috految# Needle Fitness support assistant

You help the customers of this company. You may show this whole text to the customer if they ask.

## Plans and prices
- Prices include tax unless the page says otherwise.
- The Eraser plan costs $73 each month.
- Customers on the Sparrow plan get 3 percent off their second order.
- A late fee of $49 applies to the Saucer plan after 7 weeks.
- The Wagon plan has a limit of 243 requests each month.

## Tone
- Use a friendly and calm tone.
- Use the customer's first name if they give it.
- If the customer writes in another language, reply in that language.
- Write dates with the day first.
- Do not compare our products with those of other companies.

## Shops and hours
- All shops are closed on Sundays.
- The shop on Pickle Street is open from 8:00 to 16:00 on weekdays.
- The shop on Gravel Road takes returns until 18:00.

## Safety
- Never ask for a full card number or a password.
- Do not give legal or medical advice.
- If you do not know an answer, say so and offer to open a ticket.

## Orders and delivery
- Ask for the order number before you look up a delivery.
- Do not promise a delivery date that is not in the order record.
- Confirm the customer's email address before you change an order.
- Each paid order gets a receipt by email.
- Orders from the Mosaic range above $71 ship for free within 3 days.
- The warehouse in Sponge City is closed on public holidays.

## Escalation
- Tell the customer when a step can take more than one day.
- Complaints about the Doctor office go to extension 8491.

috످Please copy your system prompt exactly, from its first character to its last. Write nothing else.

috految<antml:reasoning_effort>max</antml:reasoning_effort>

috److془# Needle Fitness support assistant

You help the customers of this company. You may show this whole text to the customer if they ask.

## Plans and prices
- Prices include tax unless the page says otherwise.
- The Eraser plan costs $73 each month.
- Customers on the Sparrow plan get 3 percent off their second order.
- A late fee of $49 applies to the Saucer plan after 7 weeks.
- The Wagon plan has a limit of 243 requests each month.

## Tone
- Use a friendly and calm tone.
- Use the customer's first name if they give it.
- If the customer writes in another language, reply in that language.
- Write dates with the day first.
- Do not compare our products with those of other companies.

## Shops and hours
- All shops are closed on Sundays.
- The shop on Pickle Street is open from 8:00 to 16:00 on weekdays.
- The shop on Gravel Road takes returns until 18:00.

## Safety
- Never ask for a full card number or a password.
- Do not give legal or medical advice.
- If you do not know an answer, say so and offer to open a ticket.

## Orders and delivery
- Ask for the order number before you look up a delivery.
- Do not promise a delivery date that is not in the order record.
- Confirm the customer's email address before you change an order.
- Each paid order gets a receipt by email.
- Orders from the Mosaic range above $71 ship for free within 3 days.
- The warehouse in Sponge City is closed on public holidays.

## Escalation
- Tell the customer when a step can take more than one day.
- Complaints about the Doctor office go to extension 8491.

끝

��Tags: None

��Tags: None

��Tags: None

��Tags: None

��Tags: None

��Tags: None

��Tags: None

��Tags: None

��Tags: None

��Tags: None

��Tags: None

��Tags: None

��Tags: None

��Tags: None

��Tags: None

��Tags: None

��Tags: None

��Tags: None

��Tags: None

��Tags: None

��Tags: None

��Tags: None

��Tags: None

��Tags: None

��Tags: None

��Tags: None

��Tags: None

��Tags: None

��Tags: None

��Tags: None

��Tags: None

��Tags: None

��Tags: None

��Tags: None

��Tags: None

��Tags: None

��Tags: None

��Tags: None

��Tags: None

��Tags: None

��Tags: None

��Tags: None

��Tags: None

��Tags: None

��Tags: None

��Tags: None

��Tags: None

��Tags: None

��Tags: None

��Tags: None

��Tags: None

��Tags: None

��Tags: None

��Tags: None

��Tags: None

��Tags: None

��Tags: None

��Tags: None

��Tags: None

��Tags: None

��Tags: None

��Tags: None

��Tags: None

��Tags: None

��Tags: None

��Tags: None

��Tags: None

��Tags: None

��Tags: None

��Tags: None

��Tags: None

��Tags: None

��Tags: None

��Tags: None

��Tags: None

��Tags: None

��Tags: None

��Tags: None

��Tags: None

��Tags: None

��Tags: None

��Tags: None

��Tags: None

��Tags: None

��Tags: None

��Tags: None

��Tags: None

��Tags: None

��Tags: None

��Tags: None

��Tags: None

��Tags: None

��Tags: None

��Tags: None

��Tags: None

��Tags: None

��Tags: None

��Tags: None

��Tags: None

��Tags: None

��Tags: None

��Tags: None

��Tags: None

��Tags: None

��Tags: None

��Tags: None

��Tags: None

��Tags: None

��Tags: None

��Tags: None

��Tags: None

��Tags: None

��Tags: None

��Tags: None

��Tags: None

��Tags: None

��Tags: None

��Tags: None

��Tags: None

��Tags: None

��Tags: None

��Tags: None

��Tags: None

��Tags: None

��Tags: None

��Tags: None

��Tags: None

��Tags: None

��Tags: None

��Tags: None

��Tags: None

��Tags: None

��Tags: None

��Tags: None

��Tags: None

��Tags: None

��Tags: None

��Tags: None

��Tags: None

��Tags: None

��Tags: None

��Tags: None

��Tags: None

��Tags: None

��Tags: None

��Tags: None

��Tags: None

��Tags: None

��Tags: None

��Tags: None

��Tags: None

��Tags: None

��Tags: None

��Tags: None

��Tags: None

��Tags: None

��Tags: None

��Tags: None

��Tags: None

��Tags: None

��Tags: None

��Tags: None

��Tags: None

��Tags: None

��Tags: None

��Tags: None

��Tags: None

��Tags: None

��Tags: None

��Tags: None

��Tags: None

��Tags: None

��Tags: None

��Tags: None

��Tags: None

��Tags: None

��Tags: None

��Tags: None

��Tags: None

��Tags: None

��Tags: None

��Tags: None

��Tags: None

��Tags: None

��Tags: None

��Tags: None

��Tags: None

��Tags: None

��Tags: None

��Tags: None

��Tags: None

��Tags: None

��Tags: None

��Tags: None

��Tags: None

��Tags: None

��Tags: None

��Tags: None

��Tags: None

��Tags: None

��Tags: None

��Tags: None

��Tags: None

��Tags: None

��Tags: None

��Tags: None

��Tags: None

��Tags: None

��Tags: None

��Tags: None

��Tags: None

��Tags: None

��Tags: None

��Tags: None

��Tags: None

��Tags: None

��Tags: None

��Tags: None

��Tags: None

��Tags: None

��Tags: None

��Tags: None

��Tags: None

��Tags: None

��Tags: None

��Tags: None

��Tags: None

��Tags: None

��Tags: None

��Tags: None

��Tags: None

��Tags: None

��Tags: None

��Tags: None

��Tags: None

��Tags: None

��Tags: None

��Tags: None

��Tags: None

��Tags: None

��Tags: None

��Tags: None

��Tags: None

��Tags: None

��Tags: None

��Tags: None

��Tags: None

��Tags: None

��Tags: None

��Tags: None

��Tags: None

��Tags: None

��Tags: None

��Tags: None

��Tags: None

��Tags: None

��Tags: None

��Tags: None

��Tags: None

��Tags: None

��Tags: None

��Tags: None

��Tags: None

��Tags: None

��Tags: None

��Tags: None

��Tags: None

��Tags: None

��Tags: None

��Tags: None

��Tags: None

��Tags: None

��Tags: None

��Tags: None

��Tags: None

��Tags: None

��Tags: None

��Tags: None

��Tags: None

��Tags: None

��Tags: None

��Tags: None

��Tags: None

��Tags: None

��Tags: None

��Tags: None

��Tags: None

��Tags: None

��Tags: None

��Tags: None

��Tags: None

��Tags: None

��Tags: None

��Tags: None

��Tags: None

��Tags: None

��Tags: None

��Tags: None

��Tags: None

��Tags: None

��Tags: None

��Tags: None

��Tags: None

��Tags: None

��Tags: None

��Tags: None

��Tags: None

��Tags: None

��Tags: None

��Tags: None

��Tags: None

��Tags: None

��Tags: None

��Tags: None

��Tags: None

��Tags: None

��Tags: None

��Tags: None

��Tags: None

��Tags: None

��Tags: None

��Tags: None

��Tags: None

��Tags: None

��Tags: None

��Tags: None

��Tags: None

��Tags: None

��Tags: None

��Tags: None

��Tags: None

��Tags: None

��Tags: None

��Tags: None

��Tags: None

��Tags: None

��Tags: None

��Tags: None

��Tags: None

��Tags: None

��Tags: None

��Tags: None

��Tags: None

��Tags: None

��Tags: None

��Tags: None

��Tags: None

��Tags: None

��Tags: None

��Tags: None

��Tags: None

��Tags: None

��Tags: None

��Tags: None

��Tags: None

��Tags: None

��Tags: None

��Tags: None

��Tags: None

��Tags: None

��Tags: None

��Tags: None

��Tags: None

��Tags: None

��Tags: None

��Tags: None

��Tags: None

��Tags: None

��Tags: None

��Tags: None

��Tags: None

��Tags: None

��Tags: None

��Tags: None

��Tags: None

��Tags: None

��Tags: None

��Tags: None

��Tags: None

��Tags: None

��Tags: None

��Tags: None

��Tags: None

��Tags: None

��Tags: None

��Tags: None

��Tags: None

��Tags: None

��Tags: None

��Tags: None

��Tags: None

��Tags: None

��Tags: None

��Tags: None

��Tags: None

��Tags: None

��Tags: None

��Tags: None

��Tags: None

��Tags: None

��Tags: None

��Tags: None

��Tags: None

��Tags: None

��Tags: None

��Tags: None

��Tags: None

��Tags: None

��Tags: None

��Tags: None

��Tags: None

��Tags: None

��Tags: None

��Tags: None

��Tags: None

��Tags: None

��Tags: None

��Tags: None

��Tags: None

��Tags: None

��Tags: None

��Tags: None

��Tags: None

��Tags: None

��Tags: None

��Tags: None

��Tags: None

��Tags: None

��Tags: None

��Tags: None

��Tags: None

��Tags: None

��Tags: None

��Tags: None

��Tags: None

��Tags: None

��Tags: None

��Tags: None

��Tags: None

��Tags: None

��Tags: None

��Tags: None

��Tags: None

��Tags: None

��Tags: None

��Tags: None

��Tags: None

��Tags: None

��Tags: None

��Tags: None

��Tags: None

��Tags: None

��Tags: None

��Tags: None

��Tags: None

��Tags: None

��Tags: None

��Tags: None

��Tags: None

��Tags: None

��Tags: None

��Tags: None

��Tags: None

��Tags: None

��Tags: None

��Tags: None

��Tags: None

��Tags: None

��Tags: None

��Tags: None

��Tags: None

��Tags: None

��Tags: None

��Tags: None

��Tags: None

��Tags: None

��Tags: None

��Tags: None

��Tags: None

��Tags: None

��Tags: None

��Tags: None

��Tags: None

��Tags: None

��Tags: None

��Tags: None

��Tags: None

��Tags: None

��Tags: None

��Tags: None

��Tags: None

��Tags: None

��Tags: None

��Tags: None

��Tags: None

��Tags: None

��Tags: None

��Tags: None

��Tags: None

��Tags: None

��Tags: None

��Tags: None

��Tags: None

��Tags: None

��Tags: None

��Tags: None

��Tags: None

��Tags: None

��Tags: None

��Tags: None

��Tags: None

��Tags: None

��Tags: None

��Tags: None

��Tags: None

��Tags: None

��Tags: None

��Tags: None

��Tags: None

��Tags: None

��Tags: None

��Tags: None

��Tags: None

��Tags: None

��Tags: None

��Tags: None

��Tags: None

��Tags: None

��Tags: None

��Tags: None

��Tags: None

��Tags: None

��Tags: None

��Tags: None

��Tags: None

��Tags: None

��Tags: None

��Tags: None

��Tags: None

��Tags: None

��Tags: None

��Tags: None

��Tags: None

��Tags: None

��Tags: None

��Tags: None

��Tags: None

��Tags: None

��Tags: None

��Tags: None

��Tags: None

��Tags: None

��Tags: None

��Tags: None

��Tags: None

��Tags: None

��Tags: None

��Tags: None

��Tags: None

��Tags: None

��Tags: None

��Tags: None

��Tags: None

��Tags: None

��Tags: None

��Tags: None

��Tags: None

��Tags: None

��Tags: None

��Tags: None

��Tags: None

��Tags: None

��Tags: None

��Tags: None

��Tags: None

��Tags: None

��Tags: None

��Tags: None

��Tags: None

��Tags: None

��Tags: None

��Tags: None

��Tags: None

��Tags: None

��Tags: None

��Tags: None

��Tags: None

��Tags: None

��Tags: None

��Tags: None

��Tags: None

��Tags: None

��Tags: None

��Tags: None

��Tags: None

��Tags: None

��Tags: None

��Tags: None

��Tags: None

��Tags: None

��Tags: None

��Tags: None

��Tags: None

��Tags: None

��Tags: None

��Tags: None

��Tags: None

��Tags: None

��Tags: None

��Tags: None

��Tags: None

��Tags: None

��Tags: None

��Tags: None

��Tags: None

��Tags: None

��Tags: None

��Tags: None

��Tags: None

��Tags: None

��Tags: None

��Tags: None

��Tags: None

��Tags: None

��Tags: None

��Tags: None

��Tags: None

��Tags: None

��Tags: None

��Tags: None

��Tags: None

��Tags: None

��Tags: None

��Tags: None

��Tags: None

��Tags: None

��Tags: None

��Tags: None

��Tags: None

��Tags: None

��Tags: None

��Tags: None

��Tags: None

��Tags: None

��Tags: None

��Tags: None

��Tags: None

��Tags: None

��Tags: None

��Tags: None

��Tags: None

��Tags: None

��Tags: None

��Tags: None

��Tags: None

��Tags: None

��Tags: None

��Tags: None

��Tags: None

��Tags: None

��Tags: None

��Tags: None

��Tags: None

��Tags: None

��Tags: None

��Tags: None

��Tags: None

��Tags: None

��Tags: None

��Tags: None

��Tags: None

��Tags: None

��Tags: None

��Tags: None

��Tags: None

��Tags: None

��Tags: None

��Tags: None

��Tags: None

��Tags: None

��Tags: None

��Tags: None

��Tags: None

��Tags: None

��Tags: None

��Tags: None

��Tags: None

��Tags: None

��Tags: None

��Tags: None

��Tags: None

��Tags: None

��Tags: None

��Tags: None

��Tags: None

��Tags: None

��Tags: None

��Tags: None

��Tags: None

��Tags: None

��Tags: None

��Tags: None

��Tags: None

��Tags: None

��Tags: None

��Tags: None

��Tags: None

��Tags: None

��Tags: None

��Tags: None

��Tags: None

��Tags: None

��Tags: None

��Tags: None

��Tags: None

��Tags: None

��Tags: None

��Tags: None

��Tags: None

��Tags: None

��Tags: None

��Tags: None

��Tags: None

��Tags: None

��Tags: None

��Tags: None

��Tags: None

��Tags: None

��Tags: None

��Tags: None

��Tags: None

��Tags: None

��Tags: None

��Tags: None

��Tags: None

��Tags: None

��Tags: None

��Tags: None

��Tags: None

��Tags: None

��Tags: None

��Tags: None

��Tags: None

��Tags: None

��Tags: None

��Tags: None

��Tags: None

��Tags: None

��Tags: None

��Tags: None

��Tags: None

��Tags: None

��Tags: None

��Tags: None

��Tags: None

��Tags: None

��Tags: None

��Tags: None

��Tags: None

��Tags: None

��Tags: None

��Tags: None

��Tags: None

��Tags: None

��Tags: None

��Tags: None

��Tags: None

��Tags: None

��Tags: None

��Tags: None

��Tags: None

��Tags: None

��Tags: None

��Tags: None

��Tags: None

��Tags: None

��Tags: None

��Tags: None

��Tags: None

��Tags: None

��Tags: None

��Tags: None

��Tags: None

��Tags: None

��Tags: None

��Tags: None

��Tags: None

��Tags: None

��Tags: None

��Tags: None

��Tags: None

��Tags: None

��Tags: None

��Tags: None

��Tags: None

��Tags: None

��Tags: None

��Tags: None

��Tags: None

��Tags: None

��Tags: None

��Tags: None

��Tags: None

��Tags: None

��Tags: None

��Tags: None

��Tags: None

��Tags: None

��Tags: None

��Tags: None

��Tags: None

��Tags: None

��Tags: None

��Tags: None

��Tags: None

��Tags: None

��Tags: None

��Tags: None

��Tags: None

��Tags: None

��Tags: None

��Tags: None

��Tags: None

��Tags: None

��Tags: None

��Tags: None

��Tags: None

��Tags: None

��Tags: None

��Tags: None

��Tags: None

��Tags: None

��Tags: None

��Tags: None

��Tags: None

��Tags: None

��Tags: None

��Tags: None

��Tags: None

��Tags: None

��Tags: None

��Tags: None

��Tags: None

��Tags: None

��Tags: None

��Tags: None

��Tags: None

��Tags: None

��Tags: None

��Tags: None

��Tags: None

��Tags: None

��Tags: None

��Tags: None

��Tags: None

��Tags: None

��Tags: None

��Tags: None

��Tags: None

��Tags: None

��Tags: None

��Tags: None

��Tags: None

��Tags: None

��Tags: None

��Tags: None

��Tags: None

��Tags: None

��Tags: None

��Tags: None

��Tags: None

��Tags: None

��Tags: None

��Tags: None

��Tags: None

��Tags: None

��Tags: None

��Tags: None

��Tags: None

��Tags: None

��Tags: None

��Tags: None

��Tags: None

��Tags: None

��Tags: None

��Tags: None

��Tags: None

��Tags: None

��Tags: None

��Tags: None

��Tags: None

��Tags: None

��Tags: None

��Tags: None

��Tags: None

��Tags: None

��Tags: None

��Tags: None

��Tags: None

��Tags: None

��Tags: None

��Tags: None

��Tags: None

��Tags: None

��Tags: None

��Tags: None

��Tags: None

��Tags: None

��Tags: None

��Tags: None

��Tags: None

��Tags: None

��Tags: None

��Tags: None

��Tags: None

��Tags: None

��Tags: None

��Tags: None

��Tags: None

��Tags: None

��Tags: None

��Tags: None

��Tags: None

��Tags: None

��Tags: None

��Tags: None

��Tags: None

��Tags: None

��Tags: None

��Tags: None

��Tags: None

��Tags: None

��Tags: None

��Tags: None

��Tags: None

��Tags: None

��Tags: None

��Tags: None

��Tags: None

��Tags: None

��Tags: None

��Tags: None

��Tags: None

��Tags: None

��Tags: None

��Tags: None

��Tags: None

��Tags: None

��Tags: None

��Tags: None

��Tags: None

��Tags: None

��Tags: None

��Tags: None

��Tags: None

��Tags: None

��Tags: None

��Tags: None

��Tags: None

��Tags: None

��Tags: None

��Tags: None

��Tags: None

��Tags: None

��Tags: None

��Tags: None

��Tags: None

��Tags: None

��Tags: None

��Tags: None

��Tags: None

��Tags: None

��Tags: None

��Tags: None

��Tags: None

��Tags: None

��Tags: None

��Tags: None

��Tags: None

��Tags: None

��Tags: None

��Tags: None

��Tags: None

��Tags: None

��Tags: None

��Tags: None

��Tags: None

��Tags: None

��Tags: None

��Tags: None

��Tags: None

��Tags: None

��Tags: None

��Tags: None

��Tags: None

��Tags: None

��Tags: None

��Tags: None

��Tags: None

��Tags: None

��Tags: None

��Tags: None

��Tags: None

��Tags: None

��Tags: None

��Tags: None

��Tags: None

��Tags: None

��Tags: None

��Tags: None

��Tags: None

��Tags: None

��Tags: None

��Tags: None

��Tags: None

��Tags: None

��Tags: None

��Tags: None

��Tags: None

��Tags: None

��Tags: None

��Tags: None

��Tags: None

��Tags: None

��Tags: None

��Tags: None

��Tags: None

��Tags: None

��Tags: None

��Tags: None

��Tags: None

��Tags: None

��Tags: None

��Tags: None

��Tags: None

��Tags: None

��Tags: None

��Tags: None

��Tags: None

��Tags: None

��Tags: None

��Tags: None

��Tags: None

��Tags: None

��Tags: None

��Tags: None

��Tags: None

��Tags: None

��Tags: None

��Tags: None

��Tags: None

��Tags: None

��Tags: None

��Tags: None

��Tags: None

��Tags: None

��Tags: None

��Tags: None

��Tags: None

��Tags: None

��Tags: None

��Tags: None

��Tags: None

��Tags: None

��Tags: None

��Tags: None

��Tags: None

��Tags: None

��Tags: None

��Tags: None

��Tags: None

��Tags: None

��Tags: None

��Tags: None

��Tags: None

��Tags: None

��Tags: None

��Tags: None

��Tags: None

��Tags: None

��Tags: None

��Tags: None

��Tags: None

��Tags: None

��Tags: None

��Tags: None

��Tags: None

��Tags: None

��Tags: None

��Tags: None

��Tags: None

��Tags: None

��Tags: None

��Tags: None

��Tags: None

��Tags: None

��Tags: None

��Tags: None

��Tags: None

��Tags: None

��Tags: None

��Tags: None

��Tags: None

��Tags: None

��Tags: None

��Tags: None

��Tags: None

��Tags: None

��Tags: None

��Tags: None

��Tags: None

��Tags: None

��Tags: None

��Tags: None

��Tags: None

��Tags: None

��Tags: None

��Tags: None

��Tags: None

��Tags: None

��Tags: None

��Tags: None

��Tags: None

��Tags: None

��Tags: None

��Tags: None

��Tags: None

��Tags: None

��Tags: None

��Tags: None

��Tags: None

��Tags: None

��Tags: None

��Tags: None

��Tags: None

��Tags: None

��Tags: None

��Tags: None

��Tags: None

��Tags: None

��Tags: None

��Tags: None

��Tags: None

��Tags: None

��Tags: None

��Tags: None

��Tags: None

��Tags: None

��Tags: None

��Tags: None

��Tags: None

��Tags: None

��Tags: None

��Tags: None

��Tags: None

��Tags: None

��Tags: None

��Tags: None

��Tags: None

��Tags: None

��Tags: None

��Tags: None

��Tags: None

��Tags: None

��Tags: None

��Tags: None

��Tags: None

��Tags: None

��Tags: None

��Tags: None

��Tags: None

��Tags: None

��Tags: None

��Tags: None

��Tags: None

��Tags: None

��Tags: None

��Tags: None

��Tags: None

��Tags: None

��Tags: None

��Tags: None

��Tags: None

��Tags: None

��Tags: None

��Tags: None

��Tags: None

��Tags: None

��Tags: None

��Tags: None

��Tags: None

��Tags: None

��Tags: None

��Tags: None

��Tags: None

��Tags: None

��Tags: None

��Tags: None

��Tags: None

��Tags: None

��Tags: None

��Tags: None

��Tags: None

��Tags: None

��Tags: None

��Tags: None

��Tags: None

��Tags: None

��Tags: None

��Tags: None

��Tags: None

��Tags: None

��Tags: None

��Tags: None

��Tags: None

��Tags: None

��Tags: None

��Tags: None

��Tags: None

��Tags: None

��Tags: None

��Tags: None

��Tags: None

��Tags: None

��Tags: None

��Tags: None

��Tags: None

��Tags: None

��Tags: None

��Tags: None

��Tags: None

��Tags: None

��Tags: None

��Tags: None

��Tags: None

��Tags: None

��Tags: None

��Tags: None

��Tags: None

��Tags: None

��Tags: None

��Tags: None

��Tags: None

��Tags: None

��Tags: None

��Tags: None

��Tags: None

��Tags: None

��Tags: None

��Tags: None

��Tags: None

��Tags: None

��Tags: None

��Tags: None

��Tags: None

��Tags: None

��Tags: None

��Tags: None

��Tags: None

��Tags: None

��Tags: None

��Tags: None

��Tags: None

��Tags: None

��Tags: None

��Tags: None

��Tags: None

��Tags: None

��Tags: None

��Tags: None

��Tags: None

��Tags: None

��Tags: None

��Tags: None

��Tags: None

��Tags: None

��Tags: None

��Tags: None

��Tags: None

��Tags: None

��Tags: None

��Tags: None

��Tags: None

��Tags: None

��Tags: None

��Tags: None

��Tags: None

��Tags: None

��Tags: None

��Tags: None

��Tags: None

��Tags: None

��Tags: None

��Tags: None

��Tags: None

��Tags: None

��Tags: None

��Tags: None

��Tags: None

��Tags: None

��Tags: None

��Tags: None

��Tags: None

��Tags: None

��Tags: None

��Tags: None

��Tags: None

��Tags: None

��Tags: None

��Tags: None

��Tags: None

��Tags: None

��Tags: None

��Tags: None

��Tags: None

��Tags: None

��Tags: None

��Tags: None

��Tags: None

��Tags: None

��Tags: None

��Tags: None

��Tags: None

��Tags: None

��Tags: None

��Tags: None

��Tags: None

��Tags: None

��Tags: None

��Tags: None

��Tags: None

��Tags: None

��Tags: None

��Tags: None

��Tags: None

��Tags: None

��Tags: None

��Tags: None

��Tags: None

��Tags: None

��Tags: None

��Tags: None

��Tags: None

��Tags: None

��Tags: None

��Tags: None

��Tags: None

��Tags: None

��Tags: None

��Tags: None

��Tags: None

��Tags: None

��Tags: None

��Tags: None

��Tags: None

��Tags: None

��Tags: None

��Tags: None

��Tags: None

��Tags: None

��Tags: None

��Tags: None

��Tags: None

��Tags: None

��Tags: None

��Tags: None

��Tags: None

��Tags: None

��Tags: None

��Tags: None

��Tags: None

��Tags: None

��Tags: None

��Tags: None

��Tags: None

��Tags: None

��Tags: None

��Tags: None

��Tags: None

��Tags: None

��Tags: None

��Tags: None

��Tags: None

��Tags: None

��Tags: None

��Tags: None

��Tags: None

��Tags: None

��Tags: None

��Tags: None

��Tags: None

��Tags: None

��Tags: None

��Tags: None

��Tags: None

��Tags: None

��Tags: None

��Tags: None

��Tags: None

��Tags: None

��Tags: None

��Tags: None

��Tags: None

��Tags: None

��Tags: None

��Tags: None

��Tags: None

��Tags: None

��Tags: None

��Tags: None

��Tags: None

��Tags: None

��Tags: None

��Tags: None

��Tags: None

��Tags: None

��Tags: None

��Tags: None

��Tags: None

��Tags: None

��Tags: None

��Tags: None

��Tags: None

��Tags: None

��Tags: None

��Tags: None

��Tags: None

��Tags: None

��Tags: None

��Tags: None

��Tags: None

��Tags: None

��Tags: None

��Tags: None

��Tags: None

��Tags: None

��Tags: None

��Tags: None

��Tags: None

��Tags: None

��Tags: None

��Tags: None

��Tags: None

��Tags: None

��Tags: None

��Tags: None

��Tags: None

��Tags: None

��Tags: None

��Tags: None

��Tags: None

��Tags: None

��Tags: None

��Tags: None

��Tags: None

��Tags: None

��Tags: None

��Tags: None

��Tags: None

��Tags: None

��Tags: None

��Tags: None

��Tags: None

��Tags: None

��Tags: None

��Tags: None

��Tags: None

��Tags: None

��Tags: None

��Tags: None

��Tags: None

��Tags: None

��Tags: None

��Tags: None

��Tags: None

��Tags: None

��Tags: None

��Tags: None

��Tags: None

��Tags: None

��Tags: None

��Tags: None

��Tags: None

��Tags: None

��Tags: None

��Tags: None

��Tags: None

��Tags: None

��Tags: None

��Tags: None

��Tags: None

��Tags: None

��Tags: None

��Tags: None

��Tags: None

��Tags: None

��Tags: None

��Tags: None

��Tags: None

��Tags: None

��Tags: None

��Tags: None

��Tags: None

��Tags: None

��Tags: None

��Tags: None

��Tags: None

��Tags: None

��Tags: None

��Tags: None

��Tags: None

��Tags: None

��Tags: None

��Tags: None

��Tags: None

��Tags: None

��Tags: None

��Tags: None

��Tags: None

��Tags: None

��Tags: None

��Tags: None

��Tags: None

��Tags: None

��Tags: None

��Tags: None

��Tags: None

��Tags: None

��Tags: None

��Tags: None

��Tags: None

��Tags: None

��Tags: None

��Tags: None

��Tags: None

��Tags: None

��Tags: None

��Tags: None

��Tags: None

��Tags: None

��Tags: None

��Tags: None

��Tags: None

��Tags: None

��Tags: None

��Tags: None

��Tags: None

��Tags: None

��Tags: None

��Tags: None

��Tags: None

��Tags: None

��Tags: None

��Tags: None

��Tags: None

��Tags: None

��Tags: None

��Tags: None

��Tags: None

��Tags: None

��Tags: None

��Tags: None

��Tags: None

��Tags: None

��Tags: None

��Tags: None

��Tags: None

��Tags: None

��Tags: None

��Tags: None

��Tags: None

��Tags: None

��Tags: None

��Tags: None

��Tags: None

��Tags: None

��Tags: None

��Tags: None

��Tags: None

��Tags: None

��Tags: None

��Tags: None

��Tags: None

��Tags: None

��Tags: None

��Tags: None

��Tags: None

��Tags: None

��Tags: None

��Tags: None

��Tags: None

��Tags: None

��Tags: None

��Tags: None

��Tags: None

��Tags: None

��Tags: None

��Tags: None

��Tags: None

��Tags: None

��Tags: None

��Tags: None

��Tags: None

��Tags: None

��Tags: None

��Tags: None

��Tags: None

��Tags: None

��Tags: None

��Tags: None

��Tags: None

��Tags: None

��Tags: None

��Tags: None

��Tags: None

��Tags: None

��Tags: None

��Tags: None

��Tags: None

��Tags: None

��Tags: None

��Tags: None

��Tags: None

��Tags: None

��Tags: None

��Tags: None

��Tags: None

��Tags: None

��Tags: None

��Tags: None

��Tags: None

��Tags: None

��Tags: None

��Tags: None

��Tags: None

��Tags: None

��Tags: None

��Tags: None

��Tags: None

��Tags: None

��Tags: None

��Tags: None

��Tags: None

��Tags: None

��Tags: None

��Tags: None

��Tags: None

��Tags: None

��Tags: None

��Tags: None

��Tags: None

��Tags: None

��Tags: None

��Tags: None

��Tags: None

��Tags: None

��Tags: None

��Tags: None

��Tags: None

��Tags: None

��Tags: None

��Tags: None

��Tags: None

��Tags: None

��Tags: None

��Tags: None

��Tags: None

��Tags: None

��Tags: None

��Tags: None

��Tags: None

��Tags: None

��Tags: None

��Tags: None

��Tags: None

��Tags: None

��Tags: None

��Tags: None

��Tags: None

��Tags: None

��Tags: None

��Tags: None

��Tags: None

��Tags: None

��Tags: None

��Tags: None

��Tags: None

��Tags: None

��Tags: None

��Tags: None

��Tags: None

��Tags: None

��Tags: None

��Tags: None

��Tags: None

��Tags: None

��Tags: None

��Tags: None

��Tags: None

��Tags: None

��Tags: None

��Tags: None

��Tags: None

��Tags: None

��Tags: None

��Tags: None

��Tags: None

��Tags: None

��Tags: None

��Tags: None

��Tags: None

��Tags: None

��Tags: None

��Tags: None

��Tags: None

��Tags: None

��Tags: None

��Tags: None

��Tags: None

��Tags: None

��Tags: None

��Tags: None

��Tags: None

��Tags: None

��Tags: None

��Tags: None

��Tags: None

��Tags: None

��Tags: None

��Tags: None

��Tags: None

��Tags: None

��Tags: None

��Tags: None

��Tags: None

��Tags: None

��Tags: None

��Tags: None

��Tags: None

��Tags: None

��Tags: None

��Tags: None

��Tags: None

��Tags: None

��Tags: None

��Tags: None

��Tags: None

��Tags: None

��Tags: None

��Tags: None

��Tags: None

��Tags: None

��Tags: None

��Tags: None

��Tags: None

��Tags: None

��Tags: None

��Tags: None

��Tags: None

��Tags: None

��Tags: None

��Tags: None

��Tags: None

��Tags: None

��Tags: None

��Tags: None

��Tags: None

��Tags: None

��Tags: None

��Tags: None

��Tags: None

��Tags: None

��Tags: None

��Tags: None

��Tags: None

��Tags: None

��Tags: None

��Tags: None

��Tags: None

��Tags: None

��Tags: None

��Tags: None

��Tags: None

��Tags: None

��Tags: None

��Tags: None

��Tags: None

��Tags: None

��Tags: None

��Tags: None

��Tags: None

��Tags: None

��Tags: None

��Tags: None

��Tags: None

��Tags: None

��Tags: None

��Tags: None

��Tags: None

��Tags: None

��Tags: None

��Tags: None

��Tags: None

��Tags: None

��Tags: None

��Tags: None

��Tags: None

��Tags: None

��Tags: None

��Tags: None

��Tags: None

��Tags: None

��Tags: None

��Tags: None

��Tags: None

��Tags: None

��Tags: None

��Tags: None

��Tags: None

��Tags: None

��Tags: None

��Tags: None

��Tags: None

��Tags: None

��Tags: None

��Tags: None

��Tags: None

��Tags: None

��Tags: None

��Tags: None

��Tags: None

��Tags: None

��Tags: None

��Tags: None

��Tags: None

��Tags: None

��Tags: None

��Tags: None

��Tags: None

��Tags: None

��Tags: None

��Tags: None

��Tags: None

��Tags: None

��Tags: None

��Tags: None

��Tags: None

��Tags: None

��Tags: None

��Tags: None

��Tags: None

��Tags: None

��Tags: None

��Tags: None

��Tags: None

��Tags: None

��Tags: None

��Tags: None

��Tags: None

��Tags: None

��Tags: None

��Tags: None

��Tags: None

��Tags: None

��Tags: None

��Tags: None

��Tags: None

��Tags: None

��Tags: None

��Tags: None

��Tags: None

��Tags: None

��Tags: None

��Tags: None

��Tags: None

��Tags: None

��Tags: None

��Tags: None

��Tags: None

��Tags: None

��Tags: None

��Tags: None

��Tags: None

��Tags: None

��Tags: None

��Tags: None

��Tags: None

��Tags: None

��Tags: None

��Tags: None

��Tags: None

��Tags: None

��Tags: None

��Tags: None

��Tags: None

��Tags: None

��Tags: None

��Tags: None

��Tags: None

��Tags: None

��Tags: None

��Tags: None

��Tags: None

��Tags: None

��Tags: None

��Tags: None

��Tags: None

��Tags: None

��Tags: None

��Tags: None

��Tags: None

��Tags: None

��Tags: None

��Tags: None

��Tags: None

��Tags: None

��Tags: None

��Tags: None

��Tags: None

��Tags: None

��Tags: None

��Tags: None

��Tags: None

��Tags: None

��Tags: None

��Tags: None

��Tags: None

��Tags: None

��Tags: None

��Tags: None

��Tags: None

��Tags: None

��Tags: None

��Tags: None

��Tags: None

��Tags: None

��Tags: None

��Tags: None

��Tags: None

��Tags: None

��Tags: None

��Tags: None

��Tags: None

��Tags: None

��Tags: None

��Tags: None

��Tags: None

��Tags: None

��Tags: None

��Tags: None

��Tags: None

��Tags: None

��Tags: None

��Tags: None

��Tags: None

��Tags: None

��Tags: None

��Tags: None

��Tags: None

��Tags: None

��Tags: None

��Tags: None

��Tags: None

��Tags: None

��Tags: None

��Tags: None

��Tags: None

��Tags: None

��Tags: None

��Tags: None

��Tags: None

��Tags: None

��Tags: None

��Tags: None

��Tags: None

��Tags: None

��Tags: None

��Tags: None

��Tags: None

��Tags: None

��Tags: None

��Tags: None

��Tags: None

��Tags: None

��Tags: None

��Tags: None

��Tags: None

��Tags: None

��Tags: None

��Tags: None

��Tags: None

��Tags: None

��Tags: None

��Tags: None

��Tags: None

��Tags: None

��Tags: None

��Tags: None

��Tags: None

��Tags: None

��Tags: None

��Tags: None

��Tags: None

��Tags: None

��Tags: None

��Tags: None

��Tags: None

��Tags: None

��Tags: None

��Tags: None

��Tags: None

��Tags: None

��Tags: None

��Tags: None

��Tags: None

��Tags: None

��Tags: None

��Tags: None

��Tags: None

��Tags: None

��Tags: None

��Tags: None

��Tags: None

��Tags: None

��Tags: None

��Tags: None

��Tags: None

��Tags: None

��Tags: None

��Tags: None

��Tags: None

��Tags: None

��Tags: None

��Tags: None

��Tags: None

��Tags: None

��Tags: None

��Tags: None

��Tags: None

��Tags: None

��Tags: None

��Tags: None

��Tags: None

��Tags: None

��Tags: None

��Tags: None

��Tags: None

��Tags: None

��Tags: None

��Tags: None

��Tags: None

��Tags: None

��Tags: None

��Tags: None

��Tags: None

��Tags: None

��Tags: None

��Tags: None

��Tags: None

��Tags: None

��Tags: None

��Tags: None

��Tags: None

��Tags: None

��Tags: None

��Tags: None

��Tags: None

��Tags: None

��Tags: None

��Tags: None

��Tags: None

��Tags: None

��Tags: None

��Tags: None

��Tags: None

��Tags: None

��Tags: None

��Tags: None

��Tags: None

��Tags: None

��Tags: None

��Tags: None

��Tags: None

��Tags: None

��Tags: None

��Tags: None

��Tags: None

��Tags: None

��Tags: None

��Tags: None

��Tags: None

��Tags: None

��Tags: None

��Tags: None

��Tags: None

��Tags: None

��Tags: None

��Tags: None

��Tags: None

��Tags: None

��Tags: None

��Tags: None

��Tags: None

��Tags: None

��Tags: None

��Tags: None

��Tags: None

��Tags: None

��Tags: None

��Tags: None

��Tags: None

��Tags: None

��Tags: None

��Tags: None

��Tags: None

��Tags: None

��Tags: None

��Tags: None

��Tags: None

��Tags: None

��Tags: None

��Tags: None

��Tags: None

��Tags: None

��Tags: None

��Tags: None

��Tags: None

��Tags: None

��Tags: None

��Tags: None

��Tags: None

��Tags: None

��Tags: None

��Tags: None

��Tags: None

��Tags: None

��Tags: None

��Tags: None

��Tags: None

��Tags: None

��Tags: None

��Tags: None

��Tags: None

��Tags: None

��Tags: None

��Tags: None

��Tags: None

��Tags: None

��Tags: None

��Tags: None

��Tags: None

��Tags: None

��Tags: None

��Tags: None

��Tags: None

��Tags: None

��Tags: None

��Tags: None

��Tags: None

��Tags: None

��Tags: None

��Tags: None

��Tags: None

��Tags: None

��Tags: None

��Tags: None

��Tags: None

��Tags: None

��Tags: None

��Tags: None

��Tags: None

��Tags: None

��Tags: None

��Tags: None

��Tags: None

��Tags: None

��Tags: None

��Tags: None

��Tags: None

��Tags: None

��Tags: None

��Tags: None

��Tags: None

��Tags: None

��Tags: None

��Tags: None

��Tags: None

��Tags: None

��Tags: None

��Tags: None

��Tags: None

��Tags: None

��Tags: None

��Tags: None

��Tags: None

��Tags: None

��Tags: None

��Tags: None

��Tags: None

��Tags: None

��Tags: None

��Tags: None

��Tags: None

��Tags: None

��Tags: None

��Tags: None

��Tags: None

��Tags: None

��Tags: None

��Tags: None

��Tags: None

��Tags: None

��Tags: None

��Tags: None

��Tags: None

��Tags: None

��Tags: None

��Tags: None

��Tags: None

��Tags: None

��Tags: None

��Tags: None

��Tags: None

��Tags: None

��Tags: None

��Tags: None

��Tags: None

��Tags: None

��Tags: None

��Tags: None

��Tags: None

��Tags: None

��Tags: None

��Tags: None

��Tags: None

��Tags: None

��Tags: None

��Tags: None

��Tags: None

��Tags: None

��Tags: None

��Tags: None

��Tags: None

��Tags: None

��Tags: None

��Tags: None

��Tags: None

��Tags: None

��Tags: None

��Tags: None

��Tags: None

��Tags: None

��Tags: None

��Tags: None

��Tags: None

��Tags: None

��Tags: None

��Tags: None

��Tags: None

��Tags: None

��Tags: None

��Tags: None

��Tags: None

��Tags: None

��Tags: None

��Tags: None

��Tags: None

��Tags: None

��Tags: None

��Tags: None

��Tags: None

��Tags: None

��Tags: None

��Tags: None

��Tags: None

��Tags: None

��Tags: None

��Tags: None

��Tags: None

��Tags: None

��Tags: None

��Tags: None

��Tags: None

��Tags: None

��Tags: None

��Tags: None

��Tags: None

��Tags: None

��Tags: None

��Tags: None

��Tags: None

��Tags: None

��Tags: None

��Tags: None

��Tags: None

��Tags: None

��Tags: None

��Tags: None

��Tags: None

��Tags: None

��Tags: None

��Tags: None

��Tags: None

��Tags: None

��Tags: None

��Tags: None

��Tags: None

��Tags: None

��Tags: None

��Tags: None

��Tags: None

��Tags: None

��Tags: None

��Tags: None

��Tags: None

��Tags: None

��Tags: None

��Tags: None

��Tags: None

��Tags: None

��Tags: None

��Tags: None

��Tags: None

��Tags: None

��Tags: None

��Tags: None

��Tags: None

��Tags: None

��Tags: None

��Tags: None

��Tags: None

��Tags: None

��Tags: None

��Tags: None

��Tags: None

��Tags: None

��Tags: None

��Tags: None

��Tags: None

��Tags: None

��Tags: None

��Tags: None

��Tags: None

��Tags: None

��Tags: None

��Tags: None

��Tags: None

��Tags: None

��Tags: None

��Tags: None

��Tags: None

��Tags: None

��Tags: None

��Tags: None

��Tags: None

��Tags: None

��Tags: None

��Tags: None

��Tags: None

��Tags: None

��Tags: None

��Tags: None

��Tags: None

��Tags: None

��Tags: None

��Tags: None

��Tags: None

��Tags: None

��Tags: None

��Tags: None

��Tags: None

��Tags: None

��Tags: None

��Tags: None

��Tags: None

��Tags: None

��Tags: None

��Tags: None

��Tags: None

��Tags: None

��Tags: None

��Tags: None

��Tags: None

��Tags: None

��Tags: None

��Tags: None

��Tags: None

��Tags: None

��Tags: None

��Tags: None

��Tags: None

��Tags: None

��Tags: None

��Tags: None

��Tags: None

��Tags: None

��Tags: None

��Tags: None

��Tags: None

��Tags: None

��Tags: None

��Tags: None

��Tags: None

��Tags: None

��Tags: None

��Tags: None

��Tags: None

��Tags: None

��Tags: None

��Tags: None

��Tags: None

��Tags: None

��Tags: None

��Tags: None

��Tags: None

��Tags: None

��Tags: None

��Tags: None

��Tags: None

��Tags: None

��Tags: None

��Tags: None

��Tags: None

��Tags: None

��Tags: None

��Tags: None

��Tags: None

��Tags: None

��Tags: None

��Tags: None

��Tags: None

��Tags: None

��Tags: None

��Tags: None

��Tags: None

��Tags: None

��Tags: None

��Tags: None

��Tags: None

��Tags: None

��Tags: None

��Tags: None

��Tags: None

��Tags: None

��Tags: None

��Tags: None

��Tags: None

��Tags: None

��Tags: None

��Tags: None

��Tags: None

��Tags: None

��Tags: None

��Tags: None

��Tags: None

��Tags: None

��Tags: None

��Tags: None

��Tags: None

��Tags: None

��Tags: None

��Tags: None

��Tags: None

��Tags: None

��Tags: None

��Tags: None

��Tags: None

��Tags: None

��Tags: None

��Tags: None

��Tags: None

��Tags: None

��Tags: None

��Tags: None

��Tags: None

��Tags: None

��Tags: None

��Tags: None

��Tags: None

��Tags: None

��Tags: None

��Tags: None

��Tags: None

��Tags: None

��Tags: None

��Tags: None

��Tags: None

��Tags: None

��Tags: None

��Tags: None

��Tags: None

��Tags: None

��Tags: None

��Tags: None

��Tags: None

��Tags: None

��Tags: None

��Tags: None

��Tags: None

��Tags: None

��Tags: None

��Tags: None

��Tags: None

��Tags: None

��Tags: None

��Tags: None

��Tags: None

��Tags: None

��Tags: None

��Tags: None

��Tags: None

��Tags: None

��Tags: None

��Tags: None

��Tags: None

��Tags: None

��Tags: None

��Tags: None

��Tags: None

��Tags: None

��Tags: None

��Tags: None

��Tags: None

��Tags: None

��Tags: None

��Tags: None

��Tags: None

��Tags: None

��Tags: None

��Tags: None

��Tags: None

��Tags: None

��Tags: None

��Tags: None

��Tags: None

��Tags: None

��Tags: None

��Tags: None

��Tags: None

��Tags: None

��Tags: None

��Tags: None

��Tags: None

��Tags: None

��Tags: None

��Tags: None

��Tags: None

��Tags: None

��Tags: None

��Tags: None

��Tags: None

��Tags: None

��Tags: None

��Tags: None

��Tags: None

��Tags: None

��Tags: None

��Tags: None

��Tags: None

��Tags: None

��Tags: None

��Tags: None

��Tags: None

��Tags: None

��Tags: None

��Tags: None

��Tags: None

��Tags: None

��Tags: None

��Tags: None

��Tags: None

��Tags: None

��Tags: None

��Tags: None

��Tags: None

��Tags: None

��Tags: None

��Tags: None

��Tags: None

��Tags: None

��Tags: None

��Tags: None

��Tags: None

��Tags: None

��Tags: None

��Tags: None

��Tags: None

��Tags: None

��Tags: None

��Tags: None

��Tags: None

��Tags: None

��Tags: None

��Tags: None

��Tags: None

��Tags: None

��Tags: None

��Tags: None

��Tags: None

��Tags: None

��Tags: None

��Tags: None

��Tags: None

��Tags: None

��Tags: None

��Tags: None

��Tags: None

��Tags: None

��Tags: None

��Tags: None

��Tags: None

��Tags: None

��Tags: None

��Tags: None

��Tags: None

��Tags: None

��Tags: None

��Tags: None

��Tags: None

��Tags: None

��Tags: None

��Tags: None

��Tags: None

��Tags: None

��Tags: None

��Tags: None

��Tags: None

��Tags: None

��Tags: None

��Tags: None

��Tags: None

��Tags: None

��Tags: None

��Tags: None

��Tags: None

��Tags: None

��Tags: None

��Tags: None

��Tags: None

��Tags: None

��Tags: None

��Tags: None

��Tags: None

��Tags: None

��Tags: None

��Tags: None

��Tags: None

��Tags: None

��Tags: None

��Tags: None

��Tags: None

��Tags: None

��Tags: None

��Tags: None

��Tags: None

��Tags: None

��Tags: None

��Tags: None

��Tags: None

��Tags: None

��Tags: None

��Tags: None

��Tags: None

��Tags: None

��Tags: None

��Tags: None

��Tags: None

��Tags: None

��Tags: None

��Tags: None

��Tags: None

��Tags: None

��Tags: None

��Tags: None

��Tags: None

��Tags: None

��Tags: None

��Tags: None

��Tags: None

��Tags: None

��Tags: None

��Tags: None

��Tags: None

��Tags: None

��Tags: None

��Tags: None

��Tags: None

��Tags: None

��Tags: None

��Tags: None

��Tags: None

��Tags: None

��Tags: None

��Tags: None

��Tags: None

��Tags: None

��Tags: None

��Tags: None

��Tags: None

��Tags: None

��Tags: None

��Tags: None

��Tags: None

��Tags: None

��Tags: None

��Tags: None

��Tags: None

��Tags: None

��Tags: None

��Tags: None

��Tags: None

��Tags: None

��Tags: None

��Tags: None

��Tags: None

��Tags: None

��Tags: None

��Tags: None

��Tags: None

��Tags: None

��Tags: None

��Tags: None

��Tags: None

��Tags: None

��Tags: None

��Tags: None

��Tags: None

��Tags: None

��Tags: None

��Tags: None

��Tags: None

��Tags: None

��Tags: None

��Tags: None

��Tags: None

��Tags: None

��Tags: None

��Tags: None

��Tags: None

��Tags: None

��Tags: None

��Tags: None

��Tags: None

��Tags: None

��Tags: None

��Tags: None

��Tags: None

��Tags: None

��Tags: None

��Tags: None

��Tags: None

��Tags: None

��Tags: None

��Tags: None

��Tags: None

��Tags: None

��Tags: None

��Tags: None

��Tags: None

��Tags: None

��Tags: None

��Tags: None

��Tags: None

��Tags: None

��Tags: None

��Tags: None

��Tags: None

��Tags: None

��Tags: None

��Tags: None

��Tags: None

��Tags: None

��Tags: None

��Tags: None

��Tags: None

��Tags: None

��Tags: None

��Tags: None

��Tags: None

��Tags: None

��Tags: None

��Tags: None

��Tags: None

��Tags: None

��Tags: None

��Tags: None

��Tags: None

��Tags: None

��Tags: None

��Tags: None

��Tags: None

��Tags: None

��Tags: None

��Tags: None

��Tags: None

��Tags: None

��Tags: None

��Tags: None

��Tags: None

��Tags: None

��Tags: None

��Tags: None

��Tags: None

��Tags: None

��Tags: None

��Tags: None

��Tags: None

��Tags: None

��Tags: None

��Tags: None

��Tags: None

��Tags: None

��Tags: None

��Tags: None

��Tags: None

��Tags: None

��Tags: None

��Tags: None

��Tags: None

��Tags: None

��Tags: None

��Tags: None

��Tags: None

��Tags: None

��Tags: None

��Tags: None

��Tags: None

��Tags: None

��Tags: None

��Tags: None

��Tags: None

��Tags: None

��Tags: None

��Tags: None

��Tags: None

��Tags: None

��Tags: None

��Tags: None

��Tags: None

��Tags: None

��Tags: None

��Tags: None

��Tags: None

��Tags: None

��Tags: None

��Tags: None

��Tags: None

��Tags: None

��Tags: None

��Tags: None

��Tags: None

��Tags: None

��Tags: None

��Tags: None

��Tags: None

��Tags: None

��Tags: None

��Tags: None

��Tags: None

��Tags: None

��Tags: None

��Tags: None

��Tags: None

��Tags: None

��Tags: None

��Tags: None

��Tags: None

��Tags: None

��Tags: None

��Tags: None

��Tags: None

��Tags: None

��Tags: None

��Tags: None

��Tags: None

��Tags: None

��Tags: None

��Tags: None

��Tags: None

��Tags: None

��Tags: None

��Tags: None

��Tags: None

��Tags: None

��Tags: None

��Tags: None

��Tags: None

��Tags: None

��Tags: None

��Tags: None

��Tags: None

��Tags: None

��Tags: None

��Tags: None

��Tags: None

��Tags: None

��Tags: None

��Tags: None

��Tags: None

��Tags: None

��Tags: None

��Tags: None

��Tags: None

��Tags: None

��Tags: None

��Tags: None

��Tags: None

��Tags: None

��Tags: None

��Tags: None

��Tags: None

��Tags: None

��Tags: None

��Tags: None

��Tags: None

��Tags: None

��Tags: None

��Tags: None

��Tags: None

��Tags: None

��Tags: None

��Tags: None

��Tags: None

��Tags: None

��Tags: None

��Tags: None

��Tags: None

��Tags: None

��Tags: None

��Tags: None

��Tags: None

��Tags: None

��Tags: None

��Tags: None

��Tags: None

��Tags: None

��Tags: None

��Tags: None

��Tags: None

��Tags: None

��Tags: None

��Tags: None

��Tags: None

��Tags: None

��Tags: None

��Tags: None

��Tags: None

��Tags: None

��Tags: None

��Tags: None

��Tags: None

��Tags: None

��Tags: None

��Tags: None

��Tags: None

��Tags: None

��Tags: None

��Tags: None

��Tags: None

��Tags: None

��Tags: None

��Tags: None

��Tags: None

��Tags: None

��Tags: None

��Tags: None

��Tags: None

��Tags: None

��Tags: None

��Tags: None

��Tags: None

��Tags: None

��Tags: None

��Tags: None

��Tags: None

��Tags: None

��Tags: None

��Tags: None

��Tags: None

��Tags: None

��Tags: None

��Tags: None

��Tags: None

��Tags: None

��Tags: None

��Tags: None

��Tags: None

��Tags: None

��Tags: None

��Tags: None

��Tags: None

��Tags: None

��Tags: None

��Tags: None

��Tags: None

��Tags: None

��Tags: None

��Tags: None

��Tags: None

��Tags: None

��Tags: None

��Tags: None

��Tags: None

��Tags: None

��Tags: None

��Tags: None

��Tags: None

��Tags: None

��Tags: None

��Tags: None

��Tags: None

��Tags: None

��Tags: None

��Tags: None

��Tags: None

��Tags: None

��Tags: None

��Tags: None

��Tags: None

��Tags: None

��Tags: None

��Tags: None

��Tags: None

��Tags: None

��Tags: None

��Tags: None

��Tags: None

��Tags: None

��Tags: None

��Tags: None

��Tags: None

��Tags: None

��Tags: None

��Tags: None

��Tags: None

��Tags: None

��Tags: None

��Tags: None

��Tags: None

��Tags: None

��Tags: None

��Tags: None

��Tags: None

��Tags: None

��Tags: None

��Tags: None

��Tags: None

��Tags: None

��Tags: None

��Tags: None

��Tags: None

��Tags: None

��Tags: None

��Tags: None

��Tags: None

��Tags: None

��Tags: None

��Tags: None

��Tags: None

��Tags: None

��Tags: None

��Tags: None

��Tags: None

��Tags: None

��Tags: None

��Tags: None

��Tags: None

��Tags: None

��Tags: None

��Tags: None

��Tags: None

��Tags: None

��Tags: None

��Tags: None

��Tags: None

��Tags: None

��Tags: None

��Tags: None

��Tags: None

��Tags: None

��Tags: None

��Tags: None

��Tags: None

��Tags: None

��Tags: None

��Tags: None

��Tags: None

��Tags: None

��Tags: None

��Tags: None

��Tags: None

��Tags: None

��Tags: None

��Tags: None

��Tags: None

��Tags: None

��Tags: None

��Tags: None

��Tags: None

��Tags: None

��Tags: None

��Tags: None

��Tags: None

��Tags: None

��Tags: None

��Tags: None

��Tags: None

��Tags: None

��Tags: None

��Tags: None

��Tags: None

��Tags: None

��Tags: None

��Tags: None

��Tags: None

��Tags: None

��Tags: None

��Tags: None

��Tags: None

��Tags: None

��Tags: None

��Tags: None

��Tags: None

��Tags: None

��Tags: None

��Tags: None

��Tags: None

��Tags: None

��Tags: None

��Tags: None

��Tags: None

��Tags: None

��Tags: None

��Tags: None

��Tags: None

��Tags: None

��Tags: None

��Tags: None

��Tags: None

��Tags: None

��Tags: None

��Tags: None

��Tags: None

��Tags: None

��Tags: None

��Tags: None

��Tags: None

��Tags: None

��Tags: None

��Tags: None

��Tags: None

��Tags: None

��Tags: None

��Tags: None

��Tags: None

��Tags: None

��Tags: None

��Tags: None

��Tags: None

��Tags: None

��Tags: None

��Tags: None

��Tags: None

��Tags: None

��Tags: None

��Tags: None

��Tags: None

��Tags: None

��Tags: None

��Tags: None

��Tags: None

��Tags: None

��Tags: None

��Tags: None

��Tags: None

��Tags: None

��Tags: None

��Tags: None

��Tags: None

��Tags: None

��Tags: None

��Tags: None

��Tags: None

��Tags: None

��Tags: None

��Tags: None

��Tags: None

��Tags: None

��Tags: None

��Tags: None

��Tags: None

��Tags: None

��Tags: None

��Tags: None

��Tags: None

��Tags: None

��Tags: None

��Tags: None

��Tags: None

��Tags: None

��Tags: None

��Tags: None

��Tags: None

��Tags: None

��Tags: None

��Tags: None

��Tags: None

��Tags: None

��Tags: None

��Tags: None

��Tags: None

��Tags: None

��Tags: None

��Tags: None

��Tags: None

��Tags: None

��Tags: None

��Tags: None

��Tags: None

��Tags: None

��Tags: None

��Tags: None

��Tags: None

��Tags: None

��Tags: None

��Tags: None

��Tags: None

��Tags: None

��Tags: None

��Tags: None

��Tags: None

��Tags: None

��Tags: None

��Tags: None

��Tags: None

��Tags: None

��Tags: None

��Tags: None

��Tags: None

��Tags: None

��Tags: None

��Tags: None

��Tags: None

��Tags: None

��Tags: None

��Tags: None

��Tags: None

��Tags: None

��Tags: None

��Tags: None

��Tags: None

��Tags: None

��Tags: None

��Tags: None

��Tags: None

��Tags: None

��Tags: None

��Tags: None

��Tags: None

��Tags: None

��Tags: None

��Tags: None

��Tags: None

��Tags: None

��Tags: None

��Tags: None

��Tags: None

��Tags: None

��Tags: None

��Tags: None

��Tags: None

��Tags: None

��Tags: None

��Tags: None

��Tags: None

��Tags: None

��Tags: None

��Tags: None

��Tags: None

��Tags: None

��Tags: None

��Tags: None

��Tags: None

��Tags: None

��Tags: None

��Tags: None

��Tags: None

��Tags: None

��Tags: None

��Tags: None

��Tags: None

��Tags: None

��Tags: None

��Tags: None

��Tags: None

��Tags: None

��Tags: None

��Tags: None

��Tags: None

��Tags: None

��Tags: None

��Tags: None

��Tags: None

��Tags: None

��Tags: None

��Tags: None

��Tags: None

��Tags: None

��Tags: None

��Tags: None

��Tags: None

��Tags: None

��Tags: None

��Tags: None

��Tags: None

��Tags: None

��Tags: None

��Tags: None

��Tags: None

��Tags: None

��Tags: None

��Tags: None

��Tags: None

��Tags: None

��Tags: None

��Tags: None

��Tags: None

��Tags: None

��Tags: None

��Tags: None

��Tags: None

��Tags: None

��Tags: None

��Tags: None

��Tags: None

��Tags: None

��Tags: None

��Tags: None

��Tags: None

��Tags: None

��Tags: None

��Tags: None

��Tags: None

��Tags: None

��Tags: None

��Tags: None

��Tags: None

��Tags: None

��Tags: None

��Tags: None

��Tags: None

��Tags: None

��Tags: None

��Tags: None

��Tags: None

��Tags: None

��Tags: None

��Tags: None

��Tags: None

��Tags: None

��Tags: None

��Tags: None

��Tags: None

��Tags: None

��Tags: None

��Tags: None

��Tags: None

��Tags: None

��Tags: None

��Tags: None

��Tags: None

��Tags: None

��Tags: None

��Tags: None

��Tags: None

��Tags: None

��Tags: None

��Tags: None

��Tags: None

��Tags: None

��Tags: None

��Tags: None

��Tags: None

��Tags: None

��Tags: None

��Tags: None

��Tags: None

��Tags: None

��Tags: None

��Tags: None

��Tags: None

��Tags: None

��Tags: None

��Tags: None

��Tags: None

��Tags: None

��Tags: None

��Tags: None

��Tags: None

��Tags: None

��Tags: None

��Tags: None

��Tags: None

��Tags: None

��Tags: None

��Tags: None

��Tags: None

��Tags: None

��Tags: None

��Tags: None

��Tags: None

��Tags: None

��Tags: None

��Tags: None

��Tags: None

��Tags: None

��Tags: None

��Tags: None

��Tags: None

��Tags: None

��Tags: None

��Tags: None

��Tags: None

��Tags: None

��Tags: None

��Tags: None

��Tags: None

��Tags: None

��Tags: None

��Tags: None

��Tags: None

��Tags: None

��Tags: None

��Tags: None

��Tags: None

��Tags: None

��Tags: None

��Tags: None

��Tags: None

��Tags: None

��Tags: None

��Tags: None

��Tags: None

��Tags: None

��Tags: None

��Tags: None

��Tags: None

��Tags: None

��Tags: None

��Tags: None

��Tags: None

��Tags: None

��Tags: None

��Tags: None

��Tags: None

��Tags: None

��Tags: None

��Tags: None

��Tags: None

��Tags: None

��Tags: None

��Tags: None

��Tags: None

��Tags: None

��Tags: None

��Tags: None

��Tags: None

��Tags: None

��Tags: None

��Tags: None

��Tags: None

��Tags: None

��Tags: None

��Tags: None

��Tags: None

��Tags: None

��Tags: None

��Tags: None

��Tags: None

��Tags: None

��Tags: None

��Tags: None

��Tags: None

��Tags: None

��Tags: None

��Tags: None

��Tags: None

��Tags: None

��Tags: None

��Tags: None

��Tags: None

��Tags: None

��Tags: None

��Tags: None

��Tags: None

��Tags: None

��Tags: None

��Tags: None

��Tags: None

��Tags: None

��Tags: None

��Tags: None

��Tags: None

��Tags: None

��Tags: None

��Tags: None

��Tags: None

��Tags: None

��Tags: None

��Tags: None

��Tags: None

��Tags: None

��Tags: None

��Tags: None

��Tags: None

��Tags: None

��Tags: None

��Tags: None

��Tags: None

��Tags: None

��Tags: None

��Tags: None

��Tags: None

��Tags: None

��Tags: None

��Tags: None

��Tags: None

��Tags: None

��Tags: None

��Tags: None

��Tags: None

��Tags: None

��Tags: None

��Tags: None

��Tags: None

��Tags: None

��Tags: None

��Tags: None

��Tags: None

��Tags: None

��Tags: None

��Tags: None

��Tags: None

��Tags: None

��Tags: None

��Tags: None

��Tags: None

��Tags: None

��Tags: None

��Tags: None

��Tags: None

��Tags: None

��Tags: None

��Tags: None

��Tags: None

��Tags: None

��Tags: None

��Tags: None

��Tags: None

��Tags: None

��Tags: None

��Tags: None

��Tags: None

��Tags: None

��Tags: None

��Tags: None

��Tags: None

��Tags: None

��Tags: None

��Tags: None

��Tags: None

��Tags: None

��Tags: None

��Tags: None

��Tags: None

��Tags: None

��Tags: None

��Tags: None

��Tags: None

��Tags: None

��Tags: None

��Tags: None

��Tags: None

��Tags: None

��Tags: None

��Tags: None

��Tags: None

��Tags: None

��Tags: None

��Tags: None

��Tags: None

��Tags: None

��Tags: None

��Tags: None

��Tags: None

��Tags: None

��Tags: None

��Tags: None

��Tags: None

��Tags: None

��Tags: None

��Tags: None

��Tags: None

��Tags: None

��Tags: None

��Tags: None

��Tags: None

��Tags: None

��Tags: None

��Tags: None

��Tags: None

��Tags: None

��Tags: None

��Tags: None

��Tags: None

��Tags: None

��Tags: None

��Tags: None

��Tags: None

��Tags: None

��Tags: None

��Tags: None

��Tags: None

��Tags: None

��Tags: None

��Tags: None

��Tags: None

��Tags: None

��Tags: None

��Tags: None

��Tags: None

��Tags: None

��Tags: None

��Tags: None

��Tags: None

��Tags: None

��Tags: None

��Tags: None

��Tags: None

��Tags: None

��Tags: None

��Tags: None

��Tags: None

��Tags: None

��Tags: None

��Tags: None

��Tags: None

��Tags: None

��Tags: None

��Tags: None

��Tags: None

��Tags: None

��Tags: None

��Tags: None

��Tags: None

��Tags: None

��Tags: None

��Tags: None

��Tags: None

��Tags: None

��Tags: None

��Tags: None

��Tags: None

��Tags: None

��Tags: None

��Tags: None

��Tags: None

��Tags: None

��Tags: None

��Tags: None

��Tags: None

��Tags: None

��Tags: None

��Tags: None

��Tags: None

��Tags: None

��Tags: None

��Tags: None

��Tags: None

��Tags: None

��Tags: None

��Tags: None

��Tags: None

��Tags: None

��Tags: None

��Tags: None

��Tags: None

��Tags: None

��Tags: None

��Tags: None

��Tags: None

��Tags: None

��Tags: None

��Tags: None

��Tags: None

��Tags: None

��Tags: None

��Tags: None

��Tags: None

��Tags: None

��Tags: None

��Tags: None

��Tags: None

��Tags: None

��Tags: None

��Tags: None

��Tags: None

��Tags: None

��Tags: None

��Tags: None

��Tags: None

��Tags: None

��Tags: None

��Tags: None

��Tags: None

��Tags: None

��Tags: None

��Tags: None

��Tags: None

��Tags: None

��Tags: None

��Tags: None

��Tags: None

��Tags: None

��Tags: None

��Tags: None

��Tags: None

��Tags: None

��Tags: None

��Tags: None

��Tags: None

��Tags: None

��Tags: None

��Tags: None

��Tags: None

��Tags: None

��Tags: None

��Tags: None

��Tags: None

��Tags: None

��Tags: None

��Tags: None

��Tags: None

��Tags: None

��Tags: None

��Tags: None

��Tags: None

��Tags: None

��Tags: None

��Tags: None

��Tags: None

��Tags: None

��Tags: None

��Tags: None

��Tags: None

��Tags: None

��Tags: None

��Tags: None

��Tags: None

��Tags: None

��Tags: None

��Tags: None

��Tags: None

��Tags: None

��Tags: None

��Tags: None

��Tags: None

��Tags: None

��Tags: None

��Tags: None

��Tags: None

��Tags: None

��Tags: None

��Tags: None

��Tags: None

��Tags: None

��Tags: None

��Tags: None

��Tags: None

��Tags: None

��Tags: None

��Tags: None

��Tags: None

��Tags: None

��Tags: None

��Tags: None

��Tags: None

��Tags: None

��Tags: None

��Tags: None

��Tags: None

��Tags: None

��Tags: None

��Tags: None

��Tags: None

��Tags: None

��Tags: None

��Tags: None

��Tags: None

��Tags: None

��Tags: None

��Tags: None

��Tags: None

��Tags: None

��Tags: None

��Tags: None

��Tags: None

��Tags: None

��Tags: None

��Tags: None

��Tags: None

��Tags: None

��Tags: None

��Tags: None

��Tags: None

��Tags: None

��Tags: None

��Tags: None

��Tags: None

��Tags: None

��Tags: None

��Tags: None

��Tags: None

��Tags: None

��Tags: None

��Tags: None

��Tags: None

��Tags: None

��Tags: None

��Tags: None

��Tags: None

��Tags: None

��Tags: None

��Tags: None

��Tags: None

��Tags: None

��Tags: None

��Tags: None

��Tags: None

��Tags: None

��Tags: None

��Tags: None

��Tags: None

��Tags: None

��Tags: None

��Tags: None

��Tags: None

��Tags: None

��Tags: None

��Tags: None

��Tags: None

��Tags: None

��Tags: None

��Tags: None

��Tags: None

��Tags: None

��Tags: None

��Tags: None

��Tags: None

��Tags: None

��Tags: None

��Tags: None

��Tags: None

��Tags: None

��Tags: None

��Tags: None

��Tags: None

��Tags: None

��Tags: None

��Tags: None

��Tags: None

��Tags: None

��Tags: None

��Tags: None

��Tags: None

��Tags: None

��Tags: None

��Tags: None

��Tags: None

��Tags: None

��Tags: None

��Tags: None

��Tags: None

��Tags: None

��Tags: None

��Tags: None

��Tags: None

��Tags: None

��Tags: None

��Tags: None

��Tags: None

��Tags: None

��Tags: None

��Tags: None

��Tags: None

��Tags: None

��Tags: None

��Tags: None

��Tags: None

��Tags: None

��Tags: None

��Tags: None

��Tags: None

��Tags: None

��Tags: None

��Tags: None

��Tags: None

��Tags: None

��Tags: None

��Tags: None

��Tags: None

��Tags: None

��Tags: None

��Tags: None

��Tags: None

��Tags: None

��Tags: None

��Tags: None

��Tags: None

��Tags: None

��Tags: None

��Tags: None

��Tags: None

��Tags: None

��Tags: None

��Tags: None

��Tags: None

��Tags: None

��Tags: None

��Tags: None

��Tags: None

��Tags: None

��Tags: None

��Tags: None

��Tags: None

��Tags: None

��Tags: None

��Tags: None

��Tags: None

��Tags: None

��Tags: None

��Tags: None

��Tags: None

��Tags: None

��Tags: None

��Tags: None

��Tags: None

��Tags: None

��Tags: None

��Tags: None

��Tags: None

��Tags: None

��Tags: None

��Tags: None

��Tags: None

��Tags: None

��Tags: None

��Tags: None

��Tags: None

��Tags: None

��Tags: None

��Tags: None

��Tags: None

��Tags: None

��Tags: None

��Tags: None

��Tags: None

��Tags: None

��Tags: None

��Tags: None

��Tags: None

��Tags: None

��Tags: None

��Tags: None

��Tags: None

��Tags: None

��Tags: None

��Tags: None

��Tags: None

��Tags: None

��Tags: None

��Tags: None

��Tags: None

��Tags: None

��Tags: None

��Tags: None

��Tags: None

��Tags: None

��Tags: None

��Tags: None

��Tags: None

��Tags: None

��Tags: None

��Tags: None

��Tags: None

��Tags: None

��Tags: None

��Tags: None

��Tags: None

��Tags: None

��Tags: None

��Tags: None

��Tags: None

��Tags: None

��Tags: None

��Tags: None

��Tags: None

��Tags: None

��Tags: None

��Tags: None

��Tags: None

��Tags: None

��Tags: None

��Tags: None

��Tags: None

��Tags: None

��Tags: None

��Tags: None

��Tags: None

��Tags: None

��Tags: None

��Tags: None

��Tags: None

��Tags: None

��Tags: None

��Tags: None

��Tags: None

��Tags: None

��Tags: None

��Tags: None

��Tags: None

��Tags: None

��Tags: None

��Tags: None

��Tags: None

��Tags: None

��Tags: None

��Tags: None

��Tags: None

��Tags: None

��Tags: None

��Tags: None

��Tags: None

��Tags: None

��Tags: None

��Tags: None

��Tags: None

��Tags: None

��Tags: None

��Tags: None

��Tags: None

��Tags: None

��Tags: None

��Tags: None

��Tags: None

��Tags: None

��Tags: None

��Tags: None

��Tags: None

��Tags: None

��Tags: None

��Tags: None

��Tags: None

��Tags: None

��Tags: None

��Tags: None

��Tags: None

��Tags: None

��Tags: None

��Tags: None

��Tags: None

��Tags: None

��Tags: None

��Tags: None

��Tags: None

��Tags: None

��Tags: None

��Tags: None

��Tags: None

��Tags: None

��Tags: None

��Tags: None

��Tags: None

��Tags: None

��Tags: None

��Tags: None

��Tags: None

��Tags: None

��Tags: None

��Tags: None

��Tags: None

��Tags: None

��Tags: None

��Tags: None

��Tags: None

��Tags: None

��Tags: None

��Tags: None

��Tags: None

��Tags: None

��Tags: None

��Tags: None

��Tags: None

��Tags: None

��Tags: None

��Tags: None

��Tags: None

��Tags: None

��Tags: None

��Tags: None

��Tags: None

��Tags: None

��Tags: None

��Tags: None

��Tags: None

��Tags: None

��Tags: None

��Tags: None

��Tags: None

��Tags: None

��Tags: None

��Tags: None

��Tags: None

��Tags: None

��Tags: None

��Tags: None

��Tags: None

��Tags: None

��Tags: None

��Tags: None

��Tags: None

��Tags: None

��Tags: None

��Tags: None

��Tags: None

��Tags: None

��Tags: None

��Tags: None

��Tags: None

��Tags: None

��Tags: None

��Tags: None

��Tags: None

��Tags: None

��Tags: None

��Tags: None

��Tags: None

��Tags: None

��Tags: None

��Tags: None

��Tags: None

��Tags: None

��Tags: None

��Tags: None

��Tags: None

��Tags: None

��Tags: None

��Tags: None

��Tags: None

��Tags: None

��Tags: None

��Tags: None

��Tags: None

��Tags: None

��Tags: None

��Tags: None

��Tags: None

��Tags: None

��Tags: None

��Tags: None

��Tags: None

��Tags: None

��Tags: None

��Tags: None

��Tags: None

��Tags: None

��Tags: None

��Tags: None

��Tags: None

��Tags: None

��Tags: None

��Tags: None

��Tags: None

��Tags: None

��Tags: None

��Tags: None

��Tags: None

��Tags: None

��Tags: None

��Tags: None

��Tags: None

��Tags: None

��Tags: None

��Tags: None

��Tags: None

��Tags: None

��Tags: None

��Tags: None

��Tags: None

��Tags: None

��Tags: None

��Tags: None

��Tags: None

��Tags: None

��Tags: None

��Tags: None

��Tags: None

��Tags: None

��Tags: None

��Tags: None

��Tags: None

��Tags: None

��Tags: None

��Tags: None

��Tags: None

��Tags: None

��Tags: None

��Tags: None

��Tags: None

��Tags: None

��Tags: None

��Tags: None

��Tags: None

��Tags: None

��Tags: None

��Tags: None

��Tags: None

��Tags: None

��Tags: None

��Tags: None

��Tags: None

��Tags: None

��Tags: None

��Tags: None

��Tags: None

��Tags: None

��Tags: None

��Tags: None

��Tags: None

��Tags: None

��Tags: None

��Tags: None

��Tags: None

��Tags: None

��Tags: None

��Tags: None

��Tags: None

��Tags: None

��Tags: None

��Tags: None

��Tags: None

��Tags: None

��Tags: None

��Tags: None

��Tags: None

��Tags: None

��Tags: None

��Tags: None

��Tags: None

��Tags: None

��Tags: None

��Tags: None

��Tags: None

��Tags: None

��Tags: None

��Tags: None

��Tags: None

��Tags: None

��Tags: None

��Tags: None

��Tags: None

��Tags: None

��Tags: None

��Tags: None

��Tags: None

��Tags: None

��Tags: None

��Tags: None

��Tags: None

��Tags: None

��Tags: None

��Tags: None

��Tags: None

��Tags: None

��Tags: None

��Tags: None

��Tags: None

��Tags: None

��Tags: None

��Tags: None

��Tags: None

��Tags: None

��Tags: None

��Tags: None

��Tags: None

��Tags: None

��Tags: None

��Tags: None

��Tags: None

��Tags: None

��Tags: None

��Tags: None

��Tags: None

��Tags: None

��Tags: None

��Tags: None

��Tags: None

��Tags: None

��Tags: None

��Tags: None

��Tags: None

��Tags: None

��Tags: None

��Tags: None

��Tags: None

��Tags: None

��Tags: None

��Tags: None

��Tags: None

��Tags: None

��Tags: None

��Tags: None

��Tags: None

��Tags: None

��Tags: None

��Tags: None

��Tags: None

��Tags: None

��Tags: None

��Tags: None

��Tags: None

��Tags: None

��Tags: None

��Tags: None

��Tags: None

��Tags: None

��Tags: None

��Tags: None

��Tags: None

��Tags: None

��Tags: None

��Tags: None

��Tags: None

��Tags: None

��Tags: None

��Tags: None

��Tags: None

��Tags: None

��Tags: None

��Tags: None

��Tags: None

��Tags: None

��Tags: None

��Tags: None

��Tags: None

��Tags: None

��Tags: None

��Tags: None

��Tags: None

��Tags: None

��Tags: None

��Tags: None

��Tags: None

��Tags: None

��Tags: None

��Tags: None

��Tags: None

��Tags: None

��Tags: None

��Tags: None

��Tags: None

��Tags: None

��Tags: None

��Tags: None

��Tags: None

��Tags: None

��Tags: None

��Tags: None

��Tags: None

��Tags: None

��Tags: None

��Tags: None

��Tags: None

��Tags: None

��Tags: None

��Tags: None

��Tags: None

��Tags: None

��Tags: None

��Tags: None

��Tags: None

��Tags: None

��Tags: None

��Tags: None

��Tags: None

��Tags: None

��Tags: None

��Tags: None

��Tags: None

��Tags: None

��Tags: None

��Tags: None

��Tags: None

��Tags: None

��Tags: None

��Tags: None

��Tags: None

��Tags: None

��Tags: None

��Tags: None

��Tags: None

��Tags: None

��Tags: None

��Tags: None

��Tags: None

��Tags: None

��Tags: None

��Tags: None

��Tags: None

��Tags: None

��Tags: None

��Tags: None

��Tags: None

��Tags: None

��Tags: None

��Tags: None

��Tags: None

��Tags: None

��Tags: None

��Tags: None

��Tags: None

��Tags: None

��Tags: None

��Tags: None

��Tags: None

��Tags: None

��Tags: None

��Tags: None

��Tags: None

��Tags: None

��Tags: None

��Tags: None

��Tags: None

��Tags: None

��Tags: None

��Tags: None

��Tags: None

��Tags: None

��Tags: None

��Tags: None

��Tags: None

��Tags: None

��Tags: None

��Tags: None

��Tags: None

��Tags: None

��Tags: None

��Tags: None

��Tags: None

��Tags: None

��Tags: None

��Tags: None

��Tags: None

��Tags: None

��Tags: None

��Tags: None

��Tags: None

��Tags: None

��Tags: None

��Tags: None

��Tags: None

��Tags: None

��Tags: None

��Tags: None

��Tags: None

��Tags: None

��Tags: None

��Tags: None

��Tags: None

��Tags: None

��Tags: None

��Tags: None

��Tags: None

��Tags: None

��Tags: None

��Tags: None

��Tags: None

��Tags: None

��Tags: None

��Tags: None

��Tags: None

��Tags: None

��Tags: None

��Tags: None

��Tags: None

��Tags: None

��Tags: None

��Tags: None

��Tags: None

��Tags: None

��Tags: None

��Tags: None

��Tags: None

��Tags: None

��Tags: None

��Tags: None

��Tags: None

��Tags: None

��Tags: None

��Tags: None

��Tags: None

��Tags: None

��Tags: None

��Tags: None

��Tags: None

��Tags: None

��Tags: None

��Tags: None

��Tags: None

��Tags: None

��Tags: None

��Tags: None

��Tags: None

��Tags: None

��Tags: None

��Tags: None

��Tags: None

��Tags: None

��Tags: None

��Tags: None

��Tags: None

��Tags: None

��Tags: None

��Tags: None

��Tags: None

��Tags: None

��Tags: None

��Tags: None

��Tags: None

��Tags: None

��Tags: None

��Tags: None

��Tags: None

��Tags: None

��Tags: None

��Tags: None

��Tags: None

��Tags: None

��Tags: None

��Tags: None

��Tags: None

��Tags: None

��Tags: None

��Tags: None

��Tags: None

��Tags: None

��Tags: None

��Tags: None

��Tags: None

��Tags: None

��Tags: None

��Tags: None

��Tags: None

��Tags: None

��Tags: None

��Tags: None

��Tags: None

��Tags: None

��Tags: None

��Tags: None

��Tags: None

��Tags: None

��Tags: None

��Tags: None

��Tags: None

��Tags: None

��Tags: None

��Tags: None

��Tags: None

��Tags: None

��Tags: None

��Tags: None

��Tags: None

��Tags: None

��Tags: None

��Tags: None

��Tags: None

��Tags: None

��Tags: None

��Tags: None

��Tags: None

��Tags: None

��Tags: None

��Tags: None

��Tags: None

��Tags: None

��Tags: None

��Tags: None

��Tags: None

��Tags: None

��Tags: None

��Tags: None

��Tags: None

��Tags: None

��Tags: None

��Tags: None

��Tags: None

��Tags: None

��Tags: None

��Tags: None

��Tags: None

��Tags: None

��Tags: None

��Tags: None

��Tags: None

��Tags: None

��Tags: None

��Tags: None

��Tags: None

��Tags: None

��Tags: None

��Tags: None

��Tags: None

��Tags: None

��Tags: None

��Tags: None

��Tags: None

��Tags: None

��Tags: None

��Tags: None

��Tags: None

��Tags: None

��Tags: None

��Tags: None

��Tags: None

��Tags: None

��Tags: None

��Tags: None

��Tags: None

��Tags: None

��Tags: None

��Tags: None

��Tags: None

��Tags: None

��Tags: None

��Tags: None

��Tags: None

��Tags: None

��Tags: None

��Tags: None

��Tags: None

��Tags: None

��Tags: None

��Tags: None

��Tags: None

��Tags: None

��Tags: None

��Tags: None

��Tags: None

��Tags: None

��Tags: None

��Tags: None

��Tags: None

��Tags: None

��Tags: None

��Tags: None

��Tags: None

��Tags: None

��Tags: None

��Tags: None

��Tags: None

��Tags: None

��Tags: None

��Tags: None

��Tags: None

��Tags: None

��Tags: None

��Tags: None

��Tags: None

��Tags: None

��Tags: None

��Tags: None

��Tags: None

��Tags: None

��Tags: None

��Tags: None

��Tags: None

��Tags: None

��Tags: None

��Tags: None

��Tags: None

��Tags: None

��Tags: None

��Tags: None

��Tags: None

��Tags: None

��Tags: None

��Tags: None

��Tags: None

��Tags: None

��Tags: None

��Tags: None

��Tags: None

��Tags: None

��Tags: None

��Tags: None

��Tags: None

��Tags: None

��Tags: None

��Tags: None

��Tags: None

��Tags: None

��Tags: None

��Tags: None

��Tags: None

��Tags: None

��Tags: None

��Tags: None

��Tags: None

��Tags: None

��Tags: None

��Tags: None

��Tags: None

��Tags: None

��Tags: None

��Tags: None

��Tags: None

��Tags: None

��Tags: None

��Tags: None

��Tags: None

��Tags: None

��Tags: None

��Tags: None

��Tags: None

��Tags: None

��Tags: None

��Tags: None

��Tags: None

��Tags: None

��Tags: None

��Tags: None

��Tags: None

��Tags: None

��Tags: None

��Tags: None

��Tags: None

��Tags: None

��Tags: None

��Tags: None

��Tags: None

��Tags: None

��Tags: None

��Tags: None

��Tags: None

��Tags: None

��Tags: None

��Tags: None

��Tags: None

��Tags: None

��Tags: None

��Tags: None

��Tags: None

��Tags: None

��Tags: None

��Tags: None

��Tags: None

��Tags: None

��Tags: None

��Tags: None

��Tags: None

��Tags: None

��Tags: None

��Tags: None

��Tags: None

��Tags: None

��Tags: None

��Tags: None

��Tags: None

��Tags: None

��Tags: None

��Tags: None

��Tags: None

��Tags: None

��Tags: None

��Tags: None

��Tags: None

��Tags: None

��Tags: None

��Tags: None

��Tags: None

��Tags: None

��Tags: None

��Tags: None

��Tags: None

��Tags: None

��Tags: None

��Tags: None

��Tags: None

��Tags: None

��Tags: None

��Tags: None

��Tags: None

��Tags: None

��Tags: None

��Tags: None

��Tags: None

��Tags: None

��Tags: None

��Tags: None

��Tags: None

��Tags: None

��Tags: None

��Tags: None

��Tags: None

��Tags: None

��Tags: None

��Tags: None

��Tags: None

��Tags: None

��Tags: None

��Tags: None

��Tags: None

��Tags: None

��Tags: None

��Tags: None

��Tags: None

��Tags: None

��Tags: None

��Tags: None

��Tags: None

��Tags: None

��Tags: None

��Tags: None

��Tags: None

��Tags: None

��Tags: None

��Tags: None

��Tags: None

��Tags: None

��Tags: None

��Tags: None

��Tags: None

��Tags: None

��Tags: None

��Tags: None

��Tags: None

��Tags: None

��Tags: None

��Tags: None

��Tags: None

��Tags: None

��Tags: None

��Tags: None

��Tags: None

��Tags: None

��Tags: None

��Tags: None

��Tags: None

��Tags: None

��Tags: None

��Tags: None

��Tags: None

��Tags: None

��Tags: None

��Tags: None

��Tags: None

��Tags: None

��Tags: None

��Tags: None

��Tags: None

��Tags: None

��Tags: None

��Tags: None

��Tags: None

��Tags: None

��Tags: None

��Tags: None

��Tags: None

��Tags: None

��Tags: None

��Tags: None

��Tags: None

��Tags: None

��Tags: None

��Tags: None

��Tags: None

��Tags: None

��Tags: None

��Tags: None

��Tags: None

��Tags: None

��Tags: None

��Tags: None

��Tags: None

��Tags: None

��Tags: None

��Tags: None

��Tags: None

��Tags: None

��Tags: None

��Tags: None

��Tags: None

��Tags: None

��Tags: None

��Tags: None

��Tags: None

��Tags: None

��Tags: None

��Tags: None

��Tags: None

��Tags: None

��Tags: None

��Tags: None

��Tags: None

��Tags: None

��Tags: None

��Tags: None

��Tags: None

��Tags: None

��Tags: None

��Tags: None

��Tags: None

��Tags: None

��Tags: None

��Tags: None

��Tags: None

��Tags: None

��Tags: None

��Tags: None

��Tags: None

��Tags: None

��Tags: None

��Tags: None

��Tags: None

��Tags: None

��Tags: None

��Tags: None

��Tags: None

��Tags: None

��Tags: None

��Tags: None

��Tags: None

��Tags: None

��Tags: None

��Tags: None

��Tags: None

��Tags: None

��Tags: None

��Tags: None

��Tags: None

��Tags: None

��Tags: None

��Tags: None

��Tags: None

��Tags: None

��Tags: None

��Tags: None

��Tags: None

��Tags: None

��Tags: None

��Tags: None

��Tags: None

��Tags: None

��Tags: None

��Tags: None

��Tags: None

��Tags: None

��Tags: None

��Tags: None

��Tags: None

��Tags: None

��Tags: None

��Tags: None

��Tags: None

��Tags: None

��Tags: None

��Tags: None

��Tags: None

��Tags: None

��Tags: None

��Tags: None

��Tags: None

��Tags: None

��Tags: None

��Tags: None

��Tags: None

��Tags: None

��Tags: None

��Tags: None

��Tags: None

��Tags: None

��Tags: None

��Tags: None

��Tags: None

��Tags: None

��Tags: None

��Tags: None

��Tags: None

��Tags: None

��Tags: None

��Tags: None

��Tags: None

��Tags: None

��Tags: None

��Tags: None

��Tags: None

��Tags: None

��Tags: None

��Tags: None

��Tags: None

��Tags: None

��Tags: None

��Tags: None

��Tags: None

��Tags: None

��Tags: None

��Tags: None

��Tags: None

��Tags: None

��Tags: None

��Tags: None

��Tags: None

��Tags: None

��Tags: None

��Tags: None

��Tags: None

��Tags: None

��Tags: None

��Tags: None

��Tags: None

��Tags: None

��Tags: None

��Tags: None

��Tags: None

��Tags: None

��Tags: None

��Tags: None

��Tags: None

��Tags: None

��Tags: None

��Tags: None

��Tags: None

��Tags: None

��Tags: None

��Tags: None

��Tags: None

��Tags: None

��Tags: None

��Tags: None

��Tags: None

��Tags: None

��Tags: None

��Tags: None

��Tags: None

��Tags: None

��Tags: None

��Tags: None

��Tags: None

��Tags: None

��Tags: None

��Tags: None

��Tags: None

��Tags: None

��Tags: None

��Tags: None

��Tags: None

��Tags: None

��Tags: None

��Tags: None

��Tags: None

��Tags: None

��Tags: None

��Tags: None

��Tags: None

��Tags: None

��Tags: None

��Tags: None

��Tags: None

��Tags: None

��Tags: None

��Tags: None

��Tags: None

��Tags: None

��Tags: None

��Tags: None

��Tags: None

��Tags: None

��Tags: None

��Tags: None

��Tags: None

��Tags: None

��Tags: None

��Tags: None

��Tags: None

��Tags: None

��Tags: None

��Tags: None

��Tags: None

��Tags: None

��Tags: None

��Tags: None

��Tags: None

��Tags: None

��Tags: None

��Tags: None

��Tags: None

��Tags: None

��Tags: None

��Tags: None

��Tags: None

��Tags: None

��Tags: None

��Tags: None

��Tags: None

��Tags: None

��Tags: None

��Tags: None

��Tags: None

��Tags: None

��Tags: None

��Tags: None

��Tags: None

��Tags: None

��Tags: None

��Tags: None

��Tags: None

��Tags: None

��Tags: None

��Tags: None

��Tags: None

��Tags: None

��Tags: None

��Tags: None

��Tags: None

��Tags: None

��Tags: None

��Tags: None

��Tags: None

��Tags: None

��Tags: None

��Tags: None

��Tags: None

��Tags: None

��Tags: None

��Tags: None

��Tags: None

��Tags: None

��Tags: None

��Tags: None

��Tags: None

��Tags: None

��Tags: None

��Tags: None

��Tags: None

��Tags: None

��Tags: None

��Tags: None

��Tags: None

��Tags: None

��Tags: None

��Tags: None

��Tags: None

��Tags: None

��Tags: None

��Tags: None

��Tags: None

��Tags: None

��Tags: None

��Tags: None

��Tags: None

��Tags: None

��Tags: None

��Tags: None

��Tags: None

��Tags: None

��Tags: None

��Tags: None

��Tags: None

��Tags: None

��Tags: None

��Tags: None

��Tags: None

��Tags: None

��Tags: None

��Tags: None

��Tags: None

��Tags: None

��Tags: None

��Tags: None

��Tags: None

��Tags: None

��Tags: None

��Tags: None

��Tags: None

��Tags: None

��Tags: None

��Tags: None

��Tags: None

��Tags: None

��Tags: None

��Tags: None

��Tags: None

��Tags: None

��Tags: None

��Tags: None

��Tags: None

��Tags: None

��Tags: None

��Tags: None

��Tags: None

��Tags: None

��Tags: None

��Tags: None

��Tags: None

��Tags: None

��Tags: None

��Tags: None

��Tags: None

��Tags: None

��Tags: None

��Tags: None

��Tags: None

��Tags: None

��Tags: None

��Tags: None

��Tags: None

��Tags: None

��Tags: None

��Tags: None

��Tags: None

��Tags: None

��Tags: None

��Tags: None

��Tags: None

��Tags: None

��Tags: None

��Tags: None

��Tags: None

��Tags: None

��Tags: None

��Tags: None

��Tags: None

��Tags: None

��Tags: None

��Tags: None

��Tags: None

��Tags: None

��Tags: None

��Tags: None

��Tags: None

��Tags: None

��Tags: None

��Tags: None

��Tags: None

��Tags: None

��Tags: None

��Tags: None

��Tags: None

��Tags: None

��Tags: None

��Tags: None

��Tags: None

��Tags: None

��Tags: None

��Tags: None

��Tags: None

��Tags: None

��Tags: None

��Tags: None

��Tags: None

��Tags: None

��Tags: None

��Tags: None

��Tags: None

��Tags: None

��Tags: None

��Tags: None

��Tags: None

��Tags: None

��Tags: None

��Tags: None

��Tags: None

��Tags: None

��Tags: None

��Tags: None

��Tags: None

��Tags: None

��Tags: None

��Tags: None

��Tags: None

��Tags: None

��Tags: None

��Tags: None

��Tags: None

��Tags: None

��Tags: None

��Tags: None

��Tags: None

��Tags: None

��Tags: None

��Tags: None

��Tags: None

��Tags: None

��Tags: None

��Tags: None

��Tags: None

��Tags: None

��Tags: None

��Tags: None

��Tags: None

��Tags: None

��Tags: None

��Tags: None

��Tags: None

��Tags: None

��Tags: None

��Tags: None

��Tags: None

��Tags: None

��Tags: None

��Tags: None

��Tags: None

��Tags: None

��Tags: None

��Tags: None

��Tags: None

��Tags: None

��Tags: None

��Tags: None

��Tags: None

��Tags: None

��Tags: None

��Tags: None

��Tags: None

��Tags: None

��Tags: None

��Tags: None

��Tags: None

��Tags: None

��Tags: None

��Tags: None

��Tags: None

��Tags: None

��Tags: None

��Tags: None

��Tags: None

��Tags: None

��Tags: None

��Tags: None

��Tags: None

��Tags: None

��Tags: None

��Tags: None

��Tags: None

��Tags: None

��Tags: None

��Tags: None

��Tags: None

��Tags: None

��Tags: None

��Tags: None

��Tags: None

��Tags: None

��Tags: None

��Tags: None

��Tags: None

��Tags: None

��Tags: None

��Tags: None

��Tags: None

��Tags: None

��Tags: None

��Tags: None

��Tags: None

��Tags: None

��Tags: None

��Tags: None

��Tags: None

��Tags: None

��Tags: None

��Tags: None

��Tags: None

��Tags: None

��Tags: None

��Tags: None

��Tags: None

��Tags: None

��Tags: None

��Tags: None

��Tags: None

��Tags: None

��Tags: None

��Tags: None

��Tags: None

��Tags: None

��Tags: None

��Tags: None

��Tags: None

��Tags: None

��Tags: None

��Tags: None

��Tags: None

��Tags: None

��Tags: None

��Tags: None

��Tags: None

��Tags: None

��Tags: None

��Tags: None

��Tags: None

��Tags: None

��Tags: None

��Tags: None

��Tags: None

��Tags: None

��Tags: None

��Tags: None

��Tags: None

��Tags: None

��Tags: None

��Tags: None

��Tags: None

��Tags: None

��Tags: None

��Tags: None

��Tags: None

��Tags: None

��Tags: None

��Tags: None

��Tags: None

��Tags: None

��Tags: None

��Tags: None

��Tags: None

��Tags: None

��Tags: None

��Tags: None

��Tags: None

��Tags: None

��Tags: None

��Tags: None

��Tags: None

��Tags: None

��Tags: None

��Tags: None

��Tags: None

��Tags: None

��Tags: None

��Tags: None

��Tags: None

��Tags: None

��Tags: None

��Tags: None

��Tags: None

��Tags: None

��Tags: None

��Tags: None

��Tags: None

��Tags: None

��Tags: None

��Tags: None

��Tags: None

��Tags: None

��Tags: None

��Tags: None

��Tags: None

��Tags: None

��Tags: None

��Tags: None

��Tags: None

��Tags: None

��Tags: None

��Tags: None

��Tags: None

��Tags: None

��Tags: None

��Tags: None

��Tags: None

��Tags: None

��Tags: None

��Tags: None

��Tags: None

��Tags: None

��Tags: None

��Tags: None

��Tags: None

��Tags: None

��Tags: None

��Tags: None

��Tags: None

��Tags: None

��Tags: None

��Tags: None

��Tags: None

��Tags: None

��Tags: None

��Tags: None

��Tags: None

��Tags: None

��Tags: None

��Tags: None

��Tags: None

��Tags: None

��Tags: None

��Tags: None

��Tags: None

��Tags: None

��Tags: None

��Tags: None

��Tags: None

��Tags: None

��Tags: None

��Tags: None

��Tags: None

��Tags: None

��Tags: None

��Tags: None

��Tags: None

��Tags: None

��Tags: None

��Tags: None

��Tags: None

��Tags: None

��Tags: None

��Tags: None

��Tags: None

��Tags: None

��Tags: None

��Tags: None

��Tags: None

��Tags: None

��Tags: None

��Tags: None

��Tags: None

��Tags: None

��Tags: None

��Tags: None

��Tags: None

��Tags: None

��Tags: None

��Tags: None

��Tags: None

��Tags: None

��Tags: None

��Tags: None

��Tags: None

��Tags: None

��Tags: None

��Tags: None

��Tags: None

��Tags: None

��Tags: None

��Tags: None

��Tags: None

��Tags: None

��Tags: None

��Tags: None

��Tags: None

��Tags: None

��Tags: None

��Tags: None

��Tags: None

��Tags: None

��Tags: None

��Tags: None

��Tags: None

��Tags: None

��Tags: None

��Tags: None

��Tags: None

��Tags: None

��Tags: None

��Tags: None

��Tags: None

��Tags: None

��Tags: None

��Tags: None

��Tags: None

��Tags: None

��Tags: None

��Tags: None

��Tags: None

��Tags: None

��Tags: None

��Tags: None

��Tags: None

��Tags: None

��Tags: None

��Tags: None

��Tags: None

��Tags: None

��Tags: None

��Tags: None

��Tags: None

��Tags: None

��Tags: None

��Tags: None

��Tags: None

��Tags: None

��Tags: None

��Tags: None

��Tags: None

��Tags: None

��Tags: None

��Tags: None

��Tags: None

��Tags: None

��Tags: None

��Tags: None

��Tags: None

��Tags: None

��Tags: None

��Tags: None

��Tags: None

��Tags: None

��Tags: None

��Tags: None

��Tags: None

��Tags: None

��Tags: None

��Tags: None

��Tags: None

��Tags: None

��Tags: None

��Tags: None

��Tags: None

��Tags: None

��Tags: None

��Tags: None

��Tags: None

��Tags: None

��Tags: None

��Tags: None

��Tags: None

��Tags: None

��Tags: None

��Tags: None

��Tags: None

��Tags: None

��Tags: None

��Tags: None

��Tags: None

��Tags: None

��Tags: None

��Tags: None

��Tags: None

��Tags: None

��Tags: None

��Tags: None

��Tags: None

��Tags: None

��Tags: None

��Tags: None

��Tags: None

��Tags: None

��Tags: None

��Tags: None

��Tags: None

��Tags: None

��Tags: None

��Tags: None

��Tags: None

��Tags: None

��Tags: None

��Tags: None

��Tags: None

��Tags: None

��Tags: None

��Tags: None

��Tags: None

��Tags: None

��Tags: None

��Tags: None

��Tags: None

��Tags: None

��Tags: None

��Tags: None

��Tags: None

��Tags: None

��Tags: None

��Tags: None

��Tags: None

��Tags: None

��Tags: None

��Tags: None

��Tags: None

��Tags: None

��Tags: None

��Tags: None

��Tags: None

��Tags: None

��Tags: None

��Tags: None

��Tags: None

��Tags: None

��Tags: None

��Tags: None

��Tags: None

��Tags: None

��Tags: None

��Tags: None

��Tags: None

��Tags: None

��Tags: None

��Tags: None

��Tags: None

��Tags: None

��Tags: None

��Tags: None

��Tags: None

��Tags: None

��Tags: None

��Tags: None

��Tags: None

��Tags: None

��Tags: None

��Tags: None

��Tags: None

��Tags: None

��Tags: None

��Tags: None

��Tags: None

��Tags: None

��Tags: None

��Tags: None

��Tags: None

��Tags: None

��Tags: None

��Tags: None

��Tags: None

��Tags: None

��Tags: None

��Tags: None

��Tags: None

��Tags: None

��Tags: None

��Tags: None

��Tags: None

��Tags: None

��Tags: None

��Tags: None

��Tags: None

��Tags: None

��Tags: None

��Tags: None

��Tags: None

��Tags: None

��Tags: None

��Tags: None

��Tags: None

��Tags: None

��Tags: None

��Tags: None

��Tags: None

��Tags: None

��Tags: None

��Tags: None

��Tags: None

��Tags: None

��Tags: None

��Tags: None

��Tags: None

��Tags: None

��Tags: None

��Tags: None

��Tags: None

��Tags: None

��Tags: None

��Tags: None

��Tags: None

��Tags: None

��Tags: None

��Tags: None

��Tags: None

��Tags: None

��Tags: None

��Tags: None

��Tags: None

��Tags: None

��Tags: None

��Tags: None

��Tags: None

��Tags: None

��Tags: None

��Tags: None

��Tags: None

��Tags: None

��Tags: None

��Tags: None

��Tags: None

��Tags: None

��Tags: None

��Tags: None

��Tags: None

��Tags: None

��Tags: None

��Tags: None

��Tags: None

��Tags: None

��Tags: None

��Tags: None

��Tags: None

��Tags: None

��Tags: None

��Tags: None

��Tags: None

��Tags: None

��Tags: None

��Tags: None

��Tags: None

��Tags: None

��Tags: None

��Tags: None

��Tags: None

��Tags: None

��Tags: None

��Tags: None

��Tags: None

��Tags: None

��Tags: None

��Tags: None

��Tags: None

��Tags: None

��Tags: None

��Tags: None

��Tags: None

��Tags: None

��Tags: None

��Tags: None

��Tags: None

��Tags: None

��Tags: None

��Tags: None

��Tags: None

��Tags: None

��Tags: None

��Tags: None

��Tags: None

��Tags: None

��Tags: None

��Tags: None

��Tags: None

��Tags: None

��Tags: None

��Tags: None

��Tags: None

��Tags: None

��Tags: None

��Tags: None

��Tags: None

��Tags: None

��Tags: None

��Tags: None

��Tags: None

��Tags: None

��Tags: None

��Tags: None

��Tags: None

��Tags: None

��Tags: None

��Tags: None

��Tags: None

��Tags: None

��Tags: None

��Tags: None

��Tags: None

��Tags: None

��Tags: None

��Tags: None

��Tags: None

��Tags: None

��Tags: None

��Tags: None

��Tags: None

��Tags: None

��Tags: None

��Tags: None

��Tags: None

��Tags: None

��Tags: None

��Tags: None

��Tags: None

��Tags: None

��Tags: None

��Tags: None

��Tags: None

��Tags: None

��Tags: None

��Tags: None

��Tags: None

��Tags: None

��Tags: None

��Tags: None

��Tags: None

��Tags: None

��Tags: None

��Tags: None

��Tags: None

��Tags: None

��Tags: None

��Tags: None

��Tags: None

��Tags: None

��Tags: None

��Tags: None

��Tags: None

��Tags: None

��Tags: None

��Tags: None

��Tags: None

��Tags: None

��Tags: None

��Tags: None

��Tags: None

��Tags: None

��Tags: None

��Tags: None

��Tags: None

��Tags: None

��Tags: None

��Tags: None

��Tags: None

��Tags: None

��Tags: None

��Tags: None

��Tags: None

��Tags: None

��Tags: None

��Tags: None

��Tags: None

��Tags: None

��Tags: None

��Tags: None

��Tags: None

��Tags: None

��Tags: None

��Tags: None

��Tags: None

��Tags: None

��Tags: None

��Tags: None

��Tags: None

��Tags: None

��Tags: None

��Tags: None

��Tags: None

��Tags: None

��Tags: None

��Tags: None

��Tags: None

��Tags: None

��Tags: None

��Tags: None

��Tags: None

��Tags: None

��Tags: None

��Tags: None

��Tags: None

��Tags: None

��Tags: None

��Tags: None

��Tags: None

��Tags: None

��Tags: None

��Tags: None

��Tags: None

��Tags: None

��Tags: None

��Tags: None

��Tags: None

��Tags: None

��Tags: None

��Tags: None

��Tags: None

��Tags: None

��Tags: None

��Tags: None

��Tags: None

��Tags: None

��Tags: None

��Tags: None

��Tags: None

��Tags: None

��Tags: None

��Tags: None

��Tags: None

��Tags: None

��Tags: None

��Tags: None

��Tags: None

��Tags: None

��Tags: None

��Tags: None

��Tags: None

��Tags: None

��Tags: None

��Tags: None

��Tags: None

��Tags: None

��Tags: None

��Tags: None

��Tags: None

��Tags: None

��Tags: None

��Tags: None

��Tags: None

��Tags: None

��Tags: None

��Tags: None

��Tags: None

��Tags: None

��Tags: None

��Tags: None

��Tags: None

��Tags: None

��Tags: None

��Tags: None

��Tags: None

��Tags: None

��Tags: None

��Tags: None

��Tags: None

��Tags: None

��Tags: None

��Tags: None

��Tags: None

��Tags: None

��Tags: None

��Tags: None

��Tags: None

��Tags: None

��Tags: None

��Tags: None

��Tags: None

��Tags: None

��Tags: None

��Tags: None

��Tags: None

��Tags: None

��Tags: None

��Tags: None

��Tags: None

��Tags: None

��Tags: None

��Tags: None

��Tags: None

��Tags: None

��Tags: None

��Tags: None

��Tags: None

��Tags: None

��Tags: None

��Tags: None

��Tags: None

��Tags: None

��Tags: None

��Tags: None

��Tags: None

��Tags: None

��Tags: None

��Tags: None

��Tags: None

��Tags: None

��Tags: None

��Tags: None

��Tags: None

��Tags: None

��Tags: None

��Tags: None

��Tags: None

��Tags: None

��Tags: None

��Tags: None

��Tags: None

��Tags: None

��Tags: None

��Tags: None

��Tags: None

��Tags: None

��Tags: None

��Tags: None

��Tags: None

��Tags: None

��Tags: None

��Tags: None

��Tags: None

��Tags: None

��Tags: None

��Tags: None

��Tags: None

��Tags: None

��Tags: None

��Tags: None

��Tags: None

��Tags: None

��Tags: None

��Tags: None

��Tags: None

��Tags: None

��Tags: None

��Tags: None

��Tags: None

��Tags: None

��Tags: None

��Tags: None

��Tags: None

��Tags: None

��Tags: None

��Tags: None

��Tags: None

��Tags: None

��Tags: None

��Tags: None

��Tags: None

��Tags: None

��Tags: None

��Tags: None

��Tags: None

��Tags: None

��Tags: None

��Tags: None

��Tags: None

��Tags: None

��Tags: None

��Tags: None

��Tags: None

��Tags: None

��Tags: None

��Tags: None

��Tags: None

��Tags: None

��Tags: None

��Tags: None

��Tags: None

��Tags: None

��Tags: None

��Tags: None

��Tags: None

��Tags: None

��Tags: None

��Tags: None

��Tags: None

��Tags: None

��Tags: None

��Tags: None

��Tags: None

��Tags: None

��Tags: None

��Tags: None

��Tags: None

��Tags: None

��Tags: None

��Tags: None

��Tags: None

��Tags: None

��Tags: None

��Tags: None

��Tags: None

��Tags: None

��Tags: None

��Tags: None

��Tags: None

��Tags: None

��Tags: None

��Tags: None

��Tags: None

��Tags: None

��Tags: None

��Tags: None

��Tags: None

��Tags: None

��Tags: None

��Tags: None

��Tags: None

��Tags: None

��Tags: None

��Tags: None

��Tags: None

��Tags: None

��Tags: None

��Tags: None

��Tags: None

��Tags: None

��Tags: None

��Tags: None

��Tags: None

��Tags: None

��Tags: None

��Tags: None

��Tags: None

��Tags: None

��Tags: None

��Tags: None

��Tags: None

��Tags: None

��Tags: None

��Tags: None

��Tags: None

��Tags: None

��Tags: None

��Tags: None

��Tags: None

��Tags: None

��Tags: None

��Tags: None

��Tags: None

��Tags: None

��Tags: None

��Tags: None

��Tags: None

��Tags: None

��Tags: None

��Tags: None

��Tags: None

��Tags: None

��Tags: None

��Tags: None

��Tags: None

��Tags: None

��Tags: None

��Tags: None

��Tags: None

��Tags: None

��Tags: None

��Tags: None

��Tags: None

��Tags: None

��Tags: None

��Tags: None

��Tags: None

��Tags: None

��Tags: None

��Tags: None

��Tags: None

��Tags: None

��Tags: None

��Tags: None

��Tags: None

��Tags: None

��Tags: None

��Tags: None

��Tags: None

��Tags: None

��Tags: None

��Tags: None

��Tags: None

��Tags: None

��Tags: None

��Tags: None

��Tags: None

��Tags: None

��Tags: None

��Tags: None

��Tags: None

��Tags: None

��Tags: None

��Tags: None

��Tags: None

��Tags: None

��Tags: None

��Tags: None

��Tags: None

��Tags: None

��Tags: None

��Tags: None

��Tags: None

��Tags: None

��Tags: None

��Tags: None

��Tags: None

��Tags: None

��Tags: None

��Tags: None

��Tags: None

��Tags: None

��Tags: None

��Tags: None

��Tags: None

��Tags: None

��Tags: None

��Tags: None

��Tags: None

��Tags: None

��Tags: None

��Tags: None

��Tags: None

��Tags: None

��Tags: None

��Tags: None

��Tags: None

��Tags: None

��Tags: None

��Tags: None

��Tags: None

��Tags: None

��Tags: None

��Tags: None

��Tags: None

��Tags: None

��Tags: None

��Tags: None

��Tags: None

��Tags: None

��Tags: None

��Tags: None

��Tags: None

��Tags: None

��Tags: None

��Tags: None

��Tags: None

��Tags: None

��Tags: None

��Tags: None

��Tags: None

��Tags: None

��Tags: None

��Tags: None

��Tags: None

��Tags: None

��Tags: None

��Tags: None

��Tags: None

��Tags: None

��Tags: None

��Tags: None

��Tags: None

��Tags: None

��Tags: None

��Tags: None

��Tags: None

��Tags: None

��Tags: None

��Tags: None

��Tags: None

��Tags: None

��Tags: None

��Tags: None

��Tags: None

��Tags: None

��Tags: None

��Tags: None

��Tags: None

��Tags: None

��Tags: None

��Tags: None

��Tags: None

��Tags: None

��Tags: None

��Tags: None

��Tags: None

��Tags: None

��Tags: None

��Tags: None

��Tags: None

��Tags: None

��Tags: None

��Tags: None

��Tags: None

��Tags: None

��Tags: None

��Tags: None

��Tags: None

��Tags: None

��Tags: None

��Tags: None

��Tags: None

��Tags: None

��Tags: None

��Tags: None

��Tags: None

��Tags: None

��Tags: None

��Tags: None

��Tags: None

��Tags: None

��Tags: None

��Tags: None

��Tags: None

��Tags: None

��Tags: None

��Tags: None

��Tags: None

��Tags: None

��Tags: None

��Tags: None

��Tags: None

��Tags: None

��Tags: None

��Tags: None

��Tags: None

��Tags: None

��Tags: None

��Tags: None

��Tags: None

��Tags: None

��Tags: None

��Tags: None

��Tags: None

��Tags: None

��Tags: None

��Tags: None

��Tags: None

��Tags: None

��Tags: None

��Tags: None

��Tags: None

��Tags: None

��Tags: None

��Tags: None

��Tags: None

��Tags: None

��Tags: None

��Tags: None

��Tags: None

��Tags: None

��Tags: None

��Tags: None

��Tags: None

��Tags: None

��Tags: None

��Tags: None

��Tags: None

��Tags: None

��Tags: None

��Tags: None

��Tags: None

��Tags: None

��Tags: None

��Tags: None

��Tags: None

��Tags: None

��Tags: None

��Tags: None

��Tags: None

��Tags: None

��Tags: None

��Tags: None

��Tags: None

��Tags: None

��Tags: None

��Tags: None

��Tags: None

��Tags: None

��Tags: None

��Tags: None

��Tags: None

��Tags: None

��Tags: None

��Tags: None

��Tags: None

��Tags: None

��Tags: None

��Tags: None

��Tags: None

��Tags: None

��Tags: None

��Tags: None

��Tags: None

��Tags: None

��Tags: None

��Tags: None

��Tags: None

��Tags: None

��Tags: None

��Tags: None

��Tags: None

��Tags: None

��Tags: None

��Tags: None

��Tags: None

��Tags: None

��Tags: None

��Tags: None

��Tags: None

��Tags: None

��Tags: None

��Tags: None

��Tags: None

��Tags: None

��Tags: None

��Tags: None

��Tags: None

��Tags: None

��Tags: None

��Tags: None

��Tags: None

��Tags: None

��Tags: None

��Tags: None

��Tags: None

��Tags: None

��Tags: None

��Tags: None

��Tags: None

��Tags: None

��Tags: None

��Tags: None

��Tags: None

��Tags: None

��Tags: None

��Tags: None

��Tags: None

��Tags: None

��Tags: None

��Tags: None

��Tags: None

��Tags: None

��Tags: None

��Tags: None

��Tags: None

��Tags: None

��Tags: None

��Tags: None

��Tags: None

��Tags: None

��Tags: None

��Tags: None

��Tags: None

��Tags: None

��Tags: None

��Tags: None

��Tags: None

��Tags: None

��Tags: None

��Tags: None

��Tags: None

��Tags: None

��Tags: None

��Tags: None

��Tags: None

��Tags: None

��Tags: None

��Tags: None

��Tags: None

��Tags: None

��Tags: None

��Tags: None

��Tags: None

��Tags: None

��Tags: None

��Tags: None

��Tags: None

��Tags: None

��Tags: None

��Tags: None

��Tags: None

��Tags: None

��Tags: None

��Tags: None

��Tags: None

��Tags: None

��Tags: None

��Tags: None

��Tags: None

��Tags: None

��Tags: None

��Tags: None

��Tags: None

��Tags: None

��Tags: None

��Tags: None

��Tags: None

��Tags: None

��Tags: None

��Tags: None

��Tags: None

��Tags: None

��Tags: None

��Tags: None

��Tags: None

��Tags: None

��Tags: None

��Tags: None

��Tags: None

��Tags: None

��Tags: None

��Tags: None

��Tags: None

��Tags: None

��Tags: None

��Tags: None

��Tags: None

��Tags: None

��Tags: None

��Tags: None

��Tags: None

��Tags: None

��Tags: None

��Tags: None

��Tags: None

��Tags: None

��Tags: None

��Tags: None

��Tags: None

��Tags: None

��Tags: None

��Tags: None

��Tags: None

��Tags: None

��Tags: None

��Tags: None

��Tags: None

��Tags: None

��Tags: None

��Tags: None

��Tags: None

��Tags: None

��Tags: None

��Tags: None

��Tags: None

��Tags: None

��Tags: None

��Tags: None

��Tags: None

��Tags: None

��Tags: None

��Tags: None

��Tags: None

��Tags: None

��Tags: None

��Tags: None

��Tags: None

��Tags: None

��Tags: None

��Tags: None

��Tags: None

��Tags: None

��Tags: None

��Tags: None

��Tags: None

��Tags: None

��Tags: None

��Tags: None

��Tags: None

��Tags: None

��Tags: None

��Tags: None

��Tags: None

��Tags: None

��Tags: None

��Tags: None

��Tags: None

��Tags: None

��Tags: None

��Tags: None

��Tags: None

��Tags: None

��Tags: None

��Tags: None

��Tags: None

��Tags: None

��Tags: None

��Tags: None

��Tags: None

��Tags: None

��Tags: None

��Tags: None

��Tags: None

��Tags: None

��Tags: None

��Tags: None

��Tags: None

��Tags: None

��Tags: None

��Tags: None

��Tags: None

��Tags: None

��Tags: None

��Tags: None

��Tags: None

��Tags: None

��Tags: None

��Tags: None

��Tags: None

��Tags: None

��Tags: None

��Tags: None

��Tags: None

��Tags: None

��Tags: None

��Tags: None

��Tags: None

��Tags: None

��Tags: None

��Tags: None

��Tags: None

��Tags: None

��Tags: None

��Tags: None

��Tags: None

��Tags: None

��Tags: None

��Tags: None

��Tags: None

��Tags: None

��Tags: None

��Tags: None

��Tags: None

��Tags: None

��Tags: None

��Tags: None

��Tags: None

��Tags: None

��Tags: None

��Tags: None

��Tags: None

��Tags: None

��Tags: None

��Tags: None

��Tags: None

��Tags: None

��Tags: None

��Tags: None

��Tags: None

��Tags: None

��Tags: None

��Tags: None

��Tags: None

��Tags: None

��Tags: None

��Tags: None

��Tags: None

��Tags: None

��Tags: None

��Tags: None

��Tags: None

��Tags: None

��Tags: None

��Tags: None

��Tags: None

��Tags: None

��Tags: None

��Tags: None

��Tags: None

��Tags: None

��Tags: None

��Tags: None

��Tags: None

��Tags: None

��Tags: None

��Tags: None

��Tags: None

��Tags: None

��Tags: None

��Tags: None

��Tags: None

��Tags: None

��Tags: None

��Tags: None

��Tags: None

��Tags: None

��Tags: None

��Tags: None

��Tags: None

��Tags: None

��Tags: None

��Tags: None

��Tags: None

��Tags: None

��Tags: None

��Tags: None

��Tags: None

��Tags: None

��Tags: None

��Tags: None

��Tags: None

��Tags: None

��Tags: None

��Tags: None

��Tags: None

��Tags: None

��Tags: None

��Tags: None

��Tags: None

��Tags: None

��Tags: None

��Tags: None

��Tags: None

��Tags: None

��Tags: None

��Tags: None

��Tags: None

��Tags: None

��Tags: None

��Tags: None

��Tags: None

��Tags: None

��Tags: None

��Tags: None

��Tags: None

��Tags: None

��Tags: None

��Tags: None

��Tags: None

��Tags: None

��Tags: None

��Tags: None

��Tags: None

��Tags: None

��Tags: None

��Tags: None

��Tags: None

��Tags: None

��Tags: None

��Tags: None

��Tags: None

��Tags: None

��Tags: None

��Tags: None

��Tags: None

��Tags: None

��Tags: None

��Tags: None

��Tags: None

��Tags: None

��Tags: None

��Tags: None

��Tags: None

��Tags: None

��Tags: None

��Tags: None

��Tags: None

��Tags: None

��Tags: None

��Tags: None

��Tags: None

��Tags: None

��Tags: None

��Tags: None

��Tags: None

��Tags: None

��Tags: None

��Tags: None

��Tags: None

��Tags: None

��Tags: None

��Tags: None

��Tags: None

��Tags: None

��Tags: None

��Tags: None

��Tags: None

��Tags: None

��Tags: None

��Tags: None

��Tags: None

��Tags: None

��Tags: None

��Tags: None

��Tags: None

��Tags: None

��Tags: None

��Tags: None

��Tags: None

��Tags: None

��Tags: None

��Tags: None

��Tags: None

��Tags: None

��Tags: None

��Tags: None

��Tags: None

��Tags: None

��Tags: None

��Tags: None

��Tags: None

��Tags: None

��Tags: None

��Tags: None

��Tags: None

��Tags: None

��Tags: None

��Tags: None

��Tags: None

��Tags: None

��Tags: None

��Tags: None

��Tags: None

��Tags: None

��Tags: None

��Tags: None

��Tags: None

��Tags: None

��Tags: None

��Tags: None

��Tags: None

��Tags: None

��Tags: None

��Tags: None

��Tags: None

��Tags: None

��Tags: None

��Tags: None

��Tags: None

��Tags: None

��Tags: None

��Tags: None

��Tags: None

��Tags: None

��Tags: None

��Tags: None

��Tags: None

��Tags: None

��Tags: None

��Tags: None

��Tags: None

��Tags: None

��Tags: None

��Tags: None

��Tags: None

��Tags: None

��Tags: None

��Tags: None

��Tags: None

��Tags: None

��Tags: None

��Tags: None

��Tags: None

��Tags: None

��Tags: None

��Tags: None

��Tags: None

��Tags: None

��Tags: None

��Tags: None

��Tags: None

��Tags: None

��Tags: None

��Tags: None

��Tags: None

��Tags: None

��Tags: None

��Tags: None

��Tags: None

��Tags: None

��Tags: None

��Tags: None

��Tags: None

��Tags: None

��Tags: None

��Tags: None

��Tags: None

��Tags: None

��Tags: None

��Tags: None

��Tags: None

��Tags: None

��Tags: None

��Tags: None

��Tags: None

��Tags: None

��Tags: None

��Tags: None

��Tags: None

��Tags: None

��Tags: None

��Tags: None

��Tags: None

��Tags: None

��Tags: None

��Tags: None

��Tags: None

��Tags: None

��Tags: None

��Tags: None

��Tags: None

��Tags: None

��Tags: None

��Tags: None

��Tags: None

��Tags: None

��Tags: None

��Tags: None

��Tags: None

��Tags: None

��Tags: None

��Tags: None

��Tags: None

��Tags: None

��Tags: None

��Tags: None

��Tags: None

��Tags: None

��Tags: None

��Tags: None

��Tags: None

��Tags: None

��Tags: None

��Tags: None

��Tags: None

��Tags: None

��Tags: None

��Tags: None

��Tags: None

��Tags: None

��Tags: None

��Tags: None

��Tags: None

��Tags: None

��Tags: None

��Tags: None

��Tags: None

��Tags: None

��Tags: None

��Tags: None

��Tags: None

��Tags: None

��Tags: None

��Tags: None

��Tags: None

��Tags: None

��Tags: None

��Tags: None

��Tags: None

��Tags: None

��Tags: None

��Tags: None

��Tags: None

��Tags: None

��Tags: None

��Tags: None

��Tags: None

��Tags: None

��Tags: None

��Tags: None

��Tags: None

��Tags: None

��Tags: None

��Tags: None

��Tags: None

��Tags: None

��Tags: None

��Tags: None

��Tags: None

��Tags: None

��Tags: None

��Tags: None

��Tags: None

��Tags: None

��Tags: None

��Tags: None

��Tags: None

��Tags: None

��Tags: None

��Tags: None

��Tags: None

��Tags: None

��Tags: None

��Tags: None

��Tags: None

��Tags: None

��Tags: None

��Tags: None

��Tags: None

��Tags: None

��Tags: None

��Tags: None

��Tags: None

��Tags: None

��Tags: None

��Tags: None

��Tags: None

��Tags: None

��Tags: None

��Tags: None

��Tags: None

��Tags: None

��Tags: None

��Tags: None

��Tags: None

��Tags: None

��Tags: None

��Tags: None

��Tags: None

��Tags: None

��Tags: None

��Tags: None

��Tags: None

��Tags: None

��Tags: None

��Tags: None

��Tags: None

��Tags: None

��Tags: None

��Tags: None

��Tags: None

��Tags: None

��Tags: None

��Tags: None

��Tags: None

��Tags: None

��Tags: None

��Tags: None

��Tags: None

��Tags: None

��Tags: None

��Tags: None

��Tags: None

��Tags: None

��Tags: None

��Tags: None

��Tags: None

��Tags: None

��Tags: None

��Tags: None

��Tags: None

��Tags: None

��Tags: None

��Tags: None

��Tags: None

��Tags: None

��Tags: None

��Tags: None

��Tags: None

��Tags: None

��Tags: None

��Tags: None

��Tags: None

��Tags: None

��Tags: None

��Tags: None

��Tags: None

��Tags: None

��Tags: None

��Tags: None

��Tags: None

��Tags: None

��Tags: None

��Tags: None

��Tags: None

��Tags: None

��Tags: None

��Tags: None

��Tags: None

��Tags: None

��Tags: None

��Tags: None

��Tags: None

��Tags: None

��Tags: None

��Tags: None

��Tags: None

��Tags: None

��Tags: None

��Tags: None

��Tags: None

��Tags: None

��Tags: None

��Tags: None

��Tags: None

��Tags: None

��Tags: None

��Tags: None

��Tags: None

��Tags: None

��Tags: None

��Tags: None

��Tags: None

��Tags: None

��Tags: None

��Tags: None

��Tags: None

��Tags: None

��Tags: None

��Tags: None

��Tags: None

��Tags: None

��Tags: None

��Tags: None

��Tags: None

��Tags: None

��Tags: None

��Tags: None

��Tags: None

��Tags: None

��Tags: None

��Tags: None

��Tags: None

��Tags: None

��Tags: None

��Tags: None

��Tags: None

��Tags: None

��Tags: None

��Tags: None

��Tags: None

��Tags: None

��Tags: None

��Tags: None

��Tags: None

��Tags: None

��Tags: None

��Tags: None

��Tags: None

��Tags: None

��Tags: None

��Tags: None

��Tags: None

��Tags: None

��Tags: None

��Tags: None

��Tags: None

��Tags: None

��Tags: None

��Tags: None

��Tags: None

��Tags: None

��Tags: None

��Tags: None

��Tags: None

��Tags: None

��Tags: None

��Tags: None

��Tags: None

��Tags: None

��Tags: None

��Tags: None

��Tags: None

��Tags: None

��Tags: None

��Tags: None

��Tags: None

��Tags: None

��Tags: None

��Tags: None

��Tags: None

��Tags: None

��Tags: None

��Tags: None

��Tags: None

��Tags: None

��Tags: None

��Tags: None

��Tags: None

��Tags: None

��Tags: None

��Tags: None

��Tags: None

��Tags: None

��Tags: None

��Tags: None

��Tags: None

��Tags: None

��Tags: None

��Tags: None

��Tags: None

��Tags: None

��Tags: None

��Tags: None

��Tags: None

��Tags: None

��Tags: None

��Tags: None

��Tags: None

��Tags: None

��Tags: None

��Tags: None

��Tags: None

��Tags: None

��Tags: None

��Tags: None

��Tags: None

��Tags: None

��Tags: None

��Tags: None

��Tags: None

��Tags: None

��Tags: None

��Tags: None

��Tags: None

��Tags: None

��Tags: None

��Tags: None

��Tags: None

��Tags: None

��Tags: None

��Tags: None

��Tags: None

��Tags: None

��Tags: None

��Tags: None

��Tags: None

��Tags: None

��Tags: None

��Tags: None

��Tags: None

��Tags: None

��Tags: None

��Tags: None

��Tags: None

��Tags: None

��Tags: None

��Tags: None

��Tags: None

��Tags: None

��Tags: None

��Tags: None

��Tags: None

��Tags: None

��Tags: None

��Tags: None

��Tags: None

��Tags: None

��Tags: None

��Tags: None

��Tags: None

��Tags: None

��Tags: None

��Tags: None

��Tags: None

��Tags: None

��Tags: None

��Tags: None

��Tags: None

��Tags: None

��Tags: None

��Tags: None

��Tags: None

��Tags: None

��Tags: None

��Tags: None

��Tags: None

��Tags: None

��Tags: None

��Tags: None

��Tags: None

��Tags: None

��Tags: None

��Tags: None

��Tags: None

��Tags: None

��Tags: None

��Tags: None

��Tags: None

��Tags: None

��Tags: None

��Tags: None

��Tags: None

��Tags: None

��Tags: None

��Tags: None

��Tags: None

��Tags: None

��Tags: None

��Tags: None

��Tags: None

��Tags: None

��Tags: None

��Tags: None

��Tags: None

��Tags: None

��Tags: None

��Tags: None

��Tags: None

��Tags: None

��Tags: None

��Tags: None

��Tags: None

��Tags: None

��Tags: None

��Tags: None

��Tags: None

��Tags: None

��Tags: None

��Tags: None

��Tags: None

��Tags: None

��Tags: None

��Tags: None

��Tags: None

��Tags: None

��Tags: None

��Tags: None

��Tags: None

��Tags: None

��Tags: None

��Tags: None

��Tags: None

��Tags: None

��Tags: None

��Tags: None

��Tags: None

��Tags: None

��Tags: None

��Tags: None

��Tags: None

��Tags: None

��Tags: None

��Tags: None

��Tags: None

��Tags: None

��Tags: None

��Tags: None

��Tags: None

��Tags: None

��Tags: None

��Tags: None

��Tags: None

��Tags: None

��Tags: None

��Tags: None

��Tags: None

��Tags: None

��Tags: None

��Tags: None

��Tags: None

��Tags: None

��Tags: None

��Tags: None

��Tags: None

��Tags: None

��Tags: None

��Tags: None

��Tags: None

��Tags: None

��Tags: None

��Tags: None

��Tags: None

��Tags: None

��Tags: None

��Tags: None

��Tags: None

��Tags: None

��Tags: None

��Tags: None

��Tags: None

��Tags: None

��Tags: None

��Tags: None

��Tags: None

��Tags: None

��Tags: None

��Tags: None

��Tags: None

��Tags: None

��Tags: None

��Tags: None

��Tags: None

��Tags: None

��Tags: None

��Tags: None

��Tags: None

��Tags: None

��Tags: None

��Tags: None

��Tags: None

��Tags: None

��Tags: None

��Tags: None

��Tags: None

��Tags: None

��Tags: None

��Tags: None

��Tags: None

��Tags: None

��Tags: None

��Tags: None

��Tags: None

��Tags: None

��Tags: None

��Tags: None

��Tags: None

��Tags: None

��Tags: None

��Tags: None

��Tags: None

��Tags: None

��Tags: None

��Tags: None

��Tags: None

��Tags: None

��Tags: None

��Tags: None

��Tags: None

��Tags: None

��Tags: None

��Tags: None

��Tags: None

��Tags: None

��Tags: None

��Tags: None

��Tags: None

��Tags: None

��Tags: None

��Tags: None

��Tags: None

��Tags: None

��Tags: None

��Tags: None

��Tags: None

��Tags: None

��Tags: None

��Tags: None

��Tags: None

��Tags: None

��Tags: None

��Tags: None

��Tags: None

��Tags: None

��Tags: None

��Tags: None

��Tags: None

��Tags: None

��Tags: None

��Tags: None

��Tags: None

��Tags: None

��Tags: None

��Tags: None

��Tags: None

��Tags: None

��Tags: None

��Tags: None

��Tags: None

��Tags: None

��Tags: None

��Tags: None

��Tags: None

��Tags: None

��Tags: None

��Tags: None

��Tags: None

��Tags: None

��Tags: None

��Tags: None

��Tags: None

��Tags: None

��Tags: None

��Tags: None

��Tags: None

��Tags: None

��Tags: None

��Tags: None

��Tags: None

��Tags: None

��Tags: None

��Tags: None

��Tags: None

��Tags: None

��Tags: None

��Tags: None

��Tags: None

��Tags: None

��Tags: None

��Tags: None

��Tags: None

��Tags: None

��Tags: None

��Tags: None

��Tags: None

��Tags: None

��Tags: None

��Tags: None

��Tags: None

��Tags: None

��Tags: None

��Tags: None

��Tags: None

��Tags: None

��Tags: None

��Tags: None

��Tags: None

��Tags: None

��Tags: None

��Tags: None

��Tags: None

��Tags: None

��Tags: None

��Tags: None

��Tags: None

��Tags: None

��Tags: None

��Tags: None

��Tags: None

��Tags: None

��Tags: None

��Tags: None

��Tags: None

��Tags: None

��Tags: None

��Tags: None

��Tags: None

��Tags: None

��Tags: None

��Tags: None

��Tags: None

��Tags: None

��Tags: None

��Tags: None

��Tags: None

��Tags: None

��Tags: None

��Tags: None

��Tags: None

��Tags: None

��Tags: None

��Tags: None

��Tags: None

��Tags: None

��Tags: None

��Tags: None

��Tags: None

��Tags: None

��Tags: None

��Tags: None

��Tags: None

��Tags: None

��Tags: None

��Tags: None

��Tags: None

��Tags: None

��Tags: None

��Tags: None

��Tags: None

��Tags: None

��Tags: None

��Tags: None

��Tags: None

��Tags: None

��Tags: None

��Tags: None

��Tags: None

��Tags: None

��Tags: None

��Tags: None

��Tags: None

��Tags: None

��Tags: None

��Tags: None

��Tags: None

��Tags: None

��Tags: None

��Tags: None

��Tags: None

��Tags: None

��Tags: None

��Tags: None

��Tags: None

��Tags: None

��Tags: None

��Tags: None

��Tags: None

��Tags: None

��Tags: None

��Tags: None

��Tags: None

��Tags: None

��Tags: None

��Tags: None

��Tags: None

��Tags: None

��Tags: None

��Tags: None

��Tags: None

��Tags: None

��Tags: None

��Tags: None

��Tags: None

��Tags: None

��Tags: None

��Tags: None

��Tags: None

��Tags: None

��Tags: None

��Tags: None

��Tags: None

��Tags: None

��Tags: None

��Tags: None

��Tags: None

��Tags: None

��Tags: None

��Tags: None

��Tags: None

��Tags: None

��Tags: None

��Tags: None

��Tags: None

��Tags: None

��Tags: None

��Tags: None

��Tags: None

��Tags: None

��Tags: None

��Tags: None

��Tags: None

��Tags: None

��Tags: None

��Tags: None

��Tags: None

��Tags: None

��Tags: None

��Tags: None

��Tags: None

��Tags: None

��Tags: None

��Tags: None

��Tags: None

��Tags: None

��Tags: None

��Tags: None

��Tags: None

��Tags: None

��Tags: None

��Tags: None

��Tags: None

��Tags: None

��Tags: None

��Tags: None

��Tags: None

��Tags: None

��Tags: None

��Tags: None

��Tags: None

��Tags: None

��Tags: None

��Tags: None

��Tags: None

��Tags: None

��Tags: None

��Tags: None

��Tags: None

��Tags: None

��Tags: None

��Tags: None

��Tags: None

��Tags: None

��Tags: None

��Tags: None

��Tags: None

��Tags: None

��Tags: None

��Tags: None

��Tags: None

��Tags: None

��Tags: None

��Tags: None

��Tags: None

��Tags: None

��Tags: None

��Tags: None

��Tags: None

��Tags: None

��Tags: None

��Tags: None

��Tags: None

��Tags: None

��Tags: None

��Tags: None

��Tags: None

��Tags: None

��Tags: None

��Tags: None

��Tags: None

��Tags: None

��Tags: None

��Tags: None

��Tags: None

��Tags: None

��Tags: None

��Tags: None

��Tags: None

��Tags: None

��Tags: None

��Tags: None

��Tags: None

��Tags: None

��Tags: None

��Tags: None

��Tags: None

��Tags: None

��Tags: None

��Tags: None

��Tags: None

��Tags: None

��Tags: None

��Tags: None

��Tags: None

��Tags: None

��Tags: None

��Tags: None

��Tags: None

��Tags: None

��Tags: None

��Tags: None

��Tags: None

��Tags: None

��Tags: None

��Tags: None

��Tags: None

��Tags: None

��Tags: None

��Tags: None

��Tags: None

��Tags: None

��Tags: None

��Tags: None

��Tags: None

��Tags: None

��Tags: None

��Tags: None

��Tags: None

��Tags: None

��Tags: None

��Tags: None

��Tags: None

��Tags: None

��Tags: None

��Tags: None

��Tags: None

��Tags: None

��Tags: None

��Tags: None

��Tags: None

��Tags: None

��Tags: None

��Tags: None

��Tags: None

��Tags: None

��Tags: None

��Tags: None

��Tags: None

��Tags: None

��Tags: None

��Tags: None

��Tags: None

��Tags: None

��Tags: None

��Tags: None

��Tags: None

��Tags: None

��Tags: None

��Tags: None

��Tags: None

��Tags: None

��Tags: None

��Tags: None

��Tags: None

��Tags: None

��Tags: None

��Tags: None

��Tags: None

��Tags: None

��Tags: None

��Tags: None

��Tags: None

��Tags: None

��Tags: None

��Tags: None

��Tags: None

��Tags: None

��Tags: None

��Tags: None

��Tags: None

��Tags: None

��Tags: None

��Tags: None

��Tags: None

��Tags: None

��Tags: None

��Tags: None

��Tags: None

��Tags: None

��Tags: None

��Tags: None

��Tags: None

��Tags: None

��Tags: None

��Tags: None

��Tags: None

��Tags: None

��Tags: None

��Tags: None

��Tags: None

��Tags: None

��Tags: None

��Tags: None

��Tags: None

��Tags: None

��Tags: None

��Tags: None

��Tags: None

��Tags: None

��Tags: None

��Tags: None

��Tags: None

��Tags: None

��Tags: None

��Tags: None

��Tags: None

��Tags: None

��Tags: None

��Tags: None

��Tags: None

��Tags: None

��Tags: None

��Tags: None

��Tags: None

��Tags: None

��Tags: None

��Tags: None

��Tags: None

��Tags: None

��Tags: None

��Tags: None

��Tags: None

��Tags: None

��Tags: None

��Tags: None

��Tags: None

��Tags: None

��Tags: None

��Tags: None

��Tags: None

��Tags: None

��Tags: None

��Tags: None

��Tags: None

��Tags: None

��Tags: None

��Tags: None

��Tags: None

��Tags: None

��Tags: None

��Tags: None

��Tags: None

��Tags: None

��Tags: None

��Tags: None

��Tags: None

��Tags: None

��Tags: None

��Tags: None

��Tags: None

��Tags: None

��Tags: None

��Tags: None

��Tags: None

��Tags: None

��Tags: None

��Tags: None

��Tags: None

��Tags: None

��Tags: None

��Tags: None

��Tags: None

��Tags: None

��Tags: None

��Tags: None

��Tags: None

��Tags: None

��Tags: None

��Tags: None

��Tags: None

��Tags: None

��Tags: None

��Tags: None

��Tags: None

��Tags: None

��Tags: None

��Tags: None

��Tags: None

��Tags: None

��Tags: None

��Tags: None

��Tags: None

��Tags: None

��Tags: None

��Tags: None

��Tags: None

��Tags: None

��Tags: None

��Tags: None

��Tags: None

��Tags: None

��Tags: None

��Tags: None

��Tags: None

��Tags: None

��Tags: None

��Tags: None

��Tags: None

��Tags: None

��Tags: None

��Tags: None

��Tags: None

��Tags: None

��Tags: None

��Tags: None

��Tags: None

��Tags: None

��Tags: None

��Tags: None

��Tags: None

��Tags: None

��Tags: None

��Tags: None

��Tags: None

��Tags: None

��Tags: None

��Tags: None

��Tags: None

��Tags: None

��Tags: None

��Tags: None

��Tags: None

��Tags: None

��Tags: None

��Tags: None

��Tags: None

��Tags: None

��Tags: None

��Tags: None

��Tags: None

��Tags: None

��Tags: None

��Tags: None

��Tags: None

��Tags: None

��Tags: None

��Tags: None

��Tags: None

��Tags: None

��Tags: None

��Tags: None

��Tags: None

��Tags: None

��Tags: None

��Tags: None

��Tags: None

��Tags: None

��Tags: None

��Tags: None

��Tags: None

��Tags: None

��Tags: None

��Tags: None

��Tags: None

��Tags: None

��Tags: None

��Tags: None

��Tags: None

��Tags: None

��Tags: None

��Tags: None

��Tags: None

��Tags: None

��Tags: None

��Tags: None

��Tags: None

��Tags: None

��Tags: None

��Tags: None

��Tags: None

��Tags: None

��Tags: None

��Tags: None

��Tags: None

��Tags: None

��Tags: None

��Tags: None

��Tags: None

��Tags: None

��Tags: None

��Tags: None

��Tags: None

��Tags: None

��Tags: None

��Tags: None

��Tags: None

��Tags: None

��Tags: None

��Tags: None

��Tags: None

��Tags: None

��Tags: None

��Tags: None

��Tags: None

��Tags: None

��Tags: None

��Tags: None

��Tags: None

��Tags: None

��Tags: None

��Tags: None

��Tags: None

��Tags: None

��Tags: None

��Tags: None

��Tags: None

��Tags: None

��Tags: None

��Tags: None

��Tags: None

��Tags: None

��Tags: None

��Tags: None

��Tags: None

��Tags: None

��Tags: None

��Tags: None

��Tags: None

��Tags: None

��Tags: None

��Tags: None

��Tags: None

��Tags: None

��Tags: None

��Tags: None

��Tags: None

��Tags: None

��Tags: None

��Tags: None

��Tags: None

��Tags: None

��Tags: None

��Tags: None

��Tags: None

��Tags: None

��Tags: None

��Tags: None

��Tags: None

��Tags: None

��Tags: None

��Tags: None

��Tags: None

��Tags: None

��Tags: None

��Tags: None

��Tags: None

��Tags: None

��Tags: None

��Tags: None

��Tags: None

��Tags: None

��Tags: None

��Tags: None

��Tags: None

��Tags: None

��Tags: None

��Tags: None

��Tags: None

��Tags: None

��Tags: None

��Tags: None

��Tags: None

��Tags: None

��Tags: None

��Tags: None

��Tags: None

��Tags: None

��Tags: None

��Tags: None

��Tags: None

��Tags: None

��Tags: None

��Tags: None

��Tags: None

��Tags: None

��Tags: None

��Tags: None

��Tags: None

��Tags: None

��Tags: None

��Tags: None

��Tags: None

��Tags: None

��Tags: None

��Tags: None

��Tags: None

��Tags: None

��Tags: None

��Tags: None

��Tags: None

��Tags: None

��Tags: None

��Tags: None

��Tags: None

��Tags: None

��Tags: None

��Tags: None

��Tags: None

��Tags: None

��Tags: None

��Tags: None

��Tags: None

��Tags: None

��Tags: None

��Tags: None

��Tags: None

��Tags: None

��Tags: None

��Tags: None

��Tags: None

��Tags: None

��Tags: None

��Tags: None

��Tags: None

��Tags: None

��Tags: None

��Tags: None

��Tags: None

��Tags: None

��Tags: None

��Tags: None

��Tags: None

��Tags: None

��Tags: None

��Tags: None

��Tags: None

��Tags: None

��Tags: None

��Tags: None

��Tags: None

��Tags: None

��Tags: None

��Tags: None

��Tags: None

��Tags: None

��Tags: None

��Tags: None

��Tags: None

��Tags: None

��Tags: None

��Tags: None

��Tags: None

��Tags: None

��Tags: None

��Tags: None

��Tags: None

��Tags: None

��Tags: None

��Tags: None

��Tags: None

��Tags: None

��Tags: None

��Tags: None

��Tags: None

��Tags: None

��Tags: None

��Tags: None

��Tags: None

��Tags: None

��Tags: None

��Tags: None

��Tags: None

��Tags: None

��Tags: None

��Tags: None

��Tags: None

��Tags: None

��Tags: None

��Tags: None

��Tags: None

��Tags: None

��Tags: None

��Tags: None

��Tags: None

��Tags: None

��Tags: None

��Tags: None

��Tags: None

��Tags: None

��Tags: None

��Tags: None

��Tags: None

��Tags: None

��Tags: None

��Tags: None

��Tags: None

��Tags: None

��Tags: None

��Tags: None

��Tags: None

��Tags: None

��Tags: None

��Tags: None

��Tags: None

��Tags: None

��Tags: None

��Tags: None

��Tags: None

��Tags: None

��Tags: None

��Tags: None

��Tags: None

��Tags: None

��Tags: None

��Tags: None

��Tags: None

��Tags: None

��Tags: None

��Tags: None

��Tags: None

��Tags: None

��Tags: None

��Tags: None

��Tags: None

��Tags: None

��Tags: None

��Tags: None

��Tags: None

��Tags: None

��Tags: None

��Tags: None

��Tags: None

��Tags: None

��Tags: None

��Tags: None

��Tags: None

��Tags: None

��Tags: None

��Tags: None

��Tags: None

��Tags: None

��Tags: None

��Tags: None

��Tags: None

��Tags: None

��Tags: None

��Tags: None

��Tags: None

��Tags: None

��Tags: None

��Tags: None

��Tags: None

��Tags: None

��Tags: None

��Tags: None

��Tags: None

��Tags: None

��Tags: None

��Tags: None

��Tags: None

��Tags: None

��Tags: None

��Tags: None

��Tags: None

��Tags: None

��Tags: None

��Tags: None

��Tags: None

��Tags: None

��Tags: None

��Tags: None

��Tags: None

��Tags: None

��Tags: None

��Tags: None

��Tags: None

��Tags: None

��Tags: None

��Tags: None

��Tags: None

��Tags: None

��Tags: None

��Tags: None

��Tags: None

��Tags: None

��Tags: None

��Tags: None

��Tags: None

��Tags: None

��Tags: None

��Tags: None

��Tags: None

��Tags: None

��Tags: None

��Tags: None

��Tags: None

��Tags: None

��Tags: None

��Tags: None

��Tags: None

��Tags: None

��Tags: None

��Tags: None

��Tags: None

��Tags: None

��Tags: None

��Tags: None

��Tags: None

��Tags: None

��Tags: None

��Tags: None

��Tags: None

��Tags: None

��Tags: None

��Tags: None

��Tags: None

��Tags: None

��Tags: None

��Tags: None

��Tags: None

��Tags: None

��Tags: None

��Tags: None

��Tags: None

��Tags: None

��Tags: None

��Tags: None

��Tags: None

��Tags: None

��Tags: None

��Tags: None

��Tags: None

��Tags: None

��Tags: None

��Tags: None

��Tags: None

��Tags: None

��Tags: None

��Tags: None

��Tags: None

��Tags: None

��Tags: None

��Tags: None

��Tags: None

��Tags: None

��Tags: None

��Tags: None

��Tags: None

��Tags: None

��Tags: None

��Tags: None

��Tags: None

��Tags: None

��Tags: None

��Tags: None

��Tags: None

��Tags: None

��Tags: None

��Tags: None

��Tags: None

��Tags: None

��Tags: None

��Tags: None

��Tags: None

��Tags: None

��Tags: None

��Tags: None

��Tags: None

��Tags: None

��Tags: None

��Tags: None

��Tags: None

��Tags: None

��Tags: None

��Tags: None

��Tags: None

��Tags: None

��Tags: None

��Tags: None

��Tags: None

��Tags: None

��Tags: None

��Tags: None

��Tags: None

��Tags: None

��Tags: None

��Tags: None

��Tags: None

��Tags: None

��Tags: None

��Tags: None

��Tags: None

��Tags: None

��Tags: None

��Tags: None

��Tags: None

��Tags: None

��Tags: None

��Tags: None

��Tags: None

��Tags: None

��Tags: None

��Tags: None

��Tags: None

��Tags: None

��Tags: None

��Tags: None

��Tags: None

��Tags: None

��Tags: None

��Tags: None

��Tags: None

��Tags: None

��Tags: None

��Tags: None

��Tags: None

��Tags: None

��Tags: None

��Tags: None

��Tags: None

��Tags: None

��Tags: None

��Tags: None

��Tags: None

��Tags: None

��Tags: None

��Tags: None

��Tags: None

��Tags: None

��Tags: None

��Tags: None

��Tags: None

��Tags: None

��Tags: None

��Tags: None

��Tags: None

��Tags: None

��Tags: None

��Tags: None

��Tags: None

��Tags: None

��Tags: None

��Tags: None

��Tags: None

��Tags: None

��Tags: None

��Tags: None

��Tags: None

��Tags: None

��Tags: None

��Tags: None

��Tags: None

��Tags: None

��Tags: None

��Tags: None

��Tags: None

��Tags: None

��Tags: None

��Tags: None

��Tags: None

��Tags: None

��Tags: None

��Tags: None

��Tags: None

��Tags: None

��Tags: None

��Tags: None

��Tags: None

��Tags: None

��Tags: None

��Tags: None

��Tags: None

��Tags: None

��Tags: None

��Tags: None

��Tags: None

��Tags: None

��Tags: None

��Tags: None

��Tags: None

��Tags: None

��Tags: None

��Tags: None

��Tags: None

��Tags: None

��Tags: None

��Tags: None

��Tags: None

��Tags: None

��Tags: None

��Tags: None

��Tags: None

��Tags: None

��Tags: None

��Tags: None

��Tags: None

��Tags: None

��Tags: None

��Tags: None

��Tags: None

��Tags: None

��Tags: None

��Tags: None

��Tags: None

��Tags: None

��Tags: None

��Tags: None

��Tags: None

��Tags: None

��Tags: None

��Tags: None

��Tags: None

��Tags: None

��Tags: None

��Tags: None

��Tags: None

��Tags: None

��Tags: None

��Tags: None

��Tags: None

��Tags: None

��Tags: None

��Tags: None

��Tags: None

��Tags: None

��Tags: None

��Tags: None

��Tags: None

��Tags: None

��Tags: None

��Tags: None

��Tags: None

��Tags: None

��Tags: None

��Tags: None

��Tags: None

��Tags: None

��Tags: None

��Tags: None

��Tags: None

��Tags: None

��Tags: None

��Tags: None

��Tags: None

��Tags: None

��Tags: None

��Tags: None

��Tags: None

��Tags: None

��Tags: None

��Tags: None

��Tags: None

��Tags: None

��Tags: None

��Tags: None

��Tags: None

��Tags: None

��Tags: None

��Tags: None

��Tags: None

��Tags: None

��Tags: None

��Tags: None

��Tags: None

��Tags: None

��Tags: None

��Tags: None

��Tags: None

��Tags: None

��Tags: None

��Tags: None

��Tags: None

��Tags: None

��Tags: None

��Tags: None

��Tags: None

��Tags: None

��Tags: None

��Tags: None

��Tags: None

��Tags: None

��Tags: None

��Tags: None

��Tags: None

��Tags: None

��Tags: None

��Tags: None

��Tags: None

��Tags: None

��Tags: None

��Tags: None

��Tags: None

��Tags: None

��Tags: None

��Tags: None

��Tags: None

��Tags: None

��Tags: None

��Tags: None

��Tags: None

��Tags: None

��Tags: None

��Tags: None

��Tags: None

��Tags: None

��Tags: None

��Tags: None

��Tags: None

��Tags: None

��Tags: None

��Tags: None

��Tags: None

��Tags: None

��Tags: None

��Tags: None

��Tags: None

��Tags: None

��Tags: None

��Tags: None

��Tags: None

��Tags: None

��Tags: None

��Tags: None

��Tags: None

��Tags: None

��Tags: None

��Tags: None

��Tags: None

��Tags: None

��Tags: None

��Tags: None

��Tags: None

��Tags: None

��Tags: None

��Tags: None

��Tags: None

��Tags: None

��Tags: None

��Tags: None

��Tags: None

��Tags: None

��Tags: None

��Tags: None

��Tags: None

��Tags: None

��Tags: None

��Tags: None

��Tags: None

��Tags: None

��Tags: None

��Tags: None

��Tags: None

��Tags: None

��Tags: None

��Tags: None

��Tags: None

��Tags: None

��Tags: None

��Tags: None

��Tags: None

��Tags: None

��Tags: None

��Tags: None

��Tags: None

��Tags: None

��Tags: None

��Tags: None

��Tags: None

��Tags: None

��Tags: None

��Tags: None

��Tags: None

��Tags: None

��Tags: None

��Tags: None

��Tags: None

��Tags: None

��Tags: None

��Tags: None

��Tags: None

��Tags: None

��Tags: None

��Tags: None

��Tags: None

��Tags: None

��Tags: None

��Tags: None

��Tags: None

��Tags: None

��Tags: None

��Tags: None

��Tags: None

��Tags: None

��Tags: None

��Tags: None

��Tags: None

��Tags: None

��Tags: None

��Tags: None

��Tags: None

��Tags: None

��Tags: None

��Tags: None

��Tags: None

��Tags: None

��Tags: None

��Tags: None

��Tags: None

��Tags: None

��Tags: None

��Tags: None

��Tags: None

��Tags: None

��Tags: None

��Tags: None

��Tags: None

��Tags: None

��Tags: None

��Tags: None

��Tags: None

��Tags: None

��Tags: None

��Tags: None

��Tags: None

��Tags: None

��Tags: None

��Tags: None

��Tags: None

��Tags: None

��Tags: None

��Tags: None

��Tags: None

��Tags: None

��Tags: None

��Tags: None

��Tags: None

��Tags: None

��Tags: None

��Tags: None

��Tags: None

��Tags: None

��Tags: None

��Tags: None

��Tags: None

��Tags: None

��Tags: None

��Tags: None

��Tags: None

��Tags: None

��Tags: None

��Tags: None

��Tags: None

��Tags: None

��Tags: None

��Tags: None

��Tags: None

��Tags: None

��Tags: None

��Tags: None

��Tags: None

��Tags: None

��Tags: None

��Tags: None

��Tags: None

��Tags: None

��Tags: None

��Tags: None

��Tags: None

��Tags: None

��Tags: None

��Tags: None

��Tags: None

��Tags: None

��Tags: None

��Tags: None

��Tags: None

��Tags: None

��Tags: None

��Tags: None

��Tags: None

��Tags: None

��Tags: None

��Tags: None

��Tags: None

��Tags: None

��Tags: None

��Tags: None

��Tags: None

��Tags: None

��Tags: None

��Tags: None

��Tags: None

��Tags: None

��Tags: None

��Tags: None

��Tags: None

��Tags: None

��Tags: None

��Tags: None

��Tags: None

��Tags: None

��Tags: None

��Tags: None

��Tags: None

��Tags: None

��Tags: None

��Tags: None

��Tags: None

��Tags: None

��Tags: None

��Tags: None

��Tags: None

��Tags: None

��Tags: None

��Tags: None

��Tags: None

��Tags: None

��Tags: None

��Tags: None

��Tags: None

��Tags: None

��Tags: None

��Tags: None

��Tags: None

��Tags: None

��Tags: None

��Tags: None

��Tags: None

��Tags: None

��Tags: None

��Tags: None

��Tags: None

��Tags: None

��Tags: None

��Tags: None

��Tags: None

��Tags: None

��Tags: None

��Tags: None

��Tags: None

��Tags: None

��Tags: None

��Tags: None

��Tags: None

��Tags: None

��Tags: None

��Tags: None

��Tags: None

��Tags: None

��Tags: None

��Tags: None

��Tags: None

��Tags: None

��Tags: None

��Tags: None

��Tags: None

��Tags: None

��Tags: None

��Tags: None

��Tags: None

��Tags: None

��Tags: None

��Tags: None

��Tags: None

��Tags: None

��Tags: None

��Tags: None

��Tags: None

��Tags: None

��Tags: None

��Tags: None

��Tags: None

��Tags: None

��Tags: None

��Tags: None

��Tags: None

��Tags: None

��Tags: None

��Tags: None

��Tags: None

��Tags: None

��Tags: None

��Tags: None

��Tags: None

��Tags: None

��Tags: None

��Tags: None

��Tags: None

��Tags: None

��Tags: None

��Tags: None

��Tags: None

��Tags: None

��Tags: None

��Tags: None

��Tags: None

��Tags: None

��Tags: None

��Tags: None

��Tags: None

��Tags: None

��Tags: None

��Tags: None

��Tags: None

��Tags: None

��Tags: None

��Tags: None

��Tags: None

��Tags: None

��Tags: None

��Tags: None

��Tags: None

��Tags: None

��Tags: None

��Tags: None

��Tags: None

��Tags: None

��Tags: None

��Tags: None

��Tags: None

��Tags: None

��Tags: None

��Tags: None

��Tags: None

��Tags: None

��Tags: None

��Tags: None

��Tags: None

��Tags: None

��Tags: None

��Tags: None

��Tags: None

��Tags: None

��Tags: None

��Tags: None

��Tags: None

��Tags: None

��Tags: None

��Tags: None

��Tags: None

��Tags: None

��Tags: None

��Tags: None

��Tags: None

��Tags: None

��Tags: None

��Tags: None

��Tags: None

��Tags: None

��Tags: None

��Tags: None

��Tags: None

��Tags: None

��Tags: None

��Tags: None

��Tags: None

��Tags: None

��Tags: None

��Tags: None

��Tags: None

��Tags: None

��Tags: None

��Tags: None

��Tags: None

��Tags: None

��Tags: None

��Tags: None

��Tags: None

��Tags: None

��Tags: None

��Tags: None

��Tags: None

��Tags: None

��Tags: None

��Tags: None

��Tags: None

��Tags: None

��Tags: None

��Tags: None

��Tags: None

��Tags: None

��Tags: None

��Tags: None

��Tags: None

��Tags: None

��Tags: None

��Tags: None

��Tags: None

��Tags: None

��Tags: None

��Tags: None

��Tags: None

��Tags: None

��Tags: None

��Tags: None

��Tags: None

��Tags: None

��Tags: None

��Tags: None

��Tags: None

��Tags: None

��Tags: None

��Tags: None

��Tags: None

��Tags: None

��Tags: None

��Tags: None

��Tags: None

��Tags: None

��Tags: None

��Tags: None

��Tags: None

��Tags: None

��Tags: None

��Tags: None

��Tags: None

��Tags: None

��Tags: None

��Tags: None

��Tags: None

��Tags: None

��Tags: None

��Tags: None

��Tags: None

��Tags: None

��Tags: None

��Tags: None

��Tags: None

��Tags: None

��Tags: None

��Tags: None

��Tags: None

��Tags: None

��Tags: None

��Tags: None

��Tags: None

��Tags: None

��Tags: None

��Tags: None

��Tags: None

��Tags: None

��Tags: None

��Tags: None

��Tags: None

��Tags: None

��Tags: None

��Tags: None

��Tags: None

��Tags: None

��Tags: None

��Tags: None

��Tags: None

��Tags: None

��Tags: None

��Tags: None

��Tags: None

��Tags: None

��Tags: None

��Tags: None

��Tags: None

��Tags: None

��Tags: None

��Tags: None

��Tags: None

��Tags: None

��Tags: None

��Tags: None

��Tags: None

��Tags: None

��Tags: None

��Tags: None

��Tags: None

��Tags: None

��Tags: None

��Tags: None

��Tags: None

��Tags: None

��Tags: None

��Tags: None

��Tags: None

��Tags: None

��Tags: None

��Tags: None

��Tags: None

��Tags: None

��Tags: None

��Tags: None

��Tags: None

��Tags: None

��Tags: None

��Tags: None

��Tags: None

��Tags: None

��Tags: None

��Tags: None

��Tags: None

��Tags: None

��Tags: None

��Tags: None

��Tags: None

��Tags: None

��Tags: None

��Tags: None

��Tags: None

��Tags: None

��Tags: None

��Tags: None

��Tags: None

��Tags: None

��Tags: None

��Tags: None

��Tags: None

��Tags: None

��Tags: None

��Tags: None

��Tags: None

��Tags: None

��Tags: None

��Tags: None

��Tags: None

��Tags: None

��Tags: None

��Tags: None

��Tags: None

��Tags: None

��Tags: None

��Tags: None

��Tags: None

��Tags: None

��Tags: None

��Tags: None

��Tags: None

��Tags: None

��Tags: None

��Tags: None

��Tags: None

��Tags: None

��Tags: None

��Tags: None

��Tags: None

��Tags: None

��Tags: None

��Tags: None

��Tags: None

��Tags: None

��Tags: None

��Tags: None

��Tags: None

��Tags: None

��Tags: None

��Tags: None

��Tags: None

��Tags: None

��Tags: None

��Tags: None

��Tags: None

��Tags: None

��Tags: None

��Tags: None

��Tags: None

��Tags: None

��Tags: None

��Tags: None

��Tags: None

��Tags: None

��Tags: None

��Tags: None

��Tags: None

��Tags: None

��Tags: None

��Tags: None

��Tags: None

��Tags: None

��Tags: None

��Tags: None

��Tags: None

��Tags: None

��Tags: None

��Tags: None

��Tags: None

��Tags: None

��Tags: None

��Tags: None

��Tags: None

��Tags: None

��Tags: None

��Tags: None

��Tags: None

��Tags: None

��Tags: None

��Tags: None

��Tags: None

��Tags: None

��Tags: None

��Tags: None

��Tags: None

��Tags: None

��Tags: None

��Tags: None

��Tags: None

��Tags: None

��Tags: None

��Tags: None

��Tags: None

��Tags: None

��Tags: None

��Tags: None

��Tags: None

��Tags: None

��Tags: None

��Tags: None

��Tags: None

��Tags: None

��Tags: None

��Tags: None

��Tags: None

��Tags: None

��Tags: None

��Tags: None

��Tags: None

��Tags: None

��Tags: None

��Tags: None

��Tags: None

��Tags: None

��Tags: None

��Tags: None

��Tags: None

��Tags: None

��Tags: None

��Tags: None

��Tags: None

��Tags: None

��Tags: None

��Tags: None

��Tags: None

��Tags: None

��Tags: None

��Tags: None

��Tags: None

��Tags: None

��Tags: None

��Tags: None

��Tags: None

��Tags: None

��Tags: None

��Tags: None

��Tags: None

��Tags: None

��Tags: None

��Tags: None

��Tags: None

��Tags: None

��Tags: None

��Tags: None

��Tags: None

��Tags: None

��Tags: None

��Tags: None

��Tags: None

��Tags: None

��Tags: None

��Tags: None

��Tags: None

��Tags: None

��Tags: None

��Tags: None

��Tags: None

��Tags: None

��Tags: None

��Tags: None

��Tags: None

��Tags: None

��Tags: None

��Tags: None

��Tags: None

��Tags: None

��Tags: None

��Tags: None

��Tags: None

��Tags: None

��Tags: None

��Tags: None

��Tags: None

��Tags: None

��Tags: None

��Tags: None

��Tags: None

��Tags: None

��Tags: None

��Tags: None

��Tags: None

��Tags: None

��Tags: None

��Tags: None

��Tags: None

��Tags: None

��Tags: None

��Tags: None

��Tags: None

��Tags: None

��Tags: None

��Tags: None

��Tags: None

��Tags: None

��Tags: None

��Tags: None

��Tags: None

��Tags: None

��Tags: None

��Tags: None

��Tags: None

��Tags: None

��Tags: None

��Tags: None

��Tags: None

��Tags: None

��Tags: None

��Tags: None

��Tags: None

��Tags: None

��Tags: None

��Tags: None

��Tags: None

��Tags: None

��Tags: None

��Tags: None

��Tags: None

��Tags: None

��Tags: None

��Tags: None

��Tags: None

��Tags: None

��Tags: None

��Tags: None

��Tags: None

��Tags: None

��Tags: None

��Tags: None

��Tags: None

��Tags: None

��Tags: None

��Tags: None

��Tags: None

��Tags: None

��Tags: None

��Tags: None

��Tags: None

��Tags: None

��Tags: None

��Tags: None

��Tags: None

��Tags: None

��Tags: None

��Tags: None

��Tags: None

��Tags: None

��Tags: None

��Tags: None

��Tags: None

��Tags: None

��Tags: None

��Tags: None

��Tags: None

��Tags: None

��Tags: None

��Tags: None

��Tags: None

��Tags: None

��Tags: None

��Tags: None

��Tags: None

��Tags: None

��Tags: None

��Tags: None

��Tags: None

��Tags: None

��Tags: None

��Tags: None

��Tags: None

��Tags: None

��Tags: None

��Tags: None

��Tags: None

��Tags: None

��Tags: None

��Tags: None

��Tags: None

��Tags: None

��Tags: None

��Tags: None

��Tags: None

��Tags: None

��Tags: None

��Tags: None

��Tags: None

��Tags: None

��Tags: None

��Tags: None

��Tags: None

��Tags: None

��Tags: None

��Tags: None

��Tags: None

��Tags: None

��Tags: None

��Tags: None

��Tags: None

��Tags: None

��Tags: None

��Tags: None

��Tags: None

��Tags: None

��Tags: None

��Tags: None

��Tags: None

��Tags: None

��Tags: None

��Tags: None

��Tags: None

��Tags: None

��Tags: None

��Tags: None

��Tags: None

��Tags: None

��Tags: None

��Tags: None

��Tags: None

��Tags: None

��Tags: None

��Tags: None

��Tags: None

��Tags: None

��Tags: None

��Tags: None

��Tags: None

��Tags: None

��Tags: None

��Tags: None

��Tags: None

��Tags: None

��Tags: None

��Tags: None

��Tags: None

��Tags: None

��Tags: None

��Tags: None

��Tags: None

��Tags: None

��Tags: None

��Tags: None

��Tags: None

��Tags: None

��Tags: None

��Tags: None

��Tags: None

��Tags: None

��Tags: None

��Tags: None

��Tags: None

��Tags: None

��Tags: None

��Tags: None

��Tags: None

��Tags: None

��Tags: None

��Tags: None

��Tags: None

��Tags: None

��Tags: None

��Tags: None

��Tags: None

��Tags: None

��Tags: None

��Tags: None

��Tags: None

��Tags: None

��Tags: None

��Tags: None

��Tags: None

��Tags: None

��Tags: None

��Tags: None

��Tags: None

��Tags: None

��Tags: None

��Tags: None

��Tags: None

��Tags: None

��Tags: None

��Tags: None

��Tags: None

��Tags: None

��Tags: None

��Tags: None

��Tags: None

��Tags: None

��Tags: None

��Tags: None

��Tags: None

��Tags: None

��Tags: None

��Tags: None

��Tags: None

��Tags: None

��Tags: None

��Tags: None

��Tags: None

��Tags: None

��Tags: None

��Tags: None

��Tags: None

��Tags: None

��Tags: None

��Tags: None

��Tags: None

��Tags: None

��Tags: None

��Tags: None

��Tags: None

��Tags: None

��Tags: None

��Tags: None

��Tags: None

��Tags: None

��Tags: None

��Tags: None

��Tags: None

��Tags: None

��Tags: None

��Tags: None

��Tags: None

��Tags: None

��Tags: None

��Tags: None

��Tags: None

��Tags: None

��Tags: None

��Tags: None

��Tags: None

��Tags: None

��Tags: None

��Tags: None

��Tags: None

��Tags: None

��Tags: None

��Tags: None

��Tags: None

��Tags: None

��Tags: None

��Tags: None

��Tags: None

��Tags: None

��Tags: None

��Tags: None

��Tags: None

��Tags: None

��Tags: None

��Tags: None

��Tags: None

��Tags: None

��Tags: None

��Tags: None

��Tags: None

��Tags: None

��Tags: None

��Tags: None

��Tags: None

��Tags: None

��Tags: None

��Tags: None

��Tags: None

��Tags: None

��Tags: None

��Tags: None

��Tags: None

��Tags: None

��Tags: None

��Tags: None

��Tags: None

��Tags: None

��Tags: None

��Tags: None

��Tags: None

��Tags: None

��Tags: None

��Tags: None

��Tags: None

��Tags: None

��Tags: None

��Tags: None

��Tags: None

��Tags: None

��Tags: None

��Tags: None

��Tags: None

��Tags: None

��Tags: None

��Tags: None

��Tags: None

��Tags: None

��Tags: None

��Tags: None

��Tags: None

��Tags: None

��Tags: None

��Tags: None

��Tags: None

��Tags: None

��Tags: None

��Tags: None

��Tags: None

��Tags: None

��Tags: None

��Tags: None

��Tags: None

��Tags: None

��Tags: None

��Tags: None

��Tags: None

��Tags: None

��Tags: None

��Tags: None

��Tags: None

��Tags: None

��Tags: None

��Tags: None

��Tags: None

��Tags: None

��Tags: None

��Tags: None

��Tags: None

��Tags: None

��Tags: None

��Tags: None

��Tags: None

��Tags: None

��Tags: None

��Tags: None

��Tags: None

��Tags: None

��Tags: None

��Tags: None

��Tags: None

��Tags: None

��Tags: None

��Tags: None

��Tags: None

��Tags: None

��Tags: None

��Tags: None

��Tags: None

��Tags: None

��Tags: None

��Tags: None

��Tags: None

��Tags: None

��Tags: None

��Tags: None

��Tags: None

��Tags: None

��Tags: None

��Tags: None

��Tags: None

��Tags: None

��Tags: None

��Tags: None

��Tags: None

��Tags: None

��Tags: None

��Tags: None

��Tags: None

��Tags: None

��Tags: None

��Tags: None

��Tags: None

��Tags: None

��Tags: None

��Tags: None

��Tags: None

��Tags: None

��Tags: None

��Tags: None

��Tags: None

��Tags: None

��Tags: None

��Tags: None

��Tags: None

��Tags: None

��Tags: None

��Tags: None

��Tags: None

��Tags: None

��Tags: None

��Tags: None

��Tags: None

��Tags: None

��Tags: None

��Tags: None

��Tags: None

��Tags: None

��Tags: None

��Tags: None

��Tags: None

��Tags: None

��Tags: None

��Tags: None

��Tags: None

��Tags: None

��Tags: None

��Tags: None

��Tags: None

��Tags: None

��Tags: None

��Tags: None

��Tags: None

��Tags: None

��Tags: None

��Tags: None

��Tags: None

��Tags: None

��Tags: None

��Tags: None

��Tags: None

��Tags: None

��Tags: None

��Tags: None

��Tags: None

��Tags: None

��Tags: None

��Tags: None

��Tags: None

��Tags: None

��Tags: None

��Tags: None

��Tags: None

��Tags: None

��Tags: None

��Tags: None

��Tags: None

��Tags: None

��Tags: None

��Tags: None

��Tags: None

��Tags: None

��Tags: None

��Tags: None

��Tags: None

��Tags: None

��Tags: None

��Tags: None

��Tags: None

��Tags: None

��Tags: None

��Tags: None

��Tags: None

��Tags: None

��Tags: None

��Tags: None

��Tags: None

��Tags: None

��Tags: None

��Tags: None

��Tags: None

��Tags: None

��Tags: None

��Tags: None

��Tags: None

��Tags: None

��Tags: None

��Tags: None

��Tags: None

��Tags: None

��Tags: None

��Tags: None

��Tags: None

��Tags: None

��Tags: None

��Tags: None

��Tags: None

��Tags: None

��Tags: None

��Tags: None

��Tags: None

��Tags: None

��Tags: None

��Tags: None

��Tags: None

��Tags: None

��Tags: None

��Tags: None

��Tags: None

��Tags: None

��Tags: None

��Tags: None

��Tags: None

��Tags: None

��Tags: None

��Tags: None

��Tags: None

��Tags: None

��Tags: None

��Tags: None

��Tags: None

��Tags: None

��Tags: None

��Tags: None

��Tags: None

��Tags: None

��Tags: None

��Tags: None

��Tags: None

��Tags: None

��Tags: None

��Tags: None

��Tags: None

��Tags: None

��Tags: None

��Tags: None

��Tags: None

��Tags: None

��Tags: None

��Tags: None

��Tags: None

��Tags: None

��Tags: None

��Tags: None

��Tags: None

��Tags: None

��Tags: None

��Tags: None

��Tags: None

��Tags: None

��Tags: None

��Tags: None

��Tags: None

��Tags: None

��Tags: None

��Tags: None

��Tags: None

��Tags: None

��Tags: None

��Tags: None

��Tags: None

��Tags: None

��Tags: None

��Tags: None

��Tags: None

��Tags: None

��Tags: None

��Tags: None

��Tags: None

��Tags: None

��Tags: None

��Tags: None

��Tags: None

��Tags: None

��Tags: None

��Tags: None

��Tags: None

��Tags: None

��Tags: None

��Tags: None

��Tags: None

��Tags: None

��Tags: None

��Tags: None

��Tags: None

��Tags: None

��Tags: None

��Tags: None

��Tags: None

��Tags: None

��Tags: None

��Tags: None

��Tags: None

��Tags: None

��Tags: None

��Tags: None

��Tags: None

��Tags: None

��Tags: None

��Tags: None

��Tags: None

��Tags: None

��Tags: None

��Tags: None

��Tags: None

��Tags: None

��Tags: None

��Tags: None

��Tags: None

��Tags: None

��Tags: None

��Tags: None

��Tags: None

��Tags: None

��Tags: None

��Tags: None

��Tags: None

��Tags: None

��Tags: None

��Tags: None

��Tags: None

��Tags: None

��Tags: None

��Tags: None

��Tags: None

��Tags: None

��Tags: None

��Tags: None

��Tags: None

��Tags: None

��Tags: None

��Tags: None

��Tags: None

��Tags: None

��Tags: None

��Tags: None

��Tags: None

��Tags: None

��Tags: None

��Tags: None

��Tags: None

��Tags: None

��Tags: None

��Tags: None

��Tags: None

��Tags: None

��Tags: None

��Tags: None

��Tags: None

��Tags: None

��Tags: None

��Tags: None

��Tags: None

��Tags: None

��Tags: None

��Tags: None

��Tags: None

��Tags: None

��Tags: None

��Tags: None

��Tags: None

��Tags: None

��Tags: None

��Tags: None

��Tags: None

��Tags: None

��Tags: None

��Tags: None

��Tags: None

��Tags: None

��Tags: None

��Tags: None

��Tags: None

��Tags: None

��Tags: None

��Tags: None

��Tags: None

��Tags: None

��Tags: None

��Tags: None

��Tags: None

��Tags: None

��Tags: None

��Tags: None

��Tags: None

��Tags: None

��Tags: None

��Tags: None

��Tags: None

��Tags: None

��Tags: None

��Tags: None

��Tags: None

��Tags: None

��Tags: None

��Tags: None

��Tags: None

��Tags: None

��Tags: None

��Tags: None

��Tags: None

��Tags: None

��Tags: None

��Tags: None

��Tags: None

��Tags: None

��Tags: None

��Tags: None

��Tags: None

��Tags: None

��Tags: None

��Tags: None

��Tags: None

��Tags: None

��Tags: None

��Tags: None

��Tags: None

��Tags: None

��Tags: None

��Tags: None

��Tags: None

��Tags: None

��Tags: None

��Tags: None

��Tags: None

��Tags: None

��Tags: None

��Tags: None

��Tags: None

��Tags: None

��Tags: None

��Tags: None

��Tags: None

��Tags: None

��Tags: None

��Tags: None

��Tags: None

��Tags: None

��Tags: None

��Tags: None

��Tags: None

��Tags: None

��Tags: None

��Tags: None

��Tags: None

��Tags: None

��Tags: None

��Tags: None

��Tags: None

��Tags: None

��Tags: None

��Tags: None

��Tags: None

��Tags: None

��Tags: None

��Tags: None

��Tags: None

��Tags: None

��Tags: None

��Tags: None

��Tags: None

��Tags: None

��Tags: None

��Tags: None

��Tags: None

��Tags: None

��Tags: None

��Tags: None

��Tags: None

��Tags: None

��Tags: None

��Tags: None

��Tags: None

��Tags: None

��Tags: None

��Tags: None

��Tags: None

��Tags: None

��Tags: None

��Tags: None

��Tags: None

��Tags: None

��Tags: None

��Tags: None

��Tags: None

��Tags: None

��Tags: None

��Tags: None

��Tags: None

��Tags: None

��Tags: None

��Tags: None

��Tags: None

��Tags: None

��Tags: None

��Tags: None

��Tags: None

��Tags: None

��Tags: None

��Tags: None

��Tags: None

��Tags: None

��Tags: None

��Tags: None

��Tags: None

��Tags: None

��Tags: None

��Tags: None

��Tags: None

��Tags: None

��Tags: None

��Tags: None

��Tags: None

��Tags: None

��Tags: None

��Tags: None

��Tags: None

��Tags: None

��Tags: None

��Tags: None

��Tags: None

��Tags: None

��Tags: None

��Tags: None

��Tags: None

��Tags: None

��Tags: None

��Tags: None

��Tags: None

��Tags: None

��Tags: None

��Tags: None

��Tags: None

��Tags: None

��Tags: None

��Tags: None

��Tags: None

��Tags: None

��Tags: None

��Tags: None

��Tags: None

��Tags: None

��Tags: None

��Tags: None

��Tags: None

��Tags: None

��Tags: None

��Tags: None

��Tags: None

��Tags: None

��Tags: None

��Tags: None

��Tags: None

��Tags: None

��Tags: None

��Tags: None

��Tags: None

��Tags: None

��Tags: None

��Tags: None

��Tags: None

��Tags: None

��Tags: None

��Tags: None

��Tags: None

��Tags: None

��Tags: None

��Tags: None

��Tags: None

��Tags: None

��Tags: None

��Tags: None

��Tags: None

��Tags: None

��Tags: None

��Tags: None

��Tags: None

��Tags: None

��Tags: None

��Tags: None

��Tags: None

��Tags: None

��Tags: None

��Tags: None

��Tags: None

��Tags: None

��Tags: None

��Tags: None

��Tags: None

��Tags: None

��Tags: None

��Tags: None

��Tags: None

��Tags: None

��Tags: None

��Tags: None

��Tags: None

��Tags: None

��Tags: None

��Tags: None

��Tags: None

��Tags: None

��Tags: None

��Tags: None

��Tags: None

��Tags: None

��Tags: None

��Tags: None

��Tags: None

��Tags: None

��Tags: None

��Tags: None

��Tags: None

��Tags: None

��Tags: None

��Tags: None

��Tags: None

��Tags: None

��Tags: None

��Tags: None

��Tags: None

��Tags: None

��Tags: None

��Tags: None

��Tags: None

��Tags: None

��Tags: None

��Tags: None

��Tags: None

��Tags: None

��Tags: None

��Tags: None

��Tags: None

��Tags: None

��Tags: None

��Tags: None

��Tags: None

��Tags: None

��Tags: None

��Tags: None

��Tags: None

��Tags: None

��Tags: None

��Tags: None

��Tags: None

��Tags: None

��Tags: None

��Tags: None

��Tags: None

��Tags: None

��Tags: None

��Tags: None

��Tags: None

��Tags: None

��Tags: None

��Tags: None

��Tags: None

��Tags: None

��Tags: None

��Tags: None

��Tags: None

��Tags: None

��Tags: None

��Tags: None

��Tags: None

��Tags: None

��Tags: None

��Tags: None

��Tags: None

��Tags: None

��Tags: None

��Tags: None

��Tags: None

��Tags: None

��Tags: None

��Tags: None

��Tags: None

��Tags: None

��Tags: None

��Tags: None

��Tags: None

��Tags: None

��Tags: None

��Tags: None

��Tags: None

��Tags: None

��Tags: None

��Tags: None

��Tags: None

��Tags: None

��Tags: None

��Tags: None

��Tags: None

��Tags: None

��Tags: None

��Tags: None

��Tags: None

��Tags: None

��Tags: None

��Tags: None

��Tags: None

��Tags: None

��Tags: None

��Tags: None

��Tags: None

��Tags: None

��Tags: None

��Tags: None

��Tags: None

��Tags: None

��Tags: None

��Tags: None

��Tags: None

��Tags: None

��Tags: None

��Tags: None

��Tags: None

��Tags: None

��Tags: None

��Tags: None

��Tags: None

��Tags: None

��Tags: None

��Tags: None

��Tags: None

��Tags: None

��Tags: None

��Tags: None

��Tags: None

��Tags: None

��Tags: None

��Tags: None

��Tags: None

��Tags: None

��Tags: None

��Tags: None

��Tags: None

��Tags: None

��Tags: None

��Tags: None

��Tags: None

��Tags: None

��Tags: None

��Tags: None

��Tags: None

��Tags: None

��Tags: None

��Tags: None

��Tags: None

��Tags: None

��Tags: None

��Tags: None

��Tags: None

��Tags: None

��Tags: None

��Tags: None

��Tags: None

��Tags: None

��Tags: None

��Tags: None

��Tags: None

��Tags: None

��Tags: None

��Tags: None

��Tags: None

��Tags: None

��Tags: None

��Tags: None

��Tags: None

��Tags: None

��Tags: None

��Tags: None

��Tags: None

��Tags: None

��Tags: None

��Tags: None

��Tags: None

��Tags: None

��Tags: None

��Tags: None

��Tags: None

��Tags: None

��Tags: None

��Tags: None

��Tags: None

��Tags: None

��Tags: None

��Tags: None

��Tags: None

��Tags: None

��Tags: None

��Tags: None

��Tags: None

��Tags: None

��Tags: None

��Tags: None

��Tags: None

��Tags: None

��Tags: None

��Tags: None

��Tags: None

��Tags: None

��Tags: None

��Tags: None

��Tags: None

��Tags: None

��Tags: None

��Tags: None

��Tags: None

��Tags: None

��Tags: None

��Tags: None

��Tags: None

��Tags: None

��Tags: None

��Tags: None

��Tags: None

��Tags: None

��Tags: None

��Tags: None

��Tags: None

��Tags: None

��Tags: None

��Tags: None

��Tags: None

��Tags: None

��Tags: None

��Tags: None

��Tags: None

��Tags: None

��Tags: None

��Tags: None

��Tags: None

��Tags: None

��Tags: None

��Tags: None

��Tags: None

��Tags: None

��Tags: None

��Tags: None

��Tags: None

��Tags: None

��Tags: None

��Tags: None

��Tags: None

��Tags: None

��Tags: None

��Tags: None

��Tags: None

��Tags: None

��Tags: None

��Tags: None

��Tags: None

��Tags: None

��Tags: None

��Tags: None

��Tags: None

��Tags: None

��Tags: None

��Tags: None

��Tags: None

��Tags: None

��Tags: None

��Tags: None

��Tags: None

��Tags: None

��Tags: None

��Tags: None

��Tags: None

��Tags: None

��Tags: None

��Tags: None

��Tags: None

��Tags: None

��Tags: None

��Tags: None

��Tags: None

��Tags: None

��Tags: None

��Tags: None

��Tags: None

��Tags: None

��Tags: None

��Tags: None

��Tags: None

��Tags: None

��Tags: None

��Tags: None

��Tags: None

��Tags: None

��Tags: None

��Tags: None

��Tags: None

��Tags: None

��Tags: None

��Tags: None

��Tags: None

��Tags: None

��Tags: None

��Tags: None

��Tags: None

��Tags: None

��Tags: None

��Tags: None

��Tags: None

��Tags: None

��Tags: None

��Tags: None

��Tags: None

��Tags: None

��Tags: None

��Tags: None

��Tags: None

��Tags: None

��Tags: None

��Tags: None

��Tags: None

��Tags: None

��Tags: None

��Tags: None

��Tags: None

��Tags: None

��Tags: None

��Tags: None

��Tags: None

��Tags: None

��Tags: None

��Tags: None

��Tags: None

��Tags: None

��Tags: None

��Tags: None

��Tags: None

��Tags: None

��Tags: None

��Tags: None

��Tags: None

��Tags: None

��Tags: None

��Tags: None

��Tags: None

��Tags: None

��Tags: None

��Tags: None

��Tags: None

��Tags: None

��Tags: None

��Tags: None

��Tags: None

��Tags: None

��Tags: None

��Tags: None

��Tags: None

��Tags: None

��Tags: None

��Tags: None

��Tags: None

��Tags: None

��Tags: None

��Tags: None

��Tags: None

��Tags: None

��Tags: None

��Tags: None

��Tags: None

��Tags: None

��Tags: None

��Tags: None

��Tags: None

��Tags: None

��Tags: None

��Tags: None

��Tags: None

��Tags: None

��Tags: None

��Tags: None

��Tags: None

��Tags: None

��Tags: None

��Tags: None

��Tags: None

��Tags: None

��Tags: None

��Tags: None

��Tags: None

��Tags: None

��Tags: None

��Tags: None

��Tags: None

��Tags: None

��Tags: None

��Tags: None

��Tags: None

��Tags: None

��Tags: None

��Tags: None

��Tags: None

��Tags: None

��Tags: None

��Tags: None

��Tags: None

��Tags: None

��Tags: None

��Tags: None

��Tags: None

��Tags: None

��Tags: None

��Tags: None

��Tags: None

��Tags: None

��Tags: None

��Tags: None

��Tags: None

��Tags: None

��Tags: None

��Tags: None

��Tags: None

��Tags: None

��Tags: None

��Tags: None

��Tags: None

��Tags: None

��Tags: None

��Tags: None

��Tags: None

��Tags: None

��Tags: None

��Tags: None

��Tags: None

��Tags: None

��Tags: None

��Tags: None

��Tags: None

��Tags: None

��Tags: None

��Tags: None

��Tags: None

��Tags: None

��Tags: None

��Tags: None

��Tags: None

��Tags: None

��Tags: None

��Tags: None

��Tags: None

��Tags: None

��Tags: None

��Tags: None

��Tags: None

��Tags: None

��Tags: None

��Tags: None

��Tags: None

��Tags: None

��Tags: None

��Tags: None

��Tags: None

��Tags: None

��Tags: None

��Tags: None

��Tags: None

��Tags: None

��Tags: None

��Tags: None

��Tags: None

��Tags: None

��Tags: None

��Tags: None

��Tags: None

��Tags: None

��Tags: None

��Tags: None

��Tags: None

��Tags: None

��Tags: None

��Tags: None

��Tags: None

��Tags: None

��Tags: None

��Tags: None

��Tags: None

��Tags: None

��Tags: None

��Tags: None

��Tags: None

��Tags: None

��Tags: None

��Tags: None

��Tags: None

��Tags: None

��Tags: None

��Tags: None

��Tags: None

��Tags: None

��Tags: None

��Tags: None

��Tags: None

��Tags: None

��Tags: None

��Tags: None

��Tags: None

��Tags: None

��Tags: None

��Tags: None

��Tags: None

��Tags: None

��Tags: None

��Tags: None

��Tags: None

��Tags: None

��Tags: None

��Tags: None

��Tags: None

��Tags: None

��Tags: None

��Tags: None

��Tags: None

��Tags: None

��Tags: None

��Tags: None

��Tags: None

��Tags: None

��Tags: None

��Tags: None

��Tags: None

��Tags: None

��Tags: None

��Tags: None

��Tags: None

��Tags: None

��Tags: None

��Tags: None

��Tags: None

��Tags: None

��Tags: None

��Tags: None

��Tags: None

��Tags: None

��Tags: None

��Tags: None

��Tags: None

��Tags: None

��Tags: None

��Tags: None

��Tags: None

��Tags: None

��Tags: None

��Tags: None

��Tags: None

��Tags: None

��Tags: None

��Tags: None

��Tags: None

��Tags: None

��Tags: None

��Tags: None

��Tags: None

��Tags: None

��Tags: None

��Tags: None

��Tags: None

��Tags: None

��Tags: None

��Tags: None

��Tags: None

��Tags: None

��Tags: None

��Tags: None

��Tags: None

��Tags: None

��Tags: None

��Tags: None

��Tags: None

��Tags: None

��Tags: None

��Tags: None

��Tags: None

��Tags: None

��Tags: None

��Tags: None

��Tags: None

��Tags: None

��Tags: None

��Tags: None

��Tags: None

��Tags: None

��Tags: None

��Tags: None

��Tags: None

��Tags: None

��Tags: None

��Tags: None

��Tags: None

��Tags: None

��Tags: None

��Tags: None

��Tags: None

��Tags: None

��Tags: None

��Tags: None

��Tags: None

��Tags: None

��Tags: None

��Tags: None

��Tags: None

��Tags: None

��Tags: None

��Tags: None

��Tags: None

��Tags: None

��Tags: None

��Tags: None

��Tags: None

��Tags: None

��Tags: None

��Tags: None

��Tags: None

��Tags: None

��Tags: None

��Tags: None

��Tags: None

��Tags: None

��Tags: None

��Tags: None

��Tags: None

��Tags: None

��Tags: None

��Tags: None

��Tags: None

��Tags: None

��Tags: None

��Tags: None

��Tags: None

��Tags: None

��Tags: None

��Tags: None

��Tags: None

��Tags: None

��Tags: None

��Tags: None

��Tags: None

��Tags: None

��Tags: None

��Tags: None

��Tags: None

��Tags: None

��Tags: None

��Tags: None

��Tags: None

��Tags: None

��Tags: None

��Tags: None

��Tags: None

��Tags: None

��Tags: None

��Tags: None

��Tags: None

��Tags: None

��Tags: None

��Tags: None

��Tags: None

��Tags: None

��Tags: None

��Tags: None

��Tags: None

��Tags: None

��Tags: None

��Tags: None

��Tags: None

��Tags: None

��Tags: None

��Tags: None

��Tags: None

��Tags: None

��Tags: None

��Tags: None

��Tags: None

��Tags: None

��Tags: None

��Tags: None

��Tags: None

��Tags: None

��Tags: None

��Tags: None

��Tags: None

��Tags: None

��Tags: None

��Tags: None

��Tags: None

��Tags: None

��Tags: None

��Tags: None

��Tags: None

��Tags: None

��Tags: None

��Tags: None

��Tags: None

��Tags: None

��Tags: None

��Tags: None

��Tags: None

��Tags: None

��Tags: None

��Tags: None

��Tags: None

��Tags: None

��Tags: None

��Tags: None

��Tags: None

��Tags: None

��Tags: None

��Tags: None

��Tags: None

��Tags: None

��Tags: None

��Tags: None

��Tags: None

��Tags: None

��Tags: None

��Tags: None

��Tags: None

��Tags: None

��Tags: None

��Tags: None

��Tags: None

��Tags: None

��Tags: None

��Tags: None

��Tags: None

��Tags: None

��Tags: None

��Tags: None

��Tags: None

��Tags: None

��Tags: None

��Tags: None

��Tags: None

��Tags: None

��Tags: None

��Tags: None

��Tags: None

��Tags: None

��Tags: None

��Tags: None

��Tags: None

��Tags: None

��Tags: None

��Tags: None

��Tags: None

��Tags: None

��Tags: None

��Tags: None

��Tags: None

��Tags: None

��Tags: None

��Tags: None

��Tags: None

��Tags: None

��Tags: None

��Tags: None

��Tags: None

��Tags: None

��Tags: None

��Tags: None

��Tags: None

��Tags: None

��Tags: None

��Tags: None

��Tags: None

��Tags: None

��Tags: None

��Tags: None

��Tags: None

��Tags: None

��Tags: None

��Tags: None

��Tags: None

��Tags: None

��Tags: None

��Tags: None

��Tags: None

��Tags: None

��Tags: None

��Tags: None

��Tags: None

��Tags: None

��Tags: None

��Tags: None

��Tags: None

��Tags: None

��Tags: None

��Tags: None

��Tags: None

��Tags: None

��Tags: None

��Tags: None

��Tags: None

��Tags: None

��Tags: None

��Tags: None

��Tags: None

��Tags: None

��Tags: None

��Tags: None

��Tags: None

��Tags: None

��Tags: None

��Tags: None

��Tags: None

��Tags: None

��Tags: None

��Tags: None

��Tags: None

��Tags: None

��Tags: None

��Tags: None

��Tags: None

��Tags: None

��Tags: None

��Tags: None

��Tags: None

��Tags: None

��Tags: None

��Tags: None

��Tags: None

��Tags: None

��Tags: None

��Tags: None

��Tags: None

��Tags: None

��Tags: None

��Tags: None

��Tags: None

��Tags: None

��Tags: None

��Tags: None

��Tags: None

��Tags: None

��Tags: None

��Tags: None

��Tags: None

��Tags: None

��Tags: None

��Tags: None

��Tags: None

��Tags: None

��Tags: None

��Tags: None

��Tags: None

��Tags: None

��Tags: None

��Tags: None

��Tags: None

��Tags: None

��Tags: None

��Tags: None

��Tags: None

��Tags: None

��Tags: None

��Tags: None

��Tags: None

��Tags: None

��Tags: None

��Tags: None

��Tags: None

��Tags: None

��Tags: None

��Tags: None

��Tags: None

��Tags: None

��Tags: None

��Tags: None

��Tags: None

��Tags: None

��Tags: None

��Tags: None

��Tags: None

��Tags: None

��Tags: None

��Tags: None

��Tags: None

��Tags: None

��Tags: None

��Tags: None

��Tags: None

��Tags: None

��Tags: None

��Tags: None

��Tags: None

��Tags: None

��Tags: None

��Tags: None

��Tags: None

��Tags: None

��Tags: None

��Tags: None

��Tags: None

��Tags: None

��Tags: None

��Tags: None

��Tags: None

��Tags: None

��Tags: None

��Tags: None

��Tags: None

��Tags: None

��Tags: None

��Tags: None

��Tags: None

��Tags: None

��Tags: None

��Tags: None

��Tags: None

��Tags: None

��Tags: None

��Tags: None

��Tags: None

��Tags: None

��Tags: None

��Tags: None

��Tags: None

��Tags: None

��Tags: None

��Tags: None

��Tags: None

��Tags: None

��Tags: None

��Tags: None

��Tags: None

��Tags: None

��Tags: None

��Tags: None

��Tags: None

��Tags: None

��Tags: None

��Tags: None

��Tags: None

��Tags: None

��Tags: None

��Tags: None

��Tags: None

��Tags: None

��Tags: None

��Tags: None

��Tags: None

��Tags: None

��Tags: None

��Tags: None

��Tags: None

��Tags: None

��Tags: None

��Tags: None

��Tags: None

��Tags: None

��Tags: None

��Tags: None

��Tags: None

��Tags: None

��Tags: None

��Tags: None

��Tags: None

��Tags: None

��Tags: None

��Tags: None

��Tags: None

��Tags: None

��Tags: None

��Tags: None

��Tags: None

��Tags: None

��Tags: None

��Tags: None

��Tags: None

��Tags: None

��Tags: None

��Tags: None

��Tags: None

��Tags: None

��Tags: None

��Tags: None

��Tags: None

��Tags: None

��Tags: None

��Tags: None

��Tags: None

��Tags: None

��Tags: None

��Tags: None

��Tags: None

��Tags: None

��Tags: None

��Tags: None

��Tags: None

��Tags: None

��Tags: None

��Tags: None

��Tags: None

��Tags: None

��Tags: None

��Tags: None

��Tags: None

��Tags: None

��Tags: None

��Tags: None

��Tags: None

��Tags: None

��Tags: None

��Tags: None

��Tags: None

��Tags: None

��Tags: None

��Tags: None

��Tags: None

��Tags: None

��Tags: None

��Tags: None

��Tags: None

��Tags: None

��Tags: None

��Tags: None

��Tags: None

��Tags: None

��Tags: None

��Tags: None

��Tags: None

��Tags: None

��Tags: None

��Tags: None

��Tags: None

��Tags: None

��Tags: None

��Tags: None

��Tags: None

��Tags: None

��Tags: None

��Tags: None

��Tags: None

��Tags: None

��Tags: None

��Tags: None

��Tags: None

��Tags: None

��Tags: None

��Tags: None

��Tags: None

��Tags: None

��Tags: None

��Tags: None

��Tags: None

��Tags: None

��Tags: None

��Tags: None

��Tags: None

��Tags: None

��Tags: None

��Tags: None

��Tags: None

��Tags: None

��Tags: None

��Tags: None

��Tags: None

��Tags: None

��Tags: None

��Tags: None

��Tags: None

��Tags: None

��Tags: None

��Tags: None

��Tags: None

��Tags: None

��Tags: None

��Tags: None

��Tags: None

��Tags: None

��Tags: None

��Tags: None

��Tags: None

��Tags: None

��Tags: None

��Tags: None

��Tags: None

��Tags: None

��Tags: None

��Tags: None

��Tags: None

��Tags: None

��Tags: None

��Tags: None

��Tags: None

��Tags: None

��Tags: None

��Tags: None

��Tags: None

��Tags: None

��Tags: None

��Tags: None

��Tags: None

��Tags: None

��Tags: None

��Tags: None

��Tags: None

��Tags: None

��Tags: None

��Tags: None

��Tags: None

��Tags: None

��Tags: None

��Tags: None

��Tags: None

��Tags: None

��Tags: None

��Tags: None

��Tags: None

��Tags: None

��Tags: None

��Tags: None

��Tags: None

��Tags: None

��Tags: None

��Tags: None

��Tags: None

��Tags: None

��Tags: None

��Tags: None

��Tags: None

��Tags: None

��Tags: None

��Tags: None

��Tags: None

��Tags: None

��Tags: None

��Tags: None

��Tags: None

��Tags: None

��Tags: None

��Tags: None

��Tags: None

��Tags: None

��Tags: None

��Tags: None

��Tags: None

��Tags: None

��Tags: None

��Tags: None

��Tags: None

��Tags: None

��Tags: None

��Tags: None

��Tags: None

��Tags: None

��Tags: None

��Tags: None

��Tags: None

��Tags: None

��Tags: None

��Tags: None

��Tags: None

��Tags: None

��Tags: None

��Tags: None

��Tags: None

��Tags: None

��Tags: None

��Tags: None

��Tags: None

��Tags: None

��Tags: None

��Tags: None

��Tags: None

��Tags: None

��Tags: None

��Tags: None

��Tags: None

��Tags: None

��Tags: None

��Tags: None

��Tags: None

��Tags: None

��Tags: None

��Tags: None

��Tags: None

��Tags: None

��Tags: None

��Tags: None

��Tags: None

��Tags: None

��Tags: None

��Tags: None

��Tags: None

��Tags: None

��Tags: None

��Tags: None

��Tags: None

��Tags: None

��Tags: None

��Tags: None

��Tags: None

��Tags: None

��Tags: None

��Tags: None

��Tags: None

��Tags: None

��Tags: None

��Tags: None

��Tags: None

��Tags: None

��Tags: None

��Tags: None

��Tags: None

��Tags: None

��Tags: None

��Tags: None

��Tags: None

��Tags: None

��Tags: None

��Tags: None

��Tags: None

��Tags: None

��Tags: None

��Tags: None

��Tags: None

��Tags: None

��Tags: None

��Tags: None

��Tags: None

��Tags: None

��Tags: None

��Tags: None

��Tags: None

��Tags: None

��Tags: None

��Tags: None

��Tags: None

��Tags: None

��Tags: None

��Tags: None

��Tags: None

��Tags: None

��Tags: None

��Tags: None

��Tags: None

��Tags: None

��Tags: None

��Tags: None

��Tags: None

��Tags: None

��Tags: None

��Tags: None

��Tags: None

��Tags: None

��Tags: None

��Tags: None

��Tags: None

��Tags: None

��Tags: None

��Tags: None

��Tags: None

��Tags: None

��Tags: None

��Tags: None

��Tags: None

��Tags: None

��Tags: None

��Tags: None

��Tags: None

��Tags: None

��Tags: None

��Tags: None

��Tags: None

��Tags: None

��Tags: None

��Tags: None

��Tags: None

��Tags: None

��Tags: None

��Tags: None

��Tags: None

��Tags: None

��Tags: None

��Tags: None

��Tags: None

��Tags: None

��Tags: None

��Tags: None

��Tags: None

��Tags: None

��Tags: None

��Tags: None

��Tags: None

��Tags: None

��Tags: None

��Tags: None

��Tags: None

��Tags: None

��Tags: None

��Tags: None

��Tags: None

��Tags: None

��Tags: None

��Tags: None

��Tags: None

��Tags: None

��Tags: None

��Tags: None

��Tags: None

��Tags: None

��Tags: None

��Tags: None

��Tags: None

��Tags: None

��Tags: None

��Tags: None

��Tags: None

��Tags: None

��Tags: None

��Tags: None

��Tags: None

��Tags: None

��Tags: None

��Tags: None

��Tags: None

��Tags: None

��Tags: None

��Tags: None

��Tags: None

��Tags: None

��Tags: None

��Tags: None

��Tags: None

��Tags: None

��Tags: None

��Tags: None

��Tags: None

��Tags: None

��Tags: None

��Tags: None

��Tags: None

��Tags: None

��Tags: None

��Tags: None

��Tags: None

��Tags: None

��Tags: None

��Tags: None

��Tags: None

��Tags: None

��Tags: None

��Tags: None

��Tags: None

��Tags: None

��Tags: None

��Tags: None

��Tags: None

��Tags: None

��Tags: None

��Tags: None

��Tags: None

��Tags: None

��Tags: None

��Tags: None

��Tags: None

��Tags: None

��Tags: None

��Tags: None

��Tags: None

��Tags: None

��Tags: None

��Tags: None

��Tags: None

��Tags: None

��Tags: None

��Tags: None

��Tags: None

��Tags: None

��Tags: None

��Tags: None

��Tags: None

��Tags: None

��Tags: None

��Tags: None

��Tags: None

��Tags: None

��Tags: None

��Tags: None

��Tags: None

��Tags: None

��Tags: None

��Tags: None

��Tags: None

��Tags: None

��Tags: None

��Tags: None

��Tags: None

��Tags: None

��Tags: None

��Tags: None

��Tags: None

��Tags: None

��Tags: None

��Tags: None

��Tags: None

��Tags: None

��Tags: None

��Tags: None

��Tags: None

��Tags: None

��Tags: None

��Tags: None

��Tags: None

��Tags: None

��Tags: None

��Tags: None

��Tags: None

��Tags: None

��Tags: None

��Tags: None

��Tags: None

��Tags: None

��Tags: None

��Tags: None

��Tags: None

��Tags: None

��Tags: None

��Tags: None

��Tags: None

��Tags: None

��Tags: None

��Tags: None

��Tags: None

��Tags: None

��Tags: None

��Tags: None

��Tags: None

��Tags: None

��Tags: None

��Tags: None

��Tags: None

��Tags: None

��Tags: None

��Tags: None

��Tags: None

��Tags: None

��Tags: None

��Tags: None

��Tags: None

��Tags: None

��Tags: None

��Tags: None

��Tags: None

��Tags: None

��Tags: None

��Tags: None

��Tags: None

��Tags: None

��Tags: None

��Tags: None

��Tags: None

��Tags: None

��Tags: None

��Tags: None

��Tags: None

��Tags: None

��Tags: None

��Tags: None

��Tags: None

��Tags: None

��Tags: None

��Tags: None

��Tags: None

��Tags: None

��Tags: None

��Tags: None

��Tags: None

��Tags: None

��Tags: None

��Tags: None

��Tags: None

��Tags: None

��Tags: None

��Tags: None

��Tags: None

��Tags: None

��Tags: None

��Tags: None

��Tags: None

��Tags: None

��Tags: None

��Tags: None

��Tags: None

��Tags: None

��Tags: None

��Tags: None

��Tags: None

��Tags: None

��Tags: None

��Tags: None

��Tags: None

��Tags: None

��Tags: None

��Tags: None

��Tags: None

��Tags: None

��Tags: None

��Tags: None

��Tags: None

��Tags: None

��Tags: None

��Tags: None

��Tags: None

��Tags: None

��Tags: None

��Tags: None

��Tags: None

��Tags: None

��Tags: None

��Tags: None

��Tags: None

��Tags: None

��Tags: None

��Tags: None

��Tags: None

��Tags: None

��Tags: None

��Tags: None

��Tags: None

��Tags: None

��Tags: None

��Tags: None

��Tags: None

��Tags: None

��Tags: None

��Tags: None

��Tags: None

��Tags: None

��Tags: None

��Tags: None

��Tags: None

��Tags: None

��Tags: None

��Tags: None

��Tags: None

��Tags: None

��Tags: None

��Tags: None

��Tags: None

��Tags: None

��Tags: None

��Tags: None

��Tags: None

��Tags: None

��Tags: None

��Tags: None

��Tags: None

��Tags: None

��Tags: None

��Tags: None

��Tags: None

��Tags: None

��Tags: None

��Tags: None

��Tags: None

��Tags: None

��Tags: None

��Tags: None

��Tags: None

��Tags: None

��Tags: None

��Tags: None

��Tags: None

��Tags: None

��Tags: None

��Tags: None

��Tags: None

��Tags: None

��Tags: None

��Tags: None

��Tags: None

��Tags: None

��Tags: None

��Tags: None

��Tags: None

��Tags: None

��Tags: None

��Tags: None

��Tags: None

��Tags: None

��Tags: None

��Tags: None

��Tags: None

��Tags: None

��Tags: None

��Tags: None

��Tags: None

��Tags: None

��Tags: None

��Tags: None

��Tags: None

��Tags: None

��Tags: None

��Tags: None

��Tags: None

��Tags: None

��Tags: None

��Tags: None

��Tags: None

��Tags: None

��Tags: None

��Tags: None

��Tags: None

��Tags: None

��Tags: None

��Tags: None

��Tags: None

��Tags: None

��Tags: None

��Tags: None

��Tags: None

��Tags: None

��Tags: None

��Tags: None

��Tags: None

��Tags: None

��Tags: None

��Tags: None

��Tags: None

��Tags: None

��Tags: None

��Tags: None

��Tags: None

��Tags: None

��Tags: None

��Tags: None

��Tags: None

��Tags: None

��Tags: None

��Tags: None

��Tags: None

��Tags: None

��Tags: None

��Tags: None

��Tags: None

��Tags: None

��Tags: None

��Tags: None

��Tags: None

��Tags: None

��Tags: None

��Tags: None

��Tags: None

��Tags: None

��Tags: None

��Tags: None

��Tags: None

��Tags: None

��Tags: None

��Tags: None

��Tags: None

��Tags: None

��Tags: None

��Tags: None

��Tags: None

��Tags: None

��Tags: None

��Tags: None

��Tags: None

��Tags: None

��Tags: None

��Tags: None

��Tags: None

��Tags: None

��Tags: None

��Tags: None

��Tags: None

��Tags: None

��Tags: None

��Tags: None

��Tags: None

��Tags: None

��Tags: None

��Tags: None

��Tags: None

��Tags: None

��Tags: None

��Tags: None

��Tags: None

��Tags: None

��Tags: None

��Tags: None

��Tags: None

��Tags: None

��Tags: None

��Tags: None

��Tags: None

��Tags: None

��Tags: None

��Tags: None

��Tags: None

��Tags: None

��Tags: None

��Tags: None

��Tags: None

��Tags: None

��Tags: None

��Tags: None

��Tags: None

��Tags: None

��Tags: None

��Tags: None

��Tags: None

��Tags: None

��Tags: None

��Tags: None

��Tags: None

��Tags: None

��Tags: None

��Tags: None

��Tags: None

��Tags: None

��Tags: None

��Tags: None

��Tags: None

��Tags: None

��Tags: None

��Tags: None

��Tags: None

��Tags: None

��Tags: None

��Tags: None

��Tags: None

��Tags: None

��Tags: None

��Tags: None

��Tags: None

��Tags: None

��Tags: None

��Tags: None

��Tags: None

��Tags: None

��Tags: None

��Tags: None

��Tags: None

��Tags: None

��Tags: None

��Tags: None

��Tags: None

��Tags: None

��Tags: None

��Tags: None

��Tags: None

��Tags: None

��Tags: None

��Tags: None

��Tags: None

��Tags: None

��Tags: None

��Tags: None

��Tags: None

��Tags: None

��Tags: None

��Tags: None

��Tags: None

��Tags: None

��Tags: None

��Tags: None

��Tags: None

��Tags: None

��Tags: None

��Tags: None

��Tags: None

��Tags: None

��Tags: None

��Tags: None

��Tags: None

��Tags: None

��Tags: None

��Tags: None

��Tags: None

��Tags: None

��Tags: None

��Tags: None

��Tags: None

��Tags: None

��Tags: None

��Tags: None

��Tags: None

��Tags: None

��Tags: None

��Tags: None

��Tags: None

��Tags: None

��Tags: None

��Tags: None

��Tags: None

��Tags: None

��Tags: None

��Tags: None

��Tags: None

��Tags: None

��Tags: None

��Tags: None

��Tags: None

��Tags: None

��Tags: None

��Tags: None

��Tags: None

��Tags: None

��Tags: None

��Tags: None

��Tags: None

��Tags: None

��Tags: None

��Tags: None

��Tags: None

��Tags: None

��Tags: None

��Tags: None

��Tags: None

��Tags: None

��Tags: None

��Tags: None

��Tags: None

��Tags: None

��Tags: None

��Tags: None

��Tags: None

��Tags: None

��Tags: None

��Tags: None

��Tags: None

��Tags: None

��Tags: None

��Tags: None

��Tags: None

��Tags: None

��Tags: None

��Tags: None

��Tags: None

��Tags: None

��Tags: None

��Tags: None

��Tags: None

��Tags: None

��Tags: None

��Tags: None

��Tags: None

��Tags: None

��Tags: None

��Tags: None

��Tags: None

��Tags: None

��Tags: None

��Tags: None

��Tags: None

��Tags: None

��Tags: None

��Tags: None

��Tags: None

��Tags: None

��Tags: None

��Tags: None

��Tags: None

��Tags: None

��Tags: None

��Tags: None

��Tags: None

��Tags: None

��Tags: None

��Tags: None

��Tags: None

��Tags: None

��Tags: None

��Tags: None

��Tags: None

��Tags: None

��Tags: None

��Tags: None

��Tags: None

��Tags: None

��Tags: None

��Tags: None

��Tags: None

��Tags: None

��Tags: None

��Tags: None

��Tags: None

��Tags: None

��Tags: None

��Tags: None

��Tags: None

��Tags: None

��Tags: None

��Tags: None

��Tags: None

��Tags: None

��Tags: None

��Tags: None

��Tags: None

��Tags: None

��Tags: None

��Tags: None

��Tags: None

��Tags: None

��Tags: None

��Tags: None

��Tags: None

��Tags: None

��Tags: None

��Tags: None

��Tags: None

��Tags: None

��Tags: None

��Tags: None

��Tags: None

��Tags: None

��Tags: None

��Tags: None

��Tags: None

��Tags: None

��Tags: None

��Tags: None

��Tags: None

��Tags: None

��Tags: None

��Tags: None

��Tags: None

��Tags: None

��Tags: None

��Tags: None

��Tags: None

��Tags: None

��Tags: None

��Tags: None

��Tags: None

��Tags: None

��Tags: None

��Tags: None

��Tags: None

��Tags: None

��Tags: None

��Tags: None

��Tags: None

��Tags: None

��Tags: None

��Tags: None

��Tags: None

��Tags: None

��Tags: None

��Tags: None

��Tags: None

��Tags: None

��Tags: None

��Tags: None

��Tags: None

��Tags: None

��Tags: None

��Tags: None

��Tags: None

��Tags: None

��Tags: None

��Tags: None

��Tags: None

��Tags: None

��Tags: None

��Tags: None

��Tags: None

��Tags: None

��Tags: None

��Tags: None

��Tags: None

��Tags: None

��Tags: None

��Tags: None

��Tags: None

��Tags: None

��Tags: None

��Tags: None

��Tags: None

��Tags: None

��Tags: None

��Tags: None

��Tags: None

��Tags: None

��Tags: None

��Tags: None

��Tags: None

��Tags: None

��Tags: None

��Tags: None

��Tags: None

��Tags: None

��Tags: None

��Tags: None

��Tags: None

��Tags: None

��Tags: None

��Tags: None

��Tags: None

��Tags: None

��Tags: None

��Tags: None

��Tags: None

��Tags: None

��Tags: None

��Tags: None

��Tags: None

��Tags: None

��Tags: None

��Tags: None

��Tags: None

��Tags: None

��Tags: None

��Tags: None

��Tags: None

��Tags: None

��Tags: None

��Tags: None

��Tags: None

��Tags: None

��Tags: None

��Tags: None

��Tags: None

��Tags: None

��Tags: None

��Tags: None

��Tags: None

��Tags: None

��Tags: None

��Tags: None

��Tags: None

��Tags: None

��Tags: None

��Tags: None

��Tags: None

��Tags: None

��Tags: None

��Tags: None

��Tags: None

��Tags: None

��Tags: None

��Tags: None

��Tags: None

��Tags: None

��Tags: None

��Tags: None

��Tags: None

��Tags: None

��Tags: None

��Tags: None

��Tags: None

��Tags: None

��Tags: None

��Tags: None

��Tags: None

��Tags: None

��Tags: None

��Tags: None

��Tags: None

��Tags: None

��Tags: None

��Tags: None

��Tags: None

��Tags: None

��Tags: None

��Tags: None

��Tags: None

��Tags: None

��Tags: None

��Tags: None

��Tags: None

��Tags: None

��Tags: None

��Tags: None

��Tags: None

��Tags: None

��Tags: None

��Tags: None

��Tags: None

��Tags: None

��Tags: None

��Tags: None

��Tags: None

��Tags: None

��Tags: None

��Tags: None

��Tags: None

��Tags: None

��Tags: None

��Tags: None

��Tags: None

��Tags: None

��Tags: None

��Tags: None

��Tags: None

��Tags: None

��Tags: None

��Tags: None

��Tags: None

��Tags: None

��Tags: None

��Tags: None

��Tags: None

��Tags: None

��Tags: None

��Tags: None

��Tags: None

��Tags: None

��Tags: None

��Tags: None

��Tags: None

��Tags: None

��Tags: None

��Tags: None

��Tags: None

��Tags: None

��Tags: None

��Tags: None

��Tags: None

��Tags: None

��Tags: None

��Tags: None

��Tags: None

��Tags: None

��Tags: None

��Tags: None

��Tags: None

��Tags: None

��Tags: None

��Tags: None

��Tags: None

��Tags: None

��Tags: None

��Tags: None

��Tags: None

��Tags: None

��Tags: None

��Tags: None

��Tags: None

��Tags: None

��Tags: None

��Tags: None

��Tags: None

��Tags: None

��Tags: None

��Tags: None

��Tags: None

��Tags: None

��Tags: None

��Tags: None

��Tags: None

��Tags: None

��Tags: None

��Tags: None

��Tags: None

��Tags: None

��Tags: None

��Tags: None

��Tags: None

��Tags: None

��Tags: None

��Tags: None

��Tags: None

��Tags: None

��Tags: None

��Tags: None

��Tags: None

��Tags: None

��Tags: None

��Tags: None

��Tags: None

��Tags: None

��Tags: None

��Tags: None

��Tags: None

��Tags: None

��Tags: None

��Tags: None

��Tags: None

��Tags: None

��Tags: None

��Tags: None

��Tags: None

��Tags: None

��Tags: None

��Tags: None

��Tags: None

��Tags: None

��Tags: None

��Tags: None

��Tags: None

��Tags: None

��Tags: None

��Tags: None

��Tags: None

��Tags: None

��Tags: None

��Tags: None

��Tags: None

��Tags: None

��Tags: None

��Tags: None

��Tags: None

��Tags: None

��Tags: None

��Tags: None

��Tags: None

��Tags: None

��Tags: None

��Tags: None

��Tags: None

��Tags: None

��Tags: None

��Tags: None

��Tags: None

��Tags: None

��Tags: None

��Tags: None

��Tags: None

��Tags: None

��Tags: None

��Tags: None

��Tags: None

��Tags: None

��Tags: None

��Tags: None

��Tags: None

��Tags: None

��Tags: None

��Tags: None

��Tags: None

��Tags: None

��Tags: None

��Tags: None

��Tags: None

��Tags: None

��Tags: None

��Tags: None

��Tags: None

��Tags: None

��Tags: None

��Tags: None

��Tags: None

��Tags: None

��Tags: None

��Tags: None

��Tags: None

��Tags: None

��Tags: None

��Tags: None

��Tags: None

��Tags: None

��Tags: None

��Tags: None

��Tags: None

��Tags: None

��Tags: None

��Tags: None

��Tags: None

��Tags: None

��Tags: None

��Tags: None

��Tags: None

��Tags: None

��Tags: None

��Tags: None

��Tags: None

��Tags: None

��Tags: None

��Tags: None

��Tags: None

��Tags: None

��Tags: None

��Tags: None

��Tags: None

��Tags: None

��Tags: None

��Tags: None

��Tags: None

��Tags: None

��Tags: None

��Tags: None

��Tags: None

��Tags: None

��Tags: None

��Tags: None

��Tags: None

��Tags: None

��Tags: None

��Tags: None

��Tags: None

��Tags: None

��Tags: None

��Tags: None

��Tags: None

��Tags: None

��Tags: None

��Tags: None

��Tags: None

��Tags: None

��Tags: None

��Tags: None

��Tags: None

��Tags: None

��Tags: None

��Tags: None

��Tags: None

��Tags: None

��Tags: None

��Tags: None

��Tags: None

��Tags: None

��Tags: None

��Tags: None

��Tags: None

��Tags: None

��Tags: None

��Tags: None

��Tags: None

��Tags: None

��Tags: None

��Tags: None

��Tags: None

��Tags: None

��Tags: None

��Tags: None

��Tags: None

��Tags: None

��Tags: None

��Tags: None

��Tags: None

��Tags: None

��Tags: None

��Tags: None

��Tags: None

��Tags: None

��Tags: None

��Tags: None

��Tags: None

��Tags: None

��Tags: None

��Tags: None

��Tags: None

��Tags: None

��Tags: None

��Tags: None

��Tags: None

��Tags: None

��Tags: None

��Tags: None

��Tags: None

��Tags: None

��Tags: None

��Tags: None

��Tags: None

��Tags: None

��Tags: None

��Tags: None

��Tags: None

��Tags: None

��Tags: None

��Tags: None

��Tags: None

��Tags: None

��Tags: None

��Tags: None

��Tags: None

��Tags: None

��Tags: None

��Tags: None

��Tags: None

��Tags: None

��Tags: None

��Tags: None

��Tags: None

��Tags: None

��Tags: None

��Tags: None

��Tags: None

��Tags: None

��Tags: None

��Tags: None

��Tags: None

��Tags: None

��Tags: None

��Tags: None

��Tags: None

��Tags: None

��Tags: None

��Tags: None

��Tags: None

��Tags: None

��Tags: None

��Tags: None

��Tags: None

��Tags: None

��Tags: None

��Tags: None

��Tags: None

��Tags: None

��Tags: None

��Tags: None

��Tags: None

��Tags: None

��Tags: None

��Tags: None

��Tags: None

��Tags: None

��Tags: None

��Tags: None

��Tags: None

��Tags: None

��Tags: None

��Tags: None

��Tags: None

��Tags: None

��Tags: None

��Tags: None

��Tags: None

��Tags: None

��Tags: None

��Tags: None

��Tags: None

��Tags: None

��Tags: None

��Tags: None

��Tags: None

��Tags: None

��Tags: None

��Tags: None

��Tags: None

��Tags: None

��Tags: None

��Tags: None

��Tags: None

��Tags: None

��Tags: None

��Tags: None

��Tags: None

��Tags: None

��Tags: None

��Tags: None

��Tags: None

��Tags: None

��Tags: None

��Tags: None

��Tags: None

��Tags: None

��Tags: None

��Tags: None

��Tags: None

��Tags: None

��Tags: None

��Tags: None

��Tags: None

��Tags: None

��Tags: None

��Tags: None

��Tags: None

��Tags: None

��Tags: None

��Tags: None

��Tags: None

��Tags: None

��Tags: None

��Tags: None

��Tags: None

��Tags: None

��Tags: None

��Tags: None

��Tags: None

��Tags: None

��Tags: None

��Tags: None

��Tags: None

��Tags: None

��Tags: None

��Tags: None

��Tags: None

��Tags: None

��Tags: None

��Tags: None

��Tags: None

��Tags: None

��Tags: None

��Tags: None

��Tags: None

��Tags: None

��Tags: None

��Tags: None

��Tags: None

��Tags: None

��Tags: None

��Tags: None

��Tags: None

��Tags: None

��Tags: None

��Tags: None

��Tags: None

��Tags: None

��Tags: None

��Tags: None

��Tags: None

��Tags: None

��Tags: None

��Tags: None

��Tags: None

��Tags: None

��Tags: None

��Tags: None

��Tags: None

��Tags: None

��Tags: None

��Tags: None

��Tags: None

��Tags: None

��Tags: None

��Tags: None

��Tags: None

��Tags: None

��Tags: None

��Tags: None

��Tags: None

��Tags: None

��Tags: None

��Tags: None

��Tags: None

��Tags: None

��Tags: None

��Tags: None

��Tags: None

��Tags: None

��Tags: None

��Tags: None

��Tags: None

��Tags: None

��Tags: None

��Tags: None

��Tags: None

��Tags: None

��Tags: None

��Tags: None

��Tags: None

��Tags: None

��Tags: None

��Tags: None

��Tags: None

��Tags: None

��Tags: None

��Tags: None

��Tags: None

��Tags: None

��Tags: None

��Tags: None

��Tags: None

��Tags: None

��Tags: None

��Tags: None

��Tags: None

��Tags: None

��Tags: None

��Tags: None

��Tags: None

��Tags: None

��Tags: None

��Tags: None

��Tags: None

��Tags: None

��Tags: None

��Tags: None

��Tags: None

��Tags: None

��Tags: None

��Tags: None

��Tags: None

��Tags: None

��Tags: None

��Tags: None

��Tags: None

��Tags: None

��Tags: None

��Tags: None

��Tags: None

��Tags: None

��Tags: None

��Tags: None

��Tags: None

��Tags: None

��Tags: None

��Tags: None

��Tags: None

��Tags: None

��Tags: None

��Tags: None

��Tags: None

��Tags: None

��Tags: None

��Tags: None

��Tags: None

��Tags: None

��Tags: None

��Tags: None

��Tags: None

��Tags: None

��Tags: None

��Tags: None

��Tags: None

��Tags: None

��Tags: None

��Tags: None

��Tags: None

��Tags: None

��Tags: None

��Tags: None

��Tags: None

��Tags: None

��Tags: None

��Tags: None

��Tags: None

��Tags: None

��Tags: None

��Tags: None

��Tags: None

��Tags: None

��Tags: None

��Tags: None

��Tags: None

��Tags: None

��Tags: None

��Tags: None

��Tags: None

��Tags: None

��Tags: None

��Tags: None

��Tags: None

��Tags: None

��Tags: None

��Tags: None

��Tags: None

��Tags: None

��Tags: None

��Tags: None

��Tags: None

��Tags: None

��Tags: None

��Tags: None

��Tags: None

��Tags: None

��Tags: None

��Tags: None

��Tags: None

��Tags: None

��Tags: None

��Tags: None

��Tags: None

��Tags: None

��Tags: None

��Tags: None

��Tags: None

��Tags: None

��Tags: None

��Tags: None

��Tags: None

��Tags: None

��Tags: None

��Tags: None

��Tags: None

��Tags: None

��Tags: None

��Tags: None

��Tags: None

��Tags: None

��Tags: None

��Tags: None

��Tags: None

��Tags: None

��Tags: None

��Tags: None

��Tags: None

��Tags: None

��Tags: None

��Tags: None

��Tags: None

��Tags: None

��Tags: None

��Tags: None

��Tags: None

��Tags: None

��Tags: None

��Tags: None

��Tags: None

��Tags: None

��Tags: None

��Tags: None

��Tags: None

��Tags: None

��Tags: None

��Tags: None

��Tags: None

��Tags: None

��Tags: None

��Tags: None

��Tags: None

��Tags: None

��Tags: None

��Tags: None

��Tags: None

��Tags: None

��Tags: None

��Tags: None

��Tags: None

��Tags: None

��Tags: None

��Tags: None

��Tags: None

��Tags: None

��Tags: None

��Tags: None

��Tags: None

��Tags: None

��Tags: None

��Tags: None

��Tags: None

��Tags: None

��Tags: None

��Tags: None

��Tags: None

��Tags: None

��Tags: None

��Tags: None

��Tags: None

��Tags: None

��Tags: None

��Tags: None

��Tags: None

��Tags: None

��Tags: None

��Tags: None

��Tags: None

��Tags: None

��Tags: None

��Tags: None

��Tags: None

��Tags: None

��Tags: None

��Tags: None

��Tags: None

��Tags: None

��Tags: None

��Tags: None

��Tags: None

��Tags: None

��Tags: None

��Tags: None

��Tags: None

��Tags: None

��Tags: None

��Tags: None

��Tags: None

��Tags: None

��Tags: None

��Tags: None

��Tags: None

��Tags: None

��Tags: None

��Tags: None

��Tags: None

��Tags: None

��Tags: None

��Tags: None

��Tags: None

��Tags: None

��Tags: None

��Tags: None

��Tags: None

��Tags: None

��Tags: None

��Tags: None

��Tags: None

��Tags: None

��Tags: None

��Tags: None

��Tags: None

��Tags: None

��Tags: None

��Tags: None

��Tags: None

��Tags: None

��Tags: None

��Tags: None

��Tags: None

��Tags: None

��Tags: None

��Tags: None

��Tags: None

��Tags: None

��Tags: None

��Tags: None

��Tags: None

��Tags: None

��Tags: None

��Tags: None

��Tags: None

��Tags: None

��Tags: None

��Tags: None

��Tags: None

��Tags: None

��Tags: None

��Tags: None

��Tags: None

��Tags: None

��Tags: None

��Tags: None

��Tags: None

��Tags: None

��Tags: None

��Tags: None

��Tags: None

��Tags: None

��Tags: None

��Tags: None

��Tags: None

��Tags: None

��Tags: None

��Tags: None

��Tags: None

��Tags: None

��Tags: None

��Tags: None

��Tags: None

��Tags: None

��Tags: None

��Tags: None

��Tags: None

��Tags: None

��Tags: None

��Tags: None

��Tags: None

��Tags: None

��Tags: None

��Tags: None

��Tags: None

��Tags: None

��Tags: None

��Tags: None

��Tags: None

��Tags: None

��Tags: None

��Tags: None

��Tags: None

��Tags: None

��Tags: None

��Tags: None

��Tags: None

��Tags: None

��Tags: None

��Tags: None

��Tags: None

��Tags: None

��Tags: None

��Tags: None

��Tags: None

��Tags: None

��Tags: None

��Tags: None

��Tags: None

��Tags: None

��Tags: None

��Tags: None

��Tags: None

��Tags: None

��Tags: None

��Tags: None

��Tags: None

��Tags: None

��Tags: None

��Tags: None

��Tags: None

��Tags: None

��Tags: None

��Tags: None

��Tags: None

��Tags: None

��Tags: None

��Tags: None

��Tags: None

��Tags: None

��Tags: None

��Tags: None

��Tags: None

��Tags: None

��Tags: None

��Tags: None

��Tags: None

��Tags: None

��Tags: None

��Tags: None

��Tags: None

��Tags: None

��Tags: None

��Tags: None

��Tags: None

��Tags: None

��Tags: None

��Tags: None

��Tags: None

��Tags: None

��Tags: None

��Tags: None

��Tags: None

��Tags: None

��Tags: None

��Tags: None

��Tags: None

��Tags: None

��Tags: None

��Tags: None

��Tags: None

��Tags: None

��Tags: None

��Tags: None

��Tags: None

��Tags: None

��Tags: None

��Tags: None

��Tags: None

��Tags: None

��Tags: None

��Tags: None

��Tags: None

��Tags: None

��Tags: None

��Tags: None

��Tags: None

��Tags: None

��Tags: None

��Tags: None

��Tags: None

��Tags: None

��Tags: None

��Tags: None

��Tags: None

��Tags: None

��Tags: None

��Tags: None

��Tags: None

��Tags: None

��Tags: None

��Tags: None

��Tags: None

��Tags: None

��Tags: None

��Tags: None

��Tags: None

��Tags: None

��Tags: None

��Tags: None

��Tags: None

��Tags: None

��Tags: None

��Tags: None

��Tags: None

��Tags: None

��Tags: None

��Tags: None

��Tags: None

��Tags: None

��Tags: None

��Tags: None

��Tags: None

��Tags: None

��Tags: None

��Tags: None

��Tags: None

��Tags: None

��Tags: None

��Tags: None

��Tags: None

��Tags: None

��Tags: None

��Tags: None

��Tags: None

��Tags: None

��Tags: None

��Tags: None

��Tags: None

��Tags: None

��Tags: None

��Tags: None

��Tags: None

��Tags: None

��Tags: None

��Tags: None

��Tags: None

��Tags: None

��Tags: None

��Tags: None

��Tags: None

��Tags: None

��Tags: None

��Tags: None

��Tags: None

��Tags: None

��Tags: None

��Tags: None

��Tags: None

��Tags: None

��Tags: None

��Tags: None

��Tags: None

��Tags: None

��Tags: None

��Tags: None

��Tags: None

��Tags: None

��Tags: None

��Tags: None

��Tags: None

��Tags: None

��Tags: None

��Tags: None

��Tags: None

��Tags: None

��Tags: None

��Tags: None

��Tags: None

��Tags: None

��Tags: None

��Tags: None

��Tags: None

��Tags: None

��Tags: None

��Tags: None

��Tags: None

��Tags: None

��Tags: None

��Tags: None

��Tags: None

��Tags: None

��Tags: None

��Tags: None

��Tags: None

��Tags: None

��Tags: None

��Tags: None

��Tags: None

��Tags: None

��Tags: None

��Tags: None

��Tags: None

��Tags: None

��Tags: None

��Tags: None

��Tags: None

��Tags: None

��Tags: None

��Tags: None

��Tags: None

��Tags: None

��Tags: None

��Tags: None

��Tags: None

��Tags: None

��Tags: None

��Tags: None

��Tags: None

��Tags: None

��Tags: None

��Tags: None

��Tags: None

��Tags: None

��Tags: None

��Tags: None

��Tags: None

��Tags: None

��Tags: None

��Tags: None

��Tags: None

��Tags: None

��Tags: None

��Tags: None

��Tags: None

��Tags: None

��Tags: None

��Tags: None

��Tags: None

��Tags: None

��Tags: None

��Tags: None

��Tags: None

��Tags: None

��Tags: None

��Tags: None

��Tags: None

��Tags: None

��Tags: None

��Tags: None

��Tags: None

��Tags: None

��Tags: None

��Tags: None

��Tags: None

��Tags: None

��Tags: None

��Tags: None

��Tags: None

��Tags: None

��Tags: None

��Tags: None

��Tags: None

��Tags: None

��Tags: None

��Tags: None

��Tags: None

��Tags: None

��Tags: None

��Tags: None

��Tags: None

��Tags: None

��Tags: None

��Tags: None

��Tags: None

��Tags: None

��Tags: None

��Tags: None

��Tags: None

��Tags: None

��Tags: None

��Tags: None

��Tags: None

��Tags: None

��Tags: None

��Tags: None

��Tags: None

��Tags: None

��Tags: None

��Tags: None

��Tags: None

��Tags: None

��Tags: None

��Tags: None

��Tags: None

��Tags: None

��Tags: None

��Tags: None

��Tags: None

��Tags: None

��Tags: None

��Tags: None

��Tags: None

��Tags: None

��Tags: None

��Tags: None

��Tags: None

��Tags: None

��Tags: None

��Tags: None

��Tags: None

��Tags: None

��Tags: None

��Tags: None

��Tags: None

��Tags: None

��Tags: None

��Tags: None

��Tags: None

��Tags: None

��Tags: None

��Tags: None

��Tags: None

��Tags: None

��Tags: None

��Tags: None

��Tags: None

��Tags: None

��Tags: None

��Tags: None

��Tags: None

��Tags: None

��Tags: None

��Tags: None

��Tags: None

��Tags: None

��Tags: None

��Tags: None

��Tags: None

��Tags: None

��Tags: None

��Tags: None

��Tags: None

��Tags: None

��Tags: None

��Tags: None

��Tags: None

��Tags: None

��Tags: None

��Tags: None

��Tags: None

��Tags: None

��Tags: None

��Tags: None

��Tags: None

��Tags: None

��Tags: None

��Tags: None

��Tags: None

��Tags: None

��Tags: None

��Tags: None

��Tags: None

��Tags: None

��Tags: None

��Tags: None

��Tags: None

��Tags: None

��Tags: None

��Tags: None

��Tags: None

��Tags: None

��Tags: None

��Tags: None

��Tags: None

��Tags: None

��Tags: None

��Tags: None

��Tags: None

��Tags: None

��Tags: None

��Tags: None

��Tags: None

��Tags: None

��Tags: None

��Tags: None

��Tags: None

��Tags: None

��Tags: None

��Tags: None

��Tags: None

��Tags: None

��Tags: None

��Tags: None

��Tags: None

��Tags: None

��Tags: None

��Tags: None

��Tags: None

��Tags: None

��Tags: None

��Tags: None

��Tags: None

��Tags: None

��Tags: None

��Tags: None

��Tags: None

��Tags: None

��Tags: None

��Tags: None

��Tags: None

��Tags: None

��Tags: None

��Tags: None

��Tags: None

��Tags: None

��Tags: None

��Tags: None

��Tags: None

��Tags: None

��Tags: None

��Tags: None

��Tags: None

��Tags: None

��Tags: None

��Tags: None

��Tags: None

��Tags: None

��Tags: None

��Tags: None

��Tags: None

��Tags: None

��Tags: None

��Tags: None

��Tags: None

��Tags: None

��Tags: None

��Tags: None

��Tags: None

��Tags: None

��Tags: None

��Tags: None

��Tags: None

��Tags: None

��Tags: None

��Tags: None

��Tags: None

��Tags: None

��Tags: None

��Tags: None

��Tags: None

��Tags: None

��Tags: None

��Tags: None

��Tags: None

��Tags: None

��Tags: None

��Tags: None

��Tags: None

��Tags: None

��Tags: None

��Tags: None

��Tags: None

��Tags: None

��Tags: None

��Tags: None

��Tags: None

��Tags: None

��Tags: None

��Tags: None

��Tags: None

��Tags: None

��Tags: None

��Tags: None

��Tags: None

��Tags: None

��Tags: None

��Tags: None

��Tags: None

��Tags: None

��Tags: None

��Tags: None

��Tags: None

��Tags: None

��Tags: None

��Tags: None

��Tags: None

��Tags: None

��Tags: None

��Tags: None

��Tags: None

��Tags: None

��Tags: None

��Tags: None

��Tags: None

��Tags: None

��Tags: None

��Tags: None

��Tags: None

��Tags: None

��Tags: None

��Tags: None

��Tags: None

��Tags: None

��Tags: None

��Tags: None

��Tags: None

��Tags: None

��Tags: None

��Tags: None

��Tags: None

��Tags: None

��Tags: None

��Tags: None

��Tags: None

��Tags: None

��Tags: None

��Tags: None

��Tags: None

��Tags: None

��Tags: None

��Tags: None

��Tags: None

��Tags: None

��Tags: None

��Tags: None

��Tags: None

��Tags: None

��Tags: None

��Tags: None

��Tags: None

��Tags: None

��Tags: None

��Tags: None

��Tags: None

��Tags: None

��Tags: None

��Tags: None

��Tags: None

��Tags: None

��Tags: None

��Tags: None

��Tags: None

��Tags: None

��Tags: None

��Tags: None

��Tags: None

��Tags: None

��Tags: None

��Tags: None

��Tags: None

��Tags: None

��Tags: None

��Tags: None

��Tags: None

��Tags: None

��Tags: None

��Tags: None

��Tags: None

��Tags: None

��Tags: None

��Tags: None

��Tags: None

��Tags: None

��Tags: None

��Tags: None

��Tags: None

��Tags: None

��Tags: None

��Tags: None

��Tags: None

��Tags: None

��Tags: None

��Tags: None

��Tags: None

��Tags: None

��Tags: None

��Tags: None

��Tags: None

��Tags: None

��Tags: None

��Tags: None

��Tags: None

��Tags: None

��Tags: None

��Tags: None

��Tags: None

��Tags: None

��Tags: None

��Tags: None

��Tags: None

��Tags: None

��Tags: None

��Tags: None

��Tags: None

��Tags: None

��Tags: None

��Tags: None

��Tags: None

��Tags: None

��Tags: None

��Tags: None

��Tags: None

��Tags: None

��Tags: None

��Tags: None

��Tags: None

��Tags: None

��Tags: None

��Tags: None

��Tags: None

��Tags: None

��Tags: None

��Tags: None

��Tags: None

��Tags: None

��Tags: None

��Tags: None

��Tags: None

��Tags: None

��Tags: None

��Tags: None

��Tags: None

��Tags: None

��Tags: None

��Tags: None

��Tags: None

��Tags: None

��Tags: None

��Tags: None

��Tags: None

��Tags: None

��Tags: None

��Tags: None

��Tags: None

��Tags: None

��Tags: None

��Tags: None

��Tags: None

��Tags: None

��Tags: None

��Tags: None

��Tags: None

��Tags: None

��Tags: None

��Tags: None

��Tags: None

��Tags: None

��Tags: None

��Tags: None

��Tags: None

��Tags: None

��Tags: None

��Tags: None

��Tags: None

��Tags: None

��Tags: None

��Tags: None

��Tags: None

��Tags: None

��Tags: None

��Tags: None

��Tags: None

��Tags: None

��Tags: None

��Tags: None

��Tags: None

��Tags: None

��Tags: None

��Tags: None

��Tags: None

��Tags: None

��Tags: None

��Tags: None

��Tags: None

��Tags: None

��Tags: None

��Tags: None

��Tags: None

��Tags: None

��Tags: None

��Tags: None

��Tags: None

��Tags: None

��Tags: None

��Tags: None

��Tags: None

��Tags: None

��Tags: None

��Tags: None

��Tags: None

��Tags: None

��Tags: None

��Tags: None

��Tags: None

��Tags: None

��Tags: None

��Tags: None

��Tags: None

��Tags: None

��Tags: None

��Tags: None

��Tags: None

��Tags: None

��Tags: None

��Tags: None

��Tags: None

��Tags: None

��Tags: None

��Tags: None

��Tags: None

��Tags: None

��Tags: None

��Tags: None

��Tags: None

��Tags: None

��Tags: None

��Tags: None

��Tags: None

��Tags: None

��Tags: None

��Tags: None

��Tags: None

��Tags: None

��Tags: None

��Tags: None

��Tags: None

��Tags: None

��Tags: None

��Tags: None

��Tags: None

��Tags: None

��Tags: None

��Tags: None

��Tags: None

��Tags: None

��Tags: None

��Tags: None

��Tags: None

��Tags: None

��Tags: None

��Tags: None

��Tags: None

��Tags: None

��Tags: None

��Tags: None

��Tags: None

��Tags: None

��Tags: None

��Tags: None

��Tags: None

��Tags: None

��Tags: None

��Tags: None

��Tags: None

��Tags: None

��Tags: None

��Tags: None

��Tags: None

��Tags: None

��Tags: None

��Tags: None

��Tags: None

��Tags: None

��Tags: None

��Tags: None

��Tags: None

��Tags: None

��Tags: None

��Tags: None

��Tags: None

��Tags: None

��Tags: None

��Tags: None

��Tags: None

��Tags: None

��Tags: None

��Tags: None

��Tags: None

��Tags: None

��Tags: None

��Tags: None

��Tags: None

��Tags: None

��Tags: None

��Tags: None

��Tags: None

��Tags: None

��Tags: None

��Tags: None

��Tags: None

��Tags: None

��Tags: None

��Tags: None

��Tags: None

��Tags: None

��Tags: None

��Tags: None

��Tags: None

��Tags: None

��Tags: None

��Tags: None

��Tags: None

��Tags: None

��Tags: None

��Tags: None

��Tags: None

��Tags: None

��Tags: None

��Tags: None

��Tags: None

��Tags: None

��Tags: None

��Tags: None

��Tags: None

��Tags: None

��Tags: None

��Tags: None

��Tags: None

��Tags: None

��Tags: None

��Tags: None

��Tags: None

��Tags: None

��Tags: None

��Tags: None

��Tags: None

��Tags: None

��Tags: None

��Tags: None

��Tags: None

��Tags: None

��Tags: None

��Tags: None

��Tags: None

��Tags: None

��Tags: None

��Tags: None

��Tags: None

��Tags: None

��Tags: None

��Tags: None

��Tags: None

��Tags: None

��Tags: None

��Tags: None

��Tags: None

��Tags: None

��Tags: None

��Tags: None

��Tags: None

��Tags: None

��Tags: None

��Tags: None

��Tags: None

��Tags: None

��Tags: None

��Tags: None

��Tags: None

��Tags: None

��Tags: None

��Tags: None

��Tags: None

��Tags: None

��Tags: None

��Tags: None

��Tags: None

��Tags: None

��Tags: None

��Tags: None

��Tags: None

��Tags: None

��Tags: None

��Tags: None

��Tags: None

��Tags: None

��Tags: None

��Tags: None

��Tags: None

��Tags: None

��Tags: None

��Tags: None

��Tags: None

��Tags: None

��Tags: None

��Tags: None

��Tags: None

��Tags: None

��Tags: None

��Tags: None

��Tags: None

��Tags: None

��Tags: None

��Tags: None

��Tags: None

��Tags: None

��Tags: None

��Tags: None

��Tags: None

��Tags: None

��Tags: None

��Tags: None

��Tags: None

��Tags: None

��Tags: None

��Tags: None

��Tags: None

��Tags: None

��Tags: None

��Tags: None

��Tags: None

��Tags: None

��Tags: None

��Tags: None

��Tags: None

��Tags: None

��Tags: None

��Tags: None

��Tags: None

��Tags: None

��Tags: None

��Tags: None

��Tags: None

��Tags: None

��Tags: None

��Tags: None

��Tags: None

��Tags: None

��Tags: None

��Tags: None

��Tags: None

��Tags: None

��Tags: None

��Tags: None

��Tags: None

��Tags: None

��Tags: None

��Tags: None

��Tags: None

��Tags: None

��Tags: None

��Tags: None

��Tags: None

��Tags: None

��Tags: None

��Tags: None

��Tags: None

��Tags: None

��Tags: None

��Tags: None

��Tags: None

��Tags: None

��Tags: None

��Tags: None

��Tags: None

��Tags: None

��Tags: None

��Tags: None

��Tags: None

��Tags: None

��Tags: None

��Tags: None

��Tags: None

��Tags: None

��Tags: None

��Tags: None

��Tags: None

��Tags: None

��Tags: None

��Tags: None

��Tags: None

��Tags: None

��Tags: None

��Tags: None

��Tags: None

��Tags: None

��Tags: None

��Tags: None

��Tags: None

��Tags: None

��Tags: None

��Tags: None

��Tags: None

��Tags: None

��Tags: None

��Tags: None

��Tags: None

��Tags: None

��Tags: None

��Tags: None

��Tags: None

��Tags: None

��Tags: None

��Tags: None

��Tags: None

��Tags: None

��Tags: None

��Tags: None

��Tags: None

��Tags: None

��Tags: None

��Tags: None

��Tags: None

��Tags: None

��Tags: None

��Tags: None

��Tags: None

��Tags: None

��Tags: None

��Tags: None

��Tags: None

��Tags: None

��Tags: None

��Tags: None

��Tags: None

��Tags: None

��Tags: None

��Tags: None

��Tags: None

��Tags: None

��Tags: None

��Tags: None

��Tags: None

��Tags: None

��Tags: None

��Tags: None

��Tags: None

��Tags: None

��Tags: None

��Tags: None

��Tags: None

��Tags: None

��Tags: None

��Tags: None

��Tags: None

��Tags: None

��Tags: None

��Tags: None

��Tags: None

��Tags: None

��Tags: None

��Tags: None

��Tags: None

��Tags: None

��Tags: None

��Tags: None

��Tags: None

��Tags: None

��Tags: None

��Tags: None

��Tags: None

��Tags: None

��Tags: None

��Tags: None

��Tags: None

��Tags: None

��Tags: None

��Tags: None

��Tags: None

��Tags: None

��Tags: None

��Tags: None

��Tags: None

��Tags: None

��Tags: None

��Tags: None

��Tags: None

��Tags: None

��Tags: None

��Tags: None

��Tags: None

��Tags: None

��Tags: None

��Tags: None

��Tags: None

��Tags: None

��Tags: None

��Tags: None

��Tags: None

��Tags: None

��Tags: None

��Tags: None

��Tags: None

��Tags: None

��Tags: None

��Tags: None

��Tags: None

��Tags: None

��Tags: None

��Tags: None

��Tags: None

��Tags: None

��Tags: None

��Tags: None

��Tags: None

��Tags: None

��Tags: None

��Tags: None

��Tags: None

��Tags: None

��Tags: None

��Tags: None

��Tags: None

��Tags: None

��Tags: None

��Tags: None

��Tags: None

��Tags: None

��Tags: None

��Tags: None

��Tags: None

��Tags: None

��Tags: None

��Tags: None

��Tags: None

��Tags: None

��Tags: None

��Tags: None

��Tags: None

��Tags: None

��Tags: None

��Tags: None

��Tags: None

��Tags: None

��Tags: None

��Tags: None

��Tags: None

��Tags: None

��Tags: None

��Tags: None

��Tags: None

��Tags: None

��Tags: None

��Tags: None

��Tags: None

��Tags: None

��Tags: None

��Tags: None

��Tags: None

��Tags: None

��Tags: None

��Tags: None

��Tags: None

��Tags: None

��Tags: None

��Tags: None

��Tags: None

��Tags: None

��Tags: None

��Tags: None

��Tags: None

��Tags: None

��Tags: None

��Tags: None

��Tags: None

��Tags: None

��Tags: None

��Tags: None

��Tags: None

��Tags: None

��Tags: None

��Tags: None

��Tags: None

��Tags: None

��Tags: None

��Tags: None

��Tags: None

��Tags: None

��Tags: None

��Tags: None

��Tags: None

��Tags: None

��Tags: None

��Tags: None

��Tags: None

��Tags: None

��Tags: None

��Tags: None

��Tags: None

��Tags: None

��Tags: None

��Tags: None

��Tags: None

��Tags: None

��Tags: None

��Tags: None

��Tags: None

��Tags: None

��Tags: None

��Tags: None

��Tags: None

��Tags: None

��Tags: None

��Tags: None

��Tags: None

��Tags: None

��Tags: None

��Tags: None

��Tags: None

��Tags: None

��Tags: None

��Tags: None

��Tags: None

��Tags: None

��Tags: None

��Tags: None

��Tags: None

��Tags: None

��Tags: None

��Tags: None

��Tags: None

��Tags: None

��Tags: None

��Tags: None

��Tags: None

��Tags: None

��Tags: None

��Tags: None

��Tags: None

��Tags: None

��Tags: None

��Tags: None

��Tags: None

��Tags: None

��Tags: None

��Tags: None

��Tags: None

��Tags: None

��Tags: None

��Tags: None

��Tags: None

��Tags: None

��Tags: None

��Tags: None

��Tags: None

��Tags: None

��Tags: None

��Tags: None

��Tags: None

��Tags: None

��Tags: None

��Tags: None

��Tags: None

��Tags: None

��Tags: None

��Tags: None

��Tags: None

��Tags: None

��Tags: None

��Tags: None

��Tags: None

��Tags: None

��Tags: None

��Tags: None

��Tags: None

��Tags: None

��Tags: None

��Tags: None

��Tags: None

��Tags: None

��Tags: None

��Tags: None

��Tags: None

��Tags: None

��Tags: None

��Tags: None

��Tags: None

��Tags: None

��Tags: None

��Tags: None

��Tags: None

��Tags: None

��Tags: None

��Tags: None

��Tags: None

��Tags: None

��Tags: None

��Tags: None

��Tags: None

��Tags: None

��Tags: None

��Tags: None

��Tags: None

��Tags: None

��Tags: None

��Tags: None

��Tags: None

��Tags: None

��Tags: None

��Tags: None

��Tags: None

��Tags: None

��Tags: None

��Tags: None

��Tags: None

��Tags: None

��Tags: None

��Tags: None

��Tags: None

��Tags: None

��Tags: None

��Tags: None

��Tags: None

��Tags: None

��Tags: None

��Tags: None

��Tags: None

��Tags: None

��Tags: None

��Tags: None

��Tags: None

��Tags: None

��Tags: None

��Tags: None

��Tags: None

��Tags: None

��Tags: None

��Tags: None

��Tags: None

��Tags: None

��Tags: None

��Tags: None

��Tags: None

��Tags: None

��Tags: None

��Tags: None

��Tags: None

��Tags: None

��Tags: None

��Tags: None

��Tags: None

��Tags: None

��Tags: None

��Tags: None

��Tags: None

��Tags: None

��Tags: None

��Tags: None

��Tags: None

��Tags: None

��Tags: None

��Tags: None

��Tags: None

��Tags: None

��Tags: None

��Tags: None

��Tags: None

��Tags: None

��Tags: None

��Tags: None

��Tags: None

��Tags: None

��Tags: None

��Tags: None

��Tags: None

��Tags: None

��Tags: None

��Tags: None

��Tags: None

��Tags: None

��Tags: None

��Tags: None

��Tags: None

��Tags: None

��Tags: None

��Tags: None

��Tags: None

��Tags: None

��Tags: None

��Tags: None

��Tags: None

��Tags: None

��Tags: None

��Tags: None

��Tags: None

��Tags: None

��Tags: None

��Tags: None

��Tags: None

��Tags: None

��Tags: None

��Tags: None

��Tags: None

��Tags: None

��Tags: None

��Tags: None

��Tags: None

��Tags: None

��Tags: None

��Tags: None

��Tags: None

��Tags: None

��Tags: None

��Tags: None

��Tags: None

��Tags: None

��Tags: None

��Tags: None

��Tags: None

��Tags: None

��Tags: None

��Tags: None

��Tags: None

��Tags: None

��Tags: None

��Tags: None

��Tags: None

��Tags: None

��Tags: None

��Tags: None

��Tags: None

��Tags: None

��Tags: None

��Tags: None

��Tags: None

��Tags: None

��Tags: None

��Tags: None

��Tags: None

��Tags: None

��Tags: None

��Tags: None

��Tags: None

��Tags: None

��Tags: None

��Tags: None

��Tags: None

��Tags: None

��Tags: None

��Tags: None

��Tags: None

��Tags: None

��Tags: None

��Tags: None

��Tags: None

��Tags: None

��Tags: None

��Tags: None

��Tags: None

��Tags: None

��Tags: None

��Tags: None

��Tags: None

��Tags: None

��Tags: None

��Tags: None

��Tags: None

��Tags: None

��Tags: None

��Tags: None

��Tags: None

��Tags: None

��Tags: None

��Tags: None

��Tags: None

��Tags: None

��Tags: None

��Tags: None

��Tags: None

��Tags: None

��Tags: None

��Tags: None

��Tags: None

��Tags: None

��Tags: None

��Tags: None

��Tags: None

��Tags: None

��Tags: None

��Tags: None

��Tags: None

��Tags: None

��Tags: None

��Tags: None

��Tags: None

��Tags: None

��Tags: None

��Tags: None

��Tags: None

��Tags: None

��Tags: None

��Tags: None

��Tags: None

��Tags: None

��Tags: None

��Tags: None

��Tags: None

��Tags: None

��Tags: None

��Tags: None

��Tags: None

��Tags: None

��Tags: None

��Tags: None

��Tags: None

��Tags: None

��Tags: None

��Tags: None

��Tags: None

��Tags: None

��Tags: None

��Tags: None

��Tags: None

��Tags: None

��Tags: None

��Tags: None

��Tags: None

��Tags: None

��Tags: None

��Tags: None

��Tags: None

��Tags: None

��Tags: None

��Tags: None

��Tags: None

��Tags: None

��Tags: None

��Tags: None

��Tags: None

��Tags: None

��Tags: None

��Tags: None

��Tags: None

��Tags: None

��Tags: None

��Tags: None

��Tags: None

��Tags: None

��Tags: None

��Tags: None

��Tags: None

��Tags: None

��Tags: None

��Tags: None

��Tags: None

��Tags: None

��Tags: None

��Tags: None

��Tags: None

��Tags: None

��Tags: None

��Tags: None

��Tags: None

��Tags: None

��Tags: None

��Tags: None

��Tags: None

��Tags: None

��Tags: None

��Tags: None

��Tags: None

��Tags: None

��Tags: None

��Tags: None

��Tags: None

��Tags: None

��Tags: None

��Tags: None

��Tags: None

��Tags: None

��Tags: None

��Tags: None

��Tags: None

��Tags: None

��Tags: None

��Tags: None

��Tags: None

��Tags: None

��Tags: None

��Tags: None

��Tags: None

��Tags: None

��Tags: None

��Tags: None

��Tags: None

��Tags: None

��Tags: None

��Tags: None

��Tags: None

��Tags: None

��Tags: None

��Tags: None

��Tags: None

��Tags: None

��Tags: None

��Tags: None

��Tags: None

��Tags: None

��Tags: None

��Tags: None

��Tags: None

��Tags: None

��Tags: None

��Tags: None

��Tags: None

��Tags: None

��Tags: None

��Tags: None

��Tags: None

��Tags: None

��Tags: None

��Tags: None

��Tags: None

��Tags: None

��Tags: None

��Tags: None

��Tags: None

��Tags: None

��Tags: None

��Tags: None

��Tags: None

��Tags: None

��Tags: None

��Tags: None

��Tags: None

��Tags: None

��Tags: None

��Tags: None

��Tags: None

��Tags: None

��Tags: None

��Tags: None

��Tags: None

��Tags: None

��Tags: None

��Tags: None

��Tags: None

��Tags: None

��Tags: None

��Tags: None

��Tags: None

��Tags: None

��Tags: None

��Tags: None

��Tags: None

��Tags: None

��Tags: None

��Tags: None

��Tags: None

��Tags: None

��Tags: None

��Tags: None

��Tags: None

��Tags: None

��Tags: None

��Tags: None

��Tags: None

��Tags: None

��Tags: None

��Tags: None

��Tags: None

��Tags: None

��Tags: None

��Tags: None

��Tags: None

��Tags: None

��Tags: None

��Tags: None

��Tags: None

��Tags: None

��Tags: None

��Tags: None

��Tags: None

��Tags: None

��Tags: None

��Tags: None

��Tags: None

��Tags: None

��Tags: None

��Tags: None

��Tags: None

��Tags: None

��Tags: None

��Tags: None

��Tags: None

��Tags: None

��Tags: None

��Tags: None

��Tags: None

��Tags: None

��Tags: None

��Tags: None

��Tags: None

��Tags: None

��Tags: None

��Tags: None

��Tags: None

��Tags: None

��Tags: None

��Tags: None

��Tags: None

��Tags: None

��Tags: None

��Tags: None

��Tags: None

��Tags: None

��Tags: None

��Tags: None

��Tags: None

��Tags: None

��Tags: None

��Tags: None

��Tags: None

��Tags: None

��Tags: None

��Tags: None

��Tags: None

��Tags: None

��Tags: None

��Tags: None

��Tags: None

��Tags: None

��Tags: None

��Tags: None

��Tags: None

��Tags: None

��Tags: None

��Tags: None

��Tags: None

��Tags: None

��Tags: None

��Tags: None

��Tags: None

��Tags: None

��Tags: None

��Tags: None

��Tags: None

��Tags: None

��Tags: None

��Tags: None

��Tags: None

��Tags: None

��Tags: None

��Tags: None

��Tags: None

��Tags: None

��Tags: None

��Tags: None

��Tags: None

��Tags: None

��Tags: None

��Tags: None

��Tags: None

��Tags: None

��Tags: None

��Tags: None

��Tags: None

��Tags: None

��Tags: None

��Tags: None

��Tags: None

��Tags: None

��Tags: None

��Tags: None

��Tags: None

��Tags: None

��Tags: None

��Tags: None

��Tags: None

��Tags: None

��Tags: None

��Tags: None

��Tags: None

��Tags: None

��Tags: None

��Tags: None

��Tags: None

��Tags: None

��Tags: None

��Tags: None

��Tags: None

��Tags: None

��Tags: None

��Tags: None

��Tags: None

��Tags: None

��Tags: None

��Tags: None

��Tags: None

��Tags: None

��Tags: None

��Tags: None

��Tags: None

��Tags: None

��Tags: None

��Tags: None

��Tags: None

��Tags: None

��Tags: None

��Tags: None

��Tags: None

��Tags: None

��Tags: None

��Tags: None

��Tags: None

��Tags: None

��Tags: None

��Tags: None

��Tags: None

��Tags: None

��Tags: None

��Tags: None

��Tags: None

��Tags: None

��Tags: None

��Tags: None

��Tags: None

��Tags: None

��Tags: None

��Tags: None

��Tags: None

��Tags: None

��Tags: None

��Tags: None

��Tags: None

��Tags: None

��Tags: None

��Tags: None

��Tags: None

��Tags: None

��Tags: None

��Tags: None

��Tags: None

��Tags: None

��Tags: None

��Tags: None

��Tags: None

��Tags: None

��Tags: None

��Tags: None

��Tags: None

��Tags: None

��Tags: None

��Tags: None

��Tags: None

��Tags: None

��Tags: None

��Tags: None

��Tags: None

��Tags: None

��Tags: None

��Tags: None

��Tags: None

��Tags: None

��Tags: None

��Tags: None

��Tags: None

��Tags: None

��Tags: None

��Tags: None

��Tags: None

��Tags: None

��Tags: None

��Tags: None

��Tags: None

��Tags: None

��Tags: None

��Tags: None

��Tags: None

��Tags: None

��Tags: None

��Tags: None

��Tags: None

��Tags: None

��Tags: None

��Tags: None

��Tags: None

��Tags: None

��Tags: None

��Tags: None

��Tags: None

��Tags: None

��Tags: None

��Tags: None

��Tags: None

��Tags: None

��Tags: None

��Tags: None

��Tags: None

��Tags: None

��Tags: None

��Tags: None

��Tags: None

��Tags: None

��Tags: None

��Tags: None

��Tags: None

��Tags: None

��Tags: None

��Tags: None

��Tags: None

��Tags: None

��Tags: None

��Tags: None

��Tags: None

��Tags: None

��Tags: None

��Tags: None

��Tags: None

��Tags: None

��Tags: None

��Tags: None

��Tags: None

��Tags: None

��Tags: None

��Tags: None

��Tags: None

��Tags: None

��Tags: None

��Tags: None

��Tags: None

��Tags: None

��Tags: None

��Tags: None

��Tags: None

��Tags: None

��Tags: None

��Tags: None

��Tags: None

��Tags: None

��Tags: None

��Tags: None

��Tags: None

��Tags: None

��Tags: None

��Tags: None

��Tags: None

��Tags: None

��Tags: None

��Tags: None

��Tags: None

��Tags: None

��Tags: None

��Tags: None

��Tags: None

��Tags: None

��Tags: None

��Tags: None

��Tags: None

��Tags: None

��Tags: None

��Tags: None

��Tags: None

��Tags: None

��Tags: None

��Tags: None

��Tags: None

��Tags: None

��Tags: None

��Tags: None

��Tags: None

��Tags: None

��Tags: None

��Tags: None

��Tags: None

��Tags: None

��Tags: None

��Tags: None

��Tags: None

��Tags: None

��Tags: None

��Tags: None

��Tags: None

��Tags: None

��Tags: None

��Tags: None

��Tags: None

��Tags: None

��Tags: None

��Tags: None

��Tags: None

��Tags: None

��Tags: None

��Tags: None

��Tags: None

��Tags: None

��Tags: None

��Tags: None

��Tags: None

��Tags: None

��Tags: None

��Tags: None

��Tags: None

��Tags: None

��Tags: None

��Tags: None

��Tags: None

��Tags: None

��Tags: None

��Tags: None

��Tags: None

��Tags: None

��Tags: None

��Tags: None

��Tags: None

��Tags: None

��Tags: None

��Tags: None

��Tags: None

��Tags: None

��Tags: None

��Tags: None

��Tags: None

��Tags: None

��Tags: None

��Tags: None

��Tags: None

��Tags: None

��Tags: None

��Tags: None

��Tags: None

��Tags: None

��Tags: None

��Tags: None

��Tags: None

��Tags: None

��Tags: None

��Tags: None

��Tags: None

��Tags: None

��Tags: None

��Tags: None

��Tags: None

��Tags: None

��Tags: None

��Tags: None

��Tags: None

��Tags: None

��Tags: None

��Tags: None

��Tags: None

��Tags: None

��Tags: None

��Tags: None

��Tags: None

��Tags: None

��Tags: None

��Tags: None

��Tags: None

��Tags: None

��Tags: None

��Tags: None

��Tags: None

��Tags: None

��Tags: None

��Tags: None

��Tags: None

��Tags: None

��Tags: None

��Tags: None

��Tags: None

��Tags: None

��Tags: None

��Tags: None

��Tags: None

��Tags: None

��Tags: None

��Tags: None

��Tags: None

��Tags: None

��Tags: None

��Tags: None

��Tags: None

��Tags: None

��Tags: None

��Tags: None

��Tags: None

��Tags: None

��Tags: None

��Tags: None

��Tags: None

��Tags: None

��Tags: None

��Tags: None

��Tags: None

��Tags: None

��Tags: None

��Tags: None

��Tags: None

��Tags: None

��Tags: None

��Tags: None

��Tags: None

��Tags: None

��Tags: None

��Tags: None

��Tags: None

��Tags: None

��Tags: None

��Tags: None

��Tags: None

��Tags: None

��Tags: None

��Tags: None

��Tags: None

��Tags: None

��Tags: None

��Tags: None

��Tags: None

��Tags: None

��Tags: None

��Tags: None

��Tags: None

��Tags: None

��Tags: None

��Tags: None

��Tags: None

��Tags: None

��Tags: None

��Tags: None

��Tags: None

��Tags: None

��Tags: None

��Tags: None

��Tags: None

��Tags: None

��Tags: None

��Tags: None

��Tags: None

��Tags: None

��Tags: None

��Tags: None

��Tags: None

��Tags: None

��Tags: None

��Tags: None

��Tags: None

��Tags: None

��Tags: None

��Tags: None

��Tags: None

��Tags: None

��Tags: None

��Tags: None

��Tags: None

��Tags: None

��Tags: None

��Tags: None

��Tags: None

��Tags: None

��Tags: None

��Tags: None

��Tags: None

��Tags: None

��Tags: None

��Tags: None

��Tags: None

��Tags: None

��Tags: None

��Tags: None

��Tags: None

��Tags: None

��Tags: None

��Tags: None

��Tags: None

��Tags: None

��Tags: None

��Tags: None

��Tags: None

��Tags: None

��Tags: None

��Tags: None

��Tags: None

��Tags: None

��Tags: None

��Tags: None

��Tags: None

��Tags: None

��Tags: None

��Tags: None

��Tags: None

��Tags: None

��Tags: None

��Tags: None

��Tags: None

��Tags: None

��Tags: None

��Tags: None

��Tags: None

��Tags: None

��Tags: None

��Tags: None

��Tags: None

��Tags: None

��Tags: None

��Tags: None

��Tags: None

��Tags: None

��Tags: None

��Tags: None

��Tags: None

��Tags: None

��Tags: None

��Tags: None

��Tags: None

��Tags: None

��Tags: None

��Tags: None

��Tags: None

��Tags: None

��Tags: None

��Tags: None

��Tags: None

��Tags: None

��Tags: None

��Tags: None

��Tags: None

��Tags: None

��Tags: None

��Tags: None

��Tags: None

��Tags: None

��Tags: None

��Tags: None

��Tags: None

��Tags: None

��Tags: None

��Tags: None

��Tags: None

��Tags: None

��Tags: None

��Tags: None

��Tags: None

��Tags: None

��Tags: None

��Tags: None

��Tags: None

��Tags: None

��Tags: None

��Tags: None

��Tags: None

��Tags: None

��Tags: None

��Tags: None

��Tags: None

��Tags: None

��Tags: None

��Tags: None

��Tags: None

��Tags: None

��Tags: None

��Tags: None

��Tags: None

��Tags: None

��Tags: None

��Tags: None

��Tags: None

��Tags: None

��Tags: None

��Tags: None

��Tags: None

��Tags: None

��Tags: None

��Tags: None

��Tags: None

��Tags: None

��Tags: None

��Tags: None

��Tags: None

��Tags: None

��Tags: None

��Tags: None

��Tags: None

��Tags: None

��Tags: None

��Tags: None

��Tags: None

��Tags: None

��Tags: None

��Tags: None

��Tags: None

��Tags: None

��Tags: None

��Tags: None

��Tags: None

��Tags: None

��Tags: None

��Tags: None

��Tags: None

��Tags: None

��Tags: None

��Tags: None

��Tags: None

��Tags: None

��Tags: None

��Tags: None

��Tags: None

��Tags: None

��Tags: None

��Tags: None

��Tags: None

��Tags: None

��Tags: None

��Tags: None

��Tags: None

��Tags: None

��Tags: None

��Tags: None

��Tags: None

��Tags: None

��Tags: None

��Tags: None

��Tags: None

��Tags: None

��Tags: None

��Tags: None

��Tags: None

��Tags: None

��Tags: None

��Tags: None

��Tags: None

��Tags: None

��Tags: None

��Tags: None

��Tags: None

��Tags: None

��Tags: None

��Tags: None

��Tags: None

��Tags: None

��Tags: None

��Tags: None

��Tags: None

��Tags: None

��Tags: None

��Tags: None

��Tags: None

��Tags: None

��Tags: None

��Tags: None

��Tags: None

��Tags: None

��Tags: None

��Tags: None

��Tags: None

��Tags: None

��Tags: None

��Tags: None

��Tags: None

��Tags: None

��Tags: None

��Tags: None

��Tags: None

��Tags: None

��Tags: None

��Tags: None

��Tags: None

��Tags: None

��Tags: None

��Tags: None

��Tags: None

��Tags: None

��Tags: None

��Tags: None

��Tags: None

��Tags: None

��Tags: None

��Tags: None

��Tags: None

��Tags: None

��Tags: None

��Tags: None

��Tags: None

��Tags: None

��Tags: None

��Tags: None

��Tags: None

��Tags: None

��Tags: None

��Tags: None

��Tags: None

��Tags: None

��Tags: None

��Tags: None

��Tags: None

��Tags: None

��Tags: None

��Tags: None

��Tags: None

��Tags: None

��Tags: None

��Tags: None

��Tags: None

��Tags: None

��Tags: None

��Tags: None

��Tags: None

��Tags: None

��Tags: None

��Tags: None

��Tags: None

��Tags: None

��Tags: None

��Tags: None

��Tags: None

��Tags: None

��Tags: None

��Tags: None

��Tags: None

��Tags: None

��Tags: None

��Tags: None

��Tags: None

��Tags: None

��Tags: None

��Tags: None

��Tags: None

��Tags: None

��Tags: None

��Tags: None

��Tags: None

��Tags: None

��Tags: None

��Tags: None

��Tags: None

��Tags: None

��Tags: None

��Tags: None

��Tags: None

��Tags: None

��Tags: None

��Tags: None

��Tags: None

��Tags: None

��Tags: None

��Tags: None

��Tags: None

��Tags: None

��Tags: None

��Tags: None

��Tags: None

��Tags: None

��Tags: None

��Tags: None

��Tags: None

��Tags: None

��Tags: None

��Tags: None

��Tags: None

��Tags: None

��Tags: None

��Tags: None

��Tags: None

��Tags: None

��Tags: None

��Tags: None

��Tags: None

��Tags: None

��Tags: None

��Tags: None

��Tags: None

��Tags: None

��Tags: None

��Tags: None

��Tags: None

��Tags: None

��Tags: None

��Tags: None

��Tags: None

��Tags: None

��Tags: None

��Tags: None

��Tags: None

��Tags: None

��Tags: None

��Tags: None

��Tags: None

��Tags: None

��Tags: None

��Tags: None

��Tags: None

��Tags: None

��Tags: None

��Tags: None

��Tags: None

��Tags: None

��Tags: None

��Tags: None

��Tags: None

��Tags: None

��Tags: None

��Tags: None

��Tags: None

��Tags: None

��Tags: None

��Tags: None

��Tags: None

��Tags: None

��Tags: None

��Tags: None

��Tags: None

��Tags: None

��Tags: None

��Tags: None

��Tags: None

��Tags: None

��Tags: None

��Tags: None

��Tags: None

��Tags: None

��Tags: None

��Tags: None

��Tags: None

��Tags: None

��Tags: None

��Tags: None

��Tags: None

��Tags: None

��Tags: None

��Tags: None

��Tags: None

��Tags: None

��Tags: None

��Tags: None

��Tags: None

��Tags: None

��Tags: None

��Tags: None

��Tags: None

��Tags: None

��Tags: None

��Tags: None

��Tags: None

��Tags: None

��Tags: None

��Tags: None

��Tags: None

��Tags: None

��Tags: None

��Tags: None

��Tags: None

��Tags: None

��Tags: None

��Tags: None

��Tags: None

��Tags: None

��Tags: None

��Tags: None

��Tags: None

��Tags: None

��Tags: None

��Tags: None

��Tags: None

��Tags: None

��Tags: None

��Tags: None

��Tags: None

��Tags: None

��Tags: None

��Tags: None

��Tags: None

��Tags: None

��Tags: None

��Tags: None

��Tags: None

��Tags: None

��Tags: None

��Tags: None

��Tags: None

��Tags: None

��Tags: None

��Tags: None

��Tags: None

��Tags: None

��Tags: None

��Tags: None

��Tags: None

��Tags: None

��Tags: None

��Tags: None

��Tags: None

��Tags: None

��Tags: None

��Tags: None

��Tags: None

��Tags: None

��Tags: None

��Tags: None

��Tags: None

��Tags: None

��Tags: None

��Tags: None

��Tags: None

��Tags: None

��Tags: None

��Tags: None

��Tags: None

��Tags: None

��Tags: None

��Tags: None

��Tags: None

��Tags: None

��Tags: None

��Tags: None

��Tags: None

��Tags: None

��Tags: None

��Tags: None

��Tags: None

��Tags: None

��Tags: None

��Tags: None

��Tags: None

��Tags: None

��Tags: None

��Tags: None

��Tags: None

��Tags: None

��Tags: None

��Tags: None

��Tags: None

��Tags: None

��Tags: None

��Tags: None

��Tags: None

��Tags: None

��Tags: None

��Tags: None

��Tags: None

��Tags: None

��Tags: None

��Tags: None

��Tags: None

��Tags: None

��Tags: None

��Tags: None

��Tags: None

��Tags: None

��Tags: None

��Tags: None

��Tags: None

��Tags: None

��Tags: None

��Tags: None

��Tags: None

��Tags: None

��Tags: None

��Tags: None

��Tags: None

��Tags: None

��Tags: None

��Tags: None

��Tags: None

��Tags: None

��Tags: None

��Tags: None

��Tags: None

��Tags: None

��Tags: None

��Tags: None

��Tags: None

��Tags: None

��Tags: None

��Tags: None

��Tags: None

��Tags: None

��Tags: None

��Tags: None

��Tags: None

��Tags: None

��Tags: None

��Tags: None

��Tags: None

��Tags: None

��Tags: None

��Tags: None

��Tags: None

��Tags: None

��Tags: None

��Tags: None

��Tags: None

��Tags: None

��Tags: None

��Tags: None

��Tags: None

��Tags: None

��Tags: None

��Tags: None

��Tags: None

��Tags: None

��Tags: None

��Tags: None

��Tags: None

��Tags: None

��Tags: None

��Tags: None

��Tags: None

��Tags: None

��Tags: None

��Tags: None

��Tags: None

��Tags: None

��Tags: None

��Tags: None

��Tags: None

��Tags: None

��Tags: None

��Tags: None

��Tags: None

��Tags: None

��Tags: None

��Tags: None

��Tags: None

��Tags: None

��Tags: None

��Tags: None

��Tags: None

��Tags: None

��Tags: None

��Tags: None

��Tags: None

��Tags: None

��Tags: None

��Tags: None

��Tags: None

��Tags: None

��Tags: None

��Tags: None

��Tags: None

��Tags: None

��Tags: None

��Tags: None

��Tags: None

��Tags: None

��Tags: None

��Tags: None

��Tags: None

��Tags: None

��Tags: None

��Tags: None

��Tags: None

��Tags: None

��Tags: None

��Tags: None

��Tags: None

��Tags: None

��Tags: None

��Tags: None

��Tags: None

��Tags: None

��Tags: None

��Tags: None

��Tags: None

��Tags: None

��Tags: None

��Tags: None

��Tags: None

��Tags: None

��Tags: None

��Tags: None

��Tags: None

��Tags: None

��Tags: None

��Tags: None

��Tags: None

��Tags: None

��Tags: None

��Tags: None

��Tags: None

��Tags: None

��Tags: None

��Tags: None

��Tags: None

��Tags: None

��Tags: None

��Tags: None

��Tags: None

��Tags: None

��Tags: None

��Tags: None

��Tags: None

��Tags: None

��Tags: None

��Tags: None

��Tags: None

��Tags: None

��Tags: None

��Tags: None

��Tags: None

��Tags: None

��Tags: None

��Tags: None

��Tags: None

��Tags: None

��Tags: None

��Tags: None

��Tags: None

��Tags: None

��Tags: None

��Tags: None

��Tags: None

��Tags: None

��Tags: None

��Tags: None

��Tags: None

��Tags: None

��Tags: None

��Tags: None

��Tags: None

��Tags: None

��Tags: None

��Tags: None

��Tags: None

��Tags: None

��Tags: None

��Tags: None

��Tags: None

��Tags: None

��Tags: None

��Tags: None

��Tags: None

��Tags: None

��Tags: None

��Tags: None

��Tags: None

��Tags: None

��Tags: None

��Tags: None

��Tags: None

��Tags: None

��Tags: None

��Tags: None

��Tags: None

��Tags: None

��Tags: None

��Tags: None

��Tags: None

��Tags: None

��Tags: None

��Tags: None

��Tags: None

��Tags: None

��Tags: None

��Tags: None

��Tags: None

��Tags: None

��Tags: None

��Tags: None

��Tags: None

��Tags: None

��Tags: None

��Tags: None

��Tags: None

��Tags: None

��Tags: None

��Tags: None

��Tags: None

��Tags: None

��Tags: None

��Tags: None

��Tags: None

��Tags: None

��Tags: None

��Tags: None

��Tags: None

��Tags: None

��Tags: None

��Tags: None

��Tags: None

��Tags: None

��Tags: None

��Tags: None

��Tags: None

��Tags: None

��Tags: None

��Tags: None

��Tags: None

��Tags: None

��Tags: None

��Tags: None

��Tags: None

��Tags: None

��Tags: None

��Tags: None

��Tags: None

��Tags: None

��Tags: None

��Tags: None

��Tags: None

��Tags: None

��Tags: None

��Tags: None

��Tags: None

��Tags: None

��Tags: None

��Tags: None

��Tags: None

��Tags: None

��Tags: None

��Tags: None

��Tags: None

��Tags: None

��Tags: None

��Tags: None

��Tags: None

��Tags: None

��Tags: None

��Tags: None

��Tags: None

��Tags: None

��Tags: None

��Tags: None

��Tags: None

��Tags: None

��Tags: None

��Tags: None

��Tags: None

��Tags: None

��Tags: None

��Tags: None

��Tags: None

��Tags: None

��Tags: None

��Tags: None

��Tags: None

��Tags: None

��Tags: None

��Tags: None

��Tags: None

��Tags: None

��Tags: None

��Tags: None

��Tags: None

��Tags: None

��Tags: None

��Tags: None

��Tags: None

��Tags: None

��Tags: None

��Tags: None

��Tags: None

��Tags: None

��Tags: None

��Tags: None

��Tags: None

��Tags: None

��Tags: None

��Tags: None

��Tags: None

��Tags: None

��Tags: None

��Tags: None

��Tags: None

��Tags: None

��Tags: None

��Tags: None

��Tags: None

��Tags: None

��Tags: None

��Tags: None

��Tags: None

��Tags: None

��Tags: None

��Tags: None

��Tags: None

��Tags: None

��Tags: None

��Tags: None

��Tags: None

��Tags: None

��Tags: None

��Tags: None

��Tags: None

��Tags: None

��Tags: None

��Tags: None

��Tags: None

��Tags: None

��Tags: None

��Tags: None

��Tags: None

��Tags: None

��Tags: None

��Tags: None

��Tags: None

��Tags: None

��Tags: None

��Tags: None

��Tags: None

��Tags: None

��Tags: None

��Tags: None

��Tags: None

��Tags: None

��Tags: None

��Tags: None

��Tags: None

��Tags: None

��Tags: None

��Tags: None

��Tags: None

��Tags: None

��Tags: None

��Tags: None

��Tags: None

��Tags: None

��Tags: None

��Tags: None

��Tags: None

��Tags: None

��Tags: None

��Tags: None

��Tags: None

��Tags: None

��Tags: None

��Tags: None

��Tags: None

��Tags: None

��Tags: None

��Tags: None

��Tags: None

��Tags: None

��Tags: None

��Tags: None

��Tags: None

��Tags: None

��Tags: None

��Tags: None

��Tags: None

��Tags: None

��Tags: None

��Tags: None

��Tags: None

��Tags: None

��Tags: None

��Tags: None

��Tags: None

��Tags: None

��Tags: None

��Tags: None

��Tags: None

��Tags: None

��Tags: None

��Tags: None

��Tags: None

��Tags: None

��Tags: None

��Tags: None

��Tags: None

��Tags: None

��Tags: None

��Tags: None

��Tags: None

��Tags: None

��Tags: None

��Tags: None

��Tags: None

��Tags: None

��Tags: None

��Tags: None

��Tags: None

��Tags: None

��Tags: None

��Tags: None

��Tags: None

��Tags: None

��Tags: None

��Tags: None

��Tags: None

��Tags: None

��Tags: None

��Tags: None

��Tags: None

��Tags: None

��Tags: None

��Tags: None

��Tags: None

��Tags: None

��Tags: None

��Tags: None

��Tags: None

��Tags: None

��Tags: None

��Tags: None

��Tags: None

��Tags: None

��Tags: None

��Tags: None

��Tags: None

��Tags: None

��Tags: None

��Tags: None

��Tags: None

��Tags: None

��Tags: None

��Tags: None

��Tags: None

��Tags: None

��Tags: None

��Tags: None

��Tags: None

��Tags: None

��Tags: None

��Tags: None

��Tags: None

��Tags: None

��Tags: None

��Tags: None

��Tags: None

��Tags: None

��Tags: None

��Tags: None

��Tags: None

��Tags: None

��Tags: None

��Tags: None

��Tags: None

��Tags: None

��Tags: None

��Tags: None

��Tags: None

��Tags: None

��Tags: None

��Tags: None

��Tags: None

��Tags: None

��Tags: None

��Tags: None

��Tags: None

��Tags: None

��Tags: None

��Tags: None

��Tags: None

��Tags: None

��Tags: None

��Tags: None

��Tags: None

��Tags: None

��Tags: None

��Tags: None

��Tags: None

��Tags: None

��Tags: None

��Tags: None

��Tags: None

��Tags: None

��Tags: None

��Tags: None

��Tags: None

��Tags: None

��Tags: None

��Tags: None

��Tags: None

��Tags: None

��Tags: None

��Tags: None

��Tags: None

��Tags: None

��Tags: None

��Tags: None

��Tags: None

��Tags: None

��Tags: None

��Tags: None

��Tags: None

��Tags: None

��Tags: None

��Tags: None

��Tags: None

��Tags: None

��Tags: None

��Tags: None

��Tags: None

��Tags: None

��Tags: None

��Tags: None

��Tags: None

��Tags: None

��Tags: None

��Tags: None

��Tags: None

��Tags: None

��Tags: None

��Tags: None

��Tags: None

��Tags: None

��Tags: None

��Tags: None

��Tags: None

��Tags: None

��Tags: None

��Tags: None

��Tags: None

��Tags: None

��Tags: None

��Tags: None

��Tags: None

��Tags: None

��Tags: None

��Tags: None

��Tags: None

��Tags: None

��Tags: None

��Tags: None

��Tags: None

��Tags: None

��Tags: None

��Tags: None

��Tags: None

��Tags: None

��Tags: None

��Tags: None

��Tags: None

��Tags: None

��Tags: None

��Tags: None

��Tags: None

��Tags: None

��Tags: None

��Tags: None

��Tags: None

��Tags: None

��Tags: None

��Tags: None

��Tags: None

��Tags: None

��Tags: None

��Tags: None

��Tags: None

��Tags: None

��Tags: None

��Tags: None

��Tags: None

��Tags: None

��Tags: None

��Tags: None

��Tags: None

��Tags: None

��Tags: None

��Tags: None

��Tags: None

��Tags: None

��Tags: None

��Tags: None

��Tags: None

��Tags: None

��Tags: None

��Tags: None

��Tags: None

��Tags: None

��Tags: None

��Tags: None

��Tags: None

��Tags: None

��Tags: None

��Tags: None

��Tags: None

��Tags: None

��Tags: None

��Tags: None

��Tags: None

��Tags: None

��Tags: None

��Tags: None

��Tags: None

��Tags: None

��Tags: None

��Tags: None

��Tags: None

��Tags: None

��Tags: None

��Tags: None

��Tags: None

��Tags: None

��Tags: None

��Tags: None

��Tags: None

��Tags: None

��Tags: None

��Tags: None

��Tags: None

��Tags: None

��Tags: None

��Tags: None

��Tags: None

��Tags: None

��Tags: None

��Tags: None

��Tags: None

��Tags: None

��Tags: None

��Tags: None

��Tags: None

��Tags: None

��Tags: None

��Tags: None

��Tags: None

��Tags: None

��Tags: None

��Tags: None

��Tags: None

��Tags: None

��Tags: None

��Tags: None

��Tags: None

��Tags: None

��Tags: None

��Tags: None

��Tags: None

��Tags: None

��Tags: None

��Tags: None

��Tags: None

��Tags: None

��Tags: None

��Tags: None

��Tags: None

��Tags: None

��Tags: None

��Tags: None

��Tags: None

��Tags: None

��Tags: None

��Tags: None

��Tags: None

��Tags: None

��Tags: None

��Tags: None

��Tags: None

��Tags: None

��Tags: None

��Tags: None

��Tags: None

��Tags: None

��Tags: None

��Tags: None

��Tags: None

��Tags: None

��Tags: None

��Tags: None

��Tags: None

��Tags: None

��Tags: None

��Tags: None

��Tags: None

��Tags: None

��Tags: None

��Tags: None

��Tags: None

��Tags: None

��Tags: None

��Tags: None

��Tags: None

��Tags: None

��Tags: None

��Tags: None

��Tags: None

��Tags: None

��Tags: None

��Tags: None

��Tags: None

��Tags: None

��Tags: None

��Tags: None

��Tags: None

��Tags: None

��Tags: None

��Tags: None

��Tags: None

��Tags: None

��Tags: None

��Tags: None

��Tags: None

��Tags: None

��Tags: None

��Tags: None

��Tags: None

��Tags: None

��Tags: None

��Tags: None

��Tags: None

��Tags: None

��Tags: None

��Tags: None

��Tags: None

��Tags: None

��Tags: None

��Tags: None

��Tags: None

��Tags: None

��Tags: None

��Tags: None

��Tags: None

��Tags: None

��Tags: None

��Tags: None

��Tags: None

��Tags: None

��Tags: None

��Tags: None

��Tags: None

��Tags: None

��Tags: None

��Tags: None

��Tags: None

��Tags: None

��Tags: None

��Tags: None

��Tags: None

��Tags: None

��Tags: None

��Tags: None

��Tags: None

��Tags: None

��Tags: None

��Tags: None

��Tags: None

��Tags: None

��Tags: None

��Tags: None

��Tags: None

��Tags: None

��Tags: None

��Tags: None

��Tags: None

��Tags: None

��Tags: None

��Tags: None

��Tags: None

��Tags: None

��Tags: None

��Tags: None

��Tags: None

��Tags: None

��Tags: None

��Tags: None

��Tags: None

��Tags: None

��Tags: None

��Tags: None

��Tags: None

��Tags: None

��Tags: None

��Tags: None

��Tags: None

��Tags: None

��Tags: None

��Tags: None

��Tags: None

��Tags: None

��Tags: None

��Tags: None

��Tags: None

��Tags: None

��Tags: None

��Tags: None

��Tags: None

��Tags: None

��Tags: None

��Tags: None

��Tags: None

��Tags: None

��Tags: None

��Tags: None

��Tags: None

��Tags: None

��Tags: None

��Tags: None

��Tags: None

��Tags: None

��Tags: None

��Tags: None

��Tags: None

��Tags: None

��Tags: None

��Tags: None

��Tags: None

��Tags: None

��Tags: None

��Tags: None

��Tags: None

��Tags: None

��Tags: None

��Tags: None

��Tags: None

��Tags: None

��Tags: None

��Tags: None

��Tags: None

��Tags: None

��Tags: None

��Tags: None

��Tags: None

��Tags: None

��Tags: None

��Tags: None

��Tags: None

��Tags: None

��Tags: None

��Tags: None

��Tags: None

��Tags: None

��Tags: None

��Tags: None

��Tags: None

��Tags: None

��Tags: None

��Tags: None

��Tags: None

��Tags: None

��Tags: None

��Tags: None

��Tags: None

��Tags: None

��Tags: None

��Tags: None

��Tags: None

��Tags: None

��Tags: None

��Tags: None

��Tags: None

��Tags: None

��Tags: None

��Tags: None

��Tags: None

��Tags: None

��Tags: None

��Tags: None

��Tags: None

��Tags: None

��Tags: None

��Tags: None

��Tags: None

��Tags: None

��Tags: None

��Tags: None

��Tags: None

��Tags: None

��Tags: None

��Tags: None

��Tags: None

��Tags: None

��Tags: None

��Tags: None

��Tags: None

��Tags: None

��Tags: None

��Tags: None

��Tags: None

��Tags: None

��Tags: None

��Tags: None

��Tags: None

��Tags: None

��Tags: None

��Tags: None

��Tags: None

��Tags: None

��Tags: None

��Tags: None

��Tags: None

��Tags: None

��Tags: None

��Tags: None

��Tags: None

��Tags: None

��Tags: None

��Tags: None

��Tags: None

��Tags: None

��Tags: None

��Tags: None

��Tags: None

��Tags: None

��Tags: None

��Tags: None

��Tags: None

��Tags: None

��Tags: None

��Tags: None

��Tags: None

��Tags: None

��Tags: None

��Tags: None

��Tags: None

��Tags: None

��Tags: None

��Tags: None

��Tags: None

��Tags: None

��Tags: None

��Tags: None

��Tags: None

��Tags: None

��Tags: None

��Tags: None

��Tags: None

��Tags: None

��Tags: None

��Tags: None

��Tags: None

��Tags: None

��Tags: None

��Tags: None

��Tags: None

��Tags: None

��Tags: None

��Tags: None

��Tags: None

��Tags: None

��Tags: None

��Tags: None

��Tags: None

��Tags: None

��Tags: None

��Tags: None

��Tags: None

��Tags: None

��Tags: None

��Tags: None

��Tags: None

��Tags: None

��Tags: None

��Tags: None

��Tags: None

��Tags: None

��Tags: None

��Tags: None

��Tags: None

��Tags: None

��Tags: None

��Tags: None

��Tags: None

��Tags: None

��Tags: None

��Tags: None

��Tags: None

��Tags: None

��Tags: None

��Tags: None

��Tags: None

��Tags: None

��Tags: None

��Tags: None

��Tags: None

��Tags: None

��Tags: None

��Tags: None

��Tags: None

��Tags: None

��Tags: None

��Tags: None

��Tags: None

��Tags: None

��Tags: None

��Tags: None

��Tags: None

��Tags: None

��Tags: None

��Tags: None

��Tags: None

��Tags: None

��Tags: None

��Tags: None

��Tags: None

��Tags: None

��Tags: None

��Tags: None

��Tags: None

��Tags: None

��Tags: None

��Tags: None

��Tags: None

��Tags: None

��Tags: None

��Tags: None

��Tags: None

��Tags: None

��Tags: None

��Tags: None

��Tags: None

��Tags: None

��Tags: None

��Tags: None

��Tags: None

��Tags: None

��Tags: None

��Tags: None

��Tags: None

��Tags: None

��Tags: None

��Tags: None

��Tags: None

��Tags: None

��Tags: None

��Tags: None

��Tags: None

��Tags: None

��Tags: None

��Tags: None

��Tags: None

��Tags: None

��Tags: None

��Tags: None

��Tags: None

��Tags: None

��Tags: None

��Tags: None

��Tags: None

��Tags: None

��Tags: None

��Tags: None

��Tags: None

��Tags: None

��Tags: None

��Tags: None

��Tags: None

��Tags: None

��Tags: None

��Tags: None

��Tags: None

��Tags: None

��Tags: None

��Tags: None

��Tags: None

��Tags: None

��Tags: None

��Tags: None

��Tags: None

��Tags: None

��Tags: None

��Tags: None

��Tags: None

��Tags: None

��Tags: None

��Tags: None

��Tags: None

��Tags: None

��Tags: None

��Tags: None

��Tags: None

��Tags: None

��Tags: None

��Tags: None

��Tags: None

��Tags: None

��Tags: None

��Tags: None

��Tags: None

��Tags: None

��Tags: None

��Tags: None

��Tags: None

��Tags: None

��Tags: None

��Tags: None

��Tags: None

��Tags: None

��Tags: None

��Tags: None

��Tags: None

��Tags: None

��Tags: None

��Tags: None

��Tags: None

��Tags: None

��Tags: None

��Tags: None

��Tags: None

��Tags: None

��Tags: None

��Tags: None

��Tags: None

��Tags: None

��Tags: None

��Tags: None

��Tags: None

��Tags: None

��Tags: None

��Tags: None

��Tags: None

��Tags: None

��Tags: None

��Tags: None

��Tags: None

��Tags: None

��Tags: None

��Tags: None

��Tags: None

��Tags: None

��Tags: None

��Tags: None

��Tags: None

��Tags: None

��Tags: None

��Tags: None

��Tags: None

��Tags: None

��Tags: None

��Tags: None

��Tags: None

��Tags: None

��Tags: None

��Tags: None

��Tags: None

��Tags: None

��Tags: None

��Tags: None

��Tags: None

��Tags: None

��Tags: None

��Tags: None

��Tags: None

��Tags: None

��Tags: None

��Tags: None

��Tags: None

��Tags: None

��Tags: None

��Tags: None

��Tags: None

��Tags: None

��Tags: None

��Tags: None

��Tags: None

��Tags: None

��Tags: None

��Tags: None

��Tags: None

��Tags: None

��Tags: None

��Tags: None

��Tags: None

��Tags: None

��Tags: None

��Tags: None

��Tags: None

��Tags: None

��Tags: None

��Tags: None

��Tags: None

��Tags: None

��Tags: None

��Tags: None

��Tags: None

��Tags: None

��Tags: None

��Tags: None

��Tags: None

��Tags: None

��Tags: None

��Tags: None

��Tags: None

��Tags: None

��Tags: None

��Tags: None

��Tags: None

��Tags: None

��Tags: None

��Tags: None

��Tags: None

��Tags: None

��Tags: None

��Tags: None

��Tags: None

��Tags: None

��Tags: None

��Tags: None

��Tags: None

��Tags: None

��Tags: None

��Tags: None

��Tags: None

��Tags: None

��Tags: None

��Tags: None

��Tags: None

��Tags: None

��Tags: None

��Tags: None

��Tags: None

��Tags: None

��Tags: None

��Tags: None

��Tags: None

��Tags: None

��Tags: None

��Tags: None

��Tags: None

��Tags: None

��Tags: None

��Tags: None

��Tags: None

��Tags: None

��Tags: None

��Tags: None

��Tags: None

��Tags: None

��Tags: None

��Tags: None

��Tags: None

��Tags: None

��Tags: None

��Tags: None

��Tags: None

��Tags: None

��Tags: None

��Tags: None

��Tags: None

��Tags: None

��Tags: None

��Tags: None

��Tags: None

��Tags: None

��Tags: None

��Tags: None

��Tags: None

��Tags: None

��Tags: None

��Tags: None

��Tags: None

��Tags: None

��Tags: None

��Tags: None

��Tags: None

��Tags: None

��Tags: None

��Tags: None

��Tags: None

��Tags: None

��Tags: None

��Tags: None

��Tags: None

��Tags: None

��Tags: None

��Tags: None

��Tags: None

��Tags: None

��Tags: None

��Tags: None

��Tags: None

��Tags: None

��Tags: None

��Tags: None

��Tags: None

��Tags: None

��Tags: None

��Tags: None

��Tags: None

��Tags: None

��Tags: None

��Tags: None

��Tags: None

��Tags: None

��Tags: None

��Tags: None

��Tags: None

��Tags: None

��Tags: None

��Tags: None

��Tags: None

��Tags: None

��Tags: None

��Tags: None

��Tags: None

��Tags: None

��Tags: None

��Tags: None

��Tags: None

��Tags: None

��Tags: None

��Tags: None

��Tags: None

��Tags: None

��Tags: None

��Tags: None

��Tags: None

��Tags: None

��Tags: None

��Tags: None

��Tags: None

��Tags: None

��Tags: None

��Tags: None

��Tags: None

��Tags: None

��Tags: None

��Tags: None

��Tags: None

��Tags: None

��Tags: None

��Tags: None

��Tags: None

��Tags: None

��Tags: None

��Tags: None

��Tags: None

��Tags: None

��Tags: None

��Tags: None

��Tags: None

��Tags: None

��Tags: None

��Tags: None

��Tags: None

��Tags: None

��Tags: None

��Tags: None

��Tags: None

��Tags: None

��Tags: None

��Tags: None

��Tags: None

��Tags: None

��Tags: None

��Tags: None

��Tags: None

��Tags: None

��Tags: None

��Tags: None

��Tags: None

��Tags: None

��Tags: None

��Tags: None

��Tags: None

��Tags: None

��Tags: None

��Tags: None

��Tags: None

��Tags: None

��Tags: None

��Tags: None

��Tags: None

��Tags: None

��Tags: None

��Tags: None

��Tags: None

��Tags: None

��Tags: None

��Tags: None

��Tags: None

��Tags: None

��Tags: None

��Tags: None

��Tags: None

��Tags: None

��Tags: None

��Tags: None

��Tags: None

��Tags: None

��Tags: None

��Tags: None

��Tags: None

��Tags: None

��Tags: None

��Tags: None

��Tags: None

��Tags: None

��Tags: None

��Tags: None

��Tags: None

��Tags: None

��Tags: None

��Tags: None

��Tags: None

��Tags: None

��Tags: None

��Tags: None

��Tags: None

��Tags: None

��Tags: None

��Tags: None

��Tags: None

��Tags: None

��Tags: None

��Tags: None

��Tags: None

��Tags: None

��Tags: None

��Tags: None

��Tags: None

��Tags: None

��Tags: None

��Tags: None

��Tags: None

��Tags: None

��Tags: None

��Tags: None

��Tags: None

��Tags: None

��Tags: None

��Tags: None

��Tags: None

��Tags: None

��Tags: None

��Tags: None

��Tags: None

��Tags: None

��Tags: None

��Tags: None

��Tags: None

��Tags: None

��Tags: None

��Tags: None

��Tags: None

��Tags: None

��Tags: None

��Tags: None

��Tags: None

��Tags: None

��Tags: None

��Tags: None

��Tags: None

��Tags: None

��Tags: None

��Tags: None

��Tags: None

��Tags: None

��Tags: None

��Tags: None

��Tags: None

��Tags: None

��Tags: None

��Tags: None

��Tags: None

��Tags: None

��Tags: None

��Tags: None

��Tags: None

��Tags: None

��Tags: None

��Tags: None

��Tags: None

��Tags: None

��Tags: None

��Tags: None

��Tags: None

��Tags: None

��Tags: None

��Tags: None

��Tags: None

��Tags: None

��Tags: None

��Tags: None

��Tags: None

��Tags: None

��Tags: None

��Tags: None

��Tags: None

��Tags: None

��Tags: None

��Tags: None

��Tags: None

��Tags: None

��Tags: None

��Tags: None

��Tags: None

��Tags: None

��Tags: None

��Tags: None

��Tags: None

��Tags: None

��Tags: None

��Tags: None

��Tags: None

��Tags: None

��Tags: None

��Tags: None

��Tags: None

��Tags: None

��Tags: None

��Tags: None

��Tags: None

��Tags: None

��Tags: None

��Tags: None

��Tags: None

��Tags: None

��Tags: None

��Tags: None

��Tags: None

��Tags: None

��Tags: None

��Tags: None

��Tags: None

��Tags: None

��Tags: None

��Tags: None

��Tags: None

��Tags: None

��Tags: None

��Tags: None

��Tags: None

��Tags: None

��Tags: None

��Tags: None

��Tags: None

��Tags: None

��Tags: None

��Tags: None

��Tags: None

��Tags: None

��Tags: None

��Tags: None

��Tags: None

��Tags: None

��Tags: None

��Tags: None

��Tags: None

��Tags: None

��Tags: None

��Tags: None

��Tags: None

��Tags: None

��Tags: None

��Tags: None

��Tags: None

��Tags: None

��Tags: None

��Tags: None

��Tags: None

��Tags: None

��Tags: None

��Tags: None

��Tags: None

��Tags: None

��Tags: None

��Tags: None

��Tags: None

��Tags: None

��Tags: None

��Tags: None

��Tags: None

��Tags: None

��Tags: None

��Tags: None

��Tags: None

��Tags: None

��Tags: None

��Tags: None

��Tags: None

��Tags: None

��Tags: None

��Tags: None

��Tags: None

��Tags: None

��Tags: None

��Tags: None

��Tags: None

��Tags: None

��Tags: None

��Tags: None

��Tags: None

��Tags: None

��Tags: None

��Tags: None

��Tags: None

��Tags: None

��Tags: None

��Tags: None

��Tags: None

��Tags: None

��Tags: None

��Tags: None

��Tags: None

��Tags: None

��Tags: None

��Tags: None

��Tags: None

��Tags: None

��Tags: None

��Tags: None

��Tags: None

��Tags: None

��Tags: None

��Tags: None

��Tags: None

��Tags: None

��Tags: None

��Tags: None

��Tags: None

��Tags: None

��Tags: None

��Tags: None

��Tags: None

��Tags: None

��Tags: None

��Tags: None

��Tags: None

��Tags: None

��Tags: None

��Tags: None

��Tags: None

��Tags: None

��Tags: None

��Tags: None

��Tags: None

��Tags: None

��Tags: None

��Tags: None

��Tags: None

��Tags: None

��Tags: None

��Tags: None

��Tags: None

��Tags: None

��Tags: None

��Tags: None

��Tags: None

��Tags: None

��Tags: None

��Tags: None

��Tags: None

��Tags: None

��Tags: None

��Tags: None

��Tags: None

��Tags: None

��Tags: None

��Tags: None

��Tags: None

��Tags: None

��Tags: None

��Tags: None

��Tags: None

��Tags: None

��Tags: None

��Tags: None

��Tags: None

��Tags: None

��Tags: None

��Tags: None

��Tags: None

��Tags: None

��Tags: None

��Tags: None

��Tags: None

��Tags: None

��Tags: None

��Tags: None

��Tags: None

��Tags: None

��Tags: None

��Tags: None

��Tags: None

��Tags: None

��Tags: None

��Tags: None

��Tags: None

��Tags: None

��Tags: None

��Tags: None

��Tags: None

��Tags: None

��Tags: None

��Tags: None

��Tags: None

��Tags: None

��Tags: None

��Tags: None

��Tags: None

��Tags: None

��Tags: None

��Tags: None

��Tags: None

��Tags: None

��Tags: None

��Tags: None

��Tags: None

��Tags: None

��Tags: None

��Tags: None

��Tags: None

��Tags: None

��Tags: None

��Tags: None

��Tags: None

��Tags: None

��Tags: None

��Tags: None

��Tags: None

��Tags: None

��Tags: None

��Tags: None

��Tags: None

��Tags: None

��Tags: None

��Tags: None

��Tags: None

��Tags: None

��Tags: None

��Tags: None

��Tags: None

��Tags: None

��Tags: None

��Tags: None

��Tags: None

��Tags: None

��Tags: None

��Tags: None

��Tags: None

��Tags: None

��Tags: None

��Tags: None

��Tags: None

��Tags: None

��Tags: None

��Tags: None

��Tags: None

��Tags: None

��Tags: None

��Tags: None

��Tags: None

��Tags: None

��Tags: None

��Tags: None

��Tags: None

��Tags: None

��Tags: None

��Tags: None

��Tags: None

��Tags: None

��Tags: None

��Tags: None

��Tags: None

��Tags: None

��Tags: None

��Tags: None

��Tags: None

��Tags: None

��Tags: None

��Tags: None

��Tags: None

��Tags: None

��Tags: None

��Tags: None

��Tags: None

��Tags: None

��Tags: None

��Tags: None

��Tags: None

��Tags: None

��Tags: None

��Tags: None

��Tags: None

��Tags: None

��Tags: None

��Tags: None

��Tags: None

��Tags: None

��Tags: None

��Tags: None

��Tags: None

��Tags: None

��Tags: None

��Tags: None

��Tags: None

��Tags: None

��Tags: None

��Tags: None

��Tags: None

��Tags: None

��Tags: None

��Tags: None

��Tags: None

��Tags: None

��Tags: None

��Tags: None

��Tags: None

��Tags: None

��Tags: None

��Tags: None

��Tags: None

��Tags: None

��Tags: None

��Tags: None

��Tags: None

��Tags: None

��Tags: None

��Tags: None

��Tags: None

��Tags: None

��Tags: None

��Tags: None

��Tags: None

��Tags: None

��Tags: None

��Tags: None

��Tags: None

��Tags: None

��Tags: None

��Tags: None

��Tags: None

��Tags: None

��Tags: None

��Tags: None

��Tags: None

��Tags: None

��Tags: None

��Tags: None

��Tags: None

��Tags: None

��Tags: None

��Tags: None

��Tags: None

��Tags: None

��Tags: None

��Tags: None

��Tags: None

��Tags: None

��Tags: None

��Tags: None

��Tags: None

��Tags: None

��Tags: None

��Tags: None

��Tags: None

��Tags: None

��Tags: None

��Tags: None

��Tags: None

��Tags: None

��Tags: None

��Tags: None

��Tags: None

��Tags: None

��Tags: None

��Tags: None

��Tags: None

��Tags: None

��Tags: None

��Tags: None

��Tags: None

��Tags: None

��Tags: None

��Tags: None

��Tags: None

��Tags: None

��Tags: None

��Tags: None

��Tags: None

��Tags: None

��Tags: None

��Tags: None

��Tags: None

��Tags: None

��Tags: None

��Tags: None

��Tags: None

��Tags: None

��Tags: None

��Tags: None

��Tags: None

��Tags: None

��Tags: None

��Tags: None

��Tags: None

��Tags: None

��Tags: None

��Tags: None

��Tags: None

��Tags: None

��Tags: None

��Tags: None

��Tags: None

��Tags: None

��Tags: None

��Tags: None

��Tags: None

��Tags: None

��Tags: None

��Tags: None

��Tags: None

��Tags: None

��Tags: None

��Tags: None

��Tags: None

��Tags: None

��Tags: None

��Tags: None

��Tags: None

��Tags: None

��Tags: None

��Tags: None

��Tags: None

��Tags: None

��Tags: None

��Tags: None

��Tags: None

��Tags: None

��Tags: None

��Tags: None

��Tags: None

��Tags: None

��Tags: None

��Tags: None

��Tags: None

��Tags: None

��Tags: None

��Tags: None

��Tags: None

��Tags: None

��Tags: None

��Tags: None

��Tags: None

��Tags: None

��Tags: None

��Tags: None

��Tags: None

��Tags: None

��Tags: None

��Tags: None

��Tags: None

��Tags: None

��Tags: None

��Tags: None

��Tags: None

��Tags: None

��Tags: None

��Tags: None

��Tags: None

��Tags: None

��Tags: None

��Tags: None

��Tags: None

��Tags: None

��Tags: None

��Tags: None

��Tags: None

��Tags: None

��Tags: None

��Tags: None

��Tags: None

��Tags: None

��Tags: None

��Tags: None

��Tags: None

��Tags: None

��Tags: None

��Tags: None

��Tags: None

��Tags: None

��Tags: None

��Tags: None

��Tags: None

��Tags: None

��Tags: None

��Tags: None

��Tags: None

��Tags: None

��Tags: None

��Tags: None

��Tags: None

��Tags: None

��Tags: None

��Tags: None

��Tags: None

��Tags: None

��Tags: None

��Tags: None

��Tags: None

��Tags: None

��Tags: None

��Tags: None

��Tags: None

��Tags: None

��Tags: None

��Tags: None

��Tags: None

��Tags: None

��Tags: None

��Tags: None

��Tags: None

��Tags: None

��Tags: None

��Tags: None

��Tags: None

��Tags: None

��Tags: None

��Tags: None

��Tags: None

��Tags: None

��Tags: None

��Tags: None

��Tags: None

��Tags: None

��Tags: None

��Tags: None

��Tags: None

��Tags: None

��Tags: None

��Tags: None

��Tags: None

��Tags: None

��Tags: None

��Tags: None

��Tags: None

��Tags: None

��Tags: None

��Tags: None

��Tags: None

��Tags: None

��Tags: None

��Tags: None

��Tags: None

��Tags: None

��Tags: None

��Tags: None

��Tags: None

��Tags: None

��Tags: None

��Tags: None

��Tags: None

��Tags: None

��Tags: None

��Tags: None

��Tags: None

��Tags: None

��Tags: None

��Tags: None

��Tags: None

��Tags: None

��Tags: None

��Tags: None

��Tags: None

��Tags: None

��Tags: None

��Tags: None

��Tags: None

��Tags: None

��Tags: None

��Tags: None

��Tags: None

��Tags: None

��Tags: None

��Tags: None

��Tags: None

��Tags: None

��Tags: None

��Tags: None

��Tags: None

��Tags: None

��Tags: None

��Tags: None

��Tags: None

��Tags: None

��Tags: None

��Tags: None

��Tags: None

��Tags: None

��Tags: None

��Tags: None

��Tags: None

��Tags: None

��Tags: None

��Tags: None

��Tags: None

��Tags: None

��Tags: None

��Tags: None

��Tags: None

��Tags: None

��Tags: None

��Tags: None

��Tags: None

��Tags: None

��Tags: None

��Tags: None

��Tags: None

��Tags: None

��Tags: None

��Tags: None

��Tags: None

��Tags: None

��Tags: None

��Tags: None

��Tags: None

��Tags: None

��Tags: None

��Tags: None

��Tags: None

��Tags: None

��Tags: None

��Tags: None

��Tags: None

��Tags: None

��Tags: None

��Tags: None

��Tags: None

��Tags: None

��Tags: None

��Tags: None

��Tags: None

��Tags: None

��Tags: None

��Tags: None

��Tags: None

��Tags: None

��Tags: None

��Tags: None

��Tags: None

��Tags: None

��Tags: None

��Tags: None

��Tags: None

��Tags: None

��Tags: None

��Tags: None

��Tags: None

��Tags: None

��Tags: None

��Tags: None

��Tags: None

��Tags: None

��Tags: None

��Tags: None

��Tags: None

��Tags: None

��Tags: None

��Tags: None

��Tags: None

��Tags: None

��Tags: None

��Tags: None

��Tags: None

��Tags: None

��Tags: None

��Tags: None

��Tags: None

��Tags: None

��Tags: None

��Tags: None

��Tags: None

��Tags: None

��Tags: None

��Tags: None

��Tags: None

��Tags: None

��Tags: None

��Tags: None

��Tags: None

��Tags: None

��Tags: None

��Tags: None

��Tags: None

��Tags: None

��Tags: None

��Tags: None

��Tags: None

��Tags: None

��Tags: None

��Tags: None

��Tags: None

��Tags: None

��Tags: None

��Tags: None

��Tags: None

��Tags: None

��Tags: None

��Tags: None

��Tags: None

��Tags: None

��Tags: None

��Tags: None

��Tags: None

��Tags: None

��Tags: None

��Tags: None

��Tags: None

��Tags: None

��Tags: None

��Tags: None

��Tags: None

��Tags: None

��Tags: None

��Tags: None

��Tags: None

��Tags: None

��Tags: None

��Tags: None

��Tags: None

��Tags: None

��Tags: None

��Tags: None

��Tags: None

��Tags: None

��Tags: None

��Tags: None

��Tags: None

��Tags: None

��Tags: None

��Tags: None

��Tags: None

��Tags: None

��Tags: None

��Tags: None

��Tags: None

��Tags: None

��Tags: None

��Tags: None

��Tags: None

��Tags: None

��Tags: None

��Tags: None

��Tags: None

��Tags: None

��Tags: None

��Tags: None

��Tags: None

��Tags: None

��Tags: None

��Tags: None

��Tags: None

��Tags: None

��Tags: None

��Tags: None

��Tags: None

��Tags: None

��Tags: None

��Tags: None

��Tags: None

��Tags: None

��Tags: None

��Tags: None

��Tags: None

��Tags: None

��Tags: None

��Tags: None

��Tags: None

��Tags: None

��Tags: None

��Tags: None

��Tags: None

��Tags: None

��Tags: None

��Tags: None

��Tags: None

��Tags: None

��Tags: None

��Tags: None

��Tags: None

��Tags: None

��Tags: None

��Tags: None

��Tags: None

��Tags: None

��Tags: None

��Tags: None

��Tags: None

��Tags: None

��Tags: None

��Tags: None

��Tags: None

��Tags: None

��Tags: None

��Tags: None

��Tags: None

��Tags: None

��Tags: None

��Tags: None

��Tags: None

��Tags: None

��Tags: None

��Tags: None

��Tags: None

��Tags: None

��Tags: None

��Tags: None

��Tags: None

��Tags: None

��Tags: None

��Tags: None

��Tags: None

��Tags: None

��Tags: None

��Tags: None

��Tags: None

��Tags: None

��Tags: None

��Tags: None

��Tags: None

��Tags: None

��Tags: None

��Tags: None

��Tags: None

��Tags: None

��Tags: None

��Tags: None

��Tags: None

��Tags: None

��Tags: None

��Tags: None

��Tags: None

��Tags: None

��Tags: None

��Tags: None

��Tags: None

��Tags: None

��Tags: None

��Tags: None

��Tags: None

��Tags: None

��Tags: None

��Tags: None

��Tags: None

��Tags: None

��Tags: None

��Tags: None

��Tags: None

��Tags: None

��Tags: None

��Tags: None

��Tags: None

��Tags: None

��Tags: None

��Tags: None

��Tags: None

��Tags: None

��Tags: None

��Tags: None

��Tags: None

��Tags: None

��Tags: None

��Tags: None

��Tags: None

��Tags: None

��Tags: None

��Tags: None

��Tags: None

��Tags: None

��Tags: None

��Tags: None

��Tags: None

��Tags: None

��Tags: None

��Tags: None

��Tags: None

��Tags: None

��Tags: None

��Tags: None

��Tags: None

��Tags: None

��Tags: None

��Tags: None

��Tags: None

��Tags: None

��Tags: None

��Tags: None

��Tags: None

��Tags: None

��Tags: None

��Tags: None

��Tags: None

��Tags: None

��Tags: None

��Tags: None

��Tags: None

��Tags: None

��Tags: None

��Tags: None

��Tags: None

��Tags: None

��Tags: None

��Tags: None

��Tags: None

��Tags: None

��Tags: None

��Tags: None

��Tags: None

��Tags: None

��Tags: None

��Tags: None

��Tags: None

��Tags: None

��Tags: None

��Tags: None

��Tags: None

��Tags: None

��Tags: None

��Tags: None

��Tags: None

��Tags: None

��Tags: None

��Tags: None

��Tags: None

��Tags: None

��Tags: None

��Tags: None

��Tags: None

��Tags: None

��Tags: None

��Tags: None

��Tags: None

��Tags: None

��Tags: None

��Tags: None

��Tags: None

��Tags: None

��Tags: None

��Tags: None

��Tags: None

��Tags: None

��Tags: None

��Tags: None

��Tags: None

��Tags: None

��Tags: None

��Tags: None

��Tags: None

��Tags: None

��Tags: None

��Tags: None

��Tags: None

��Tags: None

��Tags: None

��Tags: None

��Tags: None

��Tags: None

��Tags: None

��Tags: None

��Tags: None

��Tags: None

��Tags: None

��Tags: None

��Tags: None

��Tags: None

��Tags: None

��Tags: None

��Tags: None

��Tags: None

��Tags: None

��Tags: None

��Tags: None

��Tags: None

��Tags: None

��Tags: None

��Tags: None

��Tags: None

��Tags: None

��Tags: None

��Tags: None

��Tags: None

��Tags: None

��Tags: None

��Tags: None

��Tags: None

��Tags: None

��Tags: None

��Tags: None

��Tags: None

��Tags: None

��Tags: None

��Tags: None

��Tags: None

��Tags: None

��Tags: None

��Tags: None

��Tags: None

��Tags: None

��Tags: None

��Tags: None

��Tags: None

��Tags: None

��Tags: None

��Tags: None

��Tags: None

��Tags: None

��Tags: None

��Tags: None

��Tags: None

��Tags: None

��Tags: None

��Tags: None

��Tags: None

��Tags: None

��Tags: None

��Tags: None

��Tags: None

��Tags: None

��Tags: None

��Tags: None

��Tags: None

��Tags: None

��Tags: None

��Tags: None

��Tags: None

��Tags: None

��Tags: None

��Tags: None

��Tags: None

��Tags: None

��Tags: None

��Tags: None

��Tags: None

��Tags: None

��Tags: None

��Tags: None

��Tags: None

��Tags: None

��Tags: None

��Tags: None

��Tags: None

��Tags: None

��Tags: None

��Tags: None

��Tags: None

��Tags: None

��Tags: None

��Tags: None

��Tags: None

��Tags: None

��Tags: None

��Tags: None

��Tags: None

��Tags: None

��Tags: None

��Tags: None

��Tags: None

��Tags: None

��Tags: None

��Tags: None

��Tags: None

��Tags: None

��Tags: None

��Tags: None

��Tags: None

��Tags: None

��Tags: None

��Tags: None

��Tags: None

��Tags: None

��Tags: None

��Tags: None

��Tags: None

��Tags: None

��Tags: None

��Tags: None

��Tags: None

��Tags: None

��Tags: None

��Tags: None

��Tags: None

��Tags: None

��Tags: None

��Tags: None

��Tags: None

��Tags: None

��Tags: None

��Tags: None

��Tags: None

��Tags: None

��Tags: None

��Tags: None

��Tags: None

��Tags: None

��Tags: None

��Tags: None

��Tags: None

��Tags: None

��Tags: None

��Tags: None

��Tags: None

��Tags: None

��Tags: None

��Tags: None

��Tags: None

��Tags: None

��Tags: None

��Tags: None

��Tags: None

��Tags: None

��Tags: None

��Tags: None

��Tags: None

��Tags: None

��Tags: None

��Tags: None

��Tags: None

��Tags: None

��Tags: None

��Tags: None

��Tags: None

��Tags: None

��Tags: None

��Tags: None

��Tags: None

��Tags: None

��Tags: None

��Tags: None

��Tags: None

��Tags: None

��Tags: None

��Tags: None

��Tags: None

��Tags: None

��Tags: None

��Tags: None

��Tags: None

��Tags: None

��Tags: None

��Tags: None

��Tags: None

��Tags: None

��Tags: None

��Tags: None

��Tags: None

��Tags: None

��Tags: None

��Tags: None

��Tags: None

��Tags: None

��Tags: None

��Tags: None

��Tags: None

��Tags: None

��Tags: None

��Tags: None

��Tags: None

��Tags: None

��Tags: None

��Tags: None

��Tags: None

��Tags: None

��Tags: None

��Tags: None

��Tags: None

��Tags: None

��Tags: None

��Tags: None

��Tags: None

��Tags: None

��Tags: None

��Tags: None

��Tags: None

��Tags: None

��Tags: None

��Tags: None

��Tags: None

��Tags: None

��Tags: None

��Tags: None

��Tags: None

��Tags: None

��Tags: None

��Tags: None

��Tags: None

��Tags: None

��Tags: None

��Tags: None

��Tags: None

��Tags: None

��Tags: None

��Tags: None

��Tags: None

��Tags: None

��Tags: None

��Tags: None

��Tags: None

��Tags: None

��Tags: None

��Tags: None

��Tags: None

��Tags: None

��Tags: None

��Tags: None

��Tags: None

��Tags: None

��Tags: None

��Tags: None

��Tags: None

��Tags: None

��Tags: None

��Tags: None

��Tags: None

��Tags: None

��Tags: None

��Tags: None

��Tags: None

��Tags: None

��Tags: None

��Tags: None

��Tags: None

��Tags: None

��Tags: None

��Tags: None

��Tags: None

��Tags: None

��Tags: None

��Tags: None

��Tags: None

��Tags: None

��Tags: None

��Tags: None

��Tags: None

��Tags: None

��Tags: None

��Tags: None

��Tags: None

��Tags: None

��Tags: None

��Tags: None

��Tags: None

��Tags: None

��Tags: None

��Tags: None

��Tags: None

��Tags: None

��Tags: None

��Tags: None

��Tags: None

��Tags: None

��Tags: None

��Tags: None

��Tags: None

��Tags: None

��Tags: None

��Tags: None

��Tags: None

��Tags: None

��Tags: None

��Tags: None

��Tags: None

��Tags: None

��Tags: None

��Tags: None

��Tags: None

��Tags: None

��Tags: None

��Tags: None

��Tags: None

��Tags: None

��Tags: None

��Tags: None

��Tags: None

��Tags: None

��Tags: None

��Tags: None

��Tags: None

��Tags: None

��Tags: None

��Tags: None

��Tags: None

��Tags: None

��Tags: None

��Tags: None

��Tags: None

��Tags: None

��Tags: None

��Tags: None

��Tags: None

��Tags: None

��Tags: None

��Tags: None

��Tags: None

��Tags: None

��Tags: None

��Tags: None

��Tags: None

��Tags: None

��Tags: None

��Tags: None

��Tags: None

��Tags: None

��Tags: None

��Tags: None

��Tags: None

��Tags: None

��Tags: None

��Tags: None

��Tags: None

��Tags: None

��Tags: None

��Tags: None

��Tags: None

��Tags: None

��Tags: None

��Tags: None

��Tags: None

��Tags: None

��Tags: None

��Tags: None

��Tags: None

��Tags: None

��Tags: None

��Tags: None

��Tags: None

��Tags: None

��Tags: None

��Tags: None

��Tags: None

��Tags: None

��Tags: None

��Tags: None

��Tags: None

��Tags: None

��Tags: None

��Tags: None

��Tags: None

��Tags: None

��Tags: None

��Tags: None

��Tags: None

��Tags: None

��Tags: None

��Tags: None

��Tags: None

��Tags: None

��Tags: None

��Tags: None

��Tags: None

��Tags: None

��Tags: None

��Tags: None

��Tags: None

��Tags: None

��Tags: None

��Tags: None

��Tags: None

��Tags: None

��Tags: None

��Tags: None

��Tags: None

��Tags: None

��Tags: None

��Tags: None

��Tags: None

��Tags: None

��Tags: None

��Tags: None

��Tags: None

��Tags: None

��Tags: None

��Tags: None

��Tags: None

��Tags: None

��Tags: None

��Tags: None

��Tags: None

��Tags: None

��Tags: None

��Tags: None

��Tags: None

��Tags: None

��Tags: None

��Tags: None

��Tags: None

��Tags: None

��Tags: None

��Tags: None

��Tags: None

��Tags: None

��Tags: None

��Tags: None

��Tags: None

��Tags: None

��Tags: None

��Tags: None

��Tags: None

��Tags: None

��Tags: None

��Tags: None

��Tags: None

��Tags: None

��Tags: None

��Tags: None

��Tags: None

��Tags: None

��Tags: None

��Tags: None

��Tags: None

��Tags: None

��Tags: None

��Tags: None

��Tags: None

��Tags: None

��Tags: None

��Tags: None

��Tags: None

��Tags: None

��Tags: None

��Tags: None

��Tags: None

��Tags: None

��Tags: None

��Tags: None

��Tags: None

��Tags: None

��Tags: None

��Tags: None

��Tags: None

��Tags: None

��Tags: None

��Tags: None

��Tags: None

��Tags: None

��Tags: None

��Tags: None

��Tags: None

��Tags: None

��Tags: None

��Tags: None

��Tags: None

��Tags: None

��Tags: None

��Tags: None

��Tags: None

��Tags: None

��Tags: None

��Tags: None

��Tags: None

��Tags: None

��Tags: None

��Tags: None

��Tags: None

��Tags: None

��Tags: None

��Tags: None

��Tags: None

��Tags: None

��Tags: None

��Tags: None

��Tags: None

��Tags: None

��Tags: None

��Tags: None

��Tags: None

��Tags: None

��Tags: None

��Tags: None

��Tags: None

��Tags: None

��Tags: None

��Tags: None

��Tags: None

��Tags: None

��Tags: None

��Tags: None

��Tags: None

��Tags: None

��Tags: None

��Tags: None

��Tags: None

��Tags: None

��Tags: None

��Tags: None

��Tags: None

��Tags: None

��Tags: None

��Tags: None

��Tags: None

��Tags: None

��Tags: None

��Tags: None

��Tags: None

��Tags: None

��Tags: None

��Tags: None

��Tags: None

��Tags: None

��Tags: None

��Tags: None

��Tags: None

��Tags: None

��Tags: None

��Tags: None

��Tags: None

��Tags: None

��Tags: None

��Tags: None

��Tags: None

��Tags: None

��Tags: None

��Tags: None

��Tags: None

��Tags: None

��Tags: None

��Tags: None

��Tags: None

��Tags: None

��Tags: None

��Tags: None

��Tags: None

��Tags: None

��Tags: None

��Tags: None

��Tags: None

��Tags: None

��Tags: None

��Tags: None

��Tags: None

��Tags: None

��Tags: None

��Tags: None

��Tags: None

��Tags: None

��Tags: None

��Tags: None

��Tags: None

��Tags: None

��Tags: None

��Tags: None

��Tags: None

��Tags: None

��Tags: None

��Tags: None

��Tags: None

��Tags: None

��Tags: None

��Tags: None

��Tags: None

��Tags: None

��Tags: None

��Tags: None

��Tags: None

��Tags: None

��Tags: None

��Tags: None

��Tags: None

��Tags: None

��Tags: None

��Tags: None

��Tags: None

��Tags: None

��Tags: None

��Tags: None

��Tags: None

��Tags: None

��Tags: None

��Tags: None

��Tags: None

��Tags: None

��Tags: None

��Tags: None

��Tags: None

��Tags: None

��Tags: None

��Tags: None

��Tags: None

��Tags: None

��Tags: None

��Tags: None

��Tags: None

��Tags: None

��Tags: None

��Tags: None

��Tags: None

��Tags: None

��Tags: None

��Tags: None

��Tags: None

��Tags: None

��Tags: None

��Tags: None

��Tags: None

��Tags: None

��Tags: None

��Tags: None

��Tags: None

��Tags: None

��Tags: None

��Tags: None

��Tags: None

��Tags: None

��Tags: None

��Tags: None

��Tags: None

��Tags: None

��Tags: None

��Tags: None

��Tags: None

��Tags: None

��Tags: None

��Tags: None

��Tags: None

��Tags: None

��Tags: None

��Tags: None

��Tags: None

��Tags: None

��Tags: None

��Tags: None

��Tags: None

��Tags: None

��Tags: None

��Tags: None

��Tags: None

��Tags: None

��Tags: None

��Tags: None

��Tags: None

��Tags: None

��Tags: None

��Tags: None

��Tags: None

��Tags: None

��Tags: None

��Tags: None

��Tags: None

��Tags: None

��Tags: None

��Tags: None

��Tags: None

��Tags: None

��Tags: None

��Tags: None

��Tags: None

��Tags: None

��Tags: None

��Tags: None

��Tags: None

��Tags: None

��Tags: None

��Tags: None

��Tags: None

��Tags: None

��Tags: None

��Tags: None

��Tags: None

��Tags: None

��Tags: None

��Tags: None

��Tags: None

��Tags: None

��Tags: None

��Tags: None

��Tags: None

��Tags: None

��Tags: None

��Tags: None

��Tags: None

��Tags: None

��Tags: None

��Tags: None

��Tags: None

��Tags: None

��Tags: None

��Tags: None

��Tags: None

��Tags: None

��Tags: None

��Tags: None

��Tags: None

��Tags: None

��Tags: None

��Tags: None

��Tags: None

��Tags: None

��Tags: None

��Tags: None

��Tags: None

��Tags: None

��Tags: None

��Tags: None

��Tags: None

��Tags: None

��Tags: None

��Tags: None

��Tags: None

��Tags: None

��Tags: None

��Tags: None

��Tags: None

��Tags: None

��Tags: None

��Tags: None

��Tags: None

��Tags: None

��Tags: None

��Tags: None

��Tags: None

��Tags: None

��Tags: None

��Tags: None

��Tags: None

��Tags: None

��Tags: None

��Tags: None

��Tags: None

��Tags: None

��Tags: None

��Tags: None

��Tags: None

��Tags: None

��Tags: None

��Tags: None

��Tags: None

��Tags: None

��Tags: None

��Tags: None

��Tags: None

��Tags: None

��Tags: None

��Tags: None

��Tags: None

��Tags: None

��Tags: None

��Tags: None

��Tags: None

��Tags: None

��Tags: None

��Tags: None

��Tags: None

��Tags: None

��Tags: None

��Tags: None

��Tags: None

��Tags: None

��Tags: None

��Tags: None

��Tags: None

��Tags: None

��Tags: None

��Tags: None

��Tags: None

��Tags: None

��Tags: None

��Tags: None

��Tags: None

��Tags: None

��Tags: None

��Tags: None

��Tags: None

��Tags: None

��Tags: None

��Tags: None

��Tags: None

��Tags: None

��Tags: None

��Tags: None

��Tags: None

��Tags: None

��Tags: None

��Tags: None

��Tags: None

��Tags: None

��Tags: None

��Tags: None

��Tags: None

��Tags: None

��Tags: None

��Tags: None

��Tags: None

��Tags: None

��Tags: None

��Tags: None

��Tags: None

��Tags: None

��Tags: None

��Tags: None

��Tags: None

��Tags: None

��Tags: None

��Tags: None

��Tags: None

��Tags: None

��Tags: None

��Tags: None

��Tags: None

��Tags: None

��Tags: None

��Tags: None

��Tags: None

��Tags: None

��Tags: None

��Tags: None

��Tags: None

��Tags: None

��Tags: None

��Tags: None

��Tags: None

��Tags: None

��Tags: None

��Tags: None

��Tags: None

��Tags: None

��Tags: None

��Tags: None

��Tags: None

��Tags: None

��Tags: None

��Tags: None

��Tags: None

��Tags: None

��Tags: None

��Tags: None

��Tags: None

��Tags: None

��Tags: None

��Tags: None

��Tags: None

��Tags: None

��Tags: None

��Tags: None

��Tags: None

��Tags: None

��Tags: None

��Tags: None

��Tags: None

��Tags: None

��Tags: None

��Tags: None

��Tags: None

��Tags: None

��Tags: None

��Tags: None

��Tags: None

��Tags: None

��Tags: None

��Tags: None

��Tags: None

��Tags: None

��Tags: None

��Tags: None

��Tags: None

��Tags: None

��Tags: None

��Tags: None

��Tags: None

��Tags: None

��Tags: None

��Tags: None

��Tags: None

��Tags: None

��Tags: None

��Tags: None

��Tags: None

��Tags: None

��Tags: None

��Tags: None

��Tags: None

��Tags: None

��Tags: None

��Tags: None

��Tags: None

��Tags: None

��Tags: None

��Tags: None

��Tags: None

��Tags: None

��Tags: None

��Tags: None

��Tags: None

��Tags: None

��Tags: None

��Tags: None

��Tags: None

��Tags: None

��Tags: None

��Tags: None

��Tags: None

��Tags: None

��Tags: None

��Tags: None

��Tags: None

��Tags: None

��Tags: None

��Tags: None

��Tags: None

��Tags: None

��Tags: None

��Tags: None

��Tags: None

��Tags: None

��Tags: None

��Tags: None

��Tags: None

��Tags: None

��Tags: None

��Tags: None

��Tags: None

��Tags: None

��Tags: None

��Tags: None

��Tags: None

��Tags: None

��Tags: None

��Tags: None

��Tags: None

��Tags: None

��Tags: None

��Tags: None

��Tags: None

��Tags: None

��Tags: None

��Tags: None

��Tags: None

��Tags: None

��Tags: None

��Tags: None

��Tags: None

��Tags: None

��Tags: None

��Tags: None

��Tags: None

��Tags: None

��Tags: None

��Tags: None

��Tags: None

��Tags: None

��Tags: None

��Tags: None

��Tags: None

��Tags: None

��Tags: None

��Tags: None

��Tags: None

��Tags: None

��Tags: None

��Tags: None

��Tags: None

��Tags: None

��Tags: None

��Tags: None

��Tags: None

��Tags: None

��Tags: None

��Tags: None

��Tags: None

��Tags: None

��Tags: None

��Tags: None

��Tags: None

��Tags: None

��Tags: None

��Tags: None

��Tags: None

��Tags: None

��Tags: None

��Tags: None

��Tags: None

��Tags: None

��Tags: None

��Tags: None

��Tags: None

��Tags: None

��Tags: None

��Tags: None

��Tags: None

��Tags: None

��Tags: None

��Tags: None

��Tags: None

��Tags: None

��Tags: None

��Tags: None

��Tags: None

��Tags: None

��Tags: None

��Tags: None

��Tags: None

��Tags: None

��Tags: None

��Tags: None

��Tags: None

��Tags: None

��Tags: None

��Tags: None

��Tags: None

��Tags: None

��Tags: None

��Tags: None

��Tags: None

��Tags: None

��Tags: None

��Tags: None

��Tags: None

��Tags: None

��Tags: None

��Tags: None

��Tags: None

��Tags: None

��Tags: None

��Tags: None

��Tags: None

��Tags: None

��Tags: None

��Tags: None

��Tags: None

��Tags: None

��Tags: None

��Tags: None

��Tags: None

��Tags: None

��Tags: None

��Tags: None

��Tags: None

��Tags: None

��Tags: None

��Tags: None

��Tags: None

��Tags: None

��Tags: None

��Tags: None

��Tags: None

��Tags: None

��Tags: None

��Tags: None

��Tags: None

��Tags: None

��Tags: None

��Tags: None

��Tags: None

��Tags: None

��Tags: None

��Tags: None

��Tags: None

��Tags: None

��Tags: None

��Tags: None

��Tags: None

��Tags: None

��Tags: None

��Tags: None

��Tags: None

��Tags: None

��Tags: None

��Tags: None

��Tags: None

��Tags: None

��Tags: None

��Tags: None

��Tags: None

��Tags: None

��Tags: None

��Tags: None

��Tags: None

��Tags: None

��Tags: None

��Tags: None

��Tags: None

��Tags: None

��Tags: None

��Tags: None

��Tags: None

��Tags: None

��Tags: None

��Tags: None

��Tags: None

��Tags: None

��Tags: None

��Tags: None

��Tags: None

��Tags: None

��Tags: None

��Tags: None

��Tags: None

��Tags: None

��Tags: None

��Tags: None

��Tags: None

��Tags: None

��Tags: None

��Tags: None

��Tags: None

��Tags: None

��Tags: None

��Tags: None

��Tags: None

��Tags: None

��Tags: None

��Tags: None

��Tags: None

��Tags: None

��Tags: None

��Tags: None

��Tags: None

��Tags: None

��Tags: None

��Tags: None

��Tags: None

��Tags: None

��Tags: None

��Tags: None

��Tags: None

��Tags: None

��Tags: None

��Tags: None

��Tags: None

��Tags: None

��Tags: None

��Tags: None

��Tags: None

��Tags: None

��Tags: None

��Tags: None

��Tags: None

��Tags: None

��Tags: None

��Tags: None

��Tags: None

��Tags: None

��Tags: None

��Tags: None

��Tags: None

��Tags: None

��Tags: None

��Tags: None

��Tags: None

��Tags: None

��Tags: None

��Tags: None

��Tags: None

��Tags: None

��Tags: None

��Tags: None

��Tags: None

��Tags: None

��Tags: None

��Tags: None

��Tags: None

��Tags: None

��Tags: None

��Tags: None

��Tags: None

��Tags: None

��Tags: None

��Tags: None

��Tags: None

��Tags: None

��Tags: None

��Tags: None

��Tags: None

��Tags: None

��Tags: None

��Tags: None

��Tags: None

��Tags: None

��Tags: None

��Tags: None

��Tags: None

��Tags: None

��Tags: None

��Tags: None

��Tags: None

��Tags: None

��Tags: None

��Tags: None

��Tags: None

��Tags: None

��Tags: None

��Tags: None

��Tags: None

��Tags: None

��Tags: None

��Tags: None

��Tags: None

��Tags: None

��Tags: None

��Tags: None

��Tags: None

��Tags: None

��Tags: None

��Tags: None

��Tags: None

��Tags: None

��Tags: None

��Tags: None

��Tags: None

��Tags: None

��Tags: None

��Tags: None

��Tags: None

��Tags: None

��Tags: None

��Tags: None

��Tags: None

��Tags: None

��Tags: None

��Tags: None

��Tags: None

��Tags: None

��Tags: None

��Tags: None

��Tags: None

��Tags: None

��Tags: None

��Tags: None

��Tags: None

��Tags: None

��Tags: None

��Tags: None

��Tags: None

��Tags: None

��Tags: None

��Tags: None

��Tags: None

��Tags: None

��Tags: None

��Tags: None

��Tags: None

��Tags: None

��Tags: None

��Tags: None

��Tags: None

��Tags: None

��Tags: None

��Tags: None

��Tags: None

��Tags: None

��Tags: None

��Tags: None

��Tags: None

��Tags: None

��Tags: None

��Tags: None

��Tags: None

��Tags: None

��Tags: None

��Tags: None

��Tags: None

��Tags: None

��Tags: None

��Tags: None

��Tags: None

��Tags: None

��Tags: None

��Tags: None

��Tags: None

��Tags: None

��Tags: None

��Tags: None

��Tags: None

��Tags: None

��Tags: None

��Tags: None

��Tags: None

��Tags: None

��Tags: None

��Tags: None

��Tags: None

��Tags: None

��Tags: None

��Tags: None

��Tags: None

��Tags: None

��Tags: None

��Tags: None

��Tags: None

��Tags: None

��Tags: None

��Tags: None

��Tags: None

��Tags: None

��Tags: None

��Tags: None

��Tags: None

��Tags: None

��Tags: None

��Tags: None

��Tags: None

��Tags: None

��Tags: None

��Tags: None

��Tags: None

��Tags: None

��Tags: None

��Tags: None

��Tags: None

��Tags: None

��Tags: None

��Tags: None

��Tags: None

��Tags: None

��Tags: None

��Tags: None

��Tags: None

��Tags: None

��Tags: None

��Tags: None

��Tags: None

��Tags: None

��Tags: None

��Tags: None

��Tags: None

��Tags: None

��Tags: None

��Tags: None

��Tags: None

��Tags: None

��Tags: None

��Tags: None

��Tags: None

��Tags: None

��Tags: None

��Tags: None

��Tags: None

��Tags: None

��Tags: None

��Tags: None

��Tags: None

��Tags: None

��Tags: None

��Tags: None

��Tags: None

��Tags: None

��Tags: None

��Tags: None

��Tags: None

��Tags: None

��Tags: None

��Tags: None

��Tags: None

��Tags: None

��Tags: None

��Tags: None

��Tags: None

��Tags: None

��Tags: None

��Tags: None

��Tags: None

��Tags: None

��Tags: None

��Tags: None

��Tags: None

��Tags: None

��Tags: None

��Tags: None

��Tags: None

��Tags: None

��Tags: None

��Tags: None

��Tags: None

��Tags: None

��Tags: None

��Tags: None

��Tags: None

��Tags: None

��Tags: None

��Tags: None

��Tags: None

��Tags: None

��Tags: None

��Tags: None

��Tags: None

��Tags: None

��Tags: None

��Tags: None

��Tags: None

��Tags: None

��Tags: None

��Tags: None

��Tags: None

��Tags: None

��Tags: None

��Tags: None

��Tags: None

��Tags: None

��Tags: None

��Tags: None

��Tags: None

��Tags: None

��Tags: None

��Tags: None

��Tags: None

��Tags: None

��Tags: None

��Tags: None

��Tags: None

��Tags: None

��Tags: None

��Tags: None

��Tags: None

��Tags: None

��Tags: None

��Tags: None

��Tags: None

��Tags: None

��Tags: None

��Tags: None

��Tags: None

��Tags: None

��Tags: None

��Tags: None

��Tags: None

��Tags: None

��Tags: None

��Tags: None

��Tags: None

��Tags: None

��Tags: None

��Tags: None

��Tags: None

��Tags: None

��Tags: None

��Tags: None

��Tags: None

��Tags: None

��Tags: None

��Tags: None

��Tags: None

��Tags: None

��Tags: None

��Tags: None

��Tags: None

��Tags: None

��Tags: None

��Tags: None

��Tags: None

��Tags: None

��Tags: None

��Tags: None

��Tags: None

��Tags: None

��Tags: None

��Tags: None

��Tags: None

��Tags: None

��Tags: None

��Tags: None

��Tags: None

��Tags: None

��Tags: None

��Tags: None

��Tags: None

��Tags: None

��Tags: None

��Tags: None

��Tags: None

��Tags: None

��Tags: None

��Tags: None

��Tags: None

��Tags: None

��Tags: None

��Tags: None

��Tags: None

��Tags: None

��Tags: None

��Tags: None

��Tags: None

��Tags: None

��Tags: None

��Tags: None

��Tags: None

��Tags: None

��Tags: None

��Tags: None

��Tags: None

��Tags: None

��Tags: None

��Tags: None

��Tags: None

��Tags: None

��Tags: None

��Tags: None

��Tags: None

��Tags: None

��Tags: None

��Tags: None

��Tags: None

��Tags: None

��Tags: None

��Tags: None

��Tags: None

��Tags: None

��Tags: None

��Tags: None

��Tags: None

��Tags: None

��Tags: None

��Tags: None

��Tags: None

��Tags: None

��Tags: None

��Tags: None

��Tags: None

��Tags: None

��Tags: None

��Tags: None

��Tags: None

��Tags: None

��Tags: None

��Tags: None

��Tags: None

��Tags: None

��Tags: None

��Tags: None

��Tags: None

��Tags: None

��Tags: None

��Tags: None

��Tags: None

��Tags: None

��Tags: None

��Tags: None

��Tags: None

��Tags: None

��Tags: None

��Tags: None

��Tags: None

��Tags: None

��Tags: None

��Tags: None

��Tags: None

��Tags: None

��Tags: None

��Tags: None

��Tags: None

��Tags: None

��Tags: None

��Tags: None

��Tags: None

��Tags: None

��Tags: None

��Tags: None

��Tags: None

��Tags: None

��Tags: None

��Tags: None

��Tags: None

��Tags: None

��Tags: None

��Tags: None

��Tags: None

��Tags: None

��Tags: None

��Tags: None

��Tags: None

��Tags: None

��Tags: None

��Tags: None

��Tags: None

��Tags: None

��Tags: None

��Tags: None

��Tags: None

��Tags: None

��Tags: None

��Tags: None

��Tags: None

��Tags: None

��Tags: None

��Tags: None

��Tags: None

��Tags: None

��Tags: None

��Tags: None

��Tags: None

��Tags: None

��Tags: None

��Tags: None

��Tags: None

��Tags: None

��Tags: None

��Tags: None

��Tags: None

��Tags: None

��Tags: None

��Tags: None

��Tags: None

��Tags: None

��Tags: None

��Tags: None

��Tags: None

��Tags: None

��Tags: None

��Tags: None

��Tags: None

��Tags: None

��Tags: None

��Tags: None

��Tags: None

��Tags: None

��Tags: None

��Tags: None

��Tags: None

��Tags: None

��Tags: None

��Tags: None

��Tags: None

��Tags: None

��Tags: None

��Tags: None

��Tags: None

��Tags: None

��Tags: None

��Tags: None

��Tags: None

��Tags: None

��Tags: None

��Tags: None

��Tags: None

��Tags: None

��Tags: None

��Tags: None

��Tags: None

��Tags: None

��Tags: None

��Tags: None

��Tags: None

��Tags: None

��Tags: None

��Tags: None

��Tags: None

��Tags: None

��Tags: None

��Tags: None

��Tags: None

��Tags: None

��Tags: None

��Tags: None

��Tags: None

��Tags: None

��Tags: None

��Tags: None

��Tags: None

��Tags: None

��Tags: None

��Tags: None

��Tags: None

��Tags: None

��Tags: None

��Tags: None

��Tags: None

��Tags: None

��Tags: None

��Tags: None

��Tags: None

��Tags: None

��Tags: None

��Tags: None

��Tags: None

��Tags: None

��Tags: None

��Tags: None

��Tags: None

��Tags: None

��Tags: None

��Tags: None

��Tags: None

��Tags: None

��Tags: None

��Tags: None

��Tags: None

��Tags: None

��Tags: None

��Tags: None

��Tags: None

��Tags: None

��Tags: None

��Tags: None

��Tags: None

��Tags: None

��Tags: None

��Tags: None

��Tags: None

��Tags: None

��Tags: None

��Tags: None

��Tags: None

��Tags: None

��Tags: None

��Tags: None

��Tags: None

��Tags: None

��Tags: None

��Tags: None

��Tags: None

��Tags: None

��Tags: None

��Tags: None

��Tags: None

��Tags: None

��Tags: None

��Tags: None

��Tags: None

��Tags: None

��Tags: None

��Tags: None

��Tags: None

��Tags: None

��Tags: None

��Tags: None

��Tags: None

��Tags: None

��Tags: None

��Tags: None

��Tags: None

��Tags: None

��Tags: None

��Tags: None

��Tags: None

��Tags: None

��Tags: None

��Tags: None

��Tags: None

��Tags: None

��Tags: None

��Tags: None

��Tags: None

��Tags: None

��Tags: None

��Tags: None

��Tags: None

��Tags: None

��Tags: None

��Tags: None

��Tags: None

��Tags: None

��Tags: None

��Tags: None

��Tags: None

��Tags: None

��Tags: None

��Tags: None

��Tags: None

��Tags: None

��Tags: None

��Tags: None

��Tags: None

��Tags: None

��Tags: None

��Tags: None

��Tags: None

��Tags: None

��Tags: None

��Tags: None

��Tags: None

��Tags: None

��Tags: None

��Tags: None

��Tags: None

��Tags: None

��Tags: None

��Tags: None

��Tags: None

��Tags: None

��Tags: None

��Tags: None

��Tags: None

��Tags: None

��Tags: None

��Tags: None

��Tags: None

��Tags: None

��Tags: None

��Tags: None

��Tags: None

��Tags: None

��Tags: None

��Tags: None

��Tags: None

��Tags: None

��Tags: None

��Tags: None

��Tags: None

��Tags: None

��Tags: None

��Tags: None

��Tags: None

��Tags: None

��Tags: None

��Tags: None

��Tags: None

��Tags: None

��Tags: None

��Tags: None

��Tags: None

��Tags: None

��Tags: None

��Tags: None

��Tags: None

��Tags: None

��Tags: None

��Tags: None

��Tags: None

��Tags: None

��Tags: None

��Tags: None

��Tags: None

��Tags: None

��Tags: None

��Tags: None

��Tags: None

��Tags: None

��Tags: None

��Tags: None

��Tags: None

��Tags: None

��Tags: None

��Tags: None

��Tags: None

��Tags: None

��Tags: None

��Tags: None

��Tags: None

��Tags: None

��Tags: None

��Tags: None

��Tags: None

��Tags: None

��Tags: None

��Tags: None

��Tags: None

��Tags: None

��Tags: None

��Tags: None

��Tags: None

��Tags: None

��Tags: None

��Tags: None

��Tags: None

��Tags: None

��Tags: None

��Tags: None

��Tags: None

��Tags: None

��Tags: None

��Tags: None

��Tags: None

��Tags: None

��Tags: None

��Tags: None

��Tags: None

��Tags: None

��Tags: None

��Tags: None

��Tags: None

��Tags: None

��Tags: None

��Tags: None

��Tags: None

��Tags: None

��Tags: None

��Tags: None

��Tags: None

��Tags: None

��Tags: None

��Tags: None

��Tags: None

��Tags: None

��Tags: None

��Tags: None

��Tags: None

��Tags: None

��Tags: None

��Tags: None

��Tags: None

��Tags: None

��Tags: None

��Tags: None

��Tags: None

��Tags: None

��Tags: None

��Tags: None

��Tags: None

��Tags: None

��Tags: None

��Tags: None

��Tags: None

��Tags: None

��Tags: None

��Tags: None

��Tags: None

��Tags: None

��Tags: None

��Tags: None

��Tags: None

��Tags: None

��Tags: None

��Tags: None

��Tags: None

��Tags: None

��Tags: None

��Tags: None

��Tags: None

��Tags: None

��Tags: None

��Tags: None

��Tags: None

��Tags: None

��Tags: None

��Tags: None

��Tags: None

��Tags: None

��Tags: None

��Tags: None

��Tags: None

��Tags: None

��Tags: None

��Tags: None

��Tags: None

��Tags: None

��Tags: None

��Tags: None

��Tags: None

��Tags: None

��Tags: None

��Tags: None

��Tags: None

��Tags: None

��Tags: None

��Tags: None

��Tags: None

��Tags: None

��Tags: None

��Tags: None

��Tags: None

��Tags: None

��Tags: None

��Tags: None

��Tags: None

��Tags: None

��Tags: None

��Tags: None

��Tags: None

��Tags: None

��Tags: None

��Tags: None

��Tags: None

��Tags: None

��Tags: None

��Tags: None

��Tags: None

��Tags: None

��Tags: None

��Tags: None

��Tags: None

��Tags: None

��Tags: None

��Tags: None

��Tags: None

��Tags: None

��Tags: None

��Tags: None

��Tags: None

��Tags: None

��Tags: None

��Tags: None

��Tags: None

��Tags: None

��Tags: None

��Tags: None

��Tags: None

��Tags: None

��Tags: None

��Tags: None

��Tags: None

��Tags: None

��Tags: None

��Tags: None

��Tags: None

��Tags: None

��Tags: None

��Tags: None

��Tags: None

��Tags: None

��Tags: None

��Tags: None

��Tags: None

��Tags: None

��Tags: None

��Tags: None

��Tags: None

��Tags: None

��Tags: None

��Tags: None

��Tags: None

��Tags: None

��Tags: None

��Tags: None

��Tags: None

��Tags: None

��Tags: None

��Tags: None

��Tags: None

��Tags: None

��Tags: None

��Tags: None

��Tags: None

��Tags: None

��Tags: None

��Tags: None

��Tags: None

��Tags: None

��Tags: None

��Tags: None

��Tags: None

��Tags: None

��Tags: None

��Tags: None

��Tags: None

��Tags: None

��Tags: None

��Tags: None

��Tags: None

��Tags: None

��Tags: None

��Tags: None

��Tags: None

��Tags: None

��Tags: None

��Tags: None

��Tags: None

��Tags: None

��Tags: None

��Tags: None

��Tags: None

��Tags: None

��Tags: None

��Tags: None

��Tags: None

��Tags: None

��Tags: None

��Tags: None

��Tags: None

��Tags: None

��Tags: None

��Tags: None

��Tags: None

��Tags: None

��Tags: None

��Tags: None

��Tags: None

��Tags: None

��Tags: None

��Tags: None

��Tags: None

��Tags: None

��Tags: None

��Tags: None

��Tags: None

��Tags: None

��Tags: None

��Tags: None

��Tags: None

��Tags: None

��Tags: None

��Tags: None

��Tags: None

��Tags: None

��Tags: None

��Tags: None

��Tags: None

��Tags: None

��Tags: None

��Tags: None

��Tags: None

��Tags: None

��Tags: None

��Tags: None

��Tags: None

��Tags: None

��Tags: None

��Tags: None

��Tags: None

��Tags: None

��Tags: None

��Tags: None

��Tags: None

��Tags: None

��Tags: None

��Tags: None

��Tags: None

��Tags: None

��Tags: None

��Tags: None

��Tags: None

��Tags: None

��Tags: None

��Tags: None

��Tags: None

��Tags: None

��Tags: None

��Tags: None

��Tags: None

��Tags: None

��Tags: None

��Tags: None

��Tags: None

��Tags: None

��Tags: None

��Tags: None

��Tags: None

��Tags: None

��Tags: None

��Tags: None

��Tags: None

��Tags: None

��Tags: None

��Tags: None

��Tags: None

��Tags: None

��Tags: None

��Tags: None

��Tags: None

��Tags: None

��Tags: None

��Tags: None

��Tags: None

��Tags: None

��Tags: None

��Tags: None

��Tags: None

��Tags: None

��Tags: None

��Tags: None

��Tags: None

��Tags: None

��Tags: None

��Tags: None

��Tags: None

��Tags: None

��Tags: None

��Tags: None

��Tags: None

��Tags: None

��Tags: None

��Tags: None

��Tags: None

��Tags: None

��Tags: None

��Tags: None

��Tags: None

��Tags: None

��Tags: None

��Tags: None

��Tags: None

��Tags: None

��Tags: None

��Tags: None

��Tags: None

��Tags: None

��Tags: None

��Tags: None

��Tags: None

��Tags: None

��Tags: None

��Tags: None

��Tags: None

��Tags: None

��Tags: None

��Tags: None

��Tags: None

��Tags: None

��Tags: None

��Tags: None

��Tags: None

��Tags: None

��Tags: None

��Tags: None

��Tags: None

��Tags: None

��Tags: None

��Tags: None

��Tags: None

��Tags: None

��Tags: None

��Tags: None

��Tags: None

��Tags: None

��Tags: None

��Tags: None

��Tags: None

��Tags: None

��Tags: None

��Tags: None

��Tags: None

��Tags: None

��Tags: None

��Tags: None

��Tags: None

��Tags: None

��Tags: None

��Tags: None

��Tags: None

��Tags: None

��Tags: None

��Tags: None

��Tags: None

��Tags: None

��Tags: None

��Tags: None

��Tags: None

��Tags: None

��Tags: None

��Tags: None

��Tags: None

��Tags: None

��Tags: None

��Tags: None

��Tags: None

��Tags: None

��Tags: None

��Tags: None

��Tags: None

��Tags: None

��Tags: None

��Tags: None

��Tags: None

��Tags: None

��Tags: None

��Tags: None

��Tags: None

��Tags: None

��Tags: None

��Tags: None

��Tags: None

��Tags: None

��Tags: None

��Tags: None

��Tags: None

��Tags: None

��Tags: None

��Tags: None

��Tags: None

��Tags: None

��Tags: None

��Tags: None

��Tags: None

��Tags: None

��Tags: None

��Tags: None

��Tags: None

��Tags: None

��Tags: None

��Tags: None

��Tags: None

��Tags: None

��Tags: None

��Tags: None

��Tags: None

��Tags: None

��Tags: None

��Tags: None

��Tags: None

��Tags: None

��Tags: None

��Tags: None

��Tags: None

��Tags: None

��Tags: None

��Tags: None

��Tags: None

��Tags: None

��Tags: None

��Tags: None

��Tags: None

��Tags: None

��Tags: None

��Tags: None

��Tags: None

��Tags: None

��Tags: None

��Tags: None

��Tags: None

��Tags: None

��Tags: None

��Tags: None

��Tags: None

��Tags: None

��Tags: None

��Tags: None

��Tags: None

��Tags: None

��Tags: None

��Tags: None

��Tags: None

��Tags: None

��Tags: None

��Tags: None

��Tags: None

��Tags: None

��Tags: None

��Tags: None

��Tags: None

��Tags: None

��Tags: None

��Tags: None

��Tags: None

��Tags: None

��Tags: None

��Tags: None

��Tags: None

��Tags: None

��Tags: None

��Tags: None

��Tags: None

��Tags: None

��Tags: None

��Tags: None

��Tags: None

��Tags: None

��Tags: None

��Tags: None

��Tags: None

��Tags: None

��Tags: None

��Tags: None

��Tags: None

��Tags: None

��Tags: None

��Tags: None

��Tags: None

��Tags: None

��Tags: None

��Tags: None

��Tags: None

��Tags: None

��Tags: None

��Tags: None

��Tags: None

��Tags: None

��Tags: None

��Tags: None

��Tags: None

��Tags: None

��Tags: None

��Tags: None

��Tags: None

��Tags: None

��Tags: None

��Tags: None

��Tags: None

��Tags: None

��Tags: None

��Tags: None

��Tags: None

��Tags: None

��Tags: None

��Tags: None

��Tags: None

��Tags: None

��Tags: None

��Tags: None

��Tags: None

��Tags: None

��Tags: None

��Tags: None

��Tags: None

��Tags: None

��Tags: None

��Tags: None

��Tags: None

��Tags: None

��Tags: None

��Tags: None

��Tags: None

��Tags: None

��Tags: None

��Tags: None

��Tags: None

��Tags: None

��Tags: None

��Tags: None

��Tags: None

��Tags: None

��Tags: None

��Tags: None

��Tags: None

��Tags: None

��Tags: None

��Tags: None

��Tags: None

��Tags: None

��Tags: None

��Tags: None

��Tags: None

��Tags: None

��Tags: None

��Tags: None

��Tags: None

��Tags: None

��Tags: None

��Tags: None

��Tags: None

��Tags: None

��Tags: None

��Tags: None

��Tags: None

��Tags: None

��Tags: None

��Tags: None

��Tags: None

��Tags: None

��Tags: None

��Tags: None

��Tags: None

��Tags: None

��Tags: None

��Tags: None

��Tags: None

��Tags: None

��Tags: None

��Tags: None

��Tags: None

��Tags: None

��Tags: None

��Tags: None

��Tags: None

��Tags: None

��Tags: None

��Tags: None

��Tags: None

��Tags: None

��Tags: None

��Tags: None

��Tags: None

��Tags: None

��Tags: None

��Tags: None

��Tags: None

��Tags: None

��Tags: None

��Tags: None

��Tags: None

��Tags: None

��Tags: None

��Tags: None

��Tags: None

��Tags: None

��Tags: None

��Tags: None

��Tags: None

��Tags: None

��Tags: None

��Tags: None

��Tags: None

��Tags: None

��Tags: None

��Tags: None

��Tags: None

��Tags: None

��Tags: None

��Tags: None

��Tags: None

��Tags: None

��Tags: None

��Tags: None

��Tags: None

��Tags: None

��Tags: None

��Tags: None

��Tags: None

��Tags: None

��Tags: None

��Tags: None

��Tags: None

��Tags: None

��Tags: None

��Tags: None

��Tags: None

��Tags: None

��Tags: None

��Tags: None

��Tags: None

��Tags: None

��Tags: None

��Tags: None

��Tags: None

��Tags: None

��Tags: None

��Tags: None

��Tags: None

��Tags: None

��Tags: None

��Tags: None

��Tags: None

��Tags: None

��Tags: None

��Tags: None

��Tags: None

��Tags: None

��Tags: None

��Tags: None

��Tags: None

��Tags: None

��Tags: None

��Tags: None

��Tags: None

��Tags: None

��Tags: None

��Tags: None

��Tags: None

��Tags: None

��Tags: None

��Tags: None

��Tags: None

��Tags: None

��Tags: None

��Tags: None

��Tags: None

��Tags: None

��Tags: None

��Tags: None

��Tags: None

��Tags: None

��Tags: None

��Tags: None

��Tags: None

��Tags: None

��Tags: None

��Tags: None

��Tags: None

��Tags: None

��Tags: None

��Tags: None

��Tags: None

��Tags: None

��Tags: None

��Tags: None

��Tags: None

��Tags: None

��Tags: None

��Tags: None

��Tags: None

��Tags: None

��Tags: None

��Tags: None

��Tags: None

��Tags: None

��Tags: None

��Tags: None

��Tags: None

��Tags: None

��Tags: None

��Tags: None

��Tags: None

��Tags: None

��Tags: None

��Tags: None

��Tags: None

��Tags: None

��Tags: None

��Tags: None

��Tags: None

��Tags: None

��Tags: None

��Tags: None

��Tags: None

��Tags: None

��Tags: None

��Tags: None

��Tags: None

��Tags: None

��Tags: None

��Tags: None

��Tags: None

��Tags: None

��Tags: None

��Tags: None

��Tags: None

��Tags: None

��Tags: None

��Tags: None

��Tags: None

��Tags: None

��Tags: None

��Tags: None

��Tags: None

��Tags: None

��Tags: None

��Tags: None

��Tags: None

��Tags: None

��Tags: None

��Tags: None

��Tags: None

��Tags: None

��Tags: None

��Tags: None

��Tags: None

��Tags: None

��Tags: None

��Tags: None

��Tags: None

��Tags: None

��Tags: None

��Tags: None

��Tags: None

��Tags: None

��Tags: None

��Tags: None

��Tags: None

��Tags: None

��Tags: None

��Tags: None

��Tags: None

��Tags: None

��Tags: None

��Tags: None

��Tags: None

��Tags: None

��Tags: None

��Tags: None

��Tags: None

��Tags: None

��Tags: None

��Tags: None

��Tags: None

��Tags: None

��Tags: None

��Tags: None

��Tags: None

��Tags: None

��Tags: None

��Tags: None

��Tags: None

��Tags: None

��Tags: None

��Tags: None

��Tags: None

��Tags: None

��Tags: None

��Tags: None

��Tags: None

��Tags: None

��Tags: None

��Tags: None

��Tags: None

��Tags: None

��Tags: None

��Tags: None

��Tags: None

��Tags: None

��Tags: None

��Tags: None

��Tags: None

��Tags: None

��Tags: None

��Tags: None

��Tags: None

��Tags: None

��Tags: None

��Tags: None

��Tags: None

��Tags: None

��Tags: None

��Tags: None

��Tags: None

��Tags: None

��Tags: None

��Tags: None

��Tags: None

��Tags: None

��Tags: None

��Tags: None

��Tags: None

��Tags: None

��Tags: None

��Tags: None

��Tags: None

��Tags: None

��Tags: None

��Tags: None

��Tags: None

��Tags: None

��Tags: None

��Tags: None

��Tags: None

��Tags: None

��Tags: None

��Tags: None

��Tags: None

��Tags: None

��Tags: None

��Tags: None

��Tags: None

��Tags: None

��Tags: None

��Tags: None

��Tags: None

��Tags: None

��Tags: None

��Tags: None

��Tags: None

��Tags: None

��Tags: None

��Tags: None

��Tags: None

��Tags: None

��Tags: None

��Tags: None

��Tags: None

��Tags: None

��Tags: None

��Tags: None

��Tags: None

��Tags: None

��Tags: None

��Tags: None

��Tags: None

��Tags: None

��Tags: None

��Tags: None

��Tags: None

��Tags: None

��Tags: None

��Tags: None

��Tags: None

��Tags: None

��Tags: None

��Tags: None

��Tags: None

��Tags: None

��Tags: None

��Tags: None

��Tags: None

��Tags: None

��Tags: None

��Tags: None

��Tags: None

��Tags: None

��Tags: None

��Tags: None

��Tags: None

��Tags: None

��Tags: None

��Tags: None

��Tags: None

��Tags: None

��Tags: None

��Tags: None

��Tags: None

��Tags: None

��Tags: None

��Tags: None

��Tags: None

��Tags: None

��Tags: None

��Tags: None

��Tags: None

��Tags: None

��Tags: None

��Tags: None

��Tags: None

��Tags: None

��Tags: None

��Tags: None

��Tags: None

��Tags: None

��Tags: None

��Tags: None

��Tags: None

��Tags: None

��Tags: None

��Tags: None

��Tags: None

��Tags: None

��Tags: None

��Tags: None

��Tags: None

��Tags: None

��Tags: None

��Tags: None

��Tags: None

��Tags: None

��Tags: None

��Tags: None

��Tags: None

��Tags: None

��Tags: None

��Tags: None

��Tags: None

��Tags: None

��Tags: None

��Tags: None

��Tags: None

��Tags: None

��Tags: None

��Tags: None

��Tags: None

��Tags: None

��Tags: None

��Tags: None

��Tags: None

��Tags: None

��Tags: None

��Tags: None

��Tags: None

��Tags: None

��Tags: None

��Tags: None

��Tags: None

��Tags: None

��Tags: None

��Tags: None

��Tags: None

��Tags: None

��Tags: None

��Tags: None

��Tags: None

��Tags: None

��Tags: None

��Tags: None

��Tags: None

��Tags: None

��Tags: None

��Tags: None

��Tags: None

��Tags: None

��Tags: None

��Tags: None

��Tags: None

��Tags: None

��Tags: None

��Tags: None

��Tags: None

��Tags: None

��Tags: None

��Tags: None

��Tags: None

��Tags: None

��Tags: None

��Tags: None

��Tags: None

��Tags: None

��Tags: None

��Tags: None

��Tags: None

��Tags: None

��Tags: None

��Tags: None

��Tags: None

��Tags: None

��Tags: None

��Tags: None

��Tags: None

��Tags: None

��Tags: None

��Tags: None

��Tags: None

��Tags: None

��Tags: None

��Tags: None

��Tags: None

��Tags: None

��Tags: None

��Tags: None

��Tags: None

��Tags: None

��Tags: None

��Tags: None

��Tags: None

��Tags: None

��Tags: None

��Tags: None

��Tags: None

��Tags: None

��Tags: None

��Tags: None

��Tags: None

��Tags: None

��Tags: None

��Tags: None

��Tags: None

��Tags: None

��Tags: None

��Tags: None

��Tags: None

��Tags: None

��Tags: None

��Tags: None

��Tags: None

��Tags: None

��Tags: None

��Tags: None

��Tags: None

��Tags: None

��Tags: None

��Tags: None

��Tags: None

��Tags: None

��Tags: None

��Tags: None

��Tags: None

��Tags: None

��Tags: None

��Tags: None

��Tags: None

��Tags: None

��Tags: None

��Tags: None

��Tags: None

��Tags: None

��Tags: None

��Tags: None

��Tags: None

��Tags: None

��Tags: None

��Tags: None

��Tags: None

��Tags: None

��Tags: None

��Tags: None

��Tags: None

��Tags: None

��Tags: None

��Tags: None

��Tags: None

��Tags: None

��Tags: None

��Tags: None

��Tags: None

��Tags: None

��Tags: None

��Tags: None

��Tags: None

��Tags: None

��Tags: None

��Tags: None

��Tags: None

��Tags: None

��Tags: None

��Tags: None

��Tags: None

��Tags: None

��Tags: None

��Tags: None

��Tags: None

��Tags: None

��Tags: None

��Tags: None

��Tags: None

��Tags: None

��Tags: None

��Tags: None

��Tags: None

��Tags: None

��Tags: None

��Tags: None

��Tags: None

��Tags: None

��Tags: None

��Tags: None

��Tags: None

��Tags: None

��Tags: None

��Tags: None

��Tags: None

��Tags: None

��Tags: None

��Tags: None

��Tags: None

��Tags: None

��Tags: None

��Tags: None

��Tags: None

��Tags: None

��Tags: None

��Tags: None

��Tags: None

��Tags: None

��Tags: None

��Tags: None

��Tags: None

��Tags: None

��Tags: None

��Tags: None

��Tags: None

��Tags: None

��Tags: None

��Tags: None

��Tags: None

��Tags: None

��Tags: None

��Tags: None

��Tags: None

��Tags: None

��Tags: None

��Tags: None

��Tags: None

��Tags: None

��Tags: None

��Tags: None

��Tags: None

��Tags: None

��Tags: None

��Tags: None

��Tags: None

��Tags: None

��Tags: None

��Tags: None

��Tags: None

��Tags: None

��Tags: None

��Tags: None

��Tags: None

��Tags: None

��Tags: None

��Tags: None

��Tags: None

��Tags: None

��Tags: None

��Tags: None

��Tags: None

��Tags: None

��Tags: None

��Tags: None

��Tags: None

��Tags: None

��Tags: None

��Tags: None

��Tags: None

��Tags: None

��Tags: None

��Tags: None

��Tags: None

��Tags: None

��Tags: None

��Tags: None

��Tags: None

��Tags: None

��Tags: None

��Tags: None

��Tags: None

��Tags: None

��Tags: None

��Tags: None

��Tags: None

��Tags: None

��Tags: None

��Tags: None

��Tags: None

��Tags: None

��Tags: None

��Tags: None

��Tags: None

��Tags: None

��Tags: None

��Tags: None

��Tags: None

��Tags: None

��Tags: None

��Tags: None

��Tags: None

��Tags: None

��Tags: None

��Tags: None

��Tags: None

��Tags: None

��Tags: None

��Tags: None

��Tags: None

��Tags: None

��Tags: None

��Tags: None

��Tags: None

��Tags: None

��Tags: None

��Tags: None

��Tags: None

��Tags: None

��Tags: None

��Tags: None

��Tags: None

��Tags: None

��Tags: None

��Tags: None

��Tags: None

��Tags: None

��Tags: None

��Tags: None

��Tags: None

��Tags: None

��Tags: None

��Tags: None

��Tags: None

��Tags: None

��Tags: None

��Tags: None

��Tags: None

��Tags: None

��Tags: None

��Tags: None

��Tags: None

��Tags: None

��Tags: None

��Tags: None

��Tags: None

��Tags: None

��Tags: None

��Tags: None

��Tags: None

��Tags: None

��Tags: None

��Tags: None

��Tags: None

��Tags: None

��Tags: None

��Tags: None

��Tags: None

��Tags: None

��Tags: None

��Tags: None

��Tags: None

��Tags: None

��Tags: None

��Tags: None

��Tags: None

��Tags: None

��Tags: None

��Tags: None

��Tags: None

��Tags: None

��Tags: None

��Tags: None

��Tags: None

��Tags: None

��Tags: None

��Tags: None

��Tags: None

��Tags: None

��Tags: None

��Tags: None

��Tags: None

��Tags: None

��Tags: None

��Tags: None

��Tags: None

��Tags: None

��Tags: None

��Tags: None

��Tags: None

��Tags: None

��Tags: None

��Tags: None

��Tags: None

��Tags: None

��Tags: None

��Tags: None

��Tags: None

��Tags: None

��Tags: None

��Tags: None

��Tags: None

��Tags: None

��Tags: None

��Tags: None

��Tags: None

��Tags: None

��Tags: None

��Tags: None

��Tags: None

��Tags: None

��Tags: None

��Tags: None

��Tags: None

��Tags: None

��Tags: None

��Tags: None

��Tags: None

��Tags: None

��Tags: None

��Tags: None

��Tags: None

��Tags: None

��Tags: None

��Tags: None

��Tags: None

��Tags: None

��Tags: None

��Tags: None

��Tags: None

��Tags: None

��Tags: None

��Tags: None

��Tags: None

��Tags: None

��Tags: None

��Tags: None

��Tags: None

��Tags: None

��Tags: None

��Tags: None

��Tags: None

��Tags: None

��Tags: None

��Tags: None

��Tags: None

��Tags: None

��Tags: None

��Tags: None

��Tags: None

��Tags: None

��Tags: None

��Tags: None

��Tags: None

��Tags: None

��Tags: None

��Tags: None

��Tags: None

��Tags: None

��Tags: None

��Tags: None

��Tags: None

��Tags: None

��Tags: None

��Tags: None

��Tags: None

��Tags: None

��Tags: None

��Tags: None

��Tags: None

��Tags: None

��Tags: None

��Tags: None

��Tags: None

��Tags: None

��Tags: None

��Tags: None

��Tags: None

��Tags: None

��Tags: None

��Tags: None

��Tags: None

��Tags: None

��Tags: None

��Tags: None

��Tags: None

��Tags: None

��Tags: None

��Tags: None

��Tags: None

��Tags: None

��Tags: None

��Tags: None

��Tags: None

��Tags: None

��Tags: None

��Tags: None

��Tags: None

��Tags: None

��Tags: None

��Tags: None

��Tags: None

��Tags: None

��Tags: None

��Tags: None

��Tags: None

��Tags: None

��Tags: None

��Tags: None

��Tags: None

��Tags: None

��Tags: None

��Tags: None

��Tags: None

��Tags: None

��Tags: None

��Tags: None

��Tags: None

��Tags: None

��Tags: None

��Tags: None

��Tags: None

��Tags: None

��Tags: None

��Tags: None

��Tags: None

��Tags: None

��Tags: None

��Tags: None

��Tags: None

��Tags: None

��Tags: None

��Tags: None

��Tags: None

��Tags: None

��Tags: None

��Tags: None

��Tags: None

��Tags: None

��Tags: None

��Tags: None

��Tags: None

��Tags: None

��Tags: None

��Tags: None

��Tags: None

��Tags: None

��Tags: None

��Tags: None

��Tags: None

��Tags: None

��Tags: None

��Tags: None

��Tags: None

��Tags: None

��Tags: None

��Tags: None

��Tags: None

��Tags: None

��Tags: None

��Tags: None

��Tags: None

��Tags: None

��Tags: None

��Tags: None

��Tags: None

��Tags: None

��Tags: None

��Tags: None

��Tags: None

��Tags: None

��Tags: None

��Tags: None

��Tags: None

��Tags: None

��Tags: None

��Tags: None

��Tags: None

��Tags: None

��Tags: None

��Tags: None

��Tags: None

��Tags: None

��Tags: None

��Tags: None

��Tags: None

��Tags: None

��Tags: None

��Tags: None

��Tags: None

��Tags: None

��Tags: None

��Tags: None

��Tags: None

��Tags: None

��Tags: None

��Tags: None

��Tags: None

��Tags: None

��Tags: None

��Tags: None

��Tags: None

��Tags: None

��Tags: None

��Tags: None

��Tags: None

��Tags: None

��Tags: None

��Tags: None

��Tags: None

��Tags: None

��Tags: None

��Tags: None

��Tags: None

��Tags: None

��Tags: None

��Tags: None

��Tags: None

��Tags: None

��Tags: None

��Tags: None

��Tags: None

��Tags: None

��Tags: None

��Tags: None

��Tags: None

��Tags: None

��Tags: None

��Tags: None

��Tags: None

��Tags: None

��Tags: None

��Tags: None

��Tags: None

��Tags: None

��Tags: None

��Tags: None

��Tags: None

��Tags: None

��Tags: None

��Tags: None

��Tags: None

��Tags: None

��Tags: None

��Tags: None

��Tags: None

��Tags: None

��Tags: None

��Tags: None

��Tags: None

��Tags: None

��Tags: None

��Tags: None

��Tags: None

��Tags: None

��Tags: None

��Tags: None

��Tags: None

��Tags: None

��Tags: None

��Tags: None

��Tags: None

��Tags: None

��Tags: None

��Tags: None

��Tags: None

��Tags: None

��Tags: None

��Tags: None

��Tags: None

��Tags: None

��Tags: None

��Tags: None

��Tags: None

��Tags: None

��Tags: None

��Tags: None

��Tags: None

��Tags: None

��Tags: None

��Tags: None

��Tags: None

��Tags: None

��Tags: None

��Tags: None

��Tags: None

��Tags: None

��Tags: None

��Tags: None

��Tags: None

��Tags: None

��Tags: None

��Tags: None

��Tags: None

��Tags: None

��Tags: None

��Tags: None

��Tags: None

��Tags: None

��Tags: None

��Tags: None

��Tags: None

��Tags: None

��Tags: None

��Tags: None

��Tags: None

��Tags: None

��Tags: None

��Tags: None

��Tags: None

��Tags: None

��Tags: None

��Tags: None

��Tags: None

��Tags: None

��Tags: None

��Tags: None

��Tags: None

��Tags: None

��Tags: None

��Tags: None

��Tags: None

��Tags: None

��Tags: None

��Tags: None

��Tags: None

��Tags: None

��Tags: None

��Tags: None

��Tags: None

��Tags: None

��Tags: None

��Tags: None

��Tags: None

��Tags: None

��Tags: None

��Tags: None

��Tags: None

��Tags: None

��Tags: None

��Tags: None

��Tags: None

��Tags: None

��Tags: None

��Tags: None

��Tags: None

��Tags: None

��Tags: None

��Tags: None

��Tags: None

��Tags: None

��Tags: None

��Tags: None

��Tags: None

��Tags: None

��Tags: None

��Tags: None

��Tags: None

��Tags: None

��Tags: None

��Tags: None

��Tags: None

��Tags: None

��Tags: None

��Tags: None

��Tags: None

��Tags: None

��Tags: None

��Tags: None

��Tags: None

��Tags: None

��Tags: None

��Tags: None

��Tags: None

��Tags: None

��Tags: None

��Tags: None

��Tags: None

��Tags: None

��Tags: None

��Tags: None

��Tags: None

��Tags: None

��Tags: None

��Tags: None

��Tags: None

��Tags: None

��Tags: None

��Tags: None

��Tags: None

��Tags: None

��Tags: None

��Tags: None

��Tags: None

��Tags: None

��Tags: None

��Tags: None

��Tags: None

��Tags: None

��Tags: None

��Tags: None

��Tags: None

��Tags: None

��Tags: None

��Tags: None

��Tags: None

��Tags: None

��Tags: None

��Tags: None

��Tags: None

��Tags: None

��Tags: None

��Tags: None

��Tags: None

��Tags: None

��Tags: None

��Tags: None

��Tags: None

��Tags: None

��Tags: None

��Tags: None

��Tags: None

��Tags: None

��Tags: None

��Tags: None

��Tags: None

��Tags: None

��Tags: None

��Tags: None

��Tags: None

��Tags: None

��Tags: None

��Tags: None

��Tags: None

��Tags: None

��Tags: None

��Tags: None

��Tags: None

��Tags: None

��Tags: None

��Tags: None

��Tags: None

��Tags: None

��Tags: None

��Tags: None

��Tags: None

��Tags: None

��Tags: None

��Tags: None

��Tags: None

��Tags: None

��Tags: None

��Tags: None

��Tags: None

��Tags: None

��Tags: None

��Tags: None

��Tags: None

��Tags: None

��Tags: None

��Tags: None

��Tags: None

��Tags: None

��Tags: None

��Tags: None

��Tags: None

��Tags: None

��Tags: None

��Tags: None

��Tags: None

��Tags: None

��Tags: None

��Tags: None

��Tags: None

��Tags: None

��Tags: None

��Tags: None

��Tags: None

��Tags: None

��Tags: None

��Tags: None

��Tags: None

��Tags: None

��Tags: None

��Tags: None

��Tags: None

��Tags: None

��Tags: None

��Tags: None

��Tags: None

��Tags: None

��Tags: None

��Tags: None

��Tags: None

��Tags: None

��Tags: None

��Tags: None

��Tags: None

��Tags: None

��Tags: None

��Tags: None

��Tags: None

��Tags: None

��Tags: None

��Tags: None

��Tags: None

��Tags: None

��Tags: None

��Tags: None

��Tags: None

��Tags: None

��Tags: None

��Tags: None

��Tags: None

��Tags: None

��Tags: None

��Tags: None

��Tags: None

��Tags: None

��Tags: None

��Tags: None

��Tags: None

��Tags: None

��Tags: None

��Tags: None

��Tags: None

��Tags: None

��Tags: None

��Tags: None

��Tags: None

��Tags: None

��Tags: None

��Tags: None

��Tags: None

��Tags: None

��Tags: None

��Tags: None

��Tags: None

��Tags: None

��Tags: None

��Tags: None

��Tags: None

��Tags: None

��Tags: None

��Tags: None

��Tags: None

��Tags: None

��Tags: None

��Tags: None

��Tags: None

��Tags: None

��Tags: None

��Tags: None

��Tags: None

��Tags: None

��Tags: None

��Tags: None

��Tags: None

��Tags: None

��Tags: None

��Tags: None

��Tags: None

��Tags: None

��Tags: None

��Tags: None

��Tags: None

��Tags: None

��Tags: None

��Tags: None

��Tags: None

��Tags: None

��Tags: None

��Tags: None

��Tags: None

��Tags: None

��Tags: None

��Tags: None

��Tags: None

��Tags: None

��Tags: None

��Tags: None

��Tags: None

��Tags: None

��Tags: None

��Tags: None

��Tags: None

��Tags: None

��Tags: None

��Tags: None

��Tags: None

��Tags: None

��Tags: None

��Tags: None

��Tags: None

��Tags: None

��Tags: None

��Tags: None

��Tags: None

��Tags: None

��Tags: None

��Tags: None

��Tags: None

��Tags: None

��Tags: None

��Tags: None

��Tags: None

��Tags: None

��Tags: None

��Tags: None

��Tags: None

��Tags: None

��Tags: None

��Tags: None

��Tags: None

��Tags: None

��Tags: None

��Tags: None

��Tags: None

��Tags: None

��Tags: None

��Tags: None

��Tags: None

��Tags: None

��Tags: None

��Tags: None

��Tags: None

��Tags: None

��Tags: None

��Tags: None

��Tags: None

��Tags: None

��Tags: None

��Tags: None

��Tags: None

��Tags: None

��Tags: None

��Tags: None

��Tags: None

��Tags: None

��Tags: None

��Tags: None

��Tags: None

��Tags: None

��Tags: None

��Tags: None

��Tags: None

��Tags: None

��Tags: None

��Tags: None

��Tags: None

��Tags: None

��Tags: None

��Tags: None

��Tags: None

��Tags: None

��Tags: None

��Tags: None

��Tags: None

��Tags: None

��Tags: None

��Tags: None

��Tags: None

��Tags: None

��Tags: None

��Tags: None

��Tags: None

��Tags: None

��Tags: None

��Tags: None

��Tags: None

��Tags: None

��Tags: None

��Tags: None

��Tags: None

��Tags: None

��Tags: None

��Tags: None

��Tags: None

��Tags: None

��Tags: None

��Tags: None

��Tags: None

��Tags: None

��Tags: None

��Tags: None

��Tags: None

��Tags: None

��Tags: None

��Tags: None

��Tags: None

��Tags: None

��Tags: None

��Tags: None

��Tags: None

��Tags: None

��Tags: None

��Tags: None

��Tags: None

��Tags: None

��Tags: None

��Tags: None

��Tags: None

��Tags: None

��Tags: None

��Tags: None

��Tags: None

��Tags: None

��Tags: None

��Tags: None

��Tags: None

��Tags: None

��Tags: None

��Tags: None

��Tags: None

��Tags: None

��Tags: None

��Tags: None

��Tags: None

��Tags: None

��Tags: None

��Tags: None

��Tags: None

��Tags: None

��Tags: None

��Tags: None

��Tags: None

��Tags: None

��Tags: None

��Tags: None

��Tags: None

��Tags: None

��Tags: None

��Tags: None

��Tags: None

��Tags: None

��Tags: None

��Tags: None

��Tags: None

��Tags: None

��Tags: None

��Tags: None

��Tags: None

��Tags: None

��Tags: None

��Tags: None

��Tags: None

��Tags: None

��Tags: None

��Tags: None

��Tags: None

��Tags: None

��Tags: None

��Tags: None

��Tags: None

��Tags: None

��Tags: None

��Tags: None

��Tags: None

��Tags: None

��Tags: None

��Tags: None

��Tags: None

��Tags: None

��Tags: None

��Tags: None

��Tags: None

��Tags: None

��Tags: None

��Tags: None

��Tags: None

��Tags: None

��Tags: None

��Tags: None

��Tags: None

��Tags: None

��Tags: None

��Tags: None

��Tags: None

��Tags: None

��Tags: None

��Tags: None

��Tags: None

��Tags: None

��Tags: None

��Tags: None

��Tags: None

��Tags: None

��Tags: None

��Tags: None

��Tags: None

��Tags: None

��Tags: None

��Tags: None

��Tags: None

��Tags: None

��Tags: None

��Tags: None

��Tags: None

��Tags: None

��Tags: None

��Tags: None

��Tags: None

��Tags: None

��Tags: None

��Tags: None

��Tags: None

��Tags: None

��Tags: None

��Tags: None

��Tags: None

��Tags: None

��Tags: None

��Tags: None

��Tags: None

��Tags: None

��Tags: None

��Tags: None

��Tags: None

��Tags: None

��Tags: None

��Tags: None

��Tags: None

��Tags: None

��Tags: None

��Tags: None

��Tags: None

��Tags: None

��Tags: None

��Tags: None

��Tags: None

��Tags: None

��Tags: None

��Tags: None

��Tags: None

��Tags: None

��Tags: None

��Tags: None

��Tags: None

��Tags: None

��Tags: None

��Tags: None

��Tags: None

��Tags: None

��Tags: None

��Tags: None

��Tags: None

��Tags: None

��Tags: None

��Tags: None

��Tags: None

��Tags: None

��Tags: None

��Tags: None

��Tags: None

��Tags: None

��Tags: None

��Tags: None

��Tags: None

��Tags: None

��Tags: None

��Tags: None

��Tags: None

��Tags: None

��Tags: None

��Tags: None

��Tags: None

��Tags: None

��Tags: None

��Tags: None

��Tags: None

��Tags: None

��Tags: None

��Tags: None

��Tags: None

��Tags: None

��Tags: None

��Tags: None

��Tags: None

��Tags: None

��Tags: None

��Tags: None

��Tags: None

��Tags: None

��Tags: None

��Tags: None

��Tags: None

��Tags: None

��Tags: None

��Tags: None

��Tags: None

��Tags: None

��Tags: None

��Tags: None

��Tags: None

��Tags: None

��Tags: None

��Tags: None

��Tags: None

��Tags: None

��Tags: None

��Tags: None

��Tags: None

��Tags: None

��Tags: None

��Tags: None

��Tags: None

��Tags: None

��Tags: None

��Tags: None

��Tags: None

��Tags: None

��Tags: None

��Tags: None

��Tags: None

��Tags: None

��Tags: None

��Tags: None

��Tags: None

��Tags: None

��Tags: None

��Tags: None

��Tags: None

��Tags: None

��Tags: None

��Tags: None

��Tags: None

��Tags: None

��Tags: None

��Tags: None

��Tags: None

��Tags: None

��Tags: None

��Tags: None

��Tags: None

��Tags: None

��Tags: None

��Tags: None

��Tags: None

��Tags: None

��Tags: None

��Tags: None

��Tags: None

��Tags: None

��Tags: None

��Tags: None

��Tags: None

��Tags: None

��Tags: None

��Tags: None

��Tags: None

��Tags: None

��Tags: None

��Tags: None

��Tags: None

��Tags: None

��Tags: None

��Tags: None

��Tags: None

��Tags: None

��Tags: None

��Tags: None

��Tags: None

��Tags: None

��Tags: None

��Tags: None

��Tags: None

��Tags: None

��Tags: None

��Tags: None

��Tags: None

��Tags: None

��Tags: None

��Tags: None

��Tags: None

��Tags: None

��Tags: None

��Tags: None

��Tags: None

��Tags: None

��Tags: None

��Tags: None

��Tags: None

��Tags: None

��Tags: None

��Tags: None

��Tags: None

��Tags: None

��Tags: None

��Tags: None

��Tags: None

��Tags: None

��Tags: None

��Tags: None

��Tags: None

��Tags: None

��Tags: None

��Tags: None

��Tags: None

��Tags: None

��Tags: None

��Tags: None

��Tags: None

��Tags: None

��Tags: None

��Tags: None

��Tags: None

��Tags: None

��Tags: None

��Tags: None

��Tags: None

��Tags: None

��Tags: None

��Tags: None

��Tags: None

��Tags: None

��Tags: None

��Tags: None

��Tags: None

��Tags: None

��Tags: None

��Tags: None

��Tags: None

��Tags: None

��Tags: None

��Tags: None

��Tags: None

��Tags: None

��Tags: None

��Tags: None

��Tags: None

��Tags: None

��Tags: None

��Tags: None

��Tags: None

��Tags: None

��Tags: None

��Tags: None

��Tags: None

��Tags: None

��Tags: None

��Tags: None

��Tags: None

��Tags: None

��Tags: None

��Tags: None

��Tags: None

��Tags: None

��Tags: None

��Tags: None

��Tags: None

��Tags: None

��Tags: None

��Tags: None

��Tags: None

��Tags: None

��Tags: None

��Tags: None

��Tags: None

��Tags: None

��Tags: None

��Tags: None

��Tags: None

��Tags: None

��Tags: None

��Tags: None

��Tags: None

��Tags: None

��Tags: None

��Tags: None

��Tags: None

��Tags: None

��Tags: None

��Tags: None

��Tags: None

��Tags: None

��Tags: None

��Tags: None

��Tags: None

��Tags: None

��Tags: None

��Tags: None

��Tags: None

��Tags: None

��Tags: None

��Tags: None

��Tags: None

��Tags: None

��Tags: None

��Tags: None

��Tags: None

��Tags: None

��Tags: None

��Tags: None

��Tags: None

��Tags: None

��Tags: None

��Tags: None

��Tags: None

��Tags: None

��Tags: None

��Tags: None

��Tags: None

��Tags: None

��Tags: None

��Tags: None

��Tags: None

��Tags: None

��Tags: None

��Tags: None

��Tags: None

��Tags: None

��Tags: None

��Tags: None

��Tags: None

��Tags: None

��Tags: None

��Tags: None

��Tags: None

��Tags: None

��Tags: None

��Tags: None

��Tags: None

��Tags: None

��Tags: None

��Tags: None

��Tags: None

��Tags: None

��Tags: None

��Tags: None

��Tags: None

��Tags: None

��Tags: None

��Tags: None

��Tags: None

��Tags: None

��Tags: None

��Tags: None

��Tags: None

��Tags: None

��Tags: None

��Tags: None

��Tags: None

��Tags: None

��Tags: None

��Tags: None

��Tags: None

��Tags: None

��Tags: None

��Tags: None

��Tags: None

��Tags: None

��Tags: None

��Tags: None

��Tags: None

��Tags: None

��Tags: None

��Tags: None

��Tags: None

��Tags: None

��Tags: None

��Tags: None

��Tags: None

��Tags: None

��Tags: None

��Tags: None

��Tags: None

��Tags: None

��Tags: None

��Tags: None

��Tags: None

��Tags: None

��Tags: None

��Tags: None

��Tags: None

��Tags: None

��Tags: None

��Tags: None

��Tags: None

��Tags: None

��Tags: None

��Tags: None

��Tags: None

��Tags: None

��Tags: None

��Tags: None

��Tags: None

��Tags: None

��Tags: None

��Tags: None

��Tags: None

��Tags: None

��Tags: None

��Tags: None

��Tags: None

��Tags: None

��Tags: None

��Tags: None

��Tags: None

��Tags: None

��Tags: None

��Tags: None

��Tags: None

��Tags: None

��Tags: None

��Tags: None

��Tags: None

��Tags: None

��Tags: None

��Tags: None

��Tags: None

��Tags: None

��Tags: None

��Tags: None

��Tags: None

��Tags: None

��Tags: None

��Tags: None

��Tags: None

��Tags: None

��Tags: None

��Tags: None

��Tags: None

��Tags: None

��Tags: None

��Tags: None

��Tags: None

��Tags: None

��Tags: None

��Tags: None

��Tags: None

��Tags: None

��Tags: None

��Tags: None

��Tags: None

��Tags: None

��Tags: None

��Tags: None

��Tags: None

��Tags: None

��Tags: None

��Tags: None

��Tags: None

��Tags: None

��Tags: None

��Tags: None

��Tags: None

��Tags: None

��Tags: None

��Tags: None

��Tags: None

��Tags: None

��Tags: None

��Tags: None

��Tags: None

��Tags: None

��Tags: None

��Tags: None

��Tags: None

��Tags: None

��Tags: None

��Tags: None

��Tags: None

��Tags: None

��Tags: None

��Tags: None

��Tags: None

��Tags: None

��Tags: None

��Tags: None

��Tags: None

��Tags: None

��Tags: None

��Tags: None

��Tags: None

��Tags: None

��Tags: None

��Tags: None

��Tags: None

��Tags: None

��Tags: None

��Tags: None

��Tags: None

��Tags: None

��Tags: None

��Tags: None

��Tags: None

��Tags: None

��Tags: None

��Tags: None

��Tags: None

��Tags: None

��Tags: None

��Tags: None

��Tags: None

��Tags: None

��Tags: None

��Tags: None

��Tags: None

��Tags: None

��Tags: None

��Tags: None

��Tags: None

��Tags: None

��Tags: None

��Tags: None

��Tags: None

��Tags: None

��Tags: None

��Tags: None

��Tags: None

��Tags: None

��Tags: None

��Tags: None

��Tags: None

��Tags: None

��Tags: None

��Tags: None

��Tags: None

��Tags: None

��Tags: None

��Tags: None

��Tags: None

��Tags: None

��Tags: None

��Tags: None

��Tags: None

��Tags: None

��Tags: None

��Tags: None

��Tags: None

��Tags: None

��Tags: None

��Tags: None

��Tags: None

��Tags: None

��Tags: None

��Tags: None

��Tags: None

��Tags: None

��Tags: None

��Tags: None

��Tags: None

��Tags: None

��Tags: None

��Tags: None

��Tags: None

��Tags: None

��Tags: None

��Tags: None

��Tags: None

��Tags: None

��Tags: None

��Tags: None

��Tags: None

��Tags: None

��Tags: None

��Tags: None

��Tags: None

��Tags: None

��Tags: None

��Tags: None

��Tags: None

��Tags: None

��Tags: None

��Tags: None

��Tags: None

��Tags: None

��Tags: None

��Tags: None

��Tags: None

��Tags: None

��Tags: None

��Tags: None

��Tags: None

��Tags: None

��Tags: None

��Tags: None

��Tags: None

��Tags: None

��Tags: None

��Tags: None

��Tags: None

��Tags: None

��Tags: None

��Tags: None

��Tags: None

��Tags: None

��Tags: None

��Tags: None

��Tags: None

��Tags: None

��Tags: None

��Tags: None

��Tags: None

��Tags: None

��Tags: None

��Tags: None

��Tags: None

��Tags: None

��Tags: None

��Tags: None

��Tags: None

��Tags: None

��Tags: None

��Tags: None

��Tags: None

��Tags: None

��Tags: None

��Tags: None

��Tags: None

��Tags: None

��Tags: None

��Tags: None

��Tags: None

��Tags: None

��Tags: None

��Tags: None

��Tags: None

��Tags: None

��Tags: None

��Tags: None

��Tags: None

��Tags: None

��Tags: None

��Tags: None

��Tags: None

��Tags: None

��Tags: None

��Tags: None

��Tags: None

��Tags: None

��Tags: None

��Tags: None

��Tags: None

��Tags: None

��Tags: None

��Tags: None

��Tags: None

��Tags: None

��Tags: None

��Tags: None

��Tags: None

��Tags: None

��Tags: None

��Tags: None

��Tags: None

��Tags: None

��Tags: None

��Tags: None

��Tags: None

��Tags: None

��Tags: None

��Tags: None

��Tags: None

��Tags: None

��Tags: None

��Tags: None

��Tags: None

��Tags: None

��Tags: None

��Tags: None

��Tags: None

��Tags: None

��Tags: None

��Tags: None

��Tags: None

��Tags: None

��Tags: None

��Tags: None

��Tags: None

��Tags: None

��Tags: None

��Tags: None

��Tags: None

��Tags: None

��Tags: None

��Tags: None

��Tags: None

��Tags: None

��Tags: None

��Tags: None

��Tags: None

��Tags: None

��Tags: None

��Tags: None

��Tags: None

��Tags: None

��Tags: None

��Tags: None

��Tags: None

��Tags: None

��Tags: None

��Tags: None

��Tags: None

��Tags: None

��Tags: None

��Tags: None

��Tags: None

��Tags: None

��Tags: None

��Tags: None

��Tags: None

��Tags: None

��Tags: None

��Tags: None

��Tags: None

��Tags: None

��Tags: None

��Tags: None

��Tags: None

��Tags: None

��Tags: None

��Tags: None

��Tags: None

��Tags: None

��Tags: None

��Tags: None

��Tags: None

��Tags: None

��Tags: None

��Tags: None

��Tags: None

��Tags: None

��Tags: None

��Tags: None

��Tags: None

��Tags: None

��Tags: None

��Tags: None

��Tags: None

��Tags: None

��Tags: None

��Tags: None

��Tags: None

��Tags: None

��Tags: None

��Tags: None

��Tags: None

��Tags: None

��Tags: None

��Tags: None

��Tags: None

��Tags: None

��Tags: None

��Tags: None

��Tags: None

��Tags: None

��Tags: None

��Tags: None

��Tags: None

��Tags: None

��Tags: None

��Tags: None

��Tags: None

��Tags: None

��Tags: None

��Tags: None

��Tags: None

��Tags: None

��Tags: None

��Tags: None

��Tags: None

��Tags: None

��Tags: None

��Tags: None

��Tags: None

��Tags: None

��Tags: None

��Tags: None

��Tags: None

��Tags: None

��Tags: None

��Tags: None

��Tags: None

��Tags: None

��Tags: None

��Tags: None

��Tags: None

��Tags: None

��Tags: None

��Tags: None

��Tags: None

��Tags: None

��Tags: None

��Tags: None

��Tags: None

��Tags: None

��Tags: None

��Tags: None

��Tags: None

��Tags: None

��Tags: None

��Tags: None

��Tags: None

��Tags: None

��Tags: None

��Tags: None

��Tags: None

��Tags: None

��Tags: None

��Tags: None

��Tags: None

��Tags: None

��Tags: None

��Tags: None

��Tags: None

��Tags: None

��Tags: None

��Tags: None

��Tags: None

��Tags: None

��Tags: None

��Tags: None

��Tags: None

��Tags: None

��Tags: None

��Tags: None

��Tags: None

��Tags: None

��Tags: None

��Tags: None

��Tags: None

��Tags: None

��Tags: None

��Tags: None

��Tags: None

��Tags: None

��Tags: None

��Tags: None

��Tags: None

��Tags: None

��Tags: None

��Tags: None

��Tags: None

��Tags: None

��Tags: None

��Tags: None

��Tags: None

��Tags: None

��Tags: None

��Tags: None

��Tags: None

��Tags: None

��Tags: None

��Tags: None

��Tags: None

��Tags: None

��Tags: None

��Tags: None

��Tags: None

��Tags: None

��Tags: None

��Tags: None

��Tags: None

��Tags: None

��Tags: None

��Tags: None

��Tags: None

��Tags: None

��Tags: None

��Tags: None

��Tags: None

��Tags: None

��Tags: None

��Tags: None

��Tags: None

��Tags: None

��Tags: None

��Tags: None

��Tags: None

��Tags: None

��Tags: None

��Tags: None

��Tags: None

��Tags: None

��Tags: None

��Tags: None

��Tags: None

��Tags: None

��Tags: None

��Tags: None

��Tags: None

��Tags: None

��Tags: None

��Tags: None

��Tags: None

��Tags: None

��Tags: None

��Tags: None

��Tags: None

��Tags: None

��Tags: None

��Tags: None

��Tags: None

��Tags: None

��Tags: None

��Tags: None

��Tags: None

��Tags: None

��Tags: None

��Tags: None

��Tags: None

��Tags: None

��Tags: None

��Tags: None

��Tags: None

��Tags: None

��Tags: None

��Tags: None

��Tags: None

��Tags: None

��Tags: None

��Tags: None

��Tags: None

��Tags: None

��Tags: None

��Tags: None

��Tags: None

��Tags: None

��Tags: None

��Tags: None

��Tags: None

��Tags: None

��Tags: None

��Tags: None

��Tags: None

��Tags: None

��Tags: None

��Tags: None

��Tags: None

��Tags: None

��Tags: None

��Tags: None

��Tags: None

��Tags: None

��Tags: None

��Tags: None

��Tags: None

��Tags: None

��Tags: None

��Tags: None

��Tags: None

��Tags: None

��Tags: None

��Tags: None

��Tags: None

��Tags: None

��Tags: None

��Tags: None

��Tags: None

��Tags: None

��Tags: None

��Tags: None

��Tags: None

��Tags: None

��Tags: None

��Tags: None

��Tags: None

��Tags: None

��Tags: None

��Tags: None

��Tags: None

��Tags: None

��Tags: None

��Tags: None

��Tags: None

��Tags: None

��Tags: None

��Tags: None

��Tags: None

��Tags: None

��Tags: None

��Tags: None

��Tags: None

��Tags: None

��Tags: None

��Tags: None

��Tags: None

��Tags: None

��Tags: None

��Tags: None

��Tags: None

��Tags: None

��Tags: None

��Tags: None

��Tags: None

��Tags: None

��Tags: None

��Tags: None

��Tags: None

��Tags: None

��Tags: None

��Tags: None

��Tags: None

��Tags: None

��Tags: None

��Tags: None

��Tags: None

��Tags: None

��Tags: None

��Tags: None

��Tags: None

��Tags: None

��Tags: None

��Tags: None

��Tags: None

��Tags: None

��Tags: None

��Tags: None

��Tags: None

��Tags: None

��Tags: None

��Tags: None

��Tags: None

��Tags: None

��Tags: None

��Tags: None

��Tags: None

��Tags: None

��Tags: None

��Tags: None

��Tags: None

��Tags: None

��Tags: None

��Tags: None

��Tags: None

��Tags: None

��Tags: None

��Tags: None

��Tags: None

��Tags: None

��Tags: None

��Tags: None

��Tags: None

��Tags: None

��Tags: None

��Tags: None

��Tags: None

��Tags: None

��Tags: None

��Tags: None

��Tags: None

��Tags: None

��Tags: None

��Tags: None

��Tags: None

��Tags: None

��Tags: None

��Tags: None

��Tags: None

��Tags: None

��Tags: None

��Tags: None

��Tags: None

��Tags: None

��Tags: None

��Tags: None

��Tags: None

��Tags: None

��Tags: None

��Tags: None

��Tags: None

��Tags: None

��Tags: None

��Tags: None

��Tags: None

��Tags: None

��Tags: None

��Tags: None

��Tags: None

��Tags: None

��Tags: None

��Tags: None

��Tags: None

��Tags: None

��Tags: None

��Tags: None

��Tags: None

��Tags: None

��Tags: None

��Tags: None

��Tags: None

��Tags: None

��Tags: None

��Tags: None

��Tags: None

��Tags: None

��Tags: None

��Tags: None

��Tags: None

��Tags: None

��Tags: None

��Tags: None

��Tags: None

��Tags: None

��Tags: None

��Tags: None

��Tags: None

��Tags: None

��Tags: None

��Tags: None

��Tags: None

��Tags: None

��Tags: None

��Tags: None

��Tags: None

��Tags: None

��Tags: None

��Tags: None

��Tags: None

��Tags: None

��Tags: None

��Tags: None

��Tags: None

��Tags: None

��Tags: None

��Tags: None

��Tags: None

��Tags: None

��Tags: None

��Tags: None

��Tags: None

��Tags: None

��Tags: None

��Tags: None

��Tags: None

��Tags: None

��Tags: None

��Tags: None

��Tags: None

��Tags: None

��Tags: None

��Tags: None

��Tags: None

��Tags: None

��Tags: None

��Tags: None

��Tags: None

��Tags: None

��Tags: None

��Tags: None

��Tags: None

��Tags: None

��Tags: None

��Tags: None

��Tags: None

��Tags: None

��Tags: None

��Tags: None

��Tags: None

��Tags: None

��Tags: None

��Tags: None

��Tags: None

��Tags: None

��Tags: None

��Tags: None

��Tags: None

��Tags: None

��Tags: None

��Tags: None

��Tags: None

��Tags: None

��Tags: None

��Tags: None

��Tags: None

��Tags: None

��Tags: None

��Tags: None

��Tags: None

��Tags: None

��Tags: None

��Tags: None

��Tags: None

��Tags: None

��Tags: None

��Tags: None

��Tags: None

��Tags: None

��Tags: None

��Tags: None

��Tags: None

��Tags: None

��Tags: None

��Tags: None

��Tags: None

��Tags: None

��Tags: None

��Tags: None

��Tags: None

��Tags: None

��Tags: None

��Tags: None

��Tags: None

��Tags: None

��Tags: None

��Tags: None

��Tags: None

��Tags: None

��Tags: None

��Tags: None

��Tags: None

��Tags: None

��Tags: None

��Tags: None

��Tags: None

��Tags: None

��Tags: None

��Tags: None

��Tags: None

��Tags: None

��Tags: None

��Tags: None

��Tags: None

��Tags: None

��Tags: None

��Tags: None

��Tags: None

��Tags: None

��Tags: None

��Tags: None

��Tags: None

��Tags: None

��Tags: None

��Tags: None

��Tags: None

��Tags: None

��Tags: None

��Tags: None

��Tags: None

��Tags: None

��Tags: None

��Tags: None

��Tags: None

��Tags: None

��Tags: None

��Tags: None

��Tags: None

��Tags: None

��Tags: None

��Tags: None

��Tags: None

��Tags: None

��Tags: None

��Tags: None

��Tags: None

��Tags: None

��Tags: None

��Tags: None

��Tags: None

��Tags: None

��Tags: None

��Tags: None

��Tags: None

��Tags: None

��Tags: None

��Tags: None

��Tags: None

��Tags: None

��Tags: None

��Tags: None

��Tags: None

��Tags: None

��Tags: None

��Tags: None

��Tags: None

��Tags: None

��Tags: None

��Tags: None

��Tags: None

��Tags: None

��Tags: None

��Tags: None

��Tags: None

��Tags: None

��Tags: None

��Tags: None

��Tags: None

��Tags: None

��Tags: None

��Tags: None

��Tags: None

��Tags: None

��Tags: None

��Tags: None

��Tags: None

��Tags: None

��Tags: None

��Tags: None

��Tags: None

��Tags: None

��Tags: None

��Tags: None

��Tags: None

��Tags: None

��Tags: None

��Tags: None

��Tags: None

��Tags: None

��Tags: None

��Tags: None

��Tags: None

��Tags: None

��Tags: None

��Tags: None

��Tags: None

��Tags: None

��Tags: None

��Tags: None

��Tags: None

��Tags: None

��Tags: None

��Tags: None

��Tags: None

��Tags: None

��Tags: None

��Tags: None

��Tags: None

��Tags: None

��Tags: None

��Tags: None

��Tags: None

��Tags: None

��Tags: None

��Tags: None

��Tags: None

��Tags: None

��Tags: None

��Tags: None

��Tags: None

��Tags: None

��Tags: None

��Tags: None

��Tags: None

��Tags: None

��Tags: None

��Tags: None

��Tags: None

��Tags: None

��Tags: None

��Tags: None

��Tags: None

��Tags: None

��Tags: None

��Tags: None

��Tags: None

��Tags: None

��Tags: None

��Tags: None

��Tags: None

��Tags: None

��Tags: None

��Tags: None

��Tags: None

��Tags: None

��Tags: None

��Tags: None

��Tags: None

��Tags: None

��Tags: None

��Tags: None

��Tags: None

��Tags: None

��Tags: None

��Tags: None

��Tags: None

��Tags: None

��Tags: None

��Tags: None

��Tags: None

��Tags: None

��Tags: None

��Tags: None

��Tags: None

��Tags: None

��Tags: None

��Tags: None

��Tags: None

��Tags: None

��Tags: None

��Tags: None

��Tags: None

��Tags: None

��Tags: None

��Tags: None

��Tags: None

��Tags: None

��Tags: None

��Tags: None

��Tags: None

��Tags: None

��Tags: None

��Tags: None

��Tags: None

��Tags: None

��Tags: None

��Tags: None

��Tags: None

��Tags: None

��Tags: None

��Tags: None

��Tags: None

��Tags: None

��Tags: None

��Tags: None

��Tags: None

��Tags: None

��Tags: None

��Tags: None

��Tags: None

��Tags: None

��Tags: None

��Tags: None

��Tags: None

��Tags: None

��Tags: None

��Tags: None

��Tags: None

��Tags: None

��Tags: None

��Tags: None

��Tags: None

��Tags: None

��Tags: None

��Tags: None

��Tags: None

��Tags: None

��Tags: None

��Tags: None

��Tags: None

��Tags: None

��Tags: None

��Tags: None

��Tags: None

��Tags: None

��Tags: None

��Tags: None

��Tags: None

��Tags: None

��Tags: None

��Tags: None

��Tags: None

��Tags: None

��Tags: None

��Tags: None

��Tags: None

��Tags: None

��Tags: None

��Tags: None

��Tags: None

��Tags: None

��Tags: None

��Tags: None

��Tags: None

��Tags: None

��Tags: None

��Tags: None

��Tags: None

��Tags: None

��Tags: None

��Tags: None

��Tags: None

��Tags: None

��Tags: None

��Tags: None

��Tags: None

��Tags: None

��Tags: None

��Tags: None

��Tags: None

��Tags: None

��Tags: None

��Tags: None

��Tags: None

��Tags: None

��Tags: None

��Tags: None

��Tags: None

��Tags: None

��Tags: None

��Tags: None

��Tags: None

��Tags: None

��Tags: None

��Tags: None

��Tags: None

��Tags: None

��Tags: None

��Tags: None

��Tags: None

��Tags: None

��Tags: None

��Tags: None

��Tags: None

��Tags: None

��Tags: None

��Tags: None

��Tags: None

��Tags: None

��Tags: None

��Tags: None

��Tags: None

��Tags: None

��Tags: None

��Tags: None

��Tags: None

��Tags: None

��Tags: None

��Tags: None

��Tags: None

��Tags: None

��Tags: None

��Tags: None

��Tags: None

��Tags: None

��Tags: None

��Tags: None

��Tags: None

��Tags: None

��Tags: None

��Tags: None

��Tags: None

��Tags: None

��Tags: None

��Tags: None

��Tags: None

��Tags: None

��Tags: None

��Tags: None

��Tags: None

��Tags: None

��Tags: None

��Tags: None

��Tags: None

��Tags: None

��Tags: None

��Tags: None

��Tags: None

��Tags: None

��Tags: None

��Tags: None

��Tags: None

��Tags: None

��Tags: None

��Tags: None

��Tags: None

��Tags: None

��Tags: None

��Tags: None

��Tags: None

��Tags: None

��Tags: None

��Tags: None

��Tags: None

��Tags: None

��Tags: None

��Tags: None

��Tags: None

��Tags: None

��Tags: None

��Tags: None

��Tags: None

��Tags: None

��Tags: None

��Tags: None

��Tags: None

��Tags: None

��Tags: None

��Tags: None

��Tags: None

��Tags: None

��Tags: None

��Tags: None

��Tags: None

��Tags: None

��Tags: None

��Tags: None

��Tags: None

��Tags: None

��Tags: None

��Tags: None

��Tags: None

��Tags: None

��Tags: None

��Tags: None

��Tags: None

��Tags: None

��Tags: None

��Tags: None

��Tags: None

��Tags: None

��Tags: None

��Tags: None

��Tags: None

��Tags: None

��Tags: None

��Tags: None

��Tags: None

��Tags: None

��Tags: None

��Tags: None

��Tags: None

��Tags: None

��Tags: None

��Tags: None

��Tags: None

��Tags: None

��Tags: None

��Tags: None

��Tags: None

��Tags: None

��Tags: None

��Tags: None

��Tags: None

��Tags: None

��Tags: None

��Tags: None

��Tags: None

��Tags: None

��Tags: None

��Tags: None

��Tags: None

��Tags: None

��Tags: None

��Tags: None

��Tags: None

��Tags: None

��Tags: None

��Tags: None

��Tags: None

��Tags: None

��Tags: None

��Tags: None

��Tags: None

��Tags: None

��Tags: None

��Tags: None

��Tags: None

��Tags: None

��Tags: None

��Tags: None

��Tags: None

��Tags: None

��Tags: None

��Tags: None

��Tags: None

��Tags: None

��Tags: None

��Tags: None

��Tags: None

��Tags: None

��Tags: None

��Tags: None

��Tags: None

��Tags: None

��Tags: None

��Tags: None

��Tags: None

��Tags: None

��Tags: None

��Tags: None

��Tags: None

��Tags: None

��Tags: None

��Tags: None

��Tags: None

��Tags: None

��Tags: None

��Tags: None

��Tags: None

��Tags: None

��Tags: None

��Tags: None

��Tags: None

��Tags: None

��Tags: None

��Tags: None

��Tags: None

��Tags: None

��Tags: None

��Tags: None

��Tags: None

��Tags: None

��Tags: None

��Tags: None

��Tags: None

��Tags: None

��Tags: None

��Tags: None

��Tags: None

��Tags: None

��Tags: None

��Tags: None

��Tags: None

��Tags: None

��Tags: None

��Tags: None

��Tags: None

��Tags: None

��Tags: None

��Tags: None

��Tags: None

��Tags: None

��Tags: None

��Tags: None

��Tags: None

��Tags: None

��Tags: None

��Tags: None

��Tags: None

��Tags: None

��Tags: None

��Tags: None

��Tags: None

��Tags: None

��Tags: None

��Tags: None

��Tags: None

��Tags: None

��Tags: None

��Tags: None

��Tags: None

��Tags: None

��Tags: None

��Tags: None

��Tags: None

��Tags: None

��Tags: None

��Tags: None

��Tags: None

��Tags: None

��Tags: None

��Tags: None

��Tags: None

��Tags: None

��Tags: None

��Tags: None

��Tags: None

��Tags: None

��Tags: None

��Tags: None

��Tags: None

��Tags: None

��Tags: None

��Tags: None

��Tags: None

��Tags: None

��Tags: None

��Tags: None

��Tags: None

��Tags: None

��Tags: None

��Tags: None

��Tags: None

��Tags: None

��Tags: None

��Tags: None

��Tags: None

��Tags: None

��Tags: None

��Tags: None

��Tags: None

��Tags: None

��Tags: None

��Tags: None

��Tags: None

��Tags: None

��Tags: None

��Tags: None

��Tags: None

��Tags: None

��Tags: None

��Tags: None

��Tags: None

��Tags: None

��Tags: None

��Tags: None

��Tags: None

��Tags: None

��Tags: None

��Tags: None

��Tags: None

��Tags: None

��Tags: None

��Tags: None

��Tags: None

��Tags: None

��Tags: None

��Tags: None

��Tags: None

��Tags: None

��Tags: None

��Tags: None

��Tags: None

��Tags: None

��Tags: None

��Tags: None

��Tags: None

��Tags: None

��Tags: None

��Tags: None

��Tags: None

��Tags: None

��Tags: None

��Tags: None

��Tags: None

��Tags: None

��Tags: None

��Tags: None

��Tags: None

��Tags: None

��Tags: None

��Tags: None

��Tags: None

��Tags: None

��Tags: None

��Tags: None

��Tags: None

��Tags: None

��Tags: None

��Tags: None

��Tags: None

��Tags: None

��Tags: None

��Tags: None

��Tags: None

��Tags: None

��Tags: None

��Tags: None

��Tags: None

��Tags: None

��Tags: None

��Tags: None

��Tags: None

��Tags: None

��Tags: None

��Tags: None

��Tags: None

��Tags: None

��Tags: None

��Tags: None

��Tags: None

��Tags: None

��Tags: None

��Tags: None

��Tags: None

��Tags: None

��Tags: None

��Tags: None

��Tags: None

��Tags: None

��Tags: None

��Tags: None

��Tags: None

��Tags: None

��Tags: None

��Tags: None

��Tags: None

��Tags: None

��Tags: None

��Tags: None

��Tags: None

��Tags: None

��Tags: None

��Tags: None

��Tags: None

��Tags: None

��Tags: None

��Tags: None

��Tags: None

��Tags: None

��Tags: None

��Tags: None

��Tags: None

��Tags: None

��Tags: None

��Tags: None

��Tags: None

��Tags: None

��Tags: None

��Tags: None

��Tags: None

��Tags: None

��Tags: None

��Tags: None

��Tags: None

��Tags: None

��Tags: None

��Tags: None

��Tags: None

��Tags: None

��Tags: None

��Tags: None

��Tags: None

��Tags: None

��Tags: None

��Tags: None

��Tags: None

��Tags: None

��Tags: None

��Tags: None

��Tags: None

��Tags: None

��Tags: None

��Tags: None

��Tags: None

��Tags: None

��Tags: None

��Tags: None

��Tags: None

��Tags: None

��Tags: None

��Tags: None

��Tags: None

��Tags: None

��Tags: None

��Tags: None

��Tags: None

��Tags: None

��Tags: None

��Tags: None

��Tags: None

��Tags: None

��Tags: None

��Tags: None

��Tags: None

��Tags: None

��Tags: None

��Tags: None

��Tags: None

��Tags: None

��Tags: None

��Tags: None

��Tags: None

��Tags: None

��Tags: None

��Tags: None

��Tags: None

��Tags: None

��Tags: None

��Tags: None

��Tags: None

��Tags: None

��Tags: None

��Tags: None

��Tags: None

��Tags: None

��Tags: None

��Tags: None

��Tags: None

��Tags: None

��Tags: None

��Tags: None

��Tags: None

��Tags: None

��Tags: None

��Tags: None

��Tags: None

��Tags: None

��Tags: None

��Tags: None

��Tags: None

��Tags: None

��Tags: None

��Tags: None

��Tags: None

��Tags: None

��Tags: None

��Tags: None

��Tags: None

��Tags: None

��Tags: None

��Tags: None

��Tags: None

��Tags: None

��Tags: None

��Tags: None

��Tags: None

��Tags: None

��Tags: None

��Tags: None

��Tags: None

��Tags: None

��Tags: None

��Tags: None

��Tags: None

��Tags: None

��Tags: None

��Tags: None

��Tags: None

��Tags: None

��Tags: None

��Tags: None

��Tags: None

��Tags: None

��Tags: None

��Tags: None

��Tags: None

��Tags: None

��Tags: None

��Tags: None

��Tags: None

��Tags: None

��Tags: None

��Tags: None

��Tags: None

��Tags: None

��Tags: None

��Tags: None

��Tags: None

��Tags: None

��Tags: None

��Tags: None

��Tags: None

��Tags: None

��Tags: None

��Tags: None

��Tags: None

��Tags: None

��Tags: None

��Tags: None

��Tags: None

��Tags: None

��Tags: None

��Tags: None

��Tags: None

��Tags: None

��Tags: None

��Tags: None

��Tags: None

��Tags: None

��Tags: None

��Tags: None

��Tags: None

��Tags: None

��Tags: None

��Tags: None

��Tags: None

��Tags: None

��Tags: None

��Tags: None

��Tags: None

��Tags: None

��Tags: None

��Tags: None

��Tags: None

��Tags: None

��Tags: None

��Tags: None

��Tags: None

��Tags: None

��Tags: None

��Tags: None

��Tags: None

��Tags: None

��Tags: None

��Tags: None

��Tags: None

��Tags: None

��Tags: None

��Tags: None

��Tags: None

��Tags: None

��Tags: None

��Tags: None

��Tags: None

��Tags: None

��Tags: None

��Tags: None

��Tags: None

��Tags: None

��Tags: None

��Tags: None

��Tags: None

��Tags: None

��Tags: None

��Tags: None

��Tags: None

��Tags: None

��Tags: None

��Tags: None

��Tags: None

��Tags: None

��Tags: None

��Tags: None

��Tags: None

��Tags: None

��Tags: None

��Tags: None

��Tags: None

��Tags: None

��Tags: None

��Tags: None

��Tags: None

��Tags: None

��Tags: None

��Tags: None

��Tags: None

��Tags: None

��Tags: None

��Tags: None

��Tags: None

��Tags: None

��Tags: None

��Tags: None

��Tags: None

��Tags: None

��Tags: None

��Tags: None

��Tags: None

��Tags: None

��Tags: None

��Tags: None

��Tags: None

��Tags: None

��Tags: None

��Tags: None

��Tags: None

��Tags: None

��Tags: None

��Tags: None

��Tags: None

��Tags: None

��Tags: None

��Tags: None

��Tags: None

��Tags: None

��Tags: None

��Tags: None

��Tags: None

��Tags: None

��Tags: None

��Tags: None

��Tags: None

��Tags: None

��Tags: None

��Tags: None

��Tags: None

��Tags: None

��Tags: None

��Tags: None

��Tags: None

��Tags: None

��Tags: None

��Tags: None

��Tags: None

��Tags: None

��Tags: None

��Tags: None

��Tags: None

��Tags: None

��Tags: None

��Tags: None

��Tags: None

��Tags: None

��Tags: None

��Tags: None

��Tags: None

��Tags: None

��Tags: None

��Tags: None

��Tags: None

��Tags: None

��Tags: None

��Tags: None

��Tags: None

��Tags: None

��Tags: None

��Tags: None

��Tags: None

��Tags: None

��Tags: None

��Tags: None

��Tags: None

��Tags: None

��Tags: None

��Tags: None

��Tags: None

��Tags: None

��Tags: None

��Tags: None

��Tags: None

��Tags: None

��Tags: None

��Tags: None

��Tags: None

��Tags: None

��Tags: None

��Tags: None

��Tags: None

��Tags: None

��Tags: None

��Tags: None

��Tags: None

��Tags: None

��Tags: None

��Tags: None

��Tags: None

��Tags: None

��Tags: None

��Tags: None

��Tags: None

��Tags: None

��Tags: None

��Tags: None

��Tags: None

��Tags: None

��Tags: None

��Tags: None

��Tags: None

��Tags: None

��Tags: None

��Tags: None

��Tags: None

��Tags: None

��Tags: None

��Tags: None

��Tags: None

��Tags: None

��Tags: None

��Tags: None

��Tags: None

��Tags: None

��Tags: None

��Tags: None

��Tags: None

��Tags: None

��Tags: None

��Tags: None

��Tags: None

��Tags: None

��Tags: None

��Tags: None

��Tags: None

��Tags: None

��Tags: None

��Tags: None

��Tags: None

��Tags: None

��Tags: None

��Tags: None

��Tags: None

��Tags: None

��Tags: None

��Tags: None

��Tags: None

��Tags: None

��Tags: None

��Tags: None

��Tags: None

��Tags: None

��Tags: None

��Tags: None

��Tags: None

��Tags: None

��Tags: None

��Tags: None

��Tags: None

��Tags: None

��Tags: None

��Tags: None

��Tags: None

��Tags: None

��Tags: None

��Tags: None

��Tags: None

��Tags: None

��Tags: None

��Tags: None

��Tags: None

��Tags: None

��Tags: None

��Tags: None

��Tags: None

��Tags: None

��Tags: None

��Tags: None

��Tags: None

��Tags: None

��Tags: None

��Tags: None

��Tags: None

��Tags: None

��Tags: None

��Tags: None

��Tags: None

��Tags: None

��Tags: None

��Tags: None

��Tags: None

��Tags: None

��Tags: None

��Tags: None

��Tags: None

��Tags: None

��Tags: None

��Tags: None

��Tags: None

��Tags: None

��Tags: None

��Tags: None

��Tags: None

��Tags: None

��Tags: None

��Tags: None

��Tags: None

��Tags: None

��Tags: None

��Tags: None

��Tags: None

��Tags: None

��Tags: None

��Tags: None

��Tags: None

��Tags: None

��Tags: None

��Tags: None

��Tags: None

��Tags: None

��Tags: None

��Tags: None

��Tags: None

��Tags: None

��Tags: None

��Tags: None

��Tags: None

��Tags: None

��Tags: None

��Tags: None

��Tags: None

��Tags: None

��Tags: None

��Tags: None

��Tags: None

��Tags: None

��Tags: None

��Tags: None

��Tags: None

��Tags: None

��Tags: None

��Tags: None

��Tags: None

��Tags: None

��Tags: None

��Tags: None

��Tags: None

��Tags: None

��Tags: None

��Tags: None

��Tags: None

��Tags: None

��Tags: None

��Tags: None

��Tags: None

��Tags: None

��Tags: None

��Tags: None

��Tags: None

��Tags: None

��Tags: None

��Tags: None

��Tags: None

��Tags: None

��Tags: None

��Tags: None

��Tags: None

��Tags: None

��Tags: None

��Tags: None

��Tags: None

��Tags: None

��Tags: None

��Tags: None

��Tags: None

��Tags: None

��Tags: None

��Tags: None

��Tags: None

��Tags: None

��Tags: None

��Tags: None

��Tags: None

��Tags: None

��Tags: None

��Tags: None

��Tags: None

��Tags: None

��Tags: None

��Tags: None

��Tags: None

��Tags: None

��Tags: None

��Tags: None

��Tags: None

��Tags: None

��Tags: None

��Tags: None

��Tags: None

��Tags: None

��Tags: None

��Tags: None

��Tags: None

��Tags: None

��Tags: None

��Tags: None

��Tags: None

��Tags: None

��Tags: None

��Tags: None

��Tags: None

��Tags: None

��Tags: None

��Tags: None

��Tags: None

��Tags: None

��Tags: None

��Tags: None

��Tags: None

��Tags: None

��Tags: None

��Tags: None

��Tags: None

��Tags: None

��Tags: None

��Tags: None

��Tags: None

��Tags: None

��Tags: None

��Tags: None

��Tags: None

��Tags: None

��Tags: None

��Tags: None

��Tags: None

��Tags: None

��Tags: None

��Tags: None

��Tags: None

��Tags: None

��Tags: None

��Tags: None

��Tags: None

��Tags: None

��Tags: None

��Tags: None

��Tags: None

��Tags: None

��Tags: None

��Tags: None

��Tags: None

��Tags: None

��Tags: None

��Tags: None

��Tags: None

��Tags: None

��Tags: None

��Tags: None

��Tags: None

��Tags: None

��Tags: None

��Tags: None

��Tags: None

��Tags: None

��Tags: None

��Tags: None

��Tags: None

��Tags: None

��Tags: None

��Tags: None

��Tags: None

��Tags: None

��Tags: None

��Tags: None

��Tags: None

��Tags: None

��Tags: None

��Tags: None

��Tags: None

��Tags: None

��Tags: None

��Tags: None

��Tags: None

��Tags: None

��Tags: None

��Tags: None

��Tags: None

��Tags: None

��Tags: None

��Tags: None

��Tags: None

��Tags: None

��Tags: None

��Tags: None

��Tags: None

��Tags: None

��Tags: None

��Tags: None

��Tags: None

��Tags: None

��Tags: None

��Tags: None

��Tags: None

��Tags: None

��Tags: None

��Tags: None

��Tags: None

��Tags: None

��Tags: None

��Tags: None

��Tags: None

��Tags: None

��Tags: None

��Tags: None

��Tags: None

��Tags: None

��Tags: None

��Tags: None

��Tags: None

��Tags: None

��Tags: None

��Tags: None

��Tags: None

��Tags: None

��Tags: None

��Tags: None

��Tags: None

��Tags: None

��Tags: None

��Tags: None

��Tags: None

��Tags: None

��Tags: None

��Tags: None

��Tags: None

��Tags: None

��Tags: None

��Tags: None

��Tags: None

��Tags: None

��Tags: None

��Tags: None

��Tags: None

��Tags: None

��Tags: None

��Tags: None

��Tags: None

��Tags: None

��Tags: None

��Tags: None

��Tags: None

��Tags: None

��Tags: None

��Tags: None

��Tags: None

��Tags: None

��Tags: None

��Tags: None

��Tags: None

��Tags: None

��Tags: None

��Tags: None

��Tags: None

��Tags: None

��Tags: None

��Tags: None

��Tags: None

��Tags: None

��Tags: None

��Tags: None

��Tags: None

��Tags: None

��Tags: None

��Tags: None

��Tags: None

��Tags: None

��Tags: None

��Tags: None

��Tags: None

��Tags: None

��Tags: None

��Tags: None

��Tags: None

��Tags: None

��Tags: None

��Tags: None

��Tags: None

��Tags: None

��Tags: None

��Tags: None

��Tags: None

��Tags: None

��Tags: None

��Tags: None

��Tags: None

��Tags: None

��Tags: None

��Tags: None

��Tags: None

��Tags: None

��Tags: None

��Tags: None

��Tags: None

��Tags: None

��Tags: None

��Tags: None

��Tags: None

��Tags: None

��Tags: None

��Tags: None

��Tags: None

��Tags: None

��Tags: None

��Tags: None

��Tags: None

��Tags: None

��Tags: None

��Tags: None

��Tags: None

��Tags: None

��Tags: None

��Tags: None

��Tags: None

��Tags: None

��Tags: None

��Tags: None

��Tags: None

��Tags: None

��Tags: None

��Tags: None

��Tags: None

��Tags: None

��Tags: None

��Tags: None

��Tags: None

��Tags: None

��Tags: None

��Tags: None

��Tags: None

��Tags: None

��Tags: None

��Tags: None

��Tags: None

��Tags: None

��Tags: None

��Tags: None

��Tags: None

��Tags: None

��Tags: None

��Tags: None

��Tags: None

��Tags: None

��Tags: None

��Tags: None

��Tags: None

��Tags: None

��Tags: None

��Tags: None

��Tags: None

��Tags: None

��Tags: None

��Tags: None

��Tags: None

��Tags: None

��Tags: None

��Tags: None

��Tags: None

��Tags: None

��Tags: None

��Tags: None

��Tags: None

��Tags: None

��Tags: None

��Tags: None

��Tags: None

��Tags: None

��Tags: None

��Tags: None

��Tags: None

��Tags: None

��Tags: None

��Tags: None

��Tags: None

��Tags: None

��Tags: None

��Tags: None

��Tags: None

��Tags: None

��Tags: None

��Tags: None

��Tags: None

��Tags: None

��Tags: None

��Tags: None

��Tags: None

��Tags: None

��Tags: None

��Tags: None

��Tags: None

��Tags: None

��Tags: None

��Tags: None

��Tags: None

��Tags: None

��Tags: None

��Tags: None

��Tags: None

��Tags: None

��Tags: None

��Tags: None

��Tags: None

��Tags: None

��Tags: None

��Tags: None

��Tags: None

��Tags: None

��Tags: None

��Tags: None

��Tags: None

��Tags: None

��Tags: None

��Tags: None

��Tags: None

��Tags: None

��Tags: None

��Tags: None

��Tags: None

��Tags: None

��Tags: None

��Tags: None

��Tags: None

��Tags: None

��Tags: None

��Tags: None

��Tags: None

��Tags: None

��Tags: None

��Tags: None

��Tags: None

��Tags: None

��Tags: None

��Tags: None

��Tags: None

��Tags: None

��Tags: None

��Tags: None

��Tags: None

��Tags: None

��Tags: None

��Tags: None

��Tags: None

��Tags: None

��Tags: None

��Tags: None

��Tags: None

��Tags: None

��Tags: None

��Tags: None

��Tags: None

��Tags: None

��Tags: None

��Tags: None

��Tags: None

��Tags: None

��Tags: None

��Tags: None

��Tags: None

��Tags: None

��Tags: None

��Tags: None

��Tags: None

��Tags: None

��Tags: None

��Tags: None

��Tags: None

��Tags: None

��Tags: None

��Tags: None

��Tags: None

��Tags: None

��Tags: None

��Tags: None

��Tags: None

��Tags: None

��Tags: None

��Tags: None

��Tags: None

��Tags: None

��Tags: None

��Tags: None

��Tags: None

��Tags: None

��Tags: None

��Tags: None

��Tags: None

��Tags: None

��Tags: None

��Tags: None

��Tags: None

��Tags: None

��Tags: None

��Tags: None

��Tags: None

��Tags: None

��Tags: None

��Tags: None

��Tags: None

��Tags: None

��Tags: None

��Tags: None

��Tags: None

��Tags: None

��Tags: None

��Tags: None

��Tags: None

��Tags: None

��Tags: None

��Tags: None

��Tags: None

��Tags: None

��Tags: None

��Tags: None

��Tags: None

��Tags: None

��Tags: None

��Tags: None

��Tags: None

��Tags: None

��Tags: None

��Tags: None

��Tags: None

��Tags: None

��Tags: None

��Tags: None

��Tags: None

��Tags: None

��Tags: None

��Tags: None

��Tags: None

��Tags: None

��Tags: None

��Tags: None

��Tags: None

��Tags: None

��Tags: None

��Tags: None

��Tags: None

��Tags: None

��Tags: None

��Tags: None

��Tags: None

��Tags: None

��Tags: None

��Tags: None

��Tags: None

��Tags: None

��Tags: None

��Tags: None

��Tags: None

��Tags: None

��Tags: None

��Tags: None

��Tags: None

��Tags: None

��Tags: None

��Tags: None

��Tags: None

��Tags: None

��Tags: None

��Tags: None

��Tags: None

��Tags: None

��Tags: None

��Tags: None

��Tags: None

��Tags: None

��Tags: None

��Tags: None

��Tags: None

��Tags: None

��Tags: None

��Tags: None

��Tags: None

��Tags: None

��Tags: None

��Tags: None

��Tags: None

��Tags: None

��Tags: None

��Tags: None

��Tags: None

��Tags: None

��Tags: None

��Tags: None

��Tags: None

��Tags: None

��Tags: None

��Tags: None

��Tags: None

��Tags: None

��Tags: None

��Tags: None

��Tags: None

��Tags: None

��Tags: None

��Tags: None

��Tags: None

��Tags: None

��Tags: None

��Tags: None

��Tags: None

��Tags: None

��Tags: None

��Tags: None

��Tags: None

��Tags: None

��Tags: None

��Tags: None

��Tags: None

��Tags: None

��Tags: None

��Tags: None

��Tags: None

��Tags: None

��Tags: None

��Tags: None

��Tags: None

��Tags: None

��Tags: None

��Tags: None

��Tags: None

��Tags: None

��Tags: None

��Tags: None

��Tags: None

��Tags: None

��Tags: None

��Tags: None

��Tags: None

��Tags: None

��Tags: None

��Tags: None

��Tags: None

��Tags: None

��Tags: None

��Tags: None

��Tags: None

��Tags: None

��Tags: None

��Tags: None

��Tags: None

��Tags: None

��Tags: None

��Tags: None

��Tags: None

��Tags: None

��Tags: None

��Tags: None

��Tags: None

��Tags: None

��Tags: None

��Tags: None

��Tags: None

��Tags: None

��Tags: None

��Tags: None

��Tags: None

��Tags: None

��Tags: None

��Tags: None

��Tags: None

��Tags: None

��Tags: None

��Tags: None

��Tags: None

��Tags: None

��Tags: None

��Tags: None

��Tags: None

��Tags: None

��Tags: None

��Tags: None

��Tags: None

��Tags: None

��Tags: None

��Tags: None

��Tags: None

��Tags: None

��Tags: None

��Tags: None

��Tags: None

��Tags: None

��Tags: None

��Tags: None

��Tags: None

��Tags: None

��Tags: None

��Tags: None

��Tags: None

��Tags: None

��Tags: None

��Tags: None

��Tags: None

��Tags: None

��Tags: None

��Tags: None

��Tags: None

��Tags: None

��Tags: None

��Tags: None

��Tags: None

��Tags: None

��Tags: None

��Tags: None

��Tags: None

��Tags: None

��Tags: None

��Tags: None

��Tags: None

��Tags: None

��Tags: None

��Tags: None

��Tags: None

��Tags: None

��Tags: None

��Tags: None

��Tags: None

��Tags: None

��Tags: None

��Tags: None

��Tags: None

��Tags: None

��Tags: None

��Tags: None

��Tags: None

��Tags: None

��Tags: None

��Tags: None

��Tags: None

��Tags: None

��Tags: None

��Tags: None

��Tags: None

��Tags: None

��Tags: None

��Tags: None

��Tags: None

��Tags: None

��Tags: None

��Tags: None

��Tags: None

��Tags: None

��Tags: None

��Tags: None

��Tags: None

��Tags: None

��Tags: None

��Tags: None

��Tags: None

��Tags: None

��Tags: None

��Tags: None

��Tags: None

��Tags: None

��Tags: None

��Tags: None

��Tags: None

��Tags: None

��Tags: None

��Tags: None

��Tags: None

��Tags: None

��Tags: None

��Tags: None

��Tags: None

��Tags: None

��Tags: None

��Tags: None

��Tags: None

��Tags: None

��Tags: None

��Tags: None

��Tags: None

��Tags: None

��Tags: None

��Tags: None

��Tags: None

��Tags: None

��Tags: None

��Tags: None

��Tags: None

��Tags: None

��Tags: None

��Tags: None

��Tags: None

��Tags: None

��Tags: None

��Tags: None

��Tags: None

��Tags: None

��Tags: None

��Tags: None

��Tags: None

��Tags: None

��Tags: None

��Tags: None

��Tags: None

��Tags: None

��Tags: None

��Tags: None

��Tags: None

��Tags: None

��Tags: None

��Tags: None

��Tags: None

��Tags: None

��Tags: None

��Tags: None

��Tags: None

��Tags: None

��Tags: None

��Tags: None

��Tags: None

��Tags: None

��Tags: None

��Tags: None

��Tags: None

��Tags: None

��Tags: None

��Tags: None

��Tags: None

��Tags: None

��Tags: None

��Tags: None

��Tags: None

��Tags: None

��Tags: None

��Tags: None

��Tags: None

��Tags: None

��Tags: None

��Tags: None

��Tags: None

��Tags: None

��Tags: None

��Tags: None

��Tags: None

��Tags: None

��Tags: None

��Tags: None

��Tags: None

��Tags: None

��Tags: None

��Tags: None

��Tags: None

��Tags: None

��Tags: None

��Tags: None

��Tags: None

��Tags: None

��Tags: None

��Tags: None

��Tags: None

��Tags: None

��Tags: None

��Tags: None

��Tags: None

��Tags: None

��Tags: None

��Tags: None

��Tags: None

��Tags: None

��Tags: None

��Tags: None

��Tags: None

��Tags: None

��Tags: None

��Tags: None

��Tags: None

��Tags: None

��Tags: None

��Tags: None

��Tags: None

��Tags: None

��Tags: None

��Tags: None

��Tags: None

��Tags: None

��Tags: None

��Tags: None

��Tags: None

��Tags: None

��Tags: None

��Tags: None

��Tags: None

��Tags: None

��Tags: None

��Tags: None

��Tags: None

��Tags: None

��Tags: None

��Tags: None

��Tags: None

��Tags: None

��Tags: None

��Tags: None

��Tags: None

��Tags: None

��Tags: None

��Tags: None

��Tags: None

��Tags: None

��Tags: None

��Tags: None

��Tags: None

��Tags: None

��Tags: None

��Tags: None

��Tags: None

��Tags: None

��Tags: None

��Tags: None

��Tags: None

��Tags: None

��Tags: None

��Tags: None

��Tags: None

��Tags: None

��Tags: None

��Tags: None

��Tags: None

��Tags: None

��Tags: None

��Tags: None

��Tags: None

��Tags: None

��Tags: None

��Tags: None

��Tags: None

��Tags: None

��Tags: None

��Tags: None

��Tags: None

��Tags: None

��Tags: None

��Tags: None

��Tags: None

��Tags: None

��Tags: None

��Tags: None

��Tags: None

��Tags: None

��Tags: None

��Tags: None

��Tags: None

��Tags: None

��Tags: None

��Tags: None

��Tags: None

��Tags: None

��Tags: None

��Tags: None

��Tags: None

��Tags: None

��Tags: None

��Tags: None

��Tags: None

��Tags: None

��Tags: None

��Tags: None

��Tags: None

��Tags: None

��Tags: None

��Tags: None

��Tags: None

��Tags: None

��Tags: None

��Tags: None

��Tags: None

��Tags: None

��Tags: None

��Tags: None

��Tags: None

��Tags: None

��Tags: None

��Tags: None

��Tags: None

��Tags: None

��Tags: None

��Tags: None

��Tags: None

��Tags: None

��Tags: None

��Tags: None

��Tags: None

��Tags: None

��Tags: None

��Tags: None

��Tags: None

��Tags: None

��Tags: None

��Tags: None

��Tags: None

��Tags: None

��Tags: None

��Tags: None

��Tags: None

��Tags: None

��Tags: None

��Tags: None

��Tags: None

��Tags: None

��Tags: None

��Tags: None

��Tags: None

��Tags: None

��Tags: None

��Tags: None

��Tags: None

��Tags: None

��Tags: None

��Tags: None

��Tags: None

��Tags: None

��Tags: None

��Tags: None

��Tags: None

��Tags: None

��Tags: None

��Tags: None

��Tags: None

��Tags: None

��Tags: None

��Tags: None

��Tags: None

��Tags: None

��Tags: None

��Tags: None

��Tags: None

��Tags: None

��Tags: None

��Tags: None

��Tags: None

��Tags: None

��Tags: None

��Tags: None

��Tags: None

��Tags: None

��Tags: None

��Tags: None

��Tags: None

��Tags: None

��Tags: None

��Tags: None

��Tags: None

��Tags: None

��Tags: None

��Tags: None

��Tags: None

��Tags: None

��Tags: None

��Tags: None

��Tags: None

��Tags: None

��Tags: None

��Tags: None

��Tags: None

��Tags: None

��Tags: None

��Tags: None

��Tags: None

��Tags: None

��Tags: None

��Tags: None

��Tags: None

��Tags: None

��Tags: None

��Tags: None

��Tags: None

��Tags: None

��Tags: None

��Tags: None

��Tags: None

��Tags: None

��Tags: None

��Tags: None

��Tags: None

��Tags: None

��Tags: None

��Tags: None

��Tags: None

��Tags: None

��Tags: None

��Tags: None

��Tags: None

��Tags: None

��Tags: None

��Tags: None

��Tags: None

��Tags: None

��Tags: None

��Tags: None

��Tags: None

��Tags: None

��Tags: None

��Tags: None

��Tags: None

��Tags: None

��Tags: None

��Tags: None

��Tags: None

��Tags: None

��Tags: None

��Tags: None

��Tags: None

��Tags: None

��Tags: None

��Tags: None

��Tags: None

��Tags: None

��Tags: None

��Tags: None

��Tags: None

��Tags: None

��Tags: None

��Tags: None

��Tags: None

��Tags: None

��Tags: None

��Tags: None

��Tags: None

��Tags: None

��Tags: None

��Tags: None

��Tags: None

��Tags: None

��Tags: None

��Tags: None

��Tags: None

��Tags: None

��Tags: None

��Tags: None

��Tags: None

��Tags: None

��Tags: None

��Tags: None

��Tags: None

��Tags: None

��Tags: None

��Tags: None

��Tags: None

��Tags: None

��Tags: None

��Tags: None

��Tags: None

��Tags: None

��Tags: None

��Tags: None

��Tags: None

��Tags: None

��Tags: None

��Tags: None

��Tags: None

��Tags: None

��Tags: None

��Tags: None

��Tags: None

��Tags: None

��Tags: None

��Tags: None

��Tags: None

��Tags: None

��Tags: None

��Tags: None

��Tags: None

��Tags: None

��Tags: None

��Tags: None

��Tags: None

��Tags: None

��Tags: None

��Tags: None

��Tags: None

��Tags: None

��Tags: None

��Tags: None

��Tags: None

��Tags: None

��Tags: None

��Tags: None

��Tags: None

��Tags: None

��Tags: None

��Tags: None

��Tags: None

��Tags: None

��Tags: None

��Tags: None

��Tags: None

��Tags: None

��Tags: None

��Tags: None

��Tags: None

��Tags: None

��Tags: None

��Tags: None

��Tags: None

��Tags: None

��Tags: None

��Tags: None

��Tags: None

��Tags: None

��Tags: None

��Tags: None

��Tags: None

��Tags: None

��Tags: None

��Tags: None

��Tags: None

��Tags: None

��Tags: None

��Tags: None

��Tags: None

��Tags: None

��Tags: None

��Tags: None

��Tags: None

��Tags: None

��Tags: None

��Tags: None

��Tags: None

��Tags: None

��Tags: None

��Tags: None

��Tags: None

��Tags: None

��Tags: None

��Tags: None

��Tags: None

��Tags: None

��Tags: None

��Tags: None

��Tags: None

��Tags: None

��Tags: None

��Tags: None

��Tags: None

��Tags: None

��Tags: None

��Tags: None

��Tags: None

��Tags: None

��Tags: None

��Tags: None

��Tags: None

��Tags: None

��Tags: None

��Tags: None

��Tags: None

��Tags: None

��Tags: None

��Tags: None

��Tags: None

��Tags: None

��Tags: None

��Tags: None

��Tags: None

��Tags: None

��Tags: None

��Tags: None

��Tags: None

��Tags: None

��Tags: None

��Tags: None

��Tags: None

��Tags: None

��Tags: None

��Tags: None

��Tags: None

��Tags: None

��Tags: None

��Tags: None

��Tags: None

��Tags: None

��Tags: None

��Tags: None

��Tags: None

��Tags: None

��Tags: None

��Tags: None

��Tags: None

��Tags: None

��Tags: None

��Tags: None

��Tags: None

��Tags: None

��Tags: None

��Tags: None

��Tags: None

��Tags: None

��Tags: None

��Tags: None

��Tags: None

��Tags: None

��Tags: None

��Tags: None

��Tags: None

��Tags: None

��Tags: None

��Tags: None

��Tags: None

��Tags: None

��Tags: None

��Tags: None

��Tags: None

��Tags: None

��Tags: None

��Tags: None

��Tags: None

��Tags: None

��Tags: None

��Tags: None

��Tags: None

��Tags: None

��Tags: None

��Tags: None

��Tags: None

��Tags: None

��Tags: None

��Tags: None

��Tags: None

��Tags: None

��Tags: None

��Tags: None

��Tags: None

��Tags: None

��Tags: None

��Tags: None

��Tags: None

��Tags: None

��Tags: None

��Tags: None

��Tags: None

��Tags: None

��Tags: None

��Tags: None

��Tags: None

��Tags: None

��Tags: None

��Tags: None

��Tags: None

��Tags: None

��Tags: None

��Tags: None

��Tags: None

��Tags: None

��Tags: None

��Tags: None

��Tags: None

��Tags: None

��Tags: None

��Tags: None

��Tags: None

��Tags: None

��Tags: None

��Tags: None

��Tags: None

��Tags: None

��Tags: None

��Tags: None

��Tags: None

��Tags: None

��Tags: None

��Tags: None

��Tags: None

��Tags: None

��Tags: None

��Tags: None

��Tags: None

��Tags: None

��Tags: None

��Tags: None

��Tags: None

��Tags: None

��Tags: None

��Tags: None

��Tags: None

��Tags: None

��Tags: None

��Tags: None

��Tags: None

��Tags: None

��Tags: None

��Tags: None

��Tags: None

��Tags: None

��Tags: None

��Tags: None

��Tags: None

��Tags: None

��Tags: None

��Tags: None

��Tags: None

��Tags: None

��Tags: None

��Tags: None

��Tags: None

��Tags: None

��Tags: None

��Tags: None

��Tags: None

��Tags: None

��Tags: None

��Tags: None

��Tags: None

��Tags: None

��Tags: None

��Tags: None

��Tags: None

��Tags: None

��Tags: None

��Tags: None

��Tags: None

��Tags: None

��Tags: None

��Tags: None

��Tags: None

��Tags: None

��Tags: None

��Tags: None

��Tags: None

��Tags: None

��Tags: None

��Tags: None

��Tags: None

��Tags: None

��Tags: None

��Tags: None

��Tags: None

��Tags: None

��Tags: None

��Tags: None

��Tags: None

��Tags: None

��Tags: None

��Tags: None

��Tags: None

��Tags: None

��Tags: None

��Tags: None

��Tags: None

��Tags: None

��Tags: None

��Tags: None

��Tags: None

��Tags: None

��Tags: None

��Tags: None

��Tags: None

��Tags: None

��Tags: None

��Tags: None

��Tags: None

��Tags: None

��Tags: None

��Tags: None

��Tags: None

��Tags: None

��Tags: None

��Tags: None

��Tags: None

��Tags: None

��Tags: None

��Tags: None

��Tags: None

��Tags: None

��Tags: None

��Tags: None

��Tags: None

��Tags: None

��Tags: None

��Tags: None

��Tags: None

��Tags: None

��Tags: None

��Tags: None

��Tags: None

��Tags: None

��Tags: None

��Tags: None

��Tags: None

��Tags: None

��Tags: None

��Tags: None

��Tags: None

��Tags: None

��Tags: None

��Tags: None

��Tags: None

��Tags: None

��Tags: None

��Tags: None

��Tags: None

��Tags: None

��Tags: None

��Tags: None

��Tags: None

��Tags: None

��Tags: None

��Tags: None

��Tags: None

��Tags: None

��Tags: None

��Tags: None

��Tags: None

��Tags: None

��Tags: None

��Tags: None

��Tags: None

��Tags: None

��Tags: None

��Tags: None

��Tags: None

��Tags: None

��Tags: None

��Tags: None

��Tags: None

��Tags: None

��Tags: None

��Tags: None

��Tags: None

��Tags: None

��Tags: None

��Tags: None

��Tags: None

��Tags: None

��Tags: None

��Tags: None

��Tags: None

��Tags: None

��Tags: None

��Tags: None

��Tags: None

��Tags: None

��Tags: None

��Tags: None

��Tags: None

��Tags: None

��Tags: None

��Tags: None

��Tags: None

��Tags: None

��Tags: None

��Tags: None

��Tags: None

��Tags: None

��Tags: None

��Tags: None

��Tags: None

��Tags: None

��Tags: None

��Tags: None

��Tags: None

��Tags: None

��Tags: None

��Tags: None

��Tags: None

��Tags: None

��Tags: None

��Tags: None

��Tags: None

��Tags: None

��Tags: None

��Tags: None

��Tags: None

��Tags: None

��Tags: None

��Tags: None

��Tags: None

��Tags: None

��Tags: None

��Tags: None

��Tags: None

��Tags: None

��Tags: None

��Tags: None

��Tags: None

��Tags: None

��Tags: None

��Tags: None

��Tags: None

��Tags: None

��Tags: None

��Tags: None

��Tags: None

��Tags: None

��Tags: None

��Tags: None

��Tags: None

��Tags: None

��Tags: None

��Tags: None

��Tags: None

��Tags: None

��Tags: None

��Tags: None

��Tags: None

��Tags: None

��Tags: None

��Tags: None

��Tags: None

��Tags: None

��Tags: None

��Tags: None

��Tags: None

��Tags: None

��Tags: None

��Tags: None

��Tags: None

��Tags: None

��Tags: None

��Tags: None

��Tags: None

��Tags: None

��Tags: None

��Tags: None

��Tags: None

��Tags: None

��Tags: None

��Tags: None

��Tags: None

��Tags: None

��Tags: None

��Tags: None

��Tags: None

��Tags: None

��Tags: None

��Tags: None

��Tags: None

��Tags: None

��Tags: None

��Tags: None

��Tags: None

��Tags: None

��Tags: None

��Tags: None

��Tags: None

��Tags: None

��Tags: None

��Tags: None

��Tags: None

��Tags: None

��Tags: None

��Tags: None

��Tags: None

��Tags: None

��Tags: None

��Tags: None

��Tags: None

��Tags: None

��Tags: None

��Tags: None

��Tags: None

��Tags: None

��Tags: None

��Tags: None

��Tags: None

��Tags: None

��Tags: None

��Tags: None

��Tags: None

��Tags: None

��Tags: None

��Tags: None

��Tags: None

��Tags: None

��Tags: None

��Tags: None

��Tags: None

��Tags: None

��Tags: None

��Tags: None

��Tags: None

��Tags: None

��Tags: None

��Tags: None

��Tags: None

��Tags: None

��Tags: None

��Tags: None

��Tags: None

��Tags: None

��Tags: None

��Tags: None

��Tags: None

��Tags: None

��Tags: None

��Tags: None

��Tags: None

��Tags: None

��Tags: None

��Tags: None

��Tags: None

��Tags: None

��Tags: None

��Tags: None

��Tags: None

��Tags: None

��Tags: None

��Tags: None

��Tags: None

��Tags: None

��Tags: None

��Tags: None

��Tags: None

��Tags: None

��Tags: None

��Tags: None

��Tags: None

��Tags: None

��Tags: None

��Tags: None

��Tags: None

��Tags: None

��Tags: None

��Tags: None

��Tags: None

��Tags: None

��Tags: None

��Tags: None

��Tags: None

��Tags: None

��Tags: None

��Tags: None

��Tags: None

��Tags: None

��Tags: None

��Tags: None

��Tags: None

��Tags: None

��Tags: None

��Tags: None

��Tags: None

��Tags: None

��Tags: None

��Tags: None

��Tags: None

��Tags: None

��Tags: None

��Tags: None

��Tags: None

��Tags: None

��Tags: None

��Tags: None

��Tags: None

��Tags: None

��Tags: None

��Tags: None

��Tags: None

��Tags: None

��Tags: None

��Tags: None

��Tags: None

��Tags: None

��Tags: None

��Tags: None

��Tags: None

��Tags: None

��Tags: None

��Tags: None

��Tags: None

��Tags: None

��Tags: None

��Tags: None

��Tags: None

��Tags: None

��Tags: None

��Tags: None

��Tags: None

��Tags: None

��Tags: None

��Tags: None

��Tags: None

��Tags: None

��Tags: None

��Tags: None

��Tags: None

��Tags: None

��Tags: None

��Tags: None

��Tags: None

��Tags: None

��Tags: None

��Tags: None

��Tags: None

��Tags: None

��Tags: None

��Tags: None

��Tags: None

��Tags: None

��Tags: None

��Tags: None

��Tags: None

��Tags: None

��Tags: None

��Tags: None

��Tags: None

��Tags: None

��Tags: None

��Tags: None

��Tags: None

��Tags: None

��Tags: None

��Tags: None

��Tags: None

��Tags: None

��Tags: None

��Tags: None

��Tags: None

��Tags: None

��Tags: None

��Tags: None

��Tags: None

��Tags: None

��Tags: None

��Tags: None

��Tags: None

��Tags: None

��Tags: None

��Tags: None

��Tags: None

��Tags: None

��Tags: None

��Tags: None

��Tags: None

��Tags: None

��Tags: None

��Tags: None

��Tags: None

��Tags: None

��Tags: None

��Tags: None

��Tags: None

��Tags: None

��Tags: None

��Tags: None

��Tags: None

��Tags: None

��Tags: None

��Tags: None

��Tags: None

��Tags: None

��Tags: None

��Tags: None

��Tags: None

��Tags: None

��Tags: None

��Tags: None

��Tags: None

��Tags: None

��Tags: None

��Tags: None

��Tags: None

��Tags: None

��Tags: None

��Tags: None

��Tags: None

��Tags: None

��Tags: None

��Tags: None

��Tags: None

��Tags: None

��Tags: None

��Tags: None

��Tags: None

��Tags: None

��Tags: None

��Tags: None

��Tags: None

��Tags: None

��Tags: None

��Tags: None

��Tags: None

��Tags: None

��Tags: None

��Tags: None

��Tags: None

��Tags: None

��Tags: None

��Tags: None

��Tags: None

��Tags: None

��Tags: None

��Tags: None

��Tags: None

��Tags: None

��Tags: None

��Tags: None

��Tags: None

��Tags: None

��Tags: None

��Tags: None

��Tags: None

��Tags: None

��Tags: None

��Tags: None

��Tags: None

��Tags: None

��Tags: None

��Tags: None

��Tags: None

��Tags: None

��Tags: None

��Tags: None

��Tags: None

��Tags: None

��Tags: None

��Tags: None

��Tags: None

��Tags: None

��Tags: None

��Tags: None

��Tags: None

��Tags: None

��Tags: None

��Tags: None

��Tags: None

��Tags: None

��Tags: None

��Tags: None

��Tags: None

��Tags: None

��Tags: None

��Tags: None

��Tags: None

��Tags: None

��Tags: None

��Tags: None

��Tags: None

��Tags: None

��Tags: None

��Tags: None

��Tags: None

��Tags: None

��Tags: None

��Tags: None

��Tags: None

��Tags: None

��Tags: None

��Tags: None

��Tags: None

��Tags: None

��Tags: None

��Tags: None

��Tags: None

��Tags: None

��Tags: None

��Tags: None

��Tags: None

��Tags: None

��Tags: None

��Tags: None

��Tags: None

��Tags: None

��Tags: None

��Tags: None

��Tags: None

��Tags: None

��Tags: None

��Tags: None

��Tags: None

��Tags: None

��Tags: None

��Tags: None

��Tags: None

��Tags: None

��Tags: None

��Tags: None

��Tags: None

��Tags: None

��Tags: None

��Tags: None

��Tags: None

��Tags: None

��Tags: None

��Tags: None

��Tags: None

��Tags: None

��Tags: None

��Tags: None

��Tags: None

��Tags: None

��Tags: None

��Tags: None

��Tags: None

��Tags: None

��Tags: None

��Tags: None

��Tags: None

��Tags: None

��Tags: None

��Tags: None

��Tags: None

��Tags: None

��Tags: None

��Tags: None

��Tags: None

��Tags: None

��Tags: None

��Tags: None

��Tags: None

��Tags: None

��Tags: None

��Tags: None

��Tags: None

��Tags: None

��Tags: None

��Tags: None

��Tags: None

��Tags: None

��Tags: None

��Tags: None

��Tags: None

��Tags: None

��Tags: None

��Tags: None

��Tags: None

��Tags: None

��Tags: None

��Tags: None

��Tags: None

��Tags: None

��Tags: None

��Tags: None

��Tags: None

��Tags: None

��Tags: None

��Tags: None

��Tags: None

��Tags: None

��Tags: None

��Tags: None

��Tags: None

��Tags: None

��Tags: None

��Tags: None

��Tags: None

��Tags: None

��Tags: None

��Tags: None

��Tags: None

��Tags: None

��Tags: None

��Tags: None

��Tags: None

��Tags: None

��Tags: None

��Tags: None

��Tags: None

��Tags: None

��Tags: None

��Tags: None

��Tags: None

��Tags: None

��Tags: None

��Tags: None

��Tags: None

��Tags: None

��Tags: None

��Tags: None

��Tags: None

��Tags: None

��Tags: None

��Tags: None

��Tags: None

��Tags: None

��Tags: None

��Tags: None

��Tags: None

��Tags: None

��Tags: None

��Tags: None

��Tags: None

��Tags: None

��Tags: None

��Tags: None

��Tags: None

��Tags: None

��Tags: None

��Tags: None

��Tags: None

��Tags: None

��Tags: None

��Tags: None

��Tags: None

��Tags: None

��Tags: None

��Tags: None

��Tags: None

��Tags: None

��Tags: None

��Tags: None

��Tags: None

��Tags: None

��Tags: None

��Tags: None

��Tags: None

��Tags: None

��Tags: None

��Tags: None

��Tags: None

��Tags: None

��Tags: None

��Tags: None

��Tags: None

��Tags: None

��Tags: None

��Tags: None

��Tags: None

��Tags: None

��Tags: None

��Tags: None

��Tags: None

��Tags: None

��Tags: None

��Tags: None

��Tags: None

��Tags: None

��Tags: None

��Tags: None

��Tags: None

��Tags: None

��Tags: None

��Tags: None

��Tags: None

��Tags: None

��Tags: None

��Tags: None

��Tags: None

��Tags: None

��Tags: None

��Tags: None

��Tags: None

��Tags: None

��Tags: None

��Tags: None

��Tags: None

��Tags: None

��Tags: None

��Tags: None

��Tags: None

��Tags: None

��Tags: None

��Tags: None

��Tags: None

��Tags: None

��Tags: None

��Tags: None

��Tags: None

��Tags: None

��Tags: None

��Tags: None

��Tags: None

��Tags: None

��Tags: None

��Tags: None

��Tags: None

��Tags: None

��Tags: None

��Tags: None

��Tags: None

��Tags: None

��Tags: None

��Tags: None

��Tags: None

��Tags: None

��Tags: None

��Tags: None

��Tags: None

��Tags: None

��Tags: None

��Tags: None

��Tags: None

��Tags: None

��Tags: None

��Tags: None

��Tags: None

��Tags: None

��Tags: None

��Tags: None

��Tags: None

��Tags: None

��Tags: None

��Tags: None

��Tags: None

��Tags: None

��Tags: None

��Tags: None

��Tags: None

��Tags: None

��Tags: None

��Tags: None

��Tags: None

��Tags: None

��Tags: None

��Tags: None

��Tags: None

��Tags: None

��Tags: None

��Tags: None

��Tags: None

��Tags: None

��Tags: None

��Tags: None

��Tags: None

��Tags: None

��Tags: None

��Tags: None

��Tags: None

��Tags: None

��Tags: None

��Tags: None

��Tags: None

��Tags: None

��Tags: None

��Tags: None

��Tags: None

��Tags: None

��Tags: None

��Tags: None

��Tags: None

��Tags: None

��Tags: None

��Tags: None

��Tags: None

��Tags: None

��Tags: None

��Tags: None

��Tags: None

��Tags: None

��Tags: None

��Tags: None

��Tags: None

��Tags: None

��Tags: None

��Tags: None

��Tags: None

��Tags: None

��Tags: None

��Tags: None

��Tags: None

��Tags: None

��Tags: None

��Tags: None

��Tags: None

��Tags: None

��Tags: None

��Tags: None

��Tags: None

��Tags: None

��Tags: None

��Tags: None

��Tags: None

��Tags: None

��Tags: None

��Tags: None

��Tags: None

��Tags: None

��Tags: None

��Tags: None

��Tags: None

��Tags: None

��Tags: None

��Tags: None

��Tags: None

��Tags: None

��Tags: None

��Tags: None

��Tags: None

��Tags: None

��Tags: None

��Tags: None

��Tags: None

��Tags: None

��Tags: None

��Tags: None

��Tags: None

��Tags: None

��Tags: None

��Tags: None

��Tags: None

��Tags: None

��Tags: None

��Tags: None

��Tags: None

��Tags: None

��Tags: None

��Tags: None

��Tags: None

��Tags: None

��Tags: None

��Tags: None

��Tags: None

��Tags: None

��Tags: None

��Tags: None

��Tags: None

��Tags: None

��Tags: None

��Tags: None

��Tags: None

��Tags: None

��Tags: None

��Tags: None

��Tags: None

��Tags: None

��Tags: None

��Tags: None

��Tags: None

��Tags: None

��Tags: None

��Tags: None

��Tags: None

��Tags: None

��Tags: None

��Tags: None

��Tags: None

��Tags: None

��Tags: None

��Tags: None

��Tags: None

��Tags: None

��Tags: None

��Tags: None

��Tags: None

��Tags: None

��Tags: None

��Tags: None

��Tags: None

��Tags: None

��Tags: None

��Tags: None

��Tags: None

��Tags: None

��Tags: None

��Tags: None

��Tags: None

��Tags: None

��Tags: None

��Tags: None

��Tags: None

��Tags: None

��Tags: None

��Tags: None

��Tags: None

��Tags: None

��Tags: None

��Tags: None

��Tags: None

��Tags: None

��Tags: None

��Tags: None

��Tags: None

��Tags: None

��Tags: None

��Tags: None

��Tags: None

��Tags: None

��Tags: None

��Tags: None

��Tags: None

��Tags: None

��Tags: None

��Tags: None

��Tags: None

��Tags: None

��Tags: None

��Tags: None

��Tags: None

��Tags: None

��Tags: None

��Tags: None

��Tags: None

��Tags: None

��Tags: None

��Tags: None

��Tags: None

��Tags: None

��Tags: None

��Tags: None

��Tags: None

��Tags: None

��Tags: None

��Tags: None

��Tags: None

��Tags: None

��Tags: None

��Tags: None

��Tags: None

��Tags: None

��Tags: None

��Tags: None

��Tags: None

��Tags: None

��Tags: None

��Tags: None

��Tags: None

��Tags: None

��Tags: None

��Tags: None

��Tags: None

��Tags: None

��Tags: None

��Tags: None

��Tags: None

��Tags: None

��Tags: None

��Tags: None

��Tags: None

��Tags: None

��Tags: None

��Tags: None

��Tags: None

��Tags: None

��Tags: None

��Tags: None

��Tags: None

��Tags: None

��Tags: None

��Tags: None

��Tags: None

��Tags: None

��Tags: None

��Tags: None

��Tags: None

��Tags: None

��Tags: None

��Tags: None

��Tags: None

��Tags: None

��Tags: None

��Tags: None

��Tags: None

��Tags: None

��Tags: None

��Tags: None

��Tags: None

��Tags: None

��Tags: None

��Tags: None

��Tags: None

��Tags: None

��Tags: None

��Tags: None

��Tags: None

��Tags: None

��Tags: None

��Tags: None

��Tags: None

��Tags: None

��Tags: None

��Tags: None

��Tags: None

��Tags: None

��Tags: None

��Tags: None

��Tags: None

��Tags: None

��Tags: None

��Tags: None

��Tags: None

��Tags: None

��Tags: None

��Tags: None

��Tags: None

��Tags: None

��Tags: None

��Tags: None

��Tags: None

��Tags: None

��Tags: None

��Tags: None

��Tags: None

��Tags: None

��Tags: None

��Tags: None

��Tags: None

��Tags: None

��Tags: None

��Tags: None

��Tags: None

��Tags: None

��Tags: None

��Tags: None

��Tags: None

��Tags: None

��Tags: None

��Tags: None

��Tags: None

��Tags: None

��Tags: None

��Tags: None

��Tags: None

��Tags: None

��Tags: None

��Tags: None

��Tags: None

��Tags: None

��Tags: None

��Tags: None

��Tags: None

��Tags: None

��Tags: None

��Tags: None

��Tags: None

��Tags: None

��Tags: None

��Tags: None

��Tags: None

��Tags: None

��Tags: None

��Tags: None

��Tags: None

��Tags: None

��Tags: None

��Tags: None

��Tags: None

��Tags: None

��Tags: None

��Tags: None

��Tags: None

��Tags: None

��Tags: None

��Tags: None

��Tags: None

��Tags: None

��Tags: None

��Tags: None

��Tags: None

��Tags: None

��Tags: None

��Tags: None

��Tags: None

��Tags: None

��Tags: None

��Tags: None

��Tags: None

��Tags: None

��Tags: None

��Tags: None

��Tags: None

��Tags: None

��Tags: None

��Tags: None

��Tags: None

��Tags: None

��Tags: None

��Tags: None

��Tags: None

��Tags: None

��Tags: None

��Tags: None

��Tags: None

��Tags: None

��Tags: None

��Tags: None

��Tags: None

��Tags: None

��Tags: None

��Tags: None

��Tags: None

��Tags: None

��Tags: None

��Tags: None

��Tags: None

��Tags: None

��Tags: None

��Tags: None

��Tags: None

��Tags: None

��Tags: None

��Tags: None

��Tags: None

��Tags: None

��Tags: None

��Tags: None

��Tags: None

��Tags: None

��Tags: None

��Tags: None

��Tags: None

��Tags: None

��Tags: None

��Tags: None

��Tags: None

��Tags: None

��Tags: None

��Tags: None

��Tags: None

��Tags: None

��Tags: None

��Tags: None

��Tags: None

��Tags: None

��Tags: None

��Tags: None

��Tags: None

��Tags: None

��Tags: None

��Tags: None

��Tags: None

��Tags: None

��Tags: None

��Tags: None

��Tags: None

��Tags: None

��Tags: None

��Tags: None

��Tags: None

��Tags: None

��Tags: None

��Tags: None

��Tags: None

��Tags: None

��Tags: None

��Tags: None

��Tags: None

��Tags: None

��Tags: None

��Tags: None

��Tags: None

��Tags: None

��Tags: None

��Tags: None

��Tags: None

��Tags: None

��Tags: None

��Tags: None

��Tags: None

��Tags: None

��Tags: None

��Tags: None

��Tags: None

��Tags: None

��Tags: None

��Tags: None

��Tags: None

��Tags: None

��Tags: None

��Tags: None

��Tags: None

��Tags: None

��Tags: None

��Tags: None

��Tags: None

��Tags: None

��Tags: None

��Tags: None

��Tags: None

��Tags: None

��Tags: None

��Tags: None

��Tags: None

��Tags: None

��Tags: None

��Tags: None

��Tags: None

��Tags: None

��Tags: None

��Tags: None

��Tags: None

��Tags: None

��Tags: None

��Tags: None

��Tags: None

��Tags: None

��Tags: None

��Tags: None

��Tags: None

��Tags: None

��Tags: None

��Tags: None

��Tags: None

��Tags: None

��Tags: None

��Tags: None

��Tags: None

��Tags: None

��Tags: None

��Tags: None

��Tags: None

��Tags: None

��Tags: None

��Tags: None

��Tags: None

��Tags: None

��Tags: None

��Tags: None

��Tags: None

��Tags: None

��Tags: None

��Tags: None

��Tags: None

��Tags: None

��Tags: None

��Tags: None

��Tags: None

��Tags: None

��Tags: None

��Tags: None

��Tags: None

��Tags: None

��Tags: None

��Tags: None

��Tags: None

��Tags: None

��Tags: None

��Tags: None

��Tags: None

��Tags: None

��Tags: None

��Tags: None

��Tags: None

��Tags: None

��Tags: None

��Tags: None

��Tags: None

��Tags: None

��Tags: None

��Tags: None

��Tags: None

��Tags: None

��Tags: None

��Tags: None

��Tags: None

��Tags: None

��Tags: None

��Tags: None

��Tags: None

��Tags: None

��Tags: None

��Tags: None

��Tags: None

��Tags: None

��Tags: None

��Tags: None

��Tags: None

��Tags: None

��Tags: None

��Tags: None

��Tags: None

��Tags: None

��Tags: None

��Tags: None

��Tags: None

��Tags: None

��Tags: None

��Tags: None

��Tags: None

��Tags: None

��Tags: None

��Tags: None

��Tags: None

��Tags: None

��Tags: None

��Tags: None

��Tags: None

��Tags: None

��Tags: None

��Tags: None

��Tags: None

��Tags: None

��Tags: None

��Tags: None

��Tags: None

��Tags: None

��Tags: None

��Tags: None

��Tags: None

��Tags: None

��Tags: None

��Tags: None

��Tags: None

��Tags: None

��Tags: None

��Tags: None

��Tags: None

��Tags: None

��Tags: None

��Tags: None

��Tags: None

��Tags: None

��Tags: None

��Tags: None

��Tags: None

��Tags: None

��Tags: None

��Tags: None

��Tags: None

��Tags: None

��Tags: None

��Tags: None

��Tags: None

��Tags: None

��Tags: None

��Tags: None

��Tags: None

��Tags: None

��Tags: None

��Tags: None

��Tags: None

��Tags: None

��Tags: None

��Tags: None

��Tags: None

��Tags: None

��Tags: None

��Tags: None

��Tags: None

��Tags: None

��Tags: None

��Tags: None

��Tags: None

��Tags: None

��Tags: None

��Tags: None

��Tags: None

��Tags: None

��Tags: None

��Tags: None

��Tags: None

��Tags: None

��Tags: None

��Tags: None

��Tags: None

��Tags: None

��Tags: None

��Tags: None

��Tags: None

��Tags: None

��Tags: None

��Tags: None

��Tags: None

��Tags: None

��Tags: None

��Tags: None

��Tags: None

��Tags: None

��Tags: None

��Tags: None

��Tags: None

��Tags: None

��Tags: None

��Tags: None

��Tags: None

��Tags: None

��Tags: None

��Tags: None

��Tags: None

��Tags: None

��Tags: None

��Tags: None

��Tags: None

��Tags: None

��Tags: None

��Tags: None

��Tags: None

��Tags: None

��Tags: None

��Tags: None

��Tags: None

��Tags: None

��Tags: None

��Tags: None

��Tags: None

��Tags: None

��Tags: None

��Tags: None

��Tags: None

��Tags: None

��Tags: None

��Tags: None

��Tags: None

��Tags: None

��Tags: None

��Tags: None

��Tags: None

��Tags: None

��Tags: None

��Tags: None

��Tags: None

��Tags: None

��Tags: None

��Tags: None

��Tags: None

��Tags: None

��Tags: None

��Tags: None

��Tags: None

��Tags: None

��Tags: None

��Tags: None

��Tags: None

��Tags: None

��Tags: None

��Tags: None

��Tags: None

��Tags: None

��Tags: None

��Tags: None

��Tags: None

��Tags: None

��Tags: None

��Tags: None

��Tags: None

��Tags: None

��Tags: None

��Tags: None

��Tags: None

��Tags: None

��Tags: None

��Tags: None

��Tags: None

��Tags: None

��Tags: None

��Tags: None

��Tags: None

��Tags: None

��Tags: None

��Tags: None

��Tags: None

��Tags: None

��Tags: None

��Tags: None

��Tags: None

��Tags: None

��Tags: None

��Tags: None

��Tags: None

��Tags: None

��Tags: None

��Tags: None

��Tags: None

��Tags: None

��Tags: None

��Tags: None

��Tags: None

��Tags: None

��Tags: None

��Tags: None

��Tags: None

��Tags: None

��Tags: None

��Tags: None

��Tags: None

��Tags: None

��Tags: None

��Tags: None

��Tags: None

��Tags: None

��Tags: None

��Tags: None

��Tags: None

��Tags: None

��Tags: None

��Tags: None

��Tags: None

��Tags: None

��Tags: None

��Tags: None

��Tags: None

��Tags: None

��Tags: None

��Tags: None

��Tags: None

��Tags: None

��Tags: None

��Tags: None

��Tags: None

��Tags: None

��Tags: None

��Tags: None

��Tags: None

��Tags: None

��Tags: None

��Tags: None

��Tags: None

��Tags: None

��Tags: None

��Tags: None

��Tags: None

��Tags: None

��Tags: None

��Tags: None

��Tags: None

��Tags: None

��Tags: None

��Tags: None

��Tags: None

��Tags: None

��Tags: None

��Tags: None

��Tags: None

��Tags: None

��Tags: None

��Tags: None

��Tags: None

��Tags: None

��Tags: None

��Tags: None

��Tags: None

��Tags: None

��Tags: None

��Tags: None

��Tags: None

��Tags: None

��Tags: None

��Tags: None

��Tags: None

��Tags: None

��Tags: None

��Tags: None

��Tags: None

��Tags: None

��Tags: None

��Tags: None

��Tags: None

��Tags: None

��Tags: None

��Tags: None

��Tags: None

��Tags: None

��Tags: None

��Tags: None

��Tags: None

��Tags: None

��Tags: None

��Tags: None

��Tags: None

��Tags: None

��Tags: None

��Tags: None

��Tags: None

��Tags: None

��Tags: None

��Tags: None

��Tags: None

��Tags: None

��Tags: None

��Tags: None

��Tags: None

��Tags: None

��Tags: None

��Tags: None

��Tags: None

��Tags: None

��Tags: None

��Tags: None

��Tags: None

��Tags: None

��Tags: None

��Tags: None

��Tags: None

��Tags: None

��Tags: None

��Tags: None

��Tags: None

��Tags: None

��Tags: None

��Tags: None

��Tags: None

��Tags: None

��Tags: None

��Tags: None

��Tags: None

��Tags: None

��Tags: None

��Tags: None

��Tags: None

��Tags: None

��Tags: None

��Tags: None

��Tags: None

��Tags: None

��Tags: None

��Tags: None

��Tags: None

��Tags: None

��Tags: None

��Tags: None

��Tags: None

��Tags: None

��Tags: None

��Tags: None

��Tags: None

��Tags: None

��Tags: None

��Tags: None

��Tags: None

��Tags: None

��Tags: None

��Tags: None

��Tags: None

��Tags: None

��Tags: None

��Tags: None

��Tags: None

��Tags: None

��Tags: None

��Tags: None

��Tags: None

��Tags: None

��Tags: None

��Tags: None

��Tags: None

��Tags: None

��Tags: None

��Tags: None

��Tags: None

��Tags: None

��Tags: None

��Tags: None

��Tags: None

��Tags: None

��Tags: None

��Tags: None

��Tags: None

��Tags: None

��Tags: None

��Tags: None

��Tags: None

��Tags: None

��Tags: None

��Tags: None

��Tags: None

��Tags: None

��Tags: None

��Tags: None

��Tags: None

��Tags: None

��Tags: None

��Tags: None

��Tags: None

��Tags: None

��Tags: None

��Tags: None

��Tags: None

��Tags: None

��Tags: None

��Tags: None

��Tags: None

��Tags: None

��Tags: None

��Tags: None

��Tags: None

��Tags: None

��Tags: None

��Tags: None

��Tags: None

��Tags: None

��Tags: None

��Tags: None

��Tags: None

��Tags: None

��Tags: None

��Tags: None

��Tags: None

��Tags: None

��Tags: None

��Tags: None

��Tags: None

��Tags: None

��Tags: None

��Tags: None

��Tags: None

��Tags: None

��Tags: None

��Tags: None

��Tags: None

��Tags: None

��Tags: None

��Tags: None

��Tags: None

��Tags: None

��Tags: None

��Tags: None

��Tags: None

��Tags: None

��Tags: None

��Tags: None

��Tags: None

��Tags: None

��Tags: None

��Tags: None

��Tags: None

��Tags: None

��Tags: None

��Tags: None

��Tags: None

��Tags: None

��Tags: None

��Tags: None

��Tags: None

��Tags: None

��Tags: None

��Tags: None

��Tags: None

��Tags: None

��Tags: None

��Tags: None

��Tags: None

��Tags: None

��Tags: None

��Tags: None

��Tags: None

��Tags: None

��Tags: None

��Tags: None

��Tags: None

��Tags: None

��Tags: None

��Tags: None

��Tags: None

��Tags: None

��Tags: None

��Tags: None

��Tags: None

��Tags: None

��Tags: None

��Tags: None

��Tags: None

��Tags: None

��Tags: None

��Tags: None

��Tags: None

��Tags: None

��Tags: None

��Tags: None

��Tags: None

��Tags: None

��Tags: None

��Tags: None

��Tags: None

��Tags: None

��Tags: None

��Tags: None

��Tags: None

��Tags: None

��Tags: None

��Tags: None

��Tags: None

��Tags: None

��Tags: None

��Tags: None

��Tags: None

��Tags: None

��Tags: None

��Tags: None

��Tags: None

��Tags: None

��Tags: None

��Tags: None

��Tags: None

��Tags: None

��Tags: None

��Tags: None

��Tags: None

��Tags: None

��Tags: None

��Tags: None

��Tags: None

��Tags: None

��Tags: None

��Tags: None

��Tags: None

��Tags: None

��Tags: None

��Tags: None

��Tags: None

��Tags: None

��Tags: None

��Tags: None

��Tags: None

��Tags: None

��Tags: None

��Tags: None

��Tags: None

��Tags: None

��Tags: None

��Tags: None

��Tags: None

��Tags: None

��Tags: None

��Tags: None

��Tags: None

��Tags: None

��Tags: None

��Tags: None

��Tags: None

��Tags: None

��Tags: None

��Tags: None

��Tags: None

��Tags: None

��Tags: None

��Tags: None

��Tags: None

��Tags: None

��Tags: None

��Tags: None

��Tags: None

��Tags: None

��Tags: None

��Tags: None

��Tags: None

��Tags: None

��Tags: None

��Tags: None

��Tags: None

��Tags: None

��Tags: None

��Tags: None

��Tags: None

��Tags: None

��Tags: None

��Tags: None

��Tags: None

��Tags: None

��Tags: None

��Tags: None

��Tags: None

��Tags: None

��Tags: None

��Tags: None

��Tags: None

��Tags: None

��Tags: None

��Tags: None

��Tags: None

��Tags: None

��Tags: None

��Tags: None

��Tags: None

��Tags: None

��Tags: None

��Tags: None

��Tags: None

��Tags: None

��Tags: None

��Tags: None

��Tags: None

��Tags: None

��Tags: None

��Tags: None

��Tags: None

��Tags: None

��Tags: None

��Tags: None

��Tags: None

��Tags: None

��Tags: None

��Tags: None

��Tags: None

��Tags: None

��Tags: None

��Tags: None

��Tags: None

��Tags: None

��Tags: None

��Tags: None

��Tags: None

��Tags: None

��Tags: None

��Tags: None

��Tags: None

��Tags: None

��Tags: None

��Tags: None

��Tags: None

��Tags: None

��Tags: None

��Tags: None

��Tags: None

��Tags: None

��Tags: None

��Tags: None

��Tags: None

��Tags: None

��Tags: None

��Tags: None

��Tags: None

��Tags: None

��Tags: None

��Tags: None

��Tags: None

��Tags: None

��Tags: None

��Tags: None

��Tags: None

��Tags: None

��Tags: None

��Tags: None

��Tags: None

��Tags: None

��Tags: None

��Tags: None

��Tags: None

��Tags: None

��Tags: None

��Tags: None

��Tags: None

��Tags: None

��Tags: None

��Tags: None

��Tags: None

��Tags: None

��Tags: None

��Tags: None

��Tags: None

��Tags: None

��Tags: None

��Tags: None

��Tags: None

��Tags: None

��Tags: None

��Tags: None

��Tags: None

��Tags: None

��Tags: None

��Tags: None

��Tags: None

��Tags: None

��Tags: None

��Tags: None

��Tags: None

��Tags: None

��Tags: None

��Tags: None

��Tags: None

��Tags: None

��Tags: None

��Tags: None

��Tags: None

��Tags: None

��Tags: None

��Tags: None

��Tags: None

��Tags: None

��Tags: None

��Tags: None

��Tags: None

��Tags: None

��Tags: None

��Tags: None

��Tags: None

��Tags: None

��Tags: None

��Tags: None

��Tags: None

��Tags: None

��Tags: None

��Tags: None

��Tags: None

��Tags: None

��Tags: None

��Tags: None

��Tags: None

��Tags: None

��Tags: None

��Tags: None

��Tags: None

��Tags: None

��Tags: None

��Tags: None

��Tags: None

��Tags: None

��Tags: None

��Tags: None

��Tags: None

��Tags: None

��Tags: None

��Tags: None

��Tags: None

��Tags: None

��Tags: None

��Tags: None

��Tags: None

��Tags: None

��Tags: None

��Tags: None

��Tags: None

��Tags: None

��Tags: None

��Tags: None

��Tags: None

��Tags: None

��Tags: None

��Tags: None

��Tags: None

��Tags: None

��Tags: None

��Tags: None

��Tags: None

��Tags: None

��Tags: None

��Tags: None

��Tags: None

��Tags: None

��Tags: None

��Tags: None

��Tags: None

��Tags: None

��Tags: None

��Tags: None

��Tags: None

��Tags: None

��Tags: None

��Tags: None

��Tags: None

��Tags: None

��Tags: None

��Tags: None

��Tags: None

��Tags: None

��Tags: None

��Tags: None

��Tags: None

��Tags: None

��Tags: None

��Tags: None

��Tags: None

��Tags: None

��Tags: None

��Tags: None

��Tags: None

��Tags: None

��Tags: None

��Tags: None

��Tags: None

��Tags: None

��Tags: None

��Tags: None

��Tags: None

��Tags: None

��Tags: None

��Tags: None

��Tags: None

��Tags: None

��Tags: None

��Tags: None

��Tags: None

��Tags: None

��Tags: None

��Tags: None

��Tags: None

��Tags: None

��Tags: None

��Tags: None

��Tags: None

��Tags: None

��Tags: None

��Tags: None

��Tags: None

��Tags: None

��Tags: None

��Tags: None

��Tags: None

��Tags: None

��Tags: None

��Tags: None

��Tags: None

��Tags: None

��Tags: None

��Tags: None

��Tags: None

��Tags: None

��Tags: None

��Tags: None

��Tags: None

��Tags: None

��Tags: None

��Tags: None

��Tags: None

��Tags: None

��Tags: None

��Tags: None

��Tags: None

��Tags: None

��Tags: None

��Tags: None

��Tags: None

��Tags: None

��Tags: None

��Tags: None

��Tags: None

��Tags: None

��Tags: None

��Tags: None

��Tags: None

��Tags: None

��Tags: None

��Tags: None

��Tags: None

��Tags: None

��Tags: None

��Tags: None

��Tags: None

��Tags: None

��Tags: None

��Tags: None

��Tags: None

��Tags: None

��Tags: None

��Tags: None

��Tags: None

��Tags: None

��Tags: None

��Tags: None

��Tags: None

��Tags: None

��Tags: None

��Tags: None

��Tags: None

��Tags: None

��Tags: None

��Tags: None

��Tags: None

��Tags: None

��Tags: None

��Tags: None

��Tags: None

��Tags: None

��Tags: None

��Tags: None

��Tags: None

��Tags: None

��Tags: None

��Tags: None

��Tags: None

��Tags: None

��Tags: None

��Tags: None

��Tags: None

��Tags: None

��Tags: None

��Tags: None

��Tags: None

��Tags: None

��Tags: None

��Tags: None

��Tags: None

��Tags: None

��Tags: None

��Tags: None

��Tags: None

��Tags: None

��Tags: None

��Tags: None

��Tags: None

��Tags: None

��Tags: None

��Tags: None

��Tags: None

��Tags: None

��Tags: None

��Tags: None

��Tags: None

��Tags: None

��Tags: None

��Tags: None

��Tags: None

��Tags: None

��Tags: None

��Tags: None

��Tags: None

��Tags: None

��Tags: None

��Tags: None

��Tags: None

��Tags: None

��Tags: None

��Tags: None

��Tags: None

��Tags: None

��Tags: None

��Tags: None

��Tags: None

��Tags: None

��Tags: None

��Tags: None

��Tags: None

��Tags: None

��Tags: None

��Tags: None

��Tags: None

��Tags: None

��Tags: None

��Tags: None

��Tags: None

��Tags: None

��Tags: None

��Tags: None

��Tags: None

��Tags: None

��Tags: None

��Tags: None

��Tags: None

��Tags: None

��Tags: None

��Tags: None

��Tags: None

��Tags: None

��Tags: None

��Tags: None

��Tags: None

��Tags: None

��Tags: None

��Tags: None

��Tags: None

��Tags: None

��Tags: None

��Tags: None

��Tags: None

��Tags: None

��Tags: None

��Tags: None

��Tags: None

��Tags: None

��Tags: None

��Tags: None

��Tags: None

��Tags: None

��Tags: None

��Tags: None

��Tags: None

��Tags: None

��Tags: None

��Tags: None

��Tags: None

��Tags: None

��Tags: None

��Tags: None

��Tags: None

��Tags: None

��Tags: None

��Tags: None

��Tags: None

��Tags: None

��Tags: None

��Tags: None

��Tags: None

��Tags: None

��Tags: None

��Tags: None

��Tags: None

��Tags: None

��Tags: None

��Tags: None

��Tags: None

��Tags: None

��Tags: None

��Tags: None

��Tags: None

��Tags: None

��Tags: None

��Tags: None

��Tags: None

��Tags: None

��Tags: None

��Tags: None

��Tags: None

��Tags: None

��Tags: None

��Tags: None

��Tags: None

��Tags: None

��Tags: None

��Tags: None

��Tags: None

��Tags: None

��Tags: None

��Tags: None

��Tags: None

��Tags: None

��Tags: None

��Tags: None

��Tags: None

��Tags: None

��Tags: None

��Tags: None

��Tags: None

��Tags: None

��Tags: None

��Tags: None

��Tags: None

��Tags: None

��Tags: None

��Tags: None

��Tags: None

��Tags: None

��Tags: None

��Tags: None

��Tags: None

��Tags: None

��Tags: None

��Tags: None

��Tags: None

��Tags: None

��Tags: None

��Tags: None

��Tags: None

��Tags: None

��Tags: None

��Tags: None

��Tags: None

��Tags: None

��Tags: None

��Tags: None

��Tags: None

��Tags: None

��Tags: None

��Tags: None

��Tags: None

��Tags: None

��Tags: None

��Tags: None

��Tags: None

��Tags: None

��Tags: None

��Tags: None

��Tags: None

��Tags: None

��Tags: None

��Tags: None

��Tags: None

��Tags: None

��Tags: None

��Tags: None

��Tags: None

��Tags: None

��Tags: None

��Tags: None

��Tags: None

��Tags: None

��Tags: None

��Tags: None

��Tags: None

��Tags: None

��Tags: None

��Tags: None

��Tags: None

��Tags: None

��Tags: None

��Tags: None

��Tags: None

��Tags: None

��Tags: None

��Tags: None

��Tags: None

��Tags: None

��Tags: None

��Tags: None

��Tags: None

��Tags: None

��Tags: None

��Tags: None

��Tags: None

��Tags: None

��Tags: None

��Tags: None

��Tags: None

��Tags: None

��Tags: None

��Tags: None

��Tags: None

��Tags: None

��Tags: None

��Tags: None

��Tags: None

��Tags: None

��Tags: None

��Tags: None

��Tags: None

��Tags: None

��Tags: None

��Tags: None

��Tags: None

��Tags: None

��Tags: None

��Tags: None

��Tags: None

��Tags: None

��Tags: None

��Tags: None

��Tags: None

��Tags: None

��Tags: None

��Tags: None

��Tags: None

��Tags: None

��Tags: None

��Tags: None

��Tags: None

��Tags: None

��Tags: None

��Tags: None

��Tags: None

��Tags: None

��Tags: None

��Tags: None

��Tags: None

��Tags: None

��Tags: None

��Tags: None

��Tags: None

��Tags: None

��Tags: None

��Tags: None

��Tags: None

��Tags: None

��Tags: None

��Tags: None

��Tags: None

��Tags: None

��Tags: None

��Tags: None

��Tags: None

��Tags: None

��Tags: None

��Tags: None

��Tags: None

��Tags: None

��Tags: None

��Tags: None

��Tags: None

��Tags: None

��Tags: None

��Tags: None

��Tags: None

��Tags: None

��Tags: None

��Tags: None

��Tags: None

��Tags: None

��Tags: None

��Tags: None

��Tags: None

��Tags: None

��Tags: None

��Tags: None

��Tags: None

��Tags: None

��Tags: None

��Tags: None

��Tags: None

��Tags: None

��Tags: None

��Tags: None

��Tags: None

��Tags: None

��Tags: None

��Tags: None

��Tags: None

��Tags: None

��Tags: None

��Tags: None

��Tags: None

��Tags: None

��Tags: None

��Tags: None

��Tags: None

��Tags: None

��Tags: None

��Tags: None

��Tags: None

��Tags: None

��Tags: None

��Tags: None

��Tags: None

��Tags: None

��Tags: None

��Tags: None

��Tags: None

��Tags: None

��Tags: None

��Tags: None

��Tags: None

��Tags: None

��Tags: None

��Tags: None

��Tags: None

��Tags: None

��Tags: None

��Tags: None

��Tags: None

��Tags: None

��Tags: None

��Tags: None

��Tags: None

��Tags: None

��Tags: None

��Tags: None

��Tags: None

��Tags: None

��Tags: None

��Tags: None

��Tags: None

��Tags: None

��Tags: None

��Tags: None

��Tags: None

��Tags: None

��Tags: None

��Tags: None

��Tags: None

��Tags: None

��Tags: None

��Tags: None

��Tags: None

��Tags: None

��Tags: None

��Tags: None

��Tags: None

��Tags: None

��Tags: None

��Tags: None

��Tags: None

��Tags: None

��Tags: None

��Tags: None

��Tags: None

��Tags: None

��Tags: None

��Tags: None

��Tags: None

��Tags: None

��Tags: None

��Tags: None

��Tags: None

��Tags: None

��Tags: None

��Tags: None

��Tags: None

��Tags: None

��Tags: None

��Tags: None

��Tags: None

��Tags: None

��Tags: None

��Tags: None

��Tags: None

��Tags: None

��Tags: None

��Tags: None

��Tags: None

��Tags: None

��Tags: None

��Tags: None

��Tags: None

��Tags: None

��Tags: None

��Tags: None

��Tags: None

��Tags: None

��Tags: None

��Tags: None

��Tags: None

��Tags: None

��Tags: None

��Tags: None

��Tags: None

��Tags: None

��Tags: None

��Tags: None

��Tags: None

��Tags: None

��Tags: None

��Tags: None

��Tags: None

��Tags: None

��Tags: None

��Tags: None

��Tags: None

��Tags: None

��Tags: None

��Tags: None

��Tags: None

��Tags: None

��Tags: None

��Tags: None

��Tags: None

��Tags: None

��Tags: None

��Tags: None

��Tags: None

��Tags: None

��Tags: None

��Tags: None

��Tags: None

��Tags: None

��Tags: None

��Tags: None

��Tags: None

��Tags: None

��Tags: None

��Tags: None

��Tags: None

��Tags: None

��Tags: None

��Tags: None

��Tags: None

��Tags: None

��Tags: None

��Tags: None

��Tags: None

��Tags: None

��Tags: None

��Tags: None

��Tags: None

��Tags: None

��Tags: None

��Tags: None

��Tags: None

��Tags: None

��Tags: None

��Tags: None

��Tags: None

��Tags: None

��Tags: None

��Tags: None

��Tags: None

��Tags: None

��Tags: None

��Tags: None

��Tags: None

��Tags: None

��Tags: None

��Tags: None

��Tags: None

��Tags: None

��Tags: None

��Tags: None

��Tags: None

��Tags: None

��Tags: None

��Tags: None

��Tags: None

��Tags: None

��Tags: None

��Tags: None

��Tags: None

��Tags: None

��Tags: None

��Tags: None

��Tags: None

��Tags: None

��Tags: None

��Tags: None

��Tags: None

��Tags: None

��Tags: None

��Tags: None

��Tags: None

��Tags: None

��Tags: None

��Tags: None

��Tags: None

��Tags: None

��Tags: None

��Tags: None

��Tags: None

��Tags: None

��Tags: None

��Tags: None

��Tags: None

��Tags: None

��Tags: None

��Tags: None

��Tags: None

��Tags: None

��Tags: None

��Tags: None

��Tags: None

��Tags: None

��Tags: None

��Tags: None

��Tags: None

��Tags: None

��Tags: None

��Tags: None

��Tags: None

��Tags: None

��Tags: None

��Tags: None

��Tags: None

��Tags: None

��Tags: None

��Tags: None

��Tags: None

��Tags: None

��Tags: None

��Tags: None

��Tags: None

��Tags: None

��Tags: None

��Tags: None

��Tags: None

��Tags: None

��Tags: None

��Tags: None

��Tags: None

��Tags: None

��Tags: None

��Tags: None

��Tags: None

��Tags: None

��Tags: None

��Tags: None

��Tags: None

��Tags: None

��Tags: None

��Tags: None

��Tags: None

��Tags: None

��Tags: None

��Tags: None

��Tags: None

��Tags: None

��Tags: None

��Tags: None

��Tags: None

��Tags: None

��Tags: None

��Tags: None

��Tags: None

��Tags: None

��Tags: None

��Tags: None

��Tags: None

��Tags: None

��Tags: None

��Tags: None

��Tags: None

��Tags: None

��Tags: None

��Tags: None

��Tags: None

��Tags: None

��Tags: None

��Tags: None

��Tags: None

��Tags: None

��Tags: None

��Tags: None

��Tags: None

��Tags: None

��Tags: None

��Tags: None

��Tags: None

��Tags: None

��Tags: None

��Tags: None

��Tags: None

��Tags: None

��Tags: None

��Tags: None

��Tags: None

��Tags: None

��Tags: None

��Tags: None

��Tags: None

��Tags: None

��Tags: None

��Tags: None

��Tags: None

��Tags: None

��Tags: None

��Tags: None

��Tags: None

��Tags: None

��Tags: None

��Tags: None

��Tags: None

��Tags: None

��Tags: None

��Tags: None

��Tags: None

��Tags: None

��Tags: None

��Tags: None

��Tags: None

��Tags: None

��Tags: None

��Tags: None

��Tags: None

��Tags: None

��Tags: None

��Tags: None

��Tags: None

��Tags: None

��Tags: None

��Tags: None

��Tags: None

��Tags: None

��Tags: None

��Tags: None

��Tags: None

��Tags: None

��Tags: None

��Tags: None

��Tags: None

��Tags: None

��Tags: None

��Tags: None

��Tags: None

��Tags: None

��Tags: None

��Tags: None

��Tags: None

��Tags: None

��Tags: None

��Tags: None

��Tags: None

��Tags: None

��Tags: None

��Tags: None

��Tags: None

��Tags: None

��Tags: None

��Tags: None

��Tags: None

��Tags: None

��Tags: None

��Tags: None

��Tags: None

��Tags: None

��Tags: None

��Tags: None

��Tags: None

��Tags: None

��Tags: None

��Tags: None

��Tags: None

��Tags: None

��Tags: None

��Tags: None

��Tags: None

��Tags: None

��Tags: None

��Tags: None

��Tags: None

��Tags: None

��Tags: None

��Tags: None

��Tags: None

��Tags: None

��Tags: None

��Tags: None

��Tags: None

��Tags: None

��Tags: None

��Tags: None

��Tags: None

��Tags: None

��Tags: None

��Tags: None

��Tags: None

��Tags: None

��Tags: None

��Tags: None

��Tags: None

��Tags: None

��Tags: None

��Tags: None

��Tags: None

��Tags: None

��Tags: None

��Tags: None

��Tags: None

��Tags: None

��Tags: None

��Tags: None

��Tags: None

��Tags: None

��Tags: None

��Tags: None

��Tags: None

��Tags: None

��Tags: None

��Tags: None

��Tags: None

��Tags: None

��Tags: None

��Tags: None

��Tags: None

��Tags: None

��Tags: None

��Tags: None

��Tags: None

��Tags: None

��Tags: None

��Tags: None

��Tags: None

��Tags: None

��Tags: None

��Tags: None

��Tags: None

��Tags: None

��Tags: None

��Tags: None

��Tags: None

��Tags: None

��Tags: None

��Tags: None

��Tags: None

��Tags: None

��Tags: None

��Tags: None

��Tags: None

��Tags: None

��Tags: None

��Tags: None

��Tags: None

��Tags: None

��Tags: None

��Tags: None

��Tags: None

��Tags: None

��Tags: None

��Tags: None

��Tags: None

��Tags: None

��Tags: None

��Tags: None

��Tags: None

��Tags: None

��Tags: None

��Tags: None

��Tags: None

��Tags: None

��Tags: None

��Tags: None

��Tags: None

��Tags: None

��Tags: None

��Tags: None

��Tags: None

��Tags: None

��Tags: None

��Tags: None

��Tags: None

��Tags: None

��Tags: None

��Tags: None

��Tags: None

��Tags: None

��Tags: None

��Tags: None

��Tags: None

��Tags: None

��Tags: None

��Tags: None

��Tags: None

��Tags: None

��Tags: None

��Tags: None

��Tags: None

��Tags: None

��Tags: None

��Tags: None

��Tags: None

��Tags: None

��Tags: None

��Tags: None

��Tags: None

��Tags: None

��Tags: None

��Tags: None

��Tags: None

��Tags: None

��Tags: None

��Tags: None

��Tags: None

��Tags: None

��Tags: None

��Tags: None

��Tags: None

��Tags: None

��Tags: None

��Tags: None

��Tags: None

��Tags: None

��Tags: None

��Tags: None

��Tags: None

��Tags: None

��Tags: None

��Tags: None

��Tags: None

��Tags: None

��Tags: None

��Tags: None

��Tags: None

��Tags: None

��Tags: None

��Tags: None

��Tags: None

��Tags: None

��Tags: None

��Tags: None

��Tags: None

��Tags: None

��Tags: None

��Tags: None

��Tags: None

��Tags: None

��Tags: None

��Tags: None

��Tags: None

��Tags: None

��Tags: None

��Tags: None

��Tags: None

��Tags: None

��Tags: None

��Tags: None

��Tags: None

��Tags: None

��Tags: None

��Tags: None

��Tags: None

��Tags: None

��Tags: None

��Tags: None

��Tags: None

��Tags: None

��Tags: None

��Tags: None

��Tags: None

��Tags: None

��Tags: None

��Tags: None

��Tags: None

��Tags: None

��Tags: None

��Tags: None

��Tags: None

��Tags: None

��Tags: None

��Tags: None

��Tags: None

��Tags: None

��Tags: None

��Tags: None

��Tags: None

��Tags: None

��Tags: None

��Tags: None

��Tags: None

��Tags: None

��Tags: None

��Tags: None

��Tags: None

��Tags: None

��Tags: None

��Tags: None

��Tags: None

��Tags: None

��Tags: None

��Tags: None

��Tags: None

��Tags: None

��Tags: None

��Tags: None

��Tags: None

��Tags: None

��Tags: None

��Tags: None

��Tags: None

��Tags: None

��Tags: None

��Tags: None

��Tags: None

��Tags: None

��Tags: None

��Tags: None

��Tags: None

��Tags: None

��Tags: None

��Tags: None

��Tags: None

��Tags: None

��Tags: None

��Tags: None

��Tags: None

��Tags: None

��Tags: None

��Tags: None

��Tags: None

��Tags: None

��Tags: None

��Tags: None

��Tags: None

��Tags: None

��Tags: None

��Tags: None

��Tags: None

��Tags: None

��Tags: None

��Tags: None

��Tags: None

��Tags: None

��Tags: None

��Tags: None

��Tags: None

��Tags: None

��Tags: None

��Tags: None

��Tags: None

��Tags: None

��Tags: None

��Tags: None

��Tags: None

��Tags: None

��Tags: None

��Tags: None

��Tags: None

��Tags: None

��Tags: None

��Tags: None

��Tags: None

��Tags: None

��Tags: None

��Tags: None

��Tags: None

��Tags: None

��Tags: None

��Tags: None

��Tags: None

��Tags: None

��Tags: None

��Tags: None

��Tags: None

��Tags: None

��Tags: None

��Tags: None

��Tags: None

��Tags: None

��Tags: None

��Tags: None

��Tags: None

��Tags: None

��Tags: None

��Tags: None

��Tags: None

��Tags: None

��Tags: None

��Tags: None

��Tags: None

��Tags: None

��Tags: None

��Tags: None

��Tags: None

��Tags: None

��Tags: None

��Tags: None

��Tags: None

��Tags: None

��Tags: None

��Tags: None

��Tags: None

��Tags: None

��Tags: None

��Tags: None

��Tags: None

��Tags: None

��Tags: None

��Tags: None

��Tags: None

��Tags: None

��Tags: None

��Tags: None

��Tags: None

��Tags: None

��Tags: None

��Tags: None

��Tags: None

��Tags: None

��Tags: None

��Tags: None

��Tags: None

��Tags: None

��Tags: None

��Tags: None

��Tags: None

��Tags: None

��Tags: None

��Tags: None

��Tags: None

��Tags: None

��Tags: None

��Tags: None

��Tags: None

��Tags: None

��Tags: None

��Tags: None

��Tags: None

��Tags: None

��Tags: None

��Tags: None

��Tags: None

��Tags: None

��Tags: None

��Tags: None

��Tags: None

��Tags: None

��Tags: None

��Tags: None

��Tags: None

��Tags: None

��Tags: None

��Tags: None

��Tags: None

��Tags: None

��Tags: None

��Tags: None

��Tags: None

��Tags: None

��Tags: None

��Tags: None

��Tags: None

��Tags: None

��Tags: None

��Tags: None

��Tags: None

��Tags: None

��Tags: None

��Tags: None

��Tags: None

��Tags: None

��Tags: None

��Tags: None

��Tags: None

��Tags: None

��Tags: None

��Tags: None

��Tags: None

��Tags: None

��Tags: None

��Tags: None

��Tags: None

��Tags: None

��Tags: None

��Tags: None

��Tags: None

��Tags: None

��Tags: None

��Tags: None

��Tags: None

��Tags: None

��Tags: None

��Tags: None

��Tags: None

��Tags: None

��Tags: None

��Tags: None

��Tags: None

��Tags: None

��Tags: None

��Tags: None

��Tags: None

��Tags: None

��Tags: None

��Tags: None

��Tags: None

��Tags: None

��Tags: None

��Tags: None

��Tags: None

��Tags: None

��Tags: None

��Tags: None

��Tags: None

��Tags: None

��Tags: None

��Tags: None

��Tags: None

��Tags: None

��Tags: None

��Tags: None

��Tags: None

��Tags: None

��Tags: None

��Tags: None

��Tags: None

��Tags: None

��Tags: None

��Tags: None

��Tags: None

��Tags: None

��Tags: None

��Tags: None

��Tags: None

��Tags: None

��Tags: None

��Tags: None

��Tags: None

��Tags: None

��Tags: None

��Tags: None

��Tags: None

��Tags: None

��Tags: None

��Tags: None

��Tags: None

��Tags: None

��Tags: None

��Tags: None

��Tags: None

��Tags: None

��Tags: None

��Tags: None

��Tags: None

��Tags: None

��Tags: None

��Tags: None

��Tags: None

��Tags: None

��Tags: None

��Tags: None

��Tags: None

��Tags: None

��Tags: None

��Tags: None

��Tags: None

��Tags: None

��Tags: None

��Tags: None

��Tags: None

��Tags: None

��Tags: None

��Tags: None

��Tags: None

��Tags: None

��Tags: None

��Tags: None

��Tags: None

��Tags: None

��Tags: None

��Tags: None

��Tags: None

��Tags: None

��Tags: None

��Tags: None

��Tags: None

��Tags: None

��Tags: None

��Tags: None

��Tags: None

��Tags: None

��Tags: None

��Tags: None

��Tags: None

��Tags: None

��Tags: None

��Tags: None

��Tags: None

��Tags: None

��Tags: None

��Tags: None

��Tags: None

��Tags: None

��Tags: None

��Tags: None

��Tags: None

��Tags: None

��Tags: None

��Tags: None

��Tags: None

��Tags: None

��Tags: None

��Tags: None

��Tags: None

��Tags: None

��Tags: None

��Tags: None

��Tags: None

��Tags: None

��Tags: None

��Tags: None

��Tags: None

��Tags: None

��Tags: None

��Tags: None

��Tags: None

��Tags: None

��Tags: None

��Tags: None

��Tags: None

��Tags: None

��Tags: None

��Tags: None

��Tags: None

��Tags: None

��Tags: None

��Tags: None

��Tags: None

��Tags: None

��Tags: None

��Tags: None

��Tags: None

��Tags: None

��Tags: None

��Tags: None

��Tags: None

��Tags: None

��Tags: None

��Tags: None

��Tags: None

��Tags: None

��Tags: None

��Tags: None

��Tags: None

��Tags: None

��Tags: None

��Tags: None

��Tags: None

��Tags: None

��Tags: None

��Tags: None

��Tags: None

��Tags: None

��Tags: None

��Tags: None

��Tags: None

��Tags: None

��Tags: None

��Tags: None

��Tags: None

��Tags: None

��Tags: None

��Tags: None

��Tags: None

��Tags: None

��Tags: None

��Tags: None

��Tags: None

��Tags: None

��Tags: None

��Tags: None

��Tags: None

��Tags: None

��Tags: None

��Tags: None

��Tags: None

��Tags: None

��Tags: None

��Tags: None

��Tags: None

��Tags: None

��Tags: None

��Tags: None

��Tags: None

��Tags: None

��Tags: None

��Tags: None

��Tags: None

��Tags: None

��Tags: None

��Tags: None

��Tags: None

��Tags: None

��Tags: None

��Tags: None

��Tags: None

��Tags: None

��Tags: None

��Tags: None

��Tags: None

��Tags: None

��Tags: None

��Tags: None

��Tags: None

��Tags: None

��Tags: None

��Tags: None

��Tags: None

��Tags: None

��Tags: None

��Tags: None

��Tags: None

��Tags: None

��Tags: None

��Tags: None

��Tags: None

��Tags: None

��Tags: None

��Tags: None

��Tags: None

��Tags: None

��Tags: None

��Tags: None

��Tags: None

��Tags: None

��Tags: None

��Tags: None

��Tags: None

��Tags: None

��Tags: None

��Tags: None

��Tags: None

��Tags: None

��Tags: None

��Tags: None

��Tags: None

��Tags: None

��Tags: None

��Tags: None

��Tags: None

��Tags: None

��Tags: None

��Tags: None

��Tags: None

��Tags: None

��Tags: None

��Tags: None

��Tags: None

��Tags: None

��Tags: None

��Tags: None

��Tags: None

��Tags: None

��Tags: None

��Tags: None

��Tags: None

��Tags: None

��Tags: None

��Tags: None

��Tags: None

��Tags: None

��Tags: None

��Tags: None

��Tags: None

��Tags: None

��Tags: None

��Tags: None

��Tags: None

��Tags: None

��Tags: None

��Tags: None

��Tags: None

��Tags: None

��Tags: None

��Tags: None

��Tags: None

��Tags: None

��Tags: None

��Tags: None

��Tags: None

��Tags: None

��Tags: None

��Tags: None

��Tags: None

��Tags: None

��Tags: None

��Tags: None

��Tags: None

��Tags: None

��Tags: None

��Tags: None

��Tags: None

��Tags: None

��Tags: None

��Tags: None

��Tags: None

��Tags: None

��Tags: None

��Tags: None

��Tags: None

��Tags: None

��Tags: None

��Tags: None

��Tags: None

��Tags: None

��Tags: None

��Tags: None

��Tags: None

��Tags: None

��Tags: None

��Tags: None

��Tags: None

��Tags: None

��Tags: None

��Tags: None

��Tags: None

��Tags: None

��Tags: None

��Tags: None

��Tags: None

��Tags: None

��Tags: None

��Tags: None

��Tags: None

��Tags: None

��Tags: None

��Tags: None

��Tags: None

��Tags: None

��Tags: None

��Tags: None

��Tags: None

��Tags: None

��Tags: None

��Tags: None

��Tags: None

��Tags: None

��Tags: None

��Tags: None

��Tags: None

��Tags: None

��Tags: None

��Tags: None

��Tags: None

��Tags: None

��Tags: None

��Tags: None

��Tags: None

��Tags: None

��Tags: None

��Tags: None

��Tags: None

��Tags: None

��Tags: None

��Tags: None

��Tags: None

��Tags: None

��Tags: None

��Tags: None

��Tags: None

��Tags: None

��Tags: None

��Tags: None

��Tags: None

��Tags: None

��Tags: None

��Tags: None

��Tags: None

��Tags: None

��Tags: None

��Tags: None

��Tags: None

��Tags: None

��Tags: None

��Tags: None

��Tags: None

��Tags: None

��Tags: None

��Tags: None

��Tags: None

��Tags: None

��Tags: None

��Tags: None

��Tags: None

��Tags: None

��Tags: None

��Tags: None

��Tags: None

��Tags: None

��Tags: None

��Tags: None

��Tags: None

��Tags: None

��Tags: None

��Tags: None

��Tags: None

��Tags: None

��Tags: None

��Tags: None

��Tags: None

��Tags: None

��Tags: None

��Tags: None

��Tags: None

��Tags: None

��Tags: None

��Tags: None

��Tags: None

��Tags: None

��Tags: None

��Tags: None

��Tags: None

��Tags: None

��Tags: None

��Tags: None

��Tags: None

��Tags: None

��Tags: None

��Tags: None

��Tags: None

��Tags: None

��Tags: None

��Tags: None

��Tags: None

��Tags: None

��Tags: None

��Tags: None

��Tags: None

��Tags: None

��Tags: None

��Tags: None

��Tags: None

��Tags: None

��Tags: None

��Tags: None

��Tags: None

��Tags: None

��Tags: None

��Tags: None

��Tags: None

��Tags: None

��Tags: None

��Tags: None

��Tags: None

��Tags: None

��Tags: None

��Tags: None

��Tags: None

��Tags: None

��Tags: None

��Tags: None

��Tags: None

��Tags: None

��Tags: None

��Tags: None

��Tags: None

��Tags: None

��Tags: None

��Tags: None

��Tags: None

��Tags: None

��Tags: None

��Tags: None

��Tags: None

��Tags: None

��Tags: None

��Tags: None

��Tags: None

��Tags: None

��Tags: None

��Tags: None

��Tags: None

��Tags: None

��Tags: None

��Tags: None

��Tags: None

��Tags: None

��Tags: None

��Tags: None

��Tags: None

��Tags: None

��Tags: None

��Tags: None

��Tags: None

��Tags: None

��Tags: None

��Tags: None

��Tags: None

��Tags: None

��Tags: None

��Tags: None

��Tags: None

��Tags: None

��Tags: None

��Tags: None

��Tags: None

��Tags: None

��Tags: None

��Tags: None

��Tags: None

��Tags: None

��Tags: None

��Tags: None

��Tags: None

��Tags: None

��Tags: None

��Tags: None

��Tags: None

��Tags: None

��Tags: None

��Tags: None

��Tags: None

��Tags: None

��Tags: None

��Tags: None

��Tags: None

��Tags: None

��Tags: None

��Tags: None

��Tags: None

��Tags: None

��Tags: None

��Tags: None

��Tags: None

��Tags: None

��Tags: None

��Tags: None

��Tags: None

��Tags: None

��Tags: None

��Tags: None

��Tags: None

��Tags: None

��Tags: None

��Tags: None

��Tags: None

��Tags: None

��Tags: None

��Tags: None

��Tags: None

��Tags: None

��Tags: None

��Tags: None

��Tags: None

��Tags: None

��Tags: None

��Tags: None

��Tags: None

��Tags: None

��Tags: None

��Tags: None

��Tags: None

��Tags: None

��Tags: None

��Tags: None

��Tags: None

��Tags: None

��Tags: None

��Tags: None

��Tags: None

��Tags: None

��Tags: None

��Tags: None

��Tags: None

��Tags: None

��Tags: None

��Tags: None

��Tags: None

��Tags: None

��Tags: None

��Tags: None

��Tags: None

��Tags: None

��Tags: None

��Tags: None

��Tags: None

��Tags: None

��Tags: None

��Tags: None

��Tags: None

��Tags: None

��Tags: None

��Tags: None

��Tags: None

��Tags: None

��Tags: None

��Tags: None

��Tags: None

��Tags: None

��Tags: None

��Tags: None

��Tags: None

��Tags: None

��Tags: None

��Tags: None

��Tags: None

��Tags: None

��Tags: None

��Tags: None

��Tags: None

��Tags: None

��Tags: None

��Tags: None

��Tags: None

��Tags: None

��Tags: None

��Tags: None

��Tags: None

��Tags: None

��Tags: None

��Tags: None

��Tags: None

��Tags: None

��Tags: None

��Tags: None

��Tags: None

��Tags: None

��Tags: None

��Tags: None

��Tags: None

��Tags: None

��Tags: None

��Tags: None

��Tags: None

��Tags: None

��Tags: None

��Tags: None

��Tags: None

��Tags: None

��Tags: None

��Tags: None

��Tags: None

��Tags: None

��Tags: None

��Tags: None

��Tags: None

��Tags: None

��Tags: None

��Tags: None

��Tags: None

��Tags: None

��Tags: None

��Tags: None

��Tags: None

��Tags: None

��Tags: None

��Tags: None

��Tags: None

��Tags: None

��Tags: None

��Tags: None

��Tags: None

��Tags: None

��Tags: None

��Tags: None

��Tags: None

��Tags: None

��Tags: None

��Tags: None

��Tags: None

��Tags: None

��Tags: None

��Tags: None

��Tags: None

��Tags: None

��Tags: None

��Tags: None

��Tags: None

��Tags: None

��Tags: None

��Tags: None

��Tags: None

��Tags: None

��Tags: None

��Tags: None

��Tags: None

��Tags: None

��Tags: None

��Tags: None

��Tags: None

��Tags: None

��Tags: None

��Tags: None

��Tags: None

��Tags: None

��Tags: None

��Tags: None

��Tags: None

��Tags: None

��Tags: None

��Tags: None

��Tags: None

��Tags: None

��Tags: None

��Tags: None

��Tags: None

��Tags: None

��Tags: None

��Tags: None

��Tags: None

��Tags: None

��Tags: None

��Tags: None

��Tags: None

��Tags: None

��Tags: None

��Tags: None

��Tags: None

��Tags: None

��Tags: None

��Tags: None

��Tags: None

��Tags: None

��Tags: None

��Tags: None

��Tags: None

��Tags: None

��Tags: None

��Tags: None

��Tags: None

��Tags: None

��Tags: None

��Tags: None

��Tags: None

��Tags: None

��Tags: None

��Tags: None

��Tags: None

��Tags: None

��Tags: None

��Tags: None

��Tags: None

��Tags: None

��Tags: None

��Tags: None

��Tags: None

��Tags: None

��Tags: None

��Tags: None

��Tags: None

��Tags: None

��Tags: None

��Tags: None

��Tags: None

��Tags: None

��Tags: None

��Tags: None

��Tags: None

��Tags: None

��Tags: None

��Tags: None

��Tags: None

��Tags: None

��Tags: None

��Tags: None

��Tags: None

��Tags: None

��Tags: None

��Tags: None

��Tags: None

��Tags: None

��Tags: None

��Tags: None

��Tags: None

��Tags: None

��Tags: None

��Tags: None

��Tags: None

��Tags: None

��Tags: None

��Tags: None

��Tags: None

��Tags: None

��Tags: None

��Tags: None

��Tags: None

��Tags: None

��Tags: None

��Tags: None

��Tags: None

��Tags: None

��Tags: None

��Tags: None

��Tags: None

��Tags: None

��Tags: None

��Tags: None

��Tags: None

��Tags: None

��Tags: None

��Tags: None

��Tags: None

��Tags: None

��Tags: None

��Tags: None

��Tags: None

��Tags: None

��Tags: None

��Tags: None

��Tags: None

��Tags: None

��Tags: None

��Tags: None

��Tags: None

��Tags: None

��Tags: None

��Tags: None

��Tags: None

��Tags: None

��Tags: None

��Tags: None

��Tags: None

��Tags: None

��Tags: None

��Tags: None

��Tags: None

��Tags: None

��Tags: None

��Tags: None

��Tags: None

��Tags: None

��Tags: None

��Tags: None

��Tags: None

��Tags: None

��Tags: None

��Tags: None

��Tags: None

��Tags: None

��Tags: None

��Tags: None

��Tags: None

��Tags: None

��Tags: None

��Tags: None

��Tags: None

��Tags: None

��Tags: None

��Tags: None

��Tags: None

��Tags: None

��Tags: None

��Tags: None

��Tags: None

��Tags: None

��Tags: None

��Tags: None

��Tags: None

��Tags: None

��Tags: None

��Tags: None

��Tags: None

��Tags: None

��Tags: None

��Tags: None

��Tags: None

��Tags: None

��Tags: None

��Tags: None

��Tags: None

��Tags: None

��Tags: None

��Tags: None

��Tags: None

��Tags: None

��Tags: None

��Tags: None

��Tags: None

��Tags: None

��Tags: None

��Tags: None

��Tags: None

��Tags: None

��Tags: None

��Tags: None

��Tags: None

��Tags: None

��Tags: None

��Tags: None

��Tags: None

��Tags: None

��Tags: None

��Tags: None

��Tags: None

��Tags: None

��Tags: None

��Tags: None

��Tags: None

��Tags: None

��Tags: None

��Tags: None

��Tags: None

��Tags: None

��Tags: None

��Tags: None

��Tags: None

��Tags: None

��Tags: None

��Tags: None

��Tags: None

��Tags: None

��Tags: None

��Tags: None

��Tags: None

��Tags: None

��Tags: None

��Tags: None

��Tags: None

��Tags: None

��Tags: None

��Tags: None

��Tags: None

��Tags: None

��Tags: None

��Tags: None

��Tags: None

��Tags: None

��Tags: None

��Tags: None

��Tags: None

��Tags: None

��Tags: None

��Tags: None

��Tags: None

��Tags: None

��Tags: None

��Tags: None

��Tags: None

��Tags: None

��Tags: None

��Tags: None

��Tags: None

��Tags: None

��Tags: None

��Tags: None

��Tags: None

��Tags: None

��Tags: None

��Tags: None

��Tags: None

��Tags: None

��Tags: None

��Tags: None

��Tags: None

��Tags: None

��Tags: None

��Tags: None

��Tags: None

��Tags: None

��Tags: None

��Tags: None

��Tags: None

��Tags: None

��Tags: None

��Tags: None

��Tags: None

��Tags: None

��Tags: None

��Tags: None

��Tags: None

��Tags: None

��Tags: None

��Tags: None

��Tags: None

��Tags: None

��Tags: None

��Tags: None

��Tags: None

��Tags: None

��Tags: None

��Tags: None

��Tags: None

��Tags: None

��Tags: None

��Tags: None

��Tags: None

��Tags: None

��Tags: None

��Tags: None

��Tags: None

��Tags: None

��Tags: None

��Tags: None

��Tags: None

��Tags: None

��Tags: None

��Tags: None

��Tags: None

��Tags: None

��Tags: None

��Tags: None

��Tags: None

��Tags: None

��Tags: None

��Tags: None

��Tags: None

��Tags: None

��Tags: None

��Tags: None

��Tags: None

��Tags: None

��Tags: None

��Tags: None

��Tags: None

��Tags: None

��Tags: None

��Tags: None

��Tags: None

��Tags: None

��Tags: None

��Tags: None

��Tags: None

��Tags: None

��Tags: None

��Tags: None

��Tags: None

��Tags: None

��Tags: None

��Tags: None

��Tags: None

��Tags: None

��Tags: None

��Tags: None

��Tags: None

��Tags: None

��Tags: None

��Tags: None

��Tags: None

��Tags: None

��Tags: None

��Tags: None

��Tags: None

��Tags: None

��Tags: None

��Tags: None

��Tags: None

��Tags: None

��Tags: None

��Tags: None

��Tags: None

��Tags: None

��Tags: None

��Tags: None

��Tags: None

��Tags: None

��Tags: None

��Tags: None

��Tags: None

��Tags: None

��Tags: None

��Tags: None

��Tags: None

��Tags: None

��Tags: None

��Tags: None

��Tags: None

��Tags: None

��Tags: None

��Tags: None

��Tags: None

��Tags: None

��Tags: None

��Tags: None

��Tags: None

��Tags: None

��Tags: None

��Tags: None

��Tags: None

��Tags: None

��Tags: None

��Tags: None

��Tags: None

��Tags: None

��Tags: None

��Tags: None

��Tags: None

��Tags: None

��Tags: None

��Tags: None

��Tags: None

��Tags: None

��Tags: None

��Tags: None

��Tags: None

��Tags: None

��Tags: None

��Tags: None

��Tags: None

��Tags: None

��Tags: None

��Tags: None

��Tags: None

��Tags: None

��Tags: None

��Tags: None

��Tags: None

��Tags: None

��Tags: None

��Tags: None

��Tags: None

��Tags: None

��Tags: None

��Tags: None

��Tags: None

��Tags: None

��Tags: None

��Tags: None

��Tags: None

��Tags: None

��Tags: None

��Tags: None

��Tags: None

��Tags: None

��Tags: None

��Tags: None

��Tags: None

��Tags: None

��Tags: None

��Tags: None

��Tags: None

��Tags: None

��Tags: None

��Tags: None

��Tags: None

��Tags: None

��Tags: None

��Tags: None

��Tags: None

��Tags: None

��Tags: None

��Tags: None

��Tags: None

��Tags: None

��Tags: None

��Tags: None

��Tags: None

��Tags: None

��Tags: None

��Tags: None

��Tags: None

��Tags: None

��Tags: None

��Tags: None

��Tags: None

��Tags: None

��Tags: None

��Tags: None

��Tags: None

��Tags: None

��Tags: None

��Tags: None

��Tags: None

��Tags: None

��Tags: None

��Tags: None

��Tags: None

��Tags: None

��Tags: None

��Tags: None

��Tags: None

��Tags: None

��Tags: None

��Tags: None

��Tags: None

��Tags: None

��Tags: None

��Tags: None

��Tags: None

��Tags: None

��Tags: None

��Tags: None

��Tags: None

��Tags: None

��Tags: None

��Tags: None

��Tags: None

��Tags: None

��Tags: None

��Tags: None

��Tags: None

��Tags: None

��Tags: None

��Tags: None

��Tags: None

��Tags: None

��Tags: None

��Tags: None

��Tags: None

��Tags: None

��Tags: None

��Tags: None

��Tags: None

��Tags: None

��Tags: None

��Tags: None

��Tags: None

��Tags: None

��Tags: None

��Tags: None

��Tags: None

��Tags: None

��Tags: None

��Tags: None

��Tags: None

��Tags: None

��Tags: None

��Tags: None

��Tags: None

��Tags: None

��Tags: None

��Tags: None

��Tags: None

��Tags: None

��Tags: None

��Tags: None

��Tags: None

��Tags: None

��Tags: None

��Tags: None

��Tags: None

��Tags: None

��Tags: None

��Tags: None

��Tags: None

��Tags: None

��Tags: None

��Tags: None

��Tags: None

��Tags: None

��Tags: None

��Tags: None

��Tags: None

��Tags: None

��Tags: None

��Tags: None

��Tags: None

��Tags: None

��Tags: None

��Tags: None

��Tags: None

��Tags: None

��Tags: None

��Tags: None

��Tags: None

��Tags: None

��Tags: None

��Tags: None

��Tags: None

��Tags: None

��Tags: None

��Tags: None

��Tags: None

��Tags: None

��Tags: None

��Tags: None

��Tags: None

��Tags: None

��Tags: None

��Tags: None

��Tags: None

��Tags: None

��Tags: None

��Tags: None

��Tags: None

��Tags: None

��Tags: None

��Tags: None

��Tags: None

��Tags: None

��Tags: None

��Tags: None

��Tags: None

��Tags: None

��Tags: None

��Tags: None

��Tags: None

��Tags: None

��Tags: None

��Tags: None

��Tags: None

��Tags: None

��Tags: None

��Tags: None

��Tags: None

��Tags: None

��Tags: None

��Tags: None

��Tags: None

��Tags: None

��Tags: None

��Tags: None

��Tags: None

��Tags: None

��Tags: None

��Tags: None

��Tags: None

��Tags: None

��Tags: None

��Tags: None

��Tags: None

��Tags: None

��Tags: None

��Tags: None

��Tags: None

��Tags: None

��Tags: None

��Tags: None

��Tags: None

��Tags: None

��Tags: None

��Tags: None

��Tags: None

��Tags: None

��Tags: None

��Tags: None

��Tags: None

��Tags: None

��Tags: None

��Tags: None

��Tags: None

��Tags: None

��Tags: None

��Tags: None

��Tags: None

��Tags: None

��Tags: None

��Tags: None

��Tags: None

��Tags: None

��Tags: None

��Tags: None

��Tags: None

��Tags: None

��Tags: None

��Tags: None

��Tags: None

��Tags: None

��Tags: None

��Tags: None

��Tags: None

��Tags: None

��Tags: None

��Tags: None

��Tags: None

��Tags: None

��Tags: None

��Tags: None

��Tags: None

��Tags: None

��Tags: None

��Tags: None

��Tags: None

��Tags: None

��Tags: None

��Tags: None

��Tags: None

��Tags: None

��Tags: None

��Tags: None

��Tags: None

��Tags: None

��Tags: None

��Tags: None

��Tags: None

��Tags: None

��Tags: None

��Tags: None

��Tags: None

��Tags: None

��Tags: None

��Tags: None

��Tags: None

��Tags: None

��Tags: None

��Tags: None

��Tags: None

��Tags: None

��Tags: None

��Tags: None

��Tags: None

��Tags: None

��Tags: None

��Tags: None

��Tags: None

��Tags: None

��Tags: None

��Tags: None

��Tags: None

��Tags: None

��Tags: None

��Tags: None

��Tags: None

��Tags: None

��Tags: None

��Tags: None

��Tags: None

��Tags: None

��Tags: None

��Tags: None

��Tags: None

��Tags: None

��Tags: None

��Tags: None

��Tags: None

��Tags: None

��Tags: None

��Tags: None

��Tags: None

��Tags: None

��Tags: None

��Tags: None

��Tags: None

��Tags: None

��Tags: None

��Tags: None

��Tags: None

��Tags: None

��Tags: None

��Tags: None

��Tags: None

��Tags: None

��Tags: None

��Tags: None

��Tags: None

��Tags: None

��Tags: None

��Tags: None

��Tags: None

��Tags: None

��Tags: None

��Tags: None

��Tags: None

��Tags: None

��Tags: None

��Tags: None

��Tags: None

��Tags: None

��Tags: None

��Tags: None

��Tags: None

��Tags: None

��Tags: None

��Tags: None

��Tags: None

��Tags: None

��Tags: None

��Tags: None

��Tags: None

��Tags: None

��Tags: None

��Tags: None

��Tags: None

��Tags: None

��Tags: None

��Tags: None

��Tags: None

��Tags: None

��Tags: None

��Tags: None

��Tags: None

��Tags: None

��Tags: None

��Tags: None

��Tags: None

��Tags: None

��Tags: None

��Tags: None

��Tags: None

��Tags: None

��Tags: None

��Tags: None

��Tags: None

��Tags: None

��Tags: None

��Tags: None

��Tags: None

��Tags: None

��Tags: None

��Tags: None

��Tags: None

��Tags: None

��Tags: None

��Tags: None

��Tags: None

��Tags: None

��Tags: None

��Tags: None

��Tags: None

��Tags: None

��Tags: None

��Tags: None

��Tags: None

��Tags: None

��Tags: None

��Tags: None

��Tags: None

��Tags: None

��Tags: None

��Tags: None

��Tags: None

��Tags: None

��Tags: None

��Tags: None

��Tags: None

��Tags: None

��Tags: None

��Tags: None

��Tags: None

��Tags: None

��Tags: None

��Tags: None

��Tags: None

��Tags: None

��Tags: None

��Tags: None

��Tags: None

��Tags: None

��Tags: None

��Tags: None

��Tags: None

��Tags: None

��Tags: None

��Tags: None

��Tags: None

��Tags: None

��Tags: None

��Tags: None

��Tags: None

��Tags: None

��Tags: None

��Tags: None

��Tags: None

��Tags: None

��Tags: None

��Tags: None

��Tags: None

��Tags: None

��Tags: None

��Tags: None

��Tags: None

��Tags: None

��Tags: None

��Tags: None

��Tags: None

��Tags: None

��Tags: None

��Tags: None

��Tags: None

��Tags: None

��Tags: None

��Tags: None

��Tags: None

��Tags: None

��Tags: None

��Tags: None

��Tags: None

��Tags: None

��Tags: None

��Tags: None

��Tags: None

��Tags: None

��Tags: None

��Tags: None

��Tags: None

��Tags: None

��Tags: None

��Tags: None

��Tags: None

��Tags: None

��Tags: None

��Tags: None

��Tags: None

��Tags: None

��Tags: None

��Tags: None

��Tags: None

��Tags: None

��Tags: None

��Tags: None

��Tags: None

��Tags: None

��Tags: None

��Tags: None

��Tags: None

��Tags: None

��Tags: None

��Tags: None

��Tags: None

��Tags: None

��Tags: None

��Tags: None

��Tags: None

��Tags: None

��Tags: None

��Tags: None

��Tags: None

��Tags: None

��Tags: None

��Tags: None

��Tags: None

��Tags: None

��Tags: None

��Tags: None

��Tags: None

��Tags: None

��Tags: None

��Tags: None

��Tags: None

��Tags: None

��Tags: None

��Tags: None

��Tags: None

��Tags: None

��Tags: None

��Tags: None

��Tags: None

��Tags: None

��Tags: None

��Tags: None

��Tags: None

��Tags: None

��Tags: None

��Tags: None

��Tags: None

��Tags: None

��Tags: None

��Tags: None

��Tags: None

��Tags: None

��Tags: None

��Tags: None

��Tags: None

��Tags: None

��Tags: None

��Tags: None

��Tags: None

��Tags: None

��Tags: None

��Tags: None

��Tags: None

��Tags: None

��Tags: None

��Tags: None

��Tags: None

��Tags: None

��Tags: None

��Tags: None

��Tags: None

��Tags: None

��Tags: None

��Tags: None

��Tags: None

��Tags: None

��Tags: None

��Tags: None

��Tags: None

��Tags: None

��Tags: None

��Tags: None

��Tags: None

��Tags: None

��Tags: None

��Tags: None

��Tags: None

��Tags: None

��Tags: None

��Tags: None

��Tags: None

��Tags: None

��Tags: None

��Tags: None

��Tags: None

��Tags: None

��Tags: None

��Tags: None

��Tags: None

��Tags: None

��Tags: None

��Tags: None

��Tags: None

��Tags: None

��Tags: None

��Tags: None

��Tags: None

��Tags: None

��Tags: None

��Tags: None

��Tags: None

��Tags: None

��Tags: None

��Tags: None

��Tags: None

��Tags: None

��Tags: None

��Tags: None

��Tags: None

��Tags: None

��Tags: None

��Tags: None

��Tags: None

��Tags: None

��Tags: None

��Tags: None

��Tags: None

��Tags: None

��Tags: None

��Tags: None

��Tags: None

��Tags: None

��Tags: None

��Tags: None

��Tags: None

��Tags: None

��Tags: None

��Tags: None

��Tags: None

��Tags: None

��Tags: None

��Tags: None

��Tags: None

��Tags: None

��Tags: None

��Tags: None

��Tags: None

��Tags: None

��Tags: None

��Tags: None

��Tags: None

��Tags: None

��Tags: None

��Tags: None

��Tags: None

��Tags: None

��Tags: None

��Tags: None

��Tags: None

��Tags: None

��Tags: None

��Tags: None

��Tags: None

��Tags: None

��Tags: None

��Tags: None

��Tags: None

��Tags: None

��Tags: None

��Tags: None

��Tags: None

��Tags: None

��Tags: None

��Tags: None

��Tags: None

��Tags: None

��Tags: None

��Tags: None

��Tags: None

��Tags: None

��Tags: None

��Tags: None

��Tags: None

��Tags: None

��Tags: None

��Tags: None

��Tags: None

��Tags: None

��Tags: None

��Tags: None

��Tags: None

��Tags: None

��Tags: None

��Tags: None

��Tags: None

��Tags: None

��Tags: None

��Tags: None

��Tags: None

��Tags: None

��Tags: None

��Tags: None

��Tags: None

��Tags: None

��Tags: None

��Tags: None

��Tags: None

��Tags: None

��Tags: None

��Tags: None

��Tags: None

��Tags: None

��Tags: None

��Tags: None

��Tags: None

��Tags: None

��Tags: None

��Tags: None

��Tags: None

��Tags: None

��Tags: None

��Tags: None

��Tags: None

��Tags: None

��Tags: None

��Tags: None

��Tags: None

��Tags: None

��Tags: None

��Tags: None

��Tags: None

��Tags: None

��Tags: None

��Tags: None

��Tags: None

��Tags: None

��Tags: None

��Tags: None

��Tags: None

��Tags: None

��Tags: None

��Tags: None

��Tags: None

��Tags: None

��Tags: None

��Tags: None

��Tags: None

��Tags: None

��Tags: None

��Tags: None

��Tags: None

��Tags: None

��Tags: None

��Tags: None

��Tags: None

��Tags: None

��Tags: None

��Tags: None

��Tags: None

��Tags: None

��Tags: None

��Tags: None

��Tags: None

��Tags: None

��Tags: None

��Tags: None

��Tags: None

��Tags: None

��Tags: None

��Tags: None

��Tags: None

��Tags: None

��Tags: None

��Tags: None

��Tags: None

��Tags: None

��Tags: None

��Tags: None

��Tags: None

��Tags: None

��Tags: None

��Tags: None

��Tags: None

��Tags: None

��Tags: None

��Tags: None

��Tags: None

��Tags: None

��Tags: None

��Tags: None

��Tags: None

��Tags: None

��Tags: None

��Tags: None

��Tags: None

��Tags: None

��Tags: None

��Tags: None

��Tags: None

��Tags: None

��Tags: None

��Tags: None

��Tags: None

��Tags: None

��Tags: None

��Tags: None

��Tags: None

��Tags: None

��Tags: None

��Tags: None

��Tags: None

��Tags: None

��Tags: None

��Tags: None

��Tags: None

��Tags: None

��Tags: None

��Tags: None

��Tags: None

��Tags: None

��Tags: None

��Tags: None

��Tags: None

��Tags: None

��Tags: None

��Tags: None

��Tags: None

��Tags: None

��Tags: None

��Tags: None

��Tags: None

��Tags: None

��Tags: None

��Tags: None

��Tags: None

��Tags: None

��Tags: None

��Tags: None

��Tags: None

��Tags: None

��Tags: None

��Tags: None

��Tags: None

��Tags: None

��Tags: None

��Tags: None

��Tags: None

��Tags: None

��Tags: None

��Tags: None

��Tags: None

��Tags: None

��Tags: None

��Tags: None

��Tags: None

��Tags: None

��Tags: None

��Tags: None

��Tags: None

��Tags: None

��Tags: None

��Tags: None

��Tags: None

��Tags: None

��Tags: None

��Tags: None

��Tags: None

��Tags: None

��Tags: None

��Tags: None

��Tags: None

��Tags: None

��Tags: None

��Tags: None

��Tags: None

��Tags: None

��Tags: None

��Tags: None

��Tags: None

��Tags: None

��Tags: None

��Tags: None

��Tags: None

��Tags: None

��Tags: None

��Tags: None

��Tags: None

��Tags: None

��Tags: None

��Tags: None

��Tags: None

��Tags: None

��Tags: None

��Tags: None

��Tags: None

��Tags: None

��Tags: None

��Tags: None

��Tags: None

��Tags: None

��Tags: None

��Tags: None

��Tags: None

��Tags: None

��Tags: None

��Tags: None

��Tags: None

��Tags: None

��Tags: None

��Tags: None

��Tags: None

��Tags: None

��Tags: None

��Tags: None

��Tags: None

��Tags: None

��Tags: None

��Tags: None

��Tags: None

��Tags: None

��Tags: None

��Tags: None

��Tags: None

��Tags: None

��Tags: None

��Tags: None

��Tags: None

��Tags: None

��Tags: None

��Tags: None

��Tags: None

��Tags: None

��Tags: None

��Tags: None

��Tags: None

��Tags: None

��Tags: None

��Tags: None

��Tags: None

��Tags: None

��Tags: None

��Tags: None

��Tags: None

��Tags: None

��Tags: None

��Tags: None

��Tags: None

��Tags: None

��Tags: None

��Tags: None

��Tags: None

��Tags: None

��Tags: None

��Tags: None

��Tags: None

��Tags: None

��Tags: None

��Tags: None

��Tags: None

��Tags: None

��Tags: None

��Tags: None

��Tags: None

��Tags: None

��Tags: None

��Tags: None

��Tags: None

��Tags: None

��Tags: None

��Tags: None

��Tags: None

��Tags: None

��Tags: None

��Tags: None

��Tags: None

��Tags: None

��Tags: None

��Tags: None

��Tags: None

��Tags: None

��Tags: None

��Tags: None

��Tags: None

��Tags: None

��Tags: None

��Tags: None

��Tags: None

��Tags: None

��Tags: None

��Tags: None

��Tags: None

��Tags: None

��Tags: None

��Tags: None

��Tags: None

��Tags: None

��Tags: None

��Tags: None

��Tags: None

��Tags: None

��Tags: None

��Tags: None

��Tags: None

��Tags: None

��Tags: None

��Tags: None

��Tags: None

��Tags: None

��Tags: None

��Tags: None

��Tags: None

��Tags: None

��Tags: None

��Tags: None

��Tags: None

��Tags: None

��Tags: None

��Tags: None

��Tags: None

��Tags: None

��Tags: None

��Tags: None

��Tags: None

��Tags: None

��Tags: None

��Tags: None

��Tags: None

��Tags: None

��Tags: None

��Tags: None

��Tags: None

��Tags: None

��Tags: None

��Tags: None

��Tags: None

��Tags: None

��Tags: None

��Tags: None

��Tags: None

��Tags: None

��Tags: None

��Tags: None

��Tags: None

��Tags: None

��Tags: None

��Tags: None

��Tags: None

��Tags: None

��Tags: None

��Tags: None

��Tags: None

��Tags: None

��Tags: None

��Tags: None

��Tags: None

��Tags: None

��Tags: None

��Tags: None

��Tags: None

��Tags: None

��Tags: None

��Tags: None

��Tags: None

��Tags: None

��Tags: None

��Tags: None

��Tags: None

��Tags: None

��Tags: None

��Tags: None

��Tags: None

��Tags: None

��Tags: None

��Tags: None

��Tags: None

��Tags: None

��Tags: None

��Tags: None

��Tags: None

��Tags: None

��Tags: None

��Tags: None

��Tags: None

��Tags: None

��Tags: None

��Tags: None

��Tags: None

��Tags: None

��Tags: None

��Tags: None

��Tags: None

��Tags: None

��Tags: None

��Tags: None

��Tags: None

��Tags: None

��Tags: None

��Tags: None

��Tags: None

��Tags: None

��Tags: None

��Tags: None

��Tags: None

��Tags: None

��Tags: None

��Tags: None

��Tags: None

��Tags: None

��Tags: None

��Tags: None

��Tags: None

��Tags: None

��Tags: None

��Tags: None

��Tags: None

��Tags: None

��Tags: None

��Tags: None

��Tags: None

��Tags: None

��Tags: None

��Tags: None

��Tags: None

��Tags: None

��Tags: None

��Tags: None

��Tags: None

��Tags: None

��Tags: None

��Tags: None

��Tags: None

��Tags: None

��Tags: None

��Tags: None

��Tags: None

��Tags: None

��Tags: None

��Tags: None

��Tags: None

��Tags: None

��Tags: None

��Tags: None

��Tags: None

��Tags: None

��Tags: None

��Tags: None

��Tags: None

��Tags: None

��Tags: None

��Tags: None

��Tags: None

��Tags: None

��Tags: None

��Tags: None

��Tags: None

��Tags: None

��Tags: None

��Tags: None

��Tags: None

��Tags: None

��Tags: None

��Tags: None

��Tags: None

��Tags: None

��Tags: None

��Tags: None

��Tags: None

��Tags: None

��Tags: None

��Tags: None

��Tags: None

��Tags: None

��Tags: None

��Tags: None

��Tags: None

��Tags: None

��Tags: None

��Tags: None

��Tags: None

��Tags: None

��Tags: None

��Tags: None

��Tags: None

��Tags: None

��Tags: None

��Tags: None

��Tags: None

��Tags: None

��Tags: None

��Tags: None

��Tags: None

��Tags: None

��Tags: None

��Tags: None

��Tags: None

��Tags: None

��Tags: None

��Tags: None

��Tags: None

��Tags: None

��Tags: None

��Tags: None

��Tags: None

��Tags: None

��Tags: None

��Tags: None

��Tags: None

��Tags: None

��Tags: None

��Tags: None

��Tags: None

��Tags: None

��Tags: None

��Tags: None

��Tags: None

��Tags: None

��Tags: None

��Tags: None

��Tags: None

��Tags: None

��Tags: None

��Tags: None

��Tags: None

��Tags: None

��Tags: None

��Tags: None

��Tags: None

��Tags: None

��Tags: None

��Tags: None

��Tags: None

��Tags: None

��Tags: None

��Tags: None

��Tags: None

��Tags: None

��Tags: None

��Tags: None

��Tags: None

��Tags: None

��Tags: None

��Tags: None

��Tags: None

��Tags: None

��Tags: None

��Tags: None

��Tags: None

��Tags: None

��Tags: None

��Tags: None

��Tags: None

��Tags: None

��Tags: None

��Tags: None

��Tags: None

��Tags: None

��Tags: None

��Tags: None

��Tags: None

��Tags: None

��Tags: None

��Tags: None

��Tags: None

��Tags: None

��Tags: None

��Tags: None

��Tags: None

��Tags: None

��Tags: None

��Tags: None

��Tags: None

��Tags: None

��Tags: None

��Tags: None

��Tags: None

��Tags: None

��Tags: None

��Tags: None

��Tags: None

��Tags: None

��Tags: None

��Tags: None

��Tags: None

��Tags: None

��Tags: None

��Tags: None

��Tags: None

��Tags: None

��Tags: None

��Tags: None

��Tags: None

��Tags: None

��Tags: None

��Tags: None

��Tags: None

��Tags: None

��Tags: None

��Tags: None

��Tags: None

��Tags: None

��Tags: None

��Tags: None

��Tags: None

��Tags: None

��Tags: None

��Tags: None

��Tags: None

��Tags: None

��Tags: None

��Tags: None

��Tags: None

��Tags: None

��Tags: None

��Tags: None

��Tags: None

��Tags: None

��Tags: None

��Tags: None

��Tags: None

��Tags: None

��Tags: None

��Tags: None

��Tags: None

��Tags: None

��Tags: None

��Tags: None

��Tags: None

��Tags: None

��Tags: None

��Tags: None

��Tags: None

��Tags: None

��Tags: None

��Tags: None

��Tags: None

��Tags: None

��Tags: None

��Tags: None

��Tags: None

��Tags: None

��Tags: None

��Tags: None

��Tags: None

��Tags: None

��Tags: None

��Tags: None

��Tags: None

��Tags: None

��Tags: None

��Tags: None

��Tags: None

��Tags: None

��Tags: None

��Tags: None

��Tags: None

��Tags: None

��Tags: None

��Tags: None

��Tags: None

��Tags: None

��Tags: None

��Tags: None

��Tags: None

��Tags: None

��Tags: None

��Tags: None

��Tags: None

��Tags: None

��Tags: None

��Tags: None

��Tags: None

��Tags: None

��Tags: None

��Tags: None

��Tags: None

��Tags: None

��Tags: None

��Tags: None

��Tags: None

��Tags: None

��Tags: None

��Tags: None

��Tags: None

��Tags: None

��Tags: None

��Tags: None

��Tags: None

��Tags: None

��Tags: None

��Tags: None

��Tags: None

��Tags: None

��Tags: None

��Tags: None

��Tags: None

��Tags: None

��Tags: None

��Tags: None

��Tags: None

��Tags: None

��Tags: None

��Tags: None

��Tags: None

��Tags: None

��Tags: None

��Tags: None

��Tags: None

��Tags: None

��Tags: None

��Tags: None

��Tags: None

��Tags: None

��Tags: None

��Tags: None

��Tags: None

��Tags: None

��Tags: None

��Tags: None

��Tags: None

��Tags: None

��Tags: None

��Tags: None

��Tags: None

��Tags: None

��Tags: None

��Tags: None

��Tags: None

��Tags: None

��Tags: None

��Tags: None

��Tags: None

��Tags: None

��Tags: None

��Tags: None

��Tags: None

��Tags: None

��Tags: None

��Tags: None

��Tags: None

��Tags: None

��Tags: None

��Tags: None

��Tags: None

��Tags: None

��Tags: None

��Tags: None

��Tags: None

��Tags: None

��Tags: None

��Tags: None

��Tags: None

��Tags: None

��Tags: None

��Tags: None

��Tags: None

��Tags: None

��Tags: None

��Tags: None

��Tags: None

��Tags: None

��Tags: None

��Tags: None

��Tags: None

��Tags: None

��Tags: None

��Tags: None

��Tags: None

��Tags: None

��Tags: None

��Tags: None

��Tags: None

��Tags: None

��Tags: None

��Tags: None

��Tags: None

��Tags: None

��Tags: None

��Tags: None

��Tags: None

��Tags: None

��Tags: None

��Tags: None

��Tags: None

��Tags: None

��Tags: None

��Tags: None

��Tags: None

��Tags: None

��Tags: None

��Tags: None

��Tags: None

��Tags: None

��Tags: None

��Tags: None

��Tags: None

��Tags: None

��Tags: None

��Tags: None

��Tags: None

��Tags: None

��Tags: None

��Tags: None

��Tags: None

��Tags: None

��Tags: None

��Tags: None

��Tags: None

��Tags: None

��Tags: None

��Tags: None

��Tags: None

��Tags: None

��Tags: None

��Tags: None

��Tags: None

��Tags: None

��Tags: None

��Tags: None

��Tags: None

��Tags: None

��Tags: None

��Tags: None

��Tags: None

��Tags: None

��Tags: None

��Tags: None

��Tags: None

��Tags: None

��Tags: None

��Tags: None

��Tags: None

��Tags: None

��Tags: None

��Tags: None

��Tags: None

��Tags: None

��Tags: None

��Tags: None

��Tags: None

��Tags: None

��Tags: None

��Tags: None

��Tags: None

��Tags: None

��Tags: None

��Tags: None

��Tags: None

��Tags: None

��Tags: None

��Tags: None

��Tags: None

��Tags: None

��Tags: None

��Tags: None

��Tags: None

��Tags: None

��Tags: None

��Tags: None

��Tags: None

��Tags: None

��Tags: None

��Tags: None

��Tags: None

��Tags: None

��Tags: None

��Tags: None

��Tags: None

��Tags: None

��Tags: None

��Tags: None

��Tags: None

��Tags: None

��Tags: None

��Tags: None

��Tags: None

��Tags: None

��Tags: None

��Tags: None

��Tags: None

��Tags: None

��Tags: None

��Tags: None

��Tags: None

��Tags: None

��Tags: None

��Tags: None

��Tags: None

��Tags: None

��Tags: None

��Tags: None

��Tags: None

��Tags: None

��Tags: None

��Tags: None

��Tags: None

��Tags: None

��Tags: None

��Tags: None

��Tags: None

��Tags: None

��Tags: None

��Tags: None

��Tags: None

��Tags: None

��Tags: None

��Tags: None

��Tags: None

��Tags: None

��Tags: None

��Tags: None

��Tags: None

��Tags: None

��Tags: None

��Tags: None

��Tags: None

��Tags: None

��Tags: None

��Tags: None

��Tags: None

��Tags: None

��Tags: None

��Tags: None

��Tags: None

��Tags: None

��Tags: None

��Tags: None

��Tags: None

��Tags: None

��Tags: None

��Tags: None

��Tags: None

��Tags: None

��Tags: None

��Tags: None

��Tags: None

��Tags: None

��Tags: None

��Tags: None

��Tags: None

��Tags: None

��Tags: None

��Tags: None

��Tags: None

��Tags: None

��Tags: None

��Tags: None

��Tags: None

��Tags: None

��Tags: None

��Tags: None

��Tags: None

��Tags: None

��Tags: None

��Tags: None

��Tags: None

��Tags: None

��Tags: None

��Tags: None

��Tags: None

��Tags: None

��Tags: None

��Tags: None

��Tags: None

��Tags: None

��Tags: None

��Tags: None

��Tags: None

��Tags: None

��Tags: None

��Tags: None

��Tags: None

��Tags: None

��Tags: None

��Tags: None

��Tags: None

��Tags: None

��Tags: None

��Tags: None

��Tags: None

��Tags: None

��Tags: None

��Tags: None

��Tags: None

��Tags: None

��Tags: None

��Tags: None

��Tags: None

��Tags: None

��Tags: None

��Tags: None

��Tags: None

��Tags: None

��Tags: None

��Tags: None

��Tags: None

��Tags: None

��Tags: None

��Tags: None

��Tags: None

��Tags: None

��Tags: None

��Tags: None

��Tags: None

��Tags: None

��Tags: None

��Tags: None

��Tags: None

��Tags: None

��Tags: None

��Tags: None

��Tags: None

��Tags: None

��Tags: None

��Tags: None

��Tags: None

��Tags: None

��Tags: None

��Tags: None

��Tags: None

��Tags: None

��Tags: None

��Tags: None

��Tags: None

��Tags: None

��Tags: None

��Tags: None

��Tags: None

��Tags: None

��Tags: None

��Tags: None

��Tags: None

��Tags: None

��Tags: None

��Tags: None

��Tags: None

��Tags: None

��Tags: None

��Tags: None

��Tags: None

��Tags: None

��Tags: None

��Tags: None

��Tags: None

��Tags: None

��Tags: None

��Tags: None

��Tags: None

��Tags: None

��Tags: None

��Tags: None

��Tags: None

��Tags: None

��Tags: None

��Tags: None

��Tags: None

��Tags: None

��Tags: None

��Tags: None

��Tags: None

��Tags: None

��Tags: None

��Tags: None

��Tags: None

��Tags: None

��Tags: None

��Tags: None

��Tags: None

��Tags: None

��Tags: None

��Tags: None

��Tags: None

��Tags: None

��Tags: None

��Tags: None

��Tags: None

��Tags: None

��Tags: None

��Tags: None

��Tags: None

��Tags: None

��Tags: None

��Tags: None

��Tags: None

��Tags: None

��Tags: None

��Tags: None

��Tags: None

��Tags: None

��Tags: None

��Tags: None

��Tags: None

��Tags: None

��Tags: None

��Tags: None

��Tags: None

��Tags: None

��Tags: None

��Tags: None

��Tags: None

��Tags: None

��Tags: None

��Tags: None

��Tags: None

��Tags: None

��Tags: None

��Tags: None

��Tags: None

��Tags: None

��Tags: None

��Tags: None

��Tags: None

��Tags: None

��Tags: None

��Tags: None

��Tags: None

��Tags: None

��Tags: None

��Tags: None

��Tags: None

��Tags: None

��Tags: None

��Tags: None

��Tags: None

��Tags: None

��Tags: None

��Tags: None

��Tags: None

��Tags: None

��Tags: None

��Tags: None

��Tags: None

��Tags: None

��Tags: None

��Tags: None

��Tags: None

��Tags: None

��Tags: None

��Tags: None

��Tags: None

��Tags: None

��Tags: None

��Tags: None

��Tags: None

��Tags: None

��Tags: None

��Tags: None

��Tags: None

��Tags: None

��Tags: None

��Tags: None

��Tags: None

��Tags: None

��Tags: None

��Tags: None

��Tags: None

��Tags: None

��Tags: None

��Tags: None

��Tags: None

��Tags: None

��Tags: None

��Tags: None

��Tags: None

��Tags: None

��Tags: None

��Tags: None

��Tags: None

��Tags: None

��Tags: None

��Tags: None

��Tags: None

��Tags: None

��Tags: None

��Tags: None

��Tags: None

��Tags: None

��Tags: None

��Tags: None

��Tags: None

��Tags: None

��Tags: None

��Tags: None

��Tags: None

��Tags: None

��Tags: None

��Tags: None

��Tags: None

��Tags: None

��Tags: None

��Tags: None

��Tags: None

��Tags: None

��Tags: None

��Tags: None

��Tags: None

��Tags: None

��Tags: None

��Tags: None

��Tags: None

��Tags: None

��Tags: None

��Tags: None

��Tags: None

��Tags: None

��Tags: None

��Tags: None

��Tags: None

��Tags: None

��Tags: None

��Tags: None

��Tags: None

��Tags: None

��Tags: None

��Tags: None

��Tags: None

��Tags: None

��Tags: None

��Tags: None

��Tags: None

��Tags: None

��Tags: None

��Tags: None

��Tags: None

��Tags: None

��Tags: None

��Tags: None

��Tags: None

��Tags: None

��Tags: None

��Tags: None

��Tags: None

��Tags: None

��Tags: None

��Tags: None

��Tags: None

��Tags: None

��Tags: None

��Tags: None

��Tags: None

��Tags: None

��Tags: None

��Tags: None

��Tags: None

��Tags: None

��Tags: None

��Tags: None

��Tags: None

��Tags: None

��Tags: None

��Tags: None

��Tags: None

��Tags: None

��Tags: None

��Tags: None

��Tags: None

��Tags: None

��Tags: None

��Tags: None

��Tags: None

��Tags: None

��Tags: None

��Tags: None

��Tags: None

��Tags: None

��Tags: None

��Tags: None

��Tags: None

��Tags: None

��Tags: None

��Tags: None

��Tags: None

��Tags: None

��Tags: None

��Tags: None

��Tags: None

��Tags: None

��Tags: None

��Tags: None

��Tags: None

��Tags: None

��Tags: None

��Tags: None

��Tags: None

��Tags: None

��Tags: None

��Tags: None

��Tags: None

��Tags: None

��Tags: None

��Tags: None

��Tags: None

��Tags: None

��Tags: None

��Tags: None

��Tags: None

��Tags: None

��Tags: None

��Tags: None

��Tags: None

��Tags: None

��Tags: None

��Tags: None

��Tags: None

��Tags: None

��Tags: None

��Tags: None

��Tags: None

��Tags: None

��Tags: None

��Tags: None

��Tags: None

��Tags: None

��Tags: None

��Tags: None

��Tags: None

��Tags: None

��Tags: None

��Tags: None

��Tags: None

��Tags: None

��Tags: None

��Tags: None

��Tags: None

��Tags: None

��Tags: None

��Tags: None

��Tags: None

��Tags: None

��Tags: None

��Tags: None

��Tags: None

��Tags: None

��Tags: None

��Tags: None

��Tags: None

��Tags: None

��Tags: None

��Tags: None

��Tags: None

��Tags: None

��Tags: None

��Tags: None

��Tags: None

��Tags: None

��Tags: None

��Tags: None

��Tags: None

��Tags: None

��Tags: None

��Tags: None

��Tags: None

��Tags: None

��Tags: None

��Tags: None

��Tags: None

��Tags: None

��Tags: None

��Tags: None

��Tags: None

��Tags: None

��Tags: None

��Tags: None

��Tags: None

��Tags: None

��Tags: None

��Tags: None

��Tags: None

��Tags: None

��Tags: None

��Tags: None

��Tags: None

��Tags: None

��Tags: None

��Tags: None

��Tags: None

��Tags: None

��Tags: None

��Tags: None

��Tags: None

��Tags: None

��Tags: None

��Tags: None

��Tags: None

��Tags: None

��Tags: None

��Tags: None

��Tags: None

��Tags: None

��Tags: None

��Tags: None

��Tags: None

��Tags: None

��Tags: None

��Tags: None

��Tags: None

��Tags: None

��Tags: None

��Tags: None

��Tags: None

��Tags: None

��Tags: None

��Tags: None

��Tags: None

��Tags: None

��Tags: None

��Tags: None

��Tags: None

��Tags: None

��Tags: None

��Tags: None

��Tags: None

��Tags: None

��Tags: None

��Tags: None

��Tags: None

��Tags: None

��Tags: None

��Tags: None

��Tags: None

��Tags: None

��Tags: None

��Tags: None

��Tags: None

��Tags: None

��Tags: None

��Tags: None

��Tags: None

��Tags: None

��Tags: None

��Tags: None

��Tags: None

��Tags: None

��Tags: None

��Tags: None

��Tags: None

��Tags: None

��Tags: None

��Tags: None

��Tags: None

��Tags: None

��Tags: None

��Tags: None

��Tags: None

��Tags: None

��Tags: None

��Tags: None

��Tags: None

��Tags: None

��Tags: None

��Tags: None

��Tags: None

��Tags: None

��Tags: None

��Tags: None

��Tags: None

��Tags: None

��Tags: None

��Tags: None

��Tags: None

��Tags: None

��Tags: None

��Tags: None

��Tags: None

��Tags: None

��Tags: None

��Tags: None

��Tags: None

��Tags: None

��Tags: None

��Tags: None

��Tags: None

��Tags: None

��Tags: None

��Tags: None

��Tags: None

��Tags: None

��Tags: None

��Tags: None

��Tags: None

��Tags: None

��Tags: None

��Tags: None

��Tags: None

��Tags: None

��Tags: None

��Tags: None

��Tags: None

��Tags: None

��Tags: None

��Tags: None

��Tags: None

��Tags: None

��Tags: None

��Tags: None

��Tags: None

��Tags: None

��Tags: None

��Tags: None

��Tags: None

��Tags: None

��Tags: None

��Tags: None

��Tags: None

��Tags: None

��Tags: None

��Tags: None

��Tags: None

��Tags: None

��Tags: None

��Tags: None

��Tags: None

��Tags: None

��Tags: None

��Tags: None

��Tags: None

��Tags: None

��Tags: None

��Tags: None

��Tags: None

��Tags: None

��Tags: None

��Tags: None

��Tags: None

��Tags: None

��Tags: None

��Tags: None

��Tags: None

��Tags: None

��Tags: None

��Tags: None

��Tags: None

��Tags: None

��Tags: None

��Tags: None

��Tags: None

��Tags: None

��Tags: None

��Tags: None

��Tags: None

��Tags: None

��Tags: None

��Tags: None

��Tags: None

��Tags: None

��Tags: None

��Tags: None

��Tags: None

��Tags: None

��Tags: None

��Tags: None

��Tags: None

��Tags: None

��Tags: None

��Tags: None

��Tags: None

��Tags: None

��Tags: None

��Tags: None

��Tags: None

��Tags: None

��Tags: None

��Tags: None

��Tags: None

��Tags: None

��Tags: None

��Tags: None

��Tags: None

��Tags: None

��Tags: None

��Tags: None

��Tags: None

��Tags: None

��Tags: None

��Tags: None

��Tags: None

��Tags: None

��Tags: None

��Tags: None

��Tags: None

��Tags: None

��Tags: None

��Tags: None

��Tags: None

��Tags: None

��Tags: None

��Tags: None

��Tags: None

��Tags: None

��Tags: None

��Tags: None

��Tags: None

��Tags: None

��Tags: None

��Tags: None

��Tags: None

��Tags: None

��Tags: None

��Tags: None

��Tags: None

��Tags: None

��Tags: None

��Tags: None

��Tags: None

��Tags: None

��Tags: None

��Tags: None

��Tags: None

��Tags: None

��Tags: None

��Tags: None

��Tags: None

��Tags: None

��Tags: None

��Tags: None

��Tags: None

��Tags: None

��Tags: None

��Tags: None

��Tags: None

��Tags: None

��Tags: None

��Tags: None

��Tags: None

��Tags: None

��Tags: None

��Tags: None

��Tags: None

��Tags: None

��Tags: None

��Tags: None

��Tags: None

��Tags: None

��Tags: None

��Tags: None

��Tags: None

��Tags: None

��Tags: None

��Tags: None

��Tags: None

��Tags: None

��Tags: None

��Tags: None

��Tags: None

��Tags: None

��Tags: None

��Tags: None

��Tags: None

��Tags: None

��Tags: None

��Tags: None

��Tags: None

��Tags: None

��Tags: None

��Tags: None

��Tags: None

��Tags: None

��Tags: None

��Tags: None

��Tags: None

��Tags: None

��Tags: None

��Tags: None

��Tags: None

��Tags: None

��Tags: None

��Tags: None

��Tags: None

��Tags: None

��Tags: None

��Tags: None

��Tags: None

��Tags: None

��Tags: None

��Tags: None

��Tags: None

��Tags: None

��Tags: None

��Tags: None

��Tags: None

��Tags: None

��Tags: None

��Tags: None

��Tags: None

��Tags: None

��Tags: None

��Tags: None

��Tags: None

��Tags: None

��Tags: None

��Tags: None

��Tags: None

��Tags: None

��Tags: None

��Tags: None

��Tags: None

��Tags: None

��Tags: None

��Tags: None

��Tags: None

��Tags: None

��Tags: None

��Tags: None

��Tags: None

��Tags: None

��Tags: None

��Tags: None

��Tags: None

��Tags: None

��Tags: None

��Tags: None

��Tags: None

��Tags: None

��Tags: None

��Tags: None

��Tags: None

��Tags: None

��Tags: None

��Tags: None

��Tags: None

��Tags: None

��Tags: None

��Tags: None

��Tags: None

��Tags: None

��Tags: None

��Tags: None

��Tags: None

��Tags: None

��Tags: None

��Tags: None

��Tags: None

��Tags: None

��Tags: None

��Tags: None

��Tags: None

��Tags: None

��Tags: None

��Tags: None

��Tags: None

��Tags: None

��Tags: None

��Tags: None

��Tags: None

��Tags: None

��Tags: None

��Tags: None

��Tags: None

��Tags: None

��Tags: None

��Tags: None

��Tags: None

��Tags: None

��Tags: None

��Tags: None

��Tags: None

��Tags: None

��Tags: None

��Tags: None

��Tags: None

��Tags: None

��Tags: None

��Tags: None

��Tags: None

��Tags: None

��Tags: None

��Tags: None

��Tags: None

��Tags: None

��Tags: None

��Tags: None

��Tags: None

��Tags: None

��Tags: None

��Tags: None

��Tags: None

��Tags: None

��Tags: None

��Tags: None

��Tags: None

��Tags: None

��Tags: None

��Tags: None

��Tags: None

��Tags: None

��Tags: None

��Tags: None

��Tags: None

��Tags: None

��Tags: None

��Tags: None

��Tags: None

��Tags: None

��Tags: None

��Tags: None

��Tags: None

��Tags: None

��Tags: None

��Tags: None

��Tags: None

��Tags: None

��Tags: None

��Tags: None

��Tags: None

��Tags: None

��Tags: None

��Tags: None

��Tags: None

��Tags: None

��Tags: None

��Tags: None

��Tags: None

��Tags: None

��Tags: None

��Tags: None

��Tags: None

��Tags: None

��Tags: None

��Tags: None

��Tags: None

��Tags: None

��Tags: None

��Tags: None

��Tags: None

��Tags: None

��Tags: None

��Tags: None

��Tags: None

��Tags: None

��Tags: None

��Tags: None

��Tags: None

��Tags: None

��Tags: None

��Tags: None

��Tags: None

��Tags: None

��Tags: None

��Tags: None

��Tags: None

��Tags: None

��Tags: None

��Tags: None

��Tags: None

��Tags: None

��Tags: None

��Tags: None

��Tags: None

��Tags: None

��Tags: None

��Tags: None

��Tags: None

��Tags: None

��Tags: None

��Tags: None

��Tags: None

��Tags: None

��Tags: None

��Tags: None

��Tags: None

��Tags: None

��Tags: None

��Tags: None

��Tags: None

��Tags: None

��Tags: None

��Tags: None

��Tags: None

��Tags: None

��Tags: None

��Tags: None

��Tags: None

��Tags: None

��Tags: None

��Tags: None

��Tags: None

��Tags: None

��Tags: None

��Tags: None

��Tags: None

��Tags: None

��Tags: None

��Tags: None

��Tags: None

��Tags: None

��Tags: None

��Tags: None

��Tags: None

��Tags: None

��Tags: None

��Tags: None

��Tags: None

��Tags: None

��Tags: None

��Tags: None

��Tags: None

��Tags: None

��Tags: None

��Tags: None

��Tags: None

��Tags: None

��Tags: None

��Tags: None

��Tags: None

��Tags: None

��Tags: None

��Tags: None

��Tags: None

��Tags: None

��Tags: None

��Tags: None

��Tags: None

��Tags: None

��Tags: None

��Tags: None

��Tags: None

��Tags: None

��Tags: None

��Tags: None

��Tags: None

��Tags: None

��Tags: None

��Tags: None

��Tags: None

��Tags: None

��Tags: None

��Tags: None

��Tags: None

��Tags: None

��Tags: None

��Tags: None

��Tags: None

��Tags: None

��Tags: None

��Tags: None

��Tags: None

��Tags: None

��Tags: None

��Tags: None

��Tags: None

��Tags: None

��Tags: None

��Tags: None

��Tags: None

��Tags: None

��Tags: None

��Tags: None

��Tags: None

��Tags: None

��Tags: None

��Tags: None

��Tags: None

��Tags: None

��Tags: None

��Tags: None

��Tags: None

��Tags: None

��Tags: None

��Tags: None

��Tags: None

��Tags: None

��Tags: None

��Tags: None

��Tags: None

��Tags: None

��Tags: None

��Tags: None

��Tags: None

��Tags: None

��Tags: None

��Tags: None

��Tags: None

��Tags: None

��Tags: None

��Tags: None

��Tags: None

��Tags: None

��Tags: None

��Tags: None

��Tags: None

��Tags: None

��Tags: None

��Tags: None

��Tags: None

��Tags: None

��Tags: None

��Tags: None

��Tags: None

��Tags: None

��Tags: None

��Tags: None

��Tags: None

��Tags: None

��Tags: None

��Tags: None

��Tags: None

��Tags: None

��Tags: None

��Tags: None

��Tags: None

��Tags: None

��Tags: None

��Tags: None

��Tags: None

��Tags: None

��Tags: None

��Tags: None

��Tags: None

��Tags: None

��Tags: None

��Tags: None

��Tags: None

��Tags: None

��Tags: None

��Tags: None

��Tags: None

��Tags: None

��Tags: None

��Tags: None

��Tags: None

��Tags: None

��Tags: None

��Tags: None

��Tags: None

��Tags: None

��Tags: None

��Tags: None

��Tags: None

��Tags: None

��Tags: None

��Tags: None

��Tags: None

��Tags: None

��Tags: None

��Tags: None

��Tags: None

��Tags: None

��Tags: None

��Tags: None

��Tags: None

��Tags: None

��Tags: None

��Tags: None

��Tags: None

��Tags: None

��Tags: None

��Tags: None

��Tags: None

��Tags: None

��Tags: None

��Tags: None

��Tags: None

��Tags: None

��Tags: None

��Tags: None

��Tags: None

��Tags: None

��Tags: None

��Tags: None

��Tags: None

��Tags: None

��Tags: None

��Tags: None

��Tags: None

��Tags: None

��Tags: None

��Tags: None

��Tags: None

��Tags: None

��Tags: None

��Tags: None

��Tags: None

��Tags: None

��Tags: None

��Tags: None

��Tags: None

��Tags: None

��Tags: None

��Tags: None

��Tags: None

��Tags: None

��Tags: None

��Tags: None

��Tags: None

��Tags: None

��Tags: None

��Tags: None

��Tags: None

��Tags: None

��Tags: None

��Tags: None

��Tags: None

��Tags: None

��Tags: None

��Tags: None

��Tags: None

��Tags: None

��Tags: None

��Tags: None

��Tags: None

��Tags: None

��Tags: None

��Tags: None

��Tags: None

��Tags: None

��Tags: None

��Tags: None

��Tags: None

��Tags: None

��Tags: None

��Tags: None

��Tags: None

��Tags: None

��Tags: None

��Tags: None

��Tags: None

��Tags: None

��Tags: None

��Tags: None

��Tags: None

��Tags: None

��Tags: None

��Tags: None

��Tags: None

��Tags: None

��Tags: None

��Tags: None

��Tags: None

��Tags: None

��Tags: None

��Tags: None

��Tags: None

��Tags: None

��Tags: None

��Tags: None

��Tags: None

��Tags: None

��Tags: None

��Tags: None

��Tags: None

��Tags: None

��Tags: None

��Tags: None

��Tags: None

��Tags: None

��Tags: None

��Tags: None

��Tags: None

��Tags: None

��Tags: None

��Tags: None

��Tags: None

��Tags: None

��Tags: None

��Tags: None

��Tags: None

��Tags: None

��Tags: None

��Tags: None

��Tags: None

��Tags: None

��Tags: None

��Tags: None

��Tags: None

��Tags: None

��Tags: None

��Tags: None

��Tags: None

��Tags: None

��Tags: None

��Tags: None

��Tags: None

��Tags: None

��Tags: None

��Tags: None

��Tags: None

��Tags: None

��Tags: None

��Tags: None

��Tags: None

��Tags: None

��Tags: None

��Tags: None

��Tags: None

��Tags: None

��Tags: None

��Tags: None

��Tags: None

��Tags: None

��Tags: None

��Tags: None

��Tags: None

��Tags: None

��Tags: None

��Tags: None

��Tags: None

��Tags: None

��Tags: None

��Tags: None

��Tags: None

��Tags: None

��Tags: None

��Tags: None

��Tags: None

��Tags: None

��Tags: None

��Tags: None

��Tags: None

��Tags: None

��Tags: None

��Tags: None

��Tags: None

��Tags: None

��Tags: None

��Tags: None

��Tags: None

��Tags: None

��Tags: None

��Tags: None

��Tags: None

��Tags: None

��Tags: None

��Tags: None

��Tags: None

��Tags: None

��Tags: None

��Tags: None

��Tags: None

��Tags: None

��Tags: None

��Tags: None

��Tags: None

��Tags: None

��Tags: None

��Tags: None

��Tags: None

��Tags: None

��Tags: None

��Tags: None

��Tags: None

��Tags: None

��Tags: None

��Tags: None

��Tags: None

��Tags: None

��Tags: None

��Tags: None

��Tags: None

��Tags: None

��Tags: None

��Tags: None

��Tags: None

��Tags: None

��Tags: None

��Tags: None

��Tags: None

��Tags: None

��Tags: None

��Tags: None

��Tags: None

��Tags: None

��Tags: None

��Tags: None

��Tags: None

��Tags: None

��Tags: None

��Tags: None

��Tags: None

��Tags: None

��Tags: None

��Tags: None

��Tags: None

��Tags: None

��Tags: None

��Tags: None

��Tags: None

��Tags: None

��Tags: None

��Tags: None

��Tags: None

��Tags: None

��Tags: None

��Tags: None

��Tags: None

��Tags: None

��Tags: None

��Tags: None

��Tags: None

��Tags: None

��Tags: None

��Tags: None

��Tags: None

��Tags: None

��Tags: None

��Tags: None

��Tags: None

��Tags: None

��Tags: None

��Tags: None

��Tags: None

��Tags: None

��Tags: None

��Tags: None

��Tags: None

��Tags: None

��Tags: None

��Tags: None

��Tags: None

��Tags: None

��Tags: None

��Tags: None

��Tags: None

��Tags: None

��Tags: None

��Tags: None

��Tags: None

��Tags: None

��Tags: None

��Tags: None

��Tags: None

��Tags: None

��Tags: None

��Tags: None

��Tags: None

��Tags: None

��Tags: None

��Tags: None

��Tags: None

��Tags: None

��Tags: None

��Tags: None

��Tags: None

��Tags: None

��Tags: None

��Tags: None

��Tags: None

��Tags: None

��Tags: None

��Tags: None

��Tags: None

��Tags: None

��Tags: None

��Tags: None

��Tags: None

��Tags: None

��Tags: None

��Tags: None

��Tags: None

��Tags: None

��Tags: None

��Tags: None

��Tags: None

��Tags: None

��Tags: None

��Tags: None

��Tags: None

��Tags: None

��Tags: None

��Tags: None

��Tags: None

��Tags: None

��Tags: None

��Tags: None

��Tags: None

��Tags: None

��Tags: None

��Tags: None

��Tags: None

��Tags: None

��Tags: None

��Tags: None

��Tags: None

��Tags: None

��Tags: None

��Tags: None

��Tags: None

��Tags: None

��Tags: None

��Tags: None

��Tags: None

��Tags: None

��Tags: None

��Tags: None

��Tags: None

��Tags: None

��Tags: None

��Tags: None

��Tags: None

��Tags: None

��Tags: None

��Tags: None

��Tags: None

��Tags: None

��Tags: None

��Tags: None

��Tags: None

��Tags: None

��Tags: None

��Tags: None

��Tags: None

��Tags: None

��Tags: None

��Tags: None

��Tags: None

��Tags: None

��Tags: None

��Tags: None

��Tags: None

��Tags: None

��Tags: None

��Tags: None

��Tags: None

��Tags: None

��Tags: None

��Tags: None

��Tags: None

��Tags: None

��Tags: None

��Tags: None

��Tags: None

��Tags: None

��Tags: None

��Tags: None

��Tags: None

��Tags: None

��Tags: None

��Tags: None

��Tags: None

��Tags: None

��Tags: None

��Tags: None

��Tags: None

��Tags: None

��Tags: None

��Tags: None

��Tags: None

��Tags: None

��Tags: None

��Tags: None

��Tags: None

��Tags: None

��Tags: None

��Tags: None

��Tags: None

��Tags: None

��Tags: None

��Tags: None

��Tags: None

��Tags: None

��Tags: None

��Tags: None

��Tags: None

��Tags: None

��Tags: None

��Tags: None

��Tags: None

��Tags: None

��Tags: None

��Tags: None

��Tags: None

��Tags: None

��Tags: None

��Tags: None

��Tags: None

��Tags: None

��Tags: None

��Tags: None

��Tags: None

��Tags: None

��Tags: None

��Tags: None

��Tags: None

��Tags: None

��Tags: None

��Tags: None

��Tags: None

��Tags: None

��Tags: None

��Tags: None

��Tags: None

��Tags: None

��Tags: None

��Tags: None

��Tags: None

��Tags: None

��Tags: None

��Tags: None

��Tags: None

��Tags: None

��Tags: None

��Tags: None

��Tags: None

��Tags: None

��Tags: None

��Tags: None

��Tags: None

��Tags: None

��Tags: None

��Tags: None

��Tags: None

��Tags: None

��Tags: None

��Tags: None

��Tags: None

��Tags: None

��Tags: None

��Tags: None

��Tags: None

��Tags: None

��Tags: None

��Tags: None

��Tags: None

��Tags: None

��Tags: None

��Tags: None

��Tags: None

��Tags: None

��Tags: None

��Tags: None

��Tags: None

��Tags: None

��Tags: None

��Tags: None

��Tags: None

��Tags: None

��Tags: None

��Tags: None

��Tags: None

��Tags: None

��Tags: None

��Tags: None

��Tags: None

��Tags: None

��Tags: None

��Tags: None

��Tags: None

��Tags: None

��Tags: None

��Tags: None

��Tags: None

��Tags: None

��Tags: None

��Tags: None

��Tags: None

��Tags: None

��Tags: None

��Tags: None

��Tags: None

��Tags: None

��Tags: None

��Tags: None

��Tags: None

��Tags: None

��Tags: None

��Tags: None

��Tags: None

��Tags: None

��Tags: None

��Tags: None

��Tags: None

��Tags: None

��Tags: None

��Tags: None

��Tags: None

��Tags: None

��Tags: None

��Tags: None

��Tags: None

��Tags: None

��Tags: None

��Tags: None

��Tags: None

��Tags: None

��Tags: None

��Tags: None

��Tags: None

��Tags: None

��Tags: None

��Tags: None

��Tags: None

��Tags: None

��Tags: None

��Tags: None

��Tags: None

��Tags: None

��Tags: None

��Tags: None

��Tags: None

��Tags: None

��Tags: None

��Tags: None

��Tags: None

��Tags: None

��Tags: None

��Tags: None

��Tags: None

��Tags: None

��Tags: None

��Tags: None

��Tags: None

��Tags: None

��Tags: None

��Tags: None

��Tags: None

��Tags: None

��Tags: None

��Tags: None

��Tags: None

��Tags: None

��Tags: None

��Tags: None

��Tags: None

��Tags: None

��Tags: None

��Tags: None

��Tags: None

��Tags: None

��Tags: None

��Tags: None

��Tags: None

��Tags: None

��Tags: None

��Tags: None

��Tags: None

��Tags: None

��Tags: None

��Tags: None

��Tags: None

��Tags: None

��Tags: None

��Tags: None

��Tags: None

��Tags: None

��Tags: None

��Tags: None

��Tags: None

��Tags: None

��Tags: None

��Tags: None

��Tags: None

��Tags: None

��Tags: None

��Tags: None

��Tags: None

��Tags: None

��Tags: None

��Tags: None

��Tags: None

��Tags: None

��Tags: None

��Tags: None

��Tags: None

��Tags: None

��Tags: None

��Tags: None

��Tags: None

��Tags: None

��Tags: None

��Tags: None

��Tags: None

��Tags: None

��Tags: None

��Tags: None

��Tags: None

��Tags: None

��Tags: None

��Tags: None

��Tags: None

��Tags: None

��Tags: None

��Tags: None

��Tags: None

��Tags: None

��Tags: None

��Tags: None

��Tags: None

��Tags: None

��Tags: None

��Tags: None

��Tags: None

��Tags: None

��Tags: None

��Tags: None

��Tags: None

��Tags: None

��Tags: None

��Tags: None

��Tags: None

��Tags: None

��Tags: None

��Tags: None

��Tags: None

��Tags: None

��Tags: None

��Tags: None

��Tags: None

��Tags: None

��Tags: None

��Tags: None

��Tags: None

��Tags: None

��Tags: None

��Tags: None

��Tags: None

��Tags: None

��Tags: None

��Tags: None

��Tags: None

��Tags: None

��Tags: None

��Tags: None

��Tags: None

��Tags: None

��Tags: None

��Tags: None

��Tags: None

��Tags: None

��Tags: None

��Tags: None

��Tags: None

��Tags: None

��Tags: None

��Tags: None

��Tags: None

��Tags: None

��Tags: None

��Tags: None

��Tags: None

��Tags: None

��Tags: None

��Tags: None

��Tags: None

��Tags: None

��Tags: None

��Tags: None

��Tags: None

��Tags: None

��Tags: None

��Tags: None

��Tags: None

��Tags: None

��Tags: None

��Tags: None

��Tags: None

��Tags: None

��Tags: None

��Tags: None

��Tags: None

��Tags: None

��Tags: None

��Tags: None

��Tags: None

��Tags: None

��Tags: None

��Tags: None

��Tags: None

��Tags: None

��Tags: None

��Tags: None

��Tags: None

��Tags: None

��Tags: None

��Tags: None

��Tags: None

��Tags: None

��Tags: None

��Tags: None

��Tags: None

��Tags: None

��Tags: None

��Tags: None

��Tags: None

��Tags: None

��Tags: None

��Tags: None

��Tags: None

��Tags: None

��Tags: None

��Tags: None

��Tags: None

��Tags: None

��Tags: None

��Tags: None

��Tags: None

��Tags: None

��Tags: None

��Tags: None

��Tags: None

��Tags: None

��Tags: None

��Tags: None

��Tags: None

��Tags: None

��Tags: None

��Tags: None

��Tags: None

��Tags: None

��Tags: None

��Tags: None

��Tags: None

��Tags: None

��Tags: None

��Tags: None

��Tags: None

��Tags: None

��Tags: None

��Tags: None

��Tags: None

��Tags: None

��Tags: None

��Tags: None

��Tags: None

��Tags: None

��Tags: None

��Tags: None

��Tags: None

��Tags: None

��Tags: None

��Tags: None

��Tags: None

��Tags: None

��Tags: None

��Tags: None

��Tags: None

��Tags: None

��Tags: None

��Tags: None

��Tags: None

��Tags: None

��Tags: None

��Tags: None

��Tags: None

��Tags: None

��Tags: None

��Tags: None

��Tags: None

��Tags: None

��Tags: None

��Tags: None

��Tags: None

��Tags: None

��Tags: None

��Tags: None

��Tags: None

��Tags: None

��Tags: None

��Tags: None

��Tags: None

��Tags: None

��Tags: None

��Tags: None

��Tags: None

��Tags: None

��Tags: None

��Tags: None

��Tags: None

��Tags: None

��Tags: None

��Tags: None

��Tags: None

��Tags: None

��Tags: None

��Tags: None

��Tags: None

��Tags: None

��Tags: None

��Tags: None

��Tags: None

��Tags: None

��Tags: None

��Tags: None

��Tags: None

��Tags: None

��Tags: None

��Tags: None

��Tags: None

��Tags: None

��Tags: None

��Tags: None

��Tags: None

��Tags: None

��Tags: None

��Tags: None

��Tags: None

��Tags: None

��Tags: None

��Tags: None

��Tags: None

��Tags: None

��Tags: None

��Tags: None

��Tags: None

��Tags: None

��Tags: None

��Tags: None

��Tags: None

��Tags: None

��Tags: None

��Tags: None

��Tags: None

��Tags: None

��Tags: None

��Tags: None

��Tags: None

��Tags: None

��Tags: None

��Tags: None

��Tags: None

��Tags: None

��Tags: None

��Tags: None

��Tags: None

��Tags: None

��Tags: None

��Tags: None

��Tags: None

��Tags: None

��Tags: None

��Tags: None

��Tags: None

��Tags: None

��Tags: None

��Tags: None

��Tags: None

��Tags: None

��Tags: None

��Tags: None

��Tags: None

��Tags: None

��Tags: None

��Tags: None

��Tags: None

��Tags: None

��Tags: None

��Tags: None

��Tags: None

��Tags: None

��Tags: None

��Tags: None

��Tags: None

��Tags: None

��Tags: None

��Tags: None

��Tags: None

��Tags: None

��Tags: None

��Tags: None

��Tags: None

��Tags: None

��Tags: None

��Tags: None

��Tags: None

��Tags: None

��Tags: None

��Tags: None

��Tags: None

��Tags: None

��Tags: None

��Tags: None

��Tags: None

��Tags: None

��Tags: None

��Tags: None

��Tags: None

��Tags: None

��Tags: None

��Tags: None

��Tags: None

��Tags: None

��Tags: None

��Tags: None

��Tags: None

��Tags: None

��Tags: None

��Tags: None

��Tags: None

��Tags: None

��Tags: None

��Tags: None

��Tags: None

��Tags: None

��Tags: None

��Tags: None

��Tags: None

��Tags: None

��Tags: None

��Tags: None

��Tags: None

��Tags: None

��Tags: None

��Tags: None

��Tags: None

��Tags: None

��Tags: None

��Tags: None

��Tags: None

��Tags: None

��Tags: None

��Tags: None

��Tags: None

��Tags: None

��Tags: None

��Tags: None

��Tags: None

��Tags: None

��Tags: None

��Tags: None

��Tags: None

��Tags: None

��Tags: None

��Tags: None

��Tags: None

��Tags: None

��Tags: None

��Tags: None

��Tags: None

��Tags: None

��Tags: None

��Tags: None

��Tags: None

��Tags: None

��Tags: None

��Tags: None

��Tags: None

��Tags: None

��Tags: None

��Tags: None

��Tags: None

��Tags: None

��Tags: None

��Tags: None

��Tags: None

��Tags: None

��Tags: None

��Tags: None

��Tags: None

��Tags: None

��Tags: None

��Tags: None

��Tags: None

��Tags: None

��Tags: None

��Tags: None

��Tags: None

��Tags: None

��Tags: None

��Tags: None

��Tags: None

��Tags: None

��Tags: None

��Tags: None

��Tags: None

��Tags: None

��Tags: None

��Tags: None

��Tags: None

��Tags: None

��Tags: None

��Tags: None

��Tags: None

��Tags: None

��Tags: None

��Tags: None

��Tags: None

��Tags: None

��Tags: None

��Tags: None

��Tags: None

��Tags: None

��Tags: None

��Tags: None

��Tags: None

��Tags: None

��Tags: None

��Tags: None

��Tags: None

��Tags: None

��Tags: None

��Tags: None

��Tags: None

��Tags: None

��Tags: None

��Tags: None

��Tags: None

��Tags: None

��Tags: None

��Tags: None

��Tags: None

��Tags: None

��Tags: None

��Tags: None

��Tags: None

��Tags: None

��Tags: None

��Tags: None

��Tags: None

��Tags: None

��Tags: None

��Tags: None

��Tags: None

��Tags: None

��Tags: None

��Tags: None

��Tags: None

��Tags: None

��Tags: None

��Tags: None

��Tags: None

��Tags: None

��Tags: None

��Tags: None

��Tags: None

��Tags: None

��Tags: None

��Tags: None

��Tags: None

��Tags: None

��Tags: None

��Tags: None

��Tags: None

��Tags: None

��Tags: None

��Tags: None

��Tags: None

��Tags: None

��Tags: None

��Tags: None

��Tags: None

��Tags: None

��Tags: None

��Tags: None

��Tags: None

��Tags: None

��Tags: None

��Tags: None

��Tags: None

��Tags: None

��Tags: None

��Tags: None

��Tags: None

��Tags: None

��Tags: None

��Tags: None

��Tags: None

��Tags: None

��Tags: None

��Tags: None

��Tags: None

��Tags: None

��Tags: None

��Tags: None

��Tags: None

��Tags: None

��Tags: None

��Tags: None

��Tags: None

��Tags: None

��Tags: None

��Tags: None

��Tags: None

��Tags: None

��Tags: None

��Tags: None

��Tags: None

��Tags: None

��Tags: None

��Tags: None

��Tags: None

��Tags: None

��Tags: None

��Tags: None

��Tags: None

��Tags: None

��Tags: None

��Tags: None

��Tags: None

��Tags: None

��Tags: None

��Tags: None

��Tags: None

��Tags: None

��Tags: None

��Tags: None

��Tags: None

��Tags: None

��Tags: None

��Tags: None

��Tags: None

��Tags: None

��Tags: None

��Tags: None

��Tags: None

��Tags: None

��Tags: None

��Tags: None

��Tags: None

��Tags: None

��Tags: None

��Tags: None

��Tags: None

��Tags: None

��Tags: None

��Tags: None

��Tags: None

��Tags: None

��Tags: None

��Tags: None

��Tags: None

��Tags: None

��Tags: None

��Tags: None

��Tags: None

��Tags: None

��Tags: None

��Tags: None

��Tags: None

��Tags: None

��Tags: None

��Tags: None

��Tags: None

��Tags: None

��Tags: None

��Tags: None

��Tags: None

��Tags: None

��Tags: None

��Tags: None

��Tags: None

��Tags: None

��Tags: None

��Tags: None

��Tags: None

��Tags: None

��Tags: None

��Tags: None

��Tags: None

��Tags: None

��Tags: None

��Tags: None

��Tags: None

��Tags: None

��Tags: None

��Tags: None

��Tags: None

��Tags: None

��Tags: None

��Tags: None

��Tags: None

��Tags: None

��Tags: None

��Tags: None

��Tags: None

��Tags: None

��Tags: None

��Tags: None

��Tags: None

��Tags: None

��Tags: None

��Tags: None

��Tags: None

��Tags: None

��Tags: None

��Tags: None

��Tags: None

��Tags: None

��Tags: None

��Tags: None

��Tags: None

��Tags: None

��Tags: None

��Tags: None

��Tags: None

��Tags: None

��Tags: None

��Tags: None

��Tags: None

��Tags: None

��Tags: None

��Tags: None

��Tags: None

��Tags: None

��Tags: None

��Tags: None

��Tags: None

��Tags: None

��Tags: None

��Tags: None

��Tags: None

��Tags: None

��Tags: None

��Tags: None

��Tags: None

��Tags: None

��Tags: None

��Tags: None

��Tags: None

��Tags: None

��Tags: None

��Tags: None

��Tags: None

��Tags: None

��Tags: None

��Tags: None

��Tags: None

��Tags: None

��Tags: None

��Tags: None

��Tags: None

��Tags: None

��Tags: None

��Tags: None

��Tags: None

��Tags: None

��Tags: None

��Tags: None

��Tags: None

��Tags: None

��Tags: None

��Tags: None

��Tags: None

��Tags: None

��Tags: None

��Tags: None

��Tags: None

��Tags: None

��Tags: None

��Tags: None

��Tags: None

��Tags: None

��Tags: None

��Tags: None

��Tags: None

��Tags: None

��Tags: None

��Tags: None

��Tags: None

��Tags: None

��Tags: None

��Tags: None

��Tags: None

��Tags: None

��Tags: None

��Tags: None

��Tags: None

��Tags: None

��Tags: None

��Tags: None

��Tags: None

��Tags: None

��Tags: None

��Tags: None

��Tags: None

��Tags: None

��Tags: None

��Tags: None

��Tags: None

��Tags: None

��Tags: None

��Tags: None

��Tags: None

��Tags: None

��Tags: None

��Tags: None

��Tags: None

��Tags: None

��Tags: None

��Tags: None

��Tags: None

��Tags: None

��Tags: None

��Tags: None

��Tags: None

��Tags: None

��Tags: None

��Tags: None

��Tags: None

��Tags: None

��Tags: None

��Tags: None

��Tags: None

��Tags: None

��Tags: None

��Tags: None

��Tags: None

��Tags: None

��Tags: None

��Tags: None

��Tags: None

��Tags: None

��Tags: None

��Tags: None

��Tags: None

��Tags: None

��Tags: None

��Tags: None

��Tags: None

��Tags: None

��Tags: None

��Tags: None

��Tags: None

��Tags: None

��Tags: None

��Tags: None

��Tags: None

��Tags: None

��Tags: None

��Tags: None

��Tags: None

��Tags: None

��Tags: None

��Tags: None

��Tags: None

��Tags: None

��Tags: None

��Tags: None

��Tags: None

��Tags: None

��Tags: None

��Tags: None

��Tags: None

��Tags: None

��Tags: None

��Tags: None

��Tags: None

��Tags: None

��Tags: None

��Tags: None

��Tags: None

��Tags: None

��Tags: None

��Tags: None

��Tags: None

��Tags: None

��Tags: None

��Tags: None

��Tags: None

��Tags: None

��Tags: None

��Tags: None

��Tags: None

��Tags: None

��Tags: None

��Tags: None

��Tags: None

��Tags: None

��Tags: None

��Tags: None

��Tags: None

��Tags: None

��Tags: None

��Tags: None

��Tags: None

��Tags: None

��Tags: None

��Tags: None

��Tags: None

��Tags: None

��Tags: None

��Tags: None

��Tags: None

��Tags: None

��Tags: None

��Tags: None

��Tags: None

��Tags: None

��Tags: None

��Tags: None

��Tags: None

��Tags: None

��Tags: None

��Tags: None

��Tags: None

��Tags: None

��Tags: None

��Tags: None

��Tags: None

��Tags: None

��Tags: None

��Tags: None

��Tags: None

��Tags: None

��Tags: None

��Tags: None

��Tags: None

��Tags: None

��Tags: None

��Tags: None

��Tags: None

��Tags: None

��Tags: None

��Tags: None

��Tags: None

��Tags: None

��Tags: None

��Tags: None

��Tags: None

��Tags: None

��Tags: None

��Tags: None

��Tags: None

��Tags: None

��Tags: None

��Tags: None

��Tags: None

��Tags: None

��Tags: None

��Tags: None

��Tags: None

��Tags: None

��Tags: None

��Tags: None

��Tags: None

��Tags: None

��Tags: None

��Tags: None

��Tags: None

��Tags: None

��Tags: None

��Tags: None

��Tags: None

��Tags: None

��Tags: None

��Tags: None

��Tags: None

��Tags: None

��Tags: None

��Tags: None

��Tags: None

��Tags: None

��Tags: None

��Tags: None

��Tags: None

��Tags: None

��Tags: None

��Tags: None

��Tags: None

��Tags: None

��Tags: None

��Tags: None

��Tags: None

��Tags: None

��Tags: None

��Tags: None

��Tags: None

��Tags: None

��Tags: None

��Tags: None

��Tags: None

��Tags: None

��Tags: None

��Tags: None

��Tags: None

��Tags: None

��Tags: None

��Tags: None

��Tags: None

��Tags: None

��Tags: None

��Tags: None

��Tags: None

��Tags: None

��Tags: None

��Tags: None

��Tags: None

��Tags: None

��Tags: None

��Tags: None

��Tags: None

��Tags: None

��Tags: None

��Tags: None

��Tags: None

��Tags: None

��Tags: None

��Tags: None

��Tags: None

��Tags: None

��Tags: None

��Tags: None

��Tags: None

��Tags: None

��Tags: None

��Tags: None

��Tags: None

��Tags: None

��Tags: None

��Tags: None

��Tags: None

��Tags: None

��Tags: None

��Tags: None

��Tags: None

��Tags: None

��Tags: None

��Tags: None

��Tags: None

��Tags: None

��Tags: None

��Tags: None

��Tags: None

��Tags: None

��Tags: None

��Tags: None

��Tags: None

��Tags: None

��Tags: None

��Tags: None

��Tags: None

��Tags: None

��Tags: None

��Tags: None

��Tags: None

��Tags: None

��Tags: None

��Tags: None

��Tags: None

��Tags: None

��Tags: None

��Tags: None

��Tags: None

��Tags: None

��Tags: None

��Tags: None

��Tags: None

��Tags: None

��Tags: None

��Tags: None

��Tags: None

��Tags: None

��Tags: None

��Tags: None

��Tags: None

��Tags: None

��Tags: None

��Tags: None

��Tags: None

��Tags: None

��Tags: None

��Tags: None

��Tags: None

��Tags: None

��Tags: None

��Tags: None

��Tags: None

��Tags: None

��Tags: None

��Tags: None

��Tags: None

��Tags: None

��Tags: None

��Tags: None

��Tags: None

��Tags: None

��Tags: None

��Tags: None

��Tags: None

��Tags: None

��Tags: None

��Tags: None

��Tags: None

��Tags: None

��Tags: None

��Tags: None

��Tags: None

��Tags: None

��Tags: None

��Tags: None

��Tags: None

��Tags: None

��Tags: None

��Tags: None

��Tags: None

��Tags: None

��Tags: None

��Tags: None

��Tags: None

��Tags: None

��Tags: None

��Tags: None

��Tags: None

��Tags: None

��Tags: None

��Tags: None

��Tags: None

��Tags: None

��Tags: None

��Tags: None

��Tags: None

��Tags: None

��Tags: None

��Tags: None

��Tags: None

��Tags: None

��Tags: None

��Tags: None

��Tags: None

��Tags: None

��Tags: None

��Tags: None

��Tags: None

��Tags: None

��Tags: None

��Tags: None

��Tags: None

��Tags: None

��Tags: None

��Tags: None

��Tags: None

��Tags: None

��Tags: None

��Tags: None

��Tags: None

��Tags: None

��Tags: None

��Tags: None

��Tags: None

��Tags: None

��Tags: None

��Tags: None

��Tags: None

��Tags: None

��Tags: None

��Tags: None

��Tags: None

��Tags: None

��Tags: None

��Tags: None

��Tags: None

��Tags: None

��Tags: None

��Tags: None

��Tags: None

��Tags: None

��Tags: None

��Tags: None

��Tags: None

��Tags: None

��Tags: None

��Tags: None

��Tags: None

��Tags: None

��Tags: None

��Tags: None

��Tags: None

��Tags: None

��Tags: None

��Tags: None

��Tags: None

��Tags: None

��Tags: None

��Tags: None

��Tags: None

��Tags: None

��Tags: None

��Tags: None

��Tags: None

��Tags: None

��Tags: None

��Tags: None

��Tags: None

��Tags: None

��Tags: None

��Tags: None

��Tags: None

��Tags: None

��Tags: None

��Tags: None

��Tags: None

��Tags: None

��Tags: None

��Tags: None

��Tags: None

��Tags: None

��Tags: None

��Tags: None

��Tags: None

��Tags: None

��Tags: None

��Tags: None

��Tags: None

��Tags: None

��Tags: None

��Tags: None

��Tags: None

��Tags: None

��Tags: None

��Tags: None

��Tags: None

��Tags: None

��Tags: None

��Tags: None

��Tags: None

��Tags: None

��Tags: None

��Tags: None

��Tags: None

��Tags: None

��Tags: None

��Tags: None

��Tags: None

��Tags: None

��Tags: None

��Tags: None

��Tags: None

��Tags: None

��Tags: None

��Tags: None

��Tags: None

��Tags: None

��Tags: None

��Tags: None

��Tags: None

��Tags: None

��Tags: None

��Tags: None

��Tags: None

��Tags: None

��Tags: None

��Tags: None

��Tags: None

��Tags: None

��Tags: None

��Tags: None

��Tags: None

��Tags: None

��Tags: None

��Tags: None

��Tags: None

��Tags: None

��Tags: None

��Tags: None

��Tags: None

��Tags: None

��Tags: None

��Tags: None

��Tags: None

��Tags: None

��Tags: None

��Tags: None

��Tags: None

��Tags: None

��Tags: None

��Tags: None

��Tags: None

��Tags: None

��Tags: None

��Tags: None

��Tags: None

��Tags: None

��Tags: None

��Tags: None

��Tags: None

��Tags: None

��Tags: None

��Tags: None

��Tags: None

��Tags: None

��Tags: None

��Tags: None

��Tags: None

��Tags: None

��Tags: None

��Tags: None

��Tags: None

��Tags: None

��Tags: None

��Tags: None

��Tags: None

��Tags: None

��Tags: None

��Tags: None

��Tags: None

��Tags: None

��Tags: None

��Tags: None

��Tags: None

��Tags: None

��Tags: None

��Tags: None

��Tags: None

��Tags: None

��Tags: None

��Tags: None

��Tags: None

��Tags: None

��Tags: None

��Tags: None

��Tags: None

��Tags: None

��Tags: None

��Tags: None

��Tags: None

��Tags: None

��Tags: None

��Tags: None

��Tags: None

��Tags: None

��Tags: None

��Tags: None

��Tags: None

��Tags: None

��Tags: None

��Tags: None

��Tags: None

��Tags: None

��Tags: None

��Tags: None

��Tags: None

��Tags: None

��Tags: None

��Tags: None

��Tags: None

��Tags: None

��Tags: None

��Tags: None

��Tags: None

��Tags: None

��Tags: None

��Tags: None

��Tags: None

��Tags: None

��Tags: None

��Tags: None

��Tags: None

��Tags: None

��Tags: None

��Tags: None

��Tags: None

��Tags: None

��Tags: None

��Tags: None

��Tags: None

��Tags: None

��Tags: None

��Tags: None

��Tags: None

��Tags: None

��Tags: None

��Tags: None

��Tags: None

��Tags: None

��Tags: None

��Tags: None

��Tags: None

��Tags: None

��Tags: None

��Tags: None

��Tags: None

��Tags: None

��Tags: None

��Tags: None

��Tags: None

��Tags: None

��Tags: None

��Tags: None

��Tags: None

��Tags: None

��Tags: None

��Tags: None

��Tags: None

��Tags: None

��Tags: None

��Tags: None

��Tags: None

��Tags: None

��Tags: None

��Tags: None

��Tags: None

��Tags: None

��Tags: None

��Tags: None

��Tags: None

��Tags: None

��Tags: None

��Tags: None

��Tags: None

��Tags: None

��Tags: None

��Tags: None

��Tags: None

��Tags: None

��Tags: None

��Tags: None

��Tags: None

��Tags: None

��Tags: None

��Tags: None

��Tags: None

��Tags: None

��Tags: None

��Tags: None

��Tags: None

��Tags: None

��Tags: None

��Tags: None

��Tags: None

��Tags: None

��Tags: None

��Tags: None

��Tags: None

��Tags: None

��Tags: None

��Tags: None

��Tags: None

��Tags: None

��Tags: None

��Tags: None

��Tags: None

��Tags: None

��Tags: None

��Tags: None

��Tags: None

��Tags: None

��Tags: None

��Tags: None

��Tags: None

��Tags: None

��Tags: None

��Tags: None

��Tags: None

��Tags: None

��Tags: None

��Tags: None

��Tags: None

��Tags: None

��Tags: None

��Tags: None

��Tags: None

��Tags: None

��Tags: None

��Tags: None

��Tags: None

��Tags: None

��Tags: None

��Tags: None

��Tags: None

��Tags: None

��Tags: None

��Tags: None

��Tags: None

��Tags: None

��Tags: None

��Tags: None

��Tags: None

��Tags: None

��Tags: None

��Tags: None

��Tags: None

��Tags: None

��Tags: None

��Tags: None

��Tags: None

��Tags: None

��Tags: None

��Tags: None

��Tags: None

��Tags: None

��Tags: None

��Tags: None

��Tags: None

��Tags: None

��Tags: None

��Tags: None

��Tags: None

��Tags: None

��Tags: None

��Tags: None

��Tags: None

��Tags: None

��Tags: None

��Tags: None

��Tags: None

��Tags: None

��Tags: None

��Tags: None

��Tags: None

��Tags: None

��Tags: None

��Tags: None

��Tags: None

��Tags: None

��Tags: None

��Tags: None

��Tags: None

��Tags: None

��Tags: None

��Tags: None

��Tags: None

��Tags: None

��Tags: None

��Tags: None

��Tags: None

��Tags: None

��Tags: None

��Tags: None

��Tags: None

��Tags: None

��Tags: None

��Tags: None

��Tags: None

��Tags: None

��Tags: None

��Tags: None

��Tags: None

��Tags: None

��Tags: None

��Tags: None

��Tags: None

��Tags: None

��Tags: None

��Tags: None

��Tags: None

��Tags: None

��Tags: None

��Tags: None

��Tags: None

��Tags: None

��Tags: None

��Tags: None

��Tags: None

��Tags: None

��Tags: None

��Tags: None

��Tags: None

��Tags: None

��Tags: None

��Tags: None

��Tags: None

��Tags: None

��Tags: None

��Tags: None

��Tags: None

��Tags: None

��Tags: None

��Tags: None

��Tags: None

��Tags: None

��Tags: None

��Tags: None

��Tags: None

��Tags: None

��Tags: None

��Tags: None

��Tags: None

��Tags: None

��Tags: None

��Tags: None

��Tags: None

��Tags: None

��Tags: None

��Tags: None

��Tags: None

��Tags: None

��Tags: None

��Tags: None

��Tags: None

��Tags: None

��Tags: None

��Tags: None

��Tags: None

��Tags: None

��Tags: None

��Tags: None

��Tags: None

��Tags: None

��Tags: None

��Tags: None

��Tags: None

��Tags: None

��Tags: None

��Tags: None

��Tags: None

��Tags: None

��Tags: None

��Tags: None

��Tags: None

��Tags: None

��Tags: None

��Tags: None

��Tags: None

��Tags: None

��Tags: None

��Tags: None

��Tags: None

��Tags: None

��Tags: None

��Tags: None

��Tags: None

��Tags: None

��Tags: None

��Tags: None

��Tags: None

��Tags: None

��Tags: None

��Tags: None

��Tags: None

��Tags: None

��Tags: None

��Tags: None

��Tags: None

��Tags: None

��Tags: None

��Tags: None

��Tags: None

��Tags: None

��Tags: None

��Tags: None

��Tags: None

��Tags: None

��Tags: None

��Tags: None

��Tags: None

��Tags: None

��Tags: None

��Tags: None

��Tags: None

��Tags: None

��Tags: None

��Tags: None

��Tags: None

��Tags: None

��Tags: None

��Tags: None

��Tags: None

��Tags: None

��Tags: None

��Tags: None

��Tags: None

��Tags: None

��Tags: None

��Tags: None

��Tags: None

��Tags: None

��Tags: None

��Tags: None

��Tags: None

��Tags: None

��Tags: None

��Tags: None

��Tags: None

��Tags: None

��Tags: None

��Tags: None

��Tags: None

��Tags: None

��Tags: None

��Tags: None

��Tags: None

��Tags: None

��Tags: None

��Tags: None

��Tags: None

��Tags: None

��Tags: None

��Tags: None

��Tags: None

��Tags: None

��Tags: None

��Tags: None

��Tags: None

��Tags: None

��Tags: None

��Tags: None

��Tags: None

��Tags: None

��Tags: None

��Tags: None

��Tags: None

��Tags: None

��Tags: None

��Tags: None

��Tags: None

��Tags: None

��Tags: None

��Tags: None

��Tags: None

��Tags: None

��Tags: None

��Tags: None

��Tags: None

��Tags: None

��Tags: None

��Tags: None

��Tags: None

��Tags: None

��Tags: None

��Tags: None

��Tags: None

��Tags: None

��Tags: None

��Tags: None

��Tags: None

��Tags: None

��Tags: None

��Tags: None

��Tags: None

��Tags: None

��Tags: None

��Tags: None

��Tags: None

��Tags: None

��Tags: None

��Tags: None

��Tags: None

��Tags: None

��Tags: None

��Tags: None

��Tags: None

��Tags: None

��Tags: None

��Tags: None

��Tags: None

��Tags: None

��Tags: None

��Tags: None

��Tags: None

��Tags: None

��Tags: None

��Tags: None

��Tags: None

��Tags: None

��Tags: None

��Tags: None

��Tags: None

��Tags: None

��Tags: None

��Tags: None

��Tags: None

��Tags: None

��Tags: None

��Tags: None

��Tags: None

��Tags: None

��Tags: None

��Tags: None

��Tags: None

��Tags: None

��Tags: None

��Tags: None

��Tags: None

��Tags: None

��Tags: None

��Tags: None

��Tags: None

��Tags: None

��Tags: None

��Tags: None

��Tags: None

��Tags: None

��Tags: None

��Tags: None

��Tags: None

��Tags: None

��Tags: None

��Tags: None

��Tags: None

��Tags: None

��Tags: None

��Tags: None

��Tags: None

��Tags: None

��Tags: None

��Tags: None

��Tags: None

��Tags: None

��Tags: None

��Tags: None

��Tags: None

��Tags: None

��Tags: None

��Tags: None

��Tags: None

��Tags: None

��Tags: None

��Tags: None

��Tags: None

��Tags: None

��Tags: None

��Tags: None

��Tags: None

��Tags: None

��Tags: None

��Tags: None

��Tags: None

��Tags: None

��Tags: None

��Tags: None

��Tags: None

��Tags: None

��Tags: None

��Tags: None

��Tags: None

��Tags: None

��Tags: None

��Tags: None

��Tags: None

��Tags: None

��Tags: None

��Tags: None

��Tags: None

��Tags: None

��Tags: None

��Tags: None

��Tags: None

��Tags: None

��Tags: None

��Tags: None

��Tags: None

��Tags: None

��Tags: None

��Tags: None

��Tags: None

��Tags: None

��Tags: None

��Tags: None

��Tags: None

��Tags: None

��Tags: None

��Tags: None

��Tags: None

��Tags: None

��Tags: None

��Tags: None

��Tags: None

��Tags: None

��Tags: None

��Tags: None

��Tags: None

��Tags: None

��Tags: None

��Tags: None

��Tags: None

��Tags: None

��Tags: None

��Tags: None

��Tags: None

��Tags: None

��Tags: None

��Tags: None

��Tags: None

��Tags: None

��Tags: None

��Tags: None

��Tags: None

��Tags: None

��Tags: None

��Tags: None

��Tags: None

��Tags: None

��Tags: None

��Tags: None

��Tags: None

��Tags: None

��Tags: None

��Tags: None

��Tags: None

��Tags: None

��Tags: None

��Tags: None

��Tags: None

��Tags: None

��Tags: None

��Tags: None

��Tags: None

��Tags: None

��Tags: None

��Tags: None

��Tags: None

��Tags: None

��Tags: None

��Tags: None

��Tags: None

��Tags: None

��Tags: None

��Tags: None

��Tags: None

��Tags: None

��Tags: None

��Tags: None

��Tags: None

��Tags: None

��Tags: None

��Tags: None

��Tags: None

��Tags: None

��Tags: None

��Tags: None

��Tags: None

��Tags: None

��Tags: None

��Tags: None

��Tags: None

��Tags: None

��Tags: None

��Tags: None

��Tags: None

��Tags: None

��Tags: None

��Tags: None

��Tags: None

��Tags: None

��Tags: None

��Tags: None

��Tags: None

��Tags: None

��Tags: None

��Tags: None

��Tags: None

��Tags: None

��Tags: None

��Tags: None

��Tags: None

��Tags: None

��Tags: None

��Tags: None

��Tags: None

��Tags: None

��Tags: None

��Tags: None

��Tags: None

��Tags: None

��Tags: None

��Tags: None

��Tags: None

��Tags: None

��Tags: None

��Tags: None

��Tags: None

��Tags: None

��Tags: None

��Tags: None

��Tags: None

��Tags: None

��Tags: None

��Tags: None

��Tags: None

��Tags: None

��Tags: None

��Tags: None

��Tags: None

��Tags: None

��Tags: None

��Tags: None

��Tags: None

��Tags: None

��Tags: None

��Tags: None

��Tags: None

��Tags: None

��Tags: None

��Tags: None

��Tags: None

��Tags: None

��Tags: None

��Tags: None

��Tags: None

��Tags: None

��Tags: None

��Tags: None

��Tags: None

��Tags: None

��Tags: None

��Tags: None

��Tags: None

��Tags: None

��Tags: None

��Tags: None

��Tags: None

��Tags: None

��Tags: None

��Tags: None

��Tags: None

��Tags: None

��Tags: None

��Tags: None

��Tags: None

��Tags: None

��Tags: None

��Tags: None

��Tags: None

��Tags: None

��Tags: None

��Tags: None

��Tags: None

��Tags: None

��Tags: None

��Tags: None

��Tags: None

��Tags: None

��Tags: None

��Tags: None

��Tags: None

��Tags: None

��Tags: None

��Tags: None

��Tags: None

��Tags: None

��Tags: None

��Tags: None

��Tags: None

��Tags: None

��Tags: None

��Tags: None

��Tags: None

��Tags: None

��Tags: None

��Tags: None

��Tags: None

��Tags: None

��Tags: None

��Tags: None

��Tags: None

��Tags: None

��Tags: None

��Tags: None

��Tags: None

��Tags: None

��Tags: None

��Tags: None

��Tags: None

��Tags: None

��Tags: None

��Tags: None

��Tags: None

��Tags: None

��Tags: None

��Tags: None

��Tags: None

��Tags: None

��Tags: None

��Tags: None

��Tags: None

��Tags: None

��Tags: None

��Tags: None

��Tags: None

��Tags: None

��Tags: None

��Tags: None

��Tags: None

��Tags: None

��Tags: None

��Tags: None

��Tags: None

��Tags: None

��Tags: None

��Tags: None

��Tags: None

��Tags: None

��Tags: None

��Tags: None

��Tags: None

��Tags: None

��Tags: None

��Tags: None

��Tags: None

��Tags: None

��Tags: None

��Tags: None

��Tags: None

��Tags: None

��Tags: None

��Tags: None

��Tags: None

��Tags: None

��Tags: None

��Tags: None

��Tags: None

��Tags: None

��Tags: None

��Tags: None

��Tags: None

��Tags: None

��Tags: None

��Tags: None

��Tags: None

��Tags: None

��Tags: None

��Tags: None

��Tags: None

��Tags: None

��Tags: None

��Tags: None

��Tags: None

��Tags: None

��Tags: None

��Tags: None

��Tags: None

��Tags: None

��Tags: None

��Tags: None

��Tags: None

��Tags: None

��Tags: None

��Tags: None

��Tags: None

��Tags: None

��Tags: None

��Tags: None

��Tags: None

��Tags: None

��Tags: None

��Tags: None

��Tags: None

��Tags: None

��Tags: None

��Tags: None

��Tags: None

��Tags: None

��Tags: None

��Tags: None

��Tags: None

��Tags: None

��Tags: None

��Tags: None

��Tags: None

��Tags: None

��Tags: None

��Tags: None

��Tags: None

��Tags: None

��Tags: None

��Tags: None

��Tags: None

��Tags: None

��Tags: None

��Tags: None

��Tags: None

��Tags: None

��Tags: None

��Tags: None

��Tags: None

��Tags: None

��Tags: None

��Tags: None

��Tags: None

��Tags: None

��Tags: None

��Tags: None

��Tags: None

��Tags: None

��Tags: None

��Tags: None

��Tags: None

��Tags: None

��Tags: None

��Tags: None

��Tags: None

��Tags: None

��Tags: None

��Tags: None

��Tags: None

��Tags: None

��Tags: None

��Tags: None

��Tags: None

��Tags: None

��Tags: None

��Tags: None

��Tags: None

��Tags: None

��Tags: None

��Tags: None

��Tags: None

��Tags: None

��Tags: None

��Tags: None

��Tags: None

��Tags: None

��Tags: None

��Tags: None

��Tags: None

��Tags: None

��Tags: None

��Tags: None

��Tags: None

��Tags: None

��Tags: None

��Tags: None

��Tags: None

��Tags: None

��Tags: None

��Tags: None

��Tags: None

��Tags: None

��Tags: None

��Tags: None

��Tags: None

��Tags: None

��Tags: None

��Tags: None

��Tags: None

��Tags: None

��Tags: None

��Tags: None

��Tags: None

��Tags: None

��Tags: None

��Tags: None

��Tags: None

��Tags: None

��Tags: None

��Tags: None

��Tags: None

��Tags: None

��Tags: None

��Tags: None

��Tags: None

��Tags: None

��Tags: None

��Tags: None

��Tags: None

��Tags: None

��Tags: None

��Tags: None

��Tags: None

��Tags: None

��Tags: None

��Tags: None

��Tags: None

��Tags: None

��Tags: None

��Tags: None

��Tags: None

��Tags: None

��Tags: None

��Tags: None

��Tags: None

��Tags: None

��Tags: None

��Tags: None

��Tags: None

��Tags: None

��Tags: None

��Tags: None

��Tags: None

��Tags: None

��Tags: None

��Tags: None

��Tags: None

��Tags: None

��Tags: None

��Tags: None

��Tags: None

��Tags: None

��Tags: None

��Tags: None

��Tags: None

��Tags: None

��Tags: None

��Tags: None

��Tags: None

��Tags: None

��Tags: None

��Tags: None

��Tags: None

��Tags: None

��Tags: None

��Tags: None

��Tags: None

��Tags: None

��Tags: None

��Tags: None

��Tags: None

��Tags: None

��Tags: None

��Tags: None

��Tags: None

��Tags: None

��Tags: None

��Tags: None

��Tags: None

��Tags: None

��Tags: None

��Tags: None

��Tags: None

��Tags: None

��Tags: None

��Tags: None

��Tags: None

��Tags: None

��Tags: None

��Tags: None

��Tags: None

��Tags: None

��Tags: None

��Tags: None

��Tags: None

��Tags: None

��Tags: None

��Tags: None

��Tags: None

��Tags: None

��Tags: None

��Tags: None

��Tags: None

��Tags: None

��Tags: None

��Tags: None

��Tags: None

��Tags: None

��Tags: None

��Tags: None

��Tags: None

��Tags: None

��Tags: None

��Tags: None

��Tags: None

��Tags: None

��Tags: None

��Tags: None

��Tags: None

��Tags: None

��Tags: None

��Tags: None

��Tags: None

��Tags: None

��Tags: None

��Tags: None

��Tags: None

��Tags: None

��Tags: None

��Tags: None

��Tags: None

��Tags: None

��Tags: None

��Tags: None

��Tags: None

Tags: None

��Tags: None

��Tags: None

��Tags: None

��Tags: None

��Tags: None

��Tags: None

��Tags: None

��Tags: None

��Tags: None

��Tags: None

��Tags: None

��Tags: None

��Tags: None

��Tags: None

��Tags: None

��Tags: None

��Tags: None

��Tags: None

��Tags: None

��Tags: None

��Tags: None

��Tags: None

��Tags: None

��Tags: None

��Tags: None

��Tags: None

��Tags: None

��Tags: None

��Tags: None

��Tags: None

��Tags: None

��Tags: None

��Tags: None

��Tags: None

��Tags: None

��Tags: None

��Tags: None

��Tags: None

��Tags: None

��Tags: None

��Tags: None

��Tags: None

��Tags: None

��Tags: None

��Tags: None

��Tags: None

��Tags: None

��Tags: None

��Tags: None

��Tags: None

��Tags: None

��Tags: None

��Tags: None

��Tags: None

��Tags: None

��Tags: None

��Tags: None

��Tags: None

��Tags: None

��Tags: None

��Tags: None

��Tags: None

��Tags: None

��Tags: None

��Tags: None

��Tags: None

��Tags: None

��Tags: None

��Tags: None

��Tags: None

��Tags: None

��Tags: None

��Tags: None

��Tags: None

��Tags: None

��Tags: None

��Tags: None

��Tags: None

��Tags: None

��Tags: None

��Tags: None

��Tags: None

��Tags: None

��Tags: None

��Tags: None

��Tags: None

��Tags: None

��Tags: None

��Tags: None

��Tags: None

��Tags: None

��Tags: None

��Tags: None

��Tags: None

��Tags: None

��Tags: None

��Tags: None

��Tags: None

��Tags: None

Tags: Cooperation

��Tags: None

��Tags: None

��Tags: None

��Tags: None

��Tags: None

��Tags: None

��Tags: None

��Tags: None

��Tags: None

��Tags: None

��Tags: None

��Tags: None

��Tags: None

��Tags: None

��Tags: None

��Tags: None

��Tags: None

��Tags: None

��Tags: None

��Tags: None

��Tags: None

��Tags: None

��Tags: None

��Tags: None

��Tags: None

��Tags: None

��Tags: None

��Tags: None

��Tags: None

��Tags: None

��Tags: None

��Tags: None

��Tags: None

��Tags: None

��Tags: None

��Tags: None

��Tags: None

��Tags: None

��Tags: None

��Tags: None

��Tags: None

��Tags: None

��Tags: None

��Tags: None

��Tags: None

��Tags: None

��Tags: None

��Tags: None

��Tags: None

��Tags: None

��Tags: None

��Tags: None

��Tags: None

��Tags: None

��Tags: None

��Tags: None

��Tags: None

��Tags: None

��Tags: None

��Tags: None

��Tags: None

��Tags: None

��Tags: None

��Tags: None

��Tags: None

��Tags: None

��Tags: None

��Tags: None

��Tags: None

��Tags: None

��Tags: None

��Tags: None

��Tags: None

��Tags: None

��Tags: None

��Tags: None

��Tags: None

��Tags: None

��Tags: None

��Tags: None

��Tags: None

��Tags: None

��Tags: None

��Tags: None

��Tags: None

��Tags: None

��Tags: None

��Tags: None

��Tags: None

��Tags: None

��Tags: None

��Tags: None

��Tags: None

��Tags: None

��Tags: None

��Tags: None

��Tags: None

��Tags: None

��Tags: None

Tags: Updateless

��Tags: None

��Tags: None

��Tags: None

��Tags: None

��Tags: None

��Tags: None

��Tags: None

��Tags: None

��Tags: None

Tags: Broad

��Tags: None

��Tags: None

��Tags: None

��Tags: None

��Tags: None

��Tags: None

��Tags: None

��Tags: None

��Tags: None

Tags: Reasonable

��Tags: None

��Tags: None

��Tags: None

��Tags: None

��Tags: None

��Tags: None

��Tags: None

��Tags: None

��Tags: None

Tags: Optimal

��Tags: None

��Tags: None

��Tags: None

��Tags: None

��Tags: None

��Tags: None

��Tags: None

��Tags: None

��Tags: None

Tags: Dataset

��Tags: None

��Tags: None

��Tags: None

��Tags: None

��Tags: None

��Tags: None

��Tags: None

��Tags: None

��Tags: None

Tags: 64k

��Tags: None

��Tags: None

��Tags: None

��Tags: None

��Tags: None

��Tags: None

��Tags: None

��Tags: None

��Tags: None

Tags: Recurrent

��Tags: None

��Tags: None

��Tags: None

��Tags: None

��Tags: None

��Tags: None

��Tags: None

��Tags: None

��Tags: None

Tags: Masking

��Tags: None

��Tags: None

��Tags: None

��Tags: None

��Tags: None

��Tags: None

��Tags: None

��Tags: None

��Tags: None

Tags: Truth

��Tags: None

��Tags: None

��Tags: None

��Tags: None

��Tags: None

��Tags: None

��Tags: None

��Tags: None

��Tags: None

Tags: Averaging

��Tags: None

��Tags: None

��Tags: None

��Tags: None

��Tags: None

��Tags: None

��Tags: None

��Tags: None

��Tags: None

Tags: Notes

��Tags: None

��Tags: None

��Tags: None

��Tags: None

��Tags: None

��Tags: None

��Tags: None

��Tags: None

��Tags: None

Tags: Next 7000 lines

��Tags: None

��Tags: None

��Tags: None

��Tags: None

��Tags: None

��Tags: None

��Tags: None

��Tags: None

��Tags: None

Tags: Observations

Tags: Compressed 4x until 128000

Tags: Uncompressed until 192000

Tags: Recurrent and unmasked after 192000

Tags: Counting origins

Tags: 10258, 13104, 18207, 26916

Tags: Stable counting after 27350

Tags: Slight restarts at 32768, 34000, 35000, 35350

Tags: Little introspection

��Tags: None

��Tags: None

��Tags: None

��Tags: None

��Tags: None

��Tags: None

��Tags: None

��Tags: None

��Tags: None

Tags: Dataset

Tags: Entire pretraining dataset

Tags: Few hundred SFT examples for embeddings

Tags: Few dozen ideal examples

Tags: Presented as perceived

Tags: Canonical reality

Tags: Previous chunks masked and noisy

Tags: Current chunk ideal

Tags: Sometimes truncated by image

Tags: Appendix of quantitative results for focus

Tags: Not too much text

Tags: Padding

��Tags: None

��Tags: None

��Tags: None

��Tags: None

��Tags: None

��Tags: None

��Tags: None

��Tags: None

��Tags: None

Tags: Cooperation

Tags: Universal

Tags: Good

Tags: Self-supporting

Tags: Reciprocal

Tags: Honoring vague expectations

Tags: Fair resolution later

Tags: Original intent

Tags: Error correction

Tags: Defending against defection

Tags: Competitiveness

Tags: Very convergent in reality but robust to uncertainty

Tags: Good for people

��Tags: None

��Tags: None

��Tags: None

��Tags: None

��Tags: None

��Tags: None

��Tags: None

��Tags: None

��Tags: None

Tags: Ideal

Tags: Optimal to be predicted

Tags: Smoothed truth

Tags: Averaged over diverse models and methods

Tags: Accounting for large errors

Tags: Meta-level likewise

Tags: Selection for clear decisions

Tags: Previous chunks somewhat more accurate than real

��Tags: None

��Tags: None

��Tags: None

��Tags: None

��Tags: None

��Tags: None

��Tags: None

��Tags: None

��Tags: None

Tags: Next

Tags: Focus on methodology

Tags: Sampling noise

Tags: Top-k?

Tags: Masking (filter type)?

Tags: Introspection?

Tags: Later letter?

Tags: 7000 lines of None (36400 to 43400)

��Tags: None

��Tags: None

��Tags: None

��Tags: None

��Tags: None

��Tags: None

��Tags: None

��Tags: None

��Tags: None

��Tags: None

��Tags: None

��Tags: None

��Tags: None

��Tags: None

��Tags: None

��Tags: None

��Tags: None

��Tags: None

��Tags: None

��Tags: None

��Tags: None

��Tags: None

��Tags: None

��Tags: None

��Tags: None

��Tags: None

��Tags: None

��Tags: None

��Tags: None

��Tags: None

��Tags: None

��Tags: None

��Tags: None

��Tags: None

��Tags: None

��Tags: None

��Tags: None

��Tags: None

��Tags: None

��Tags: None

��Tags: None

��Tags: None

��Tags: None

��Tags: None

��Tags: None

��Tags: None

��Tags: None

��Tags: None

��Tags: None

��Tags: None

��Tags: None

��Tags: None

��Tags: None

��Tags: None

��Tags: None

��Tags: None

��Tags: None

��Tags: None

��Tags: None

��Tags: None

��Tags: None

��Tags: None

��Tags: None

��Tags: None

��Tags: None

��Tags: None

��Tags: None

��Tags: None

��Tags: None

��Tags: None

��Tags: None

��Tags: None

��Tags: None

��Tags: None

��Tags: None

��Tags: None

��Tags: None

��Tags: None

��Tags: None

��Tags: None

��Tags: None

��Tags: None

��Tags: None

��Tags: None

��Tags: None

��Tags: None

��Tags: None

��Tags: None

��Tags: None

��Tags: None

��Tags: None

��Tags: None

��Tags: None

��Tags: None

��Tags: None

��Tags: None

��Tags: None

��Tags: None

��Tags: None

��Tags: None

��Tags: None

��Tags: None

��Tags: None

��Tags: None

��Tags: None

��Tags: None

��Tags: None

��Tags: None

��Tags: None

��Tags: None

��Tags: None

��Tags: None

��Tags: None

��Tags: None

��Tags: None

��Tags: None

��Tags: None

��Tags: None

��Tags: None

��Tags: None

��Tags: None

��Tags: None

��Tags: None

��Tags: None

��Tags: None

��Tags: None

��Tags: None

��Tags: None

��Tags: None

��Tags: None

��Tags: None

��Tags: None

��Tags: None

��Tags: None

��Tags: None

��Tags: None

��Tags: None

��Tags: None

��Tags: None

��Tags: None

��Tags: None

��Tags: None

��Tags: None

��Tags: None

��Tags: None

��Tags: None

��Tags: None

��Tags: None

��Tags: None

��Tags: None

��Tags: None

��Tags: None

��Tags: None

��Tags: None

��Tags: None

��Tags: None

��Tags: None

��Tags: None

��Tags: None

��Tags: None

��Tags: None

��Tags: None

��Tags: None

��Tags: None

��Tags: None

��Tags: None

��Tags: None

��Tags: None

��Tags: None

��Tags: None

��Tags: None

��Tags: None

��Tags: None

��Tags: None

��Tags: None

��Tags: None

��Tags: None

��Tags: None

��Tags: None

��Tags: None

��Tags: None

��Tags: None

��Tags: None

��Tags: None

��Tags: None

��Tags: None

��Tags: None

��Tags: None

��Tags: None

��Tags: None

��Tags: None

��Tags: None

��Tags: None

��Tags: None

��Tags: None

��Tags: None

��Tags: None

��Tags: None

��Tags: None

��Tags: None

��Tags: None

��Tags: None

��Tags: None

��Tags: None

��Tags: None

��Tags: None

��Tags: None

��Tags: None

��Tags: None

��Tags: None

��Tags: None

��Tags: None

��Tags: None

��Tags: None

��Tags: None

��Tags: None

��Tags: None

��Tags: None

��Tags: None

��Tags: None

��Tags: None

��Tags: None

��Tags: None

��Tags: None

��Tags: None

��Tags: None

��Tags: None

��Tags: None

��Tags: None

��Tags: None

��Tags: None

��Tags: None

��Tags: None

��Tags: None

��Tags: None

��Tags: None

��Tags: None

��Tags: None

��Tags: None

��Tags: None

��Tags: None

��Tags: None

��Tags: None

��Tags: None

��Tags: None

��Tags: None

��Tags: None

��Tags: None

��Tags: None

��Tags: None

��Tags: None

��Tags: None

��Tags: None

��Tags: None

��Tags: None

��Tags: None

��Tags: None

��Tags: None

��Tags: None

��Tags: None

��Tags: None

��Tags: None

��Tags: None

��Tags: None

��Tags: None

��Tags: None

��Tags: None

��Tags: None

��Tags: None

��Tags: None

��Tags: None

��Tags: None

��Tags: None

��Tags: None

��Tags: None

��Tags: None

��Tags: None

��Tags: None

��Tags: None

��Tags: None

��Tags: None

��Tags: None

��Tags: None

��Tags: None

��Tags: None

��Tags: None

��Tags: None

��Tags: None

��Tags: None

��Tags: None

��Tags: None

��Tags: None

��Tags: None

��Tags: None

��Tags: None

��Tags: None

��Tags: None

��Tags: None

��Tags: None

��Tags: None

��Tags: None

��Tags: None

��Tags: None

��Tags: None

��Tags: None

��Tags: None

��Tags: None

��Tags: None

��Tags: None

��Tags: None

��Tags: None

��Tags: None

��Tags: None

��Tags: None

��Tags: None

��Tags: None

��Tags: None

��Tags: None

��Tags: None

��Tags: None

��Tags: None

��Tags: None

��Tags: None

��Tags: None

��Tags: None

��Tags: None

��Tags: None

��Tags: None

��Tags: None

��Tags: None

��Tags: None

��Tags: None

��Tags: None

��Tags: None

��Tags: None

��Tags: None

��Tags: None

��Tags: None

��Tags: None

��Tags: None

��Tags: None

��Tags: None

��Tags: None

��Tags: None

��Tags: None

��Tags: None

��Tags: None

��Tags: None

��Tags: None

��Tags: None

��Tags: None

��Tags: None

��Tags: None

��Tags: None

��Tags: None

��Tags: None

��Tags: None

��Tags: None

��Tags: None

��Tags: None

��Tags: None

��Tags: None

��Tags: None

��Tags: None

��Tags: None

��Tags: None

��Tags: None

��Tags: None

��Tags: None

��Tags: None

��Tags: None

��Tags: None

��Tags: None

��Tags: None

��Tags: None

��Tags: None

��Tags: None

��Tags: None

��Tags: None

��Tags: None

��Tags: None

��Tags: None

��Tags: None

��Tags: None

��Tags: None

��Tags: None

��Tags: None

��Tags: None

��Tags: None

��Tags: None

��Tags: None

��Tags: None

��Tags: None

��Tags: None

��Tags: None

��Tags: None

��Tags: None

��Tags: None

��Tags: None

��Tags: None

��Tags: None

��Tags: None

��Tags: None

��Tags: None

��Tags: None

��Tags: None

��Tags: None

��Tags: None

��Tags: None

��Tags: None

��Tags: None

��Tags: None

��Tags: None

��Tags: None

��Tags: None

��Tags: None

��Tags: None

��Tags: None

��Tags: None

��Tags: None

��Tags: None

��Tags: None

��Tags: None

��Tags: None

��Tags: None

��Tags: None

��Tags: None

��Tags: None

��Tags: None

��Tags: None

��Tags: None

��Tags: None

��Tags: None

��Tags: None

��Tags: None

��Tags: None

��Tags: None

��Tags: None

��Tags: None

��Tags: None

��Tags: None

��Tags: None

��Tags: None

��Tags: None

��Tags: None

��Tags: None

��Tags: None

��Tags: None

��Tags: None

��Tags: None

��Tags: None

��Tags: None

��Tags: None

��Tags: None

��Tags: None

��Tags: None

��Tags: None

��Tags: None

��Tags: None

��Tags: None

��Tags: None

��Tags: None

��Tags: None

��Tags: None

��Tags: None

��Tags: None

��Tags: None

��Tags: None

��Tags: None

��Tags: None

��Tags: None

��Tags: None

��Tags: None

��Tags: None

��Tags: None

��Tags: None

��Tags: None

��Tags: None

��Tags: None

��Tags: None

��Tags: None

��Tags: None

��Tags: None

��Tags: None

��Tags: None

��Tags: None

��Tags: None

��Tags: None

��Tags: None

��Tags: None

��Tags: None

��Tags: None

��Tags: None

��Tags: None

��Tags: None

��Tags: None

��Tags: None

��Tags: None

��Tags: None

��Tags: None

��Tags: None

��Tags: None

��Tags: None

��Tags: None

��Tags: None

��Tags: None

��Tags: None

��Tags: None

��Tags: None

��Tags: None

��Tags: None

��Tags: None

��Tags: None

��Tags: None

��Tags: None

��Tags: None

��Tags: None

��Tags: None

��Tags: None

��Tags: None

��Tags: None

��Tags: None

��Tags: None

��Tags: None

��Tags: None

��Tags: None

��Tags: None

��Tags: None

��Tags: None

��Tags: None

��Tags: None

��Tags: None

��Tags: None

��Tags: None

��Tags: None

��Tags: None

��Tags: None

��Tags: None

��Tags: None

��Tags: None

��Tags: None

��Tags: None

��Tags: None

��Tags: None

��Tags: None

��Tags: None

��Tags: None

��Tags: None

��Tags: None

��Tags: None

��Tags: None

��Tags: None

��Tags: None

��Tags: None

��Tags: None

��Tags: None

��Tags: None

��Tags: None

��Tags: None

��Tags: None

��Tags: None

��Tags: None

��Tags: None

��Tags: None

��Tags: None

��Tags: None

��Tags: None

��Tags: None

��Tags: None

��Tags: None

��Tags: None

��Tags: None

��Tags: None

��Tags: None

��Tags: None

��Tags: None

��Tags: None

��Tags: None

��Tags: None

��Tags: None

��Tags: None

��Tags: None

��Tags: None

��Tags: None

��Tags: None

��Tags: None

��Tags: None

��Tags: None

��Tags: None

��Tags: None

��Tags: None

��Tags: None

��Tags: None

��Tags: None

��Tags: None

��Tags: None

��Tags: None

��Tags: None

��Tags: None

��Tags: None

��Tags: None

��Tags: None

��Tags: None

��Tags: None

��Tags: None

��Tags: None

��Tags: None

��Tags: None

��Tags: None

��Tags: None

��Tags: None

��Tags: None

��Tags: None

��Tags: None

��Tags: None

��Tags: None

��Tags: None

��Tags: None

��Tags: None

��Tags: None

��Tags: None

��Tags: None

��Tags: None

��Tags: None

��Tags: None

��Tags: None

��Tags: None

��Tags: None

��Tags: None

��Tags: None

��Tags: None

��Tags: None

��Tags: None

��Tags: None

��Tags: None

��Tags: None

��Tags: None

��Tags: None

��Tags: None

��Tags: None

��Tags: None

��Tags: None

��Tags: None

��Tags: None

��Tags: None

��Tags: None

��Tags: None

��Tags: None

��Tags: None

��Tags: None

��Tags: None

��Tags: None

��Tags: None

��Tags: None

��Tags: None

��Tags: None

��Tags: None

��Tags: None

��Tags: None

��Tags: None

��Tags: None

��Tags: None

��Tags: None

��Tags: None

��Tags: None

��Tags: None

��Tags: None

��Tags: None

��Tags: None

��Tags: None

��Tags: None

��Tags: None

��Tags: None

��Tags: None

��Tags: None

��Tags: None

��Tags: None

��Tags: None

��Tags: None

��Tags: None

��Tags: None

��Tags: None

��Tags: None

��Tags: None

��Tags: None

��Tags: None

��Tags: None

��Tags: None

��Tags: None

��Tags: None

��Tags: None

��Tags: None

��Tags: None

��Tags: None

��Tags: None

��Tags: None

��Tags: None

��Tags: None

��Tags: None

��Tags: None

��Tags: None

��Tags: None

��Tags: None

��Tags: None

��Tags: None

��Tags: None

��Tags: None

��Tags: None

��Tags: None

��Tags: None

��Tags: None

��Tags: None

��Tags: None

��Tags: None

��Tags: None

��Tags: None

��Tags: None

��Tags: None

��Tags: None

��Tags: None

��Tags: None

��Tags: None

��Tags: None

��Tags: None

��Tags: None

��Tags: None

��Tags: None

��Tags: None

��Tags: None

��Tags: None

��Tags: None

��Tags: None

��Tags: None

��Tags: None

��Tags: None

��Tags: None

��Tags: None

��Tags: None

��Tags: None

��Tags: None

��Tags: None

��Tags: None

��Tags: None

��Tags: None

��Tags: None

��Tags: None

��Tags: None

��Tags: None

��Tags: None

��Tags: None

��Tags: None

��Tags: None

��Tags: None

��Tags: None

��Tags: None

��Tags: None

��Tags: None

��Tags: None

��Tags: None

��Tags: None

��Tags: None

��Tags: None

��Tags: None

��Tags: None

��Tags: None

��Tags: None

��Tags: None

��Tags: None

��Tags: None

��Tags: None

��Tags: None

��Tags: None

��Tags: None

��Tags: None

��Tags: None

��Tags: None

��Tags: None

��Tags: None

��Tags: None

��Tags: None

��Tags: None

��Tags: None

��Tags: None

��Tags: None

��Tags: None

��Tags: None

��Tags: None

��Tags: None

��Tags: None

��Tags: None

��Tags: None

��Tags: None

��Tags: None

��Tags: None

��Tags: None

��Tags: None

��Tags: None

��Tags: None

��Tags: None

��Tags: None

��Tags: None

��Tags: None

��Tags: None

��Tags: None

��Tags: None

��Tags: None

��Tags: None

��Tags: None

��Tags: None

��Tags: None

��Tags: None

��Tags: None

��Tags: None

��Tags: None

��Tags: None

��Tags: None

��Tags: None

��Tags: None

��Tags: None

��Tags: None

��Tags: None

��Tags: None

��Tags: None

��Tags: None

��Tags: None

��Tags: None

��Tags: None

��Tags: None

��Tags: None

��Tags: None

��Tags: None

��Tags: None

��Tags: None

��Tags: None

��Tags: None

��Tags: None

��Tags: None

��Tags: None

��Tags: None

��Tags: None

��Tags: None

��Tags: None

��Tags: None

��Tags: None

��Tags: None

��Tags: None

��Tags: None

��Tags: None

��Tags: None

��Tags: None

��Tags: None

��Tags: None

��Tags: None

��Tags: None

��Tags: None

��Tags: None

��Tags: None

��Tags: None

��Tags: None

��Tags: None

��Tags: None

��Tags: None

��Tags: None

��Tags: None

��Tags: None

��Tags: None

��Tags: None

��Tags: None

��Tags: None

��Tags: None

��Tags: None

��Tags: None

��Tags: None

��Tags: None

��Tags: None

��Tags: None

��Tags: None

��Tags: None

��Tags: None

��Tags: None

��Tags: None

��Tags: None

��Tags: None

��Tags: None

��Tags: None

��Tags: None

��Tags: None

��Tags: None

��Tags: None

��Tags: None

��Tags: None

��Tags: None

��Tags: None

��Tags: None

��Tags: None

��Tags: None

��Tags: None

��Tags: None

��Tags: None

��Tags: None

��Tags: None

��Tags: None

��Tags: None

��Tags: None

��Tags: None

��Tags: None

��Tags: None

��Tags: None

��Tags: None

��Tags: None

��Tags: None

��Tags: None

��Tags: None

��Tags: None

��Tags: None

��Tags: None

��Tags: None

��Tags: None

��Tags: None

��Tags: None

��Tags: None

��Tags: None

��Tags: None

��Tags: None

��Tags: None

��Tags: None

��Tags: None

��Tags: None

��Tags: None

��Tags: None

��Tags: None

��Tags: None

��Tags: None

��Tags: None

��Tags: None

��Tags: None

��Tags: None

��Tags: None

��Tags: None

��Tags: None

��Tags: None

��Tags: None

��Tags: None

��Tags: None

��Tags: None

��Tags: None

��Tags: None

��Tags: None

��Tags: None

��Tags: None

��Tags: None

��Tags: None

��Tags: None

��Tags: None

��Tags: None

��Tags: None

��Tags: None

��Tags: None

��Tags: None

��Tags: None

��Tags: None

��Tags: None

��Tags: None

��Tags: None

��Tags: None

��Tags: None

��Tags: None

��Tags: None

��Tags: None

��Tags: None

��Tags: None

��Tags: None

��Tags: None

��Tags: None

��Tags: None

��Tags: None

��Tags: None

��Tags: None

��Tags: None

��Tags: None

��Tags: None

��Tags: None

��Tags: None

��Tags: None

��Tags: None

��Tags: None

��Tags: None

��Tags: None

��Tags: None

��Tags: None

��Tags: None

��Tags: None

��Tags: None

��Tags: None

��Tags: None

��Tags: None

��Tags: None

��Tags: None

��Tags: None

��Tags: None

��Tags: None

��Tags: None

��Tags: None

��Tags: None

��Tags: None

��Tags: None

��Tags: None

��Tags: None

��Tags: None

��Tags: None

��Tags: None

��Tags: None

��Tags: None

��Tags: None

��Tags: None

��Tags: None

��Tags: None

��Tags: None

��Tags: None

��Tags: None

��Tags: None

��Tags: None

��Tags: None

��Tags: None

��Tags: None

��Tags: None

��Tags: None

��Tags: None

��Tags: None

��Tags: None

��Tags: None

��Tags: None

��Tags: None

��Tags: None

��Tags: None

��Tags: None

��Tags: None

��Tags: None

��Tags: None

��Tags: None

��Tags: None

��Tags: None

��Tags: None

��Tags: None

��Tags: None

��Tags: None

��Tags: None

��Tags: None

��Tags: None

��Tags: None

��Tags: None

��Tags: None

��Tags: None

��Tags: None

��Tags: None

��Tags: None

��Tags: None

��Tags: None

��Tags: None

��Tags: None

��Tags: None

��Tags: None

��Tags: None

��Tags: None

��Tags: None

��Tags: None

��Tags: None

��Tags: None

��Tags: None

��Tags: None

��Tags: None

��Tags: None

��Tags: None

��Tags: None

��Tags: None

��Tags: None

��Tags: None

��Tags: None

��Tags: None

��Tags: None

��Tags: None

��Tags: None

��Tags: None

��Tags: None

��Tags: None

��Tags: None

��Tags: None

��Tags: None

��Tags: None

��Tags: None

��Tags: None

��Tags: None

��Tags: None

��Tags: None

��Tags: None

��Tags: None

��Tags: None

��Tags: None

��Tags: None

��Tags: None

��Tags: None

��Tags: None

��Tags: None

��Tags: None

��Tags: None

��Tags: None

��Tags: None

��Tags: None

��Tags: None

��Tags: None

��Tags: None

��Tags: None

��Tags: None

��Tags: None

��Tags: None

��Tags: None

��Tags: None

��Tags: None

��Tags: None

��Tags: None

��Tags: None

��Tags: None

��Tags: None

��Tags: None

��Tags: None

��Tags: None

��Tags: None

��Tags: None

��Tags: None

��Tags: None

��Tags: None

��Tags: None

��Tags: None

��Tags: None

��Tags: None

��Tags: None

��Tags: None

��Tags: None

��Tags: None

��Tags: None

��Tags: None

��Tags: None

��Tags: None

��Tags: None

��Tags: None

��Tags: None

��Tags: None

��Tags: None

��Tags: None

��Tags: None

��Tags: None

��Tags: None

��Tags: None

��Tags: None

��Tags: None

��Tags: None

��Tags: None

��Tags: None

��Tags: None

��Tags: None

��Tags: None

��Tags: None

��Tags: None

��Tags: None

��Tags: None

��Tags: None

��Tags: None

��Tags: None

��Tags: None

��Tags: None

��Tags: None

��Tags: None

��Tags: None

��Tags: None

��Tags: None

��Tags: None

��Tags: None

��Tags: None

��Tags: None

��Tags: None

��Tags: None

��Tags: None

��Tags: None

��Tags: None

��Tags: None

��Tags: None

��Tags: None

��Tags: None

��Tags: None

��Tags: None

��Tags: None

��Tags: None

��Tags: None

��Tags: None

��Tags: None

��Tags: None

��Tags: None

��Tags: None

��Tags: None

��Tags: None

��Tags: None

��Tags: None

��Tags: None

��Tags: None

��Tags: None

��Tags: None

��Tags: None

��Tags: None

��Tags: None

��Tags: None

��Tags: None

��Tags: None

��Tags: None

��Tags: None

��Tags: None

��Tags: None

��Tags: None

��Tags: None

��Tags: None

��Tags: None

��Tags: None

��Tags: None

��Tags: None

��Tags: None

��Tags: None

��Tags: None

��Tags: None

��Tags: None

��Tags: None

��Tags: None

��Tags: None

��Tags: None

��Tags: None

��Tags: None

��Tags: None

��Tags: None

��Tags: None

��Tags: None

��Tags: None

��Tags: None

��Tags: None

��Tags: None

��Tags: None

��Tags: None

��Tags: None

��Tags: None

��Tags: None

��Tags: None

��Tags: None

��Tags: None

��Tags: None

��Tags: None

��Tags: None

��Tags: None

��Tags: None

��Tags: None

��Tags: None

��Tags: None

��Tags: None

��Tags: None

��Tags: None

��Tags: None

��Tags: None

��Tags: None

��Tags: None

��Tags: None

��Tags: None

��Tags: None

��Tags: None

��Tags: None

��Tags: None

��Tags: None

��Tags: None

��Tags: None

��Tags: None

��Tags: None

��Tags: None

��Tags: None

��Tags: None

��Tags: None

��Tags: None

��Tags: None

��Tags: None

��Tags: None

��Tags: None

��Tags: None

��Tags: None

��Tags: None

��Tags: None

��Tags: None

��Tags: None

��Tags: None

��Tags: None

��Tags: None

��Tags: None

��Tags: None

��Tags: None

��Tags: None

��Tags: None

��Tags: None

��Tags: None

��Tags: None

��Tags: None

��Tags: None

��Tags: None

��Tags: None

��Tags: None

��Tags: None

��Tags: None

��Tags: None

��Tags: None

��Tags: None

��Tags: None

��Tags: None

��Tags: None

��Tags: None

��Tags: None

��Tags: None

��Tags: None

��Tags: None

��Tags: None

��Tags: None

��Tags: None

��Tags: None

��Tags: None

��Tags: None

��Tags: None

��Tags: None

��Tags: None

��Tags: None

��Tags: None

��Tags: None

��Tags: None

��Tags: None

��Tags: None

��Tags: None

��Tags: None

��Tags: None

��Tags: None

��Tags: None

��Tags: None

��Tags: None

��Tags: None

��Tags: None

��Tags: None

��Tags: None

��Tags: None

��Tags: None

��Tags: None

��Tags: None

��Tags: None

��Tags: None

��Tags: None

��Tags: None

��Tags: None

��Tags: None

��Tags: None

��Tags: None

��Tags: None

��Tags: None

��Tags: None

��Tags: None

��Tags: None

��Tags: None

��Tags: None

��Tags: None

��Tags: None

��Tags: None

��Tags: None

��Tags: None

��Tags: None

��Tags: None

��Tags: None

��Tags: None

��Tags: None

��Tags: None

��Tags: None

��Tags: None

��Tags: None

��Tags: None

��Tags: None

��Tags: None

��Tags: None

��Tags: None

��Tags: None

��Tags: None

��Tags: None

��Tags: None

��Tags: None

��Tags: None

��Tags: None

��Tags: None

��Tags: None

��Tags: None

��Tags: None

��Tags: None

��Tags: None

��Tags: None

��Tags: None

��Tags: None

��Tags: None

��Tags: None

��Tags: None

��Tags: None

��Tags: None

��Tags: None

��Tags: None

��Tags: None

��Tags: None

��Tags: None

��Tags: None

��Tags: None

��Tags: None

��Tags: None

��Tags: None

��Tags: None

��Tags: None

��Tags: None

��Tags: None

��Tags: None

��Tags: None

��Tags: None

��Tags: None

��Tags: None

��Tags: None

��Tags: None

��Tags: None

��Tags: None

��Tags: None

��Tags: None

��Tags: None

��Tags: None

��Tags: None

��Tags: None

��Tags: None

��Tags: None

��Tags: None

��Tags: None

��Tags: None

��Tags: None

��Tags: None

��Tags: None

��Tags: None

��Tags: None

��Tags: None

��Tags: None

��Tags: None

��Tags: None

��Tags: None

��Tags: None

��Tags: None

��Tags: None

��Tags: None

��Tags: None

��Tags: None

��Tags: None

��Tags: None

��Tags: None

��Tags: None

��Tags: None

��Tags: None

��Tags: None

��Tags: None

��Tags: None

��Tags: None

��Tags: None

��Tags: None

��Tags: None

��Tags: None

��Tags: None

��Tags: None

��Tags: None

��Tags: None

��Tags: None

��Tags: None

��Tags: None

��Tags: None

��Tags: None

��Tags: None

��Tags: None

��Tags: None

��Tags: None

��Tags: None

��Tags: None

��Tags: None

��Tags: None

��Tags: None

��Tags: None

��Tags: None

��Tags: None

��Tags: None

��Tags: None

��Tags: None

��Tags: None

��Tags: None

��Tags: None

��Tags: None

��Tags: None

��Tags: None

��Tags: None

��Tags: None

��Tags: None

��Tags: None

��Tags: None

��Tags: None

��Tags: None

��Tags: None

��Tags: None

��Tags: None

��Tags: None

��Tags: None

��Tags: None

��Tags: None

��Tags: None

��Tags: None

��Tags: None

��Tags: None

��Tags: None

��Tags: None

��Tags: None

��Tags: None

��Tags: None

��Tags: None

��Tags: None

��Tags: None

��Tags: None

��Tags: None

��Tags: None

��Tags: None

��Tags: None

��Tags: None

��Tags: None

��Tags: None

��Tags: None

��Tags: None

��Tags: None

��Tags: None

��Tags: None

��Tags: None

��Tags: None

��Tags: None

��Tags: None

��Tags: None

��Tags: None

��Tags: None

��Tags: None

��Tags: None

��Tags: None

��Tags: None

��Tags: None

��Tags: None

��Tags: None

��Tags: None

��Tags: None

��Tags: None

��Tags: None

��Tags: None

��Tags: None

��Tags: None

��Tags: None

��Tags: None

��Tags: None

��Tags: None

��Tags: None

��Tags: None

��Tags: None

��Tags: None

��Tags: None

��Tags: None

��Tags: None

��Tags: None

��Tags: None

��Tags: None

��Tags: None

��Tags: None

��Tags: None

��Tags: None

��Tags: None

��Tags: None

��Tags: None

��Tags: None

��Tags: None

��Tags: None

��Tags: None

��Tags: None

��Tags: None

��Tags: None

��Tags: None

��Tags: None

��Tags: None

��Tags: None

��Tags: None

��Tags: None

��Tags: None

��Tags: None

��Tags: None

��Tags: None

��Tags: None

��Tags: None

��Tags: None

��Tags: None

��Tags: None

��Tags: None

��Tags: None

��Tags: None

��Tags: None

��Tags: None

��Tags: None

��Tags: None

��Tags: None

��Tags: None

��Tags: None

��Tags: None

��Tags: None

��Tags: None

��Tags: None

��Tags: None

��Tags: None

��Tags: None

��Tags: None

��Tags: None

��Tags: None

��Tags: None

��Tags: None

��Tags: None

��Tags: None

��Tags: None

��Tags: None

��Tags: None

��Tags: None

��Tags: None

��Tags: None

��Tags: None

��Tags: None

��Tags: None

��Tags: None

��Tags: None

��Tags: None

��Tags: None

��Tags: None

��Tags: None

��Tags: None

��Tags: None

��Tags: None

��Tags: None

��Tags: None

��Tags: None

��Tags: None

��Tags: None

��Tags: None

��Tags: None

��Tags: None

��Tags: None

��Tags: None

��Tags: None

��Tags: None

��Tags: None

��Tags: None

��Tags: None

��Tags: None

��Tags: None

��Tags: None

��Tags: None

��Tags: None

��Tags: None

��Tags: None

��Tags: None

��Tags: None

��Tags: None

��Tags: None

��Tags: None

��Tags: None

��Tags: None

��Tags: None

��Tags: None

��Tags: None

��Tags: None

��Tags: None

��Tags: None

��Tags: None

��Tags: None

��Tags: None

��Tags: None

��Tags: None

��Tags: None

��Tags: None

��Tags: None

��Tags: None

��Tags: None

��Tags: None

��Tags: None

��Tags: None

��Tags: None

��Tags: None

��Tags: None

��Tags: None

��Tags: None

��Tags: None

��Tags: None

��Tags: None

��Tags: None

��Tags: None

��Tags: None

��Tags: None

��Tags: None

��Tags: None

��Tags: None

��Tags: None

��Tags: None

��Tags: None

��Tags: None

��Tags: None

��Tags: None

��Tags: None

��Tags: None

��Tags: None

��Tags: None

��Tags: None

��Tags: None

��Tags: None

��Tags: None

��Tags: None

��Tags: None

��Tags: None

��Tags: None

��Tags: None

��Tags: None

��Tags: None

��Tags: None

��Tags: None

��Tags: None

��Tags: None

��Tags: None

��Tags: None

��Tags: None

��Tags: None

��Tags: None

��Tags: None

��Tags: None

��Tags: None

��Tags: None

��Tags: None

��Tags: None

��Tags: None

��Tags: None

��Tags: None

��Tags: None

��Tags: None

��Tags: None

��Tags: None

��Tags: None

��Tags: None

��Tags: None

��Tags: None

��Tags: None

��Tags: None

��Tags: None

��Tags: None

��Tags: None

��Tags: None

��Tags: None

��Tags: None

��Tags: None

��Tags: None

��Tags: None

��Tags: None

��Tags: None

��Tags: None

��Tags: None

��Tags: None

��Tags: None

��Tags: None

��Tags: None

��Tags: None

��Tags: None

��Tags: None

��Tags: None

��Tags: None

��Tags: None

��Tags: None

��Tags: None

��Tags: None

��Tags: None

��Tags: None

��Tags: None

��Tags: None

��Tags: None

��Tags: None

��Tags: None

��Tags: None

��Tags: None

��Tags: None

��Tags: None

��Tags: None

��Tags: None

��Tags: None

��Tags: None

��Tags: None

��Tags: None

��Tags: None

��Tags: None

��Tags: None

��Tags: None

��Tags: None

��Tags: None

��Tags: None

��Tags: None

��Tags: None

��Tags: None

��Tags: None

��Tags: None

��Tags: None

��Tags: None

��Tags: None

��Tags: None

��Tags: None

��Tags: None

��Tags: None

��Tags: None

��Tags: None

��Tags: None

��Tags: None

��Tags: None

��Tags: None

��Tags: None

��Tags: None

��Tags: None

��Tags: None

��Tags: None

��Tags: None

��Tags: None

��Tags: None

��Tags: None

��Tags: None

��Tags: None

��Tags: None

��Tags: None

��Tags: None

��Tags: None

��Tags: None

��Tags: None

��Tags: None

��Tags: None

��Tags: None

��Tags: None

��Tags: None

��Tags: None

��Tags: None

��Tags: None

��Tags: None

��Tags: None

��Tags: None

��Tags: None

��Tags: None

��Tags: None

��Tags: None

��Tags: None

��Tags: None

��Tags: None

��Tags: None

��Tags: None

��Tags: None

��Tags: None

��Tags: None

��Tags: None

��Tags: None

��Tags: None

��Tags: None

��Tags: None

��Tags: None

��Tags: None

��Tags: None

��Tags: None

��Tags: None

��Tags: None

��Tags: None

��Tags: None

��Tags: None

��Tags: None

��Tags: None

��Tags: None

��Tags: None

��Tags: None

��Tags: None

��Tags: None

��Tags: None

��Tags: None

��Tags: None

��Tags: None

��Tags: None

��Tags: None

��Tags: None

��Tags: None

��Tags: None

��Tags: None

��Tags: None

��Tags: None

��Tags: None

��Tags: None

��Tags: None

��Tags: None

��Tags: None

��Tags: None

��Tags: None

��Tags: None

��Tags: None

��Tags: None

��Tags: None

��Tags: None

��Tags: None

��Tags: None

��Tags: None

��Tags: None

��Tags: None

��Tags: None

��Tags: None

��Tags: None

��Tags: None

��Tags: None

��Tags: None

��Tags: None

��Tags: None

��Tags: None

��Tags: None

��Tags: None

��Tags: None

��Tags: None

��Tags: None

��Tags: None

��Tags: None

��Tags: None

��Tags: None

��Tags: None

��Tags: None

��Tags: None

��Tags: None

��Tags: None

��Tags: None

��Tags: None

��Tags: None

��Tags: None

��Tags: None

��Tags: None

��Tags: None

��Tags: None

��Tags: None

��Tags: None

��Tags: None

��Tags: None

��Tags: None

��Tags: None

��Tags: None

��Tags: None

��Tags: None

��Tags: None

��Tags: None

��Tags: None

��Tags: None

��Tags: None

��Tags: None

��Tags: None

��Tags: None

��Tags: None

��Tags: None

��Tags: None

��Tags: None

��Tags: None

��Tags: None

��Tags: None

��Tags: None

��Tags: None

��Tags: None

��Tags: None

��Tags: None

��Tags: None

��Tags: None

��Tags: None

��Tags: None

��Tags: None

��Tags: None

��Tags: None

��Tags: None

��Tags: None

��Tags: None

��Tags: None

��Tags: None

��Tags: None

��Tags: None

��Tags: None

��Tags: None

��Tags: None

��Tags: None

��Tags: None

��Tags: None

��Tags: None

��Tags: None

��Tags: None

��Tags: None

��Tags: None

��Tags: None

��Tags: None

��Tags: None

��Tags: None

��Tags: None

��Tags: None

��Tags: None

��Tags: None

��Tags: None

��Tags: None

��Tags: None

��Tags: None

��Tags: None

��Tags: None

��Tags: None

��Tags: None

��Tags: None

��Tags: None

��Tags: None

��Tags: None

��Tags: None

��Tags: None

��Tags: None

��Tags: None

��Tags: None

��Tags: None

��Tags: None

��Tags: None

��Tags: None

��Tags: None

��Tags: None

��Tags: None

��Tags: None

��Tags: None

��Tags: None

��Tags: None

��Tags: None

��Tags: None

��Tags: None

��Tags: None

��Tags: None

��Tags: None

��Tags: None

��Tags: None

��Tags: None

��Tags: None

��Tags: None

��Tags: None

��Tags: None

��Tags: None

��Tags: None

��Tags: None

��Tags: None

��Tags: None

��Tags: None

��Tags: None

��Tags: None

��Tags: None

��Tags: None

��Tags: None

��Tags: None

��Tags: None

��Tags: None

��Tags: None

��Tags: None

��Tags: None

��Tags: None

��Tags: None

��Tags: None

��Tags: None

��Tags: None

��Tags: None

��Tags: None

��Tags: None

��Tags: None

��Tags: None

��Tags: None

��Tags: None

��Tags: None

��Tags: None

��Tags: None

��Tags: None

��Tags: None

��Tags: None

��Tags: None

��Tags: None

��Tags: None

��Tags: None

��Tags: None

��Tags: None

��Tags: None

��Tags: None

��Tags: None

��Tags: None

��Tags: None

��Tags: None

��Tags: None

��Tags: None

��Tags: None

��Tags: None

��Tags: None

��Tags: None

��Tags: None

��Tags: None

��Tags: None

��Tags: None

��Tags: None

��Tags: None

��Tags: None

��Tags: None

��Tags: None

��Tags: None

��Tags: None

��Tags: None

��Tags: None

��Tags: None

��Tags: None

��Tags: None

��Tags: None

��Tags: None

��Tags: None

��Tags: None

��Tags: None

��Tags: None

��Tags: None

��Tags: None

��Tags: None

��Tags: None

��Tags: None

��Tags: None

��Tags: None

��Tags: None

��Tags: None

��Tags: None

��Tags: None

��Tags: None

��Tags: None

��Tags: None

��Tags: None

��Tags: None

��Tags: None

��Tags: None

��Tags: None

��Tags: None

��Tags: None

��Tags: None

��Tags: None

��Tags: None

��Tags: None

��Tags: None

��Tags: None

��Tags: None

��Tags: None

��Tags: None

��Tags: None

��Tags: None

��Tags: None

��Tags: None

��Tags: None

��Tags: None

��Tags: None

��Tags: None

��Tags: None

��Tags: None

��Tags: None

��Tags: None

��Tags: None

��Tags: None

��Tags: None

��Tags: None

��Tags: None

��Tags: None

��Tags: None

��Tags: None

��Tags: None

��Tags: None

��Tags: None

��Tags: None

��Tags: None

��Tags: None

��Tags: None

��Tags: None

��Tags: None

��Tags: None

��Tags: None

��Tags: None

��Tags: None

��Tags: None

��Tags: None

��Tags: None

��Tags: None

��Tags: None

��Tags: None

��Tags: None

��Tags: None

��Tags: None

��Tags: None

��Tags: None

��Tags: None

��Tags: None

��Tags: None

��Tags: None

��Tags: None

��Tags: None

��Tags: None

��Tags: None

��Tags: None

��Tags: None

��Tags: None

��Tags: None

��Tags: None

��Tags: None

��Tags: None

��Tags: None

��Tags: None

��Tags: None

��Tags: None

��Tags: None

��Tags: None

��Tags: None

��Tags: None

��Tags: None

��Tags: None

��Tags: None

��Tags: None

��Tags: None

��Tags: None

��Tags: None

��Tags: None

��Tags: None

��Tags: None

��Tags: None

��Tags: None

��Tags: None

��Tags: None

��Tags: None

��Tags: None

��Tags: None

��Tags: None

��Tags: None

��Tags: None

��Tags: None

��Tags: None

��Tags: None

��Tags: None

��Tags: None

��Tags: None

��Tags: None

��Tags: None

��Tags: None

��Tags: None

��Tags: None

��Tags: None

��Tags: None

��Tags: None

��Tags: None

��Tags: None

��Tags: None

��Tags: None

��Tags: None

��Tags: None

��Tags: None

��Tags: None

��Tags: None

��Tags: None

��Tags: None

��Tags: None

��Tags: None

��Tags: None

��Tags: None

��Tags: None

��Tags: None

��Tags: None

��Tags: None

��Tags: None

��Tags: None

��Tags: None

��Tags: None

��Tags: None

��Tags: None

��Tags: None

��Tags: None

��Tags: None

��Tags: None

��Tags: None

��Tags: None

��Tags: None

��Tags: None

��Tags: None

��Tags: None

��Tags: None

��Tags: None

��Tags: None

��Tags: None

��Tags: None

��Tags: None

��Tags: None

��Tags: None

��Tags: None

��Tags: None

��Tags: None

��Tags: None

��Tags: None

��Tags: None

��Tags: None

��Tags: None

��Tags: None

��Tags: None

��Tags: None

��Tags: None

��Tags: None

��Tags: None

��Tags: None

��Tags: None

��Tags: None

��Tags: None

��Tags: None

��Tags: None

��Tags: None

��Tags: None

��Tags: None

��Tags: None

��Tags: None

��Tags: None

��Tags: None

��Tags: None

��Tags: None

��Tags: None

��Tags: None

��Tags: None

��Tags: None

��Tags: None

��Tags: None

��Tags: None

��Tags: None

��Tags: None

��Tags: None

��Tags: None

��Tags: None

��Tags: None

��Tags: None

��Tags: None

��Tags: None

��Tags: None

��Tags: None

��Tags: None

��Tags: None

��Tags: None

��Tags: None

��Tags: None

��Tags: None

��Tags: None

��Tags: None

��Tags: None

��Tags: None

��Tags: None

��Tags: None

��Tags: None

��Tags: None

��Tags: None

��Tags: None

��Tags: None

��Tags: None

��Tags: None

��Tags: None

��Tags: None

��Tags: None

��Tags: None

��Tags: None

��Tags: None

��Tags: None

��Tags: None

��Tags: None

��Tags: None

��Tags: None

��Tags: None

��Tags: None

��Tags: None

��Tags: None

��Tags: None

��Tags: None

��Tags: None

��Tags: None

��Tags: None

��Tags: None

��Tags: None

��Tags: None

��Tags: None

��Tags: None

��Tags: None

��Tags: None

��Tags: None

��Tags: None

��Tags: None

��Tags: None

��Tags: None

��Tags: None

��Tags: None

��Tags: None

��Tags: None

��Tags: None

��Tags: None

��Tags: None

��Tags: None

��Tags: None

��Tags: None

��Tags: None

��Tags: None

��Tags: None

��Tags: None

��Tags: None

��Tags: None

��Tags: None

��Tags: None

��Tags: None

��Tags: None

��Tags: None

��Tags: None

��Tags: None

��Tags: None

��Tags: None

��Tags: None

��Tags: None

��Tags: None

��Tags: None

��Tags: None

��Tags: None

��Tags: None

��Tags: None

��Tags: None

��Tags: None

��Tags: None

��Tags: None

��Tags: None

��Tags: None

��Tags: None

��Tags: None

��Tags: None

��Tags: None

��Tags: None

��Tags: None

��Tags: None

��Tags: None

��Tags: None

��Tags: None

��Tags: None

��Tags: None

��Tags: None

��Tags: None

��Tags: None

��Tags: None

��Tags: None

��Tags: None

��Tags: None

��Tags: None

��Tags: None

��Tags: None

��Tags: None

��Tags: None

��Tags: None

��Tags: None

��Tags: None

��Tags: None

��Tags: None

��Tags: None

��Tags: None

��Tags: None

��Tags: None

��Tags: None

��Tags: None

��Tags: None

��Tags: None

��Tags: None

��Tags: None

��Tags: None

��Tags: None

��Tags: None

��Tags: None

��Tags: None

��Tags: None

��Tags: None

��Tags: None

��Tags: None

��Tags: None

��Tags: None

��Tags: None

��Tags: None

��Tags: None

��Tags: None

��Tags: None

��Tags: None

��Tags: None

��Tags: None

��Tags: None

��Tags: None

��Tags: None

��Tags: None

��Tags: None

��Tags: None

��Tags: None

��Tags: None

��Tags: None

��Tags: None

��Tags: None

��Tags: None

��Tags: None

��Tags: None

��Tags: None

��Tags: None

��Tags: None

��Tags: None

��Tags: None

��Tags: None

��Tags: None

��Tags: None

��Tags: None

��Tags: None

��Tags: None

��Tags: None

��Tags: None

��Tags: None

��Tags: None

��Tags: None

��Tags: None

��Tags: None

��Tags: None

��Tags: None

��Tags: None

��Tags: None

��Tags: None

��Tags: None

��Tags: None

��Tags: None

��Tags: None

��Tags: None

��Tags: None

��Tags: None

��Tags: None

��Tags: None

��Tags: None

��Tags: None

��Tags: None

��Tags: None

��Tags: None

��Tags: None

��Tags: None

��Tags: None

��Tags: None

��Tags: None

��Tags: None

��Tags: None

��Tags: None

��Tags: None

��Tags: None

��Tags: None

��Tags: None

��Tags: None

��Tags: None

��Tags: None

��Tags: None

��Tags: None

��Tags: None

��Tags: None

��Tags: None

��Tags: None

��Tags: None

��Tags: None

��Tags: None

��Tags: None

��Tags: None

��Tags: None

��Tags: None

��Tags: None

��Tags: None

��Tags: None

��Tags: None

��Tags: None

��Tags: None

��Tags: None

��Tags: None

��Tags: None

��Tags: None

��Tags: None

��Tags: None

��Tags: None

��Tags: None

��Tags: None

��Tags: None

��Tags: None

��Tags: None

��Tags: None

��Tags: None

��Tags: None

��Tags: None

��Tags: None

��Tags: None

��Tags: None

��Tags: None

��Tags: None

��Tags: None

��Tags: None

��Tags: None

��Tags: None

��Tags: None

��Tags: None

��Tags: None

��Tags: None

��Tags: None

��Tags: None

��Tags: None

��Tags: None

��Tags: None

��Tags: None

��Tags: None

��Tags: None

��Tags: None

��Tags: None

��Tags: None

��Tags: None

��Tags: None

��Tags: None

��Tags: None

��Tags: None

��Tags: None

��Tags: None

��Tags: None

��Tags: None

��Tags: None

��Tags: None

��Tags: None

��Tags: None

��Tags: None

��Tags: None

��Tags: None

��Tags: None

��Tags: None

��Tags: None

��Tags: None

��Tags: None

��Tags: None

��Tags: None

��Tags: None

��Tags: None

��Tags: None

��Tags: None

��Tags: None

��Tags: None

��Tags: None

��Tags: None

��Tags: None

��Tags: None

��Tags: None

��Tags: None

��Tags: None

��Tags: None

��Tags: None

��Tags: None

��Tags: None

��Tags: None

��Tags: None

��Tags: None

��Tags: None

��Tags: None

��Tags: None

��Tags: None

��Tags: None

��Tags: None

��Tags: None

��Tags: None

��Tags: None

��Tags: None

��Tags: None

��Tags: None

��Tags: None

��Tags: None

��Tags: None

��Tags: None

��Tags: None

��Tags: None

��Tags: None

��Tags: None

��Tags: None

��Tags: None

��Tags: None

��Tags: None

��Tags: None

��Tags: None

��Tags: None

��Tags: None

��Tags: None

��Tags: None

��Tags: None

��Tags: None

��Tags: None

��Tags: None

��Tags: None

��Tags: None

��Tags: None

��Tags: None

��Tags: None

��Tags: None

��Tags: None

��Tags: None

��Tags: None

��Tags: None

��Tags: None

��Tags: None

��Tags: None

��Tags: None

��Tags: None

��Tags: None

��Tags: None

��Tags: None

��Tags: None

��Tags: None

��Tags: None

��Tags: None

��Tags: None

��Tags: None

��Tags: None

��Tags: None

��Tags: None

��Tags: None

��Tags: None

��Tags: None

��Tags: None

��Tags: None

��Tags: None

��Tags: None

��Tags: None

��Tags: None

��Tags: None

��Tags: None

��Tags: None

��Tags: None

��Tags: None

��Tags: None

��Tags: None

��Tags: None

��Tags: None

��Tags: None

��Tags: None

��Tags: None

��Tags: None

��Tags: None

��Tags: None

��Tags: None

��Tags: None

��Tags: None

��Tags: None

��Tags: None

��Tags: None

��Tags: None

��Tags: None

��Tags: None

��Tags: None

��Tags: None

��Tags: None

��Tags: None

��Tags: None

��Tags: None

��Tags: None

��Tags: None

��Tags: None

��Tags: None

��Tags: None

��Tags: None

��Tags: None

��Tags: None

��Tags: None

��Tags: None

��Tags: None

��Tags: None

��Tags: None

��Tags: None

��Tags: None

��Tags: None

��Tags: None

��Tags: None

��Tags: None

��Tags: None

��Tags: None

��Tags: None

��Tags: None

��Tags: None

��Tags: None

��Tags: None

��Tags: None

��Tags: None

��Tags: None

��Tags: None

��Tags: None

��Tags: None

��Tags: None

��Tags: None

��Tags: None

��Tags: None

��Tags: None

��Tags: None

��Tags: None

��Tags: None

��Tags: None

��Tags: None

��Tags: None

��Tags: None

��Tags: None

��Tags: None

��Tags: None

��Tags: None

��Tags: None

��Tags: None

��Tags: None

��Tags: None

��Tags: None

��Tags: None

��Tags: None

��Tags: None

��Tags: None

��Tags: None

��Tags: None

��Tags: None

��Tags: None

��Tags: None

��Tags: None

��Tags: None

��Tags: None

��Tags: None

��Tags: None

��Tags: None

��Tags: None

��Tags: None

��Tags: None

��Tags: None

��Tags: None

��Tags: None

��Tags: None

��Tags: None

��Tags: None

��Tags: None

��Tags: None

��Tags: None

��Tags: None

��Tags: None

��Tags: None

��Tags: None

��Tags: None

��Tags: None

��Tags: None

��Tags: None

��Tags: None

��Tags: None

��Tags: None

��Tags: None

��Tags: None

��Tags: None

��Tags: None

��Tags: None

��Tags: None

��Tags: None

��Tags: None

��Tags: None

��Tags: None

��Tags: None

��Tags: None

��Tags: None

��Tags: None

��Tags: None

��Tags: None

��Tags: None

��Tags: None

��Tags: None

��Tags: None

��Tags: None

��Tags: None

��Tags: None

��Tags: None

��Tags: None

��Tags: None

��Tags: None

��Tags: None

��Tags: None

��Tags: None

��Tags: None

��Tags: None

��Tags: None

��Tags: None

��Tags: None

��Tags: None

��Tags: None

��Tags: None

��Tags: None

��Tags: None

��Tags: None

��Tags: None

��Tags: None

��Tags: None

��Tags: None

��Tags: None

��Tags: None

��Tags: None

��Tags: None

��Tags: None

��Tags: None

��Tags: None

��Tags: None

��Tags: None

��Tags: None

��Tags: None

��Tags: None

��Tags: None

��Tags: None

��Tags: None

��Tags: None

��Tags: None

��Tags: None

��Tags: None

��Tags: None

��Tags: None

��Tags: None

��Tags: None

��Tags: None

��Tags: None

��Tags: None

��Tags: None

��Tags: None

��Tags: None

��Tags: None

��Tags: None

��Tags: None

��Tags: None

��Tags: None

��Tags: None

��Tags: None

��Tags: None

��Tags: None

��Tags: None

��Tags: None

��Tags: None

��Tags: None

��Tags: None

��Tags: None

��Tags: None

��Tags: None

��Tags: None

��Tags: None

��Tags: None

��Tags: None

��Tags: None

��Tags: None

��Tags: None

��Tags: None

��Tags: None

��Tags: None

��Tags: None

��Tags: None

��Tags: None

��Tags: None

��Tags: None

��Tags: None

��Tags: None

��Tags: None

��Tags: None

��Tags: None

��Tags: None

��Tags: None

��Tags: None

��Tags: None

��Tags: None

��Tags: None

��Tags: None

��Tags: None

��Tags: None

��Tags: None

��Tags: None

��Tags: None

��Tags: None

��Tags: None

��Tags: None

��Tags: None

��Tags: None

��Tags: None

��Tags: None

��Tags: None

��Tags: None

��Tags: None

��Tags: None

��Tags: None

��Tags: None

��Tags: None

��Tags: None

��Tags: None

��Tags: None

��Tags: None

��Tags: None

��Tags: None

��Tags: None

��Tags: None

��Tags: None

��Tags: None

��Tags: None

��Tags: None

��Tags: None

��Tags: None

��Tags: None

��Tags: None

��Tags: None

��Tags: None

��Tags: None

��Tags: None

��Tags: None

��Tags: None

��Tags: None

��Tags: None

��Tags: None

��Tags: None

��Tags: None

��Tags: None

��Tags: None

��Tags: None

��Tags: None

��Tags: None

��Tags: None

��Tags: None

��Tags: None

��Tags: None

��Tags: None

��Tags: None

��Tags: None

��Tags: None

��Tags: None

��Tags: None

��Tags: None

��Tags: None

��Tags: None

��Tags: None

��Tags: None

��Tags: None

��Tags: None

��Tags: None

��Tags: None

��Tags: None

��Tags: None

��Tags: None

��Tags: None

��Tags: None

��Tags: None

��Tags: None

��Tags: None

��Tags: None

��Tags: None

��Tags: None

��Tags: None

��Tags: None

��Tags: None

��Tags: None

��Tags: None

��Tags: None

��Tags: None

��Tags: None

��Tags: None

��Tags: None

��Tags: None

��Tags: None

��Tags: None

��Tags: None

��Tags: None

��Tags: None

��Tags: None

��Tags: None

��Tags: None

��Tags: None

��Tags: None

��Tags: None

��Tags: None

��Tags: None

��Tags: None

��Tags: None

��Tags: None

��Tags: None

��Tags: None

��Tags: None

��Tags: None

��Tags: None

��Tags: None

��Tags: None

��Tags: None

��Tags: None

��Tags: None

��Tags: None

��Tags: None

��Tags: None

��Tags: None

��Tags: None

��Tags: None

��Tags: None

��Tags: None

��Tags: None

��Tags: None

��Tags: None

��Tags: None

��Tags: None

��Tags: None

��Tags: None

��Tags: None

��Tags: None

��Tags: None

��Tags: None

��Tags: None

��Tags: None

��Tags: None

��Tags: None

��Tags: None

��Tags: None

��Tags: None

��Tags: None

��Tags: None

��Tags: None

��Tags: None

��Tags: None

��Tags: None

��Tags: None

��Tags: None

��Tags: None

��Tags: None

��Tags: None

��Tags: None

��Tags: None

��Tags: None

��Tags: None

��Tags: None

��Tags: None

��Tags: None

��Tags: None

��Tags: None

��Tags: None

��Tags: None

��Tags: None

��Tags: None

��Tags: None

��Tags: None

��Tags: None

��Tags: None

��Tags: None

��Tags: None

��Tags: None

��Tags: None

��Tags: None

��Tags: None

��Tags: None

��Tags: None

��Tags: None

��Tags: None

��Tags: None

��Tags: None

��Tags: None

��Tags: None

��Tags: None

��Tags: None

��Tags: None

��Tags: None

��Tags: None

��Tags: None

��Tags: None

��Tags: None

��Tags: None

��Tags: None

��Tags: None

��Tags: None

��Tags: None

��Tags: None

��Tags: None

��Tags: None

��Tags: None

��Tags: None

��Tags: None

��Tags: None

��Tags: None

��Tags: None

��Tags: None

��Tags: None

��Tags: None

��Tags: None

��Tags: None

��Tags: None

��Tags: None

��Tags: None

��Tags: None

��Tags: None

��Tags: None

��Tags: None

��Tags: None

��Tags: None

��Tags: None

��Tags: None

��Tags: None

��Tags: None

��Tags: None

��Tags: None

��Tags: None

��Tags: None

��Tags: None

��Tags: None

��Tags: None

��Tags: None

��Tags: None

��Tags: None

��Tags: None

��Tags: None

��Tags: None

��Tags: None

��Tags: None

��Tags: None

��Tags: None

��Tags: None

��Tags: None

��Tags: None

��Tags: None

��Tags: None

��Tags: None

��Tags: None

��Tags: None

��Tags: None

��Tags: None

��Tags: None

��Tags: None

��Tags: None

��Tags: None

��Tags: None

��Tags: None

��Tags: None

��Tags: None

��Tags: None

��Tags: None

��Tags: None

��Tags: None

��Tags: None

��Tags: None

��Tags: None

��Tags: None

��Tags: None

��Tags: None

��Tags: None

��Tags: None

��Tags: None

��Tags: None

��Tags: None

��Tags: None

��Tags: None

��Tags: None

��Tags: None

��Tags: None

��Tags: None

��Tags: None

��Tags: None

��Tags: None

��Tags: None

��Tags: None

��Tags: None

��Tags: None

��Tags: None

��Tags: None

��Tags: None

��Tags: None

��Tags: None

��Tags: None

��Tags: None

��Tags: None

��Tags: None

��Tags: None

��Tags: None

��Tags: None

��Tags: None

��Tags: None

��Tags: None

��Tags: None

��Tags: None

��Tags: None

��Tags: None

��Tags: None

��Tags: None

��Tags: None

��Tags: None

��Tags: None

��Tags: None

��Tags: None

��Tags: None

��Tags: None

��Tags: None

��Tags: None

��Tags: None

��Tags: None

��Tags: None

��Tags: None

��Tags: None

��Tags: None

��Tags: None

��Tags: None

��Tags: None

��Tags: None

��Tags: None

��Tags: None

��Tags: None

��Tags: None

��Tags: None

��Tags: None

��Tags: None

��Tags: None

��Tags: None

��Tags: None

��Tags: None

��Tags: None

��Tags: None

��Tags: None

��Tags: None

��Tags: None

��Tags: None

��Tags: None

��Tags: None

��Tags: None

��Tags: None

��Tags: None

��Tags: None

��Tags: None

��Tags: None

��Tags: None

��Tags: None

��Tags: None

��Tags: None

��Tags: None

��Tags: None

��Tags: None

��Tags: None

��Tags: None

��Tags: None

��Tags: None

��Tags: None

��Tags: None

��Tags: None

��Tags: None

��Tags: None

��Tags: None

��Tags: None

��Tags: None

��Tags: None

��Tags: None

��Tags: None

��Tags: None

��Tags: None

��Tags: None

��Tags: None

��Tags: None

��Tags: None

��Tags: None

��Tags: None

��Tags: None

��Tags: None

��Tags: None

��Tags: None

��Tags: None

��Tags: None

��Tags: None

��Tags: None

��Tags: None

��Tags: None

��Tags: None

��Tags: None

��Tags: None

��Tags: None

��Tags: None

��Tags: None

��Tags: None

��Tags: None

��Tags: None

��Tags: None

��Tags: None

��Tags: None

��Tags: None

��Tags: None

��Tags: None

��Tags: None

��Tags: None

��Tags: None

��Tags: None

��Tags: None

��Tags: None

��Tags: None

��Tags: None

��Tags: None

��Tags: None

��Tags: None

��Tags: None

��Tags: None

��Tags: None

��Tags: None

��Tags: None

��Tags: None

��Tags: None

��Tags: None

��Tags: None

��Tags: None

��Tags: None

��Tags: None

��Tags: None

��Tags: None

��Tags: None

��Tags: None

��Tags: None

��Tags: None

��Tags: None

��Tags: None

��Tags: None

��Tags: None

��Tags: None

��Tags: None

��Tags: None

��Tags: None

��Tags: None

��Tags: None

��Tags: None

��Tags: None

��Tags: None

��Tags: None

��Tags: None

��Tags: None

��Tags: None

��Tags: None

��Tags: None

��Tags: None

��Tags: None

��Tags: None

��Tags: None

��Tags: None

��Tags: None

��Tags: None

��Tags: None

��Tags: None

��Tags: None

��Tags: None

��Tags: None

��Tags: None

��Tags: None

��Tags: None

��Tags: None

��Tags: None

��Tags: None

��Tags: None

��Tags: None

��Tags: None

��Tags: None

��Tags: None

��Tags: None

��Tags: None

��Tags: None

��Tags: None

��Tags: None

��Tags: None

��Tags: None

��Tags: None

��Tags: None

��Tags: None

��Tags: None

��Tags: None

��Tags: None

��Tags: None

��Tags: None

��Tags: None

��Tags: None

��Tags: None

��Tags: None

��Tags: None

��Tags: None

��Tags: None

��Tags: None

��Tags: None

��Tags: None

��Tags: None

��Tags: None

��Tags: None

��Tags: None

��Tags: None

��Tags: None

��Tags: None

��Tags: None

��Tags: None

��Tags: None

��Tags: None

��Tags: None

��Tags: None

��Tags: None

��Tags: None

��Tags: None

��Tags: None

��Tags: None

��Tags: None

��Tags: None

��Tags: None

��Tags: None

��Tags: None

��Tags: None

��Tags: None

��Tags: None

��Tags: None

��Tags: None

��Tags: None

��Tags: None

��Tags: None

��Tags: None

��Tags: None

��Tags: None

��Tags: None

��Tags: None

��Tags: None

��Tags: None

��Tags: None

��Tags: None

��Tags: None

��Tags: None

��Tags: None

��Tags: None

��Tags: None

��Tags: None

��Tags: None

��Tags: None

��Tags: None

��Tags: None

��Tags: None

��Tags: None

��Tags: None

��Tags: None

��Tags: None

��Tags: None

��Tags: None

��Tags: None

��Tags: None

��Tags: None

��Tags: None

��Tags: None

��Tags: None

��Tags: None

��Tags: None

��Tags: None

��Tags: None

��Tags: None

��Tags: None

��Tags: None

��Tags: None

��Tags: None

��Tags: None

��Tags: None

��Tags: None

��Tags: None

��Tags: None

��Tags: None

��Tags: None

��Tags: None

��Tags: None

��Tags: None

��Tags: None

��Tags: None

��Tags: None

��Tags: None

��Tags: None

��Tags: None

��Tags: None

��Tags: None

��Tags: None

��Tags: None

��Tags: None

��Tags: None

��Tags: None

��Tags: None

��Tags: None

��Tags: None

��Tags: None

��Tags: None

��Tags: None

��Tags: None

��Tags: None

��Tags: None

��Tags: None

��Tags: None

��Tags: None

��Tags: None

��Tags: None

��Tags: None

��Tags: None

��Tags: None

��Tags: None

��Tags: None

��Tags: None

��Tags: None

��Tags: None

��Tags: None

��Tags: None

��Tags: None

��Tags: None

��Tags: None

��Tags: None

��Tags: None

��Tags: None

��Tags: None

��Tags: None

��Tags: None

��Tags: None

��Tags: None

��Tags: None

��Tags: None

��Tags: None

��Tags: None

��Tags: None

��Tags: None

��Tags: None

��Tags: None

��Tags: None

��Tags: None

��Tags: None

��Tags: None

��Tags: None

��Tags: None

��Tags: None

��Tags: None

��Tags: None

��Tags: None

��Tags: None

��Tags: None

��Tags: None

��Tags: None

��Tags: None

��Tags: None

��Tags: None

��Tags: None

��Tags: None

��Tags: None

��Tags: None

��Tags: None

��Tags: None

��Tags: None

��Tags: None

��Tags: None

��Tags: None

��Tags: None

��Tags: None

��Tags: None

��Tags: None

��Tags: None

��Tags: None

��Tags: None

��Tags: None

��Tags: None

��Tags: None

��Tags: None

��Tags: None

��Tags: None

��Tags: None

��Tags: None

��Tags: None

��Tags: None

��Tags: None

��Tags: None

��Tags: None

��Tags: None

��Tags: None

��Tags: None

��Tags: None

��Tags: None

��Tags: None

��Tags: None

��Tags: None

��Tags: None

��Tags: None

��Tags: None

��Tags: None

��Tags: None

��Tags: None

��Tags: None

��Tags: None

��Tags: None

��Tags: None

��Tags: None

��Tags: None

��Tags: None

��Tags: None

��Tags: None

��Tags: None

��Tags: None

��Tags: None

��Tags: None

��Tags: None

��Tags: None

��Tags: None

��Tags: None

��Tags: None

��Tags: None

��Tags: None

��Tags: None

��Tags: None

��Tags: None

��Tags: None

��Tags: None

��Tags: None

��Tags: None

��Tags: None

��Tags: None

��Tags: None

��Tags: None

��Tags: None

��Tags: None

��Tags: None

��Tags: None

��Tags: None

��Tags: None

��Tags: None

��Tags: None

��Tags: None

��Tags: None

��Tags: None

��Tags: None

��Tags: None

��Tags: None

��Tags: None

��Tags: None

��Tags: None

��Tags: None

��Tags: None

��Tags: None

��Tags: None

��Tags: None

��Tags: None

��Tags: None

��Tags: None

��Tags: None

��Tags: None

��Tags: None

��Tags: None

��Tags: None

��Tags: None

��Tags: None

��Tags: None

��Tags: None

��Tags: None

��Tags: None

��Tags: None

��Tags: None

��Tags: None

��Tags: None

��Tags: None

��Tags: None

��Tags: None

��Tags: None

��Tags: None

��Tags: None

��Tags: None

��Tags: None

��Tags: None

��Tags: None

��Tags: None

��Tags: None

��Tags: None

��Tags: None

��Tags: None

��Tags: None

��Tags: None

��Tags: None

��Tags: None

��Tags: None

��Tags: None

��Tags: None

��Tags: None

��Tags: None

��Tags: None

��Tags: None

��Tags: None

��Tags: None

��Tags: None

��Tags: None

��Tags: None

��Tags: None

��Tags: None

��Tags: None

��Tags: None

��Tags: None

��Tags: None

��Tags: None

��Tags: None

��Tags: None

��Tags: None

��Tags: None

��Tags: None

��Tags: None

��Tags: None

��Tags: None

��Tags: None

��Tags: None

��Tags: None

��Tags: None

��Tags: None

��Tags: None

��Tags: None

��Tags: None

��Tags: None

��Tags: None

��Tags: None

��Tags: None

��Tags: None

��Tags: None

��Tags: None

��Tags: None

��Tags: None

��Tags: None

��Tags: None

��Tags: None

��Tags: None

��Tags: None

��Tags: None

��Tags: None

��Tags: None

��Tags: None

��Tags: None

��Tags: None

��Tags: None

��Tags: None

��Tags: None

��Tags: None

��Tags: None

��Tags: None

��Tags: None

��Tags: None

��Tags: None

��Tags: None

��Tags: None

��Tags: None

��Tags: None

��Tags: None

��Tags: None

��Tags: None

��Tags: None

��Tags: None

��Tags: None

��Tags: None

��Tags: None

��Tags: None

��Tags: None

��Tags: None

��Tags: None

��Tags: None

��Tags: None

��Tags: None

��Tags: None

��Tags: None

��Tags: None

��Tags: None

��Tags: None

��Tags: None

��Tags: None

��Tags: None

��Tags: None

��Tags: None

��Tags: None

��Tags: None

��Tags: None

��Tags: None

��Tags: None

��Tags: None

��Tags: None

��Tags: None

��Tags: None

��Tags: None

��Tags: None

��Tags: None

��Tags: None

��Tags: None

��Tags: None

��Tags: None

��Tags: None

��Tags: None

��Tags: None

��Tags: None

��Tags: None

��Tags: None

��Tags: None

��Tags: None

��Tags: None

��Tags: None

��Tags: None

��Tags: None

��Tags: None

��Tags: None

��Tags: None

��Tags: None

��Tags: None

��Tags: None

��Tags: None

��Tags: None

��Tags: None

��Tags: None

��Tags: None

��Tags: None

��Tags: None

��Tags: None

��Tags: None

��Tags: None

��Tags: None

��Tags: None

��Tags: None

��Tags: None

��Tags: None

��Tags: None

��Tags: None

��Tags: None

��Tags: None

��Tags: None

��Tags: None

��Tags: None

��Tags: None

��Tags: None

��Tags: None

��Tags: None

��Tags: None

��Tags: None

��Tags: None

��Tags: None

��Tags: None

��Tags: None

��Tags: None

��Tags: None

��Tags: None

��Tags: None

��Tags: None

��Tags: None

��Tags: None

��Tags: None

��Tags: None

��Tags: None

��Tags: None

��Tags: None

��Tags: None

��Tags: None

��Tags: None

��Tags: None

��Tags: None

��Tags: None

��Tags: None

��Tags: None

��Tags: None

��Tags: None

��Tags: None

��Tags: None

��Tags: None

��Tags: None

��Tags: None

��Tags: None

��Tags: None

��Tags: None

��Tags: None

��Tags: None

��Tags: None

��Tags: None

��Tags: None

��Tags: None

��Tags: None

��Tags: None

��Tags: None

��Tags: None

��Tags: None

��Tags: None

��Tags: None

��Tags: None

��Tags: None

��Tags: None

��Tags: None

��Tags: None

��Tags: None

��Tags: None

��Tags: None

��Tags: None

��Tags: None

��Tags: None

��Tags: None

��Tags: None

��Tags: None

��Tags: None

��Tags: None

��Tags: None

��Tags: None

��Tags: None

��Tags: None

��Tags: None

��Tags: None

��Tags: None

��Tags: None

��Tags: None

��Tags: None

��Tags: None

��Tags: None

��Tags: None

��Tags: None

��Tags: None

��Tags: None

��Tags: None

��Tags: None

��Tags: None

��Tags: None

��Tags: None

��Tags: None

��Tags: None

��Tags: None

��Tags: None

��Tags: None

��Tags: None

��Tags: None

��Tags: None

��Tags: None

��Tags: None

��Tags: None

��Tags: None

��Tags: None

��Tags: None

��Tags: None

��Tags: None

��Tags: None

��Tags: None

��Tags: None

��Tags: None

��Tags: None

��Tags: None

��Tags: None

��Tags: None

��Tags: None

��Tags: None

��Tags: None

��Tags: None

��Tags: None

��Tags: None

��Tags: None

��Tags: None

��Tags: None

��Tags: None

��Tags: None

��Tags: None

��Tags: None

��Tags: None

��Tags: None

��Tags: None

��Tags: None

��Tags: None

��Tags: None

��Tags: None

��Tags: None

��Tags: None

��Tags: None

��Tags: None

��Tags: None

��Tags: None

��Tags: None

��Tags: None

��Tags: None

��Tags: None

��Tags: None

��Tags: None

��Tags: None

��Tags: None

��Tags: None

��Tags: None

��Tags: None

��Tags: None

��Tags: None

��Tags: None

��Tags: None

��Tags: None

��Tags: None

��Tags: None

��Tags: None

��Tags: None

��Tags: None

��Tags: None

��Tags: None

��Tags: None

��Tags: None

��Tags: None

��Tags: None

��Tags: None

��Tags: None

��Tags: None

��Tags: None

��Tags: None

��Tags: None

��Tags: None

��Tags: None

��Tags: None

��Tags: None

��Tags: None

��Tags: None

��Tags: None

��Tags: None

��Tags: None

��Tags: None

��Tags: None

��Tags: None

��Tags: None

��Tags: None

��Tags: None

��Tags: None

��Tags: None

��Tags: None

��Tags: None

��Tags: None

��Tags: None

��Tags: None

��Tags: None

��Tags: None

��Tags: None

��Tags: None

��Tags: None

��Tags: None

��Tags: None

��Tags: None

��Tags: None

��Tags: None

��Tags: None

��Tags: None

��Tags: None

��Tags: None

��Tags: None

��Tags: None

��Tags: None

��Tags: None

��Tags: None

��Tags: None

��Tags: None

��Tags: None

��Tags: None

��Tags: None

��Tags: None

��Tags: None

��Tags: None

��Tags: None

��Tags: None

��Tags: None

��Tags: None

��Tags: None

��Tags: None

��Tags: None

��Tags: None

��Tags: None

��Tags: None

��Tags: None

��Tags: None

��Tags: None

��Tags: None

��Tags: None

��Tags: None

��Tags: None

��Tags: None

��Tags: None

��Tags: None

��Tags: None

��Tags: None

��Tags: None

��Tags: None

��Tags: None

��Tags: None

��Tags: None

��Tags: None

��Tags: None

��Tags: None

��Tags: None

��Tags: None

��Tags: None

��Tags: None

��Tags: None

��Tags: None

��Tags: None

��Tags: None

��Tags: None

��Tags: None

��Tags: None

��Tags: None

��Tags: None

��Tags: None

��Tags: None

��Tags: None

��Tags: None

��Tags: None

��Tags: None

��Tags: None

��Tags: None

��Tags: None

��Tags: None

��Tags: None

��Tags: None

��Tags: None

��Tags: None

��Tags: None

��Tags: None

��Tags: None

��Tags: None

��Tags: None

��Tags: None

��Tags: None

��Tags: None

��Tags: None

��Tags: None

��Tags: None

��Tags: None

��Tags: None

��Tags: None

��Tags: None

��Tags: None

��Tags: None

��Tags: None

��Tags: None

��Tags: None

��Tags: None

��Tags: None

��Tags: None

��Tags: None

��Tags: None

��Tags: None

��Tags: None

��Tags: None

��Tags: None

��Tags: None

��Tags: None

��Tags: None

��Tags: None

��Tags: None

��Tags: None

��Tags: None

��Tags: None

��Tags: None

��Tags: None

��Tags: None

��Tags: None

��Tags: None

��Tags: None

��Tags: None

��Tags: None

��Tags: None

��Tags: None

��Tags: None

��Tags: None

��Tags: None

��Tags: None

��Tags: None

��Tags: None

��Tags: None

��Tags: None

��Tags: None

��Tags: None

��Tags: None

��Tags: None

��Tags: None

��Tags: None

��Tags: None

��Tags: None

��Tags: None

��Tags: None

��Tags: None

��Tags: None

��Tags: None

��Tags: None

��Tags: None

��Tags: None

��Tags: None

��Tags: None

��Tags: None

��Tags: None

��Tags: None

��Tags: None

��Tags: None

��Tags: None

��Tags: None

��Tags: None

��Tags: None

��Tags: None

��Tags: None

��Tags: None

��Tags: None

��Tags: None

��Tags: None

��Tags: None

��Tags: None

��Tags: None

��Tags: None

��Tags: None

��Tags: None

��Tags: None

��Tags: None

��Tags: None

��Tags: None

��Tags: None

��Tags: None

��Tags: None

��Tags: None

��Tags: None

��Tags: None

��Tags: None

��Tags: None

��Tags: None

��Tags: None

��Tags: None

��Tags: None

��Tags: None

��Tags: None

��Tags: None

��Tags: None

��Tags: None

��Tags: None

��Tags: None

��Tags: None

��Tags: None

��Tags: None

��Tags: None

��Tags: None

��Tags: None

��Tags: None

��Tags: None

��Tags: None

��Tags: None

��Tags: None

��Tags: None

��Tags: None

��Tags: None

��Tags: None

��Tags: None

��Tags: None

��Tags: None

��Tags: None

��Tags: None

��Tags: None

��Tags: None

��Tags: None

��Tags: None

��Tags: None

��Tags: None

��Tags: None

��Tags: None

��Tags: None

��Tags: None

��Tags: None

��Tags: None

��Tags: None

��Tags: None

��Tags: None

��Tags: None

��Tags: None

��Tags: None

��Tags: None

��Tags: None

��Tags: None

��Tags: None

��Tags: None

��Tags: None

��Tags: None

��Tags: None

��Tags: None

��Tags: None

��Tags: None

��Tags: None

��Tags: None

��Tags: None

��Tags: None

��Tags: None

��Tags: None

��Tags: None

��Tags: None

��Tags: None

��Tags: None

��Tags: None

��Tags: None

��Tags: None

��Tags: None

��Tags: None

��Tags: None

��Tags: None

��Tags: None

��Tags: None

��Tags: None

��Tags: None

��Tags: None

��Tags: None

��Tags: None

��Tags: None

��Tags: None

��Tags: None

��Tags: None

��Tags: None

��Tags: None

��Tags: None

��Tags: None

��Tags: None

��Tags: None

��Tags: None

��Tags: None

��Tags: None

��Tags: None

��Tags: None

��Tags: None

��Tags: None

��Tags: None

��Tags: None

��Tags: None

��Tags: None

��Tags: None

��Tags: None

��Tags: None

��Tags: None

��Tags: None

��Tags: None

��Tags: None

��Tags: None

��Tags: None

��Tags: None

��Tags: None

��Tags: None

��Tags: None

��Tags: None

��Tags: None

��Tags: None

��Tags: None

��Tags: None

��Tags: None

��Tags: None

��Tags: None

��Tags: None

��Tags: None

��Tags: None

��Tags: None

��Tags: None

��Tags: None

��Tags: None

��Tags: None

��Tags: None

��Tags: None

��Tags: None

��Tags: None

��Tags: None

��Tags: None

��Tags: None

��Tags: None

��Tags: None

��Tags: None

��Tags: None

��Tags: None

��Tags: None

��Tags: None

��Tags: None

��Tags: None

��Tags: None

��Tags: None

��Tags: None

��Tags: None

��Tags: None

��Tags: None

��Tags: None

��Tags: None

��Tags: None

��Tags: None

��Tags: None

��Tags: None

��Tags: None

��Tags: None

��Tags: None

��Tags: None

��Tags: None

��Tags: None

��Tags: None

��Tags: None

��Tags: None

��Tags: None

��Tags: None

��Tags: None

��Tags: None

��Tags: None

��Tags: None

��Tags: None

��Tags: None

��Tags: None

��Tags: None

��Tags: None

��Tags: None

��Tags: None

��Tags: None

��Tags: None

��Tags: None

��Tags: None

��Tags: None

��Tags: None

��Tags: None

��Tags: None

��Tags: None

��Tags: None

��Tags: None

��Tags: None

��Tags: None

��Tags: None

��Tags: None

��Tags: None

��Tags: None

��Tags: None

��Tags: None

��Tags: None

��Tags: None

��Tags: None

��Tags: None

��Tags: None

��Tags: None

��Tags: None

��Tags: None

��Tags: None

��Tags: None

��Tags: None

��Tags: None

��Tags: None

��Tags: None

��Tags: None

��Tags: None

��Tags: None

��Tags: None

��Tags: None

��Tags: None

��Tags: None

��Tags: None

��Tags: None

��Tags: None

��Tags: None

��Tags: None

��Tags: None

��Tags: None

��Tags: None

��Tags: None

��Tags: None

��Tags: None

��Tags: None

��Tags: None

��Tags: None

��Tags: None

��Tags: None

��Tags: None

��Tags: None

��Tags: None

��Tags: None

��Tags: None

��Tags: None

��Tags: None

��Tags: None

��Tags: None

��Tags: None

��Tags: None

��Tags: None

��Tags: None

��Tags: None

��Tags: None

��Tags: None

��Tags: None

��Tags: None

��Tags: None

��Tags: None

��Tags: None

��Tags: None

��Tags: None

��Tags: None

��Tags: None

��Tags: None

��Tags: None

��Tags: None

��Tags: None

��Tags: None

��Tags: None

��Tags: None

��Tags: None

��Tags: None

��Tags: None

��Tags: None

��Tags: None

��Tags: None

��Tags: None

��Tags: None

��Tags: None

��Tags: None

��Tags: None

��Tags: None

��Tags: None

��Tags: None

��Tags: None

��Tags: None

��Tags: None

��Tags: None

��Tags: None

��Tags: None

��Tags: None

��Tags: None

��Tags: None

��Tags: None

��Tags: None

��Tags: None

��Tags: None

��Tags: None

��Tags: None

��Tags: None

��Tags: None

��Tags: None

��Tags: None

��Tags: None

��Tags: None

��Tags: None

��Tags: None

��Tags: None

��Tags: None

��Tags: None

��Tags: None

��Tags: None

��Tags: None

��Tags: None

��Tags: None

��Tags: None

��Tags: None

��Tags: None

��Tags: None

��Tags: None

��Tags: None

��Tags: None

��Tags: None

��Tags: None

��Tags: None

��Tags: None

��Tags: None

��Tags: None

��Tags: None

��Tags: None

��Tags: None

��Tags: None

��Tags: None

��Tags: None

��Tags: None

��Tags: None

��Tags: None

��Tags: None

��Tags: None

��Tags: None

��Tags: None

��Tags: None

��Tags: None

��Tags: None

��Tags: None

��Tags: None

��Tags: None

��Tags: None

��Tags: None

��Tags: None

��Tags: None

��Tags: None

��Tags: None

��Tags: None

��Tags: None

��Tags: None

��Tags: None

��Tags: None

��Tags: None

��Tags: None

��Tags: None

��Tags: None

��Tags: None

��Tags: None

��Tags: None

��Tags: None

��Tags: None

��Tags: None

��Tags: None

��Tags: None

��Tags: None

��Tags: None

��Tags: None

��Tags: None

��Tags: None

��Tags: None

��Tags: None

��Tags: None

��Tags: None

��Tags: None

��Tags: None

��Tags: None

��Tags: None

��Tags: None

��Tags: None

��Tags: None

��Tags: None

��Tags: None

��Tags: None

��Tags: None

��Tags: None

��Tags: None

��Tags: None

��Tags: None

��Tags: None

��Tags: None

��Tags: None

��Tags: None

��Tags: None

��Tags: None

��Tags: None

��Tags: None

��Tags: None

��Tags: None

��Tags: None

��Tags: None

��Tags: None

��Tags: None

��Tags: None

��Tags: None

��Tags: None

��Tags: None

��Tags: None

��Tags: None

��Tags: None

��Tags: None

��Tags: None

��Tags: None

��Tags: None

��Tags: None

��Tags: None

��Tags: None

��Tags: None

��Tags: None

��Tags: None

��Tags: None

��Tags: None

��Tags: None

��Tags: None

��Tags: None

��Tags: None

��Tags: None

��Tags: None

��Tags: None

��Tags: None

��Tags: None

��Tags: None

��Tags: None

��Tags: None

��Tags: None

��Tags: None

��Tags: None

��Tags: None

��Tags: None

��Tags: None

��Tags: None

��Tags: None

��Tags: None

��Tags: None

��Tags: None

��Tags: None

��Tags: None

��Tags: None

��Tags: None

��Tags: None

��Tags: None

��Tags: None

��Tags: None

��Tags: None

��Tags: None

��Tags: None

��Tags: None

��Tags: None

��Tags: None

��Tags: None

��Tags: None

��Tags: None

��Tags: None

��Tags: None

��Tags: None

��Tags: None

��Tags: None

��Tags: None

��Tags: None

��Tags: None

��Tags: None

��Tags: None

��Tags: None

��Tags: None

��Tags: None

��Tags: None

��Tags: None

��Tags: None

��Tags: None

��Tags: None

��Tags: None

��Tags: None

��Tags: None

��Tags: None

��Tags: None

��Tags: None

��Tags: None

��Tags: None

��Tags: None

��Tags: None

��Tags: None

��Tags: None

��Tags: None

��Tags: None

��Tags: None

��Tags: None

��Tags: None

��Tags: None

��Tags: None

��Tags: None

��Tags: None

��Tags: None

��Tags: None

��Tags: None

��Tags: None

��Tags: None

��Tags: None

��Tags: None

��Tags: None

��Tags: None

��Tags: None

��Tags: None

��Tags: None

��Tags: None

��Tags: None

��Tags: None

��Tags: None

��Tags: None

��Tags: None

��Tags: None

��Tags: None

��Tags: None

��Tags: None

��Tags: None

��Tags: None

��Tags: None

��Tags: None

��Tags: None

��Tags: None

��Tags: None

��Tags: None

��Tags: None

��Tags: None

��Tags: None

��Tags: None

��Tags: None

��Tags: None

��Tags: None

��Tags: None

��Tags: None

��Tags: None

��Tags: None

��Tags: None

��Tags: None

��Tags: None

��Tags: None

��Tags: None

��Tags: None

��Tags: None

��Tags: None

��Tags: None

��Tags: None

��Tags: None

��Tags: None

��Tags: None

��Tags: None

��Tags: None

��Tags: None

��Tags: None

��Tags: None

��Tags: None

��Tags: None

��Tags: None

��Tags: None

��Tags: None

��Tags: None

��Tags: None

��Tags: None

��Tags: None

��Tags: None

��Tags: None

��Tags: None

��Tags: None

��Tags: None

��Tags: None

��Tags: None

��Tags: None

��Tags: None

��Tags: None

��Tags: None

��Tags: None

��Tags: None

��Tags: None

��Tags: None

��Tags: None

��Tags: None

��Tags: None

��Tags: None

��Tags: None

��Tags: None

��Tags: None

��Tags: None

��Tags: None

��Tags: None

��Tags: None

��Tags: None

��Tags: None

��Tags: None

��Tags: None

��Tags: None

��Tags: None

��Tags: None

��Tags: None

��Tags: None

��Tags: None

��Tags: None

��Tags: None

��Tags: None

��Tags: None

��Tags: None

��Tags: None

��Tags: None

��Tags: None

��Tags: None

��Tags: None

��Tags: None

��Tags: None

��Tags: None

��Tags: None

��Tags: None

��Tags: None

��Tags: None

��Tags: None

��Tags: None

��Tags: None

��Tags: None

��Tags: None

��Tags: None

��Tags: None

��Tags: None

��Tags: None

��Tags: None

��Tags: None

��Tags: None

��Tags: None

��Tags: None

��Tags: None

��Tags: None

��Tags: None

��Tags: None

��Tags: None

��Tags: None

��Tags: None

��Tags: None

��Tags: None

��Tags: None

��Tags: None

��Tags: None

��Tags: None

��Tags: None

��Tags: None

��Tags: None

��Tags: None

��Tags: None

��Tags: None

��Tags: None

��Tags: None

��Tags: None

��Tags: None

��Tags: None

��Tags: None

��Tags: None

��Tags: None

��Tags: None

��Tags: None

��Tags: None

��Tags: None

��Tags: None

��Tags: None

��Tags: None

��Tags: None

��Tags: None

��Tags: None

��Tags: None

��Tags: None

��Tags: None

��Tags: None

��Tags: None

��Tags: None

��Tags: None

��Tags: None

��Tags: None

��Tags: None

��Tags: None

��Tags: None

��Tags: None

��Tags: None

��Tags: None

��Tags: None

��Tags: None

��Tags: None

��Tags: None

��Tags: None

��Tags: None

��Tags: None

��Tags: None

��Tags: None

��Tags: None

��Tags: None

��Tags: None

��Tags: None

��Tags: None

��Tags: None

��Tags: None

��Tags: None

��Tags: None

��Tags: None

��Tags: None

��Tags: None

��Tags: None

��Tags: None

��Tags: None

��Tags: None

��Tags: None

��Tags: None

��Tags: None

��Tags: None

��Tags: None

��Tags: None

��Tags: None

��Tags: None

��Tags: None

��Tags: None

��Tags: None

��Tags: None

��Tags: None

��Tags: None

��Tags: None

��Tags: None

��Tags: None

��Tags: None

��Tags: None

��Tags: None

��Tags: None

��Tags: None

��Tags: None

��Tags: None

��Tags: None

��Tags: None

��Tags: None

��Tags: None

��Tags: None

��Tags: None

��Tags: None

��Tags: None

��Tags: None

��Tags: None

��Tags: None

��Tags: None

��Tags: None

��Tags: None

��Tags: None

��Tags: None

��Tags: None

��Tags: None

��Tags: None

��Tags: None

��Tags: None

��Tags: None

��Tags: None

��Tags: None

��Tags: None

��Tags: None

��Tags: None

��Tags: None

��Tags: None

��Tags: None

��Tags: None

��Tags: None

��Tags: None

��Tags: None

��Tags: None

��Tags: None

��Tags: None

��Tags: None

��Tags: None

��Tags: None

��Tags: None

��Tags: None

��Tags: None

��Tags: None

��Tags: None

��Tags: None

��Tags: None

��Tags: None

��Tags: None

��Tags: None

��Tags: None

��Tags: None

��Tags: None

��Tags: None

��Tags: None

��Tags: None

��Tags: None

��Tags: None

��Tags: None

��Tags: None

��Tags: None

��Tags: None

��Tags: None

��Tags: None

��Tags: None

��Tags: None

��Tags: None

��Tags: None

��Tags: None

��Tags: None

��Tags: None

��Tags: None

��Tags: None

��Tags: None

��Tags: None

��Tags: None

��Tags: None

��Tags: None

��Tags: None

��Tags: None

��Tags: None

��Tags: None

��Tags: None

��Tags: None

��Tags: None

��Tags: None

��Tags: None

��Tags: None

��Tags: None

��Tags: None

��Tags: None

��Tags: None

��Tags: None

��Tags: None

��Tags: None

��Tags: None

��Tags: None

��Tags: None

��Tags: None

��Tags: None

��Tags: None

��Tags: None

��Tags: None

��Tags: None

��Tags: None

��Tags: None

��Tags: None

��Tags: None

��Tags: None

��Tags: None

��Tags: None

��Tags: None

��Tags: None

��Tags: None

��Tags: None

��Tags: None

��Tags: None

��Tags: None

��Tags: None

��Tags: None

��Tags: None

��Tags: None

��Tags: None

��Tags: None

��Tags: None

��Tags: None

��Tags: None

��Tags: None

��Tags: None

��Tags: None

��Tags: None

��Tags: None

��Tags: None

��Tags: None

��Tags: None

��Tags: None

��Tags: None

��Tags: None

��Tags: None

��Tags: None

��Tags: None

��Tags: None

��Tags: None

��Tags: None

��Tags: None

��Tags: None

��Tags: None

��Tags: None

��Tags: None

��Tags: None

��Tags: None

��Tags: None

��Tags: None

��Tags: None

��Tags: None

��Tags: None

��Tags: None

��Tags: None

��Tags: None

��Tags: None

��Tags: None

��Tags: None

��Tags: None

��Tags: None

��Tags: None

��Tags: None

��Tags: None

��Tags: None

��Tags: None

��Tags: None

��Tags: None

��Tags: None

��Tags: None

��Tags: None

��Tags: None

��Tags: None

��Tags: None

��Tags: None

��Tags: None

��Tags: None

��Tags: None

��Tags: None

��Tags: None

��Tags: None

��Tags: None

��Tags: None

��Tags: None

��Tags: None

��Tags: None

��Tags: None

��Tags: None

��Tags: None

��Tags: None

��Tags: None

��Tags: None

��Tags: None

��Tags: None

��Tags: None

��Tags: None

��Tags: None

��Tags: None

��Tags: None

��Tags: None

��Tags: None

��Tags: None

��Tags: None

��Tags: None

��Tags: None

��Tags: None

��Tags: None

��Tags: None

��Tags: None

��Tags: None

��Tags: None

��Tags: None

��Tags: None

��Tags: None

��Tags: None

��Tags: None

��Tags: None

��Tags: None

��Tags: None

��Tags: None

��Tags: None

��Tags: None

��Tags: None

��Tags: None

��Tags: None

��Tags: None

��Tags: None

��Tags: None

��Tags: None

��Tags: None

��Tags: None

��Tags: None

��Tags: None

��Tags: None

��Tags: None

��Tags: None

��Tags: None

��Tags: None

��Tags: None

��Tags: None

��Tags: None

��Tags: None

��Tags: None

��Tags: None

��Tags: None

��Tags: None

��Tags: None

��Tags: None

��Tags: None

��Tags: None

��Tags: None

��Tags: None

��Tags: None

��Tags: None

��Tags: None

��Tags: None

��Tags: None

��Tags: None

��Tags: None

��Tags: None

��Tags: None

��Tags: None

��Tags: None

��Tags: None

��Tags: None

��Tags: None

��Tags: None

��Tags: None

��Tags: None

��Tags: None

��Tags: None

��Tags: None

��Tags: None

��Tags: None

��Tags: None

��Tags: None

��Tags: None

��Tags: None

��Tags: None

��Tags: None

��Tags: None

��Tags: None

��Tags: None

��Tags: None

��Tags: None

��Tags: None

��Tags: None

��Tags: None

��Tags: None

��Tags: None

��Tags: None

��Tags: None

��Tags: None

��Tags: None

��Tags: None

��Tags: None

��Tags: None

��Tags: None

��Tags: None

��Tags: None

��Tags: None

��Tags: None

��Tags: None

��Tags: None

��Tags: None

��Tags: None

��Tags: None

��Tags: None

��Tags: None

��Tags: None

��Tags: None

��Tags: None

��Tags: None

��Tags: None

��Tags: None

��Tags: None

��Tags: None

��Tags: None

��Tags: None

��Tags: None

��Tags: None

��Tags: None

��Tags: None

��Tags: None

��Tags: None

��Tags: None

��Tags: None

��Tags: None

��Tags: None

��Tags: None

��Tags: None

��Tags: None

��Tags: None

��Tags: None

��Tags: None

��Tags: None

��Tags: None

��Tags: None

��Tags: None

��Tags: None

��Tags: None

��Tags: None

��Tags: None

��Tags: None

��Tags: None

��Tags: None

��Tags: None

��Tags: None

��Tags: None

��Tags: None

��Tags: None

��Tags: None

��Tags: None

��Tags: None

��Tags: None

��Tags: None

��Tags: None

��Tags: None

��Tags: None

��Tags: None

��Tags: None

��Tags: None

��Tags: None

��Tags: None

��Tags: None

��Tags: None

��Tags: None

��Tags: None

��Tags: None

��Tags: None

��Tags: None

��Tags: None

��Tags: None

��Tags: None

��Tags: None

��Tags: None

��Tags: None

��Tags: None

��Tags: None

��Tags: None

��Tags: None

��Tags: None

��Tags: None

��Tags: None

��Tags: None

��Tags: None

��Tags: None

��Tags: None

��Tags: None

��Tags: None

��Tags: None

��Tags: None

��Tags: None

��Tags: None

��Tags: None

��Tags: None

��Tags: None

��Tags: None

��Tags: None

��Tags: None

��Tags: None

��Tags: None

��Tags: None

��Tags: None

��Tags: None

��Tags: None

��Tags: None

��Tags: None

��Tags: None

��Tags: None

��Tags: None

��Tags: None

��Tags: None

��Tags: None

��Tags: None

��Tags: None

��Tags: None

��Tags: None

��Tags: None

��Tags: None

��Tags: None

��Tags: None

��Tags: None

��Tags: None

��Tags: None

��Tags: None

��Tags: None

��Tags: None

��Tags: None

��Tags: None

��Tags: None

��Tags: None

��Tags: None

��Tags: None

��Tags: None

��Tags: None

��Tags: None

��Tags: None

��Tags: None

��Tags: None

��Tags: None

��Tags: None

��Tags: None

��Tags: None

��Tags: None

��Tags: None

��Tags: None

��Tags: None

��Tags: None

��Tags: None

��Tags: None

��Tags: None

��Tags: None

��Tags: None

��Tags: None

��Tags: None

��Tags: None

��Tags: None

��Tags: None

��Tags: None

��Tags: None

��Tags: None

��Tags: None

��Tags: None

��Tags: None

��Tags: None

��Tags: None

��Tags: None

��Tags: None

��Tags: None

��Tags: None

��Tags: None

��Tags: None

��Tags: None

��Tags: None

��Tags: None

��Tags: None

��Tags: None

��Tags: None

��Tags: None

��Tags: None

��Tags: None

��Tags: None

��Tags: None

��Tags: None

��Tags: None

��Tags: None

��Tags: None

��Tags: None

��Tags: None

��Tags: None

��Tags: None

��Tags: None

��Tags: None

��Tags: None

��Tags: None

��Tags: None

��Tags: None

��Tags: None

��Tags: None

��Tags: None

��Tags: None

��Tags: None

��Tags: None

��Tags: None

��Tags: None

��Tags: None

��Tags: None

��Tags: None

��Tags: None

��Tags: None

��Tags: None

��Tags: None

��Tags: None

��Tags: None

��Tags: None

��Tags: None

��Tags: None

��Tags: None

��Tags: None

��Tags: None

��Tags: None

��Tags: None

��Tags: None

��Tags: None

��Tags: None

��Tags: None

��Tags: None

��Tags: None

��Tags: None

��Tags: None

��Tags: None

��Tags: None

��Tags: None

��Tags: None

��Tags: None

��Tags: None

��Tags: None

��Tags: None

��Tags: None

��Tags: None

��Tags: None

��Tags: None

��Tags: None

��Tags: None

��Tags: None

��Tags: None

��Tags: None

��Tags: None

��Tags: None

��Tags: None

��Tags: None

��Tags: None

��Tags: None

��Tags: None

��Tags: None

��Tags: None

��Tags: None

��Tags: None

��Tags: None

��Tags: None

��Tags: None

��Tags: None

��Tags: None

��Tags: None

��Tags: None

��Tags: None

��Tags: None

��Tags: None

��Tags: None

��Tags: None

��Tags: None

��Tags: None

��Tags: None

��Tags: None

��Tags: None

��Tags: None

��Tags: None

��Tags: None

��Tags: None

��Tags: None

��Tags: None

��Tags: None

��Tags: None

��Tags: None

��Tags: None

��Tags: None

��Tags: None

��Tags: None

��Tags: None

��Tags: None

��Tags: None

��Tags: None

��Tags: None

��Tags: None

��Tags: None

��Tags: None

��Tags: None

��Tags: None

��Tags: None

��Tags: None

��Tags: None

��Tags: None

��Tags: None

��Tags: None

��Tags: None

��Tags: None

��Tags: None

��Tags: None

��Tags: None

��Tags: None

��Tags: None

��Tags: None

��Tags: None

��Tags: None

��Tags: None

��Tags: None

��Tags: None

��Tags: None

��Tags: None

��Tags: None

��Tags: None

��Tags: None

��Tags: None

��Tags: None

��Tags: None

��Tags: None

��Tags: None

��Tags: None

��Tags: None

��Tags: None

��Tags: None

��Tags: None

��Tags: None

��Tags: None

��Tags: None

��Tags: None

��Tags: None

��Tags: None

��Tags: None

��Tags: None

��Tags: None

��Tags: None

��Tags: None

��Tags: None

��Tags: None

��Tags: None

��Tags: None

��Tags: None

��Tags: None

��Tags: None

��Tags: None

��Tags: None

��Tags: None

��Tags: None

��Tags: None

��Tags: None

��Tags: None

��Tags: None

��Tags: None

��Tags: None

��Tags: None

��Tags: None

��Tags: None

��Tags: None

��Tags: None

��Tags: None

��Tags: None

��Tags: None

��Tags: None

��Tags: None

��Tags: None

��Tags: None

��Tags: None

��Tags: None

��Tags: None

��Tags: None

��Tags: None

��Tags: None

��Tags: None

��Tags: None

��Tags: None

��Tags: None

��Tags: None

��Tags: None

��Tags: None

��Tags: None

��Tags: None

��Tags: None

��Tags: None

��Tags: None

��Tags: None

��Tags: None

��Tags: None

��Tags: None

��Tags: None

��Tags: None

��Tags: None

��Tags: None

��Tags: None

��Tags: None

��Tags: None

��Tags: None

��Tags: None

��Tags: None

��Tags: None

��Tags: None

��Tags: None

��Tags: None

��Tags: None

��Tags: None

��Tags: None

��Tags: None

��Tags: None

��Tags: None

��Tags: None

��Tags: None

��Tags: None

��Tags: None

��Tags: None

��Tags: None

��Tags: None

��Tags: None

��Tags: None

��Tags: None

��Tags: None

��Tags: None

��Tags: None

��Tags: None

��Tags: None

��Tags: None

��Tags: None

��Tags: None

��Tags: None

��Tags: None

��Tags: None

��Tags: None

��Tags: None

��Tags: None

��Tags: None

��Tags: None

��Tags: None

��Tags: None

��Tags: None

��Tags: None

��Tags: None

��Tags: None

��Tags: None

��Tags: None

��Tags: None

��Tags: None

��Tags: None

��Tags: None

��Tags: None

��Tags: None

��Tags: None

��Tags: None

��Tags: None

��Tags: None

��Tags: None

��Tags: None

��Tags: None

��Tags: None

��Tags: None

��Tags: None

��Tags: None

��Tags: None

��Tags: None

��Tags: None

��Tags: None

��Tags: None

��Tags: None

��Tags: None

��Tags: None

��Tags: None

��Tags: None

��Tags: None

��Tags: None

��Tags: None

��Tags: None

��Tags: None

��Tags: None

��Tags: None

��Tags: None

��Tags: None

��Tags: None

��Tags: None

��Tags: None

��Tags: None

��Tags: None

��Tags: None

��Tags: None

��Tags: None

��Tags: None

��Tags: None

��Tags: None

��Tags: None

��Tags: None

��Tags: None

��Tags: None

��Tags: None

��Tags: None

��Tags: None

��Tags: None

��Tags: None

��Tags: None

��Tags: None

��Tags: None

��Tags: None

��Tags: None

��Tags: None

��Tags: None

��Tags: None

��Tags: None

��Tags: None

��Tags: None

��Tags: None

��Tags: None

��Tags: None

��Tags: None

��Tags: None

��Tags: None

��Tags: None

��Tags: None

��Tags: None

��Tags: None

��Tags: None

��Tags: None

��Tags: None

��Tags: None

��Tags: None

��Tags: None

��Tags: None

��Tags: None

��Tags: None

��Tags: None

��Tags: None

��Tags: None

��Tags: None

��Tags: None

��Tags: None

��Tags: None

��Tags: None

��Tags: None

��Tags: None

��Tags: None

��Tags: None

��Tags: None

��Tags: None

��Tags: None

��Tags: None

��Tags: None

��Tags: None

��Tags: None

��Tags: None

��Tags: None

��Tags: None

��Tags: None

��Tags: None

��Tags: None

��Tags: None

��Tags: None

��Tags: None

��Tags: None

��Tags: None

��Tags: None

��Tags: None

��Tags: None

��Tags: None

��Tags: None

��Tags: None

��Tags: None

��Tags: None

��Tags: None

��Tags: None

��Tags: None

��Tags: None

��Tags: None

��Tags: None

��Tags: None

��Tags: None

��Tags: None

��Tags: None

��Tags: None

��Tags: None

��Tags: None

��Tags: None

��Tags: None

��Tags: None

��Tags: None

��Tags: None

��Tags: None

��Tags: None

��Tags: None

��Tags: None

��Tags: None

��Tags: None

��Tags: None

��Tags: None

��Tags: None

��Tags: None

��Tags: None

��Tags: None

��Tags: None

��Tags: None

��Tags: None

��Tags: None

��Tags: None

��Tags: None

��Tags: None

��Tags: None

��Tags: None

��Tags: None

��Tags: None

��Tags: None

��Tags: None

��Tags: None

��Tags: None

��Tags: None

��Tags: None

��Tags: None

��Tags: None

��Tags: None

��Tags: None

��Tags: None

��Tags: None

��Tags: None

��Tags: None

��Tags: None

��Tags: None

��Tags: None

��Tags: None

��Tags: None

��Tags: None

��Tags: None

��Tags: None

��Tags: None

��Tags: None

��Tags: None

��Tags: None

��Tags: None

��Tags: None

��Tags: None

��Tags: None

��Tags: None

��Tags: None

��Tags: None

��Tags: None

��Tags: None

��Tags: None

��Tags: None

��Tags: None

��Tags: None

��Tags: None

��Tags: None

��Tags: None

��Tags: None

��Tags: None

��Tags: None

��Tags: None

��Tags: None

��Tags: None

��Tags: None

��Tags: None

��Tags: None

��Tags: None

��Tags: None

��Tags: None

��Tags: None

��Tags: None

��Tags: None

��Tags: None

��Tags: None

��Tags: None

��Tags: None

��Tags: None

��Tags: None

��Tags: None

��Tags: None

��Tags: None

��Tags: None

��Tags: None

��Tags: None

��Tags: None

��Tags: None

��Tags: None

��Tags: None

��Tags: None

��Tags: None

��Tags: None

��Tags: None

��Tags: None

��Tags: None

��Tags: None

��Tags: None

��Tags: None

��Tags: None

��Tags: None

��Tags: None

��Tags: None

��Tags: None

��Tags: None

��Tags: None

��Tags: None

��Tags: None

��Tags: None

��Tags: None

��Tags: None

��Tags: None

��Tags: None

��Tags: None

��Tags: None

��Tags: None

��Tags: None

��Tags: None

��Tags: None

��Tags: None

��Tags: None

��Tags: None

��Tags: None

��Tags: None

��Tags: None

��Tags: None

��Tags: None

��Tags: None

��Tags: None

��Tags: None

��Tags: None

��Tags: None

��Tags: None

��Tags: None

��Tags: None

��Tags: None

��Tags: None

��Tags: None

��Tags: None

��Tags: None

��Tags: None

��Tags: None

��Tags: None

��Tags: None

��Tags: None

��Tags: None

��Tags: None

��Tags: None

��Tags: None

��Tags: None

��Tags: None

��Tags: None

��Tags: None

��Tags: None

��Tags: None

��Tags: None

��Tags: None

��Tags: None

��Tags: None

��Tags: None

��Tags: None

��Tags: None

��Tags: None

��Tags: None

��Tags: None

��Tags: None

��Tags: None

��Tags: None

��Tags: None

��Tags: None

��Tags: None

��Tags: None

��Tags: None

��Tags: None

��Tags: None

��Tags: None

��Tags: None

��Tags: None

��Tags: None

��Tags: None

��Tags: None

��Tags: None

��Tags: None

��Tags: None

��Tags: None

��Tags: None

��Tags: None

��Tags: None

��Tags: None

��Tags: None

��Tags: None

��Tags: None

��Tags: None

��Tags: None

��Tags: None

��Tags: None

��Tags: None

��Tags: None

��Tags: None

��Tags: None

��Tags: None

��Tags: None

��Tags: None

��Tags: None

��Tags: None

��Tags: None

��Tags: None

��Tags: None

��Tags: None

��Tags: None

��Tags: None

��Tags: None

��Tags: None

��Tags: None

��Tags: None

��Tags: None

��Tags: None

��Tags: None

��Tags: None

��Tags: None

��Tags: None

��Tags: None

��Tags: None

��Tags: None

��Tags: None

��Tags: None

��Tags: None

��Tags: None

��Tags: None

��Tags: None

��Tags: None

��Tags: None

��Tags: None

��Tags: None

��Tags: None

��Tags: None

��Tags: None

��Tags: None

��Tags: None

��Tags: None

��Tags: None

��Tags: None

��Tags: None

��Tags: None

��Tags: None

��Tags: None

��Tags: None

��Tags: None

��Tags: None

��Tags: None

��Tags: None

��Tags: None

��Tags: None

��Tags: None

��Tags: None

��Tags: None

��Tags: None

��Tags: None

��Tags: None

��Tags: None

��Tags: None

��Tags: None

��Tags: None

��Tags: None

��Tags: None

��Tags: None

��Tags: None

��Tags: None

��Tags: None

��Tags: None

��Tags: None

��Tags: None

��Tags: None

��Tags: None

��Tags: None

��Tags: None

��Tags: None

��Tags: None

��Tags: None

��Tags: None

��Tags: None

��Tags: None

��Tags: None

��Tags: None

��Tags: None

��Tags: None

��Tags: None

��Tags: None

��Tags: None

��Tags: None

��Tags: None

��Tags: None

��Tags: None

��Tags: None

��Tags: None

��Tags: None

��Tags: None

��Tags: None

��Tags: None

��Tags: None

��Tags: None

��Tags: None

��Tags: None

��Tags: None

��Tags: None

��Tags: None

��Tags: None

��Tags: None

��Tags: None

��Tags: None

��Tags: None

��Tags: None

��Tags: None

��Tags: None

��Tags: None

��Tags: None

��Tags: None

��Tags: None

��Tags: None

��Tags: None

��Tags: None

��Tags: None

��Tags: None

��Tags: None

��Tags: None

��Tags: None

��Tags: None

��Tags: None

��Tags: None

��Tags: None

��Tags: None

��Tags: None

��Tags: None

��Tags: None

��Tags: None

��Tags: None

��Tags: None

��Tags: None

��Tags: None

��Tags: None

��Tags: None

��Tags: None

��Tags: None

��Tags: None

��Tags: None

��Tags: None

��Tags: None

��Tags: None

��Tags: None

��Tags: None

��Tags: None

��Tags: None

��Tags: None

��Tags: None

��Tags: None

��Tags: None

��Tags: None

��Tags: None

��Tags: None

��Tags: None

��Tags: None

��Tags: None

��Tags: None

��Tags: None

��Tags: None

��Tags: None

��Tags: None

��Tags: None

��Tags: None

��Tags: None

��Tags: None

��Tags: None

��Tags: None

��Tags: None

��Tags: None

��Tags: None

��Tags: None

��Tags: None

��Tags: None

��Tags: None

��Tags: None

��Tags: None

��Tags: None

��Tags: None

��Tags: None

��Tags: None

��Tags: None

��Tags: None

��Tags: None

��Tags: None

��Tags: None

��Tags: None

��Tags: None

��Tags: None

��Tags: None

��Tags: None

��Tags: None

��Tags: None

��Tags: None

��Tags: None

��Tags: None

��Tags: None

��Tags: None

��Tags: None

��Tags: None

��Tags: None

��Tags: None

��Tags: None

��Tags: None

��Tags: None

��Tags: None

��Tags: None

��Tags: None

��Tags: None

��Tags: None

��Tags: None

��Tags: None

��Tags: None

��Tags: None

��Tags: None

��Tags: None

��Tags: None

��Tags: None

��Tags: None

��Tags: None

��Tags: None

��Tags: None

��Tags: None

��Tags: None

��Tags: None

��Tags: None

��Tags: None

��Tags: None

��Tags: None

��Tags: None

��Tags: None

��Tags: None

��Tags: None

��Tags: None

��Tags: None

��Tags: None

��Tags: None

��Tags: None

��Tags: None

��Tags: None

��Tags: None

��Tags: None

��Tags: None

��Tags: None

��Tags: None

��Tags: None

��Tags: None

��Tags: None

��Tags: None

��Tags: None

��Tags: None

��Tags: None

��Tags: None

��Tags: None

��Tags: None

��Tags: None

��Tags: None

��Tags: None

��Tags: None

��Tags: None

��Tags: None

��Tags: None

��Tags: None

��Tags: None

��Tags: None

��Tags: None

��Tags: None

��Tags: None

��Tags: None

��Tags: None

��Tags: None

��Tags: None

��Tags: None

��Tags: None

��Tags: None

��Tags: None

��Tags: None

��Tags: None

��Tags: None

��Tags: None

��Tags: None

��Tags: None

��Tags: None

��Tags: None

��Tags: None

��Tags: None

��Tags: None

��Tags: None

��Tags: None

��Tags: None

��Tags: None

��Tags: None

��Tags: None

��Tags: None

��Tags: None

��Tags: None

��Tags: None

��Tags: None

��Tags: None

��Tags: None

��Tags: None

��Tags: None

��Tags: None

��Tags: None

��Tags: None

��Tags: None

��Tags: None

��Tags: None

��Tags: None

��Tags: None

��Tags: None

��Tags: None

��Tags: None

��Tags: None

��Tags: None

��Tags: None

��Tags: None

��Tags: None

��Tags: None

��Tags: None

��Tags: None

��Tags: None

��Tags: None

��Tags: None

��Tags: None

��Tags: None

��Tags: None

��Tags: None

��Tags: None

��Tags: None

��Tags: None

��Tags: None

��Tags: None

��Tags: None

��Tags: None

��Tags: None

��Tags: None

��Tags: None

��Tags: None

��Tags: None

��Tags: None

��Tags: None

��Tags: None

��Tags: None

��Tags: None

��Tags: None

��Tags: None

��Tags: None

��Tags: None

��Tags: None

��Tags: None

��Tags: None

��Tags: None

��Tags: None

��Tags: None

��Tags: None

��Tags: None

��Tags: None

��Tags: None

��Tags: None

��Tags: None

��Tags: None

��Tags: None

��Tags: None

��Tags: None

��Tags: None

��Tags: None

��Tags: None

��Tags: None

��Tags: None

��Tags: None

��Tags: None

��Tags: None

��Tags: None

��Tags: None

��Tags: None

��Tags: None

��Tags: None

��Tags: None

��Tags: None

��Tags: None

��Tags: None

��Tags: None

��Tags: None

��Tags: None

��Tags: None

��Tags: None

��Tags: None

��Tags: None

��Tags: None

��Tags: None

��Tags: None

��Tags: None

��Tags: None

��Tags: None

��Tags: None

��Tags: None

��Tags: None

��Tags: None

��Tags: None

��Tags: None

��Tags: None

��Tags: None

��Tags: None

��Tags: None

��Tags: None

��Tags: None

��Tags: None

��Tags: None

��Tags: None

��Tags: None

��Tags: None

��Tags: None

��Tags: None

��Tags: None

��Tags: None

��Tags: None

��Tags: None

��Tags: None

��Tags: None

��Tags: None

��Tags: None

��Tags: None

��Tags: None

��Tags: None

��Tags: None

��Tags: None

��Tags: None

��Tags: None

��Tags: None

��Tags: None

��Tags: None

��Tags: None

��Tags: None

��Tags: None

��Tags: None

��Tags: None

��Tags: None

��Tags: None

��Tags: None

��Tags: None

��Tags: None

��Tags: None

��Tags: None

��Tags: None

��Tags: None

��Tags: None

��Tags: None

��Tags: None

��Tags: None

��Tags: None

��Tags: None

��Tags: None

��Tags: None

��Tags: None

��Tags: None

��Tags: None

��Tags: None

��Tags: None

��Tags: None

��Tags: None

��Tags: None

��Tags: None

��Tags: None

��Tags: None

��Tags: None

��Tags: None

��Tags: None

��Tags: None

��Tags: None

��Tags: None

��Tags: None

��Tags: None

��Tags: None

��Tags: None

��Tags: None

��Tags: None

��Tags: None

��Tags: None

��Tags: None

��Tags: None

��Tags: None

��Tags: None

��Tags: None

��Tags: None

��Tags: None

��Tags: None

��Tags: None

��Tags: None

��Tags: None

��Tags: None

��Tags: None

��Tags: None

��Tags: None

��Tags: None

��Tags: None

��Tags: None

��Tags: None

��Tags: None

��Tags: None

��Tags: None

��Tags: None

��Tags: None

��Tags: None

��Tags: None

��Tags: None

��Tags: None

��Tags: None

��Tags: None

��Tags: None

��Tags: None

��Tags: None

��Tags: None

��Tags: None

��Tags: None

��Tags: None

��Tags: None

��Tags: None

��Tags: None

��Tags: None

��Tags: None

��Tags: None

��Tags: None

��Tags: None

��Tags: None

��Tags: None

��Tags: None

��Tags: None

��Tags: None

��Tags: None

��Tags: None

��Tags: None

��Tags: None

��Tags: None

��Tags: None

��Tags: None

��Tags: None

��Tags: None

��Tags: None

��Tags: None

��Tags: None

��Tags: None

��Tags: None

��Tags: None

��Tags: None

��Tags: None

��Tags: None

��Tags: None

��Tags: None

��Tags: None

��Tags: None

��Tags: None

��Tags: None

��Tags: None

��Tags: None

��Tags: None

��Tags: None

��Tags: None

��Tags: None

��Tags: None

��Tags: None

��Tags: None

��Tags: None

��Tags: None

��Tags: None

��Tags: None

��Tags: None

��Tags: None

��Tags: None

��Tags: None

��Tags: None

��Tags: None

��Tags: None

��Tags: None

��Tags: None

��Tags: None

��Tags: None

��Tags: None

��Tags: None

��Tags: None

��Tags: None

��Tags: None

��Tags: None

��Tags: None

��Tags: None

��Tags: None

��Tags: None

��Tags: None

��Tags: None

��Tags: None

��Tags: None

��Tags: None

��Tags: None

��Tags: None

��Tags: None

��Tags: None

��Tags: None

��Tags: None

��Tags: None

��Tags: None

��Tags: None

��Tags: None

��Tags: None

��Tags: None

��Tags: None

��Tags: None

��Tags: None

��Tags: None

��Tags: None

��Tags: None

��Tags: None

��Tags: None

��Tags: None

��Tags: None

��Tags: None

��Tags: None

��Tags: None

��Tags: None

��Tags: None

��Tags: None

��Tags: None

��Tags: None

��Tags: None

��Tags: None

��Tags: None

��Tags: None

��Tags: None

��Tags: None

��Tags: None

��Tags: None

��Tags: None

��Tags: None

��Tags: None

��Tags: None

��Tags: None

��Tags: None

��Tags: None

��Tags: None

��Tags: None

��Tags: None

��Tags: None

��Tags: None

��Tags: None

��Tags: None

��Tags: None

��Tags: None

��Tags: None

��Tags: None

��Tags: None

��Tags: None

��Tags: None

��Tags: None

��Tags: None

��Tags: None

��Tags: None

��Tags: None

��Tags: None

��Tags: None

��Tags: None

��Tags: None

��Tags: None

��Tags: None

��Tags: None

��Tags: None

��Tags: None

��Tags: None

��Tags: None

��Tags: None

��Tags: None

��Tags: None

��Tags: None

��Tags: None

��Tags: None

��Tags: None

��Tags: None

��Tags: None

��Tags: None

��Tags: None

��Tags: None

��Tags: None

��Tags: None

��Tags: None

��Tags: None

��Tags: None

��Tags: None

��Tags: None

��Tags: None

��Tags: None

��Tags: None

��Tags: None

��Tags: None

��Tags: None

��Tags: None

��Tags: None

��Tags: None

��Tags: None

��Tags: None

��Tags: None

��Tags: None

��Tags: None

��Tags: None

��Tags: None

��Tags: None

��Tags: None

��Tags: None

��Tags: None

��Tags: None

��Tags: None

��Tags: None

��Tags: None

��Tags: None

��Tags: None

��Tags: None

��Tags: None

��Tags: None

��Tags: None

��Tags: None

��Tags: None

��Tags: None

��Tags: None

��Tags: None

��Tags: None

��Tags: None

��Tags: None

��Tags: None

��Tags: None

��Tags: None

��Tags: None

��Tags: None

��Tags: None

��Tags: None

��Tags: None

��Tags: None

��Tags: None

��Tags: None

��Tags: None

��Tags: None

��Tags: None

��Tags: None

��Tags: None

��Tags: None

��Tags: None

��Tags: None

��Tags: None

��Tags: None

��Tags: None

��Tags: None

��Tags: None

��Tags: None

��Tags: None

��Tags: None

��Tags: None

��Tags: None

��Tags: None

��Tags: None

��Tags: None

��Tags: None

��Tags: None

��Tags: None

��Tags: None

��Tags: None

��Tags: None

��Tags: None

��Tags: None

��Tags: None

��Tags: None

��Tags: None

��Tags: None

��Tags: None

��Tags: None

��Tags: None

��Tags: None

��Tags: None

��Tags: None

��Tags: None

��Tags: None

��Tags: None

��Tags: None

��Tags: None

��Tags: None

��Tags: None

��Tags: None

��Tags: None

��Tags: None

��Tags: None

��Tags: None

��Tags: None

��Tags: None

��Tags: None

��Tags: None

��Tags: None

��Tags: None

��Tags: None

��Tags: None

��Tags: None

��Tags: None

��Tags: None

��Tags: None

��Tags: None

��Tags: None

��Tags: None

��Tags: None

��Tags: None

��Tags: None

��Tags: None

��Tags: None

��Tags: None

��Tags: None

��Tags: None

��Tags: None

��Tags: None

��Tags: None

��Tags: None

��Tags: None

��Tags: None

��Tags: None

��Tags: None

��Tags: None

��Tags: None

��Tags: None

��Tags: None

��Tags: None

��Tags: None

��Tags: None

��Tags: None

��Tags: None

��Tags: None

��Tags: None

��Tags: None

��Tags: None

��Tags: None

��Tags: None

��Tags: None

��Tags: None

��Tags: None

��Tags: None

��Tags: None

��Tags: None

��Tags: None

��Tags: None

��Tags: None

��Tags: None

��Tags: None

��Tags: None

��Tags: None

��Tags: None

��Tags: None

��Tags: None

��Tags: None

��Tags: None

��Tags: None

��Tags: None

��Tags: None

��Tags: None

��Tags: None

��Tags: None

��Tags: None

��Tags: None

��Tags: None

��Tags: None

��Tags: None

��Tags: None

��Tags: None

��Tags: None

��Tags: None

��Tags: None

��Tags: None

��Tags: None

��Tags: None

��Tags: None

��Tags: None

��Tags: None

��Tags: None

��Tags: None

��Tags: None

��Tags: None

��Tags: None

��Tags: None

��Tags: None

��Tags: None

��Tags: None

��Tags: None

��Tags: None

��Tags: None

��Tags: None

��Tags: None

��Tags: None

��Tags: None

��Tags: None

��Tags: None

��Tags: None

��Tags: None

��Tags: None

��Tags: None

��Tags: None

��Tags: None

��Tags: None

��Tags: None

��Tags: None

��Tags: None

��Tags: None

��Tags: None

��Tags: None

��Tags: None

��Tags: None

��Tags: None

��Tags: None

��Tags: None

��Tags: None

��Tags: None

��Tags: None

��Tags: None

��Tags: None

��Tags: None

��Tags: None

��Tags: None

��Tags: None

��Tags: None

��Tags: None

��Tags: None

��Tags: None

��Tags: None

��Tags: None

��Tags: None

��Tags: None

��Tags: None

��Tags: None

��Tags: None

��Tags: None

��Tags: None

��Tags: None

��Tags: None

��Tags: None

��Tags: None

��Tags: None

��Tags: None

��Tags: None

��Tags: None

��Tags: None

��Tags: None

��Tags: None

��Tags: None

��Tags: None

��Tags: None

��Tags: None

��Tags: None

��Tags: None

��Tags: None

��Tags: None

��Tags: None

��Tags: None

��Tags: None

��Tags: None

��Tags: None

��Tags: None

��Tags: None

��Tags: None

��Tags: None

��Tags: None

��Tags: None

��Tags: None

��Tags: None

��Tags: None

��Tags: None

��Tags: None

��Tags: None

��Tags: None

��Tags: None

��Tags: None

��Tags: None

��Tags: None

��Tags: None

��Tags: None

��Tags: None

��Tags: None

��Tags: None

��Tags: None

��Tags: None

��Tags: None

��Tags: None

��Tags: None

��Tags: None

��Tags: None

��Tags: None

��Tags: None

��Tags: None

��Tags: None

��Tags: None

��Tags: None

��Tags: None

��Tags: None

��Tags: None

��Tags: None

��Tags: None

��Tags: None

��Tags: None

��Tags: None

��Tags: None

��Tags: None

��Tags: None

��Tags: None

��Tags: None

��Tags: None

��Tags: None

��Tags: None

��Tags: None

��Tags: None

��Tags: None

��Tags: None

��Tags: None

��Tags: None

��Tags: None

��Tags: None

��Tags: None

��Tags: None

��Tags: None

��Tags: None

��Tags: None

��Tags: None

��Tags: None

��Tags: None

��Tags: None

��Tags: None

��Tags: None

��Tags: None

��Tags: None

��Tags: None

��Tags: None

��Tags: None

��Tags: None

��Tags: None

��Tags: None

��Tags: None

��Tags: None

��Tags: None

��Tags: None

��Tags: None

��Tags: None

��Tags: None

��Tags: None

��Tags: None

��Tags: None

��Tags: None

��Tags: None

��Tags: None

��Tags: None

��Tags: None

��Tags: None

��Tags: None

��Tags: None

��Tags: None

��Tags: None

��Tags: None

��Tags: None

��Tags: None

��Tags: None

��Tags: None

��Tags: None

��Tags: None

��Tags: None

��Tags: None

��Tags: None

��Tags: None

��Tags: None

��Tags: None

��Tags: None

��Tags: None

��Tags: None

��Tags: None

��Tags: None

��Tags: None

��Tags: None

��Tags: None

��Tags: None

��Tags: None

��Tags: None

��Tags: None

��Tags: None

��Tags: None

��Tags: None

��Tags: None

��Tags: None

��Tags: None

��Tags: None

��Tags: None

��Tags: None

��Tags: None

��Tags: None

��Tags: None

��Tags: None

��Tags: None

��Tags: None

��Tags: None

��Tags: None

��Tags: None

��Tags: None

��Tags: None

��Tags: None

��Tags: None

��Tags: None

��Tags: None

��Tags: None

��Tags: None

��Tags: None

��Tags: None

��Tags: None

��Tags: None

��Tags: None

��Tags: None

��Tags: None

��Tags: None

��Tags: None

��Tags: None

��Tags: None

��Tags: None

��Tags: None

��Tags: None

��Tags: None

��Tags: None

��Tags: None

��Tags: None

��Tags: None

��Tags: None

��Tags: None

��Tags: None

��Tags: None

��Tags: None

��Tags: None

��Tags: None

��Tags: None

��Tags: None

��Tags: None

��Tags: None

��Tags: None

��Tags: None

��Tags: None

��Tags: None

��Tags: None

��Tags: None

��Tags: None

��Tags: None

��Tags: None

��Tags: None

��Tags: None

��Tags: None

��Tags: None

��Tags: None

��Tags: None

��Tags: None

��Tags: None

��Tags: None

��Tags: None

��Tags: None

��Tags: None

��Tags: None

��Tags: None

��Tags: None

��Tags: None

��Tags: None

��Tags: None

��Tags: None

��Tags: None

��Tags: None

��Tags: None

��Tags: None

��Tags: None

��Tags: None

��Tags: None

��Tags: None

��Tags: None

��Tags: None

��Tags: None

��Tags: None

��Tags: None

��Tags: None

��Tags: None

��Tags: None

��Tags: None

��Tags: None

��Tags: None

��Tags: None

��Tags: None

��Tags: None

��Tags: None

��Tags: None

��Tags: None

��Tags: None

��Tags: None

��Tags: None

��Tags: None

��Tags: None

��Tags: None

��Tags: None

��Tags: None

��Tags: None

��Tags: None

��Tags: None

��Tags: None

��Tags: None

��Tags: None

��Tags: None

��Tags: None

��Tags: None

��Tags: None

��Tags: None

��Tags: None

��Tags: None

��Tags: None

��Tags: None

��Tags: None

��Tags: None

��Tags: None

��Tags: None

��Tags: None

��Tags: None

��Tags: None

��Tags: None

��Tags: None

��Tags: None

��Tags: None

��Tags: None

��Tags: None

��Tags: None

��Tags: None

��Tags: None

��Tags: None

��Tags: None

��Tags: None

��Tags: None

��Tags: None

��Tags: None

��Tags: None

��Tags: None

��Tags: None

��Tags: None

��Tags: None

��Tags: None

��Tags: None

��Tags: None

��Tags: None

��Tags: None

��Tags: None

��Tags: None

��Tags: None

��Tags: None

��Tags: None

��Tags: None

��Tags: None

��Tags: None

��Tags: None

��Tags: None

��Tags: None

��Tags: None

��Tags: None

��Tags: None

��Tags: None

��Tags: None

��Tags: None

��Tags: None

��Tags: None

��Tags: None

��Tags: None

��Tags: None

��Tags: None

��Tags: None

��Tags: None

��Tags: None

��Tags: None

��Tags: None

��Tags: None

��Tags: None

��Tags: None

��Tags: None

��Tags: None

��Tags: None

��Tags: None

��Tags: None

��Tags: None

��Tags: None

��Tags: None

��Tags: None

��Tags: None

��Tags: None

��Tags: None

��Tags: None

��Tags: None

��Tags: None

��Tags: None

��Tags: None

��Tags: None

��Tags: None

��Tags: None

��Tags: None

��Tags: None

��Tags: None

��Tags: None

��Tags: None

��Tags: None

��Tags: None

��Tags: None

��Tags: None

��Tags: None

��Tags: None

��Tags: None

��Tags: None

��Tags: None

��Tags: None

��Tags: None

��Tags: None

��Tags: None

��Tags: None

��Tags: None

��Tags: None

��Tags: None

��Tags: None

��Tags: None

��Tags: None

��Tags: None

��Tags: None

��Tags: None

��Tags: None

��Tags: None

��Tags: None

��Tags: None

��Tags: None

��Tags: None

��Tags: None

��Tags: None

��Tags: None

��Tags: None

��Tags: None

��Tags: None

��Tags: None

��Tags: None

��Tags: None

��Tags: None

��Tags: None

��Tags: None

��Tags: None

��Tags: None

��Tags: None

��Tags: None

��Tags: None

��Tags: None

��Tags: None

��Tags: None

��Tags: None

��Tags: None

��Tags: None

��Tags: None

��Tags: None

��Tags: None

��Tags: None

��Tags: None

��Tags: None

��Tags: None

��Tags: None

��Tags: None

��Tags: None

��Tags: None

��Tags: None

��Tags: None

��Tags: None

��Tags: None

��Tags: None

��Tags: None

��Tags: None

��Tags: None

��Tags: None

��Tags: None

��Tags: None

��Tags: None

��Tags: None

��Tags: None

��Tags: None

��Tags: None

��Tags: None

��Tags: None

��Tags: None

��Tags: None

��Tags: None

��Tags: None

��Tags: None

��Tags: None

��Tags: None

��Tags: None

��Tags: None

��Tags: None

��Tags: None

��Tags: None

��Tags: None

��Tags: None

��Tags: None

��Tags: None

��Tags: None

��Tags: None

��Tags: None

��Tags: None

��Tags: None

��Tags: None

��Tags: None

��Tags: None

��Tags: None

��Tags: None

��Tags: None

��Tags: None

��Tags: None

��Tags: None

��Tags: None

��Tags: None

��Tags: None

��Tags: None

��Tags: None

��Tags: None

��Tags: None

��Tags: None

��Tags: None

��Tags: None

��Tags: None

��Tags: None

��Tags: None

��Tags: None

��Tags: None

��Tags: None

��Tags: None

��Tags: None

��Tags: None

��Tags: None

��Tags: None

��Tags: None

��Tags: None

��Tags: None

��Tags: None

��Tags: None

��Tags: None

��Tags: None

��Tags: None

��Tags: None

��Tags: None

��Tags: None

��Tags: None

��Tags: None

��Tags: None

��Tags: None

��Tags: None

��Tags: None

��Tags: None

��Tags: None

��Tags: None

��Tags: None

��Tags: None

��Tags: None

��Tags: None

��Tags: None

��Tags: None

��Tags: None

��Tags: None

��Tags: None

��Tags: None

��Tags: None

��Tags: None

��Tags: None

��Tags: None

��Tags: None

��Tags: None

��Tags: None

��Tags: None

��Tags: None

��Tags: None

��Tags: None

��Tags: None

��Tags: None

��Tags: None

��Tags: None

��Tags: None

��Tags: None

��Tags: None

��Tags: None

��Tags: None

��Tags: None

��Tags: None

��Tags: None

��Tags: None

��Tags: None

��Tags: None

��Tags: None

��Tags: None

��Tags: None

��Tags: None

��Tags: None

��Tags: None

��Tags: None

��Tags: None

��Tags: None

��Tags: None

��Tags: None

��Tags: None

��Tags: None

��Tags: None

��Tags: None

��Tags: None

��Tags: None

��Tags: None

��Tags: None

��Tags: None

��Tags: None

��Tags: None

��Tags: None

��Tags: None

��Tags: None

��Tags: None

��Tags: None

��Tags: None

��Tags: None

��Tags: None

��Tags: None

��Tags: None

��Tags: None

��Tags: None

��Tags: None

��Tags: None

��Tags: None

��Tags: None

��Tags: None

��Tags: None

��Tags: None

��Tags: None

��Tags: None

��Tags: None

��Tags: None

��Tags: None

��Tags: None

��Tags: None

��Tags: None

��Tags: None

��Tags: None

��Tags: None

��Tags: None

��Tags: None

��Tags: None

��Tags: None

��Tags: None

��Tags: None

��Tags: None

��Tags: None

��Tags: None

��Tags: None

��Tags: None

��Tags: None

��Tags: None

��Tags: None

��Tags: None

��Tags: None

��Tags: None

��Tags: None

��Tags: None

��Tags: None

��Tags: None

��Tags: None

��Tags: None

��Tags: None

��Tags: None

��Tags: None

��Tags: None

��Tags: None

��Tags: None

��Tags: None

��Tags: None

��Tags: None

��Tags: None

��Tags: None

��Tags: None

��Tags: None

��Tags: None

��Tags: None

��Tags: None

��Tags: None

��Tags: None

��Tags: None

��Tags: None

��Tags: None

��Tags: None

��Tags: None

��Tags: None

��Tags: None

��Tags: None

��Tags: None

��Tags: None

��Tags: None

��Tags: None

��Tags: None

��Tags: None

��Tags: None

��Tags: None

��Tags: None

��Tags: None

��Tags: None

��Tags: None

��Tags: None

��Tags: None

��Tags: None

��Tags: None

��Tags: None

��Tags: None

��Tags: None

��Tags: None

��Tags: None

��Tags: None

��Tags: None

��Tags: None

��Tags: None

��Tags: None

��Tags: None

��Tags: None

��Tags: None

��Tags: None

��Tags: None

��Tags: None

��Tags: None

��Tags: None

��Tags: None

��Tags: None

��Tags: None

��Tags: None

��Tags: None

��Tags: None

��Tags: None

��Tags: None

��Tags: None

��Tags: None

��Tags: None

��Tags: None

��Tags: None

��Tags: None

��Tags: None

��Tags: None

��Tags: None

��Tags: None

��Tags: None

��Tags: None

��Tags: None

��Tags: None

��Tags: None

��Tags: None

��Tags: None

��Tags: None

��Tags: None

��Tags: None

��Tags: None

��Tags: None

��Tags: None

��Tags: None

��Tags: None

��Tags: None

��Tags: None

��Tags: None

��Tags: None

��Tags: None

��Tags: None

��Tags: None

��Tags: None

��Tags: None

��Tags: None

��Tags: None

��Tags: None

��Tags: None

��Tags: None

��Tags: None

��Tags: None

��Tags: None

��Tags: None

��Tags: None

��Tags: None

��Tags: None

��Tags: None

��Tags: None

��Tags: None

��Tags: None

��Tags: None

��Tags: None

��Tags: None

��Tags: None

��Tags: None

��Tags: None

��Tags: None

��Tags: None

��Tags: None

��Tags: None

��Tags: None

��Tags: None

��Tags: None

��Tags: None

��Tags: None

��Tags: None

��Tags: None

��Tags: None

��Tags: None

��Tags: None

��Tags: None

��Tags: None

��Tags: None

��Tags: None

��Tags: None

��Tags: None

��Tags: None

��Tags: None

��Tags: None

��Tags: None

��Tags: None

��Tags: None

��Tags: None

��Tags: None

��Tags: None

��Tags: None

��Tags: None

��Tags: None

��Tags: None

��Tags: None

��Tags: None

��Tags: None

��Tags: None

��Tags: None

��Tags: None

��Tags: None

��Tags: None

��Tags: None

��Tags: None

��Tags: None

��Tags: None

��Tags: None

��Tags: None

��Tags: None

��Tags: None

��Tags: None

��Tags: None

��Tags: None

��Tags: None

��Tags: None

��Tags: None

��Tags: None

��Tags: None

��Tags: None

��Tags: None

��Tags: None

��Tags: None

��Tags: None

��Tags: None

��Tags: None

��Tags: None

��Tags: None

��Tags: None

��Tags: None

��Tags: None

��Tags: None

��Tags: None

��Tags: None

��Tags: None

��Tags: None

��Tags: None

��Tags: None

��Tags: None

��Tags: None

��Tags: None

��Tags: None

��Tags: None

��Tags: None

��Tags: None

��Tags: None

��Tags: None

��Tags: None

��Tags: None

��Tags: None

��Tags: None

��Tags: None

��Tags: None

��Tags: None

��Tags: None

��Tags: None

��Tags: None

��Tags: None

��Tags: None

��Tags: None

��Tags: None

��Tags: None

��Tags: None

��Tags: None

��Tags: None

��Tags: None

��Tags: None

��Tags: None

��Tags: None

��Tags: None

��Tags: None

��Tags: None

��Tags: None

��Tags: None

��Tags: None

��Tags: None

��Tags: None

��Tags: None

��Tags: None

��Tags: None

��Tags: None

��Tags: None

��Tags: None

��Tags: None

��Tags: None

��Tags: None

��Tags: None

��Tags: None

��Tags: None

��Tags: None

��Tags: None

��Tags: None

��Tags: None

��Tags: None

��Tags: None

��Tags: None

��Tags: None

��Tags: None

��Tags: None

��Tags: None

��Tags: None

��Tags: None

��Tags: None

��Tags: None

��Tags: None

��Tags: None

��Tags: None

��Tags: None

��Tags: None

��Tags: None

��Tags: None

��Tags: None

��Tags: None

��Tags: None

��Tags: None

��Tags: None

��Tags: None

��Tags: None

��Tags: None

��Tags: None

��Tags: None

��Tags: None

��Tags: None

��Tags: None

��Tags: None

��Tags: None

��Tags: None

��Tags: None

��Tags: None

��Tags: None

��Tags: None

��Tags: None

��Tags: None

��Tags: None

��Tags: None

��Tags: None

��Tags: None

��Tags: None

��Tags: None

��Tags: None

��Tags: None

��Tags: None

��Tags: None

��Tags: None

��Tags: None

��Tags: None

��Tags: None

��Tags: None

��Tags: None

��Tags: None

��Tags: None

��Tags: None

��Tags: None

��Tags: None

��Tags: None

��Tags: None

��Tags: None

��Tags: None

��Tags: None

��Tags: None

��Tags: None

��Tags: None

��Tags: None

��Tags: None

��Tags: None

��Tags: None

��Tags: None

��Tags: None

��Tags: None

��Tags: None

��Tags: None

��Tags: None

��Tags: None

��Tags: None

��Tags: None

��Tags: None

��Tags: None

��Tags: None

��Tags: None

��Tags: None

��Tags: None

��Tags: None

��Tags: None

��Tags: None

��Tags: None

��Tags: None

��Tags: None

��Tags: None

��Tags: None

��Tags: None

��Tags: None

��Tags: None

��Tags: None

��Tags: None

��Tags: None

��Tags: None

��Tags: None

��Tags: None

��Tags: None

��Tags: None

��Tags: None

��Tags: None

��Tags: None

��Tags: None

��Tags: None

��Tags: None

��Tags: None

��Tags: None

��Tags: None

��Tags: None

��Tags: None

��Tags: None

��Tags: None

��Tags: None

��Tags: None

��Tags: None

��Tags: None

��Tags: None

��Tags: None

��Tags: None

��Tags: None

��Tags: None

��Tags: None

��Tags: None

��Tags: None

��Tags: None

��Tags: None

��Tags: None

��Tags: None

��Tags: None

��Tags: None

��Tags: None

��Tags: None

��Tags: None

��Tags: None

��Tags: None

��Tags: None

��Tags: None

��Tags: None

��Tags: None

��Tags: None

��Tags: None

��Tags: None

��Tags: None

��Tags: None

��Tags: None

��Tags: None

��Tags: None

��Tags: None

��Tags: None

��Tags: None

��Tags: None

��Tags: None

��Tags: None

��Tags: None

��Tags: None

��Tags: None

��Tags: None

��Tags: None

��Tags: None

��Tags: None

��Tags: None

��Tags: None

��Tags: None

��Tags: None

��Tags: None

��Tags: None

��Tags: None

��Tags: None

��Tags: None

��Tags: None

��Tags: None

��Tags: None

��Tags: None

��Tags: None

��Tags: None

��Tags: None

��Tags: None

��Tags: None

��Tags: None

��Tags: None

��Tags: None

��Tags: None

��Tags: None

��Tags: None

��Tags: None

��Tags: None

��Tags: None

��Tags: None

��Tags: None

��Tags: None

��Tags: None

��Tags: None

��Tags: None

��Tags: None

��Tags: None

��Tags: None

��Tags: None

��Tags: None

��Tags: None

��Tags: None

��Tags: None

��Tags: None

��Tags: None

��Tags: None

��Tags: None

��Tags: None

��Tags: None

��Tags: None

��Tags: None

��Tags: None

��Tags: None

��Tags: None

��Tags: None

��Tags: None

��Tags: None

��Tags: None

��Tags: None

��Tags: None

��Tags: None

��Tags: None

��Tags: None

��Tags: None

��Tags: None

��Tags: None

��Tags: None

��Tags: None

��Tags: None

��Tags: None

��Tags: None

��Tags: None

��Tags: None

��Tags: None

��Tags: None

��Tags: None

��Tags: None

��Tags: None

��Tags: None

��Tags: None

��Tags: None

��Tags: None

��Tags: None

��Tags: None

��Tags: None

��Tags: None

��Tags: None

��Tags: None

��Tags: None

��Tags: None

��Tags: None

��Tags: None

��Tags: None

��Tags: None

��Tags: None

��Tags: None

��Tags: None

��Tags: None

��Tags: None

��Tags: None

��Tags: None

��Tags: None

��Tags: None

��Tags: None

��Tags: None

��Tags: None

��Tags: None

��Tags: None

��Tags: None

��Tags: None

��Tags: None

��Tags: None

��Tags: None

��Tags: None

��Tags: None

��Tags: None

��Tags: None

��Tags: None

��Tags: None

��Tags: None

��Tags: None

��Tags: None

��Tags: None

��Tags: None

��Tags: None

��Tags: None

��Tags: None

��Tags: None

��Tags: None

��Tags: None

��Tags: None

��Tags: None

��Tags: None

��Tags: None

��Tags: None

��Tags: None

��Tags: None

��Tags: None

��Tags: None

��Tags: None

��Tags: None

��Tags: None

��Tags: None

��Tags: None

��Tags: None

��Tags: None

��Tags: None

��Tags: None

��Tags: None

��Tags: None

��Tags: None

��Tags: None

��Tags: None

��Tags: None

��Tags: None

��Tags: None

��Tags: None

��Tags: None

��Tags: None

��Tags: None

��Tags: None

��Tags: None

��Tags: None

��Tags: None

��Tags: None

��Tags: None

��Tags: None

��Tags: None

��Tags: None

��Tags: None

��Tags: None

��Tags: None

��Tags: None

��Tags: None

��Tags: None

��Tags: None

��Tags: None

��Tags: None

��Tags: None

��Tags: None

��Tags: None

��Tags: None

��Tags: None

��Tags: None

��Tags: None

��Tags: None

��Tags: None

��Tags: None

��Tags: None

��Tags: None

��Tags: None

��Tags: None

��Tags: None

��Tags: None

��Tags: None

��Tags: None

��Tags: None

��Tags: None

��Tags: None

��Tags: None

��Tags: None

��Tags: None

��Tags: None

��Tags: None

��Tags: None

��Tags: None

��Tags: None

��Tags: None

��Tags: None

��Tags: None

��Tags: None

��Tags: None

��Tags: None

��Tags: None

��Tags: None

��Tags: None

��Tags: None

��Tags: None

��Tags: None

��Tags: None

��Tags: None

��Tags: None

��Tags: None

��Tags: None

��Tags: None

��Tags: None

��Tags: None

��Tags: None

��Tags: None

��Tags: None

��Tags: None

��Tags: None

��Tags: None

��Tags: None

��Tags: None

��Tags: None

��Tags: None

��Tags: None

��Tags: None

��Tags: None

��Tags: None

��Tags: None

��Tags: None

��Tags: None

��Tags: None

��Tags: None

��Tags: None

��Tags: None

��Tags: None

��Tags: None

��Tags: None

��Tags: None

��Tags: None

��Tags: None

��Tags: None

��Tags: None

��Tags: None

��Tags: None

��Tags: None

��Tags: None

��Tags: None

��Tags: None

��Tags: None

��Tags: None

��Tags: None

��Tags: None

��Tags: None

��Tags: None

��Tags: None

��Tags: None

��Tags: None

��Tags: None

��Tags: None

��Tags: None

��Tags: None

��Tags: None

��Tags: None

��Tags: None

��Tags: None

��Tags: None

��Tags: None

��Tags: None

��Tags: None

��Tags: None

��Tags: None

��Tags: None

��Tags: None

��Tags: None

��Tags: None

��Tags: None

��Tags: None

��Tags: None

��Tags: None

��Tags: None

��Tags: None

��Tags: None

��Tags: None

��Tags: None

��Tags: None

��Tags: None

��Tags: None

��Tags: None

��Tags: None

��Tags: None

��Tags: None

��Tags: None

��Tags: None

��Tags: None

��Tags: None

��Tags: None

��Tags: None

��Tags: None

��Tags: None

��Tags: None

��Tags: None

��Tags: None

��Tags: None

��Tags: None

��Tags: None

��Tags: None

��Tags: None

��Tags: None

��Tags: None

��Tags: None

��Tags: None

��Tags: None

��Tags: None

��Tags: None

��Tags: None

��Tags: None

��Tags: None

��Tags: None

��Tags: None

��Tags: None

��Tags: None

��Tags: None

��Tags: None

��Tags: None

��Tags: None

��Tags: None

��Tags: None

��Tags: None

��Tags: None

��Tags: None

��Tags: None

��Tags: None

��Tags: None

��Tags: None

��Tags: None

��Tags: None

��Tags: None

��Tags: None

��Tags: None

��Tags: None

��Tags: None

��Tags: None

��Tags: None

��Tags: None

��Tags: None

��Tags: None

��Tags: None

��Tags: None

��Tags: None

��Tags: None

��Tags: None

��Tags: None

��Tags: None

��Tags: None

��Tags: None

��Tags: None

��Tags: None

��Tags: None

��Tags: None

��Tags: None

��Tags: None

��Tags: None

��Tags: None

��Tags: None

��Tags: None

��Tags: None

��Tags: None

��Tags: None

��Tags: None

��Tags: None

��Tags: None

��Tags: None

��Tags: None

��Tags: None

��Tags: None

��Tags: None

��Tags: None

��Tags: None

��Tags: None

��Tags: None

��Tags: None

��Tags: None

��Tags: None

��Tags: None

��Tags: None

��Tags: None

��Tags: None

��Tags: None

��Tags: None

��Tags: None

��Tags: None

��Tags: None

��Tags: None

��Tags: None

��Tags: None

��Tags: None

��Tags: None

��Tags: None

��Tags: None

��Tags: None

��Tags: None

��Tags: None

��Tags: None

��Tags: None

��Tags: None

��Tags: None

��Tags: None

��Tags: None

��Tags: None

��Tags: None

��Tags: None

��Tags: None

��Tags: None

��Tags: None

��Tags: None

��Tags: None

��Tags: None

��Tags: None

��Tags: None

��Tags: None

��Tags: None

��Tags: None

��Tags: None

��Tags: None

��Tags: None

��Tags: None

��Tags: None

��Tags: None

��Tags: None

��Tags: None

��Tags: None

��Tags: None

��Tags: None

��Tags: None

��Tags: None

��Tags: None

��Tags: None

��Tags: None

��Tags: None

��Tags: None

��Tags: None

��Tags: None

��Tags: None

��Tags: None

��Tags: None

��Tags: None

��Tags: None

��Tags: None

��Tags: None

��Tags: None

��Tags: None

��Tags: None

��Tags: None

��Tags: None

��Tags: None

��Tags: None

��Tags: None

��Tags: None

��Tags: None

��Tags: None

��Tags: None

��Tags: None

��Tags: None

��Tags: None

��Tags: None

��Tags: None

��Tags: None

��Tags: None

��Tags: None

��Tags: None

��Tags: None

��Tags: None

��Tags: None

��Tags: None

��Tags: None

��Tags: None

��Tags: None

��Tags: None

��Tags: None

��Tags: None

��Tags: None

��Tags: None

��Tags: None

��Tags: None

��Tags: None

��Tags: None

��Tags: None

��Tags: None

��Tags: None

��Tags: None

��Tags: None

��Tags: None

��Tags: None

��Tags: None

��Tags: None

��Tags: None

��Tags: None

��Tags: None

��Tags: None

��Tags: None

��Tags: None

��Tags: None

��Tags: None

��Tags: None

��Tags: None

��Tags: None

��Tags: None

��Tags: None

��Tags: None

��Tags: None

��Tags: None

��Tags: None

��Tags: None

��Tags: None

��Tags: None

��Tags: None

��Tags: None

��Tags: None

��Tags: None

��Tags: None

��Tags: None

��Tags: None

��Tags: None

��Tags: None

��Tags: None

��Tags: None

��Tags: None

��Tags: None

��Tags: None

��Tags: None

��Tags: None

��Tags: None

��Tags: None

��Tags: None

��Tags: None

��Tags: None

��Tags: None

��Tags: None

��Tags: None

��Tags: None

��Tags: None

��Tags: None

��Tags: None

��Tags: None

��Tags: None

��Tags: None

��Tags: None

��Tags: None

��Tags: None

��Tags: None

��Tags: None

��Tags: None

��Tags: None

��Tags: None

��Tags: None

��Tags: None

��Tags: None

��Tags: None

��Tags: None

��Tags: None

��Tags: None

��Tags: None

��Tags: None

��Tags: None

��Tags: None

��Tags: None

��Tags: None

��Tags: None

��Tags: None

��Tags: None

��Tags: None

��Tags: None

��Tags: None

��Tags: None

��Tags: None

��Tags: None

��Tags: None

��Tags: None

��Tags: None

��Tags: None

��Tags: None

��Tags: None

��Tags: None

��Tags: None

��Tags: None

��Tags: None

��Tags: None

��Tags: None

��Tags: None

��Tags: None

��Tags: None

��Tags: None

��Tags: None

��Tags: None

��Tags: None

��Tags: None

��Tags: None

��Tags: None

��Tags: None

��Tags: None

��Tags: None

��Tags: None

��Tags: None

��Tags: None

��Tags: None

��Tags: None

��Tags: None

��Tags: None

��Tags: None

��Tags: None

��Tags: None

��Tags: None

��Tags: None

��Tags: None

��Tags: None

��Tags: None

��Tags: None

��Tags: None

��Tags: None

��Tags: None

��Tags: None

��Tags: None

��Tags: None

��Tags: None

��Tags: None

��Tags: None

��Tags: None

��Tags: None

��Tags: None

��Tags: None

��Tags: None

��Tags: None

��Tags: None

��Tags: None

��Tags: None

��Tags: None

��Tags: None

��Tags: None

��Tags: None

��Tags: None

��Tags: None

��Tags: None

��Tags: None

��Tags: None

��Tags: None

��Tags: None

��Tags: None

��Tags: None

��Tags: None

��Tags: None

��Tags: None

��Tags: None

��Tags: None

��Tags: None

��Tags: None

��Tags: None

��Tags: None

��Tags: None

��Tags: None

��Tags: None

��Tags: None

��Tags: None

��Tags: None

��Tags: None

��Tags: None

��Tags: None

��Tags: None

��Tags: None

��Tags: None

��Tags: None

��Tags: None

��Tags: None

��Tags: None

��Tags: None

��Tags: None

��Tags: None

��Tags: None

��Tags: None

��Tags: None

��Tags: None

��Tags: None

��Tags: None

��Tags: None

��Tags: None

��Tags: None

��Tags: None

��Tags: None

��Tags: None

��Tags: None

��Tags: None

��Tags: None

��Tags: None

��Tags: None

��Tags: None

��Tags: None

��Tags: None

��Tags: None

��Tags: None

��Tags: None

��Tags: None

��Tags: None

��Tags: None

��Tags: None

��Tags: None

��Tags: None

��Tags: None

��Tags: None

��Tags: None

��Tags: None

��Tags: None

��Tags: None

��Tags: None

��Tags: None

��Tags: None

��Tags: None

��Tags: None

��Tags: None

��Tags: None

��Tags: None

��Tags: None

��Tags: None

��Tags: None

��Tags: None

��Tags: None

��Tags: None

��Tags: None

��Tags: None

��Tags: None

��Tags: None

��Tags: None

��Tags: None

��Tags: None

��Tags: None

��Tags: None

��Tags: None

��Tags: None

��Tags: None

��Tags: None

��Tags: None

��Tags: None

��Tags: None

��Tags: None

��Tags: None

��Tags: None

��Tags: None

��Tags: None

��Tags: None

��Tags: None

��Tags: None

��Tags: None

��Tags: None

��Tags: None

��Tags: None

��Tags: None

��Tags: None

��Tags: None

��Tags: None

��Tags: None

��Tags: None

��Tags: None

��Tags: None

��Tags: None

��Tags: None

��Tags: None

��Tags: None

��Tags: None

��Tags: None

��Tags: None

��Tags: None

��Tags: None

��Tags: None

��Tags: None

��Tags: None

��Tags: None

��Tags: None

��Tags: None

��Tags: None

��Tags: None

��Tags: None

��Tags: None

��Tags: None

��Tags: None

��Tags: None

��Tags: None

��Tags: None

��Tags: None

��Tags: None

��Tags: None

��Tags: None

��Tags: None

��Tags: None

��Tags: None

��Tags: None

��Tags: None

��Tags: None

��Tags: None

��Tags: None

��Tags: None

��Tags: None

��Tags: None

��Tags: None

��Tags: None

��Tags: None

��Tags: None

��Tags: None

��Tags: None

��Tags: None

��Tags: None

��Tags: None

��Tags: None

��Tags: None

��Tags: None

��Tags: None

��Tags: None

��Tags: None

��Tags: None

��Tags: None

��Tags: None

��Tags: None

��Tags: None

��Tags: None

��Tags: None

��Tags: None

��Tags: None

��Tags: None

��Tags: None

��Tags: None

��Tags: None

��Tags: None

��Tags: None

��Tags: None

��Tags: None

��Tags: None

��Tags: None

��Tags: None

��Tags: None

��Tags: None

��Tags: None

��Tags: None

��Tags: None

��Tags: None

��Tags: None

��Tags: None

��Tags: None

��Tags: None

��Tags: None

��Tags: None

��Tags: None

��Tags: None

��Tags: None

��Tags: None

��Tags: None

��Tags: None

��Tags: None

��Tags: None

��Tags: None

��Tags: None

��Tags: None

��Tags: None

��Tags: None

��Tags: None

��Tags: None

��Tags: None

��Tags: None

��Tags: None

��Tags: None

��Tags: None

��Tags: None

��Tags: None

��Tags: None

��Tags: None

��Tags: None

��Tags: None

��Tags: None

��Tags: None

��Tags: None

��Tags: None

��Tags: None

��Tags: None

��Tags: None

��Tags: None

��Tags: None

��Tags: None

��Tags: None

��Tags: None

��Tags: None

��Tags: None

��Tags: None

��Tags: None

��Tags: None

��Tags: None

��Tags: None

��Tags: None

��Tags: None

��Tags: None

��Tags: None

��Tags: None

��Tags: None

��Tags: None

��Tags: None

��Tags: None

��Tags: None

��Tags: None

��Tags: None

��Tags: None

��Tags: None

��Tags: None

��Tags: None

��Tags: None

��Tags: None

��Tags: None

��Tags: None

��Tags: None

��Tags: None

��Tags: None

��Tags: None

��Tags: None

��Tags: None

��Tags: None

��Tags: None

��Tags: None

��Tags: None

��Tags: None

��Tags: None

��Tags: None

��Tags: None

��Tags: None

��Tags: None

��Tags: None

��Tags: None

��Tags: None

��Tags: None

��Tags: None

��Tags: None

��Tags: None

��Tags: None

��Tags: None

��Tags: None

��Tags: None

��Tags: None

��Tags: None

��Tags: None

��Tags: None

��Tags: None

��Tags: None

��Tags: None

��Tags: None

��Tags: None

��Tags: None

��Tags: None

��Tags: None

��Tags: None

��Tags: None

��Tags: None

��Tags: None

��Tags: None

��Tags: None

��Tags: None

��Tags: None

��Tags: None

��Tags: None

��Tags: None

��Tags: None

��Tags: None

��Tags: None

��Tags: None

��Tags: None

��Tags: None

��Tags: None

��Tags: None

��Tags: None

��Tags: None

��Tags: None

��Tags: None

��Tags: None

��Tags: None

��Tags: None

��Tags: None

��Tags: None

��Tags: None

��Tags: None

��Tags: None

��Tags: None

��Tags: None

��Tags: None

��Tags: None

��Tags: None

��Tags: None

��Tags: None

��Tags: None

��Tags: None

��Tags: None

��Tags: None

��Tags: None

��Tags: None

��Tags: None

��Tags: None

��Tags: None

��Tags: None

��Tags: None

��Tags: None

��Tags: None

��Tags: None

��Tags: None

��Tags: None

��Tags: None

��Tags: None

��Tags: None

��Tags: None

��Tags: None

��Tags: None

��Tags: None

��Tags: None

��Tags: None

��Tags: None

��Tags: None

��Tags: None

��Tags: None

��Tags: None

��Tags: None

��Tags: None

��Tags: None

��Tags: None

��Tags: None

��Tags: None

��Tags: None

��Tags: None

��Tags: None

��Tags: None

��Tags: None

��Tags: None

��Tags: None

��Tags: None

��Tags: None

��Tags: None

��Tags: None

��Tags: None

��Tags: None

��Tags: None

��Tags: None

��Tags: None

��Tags: None

��Tags: None

��Tags: None

��Tags: None

��Tags: None

��Tags: None

��Tags: None

��Tags: None

��Tags: None

��Tags: None

��Tags: None

��Tags: None

��Tags: None

��Tags: None

��Tags: None

��Tags: None

��Tags: None

��Tags: None

��Tags: None

��Tags: None

��Tags: None

��Tags: None

��Tags: None

��Tags: None

��Tags: None

��Tags: None

��Tags: None

��Tags: None

��Tags: None

��Tags: None

��Tags: None

��Tags: None

��Tags: None

��Tags: None

��Tags: None

��Tags: None

��Tags: None

��Tags: None

��Tags: None

��Tags: None

��Tags: None

��Tags: None

��Tags: None

��Tags: None

��Tags: None

��Tags: None

��Tags: None

��Tags: None

��Tags: None

��Tags: None

��Tags: None

��Tags: None

��Tags: None

��Tags: None

��Tags: None

��Tags: None

��Tags: None

��Tags: None

��Tags: None

��Tags: None

��Tags: None

��Tags: None

��Tags: None

��Tags: None

��Tags: None

��Tags: None

��Tags: None

��Tags: None

��Tags: None

��Tags: None

��Tags: None

��Tags: None

��Tags: None

��Tags: None

��Tags: None

��Tags: None

��Tags: None

��Tags: None

��Tags: None

��Tags: None

��Tags: None

��Tags: None

��Tags: None

��Tags: None

��Tags: None

��Tags: None

��Tags: None

��Tags: None

��Tags: None

��Tags: None

��Tags: None

��Tags: None

��Tags: None

��Tags: None

��Tags: None

��Tags: None

��Tags: None

��Tags: None

��Tags: None

��Tags: None

��Tags: None

��Tags: None

��Tags: None

��Tags: None

��Tags: None

��Tags: None

��Tags: None

��Tags: None

��Tags: None

��Tags: None

��Tags: None

��Tags: None

��Tags: None

��Tags: None

��Tags: None

��Tags: None

��Tags: None

��Tags: None

��Tags: None

��Tags: None

��Tags: None

��Tags: None

��Tags: None

��Tags: None

��Tags: None

��Tags: None

��Tags: None

��Tags: None

��Tags: None

��Tags: None

��Tags: None

��Tags: None

��Tags: None

��Tags: None

��Tags: None

��Tags: None

��Tags: None

��Tags: None

��Tags: None

��Tags: None

��Tags: None

��Tags: None

��Tags: None

��Tags: None

��Tags: None

��Tags: None

��Tags: None

��Tags: None

��Tags: None

��Tags: None

��Tags: None

��Tags: None

��Tags: None

��Tags: None

��Tags: None

��Tags: None

��Tags: None

��Tags: None

��Tags: None

��Tags: None

��Tags: None

��Tags: None

��Tags: None

��Tags: None

��Tags: None

��Tags: None

��Tags: None

��Tags: None

��Tags: None

��Tags: None

��Tags: None

��Tags: None

��Tags: None

��Tags: None

��Tags: None

��Tags: None

��Tags: None

��Tags: None

��Tags: None

��Tags: None

��Tags: None

��Tags: None

��Tags: None

��Tags: None

��Tags: None

��Tags: None

��Tags: None

��Tags: None

��Tags: None

��Tags: None

��Tags: None

��Tags: None

��Tags: None

��Tags: None

��Tags: None

��Tags: None

��Tags: None

��Tags: None

��Tags: None

��Tags: None

��Tags: None

��Tags: None

��Tags: None

��Tags: None

��Tags: None

��Tags: None

��Tags: None

��Tags: None

��Tags: None

��Tags: None

��Tags: None

��Tags: None

��Tags: None

��Tags: None

��Tags: None

��Tags: None

��Tags: None

��Tags: None

��Tags: None

��Tags: None

��Tags: None

��Tags: None

��Tags: None

��Tags: None

��Tags: None

��Tags: None

��Tags: None

��Tags: None

��Tags: None

��Tags: None

��Tags: None

��Tags: None

��Tags: None

��Tags: None

��Tags: None

��Tags: None

��Tags: None

��Tags: None

��Tags: None

��Tags: None

��Tags: None

��Tags: None

��Tags: None

��Tags: None

��Tags: None

��Tags: None

��Tags: None

��Tags: None

��Tags: None

��Tags: None

��Tags: None

��Tags: None

��Tags: None

��Tags: None

��Tags: None

��Tags: None

��Tags: None

��Tags: None

��Tags: None

��Tags: None

��Tags: None

��Tags: None

��Tags: None

��Tags: None

��Tags: None

��Tags: None

��Tags: None

��Tags: None

��Tags: None

��Tags: None

��Tags: None

��Tags: None

��Tags: None

��Tags: None

��Tags: None

��Tags: None

��Tags: None

��Tags: None

��Tags: None

��Tags: None

��Tags: None

��Tags: None

��Tags: None

��Tags: None

��Tags: None

��Tags: None

��Tags: None

��Tags: None

��Tags: None

��Tags: None

��Tags: None

��Tags: None

��Tags: None

��Tags: None

��Tags: None

��Tags: None

��Tags: None

��Tags: None

��Tags: None

��Tags: None

��Tags: None

��Tags: None

��Tags: None

��Tags: None

��Tags: None

��Tags: None

��Tags: None

��Tags: None

��Tags: None

��Tags: None

��Tags: None

��Tags: None

��Tags: None

��Tags: None

��Tags: None

��Tags: None

��Tags: None

��Tags: None

��Tags: None

��Tags: None

��Tags: None

��Tags: None

��Tags: None

��Tags: None

��Tags: None

��Tags: None

��Tags: None

��Tags: None

��Tags: None

��Tags: None

��Tags: None

��Tags: None

��Tags: None

��Tags: None

��Tags: None

��Tags: None

��Tags: None

��Tags: None

��Tags: None

��Tags: None

��Tags: None

��Tags: None

��Tags: None

��Tags: None

��Tags: None

��Tags: None

��Tags: None

��Tags: None

��Tags: None

��Tags: None

��Tags: None

��Tags: None

��Tags: None

��Tags: None

��Tags: None

��Tags: None

��Tags: None

��Tags: None

��Tags: None

��Tags: None

��Tags: None

��Tags: None

��Tags: None

��Tags: None

��Tags: None

��Tags: None

��Tags: None

��Tags: None

��Tags: None

��Tags: None

��Tags: None

��Tags: None

��Tags: None

��Tags: None

��Tags: None

��Tags: None

��Tags: None

��Tags: None

��Tags: None

��Tags: None

��Tags: None

��Tags: None

��Tags: None

��Tags: None

��Tags: None

��Tags: None

��Tags: None

��Tags: None

��Tags: None

��Tags: None

��Tags: None

��Tags: None

��Tags: None

��Tags: None

��Tags: None

��Tags: None

��Tags: None

��Tags: None

��Tags: None

��Tags: None

��Tags: None

��Tags: None

��Tags: None

��Tags: None

��Tags: None

��Tags: None

��Tags: None

��Tags: None

��Tags: None

��Tags: None

��Tags: None

��Tags: None

��Tags: None

��Tags: None

��Tags: None

��Tags: None

��Tags: None

��Tags: None

��Tags: None

��Tags: None

��Tags: None

��Tags: None

��Tags: None

��Tags: None

��Tags: None

��Tags: None

��Tags: None

��Tags: None

��Tags: None

��Tags: None

��Tags: None

��Tags: None

��Tags: None

��Tags: None

��Tags: None

��Tags: None

��Tags: None

��Tags: None

��Tags: None

��Tags: None

��Tags: None

��Tags: None

��Tags: None

��Tags: None

��Tags: None

��Tags: None

��Tags: None

��Tags: None

��Tags: None

��Tags: None

��Tags: None

��Tags: None

��Tags: None

��Tags: None

��Tags: None

��Tags: None

��Tags: None

��Tags: None

��Tags: None

��Tags: None

��Tags: None

��Tags: None

��Tags: None

��Tags: None

��Tags: None

��Tags: None

��Tags: None

��Tags: None

��Tags: None

��Tags: None

��Tags: None

��Tags: None

��Tags: None

��Tags: None

��Tags: None

��Tags: None

��Tags: None

��Tags: None

��Tags: None

��Tags: None

��Tags: None

��Tags: None

��Tags: None

��Tags: None

��Tags: None

��Tags: None

��Tags: None

��Tags: None

��Tags: None

��Tags: None

��Tags: None

��Tags: None

��Tags: None

��Tags: None

��Tags: None

��Tags: None

��Tags: None

��Tags: None

��Tags: None

��Tags: None

��Tags: None

��Tags: None

��Tags: None

��Tags: None

��Tags: None

��Tags: None

��Tags: None

��Tags: None

��Tags: None

��Tags: None

��Tags: None

��Tags: None

��Tags: None

��Tags: None

��Tags: None

��Tags: None

��Tags: None

��Tags: None

��Tags: None

��Tags: None

��Tags: None

��Tags: None

��Tags: None

��Tags: None

��Tags: None

��Tags: None

��Tags: None

��Tags: None

��Tags: None

��Tags: None

��Tags: None

��Tags: None

��Tags: None

��Tags: None

��Tags: None

��Tags: None

��Tags: None

��Tags: None

��Tags: None

��Tags: None

��Tags: None

��Tags: None

��Tags: None

��Tags: None

��Tags: None

��Tags: None

��Tags: None

��Tags: None

��Tags: None

��Tags: None

��Tags: None

��Tags: None

��Tags: None

��Tags: None

��Tags: None

��Tags: None

��Tags: None

��Tags: None

��Tags: None

��Tags: None

��Tags: None

��Tags: None

��Tags: None

��Tags: None

��Tags: None

��Tags: None

��Tags: None

��Tags: None

��Tags: None

��Tags: None

��Tags: None

��Tags: None

��Tags: None

��Tags: None

��Tags: None

��Tags: None

��Tags: None

��Tags: None

��Tags: None

��Tags: None

��Tags: None

��Tags: None

��Tags: None

��Tags: None

��Tags: None

��Tags: None

��Tags: None

��Tags: None

��Tags: None

��Tags: None

��Tags: None

��Tags: None

��Tags: None

��Tags: None

��Tags: None

��Tags: None

��Tags: None

��Tags: None

��Tags: None

��Tags: None

��Tags: None

��Tags: None

��Tags: None

��Tags: None

��Tags: None

��Tags: None

��Tags: None

��Tags: None

��Tags: None

��Tags: None

��Tags: None

��Tags: None

��Tags: None

��Tags: None

��Tags: None

��Tags: None

��Tags: None

��Tags: None

��Tags: None

��Tags: None

��Tags: None

��Tags: None

��Tags: None

��Tags: None

��Tags: None

��Tags: None

��Tags: None

��Tags: None

��Tags: None

��Tags: None

��Tags: None

��Tags: None

��Tags: None

��Tags: None

��Tags: None

��Tags: None

��Tags: None

��Tags: None

��Tags: None

��Tags: None

��Tags: None

��Tags: None

��Tags: None

��Tags: None

��Tags: None

��Tags: None

��Tags: None

��Tags: None

��Tags: None

��Tags: None

��Tags: None

��Tags: None

��Tags: None

��Tags: None

��Tags: None

��Tags: None

��Tags: None

��Tags: None

��Tags: None

��Tags: None

��Tags: None

��Tags: None

��Tags: None

��Tags: None

��Tags: None

��Tags: None

��Tags: None

��Tags: None

��Tags: None

��Tags: None

��Tags: None

��Tags: None

��Tags: None

��Tags: None

��Tags: None

��Tags: None

��Tags: None

��Tags: None

��Tags: None

��Tags: None

��Tags: None

��Tags: None

��Tags: None

��Tags: None

��Tags: None

��Tags: None

��Tags: None

��Tags: None

��Tags: None

��Tags: None

��Tags: None

��Tags: None

��Tags: None

��Tags: None

��Tags: None

��Tags: None

��Tags: None

��Tags: None

��Tags: None

��Tags: None

��Tags: None

��Tags: None

��Tags: None

��Tags: None

��Tags: None

��Tags: None

��Tags: None

��Tags: None

��Tags: None

��Tags: None

��Tags: None

��Tags: None

��Tags: None

��Tags: None

��Tags: None

��Tags: None

��Tags: None

��Tags: None

��Tags: None

��Tags: None

��Tags: None

��Tags: None

��Tags: None

��Tags: None

��Tags: None

��Tags: None

��Tags: None

��Tags: None

��Tags: None

��Tags: None

��Tags: None

��Tags: None

��Tags: None

��Tags: None

��Tags: None

��Tags: None

��Tags: None

��Tags: None

��Tags: None

��Tags: None

��Tags: None

��Tags: None

��Tags: None

��Tags: None

��Tags: None

��Tags: None

��Tags: None

��Tags: None

��Tags: None

��Tags: None

��Tags: None

��Tags: None

��Tags: None

��Tags: None

��Tags: None

��Tags: None

��Tags: None

��Tags: None

��Tags: None

��Tags: None

��Tags: None

��Tags: None

��Tags: None

��Tags: None

��Tags: None

��Tags: None

��Tags: None

��Tags: None

��Tags: None

��Tags: None

��Tags: None

��Tags: None

��Tags: None

��Tags: None

��Tags: None

��Tags: None

��Tags: None

��Tags: None

��Tags: None

��Tags: None

��Tags: None

��Tags: None

��Tags: None

��Tags: None

��Tags: None

��Tags: None

��Tags: None

��Tags: None

��Tags: None

��Tags: None

��Tags: None

��Tags: None

��Tags: None

��Tags: None

��Tags: None

��Tags: None

��Tags: None

��Tags: None

��Tags: None

��Tags: None

��Tags: None

��Tags: None

��Tags: None

��Tags: None

��Tags: None

��Tags: None

��Tags: None

��Tags: None

��Tags: None

��Tags: None

��Tags: None

��Tags: None

��Tags: None

��Tags: None

��Tags: None

��Tags: None

��Tags: None

��Tags: None

��Tags: None

��Tags: None

��Tags: None

��Tags: None

��Tags: None

��Tags: None

��Tags: None

��Tags: None

��Tags: None

��Tags: None

��Tags: None

��Tags: None

��Tags: None

��Tags: None

��Tags: None

��Tags: None

��Tags: None

��Tags: None

��Tags: None

��Tags: None

��Tags: None

��Tags: None

��Tags: None

��Tags: None

��Tags: None

��Tags: None

��Tags: None

��Tags: None

��Tags: None

��Tags: None

��Tags: None

��Tags: None

��Tags: None

��Tags: None

��Tags: None

��Tags: None

��Tags: None

��Tags: None

��Tags: None

��Tags: None

��Tags: None

��Tags: None

��Tags: None

��Tags: None

��Tags: None

��Tags: None

��Tags: None

��Tags: None

��Tags: None

��Tags: None

��Tags: None

��Tags: None

��Tags: None

��Tags: None

��Tags: None

��Tags: None

��Tags: None

��Tags: None

��Tags: None

��Tags: None

��Tags: None

��Tags: None

��Tags: None

��Tags: None

��Tags: None

��Tags: None

��Tags: None

��Tags: None

��Tags: None

��Tags: None

��Tags: None

��Tags: None

��Tags: None

��Tags: None

��Tags: None

��Tags: None

��Tags: None

��Tags: None

��Tags: None

��Tags: None

��Tags: None

��Tags: None

��Tags: None

��Tags: None

��Tags: None

��Tags: None

��Tags: None

��Tags: None

��Tags: None

��Tags: None

��Tags: None

��Tags: None

��Tags: None

��Tags: None

��Tags: None

��Tags: None

��Tags: None

��Tags: None

��Tags: None

��Tags: None

��Tags: None

��Tags: None

��Tags: None

��Tags: None

��Tags: None

��Tags: None

��Tags: None

��Tags: None

��Tags: None

��Tags: None

��Tags: None

��Tags: None

��Tags: None

��Tags: None

��Tags: None

��Tags: None

��Tags: None

��Tags: None

��Tags: None

��Tags: None

��Tags: None

��Tags: None

��Tags: None

��Tags: None

��Tags: None

��Tags: None

��Tags: None

��Tags: None

��Tags: None

��Tags: None

��Tags: None

��Tags: None

��Tags: None

��Tags: None

��Tags: None

��Tags: None

��Tags: None

��Tags: None

��Tags: None

��Tags: None

��Tags: None

��Tags: None

��Tags: None

��Tags: None

��Tags: None

��Tags: None

��Tags: None

��Tags: None

��Tags: None

��Tags: None

��Tags: None

��Tags: None

��Tags: None

��Tags: None

��Tags: None

��Tags: None

��Tags: None

��Tags: None

��Tags: None

��Tags: None

��Tags: None

��Tags: None

��Tags: None

��Tags: None

��Tags: None

��Tags: None

��Tags: None

��Tags: None

��Tags: None

��Tags: None

��Tags: None

��Tags: None

��Tags: None

��Tags: None

��Tags: None

��Tags: None

��Tags: None

��Tags: None

��Tags: None

��Tags: None

��Tags: None

��Tags: None

��Tags: None

��Tags: None

��Tags: None

��Tags: None

��Tags: None

��Tags: None

��Tags: None

��Tags: None

��Tags: None

��Tags: None

��Tags: None

��Tags: None

��Tags: None

��Tags: None

��Tags: None

��Tags: None

��Tags: None

��Tags: None

��Tags: None

��Tags: None

��Tags: None

��Tags: None

��Tags: None

��Tags: None

��Tags: None

��Tags: None

��Tags: None

��Tags: None

��Tags: None

��Tags: None

��Tags: None

��Tags: None

��Tags: None

��Tags: None

��Tags: None

��Tags: None

��Tags: None

��Tags: None

��Tags: None

��Tags: None

��Tags: None

��Tags: None

��Tags: None

��Tags: None

��Tags: None

��Tags: None

��Tags: None

��Tags: None

��Tags: None

��Tags: None

��Tags: None

��Tags: None

��Tags: None

��Tags: None

��Tags: None

��Tags: None

��Tags: None

��Tags: None

��Tags: None

��Tags: None

��Tags: None

��Tags: None

��Tags: None

��Tags: None

��Tags: None

��Tags: None

��Tags: None

��Tags: None

��Tags: None

��Tags: None

��Tags: None

��Tags: None

��Tags: None

��Tags: None

��Tags: None

��Tags: None

��Tags: None

��Tags: None

��Tags: None

��Tags: None

��Tags: None

��Tags: None

��Tags: None

��Tags: None

��Tags: None

��Tags: None

��Tags: None

��Tags: None

��Tags: None

��Tags: None

��Tags: None

��Tags: None

��Tags: None

��Tags: None

��Tags: None

��Tags: None

��Tags: None

��Tags: None

��Tags: None

��Tags: None

��Tags: None

��Tags: None

��Tags: None

��Tags: None

��Tags: None

��Tags: None

��Tags: None

��Tags: None

��Tags: None

��Tags: None

��Tags: None

��Tags: None

��Tags: None

��Tags: None

��Tags: None

��Tags: None

��Tags: None

��Tags: None

��Tags: None

��Tags: None

��Tags: None

��Tags: None

��Tags: None

��Tags: None

��Tags: None

��Tags: None

��Tags: None

��Tags: None

��Tags: None

��Tags: None

��Tags: None

��Tags: None

��Tags: None

��Tags: None

��Tags: None

��Tags: None

��Tags: None

��Tags: None

��Tags: None

��Tags: None

��Tags: None

��Tags: None

��Tags: None

��Tags: None

��Tags: None

��Tags: None

��Tags: None

��Tags: None

��Tags: None

��Tags: None

��Tags: None

��Tags: None

��Tags: None

��Tags: None

��Tags: None

��Tags: None

��Tags: None

��Tags: None

��Tags: None

��Tags: None

��Tags: None

��Tags: None

��Tags: None

��Tags: None

��Tags: None

��Tags: None

��Tags: None

��Tags: None

��Tags: None

��Tags: None

��Tags: None

��Tags: None

��Tags: None

��Tags: None

��Tags: None

��Tags: None

��Tags: None

��Tags: None

��Tags: None

��Tags: None

��Tags: None

��Tags: None

��Tags: None

��Tags: None

��Tags: None

��Tags: None

��Tags: None

��Tags: None

��Tags: None

��Tags: None

��Tags: None

��Tags: None

��Tags: None

��Tags: None

��Tags: None

��Tags: None

��Tags: None

��Tags: None

��Tags: None

��Tags: None

��Tags: None

��Tags: None

��Tags: None

��Tags: None

��Tags: None

��Tags: None

��Tags: None

��Tags: None

��Tags: None

��Tags: None

��Tags: None

��Tags: None

��Tags: None

��Tags: None

��Tags: None

��Tags: None

��Tags: None

��Tags: None

��Tags: None

��Tags: None

��Tags: None

��Tags: None

��Tags: None

��Tags: None

��Tags: None

��Tags: None

��Tags: None

��Tags: None

��Tags: None

��Tags: None

��Tags: None

��Tags: None

��Tags: None

��Tags: None

��Tags: None

��Tags: None

��Tags: None

��Tags: None

��Tags: None

��Tags: None

��Tags: None

��Tags: None

��Tags: None

��Tags: None

��Tags: None

��Tags: None

��Tags: None

��Tags: None

��Tags: None

��Tags: None

��Tags: None

��Tags: None

��Tags: None

��Tags: None

��Tags: None

��Tags: None

��Tags: None

��Tags: None

��Tags: None

��Tags: None

��Tags: None

��Tags: None

��Tags: None

��Tags: None

��Tags: None

��Tags: None

��Tags: None

��Tags: None

��Tags: None

��Tags: None

��Tags: None

��Tags: None

��Tags: None

��Tags: None

��Tags: None

��Tags: None

��Tags: None

��Tags: None

��Tags: None

��Tags: None

��Tags: None

��Tags: None

��Tags: None

��Tags: None

��Tags: None

��Tags: None

��Tags: None

��Tags: None

��Tags: None

��Tags: None

��Tags: None

��Tags: None

��Tags: None

��Tags: None

��Tags: None

��Tags: None

��Tags: None

��Tags: None

��Tags: None

��Tags: None

��Tags: None

��Tags: None

��Tags: None

��Tags: None

��Tags: None

��Tags: None

��Tags: None

��Tags: None

��Tags: None

��Tags: None

��Tags: None

��Tags: None

��Tags: None

��Tags: None

��Tags: None

��Tags: None

��Tags: None

��Tags: None

��Tags: None

��Tags: None

��Tags: None

��Tags: None

��Tags: None

��Tags: None

��Tags: None

��Tags: None

��Tags: None

��Tags: None

��Tags: None

��Tags: None

��Tags: None

��Tags: None

��Tags: None

��Tags: None

��Tags: None

��Tags: None

��Tags: None

��Tags: None

��Tags: None

��Tags: None

��Tags: None

��Tags: None

��Tags: None

��Tags: None

��Tags: None

��Tags: None

��Tags: None

��Tags: None

��Tags: None

��Tags: None

��Tags: None

��Tags: None

��Tags: None

��Tags: None

��Tags: None

��Tags: None

��Tags: None

��Tags: None

��Tags: None

��Tags: None

��Tags: None

��Tags: None

��Tags: None

��Tags: None

��Tags: None

��Tags: None

��Tags: None

��Tags: None

��Tags: None

��Tags: None

��Tags: None

��Tags: None

��Tags: None

��Tags: None

��Tags: None

��Tags: None

��Tags: None

��Tags: None

��Tags: None

��Tags: None

��Tags: None

��Tags: None

��Tags: None

��Tags: None

��Tags: None

��Tags: None

��Tags: None

��Tags: None

��Tags: None

��Tags: None

��Tags: None

��Tags: None

��Tags: None

��Tags: None

��Tags: None

��Tags: None

��Tags: None

��Tags: None

��Tags: None

��Tags: None

��Tags: None

��Tags: None

��Tags: None

��Tags: None

��Tags: None

��Tags: None

��Tags: None

��Tags: None

��Tags: None

��Tags: None

��Tags: None

��Tags: None

��Tags: None

��Tags: None

��Tags: None

��Tags: None

��Tags: None

��Tags: None

��Tags: None

��Tags: None

��Tags: None

��Tags: None

��Tags: None

��Tags: None

��Tags: None

��Tags: None

��Tags: None

��Tags: None

��Tags: None

��Tags: None

��Tags: None

��Tags: None

��Tags: None

��Tags: None

��Tags: None

��Tags: None

��Tags: None

��Tags: None

��Tags: None

��Tags: None

��Tags: None

��Tags: None

��Tags: None

��Tags: None

��Tags: None

��Tags: None

��Tags: None

��Tags: None

��Tags: None

��Tags: None

��Tags: None

��Tags: None

��Tags: None

��Tags: None

��Tags: None

��Tags: None

��Tags: None

��Tags: None

��Tags: None

��Tags: None

��Tags: None

��Tags: None

��Tags: None

��Tags: None

��Tags: None

��Tags: None

��Tags: None

��Tags: None

��Tags: None

��Tags: None

��Tags: None

��Tags: None

��Tags: None

��Tags: None

��Tags: None

��Tags: None

��Tags: None

��Tags: None

��Tags: None

��Tags: None

��Tags: None

��Tags: None

��Tags: None

��Tags: None

��Tags: None

��Tags: None

��Tags: None

��Tags: None

��Tags: None

��Tags: None

��Tags: None

��Tags: None

��Tags: None

��Tags: None

��Tags: None

��Tags: None

��Tags: None

��Tags: None

��Tags: None

��Tags: None

��Tags: None

��Tags: None

��Tags: None

��Tags: None

��Tags: None

��Tags: None

��Tags: None

��Tags: None

��Tags: None

��Tags: None

��Tags: None

��Tags: None

��Tags: None

��Tags: None

��Tags: None

��Tags: None

��Tags: None

��Tags: None

��Tags: None

��Tags: None

��Tags: None

��Tags: None

��Tags: None

��Tags: None

��Tags: None

��Tags: None

��Tags: None

��Tags: None

��Tags: None

��Tags: None

��Tags: None

��Tags: None

��Tags: None

��Tags: None

��Tags: None

��Tags: None

��Tags: None

��Tags: None

��Tags: None

��Tags: None

��Tags: None

��Tags: None

��Tags: None

��Tags: None

��Tags: None

��Tags: None

��Tags: None

��Tags: None

��Tags: None

��Tags: None

��Tags: None

��Tags: None

��Tags: None

��Tags: None

��Tags: None

��Tags: None

��Tags: None

��Tags: None

��Tags: None

��Tags: None

��Tags: None

��Tags: None

��Tags: None

��Tags: None

��Tags: None

��Tags: None

��Tags: None

��Tags: None

��Tags: None

��Tags: None

��Tags: None

��Tags: None

��Tags: None

��Tags: None

��Tags: None

��Tags: None

��Tags: None

��Tags: None

��Tags: None

��Tags: None

��Tags: None

��Tags: None

��Tags: None

��Tags: None

��Tags: None

��Tags: None

��Tags: None

��Tags: None

��Tags: None

��Tags: None

��Tags: None

��Tags: None

��Tags: None

��Tags: None

��Tags: None

��Tags: None

��Tags: None

��Tags: None

��Tags: None

��Tags: None

��Tags: None

��Tags: None

��Tags: None

��Tags: None

��Tags: None

��Tags: None

��Tags: None

��Tags: None

��Tags: None

��Tags: None

��Tags: None

��Tags: None

��Tags: None

��Tags: None

��Tags: None

��Tags: None

��Tags: None

��Tags: None

��Tags: None

��Tags: None

��Tags: None

��Tags: None

��Tags: None

��Tags: None

��Tags: None

��Tags: None

��Tags: None

��Tags: None

��Tags: None

��Tags: None

��Tags: None

��Tags: None

��Tags: None

��Tags: None

��Tags: None

��Tags: None

��Tags: None

��Tags: None

��Tags: None

��Tags: None

��Tags: None

��Tags: None

��Tags: None

��Tags: None

��Tags: None

��Tags: None

��Tags: None

��Tags: None

��Tags: None

��Tags: None

��Tags: None

��Tags: None

��Tags: None

��Tags: None

��Tags: None

��Tags: None

��Tags: None

��Tags: None

��Tags: None

��Tags: None

��Tags: None

��Tags: None

��Tags: None

��Tags: None

��Tags: None

��Tags: None

��Tags: None

��Tags: None

��Tags: None

��Tags: None

��Tags: None

��Tags: None

��Tags: None

��Tags: None

��Tags: None

��Tags: None

��Tags: None

��Tags: None

��Tags: None

��Tags: None

��Tags: None

��Tags: None

��Tags: None

��Tags: None

��Tags: None

��Tags: None

��Tags: None

��Tags: None

��Tags: None

��Tags: None

��Tags: None

��Tags: None

��Tags: None

��Tags: None

��Tags: None

��Tags: None

��Tags: None

��Tags: None

��Tags: None

��Tags: None

��Tags: None

��Tags: None

��Tags: None

��Tags: None

��Tags: None

��Tags: None

��Tags: None

��Tags: None

��Tags: None

��Tags: None

��Tags: None

��Tags: None

��Tags: None

��Tags: None

��Tags: None

��Tags: None

��Tags: None

��Tags: None

��Tags: None

��Tags: None

��Tags: None

��Tags: None

��Tags: None

��Tags: None

��Tags: None

��Tags: None

��Tags: None

��Tags: None

��Tags: None

��Tags: None

��Tags: None

��Tags: None

��Tags: None

��Tags: None

��Tags: None

��Tags: None

��Tags: None

��Tags: None

��Tags: None

��Tags: None

��Tags: None

��Tags: None

��Tags: None

��Tags: None

��Tags: None

��Tags: None

��Tags: None

��Tags: None

��Tags: None

��Tags: None

��Tags: None

��Tags: None

��Tags: None

��Tags: None

��Tags: None

��Tags: None

��Tags: None

��Tags: None

��Tags: None

��Tags: None

��Tags: None

��Tags: None

��Tags: None

��Tags: None

��Tags: None

��Tags: None

��Tags: None

��Tags: None

��Tags: None

��Tags: None

��Tags: None

��Tags: None

��Tags: None

��Tags: None

��Tags: None

��Tags: None

��Tags: None

��Tags: None

��Tags: None

��Tags: None

��Tags: None

��Tags: None

��Tags: None

��Tags: None

��Tags: None

��Tags: None

��Tags: None

��Tags: None

��Tags: None

��Tags: None

��Tags: None

��Tags: None

��Tags: None

��Tags: None

��Tags: None

��Tags: None

��Tags: None

��Tags: None

��Tags: None

��Tags: None

��Tags: None

��Tags: None

��Tags: None

��Tags: None

��Tags: None

��Tags: None

��Tags: None

��Tags: None

��Tags: None

��Tags: None

��Tags: None

��Tags: None

��Tags: None

��Tags: None

��Tags: None

��Tags: None

��Tags: None

��Tags: None

��Tags: None

��Tags: None

��Tags: None

��Tags: None

��Tags: None

��Tags: None

��Tags: None

��Tags: None

��Tags: None

��Tags: None

��Tags: None

��Tags: None

��Tags: None

��Tags: None

��Tags: None

��Tags: None

��Tags: None

��Tags: None

��Tags: None

��Tags: None

��Tags: None

��Tags: None

��Tags: None

��Tags: None

��Tags: None

��Tags: None

��Tags: None

��Tags: None

��Tags: None

��Tags: None

��Tags: None

��Tags: None

��Tags: None

��Tags: None

��Tags: None

��Tags: None

��Tags: None

��Tags: None

��Tags: None

��Tags: None

��Tags: None

��Tags: None

��Tags: None

��Tags: None

��Tags: None

��Tags: None

��Tags: None

��Tags: None

��Tags: None

��Tags: None

��Tags: None

��Tags: None

��Tags: None

��Tags: None

��Tags: None

��Tags: None

��Tags: None

��Tags: None

��Tags: None

��Tags: None

��Tags: None

��Tags: None

��Tags: None

��Tags: None

��Tags: None

��Tags: None

��Tags: None

��Tags: None

��Tags: None

��Tags: None

��Tags: None

��Tags: None

��Tags: None

��Tags: None

��Tags: None

��Tags: None

��Tags: None

��Tags: None

��Tags: None

��Tags: None

��Tags: None

��Tags: None

��Tags: None

��Tags: None

��Tags: None

��Tags: None

��Tags: None

��Tags: None

��Tags: None

��Tags: None

��Tags: None

��Tags: None

��Tags: None

��Tags: None

��Tags: None

��Tags: None

��Tags: None

��Tags: None

��Tags: None

��Tags: None

��Tags: None

��Tags: None

��Tags: None

��Tags: None

��Tags: None

��Tags: None

��Tags: None

��Tags: None

��Tags: None

��Tags: None

��Tags: None

��Tags: None

��Tags: None

��Tags: None

��Tags: None

��Tags: None

��Tags: None

��Tags: None

��Tags: None

��Tags: None

��Tags: None

��Tags: None

��Tags: None

��Tags: None

��Tags: None

��Tags: None

��Tags: None

��Tags: None

��Tags: None

��Tags: None

��Tags: None

��Tags: None

��Tags: None

��Tags: None

��Tags: None

��Tags: None

��Tags: None

��Tags: None

��Tags: None

��Tags: None

��Tags: None

��Tags: None

��Tags: None

��Tags: None

��Tags: None

��Tags: None

��Tags: None

��Tags: None

��Tags: None

��Tags: None

��Tags: None

��Tags: None

��Tags: None

��Tags: None

��Tags: None

��Tags: None

��Tags: None

��Tags: None

��Tags: None

��Tags: None

��Tags: None

��Tags: None

��Tags: None

��Tags: None

��Tags: None

��Tags: None

��Tags: None

��Tags: None

��Tags: None

��Tags: None

��Tags: None

��Tags: None

��Tags: None

��Tags: None

��Tags: None

��Tags: None

��Tags: None

��Tags: None

��Tags: None

��Tags: None

��Tags: None

��Tags: None

��Tags: None

��Tags: None

��Tags: None

��Tags: None

��Tags: None

��Tags: None

��Tags: None

��Tags: None

��Tags: None

��Tags: None

��Tags: None

��Tags: None

��Tags: None

��Tags: None

��Tags: None

��Tags: None

��Tags: None

��Tags: None

��Tags: None

��Tags: None

��Tags: None

��Tags: None

��Tags: None

��Tags: None

��Tags: None

��Tags: None

��Tags: None

��Tags: None

��Tags: None

��Tags: None

��Tags: None

��Tags: None

��Tags: None

��Tags: None

��Tags: None

��Tags: None

��Tags: None

��Tags: None

��Tags: None

��Tags: None

��Tags: None

��Tags: None

��Tags: None

��Tags: None

��Tags: None

��Tags: None

��Tags: None

��Tags: None

��Tags: None

��Tags: None

��Tags: None

��Tags: None

��Tags: None

��Tags: None

��Tags: None

��Tags: None

��Tags: None

��Tags: None

��Tags: None

��Tags: None

��Tags: None

��Tags: None

��Tags: None

��Tags: None

��Tags: None

��Tags: None

��Tags: None

��Tags: None

��Tags: None

��Tags: None

��Tags: None

��Tags: None

��Tags: None

��Tags: None

��Tags: None

��Tags: None

��Tags: None

��Tags: None

��Tags: None

��Tags: None

��Tags: None

��Tags: None

��Tags: None

��Tags: None

��Tags: None

��Tags: None

��Tags: None

��Tags: None

��Tags: None

��Tags: None

��Tags: None

��Tags: None

��Tags: None

��Tags: None

��Tags: None

��Tags: None

��Tags: None

��Tags: None

��Tags: None

��Tags: None

��Tags: None

��Tags: None

��Tags: None

��Tags: None

��Tags: None

��Tags: None

��Tags: None

��Tags: None

��Tags: None

��Tags: None

��Tags: None

��Tags: None

��Tags: None

��Tags: None

��Tags: None

��Tags: None

��Tags: None

��Tags: None

��Tags: None

��Tags: None

��Tags: None

��Tags: None

��Tags: None

��Tags: None

��Tags: None

��Tags: None

��Tags: None

��Tags: None

��Tags: None

��Tags: None

��Tags: None

��Tags: None

��Tags: None

��Tags: None

��Tags: None

��Tags: None

��Tags: None

��Tags: None

��Tags: None

��Tags: None

��Tags: None

��Tags: None

��Tags: None

��Tags: None

��Tags: None

��Tags: None

��Tags: None

��Tags: None

��Tags: None

��Tags: None

��Tags: None

��Tags: None

��Tags: None

��Tags: None

��Tags: None

��Tags: None

��Tags: None

��Tags: None

��Tags: None

��Tags: None

��Tags: None

��Tags: None

��Tags: None

��Tags: None

��Tags: None

��Tags: None

��Tags: None

��Tags: None

��Tags: None

��Tags: None

��Tags: None

��Tags: None

��Tags: None

��Tags: None

��Tags: None

��Tags: None

��Tags: None

��Tags: None

��Tags: None

��Tags: None

��Tags: None

��Tags: None

��Tags: None

��Tags: None

��Tags: None

��Tags: None

��Tags: None

��Tags: None

��Tags: None

��Tags: None

��Tags: None

��Tags: None

��Tags: None

��Tags: None

��Tags: None

��Tags: None

��Tags: None

��Tags: None

��Tags: None

��Tags: None

��Tags: None

��Tags: None

��Tags: None

��Tags: None

��Tags: None

��Tags: None

��Tags: None

��Tags: None

��Tags: None

��Tags: None

��Tags: None

��Tags: None

��Tags: None

��Tags: None

��Tags: None

��Tags: None

��Tags: None

��Tags: None

��Tags: None

��Tags: None

��Tags: None

��Tags: None

��Tags: None

��Tags: None

��Tags: None

��Tags: None

��Tags: None

��Tags: None

��Tags: None

��Tags: None

��Tags: None

��Tags: None

��Tags: None

��Tags: None

��Tags: None

��Tags: None

��Tags: None

��Tags: None

��Tags: None

��Tags: None

��Tags: None

��Tags: None

��Tags: None

��Tags: None

��Tags: None

��Tags: None

��Tags: None

��Tags: None

��Tags: None

��Tags: None

��Tags: None

��Tags: None

��Tags: None

��Tags: None

��Tags: None

��Tags: None

��Tags: None

��Tags: None

��Tags: None

��Tags: None

��Tags: None

��Tags: None

��Tags: None

��Tags: None

��Tags: None

��Tags: None

��Tags: None

��Tags: None

��Tags: None

��Tags: None

��Tags: None

��Tags: None

��Tags: None

��Tags: None

��Tags: None

��Tags: None

��Tags: None

��Tags: None

��Tags: None

��Tags: None

��Tags: None

��Tags: None

��Tags: None

��Tags: None

��Tags: None

��Tags: None

��Tags: None

��Tags: None

��Tags: None

��Tags: None

��Tags: None

��Tags: None

��Tags: None

��Tags: None

��Tags: None

��Tags: None

��Tags: None

��Tags: None

��Tags: None

��Tags: None

��Tags: None

��Tags: None

��Tags: None

��Tags: None

��Tags: None

��Tags: None

��Tags: None

��Tags: None

��Tags: None

��Tags: None

��Tags: None

��Tags: None

��Tags: None

��Tags: None

��Tags: None

��Tags: None

��Tags: None

��Tags: None

��Tags: None

��Tags: None

��Tags: None

��Tags: None

��Tags: None

��Tags: None

��Tags: None

��Tags: None

��Tags: None

��Tags: None

��Tags: None

��Tags: None

��Tags: None

��Tags: None

��Tags: None

��Tags: None

��Tags: None

��Tags: None

��Tags: None

��Tags: None

��Tags: None

��Tags: None

��Tags: None

��Tags: None

��Tags: None

��Tags: None

��Tags: None

��Tags: None

��Tags: None

��Tags: None

��Tags: None

��Tags: None

��Tags: None

��Tags: None

��Tags: None

��Tags: None

��Tags: None

��Tags: None

��Tags: None

��Tags: None

��Tags: None

��Tags: None

��Tags: None

��Tags: None

��Tags: None

��Tags: None

��Tags: None

��Tags: None

��Tags: None

��Tags: None

��Tags: None

��Tags: None

��Tags: None

��Tags: None

��Tags: None

��Tags: None

��Tags: None

��Tags: None

��Tags: None

��Tags: None

��Tags: None

��Tags: None

��Tags: None

��Tags: None

��Tags: None

��Tags: None

��Tags: None

��Tags: None

��Tags: None

��Tags: None

��Tags: None

��Tags: None

��Tags: None

��Tags: None

��Tags: None

��Tags: None

��Tags: None

��Tags: None

��Tags: None

��Tags: None

��Tags: None

��Tags: None

��Tags: None

��Tags: None

��Tags: None

��Tags: None

��Tags: None

��Tags: None

��Tags: None

��Tags: None

��Tags: None

��Tags: None

��Tags: None

��Tags: None

��Tags: None

��Tags: None

��Tags: None

��Tags: None

��Tags: None

��Tags: None

��Tags: None

��Tags: None

��Tags: None

��Tags: None

��Tags: None

��Tags: None

��Tags: None

��Tags: None

��Tags: None

��Tags: None

��Tags: None

��Tags: None

��Tags: None

��Tags: None

��Tags: None

��Tags: None

��Tags: None

��Tags: None

��Tags: None

��Tags: None

��Tags: None

��Tags: None

��Tags: None

��Tags: None

��Tags: None

��Tags: None

��Tags: None

��Tags: None

��Tags: None

��Tags: None

��Tags: None

��Tags: None

��Tags: None

��Tags: None

��Tags: None

��Tags: None

��Tags: None

��Tags: None

��Tags: None

��Tags: None

��Tags: None

��Tags: None

��Tags: None

��Tags: None

��Tags: None

��Tags: None

��Tags: None

��Tags: None

��Tags: None

��Tags: None

��Tags: None

��Tags: None

��Tags: None

��Tags: None

��Tags: None

��Tags: None

��Tags: None

��Tags: None

��Tags: None

��Tags: None

��Tags: None

��Tags: None

��Tags: None

��Tags: None

��Tags: None

��Tags: None

��Tags: None

��Tags: None

��Tags: None

��Tags: None

��Tags: None

��Tags: None

��Tags: None

��Tags: None

��Tags: None

��Tags: None

��Tags: None

��Tags: None

��Tags: None

��Tags: None

��Tags: None

��Tags: None

��Tags: None

��Tags: None

��Tags: None

��Tags: None

��Tags: None

��Tags: None

��Tags: None

��Tags: None

��Tags: None

��Tags: None

��Tags: None

��Tags: None

��Tags: None

��Tags: None

��Tags: None

��Tags: None

��Tags: None

��Tags: None

��Tags: None

��Tags: None

��Tags: None

��Tags: None

��Tags: None

��Tags: None

��Tags: None

��Tags: None

��Tags: None

��Tags: None

��Tags: None

��Tags: None

��Tags: None

��Tags: None

��Tags: None

��Tags: None

��Tags: None

��Tags: None

��Tags: None

��Tags: None

��Tags: None

��Tags: None

��Tags: None

��Tags: None

��Tags: None

��Tags: None

��Tags: None

��Tags: None

��Tags: None

��Tags: None

��Tags: None

��Tags: None

��Tags: None

��Tags: None

��Tags: None

��Tags: None

��Tags: None

��Tags: None

��Tags: None

��Tags: None

��Tags: None

��Tags: None

��Tags: None

��Tags: None

��Tags: None

��Tags: None

��Tags: None

��Tags: None

��Tags: None

��Tags: None

��Tags: None

��Tags: None

��Tags: None

��Tags: None

��Tags: None

��Tags: None

��Tags: None

��Tags: None

��Tags: None

��Tags: None

��Tags: None

��Tags: None

��Tags: None

��Tags: None

��Tags: None

��Tags: None

��Tags: None

��Tags: None

��Tags: None

��Tags: None

��Tags: None

��Tags: None

��Tags: None

��Tags: None

��Tags: None

��Tags: None

��Tags: None

��Tags: None

��Tags: None

��Tags: None

��Tags: None

��Tags: None

��Tags: None

��Tags: None

��Tags: None

��Tags: None

��Tags: None

��Tags: None

��Tags: None

��Tags: None

��Tags: None

��Tags: None

��Tags: None

��Tags: None

��Tags: None

��Tags: None

��Tags: None

��Tags: None

��Tags: None

��Tags: None

��Tags: None

��Tags: None

��Tags: None

��Tags: None

��Tags: None

��Tags: None

��Tags: None

��Tags: None

��Tags: None

��Tags: None

��Tags: None

��Tags: None

��Tags: None

��Tags: None

��Tags: None

��Tags: None

��Tags: None

��Tags: None

��Tags: None

��Tags: None

��Tags: None

��Tags: None

��Tags: None

��Tags: None

��Tags: None

��Tags: None

��Tags: None

��Tags: None

��Tags: None

��Tags: None

��Tags: None

��Tags: None

��Tags: None

��Tags: None

��Tags: None

��Tags: None

��Tags: None

��Tags: None

��Tags: None

��Tags: None

��Tags: None

��Tags: None

��Tags: None

��Tags: None

��Tags: None

��Tags: None

��Tags: None

��Tags: None

��Tags: None

��Tags: None

��Tags: None

��Tags: None

��Tags: None

��Tags: None

��Tags: None

��Tags: None

��Tags: None

��Tags: None

��Tags: None

��Tags: None

��Tags: None

��Tags: None

��Tags: None

��Tags: None

��Tags: None

��Tags: None

��Tags: None

��Tags: None

��Tags: None

��Tags: None

��Tags: None

��Tags: None

��Tags: None

��Tags: None

��Tags: None

��Tags: None

��Tags: None

��Tags: None

��Tags: None

��Tags: None

��Tags: None

��Tags: None

��Tags: None

��Tags: None

��Tags: None

��Tags: None

��Tags: None

��Tags: None

��Tags: None

��Tags: None

��Tags: None

��Tags: None

��Tags: None

��Tags: None

��Tags: None

��Tags: None

��Tags: None

��Tags: None

��Tags: None

��Tags: None

��Tags: None

��Tags: None

��Tags: None

��Tags: None

��Tags: None

��Tags: None

��Tags: None

��Tags: None

��Tags: None

��Tags: None

��Tags: None

��Tags: None

��Tags: None

��Tags: None

��Tags: None

��Tags: None

��Tags: None

��Tags: None

��Tags: None

��Tags: None

��Tags: None

��Tags: None

��Tags: None

��Tags: None

��Tags: None

��Tags: None

��Tags: None

��Tags: None

��Tags: None

��Tags: None

��Tags: None

��Tags: None

��Tags: None

��Tags: None

��Tags: None

��Tags: None

��Tags: None

��Tags: None

��Tags: None

��Tags: None

��Tags: None

��Tags: None

��Tags: None

��Tags: None

��Tags: None

��Tags: None

��Tags: None

��Tags: None

��Tags: None

��Tags: None

��Tags: None

��Tags: None

��Tags: None

��Tags: None

��Tags: None

��Tags: None

��Tags: None

��Tags: None

��Tags: None

��Tags: None

��Tags: None

��Tags: None

��Tags: None

��Tags: None

��Tags: None

��Tags: None

��Tags: None

��Tags: None

��Tags: None

��Tags: None

��Tags: None

��Tags: None

��Tags: None

��Tags: None

��Tags: None

��Tags: None

��Tags: None

��Tags: None

��Tags: None

��Tags: None

��Tags: None

��Tags: None

��Tags: None

��Tags: None

��Tags: None

��Tags: None

��Tags: None

��Tags: None

��Tags: None

��Tags: None

��Tags: None

��Tags: None

��Tags: None

��Tags: None

��Tags: None

��Tags: None

��Tags: None

��Tags: None

��Tags: None

��Tags: None

��Tags: None

��Tags: None

��Tags: None

��Tags: None

��Tags: None

��Tags: None

��Tags: None

��Tags: None

��Tags: None

��Tags: None

��Tags: None

��Tags: None

��Tags: None

��Tags: None

��Tags: None

��Tags: None

��Tags: None

��Tags: None

��Tags: None

��Tags: None

��Tags: None

��Tags: None

��Tags: None

��Tags: None

��Tags: None

��Tags: None

��Tags: None

��Tags: None

��Tags: None

��Tags: None

��Tags: None

��Tags: None

��Tags: None

��Tags: None

��Tags: None

��Tags: None

��Tags: None

��Tags: None

��Tags: None

��Tags: None

��Tags: None

��Tags: None

��Tags: None

��Tags: None

��Tags: None

��Tags: None

��Tags: None

��Tags: None

��Tags: None

��Tags: None

��Tags: None

��Tags: None

��Tags: None

��Tags: None

��Tags: None

��Tags: None

��Tags: None

��Tags: None

��Tags: None

��Tags: None

��Tags: None

��Tags: None

��Tags: None

��Tags: None

��Tags: None

��Tags: None

��Tags: None

��Tags: None

��Tags: None

��Tags: None

��Tags: None

��Tags: None

��Tags: None

��Tags: None

��Tags: None

��Tags: None

��Tags: None

��Tags: None

��Tags: None

��Tags: None

��Tags: None

��Tags: None

��Tags: None

��Tags: None

��Tags: None

��Tags: None

��Tags: None

��Tags: None

��Tags: None

��Tags: None

��Tags: None

��Tags: None

��Tags: None

��Tags: None

��Tags: None

��Tags: None

��Tags: None

��Tags: None

��Tags: None

��Tags: None

��Tags: None

��Tags: None

��Tags: None

��Tags: None

��Tags: None

��Tags: None

��Tags: None

��Tags: None

��Tags: None

��Tags: None

��Tags: None

��Tags: None

��Tags: None

��Tags: None

��Tags: None

��Tags: None

��Tags: None

��Tags: None

��Tags: None

��Tags: None

��Tags: None

��Tags: None

��Tags: None

��Tags: None

��Tags: None

��Tags: None

��Tags: None

��Tags: None

��Tags: None

��Tags: None

��Tags: None

��Tags: None

��Tags: None

��Tags: None

��Tags: None

��Tags: None

��Tags: None

��Tags: None

��Tags: None

��Tags: None

��Tags: None

��Tags: None

��Tags: None

��Tags: None

��Tags: None

��Tags: None

��Tags: None

��Tags: None

��Tags: None

��Tags: None

��Tags: None

��Tags: None

��Tags: None

��Tags: None

��Tags: None

��Tags: None

��Tags: None

��Tags: None

��Tags: None

��Tags: None

��Tags: None

��Tags: None

��Tags: None

��Tags: None

��Tags: None

��Tags: None

��Tags: None

��Tags: None

��Tags: None

��Tags: None

��Tags: None

��Tags: None

��Tags: None

��Tags: None

��Tags: None

��Tags: None

��Tags: None

��Tags: None

��Tags: None

��Tags: None

��Tags: None

��Tags: None

��Tags: None

��Tags: None

��Tags: None

��Tags: None

��Tags: None

��Tags: None

��Tags: None

��Tags: None

��Tags: None

��Tags: None

��Tags: None

��Tags: None

��Tags: None

��Tags: None

��Tags: None

��Tags: None

��Tags: None

��Tags: None

��Tags: None

��Tags: None

��Tags: None

��Tags: None

��Tags: None

��Tags: None

��Tags: None

��Tags: None

��Tags: None

��Tags: None

��Tags: None

��Tags: None

��Tags: None

��Tags: None

��Tags: None

��Tags: None

��Tags: None

��Tags: None

��Tags: None

��Tags: None

��Tags: None

��Tags: None

��Tags: None

��Tags: None

��Tags: None

��Tags: None

��Tags: None

��Tags: None

��Tags: None

��Tags: None

��Tags: None

��Tags: None

��Tags: None

��Tags: None

��Tags: None

��Tags: None

��Tags: None

��Tags: None

��Tags: None

��Tags: None

��Tags: None

��Tags: None

��Tags: None

��Tags: None

��Tags: None

��Tags: None

��Tags: None

��Tags: None

��Tags: None

��Tags: None

��Tags: None

��Tags: None

��Tags: None

��Tags: None

��Tags: None

��Tags: None

��Tags: None

��Tags: None

��Tags: None

��Tags: None

��Tags: None

��Tags: None

��Tags: None

��Tags: None

��Tags: None

��Tags: None

��Tags: None

��Tags: None

��Tags: None

��Tags: None

��Tags: None

��Tags: None

��Tags: None

��Tags: None

��Tags: None

��Tags: None

��Tags: None

��Tags: None

��Tags: None

��Tags: None

��Tags: None

��Tags: None

��Tags: None

��Tags: None

��Tags: None

��Tags: None

��Tags: None

��Tags: None

��Tags: None

��Tags: None

��Tags: None

��Tags: None

��Tags: None

��Tags: None

��Tags: None

��Tags: None

��Tags: None

��Tags: None

��Tags: None

��Tags: None

��Tags: None

��Tags: None

��Tags: None

��Tags: None

��Tags: None

��Tags: None

��Tags: None

��Tags: None

��Tags: None

��Tags: None

��Tags: None

��Tags: None

��Tags: None

��Tags: None

��Tags: None

��Tags: None

��Tags: None

��Tags: None

��Tags: None

��Tags: None

��Tags: None

��Tags: None

��Tags: None

��Tags: None

��Tags: None

��Tags: None

��Tags: None

��Tags: None

��Tags: None

��Tags: None

��Tags: None

��Tags: None

��Tags: None

��Tags: None

��Tags: None

��Tags: None

��Tags: None

��Tags: None

��Tags: None

��Tags: None

��Tags: None

��Tags: None

��Tags: None

��Tags: None

��Tags: None

��Tags: None

��Tags: None

��Tags: None

��Tags: None

��Tags: None

��Tags: None

��Tags: None

��Tags: None

��Tags: None

��Tags: None

��Tags: None

��Tags: None

��Tags: None

��Tags: None

��Tags: None

��Tags: None

��Tags: None

��Tags: None

��Tags: None

��Tags: None

��Tags: None

��Tags: None

��Tags: None

��Tags: None

��Tags: None

��Tags: None

��Tags: None

��Tags: None

��Tags: None

��Tags: None

��Tags: None

��Tags: None

��Tags: None

��Tags: None

��Tags: None

��Tags: None

��Tags: None

��Tags: None

��Tags: None

��Tags: None

��Tags: None

��Tags: None

��Tags: None

��Tags: None

��Tags: None

��Tags: None

��Tags: None

��Tags: None

��Tags: None

��Tags: None

��Tags: None

��Tags: None

��Tags: None

��Tags: None

��Tags: None

��Tags: None

��Tags: None

��Tags: None

��Tags: None

��Tags: None

��Tags: None

��Tags: None

��Tags: None

��Tags: None

��Tags: None

��Tags: None

��Tags: None

��Tags: None

��Tags: None

��Tags: None

��Tags: None

��Tags: None

��Tags: None

��Tags: None

��Tags: None

��Tags: None

��Tags: None

��Tags: None

��Tags: None

��Tags: None

��Tags: None

��Tags: None

��Tags: None

��Tags: None

��Tags: None

��Tags: None

��Tags: None

��Tags: None

��Tags: None

��Tags: None

��Tags: None

��Tags: None

��Tags: None

��Tags: None

��Tags: None

��Tags: None

��Tags: None

��Tags: None

��Tags: None

��Tags: None

��Tags: None

��Tags: None

��Tags: None

��Tags: None

��Tags: None

��Tags: None

��Tags: None

��Tags: None

��Tags: None

��Tags: None

��Tags: None

��Tags: None

��Tags: None

��Tags: None

��Tags: None

��Tags: None

��Tags: None

��Tags: None

��Tags: None

��Tags: None

��Tags: None

��Tags: None

��Tags: None

��Tags: None

��Tags: None

��Tags: None

��Tags: None

��Tags: None

��Tags: None

��Tags: None

��Tags: None

��Tags: None

��Tags: None

��Tags: None

��Tags: None

��Tags: None

��Tags: None

��Tags: None

��Tags: None

��Tags: None

��Tags: None

��Tags: None

��Tags: None

��Tags: None

��Tags: None

��Tags: None

��Tags: None

��Tags: None

��Tags: None

��Tags: None

��Tags: None

��Tags: None

��Tags: None

��Tags: None

��Tags: None

��Tags: None

��Tags: None

��Tags: None

��Tags: None

��Tags: None

��Tags: None

��Tags: None

��Tags: None

��Tags: None

��Tags: None

��Tags: None

��Tags: None

��Tags: None

��Tags: None

��Tags: None

��Tags: None

��Tags: None

��Tags: None

��Tags: None

��Tags: None

��Tags: None

��Tags: None

��Tags: None

��Tags: None

��Tags: None

��Tags: None

��Tags: None

��Tags: None

��Tags: None

��Tags: None

��Tags: None

��Tags: None

��Tags: None

��Tags: None

��Tags: None

��Tags: None

��Tags: None

��Tags: None

��Tags: None

��Tags: None

��Tags: None

��Tags: None

��Tags: None

��Tags: None

��Tags: None

��Tags: None

��Tags: None

��Tags: None

��Tags: None

��Tags: None

��Tags: None

��Tags: None

��Tags: None

��Tags: None

��Tags: None

��Tags: None

��Tags: None

��Tags: None

��Tags: None

��Tags: None

��Tags: None

��Tags: None

��Tags: None

��Tags: None

��Tags: None

��Tags: None

��Tags: None

��Tags: None

��Tags: None

��Tags: None

��Tags: None

��Tags: None

��Tags: None

��Tags: None

��Tags: None

��Tags: None

��Tags: None

��Tags: None

��Tags: None

��Tags: None

��Tags: None

��Tags: None

��Tags: None

��Tags: None

��Tags: None

��Tags: None

��Tags: None

��Tags: None

��Tags: None

��Tags: None

��Tags: None

��Tags: None

��Tags: None

��Tags: None

��Tags: None

��Tags: None

��Tags: None

��Tags: None

��Tags: None

��Tags: None

��Tags: None

��Tags: None

��Tags: None

��Tags: None

��Tags: None

��Tags: None

��Tags: None

��Tags: None

��Tags: None

��Tags: None

��Tags: None

��Tags: None

��Tags: None

��Tags: None

��Tags: None

��Tags: None

��Tags: None

��Tags: None

��Tags: None

��Tags: None

��Tags: None

��Tags: None

��Tags: None

��Tags: None

��Tags: None

��Tags: None

��Tags: None

��Tags: None

��Tags: None

��Tags: None

��Tags: None

��Tags: None

��Tags: None

��Tags: None

��Tags: None

��Tags: None

��Tags: None

��Tags: None

��Tags: None

��Tags: None

��Tags: None

��Tags: None

��Tags: None

��Tags: None

��Tags: None

��Tags: None

��Tags: None

��Tags: None

��Tags: None

��Tags: None

��Tags: None

��Tags: None

��Tags: None

��Tags: None

��Tags: None

��Tags: None

��Tags: None

��Tags: None

��Tags: None

��Tags: None

��Tags: None

��Tags: None

��Tags: None

��Tags: None

��Tags: None

��Tags: None

��Tags: None

��Tags: None

��Tags: None

��Tags: None

��Tags: None

��Tags: None

��Tags: None

��Tags: None

��Tags: None

��Tags: None

��Tags: None

��Tags: None

��Tags: None

��Tags: None

��Tags: None

��Tags: None

��Tags: None

��Tags: None

��Tags: None

��Tags: None

��Tags: None

��Tags: None

��Tags: None

��Tags: None

��Tags: None

��Tags: None

��Tags: None

��Tags: None

��Tags: None

��Tags: None

��Tags: None

��Tags: None

��Tags: None

��Tags: None

��Tags: None

��Tags: None

��Tags: None

��Tags: None

��Tags: None

��Tags: None

��Tags: None

��Tags: None

��Tags: None

��Tags: None

��Tags: None

��Tags: None

��Tags: None

��Tags: None

��Tags: None

��Tags: None

��Tags: None

��Tags: None

��Tags: None

��Tags: None

��Tags: None

��Tags: None

��Tags: None

��Tags: None

��Tags: None

��Tags: None

��Tags: None

��Tags: None

��Tags: None

��Tags: None

��Tags: None

��Tags: None

��Tags: None

��Tags: None

��Tags: None

��Tags: None

��Tags: None

��Tags: None

��Tags: None

��Tags: None

��Tags: None

��Tags: None

��Tags: None

��Tags: None

��Tags: None

��Tags: None

��Tags: None

��Tags: None

��Tags: None

��Tags: None

��Tags: None

��Tags: None

��Tags: None

��Tags: None

��Tags: None

��Tags: None

��Tags: None

��Tags: None

��Tags: None

��Tags: None

��Tags: None

��Tags: None

��Tags: None

��Tags: None

��Tags: None

��Tags: None

��Tags: None

��Tags: None

��Tags: None

��Tags: None

��Tags: None

��Tags: None

��Tags: None

��Tags: None

��Tags: None

��Tags: None

��Tags: None

��Tags: None

��Tags: None

��Tags: None

��Tags: None

��Tags: None

��Tags: None

��Tags: None

��Tags: None

��Tags: None

��Tags: None

��Tags: None

��Tags: None

��Tags: None

��Tags: None

��Tags: None

��Tags: None

��Tags: None

��Tags: None

��Tags: None

��Tags: None

��Tags: None

��Tags: None

��Tags: None

��Tags: None

��Tags: None

��Tags: None

��Tags: None

��Tags: None

��Tags: None

��Tags: None

��Tags: None

��Tags: None

��Tags: None

��Tags: None

��Tags: None

��Tags: None

��Tags: None

��Tags: None

��Tags: None

��Tags: None

��Tags: None

��Tags: None

��Tags: None

��Tags: None

��Tags: None

��Tags: None

��Tags: None

��Tags: None

��Tags: None

��Tags: None

��Tags: None

��Tags: None

��Tags: None

��Tags: None

��Tags: None

��Tags: None

��Tags: None

��Tags: None

��Tags: None

��Tags: None

��Tags: None

��Tags: None

��Tags: None

��Tags: None

��Tags: None

��Tags: None

��Tags: None

��Tags: None

��Tags: None

��Tags: None

��Tags: None

��Tags: None

��Tags: None

��Tags: None

��Tags: None

��Tags: None

��Tags: None

��Tags: None

��Tags: None

��Tags: None

��Tags: None

��Tags: None

��Tags: None

��Tags: None

��Tags: None

��Tags: None

��Tags: None

��Tags: None

��Tags: None

��Tags: None

��Tags: None

��Tags: None

��Tags: None

��Tags: None

��Tags: None

��Tags: None

��Tags: None

��Tags: None

��Tags: None

��Tags: None

��Tags: None

��Tags: None

��Tags: None

��Tags: None

��Tags: None

��Tags: None

��Tags: None

��Tags: None

��Tags: None

��Tags: None

��Tags: None

��Tags: None

��Tags: None

��Tags: None

��Tags: None

��Tags: None

��Tags: None

��Tags: None

��Tags: None

��Tags: None

��Tags: None

��Tags: None

��Tags: None

��Tags: None

��Tags: None

��Tags: None

��Tags: None

��Tags: None

��Tags: None

��Tags: None

��Tags: None

��Tags: None

��Tags: None

��Tags: None

��Tags: None

��Tags: None

��Tags: None

��Tags: None

��Tags: None

��Tags: None

��Tags: None

��Tags: None

��Tags: None

��Tags: None

��Tags: None

��Tags: None

��Tags: None

��Tags: None

��Tags: None

��Tags: None

��Tags: None

��Tags: None

��Tags: None

��Tags: None

��Tags: None

��Tags: None

��Tags: None

��Tags: None

��Tags: None

��Tags: None

��Tags: None

��Tags: None

��Tags: None

��Tags: None

��Tags: None

��Tags: None

��Tags: None

��Tags: None

��Tags: None

��Tags: None

��Tags: None

��Tags: None

��Tags: None

��Tags: None

��Tags: None

��Tags: None

��Tags: None

��Tags: None

��Tags: None

��Tags: None

��Tags: None

��Tags: None

��Tags: None

��Tags: None

��Tags: None

��Tags: None

��Tags: None

��Tags: None

��Tags: None

��Tags: None

��Tags: None

��Tags: None

��Tags: None

��Tags: None

��Tags: None

��Tags: None

��Tags: None

��Tags: None

��Tags: None

��Tags: None

��Tags: None

��Tags: None

��Tags: None

��Tags: None

��Tags: None

��Tags: None

��Tags: None

��Tags: None

��Tags: None

��Tags: None

��Tags: None

��Tags: None

��Tags: None

��Tags: None

��Tags: None

��Tags: None

��Tags: None

��Tags: None

��Tags: None

��Tags: None

��Tags: None

��Tags: None

��Tags: None

��Tags: None

��Tags: None

��Tags: None

��Tags: None

��Tags: None

��Tags: None

��Tags: None

��Tags: None

��Tags: None

��Tags: None

��Tags: None

��Tags: None

��Tags: None

��Tags: None

��Tags: None

��Tags: None

��Tags: None

��Tags: None

��Tags: None

��Tags: None

��Tags: None

��Tags: None

��Tags: None

��Tags: None

��Tags: None

��Tags: None

��Tags: None

��Tags: None

��Tags: None

��Tags: None

��Tags: None

��Tags: None

��Tags: None

��Tags: None

��Tags: None

��Tags: None

��Tags: None

��Tags: None

��Tags: None

��Tags: None

��Tags: None

��Tags: None

��Tags: None

��Tags: None

��Tags: None

��Tags: None

��Tags: None

��Tags: None

��Tags: None

��Tags: None

��Tags: None

��Tags: None

��Tags: None

��Tags: None

��Tags: None

��Tags: None

��Tags: None

��Tags: None

��Tags: None

��Tags: None

��Tags: None

��Tags: None

��Tags: None

��Tags: None

��Tags: None

��Tags: None

��Tags: None

��Tags: None

��Tags: None

��Tags: None

��Tags: None

��Tags: None

��Tags: None

��Tags: None

��Tags: None

��Tags: None

��Tags: None

��Tags: None

��Tags: None

��Tags: None

��Tags: None

��Tags: None

��Tags: None

��Tags: None

��Tags: None

��Tags: None

��Tags: None

��Tags: None

��Tags: None

��Tags: None

��Tags: None

��Tags: None

��Tags: None

��Tags: None

��Tags: None

��Tags: None

��Tags: None

��Tags: None

��Tags: None

��Tags: None

��Tags: None

��Tags: None

��Tags: None

��Tags: None

��Tags: None

��Tags: None

��Tags: None

��Tags: None

��Tags: None

��Tags: None

��Tags: None

��Tags: None

��Tags: None

��Tags: None

��Tags: None

��Tags: None

��Tags: None

��Tags: None

��Tags: None

��Tags: None

��Tags: None

��Tags: None

��Tags: None

��Tags: None

��Tags: None

��Tags: None

��Tags: None

��Tags: None

��Tags: None

��Tags: None

��Tags: None

��Tags: None

��Tags: None

��Tags: None

��Tags: None

��Tags: None

��Tags: None

��Tags: None

��Tags: None

��Tags: None

��Tags: None

��Tags: None

��Tags: None

��Tags: None

��Tags: None

��Tags: None

��Tags: None

��Tags: None

��Tags: None

��Tags: None

��Tags: None

��Tags: None

��Tags: None

��Tags: None

��Tags: None

��Tags: None

��Tags: None

��Tags: None

��Tags: None

��Tags: None

��Tags: None

��Tags: None

��Tags: None

��Tags: None

��Tags: None

��Tags: None

��Tags: None

��Tags: None

��Tags: None

��Tags: None

��Tags: None

��Tags: None

��Tags: None

��Tags: None

��Tags: None

��Tags: None

��Tags: None

��Tags: None

��Tags: None

��Tags: None

��Tags: None

��Tags: None

��Tags: None

��Tags: None

��Tags: None

��Tags: None

��Tags: None

��Tags: None

��Tags: None

��Tags: None

��Tags: None

��Tags: None

��Tags: None

��Tags: None

��Tags: None

��Tags: None

��Tags: None

��Tags: None

��Tags: None

��Tags: None

��Tags: None

��Tags: None

��Tags: None

��Tags: None

��Tags: None

��Tags: None

��Tags: None

��Tags: None

��Tags: None

��Tags: None

��Tags: None

��Tags: None

��Tags: None

��Tags: None

��Tags: None

��Tags: None

��Tags: None

��Tags: None

��Tags: None

��Tags: None

��Tags: None

��Tags: None

��Tags: None

��Tags: None

��Tags: None

��Tags: None

��Tags: None

��Tags: None

��Tags: None

��Tags: None

��Tags: None

��Tags: None

��Tags: None

��Tags: None

��Tags: None

��Tags: None

��Tags: None

��Tags: None

��Tags: None

��Tags: None

��Tags: None

��Tags: None

��Tags: None

��Tags: None

��Tags: None

��Tags: None

��Tags: None

��Tags: None

��Tags: None

��Tags: None

��Tags: None

��Tags: None

��Tags: None

��Tags: None

��Tags: None

��Tags: None

��Tags: None

��Tags: None

��Tags: None

��Tags: None

��Tags: None

��Tags: None

��Tags: None

��Tags: None

��Tags: None

��Tags: None

��Tags: None

��Tags: None

��Tags: None

��Tags: None

��Tags: None

��Tags: None

��Tags: None

��Tags: None

��Tags: None

��Tags: None

��Tags: None

��Tags: None

��Tags: None

��Tags: None

��Tags: None

��Tags: None

��Tags: None

��Tags: None

��Tags: None

��Tags: None

��Tags: None

��Tags: None

��Tags: None

��Tags: None

��Tags: None

��Tags: None

��Tags: None

��Tags: None

��Tags: None

��Tags: None

��Tags: None

��Tags: None

��Tags: None

��Tags: None

��Tags: None

��Tags: None

��Tags: None

��Tags: None

��Tags: None

��Tags: None

��Tags: None

��Tags: None

��Tags: None

��Tags: None

��Tags: None

��Tags: None

��Tags: None

��Tags: None

��Tags: None

��Tags: None

��Tags: None

��Tags: None

��Tags: None

��Tags: None

��Tags: None

��Tags: None

��Tags: None

��Tags: None

��Tags: None

��Tags: None

��Tags: None

��Tags: None

��Tags: None

��Tags: None

��Tags: None

��Tags: None

��Tags: None

��Tags: None

��Tags: None

��Tags: None

��Tags: None

��Tags: None

��Tags: None

��Tags: None

��Tags: None

��Tags: None

��Tags: None

��Tags: None

��Tags: None

��Tags: None

��Tags: None

��Tags: None

��Tags: None

��Tags: None

��Tags: None

��Tags: None

��Tags: None

��Tags: None

��Tags: None

��Tags: None

��Tags: None

��Tags: None

��Tags: None

��Tags: None

��Tags: None

��Tags: None

��Tags: None

��Tags: None

��Tags: None

��Tags: None

��Tags: None

��Tags: None

��Tags: None

��Tags: None

��Tags: None

��Tags: None

��Tags: None

��Tags: None

��Tags: None

��Tags: None

��Tags: None

��Tags: None

��Tags: None

��Tags: None

��Tags: None

��Tags: None

��Tags: None

��Tags: None

��Tags: None

��Tags: None

��Tags: None

��Tags: None

��Tags: None

��Tags: None

��Tags: None

��Tags: None

��Tags: None

��Tags: None

��Tags: None

��Tags: None

��Tags: None

��Tags: None

��Tags: None

��Tags: None

��Tags: None

��Tags: None

��Tags: None

��Tags: None

��Tags: None

��Tags: None

��Tags: None

��Tags: None

��Tags: None

��Tags: None

��Tags: None

��Tags: None

��Tags: None

��Tags: None

��Tags: None

��Tags: None

��Tags: None

��Tags: None

��Tags: None

��Tags: None

��Tags: None

��Tags: None

��Tags: None

��Tags: None

��Tags: None

��Tags: None

��Tags: None

��Tags: None

��Tags: None

��Tags: None

��Tags: None

��Tags: None

��Tags: None

��Tags: None

��Tags: None

��Tags: None

��Tags: None

��Tags: None

��Tags: None

��Tags: None

��Tags: None

��Tags: None

��Tags: None

��Tags: None

��Tags: None

��Tags: None

��Tags: None

��Tags: None

��Tags: None

��Tags: None

��Tags: None

��Tags: None

��Tags: None

��Tags: None

��Tags: None

��Tags: None

��Tags: None

��Tags: None

��Tags: None

��Tags: None

��Tags: None

��Tags: None

��Tags: None

��Tags: None

��Tags: None

��Tags: None

��Tags: None

��Tags: None

��Tags: None

��Tags: None

��Tags: None

��Tags: None

��Tags: None

��Tags: None

��Tags: None

��Tags: None

��Tags: None

��Tags: None

��Tags: None

��Tags: None

��Tags: None

��Tags: None

��Tags: None

��Tags: None

��Tags: None

��Tags: None

��Tags: None

��Tags: None

��Tags: None

��Tags: None

��Tags: None

��Tags: None

��Tags: None

��Tags: None

��Tags: None

��Tags: None

��Tags: None

��Tags: None

��Tags: None

��Tags: None

��Tags: None

��Tags: None

��Tags: None

��Tags: None

��Tags: None

��Tags: None

��Tags: None

��Tags: None

��Tags: None

��Tags: None

��Tags: None

��Tags: None

��Tags: None

��Tags: None

��Tags: None

��Tags: None

��Tags: None

��Tags: None

��Tags: None

��Tags: None

��Tags: None

��Tags: None

��Tags: None

��Tags: None

��Tags: None

��Tags: None

��Tags: None

��Tags: None

��Tags: None

��Tags: None

��Tags: None

��Tags: None

��Tags: None

��Tags: None

��Tags: None

��Tags: None

��Tags: None

��Tags: None

��Tags: None

��Tags: None

��Tags: None

��Tags: None

��Tags: None

��Tags: None

��Tags: None

��Tags: None

��Tags: None

��Tags: None

��Tags: None

��Tags: None

��Tags: None

��Tags: None

��Tags: None

��Tags: None

��Tags: None

��Tags: None

��Tags: None

��Tags: None

��Tags: None

��Tags: None

��Tags: None

��Tags: None

��Tags: None

��Tags: None

��Tags: None

��Tags: None

��Tags: None

��Tags: None

��Tags: None

��Tags: None

��Tags: None

��Tags: None

��Tags: None

��Tags: None

��Tags: None

��Tags: None

��Tags: None

��Tags: None

��Tags: None

��Tags: None

��Tags: None

��Tags: None

��Tags: None

��Tags: None

��Tags: None

��Tags: None

��Tags: None

��Tags: None

��Tags: None

��Tags: None

��Tags: None

��Tags: None

��Tags: None

��Tags: None

��Tags: None

��Tags: None

��Tags: None

��Tags: None

��Tags: None

��Tags: None

��Tags: None

��Tags: None

��Tags: None

��Tags: None

��Tags: None

��Tags: None

��Tags: None

��Tags: None

��Tags: None

��Tags: None

��Tags: None

��Tags: None

��Tags: None

��Tags: None

��Tags: None

��Tags: None

��Tags: None

��Tags: None

��Tags: None

��Tags: None

��Tags: None

��Tags: None

��Tags: None

��Tags: None

��Tags: None

��Tags: None

��Tags: None

��Tags: None

��Tags: None

��Tags: None

��Tags: None

��Tags: None

��Tags: None

��Tags: None

��Tags: None

��Tags: None

��Tags: None

��Tags: None

��Tags: None

��Tags: None

��Tags: None

��Tags: None

��Tags: None

��Tags: None

��Tags: None

��Tags: None

��Tags: None

��Tags: None

��Tags: None

��Tags: None

��Tags: None

��Tags: None

��Tags: None

��Tags: None

��Tags: None

��Tags: None

��Tags: None

��Tags: None

��Tags: None

��Tags: None

��Tags: None

��Tags: None

��Tags: None

��Tags: None

��Tags: None

��Tags: None

��Tags: None

��Tags: None

��Tags: None

��Tags: None

��Tags: None

��Tags: None

��Tags: None

��Tags: None

��Tags: None

��Tags: None

��Tags: None

��Tags: None

��Tags: None

��Tags: None

��Tags: None

��Tags: None

��Tags: None

��Tags: None

��Tags: None

��Tags: None

��Tags: None

��Tags: None

��Tags: None

��Tags: None

��Tags: None

��Tags: None

��Tags: None

��Tags: None

��Tags: None

��Tags: None

��Tags: None

��Tags: None

��Tags: None

��Tags: None

��Tags: None

��Tags: None

��Tags: None

��Tags: None

��Tags: None

��Tags: None

��Tags: None

��Tags: None

��Tags: None

��Tags: None

��Tags: None

��Tags: None

��Tags: None

��Tags: None

��Tags: None

��Tags: None

��Tags: None

��Tags: None

��Tags: None

��Tags: None

��Tags: None

��Tags: None

��Tags: None

��Tags: None

��Tags: None

��Tags: None

��Tags: None

��Tags: None

��Tags: None

��Tags: None

��Tags: None

��Tags: None

��Tags: None

��Tags: None

��Tags: None

��Tags: None

��Tags: None

��Tags: None

��Tags: None

��Tags: None

��Tags: None

��Tags: None

��Tags: None

��Tags: None

��Tags: None

��Tags: None

��Tags: None

��Tags: None

��Tags: None

��Tags: None

��Tags: None

��Tags: None

��Tags: None

��Tags: None

��Tags: None

��Tags: None

��Tags: None

��Tags: None

��Tags: None

��Tags: None

��Tags: None

��Tags: None

��Tags: None

��Tags: None

��Tags: None

��Tags: None

��Tags: None

��Tags: None

��Tags: None

��Tags: None

��Tags: None

��Tags: None

��Tags: None

��Tags: None

��Tags: None

��Tags: None

��Tags: None

��Tags: None

��Tags: None

��Tags: None

��Tags: None

��Tags: None

��Tags: None

��Tags: None

��Tags: None

��Tags: None

��Tags: None

��Tags: None

��Tags: None

��Tags: None

��Tags: None

��Tags: None

��Tags: None

��Tags: None

��Tags: None

��Tags: None

��Tags: None

��Tags: None

��Tags: None

��Tags: None

��Tags: None

��Tags: None

��Tags: None

��Tags: None

��Tags: None

��Tags: None

��Tags: None

��Tags: None

��Tags: None

��Tags: None

��Tags: None

��Tags: None

��Tags: None

��Tags: None

��Tags: None

��Tags: None

��Tags: None

��Tags: None

��Tags: None

��Tags: None

��Tags: None

��Tags: None

��Tags: None

��Tags: None

��Tags: None

��Tags: None

��Tags: None

��Tags: None

��Tags: None

��Tags: None

��Tags: None

��Tags: None

��Tags: None

��Tags: None

��Tags: None

��Tags: None

��Tags: None

��Tags: None

��Tags: None

��Tags: None

��Tags: None

��Tags: None

��Tags: None

��Tags: None

��Tags: None

��Tags: None

��Tags: None

��Tags: None

��Tags: None

��Tags: None

��Tags: None

��Tags: None

��Tags: None

��Tags: None

��Tags: None

��Tags: None

��Tags: None

��Tags: None

��Tags: None

��Tags: None

��Tags: None

��Tags: None

��Tags: None

��Tags: None

��Tags: None

��Tags: None

��Tags: None

��Tags: None

��Tags: None

��Tags: None

��Tags: None

��Tags: None

��Tags: None

��Tags: None

��Tags: None

��Tags: None

��Tags: None

��Tags: None

��Tags: None

��Tags: None

��Tags: None

��Tags: None

��Tags: None

��Tags: None

��Tags: None

��Tags: None

��Tags: None

��Tags: None

��Tags: None

��Tags: None

��Tags: None

��Tags: None

��Tags: None

��Tags: None

��Tags: None

��Tags: None

��Tags: None

��Tags: None

��Tags: None

��Tags: None

��Tags: None

��Tags: None

��Tags: None

��Tags: None

��Tags: None

��Tags: None

��Tags: None

��Tags: None

��Tags: None

��Tags: None

��Tags: None

��Tags: None

��Tags: None

��Tags: None

��Tags: None

��Tags: None

��Tags: None

��Tags: None

��Tags: None

��Tags: None

��Tags: None

��Tags: None

��Tags: None

��Tags: None

��Tags: None

��Tags: None

��Tags: None

��Tags: None

��Tags: None

��Tags: None

��Tags: None

��Tags: None

��Tags: None

��Tags: None

��Tags: None

��Tags: None

��Tags: None

��Tags: None

��Tags: None

��Tags: None

��Tags: None

��Tags: None

��Tags: None

��Tags: None

��Tags: None

��Tags: None

��Tags: None

��Tags: None

��Tags: None

��Tags: None

��Tags: None

��Tags: None

��Tags: None

��Tags: None

��Tags: None

��Tags: None

��Tags: None

��Tags: None

��Tags: None

��Tags: None

��Tags: None

��Tags: None

��Tags: None

��Tags: None

��Tags: None

��Tags: None

��Tags: None

��Tags: None

��Tags: None

��Tags: None

��Tags: None

��Tags: None

��Tags: None

��Tags: None

��Tags: None

��Tags: None

��Tags: None

��Tags: None

��Tags: None

��Tags: None

��Tags: None

��Tags: None

��Tags: None

��Tags: None

��Tags: None

��Tags: None

��Tags: None

��Tags: None

��Tags: None

��Tags: None

��Tags: None

��Tags: None

��Tags: None

��Tags: None

��Tags: None

��Tags: None

��Tags: None

��Tags: None

��Tags: None

��Tags: None

��Tags: None

��Tags: None

��Tags: None

��Tags: None

��Tags: None

��Tags: None

��Tags: None

��Tags: None

��Tags: None

��Tags: None

��Tags: None

��Tags: None

��Tags: None

��Tags: None

��Tags: None

��Tags: None

��Tags: None

��Tags: None

��Tags: None

��Tags: None

��Tags: None

��Tags: None

��Tags: None

��Tags: None

��Tags: None

��Tags: None

��Tags: None

��Tags: None

��Tags: None

��Tags: None

��Tags: None

��Tags: None

��Tags: None

��Tags: None

��Tags: None

��Tags: None

��Tags: None

��Tags: None

��Tags: None

��Tags: None

��Tags: None

��Tags: None

��Tags: None

��Tags: None

��Tags: None

��Tags: None

��Tags: None

��Tags: None

��Tags: None

��Tags: None

��Tags: None

��Tags: None

��Tags: None

��Tags: None

��Tags: None

��Tags: None

��Tags: None

��Tags: None

��Tags: None

��Tags: None

��Tags: None

��Tags: None

��Tags: None

��Tags: None

��Tags: None

��Tags: None

��Tags: None

��Tags: None

��Tags: None

��Tags: None

��Tags: None

��Tags: None

��Tags: None

��Tags: None

��Tags: None

��Tags: None

��Tags: None

��Tags: None

��Tags: None

��Tags: None

��Tags: None

��Tags: None

��Tags: None

��Tags: None

��Tags: None

��Tags: None

��Tags: None

��Tags: None

��Tags: None

��Tags: None

��Tags: None

��Tags: None

��Tags: None

��Tags: None

��Tags: None

��Tags: None

��Tags: None

��Tags: None

��Tags: None

��Tags: None

��Tags: None

��Tags: None

��Tags: None

��Tags: None

��Tags: None

��Tags: None

��Tags: None

��Tags: None

��Tags: None

��Tags: None

��Tags: None

��Tags: None

��Tags: None

��Tags: None

��Tags: None

��Tags: None

��Tags: None

��Tags: None

��Tags: None

��Tags: None

��Tags: None

��Tags: None

��Tags: None

��Tags: None

��Tags: None

��Tags: None

��Tags: None

��Tags: None

��Tags: None

��Tags: None

��Tags: None

��Tags: None

��Tags: None

��Tags: None

��Tags: None

��Tags: None

��Tags: None

��Tags: None

��Tags: None

��Tags: None

��Tags: None

��Tags: None

��Tags: None

��Tags: None

��Tags: None

��Tags: None

��Tags: None

��Tags: None

��Tags: None

��Tags: None

��Tags: None

��Tags: None

��Tags: None

��Tags: None

��Tags: None

��Tags: None

��Tags: None

��Tags: None

��Tags: None

��Tags: None

��Tags: None

��Tags: None

��Tags: None

��Tags: None

��Tags: None

��Tags: None

��Tags: None

��Tags: None

��Tags: None

��Tags: None

��Tags: None

��Tags: None

��Tags: None

��Tags: None

��Tags: None

��Tags: None

��Tags: None

��Tags: None

��Tags: None

��Tags: None

��Tags: None

��Tags: None

��Tags: None

��Tags: None

��Tags: None

��Tags: None

��Tags: None

��Tags: None

��Tags: None

��Tags: None

��Tags: None

��Tags: None

��Tags: None

��Tags: None

��Tags: None

��Tags: None

��Tags: None

��Tags: None

��Tags: None

��Tags: None

��Tags: None

��Tags: None

��Tags: None

��Tags: None

��Tags: None

��Tags: None

��Tags: None

��Tags: None

��Tags: None

��Tags: None

��Tags: None

��Tags: None

��Tags: None

��Tags: None

��Tags: None

��Tags: None

��Tags: None

��Tags: None

��Tags: None

��Tags: None

��Tags: None

��Tags: None

��Tags: None

��Tags: None

��Tags: None

��Tags: None

��Tags: None

��Tags: None

��Tags: None

��Tags: None

��Tags: None

��Tags: None

��Tags: None

��Tags: None

��Tags: None

��Tags: None

��Tags: None

��Tags: None

��Tags: None

��Tags: None

��Tags: None

��Tags: None

��Tags: None

��Tags: None

��Tags: None

��Tags: None

��Tags: None

��Tags: None

��Tags: None

��Tags: None

��Tags: None

��Tags: None

��Tags: None

��Tags: None

��Tags: None

��Tags: None

��Tags: None

��Tags: None

��Tags: None

��Tags: None

��Tags: None

��Tags: None

��Tags: None

��Tags: None

��Tags: None

��Tags: None

��Tags: None

��Tags: None

��Tags: None

��Tags: None

��Tags: None

��Tags: None

��Tags: None

��Tags: None

��Tags: None

��Tags: None

��Tags: None

��Tags: None

��Tags: None

��Tags: None

��Tags: None

��Tags: None

��Tags: None

��Tags: None

��Tags: None

��Tags: None

��Tags: None

��Tags: None

��Tags: None

��Tags: None

��Tags: None

��Tags: None

��Tags: None

��Tags: None

��Tags: None

��Tags: None

��Tags: None

��Tags: None

��Tags: None

��Tags: None

��Tags: None

��Tags: None

��Tags: None

��Tags: None

��Tags: None

��Tags: None

��Tags: None

��Tags: None

��Tags: None

��Tags: None

��Tags: None

��Tags: None

��Tags: None

��Tags: None

��Tags: None

��Tags: None

��Tags: None

��Tags: None

��Tags: None

��Tags: None

��Tags: None

��Tags: None

��Tags: None

��Tags: None

��Tags: None

��Tags: None

��Tags: None

��Tags: None

��Tags: None

��Tags: None

��Tags: None

��Tags: None

��Tags: None

��Tags: None

��Tags: None

��Tags: None

��Tags: None

��Tags: None

��Tags: None

��Tags: None

��Tags: None

��Tags: None

��Tags: None

��Tags: None

��Tags: None

��Tags: None

��Tags: None

��Tags: None

��Tags: None

��Tags: None

��Tags: None

��Tags: None

��Tags: None

��Tags: None

��Tags: None

��Tags: None

��Tags: None

��Tags: None

��Tags: None

��Tags: None

��Tags: None

��Tags: None

��Tags: None

��Tags: None

��Tags: None

��Tags: None

��Tags: None

��Tags: None

��Tags: None

��Tags: None

��Tags: None

��Tags: None

��Tags: None

��Tags: None

��Tags: None

��Tags: None

��Tags: None

��Tags: None

��Tags: None

��Tags: None

��Tags: None

��Tags: None

��Tags: None

��Tags: None

��Tags: None

��Tags: None

��Tags: None

��Tags: None

��Tags: None

��Tags: None

��Tags: None

��Tags: None

��Tags: None

��Tags: None

��Tags: None

��Tags: None

��Tags: None

��Tags: None

��Tags: None

��Tags: None

��Tags: None

��Tags: None

��Tags: None

��Tags: None

��Tags: None

��Tags: None

��Tags: None

��Tags: None

��Tags: None

��Tags: None

��Tags: None

��Tags: None

��Tags: None

��Tags: None

��Tags: None

��Tags: None

��Tags: None

��Tags: None

��Tags: None

��Tags: None

��Tags: None

��Tags: None

��Tags: None

��Tags: None

��Tags: None

��Tags: None

��Tags: None

��Tags: None

��Tags: None

��Tags: None

��Tags: None

��Tags: None

��Tags: None

��Tags: None

��Tags: None

��Tags: None

��Tags: None

��Tags: None

��Tags: None

��Tags: None

��Tags: None

��Tags: None

��Tags: None

��Tags: None

��Tags: None

��Tags: None

��Tags: None

��Tags: None

��Tags: None

��Tags: None

��Tags: None

��Tags: None

��Tags: None

��Tags: None

��Tags: None

��Tags: None

��Tags: None

��Tags: None

��Tags: None

��Tags: None

��Tags: None

��Tags: None

��Tags: None

��Tags: None

��Tags: None

��Tags: None

��Tags: None

��Tags: None

��Tags: None

��Tags: None

��Tags: None

��Tags: None

��Tags: None

��Tags: None

��Tags: None

��Tags: None

��Tags: None

��Tags: None

��Tags: None

��Tags: None

��Tags: None

��Tags: None

��Tags: None

��Tags: None

��Tags: None

��Tags: None

��Tags: None

��Tags: None

��Tags: None

��Tags: None

��Tags: None

��Tags: None

��Tags: None

��Tags: None

��Tags: None

��Tags: None

��Tags: None

��Tags: None

��Tags: None

��Tags: None

��Tags: None

��Tags: None

��Tags: None

��Tags: None

��Tags: None

��Tags: None

��Tags: None

��Tags: None

��Tags: None

��Tags: None

��Tags: None

��Tags: None

��Tags: None

��Tags: None

��Tags: None

��Tags: None

��Tags: None

��Tags: None

��Tags: None

��Tags: None

��Tags: None

��Tags: None

��Tags: None

��Tags: None

��Tags: None

��Tags: None

��Tags: None

��Tags: None

��Tags: None

��Tags: None

��Tags: None

��Tags: None

��Tags: None

��Tags: None

��Tags: None

��Tags: None

��Tags: None

��Tags: None

��Tags: None

��Tags: None

��Tags: None

��Tags: None

��Tags: None

��Tags: None

��Tags: None

��Tags: None

��Tags: None

��Tags: None

��Tags: None

��Tags: None

��Tags: None

��Tags: None

��Tags: None

��Tags: None

��Tags: None

��Tags: None

��Tags: None

��Tags: None

��Tags: None

��Tags: None

��Tags: None

��Tags: None

��Tags: None

��Tags: None

��Tags: None

��Tags: None

��Tags: None

��Tags: None

��Tags: None

��Tags: None

��Tags: None

��Tags: None

��Tags: None

��Tags: None

��Tags: None

��Tags: None

��Tags: None

��Tags: None

��Tags: None

��Tags: None

��Tags: None

��Tags: None

��Tags: None

��Tags: None

��Tags: None

��Tags: None

��Tags: None

��Tags: None

��Tags: None

��Tags: None

��Tags: None

��Tags: None

��Tags: None

��Tags: None

��Tags: None

��Tags: None

��Tags: None

��Tags: None

��Tags: None

��Tags: None

��Tags: None

��Tags: None

��Tags: None

��Tags: None

��Tags: None

��Tags: None

��Tags: None

��Tags: None

��Tags: None

��Tags: None

��Tags: None

��Tags: None

��Tags: None

��Tags: None

��Tags: None

��Tags: None

��Tags: None

��Tags: None

��Tags: None

��Tags: None

��Tags: None

��Tags: None

��Tags: None

��Tags: None

��Tags: None

��Tags: None

��Tags: None

��Tags: None

��Tags: None

��Tags: None

��Tags: None

��Tags: None

��Tags: None

��Tags: None

��Tags: None

��Tags: None

��Tags: None

��Tags: None

��Tags: None

��Tags: None

��Tags: None

��Tags: None

��Tags: None

��Tags: None

��Tags: None

��Tags: None

��Tags: None

��Tags: None

��Tags: None

��Tags: None

��Tags: None

��Tags: None

��Tags: None

��Tags: None

��Tags: None

��Tags: None

��Tags: None

��Tags: None

��Tags: None

��Tags: None

��Tags: None

��Tags: None

��Tags: None

��Tags: None

��Tags: None

��Tags: None

��Tags: None

��Tags: None

��Tags: None

��Tags: None

��Tags: None

��Tags: None

��Tags: None

��Tags: None

��Tags: None

��Tags: None

��Tags: None

��Tags: None

��Tags: None

��Tags: None

��Tags: None

��Tags: None

��Tags: None

��Tags: None

��Tags: None

��Tags: None

��Tags: None

��Tags: None

��Tags: None

��Tags: None

��Tags: None

��Tags: None

��Tags: None

��Tags: None

��Tags: None

��Tags: None

��Tags: None

��Tags: None

��Tags: None

��Tags: None

��Tags: None

��Tags: None

��Tags: None

��Tags: None

��Tags: None

��Tags: None

��Tags: None

��Tags: None

��Tags: None

��Tags: None

��Tags: None

��Tags: None

��Tags: None

��Tags: None

��Tags: None

��Tags: None

��Tags: None

��Tags: None

��Tags: None

��Tags: None

��Tags: None

��Tags: None

��Tags: None

��Tags: None

��Tags: None

��Tags: None

��Tags: None

��Tags: None

��Tags: None

��Tags: None

��Tags: None

��Tags: None

��Tags: None

��Tags: None

��Tags: None

��Tags: None

��Tags: None

��Tags: None

��Tags: None

��Tags: None

��Tags: None

��Tags: None

��Tags: None

��Tags: None

��Tags: None

��Tags: None

��Tags: None

��Tags: None

��Tags: None

��Tags: None

��Tags: None

��Tags: None

��Tags: None

��Tags: None

��Tags: None

��Tags: None

��Tags: None

��Tags: None

��Tags: None

��Tags: None

��Tags: None

��Tags: None

��Tags: None

��Tags: None

��Tags: None

��Tags: None

��Tags: None

��Tags: None

��Tags: None

��Tags: None

��Tags: None

��Tags: None

��Tags: None

��Tags: None

��Tags: None

��Tags: None

��Tags: None

��Tags: None

��Tags: None

��Tags: None

��Tags: None

��Tags: None

��Tags: None

��Tags: None

��Tags: None

��Tags: None

��Tags: None

��Tags: None

��Tags: None

��Tags: None

��Tags: None

��Tags: None

��Tags: None

��Tags: None

��Tags: None

��Tags: None

��Tags: None

��Tags: None

��Tags: None

��Tags: None

��Tags: None

��Tags: None

��Tags: None

��Tags: None

��Tags: None

��Tags: None

��Tags: None

��Tags: None

��Tags: None

��Tags: None

��Tags: None

��Tags: None

��Tags: None

��Tags: None

��Tags: None

��Tags: None

��Tags: None

��Tags: None

��Tags: None

��Tags: None

��Tags: None

��Tags: None

��Tags: None

��Tags: None

��Tags: None

��Tags: None

��Tags: None

��Tags: None

��Tags: None

��Tags: None

��Tags: None

��Tags: None

��Tags: None

��Tags: None

��Tags: None

��Tags: None

��Tags: None

��Tags: None

��Tags: None

��Tags: None

��Tags: None

��Tags: None

��Tags: None

��Tags: None

��Tags: None

��Tags: None

��Tags: None

��Tags: None

��Tags: None

��Tags: None

��Tags: None

��Tags: None

��Tags: None

��Tags: None

��Tags: None

��Tags: None

��Tags: None

��Tags: None

��Tags: None

��Tags: None

��Tags: None

��Tags: None

��Tags: None

��Tags: None

��Tags: None

��Tags: None

��Tags: None

��Tags: None

��Tags: None

��Tags: None

��Tags: None

��Tags: None

��Tags: None

��Tags: None

��Tags: None

��Tags: None

��Tags: None

��Tags: None

��Tags: None

��Tags: None

��Tags: None

��Tags: None

��Tags: None

��Tags: None

��Tags: None

��Tags: None

��Tags: None

��Tags: None

��Tags: None

��Tags: None

��Tags: None

��Tags: None

��Tags: None

��Tags: None

��Tags: None

��Tags: None

��Tags: None

��Tags: None

��Tags: None

��Tags: None

��Tags: None

��Tags: None

��Tags: None

��Tags: None

��Tags: None

��Tags: None

��Tags: None

��Tags: None

��Tags: None

��Tags: None

��Tags: None

��Tags: None

��Tags: None

��Tags: None

��Tags: None

��Tags: None

��Tags: None

��Tags: None

��Tags: None

��Tags: None

��Tags: None

��Tags: None

��Tags: None

��Tags: None

��Tags: None

��Tags: None

��Tags: None

��Tags: None

��Tags: None

��Tags: None

��Tags: None

��Tags: None

��Tags: None

��Tags: None

��Tags: None

��Tags: None

��Tags: None

��Tags: None

��Tags: None

��Tags: None

��Tags: None

��Tags: None

��Tags: None

��Tags: None

��Tags: None

��Tags: None

��Tags: None

��Tags: None

��Tags: None

��Tags: None

��Tags: None

��Tags: None

��Tags: None

��Tags: None

��Tags: None

��Tags: None

��Tags: None

��Tags: None

��Tags: None

��Tags: None

��Tags: None

��Tags: None

��Tags: None

��Tags: None

��Tags: None

��Tags: None

��Tags: None

��Tags: None

��Tags: None

��Tags: None

��Tags: None

��Tags: None

��Tags: None

��Tags: None

��Tags: None

��Tags: None

��Tags: None

��Tags: None

��Tags: None

��Tags: None

��Tags: None

��Tags: None

��Tags: None

��Tags: None

��Tags: None

��Tags: None

��Tags: None

��Tags: None

��Tags: None

��Tags: None

��Tags: None

��Tags: None

��Tags: None

��Tags: None

��Tags: None

��Tags: None

��Tags: None

��Tags: None

��Tags: None

��Tags: None

��Tags: None

��Tags: None

��Tags: None

��Tags: None

��Tags: None

��Tags: None

��Tags: None

��Tags: None

��Tags: None

��Tags: None

��Tags: None

��Tags: None

��Tags: None

��Tags: None

��Tags: None

��Tags: None

��Tags: None

��Tags: None

��Tags: None

��Tags: None

��Tags: None

��Tags: None

��Tags: None

��Tags: None

��Tags: None

��Tags: None

��Tags: None

��Tags: None

��Tags: None

��Tags: None

��Tags: None

��Tags: None

��Tags: None

��Tags: None

��Tags: None

��Tags: None

��Tags: None

��Tags: None

��Tags: None

��Tags: None

��Tags: None

��Tags: None

��Tags: None

��Tags: None

��Tags: None

��Tags: None

��Tags: None

��Tags: None

��Tags: None

��Tags: None

��Tags: None

��Tags: None

��Tags: None

��Tags: None

��Tags: None

��Tags: None

��Tags: None

��Tags: None

��Tags: None

��Tags: None

��Tags: None

��Tags: None

��Tags: None

��Tags: None

��Tags: None

��Tags: None

��Tags: None

��Tags: None

��Tags: None

��Tags: None

��Tags: None

��Tags: None

��Tags: None

��Tags: None

��Tags: None

��Tags: None

��Tags: None

��Tags: None

��Tags: None

��Tags: None

��Tags: None

��Tags: None

��Tags: None

��Tags: None

��Tags: None

��Tags: None

��Tags: None

��Tags: None

��Tags: None

��Tags: None

��Tags: None

��Tags: None

��Tags: None

��Tags: None

��Tags: None

��Tags: None

��Tags: None

��Tags: None

��Tags: None

��Tags: None

��Tags: None

��Tags: None

��Tags: None

��Tags: None

��Tags: None

��Tags: None

��Tags: None

��Tags: None

��Tags: None

��Tags: None

��Tags: None

��Tags: None

��Tags: None

��Tags: None

��Tags: None

��Tags: None

��Tags: None

��Tags: None

��Tags: None

��Tags: None

��Tags: None

��Tags: None

��Tags: None

��Tags: None

��Tags: None

��Tags: None

��Tags: None

��Tags: None

��Tags: None

��Tags: None

��Tags: None

��Tags: None

��Tags: None

��Tags: None

��Tags: None

��Tags: None

��Tags: None

��Tags: None

��Tags: None

��Tags: None

��Tags: None

��Tags: None

��Tags: None

��Tags: None

��Tags: None

��Tags: None

��Tags: None

��Tags: None

��Tags: None

��Tags: None

��Tags: None

��Tags: None

��Tags: None

��Tags: None

��Tags: None

��Tags: None

��Tags: None

��Tags: None

��Tags: None

��Tags: None

��Tags: None

��Tags: None

��Tags: None

��Tags: None

��Tags: None

��Tags: None

��Tags: None

��Tags: None

��Tags: None

��Tags: None

��Tags: None

��Tags: None

��Tags: None

��Tags: None

��Tags: None

��Tags: None

��Tags: None

��Tags: None

��Tags: None

��Tags: None

��Tags: None

��Tags: None

��Tags: None

��Tags: None

��Tags: None

��Tags: None

��Tags: None

��Tags: None

��Tags: None

��Tags: None

��Tags: None

��Tags: None

��Tags: None

��Tags: None

��Tags: None

��Tags: None

��Tags: None

��Tags: None

��Tags: None

��Tags: None

��Tags: None

��Tags: None

��Tags: None

��Tags: None

��Tags: None

��Tags: None

��Tags: None

��Tags: None

��Tags: None

��Tags: None

��Tags: None

��Tags: None

��Tags: None

��Tags: None

��Tags: None

��Tags: None

��Tags: None

��Tags: None

��Tags: None

��Tags: None

��Tags: None

��Tags: None

��Tags: None

��Tags: None

��Tags: None

��Tags: None

��Tags: None

��Tags: None

��Tags: None

��Tags: None

��Tags: None

��Tags: None

��Tags: None

��Tags: None

��Tags: None

��Tags: None

��Tags: None

��Tags: None

��Tags: None

��Tags: None

��Tags: None

��Tags: None

��Tags: None

��Tags: None

��Tags: None

��Tags: None

��Tags: None

��Tags: None

��Tags: None

��Tags: None

��Tags: None

��Tags: None

��Tags: None

��Tags: None

��Tags: None

��Tags: None

��Tags: None

��Tags: None

��Tags: None

��Tags: None

��Tags: None

��Tags: None

��Tags: None

��Tags: None

��Tags: None

��Tags: None

��Tags: None

��Tags: None

��Tags: None

��Tags: None

��Tags: None

��Tags: None

��Tags: None

��Tags: None

��Tags: None

��Tags: None

��Tags: None

��Tags: None

��Tags: None

��Tags: None

��Tags: None

��Tags: None

��Tags: None

��Tags: None

��Tags: None

��Tags: None

��Tags: None

��Tags: None

��Tags: None

��Tags: None

��Tags: None

��Tags: None

��Tags: None

��Tags: None

��Tags: None

��Tags: None

��Tags: None

��Tags: None

��Tags: None

��Tags: None

��Tags: None

��Tags: None

��Tags: None

��Tags: None

��Tags: None

��Tags: None

��Tags: None

��Tags: None

��Tags: None

��Tags: None

��Tags: None

��Tags: None

��Tags: None

��Tags: None

��Tags: None

��Tags: None

��Tags: None

��Tags: None

��Tags: None

��Tags: None

��Tags: None

��Tags: None

��Tags: None

��Tags: None

��Tags: None

��Tags: None

��Tags: None

��Tags: None

��Tags: None

��Tags: None

��Tags: None

��Tags: None

��Tags: None

��Tags: None

��Tags: None

��Tags: None

��Tags: None

��Tags: None

��Tags: None

��Tags: None

��Tags: None

��Tags: None

��Tags: None

��Tags: None

��Tags: None

��Tags: None

��Tags: None

��Tags: None

��Tags: None

��Tags: None

��Tags: None

��Tags: None

��Tags: None

��Tags: None

��Tags: None

��Tags: None

��Tags: None

��Tags: None

��Tags: None

��Tags: None

��Tags: None

��Tags: None

��Tags: None

��Tags: None

��Tags: None

��Tags: None

��Tags: None

��Tags: None

��Tags: None

��Tags: None

��Tags: None

��Tags: None

��Tags: None

��Tags: None

��Tags: None

��Tags: None

��Tags: None

��Tags: None

��Tags: None

��Tags: None

��Tags: None

��Tags: None

��Tags: None

��Tags: None

��Tags: None

��Tags: None

��Tags: None

��Tags: None

��Tags: None

��Tags: None

��Tags: None

��Tags: None

��Tags: None

��Tags: None

��Tags: None

��Tags: None

��Tags: None

��Tags: None

��Tags: None

��Tags: None

��Tags: None

��Tags: None

��Tags: None

��Tags: None

��Tags: None

��Tags: None

��Tags: None

��Tags: None

��Tags: None

��Tags: None

��Tags: None

��Tags: None

��Tags: None

��Tags: None

��Tags: None

��Tags: None

��Tags: None

��Tags: None

��Tags: None

��Tags: None

��Tags: None

��Tags: None

��Tags: None

��Tags: None

��Tags: None

��Tags: None

��Tags: None

��Tags: None

��Tags: None

��Tags: None

��Tags: None

��Tags: None

��Tags: None

��Tags: None

��Tags: None

��Tags: None

��Tags: None

��Tags: None

��Tags: None

��Tags: None

��Tags: None

��Tags: None

��Tags: None

��Tags: None

��Tags: None

��Tags: None

��Tags: None

��Tags: None

��Tags: None

��Tags: None

��Tags: None

��Tags: None

��Tags: None

��Tags: None

��Tags: None

��Tags: None

��Tags: None

��Tags: None

��Tags: None

��Tags: None

��Tags: None

��Tags: None

��Tags: None

��Tags: None

��Tags: None

��Tags: None

��Tags: None

��Tags: None

��Tags: None

��Tags: None

��Tags: None

��Tags: None

��Tags: None

��Tags: None

��Tags: None

��Tags: None

��Tags: None

��Tags: None

��Tags: None

��Tags: None

��Tags: None

��Tags: None

��Tags: None

��Tags: None

��Tags: None

��Tags: None

��Tags: None

��Tags: None

��Tags: None

��Tags: None

��Tags: None

��Tags: None

��Tags: None

��Tags: None

��Tags: None

��Tags: None

��Tags: None

��Tags: None

��Tags: None

��Tags: None

��Tags: None

��Tags: None

��Tags: None

��Tags: None

��Tags: None

��Tags: None

��Tags: None

��Tags: None

��Tags: None

��Tags: None

��Tags: None

��Tags: None

��Tags: None

��Tags: None

��Tags: None

��Tags: None

��Tags: None

��Tags: None

��Tags: None

��Tags: None

��Tags: None

��Tags: None

��Tags: None

��Tags: None

��Tags: None

��Tags: None

��Tags: None

��Tags: None

��Tags: None

��Tags: None

��Tags: None

��Tags: None

��Tags: None

��Tags: None

��Tags: None

��Tags: None

��Tags: None

��Tags: None

��Tags: None

��Tags: None

��Tags: None

��Tags: None

��Tags: None

��Tags: None

��Tags: None

��Tags: None

��Tags: None

��Tags: None

��Tags: None

��Tags: None

��Tags: None

��Tags: None

��Tags: None

��Tags: None

��Tags: None

��Tags: None

��Tags: None

��Tags: None

��Tags: None

��Tags: None

��Tags: None

��Tags: None

��Tags: None

��Tags: None

��Tags: None

��Tags: None

��Tags: None

��Tags: None

��Tags: None

��Tags: None

��Tags: None

��Tags: None

��Tags: None

��Tags: None

��Tags: None

��Tags: None

��Tags: None

��Tags: None

��Tags: None

��Tags: None

��Tags: None

��Tags: None

��Tags: None

��Tags: None

��Tags: None

��Tags: None

��Tags: None

��Tags: None

��Tags: None

��Tags: None

��Tags: None

��Tags: None

��Tags: None

��Tags: None

��Tags: None

��Tags: None

��Tags: None

��Tags: None

��Tags: None

��Tags: None

��Tags: None

��Tags: None

��Tags: None

��Tags: None

��Tags: None

��Tags: None

��Tags: None

��Tags: None

��Tags: None

��Tags: None

��Tags: None

��Tags: None

��Tags: None

��Tags: None

��Tags: None

��Tags: None

��Tags: None

��Tags: None

��Tags: None

��Tags: None

��Tags: None

��Tags: None

��Tags: None

��Tags: None

��Tags: None

��Tags: None

��Tags: None

��Tags: None

��Tags: None

��Tags: None

��Tags: None

��Tags: None

��Tags: None

��Tags: None

��Tags: None

��Tags: None

��Tags: None

��Tags: None

��Tags: None

��Tags: None

��Tags: None

��Tags: None

��Tags: None

��Tags: None

��Tags: None

��Tags: None

��Tags: None

��Tags: None

��Tags: None

��Tags: None

��Tags: None

��Tags: None

��Tags: None

��Tags: None

��Tags: None

��Tags: None

��Tags: None

��Tags: None

��Tags: None

��Tags: None

��Tags: None

��Tags: None

��Tags: None

��Tags: None

��Tags: None

��Tags: None

��Tags: None

��Tags: None

��Tags: None

��Tags: None

��Tags: None

��Tags: None

��Tags: None

��Tags: None

��Tags: None

��Tags: None

��Tags: None

��Tags: None

��Tags: None

��Tags: None

��Tags: None

��Tags: None

��Tags: None

��Tags: None

��Tags: None

��Tags: None

��Tags: None

��Tags: None

��Tags: None

��Tags: None

��Tags: None

��Tags: None

��Tags: None

��Tags: None

��Tags: None

��Tags: None

��Tags: None

��Tags: None

��Tags: None

��Tags: None

��Tags: None

��Tags: None

��Tags: None

��Tags: None

��Tags: None

��Tags: None

��Tags: None

��Tags: None

��Tags: None

��Tags: None

��Tags: None

��Tags: None

��Tags: None

��Tags: None

��Tags: None

��Tags: None

��Tags: None

��Tags: None

��Tags: None

��Tags: None

��Tags: None

��Tags: None

��Tags: None

��Tags: None

��Tags: None

��Tags: None

��Tags: None

��Tags: None

��Tags: None

��Tags: None

��Tags: None

��Tags: None

��Tags: None

��Tags: None

��Tags: None

��Tags: None

��Tags: None

��Tags: None

��Tags: None

��Tags: None

��Tags: None

��Tags: None

��Tags: None

��Tags: None

��Tags: None

��Tags: None

��Tags: None

��Tags: None

��Tags: None

��Tags: None

��Tags: None

��Tags: None

��Tags: None

��Tags: None

��Tags: None

��Tags: None

��Tags: None

��Tags: None

��Tags: None

��Tags: None

��Tags: None

��Tags: None

��Tags: None

��Tags: None

��Tags: None

��Tags: None

��Tags: None

��Tags: None

��Tags: None

��Tags: None

��Tags: None

��Tags: None

��Tags: None

��Tags: None

��Tags: None

��Tags: None

��Tags: None

��Tags: None

��Tags: None

��Tags: None

��Tags: None

��Tags: None

��Tags: None

��Tags: None

��Tags: None

��Tags: None

��Tags: None

��Tags: None

��Tags: None

��Tags: None

��Tags: None

��Tags: None

��Tags: None

��Tags: None

��Tags: None

��Tags: None

��Tags: None

��Tags: None

��Tags: None

��Tags: None

��Tags: None

��Tags: None

��Tags: None

��Tags: None

��Tags: None

��Tags: None

��Tags: None

��Tags: None

��Tags: None

��Tags: None

��Tags: None

��Tags: None

��Tags: None

��Tags: None

��Tags: None

��Tags: None

��Tags: None

��Tags: None

��Tags: None

��Tags: None

��Tags: None

��Tags: None

��Tags: None

��Tags: None

��Tags: None

��Tags: None

��Tags: None

��Tags: None

��Tags: None

��Tags: None

��Tags: None

��Tags: None

��Tags: None

��Tags: None

��Tags: None

��Tags: None

��Tags: None

��Tags: None

��Tags: None

��Tags: None

��Tags: None

��Tags: None

��Tags: None

��Tags: None

��Tags: None

��Tags: None

��Tags: None

��Tags: None

��Tags: None

��Tags: None

��Tags: None

��Tags: None

��Tags: None

��Tags: None

��Tags: None

��Tags: None

��Tags: None

��Tags: None

��Tags: None

��Tags: None

��Tags: None

��Tags: None

��Tags: None

��Tags: None

��Tags: None

��Tags: None

��Tags: None

��Tags: None

��Tags: None

��Tags: None

��Tags: None

��Tags: None

��Tags: None

��Tags: None

��Tags: None

��Tags: None

��Tags: None

��Tags: None

��Tags: None

��Tags: None

��Tags: None

��Tags: None

��Tags: None

��Tags: None

��Tags: None

��Tags: None

��Tags: None

��Tags: None

��Tags: None

��Tags: None

��Tags: None

��Tags: None

��Tags: None

��Tags: None

��Tags: None

��Tags: None

��Tags: None

��Tags: None

��Tags: None

��Tags: None

��Tags: None

��Tags: None

��Tags: None

��Tags: None

��Tags: None

��Tags: None

��Tags: None

��Tags: None

��Tags: None

��Tags: None

��Tags: None

��Tags: None

��Tags: None

��Tags: None

��Tags: None

��Tags: None

��Tags: None

��Tags: None

��Tags: None

��Tags: None

��Tags: None

��Tags: None

��Tags: None

��Tags: None

��Tags: None

��Tags: None

��Tags: None

��Tags: None

��Tags: None

��Tags: None

��Tags: None

��Tags: None

��Tags: None

��Tags: None

��Tags: None

��Tags: None

��Tags: None

��Tags: None

��Tags: None

��Tags: None

��Tags: None

��Tags: None

��Tags: None

��Tags: None

��Tags: None

��Tags: None

��Tags: None

��Tags: None

��Tags: None

��Tags: None

��Tags: None

��Tags: None

��Tags: None

��Tags: None

��Tags: None

��Tags: None

��Tags: None

��Tags: None

��Tags: None

��Tags: None

��Tags: None

��Tags: None

��Tags: None

��Tags: None

��Tags: None

��Tags: None

��Tags: None

��Tags: None

��Tags: None

��Tags: None

��Tags: None

��Tags: None

��Tags: None

��Tags: None

��Tags: None

��Tags: None

��Tags: None

��Tags: None

��Tags: None

��Tags: None

��Tags: None

��Tags: None

��Tags: None

��Tags: None

��Tags: None

��Tags: None

��Tags: None

��Tags: None

��Tags: None

��Tags: None

��Tags: None

��Tags: None

��Tags: None

��Tags: None

��Tags: None

��Tags: None

��Tags: None

��Tags: None

��Tags: None

��Tags: None

Tags: None

��Tags: None

��Tags: None

��Tags: None

��Tags: None

��Tags: None

��Tags: None

��Tags: None

��Tags: None

��Tags: None

��Tags: None

��Tags: None

��Tags: None

��Tags: None

��Tags: None

��Tags: None

��Tags: None

��Tags: None

��Tags: None

��Tags: None

��Tags: None

��Tags: None

��Tags: None

��Tags: None

��Tags: None

��Tags: None

��Tags: None

��Tags: None

��Tags: None

��Tags: None

��Tags: None

��Tags: None

��Tags: None

��Tags: None

��Tags: None

��Tags: None

��Tags: None

��Tags: None

��Tags: None

��Tags: None

��Tags: None

��Tags: None

��Tags: None

��Tags: None

��Tags: None

��Tags: None

��Tags: None

��Tags: None

��Tags: None

��Tags: None

��Tags: None

��Tags: None

��Tags: None

��Tags: None

��Tags: None

��Tags: None

��Tags: None

��Tags: None

��Tags: None

��Tags: None

��Tags: None

��Tags: None

��Tags: None

��Tags: None

��Tags: None

��Tags: None

��Tags: None

��Tags: None

��Tags: None

��Tags: None

��Tags: None

��Tags: None

��Tags: None

��Tags: None

��Tags: None

��Tags: None

��Tags: None

��Tags: None

��Tags: None

��Tags: None

��Tags: None

��Tags: None

��Tags: None

��Tags: None

��Tags: None

��Tags: None

��Tags: None

��Tags: None

��Tags: None

��Tags: None

��Tags: None

��Tags: None

��Tags: None

��Tags: None

��Tags: None

��Tags: None

��Tags: None

��Tags: None

��Tags: None

��Tags: None

Tags: Top-k

��Tags: None

��Tags: None

��Tags: None

��Tags: None

��Tags: None

��Tags: None

��Tags: None

��Tags: None

��Tags: None

��Tags: None

��Tags: None

��Tags: None

��Tags: None

��Tags: None

��Tags: None

��Tags: None

��Tags: None

��Tags: None

��Tags: None

��Tags: None

��Tags: None

��Tags: None

��Tags: None

��Tags: None

��Tags: None

��Tags: None

��Tags: None

��Tags: None

��Tags: None

��Tags: None

��Tags: None

��Tags: None

��Tags: None

��Tags: None

��Tags: None

��Tags: None

��Tags: None

��Tags: None

��Tags: None

��Tags: None

��Tags: None

��Tags: None

��Tags: None

��Tags: None

��Tags: None

��Tags: None

��Tags: None

��Tags: None

��Tags: None

��Tags: None

��Tags: None

��Tags: None

��Tags: None

��Tags: None

��Tags: None

��Tags: None

��Tags: None

��Tags: None

��Tags: None

��Tags: None

��Tags: None

��Tags: None

��Tags: None

��Tags: None

��Tags: None

��Tags: None

��Tags: None

��Tags: None

��Tags: None

��Tags: None

��Tags: None

��Tags: None

��Tags: None

��Tags: None

��Tags: None

��Tags: None

��Tags: None

��Tags: None

��Tags: None

��Tags: None

��Tags: None

��Tags: None

��Tags: None

��Tags: None

��Tags: None

��Tags: None

��Tags: None

��Tags: None

��Tags: None

��Tags: None

��Tags: None

��Tags: None

��Tags: None

��Tags: None

��Tags: None

��Tags: None

��Tags: None

��Tags: None

��Tags: None

Tags: Ratings

��Tags: None

��Tags: None

��Tags: None

��Tags: None

��Tags: None

��Tags: None

��Tags: None

��Tags: None

��Tags: None

��Tags: None

��Tags: None

��Tags: None

��Tags: None

��Tags: None

��Tags: None

��Tags: None

��Tags: None

��Tags: None

��Tags: None

��Tags: None

��Tags: None

��Tags: None

��Tags: None

��Tags: None

��Tags: None

��Tags: None

��Tags: None

��Tags: None

��Tags: None

��Tags: None

��Tags: None

��Tags: None

��Tags: None

��Tags: None

��Tags: None

��Tags: None

��Tags: None

��Tags: None

��Tags: None

��Tags: None

��Tags: None

��Tags: None

��Tags: None

��Tags: None

��Tags: None

��Tags: None

��Tags: None

��Tags: None

��Tags: None

��Tags: None

��Tags: None

��Tags: None

��Tags: None

��Tags: None

��Tags: None

��Tags: None

��Tags: None

��Tags: None

��Tags: None

��Tags: None

��Tags: None

��Tags: None

��Tags: None

��Tags: None

��Tags: None

��Tags: None

��Tags: None

��Tags: None

��Tags: None

��Tags: None

��Tags: None

��Tags: None

��Tags: None

��Tags: None

��Tags: None

��Tags: None

��Tags: None

��Tags: None

��Tags: None

��Tags: None

��Tags: None

��Tags: None

��Tags: None

��Tags: None

��Tags: None

��Tags: None

��Tags: None

��Tags: None

��Tags: None

��Tags: None

��Tags: None

��Tags: None

��Tags: None

��Tags: None

��Tags: None

��Tags: None

��Tags: None

��Tags: None

��Tags: None

Tags: Uniform

��Tags: None

��Tags: None

��Tags: None

��Tags: None

��Tags: None

��Tags: None

��Tags: None

��Tags: None

��Tags: None

��Tags: None

��Tags: None

��Tags: None

��Tags: None

��Tags: None

��Tags: None

��Tags: None

��Tags: None

��Tags: None

��Tags: None

��Tags: None

��Tags: None

��Tags: None

��Tags: None

��Tags: None

��Tags: None

��Tags: None

��Tags: None

��Tags: None

��Tags: None

��Tags: None

��Tags: None

��Tags: None

��Tags: None

��Tags: None

��Tags: None

��Tags: None

��Tags: None

��Tags: None

��Tags: None

��Tags: None

��Tags: None

��Tags: None

��Tags: None

��Tags: None

��Tags: None

��Tags: None

��Tags: None

��Tags: None

��Tags: None

��Tags: None

��Tags: None

��Tags: None

��Tags: None

��Tags: None

��Tags: None

��Tags: None

��Tags: None

��Tags: None

��Tags: None

��Tags: None

��Tags: None

��Tags: None

��Tags: None

��Tags: None

��Tags: None

��Tags: None

��Tags: None

��Tags: None

��Tags: None

��Tags: None

��Tags: None

��Tags: None

��Tags: None

��Tags: None

��Tags: None

��Tags: None

��Tags: None

��Tags: None

��Tags: None

��Tags: None

��Tags: None

��Tags: None

��Tags: None

��Tags: None

��Tags: None

��Tags: None

��Tags: None

��Tags: None

��Tags: None

��Tags: None

��Tags: None

��Tags: None

��Tags: None

��Tags: None

��Tags: None

��Tags: None

��Tags: None

��Tags: None

��Tags: None

Tags: Top-k

��Tags: None

��Tags: None

��Tags: None

��Tags: None

��Tags: None

��Tags: None

��Tags: None

��Tags: None

��Tags: None

Tags: 0.000

��Tags: None

��Tags: None

��Tags: None

��Tags: None

��Tags: None

��Tags: None

��Tags: None

��Tags: None

��Tags: None

��Tags: None

��Tags: None

��Tags: None

��Tags: None

��Tags: None

��Tags: None

��Tags: None

��Tags: None

��Tags: None

��Tags: None

��Tags: None

��Tags: None

��Tags: None

��Tags: None

��Tags: None

��Tags: None

��Tags: None

��Tags: None

��Tags: None

��Tags: None

��Tags: None

��Tags: None

��Tags: None

��Tags: None

��Tags: None

��Tags: None

��Tags: None

��Tags: None

��Tags: None

��Tags: None

��Tags: None

��Tags: None

��Tags: None

��Tags: None

��Tags: None

��Tags: None

��Tags: None

��Tags: None

��Tags: None

��Tags: None

��Tags: None

��Tags: None

��Tags: None

��Tags: None

��Tags: None

��Tags: None

��Tags: None

��Tags: None

��Tags: None

��Tags: None

��Tags: None

��Tags: None

��Tags: None

��Tags: None

��Tags: None

��Tags: None

��Tags: None

��Tags: None

��Tags: None

��Tags: None

��Tags: None

��Tags: None

��Tags: None

��Tags: None

��Tags: None

��Tags: None

��Tags: None

��Tags: None

��Tags: None

��Tags: None

��Tags: None

��Tags: None

��Tags: None

��Tags: None

��Tags: None

��Tags: None

��Tags: None

��Tags: None

��Tags: None

��Tags: None

��Tags: None

��Tags: None

��Tags: None

��Tags: None

��Tags: None

��Tags: None

��Tags: None

��Tags: None

��Tags: None

��Tags: None

Tags: Cooperation

��Tags: None

��Tags: None

��Tags: None

��Tags: None

��Tags: None

��Tags: None

��Tags: None

��Tags: None

��Tags: None

��Tags: None

��Tags: None

��Tags: None

��Tags: None

��Tags: None

��Tags: None

��Tags: None

��Tags: None

��Tags: None

��Tags: None

��Tags: None

��Tags: None

��Tags: None

��Tags: None

��Tags: None

��Tags: None

��Tags: None

��Tags: None

��Tags: None

��Tags: None

��Tags: None

��Tags: None

��Tags: None

��Tags: None

��Tags: None

��Tags: None

��Tags: None

��Tags: None

��Tags: None

��Tags: None

��Tags: None

��Tags: None

��Tags: None

��Tags: None

��Tags: None

��Tags: None

��Tags: None

��Tags: None

��Tags: None

��Tags: None

��Tags: None

��Tags: None

��Tags: None

��Tags: None

��Tags: None

��Tags: None

��Tags: None

��Tags: None

��Tags: None

��Tags: None

��Tags: None

��Tags: None

��Tags: None

��Tags: None

��Tags: None

��Tags: None

��Tags: None

��Tags: None

��Tags: None

��Tags: None

��Tags: None

��Tags: None

��Tags: None

��Tags: None

��Tags: None

��Tags: None

��Tags: None

��Tags: None

��Tags: None

��Tags: None

��Tags: None

��Tags: None

��Tags: None

��Tags: None

��Tags: None

��Tags: None

��Tags: None

��Tags: None

��Tags: None

��Tags: None

��Tags: None

��Tags: None

��Tags: None

��Tags: None

��Tags: None

��Tags: None

��Tags: None

��Tags: None

��Tags: None

��Tags: None

Tags: Masking

��Tags: None

��Tags: None

��Tags: None

��Tags: None

��Tags: None

��Tags: None

��Tags: None

��Tags: None

��Tags: None

��Tags: None

��Tags: None

��Tags: None

��Tags: None

��Tags: None

��Tags: None

��Tags: None

��Tags: None

��Tags: None

��Tags: None

��Tags: None

��Tags: None

��Tags: None

��Tags: None

��Tags: None

��Tags: None

��Tags: None

��Tags: None

��Tags: None

��Tags: None

��Tags: None

��Tags: None

��Tags: None

��Tags: None

��Tags: None

��Tags: None

��Tags: None

��Tags: None

��Tags: None

��Tags: None

��Tags: None

��Tags: None

��Tags: None

��Tags: None

��Tags: None

��Tags: None

��Tags: None

��Tags: None

��Tags: None

��Tags: None

��Tags: None

��Tags: None

��Tags: None

��Tags: None

��Tags: None

��Tags: None

��Tags: None

��Tags: None

��Tags: None

��Tags: None

��Tags: None

��Tags: None

��Tags: None

��Tags: None

��Tags: None

��Tags: None

��Tags: None

��Tags: None

��Tags: None

��Tags: None

��Tags: None

��Tags: None

��Tags: None

��Tags: None

��Tags: None

��Tags: None

��Tags: None

��Tags: None

��Tags: None

��Tags: None

��Tags: None

��Tags: None

��Tags: None

��Tags: None

��Tags: None

��Tags: None

��Tags: None

��Tags: None

��Tags: None

��Tags: None

��Tags: None

��Tags: None

��Tags: None

��Tags: None

��Tags: None

��Tags: None

��Tags: None

��Tags: None

��Tags: None

��Tags: None

Tags: Test

��Tags: None

��Tags: None

��Tags: None

��Tags: None

��Tags: None

��Tags: None

��Tags: None

��Tags: None

��Tags: None

��Tags: None

��Tags: None

��Tags: None

��Tags: None

��Tags: None

��Tags: None

��Tags: None

��Tags: None

��Tags: None

��Tags: None

��Tags: None

��Tags: None

��Tags: None

��Tags: None

��Tags: None

��Tags: None

��Tags: None

��Tags: None

��Tags: None

��Tags: None

��Tags: None

��Tags: None

��Tags: None

��Tags: None

��Tags: None

��Tags: None

��Tags: None

��Tags: None

��Tags: None

��Tags: None

��Tags: None

��Tags: None

��Tags: None

��Tags: None

��Tags: None

��Tags: None

��Tags: None

��Tags: None

��Tags: None

��Tags: None

��Tags: None

��Tags: None

��Tags: None

��Tags: None

��Tags: None

��Tags: None

��Tags: None

��Tags: None

��Tags: None

��Tags: None

��Tags: None

��Tags: None

��Tags: None

��Tags: None

��Tags: None

��Tags: None

��Tags: None

��Tags: None

��Tags: None

��Tags: None

��Tags: None

��Tags: None

��Tags: None

��Tags: None

��Tags: None

��Tags: None

��Tags: None

��Tags: None

��Tags: None

��Tags: None

��Tags: None

��Tags: None

��Tags: None

��Tags: None

��Tags: None

��Tags: None

��Tags: None

��Tags: None

��Tags: None

��Tags: None

��Tags: None

��Tags: None

��Tags: None

��Tags: None

��Tags: None

��Tags: None

��Tags: None

��Tags: None

��Tags: None

��Tags: None

Tags: Binary

��Tags: None

��Tags: None

��Tags: None

��Tags: None

��Tags: None

��Tags: None

��Tags: None

��Tags: None

��Tags: None

Tags: 0

Tags: 0

Tags: 1

Tags: 0

Tags: 0

Tags: 1

Tags: 0

Tags: 1

Tags: 0

Tags: 0

Tags: 0

Tags: 1

Tags: 0

Tags: 0

Tags: 0

Tags: 1

Tags: 0

Tags: 1

Tags: 0

Tags: 1

Tags: 0

Tags: 1

Tags: 1

Tags: 0

Tags: 0

Tags: 1

Tags: 0

Tags: 0

Tags: 0

Tags: 1

Tags: 1

Tags: 0

Tags: 0

Tags: 1

Tags: 0

Tags: 0

Tags: 0

Tags: 1

Tags: 1

Tags: 0

Tags: 0

Tags: 0

Tags: 0

Tags: 0

Tags: 0

Tags: 1

Tags: 0

Tags: 0

Tags: 0

Tags: 0

��Tags: None

��Tags: None

��Tags: None

��Tags: None

��Tags: None

��Tags: None

��Tags: None

��Tags: None

��Tags: None

��Tags: None

��Tags: None

��Tags: None

��Tags: None

��Tags: None

��Tags: None

��Tags: None

��Tags: None

��Tags: None

��Tags: None

��Tags: None

��Tags: None

��Tags: None

��Tags: None

��Tags: None

��Tags: None

��Tags: None

��Tags: None

��Tags: None

��Tags: None

��Tags: None

��Tags: None

��Tags: None

��Tags: None

��Tags: None

��Tags: None

��Tags: None

��Tags: None

��Tags: None

��Tags: None

��Tags: None

��Tags: None

��Tags: None

��Tags: None

��Tags: None

��Tags: None

��Tags: None

��Tags: None

��Tags: None

��Tags: None

��Tags: None

��Tags: None

��Tags: None

��Tags: None

��Tags: None

��Tags: None

��Tags: None

��Tags: None

��Tags: None

��Tags: None

��Tags: None

��Tags: None

��Tags: None

��Tags: None

��Tags: None

��Tags: None

��Tags: None

��Tags: None

��Tags: None

��Tags: None

��Tags: None

��Tags: None

��Tags: None

��Tags: None

��Tags: None

��Tags: None

��Tags: None

��Tags: None

��Tags: None

��Tags: None

��Tags: None

��Tags: None

��Tags: None

��Tags: None

��Tags: None

��Tags: None

��Tags: None

��Tags: None

��Tags: None

��Tags: None

��Tags: None

��Tags: None

��Tags: None

��Tags: None

��Tags: None

��Tags: None

��Tags: None

��Tags: None

��Tags: None

��Tags: None

Tags: Notes

��Tags: None

��Tags: None

��Tags: None

��Tags: None

��Tags: None

��Tags: None

��Tags: None

��Tags: None

��Tags: None

��Tags: None

��Tags: None

��Tags: None

��Tags: None

��Tags: None

��Tags: None

��Tags: None

��Tags: None

��Tags: None

��Tags: None

��Tags: None

��Tags: None

��Tags: None

��Tags: None

��Tags: None

��Tags: None

��Tags: None

��Tags: None

��Tags: None

��Tags: None

��Tags: None

��Tags: None

��Tags: None

��Tags: None

��Tags: None

��Tags: None

��Tags: None

��Tags: None

��Tags: None

��Tags: None

��Tags: None

��Tags: None

��Tags: None

��Tags: None

��Tags: None

��Tags: None

��Tags: None

��Tags: None

��Tags: None

��Tags: None

��Tags: None

��Tags: None

��Tags: None

��Tags: None

��Tags: None

��Tags: None

��Tags: None

��Tags: None

��Tags: None

��Tags: None

��Tags: None

��Tags: None

��Tags: None

��Tags: None

��Tags: None

��Tags: None

��Tags: None

��Tags: None

��Tags: None

��Tags: None

��Tags: None

��Tags: None

��Tags: None

��Tags: None

��Tags: None

��Tags: None

��Tags: None

��Tags: None

��Tags: None

��Tags: None

��Tags: None

��Tags: None

��Tags: None

��Tags: None

��Tags: None

��Tags: None

��Tags: None

��Tags: None

��Tags: None

��Tags: None

��Tags: None

��Tags: None

��Tags: None

��Tags: None

��Tags: None

��Tags: None

��Tags: None

��Tags: None

��Tags: None

��Tags: None

Tags: Next

��Tags: None

��Tags: None

��Tags: None

��Tags: None

��Tags: None

��Tags: None

��Tags: None

��Tags: None

��Tags: None

��Tags: None

��Tags: None

��Tags: None

��Tags: None

��Tags: None

��Tags: None

��Tags: None

��Tags: None

��Tags: None

��Tags: None

��Tags: None

��Tags: None

��Tags: None

��Tags: None

��Tags: None

��Tags: None

��Tags: None

��Tags: None

��Tags: None

��Tags: None

��Tags: None

��Tags: None

��Tags: None

��Tags: None

��Tags: None

��Tags: None

��Tags: None

��Tags: None

��Tags: None

��Tags: None

��Tags: None

��Tags: None

��Tags: None

��Tags: None

��Tags: None

��Tags: None

��Tags: None

��Tags: None

��Tags: None

��Tags: None

��Tags: None

��Tags: None

��Tags: None

��Tags: None

��Tags: None

��Tags: None

��Tags: None

��Tags: None

��Tags: None

��Tags: None

��Tags: None

��Tags: None

��Tags: None

��Tags: None

��Tags: None

��Tags: None

��Tags: None

��Tags: None

��Tags: None

��Tags: None

��Tags: None

��Tags: None

��Tags: None

��Tags: None

��Tags: None

��Tags: None

��Tags: None

��Tags: None

��Tags: None

��Tags: None

��Tags: None

��Tags: None

��Tags: None

��Tags: None

��Tags: None

��Tags: None

��Tags: None

��Tags: None

��Tags: None

��Tags: None

��Tags: None

��Tags: None

��Tags: None

��Tags: None

��Tags: None

��Tags: None

��Tags: None

��Tags: None

��Tags: None

��Tags: None

Tags: Letter

��Tags: None

��Tags: None

��Tags: None

��Tags: None

��Tags: None

��Tags: None

��Tags: None

��Tags: None

��Tags: None

��Tags: None

��Tags: None

��Tags: None

��Tags: None

��Tags: None

��Tags: None

��Tags: None

��Tags: None

��Tags: None

��Tags: None

��Tags: None

��Tags: None

��Tags: None

��Tags: None

��Tags: None

��Tags: None

��Tags: None

��Tags: None

��Tags: None

��Tags: None

��Tags: None

��Tags: None

��Tags: None

��Tags: None

��Tags: None

��Tags: None

��Tags: None

��Tags: None

��Tags: None

��Tags: None

��Tags: None

��Tags: None

��Tags: None

��Tags: None

��Tags: None

��Tags: None

��Tags: None

��Tags: None

��Tags: None

��Tags: None

��Tags: None

��Tags: None

��Tags: None

��Tags: None

��Tags: None

��Tags: None

��Tags: None

��Tags: None

��Tags: None

��Tags: None

��Tags: None

��Tags: None

��Tags: None

��Tags: None

��Tags: None

��Tags: None

��Tags: None

��Tags: None

��Tags: None

��Tags: None

��Tags: None

��Tags: None

��Tags: None

��Tags: None

��Tags: None

��Tags: None

��Tags: None

��Tags: None

��Tags: None

��Tags: None

��Tags: None

��Tags: None

��Tags: None

��Tags: None

��Tags: None

��Tags: None

��Tags: None

��Tags: None

��Tags: None

��Tags: None

��Tags: None

��Tags: None

��Tags: None

��Tags: None

��Tags: None

��Tags: None

��Tags: None

��Tags: None

��Tags: None

��Tags: None

Tags: Defense

��Tags: None

��Tags: None

��Tags: None

��Tags: None

��Tags: None

��Tags: None

��Tags: None

��Tags: None

��Tags: None

��Tags: None

��Tags: None

��Tags: None

��Tags: None

��Tags: None

��Tags: None

��Tags: None

��Tags: None

��Tags: None

��Tags: None

��Tags: None

��Tags: None

��Tags: None

��Tags: None

��Tags: None

��Tags: None

��Tags: None

��Tags: None

��Tags: None

��Tags: None

��Tags: None

��Tags: None

��Tags: None

��Tags: None

��Tags: None

��Tags: None

��Tags: None

��Tags: None

��Tags: None

��Tags: None

��Tags: None

��Tags: None

��Tags: None

��Tags: None

��Tags: None

��Tags: None

��Tags: None

��Tags: None

��Tags: None

��Tags: None

��Tags: None

��Tags: None

��Tags: None

��Tags: None

��Tags: None

��Tags: None

��Tags: None

��Tags: None

��Tags: None

��Tags: None

��Tags: None

��Tags: None

��Tags: None

��Tags: None

��Tags: None

��Tags: None

��Tags: None

��Tags: None

��Tags: None

��Tags: None

��Tags: None

��Tags: None

��Tags: None

��Tags: None

��Tags: None

��Tags: None

��Tags: None

��Tags: None

��Tags: None

��Tags: None

��Tags: None

��Tags: None

��Tags: None

��Tags: None

��Tags: None

��Tags: None

��Tags: None

��Tags: None

��Tags: None

��Tags: None

��Tags: None

��Tags: None

��Tags: None

��Tags: None

��Tags: None

��Tags: None

��Tags: None

��Tags: None

��Tags: None

��Tags: None

Tags: Dataset

��Tags: None

��Tags: None

��Tags: None

��Tags: None

��Tags: None

��Tags: None

��Tags: None

��Tags: None

��Tags: None

��Tags: None

��Tags: None

��Tags: None

��Tags: None

��Tags: None

��Tags: None

��Tags: None

��Tags: None

��Tags: None

��Tags: None

��Tags: None

��Tags: None

��Tags: None

��Tags: None

��Tags: None

��Tags: None

��Tags: None

��Tags: None

��Tags: None

��Tags: None

��Tags: None

��Tags: None

��Tags: None

��Tags: None

��Tags: None

��Tags: None

��Tags: None

��Tags: None

��Tags: None

��Tags: None

��Tags: None

��Tags: None

��Tags: None

��Tags: None

��Tags: None

��Tags: None

��Tags: None

��Tags: None

��Tags: None

��Tags: None

��Tags: None

��Tags: None

��Tags: None

��Tags: None

��Tags: None

��Tags: None

��Tags: None

��Tags: None

��Tags: None

��Tags: None

��Tags: None

��Tags: None

��Tags: None

��Tags: None

��Tags: None

��Tags: None

��Tags: None

��Tags: None

��Tags: None

��Tags: None

��Tags: None

��Tags: None

��Tags: None

��Tags: None

��Tags: None

��Tags: None

��Tags: None

��Tags: None

��Tags: None

��Tags: None

��Tags: None

��Tags: None

��Tags: None

��Tags: None

��Tags: None

��Tags: None

��Tags: None

��Tags: None

��Tags: None

��Tags: None

��Tags: None

��Tags: None

��Tags: None

��Tags: None

��Tags: None

��Tags: None

��Tags: None

��Tags: None

��Tags: None

��Tags: None

Tags: Actual

��Tags: None

��Tags: None

��Tags: None

��Tags: None

��Tags: None

��Tags: None

��Tags: None

��Tags: None

��Tags: None

��Tags: None

��Tags: None

��Tags: None

��Tags: None

��Tags: None

��Tags: None

��Tags: None

��Tags: None

��Tags: None

��Tags: None

��Tags: None

��Tags: None

��Tags: None

��Tags: None

��Tags: None

��Tags: None

��Tags: None

��Tags: None

��Tags: None

��Tags: None

��Tags: None

��Tags: None

��Tags: None

��Tags: None

��Tags: None

��Tags: None

��Tags: None

��Tags: None

��Tags: None

��Tags: None

��Tags: None

��Tags: None

��Tags: None

��Tags: None

��Tags: None

��Tags: None

��Tags: None

��Tags: None

��Tags: None

��Tags: None

��Tags: None

��Tags: None

��Tags: None

��Tags: None

��Tags: None

��Tags: None

��Tags: None

��Tags: None

��Tags: None

��Tags: None

��Tags: None

��Tags: None

��Tags: None

��Tags: None

��Tags: None

��Tags: None

��Tags: None

��Tags: None

��Tags: None

��Tags: None

��Tags: None

��Tags: None

��Tags: None

��Tags: None

��Tags: None

��Tags: None

��Tags: None

��Tags: None

��Tags: None

��Tags: None

��Tags: None

��Tags: None

��Tags: None

��Tags: None

��Tags: None

��Tags: None

��Tags: None

��Tags: None

��Tags: None

��Tags: None

��Tags: None

��Tags: None

��Tags: None

��Tags: None

��Tags: None

��Tags: None

��Tags: None

��Tags: None

��Tags: None

��Tags: None

Tags: Outline

��Tags: None

��Tags: None

��Tags: None

��Tags: None

��Tags: None

��Tags: None

��Tags: None

��Tags: None

��Tags: None

Tags: Previous

��Tags: None

��Tags: None

��Tags: None

��Tags: None

��Tags: None

��Tags: None

��Tags: None

��Tags: None

��Tags: None

Tags: Accurate

��Tags: None

��Tags: None

��Tags: None

��Tags: None

��Tags: None

��Tags: None

��Tags: None

��Tags: None

��Tags: None

Tags: Failures

��Tags: None

��Tags: None

��Tags: None

��Tags: None

��Tags: None

��Tags: None

��Tags: None

��Tags: None

��Tags: None

Tags: Defense

��Tags: None

��Tags: None

��Tags: None

��Tags: None

��Tags: None

��Tags: None

��Tags: None

��Tags: None

��Tags: None

Tags: Coverage

��Tags: None

��Tags: None

��Tags: None

��Tags: None

��Tags: None

��Tags: None

��Tags: None

��Tags: None

��Tags: None

Tags: Counter

��Tags: None

��Tags: None

��Tags: None

��Tags: None

��Tags: None

��Tags: None

��Tags: None

��Tags: None

��Tags: None

Tags: Rare

��Tags: None

��Tags: None

��Tags: None

��Tags: None

��Tags: None

��Tags: None

��Tags: None

��Tags: None

��Tags: None

Tags: Costs

��Tags: None

��Tags: None

��Tags: None

��Tags: None

��Tags: None

��Tags: None

��Tags: None

��Tags: None

��Tags: None

Tags: Voting

��Tags: None

��Tags: None

��Tags: None

��Tags: None

��Tags: None

��Tags: None

��Tags: None

��Tags: None

��Tags: None

Tags: Ideal

��Tags: None

��Tags: None

��Tags: None

��Tags: None

��Tags: None

��Tags: None

��Tags: None

��Tags: None

��Tags: None

Tags: Simulation

��Tags: None

��Tags: None

��Tags: None

��Tags: None

��Tags: None

��Tags: None

��Tags: None

��Tags: None

��Tags: None

Tags: Truncation

��Tags: None

��Tags: None

��Tags: None

��Tags: None

��Tags: None

��Tags: None

��Tags: None

��Tags: None

��Tags: None

Tags: Appendix

��Tags: None

��Tags: None

��Tags: None

��Tags: None

��Tags: None

��Tags: None

��Tags: None

��Tags: None

��Tags: None

Tags: Early

��Tags: None

��Tags: None

��Tags: None

��Tags: None

��Tags: None

��Tags: None

��Tags: None

��Tags: None

��Tags: None

Tags: Tables

��Tags: None

��Tags: None

��Tags: None

��Tags: None

��Tags: None

��Tags: None

��Tags: None

��Tags: None

��Tags: None

Tags: Padding

��Tags: None

��Tags: None

��Tags: None

��Tags: None

��Tags: None

��Tags: None

��Tags: None

��Tags: None

��Tags: None

Tags: Masked

��Tags: None

��Tags: None

��Tags: None

��Tags: None

��Tags: None

��Tags: None

��Tags: None

��Tags: None

��Tags: None

Tags: Dataset

��Tags: None

��Tags: None

��Tags: None

��Tags: None

��Tags: None

��Tags: None

��Tags: None

��Tags: None

��Tags: None

Tags: 60

��Tags: None

��Tags: None

��Tags: None

��Tags: None

��Tags: None

��Tags: None

��Tags: None

��Tags: None

��Tags: None

Tags: Stages

��Tags: None

��Tags: None

��Tags: None

��Tags: None

��Tags: None

��Tags: None

��Tags: None

��Tags: None

��Tags: None

Tags: Real

��Tags: None

��Tags: None

��Tags: None

��Tags: None

��Tags: None

��Tags: None

��Tags: None

��Tags: None

��Tags: None

Tags: Near miss

��Tags: None

��Tags: None

��Tags: None

��Tags: None

��Tags: None

��Tags: None

��Tags: None

��Tags: None

��Tags: None

Tags: Other

��Tags: None

��Tags: None

��Tags: None

��Tags: None

��Tags: None

��Tags: None

��Tags: None

��Tags: None

��Tags: None

Tags: Soon

��Tags: None

��Tags: None

��Tags: None

��Tags: None

��Tags: None

��Tags: None

��Tags: None

��Tags: None

��Tags: None

Tags: Precise

��Tags: None

��Tags: None

��Tags: None

��Tags: None

��Tags: None

��Tags: None

��Tags: None

��Tags: None

��Tags: None

Tags: Public

��Tags: None

��Tags: None

��Tags: None

��Tags: None

��Tags: None

��Tags: None

��Tags: None

��Tags: None

��Tags: None

Tags: Metaphysical

��Tags: None

��Tags: None

��Tags: None

��Tags: None

��Tags: None

��Tags: None

��Tags: None

��Tags: None

��Tags: None

Tags: Majority

��Tags: None

��Tags: None

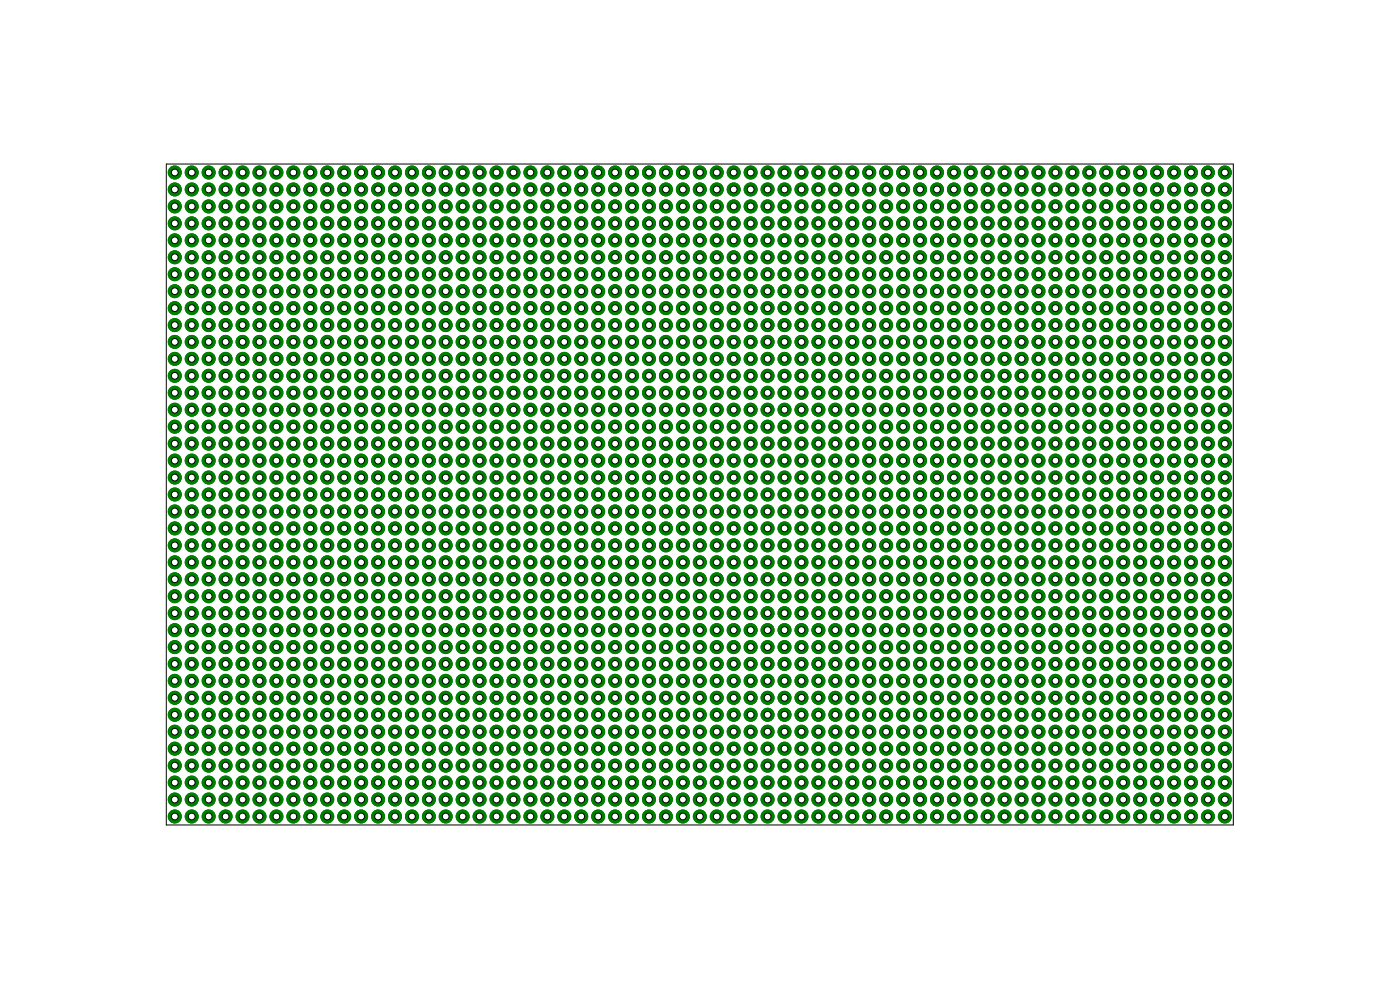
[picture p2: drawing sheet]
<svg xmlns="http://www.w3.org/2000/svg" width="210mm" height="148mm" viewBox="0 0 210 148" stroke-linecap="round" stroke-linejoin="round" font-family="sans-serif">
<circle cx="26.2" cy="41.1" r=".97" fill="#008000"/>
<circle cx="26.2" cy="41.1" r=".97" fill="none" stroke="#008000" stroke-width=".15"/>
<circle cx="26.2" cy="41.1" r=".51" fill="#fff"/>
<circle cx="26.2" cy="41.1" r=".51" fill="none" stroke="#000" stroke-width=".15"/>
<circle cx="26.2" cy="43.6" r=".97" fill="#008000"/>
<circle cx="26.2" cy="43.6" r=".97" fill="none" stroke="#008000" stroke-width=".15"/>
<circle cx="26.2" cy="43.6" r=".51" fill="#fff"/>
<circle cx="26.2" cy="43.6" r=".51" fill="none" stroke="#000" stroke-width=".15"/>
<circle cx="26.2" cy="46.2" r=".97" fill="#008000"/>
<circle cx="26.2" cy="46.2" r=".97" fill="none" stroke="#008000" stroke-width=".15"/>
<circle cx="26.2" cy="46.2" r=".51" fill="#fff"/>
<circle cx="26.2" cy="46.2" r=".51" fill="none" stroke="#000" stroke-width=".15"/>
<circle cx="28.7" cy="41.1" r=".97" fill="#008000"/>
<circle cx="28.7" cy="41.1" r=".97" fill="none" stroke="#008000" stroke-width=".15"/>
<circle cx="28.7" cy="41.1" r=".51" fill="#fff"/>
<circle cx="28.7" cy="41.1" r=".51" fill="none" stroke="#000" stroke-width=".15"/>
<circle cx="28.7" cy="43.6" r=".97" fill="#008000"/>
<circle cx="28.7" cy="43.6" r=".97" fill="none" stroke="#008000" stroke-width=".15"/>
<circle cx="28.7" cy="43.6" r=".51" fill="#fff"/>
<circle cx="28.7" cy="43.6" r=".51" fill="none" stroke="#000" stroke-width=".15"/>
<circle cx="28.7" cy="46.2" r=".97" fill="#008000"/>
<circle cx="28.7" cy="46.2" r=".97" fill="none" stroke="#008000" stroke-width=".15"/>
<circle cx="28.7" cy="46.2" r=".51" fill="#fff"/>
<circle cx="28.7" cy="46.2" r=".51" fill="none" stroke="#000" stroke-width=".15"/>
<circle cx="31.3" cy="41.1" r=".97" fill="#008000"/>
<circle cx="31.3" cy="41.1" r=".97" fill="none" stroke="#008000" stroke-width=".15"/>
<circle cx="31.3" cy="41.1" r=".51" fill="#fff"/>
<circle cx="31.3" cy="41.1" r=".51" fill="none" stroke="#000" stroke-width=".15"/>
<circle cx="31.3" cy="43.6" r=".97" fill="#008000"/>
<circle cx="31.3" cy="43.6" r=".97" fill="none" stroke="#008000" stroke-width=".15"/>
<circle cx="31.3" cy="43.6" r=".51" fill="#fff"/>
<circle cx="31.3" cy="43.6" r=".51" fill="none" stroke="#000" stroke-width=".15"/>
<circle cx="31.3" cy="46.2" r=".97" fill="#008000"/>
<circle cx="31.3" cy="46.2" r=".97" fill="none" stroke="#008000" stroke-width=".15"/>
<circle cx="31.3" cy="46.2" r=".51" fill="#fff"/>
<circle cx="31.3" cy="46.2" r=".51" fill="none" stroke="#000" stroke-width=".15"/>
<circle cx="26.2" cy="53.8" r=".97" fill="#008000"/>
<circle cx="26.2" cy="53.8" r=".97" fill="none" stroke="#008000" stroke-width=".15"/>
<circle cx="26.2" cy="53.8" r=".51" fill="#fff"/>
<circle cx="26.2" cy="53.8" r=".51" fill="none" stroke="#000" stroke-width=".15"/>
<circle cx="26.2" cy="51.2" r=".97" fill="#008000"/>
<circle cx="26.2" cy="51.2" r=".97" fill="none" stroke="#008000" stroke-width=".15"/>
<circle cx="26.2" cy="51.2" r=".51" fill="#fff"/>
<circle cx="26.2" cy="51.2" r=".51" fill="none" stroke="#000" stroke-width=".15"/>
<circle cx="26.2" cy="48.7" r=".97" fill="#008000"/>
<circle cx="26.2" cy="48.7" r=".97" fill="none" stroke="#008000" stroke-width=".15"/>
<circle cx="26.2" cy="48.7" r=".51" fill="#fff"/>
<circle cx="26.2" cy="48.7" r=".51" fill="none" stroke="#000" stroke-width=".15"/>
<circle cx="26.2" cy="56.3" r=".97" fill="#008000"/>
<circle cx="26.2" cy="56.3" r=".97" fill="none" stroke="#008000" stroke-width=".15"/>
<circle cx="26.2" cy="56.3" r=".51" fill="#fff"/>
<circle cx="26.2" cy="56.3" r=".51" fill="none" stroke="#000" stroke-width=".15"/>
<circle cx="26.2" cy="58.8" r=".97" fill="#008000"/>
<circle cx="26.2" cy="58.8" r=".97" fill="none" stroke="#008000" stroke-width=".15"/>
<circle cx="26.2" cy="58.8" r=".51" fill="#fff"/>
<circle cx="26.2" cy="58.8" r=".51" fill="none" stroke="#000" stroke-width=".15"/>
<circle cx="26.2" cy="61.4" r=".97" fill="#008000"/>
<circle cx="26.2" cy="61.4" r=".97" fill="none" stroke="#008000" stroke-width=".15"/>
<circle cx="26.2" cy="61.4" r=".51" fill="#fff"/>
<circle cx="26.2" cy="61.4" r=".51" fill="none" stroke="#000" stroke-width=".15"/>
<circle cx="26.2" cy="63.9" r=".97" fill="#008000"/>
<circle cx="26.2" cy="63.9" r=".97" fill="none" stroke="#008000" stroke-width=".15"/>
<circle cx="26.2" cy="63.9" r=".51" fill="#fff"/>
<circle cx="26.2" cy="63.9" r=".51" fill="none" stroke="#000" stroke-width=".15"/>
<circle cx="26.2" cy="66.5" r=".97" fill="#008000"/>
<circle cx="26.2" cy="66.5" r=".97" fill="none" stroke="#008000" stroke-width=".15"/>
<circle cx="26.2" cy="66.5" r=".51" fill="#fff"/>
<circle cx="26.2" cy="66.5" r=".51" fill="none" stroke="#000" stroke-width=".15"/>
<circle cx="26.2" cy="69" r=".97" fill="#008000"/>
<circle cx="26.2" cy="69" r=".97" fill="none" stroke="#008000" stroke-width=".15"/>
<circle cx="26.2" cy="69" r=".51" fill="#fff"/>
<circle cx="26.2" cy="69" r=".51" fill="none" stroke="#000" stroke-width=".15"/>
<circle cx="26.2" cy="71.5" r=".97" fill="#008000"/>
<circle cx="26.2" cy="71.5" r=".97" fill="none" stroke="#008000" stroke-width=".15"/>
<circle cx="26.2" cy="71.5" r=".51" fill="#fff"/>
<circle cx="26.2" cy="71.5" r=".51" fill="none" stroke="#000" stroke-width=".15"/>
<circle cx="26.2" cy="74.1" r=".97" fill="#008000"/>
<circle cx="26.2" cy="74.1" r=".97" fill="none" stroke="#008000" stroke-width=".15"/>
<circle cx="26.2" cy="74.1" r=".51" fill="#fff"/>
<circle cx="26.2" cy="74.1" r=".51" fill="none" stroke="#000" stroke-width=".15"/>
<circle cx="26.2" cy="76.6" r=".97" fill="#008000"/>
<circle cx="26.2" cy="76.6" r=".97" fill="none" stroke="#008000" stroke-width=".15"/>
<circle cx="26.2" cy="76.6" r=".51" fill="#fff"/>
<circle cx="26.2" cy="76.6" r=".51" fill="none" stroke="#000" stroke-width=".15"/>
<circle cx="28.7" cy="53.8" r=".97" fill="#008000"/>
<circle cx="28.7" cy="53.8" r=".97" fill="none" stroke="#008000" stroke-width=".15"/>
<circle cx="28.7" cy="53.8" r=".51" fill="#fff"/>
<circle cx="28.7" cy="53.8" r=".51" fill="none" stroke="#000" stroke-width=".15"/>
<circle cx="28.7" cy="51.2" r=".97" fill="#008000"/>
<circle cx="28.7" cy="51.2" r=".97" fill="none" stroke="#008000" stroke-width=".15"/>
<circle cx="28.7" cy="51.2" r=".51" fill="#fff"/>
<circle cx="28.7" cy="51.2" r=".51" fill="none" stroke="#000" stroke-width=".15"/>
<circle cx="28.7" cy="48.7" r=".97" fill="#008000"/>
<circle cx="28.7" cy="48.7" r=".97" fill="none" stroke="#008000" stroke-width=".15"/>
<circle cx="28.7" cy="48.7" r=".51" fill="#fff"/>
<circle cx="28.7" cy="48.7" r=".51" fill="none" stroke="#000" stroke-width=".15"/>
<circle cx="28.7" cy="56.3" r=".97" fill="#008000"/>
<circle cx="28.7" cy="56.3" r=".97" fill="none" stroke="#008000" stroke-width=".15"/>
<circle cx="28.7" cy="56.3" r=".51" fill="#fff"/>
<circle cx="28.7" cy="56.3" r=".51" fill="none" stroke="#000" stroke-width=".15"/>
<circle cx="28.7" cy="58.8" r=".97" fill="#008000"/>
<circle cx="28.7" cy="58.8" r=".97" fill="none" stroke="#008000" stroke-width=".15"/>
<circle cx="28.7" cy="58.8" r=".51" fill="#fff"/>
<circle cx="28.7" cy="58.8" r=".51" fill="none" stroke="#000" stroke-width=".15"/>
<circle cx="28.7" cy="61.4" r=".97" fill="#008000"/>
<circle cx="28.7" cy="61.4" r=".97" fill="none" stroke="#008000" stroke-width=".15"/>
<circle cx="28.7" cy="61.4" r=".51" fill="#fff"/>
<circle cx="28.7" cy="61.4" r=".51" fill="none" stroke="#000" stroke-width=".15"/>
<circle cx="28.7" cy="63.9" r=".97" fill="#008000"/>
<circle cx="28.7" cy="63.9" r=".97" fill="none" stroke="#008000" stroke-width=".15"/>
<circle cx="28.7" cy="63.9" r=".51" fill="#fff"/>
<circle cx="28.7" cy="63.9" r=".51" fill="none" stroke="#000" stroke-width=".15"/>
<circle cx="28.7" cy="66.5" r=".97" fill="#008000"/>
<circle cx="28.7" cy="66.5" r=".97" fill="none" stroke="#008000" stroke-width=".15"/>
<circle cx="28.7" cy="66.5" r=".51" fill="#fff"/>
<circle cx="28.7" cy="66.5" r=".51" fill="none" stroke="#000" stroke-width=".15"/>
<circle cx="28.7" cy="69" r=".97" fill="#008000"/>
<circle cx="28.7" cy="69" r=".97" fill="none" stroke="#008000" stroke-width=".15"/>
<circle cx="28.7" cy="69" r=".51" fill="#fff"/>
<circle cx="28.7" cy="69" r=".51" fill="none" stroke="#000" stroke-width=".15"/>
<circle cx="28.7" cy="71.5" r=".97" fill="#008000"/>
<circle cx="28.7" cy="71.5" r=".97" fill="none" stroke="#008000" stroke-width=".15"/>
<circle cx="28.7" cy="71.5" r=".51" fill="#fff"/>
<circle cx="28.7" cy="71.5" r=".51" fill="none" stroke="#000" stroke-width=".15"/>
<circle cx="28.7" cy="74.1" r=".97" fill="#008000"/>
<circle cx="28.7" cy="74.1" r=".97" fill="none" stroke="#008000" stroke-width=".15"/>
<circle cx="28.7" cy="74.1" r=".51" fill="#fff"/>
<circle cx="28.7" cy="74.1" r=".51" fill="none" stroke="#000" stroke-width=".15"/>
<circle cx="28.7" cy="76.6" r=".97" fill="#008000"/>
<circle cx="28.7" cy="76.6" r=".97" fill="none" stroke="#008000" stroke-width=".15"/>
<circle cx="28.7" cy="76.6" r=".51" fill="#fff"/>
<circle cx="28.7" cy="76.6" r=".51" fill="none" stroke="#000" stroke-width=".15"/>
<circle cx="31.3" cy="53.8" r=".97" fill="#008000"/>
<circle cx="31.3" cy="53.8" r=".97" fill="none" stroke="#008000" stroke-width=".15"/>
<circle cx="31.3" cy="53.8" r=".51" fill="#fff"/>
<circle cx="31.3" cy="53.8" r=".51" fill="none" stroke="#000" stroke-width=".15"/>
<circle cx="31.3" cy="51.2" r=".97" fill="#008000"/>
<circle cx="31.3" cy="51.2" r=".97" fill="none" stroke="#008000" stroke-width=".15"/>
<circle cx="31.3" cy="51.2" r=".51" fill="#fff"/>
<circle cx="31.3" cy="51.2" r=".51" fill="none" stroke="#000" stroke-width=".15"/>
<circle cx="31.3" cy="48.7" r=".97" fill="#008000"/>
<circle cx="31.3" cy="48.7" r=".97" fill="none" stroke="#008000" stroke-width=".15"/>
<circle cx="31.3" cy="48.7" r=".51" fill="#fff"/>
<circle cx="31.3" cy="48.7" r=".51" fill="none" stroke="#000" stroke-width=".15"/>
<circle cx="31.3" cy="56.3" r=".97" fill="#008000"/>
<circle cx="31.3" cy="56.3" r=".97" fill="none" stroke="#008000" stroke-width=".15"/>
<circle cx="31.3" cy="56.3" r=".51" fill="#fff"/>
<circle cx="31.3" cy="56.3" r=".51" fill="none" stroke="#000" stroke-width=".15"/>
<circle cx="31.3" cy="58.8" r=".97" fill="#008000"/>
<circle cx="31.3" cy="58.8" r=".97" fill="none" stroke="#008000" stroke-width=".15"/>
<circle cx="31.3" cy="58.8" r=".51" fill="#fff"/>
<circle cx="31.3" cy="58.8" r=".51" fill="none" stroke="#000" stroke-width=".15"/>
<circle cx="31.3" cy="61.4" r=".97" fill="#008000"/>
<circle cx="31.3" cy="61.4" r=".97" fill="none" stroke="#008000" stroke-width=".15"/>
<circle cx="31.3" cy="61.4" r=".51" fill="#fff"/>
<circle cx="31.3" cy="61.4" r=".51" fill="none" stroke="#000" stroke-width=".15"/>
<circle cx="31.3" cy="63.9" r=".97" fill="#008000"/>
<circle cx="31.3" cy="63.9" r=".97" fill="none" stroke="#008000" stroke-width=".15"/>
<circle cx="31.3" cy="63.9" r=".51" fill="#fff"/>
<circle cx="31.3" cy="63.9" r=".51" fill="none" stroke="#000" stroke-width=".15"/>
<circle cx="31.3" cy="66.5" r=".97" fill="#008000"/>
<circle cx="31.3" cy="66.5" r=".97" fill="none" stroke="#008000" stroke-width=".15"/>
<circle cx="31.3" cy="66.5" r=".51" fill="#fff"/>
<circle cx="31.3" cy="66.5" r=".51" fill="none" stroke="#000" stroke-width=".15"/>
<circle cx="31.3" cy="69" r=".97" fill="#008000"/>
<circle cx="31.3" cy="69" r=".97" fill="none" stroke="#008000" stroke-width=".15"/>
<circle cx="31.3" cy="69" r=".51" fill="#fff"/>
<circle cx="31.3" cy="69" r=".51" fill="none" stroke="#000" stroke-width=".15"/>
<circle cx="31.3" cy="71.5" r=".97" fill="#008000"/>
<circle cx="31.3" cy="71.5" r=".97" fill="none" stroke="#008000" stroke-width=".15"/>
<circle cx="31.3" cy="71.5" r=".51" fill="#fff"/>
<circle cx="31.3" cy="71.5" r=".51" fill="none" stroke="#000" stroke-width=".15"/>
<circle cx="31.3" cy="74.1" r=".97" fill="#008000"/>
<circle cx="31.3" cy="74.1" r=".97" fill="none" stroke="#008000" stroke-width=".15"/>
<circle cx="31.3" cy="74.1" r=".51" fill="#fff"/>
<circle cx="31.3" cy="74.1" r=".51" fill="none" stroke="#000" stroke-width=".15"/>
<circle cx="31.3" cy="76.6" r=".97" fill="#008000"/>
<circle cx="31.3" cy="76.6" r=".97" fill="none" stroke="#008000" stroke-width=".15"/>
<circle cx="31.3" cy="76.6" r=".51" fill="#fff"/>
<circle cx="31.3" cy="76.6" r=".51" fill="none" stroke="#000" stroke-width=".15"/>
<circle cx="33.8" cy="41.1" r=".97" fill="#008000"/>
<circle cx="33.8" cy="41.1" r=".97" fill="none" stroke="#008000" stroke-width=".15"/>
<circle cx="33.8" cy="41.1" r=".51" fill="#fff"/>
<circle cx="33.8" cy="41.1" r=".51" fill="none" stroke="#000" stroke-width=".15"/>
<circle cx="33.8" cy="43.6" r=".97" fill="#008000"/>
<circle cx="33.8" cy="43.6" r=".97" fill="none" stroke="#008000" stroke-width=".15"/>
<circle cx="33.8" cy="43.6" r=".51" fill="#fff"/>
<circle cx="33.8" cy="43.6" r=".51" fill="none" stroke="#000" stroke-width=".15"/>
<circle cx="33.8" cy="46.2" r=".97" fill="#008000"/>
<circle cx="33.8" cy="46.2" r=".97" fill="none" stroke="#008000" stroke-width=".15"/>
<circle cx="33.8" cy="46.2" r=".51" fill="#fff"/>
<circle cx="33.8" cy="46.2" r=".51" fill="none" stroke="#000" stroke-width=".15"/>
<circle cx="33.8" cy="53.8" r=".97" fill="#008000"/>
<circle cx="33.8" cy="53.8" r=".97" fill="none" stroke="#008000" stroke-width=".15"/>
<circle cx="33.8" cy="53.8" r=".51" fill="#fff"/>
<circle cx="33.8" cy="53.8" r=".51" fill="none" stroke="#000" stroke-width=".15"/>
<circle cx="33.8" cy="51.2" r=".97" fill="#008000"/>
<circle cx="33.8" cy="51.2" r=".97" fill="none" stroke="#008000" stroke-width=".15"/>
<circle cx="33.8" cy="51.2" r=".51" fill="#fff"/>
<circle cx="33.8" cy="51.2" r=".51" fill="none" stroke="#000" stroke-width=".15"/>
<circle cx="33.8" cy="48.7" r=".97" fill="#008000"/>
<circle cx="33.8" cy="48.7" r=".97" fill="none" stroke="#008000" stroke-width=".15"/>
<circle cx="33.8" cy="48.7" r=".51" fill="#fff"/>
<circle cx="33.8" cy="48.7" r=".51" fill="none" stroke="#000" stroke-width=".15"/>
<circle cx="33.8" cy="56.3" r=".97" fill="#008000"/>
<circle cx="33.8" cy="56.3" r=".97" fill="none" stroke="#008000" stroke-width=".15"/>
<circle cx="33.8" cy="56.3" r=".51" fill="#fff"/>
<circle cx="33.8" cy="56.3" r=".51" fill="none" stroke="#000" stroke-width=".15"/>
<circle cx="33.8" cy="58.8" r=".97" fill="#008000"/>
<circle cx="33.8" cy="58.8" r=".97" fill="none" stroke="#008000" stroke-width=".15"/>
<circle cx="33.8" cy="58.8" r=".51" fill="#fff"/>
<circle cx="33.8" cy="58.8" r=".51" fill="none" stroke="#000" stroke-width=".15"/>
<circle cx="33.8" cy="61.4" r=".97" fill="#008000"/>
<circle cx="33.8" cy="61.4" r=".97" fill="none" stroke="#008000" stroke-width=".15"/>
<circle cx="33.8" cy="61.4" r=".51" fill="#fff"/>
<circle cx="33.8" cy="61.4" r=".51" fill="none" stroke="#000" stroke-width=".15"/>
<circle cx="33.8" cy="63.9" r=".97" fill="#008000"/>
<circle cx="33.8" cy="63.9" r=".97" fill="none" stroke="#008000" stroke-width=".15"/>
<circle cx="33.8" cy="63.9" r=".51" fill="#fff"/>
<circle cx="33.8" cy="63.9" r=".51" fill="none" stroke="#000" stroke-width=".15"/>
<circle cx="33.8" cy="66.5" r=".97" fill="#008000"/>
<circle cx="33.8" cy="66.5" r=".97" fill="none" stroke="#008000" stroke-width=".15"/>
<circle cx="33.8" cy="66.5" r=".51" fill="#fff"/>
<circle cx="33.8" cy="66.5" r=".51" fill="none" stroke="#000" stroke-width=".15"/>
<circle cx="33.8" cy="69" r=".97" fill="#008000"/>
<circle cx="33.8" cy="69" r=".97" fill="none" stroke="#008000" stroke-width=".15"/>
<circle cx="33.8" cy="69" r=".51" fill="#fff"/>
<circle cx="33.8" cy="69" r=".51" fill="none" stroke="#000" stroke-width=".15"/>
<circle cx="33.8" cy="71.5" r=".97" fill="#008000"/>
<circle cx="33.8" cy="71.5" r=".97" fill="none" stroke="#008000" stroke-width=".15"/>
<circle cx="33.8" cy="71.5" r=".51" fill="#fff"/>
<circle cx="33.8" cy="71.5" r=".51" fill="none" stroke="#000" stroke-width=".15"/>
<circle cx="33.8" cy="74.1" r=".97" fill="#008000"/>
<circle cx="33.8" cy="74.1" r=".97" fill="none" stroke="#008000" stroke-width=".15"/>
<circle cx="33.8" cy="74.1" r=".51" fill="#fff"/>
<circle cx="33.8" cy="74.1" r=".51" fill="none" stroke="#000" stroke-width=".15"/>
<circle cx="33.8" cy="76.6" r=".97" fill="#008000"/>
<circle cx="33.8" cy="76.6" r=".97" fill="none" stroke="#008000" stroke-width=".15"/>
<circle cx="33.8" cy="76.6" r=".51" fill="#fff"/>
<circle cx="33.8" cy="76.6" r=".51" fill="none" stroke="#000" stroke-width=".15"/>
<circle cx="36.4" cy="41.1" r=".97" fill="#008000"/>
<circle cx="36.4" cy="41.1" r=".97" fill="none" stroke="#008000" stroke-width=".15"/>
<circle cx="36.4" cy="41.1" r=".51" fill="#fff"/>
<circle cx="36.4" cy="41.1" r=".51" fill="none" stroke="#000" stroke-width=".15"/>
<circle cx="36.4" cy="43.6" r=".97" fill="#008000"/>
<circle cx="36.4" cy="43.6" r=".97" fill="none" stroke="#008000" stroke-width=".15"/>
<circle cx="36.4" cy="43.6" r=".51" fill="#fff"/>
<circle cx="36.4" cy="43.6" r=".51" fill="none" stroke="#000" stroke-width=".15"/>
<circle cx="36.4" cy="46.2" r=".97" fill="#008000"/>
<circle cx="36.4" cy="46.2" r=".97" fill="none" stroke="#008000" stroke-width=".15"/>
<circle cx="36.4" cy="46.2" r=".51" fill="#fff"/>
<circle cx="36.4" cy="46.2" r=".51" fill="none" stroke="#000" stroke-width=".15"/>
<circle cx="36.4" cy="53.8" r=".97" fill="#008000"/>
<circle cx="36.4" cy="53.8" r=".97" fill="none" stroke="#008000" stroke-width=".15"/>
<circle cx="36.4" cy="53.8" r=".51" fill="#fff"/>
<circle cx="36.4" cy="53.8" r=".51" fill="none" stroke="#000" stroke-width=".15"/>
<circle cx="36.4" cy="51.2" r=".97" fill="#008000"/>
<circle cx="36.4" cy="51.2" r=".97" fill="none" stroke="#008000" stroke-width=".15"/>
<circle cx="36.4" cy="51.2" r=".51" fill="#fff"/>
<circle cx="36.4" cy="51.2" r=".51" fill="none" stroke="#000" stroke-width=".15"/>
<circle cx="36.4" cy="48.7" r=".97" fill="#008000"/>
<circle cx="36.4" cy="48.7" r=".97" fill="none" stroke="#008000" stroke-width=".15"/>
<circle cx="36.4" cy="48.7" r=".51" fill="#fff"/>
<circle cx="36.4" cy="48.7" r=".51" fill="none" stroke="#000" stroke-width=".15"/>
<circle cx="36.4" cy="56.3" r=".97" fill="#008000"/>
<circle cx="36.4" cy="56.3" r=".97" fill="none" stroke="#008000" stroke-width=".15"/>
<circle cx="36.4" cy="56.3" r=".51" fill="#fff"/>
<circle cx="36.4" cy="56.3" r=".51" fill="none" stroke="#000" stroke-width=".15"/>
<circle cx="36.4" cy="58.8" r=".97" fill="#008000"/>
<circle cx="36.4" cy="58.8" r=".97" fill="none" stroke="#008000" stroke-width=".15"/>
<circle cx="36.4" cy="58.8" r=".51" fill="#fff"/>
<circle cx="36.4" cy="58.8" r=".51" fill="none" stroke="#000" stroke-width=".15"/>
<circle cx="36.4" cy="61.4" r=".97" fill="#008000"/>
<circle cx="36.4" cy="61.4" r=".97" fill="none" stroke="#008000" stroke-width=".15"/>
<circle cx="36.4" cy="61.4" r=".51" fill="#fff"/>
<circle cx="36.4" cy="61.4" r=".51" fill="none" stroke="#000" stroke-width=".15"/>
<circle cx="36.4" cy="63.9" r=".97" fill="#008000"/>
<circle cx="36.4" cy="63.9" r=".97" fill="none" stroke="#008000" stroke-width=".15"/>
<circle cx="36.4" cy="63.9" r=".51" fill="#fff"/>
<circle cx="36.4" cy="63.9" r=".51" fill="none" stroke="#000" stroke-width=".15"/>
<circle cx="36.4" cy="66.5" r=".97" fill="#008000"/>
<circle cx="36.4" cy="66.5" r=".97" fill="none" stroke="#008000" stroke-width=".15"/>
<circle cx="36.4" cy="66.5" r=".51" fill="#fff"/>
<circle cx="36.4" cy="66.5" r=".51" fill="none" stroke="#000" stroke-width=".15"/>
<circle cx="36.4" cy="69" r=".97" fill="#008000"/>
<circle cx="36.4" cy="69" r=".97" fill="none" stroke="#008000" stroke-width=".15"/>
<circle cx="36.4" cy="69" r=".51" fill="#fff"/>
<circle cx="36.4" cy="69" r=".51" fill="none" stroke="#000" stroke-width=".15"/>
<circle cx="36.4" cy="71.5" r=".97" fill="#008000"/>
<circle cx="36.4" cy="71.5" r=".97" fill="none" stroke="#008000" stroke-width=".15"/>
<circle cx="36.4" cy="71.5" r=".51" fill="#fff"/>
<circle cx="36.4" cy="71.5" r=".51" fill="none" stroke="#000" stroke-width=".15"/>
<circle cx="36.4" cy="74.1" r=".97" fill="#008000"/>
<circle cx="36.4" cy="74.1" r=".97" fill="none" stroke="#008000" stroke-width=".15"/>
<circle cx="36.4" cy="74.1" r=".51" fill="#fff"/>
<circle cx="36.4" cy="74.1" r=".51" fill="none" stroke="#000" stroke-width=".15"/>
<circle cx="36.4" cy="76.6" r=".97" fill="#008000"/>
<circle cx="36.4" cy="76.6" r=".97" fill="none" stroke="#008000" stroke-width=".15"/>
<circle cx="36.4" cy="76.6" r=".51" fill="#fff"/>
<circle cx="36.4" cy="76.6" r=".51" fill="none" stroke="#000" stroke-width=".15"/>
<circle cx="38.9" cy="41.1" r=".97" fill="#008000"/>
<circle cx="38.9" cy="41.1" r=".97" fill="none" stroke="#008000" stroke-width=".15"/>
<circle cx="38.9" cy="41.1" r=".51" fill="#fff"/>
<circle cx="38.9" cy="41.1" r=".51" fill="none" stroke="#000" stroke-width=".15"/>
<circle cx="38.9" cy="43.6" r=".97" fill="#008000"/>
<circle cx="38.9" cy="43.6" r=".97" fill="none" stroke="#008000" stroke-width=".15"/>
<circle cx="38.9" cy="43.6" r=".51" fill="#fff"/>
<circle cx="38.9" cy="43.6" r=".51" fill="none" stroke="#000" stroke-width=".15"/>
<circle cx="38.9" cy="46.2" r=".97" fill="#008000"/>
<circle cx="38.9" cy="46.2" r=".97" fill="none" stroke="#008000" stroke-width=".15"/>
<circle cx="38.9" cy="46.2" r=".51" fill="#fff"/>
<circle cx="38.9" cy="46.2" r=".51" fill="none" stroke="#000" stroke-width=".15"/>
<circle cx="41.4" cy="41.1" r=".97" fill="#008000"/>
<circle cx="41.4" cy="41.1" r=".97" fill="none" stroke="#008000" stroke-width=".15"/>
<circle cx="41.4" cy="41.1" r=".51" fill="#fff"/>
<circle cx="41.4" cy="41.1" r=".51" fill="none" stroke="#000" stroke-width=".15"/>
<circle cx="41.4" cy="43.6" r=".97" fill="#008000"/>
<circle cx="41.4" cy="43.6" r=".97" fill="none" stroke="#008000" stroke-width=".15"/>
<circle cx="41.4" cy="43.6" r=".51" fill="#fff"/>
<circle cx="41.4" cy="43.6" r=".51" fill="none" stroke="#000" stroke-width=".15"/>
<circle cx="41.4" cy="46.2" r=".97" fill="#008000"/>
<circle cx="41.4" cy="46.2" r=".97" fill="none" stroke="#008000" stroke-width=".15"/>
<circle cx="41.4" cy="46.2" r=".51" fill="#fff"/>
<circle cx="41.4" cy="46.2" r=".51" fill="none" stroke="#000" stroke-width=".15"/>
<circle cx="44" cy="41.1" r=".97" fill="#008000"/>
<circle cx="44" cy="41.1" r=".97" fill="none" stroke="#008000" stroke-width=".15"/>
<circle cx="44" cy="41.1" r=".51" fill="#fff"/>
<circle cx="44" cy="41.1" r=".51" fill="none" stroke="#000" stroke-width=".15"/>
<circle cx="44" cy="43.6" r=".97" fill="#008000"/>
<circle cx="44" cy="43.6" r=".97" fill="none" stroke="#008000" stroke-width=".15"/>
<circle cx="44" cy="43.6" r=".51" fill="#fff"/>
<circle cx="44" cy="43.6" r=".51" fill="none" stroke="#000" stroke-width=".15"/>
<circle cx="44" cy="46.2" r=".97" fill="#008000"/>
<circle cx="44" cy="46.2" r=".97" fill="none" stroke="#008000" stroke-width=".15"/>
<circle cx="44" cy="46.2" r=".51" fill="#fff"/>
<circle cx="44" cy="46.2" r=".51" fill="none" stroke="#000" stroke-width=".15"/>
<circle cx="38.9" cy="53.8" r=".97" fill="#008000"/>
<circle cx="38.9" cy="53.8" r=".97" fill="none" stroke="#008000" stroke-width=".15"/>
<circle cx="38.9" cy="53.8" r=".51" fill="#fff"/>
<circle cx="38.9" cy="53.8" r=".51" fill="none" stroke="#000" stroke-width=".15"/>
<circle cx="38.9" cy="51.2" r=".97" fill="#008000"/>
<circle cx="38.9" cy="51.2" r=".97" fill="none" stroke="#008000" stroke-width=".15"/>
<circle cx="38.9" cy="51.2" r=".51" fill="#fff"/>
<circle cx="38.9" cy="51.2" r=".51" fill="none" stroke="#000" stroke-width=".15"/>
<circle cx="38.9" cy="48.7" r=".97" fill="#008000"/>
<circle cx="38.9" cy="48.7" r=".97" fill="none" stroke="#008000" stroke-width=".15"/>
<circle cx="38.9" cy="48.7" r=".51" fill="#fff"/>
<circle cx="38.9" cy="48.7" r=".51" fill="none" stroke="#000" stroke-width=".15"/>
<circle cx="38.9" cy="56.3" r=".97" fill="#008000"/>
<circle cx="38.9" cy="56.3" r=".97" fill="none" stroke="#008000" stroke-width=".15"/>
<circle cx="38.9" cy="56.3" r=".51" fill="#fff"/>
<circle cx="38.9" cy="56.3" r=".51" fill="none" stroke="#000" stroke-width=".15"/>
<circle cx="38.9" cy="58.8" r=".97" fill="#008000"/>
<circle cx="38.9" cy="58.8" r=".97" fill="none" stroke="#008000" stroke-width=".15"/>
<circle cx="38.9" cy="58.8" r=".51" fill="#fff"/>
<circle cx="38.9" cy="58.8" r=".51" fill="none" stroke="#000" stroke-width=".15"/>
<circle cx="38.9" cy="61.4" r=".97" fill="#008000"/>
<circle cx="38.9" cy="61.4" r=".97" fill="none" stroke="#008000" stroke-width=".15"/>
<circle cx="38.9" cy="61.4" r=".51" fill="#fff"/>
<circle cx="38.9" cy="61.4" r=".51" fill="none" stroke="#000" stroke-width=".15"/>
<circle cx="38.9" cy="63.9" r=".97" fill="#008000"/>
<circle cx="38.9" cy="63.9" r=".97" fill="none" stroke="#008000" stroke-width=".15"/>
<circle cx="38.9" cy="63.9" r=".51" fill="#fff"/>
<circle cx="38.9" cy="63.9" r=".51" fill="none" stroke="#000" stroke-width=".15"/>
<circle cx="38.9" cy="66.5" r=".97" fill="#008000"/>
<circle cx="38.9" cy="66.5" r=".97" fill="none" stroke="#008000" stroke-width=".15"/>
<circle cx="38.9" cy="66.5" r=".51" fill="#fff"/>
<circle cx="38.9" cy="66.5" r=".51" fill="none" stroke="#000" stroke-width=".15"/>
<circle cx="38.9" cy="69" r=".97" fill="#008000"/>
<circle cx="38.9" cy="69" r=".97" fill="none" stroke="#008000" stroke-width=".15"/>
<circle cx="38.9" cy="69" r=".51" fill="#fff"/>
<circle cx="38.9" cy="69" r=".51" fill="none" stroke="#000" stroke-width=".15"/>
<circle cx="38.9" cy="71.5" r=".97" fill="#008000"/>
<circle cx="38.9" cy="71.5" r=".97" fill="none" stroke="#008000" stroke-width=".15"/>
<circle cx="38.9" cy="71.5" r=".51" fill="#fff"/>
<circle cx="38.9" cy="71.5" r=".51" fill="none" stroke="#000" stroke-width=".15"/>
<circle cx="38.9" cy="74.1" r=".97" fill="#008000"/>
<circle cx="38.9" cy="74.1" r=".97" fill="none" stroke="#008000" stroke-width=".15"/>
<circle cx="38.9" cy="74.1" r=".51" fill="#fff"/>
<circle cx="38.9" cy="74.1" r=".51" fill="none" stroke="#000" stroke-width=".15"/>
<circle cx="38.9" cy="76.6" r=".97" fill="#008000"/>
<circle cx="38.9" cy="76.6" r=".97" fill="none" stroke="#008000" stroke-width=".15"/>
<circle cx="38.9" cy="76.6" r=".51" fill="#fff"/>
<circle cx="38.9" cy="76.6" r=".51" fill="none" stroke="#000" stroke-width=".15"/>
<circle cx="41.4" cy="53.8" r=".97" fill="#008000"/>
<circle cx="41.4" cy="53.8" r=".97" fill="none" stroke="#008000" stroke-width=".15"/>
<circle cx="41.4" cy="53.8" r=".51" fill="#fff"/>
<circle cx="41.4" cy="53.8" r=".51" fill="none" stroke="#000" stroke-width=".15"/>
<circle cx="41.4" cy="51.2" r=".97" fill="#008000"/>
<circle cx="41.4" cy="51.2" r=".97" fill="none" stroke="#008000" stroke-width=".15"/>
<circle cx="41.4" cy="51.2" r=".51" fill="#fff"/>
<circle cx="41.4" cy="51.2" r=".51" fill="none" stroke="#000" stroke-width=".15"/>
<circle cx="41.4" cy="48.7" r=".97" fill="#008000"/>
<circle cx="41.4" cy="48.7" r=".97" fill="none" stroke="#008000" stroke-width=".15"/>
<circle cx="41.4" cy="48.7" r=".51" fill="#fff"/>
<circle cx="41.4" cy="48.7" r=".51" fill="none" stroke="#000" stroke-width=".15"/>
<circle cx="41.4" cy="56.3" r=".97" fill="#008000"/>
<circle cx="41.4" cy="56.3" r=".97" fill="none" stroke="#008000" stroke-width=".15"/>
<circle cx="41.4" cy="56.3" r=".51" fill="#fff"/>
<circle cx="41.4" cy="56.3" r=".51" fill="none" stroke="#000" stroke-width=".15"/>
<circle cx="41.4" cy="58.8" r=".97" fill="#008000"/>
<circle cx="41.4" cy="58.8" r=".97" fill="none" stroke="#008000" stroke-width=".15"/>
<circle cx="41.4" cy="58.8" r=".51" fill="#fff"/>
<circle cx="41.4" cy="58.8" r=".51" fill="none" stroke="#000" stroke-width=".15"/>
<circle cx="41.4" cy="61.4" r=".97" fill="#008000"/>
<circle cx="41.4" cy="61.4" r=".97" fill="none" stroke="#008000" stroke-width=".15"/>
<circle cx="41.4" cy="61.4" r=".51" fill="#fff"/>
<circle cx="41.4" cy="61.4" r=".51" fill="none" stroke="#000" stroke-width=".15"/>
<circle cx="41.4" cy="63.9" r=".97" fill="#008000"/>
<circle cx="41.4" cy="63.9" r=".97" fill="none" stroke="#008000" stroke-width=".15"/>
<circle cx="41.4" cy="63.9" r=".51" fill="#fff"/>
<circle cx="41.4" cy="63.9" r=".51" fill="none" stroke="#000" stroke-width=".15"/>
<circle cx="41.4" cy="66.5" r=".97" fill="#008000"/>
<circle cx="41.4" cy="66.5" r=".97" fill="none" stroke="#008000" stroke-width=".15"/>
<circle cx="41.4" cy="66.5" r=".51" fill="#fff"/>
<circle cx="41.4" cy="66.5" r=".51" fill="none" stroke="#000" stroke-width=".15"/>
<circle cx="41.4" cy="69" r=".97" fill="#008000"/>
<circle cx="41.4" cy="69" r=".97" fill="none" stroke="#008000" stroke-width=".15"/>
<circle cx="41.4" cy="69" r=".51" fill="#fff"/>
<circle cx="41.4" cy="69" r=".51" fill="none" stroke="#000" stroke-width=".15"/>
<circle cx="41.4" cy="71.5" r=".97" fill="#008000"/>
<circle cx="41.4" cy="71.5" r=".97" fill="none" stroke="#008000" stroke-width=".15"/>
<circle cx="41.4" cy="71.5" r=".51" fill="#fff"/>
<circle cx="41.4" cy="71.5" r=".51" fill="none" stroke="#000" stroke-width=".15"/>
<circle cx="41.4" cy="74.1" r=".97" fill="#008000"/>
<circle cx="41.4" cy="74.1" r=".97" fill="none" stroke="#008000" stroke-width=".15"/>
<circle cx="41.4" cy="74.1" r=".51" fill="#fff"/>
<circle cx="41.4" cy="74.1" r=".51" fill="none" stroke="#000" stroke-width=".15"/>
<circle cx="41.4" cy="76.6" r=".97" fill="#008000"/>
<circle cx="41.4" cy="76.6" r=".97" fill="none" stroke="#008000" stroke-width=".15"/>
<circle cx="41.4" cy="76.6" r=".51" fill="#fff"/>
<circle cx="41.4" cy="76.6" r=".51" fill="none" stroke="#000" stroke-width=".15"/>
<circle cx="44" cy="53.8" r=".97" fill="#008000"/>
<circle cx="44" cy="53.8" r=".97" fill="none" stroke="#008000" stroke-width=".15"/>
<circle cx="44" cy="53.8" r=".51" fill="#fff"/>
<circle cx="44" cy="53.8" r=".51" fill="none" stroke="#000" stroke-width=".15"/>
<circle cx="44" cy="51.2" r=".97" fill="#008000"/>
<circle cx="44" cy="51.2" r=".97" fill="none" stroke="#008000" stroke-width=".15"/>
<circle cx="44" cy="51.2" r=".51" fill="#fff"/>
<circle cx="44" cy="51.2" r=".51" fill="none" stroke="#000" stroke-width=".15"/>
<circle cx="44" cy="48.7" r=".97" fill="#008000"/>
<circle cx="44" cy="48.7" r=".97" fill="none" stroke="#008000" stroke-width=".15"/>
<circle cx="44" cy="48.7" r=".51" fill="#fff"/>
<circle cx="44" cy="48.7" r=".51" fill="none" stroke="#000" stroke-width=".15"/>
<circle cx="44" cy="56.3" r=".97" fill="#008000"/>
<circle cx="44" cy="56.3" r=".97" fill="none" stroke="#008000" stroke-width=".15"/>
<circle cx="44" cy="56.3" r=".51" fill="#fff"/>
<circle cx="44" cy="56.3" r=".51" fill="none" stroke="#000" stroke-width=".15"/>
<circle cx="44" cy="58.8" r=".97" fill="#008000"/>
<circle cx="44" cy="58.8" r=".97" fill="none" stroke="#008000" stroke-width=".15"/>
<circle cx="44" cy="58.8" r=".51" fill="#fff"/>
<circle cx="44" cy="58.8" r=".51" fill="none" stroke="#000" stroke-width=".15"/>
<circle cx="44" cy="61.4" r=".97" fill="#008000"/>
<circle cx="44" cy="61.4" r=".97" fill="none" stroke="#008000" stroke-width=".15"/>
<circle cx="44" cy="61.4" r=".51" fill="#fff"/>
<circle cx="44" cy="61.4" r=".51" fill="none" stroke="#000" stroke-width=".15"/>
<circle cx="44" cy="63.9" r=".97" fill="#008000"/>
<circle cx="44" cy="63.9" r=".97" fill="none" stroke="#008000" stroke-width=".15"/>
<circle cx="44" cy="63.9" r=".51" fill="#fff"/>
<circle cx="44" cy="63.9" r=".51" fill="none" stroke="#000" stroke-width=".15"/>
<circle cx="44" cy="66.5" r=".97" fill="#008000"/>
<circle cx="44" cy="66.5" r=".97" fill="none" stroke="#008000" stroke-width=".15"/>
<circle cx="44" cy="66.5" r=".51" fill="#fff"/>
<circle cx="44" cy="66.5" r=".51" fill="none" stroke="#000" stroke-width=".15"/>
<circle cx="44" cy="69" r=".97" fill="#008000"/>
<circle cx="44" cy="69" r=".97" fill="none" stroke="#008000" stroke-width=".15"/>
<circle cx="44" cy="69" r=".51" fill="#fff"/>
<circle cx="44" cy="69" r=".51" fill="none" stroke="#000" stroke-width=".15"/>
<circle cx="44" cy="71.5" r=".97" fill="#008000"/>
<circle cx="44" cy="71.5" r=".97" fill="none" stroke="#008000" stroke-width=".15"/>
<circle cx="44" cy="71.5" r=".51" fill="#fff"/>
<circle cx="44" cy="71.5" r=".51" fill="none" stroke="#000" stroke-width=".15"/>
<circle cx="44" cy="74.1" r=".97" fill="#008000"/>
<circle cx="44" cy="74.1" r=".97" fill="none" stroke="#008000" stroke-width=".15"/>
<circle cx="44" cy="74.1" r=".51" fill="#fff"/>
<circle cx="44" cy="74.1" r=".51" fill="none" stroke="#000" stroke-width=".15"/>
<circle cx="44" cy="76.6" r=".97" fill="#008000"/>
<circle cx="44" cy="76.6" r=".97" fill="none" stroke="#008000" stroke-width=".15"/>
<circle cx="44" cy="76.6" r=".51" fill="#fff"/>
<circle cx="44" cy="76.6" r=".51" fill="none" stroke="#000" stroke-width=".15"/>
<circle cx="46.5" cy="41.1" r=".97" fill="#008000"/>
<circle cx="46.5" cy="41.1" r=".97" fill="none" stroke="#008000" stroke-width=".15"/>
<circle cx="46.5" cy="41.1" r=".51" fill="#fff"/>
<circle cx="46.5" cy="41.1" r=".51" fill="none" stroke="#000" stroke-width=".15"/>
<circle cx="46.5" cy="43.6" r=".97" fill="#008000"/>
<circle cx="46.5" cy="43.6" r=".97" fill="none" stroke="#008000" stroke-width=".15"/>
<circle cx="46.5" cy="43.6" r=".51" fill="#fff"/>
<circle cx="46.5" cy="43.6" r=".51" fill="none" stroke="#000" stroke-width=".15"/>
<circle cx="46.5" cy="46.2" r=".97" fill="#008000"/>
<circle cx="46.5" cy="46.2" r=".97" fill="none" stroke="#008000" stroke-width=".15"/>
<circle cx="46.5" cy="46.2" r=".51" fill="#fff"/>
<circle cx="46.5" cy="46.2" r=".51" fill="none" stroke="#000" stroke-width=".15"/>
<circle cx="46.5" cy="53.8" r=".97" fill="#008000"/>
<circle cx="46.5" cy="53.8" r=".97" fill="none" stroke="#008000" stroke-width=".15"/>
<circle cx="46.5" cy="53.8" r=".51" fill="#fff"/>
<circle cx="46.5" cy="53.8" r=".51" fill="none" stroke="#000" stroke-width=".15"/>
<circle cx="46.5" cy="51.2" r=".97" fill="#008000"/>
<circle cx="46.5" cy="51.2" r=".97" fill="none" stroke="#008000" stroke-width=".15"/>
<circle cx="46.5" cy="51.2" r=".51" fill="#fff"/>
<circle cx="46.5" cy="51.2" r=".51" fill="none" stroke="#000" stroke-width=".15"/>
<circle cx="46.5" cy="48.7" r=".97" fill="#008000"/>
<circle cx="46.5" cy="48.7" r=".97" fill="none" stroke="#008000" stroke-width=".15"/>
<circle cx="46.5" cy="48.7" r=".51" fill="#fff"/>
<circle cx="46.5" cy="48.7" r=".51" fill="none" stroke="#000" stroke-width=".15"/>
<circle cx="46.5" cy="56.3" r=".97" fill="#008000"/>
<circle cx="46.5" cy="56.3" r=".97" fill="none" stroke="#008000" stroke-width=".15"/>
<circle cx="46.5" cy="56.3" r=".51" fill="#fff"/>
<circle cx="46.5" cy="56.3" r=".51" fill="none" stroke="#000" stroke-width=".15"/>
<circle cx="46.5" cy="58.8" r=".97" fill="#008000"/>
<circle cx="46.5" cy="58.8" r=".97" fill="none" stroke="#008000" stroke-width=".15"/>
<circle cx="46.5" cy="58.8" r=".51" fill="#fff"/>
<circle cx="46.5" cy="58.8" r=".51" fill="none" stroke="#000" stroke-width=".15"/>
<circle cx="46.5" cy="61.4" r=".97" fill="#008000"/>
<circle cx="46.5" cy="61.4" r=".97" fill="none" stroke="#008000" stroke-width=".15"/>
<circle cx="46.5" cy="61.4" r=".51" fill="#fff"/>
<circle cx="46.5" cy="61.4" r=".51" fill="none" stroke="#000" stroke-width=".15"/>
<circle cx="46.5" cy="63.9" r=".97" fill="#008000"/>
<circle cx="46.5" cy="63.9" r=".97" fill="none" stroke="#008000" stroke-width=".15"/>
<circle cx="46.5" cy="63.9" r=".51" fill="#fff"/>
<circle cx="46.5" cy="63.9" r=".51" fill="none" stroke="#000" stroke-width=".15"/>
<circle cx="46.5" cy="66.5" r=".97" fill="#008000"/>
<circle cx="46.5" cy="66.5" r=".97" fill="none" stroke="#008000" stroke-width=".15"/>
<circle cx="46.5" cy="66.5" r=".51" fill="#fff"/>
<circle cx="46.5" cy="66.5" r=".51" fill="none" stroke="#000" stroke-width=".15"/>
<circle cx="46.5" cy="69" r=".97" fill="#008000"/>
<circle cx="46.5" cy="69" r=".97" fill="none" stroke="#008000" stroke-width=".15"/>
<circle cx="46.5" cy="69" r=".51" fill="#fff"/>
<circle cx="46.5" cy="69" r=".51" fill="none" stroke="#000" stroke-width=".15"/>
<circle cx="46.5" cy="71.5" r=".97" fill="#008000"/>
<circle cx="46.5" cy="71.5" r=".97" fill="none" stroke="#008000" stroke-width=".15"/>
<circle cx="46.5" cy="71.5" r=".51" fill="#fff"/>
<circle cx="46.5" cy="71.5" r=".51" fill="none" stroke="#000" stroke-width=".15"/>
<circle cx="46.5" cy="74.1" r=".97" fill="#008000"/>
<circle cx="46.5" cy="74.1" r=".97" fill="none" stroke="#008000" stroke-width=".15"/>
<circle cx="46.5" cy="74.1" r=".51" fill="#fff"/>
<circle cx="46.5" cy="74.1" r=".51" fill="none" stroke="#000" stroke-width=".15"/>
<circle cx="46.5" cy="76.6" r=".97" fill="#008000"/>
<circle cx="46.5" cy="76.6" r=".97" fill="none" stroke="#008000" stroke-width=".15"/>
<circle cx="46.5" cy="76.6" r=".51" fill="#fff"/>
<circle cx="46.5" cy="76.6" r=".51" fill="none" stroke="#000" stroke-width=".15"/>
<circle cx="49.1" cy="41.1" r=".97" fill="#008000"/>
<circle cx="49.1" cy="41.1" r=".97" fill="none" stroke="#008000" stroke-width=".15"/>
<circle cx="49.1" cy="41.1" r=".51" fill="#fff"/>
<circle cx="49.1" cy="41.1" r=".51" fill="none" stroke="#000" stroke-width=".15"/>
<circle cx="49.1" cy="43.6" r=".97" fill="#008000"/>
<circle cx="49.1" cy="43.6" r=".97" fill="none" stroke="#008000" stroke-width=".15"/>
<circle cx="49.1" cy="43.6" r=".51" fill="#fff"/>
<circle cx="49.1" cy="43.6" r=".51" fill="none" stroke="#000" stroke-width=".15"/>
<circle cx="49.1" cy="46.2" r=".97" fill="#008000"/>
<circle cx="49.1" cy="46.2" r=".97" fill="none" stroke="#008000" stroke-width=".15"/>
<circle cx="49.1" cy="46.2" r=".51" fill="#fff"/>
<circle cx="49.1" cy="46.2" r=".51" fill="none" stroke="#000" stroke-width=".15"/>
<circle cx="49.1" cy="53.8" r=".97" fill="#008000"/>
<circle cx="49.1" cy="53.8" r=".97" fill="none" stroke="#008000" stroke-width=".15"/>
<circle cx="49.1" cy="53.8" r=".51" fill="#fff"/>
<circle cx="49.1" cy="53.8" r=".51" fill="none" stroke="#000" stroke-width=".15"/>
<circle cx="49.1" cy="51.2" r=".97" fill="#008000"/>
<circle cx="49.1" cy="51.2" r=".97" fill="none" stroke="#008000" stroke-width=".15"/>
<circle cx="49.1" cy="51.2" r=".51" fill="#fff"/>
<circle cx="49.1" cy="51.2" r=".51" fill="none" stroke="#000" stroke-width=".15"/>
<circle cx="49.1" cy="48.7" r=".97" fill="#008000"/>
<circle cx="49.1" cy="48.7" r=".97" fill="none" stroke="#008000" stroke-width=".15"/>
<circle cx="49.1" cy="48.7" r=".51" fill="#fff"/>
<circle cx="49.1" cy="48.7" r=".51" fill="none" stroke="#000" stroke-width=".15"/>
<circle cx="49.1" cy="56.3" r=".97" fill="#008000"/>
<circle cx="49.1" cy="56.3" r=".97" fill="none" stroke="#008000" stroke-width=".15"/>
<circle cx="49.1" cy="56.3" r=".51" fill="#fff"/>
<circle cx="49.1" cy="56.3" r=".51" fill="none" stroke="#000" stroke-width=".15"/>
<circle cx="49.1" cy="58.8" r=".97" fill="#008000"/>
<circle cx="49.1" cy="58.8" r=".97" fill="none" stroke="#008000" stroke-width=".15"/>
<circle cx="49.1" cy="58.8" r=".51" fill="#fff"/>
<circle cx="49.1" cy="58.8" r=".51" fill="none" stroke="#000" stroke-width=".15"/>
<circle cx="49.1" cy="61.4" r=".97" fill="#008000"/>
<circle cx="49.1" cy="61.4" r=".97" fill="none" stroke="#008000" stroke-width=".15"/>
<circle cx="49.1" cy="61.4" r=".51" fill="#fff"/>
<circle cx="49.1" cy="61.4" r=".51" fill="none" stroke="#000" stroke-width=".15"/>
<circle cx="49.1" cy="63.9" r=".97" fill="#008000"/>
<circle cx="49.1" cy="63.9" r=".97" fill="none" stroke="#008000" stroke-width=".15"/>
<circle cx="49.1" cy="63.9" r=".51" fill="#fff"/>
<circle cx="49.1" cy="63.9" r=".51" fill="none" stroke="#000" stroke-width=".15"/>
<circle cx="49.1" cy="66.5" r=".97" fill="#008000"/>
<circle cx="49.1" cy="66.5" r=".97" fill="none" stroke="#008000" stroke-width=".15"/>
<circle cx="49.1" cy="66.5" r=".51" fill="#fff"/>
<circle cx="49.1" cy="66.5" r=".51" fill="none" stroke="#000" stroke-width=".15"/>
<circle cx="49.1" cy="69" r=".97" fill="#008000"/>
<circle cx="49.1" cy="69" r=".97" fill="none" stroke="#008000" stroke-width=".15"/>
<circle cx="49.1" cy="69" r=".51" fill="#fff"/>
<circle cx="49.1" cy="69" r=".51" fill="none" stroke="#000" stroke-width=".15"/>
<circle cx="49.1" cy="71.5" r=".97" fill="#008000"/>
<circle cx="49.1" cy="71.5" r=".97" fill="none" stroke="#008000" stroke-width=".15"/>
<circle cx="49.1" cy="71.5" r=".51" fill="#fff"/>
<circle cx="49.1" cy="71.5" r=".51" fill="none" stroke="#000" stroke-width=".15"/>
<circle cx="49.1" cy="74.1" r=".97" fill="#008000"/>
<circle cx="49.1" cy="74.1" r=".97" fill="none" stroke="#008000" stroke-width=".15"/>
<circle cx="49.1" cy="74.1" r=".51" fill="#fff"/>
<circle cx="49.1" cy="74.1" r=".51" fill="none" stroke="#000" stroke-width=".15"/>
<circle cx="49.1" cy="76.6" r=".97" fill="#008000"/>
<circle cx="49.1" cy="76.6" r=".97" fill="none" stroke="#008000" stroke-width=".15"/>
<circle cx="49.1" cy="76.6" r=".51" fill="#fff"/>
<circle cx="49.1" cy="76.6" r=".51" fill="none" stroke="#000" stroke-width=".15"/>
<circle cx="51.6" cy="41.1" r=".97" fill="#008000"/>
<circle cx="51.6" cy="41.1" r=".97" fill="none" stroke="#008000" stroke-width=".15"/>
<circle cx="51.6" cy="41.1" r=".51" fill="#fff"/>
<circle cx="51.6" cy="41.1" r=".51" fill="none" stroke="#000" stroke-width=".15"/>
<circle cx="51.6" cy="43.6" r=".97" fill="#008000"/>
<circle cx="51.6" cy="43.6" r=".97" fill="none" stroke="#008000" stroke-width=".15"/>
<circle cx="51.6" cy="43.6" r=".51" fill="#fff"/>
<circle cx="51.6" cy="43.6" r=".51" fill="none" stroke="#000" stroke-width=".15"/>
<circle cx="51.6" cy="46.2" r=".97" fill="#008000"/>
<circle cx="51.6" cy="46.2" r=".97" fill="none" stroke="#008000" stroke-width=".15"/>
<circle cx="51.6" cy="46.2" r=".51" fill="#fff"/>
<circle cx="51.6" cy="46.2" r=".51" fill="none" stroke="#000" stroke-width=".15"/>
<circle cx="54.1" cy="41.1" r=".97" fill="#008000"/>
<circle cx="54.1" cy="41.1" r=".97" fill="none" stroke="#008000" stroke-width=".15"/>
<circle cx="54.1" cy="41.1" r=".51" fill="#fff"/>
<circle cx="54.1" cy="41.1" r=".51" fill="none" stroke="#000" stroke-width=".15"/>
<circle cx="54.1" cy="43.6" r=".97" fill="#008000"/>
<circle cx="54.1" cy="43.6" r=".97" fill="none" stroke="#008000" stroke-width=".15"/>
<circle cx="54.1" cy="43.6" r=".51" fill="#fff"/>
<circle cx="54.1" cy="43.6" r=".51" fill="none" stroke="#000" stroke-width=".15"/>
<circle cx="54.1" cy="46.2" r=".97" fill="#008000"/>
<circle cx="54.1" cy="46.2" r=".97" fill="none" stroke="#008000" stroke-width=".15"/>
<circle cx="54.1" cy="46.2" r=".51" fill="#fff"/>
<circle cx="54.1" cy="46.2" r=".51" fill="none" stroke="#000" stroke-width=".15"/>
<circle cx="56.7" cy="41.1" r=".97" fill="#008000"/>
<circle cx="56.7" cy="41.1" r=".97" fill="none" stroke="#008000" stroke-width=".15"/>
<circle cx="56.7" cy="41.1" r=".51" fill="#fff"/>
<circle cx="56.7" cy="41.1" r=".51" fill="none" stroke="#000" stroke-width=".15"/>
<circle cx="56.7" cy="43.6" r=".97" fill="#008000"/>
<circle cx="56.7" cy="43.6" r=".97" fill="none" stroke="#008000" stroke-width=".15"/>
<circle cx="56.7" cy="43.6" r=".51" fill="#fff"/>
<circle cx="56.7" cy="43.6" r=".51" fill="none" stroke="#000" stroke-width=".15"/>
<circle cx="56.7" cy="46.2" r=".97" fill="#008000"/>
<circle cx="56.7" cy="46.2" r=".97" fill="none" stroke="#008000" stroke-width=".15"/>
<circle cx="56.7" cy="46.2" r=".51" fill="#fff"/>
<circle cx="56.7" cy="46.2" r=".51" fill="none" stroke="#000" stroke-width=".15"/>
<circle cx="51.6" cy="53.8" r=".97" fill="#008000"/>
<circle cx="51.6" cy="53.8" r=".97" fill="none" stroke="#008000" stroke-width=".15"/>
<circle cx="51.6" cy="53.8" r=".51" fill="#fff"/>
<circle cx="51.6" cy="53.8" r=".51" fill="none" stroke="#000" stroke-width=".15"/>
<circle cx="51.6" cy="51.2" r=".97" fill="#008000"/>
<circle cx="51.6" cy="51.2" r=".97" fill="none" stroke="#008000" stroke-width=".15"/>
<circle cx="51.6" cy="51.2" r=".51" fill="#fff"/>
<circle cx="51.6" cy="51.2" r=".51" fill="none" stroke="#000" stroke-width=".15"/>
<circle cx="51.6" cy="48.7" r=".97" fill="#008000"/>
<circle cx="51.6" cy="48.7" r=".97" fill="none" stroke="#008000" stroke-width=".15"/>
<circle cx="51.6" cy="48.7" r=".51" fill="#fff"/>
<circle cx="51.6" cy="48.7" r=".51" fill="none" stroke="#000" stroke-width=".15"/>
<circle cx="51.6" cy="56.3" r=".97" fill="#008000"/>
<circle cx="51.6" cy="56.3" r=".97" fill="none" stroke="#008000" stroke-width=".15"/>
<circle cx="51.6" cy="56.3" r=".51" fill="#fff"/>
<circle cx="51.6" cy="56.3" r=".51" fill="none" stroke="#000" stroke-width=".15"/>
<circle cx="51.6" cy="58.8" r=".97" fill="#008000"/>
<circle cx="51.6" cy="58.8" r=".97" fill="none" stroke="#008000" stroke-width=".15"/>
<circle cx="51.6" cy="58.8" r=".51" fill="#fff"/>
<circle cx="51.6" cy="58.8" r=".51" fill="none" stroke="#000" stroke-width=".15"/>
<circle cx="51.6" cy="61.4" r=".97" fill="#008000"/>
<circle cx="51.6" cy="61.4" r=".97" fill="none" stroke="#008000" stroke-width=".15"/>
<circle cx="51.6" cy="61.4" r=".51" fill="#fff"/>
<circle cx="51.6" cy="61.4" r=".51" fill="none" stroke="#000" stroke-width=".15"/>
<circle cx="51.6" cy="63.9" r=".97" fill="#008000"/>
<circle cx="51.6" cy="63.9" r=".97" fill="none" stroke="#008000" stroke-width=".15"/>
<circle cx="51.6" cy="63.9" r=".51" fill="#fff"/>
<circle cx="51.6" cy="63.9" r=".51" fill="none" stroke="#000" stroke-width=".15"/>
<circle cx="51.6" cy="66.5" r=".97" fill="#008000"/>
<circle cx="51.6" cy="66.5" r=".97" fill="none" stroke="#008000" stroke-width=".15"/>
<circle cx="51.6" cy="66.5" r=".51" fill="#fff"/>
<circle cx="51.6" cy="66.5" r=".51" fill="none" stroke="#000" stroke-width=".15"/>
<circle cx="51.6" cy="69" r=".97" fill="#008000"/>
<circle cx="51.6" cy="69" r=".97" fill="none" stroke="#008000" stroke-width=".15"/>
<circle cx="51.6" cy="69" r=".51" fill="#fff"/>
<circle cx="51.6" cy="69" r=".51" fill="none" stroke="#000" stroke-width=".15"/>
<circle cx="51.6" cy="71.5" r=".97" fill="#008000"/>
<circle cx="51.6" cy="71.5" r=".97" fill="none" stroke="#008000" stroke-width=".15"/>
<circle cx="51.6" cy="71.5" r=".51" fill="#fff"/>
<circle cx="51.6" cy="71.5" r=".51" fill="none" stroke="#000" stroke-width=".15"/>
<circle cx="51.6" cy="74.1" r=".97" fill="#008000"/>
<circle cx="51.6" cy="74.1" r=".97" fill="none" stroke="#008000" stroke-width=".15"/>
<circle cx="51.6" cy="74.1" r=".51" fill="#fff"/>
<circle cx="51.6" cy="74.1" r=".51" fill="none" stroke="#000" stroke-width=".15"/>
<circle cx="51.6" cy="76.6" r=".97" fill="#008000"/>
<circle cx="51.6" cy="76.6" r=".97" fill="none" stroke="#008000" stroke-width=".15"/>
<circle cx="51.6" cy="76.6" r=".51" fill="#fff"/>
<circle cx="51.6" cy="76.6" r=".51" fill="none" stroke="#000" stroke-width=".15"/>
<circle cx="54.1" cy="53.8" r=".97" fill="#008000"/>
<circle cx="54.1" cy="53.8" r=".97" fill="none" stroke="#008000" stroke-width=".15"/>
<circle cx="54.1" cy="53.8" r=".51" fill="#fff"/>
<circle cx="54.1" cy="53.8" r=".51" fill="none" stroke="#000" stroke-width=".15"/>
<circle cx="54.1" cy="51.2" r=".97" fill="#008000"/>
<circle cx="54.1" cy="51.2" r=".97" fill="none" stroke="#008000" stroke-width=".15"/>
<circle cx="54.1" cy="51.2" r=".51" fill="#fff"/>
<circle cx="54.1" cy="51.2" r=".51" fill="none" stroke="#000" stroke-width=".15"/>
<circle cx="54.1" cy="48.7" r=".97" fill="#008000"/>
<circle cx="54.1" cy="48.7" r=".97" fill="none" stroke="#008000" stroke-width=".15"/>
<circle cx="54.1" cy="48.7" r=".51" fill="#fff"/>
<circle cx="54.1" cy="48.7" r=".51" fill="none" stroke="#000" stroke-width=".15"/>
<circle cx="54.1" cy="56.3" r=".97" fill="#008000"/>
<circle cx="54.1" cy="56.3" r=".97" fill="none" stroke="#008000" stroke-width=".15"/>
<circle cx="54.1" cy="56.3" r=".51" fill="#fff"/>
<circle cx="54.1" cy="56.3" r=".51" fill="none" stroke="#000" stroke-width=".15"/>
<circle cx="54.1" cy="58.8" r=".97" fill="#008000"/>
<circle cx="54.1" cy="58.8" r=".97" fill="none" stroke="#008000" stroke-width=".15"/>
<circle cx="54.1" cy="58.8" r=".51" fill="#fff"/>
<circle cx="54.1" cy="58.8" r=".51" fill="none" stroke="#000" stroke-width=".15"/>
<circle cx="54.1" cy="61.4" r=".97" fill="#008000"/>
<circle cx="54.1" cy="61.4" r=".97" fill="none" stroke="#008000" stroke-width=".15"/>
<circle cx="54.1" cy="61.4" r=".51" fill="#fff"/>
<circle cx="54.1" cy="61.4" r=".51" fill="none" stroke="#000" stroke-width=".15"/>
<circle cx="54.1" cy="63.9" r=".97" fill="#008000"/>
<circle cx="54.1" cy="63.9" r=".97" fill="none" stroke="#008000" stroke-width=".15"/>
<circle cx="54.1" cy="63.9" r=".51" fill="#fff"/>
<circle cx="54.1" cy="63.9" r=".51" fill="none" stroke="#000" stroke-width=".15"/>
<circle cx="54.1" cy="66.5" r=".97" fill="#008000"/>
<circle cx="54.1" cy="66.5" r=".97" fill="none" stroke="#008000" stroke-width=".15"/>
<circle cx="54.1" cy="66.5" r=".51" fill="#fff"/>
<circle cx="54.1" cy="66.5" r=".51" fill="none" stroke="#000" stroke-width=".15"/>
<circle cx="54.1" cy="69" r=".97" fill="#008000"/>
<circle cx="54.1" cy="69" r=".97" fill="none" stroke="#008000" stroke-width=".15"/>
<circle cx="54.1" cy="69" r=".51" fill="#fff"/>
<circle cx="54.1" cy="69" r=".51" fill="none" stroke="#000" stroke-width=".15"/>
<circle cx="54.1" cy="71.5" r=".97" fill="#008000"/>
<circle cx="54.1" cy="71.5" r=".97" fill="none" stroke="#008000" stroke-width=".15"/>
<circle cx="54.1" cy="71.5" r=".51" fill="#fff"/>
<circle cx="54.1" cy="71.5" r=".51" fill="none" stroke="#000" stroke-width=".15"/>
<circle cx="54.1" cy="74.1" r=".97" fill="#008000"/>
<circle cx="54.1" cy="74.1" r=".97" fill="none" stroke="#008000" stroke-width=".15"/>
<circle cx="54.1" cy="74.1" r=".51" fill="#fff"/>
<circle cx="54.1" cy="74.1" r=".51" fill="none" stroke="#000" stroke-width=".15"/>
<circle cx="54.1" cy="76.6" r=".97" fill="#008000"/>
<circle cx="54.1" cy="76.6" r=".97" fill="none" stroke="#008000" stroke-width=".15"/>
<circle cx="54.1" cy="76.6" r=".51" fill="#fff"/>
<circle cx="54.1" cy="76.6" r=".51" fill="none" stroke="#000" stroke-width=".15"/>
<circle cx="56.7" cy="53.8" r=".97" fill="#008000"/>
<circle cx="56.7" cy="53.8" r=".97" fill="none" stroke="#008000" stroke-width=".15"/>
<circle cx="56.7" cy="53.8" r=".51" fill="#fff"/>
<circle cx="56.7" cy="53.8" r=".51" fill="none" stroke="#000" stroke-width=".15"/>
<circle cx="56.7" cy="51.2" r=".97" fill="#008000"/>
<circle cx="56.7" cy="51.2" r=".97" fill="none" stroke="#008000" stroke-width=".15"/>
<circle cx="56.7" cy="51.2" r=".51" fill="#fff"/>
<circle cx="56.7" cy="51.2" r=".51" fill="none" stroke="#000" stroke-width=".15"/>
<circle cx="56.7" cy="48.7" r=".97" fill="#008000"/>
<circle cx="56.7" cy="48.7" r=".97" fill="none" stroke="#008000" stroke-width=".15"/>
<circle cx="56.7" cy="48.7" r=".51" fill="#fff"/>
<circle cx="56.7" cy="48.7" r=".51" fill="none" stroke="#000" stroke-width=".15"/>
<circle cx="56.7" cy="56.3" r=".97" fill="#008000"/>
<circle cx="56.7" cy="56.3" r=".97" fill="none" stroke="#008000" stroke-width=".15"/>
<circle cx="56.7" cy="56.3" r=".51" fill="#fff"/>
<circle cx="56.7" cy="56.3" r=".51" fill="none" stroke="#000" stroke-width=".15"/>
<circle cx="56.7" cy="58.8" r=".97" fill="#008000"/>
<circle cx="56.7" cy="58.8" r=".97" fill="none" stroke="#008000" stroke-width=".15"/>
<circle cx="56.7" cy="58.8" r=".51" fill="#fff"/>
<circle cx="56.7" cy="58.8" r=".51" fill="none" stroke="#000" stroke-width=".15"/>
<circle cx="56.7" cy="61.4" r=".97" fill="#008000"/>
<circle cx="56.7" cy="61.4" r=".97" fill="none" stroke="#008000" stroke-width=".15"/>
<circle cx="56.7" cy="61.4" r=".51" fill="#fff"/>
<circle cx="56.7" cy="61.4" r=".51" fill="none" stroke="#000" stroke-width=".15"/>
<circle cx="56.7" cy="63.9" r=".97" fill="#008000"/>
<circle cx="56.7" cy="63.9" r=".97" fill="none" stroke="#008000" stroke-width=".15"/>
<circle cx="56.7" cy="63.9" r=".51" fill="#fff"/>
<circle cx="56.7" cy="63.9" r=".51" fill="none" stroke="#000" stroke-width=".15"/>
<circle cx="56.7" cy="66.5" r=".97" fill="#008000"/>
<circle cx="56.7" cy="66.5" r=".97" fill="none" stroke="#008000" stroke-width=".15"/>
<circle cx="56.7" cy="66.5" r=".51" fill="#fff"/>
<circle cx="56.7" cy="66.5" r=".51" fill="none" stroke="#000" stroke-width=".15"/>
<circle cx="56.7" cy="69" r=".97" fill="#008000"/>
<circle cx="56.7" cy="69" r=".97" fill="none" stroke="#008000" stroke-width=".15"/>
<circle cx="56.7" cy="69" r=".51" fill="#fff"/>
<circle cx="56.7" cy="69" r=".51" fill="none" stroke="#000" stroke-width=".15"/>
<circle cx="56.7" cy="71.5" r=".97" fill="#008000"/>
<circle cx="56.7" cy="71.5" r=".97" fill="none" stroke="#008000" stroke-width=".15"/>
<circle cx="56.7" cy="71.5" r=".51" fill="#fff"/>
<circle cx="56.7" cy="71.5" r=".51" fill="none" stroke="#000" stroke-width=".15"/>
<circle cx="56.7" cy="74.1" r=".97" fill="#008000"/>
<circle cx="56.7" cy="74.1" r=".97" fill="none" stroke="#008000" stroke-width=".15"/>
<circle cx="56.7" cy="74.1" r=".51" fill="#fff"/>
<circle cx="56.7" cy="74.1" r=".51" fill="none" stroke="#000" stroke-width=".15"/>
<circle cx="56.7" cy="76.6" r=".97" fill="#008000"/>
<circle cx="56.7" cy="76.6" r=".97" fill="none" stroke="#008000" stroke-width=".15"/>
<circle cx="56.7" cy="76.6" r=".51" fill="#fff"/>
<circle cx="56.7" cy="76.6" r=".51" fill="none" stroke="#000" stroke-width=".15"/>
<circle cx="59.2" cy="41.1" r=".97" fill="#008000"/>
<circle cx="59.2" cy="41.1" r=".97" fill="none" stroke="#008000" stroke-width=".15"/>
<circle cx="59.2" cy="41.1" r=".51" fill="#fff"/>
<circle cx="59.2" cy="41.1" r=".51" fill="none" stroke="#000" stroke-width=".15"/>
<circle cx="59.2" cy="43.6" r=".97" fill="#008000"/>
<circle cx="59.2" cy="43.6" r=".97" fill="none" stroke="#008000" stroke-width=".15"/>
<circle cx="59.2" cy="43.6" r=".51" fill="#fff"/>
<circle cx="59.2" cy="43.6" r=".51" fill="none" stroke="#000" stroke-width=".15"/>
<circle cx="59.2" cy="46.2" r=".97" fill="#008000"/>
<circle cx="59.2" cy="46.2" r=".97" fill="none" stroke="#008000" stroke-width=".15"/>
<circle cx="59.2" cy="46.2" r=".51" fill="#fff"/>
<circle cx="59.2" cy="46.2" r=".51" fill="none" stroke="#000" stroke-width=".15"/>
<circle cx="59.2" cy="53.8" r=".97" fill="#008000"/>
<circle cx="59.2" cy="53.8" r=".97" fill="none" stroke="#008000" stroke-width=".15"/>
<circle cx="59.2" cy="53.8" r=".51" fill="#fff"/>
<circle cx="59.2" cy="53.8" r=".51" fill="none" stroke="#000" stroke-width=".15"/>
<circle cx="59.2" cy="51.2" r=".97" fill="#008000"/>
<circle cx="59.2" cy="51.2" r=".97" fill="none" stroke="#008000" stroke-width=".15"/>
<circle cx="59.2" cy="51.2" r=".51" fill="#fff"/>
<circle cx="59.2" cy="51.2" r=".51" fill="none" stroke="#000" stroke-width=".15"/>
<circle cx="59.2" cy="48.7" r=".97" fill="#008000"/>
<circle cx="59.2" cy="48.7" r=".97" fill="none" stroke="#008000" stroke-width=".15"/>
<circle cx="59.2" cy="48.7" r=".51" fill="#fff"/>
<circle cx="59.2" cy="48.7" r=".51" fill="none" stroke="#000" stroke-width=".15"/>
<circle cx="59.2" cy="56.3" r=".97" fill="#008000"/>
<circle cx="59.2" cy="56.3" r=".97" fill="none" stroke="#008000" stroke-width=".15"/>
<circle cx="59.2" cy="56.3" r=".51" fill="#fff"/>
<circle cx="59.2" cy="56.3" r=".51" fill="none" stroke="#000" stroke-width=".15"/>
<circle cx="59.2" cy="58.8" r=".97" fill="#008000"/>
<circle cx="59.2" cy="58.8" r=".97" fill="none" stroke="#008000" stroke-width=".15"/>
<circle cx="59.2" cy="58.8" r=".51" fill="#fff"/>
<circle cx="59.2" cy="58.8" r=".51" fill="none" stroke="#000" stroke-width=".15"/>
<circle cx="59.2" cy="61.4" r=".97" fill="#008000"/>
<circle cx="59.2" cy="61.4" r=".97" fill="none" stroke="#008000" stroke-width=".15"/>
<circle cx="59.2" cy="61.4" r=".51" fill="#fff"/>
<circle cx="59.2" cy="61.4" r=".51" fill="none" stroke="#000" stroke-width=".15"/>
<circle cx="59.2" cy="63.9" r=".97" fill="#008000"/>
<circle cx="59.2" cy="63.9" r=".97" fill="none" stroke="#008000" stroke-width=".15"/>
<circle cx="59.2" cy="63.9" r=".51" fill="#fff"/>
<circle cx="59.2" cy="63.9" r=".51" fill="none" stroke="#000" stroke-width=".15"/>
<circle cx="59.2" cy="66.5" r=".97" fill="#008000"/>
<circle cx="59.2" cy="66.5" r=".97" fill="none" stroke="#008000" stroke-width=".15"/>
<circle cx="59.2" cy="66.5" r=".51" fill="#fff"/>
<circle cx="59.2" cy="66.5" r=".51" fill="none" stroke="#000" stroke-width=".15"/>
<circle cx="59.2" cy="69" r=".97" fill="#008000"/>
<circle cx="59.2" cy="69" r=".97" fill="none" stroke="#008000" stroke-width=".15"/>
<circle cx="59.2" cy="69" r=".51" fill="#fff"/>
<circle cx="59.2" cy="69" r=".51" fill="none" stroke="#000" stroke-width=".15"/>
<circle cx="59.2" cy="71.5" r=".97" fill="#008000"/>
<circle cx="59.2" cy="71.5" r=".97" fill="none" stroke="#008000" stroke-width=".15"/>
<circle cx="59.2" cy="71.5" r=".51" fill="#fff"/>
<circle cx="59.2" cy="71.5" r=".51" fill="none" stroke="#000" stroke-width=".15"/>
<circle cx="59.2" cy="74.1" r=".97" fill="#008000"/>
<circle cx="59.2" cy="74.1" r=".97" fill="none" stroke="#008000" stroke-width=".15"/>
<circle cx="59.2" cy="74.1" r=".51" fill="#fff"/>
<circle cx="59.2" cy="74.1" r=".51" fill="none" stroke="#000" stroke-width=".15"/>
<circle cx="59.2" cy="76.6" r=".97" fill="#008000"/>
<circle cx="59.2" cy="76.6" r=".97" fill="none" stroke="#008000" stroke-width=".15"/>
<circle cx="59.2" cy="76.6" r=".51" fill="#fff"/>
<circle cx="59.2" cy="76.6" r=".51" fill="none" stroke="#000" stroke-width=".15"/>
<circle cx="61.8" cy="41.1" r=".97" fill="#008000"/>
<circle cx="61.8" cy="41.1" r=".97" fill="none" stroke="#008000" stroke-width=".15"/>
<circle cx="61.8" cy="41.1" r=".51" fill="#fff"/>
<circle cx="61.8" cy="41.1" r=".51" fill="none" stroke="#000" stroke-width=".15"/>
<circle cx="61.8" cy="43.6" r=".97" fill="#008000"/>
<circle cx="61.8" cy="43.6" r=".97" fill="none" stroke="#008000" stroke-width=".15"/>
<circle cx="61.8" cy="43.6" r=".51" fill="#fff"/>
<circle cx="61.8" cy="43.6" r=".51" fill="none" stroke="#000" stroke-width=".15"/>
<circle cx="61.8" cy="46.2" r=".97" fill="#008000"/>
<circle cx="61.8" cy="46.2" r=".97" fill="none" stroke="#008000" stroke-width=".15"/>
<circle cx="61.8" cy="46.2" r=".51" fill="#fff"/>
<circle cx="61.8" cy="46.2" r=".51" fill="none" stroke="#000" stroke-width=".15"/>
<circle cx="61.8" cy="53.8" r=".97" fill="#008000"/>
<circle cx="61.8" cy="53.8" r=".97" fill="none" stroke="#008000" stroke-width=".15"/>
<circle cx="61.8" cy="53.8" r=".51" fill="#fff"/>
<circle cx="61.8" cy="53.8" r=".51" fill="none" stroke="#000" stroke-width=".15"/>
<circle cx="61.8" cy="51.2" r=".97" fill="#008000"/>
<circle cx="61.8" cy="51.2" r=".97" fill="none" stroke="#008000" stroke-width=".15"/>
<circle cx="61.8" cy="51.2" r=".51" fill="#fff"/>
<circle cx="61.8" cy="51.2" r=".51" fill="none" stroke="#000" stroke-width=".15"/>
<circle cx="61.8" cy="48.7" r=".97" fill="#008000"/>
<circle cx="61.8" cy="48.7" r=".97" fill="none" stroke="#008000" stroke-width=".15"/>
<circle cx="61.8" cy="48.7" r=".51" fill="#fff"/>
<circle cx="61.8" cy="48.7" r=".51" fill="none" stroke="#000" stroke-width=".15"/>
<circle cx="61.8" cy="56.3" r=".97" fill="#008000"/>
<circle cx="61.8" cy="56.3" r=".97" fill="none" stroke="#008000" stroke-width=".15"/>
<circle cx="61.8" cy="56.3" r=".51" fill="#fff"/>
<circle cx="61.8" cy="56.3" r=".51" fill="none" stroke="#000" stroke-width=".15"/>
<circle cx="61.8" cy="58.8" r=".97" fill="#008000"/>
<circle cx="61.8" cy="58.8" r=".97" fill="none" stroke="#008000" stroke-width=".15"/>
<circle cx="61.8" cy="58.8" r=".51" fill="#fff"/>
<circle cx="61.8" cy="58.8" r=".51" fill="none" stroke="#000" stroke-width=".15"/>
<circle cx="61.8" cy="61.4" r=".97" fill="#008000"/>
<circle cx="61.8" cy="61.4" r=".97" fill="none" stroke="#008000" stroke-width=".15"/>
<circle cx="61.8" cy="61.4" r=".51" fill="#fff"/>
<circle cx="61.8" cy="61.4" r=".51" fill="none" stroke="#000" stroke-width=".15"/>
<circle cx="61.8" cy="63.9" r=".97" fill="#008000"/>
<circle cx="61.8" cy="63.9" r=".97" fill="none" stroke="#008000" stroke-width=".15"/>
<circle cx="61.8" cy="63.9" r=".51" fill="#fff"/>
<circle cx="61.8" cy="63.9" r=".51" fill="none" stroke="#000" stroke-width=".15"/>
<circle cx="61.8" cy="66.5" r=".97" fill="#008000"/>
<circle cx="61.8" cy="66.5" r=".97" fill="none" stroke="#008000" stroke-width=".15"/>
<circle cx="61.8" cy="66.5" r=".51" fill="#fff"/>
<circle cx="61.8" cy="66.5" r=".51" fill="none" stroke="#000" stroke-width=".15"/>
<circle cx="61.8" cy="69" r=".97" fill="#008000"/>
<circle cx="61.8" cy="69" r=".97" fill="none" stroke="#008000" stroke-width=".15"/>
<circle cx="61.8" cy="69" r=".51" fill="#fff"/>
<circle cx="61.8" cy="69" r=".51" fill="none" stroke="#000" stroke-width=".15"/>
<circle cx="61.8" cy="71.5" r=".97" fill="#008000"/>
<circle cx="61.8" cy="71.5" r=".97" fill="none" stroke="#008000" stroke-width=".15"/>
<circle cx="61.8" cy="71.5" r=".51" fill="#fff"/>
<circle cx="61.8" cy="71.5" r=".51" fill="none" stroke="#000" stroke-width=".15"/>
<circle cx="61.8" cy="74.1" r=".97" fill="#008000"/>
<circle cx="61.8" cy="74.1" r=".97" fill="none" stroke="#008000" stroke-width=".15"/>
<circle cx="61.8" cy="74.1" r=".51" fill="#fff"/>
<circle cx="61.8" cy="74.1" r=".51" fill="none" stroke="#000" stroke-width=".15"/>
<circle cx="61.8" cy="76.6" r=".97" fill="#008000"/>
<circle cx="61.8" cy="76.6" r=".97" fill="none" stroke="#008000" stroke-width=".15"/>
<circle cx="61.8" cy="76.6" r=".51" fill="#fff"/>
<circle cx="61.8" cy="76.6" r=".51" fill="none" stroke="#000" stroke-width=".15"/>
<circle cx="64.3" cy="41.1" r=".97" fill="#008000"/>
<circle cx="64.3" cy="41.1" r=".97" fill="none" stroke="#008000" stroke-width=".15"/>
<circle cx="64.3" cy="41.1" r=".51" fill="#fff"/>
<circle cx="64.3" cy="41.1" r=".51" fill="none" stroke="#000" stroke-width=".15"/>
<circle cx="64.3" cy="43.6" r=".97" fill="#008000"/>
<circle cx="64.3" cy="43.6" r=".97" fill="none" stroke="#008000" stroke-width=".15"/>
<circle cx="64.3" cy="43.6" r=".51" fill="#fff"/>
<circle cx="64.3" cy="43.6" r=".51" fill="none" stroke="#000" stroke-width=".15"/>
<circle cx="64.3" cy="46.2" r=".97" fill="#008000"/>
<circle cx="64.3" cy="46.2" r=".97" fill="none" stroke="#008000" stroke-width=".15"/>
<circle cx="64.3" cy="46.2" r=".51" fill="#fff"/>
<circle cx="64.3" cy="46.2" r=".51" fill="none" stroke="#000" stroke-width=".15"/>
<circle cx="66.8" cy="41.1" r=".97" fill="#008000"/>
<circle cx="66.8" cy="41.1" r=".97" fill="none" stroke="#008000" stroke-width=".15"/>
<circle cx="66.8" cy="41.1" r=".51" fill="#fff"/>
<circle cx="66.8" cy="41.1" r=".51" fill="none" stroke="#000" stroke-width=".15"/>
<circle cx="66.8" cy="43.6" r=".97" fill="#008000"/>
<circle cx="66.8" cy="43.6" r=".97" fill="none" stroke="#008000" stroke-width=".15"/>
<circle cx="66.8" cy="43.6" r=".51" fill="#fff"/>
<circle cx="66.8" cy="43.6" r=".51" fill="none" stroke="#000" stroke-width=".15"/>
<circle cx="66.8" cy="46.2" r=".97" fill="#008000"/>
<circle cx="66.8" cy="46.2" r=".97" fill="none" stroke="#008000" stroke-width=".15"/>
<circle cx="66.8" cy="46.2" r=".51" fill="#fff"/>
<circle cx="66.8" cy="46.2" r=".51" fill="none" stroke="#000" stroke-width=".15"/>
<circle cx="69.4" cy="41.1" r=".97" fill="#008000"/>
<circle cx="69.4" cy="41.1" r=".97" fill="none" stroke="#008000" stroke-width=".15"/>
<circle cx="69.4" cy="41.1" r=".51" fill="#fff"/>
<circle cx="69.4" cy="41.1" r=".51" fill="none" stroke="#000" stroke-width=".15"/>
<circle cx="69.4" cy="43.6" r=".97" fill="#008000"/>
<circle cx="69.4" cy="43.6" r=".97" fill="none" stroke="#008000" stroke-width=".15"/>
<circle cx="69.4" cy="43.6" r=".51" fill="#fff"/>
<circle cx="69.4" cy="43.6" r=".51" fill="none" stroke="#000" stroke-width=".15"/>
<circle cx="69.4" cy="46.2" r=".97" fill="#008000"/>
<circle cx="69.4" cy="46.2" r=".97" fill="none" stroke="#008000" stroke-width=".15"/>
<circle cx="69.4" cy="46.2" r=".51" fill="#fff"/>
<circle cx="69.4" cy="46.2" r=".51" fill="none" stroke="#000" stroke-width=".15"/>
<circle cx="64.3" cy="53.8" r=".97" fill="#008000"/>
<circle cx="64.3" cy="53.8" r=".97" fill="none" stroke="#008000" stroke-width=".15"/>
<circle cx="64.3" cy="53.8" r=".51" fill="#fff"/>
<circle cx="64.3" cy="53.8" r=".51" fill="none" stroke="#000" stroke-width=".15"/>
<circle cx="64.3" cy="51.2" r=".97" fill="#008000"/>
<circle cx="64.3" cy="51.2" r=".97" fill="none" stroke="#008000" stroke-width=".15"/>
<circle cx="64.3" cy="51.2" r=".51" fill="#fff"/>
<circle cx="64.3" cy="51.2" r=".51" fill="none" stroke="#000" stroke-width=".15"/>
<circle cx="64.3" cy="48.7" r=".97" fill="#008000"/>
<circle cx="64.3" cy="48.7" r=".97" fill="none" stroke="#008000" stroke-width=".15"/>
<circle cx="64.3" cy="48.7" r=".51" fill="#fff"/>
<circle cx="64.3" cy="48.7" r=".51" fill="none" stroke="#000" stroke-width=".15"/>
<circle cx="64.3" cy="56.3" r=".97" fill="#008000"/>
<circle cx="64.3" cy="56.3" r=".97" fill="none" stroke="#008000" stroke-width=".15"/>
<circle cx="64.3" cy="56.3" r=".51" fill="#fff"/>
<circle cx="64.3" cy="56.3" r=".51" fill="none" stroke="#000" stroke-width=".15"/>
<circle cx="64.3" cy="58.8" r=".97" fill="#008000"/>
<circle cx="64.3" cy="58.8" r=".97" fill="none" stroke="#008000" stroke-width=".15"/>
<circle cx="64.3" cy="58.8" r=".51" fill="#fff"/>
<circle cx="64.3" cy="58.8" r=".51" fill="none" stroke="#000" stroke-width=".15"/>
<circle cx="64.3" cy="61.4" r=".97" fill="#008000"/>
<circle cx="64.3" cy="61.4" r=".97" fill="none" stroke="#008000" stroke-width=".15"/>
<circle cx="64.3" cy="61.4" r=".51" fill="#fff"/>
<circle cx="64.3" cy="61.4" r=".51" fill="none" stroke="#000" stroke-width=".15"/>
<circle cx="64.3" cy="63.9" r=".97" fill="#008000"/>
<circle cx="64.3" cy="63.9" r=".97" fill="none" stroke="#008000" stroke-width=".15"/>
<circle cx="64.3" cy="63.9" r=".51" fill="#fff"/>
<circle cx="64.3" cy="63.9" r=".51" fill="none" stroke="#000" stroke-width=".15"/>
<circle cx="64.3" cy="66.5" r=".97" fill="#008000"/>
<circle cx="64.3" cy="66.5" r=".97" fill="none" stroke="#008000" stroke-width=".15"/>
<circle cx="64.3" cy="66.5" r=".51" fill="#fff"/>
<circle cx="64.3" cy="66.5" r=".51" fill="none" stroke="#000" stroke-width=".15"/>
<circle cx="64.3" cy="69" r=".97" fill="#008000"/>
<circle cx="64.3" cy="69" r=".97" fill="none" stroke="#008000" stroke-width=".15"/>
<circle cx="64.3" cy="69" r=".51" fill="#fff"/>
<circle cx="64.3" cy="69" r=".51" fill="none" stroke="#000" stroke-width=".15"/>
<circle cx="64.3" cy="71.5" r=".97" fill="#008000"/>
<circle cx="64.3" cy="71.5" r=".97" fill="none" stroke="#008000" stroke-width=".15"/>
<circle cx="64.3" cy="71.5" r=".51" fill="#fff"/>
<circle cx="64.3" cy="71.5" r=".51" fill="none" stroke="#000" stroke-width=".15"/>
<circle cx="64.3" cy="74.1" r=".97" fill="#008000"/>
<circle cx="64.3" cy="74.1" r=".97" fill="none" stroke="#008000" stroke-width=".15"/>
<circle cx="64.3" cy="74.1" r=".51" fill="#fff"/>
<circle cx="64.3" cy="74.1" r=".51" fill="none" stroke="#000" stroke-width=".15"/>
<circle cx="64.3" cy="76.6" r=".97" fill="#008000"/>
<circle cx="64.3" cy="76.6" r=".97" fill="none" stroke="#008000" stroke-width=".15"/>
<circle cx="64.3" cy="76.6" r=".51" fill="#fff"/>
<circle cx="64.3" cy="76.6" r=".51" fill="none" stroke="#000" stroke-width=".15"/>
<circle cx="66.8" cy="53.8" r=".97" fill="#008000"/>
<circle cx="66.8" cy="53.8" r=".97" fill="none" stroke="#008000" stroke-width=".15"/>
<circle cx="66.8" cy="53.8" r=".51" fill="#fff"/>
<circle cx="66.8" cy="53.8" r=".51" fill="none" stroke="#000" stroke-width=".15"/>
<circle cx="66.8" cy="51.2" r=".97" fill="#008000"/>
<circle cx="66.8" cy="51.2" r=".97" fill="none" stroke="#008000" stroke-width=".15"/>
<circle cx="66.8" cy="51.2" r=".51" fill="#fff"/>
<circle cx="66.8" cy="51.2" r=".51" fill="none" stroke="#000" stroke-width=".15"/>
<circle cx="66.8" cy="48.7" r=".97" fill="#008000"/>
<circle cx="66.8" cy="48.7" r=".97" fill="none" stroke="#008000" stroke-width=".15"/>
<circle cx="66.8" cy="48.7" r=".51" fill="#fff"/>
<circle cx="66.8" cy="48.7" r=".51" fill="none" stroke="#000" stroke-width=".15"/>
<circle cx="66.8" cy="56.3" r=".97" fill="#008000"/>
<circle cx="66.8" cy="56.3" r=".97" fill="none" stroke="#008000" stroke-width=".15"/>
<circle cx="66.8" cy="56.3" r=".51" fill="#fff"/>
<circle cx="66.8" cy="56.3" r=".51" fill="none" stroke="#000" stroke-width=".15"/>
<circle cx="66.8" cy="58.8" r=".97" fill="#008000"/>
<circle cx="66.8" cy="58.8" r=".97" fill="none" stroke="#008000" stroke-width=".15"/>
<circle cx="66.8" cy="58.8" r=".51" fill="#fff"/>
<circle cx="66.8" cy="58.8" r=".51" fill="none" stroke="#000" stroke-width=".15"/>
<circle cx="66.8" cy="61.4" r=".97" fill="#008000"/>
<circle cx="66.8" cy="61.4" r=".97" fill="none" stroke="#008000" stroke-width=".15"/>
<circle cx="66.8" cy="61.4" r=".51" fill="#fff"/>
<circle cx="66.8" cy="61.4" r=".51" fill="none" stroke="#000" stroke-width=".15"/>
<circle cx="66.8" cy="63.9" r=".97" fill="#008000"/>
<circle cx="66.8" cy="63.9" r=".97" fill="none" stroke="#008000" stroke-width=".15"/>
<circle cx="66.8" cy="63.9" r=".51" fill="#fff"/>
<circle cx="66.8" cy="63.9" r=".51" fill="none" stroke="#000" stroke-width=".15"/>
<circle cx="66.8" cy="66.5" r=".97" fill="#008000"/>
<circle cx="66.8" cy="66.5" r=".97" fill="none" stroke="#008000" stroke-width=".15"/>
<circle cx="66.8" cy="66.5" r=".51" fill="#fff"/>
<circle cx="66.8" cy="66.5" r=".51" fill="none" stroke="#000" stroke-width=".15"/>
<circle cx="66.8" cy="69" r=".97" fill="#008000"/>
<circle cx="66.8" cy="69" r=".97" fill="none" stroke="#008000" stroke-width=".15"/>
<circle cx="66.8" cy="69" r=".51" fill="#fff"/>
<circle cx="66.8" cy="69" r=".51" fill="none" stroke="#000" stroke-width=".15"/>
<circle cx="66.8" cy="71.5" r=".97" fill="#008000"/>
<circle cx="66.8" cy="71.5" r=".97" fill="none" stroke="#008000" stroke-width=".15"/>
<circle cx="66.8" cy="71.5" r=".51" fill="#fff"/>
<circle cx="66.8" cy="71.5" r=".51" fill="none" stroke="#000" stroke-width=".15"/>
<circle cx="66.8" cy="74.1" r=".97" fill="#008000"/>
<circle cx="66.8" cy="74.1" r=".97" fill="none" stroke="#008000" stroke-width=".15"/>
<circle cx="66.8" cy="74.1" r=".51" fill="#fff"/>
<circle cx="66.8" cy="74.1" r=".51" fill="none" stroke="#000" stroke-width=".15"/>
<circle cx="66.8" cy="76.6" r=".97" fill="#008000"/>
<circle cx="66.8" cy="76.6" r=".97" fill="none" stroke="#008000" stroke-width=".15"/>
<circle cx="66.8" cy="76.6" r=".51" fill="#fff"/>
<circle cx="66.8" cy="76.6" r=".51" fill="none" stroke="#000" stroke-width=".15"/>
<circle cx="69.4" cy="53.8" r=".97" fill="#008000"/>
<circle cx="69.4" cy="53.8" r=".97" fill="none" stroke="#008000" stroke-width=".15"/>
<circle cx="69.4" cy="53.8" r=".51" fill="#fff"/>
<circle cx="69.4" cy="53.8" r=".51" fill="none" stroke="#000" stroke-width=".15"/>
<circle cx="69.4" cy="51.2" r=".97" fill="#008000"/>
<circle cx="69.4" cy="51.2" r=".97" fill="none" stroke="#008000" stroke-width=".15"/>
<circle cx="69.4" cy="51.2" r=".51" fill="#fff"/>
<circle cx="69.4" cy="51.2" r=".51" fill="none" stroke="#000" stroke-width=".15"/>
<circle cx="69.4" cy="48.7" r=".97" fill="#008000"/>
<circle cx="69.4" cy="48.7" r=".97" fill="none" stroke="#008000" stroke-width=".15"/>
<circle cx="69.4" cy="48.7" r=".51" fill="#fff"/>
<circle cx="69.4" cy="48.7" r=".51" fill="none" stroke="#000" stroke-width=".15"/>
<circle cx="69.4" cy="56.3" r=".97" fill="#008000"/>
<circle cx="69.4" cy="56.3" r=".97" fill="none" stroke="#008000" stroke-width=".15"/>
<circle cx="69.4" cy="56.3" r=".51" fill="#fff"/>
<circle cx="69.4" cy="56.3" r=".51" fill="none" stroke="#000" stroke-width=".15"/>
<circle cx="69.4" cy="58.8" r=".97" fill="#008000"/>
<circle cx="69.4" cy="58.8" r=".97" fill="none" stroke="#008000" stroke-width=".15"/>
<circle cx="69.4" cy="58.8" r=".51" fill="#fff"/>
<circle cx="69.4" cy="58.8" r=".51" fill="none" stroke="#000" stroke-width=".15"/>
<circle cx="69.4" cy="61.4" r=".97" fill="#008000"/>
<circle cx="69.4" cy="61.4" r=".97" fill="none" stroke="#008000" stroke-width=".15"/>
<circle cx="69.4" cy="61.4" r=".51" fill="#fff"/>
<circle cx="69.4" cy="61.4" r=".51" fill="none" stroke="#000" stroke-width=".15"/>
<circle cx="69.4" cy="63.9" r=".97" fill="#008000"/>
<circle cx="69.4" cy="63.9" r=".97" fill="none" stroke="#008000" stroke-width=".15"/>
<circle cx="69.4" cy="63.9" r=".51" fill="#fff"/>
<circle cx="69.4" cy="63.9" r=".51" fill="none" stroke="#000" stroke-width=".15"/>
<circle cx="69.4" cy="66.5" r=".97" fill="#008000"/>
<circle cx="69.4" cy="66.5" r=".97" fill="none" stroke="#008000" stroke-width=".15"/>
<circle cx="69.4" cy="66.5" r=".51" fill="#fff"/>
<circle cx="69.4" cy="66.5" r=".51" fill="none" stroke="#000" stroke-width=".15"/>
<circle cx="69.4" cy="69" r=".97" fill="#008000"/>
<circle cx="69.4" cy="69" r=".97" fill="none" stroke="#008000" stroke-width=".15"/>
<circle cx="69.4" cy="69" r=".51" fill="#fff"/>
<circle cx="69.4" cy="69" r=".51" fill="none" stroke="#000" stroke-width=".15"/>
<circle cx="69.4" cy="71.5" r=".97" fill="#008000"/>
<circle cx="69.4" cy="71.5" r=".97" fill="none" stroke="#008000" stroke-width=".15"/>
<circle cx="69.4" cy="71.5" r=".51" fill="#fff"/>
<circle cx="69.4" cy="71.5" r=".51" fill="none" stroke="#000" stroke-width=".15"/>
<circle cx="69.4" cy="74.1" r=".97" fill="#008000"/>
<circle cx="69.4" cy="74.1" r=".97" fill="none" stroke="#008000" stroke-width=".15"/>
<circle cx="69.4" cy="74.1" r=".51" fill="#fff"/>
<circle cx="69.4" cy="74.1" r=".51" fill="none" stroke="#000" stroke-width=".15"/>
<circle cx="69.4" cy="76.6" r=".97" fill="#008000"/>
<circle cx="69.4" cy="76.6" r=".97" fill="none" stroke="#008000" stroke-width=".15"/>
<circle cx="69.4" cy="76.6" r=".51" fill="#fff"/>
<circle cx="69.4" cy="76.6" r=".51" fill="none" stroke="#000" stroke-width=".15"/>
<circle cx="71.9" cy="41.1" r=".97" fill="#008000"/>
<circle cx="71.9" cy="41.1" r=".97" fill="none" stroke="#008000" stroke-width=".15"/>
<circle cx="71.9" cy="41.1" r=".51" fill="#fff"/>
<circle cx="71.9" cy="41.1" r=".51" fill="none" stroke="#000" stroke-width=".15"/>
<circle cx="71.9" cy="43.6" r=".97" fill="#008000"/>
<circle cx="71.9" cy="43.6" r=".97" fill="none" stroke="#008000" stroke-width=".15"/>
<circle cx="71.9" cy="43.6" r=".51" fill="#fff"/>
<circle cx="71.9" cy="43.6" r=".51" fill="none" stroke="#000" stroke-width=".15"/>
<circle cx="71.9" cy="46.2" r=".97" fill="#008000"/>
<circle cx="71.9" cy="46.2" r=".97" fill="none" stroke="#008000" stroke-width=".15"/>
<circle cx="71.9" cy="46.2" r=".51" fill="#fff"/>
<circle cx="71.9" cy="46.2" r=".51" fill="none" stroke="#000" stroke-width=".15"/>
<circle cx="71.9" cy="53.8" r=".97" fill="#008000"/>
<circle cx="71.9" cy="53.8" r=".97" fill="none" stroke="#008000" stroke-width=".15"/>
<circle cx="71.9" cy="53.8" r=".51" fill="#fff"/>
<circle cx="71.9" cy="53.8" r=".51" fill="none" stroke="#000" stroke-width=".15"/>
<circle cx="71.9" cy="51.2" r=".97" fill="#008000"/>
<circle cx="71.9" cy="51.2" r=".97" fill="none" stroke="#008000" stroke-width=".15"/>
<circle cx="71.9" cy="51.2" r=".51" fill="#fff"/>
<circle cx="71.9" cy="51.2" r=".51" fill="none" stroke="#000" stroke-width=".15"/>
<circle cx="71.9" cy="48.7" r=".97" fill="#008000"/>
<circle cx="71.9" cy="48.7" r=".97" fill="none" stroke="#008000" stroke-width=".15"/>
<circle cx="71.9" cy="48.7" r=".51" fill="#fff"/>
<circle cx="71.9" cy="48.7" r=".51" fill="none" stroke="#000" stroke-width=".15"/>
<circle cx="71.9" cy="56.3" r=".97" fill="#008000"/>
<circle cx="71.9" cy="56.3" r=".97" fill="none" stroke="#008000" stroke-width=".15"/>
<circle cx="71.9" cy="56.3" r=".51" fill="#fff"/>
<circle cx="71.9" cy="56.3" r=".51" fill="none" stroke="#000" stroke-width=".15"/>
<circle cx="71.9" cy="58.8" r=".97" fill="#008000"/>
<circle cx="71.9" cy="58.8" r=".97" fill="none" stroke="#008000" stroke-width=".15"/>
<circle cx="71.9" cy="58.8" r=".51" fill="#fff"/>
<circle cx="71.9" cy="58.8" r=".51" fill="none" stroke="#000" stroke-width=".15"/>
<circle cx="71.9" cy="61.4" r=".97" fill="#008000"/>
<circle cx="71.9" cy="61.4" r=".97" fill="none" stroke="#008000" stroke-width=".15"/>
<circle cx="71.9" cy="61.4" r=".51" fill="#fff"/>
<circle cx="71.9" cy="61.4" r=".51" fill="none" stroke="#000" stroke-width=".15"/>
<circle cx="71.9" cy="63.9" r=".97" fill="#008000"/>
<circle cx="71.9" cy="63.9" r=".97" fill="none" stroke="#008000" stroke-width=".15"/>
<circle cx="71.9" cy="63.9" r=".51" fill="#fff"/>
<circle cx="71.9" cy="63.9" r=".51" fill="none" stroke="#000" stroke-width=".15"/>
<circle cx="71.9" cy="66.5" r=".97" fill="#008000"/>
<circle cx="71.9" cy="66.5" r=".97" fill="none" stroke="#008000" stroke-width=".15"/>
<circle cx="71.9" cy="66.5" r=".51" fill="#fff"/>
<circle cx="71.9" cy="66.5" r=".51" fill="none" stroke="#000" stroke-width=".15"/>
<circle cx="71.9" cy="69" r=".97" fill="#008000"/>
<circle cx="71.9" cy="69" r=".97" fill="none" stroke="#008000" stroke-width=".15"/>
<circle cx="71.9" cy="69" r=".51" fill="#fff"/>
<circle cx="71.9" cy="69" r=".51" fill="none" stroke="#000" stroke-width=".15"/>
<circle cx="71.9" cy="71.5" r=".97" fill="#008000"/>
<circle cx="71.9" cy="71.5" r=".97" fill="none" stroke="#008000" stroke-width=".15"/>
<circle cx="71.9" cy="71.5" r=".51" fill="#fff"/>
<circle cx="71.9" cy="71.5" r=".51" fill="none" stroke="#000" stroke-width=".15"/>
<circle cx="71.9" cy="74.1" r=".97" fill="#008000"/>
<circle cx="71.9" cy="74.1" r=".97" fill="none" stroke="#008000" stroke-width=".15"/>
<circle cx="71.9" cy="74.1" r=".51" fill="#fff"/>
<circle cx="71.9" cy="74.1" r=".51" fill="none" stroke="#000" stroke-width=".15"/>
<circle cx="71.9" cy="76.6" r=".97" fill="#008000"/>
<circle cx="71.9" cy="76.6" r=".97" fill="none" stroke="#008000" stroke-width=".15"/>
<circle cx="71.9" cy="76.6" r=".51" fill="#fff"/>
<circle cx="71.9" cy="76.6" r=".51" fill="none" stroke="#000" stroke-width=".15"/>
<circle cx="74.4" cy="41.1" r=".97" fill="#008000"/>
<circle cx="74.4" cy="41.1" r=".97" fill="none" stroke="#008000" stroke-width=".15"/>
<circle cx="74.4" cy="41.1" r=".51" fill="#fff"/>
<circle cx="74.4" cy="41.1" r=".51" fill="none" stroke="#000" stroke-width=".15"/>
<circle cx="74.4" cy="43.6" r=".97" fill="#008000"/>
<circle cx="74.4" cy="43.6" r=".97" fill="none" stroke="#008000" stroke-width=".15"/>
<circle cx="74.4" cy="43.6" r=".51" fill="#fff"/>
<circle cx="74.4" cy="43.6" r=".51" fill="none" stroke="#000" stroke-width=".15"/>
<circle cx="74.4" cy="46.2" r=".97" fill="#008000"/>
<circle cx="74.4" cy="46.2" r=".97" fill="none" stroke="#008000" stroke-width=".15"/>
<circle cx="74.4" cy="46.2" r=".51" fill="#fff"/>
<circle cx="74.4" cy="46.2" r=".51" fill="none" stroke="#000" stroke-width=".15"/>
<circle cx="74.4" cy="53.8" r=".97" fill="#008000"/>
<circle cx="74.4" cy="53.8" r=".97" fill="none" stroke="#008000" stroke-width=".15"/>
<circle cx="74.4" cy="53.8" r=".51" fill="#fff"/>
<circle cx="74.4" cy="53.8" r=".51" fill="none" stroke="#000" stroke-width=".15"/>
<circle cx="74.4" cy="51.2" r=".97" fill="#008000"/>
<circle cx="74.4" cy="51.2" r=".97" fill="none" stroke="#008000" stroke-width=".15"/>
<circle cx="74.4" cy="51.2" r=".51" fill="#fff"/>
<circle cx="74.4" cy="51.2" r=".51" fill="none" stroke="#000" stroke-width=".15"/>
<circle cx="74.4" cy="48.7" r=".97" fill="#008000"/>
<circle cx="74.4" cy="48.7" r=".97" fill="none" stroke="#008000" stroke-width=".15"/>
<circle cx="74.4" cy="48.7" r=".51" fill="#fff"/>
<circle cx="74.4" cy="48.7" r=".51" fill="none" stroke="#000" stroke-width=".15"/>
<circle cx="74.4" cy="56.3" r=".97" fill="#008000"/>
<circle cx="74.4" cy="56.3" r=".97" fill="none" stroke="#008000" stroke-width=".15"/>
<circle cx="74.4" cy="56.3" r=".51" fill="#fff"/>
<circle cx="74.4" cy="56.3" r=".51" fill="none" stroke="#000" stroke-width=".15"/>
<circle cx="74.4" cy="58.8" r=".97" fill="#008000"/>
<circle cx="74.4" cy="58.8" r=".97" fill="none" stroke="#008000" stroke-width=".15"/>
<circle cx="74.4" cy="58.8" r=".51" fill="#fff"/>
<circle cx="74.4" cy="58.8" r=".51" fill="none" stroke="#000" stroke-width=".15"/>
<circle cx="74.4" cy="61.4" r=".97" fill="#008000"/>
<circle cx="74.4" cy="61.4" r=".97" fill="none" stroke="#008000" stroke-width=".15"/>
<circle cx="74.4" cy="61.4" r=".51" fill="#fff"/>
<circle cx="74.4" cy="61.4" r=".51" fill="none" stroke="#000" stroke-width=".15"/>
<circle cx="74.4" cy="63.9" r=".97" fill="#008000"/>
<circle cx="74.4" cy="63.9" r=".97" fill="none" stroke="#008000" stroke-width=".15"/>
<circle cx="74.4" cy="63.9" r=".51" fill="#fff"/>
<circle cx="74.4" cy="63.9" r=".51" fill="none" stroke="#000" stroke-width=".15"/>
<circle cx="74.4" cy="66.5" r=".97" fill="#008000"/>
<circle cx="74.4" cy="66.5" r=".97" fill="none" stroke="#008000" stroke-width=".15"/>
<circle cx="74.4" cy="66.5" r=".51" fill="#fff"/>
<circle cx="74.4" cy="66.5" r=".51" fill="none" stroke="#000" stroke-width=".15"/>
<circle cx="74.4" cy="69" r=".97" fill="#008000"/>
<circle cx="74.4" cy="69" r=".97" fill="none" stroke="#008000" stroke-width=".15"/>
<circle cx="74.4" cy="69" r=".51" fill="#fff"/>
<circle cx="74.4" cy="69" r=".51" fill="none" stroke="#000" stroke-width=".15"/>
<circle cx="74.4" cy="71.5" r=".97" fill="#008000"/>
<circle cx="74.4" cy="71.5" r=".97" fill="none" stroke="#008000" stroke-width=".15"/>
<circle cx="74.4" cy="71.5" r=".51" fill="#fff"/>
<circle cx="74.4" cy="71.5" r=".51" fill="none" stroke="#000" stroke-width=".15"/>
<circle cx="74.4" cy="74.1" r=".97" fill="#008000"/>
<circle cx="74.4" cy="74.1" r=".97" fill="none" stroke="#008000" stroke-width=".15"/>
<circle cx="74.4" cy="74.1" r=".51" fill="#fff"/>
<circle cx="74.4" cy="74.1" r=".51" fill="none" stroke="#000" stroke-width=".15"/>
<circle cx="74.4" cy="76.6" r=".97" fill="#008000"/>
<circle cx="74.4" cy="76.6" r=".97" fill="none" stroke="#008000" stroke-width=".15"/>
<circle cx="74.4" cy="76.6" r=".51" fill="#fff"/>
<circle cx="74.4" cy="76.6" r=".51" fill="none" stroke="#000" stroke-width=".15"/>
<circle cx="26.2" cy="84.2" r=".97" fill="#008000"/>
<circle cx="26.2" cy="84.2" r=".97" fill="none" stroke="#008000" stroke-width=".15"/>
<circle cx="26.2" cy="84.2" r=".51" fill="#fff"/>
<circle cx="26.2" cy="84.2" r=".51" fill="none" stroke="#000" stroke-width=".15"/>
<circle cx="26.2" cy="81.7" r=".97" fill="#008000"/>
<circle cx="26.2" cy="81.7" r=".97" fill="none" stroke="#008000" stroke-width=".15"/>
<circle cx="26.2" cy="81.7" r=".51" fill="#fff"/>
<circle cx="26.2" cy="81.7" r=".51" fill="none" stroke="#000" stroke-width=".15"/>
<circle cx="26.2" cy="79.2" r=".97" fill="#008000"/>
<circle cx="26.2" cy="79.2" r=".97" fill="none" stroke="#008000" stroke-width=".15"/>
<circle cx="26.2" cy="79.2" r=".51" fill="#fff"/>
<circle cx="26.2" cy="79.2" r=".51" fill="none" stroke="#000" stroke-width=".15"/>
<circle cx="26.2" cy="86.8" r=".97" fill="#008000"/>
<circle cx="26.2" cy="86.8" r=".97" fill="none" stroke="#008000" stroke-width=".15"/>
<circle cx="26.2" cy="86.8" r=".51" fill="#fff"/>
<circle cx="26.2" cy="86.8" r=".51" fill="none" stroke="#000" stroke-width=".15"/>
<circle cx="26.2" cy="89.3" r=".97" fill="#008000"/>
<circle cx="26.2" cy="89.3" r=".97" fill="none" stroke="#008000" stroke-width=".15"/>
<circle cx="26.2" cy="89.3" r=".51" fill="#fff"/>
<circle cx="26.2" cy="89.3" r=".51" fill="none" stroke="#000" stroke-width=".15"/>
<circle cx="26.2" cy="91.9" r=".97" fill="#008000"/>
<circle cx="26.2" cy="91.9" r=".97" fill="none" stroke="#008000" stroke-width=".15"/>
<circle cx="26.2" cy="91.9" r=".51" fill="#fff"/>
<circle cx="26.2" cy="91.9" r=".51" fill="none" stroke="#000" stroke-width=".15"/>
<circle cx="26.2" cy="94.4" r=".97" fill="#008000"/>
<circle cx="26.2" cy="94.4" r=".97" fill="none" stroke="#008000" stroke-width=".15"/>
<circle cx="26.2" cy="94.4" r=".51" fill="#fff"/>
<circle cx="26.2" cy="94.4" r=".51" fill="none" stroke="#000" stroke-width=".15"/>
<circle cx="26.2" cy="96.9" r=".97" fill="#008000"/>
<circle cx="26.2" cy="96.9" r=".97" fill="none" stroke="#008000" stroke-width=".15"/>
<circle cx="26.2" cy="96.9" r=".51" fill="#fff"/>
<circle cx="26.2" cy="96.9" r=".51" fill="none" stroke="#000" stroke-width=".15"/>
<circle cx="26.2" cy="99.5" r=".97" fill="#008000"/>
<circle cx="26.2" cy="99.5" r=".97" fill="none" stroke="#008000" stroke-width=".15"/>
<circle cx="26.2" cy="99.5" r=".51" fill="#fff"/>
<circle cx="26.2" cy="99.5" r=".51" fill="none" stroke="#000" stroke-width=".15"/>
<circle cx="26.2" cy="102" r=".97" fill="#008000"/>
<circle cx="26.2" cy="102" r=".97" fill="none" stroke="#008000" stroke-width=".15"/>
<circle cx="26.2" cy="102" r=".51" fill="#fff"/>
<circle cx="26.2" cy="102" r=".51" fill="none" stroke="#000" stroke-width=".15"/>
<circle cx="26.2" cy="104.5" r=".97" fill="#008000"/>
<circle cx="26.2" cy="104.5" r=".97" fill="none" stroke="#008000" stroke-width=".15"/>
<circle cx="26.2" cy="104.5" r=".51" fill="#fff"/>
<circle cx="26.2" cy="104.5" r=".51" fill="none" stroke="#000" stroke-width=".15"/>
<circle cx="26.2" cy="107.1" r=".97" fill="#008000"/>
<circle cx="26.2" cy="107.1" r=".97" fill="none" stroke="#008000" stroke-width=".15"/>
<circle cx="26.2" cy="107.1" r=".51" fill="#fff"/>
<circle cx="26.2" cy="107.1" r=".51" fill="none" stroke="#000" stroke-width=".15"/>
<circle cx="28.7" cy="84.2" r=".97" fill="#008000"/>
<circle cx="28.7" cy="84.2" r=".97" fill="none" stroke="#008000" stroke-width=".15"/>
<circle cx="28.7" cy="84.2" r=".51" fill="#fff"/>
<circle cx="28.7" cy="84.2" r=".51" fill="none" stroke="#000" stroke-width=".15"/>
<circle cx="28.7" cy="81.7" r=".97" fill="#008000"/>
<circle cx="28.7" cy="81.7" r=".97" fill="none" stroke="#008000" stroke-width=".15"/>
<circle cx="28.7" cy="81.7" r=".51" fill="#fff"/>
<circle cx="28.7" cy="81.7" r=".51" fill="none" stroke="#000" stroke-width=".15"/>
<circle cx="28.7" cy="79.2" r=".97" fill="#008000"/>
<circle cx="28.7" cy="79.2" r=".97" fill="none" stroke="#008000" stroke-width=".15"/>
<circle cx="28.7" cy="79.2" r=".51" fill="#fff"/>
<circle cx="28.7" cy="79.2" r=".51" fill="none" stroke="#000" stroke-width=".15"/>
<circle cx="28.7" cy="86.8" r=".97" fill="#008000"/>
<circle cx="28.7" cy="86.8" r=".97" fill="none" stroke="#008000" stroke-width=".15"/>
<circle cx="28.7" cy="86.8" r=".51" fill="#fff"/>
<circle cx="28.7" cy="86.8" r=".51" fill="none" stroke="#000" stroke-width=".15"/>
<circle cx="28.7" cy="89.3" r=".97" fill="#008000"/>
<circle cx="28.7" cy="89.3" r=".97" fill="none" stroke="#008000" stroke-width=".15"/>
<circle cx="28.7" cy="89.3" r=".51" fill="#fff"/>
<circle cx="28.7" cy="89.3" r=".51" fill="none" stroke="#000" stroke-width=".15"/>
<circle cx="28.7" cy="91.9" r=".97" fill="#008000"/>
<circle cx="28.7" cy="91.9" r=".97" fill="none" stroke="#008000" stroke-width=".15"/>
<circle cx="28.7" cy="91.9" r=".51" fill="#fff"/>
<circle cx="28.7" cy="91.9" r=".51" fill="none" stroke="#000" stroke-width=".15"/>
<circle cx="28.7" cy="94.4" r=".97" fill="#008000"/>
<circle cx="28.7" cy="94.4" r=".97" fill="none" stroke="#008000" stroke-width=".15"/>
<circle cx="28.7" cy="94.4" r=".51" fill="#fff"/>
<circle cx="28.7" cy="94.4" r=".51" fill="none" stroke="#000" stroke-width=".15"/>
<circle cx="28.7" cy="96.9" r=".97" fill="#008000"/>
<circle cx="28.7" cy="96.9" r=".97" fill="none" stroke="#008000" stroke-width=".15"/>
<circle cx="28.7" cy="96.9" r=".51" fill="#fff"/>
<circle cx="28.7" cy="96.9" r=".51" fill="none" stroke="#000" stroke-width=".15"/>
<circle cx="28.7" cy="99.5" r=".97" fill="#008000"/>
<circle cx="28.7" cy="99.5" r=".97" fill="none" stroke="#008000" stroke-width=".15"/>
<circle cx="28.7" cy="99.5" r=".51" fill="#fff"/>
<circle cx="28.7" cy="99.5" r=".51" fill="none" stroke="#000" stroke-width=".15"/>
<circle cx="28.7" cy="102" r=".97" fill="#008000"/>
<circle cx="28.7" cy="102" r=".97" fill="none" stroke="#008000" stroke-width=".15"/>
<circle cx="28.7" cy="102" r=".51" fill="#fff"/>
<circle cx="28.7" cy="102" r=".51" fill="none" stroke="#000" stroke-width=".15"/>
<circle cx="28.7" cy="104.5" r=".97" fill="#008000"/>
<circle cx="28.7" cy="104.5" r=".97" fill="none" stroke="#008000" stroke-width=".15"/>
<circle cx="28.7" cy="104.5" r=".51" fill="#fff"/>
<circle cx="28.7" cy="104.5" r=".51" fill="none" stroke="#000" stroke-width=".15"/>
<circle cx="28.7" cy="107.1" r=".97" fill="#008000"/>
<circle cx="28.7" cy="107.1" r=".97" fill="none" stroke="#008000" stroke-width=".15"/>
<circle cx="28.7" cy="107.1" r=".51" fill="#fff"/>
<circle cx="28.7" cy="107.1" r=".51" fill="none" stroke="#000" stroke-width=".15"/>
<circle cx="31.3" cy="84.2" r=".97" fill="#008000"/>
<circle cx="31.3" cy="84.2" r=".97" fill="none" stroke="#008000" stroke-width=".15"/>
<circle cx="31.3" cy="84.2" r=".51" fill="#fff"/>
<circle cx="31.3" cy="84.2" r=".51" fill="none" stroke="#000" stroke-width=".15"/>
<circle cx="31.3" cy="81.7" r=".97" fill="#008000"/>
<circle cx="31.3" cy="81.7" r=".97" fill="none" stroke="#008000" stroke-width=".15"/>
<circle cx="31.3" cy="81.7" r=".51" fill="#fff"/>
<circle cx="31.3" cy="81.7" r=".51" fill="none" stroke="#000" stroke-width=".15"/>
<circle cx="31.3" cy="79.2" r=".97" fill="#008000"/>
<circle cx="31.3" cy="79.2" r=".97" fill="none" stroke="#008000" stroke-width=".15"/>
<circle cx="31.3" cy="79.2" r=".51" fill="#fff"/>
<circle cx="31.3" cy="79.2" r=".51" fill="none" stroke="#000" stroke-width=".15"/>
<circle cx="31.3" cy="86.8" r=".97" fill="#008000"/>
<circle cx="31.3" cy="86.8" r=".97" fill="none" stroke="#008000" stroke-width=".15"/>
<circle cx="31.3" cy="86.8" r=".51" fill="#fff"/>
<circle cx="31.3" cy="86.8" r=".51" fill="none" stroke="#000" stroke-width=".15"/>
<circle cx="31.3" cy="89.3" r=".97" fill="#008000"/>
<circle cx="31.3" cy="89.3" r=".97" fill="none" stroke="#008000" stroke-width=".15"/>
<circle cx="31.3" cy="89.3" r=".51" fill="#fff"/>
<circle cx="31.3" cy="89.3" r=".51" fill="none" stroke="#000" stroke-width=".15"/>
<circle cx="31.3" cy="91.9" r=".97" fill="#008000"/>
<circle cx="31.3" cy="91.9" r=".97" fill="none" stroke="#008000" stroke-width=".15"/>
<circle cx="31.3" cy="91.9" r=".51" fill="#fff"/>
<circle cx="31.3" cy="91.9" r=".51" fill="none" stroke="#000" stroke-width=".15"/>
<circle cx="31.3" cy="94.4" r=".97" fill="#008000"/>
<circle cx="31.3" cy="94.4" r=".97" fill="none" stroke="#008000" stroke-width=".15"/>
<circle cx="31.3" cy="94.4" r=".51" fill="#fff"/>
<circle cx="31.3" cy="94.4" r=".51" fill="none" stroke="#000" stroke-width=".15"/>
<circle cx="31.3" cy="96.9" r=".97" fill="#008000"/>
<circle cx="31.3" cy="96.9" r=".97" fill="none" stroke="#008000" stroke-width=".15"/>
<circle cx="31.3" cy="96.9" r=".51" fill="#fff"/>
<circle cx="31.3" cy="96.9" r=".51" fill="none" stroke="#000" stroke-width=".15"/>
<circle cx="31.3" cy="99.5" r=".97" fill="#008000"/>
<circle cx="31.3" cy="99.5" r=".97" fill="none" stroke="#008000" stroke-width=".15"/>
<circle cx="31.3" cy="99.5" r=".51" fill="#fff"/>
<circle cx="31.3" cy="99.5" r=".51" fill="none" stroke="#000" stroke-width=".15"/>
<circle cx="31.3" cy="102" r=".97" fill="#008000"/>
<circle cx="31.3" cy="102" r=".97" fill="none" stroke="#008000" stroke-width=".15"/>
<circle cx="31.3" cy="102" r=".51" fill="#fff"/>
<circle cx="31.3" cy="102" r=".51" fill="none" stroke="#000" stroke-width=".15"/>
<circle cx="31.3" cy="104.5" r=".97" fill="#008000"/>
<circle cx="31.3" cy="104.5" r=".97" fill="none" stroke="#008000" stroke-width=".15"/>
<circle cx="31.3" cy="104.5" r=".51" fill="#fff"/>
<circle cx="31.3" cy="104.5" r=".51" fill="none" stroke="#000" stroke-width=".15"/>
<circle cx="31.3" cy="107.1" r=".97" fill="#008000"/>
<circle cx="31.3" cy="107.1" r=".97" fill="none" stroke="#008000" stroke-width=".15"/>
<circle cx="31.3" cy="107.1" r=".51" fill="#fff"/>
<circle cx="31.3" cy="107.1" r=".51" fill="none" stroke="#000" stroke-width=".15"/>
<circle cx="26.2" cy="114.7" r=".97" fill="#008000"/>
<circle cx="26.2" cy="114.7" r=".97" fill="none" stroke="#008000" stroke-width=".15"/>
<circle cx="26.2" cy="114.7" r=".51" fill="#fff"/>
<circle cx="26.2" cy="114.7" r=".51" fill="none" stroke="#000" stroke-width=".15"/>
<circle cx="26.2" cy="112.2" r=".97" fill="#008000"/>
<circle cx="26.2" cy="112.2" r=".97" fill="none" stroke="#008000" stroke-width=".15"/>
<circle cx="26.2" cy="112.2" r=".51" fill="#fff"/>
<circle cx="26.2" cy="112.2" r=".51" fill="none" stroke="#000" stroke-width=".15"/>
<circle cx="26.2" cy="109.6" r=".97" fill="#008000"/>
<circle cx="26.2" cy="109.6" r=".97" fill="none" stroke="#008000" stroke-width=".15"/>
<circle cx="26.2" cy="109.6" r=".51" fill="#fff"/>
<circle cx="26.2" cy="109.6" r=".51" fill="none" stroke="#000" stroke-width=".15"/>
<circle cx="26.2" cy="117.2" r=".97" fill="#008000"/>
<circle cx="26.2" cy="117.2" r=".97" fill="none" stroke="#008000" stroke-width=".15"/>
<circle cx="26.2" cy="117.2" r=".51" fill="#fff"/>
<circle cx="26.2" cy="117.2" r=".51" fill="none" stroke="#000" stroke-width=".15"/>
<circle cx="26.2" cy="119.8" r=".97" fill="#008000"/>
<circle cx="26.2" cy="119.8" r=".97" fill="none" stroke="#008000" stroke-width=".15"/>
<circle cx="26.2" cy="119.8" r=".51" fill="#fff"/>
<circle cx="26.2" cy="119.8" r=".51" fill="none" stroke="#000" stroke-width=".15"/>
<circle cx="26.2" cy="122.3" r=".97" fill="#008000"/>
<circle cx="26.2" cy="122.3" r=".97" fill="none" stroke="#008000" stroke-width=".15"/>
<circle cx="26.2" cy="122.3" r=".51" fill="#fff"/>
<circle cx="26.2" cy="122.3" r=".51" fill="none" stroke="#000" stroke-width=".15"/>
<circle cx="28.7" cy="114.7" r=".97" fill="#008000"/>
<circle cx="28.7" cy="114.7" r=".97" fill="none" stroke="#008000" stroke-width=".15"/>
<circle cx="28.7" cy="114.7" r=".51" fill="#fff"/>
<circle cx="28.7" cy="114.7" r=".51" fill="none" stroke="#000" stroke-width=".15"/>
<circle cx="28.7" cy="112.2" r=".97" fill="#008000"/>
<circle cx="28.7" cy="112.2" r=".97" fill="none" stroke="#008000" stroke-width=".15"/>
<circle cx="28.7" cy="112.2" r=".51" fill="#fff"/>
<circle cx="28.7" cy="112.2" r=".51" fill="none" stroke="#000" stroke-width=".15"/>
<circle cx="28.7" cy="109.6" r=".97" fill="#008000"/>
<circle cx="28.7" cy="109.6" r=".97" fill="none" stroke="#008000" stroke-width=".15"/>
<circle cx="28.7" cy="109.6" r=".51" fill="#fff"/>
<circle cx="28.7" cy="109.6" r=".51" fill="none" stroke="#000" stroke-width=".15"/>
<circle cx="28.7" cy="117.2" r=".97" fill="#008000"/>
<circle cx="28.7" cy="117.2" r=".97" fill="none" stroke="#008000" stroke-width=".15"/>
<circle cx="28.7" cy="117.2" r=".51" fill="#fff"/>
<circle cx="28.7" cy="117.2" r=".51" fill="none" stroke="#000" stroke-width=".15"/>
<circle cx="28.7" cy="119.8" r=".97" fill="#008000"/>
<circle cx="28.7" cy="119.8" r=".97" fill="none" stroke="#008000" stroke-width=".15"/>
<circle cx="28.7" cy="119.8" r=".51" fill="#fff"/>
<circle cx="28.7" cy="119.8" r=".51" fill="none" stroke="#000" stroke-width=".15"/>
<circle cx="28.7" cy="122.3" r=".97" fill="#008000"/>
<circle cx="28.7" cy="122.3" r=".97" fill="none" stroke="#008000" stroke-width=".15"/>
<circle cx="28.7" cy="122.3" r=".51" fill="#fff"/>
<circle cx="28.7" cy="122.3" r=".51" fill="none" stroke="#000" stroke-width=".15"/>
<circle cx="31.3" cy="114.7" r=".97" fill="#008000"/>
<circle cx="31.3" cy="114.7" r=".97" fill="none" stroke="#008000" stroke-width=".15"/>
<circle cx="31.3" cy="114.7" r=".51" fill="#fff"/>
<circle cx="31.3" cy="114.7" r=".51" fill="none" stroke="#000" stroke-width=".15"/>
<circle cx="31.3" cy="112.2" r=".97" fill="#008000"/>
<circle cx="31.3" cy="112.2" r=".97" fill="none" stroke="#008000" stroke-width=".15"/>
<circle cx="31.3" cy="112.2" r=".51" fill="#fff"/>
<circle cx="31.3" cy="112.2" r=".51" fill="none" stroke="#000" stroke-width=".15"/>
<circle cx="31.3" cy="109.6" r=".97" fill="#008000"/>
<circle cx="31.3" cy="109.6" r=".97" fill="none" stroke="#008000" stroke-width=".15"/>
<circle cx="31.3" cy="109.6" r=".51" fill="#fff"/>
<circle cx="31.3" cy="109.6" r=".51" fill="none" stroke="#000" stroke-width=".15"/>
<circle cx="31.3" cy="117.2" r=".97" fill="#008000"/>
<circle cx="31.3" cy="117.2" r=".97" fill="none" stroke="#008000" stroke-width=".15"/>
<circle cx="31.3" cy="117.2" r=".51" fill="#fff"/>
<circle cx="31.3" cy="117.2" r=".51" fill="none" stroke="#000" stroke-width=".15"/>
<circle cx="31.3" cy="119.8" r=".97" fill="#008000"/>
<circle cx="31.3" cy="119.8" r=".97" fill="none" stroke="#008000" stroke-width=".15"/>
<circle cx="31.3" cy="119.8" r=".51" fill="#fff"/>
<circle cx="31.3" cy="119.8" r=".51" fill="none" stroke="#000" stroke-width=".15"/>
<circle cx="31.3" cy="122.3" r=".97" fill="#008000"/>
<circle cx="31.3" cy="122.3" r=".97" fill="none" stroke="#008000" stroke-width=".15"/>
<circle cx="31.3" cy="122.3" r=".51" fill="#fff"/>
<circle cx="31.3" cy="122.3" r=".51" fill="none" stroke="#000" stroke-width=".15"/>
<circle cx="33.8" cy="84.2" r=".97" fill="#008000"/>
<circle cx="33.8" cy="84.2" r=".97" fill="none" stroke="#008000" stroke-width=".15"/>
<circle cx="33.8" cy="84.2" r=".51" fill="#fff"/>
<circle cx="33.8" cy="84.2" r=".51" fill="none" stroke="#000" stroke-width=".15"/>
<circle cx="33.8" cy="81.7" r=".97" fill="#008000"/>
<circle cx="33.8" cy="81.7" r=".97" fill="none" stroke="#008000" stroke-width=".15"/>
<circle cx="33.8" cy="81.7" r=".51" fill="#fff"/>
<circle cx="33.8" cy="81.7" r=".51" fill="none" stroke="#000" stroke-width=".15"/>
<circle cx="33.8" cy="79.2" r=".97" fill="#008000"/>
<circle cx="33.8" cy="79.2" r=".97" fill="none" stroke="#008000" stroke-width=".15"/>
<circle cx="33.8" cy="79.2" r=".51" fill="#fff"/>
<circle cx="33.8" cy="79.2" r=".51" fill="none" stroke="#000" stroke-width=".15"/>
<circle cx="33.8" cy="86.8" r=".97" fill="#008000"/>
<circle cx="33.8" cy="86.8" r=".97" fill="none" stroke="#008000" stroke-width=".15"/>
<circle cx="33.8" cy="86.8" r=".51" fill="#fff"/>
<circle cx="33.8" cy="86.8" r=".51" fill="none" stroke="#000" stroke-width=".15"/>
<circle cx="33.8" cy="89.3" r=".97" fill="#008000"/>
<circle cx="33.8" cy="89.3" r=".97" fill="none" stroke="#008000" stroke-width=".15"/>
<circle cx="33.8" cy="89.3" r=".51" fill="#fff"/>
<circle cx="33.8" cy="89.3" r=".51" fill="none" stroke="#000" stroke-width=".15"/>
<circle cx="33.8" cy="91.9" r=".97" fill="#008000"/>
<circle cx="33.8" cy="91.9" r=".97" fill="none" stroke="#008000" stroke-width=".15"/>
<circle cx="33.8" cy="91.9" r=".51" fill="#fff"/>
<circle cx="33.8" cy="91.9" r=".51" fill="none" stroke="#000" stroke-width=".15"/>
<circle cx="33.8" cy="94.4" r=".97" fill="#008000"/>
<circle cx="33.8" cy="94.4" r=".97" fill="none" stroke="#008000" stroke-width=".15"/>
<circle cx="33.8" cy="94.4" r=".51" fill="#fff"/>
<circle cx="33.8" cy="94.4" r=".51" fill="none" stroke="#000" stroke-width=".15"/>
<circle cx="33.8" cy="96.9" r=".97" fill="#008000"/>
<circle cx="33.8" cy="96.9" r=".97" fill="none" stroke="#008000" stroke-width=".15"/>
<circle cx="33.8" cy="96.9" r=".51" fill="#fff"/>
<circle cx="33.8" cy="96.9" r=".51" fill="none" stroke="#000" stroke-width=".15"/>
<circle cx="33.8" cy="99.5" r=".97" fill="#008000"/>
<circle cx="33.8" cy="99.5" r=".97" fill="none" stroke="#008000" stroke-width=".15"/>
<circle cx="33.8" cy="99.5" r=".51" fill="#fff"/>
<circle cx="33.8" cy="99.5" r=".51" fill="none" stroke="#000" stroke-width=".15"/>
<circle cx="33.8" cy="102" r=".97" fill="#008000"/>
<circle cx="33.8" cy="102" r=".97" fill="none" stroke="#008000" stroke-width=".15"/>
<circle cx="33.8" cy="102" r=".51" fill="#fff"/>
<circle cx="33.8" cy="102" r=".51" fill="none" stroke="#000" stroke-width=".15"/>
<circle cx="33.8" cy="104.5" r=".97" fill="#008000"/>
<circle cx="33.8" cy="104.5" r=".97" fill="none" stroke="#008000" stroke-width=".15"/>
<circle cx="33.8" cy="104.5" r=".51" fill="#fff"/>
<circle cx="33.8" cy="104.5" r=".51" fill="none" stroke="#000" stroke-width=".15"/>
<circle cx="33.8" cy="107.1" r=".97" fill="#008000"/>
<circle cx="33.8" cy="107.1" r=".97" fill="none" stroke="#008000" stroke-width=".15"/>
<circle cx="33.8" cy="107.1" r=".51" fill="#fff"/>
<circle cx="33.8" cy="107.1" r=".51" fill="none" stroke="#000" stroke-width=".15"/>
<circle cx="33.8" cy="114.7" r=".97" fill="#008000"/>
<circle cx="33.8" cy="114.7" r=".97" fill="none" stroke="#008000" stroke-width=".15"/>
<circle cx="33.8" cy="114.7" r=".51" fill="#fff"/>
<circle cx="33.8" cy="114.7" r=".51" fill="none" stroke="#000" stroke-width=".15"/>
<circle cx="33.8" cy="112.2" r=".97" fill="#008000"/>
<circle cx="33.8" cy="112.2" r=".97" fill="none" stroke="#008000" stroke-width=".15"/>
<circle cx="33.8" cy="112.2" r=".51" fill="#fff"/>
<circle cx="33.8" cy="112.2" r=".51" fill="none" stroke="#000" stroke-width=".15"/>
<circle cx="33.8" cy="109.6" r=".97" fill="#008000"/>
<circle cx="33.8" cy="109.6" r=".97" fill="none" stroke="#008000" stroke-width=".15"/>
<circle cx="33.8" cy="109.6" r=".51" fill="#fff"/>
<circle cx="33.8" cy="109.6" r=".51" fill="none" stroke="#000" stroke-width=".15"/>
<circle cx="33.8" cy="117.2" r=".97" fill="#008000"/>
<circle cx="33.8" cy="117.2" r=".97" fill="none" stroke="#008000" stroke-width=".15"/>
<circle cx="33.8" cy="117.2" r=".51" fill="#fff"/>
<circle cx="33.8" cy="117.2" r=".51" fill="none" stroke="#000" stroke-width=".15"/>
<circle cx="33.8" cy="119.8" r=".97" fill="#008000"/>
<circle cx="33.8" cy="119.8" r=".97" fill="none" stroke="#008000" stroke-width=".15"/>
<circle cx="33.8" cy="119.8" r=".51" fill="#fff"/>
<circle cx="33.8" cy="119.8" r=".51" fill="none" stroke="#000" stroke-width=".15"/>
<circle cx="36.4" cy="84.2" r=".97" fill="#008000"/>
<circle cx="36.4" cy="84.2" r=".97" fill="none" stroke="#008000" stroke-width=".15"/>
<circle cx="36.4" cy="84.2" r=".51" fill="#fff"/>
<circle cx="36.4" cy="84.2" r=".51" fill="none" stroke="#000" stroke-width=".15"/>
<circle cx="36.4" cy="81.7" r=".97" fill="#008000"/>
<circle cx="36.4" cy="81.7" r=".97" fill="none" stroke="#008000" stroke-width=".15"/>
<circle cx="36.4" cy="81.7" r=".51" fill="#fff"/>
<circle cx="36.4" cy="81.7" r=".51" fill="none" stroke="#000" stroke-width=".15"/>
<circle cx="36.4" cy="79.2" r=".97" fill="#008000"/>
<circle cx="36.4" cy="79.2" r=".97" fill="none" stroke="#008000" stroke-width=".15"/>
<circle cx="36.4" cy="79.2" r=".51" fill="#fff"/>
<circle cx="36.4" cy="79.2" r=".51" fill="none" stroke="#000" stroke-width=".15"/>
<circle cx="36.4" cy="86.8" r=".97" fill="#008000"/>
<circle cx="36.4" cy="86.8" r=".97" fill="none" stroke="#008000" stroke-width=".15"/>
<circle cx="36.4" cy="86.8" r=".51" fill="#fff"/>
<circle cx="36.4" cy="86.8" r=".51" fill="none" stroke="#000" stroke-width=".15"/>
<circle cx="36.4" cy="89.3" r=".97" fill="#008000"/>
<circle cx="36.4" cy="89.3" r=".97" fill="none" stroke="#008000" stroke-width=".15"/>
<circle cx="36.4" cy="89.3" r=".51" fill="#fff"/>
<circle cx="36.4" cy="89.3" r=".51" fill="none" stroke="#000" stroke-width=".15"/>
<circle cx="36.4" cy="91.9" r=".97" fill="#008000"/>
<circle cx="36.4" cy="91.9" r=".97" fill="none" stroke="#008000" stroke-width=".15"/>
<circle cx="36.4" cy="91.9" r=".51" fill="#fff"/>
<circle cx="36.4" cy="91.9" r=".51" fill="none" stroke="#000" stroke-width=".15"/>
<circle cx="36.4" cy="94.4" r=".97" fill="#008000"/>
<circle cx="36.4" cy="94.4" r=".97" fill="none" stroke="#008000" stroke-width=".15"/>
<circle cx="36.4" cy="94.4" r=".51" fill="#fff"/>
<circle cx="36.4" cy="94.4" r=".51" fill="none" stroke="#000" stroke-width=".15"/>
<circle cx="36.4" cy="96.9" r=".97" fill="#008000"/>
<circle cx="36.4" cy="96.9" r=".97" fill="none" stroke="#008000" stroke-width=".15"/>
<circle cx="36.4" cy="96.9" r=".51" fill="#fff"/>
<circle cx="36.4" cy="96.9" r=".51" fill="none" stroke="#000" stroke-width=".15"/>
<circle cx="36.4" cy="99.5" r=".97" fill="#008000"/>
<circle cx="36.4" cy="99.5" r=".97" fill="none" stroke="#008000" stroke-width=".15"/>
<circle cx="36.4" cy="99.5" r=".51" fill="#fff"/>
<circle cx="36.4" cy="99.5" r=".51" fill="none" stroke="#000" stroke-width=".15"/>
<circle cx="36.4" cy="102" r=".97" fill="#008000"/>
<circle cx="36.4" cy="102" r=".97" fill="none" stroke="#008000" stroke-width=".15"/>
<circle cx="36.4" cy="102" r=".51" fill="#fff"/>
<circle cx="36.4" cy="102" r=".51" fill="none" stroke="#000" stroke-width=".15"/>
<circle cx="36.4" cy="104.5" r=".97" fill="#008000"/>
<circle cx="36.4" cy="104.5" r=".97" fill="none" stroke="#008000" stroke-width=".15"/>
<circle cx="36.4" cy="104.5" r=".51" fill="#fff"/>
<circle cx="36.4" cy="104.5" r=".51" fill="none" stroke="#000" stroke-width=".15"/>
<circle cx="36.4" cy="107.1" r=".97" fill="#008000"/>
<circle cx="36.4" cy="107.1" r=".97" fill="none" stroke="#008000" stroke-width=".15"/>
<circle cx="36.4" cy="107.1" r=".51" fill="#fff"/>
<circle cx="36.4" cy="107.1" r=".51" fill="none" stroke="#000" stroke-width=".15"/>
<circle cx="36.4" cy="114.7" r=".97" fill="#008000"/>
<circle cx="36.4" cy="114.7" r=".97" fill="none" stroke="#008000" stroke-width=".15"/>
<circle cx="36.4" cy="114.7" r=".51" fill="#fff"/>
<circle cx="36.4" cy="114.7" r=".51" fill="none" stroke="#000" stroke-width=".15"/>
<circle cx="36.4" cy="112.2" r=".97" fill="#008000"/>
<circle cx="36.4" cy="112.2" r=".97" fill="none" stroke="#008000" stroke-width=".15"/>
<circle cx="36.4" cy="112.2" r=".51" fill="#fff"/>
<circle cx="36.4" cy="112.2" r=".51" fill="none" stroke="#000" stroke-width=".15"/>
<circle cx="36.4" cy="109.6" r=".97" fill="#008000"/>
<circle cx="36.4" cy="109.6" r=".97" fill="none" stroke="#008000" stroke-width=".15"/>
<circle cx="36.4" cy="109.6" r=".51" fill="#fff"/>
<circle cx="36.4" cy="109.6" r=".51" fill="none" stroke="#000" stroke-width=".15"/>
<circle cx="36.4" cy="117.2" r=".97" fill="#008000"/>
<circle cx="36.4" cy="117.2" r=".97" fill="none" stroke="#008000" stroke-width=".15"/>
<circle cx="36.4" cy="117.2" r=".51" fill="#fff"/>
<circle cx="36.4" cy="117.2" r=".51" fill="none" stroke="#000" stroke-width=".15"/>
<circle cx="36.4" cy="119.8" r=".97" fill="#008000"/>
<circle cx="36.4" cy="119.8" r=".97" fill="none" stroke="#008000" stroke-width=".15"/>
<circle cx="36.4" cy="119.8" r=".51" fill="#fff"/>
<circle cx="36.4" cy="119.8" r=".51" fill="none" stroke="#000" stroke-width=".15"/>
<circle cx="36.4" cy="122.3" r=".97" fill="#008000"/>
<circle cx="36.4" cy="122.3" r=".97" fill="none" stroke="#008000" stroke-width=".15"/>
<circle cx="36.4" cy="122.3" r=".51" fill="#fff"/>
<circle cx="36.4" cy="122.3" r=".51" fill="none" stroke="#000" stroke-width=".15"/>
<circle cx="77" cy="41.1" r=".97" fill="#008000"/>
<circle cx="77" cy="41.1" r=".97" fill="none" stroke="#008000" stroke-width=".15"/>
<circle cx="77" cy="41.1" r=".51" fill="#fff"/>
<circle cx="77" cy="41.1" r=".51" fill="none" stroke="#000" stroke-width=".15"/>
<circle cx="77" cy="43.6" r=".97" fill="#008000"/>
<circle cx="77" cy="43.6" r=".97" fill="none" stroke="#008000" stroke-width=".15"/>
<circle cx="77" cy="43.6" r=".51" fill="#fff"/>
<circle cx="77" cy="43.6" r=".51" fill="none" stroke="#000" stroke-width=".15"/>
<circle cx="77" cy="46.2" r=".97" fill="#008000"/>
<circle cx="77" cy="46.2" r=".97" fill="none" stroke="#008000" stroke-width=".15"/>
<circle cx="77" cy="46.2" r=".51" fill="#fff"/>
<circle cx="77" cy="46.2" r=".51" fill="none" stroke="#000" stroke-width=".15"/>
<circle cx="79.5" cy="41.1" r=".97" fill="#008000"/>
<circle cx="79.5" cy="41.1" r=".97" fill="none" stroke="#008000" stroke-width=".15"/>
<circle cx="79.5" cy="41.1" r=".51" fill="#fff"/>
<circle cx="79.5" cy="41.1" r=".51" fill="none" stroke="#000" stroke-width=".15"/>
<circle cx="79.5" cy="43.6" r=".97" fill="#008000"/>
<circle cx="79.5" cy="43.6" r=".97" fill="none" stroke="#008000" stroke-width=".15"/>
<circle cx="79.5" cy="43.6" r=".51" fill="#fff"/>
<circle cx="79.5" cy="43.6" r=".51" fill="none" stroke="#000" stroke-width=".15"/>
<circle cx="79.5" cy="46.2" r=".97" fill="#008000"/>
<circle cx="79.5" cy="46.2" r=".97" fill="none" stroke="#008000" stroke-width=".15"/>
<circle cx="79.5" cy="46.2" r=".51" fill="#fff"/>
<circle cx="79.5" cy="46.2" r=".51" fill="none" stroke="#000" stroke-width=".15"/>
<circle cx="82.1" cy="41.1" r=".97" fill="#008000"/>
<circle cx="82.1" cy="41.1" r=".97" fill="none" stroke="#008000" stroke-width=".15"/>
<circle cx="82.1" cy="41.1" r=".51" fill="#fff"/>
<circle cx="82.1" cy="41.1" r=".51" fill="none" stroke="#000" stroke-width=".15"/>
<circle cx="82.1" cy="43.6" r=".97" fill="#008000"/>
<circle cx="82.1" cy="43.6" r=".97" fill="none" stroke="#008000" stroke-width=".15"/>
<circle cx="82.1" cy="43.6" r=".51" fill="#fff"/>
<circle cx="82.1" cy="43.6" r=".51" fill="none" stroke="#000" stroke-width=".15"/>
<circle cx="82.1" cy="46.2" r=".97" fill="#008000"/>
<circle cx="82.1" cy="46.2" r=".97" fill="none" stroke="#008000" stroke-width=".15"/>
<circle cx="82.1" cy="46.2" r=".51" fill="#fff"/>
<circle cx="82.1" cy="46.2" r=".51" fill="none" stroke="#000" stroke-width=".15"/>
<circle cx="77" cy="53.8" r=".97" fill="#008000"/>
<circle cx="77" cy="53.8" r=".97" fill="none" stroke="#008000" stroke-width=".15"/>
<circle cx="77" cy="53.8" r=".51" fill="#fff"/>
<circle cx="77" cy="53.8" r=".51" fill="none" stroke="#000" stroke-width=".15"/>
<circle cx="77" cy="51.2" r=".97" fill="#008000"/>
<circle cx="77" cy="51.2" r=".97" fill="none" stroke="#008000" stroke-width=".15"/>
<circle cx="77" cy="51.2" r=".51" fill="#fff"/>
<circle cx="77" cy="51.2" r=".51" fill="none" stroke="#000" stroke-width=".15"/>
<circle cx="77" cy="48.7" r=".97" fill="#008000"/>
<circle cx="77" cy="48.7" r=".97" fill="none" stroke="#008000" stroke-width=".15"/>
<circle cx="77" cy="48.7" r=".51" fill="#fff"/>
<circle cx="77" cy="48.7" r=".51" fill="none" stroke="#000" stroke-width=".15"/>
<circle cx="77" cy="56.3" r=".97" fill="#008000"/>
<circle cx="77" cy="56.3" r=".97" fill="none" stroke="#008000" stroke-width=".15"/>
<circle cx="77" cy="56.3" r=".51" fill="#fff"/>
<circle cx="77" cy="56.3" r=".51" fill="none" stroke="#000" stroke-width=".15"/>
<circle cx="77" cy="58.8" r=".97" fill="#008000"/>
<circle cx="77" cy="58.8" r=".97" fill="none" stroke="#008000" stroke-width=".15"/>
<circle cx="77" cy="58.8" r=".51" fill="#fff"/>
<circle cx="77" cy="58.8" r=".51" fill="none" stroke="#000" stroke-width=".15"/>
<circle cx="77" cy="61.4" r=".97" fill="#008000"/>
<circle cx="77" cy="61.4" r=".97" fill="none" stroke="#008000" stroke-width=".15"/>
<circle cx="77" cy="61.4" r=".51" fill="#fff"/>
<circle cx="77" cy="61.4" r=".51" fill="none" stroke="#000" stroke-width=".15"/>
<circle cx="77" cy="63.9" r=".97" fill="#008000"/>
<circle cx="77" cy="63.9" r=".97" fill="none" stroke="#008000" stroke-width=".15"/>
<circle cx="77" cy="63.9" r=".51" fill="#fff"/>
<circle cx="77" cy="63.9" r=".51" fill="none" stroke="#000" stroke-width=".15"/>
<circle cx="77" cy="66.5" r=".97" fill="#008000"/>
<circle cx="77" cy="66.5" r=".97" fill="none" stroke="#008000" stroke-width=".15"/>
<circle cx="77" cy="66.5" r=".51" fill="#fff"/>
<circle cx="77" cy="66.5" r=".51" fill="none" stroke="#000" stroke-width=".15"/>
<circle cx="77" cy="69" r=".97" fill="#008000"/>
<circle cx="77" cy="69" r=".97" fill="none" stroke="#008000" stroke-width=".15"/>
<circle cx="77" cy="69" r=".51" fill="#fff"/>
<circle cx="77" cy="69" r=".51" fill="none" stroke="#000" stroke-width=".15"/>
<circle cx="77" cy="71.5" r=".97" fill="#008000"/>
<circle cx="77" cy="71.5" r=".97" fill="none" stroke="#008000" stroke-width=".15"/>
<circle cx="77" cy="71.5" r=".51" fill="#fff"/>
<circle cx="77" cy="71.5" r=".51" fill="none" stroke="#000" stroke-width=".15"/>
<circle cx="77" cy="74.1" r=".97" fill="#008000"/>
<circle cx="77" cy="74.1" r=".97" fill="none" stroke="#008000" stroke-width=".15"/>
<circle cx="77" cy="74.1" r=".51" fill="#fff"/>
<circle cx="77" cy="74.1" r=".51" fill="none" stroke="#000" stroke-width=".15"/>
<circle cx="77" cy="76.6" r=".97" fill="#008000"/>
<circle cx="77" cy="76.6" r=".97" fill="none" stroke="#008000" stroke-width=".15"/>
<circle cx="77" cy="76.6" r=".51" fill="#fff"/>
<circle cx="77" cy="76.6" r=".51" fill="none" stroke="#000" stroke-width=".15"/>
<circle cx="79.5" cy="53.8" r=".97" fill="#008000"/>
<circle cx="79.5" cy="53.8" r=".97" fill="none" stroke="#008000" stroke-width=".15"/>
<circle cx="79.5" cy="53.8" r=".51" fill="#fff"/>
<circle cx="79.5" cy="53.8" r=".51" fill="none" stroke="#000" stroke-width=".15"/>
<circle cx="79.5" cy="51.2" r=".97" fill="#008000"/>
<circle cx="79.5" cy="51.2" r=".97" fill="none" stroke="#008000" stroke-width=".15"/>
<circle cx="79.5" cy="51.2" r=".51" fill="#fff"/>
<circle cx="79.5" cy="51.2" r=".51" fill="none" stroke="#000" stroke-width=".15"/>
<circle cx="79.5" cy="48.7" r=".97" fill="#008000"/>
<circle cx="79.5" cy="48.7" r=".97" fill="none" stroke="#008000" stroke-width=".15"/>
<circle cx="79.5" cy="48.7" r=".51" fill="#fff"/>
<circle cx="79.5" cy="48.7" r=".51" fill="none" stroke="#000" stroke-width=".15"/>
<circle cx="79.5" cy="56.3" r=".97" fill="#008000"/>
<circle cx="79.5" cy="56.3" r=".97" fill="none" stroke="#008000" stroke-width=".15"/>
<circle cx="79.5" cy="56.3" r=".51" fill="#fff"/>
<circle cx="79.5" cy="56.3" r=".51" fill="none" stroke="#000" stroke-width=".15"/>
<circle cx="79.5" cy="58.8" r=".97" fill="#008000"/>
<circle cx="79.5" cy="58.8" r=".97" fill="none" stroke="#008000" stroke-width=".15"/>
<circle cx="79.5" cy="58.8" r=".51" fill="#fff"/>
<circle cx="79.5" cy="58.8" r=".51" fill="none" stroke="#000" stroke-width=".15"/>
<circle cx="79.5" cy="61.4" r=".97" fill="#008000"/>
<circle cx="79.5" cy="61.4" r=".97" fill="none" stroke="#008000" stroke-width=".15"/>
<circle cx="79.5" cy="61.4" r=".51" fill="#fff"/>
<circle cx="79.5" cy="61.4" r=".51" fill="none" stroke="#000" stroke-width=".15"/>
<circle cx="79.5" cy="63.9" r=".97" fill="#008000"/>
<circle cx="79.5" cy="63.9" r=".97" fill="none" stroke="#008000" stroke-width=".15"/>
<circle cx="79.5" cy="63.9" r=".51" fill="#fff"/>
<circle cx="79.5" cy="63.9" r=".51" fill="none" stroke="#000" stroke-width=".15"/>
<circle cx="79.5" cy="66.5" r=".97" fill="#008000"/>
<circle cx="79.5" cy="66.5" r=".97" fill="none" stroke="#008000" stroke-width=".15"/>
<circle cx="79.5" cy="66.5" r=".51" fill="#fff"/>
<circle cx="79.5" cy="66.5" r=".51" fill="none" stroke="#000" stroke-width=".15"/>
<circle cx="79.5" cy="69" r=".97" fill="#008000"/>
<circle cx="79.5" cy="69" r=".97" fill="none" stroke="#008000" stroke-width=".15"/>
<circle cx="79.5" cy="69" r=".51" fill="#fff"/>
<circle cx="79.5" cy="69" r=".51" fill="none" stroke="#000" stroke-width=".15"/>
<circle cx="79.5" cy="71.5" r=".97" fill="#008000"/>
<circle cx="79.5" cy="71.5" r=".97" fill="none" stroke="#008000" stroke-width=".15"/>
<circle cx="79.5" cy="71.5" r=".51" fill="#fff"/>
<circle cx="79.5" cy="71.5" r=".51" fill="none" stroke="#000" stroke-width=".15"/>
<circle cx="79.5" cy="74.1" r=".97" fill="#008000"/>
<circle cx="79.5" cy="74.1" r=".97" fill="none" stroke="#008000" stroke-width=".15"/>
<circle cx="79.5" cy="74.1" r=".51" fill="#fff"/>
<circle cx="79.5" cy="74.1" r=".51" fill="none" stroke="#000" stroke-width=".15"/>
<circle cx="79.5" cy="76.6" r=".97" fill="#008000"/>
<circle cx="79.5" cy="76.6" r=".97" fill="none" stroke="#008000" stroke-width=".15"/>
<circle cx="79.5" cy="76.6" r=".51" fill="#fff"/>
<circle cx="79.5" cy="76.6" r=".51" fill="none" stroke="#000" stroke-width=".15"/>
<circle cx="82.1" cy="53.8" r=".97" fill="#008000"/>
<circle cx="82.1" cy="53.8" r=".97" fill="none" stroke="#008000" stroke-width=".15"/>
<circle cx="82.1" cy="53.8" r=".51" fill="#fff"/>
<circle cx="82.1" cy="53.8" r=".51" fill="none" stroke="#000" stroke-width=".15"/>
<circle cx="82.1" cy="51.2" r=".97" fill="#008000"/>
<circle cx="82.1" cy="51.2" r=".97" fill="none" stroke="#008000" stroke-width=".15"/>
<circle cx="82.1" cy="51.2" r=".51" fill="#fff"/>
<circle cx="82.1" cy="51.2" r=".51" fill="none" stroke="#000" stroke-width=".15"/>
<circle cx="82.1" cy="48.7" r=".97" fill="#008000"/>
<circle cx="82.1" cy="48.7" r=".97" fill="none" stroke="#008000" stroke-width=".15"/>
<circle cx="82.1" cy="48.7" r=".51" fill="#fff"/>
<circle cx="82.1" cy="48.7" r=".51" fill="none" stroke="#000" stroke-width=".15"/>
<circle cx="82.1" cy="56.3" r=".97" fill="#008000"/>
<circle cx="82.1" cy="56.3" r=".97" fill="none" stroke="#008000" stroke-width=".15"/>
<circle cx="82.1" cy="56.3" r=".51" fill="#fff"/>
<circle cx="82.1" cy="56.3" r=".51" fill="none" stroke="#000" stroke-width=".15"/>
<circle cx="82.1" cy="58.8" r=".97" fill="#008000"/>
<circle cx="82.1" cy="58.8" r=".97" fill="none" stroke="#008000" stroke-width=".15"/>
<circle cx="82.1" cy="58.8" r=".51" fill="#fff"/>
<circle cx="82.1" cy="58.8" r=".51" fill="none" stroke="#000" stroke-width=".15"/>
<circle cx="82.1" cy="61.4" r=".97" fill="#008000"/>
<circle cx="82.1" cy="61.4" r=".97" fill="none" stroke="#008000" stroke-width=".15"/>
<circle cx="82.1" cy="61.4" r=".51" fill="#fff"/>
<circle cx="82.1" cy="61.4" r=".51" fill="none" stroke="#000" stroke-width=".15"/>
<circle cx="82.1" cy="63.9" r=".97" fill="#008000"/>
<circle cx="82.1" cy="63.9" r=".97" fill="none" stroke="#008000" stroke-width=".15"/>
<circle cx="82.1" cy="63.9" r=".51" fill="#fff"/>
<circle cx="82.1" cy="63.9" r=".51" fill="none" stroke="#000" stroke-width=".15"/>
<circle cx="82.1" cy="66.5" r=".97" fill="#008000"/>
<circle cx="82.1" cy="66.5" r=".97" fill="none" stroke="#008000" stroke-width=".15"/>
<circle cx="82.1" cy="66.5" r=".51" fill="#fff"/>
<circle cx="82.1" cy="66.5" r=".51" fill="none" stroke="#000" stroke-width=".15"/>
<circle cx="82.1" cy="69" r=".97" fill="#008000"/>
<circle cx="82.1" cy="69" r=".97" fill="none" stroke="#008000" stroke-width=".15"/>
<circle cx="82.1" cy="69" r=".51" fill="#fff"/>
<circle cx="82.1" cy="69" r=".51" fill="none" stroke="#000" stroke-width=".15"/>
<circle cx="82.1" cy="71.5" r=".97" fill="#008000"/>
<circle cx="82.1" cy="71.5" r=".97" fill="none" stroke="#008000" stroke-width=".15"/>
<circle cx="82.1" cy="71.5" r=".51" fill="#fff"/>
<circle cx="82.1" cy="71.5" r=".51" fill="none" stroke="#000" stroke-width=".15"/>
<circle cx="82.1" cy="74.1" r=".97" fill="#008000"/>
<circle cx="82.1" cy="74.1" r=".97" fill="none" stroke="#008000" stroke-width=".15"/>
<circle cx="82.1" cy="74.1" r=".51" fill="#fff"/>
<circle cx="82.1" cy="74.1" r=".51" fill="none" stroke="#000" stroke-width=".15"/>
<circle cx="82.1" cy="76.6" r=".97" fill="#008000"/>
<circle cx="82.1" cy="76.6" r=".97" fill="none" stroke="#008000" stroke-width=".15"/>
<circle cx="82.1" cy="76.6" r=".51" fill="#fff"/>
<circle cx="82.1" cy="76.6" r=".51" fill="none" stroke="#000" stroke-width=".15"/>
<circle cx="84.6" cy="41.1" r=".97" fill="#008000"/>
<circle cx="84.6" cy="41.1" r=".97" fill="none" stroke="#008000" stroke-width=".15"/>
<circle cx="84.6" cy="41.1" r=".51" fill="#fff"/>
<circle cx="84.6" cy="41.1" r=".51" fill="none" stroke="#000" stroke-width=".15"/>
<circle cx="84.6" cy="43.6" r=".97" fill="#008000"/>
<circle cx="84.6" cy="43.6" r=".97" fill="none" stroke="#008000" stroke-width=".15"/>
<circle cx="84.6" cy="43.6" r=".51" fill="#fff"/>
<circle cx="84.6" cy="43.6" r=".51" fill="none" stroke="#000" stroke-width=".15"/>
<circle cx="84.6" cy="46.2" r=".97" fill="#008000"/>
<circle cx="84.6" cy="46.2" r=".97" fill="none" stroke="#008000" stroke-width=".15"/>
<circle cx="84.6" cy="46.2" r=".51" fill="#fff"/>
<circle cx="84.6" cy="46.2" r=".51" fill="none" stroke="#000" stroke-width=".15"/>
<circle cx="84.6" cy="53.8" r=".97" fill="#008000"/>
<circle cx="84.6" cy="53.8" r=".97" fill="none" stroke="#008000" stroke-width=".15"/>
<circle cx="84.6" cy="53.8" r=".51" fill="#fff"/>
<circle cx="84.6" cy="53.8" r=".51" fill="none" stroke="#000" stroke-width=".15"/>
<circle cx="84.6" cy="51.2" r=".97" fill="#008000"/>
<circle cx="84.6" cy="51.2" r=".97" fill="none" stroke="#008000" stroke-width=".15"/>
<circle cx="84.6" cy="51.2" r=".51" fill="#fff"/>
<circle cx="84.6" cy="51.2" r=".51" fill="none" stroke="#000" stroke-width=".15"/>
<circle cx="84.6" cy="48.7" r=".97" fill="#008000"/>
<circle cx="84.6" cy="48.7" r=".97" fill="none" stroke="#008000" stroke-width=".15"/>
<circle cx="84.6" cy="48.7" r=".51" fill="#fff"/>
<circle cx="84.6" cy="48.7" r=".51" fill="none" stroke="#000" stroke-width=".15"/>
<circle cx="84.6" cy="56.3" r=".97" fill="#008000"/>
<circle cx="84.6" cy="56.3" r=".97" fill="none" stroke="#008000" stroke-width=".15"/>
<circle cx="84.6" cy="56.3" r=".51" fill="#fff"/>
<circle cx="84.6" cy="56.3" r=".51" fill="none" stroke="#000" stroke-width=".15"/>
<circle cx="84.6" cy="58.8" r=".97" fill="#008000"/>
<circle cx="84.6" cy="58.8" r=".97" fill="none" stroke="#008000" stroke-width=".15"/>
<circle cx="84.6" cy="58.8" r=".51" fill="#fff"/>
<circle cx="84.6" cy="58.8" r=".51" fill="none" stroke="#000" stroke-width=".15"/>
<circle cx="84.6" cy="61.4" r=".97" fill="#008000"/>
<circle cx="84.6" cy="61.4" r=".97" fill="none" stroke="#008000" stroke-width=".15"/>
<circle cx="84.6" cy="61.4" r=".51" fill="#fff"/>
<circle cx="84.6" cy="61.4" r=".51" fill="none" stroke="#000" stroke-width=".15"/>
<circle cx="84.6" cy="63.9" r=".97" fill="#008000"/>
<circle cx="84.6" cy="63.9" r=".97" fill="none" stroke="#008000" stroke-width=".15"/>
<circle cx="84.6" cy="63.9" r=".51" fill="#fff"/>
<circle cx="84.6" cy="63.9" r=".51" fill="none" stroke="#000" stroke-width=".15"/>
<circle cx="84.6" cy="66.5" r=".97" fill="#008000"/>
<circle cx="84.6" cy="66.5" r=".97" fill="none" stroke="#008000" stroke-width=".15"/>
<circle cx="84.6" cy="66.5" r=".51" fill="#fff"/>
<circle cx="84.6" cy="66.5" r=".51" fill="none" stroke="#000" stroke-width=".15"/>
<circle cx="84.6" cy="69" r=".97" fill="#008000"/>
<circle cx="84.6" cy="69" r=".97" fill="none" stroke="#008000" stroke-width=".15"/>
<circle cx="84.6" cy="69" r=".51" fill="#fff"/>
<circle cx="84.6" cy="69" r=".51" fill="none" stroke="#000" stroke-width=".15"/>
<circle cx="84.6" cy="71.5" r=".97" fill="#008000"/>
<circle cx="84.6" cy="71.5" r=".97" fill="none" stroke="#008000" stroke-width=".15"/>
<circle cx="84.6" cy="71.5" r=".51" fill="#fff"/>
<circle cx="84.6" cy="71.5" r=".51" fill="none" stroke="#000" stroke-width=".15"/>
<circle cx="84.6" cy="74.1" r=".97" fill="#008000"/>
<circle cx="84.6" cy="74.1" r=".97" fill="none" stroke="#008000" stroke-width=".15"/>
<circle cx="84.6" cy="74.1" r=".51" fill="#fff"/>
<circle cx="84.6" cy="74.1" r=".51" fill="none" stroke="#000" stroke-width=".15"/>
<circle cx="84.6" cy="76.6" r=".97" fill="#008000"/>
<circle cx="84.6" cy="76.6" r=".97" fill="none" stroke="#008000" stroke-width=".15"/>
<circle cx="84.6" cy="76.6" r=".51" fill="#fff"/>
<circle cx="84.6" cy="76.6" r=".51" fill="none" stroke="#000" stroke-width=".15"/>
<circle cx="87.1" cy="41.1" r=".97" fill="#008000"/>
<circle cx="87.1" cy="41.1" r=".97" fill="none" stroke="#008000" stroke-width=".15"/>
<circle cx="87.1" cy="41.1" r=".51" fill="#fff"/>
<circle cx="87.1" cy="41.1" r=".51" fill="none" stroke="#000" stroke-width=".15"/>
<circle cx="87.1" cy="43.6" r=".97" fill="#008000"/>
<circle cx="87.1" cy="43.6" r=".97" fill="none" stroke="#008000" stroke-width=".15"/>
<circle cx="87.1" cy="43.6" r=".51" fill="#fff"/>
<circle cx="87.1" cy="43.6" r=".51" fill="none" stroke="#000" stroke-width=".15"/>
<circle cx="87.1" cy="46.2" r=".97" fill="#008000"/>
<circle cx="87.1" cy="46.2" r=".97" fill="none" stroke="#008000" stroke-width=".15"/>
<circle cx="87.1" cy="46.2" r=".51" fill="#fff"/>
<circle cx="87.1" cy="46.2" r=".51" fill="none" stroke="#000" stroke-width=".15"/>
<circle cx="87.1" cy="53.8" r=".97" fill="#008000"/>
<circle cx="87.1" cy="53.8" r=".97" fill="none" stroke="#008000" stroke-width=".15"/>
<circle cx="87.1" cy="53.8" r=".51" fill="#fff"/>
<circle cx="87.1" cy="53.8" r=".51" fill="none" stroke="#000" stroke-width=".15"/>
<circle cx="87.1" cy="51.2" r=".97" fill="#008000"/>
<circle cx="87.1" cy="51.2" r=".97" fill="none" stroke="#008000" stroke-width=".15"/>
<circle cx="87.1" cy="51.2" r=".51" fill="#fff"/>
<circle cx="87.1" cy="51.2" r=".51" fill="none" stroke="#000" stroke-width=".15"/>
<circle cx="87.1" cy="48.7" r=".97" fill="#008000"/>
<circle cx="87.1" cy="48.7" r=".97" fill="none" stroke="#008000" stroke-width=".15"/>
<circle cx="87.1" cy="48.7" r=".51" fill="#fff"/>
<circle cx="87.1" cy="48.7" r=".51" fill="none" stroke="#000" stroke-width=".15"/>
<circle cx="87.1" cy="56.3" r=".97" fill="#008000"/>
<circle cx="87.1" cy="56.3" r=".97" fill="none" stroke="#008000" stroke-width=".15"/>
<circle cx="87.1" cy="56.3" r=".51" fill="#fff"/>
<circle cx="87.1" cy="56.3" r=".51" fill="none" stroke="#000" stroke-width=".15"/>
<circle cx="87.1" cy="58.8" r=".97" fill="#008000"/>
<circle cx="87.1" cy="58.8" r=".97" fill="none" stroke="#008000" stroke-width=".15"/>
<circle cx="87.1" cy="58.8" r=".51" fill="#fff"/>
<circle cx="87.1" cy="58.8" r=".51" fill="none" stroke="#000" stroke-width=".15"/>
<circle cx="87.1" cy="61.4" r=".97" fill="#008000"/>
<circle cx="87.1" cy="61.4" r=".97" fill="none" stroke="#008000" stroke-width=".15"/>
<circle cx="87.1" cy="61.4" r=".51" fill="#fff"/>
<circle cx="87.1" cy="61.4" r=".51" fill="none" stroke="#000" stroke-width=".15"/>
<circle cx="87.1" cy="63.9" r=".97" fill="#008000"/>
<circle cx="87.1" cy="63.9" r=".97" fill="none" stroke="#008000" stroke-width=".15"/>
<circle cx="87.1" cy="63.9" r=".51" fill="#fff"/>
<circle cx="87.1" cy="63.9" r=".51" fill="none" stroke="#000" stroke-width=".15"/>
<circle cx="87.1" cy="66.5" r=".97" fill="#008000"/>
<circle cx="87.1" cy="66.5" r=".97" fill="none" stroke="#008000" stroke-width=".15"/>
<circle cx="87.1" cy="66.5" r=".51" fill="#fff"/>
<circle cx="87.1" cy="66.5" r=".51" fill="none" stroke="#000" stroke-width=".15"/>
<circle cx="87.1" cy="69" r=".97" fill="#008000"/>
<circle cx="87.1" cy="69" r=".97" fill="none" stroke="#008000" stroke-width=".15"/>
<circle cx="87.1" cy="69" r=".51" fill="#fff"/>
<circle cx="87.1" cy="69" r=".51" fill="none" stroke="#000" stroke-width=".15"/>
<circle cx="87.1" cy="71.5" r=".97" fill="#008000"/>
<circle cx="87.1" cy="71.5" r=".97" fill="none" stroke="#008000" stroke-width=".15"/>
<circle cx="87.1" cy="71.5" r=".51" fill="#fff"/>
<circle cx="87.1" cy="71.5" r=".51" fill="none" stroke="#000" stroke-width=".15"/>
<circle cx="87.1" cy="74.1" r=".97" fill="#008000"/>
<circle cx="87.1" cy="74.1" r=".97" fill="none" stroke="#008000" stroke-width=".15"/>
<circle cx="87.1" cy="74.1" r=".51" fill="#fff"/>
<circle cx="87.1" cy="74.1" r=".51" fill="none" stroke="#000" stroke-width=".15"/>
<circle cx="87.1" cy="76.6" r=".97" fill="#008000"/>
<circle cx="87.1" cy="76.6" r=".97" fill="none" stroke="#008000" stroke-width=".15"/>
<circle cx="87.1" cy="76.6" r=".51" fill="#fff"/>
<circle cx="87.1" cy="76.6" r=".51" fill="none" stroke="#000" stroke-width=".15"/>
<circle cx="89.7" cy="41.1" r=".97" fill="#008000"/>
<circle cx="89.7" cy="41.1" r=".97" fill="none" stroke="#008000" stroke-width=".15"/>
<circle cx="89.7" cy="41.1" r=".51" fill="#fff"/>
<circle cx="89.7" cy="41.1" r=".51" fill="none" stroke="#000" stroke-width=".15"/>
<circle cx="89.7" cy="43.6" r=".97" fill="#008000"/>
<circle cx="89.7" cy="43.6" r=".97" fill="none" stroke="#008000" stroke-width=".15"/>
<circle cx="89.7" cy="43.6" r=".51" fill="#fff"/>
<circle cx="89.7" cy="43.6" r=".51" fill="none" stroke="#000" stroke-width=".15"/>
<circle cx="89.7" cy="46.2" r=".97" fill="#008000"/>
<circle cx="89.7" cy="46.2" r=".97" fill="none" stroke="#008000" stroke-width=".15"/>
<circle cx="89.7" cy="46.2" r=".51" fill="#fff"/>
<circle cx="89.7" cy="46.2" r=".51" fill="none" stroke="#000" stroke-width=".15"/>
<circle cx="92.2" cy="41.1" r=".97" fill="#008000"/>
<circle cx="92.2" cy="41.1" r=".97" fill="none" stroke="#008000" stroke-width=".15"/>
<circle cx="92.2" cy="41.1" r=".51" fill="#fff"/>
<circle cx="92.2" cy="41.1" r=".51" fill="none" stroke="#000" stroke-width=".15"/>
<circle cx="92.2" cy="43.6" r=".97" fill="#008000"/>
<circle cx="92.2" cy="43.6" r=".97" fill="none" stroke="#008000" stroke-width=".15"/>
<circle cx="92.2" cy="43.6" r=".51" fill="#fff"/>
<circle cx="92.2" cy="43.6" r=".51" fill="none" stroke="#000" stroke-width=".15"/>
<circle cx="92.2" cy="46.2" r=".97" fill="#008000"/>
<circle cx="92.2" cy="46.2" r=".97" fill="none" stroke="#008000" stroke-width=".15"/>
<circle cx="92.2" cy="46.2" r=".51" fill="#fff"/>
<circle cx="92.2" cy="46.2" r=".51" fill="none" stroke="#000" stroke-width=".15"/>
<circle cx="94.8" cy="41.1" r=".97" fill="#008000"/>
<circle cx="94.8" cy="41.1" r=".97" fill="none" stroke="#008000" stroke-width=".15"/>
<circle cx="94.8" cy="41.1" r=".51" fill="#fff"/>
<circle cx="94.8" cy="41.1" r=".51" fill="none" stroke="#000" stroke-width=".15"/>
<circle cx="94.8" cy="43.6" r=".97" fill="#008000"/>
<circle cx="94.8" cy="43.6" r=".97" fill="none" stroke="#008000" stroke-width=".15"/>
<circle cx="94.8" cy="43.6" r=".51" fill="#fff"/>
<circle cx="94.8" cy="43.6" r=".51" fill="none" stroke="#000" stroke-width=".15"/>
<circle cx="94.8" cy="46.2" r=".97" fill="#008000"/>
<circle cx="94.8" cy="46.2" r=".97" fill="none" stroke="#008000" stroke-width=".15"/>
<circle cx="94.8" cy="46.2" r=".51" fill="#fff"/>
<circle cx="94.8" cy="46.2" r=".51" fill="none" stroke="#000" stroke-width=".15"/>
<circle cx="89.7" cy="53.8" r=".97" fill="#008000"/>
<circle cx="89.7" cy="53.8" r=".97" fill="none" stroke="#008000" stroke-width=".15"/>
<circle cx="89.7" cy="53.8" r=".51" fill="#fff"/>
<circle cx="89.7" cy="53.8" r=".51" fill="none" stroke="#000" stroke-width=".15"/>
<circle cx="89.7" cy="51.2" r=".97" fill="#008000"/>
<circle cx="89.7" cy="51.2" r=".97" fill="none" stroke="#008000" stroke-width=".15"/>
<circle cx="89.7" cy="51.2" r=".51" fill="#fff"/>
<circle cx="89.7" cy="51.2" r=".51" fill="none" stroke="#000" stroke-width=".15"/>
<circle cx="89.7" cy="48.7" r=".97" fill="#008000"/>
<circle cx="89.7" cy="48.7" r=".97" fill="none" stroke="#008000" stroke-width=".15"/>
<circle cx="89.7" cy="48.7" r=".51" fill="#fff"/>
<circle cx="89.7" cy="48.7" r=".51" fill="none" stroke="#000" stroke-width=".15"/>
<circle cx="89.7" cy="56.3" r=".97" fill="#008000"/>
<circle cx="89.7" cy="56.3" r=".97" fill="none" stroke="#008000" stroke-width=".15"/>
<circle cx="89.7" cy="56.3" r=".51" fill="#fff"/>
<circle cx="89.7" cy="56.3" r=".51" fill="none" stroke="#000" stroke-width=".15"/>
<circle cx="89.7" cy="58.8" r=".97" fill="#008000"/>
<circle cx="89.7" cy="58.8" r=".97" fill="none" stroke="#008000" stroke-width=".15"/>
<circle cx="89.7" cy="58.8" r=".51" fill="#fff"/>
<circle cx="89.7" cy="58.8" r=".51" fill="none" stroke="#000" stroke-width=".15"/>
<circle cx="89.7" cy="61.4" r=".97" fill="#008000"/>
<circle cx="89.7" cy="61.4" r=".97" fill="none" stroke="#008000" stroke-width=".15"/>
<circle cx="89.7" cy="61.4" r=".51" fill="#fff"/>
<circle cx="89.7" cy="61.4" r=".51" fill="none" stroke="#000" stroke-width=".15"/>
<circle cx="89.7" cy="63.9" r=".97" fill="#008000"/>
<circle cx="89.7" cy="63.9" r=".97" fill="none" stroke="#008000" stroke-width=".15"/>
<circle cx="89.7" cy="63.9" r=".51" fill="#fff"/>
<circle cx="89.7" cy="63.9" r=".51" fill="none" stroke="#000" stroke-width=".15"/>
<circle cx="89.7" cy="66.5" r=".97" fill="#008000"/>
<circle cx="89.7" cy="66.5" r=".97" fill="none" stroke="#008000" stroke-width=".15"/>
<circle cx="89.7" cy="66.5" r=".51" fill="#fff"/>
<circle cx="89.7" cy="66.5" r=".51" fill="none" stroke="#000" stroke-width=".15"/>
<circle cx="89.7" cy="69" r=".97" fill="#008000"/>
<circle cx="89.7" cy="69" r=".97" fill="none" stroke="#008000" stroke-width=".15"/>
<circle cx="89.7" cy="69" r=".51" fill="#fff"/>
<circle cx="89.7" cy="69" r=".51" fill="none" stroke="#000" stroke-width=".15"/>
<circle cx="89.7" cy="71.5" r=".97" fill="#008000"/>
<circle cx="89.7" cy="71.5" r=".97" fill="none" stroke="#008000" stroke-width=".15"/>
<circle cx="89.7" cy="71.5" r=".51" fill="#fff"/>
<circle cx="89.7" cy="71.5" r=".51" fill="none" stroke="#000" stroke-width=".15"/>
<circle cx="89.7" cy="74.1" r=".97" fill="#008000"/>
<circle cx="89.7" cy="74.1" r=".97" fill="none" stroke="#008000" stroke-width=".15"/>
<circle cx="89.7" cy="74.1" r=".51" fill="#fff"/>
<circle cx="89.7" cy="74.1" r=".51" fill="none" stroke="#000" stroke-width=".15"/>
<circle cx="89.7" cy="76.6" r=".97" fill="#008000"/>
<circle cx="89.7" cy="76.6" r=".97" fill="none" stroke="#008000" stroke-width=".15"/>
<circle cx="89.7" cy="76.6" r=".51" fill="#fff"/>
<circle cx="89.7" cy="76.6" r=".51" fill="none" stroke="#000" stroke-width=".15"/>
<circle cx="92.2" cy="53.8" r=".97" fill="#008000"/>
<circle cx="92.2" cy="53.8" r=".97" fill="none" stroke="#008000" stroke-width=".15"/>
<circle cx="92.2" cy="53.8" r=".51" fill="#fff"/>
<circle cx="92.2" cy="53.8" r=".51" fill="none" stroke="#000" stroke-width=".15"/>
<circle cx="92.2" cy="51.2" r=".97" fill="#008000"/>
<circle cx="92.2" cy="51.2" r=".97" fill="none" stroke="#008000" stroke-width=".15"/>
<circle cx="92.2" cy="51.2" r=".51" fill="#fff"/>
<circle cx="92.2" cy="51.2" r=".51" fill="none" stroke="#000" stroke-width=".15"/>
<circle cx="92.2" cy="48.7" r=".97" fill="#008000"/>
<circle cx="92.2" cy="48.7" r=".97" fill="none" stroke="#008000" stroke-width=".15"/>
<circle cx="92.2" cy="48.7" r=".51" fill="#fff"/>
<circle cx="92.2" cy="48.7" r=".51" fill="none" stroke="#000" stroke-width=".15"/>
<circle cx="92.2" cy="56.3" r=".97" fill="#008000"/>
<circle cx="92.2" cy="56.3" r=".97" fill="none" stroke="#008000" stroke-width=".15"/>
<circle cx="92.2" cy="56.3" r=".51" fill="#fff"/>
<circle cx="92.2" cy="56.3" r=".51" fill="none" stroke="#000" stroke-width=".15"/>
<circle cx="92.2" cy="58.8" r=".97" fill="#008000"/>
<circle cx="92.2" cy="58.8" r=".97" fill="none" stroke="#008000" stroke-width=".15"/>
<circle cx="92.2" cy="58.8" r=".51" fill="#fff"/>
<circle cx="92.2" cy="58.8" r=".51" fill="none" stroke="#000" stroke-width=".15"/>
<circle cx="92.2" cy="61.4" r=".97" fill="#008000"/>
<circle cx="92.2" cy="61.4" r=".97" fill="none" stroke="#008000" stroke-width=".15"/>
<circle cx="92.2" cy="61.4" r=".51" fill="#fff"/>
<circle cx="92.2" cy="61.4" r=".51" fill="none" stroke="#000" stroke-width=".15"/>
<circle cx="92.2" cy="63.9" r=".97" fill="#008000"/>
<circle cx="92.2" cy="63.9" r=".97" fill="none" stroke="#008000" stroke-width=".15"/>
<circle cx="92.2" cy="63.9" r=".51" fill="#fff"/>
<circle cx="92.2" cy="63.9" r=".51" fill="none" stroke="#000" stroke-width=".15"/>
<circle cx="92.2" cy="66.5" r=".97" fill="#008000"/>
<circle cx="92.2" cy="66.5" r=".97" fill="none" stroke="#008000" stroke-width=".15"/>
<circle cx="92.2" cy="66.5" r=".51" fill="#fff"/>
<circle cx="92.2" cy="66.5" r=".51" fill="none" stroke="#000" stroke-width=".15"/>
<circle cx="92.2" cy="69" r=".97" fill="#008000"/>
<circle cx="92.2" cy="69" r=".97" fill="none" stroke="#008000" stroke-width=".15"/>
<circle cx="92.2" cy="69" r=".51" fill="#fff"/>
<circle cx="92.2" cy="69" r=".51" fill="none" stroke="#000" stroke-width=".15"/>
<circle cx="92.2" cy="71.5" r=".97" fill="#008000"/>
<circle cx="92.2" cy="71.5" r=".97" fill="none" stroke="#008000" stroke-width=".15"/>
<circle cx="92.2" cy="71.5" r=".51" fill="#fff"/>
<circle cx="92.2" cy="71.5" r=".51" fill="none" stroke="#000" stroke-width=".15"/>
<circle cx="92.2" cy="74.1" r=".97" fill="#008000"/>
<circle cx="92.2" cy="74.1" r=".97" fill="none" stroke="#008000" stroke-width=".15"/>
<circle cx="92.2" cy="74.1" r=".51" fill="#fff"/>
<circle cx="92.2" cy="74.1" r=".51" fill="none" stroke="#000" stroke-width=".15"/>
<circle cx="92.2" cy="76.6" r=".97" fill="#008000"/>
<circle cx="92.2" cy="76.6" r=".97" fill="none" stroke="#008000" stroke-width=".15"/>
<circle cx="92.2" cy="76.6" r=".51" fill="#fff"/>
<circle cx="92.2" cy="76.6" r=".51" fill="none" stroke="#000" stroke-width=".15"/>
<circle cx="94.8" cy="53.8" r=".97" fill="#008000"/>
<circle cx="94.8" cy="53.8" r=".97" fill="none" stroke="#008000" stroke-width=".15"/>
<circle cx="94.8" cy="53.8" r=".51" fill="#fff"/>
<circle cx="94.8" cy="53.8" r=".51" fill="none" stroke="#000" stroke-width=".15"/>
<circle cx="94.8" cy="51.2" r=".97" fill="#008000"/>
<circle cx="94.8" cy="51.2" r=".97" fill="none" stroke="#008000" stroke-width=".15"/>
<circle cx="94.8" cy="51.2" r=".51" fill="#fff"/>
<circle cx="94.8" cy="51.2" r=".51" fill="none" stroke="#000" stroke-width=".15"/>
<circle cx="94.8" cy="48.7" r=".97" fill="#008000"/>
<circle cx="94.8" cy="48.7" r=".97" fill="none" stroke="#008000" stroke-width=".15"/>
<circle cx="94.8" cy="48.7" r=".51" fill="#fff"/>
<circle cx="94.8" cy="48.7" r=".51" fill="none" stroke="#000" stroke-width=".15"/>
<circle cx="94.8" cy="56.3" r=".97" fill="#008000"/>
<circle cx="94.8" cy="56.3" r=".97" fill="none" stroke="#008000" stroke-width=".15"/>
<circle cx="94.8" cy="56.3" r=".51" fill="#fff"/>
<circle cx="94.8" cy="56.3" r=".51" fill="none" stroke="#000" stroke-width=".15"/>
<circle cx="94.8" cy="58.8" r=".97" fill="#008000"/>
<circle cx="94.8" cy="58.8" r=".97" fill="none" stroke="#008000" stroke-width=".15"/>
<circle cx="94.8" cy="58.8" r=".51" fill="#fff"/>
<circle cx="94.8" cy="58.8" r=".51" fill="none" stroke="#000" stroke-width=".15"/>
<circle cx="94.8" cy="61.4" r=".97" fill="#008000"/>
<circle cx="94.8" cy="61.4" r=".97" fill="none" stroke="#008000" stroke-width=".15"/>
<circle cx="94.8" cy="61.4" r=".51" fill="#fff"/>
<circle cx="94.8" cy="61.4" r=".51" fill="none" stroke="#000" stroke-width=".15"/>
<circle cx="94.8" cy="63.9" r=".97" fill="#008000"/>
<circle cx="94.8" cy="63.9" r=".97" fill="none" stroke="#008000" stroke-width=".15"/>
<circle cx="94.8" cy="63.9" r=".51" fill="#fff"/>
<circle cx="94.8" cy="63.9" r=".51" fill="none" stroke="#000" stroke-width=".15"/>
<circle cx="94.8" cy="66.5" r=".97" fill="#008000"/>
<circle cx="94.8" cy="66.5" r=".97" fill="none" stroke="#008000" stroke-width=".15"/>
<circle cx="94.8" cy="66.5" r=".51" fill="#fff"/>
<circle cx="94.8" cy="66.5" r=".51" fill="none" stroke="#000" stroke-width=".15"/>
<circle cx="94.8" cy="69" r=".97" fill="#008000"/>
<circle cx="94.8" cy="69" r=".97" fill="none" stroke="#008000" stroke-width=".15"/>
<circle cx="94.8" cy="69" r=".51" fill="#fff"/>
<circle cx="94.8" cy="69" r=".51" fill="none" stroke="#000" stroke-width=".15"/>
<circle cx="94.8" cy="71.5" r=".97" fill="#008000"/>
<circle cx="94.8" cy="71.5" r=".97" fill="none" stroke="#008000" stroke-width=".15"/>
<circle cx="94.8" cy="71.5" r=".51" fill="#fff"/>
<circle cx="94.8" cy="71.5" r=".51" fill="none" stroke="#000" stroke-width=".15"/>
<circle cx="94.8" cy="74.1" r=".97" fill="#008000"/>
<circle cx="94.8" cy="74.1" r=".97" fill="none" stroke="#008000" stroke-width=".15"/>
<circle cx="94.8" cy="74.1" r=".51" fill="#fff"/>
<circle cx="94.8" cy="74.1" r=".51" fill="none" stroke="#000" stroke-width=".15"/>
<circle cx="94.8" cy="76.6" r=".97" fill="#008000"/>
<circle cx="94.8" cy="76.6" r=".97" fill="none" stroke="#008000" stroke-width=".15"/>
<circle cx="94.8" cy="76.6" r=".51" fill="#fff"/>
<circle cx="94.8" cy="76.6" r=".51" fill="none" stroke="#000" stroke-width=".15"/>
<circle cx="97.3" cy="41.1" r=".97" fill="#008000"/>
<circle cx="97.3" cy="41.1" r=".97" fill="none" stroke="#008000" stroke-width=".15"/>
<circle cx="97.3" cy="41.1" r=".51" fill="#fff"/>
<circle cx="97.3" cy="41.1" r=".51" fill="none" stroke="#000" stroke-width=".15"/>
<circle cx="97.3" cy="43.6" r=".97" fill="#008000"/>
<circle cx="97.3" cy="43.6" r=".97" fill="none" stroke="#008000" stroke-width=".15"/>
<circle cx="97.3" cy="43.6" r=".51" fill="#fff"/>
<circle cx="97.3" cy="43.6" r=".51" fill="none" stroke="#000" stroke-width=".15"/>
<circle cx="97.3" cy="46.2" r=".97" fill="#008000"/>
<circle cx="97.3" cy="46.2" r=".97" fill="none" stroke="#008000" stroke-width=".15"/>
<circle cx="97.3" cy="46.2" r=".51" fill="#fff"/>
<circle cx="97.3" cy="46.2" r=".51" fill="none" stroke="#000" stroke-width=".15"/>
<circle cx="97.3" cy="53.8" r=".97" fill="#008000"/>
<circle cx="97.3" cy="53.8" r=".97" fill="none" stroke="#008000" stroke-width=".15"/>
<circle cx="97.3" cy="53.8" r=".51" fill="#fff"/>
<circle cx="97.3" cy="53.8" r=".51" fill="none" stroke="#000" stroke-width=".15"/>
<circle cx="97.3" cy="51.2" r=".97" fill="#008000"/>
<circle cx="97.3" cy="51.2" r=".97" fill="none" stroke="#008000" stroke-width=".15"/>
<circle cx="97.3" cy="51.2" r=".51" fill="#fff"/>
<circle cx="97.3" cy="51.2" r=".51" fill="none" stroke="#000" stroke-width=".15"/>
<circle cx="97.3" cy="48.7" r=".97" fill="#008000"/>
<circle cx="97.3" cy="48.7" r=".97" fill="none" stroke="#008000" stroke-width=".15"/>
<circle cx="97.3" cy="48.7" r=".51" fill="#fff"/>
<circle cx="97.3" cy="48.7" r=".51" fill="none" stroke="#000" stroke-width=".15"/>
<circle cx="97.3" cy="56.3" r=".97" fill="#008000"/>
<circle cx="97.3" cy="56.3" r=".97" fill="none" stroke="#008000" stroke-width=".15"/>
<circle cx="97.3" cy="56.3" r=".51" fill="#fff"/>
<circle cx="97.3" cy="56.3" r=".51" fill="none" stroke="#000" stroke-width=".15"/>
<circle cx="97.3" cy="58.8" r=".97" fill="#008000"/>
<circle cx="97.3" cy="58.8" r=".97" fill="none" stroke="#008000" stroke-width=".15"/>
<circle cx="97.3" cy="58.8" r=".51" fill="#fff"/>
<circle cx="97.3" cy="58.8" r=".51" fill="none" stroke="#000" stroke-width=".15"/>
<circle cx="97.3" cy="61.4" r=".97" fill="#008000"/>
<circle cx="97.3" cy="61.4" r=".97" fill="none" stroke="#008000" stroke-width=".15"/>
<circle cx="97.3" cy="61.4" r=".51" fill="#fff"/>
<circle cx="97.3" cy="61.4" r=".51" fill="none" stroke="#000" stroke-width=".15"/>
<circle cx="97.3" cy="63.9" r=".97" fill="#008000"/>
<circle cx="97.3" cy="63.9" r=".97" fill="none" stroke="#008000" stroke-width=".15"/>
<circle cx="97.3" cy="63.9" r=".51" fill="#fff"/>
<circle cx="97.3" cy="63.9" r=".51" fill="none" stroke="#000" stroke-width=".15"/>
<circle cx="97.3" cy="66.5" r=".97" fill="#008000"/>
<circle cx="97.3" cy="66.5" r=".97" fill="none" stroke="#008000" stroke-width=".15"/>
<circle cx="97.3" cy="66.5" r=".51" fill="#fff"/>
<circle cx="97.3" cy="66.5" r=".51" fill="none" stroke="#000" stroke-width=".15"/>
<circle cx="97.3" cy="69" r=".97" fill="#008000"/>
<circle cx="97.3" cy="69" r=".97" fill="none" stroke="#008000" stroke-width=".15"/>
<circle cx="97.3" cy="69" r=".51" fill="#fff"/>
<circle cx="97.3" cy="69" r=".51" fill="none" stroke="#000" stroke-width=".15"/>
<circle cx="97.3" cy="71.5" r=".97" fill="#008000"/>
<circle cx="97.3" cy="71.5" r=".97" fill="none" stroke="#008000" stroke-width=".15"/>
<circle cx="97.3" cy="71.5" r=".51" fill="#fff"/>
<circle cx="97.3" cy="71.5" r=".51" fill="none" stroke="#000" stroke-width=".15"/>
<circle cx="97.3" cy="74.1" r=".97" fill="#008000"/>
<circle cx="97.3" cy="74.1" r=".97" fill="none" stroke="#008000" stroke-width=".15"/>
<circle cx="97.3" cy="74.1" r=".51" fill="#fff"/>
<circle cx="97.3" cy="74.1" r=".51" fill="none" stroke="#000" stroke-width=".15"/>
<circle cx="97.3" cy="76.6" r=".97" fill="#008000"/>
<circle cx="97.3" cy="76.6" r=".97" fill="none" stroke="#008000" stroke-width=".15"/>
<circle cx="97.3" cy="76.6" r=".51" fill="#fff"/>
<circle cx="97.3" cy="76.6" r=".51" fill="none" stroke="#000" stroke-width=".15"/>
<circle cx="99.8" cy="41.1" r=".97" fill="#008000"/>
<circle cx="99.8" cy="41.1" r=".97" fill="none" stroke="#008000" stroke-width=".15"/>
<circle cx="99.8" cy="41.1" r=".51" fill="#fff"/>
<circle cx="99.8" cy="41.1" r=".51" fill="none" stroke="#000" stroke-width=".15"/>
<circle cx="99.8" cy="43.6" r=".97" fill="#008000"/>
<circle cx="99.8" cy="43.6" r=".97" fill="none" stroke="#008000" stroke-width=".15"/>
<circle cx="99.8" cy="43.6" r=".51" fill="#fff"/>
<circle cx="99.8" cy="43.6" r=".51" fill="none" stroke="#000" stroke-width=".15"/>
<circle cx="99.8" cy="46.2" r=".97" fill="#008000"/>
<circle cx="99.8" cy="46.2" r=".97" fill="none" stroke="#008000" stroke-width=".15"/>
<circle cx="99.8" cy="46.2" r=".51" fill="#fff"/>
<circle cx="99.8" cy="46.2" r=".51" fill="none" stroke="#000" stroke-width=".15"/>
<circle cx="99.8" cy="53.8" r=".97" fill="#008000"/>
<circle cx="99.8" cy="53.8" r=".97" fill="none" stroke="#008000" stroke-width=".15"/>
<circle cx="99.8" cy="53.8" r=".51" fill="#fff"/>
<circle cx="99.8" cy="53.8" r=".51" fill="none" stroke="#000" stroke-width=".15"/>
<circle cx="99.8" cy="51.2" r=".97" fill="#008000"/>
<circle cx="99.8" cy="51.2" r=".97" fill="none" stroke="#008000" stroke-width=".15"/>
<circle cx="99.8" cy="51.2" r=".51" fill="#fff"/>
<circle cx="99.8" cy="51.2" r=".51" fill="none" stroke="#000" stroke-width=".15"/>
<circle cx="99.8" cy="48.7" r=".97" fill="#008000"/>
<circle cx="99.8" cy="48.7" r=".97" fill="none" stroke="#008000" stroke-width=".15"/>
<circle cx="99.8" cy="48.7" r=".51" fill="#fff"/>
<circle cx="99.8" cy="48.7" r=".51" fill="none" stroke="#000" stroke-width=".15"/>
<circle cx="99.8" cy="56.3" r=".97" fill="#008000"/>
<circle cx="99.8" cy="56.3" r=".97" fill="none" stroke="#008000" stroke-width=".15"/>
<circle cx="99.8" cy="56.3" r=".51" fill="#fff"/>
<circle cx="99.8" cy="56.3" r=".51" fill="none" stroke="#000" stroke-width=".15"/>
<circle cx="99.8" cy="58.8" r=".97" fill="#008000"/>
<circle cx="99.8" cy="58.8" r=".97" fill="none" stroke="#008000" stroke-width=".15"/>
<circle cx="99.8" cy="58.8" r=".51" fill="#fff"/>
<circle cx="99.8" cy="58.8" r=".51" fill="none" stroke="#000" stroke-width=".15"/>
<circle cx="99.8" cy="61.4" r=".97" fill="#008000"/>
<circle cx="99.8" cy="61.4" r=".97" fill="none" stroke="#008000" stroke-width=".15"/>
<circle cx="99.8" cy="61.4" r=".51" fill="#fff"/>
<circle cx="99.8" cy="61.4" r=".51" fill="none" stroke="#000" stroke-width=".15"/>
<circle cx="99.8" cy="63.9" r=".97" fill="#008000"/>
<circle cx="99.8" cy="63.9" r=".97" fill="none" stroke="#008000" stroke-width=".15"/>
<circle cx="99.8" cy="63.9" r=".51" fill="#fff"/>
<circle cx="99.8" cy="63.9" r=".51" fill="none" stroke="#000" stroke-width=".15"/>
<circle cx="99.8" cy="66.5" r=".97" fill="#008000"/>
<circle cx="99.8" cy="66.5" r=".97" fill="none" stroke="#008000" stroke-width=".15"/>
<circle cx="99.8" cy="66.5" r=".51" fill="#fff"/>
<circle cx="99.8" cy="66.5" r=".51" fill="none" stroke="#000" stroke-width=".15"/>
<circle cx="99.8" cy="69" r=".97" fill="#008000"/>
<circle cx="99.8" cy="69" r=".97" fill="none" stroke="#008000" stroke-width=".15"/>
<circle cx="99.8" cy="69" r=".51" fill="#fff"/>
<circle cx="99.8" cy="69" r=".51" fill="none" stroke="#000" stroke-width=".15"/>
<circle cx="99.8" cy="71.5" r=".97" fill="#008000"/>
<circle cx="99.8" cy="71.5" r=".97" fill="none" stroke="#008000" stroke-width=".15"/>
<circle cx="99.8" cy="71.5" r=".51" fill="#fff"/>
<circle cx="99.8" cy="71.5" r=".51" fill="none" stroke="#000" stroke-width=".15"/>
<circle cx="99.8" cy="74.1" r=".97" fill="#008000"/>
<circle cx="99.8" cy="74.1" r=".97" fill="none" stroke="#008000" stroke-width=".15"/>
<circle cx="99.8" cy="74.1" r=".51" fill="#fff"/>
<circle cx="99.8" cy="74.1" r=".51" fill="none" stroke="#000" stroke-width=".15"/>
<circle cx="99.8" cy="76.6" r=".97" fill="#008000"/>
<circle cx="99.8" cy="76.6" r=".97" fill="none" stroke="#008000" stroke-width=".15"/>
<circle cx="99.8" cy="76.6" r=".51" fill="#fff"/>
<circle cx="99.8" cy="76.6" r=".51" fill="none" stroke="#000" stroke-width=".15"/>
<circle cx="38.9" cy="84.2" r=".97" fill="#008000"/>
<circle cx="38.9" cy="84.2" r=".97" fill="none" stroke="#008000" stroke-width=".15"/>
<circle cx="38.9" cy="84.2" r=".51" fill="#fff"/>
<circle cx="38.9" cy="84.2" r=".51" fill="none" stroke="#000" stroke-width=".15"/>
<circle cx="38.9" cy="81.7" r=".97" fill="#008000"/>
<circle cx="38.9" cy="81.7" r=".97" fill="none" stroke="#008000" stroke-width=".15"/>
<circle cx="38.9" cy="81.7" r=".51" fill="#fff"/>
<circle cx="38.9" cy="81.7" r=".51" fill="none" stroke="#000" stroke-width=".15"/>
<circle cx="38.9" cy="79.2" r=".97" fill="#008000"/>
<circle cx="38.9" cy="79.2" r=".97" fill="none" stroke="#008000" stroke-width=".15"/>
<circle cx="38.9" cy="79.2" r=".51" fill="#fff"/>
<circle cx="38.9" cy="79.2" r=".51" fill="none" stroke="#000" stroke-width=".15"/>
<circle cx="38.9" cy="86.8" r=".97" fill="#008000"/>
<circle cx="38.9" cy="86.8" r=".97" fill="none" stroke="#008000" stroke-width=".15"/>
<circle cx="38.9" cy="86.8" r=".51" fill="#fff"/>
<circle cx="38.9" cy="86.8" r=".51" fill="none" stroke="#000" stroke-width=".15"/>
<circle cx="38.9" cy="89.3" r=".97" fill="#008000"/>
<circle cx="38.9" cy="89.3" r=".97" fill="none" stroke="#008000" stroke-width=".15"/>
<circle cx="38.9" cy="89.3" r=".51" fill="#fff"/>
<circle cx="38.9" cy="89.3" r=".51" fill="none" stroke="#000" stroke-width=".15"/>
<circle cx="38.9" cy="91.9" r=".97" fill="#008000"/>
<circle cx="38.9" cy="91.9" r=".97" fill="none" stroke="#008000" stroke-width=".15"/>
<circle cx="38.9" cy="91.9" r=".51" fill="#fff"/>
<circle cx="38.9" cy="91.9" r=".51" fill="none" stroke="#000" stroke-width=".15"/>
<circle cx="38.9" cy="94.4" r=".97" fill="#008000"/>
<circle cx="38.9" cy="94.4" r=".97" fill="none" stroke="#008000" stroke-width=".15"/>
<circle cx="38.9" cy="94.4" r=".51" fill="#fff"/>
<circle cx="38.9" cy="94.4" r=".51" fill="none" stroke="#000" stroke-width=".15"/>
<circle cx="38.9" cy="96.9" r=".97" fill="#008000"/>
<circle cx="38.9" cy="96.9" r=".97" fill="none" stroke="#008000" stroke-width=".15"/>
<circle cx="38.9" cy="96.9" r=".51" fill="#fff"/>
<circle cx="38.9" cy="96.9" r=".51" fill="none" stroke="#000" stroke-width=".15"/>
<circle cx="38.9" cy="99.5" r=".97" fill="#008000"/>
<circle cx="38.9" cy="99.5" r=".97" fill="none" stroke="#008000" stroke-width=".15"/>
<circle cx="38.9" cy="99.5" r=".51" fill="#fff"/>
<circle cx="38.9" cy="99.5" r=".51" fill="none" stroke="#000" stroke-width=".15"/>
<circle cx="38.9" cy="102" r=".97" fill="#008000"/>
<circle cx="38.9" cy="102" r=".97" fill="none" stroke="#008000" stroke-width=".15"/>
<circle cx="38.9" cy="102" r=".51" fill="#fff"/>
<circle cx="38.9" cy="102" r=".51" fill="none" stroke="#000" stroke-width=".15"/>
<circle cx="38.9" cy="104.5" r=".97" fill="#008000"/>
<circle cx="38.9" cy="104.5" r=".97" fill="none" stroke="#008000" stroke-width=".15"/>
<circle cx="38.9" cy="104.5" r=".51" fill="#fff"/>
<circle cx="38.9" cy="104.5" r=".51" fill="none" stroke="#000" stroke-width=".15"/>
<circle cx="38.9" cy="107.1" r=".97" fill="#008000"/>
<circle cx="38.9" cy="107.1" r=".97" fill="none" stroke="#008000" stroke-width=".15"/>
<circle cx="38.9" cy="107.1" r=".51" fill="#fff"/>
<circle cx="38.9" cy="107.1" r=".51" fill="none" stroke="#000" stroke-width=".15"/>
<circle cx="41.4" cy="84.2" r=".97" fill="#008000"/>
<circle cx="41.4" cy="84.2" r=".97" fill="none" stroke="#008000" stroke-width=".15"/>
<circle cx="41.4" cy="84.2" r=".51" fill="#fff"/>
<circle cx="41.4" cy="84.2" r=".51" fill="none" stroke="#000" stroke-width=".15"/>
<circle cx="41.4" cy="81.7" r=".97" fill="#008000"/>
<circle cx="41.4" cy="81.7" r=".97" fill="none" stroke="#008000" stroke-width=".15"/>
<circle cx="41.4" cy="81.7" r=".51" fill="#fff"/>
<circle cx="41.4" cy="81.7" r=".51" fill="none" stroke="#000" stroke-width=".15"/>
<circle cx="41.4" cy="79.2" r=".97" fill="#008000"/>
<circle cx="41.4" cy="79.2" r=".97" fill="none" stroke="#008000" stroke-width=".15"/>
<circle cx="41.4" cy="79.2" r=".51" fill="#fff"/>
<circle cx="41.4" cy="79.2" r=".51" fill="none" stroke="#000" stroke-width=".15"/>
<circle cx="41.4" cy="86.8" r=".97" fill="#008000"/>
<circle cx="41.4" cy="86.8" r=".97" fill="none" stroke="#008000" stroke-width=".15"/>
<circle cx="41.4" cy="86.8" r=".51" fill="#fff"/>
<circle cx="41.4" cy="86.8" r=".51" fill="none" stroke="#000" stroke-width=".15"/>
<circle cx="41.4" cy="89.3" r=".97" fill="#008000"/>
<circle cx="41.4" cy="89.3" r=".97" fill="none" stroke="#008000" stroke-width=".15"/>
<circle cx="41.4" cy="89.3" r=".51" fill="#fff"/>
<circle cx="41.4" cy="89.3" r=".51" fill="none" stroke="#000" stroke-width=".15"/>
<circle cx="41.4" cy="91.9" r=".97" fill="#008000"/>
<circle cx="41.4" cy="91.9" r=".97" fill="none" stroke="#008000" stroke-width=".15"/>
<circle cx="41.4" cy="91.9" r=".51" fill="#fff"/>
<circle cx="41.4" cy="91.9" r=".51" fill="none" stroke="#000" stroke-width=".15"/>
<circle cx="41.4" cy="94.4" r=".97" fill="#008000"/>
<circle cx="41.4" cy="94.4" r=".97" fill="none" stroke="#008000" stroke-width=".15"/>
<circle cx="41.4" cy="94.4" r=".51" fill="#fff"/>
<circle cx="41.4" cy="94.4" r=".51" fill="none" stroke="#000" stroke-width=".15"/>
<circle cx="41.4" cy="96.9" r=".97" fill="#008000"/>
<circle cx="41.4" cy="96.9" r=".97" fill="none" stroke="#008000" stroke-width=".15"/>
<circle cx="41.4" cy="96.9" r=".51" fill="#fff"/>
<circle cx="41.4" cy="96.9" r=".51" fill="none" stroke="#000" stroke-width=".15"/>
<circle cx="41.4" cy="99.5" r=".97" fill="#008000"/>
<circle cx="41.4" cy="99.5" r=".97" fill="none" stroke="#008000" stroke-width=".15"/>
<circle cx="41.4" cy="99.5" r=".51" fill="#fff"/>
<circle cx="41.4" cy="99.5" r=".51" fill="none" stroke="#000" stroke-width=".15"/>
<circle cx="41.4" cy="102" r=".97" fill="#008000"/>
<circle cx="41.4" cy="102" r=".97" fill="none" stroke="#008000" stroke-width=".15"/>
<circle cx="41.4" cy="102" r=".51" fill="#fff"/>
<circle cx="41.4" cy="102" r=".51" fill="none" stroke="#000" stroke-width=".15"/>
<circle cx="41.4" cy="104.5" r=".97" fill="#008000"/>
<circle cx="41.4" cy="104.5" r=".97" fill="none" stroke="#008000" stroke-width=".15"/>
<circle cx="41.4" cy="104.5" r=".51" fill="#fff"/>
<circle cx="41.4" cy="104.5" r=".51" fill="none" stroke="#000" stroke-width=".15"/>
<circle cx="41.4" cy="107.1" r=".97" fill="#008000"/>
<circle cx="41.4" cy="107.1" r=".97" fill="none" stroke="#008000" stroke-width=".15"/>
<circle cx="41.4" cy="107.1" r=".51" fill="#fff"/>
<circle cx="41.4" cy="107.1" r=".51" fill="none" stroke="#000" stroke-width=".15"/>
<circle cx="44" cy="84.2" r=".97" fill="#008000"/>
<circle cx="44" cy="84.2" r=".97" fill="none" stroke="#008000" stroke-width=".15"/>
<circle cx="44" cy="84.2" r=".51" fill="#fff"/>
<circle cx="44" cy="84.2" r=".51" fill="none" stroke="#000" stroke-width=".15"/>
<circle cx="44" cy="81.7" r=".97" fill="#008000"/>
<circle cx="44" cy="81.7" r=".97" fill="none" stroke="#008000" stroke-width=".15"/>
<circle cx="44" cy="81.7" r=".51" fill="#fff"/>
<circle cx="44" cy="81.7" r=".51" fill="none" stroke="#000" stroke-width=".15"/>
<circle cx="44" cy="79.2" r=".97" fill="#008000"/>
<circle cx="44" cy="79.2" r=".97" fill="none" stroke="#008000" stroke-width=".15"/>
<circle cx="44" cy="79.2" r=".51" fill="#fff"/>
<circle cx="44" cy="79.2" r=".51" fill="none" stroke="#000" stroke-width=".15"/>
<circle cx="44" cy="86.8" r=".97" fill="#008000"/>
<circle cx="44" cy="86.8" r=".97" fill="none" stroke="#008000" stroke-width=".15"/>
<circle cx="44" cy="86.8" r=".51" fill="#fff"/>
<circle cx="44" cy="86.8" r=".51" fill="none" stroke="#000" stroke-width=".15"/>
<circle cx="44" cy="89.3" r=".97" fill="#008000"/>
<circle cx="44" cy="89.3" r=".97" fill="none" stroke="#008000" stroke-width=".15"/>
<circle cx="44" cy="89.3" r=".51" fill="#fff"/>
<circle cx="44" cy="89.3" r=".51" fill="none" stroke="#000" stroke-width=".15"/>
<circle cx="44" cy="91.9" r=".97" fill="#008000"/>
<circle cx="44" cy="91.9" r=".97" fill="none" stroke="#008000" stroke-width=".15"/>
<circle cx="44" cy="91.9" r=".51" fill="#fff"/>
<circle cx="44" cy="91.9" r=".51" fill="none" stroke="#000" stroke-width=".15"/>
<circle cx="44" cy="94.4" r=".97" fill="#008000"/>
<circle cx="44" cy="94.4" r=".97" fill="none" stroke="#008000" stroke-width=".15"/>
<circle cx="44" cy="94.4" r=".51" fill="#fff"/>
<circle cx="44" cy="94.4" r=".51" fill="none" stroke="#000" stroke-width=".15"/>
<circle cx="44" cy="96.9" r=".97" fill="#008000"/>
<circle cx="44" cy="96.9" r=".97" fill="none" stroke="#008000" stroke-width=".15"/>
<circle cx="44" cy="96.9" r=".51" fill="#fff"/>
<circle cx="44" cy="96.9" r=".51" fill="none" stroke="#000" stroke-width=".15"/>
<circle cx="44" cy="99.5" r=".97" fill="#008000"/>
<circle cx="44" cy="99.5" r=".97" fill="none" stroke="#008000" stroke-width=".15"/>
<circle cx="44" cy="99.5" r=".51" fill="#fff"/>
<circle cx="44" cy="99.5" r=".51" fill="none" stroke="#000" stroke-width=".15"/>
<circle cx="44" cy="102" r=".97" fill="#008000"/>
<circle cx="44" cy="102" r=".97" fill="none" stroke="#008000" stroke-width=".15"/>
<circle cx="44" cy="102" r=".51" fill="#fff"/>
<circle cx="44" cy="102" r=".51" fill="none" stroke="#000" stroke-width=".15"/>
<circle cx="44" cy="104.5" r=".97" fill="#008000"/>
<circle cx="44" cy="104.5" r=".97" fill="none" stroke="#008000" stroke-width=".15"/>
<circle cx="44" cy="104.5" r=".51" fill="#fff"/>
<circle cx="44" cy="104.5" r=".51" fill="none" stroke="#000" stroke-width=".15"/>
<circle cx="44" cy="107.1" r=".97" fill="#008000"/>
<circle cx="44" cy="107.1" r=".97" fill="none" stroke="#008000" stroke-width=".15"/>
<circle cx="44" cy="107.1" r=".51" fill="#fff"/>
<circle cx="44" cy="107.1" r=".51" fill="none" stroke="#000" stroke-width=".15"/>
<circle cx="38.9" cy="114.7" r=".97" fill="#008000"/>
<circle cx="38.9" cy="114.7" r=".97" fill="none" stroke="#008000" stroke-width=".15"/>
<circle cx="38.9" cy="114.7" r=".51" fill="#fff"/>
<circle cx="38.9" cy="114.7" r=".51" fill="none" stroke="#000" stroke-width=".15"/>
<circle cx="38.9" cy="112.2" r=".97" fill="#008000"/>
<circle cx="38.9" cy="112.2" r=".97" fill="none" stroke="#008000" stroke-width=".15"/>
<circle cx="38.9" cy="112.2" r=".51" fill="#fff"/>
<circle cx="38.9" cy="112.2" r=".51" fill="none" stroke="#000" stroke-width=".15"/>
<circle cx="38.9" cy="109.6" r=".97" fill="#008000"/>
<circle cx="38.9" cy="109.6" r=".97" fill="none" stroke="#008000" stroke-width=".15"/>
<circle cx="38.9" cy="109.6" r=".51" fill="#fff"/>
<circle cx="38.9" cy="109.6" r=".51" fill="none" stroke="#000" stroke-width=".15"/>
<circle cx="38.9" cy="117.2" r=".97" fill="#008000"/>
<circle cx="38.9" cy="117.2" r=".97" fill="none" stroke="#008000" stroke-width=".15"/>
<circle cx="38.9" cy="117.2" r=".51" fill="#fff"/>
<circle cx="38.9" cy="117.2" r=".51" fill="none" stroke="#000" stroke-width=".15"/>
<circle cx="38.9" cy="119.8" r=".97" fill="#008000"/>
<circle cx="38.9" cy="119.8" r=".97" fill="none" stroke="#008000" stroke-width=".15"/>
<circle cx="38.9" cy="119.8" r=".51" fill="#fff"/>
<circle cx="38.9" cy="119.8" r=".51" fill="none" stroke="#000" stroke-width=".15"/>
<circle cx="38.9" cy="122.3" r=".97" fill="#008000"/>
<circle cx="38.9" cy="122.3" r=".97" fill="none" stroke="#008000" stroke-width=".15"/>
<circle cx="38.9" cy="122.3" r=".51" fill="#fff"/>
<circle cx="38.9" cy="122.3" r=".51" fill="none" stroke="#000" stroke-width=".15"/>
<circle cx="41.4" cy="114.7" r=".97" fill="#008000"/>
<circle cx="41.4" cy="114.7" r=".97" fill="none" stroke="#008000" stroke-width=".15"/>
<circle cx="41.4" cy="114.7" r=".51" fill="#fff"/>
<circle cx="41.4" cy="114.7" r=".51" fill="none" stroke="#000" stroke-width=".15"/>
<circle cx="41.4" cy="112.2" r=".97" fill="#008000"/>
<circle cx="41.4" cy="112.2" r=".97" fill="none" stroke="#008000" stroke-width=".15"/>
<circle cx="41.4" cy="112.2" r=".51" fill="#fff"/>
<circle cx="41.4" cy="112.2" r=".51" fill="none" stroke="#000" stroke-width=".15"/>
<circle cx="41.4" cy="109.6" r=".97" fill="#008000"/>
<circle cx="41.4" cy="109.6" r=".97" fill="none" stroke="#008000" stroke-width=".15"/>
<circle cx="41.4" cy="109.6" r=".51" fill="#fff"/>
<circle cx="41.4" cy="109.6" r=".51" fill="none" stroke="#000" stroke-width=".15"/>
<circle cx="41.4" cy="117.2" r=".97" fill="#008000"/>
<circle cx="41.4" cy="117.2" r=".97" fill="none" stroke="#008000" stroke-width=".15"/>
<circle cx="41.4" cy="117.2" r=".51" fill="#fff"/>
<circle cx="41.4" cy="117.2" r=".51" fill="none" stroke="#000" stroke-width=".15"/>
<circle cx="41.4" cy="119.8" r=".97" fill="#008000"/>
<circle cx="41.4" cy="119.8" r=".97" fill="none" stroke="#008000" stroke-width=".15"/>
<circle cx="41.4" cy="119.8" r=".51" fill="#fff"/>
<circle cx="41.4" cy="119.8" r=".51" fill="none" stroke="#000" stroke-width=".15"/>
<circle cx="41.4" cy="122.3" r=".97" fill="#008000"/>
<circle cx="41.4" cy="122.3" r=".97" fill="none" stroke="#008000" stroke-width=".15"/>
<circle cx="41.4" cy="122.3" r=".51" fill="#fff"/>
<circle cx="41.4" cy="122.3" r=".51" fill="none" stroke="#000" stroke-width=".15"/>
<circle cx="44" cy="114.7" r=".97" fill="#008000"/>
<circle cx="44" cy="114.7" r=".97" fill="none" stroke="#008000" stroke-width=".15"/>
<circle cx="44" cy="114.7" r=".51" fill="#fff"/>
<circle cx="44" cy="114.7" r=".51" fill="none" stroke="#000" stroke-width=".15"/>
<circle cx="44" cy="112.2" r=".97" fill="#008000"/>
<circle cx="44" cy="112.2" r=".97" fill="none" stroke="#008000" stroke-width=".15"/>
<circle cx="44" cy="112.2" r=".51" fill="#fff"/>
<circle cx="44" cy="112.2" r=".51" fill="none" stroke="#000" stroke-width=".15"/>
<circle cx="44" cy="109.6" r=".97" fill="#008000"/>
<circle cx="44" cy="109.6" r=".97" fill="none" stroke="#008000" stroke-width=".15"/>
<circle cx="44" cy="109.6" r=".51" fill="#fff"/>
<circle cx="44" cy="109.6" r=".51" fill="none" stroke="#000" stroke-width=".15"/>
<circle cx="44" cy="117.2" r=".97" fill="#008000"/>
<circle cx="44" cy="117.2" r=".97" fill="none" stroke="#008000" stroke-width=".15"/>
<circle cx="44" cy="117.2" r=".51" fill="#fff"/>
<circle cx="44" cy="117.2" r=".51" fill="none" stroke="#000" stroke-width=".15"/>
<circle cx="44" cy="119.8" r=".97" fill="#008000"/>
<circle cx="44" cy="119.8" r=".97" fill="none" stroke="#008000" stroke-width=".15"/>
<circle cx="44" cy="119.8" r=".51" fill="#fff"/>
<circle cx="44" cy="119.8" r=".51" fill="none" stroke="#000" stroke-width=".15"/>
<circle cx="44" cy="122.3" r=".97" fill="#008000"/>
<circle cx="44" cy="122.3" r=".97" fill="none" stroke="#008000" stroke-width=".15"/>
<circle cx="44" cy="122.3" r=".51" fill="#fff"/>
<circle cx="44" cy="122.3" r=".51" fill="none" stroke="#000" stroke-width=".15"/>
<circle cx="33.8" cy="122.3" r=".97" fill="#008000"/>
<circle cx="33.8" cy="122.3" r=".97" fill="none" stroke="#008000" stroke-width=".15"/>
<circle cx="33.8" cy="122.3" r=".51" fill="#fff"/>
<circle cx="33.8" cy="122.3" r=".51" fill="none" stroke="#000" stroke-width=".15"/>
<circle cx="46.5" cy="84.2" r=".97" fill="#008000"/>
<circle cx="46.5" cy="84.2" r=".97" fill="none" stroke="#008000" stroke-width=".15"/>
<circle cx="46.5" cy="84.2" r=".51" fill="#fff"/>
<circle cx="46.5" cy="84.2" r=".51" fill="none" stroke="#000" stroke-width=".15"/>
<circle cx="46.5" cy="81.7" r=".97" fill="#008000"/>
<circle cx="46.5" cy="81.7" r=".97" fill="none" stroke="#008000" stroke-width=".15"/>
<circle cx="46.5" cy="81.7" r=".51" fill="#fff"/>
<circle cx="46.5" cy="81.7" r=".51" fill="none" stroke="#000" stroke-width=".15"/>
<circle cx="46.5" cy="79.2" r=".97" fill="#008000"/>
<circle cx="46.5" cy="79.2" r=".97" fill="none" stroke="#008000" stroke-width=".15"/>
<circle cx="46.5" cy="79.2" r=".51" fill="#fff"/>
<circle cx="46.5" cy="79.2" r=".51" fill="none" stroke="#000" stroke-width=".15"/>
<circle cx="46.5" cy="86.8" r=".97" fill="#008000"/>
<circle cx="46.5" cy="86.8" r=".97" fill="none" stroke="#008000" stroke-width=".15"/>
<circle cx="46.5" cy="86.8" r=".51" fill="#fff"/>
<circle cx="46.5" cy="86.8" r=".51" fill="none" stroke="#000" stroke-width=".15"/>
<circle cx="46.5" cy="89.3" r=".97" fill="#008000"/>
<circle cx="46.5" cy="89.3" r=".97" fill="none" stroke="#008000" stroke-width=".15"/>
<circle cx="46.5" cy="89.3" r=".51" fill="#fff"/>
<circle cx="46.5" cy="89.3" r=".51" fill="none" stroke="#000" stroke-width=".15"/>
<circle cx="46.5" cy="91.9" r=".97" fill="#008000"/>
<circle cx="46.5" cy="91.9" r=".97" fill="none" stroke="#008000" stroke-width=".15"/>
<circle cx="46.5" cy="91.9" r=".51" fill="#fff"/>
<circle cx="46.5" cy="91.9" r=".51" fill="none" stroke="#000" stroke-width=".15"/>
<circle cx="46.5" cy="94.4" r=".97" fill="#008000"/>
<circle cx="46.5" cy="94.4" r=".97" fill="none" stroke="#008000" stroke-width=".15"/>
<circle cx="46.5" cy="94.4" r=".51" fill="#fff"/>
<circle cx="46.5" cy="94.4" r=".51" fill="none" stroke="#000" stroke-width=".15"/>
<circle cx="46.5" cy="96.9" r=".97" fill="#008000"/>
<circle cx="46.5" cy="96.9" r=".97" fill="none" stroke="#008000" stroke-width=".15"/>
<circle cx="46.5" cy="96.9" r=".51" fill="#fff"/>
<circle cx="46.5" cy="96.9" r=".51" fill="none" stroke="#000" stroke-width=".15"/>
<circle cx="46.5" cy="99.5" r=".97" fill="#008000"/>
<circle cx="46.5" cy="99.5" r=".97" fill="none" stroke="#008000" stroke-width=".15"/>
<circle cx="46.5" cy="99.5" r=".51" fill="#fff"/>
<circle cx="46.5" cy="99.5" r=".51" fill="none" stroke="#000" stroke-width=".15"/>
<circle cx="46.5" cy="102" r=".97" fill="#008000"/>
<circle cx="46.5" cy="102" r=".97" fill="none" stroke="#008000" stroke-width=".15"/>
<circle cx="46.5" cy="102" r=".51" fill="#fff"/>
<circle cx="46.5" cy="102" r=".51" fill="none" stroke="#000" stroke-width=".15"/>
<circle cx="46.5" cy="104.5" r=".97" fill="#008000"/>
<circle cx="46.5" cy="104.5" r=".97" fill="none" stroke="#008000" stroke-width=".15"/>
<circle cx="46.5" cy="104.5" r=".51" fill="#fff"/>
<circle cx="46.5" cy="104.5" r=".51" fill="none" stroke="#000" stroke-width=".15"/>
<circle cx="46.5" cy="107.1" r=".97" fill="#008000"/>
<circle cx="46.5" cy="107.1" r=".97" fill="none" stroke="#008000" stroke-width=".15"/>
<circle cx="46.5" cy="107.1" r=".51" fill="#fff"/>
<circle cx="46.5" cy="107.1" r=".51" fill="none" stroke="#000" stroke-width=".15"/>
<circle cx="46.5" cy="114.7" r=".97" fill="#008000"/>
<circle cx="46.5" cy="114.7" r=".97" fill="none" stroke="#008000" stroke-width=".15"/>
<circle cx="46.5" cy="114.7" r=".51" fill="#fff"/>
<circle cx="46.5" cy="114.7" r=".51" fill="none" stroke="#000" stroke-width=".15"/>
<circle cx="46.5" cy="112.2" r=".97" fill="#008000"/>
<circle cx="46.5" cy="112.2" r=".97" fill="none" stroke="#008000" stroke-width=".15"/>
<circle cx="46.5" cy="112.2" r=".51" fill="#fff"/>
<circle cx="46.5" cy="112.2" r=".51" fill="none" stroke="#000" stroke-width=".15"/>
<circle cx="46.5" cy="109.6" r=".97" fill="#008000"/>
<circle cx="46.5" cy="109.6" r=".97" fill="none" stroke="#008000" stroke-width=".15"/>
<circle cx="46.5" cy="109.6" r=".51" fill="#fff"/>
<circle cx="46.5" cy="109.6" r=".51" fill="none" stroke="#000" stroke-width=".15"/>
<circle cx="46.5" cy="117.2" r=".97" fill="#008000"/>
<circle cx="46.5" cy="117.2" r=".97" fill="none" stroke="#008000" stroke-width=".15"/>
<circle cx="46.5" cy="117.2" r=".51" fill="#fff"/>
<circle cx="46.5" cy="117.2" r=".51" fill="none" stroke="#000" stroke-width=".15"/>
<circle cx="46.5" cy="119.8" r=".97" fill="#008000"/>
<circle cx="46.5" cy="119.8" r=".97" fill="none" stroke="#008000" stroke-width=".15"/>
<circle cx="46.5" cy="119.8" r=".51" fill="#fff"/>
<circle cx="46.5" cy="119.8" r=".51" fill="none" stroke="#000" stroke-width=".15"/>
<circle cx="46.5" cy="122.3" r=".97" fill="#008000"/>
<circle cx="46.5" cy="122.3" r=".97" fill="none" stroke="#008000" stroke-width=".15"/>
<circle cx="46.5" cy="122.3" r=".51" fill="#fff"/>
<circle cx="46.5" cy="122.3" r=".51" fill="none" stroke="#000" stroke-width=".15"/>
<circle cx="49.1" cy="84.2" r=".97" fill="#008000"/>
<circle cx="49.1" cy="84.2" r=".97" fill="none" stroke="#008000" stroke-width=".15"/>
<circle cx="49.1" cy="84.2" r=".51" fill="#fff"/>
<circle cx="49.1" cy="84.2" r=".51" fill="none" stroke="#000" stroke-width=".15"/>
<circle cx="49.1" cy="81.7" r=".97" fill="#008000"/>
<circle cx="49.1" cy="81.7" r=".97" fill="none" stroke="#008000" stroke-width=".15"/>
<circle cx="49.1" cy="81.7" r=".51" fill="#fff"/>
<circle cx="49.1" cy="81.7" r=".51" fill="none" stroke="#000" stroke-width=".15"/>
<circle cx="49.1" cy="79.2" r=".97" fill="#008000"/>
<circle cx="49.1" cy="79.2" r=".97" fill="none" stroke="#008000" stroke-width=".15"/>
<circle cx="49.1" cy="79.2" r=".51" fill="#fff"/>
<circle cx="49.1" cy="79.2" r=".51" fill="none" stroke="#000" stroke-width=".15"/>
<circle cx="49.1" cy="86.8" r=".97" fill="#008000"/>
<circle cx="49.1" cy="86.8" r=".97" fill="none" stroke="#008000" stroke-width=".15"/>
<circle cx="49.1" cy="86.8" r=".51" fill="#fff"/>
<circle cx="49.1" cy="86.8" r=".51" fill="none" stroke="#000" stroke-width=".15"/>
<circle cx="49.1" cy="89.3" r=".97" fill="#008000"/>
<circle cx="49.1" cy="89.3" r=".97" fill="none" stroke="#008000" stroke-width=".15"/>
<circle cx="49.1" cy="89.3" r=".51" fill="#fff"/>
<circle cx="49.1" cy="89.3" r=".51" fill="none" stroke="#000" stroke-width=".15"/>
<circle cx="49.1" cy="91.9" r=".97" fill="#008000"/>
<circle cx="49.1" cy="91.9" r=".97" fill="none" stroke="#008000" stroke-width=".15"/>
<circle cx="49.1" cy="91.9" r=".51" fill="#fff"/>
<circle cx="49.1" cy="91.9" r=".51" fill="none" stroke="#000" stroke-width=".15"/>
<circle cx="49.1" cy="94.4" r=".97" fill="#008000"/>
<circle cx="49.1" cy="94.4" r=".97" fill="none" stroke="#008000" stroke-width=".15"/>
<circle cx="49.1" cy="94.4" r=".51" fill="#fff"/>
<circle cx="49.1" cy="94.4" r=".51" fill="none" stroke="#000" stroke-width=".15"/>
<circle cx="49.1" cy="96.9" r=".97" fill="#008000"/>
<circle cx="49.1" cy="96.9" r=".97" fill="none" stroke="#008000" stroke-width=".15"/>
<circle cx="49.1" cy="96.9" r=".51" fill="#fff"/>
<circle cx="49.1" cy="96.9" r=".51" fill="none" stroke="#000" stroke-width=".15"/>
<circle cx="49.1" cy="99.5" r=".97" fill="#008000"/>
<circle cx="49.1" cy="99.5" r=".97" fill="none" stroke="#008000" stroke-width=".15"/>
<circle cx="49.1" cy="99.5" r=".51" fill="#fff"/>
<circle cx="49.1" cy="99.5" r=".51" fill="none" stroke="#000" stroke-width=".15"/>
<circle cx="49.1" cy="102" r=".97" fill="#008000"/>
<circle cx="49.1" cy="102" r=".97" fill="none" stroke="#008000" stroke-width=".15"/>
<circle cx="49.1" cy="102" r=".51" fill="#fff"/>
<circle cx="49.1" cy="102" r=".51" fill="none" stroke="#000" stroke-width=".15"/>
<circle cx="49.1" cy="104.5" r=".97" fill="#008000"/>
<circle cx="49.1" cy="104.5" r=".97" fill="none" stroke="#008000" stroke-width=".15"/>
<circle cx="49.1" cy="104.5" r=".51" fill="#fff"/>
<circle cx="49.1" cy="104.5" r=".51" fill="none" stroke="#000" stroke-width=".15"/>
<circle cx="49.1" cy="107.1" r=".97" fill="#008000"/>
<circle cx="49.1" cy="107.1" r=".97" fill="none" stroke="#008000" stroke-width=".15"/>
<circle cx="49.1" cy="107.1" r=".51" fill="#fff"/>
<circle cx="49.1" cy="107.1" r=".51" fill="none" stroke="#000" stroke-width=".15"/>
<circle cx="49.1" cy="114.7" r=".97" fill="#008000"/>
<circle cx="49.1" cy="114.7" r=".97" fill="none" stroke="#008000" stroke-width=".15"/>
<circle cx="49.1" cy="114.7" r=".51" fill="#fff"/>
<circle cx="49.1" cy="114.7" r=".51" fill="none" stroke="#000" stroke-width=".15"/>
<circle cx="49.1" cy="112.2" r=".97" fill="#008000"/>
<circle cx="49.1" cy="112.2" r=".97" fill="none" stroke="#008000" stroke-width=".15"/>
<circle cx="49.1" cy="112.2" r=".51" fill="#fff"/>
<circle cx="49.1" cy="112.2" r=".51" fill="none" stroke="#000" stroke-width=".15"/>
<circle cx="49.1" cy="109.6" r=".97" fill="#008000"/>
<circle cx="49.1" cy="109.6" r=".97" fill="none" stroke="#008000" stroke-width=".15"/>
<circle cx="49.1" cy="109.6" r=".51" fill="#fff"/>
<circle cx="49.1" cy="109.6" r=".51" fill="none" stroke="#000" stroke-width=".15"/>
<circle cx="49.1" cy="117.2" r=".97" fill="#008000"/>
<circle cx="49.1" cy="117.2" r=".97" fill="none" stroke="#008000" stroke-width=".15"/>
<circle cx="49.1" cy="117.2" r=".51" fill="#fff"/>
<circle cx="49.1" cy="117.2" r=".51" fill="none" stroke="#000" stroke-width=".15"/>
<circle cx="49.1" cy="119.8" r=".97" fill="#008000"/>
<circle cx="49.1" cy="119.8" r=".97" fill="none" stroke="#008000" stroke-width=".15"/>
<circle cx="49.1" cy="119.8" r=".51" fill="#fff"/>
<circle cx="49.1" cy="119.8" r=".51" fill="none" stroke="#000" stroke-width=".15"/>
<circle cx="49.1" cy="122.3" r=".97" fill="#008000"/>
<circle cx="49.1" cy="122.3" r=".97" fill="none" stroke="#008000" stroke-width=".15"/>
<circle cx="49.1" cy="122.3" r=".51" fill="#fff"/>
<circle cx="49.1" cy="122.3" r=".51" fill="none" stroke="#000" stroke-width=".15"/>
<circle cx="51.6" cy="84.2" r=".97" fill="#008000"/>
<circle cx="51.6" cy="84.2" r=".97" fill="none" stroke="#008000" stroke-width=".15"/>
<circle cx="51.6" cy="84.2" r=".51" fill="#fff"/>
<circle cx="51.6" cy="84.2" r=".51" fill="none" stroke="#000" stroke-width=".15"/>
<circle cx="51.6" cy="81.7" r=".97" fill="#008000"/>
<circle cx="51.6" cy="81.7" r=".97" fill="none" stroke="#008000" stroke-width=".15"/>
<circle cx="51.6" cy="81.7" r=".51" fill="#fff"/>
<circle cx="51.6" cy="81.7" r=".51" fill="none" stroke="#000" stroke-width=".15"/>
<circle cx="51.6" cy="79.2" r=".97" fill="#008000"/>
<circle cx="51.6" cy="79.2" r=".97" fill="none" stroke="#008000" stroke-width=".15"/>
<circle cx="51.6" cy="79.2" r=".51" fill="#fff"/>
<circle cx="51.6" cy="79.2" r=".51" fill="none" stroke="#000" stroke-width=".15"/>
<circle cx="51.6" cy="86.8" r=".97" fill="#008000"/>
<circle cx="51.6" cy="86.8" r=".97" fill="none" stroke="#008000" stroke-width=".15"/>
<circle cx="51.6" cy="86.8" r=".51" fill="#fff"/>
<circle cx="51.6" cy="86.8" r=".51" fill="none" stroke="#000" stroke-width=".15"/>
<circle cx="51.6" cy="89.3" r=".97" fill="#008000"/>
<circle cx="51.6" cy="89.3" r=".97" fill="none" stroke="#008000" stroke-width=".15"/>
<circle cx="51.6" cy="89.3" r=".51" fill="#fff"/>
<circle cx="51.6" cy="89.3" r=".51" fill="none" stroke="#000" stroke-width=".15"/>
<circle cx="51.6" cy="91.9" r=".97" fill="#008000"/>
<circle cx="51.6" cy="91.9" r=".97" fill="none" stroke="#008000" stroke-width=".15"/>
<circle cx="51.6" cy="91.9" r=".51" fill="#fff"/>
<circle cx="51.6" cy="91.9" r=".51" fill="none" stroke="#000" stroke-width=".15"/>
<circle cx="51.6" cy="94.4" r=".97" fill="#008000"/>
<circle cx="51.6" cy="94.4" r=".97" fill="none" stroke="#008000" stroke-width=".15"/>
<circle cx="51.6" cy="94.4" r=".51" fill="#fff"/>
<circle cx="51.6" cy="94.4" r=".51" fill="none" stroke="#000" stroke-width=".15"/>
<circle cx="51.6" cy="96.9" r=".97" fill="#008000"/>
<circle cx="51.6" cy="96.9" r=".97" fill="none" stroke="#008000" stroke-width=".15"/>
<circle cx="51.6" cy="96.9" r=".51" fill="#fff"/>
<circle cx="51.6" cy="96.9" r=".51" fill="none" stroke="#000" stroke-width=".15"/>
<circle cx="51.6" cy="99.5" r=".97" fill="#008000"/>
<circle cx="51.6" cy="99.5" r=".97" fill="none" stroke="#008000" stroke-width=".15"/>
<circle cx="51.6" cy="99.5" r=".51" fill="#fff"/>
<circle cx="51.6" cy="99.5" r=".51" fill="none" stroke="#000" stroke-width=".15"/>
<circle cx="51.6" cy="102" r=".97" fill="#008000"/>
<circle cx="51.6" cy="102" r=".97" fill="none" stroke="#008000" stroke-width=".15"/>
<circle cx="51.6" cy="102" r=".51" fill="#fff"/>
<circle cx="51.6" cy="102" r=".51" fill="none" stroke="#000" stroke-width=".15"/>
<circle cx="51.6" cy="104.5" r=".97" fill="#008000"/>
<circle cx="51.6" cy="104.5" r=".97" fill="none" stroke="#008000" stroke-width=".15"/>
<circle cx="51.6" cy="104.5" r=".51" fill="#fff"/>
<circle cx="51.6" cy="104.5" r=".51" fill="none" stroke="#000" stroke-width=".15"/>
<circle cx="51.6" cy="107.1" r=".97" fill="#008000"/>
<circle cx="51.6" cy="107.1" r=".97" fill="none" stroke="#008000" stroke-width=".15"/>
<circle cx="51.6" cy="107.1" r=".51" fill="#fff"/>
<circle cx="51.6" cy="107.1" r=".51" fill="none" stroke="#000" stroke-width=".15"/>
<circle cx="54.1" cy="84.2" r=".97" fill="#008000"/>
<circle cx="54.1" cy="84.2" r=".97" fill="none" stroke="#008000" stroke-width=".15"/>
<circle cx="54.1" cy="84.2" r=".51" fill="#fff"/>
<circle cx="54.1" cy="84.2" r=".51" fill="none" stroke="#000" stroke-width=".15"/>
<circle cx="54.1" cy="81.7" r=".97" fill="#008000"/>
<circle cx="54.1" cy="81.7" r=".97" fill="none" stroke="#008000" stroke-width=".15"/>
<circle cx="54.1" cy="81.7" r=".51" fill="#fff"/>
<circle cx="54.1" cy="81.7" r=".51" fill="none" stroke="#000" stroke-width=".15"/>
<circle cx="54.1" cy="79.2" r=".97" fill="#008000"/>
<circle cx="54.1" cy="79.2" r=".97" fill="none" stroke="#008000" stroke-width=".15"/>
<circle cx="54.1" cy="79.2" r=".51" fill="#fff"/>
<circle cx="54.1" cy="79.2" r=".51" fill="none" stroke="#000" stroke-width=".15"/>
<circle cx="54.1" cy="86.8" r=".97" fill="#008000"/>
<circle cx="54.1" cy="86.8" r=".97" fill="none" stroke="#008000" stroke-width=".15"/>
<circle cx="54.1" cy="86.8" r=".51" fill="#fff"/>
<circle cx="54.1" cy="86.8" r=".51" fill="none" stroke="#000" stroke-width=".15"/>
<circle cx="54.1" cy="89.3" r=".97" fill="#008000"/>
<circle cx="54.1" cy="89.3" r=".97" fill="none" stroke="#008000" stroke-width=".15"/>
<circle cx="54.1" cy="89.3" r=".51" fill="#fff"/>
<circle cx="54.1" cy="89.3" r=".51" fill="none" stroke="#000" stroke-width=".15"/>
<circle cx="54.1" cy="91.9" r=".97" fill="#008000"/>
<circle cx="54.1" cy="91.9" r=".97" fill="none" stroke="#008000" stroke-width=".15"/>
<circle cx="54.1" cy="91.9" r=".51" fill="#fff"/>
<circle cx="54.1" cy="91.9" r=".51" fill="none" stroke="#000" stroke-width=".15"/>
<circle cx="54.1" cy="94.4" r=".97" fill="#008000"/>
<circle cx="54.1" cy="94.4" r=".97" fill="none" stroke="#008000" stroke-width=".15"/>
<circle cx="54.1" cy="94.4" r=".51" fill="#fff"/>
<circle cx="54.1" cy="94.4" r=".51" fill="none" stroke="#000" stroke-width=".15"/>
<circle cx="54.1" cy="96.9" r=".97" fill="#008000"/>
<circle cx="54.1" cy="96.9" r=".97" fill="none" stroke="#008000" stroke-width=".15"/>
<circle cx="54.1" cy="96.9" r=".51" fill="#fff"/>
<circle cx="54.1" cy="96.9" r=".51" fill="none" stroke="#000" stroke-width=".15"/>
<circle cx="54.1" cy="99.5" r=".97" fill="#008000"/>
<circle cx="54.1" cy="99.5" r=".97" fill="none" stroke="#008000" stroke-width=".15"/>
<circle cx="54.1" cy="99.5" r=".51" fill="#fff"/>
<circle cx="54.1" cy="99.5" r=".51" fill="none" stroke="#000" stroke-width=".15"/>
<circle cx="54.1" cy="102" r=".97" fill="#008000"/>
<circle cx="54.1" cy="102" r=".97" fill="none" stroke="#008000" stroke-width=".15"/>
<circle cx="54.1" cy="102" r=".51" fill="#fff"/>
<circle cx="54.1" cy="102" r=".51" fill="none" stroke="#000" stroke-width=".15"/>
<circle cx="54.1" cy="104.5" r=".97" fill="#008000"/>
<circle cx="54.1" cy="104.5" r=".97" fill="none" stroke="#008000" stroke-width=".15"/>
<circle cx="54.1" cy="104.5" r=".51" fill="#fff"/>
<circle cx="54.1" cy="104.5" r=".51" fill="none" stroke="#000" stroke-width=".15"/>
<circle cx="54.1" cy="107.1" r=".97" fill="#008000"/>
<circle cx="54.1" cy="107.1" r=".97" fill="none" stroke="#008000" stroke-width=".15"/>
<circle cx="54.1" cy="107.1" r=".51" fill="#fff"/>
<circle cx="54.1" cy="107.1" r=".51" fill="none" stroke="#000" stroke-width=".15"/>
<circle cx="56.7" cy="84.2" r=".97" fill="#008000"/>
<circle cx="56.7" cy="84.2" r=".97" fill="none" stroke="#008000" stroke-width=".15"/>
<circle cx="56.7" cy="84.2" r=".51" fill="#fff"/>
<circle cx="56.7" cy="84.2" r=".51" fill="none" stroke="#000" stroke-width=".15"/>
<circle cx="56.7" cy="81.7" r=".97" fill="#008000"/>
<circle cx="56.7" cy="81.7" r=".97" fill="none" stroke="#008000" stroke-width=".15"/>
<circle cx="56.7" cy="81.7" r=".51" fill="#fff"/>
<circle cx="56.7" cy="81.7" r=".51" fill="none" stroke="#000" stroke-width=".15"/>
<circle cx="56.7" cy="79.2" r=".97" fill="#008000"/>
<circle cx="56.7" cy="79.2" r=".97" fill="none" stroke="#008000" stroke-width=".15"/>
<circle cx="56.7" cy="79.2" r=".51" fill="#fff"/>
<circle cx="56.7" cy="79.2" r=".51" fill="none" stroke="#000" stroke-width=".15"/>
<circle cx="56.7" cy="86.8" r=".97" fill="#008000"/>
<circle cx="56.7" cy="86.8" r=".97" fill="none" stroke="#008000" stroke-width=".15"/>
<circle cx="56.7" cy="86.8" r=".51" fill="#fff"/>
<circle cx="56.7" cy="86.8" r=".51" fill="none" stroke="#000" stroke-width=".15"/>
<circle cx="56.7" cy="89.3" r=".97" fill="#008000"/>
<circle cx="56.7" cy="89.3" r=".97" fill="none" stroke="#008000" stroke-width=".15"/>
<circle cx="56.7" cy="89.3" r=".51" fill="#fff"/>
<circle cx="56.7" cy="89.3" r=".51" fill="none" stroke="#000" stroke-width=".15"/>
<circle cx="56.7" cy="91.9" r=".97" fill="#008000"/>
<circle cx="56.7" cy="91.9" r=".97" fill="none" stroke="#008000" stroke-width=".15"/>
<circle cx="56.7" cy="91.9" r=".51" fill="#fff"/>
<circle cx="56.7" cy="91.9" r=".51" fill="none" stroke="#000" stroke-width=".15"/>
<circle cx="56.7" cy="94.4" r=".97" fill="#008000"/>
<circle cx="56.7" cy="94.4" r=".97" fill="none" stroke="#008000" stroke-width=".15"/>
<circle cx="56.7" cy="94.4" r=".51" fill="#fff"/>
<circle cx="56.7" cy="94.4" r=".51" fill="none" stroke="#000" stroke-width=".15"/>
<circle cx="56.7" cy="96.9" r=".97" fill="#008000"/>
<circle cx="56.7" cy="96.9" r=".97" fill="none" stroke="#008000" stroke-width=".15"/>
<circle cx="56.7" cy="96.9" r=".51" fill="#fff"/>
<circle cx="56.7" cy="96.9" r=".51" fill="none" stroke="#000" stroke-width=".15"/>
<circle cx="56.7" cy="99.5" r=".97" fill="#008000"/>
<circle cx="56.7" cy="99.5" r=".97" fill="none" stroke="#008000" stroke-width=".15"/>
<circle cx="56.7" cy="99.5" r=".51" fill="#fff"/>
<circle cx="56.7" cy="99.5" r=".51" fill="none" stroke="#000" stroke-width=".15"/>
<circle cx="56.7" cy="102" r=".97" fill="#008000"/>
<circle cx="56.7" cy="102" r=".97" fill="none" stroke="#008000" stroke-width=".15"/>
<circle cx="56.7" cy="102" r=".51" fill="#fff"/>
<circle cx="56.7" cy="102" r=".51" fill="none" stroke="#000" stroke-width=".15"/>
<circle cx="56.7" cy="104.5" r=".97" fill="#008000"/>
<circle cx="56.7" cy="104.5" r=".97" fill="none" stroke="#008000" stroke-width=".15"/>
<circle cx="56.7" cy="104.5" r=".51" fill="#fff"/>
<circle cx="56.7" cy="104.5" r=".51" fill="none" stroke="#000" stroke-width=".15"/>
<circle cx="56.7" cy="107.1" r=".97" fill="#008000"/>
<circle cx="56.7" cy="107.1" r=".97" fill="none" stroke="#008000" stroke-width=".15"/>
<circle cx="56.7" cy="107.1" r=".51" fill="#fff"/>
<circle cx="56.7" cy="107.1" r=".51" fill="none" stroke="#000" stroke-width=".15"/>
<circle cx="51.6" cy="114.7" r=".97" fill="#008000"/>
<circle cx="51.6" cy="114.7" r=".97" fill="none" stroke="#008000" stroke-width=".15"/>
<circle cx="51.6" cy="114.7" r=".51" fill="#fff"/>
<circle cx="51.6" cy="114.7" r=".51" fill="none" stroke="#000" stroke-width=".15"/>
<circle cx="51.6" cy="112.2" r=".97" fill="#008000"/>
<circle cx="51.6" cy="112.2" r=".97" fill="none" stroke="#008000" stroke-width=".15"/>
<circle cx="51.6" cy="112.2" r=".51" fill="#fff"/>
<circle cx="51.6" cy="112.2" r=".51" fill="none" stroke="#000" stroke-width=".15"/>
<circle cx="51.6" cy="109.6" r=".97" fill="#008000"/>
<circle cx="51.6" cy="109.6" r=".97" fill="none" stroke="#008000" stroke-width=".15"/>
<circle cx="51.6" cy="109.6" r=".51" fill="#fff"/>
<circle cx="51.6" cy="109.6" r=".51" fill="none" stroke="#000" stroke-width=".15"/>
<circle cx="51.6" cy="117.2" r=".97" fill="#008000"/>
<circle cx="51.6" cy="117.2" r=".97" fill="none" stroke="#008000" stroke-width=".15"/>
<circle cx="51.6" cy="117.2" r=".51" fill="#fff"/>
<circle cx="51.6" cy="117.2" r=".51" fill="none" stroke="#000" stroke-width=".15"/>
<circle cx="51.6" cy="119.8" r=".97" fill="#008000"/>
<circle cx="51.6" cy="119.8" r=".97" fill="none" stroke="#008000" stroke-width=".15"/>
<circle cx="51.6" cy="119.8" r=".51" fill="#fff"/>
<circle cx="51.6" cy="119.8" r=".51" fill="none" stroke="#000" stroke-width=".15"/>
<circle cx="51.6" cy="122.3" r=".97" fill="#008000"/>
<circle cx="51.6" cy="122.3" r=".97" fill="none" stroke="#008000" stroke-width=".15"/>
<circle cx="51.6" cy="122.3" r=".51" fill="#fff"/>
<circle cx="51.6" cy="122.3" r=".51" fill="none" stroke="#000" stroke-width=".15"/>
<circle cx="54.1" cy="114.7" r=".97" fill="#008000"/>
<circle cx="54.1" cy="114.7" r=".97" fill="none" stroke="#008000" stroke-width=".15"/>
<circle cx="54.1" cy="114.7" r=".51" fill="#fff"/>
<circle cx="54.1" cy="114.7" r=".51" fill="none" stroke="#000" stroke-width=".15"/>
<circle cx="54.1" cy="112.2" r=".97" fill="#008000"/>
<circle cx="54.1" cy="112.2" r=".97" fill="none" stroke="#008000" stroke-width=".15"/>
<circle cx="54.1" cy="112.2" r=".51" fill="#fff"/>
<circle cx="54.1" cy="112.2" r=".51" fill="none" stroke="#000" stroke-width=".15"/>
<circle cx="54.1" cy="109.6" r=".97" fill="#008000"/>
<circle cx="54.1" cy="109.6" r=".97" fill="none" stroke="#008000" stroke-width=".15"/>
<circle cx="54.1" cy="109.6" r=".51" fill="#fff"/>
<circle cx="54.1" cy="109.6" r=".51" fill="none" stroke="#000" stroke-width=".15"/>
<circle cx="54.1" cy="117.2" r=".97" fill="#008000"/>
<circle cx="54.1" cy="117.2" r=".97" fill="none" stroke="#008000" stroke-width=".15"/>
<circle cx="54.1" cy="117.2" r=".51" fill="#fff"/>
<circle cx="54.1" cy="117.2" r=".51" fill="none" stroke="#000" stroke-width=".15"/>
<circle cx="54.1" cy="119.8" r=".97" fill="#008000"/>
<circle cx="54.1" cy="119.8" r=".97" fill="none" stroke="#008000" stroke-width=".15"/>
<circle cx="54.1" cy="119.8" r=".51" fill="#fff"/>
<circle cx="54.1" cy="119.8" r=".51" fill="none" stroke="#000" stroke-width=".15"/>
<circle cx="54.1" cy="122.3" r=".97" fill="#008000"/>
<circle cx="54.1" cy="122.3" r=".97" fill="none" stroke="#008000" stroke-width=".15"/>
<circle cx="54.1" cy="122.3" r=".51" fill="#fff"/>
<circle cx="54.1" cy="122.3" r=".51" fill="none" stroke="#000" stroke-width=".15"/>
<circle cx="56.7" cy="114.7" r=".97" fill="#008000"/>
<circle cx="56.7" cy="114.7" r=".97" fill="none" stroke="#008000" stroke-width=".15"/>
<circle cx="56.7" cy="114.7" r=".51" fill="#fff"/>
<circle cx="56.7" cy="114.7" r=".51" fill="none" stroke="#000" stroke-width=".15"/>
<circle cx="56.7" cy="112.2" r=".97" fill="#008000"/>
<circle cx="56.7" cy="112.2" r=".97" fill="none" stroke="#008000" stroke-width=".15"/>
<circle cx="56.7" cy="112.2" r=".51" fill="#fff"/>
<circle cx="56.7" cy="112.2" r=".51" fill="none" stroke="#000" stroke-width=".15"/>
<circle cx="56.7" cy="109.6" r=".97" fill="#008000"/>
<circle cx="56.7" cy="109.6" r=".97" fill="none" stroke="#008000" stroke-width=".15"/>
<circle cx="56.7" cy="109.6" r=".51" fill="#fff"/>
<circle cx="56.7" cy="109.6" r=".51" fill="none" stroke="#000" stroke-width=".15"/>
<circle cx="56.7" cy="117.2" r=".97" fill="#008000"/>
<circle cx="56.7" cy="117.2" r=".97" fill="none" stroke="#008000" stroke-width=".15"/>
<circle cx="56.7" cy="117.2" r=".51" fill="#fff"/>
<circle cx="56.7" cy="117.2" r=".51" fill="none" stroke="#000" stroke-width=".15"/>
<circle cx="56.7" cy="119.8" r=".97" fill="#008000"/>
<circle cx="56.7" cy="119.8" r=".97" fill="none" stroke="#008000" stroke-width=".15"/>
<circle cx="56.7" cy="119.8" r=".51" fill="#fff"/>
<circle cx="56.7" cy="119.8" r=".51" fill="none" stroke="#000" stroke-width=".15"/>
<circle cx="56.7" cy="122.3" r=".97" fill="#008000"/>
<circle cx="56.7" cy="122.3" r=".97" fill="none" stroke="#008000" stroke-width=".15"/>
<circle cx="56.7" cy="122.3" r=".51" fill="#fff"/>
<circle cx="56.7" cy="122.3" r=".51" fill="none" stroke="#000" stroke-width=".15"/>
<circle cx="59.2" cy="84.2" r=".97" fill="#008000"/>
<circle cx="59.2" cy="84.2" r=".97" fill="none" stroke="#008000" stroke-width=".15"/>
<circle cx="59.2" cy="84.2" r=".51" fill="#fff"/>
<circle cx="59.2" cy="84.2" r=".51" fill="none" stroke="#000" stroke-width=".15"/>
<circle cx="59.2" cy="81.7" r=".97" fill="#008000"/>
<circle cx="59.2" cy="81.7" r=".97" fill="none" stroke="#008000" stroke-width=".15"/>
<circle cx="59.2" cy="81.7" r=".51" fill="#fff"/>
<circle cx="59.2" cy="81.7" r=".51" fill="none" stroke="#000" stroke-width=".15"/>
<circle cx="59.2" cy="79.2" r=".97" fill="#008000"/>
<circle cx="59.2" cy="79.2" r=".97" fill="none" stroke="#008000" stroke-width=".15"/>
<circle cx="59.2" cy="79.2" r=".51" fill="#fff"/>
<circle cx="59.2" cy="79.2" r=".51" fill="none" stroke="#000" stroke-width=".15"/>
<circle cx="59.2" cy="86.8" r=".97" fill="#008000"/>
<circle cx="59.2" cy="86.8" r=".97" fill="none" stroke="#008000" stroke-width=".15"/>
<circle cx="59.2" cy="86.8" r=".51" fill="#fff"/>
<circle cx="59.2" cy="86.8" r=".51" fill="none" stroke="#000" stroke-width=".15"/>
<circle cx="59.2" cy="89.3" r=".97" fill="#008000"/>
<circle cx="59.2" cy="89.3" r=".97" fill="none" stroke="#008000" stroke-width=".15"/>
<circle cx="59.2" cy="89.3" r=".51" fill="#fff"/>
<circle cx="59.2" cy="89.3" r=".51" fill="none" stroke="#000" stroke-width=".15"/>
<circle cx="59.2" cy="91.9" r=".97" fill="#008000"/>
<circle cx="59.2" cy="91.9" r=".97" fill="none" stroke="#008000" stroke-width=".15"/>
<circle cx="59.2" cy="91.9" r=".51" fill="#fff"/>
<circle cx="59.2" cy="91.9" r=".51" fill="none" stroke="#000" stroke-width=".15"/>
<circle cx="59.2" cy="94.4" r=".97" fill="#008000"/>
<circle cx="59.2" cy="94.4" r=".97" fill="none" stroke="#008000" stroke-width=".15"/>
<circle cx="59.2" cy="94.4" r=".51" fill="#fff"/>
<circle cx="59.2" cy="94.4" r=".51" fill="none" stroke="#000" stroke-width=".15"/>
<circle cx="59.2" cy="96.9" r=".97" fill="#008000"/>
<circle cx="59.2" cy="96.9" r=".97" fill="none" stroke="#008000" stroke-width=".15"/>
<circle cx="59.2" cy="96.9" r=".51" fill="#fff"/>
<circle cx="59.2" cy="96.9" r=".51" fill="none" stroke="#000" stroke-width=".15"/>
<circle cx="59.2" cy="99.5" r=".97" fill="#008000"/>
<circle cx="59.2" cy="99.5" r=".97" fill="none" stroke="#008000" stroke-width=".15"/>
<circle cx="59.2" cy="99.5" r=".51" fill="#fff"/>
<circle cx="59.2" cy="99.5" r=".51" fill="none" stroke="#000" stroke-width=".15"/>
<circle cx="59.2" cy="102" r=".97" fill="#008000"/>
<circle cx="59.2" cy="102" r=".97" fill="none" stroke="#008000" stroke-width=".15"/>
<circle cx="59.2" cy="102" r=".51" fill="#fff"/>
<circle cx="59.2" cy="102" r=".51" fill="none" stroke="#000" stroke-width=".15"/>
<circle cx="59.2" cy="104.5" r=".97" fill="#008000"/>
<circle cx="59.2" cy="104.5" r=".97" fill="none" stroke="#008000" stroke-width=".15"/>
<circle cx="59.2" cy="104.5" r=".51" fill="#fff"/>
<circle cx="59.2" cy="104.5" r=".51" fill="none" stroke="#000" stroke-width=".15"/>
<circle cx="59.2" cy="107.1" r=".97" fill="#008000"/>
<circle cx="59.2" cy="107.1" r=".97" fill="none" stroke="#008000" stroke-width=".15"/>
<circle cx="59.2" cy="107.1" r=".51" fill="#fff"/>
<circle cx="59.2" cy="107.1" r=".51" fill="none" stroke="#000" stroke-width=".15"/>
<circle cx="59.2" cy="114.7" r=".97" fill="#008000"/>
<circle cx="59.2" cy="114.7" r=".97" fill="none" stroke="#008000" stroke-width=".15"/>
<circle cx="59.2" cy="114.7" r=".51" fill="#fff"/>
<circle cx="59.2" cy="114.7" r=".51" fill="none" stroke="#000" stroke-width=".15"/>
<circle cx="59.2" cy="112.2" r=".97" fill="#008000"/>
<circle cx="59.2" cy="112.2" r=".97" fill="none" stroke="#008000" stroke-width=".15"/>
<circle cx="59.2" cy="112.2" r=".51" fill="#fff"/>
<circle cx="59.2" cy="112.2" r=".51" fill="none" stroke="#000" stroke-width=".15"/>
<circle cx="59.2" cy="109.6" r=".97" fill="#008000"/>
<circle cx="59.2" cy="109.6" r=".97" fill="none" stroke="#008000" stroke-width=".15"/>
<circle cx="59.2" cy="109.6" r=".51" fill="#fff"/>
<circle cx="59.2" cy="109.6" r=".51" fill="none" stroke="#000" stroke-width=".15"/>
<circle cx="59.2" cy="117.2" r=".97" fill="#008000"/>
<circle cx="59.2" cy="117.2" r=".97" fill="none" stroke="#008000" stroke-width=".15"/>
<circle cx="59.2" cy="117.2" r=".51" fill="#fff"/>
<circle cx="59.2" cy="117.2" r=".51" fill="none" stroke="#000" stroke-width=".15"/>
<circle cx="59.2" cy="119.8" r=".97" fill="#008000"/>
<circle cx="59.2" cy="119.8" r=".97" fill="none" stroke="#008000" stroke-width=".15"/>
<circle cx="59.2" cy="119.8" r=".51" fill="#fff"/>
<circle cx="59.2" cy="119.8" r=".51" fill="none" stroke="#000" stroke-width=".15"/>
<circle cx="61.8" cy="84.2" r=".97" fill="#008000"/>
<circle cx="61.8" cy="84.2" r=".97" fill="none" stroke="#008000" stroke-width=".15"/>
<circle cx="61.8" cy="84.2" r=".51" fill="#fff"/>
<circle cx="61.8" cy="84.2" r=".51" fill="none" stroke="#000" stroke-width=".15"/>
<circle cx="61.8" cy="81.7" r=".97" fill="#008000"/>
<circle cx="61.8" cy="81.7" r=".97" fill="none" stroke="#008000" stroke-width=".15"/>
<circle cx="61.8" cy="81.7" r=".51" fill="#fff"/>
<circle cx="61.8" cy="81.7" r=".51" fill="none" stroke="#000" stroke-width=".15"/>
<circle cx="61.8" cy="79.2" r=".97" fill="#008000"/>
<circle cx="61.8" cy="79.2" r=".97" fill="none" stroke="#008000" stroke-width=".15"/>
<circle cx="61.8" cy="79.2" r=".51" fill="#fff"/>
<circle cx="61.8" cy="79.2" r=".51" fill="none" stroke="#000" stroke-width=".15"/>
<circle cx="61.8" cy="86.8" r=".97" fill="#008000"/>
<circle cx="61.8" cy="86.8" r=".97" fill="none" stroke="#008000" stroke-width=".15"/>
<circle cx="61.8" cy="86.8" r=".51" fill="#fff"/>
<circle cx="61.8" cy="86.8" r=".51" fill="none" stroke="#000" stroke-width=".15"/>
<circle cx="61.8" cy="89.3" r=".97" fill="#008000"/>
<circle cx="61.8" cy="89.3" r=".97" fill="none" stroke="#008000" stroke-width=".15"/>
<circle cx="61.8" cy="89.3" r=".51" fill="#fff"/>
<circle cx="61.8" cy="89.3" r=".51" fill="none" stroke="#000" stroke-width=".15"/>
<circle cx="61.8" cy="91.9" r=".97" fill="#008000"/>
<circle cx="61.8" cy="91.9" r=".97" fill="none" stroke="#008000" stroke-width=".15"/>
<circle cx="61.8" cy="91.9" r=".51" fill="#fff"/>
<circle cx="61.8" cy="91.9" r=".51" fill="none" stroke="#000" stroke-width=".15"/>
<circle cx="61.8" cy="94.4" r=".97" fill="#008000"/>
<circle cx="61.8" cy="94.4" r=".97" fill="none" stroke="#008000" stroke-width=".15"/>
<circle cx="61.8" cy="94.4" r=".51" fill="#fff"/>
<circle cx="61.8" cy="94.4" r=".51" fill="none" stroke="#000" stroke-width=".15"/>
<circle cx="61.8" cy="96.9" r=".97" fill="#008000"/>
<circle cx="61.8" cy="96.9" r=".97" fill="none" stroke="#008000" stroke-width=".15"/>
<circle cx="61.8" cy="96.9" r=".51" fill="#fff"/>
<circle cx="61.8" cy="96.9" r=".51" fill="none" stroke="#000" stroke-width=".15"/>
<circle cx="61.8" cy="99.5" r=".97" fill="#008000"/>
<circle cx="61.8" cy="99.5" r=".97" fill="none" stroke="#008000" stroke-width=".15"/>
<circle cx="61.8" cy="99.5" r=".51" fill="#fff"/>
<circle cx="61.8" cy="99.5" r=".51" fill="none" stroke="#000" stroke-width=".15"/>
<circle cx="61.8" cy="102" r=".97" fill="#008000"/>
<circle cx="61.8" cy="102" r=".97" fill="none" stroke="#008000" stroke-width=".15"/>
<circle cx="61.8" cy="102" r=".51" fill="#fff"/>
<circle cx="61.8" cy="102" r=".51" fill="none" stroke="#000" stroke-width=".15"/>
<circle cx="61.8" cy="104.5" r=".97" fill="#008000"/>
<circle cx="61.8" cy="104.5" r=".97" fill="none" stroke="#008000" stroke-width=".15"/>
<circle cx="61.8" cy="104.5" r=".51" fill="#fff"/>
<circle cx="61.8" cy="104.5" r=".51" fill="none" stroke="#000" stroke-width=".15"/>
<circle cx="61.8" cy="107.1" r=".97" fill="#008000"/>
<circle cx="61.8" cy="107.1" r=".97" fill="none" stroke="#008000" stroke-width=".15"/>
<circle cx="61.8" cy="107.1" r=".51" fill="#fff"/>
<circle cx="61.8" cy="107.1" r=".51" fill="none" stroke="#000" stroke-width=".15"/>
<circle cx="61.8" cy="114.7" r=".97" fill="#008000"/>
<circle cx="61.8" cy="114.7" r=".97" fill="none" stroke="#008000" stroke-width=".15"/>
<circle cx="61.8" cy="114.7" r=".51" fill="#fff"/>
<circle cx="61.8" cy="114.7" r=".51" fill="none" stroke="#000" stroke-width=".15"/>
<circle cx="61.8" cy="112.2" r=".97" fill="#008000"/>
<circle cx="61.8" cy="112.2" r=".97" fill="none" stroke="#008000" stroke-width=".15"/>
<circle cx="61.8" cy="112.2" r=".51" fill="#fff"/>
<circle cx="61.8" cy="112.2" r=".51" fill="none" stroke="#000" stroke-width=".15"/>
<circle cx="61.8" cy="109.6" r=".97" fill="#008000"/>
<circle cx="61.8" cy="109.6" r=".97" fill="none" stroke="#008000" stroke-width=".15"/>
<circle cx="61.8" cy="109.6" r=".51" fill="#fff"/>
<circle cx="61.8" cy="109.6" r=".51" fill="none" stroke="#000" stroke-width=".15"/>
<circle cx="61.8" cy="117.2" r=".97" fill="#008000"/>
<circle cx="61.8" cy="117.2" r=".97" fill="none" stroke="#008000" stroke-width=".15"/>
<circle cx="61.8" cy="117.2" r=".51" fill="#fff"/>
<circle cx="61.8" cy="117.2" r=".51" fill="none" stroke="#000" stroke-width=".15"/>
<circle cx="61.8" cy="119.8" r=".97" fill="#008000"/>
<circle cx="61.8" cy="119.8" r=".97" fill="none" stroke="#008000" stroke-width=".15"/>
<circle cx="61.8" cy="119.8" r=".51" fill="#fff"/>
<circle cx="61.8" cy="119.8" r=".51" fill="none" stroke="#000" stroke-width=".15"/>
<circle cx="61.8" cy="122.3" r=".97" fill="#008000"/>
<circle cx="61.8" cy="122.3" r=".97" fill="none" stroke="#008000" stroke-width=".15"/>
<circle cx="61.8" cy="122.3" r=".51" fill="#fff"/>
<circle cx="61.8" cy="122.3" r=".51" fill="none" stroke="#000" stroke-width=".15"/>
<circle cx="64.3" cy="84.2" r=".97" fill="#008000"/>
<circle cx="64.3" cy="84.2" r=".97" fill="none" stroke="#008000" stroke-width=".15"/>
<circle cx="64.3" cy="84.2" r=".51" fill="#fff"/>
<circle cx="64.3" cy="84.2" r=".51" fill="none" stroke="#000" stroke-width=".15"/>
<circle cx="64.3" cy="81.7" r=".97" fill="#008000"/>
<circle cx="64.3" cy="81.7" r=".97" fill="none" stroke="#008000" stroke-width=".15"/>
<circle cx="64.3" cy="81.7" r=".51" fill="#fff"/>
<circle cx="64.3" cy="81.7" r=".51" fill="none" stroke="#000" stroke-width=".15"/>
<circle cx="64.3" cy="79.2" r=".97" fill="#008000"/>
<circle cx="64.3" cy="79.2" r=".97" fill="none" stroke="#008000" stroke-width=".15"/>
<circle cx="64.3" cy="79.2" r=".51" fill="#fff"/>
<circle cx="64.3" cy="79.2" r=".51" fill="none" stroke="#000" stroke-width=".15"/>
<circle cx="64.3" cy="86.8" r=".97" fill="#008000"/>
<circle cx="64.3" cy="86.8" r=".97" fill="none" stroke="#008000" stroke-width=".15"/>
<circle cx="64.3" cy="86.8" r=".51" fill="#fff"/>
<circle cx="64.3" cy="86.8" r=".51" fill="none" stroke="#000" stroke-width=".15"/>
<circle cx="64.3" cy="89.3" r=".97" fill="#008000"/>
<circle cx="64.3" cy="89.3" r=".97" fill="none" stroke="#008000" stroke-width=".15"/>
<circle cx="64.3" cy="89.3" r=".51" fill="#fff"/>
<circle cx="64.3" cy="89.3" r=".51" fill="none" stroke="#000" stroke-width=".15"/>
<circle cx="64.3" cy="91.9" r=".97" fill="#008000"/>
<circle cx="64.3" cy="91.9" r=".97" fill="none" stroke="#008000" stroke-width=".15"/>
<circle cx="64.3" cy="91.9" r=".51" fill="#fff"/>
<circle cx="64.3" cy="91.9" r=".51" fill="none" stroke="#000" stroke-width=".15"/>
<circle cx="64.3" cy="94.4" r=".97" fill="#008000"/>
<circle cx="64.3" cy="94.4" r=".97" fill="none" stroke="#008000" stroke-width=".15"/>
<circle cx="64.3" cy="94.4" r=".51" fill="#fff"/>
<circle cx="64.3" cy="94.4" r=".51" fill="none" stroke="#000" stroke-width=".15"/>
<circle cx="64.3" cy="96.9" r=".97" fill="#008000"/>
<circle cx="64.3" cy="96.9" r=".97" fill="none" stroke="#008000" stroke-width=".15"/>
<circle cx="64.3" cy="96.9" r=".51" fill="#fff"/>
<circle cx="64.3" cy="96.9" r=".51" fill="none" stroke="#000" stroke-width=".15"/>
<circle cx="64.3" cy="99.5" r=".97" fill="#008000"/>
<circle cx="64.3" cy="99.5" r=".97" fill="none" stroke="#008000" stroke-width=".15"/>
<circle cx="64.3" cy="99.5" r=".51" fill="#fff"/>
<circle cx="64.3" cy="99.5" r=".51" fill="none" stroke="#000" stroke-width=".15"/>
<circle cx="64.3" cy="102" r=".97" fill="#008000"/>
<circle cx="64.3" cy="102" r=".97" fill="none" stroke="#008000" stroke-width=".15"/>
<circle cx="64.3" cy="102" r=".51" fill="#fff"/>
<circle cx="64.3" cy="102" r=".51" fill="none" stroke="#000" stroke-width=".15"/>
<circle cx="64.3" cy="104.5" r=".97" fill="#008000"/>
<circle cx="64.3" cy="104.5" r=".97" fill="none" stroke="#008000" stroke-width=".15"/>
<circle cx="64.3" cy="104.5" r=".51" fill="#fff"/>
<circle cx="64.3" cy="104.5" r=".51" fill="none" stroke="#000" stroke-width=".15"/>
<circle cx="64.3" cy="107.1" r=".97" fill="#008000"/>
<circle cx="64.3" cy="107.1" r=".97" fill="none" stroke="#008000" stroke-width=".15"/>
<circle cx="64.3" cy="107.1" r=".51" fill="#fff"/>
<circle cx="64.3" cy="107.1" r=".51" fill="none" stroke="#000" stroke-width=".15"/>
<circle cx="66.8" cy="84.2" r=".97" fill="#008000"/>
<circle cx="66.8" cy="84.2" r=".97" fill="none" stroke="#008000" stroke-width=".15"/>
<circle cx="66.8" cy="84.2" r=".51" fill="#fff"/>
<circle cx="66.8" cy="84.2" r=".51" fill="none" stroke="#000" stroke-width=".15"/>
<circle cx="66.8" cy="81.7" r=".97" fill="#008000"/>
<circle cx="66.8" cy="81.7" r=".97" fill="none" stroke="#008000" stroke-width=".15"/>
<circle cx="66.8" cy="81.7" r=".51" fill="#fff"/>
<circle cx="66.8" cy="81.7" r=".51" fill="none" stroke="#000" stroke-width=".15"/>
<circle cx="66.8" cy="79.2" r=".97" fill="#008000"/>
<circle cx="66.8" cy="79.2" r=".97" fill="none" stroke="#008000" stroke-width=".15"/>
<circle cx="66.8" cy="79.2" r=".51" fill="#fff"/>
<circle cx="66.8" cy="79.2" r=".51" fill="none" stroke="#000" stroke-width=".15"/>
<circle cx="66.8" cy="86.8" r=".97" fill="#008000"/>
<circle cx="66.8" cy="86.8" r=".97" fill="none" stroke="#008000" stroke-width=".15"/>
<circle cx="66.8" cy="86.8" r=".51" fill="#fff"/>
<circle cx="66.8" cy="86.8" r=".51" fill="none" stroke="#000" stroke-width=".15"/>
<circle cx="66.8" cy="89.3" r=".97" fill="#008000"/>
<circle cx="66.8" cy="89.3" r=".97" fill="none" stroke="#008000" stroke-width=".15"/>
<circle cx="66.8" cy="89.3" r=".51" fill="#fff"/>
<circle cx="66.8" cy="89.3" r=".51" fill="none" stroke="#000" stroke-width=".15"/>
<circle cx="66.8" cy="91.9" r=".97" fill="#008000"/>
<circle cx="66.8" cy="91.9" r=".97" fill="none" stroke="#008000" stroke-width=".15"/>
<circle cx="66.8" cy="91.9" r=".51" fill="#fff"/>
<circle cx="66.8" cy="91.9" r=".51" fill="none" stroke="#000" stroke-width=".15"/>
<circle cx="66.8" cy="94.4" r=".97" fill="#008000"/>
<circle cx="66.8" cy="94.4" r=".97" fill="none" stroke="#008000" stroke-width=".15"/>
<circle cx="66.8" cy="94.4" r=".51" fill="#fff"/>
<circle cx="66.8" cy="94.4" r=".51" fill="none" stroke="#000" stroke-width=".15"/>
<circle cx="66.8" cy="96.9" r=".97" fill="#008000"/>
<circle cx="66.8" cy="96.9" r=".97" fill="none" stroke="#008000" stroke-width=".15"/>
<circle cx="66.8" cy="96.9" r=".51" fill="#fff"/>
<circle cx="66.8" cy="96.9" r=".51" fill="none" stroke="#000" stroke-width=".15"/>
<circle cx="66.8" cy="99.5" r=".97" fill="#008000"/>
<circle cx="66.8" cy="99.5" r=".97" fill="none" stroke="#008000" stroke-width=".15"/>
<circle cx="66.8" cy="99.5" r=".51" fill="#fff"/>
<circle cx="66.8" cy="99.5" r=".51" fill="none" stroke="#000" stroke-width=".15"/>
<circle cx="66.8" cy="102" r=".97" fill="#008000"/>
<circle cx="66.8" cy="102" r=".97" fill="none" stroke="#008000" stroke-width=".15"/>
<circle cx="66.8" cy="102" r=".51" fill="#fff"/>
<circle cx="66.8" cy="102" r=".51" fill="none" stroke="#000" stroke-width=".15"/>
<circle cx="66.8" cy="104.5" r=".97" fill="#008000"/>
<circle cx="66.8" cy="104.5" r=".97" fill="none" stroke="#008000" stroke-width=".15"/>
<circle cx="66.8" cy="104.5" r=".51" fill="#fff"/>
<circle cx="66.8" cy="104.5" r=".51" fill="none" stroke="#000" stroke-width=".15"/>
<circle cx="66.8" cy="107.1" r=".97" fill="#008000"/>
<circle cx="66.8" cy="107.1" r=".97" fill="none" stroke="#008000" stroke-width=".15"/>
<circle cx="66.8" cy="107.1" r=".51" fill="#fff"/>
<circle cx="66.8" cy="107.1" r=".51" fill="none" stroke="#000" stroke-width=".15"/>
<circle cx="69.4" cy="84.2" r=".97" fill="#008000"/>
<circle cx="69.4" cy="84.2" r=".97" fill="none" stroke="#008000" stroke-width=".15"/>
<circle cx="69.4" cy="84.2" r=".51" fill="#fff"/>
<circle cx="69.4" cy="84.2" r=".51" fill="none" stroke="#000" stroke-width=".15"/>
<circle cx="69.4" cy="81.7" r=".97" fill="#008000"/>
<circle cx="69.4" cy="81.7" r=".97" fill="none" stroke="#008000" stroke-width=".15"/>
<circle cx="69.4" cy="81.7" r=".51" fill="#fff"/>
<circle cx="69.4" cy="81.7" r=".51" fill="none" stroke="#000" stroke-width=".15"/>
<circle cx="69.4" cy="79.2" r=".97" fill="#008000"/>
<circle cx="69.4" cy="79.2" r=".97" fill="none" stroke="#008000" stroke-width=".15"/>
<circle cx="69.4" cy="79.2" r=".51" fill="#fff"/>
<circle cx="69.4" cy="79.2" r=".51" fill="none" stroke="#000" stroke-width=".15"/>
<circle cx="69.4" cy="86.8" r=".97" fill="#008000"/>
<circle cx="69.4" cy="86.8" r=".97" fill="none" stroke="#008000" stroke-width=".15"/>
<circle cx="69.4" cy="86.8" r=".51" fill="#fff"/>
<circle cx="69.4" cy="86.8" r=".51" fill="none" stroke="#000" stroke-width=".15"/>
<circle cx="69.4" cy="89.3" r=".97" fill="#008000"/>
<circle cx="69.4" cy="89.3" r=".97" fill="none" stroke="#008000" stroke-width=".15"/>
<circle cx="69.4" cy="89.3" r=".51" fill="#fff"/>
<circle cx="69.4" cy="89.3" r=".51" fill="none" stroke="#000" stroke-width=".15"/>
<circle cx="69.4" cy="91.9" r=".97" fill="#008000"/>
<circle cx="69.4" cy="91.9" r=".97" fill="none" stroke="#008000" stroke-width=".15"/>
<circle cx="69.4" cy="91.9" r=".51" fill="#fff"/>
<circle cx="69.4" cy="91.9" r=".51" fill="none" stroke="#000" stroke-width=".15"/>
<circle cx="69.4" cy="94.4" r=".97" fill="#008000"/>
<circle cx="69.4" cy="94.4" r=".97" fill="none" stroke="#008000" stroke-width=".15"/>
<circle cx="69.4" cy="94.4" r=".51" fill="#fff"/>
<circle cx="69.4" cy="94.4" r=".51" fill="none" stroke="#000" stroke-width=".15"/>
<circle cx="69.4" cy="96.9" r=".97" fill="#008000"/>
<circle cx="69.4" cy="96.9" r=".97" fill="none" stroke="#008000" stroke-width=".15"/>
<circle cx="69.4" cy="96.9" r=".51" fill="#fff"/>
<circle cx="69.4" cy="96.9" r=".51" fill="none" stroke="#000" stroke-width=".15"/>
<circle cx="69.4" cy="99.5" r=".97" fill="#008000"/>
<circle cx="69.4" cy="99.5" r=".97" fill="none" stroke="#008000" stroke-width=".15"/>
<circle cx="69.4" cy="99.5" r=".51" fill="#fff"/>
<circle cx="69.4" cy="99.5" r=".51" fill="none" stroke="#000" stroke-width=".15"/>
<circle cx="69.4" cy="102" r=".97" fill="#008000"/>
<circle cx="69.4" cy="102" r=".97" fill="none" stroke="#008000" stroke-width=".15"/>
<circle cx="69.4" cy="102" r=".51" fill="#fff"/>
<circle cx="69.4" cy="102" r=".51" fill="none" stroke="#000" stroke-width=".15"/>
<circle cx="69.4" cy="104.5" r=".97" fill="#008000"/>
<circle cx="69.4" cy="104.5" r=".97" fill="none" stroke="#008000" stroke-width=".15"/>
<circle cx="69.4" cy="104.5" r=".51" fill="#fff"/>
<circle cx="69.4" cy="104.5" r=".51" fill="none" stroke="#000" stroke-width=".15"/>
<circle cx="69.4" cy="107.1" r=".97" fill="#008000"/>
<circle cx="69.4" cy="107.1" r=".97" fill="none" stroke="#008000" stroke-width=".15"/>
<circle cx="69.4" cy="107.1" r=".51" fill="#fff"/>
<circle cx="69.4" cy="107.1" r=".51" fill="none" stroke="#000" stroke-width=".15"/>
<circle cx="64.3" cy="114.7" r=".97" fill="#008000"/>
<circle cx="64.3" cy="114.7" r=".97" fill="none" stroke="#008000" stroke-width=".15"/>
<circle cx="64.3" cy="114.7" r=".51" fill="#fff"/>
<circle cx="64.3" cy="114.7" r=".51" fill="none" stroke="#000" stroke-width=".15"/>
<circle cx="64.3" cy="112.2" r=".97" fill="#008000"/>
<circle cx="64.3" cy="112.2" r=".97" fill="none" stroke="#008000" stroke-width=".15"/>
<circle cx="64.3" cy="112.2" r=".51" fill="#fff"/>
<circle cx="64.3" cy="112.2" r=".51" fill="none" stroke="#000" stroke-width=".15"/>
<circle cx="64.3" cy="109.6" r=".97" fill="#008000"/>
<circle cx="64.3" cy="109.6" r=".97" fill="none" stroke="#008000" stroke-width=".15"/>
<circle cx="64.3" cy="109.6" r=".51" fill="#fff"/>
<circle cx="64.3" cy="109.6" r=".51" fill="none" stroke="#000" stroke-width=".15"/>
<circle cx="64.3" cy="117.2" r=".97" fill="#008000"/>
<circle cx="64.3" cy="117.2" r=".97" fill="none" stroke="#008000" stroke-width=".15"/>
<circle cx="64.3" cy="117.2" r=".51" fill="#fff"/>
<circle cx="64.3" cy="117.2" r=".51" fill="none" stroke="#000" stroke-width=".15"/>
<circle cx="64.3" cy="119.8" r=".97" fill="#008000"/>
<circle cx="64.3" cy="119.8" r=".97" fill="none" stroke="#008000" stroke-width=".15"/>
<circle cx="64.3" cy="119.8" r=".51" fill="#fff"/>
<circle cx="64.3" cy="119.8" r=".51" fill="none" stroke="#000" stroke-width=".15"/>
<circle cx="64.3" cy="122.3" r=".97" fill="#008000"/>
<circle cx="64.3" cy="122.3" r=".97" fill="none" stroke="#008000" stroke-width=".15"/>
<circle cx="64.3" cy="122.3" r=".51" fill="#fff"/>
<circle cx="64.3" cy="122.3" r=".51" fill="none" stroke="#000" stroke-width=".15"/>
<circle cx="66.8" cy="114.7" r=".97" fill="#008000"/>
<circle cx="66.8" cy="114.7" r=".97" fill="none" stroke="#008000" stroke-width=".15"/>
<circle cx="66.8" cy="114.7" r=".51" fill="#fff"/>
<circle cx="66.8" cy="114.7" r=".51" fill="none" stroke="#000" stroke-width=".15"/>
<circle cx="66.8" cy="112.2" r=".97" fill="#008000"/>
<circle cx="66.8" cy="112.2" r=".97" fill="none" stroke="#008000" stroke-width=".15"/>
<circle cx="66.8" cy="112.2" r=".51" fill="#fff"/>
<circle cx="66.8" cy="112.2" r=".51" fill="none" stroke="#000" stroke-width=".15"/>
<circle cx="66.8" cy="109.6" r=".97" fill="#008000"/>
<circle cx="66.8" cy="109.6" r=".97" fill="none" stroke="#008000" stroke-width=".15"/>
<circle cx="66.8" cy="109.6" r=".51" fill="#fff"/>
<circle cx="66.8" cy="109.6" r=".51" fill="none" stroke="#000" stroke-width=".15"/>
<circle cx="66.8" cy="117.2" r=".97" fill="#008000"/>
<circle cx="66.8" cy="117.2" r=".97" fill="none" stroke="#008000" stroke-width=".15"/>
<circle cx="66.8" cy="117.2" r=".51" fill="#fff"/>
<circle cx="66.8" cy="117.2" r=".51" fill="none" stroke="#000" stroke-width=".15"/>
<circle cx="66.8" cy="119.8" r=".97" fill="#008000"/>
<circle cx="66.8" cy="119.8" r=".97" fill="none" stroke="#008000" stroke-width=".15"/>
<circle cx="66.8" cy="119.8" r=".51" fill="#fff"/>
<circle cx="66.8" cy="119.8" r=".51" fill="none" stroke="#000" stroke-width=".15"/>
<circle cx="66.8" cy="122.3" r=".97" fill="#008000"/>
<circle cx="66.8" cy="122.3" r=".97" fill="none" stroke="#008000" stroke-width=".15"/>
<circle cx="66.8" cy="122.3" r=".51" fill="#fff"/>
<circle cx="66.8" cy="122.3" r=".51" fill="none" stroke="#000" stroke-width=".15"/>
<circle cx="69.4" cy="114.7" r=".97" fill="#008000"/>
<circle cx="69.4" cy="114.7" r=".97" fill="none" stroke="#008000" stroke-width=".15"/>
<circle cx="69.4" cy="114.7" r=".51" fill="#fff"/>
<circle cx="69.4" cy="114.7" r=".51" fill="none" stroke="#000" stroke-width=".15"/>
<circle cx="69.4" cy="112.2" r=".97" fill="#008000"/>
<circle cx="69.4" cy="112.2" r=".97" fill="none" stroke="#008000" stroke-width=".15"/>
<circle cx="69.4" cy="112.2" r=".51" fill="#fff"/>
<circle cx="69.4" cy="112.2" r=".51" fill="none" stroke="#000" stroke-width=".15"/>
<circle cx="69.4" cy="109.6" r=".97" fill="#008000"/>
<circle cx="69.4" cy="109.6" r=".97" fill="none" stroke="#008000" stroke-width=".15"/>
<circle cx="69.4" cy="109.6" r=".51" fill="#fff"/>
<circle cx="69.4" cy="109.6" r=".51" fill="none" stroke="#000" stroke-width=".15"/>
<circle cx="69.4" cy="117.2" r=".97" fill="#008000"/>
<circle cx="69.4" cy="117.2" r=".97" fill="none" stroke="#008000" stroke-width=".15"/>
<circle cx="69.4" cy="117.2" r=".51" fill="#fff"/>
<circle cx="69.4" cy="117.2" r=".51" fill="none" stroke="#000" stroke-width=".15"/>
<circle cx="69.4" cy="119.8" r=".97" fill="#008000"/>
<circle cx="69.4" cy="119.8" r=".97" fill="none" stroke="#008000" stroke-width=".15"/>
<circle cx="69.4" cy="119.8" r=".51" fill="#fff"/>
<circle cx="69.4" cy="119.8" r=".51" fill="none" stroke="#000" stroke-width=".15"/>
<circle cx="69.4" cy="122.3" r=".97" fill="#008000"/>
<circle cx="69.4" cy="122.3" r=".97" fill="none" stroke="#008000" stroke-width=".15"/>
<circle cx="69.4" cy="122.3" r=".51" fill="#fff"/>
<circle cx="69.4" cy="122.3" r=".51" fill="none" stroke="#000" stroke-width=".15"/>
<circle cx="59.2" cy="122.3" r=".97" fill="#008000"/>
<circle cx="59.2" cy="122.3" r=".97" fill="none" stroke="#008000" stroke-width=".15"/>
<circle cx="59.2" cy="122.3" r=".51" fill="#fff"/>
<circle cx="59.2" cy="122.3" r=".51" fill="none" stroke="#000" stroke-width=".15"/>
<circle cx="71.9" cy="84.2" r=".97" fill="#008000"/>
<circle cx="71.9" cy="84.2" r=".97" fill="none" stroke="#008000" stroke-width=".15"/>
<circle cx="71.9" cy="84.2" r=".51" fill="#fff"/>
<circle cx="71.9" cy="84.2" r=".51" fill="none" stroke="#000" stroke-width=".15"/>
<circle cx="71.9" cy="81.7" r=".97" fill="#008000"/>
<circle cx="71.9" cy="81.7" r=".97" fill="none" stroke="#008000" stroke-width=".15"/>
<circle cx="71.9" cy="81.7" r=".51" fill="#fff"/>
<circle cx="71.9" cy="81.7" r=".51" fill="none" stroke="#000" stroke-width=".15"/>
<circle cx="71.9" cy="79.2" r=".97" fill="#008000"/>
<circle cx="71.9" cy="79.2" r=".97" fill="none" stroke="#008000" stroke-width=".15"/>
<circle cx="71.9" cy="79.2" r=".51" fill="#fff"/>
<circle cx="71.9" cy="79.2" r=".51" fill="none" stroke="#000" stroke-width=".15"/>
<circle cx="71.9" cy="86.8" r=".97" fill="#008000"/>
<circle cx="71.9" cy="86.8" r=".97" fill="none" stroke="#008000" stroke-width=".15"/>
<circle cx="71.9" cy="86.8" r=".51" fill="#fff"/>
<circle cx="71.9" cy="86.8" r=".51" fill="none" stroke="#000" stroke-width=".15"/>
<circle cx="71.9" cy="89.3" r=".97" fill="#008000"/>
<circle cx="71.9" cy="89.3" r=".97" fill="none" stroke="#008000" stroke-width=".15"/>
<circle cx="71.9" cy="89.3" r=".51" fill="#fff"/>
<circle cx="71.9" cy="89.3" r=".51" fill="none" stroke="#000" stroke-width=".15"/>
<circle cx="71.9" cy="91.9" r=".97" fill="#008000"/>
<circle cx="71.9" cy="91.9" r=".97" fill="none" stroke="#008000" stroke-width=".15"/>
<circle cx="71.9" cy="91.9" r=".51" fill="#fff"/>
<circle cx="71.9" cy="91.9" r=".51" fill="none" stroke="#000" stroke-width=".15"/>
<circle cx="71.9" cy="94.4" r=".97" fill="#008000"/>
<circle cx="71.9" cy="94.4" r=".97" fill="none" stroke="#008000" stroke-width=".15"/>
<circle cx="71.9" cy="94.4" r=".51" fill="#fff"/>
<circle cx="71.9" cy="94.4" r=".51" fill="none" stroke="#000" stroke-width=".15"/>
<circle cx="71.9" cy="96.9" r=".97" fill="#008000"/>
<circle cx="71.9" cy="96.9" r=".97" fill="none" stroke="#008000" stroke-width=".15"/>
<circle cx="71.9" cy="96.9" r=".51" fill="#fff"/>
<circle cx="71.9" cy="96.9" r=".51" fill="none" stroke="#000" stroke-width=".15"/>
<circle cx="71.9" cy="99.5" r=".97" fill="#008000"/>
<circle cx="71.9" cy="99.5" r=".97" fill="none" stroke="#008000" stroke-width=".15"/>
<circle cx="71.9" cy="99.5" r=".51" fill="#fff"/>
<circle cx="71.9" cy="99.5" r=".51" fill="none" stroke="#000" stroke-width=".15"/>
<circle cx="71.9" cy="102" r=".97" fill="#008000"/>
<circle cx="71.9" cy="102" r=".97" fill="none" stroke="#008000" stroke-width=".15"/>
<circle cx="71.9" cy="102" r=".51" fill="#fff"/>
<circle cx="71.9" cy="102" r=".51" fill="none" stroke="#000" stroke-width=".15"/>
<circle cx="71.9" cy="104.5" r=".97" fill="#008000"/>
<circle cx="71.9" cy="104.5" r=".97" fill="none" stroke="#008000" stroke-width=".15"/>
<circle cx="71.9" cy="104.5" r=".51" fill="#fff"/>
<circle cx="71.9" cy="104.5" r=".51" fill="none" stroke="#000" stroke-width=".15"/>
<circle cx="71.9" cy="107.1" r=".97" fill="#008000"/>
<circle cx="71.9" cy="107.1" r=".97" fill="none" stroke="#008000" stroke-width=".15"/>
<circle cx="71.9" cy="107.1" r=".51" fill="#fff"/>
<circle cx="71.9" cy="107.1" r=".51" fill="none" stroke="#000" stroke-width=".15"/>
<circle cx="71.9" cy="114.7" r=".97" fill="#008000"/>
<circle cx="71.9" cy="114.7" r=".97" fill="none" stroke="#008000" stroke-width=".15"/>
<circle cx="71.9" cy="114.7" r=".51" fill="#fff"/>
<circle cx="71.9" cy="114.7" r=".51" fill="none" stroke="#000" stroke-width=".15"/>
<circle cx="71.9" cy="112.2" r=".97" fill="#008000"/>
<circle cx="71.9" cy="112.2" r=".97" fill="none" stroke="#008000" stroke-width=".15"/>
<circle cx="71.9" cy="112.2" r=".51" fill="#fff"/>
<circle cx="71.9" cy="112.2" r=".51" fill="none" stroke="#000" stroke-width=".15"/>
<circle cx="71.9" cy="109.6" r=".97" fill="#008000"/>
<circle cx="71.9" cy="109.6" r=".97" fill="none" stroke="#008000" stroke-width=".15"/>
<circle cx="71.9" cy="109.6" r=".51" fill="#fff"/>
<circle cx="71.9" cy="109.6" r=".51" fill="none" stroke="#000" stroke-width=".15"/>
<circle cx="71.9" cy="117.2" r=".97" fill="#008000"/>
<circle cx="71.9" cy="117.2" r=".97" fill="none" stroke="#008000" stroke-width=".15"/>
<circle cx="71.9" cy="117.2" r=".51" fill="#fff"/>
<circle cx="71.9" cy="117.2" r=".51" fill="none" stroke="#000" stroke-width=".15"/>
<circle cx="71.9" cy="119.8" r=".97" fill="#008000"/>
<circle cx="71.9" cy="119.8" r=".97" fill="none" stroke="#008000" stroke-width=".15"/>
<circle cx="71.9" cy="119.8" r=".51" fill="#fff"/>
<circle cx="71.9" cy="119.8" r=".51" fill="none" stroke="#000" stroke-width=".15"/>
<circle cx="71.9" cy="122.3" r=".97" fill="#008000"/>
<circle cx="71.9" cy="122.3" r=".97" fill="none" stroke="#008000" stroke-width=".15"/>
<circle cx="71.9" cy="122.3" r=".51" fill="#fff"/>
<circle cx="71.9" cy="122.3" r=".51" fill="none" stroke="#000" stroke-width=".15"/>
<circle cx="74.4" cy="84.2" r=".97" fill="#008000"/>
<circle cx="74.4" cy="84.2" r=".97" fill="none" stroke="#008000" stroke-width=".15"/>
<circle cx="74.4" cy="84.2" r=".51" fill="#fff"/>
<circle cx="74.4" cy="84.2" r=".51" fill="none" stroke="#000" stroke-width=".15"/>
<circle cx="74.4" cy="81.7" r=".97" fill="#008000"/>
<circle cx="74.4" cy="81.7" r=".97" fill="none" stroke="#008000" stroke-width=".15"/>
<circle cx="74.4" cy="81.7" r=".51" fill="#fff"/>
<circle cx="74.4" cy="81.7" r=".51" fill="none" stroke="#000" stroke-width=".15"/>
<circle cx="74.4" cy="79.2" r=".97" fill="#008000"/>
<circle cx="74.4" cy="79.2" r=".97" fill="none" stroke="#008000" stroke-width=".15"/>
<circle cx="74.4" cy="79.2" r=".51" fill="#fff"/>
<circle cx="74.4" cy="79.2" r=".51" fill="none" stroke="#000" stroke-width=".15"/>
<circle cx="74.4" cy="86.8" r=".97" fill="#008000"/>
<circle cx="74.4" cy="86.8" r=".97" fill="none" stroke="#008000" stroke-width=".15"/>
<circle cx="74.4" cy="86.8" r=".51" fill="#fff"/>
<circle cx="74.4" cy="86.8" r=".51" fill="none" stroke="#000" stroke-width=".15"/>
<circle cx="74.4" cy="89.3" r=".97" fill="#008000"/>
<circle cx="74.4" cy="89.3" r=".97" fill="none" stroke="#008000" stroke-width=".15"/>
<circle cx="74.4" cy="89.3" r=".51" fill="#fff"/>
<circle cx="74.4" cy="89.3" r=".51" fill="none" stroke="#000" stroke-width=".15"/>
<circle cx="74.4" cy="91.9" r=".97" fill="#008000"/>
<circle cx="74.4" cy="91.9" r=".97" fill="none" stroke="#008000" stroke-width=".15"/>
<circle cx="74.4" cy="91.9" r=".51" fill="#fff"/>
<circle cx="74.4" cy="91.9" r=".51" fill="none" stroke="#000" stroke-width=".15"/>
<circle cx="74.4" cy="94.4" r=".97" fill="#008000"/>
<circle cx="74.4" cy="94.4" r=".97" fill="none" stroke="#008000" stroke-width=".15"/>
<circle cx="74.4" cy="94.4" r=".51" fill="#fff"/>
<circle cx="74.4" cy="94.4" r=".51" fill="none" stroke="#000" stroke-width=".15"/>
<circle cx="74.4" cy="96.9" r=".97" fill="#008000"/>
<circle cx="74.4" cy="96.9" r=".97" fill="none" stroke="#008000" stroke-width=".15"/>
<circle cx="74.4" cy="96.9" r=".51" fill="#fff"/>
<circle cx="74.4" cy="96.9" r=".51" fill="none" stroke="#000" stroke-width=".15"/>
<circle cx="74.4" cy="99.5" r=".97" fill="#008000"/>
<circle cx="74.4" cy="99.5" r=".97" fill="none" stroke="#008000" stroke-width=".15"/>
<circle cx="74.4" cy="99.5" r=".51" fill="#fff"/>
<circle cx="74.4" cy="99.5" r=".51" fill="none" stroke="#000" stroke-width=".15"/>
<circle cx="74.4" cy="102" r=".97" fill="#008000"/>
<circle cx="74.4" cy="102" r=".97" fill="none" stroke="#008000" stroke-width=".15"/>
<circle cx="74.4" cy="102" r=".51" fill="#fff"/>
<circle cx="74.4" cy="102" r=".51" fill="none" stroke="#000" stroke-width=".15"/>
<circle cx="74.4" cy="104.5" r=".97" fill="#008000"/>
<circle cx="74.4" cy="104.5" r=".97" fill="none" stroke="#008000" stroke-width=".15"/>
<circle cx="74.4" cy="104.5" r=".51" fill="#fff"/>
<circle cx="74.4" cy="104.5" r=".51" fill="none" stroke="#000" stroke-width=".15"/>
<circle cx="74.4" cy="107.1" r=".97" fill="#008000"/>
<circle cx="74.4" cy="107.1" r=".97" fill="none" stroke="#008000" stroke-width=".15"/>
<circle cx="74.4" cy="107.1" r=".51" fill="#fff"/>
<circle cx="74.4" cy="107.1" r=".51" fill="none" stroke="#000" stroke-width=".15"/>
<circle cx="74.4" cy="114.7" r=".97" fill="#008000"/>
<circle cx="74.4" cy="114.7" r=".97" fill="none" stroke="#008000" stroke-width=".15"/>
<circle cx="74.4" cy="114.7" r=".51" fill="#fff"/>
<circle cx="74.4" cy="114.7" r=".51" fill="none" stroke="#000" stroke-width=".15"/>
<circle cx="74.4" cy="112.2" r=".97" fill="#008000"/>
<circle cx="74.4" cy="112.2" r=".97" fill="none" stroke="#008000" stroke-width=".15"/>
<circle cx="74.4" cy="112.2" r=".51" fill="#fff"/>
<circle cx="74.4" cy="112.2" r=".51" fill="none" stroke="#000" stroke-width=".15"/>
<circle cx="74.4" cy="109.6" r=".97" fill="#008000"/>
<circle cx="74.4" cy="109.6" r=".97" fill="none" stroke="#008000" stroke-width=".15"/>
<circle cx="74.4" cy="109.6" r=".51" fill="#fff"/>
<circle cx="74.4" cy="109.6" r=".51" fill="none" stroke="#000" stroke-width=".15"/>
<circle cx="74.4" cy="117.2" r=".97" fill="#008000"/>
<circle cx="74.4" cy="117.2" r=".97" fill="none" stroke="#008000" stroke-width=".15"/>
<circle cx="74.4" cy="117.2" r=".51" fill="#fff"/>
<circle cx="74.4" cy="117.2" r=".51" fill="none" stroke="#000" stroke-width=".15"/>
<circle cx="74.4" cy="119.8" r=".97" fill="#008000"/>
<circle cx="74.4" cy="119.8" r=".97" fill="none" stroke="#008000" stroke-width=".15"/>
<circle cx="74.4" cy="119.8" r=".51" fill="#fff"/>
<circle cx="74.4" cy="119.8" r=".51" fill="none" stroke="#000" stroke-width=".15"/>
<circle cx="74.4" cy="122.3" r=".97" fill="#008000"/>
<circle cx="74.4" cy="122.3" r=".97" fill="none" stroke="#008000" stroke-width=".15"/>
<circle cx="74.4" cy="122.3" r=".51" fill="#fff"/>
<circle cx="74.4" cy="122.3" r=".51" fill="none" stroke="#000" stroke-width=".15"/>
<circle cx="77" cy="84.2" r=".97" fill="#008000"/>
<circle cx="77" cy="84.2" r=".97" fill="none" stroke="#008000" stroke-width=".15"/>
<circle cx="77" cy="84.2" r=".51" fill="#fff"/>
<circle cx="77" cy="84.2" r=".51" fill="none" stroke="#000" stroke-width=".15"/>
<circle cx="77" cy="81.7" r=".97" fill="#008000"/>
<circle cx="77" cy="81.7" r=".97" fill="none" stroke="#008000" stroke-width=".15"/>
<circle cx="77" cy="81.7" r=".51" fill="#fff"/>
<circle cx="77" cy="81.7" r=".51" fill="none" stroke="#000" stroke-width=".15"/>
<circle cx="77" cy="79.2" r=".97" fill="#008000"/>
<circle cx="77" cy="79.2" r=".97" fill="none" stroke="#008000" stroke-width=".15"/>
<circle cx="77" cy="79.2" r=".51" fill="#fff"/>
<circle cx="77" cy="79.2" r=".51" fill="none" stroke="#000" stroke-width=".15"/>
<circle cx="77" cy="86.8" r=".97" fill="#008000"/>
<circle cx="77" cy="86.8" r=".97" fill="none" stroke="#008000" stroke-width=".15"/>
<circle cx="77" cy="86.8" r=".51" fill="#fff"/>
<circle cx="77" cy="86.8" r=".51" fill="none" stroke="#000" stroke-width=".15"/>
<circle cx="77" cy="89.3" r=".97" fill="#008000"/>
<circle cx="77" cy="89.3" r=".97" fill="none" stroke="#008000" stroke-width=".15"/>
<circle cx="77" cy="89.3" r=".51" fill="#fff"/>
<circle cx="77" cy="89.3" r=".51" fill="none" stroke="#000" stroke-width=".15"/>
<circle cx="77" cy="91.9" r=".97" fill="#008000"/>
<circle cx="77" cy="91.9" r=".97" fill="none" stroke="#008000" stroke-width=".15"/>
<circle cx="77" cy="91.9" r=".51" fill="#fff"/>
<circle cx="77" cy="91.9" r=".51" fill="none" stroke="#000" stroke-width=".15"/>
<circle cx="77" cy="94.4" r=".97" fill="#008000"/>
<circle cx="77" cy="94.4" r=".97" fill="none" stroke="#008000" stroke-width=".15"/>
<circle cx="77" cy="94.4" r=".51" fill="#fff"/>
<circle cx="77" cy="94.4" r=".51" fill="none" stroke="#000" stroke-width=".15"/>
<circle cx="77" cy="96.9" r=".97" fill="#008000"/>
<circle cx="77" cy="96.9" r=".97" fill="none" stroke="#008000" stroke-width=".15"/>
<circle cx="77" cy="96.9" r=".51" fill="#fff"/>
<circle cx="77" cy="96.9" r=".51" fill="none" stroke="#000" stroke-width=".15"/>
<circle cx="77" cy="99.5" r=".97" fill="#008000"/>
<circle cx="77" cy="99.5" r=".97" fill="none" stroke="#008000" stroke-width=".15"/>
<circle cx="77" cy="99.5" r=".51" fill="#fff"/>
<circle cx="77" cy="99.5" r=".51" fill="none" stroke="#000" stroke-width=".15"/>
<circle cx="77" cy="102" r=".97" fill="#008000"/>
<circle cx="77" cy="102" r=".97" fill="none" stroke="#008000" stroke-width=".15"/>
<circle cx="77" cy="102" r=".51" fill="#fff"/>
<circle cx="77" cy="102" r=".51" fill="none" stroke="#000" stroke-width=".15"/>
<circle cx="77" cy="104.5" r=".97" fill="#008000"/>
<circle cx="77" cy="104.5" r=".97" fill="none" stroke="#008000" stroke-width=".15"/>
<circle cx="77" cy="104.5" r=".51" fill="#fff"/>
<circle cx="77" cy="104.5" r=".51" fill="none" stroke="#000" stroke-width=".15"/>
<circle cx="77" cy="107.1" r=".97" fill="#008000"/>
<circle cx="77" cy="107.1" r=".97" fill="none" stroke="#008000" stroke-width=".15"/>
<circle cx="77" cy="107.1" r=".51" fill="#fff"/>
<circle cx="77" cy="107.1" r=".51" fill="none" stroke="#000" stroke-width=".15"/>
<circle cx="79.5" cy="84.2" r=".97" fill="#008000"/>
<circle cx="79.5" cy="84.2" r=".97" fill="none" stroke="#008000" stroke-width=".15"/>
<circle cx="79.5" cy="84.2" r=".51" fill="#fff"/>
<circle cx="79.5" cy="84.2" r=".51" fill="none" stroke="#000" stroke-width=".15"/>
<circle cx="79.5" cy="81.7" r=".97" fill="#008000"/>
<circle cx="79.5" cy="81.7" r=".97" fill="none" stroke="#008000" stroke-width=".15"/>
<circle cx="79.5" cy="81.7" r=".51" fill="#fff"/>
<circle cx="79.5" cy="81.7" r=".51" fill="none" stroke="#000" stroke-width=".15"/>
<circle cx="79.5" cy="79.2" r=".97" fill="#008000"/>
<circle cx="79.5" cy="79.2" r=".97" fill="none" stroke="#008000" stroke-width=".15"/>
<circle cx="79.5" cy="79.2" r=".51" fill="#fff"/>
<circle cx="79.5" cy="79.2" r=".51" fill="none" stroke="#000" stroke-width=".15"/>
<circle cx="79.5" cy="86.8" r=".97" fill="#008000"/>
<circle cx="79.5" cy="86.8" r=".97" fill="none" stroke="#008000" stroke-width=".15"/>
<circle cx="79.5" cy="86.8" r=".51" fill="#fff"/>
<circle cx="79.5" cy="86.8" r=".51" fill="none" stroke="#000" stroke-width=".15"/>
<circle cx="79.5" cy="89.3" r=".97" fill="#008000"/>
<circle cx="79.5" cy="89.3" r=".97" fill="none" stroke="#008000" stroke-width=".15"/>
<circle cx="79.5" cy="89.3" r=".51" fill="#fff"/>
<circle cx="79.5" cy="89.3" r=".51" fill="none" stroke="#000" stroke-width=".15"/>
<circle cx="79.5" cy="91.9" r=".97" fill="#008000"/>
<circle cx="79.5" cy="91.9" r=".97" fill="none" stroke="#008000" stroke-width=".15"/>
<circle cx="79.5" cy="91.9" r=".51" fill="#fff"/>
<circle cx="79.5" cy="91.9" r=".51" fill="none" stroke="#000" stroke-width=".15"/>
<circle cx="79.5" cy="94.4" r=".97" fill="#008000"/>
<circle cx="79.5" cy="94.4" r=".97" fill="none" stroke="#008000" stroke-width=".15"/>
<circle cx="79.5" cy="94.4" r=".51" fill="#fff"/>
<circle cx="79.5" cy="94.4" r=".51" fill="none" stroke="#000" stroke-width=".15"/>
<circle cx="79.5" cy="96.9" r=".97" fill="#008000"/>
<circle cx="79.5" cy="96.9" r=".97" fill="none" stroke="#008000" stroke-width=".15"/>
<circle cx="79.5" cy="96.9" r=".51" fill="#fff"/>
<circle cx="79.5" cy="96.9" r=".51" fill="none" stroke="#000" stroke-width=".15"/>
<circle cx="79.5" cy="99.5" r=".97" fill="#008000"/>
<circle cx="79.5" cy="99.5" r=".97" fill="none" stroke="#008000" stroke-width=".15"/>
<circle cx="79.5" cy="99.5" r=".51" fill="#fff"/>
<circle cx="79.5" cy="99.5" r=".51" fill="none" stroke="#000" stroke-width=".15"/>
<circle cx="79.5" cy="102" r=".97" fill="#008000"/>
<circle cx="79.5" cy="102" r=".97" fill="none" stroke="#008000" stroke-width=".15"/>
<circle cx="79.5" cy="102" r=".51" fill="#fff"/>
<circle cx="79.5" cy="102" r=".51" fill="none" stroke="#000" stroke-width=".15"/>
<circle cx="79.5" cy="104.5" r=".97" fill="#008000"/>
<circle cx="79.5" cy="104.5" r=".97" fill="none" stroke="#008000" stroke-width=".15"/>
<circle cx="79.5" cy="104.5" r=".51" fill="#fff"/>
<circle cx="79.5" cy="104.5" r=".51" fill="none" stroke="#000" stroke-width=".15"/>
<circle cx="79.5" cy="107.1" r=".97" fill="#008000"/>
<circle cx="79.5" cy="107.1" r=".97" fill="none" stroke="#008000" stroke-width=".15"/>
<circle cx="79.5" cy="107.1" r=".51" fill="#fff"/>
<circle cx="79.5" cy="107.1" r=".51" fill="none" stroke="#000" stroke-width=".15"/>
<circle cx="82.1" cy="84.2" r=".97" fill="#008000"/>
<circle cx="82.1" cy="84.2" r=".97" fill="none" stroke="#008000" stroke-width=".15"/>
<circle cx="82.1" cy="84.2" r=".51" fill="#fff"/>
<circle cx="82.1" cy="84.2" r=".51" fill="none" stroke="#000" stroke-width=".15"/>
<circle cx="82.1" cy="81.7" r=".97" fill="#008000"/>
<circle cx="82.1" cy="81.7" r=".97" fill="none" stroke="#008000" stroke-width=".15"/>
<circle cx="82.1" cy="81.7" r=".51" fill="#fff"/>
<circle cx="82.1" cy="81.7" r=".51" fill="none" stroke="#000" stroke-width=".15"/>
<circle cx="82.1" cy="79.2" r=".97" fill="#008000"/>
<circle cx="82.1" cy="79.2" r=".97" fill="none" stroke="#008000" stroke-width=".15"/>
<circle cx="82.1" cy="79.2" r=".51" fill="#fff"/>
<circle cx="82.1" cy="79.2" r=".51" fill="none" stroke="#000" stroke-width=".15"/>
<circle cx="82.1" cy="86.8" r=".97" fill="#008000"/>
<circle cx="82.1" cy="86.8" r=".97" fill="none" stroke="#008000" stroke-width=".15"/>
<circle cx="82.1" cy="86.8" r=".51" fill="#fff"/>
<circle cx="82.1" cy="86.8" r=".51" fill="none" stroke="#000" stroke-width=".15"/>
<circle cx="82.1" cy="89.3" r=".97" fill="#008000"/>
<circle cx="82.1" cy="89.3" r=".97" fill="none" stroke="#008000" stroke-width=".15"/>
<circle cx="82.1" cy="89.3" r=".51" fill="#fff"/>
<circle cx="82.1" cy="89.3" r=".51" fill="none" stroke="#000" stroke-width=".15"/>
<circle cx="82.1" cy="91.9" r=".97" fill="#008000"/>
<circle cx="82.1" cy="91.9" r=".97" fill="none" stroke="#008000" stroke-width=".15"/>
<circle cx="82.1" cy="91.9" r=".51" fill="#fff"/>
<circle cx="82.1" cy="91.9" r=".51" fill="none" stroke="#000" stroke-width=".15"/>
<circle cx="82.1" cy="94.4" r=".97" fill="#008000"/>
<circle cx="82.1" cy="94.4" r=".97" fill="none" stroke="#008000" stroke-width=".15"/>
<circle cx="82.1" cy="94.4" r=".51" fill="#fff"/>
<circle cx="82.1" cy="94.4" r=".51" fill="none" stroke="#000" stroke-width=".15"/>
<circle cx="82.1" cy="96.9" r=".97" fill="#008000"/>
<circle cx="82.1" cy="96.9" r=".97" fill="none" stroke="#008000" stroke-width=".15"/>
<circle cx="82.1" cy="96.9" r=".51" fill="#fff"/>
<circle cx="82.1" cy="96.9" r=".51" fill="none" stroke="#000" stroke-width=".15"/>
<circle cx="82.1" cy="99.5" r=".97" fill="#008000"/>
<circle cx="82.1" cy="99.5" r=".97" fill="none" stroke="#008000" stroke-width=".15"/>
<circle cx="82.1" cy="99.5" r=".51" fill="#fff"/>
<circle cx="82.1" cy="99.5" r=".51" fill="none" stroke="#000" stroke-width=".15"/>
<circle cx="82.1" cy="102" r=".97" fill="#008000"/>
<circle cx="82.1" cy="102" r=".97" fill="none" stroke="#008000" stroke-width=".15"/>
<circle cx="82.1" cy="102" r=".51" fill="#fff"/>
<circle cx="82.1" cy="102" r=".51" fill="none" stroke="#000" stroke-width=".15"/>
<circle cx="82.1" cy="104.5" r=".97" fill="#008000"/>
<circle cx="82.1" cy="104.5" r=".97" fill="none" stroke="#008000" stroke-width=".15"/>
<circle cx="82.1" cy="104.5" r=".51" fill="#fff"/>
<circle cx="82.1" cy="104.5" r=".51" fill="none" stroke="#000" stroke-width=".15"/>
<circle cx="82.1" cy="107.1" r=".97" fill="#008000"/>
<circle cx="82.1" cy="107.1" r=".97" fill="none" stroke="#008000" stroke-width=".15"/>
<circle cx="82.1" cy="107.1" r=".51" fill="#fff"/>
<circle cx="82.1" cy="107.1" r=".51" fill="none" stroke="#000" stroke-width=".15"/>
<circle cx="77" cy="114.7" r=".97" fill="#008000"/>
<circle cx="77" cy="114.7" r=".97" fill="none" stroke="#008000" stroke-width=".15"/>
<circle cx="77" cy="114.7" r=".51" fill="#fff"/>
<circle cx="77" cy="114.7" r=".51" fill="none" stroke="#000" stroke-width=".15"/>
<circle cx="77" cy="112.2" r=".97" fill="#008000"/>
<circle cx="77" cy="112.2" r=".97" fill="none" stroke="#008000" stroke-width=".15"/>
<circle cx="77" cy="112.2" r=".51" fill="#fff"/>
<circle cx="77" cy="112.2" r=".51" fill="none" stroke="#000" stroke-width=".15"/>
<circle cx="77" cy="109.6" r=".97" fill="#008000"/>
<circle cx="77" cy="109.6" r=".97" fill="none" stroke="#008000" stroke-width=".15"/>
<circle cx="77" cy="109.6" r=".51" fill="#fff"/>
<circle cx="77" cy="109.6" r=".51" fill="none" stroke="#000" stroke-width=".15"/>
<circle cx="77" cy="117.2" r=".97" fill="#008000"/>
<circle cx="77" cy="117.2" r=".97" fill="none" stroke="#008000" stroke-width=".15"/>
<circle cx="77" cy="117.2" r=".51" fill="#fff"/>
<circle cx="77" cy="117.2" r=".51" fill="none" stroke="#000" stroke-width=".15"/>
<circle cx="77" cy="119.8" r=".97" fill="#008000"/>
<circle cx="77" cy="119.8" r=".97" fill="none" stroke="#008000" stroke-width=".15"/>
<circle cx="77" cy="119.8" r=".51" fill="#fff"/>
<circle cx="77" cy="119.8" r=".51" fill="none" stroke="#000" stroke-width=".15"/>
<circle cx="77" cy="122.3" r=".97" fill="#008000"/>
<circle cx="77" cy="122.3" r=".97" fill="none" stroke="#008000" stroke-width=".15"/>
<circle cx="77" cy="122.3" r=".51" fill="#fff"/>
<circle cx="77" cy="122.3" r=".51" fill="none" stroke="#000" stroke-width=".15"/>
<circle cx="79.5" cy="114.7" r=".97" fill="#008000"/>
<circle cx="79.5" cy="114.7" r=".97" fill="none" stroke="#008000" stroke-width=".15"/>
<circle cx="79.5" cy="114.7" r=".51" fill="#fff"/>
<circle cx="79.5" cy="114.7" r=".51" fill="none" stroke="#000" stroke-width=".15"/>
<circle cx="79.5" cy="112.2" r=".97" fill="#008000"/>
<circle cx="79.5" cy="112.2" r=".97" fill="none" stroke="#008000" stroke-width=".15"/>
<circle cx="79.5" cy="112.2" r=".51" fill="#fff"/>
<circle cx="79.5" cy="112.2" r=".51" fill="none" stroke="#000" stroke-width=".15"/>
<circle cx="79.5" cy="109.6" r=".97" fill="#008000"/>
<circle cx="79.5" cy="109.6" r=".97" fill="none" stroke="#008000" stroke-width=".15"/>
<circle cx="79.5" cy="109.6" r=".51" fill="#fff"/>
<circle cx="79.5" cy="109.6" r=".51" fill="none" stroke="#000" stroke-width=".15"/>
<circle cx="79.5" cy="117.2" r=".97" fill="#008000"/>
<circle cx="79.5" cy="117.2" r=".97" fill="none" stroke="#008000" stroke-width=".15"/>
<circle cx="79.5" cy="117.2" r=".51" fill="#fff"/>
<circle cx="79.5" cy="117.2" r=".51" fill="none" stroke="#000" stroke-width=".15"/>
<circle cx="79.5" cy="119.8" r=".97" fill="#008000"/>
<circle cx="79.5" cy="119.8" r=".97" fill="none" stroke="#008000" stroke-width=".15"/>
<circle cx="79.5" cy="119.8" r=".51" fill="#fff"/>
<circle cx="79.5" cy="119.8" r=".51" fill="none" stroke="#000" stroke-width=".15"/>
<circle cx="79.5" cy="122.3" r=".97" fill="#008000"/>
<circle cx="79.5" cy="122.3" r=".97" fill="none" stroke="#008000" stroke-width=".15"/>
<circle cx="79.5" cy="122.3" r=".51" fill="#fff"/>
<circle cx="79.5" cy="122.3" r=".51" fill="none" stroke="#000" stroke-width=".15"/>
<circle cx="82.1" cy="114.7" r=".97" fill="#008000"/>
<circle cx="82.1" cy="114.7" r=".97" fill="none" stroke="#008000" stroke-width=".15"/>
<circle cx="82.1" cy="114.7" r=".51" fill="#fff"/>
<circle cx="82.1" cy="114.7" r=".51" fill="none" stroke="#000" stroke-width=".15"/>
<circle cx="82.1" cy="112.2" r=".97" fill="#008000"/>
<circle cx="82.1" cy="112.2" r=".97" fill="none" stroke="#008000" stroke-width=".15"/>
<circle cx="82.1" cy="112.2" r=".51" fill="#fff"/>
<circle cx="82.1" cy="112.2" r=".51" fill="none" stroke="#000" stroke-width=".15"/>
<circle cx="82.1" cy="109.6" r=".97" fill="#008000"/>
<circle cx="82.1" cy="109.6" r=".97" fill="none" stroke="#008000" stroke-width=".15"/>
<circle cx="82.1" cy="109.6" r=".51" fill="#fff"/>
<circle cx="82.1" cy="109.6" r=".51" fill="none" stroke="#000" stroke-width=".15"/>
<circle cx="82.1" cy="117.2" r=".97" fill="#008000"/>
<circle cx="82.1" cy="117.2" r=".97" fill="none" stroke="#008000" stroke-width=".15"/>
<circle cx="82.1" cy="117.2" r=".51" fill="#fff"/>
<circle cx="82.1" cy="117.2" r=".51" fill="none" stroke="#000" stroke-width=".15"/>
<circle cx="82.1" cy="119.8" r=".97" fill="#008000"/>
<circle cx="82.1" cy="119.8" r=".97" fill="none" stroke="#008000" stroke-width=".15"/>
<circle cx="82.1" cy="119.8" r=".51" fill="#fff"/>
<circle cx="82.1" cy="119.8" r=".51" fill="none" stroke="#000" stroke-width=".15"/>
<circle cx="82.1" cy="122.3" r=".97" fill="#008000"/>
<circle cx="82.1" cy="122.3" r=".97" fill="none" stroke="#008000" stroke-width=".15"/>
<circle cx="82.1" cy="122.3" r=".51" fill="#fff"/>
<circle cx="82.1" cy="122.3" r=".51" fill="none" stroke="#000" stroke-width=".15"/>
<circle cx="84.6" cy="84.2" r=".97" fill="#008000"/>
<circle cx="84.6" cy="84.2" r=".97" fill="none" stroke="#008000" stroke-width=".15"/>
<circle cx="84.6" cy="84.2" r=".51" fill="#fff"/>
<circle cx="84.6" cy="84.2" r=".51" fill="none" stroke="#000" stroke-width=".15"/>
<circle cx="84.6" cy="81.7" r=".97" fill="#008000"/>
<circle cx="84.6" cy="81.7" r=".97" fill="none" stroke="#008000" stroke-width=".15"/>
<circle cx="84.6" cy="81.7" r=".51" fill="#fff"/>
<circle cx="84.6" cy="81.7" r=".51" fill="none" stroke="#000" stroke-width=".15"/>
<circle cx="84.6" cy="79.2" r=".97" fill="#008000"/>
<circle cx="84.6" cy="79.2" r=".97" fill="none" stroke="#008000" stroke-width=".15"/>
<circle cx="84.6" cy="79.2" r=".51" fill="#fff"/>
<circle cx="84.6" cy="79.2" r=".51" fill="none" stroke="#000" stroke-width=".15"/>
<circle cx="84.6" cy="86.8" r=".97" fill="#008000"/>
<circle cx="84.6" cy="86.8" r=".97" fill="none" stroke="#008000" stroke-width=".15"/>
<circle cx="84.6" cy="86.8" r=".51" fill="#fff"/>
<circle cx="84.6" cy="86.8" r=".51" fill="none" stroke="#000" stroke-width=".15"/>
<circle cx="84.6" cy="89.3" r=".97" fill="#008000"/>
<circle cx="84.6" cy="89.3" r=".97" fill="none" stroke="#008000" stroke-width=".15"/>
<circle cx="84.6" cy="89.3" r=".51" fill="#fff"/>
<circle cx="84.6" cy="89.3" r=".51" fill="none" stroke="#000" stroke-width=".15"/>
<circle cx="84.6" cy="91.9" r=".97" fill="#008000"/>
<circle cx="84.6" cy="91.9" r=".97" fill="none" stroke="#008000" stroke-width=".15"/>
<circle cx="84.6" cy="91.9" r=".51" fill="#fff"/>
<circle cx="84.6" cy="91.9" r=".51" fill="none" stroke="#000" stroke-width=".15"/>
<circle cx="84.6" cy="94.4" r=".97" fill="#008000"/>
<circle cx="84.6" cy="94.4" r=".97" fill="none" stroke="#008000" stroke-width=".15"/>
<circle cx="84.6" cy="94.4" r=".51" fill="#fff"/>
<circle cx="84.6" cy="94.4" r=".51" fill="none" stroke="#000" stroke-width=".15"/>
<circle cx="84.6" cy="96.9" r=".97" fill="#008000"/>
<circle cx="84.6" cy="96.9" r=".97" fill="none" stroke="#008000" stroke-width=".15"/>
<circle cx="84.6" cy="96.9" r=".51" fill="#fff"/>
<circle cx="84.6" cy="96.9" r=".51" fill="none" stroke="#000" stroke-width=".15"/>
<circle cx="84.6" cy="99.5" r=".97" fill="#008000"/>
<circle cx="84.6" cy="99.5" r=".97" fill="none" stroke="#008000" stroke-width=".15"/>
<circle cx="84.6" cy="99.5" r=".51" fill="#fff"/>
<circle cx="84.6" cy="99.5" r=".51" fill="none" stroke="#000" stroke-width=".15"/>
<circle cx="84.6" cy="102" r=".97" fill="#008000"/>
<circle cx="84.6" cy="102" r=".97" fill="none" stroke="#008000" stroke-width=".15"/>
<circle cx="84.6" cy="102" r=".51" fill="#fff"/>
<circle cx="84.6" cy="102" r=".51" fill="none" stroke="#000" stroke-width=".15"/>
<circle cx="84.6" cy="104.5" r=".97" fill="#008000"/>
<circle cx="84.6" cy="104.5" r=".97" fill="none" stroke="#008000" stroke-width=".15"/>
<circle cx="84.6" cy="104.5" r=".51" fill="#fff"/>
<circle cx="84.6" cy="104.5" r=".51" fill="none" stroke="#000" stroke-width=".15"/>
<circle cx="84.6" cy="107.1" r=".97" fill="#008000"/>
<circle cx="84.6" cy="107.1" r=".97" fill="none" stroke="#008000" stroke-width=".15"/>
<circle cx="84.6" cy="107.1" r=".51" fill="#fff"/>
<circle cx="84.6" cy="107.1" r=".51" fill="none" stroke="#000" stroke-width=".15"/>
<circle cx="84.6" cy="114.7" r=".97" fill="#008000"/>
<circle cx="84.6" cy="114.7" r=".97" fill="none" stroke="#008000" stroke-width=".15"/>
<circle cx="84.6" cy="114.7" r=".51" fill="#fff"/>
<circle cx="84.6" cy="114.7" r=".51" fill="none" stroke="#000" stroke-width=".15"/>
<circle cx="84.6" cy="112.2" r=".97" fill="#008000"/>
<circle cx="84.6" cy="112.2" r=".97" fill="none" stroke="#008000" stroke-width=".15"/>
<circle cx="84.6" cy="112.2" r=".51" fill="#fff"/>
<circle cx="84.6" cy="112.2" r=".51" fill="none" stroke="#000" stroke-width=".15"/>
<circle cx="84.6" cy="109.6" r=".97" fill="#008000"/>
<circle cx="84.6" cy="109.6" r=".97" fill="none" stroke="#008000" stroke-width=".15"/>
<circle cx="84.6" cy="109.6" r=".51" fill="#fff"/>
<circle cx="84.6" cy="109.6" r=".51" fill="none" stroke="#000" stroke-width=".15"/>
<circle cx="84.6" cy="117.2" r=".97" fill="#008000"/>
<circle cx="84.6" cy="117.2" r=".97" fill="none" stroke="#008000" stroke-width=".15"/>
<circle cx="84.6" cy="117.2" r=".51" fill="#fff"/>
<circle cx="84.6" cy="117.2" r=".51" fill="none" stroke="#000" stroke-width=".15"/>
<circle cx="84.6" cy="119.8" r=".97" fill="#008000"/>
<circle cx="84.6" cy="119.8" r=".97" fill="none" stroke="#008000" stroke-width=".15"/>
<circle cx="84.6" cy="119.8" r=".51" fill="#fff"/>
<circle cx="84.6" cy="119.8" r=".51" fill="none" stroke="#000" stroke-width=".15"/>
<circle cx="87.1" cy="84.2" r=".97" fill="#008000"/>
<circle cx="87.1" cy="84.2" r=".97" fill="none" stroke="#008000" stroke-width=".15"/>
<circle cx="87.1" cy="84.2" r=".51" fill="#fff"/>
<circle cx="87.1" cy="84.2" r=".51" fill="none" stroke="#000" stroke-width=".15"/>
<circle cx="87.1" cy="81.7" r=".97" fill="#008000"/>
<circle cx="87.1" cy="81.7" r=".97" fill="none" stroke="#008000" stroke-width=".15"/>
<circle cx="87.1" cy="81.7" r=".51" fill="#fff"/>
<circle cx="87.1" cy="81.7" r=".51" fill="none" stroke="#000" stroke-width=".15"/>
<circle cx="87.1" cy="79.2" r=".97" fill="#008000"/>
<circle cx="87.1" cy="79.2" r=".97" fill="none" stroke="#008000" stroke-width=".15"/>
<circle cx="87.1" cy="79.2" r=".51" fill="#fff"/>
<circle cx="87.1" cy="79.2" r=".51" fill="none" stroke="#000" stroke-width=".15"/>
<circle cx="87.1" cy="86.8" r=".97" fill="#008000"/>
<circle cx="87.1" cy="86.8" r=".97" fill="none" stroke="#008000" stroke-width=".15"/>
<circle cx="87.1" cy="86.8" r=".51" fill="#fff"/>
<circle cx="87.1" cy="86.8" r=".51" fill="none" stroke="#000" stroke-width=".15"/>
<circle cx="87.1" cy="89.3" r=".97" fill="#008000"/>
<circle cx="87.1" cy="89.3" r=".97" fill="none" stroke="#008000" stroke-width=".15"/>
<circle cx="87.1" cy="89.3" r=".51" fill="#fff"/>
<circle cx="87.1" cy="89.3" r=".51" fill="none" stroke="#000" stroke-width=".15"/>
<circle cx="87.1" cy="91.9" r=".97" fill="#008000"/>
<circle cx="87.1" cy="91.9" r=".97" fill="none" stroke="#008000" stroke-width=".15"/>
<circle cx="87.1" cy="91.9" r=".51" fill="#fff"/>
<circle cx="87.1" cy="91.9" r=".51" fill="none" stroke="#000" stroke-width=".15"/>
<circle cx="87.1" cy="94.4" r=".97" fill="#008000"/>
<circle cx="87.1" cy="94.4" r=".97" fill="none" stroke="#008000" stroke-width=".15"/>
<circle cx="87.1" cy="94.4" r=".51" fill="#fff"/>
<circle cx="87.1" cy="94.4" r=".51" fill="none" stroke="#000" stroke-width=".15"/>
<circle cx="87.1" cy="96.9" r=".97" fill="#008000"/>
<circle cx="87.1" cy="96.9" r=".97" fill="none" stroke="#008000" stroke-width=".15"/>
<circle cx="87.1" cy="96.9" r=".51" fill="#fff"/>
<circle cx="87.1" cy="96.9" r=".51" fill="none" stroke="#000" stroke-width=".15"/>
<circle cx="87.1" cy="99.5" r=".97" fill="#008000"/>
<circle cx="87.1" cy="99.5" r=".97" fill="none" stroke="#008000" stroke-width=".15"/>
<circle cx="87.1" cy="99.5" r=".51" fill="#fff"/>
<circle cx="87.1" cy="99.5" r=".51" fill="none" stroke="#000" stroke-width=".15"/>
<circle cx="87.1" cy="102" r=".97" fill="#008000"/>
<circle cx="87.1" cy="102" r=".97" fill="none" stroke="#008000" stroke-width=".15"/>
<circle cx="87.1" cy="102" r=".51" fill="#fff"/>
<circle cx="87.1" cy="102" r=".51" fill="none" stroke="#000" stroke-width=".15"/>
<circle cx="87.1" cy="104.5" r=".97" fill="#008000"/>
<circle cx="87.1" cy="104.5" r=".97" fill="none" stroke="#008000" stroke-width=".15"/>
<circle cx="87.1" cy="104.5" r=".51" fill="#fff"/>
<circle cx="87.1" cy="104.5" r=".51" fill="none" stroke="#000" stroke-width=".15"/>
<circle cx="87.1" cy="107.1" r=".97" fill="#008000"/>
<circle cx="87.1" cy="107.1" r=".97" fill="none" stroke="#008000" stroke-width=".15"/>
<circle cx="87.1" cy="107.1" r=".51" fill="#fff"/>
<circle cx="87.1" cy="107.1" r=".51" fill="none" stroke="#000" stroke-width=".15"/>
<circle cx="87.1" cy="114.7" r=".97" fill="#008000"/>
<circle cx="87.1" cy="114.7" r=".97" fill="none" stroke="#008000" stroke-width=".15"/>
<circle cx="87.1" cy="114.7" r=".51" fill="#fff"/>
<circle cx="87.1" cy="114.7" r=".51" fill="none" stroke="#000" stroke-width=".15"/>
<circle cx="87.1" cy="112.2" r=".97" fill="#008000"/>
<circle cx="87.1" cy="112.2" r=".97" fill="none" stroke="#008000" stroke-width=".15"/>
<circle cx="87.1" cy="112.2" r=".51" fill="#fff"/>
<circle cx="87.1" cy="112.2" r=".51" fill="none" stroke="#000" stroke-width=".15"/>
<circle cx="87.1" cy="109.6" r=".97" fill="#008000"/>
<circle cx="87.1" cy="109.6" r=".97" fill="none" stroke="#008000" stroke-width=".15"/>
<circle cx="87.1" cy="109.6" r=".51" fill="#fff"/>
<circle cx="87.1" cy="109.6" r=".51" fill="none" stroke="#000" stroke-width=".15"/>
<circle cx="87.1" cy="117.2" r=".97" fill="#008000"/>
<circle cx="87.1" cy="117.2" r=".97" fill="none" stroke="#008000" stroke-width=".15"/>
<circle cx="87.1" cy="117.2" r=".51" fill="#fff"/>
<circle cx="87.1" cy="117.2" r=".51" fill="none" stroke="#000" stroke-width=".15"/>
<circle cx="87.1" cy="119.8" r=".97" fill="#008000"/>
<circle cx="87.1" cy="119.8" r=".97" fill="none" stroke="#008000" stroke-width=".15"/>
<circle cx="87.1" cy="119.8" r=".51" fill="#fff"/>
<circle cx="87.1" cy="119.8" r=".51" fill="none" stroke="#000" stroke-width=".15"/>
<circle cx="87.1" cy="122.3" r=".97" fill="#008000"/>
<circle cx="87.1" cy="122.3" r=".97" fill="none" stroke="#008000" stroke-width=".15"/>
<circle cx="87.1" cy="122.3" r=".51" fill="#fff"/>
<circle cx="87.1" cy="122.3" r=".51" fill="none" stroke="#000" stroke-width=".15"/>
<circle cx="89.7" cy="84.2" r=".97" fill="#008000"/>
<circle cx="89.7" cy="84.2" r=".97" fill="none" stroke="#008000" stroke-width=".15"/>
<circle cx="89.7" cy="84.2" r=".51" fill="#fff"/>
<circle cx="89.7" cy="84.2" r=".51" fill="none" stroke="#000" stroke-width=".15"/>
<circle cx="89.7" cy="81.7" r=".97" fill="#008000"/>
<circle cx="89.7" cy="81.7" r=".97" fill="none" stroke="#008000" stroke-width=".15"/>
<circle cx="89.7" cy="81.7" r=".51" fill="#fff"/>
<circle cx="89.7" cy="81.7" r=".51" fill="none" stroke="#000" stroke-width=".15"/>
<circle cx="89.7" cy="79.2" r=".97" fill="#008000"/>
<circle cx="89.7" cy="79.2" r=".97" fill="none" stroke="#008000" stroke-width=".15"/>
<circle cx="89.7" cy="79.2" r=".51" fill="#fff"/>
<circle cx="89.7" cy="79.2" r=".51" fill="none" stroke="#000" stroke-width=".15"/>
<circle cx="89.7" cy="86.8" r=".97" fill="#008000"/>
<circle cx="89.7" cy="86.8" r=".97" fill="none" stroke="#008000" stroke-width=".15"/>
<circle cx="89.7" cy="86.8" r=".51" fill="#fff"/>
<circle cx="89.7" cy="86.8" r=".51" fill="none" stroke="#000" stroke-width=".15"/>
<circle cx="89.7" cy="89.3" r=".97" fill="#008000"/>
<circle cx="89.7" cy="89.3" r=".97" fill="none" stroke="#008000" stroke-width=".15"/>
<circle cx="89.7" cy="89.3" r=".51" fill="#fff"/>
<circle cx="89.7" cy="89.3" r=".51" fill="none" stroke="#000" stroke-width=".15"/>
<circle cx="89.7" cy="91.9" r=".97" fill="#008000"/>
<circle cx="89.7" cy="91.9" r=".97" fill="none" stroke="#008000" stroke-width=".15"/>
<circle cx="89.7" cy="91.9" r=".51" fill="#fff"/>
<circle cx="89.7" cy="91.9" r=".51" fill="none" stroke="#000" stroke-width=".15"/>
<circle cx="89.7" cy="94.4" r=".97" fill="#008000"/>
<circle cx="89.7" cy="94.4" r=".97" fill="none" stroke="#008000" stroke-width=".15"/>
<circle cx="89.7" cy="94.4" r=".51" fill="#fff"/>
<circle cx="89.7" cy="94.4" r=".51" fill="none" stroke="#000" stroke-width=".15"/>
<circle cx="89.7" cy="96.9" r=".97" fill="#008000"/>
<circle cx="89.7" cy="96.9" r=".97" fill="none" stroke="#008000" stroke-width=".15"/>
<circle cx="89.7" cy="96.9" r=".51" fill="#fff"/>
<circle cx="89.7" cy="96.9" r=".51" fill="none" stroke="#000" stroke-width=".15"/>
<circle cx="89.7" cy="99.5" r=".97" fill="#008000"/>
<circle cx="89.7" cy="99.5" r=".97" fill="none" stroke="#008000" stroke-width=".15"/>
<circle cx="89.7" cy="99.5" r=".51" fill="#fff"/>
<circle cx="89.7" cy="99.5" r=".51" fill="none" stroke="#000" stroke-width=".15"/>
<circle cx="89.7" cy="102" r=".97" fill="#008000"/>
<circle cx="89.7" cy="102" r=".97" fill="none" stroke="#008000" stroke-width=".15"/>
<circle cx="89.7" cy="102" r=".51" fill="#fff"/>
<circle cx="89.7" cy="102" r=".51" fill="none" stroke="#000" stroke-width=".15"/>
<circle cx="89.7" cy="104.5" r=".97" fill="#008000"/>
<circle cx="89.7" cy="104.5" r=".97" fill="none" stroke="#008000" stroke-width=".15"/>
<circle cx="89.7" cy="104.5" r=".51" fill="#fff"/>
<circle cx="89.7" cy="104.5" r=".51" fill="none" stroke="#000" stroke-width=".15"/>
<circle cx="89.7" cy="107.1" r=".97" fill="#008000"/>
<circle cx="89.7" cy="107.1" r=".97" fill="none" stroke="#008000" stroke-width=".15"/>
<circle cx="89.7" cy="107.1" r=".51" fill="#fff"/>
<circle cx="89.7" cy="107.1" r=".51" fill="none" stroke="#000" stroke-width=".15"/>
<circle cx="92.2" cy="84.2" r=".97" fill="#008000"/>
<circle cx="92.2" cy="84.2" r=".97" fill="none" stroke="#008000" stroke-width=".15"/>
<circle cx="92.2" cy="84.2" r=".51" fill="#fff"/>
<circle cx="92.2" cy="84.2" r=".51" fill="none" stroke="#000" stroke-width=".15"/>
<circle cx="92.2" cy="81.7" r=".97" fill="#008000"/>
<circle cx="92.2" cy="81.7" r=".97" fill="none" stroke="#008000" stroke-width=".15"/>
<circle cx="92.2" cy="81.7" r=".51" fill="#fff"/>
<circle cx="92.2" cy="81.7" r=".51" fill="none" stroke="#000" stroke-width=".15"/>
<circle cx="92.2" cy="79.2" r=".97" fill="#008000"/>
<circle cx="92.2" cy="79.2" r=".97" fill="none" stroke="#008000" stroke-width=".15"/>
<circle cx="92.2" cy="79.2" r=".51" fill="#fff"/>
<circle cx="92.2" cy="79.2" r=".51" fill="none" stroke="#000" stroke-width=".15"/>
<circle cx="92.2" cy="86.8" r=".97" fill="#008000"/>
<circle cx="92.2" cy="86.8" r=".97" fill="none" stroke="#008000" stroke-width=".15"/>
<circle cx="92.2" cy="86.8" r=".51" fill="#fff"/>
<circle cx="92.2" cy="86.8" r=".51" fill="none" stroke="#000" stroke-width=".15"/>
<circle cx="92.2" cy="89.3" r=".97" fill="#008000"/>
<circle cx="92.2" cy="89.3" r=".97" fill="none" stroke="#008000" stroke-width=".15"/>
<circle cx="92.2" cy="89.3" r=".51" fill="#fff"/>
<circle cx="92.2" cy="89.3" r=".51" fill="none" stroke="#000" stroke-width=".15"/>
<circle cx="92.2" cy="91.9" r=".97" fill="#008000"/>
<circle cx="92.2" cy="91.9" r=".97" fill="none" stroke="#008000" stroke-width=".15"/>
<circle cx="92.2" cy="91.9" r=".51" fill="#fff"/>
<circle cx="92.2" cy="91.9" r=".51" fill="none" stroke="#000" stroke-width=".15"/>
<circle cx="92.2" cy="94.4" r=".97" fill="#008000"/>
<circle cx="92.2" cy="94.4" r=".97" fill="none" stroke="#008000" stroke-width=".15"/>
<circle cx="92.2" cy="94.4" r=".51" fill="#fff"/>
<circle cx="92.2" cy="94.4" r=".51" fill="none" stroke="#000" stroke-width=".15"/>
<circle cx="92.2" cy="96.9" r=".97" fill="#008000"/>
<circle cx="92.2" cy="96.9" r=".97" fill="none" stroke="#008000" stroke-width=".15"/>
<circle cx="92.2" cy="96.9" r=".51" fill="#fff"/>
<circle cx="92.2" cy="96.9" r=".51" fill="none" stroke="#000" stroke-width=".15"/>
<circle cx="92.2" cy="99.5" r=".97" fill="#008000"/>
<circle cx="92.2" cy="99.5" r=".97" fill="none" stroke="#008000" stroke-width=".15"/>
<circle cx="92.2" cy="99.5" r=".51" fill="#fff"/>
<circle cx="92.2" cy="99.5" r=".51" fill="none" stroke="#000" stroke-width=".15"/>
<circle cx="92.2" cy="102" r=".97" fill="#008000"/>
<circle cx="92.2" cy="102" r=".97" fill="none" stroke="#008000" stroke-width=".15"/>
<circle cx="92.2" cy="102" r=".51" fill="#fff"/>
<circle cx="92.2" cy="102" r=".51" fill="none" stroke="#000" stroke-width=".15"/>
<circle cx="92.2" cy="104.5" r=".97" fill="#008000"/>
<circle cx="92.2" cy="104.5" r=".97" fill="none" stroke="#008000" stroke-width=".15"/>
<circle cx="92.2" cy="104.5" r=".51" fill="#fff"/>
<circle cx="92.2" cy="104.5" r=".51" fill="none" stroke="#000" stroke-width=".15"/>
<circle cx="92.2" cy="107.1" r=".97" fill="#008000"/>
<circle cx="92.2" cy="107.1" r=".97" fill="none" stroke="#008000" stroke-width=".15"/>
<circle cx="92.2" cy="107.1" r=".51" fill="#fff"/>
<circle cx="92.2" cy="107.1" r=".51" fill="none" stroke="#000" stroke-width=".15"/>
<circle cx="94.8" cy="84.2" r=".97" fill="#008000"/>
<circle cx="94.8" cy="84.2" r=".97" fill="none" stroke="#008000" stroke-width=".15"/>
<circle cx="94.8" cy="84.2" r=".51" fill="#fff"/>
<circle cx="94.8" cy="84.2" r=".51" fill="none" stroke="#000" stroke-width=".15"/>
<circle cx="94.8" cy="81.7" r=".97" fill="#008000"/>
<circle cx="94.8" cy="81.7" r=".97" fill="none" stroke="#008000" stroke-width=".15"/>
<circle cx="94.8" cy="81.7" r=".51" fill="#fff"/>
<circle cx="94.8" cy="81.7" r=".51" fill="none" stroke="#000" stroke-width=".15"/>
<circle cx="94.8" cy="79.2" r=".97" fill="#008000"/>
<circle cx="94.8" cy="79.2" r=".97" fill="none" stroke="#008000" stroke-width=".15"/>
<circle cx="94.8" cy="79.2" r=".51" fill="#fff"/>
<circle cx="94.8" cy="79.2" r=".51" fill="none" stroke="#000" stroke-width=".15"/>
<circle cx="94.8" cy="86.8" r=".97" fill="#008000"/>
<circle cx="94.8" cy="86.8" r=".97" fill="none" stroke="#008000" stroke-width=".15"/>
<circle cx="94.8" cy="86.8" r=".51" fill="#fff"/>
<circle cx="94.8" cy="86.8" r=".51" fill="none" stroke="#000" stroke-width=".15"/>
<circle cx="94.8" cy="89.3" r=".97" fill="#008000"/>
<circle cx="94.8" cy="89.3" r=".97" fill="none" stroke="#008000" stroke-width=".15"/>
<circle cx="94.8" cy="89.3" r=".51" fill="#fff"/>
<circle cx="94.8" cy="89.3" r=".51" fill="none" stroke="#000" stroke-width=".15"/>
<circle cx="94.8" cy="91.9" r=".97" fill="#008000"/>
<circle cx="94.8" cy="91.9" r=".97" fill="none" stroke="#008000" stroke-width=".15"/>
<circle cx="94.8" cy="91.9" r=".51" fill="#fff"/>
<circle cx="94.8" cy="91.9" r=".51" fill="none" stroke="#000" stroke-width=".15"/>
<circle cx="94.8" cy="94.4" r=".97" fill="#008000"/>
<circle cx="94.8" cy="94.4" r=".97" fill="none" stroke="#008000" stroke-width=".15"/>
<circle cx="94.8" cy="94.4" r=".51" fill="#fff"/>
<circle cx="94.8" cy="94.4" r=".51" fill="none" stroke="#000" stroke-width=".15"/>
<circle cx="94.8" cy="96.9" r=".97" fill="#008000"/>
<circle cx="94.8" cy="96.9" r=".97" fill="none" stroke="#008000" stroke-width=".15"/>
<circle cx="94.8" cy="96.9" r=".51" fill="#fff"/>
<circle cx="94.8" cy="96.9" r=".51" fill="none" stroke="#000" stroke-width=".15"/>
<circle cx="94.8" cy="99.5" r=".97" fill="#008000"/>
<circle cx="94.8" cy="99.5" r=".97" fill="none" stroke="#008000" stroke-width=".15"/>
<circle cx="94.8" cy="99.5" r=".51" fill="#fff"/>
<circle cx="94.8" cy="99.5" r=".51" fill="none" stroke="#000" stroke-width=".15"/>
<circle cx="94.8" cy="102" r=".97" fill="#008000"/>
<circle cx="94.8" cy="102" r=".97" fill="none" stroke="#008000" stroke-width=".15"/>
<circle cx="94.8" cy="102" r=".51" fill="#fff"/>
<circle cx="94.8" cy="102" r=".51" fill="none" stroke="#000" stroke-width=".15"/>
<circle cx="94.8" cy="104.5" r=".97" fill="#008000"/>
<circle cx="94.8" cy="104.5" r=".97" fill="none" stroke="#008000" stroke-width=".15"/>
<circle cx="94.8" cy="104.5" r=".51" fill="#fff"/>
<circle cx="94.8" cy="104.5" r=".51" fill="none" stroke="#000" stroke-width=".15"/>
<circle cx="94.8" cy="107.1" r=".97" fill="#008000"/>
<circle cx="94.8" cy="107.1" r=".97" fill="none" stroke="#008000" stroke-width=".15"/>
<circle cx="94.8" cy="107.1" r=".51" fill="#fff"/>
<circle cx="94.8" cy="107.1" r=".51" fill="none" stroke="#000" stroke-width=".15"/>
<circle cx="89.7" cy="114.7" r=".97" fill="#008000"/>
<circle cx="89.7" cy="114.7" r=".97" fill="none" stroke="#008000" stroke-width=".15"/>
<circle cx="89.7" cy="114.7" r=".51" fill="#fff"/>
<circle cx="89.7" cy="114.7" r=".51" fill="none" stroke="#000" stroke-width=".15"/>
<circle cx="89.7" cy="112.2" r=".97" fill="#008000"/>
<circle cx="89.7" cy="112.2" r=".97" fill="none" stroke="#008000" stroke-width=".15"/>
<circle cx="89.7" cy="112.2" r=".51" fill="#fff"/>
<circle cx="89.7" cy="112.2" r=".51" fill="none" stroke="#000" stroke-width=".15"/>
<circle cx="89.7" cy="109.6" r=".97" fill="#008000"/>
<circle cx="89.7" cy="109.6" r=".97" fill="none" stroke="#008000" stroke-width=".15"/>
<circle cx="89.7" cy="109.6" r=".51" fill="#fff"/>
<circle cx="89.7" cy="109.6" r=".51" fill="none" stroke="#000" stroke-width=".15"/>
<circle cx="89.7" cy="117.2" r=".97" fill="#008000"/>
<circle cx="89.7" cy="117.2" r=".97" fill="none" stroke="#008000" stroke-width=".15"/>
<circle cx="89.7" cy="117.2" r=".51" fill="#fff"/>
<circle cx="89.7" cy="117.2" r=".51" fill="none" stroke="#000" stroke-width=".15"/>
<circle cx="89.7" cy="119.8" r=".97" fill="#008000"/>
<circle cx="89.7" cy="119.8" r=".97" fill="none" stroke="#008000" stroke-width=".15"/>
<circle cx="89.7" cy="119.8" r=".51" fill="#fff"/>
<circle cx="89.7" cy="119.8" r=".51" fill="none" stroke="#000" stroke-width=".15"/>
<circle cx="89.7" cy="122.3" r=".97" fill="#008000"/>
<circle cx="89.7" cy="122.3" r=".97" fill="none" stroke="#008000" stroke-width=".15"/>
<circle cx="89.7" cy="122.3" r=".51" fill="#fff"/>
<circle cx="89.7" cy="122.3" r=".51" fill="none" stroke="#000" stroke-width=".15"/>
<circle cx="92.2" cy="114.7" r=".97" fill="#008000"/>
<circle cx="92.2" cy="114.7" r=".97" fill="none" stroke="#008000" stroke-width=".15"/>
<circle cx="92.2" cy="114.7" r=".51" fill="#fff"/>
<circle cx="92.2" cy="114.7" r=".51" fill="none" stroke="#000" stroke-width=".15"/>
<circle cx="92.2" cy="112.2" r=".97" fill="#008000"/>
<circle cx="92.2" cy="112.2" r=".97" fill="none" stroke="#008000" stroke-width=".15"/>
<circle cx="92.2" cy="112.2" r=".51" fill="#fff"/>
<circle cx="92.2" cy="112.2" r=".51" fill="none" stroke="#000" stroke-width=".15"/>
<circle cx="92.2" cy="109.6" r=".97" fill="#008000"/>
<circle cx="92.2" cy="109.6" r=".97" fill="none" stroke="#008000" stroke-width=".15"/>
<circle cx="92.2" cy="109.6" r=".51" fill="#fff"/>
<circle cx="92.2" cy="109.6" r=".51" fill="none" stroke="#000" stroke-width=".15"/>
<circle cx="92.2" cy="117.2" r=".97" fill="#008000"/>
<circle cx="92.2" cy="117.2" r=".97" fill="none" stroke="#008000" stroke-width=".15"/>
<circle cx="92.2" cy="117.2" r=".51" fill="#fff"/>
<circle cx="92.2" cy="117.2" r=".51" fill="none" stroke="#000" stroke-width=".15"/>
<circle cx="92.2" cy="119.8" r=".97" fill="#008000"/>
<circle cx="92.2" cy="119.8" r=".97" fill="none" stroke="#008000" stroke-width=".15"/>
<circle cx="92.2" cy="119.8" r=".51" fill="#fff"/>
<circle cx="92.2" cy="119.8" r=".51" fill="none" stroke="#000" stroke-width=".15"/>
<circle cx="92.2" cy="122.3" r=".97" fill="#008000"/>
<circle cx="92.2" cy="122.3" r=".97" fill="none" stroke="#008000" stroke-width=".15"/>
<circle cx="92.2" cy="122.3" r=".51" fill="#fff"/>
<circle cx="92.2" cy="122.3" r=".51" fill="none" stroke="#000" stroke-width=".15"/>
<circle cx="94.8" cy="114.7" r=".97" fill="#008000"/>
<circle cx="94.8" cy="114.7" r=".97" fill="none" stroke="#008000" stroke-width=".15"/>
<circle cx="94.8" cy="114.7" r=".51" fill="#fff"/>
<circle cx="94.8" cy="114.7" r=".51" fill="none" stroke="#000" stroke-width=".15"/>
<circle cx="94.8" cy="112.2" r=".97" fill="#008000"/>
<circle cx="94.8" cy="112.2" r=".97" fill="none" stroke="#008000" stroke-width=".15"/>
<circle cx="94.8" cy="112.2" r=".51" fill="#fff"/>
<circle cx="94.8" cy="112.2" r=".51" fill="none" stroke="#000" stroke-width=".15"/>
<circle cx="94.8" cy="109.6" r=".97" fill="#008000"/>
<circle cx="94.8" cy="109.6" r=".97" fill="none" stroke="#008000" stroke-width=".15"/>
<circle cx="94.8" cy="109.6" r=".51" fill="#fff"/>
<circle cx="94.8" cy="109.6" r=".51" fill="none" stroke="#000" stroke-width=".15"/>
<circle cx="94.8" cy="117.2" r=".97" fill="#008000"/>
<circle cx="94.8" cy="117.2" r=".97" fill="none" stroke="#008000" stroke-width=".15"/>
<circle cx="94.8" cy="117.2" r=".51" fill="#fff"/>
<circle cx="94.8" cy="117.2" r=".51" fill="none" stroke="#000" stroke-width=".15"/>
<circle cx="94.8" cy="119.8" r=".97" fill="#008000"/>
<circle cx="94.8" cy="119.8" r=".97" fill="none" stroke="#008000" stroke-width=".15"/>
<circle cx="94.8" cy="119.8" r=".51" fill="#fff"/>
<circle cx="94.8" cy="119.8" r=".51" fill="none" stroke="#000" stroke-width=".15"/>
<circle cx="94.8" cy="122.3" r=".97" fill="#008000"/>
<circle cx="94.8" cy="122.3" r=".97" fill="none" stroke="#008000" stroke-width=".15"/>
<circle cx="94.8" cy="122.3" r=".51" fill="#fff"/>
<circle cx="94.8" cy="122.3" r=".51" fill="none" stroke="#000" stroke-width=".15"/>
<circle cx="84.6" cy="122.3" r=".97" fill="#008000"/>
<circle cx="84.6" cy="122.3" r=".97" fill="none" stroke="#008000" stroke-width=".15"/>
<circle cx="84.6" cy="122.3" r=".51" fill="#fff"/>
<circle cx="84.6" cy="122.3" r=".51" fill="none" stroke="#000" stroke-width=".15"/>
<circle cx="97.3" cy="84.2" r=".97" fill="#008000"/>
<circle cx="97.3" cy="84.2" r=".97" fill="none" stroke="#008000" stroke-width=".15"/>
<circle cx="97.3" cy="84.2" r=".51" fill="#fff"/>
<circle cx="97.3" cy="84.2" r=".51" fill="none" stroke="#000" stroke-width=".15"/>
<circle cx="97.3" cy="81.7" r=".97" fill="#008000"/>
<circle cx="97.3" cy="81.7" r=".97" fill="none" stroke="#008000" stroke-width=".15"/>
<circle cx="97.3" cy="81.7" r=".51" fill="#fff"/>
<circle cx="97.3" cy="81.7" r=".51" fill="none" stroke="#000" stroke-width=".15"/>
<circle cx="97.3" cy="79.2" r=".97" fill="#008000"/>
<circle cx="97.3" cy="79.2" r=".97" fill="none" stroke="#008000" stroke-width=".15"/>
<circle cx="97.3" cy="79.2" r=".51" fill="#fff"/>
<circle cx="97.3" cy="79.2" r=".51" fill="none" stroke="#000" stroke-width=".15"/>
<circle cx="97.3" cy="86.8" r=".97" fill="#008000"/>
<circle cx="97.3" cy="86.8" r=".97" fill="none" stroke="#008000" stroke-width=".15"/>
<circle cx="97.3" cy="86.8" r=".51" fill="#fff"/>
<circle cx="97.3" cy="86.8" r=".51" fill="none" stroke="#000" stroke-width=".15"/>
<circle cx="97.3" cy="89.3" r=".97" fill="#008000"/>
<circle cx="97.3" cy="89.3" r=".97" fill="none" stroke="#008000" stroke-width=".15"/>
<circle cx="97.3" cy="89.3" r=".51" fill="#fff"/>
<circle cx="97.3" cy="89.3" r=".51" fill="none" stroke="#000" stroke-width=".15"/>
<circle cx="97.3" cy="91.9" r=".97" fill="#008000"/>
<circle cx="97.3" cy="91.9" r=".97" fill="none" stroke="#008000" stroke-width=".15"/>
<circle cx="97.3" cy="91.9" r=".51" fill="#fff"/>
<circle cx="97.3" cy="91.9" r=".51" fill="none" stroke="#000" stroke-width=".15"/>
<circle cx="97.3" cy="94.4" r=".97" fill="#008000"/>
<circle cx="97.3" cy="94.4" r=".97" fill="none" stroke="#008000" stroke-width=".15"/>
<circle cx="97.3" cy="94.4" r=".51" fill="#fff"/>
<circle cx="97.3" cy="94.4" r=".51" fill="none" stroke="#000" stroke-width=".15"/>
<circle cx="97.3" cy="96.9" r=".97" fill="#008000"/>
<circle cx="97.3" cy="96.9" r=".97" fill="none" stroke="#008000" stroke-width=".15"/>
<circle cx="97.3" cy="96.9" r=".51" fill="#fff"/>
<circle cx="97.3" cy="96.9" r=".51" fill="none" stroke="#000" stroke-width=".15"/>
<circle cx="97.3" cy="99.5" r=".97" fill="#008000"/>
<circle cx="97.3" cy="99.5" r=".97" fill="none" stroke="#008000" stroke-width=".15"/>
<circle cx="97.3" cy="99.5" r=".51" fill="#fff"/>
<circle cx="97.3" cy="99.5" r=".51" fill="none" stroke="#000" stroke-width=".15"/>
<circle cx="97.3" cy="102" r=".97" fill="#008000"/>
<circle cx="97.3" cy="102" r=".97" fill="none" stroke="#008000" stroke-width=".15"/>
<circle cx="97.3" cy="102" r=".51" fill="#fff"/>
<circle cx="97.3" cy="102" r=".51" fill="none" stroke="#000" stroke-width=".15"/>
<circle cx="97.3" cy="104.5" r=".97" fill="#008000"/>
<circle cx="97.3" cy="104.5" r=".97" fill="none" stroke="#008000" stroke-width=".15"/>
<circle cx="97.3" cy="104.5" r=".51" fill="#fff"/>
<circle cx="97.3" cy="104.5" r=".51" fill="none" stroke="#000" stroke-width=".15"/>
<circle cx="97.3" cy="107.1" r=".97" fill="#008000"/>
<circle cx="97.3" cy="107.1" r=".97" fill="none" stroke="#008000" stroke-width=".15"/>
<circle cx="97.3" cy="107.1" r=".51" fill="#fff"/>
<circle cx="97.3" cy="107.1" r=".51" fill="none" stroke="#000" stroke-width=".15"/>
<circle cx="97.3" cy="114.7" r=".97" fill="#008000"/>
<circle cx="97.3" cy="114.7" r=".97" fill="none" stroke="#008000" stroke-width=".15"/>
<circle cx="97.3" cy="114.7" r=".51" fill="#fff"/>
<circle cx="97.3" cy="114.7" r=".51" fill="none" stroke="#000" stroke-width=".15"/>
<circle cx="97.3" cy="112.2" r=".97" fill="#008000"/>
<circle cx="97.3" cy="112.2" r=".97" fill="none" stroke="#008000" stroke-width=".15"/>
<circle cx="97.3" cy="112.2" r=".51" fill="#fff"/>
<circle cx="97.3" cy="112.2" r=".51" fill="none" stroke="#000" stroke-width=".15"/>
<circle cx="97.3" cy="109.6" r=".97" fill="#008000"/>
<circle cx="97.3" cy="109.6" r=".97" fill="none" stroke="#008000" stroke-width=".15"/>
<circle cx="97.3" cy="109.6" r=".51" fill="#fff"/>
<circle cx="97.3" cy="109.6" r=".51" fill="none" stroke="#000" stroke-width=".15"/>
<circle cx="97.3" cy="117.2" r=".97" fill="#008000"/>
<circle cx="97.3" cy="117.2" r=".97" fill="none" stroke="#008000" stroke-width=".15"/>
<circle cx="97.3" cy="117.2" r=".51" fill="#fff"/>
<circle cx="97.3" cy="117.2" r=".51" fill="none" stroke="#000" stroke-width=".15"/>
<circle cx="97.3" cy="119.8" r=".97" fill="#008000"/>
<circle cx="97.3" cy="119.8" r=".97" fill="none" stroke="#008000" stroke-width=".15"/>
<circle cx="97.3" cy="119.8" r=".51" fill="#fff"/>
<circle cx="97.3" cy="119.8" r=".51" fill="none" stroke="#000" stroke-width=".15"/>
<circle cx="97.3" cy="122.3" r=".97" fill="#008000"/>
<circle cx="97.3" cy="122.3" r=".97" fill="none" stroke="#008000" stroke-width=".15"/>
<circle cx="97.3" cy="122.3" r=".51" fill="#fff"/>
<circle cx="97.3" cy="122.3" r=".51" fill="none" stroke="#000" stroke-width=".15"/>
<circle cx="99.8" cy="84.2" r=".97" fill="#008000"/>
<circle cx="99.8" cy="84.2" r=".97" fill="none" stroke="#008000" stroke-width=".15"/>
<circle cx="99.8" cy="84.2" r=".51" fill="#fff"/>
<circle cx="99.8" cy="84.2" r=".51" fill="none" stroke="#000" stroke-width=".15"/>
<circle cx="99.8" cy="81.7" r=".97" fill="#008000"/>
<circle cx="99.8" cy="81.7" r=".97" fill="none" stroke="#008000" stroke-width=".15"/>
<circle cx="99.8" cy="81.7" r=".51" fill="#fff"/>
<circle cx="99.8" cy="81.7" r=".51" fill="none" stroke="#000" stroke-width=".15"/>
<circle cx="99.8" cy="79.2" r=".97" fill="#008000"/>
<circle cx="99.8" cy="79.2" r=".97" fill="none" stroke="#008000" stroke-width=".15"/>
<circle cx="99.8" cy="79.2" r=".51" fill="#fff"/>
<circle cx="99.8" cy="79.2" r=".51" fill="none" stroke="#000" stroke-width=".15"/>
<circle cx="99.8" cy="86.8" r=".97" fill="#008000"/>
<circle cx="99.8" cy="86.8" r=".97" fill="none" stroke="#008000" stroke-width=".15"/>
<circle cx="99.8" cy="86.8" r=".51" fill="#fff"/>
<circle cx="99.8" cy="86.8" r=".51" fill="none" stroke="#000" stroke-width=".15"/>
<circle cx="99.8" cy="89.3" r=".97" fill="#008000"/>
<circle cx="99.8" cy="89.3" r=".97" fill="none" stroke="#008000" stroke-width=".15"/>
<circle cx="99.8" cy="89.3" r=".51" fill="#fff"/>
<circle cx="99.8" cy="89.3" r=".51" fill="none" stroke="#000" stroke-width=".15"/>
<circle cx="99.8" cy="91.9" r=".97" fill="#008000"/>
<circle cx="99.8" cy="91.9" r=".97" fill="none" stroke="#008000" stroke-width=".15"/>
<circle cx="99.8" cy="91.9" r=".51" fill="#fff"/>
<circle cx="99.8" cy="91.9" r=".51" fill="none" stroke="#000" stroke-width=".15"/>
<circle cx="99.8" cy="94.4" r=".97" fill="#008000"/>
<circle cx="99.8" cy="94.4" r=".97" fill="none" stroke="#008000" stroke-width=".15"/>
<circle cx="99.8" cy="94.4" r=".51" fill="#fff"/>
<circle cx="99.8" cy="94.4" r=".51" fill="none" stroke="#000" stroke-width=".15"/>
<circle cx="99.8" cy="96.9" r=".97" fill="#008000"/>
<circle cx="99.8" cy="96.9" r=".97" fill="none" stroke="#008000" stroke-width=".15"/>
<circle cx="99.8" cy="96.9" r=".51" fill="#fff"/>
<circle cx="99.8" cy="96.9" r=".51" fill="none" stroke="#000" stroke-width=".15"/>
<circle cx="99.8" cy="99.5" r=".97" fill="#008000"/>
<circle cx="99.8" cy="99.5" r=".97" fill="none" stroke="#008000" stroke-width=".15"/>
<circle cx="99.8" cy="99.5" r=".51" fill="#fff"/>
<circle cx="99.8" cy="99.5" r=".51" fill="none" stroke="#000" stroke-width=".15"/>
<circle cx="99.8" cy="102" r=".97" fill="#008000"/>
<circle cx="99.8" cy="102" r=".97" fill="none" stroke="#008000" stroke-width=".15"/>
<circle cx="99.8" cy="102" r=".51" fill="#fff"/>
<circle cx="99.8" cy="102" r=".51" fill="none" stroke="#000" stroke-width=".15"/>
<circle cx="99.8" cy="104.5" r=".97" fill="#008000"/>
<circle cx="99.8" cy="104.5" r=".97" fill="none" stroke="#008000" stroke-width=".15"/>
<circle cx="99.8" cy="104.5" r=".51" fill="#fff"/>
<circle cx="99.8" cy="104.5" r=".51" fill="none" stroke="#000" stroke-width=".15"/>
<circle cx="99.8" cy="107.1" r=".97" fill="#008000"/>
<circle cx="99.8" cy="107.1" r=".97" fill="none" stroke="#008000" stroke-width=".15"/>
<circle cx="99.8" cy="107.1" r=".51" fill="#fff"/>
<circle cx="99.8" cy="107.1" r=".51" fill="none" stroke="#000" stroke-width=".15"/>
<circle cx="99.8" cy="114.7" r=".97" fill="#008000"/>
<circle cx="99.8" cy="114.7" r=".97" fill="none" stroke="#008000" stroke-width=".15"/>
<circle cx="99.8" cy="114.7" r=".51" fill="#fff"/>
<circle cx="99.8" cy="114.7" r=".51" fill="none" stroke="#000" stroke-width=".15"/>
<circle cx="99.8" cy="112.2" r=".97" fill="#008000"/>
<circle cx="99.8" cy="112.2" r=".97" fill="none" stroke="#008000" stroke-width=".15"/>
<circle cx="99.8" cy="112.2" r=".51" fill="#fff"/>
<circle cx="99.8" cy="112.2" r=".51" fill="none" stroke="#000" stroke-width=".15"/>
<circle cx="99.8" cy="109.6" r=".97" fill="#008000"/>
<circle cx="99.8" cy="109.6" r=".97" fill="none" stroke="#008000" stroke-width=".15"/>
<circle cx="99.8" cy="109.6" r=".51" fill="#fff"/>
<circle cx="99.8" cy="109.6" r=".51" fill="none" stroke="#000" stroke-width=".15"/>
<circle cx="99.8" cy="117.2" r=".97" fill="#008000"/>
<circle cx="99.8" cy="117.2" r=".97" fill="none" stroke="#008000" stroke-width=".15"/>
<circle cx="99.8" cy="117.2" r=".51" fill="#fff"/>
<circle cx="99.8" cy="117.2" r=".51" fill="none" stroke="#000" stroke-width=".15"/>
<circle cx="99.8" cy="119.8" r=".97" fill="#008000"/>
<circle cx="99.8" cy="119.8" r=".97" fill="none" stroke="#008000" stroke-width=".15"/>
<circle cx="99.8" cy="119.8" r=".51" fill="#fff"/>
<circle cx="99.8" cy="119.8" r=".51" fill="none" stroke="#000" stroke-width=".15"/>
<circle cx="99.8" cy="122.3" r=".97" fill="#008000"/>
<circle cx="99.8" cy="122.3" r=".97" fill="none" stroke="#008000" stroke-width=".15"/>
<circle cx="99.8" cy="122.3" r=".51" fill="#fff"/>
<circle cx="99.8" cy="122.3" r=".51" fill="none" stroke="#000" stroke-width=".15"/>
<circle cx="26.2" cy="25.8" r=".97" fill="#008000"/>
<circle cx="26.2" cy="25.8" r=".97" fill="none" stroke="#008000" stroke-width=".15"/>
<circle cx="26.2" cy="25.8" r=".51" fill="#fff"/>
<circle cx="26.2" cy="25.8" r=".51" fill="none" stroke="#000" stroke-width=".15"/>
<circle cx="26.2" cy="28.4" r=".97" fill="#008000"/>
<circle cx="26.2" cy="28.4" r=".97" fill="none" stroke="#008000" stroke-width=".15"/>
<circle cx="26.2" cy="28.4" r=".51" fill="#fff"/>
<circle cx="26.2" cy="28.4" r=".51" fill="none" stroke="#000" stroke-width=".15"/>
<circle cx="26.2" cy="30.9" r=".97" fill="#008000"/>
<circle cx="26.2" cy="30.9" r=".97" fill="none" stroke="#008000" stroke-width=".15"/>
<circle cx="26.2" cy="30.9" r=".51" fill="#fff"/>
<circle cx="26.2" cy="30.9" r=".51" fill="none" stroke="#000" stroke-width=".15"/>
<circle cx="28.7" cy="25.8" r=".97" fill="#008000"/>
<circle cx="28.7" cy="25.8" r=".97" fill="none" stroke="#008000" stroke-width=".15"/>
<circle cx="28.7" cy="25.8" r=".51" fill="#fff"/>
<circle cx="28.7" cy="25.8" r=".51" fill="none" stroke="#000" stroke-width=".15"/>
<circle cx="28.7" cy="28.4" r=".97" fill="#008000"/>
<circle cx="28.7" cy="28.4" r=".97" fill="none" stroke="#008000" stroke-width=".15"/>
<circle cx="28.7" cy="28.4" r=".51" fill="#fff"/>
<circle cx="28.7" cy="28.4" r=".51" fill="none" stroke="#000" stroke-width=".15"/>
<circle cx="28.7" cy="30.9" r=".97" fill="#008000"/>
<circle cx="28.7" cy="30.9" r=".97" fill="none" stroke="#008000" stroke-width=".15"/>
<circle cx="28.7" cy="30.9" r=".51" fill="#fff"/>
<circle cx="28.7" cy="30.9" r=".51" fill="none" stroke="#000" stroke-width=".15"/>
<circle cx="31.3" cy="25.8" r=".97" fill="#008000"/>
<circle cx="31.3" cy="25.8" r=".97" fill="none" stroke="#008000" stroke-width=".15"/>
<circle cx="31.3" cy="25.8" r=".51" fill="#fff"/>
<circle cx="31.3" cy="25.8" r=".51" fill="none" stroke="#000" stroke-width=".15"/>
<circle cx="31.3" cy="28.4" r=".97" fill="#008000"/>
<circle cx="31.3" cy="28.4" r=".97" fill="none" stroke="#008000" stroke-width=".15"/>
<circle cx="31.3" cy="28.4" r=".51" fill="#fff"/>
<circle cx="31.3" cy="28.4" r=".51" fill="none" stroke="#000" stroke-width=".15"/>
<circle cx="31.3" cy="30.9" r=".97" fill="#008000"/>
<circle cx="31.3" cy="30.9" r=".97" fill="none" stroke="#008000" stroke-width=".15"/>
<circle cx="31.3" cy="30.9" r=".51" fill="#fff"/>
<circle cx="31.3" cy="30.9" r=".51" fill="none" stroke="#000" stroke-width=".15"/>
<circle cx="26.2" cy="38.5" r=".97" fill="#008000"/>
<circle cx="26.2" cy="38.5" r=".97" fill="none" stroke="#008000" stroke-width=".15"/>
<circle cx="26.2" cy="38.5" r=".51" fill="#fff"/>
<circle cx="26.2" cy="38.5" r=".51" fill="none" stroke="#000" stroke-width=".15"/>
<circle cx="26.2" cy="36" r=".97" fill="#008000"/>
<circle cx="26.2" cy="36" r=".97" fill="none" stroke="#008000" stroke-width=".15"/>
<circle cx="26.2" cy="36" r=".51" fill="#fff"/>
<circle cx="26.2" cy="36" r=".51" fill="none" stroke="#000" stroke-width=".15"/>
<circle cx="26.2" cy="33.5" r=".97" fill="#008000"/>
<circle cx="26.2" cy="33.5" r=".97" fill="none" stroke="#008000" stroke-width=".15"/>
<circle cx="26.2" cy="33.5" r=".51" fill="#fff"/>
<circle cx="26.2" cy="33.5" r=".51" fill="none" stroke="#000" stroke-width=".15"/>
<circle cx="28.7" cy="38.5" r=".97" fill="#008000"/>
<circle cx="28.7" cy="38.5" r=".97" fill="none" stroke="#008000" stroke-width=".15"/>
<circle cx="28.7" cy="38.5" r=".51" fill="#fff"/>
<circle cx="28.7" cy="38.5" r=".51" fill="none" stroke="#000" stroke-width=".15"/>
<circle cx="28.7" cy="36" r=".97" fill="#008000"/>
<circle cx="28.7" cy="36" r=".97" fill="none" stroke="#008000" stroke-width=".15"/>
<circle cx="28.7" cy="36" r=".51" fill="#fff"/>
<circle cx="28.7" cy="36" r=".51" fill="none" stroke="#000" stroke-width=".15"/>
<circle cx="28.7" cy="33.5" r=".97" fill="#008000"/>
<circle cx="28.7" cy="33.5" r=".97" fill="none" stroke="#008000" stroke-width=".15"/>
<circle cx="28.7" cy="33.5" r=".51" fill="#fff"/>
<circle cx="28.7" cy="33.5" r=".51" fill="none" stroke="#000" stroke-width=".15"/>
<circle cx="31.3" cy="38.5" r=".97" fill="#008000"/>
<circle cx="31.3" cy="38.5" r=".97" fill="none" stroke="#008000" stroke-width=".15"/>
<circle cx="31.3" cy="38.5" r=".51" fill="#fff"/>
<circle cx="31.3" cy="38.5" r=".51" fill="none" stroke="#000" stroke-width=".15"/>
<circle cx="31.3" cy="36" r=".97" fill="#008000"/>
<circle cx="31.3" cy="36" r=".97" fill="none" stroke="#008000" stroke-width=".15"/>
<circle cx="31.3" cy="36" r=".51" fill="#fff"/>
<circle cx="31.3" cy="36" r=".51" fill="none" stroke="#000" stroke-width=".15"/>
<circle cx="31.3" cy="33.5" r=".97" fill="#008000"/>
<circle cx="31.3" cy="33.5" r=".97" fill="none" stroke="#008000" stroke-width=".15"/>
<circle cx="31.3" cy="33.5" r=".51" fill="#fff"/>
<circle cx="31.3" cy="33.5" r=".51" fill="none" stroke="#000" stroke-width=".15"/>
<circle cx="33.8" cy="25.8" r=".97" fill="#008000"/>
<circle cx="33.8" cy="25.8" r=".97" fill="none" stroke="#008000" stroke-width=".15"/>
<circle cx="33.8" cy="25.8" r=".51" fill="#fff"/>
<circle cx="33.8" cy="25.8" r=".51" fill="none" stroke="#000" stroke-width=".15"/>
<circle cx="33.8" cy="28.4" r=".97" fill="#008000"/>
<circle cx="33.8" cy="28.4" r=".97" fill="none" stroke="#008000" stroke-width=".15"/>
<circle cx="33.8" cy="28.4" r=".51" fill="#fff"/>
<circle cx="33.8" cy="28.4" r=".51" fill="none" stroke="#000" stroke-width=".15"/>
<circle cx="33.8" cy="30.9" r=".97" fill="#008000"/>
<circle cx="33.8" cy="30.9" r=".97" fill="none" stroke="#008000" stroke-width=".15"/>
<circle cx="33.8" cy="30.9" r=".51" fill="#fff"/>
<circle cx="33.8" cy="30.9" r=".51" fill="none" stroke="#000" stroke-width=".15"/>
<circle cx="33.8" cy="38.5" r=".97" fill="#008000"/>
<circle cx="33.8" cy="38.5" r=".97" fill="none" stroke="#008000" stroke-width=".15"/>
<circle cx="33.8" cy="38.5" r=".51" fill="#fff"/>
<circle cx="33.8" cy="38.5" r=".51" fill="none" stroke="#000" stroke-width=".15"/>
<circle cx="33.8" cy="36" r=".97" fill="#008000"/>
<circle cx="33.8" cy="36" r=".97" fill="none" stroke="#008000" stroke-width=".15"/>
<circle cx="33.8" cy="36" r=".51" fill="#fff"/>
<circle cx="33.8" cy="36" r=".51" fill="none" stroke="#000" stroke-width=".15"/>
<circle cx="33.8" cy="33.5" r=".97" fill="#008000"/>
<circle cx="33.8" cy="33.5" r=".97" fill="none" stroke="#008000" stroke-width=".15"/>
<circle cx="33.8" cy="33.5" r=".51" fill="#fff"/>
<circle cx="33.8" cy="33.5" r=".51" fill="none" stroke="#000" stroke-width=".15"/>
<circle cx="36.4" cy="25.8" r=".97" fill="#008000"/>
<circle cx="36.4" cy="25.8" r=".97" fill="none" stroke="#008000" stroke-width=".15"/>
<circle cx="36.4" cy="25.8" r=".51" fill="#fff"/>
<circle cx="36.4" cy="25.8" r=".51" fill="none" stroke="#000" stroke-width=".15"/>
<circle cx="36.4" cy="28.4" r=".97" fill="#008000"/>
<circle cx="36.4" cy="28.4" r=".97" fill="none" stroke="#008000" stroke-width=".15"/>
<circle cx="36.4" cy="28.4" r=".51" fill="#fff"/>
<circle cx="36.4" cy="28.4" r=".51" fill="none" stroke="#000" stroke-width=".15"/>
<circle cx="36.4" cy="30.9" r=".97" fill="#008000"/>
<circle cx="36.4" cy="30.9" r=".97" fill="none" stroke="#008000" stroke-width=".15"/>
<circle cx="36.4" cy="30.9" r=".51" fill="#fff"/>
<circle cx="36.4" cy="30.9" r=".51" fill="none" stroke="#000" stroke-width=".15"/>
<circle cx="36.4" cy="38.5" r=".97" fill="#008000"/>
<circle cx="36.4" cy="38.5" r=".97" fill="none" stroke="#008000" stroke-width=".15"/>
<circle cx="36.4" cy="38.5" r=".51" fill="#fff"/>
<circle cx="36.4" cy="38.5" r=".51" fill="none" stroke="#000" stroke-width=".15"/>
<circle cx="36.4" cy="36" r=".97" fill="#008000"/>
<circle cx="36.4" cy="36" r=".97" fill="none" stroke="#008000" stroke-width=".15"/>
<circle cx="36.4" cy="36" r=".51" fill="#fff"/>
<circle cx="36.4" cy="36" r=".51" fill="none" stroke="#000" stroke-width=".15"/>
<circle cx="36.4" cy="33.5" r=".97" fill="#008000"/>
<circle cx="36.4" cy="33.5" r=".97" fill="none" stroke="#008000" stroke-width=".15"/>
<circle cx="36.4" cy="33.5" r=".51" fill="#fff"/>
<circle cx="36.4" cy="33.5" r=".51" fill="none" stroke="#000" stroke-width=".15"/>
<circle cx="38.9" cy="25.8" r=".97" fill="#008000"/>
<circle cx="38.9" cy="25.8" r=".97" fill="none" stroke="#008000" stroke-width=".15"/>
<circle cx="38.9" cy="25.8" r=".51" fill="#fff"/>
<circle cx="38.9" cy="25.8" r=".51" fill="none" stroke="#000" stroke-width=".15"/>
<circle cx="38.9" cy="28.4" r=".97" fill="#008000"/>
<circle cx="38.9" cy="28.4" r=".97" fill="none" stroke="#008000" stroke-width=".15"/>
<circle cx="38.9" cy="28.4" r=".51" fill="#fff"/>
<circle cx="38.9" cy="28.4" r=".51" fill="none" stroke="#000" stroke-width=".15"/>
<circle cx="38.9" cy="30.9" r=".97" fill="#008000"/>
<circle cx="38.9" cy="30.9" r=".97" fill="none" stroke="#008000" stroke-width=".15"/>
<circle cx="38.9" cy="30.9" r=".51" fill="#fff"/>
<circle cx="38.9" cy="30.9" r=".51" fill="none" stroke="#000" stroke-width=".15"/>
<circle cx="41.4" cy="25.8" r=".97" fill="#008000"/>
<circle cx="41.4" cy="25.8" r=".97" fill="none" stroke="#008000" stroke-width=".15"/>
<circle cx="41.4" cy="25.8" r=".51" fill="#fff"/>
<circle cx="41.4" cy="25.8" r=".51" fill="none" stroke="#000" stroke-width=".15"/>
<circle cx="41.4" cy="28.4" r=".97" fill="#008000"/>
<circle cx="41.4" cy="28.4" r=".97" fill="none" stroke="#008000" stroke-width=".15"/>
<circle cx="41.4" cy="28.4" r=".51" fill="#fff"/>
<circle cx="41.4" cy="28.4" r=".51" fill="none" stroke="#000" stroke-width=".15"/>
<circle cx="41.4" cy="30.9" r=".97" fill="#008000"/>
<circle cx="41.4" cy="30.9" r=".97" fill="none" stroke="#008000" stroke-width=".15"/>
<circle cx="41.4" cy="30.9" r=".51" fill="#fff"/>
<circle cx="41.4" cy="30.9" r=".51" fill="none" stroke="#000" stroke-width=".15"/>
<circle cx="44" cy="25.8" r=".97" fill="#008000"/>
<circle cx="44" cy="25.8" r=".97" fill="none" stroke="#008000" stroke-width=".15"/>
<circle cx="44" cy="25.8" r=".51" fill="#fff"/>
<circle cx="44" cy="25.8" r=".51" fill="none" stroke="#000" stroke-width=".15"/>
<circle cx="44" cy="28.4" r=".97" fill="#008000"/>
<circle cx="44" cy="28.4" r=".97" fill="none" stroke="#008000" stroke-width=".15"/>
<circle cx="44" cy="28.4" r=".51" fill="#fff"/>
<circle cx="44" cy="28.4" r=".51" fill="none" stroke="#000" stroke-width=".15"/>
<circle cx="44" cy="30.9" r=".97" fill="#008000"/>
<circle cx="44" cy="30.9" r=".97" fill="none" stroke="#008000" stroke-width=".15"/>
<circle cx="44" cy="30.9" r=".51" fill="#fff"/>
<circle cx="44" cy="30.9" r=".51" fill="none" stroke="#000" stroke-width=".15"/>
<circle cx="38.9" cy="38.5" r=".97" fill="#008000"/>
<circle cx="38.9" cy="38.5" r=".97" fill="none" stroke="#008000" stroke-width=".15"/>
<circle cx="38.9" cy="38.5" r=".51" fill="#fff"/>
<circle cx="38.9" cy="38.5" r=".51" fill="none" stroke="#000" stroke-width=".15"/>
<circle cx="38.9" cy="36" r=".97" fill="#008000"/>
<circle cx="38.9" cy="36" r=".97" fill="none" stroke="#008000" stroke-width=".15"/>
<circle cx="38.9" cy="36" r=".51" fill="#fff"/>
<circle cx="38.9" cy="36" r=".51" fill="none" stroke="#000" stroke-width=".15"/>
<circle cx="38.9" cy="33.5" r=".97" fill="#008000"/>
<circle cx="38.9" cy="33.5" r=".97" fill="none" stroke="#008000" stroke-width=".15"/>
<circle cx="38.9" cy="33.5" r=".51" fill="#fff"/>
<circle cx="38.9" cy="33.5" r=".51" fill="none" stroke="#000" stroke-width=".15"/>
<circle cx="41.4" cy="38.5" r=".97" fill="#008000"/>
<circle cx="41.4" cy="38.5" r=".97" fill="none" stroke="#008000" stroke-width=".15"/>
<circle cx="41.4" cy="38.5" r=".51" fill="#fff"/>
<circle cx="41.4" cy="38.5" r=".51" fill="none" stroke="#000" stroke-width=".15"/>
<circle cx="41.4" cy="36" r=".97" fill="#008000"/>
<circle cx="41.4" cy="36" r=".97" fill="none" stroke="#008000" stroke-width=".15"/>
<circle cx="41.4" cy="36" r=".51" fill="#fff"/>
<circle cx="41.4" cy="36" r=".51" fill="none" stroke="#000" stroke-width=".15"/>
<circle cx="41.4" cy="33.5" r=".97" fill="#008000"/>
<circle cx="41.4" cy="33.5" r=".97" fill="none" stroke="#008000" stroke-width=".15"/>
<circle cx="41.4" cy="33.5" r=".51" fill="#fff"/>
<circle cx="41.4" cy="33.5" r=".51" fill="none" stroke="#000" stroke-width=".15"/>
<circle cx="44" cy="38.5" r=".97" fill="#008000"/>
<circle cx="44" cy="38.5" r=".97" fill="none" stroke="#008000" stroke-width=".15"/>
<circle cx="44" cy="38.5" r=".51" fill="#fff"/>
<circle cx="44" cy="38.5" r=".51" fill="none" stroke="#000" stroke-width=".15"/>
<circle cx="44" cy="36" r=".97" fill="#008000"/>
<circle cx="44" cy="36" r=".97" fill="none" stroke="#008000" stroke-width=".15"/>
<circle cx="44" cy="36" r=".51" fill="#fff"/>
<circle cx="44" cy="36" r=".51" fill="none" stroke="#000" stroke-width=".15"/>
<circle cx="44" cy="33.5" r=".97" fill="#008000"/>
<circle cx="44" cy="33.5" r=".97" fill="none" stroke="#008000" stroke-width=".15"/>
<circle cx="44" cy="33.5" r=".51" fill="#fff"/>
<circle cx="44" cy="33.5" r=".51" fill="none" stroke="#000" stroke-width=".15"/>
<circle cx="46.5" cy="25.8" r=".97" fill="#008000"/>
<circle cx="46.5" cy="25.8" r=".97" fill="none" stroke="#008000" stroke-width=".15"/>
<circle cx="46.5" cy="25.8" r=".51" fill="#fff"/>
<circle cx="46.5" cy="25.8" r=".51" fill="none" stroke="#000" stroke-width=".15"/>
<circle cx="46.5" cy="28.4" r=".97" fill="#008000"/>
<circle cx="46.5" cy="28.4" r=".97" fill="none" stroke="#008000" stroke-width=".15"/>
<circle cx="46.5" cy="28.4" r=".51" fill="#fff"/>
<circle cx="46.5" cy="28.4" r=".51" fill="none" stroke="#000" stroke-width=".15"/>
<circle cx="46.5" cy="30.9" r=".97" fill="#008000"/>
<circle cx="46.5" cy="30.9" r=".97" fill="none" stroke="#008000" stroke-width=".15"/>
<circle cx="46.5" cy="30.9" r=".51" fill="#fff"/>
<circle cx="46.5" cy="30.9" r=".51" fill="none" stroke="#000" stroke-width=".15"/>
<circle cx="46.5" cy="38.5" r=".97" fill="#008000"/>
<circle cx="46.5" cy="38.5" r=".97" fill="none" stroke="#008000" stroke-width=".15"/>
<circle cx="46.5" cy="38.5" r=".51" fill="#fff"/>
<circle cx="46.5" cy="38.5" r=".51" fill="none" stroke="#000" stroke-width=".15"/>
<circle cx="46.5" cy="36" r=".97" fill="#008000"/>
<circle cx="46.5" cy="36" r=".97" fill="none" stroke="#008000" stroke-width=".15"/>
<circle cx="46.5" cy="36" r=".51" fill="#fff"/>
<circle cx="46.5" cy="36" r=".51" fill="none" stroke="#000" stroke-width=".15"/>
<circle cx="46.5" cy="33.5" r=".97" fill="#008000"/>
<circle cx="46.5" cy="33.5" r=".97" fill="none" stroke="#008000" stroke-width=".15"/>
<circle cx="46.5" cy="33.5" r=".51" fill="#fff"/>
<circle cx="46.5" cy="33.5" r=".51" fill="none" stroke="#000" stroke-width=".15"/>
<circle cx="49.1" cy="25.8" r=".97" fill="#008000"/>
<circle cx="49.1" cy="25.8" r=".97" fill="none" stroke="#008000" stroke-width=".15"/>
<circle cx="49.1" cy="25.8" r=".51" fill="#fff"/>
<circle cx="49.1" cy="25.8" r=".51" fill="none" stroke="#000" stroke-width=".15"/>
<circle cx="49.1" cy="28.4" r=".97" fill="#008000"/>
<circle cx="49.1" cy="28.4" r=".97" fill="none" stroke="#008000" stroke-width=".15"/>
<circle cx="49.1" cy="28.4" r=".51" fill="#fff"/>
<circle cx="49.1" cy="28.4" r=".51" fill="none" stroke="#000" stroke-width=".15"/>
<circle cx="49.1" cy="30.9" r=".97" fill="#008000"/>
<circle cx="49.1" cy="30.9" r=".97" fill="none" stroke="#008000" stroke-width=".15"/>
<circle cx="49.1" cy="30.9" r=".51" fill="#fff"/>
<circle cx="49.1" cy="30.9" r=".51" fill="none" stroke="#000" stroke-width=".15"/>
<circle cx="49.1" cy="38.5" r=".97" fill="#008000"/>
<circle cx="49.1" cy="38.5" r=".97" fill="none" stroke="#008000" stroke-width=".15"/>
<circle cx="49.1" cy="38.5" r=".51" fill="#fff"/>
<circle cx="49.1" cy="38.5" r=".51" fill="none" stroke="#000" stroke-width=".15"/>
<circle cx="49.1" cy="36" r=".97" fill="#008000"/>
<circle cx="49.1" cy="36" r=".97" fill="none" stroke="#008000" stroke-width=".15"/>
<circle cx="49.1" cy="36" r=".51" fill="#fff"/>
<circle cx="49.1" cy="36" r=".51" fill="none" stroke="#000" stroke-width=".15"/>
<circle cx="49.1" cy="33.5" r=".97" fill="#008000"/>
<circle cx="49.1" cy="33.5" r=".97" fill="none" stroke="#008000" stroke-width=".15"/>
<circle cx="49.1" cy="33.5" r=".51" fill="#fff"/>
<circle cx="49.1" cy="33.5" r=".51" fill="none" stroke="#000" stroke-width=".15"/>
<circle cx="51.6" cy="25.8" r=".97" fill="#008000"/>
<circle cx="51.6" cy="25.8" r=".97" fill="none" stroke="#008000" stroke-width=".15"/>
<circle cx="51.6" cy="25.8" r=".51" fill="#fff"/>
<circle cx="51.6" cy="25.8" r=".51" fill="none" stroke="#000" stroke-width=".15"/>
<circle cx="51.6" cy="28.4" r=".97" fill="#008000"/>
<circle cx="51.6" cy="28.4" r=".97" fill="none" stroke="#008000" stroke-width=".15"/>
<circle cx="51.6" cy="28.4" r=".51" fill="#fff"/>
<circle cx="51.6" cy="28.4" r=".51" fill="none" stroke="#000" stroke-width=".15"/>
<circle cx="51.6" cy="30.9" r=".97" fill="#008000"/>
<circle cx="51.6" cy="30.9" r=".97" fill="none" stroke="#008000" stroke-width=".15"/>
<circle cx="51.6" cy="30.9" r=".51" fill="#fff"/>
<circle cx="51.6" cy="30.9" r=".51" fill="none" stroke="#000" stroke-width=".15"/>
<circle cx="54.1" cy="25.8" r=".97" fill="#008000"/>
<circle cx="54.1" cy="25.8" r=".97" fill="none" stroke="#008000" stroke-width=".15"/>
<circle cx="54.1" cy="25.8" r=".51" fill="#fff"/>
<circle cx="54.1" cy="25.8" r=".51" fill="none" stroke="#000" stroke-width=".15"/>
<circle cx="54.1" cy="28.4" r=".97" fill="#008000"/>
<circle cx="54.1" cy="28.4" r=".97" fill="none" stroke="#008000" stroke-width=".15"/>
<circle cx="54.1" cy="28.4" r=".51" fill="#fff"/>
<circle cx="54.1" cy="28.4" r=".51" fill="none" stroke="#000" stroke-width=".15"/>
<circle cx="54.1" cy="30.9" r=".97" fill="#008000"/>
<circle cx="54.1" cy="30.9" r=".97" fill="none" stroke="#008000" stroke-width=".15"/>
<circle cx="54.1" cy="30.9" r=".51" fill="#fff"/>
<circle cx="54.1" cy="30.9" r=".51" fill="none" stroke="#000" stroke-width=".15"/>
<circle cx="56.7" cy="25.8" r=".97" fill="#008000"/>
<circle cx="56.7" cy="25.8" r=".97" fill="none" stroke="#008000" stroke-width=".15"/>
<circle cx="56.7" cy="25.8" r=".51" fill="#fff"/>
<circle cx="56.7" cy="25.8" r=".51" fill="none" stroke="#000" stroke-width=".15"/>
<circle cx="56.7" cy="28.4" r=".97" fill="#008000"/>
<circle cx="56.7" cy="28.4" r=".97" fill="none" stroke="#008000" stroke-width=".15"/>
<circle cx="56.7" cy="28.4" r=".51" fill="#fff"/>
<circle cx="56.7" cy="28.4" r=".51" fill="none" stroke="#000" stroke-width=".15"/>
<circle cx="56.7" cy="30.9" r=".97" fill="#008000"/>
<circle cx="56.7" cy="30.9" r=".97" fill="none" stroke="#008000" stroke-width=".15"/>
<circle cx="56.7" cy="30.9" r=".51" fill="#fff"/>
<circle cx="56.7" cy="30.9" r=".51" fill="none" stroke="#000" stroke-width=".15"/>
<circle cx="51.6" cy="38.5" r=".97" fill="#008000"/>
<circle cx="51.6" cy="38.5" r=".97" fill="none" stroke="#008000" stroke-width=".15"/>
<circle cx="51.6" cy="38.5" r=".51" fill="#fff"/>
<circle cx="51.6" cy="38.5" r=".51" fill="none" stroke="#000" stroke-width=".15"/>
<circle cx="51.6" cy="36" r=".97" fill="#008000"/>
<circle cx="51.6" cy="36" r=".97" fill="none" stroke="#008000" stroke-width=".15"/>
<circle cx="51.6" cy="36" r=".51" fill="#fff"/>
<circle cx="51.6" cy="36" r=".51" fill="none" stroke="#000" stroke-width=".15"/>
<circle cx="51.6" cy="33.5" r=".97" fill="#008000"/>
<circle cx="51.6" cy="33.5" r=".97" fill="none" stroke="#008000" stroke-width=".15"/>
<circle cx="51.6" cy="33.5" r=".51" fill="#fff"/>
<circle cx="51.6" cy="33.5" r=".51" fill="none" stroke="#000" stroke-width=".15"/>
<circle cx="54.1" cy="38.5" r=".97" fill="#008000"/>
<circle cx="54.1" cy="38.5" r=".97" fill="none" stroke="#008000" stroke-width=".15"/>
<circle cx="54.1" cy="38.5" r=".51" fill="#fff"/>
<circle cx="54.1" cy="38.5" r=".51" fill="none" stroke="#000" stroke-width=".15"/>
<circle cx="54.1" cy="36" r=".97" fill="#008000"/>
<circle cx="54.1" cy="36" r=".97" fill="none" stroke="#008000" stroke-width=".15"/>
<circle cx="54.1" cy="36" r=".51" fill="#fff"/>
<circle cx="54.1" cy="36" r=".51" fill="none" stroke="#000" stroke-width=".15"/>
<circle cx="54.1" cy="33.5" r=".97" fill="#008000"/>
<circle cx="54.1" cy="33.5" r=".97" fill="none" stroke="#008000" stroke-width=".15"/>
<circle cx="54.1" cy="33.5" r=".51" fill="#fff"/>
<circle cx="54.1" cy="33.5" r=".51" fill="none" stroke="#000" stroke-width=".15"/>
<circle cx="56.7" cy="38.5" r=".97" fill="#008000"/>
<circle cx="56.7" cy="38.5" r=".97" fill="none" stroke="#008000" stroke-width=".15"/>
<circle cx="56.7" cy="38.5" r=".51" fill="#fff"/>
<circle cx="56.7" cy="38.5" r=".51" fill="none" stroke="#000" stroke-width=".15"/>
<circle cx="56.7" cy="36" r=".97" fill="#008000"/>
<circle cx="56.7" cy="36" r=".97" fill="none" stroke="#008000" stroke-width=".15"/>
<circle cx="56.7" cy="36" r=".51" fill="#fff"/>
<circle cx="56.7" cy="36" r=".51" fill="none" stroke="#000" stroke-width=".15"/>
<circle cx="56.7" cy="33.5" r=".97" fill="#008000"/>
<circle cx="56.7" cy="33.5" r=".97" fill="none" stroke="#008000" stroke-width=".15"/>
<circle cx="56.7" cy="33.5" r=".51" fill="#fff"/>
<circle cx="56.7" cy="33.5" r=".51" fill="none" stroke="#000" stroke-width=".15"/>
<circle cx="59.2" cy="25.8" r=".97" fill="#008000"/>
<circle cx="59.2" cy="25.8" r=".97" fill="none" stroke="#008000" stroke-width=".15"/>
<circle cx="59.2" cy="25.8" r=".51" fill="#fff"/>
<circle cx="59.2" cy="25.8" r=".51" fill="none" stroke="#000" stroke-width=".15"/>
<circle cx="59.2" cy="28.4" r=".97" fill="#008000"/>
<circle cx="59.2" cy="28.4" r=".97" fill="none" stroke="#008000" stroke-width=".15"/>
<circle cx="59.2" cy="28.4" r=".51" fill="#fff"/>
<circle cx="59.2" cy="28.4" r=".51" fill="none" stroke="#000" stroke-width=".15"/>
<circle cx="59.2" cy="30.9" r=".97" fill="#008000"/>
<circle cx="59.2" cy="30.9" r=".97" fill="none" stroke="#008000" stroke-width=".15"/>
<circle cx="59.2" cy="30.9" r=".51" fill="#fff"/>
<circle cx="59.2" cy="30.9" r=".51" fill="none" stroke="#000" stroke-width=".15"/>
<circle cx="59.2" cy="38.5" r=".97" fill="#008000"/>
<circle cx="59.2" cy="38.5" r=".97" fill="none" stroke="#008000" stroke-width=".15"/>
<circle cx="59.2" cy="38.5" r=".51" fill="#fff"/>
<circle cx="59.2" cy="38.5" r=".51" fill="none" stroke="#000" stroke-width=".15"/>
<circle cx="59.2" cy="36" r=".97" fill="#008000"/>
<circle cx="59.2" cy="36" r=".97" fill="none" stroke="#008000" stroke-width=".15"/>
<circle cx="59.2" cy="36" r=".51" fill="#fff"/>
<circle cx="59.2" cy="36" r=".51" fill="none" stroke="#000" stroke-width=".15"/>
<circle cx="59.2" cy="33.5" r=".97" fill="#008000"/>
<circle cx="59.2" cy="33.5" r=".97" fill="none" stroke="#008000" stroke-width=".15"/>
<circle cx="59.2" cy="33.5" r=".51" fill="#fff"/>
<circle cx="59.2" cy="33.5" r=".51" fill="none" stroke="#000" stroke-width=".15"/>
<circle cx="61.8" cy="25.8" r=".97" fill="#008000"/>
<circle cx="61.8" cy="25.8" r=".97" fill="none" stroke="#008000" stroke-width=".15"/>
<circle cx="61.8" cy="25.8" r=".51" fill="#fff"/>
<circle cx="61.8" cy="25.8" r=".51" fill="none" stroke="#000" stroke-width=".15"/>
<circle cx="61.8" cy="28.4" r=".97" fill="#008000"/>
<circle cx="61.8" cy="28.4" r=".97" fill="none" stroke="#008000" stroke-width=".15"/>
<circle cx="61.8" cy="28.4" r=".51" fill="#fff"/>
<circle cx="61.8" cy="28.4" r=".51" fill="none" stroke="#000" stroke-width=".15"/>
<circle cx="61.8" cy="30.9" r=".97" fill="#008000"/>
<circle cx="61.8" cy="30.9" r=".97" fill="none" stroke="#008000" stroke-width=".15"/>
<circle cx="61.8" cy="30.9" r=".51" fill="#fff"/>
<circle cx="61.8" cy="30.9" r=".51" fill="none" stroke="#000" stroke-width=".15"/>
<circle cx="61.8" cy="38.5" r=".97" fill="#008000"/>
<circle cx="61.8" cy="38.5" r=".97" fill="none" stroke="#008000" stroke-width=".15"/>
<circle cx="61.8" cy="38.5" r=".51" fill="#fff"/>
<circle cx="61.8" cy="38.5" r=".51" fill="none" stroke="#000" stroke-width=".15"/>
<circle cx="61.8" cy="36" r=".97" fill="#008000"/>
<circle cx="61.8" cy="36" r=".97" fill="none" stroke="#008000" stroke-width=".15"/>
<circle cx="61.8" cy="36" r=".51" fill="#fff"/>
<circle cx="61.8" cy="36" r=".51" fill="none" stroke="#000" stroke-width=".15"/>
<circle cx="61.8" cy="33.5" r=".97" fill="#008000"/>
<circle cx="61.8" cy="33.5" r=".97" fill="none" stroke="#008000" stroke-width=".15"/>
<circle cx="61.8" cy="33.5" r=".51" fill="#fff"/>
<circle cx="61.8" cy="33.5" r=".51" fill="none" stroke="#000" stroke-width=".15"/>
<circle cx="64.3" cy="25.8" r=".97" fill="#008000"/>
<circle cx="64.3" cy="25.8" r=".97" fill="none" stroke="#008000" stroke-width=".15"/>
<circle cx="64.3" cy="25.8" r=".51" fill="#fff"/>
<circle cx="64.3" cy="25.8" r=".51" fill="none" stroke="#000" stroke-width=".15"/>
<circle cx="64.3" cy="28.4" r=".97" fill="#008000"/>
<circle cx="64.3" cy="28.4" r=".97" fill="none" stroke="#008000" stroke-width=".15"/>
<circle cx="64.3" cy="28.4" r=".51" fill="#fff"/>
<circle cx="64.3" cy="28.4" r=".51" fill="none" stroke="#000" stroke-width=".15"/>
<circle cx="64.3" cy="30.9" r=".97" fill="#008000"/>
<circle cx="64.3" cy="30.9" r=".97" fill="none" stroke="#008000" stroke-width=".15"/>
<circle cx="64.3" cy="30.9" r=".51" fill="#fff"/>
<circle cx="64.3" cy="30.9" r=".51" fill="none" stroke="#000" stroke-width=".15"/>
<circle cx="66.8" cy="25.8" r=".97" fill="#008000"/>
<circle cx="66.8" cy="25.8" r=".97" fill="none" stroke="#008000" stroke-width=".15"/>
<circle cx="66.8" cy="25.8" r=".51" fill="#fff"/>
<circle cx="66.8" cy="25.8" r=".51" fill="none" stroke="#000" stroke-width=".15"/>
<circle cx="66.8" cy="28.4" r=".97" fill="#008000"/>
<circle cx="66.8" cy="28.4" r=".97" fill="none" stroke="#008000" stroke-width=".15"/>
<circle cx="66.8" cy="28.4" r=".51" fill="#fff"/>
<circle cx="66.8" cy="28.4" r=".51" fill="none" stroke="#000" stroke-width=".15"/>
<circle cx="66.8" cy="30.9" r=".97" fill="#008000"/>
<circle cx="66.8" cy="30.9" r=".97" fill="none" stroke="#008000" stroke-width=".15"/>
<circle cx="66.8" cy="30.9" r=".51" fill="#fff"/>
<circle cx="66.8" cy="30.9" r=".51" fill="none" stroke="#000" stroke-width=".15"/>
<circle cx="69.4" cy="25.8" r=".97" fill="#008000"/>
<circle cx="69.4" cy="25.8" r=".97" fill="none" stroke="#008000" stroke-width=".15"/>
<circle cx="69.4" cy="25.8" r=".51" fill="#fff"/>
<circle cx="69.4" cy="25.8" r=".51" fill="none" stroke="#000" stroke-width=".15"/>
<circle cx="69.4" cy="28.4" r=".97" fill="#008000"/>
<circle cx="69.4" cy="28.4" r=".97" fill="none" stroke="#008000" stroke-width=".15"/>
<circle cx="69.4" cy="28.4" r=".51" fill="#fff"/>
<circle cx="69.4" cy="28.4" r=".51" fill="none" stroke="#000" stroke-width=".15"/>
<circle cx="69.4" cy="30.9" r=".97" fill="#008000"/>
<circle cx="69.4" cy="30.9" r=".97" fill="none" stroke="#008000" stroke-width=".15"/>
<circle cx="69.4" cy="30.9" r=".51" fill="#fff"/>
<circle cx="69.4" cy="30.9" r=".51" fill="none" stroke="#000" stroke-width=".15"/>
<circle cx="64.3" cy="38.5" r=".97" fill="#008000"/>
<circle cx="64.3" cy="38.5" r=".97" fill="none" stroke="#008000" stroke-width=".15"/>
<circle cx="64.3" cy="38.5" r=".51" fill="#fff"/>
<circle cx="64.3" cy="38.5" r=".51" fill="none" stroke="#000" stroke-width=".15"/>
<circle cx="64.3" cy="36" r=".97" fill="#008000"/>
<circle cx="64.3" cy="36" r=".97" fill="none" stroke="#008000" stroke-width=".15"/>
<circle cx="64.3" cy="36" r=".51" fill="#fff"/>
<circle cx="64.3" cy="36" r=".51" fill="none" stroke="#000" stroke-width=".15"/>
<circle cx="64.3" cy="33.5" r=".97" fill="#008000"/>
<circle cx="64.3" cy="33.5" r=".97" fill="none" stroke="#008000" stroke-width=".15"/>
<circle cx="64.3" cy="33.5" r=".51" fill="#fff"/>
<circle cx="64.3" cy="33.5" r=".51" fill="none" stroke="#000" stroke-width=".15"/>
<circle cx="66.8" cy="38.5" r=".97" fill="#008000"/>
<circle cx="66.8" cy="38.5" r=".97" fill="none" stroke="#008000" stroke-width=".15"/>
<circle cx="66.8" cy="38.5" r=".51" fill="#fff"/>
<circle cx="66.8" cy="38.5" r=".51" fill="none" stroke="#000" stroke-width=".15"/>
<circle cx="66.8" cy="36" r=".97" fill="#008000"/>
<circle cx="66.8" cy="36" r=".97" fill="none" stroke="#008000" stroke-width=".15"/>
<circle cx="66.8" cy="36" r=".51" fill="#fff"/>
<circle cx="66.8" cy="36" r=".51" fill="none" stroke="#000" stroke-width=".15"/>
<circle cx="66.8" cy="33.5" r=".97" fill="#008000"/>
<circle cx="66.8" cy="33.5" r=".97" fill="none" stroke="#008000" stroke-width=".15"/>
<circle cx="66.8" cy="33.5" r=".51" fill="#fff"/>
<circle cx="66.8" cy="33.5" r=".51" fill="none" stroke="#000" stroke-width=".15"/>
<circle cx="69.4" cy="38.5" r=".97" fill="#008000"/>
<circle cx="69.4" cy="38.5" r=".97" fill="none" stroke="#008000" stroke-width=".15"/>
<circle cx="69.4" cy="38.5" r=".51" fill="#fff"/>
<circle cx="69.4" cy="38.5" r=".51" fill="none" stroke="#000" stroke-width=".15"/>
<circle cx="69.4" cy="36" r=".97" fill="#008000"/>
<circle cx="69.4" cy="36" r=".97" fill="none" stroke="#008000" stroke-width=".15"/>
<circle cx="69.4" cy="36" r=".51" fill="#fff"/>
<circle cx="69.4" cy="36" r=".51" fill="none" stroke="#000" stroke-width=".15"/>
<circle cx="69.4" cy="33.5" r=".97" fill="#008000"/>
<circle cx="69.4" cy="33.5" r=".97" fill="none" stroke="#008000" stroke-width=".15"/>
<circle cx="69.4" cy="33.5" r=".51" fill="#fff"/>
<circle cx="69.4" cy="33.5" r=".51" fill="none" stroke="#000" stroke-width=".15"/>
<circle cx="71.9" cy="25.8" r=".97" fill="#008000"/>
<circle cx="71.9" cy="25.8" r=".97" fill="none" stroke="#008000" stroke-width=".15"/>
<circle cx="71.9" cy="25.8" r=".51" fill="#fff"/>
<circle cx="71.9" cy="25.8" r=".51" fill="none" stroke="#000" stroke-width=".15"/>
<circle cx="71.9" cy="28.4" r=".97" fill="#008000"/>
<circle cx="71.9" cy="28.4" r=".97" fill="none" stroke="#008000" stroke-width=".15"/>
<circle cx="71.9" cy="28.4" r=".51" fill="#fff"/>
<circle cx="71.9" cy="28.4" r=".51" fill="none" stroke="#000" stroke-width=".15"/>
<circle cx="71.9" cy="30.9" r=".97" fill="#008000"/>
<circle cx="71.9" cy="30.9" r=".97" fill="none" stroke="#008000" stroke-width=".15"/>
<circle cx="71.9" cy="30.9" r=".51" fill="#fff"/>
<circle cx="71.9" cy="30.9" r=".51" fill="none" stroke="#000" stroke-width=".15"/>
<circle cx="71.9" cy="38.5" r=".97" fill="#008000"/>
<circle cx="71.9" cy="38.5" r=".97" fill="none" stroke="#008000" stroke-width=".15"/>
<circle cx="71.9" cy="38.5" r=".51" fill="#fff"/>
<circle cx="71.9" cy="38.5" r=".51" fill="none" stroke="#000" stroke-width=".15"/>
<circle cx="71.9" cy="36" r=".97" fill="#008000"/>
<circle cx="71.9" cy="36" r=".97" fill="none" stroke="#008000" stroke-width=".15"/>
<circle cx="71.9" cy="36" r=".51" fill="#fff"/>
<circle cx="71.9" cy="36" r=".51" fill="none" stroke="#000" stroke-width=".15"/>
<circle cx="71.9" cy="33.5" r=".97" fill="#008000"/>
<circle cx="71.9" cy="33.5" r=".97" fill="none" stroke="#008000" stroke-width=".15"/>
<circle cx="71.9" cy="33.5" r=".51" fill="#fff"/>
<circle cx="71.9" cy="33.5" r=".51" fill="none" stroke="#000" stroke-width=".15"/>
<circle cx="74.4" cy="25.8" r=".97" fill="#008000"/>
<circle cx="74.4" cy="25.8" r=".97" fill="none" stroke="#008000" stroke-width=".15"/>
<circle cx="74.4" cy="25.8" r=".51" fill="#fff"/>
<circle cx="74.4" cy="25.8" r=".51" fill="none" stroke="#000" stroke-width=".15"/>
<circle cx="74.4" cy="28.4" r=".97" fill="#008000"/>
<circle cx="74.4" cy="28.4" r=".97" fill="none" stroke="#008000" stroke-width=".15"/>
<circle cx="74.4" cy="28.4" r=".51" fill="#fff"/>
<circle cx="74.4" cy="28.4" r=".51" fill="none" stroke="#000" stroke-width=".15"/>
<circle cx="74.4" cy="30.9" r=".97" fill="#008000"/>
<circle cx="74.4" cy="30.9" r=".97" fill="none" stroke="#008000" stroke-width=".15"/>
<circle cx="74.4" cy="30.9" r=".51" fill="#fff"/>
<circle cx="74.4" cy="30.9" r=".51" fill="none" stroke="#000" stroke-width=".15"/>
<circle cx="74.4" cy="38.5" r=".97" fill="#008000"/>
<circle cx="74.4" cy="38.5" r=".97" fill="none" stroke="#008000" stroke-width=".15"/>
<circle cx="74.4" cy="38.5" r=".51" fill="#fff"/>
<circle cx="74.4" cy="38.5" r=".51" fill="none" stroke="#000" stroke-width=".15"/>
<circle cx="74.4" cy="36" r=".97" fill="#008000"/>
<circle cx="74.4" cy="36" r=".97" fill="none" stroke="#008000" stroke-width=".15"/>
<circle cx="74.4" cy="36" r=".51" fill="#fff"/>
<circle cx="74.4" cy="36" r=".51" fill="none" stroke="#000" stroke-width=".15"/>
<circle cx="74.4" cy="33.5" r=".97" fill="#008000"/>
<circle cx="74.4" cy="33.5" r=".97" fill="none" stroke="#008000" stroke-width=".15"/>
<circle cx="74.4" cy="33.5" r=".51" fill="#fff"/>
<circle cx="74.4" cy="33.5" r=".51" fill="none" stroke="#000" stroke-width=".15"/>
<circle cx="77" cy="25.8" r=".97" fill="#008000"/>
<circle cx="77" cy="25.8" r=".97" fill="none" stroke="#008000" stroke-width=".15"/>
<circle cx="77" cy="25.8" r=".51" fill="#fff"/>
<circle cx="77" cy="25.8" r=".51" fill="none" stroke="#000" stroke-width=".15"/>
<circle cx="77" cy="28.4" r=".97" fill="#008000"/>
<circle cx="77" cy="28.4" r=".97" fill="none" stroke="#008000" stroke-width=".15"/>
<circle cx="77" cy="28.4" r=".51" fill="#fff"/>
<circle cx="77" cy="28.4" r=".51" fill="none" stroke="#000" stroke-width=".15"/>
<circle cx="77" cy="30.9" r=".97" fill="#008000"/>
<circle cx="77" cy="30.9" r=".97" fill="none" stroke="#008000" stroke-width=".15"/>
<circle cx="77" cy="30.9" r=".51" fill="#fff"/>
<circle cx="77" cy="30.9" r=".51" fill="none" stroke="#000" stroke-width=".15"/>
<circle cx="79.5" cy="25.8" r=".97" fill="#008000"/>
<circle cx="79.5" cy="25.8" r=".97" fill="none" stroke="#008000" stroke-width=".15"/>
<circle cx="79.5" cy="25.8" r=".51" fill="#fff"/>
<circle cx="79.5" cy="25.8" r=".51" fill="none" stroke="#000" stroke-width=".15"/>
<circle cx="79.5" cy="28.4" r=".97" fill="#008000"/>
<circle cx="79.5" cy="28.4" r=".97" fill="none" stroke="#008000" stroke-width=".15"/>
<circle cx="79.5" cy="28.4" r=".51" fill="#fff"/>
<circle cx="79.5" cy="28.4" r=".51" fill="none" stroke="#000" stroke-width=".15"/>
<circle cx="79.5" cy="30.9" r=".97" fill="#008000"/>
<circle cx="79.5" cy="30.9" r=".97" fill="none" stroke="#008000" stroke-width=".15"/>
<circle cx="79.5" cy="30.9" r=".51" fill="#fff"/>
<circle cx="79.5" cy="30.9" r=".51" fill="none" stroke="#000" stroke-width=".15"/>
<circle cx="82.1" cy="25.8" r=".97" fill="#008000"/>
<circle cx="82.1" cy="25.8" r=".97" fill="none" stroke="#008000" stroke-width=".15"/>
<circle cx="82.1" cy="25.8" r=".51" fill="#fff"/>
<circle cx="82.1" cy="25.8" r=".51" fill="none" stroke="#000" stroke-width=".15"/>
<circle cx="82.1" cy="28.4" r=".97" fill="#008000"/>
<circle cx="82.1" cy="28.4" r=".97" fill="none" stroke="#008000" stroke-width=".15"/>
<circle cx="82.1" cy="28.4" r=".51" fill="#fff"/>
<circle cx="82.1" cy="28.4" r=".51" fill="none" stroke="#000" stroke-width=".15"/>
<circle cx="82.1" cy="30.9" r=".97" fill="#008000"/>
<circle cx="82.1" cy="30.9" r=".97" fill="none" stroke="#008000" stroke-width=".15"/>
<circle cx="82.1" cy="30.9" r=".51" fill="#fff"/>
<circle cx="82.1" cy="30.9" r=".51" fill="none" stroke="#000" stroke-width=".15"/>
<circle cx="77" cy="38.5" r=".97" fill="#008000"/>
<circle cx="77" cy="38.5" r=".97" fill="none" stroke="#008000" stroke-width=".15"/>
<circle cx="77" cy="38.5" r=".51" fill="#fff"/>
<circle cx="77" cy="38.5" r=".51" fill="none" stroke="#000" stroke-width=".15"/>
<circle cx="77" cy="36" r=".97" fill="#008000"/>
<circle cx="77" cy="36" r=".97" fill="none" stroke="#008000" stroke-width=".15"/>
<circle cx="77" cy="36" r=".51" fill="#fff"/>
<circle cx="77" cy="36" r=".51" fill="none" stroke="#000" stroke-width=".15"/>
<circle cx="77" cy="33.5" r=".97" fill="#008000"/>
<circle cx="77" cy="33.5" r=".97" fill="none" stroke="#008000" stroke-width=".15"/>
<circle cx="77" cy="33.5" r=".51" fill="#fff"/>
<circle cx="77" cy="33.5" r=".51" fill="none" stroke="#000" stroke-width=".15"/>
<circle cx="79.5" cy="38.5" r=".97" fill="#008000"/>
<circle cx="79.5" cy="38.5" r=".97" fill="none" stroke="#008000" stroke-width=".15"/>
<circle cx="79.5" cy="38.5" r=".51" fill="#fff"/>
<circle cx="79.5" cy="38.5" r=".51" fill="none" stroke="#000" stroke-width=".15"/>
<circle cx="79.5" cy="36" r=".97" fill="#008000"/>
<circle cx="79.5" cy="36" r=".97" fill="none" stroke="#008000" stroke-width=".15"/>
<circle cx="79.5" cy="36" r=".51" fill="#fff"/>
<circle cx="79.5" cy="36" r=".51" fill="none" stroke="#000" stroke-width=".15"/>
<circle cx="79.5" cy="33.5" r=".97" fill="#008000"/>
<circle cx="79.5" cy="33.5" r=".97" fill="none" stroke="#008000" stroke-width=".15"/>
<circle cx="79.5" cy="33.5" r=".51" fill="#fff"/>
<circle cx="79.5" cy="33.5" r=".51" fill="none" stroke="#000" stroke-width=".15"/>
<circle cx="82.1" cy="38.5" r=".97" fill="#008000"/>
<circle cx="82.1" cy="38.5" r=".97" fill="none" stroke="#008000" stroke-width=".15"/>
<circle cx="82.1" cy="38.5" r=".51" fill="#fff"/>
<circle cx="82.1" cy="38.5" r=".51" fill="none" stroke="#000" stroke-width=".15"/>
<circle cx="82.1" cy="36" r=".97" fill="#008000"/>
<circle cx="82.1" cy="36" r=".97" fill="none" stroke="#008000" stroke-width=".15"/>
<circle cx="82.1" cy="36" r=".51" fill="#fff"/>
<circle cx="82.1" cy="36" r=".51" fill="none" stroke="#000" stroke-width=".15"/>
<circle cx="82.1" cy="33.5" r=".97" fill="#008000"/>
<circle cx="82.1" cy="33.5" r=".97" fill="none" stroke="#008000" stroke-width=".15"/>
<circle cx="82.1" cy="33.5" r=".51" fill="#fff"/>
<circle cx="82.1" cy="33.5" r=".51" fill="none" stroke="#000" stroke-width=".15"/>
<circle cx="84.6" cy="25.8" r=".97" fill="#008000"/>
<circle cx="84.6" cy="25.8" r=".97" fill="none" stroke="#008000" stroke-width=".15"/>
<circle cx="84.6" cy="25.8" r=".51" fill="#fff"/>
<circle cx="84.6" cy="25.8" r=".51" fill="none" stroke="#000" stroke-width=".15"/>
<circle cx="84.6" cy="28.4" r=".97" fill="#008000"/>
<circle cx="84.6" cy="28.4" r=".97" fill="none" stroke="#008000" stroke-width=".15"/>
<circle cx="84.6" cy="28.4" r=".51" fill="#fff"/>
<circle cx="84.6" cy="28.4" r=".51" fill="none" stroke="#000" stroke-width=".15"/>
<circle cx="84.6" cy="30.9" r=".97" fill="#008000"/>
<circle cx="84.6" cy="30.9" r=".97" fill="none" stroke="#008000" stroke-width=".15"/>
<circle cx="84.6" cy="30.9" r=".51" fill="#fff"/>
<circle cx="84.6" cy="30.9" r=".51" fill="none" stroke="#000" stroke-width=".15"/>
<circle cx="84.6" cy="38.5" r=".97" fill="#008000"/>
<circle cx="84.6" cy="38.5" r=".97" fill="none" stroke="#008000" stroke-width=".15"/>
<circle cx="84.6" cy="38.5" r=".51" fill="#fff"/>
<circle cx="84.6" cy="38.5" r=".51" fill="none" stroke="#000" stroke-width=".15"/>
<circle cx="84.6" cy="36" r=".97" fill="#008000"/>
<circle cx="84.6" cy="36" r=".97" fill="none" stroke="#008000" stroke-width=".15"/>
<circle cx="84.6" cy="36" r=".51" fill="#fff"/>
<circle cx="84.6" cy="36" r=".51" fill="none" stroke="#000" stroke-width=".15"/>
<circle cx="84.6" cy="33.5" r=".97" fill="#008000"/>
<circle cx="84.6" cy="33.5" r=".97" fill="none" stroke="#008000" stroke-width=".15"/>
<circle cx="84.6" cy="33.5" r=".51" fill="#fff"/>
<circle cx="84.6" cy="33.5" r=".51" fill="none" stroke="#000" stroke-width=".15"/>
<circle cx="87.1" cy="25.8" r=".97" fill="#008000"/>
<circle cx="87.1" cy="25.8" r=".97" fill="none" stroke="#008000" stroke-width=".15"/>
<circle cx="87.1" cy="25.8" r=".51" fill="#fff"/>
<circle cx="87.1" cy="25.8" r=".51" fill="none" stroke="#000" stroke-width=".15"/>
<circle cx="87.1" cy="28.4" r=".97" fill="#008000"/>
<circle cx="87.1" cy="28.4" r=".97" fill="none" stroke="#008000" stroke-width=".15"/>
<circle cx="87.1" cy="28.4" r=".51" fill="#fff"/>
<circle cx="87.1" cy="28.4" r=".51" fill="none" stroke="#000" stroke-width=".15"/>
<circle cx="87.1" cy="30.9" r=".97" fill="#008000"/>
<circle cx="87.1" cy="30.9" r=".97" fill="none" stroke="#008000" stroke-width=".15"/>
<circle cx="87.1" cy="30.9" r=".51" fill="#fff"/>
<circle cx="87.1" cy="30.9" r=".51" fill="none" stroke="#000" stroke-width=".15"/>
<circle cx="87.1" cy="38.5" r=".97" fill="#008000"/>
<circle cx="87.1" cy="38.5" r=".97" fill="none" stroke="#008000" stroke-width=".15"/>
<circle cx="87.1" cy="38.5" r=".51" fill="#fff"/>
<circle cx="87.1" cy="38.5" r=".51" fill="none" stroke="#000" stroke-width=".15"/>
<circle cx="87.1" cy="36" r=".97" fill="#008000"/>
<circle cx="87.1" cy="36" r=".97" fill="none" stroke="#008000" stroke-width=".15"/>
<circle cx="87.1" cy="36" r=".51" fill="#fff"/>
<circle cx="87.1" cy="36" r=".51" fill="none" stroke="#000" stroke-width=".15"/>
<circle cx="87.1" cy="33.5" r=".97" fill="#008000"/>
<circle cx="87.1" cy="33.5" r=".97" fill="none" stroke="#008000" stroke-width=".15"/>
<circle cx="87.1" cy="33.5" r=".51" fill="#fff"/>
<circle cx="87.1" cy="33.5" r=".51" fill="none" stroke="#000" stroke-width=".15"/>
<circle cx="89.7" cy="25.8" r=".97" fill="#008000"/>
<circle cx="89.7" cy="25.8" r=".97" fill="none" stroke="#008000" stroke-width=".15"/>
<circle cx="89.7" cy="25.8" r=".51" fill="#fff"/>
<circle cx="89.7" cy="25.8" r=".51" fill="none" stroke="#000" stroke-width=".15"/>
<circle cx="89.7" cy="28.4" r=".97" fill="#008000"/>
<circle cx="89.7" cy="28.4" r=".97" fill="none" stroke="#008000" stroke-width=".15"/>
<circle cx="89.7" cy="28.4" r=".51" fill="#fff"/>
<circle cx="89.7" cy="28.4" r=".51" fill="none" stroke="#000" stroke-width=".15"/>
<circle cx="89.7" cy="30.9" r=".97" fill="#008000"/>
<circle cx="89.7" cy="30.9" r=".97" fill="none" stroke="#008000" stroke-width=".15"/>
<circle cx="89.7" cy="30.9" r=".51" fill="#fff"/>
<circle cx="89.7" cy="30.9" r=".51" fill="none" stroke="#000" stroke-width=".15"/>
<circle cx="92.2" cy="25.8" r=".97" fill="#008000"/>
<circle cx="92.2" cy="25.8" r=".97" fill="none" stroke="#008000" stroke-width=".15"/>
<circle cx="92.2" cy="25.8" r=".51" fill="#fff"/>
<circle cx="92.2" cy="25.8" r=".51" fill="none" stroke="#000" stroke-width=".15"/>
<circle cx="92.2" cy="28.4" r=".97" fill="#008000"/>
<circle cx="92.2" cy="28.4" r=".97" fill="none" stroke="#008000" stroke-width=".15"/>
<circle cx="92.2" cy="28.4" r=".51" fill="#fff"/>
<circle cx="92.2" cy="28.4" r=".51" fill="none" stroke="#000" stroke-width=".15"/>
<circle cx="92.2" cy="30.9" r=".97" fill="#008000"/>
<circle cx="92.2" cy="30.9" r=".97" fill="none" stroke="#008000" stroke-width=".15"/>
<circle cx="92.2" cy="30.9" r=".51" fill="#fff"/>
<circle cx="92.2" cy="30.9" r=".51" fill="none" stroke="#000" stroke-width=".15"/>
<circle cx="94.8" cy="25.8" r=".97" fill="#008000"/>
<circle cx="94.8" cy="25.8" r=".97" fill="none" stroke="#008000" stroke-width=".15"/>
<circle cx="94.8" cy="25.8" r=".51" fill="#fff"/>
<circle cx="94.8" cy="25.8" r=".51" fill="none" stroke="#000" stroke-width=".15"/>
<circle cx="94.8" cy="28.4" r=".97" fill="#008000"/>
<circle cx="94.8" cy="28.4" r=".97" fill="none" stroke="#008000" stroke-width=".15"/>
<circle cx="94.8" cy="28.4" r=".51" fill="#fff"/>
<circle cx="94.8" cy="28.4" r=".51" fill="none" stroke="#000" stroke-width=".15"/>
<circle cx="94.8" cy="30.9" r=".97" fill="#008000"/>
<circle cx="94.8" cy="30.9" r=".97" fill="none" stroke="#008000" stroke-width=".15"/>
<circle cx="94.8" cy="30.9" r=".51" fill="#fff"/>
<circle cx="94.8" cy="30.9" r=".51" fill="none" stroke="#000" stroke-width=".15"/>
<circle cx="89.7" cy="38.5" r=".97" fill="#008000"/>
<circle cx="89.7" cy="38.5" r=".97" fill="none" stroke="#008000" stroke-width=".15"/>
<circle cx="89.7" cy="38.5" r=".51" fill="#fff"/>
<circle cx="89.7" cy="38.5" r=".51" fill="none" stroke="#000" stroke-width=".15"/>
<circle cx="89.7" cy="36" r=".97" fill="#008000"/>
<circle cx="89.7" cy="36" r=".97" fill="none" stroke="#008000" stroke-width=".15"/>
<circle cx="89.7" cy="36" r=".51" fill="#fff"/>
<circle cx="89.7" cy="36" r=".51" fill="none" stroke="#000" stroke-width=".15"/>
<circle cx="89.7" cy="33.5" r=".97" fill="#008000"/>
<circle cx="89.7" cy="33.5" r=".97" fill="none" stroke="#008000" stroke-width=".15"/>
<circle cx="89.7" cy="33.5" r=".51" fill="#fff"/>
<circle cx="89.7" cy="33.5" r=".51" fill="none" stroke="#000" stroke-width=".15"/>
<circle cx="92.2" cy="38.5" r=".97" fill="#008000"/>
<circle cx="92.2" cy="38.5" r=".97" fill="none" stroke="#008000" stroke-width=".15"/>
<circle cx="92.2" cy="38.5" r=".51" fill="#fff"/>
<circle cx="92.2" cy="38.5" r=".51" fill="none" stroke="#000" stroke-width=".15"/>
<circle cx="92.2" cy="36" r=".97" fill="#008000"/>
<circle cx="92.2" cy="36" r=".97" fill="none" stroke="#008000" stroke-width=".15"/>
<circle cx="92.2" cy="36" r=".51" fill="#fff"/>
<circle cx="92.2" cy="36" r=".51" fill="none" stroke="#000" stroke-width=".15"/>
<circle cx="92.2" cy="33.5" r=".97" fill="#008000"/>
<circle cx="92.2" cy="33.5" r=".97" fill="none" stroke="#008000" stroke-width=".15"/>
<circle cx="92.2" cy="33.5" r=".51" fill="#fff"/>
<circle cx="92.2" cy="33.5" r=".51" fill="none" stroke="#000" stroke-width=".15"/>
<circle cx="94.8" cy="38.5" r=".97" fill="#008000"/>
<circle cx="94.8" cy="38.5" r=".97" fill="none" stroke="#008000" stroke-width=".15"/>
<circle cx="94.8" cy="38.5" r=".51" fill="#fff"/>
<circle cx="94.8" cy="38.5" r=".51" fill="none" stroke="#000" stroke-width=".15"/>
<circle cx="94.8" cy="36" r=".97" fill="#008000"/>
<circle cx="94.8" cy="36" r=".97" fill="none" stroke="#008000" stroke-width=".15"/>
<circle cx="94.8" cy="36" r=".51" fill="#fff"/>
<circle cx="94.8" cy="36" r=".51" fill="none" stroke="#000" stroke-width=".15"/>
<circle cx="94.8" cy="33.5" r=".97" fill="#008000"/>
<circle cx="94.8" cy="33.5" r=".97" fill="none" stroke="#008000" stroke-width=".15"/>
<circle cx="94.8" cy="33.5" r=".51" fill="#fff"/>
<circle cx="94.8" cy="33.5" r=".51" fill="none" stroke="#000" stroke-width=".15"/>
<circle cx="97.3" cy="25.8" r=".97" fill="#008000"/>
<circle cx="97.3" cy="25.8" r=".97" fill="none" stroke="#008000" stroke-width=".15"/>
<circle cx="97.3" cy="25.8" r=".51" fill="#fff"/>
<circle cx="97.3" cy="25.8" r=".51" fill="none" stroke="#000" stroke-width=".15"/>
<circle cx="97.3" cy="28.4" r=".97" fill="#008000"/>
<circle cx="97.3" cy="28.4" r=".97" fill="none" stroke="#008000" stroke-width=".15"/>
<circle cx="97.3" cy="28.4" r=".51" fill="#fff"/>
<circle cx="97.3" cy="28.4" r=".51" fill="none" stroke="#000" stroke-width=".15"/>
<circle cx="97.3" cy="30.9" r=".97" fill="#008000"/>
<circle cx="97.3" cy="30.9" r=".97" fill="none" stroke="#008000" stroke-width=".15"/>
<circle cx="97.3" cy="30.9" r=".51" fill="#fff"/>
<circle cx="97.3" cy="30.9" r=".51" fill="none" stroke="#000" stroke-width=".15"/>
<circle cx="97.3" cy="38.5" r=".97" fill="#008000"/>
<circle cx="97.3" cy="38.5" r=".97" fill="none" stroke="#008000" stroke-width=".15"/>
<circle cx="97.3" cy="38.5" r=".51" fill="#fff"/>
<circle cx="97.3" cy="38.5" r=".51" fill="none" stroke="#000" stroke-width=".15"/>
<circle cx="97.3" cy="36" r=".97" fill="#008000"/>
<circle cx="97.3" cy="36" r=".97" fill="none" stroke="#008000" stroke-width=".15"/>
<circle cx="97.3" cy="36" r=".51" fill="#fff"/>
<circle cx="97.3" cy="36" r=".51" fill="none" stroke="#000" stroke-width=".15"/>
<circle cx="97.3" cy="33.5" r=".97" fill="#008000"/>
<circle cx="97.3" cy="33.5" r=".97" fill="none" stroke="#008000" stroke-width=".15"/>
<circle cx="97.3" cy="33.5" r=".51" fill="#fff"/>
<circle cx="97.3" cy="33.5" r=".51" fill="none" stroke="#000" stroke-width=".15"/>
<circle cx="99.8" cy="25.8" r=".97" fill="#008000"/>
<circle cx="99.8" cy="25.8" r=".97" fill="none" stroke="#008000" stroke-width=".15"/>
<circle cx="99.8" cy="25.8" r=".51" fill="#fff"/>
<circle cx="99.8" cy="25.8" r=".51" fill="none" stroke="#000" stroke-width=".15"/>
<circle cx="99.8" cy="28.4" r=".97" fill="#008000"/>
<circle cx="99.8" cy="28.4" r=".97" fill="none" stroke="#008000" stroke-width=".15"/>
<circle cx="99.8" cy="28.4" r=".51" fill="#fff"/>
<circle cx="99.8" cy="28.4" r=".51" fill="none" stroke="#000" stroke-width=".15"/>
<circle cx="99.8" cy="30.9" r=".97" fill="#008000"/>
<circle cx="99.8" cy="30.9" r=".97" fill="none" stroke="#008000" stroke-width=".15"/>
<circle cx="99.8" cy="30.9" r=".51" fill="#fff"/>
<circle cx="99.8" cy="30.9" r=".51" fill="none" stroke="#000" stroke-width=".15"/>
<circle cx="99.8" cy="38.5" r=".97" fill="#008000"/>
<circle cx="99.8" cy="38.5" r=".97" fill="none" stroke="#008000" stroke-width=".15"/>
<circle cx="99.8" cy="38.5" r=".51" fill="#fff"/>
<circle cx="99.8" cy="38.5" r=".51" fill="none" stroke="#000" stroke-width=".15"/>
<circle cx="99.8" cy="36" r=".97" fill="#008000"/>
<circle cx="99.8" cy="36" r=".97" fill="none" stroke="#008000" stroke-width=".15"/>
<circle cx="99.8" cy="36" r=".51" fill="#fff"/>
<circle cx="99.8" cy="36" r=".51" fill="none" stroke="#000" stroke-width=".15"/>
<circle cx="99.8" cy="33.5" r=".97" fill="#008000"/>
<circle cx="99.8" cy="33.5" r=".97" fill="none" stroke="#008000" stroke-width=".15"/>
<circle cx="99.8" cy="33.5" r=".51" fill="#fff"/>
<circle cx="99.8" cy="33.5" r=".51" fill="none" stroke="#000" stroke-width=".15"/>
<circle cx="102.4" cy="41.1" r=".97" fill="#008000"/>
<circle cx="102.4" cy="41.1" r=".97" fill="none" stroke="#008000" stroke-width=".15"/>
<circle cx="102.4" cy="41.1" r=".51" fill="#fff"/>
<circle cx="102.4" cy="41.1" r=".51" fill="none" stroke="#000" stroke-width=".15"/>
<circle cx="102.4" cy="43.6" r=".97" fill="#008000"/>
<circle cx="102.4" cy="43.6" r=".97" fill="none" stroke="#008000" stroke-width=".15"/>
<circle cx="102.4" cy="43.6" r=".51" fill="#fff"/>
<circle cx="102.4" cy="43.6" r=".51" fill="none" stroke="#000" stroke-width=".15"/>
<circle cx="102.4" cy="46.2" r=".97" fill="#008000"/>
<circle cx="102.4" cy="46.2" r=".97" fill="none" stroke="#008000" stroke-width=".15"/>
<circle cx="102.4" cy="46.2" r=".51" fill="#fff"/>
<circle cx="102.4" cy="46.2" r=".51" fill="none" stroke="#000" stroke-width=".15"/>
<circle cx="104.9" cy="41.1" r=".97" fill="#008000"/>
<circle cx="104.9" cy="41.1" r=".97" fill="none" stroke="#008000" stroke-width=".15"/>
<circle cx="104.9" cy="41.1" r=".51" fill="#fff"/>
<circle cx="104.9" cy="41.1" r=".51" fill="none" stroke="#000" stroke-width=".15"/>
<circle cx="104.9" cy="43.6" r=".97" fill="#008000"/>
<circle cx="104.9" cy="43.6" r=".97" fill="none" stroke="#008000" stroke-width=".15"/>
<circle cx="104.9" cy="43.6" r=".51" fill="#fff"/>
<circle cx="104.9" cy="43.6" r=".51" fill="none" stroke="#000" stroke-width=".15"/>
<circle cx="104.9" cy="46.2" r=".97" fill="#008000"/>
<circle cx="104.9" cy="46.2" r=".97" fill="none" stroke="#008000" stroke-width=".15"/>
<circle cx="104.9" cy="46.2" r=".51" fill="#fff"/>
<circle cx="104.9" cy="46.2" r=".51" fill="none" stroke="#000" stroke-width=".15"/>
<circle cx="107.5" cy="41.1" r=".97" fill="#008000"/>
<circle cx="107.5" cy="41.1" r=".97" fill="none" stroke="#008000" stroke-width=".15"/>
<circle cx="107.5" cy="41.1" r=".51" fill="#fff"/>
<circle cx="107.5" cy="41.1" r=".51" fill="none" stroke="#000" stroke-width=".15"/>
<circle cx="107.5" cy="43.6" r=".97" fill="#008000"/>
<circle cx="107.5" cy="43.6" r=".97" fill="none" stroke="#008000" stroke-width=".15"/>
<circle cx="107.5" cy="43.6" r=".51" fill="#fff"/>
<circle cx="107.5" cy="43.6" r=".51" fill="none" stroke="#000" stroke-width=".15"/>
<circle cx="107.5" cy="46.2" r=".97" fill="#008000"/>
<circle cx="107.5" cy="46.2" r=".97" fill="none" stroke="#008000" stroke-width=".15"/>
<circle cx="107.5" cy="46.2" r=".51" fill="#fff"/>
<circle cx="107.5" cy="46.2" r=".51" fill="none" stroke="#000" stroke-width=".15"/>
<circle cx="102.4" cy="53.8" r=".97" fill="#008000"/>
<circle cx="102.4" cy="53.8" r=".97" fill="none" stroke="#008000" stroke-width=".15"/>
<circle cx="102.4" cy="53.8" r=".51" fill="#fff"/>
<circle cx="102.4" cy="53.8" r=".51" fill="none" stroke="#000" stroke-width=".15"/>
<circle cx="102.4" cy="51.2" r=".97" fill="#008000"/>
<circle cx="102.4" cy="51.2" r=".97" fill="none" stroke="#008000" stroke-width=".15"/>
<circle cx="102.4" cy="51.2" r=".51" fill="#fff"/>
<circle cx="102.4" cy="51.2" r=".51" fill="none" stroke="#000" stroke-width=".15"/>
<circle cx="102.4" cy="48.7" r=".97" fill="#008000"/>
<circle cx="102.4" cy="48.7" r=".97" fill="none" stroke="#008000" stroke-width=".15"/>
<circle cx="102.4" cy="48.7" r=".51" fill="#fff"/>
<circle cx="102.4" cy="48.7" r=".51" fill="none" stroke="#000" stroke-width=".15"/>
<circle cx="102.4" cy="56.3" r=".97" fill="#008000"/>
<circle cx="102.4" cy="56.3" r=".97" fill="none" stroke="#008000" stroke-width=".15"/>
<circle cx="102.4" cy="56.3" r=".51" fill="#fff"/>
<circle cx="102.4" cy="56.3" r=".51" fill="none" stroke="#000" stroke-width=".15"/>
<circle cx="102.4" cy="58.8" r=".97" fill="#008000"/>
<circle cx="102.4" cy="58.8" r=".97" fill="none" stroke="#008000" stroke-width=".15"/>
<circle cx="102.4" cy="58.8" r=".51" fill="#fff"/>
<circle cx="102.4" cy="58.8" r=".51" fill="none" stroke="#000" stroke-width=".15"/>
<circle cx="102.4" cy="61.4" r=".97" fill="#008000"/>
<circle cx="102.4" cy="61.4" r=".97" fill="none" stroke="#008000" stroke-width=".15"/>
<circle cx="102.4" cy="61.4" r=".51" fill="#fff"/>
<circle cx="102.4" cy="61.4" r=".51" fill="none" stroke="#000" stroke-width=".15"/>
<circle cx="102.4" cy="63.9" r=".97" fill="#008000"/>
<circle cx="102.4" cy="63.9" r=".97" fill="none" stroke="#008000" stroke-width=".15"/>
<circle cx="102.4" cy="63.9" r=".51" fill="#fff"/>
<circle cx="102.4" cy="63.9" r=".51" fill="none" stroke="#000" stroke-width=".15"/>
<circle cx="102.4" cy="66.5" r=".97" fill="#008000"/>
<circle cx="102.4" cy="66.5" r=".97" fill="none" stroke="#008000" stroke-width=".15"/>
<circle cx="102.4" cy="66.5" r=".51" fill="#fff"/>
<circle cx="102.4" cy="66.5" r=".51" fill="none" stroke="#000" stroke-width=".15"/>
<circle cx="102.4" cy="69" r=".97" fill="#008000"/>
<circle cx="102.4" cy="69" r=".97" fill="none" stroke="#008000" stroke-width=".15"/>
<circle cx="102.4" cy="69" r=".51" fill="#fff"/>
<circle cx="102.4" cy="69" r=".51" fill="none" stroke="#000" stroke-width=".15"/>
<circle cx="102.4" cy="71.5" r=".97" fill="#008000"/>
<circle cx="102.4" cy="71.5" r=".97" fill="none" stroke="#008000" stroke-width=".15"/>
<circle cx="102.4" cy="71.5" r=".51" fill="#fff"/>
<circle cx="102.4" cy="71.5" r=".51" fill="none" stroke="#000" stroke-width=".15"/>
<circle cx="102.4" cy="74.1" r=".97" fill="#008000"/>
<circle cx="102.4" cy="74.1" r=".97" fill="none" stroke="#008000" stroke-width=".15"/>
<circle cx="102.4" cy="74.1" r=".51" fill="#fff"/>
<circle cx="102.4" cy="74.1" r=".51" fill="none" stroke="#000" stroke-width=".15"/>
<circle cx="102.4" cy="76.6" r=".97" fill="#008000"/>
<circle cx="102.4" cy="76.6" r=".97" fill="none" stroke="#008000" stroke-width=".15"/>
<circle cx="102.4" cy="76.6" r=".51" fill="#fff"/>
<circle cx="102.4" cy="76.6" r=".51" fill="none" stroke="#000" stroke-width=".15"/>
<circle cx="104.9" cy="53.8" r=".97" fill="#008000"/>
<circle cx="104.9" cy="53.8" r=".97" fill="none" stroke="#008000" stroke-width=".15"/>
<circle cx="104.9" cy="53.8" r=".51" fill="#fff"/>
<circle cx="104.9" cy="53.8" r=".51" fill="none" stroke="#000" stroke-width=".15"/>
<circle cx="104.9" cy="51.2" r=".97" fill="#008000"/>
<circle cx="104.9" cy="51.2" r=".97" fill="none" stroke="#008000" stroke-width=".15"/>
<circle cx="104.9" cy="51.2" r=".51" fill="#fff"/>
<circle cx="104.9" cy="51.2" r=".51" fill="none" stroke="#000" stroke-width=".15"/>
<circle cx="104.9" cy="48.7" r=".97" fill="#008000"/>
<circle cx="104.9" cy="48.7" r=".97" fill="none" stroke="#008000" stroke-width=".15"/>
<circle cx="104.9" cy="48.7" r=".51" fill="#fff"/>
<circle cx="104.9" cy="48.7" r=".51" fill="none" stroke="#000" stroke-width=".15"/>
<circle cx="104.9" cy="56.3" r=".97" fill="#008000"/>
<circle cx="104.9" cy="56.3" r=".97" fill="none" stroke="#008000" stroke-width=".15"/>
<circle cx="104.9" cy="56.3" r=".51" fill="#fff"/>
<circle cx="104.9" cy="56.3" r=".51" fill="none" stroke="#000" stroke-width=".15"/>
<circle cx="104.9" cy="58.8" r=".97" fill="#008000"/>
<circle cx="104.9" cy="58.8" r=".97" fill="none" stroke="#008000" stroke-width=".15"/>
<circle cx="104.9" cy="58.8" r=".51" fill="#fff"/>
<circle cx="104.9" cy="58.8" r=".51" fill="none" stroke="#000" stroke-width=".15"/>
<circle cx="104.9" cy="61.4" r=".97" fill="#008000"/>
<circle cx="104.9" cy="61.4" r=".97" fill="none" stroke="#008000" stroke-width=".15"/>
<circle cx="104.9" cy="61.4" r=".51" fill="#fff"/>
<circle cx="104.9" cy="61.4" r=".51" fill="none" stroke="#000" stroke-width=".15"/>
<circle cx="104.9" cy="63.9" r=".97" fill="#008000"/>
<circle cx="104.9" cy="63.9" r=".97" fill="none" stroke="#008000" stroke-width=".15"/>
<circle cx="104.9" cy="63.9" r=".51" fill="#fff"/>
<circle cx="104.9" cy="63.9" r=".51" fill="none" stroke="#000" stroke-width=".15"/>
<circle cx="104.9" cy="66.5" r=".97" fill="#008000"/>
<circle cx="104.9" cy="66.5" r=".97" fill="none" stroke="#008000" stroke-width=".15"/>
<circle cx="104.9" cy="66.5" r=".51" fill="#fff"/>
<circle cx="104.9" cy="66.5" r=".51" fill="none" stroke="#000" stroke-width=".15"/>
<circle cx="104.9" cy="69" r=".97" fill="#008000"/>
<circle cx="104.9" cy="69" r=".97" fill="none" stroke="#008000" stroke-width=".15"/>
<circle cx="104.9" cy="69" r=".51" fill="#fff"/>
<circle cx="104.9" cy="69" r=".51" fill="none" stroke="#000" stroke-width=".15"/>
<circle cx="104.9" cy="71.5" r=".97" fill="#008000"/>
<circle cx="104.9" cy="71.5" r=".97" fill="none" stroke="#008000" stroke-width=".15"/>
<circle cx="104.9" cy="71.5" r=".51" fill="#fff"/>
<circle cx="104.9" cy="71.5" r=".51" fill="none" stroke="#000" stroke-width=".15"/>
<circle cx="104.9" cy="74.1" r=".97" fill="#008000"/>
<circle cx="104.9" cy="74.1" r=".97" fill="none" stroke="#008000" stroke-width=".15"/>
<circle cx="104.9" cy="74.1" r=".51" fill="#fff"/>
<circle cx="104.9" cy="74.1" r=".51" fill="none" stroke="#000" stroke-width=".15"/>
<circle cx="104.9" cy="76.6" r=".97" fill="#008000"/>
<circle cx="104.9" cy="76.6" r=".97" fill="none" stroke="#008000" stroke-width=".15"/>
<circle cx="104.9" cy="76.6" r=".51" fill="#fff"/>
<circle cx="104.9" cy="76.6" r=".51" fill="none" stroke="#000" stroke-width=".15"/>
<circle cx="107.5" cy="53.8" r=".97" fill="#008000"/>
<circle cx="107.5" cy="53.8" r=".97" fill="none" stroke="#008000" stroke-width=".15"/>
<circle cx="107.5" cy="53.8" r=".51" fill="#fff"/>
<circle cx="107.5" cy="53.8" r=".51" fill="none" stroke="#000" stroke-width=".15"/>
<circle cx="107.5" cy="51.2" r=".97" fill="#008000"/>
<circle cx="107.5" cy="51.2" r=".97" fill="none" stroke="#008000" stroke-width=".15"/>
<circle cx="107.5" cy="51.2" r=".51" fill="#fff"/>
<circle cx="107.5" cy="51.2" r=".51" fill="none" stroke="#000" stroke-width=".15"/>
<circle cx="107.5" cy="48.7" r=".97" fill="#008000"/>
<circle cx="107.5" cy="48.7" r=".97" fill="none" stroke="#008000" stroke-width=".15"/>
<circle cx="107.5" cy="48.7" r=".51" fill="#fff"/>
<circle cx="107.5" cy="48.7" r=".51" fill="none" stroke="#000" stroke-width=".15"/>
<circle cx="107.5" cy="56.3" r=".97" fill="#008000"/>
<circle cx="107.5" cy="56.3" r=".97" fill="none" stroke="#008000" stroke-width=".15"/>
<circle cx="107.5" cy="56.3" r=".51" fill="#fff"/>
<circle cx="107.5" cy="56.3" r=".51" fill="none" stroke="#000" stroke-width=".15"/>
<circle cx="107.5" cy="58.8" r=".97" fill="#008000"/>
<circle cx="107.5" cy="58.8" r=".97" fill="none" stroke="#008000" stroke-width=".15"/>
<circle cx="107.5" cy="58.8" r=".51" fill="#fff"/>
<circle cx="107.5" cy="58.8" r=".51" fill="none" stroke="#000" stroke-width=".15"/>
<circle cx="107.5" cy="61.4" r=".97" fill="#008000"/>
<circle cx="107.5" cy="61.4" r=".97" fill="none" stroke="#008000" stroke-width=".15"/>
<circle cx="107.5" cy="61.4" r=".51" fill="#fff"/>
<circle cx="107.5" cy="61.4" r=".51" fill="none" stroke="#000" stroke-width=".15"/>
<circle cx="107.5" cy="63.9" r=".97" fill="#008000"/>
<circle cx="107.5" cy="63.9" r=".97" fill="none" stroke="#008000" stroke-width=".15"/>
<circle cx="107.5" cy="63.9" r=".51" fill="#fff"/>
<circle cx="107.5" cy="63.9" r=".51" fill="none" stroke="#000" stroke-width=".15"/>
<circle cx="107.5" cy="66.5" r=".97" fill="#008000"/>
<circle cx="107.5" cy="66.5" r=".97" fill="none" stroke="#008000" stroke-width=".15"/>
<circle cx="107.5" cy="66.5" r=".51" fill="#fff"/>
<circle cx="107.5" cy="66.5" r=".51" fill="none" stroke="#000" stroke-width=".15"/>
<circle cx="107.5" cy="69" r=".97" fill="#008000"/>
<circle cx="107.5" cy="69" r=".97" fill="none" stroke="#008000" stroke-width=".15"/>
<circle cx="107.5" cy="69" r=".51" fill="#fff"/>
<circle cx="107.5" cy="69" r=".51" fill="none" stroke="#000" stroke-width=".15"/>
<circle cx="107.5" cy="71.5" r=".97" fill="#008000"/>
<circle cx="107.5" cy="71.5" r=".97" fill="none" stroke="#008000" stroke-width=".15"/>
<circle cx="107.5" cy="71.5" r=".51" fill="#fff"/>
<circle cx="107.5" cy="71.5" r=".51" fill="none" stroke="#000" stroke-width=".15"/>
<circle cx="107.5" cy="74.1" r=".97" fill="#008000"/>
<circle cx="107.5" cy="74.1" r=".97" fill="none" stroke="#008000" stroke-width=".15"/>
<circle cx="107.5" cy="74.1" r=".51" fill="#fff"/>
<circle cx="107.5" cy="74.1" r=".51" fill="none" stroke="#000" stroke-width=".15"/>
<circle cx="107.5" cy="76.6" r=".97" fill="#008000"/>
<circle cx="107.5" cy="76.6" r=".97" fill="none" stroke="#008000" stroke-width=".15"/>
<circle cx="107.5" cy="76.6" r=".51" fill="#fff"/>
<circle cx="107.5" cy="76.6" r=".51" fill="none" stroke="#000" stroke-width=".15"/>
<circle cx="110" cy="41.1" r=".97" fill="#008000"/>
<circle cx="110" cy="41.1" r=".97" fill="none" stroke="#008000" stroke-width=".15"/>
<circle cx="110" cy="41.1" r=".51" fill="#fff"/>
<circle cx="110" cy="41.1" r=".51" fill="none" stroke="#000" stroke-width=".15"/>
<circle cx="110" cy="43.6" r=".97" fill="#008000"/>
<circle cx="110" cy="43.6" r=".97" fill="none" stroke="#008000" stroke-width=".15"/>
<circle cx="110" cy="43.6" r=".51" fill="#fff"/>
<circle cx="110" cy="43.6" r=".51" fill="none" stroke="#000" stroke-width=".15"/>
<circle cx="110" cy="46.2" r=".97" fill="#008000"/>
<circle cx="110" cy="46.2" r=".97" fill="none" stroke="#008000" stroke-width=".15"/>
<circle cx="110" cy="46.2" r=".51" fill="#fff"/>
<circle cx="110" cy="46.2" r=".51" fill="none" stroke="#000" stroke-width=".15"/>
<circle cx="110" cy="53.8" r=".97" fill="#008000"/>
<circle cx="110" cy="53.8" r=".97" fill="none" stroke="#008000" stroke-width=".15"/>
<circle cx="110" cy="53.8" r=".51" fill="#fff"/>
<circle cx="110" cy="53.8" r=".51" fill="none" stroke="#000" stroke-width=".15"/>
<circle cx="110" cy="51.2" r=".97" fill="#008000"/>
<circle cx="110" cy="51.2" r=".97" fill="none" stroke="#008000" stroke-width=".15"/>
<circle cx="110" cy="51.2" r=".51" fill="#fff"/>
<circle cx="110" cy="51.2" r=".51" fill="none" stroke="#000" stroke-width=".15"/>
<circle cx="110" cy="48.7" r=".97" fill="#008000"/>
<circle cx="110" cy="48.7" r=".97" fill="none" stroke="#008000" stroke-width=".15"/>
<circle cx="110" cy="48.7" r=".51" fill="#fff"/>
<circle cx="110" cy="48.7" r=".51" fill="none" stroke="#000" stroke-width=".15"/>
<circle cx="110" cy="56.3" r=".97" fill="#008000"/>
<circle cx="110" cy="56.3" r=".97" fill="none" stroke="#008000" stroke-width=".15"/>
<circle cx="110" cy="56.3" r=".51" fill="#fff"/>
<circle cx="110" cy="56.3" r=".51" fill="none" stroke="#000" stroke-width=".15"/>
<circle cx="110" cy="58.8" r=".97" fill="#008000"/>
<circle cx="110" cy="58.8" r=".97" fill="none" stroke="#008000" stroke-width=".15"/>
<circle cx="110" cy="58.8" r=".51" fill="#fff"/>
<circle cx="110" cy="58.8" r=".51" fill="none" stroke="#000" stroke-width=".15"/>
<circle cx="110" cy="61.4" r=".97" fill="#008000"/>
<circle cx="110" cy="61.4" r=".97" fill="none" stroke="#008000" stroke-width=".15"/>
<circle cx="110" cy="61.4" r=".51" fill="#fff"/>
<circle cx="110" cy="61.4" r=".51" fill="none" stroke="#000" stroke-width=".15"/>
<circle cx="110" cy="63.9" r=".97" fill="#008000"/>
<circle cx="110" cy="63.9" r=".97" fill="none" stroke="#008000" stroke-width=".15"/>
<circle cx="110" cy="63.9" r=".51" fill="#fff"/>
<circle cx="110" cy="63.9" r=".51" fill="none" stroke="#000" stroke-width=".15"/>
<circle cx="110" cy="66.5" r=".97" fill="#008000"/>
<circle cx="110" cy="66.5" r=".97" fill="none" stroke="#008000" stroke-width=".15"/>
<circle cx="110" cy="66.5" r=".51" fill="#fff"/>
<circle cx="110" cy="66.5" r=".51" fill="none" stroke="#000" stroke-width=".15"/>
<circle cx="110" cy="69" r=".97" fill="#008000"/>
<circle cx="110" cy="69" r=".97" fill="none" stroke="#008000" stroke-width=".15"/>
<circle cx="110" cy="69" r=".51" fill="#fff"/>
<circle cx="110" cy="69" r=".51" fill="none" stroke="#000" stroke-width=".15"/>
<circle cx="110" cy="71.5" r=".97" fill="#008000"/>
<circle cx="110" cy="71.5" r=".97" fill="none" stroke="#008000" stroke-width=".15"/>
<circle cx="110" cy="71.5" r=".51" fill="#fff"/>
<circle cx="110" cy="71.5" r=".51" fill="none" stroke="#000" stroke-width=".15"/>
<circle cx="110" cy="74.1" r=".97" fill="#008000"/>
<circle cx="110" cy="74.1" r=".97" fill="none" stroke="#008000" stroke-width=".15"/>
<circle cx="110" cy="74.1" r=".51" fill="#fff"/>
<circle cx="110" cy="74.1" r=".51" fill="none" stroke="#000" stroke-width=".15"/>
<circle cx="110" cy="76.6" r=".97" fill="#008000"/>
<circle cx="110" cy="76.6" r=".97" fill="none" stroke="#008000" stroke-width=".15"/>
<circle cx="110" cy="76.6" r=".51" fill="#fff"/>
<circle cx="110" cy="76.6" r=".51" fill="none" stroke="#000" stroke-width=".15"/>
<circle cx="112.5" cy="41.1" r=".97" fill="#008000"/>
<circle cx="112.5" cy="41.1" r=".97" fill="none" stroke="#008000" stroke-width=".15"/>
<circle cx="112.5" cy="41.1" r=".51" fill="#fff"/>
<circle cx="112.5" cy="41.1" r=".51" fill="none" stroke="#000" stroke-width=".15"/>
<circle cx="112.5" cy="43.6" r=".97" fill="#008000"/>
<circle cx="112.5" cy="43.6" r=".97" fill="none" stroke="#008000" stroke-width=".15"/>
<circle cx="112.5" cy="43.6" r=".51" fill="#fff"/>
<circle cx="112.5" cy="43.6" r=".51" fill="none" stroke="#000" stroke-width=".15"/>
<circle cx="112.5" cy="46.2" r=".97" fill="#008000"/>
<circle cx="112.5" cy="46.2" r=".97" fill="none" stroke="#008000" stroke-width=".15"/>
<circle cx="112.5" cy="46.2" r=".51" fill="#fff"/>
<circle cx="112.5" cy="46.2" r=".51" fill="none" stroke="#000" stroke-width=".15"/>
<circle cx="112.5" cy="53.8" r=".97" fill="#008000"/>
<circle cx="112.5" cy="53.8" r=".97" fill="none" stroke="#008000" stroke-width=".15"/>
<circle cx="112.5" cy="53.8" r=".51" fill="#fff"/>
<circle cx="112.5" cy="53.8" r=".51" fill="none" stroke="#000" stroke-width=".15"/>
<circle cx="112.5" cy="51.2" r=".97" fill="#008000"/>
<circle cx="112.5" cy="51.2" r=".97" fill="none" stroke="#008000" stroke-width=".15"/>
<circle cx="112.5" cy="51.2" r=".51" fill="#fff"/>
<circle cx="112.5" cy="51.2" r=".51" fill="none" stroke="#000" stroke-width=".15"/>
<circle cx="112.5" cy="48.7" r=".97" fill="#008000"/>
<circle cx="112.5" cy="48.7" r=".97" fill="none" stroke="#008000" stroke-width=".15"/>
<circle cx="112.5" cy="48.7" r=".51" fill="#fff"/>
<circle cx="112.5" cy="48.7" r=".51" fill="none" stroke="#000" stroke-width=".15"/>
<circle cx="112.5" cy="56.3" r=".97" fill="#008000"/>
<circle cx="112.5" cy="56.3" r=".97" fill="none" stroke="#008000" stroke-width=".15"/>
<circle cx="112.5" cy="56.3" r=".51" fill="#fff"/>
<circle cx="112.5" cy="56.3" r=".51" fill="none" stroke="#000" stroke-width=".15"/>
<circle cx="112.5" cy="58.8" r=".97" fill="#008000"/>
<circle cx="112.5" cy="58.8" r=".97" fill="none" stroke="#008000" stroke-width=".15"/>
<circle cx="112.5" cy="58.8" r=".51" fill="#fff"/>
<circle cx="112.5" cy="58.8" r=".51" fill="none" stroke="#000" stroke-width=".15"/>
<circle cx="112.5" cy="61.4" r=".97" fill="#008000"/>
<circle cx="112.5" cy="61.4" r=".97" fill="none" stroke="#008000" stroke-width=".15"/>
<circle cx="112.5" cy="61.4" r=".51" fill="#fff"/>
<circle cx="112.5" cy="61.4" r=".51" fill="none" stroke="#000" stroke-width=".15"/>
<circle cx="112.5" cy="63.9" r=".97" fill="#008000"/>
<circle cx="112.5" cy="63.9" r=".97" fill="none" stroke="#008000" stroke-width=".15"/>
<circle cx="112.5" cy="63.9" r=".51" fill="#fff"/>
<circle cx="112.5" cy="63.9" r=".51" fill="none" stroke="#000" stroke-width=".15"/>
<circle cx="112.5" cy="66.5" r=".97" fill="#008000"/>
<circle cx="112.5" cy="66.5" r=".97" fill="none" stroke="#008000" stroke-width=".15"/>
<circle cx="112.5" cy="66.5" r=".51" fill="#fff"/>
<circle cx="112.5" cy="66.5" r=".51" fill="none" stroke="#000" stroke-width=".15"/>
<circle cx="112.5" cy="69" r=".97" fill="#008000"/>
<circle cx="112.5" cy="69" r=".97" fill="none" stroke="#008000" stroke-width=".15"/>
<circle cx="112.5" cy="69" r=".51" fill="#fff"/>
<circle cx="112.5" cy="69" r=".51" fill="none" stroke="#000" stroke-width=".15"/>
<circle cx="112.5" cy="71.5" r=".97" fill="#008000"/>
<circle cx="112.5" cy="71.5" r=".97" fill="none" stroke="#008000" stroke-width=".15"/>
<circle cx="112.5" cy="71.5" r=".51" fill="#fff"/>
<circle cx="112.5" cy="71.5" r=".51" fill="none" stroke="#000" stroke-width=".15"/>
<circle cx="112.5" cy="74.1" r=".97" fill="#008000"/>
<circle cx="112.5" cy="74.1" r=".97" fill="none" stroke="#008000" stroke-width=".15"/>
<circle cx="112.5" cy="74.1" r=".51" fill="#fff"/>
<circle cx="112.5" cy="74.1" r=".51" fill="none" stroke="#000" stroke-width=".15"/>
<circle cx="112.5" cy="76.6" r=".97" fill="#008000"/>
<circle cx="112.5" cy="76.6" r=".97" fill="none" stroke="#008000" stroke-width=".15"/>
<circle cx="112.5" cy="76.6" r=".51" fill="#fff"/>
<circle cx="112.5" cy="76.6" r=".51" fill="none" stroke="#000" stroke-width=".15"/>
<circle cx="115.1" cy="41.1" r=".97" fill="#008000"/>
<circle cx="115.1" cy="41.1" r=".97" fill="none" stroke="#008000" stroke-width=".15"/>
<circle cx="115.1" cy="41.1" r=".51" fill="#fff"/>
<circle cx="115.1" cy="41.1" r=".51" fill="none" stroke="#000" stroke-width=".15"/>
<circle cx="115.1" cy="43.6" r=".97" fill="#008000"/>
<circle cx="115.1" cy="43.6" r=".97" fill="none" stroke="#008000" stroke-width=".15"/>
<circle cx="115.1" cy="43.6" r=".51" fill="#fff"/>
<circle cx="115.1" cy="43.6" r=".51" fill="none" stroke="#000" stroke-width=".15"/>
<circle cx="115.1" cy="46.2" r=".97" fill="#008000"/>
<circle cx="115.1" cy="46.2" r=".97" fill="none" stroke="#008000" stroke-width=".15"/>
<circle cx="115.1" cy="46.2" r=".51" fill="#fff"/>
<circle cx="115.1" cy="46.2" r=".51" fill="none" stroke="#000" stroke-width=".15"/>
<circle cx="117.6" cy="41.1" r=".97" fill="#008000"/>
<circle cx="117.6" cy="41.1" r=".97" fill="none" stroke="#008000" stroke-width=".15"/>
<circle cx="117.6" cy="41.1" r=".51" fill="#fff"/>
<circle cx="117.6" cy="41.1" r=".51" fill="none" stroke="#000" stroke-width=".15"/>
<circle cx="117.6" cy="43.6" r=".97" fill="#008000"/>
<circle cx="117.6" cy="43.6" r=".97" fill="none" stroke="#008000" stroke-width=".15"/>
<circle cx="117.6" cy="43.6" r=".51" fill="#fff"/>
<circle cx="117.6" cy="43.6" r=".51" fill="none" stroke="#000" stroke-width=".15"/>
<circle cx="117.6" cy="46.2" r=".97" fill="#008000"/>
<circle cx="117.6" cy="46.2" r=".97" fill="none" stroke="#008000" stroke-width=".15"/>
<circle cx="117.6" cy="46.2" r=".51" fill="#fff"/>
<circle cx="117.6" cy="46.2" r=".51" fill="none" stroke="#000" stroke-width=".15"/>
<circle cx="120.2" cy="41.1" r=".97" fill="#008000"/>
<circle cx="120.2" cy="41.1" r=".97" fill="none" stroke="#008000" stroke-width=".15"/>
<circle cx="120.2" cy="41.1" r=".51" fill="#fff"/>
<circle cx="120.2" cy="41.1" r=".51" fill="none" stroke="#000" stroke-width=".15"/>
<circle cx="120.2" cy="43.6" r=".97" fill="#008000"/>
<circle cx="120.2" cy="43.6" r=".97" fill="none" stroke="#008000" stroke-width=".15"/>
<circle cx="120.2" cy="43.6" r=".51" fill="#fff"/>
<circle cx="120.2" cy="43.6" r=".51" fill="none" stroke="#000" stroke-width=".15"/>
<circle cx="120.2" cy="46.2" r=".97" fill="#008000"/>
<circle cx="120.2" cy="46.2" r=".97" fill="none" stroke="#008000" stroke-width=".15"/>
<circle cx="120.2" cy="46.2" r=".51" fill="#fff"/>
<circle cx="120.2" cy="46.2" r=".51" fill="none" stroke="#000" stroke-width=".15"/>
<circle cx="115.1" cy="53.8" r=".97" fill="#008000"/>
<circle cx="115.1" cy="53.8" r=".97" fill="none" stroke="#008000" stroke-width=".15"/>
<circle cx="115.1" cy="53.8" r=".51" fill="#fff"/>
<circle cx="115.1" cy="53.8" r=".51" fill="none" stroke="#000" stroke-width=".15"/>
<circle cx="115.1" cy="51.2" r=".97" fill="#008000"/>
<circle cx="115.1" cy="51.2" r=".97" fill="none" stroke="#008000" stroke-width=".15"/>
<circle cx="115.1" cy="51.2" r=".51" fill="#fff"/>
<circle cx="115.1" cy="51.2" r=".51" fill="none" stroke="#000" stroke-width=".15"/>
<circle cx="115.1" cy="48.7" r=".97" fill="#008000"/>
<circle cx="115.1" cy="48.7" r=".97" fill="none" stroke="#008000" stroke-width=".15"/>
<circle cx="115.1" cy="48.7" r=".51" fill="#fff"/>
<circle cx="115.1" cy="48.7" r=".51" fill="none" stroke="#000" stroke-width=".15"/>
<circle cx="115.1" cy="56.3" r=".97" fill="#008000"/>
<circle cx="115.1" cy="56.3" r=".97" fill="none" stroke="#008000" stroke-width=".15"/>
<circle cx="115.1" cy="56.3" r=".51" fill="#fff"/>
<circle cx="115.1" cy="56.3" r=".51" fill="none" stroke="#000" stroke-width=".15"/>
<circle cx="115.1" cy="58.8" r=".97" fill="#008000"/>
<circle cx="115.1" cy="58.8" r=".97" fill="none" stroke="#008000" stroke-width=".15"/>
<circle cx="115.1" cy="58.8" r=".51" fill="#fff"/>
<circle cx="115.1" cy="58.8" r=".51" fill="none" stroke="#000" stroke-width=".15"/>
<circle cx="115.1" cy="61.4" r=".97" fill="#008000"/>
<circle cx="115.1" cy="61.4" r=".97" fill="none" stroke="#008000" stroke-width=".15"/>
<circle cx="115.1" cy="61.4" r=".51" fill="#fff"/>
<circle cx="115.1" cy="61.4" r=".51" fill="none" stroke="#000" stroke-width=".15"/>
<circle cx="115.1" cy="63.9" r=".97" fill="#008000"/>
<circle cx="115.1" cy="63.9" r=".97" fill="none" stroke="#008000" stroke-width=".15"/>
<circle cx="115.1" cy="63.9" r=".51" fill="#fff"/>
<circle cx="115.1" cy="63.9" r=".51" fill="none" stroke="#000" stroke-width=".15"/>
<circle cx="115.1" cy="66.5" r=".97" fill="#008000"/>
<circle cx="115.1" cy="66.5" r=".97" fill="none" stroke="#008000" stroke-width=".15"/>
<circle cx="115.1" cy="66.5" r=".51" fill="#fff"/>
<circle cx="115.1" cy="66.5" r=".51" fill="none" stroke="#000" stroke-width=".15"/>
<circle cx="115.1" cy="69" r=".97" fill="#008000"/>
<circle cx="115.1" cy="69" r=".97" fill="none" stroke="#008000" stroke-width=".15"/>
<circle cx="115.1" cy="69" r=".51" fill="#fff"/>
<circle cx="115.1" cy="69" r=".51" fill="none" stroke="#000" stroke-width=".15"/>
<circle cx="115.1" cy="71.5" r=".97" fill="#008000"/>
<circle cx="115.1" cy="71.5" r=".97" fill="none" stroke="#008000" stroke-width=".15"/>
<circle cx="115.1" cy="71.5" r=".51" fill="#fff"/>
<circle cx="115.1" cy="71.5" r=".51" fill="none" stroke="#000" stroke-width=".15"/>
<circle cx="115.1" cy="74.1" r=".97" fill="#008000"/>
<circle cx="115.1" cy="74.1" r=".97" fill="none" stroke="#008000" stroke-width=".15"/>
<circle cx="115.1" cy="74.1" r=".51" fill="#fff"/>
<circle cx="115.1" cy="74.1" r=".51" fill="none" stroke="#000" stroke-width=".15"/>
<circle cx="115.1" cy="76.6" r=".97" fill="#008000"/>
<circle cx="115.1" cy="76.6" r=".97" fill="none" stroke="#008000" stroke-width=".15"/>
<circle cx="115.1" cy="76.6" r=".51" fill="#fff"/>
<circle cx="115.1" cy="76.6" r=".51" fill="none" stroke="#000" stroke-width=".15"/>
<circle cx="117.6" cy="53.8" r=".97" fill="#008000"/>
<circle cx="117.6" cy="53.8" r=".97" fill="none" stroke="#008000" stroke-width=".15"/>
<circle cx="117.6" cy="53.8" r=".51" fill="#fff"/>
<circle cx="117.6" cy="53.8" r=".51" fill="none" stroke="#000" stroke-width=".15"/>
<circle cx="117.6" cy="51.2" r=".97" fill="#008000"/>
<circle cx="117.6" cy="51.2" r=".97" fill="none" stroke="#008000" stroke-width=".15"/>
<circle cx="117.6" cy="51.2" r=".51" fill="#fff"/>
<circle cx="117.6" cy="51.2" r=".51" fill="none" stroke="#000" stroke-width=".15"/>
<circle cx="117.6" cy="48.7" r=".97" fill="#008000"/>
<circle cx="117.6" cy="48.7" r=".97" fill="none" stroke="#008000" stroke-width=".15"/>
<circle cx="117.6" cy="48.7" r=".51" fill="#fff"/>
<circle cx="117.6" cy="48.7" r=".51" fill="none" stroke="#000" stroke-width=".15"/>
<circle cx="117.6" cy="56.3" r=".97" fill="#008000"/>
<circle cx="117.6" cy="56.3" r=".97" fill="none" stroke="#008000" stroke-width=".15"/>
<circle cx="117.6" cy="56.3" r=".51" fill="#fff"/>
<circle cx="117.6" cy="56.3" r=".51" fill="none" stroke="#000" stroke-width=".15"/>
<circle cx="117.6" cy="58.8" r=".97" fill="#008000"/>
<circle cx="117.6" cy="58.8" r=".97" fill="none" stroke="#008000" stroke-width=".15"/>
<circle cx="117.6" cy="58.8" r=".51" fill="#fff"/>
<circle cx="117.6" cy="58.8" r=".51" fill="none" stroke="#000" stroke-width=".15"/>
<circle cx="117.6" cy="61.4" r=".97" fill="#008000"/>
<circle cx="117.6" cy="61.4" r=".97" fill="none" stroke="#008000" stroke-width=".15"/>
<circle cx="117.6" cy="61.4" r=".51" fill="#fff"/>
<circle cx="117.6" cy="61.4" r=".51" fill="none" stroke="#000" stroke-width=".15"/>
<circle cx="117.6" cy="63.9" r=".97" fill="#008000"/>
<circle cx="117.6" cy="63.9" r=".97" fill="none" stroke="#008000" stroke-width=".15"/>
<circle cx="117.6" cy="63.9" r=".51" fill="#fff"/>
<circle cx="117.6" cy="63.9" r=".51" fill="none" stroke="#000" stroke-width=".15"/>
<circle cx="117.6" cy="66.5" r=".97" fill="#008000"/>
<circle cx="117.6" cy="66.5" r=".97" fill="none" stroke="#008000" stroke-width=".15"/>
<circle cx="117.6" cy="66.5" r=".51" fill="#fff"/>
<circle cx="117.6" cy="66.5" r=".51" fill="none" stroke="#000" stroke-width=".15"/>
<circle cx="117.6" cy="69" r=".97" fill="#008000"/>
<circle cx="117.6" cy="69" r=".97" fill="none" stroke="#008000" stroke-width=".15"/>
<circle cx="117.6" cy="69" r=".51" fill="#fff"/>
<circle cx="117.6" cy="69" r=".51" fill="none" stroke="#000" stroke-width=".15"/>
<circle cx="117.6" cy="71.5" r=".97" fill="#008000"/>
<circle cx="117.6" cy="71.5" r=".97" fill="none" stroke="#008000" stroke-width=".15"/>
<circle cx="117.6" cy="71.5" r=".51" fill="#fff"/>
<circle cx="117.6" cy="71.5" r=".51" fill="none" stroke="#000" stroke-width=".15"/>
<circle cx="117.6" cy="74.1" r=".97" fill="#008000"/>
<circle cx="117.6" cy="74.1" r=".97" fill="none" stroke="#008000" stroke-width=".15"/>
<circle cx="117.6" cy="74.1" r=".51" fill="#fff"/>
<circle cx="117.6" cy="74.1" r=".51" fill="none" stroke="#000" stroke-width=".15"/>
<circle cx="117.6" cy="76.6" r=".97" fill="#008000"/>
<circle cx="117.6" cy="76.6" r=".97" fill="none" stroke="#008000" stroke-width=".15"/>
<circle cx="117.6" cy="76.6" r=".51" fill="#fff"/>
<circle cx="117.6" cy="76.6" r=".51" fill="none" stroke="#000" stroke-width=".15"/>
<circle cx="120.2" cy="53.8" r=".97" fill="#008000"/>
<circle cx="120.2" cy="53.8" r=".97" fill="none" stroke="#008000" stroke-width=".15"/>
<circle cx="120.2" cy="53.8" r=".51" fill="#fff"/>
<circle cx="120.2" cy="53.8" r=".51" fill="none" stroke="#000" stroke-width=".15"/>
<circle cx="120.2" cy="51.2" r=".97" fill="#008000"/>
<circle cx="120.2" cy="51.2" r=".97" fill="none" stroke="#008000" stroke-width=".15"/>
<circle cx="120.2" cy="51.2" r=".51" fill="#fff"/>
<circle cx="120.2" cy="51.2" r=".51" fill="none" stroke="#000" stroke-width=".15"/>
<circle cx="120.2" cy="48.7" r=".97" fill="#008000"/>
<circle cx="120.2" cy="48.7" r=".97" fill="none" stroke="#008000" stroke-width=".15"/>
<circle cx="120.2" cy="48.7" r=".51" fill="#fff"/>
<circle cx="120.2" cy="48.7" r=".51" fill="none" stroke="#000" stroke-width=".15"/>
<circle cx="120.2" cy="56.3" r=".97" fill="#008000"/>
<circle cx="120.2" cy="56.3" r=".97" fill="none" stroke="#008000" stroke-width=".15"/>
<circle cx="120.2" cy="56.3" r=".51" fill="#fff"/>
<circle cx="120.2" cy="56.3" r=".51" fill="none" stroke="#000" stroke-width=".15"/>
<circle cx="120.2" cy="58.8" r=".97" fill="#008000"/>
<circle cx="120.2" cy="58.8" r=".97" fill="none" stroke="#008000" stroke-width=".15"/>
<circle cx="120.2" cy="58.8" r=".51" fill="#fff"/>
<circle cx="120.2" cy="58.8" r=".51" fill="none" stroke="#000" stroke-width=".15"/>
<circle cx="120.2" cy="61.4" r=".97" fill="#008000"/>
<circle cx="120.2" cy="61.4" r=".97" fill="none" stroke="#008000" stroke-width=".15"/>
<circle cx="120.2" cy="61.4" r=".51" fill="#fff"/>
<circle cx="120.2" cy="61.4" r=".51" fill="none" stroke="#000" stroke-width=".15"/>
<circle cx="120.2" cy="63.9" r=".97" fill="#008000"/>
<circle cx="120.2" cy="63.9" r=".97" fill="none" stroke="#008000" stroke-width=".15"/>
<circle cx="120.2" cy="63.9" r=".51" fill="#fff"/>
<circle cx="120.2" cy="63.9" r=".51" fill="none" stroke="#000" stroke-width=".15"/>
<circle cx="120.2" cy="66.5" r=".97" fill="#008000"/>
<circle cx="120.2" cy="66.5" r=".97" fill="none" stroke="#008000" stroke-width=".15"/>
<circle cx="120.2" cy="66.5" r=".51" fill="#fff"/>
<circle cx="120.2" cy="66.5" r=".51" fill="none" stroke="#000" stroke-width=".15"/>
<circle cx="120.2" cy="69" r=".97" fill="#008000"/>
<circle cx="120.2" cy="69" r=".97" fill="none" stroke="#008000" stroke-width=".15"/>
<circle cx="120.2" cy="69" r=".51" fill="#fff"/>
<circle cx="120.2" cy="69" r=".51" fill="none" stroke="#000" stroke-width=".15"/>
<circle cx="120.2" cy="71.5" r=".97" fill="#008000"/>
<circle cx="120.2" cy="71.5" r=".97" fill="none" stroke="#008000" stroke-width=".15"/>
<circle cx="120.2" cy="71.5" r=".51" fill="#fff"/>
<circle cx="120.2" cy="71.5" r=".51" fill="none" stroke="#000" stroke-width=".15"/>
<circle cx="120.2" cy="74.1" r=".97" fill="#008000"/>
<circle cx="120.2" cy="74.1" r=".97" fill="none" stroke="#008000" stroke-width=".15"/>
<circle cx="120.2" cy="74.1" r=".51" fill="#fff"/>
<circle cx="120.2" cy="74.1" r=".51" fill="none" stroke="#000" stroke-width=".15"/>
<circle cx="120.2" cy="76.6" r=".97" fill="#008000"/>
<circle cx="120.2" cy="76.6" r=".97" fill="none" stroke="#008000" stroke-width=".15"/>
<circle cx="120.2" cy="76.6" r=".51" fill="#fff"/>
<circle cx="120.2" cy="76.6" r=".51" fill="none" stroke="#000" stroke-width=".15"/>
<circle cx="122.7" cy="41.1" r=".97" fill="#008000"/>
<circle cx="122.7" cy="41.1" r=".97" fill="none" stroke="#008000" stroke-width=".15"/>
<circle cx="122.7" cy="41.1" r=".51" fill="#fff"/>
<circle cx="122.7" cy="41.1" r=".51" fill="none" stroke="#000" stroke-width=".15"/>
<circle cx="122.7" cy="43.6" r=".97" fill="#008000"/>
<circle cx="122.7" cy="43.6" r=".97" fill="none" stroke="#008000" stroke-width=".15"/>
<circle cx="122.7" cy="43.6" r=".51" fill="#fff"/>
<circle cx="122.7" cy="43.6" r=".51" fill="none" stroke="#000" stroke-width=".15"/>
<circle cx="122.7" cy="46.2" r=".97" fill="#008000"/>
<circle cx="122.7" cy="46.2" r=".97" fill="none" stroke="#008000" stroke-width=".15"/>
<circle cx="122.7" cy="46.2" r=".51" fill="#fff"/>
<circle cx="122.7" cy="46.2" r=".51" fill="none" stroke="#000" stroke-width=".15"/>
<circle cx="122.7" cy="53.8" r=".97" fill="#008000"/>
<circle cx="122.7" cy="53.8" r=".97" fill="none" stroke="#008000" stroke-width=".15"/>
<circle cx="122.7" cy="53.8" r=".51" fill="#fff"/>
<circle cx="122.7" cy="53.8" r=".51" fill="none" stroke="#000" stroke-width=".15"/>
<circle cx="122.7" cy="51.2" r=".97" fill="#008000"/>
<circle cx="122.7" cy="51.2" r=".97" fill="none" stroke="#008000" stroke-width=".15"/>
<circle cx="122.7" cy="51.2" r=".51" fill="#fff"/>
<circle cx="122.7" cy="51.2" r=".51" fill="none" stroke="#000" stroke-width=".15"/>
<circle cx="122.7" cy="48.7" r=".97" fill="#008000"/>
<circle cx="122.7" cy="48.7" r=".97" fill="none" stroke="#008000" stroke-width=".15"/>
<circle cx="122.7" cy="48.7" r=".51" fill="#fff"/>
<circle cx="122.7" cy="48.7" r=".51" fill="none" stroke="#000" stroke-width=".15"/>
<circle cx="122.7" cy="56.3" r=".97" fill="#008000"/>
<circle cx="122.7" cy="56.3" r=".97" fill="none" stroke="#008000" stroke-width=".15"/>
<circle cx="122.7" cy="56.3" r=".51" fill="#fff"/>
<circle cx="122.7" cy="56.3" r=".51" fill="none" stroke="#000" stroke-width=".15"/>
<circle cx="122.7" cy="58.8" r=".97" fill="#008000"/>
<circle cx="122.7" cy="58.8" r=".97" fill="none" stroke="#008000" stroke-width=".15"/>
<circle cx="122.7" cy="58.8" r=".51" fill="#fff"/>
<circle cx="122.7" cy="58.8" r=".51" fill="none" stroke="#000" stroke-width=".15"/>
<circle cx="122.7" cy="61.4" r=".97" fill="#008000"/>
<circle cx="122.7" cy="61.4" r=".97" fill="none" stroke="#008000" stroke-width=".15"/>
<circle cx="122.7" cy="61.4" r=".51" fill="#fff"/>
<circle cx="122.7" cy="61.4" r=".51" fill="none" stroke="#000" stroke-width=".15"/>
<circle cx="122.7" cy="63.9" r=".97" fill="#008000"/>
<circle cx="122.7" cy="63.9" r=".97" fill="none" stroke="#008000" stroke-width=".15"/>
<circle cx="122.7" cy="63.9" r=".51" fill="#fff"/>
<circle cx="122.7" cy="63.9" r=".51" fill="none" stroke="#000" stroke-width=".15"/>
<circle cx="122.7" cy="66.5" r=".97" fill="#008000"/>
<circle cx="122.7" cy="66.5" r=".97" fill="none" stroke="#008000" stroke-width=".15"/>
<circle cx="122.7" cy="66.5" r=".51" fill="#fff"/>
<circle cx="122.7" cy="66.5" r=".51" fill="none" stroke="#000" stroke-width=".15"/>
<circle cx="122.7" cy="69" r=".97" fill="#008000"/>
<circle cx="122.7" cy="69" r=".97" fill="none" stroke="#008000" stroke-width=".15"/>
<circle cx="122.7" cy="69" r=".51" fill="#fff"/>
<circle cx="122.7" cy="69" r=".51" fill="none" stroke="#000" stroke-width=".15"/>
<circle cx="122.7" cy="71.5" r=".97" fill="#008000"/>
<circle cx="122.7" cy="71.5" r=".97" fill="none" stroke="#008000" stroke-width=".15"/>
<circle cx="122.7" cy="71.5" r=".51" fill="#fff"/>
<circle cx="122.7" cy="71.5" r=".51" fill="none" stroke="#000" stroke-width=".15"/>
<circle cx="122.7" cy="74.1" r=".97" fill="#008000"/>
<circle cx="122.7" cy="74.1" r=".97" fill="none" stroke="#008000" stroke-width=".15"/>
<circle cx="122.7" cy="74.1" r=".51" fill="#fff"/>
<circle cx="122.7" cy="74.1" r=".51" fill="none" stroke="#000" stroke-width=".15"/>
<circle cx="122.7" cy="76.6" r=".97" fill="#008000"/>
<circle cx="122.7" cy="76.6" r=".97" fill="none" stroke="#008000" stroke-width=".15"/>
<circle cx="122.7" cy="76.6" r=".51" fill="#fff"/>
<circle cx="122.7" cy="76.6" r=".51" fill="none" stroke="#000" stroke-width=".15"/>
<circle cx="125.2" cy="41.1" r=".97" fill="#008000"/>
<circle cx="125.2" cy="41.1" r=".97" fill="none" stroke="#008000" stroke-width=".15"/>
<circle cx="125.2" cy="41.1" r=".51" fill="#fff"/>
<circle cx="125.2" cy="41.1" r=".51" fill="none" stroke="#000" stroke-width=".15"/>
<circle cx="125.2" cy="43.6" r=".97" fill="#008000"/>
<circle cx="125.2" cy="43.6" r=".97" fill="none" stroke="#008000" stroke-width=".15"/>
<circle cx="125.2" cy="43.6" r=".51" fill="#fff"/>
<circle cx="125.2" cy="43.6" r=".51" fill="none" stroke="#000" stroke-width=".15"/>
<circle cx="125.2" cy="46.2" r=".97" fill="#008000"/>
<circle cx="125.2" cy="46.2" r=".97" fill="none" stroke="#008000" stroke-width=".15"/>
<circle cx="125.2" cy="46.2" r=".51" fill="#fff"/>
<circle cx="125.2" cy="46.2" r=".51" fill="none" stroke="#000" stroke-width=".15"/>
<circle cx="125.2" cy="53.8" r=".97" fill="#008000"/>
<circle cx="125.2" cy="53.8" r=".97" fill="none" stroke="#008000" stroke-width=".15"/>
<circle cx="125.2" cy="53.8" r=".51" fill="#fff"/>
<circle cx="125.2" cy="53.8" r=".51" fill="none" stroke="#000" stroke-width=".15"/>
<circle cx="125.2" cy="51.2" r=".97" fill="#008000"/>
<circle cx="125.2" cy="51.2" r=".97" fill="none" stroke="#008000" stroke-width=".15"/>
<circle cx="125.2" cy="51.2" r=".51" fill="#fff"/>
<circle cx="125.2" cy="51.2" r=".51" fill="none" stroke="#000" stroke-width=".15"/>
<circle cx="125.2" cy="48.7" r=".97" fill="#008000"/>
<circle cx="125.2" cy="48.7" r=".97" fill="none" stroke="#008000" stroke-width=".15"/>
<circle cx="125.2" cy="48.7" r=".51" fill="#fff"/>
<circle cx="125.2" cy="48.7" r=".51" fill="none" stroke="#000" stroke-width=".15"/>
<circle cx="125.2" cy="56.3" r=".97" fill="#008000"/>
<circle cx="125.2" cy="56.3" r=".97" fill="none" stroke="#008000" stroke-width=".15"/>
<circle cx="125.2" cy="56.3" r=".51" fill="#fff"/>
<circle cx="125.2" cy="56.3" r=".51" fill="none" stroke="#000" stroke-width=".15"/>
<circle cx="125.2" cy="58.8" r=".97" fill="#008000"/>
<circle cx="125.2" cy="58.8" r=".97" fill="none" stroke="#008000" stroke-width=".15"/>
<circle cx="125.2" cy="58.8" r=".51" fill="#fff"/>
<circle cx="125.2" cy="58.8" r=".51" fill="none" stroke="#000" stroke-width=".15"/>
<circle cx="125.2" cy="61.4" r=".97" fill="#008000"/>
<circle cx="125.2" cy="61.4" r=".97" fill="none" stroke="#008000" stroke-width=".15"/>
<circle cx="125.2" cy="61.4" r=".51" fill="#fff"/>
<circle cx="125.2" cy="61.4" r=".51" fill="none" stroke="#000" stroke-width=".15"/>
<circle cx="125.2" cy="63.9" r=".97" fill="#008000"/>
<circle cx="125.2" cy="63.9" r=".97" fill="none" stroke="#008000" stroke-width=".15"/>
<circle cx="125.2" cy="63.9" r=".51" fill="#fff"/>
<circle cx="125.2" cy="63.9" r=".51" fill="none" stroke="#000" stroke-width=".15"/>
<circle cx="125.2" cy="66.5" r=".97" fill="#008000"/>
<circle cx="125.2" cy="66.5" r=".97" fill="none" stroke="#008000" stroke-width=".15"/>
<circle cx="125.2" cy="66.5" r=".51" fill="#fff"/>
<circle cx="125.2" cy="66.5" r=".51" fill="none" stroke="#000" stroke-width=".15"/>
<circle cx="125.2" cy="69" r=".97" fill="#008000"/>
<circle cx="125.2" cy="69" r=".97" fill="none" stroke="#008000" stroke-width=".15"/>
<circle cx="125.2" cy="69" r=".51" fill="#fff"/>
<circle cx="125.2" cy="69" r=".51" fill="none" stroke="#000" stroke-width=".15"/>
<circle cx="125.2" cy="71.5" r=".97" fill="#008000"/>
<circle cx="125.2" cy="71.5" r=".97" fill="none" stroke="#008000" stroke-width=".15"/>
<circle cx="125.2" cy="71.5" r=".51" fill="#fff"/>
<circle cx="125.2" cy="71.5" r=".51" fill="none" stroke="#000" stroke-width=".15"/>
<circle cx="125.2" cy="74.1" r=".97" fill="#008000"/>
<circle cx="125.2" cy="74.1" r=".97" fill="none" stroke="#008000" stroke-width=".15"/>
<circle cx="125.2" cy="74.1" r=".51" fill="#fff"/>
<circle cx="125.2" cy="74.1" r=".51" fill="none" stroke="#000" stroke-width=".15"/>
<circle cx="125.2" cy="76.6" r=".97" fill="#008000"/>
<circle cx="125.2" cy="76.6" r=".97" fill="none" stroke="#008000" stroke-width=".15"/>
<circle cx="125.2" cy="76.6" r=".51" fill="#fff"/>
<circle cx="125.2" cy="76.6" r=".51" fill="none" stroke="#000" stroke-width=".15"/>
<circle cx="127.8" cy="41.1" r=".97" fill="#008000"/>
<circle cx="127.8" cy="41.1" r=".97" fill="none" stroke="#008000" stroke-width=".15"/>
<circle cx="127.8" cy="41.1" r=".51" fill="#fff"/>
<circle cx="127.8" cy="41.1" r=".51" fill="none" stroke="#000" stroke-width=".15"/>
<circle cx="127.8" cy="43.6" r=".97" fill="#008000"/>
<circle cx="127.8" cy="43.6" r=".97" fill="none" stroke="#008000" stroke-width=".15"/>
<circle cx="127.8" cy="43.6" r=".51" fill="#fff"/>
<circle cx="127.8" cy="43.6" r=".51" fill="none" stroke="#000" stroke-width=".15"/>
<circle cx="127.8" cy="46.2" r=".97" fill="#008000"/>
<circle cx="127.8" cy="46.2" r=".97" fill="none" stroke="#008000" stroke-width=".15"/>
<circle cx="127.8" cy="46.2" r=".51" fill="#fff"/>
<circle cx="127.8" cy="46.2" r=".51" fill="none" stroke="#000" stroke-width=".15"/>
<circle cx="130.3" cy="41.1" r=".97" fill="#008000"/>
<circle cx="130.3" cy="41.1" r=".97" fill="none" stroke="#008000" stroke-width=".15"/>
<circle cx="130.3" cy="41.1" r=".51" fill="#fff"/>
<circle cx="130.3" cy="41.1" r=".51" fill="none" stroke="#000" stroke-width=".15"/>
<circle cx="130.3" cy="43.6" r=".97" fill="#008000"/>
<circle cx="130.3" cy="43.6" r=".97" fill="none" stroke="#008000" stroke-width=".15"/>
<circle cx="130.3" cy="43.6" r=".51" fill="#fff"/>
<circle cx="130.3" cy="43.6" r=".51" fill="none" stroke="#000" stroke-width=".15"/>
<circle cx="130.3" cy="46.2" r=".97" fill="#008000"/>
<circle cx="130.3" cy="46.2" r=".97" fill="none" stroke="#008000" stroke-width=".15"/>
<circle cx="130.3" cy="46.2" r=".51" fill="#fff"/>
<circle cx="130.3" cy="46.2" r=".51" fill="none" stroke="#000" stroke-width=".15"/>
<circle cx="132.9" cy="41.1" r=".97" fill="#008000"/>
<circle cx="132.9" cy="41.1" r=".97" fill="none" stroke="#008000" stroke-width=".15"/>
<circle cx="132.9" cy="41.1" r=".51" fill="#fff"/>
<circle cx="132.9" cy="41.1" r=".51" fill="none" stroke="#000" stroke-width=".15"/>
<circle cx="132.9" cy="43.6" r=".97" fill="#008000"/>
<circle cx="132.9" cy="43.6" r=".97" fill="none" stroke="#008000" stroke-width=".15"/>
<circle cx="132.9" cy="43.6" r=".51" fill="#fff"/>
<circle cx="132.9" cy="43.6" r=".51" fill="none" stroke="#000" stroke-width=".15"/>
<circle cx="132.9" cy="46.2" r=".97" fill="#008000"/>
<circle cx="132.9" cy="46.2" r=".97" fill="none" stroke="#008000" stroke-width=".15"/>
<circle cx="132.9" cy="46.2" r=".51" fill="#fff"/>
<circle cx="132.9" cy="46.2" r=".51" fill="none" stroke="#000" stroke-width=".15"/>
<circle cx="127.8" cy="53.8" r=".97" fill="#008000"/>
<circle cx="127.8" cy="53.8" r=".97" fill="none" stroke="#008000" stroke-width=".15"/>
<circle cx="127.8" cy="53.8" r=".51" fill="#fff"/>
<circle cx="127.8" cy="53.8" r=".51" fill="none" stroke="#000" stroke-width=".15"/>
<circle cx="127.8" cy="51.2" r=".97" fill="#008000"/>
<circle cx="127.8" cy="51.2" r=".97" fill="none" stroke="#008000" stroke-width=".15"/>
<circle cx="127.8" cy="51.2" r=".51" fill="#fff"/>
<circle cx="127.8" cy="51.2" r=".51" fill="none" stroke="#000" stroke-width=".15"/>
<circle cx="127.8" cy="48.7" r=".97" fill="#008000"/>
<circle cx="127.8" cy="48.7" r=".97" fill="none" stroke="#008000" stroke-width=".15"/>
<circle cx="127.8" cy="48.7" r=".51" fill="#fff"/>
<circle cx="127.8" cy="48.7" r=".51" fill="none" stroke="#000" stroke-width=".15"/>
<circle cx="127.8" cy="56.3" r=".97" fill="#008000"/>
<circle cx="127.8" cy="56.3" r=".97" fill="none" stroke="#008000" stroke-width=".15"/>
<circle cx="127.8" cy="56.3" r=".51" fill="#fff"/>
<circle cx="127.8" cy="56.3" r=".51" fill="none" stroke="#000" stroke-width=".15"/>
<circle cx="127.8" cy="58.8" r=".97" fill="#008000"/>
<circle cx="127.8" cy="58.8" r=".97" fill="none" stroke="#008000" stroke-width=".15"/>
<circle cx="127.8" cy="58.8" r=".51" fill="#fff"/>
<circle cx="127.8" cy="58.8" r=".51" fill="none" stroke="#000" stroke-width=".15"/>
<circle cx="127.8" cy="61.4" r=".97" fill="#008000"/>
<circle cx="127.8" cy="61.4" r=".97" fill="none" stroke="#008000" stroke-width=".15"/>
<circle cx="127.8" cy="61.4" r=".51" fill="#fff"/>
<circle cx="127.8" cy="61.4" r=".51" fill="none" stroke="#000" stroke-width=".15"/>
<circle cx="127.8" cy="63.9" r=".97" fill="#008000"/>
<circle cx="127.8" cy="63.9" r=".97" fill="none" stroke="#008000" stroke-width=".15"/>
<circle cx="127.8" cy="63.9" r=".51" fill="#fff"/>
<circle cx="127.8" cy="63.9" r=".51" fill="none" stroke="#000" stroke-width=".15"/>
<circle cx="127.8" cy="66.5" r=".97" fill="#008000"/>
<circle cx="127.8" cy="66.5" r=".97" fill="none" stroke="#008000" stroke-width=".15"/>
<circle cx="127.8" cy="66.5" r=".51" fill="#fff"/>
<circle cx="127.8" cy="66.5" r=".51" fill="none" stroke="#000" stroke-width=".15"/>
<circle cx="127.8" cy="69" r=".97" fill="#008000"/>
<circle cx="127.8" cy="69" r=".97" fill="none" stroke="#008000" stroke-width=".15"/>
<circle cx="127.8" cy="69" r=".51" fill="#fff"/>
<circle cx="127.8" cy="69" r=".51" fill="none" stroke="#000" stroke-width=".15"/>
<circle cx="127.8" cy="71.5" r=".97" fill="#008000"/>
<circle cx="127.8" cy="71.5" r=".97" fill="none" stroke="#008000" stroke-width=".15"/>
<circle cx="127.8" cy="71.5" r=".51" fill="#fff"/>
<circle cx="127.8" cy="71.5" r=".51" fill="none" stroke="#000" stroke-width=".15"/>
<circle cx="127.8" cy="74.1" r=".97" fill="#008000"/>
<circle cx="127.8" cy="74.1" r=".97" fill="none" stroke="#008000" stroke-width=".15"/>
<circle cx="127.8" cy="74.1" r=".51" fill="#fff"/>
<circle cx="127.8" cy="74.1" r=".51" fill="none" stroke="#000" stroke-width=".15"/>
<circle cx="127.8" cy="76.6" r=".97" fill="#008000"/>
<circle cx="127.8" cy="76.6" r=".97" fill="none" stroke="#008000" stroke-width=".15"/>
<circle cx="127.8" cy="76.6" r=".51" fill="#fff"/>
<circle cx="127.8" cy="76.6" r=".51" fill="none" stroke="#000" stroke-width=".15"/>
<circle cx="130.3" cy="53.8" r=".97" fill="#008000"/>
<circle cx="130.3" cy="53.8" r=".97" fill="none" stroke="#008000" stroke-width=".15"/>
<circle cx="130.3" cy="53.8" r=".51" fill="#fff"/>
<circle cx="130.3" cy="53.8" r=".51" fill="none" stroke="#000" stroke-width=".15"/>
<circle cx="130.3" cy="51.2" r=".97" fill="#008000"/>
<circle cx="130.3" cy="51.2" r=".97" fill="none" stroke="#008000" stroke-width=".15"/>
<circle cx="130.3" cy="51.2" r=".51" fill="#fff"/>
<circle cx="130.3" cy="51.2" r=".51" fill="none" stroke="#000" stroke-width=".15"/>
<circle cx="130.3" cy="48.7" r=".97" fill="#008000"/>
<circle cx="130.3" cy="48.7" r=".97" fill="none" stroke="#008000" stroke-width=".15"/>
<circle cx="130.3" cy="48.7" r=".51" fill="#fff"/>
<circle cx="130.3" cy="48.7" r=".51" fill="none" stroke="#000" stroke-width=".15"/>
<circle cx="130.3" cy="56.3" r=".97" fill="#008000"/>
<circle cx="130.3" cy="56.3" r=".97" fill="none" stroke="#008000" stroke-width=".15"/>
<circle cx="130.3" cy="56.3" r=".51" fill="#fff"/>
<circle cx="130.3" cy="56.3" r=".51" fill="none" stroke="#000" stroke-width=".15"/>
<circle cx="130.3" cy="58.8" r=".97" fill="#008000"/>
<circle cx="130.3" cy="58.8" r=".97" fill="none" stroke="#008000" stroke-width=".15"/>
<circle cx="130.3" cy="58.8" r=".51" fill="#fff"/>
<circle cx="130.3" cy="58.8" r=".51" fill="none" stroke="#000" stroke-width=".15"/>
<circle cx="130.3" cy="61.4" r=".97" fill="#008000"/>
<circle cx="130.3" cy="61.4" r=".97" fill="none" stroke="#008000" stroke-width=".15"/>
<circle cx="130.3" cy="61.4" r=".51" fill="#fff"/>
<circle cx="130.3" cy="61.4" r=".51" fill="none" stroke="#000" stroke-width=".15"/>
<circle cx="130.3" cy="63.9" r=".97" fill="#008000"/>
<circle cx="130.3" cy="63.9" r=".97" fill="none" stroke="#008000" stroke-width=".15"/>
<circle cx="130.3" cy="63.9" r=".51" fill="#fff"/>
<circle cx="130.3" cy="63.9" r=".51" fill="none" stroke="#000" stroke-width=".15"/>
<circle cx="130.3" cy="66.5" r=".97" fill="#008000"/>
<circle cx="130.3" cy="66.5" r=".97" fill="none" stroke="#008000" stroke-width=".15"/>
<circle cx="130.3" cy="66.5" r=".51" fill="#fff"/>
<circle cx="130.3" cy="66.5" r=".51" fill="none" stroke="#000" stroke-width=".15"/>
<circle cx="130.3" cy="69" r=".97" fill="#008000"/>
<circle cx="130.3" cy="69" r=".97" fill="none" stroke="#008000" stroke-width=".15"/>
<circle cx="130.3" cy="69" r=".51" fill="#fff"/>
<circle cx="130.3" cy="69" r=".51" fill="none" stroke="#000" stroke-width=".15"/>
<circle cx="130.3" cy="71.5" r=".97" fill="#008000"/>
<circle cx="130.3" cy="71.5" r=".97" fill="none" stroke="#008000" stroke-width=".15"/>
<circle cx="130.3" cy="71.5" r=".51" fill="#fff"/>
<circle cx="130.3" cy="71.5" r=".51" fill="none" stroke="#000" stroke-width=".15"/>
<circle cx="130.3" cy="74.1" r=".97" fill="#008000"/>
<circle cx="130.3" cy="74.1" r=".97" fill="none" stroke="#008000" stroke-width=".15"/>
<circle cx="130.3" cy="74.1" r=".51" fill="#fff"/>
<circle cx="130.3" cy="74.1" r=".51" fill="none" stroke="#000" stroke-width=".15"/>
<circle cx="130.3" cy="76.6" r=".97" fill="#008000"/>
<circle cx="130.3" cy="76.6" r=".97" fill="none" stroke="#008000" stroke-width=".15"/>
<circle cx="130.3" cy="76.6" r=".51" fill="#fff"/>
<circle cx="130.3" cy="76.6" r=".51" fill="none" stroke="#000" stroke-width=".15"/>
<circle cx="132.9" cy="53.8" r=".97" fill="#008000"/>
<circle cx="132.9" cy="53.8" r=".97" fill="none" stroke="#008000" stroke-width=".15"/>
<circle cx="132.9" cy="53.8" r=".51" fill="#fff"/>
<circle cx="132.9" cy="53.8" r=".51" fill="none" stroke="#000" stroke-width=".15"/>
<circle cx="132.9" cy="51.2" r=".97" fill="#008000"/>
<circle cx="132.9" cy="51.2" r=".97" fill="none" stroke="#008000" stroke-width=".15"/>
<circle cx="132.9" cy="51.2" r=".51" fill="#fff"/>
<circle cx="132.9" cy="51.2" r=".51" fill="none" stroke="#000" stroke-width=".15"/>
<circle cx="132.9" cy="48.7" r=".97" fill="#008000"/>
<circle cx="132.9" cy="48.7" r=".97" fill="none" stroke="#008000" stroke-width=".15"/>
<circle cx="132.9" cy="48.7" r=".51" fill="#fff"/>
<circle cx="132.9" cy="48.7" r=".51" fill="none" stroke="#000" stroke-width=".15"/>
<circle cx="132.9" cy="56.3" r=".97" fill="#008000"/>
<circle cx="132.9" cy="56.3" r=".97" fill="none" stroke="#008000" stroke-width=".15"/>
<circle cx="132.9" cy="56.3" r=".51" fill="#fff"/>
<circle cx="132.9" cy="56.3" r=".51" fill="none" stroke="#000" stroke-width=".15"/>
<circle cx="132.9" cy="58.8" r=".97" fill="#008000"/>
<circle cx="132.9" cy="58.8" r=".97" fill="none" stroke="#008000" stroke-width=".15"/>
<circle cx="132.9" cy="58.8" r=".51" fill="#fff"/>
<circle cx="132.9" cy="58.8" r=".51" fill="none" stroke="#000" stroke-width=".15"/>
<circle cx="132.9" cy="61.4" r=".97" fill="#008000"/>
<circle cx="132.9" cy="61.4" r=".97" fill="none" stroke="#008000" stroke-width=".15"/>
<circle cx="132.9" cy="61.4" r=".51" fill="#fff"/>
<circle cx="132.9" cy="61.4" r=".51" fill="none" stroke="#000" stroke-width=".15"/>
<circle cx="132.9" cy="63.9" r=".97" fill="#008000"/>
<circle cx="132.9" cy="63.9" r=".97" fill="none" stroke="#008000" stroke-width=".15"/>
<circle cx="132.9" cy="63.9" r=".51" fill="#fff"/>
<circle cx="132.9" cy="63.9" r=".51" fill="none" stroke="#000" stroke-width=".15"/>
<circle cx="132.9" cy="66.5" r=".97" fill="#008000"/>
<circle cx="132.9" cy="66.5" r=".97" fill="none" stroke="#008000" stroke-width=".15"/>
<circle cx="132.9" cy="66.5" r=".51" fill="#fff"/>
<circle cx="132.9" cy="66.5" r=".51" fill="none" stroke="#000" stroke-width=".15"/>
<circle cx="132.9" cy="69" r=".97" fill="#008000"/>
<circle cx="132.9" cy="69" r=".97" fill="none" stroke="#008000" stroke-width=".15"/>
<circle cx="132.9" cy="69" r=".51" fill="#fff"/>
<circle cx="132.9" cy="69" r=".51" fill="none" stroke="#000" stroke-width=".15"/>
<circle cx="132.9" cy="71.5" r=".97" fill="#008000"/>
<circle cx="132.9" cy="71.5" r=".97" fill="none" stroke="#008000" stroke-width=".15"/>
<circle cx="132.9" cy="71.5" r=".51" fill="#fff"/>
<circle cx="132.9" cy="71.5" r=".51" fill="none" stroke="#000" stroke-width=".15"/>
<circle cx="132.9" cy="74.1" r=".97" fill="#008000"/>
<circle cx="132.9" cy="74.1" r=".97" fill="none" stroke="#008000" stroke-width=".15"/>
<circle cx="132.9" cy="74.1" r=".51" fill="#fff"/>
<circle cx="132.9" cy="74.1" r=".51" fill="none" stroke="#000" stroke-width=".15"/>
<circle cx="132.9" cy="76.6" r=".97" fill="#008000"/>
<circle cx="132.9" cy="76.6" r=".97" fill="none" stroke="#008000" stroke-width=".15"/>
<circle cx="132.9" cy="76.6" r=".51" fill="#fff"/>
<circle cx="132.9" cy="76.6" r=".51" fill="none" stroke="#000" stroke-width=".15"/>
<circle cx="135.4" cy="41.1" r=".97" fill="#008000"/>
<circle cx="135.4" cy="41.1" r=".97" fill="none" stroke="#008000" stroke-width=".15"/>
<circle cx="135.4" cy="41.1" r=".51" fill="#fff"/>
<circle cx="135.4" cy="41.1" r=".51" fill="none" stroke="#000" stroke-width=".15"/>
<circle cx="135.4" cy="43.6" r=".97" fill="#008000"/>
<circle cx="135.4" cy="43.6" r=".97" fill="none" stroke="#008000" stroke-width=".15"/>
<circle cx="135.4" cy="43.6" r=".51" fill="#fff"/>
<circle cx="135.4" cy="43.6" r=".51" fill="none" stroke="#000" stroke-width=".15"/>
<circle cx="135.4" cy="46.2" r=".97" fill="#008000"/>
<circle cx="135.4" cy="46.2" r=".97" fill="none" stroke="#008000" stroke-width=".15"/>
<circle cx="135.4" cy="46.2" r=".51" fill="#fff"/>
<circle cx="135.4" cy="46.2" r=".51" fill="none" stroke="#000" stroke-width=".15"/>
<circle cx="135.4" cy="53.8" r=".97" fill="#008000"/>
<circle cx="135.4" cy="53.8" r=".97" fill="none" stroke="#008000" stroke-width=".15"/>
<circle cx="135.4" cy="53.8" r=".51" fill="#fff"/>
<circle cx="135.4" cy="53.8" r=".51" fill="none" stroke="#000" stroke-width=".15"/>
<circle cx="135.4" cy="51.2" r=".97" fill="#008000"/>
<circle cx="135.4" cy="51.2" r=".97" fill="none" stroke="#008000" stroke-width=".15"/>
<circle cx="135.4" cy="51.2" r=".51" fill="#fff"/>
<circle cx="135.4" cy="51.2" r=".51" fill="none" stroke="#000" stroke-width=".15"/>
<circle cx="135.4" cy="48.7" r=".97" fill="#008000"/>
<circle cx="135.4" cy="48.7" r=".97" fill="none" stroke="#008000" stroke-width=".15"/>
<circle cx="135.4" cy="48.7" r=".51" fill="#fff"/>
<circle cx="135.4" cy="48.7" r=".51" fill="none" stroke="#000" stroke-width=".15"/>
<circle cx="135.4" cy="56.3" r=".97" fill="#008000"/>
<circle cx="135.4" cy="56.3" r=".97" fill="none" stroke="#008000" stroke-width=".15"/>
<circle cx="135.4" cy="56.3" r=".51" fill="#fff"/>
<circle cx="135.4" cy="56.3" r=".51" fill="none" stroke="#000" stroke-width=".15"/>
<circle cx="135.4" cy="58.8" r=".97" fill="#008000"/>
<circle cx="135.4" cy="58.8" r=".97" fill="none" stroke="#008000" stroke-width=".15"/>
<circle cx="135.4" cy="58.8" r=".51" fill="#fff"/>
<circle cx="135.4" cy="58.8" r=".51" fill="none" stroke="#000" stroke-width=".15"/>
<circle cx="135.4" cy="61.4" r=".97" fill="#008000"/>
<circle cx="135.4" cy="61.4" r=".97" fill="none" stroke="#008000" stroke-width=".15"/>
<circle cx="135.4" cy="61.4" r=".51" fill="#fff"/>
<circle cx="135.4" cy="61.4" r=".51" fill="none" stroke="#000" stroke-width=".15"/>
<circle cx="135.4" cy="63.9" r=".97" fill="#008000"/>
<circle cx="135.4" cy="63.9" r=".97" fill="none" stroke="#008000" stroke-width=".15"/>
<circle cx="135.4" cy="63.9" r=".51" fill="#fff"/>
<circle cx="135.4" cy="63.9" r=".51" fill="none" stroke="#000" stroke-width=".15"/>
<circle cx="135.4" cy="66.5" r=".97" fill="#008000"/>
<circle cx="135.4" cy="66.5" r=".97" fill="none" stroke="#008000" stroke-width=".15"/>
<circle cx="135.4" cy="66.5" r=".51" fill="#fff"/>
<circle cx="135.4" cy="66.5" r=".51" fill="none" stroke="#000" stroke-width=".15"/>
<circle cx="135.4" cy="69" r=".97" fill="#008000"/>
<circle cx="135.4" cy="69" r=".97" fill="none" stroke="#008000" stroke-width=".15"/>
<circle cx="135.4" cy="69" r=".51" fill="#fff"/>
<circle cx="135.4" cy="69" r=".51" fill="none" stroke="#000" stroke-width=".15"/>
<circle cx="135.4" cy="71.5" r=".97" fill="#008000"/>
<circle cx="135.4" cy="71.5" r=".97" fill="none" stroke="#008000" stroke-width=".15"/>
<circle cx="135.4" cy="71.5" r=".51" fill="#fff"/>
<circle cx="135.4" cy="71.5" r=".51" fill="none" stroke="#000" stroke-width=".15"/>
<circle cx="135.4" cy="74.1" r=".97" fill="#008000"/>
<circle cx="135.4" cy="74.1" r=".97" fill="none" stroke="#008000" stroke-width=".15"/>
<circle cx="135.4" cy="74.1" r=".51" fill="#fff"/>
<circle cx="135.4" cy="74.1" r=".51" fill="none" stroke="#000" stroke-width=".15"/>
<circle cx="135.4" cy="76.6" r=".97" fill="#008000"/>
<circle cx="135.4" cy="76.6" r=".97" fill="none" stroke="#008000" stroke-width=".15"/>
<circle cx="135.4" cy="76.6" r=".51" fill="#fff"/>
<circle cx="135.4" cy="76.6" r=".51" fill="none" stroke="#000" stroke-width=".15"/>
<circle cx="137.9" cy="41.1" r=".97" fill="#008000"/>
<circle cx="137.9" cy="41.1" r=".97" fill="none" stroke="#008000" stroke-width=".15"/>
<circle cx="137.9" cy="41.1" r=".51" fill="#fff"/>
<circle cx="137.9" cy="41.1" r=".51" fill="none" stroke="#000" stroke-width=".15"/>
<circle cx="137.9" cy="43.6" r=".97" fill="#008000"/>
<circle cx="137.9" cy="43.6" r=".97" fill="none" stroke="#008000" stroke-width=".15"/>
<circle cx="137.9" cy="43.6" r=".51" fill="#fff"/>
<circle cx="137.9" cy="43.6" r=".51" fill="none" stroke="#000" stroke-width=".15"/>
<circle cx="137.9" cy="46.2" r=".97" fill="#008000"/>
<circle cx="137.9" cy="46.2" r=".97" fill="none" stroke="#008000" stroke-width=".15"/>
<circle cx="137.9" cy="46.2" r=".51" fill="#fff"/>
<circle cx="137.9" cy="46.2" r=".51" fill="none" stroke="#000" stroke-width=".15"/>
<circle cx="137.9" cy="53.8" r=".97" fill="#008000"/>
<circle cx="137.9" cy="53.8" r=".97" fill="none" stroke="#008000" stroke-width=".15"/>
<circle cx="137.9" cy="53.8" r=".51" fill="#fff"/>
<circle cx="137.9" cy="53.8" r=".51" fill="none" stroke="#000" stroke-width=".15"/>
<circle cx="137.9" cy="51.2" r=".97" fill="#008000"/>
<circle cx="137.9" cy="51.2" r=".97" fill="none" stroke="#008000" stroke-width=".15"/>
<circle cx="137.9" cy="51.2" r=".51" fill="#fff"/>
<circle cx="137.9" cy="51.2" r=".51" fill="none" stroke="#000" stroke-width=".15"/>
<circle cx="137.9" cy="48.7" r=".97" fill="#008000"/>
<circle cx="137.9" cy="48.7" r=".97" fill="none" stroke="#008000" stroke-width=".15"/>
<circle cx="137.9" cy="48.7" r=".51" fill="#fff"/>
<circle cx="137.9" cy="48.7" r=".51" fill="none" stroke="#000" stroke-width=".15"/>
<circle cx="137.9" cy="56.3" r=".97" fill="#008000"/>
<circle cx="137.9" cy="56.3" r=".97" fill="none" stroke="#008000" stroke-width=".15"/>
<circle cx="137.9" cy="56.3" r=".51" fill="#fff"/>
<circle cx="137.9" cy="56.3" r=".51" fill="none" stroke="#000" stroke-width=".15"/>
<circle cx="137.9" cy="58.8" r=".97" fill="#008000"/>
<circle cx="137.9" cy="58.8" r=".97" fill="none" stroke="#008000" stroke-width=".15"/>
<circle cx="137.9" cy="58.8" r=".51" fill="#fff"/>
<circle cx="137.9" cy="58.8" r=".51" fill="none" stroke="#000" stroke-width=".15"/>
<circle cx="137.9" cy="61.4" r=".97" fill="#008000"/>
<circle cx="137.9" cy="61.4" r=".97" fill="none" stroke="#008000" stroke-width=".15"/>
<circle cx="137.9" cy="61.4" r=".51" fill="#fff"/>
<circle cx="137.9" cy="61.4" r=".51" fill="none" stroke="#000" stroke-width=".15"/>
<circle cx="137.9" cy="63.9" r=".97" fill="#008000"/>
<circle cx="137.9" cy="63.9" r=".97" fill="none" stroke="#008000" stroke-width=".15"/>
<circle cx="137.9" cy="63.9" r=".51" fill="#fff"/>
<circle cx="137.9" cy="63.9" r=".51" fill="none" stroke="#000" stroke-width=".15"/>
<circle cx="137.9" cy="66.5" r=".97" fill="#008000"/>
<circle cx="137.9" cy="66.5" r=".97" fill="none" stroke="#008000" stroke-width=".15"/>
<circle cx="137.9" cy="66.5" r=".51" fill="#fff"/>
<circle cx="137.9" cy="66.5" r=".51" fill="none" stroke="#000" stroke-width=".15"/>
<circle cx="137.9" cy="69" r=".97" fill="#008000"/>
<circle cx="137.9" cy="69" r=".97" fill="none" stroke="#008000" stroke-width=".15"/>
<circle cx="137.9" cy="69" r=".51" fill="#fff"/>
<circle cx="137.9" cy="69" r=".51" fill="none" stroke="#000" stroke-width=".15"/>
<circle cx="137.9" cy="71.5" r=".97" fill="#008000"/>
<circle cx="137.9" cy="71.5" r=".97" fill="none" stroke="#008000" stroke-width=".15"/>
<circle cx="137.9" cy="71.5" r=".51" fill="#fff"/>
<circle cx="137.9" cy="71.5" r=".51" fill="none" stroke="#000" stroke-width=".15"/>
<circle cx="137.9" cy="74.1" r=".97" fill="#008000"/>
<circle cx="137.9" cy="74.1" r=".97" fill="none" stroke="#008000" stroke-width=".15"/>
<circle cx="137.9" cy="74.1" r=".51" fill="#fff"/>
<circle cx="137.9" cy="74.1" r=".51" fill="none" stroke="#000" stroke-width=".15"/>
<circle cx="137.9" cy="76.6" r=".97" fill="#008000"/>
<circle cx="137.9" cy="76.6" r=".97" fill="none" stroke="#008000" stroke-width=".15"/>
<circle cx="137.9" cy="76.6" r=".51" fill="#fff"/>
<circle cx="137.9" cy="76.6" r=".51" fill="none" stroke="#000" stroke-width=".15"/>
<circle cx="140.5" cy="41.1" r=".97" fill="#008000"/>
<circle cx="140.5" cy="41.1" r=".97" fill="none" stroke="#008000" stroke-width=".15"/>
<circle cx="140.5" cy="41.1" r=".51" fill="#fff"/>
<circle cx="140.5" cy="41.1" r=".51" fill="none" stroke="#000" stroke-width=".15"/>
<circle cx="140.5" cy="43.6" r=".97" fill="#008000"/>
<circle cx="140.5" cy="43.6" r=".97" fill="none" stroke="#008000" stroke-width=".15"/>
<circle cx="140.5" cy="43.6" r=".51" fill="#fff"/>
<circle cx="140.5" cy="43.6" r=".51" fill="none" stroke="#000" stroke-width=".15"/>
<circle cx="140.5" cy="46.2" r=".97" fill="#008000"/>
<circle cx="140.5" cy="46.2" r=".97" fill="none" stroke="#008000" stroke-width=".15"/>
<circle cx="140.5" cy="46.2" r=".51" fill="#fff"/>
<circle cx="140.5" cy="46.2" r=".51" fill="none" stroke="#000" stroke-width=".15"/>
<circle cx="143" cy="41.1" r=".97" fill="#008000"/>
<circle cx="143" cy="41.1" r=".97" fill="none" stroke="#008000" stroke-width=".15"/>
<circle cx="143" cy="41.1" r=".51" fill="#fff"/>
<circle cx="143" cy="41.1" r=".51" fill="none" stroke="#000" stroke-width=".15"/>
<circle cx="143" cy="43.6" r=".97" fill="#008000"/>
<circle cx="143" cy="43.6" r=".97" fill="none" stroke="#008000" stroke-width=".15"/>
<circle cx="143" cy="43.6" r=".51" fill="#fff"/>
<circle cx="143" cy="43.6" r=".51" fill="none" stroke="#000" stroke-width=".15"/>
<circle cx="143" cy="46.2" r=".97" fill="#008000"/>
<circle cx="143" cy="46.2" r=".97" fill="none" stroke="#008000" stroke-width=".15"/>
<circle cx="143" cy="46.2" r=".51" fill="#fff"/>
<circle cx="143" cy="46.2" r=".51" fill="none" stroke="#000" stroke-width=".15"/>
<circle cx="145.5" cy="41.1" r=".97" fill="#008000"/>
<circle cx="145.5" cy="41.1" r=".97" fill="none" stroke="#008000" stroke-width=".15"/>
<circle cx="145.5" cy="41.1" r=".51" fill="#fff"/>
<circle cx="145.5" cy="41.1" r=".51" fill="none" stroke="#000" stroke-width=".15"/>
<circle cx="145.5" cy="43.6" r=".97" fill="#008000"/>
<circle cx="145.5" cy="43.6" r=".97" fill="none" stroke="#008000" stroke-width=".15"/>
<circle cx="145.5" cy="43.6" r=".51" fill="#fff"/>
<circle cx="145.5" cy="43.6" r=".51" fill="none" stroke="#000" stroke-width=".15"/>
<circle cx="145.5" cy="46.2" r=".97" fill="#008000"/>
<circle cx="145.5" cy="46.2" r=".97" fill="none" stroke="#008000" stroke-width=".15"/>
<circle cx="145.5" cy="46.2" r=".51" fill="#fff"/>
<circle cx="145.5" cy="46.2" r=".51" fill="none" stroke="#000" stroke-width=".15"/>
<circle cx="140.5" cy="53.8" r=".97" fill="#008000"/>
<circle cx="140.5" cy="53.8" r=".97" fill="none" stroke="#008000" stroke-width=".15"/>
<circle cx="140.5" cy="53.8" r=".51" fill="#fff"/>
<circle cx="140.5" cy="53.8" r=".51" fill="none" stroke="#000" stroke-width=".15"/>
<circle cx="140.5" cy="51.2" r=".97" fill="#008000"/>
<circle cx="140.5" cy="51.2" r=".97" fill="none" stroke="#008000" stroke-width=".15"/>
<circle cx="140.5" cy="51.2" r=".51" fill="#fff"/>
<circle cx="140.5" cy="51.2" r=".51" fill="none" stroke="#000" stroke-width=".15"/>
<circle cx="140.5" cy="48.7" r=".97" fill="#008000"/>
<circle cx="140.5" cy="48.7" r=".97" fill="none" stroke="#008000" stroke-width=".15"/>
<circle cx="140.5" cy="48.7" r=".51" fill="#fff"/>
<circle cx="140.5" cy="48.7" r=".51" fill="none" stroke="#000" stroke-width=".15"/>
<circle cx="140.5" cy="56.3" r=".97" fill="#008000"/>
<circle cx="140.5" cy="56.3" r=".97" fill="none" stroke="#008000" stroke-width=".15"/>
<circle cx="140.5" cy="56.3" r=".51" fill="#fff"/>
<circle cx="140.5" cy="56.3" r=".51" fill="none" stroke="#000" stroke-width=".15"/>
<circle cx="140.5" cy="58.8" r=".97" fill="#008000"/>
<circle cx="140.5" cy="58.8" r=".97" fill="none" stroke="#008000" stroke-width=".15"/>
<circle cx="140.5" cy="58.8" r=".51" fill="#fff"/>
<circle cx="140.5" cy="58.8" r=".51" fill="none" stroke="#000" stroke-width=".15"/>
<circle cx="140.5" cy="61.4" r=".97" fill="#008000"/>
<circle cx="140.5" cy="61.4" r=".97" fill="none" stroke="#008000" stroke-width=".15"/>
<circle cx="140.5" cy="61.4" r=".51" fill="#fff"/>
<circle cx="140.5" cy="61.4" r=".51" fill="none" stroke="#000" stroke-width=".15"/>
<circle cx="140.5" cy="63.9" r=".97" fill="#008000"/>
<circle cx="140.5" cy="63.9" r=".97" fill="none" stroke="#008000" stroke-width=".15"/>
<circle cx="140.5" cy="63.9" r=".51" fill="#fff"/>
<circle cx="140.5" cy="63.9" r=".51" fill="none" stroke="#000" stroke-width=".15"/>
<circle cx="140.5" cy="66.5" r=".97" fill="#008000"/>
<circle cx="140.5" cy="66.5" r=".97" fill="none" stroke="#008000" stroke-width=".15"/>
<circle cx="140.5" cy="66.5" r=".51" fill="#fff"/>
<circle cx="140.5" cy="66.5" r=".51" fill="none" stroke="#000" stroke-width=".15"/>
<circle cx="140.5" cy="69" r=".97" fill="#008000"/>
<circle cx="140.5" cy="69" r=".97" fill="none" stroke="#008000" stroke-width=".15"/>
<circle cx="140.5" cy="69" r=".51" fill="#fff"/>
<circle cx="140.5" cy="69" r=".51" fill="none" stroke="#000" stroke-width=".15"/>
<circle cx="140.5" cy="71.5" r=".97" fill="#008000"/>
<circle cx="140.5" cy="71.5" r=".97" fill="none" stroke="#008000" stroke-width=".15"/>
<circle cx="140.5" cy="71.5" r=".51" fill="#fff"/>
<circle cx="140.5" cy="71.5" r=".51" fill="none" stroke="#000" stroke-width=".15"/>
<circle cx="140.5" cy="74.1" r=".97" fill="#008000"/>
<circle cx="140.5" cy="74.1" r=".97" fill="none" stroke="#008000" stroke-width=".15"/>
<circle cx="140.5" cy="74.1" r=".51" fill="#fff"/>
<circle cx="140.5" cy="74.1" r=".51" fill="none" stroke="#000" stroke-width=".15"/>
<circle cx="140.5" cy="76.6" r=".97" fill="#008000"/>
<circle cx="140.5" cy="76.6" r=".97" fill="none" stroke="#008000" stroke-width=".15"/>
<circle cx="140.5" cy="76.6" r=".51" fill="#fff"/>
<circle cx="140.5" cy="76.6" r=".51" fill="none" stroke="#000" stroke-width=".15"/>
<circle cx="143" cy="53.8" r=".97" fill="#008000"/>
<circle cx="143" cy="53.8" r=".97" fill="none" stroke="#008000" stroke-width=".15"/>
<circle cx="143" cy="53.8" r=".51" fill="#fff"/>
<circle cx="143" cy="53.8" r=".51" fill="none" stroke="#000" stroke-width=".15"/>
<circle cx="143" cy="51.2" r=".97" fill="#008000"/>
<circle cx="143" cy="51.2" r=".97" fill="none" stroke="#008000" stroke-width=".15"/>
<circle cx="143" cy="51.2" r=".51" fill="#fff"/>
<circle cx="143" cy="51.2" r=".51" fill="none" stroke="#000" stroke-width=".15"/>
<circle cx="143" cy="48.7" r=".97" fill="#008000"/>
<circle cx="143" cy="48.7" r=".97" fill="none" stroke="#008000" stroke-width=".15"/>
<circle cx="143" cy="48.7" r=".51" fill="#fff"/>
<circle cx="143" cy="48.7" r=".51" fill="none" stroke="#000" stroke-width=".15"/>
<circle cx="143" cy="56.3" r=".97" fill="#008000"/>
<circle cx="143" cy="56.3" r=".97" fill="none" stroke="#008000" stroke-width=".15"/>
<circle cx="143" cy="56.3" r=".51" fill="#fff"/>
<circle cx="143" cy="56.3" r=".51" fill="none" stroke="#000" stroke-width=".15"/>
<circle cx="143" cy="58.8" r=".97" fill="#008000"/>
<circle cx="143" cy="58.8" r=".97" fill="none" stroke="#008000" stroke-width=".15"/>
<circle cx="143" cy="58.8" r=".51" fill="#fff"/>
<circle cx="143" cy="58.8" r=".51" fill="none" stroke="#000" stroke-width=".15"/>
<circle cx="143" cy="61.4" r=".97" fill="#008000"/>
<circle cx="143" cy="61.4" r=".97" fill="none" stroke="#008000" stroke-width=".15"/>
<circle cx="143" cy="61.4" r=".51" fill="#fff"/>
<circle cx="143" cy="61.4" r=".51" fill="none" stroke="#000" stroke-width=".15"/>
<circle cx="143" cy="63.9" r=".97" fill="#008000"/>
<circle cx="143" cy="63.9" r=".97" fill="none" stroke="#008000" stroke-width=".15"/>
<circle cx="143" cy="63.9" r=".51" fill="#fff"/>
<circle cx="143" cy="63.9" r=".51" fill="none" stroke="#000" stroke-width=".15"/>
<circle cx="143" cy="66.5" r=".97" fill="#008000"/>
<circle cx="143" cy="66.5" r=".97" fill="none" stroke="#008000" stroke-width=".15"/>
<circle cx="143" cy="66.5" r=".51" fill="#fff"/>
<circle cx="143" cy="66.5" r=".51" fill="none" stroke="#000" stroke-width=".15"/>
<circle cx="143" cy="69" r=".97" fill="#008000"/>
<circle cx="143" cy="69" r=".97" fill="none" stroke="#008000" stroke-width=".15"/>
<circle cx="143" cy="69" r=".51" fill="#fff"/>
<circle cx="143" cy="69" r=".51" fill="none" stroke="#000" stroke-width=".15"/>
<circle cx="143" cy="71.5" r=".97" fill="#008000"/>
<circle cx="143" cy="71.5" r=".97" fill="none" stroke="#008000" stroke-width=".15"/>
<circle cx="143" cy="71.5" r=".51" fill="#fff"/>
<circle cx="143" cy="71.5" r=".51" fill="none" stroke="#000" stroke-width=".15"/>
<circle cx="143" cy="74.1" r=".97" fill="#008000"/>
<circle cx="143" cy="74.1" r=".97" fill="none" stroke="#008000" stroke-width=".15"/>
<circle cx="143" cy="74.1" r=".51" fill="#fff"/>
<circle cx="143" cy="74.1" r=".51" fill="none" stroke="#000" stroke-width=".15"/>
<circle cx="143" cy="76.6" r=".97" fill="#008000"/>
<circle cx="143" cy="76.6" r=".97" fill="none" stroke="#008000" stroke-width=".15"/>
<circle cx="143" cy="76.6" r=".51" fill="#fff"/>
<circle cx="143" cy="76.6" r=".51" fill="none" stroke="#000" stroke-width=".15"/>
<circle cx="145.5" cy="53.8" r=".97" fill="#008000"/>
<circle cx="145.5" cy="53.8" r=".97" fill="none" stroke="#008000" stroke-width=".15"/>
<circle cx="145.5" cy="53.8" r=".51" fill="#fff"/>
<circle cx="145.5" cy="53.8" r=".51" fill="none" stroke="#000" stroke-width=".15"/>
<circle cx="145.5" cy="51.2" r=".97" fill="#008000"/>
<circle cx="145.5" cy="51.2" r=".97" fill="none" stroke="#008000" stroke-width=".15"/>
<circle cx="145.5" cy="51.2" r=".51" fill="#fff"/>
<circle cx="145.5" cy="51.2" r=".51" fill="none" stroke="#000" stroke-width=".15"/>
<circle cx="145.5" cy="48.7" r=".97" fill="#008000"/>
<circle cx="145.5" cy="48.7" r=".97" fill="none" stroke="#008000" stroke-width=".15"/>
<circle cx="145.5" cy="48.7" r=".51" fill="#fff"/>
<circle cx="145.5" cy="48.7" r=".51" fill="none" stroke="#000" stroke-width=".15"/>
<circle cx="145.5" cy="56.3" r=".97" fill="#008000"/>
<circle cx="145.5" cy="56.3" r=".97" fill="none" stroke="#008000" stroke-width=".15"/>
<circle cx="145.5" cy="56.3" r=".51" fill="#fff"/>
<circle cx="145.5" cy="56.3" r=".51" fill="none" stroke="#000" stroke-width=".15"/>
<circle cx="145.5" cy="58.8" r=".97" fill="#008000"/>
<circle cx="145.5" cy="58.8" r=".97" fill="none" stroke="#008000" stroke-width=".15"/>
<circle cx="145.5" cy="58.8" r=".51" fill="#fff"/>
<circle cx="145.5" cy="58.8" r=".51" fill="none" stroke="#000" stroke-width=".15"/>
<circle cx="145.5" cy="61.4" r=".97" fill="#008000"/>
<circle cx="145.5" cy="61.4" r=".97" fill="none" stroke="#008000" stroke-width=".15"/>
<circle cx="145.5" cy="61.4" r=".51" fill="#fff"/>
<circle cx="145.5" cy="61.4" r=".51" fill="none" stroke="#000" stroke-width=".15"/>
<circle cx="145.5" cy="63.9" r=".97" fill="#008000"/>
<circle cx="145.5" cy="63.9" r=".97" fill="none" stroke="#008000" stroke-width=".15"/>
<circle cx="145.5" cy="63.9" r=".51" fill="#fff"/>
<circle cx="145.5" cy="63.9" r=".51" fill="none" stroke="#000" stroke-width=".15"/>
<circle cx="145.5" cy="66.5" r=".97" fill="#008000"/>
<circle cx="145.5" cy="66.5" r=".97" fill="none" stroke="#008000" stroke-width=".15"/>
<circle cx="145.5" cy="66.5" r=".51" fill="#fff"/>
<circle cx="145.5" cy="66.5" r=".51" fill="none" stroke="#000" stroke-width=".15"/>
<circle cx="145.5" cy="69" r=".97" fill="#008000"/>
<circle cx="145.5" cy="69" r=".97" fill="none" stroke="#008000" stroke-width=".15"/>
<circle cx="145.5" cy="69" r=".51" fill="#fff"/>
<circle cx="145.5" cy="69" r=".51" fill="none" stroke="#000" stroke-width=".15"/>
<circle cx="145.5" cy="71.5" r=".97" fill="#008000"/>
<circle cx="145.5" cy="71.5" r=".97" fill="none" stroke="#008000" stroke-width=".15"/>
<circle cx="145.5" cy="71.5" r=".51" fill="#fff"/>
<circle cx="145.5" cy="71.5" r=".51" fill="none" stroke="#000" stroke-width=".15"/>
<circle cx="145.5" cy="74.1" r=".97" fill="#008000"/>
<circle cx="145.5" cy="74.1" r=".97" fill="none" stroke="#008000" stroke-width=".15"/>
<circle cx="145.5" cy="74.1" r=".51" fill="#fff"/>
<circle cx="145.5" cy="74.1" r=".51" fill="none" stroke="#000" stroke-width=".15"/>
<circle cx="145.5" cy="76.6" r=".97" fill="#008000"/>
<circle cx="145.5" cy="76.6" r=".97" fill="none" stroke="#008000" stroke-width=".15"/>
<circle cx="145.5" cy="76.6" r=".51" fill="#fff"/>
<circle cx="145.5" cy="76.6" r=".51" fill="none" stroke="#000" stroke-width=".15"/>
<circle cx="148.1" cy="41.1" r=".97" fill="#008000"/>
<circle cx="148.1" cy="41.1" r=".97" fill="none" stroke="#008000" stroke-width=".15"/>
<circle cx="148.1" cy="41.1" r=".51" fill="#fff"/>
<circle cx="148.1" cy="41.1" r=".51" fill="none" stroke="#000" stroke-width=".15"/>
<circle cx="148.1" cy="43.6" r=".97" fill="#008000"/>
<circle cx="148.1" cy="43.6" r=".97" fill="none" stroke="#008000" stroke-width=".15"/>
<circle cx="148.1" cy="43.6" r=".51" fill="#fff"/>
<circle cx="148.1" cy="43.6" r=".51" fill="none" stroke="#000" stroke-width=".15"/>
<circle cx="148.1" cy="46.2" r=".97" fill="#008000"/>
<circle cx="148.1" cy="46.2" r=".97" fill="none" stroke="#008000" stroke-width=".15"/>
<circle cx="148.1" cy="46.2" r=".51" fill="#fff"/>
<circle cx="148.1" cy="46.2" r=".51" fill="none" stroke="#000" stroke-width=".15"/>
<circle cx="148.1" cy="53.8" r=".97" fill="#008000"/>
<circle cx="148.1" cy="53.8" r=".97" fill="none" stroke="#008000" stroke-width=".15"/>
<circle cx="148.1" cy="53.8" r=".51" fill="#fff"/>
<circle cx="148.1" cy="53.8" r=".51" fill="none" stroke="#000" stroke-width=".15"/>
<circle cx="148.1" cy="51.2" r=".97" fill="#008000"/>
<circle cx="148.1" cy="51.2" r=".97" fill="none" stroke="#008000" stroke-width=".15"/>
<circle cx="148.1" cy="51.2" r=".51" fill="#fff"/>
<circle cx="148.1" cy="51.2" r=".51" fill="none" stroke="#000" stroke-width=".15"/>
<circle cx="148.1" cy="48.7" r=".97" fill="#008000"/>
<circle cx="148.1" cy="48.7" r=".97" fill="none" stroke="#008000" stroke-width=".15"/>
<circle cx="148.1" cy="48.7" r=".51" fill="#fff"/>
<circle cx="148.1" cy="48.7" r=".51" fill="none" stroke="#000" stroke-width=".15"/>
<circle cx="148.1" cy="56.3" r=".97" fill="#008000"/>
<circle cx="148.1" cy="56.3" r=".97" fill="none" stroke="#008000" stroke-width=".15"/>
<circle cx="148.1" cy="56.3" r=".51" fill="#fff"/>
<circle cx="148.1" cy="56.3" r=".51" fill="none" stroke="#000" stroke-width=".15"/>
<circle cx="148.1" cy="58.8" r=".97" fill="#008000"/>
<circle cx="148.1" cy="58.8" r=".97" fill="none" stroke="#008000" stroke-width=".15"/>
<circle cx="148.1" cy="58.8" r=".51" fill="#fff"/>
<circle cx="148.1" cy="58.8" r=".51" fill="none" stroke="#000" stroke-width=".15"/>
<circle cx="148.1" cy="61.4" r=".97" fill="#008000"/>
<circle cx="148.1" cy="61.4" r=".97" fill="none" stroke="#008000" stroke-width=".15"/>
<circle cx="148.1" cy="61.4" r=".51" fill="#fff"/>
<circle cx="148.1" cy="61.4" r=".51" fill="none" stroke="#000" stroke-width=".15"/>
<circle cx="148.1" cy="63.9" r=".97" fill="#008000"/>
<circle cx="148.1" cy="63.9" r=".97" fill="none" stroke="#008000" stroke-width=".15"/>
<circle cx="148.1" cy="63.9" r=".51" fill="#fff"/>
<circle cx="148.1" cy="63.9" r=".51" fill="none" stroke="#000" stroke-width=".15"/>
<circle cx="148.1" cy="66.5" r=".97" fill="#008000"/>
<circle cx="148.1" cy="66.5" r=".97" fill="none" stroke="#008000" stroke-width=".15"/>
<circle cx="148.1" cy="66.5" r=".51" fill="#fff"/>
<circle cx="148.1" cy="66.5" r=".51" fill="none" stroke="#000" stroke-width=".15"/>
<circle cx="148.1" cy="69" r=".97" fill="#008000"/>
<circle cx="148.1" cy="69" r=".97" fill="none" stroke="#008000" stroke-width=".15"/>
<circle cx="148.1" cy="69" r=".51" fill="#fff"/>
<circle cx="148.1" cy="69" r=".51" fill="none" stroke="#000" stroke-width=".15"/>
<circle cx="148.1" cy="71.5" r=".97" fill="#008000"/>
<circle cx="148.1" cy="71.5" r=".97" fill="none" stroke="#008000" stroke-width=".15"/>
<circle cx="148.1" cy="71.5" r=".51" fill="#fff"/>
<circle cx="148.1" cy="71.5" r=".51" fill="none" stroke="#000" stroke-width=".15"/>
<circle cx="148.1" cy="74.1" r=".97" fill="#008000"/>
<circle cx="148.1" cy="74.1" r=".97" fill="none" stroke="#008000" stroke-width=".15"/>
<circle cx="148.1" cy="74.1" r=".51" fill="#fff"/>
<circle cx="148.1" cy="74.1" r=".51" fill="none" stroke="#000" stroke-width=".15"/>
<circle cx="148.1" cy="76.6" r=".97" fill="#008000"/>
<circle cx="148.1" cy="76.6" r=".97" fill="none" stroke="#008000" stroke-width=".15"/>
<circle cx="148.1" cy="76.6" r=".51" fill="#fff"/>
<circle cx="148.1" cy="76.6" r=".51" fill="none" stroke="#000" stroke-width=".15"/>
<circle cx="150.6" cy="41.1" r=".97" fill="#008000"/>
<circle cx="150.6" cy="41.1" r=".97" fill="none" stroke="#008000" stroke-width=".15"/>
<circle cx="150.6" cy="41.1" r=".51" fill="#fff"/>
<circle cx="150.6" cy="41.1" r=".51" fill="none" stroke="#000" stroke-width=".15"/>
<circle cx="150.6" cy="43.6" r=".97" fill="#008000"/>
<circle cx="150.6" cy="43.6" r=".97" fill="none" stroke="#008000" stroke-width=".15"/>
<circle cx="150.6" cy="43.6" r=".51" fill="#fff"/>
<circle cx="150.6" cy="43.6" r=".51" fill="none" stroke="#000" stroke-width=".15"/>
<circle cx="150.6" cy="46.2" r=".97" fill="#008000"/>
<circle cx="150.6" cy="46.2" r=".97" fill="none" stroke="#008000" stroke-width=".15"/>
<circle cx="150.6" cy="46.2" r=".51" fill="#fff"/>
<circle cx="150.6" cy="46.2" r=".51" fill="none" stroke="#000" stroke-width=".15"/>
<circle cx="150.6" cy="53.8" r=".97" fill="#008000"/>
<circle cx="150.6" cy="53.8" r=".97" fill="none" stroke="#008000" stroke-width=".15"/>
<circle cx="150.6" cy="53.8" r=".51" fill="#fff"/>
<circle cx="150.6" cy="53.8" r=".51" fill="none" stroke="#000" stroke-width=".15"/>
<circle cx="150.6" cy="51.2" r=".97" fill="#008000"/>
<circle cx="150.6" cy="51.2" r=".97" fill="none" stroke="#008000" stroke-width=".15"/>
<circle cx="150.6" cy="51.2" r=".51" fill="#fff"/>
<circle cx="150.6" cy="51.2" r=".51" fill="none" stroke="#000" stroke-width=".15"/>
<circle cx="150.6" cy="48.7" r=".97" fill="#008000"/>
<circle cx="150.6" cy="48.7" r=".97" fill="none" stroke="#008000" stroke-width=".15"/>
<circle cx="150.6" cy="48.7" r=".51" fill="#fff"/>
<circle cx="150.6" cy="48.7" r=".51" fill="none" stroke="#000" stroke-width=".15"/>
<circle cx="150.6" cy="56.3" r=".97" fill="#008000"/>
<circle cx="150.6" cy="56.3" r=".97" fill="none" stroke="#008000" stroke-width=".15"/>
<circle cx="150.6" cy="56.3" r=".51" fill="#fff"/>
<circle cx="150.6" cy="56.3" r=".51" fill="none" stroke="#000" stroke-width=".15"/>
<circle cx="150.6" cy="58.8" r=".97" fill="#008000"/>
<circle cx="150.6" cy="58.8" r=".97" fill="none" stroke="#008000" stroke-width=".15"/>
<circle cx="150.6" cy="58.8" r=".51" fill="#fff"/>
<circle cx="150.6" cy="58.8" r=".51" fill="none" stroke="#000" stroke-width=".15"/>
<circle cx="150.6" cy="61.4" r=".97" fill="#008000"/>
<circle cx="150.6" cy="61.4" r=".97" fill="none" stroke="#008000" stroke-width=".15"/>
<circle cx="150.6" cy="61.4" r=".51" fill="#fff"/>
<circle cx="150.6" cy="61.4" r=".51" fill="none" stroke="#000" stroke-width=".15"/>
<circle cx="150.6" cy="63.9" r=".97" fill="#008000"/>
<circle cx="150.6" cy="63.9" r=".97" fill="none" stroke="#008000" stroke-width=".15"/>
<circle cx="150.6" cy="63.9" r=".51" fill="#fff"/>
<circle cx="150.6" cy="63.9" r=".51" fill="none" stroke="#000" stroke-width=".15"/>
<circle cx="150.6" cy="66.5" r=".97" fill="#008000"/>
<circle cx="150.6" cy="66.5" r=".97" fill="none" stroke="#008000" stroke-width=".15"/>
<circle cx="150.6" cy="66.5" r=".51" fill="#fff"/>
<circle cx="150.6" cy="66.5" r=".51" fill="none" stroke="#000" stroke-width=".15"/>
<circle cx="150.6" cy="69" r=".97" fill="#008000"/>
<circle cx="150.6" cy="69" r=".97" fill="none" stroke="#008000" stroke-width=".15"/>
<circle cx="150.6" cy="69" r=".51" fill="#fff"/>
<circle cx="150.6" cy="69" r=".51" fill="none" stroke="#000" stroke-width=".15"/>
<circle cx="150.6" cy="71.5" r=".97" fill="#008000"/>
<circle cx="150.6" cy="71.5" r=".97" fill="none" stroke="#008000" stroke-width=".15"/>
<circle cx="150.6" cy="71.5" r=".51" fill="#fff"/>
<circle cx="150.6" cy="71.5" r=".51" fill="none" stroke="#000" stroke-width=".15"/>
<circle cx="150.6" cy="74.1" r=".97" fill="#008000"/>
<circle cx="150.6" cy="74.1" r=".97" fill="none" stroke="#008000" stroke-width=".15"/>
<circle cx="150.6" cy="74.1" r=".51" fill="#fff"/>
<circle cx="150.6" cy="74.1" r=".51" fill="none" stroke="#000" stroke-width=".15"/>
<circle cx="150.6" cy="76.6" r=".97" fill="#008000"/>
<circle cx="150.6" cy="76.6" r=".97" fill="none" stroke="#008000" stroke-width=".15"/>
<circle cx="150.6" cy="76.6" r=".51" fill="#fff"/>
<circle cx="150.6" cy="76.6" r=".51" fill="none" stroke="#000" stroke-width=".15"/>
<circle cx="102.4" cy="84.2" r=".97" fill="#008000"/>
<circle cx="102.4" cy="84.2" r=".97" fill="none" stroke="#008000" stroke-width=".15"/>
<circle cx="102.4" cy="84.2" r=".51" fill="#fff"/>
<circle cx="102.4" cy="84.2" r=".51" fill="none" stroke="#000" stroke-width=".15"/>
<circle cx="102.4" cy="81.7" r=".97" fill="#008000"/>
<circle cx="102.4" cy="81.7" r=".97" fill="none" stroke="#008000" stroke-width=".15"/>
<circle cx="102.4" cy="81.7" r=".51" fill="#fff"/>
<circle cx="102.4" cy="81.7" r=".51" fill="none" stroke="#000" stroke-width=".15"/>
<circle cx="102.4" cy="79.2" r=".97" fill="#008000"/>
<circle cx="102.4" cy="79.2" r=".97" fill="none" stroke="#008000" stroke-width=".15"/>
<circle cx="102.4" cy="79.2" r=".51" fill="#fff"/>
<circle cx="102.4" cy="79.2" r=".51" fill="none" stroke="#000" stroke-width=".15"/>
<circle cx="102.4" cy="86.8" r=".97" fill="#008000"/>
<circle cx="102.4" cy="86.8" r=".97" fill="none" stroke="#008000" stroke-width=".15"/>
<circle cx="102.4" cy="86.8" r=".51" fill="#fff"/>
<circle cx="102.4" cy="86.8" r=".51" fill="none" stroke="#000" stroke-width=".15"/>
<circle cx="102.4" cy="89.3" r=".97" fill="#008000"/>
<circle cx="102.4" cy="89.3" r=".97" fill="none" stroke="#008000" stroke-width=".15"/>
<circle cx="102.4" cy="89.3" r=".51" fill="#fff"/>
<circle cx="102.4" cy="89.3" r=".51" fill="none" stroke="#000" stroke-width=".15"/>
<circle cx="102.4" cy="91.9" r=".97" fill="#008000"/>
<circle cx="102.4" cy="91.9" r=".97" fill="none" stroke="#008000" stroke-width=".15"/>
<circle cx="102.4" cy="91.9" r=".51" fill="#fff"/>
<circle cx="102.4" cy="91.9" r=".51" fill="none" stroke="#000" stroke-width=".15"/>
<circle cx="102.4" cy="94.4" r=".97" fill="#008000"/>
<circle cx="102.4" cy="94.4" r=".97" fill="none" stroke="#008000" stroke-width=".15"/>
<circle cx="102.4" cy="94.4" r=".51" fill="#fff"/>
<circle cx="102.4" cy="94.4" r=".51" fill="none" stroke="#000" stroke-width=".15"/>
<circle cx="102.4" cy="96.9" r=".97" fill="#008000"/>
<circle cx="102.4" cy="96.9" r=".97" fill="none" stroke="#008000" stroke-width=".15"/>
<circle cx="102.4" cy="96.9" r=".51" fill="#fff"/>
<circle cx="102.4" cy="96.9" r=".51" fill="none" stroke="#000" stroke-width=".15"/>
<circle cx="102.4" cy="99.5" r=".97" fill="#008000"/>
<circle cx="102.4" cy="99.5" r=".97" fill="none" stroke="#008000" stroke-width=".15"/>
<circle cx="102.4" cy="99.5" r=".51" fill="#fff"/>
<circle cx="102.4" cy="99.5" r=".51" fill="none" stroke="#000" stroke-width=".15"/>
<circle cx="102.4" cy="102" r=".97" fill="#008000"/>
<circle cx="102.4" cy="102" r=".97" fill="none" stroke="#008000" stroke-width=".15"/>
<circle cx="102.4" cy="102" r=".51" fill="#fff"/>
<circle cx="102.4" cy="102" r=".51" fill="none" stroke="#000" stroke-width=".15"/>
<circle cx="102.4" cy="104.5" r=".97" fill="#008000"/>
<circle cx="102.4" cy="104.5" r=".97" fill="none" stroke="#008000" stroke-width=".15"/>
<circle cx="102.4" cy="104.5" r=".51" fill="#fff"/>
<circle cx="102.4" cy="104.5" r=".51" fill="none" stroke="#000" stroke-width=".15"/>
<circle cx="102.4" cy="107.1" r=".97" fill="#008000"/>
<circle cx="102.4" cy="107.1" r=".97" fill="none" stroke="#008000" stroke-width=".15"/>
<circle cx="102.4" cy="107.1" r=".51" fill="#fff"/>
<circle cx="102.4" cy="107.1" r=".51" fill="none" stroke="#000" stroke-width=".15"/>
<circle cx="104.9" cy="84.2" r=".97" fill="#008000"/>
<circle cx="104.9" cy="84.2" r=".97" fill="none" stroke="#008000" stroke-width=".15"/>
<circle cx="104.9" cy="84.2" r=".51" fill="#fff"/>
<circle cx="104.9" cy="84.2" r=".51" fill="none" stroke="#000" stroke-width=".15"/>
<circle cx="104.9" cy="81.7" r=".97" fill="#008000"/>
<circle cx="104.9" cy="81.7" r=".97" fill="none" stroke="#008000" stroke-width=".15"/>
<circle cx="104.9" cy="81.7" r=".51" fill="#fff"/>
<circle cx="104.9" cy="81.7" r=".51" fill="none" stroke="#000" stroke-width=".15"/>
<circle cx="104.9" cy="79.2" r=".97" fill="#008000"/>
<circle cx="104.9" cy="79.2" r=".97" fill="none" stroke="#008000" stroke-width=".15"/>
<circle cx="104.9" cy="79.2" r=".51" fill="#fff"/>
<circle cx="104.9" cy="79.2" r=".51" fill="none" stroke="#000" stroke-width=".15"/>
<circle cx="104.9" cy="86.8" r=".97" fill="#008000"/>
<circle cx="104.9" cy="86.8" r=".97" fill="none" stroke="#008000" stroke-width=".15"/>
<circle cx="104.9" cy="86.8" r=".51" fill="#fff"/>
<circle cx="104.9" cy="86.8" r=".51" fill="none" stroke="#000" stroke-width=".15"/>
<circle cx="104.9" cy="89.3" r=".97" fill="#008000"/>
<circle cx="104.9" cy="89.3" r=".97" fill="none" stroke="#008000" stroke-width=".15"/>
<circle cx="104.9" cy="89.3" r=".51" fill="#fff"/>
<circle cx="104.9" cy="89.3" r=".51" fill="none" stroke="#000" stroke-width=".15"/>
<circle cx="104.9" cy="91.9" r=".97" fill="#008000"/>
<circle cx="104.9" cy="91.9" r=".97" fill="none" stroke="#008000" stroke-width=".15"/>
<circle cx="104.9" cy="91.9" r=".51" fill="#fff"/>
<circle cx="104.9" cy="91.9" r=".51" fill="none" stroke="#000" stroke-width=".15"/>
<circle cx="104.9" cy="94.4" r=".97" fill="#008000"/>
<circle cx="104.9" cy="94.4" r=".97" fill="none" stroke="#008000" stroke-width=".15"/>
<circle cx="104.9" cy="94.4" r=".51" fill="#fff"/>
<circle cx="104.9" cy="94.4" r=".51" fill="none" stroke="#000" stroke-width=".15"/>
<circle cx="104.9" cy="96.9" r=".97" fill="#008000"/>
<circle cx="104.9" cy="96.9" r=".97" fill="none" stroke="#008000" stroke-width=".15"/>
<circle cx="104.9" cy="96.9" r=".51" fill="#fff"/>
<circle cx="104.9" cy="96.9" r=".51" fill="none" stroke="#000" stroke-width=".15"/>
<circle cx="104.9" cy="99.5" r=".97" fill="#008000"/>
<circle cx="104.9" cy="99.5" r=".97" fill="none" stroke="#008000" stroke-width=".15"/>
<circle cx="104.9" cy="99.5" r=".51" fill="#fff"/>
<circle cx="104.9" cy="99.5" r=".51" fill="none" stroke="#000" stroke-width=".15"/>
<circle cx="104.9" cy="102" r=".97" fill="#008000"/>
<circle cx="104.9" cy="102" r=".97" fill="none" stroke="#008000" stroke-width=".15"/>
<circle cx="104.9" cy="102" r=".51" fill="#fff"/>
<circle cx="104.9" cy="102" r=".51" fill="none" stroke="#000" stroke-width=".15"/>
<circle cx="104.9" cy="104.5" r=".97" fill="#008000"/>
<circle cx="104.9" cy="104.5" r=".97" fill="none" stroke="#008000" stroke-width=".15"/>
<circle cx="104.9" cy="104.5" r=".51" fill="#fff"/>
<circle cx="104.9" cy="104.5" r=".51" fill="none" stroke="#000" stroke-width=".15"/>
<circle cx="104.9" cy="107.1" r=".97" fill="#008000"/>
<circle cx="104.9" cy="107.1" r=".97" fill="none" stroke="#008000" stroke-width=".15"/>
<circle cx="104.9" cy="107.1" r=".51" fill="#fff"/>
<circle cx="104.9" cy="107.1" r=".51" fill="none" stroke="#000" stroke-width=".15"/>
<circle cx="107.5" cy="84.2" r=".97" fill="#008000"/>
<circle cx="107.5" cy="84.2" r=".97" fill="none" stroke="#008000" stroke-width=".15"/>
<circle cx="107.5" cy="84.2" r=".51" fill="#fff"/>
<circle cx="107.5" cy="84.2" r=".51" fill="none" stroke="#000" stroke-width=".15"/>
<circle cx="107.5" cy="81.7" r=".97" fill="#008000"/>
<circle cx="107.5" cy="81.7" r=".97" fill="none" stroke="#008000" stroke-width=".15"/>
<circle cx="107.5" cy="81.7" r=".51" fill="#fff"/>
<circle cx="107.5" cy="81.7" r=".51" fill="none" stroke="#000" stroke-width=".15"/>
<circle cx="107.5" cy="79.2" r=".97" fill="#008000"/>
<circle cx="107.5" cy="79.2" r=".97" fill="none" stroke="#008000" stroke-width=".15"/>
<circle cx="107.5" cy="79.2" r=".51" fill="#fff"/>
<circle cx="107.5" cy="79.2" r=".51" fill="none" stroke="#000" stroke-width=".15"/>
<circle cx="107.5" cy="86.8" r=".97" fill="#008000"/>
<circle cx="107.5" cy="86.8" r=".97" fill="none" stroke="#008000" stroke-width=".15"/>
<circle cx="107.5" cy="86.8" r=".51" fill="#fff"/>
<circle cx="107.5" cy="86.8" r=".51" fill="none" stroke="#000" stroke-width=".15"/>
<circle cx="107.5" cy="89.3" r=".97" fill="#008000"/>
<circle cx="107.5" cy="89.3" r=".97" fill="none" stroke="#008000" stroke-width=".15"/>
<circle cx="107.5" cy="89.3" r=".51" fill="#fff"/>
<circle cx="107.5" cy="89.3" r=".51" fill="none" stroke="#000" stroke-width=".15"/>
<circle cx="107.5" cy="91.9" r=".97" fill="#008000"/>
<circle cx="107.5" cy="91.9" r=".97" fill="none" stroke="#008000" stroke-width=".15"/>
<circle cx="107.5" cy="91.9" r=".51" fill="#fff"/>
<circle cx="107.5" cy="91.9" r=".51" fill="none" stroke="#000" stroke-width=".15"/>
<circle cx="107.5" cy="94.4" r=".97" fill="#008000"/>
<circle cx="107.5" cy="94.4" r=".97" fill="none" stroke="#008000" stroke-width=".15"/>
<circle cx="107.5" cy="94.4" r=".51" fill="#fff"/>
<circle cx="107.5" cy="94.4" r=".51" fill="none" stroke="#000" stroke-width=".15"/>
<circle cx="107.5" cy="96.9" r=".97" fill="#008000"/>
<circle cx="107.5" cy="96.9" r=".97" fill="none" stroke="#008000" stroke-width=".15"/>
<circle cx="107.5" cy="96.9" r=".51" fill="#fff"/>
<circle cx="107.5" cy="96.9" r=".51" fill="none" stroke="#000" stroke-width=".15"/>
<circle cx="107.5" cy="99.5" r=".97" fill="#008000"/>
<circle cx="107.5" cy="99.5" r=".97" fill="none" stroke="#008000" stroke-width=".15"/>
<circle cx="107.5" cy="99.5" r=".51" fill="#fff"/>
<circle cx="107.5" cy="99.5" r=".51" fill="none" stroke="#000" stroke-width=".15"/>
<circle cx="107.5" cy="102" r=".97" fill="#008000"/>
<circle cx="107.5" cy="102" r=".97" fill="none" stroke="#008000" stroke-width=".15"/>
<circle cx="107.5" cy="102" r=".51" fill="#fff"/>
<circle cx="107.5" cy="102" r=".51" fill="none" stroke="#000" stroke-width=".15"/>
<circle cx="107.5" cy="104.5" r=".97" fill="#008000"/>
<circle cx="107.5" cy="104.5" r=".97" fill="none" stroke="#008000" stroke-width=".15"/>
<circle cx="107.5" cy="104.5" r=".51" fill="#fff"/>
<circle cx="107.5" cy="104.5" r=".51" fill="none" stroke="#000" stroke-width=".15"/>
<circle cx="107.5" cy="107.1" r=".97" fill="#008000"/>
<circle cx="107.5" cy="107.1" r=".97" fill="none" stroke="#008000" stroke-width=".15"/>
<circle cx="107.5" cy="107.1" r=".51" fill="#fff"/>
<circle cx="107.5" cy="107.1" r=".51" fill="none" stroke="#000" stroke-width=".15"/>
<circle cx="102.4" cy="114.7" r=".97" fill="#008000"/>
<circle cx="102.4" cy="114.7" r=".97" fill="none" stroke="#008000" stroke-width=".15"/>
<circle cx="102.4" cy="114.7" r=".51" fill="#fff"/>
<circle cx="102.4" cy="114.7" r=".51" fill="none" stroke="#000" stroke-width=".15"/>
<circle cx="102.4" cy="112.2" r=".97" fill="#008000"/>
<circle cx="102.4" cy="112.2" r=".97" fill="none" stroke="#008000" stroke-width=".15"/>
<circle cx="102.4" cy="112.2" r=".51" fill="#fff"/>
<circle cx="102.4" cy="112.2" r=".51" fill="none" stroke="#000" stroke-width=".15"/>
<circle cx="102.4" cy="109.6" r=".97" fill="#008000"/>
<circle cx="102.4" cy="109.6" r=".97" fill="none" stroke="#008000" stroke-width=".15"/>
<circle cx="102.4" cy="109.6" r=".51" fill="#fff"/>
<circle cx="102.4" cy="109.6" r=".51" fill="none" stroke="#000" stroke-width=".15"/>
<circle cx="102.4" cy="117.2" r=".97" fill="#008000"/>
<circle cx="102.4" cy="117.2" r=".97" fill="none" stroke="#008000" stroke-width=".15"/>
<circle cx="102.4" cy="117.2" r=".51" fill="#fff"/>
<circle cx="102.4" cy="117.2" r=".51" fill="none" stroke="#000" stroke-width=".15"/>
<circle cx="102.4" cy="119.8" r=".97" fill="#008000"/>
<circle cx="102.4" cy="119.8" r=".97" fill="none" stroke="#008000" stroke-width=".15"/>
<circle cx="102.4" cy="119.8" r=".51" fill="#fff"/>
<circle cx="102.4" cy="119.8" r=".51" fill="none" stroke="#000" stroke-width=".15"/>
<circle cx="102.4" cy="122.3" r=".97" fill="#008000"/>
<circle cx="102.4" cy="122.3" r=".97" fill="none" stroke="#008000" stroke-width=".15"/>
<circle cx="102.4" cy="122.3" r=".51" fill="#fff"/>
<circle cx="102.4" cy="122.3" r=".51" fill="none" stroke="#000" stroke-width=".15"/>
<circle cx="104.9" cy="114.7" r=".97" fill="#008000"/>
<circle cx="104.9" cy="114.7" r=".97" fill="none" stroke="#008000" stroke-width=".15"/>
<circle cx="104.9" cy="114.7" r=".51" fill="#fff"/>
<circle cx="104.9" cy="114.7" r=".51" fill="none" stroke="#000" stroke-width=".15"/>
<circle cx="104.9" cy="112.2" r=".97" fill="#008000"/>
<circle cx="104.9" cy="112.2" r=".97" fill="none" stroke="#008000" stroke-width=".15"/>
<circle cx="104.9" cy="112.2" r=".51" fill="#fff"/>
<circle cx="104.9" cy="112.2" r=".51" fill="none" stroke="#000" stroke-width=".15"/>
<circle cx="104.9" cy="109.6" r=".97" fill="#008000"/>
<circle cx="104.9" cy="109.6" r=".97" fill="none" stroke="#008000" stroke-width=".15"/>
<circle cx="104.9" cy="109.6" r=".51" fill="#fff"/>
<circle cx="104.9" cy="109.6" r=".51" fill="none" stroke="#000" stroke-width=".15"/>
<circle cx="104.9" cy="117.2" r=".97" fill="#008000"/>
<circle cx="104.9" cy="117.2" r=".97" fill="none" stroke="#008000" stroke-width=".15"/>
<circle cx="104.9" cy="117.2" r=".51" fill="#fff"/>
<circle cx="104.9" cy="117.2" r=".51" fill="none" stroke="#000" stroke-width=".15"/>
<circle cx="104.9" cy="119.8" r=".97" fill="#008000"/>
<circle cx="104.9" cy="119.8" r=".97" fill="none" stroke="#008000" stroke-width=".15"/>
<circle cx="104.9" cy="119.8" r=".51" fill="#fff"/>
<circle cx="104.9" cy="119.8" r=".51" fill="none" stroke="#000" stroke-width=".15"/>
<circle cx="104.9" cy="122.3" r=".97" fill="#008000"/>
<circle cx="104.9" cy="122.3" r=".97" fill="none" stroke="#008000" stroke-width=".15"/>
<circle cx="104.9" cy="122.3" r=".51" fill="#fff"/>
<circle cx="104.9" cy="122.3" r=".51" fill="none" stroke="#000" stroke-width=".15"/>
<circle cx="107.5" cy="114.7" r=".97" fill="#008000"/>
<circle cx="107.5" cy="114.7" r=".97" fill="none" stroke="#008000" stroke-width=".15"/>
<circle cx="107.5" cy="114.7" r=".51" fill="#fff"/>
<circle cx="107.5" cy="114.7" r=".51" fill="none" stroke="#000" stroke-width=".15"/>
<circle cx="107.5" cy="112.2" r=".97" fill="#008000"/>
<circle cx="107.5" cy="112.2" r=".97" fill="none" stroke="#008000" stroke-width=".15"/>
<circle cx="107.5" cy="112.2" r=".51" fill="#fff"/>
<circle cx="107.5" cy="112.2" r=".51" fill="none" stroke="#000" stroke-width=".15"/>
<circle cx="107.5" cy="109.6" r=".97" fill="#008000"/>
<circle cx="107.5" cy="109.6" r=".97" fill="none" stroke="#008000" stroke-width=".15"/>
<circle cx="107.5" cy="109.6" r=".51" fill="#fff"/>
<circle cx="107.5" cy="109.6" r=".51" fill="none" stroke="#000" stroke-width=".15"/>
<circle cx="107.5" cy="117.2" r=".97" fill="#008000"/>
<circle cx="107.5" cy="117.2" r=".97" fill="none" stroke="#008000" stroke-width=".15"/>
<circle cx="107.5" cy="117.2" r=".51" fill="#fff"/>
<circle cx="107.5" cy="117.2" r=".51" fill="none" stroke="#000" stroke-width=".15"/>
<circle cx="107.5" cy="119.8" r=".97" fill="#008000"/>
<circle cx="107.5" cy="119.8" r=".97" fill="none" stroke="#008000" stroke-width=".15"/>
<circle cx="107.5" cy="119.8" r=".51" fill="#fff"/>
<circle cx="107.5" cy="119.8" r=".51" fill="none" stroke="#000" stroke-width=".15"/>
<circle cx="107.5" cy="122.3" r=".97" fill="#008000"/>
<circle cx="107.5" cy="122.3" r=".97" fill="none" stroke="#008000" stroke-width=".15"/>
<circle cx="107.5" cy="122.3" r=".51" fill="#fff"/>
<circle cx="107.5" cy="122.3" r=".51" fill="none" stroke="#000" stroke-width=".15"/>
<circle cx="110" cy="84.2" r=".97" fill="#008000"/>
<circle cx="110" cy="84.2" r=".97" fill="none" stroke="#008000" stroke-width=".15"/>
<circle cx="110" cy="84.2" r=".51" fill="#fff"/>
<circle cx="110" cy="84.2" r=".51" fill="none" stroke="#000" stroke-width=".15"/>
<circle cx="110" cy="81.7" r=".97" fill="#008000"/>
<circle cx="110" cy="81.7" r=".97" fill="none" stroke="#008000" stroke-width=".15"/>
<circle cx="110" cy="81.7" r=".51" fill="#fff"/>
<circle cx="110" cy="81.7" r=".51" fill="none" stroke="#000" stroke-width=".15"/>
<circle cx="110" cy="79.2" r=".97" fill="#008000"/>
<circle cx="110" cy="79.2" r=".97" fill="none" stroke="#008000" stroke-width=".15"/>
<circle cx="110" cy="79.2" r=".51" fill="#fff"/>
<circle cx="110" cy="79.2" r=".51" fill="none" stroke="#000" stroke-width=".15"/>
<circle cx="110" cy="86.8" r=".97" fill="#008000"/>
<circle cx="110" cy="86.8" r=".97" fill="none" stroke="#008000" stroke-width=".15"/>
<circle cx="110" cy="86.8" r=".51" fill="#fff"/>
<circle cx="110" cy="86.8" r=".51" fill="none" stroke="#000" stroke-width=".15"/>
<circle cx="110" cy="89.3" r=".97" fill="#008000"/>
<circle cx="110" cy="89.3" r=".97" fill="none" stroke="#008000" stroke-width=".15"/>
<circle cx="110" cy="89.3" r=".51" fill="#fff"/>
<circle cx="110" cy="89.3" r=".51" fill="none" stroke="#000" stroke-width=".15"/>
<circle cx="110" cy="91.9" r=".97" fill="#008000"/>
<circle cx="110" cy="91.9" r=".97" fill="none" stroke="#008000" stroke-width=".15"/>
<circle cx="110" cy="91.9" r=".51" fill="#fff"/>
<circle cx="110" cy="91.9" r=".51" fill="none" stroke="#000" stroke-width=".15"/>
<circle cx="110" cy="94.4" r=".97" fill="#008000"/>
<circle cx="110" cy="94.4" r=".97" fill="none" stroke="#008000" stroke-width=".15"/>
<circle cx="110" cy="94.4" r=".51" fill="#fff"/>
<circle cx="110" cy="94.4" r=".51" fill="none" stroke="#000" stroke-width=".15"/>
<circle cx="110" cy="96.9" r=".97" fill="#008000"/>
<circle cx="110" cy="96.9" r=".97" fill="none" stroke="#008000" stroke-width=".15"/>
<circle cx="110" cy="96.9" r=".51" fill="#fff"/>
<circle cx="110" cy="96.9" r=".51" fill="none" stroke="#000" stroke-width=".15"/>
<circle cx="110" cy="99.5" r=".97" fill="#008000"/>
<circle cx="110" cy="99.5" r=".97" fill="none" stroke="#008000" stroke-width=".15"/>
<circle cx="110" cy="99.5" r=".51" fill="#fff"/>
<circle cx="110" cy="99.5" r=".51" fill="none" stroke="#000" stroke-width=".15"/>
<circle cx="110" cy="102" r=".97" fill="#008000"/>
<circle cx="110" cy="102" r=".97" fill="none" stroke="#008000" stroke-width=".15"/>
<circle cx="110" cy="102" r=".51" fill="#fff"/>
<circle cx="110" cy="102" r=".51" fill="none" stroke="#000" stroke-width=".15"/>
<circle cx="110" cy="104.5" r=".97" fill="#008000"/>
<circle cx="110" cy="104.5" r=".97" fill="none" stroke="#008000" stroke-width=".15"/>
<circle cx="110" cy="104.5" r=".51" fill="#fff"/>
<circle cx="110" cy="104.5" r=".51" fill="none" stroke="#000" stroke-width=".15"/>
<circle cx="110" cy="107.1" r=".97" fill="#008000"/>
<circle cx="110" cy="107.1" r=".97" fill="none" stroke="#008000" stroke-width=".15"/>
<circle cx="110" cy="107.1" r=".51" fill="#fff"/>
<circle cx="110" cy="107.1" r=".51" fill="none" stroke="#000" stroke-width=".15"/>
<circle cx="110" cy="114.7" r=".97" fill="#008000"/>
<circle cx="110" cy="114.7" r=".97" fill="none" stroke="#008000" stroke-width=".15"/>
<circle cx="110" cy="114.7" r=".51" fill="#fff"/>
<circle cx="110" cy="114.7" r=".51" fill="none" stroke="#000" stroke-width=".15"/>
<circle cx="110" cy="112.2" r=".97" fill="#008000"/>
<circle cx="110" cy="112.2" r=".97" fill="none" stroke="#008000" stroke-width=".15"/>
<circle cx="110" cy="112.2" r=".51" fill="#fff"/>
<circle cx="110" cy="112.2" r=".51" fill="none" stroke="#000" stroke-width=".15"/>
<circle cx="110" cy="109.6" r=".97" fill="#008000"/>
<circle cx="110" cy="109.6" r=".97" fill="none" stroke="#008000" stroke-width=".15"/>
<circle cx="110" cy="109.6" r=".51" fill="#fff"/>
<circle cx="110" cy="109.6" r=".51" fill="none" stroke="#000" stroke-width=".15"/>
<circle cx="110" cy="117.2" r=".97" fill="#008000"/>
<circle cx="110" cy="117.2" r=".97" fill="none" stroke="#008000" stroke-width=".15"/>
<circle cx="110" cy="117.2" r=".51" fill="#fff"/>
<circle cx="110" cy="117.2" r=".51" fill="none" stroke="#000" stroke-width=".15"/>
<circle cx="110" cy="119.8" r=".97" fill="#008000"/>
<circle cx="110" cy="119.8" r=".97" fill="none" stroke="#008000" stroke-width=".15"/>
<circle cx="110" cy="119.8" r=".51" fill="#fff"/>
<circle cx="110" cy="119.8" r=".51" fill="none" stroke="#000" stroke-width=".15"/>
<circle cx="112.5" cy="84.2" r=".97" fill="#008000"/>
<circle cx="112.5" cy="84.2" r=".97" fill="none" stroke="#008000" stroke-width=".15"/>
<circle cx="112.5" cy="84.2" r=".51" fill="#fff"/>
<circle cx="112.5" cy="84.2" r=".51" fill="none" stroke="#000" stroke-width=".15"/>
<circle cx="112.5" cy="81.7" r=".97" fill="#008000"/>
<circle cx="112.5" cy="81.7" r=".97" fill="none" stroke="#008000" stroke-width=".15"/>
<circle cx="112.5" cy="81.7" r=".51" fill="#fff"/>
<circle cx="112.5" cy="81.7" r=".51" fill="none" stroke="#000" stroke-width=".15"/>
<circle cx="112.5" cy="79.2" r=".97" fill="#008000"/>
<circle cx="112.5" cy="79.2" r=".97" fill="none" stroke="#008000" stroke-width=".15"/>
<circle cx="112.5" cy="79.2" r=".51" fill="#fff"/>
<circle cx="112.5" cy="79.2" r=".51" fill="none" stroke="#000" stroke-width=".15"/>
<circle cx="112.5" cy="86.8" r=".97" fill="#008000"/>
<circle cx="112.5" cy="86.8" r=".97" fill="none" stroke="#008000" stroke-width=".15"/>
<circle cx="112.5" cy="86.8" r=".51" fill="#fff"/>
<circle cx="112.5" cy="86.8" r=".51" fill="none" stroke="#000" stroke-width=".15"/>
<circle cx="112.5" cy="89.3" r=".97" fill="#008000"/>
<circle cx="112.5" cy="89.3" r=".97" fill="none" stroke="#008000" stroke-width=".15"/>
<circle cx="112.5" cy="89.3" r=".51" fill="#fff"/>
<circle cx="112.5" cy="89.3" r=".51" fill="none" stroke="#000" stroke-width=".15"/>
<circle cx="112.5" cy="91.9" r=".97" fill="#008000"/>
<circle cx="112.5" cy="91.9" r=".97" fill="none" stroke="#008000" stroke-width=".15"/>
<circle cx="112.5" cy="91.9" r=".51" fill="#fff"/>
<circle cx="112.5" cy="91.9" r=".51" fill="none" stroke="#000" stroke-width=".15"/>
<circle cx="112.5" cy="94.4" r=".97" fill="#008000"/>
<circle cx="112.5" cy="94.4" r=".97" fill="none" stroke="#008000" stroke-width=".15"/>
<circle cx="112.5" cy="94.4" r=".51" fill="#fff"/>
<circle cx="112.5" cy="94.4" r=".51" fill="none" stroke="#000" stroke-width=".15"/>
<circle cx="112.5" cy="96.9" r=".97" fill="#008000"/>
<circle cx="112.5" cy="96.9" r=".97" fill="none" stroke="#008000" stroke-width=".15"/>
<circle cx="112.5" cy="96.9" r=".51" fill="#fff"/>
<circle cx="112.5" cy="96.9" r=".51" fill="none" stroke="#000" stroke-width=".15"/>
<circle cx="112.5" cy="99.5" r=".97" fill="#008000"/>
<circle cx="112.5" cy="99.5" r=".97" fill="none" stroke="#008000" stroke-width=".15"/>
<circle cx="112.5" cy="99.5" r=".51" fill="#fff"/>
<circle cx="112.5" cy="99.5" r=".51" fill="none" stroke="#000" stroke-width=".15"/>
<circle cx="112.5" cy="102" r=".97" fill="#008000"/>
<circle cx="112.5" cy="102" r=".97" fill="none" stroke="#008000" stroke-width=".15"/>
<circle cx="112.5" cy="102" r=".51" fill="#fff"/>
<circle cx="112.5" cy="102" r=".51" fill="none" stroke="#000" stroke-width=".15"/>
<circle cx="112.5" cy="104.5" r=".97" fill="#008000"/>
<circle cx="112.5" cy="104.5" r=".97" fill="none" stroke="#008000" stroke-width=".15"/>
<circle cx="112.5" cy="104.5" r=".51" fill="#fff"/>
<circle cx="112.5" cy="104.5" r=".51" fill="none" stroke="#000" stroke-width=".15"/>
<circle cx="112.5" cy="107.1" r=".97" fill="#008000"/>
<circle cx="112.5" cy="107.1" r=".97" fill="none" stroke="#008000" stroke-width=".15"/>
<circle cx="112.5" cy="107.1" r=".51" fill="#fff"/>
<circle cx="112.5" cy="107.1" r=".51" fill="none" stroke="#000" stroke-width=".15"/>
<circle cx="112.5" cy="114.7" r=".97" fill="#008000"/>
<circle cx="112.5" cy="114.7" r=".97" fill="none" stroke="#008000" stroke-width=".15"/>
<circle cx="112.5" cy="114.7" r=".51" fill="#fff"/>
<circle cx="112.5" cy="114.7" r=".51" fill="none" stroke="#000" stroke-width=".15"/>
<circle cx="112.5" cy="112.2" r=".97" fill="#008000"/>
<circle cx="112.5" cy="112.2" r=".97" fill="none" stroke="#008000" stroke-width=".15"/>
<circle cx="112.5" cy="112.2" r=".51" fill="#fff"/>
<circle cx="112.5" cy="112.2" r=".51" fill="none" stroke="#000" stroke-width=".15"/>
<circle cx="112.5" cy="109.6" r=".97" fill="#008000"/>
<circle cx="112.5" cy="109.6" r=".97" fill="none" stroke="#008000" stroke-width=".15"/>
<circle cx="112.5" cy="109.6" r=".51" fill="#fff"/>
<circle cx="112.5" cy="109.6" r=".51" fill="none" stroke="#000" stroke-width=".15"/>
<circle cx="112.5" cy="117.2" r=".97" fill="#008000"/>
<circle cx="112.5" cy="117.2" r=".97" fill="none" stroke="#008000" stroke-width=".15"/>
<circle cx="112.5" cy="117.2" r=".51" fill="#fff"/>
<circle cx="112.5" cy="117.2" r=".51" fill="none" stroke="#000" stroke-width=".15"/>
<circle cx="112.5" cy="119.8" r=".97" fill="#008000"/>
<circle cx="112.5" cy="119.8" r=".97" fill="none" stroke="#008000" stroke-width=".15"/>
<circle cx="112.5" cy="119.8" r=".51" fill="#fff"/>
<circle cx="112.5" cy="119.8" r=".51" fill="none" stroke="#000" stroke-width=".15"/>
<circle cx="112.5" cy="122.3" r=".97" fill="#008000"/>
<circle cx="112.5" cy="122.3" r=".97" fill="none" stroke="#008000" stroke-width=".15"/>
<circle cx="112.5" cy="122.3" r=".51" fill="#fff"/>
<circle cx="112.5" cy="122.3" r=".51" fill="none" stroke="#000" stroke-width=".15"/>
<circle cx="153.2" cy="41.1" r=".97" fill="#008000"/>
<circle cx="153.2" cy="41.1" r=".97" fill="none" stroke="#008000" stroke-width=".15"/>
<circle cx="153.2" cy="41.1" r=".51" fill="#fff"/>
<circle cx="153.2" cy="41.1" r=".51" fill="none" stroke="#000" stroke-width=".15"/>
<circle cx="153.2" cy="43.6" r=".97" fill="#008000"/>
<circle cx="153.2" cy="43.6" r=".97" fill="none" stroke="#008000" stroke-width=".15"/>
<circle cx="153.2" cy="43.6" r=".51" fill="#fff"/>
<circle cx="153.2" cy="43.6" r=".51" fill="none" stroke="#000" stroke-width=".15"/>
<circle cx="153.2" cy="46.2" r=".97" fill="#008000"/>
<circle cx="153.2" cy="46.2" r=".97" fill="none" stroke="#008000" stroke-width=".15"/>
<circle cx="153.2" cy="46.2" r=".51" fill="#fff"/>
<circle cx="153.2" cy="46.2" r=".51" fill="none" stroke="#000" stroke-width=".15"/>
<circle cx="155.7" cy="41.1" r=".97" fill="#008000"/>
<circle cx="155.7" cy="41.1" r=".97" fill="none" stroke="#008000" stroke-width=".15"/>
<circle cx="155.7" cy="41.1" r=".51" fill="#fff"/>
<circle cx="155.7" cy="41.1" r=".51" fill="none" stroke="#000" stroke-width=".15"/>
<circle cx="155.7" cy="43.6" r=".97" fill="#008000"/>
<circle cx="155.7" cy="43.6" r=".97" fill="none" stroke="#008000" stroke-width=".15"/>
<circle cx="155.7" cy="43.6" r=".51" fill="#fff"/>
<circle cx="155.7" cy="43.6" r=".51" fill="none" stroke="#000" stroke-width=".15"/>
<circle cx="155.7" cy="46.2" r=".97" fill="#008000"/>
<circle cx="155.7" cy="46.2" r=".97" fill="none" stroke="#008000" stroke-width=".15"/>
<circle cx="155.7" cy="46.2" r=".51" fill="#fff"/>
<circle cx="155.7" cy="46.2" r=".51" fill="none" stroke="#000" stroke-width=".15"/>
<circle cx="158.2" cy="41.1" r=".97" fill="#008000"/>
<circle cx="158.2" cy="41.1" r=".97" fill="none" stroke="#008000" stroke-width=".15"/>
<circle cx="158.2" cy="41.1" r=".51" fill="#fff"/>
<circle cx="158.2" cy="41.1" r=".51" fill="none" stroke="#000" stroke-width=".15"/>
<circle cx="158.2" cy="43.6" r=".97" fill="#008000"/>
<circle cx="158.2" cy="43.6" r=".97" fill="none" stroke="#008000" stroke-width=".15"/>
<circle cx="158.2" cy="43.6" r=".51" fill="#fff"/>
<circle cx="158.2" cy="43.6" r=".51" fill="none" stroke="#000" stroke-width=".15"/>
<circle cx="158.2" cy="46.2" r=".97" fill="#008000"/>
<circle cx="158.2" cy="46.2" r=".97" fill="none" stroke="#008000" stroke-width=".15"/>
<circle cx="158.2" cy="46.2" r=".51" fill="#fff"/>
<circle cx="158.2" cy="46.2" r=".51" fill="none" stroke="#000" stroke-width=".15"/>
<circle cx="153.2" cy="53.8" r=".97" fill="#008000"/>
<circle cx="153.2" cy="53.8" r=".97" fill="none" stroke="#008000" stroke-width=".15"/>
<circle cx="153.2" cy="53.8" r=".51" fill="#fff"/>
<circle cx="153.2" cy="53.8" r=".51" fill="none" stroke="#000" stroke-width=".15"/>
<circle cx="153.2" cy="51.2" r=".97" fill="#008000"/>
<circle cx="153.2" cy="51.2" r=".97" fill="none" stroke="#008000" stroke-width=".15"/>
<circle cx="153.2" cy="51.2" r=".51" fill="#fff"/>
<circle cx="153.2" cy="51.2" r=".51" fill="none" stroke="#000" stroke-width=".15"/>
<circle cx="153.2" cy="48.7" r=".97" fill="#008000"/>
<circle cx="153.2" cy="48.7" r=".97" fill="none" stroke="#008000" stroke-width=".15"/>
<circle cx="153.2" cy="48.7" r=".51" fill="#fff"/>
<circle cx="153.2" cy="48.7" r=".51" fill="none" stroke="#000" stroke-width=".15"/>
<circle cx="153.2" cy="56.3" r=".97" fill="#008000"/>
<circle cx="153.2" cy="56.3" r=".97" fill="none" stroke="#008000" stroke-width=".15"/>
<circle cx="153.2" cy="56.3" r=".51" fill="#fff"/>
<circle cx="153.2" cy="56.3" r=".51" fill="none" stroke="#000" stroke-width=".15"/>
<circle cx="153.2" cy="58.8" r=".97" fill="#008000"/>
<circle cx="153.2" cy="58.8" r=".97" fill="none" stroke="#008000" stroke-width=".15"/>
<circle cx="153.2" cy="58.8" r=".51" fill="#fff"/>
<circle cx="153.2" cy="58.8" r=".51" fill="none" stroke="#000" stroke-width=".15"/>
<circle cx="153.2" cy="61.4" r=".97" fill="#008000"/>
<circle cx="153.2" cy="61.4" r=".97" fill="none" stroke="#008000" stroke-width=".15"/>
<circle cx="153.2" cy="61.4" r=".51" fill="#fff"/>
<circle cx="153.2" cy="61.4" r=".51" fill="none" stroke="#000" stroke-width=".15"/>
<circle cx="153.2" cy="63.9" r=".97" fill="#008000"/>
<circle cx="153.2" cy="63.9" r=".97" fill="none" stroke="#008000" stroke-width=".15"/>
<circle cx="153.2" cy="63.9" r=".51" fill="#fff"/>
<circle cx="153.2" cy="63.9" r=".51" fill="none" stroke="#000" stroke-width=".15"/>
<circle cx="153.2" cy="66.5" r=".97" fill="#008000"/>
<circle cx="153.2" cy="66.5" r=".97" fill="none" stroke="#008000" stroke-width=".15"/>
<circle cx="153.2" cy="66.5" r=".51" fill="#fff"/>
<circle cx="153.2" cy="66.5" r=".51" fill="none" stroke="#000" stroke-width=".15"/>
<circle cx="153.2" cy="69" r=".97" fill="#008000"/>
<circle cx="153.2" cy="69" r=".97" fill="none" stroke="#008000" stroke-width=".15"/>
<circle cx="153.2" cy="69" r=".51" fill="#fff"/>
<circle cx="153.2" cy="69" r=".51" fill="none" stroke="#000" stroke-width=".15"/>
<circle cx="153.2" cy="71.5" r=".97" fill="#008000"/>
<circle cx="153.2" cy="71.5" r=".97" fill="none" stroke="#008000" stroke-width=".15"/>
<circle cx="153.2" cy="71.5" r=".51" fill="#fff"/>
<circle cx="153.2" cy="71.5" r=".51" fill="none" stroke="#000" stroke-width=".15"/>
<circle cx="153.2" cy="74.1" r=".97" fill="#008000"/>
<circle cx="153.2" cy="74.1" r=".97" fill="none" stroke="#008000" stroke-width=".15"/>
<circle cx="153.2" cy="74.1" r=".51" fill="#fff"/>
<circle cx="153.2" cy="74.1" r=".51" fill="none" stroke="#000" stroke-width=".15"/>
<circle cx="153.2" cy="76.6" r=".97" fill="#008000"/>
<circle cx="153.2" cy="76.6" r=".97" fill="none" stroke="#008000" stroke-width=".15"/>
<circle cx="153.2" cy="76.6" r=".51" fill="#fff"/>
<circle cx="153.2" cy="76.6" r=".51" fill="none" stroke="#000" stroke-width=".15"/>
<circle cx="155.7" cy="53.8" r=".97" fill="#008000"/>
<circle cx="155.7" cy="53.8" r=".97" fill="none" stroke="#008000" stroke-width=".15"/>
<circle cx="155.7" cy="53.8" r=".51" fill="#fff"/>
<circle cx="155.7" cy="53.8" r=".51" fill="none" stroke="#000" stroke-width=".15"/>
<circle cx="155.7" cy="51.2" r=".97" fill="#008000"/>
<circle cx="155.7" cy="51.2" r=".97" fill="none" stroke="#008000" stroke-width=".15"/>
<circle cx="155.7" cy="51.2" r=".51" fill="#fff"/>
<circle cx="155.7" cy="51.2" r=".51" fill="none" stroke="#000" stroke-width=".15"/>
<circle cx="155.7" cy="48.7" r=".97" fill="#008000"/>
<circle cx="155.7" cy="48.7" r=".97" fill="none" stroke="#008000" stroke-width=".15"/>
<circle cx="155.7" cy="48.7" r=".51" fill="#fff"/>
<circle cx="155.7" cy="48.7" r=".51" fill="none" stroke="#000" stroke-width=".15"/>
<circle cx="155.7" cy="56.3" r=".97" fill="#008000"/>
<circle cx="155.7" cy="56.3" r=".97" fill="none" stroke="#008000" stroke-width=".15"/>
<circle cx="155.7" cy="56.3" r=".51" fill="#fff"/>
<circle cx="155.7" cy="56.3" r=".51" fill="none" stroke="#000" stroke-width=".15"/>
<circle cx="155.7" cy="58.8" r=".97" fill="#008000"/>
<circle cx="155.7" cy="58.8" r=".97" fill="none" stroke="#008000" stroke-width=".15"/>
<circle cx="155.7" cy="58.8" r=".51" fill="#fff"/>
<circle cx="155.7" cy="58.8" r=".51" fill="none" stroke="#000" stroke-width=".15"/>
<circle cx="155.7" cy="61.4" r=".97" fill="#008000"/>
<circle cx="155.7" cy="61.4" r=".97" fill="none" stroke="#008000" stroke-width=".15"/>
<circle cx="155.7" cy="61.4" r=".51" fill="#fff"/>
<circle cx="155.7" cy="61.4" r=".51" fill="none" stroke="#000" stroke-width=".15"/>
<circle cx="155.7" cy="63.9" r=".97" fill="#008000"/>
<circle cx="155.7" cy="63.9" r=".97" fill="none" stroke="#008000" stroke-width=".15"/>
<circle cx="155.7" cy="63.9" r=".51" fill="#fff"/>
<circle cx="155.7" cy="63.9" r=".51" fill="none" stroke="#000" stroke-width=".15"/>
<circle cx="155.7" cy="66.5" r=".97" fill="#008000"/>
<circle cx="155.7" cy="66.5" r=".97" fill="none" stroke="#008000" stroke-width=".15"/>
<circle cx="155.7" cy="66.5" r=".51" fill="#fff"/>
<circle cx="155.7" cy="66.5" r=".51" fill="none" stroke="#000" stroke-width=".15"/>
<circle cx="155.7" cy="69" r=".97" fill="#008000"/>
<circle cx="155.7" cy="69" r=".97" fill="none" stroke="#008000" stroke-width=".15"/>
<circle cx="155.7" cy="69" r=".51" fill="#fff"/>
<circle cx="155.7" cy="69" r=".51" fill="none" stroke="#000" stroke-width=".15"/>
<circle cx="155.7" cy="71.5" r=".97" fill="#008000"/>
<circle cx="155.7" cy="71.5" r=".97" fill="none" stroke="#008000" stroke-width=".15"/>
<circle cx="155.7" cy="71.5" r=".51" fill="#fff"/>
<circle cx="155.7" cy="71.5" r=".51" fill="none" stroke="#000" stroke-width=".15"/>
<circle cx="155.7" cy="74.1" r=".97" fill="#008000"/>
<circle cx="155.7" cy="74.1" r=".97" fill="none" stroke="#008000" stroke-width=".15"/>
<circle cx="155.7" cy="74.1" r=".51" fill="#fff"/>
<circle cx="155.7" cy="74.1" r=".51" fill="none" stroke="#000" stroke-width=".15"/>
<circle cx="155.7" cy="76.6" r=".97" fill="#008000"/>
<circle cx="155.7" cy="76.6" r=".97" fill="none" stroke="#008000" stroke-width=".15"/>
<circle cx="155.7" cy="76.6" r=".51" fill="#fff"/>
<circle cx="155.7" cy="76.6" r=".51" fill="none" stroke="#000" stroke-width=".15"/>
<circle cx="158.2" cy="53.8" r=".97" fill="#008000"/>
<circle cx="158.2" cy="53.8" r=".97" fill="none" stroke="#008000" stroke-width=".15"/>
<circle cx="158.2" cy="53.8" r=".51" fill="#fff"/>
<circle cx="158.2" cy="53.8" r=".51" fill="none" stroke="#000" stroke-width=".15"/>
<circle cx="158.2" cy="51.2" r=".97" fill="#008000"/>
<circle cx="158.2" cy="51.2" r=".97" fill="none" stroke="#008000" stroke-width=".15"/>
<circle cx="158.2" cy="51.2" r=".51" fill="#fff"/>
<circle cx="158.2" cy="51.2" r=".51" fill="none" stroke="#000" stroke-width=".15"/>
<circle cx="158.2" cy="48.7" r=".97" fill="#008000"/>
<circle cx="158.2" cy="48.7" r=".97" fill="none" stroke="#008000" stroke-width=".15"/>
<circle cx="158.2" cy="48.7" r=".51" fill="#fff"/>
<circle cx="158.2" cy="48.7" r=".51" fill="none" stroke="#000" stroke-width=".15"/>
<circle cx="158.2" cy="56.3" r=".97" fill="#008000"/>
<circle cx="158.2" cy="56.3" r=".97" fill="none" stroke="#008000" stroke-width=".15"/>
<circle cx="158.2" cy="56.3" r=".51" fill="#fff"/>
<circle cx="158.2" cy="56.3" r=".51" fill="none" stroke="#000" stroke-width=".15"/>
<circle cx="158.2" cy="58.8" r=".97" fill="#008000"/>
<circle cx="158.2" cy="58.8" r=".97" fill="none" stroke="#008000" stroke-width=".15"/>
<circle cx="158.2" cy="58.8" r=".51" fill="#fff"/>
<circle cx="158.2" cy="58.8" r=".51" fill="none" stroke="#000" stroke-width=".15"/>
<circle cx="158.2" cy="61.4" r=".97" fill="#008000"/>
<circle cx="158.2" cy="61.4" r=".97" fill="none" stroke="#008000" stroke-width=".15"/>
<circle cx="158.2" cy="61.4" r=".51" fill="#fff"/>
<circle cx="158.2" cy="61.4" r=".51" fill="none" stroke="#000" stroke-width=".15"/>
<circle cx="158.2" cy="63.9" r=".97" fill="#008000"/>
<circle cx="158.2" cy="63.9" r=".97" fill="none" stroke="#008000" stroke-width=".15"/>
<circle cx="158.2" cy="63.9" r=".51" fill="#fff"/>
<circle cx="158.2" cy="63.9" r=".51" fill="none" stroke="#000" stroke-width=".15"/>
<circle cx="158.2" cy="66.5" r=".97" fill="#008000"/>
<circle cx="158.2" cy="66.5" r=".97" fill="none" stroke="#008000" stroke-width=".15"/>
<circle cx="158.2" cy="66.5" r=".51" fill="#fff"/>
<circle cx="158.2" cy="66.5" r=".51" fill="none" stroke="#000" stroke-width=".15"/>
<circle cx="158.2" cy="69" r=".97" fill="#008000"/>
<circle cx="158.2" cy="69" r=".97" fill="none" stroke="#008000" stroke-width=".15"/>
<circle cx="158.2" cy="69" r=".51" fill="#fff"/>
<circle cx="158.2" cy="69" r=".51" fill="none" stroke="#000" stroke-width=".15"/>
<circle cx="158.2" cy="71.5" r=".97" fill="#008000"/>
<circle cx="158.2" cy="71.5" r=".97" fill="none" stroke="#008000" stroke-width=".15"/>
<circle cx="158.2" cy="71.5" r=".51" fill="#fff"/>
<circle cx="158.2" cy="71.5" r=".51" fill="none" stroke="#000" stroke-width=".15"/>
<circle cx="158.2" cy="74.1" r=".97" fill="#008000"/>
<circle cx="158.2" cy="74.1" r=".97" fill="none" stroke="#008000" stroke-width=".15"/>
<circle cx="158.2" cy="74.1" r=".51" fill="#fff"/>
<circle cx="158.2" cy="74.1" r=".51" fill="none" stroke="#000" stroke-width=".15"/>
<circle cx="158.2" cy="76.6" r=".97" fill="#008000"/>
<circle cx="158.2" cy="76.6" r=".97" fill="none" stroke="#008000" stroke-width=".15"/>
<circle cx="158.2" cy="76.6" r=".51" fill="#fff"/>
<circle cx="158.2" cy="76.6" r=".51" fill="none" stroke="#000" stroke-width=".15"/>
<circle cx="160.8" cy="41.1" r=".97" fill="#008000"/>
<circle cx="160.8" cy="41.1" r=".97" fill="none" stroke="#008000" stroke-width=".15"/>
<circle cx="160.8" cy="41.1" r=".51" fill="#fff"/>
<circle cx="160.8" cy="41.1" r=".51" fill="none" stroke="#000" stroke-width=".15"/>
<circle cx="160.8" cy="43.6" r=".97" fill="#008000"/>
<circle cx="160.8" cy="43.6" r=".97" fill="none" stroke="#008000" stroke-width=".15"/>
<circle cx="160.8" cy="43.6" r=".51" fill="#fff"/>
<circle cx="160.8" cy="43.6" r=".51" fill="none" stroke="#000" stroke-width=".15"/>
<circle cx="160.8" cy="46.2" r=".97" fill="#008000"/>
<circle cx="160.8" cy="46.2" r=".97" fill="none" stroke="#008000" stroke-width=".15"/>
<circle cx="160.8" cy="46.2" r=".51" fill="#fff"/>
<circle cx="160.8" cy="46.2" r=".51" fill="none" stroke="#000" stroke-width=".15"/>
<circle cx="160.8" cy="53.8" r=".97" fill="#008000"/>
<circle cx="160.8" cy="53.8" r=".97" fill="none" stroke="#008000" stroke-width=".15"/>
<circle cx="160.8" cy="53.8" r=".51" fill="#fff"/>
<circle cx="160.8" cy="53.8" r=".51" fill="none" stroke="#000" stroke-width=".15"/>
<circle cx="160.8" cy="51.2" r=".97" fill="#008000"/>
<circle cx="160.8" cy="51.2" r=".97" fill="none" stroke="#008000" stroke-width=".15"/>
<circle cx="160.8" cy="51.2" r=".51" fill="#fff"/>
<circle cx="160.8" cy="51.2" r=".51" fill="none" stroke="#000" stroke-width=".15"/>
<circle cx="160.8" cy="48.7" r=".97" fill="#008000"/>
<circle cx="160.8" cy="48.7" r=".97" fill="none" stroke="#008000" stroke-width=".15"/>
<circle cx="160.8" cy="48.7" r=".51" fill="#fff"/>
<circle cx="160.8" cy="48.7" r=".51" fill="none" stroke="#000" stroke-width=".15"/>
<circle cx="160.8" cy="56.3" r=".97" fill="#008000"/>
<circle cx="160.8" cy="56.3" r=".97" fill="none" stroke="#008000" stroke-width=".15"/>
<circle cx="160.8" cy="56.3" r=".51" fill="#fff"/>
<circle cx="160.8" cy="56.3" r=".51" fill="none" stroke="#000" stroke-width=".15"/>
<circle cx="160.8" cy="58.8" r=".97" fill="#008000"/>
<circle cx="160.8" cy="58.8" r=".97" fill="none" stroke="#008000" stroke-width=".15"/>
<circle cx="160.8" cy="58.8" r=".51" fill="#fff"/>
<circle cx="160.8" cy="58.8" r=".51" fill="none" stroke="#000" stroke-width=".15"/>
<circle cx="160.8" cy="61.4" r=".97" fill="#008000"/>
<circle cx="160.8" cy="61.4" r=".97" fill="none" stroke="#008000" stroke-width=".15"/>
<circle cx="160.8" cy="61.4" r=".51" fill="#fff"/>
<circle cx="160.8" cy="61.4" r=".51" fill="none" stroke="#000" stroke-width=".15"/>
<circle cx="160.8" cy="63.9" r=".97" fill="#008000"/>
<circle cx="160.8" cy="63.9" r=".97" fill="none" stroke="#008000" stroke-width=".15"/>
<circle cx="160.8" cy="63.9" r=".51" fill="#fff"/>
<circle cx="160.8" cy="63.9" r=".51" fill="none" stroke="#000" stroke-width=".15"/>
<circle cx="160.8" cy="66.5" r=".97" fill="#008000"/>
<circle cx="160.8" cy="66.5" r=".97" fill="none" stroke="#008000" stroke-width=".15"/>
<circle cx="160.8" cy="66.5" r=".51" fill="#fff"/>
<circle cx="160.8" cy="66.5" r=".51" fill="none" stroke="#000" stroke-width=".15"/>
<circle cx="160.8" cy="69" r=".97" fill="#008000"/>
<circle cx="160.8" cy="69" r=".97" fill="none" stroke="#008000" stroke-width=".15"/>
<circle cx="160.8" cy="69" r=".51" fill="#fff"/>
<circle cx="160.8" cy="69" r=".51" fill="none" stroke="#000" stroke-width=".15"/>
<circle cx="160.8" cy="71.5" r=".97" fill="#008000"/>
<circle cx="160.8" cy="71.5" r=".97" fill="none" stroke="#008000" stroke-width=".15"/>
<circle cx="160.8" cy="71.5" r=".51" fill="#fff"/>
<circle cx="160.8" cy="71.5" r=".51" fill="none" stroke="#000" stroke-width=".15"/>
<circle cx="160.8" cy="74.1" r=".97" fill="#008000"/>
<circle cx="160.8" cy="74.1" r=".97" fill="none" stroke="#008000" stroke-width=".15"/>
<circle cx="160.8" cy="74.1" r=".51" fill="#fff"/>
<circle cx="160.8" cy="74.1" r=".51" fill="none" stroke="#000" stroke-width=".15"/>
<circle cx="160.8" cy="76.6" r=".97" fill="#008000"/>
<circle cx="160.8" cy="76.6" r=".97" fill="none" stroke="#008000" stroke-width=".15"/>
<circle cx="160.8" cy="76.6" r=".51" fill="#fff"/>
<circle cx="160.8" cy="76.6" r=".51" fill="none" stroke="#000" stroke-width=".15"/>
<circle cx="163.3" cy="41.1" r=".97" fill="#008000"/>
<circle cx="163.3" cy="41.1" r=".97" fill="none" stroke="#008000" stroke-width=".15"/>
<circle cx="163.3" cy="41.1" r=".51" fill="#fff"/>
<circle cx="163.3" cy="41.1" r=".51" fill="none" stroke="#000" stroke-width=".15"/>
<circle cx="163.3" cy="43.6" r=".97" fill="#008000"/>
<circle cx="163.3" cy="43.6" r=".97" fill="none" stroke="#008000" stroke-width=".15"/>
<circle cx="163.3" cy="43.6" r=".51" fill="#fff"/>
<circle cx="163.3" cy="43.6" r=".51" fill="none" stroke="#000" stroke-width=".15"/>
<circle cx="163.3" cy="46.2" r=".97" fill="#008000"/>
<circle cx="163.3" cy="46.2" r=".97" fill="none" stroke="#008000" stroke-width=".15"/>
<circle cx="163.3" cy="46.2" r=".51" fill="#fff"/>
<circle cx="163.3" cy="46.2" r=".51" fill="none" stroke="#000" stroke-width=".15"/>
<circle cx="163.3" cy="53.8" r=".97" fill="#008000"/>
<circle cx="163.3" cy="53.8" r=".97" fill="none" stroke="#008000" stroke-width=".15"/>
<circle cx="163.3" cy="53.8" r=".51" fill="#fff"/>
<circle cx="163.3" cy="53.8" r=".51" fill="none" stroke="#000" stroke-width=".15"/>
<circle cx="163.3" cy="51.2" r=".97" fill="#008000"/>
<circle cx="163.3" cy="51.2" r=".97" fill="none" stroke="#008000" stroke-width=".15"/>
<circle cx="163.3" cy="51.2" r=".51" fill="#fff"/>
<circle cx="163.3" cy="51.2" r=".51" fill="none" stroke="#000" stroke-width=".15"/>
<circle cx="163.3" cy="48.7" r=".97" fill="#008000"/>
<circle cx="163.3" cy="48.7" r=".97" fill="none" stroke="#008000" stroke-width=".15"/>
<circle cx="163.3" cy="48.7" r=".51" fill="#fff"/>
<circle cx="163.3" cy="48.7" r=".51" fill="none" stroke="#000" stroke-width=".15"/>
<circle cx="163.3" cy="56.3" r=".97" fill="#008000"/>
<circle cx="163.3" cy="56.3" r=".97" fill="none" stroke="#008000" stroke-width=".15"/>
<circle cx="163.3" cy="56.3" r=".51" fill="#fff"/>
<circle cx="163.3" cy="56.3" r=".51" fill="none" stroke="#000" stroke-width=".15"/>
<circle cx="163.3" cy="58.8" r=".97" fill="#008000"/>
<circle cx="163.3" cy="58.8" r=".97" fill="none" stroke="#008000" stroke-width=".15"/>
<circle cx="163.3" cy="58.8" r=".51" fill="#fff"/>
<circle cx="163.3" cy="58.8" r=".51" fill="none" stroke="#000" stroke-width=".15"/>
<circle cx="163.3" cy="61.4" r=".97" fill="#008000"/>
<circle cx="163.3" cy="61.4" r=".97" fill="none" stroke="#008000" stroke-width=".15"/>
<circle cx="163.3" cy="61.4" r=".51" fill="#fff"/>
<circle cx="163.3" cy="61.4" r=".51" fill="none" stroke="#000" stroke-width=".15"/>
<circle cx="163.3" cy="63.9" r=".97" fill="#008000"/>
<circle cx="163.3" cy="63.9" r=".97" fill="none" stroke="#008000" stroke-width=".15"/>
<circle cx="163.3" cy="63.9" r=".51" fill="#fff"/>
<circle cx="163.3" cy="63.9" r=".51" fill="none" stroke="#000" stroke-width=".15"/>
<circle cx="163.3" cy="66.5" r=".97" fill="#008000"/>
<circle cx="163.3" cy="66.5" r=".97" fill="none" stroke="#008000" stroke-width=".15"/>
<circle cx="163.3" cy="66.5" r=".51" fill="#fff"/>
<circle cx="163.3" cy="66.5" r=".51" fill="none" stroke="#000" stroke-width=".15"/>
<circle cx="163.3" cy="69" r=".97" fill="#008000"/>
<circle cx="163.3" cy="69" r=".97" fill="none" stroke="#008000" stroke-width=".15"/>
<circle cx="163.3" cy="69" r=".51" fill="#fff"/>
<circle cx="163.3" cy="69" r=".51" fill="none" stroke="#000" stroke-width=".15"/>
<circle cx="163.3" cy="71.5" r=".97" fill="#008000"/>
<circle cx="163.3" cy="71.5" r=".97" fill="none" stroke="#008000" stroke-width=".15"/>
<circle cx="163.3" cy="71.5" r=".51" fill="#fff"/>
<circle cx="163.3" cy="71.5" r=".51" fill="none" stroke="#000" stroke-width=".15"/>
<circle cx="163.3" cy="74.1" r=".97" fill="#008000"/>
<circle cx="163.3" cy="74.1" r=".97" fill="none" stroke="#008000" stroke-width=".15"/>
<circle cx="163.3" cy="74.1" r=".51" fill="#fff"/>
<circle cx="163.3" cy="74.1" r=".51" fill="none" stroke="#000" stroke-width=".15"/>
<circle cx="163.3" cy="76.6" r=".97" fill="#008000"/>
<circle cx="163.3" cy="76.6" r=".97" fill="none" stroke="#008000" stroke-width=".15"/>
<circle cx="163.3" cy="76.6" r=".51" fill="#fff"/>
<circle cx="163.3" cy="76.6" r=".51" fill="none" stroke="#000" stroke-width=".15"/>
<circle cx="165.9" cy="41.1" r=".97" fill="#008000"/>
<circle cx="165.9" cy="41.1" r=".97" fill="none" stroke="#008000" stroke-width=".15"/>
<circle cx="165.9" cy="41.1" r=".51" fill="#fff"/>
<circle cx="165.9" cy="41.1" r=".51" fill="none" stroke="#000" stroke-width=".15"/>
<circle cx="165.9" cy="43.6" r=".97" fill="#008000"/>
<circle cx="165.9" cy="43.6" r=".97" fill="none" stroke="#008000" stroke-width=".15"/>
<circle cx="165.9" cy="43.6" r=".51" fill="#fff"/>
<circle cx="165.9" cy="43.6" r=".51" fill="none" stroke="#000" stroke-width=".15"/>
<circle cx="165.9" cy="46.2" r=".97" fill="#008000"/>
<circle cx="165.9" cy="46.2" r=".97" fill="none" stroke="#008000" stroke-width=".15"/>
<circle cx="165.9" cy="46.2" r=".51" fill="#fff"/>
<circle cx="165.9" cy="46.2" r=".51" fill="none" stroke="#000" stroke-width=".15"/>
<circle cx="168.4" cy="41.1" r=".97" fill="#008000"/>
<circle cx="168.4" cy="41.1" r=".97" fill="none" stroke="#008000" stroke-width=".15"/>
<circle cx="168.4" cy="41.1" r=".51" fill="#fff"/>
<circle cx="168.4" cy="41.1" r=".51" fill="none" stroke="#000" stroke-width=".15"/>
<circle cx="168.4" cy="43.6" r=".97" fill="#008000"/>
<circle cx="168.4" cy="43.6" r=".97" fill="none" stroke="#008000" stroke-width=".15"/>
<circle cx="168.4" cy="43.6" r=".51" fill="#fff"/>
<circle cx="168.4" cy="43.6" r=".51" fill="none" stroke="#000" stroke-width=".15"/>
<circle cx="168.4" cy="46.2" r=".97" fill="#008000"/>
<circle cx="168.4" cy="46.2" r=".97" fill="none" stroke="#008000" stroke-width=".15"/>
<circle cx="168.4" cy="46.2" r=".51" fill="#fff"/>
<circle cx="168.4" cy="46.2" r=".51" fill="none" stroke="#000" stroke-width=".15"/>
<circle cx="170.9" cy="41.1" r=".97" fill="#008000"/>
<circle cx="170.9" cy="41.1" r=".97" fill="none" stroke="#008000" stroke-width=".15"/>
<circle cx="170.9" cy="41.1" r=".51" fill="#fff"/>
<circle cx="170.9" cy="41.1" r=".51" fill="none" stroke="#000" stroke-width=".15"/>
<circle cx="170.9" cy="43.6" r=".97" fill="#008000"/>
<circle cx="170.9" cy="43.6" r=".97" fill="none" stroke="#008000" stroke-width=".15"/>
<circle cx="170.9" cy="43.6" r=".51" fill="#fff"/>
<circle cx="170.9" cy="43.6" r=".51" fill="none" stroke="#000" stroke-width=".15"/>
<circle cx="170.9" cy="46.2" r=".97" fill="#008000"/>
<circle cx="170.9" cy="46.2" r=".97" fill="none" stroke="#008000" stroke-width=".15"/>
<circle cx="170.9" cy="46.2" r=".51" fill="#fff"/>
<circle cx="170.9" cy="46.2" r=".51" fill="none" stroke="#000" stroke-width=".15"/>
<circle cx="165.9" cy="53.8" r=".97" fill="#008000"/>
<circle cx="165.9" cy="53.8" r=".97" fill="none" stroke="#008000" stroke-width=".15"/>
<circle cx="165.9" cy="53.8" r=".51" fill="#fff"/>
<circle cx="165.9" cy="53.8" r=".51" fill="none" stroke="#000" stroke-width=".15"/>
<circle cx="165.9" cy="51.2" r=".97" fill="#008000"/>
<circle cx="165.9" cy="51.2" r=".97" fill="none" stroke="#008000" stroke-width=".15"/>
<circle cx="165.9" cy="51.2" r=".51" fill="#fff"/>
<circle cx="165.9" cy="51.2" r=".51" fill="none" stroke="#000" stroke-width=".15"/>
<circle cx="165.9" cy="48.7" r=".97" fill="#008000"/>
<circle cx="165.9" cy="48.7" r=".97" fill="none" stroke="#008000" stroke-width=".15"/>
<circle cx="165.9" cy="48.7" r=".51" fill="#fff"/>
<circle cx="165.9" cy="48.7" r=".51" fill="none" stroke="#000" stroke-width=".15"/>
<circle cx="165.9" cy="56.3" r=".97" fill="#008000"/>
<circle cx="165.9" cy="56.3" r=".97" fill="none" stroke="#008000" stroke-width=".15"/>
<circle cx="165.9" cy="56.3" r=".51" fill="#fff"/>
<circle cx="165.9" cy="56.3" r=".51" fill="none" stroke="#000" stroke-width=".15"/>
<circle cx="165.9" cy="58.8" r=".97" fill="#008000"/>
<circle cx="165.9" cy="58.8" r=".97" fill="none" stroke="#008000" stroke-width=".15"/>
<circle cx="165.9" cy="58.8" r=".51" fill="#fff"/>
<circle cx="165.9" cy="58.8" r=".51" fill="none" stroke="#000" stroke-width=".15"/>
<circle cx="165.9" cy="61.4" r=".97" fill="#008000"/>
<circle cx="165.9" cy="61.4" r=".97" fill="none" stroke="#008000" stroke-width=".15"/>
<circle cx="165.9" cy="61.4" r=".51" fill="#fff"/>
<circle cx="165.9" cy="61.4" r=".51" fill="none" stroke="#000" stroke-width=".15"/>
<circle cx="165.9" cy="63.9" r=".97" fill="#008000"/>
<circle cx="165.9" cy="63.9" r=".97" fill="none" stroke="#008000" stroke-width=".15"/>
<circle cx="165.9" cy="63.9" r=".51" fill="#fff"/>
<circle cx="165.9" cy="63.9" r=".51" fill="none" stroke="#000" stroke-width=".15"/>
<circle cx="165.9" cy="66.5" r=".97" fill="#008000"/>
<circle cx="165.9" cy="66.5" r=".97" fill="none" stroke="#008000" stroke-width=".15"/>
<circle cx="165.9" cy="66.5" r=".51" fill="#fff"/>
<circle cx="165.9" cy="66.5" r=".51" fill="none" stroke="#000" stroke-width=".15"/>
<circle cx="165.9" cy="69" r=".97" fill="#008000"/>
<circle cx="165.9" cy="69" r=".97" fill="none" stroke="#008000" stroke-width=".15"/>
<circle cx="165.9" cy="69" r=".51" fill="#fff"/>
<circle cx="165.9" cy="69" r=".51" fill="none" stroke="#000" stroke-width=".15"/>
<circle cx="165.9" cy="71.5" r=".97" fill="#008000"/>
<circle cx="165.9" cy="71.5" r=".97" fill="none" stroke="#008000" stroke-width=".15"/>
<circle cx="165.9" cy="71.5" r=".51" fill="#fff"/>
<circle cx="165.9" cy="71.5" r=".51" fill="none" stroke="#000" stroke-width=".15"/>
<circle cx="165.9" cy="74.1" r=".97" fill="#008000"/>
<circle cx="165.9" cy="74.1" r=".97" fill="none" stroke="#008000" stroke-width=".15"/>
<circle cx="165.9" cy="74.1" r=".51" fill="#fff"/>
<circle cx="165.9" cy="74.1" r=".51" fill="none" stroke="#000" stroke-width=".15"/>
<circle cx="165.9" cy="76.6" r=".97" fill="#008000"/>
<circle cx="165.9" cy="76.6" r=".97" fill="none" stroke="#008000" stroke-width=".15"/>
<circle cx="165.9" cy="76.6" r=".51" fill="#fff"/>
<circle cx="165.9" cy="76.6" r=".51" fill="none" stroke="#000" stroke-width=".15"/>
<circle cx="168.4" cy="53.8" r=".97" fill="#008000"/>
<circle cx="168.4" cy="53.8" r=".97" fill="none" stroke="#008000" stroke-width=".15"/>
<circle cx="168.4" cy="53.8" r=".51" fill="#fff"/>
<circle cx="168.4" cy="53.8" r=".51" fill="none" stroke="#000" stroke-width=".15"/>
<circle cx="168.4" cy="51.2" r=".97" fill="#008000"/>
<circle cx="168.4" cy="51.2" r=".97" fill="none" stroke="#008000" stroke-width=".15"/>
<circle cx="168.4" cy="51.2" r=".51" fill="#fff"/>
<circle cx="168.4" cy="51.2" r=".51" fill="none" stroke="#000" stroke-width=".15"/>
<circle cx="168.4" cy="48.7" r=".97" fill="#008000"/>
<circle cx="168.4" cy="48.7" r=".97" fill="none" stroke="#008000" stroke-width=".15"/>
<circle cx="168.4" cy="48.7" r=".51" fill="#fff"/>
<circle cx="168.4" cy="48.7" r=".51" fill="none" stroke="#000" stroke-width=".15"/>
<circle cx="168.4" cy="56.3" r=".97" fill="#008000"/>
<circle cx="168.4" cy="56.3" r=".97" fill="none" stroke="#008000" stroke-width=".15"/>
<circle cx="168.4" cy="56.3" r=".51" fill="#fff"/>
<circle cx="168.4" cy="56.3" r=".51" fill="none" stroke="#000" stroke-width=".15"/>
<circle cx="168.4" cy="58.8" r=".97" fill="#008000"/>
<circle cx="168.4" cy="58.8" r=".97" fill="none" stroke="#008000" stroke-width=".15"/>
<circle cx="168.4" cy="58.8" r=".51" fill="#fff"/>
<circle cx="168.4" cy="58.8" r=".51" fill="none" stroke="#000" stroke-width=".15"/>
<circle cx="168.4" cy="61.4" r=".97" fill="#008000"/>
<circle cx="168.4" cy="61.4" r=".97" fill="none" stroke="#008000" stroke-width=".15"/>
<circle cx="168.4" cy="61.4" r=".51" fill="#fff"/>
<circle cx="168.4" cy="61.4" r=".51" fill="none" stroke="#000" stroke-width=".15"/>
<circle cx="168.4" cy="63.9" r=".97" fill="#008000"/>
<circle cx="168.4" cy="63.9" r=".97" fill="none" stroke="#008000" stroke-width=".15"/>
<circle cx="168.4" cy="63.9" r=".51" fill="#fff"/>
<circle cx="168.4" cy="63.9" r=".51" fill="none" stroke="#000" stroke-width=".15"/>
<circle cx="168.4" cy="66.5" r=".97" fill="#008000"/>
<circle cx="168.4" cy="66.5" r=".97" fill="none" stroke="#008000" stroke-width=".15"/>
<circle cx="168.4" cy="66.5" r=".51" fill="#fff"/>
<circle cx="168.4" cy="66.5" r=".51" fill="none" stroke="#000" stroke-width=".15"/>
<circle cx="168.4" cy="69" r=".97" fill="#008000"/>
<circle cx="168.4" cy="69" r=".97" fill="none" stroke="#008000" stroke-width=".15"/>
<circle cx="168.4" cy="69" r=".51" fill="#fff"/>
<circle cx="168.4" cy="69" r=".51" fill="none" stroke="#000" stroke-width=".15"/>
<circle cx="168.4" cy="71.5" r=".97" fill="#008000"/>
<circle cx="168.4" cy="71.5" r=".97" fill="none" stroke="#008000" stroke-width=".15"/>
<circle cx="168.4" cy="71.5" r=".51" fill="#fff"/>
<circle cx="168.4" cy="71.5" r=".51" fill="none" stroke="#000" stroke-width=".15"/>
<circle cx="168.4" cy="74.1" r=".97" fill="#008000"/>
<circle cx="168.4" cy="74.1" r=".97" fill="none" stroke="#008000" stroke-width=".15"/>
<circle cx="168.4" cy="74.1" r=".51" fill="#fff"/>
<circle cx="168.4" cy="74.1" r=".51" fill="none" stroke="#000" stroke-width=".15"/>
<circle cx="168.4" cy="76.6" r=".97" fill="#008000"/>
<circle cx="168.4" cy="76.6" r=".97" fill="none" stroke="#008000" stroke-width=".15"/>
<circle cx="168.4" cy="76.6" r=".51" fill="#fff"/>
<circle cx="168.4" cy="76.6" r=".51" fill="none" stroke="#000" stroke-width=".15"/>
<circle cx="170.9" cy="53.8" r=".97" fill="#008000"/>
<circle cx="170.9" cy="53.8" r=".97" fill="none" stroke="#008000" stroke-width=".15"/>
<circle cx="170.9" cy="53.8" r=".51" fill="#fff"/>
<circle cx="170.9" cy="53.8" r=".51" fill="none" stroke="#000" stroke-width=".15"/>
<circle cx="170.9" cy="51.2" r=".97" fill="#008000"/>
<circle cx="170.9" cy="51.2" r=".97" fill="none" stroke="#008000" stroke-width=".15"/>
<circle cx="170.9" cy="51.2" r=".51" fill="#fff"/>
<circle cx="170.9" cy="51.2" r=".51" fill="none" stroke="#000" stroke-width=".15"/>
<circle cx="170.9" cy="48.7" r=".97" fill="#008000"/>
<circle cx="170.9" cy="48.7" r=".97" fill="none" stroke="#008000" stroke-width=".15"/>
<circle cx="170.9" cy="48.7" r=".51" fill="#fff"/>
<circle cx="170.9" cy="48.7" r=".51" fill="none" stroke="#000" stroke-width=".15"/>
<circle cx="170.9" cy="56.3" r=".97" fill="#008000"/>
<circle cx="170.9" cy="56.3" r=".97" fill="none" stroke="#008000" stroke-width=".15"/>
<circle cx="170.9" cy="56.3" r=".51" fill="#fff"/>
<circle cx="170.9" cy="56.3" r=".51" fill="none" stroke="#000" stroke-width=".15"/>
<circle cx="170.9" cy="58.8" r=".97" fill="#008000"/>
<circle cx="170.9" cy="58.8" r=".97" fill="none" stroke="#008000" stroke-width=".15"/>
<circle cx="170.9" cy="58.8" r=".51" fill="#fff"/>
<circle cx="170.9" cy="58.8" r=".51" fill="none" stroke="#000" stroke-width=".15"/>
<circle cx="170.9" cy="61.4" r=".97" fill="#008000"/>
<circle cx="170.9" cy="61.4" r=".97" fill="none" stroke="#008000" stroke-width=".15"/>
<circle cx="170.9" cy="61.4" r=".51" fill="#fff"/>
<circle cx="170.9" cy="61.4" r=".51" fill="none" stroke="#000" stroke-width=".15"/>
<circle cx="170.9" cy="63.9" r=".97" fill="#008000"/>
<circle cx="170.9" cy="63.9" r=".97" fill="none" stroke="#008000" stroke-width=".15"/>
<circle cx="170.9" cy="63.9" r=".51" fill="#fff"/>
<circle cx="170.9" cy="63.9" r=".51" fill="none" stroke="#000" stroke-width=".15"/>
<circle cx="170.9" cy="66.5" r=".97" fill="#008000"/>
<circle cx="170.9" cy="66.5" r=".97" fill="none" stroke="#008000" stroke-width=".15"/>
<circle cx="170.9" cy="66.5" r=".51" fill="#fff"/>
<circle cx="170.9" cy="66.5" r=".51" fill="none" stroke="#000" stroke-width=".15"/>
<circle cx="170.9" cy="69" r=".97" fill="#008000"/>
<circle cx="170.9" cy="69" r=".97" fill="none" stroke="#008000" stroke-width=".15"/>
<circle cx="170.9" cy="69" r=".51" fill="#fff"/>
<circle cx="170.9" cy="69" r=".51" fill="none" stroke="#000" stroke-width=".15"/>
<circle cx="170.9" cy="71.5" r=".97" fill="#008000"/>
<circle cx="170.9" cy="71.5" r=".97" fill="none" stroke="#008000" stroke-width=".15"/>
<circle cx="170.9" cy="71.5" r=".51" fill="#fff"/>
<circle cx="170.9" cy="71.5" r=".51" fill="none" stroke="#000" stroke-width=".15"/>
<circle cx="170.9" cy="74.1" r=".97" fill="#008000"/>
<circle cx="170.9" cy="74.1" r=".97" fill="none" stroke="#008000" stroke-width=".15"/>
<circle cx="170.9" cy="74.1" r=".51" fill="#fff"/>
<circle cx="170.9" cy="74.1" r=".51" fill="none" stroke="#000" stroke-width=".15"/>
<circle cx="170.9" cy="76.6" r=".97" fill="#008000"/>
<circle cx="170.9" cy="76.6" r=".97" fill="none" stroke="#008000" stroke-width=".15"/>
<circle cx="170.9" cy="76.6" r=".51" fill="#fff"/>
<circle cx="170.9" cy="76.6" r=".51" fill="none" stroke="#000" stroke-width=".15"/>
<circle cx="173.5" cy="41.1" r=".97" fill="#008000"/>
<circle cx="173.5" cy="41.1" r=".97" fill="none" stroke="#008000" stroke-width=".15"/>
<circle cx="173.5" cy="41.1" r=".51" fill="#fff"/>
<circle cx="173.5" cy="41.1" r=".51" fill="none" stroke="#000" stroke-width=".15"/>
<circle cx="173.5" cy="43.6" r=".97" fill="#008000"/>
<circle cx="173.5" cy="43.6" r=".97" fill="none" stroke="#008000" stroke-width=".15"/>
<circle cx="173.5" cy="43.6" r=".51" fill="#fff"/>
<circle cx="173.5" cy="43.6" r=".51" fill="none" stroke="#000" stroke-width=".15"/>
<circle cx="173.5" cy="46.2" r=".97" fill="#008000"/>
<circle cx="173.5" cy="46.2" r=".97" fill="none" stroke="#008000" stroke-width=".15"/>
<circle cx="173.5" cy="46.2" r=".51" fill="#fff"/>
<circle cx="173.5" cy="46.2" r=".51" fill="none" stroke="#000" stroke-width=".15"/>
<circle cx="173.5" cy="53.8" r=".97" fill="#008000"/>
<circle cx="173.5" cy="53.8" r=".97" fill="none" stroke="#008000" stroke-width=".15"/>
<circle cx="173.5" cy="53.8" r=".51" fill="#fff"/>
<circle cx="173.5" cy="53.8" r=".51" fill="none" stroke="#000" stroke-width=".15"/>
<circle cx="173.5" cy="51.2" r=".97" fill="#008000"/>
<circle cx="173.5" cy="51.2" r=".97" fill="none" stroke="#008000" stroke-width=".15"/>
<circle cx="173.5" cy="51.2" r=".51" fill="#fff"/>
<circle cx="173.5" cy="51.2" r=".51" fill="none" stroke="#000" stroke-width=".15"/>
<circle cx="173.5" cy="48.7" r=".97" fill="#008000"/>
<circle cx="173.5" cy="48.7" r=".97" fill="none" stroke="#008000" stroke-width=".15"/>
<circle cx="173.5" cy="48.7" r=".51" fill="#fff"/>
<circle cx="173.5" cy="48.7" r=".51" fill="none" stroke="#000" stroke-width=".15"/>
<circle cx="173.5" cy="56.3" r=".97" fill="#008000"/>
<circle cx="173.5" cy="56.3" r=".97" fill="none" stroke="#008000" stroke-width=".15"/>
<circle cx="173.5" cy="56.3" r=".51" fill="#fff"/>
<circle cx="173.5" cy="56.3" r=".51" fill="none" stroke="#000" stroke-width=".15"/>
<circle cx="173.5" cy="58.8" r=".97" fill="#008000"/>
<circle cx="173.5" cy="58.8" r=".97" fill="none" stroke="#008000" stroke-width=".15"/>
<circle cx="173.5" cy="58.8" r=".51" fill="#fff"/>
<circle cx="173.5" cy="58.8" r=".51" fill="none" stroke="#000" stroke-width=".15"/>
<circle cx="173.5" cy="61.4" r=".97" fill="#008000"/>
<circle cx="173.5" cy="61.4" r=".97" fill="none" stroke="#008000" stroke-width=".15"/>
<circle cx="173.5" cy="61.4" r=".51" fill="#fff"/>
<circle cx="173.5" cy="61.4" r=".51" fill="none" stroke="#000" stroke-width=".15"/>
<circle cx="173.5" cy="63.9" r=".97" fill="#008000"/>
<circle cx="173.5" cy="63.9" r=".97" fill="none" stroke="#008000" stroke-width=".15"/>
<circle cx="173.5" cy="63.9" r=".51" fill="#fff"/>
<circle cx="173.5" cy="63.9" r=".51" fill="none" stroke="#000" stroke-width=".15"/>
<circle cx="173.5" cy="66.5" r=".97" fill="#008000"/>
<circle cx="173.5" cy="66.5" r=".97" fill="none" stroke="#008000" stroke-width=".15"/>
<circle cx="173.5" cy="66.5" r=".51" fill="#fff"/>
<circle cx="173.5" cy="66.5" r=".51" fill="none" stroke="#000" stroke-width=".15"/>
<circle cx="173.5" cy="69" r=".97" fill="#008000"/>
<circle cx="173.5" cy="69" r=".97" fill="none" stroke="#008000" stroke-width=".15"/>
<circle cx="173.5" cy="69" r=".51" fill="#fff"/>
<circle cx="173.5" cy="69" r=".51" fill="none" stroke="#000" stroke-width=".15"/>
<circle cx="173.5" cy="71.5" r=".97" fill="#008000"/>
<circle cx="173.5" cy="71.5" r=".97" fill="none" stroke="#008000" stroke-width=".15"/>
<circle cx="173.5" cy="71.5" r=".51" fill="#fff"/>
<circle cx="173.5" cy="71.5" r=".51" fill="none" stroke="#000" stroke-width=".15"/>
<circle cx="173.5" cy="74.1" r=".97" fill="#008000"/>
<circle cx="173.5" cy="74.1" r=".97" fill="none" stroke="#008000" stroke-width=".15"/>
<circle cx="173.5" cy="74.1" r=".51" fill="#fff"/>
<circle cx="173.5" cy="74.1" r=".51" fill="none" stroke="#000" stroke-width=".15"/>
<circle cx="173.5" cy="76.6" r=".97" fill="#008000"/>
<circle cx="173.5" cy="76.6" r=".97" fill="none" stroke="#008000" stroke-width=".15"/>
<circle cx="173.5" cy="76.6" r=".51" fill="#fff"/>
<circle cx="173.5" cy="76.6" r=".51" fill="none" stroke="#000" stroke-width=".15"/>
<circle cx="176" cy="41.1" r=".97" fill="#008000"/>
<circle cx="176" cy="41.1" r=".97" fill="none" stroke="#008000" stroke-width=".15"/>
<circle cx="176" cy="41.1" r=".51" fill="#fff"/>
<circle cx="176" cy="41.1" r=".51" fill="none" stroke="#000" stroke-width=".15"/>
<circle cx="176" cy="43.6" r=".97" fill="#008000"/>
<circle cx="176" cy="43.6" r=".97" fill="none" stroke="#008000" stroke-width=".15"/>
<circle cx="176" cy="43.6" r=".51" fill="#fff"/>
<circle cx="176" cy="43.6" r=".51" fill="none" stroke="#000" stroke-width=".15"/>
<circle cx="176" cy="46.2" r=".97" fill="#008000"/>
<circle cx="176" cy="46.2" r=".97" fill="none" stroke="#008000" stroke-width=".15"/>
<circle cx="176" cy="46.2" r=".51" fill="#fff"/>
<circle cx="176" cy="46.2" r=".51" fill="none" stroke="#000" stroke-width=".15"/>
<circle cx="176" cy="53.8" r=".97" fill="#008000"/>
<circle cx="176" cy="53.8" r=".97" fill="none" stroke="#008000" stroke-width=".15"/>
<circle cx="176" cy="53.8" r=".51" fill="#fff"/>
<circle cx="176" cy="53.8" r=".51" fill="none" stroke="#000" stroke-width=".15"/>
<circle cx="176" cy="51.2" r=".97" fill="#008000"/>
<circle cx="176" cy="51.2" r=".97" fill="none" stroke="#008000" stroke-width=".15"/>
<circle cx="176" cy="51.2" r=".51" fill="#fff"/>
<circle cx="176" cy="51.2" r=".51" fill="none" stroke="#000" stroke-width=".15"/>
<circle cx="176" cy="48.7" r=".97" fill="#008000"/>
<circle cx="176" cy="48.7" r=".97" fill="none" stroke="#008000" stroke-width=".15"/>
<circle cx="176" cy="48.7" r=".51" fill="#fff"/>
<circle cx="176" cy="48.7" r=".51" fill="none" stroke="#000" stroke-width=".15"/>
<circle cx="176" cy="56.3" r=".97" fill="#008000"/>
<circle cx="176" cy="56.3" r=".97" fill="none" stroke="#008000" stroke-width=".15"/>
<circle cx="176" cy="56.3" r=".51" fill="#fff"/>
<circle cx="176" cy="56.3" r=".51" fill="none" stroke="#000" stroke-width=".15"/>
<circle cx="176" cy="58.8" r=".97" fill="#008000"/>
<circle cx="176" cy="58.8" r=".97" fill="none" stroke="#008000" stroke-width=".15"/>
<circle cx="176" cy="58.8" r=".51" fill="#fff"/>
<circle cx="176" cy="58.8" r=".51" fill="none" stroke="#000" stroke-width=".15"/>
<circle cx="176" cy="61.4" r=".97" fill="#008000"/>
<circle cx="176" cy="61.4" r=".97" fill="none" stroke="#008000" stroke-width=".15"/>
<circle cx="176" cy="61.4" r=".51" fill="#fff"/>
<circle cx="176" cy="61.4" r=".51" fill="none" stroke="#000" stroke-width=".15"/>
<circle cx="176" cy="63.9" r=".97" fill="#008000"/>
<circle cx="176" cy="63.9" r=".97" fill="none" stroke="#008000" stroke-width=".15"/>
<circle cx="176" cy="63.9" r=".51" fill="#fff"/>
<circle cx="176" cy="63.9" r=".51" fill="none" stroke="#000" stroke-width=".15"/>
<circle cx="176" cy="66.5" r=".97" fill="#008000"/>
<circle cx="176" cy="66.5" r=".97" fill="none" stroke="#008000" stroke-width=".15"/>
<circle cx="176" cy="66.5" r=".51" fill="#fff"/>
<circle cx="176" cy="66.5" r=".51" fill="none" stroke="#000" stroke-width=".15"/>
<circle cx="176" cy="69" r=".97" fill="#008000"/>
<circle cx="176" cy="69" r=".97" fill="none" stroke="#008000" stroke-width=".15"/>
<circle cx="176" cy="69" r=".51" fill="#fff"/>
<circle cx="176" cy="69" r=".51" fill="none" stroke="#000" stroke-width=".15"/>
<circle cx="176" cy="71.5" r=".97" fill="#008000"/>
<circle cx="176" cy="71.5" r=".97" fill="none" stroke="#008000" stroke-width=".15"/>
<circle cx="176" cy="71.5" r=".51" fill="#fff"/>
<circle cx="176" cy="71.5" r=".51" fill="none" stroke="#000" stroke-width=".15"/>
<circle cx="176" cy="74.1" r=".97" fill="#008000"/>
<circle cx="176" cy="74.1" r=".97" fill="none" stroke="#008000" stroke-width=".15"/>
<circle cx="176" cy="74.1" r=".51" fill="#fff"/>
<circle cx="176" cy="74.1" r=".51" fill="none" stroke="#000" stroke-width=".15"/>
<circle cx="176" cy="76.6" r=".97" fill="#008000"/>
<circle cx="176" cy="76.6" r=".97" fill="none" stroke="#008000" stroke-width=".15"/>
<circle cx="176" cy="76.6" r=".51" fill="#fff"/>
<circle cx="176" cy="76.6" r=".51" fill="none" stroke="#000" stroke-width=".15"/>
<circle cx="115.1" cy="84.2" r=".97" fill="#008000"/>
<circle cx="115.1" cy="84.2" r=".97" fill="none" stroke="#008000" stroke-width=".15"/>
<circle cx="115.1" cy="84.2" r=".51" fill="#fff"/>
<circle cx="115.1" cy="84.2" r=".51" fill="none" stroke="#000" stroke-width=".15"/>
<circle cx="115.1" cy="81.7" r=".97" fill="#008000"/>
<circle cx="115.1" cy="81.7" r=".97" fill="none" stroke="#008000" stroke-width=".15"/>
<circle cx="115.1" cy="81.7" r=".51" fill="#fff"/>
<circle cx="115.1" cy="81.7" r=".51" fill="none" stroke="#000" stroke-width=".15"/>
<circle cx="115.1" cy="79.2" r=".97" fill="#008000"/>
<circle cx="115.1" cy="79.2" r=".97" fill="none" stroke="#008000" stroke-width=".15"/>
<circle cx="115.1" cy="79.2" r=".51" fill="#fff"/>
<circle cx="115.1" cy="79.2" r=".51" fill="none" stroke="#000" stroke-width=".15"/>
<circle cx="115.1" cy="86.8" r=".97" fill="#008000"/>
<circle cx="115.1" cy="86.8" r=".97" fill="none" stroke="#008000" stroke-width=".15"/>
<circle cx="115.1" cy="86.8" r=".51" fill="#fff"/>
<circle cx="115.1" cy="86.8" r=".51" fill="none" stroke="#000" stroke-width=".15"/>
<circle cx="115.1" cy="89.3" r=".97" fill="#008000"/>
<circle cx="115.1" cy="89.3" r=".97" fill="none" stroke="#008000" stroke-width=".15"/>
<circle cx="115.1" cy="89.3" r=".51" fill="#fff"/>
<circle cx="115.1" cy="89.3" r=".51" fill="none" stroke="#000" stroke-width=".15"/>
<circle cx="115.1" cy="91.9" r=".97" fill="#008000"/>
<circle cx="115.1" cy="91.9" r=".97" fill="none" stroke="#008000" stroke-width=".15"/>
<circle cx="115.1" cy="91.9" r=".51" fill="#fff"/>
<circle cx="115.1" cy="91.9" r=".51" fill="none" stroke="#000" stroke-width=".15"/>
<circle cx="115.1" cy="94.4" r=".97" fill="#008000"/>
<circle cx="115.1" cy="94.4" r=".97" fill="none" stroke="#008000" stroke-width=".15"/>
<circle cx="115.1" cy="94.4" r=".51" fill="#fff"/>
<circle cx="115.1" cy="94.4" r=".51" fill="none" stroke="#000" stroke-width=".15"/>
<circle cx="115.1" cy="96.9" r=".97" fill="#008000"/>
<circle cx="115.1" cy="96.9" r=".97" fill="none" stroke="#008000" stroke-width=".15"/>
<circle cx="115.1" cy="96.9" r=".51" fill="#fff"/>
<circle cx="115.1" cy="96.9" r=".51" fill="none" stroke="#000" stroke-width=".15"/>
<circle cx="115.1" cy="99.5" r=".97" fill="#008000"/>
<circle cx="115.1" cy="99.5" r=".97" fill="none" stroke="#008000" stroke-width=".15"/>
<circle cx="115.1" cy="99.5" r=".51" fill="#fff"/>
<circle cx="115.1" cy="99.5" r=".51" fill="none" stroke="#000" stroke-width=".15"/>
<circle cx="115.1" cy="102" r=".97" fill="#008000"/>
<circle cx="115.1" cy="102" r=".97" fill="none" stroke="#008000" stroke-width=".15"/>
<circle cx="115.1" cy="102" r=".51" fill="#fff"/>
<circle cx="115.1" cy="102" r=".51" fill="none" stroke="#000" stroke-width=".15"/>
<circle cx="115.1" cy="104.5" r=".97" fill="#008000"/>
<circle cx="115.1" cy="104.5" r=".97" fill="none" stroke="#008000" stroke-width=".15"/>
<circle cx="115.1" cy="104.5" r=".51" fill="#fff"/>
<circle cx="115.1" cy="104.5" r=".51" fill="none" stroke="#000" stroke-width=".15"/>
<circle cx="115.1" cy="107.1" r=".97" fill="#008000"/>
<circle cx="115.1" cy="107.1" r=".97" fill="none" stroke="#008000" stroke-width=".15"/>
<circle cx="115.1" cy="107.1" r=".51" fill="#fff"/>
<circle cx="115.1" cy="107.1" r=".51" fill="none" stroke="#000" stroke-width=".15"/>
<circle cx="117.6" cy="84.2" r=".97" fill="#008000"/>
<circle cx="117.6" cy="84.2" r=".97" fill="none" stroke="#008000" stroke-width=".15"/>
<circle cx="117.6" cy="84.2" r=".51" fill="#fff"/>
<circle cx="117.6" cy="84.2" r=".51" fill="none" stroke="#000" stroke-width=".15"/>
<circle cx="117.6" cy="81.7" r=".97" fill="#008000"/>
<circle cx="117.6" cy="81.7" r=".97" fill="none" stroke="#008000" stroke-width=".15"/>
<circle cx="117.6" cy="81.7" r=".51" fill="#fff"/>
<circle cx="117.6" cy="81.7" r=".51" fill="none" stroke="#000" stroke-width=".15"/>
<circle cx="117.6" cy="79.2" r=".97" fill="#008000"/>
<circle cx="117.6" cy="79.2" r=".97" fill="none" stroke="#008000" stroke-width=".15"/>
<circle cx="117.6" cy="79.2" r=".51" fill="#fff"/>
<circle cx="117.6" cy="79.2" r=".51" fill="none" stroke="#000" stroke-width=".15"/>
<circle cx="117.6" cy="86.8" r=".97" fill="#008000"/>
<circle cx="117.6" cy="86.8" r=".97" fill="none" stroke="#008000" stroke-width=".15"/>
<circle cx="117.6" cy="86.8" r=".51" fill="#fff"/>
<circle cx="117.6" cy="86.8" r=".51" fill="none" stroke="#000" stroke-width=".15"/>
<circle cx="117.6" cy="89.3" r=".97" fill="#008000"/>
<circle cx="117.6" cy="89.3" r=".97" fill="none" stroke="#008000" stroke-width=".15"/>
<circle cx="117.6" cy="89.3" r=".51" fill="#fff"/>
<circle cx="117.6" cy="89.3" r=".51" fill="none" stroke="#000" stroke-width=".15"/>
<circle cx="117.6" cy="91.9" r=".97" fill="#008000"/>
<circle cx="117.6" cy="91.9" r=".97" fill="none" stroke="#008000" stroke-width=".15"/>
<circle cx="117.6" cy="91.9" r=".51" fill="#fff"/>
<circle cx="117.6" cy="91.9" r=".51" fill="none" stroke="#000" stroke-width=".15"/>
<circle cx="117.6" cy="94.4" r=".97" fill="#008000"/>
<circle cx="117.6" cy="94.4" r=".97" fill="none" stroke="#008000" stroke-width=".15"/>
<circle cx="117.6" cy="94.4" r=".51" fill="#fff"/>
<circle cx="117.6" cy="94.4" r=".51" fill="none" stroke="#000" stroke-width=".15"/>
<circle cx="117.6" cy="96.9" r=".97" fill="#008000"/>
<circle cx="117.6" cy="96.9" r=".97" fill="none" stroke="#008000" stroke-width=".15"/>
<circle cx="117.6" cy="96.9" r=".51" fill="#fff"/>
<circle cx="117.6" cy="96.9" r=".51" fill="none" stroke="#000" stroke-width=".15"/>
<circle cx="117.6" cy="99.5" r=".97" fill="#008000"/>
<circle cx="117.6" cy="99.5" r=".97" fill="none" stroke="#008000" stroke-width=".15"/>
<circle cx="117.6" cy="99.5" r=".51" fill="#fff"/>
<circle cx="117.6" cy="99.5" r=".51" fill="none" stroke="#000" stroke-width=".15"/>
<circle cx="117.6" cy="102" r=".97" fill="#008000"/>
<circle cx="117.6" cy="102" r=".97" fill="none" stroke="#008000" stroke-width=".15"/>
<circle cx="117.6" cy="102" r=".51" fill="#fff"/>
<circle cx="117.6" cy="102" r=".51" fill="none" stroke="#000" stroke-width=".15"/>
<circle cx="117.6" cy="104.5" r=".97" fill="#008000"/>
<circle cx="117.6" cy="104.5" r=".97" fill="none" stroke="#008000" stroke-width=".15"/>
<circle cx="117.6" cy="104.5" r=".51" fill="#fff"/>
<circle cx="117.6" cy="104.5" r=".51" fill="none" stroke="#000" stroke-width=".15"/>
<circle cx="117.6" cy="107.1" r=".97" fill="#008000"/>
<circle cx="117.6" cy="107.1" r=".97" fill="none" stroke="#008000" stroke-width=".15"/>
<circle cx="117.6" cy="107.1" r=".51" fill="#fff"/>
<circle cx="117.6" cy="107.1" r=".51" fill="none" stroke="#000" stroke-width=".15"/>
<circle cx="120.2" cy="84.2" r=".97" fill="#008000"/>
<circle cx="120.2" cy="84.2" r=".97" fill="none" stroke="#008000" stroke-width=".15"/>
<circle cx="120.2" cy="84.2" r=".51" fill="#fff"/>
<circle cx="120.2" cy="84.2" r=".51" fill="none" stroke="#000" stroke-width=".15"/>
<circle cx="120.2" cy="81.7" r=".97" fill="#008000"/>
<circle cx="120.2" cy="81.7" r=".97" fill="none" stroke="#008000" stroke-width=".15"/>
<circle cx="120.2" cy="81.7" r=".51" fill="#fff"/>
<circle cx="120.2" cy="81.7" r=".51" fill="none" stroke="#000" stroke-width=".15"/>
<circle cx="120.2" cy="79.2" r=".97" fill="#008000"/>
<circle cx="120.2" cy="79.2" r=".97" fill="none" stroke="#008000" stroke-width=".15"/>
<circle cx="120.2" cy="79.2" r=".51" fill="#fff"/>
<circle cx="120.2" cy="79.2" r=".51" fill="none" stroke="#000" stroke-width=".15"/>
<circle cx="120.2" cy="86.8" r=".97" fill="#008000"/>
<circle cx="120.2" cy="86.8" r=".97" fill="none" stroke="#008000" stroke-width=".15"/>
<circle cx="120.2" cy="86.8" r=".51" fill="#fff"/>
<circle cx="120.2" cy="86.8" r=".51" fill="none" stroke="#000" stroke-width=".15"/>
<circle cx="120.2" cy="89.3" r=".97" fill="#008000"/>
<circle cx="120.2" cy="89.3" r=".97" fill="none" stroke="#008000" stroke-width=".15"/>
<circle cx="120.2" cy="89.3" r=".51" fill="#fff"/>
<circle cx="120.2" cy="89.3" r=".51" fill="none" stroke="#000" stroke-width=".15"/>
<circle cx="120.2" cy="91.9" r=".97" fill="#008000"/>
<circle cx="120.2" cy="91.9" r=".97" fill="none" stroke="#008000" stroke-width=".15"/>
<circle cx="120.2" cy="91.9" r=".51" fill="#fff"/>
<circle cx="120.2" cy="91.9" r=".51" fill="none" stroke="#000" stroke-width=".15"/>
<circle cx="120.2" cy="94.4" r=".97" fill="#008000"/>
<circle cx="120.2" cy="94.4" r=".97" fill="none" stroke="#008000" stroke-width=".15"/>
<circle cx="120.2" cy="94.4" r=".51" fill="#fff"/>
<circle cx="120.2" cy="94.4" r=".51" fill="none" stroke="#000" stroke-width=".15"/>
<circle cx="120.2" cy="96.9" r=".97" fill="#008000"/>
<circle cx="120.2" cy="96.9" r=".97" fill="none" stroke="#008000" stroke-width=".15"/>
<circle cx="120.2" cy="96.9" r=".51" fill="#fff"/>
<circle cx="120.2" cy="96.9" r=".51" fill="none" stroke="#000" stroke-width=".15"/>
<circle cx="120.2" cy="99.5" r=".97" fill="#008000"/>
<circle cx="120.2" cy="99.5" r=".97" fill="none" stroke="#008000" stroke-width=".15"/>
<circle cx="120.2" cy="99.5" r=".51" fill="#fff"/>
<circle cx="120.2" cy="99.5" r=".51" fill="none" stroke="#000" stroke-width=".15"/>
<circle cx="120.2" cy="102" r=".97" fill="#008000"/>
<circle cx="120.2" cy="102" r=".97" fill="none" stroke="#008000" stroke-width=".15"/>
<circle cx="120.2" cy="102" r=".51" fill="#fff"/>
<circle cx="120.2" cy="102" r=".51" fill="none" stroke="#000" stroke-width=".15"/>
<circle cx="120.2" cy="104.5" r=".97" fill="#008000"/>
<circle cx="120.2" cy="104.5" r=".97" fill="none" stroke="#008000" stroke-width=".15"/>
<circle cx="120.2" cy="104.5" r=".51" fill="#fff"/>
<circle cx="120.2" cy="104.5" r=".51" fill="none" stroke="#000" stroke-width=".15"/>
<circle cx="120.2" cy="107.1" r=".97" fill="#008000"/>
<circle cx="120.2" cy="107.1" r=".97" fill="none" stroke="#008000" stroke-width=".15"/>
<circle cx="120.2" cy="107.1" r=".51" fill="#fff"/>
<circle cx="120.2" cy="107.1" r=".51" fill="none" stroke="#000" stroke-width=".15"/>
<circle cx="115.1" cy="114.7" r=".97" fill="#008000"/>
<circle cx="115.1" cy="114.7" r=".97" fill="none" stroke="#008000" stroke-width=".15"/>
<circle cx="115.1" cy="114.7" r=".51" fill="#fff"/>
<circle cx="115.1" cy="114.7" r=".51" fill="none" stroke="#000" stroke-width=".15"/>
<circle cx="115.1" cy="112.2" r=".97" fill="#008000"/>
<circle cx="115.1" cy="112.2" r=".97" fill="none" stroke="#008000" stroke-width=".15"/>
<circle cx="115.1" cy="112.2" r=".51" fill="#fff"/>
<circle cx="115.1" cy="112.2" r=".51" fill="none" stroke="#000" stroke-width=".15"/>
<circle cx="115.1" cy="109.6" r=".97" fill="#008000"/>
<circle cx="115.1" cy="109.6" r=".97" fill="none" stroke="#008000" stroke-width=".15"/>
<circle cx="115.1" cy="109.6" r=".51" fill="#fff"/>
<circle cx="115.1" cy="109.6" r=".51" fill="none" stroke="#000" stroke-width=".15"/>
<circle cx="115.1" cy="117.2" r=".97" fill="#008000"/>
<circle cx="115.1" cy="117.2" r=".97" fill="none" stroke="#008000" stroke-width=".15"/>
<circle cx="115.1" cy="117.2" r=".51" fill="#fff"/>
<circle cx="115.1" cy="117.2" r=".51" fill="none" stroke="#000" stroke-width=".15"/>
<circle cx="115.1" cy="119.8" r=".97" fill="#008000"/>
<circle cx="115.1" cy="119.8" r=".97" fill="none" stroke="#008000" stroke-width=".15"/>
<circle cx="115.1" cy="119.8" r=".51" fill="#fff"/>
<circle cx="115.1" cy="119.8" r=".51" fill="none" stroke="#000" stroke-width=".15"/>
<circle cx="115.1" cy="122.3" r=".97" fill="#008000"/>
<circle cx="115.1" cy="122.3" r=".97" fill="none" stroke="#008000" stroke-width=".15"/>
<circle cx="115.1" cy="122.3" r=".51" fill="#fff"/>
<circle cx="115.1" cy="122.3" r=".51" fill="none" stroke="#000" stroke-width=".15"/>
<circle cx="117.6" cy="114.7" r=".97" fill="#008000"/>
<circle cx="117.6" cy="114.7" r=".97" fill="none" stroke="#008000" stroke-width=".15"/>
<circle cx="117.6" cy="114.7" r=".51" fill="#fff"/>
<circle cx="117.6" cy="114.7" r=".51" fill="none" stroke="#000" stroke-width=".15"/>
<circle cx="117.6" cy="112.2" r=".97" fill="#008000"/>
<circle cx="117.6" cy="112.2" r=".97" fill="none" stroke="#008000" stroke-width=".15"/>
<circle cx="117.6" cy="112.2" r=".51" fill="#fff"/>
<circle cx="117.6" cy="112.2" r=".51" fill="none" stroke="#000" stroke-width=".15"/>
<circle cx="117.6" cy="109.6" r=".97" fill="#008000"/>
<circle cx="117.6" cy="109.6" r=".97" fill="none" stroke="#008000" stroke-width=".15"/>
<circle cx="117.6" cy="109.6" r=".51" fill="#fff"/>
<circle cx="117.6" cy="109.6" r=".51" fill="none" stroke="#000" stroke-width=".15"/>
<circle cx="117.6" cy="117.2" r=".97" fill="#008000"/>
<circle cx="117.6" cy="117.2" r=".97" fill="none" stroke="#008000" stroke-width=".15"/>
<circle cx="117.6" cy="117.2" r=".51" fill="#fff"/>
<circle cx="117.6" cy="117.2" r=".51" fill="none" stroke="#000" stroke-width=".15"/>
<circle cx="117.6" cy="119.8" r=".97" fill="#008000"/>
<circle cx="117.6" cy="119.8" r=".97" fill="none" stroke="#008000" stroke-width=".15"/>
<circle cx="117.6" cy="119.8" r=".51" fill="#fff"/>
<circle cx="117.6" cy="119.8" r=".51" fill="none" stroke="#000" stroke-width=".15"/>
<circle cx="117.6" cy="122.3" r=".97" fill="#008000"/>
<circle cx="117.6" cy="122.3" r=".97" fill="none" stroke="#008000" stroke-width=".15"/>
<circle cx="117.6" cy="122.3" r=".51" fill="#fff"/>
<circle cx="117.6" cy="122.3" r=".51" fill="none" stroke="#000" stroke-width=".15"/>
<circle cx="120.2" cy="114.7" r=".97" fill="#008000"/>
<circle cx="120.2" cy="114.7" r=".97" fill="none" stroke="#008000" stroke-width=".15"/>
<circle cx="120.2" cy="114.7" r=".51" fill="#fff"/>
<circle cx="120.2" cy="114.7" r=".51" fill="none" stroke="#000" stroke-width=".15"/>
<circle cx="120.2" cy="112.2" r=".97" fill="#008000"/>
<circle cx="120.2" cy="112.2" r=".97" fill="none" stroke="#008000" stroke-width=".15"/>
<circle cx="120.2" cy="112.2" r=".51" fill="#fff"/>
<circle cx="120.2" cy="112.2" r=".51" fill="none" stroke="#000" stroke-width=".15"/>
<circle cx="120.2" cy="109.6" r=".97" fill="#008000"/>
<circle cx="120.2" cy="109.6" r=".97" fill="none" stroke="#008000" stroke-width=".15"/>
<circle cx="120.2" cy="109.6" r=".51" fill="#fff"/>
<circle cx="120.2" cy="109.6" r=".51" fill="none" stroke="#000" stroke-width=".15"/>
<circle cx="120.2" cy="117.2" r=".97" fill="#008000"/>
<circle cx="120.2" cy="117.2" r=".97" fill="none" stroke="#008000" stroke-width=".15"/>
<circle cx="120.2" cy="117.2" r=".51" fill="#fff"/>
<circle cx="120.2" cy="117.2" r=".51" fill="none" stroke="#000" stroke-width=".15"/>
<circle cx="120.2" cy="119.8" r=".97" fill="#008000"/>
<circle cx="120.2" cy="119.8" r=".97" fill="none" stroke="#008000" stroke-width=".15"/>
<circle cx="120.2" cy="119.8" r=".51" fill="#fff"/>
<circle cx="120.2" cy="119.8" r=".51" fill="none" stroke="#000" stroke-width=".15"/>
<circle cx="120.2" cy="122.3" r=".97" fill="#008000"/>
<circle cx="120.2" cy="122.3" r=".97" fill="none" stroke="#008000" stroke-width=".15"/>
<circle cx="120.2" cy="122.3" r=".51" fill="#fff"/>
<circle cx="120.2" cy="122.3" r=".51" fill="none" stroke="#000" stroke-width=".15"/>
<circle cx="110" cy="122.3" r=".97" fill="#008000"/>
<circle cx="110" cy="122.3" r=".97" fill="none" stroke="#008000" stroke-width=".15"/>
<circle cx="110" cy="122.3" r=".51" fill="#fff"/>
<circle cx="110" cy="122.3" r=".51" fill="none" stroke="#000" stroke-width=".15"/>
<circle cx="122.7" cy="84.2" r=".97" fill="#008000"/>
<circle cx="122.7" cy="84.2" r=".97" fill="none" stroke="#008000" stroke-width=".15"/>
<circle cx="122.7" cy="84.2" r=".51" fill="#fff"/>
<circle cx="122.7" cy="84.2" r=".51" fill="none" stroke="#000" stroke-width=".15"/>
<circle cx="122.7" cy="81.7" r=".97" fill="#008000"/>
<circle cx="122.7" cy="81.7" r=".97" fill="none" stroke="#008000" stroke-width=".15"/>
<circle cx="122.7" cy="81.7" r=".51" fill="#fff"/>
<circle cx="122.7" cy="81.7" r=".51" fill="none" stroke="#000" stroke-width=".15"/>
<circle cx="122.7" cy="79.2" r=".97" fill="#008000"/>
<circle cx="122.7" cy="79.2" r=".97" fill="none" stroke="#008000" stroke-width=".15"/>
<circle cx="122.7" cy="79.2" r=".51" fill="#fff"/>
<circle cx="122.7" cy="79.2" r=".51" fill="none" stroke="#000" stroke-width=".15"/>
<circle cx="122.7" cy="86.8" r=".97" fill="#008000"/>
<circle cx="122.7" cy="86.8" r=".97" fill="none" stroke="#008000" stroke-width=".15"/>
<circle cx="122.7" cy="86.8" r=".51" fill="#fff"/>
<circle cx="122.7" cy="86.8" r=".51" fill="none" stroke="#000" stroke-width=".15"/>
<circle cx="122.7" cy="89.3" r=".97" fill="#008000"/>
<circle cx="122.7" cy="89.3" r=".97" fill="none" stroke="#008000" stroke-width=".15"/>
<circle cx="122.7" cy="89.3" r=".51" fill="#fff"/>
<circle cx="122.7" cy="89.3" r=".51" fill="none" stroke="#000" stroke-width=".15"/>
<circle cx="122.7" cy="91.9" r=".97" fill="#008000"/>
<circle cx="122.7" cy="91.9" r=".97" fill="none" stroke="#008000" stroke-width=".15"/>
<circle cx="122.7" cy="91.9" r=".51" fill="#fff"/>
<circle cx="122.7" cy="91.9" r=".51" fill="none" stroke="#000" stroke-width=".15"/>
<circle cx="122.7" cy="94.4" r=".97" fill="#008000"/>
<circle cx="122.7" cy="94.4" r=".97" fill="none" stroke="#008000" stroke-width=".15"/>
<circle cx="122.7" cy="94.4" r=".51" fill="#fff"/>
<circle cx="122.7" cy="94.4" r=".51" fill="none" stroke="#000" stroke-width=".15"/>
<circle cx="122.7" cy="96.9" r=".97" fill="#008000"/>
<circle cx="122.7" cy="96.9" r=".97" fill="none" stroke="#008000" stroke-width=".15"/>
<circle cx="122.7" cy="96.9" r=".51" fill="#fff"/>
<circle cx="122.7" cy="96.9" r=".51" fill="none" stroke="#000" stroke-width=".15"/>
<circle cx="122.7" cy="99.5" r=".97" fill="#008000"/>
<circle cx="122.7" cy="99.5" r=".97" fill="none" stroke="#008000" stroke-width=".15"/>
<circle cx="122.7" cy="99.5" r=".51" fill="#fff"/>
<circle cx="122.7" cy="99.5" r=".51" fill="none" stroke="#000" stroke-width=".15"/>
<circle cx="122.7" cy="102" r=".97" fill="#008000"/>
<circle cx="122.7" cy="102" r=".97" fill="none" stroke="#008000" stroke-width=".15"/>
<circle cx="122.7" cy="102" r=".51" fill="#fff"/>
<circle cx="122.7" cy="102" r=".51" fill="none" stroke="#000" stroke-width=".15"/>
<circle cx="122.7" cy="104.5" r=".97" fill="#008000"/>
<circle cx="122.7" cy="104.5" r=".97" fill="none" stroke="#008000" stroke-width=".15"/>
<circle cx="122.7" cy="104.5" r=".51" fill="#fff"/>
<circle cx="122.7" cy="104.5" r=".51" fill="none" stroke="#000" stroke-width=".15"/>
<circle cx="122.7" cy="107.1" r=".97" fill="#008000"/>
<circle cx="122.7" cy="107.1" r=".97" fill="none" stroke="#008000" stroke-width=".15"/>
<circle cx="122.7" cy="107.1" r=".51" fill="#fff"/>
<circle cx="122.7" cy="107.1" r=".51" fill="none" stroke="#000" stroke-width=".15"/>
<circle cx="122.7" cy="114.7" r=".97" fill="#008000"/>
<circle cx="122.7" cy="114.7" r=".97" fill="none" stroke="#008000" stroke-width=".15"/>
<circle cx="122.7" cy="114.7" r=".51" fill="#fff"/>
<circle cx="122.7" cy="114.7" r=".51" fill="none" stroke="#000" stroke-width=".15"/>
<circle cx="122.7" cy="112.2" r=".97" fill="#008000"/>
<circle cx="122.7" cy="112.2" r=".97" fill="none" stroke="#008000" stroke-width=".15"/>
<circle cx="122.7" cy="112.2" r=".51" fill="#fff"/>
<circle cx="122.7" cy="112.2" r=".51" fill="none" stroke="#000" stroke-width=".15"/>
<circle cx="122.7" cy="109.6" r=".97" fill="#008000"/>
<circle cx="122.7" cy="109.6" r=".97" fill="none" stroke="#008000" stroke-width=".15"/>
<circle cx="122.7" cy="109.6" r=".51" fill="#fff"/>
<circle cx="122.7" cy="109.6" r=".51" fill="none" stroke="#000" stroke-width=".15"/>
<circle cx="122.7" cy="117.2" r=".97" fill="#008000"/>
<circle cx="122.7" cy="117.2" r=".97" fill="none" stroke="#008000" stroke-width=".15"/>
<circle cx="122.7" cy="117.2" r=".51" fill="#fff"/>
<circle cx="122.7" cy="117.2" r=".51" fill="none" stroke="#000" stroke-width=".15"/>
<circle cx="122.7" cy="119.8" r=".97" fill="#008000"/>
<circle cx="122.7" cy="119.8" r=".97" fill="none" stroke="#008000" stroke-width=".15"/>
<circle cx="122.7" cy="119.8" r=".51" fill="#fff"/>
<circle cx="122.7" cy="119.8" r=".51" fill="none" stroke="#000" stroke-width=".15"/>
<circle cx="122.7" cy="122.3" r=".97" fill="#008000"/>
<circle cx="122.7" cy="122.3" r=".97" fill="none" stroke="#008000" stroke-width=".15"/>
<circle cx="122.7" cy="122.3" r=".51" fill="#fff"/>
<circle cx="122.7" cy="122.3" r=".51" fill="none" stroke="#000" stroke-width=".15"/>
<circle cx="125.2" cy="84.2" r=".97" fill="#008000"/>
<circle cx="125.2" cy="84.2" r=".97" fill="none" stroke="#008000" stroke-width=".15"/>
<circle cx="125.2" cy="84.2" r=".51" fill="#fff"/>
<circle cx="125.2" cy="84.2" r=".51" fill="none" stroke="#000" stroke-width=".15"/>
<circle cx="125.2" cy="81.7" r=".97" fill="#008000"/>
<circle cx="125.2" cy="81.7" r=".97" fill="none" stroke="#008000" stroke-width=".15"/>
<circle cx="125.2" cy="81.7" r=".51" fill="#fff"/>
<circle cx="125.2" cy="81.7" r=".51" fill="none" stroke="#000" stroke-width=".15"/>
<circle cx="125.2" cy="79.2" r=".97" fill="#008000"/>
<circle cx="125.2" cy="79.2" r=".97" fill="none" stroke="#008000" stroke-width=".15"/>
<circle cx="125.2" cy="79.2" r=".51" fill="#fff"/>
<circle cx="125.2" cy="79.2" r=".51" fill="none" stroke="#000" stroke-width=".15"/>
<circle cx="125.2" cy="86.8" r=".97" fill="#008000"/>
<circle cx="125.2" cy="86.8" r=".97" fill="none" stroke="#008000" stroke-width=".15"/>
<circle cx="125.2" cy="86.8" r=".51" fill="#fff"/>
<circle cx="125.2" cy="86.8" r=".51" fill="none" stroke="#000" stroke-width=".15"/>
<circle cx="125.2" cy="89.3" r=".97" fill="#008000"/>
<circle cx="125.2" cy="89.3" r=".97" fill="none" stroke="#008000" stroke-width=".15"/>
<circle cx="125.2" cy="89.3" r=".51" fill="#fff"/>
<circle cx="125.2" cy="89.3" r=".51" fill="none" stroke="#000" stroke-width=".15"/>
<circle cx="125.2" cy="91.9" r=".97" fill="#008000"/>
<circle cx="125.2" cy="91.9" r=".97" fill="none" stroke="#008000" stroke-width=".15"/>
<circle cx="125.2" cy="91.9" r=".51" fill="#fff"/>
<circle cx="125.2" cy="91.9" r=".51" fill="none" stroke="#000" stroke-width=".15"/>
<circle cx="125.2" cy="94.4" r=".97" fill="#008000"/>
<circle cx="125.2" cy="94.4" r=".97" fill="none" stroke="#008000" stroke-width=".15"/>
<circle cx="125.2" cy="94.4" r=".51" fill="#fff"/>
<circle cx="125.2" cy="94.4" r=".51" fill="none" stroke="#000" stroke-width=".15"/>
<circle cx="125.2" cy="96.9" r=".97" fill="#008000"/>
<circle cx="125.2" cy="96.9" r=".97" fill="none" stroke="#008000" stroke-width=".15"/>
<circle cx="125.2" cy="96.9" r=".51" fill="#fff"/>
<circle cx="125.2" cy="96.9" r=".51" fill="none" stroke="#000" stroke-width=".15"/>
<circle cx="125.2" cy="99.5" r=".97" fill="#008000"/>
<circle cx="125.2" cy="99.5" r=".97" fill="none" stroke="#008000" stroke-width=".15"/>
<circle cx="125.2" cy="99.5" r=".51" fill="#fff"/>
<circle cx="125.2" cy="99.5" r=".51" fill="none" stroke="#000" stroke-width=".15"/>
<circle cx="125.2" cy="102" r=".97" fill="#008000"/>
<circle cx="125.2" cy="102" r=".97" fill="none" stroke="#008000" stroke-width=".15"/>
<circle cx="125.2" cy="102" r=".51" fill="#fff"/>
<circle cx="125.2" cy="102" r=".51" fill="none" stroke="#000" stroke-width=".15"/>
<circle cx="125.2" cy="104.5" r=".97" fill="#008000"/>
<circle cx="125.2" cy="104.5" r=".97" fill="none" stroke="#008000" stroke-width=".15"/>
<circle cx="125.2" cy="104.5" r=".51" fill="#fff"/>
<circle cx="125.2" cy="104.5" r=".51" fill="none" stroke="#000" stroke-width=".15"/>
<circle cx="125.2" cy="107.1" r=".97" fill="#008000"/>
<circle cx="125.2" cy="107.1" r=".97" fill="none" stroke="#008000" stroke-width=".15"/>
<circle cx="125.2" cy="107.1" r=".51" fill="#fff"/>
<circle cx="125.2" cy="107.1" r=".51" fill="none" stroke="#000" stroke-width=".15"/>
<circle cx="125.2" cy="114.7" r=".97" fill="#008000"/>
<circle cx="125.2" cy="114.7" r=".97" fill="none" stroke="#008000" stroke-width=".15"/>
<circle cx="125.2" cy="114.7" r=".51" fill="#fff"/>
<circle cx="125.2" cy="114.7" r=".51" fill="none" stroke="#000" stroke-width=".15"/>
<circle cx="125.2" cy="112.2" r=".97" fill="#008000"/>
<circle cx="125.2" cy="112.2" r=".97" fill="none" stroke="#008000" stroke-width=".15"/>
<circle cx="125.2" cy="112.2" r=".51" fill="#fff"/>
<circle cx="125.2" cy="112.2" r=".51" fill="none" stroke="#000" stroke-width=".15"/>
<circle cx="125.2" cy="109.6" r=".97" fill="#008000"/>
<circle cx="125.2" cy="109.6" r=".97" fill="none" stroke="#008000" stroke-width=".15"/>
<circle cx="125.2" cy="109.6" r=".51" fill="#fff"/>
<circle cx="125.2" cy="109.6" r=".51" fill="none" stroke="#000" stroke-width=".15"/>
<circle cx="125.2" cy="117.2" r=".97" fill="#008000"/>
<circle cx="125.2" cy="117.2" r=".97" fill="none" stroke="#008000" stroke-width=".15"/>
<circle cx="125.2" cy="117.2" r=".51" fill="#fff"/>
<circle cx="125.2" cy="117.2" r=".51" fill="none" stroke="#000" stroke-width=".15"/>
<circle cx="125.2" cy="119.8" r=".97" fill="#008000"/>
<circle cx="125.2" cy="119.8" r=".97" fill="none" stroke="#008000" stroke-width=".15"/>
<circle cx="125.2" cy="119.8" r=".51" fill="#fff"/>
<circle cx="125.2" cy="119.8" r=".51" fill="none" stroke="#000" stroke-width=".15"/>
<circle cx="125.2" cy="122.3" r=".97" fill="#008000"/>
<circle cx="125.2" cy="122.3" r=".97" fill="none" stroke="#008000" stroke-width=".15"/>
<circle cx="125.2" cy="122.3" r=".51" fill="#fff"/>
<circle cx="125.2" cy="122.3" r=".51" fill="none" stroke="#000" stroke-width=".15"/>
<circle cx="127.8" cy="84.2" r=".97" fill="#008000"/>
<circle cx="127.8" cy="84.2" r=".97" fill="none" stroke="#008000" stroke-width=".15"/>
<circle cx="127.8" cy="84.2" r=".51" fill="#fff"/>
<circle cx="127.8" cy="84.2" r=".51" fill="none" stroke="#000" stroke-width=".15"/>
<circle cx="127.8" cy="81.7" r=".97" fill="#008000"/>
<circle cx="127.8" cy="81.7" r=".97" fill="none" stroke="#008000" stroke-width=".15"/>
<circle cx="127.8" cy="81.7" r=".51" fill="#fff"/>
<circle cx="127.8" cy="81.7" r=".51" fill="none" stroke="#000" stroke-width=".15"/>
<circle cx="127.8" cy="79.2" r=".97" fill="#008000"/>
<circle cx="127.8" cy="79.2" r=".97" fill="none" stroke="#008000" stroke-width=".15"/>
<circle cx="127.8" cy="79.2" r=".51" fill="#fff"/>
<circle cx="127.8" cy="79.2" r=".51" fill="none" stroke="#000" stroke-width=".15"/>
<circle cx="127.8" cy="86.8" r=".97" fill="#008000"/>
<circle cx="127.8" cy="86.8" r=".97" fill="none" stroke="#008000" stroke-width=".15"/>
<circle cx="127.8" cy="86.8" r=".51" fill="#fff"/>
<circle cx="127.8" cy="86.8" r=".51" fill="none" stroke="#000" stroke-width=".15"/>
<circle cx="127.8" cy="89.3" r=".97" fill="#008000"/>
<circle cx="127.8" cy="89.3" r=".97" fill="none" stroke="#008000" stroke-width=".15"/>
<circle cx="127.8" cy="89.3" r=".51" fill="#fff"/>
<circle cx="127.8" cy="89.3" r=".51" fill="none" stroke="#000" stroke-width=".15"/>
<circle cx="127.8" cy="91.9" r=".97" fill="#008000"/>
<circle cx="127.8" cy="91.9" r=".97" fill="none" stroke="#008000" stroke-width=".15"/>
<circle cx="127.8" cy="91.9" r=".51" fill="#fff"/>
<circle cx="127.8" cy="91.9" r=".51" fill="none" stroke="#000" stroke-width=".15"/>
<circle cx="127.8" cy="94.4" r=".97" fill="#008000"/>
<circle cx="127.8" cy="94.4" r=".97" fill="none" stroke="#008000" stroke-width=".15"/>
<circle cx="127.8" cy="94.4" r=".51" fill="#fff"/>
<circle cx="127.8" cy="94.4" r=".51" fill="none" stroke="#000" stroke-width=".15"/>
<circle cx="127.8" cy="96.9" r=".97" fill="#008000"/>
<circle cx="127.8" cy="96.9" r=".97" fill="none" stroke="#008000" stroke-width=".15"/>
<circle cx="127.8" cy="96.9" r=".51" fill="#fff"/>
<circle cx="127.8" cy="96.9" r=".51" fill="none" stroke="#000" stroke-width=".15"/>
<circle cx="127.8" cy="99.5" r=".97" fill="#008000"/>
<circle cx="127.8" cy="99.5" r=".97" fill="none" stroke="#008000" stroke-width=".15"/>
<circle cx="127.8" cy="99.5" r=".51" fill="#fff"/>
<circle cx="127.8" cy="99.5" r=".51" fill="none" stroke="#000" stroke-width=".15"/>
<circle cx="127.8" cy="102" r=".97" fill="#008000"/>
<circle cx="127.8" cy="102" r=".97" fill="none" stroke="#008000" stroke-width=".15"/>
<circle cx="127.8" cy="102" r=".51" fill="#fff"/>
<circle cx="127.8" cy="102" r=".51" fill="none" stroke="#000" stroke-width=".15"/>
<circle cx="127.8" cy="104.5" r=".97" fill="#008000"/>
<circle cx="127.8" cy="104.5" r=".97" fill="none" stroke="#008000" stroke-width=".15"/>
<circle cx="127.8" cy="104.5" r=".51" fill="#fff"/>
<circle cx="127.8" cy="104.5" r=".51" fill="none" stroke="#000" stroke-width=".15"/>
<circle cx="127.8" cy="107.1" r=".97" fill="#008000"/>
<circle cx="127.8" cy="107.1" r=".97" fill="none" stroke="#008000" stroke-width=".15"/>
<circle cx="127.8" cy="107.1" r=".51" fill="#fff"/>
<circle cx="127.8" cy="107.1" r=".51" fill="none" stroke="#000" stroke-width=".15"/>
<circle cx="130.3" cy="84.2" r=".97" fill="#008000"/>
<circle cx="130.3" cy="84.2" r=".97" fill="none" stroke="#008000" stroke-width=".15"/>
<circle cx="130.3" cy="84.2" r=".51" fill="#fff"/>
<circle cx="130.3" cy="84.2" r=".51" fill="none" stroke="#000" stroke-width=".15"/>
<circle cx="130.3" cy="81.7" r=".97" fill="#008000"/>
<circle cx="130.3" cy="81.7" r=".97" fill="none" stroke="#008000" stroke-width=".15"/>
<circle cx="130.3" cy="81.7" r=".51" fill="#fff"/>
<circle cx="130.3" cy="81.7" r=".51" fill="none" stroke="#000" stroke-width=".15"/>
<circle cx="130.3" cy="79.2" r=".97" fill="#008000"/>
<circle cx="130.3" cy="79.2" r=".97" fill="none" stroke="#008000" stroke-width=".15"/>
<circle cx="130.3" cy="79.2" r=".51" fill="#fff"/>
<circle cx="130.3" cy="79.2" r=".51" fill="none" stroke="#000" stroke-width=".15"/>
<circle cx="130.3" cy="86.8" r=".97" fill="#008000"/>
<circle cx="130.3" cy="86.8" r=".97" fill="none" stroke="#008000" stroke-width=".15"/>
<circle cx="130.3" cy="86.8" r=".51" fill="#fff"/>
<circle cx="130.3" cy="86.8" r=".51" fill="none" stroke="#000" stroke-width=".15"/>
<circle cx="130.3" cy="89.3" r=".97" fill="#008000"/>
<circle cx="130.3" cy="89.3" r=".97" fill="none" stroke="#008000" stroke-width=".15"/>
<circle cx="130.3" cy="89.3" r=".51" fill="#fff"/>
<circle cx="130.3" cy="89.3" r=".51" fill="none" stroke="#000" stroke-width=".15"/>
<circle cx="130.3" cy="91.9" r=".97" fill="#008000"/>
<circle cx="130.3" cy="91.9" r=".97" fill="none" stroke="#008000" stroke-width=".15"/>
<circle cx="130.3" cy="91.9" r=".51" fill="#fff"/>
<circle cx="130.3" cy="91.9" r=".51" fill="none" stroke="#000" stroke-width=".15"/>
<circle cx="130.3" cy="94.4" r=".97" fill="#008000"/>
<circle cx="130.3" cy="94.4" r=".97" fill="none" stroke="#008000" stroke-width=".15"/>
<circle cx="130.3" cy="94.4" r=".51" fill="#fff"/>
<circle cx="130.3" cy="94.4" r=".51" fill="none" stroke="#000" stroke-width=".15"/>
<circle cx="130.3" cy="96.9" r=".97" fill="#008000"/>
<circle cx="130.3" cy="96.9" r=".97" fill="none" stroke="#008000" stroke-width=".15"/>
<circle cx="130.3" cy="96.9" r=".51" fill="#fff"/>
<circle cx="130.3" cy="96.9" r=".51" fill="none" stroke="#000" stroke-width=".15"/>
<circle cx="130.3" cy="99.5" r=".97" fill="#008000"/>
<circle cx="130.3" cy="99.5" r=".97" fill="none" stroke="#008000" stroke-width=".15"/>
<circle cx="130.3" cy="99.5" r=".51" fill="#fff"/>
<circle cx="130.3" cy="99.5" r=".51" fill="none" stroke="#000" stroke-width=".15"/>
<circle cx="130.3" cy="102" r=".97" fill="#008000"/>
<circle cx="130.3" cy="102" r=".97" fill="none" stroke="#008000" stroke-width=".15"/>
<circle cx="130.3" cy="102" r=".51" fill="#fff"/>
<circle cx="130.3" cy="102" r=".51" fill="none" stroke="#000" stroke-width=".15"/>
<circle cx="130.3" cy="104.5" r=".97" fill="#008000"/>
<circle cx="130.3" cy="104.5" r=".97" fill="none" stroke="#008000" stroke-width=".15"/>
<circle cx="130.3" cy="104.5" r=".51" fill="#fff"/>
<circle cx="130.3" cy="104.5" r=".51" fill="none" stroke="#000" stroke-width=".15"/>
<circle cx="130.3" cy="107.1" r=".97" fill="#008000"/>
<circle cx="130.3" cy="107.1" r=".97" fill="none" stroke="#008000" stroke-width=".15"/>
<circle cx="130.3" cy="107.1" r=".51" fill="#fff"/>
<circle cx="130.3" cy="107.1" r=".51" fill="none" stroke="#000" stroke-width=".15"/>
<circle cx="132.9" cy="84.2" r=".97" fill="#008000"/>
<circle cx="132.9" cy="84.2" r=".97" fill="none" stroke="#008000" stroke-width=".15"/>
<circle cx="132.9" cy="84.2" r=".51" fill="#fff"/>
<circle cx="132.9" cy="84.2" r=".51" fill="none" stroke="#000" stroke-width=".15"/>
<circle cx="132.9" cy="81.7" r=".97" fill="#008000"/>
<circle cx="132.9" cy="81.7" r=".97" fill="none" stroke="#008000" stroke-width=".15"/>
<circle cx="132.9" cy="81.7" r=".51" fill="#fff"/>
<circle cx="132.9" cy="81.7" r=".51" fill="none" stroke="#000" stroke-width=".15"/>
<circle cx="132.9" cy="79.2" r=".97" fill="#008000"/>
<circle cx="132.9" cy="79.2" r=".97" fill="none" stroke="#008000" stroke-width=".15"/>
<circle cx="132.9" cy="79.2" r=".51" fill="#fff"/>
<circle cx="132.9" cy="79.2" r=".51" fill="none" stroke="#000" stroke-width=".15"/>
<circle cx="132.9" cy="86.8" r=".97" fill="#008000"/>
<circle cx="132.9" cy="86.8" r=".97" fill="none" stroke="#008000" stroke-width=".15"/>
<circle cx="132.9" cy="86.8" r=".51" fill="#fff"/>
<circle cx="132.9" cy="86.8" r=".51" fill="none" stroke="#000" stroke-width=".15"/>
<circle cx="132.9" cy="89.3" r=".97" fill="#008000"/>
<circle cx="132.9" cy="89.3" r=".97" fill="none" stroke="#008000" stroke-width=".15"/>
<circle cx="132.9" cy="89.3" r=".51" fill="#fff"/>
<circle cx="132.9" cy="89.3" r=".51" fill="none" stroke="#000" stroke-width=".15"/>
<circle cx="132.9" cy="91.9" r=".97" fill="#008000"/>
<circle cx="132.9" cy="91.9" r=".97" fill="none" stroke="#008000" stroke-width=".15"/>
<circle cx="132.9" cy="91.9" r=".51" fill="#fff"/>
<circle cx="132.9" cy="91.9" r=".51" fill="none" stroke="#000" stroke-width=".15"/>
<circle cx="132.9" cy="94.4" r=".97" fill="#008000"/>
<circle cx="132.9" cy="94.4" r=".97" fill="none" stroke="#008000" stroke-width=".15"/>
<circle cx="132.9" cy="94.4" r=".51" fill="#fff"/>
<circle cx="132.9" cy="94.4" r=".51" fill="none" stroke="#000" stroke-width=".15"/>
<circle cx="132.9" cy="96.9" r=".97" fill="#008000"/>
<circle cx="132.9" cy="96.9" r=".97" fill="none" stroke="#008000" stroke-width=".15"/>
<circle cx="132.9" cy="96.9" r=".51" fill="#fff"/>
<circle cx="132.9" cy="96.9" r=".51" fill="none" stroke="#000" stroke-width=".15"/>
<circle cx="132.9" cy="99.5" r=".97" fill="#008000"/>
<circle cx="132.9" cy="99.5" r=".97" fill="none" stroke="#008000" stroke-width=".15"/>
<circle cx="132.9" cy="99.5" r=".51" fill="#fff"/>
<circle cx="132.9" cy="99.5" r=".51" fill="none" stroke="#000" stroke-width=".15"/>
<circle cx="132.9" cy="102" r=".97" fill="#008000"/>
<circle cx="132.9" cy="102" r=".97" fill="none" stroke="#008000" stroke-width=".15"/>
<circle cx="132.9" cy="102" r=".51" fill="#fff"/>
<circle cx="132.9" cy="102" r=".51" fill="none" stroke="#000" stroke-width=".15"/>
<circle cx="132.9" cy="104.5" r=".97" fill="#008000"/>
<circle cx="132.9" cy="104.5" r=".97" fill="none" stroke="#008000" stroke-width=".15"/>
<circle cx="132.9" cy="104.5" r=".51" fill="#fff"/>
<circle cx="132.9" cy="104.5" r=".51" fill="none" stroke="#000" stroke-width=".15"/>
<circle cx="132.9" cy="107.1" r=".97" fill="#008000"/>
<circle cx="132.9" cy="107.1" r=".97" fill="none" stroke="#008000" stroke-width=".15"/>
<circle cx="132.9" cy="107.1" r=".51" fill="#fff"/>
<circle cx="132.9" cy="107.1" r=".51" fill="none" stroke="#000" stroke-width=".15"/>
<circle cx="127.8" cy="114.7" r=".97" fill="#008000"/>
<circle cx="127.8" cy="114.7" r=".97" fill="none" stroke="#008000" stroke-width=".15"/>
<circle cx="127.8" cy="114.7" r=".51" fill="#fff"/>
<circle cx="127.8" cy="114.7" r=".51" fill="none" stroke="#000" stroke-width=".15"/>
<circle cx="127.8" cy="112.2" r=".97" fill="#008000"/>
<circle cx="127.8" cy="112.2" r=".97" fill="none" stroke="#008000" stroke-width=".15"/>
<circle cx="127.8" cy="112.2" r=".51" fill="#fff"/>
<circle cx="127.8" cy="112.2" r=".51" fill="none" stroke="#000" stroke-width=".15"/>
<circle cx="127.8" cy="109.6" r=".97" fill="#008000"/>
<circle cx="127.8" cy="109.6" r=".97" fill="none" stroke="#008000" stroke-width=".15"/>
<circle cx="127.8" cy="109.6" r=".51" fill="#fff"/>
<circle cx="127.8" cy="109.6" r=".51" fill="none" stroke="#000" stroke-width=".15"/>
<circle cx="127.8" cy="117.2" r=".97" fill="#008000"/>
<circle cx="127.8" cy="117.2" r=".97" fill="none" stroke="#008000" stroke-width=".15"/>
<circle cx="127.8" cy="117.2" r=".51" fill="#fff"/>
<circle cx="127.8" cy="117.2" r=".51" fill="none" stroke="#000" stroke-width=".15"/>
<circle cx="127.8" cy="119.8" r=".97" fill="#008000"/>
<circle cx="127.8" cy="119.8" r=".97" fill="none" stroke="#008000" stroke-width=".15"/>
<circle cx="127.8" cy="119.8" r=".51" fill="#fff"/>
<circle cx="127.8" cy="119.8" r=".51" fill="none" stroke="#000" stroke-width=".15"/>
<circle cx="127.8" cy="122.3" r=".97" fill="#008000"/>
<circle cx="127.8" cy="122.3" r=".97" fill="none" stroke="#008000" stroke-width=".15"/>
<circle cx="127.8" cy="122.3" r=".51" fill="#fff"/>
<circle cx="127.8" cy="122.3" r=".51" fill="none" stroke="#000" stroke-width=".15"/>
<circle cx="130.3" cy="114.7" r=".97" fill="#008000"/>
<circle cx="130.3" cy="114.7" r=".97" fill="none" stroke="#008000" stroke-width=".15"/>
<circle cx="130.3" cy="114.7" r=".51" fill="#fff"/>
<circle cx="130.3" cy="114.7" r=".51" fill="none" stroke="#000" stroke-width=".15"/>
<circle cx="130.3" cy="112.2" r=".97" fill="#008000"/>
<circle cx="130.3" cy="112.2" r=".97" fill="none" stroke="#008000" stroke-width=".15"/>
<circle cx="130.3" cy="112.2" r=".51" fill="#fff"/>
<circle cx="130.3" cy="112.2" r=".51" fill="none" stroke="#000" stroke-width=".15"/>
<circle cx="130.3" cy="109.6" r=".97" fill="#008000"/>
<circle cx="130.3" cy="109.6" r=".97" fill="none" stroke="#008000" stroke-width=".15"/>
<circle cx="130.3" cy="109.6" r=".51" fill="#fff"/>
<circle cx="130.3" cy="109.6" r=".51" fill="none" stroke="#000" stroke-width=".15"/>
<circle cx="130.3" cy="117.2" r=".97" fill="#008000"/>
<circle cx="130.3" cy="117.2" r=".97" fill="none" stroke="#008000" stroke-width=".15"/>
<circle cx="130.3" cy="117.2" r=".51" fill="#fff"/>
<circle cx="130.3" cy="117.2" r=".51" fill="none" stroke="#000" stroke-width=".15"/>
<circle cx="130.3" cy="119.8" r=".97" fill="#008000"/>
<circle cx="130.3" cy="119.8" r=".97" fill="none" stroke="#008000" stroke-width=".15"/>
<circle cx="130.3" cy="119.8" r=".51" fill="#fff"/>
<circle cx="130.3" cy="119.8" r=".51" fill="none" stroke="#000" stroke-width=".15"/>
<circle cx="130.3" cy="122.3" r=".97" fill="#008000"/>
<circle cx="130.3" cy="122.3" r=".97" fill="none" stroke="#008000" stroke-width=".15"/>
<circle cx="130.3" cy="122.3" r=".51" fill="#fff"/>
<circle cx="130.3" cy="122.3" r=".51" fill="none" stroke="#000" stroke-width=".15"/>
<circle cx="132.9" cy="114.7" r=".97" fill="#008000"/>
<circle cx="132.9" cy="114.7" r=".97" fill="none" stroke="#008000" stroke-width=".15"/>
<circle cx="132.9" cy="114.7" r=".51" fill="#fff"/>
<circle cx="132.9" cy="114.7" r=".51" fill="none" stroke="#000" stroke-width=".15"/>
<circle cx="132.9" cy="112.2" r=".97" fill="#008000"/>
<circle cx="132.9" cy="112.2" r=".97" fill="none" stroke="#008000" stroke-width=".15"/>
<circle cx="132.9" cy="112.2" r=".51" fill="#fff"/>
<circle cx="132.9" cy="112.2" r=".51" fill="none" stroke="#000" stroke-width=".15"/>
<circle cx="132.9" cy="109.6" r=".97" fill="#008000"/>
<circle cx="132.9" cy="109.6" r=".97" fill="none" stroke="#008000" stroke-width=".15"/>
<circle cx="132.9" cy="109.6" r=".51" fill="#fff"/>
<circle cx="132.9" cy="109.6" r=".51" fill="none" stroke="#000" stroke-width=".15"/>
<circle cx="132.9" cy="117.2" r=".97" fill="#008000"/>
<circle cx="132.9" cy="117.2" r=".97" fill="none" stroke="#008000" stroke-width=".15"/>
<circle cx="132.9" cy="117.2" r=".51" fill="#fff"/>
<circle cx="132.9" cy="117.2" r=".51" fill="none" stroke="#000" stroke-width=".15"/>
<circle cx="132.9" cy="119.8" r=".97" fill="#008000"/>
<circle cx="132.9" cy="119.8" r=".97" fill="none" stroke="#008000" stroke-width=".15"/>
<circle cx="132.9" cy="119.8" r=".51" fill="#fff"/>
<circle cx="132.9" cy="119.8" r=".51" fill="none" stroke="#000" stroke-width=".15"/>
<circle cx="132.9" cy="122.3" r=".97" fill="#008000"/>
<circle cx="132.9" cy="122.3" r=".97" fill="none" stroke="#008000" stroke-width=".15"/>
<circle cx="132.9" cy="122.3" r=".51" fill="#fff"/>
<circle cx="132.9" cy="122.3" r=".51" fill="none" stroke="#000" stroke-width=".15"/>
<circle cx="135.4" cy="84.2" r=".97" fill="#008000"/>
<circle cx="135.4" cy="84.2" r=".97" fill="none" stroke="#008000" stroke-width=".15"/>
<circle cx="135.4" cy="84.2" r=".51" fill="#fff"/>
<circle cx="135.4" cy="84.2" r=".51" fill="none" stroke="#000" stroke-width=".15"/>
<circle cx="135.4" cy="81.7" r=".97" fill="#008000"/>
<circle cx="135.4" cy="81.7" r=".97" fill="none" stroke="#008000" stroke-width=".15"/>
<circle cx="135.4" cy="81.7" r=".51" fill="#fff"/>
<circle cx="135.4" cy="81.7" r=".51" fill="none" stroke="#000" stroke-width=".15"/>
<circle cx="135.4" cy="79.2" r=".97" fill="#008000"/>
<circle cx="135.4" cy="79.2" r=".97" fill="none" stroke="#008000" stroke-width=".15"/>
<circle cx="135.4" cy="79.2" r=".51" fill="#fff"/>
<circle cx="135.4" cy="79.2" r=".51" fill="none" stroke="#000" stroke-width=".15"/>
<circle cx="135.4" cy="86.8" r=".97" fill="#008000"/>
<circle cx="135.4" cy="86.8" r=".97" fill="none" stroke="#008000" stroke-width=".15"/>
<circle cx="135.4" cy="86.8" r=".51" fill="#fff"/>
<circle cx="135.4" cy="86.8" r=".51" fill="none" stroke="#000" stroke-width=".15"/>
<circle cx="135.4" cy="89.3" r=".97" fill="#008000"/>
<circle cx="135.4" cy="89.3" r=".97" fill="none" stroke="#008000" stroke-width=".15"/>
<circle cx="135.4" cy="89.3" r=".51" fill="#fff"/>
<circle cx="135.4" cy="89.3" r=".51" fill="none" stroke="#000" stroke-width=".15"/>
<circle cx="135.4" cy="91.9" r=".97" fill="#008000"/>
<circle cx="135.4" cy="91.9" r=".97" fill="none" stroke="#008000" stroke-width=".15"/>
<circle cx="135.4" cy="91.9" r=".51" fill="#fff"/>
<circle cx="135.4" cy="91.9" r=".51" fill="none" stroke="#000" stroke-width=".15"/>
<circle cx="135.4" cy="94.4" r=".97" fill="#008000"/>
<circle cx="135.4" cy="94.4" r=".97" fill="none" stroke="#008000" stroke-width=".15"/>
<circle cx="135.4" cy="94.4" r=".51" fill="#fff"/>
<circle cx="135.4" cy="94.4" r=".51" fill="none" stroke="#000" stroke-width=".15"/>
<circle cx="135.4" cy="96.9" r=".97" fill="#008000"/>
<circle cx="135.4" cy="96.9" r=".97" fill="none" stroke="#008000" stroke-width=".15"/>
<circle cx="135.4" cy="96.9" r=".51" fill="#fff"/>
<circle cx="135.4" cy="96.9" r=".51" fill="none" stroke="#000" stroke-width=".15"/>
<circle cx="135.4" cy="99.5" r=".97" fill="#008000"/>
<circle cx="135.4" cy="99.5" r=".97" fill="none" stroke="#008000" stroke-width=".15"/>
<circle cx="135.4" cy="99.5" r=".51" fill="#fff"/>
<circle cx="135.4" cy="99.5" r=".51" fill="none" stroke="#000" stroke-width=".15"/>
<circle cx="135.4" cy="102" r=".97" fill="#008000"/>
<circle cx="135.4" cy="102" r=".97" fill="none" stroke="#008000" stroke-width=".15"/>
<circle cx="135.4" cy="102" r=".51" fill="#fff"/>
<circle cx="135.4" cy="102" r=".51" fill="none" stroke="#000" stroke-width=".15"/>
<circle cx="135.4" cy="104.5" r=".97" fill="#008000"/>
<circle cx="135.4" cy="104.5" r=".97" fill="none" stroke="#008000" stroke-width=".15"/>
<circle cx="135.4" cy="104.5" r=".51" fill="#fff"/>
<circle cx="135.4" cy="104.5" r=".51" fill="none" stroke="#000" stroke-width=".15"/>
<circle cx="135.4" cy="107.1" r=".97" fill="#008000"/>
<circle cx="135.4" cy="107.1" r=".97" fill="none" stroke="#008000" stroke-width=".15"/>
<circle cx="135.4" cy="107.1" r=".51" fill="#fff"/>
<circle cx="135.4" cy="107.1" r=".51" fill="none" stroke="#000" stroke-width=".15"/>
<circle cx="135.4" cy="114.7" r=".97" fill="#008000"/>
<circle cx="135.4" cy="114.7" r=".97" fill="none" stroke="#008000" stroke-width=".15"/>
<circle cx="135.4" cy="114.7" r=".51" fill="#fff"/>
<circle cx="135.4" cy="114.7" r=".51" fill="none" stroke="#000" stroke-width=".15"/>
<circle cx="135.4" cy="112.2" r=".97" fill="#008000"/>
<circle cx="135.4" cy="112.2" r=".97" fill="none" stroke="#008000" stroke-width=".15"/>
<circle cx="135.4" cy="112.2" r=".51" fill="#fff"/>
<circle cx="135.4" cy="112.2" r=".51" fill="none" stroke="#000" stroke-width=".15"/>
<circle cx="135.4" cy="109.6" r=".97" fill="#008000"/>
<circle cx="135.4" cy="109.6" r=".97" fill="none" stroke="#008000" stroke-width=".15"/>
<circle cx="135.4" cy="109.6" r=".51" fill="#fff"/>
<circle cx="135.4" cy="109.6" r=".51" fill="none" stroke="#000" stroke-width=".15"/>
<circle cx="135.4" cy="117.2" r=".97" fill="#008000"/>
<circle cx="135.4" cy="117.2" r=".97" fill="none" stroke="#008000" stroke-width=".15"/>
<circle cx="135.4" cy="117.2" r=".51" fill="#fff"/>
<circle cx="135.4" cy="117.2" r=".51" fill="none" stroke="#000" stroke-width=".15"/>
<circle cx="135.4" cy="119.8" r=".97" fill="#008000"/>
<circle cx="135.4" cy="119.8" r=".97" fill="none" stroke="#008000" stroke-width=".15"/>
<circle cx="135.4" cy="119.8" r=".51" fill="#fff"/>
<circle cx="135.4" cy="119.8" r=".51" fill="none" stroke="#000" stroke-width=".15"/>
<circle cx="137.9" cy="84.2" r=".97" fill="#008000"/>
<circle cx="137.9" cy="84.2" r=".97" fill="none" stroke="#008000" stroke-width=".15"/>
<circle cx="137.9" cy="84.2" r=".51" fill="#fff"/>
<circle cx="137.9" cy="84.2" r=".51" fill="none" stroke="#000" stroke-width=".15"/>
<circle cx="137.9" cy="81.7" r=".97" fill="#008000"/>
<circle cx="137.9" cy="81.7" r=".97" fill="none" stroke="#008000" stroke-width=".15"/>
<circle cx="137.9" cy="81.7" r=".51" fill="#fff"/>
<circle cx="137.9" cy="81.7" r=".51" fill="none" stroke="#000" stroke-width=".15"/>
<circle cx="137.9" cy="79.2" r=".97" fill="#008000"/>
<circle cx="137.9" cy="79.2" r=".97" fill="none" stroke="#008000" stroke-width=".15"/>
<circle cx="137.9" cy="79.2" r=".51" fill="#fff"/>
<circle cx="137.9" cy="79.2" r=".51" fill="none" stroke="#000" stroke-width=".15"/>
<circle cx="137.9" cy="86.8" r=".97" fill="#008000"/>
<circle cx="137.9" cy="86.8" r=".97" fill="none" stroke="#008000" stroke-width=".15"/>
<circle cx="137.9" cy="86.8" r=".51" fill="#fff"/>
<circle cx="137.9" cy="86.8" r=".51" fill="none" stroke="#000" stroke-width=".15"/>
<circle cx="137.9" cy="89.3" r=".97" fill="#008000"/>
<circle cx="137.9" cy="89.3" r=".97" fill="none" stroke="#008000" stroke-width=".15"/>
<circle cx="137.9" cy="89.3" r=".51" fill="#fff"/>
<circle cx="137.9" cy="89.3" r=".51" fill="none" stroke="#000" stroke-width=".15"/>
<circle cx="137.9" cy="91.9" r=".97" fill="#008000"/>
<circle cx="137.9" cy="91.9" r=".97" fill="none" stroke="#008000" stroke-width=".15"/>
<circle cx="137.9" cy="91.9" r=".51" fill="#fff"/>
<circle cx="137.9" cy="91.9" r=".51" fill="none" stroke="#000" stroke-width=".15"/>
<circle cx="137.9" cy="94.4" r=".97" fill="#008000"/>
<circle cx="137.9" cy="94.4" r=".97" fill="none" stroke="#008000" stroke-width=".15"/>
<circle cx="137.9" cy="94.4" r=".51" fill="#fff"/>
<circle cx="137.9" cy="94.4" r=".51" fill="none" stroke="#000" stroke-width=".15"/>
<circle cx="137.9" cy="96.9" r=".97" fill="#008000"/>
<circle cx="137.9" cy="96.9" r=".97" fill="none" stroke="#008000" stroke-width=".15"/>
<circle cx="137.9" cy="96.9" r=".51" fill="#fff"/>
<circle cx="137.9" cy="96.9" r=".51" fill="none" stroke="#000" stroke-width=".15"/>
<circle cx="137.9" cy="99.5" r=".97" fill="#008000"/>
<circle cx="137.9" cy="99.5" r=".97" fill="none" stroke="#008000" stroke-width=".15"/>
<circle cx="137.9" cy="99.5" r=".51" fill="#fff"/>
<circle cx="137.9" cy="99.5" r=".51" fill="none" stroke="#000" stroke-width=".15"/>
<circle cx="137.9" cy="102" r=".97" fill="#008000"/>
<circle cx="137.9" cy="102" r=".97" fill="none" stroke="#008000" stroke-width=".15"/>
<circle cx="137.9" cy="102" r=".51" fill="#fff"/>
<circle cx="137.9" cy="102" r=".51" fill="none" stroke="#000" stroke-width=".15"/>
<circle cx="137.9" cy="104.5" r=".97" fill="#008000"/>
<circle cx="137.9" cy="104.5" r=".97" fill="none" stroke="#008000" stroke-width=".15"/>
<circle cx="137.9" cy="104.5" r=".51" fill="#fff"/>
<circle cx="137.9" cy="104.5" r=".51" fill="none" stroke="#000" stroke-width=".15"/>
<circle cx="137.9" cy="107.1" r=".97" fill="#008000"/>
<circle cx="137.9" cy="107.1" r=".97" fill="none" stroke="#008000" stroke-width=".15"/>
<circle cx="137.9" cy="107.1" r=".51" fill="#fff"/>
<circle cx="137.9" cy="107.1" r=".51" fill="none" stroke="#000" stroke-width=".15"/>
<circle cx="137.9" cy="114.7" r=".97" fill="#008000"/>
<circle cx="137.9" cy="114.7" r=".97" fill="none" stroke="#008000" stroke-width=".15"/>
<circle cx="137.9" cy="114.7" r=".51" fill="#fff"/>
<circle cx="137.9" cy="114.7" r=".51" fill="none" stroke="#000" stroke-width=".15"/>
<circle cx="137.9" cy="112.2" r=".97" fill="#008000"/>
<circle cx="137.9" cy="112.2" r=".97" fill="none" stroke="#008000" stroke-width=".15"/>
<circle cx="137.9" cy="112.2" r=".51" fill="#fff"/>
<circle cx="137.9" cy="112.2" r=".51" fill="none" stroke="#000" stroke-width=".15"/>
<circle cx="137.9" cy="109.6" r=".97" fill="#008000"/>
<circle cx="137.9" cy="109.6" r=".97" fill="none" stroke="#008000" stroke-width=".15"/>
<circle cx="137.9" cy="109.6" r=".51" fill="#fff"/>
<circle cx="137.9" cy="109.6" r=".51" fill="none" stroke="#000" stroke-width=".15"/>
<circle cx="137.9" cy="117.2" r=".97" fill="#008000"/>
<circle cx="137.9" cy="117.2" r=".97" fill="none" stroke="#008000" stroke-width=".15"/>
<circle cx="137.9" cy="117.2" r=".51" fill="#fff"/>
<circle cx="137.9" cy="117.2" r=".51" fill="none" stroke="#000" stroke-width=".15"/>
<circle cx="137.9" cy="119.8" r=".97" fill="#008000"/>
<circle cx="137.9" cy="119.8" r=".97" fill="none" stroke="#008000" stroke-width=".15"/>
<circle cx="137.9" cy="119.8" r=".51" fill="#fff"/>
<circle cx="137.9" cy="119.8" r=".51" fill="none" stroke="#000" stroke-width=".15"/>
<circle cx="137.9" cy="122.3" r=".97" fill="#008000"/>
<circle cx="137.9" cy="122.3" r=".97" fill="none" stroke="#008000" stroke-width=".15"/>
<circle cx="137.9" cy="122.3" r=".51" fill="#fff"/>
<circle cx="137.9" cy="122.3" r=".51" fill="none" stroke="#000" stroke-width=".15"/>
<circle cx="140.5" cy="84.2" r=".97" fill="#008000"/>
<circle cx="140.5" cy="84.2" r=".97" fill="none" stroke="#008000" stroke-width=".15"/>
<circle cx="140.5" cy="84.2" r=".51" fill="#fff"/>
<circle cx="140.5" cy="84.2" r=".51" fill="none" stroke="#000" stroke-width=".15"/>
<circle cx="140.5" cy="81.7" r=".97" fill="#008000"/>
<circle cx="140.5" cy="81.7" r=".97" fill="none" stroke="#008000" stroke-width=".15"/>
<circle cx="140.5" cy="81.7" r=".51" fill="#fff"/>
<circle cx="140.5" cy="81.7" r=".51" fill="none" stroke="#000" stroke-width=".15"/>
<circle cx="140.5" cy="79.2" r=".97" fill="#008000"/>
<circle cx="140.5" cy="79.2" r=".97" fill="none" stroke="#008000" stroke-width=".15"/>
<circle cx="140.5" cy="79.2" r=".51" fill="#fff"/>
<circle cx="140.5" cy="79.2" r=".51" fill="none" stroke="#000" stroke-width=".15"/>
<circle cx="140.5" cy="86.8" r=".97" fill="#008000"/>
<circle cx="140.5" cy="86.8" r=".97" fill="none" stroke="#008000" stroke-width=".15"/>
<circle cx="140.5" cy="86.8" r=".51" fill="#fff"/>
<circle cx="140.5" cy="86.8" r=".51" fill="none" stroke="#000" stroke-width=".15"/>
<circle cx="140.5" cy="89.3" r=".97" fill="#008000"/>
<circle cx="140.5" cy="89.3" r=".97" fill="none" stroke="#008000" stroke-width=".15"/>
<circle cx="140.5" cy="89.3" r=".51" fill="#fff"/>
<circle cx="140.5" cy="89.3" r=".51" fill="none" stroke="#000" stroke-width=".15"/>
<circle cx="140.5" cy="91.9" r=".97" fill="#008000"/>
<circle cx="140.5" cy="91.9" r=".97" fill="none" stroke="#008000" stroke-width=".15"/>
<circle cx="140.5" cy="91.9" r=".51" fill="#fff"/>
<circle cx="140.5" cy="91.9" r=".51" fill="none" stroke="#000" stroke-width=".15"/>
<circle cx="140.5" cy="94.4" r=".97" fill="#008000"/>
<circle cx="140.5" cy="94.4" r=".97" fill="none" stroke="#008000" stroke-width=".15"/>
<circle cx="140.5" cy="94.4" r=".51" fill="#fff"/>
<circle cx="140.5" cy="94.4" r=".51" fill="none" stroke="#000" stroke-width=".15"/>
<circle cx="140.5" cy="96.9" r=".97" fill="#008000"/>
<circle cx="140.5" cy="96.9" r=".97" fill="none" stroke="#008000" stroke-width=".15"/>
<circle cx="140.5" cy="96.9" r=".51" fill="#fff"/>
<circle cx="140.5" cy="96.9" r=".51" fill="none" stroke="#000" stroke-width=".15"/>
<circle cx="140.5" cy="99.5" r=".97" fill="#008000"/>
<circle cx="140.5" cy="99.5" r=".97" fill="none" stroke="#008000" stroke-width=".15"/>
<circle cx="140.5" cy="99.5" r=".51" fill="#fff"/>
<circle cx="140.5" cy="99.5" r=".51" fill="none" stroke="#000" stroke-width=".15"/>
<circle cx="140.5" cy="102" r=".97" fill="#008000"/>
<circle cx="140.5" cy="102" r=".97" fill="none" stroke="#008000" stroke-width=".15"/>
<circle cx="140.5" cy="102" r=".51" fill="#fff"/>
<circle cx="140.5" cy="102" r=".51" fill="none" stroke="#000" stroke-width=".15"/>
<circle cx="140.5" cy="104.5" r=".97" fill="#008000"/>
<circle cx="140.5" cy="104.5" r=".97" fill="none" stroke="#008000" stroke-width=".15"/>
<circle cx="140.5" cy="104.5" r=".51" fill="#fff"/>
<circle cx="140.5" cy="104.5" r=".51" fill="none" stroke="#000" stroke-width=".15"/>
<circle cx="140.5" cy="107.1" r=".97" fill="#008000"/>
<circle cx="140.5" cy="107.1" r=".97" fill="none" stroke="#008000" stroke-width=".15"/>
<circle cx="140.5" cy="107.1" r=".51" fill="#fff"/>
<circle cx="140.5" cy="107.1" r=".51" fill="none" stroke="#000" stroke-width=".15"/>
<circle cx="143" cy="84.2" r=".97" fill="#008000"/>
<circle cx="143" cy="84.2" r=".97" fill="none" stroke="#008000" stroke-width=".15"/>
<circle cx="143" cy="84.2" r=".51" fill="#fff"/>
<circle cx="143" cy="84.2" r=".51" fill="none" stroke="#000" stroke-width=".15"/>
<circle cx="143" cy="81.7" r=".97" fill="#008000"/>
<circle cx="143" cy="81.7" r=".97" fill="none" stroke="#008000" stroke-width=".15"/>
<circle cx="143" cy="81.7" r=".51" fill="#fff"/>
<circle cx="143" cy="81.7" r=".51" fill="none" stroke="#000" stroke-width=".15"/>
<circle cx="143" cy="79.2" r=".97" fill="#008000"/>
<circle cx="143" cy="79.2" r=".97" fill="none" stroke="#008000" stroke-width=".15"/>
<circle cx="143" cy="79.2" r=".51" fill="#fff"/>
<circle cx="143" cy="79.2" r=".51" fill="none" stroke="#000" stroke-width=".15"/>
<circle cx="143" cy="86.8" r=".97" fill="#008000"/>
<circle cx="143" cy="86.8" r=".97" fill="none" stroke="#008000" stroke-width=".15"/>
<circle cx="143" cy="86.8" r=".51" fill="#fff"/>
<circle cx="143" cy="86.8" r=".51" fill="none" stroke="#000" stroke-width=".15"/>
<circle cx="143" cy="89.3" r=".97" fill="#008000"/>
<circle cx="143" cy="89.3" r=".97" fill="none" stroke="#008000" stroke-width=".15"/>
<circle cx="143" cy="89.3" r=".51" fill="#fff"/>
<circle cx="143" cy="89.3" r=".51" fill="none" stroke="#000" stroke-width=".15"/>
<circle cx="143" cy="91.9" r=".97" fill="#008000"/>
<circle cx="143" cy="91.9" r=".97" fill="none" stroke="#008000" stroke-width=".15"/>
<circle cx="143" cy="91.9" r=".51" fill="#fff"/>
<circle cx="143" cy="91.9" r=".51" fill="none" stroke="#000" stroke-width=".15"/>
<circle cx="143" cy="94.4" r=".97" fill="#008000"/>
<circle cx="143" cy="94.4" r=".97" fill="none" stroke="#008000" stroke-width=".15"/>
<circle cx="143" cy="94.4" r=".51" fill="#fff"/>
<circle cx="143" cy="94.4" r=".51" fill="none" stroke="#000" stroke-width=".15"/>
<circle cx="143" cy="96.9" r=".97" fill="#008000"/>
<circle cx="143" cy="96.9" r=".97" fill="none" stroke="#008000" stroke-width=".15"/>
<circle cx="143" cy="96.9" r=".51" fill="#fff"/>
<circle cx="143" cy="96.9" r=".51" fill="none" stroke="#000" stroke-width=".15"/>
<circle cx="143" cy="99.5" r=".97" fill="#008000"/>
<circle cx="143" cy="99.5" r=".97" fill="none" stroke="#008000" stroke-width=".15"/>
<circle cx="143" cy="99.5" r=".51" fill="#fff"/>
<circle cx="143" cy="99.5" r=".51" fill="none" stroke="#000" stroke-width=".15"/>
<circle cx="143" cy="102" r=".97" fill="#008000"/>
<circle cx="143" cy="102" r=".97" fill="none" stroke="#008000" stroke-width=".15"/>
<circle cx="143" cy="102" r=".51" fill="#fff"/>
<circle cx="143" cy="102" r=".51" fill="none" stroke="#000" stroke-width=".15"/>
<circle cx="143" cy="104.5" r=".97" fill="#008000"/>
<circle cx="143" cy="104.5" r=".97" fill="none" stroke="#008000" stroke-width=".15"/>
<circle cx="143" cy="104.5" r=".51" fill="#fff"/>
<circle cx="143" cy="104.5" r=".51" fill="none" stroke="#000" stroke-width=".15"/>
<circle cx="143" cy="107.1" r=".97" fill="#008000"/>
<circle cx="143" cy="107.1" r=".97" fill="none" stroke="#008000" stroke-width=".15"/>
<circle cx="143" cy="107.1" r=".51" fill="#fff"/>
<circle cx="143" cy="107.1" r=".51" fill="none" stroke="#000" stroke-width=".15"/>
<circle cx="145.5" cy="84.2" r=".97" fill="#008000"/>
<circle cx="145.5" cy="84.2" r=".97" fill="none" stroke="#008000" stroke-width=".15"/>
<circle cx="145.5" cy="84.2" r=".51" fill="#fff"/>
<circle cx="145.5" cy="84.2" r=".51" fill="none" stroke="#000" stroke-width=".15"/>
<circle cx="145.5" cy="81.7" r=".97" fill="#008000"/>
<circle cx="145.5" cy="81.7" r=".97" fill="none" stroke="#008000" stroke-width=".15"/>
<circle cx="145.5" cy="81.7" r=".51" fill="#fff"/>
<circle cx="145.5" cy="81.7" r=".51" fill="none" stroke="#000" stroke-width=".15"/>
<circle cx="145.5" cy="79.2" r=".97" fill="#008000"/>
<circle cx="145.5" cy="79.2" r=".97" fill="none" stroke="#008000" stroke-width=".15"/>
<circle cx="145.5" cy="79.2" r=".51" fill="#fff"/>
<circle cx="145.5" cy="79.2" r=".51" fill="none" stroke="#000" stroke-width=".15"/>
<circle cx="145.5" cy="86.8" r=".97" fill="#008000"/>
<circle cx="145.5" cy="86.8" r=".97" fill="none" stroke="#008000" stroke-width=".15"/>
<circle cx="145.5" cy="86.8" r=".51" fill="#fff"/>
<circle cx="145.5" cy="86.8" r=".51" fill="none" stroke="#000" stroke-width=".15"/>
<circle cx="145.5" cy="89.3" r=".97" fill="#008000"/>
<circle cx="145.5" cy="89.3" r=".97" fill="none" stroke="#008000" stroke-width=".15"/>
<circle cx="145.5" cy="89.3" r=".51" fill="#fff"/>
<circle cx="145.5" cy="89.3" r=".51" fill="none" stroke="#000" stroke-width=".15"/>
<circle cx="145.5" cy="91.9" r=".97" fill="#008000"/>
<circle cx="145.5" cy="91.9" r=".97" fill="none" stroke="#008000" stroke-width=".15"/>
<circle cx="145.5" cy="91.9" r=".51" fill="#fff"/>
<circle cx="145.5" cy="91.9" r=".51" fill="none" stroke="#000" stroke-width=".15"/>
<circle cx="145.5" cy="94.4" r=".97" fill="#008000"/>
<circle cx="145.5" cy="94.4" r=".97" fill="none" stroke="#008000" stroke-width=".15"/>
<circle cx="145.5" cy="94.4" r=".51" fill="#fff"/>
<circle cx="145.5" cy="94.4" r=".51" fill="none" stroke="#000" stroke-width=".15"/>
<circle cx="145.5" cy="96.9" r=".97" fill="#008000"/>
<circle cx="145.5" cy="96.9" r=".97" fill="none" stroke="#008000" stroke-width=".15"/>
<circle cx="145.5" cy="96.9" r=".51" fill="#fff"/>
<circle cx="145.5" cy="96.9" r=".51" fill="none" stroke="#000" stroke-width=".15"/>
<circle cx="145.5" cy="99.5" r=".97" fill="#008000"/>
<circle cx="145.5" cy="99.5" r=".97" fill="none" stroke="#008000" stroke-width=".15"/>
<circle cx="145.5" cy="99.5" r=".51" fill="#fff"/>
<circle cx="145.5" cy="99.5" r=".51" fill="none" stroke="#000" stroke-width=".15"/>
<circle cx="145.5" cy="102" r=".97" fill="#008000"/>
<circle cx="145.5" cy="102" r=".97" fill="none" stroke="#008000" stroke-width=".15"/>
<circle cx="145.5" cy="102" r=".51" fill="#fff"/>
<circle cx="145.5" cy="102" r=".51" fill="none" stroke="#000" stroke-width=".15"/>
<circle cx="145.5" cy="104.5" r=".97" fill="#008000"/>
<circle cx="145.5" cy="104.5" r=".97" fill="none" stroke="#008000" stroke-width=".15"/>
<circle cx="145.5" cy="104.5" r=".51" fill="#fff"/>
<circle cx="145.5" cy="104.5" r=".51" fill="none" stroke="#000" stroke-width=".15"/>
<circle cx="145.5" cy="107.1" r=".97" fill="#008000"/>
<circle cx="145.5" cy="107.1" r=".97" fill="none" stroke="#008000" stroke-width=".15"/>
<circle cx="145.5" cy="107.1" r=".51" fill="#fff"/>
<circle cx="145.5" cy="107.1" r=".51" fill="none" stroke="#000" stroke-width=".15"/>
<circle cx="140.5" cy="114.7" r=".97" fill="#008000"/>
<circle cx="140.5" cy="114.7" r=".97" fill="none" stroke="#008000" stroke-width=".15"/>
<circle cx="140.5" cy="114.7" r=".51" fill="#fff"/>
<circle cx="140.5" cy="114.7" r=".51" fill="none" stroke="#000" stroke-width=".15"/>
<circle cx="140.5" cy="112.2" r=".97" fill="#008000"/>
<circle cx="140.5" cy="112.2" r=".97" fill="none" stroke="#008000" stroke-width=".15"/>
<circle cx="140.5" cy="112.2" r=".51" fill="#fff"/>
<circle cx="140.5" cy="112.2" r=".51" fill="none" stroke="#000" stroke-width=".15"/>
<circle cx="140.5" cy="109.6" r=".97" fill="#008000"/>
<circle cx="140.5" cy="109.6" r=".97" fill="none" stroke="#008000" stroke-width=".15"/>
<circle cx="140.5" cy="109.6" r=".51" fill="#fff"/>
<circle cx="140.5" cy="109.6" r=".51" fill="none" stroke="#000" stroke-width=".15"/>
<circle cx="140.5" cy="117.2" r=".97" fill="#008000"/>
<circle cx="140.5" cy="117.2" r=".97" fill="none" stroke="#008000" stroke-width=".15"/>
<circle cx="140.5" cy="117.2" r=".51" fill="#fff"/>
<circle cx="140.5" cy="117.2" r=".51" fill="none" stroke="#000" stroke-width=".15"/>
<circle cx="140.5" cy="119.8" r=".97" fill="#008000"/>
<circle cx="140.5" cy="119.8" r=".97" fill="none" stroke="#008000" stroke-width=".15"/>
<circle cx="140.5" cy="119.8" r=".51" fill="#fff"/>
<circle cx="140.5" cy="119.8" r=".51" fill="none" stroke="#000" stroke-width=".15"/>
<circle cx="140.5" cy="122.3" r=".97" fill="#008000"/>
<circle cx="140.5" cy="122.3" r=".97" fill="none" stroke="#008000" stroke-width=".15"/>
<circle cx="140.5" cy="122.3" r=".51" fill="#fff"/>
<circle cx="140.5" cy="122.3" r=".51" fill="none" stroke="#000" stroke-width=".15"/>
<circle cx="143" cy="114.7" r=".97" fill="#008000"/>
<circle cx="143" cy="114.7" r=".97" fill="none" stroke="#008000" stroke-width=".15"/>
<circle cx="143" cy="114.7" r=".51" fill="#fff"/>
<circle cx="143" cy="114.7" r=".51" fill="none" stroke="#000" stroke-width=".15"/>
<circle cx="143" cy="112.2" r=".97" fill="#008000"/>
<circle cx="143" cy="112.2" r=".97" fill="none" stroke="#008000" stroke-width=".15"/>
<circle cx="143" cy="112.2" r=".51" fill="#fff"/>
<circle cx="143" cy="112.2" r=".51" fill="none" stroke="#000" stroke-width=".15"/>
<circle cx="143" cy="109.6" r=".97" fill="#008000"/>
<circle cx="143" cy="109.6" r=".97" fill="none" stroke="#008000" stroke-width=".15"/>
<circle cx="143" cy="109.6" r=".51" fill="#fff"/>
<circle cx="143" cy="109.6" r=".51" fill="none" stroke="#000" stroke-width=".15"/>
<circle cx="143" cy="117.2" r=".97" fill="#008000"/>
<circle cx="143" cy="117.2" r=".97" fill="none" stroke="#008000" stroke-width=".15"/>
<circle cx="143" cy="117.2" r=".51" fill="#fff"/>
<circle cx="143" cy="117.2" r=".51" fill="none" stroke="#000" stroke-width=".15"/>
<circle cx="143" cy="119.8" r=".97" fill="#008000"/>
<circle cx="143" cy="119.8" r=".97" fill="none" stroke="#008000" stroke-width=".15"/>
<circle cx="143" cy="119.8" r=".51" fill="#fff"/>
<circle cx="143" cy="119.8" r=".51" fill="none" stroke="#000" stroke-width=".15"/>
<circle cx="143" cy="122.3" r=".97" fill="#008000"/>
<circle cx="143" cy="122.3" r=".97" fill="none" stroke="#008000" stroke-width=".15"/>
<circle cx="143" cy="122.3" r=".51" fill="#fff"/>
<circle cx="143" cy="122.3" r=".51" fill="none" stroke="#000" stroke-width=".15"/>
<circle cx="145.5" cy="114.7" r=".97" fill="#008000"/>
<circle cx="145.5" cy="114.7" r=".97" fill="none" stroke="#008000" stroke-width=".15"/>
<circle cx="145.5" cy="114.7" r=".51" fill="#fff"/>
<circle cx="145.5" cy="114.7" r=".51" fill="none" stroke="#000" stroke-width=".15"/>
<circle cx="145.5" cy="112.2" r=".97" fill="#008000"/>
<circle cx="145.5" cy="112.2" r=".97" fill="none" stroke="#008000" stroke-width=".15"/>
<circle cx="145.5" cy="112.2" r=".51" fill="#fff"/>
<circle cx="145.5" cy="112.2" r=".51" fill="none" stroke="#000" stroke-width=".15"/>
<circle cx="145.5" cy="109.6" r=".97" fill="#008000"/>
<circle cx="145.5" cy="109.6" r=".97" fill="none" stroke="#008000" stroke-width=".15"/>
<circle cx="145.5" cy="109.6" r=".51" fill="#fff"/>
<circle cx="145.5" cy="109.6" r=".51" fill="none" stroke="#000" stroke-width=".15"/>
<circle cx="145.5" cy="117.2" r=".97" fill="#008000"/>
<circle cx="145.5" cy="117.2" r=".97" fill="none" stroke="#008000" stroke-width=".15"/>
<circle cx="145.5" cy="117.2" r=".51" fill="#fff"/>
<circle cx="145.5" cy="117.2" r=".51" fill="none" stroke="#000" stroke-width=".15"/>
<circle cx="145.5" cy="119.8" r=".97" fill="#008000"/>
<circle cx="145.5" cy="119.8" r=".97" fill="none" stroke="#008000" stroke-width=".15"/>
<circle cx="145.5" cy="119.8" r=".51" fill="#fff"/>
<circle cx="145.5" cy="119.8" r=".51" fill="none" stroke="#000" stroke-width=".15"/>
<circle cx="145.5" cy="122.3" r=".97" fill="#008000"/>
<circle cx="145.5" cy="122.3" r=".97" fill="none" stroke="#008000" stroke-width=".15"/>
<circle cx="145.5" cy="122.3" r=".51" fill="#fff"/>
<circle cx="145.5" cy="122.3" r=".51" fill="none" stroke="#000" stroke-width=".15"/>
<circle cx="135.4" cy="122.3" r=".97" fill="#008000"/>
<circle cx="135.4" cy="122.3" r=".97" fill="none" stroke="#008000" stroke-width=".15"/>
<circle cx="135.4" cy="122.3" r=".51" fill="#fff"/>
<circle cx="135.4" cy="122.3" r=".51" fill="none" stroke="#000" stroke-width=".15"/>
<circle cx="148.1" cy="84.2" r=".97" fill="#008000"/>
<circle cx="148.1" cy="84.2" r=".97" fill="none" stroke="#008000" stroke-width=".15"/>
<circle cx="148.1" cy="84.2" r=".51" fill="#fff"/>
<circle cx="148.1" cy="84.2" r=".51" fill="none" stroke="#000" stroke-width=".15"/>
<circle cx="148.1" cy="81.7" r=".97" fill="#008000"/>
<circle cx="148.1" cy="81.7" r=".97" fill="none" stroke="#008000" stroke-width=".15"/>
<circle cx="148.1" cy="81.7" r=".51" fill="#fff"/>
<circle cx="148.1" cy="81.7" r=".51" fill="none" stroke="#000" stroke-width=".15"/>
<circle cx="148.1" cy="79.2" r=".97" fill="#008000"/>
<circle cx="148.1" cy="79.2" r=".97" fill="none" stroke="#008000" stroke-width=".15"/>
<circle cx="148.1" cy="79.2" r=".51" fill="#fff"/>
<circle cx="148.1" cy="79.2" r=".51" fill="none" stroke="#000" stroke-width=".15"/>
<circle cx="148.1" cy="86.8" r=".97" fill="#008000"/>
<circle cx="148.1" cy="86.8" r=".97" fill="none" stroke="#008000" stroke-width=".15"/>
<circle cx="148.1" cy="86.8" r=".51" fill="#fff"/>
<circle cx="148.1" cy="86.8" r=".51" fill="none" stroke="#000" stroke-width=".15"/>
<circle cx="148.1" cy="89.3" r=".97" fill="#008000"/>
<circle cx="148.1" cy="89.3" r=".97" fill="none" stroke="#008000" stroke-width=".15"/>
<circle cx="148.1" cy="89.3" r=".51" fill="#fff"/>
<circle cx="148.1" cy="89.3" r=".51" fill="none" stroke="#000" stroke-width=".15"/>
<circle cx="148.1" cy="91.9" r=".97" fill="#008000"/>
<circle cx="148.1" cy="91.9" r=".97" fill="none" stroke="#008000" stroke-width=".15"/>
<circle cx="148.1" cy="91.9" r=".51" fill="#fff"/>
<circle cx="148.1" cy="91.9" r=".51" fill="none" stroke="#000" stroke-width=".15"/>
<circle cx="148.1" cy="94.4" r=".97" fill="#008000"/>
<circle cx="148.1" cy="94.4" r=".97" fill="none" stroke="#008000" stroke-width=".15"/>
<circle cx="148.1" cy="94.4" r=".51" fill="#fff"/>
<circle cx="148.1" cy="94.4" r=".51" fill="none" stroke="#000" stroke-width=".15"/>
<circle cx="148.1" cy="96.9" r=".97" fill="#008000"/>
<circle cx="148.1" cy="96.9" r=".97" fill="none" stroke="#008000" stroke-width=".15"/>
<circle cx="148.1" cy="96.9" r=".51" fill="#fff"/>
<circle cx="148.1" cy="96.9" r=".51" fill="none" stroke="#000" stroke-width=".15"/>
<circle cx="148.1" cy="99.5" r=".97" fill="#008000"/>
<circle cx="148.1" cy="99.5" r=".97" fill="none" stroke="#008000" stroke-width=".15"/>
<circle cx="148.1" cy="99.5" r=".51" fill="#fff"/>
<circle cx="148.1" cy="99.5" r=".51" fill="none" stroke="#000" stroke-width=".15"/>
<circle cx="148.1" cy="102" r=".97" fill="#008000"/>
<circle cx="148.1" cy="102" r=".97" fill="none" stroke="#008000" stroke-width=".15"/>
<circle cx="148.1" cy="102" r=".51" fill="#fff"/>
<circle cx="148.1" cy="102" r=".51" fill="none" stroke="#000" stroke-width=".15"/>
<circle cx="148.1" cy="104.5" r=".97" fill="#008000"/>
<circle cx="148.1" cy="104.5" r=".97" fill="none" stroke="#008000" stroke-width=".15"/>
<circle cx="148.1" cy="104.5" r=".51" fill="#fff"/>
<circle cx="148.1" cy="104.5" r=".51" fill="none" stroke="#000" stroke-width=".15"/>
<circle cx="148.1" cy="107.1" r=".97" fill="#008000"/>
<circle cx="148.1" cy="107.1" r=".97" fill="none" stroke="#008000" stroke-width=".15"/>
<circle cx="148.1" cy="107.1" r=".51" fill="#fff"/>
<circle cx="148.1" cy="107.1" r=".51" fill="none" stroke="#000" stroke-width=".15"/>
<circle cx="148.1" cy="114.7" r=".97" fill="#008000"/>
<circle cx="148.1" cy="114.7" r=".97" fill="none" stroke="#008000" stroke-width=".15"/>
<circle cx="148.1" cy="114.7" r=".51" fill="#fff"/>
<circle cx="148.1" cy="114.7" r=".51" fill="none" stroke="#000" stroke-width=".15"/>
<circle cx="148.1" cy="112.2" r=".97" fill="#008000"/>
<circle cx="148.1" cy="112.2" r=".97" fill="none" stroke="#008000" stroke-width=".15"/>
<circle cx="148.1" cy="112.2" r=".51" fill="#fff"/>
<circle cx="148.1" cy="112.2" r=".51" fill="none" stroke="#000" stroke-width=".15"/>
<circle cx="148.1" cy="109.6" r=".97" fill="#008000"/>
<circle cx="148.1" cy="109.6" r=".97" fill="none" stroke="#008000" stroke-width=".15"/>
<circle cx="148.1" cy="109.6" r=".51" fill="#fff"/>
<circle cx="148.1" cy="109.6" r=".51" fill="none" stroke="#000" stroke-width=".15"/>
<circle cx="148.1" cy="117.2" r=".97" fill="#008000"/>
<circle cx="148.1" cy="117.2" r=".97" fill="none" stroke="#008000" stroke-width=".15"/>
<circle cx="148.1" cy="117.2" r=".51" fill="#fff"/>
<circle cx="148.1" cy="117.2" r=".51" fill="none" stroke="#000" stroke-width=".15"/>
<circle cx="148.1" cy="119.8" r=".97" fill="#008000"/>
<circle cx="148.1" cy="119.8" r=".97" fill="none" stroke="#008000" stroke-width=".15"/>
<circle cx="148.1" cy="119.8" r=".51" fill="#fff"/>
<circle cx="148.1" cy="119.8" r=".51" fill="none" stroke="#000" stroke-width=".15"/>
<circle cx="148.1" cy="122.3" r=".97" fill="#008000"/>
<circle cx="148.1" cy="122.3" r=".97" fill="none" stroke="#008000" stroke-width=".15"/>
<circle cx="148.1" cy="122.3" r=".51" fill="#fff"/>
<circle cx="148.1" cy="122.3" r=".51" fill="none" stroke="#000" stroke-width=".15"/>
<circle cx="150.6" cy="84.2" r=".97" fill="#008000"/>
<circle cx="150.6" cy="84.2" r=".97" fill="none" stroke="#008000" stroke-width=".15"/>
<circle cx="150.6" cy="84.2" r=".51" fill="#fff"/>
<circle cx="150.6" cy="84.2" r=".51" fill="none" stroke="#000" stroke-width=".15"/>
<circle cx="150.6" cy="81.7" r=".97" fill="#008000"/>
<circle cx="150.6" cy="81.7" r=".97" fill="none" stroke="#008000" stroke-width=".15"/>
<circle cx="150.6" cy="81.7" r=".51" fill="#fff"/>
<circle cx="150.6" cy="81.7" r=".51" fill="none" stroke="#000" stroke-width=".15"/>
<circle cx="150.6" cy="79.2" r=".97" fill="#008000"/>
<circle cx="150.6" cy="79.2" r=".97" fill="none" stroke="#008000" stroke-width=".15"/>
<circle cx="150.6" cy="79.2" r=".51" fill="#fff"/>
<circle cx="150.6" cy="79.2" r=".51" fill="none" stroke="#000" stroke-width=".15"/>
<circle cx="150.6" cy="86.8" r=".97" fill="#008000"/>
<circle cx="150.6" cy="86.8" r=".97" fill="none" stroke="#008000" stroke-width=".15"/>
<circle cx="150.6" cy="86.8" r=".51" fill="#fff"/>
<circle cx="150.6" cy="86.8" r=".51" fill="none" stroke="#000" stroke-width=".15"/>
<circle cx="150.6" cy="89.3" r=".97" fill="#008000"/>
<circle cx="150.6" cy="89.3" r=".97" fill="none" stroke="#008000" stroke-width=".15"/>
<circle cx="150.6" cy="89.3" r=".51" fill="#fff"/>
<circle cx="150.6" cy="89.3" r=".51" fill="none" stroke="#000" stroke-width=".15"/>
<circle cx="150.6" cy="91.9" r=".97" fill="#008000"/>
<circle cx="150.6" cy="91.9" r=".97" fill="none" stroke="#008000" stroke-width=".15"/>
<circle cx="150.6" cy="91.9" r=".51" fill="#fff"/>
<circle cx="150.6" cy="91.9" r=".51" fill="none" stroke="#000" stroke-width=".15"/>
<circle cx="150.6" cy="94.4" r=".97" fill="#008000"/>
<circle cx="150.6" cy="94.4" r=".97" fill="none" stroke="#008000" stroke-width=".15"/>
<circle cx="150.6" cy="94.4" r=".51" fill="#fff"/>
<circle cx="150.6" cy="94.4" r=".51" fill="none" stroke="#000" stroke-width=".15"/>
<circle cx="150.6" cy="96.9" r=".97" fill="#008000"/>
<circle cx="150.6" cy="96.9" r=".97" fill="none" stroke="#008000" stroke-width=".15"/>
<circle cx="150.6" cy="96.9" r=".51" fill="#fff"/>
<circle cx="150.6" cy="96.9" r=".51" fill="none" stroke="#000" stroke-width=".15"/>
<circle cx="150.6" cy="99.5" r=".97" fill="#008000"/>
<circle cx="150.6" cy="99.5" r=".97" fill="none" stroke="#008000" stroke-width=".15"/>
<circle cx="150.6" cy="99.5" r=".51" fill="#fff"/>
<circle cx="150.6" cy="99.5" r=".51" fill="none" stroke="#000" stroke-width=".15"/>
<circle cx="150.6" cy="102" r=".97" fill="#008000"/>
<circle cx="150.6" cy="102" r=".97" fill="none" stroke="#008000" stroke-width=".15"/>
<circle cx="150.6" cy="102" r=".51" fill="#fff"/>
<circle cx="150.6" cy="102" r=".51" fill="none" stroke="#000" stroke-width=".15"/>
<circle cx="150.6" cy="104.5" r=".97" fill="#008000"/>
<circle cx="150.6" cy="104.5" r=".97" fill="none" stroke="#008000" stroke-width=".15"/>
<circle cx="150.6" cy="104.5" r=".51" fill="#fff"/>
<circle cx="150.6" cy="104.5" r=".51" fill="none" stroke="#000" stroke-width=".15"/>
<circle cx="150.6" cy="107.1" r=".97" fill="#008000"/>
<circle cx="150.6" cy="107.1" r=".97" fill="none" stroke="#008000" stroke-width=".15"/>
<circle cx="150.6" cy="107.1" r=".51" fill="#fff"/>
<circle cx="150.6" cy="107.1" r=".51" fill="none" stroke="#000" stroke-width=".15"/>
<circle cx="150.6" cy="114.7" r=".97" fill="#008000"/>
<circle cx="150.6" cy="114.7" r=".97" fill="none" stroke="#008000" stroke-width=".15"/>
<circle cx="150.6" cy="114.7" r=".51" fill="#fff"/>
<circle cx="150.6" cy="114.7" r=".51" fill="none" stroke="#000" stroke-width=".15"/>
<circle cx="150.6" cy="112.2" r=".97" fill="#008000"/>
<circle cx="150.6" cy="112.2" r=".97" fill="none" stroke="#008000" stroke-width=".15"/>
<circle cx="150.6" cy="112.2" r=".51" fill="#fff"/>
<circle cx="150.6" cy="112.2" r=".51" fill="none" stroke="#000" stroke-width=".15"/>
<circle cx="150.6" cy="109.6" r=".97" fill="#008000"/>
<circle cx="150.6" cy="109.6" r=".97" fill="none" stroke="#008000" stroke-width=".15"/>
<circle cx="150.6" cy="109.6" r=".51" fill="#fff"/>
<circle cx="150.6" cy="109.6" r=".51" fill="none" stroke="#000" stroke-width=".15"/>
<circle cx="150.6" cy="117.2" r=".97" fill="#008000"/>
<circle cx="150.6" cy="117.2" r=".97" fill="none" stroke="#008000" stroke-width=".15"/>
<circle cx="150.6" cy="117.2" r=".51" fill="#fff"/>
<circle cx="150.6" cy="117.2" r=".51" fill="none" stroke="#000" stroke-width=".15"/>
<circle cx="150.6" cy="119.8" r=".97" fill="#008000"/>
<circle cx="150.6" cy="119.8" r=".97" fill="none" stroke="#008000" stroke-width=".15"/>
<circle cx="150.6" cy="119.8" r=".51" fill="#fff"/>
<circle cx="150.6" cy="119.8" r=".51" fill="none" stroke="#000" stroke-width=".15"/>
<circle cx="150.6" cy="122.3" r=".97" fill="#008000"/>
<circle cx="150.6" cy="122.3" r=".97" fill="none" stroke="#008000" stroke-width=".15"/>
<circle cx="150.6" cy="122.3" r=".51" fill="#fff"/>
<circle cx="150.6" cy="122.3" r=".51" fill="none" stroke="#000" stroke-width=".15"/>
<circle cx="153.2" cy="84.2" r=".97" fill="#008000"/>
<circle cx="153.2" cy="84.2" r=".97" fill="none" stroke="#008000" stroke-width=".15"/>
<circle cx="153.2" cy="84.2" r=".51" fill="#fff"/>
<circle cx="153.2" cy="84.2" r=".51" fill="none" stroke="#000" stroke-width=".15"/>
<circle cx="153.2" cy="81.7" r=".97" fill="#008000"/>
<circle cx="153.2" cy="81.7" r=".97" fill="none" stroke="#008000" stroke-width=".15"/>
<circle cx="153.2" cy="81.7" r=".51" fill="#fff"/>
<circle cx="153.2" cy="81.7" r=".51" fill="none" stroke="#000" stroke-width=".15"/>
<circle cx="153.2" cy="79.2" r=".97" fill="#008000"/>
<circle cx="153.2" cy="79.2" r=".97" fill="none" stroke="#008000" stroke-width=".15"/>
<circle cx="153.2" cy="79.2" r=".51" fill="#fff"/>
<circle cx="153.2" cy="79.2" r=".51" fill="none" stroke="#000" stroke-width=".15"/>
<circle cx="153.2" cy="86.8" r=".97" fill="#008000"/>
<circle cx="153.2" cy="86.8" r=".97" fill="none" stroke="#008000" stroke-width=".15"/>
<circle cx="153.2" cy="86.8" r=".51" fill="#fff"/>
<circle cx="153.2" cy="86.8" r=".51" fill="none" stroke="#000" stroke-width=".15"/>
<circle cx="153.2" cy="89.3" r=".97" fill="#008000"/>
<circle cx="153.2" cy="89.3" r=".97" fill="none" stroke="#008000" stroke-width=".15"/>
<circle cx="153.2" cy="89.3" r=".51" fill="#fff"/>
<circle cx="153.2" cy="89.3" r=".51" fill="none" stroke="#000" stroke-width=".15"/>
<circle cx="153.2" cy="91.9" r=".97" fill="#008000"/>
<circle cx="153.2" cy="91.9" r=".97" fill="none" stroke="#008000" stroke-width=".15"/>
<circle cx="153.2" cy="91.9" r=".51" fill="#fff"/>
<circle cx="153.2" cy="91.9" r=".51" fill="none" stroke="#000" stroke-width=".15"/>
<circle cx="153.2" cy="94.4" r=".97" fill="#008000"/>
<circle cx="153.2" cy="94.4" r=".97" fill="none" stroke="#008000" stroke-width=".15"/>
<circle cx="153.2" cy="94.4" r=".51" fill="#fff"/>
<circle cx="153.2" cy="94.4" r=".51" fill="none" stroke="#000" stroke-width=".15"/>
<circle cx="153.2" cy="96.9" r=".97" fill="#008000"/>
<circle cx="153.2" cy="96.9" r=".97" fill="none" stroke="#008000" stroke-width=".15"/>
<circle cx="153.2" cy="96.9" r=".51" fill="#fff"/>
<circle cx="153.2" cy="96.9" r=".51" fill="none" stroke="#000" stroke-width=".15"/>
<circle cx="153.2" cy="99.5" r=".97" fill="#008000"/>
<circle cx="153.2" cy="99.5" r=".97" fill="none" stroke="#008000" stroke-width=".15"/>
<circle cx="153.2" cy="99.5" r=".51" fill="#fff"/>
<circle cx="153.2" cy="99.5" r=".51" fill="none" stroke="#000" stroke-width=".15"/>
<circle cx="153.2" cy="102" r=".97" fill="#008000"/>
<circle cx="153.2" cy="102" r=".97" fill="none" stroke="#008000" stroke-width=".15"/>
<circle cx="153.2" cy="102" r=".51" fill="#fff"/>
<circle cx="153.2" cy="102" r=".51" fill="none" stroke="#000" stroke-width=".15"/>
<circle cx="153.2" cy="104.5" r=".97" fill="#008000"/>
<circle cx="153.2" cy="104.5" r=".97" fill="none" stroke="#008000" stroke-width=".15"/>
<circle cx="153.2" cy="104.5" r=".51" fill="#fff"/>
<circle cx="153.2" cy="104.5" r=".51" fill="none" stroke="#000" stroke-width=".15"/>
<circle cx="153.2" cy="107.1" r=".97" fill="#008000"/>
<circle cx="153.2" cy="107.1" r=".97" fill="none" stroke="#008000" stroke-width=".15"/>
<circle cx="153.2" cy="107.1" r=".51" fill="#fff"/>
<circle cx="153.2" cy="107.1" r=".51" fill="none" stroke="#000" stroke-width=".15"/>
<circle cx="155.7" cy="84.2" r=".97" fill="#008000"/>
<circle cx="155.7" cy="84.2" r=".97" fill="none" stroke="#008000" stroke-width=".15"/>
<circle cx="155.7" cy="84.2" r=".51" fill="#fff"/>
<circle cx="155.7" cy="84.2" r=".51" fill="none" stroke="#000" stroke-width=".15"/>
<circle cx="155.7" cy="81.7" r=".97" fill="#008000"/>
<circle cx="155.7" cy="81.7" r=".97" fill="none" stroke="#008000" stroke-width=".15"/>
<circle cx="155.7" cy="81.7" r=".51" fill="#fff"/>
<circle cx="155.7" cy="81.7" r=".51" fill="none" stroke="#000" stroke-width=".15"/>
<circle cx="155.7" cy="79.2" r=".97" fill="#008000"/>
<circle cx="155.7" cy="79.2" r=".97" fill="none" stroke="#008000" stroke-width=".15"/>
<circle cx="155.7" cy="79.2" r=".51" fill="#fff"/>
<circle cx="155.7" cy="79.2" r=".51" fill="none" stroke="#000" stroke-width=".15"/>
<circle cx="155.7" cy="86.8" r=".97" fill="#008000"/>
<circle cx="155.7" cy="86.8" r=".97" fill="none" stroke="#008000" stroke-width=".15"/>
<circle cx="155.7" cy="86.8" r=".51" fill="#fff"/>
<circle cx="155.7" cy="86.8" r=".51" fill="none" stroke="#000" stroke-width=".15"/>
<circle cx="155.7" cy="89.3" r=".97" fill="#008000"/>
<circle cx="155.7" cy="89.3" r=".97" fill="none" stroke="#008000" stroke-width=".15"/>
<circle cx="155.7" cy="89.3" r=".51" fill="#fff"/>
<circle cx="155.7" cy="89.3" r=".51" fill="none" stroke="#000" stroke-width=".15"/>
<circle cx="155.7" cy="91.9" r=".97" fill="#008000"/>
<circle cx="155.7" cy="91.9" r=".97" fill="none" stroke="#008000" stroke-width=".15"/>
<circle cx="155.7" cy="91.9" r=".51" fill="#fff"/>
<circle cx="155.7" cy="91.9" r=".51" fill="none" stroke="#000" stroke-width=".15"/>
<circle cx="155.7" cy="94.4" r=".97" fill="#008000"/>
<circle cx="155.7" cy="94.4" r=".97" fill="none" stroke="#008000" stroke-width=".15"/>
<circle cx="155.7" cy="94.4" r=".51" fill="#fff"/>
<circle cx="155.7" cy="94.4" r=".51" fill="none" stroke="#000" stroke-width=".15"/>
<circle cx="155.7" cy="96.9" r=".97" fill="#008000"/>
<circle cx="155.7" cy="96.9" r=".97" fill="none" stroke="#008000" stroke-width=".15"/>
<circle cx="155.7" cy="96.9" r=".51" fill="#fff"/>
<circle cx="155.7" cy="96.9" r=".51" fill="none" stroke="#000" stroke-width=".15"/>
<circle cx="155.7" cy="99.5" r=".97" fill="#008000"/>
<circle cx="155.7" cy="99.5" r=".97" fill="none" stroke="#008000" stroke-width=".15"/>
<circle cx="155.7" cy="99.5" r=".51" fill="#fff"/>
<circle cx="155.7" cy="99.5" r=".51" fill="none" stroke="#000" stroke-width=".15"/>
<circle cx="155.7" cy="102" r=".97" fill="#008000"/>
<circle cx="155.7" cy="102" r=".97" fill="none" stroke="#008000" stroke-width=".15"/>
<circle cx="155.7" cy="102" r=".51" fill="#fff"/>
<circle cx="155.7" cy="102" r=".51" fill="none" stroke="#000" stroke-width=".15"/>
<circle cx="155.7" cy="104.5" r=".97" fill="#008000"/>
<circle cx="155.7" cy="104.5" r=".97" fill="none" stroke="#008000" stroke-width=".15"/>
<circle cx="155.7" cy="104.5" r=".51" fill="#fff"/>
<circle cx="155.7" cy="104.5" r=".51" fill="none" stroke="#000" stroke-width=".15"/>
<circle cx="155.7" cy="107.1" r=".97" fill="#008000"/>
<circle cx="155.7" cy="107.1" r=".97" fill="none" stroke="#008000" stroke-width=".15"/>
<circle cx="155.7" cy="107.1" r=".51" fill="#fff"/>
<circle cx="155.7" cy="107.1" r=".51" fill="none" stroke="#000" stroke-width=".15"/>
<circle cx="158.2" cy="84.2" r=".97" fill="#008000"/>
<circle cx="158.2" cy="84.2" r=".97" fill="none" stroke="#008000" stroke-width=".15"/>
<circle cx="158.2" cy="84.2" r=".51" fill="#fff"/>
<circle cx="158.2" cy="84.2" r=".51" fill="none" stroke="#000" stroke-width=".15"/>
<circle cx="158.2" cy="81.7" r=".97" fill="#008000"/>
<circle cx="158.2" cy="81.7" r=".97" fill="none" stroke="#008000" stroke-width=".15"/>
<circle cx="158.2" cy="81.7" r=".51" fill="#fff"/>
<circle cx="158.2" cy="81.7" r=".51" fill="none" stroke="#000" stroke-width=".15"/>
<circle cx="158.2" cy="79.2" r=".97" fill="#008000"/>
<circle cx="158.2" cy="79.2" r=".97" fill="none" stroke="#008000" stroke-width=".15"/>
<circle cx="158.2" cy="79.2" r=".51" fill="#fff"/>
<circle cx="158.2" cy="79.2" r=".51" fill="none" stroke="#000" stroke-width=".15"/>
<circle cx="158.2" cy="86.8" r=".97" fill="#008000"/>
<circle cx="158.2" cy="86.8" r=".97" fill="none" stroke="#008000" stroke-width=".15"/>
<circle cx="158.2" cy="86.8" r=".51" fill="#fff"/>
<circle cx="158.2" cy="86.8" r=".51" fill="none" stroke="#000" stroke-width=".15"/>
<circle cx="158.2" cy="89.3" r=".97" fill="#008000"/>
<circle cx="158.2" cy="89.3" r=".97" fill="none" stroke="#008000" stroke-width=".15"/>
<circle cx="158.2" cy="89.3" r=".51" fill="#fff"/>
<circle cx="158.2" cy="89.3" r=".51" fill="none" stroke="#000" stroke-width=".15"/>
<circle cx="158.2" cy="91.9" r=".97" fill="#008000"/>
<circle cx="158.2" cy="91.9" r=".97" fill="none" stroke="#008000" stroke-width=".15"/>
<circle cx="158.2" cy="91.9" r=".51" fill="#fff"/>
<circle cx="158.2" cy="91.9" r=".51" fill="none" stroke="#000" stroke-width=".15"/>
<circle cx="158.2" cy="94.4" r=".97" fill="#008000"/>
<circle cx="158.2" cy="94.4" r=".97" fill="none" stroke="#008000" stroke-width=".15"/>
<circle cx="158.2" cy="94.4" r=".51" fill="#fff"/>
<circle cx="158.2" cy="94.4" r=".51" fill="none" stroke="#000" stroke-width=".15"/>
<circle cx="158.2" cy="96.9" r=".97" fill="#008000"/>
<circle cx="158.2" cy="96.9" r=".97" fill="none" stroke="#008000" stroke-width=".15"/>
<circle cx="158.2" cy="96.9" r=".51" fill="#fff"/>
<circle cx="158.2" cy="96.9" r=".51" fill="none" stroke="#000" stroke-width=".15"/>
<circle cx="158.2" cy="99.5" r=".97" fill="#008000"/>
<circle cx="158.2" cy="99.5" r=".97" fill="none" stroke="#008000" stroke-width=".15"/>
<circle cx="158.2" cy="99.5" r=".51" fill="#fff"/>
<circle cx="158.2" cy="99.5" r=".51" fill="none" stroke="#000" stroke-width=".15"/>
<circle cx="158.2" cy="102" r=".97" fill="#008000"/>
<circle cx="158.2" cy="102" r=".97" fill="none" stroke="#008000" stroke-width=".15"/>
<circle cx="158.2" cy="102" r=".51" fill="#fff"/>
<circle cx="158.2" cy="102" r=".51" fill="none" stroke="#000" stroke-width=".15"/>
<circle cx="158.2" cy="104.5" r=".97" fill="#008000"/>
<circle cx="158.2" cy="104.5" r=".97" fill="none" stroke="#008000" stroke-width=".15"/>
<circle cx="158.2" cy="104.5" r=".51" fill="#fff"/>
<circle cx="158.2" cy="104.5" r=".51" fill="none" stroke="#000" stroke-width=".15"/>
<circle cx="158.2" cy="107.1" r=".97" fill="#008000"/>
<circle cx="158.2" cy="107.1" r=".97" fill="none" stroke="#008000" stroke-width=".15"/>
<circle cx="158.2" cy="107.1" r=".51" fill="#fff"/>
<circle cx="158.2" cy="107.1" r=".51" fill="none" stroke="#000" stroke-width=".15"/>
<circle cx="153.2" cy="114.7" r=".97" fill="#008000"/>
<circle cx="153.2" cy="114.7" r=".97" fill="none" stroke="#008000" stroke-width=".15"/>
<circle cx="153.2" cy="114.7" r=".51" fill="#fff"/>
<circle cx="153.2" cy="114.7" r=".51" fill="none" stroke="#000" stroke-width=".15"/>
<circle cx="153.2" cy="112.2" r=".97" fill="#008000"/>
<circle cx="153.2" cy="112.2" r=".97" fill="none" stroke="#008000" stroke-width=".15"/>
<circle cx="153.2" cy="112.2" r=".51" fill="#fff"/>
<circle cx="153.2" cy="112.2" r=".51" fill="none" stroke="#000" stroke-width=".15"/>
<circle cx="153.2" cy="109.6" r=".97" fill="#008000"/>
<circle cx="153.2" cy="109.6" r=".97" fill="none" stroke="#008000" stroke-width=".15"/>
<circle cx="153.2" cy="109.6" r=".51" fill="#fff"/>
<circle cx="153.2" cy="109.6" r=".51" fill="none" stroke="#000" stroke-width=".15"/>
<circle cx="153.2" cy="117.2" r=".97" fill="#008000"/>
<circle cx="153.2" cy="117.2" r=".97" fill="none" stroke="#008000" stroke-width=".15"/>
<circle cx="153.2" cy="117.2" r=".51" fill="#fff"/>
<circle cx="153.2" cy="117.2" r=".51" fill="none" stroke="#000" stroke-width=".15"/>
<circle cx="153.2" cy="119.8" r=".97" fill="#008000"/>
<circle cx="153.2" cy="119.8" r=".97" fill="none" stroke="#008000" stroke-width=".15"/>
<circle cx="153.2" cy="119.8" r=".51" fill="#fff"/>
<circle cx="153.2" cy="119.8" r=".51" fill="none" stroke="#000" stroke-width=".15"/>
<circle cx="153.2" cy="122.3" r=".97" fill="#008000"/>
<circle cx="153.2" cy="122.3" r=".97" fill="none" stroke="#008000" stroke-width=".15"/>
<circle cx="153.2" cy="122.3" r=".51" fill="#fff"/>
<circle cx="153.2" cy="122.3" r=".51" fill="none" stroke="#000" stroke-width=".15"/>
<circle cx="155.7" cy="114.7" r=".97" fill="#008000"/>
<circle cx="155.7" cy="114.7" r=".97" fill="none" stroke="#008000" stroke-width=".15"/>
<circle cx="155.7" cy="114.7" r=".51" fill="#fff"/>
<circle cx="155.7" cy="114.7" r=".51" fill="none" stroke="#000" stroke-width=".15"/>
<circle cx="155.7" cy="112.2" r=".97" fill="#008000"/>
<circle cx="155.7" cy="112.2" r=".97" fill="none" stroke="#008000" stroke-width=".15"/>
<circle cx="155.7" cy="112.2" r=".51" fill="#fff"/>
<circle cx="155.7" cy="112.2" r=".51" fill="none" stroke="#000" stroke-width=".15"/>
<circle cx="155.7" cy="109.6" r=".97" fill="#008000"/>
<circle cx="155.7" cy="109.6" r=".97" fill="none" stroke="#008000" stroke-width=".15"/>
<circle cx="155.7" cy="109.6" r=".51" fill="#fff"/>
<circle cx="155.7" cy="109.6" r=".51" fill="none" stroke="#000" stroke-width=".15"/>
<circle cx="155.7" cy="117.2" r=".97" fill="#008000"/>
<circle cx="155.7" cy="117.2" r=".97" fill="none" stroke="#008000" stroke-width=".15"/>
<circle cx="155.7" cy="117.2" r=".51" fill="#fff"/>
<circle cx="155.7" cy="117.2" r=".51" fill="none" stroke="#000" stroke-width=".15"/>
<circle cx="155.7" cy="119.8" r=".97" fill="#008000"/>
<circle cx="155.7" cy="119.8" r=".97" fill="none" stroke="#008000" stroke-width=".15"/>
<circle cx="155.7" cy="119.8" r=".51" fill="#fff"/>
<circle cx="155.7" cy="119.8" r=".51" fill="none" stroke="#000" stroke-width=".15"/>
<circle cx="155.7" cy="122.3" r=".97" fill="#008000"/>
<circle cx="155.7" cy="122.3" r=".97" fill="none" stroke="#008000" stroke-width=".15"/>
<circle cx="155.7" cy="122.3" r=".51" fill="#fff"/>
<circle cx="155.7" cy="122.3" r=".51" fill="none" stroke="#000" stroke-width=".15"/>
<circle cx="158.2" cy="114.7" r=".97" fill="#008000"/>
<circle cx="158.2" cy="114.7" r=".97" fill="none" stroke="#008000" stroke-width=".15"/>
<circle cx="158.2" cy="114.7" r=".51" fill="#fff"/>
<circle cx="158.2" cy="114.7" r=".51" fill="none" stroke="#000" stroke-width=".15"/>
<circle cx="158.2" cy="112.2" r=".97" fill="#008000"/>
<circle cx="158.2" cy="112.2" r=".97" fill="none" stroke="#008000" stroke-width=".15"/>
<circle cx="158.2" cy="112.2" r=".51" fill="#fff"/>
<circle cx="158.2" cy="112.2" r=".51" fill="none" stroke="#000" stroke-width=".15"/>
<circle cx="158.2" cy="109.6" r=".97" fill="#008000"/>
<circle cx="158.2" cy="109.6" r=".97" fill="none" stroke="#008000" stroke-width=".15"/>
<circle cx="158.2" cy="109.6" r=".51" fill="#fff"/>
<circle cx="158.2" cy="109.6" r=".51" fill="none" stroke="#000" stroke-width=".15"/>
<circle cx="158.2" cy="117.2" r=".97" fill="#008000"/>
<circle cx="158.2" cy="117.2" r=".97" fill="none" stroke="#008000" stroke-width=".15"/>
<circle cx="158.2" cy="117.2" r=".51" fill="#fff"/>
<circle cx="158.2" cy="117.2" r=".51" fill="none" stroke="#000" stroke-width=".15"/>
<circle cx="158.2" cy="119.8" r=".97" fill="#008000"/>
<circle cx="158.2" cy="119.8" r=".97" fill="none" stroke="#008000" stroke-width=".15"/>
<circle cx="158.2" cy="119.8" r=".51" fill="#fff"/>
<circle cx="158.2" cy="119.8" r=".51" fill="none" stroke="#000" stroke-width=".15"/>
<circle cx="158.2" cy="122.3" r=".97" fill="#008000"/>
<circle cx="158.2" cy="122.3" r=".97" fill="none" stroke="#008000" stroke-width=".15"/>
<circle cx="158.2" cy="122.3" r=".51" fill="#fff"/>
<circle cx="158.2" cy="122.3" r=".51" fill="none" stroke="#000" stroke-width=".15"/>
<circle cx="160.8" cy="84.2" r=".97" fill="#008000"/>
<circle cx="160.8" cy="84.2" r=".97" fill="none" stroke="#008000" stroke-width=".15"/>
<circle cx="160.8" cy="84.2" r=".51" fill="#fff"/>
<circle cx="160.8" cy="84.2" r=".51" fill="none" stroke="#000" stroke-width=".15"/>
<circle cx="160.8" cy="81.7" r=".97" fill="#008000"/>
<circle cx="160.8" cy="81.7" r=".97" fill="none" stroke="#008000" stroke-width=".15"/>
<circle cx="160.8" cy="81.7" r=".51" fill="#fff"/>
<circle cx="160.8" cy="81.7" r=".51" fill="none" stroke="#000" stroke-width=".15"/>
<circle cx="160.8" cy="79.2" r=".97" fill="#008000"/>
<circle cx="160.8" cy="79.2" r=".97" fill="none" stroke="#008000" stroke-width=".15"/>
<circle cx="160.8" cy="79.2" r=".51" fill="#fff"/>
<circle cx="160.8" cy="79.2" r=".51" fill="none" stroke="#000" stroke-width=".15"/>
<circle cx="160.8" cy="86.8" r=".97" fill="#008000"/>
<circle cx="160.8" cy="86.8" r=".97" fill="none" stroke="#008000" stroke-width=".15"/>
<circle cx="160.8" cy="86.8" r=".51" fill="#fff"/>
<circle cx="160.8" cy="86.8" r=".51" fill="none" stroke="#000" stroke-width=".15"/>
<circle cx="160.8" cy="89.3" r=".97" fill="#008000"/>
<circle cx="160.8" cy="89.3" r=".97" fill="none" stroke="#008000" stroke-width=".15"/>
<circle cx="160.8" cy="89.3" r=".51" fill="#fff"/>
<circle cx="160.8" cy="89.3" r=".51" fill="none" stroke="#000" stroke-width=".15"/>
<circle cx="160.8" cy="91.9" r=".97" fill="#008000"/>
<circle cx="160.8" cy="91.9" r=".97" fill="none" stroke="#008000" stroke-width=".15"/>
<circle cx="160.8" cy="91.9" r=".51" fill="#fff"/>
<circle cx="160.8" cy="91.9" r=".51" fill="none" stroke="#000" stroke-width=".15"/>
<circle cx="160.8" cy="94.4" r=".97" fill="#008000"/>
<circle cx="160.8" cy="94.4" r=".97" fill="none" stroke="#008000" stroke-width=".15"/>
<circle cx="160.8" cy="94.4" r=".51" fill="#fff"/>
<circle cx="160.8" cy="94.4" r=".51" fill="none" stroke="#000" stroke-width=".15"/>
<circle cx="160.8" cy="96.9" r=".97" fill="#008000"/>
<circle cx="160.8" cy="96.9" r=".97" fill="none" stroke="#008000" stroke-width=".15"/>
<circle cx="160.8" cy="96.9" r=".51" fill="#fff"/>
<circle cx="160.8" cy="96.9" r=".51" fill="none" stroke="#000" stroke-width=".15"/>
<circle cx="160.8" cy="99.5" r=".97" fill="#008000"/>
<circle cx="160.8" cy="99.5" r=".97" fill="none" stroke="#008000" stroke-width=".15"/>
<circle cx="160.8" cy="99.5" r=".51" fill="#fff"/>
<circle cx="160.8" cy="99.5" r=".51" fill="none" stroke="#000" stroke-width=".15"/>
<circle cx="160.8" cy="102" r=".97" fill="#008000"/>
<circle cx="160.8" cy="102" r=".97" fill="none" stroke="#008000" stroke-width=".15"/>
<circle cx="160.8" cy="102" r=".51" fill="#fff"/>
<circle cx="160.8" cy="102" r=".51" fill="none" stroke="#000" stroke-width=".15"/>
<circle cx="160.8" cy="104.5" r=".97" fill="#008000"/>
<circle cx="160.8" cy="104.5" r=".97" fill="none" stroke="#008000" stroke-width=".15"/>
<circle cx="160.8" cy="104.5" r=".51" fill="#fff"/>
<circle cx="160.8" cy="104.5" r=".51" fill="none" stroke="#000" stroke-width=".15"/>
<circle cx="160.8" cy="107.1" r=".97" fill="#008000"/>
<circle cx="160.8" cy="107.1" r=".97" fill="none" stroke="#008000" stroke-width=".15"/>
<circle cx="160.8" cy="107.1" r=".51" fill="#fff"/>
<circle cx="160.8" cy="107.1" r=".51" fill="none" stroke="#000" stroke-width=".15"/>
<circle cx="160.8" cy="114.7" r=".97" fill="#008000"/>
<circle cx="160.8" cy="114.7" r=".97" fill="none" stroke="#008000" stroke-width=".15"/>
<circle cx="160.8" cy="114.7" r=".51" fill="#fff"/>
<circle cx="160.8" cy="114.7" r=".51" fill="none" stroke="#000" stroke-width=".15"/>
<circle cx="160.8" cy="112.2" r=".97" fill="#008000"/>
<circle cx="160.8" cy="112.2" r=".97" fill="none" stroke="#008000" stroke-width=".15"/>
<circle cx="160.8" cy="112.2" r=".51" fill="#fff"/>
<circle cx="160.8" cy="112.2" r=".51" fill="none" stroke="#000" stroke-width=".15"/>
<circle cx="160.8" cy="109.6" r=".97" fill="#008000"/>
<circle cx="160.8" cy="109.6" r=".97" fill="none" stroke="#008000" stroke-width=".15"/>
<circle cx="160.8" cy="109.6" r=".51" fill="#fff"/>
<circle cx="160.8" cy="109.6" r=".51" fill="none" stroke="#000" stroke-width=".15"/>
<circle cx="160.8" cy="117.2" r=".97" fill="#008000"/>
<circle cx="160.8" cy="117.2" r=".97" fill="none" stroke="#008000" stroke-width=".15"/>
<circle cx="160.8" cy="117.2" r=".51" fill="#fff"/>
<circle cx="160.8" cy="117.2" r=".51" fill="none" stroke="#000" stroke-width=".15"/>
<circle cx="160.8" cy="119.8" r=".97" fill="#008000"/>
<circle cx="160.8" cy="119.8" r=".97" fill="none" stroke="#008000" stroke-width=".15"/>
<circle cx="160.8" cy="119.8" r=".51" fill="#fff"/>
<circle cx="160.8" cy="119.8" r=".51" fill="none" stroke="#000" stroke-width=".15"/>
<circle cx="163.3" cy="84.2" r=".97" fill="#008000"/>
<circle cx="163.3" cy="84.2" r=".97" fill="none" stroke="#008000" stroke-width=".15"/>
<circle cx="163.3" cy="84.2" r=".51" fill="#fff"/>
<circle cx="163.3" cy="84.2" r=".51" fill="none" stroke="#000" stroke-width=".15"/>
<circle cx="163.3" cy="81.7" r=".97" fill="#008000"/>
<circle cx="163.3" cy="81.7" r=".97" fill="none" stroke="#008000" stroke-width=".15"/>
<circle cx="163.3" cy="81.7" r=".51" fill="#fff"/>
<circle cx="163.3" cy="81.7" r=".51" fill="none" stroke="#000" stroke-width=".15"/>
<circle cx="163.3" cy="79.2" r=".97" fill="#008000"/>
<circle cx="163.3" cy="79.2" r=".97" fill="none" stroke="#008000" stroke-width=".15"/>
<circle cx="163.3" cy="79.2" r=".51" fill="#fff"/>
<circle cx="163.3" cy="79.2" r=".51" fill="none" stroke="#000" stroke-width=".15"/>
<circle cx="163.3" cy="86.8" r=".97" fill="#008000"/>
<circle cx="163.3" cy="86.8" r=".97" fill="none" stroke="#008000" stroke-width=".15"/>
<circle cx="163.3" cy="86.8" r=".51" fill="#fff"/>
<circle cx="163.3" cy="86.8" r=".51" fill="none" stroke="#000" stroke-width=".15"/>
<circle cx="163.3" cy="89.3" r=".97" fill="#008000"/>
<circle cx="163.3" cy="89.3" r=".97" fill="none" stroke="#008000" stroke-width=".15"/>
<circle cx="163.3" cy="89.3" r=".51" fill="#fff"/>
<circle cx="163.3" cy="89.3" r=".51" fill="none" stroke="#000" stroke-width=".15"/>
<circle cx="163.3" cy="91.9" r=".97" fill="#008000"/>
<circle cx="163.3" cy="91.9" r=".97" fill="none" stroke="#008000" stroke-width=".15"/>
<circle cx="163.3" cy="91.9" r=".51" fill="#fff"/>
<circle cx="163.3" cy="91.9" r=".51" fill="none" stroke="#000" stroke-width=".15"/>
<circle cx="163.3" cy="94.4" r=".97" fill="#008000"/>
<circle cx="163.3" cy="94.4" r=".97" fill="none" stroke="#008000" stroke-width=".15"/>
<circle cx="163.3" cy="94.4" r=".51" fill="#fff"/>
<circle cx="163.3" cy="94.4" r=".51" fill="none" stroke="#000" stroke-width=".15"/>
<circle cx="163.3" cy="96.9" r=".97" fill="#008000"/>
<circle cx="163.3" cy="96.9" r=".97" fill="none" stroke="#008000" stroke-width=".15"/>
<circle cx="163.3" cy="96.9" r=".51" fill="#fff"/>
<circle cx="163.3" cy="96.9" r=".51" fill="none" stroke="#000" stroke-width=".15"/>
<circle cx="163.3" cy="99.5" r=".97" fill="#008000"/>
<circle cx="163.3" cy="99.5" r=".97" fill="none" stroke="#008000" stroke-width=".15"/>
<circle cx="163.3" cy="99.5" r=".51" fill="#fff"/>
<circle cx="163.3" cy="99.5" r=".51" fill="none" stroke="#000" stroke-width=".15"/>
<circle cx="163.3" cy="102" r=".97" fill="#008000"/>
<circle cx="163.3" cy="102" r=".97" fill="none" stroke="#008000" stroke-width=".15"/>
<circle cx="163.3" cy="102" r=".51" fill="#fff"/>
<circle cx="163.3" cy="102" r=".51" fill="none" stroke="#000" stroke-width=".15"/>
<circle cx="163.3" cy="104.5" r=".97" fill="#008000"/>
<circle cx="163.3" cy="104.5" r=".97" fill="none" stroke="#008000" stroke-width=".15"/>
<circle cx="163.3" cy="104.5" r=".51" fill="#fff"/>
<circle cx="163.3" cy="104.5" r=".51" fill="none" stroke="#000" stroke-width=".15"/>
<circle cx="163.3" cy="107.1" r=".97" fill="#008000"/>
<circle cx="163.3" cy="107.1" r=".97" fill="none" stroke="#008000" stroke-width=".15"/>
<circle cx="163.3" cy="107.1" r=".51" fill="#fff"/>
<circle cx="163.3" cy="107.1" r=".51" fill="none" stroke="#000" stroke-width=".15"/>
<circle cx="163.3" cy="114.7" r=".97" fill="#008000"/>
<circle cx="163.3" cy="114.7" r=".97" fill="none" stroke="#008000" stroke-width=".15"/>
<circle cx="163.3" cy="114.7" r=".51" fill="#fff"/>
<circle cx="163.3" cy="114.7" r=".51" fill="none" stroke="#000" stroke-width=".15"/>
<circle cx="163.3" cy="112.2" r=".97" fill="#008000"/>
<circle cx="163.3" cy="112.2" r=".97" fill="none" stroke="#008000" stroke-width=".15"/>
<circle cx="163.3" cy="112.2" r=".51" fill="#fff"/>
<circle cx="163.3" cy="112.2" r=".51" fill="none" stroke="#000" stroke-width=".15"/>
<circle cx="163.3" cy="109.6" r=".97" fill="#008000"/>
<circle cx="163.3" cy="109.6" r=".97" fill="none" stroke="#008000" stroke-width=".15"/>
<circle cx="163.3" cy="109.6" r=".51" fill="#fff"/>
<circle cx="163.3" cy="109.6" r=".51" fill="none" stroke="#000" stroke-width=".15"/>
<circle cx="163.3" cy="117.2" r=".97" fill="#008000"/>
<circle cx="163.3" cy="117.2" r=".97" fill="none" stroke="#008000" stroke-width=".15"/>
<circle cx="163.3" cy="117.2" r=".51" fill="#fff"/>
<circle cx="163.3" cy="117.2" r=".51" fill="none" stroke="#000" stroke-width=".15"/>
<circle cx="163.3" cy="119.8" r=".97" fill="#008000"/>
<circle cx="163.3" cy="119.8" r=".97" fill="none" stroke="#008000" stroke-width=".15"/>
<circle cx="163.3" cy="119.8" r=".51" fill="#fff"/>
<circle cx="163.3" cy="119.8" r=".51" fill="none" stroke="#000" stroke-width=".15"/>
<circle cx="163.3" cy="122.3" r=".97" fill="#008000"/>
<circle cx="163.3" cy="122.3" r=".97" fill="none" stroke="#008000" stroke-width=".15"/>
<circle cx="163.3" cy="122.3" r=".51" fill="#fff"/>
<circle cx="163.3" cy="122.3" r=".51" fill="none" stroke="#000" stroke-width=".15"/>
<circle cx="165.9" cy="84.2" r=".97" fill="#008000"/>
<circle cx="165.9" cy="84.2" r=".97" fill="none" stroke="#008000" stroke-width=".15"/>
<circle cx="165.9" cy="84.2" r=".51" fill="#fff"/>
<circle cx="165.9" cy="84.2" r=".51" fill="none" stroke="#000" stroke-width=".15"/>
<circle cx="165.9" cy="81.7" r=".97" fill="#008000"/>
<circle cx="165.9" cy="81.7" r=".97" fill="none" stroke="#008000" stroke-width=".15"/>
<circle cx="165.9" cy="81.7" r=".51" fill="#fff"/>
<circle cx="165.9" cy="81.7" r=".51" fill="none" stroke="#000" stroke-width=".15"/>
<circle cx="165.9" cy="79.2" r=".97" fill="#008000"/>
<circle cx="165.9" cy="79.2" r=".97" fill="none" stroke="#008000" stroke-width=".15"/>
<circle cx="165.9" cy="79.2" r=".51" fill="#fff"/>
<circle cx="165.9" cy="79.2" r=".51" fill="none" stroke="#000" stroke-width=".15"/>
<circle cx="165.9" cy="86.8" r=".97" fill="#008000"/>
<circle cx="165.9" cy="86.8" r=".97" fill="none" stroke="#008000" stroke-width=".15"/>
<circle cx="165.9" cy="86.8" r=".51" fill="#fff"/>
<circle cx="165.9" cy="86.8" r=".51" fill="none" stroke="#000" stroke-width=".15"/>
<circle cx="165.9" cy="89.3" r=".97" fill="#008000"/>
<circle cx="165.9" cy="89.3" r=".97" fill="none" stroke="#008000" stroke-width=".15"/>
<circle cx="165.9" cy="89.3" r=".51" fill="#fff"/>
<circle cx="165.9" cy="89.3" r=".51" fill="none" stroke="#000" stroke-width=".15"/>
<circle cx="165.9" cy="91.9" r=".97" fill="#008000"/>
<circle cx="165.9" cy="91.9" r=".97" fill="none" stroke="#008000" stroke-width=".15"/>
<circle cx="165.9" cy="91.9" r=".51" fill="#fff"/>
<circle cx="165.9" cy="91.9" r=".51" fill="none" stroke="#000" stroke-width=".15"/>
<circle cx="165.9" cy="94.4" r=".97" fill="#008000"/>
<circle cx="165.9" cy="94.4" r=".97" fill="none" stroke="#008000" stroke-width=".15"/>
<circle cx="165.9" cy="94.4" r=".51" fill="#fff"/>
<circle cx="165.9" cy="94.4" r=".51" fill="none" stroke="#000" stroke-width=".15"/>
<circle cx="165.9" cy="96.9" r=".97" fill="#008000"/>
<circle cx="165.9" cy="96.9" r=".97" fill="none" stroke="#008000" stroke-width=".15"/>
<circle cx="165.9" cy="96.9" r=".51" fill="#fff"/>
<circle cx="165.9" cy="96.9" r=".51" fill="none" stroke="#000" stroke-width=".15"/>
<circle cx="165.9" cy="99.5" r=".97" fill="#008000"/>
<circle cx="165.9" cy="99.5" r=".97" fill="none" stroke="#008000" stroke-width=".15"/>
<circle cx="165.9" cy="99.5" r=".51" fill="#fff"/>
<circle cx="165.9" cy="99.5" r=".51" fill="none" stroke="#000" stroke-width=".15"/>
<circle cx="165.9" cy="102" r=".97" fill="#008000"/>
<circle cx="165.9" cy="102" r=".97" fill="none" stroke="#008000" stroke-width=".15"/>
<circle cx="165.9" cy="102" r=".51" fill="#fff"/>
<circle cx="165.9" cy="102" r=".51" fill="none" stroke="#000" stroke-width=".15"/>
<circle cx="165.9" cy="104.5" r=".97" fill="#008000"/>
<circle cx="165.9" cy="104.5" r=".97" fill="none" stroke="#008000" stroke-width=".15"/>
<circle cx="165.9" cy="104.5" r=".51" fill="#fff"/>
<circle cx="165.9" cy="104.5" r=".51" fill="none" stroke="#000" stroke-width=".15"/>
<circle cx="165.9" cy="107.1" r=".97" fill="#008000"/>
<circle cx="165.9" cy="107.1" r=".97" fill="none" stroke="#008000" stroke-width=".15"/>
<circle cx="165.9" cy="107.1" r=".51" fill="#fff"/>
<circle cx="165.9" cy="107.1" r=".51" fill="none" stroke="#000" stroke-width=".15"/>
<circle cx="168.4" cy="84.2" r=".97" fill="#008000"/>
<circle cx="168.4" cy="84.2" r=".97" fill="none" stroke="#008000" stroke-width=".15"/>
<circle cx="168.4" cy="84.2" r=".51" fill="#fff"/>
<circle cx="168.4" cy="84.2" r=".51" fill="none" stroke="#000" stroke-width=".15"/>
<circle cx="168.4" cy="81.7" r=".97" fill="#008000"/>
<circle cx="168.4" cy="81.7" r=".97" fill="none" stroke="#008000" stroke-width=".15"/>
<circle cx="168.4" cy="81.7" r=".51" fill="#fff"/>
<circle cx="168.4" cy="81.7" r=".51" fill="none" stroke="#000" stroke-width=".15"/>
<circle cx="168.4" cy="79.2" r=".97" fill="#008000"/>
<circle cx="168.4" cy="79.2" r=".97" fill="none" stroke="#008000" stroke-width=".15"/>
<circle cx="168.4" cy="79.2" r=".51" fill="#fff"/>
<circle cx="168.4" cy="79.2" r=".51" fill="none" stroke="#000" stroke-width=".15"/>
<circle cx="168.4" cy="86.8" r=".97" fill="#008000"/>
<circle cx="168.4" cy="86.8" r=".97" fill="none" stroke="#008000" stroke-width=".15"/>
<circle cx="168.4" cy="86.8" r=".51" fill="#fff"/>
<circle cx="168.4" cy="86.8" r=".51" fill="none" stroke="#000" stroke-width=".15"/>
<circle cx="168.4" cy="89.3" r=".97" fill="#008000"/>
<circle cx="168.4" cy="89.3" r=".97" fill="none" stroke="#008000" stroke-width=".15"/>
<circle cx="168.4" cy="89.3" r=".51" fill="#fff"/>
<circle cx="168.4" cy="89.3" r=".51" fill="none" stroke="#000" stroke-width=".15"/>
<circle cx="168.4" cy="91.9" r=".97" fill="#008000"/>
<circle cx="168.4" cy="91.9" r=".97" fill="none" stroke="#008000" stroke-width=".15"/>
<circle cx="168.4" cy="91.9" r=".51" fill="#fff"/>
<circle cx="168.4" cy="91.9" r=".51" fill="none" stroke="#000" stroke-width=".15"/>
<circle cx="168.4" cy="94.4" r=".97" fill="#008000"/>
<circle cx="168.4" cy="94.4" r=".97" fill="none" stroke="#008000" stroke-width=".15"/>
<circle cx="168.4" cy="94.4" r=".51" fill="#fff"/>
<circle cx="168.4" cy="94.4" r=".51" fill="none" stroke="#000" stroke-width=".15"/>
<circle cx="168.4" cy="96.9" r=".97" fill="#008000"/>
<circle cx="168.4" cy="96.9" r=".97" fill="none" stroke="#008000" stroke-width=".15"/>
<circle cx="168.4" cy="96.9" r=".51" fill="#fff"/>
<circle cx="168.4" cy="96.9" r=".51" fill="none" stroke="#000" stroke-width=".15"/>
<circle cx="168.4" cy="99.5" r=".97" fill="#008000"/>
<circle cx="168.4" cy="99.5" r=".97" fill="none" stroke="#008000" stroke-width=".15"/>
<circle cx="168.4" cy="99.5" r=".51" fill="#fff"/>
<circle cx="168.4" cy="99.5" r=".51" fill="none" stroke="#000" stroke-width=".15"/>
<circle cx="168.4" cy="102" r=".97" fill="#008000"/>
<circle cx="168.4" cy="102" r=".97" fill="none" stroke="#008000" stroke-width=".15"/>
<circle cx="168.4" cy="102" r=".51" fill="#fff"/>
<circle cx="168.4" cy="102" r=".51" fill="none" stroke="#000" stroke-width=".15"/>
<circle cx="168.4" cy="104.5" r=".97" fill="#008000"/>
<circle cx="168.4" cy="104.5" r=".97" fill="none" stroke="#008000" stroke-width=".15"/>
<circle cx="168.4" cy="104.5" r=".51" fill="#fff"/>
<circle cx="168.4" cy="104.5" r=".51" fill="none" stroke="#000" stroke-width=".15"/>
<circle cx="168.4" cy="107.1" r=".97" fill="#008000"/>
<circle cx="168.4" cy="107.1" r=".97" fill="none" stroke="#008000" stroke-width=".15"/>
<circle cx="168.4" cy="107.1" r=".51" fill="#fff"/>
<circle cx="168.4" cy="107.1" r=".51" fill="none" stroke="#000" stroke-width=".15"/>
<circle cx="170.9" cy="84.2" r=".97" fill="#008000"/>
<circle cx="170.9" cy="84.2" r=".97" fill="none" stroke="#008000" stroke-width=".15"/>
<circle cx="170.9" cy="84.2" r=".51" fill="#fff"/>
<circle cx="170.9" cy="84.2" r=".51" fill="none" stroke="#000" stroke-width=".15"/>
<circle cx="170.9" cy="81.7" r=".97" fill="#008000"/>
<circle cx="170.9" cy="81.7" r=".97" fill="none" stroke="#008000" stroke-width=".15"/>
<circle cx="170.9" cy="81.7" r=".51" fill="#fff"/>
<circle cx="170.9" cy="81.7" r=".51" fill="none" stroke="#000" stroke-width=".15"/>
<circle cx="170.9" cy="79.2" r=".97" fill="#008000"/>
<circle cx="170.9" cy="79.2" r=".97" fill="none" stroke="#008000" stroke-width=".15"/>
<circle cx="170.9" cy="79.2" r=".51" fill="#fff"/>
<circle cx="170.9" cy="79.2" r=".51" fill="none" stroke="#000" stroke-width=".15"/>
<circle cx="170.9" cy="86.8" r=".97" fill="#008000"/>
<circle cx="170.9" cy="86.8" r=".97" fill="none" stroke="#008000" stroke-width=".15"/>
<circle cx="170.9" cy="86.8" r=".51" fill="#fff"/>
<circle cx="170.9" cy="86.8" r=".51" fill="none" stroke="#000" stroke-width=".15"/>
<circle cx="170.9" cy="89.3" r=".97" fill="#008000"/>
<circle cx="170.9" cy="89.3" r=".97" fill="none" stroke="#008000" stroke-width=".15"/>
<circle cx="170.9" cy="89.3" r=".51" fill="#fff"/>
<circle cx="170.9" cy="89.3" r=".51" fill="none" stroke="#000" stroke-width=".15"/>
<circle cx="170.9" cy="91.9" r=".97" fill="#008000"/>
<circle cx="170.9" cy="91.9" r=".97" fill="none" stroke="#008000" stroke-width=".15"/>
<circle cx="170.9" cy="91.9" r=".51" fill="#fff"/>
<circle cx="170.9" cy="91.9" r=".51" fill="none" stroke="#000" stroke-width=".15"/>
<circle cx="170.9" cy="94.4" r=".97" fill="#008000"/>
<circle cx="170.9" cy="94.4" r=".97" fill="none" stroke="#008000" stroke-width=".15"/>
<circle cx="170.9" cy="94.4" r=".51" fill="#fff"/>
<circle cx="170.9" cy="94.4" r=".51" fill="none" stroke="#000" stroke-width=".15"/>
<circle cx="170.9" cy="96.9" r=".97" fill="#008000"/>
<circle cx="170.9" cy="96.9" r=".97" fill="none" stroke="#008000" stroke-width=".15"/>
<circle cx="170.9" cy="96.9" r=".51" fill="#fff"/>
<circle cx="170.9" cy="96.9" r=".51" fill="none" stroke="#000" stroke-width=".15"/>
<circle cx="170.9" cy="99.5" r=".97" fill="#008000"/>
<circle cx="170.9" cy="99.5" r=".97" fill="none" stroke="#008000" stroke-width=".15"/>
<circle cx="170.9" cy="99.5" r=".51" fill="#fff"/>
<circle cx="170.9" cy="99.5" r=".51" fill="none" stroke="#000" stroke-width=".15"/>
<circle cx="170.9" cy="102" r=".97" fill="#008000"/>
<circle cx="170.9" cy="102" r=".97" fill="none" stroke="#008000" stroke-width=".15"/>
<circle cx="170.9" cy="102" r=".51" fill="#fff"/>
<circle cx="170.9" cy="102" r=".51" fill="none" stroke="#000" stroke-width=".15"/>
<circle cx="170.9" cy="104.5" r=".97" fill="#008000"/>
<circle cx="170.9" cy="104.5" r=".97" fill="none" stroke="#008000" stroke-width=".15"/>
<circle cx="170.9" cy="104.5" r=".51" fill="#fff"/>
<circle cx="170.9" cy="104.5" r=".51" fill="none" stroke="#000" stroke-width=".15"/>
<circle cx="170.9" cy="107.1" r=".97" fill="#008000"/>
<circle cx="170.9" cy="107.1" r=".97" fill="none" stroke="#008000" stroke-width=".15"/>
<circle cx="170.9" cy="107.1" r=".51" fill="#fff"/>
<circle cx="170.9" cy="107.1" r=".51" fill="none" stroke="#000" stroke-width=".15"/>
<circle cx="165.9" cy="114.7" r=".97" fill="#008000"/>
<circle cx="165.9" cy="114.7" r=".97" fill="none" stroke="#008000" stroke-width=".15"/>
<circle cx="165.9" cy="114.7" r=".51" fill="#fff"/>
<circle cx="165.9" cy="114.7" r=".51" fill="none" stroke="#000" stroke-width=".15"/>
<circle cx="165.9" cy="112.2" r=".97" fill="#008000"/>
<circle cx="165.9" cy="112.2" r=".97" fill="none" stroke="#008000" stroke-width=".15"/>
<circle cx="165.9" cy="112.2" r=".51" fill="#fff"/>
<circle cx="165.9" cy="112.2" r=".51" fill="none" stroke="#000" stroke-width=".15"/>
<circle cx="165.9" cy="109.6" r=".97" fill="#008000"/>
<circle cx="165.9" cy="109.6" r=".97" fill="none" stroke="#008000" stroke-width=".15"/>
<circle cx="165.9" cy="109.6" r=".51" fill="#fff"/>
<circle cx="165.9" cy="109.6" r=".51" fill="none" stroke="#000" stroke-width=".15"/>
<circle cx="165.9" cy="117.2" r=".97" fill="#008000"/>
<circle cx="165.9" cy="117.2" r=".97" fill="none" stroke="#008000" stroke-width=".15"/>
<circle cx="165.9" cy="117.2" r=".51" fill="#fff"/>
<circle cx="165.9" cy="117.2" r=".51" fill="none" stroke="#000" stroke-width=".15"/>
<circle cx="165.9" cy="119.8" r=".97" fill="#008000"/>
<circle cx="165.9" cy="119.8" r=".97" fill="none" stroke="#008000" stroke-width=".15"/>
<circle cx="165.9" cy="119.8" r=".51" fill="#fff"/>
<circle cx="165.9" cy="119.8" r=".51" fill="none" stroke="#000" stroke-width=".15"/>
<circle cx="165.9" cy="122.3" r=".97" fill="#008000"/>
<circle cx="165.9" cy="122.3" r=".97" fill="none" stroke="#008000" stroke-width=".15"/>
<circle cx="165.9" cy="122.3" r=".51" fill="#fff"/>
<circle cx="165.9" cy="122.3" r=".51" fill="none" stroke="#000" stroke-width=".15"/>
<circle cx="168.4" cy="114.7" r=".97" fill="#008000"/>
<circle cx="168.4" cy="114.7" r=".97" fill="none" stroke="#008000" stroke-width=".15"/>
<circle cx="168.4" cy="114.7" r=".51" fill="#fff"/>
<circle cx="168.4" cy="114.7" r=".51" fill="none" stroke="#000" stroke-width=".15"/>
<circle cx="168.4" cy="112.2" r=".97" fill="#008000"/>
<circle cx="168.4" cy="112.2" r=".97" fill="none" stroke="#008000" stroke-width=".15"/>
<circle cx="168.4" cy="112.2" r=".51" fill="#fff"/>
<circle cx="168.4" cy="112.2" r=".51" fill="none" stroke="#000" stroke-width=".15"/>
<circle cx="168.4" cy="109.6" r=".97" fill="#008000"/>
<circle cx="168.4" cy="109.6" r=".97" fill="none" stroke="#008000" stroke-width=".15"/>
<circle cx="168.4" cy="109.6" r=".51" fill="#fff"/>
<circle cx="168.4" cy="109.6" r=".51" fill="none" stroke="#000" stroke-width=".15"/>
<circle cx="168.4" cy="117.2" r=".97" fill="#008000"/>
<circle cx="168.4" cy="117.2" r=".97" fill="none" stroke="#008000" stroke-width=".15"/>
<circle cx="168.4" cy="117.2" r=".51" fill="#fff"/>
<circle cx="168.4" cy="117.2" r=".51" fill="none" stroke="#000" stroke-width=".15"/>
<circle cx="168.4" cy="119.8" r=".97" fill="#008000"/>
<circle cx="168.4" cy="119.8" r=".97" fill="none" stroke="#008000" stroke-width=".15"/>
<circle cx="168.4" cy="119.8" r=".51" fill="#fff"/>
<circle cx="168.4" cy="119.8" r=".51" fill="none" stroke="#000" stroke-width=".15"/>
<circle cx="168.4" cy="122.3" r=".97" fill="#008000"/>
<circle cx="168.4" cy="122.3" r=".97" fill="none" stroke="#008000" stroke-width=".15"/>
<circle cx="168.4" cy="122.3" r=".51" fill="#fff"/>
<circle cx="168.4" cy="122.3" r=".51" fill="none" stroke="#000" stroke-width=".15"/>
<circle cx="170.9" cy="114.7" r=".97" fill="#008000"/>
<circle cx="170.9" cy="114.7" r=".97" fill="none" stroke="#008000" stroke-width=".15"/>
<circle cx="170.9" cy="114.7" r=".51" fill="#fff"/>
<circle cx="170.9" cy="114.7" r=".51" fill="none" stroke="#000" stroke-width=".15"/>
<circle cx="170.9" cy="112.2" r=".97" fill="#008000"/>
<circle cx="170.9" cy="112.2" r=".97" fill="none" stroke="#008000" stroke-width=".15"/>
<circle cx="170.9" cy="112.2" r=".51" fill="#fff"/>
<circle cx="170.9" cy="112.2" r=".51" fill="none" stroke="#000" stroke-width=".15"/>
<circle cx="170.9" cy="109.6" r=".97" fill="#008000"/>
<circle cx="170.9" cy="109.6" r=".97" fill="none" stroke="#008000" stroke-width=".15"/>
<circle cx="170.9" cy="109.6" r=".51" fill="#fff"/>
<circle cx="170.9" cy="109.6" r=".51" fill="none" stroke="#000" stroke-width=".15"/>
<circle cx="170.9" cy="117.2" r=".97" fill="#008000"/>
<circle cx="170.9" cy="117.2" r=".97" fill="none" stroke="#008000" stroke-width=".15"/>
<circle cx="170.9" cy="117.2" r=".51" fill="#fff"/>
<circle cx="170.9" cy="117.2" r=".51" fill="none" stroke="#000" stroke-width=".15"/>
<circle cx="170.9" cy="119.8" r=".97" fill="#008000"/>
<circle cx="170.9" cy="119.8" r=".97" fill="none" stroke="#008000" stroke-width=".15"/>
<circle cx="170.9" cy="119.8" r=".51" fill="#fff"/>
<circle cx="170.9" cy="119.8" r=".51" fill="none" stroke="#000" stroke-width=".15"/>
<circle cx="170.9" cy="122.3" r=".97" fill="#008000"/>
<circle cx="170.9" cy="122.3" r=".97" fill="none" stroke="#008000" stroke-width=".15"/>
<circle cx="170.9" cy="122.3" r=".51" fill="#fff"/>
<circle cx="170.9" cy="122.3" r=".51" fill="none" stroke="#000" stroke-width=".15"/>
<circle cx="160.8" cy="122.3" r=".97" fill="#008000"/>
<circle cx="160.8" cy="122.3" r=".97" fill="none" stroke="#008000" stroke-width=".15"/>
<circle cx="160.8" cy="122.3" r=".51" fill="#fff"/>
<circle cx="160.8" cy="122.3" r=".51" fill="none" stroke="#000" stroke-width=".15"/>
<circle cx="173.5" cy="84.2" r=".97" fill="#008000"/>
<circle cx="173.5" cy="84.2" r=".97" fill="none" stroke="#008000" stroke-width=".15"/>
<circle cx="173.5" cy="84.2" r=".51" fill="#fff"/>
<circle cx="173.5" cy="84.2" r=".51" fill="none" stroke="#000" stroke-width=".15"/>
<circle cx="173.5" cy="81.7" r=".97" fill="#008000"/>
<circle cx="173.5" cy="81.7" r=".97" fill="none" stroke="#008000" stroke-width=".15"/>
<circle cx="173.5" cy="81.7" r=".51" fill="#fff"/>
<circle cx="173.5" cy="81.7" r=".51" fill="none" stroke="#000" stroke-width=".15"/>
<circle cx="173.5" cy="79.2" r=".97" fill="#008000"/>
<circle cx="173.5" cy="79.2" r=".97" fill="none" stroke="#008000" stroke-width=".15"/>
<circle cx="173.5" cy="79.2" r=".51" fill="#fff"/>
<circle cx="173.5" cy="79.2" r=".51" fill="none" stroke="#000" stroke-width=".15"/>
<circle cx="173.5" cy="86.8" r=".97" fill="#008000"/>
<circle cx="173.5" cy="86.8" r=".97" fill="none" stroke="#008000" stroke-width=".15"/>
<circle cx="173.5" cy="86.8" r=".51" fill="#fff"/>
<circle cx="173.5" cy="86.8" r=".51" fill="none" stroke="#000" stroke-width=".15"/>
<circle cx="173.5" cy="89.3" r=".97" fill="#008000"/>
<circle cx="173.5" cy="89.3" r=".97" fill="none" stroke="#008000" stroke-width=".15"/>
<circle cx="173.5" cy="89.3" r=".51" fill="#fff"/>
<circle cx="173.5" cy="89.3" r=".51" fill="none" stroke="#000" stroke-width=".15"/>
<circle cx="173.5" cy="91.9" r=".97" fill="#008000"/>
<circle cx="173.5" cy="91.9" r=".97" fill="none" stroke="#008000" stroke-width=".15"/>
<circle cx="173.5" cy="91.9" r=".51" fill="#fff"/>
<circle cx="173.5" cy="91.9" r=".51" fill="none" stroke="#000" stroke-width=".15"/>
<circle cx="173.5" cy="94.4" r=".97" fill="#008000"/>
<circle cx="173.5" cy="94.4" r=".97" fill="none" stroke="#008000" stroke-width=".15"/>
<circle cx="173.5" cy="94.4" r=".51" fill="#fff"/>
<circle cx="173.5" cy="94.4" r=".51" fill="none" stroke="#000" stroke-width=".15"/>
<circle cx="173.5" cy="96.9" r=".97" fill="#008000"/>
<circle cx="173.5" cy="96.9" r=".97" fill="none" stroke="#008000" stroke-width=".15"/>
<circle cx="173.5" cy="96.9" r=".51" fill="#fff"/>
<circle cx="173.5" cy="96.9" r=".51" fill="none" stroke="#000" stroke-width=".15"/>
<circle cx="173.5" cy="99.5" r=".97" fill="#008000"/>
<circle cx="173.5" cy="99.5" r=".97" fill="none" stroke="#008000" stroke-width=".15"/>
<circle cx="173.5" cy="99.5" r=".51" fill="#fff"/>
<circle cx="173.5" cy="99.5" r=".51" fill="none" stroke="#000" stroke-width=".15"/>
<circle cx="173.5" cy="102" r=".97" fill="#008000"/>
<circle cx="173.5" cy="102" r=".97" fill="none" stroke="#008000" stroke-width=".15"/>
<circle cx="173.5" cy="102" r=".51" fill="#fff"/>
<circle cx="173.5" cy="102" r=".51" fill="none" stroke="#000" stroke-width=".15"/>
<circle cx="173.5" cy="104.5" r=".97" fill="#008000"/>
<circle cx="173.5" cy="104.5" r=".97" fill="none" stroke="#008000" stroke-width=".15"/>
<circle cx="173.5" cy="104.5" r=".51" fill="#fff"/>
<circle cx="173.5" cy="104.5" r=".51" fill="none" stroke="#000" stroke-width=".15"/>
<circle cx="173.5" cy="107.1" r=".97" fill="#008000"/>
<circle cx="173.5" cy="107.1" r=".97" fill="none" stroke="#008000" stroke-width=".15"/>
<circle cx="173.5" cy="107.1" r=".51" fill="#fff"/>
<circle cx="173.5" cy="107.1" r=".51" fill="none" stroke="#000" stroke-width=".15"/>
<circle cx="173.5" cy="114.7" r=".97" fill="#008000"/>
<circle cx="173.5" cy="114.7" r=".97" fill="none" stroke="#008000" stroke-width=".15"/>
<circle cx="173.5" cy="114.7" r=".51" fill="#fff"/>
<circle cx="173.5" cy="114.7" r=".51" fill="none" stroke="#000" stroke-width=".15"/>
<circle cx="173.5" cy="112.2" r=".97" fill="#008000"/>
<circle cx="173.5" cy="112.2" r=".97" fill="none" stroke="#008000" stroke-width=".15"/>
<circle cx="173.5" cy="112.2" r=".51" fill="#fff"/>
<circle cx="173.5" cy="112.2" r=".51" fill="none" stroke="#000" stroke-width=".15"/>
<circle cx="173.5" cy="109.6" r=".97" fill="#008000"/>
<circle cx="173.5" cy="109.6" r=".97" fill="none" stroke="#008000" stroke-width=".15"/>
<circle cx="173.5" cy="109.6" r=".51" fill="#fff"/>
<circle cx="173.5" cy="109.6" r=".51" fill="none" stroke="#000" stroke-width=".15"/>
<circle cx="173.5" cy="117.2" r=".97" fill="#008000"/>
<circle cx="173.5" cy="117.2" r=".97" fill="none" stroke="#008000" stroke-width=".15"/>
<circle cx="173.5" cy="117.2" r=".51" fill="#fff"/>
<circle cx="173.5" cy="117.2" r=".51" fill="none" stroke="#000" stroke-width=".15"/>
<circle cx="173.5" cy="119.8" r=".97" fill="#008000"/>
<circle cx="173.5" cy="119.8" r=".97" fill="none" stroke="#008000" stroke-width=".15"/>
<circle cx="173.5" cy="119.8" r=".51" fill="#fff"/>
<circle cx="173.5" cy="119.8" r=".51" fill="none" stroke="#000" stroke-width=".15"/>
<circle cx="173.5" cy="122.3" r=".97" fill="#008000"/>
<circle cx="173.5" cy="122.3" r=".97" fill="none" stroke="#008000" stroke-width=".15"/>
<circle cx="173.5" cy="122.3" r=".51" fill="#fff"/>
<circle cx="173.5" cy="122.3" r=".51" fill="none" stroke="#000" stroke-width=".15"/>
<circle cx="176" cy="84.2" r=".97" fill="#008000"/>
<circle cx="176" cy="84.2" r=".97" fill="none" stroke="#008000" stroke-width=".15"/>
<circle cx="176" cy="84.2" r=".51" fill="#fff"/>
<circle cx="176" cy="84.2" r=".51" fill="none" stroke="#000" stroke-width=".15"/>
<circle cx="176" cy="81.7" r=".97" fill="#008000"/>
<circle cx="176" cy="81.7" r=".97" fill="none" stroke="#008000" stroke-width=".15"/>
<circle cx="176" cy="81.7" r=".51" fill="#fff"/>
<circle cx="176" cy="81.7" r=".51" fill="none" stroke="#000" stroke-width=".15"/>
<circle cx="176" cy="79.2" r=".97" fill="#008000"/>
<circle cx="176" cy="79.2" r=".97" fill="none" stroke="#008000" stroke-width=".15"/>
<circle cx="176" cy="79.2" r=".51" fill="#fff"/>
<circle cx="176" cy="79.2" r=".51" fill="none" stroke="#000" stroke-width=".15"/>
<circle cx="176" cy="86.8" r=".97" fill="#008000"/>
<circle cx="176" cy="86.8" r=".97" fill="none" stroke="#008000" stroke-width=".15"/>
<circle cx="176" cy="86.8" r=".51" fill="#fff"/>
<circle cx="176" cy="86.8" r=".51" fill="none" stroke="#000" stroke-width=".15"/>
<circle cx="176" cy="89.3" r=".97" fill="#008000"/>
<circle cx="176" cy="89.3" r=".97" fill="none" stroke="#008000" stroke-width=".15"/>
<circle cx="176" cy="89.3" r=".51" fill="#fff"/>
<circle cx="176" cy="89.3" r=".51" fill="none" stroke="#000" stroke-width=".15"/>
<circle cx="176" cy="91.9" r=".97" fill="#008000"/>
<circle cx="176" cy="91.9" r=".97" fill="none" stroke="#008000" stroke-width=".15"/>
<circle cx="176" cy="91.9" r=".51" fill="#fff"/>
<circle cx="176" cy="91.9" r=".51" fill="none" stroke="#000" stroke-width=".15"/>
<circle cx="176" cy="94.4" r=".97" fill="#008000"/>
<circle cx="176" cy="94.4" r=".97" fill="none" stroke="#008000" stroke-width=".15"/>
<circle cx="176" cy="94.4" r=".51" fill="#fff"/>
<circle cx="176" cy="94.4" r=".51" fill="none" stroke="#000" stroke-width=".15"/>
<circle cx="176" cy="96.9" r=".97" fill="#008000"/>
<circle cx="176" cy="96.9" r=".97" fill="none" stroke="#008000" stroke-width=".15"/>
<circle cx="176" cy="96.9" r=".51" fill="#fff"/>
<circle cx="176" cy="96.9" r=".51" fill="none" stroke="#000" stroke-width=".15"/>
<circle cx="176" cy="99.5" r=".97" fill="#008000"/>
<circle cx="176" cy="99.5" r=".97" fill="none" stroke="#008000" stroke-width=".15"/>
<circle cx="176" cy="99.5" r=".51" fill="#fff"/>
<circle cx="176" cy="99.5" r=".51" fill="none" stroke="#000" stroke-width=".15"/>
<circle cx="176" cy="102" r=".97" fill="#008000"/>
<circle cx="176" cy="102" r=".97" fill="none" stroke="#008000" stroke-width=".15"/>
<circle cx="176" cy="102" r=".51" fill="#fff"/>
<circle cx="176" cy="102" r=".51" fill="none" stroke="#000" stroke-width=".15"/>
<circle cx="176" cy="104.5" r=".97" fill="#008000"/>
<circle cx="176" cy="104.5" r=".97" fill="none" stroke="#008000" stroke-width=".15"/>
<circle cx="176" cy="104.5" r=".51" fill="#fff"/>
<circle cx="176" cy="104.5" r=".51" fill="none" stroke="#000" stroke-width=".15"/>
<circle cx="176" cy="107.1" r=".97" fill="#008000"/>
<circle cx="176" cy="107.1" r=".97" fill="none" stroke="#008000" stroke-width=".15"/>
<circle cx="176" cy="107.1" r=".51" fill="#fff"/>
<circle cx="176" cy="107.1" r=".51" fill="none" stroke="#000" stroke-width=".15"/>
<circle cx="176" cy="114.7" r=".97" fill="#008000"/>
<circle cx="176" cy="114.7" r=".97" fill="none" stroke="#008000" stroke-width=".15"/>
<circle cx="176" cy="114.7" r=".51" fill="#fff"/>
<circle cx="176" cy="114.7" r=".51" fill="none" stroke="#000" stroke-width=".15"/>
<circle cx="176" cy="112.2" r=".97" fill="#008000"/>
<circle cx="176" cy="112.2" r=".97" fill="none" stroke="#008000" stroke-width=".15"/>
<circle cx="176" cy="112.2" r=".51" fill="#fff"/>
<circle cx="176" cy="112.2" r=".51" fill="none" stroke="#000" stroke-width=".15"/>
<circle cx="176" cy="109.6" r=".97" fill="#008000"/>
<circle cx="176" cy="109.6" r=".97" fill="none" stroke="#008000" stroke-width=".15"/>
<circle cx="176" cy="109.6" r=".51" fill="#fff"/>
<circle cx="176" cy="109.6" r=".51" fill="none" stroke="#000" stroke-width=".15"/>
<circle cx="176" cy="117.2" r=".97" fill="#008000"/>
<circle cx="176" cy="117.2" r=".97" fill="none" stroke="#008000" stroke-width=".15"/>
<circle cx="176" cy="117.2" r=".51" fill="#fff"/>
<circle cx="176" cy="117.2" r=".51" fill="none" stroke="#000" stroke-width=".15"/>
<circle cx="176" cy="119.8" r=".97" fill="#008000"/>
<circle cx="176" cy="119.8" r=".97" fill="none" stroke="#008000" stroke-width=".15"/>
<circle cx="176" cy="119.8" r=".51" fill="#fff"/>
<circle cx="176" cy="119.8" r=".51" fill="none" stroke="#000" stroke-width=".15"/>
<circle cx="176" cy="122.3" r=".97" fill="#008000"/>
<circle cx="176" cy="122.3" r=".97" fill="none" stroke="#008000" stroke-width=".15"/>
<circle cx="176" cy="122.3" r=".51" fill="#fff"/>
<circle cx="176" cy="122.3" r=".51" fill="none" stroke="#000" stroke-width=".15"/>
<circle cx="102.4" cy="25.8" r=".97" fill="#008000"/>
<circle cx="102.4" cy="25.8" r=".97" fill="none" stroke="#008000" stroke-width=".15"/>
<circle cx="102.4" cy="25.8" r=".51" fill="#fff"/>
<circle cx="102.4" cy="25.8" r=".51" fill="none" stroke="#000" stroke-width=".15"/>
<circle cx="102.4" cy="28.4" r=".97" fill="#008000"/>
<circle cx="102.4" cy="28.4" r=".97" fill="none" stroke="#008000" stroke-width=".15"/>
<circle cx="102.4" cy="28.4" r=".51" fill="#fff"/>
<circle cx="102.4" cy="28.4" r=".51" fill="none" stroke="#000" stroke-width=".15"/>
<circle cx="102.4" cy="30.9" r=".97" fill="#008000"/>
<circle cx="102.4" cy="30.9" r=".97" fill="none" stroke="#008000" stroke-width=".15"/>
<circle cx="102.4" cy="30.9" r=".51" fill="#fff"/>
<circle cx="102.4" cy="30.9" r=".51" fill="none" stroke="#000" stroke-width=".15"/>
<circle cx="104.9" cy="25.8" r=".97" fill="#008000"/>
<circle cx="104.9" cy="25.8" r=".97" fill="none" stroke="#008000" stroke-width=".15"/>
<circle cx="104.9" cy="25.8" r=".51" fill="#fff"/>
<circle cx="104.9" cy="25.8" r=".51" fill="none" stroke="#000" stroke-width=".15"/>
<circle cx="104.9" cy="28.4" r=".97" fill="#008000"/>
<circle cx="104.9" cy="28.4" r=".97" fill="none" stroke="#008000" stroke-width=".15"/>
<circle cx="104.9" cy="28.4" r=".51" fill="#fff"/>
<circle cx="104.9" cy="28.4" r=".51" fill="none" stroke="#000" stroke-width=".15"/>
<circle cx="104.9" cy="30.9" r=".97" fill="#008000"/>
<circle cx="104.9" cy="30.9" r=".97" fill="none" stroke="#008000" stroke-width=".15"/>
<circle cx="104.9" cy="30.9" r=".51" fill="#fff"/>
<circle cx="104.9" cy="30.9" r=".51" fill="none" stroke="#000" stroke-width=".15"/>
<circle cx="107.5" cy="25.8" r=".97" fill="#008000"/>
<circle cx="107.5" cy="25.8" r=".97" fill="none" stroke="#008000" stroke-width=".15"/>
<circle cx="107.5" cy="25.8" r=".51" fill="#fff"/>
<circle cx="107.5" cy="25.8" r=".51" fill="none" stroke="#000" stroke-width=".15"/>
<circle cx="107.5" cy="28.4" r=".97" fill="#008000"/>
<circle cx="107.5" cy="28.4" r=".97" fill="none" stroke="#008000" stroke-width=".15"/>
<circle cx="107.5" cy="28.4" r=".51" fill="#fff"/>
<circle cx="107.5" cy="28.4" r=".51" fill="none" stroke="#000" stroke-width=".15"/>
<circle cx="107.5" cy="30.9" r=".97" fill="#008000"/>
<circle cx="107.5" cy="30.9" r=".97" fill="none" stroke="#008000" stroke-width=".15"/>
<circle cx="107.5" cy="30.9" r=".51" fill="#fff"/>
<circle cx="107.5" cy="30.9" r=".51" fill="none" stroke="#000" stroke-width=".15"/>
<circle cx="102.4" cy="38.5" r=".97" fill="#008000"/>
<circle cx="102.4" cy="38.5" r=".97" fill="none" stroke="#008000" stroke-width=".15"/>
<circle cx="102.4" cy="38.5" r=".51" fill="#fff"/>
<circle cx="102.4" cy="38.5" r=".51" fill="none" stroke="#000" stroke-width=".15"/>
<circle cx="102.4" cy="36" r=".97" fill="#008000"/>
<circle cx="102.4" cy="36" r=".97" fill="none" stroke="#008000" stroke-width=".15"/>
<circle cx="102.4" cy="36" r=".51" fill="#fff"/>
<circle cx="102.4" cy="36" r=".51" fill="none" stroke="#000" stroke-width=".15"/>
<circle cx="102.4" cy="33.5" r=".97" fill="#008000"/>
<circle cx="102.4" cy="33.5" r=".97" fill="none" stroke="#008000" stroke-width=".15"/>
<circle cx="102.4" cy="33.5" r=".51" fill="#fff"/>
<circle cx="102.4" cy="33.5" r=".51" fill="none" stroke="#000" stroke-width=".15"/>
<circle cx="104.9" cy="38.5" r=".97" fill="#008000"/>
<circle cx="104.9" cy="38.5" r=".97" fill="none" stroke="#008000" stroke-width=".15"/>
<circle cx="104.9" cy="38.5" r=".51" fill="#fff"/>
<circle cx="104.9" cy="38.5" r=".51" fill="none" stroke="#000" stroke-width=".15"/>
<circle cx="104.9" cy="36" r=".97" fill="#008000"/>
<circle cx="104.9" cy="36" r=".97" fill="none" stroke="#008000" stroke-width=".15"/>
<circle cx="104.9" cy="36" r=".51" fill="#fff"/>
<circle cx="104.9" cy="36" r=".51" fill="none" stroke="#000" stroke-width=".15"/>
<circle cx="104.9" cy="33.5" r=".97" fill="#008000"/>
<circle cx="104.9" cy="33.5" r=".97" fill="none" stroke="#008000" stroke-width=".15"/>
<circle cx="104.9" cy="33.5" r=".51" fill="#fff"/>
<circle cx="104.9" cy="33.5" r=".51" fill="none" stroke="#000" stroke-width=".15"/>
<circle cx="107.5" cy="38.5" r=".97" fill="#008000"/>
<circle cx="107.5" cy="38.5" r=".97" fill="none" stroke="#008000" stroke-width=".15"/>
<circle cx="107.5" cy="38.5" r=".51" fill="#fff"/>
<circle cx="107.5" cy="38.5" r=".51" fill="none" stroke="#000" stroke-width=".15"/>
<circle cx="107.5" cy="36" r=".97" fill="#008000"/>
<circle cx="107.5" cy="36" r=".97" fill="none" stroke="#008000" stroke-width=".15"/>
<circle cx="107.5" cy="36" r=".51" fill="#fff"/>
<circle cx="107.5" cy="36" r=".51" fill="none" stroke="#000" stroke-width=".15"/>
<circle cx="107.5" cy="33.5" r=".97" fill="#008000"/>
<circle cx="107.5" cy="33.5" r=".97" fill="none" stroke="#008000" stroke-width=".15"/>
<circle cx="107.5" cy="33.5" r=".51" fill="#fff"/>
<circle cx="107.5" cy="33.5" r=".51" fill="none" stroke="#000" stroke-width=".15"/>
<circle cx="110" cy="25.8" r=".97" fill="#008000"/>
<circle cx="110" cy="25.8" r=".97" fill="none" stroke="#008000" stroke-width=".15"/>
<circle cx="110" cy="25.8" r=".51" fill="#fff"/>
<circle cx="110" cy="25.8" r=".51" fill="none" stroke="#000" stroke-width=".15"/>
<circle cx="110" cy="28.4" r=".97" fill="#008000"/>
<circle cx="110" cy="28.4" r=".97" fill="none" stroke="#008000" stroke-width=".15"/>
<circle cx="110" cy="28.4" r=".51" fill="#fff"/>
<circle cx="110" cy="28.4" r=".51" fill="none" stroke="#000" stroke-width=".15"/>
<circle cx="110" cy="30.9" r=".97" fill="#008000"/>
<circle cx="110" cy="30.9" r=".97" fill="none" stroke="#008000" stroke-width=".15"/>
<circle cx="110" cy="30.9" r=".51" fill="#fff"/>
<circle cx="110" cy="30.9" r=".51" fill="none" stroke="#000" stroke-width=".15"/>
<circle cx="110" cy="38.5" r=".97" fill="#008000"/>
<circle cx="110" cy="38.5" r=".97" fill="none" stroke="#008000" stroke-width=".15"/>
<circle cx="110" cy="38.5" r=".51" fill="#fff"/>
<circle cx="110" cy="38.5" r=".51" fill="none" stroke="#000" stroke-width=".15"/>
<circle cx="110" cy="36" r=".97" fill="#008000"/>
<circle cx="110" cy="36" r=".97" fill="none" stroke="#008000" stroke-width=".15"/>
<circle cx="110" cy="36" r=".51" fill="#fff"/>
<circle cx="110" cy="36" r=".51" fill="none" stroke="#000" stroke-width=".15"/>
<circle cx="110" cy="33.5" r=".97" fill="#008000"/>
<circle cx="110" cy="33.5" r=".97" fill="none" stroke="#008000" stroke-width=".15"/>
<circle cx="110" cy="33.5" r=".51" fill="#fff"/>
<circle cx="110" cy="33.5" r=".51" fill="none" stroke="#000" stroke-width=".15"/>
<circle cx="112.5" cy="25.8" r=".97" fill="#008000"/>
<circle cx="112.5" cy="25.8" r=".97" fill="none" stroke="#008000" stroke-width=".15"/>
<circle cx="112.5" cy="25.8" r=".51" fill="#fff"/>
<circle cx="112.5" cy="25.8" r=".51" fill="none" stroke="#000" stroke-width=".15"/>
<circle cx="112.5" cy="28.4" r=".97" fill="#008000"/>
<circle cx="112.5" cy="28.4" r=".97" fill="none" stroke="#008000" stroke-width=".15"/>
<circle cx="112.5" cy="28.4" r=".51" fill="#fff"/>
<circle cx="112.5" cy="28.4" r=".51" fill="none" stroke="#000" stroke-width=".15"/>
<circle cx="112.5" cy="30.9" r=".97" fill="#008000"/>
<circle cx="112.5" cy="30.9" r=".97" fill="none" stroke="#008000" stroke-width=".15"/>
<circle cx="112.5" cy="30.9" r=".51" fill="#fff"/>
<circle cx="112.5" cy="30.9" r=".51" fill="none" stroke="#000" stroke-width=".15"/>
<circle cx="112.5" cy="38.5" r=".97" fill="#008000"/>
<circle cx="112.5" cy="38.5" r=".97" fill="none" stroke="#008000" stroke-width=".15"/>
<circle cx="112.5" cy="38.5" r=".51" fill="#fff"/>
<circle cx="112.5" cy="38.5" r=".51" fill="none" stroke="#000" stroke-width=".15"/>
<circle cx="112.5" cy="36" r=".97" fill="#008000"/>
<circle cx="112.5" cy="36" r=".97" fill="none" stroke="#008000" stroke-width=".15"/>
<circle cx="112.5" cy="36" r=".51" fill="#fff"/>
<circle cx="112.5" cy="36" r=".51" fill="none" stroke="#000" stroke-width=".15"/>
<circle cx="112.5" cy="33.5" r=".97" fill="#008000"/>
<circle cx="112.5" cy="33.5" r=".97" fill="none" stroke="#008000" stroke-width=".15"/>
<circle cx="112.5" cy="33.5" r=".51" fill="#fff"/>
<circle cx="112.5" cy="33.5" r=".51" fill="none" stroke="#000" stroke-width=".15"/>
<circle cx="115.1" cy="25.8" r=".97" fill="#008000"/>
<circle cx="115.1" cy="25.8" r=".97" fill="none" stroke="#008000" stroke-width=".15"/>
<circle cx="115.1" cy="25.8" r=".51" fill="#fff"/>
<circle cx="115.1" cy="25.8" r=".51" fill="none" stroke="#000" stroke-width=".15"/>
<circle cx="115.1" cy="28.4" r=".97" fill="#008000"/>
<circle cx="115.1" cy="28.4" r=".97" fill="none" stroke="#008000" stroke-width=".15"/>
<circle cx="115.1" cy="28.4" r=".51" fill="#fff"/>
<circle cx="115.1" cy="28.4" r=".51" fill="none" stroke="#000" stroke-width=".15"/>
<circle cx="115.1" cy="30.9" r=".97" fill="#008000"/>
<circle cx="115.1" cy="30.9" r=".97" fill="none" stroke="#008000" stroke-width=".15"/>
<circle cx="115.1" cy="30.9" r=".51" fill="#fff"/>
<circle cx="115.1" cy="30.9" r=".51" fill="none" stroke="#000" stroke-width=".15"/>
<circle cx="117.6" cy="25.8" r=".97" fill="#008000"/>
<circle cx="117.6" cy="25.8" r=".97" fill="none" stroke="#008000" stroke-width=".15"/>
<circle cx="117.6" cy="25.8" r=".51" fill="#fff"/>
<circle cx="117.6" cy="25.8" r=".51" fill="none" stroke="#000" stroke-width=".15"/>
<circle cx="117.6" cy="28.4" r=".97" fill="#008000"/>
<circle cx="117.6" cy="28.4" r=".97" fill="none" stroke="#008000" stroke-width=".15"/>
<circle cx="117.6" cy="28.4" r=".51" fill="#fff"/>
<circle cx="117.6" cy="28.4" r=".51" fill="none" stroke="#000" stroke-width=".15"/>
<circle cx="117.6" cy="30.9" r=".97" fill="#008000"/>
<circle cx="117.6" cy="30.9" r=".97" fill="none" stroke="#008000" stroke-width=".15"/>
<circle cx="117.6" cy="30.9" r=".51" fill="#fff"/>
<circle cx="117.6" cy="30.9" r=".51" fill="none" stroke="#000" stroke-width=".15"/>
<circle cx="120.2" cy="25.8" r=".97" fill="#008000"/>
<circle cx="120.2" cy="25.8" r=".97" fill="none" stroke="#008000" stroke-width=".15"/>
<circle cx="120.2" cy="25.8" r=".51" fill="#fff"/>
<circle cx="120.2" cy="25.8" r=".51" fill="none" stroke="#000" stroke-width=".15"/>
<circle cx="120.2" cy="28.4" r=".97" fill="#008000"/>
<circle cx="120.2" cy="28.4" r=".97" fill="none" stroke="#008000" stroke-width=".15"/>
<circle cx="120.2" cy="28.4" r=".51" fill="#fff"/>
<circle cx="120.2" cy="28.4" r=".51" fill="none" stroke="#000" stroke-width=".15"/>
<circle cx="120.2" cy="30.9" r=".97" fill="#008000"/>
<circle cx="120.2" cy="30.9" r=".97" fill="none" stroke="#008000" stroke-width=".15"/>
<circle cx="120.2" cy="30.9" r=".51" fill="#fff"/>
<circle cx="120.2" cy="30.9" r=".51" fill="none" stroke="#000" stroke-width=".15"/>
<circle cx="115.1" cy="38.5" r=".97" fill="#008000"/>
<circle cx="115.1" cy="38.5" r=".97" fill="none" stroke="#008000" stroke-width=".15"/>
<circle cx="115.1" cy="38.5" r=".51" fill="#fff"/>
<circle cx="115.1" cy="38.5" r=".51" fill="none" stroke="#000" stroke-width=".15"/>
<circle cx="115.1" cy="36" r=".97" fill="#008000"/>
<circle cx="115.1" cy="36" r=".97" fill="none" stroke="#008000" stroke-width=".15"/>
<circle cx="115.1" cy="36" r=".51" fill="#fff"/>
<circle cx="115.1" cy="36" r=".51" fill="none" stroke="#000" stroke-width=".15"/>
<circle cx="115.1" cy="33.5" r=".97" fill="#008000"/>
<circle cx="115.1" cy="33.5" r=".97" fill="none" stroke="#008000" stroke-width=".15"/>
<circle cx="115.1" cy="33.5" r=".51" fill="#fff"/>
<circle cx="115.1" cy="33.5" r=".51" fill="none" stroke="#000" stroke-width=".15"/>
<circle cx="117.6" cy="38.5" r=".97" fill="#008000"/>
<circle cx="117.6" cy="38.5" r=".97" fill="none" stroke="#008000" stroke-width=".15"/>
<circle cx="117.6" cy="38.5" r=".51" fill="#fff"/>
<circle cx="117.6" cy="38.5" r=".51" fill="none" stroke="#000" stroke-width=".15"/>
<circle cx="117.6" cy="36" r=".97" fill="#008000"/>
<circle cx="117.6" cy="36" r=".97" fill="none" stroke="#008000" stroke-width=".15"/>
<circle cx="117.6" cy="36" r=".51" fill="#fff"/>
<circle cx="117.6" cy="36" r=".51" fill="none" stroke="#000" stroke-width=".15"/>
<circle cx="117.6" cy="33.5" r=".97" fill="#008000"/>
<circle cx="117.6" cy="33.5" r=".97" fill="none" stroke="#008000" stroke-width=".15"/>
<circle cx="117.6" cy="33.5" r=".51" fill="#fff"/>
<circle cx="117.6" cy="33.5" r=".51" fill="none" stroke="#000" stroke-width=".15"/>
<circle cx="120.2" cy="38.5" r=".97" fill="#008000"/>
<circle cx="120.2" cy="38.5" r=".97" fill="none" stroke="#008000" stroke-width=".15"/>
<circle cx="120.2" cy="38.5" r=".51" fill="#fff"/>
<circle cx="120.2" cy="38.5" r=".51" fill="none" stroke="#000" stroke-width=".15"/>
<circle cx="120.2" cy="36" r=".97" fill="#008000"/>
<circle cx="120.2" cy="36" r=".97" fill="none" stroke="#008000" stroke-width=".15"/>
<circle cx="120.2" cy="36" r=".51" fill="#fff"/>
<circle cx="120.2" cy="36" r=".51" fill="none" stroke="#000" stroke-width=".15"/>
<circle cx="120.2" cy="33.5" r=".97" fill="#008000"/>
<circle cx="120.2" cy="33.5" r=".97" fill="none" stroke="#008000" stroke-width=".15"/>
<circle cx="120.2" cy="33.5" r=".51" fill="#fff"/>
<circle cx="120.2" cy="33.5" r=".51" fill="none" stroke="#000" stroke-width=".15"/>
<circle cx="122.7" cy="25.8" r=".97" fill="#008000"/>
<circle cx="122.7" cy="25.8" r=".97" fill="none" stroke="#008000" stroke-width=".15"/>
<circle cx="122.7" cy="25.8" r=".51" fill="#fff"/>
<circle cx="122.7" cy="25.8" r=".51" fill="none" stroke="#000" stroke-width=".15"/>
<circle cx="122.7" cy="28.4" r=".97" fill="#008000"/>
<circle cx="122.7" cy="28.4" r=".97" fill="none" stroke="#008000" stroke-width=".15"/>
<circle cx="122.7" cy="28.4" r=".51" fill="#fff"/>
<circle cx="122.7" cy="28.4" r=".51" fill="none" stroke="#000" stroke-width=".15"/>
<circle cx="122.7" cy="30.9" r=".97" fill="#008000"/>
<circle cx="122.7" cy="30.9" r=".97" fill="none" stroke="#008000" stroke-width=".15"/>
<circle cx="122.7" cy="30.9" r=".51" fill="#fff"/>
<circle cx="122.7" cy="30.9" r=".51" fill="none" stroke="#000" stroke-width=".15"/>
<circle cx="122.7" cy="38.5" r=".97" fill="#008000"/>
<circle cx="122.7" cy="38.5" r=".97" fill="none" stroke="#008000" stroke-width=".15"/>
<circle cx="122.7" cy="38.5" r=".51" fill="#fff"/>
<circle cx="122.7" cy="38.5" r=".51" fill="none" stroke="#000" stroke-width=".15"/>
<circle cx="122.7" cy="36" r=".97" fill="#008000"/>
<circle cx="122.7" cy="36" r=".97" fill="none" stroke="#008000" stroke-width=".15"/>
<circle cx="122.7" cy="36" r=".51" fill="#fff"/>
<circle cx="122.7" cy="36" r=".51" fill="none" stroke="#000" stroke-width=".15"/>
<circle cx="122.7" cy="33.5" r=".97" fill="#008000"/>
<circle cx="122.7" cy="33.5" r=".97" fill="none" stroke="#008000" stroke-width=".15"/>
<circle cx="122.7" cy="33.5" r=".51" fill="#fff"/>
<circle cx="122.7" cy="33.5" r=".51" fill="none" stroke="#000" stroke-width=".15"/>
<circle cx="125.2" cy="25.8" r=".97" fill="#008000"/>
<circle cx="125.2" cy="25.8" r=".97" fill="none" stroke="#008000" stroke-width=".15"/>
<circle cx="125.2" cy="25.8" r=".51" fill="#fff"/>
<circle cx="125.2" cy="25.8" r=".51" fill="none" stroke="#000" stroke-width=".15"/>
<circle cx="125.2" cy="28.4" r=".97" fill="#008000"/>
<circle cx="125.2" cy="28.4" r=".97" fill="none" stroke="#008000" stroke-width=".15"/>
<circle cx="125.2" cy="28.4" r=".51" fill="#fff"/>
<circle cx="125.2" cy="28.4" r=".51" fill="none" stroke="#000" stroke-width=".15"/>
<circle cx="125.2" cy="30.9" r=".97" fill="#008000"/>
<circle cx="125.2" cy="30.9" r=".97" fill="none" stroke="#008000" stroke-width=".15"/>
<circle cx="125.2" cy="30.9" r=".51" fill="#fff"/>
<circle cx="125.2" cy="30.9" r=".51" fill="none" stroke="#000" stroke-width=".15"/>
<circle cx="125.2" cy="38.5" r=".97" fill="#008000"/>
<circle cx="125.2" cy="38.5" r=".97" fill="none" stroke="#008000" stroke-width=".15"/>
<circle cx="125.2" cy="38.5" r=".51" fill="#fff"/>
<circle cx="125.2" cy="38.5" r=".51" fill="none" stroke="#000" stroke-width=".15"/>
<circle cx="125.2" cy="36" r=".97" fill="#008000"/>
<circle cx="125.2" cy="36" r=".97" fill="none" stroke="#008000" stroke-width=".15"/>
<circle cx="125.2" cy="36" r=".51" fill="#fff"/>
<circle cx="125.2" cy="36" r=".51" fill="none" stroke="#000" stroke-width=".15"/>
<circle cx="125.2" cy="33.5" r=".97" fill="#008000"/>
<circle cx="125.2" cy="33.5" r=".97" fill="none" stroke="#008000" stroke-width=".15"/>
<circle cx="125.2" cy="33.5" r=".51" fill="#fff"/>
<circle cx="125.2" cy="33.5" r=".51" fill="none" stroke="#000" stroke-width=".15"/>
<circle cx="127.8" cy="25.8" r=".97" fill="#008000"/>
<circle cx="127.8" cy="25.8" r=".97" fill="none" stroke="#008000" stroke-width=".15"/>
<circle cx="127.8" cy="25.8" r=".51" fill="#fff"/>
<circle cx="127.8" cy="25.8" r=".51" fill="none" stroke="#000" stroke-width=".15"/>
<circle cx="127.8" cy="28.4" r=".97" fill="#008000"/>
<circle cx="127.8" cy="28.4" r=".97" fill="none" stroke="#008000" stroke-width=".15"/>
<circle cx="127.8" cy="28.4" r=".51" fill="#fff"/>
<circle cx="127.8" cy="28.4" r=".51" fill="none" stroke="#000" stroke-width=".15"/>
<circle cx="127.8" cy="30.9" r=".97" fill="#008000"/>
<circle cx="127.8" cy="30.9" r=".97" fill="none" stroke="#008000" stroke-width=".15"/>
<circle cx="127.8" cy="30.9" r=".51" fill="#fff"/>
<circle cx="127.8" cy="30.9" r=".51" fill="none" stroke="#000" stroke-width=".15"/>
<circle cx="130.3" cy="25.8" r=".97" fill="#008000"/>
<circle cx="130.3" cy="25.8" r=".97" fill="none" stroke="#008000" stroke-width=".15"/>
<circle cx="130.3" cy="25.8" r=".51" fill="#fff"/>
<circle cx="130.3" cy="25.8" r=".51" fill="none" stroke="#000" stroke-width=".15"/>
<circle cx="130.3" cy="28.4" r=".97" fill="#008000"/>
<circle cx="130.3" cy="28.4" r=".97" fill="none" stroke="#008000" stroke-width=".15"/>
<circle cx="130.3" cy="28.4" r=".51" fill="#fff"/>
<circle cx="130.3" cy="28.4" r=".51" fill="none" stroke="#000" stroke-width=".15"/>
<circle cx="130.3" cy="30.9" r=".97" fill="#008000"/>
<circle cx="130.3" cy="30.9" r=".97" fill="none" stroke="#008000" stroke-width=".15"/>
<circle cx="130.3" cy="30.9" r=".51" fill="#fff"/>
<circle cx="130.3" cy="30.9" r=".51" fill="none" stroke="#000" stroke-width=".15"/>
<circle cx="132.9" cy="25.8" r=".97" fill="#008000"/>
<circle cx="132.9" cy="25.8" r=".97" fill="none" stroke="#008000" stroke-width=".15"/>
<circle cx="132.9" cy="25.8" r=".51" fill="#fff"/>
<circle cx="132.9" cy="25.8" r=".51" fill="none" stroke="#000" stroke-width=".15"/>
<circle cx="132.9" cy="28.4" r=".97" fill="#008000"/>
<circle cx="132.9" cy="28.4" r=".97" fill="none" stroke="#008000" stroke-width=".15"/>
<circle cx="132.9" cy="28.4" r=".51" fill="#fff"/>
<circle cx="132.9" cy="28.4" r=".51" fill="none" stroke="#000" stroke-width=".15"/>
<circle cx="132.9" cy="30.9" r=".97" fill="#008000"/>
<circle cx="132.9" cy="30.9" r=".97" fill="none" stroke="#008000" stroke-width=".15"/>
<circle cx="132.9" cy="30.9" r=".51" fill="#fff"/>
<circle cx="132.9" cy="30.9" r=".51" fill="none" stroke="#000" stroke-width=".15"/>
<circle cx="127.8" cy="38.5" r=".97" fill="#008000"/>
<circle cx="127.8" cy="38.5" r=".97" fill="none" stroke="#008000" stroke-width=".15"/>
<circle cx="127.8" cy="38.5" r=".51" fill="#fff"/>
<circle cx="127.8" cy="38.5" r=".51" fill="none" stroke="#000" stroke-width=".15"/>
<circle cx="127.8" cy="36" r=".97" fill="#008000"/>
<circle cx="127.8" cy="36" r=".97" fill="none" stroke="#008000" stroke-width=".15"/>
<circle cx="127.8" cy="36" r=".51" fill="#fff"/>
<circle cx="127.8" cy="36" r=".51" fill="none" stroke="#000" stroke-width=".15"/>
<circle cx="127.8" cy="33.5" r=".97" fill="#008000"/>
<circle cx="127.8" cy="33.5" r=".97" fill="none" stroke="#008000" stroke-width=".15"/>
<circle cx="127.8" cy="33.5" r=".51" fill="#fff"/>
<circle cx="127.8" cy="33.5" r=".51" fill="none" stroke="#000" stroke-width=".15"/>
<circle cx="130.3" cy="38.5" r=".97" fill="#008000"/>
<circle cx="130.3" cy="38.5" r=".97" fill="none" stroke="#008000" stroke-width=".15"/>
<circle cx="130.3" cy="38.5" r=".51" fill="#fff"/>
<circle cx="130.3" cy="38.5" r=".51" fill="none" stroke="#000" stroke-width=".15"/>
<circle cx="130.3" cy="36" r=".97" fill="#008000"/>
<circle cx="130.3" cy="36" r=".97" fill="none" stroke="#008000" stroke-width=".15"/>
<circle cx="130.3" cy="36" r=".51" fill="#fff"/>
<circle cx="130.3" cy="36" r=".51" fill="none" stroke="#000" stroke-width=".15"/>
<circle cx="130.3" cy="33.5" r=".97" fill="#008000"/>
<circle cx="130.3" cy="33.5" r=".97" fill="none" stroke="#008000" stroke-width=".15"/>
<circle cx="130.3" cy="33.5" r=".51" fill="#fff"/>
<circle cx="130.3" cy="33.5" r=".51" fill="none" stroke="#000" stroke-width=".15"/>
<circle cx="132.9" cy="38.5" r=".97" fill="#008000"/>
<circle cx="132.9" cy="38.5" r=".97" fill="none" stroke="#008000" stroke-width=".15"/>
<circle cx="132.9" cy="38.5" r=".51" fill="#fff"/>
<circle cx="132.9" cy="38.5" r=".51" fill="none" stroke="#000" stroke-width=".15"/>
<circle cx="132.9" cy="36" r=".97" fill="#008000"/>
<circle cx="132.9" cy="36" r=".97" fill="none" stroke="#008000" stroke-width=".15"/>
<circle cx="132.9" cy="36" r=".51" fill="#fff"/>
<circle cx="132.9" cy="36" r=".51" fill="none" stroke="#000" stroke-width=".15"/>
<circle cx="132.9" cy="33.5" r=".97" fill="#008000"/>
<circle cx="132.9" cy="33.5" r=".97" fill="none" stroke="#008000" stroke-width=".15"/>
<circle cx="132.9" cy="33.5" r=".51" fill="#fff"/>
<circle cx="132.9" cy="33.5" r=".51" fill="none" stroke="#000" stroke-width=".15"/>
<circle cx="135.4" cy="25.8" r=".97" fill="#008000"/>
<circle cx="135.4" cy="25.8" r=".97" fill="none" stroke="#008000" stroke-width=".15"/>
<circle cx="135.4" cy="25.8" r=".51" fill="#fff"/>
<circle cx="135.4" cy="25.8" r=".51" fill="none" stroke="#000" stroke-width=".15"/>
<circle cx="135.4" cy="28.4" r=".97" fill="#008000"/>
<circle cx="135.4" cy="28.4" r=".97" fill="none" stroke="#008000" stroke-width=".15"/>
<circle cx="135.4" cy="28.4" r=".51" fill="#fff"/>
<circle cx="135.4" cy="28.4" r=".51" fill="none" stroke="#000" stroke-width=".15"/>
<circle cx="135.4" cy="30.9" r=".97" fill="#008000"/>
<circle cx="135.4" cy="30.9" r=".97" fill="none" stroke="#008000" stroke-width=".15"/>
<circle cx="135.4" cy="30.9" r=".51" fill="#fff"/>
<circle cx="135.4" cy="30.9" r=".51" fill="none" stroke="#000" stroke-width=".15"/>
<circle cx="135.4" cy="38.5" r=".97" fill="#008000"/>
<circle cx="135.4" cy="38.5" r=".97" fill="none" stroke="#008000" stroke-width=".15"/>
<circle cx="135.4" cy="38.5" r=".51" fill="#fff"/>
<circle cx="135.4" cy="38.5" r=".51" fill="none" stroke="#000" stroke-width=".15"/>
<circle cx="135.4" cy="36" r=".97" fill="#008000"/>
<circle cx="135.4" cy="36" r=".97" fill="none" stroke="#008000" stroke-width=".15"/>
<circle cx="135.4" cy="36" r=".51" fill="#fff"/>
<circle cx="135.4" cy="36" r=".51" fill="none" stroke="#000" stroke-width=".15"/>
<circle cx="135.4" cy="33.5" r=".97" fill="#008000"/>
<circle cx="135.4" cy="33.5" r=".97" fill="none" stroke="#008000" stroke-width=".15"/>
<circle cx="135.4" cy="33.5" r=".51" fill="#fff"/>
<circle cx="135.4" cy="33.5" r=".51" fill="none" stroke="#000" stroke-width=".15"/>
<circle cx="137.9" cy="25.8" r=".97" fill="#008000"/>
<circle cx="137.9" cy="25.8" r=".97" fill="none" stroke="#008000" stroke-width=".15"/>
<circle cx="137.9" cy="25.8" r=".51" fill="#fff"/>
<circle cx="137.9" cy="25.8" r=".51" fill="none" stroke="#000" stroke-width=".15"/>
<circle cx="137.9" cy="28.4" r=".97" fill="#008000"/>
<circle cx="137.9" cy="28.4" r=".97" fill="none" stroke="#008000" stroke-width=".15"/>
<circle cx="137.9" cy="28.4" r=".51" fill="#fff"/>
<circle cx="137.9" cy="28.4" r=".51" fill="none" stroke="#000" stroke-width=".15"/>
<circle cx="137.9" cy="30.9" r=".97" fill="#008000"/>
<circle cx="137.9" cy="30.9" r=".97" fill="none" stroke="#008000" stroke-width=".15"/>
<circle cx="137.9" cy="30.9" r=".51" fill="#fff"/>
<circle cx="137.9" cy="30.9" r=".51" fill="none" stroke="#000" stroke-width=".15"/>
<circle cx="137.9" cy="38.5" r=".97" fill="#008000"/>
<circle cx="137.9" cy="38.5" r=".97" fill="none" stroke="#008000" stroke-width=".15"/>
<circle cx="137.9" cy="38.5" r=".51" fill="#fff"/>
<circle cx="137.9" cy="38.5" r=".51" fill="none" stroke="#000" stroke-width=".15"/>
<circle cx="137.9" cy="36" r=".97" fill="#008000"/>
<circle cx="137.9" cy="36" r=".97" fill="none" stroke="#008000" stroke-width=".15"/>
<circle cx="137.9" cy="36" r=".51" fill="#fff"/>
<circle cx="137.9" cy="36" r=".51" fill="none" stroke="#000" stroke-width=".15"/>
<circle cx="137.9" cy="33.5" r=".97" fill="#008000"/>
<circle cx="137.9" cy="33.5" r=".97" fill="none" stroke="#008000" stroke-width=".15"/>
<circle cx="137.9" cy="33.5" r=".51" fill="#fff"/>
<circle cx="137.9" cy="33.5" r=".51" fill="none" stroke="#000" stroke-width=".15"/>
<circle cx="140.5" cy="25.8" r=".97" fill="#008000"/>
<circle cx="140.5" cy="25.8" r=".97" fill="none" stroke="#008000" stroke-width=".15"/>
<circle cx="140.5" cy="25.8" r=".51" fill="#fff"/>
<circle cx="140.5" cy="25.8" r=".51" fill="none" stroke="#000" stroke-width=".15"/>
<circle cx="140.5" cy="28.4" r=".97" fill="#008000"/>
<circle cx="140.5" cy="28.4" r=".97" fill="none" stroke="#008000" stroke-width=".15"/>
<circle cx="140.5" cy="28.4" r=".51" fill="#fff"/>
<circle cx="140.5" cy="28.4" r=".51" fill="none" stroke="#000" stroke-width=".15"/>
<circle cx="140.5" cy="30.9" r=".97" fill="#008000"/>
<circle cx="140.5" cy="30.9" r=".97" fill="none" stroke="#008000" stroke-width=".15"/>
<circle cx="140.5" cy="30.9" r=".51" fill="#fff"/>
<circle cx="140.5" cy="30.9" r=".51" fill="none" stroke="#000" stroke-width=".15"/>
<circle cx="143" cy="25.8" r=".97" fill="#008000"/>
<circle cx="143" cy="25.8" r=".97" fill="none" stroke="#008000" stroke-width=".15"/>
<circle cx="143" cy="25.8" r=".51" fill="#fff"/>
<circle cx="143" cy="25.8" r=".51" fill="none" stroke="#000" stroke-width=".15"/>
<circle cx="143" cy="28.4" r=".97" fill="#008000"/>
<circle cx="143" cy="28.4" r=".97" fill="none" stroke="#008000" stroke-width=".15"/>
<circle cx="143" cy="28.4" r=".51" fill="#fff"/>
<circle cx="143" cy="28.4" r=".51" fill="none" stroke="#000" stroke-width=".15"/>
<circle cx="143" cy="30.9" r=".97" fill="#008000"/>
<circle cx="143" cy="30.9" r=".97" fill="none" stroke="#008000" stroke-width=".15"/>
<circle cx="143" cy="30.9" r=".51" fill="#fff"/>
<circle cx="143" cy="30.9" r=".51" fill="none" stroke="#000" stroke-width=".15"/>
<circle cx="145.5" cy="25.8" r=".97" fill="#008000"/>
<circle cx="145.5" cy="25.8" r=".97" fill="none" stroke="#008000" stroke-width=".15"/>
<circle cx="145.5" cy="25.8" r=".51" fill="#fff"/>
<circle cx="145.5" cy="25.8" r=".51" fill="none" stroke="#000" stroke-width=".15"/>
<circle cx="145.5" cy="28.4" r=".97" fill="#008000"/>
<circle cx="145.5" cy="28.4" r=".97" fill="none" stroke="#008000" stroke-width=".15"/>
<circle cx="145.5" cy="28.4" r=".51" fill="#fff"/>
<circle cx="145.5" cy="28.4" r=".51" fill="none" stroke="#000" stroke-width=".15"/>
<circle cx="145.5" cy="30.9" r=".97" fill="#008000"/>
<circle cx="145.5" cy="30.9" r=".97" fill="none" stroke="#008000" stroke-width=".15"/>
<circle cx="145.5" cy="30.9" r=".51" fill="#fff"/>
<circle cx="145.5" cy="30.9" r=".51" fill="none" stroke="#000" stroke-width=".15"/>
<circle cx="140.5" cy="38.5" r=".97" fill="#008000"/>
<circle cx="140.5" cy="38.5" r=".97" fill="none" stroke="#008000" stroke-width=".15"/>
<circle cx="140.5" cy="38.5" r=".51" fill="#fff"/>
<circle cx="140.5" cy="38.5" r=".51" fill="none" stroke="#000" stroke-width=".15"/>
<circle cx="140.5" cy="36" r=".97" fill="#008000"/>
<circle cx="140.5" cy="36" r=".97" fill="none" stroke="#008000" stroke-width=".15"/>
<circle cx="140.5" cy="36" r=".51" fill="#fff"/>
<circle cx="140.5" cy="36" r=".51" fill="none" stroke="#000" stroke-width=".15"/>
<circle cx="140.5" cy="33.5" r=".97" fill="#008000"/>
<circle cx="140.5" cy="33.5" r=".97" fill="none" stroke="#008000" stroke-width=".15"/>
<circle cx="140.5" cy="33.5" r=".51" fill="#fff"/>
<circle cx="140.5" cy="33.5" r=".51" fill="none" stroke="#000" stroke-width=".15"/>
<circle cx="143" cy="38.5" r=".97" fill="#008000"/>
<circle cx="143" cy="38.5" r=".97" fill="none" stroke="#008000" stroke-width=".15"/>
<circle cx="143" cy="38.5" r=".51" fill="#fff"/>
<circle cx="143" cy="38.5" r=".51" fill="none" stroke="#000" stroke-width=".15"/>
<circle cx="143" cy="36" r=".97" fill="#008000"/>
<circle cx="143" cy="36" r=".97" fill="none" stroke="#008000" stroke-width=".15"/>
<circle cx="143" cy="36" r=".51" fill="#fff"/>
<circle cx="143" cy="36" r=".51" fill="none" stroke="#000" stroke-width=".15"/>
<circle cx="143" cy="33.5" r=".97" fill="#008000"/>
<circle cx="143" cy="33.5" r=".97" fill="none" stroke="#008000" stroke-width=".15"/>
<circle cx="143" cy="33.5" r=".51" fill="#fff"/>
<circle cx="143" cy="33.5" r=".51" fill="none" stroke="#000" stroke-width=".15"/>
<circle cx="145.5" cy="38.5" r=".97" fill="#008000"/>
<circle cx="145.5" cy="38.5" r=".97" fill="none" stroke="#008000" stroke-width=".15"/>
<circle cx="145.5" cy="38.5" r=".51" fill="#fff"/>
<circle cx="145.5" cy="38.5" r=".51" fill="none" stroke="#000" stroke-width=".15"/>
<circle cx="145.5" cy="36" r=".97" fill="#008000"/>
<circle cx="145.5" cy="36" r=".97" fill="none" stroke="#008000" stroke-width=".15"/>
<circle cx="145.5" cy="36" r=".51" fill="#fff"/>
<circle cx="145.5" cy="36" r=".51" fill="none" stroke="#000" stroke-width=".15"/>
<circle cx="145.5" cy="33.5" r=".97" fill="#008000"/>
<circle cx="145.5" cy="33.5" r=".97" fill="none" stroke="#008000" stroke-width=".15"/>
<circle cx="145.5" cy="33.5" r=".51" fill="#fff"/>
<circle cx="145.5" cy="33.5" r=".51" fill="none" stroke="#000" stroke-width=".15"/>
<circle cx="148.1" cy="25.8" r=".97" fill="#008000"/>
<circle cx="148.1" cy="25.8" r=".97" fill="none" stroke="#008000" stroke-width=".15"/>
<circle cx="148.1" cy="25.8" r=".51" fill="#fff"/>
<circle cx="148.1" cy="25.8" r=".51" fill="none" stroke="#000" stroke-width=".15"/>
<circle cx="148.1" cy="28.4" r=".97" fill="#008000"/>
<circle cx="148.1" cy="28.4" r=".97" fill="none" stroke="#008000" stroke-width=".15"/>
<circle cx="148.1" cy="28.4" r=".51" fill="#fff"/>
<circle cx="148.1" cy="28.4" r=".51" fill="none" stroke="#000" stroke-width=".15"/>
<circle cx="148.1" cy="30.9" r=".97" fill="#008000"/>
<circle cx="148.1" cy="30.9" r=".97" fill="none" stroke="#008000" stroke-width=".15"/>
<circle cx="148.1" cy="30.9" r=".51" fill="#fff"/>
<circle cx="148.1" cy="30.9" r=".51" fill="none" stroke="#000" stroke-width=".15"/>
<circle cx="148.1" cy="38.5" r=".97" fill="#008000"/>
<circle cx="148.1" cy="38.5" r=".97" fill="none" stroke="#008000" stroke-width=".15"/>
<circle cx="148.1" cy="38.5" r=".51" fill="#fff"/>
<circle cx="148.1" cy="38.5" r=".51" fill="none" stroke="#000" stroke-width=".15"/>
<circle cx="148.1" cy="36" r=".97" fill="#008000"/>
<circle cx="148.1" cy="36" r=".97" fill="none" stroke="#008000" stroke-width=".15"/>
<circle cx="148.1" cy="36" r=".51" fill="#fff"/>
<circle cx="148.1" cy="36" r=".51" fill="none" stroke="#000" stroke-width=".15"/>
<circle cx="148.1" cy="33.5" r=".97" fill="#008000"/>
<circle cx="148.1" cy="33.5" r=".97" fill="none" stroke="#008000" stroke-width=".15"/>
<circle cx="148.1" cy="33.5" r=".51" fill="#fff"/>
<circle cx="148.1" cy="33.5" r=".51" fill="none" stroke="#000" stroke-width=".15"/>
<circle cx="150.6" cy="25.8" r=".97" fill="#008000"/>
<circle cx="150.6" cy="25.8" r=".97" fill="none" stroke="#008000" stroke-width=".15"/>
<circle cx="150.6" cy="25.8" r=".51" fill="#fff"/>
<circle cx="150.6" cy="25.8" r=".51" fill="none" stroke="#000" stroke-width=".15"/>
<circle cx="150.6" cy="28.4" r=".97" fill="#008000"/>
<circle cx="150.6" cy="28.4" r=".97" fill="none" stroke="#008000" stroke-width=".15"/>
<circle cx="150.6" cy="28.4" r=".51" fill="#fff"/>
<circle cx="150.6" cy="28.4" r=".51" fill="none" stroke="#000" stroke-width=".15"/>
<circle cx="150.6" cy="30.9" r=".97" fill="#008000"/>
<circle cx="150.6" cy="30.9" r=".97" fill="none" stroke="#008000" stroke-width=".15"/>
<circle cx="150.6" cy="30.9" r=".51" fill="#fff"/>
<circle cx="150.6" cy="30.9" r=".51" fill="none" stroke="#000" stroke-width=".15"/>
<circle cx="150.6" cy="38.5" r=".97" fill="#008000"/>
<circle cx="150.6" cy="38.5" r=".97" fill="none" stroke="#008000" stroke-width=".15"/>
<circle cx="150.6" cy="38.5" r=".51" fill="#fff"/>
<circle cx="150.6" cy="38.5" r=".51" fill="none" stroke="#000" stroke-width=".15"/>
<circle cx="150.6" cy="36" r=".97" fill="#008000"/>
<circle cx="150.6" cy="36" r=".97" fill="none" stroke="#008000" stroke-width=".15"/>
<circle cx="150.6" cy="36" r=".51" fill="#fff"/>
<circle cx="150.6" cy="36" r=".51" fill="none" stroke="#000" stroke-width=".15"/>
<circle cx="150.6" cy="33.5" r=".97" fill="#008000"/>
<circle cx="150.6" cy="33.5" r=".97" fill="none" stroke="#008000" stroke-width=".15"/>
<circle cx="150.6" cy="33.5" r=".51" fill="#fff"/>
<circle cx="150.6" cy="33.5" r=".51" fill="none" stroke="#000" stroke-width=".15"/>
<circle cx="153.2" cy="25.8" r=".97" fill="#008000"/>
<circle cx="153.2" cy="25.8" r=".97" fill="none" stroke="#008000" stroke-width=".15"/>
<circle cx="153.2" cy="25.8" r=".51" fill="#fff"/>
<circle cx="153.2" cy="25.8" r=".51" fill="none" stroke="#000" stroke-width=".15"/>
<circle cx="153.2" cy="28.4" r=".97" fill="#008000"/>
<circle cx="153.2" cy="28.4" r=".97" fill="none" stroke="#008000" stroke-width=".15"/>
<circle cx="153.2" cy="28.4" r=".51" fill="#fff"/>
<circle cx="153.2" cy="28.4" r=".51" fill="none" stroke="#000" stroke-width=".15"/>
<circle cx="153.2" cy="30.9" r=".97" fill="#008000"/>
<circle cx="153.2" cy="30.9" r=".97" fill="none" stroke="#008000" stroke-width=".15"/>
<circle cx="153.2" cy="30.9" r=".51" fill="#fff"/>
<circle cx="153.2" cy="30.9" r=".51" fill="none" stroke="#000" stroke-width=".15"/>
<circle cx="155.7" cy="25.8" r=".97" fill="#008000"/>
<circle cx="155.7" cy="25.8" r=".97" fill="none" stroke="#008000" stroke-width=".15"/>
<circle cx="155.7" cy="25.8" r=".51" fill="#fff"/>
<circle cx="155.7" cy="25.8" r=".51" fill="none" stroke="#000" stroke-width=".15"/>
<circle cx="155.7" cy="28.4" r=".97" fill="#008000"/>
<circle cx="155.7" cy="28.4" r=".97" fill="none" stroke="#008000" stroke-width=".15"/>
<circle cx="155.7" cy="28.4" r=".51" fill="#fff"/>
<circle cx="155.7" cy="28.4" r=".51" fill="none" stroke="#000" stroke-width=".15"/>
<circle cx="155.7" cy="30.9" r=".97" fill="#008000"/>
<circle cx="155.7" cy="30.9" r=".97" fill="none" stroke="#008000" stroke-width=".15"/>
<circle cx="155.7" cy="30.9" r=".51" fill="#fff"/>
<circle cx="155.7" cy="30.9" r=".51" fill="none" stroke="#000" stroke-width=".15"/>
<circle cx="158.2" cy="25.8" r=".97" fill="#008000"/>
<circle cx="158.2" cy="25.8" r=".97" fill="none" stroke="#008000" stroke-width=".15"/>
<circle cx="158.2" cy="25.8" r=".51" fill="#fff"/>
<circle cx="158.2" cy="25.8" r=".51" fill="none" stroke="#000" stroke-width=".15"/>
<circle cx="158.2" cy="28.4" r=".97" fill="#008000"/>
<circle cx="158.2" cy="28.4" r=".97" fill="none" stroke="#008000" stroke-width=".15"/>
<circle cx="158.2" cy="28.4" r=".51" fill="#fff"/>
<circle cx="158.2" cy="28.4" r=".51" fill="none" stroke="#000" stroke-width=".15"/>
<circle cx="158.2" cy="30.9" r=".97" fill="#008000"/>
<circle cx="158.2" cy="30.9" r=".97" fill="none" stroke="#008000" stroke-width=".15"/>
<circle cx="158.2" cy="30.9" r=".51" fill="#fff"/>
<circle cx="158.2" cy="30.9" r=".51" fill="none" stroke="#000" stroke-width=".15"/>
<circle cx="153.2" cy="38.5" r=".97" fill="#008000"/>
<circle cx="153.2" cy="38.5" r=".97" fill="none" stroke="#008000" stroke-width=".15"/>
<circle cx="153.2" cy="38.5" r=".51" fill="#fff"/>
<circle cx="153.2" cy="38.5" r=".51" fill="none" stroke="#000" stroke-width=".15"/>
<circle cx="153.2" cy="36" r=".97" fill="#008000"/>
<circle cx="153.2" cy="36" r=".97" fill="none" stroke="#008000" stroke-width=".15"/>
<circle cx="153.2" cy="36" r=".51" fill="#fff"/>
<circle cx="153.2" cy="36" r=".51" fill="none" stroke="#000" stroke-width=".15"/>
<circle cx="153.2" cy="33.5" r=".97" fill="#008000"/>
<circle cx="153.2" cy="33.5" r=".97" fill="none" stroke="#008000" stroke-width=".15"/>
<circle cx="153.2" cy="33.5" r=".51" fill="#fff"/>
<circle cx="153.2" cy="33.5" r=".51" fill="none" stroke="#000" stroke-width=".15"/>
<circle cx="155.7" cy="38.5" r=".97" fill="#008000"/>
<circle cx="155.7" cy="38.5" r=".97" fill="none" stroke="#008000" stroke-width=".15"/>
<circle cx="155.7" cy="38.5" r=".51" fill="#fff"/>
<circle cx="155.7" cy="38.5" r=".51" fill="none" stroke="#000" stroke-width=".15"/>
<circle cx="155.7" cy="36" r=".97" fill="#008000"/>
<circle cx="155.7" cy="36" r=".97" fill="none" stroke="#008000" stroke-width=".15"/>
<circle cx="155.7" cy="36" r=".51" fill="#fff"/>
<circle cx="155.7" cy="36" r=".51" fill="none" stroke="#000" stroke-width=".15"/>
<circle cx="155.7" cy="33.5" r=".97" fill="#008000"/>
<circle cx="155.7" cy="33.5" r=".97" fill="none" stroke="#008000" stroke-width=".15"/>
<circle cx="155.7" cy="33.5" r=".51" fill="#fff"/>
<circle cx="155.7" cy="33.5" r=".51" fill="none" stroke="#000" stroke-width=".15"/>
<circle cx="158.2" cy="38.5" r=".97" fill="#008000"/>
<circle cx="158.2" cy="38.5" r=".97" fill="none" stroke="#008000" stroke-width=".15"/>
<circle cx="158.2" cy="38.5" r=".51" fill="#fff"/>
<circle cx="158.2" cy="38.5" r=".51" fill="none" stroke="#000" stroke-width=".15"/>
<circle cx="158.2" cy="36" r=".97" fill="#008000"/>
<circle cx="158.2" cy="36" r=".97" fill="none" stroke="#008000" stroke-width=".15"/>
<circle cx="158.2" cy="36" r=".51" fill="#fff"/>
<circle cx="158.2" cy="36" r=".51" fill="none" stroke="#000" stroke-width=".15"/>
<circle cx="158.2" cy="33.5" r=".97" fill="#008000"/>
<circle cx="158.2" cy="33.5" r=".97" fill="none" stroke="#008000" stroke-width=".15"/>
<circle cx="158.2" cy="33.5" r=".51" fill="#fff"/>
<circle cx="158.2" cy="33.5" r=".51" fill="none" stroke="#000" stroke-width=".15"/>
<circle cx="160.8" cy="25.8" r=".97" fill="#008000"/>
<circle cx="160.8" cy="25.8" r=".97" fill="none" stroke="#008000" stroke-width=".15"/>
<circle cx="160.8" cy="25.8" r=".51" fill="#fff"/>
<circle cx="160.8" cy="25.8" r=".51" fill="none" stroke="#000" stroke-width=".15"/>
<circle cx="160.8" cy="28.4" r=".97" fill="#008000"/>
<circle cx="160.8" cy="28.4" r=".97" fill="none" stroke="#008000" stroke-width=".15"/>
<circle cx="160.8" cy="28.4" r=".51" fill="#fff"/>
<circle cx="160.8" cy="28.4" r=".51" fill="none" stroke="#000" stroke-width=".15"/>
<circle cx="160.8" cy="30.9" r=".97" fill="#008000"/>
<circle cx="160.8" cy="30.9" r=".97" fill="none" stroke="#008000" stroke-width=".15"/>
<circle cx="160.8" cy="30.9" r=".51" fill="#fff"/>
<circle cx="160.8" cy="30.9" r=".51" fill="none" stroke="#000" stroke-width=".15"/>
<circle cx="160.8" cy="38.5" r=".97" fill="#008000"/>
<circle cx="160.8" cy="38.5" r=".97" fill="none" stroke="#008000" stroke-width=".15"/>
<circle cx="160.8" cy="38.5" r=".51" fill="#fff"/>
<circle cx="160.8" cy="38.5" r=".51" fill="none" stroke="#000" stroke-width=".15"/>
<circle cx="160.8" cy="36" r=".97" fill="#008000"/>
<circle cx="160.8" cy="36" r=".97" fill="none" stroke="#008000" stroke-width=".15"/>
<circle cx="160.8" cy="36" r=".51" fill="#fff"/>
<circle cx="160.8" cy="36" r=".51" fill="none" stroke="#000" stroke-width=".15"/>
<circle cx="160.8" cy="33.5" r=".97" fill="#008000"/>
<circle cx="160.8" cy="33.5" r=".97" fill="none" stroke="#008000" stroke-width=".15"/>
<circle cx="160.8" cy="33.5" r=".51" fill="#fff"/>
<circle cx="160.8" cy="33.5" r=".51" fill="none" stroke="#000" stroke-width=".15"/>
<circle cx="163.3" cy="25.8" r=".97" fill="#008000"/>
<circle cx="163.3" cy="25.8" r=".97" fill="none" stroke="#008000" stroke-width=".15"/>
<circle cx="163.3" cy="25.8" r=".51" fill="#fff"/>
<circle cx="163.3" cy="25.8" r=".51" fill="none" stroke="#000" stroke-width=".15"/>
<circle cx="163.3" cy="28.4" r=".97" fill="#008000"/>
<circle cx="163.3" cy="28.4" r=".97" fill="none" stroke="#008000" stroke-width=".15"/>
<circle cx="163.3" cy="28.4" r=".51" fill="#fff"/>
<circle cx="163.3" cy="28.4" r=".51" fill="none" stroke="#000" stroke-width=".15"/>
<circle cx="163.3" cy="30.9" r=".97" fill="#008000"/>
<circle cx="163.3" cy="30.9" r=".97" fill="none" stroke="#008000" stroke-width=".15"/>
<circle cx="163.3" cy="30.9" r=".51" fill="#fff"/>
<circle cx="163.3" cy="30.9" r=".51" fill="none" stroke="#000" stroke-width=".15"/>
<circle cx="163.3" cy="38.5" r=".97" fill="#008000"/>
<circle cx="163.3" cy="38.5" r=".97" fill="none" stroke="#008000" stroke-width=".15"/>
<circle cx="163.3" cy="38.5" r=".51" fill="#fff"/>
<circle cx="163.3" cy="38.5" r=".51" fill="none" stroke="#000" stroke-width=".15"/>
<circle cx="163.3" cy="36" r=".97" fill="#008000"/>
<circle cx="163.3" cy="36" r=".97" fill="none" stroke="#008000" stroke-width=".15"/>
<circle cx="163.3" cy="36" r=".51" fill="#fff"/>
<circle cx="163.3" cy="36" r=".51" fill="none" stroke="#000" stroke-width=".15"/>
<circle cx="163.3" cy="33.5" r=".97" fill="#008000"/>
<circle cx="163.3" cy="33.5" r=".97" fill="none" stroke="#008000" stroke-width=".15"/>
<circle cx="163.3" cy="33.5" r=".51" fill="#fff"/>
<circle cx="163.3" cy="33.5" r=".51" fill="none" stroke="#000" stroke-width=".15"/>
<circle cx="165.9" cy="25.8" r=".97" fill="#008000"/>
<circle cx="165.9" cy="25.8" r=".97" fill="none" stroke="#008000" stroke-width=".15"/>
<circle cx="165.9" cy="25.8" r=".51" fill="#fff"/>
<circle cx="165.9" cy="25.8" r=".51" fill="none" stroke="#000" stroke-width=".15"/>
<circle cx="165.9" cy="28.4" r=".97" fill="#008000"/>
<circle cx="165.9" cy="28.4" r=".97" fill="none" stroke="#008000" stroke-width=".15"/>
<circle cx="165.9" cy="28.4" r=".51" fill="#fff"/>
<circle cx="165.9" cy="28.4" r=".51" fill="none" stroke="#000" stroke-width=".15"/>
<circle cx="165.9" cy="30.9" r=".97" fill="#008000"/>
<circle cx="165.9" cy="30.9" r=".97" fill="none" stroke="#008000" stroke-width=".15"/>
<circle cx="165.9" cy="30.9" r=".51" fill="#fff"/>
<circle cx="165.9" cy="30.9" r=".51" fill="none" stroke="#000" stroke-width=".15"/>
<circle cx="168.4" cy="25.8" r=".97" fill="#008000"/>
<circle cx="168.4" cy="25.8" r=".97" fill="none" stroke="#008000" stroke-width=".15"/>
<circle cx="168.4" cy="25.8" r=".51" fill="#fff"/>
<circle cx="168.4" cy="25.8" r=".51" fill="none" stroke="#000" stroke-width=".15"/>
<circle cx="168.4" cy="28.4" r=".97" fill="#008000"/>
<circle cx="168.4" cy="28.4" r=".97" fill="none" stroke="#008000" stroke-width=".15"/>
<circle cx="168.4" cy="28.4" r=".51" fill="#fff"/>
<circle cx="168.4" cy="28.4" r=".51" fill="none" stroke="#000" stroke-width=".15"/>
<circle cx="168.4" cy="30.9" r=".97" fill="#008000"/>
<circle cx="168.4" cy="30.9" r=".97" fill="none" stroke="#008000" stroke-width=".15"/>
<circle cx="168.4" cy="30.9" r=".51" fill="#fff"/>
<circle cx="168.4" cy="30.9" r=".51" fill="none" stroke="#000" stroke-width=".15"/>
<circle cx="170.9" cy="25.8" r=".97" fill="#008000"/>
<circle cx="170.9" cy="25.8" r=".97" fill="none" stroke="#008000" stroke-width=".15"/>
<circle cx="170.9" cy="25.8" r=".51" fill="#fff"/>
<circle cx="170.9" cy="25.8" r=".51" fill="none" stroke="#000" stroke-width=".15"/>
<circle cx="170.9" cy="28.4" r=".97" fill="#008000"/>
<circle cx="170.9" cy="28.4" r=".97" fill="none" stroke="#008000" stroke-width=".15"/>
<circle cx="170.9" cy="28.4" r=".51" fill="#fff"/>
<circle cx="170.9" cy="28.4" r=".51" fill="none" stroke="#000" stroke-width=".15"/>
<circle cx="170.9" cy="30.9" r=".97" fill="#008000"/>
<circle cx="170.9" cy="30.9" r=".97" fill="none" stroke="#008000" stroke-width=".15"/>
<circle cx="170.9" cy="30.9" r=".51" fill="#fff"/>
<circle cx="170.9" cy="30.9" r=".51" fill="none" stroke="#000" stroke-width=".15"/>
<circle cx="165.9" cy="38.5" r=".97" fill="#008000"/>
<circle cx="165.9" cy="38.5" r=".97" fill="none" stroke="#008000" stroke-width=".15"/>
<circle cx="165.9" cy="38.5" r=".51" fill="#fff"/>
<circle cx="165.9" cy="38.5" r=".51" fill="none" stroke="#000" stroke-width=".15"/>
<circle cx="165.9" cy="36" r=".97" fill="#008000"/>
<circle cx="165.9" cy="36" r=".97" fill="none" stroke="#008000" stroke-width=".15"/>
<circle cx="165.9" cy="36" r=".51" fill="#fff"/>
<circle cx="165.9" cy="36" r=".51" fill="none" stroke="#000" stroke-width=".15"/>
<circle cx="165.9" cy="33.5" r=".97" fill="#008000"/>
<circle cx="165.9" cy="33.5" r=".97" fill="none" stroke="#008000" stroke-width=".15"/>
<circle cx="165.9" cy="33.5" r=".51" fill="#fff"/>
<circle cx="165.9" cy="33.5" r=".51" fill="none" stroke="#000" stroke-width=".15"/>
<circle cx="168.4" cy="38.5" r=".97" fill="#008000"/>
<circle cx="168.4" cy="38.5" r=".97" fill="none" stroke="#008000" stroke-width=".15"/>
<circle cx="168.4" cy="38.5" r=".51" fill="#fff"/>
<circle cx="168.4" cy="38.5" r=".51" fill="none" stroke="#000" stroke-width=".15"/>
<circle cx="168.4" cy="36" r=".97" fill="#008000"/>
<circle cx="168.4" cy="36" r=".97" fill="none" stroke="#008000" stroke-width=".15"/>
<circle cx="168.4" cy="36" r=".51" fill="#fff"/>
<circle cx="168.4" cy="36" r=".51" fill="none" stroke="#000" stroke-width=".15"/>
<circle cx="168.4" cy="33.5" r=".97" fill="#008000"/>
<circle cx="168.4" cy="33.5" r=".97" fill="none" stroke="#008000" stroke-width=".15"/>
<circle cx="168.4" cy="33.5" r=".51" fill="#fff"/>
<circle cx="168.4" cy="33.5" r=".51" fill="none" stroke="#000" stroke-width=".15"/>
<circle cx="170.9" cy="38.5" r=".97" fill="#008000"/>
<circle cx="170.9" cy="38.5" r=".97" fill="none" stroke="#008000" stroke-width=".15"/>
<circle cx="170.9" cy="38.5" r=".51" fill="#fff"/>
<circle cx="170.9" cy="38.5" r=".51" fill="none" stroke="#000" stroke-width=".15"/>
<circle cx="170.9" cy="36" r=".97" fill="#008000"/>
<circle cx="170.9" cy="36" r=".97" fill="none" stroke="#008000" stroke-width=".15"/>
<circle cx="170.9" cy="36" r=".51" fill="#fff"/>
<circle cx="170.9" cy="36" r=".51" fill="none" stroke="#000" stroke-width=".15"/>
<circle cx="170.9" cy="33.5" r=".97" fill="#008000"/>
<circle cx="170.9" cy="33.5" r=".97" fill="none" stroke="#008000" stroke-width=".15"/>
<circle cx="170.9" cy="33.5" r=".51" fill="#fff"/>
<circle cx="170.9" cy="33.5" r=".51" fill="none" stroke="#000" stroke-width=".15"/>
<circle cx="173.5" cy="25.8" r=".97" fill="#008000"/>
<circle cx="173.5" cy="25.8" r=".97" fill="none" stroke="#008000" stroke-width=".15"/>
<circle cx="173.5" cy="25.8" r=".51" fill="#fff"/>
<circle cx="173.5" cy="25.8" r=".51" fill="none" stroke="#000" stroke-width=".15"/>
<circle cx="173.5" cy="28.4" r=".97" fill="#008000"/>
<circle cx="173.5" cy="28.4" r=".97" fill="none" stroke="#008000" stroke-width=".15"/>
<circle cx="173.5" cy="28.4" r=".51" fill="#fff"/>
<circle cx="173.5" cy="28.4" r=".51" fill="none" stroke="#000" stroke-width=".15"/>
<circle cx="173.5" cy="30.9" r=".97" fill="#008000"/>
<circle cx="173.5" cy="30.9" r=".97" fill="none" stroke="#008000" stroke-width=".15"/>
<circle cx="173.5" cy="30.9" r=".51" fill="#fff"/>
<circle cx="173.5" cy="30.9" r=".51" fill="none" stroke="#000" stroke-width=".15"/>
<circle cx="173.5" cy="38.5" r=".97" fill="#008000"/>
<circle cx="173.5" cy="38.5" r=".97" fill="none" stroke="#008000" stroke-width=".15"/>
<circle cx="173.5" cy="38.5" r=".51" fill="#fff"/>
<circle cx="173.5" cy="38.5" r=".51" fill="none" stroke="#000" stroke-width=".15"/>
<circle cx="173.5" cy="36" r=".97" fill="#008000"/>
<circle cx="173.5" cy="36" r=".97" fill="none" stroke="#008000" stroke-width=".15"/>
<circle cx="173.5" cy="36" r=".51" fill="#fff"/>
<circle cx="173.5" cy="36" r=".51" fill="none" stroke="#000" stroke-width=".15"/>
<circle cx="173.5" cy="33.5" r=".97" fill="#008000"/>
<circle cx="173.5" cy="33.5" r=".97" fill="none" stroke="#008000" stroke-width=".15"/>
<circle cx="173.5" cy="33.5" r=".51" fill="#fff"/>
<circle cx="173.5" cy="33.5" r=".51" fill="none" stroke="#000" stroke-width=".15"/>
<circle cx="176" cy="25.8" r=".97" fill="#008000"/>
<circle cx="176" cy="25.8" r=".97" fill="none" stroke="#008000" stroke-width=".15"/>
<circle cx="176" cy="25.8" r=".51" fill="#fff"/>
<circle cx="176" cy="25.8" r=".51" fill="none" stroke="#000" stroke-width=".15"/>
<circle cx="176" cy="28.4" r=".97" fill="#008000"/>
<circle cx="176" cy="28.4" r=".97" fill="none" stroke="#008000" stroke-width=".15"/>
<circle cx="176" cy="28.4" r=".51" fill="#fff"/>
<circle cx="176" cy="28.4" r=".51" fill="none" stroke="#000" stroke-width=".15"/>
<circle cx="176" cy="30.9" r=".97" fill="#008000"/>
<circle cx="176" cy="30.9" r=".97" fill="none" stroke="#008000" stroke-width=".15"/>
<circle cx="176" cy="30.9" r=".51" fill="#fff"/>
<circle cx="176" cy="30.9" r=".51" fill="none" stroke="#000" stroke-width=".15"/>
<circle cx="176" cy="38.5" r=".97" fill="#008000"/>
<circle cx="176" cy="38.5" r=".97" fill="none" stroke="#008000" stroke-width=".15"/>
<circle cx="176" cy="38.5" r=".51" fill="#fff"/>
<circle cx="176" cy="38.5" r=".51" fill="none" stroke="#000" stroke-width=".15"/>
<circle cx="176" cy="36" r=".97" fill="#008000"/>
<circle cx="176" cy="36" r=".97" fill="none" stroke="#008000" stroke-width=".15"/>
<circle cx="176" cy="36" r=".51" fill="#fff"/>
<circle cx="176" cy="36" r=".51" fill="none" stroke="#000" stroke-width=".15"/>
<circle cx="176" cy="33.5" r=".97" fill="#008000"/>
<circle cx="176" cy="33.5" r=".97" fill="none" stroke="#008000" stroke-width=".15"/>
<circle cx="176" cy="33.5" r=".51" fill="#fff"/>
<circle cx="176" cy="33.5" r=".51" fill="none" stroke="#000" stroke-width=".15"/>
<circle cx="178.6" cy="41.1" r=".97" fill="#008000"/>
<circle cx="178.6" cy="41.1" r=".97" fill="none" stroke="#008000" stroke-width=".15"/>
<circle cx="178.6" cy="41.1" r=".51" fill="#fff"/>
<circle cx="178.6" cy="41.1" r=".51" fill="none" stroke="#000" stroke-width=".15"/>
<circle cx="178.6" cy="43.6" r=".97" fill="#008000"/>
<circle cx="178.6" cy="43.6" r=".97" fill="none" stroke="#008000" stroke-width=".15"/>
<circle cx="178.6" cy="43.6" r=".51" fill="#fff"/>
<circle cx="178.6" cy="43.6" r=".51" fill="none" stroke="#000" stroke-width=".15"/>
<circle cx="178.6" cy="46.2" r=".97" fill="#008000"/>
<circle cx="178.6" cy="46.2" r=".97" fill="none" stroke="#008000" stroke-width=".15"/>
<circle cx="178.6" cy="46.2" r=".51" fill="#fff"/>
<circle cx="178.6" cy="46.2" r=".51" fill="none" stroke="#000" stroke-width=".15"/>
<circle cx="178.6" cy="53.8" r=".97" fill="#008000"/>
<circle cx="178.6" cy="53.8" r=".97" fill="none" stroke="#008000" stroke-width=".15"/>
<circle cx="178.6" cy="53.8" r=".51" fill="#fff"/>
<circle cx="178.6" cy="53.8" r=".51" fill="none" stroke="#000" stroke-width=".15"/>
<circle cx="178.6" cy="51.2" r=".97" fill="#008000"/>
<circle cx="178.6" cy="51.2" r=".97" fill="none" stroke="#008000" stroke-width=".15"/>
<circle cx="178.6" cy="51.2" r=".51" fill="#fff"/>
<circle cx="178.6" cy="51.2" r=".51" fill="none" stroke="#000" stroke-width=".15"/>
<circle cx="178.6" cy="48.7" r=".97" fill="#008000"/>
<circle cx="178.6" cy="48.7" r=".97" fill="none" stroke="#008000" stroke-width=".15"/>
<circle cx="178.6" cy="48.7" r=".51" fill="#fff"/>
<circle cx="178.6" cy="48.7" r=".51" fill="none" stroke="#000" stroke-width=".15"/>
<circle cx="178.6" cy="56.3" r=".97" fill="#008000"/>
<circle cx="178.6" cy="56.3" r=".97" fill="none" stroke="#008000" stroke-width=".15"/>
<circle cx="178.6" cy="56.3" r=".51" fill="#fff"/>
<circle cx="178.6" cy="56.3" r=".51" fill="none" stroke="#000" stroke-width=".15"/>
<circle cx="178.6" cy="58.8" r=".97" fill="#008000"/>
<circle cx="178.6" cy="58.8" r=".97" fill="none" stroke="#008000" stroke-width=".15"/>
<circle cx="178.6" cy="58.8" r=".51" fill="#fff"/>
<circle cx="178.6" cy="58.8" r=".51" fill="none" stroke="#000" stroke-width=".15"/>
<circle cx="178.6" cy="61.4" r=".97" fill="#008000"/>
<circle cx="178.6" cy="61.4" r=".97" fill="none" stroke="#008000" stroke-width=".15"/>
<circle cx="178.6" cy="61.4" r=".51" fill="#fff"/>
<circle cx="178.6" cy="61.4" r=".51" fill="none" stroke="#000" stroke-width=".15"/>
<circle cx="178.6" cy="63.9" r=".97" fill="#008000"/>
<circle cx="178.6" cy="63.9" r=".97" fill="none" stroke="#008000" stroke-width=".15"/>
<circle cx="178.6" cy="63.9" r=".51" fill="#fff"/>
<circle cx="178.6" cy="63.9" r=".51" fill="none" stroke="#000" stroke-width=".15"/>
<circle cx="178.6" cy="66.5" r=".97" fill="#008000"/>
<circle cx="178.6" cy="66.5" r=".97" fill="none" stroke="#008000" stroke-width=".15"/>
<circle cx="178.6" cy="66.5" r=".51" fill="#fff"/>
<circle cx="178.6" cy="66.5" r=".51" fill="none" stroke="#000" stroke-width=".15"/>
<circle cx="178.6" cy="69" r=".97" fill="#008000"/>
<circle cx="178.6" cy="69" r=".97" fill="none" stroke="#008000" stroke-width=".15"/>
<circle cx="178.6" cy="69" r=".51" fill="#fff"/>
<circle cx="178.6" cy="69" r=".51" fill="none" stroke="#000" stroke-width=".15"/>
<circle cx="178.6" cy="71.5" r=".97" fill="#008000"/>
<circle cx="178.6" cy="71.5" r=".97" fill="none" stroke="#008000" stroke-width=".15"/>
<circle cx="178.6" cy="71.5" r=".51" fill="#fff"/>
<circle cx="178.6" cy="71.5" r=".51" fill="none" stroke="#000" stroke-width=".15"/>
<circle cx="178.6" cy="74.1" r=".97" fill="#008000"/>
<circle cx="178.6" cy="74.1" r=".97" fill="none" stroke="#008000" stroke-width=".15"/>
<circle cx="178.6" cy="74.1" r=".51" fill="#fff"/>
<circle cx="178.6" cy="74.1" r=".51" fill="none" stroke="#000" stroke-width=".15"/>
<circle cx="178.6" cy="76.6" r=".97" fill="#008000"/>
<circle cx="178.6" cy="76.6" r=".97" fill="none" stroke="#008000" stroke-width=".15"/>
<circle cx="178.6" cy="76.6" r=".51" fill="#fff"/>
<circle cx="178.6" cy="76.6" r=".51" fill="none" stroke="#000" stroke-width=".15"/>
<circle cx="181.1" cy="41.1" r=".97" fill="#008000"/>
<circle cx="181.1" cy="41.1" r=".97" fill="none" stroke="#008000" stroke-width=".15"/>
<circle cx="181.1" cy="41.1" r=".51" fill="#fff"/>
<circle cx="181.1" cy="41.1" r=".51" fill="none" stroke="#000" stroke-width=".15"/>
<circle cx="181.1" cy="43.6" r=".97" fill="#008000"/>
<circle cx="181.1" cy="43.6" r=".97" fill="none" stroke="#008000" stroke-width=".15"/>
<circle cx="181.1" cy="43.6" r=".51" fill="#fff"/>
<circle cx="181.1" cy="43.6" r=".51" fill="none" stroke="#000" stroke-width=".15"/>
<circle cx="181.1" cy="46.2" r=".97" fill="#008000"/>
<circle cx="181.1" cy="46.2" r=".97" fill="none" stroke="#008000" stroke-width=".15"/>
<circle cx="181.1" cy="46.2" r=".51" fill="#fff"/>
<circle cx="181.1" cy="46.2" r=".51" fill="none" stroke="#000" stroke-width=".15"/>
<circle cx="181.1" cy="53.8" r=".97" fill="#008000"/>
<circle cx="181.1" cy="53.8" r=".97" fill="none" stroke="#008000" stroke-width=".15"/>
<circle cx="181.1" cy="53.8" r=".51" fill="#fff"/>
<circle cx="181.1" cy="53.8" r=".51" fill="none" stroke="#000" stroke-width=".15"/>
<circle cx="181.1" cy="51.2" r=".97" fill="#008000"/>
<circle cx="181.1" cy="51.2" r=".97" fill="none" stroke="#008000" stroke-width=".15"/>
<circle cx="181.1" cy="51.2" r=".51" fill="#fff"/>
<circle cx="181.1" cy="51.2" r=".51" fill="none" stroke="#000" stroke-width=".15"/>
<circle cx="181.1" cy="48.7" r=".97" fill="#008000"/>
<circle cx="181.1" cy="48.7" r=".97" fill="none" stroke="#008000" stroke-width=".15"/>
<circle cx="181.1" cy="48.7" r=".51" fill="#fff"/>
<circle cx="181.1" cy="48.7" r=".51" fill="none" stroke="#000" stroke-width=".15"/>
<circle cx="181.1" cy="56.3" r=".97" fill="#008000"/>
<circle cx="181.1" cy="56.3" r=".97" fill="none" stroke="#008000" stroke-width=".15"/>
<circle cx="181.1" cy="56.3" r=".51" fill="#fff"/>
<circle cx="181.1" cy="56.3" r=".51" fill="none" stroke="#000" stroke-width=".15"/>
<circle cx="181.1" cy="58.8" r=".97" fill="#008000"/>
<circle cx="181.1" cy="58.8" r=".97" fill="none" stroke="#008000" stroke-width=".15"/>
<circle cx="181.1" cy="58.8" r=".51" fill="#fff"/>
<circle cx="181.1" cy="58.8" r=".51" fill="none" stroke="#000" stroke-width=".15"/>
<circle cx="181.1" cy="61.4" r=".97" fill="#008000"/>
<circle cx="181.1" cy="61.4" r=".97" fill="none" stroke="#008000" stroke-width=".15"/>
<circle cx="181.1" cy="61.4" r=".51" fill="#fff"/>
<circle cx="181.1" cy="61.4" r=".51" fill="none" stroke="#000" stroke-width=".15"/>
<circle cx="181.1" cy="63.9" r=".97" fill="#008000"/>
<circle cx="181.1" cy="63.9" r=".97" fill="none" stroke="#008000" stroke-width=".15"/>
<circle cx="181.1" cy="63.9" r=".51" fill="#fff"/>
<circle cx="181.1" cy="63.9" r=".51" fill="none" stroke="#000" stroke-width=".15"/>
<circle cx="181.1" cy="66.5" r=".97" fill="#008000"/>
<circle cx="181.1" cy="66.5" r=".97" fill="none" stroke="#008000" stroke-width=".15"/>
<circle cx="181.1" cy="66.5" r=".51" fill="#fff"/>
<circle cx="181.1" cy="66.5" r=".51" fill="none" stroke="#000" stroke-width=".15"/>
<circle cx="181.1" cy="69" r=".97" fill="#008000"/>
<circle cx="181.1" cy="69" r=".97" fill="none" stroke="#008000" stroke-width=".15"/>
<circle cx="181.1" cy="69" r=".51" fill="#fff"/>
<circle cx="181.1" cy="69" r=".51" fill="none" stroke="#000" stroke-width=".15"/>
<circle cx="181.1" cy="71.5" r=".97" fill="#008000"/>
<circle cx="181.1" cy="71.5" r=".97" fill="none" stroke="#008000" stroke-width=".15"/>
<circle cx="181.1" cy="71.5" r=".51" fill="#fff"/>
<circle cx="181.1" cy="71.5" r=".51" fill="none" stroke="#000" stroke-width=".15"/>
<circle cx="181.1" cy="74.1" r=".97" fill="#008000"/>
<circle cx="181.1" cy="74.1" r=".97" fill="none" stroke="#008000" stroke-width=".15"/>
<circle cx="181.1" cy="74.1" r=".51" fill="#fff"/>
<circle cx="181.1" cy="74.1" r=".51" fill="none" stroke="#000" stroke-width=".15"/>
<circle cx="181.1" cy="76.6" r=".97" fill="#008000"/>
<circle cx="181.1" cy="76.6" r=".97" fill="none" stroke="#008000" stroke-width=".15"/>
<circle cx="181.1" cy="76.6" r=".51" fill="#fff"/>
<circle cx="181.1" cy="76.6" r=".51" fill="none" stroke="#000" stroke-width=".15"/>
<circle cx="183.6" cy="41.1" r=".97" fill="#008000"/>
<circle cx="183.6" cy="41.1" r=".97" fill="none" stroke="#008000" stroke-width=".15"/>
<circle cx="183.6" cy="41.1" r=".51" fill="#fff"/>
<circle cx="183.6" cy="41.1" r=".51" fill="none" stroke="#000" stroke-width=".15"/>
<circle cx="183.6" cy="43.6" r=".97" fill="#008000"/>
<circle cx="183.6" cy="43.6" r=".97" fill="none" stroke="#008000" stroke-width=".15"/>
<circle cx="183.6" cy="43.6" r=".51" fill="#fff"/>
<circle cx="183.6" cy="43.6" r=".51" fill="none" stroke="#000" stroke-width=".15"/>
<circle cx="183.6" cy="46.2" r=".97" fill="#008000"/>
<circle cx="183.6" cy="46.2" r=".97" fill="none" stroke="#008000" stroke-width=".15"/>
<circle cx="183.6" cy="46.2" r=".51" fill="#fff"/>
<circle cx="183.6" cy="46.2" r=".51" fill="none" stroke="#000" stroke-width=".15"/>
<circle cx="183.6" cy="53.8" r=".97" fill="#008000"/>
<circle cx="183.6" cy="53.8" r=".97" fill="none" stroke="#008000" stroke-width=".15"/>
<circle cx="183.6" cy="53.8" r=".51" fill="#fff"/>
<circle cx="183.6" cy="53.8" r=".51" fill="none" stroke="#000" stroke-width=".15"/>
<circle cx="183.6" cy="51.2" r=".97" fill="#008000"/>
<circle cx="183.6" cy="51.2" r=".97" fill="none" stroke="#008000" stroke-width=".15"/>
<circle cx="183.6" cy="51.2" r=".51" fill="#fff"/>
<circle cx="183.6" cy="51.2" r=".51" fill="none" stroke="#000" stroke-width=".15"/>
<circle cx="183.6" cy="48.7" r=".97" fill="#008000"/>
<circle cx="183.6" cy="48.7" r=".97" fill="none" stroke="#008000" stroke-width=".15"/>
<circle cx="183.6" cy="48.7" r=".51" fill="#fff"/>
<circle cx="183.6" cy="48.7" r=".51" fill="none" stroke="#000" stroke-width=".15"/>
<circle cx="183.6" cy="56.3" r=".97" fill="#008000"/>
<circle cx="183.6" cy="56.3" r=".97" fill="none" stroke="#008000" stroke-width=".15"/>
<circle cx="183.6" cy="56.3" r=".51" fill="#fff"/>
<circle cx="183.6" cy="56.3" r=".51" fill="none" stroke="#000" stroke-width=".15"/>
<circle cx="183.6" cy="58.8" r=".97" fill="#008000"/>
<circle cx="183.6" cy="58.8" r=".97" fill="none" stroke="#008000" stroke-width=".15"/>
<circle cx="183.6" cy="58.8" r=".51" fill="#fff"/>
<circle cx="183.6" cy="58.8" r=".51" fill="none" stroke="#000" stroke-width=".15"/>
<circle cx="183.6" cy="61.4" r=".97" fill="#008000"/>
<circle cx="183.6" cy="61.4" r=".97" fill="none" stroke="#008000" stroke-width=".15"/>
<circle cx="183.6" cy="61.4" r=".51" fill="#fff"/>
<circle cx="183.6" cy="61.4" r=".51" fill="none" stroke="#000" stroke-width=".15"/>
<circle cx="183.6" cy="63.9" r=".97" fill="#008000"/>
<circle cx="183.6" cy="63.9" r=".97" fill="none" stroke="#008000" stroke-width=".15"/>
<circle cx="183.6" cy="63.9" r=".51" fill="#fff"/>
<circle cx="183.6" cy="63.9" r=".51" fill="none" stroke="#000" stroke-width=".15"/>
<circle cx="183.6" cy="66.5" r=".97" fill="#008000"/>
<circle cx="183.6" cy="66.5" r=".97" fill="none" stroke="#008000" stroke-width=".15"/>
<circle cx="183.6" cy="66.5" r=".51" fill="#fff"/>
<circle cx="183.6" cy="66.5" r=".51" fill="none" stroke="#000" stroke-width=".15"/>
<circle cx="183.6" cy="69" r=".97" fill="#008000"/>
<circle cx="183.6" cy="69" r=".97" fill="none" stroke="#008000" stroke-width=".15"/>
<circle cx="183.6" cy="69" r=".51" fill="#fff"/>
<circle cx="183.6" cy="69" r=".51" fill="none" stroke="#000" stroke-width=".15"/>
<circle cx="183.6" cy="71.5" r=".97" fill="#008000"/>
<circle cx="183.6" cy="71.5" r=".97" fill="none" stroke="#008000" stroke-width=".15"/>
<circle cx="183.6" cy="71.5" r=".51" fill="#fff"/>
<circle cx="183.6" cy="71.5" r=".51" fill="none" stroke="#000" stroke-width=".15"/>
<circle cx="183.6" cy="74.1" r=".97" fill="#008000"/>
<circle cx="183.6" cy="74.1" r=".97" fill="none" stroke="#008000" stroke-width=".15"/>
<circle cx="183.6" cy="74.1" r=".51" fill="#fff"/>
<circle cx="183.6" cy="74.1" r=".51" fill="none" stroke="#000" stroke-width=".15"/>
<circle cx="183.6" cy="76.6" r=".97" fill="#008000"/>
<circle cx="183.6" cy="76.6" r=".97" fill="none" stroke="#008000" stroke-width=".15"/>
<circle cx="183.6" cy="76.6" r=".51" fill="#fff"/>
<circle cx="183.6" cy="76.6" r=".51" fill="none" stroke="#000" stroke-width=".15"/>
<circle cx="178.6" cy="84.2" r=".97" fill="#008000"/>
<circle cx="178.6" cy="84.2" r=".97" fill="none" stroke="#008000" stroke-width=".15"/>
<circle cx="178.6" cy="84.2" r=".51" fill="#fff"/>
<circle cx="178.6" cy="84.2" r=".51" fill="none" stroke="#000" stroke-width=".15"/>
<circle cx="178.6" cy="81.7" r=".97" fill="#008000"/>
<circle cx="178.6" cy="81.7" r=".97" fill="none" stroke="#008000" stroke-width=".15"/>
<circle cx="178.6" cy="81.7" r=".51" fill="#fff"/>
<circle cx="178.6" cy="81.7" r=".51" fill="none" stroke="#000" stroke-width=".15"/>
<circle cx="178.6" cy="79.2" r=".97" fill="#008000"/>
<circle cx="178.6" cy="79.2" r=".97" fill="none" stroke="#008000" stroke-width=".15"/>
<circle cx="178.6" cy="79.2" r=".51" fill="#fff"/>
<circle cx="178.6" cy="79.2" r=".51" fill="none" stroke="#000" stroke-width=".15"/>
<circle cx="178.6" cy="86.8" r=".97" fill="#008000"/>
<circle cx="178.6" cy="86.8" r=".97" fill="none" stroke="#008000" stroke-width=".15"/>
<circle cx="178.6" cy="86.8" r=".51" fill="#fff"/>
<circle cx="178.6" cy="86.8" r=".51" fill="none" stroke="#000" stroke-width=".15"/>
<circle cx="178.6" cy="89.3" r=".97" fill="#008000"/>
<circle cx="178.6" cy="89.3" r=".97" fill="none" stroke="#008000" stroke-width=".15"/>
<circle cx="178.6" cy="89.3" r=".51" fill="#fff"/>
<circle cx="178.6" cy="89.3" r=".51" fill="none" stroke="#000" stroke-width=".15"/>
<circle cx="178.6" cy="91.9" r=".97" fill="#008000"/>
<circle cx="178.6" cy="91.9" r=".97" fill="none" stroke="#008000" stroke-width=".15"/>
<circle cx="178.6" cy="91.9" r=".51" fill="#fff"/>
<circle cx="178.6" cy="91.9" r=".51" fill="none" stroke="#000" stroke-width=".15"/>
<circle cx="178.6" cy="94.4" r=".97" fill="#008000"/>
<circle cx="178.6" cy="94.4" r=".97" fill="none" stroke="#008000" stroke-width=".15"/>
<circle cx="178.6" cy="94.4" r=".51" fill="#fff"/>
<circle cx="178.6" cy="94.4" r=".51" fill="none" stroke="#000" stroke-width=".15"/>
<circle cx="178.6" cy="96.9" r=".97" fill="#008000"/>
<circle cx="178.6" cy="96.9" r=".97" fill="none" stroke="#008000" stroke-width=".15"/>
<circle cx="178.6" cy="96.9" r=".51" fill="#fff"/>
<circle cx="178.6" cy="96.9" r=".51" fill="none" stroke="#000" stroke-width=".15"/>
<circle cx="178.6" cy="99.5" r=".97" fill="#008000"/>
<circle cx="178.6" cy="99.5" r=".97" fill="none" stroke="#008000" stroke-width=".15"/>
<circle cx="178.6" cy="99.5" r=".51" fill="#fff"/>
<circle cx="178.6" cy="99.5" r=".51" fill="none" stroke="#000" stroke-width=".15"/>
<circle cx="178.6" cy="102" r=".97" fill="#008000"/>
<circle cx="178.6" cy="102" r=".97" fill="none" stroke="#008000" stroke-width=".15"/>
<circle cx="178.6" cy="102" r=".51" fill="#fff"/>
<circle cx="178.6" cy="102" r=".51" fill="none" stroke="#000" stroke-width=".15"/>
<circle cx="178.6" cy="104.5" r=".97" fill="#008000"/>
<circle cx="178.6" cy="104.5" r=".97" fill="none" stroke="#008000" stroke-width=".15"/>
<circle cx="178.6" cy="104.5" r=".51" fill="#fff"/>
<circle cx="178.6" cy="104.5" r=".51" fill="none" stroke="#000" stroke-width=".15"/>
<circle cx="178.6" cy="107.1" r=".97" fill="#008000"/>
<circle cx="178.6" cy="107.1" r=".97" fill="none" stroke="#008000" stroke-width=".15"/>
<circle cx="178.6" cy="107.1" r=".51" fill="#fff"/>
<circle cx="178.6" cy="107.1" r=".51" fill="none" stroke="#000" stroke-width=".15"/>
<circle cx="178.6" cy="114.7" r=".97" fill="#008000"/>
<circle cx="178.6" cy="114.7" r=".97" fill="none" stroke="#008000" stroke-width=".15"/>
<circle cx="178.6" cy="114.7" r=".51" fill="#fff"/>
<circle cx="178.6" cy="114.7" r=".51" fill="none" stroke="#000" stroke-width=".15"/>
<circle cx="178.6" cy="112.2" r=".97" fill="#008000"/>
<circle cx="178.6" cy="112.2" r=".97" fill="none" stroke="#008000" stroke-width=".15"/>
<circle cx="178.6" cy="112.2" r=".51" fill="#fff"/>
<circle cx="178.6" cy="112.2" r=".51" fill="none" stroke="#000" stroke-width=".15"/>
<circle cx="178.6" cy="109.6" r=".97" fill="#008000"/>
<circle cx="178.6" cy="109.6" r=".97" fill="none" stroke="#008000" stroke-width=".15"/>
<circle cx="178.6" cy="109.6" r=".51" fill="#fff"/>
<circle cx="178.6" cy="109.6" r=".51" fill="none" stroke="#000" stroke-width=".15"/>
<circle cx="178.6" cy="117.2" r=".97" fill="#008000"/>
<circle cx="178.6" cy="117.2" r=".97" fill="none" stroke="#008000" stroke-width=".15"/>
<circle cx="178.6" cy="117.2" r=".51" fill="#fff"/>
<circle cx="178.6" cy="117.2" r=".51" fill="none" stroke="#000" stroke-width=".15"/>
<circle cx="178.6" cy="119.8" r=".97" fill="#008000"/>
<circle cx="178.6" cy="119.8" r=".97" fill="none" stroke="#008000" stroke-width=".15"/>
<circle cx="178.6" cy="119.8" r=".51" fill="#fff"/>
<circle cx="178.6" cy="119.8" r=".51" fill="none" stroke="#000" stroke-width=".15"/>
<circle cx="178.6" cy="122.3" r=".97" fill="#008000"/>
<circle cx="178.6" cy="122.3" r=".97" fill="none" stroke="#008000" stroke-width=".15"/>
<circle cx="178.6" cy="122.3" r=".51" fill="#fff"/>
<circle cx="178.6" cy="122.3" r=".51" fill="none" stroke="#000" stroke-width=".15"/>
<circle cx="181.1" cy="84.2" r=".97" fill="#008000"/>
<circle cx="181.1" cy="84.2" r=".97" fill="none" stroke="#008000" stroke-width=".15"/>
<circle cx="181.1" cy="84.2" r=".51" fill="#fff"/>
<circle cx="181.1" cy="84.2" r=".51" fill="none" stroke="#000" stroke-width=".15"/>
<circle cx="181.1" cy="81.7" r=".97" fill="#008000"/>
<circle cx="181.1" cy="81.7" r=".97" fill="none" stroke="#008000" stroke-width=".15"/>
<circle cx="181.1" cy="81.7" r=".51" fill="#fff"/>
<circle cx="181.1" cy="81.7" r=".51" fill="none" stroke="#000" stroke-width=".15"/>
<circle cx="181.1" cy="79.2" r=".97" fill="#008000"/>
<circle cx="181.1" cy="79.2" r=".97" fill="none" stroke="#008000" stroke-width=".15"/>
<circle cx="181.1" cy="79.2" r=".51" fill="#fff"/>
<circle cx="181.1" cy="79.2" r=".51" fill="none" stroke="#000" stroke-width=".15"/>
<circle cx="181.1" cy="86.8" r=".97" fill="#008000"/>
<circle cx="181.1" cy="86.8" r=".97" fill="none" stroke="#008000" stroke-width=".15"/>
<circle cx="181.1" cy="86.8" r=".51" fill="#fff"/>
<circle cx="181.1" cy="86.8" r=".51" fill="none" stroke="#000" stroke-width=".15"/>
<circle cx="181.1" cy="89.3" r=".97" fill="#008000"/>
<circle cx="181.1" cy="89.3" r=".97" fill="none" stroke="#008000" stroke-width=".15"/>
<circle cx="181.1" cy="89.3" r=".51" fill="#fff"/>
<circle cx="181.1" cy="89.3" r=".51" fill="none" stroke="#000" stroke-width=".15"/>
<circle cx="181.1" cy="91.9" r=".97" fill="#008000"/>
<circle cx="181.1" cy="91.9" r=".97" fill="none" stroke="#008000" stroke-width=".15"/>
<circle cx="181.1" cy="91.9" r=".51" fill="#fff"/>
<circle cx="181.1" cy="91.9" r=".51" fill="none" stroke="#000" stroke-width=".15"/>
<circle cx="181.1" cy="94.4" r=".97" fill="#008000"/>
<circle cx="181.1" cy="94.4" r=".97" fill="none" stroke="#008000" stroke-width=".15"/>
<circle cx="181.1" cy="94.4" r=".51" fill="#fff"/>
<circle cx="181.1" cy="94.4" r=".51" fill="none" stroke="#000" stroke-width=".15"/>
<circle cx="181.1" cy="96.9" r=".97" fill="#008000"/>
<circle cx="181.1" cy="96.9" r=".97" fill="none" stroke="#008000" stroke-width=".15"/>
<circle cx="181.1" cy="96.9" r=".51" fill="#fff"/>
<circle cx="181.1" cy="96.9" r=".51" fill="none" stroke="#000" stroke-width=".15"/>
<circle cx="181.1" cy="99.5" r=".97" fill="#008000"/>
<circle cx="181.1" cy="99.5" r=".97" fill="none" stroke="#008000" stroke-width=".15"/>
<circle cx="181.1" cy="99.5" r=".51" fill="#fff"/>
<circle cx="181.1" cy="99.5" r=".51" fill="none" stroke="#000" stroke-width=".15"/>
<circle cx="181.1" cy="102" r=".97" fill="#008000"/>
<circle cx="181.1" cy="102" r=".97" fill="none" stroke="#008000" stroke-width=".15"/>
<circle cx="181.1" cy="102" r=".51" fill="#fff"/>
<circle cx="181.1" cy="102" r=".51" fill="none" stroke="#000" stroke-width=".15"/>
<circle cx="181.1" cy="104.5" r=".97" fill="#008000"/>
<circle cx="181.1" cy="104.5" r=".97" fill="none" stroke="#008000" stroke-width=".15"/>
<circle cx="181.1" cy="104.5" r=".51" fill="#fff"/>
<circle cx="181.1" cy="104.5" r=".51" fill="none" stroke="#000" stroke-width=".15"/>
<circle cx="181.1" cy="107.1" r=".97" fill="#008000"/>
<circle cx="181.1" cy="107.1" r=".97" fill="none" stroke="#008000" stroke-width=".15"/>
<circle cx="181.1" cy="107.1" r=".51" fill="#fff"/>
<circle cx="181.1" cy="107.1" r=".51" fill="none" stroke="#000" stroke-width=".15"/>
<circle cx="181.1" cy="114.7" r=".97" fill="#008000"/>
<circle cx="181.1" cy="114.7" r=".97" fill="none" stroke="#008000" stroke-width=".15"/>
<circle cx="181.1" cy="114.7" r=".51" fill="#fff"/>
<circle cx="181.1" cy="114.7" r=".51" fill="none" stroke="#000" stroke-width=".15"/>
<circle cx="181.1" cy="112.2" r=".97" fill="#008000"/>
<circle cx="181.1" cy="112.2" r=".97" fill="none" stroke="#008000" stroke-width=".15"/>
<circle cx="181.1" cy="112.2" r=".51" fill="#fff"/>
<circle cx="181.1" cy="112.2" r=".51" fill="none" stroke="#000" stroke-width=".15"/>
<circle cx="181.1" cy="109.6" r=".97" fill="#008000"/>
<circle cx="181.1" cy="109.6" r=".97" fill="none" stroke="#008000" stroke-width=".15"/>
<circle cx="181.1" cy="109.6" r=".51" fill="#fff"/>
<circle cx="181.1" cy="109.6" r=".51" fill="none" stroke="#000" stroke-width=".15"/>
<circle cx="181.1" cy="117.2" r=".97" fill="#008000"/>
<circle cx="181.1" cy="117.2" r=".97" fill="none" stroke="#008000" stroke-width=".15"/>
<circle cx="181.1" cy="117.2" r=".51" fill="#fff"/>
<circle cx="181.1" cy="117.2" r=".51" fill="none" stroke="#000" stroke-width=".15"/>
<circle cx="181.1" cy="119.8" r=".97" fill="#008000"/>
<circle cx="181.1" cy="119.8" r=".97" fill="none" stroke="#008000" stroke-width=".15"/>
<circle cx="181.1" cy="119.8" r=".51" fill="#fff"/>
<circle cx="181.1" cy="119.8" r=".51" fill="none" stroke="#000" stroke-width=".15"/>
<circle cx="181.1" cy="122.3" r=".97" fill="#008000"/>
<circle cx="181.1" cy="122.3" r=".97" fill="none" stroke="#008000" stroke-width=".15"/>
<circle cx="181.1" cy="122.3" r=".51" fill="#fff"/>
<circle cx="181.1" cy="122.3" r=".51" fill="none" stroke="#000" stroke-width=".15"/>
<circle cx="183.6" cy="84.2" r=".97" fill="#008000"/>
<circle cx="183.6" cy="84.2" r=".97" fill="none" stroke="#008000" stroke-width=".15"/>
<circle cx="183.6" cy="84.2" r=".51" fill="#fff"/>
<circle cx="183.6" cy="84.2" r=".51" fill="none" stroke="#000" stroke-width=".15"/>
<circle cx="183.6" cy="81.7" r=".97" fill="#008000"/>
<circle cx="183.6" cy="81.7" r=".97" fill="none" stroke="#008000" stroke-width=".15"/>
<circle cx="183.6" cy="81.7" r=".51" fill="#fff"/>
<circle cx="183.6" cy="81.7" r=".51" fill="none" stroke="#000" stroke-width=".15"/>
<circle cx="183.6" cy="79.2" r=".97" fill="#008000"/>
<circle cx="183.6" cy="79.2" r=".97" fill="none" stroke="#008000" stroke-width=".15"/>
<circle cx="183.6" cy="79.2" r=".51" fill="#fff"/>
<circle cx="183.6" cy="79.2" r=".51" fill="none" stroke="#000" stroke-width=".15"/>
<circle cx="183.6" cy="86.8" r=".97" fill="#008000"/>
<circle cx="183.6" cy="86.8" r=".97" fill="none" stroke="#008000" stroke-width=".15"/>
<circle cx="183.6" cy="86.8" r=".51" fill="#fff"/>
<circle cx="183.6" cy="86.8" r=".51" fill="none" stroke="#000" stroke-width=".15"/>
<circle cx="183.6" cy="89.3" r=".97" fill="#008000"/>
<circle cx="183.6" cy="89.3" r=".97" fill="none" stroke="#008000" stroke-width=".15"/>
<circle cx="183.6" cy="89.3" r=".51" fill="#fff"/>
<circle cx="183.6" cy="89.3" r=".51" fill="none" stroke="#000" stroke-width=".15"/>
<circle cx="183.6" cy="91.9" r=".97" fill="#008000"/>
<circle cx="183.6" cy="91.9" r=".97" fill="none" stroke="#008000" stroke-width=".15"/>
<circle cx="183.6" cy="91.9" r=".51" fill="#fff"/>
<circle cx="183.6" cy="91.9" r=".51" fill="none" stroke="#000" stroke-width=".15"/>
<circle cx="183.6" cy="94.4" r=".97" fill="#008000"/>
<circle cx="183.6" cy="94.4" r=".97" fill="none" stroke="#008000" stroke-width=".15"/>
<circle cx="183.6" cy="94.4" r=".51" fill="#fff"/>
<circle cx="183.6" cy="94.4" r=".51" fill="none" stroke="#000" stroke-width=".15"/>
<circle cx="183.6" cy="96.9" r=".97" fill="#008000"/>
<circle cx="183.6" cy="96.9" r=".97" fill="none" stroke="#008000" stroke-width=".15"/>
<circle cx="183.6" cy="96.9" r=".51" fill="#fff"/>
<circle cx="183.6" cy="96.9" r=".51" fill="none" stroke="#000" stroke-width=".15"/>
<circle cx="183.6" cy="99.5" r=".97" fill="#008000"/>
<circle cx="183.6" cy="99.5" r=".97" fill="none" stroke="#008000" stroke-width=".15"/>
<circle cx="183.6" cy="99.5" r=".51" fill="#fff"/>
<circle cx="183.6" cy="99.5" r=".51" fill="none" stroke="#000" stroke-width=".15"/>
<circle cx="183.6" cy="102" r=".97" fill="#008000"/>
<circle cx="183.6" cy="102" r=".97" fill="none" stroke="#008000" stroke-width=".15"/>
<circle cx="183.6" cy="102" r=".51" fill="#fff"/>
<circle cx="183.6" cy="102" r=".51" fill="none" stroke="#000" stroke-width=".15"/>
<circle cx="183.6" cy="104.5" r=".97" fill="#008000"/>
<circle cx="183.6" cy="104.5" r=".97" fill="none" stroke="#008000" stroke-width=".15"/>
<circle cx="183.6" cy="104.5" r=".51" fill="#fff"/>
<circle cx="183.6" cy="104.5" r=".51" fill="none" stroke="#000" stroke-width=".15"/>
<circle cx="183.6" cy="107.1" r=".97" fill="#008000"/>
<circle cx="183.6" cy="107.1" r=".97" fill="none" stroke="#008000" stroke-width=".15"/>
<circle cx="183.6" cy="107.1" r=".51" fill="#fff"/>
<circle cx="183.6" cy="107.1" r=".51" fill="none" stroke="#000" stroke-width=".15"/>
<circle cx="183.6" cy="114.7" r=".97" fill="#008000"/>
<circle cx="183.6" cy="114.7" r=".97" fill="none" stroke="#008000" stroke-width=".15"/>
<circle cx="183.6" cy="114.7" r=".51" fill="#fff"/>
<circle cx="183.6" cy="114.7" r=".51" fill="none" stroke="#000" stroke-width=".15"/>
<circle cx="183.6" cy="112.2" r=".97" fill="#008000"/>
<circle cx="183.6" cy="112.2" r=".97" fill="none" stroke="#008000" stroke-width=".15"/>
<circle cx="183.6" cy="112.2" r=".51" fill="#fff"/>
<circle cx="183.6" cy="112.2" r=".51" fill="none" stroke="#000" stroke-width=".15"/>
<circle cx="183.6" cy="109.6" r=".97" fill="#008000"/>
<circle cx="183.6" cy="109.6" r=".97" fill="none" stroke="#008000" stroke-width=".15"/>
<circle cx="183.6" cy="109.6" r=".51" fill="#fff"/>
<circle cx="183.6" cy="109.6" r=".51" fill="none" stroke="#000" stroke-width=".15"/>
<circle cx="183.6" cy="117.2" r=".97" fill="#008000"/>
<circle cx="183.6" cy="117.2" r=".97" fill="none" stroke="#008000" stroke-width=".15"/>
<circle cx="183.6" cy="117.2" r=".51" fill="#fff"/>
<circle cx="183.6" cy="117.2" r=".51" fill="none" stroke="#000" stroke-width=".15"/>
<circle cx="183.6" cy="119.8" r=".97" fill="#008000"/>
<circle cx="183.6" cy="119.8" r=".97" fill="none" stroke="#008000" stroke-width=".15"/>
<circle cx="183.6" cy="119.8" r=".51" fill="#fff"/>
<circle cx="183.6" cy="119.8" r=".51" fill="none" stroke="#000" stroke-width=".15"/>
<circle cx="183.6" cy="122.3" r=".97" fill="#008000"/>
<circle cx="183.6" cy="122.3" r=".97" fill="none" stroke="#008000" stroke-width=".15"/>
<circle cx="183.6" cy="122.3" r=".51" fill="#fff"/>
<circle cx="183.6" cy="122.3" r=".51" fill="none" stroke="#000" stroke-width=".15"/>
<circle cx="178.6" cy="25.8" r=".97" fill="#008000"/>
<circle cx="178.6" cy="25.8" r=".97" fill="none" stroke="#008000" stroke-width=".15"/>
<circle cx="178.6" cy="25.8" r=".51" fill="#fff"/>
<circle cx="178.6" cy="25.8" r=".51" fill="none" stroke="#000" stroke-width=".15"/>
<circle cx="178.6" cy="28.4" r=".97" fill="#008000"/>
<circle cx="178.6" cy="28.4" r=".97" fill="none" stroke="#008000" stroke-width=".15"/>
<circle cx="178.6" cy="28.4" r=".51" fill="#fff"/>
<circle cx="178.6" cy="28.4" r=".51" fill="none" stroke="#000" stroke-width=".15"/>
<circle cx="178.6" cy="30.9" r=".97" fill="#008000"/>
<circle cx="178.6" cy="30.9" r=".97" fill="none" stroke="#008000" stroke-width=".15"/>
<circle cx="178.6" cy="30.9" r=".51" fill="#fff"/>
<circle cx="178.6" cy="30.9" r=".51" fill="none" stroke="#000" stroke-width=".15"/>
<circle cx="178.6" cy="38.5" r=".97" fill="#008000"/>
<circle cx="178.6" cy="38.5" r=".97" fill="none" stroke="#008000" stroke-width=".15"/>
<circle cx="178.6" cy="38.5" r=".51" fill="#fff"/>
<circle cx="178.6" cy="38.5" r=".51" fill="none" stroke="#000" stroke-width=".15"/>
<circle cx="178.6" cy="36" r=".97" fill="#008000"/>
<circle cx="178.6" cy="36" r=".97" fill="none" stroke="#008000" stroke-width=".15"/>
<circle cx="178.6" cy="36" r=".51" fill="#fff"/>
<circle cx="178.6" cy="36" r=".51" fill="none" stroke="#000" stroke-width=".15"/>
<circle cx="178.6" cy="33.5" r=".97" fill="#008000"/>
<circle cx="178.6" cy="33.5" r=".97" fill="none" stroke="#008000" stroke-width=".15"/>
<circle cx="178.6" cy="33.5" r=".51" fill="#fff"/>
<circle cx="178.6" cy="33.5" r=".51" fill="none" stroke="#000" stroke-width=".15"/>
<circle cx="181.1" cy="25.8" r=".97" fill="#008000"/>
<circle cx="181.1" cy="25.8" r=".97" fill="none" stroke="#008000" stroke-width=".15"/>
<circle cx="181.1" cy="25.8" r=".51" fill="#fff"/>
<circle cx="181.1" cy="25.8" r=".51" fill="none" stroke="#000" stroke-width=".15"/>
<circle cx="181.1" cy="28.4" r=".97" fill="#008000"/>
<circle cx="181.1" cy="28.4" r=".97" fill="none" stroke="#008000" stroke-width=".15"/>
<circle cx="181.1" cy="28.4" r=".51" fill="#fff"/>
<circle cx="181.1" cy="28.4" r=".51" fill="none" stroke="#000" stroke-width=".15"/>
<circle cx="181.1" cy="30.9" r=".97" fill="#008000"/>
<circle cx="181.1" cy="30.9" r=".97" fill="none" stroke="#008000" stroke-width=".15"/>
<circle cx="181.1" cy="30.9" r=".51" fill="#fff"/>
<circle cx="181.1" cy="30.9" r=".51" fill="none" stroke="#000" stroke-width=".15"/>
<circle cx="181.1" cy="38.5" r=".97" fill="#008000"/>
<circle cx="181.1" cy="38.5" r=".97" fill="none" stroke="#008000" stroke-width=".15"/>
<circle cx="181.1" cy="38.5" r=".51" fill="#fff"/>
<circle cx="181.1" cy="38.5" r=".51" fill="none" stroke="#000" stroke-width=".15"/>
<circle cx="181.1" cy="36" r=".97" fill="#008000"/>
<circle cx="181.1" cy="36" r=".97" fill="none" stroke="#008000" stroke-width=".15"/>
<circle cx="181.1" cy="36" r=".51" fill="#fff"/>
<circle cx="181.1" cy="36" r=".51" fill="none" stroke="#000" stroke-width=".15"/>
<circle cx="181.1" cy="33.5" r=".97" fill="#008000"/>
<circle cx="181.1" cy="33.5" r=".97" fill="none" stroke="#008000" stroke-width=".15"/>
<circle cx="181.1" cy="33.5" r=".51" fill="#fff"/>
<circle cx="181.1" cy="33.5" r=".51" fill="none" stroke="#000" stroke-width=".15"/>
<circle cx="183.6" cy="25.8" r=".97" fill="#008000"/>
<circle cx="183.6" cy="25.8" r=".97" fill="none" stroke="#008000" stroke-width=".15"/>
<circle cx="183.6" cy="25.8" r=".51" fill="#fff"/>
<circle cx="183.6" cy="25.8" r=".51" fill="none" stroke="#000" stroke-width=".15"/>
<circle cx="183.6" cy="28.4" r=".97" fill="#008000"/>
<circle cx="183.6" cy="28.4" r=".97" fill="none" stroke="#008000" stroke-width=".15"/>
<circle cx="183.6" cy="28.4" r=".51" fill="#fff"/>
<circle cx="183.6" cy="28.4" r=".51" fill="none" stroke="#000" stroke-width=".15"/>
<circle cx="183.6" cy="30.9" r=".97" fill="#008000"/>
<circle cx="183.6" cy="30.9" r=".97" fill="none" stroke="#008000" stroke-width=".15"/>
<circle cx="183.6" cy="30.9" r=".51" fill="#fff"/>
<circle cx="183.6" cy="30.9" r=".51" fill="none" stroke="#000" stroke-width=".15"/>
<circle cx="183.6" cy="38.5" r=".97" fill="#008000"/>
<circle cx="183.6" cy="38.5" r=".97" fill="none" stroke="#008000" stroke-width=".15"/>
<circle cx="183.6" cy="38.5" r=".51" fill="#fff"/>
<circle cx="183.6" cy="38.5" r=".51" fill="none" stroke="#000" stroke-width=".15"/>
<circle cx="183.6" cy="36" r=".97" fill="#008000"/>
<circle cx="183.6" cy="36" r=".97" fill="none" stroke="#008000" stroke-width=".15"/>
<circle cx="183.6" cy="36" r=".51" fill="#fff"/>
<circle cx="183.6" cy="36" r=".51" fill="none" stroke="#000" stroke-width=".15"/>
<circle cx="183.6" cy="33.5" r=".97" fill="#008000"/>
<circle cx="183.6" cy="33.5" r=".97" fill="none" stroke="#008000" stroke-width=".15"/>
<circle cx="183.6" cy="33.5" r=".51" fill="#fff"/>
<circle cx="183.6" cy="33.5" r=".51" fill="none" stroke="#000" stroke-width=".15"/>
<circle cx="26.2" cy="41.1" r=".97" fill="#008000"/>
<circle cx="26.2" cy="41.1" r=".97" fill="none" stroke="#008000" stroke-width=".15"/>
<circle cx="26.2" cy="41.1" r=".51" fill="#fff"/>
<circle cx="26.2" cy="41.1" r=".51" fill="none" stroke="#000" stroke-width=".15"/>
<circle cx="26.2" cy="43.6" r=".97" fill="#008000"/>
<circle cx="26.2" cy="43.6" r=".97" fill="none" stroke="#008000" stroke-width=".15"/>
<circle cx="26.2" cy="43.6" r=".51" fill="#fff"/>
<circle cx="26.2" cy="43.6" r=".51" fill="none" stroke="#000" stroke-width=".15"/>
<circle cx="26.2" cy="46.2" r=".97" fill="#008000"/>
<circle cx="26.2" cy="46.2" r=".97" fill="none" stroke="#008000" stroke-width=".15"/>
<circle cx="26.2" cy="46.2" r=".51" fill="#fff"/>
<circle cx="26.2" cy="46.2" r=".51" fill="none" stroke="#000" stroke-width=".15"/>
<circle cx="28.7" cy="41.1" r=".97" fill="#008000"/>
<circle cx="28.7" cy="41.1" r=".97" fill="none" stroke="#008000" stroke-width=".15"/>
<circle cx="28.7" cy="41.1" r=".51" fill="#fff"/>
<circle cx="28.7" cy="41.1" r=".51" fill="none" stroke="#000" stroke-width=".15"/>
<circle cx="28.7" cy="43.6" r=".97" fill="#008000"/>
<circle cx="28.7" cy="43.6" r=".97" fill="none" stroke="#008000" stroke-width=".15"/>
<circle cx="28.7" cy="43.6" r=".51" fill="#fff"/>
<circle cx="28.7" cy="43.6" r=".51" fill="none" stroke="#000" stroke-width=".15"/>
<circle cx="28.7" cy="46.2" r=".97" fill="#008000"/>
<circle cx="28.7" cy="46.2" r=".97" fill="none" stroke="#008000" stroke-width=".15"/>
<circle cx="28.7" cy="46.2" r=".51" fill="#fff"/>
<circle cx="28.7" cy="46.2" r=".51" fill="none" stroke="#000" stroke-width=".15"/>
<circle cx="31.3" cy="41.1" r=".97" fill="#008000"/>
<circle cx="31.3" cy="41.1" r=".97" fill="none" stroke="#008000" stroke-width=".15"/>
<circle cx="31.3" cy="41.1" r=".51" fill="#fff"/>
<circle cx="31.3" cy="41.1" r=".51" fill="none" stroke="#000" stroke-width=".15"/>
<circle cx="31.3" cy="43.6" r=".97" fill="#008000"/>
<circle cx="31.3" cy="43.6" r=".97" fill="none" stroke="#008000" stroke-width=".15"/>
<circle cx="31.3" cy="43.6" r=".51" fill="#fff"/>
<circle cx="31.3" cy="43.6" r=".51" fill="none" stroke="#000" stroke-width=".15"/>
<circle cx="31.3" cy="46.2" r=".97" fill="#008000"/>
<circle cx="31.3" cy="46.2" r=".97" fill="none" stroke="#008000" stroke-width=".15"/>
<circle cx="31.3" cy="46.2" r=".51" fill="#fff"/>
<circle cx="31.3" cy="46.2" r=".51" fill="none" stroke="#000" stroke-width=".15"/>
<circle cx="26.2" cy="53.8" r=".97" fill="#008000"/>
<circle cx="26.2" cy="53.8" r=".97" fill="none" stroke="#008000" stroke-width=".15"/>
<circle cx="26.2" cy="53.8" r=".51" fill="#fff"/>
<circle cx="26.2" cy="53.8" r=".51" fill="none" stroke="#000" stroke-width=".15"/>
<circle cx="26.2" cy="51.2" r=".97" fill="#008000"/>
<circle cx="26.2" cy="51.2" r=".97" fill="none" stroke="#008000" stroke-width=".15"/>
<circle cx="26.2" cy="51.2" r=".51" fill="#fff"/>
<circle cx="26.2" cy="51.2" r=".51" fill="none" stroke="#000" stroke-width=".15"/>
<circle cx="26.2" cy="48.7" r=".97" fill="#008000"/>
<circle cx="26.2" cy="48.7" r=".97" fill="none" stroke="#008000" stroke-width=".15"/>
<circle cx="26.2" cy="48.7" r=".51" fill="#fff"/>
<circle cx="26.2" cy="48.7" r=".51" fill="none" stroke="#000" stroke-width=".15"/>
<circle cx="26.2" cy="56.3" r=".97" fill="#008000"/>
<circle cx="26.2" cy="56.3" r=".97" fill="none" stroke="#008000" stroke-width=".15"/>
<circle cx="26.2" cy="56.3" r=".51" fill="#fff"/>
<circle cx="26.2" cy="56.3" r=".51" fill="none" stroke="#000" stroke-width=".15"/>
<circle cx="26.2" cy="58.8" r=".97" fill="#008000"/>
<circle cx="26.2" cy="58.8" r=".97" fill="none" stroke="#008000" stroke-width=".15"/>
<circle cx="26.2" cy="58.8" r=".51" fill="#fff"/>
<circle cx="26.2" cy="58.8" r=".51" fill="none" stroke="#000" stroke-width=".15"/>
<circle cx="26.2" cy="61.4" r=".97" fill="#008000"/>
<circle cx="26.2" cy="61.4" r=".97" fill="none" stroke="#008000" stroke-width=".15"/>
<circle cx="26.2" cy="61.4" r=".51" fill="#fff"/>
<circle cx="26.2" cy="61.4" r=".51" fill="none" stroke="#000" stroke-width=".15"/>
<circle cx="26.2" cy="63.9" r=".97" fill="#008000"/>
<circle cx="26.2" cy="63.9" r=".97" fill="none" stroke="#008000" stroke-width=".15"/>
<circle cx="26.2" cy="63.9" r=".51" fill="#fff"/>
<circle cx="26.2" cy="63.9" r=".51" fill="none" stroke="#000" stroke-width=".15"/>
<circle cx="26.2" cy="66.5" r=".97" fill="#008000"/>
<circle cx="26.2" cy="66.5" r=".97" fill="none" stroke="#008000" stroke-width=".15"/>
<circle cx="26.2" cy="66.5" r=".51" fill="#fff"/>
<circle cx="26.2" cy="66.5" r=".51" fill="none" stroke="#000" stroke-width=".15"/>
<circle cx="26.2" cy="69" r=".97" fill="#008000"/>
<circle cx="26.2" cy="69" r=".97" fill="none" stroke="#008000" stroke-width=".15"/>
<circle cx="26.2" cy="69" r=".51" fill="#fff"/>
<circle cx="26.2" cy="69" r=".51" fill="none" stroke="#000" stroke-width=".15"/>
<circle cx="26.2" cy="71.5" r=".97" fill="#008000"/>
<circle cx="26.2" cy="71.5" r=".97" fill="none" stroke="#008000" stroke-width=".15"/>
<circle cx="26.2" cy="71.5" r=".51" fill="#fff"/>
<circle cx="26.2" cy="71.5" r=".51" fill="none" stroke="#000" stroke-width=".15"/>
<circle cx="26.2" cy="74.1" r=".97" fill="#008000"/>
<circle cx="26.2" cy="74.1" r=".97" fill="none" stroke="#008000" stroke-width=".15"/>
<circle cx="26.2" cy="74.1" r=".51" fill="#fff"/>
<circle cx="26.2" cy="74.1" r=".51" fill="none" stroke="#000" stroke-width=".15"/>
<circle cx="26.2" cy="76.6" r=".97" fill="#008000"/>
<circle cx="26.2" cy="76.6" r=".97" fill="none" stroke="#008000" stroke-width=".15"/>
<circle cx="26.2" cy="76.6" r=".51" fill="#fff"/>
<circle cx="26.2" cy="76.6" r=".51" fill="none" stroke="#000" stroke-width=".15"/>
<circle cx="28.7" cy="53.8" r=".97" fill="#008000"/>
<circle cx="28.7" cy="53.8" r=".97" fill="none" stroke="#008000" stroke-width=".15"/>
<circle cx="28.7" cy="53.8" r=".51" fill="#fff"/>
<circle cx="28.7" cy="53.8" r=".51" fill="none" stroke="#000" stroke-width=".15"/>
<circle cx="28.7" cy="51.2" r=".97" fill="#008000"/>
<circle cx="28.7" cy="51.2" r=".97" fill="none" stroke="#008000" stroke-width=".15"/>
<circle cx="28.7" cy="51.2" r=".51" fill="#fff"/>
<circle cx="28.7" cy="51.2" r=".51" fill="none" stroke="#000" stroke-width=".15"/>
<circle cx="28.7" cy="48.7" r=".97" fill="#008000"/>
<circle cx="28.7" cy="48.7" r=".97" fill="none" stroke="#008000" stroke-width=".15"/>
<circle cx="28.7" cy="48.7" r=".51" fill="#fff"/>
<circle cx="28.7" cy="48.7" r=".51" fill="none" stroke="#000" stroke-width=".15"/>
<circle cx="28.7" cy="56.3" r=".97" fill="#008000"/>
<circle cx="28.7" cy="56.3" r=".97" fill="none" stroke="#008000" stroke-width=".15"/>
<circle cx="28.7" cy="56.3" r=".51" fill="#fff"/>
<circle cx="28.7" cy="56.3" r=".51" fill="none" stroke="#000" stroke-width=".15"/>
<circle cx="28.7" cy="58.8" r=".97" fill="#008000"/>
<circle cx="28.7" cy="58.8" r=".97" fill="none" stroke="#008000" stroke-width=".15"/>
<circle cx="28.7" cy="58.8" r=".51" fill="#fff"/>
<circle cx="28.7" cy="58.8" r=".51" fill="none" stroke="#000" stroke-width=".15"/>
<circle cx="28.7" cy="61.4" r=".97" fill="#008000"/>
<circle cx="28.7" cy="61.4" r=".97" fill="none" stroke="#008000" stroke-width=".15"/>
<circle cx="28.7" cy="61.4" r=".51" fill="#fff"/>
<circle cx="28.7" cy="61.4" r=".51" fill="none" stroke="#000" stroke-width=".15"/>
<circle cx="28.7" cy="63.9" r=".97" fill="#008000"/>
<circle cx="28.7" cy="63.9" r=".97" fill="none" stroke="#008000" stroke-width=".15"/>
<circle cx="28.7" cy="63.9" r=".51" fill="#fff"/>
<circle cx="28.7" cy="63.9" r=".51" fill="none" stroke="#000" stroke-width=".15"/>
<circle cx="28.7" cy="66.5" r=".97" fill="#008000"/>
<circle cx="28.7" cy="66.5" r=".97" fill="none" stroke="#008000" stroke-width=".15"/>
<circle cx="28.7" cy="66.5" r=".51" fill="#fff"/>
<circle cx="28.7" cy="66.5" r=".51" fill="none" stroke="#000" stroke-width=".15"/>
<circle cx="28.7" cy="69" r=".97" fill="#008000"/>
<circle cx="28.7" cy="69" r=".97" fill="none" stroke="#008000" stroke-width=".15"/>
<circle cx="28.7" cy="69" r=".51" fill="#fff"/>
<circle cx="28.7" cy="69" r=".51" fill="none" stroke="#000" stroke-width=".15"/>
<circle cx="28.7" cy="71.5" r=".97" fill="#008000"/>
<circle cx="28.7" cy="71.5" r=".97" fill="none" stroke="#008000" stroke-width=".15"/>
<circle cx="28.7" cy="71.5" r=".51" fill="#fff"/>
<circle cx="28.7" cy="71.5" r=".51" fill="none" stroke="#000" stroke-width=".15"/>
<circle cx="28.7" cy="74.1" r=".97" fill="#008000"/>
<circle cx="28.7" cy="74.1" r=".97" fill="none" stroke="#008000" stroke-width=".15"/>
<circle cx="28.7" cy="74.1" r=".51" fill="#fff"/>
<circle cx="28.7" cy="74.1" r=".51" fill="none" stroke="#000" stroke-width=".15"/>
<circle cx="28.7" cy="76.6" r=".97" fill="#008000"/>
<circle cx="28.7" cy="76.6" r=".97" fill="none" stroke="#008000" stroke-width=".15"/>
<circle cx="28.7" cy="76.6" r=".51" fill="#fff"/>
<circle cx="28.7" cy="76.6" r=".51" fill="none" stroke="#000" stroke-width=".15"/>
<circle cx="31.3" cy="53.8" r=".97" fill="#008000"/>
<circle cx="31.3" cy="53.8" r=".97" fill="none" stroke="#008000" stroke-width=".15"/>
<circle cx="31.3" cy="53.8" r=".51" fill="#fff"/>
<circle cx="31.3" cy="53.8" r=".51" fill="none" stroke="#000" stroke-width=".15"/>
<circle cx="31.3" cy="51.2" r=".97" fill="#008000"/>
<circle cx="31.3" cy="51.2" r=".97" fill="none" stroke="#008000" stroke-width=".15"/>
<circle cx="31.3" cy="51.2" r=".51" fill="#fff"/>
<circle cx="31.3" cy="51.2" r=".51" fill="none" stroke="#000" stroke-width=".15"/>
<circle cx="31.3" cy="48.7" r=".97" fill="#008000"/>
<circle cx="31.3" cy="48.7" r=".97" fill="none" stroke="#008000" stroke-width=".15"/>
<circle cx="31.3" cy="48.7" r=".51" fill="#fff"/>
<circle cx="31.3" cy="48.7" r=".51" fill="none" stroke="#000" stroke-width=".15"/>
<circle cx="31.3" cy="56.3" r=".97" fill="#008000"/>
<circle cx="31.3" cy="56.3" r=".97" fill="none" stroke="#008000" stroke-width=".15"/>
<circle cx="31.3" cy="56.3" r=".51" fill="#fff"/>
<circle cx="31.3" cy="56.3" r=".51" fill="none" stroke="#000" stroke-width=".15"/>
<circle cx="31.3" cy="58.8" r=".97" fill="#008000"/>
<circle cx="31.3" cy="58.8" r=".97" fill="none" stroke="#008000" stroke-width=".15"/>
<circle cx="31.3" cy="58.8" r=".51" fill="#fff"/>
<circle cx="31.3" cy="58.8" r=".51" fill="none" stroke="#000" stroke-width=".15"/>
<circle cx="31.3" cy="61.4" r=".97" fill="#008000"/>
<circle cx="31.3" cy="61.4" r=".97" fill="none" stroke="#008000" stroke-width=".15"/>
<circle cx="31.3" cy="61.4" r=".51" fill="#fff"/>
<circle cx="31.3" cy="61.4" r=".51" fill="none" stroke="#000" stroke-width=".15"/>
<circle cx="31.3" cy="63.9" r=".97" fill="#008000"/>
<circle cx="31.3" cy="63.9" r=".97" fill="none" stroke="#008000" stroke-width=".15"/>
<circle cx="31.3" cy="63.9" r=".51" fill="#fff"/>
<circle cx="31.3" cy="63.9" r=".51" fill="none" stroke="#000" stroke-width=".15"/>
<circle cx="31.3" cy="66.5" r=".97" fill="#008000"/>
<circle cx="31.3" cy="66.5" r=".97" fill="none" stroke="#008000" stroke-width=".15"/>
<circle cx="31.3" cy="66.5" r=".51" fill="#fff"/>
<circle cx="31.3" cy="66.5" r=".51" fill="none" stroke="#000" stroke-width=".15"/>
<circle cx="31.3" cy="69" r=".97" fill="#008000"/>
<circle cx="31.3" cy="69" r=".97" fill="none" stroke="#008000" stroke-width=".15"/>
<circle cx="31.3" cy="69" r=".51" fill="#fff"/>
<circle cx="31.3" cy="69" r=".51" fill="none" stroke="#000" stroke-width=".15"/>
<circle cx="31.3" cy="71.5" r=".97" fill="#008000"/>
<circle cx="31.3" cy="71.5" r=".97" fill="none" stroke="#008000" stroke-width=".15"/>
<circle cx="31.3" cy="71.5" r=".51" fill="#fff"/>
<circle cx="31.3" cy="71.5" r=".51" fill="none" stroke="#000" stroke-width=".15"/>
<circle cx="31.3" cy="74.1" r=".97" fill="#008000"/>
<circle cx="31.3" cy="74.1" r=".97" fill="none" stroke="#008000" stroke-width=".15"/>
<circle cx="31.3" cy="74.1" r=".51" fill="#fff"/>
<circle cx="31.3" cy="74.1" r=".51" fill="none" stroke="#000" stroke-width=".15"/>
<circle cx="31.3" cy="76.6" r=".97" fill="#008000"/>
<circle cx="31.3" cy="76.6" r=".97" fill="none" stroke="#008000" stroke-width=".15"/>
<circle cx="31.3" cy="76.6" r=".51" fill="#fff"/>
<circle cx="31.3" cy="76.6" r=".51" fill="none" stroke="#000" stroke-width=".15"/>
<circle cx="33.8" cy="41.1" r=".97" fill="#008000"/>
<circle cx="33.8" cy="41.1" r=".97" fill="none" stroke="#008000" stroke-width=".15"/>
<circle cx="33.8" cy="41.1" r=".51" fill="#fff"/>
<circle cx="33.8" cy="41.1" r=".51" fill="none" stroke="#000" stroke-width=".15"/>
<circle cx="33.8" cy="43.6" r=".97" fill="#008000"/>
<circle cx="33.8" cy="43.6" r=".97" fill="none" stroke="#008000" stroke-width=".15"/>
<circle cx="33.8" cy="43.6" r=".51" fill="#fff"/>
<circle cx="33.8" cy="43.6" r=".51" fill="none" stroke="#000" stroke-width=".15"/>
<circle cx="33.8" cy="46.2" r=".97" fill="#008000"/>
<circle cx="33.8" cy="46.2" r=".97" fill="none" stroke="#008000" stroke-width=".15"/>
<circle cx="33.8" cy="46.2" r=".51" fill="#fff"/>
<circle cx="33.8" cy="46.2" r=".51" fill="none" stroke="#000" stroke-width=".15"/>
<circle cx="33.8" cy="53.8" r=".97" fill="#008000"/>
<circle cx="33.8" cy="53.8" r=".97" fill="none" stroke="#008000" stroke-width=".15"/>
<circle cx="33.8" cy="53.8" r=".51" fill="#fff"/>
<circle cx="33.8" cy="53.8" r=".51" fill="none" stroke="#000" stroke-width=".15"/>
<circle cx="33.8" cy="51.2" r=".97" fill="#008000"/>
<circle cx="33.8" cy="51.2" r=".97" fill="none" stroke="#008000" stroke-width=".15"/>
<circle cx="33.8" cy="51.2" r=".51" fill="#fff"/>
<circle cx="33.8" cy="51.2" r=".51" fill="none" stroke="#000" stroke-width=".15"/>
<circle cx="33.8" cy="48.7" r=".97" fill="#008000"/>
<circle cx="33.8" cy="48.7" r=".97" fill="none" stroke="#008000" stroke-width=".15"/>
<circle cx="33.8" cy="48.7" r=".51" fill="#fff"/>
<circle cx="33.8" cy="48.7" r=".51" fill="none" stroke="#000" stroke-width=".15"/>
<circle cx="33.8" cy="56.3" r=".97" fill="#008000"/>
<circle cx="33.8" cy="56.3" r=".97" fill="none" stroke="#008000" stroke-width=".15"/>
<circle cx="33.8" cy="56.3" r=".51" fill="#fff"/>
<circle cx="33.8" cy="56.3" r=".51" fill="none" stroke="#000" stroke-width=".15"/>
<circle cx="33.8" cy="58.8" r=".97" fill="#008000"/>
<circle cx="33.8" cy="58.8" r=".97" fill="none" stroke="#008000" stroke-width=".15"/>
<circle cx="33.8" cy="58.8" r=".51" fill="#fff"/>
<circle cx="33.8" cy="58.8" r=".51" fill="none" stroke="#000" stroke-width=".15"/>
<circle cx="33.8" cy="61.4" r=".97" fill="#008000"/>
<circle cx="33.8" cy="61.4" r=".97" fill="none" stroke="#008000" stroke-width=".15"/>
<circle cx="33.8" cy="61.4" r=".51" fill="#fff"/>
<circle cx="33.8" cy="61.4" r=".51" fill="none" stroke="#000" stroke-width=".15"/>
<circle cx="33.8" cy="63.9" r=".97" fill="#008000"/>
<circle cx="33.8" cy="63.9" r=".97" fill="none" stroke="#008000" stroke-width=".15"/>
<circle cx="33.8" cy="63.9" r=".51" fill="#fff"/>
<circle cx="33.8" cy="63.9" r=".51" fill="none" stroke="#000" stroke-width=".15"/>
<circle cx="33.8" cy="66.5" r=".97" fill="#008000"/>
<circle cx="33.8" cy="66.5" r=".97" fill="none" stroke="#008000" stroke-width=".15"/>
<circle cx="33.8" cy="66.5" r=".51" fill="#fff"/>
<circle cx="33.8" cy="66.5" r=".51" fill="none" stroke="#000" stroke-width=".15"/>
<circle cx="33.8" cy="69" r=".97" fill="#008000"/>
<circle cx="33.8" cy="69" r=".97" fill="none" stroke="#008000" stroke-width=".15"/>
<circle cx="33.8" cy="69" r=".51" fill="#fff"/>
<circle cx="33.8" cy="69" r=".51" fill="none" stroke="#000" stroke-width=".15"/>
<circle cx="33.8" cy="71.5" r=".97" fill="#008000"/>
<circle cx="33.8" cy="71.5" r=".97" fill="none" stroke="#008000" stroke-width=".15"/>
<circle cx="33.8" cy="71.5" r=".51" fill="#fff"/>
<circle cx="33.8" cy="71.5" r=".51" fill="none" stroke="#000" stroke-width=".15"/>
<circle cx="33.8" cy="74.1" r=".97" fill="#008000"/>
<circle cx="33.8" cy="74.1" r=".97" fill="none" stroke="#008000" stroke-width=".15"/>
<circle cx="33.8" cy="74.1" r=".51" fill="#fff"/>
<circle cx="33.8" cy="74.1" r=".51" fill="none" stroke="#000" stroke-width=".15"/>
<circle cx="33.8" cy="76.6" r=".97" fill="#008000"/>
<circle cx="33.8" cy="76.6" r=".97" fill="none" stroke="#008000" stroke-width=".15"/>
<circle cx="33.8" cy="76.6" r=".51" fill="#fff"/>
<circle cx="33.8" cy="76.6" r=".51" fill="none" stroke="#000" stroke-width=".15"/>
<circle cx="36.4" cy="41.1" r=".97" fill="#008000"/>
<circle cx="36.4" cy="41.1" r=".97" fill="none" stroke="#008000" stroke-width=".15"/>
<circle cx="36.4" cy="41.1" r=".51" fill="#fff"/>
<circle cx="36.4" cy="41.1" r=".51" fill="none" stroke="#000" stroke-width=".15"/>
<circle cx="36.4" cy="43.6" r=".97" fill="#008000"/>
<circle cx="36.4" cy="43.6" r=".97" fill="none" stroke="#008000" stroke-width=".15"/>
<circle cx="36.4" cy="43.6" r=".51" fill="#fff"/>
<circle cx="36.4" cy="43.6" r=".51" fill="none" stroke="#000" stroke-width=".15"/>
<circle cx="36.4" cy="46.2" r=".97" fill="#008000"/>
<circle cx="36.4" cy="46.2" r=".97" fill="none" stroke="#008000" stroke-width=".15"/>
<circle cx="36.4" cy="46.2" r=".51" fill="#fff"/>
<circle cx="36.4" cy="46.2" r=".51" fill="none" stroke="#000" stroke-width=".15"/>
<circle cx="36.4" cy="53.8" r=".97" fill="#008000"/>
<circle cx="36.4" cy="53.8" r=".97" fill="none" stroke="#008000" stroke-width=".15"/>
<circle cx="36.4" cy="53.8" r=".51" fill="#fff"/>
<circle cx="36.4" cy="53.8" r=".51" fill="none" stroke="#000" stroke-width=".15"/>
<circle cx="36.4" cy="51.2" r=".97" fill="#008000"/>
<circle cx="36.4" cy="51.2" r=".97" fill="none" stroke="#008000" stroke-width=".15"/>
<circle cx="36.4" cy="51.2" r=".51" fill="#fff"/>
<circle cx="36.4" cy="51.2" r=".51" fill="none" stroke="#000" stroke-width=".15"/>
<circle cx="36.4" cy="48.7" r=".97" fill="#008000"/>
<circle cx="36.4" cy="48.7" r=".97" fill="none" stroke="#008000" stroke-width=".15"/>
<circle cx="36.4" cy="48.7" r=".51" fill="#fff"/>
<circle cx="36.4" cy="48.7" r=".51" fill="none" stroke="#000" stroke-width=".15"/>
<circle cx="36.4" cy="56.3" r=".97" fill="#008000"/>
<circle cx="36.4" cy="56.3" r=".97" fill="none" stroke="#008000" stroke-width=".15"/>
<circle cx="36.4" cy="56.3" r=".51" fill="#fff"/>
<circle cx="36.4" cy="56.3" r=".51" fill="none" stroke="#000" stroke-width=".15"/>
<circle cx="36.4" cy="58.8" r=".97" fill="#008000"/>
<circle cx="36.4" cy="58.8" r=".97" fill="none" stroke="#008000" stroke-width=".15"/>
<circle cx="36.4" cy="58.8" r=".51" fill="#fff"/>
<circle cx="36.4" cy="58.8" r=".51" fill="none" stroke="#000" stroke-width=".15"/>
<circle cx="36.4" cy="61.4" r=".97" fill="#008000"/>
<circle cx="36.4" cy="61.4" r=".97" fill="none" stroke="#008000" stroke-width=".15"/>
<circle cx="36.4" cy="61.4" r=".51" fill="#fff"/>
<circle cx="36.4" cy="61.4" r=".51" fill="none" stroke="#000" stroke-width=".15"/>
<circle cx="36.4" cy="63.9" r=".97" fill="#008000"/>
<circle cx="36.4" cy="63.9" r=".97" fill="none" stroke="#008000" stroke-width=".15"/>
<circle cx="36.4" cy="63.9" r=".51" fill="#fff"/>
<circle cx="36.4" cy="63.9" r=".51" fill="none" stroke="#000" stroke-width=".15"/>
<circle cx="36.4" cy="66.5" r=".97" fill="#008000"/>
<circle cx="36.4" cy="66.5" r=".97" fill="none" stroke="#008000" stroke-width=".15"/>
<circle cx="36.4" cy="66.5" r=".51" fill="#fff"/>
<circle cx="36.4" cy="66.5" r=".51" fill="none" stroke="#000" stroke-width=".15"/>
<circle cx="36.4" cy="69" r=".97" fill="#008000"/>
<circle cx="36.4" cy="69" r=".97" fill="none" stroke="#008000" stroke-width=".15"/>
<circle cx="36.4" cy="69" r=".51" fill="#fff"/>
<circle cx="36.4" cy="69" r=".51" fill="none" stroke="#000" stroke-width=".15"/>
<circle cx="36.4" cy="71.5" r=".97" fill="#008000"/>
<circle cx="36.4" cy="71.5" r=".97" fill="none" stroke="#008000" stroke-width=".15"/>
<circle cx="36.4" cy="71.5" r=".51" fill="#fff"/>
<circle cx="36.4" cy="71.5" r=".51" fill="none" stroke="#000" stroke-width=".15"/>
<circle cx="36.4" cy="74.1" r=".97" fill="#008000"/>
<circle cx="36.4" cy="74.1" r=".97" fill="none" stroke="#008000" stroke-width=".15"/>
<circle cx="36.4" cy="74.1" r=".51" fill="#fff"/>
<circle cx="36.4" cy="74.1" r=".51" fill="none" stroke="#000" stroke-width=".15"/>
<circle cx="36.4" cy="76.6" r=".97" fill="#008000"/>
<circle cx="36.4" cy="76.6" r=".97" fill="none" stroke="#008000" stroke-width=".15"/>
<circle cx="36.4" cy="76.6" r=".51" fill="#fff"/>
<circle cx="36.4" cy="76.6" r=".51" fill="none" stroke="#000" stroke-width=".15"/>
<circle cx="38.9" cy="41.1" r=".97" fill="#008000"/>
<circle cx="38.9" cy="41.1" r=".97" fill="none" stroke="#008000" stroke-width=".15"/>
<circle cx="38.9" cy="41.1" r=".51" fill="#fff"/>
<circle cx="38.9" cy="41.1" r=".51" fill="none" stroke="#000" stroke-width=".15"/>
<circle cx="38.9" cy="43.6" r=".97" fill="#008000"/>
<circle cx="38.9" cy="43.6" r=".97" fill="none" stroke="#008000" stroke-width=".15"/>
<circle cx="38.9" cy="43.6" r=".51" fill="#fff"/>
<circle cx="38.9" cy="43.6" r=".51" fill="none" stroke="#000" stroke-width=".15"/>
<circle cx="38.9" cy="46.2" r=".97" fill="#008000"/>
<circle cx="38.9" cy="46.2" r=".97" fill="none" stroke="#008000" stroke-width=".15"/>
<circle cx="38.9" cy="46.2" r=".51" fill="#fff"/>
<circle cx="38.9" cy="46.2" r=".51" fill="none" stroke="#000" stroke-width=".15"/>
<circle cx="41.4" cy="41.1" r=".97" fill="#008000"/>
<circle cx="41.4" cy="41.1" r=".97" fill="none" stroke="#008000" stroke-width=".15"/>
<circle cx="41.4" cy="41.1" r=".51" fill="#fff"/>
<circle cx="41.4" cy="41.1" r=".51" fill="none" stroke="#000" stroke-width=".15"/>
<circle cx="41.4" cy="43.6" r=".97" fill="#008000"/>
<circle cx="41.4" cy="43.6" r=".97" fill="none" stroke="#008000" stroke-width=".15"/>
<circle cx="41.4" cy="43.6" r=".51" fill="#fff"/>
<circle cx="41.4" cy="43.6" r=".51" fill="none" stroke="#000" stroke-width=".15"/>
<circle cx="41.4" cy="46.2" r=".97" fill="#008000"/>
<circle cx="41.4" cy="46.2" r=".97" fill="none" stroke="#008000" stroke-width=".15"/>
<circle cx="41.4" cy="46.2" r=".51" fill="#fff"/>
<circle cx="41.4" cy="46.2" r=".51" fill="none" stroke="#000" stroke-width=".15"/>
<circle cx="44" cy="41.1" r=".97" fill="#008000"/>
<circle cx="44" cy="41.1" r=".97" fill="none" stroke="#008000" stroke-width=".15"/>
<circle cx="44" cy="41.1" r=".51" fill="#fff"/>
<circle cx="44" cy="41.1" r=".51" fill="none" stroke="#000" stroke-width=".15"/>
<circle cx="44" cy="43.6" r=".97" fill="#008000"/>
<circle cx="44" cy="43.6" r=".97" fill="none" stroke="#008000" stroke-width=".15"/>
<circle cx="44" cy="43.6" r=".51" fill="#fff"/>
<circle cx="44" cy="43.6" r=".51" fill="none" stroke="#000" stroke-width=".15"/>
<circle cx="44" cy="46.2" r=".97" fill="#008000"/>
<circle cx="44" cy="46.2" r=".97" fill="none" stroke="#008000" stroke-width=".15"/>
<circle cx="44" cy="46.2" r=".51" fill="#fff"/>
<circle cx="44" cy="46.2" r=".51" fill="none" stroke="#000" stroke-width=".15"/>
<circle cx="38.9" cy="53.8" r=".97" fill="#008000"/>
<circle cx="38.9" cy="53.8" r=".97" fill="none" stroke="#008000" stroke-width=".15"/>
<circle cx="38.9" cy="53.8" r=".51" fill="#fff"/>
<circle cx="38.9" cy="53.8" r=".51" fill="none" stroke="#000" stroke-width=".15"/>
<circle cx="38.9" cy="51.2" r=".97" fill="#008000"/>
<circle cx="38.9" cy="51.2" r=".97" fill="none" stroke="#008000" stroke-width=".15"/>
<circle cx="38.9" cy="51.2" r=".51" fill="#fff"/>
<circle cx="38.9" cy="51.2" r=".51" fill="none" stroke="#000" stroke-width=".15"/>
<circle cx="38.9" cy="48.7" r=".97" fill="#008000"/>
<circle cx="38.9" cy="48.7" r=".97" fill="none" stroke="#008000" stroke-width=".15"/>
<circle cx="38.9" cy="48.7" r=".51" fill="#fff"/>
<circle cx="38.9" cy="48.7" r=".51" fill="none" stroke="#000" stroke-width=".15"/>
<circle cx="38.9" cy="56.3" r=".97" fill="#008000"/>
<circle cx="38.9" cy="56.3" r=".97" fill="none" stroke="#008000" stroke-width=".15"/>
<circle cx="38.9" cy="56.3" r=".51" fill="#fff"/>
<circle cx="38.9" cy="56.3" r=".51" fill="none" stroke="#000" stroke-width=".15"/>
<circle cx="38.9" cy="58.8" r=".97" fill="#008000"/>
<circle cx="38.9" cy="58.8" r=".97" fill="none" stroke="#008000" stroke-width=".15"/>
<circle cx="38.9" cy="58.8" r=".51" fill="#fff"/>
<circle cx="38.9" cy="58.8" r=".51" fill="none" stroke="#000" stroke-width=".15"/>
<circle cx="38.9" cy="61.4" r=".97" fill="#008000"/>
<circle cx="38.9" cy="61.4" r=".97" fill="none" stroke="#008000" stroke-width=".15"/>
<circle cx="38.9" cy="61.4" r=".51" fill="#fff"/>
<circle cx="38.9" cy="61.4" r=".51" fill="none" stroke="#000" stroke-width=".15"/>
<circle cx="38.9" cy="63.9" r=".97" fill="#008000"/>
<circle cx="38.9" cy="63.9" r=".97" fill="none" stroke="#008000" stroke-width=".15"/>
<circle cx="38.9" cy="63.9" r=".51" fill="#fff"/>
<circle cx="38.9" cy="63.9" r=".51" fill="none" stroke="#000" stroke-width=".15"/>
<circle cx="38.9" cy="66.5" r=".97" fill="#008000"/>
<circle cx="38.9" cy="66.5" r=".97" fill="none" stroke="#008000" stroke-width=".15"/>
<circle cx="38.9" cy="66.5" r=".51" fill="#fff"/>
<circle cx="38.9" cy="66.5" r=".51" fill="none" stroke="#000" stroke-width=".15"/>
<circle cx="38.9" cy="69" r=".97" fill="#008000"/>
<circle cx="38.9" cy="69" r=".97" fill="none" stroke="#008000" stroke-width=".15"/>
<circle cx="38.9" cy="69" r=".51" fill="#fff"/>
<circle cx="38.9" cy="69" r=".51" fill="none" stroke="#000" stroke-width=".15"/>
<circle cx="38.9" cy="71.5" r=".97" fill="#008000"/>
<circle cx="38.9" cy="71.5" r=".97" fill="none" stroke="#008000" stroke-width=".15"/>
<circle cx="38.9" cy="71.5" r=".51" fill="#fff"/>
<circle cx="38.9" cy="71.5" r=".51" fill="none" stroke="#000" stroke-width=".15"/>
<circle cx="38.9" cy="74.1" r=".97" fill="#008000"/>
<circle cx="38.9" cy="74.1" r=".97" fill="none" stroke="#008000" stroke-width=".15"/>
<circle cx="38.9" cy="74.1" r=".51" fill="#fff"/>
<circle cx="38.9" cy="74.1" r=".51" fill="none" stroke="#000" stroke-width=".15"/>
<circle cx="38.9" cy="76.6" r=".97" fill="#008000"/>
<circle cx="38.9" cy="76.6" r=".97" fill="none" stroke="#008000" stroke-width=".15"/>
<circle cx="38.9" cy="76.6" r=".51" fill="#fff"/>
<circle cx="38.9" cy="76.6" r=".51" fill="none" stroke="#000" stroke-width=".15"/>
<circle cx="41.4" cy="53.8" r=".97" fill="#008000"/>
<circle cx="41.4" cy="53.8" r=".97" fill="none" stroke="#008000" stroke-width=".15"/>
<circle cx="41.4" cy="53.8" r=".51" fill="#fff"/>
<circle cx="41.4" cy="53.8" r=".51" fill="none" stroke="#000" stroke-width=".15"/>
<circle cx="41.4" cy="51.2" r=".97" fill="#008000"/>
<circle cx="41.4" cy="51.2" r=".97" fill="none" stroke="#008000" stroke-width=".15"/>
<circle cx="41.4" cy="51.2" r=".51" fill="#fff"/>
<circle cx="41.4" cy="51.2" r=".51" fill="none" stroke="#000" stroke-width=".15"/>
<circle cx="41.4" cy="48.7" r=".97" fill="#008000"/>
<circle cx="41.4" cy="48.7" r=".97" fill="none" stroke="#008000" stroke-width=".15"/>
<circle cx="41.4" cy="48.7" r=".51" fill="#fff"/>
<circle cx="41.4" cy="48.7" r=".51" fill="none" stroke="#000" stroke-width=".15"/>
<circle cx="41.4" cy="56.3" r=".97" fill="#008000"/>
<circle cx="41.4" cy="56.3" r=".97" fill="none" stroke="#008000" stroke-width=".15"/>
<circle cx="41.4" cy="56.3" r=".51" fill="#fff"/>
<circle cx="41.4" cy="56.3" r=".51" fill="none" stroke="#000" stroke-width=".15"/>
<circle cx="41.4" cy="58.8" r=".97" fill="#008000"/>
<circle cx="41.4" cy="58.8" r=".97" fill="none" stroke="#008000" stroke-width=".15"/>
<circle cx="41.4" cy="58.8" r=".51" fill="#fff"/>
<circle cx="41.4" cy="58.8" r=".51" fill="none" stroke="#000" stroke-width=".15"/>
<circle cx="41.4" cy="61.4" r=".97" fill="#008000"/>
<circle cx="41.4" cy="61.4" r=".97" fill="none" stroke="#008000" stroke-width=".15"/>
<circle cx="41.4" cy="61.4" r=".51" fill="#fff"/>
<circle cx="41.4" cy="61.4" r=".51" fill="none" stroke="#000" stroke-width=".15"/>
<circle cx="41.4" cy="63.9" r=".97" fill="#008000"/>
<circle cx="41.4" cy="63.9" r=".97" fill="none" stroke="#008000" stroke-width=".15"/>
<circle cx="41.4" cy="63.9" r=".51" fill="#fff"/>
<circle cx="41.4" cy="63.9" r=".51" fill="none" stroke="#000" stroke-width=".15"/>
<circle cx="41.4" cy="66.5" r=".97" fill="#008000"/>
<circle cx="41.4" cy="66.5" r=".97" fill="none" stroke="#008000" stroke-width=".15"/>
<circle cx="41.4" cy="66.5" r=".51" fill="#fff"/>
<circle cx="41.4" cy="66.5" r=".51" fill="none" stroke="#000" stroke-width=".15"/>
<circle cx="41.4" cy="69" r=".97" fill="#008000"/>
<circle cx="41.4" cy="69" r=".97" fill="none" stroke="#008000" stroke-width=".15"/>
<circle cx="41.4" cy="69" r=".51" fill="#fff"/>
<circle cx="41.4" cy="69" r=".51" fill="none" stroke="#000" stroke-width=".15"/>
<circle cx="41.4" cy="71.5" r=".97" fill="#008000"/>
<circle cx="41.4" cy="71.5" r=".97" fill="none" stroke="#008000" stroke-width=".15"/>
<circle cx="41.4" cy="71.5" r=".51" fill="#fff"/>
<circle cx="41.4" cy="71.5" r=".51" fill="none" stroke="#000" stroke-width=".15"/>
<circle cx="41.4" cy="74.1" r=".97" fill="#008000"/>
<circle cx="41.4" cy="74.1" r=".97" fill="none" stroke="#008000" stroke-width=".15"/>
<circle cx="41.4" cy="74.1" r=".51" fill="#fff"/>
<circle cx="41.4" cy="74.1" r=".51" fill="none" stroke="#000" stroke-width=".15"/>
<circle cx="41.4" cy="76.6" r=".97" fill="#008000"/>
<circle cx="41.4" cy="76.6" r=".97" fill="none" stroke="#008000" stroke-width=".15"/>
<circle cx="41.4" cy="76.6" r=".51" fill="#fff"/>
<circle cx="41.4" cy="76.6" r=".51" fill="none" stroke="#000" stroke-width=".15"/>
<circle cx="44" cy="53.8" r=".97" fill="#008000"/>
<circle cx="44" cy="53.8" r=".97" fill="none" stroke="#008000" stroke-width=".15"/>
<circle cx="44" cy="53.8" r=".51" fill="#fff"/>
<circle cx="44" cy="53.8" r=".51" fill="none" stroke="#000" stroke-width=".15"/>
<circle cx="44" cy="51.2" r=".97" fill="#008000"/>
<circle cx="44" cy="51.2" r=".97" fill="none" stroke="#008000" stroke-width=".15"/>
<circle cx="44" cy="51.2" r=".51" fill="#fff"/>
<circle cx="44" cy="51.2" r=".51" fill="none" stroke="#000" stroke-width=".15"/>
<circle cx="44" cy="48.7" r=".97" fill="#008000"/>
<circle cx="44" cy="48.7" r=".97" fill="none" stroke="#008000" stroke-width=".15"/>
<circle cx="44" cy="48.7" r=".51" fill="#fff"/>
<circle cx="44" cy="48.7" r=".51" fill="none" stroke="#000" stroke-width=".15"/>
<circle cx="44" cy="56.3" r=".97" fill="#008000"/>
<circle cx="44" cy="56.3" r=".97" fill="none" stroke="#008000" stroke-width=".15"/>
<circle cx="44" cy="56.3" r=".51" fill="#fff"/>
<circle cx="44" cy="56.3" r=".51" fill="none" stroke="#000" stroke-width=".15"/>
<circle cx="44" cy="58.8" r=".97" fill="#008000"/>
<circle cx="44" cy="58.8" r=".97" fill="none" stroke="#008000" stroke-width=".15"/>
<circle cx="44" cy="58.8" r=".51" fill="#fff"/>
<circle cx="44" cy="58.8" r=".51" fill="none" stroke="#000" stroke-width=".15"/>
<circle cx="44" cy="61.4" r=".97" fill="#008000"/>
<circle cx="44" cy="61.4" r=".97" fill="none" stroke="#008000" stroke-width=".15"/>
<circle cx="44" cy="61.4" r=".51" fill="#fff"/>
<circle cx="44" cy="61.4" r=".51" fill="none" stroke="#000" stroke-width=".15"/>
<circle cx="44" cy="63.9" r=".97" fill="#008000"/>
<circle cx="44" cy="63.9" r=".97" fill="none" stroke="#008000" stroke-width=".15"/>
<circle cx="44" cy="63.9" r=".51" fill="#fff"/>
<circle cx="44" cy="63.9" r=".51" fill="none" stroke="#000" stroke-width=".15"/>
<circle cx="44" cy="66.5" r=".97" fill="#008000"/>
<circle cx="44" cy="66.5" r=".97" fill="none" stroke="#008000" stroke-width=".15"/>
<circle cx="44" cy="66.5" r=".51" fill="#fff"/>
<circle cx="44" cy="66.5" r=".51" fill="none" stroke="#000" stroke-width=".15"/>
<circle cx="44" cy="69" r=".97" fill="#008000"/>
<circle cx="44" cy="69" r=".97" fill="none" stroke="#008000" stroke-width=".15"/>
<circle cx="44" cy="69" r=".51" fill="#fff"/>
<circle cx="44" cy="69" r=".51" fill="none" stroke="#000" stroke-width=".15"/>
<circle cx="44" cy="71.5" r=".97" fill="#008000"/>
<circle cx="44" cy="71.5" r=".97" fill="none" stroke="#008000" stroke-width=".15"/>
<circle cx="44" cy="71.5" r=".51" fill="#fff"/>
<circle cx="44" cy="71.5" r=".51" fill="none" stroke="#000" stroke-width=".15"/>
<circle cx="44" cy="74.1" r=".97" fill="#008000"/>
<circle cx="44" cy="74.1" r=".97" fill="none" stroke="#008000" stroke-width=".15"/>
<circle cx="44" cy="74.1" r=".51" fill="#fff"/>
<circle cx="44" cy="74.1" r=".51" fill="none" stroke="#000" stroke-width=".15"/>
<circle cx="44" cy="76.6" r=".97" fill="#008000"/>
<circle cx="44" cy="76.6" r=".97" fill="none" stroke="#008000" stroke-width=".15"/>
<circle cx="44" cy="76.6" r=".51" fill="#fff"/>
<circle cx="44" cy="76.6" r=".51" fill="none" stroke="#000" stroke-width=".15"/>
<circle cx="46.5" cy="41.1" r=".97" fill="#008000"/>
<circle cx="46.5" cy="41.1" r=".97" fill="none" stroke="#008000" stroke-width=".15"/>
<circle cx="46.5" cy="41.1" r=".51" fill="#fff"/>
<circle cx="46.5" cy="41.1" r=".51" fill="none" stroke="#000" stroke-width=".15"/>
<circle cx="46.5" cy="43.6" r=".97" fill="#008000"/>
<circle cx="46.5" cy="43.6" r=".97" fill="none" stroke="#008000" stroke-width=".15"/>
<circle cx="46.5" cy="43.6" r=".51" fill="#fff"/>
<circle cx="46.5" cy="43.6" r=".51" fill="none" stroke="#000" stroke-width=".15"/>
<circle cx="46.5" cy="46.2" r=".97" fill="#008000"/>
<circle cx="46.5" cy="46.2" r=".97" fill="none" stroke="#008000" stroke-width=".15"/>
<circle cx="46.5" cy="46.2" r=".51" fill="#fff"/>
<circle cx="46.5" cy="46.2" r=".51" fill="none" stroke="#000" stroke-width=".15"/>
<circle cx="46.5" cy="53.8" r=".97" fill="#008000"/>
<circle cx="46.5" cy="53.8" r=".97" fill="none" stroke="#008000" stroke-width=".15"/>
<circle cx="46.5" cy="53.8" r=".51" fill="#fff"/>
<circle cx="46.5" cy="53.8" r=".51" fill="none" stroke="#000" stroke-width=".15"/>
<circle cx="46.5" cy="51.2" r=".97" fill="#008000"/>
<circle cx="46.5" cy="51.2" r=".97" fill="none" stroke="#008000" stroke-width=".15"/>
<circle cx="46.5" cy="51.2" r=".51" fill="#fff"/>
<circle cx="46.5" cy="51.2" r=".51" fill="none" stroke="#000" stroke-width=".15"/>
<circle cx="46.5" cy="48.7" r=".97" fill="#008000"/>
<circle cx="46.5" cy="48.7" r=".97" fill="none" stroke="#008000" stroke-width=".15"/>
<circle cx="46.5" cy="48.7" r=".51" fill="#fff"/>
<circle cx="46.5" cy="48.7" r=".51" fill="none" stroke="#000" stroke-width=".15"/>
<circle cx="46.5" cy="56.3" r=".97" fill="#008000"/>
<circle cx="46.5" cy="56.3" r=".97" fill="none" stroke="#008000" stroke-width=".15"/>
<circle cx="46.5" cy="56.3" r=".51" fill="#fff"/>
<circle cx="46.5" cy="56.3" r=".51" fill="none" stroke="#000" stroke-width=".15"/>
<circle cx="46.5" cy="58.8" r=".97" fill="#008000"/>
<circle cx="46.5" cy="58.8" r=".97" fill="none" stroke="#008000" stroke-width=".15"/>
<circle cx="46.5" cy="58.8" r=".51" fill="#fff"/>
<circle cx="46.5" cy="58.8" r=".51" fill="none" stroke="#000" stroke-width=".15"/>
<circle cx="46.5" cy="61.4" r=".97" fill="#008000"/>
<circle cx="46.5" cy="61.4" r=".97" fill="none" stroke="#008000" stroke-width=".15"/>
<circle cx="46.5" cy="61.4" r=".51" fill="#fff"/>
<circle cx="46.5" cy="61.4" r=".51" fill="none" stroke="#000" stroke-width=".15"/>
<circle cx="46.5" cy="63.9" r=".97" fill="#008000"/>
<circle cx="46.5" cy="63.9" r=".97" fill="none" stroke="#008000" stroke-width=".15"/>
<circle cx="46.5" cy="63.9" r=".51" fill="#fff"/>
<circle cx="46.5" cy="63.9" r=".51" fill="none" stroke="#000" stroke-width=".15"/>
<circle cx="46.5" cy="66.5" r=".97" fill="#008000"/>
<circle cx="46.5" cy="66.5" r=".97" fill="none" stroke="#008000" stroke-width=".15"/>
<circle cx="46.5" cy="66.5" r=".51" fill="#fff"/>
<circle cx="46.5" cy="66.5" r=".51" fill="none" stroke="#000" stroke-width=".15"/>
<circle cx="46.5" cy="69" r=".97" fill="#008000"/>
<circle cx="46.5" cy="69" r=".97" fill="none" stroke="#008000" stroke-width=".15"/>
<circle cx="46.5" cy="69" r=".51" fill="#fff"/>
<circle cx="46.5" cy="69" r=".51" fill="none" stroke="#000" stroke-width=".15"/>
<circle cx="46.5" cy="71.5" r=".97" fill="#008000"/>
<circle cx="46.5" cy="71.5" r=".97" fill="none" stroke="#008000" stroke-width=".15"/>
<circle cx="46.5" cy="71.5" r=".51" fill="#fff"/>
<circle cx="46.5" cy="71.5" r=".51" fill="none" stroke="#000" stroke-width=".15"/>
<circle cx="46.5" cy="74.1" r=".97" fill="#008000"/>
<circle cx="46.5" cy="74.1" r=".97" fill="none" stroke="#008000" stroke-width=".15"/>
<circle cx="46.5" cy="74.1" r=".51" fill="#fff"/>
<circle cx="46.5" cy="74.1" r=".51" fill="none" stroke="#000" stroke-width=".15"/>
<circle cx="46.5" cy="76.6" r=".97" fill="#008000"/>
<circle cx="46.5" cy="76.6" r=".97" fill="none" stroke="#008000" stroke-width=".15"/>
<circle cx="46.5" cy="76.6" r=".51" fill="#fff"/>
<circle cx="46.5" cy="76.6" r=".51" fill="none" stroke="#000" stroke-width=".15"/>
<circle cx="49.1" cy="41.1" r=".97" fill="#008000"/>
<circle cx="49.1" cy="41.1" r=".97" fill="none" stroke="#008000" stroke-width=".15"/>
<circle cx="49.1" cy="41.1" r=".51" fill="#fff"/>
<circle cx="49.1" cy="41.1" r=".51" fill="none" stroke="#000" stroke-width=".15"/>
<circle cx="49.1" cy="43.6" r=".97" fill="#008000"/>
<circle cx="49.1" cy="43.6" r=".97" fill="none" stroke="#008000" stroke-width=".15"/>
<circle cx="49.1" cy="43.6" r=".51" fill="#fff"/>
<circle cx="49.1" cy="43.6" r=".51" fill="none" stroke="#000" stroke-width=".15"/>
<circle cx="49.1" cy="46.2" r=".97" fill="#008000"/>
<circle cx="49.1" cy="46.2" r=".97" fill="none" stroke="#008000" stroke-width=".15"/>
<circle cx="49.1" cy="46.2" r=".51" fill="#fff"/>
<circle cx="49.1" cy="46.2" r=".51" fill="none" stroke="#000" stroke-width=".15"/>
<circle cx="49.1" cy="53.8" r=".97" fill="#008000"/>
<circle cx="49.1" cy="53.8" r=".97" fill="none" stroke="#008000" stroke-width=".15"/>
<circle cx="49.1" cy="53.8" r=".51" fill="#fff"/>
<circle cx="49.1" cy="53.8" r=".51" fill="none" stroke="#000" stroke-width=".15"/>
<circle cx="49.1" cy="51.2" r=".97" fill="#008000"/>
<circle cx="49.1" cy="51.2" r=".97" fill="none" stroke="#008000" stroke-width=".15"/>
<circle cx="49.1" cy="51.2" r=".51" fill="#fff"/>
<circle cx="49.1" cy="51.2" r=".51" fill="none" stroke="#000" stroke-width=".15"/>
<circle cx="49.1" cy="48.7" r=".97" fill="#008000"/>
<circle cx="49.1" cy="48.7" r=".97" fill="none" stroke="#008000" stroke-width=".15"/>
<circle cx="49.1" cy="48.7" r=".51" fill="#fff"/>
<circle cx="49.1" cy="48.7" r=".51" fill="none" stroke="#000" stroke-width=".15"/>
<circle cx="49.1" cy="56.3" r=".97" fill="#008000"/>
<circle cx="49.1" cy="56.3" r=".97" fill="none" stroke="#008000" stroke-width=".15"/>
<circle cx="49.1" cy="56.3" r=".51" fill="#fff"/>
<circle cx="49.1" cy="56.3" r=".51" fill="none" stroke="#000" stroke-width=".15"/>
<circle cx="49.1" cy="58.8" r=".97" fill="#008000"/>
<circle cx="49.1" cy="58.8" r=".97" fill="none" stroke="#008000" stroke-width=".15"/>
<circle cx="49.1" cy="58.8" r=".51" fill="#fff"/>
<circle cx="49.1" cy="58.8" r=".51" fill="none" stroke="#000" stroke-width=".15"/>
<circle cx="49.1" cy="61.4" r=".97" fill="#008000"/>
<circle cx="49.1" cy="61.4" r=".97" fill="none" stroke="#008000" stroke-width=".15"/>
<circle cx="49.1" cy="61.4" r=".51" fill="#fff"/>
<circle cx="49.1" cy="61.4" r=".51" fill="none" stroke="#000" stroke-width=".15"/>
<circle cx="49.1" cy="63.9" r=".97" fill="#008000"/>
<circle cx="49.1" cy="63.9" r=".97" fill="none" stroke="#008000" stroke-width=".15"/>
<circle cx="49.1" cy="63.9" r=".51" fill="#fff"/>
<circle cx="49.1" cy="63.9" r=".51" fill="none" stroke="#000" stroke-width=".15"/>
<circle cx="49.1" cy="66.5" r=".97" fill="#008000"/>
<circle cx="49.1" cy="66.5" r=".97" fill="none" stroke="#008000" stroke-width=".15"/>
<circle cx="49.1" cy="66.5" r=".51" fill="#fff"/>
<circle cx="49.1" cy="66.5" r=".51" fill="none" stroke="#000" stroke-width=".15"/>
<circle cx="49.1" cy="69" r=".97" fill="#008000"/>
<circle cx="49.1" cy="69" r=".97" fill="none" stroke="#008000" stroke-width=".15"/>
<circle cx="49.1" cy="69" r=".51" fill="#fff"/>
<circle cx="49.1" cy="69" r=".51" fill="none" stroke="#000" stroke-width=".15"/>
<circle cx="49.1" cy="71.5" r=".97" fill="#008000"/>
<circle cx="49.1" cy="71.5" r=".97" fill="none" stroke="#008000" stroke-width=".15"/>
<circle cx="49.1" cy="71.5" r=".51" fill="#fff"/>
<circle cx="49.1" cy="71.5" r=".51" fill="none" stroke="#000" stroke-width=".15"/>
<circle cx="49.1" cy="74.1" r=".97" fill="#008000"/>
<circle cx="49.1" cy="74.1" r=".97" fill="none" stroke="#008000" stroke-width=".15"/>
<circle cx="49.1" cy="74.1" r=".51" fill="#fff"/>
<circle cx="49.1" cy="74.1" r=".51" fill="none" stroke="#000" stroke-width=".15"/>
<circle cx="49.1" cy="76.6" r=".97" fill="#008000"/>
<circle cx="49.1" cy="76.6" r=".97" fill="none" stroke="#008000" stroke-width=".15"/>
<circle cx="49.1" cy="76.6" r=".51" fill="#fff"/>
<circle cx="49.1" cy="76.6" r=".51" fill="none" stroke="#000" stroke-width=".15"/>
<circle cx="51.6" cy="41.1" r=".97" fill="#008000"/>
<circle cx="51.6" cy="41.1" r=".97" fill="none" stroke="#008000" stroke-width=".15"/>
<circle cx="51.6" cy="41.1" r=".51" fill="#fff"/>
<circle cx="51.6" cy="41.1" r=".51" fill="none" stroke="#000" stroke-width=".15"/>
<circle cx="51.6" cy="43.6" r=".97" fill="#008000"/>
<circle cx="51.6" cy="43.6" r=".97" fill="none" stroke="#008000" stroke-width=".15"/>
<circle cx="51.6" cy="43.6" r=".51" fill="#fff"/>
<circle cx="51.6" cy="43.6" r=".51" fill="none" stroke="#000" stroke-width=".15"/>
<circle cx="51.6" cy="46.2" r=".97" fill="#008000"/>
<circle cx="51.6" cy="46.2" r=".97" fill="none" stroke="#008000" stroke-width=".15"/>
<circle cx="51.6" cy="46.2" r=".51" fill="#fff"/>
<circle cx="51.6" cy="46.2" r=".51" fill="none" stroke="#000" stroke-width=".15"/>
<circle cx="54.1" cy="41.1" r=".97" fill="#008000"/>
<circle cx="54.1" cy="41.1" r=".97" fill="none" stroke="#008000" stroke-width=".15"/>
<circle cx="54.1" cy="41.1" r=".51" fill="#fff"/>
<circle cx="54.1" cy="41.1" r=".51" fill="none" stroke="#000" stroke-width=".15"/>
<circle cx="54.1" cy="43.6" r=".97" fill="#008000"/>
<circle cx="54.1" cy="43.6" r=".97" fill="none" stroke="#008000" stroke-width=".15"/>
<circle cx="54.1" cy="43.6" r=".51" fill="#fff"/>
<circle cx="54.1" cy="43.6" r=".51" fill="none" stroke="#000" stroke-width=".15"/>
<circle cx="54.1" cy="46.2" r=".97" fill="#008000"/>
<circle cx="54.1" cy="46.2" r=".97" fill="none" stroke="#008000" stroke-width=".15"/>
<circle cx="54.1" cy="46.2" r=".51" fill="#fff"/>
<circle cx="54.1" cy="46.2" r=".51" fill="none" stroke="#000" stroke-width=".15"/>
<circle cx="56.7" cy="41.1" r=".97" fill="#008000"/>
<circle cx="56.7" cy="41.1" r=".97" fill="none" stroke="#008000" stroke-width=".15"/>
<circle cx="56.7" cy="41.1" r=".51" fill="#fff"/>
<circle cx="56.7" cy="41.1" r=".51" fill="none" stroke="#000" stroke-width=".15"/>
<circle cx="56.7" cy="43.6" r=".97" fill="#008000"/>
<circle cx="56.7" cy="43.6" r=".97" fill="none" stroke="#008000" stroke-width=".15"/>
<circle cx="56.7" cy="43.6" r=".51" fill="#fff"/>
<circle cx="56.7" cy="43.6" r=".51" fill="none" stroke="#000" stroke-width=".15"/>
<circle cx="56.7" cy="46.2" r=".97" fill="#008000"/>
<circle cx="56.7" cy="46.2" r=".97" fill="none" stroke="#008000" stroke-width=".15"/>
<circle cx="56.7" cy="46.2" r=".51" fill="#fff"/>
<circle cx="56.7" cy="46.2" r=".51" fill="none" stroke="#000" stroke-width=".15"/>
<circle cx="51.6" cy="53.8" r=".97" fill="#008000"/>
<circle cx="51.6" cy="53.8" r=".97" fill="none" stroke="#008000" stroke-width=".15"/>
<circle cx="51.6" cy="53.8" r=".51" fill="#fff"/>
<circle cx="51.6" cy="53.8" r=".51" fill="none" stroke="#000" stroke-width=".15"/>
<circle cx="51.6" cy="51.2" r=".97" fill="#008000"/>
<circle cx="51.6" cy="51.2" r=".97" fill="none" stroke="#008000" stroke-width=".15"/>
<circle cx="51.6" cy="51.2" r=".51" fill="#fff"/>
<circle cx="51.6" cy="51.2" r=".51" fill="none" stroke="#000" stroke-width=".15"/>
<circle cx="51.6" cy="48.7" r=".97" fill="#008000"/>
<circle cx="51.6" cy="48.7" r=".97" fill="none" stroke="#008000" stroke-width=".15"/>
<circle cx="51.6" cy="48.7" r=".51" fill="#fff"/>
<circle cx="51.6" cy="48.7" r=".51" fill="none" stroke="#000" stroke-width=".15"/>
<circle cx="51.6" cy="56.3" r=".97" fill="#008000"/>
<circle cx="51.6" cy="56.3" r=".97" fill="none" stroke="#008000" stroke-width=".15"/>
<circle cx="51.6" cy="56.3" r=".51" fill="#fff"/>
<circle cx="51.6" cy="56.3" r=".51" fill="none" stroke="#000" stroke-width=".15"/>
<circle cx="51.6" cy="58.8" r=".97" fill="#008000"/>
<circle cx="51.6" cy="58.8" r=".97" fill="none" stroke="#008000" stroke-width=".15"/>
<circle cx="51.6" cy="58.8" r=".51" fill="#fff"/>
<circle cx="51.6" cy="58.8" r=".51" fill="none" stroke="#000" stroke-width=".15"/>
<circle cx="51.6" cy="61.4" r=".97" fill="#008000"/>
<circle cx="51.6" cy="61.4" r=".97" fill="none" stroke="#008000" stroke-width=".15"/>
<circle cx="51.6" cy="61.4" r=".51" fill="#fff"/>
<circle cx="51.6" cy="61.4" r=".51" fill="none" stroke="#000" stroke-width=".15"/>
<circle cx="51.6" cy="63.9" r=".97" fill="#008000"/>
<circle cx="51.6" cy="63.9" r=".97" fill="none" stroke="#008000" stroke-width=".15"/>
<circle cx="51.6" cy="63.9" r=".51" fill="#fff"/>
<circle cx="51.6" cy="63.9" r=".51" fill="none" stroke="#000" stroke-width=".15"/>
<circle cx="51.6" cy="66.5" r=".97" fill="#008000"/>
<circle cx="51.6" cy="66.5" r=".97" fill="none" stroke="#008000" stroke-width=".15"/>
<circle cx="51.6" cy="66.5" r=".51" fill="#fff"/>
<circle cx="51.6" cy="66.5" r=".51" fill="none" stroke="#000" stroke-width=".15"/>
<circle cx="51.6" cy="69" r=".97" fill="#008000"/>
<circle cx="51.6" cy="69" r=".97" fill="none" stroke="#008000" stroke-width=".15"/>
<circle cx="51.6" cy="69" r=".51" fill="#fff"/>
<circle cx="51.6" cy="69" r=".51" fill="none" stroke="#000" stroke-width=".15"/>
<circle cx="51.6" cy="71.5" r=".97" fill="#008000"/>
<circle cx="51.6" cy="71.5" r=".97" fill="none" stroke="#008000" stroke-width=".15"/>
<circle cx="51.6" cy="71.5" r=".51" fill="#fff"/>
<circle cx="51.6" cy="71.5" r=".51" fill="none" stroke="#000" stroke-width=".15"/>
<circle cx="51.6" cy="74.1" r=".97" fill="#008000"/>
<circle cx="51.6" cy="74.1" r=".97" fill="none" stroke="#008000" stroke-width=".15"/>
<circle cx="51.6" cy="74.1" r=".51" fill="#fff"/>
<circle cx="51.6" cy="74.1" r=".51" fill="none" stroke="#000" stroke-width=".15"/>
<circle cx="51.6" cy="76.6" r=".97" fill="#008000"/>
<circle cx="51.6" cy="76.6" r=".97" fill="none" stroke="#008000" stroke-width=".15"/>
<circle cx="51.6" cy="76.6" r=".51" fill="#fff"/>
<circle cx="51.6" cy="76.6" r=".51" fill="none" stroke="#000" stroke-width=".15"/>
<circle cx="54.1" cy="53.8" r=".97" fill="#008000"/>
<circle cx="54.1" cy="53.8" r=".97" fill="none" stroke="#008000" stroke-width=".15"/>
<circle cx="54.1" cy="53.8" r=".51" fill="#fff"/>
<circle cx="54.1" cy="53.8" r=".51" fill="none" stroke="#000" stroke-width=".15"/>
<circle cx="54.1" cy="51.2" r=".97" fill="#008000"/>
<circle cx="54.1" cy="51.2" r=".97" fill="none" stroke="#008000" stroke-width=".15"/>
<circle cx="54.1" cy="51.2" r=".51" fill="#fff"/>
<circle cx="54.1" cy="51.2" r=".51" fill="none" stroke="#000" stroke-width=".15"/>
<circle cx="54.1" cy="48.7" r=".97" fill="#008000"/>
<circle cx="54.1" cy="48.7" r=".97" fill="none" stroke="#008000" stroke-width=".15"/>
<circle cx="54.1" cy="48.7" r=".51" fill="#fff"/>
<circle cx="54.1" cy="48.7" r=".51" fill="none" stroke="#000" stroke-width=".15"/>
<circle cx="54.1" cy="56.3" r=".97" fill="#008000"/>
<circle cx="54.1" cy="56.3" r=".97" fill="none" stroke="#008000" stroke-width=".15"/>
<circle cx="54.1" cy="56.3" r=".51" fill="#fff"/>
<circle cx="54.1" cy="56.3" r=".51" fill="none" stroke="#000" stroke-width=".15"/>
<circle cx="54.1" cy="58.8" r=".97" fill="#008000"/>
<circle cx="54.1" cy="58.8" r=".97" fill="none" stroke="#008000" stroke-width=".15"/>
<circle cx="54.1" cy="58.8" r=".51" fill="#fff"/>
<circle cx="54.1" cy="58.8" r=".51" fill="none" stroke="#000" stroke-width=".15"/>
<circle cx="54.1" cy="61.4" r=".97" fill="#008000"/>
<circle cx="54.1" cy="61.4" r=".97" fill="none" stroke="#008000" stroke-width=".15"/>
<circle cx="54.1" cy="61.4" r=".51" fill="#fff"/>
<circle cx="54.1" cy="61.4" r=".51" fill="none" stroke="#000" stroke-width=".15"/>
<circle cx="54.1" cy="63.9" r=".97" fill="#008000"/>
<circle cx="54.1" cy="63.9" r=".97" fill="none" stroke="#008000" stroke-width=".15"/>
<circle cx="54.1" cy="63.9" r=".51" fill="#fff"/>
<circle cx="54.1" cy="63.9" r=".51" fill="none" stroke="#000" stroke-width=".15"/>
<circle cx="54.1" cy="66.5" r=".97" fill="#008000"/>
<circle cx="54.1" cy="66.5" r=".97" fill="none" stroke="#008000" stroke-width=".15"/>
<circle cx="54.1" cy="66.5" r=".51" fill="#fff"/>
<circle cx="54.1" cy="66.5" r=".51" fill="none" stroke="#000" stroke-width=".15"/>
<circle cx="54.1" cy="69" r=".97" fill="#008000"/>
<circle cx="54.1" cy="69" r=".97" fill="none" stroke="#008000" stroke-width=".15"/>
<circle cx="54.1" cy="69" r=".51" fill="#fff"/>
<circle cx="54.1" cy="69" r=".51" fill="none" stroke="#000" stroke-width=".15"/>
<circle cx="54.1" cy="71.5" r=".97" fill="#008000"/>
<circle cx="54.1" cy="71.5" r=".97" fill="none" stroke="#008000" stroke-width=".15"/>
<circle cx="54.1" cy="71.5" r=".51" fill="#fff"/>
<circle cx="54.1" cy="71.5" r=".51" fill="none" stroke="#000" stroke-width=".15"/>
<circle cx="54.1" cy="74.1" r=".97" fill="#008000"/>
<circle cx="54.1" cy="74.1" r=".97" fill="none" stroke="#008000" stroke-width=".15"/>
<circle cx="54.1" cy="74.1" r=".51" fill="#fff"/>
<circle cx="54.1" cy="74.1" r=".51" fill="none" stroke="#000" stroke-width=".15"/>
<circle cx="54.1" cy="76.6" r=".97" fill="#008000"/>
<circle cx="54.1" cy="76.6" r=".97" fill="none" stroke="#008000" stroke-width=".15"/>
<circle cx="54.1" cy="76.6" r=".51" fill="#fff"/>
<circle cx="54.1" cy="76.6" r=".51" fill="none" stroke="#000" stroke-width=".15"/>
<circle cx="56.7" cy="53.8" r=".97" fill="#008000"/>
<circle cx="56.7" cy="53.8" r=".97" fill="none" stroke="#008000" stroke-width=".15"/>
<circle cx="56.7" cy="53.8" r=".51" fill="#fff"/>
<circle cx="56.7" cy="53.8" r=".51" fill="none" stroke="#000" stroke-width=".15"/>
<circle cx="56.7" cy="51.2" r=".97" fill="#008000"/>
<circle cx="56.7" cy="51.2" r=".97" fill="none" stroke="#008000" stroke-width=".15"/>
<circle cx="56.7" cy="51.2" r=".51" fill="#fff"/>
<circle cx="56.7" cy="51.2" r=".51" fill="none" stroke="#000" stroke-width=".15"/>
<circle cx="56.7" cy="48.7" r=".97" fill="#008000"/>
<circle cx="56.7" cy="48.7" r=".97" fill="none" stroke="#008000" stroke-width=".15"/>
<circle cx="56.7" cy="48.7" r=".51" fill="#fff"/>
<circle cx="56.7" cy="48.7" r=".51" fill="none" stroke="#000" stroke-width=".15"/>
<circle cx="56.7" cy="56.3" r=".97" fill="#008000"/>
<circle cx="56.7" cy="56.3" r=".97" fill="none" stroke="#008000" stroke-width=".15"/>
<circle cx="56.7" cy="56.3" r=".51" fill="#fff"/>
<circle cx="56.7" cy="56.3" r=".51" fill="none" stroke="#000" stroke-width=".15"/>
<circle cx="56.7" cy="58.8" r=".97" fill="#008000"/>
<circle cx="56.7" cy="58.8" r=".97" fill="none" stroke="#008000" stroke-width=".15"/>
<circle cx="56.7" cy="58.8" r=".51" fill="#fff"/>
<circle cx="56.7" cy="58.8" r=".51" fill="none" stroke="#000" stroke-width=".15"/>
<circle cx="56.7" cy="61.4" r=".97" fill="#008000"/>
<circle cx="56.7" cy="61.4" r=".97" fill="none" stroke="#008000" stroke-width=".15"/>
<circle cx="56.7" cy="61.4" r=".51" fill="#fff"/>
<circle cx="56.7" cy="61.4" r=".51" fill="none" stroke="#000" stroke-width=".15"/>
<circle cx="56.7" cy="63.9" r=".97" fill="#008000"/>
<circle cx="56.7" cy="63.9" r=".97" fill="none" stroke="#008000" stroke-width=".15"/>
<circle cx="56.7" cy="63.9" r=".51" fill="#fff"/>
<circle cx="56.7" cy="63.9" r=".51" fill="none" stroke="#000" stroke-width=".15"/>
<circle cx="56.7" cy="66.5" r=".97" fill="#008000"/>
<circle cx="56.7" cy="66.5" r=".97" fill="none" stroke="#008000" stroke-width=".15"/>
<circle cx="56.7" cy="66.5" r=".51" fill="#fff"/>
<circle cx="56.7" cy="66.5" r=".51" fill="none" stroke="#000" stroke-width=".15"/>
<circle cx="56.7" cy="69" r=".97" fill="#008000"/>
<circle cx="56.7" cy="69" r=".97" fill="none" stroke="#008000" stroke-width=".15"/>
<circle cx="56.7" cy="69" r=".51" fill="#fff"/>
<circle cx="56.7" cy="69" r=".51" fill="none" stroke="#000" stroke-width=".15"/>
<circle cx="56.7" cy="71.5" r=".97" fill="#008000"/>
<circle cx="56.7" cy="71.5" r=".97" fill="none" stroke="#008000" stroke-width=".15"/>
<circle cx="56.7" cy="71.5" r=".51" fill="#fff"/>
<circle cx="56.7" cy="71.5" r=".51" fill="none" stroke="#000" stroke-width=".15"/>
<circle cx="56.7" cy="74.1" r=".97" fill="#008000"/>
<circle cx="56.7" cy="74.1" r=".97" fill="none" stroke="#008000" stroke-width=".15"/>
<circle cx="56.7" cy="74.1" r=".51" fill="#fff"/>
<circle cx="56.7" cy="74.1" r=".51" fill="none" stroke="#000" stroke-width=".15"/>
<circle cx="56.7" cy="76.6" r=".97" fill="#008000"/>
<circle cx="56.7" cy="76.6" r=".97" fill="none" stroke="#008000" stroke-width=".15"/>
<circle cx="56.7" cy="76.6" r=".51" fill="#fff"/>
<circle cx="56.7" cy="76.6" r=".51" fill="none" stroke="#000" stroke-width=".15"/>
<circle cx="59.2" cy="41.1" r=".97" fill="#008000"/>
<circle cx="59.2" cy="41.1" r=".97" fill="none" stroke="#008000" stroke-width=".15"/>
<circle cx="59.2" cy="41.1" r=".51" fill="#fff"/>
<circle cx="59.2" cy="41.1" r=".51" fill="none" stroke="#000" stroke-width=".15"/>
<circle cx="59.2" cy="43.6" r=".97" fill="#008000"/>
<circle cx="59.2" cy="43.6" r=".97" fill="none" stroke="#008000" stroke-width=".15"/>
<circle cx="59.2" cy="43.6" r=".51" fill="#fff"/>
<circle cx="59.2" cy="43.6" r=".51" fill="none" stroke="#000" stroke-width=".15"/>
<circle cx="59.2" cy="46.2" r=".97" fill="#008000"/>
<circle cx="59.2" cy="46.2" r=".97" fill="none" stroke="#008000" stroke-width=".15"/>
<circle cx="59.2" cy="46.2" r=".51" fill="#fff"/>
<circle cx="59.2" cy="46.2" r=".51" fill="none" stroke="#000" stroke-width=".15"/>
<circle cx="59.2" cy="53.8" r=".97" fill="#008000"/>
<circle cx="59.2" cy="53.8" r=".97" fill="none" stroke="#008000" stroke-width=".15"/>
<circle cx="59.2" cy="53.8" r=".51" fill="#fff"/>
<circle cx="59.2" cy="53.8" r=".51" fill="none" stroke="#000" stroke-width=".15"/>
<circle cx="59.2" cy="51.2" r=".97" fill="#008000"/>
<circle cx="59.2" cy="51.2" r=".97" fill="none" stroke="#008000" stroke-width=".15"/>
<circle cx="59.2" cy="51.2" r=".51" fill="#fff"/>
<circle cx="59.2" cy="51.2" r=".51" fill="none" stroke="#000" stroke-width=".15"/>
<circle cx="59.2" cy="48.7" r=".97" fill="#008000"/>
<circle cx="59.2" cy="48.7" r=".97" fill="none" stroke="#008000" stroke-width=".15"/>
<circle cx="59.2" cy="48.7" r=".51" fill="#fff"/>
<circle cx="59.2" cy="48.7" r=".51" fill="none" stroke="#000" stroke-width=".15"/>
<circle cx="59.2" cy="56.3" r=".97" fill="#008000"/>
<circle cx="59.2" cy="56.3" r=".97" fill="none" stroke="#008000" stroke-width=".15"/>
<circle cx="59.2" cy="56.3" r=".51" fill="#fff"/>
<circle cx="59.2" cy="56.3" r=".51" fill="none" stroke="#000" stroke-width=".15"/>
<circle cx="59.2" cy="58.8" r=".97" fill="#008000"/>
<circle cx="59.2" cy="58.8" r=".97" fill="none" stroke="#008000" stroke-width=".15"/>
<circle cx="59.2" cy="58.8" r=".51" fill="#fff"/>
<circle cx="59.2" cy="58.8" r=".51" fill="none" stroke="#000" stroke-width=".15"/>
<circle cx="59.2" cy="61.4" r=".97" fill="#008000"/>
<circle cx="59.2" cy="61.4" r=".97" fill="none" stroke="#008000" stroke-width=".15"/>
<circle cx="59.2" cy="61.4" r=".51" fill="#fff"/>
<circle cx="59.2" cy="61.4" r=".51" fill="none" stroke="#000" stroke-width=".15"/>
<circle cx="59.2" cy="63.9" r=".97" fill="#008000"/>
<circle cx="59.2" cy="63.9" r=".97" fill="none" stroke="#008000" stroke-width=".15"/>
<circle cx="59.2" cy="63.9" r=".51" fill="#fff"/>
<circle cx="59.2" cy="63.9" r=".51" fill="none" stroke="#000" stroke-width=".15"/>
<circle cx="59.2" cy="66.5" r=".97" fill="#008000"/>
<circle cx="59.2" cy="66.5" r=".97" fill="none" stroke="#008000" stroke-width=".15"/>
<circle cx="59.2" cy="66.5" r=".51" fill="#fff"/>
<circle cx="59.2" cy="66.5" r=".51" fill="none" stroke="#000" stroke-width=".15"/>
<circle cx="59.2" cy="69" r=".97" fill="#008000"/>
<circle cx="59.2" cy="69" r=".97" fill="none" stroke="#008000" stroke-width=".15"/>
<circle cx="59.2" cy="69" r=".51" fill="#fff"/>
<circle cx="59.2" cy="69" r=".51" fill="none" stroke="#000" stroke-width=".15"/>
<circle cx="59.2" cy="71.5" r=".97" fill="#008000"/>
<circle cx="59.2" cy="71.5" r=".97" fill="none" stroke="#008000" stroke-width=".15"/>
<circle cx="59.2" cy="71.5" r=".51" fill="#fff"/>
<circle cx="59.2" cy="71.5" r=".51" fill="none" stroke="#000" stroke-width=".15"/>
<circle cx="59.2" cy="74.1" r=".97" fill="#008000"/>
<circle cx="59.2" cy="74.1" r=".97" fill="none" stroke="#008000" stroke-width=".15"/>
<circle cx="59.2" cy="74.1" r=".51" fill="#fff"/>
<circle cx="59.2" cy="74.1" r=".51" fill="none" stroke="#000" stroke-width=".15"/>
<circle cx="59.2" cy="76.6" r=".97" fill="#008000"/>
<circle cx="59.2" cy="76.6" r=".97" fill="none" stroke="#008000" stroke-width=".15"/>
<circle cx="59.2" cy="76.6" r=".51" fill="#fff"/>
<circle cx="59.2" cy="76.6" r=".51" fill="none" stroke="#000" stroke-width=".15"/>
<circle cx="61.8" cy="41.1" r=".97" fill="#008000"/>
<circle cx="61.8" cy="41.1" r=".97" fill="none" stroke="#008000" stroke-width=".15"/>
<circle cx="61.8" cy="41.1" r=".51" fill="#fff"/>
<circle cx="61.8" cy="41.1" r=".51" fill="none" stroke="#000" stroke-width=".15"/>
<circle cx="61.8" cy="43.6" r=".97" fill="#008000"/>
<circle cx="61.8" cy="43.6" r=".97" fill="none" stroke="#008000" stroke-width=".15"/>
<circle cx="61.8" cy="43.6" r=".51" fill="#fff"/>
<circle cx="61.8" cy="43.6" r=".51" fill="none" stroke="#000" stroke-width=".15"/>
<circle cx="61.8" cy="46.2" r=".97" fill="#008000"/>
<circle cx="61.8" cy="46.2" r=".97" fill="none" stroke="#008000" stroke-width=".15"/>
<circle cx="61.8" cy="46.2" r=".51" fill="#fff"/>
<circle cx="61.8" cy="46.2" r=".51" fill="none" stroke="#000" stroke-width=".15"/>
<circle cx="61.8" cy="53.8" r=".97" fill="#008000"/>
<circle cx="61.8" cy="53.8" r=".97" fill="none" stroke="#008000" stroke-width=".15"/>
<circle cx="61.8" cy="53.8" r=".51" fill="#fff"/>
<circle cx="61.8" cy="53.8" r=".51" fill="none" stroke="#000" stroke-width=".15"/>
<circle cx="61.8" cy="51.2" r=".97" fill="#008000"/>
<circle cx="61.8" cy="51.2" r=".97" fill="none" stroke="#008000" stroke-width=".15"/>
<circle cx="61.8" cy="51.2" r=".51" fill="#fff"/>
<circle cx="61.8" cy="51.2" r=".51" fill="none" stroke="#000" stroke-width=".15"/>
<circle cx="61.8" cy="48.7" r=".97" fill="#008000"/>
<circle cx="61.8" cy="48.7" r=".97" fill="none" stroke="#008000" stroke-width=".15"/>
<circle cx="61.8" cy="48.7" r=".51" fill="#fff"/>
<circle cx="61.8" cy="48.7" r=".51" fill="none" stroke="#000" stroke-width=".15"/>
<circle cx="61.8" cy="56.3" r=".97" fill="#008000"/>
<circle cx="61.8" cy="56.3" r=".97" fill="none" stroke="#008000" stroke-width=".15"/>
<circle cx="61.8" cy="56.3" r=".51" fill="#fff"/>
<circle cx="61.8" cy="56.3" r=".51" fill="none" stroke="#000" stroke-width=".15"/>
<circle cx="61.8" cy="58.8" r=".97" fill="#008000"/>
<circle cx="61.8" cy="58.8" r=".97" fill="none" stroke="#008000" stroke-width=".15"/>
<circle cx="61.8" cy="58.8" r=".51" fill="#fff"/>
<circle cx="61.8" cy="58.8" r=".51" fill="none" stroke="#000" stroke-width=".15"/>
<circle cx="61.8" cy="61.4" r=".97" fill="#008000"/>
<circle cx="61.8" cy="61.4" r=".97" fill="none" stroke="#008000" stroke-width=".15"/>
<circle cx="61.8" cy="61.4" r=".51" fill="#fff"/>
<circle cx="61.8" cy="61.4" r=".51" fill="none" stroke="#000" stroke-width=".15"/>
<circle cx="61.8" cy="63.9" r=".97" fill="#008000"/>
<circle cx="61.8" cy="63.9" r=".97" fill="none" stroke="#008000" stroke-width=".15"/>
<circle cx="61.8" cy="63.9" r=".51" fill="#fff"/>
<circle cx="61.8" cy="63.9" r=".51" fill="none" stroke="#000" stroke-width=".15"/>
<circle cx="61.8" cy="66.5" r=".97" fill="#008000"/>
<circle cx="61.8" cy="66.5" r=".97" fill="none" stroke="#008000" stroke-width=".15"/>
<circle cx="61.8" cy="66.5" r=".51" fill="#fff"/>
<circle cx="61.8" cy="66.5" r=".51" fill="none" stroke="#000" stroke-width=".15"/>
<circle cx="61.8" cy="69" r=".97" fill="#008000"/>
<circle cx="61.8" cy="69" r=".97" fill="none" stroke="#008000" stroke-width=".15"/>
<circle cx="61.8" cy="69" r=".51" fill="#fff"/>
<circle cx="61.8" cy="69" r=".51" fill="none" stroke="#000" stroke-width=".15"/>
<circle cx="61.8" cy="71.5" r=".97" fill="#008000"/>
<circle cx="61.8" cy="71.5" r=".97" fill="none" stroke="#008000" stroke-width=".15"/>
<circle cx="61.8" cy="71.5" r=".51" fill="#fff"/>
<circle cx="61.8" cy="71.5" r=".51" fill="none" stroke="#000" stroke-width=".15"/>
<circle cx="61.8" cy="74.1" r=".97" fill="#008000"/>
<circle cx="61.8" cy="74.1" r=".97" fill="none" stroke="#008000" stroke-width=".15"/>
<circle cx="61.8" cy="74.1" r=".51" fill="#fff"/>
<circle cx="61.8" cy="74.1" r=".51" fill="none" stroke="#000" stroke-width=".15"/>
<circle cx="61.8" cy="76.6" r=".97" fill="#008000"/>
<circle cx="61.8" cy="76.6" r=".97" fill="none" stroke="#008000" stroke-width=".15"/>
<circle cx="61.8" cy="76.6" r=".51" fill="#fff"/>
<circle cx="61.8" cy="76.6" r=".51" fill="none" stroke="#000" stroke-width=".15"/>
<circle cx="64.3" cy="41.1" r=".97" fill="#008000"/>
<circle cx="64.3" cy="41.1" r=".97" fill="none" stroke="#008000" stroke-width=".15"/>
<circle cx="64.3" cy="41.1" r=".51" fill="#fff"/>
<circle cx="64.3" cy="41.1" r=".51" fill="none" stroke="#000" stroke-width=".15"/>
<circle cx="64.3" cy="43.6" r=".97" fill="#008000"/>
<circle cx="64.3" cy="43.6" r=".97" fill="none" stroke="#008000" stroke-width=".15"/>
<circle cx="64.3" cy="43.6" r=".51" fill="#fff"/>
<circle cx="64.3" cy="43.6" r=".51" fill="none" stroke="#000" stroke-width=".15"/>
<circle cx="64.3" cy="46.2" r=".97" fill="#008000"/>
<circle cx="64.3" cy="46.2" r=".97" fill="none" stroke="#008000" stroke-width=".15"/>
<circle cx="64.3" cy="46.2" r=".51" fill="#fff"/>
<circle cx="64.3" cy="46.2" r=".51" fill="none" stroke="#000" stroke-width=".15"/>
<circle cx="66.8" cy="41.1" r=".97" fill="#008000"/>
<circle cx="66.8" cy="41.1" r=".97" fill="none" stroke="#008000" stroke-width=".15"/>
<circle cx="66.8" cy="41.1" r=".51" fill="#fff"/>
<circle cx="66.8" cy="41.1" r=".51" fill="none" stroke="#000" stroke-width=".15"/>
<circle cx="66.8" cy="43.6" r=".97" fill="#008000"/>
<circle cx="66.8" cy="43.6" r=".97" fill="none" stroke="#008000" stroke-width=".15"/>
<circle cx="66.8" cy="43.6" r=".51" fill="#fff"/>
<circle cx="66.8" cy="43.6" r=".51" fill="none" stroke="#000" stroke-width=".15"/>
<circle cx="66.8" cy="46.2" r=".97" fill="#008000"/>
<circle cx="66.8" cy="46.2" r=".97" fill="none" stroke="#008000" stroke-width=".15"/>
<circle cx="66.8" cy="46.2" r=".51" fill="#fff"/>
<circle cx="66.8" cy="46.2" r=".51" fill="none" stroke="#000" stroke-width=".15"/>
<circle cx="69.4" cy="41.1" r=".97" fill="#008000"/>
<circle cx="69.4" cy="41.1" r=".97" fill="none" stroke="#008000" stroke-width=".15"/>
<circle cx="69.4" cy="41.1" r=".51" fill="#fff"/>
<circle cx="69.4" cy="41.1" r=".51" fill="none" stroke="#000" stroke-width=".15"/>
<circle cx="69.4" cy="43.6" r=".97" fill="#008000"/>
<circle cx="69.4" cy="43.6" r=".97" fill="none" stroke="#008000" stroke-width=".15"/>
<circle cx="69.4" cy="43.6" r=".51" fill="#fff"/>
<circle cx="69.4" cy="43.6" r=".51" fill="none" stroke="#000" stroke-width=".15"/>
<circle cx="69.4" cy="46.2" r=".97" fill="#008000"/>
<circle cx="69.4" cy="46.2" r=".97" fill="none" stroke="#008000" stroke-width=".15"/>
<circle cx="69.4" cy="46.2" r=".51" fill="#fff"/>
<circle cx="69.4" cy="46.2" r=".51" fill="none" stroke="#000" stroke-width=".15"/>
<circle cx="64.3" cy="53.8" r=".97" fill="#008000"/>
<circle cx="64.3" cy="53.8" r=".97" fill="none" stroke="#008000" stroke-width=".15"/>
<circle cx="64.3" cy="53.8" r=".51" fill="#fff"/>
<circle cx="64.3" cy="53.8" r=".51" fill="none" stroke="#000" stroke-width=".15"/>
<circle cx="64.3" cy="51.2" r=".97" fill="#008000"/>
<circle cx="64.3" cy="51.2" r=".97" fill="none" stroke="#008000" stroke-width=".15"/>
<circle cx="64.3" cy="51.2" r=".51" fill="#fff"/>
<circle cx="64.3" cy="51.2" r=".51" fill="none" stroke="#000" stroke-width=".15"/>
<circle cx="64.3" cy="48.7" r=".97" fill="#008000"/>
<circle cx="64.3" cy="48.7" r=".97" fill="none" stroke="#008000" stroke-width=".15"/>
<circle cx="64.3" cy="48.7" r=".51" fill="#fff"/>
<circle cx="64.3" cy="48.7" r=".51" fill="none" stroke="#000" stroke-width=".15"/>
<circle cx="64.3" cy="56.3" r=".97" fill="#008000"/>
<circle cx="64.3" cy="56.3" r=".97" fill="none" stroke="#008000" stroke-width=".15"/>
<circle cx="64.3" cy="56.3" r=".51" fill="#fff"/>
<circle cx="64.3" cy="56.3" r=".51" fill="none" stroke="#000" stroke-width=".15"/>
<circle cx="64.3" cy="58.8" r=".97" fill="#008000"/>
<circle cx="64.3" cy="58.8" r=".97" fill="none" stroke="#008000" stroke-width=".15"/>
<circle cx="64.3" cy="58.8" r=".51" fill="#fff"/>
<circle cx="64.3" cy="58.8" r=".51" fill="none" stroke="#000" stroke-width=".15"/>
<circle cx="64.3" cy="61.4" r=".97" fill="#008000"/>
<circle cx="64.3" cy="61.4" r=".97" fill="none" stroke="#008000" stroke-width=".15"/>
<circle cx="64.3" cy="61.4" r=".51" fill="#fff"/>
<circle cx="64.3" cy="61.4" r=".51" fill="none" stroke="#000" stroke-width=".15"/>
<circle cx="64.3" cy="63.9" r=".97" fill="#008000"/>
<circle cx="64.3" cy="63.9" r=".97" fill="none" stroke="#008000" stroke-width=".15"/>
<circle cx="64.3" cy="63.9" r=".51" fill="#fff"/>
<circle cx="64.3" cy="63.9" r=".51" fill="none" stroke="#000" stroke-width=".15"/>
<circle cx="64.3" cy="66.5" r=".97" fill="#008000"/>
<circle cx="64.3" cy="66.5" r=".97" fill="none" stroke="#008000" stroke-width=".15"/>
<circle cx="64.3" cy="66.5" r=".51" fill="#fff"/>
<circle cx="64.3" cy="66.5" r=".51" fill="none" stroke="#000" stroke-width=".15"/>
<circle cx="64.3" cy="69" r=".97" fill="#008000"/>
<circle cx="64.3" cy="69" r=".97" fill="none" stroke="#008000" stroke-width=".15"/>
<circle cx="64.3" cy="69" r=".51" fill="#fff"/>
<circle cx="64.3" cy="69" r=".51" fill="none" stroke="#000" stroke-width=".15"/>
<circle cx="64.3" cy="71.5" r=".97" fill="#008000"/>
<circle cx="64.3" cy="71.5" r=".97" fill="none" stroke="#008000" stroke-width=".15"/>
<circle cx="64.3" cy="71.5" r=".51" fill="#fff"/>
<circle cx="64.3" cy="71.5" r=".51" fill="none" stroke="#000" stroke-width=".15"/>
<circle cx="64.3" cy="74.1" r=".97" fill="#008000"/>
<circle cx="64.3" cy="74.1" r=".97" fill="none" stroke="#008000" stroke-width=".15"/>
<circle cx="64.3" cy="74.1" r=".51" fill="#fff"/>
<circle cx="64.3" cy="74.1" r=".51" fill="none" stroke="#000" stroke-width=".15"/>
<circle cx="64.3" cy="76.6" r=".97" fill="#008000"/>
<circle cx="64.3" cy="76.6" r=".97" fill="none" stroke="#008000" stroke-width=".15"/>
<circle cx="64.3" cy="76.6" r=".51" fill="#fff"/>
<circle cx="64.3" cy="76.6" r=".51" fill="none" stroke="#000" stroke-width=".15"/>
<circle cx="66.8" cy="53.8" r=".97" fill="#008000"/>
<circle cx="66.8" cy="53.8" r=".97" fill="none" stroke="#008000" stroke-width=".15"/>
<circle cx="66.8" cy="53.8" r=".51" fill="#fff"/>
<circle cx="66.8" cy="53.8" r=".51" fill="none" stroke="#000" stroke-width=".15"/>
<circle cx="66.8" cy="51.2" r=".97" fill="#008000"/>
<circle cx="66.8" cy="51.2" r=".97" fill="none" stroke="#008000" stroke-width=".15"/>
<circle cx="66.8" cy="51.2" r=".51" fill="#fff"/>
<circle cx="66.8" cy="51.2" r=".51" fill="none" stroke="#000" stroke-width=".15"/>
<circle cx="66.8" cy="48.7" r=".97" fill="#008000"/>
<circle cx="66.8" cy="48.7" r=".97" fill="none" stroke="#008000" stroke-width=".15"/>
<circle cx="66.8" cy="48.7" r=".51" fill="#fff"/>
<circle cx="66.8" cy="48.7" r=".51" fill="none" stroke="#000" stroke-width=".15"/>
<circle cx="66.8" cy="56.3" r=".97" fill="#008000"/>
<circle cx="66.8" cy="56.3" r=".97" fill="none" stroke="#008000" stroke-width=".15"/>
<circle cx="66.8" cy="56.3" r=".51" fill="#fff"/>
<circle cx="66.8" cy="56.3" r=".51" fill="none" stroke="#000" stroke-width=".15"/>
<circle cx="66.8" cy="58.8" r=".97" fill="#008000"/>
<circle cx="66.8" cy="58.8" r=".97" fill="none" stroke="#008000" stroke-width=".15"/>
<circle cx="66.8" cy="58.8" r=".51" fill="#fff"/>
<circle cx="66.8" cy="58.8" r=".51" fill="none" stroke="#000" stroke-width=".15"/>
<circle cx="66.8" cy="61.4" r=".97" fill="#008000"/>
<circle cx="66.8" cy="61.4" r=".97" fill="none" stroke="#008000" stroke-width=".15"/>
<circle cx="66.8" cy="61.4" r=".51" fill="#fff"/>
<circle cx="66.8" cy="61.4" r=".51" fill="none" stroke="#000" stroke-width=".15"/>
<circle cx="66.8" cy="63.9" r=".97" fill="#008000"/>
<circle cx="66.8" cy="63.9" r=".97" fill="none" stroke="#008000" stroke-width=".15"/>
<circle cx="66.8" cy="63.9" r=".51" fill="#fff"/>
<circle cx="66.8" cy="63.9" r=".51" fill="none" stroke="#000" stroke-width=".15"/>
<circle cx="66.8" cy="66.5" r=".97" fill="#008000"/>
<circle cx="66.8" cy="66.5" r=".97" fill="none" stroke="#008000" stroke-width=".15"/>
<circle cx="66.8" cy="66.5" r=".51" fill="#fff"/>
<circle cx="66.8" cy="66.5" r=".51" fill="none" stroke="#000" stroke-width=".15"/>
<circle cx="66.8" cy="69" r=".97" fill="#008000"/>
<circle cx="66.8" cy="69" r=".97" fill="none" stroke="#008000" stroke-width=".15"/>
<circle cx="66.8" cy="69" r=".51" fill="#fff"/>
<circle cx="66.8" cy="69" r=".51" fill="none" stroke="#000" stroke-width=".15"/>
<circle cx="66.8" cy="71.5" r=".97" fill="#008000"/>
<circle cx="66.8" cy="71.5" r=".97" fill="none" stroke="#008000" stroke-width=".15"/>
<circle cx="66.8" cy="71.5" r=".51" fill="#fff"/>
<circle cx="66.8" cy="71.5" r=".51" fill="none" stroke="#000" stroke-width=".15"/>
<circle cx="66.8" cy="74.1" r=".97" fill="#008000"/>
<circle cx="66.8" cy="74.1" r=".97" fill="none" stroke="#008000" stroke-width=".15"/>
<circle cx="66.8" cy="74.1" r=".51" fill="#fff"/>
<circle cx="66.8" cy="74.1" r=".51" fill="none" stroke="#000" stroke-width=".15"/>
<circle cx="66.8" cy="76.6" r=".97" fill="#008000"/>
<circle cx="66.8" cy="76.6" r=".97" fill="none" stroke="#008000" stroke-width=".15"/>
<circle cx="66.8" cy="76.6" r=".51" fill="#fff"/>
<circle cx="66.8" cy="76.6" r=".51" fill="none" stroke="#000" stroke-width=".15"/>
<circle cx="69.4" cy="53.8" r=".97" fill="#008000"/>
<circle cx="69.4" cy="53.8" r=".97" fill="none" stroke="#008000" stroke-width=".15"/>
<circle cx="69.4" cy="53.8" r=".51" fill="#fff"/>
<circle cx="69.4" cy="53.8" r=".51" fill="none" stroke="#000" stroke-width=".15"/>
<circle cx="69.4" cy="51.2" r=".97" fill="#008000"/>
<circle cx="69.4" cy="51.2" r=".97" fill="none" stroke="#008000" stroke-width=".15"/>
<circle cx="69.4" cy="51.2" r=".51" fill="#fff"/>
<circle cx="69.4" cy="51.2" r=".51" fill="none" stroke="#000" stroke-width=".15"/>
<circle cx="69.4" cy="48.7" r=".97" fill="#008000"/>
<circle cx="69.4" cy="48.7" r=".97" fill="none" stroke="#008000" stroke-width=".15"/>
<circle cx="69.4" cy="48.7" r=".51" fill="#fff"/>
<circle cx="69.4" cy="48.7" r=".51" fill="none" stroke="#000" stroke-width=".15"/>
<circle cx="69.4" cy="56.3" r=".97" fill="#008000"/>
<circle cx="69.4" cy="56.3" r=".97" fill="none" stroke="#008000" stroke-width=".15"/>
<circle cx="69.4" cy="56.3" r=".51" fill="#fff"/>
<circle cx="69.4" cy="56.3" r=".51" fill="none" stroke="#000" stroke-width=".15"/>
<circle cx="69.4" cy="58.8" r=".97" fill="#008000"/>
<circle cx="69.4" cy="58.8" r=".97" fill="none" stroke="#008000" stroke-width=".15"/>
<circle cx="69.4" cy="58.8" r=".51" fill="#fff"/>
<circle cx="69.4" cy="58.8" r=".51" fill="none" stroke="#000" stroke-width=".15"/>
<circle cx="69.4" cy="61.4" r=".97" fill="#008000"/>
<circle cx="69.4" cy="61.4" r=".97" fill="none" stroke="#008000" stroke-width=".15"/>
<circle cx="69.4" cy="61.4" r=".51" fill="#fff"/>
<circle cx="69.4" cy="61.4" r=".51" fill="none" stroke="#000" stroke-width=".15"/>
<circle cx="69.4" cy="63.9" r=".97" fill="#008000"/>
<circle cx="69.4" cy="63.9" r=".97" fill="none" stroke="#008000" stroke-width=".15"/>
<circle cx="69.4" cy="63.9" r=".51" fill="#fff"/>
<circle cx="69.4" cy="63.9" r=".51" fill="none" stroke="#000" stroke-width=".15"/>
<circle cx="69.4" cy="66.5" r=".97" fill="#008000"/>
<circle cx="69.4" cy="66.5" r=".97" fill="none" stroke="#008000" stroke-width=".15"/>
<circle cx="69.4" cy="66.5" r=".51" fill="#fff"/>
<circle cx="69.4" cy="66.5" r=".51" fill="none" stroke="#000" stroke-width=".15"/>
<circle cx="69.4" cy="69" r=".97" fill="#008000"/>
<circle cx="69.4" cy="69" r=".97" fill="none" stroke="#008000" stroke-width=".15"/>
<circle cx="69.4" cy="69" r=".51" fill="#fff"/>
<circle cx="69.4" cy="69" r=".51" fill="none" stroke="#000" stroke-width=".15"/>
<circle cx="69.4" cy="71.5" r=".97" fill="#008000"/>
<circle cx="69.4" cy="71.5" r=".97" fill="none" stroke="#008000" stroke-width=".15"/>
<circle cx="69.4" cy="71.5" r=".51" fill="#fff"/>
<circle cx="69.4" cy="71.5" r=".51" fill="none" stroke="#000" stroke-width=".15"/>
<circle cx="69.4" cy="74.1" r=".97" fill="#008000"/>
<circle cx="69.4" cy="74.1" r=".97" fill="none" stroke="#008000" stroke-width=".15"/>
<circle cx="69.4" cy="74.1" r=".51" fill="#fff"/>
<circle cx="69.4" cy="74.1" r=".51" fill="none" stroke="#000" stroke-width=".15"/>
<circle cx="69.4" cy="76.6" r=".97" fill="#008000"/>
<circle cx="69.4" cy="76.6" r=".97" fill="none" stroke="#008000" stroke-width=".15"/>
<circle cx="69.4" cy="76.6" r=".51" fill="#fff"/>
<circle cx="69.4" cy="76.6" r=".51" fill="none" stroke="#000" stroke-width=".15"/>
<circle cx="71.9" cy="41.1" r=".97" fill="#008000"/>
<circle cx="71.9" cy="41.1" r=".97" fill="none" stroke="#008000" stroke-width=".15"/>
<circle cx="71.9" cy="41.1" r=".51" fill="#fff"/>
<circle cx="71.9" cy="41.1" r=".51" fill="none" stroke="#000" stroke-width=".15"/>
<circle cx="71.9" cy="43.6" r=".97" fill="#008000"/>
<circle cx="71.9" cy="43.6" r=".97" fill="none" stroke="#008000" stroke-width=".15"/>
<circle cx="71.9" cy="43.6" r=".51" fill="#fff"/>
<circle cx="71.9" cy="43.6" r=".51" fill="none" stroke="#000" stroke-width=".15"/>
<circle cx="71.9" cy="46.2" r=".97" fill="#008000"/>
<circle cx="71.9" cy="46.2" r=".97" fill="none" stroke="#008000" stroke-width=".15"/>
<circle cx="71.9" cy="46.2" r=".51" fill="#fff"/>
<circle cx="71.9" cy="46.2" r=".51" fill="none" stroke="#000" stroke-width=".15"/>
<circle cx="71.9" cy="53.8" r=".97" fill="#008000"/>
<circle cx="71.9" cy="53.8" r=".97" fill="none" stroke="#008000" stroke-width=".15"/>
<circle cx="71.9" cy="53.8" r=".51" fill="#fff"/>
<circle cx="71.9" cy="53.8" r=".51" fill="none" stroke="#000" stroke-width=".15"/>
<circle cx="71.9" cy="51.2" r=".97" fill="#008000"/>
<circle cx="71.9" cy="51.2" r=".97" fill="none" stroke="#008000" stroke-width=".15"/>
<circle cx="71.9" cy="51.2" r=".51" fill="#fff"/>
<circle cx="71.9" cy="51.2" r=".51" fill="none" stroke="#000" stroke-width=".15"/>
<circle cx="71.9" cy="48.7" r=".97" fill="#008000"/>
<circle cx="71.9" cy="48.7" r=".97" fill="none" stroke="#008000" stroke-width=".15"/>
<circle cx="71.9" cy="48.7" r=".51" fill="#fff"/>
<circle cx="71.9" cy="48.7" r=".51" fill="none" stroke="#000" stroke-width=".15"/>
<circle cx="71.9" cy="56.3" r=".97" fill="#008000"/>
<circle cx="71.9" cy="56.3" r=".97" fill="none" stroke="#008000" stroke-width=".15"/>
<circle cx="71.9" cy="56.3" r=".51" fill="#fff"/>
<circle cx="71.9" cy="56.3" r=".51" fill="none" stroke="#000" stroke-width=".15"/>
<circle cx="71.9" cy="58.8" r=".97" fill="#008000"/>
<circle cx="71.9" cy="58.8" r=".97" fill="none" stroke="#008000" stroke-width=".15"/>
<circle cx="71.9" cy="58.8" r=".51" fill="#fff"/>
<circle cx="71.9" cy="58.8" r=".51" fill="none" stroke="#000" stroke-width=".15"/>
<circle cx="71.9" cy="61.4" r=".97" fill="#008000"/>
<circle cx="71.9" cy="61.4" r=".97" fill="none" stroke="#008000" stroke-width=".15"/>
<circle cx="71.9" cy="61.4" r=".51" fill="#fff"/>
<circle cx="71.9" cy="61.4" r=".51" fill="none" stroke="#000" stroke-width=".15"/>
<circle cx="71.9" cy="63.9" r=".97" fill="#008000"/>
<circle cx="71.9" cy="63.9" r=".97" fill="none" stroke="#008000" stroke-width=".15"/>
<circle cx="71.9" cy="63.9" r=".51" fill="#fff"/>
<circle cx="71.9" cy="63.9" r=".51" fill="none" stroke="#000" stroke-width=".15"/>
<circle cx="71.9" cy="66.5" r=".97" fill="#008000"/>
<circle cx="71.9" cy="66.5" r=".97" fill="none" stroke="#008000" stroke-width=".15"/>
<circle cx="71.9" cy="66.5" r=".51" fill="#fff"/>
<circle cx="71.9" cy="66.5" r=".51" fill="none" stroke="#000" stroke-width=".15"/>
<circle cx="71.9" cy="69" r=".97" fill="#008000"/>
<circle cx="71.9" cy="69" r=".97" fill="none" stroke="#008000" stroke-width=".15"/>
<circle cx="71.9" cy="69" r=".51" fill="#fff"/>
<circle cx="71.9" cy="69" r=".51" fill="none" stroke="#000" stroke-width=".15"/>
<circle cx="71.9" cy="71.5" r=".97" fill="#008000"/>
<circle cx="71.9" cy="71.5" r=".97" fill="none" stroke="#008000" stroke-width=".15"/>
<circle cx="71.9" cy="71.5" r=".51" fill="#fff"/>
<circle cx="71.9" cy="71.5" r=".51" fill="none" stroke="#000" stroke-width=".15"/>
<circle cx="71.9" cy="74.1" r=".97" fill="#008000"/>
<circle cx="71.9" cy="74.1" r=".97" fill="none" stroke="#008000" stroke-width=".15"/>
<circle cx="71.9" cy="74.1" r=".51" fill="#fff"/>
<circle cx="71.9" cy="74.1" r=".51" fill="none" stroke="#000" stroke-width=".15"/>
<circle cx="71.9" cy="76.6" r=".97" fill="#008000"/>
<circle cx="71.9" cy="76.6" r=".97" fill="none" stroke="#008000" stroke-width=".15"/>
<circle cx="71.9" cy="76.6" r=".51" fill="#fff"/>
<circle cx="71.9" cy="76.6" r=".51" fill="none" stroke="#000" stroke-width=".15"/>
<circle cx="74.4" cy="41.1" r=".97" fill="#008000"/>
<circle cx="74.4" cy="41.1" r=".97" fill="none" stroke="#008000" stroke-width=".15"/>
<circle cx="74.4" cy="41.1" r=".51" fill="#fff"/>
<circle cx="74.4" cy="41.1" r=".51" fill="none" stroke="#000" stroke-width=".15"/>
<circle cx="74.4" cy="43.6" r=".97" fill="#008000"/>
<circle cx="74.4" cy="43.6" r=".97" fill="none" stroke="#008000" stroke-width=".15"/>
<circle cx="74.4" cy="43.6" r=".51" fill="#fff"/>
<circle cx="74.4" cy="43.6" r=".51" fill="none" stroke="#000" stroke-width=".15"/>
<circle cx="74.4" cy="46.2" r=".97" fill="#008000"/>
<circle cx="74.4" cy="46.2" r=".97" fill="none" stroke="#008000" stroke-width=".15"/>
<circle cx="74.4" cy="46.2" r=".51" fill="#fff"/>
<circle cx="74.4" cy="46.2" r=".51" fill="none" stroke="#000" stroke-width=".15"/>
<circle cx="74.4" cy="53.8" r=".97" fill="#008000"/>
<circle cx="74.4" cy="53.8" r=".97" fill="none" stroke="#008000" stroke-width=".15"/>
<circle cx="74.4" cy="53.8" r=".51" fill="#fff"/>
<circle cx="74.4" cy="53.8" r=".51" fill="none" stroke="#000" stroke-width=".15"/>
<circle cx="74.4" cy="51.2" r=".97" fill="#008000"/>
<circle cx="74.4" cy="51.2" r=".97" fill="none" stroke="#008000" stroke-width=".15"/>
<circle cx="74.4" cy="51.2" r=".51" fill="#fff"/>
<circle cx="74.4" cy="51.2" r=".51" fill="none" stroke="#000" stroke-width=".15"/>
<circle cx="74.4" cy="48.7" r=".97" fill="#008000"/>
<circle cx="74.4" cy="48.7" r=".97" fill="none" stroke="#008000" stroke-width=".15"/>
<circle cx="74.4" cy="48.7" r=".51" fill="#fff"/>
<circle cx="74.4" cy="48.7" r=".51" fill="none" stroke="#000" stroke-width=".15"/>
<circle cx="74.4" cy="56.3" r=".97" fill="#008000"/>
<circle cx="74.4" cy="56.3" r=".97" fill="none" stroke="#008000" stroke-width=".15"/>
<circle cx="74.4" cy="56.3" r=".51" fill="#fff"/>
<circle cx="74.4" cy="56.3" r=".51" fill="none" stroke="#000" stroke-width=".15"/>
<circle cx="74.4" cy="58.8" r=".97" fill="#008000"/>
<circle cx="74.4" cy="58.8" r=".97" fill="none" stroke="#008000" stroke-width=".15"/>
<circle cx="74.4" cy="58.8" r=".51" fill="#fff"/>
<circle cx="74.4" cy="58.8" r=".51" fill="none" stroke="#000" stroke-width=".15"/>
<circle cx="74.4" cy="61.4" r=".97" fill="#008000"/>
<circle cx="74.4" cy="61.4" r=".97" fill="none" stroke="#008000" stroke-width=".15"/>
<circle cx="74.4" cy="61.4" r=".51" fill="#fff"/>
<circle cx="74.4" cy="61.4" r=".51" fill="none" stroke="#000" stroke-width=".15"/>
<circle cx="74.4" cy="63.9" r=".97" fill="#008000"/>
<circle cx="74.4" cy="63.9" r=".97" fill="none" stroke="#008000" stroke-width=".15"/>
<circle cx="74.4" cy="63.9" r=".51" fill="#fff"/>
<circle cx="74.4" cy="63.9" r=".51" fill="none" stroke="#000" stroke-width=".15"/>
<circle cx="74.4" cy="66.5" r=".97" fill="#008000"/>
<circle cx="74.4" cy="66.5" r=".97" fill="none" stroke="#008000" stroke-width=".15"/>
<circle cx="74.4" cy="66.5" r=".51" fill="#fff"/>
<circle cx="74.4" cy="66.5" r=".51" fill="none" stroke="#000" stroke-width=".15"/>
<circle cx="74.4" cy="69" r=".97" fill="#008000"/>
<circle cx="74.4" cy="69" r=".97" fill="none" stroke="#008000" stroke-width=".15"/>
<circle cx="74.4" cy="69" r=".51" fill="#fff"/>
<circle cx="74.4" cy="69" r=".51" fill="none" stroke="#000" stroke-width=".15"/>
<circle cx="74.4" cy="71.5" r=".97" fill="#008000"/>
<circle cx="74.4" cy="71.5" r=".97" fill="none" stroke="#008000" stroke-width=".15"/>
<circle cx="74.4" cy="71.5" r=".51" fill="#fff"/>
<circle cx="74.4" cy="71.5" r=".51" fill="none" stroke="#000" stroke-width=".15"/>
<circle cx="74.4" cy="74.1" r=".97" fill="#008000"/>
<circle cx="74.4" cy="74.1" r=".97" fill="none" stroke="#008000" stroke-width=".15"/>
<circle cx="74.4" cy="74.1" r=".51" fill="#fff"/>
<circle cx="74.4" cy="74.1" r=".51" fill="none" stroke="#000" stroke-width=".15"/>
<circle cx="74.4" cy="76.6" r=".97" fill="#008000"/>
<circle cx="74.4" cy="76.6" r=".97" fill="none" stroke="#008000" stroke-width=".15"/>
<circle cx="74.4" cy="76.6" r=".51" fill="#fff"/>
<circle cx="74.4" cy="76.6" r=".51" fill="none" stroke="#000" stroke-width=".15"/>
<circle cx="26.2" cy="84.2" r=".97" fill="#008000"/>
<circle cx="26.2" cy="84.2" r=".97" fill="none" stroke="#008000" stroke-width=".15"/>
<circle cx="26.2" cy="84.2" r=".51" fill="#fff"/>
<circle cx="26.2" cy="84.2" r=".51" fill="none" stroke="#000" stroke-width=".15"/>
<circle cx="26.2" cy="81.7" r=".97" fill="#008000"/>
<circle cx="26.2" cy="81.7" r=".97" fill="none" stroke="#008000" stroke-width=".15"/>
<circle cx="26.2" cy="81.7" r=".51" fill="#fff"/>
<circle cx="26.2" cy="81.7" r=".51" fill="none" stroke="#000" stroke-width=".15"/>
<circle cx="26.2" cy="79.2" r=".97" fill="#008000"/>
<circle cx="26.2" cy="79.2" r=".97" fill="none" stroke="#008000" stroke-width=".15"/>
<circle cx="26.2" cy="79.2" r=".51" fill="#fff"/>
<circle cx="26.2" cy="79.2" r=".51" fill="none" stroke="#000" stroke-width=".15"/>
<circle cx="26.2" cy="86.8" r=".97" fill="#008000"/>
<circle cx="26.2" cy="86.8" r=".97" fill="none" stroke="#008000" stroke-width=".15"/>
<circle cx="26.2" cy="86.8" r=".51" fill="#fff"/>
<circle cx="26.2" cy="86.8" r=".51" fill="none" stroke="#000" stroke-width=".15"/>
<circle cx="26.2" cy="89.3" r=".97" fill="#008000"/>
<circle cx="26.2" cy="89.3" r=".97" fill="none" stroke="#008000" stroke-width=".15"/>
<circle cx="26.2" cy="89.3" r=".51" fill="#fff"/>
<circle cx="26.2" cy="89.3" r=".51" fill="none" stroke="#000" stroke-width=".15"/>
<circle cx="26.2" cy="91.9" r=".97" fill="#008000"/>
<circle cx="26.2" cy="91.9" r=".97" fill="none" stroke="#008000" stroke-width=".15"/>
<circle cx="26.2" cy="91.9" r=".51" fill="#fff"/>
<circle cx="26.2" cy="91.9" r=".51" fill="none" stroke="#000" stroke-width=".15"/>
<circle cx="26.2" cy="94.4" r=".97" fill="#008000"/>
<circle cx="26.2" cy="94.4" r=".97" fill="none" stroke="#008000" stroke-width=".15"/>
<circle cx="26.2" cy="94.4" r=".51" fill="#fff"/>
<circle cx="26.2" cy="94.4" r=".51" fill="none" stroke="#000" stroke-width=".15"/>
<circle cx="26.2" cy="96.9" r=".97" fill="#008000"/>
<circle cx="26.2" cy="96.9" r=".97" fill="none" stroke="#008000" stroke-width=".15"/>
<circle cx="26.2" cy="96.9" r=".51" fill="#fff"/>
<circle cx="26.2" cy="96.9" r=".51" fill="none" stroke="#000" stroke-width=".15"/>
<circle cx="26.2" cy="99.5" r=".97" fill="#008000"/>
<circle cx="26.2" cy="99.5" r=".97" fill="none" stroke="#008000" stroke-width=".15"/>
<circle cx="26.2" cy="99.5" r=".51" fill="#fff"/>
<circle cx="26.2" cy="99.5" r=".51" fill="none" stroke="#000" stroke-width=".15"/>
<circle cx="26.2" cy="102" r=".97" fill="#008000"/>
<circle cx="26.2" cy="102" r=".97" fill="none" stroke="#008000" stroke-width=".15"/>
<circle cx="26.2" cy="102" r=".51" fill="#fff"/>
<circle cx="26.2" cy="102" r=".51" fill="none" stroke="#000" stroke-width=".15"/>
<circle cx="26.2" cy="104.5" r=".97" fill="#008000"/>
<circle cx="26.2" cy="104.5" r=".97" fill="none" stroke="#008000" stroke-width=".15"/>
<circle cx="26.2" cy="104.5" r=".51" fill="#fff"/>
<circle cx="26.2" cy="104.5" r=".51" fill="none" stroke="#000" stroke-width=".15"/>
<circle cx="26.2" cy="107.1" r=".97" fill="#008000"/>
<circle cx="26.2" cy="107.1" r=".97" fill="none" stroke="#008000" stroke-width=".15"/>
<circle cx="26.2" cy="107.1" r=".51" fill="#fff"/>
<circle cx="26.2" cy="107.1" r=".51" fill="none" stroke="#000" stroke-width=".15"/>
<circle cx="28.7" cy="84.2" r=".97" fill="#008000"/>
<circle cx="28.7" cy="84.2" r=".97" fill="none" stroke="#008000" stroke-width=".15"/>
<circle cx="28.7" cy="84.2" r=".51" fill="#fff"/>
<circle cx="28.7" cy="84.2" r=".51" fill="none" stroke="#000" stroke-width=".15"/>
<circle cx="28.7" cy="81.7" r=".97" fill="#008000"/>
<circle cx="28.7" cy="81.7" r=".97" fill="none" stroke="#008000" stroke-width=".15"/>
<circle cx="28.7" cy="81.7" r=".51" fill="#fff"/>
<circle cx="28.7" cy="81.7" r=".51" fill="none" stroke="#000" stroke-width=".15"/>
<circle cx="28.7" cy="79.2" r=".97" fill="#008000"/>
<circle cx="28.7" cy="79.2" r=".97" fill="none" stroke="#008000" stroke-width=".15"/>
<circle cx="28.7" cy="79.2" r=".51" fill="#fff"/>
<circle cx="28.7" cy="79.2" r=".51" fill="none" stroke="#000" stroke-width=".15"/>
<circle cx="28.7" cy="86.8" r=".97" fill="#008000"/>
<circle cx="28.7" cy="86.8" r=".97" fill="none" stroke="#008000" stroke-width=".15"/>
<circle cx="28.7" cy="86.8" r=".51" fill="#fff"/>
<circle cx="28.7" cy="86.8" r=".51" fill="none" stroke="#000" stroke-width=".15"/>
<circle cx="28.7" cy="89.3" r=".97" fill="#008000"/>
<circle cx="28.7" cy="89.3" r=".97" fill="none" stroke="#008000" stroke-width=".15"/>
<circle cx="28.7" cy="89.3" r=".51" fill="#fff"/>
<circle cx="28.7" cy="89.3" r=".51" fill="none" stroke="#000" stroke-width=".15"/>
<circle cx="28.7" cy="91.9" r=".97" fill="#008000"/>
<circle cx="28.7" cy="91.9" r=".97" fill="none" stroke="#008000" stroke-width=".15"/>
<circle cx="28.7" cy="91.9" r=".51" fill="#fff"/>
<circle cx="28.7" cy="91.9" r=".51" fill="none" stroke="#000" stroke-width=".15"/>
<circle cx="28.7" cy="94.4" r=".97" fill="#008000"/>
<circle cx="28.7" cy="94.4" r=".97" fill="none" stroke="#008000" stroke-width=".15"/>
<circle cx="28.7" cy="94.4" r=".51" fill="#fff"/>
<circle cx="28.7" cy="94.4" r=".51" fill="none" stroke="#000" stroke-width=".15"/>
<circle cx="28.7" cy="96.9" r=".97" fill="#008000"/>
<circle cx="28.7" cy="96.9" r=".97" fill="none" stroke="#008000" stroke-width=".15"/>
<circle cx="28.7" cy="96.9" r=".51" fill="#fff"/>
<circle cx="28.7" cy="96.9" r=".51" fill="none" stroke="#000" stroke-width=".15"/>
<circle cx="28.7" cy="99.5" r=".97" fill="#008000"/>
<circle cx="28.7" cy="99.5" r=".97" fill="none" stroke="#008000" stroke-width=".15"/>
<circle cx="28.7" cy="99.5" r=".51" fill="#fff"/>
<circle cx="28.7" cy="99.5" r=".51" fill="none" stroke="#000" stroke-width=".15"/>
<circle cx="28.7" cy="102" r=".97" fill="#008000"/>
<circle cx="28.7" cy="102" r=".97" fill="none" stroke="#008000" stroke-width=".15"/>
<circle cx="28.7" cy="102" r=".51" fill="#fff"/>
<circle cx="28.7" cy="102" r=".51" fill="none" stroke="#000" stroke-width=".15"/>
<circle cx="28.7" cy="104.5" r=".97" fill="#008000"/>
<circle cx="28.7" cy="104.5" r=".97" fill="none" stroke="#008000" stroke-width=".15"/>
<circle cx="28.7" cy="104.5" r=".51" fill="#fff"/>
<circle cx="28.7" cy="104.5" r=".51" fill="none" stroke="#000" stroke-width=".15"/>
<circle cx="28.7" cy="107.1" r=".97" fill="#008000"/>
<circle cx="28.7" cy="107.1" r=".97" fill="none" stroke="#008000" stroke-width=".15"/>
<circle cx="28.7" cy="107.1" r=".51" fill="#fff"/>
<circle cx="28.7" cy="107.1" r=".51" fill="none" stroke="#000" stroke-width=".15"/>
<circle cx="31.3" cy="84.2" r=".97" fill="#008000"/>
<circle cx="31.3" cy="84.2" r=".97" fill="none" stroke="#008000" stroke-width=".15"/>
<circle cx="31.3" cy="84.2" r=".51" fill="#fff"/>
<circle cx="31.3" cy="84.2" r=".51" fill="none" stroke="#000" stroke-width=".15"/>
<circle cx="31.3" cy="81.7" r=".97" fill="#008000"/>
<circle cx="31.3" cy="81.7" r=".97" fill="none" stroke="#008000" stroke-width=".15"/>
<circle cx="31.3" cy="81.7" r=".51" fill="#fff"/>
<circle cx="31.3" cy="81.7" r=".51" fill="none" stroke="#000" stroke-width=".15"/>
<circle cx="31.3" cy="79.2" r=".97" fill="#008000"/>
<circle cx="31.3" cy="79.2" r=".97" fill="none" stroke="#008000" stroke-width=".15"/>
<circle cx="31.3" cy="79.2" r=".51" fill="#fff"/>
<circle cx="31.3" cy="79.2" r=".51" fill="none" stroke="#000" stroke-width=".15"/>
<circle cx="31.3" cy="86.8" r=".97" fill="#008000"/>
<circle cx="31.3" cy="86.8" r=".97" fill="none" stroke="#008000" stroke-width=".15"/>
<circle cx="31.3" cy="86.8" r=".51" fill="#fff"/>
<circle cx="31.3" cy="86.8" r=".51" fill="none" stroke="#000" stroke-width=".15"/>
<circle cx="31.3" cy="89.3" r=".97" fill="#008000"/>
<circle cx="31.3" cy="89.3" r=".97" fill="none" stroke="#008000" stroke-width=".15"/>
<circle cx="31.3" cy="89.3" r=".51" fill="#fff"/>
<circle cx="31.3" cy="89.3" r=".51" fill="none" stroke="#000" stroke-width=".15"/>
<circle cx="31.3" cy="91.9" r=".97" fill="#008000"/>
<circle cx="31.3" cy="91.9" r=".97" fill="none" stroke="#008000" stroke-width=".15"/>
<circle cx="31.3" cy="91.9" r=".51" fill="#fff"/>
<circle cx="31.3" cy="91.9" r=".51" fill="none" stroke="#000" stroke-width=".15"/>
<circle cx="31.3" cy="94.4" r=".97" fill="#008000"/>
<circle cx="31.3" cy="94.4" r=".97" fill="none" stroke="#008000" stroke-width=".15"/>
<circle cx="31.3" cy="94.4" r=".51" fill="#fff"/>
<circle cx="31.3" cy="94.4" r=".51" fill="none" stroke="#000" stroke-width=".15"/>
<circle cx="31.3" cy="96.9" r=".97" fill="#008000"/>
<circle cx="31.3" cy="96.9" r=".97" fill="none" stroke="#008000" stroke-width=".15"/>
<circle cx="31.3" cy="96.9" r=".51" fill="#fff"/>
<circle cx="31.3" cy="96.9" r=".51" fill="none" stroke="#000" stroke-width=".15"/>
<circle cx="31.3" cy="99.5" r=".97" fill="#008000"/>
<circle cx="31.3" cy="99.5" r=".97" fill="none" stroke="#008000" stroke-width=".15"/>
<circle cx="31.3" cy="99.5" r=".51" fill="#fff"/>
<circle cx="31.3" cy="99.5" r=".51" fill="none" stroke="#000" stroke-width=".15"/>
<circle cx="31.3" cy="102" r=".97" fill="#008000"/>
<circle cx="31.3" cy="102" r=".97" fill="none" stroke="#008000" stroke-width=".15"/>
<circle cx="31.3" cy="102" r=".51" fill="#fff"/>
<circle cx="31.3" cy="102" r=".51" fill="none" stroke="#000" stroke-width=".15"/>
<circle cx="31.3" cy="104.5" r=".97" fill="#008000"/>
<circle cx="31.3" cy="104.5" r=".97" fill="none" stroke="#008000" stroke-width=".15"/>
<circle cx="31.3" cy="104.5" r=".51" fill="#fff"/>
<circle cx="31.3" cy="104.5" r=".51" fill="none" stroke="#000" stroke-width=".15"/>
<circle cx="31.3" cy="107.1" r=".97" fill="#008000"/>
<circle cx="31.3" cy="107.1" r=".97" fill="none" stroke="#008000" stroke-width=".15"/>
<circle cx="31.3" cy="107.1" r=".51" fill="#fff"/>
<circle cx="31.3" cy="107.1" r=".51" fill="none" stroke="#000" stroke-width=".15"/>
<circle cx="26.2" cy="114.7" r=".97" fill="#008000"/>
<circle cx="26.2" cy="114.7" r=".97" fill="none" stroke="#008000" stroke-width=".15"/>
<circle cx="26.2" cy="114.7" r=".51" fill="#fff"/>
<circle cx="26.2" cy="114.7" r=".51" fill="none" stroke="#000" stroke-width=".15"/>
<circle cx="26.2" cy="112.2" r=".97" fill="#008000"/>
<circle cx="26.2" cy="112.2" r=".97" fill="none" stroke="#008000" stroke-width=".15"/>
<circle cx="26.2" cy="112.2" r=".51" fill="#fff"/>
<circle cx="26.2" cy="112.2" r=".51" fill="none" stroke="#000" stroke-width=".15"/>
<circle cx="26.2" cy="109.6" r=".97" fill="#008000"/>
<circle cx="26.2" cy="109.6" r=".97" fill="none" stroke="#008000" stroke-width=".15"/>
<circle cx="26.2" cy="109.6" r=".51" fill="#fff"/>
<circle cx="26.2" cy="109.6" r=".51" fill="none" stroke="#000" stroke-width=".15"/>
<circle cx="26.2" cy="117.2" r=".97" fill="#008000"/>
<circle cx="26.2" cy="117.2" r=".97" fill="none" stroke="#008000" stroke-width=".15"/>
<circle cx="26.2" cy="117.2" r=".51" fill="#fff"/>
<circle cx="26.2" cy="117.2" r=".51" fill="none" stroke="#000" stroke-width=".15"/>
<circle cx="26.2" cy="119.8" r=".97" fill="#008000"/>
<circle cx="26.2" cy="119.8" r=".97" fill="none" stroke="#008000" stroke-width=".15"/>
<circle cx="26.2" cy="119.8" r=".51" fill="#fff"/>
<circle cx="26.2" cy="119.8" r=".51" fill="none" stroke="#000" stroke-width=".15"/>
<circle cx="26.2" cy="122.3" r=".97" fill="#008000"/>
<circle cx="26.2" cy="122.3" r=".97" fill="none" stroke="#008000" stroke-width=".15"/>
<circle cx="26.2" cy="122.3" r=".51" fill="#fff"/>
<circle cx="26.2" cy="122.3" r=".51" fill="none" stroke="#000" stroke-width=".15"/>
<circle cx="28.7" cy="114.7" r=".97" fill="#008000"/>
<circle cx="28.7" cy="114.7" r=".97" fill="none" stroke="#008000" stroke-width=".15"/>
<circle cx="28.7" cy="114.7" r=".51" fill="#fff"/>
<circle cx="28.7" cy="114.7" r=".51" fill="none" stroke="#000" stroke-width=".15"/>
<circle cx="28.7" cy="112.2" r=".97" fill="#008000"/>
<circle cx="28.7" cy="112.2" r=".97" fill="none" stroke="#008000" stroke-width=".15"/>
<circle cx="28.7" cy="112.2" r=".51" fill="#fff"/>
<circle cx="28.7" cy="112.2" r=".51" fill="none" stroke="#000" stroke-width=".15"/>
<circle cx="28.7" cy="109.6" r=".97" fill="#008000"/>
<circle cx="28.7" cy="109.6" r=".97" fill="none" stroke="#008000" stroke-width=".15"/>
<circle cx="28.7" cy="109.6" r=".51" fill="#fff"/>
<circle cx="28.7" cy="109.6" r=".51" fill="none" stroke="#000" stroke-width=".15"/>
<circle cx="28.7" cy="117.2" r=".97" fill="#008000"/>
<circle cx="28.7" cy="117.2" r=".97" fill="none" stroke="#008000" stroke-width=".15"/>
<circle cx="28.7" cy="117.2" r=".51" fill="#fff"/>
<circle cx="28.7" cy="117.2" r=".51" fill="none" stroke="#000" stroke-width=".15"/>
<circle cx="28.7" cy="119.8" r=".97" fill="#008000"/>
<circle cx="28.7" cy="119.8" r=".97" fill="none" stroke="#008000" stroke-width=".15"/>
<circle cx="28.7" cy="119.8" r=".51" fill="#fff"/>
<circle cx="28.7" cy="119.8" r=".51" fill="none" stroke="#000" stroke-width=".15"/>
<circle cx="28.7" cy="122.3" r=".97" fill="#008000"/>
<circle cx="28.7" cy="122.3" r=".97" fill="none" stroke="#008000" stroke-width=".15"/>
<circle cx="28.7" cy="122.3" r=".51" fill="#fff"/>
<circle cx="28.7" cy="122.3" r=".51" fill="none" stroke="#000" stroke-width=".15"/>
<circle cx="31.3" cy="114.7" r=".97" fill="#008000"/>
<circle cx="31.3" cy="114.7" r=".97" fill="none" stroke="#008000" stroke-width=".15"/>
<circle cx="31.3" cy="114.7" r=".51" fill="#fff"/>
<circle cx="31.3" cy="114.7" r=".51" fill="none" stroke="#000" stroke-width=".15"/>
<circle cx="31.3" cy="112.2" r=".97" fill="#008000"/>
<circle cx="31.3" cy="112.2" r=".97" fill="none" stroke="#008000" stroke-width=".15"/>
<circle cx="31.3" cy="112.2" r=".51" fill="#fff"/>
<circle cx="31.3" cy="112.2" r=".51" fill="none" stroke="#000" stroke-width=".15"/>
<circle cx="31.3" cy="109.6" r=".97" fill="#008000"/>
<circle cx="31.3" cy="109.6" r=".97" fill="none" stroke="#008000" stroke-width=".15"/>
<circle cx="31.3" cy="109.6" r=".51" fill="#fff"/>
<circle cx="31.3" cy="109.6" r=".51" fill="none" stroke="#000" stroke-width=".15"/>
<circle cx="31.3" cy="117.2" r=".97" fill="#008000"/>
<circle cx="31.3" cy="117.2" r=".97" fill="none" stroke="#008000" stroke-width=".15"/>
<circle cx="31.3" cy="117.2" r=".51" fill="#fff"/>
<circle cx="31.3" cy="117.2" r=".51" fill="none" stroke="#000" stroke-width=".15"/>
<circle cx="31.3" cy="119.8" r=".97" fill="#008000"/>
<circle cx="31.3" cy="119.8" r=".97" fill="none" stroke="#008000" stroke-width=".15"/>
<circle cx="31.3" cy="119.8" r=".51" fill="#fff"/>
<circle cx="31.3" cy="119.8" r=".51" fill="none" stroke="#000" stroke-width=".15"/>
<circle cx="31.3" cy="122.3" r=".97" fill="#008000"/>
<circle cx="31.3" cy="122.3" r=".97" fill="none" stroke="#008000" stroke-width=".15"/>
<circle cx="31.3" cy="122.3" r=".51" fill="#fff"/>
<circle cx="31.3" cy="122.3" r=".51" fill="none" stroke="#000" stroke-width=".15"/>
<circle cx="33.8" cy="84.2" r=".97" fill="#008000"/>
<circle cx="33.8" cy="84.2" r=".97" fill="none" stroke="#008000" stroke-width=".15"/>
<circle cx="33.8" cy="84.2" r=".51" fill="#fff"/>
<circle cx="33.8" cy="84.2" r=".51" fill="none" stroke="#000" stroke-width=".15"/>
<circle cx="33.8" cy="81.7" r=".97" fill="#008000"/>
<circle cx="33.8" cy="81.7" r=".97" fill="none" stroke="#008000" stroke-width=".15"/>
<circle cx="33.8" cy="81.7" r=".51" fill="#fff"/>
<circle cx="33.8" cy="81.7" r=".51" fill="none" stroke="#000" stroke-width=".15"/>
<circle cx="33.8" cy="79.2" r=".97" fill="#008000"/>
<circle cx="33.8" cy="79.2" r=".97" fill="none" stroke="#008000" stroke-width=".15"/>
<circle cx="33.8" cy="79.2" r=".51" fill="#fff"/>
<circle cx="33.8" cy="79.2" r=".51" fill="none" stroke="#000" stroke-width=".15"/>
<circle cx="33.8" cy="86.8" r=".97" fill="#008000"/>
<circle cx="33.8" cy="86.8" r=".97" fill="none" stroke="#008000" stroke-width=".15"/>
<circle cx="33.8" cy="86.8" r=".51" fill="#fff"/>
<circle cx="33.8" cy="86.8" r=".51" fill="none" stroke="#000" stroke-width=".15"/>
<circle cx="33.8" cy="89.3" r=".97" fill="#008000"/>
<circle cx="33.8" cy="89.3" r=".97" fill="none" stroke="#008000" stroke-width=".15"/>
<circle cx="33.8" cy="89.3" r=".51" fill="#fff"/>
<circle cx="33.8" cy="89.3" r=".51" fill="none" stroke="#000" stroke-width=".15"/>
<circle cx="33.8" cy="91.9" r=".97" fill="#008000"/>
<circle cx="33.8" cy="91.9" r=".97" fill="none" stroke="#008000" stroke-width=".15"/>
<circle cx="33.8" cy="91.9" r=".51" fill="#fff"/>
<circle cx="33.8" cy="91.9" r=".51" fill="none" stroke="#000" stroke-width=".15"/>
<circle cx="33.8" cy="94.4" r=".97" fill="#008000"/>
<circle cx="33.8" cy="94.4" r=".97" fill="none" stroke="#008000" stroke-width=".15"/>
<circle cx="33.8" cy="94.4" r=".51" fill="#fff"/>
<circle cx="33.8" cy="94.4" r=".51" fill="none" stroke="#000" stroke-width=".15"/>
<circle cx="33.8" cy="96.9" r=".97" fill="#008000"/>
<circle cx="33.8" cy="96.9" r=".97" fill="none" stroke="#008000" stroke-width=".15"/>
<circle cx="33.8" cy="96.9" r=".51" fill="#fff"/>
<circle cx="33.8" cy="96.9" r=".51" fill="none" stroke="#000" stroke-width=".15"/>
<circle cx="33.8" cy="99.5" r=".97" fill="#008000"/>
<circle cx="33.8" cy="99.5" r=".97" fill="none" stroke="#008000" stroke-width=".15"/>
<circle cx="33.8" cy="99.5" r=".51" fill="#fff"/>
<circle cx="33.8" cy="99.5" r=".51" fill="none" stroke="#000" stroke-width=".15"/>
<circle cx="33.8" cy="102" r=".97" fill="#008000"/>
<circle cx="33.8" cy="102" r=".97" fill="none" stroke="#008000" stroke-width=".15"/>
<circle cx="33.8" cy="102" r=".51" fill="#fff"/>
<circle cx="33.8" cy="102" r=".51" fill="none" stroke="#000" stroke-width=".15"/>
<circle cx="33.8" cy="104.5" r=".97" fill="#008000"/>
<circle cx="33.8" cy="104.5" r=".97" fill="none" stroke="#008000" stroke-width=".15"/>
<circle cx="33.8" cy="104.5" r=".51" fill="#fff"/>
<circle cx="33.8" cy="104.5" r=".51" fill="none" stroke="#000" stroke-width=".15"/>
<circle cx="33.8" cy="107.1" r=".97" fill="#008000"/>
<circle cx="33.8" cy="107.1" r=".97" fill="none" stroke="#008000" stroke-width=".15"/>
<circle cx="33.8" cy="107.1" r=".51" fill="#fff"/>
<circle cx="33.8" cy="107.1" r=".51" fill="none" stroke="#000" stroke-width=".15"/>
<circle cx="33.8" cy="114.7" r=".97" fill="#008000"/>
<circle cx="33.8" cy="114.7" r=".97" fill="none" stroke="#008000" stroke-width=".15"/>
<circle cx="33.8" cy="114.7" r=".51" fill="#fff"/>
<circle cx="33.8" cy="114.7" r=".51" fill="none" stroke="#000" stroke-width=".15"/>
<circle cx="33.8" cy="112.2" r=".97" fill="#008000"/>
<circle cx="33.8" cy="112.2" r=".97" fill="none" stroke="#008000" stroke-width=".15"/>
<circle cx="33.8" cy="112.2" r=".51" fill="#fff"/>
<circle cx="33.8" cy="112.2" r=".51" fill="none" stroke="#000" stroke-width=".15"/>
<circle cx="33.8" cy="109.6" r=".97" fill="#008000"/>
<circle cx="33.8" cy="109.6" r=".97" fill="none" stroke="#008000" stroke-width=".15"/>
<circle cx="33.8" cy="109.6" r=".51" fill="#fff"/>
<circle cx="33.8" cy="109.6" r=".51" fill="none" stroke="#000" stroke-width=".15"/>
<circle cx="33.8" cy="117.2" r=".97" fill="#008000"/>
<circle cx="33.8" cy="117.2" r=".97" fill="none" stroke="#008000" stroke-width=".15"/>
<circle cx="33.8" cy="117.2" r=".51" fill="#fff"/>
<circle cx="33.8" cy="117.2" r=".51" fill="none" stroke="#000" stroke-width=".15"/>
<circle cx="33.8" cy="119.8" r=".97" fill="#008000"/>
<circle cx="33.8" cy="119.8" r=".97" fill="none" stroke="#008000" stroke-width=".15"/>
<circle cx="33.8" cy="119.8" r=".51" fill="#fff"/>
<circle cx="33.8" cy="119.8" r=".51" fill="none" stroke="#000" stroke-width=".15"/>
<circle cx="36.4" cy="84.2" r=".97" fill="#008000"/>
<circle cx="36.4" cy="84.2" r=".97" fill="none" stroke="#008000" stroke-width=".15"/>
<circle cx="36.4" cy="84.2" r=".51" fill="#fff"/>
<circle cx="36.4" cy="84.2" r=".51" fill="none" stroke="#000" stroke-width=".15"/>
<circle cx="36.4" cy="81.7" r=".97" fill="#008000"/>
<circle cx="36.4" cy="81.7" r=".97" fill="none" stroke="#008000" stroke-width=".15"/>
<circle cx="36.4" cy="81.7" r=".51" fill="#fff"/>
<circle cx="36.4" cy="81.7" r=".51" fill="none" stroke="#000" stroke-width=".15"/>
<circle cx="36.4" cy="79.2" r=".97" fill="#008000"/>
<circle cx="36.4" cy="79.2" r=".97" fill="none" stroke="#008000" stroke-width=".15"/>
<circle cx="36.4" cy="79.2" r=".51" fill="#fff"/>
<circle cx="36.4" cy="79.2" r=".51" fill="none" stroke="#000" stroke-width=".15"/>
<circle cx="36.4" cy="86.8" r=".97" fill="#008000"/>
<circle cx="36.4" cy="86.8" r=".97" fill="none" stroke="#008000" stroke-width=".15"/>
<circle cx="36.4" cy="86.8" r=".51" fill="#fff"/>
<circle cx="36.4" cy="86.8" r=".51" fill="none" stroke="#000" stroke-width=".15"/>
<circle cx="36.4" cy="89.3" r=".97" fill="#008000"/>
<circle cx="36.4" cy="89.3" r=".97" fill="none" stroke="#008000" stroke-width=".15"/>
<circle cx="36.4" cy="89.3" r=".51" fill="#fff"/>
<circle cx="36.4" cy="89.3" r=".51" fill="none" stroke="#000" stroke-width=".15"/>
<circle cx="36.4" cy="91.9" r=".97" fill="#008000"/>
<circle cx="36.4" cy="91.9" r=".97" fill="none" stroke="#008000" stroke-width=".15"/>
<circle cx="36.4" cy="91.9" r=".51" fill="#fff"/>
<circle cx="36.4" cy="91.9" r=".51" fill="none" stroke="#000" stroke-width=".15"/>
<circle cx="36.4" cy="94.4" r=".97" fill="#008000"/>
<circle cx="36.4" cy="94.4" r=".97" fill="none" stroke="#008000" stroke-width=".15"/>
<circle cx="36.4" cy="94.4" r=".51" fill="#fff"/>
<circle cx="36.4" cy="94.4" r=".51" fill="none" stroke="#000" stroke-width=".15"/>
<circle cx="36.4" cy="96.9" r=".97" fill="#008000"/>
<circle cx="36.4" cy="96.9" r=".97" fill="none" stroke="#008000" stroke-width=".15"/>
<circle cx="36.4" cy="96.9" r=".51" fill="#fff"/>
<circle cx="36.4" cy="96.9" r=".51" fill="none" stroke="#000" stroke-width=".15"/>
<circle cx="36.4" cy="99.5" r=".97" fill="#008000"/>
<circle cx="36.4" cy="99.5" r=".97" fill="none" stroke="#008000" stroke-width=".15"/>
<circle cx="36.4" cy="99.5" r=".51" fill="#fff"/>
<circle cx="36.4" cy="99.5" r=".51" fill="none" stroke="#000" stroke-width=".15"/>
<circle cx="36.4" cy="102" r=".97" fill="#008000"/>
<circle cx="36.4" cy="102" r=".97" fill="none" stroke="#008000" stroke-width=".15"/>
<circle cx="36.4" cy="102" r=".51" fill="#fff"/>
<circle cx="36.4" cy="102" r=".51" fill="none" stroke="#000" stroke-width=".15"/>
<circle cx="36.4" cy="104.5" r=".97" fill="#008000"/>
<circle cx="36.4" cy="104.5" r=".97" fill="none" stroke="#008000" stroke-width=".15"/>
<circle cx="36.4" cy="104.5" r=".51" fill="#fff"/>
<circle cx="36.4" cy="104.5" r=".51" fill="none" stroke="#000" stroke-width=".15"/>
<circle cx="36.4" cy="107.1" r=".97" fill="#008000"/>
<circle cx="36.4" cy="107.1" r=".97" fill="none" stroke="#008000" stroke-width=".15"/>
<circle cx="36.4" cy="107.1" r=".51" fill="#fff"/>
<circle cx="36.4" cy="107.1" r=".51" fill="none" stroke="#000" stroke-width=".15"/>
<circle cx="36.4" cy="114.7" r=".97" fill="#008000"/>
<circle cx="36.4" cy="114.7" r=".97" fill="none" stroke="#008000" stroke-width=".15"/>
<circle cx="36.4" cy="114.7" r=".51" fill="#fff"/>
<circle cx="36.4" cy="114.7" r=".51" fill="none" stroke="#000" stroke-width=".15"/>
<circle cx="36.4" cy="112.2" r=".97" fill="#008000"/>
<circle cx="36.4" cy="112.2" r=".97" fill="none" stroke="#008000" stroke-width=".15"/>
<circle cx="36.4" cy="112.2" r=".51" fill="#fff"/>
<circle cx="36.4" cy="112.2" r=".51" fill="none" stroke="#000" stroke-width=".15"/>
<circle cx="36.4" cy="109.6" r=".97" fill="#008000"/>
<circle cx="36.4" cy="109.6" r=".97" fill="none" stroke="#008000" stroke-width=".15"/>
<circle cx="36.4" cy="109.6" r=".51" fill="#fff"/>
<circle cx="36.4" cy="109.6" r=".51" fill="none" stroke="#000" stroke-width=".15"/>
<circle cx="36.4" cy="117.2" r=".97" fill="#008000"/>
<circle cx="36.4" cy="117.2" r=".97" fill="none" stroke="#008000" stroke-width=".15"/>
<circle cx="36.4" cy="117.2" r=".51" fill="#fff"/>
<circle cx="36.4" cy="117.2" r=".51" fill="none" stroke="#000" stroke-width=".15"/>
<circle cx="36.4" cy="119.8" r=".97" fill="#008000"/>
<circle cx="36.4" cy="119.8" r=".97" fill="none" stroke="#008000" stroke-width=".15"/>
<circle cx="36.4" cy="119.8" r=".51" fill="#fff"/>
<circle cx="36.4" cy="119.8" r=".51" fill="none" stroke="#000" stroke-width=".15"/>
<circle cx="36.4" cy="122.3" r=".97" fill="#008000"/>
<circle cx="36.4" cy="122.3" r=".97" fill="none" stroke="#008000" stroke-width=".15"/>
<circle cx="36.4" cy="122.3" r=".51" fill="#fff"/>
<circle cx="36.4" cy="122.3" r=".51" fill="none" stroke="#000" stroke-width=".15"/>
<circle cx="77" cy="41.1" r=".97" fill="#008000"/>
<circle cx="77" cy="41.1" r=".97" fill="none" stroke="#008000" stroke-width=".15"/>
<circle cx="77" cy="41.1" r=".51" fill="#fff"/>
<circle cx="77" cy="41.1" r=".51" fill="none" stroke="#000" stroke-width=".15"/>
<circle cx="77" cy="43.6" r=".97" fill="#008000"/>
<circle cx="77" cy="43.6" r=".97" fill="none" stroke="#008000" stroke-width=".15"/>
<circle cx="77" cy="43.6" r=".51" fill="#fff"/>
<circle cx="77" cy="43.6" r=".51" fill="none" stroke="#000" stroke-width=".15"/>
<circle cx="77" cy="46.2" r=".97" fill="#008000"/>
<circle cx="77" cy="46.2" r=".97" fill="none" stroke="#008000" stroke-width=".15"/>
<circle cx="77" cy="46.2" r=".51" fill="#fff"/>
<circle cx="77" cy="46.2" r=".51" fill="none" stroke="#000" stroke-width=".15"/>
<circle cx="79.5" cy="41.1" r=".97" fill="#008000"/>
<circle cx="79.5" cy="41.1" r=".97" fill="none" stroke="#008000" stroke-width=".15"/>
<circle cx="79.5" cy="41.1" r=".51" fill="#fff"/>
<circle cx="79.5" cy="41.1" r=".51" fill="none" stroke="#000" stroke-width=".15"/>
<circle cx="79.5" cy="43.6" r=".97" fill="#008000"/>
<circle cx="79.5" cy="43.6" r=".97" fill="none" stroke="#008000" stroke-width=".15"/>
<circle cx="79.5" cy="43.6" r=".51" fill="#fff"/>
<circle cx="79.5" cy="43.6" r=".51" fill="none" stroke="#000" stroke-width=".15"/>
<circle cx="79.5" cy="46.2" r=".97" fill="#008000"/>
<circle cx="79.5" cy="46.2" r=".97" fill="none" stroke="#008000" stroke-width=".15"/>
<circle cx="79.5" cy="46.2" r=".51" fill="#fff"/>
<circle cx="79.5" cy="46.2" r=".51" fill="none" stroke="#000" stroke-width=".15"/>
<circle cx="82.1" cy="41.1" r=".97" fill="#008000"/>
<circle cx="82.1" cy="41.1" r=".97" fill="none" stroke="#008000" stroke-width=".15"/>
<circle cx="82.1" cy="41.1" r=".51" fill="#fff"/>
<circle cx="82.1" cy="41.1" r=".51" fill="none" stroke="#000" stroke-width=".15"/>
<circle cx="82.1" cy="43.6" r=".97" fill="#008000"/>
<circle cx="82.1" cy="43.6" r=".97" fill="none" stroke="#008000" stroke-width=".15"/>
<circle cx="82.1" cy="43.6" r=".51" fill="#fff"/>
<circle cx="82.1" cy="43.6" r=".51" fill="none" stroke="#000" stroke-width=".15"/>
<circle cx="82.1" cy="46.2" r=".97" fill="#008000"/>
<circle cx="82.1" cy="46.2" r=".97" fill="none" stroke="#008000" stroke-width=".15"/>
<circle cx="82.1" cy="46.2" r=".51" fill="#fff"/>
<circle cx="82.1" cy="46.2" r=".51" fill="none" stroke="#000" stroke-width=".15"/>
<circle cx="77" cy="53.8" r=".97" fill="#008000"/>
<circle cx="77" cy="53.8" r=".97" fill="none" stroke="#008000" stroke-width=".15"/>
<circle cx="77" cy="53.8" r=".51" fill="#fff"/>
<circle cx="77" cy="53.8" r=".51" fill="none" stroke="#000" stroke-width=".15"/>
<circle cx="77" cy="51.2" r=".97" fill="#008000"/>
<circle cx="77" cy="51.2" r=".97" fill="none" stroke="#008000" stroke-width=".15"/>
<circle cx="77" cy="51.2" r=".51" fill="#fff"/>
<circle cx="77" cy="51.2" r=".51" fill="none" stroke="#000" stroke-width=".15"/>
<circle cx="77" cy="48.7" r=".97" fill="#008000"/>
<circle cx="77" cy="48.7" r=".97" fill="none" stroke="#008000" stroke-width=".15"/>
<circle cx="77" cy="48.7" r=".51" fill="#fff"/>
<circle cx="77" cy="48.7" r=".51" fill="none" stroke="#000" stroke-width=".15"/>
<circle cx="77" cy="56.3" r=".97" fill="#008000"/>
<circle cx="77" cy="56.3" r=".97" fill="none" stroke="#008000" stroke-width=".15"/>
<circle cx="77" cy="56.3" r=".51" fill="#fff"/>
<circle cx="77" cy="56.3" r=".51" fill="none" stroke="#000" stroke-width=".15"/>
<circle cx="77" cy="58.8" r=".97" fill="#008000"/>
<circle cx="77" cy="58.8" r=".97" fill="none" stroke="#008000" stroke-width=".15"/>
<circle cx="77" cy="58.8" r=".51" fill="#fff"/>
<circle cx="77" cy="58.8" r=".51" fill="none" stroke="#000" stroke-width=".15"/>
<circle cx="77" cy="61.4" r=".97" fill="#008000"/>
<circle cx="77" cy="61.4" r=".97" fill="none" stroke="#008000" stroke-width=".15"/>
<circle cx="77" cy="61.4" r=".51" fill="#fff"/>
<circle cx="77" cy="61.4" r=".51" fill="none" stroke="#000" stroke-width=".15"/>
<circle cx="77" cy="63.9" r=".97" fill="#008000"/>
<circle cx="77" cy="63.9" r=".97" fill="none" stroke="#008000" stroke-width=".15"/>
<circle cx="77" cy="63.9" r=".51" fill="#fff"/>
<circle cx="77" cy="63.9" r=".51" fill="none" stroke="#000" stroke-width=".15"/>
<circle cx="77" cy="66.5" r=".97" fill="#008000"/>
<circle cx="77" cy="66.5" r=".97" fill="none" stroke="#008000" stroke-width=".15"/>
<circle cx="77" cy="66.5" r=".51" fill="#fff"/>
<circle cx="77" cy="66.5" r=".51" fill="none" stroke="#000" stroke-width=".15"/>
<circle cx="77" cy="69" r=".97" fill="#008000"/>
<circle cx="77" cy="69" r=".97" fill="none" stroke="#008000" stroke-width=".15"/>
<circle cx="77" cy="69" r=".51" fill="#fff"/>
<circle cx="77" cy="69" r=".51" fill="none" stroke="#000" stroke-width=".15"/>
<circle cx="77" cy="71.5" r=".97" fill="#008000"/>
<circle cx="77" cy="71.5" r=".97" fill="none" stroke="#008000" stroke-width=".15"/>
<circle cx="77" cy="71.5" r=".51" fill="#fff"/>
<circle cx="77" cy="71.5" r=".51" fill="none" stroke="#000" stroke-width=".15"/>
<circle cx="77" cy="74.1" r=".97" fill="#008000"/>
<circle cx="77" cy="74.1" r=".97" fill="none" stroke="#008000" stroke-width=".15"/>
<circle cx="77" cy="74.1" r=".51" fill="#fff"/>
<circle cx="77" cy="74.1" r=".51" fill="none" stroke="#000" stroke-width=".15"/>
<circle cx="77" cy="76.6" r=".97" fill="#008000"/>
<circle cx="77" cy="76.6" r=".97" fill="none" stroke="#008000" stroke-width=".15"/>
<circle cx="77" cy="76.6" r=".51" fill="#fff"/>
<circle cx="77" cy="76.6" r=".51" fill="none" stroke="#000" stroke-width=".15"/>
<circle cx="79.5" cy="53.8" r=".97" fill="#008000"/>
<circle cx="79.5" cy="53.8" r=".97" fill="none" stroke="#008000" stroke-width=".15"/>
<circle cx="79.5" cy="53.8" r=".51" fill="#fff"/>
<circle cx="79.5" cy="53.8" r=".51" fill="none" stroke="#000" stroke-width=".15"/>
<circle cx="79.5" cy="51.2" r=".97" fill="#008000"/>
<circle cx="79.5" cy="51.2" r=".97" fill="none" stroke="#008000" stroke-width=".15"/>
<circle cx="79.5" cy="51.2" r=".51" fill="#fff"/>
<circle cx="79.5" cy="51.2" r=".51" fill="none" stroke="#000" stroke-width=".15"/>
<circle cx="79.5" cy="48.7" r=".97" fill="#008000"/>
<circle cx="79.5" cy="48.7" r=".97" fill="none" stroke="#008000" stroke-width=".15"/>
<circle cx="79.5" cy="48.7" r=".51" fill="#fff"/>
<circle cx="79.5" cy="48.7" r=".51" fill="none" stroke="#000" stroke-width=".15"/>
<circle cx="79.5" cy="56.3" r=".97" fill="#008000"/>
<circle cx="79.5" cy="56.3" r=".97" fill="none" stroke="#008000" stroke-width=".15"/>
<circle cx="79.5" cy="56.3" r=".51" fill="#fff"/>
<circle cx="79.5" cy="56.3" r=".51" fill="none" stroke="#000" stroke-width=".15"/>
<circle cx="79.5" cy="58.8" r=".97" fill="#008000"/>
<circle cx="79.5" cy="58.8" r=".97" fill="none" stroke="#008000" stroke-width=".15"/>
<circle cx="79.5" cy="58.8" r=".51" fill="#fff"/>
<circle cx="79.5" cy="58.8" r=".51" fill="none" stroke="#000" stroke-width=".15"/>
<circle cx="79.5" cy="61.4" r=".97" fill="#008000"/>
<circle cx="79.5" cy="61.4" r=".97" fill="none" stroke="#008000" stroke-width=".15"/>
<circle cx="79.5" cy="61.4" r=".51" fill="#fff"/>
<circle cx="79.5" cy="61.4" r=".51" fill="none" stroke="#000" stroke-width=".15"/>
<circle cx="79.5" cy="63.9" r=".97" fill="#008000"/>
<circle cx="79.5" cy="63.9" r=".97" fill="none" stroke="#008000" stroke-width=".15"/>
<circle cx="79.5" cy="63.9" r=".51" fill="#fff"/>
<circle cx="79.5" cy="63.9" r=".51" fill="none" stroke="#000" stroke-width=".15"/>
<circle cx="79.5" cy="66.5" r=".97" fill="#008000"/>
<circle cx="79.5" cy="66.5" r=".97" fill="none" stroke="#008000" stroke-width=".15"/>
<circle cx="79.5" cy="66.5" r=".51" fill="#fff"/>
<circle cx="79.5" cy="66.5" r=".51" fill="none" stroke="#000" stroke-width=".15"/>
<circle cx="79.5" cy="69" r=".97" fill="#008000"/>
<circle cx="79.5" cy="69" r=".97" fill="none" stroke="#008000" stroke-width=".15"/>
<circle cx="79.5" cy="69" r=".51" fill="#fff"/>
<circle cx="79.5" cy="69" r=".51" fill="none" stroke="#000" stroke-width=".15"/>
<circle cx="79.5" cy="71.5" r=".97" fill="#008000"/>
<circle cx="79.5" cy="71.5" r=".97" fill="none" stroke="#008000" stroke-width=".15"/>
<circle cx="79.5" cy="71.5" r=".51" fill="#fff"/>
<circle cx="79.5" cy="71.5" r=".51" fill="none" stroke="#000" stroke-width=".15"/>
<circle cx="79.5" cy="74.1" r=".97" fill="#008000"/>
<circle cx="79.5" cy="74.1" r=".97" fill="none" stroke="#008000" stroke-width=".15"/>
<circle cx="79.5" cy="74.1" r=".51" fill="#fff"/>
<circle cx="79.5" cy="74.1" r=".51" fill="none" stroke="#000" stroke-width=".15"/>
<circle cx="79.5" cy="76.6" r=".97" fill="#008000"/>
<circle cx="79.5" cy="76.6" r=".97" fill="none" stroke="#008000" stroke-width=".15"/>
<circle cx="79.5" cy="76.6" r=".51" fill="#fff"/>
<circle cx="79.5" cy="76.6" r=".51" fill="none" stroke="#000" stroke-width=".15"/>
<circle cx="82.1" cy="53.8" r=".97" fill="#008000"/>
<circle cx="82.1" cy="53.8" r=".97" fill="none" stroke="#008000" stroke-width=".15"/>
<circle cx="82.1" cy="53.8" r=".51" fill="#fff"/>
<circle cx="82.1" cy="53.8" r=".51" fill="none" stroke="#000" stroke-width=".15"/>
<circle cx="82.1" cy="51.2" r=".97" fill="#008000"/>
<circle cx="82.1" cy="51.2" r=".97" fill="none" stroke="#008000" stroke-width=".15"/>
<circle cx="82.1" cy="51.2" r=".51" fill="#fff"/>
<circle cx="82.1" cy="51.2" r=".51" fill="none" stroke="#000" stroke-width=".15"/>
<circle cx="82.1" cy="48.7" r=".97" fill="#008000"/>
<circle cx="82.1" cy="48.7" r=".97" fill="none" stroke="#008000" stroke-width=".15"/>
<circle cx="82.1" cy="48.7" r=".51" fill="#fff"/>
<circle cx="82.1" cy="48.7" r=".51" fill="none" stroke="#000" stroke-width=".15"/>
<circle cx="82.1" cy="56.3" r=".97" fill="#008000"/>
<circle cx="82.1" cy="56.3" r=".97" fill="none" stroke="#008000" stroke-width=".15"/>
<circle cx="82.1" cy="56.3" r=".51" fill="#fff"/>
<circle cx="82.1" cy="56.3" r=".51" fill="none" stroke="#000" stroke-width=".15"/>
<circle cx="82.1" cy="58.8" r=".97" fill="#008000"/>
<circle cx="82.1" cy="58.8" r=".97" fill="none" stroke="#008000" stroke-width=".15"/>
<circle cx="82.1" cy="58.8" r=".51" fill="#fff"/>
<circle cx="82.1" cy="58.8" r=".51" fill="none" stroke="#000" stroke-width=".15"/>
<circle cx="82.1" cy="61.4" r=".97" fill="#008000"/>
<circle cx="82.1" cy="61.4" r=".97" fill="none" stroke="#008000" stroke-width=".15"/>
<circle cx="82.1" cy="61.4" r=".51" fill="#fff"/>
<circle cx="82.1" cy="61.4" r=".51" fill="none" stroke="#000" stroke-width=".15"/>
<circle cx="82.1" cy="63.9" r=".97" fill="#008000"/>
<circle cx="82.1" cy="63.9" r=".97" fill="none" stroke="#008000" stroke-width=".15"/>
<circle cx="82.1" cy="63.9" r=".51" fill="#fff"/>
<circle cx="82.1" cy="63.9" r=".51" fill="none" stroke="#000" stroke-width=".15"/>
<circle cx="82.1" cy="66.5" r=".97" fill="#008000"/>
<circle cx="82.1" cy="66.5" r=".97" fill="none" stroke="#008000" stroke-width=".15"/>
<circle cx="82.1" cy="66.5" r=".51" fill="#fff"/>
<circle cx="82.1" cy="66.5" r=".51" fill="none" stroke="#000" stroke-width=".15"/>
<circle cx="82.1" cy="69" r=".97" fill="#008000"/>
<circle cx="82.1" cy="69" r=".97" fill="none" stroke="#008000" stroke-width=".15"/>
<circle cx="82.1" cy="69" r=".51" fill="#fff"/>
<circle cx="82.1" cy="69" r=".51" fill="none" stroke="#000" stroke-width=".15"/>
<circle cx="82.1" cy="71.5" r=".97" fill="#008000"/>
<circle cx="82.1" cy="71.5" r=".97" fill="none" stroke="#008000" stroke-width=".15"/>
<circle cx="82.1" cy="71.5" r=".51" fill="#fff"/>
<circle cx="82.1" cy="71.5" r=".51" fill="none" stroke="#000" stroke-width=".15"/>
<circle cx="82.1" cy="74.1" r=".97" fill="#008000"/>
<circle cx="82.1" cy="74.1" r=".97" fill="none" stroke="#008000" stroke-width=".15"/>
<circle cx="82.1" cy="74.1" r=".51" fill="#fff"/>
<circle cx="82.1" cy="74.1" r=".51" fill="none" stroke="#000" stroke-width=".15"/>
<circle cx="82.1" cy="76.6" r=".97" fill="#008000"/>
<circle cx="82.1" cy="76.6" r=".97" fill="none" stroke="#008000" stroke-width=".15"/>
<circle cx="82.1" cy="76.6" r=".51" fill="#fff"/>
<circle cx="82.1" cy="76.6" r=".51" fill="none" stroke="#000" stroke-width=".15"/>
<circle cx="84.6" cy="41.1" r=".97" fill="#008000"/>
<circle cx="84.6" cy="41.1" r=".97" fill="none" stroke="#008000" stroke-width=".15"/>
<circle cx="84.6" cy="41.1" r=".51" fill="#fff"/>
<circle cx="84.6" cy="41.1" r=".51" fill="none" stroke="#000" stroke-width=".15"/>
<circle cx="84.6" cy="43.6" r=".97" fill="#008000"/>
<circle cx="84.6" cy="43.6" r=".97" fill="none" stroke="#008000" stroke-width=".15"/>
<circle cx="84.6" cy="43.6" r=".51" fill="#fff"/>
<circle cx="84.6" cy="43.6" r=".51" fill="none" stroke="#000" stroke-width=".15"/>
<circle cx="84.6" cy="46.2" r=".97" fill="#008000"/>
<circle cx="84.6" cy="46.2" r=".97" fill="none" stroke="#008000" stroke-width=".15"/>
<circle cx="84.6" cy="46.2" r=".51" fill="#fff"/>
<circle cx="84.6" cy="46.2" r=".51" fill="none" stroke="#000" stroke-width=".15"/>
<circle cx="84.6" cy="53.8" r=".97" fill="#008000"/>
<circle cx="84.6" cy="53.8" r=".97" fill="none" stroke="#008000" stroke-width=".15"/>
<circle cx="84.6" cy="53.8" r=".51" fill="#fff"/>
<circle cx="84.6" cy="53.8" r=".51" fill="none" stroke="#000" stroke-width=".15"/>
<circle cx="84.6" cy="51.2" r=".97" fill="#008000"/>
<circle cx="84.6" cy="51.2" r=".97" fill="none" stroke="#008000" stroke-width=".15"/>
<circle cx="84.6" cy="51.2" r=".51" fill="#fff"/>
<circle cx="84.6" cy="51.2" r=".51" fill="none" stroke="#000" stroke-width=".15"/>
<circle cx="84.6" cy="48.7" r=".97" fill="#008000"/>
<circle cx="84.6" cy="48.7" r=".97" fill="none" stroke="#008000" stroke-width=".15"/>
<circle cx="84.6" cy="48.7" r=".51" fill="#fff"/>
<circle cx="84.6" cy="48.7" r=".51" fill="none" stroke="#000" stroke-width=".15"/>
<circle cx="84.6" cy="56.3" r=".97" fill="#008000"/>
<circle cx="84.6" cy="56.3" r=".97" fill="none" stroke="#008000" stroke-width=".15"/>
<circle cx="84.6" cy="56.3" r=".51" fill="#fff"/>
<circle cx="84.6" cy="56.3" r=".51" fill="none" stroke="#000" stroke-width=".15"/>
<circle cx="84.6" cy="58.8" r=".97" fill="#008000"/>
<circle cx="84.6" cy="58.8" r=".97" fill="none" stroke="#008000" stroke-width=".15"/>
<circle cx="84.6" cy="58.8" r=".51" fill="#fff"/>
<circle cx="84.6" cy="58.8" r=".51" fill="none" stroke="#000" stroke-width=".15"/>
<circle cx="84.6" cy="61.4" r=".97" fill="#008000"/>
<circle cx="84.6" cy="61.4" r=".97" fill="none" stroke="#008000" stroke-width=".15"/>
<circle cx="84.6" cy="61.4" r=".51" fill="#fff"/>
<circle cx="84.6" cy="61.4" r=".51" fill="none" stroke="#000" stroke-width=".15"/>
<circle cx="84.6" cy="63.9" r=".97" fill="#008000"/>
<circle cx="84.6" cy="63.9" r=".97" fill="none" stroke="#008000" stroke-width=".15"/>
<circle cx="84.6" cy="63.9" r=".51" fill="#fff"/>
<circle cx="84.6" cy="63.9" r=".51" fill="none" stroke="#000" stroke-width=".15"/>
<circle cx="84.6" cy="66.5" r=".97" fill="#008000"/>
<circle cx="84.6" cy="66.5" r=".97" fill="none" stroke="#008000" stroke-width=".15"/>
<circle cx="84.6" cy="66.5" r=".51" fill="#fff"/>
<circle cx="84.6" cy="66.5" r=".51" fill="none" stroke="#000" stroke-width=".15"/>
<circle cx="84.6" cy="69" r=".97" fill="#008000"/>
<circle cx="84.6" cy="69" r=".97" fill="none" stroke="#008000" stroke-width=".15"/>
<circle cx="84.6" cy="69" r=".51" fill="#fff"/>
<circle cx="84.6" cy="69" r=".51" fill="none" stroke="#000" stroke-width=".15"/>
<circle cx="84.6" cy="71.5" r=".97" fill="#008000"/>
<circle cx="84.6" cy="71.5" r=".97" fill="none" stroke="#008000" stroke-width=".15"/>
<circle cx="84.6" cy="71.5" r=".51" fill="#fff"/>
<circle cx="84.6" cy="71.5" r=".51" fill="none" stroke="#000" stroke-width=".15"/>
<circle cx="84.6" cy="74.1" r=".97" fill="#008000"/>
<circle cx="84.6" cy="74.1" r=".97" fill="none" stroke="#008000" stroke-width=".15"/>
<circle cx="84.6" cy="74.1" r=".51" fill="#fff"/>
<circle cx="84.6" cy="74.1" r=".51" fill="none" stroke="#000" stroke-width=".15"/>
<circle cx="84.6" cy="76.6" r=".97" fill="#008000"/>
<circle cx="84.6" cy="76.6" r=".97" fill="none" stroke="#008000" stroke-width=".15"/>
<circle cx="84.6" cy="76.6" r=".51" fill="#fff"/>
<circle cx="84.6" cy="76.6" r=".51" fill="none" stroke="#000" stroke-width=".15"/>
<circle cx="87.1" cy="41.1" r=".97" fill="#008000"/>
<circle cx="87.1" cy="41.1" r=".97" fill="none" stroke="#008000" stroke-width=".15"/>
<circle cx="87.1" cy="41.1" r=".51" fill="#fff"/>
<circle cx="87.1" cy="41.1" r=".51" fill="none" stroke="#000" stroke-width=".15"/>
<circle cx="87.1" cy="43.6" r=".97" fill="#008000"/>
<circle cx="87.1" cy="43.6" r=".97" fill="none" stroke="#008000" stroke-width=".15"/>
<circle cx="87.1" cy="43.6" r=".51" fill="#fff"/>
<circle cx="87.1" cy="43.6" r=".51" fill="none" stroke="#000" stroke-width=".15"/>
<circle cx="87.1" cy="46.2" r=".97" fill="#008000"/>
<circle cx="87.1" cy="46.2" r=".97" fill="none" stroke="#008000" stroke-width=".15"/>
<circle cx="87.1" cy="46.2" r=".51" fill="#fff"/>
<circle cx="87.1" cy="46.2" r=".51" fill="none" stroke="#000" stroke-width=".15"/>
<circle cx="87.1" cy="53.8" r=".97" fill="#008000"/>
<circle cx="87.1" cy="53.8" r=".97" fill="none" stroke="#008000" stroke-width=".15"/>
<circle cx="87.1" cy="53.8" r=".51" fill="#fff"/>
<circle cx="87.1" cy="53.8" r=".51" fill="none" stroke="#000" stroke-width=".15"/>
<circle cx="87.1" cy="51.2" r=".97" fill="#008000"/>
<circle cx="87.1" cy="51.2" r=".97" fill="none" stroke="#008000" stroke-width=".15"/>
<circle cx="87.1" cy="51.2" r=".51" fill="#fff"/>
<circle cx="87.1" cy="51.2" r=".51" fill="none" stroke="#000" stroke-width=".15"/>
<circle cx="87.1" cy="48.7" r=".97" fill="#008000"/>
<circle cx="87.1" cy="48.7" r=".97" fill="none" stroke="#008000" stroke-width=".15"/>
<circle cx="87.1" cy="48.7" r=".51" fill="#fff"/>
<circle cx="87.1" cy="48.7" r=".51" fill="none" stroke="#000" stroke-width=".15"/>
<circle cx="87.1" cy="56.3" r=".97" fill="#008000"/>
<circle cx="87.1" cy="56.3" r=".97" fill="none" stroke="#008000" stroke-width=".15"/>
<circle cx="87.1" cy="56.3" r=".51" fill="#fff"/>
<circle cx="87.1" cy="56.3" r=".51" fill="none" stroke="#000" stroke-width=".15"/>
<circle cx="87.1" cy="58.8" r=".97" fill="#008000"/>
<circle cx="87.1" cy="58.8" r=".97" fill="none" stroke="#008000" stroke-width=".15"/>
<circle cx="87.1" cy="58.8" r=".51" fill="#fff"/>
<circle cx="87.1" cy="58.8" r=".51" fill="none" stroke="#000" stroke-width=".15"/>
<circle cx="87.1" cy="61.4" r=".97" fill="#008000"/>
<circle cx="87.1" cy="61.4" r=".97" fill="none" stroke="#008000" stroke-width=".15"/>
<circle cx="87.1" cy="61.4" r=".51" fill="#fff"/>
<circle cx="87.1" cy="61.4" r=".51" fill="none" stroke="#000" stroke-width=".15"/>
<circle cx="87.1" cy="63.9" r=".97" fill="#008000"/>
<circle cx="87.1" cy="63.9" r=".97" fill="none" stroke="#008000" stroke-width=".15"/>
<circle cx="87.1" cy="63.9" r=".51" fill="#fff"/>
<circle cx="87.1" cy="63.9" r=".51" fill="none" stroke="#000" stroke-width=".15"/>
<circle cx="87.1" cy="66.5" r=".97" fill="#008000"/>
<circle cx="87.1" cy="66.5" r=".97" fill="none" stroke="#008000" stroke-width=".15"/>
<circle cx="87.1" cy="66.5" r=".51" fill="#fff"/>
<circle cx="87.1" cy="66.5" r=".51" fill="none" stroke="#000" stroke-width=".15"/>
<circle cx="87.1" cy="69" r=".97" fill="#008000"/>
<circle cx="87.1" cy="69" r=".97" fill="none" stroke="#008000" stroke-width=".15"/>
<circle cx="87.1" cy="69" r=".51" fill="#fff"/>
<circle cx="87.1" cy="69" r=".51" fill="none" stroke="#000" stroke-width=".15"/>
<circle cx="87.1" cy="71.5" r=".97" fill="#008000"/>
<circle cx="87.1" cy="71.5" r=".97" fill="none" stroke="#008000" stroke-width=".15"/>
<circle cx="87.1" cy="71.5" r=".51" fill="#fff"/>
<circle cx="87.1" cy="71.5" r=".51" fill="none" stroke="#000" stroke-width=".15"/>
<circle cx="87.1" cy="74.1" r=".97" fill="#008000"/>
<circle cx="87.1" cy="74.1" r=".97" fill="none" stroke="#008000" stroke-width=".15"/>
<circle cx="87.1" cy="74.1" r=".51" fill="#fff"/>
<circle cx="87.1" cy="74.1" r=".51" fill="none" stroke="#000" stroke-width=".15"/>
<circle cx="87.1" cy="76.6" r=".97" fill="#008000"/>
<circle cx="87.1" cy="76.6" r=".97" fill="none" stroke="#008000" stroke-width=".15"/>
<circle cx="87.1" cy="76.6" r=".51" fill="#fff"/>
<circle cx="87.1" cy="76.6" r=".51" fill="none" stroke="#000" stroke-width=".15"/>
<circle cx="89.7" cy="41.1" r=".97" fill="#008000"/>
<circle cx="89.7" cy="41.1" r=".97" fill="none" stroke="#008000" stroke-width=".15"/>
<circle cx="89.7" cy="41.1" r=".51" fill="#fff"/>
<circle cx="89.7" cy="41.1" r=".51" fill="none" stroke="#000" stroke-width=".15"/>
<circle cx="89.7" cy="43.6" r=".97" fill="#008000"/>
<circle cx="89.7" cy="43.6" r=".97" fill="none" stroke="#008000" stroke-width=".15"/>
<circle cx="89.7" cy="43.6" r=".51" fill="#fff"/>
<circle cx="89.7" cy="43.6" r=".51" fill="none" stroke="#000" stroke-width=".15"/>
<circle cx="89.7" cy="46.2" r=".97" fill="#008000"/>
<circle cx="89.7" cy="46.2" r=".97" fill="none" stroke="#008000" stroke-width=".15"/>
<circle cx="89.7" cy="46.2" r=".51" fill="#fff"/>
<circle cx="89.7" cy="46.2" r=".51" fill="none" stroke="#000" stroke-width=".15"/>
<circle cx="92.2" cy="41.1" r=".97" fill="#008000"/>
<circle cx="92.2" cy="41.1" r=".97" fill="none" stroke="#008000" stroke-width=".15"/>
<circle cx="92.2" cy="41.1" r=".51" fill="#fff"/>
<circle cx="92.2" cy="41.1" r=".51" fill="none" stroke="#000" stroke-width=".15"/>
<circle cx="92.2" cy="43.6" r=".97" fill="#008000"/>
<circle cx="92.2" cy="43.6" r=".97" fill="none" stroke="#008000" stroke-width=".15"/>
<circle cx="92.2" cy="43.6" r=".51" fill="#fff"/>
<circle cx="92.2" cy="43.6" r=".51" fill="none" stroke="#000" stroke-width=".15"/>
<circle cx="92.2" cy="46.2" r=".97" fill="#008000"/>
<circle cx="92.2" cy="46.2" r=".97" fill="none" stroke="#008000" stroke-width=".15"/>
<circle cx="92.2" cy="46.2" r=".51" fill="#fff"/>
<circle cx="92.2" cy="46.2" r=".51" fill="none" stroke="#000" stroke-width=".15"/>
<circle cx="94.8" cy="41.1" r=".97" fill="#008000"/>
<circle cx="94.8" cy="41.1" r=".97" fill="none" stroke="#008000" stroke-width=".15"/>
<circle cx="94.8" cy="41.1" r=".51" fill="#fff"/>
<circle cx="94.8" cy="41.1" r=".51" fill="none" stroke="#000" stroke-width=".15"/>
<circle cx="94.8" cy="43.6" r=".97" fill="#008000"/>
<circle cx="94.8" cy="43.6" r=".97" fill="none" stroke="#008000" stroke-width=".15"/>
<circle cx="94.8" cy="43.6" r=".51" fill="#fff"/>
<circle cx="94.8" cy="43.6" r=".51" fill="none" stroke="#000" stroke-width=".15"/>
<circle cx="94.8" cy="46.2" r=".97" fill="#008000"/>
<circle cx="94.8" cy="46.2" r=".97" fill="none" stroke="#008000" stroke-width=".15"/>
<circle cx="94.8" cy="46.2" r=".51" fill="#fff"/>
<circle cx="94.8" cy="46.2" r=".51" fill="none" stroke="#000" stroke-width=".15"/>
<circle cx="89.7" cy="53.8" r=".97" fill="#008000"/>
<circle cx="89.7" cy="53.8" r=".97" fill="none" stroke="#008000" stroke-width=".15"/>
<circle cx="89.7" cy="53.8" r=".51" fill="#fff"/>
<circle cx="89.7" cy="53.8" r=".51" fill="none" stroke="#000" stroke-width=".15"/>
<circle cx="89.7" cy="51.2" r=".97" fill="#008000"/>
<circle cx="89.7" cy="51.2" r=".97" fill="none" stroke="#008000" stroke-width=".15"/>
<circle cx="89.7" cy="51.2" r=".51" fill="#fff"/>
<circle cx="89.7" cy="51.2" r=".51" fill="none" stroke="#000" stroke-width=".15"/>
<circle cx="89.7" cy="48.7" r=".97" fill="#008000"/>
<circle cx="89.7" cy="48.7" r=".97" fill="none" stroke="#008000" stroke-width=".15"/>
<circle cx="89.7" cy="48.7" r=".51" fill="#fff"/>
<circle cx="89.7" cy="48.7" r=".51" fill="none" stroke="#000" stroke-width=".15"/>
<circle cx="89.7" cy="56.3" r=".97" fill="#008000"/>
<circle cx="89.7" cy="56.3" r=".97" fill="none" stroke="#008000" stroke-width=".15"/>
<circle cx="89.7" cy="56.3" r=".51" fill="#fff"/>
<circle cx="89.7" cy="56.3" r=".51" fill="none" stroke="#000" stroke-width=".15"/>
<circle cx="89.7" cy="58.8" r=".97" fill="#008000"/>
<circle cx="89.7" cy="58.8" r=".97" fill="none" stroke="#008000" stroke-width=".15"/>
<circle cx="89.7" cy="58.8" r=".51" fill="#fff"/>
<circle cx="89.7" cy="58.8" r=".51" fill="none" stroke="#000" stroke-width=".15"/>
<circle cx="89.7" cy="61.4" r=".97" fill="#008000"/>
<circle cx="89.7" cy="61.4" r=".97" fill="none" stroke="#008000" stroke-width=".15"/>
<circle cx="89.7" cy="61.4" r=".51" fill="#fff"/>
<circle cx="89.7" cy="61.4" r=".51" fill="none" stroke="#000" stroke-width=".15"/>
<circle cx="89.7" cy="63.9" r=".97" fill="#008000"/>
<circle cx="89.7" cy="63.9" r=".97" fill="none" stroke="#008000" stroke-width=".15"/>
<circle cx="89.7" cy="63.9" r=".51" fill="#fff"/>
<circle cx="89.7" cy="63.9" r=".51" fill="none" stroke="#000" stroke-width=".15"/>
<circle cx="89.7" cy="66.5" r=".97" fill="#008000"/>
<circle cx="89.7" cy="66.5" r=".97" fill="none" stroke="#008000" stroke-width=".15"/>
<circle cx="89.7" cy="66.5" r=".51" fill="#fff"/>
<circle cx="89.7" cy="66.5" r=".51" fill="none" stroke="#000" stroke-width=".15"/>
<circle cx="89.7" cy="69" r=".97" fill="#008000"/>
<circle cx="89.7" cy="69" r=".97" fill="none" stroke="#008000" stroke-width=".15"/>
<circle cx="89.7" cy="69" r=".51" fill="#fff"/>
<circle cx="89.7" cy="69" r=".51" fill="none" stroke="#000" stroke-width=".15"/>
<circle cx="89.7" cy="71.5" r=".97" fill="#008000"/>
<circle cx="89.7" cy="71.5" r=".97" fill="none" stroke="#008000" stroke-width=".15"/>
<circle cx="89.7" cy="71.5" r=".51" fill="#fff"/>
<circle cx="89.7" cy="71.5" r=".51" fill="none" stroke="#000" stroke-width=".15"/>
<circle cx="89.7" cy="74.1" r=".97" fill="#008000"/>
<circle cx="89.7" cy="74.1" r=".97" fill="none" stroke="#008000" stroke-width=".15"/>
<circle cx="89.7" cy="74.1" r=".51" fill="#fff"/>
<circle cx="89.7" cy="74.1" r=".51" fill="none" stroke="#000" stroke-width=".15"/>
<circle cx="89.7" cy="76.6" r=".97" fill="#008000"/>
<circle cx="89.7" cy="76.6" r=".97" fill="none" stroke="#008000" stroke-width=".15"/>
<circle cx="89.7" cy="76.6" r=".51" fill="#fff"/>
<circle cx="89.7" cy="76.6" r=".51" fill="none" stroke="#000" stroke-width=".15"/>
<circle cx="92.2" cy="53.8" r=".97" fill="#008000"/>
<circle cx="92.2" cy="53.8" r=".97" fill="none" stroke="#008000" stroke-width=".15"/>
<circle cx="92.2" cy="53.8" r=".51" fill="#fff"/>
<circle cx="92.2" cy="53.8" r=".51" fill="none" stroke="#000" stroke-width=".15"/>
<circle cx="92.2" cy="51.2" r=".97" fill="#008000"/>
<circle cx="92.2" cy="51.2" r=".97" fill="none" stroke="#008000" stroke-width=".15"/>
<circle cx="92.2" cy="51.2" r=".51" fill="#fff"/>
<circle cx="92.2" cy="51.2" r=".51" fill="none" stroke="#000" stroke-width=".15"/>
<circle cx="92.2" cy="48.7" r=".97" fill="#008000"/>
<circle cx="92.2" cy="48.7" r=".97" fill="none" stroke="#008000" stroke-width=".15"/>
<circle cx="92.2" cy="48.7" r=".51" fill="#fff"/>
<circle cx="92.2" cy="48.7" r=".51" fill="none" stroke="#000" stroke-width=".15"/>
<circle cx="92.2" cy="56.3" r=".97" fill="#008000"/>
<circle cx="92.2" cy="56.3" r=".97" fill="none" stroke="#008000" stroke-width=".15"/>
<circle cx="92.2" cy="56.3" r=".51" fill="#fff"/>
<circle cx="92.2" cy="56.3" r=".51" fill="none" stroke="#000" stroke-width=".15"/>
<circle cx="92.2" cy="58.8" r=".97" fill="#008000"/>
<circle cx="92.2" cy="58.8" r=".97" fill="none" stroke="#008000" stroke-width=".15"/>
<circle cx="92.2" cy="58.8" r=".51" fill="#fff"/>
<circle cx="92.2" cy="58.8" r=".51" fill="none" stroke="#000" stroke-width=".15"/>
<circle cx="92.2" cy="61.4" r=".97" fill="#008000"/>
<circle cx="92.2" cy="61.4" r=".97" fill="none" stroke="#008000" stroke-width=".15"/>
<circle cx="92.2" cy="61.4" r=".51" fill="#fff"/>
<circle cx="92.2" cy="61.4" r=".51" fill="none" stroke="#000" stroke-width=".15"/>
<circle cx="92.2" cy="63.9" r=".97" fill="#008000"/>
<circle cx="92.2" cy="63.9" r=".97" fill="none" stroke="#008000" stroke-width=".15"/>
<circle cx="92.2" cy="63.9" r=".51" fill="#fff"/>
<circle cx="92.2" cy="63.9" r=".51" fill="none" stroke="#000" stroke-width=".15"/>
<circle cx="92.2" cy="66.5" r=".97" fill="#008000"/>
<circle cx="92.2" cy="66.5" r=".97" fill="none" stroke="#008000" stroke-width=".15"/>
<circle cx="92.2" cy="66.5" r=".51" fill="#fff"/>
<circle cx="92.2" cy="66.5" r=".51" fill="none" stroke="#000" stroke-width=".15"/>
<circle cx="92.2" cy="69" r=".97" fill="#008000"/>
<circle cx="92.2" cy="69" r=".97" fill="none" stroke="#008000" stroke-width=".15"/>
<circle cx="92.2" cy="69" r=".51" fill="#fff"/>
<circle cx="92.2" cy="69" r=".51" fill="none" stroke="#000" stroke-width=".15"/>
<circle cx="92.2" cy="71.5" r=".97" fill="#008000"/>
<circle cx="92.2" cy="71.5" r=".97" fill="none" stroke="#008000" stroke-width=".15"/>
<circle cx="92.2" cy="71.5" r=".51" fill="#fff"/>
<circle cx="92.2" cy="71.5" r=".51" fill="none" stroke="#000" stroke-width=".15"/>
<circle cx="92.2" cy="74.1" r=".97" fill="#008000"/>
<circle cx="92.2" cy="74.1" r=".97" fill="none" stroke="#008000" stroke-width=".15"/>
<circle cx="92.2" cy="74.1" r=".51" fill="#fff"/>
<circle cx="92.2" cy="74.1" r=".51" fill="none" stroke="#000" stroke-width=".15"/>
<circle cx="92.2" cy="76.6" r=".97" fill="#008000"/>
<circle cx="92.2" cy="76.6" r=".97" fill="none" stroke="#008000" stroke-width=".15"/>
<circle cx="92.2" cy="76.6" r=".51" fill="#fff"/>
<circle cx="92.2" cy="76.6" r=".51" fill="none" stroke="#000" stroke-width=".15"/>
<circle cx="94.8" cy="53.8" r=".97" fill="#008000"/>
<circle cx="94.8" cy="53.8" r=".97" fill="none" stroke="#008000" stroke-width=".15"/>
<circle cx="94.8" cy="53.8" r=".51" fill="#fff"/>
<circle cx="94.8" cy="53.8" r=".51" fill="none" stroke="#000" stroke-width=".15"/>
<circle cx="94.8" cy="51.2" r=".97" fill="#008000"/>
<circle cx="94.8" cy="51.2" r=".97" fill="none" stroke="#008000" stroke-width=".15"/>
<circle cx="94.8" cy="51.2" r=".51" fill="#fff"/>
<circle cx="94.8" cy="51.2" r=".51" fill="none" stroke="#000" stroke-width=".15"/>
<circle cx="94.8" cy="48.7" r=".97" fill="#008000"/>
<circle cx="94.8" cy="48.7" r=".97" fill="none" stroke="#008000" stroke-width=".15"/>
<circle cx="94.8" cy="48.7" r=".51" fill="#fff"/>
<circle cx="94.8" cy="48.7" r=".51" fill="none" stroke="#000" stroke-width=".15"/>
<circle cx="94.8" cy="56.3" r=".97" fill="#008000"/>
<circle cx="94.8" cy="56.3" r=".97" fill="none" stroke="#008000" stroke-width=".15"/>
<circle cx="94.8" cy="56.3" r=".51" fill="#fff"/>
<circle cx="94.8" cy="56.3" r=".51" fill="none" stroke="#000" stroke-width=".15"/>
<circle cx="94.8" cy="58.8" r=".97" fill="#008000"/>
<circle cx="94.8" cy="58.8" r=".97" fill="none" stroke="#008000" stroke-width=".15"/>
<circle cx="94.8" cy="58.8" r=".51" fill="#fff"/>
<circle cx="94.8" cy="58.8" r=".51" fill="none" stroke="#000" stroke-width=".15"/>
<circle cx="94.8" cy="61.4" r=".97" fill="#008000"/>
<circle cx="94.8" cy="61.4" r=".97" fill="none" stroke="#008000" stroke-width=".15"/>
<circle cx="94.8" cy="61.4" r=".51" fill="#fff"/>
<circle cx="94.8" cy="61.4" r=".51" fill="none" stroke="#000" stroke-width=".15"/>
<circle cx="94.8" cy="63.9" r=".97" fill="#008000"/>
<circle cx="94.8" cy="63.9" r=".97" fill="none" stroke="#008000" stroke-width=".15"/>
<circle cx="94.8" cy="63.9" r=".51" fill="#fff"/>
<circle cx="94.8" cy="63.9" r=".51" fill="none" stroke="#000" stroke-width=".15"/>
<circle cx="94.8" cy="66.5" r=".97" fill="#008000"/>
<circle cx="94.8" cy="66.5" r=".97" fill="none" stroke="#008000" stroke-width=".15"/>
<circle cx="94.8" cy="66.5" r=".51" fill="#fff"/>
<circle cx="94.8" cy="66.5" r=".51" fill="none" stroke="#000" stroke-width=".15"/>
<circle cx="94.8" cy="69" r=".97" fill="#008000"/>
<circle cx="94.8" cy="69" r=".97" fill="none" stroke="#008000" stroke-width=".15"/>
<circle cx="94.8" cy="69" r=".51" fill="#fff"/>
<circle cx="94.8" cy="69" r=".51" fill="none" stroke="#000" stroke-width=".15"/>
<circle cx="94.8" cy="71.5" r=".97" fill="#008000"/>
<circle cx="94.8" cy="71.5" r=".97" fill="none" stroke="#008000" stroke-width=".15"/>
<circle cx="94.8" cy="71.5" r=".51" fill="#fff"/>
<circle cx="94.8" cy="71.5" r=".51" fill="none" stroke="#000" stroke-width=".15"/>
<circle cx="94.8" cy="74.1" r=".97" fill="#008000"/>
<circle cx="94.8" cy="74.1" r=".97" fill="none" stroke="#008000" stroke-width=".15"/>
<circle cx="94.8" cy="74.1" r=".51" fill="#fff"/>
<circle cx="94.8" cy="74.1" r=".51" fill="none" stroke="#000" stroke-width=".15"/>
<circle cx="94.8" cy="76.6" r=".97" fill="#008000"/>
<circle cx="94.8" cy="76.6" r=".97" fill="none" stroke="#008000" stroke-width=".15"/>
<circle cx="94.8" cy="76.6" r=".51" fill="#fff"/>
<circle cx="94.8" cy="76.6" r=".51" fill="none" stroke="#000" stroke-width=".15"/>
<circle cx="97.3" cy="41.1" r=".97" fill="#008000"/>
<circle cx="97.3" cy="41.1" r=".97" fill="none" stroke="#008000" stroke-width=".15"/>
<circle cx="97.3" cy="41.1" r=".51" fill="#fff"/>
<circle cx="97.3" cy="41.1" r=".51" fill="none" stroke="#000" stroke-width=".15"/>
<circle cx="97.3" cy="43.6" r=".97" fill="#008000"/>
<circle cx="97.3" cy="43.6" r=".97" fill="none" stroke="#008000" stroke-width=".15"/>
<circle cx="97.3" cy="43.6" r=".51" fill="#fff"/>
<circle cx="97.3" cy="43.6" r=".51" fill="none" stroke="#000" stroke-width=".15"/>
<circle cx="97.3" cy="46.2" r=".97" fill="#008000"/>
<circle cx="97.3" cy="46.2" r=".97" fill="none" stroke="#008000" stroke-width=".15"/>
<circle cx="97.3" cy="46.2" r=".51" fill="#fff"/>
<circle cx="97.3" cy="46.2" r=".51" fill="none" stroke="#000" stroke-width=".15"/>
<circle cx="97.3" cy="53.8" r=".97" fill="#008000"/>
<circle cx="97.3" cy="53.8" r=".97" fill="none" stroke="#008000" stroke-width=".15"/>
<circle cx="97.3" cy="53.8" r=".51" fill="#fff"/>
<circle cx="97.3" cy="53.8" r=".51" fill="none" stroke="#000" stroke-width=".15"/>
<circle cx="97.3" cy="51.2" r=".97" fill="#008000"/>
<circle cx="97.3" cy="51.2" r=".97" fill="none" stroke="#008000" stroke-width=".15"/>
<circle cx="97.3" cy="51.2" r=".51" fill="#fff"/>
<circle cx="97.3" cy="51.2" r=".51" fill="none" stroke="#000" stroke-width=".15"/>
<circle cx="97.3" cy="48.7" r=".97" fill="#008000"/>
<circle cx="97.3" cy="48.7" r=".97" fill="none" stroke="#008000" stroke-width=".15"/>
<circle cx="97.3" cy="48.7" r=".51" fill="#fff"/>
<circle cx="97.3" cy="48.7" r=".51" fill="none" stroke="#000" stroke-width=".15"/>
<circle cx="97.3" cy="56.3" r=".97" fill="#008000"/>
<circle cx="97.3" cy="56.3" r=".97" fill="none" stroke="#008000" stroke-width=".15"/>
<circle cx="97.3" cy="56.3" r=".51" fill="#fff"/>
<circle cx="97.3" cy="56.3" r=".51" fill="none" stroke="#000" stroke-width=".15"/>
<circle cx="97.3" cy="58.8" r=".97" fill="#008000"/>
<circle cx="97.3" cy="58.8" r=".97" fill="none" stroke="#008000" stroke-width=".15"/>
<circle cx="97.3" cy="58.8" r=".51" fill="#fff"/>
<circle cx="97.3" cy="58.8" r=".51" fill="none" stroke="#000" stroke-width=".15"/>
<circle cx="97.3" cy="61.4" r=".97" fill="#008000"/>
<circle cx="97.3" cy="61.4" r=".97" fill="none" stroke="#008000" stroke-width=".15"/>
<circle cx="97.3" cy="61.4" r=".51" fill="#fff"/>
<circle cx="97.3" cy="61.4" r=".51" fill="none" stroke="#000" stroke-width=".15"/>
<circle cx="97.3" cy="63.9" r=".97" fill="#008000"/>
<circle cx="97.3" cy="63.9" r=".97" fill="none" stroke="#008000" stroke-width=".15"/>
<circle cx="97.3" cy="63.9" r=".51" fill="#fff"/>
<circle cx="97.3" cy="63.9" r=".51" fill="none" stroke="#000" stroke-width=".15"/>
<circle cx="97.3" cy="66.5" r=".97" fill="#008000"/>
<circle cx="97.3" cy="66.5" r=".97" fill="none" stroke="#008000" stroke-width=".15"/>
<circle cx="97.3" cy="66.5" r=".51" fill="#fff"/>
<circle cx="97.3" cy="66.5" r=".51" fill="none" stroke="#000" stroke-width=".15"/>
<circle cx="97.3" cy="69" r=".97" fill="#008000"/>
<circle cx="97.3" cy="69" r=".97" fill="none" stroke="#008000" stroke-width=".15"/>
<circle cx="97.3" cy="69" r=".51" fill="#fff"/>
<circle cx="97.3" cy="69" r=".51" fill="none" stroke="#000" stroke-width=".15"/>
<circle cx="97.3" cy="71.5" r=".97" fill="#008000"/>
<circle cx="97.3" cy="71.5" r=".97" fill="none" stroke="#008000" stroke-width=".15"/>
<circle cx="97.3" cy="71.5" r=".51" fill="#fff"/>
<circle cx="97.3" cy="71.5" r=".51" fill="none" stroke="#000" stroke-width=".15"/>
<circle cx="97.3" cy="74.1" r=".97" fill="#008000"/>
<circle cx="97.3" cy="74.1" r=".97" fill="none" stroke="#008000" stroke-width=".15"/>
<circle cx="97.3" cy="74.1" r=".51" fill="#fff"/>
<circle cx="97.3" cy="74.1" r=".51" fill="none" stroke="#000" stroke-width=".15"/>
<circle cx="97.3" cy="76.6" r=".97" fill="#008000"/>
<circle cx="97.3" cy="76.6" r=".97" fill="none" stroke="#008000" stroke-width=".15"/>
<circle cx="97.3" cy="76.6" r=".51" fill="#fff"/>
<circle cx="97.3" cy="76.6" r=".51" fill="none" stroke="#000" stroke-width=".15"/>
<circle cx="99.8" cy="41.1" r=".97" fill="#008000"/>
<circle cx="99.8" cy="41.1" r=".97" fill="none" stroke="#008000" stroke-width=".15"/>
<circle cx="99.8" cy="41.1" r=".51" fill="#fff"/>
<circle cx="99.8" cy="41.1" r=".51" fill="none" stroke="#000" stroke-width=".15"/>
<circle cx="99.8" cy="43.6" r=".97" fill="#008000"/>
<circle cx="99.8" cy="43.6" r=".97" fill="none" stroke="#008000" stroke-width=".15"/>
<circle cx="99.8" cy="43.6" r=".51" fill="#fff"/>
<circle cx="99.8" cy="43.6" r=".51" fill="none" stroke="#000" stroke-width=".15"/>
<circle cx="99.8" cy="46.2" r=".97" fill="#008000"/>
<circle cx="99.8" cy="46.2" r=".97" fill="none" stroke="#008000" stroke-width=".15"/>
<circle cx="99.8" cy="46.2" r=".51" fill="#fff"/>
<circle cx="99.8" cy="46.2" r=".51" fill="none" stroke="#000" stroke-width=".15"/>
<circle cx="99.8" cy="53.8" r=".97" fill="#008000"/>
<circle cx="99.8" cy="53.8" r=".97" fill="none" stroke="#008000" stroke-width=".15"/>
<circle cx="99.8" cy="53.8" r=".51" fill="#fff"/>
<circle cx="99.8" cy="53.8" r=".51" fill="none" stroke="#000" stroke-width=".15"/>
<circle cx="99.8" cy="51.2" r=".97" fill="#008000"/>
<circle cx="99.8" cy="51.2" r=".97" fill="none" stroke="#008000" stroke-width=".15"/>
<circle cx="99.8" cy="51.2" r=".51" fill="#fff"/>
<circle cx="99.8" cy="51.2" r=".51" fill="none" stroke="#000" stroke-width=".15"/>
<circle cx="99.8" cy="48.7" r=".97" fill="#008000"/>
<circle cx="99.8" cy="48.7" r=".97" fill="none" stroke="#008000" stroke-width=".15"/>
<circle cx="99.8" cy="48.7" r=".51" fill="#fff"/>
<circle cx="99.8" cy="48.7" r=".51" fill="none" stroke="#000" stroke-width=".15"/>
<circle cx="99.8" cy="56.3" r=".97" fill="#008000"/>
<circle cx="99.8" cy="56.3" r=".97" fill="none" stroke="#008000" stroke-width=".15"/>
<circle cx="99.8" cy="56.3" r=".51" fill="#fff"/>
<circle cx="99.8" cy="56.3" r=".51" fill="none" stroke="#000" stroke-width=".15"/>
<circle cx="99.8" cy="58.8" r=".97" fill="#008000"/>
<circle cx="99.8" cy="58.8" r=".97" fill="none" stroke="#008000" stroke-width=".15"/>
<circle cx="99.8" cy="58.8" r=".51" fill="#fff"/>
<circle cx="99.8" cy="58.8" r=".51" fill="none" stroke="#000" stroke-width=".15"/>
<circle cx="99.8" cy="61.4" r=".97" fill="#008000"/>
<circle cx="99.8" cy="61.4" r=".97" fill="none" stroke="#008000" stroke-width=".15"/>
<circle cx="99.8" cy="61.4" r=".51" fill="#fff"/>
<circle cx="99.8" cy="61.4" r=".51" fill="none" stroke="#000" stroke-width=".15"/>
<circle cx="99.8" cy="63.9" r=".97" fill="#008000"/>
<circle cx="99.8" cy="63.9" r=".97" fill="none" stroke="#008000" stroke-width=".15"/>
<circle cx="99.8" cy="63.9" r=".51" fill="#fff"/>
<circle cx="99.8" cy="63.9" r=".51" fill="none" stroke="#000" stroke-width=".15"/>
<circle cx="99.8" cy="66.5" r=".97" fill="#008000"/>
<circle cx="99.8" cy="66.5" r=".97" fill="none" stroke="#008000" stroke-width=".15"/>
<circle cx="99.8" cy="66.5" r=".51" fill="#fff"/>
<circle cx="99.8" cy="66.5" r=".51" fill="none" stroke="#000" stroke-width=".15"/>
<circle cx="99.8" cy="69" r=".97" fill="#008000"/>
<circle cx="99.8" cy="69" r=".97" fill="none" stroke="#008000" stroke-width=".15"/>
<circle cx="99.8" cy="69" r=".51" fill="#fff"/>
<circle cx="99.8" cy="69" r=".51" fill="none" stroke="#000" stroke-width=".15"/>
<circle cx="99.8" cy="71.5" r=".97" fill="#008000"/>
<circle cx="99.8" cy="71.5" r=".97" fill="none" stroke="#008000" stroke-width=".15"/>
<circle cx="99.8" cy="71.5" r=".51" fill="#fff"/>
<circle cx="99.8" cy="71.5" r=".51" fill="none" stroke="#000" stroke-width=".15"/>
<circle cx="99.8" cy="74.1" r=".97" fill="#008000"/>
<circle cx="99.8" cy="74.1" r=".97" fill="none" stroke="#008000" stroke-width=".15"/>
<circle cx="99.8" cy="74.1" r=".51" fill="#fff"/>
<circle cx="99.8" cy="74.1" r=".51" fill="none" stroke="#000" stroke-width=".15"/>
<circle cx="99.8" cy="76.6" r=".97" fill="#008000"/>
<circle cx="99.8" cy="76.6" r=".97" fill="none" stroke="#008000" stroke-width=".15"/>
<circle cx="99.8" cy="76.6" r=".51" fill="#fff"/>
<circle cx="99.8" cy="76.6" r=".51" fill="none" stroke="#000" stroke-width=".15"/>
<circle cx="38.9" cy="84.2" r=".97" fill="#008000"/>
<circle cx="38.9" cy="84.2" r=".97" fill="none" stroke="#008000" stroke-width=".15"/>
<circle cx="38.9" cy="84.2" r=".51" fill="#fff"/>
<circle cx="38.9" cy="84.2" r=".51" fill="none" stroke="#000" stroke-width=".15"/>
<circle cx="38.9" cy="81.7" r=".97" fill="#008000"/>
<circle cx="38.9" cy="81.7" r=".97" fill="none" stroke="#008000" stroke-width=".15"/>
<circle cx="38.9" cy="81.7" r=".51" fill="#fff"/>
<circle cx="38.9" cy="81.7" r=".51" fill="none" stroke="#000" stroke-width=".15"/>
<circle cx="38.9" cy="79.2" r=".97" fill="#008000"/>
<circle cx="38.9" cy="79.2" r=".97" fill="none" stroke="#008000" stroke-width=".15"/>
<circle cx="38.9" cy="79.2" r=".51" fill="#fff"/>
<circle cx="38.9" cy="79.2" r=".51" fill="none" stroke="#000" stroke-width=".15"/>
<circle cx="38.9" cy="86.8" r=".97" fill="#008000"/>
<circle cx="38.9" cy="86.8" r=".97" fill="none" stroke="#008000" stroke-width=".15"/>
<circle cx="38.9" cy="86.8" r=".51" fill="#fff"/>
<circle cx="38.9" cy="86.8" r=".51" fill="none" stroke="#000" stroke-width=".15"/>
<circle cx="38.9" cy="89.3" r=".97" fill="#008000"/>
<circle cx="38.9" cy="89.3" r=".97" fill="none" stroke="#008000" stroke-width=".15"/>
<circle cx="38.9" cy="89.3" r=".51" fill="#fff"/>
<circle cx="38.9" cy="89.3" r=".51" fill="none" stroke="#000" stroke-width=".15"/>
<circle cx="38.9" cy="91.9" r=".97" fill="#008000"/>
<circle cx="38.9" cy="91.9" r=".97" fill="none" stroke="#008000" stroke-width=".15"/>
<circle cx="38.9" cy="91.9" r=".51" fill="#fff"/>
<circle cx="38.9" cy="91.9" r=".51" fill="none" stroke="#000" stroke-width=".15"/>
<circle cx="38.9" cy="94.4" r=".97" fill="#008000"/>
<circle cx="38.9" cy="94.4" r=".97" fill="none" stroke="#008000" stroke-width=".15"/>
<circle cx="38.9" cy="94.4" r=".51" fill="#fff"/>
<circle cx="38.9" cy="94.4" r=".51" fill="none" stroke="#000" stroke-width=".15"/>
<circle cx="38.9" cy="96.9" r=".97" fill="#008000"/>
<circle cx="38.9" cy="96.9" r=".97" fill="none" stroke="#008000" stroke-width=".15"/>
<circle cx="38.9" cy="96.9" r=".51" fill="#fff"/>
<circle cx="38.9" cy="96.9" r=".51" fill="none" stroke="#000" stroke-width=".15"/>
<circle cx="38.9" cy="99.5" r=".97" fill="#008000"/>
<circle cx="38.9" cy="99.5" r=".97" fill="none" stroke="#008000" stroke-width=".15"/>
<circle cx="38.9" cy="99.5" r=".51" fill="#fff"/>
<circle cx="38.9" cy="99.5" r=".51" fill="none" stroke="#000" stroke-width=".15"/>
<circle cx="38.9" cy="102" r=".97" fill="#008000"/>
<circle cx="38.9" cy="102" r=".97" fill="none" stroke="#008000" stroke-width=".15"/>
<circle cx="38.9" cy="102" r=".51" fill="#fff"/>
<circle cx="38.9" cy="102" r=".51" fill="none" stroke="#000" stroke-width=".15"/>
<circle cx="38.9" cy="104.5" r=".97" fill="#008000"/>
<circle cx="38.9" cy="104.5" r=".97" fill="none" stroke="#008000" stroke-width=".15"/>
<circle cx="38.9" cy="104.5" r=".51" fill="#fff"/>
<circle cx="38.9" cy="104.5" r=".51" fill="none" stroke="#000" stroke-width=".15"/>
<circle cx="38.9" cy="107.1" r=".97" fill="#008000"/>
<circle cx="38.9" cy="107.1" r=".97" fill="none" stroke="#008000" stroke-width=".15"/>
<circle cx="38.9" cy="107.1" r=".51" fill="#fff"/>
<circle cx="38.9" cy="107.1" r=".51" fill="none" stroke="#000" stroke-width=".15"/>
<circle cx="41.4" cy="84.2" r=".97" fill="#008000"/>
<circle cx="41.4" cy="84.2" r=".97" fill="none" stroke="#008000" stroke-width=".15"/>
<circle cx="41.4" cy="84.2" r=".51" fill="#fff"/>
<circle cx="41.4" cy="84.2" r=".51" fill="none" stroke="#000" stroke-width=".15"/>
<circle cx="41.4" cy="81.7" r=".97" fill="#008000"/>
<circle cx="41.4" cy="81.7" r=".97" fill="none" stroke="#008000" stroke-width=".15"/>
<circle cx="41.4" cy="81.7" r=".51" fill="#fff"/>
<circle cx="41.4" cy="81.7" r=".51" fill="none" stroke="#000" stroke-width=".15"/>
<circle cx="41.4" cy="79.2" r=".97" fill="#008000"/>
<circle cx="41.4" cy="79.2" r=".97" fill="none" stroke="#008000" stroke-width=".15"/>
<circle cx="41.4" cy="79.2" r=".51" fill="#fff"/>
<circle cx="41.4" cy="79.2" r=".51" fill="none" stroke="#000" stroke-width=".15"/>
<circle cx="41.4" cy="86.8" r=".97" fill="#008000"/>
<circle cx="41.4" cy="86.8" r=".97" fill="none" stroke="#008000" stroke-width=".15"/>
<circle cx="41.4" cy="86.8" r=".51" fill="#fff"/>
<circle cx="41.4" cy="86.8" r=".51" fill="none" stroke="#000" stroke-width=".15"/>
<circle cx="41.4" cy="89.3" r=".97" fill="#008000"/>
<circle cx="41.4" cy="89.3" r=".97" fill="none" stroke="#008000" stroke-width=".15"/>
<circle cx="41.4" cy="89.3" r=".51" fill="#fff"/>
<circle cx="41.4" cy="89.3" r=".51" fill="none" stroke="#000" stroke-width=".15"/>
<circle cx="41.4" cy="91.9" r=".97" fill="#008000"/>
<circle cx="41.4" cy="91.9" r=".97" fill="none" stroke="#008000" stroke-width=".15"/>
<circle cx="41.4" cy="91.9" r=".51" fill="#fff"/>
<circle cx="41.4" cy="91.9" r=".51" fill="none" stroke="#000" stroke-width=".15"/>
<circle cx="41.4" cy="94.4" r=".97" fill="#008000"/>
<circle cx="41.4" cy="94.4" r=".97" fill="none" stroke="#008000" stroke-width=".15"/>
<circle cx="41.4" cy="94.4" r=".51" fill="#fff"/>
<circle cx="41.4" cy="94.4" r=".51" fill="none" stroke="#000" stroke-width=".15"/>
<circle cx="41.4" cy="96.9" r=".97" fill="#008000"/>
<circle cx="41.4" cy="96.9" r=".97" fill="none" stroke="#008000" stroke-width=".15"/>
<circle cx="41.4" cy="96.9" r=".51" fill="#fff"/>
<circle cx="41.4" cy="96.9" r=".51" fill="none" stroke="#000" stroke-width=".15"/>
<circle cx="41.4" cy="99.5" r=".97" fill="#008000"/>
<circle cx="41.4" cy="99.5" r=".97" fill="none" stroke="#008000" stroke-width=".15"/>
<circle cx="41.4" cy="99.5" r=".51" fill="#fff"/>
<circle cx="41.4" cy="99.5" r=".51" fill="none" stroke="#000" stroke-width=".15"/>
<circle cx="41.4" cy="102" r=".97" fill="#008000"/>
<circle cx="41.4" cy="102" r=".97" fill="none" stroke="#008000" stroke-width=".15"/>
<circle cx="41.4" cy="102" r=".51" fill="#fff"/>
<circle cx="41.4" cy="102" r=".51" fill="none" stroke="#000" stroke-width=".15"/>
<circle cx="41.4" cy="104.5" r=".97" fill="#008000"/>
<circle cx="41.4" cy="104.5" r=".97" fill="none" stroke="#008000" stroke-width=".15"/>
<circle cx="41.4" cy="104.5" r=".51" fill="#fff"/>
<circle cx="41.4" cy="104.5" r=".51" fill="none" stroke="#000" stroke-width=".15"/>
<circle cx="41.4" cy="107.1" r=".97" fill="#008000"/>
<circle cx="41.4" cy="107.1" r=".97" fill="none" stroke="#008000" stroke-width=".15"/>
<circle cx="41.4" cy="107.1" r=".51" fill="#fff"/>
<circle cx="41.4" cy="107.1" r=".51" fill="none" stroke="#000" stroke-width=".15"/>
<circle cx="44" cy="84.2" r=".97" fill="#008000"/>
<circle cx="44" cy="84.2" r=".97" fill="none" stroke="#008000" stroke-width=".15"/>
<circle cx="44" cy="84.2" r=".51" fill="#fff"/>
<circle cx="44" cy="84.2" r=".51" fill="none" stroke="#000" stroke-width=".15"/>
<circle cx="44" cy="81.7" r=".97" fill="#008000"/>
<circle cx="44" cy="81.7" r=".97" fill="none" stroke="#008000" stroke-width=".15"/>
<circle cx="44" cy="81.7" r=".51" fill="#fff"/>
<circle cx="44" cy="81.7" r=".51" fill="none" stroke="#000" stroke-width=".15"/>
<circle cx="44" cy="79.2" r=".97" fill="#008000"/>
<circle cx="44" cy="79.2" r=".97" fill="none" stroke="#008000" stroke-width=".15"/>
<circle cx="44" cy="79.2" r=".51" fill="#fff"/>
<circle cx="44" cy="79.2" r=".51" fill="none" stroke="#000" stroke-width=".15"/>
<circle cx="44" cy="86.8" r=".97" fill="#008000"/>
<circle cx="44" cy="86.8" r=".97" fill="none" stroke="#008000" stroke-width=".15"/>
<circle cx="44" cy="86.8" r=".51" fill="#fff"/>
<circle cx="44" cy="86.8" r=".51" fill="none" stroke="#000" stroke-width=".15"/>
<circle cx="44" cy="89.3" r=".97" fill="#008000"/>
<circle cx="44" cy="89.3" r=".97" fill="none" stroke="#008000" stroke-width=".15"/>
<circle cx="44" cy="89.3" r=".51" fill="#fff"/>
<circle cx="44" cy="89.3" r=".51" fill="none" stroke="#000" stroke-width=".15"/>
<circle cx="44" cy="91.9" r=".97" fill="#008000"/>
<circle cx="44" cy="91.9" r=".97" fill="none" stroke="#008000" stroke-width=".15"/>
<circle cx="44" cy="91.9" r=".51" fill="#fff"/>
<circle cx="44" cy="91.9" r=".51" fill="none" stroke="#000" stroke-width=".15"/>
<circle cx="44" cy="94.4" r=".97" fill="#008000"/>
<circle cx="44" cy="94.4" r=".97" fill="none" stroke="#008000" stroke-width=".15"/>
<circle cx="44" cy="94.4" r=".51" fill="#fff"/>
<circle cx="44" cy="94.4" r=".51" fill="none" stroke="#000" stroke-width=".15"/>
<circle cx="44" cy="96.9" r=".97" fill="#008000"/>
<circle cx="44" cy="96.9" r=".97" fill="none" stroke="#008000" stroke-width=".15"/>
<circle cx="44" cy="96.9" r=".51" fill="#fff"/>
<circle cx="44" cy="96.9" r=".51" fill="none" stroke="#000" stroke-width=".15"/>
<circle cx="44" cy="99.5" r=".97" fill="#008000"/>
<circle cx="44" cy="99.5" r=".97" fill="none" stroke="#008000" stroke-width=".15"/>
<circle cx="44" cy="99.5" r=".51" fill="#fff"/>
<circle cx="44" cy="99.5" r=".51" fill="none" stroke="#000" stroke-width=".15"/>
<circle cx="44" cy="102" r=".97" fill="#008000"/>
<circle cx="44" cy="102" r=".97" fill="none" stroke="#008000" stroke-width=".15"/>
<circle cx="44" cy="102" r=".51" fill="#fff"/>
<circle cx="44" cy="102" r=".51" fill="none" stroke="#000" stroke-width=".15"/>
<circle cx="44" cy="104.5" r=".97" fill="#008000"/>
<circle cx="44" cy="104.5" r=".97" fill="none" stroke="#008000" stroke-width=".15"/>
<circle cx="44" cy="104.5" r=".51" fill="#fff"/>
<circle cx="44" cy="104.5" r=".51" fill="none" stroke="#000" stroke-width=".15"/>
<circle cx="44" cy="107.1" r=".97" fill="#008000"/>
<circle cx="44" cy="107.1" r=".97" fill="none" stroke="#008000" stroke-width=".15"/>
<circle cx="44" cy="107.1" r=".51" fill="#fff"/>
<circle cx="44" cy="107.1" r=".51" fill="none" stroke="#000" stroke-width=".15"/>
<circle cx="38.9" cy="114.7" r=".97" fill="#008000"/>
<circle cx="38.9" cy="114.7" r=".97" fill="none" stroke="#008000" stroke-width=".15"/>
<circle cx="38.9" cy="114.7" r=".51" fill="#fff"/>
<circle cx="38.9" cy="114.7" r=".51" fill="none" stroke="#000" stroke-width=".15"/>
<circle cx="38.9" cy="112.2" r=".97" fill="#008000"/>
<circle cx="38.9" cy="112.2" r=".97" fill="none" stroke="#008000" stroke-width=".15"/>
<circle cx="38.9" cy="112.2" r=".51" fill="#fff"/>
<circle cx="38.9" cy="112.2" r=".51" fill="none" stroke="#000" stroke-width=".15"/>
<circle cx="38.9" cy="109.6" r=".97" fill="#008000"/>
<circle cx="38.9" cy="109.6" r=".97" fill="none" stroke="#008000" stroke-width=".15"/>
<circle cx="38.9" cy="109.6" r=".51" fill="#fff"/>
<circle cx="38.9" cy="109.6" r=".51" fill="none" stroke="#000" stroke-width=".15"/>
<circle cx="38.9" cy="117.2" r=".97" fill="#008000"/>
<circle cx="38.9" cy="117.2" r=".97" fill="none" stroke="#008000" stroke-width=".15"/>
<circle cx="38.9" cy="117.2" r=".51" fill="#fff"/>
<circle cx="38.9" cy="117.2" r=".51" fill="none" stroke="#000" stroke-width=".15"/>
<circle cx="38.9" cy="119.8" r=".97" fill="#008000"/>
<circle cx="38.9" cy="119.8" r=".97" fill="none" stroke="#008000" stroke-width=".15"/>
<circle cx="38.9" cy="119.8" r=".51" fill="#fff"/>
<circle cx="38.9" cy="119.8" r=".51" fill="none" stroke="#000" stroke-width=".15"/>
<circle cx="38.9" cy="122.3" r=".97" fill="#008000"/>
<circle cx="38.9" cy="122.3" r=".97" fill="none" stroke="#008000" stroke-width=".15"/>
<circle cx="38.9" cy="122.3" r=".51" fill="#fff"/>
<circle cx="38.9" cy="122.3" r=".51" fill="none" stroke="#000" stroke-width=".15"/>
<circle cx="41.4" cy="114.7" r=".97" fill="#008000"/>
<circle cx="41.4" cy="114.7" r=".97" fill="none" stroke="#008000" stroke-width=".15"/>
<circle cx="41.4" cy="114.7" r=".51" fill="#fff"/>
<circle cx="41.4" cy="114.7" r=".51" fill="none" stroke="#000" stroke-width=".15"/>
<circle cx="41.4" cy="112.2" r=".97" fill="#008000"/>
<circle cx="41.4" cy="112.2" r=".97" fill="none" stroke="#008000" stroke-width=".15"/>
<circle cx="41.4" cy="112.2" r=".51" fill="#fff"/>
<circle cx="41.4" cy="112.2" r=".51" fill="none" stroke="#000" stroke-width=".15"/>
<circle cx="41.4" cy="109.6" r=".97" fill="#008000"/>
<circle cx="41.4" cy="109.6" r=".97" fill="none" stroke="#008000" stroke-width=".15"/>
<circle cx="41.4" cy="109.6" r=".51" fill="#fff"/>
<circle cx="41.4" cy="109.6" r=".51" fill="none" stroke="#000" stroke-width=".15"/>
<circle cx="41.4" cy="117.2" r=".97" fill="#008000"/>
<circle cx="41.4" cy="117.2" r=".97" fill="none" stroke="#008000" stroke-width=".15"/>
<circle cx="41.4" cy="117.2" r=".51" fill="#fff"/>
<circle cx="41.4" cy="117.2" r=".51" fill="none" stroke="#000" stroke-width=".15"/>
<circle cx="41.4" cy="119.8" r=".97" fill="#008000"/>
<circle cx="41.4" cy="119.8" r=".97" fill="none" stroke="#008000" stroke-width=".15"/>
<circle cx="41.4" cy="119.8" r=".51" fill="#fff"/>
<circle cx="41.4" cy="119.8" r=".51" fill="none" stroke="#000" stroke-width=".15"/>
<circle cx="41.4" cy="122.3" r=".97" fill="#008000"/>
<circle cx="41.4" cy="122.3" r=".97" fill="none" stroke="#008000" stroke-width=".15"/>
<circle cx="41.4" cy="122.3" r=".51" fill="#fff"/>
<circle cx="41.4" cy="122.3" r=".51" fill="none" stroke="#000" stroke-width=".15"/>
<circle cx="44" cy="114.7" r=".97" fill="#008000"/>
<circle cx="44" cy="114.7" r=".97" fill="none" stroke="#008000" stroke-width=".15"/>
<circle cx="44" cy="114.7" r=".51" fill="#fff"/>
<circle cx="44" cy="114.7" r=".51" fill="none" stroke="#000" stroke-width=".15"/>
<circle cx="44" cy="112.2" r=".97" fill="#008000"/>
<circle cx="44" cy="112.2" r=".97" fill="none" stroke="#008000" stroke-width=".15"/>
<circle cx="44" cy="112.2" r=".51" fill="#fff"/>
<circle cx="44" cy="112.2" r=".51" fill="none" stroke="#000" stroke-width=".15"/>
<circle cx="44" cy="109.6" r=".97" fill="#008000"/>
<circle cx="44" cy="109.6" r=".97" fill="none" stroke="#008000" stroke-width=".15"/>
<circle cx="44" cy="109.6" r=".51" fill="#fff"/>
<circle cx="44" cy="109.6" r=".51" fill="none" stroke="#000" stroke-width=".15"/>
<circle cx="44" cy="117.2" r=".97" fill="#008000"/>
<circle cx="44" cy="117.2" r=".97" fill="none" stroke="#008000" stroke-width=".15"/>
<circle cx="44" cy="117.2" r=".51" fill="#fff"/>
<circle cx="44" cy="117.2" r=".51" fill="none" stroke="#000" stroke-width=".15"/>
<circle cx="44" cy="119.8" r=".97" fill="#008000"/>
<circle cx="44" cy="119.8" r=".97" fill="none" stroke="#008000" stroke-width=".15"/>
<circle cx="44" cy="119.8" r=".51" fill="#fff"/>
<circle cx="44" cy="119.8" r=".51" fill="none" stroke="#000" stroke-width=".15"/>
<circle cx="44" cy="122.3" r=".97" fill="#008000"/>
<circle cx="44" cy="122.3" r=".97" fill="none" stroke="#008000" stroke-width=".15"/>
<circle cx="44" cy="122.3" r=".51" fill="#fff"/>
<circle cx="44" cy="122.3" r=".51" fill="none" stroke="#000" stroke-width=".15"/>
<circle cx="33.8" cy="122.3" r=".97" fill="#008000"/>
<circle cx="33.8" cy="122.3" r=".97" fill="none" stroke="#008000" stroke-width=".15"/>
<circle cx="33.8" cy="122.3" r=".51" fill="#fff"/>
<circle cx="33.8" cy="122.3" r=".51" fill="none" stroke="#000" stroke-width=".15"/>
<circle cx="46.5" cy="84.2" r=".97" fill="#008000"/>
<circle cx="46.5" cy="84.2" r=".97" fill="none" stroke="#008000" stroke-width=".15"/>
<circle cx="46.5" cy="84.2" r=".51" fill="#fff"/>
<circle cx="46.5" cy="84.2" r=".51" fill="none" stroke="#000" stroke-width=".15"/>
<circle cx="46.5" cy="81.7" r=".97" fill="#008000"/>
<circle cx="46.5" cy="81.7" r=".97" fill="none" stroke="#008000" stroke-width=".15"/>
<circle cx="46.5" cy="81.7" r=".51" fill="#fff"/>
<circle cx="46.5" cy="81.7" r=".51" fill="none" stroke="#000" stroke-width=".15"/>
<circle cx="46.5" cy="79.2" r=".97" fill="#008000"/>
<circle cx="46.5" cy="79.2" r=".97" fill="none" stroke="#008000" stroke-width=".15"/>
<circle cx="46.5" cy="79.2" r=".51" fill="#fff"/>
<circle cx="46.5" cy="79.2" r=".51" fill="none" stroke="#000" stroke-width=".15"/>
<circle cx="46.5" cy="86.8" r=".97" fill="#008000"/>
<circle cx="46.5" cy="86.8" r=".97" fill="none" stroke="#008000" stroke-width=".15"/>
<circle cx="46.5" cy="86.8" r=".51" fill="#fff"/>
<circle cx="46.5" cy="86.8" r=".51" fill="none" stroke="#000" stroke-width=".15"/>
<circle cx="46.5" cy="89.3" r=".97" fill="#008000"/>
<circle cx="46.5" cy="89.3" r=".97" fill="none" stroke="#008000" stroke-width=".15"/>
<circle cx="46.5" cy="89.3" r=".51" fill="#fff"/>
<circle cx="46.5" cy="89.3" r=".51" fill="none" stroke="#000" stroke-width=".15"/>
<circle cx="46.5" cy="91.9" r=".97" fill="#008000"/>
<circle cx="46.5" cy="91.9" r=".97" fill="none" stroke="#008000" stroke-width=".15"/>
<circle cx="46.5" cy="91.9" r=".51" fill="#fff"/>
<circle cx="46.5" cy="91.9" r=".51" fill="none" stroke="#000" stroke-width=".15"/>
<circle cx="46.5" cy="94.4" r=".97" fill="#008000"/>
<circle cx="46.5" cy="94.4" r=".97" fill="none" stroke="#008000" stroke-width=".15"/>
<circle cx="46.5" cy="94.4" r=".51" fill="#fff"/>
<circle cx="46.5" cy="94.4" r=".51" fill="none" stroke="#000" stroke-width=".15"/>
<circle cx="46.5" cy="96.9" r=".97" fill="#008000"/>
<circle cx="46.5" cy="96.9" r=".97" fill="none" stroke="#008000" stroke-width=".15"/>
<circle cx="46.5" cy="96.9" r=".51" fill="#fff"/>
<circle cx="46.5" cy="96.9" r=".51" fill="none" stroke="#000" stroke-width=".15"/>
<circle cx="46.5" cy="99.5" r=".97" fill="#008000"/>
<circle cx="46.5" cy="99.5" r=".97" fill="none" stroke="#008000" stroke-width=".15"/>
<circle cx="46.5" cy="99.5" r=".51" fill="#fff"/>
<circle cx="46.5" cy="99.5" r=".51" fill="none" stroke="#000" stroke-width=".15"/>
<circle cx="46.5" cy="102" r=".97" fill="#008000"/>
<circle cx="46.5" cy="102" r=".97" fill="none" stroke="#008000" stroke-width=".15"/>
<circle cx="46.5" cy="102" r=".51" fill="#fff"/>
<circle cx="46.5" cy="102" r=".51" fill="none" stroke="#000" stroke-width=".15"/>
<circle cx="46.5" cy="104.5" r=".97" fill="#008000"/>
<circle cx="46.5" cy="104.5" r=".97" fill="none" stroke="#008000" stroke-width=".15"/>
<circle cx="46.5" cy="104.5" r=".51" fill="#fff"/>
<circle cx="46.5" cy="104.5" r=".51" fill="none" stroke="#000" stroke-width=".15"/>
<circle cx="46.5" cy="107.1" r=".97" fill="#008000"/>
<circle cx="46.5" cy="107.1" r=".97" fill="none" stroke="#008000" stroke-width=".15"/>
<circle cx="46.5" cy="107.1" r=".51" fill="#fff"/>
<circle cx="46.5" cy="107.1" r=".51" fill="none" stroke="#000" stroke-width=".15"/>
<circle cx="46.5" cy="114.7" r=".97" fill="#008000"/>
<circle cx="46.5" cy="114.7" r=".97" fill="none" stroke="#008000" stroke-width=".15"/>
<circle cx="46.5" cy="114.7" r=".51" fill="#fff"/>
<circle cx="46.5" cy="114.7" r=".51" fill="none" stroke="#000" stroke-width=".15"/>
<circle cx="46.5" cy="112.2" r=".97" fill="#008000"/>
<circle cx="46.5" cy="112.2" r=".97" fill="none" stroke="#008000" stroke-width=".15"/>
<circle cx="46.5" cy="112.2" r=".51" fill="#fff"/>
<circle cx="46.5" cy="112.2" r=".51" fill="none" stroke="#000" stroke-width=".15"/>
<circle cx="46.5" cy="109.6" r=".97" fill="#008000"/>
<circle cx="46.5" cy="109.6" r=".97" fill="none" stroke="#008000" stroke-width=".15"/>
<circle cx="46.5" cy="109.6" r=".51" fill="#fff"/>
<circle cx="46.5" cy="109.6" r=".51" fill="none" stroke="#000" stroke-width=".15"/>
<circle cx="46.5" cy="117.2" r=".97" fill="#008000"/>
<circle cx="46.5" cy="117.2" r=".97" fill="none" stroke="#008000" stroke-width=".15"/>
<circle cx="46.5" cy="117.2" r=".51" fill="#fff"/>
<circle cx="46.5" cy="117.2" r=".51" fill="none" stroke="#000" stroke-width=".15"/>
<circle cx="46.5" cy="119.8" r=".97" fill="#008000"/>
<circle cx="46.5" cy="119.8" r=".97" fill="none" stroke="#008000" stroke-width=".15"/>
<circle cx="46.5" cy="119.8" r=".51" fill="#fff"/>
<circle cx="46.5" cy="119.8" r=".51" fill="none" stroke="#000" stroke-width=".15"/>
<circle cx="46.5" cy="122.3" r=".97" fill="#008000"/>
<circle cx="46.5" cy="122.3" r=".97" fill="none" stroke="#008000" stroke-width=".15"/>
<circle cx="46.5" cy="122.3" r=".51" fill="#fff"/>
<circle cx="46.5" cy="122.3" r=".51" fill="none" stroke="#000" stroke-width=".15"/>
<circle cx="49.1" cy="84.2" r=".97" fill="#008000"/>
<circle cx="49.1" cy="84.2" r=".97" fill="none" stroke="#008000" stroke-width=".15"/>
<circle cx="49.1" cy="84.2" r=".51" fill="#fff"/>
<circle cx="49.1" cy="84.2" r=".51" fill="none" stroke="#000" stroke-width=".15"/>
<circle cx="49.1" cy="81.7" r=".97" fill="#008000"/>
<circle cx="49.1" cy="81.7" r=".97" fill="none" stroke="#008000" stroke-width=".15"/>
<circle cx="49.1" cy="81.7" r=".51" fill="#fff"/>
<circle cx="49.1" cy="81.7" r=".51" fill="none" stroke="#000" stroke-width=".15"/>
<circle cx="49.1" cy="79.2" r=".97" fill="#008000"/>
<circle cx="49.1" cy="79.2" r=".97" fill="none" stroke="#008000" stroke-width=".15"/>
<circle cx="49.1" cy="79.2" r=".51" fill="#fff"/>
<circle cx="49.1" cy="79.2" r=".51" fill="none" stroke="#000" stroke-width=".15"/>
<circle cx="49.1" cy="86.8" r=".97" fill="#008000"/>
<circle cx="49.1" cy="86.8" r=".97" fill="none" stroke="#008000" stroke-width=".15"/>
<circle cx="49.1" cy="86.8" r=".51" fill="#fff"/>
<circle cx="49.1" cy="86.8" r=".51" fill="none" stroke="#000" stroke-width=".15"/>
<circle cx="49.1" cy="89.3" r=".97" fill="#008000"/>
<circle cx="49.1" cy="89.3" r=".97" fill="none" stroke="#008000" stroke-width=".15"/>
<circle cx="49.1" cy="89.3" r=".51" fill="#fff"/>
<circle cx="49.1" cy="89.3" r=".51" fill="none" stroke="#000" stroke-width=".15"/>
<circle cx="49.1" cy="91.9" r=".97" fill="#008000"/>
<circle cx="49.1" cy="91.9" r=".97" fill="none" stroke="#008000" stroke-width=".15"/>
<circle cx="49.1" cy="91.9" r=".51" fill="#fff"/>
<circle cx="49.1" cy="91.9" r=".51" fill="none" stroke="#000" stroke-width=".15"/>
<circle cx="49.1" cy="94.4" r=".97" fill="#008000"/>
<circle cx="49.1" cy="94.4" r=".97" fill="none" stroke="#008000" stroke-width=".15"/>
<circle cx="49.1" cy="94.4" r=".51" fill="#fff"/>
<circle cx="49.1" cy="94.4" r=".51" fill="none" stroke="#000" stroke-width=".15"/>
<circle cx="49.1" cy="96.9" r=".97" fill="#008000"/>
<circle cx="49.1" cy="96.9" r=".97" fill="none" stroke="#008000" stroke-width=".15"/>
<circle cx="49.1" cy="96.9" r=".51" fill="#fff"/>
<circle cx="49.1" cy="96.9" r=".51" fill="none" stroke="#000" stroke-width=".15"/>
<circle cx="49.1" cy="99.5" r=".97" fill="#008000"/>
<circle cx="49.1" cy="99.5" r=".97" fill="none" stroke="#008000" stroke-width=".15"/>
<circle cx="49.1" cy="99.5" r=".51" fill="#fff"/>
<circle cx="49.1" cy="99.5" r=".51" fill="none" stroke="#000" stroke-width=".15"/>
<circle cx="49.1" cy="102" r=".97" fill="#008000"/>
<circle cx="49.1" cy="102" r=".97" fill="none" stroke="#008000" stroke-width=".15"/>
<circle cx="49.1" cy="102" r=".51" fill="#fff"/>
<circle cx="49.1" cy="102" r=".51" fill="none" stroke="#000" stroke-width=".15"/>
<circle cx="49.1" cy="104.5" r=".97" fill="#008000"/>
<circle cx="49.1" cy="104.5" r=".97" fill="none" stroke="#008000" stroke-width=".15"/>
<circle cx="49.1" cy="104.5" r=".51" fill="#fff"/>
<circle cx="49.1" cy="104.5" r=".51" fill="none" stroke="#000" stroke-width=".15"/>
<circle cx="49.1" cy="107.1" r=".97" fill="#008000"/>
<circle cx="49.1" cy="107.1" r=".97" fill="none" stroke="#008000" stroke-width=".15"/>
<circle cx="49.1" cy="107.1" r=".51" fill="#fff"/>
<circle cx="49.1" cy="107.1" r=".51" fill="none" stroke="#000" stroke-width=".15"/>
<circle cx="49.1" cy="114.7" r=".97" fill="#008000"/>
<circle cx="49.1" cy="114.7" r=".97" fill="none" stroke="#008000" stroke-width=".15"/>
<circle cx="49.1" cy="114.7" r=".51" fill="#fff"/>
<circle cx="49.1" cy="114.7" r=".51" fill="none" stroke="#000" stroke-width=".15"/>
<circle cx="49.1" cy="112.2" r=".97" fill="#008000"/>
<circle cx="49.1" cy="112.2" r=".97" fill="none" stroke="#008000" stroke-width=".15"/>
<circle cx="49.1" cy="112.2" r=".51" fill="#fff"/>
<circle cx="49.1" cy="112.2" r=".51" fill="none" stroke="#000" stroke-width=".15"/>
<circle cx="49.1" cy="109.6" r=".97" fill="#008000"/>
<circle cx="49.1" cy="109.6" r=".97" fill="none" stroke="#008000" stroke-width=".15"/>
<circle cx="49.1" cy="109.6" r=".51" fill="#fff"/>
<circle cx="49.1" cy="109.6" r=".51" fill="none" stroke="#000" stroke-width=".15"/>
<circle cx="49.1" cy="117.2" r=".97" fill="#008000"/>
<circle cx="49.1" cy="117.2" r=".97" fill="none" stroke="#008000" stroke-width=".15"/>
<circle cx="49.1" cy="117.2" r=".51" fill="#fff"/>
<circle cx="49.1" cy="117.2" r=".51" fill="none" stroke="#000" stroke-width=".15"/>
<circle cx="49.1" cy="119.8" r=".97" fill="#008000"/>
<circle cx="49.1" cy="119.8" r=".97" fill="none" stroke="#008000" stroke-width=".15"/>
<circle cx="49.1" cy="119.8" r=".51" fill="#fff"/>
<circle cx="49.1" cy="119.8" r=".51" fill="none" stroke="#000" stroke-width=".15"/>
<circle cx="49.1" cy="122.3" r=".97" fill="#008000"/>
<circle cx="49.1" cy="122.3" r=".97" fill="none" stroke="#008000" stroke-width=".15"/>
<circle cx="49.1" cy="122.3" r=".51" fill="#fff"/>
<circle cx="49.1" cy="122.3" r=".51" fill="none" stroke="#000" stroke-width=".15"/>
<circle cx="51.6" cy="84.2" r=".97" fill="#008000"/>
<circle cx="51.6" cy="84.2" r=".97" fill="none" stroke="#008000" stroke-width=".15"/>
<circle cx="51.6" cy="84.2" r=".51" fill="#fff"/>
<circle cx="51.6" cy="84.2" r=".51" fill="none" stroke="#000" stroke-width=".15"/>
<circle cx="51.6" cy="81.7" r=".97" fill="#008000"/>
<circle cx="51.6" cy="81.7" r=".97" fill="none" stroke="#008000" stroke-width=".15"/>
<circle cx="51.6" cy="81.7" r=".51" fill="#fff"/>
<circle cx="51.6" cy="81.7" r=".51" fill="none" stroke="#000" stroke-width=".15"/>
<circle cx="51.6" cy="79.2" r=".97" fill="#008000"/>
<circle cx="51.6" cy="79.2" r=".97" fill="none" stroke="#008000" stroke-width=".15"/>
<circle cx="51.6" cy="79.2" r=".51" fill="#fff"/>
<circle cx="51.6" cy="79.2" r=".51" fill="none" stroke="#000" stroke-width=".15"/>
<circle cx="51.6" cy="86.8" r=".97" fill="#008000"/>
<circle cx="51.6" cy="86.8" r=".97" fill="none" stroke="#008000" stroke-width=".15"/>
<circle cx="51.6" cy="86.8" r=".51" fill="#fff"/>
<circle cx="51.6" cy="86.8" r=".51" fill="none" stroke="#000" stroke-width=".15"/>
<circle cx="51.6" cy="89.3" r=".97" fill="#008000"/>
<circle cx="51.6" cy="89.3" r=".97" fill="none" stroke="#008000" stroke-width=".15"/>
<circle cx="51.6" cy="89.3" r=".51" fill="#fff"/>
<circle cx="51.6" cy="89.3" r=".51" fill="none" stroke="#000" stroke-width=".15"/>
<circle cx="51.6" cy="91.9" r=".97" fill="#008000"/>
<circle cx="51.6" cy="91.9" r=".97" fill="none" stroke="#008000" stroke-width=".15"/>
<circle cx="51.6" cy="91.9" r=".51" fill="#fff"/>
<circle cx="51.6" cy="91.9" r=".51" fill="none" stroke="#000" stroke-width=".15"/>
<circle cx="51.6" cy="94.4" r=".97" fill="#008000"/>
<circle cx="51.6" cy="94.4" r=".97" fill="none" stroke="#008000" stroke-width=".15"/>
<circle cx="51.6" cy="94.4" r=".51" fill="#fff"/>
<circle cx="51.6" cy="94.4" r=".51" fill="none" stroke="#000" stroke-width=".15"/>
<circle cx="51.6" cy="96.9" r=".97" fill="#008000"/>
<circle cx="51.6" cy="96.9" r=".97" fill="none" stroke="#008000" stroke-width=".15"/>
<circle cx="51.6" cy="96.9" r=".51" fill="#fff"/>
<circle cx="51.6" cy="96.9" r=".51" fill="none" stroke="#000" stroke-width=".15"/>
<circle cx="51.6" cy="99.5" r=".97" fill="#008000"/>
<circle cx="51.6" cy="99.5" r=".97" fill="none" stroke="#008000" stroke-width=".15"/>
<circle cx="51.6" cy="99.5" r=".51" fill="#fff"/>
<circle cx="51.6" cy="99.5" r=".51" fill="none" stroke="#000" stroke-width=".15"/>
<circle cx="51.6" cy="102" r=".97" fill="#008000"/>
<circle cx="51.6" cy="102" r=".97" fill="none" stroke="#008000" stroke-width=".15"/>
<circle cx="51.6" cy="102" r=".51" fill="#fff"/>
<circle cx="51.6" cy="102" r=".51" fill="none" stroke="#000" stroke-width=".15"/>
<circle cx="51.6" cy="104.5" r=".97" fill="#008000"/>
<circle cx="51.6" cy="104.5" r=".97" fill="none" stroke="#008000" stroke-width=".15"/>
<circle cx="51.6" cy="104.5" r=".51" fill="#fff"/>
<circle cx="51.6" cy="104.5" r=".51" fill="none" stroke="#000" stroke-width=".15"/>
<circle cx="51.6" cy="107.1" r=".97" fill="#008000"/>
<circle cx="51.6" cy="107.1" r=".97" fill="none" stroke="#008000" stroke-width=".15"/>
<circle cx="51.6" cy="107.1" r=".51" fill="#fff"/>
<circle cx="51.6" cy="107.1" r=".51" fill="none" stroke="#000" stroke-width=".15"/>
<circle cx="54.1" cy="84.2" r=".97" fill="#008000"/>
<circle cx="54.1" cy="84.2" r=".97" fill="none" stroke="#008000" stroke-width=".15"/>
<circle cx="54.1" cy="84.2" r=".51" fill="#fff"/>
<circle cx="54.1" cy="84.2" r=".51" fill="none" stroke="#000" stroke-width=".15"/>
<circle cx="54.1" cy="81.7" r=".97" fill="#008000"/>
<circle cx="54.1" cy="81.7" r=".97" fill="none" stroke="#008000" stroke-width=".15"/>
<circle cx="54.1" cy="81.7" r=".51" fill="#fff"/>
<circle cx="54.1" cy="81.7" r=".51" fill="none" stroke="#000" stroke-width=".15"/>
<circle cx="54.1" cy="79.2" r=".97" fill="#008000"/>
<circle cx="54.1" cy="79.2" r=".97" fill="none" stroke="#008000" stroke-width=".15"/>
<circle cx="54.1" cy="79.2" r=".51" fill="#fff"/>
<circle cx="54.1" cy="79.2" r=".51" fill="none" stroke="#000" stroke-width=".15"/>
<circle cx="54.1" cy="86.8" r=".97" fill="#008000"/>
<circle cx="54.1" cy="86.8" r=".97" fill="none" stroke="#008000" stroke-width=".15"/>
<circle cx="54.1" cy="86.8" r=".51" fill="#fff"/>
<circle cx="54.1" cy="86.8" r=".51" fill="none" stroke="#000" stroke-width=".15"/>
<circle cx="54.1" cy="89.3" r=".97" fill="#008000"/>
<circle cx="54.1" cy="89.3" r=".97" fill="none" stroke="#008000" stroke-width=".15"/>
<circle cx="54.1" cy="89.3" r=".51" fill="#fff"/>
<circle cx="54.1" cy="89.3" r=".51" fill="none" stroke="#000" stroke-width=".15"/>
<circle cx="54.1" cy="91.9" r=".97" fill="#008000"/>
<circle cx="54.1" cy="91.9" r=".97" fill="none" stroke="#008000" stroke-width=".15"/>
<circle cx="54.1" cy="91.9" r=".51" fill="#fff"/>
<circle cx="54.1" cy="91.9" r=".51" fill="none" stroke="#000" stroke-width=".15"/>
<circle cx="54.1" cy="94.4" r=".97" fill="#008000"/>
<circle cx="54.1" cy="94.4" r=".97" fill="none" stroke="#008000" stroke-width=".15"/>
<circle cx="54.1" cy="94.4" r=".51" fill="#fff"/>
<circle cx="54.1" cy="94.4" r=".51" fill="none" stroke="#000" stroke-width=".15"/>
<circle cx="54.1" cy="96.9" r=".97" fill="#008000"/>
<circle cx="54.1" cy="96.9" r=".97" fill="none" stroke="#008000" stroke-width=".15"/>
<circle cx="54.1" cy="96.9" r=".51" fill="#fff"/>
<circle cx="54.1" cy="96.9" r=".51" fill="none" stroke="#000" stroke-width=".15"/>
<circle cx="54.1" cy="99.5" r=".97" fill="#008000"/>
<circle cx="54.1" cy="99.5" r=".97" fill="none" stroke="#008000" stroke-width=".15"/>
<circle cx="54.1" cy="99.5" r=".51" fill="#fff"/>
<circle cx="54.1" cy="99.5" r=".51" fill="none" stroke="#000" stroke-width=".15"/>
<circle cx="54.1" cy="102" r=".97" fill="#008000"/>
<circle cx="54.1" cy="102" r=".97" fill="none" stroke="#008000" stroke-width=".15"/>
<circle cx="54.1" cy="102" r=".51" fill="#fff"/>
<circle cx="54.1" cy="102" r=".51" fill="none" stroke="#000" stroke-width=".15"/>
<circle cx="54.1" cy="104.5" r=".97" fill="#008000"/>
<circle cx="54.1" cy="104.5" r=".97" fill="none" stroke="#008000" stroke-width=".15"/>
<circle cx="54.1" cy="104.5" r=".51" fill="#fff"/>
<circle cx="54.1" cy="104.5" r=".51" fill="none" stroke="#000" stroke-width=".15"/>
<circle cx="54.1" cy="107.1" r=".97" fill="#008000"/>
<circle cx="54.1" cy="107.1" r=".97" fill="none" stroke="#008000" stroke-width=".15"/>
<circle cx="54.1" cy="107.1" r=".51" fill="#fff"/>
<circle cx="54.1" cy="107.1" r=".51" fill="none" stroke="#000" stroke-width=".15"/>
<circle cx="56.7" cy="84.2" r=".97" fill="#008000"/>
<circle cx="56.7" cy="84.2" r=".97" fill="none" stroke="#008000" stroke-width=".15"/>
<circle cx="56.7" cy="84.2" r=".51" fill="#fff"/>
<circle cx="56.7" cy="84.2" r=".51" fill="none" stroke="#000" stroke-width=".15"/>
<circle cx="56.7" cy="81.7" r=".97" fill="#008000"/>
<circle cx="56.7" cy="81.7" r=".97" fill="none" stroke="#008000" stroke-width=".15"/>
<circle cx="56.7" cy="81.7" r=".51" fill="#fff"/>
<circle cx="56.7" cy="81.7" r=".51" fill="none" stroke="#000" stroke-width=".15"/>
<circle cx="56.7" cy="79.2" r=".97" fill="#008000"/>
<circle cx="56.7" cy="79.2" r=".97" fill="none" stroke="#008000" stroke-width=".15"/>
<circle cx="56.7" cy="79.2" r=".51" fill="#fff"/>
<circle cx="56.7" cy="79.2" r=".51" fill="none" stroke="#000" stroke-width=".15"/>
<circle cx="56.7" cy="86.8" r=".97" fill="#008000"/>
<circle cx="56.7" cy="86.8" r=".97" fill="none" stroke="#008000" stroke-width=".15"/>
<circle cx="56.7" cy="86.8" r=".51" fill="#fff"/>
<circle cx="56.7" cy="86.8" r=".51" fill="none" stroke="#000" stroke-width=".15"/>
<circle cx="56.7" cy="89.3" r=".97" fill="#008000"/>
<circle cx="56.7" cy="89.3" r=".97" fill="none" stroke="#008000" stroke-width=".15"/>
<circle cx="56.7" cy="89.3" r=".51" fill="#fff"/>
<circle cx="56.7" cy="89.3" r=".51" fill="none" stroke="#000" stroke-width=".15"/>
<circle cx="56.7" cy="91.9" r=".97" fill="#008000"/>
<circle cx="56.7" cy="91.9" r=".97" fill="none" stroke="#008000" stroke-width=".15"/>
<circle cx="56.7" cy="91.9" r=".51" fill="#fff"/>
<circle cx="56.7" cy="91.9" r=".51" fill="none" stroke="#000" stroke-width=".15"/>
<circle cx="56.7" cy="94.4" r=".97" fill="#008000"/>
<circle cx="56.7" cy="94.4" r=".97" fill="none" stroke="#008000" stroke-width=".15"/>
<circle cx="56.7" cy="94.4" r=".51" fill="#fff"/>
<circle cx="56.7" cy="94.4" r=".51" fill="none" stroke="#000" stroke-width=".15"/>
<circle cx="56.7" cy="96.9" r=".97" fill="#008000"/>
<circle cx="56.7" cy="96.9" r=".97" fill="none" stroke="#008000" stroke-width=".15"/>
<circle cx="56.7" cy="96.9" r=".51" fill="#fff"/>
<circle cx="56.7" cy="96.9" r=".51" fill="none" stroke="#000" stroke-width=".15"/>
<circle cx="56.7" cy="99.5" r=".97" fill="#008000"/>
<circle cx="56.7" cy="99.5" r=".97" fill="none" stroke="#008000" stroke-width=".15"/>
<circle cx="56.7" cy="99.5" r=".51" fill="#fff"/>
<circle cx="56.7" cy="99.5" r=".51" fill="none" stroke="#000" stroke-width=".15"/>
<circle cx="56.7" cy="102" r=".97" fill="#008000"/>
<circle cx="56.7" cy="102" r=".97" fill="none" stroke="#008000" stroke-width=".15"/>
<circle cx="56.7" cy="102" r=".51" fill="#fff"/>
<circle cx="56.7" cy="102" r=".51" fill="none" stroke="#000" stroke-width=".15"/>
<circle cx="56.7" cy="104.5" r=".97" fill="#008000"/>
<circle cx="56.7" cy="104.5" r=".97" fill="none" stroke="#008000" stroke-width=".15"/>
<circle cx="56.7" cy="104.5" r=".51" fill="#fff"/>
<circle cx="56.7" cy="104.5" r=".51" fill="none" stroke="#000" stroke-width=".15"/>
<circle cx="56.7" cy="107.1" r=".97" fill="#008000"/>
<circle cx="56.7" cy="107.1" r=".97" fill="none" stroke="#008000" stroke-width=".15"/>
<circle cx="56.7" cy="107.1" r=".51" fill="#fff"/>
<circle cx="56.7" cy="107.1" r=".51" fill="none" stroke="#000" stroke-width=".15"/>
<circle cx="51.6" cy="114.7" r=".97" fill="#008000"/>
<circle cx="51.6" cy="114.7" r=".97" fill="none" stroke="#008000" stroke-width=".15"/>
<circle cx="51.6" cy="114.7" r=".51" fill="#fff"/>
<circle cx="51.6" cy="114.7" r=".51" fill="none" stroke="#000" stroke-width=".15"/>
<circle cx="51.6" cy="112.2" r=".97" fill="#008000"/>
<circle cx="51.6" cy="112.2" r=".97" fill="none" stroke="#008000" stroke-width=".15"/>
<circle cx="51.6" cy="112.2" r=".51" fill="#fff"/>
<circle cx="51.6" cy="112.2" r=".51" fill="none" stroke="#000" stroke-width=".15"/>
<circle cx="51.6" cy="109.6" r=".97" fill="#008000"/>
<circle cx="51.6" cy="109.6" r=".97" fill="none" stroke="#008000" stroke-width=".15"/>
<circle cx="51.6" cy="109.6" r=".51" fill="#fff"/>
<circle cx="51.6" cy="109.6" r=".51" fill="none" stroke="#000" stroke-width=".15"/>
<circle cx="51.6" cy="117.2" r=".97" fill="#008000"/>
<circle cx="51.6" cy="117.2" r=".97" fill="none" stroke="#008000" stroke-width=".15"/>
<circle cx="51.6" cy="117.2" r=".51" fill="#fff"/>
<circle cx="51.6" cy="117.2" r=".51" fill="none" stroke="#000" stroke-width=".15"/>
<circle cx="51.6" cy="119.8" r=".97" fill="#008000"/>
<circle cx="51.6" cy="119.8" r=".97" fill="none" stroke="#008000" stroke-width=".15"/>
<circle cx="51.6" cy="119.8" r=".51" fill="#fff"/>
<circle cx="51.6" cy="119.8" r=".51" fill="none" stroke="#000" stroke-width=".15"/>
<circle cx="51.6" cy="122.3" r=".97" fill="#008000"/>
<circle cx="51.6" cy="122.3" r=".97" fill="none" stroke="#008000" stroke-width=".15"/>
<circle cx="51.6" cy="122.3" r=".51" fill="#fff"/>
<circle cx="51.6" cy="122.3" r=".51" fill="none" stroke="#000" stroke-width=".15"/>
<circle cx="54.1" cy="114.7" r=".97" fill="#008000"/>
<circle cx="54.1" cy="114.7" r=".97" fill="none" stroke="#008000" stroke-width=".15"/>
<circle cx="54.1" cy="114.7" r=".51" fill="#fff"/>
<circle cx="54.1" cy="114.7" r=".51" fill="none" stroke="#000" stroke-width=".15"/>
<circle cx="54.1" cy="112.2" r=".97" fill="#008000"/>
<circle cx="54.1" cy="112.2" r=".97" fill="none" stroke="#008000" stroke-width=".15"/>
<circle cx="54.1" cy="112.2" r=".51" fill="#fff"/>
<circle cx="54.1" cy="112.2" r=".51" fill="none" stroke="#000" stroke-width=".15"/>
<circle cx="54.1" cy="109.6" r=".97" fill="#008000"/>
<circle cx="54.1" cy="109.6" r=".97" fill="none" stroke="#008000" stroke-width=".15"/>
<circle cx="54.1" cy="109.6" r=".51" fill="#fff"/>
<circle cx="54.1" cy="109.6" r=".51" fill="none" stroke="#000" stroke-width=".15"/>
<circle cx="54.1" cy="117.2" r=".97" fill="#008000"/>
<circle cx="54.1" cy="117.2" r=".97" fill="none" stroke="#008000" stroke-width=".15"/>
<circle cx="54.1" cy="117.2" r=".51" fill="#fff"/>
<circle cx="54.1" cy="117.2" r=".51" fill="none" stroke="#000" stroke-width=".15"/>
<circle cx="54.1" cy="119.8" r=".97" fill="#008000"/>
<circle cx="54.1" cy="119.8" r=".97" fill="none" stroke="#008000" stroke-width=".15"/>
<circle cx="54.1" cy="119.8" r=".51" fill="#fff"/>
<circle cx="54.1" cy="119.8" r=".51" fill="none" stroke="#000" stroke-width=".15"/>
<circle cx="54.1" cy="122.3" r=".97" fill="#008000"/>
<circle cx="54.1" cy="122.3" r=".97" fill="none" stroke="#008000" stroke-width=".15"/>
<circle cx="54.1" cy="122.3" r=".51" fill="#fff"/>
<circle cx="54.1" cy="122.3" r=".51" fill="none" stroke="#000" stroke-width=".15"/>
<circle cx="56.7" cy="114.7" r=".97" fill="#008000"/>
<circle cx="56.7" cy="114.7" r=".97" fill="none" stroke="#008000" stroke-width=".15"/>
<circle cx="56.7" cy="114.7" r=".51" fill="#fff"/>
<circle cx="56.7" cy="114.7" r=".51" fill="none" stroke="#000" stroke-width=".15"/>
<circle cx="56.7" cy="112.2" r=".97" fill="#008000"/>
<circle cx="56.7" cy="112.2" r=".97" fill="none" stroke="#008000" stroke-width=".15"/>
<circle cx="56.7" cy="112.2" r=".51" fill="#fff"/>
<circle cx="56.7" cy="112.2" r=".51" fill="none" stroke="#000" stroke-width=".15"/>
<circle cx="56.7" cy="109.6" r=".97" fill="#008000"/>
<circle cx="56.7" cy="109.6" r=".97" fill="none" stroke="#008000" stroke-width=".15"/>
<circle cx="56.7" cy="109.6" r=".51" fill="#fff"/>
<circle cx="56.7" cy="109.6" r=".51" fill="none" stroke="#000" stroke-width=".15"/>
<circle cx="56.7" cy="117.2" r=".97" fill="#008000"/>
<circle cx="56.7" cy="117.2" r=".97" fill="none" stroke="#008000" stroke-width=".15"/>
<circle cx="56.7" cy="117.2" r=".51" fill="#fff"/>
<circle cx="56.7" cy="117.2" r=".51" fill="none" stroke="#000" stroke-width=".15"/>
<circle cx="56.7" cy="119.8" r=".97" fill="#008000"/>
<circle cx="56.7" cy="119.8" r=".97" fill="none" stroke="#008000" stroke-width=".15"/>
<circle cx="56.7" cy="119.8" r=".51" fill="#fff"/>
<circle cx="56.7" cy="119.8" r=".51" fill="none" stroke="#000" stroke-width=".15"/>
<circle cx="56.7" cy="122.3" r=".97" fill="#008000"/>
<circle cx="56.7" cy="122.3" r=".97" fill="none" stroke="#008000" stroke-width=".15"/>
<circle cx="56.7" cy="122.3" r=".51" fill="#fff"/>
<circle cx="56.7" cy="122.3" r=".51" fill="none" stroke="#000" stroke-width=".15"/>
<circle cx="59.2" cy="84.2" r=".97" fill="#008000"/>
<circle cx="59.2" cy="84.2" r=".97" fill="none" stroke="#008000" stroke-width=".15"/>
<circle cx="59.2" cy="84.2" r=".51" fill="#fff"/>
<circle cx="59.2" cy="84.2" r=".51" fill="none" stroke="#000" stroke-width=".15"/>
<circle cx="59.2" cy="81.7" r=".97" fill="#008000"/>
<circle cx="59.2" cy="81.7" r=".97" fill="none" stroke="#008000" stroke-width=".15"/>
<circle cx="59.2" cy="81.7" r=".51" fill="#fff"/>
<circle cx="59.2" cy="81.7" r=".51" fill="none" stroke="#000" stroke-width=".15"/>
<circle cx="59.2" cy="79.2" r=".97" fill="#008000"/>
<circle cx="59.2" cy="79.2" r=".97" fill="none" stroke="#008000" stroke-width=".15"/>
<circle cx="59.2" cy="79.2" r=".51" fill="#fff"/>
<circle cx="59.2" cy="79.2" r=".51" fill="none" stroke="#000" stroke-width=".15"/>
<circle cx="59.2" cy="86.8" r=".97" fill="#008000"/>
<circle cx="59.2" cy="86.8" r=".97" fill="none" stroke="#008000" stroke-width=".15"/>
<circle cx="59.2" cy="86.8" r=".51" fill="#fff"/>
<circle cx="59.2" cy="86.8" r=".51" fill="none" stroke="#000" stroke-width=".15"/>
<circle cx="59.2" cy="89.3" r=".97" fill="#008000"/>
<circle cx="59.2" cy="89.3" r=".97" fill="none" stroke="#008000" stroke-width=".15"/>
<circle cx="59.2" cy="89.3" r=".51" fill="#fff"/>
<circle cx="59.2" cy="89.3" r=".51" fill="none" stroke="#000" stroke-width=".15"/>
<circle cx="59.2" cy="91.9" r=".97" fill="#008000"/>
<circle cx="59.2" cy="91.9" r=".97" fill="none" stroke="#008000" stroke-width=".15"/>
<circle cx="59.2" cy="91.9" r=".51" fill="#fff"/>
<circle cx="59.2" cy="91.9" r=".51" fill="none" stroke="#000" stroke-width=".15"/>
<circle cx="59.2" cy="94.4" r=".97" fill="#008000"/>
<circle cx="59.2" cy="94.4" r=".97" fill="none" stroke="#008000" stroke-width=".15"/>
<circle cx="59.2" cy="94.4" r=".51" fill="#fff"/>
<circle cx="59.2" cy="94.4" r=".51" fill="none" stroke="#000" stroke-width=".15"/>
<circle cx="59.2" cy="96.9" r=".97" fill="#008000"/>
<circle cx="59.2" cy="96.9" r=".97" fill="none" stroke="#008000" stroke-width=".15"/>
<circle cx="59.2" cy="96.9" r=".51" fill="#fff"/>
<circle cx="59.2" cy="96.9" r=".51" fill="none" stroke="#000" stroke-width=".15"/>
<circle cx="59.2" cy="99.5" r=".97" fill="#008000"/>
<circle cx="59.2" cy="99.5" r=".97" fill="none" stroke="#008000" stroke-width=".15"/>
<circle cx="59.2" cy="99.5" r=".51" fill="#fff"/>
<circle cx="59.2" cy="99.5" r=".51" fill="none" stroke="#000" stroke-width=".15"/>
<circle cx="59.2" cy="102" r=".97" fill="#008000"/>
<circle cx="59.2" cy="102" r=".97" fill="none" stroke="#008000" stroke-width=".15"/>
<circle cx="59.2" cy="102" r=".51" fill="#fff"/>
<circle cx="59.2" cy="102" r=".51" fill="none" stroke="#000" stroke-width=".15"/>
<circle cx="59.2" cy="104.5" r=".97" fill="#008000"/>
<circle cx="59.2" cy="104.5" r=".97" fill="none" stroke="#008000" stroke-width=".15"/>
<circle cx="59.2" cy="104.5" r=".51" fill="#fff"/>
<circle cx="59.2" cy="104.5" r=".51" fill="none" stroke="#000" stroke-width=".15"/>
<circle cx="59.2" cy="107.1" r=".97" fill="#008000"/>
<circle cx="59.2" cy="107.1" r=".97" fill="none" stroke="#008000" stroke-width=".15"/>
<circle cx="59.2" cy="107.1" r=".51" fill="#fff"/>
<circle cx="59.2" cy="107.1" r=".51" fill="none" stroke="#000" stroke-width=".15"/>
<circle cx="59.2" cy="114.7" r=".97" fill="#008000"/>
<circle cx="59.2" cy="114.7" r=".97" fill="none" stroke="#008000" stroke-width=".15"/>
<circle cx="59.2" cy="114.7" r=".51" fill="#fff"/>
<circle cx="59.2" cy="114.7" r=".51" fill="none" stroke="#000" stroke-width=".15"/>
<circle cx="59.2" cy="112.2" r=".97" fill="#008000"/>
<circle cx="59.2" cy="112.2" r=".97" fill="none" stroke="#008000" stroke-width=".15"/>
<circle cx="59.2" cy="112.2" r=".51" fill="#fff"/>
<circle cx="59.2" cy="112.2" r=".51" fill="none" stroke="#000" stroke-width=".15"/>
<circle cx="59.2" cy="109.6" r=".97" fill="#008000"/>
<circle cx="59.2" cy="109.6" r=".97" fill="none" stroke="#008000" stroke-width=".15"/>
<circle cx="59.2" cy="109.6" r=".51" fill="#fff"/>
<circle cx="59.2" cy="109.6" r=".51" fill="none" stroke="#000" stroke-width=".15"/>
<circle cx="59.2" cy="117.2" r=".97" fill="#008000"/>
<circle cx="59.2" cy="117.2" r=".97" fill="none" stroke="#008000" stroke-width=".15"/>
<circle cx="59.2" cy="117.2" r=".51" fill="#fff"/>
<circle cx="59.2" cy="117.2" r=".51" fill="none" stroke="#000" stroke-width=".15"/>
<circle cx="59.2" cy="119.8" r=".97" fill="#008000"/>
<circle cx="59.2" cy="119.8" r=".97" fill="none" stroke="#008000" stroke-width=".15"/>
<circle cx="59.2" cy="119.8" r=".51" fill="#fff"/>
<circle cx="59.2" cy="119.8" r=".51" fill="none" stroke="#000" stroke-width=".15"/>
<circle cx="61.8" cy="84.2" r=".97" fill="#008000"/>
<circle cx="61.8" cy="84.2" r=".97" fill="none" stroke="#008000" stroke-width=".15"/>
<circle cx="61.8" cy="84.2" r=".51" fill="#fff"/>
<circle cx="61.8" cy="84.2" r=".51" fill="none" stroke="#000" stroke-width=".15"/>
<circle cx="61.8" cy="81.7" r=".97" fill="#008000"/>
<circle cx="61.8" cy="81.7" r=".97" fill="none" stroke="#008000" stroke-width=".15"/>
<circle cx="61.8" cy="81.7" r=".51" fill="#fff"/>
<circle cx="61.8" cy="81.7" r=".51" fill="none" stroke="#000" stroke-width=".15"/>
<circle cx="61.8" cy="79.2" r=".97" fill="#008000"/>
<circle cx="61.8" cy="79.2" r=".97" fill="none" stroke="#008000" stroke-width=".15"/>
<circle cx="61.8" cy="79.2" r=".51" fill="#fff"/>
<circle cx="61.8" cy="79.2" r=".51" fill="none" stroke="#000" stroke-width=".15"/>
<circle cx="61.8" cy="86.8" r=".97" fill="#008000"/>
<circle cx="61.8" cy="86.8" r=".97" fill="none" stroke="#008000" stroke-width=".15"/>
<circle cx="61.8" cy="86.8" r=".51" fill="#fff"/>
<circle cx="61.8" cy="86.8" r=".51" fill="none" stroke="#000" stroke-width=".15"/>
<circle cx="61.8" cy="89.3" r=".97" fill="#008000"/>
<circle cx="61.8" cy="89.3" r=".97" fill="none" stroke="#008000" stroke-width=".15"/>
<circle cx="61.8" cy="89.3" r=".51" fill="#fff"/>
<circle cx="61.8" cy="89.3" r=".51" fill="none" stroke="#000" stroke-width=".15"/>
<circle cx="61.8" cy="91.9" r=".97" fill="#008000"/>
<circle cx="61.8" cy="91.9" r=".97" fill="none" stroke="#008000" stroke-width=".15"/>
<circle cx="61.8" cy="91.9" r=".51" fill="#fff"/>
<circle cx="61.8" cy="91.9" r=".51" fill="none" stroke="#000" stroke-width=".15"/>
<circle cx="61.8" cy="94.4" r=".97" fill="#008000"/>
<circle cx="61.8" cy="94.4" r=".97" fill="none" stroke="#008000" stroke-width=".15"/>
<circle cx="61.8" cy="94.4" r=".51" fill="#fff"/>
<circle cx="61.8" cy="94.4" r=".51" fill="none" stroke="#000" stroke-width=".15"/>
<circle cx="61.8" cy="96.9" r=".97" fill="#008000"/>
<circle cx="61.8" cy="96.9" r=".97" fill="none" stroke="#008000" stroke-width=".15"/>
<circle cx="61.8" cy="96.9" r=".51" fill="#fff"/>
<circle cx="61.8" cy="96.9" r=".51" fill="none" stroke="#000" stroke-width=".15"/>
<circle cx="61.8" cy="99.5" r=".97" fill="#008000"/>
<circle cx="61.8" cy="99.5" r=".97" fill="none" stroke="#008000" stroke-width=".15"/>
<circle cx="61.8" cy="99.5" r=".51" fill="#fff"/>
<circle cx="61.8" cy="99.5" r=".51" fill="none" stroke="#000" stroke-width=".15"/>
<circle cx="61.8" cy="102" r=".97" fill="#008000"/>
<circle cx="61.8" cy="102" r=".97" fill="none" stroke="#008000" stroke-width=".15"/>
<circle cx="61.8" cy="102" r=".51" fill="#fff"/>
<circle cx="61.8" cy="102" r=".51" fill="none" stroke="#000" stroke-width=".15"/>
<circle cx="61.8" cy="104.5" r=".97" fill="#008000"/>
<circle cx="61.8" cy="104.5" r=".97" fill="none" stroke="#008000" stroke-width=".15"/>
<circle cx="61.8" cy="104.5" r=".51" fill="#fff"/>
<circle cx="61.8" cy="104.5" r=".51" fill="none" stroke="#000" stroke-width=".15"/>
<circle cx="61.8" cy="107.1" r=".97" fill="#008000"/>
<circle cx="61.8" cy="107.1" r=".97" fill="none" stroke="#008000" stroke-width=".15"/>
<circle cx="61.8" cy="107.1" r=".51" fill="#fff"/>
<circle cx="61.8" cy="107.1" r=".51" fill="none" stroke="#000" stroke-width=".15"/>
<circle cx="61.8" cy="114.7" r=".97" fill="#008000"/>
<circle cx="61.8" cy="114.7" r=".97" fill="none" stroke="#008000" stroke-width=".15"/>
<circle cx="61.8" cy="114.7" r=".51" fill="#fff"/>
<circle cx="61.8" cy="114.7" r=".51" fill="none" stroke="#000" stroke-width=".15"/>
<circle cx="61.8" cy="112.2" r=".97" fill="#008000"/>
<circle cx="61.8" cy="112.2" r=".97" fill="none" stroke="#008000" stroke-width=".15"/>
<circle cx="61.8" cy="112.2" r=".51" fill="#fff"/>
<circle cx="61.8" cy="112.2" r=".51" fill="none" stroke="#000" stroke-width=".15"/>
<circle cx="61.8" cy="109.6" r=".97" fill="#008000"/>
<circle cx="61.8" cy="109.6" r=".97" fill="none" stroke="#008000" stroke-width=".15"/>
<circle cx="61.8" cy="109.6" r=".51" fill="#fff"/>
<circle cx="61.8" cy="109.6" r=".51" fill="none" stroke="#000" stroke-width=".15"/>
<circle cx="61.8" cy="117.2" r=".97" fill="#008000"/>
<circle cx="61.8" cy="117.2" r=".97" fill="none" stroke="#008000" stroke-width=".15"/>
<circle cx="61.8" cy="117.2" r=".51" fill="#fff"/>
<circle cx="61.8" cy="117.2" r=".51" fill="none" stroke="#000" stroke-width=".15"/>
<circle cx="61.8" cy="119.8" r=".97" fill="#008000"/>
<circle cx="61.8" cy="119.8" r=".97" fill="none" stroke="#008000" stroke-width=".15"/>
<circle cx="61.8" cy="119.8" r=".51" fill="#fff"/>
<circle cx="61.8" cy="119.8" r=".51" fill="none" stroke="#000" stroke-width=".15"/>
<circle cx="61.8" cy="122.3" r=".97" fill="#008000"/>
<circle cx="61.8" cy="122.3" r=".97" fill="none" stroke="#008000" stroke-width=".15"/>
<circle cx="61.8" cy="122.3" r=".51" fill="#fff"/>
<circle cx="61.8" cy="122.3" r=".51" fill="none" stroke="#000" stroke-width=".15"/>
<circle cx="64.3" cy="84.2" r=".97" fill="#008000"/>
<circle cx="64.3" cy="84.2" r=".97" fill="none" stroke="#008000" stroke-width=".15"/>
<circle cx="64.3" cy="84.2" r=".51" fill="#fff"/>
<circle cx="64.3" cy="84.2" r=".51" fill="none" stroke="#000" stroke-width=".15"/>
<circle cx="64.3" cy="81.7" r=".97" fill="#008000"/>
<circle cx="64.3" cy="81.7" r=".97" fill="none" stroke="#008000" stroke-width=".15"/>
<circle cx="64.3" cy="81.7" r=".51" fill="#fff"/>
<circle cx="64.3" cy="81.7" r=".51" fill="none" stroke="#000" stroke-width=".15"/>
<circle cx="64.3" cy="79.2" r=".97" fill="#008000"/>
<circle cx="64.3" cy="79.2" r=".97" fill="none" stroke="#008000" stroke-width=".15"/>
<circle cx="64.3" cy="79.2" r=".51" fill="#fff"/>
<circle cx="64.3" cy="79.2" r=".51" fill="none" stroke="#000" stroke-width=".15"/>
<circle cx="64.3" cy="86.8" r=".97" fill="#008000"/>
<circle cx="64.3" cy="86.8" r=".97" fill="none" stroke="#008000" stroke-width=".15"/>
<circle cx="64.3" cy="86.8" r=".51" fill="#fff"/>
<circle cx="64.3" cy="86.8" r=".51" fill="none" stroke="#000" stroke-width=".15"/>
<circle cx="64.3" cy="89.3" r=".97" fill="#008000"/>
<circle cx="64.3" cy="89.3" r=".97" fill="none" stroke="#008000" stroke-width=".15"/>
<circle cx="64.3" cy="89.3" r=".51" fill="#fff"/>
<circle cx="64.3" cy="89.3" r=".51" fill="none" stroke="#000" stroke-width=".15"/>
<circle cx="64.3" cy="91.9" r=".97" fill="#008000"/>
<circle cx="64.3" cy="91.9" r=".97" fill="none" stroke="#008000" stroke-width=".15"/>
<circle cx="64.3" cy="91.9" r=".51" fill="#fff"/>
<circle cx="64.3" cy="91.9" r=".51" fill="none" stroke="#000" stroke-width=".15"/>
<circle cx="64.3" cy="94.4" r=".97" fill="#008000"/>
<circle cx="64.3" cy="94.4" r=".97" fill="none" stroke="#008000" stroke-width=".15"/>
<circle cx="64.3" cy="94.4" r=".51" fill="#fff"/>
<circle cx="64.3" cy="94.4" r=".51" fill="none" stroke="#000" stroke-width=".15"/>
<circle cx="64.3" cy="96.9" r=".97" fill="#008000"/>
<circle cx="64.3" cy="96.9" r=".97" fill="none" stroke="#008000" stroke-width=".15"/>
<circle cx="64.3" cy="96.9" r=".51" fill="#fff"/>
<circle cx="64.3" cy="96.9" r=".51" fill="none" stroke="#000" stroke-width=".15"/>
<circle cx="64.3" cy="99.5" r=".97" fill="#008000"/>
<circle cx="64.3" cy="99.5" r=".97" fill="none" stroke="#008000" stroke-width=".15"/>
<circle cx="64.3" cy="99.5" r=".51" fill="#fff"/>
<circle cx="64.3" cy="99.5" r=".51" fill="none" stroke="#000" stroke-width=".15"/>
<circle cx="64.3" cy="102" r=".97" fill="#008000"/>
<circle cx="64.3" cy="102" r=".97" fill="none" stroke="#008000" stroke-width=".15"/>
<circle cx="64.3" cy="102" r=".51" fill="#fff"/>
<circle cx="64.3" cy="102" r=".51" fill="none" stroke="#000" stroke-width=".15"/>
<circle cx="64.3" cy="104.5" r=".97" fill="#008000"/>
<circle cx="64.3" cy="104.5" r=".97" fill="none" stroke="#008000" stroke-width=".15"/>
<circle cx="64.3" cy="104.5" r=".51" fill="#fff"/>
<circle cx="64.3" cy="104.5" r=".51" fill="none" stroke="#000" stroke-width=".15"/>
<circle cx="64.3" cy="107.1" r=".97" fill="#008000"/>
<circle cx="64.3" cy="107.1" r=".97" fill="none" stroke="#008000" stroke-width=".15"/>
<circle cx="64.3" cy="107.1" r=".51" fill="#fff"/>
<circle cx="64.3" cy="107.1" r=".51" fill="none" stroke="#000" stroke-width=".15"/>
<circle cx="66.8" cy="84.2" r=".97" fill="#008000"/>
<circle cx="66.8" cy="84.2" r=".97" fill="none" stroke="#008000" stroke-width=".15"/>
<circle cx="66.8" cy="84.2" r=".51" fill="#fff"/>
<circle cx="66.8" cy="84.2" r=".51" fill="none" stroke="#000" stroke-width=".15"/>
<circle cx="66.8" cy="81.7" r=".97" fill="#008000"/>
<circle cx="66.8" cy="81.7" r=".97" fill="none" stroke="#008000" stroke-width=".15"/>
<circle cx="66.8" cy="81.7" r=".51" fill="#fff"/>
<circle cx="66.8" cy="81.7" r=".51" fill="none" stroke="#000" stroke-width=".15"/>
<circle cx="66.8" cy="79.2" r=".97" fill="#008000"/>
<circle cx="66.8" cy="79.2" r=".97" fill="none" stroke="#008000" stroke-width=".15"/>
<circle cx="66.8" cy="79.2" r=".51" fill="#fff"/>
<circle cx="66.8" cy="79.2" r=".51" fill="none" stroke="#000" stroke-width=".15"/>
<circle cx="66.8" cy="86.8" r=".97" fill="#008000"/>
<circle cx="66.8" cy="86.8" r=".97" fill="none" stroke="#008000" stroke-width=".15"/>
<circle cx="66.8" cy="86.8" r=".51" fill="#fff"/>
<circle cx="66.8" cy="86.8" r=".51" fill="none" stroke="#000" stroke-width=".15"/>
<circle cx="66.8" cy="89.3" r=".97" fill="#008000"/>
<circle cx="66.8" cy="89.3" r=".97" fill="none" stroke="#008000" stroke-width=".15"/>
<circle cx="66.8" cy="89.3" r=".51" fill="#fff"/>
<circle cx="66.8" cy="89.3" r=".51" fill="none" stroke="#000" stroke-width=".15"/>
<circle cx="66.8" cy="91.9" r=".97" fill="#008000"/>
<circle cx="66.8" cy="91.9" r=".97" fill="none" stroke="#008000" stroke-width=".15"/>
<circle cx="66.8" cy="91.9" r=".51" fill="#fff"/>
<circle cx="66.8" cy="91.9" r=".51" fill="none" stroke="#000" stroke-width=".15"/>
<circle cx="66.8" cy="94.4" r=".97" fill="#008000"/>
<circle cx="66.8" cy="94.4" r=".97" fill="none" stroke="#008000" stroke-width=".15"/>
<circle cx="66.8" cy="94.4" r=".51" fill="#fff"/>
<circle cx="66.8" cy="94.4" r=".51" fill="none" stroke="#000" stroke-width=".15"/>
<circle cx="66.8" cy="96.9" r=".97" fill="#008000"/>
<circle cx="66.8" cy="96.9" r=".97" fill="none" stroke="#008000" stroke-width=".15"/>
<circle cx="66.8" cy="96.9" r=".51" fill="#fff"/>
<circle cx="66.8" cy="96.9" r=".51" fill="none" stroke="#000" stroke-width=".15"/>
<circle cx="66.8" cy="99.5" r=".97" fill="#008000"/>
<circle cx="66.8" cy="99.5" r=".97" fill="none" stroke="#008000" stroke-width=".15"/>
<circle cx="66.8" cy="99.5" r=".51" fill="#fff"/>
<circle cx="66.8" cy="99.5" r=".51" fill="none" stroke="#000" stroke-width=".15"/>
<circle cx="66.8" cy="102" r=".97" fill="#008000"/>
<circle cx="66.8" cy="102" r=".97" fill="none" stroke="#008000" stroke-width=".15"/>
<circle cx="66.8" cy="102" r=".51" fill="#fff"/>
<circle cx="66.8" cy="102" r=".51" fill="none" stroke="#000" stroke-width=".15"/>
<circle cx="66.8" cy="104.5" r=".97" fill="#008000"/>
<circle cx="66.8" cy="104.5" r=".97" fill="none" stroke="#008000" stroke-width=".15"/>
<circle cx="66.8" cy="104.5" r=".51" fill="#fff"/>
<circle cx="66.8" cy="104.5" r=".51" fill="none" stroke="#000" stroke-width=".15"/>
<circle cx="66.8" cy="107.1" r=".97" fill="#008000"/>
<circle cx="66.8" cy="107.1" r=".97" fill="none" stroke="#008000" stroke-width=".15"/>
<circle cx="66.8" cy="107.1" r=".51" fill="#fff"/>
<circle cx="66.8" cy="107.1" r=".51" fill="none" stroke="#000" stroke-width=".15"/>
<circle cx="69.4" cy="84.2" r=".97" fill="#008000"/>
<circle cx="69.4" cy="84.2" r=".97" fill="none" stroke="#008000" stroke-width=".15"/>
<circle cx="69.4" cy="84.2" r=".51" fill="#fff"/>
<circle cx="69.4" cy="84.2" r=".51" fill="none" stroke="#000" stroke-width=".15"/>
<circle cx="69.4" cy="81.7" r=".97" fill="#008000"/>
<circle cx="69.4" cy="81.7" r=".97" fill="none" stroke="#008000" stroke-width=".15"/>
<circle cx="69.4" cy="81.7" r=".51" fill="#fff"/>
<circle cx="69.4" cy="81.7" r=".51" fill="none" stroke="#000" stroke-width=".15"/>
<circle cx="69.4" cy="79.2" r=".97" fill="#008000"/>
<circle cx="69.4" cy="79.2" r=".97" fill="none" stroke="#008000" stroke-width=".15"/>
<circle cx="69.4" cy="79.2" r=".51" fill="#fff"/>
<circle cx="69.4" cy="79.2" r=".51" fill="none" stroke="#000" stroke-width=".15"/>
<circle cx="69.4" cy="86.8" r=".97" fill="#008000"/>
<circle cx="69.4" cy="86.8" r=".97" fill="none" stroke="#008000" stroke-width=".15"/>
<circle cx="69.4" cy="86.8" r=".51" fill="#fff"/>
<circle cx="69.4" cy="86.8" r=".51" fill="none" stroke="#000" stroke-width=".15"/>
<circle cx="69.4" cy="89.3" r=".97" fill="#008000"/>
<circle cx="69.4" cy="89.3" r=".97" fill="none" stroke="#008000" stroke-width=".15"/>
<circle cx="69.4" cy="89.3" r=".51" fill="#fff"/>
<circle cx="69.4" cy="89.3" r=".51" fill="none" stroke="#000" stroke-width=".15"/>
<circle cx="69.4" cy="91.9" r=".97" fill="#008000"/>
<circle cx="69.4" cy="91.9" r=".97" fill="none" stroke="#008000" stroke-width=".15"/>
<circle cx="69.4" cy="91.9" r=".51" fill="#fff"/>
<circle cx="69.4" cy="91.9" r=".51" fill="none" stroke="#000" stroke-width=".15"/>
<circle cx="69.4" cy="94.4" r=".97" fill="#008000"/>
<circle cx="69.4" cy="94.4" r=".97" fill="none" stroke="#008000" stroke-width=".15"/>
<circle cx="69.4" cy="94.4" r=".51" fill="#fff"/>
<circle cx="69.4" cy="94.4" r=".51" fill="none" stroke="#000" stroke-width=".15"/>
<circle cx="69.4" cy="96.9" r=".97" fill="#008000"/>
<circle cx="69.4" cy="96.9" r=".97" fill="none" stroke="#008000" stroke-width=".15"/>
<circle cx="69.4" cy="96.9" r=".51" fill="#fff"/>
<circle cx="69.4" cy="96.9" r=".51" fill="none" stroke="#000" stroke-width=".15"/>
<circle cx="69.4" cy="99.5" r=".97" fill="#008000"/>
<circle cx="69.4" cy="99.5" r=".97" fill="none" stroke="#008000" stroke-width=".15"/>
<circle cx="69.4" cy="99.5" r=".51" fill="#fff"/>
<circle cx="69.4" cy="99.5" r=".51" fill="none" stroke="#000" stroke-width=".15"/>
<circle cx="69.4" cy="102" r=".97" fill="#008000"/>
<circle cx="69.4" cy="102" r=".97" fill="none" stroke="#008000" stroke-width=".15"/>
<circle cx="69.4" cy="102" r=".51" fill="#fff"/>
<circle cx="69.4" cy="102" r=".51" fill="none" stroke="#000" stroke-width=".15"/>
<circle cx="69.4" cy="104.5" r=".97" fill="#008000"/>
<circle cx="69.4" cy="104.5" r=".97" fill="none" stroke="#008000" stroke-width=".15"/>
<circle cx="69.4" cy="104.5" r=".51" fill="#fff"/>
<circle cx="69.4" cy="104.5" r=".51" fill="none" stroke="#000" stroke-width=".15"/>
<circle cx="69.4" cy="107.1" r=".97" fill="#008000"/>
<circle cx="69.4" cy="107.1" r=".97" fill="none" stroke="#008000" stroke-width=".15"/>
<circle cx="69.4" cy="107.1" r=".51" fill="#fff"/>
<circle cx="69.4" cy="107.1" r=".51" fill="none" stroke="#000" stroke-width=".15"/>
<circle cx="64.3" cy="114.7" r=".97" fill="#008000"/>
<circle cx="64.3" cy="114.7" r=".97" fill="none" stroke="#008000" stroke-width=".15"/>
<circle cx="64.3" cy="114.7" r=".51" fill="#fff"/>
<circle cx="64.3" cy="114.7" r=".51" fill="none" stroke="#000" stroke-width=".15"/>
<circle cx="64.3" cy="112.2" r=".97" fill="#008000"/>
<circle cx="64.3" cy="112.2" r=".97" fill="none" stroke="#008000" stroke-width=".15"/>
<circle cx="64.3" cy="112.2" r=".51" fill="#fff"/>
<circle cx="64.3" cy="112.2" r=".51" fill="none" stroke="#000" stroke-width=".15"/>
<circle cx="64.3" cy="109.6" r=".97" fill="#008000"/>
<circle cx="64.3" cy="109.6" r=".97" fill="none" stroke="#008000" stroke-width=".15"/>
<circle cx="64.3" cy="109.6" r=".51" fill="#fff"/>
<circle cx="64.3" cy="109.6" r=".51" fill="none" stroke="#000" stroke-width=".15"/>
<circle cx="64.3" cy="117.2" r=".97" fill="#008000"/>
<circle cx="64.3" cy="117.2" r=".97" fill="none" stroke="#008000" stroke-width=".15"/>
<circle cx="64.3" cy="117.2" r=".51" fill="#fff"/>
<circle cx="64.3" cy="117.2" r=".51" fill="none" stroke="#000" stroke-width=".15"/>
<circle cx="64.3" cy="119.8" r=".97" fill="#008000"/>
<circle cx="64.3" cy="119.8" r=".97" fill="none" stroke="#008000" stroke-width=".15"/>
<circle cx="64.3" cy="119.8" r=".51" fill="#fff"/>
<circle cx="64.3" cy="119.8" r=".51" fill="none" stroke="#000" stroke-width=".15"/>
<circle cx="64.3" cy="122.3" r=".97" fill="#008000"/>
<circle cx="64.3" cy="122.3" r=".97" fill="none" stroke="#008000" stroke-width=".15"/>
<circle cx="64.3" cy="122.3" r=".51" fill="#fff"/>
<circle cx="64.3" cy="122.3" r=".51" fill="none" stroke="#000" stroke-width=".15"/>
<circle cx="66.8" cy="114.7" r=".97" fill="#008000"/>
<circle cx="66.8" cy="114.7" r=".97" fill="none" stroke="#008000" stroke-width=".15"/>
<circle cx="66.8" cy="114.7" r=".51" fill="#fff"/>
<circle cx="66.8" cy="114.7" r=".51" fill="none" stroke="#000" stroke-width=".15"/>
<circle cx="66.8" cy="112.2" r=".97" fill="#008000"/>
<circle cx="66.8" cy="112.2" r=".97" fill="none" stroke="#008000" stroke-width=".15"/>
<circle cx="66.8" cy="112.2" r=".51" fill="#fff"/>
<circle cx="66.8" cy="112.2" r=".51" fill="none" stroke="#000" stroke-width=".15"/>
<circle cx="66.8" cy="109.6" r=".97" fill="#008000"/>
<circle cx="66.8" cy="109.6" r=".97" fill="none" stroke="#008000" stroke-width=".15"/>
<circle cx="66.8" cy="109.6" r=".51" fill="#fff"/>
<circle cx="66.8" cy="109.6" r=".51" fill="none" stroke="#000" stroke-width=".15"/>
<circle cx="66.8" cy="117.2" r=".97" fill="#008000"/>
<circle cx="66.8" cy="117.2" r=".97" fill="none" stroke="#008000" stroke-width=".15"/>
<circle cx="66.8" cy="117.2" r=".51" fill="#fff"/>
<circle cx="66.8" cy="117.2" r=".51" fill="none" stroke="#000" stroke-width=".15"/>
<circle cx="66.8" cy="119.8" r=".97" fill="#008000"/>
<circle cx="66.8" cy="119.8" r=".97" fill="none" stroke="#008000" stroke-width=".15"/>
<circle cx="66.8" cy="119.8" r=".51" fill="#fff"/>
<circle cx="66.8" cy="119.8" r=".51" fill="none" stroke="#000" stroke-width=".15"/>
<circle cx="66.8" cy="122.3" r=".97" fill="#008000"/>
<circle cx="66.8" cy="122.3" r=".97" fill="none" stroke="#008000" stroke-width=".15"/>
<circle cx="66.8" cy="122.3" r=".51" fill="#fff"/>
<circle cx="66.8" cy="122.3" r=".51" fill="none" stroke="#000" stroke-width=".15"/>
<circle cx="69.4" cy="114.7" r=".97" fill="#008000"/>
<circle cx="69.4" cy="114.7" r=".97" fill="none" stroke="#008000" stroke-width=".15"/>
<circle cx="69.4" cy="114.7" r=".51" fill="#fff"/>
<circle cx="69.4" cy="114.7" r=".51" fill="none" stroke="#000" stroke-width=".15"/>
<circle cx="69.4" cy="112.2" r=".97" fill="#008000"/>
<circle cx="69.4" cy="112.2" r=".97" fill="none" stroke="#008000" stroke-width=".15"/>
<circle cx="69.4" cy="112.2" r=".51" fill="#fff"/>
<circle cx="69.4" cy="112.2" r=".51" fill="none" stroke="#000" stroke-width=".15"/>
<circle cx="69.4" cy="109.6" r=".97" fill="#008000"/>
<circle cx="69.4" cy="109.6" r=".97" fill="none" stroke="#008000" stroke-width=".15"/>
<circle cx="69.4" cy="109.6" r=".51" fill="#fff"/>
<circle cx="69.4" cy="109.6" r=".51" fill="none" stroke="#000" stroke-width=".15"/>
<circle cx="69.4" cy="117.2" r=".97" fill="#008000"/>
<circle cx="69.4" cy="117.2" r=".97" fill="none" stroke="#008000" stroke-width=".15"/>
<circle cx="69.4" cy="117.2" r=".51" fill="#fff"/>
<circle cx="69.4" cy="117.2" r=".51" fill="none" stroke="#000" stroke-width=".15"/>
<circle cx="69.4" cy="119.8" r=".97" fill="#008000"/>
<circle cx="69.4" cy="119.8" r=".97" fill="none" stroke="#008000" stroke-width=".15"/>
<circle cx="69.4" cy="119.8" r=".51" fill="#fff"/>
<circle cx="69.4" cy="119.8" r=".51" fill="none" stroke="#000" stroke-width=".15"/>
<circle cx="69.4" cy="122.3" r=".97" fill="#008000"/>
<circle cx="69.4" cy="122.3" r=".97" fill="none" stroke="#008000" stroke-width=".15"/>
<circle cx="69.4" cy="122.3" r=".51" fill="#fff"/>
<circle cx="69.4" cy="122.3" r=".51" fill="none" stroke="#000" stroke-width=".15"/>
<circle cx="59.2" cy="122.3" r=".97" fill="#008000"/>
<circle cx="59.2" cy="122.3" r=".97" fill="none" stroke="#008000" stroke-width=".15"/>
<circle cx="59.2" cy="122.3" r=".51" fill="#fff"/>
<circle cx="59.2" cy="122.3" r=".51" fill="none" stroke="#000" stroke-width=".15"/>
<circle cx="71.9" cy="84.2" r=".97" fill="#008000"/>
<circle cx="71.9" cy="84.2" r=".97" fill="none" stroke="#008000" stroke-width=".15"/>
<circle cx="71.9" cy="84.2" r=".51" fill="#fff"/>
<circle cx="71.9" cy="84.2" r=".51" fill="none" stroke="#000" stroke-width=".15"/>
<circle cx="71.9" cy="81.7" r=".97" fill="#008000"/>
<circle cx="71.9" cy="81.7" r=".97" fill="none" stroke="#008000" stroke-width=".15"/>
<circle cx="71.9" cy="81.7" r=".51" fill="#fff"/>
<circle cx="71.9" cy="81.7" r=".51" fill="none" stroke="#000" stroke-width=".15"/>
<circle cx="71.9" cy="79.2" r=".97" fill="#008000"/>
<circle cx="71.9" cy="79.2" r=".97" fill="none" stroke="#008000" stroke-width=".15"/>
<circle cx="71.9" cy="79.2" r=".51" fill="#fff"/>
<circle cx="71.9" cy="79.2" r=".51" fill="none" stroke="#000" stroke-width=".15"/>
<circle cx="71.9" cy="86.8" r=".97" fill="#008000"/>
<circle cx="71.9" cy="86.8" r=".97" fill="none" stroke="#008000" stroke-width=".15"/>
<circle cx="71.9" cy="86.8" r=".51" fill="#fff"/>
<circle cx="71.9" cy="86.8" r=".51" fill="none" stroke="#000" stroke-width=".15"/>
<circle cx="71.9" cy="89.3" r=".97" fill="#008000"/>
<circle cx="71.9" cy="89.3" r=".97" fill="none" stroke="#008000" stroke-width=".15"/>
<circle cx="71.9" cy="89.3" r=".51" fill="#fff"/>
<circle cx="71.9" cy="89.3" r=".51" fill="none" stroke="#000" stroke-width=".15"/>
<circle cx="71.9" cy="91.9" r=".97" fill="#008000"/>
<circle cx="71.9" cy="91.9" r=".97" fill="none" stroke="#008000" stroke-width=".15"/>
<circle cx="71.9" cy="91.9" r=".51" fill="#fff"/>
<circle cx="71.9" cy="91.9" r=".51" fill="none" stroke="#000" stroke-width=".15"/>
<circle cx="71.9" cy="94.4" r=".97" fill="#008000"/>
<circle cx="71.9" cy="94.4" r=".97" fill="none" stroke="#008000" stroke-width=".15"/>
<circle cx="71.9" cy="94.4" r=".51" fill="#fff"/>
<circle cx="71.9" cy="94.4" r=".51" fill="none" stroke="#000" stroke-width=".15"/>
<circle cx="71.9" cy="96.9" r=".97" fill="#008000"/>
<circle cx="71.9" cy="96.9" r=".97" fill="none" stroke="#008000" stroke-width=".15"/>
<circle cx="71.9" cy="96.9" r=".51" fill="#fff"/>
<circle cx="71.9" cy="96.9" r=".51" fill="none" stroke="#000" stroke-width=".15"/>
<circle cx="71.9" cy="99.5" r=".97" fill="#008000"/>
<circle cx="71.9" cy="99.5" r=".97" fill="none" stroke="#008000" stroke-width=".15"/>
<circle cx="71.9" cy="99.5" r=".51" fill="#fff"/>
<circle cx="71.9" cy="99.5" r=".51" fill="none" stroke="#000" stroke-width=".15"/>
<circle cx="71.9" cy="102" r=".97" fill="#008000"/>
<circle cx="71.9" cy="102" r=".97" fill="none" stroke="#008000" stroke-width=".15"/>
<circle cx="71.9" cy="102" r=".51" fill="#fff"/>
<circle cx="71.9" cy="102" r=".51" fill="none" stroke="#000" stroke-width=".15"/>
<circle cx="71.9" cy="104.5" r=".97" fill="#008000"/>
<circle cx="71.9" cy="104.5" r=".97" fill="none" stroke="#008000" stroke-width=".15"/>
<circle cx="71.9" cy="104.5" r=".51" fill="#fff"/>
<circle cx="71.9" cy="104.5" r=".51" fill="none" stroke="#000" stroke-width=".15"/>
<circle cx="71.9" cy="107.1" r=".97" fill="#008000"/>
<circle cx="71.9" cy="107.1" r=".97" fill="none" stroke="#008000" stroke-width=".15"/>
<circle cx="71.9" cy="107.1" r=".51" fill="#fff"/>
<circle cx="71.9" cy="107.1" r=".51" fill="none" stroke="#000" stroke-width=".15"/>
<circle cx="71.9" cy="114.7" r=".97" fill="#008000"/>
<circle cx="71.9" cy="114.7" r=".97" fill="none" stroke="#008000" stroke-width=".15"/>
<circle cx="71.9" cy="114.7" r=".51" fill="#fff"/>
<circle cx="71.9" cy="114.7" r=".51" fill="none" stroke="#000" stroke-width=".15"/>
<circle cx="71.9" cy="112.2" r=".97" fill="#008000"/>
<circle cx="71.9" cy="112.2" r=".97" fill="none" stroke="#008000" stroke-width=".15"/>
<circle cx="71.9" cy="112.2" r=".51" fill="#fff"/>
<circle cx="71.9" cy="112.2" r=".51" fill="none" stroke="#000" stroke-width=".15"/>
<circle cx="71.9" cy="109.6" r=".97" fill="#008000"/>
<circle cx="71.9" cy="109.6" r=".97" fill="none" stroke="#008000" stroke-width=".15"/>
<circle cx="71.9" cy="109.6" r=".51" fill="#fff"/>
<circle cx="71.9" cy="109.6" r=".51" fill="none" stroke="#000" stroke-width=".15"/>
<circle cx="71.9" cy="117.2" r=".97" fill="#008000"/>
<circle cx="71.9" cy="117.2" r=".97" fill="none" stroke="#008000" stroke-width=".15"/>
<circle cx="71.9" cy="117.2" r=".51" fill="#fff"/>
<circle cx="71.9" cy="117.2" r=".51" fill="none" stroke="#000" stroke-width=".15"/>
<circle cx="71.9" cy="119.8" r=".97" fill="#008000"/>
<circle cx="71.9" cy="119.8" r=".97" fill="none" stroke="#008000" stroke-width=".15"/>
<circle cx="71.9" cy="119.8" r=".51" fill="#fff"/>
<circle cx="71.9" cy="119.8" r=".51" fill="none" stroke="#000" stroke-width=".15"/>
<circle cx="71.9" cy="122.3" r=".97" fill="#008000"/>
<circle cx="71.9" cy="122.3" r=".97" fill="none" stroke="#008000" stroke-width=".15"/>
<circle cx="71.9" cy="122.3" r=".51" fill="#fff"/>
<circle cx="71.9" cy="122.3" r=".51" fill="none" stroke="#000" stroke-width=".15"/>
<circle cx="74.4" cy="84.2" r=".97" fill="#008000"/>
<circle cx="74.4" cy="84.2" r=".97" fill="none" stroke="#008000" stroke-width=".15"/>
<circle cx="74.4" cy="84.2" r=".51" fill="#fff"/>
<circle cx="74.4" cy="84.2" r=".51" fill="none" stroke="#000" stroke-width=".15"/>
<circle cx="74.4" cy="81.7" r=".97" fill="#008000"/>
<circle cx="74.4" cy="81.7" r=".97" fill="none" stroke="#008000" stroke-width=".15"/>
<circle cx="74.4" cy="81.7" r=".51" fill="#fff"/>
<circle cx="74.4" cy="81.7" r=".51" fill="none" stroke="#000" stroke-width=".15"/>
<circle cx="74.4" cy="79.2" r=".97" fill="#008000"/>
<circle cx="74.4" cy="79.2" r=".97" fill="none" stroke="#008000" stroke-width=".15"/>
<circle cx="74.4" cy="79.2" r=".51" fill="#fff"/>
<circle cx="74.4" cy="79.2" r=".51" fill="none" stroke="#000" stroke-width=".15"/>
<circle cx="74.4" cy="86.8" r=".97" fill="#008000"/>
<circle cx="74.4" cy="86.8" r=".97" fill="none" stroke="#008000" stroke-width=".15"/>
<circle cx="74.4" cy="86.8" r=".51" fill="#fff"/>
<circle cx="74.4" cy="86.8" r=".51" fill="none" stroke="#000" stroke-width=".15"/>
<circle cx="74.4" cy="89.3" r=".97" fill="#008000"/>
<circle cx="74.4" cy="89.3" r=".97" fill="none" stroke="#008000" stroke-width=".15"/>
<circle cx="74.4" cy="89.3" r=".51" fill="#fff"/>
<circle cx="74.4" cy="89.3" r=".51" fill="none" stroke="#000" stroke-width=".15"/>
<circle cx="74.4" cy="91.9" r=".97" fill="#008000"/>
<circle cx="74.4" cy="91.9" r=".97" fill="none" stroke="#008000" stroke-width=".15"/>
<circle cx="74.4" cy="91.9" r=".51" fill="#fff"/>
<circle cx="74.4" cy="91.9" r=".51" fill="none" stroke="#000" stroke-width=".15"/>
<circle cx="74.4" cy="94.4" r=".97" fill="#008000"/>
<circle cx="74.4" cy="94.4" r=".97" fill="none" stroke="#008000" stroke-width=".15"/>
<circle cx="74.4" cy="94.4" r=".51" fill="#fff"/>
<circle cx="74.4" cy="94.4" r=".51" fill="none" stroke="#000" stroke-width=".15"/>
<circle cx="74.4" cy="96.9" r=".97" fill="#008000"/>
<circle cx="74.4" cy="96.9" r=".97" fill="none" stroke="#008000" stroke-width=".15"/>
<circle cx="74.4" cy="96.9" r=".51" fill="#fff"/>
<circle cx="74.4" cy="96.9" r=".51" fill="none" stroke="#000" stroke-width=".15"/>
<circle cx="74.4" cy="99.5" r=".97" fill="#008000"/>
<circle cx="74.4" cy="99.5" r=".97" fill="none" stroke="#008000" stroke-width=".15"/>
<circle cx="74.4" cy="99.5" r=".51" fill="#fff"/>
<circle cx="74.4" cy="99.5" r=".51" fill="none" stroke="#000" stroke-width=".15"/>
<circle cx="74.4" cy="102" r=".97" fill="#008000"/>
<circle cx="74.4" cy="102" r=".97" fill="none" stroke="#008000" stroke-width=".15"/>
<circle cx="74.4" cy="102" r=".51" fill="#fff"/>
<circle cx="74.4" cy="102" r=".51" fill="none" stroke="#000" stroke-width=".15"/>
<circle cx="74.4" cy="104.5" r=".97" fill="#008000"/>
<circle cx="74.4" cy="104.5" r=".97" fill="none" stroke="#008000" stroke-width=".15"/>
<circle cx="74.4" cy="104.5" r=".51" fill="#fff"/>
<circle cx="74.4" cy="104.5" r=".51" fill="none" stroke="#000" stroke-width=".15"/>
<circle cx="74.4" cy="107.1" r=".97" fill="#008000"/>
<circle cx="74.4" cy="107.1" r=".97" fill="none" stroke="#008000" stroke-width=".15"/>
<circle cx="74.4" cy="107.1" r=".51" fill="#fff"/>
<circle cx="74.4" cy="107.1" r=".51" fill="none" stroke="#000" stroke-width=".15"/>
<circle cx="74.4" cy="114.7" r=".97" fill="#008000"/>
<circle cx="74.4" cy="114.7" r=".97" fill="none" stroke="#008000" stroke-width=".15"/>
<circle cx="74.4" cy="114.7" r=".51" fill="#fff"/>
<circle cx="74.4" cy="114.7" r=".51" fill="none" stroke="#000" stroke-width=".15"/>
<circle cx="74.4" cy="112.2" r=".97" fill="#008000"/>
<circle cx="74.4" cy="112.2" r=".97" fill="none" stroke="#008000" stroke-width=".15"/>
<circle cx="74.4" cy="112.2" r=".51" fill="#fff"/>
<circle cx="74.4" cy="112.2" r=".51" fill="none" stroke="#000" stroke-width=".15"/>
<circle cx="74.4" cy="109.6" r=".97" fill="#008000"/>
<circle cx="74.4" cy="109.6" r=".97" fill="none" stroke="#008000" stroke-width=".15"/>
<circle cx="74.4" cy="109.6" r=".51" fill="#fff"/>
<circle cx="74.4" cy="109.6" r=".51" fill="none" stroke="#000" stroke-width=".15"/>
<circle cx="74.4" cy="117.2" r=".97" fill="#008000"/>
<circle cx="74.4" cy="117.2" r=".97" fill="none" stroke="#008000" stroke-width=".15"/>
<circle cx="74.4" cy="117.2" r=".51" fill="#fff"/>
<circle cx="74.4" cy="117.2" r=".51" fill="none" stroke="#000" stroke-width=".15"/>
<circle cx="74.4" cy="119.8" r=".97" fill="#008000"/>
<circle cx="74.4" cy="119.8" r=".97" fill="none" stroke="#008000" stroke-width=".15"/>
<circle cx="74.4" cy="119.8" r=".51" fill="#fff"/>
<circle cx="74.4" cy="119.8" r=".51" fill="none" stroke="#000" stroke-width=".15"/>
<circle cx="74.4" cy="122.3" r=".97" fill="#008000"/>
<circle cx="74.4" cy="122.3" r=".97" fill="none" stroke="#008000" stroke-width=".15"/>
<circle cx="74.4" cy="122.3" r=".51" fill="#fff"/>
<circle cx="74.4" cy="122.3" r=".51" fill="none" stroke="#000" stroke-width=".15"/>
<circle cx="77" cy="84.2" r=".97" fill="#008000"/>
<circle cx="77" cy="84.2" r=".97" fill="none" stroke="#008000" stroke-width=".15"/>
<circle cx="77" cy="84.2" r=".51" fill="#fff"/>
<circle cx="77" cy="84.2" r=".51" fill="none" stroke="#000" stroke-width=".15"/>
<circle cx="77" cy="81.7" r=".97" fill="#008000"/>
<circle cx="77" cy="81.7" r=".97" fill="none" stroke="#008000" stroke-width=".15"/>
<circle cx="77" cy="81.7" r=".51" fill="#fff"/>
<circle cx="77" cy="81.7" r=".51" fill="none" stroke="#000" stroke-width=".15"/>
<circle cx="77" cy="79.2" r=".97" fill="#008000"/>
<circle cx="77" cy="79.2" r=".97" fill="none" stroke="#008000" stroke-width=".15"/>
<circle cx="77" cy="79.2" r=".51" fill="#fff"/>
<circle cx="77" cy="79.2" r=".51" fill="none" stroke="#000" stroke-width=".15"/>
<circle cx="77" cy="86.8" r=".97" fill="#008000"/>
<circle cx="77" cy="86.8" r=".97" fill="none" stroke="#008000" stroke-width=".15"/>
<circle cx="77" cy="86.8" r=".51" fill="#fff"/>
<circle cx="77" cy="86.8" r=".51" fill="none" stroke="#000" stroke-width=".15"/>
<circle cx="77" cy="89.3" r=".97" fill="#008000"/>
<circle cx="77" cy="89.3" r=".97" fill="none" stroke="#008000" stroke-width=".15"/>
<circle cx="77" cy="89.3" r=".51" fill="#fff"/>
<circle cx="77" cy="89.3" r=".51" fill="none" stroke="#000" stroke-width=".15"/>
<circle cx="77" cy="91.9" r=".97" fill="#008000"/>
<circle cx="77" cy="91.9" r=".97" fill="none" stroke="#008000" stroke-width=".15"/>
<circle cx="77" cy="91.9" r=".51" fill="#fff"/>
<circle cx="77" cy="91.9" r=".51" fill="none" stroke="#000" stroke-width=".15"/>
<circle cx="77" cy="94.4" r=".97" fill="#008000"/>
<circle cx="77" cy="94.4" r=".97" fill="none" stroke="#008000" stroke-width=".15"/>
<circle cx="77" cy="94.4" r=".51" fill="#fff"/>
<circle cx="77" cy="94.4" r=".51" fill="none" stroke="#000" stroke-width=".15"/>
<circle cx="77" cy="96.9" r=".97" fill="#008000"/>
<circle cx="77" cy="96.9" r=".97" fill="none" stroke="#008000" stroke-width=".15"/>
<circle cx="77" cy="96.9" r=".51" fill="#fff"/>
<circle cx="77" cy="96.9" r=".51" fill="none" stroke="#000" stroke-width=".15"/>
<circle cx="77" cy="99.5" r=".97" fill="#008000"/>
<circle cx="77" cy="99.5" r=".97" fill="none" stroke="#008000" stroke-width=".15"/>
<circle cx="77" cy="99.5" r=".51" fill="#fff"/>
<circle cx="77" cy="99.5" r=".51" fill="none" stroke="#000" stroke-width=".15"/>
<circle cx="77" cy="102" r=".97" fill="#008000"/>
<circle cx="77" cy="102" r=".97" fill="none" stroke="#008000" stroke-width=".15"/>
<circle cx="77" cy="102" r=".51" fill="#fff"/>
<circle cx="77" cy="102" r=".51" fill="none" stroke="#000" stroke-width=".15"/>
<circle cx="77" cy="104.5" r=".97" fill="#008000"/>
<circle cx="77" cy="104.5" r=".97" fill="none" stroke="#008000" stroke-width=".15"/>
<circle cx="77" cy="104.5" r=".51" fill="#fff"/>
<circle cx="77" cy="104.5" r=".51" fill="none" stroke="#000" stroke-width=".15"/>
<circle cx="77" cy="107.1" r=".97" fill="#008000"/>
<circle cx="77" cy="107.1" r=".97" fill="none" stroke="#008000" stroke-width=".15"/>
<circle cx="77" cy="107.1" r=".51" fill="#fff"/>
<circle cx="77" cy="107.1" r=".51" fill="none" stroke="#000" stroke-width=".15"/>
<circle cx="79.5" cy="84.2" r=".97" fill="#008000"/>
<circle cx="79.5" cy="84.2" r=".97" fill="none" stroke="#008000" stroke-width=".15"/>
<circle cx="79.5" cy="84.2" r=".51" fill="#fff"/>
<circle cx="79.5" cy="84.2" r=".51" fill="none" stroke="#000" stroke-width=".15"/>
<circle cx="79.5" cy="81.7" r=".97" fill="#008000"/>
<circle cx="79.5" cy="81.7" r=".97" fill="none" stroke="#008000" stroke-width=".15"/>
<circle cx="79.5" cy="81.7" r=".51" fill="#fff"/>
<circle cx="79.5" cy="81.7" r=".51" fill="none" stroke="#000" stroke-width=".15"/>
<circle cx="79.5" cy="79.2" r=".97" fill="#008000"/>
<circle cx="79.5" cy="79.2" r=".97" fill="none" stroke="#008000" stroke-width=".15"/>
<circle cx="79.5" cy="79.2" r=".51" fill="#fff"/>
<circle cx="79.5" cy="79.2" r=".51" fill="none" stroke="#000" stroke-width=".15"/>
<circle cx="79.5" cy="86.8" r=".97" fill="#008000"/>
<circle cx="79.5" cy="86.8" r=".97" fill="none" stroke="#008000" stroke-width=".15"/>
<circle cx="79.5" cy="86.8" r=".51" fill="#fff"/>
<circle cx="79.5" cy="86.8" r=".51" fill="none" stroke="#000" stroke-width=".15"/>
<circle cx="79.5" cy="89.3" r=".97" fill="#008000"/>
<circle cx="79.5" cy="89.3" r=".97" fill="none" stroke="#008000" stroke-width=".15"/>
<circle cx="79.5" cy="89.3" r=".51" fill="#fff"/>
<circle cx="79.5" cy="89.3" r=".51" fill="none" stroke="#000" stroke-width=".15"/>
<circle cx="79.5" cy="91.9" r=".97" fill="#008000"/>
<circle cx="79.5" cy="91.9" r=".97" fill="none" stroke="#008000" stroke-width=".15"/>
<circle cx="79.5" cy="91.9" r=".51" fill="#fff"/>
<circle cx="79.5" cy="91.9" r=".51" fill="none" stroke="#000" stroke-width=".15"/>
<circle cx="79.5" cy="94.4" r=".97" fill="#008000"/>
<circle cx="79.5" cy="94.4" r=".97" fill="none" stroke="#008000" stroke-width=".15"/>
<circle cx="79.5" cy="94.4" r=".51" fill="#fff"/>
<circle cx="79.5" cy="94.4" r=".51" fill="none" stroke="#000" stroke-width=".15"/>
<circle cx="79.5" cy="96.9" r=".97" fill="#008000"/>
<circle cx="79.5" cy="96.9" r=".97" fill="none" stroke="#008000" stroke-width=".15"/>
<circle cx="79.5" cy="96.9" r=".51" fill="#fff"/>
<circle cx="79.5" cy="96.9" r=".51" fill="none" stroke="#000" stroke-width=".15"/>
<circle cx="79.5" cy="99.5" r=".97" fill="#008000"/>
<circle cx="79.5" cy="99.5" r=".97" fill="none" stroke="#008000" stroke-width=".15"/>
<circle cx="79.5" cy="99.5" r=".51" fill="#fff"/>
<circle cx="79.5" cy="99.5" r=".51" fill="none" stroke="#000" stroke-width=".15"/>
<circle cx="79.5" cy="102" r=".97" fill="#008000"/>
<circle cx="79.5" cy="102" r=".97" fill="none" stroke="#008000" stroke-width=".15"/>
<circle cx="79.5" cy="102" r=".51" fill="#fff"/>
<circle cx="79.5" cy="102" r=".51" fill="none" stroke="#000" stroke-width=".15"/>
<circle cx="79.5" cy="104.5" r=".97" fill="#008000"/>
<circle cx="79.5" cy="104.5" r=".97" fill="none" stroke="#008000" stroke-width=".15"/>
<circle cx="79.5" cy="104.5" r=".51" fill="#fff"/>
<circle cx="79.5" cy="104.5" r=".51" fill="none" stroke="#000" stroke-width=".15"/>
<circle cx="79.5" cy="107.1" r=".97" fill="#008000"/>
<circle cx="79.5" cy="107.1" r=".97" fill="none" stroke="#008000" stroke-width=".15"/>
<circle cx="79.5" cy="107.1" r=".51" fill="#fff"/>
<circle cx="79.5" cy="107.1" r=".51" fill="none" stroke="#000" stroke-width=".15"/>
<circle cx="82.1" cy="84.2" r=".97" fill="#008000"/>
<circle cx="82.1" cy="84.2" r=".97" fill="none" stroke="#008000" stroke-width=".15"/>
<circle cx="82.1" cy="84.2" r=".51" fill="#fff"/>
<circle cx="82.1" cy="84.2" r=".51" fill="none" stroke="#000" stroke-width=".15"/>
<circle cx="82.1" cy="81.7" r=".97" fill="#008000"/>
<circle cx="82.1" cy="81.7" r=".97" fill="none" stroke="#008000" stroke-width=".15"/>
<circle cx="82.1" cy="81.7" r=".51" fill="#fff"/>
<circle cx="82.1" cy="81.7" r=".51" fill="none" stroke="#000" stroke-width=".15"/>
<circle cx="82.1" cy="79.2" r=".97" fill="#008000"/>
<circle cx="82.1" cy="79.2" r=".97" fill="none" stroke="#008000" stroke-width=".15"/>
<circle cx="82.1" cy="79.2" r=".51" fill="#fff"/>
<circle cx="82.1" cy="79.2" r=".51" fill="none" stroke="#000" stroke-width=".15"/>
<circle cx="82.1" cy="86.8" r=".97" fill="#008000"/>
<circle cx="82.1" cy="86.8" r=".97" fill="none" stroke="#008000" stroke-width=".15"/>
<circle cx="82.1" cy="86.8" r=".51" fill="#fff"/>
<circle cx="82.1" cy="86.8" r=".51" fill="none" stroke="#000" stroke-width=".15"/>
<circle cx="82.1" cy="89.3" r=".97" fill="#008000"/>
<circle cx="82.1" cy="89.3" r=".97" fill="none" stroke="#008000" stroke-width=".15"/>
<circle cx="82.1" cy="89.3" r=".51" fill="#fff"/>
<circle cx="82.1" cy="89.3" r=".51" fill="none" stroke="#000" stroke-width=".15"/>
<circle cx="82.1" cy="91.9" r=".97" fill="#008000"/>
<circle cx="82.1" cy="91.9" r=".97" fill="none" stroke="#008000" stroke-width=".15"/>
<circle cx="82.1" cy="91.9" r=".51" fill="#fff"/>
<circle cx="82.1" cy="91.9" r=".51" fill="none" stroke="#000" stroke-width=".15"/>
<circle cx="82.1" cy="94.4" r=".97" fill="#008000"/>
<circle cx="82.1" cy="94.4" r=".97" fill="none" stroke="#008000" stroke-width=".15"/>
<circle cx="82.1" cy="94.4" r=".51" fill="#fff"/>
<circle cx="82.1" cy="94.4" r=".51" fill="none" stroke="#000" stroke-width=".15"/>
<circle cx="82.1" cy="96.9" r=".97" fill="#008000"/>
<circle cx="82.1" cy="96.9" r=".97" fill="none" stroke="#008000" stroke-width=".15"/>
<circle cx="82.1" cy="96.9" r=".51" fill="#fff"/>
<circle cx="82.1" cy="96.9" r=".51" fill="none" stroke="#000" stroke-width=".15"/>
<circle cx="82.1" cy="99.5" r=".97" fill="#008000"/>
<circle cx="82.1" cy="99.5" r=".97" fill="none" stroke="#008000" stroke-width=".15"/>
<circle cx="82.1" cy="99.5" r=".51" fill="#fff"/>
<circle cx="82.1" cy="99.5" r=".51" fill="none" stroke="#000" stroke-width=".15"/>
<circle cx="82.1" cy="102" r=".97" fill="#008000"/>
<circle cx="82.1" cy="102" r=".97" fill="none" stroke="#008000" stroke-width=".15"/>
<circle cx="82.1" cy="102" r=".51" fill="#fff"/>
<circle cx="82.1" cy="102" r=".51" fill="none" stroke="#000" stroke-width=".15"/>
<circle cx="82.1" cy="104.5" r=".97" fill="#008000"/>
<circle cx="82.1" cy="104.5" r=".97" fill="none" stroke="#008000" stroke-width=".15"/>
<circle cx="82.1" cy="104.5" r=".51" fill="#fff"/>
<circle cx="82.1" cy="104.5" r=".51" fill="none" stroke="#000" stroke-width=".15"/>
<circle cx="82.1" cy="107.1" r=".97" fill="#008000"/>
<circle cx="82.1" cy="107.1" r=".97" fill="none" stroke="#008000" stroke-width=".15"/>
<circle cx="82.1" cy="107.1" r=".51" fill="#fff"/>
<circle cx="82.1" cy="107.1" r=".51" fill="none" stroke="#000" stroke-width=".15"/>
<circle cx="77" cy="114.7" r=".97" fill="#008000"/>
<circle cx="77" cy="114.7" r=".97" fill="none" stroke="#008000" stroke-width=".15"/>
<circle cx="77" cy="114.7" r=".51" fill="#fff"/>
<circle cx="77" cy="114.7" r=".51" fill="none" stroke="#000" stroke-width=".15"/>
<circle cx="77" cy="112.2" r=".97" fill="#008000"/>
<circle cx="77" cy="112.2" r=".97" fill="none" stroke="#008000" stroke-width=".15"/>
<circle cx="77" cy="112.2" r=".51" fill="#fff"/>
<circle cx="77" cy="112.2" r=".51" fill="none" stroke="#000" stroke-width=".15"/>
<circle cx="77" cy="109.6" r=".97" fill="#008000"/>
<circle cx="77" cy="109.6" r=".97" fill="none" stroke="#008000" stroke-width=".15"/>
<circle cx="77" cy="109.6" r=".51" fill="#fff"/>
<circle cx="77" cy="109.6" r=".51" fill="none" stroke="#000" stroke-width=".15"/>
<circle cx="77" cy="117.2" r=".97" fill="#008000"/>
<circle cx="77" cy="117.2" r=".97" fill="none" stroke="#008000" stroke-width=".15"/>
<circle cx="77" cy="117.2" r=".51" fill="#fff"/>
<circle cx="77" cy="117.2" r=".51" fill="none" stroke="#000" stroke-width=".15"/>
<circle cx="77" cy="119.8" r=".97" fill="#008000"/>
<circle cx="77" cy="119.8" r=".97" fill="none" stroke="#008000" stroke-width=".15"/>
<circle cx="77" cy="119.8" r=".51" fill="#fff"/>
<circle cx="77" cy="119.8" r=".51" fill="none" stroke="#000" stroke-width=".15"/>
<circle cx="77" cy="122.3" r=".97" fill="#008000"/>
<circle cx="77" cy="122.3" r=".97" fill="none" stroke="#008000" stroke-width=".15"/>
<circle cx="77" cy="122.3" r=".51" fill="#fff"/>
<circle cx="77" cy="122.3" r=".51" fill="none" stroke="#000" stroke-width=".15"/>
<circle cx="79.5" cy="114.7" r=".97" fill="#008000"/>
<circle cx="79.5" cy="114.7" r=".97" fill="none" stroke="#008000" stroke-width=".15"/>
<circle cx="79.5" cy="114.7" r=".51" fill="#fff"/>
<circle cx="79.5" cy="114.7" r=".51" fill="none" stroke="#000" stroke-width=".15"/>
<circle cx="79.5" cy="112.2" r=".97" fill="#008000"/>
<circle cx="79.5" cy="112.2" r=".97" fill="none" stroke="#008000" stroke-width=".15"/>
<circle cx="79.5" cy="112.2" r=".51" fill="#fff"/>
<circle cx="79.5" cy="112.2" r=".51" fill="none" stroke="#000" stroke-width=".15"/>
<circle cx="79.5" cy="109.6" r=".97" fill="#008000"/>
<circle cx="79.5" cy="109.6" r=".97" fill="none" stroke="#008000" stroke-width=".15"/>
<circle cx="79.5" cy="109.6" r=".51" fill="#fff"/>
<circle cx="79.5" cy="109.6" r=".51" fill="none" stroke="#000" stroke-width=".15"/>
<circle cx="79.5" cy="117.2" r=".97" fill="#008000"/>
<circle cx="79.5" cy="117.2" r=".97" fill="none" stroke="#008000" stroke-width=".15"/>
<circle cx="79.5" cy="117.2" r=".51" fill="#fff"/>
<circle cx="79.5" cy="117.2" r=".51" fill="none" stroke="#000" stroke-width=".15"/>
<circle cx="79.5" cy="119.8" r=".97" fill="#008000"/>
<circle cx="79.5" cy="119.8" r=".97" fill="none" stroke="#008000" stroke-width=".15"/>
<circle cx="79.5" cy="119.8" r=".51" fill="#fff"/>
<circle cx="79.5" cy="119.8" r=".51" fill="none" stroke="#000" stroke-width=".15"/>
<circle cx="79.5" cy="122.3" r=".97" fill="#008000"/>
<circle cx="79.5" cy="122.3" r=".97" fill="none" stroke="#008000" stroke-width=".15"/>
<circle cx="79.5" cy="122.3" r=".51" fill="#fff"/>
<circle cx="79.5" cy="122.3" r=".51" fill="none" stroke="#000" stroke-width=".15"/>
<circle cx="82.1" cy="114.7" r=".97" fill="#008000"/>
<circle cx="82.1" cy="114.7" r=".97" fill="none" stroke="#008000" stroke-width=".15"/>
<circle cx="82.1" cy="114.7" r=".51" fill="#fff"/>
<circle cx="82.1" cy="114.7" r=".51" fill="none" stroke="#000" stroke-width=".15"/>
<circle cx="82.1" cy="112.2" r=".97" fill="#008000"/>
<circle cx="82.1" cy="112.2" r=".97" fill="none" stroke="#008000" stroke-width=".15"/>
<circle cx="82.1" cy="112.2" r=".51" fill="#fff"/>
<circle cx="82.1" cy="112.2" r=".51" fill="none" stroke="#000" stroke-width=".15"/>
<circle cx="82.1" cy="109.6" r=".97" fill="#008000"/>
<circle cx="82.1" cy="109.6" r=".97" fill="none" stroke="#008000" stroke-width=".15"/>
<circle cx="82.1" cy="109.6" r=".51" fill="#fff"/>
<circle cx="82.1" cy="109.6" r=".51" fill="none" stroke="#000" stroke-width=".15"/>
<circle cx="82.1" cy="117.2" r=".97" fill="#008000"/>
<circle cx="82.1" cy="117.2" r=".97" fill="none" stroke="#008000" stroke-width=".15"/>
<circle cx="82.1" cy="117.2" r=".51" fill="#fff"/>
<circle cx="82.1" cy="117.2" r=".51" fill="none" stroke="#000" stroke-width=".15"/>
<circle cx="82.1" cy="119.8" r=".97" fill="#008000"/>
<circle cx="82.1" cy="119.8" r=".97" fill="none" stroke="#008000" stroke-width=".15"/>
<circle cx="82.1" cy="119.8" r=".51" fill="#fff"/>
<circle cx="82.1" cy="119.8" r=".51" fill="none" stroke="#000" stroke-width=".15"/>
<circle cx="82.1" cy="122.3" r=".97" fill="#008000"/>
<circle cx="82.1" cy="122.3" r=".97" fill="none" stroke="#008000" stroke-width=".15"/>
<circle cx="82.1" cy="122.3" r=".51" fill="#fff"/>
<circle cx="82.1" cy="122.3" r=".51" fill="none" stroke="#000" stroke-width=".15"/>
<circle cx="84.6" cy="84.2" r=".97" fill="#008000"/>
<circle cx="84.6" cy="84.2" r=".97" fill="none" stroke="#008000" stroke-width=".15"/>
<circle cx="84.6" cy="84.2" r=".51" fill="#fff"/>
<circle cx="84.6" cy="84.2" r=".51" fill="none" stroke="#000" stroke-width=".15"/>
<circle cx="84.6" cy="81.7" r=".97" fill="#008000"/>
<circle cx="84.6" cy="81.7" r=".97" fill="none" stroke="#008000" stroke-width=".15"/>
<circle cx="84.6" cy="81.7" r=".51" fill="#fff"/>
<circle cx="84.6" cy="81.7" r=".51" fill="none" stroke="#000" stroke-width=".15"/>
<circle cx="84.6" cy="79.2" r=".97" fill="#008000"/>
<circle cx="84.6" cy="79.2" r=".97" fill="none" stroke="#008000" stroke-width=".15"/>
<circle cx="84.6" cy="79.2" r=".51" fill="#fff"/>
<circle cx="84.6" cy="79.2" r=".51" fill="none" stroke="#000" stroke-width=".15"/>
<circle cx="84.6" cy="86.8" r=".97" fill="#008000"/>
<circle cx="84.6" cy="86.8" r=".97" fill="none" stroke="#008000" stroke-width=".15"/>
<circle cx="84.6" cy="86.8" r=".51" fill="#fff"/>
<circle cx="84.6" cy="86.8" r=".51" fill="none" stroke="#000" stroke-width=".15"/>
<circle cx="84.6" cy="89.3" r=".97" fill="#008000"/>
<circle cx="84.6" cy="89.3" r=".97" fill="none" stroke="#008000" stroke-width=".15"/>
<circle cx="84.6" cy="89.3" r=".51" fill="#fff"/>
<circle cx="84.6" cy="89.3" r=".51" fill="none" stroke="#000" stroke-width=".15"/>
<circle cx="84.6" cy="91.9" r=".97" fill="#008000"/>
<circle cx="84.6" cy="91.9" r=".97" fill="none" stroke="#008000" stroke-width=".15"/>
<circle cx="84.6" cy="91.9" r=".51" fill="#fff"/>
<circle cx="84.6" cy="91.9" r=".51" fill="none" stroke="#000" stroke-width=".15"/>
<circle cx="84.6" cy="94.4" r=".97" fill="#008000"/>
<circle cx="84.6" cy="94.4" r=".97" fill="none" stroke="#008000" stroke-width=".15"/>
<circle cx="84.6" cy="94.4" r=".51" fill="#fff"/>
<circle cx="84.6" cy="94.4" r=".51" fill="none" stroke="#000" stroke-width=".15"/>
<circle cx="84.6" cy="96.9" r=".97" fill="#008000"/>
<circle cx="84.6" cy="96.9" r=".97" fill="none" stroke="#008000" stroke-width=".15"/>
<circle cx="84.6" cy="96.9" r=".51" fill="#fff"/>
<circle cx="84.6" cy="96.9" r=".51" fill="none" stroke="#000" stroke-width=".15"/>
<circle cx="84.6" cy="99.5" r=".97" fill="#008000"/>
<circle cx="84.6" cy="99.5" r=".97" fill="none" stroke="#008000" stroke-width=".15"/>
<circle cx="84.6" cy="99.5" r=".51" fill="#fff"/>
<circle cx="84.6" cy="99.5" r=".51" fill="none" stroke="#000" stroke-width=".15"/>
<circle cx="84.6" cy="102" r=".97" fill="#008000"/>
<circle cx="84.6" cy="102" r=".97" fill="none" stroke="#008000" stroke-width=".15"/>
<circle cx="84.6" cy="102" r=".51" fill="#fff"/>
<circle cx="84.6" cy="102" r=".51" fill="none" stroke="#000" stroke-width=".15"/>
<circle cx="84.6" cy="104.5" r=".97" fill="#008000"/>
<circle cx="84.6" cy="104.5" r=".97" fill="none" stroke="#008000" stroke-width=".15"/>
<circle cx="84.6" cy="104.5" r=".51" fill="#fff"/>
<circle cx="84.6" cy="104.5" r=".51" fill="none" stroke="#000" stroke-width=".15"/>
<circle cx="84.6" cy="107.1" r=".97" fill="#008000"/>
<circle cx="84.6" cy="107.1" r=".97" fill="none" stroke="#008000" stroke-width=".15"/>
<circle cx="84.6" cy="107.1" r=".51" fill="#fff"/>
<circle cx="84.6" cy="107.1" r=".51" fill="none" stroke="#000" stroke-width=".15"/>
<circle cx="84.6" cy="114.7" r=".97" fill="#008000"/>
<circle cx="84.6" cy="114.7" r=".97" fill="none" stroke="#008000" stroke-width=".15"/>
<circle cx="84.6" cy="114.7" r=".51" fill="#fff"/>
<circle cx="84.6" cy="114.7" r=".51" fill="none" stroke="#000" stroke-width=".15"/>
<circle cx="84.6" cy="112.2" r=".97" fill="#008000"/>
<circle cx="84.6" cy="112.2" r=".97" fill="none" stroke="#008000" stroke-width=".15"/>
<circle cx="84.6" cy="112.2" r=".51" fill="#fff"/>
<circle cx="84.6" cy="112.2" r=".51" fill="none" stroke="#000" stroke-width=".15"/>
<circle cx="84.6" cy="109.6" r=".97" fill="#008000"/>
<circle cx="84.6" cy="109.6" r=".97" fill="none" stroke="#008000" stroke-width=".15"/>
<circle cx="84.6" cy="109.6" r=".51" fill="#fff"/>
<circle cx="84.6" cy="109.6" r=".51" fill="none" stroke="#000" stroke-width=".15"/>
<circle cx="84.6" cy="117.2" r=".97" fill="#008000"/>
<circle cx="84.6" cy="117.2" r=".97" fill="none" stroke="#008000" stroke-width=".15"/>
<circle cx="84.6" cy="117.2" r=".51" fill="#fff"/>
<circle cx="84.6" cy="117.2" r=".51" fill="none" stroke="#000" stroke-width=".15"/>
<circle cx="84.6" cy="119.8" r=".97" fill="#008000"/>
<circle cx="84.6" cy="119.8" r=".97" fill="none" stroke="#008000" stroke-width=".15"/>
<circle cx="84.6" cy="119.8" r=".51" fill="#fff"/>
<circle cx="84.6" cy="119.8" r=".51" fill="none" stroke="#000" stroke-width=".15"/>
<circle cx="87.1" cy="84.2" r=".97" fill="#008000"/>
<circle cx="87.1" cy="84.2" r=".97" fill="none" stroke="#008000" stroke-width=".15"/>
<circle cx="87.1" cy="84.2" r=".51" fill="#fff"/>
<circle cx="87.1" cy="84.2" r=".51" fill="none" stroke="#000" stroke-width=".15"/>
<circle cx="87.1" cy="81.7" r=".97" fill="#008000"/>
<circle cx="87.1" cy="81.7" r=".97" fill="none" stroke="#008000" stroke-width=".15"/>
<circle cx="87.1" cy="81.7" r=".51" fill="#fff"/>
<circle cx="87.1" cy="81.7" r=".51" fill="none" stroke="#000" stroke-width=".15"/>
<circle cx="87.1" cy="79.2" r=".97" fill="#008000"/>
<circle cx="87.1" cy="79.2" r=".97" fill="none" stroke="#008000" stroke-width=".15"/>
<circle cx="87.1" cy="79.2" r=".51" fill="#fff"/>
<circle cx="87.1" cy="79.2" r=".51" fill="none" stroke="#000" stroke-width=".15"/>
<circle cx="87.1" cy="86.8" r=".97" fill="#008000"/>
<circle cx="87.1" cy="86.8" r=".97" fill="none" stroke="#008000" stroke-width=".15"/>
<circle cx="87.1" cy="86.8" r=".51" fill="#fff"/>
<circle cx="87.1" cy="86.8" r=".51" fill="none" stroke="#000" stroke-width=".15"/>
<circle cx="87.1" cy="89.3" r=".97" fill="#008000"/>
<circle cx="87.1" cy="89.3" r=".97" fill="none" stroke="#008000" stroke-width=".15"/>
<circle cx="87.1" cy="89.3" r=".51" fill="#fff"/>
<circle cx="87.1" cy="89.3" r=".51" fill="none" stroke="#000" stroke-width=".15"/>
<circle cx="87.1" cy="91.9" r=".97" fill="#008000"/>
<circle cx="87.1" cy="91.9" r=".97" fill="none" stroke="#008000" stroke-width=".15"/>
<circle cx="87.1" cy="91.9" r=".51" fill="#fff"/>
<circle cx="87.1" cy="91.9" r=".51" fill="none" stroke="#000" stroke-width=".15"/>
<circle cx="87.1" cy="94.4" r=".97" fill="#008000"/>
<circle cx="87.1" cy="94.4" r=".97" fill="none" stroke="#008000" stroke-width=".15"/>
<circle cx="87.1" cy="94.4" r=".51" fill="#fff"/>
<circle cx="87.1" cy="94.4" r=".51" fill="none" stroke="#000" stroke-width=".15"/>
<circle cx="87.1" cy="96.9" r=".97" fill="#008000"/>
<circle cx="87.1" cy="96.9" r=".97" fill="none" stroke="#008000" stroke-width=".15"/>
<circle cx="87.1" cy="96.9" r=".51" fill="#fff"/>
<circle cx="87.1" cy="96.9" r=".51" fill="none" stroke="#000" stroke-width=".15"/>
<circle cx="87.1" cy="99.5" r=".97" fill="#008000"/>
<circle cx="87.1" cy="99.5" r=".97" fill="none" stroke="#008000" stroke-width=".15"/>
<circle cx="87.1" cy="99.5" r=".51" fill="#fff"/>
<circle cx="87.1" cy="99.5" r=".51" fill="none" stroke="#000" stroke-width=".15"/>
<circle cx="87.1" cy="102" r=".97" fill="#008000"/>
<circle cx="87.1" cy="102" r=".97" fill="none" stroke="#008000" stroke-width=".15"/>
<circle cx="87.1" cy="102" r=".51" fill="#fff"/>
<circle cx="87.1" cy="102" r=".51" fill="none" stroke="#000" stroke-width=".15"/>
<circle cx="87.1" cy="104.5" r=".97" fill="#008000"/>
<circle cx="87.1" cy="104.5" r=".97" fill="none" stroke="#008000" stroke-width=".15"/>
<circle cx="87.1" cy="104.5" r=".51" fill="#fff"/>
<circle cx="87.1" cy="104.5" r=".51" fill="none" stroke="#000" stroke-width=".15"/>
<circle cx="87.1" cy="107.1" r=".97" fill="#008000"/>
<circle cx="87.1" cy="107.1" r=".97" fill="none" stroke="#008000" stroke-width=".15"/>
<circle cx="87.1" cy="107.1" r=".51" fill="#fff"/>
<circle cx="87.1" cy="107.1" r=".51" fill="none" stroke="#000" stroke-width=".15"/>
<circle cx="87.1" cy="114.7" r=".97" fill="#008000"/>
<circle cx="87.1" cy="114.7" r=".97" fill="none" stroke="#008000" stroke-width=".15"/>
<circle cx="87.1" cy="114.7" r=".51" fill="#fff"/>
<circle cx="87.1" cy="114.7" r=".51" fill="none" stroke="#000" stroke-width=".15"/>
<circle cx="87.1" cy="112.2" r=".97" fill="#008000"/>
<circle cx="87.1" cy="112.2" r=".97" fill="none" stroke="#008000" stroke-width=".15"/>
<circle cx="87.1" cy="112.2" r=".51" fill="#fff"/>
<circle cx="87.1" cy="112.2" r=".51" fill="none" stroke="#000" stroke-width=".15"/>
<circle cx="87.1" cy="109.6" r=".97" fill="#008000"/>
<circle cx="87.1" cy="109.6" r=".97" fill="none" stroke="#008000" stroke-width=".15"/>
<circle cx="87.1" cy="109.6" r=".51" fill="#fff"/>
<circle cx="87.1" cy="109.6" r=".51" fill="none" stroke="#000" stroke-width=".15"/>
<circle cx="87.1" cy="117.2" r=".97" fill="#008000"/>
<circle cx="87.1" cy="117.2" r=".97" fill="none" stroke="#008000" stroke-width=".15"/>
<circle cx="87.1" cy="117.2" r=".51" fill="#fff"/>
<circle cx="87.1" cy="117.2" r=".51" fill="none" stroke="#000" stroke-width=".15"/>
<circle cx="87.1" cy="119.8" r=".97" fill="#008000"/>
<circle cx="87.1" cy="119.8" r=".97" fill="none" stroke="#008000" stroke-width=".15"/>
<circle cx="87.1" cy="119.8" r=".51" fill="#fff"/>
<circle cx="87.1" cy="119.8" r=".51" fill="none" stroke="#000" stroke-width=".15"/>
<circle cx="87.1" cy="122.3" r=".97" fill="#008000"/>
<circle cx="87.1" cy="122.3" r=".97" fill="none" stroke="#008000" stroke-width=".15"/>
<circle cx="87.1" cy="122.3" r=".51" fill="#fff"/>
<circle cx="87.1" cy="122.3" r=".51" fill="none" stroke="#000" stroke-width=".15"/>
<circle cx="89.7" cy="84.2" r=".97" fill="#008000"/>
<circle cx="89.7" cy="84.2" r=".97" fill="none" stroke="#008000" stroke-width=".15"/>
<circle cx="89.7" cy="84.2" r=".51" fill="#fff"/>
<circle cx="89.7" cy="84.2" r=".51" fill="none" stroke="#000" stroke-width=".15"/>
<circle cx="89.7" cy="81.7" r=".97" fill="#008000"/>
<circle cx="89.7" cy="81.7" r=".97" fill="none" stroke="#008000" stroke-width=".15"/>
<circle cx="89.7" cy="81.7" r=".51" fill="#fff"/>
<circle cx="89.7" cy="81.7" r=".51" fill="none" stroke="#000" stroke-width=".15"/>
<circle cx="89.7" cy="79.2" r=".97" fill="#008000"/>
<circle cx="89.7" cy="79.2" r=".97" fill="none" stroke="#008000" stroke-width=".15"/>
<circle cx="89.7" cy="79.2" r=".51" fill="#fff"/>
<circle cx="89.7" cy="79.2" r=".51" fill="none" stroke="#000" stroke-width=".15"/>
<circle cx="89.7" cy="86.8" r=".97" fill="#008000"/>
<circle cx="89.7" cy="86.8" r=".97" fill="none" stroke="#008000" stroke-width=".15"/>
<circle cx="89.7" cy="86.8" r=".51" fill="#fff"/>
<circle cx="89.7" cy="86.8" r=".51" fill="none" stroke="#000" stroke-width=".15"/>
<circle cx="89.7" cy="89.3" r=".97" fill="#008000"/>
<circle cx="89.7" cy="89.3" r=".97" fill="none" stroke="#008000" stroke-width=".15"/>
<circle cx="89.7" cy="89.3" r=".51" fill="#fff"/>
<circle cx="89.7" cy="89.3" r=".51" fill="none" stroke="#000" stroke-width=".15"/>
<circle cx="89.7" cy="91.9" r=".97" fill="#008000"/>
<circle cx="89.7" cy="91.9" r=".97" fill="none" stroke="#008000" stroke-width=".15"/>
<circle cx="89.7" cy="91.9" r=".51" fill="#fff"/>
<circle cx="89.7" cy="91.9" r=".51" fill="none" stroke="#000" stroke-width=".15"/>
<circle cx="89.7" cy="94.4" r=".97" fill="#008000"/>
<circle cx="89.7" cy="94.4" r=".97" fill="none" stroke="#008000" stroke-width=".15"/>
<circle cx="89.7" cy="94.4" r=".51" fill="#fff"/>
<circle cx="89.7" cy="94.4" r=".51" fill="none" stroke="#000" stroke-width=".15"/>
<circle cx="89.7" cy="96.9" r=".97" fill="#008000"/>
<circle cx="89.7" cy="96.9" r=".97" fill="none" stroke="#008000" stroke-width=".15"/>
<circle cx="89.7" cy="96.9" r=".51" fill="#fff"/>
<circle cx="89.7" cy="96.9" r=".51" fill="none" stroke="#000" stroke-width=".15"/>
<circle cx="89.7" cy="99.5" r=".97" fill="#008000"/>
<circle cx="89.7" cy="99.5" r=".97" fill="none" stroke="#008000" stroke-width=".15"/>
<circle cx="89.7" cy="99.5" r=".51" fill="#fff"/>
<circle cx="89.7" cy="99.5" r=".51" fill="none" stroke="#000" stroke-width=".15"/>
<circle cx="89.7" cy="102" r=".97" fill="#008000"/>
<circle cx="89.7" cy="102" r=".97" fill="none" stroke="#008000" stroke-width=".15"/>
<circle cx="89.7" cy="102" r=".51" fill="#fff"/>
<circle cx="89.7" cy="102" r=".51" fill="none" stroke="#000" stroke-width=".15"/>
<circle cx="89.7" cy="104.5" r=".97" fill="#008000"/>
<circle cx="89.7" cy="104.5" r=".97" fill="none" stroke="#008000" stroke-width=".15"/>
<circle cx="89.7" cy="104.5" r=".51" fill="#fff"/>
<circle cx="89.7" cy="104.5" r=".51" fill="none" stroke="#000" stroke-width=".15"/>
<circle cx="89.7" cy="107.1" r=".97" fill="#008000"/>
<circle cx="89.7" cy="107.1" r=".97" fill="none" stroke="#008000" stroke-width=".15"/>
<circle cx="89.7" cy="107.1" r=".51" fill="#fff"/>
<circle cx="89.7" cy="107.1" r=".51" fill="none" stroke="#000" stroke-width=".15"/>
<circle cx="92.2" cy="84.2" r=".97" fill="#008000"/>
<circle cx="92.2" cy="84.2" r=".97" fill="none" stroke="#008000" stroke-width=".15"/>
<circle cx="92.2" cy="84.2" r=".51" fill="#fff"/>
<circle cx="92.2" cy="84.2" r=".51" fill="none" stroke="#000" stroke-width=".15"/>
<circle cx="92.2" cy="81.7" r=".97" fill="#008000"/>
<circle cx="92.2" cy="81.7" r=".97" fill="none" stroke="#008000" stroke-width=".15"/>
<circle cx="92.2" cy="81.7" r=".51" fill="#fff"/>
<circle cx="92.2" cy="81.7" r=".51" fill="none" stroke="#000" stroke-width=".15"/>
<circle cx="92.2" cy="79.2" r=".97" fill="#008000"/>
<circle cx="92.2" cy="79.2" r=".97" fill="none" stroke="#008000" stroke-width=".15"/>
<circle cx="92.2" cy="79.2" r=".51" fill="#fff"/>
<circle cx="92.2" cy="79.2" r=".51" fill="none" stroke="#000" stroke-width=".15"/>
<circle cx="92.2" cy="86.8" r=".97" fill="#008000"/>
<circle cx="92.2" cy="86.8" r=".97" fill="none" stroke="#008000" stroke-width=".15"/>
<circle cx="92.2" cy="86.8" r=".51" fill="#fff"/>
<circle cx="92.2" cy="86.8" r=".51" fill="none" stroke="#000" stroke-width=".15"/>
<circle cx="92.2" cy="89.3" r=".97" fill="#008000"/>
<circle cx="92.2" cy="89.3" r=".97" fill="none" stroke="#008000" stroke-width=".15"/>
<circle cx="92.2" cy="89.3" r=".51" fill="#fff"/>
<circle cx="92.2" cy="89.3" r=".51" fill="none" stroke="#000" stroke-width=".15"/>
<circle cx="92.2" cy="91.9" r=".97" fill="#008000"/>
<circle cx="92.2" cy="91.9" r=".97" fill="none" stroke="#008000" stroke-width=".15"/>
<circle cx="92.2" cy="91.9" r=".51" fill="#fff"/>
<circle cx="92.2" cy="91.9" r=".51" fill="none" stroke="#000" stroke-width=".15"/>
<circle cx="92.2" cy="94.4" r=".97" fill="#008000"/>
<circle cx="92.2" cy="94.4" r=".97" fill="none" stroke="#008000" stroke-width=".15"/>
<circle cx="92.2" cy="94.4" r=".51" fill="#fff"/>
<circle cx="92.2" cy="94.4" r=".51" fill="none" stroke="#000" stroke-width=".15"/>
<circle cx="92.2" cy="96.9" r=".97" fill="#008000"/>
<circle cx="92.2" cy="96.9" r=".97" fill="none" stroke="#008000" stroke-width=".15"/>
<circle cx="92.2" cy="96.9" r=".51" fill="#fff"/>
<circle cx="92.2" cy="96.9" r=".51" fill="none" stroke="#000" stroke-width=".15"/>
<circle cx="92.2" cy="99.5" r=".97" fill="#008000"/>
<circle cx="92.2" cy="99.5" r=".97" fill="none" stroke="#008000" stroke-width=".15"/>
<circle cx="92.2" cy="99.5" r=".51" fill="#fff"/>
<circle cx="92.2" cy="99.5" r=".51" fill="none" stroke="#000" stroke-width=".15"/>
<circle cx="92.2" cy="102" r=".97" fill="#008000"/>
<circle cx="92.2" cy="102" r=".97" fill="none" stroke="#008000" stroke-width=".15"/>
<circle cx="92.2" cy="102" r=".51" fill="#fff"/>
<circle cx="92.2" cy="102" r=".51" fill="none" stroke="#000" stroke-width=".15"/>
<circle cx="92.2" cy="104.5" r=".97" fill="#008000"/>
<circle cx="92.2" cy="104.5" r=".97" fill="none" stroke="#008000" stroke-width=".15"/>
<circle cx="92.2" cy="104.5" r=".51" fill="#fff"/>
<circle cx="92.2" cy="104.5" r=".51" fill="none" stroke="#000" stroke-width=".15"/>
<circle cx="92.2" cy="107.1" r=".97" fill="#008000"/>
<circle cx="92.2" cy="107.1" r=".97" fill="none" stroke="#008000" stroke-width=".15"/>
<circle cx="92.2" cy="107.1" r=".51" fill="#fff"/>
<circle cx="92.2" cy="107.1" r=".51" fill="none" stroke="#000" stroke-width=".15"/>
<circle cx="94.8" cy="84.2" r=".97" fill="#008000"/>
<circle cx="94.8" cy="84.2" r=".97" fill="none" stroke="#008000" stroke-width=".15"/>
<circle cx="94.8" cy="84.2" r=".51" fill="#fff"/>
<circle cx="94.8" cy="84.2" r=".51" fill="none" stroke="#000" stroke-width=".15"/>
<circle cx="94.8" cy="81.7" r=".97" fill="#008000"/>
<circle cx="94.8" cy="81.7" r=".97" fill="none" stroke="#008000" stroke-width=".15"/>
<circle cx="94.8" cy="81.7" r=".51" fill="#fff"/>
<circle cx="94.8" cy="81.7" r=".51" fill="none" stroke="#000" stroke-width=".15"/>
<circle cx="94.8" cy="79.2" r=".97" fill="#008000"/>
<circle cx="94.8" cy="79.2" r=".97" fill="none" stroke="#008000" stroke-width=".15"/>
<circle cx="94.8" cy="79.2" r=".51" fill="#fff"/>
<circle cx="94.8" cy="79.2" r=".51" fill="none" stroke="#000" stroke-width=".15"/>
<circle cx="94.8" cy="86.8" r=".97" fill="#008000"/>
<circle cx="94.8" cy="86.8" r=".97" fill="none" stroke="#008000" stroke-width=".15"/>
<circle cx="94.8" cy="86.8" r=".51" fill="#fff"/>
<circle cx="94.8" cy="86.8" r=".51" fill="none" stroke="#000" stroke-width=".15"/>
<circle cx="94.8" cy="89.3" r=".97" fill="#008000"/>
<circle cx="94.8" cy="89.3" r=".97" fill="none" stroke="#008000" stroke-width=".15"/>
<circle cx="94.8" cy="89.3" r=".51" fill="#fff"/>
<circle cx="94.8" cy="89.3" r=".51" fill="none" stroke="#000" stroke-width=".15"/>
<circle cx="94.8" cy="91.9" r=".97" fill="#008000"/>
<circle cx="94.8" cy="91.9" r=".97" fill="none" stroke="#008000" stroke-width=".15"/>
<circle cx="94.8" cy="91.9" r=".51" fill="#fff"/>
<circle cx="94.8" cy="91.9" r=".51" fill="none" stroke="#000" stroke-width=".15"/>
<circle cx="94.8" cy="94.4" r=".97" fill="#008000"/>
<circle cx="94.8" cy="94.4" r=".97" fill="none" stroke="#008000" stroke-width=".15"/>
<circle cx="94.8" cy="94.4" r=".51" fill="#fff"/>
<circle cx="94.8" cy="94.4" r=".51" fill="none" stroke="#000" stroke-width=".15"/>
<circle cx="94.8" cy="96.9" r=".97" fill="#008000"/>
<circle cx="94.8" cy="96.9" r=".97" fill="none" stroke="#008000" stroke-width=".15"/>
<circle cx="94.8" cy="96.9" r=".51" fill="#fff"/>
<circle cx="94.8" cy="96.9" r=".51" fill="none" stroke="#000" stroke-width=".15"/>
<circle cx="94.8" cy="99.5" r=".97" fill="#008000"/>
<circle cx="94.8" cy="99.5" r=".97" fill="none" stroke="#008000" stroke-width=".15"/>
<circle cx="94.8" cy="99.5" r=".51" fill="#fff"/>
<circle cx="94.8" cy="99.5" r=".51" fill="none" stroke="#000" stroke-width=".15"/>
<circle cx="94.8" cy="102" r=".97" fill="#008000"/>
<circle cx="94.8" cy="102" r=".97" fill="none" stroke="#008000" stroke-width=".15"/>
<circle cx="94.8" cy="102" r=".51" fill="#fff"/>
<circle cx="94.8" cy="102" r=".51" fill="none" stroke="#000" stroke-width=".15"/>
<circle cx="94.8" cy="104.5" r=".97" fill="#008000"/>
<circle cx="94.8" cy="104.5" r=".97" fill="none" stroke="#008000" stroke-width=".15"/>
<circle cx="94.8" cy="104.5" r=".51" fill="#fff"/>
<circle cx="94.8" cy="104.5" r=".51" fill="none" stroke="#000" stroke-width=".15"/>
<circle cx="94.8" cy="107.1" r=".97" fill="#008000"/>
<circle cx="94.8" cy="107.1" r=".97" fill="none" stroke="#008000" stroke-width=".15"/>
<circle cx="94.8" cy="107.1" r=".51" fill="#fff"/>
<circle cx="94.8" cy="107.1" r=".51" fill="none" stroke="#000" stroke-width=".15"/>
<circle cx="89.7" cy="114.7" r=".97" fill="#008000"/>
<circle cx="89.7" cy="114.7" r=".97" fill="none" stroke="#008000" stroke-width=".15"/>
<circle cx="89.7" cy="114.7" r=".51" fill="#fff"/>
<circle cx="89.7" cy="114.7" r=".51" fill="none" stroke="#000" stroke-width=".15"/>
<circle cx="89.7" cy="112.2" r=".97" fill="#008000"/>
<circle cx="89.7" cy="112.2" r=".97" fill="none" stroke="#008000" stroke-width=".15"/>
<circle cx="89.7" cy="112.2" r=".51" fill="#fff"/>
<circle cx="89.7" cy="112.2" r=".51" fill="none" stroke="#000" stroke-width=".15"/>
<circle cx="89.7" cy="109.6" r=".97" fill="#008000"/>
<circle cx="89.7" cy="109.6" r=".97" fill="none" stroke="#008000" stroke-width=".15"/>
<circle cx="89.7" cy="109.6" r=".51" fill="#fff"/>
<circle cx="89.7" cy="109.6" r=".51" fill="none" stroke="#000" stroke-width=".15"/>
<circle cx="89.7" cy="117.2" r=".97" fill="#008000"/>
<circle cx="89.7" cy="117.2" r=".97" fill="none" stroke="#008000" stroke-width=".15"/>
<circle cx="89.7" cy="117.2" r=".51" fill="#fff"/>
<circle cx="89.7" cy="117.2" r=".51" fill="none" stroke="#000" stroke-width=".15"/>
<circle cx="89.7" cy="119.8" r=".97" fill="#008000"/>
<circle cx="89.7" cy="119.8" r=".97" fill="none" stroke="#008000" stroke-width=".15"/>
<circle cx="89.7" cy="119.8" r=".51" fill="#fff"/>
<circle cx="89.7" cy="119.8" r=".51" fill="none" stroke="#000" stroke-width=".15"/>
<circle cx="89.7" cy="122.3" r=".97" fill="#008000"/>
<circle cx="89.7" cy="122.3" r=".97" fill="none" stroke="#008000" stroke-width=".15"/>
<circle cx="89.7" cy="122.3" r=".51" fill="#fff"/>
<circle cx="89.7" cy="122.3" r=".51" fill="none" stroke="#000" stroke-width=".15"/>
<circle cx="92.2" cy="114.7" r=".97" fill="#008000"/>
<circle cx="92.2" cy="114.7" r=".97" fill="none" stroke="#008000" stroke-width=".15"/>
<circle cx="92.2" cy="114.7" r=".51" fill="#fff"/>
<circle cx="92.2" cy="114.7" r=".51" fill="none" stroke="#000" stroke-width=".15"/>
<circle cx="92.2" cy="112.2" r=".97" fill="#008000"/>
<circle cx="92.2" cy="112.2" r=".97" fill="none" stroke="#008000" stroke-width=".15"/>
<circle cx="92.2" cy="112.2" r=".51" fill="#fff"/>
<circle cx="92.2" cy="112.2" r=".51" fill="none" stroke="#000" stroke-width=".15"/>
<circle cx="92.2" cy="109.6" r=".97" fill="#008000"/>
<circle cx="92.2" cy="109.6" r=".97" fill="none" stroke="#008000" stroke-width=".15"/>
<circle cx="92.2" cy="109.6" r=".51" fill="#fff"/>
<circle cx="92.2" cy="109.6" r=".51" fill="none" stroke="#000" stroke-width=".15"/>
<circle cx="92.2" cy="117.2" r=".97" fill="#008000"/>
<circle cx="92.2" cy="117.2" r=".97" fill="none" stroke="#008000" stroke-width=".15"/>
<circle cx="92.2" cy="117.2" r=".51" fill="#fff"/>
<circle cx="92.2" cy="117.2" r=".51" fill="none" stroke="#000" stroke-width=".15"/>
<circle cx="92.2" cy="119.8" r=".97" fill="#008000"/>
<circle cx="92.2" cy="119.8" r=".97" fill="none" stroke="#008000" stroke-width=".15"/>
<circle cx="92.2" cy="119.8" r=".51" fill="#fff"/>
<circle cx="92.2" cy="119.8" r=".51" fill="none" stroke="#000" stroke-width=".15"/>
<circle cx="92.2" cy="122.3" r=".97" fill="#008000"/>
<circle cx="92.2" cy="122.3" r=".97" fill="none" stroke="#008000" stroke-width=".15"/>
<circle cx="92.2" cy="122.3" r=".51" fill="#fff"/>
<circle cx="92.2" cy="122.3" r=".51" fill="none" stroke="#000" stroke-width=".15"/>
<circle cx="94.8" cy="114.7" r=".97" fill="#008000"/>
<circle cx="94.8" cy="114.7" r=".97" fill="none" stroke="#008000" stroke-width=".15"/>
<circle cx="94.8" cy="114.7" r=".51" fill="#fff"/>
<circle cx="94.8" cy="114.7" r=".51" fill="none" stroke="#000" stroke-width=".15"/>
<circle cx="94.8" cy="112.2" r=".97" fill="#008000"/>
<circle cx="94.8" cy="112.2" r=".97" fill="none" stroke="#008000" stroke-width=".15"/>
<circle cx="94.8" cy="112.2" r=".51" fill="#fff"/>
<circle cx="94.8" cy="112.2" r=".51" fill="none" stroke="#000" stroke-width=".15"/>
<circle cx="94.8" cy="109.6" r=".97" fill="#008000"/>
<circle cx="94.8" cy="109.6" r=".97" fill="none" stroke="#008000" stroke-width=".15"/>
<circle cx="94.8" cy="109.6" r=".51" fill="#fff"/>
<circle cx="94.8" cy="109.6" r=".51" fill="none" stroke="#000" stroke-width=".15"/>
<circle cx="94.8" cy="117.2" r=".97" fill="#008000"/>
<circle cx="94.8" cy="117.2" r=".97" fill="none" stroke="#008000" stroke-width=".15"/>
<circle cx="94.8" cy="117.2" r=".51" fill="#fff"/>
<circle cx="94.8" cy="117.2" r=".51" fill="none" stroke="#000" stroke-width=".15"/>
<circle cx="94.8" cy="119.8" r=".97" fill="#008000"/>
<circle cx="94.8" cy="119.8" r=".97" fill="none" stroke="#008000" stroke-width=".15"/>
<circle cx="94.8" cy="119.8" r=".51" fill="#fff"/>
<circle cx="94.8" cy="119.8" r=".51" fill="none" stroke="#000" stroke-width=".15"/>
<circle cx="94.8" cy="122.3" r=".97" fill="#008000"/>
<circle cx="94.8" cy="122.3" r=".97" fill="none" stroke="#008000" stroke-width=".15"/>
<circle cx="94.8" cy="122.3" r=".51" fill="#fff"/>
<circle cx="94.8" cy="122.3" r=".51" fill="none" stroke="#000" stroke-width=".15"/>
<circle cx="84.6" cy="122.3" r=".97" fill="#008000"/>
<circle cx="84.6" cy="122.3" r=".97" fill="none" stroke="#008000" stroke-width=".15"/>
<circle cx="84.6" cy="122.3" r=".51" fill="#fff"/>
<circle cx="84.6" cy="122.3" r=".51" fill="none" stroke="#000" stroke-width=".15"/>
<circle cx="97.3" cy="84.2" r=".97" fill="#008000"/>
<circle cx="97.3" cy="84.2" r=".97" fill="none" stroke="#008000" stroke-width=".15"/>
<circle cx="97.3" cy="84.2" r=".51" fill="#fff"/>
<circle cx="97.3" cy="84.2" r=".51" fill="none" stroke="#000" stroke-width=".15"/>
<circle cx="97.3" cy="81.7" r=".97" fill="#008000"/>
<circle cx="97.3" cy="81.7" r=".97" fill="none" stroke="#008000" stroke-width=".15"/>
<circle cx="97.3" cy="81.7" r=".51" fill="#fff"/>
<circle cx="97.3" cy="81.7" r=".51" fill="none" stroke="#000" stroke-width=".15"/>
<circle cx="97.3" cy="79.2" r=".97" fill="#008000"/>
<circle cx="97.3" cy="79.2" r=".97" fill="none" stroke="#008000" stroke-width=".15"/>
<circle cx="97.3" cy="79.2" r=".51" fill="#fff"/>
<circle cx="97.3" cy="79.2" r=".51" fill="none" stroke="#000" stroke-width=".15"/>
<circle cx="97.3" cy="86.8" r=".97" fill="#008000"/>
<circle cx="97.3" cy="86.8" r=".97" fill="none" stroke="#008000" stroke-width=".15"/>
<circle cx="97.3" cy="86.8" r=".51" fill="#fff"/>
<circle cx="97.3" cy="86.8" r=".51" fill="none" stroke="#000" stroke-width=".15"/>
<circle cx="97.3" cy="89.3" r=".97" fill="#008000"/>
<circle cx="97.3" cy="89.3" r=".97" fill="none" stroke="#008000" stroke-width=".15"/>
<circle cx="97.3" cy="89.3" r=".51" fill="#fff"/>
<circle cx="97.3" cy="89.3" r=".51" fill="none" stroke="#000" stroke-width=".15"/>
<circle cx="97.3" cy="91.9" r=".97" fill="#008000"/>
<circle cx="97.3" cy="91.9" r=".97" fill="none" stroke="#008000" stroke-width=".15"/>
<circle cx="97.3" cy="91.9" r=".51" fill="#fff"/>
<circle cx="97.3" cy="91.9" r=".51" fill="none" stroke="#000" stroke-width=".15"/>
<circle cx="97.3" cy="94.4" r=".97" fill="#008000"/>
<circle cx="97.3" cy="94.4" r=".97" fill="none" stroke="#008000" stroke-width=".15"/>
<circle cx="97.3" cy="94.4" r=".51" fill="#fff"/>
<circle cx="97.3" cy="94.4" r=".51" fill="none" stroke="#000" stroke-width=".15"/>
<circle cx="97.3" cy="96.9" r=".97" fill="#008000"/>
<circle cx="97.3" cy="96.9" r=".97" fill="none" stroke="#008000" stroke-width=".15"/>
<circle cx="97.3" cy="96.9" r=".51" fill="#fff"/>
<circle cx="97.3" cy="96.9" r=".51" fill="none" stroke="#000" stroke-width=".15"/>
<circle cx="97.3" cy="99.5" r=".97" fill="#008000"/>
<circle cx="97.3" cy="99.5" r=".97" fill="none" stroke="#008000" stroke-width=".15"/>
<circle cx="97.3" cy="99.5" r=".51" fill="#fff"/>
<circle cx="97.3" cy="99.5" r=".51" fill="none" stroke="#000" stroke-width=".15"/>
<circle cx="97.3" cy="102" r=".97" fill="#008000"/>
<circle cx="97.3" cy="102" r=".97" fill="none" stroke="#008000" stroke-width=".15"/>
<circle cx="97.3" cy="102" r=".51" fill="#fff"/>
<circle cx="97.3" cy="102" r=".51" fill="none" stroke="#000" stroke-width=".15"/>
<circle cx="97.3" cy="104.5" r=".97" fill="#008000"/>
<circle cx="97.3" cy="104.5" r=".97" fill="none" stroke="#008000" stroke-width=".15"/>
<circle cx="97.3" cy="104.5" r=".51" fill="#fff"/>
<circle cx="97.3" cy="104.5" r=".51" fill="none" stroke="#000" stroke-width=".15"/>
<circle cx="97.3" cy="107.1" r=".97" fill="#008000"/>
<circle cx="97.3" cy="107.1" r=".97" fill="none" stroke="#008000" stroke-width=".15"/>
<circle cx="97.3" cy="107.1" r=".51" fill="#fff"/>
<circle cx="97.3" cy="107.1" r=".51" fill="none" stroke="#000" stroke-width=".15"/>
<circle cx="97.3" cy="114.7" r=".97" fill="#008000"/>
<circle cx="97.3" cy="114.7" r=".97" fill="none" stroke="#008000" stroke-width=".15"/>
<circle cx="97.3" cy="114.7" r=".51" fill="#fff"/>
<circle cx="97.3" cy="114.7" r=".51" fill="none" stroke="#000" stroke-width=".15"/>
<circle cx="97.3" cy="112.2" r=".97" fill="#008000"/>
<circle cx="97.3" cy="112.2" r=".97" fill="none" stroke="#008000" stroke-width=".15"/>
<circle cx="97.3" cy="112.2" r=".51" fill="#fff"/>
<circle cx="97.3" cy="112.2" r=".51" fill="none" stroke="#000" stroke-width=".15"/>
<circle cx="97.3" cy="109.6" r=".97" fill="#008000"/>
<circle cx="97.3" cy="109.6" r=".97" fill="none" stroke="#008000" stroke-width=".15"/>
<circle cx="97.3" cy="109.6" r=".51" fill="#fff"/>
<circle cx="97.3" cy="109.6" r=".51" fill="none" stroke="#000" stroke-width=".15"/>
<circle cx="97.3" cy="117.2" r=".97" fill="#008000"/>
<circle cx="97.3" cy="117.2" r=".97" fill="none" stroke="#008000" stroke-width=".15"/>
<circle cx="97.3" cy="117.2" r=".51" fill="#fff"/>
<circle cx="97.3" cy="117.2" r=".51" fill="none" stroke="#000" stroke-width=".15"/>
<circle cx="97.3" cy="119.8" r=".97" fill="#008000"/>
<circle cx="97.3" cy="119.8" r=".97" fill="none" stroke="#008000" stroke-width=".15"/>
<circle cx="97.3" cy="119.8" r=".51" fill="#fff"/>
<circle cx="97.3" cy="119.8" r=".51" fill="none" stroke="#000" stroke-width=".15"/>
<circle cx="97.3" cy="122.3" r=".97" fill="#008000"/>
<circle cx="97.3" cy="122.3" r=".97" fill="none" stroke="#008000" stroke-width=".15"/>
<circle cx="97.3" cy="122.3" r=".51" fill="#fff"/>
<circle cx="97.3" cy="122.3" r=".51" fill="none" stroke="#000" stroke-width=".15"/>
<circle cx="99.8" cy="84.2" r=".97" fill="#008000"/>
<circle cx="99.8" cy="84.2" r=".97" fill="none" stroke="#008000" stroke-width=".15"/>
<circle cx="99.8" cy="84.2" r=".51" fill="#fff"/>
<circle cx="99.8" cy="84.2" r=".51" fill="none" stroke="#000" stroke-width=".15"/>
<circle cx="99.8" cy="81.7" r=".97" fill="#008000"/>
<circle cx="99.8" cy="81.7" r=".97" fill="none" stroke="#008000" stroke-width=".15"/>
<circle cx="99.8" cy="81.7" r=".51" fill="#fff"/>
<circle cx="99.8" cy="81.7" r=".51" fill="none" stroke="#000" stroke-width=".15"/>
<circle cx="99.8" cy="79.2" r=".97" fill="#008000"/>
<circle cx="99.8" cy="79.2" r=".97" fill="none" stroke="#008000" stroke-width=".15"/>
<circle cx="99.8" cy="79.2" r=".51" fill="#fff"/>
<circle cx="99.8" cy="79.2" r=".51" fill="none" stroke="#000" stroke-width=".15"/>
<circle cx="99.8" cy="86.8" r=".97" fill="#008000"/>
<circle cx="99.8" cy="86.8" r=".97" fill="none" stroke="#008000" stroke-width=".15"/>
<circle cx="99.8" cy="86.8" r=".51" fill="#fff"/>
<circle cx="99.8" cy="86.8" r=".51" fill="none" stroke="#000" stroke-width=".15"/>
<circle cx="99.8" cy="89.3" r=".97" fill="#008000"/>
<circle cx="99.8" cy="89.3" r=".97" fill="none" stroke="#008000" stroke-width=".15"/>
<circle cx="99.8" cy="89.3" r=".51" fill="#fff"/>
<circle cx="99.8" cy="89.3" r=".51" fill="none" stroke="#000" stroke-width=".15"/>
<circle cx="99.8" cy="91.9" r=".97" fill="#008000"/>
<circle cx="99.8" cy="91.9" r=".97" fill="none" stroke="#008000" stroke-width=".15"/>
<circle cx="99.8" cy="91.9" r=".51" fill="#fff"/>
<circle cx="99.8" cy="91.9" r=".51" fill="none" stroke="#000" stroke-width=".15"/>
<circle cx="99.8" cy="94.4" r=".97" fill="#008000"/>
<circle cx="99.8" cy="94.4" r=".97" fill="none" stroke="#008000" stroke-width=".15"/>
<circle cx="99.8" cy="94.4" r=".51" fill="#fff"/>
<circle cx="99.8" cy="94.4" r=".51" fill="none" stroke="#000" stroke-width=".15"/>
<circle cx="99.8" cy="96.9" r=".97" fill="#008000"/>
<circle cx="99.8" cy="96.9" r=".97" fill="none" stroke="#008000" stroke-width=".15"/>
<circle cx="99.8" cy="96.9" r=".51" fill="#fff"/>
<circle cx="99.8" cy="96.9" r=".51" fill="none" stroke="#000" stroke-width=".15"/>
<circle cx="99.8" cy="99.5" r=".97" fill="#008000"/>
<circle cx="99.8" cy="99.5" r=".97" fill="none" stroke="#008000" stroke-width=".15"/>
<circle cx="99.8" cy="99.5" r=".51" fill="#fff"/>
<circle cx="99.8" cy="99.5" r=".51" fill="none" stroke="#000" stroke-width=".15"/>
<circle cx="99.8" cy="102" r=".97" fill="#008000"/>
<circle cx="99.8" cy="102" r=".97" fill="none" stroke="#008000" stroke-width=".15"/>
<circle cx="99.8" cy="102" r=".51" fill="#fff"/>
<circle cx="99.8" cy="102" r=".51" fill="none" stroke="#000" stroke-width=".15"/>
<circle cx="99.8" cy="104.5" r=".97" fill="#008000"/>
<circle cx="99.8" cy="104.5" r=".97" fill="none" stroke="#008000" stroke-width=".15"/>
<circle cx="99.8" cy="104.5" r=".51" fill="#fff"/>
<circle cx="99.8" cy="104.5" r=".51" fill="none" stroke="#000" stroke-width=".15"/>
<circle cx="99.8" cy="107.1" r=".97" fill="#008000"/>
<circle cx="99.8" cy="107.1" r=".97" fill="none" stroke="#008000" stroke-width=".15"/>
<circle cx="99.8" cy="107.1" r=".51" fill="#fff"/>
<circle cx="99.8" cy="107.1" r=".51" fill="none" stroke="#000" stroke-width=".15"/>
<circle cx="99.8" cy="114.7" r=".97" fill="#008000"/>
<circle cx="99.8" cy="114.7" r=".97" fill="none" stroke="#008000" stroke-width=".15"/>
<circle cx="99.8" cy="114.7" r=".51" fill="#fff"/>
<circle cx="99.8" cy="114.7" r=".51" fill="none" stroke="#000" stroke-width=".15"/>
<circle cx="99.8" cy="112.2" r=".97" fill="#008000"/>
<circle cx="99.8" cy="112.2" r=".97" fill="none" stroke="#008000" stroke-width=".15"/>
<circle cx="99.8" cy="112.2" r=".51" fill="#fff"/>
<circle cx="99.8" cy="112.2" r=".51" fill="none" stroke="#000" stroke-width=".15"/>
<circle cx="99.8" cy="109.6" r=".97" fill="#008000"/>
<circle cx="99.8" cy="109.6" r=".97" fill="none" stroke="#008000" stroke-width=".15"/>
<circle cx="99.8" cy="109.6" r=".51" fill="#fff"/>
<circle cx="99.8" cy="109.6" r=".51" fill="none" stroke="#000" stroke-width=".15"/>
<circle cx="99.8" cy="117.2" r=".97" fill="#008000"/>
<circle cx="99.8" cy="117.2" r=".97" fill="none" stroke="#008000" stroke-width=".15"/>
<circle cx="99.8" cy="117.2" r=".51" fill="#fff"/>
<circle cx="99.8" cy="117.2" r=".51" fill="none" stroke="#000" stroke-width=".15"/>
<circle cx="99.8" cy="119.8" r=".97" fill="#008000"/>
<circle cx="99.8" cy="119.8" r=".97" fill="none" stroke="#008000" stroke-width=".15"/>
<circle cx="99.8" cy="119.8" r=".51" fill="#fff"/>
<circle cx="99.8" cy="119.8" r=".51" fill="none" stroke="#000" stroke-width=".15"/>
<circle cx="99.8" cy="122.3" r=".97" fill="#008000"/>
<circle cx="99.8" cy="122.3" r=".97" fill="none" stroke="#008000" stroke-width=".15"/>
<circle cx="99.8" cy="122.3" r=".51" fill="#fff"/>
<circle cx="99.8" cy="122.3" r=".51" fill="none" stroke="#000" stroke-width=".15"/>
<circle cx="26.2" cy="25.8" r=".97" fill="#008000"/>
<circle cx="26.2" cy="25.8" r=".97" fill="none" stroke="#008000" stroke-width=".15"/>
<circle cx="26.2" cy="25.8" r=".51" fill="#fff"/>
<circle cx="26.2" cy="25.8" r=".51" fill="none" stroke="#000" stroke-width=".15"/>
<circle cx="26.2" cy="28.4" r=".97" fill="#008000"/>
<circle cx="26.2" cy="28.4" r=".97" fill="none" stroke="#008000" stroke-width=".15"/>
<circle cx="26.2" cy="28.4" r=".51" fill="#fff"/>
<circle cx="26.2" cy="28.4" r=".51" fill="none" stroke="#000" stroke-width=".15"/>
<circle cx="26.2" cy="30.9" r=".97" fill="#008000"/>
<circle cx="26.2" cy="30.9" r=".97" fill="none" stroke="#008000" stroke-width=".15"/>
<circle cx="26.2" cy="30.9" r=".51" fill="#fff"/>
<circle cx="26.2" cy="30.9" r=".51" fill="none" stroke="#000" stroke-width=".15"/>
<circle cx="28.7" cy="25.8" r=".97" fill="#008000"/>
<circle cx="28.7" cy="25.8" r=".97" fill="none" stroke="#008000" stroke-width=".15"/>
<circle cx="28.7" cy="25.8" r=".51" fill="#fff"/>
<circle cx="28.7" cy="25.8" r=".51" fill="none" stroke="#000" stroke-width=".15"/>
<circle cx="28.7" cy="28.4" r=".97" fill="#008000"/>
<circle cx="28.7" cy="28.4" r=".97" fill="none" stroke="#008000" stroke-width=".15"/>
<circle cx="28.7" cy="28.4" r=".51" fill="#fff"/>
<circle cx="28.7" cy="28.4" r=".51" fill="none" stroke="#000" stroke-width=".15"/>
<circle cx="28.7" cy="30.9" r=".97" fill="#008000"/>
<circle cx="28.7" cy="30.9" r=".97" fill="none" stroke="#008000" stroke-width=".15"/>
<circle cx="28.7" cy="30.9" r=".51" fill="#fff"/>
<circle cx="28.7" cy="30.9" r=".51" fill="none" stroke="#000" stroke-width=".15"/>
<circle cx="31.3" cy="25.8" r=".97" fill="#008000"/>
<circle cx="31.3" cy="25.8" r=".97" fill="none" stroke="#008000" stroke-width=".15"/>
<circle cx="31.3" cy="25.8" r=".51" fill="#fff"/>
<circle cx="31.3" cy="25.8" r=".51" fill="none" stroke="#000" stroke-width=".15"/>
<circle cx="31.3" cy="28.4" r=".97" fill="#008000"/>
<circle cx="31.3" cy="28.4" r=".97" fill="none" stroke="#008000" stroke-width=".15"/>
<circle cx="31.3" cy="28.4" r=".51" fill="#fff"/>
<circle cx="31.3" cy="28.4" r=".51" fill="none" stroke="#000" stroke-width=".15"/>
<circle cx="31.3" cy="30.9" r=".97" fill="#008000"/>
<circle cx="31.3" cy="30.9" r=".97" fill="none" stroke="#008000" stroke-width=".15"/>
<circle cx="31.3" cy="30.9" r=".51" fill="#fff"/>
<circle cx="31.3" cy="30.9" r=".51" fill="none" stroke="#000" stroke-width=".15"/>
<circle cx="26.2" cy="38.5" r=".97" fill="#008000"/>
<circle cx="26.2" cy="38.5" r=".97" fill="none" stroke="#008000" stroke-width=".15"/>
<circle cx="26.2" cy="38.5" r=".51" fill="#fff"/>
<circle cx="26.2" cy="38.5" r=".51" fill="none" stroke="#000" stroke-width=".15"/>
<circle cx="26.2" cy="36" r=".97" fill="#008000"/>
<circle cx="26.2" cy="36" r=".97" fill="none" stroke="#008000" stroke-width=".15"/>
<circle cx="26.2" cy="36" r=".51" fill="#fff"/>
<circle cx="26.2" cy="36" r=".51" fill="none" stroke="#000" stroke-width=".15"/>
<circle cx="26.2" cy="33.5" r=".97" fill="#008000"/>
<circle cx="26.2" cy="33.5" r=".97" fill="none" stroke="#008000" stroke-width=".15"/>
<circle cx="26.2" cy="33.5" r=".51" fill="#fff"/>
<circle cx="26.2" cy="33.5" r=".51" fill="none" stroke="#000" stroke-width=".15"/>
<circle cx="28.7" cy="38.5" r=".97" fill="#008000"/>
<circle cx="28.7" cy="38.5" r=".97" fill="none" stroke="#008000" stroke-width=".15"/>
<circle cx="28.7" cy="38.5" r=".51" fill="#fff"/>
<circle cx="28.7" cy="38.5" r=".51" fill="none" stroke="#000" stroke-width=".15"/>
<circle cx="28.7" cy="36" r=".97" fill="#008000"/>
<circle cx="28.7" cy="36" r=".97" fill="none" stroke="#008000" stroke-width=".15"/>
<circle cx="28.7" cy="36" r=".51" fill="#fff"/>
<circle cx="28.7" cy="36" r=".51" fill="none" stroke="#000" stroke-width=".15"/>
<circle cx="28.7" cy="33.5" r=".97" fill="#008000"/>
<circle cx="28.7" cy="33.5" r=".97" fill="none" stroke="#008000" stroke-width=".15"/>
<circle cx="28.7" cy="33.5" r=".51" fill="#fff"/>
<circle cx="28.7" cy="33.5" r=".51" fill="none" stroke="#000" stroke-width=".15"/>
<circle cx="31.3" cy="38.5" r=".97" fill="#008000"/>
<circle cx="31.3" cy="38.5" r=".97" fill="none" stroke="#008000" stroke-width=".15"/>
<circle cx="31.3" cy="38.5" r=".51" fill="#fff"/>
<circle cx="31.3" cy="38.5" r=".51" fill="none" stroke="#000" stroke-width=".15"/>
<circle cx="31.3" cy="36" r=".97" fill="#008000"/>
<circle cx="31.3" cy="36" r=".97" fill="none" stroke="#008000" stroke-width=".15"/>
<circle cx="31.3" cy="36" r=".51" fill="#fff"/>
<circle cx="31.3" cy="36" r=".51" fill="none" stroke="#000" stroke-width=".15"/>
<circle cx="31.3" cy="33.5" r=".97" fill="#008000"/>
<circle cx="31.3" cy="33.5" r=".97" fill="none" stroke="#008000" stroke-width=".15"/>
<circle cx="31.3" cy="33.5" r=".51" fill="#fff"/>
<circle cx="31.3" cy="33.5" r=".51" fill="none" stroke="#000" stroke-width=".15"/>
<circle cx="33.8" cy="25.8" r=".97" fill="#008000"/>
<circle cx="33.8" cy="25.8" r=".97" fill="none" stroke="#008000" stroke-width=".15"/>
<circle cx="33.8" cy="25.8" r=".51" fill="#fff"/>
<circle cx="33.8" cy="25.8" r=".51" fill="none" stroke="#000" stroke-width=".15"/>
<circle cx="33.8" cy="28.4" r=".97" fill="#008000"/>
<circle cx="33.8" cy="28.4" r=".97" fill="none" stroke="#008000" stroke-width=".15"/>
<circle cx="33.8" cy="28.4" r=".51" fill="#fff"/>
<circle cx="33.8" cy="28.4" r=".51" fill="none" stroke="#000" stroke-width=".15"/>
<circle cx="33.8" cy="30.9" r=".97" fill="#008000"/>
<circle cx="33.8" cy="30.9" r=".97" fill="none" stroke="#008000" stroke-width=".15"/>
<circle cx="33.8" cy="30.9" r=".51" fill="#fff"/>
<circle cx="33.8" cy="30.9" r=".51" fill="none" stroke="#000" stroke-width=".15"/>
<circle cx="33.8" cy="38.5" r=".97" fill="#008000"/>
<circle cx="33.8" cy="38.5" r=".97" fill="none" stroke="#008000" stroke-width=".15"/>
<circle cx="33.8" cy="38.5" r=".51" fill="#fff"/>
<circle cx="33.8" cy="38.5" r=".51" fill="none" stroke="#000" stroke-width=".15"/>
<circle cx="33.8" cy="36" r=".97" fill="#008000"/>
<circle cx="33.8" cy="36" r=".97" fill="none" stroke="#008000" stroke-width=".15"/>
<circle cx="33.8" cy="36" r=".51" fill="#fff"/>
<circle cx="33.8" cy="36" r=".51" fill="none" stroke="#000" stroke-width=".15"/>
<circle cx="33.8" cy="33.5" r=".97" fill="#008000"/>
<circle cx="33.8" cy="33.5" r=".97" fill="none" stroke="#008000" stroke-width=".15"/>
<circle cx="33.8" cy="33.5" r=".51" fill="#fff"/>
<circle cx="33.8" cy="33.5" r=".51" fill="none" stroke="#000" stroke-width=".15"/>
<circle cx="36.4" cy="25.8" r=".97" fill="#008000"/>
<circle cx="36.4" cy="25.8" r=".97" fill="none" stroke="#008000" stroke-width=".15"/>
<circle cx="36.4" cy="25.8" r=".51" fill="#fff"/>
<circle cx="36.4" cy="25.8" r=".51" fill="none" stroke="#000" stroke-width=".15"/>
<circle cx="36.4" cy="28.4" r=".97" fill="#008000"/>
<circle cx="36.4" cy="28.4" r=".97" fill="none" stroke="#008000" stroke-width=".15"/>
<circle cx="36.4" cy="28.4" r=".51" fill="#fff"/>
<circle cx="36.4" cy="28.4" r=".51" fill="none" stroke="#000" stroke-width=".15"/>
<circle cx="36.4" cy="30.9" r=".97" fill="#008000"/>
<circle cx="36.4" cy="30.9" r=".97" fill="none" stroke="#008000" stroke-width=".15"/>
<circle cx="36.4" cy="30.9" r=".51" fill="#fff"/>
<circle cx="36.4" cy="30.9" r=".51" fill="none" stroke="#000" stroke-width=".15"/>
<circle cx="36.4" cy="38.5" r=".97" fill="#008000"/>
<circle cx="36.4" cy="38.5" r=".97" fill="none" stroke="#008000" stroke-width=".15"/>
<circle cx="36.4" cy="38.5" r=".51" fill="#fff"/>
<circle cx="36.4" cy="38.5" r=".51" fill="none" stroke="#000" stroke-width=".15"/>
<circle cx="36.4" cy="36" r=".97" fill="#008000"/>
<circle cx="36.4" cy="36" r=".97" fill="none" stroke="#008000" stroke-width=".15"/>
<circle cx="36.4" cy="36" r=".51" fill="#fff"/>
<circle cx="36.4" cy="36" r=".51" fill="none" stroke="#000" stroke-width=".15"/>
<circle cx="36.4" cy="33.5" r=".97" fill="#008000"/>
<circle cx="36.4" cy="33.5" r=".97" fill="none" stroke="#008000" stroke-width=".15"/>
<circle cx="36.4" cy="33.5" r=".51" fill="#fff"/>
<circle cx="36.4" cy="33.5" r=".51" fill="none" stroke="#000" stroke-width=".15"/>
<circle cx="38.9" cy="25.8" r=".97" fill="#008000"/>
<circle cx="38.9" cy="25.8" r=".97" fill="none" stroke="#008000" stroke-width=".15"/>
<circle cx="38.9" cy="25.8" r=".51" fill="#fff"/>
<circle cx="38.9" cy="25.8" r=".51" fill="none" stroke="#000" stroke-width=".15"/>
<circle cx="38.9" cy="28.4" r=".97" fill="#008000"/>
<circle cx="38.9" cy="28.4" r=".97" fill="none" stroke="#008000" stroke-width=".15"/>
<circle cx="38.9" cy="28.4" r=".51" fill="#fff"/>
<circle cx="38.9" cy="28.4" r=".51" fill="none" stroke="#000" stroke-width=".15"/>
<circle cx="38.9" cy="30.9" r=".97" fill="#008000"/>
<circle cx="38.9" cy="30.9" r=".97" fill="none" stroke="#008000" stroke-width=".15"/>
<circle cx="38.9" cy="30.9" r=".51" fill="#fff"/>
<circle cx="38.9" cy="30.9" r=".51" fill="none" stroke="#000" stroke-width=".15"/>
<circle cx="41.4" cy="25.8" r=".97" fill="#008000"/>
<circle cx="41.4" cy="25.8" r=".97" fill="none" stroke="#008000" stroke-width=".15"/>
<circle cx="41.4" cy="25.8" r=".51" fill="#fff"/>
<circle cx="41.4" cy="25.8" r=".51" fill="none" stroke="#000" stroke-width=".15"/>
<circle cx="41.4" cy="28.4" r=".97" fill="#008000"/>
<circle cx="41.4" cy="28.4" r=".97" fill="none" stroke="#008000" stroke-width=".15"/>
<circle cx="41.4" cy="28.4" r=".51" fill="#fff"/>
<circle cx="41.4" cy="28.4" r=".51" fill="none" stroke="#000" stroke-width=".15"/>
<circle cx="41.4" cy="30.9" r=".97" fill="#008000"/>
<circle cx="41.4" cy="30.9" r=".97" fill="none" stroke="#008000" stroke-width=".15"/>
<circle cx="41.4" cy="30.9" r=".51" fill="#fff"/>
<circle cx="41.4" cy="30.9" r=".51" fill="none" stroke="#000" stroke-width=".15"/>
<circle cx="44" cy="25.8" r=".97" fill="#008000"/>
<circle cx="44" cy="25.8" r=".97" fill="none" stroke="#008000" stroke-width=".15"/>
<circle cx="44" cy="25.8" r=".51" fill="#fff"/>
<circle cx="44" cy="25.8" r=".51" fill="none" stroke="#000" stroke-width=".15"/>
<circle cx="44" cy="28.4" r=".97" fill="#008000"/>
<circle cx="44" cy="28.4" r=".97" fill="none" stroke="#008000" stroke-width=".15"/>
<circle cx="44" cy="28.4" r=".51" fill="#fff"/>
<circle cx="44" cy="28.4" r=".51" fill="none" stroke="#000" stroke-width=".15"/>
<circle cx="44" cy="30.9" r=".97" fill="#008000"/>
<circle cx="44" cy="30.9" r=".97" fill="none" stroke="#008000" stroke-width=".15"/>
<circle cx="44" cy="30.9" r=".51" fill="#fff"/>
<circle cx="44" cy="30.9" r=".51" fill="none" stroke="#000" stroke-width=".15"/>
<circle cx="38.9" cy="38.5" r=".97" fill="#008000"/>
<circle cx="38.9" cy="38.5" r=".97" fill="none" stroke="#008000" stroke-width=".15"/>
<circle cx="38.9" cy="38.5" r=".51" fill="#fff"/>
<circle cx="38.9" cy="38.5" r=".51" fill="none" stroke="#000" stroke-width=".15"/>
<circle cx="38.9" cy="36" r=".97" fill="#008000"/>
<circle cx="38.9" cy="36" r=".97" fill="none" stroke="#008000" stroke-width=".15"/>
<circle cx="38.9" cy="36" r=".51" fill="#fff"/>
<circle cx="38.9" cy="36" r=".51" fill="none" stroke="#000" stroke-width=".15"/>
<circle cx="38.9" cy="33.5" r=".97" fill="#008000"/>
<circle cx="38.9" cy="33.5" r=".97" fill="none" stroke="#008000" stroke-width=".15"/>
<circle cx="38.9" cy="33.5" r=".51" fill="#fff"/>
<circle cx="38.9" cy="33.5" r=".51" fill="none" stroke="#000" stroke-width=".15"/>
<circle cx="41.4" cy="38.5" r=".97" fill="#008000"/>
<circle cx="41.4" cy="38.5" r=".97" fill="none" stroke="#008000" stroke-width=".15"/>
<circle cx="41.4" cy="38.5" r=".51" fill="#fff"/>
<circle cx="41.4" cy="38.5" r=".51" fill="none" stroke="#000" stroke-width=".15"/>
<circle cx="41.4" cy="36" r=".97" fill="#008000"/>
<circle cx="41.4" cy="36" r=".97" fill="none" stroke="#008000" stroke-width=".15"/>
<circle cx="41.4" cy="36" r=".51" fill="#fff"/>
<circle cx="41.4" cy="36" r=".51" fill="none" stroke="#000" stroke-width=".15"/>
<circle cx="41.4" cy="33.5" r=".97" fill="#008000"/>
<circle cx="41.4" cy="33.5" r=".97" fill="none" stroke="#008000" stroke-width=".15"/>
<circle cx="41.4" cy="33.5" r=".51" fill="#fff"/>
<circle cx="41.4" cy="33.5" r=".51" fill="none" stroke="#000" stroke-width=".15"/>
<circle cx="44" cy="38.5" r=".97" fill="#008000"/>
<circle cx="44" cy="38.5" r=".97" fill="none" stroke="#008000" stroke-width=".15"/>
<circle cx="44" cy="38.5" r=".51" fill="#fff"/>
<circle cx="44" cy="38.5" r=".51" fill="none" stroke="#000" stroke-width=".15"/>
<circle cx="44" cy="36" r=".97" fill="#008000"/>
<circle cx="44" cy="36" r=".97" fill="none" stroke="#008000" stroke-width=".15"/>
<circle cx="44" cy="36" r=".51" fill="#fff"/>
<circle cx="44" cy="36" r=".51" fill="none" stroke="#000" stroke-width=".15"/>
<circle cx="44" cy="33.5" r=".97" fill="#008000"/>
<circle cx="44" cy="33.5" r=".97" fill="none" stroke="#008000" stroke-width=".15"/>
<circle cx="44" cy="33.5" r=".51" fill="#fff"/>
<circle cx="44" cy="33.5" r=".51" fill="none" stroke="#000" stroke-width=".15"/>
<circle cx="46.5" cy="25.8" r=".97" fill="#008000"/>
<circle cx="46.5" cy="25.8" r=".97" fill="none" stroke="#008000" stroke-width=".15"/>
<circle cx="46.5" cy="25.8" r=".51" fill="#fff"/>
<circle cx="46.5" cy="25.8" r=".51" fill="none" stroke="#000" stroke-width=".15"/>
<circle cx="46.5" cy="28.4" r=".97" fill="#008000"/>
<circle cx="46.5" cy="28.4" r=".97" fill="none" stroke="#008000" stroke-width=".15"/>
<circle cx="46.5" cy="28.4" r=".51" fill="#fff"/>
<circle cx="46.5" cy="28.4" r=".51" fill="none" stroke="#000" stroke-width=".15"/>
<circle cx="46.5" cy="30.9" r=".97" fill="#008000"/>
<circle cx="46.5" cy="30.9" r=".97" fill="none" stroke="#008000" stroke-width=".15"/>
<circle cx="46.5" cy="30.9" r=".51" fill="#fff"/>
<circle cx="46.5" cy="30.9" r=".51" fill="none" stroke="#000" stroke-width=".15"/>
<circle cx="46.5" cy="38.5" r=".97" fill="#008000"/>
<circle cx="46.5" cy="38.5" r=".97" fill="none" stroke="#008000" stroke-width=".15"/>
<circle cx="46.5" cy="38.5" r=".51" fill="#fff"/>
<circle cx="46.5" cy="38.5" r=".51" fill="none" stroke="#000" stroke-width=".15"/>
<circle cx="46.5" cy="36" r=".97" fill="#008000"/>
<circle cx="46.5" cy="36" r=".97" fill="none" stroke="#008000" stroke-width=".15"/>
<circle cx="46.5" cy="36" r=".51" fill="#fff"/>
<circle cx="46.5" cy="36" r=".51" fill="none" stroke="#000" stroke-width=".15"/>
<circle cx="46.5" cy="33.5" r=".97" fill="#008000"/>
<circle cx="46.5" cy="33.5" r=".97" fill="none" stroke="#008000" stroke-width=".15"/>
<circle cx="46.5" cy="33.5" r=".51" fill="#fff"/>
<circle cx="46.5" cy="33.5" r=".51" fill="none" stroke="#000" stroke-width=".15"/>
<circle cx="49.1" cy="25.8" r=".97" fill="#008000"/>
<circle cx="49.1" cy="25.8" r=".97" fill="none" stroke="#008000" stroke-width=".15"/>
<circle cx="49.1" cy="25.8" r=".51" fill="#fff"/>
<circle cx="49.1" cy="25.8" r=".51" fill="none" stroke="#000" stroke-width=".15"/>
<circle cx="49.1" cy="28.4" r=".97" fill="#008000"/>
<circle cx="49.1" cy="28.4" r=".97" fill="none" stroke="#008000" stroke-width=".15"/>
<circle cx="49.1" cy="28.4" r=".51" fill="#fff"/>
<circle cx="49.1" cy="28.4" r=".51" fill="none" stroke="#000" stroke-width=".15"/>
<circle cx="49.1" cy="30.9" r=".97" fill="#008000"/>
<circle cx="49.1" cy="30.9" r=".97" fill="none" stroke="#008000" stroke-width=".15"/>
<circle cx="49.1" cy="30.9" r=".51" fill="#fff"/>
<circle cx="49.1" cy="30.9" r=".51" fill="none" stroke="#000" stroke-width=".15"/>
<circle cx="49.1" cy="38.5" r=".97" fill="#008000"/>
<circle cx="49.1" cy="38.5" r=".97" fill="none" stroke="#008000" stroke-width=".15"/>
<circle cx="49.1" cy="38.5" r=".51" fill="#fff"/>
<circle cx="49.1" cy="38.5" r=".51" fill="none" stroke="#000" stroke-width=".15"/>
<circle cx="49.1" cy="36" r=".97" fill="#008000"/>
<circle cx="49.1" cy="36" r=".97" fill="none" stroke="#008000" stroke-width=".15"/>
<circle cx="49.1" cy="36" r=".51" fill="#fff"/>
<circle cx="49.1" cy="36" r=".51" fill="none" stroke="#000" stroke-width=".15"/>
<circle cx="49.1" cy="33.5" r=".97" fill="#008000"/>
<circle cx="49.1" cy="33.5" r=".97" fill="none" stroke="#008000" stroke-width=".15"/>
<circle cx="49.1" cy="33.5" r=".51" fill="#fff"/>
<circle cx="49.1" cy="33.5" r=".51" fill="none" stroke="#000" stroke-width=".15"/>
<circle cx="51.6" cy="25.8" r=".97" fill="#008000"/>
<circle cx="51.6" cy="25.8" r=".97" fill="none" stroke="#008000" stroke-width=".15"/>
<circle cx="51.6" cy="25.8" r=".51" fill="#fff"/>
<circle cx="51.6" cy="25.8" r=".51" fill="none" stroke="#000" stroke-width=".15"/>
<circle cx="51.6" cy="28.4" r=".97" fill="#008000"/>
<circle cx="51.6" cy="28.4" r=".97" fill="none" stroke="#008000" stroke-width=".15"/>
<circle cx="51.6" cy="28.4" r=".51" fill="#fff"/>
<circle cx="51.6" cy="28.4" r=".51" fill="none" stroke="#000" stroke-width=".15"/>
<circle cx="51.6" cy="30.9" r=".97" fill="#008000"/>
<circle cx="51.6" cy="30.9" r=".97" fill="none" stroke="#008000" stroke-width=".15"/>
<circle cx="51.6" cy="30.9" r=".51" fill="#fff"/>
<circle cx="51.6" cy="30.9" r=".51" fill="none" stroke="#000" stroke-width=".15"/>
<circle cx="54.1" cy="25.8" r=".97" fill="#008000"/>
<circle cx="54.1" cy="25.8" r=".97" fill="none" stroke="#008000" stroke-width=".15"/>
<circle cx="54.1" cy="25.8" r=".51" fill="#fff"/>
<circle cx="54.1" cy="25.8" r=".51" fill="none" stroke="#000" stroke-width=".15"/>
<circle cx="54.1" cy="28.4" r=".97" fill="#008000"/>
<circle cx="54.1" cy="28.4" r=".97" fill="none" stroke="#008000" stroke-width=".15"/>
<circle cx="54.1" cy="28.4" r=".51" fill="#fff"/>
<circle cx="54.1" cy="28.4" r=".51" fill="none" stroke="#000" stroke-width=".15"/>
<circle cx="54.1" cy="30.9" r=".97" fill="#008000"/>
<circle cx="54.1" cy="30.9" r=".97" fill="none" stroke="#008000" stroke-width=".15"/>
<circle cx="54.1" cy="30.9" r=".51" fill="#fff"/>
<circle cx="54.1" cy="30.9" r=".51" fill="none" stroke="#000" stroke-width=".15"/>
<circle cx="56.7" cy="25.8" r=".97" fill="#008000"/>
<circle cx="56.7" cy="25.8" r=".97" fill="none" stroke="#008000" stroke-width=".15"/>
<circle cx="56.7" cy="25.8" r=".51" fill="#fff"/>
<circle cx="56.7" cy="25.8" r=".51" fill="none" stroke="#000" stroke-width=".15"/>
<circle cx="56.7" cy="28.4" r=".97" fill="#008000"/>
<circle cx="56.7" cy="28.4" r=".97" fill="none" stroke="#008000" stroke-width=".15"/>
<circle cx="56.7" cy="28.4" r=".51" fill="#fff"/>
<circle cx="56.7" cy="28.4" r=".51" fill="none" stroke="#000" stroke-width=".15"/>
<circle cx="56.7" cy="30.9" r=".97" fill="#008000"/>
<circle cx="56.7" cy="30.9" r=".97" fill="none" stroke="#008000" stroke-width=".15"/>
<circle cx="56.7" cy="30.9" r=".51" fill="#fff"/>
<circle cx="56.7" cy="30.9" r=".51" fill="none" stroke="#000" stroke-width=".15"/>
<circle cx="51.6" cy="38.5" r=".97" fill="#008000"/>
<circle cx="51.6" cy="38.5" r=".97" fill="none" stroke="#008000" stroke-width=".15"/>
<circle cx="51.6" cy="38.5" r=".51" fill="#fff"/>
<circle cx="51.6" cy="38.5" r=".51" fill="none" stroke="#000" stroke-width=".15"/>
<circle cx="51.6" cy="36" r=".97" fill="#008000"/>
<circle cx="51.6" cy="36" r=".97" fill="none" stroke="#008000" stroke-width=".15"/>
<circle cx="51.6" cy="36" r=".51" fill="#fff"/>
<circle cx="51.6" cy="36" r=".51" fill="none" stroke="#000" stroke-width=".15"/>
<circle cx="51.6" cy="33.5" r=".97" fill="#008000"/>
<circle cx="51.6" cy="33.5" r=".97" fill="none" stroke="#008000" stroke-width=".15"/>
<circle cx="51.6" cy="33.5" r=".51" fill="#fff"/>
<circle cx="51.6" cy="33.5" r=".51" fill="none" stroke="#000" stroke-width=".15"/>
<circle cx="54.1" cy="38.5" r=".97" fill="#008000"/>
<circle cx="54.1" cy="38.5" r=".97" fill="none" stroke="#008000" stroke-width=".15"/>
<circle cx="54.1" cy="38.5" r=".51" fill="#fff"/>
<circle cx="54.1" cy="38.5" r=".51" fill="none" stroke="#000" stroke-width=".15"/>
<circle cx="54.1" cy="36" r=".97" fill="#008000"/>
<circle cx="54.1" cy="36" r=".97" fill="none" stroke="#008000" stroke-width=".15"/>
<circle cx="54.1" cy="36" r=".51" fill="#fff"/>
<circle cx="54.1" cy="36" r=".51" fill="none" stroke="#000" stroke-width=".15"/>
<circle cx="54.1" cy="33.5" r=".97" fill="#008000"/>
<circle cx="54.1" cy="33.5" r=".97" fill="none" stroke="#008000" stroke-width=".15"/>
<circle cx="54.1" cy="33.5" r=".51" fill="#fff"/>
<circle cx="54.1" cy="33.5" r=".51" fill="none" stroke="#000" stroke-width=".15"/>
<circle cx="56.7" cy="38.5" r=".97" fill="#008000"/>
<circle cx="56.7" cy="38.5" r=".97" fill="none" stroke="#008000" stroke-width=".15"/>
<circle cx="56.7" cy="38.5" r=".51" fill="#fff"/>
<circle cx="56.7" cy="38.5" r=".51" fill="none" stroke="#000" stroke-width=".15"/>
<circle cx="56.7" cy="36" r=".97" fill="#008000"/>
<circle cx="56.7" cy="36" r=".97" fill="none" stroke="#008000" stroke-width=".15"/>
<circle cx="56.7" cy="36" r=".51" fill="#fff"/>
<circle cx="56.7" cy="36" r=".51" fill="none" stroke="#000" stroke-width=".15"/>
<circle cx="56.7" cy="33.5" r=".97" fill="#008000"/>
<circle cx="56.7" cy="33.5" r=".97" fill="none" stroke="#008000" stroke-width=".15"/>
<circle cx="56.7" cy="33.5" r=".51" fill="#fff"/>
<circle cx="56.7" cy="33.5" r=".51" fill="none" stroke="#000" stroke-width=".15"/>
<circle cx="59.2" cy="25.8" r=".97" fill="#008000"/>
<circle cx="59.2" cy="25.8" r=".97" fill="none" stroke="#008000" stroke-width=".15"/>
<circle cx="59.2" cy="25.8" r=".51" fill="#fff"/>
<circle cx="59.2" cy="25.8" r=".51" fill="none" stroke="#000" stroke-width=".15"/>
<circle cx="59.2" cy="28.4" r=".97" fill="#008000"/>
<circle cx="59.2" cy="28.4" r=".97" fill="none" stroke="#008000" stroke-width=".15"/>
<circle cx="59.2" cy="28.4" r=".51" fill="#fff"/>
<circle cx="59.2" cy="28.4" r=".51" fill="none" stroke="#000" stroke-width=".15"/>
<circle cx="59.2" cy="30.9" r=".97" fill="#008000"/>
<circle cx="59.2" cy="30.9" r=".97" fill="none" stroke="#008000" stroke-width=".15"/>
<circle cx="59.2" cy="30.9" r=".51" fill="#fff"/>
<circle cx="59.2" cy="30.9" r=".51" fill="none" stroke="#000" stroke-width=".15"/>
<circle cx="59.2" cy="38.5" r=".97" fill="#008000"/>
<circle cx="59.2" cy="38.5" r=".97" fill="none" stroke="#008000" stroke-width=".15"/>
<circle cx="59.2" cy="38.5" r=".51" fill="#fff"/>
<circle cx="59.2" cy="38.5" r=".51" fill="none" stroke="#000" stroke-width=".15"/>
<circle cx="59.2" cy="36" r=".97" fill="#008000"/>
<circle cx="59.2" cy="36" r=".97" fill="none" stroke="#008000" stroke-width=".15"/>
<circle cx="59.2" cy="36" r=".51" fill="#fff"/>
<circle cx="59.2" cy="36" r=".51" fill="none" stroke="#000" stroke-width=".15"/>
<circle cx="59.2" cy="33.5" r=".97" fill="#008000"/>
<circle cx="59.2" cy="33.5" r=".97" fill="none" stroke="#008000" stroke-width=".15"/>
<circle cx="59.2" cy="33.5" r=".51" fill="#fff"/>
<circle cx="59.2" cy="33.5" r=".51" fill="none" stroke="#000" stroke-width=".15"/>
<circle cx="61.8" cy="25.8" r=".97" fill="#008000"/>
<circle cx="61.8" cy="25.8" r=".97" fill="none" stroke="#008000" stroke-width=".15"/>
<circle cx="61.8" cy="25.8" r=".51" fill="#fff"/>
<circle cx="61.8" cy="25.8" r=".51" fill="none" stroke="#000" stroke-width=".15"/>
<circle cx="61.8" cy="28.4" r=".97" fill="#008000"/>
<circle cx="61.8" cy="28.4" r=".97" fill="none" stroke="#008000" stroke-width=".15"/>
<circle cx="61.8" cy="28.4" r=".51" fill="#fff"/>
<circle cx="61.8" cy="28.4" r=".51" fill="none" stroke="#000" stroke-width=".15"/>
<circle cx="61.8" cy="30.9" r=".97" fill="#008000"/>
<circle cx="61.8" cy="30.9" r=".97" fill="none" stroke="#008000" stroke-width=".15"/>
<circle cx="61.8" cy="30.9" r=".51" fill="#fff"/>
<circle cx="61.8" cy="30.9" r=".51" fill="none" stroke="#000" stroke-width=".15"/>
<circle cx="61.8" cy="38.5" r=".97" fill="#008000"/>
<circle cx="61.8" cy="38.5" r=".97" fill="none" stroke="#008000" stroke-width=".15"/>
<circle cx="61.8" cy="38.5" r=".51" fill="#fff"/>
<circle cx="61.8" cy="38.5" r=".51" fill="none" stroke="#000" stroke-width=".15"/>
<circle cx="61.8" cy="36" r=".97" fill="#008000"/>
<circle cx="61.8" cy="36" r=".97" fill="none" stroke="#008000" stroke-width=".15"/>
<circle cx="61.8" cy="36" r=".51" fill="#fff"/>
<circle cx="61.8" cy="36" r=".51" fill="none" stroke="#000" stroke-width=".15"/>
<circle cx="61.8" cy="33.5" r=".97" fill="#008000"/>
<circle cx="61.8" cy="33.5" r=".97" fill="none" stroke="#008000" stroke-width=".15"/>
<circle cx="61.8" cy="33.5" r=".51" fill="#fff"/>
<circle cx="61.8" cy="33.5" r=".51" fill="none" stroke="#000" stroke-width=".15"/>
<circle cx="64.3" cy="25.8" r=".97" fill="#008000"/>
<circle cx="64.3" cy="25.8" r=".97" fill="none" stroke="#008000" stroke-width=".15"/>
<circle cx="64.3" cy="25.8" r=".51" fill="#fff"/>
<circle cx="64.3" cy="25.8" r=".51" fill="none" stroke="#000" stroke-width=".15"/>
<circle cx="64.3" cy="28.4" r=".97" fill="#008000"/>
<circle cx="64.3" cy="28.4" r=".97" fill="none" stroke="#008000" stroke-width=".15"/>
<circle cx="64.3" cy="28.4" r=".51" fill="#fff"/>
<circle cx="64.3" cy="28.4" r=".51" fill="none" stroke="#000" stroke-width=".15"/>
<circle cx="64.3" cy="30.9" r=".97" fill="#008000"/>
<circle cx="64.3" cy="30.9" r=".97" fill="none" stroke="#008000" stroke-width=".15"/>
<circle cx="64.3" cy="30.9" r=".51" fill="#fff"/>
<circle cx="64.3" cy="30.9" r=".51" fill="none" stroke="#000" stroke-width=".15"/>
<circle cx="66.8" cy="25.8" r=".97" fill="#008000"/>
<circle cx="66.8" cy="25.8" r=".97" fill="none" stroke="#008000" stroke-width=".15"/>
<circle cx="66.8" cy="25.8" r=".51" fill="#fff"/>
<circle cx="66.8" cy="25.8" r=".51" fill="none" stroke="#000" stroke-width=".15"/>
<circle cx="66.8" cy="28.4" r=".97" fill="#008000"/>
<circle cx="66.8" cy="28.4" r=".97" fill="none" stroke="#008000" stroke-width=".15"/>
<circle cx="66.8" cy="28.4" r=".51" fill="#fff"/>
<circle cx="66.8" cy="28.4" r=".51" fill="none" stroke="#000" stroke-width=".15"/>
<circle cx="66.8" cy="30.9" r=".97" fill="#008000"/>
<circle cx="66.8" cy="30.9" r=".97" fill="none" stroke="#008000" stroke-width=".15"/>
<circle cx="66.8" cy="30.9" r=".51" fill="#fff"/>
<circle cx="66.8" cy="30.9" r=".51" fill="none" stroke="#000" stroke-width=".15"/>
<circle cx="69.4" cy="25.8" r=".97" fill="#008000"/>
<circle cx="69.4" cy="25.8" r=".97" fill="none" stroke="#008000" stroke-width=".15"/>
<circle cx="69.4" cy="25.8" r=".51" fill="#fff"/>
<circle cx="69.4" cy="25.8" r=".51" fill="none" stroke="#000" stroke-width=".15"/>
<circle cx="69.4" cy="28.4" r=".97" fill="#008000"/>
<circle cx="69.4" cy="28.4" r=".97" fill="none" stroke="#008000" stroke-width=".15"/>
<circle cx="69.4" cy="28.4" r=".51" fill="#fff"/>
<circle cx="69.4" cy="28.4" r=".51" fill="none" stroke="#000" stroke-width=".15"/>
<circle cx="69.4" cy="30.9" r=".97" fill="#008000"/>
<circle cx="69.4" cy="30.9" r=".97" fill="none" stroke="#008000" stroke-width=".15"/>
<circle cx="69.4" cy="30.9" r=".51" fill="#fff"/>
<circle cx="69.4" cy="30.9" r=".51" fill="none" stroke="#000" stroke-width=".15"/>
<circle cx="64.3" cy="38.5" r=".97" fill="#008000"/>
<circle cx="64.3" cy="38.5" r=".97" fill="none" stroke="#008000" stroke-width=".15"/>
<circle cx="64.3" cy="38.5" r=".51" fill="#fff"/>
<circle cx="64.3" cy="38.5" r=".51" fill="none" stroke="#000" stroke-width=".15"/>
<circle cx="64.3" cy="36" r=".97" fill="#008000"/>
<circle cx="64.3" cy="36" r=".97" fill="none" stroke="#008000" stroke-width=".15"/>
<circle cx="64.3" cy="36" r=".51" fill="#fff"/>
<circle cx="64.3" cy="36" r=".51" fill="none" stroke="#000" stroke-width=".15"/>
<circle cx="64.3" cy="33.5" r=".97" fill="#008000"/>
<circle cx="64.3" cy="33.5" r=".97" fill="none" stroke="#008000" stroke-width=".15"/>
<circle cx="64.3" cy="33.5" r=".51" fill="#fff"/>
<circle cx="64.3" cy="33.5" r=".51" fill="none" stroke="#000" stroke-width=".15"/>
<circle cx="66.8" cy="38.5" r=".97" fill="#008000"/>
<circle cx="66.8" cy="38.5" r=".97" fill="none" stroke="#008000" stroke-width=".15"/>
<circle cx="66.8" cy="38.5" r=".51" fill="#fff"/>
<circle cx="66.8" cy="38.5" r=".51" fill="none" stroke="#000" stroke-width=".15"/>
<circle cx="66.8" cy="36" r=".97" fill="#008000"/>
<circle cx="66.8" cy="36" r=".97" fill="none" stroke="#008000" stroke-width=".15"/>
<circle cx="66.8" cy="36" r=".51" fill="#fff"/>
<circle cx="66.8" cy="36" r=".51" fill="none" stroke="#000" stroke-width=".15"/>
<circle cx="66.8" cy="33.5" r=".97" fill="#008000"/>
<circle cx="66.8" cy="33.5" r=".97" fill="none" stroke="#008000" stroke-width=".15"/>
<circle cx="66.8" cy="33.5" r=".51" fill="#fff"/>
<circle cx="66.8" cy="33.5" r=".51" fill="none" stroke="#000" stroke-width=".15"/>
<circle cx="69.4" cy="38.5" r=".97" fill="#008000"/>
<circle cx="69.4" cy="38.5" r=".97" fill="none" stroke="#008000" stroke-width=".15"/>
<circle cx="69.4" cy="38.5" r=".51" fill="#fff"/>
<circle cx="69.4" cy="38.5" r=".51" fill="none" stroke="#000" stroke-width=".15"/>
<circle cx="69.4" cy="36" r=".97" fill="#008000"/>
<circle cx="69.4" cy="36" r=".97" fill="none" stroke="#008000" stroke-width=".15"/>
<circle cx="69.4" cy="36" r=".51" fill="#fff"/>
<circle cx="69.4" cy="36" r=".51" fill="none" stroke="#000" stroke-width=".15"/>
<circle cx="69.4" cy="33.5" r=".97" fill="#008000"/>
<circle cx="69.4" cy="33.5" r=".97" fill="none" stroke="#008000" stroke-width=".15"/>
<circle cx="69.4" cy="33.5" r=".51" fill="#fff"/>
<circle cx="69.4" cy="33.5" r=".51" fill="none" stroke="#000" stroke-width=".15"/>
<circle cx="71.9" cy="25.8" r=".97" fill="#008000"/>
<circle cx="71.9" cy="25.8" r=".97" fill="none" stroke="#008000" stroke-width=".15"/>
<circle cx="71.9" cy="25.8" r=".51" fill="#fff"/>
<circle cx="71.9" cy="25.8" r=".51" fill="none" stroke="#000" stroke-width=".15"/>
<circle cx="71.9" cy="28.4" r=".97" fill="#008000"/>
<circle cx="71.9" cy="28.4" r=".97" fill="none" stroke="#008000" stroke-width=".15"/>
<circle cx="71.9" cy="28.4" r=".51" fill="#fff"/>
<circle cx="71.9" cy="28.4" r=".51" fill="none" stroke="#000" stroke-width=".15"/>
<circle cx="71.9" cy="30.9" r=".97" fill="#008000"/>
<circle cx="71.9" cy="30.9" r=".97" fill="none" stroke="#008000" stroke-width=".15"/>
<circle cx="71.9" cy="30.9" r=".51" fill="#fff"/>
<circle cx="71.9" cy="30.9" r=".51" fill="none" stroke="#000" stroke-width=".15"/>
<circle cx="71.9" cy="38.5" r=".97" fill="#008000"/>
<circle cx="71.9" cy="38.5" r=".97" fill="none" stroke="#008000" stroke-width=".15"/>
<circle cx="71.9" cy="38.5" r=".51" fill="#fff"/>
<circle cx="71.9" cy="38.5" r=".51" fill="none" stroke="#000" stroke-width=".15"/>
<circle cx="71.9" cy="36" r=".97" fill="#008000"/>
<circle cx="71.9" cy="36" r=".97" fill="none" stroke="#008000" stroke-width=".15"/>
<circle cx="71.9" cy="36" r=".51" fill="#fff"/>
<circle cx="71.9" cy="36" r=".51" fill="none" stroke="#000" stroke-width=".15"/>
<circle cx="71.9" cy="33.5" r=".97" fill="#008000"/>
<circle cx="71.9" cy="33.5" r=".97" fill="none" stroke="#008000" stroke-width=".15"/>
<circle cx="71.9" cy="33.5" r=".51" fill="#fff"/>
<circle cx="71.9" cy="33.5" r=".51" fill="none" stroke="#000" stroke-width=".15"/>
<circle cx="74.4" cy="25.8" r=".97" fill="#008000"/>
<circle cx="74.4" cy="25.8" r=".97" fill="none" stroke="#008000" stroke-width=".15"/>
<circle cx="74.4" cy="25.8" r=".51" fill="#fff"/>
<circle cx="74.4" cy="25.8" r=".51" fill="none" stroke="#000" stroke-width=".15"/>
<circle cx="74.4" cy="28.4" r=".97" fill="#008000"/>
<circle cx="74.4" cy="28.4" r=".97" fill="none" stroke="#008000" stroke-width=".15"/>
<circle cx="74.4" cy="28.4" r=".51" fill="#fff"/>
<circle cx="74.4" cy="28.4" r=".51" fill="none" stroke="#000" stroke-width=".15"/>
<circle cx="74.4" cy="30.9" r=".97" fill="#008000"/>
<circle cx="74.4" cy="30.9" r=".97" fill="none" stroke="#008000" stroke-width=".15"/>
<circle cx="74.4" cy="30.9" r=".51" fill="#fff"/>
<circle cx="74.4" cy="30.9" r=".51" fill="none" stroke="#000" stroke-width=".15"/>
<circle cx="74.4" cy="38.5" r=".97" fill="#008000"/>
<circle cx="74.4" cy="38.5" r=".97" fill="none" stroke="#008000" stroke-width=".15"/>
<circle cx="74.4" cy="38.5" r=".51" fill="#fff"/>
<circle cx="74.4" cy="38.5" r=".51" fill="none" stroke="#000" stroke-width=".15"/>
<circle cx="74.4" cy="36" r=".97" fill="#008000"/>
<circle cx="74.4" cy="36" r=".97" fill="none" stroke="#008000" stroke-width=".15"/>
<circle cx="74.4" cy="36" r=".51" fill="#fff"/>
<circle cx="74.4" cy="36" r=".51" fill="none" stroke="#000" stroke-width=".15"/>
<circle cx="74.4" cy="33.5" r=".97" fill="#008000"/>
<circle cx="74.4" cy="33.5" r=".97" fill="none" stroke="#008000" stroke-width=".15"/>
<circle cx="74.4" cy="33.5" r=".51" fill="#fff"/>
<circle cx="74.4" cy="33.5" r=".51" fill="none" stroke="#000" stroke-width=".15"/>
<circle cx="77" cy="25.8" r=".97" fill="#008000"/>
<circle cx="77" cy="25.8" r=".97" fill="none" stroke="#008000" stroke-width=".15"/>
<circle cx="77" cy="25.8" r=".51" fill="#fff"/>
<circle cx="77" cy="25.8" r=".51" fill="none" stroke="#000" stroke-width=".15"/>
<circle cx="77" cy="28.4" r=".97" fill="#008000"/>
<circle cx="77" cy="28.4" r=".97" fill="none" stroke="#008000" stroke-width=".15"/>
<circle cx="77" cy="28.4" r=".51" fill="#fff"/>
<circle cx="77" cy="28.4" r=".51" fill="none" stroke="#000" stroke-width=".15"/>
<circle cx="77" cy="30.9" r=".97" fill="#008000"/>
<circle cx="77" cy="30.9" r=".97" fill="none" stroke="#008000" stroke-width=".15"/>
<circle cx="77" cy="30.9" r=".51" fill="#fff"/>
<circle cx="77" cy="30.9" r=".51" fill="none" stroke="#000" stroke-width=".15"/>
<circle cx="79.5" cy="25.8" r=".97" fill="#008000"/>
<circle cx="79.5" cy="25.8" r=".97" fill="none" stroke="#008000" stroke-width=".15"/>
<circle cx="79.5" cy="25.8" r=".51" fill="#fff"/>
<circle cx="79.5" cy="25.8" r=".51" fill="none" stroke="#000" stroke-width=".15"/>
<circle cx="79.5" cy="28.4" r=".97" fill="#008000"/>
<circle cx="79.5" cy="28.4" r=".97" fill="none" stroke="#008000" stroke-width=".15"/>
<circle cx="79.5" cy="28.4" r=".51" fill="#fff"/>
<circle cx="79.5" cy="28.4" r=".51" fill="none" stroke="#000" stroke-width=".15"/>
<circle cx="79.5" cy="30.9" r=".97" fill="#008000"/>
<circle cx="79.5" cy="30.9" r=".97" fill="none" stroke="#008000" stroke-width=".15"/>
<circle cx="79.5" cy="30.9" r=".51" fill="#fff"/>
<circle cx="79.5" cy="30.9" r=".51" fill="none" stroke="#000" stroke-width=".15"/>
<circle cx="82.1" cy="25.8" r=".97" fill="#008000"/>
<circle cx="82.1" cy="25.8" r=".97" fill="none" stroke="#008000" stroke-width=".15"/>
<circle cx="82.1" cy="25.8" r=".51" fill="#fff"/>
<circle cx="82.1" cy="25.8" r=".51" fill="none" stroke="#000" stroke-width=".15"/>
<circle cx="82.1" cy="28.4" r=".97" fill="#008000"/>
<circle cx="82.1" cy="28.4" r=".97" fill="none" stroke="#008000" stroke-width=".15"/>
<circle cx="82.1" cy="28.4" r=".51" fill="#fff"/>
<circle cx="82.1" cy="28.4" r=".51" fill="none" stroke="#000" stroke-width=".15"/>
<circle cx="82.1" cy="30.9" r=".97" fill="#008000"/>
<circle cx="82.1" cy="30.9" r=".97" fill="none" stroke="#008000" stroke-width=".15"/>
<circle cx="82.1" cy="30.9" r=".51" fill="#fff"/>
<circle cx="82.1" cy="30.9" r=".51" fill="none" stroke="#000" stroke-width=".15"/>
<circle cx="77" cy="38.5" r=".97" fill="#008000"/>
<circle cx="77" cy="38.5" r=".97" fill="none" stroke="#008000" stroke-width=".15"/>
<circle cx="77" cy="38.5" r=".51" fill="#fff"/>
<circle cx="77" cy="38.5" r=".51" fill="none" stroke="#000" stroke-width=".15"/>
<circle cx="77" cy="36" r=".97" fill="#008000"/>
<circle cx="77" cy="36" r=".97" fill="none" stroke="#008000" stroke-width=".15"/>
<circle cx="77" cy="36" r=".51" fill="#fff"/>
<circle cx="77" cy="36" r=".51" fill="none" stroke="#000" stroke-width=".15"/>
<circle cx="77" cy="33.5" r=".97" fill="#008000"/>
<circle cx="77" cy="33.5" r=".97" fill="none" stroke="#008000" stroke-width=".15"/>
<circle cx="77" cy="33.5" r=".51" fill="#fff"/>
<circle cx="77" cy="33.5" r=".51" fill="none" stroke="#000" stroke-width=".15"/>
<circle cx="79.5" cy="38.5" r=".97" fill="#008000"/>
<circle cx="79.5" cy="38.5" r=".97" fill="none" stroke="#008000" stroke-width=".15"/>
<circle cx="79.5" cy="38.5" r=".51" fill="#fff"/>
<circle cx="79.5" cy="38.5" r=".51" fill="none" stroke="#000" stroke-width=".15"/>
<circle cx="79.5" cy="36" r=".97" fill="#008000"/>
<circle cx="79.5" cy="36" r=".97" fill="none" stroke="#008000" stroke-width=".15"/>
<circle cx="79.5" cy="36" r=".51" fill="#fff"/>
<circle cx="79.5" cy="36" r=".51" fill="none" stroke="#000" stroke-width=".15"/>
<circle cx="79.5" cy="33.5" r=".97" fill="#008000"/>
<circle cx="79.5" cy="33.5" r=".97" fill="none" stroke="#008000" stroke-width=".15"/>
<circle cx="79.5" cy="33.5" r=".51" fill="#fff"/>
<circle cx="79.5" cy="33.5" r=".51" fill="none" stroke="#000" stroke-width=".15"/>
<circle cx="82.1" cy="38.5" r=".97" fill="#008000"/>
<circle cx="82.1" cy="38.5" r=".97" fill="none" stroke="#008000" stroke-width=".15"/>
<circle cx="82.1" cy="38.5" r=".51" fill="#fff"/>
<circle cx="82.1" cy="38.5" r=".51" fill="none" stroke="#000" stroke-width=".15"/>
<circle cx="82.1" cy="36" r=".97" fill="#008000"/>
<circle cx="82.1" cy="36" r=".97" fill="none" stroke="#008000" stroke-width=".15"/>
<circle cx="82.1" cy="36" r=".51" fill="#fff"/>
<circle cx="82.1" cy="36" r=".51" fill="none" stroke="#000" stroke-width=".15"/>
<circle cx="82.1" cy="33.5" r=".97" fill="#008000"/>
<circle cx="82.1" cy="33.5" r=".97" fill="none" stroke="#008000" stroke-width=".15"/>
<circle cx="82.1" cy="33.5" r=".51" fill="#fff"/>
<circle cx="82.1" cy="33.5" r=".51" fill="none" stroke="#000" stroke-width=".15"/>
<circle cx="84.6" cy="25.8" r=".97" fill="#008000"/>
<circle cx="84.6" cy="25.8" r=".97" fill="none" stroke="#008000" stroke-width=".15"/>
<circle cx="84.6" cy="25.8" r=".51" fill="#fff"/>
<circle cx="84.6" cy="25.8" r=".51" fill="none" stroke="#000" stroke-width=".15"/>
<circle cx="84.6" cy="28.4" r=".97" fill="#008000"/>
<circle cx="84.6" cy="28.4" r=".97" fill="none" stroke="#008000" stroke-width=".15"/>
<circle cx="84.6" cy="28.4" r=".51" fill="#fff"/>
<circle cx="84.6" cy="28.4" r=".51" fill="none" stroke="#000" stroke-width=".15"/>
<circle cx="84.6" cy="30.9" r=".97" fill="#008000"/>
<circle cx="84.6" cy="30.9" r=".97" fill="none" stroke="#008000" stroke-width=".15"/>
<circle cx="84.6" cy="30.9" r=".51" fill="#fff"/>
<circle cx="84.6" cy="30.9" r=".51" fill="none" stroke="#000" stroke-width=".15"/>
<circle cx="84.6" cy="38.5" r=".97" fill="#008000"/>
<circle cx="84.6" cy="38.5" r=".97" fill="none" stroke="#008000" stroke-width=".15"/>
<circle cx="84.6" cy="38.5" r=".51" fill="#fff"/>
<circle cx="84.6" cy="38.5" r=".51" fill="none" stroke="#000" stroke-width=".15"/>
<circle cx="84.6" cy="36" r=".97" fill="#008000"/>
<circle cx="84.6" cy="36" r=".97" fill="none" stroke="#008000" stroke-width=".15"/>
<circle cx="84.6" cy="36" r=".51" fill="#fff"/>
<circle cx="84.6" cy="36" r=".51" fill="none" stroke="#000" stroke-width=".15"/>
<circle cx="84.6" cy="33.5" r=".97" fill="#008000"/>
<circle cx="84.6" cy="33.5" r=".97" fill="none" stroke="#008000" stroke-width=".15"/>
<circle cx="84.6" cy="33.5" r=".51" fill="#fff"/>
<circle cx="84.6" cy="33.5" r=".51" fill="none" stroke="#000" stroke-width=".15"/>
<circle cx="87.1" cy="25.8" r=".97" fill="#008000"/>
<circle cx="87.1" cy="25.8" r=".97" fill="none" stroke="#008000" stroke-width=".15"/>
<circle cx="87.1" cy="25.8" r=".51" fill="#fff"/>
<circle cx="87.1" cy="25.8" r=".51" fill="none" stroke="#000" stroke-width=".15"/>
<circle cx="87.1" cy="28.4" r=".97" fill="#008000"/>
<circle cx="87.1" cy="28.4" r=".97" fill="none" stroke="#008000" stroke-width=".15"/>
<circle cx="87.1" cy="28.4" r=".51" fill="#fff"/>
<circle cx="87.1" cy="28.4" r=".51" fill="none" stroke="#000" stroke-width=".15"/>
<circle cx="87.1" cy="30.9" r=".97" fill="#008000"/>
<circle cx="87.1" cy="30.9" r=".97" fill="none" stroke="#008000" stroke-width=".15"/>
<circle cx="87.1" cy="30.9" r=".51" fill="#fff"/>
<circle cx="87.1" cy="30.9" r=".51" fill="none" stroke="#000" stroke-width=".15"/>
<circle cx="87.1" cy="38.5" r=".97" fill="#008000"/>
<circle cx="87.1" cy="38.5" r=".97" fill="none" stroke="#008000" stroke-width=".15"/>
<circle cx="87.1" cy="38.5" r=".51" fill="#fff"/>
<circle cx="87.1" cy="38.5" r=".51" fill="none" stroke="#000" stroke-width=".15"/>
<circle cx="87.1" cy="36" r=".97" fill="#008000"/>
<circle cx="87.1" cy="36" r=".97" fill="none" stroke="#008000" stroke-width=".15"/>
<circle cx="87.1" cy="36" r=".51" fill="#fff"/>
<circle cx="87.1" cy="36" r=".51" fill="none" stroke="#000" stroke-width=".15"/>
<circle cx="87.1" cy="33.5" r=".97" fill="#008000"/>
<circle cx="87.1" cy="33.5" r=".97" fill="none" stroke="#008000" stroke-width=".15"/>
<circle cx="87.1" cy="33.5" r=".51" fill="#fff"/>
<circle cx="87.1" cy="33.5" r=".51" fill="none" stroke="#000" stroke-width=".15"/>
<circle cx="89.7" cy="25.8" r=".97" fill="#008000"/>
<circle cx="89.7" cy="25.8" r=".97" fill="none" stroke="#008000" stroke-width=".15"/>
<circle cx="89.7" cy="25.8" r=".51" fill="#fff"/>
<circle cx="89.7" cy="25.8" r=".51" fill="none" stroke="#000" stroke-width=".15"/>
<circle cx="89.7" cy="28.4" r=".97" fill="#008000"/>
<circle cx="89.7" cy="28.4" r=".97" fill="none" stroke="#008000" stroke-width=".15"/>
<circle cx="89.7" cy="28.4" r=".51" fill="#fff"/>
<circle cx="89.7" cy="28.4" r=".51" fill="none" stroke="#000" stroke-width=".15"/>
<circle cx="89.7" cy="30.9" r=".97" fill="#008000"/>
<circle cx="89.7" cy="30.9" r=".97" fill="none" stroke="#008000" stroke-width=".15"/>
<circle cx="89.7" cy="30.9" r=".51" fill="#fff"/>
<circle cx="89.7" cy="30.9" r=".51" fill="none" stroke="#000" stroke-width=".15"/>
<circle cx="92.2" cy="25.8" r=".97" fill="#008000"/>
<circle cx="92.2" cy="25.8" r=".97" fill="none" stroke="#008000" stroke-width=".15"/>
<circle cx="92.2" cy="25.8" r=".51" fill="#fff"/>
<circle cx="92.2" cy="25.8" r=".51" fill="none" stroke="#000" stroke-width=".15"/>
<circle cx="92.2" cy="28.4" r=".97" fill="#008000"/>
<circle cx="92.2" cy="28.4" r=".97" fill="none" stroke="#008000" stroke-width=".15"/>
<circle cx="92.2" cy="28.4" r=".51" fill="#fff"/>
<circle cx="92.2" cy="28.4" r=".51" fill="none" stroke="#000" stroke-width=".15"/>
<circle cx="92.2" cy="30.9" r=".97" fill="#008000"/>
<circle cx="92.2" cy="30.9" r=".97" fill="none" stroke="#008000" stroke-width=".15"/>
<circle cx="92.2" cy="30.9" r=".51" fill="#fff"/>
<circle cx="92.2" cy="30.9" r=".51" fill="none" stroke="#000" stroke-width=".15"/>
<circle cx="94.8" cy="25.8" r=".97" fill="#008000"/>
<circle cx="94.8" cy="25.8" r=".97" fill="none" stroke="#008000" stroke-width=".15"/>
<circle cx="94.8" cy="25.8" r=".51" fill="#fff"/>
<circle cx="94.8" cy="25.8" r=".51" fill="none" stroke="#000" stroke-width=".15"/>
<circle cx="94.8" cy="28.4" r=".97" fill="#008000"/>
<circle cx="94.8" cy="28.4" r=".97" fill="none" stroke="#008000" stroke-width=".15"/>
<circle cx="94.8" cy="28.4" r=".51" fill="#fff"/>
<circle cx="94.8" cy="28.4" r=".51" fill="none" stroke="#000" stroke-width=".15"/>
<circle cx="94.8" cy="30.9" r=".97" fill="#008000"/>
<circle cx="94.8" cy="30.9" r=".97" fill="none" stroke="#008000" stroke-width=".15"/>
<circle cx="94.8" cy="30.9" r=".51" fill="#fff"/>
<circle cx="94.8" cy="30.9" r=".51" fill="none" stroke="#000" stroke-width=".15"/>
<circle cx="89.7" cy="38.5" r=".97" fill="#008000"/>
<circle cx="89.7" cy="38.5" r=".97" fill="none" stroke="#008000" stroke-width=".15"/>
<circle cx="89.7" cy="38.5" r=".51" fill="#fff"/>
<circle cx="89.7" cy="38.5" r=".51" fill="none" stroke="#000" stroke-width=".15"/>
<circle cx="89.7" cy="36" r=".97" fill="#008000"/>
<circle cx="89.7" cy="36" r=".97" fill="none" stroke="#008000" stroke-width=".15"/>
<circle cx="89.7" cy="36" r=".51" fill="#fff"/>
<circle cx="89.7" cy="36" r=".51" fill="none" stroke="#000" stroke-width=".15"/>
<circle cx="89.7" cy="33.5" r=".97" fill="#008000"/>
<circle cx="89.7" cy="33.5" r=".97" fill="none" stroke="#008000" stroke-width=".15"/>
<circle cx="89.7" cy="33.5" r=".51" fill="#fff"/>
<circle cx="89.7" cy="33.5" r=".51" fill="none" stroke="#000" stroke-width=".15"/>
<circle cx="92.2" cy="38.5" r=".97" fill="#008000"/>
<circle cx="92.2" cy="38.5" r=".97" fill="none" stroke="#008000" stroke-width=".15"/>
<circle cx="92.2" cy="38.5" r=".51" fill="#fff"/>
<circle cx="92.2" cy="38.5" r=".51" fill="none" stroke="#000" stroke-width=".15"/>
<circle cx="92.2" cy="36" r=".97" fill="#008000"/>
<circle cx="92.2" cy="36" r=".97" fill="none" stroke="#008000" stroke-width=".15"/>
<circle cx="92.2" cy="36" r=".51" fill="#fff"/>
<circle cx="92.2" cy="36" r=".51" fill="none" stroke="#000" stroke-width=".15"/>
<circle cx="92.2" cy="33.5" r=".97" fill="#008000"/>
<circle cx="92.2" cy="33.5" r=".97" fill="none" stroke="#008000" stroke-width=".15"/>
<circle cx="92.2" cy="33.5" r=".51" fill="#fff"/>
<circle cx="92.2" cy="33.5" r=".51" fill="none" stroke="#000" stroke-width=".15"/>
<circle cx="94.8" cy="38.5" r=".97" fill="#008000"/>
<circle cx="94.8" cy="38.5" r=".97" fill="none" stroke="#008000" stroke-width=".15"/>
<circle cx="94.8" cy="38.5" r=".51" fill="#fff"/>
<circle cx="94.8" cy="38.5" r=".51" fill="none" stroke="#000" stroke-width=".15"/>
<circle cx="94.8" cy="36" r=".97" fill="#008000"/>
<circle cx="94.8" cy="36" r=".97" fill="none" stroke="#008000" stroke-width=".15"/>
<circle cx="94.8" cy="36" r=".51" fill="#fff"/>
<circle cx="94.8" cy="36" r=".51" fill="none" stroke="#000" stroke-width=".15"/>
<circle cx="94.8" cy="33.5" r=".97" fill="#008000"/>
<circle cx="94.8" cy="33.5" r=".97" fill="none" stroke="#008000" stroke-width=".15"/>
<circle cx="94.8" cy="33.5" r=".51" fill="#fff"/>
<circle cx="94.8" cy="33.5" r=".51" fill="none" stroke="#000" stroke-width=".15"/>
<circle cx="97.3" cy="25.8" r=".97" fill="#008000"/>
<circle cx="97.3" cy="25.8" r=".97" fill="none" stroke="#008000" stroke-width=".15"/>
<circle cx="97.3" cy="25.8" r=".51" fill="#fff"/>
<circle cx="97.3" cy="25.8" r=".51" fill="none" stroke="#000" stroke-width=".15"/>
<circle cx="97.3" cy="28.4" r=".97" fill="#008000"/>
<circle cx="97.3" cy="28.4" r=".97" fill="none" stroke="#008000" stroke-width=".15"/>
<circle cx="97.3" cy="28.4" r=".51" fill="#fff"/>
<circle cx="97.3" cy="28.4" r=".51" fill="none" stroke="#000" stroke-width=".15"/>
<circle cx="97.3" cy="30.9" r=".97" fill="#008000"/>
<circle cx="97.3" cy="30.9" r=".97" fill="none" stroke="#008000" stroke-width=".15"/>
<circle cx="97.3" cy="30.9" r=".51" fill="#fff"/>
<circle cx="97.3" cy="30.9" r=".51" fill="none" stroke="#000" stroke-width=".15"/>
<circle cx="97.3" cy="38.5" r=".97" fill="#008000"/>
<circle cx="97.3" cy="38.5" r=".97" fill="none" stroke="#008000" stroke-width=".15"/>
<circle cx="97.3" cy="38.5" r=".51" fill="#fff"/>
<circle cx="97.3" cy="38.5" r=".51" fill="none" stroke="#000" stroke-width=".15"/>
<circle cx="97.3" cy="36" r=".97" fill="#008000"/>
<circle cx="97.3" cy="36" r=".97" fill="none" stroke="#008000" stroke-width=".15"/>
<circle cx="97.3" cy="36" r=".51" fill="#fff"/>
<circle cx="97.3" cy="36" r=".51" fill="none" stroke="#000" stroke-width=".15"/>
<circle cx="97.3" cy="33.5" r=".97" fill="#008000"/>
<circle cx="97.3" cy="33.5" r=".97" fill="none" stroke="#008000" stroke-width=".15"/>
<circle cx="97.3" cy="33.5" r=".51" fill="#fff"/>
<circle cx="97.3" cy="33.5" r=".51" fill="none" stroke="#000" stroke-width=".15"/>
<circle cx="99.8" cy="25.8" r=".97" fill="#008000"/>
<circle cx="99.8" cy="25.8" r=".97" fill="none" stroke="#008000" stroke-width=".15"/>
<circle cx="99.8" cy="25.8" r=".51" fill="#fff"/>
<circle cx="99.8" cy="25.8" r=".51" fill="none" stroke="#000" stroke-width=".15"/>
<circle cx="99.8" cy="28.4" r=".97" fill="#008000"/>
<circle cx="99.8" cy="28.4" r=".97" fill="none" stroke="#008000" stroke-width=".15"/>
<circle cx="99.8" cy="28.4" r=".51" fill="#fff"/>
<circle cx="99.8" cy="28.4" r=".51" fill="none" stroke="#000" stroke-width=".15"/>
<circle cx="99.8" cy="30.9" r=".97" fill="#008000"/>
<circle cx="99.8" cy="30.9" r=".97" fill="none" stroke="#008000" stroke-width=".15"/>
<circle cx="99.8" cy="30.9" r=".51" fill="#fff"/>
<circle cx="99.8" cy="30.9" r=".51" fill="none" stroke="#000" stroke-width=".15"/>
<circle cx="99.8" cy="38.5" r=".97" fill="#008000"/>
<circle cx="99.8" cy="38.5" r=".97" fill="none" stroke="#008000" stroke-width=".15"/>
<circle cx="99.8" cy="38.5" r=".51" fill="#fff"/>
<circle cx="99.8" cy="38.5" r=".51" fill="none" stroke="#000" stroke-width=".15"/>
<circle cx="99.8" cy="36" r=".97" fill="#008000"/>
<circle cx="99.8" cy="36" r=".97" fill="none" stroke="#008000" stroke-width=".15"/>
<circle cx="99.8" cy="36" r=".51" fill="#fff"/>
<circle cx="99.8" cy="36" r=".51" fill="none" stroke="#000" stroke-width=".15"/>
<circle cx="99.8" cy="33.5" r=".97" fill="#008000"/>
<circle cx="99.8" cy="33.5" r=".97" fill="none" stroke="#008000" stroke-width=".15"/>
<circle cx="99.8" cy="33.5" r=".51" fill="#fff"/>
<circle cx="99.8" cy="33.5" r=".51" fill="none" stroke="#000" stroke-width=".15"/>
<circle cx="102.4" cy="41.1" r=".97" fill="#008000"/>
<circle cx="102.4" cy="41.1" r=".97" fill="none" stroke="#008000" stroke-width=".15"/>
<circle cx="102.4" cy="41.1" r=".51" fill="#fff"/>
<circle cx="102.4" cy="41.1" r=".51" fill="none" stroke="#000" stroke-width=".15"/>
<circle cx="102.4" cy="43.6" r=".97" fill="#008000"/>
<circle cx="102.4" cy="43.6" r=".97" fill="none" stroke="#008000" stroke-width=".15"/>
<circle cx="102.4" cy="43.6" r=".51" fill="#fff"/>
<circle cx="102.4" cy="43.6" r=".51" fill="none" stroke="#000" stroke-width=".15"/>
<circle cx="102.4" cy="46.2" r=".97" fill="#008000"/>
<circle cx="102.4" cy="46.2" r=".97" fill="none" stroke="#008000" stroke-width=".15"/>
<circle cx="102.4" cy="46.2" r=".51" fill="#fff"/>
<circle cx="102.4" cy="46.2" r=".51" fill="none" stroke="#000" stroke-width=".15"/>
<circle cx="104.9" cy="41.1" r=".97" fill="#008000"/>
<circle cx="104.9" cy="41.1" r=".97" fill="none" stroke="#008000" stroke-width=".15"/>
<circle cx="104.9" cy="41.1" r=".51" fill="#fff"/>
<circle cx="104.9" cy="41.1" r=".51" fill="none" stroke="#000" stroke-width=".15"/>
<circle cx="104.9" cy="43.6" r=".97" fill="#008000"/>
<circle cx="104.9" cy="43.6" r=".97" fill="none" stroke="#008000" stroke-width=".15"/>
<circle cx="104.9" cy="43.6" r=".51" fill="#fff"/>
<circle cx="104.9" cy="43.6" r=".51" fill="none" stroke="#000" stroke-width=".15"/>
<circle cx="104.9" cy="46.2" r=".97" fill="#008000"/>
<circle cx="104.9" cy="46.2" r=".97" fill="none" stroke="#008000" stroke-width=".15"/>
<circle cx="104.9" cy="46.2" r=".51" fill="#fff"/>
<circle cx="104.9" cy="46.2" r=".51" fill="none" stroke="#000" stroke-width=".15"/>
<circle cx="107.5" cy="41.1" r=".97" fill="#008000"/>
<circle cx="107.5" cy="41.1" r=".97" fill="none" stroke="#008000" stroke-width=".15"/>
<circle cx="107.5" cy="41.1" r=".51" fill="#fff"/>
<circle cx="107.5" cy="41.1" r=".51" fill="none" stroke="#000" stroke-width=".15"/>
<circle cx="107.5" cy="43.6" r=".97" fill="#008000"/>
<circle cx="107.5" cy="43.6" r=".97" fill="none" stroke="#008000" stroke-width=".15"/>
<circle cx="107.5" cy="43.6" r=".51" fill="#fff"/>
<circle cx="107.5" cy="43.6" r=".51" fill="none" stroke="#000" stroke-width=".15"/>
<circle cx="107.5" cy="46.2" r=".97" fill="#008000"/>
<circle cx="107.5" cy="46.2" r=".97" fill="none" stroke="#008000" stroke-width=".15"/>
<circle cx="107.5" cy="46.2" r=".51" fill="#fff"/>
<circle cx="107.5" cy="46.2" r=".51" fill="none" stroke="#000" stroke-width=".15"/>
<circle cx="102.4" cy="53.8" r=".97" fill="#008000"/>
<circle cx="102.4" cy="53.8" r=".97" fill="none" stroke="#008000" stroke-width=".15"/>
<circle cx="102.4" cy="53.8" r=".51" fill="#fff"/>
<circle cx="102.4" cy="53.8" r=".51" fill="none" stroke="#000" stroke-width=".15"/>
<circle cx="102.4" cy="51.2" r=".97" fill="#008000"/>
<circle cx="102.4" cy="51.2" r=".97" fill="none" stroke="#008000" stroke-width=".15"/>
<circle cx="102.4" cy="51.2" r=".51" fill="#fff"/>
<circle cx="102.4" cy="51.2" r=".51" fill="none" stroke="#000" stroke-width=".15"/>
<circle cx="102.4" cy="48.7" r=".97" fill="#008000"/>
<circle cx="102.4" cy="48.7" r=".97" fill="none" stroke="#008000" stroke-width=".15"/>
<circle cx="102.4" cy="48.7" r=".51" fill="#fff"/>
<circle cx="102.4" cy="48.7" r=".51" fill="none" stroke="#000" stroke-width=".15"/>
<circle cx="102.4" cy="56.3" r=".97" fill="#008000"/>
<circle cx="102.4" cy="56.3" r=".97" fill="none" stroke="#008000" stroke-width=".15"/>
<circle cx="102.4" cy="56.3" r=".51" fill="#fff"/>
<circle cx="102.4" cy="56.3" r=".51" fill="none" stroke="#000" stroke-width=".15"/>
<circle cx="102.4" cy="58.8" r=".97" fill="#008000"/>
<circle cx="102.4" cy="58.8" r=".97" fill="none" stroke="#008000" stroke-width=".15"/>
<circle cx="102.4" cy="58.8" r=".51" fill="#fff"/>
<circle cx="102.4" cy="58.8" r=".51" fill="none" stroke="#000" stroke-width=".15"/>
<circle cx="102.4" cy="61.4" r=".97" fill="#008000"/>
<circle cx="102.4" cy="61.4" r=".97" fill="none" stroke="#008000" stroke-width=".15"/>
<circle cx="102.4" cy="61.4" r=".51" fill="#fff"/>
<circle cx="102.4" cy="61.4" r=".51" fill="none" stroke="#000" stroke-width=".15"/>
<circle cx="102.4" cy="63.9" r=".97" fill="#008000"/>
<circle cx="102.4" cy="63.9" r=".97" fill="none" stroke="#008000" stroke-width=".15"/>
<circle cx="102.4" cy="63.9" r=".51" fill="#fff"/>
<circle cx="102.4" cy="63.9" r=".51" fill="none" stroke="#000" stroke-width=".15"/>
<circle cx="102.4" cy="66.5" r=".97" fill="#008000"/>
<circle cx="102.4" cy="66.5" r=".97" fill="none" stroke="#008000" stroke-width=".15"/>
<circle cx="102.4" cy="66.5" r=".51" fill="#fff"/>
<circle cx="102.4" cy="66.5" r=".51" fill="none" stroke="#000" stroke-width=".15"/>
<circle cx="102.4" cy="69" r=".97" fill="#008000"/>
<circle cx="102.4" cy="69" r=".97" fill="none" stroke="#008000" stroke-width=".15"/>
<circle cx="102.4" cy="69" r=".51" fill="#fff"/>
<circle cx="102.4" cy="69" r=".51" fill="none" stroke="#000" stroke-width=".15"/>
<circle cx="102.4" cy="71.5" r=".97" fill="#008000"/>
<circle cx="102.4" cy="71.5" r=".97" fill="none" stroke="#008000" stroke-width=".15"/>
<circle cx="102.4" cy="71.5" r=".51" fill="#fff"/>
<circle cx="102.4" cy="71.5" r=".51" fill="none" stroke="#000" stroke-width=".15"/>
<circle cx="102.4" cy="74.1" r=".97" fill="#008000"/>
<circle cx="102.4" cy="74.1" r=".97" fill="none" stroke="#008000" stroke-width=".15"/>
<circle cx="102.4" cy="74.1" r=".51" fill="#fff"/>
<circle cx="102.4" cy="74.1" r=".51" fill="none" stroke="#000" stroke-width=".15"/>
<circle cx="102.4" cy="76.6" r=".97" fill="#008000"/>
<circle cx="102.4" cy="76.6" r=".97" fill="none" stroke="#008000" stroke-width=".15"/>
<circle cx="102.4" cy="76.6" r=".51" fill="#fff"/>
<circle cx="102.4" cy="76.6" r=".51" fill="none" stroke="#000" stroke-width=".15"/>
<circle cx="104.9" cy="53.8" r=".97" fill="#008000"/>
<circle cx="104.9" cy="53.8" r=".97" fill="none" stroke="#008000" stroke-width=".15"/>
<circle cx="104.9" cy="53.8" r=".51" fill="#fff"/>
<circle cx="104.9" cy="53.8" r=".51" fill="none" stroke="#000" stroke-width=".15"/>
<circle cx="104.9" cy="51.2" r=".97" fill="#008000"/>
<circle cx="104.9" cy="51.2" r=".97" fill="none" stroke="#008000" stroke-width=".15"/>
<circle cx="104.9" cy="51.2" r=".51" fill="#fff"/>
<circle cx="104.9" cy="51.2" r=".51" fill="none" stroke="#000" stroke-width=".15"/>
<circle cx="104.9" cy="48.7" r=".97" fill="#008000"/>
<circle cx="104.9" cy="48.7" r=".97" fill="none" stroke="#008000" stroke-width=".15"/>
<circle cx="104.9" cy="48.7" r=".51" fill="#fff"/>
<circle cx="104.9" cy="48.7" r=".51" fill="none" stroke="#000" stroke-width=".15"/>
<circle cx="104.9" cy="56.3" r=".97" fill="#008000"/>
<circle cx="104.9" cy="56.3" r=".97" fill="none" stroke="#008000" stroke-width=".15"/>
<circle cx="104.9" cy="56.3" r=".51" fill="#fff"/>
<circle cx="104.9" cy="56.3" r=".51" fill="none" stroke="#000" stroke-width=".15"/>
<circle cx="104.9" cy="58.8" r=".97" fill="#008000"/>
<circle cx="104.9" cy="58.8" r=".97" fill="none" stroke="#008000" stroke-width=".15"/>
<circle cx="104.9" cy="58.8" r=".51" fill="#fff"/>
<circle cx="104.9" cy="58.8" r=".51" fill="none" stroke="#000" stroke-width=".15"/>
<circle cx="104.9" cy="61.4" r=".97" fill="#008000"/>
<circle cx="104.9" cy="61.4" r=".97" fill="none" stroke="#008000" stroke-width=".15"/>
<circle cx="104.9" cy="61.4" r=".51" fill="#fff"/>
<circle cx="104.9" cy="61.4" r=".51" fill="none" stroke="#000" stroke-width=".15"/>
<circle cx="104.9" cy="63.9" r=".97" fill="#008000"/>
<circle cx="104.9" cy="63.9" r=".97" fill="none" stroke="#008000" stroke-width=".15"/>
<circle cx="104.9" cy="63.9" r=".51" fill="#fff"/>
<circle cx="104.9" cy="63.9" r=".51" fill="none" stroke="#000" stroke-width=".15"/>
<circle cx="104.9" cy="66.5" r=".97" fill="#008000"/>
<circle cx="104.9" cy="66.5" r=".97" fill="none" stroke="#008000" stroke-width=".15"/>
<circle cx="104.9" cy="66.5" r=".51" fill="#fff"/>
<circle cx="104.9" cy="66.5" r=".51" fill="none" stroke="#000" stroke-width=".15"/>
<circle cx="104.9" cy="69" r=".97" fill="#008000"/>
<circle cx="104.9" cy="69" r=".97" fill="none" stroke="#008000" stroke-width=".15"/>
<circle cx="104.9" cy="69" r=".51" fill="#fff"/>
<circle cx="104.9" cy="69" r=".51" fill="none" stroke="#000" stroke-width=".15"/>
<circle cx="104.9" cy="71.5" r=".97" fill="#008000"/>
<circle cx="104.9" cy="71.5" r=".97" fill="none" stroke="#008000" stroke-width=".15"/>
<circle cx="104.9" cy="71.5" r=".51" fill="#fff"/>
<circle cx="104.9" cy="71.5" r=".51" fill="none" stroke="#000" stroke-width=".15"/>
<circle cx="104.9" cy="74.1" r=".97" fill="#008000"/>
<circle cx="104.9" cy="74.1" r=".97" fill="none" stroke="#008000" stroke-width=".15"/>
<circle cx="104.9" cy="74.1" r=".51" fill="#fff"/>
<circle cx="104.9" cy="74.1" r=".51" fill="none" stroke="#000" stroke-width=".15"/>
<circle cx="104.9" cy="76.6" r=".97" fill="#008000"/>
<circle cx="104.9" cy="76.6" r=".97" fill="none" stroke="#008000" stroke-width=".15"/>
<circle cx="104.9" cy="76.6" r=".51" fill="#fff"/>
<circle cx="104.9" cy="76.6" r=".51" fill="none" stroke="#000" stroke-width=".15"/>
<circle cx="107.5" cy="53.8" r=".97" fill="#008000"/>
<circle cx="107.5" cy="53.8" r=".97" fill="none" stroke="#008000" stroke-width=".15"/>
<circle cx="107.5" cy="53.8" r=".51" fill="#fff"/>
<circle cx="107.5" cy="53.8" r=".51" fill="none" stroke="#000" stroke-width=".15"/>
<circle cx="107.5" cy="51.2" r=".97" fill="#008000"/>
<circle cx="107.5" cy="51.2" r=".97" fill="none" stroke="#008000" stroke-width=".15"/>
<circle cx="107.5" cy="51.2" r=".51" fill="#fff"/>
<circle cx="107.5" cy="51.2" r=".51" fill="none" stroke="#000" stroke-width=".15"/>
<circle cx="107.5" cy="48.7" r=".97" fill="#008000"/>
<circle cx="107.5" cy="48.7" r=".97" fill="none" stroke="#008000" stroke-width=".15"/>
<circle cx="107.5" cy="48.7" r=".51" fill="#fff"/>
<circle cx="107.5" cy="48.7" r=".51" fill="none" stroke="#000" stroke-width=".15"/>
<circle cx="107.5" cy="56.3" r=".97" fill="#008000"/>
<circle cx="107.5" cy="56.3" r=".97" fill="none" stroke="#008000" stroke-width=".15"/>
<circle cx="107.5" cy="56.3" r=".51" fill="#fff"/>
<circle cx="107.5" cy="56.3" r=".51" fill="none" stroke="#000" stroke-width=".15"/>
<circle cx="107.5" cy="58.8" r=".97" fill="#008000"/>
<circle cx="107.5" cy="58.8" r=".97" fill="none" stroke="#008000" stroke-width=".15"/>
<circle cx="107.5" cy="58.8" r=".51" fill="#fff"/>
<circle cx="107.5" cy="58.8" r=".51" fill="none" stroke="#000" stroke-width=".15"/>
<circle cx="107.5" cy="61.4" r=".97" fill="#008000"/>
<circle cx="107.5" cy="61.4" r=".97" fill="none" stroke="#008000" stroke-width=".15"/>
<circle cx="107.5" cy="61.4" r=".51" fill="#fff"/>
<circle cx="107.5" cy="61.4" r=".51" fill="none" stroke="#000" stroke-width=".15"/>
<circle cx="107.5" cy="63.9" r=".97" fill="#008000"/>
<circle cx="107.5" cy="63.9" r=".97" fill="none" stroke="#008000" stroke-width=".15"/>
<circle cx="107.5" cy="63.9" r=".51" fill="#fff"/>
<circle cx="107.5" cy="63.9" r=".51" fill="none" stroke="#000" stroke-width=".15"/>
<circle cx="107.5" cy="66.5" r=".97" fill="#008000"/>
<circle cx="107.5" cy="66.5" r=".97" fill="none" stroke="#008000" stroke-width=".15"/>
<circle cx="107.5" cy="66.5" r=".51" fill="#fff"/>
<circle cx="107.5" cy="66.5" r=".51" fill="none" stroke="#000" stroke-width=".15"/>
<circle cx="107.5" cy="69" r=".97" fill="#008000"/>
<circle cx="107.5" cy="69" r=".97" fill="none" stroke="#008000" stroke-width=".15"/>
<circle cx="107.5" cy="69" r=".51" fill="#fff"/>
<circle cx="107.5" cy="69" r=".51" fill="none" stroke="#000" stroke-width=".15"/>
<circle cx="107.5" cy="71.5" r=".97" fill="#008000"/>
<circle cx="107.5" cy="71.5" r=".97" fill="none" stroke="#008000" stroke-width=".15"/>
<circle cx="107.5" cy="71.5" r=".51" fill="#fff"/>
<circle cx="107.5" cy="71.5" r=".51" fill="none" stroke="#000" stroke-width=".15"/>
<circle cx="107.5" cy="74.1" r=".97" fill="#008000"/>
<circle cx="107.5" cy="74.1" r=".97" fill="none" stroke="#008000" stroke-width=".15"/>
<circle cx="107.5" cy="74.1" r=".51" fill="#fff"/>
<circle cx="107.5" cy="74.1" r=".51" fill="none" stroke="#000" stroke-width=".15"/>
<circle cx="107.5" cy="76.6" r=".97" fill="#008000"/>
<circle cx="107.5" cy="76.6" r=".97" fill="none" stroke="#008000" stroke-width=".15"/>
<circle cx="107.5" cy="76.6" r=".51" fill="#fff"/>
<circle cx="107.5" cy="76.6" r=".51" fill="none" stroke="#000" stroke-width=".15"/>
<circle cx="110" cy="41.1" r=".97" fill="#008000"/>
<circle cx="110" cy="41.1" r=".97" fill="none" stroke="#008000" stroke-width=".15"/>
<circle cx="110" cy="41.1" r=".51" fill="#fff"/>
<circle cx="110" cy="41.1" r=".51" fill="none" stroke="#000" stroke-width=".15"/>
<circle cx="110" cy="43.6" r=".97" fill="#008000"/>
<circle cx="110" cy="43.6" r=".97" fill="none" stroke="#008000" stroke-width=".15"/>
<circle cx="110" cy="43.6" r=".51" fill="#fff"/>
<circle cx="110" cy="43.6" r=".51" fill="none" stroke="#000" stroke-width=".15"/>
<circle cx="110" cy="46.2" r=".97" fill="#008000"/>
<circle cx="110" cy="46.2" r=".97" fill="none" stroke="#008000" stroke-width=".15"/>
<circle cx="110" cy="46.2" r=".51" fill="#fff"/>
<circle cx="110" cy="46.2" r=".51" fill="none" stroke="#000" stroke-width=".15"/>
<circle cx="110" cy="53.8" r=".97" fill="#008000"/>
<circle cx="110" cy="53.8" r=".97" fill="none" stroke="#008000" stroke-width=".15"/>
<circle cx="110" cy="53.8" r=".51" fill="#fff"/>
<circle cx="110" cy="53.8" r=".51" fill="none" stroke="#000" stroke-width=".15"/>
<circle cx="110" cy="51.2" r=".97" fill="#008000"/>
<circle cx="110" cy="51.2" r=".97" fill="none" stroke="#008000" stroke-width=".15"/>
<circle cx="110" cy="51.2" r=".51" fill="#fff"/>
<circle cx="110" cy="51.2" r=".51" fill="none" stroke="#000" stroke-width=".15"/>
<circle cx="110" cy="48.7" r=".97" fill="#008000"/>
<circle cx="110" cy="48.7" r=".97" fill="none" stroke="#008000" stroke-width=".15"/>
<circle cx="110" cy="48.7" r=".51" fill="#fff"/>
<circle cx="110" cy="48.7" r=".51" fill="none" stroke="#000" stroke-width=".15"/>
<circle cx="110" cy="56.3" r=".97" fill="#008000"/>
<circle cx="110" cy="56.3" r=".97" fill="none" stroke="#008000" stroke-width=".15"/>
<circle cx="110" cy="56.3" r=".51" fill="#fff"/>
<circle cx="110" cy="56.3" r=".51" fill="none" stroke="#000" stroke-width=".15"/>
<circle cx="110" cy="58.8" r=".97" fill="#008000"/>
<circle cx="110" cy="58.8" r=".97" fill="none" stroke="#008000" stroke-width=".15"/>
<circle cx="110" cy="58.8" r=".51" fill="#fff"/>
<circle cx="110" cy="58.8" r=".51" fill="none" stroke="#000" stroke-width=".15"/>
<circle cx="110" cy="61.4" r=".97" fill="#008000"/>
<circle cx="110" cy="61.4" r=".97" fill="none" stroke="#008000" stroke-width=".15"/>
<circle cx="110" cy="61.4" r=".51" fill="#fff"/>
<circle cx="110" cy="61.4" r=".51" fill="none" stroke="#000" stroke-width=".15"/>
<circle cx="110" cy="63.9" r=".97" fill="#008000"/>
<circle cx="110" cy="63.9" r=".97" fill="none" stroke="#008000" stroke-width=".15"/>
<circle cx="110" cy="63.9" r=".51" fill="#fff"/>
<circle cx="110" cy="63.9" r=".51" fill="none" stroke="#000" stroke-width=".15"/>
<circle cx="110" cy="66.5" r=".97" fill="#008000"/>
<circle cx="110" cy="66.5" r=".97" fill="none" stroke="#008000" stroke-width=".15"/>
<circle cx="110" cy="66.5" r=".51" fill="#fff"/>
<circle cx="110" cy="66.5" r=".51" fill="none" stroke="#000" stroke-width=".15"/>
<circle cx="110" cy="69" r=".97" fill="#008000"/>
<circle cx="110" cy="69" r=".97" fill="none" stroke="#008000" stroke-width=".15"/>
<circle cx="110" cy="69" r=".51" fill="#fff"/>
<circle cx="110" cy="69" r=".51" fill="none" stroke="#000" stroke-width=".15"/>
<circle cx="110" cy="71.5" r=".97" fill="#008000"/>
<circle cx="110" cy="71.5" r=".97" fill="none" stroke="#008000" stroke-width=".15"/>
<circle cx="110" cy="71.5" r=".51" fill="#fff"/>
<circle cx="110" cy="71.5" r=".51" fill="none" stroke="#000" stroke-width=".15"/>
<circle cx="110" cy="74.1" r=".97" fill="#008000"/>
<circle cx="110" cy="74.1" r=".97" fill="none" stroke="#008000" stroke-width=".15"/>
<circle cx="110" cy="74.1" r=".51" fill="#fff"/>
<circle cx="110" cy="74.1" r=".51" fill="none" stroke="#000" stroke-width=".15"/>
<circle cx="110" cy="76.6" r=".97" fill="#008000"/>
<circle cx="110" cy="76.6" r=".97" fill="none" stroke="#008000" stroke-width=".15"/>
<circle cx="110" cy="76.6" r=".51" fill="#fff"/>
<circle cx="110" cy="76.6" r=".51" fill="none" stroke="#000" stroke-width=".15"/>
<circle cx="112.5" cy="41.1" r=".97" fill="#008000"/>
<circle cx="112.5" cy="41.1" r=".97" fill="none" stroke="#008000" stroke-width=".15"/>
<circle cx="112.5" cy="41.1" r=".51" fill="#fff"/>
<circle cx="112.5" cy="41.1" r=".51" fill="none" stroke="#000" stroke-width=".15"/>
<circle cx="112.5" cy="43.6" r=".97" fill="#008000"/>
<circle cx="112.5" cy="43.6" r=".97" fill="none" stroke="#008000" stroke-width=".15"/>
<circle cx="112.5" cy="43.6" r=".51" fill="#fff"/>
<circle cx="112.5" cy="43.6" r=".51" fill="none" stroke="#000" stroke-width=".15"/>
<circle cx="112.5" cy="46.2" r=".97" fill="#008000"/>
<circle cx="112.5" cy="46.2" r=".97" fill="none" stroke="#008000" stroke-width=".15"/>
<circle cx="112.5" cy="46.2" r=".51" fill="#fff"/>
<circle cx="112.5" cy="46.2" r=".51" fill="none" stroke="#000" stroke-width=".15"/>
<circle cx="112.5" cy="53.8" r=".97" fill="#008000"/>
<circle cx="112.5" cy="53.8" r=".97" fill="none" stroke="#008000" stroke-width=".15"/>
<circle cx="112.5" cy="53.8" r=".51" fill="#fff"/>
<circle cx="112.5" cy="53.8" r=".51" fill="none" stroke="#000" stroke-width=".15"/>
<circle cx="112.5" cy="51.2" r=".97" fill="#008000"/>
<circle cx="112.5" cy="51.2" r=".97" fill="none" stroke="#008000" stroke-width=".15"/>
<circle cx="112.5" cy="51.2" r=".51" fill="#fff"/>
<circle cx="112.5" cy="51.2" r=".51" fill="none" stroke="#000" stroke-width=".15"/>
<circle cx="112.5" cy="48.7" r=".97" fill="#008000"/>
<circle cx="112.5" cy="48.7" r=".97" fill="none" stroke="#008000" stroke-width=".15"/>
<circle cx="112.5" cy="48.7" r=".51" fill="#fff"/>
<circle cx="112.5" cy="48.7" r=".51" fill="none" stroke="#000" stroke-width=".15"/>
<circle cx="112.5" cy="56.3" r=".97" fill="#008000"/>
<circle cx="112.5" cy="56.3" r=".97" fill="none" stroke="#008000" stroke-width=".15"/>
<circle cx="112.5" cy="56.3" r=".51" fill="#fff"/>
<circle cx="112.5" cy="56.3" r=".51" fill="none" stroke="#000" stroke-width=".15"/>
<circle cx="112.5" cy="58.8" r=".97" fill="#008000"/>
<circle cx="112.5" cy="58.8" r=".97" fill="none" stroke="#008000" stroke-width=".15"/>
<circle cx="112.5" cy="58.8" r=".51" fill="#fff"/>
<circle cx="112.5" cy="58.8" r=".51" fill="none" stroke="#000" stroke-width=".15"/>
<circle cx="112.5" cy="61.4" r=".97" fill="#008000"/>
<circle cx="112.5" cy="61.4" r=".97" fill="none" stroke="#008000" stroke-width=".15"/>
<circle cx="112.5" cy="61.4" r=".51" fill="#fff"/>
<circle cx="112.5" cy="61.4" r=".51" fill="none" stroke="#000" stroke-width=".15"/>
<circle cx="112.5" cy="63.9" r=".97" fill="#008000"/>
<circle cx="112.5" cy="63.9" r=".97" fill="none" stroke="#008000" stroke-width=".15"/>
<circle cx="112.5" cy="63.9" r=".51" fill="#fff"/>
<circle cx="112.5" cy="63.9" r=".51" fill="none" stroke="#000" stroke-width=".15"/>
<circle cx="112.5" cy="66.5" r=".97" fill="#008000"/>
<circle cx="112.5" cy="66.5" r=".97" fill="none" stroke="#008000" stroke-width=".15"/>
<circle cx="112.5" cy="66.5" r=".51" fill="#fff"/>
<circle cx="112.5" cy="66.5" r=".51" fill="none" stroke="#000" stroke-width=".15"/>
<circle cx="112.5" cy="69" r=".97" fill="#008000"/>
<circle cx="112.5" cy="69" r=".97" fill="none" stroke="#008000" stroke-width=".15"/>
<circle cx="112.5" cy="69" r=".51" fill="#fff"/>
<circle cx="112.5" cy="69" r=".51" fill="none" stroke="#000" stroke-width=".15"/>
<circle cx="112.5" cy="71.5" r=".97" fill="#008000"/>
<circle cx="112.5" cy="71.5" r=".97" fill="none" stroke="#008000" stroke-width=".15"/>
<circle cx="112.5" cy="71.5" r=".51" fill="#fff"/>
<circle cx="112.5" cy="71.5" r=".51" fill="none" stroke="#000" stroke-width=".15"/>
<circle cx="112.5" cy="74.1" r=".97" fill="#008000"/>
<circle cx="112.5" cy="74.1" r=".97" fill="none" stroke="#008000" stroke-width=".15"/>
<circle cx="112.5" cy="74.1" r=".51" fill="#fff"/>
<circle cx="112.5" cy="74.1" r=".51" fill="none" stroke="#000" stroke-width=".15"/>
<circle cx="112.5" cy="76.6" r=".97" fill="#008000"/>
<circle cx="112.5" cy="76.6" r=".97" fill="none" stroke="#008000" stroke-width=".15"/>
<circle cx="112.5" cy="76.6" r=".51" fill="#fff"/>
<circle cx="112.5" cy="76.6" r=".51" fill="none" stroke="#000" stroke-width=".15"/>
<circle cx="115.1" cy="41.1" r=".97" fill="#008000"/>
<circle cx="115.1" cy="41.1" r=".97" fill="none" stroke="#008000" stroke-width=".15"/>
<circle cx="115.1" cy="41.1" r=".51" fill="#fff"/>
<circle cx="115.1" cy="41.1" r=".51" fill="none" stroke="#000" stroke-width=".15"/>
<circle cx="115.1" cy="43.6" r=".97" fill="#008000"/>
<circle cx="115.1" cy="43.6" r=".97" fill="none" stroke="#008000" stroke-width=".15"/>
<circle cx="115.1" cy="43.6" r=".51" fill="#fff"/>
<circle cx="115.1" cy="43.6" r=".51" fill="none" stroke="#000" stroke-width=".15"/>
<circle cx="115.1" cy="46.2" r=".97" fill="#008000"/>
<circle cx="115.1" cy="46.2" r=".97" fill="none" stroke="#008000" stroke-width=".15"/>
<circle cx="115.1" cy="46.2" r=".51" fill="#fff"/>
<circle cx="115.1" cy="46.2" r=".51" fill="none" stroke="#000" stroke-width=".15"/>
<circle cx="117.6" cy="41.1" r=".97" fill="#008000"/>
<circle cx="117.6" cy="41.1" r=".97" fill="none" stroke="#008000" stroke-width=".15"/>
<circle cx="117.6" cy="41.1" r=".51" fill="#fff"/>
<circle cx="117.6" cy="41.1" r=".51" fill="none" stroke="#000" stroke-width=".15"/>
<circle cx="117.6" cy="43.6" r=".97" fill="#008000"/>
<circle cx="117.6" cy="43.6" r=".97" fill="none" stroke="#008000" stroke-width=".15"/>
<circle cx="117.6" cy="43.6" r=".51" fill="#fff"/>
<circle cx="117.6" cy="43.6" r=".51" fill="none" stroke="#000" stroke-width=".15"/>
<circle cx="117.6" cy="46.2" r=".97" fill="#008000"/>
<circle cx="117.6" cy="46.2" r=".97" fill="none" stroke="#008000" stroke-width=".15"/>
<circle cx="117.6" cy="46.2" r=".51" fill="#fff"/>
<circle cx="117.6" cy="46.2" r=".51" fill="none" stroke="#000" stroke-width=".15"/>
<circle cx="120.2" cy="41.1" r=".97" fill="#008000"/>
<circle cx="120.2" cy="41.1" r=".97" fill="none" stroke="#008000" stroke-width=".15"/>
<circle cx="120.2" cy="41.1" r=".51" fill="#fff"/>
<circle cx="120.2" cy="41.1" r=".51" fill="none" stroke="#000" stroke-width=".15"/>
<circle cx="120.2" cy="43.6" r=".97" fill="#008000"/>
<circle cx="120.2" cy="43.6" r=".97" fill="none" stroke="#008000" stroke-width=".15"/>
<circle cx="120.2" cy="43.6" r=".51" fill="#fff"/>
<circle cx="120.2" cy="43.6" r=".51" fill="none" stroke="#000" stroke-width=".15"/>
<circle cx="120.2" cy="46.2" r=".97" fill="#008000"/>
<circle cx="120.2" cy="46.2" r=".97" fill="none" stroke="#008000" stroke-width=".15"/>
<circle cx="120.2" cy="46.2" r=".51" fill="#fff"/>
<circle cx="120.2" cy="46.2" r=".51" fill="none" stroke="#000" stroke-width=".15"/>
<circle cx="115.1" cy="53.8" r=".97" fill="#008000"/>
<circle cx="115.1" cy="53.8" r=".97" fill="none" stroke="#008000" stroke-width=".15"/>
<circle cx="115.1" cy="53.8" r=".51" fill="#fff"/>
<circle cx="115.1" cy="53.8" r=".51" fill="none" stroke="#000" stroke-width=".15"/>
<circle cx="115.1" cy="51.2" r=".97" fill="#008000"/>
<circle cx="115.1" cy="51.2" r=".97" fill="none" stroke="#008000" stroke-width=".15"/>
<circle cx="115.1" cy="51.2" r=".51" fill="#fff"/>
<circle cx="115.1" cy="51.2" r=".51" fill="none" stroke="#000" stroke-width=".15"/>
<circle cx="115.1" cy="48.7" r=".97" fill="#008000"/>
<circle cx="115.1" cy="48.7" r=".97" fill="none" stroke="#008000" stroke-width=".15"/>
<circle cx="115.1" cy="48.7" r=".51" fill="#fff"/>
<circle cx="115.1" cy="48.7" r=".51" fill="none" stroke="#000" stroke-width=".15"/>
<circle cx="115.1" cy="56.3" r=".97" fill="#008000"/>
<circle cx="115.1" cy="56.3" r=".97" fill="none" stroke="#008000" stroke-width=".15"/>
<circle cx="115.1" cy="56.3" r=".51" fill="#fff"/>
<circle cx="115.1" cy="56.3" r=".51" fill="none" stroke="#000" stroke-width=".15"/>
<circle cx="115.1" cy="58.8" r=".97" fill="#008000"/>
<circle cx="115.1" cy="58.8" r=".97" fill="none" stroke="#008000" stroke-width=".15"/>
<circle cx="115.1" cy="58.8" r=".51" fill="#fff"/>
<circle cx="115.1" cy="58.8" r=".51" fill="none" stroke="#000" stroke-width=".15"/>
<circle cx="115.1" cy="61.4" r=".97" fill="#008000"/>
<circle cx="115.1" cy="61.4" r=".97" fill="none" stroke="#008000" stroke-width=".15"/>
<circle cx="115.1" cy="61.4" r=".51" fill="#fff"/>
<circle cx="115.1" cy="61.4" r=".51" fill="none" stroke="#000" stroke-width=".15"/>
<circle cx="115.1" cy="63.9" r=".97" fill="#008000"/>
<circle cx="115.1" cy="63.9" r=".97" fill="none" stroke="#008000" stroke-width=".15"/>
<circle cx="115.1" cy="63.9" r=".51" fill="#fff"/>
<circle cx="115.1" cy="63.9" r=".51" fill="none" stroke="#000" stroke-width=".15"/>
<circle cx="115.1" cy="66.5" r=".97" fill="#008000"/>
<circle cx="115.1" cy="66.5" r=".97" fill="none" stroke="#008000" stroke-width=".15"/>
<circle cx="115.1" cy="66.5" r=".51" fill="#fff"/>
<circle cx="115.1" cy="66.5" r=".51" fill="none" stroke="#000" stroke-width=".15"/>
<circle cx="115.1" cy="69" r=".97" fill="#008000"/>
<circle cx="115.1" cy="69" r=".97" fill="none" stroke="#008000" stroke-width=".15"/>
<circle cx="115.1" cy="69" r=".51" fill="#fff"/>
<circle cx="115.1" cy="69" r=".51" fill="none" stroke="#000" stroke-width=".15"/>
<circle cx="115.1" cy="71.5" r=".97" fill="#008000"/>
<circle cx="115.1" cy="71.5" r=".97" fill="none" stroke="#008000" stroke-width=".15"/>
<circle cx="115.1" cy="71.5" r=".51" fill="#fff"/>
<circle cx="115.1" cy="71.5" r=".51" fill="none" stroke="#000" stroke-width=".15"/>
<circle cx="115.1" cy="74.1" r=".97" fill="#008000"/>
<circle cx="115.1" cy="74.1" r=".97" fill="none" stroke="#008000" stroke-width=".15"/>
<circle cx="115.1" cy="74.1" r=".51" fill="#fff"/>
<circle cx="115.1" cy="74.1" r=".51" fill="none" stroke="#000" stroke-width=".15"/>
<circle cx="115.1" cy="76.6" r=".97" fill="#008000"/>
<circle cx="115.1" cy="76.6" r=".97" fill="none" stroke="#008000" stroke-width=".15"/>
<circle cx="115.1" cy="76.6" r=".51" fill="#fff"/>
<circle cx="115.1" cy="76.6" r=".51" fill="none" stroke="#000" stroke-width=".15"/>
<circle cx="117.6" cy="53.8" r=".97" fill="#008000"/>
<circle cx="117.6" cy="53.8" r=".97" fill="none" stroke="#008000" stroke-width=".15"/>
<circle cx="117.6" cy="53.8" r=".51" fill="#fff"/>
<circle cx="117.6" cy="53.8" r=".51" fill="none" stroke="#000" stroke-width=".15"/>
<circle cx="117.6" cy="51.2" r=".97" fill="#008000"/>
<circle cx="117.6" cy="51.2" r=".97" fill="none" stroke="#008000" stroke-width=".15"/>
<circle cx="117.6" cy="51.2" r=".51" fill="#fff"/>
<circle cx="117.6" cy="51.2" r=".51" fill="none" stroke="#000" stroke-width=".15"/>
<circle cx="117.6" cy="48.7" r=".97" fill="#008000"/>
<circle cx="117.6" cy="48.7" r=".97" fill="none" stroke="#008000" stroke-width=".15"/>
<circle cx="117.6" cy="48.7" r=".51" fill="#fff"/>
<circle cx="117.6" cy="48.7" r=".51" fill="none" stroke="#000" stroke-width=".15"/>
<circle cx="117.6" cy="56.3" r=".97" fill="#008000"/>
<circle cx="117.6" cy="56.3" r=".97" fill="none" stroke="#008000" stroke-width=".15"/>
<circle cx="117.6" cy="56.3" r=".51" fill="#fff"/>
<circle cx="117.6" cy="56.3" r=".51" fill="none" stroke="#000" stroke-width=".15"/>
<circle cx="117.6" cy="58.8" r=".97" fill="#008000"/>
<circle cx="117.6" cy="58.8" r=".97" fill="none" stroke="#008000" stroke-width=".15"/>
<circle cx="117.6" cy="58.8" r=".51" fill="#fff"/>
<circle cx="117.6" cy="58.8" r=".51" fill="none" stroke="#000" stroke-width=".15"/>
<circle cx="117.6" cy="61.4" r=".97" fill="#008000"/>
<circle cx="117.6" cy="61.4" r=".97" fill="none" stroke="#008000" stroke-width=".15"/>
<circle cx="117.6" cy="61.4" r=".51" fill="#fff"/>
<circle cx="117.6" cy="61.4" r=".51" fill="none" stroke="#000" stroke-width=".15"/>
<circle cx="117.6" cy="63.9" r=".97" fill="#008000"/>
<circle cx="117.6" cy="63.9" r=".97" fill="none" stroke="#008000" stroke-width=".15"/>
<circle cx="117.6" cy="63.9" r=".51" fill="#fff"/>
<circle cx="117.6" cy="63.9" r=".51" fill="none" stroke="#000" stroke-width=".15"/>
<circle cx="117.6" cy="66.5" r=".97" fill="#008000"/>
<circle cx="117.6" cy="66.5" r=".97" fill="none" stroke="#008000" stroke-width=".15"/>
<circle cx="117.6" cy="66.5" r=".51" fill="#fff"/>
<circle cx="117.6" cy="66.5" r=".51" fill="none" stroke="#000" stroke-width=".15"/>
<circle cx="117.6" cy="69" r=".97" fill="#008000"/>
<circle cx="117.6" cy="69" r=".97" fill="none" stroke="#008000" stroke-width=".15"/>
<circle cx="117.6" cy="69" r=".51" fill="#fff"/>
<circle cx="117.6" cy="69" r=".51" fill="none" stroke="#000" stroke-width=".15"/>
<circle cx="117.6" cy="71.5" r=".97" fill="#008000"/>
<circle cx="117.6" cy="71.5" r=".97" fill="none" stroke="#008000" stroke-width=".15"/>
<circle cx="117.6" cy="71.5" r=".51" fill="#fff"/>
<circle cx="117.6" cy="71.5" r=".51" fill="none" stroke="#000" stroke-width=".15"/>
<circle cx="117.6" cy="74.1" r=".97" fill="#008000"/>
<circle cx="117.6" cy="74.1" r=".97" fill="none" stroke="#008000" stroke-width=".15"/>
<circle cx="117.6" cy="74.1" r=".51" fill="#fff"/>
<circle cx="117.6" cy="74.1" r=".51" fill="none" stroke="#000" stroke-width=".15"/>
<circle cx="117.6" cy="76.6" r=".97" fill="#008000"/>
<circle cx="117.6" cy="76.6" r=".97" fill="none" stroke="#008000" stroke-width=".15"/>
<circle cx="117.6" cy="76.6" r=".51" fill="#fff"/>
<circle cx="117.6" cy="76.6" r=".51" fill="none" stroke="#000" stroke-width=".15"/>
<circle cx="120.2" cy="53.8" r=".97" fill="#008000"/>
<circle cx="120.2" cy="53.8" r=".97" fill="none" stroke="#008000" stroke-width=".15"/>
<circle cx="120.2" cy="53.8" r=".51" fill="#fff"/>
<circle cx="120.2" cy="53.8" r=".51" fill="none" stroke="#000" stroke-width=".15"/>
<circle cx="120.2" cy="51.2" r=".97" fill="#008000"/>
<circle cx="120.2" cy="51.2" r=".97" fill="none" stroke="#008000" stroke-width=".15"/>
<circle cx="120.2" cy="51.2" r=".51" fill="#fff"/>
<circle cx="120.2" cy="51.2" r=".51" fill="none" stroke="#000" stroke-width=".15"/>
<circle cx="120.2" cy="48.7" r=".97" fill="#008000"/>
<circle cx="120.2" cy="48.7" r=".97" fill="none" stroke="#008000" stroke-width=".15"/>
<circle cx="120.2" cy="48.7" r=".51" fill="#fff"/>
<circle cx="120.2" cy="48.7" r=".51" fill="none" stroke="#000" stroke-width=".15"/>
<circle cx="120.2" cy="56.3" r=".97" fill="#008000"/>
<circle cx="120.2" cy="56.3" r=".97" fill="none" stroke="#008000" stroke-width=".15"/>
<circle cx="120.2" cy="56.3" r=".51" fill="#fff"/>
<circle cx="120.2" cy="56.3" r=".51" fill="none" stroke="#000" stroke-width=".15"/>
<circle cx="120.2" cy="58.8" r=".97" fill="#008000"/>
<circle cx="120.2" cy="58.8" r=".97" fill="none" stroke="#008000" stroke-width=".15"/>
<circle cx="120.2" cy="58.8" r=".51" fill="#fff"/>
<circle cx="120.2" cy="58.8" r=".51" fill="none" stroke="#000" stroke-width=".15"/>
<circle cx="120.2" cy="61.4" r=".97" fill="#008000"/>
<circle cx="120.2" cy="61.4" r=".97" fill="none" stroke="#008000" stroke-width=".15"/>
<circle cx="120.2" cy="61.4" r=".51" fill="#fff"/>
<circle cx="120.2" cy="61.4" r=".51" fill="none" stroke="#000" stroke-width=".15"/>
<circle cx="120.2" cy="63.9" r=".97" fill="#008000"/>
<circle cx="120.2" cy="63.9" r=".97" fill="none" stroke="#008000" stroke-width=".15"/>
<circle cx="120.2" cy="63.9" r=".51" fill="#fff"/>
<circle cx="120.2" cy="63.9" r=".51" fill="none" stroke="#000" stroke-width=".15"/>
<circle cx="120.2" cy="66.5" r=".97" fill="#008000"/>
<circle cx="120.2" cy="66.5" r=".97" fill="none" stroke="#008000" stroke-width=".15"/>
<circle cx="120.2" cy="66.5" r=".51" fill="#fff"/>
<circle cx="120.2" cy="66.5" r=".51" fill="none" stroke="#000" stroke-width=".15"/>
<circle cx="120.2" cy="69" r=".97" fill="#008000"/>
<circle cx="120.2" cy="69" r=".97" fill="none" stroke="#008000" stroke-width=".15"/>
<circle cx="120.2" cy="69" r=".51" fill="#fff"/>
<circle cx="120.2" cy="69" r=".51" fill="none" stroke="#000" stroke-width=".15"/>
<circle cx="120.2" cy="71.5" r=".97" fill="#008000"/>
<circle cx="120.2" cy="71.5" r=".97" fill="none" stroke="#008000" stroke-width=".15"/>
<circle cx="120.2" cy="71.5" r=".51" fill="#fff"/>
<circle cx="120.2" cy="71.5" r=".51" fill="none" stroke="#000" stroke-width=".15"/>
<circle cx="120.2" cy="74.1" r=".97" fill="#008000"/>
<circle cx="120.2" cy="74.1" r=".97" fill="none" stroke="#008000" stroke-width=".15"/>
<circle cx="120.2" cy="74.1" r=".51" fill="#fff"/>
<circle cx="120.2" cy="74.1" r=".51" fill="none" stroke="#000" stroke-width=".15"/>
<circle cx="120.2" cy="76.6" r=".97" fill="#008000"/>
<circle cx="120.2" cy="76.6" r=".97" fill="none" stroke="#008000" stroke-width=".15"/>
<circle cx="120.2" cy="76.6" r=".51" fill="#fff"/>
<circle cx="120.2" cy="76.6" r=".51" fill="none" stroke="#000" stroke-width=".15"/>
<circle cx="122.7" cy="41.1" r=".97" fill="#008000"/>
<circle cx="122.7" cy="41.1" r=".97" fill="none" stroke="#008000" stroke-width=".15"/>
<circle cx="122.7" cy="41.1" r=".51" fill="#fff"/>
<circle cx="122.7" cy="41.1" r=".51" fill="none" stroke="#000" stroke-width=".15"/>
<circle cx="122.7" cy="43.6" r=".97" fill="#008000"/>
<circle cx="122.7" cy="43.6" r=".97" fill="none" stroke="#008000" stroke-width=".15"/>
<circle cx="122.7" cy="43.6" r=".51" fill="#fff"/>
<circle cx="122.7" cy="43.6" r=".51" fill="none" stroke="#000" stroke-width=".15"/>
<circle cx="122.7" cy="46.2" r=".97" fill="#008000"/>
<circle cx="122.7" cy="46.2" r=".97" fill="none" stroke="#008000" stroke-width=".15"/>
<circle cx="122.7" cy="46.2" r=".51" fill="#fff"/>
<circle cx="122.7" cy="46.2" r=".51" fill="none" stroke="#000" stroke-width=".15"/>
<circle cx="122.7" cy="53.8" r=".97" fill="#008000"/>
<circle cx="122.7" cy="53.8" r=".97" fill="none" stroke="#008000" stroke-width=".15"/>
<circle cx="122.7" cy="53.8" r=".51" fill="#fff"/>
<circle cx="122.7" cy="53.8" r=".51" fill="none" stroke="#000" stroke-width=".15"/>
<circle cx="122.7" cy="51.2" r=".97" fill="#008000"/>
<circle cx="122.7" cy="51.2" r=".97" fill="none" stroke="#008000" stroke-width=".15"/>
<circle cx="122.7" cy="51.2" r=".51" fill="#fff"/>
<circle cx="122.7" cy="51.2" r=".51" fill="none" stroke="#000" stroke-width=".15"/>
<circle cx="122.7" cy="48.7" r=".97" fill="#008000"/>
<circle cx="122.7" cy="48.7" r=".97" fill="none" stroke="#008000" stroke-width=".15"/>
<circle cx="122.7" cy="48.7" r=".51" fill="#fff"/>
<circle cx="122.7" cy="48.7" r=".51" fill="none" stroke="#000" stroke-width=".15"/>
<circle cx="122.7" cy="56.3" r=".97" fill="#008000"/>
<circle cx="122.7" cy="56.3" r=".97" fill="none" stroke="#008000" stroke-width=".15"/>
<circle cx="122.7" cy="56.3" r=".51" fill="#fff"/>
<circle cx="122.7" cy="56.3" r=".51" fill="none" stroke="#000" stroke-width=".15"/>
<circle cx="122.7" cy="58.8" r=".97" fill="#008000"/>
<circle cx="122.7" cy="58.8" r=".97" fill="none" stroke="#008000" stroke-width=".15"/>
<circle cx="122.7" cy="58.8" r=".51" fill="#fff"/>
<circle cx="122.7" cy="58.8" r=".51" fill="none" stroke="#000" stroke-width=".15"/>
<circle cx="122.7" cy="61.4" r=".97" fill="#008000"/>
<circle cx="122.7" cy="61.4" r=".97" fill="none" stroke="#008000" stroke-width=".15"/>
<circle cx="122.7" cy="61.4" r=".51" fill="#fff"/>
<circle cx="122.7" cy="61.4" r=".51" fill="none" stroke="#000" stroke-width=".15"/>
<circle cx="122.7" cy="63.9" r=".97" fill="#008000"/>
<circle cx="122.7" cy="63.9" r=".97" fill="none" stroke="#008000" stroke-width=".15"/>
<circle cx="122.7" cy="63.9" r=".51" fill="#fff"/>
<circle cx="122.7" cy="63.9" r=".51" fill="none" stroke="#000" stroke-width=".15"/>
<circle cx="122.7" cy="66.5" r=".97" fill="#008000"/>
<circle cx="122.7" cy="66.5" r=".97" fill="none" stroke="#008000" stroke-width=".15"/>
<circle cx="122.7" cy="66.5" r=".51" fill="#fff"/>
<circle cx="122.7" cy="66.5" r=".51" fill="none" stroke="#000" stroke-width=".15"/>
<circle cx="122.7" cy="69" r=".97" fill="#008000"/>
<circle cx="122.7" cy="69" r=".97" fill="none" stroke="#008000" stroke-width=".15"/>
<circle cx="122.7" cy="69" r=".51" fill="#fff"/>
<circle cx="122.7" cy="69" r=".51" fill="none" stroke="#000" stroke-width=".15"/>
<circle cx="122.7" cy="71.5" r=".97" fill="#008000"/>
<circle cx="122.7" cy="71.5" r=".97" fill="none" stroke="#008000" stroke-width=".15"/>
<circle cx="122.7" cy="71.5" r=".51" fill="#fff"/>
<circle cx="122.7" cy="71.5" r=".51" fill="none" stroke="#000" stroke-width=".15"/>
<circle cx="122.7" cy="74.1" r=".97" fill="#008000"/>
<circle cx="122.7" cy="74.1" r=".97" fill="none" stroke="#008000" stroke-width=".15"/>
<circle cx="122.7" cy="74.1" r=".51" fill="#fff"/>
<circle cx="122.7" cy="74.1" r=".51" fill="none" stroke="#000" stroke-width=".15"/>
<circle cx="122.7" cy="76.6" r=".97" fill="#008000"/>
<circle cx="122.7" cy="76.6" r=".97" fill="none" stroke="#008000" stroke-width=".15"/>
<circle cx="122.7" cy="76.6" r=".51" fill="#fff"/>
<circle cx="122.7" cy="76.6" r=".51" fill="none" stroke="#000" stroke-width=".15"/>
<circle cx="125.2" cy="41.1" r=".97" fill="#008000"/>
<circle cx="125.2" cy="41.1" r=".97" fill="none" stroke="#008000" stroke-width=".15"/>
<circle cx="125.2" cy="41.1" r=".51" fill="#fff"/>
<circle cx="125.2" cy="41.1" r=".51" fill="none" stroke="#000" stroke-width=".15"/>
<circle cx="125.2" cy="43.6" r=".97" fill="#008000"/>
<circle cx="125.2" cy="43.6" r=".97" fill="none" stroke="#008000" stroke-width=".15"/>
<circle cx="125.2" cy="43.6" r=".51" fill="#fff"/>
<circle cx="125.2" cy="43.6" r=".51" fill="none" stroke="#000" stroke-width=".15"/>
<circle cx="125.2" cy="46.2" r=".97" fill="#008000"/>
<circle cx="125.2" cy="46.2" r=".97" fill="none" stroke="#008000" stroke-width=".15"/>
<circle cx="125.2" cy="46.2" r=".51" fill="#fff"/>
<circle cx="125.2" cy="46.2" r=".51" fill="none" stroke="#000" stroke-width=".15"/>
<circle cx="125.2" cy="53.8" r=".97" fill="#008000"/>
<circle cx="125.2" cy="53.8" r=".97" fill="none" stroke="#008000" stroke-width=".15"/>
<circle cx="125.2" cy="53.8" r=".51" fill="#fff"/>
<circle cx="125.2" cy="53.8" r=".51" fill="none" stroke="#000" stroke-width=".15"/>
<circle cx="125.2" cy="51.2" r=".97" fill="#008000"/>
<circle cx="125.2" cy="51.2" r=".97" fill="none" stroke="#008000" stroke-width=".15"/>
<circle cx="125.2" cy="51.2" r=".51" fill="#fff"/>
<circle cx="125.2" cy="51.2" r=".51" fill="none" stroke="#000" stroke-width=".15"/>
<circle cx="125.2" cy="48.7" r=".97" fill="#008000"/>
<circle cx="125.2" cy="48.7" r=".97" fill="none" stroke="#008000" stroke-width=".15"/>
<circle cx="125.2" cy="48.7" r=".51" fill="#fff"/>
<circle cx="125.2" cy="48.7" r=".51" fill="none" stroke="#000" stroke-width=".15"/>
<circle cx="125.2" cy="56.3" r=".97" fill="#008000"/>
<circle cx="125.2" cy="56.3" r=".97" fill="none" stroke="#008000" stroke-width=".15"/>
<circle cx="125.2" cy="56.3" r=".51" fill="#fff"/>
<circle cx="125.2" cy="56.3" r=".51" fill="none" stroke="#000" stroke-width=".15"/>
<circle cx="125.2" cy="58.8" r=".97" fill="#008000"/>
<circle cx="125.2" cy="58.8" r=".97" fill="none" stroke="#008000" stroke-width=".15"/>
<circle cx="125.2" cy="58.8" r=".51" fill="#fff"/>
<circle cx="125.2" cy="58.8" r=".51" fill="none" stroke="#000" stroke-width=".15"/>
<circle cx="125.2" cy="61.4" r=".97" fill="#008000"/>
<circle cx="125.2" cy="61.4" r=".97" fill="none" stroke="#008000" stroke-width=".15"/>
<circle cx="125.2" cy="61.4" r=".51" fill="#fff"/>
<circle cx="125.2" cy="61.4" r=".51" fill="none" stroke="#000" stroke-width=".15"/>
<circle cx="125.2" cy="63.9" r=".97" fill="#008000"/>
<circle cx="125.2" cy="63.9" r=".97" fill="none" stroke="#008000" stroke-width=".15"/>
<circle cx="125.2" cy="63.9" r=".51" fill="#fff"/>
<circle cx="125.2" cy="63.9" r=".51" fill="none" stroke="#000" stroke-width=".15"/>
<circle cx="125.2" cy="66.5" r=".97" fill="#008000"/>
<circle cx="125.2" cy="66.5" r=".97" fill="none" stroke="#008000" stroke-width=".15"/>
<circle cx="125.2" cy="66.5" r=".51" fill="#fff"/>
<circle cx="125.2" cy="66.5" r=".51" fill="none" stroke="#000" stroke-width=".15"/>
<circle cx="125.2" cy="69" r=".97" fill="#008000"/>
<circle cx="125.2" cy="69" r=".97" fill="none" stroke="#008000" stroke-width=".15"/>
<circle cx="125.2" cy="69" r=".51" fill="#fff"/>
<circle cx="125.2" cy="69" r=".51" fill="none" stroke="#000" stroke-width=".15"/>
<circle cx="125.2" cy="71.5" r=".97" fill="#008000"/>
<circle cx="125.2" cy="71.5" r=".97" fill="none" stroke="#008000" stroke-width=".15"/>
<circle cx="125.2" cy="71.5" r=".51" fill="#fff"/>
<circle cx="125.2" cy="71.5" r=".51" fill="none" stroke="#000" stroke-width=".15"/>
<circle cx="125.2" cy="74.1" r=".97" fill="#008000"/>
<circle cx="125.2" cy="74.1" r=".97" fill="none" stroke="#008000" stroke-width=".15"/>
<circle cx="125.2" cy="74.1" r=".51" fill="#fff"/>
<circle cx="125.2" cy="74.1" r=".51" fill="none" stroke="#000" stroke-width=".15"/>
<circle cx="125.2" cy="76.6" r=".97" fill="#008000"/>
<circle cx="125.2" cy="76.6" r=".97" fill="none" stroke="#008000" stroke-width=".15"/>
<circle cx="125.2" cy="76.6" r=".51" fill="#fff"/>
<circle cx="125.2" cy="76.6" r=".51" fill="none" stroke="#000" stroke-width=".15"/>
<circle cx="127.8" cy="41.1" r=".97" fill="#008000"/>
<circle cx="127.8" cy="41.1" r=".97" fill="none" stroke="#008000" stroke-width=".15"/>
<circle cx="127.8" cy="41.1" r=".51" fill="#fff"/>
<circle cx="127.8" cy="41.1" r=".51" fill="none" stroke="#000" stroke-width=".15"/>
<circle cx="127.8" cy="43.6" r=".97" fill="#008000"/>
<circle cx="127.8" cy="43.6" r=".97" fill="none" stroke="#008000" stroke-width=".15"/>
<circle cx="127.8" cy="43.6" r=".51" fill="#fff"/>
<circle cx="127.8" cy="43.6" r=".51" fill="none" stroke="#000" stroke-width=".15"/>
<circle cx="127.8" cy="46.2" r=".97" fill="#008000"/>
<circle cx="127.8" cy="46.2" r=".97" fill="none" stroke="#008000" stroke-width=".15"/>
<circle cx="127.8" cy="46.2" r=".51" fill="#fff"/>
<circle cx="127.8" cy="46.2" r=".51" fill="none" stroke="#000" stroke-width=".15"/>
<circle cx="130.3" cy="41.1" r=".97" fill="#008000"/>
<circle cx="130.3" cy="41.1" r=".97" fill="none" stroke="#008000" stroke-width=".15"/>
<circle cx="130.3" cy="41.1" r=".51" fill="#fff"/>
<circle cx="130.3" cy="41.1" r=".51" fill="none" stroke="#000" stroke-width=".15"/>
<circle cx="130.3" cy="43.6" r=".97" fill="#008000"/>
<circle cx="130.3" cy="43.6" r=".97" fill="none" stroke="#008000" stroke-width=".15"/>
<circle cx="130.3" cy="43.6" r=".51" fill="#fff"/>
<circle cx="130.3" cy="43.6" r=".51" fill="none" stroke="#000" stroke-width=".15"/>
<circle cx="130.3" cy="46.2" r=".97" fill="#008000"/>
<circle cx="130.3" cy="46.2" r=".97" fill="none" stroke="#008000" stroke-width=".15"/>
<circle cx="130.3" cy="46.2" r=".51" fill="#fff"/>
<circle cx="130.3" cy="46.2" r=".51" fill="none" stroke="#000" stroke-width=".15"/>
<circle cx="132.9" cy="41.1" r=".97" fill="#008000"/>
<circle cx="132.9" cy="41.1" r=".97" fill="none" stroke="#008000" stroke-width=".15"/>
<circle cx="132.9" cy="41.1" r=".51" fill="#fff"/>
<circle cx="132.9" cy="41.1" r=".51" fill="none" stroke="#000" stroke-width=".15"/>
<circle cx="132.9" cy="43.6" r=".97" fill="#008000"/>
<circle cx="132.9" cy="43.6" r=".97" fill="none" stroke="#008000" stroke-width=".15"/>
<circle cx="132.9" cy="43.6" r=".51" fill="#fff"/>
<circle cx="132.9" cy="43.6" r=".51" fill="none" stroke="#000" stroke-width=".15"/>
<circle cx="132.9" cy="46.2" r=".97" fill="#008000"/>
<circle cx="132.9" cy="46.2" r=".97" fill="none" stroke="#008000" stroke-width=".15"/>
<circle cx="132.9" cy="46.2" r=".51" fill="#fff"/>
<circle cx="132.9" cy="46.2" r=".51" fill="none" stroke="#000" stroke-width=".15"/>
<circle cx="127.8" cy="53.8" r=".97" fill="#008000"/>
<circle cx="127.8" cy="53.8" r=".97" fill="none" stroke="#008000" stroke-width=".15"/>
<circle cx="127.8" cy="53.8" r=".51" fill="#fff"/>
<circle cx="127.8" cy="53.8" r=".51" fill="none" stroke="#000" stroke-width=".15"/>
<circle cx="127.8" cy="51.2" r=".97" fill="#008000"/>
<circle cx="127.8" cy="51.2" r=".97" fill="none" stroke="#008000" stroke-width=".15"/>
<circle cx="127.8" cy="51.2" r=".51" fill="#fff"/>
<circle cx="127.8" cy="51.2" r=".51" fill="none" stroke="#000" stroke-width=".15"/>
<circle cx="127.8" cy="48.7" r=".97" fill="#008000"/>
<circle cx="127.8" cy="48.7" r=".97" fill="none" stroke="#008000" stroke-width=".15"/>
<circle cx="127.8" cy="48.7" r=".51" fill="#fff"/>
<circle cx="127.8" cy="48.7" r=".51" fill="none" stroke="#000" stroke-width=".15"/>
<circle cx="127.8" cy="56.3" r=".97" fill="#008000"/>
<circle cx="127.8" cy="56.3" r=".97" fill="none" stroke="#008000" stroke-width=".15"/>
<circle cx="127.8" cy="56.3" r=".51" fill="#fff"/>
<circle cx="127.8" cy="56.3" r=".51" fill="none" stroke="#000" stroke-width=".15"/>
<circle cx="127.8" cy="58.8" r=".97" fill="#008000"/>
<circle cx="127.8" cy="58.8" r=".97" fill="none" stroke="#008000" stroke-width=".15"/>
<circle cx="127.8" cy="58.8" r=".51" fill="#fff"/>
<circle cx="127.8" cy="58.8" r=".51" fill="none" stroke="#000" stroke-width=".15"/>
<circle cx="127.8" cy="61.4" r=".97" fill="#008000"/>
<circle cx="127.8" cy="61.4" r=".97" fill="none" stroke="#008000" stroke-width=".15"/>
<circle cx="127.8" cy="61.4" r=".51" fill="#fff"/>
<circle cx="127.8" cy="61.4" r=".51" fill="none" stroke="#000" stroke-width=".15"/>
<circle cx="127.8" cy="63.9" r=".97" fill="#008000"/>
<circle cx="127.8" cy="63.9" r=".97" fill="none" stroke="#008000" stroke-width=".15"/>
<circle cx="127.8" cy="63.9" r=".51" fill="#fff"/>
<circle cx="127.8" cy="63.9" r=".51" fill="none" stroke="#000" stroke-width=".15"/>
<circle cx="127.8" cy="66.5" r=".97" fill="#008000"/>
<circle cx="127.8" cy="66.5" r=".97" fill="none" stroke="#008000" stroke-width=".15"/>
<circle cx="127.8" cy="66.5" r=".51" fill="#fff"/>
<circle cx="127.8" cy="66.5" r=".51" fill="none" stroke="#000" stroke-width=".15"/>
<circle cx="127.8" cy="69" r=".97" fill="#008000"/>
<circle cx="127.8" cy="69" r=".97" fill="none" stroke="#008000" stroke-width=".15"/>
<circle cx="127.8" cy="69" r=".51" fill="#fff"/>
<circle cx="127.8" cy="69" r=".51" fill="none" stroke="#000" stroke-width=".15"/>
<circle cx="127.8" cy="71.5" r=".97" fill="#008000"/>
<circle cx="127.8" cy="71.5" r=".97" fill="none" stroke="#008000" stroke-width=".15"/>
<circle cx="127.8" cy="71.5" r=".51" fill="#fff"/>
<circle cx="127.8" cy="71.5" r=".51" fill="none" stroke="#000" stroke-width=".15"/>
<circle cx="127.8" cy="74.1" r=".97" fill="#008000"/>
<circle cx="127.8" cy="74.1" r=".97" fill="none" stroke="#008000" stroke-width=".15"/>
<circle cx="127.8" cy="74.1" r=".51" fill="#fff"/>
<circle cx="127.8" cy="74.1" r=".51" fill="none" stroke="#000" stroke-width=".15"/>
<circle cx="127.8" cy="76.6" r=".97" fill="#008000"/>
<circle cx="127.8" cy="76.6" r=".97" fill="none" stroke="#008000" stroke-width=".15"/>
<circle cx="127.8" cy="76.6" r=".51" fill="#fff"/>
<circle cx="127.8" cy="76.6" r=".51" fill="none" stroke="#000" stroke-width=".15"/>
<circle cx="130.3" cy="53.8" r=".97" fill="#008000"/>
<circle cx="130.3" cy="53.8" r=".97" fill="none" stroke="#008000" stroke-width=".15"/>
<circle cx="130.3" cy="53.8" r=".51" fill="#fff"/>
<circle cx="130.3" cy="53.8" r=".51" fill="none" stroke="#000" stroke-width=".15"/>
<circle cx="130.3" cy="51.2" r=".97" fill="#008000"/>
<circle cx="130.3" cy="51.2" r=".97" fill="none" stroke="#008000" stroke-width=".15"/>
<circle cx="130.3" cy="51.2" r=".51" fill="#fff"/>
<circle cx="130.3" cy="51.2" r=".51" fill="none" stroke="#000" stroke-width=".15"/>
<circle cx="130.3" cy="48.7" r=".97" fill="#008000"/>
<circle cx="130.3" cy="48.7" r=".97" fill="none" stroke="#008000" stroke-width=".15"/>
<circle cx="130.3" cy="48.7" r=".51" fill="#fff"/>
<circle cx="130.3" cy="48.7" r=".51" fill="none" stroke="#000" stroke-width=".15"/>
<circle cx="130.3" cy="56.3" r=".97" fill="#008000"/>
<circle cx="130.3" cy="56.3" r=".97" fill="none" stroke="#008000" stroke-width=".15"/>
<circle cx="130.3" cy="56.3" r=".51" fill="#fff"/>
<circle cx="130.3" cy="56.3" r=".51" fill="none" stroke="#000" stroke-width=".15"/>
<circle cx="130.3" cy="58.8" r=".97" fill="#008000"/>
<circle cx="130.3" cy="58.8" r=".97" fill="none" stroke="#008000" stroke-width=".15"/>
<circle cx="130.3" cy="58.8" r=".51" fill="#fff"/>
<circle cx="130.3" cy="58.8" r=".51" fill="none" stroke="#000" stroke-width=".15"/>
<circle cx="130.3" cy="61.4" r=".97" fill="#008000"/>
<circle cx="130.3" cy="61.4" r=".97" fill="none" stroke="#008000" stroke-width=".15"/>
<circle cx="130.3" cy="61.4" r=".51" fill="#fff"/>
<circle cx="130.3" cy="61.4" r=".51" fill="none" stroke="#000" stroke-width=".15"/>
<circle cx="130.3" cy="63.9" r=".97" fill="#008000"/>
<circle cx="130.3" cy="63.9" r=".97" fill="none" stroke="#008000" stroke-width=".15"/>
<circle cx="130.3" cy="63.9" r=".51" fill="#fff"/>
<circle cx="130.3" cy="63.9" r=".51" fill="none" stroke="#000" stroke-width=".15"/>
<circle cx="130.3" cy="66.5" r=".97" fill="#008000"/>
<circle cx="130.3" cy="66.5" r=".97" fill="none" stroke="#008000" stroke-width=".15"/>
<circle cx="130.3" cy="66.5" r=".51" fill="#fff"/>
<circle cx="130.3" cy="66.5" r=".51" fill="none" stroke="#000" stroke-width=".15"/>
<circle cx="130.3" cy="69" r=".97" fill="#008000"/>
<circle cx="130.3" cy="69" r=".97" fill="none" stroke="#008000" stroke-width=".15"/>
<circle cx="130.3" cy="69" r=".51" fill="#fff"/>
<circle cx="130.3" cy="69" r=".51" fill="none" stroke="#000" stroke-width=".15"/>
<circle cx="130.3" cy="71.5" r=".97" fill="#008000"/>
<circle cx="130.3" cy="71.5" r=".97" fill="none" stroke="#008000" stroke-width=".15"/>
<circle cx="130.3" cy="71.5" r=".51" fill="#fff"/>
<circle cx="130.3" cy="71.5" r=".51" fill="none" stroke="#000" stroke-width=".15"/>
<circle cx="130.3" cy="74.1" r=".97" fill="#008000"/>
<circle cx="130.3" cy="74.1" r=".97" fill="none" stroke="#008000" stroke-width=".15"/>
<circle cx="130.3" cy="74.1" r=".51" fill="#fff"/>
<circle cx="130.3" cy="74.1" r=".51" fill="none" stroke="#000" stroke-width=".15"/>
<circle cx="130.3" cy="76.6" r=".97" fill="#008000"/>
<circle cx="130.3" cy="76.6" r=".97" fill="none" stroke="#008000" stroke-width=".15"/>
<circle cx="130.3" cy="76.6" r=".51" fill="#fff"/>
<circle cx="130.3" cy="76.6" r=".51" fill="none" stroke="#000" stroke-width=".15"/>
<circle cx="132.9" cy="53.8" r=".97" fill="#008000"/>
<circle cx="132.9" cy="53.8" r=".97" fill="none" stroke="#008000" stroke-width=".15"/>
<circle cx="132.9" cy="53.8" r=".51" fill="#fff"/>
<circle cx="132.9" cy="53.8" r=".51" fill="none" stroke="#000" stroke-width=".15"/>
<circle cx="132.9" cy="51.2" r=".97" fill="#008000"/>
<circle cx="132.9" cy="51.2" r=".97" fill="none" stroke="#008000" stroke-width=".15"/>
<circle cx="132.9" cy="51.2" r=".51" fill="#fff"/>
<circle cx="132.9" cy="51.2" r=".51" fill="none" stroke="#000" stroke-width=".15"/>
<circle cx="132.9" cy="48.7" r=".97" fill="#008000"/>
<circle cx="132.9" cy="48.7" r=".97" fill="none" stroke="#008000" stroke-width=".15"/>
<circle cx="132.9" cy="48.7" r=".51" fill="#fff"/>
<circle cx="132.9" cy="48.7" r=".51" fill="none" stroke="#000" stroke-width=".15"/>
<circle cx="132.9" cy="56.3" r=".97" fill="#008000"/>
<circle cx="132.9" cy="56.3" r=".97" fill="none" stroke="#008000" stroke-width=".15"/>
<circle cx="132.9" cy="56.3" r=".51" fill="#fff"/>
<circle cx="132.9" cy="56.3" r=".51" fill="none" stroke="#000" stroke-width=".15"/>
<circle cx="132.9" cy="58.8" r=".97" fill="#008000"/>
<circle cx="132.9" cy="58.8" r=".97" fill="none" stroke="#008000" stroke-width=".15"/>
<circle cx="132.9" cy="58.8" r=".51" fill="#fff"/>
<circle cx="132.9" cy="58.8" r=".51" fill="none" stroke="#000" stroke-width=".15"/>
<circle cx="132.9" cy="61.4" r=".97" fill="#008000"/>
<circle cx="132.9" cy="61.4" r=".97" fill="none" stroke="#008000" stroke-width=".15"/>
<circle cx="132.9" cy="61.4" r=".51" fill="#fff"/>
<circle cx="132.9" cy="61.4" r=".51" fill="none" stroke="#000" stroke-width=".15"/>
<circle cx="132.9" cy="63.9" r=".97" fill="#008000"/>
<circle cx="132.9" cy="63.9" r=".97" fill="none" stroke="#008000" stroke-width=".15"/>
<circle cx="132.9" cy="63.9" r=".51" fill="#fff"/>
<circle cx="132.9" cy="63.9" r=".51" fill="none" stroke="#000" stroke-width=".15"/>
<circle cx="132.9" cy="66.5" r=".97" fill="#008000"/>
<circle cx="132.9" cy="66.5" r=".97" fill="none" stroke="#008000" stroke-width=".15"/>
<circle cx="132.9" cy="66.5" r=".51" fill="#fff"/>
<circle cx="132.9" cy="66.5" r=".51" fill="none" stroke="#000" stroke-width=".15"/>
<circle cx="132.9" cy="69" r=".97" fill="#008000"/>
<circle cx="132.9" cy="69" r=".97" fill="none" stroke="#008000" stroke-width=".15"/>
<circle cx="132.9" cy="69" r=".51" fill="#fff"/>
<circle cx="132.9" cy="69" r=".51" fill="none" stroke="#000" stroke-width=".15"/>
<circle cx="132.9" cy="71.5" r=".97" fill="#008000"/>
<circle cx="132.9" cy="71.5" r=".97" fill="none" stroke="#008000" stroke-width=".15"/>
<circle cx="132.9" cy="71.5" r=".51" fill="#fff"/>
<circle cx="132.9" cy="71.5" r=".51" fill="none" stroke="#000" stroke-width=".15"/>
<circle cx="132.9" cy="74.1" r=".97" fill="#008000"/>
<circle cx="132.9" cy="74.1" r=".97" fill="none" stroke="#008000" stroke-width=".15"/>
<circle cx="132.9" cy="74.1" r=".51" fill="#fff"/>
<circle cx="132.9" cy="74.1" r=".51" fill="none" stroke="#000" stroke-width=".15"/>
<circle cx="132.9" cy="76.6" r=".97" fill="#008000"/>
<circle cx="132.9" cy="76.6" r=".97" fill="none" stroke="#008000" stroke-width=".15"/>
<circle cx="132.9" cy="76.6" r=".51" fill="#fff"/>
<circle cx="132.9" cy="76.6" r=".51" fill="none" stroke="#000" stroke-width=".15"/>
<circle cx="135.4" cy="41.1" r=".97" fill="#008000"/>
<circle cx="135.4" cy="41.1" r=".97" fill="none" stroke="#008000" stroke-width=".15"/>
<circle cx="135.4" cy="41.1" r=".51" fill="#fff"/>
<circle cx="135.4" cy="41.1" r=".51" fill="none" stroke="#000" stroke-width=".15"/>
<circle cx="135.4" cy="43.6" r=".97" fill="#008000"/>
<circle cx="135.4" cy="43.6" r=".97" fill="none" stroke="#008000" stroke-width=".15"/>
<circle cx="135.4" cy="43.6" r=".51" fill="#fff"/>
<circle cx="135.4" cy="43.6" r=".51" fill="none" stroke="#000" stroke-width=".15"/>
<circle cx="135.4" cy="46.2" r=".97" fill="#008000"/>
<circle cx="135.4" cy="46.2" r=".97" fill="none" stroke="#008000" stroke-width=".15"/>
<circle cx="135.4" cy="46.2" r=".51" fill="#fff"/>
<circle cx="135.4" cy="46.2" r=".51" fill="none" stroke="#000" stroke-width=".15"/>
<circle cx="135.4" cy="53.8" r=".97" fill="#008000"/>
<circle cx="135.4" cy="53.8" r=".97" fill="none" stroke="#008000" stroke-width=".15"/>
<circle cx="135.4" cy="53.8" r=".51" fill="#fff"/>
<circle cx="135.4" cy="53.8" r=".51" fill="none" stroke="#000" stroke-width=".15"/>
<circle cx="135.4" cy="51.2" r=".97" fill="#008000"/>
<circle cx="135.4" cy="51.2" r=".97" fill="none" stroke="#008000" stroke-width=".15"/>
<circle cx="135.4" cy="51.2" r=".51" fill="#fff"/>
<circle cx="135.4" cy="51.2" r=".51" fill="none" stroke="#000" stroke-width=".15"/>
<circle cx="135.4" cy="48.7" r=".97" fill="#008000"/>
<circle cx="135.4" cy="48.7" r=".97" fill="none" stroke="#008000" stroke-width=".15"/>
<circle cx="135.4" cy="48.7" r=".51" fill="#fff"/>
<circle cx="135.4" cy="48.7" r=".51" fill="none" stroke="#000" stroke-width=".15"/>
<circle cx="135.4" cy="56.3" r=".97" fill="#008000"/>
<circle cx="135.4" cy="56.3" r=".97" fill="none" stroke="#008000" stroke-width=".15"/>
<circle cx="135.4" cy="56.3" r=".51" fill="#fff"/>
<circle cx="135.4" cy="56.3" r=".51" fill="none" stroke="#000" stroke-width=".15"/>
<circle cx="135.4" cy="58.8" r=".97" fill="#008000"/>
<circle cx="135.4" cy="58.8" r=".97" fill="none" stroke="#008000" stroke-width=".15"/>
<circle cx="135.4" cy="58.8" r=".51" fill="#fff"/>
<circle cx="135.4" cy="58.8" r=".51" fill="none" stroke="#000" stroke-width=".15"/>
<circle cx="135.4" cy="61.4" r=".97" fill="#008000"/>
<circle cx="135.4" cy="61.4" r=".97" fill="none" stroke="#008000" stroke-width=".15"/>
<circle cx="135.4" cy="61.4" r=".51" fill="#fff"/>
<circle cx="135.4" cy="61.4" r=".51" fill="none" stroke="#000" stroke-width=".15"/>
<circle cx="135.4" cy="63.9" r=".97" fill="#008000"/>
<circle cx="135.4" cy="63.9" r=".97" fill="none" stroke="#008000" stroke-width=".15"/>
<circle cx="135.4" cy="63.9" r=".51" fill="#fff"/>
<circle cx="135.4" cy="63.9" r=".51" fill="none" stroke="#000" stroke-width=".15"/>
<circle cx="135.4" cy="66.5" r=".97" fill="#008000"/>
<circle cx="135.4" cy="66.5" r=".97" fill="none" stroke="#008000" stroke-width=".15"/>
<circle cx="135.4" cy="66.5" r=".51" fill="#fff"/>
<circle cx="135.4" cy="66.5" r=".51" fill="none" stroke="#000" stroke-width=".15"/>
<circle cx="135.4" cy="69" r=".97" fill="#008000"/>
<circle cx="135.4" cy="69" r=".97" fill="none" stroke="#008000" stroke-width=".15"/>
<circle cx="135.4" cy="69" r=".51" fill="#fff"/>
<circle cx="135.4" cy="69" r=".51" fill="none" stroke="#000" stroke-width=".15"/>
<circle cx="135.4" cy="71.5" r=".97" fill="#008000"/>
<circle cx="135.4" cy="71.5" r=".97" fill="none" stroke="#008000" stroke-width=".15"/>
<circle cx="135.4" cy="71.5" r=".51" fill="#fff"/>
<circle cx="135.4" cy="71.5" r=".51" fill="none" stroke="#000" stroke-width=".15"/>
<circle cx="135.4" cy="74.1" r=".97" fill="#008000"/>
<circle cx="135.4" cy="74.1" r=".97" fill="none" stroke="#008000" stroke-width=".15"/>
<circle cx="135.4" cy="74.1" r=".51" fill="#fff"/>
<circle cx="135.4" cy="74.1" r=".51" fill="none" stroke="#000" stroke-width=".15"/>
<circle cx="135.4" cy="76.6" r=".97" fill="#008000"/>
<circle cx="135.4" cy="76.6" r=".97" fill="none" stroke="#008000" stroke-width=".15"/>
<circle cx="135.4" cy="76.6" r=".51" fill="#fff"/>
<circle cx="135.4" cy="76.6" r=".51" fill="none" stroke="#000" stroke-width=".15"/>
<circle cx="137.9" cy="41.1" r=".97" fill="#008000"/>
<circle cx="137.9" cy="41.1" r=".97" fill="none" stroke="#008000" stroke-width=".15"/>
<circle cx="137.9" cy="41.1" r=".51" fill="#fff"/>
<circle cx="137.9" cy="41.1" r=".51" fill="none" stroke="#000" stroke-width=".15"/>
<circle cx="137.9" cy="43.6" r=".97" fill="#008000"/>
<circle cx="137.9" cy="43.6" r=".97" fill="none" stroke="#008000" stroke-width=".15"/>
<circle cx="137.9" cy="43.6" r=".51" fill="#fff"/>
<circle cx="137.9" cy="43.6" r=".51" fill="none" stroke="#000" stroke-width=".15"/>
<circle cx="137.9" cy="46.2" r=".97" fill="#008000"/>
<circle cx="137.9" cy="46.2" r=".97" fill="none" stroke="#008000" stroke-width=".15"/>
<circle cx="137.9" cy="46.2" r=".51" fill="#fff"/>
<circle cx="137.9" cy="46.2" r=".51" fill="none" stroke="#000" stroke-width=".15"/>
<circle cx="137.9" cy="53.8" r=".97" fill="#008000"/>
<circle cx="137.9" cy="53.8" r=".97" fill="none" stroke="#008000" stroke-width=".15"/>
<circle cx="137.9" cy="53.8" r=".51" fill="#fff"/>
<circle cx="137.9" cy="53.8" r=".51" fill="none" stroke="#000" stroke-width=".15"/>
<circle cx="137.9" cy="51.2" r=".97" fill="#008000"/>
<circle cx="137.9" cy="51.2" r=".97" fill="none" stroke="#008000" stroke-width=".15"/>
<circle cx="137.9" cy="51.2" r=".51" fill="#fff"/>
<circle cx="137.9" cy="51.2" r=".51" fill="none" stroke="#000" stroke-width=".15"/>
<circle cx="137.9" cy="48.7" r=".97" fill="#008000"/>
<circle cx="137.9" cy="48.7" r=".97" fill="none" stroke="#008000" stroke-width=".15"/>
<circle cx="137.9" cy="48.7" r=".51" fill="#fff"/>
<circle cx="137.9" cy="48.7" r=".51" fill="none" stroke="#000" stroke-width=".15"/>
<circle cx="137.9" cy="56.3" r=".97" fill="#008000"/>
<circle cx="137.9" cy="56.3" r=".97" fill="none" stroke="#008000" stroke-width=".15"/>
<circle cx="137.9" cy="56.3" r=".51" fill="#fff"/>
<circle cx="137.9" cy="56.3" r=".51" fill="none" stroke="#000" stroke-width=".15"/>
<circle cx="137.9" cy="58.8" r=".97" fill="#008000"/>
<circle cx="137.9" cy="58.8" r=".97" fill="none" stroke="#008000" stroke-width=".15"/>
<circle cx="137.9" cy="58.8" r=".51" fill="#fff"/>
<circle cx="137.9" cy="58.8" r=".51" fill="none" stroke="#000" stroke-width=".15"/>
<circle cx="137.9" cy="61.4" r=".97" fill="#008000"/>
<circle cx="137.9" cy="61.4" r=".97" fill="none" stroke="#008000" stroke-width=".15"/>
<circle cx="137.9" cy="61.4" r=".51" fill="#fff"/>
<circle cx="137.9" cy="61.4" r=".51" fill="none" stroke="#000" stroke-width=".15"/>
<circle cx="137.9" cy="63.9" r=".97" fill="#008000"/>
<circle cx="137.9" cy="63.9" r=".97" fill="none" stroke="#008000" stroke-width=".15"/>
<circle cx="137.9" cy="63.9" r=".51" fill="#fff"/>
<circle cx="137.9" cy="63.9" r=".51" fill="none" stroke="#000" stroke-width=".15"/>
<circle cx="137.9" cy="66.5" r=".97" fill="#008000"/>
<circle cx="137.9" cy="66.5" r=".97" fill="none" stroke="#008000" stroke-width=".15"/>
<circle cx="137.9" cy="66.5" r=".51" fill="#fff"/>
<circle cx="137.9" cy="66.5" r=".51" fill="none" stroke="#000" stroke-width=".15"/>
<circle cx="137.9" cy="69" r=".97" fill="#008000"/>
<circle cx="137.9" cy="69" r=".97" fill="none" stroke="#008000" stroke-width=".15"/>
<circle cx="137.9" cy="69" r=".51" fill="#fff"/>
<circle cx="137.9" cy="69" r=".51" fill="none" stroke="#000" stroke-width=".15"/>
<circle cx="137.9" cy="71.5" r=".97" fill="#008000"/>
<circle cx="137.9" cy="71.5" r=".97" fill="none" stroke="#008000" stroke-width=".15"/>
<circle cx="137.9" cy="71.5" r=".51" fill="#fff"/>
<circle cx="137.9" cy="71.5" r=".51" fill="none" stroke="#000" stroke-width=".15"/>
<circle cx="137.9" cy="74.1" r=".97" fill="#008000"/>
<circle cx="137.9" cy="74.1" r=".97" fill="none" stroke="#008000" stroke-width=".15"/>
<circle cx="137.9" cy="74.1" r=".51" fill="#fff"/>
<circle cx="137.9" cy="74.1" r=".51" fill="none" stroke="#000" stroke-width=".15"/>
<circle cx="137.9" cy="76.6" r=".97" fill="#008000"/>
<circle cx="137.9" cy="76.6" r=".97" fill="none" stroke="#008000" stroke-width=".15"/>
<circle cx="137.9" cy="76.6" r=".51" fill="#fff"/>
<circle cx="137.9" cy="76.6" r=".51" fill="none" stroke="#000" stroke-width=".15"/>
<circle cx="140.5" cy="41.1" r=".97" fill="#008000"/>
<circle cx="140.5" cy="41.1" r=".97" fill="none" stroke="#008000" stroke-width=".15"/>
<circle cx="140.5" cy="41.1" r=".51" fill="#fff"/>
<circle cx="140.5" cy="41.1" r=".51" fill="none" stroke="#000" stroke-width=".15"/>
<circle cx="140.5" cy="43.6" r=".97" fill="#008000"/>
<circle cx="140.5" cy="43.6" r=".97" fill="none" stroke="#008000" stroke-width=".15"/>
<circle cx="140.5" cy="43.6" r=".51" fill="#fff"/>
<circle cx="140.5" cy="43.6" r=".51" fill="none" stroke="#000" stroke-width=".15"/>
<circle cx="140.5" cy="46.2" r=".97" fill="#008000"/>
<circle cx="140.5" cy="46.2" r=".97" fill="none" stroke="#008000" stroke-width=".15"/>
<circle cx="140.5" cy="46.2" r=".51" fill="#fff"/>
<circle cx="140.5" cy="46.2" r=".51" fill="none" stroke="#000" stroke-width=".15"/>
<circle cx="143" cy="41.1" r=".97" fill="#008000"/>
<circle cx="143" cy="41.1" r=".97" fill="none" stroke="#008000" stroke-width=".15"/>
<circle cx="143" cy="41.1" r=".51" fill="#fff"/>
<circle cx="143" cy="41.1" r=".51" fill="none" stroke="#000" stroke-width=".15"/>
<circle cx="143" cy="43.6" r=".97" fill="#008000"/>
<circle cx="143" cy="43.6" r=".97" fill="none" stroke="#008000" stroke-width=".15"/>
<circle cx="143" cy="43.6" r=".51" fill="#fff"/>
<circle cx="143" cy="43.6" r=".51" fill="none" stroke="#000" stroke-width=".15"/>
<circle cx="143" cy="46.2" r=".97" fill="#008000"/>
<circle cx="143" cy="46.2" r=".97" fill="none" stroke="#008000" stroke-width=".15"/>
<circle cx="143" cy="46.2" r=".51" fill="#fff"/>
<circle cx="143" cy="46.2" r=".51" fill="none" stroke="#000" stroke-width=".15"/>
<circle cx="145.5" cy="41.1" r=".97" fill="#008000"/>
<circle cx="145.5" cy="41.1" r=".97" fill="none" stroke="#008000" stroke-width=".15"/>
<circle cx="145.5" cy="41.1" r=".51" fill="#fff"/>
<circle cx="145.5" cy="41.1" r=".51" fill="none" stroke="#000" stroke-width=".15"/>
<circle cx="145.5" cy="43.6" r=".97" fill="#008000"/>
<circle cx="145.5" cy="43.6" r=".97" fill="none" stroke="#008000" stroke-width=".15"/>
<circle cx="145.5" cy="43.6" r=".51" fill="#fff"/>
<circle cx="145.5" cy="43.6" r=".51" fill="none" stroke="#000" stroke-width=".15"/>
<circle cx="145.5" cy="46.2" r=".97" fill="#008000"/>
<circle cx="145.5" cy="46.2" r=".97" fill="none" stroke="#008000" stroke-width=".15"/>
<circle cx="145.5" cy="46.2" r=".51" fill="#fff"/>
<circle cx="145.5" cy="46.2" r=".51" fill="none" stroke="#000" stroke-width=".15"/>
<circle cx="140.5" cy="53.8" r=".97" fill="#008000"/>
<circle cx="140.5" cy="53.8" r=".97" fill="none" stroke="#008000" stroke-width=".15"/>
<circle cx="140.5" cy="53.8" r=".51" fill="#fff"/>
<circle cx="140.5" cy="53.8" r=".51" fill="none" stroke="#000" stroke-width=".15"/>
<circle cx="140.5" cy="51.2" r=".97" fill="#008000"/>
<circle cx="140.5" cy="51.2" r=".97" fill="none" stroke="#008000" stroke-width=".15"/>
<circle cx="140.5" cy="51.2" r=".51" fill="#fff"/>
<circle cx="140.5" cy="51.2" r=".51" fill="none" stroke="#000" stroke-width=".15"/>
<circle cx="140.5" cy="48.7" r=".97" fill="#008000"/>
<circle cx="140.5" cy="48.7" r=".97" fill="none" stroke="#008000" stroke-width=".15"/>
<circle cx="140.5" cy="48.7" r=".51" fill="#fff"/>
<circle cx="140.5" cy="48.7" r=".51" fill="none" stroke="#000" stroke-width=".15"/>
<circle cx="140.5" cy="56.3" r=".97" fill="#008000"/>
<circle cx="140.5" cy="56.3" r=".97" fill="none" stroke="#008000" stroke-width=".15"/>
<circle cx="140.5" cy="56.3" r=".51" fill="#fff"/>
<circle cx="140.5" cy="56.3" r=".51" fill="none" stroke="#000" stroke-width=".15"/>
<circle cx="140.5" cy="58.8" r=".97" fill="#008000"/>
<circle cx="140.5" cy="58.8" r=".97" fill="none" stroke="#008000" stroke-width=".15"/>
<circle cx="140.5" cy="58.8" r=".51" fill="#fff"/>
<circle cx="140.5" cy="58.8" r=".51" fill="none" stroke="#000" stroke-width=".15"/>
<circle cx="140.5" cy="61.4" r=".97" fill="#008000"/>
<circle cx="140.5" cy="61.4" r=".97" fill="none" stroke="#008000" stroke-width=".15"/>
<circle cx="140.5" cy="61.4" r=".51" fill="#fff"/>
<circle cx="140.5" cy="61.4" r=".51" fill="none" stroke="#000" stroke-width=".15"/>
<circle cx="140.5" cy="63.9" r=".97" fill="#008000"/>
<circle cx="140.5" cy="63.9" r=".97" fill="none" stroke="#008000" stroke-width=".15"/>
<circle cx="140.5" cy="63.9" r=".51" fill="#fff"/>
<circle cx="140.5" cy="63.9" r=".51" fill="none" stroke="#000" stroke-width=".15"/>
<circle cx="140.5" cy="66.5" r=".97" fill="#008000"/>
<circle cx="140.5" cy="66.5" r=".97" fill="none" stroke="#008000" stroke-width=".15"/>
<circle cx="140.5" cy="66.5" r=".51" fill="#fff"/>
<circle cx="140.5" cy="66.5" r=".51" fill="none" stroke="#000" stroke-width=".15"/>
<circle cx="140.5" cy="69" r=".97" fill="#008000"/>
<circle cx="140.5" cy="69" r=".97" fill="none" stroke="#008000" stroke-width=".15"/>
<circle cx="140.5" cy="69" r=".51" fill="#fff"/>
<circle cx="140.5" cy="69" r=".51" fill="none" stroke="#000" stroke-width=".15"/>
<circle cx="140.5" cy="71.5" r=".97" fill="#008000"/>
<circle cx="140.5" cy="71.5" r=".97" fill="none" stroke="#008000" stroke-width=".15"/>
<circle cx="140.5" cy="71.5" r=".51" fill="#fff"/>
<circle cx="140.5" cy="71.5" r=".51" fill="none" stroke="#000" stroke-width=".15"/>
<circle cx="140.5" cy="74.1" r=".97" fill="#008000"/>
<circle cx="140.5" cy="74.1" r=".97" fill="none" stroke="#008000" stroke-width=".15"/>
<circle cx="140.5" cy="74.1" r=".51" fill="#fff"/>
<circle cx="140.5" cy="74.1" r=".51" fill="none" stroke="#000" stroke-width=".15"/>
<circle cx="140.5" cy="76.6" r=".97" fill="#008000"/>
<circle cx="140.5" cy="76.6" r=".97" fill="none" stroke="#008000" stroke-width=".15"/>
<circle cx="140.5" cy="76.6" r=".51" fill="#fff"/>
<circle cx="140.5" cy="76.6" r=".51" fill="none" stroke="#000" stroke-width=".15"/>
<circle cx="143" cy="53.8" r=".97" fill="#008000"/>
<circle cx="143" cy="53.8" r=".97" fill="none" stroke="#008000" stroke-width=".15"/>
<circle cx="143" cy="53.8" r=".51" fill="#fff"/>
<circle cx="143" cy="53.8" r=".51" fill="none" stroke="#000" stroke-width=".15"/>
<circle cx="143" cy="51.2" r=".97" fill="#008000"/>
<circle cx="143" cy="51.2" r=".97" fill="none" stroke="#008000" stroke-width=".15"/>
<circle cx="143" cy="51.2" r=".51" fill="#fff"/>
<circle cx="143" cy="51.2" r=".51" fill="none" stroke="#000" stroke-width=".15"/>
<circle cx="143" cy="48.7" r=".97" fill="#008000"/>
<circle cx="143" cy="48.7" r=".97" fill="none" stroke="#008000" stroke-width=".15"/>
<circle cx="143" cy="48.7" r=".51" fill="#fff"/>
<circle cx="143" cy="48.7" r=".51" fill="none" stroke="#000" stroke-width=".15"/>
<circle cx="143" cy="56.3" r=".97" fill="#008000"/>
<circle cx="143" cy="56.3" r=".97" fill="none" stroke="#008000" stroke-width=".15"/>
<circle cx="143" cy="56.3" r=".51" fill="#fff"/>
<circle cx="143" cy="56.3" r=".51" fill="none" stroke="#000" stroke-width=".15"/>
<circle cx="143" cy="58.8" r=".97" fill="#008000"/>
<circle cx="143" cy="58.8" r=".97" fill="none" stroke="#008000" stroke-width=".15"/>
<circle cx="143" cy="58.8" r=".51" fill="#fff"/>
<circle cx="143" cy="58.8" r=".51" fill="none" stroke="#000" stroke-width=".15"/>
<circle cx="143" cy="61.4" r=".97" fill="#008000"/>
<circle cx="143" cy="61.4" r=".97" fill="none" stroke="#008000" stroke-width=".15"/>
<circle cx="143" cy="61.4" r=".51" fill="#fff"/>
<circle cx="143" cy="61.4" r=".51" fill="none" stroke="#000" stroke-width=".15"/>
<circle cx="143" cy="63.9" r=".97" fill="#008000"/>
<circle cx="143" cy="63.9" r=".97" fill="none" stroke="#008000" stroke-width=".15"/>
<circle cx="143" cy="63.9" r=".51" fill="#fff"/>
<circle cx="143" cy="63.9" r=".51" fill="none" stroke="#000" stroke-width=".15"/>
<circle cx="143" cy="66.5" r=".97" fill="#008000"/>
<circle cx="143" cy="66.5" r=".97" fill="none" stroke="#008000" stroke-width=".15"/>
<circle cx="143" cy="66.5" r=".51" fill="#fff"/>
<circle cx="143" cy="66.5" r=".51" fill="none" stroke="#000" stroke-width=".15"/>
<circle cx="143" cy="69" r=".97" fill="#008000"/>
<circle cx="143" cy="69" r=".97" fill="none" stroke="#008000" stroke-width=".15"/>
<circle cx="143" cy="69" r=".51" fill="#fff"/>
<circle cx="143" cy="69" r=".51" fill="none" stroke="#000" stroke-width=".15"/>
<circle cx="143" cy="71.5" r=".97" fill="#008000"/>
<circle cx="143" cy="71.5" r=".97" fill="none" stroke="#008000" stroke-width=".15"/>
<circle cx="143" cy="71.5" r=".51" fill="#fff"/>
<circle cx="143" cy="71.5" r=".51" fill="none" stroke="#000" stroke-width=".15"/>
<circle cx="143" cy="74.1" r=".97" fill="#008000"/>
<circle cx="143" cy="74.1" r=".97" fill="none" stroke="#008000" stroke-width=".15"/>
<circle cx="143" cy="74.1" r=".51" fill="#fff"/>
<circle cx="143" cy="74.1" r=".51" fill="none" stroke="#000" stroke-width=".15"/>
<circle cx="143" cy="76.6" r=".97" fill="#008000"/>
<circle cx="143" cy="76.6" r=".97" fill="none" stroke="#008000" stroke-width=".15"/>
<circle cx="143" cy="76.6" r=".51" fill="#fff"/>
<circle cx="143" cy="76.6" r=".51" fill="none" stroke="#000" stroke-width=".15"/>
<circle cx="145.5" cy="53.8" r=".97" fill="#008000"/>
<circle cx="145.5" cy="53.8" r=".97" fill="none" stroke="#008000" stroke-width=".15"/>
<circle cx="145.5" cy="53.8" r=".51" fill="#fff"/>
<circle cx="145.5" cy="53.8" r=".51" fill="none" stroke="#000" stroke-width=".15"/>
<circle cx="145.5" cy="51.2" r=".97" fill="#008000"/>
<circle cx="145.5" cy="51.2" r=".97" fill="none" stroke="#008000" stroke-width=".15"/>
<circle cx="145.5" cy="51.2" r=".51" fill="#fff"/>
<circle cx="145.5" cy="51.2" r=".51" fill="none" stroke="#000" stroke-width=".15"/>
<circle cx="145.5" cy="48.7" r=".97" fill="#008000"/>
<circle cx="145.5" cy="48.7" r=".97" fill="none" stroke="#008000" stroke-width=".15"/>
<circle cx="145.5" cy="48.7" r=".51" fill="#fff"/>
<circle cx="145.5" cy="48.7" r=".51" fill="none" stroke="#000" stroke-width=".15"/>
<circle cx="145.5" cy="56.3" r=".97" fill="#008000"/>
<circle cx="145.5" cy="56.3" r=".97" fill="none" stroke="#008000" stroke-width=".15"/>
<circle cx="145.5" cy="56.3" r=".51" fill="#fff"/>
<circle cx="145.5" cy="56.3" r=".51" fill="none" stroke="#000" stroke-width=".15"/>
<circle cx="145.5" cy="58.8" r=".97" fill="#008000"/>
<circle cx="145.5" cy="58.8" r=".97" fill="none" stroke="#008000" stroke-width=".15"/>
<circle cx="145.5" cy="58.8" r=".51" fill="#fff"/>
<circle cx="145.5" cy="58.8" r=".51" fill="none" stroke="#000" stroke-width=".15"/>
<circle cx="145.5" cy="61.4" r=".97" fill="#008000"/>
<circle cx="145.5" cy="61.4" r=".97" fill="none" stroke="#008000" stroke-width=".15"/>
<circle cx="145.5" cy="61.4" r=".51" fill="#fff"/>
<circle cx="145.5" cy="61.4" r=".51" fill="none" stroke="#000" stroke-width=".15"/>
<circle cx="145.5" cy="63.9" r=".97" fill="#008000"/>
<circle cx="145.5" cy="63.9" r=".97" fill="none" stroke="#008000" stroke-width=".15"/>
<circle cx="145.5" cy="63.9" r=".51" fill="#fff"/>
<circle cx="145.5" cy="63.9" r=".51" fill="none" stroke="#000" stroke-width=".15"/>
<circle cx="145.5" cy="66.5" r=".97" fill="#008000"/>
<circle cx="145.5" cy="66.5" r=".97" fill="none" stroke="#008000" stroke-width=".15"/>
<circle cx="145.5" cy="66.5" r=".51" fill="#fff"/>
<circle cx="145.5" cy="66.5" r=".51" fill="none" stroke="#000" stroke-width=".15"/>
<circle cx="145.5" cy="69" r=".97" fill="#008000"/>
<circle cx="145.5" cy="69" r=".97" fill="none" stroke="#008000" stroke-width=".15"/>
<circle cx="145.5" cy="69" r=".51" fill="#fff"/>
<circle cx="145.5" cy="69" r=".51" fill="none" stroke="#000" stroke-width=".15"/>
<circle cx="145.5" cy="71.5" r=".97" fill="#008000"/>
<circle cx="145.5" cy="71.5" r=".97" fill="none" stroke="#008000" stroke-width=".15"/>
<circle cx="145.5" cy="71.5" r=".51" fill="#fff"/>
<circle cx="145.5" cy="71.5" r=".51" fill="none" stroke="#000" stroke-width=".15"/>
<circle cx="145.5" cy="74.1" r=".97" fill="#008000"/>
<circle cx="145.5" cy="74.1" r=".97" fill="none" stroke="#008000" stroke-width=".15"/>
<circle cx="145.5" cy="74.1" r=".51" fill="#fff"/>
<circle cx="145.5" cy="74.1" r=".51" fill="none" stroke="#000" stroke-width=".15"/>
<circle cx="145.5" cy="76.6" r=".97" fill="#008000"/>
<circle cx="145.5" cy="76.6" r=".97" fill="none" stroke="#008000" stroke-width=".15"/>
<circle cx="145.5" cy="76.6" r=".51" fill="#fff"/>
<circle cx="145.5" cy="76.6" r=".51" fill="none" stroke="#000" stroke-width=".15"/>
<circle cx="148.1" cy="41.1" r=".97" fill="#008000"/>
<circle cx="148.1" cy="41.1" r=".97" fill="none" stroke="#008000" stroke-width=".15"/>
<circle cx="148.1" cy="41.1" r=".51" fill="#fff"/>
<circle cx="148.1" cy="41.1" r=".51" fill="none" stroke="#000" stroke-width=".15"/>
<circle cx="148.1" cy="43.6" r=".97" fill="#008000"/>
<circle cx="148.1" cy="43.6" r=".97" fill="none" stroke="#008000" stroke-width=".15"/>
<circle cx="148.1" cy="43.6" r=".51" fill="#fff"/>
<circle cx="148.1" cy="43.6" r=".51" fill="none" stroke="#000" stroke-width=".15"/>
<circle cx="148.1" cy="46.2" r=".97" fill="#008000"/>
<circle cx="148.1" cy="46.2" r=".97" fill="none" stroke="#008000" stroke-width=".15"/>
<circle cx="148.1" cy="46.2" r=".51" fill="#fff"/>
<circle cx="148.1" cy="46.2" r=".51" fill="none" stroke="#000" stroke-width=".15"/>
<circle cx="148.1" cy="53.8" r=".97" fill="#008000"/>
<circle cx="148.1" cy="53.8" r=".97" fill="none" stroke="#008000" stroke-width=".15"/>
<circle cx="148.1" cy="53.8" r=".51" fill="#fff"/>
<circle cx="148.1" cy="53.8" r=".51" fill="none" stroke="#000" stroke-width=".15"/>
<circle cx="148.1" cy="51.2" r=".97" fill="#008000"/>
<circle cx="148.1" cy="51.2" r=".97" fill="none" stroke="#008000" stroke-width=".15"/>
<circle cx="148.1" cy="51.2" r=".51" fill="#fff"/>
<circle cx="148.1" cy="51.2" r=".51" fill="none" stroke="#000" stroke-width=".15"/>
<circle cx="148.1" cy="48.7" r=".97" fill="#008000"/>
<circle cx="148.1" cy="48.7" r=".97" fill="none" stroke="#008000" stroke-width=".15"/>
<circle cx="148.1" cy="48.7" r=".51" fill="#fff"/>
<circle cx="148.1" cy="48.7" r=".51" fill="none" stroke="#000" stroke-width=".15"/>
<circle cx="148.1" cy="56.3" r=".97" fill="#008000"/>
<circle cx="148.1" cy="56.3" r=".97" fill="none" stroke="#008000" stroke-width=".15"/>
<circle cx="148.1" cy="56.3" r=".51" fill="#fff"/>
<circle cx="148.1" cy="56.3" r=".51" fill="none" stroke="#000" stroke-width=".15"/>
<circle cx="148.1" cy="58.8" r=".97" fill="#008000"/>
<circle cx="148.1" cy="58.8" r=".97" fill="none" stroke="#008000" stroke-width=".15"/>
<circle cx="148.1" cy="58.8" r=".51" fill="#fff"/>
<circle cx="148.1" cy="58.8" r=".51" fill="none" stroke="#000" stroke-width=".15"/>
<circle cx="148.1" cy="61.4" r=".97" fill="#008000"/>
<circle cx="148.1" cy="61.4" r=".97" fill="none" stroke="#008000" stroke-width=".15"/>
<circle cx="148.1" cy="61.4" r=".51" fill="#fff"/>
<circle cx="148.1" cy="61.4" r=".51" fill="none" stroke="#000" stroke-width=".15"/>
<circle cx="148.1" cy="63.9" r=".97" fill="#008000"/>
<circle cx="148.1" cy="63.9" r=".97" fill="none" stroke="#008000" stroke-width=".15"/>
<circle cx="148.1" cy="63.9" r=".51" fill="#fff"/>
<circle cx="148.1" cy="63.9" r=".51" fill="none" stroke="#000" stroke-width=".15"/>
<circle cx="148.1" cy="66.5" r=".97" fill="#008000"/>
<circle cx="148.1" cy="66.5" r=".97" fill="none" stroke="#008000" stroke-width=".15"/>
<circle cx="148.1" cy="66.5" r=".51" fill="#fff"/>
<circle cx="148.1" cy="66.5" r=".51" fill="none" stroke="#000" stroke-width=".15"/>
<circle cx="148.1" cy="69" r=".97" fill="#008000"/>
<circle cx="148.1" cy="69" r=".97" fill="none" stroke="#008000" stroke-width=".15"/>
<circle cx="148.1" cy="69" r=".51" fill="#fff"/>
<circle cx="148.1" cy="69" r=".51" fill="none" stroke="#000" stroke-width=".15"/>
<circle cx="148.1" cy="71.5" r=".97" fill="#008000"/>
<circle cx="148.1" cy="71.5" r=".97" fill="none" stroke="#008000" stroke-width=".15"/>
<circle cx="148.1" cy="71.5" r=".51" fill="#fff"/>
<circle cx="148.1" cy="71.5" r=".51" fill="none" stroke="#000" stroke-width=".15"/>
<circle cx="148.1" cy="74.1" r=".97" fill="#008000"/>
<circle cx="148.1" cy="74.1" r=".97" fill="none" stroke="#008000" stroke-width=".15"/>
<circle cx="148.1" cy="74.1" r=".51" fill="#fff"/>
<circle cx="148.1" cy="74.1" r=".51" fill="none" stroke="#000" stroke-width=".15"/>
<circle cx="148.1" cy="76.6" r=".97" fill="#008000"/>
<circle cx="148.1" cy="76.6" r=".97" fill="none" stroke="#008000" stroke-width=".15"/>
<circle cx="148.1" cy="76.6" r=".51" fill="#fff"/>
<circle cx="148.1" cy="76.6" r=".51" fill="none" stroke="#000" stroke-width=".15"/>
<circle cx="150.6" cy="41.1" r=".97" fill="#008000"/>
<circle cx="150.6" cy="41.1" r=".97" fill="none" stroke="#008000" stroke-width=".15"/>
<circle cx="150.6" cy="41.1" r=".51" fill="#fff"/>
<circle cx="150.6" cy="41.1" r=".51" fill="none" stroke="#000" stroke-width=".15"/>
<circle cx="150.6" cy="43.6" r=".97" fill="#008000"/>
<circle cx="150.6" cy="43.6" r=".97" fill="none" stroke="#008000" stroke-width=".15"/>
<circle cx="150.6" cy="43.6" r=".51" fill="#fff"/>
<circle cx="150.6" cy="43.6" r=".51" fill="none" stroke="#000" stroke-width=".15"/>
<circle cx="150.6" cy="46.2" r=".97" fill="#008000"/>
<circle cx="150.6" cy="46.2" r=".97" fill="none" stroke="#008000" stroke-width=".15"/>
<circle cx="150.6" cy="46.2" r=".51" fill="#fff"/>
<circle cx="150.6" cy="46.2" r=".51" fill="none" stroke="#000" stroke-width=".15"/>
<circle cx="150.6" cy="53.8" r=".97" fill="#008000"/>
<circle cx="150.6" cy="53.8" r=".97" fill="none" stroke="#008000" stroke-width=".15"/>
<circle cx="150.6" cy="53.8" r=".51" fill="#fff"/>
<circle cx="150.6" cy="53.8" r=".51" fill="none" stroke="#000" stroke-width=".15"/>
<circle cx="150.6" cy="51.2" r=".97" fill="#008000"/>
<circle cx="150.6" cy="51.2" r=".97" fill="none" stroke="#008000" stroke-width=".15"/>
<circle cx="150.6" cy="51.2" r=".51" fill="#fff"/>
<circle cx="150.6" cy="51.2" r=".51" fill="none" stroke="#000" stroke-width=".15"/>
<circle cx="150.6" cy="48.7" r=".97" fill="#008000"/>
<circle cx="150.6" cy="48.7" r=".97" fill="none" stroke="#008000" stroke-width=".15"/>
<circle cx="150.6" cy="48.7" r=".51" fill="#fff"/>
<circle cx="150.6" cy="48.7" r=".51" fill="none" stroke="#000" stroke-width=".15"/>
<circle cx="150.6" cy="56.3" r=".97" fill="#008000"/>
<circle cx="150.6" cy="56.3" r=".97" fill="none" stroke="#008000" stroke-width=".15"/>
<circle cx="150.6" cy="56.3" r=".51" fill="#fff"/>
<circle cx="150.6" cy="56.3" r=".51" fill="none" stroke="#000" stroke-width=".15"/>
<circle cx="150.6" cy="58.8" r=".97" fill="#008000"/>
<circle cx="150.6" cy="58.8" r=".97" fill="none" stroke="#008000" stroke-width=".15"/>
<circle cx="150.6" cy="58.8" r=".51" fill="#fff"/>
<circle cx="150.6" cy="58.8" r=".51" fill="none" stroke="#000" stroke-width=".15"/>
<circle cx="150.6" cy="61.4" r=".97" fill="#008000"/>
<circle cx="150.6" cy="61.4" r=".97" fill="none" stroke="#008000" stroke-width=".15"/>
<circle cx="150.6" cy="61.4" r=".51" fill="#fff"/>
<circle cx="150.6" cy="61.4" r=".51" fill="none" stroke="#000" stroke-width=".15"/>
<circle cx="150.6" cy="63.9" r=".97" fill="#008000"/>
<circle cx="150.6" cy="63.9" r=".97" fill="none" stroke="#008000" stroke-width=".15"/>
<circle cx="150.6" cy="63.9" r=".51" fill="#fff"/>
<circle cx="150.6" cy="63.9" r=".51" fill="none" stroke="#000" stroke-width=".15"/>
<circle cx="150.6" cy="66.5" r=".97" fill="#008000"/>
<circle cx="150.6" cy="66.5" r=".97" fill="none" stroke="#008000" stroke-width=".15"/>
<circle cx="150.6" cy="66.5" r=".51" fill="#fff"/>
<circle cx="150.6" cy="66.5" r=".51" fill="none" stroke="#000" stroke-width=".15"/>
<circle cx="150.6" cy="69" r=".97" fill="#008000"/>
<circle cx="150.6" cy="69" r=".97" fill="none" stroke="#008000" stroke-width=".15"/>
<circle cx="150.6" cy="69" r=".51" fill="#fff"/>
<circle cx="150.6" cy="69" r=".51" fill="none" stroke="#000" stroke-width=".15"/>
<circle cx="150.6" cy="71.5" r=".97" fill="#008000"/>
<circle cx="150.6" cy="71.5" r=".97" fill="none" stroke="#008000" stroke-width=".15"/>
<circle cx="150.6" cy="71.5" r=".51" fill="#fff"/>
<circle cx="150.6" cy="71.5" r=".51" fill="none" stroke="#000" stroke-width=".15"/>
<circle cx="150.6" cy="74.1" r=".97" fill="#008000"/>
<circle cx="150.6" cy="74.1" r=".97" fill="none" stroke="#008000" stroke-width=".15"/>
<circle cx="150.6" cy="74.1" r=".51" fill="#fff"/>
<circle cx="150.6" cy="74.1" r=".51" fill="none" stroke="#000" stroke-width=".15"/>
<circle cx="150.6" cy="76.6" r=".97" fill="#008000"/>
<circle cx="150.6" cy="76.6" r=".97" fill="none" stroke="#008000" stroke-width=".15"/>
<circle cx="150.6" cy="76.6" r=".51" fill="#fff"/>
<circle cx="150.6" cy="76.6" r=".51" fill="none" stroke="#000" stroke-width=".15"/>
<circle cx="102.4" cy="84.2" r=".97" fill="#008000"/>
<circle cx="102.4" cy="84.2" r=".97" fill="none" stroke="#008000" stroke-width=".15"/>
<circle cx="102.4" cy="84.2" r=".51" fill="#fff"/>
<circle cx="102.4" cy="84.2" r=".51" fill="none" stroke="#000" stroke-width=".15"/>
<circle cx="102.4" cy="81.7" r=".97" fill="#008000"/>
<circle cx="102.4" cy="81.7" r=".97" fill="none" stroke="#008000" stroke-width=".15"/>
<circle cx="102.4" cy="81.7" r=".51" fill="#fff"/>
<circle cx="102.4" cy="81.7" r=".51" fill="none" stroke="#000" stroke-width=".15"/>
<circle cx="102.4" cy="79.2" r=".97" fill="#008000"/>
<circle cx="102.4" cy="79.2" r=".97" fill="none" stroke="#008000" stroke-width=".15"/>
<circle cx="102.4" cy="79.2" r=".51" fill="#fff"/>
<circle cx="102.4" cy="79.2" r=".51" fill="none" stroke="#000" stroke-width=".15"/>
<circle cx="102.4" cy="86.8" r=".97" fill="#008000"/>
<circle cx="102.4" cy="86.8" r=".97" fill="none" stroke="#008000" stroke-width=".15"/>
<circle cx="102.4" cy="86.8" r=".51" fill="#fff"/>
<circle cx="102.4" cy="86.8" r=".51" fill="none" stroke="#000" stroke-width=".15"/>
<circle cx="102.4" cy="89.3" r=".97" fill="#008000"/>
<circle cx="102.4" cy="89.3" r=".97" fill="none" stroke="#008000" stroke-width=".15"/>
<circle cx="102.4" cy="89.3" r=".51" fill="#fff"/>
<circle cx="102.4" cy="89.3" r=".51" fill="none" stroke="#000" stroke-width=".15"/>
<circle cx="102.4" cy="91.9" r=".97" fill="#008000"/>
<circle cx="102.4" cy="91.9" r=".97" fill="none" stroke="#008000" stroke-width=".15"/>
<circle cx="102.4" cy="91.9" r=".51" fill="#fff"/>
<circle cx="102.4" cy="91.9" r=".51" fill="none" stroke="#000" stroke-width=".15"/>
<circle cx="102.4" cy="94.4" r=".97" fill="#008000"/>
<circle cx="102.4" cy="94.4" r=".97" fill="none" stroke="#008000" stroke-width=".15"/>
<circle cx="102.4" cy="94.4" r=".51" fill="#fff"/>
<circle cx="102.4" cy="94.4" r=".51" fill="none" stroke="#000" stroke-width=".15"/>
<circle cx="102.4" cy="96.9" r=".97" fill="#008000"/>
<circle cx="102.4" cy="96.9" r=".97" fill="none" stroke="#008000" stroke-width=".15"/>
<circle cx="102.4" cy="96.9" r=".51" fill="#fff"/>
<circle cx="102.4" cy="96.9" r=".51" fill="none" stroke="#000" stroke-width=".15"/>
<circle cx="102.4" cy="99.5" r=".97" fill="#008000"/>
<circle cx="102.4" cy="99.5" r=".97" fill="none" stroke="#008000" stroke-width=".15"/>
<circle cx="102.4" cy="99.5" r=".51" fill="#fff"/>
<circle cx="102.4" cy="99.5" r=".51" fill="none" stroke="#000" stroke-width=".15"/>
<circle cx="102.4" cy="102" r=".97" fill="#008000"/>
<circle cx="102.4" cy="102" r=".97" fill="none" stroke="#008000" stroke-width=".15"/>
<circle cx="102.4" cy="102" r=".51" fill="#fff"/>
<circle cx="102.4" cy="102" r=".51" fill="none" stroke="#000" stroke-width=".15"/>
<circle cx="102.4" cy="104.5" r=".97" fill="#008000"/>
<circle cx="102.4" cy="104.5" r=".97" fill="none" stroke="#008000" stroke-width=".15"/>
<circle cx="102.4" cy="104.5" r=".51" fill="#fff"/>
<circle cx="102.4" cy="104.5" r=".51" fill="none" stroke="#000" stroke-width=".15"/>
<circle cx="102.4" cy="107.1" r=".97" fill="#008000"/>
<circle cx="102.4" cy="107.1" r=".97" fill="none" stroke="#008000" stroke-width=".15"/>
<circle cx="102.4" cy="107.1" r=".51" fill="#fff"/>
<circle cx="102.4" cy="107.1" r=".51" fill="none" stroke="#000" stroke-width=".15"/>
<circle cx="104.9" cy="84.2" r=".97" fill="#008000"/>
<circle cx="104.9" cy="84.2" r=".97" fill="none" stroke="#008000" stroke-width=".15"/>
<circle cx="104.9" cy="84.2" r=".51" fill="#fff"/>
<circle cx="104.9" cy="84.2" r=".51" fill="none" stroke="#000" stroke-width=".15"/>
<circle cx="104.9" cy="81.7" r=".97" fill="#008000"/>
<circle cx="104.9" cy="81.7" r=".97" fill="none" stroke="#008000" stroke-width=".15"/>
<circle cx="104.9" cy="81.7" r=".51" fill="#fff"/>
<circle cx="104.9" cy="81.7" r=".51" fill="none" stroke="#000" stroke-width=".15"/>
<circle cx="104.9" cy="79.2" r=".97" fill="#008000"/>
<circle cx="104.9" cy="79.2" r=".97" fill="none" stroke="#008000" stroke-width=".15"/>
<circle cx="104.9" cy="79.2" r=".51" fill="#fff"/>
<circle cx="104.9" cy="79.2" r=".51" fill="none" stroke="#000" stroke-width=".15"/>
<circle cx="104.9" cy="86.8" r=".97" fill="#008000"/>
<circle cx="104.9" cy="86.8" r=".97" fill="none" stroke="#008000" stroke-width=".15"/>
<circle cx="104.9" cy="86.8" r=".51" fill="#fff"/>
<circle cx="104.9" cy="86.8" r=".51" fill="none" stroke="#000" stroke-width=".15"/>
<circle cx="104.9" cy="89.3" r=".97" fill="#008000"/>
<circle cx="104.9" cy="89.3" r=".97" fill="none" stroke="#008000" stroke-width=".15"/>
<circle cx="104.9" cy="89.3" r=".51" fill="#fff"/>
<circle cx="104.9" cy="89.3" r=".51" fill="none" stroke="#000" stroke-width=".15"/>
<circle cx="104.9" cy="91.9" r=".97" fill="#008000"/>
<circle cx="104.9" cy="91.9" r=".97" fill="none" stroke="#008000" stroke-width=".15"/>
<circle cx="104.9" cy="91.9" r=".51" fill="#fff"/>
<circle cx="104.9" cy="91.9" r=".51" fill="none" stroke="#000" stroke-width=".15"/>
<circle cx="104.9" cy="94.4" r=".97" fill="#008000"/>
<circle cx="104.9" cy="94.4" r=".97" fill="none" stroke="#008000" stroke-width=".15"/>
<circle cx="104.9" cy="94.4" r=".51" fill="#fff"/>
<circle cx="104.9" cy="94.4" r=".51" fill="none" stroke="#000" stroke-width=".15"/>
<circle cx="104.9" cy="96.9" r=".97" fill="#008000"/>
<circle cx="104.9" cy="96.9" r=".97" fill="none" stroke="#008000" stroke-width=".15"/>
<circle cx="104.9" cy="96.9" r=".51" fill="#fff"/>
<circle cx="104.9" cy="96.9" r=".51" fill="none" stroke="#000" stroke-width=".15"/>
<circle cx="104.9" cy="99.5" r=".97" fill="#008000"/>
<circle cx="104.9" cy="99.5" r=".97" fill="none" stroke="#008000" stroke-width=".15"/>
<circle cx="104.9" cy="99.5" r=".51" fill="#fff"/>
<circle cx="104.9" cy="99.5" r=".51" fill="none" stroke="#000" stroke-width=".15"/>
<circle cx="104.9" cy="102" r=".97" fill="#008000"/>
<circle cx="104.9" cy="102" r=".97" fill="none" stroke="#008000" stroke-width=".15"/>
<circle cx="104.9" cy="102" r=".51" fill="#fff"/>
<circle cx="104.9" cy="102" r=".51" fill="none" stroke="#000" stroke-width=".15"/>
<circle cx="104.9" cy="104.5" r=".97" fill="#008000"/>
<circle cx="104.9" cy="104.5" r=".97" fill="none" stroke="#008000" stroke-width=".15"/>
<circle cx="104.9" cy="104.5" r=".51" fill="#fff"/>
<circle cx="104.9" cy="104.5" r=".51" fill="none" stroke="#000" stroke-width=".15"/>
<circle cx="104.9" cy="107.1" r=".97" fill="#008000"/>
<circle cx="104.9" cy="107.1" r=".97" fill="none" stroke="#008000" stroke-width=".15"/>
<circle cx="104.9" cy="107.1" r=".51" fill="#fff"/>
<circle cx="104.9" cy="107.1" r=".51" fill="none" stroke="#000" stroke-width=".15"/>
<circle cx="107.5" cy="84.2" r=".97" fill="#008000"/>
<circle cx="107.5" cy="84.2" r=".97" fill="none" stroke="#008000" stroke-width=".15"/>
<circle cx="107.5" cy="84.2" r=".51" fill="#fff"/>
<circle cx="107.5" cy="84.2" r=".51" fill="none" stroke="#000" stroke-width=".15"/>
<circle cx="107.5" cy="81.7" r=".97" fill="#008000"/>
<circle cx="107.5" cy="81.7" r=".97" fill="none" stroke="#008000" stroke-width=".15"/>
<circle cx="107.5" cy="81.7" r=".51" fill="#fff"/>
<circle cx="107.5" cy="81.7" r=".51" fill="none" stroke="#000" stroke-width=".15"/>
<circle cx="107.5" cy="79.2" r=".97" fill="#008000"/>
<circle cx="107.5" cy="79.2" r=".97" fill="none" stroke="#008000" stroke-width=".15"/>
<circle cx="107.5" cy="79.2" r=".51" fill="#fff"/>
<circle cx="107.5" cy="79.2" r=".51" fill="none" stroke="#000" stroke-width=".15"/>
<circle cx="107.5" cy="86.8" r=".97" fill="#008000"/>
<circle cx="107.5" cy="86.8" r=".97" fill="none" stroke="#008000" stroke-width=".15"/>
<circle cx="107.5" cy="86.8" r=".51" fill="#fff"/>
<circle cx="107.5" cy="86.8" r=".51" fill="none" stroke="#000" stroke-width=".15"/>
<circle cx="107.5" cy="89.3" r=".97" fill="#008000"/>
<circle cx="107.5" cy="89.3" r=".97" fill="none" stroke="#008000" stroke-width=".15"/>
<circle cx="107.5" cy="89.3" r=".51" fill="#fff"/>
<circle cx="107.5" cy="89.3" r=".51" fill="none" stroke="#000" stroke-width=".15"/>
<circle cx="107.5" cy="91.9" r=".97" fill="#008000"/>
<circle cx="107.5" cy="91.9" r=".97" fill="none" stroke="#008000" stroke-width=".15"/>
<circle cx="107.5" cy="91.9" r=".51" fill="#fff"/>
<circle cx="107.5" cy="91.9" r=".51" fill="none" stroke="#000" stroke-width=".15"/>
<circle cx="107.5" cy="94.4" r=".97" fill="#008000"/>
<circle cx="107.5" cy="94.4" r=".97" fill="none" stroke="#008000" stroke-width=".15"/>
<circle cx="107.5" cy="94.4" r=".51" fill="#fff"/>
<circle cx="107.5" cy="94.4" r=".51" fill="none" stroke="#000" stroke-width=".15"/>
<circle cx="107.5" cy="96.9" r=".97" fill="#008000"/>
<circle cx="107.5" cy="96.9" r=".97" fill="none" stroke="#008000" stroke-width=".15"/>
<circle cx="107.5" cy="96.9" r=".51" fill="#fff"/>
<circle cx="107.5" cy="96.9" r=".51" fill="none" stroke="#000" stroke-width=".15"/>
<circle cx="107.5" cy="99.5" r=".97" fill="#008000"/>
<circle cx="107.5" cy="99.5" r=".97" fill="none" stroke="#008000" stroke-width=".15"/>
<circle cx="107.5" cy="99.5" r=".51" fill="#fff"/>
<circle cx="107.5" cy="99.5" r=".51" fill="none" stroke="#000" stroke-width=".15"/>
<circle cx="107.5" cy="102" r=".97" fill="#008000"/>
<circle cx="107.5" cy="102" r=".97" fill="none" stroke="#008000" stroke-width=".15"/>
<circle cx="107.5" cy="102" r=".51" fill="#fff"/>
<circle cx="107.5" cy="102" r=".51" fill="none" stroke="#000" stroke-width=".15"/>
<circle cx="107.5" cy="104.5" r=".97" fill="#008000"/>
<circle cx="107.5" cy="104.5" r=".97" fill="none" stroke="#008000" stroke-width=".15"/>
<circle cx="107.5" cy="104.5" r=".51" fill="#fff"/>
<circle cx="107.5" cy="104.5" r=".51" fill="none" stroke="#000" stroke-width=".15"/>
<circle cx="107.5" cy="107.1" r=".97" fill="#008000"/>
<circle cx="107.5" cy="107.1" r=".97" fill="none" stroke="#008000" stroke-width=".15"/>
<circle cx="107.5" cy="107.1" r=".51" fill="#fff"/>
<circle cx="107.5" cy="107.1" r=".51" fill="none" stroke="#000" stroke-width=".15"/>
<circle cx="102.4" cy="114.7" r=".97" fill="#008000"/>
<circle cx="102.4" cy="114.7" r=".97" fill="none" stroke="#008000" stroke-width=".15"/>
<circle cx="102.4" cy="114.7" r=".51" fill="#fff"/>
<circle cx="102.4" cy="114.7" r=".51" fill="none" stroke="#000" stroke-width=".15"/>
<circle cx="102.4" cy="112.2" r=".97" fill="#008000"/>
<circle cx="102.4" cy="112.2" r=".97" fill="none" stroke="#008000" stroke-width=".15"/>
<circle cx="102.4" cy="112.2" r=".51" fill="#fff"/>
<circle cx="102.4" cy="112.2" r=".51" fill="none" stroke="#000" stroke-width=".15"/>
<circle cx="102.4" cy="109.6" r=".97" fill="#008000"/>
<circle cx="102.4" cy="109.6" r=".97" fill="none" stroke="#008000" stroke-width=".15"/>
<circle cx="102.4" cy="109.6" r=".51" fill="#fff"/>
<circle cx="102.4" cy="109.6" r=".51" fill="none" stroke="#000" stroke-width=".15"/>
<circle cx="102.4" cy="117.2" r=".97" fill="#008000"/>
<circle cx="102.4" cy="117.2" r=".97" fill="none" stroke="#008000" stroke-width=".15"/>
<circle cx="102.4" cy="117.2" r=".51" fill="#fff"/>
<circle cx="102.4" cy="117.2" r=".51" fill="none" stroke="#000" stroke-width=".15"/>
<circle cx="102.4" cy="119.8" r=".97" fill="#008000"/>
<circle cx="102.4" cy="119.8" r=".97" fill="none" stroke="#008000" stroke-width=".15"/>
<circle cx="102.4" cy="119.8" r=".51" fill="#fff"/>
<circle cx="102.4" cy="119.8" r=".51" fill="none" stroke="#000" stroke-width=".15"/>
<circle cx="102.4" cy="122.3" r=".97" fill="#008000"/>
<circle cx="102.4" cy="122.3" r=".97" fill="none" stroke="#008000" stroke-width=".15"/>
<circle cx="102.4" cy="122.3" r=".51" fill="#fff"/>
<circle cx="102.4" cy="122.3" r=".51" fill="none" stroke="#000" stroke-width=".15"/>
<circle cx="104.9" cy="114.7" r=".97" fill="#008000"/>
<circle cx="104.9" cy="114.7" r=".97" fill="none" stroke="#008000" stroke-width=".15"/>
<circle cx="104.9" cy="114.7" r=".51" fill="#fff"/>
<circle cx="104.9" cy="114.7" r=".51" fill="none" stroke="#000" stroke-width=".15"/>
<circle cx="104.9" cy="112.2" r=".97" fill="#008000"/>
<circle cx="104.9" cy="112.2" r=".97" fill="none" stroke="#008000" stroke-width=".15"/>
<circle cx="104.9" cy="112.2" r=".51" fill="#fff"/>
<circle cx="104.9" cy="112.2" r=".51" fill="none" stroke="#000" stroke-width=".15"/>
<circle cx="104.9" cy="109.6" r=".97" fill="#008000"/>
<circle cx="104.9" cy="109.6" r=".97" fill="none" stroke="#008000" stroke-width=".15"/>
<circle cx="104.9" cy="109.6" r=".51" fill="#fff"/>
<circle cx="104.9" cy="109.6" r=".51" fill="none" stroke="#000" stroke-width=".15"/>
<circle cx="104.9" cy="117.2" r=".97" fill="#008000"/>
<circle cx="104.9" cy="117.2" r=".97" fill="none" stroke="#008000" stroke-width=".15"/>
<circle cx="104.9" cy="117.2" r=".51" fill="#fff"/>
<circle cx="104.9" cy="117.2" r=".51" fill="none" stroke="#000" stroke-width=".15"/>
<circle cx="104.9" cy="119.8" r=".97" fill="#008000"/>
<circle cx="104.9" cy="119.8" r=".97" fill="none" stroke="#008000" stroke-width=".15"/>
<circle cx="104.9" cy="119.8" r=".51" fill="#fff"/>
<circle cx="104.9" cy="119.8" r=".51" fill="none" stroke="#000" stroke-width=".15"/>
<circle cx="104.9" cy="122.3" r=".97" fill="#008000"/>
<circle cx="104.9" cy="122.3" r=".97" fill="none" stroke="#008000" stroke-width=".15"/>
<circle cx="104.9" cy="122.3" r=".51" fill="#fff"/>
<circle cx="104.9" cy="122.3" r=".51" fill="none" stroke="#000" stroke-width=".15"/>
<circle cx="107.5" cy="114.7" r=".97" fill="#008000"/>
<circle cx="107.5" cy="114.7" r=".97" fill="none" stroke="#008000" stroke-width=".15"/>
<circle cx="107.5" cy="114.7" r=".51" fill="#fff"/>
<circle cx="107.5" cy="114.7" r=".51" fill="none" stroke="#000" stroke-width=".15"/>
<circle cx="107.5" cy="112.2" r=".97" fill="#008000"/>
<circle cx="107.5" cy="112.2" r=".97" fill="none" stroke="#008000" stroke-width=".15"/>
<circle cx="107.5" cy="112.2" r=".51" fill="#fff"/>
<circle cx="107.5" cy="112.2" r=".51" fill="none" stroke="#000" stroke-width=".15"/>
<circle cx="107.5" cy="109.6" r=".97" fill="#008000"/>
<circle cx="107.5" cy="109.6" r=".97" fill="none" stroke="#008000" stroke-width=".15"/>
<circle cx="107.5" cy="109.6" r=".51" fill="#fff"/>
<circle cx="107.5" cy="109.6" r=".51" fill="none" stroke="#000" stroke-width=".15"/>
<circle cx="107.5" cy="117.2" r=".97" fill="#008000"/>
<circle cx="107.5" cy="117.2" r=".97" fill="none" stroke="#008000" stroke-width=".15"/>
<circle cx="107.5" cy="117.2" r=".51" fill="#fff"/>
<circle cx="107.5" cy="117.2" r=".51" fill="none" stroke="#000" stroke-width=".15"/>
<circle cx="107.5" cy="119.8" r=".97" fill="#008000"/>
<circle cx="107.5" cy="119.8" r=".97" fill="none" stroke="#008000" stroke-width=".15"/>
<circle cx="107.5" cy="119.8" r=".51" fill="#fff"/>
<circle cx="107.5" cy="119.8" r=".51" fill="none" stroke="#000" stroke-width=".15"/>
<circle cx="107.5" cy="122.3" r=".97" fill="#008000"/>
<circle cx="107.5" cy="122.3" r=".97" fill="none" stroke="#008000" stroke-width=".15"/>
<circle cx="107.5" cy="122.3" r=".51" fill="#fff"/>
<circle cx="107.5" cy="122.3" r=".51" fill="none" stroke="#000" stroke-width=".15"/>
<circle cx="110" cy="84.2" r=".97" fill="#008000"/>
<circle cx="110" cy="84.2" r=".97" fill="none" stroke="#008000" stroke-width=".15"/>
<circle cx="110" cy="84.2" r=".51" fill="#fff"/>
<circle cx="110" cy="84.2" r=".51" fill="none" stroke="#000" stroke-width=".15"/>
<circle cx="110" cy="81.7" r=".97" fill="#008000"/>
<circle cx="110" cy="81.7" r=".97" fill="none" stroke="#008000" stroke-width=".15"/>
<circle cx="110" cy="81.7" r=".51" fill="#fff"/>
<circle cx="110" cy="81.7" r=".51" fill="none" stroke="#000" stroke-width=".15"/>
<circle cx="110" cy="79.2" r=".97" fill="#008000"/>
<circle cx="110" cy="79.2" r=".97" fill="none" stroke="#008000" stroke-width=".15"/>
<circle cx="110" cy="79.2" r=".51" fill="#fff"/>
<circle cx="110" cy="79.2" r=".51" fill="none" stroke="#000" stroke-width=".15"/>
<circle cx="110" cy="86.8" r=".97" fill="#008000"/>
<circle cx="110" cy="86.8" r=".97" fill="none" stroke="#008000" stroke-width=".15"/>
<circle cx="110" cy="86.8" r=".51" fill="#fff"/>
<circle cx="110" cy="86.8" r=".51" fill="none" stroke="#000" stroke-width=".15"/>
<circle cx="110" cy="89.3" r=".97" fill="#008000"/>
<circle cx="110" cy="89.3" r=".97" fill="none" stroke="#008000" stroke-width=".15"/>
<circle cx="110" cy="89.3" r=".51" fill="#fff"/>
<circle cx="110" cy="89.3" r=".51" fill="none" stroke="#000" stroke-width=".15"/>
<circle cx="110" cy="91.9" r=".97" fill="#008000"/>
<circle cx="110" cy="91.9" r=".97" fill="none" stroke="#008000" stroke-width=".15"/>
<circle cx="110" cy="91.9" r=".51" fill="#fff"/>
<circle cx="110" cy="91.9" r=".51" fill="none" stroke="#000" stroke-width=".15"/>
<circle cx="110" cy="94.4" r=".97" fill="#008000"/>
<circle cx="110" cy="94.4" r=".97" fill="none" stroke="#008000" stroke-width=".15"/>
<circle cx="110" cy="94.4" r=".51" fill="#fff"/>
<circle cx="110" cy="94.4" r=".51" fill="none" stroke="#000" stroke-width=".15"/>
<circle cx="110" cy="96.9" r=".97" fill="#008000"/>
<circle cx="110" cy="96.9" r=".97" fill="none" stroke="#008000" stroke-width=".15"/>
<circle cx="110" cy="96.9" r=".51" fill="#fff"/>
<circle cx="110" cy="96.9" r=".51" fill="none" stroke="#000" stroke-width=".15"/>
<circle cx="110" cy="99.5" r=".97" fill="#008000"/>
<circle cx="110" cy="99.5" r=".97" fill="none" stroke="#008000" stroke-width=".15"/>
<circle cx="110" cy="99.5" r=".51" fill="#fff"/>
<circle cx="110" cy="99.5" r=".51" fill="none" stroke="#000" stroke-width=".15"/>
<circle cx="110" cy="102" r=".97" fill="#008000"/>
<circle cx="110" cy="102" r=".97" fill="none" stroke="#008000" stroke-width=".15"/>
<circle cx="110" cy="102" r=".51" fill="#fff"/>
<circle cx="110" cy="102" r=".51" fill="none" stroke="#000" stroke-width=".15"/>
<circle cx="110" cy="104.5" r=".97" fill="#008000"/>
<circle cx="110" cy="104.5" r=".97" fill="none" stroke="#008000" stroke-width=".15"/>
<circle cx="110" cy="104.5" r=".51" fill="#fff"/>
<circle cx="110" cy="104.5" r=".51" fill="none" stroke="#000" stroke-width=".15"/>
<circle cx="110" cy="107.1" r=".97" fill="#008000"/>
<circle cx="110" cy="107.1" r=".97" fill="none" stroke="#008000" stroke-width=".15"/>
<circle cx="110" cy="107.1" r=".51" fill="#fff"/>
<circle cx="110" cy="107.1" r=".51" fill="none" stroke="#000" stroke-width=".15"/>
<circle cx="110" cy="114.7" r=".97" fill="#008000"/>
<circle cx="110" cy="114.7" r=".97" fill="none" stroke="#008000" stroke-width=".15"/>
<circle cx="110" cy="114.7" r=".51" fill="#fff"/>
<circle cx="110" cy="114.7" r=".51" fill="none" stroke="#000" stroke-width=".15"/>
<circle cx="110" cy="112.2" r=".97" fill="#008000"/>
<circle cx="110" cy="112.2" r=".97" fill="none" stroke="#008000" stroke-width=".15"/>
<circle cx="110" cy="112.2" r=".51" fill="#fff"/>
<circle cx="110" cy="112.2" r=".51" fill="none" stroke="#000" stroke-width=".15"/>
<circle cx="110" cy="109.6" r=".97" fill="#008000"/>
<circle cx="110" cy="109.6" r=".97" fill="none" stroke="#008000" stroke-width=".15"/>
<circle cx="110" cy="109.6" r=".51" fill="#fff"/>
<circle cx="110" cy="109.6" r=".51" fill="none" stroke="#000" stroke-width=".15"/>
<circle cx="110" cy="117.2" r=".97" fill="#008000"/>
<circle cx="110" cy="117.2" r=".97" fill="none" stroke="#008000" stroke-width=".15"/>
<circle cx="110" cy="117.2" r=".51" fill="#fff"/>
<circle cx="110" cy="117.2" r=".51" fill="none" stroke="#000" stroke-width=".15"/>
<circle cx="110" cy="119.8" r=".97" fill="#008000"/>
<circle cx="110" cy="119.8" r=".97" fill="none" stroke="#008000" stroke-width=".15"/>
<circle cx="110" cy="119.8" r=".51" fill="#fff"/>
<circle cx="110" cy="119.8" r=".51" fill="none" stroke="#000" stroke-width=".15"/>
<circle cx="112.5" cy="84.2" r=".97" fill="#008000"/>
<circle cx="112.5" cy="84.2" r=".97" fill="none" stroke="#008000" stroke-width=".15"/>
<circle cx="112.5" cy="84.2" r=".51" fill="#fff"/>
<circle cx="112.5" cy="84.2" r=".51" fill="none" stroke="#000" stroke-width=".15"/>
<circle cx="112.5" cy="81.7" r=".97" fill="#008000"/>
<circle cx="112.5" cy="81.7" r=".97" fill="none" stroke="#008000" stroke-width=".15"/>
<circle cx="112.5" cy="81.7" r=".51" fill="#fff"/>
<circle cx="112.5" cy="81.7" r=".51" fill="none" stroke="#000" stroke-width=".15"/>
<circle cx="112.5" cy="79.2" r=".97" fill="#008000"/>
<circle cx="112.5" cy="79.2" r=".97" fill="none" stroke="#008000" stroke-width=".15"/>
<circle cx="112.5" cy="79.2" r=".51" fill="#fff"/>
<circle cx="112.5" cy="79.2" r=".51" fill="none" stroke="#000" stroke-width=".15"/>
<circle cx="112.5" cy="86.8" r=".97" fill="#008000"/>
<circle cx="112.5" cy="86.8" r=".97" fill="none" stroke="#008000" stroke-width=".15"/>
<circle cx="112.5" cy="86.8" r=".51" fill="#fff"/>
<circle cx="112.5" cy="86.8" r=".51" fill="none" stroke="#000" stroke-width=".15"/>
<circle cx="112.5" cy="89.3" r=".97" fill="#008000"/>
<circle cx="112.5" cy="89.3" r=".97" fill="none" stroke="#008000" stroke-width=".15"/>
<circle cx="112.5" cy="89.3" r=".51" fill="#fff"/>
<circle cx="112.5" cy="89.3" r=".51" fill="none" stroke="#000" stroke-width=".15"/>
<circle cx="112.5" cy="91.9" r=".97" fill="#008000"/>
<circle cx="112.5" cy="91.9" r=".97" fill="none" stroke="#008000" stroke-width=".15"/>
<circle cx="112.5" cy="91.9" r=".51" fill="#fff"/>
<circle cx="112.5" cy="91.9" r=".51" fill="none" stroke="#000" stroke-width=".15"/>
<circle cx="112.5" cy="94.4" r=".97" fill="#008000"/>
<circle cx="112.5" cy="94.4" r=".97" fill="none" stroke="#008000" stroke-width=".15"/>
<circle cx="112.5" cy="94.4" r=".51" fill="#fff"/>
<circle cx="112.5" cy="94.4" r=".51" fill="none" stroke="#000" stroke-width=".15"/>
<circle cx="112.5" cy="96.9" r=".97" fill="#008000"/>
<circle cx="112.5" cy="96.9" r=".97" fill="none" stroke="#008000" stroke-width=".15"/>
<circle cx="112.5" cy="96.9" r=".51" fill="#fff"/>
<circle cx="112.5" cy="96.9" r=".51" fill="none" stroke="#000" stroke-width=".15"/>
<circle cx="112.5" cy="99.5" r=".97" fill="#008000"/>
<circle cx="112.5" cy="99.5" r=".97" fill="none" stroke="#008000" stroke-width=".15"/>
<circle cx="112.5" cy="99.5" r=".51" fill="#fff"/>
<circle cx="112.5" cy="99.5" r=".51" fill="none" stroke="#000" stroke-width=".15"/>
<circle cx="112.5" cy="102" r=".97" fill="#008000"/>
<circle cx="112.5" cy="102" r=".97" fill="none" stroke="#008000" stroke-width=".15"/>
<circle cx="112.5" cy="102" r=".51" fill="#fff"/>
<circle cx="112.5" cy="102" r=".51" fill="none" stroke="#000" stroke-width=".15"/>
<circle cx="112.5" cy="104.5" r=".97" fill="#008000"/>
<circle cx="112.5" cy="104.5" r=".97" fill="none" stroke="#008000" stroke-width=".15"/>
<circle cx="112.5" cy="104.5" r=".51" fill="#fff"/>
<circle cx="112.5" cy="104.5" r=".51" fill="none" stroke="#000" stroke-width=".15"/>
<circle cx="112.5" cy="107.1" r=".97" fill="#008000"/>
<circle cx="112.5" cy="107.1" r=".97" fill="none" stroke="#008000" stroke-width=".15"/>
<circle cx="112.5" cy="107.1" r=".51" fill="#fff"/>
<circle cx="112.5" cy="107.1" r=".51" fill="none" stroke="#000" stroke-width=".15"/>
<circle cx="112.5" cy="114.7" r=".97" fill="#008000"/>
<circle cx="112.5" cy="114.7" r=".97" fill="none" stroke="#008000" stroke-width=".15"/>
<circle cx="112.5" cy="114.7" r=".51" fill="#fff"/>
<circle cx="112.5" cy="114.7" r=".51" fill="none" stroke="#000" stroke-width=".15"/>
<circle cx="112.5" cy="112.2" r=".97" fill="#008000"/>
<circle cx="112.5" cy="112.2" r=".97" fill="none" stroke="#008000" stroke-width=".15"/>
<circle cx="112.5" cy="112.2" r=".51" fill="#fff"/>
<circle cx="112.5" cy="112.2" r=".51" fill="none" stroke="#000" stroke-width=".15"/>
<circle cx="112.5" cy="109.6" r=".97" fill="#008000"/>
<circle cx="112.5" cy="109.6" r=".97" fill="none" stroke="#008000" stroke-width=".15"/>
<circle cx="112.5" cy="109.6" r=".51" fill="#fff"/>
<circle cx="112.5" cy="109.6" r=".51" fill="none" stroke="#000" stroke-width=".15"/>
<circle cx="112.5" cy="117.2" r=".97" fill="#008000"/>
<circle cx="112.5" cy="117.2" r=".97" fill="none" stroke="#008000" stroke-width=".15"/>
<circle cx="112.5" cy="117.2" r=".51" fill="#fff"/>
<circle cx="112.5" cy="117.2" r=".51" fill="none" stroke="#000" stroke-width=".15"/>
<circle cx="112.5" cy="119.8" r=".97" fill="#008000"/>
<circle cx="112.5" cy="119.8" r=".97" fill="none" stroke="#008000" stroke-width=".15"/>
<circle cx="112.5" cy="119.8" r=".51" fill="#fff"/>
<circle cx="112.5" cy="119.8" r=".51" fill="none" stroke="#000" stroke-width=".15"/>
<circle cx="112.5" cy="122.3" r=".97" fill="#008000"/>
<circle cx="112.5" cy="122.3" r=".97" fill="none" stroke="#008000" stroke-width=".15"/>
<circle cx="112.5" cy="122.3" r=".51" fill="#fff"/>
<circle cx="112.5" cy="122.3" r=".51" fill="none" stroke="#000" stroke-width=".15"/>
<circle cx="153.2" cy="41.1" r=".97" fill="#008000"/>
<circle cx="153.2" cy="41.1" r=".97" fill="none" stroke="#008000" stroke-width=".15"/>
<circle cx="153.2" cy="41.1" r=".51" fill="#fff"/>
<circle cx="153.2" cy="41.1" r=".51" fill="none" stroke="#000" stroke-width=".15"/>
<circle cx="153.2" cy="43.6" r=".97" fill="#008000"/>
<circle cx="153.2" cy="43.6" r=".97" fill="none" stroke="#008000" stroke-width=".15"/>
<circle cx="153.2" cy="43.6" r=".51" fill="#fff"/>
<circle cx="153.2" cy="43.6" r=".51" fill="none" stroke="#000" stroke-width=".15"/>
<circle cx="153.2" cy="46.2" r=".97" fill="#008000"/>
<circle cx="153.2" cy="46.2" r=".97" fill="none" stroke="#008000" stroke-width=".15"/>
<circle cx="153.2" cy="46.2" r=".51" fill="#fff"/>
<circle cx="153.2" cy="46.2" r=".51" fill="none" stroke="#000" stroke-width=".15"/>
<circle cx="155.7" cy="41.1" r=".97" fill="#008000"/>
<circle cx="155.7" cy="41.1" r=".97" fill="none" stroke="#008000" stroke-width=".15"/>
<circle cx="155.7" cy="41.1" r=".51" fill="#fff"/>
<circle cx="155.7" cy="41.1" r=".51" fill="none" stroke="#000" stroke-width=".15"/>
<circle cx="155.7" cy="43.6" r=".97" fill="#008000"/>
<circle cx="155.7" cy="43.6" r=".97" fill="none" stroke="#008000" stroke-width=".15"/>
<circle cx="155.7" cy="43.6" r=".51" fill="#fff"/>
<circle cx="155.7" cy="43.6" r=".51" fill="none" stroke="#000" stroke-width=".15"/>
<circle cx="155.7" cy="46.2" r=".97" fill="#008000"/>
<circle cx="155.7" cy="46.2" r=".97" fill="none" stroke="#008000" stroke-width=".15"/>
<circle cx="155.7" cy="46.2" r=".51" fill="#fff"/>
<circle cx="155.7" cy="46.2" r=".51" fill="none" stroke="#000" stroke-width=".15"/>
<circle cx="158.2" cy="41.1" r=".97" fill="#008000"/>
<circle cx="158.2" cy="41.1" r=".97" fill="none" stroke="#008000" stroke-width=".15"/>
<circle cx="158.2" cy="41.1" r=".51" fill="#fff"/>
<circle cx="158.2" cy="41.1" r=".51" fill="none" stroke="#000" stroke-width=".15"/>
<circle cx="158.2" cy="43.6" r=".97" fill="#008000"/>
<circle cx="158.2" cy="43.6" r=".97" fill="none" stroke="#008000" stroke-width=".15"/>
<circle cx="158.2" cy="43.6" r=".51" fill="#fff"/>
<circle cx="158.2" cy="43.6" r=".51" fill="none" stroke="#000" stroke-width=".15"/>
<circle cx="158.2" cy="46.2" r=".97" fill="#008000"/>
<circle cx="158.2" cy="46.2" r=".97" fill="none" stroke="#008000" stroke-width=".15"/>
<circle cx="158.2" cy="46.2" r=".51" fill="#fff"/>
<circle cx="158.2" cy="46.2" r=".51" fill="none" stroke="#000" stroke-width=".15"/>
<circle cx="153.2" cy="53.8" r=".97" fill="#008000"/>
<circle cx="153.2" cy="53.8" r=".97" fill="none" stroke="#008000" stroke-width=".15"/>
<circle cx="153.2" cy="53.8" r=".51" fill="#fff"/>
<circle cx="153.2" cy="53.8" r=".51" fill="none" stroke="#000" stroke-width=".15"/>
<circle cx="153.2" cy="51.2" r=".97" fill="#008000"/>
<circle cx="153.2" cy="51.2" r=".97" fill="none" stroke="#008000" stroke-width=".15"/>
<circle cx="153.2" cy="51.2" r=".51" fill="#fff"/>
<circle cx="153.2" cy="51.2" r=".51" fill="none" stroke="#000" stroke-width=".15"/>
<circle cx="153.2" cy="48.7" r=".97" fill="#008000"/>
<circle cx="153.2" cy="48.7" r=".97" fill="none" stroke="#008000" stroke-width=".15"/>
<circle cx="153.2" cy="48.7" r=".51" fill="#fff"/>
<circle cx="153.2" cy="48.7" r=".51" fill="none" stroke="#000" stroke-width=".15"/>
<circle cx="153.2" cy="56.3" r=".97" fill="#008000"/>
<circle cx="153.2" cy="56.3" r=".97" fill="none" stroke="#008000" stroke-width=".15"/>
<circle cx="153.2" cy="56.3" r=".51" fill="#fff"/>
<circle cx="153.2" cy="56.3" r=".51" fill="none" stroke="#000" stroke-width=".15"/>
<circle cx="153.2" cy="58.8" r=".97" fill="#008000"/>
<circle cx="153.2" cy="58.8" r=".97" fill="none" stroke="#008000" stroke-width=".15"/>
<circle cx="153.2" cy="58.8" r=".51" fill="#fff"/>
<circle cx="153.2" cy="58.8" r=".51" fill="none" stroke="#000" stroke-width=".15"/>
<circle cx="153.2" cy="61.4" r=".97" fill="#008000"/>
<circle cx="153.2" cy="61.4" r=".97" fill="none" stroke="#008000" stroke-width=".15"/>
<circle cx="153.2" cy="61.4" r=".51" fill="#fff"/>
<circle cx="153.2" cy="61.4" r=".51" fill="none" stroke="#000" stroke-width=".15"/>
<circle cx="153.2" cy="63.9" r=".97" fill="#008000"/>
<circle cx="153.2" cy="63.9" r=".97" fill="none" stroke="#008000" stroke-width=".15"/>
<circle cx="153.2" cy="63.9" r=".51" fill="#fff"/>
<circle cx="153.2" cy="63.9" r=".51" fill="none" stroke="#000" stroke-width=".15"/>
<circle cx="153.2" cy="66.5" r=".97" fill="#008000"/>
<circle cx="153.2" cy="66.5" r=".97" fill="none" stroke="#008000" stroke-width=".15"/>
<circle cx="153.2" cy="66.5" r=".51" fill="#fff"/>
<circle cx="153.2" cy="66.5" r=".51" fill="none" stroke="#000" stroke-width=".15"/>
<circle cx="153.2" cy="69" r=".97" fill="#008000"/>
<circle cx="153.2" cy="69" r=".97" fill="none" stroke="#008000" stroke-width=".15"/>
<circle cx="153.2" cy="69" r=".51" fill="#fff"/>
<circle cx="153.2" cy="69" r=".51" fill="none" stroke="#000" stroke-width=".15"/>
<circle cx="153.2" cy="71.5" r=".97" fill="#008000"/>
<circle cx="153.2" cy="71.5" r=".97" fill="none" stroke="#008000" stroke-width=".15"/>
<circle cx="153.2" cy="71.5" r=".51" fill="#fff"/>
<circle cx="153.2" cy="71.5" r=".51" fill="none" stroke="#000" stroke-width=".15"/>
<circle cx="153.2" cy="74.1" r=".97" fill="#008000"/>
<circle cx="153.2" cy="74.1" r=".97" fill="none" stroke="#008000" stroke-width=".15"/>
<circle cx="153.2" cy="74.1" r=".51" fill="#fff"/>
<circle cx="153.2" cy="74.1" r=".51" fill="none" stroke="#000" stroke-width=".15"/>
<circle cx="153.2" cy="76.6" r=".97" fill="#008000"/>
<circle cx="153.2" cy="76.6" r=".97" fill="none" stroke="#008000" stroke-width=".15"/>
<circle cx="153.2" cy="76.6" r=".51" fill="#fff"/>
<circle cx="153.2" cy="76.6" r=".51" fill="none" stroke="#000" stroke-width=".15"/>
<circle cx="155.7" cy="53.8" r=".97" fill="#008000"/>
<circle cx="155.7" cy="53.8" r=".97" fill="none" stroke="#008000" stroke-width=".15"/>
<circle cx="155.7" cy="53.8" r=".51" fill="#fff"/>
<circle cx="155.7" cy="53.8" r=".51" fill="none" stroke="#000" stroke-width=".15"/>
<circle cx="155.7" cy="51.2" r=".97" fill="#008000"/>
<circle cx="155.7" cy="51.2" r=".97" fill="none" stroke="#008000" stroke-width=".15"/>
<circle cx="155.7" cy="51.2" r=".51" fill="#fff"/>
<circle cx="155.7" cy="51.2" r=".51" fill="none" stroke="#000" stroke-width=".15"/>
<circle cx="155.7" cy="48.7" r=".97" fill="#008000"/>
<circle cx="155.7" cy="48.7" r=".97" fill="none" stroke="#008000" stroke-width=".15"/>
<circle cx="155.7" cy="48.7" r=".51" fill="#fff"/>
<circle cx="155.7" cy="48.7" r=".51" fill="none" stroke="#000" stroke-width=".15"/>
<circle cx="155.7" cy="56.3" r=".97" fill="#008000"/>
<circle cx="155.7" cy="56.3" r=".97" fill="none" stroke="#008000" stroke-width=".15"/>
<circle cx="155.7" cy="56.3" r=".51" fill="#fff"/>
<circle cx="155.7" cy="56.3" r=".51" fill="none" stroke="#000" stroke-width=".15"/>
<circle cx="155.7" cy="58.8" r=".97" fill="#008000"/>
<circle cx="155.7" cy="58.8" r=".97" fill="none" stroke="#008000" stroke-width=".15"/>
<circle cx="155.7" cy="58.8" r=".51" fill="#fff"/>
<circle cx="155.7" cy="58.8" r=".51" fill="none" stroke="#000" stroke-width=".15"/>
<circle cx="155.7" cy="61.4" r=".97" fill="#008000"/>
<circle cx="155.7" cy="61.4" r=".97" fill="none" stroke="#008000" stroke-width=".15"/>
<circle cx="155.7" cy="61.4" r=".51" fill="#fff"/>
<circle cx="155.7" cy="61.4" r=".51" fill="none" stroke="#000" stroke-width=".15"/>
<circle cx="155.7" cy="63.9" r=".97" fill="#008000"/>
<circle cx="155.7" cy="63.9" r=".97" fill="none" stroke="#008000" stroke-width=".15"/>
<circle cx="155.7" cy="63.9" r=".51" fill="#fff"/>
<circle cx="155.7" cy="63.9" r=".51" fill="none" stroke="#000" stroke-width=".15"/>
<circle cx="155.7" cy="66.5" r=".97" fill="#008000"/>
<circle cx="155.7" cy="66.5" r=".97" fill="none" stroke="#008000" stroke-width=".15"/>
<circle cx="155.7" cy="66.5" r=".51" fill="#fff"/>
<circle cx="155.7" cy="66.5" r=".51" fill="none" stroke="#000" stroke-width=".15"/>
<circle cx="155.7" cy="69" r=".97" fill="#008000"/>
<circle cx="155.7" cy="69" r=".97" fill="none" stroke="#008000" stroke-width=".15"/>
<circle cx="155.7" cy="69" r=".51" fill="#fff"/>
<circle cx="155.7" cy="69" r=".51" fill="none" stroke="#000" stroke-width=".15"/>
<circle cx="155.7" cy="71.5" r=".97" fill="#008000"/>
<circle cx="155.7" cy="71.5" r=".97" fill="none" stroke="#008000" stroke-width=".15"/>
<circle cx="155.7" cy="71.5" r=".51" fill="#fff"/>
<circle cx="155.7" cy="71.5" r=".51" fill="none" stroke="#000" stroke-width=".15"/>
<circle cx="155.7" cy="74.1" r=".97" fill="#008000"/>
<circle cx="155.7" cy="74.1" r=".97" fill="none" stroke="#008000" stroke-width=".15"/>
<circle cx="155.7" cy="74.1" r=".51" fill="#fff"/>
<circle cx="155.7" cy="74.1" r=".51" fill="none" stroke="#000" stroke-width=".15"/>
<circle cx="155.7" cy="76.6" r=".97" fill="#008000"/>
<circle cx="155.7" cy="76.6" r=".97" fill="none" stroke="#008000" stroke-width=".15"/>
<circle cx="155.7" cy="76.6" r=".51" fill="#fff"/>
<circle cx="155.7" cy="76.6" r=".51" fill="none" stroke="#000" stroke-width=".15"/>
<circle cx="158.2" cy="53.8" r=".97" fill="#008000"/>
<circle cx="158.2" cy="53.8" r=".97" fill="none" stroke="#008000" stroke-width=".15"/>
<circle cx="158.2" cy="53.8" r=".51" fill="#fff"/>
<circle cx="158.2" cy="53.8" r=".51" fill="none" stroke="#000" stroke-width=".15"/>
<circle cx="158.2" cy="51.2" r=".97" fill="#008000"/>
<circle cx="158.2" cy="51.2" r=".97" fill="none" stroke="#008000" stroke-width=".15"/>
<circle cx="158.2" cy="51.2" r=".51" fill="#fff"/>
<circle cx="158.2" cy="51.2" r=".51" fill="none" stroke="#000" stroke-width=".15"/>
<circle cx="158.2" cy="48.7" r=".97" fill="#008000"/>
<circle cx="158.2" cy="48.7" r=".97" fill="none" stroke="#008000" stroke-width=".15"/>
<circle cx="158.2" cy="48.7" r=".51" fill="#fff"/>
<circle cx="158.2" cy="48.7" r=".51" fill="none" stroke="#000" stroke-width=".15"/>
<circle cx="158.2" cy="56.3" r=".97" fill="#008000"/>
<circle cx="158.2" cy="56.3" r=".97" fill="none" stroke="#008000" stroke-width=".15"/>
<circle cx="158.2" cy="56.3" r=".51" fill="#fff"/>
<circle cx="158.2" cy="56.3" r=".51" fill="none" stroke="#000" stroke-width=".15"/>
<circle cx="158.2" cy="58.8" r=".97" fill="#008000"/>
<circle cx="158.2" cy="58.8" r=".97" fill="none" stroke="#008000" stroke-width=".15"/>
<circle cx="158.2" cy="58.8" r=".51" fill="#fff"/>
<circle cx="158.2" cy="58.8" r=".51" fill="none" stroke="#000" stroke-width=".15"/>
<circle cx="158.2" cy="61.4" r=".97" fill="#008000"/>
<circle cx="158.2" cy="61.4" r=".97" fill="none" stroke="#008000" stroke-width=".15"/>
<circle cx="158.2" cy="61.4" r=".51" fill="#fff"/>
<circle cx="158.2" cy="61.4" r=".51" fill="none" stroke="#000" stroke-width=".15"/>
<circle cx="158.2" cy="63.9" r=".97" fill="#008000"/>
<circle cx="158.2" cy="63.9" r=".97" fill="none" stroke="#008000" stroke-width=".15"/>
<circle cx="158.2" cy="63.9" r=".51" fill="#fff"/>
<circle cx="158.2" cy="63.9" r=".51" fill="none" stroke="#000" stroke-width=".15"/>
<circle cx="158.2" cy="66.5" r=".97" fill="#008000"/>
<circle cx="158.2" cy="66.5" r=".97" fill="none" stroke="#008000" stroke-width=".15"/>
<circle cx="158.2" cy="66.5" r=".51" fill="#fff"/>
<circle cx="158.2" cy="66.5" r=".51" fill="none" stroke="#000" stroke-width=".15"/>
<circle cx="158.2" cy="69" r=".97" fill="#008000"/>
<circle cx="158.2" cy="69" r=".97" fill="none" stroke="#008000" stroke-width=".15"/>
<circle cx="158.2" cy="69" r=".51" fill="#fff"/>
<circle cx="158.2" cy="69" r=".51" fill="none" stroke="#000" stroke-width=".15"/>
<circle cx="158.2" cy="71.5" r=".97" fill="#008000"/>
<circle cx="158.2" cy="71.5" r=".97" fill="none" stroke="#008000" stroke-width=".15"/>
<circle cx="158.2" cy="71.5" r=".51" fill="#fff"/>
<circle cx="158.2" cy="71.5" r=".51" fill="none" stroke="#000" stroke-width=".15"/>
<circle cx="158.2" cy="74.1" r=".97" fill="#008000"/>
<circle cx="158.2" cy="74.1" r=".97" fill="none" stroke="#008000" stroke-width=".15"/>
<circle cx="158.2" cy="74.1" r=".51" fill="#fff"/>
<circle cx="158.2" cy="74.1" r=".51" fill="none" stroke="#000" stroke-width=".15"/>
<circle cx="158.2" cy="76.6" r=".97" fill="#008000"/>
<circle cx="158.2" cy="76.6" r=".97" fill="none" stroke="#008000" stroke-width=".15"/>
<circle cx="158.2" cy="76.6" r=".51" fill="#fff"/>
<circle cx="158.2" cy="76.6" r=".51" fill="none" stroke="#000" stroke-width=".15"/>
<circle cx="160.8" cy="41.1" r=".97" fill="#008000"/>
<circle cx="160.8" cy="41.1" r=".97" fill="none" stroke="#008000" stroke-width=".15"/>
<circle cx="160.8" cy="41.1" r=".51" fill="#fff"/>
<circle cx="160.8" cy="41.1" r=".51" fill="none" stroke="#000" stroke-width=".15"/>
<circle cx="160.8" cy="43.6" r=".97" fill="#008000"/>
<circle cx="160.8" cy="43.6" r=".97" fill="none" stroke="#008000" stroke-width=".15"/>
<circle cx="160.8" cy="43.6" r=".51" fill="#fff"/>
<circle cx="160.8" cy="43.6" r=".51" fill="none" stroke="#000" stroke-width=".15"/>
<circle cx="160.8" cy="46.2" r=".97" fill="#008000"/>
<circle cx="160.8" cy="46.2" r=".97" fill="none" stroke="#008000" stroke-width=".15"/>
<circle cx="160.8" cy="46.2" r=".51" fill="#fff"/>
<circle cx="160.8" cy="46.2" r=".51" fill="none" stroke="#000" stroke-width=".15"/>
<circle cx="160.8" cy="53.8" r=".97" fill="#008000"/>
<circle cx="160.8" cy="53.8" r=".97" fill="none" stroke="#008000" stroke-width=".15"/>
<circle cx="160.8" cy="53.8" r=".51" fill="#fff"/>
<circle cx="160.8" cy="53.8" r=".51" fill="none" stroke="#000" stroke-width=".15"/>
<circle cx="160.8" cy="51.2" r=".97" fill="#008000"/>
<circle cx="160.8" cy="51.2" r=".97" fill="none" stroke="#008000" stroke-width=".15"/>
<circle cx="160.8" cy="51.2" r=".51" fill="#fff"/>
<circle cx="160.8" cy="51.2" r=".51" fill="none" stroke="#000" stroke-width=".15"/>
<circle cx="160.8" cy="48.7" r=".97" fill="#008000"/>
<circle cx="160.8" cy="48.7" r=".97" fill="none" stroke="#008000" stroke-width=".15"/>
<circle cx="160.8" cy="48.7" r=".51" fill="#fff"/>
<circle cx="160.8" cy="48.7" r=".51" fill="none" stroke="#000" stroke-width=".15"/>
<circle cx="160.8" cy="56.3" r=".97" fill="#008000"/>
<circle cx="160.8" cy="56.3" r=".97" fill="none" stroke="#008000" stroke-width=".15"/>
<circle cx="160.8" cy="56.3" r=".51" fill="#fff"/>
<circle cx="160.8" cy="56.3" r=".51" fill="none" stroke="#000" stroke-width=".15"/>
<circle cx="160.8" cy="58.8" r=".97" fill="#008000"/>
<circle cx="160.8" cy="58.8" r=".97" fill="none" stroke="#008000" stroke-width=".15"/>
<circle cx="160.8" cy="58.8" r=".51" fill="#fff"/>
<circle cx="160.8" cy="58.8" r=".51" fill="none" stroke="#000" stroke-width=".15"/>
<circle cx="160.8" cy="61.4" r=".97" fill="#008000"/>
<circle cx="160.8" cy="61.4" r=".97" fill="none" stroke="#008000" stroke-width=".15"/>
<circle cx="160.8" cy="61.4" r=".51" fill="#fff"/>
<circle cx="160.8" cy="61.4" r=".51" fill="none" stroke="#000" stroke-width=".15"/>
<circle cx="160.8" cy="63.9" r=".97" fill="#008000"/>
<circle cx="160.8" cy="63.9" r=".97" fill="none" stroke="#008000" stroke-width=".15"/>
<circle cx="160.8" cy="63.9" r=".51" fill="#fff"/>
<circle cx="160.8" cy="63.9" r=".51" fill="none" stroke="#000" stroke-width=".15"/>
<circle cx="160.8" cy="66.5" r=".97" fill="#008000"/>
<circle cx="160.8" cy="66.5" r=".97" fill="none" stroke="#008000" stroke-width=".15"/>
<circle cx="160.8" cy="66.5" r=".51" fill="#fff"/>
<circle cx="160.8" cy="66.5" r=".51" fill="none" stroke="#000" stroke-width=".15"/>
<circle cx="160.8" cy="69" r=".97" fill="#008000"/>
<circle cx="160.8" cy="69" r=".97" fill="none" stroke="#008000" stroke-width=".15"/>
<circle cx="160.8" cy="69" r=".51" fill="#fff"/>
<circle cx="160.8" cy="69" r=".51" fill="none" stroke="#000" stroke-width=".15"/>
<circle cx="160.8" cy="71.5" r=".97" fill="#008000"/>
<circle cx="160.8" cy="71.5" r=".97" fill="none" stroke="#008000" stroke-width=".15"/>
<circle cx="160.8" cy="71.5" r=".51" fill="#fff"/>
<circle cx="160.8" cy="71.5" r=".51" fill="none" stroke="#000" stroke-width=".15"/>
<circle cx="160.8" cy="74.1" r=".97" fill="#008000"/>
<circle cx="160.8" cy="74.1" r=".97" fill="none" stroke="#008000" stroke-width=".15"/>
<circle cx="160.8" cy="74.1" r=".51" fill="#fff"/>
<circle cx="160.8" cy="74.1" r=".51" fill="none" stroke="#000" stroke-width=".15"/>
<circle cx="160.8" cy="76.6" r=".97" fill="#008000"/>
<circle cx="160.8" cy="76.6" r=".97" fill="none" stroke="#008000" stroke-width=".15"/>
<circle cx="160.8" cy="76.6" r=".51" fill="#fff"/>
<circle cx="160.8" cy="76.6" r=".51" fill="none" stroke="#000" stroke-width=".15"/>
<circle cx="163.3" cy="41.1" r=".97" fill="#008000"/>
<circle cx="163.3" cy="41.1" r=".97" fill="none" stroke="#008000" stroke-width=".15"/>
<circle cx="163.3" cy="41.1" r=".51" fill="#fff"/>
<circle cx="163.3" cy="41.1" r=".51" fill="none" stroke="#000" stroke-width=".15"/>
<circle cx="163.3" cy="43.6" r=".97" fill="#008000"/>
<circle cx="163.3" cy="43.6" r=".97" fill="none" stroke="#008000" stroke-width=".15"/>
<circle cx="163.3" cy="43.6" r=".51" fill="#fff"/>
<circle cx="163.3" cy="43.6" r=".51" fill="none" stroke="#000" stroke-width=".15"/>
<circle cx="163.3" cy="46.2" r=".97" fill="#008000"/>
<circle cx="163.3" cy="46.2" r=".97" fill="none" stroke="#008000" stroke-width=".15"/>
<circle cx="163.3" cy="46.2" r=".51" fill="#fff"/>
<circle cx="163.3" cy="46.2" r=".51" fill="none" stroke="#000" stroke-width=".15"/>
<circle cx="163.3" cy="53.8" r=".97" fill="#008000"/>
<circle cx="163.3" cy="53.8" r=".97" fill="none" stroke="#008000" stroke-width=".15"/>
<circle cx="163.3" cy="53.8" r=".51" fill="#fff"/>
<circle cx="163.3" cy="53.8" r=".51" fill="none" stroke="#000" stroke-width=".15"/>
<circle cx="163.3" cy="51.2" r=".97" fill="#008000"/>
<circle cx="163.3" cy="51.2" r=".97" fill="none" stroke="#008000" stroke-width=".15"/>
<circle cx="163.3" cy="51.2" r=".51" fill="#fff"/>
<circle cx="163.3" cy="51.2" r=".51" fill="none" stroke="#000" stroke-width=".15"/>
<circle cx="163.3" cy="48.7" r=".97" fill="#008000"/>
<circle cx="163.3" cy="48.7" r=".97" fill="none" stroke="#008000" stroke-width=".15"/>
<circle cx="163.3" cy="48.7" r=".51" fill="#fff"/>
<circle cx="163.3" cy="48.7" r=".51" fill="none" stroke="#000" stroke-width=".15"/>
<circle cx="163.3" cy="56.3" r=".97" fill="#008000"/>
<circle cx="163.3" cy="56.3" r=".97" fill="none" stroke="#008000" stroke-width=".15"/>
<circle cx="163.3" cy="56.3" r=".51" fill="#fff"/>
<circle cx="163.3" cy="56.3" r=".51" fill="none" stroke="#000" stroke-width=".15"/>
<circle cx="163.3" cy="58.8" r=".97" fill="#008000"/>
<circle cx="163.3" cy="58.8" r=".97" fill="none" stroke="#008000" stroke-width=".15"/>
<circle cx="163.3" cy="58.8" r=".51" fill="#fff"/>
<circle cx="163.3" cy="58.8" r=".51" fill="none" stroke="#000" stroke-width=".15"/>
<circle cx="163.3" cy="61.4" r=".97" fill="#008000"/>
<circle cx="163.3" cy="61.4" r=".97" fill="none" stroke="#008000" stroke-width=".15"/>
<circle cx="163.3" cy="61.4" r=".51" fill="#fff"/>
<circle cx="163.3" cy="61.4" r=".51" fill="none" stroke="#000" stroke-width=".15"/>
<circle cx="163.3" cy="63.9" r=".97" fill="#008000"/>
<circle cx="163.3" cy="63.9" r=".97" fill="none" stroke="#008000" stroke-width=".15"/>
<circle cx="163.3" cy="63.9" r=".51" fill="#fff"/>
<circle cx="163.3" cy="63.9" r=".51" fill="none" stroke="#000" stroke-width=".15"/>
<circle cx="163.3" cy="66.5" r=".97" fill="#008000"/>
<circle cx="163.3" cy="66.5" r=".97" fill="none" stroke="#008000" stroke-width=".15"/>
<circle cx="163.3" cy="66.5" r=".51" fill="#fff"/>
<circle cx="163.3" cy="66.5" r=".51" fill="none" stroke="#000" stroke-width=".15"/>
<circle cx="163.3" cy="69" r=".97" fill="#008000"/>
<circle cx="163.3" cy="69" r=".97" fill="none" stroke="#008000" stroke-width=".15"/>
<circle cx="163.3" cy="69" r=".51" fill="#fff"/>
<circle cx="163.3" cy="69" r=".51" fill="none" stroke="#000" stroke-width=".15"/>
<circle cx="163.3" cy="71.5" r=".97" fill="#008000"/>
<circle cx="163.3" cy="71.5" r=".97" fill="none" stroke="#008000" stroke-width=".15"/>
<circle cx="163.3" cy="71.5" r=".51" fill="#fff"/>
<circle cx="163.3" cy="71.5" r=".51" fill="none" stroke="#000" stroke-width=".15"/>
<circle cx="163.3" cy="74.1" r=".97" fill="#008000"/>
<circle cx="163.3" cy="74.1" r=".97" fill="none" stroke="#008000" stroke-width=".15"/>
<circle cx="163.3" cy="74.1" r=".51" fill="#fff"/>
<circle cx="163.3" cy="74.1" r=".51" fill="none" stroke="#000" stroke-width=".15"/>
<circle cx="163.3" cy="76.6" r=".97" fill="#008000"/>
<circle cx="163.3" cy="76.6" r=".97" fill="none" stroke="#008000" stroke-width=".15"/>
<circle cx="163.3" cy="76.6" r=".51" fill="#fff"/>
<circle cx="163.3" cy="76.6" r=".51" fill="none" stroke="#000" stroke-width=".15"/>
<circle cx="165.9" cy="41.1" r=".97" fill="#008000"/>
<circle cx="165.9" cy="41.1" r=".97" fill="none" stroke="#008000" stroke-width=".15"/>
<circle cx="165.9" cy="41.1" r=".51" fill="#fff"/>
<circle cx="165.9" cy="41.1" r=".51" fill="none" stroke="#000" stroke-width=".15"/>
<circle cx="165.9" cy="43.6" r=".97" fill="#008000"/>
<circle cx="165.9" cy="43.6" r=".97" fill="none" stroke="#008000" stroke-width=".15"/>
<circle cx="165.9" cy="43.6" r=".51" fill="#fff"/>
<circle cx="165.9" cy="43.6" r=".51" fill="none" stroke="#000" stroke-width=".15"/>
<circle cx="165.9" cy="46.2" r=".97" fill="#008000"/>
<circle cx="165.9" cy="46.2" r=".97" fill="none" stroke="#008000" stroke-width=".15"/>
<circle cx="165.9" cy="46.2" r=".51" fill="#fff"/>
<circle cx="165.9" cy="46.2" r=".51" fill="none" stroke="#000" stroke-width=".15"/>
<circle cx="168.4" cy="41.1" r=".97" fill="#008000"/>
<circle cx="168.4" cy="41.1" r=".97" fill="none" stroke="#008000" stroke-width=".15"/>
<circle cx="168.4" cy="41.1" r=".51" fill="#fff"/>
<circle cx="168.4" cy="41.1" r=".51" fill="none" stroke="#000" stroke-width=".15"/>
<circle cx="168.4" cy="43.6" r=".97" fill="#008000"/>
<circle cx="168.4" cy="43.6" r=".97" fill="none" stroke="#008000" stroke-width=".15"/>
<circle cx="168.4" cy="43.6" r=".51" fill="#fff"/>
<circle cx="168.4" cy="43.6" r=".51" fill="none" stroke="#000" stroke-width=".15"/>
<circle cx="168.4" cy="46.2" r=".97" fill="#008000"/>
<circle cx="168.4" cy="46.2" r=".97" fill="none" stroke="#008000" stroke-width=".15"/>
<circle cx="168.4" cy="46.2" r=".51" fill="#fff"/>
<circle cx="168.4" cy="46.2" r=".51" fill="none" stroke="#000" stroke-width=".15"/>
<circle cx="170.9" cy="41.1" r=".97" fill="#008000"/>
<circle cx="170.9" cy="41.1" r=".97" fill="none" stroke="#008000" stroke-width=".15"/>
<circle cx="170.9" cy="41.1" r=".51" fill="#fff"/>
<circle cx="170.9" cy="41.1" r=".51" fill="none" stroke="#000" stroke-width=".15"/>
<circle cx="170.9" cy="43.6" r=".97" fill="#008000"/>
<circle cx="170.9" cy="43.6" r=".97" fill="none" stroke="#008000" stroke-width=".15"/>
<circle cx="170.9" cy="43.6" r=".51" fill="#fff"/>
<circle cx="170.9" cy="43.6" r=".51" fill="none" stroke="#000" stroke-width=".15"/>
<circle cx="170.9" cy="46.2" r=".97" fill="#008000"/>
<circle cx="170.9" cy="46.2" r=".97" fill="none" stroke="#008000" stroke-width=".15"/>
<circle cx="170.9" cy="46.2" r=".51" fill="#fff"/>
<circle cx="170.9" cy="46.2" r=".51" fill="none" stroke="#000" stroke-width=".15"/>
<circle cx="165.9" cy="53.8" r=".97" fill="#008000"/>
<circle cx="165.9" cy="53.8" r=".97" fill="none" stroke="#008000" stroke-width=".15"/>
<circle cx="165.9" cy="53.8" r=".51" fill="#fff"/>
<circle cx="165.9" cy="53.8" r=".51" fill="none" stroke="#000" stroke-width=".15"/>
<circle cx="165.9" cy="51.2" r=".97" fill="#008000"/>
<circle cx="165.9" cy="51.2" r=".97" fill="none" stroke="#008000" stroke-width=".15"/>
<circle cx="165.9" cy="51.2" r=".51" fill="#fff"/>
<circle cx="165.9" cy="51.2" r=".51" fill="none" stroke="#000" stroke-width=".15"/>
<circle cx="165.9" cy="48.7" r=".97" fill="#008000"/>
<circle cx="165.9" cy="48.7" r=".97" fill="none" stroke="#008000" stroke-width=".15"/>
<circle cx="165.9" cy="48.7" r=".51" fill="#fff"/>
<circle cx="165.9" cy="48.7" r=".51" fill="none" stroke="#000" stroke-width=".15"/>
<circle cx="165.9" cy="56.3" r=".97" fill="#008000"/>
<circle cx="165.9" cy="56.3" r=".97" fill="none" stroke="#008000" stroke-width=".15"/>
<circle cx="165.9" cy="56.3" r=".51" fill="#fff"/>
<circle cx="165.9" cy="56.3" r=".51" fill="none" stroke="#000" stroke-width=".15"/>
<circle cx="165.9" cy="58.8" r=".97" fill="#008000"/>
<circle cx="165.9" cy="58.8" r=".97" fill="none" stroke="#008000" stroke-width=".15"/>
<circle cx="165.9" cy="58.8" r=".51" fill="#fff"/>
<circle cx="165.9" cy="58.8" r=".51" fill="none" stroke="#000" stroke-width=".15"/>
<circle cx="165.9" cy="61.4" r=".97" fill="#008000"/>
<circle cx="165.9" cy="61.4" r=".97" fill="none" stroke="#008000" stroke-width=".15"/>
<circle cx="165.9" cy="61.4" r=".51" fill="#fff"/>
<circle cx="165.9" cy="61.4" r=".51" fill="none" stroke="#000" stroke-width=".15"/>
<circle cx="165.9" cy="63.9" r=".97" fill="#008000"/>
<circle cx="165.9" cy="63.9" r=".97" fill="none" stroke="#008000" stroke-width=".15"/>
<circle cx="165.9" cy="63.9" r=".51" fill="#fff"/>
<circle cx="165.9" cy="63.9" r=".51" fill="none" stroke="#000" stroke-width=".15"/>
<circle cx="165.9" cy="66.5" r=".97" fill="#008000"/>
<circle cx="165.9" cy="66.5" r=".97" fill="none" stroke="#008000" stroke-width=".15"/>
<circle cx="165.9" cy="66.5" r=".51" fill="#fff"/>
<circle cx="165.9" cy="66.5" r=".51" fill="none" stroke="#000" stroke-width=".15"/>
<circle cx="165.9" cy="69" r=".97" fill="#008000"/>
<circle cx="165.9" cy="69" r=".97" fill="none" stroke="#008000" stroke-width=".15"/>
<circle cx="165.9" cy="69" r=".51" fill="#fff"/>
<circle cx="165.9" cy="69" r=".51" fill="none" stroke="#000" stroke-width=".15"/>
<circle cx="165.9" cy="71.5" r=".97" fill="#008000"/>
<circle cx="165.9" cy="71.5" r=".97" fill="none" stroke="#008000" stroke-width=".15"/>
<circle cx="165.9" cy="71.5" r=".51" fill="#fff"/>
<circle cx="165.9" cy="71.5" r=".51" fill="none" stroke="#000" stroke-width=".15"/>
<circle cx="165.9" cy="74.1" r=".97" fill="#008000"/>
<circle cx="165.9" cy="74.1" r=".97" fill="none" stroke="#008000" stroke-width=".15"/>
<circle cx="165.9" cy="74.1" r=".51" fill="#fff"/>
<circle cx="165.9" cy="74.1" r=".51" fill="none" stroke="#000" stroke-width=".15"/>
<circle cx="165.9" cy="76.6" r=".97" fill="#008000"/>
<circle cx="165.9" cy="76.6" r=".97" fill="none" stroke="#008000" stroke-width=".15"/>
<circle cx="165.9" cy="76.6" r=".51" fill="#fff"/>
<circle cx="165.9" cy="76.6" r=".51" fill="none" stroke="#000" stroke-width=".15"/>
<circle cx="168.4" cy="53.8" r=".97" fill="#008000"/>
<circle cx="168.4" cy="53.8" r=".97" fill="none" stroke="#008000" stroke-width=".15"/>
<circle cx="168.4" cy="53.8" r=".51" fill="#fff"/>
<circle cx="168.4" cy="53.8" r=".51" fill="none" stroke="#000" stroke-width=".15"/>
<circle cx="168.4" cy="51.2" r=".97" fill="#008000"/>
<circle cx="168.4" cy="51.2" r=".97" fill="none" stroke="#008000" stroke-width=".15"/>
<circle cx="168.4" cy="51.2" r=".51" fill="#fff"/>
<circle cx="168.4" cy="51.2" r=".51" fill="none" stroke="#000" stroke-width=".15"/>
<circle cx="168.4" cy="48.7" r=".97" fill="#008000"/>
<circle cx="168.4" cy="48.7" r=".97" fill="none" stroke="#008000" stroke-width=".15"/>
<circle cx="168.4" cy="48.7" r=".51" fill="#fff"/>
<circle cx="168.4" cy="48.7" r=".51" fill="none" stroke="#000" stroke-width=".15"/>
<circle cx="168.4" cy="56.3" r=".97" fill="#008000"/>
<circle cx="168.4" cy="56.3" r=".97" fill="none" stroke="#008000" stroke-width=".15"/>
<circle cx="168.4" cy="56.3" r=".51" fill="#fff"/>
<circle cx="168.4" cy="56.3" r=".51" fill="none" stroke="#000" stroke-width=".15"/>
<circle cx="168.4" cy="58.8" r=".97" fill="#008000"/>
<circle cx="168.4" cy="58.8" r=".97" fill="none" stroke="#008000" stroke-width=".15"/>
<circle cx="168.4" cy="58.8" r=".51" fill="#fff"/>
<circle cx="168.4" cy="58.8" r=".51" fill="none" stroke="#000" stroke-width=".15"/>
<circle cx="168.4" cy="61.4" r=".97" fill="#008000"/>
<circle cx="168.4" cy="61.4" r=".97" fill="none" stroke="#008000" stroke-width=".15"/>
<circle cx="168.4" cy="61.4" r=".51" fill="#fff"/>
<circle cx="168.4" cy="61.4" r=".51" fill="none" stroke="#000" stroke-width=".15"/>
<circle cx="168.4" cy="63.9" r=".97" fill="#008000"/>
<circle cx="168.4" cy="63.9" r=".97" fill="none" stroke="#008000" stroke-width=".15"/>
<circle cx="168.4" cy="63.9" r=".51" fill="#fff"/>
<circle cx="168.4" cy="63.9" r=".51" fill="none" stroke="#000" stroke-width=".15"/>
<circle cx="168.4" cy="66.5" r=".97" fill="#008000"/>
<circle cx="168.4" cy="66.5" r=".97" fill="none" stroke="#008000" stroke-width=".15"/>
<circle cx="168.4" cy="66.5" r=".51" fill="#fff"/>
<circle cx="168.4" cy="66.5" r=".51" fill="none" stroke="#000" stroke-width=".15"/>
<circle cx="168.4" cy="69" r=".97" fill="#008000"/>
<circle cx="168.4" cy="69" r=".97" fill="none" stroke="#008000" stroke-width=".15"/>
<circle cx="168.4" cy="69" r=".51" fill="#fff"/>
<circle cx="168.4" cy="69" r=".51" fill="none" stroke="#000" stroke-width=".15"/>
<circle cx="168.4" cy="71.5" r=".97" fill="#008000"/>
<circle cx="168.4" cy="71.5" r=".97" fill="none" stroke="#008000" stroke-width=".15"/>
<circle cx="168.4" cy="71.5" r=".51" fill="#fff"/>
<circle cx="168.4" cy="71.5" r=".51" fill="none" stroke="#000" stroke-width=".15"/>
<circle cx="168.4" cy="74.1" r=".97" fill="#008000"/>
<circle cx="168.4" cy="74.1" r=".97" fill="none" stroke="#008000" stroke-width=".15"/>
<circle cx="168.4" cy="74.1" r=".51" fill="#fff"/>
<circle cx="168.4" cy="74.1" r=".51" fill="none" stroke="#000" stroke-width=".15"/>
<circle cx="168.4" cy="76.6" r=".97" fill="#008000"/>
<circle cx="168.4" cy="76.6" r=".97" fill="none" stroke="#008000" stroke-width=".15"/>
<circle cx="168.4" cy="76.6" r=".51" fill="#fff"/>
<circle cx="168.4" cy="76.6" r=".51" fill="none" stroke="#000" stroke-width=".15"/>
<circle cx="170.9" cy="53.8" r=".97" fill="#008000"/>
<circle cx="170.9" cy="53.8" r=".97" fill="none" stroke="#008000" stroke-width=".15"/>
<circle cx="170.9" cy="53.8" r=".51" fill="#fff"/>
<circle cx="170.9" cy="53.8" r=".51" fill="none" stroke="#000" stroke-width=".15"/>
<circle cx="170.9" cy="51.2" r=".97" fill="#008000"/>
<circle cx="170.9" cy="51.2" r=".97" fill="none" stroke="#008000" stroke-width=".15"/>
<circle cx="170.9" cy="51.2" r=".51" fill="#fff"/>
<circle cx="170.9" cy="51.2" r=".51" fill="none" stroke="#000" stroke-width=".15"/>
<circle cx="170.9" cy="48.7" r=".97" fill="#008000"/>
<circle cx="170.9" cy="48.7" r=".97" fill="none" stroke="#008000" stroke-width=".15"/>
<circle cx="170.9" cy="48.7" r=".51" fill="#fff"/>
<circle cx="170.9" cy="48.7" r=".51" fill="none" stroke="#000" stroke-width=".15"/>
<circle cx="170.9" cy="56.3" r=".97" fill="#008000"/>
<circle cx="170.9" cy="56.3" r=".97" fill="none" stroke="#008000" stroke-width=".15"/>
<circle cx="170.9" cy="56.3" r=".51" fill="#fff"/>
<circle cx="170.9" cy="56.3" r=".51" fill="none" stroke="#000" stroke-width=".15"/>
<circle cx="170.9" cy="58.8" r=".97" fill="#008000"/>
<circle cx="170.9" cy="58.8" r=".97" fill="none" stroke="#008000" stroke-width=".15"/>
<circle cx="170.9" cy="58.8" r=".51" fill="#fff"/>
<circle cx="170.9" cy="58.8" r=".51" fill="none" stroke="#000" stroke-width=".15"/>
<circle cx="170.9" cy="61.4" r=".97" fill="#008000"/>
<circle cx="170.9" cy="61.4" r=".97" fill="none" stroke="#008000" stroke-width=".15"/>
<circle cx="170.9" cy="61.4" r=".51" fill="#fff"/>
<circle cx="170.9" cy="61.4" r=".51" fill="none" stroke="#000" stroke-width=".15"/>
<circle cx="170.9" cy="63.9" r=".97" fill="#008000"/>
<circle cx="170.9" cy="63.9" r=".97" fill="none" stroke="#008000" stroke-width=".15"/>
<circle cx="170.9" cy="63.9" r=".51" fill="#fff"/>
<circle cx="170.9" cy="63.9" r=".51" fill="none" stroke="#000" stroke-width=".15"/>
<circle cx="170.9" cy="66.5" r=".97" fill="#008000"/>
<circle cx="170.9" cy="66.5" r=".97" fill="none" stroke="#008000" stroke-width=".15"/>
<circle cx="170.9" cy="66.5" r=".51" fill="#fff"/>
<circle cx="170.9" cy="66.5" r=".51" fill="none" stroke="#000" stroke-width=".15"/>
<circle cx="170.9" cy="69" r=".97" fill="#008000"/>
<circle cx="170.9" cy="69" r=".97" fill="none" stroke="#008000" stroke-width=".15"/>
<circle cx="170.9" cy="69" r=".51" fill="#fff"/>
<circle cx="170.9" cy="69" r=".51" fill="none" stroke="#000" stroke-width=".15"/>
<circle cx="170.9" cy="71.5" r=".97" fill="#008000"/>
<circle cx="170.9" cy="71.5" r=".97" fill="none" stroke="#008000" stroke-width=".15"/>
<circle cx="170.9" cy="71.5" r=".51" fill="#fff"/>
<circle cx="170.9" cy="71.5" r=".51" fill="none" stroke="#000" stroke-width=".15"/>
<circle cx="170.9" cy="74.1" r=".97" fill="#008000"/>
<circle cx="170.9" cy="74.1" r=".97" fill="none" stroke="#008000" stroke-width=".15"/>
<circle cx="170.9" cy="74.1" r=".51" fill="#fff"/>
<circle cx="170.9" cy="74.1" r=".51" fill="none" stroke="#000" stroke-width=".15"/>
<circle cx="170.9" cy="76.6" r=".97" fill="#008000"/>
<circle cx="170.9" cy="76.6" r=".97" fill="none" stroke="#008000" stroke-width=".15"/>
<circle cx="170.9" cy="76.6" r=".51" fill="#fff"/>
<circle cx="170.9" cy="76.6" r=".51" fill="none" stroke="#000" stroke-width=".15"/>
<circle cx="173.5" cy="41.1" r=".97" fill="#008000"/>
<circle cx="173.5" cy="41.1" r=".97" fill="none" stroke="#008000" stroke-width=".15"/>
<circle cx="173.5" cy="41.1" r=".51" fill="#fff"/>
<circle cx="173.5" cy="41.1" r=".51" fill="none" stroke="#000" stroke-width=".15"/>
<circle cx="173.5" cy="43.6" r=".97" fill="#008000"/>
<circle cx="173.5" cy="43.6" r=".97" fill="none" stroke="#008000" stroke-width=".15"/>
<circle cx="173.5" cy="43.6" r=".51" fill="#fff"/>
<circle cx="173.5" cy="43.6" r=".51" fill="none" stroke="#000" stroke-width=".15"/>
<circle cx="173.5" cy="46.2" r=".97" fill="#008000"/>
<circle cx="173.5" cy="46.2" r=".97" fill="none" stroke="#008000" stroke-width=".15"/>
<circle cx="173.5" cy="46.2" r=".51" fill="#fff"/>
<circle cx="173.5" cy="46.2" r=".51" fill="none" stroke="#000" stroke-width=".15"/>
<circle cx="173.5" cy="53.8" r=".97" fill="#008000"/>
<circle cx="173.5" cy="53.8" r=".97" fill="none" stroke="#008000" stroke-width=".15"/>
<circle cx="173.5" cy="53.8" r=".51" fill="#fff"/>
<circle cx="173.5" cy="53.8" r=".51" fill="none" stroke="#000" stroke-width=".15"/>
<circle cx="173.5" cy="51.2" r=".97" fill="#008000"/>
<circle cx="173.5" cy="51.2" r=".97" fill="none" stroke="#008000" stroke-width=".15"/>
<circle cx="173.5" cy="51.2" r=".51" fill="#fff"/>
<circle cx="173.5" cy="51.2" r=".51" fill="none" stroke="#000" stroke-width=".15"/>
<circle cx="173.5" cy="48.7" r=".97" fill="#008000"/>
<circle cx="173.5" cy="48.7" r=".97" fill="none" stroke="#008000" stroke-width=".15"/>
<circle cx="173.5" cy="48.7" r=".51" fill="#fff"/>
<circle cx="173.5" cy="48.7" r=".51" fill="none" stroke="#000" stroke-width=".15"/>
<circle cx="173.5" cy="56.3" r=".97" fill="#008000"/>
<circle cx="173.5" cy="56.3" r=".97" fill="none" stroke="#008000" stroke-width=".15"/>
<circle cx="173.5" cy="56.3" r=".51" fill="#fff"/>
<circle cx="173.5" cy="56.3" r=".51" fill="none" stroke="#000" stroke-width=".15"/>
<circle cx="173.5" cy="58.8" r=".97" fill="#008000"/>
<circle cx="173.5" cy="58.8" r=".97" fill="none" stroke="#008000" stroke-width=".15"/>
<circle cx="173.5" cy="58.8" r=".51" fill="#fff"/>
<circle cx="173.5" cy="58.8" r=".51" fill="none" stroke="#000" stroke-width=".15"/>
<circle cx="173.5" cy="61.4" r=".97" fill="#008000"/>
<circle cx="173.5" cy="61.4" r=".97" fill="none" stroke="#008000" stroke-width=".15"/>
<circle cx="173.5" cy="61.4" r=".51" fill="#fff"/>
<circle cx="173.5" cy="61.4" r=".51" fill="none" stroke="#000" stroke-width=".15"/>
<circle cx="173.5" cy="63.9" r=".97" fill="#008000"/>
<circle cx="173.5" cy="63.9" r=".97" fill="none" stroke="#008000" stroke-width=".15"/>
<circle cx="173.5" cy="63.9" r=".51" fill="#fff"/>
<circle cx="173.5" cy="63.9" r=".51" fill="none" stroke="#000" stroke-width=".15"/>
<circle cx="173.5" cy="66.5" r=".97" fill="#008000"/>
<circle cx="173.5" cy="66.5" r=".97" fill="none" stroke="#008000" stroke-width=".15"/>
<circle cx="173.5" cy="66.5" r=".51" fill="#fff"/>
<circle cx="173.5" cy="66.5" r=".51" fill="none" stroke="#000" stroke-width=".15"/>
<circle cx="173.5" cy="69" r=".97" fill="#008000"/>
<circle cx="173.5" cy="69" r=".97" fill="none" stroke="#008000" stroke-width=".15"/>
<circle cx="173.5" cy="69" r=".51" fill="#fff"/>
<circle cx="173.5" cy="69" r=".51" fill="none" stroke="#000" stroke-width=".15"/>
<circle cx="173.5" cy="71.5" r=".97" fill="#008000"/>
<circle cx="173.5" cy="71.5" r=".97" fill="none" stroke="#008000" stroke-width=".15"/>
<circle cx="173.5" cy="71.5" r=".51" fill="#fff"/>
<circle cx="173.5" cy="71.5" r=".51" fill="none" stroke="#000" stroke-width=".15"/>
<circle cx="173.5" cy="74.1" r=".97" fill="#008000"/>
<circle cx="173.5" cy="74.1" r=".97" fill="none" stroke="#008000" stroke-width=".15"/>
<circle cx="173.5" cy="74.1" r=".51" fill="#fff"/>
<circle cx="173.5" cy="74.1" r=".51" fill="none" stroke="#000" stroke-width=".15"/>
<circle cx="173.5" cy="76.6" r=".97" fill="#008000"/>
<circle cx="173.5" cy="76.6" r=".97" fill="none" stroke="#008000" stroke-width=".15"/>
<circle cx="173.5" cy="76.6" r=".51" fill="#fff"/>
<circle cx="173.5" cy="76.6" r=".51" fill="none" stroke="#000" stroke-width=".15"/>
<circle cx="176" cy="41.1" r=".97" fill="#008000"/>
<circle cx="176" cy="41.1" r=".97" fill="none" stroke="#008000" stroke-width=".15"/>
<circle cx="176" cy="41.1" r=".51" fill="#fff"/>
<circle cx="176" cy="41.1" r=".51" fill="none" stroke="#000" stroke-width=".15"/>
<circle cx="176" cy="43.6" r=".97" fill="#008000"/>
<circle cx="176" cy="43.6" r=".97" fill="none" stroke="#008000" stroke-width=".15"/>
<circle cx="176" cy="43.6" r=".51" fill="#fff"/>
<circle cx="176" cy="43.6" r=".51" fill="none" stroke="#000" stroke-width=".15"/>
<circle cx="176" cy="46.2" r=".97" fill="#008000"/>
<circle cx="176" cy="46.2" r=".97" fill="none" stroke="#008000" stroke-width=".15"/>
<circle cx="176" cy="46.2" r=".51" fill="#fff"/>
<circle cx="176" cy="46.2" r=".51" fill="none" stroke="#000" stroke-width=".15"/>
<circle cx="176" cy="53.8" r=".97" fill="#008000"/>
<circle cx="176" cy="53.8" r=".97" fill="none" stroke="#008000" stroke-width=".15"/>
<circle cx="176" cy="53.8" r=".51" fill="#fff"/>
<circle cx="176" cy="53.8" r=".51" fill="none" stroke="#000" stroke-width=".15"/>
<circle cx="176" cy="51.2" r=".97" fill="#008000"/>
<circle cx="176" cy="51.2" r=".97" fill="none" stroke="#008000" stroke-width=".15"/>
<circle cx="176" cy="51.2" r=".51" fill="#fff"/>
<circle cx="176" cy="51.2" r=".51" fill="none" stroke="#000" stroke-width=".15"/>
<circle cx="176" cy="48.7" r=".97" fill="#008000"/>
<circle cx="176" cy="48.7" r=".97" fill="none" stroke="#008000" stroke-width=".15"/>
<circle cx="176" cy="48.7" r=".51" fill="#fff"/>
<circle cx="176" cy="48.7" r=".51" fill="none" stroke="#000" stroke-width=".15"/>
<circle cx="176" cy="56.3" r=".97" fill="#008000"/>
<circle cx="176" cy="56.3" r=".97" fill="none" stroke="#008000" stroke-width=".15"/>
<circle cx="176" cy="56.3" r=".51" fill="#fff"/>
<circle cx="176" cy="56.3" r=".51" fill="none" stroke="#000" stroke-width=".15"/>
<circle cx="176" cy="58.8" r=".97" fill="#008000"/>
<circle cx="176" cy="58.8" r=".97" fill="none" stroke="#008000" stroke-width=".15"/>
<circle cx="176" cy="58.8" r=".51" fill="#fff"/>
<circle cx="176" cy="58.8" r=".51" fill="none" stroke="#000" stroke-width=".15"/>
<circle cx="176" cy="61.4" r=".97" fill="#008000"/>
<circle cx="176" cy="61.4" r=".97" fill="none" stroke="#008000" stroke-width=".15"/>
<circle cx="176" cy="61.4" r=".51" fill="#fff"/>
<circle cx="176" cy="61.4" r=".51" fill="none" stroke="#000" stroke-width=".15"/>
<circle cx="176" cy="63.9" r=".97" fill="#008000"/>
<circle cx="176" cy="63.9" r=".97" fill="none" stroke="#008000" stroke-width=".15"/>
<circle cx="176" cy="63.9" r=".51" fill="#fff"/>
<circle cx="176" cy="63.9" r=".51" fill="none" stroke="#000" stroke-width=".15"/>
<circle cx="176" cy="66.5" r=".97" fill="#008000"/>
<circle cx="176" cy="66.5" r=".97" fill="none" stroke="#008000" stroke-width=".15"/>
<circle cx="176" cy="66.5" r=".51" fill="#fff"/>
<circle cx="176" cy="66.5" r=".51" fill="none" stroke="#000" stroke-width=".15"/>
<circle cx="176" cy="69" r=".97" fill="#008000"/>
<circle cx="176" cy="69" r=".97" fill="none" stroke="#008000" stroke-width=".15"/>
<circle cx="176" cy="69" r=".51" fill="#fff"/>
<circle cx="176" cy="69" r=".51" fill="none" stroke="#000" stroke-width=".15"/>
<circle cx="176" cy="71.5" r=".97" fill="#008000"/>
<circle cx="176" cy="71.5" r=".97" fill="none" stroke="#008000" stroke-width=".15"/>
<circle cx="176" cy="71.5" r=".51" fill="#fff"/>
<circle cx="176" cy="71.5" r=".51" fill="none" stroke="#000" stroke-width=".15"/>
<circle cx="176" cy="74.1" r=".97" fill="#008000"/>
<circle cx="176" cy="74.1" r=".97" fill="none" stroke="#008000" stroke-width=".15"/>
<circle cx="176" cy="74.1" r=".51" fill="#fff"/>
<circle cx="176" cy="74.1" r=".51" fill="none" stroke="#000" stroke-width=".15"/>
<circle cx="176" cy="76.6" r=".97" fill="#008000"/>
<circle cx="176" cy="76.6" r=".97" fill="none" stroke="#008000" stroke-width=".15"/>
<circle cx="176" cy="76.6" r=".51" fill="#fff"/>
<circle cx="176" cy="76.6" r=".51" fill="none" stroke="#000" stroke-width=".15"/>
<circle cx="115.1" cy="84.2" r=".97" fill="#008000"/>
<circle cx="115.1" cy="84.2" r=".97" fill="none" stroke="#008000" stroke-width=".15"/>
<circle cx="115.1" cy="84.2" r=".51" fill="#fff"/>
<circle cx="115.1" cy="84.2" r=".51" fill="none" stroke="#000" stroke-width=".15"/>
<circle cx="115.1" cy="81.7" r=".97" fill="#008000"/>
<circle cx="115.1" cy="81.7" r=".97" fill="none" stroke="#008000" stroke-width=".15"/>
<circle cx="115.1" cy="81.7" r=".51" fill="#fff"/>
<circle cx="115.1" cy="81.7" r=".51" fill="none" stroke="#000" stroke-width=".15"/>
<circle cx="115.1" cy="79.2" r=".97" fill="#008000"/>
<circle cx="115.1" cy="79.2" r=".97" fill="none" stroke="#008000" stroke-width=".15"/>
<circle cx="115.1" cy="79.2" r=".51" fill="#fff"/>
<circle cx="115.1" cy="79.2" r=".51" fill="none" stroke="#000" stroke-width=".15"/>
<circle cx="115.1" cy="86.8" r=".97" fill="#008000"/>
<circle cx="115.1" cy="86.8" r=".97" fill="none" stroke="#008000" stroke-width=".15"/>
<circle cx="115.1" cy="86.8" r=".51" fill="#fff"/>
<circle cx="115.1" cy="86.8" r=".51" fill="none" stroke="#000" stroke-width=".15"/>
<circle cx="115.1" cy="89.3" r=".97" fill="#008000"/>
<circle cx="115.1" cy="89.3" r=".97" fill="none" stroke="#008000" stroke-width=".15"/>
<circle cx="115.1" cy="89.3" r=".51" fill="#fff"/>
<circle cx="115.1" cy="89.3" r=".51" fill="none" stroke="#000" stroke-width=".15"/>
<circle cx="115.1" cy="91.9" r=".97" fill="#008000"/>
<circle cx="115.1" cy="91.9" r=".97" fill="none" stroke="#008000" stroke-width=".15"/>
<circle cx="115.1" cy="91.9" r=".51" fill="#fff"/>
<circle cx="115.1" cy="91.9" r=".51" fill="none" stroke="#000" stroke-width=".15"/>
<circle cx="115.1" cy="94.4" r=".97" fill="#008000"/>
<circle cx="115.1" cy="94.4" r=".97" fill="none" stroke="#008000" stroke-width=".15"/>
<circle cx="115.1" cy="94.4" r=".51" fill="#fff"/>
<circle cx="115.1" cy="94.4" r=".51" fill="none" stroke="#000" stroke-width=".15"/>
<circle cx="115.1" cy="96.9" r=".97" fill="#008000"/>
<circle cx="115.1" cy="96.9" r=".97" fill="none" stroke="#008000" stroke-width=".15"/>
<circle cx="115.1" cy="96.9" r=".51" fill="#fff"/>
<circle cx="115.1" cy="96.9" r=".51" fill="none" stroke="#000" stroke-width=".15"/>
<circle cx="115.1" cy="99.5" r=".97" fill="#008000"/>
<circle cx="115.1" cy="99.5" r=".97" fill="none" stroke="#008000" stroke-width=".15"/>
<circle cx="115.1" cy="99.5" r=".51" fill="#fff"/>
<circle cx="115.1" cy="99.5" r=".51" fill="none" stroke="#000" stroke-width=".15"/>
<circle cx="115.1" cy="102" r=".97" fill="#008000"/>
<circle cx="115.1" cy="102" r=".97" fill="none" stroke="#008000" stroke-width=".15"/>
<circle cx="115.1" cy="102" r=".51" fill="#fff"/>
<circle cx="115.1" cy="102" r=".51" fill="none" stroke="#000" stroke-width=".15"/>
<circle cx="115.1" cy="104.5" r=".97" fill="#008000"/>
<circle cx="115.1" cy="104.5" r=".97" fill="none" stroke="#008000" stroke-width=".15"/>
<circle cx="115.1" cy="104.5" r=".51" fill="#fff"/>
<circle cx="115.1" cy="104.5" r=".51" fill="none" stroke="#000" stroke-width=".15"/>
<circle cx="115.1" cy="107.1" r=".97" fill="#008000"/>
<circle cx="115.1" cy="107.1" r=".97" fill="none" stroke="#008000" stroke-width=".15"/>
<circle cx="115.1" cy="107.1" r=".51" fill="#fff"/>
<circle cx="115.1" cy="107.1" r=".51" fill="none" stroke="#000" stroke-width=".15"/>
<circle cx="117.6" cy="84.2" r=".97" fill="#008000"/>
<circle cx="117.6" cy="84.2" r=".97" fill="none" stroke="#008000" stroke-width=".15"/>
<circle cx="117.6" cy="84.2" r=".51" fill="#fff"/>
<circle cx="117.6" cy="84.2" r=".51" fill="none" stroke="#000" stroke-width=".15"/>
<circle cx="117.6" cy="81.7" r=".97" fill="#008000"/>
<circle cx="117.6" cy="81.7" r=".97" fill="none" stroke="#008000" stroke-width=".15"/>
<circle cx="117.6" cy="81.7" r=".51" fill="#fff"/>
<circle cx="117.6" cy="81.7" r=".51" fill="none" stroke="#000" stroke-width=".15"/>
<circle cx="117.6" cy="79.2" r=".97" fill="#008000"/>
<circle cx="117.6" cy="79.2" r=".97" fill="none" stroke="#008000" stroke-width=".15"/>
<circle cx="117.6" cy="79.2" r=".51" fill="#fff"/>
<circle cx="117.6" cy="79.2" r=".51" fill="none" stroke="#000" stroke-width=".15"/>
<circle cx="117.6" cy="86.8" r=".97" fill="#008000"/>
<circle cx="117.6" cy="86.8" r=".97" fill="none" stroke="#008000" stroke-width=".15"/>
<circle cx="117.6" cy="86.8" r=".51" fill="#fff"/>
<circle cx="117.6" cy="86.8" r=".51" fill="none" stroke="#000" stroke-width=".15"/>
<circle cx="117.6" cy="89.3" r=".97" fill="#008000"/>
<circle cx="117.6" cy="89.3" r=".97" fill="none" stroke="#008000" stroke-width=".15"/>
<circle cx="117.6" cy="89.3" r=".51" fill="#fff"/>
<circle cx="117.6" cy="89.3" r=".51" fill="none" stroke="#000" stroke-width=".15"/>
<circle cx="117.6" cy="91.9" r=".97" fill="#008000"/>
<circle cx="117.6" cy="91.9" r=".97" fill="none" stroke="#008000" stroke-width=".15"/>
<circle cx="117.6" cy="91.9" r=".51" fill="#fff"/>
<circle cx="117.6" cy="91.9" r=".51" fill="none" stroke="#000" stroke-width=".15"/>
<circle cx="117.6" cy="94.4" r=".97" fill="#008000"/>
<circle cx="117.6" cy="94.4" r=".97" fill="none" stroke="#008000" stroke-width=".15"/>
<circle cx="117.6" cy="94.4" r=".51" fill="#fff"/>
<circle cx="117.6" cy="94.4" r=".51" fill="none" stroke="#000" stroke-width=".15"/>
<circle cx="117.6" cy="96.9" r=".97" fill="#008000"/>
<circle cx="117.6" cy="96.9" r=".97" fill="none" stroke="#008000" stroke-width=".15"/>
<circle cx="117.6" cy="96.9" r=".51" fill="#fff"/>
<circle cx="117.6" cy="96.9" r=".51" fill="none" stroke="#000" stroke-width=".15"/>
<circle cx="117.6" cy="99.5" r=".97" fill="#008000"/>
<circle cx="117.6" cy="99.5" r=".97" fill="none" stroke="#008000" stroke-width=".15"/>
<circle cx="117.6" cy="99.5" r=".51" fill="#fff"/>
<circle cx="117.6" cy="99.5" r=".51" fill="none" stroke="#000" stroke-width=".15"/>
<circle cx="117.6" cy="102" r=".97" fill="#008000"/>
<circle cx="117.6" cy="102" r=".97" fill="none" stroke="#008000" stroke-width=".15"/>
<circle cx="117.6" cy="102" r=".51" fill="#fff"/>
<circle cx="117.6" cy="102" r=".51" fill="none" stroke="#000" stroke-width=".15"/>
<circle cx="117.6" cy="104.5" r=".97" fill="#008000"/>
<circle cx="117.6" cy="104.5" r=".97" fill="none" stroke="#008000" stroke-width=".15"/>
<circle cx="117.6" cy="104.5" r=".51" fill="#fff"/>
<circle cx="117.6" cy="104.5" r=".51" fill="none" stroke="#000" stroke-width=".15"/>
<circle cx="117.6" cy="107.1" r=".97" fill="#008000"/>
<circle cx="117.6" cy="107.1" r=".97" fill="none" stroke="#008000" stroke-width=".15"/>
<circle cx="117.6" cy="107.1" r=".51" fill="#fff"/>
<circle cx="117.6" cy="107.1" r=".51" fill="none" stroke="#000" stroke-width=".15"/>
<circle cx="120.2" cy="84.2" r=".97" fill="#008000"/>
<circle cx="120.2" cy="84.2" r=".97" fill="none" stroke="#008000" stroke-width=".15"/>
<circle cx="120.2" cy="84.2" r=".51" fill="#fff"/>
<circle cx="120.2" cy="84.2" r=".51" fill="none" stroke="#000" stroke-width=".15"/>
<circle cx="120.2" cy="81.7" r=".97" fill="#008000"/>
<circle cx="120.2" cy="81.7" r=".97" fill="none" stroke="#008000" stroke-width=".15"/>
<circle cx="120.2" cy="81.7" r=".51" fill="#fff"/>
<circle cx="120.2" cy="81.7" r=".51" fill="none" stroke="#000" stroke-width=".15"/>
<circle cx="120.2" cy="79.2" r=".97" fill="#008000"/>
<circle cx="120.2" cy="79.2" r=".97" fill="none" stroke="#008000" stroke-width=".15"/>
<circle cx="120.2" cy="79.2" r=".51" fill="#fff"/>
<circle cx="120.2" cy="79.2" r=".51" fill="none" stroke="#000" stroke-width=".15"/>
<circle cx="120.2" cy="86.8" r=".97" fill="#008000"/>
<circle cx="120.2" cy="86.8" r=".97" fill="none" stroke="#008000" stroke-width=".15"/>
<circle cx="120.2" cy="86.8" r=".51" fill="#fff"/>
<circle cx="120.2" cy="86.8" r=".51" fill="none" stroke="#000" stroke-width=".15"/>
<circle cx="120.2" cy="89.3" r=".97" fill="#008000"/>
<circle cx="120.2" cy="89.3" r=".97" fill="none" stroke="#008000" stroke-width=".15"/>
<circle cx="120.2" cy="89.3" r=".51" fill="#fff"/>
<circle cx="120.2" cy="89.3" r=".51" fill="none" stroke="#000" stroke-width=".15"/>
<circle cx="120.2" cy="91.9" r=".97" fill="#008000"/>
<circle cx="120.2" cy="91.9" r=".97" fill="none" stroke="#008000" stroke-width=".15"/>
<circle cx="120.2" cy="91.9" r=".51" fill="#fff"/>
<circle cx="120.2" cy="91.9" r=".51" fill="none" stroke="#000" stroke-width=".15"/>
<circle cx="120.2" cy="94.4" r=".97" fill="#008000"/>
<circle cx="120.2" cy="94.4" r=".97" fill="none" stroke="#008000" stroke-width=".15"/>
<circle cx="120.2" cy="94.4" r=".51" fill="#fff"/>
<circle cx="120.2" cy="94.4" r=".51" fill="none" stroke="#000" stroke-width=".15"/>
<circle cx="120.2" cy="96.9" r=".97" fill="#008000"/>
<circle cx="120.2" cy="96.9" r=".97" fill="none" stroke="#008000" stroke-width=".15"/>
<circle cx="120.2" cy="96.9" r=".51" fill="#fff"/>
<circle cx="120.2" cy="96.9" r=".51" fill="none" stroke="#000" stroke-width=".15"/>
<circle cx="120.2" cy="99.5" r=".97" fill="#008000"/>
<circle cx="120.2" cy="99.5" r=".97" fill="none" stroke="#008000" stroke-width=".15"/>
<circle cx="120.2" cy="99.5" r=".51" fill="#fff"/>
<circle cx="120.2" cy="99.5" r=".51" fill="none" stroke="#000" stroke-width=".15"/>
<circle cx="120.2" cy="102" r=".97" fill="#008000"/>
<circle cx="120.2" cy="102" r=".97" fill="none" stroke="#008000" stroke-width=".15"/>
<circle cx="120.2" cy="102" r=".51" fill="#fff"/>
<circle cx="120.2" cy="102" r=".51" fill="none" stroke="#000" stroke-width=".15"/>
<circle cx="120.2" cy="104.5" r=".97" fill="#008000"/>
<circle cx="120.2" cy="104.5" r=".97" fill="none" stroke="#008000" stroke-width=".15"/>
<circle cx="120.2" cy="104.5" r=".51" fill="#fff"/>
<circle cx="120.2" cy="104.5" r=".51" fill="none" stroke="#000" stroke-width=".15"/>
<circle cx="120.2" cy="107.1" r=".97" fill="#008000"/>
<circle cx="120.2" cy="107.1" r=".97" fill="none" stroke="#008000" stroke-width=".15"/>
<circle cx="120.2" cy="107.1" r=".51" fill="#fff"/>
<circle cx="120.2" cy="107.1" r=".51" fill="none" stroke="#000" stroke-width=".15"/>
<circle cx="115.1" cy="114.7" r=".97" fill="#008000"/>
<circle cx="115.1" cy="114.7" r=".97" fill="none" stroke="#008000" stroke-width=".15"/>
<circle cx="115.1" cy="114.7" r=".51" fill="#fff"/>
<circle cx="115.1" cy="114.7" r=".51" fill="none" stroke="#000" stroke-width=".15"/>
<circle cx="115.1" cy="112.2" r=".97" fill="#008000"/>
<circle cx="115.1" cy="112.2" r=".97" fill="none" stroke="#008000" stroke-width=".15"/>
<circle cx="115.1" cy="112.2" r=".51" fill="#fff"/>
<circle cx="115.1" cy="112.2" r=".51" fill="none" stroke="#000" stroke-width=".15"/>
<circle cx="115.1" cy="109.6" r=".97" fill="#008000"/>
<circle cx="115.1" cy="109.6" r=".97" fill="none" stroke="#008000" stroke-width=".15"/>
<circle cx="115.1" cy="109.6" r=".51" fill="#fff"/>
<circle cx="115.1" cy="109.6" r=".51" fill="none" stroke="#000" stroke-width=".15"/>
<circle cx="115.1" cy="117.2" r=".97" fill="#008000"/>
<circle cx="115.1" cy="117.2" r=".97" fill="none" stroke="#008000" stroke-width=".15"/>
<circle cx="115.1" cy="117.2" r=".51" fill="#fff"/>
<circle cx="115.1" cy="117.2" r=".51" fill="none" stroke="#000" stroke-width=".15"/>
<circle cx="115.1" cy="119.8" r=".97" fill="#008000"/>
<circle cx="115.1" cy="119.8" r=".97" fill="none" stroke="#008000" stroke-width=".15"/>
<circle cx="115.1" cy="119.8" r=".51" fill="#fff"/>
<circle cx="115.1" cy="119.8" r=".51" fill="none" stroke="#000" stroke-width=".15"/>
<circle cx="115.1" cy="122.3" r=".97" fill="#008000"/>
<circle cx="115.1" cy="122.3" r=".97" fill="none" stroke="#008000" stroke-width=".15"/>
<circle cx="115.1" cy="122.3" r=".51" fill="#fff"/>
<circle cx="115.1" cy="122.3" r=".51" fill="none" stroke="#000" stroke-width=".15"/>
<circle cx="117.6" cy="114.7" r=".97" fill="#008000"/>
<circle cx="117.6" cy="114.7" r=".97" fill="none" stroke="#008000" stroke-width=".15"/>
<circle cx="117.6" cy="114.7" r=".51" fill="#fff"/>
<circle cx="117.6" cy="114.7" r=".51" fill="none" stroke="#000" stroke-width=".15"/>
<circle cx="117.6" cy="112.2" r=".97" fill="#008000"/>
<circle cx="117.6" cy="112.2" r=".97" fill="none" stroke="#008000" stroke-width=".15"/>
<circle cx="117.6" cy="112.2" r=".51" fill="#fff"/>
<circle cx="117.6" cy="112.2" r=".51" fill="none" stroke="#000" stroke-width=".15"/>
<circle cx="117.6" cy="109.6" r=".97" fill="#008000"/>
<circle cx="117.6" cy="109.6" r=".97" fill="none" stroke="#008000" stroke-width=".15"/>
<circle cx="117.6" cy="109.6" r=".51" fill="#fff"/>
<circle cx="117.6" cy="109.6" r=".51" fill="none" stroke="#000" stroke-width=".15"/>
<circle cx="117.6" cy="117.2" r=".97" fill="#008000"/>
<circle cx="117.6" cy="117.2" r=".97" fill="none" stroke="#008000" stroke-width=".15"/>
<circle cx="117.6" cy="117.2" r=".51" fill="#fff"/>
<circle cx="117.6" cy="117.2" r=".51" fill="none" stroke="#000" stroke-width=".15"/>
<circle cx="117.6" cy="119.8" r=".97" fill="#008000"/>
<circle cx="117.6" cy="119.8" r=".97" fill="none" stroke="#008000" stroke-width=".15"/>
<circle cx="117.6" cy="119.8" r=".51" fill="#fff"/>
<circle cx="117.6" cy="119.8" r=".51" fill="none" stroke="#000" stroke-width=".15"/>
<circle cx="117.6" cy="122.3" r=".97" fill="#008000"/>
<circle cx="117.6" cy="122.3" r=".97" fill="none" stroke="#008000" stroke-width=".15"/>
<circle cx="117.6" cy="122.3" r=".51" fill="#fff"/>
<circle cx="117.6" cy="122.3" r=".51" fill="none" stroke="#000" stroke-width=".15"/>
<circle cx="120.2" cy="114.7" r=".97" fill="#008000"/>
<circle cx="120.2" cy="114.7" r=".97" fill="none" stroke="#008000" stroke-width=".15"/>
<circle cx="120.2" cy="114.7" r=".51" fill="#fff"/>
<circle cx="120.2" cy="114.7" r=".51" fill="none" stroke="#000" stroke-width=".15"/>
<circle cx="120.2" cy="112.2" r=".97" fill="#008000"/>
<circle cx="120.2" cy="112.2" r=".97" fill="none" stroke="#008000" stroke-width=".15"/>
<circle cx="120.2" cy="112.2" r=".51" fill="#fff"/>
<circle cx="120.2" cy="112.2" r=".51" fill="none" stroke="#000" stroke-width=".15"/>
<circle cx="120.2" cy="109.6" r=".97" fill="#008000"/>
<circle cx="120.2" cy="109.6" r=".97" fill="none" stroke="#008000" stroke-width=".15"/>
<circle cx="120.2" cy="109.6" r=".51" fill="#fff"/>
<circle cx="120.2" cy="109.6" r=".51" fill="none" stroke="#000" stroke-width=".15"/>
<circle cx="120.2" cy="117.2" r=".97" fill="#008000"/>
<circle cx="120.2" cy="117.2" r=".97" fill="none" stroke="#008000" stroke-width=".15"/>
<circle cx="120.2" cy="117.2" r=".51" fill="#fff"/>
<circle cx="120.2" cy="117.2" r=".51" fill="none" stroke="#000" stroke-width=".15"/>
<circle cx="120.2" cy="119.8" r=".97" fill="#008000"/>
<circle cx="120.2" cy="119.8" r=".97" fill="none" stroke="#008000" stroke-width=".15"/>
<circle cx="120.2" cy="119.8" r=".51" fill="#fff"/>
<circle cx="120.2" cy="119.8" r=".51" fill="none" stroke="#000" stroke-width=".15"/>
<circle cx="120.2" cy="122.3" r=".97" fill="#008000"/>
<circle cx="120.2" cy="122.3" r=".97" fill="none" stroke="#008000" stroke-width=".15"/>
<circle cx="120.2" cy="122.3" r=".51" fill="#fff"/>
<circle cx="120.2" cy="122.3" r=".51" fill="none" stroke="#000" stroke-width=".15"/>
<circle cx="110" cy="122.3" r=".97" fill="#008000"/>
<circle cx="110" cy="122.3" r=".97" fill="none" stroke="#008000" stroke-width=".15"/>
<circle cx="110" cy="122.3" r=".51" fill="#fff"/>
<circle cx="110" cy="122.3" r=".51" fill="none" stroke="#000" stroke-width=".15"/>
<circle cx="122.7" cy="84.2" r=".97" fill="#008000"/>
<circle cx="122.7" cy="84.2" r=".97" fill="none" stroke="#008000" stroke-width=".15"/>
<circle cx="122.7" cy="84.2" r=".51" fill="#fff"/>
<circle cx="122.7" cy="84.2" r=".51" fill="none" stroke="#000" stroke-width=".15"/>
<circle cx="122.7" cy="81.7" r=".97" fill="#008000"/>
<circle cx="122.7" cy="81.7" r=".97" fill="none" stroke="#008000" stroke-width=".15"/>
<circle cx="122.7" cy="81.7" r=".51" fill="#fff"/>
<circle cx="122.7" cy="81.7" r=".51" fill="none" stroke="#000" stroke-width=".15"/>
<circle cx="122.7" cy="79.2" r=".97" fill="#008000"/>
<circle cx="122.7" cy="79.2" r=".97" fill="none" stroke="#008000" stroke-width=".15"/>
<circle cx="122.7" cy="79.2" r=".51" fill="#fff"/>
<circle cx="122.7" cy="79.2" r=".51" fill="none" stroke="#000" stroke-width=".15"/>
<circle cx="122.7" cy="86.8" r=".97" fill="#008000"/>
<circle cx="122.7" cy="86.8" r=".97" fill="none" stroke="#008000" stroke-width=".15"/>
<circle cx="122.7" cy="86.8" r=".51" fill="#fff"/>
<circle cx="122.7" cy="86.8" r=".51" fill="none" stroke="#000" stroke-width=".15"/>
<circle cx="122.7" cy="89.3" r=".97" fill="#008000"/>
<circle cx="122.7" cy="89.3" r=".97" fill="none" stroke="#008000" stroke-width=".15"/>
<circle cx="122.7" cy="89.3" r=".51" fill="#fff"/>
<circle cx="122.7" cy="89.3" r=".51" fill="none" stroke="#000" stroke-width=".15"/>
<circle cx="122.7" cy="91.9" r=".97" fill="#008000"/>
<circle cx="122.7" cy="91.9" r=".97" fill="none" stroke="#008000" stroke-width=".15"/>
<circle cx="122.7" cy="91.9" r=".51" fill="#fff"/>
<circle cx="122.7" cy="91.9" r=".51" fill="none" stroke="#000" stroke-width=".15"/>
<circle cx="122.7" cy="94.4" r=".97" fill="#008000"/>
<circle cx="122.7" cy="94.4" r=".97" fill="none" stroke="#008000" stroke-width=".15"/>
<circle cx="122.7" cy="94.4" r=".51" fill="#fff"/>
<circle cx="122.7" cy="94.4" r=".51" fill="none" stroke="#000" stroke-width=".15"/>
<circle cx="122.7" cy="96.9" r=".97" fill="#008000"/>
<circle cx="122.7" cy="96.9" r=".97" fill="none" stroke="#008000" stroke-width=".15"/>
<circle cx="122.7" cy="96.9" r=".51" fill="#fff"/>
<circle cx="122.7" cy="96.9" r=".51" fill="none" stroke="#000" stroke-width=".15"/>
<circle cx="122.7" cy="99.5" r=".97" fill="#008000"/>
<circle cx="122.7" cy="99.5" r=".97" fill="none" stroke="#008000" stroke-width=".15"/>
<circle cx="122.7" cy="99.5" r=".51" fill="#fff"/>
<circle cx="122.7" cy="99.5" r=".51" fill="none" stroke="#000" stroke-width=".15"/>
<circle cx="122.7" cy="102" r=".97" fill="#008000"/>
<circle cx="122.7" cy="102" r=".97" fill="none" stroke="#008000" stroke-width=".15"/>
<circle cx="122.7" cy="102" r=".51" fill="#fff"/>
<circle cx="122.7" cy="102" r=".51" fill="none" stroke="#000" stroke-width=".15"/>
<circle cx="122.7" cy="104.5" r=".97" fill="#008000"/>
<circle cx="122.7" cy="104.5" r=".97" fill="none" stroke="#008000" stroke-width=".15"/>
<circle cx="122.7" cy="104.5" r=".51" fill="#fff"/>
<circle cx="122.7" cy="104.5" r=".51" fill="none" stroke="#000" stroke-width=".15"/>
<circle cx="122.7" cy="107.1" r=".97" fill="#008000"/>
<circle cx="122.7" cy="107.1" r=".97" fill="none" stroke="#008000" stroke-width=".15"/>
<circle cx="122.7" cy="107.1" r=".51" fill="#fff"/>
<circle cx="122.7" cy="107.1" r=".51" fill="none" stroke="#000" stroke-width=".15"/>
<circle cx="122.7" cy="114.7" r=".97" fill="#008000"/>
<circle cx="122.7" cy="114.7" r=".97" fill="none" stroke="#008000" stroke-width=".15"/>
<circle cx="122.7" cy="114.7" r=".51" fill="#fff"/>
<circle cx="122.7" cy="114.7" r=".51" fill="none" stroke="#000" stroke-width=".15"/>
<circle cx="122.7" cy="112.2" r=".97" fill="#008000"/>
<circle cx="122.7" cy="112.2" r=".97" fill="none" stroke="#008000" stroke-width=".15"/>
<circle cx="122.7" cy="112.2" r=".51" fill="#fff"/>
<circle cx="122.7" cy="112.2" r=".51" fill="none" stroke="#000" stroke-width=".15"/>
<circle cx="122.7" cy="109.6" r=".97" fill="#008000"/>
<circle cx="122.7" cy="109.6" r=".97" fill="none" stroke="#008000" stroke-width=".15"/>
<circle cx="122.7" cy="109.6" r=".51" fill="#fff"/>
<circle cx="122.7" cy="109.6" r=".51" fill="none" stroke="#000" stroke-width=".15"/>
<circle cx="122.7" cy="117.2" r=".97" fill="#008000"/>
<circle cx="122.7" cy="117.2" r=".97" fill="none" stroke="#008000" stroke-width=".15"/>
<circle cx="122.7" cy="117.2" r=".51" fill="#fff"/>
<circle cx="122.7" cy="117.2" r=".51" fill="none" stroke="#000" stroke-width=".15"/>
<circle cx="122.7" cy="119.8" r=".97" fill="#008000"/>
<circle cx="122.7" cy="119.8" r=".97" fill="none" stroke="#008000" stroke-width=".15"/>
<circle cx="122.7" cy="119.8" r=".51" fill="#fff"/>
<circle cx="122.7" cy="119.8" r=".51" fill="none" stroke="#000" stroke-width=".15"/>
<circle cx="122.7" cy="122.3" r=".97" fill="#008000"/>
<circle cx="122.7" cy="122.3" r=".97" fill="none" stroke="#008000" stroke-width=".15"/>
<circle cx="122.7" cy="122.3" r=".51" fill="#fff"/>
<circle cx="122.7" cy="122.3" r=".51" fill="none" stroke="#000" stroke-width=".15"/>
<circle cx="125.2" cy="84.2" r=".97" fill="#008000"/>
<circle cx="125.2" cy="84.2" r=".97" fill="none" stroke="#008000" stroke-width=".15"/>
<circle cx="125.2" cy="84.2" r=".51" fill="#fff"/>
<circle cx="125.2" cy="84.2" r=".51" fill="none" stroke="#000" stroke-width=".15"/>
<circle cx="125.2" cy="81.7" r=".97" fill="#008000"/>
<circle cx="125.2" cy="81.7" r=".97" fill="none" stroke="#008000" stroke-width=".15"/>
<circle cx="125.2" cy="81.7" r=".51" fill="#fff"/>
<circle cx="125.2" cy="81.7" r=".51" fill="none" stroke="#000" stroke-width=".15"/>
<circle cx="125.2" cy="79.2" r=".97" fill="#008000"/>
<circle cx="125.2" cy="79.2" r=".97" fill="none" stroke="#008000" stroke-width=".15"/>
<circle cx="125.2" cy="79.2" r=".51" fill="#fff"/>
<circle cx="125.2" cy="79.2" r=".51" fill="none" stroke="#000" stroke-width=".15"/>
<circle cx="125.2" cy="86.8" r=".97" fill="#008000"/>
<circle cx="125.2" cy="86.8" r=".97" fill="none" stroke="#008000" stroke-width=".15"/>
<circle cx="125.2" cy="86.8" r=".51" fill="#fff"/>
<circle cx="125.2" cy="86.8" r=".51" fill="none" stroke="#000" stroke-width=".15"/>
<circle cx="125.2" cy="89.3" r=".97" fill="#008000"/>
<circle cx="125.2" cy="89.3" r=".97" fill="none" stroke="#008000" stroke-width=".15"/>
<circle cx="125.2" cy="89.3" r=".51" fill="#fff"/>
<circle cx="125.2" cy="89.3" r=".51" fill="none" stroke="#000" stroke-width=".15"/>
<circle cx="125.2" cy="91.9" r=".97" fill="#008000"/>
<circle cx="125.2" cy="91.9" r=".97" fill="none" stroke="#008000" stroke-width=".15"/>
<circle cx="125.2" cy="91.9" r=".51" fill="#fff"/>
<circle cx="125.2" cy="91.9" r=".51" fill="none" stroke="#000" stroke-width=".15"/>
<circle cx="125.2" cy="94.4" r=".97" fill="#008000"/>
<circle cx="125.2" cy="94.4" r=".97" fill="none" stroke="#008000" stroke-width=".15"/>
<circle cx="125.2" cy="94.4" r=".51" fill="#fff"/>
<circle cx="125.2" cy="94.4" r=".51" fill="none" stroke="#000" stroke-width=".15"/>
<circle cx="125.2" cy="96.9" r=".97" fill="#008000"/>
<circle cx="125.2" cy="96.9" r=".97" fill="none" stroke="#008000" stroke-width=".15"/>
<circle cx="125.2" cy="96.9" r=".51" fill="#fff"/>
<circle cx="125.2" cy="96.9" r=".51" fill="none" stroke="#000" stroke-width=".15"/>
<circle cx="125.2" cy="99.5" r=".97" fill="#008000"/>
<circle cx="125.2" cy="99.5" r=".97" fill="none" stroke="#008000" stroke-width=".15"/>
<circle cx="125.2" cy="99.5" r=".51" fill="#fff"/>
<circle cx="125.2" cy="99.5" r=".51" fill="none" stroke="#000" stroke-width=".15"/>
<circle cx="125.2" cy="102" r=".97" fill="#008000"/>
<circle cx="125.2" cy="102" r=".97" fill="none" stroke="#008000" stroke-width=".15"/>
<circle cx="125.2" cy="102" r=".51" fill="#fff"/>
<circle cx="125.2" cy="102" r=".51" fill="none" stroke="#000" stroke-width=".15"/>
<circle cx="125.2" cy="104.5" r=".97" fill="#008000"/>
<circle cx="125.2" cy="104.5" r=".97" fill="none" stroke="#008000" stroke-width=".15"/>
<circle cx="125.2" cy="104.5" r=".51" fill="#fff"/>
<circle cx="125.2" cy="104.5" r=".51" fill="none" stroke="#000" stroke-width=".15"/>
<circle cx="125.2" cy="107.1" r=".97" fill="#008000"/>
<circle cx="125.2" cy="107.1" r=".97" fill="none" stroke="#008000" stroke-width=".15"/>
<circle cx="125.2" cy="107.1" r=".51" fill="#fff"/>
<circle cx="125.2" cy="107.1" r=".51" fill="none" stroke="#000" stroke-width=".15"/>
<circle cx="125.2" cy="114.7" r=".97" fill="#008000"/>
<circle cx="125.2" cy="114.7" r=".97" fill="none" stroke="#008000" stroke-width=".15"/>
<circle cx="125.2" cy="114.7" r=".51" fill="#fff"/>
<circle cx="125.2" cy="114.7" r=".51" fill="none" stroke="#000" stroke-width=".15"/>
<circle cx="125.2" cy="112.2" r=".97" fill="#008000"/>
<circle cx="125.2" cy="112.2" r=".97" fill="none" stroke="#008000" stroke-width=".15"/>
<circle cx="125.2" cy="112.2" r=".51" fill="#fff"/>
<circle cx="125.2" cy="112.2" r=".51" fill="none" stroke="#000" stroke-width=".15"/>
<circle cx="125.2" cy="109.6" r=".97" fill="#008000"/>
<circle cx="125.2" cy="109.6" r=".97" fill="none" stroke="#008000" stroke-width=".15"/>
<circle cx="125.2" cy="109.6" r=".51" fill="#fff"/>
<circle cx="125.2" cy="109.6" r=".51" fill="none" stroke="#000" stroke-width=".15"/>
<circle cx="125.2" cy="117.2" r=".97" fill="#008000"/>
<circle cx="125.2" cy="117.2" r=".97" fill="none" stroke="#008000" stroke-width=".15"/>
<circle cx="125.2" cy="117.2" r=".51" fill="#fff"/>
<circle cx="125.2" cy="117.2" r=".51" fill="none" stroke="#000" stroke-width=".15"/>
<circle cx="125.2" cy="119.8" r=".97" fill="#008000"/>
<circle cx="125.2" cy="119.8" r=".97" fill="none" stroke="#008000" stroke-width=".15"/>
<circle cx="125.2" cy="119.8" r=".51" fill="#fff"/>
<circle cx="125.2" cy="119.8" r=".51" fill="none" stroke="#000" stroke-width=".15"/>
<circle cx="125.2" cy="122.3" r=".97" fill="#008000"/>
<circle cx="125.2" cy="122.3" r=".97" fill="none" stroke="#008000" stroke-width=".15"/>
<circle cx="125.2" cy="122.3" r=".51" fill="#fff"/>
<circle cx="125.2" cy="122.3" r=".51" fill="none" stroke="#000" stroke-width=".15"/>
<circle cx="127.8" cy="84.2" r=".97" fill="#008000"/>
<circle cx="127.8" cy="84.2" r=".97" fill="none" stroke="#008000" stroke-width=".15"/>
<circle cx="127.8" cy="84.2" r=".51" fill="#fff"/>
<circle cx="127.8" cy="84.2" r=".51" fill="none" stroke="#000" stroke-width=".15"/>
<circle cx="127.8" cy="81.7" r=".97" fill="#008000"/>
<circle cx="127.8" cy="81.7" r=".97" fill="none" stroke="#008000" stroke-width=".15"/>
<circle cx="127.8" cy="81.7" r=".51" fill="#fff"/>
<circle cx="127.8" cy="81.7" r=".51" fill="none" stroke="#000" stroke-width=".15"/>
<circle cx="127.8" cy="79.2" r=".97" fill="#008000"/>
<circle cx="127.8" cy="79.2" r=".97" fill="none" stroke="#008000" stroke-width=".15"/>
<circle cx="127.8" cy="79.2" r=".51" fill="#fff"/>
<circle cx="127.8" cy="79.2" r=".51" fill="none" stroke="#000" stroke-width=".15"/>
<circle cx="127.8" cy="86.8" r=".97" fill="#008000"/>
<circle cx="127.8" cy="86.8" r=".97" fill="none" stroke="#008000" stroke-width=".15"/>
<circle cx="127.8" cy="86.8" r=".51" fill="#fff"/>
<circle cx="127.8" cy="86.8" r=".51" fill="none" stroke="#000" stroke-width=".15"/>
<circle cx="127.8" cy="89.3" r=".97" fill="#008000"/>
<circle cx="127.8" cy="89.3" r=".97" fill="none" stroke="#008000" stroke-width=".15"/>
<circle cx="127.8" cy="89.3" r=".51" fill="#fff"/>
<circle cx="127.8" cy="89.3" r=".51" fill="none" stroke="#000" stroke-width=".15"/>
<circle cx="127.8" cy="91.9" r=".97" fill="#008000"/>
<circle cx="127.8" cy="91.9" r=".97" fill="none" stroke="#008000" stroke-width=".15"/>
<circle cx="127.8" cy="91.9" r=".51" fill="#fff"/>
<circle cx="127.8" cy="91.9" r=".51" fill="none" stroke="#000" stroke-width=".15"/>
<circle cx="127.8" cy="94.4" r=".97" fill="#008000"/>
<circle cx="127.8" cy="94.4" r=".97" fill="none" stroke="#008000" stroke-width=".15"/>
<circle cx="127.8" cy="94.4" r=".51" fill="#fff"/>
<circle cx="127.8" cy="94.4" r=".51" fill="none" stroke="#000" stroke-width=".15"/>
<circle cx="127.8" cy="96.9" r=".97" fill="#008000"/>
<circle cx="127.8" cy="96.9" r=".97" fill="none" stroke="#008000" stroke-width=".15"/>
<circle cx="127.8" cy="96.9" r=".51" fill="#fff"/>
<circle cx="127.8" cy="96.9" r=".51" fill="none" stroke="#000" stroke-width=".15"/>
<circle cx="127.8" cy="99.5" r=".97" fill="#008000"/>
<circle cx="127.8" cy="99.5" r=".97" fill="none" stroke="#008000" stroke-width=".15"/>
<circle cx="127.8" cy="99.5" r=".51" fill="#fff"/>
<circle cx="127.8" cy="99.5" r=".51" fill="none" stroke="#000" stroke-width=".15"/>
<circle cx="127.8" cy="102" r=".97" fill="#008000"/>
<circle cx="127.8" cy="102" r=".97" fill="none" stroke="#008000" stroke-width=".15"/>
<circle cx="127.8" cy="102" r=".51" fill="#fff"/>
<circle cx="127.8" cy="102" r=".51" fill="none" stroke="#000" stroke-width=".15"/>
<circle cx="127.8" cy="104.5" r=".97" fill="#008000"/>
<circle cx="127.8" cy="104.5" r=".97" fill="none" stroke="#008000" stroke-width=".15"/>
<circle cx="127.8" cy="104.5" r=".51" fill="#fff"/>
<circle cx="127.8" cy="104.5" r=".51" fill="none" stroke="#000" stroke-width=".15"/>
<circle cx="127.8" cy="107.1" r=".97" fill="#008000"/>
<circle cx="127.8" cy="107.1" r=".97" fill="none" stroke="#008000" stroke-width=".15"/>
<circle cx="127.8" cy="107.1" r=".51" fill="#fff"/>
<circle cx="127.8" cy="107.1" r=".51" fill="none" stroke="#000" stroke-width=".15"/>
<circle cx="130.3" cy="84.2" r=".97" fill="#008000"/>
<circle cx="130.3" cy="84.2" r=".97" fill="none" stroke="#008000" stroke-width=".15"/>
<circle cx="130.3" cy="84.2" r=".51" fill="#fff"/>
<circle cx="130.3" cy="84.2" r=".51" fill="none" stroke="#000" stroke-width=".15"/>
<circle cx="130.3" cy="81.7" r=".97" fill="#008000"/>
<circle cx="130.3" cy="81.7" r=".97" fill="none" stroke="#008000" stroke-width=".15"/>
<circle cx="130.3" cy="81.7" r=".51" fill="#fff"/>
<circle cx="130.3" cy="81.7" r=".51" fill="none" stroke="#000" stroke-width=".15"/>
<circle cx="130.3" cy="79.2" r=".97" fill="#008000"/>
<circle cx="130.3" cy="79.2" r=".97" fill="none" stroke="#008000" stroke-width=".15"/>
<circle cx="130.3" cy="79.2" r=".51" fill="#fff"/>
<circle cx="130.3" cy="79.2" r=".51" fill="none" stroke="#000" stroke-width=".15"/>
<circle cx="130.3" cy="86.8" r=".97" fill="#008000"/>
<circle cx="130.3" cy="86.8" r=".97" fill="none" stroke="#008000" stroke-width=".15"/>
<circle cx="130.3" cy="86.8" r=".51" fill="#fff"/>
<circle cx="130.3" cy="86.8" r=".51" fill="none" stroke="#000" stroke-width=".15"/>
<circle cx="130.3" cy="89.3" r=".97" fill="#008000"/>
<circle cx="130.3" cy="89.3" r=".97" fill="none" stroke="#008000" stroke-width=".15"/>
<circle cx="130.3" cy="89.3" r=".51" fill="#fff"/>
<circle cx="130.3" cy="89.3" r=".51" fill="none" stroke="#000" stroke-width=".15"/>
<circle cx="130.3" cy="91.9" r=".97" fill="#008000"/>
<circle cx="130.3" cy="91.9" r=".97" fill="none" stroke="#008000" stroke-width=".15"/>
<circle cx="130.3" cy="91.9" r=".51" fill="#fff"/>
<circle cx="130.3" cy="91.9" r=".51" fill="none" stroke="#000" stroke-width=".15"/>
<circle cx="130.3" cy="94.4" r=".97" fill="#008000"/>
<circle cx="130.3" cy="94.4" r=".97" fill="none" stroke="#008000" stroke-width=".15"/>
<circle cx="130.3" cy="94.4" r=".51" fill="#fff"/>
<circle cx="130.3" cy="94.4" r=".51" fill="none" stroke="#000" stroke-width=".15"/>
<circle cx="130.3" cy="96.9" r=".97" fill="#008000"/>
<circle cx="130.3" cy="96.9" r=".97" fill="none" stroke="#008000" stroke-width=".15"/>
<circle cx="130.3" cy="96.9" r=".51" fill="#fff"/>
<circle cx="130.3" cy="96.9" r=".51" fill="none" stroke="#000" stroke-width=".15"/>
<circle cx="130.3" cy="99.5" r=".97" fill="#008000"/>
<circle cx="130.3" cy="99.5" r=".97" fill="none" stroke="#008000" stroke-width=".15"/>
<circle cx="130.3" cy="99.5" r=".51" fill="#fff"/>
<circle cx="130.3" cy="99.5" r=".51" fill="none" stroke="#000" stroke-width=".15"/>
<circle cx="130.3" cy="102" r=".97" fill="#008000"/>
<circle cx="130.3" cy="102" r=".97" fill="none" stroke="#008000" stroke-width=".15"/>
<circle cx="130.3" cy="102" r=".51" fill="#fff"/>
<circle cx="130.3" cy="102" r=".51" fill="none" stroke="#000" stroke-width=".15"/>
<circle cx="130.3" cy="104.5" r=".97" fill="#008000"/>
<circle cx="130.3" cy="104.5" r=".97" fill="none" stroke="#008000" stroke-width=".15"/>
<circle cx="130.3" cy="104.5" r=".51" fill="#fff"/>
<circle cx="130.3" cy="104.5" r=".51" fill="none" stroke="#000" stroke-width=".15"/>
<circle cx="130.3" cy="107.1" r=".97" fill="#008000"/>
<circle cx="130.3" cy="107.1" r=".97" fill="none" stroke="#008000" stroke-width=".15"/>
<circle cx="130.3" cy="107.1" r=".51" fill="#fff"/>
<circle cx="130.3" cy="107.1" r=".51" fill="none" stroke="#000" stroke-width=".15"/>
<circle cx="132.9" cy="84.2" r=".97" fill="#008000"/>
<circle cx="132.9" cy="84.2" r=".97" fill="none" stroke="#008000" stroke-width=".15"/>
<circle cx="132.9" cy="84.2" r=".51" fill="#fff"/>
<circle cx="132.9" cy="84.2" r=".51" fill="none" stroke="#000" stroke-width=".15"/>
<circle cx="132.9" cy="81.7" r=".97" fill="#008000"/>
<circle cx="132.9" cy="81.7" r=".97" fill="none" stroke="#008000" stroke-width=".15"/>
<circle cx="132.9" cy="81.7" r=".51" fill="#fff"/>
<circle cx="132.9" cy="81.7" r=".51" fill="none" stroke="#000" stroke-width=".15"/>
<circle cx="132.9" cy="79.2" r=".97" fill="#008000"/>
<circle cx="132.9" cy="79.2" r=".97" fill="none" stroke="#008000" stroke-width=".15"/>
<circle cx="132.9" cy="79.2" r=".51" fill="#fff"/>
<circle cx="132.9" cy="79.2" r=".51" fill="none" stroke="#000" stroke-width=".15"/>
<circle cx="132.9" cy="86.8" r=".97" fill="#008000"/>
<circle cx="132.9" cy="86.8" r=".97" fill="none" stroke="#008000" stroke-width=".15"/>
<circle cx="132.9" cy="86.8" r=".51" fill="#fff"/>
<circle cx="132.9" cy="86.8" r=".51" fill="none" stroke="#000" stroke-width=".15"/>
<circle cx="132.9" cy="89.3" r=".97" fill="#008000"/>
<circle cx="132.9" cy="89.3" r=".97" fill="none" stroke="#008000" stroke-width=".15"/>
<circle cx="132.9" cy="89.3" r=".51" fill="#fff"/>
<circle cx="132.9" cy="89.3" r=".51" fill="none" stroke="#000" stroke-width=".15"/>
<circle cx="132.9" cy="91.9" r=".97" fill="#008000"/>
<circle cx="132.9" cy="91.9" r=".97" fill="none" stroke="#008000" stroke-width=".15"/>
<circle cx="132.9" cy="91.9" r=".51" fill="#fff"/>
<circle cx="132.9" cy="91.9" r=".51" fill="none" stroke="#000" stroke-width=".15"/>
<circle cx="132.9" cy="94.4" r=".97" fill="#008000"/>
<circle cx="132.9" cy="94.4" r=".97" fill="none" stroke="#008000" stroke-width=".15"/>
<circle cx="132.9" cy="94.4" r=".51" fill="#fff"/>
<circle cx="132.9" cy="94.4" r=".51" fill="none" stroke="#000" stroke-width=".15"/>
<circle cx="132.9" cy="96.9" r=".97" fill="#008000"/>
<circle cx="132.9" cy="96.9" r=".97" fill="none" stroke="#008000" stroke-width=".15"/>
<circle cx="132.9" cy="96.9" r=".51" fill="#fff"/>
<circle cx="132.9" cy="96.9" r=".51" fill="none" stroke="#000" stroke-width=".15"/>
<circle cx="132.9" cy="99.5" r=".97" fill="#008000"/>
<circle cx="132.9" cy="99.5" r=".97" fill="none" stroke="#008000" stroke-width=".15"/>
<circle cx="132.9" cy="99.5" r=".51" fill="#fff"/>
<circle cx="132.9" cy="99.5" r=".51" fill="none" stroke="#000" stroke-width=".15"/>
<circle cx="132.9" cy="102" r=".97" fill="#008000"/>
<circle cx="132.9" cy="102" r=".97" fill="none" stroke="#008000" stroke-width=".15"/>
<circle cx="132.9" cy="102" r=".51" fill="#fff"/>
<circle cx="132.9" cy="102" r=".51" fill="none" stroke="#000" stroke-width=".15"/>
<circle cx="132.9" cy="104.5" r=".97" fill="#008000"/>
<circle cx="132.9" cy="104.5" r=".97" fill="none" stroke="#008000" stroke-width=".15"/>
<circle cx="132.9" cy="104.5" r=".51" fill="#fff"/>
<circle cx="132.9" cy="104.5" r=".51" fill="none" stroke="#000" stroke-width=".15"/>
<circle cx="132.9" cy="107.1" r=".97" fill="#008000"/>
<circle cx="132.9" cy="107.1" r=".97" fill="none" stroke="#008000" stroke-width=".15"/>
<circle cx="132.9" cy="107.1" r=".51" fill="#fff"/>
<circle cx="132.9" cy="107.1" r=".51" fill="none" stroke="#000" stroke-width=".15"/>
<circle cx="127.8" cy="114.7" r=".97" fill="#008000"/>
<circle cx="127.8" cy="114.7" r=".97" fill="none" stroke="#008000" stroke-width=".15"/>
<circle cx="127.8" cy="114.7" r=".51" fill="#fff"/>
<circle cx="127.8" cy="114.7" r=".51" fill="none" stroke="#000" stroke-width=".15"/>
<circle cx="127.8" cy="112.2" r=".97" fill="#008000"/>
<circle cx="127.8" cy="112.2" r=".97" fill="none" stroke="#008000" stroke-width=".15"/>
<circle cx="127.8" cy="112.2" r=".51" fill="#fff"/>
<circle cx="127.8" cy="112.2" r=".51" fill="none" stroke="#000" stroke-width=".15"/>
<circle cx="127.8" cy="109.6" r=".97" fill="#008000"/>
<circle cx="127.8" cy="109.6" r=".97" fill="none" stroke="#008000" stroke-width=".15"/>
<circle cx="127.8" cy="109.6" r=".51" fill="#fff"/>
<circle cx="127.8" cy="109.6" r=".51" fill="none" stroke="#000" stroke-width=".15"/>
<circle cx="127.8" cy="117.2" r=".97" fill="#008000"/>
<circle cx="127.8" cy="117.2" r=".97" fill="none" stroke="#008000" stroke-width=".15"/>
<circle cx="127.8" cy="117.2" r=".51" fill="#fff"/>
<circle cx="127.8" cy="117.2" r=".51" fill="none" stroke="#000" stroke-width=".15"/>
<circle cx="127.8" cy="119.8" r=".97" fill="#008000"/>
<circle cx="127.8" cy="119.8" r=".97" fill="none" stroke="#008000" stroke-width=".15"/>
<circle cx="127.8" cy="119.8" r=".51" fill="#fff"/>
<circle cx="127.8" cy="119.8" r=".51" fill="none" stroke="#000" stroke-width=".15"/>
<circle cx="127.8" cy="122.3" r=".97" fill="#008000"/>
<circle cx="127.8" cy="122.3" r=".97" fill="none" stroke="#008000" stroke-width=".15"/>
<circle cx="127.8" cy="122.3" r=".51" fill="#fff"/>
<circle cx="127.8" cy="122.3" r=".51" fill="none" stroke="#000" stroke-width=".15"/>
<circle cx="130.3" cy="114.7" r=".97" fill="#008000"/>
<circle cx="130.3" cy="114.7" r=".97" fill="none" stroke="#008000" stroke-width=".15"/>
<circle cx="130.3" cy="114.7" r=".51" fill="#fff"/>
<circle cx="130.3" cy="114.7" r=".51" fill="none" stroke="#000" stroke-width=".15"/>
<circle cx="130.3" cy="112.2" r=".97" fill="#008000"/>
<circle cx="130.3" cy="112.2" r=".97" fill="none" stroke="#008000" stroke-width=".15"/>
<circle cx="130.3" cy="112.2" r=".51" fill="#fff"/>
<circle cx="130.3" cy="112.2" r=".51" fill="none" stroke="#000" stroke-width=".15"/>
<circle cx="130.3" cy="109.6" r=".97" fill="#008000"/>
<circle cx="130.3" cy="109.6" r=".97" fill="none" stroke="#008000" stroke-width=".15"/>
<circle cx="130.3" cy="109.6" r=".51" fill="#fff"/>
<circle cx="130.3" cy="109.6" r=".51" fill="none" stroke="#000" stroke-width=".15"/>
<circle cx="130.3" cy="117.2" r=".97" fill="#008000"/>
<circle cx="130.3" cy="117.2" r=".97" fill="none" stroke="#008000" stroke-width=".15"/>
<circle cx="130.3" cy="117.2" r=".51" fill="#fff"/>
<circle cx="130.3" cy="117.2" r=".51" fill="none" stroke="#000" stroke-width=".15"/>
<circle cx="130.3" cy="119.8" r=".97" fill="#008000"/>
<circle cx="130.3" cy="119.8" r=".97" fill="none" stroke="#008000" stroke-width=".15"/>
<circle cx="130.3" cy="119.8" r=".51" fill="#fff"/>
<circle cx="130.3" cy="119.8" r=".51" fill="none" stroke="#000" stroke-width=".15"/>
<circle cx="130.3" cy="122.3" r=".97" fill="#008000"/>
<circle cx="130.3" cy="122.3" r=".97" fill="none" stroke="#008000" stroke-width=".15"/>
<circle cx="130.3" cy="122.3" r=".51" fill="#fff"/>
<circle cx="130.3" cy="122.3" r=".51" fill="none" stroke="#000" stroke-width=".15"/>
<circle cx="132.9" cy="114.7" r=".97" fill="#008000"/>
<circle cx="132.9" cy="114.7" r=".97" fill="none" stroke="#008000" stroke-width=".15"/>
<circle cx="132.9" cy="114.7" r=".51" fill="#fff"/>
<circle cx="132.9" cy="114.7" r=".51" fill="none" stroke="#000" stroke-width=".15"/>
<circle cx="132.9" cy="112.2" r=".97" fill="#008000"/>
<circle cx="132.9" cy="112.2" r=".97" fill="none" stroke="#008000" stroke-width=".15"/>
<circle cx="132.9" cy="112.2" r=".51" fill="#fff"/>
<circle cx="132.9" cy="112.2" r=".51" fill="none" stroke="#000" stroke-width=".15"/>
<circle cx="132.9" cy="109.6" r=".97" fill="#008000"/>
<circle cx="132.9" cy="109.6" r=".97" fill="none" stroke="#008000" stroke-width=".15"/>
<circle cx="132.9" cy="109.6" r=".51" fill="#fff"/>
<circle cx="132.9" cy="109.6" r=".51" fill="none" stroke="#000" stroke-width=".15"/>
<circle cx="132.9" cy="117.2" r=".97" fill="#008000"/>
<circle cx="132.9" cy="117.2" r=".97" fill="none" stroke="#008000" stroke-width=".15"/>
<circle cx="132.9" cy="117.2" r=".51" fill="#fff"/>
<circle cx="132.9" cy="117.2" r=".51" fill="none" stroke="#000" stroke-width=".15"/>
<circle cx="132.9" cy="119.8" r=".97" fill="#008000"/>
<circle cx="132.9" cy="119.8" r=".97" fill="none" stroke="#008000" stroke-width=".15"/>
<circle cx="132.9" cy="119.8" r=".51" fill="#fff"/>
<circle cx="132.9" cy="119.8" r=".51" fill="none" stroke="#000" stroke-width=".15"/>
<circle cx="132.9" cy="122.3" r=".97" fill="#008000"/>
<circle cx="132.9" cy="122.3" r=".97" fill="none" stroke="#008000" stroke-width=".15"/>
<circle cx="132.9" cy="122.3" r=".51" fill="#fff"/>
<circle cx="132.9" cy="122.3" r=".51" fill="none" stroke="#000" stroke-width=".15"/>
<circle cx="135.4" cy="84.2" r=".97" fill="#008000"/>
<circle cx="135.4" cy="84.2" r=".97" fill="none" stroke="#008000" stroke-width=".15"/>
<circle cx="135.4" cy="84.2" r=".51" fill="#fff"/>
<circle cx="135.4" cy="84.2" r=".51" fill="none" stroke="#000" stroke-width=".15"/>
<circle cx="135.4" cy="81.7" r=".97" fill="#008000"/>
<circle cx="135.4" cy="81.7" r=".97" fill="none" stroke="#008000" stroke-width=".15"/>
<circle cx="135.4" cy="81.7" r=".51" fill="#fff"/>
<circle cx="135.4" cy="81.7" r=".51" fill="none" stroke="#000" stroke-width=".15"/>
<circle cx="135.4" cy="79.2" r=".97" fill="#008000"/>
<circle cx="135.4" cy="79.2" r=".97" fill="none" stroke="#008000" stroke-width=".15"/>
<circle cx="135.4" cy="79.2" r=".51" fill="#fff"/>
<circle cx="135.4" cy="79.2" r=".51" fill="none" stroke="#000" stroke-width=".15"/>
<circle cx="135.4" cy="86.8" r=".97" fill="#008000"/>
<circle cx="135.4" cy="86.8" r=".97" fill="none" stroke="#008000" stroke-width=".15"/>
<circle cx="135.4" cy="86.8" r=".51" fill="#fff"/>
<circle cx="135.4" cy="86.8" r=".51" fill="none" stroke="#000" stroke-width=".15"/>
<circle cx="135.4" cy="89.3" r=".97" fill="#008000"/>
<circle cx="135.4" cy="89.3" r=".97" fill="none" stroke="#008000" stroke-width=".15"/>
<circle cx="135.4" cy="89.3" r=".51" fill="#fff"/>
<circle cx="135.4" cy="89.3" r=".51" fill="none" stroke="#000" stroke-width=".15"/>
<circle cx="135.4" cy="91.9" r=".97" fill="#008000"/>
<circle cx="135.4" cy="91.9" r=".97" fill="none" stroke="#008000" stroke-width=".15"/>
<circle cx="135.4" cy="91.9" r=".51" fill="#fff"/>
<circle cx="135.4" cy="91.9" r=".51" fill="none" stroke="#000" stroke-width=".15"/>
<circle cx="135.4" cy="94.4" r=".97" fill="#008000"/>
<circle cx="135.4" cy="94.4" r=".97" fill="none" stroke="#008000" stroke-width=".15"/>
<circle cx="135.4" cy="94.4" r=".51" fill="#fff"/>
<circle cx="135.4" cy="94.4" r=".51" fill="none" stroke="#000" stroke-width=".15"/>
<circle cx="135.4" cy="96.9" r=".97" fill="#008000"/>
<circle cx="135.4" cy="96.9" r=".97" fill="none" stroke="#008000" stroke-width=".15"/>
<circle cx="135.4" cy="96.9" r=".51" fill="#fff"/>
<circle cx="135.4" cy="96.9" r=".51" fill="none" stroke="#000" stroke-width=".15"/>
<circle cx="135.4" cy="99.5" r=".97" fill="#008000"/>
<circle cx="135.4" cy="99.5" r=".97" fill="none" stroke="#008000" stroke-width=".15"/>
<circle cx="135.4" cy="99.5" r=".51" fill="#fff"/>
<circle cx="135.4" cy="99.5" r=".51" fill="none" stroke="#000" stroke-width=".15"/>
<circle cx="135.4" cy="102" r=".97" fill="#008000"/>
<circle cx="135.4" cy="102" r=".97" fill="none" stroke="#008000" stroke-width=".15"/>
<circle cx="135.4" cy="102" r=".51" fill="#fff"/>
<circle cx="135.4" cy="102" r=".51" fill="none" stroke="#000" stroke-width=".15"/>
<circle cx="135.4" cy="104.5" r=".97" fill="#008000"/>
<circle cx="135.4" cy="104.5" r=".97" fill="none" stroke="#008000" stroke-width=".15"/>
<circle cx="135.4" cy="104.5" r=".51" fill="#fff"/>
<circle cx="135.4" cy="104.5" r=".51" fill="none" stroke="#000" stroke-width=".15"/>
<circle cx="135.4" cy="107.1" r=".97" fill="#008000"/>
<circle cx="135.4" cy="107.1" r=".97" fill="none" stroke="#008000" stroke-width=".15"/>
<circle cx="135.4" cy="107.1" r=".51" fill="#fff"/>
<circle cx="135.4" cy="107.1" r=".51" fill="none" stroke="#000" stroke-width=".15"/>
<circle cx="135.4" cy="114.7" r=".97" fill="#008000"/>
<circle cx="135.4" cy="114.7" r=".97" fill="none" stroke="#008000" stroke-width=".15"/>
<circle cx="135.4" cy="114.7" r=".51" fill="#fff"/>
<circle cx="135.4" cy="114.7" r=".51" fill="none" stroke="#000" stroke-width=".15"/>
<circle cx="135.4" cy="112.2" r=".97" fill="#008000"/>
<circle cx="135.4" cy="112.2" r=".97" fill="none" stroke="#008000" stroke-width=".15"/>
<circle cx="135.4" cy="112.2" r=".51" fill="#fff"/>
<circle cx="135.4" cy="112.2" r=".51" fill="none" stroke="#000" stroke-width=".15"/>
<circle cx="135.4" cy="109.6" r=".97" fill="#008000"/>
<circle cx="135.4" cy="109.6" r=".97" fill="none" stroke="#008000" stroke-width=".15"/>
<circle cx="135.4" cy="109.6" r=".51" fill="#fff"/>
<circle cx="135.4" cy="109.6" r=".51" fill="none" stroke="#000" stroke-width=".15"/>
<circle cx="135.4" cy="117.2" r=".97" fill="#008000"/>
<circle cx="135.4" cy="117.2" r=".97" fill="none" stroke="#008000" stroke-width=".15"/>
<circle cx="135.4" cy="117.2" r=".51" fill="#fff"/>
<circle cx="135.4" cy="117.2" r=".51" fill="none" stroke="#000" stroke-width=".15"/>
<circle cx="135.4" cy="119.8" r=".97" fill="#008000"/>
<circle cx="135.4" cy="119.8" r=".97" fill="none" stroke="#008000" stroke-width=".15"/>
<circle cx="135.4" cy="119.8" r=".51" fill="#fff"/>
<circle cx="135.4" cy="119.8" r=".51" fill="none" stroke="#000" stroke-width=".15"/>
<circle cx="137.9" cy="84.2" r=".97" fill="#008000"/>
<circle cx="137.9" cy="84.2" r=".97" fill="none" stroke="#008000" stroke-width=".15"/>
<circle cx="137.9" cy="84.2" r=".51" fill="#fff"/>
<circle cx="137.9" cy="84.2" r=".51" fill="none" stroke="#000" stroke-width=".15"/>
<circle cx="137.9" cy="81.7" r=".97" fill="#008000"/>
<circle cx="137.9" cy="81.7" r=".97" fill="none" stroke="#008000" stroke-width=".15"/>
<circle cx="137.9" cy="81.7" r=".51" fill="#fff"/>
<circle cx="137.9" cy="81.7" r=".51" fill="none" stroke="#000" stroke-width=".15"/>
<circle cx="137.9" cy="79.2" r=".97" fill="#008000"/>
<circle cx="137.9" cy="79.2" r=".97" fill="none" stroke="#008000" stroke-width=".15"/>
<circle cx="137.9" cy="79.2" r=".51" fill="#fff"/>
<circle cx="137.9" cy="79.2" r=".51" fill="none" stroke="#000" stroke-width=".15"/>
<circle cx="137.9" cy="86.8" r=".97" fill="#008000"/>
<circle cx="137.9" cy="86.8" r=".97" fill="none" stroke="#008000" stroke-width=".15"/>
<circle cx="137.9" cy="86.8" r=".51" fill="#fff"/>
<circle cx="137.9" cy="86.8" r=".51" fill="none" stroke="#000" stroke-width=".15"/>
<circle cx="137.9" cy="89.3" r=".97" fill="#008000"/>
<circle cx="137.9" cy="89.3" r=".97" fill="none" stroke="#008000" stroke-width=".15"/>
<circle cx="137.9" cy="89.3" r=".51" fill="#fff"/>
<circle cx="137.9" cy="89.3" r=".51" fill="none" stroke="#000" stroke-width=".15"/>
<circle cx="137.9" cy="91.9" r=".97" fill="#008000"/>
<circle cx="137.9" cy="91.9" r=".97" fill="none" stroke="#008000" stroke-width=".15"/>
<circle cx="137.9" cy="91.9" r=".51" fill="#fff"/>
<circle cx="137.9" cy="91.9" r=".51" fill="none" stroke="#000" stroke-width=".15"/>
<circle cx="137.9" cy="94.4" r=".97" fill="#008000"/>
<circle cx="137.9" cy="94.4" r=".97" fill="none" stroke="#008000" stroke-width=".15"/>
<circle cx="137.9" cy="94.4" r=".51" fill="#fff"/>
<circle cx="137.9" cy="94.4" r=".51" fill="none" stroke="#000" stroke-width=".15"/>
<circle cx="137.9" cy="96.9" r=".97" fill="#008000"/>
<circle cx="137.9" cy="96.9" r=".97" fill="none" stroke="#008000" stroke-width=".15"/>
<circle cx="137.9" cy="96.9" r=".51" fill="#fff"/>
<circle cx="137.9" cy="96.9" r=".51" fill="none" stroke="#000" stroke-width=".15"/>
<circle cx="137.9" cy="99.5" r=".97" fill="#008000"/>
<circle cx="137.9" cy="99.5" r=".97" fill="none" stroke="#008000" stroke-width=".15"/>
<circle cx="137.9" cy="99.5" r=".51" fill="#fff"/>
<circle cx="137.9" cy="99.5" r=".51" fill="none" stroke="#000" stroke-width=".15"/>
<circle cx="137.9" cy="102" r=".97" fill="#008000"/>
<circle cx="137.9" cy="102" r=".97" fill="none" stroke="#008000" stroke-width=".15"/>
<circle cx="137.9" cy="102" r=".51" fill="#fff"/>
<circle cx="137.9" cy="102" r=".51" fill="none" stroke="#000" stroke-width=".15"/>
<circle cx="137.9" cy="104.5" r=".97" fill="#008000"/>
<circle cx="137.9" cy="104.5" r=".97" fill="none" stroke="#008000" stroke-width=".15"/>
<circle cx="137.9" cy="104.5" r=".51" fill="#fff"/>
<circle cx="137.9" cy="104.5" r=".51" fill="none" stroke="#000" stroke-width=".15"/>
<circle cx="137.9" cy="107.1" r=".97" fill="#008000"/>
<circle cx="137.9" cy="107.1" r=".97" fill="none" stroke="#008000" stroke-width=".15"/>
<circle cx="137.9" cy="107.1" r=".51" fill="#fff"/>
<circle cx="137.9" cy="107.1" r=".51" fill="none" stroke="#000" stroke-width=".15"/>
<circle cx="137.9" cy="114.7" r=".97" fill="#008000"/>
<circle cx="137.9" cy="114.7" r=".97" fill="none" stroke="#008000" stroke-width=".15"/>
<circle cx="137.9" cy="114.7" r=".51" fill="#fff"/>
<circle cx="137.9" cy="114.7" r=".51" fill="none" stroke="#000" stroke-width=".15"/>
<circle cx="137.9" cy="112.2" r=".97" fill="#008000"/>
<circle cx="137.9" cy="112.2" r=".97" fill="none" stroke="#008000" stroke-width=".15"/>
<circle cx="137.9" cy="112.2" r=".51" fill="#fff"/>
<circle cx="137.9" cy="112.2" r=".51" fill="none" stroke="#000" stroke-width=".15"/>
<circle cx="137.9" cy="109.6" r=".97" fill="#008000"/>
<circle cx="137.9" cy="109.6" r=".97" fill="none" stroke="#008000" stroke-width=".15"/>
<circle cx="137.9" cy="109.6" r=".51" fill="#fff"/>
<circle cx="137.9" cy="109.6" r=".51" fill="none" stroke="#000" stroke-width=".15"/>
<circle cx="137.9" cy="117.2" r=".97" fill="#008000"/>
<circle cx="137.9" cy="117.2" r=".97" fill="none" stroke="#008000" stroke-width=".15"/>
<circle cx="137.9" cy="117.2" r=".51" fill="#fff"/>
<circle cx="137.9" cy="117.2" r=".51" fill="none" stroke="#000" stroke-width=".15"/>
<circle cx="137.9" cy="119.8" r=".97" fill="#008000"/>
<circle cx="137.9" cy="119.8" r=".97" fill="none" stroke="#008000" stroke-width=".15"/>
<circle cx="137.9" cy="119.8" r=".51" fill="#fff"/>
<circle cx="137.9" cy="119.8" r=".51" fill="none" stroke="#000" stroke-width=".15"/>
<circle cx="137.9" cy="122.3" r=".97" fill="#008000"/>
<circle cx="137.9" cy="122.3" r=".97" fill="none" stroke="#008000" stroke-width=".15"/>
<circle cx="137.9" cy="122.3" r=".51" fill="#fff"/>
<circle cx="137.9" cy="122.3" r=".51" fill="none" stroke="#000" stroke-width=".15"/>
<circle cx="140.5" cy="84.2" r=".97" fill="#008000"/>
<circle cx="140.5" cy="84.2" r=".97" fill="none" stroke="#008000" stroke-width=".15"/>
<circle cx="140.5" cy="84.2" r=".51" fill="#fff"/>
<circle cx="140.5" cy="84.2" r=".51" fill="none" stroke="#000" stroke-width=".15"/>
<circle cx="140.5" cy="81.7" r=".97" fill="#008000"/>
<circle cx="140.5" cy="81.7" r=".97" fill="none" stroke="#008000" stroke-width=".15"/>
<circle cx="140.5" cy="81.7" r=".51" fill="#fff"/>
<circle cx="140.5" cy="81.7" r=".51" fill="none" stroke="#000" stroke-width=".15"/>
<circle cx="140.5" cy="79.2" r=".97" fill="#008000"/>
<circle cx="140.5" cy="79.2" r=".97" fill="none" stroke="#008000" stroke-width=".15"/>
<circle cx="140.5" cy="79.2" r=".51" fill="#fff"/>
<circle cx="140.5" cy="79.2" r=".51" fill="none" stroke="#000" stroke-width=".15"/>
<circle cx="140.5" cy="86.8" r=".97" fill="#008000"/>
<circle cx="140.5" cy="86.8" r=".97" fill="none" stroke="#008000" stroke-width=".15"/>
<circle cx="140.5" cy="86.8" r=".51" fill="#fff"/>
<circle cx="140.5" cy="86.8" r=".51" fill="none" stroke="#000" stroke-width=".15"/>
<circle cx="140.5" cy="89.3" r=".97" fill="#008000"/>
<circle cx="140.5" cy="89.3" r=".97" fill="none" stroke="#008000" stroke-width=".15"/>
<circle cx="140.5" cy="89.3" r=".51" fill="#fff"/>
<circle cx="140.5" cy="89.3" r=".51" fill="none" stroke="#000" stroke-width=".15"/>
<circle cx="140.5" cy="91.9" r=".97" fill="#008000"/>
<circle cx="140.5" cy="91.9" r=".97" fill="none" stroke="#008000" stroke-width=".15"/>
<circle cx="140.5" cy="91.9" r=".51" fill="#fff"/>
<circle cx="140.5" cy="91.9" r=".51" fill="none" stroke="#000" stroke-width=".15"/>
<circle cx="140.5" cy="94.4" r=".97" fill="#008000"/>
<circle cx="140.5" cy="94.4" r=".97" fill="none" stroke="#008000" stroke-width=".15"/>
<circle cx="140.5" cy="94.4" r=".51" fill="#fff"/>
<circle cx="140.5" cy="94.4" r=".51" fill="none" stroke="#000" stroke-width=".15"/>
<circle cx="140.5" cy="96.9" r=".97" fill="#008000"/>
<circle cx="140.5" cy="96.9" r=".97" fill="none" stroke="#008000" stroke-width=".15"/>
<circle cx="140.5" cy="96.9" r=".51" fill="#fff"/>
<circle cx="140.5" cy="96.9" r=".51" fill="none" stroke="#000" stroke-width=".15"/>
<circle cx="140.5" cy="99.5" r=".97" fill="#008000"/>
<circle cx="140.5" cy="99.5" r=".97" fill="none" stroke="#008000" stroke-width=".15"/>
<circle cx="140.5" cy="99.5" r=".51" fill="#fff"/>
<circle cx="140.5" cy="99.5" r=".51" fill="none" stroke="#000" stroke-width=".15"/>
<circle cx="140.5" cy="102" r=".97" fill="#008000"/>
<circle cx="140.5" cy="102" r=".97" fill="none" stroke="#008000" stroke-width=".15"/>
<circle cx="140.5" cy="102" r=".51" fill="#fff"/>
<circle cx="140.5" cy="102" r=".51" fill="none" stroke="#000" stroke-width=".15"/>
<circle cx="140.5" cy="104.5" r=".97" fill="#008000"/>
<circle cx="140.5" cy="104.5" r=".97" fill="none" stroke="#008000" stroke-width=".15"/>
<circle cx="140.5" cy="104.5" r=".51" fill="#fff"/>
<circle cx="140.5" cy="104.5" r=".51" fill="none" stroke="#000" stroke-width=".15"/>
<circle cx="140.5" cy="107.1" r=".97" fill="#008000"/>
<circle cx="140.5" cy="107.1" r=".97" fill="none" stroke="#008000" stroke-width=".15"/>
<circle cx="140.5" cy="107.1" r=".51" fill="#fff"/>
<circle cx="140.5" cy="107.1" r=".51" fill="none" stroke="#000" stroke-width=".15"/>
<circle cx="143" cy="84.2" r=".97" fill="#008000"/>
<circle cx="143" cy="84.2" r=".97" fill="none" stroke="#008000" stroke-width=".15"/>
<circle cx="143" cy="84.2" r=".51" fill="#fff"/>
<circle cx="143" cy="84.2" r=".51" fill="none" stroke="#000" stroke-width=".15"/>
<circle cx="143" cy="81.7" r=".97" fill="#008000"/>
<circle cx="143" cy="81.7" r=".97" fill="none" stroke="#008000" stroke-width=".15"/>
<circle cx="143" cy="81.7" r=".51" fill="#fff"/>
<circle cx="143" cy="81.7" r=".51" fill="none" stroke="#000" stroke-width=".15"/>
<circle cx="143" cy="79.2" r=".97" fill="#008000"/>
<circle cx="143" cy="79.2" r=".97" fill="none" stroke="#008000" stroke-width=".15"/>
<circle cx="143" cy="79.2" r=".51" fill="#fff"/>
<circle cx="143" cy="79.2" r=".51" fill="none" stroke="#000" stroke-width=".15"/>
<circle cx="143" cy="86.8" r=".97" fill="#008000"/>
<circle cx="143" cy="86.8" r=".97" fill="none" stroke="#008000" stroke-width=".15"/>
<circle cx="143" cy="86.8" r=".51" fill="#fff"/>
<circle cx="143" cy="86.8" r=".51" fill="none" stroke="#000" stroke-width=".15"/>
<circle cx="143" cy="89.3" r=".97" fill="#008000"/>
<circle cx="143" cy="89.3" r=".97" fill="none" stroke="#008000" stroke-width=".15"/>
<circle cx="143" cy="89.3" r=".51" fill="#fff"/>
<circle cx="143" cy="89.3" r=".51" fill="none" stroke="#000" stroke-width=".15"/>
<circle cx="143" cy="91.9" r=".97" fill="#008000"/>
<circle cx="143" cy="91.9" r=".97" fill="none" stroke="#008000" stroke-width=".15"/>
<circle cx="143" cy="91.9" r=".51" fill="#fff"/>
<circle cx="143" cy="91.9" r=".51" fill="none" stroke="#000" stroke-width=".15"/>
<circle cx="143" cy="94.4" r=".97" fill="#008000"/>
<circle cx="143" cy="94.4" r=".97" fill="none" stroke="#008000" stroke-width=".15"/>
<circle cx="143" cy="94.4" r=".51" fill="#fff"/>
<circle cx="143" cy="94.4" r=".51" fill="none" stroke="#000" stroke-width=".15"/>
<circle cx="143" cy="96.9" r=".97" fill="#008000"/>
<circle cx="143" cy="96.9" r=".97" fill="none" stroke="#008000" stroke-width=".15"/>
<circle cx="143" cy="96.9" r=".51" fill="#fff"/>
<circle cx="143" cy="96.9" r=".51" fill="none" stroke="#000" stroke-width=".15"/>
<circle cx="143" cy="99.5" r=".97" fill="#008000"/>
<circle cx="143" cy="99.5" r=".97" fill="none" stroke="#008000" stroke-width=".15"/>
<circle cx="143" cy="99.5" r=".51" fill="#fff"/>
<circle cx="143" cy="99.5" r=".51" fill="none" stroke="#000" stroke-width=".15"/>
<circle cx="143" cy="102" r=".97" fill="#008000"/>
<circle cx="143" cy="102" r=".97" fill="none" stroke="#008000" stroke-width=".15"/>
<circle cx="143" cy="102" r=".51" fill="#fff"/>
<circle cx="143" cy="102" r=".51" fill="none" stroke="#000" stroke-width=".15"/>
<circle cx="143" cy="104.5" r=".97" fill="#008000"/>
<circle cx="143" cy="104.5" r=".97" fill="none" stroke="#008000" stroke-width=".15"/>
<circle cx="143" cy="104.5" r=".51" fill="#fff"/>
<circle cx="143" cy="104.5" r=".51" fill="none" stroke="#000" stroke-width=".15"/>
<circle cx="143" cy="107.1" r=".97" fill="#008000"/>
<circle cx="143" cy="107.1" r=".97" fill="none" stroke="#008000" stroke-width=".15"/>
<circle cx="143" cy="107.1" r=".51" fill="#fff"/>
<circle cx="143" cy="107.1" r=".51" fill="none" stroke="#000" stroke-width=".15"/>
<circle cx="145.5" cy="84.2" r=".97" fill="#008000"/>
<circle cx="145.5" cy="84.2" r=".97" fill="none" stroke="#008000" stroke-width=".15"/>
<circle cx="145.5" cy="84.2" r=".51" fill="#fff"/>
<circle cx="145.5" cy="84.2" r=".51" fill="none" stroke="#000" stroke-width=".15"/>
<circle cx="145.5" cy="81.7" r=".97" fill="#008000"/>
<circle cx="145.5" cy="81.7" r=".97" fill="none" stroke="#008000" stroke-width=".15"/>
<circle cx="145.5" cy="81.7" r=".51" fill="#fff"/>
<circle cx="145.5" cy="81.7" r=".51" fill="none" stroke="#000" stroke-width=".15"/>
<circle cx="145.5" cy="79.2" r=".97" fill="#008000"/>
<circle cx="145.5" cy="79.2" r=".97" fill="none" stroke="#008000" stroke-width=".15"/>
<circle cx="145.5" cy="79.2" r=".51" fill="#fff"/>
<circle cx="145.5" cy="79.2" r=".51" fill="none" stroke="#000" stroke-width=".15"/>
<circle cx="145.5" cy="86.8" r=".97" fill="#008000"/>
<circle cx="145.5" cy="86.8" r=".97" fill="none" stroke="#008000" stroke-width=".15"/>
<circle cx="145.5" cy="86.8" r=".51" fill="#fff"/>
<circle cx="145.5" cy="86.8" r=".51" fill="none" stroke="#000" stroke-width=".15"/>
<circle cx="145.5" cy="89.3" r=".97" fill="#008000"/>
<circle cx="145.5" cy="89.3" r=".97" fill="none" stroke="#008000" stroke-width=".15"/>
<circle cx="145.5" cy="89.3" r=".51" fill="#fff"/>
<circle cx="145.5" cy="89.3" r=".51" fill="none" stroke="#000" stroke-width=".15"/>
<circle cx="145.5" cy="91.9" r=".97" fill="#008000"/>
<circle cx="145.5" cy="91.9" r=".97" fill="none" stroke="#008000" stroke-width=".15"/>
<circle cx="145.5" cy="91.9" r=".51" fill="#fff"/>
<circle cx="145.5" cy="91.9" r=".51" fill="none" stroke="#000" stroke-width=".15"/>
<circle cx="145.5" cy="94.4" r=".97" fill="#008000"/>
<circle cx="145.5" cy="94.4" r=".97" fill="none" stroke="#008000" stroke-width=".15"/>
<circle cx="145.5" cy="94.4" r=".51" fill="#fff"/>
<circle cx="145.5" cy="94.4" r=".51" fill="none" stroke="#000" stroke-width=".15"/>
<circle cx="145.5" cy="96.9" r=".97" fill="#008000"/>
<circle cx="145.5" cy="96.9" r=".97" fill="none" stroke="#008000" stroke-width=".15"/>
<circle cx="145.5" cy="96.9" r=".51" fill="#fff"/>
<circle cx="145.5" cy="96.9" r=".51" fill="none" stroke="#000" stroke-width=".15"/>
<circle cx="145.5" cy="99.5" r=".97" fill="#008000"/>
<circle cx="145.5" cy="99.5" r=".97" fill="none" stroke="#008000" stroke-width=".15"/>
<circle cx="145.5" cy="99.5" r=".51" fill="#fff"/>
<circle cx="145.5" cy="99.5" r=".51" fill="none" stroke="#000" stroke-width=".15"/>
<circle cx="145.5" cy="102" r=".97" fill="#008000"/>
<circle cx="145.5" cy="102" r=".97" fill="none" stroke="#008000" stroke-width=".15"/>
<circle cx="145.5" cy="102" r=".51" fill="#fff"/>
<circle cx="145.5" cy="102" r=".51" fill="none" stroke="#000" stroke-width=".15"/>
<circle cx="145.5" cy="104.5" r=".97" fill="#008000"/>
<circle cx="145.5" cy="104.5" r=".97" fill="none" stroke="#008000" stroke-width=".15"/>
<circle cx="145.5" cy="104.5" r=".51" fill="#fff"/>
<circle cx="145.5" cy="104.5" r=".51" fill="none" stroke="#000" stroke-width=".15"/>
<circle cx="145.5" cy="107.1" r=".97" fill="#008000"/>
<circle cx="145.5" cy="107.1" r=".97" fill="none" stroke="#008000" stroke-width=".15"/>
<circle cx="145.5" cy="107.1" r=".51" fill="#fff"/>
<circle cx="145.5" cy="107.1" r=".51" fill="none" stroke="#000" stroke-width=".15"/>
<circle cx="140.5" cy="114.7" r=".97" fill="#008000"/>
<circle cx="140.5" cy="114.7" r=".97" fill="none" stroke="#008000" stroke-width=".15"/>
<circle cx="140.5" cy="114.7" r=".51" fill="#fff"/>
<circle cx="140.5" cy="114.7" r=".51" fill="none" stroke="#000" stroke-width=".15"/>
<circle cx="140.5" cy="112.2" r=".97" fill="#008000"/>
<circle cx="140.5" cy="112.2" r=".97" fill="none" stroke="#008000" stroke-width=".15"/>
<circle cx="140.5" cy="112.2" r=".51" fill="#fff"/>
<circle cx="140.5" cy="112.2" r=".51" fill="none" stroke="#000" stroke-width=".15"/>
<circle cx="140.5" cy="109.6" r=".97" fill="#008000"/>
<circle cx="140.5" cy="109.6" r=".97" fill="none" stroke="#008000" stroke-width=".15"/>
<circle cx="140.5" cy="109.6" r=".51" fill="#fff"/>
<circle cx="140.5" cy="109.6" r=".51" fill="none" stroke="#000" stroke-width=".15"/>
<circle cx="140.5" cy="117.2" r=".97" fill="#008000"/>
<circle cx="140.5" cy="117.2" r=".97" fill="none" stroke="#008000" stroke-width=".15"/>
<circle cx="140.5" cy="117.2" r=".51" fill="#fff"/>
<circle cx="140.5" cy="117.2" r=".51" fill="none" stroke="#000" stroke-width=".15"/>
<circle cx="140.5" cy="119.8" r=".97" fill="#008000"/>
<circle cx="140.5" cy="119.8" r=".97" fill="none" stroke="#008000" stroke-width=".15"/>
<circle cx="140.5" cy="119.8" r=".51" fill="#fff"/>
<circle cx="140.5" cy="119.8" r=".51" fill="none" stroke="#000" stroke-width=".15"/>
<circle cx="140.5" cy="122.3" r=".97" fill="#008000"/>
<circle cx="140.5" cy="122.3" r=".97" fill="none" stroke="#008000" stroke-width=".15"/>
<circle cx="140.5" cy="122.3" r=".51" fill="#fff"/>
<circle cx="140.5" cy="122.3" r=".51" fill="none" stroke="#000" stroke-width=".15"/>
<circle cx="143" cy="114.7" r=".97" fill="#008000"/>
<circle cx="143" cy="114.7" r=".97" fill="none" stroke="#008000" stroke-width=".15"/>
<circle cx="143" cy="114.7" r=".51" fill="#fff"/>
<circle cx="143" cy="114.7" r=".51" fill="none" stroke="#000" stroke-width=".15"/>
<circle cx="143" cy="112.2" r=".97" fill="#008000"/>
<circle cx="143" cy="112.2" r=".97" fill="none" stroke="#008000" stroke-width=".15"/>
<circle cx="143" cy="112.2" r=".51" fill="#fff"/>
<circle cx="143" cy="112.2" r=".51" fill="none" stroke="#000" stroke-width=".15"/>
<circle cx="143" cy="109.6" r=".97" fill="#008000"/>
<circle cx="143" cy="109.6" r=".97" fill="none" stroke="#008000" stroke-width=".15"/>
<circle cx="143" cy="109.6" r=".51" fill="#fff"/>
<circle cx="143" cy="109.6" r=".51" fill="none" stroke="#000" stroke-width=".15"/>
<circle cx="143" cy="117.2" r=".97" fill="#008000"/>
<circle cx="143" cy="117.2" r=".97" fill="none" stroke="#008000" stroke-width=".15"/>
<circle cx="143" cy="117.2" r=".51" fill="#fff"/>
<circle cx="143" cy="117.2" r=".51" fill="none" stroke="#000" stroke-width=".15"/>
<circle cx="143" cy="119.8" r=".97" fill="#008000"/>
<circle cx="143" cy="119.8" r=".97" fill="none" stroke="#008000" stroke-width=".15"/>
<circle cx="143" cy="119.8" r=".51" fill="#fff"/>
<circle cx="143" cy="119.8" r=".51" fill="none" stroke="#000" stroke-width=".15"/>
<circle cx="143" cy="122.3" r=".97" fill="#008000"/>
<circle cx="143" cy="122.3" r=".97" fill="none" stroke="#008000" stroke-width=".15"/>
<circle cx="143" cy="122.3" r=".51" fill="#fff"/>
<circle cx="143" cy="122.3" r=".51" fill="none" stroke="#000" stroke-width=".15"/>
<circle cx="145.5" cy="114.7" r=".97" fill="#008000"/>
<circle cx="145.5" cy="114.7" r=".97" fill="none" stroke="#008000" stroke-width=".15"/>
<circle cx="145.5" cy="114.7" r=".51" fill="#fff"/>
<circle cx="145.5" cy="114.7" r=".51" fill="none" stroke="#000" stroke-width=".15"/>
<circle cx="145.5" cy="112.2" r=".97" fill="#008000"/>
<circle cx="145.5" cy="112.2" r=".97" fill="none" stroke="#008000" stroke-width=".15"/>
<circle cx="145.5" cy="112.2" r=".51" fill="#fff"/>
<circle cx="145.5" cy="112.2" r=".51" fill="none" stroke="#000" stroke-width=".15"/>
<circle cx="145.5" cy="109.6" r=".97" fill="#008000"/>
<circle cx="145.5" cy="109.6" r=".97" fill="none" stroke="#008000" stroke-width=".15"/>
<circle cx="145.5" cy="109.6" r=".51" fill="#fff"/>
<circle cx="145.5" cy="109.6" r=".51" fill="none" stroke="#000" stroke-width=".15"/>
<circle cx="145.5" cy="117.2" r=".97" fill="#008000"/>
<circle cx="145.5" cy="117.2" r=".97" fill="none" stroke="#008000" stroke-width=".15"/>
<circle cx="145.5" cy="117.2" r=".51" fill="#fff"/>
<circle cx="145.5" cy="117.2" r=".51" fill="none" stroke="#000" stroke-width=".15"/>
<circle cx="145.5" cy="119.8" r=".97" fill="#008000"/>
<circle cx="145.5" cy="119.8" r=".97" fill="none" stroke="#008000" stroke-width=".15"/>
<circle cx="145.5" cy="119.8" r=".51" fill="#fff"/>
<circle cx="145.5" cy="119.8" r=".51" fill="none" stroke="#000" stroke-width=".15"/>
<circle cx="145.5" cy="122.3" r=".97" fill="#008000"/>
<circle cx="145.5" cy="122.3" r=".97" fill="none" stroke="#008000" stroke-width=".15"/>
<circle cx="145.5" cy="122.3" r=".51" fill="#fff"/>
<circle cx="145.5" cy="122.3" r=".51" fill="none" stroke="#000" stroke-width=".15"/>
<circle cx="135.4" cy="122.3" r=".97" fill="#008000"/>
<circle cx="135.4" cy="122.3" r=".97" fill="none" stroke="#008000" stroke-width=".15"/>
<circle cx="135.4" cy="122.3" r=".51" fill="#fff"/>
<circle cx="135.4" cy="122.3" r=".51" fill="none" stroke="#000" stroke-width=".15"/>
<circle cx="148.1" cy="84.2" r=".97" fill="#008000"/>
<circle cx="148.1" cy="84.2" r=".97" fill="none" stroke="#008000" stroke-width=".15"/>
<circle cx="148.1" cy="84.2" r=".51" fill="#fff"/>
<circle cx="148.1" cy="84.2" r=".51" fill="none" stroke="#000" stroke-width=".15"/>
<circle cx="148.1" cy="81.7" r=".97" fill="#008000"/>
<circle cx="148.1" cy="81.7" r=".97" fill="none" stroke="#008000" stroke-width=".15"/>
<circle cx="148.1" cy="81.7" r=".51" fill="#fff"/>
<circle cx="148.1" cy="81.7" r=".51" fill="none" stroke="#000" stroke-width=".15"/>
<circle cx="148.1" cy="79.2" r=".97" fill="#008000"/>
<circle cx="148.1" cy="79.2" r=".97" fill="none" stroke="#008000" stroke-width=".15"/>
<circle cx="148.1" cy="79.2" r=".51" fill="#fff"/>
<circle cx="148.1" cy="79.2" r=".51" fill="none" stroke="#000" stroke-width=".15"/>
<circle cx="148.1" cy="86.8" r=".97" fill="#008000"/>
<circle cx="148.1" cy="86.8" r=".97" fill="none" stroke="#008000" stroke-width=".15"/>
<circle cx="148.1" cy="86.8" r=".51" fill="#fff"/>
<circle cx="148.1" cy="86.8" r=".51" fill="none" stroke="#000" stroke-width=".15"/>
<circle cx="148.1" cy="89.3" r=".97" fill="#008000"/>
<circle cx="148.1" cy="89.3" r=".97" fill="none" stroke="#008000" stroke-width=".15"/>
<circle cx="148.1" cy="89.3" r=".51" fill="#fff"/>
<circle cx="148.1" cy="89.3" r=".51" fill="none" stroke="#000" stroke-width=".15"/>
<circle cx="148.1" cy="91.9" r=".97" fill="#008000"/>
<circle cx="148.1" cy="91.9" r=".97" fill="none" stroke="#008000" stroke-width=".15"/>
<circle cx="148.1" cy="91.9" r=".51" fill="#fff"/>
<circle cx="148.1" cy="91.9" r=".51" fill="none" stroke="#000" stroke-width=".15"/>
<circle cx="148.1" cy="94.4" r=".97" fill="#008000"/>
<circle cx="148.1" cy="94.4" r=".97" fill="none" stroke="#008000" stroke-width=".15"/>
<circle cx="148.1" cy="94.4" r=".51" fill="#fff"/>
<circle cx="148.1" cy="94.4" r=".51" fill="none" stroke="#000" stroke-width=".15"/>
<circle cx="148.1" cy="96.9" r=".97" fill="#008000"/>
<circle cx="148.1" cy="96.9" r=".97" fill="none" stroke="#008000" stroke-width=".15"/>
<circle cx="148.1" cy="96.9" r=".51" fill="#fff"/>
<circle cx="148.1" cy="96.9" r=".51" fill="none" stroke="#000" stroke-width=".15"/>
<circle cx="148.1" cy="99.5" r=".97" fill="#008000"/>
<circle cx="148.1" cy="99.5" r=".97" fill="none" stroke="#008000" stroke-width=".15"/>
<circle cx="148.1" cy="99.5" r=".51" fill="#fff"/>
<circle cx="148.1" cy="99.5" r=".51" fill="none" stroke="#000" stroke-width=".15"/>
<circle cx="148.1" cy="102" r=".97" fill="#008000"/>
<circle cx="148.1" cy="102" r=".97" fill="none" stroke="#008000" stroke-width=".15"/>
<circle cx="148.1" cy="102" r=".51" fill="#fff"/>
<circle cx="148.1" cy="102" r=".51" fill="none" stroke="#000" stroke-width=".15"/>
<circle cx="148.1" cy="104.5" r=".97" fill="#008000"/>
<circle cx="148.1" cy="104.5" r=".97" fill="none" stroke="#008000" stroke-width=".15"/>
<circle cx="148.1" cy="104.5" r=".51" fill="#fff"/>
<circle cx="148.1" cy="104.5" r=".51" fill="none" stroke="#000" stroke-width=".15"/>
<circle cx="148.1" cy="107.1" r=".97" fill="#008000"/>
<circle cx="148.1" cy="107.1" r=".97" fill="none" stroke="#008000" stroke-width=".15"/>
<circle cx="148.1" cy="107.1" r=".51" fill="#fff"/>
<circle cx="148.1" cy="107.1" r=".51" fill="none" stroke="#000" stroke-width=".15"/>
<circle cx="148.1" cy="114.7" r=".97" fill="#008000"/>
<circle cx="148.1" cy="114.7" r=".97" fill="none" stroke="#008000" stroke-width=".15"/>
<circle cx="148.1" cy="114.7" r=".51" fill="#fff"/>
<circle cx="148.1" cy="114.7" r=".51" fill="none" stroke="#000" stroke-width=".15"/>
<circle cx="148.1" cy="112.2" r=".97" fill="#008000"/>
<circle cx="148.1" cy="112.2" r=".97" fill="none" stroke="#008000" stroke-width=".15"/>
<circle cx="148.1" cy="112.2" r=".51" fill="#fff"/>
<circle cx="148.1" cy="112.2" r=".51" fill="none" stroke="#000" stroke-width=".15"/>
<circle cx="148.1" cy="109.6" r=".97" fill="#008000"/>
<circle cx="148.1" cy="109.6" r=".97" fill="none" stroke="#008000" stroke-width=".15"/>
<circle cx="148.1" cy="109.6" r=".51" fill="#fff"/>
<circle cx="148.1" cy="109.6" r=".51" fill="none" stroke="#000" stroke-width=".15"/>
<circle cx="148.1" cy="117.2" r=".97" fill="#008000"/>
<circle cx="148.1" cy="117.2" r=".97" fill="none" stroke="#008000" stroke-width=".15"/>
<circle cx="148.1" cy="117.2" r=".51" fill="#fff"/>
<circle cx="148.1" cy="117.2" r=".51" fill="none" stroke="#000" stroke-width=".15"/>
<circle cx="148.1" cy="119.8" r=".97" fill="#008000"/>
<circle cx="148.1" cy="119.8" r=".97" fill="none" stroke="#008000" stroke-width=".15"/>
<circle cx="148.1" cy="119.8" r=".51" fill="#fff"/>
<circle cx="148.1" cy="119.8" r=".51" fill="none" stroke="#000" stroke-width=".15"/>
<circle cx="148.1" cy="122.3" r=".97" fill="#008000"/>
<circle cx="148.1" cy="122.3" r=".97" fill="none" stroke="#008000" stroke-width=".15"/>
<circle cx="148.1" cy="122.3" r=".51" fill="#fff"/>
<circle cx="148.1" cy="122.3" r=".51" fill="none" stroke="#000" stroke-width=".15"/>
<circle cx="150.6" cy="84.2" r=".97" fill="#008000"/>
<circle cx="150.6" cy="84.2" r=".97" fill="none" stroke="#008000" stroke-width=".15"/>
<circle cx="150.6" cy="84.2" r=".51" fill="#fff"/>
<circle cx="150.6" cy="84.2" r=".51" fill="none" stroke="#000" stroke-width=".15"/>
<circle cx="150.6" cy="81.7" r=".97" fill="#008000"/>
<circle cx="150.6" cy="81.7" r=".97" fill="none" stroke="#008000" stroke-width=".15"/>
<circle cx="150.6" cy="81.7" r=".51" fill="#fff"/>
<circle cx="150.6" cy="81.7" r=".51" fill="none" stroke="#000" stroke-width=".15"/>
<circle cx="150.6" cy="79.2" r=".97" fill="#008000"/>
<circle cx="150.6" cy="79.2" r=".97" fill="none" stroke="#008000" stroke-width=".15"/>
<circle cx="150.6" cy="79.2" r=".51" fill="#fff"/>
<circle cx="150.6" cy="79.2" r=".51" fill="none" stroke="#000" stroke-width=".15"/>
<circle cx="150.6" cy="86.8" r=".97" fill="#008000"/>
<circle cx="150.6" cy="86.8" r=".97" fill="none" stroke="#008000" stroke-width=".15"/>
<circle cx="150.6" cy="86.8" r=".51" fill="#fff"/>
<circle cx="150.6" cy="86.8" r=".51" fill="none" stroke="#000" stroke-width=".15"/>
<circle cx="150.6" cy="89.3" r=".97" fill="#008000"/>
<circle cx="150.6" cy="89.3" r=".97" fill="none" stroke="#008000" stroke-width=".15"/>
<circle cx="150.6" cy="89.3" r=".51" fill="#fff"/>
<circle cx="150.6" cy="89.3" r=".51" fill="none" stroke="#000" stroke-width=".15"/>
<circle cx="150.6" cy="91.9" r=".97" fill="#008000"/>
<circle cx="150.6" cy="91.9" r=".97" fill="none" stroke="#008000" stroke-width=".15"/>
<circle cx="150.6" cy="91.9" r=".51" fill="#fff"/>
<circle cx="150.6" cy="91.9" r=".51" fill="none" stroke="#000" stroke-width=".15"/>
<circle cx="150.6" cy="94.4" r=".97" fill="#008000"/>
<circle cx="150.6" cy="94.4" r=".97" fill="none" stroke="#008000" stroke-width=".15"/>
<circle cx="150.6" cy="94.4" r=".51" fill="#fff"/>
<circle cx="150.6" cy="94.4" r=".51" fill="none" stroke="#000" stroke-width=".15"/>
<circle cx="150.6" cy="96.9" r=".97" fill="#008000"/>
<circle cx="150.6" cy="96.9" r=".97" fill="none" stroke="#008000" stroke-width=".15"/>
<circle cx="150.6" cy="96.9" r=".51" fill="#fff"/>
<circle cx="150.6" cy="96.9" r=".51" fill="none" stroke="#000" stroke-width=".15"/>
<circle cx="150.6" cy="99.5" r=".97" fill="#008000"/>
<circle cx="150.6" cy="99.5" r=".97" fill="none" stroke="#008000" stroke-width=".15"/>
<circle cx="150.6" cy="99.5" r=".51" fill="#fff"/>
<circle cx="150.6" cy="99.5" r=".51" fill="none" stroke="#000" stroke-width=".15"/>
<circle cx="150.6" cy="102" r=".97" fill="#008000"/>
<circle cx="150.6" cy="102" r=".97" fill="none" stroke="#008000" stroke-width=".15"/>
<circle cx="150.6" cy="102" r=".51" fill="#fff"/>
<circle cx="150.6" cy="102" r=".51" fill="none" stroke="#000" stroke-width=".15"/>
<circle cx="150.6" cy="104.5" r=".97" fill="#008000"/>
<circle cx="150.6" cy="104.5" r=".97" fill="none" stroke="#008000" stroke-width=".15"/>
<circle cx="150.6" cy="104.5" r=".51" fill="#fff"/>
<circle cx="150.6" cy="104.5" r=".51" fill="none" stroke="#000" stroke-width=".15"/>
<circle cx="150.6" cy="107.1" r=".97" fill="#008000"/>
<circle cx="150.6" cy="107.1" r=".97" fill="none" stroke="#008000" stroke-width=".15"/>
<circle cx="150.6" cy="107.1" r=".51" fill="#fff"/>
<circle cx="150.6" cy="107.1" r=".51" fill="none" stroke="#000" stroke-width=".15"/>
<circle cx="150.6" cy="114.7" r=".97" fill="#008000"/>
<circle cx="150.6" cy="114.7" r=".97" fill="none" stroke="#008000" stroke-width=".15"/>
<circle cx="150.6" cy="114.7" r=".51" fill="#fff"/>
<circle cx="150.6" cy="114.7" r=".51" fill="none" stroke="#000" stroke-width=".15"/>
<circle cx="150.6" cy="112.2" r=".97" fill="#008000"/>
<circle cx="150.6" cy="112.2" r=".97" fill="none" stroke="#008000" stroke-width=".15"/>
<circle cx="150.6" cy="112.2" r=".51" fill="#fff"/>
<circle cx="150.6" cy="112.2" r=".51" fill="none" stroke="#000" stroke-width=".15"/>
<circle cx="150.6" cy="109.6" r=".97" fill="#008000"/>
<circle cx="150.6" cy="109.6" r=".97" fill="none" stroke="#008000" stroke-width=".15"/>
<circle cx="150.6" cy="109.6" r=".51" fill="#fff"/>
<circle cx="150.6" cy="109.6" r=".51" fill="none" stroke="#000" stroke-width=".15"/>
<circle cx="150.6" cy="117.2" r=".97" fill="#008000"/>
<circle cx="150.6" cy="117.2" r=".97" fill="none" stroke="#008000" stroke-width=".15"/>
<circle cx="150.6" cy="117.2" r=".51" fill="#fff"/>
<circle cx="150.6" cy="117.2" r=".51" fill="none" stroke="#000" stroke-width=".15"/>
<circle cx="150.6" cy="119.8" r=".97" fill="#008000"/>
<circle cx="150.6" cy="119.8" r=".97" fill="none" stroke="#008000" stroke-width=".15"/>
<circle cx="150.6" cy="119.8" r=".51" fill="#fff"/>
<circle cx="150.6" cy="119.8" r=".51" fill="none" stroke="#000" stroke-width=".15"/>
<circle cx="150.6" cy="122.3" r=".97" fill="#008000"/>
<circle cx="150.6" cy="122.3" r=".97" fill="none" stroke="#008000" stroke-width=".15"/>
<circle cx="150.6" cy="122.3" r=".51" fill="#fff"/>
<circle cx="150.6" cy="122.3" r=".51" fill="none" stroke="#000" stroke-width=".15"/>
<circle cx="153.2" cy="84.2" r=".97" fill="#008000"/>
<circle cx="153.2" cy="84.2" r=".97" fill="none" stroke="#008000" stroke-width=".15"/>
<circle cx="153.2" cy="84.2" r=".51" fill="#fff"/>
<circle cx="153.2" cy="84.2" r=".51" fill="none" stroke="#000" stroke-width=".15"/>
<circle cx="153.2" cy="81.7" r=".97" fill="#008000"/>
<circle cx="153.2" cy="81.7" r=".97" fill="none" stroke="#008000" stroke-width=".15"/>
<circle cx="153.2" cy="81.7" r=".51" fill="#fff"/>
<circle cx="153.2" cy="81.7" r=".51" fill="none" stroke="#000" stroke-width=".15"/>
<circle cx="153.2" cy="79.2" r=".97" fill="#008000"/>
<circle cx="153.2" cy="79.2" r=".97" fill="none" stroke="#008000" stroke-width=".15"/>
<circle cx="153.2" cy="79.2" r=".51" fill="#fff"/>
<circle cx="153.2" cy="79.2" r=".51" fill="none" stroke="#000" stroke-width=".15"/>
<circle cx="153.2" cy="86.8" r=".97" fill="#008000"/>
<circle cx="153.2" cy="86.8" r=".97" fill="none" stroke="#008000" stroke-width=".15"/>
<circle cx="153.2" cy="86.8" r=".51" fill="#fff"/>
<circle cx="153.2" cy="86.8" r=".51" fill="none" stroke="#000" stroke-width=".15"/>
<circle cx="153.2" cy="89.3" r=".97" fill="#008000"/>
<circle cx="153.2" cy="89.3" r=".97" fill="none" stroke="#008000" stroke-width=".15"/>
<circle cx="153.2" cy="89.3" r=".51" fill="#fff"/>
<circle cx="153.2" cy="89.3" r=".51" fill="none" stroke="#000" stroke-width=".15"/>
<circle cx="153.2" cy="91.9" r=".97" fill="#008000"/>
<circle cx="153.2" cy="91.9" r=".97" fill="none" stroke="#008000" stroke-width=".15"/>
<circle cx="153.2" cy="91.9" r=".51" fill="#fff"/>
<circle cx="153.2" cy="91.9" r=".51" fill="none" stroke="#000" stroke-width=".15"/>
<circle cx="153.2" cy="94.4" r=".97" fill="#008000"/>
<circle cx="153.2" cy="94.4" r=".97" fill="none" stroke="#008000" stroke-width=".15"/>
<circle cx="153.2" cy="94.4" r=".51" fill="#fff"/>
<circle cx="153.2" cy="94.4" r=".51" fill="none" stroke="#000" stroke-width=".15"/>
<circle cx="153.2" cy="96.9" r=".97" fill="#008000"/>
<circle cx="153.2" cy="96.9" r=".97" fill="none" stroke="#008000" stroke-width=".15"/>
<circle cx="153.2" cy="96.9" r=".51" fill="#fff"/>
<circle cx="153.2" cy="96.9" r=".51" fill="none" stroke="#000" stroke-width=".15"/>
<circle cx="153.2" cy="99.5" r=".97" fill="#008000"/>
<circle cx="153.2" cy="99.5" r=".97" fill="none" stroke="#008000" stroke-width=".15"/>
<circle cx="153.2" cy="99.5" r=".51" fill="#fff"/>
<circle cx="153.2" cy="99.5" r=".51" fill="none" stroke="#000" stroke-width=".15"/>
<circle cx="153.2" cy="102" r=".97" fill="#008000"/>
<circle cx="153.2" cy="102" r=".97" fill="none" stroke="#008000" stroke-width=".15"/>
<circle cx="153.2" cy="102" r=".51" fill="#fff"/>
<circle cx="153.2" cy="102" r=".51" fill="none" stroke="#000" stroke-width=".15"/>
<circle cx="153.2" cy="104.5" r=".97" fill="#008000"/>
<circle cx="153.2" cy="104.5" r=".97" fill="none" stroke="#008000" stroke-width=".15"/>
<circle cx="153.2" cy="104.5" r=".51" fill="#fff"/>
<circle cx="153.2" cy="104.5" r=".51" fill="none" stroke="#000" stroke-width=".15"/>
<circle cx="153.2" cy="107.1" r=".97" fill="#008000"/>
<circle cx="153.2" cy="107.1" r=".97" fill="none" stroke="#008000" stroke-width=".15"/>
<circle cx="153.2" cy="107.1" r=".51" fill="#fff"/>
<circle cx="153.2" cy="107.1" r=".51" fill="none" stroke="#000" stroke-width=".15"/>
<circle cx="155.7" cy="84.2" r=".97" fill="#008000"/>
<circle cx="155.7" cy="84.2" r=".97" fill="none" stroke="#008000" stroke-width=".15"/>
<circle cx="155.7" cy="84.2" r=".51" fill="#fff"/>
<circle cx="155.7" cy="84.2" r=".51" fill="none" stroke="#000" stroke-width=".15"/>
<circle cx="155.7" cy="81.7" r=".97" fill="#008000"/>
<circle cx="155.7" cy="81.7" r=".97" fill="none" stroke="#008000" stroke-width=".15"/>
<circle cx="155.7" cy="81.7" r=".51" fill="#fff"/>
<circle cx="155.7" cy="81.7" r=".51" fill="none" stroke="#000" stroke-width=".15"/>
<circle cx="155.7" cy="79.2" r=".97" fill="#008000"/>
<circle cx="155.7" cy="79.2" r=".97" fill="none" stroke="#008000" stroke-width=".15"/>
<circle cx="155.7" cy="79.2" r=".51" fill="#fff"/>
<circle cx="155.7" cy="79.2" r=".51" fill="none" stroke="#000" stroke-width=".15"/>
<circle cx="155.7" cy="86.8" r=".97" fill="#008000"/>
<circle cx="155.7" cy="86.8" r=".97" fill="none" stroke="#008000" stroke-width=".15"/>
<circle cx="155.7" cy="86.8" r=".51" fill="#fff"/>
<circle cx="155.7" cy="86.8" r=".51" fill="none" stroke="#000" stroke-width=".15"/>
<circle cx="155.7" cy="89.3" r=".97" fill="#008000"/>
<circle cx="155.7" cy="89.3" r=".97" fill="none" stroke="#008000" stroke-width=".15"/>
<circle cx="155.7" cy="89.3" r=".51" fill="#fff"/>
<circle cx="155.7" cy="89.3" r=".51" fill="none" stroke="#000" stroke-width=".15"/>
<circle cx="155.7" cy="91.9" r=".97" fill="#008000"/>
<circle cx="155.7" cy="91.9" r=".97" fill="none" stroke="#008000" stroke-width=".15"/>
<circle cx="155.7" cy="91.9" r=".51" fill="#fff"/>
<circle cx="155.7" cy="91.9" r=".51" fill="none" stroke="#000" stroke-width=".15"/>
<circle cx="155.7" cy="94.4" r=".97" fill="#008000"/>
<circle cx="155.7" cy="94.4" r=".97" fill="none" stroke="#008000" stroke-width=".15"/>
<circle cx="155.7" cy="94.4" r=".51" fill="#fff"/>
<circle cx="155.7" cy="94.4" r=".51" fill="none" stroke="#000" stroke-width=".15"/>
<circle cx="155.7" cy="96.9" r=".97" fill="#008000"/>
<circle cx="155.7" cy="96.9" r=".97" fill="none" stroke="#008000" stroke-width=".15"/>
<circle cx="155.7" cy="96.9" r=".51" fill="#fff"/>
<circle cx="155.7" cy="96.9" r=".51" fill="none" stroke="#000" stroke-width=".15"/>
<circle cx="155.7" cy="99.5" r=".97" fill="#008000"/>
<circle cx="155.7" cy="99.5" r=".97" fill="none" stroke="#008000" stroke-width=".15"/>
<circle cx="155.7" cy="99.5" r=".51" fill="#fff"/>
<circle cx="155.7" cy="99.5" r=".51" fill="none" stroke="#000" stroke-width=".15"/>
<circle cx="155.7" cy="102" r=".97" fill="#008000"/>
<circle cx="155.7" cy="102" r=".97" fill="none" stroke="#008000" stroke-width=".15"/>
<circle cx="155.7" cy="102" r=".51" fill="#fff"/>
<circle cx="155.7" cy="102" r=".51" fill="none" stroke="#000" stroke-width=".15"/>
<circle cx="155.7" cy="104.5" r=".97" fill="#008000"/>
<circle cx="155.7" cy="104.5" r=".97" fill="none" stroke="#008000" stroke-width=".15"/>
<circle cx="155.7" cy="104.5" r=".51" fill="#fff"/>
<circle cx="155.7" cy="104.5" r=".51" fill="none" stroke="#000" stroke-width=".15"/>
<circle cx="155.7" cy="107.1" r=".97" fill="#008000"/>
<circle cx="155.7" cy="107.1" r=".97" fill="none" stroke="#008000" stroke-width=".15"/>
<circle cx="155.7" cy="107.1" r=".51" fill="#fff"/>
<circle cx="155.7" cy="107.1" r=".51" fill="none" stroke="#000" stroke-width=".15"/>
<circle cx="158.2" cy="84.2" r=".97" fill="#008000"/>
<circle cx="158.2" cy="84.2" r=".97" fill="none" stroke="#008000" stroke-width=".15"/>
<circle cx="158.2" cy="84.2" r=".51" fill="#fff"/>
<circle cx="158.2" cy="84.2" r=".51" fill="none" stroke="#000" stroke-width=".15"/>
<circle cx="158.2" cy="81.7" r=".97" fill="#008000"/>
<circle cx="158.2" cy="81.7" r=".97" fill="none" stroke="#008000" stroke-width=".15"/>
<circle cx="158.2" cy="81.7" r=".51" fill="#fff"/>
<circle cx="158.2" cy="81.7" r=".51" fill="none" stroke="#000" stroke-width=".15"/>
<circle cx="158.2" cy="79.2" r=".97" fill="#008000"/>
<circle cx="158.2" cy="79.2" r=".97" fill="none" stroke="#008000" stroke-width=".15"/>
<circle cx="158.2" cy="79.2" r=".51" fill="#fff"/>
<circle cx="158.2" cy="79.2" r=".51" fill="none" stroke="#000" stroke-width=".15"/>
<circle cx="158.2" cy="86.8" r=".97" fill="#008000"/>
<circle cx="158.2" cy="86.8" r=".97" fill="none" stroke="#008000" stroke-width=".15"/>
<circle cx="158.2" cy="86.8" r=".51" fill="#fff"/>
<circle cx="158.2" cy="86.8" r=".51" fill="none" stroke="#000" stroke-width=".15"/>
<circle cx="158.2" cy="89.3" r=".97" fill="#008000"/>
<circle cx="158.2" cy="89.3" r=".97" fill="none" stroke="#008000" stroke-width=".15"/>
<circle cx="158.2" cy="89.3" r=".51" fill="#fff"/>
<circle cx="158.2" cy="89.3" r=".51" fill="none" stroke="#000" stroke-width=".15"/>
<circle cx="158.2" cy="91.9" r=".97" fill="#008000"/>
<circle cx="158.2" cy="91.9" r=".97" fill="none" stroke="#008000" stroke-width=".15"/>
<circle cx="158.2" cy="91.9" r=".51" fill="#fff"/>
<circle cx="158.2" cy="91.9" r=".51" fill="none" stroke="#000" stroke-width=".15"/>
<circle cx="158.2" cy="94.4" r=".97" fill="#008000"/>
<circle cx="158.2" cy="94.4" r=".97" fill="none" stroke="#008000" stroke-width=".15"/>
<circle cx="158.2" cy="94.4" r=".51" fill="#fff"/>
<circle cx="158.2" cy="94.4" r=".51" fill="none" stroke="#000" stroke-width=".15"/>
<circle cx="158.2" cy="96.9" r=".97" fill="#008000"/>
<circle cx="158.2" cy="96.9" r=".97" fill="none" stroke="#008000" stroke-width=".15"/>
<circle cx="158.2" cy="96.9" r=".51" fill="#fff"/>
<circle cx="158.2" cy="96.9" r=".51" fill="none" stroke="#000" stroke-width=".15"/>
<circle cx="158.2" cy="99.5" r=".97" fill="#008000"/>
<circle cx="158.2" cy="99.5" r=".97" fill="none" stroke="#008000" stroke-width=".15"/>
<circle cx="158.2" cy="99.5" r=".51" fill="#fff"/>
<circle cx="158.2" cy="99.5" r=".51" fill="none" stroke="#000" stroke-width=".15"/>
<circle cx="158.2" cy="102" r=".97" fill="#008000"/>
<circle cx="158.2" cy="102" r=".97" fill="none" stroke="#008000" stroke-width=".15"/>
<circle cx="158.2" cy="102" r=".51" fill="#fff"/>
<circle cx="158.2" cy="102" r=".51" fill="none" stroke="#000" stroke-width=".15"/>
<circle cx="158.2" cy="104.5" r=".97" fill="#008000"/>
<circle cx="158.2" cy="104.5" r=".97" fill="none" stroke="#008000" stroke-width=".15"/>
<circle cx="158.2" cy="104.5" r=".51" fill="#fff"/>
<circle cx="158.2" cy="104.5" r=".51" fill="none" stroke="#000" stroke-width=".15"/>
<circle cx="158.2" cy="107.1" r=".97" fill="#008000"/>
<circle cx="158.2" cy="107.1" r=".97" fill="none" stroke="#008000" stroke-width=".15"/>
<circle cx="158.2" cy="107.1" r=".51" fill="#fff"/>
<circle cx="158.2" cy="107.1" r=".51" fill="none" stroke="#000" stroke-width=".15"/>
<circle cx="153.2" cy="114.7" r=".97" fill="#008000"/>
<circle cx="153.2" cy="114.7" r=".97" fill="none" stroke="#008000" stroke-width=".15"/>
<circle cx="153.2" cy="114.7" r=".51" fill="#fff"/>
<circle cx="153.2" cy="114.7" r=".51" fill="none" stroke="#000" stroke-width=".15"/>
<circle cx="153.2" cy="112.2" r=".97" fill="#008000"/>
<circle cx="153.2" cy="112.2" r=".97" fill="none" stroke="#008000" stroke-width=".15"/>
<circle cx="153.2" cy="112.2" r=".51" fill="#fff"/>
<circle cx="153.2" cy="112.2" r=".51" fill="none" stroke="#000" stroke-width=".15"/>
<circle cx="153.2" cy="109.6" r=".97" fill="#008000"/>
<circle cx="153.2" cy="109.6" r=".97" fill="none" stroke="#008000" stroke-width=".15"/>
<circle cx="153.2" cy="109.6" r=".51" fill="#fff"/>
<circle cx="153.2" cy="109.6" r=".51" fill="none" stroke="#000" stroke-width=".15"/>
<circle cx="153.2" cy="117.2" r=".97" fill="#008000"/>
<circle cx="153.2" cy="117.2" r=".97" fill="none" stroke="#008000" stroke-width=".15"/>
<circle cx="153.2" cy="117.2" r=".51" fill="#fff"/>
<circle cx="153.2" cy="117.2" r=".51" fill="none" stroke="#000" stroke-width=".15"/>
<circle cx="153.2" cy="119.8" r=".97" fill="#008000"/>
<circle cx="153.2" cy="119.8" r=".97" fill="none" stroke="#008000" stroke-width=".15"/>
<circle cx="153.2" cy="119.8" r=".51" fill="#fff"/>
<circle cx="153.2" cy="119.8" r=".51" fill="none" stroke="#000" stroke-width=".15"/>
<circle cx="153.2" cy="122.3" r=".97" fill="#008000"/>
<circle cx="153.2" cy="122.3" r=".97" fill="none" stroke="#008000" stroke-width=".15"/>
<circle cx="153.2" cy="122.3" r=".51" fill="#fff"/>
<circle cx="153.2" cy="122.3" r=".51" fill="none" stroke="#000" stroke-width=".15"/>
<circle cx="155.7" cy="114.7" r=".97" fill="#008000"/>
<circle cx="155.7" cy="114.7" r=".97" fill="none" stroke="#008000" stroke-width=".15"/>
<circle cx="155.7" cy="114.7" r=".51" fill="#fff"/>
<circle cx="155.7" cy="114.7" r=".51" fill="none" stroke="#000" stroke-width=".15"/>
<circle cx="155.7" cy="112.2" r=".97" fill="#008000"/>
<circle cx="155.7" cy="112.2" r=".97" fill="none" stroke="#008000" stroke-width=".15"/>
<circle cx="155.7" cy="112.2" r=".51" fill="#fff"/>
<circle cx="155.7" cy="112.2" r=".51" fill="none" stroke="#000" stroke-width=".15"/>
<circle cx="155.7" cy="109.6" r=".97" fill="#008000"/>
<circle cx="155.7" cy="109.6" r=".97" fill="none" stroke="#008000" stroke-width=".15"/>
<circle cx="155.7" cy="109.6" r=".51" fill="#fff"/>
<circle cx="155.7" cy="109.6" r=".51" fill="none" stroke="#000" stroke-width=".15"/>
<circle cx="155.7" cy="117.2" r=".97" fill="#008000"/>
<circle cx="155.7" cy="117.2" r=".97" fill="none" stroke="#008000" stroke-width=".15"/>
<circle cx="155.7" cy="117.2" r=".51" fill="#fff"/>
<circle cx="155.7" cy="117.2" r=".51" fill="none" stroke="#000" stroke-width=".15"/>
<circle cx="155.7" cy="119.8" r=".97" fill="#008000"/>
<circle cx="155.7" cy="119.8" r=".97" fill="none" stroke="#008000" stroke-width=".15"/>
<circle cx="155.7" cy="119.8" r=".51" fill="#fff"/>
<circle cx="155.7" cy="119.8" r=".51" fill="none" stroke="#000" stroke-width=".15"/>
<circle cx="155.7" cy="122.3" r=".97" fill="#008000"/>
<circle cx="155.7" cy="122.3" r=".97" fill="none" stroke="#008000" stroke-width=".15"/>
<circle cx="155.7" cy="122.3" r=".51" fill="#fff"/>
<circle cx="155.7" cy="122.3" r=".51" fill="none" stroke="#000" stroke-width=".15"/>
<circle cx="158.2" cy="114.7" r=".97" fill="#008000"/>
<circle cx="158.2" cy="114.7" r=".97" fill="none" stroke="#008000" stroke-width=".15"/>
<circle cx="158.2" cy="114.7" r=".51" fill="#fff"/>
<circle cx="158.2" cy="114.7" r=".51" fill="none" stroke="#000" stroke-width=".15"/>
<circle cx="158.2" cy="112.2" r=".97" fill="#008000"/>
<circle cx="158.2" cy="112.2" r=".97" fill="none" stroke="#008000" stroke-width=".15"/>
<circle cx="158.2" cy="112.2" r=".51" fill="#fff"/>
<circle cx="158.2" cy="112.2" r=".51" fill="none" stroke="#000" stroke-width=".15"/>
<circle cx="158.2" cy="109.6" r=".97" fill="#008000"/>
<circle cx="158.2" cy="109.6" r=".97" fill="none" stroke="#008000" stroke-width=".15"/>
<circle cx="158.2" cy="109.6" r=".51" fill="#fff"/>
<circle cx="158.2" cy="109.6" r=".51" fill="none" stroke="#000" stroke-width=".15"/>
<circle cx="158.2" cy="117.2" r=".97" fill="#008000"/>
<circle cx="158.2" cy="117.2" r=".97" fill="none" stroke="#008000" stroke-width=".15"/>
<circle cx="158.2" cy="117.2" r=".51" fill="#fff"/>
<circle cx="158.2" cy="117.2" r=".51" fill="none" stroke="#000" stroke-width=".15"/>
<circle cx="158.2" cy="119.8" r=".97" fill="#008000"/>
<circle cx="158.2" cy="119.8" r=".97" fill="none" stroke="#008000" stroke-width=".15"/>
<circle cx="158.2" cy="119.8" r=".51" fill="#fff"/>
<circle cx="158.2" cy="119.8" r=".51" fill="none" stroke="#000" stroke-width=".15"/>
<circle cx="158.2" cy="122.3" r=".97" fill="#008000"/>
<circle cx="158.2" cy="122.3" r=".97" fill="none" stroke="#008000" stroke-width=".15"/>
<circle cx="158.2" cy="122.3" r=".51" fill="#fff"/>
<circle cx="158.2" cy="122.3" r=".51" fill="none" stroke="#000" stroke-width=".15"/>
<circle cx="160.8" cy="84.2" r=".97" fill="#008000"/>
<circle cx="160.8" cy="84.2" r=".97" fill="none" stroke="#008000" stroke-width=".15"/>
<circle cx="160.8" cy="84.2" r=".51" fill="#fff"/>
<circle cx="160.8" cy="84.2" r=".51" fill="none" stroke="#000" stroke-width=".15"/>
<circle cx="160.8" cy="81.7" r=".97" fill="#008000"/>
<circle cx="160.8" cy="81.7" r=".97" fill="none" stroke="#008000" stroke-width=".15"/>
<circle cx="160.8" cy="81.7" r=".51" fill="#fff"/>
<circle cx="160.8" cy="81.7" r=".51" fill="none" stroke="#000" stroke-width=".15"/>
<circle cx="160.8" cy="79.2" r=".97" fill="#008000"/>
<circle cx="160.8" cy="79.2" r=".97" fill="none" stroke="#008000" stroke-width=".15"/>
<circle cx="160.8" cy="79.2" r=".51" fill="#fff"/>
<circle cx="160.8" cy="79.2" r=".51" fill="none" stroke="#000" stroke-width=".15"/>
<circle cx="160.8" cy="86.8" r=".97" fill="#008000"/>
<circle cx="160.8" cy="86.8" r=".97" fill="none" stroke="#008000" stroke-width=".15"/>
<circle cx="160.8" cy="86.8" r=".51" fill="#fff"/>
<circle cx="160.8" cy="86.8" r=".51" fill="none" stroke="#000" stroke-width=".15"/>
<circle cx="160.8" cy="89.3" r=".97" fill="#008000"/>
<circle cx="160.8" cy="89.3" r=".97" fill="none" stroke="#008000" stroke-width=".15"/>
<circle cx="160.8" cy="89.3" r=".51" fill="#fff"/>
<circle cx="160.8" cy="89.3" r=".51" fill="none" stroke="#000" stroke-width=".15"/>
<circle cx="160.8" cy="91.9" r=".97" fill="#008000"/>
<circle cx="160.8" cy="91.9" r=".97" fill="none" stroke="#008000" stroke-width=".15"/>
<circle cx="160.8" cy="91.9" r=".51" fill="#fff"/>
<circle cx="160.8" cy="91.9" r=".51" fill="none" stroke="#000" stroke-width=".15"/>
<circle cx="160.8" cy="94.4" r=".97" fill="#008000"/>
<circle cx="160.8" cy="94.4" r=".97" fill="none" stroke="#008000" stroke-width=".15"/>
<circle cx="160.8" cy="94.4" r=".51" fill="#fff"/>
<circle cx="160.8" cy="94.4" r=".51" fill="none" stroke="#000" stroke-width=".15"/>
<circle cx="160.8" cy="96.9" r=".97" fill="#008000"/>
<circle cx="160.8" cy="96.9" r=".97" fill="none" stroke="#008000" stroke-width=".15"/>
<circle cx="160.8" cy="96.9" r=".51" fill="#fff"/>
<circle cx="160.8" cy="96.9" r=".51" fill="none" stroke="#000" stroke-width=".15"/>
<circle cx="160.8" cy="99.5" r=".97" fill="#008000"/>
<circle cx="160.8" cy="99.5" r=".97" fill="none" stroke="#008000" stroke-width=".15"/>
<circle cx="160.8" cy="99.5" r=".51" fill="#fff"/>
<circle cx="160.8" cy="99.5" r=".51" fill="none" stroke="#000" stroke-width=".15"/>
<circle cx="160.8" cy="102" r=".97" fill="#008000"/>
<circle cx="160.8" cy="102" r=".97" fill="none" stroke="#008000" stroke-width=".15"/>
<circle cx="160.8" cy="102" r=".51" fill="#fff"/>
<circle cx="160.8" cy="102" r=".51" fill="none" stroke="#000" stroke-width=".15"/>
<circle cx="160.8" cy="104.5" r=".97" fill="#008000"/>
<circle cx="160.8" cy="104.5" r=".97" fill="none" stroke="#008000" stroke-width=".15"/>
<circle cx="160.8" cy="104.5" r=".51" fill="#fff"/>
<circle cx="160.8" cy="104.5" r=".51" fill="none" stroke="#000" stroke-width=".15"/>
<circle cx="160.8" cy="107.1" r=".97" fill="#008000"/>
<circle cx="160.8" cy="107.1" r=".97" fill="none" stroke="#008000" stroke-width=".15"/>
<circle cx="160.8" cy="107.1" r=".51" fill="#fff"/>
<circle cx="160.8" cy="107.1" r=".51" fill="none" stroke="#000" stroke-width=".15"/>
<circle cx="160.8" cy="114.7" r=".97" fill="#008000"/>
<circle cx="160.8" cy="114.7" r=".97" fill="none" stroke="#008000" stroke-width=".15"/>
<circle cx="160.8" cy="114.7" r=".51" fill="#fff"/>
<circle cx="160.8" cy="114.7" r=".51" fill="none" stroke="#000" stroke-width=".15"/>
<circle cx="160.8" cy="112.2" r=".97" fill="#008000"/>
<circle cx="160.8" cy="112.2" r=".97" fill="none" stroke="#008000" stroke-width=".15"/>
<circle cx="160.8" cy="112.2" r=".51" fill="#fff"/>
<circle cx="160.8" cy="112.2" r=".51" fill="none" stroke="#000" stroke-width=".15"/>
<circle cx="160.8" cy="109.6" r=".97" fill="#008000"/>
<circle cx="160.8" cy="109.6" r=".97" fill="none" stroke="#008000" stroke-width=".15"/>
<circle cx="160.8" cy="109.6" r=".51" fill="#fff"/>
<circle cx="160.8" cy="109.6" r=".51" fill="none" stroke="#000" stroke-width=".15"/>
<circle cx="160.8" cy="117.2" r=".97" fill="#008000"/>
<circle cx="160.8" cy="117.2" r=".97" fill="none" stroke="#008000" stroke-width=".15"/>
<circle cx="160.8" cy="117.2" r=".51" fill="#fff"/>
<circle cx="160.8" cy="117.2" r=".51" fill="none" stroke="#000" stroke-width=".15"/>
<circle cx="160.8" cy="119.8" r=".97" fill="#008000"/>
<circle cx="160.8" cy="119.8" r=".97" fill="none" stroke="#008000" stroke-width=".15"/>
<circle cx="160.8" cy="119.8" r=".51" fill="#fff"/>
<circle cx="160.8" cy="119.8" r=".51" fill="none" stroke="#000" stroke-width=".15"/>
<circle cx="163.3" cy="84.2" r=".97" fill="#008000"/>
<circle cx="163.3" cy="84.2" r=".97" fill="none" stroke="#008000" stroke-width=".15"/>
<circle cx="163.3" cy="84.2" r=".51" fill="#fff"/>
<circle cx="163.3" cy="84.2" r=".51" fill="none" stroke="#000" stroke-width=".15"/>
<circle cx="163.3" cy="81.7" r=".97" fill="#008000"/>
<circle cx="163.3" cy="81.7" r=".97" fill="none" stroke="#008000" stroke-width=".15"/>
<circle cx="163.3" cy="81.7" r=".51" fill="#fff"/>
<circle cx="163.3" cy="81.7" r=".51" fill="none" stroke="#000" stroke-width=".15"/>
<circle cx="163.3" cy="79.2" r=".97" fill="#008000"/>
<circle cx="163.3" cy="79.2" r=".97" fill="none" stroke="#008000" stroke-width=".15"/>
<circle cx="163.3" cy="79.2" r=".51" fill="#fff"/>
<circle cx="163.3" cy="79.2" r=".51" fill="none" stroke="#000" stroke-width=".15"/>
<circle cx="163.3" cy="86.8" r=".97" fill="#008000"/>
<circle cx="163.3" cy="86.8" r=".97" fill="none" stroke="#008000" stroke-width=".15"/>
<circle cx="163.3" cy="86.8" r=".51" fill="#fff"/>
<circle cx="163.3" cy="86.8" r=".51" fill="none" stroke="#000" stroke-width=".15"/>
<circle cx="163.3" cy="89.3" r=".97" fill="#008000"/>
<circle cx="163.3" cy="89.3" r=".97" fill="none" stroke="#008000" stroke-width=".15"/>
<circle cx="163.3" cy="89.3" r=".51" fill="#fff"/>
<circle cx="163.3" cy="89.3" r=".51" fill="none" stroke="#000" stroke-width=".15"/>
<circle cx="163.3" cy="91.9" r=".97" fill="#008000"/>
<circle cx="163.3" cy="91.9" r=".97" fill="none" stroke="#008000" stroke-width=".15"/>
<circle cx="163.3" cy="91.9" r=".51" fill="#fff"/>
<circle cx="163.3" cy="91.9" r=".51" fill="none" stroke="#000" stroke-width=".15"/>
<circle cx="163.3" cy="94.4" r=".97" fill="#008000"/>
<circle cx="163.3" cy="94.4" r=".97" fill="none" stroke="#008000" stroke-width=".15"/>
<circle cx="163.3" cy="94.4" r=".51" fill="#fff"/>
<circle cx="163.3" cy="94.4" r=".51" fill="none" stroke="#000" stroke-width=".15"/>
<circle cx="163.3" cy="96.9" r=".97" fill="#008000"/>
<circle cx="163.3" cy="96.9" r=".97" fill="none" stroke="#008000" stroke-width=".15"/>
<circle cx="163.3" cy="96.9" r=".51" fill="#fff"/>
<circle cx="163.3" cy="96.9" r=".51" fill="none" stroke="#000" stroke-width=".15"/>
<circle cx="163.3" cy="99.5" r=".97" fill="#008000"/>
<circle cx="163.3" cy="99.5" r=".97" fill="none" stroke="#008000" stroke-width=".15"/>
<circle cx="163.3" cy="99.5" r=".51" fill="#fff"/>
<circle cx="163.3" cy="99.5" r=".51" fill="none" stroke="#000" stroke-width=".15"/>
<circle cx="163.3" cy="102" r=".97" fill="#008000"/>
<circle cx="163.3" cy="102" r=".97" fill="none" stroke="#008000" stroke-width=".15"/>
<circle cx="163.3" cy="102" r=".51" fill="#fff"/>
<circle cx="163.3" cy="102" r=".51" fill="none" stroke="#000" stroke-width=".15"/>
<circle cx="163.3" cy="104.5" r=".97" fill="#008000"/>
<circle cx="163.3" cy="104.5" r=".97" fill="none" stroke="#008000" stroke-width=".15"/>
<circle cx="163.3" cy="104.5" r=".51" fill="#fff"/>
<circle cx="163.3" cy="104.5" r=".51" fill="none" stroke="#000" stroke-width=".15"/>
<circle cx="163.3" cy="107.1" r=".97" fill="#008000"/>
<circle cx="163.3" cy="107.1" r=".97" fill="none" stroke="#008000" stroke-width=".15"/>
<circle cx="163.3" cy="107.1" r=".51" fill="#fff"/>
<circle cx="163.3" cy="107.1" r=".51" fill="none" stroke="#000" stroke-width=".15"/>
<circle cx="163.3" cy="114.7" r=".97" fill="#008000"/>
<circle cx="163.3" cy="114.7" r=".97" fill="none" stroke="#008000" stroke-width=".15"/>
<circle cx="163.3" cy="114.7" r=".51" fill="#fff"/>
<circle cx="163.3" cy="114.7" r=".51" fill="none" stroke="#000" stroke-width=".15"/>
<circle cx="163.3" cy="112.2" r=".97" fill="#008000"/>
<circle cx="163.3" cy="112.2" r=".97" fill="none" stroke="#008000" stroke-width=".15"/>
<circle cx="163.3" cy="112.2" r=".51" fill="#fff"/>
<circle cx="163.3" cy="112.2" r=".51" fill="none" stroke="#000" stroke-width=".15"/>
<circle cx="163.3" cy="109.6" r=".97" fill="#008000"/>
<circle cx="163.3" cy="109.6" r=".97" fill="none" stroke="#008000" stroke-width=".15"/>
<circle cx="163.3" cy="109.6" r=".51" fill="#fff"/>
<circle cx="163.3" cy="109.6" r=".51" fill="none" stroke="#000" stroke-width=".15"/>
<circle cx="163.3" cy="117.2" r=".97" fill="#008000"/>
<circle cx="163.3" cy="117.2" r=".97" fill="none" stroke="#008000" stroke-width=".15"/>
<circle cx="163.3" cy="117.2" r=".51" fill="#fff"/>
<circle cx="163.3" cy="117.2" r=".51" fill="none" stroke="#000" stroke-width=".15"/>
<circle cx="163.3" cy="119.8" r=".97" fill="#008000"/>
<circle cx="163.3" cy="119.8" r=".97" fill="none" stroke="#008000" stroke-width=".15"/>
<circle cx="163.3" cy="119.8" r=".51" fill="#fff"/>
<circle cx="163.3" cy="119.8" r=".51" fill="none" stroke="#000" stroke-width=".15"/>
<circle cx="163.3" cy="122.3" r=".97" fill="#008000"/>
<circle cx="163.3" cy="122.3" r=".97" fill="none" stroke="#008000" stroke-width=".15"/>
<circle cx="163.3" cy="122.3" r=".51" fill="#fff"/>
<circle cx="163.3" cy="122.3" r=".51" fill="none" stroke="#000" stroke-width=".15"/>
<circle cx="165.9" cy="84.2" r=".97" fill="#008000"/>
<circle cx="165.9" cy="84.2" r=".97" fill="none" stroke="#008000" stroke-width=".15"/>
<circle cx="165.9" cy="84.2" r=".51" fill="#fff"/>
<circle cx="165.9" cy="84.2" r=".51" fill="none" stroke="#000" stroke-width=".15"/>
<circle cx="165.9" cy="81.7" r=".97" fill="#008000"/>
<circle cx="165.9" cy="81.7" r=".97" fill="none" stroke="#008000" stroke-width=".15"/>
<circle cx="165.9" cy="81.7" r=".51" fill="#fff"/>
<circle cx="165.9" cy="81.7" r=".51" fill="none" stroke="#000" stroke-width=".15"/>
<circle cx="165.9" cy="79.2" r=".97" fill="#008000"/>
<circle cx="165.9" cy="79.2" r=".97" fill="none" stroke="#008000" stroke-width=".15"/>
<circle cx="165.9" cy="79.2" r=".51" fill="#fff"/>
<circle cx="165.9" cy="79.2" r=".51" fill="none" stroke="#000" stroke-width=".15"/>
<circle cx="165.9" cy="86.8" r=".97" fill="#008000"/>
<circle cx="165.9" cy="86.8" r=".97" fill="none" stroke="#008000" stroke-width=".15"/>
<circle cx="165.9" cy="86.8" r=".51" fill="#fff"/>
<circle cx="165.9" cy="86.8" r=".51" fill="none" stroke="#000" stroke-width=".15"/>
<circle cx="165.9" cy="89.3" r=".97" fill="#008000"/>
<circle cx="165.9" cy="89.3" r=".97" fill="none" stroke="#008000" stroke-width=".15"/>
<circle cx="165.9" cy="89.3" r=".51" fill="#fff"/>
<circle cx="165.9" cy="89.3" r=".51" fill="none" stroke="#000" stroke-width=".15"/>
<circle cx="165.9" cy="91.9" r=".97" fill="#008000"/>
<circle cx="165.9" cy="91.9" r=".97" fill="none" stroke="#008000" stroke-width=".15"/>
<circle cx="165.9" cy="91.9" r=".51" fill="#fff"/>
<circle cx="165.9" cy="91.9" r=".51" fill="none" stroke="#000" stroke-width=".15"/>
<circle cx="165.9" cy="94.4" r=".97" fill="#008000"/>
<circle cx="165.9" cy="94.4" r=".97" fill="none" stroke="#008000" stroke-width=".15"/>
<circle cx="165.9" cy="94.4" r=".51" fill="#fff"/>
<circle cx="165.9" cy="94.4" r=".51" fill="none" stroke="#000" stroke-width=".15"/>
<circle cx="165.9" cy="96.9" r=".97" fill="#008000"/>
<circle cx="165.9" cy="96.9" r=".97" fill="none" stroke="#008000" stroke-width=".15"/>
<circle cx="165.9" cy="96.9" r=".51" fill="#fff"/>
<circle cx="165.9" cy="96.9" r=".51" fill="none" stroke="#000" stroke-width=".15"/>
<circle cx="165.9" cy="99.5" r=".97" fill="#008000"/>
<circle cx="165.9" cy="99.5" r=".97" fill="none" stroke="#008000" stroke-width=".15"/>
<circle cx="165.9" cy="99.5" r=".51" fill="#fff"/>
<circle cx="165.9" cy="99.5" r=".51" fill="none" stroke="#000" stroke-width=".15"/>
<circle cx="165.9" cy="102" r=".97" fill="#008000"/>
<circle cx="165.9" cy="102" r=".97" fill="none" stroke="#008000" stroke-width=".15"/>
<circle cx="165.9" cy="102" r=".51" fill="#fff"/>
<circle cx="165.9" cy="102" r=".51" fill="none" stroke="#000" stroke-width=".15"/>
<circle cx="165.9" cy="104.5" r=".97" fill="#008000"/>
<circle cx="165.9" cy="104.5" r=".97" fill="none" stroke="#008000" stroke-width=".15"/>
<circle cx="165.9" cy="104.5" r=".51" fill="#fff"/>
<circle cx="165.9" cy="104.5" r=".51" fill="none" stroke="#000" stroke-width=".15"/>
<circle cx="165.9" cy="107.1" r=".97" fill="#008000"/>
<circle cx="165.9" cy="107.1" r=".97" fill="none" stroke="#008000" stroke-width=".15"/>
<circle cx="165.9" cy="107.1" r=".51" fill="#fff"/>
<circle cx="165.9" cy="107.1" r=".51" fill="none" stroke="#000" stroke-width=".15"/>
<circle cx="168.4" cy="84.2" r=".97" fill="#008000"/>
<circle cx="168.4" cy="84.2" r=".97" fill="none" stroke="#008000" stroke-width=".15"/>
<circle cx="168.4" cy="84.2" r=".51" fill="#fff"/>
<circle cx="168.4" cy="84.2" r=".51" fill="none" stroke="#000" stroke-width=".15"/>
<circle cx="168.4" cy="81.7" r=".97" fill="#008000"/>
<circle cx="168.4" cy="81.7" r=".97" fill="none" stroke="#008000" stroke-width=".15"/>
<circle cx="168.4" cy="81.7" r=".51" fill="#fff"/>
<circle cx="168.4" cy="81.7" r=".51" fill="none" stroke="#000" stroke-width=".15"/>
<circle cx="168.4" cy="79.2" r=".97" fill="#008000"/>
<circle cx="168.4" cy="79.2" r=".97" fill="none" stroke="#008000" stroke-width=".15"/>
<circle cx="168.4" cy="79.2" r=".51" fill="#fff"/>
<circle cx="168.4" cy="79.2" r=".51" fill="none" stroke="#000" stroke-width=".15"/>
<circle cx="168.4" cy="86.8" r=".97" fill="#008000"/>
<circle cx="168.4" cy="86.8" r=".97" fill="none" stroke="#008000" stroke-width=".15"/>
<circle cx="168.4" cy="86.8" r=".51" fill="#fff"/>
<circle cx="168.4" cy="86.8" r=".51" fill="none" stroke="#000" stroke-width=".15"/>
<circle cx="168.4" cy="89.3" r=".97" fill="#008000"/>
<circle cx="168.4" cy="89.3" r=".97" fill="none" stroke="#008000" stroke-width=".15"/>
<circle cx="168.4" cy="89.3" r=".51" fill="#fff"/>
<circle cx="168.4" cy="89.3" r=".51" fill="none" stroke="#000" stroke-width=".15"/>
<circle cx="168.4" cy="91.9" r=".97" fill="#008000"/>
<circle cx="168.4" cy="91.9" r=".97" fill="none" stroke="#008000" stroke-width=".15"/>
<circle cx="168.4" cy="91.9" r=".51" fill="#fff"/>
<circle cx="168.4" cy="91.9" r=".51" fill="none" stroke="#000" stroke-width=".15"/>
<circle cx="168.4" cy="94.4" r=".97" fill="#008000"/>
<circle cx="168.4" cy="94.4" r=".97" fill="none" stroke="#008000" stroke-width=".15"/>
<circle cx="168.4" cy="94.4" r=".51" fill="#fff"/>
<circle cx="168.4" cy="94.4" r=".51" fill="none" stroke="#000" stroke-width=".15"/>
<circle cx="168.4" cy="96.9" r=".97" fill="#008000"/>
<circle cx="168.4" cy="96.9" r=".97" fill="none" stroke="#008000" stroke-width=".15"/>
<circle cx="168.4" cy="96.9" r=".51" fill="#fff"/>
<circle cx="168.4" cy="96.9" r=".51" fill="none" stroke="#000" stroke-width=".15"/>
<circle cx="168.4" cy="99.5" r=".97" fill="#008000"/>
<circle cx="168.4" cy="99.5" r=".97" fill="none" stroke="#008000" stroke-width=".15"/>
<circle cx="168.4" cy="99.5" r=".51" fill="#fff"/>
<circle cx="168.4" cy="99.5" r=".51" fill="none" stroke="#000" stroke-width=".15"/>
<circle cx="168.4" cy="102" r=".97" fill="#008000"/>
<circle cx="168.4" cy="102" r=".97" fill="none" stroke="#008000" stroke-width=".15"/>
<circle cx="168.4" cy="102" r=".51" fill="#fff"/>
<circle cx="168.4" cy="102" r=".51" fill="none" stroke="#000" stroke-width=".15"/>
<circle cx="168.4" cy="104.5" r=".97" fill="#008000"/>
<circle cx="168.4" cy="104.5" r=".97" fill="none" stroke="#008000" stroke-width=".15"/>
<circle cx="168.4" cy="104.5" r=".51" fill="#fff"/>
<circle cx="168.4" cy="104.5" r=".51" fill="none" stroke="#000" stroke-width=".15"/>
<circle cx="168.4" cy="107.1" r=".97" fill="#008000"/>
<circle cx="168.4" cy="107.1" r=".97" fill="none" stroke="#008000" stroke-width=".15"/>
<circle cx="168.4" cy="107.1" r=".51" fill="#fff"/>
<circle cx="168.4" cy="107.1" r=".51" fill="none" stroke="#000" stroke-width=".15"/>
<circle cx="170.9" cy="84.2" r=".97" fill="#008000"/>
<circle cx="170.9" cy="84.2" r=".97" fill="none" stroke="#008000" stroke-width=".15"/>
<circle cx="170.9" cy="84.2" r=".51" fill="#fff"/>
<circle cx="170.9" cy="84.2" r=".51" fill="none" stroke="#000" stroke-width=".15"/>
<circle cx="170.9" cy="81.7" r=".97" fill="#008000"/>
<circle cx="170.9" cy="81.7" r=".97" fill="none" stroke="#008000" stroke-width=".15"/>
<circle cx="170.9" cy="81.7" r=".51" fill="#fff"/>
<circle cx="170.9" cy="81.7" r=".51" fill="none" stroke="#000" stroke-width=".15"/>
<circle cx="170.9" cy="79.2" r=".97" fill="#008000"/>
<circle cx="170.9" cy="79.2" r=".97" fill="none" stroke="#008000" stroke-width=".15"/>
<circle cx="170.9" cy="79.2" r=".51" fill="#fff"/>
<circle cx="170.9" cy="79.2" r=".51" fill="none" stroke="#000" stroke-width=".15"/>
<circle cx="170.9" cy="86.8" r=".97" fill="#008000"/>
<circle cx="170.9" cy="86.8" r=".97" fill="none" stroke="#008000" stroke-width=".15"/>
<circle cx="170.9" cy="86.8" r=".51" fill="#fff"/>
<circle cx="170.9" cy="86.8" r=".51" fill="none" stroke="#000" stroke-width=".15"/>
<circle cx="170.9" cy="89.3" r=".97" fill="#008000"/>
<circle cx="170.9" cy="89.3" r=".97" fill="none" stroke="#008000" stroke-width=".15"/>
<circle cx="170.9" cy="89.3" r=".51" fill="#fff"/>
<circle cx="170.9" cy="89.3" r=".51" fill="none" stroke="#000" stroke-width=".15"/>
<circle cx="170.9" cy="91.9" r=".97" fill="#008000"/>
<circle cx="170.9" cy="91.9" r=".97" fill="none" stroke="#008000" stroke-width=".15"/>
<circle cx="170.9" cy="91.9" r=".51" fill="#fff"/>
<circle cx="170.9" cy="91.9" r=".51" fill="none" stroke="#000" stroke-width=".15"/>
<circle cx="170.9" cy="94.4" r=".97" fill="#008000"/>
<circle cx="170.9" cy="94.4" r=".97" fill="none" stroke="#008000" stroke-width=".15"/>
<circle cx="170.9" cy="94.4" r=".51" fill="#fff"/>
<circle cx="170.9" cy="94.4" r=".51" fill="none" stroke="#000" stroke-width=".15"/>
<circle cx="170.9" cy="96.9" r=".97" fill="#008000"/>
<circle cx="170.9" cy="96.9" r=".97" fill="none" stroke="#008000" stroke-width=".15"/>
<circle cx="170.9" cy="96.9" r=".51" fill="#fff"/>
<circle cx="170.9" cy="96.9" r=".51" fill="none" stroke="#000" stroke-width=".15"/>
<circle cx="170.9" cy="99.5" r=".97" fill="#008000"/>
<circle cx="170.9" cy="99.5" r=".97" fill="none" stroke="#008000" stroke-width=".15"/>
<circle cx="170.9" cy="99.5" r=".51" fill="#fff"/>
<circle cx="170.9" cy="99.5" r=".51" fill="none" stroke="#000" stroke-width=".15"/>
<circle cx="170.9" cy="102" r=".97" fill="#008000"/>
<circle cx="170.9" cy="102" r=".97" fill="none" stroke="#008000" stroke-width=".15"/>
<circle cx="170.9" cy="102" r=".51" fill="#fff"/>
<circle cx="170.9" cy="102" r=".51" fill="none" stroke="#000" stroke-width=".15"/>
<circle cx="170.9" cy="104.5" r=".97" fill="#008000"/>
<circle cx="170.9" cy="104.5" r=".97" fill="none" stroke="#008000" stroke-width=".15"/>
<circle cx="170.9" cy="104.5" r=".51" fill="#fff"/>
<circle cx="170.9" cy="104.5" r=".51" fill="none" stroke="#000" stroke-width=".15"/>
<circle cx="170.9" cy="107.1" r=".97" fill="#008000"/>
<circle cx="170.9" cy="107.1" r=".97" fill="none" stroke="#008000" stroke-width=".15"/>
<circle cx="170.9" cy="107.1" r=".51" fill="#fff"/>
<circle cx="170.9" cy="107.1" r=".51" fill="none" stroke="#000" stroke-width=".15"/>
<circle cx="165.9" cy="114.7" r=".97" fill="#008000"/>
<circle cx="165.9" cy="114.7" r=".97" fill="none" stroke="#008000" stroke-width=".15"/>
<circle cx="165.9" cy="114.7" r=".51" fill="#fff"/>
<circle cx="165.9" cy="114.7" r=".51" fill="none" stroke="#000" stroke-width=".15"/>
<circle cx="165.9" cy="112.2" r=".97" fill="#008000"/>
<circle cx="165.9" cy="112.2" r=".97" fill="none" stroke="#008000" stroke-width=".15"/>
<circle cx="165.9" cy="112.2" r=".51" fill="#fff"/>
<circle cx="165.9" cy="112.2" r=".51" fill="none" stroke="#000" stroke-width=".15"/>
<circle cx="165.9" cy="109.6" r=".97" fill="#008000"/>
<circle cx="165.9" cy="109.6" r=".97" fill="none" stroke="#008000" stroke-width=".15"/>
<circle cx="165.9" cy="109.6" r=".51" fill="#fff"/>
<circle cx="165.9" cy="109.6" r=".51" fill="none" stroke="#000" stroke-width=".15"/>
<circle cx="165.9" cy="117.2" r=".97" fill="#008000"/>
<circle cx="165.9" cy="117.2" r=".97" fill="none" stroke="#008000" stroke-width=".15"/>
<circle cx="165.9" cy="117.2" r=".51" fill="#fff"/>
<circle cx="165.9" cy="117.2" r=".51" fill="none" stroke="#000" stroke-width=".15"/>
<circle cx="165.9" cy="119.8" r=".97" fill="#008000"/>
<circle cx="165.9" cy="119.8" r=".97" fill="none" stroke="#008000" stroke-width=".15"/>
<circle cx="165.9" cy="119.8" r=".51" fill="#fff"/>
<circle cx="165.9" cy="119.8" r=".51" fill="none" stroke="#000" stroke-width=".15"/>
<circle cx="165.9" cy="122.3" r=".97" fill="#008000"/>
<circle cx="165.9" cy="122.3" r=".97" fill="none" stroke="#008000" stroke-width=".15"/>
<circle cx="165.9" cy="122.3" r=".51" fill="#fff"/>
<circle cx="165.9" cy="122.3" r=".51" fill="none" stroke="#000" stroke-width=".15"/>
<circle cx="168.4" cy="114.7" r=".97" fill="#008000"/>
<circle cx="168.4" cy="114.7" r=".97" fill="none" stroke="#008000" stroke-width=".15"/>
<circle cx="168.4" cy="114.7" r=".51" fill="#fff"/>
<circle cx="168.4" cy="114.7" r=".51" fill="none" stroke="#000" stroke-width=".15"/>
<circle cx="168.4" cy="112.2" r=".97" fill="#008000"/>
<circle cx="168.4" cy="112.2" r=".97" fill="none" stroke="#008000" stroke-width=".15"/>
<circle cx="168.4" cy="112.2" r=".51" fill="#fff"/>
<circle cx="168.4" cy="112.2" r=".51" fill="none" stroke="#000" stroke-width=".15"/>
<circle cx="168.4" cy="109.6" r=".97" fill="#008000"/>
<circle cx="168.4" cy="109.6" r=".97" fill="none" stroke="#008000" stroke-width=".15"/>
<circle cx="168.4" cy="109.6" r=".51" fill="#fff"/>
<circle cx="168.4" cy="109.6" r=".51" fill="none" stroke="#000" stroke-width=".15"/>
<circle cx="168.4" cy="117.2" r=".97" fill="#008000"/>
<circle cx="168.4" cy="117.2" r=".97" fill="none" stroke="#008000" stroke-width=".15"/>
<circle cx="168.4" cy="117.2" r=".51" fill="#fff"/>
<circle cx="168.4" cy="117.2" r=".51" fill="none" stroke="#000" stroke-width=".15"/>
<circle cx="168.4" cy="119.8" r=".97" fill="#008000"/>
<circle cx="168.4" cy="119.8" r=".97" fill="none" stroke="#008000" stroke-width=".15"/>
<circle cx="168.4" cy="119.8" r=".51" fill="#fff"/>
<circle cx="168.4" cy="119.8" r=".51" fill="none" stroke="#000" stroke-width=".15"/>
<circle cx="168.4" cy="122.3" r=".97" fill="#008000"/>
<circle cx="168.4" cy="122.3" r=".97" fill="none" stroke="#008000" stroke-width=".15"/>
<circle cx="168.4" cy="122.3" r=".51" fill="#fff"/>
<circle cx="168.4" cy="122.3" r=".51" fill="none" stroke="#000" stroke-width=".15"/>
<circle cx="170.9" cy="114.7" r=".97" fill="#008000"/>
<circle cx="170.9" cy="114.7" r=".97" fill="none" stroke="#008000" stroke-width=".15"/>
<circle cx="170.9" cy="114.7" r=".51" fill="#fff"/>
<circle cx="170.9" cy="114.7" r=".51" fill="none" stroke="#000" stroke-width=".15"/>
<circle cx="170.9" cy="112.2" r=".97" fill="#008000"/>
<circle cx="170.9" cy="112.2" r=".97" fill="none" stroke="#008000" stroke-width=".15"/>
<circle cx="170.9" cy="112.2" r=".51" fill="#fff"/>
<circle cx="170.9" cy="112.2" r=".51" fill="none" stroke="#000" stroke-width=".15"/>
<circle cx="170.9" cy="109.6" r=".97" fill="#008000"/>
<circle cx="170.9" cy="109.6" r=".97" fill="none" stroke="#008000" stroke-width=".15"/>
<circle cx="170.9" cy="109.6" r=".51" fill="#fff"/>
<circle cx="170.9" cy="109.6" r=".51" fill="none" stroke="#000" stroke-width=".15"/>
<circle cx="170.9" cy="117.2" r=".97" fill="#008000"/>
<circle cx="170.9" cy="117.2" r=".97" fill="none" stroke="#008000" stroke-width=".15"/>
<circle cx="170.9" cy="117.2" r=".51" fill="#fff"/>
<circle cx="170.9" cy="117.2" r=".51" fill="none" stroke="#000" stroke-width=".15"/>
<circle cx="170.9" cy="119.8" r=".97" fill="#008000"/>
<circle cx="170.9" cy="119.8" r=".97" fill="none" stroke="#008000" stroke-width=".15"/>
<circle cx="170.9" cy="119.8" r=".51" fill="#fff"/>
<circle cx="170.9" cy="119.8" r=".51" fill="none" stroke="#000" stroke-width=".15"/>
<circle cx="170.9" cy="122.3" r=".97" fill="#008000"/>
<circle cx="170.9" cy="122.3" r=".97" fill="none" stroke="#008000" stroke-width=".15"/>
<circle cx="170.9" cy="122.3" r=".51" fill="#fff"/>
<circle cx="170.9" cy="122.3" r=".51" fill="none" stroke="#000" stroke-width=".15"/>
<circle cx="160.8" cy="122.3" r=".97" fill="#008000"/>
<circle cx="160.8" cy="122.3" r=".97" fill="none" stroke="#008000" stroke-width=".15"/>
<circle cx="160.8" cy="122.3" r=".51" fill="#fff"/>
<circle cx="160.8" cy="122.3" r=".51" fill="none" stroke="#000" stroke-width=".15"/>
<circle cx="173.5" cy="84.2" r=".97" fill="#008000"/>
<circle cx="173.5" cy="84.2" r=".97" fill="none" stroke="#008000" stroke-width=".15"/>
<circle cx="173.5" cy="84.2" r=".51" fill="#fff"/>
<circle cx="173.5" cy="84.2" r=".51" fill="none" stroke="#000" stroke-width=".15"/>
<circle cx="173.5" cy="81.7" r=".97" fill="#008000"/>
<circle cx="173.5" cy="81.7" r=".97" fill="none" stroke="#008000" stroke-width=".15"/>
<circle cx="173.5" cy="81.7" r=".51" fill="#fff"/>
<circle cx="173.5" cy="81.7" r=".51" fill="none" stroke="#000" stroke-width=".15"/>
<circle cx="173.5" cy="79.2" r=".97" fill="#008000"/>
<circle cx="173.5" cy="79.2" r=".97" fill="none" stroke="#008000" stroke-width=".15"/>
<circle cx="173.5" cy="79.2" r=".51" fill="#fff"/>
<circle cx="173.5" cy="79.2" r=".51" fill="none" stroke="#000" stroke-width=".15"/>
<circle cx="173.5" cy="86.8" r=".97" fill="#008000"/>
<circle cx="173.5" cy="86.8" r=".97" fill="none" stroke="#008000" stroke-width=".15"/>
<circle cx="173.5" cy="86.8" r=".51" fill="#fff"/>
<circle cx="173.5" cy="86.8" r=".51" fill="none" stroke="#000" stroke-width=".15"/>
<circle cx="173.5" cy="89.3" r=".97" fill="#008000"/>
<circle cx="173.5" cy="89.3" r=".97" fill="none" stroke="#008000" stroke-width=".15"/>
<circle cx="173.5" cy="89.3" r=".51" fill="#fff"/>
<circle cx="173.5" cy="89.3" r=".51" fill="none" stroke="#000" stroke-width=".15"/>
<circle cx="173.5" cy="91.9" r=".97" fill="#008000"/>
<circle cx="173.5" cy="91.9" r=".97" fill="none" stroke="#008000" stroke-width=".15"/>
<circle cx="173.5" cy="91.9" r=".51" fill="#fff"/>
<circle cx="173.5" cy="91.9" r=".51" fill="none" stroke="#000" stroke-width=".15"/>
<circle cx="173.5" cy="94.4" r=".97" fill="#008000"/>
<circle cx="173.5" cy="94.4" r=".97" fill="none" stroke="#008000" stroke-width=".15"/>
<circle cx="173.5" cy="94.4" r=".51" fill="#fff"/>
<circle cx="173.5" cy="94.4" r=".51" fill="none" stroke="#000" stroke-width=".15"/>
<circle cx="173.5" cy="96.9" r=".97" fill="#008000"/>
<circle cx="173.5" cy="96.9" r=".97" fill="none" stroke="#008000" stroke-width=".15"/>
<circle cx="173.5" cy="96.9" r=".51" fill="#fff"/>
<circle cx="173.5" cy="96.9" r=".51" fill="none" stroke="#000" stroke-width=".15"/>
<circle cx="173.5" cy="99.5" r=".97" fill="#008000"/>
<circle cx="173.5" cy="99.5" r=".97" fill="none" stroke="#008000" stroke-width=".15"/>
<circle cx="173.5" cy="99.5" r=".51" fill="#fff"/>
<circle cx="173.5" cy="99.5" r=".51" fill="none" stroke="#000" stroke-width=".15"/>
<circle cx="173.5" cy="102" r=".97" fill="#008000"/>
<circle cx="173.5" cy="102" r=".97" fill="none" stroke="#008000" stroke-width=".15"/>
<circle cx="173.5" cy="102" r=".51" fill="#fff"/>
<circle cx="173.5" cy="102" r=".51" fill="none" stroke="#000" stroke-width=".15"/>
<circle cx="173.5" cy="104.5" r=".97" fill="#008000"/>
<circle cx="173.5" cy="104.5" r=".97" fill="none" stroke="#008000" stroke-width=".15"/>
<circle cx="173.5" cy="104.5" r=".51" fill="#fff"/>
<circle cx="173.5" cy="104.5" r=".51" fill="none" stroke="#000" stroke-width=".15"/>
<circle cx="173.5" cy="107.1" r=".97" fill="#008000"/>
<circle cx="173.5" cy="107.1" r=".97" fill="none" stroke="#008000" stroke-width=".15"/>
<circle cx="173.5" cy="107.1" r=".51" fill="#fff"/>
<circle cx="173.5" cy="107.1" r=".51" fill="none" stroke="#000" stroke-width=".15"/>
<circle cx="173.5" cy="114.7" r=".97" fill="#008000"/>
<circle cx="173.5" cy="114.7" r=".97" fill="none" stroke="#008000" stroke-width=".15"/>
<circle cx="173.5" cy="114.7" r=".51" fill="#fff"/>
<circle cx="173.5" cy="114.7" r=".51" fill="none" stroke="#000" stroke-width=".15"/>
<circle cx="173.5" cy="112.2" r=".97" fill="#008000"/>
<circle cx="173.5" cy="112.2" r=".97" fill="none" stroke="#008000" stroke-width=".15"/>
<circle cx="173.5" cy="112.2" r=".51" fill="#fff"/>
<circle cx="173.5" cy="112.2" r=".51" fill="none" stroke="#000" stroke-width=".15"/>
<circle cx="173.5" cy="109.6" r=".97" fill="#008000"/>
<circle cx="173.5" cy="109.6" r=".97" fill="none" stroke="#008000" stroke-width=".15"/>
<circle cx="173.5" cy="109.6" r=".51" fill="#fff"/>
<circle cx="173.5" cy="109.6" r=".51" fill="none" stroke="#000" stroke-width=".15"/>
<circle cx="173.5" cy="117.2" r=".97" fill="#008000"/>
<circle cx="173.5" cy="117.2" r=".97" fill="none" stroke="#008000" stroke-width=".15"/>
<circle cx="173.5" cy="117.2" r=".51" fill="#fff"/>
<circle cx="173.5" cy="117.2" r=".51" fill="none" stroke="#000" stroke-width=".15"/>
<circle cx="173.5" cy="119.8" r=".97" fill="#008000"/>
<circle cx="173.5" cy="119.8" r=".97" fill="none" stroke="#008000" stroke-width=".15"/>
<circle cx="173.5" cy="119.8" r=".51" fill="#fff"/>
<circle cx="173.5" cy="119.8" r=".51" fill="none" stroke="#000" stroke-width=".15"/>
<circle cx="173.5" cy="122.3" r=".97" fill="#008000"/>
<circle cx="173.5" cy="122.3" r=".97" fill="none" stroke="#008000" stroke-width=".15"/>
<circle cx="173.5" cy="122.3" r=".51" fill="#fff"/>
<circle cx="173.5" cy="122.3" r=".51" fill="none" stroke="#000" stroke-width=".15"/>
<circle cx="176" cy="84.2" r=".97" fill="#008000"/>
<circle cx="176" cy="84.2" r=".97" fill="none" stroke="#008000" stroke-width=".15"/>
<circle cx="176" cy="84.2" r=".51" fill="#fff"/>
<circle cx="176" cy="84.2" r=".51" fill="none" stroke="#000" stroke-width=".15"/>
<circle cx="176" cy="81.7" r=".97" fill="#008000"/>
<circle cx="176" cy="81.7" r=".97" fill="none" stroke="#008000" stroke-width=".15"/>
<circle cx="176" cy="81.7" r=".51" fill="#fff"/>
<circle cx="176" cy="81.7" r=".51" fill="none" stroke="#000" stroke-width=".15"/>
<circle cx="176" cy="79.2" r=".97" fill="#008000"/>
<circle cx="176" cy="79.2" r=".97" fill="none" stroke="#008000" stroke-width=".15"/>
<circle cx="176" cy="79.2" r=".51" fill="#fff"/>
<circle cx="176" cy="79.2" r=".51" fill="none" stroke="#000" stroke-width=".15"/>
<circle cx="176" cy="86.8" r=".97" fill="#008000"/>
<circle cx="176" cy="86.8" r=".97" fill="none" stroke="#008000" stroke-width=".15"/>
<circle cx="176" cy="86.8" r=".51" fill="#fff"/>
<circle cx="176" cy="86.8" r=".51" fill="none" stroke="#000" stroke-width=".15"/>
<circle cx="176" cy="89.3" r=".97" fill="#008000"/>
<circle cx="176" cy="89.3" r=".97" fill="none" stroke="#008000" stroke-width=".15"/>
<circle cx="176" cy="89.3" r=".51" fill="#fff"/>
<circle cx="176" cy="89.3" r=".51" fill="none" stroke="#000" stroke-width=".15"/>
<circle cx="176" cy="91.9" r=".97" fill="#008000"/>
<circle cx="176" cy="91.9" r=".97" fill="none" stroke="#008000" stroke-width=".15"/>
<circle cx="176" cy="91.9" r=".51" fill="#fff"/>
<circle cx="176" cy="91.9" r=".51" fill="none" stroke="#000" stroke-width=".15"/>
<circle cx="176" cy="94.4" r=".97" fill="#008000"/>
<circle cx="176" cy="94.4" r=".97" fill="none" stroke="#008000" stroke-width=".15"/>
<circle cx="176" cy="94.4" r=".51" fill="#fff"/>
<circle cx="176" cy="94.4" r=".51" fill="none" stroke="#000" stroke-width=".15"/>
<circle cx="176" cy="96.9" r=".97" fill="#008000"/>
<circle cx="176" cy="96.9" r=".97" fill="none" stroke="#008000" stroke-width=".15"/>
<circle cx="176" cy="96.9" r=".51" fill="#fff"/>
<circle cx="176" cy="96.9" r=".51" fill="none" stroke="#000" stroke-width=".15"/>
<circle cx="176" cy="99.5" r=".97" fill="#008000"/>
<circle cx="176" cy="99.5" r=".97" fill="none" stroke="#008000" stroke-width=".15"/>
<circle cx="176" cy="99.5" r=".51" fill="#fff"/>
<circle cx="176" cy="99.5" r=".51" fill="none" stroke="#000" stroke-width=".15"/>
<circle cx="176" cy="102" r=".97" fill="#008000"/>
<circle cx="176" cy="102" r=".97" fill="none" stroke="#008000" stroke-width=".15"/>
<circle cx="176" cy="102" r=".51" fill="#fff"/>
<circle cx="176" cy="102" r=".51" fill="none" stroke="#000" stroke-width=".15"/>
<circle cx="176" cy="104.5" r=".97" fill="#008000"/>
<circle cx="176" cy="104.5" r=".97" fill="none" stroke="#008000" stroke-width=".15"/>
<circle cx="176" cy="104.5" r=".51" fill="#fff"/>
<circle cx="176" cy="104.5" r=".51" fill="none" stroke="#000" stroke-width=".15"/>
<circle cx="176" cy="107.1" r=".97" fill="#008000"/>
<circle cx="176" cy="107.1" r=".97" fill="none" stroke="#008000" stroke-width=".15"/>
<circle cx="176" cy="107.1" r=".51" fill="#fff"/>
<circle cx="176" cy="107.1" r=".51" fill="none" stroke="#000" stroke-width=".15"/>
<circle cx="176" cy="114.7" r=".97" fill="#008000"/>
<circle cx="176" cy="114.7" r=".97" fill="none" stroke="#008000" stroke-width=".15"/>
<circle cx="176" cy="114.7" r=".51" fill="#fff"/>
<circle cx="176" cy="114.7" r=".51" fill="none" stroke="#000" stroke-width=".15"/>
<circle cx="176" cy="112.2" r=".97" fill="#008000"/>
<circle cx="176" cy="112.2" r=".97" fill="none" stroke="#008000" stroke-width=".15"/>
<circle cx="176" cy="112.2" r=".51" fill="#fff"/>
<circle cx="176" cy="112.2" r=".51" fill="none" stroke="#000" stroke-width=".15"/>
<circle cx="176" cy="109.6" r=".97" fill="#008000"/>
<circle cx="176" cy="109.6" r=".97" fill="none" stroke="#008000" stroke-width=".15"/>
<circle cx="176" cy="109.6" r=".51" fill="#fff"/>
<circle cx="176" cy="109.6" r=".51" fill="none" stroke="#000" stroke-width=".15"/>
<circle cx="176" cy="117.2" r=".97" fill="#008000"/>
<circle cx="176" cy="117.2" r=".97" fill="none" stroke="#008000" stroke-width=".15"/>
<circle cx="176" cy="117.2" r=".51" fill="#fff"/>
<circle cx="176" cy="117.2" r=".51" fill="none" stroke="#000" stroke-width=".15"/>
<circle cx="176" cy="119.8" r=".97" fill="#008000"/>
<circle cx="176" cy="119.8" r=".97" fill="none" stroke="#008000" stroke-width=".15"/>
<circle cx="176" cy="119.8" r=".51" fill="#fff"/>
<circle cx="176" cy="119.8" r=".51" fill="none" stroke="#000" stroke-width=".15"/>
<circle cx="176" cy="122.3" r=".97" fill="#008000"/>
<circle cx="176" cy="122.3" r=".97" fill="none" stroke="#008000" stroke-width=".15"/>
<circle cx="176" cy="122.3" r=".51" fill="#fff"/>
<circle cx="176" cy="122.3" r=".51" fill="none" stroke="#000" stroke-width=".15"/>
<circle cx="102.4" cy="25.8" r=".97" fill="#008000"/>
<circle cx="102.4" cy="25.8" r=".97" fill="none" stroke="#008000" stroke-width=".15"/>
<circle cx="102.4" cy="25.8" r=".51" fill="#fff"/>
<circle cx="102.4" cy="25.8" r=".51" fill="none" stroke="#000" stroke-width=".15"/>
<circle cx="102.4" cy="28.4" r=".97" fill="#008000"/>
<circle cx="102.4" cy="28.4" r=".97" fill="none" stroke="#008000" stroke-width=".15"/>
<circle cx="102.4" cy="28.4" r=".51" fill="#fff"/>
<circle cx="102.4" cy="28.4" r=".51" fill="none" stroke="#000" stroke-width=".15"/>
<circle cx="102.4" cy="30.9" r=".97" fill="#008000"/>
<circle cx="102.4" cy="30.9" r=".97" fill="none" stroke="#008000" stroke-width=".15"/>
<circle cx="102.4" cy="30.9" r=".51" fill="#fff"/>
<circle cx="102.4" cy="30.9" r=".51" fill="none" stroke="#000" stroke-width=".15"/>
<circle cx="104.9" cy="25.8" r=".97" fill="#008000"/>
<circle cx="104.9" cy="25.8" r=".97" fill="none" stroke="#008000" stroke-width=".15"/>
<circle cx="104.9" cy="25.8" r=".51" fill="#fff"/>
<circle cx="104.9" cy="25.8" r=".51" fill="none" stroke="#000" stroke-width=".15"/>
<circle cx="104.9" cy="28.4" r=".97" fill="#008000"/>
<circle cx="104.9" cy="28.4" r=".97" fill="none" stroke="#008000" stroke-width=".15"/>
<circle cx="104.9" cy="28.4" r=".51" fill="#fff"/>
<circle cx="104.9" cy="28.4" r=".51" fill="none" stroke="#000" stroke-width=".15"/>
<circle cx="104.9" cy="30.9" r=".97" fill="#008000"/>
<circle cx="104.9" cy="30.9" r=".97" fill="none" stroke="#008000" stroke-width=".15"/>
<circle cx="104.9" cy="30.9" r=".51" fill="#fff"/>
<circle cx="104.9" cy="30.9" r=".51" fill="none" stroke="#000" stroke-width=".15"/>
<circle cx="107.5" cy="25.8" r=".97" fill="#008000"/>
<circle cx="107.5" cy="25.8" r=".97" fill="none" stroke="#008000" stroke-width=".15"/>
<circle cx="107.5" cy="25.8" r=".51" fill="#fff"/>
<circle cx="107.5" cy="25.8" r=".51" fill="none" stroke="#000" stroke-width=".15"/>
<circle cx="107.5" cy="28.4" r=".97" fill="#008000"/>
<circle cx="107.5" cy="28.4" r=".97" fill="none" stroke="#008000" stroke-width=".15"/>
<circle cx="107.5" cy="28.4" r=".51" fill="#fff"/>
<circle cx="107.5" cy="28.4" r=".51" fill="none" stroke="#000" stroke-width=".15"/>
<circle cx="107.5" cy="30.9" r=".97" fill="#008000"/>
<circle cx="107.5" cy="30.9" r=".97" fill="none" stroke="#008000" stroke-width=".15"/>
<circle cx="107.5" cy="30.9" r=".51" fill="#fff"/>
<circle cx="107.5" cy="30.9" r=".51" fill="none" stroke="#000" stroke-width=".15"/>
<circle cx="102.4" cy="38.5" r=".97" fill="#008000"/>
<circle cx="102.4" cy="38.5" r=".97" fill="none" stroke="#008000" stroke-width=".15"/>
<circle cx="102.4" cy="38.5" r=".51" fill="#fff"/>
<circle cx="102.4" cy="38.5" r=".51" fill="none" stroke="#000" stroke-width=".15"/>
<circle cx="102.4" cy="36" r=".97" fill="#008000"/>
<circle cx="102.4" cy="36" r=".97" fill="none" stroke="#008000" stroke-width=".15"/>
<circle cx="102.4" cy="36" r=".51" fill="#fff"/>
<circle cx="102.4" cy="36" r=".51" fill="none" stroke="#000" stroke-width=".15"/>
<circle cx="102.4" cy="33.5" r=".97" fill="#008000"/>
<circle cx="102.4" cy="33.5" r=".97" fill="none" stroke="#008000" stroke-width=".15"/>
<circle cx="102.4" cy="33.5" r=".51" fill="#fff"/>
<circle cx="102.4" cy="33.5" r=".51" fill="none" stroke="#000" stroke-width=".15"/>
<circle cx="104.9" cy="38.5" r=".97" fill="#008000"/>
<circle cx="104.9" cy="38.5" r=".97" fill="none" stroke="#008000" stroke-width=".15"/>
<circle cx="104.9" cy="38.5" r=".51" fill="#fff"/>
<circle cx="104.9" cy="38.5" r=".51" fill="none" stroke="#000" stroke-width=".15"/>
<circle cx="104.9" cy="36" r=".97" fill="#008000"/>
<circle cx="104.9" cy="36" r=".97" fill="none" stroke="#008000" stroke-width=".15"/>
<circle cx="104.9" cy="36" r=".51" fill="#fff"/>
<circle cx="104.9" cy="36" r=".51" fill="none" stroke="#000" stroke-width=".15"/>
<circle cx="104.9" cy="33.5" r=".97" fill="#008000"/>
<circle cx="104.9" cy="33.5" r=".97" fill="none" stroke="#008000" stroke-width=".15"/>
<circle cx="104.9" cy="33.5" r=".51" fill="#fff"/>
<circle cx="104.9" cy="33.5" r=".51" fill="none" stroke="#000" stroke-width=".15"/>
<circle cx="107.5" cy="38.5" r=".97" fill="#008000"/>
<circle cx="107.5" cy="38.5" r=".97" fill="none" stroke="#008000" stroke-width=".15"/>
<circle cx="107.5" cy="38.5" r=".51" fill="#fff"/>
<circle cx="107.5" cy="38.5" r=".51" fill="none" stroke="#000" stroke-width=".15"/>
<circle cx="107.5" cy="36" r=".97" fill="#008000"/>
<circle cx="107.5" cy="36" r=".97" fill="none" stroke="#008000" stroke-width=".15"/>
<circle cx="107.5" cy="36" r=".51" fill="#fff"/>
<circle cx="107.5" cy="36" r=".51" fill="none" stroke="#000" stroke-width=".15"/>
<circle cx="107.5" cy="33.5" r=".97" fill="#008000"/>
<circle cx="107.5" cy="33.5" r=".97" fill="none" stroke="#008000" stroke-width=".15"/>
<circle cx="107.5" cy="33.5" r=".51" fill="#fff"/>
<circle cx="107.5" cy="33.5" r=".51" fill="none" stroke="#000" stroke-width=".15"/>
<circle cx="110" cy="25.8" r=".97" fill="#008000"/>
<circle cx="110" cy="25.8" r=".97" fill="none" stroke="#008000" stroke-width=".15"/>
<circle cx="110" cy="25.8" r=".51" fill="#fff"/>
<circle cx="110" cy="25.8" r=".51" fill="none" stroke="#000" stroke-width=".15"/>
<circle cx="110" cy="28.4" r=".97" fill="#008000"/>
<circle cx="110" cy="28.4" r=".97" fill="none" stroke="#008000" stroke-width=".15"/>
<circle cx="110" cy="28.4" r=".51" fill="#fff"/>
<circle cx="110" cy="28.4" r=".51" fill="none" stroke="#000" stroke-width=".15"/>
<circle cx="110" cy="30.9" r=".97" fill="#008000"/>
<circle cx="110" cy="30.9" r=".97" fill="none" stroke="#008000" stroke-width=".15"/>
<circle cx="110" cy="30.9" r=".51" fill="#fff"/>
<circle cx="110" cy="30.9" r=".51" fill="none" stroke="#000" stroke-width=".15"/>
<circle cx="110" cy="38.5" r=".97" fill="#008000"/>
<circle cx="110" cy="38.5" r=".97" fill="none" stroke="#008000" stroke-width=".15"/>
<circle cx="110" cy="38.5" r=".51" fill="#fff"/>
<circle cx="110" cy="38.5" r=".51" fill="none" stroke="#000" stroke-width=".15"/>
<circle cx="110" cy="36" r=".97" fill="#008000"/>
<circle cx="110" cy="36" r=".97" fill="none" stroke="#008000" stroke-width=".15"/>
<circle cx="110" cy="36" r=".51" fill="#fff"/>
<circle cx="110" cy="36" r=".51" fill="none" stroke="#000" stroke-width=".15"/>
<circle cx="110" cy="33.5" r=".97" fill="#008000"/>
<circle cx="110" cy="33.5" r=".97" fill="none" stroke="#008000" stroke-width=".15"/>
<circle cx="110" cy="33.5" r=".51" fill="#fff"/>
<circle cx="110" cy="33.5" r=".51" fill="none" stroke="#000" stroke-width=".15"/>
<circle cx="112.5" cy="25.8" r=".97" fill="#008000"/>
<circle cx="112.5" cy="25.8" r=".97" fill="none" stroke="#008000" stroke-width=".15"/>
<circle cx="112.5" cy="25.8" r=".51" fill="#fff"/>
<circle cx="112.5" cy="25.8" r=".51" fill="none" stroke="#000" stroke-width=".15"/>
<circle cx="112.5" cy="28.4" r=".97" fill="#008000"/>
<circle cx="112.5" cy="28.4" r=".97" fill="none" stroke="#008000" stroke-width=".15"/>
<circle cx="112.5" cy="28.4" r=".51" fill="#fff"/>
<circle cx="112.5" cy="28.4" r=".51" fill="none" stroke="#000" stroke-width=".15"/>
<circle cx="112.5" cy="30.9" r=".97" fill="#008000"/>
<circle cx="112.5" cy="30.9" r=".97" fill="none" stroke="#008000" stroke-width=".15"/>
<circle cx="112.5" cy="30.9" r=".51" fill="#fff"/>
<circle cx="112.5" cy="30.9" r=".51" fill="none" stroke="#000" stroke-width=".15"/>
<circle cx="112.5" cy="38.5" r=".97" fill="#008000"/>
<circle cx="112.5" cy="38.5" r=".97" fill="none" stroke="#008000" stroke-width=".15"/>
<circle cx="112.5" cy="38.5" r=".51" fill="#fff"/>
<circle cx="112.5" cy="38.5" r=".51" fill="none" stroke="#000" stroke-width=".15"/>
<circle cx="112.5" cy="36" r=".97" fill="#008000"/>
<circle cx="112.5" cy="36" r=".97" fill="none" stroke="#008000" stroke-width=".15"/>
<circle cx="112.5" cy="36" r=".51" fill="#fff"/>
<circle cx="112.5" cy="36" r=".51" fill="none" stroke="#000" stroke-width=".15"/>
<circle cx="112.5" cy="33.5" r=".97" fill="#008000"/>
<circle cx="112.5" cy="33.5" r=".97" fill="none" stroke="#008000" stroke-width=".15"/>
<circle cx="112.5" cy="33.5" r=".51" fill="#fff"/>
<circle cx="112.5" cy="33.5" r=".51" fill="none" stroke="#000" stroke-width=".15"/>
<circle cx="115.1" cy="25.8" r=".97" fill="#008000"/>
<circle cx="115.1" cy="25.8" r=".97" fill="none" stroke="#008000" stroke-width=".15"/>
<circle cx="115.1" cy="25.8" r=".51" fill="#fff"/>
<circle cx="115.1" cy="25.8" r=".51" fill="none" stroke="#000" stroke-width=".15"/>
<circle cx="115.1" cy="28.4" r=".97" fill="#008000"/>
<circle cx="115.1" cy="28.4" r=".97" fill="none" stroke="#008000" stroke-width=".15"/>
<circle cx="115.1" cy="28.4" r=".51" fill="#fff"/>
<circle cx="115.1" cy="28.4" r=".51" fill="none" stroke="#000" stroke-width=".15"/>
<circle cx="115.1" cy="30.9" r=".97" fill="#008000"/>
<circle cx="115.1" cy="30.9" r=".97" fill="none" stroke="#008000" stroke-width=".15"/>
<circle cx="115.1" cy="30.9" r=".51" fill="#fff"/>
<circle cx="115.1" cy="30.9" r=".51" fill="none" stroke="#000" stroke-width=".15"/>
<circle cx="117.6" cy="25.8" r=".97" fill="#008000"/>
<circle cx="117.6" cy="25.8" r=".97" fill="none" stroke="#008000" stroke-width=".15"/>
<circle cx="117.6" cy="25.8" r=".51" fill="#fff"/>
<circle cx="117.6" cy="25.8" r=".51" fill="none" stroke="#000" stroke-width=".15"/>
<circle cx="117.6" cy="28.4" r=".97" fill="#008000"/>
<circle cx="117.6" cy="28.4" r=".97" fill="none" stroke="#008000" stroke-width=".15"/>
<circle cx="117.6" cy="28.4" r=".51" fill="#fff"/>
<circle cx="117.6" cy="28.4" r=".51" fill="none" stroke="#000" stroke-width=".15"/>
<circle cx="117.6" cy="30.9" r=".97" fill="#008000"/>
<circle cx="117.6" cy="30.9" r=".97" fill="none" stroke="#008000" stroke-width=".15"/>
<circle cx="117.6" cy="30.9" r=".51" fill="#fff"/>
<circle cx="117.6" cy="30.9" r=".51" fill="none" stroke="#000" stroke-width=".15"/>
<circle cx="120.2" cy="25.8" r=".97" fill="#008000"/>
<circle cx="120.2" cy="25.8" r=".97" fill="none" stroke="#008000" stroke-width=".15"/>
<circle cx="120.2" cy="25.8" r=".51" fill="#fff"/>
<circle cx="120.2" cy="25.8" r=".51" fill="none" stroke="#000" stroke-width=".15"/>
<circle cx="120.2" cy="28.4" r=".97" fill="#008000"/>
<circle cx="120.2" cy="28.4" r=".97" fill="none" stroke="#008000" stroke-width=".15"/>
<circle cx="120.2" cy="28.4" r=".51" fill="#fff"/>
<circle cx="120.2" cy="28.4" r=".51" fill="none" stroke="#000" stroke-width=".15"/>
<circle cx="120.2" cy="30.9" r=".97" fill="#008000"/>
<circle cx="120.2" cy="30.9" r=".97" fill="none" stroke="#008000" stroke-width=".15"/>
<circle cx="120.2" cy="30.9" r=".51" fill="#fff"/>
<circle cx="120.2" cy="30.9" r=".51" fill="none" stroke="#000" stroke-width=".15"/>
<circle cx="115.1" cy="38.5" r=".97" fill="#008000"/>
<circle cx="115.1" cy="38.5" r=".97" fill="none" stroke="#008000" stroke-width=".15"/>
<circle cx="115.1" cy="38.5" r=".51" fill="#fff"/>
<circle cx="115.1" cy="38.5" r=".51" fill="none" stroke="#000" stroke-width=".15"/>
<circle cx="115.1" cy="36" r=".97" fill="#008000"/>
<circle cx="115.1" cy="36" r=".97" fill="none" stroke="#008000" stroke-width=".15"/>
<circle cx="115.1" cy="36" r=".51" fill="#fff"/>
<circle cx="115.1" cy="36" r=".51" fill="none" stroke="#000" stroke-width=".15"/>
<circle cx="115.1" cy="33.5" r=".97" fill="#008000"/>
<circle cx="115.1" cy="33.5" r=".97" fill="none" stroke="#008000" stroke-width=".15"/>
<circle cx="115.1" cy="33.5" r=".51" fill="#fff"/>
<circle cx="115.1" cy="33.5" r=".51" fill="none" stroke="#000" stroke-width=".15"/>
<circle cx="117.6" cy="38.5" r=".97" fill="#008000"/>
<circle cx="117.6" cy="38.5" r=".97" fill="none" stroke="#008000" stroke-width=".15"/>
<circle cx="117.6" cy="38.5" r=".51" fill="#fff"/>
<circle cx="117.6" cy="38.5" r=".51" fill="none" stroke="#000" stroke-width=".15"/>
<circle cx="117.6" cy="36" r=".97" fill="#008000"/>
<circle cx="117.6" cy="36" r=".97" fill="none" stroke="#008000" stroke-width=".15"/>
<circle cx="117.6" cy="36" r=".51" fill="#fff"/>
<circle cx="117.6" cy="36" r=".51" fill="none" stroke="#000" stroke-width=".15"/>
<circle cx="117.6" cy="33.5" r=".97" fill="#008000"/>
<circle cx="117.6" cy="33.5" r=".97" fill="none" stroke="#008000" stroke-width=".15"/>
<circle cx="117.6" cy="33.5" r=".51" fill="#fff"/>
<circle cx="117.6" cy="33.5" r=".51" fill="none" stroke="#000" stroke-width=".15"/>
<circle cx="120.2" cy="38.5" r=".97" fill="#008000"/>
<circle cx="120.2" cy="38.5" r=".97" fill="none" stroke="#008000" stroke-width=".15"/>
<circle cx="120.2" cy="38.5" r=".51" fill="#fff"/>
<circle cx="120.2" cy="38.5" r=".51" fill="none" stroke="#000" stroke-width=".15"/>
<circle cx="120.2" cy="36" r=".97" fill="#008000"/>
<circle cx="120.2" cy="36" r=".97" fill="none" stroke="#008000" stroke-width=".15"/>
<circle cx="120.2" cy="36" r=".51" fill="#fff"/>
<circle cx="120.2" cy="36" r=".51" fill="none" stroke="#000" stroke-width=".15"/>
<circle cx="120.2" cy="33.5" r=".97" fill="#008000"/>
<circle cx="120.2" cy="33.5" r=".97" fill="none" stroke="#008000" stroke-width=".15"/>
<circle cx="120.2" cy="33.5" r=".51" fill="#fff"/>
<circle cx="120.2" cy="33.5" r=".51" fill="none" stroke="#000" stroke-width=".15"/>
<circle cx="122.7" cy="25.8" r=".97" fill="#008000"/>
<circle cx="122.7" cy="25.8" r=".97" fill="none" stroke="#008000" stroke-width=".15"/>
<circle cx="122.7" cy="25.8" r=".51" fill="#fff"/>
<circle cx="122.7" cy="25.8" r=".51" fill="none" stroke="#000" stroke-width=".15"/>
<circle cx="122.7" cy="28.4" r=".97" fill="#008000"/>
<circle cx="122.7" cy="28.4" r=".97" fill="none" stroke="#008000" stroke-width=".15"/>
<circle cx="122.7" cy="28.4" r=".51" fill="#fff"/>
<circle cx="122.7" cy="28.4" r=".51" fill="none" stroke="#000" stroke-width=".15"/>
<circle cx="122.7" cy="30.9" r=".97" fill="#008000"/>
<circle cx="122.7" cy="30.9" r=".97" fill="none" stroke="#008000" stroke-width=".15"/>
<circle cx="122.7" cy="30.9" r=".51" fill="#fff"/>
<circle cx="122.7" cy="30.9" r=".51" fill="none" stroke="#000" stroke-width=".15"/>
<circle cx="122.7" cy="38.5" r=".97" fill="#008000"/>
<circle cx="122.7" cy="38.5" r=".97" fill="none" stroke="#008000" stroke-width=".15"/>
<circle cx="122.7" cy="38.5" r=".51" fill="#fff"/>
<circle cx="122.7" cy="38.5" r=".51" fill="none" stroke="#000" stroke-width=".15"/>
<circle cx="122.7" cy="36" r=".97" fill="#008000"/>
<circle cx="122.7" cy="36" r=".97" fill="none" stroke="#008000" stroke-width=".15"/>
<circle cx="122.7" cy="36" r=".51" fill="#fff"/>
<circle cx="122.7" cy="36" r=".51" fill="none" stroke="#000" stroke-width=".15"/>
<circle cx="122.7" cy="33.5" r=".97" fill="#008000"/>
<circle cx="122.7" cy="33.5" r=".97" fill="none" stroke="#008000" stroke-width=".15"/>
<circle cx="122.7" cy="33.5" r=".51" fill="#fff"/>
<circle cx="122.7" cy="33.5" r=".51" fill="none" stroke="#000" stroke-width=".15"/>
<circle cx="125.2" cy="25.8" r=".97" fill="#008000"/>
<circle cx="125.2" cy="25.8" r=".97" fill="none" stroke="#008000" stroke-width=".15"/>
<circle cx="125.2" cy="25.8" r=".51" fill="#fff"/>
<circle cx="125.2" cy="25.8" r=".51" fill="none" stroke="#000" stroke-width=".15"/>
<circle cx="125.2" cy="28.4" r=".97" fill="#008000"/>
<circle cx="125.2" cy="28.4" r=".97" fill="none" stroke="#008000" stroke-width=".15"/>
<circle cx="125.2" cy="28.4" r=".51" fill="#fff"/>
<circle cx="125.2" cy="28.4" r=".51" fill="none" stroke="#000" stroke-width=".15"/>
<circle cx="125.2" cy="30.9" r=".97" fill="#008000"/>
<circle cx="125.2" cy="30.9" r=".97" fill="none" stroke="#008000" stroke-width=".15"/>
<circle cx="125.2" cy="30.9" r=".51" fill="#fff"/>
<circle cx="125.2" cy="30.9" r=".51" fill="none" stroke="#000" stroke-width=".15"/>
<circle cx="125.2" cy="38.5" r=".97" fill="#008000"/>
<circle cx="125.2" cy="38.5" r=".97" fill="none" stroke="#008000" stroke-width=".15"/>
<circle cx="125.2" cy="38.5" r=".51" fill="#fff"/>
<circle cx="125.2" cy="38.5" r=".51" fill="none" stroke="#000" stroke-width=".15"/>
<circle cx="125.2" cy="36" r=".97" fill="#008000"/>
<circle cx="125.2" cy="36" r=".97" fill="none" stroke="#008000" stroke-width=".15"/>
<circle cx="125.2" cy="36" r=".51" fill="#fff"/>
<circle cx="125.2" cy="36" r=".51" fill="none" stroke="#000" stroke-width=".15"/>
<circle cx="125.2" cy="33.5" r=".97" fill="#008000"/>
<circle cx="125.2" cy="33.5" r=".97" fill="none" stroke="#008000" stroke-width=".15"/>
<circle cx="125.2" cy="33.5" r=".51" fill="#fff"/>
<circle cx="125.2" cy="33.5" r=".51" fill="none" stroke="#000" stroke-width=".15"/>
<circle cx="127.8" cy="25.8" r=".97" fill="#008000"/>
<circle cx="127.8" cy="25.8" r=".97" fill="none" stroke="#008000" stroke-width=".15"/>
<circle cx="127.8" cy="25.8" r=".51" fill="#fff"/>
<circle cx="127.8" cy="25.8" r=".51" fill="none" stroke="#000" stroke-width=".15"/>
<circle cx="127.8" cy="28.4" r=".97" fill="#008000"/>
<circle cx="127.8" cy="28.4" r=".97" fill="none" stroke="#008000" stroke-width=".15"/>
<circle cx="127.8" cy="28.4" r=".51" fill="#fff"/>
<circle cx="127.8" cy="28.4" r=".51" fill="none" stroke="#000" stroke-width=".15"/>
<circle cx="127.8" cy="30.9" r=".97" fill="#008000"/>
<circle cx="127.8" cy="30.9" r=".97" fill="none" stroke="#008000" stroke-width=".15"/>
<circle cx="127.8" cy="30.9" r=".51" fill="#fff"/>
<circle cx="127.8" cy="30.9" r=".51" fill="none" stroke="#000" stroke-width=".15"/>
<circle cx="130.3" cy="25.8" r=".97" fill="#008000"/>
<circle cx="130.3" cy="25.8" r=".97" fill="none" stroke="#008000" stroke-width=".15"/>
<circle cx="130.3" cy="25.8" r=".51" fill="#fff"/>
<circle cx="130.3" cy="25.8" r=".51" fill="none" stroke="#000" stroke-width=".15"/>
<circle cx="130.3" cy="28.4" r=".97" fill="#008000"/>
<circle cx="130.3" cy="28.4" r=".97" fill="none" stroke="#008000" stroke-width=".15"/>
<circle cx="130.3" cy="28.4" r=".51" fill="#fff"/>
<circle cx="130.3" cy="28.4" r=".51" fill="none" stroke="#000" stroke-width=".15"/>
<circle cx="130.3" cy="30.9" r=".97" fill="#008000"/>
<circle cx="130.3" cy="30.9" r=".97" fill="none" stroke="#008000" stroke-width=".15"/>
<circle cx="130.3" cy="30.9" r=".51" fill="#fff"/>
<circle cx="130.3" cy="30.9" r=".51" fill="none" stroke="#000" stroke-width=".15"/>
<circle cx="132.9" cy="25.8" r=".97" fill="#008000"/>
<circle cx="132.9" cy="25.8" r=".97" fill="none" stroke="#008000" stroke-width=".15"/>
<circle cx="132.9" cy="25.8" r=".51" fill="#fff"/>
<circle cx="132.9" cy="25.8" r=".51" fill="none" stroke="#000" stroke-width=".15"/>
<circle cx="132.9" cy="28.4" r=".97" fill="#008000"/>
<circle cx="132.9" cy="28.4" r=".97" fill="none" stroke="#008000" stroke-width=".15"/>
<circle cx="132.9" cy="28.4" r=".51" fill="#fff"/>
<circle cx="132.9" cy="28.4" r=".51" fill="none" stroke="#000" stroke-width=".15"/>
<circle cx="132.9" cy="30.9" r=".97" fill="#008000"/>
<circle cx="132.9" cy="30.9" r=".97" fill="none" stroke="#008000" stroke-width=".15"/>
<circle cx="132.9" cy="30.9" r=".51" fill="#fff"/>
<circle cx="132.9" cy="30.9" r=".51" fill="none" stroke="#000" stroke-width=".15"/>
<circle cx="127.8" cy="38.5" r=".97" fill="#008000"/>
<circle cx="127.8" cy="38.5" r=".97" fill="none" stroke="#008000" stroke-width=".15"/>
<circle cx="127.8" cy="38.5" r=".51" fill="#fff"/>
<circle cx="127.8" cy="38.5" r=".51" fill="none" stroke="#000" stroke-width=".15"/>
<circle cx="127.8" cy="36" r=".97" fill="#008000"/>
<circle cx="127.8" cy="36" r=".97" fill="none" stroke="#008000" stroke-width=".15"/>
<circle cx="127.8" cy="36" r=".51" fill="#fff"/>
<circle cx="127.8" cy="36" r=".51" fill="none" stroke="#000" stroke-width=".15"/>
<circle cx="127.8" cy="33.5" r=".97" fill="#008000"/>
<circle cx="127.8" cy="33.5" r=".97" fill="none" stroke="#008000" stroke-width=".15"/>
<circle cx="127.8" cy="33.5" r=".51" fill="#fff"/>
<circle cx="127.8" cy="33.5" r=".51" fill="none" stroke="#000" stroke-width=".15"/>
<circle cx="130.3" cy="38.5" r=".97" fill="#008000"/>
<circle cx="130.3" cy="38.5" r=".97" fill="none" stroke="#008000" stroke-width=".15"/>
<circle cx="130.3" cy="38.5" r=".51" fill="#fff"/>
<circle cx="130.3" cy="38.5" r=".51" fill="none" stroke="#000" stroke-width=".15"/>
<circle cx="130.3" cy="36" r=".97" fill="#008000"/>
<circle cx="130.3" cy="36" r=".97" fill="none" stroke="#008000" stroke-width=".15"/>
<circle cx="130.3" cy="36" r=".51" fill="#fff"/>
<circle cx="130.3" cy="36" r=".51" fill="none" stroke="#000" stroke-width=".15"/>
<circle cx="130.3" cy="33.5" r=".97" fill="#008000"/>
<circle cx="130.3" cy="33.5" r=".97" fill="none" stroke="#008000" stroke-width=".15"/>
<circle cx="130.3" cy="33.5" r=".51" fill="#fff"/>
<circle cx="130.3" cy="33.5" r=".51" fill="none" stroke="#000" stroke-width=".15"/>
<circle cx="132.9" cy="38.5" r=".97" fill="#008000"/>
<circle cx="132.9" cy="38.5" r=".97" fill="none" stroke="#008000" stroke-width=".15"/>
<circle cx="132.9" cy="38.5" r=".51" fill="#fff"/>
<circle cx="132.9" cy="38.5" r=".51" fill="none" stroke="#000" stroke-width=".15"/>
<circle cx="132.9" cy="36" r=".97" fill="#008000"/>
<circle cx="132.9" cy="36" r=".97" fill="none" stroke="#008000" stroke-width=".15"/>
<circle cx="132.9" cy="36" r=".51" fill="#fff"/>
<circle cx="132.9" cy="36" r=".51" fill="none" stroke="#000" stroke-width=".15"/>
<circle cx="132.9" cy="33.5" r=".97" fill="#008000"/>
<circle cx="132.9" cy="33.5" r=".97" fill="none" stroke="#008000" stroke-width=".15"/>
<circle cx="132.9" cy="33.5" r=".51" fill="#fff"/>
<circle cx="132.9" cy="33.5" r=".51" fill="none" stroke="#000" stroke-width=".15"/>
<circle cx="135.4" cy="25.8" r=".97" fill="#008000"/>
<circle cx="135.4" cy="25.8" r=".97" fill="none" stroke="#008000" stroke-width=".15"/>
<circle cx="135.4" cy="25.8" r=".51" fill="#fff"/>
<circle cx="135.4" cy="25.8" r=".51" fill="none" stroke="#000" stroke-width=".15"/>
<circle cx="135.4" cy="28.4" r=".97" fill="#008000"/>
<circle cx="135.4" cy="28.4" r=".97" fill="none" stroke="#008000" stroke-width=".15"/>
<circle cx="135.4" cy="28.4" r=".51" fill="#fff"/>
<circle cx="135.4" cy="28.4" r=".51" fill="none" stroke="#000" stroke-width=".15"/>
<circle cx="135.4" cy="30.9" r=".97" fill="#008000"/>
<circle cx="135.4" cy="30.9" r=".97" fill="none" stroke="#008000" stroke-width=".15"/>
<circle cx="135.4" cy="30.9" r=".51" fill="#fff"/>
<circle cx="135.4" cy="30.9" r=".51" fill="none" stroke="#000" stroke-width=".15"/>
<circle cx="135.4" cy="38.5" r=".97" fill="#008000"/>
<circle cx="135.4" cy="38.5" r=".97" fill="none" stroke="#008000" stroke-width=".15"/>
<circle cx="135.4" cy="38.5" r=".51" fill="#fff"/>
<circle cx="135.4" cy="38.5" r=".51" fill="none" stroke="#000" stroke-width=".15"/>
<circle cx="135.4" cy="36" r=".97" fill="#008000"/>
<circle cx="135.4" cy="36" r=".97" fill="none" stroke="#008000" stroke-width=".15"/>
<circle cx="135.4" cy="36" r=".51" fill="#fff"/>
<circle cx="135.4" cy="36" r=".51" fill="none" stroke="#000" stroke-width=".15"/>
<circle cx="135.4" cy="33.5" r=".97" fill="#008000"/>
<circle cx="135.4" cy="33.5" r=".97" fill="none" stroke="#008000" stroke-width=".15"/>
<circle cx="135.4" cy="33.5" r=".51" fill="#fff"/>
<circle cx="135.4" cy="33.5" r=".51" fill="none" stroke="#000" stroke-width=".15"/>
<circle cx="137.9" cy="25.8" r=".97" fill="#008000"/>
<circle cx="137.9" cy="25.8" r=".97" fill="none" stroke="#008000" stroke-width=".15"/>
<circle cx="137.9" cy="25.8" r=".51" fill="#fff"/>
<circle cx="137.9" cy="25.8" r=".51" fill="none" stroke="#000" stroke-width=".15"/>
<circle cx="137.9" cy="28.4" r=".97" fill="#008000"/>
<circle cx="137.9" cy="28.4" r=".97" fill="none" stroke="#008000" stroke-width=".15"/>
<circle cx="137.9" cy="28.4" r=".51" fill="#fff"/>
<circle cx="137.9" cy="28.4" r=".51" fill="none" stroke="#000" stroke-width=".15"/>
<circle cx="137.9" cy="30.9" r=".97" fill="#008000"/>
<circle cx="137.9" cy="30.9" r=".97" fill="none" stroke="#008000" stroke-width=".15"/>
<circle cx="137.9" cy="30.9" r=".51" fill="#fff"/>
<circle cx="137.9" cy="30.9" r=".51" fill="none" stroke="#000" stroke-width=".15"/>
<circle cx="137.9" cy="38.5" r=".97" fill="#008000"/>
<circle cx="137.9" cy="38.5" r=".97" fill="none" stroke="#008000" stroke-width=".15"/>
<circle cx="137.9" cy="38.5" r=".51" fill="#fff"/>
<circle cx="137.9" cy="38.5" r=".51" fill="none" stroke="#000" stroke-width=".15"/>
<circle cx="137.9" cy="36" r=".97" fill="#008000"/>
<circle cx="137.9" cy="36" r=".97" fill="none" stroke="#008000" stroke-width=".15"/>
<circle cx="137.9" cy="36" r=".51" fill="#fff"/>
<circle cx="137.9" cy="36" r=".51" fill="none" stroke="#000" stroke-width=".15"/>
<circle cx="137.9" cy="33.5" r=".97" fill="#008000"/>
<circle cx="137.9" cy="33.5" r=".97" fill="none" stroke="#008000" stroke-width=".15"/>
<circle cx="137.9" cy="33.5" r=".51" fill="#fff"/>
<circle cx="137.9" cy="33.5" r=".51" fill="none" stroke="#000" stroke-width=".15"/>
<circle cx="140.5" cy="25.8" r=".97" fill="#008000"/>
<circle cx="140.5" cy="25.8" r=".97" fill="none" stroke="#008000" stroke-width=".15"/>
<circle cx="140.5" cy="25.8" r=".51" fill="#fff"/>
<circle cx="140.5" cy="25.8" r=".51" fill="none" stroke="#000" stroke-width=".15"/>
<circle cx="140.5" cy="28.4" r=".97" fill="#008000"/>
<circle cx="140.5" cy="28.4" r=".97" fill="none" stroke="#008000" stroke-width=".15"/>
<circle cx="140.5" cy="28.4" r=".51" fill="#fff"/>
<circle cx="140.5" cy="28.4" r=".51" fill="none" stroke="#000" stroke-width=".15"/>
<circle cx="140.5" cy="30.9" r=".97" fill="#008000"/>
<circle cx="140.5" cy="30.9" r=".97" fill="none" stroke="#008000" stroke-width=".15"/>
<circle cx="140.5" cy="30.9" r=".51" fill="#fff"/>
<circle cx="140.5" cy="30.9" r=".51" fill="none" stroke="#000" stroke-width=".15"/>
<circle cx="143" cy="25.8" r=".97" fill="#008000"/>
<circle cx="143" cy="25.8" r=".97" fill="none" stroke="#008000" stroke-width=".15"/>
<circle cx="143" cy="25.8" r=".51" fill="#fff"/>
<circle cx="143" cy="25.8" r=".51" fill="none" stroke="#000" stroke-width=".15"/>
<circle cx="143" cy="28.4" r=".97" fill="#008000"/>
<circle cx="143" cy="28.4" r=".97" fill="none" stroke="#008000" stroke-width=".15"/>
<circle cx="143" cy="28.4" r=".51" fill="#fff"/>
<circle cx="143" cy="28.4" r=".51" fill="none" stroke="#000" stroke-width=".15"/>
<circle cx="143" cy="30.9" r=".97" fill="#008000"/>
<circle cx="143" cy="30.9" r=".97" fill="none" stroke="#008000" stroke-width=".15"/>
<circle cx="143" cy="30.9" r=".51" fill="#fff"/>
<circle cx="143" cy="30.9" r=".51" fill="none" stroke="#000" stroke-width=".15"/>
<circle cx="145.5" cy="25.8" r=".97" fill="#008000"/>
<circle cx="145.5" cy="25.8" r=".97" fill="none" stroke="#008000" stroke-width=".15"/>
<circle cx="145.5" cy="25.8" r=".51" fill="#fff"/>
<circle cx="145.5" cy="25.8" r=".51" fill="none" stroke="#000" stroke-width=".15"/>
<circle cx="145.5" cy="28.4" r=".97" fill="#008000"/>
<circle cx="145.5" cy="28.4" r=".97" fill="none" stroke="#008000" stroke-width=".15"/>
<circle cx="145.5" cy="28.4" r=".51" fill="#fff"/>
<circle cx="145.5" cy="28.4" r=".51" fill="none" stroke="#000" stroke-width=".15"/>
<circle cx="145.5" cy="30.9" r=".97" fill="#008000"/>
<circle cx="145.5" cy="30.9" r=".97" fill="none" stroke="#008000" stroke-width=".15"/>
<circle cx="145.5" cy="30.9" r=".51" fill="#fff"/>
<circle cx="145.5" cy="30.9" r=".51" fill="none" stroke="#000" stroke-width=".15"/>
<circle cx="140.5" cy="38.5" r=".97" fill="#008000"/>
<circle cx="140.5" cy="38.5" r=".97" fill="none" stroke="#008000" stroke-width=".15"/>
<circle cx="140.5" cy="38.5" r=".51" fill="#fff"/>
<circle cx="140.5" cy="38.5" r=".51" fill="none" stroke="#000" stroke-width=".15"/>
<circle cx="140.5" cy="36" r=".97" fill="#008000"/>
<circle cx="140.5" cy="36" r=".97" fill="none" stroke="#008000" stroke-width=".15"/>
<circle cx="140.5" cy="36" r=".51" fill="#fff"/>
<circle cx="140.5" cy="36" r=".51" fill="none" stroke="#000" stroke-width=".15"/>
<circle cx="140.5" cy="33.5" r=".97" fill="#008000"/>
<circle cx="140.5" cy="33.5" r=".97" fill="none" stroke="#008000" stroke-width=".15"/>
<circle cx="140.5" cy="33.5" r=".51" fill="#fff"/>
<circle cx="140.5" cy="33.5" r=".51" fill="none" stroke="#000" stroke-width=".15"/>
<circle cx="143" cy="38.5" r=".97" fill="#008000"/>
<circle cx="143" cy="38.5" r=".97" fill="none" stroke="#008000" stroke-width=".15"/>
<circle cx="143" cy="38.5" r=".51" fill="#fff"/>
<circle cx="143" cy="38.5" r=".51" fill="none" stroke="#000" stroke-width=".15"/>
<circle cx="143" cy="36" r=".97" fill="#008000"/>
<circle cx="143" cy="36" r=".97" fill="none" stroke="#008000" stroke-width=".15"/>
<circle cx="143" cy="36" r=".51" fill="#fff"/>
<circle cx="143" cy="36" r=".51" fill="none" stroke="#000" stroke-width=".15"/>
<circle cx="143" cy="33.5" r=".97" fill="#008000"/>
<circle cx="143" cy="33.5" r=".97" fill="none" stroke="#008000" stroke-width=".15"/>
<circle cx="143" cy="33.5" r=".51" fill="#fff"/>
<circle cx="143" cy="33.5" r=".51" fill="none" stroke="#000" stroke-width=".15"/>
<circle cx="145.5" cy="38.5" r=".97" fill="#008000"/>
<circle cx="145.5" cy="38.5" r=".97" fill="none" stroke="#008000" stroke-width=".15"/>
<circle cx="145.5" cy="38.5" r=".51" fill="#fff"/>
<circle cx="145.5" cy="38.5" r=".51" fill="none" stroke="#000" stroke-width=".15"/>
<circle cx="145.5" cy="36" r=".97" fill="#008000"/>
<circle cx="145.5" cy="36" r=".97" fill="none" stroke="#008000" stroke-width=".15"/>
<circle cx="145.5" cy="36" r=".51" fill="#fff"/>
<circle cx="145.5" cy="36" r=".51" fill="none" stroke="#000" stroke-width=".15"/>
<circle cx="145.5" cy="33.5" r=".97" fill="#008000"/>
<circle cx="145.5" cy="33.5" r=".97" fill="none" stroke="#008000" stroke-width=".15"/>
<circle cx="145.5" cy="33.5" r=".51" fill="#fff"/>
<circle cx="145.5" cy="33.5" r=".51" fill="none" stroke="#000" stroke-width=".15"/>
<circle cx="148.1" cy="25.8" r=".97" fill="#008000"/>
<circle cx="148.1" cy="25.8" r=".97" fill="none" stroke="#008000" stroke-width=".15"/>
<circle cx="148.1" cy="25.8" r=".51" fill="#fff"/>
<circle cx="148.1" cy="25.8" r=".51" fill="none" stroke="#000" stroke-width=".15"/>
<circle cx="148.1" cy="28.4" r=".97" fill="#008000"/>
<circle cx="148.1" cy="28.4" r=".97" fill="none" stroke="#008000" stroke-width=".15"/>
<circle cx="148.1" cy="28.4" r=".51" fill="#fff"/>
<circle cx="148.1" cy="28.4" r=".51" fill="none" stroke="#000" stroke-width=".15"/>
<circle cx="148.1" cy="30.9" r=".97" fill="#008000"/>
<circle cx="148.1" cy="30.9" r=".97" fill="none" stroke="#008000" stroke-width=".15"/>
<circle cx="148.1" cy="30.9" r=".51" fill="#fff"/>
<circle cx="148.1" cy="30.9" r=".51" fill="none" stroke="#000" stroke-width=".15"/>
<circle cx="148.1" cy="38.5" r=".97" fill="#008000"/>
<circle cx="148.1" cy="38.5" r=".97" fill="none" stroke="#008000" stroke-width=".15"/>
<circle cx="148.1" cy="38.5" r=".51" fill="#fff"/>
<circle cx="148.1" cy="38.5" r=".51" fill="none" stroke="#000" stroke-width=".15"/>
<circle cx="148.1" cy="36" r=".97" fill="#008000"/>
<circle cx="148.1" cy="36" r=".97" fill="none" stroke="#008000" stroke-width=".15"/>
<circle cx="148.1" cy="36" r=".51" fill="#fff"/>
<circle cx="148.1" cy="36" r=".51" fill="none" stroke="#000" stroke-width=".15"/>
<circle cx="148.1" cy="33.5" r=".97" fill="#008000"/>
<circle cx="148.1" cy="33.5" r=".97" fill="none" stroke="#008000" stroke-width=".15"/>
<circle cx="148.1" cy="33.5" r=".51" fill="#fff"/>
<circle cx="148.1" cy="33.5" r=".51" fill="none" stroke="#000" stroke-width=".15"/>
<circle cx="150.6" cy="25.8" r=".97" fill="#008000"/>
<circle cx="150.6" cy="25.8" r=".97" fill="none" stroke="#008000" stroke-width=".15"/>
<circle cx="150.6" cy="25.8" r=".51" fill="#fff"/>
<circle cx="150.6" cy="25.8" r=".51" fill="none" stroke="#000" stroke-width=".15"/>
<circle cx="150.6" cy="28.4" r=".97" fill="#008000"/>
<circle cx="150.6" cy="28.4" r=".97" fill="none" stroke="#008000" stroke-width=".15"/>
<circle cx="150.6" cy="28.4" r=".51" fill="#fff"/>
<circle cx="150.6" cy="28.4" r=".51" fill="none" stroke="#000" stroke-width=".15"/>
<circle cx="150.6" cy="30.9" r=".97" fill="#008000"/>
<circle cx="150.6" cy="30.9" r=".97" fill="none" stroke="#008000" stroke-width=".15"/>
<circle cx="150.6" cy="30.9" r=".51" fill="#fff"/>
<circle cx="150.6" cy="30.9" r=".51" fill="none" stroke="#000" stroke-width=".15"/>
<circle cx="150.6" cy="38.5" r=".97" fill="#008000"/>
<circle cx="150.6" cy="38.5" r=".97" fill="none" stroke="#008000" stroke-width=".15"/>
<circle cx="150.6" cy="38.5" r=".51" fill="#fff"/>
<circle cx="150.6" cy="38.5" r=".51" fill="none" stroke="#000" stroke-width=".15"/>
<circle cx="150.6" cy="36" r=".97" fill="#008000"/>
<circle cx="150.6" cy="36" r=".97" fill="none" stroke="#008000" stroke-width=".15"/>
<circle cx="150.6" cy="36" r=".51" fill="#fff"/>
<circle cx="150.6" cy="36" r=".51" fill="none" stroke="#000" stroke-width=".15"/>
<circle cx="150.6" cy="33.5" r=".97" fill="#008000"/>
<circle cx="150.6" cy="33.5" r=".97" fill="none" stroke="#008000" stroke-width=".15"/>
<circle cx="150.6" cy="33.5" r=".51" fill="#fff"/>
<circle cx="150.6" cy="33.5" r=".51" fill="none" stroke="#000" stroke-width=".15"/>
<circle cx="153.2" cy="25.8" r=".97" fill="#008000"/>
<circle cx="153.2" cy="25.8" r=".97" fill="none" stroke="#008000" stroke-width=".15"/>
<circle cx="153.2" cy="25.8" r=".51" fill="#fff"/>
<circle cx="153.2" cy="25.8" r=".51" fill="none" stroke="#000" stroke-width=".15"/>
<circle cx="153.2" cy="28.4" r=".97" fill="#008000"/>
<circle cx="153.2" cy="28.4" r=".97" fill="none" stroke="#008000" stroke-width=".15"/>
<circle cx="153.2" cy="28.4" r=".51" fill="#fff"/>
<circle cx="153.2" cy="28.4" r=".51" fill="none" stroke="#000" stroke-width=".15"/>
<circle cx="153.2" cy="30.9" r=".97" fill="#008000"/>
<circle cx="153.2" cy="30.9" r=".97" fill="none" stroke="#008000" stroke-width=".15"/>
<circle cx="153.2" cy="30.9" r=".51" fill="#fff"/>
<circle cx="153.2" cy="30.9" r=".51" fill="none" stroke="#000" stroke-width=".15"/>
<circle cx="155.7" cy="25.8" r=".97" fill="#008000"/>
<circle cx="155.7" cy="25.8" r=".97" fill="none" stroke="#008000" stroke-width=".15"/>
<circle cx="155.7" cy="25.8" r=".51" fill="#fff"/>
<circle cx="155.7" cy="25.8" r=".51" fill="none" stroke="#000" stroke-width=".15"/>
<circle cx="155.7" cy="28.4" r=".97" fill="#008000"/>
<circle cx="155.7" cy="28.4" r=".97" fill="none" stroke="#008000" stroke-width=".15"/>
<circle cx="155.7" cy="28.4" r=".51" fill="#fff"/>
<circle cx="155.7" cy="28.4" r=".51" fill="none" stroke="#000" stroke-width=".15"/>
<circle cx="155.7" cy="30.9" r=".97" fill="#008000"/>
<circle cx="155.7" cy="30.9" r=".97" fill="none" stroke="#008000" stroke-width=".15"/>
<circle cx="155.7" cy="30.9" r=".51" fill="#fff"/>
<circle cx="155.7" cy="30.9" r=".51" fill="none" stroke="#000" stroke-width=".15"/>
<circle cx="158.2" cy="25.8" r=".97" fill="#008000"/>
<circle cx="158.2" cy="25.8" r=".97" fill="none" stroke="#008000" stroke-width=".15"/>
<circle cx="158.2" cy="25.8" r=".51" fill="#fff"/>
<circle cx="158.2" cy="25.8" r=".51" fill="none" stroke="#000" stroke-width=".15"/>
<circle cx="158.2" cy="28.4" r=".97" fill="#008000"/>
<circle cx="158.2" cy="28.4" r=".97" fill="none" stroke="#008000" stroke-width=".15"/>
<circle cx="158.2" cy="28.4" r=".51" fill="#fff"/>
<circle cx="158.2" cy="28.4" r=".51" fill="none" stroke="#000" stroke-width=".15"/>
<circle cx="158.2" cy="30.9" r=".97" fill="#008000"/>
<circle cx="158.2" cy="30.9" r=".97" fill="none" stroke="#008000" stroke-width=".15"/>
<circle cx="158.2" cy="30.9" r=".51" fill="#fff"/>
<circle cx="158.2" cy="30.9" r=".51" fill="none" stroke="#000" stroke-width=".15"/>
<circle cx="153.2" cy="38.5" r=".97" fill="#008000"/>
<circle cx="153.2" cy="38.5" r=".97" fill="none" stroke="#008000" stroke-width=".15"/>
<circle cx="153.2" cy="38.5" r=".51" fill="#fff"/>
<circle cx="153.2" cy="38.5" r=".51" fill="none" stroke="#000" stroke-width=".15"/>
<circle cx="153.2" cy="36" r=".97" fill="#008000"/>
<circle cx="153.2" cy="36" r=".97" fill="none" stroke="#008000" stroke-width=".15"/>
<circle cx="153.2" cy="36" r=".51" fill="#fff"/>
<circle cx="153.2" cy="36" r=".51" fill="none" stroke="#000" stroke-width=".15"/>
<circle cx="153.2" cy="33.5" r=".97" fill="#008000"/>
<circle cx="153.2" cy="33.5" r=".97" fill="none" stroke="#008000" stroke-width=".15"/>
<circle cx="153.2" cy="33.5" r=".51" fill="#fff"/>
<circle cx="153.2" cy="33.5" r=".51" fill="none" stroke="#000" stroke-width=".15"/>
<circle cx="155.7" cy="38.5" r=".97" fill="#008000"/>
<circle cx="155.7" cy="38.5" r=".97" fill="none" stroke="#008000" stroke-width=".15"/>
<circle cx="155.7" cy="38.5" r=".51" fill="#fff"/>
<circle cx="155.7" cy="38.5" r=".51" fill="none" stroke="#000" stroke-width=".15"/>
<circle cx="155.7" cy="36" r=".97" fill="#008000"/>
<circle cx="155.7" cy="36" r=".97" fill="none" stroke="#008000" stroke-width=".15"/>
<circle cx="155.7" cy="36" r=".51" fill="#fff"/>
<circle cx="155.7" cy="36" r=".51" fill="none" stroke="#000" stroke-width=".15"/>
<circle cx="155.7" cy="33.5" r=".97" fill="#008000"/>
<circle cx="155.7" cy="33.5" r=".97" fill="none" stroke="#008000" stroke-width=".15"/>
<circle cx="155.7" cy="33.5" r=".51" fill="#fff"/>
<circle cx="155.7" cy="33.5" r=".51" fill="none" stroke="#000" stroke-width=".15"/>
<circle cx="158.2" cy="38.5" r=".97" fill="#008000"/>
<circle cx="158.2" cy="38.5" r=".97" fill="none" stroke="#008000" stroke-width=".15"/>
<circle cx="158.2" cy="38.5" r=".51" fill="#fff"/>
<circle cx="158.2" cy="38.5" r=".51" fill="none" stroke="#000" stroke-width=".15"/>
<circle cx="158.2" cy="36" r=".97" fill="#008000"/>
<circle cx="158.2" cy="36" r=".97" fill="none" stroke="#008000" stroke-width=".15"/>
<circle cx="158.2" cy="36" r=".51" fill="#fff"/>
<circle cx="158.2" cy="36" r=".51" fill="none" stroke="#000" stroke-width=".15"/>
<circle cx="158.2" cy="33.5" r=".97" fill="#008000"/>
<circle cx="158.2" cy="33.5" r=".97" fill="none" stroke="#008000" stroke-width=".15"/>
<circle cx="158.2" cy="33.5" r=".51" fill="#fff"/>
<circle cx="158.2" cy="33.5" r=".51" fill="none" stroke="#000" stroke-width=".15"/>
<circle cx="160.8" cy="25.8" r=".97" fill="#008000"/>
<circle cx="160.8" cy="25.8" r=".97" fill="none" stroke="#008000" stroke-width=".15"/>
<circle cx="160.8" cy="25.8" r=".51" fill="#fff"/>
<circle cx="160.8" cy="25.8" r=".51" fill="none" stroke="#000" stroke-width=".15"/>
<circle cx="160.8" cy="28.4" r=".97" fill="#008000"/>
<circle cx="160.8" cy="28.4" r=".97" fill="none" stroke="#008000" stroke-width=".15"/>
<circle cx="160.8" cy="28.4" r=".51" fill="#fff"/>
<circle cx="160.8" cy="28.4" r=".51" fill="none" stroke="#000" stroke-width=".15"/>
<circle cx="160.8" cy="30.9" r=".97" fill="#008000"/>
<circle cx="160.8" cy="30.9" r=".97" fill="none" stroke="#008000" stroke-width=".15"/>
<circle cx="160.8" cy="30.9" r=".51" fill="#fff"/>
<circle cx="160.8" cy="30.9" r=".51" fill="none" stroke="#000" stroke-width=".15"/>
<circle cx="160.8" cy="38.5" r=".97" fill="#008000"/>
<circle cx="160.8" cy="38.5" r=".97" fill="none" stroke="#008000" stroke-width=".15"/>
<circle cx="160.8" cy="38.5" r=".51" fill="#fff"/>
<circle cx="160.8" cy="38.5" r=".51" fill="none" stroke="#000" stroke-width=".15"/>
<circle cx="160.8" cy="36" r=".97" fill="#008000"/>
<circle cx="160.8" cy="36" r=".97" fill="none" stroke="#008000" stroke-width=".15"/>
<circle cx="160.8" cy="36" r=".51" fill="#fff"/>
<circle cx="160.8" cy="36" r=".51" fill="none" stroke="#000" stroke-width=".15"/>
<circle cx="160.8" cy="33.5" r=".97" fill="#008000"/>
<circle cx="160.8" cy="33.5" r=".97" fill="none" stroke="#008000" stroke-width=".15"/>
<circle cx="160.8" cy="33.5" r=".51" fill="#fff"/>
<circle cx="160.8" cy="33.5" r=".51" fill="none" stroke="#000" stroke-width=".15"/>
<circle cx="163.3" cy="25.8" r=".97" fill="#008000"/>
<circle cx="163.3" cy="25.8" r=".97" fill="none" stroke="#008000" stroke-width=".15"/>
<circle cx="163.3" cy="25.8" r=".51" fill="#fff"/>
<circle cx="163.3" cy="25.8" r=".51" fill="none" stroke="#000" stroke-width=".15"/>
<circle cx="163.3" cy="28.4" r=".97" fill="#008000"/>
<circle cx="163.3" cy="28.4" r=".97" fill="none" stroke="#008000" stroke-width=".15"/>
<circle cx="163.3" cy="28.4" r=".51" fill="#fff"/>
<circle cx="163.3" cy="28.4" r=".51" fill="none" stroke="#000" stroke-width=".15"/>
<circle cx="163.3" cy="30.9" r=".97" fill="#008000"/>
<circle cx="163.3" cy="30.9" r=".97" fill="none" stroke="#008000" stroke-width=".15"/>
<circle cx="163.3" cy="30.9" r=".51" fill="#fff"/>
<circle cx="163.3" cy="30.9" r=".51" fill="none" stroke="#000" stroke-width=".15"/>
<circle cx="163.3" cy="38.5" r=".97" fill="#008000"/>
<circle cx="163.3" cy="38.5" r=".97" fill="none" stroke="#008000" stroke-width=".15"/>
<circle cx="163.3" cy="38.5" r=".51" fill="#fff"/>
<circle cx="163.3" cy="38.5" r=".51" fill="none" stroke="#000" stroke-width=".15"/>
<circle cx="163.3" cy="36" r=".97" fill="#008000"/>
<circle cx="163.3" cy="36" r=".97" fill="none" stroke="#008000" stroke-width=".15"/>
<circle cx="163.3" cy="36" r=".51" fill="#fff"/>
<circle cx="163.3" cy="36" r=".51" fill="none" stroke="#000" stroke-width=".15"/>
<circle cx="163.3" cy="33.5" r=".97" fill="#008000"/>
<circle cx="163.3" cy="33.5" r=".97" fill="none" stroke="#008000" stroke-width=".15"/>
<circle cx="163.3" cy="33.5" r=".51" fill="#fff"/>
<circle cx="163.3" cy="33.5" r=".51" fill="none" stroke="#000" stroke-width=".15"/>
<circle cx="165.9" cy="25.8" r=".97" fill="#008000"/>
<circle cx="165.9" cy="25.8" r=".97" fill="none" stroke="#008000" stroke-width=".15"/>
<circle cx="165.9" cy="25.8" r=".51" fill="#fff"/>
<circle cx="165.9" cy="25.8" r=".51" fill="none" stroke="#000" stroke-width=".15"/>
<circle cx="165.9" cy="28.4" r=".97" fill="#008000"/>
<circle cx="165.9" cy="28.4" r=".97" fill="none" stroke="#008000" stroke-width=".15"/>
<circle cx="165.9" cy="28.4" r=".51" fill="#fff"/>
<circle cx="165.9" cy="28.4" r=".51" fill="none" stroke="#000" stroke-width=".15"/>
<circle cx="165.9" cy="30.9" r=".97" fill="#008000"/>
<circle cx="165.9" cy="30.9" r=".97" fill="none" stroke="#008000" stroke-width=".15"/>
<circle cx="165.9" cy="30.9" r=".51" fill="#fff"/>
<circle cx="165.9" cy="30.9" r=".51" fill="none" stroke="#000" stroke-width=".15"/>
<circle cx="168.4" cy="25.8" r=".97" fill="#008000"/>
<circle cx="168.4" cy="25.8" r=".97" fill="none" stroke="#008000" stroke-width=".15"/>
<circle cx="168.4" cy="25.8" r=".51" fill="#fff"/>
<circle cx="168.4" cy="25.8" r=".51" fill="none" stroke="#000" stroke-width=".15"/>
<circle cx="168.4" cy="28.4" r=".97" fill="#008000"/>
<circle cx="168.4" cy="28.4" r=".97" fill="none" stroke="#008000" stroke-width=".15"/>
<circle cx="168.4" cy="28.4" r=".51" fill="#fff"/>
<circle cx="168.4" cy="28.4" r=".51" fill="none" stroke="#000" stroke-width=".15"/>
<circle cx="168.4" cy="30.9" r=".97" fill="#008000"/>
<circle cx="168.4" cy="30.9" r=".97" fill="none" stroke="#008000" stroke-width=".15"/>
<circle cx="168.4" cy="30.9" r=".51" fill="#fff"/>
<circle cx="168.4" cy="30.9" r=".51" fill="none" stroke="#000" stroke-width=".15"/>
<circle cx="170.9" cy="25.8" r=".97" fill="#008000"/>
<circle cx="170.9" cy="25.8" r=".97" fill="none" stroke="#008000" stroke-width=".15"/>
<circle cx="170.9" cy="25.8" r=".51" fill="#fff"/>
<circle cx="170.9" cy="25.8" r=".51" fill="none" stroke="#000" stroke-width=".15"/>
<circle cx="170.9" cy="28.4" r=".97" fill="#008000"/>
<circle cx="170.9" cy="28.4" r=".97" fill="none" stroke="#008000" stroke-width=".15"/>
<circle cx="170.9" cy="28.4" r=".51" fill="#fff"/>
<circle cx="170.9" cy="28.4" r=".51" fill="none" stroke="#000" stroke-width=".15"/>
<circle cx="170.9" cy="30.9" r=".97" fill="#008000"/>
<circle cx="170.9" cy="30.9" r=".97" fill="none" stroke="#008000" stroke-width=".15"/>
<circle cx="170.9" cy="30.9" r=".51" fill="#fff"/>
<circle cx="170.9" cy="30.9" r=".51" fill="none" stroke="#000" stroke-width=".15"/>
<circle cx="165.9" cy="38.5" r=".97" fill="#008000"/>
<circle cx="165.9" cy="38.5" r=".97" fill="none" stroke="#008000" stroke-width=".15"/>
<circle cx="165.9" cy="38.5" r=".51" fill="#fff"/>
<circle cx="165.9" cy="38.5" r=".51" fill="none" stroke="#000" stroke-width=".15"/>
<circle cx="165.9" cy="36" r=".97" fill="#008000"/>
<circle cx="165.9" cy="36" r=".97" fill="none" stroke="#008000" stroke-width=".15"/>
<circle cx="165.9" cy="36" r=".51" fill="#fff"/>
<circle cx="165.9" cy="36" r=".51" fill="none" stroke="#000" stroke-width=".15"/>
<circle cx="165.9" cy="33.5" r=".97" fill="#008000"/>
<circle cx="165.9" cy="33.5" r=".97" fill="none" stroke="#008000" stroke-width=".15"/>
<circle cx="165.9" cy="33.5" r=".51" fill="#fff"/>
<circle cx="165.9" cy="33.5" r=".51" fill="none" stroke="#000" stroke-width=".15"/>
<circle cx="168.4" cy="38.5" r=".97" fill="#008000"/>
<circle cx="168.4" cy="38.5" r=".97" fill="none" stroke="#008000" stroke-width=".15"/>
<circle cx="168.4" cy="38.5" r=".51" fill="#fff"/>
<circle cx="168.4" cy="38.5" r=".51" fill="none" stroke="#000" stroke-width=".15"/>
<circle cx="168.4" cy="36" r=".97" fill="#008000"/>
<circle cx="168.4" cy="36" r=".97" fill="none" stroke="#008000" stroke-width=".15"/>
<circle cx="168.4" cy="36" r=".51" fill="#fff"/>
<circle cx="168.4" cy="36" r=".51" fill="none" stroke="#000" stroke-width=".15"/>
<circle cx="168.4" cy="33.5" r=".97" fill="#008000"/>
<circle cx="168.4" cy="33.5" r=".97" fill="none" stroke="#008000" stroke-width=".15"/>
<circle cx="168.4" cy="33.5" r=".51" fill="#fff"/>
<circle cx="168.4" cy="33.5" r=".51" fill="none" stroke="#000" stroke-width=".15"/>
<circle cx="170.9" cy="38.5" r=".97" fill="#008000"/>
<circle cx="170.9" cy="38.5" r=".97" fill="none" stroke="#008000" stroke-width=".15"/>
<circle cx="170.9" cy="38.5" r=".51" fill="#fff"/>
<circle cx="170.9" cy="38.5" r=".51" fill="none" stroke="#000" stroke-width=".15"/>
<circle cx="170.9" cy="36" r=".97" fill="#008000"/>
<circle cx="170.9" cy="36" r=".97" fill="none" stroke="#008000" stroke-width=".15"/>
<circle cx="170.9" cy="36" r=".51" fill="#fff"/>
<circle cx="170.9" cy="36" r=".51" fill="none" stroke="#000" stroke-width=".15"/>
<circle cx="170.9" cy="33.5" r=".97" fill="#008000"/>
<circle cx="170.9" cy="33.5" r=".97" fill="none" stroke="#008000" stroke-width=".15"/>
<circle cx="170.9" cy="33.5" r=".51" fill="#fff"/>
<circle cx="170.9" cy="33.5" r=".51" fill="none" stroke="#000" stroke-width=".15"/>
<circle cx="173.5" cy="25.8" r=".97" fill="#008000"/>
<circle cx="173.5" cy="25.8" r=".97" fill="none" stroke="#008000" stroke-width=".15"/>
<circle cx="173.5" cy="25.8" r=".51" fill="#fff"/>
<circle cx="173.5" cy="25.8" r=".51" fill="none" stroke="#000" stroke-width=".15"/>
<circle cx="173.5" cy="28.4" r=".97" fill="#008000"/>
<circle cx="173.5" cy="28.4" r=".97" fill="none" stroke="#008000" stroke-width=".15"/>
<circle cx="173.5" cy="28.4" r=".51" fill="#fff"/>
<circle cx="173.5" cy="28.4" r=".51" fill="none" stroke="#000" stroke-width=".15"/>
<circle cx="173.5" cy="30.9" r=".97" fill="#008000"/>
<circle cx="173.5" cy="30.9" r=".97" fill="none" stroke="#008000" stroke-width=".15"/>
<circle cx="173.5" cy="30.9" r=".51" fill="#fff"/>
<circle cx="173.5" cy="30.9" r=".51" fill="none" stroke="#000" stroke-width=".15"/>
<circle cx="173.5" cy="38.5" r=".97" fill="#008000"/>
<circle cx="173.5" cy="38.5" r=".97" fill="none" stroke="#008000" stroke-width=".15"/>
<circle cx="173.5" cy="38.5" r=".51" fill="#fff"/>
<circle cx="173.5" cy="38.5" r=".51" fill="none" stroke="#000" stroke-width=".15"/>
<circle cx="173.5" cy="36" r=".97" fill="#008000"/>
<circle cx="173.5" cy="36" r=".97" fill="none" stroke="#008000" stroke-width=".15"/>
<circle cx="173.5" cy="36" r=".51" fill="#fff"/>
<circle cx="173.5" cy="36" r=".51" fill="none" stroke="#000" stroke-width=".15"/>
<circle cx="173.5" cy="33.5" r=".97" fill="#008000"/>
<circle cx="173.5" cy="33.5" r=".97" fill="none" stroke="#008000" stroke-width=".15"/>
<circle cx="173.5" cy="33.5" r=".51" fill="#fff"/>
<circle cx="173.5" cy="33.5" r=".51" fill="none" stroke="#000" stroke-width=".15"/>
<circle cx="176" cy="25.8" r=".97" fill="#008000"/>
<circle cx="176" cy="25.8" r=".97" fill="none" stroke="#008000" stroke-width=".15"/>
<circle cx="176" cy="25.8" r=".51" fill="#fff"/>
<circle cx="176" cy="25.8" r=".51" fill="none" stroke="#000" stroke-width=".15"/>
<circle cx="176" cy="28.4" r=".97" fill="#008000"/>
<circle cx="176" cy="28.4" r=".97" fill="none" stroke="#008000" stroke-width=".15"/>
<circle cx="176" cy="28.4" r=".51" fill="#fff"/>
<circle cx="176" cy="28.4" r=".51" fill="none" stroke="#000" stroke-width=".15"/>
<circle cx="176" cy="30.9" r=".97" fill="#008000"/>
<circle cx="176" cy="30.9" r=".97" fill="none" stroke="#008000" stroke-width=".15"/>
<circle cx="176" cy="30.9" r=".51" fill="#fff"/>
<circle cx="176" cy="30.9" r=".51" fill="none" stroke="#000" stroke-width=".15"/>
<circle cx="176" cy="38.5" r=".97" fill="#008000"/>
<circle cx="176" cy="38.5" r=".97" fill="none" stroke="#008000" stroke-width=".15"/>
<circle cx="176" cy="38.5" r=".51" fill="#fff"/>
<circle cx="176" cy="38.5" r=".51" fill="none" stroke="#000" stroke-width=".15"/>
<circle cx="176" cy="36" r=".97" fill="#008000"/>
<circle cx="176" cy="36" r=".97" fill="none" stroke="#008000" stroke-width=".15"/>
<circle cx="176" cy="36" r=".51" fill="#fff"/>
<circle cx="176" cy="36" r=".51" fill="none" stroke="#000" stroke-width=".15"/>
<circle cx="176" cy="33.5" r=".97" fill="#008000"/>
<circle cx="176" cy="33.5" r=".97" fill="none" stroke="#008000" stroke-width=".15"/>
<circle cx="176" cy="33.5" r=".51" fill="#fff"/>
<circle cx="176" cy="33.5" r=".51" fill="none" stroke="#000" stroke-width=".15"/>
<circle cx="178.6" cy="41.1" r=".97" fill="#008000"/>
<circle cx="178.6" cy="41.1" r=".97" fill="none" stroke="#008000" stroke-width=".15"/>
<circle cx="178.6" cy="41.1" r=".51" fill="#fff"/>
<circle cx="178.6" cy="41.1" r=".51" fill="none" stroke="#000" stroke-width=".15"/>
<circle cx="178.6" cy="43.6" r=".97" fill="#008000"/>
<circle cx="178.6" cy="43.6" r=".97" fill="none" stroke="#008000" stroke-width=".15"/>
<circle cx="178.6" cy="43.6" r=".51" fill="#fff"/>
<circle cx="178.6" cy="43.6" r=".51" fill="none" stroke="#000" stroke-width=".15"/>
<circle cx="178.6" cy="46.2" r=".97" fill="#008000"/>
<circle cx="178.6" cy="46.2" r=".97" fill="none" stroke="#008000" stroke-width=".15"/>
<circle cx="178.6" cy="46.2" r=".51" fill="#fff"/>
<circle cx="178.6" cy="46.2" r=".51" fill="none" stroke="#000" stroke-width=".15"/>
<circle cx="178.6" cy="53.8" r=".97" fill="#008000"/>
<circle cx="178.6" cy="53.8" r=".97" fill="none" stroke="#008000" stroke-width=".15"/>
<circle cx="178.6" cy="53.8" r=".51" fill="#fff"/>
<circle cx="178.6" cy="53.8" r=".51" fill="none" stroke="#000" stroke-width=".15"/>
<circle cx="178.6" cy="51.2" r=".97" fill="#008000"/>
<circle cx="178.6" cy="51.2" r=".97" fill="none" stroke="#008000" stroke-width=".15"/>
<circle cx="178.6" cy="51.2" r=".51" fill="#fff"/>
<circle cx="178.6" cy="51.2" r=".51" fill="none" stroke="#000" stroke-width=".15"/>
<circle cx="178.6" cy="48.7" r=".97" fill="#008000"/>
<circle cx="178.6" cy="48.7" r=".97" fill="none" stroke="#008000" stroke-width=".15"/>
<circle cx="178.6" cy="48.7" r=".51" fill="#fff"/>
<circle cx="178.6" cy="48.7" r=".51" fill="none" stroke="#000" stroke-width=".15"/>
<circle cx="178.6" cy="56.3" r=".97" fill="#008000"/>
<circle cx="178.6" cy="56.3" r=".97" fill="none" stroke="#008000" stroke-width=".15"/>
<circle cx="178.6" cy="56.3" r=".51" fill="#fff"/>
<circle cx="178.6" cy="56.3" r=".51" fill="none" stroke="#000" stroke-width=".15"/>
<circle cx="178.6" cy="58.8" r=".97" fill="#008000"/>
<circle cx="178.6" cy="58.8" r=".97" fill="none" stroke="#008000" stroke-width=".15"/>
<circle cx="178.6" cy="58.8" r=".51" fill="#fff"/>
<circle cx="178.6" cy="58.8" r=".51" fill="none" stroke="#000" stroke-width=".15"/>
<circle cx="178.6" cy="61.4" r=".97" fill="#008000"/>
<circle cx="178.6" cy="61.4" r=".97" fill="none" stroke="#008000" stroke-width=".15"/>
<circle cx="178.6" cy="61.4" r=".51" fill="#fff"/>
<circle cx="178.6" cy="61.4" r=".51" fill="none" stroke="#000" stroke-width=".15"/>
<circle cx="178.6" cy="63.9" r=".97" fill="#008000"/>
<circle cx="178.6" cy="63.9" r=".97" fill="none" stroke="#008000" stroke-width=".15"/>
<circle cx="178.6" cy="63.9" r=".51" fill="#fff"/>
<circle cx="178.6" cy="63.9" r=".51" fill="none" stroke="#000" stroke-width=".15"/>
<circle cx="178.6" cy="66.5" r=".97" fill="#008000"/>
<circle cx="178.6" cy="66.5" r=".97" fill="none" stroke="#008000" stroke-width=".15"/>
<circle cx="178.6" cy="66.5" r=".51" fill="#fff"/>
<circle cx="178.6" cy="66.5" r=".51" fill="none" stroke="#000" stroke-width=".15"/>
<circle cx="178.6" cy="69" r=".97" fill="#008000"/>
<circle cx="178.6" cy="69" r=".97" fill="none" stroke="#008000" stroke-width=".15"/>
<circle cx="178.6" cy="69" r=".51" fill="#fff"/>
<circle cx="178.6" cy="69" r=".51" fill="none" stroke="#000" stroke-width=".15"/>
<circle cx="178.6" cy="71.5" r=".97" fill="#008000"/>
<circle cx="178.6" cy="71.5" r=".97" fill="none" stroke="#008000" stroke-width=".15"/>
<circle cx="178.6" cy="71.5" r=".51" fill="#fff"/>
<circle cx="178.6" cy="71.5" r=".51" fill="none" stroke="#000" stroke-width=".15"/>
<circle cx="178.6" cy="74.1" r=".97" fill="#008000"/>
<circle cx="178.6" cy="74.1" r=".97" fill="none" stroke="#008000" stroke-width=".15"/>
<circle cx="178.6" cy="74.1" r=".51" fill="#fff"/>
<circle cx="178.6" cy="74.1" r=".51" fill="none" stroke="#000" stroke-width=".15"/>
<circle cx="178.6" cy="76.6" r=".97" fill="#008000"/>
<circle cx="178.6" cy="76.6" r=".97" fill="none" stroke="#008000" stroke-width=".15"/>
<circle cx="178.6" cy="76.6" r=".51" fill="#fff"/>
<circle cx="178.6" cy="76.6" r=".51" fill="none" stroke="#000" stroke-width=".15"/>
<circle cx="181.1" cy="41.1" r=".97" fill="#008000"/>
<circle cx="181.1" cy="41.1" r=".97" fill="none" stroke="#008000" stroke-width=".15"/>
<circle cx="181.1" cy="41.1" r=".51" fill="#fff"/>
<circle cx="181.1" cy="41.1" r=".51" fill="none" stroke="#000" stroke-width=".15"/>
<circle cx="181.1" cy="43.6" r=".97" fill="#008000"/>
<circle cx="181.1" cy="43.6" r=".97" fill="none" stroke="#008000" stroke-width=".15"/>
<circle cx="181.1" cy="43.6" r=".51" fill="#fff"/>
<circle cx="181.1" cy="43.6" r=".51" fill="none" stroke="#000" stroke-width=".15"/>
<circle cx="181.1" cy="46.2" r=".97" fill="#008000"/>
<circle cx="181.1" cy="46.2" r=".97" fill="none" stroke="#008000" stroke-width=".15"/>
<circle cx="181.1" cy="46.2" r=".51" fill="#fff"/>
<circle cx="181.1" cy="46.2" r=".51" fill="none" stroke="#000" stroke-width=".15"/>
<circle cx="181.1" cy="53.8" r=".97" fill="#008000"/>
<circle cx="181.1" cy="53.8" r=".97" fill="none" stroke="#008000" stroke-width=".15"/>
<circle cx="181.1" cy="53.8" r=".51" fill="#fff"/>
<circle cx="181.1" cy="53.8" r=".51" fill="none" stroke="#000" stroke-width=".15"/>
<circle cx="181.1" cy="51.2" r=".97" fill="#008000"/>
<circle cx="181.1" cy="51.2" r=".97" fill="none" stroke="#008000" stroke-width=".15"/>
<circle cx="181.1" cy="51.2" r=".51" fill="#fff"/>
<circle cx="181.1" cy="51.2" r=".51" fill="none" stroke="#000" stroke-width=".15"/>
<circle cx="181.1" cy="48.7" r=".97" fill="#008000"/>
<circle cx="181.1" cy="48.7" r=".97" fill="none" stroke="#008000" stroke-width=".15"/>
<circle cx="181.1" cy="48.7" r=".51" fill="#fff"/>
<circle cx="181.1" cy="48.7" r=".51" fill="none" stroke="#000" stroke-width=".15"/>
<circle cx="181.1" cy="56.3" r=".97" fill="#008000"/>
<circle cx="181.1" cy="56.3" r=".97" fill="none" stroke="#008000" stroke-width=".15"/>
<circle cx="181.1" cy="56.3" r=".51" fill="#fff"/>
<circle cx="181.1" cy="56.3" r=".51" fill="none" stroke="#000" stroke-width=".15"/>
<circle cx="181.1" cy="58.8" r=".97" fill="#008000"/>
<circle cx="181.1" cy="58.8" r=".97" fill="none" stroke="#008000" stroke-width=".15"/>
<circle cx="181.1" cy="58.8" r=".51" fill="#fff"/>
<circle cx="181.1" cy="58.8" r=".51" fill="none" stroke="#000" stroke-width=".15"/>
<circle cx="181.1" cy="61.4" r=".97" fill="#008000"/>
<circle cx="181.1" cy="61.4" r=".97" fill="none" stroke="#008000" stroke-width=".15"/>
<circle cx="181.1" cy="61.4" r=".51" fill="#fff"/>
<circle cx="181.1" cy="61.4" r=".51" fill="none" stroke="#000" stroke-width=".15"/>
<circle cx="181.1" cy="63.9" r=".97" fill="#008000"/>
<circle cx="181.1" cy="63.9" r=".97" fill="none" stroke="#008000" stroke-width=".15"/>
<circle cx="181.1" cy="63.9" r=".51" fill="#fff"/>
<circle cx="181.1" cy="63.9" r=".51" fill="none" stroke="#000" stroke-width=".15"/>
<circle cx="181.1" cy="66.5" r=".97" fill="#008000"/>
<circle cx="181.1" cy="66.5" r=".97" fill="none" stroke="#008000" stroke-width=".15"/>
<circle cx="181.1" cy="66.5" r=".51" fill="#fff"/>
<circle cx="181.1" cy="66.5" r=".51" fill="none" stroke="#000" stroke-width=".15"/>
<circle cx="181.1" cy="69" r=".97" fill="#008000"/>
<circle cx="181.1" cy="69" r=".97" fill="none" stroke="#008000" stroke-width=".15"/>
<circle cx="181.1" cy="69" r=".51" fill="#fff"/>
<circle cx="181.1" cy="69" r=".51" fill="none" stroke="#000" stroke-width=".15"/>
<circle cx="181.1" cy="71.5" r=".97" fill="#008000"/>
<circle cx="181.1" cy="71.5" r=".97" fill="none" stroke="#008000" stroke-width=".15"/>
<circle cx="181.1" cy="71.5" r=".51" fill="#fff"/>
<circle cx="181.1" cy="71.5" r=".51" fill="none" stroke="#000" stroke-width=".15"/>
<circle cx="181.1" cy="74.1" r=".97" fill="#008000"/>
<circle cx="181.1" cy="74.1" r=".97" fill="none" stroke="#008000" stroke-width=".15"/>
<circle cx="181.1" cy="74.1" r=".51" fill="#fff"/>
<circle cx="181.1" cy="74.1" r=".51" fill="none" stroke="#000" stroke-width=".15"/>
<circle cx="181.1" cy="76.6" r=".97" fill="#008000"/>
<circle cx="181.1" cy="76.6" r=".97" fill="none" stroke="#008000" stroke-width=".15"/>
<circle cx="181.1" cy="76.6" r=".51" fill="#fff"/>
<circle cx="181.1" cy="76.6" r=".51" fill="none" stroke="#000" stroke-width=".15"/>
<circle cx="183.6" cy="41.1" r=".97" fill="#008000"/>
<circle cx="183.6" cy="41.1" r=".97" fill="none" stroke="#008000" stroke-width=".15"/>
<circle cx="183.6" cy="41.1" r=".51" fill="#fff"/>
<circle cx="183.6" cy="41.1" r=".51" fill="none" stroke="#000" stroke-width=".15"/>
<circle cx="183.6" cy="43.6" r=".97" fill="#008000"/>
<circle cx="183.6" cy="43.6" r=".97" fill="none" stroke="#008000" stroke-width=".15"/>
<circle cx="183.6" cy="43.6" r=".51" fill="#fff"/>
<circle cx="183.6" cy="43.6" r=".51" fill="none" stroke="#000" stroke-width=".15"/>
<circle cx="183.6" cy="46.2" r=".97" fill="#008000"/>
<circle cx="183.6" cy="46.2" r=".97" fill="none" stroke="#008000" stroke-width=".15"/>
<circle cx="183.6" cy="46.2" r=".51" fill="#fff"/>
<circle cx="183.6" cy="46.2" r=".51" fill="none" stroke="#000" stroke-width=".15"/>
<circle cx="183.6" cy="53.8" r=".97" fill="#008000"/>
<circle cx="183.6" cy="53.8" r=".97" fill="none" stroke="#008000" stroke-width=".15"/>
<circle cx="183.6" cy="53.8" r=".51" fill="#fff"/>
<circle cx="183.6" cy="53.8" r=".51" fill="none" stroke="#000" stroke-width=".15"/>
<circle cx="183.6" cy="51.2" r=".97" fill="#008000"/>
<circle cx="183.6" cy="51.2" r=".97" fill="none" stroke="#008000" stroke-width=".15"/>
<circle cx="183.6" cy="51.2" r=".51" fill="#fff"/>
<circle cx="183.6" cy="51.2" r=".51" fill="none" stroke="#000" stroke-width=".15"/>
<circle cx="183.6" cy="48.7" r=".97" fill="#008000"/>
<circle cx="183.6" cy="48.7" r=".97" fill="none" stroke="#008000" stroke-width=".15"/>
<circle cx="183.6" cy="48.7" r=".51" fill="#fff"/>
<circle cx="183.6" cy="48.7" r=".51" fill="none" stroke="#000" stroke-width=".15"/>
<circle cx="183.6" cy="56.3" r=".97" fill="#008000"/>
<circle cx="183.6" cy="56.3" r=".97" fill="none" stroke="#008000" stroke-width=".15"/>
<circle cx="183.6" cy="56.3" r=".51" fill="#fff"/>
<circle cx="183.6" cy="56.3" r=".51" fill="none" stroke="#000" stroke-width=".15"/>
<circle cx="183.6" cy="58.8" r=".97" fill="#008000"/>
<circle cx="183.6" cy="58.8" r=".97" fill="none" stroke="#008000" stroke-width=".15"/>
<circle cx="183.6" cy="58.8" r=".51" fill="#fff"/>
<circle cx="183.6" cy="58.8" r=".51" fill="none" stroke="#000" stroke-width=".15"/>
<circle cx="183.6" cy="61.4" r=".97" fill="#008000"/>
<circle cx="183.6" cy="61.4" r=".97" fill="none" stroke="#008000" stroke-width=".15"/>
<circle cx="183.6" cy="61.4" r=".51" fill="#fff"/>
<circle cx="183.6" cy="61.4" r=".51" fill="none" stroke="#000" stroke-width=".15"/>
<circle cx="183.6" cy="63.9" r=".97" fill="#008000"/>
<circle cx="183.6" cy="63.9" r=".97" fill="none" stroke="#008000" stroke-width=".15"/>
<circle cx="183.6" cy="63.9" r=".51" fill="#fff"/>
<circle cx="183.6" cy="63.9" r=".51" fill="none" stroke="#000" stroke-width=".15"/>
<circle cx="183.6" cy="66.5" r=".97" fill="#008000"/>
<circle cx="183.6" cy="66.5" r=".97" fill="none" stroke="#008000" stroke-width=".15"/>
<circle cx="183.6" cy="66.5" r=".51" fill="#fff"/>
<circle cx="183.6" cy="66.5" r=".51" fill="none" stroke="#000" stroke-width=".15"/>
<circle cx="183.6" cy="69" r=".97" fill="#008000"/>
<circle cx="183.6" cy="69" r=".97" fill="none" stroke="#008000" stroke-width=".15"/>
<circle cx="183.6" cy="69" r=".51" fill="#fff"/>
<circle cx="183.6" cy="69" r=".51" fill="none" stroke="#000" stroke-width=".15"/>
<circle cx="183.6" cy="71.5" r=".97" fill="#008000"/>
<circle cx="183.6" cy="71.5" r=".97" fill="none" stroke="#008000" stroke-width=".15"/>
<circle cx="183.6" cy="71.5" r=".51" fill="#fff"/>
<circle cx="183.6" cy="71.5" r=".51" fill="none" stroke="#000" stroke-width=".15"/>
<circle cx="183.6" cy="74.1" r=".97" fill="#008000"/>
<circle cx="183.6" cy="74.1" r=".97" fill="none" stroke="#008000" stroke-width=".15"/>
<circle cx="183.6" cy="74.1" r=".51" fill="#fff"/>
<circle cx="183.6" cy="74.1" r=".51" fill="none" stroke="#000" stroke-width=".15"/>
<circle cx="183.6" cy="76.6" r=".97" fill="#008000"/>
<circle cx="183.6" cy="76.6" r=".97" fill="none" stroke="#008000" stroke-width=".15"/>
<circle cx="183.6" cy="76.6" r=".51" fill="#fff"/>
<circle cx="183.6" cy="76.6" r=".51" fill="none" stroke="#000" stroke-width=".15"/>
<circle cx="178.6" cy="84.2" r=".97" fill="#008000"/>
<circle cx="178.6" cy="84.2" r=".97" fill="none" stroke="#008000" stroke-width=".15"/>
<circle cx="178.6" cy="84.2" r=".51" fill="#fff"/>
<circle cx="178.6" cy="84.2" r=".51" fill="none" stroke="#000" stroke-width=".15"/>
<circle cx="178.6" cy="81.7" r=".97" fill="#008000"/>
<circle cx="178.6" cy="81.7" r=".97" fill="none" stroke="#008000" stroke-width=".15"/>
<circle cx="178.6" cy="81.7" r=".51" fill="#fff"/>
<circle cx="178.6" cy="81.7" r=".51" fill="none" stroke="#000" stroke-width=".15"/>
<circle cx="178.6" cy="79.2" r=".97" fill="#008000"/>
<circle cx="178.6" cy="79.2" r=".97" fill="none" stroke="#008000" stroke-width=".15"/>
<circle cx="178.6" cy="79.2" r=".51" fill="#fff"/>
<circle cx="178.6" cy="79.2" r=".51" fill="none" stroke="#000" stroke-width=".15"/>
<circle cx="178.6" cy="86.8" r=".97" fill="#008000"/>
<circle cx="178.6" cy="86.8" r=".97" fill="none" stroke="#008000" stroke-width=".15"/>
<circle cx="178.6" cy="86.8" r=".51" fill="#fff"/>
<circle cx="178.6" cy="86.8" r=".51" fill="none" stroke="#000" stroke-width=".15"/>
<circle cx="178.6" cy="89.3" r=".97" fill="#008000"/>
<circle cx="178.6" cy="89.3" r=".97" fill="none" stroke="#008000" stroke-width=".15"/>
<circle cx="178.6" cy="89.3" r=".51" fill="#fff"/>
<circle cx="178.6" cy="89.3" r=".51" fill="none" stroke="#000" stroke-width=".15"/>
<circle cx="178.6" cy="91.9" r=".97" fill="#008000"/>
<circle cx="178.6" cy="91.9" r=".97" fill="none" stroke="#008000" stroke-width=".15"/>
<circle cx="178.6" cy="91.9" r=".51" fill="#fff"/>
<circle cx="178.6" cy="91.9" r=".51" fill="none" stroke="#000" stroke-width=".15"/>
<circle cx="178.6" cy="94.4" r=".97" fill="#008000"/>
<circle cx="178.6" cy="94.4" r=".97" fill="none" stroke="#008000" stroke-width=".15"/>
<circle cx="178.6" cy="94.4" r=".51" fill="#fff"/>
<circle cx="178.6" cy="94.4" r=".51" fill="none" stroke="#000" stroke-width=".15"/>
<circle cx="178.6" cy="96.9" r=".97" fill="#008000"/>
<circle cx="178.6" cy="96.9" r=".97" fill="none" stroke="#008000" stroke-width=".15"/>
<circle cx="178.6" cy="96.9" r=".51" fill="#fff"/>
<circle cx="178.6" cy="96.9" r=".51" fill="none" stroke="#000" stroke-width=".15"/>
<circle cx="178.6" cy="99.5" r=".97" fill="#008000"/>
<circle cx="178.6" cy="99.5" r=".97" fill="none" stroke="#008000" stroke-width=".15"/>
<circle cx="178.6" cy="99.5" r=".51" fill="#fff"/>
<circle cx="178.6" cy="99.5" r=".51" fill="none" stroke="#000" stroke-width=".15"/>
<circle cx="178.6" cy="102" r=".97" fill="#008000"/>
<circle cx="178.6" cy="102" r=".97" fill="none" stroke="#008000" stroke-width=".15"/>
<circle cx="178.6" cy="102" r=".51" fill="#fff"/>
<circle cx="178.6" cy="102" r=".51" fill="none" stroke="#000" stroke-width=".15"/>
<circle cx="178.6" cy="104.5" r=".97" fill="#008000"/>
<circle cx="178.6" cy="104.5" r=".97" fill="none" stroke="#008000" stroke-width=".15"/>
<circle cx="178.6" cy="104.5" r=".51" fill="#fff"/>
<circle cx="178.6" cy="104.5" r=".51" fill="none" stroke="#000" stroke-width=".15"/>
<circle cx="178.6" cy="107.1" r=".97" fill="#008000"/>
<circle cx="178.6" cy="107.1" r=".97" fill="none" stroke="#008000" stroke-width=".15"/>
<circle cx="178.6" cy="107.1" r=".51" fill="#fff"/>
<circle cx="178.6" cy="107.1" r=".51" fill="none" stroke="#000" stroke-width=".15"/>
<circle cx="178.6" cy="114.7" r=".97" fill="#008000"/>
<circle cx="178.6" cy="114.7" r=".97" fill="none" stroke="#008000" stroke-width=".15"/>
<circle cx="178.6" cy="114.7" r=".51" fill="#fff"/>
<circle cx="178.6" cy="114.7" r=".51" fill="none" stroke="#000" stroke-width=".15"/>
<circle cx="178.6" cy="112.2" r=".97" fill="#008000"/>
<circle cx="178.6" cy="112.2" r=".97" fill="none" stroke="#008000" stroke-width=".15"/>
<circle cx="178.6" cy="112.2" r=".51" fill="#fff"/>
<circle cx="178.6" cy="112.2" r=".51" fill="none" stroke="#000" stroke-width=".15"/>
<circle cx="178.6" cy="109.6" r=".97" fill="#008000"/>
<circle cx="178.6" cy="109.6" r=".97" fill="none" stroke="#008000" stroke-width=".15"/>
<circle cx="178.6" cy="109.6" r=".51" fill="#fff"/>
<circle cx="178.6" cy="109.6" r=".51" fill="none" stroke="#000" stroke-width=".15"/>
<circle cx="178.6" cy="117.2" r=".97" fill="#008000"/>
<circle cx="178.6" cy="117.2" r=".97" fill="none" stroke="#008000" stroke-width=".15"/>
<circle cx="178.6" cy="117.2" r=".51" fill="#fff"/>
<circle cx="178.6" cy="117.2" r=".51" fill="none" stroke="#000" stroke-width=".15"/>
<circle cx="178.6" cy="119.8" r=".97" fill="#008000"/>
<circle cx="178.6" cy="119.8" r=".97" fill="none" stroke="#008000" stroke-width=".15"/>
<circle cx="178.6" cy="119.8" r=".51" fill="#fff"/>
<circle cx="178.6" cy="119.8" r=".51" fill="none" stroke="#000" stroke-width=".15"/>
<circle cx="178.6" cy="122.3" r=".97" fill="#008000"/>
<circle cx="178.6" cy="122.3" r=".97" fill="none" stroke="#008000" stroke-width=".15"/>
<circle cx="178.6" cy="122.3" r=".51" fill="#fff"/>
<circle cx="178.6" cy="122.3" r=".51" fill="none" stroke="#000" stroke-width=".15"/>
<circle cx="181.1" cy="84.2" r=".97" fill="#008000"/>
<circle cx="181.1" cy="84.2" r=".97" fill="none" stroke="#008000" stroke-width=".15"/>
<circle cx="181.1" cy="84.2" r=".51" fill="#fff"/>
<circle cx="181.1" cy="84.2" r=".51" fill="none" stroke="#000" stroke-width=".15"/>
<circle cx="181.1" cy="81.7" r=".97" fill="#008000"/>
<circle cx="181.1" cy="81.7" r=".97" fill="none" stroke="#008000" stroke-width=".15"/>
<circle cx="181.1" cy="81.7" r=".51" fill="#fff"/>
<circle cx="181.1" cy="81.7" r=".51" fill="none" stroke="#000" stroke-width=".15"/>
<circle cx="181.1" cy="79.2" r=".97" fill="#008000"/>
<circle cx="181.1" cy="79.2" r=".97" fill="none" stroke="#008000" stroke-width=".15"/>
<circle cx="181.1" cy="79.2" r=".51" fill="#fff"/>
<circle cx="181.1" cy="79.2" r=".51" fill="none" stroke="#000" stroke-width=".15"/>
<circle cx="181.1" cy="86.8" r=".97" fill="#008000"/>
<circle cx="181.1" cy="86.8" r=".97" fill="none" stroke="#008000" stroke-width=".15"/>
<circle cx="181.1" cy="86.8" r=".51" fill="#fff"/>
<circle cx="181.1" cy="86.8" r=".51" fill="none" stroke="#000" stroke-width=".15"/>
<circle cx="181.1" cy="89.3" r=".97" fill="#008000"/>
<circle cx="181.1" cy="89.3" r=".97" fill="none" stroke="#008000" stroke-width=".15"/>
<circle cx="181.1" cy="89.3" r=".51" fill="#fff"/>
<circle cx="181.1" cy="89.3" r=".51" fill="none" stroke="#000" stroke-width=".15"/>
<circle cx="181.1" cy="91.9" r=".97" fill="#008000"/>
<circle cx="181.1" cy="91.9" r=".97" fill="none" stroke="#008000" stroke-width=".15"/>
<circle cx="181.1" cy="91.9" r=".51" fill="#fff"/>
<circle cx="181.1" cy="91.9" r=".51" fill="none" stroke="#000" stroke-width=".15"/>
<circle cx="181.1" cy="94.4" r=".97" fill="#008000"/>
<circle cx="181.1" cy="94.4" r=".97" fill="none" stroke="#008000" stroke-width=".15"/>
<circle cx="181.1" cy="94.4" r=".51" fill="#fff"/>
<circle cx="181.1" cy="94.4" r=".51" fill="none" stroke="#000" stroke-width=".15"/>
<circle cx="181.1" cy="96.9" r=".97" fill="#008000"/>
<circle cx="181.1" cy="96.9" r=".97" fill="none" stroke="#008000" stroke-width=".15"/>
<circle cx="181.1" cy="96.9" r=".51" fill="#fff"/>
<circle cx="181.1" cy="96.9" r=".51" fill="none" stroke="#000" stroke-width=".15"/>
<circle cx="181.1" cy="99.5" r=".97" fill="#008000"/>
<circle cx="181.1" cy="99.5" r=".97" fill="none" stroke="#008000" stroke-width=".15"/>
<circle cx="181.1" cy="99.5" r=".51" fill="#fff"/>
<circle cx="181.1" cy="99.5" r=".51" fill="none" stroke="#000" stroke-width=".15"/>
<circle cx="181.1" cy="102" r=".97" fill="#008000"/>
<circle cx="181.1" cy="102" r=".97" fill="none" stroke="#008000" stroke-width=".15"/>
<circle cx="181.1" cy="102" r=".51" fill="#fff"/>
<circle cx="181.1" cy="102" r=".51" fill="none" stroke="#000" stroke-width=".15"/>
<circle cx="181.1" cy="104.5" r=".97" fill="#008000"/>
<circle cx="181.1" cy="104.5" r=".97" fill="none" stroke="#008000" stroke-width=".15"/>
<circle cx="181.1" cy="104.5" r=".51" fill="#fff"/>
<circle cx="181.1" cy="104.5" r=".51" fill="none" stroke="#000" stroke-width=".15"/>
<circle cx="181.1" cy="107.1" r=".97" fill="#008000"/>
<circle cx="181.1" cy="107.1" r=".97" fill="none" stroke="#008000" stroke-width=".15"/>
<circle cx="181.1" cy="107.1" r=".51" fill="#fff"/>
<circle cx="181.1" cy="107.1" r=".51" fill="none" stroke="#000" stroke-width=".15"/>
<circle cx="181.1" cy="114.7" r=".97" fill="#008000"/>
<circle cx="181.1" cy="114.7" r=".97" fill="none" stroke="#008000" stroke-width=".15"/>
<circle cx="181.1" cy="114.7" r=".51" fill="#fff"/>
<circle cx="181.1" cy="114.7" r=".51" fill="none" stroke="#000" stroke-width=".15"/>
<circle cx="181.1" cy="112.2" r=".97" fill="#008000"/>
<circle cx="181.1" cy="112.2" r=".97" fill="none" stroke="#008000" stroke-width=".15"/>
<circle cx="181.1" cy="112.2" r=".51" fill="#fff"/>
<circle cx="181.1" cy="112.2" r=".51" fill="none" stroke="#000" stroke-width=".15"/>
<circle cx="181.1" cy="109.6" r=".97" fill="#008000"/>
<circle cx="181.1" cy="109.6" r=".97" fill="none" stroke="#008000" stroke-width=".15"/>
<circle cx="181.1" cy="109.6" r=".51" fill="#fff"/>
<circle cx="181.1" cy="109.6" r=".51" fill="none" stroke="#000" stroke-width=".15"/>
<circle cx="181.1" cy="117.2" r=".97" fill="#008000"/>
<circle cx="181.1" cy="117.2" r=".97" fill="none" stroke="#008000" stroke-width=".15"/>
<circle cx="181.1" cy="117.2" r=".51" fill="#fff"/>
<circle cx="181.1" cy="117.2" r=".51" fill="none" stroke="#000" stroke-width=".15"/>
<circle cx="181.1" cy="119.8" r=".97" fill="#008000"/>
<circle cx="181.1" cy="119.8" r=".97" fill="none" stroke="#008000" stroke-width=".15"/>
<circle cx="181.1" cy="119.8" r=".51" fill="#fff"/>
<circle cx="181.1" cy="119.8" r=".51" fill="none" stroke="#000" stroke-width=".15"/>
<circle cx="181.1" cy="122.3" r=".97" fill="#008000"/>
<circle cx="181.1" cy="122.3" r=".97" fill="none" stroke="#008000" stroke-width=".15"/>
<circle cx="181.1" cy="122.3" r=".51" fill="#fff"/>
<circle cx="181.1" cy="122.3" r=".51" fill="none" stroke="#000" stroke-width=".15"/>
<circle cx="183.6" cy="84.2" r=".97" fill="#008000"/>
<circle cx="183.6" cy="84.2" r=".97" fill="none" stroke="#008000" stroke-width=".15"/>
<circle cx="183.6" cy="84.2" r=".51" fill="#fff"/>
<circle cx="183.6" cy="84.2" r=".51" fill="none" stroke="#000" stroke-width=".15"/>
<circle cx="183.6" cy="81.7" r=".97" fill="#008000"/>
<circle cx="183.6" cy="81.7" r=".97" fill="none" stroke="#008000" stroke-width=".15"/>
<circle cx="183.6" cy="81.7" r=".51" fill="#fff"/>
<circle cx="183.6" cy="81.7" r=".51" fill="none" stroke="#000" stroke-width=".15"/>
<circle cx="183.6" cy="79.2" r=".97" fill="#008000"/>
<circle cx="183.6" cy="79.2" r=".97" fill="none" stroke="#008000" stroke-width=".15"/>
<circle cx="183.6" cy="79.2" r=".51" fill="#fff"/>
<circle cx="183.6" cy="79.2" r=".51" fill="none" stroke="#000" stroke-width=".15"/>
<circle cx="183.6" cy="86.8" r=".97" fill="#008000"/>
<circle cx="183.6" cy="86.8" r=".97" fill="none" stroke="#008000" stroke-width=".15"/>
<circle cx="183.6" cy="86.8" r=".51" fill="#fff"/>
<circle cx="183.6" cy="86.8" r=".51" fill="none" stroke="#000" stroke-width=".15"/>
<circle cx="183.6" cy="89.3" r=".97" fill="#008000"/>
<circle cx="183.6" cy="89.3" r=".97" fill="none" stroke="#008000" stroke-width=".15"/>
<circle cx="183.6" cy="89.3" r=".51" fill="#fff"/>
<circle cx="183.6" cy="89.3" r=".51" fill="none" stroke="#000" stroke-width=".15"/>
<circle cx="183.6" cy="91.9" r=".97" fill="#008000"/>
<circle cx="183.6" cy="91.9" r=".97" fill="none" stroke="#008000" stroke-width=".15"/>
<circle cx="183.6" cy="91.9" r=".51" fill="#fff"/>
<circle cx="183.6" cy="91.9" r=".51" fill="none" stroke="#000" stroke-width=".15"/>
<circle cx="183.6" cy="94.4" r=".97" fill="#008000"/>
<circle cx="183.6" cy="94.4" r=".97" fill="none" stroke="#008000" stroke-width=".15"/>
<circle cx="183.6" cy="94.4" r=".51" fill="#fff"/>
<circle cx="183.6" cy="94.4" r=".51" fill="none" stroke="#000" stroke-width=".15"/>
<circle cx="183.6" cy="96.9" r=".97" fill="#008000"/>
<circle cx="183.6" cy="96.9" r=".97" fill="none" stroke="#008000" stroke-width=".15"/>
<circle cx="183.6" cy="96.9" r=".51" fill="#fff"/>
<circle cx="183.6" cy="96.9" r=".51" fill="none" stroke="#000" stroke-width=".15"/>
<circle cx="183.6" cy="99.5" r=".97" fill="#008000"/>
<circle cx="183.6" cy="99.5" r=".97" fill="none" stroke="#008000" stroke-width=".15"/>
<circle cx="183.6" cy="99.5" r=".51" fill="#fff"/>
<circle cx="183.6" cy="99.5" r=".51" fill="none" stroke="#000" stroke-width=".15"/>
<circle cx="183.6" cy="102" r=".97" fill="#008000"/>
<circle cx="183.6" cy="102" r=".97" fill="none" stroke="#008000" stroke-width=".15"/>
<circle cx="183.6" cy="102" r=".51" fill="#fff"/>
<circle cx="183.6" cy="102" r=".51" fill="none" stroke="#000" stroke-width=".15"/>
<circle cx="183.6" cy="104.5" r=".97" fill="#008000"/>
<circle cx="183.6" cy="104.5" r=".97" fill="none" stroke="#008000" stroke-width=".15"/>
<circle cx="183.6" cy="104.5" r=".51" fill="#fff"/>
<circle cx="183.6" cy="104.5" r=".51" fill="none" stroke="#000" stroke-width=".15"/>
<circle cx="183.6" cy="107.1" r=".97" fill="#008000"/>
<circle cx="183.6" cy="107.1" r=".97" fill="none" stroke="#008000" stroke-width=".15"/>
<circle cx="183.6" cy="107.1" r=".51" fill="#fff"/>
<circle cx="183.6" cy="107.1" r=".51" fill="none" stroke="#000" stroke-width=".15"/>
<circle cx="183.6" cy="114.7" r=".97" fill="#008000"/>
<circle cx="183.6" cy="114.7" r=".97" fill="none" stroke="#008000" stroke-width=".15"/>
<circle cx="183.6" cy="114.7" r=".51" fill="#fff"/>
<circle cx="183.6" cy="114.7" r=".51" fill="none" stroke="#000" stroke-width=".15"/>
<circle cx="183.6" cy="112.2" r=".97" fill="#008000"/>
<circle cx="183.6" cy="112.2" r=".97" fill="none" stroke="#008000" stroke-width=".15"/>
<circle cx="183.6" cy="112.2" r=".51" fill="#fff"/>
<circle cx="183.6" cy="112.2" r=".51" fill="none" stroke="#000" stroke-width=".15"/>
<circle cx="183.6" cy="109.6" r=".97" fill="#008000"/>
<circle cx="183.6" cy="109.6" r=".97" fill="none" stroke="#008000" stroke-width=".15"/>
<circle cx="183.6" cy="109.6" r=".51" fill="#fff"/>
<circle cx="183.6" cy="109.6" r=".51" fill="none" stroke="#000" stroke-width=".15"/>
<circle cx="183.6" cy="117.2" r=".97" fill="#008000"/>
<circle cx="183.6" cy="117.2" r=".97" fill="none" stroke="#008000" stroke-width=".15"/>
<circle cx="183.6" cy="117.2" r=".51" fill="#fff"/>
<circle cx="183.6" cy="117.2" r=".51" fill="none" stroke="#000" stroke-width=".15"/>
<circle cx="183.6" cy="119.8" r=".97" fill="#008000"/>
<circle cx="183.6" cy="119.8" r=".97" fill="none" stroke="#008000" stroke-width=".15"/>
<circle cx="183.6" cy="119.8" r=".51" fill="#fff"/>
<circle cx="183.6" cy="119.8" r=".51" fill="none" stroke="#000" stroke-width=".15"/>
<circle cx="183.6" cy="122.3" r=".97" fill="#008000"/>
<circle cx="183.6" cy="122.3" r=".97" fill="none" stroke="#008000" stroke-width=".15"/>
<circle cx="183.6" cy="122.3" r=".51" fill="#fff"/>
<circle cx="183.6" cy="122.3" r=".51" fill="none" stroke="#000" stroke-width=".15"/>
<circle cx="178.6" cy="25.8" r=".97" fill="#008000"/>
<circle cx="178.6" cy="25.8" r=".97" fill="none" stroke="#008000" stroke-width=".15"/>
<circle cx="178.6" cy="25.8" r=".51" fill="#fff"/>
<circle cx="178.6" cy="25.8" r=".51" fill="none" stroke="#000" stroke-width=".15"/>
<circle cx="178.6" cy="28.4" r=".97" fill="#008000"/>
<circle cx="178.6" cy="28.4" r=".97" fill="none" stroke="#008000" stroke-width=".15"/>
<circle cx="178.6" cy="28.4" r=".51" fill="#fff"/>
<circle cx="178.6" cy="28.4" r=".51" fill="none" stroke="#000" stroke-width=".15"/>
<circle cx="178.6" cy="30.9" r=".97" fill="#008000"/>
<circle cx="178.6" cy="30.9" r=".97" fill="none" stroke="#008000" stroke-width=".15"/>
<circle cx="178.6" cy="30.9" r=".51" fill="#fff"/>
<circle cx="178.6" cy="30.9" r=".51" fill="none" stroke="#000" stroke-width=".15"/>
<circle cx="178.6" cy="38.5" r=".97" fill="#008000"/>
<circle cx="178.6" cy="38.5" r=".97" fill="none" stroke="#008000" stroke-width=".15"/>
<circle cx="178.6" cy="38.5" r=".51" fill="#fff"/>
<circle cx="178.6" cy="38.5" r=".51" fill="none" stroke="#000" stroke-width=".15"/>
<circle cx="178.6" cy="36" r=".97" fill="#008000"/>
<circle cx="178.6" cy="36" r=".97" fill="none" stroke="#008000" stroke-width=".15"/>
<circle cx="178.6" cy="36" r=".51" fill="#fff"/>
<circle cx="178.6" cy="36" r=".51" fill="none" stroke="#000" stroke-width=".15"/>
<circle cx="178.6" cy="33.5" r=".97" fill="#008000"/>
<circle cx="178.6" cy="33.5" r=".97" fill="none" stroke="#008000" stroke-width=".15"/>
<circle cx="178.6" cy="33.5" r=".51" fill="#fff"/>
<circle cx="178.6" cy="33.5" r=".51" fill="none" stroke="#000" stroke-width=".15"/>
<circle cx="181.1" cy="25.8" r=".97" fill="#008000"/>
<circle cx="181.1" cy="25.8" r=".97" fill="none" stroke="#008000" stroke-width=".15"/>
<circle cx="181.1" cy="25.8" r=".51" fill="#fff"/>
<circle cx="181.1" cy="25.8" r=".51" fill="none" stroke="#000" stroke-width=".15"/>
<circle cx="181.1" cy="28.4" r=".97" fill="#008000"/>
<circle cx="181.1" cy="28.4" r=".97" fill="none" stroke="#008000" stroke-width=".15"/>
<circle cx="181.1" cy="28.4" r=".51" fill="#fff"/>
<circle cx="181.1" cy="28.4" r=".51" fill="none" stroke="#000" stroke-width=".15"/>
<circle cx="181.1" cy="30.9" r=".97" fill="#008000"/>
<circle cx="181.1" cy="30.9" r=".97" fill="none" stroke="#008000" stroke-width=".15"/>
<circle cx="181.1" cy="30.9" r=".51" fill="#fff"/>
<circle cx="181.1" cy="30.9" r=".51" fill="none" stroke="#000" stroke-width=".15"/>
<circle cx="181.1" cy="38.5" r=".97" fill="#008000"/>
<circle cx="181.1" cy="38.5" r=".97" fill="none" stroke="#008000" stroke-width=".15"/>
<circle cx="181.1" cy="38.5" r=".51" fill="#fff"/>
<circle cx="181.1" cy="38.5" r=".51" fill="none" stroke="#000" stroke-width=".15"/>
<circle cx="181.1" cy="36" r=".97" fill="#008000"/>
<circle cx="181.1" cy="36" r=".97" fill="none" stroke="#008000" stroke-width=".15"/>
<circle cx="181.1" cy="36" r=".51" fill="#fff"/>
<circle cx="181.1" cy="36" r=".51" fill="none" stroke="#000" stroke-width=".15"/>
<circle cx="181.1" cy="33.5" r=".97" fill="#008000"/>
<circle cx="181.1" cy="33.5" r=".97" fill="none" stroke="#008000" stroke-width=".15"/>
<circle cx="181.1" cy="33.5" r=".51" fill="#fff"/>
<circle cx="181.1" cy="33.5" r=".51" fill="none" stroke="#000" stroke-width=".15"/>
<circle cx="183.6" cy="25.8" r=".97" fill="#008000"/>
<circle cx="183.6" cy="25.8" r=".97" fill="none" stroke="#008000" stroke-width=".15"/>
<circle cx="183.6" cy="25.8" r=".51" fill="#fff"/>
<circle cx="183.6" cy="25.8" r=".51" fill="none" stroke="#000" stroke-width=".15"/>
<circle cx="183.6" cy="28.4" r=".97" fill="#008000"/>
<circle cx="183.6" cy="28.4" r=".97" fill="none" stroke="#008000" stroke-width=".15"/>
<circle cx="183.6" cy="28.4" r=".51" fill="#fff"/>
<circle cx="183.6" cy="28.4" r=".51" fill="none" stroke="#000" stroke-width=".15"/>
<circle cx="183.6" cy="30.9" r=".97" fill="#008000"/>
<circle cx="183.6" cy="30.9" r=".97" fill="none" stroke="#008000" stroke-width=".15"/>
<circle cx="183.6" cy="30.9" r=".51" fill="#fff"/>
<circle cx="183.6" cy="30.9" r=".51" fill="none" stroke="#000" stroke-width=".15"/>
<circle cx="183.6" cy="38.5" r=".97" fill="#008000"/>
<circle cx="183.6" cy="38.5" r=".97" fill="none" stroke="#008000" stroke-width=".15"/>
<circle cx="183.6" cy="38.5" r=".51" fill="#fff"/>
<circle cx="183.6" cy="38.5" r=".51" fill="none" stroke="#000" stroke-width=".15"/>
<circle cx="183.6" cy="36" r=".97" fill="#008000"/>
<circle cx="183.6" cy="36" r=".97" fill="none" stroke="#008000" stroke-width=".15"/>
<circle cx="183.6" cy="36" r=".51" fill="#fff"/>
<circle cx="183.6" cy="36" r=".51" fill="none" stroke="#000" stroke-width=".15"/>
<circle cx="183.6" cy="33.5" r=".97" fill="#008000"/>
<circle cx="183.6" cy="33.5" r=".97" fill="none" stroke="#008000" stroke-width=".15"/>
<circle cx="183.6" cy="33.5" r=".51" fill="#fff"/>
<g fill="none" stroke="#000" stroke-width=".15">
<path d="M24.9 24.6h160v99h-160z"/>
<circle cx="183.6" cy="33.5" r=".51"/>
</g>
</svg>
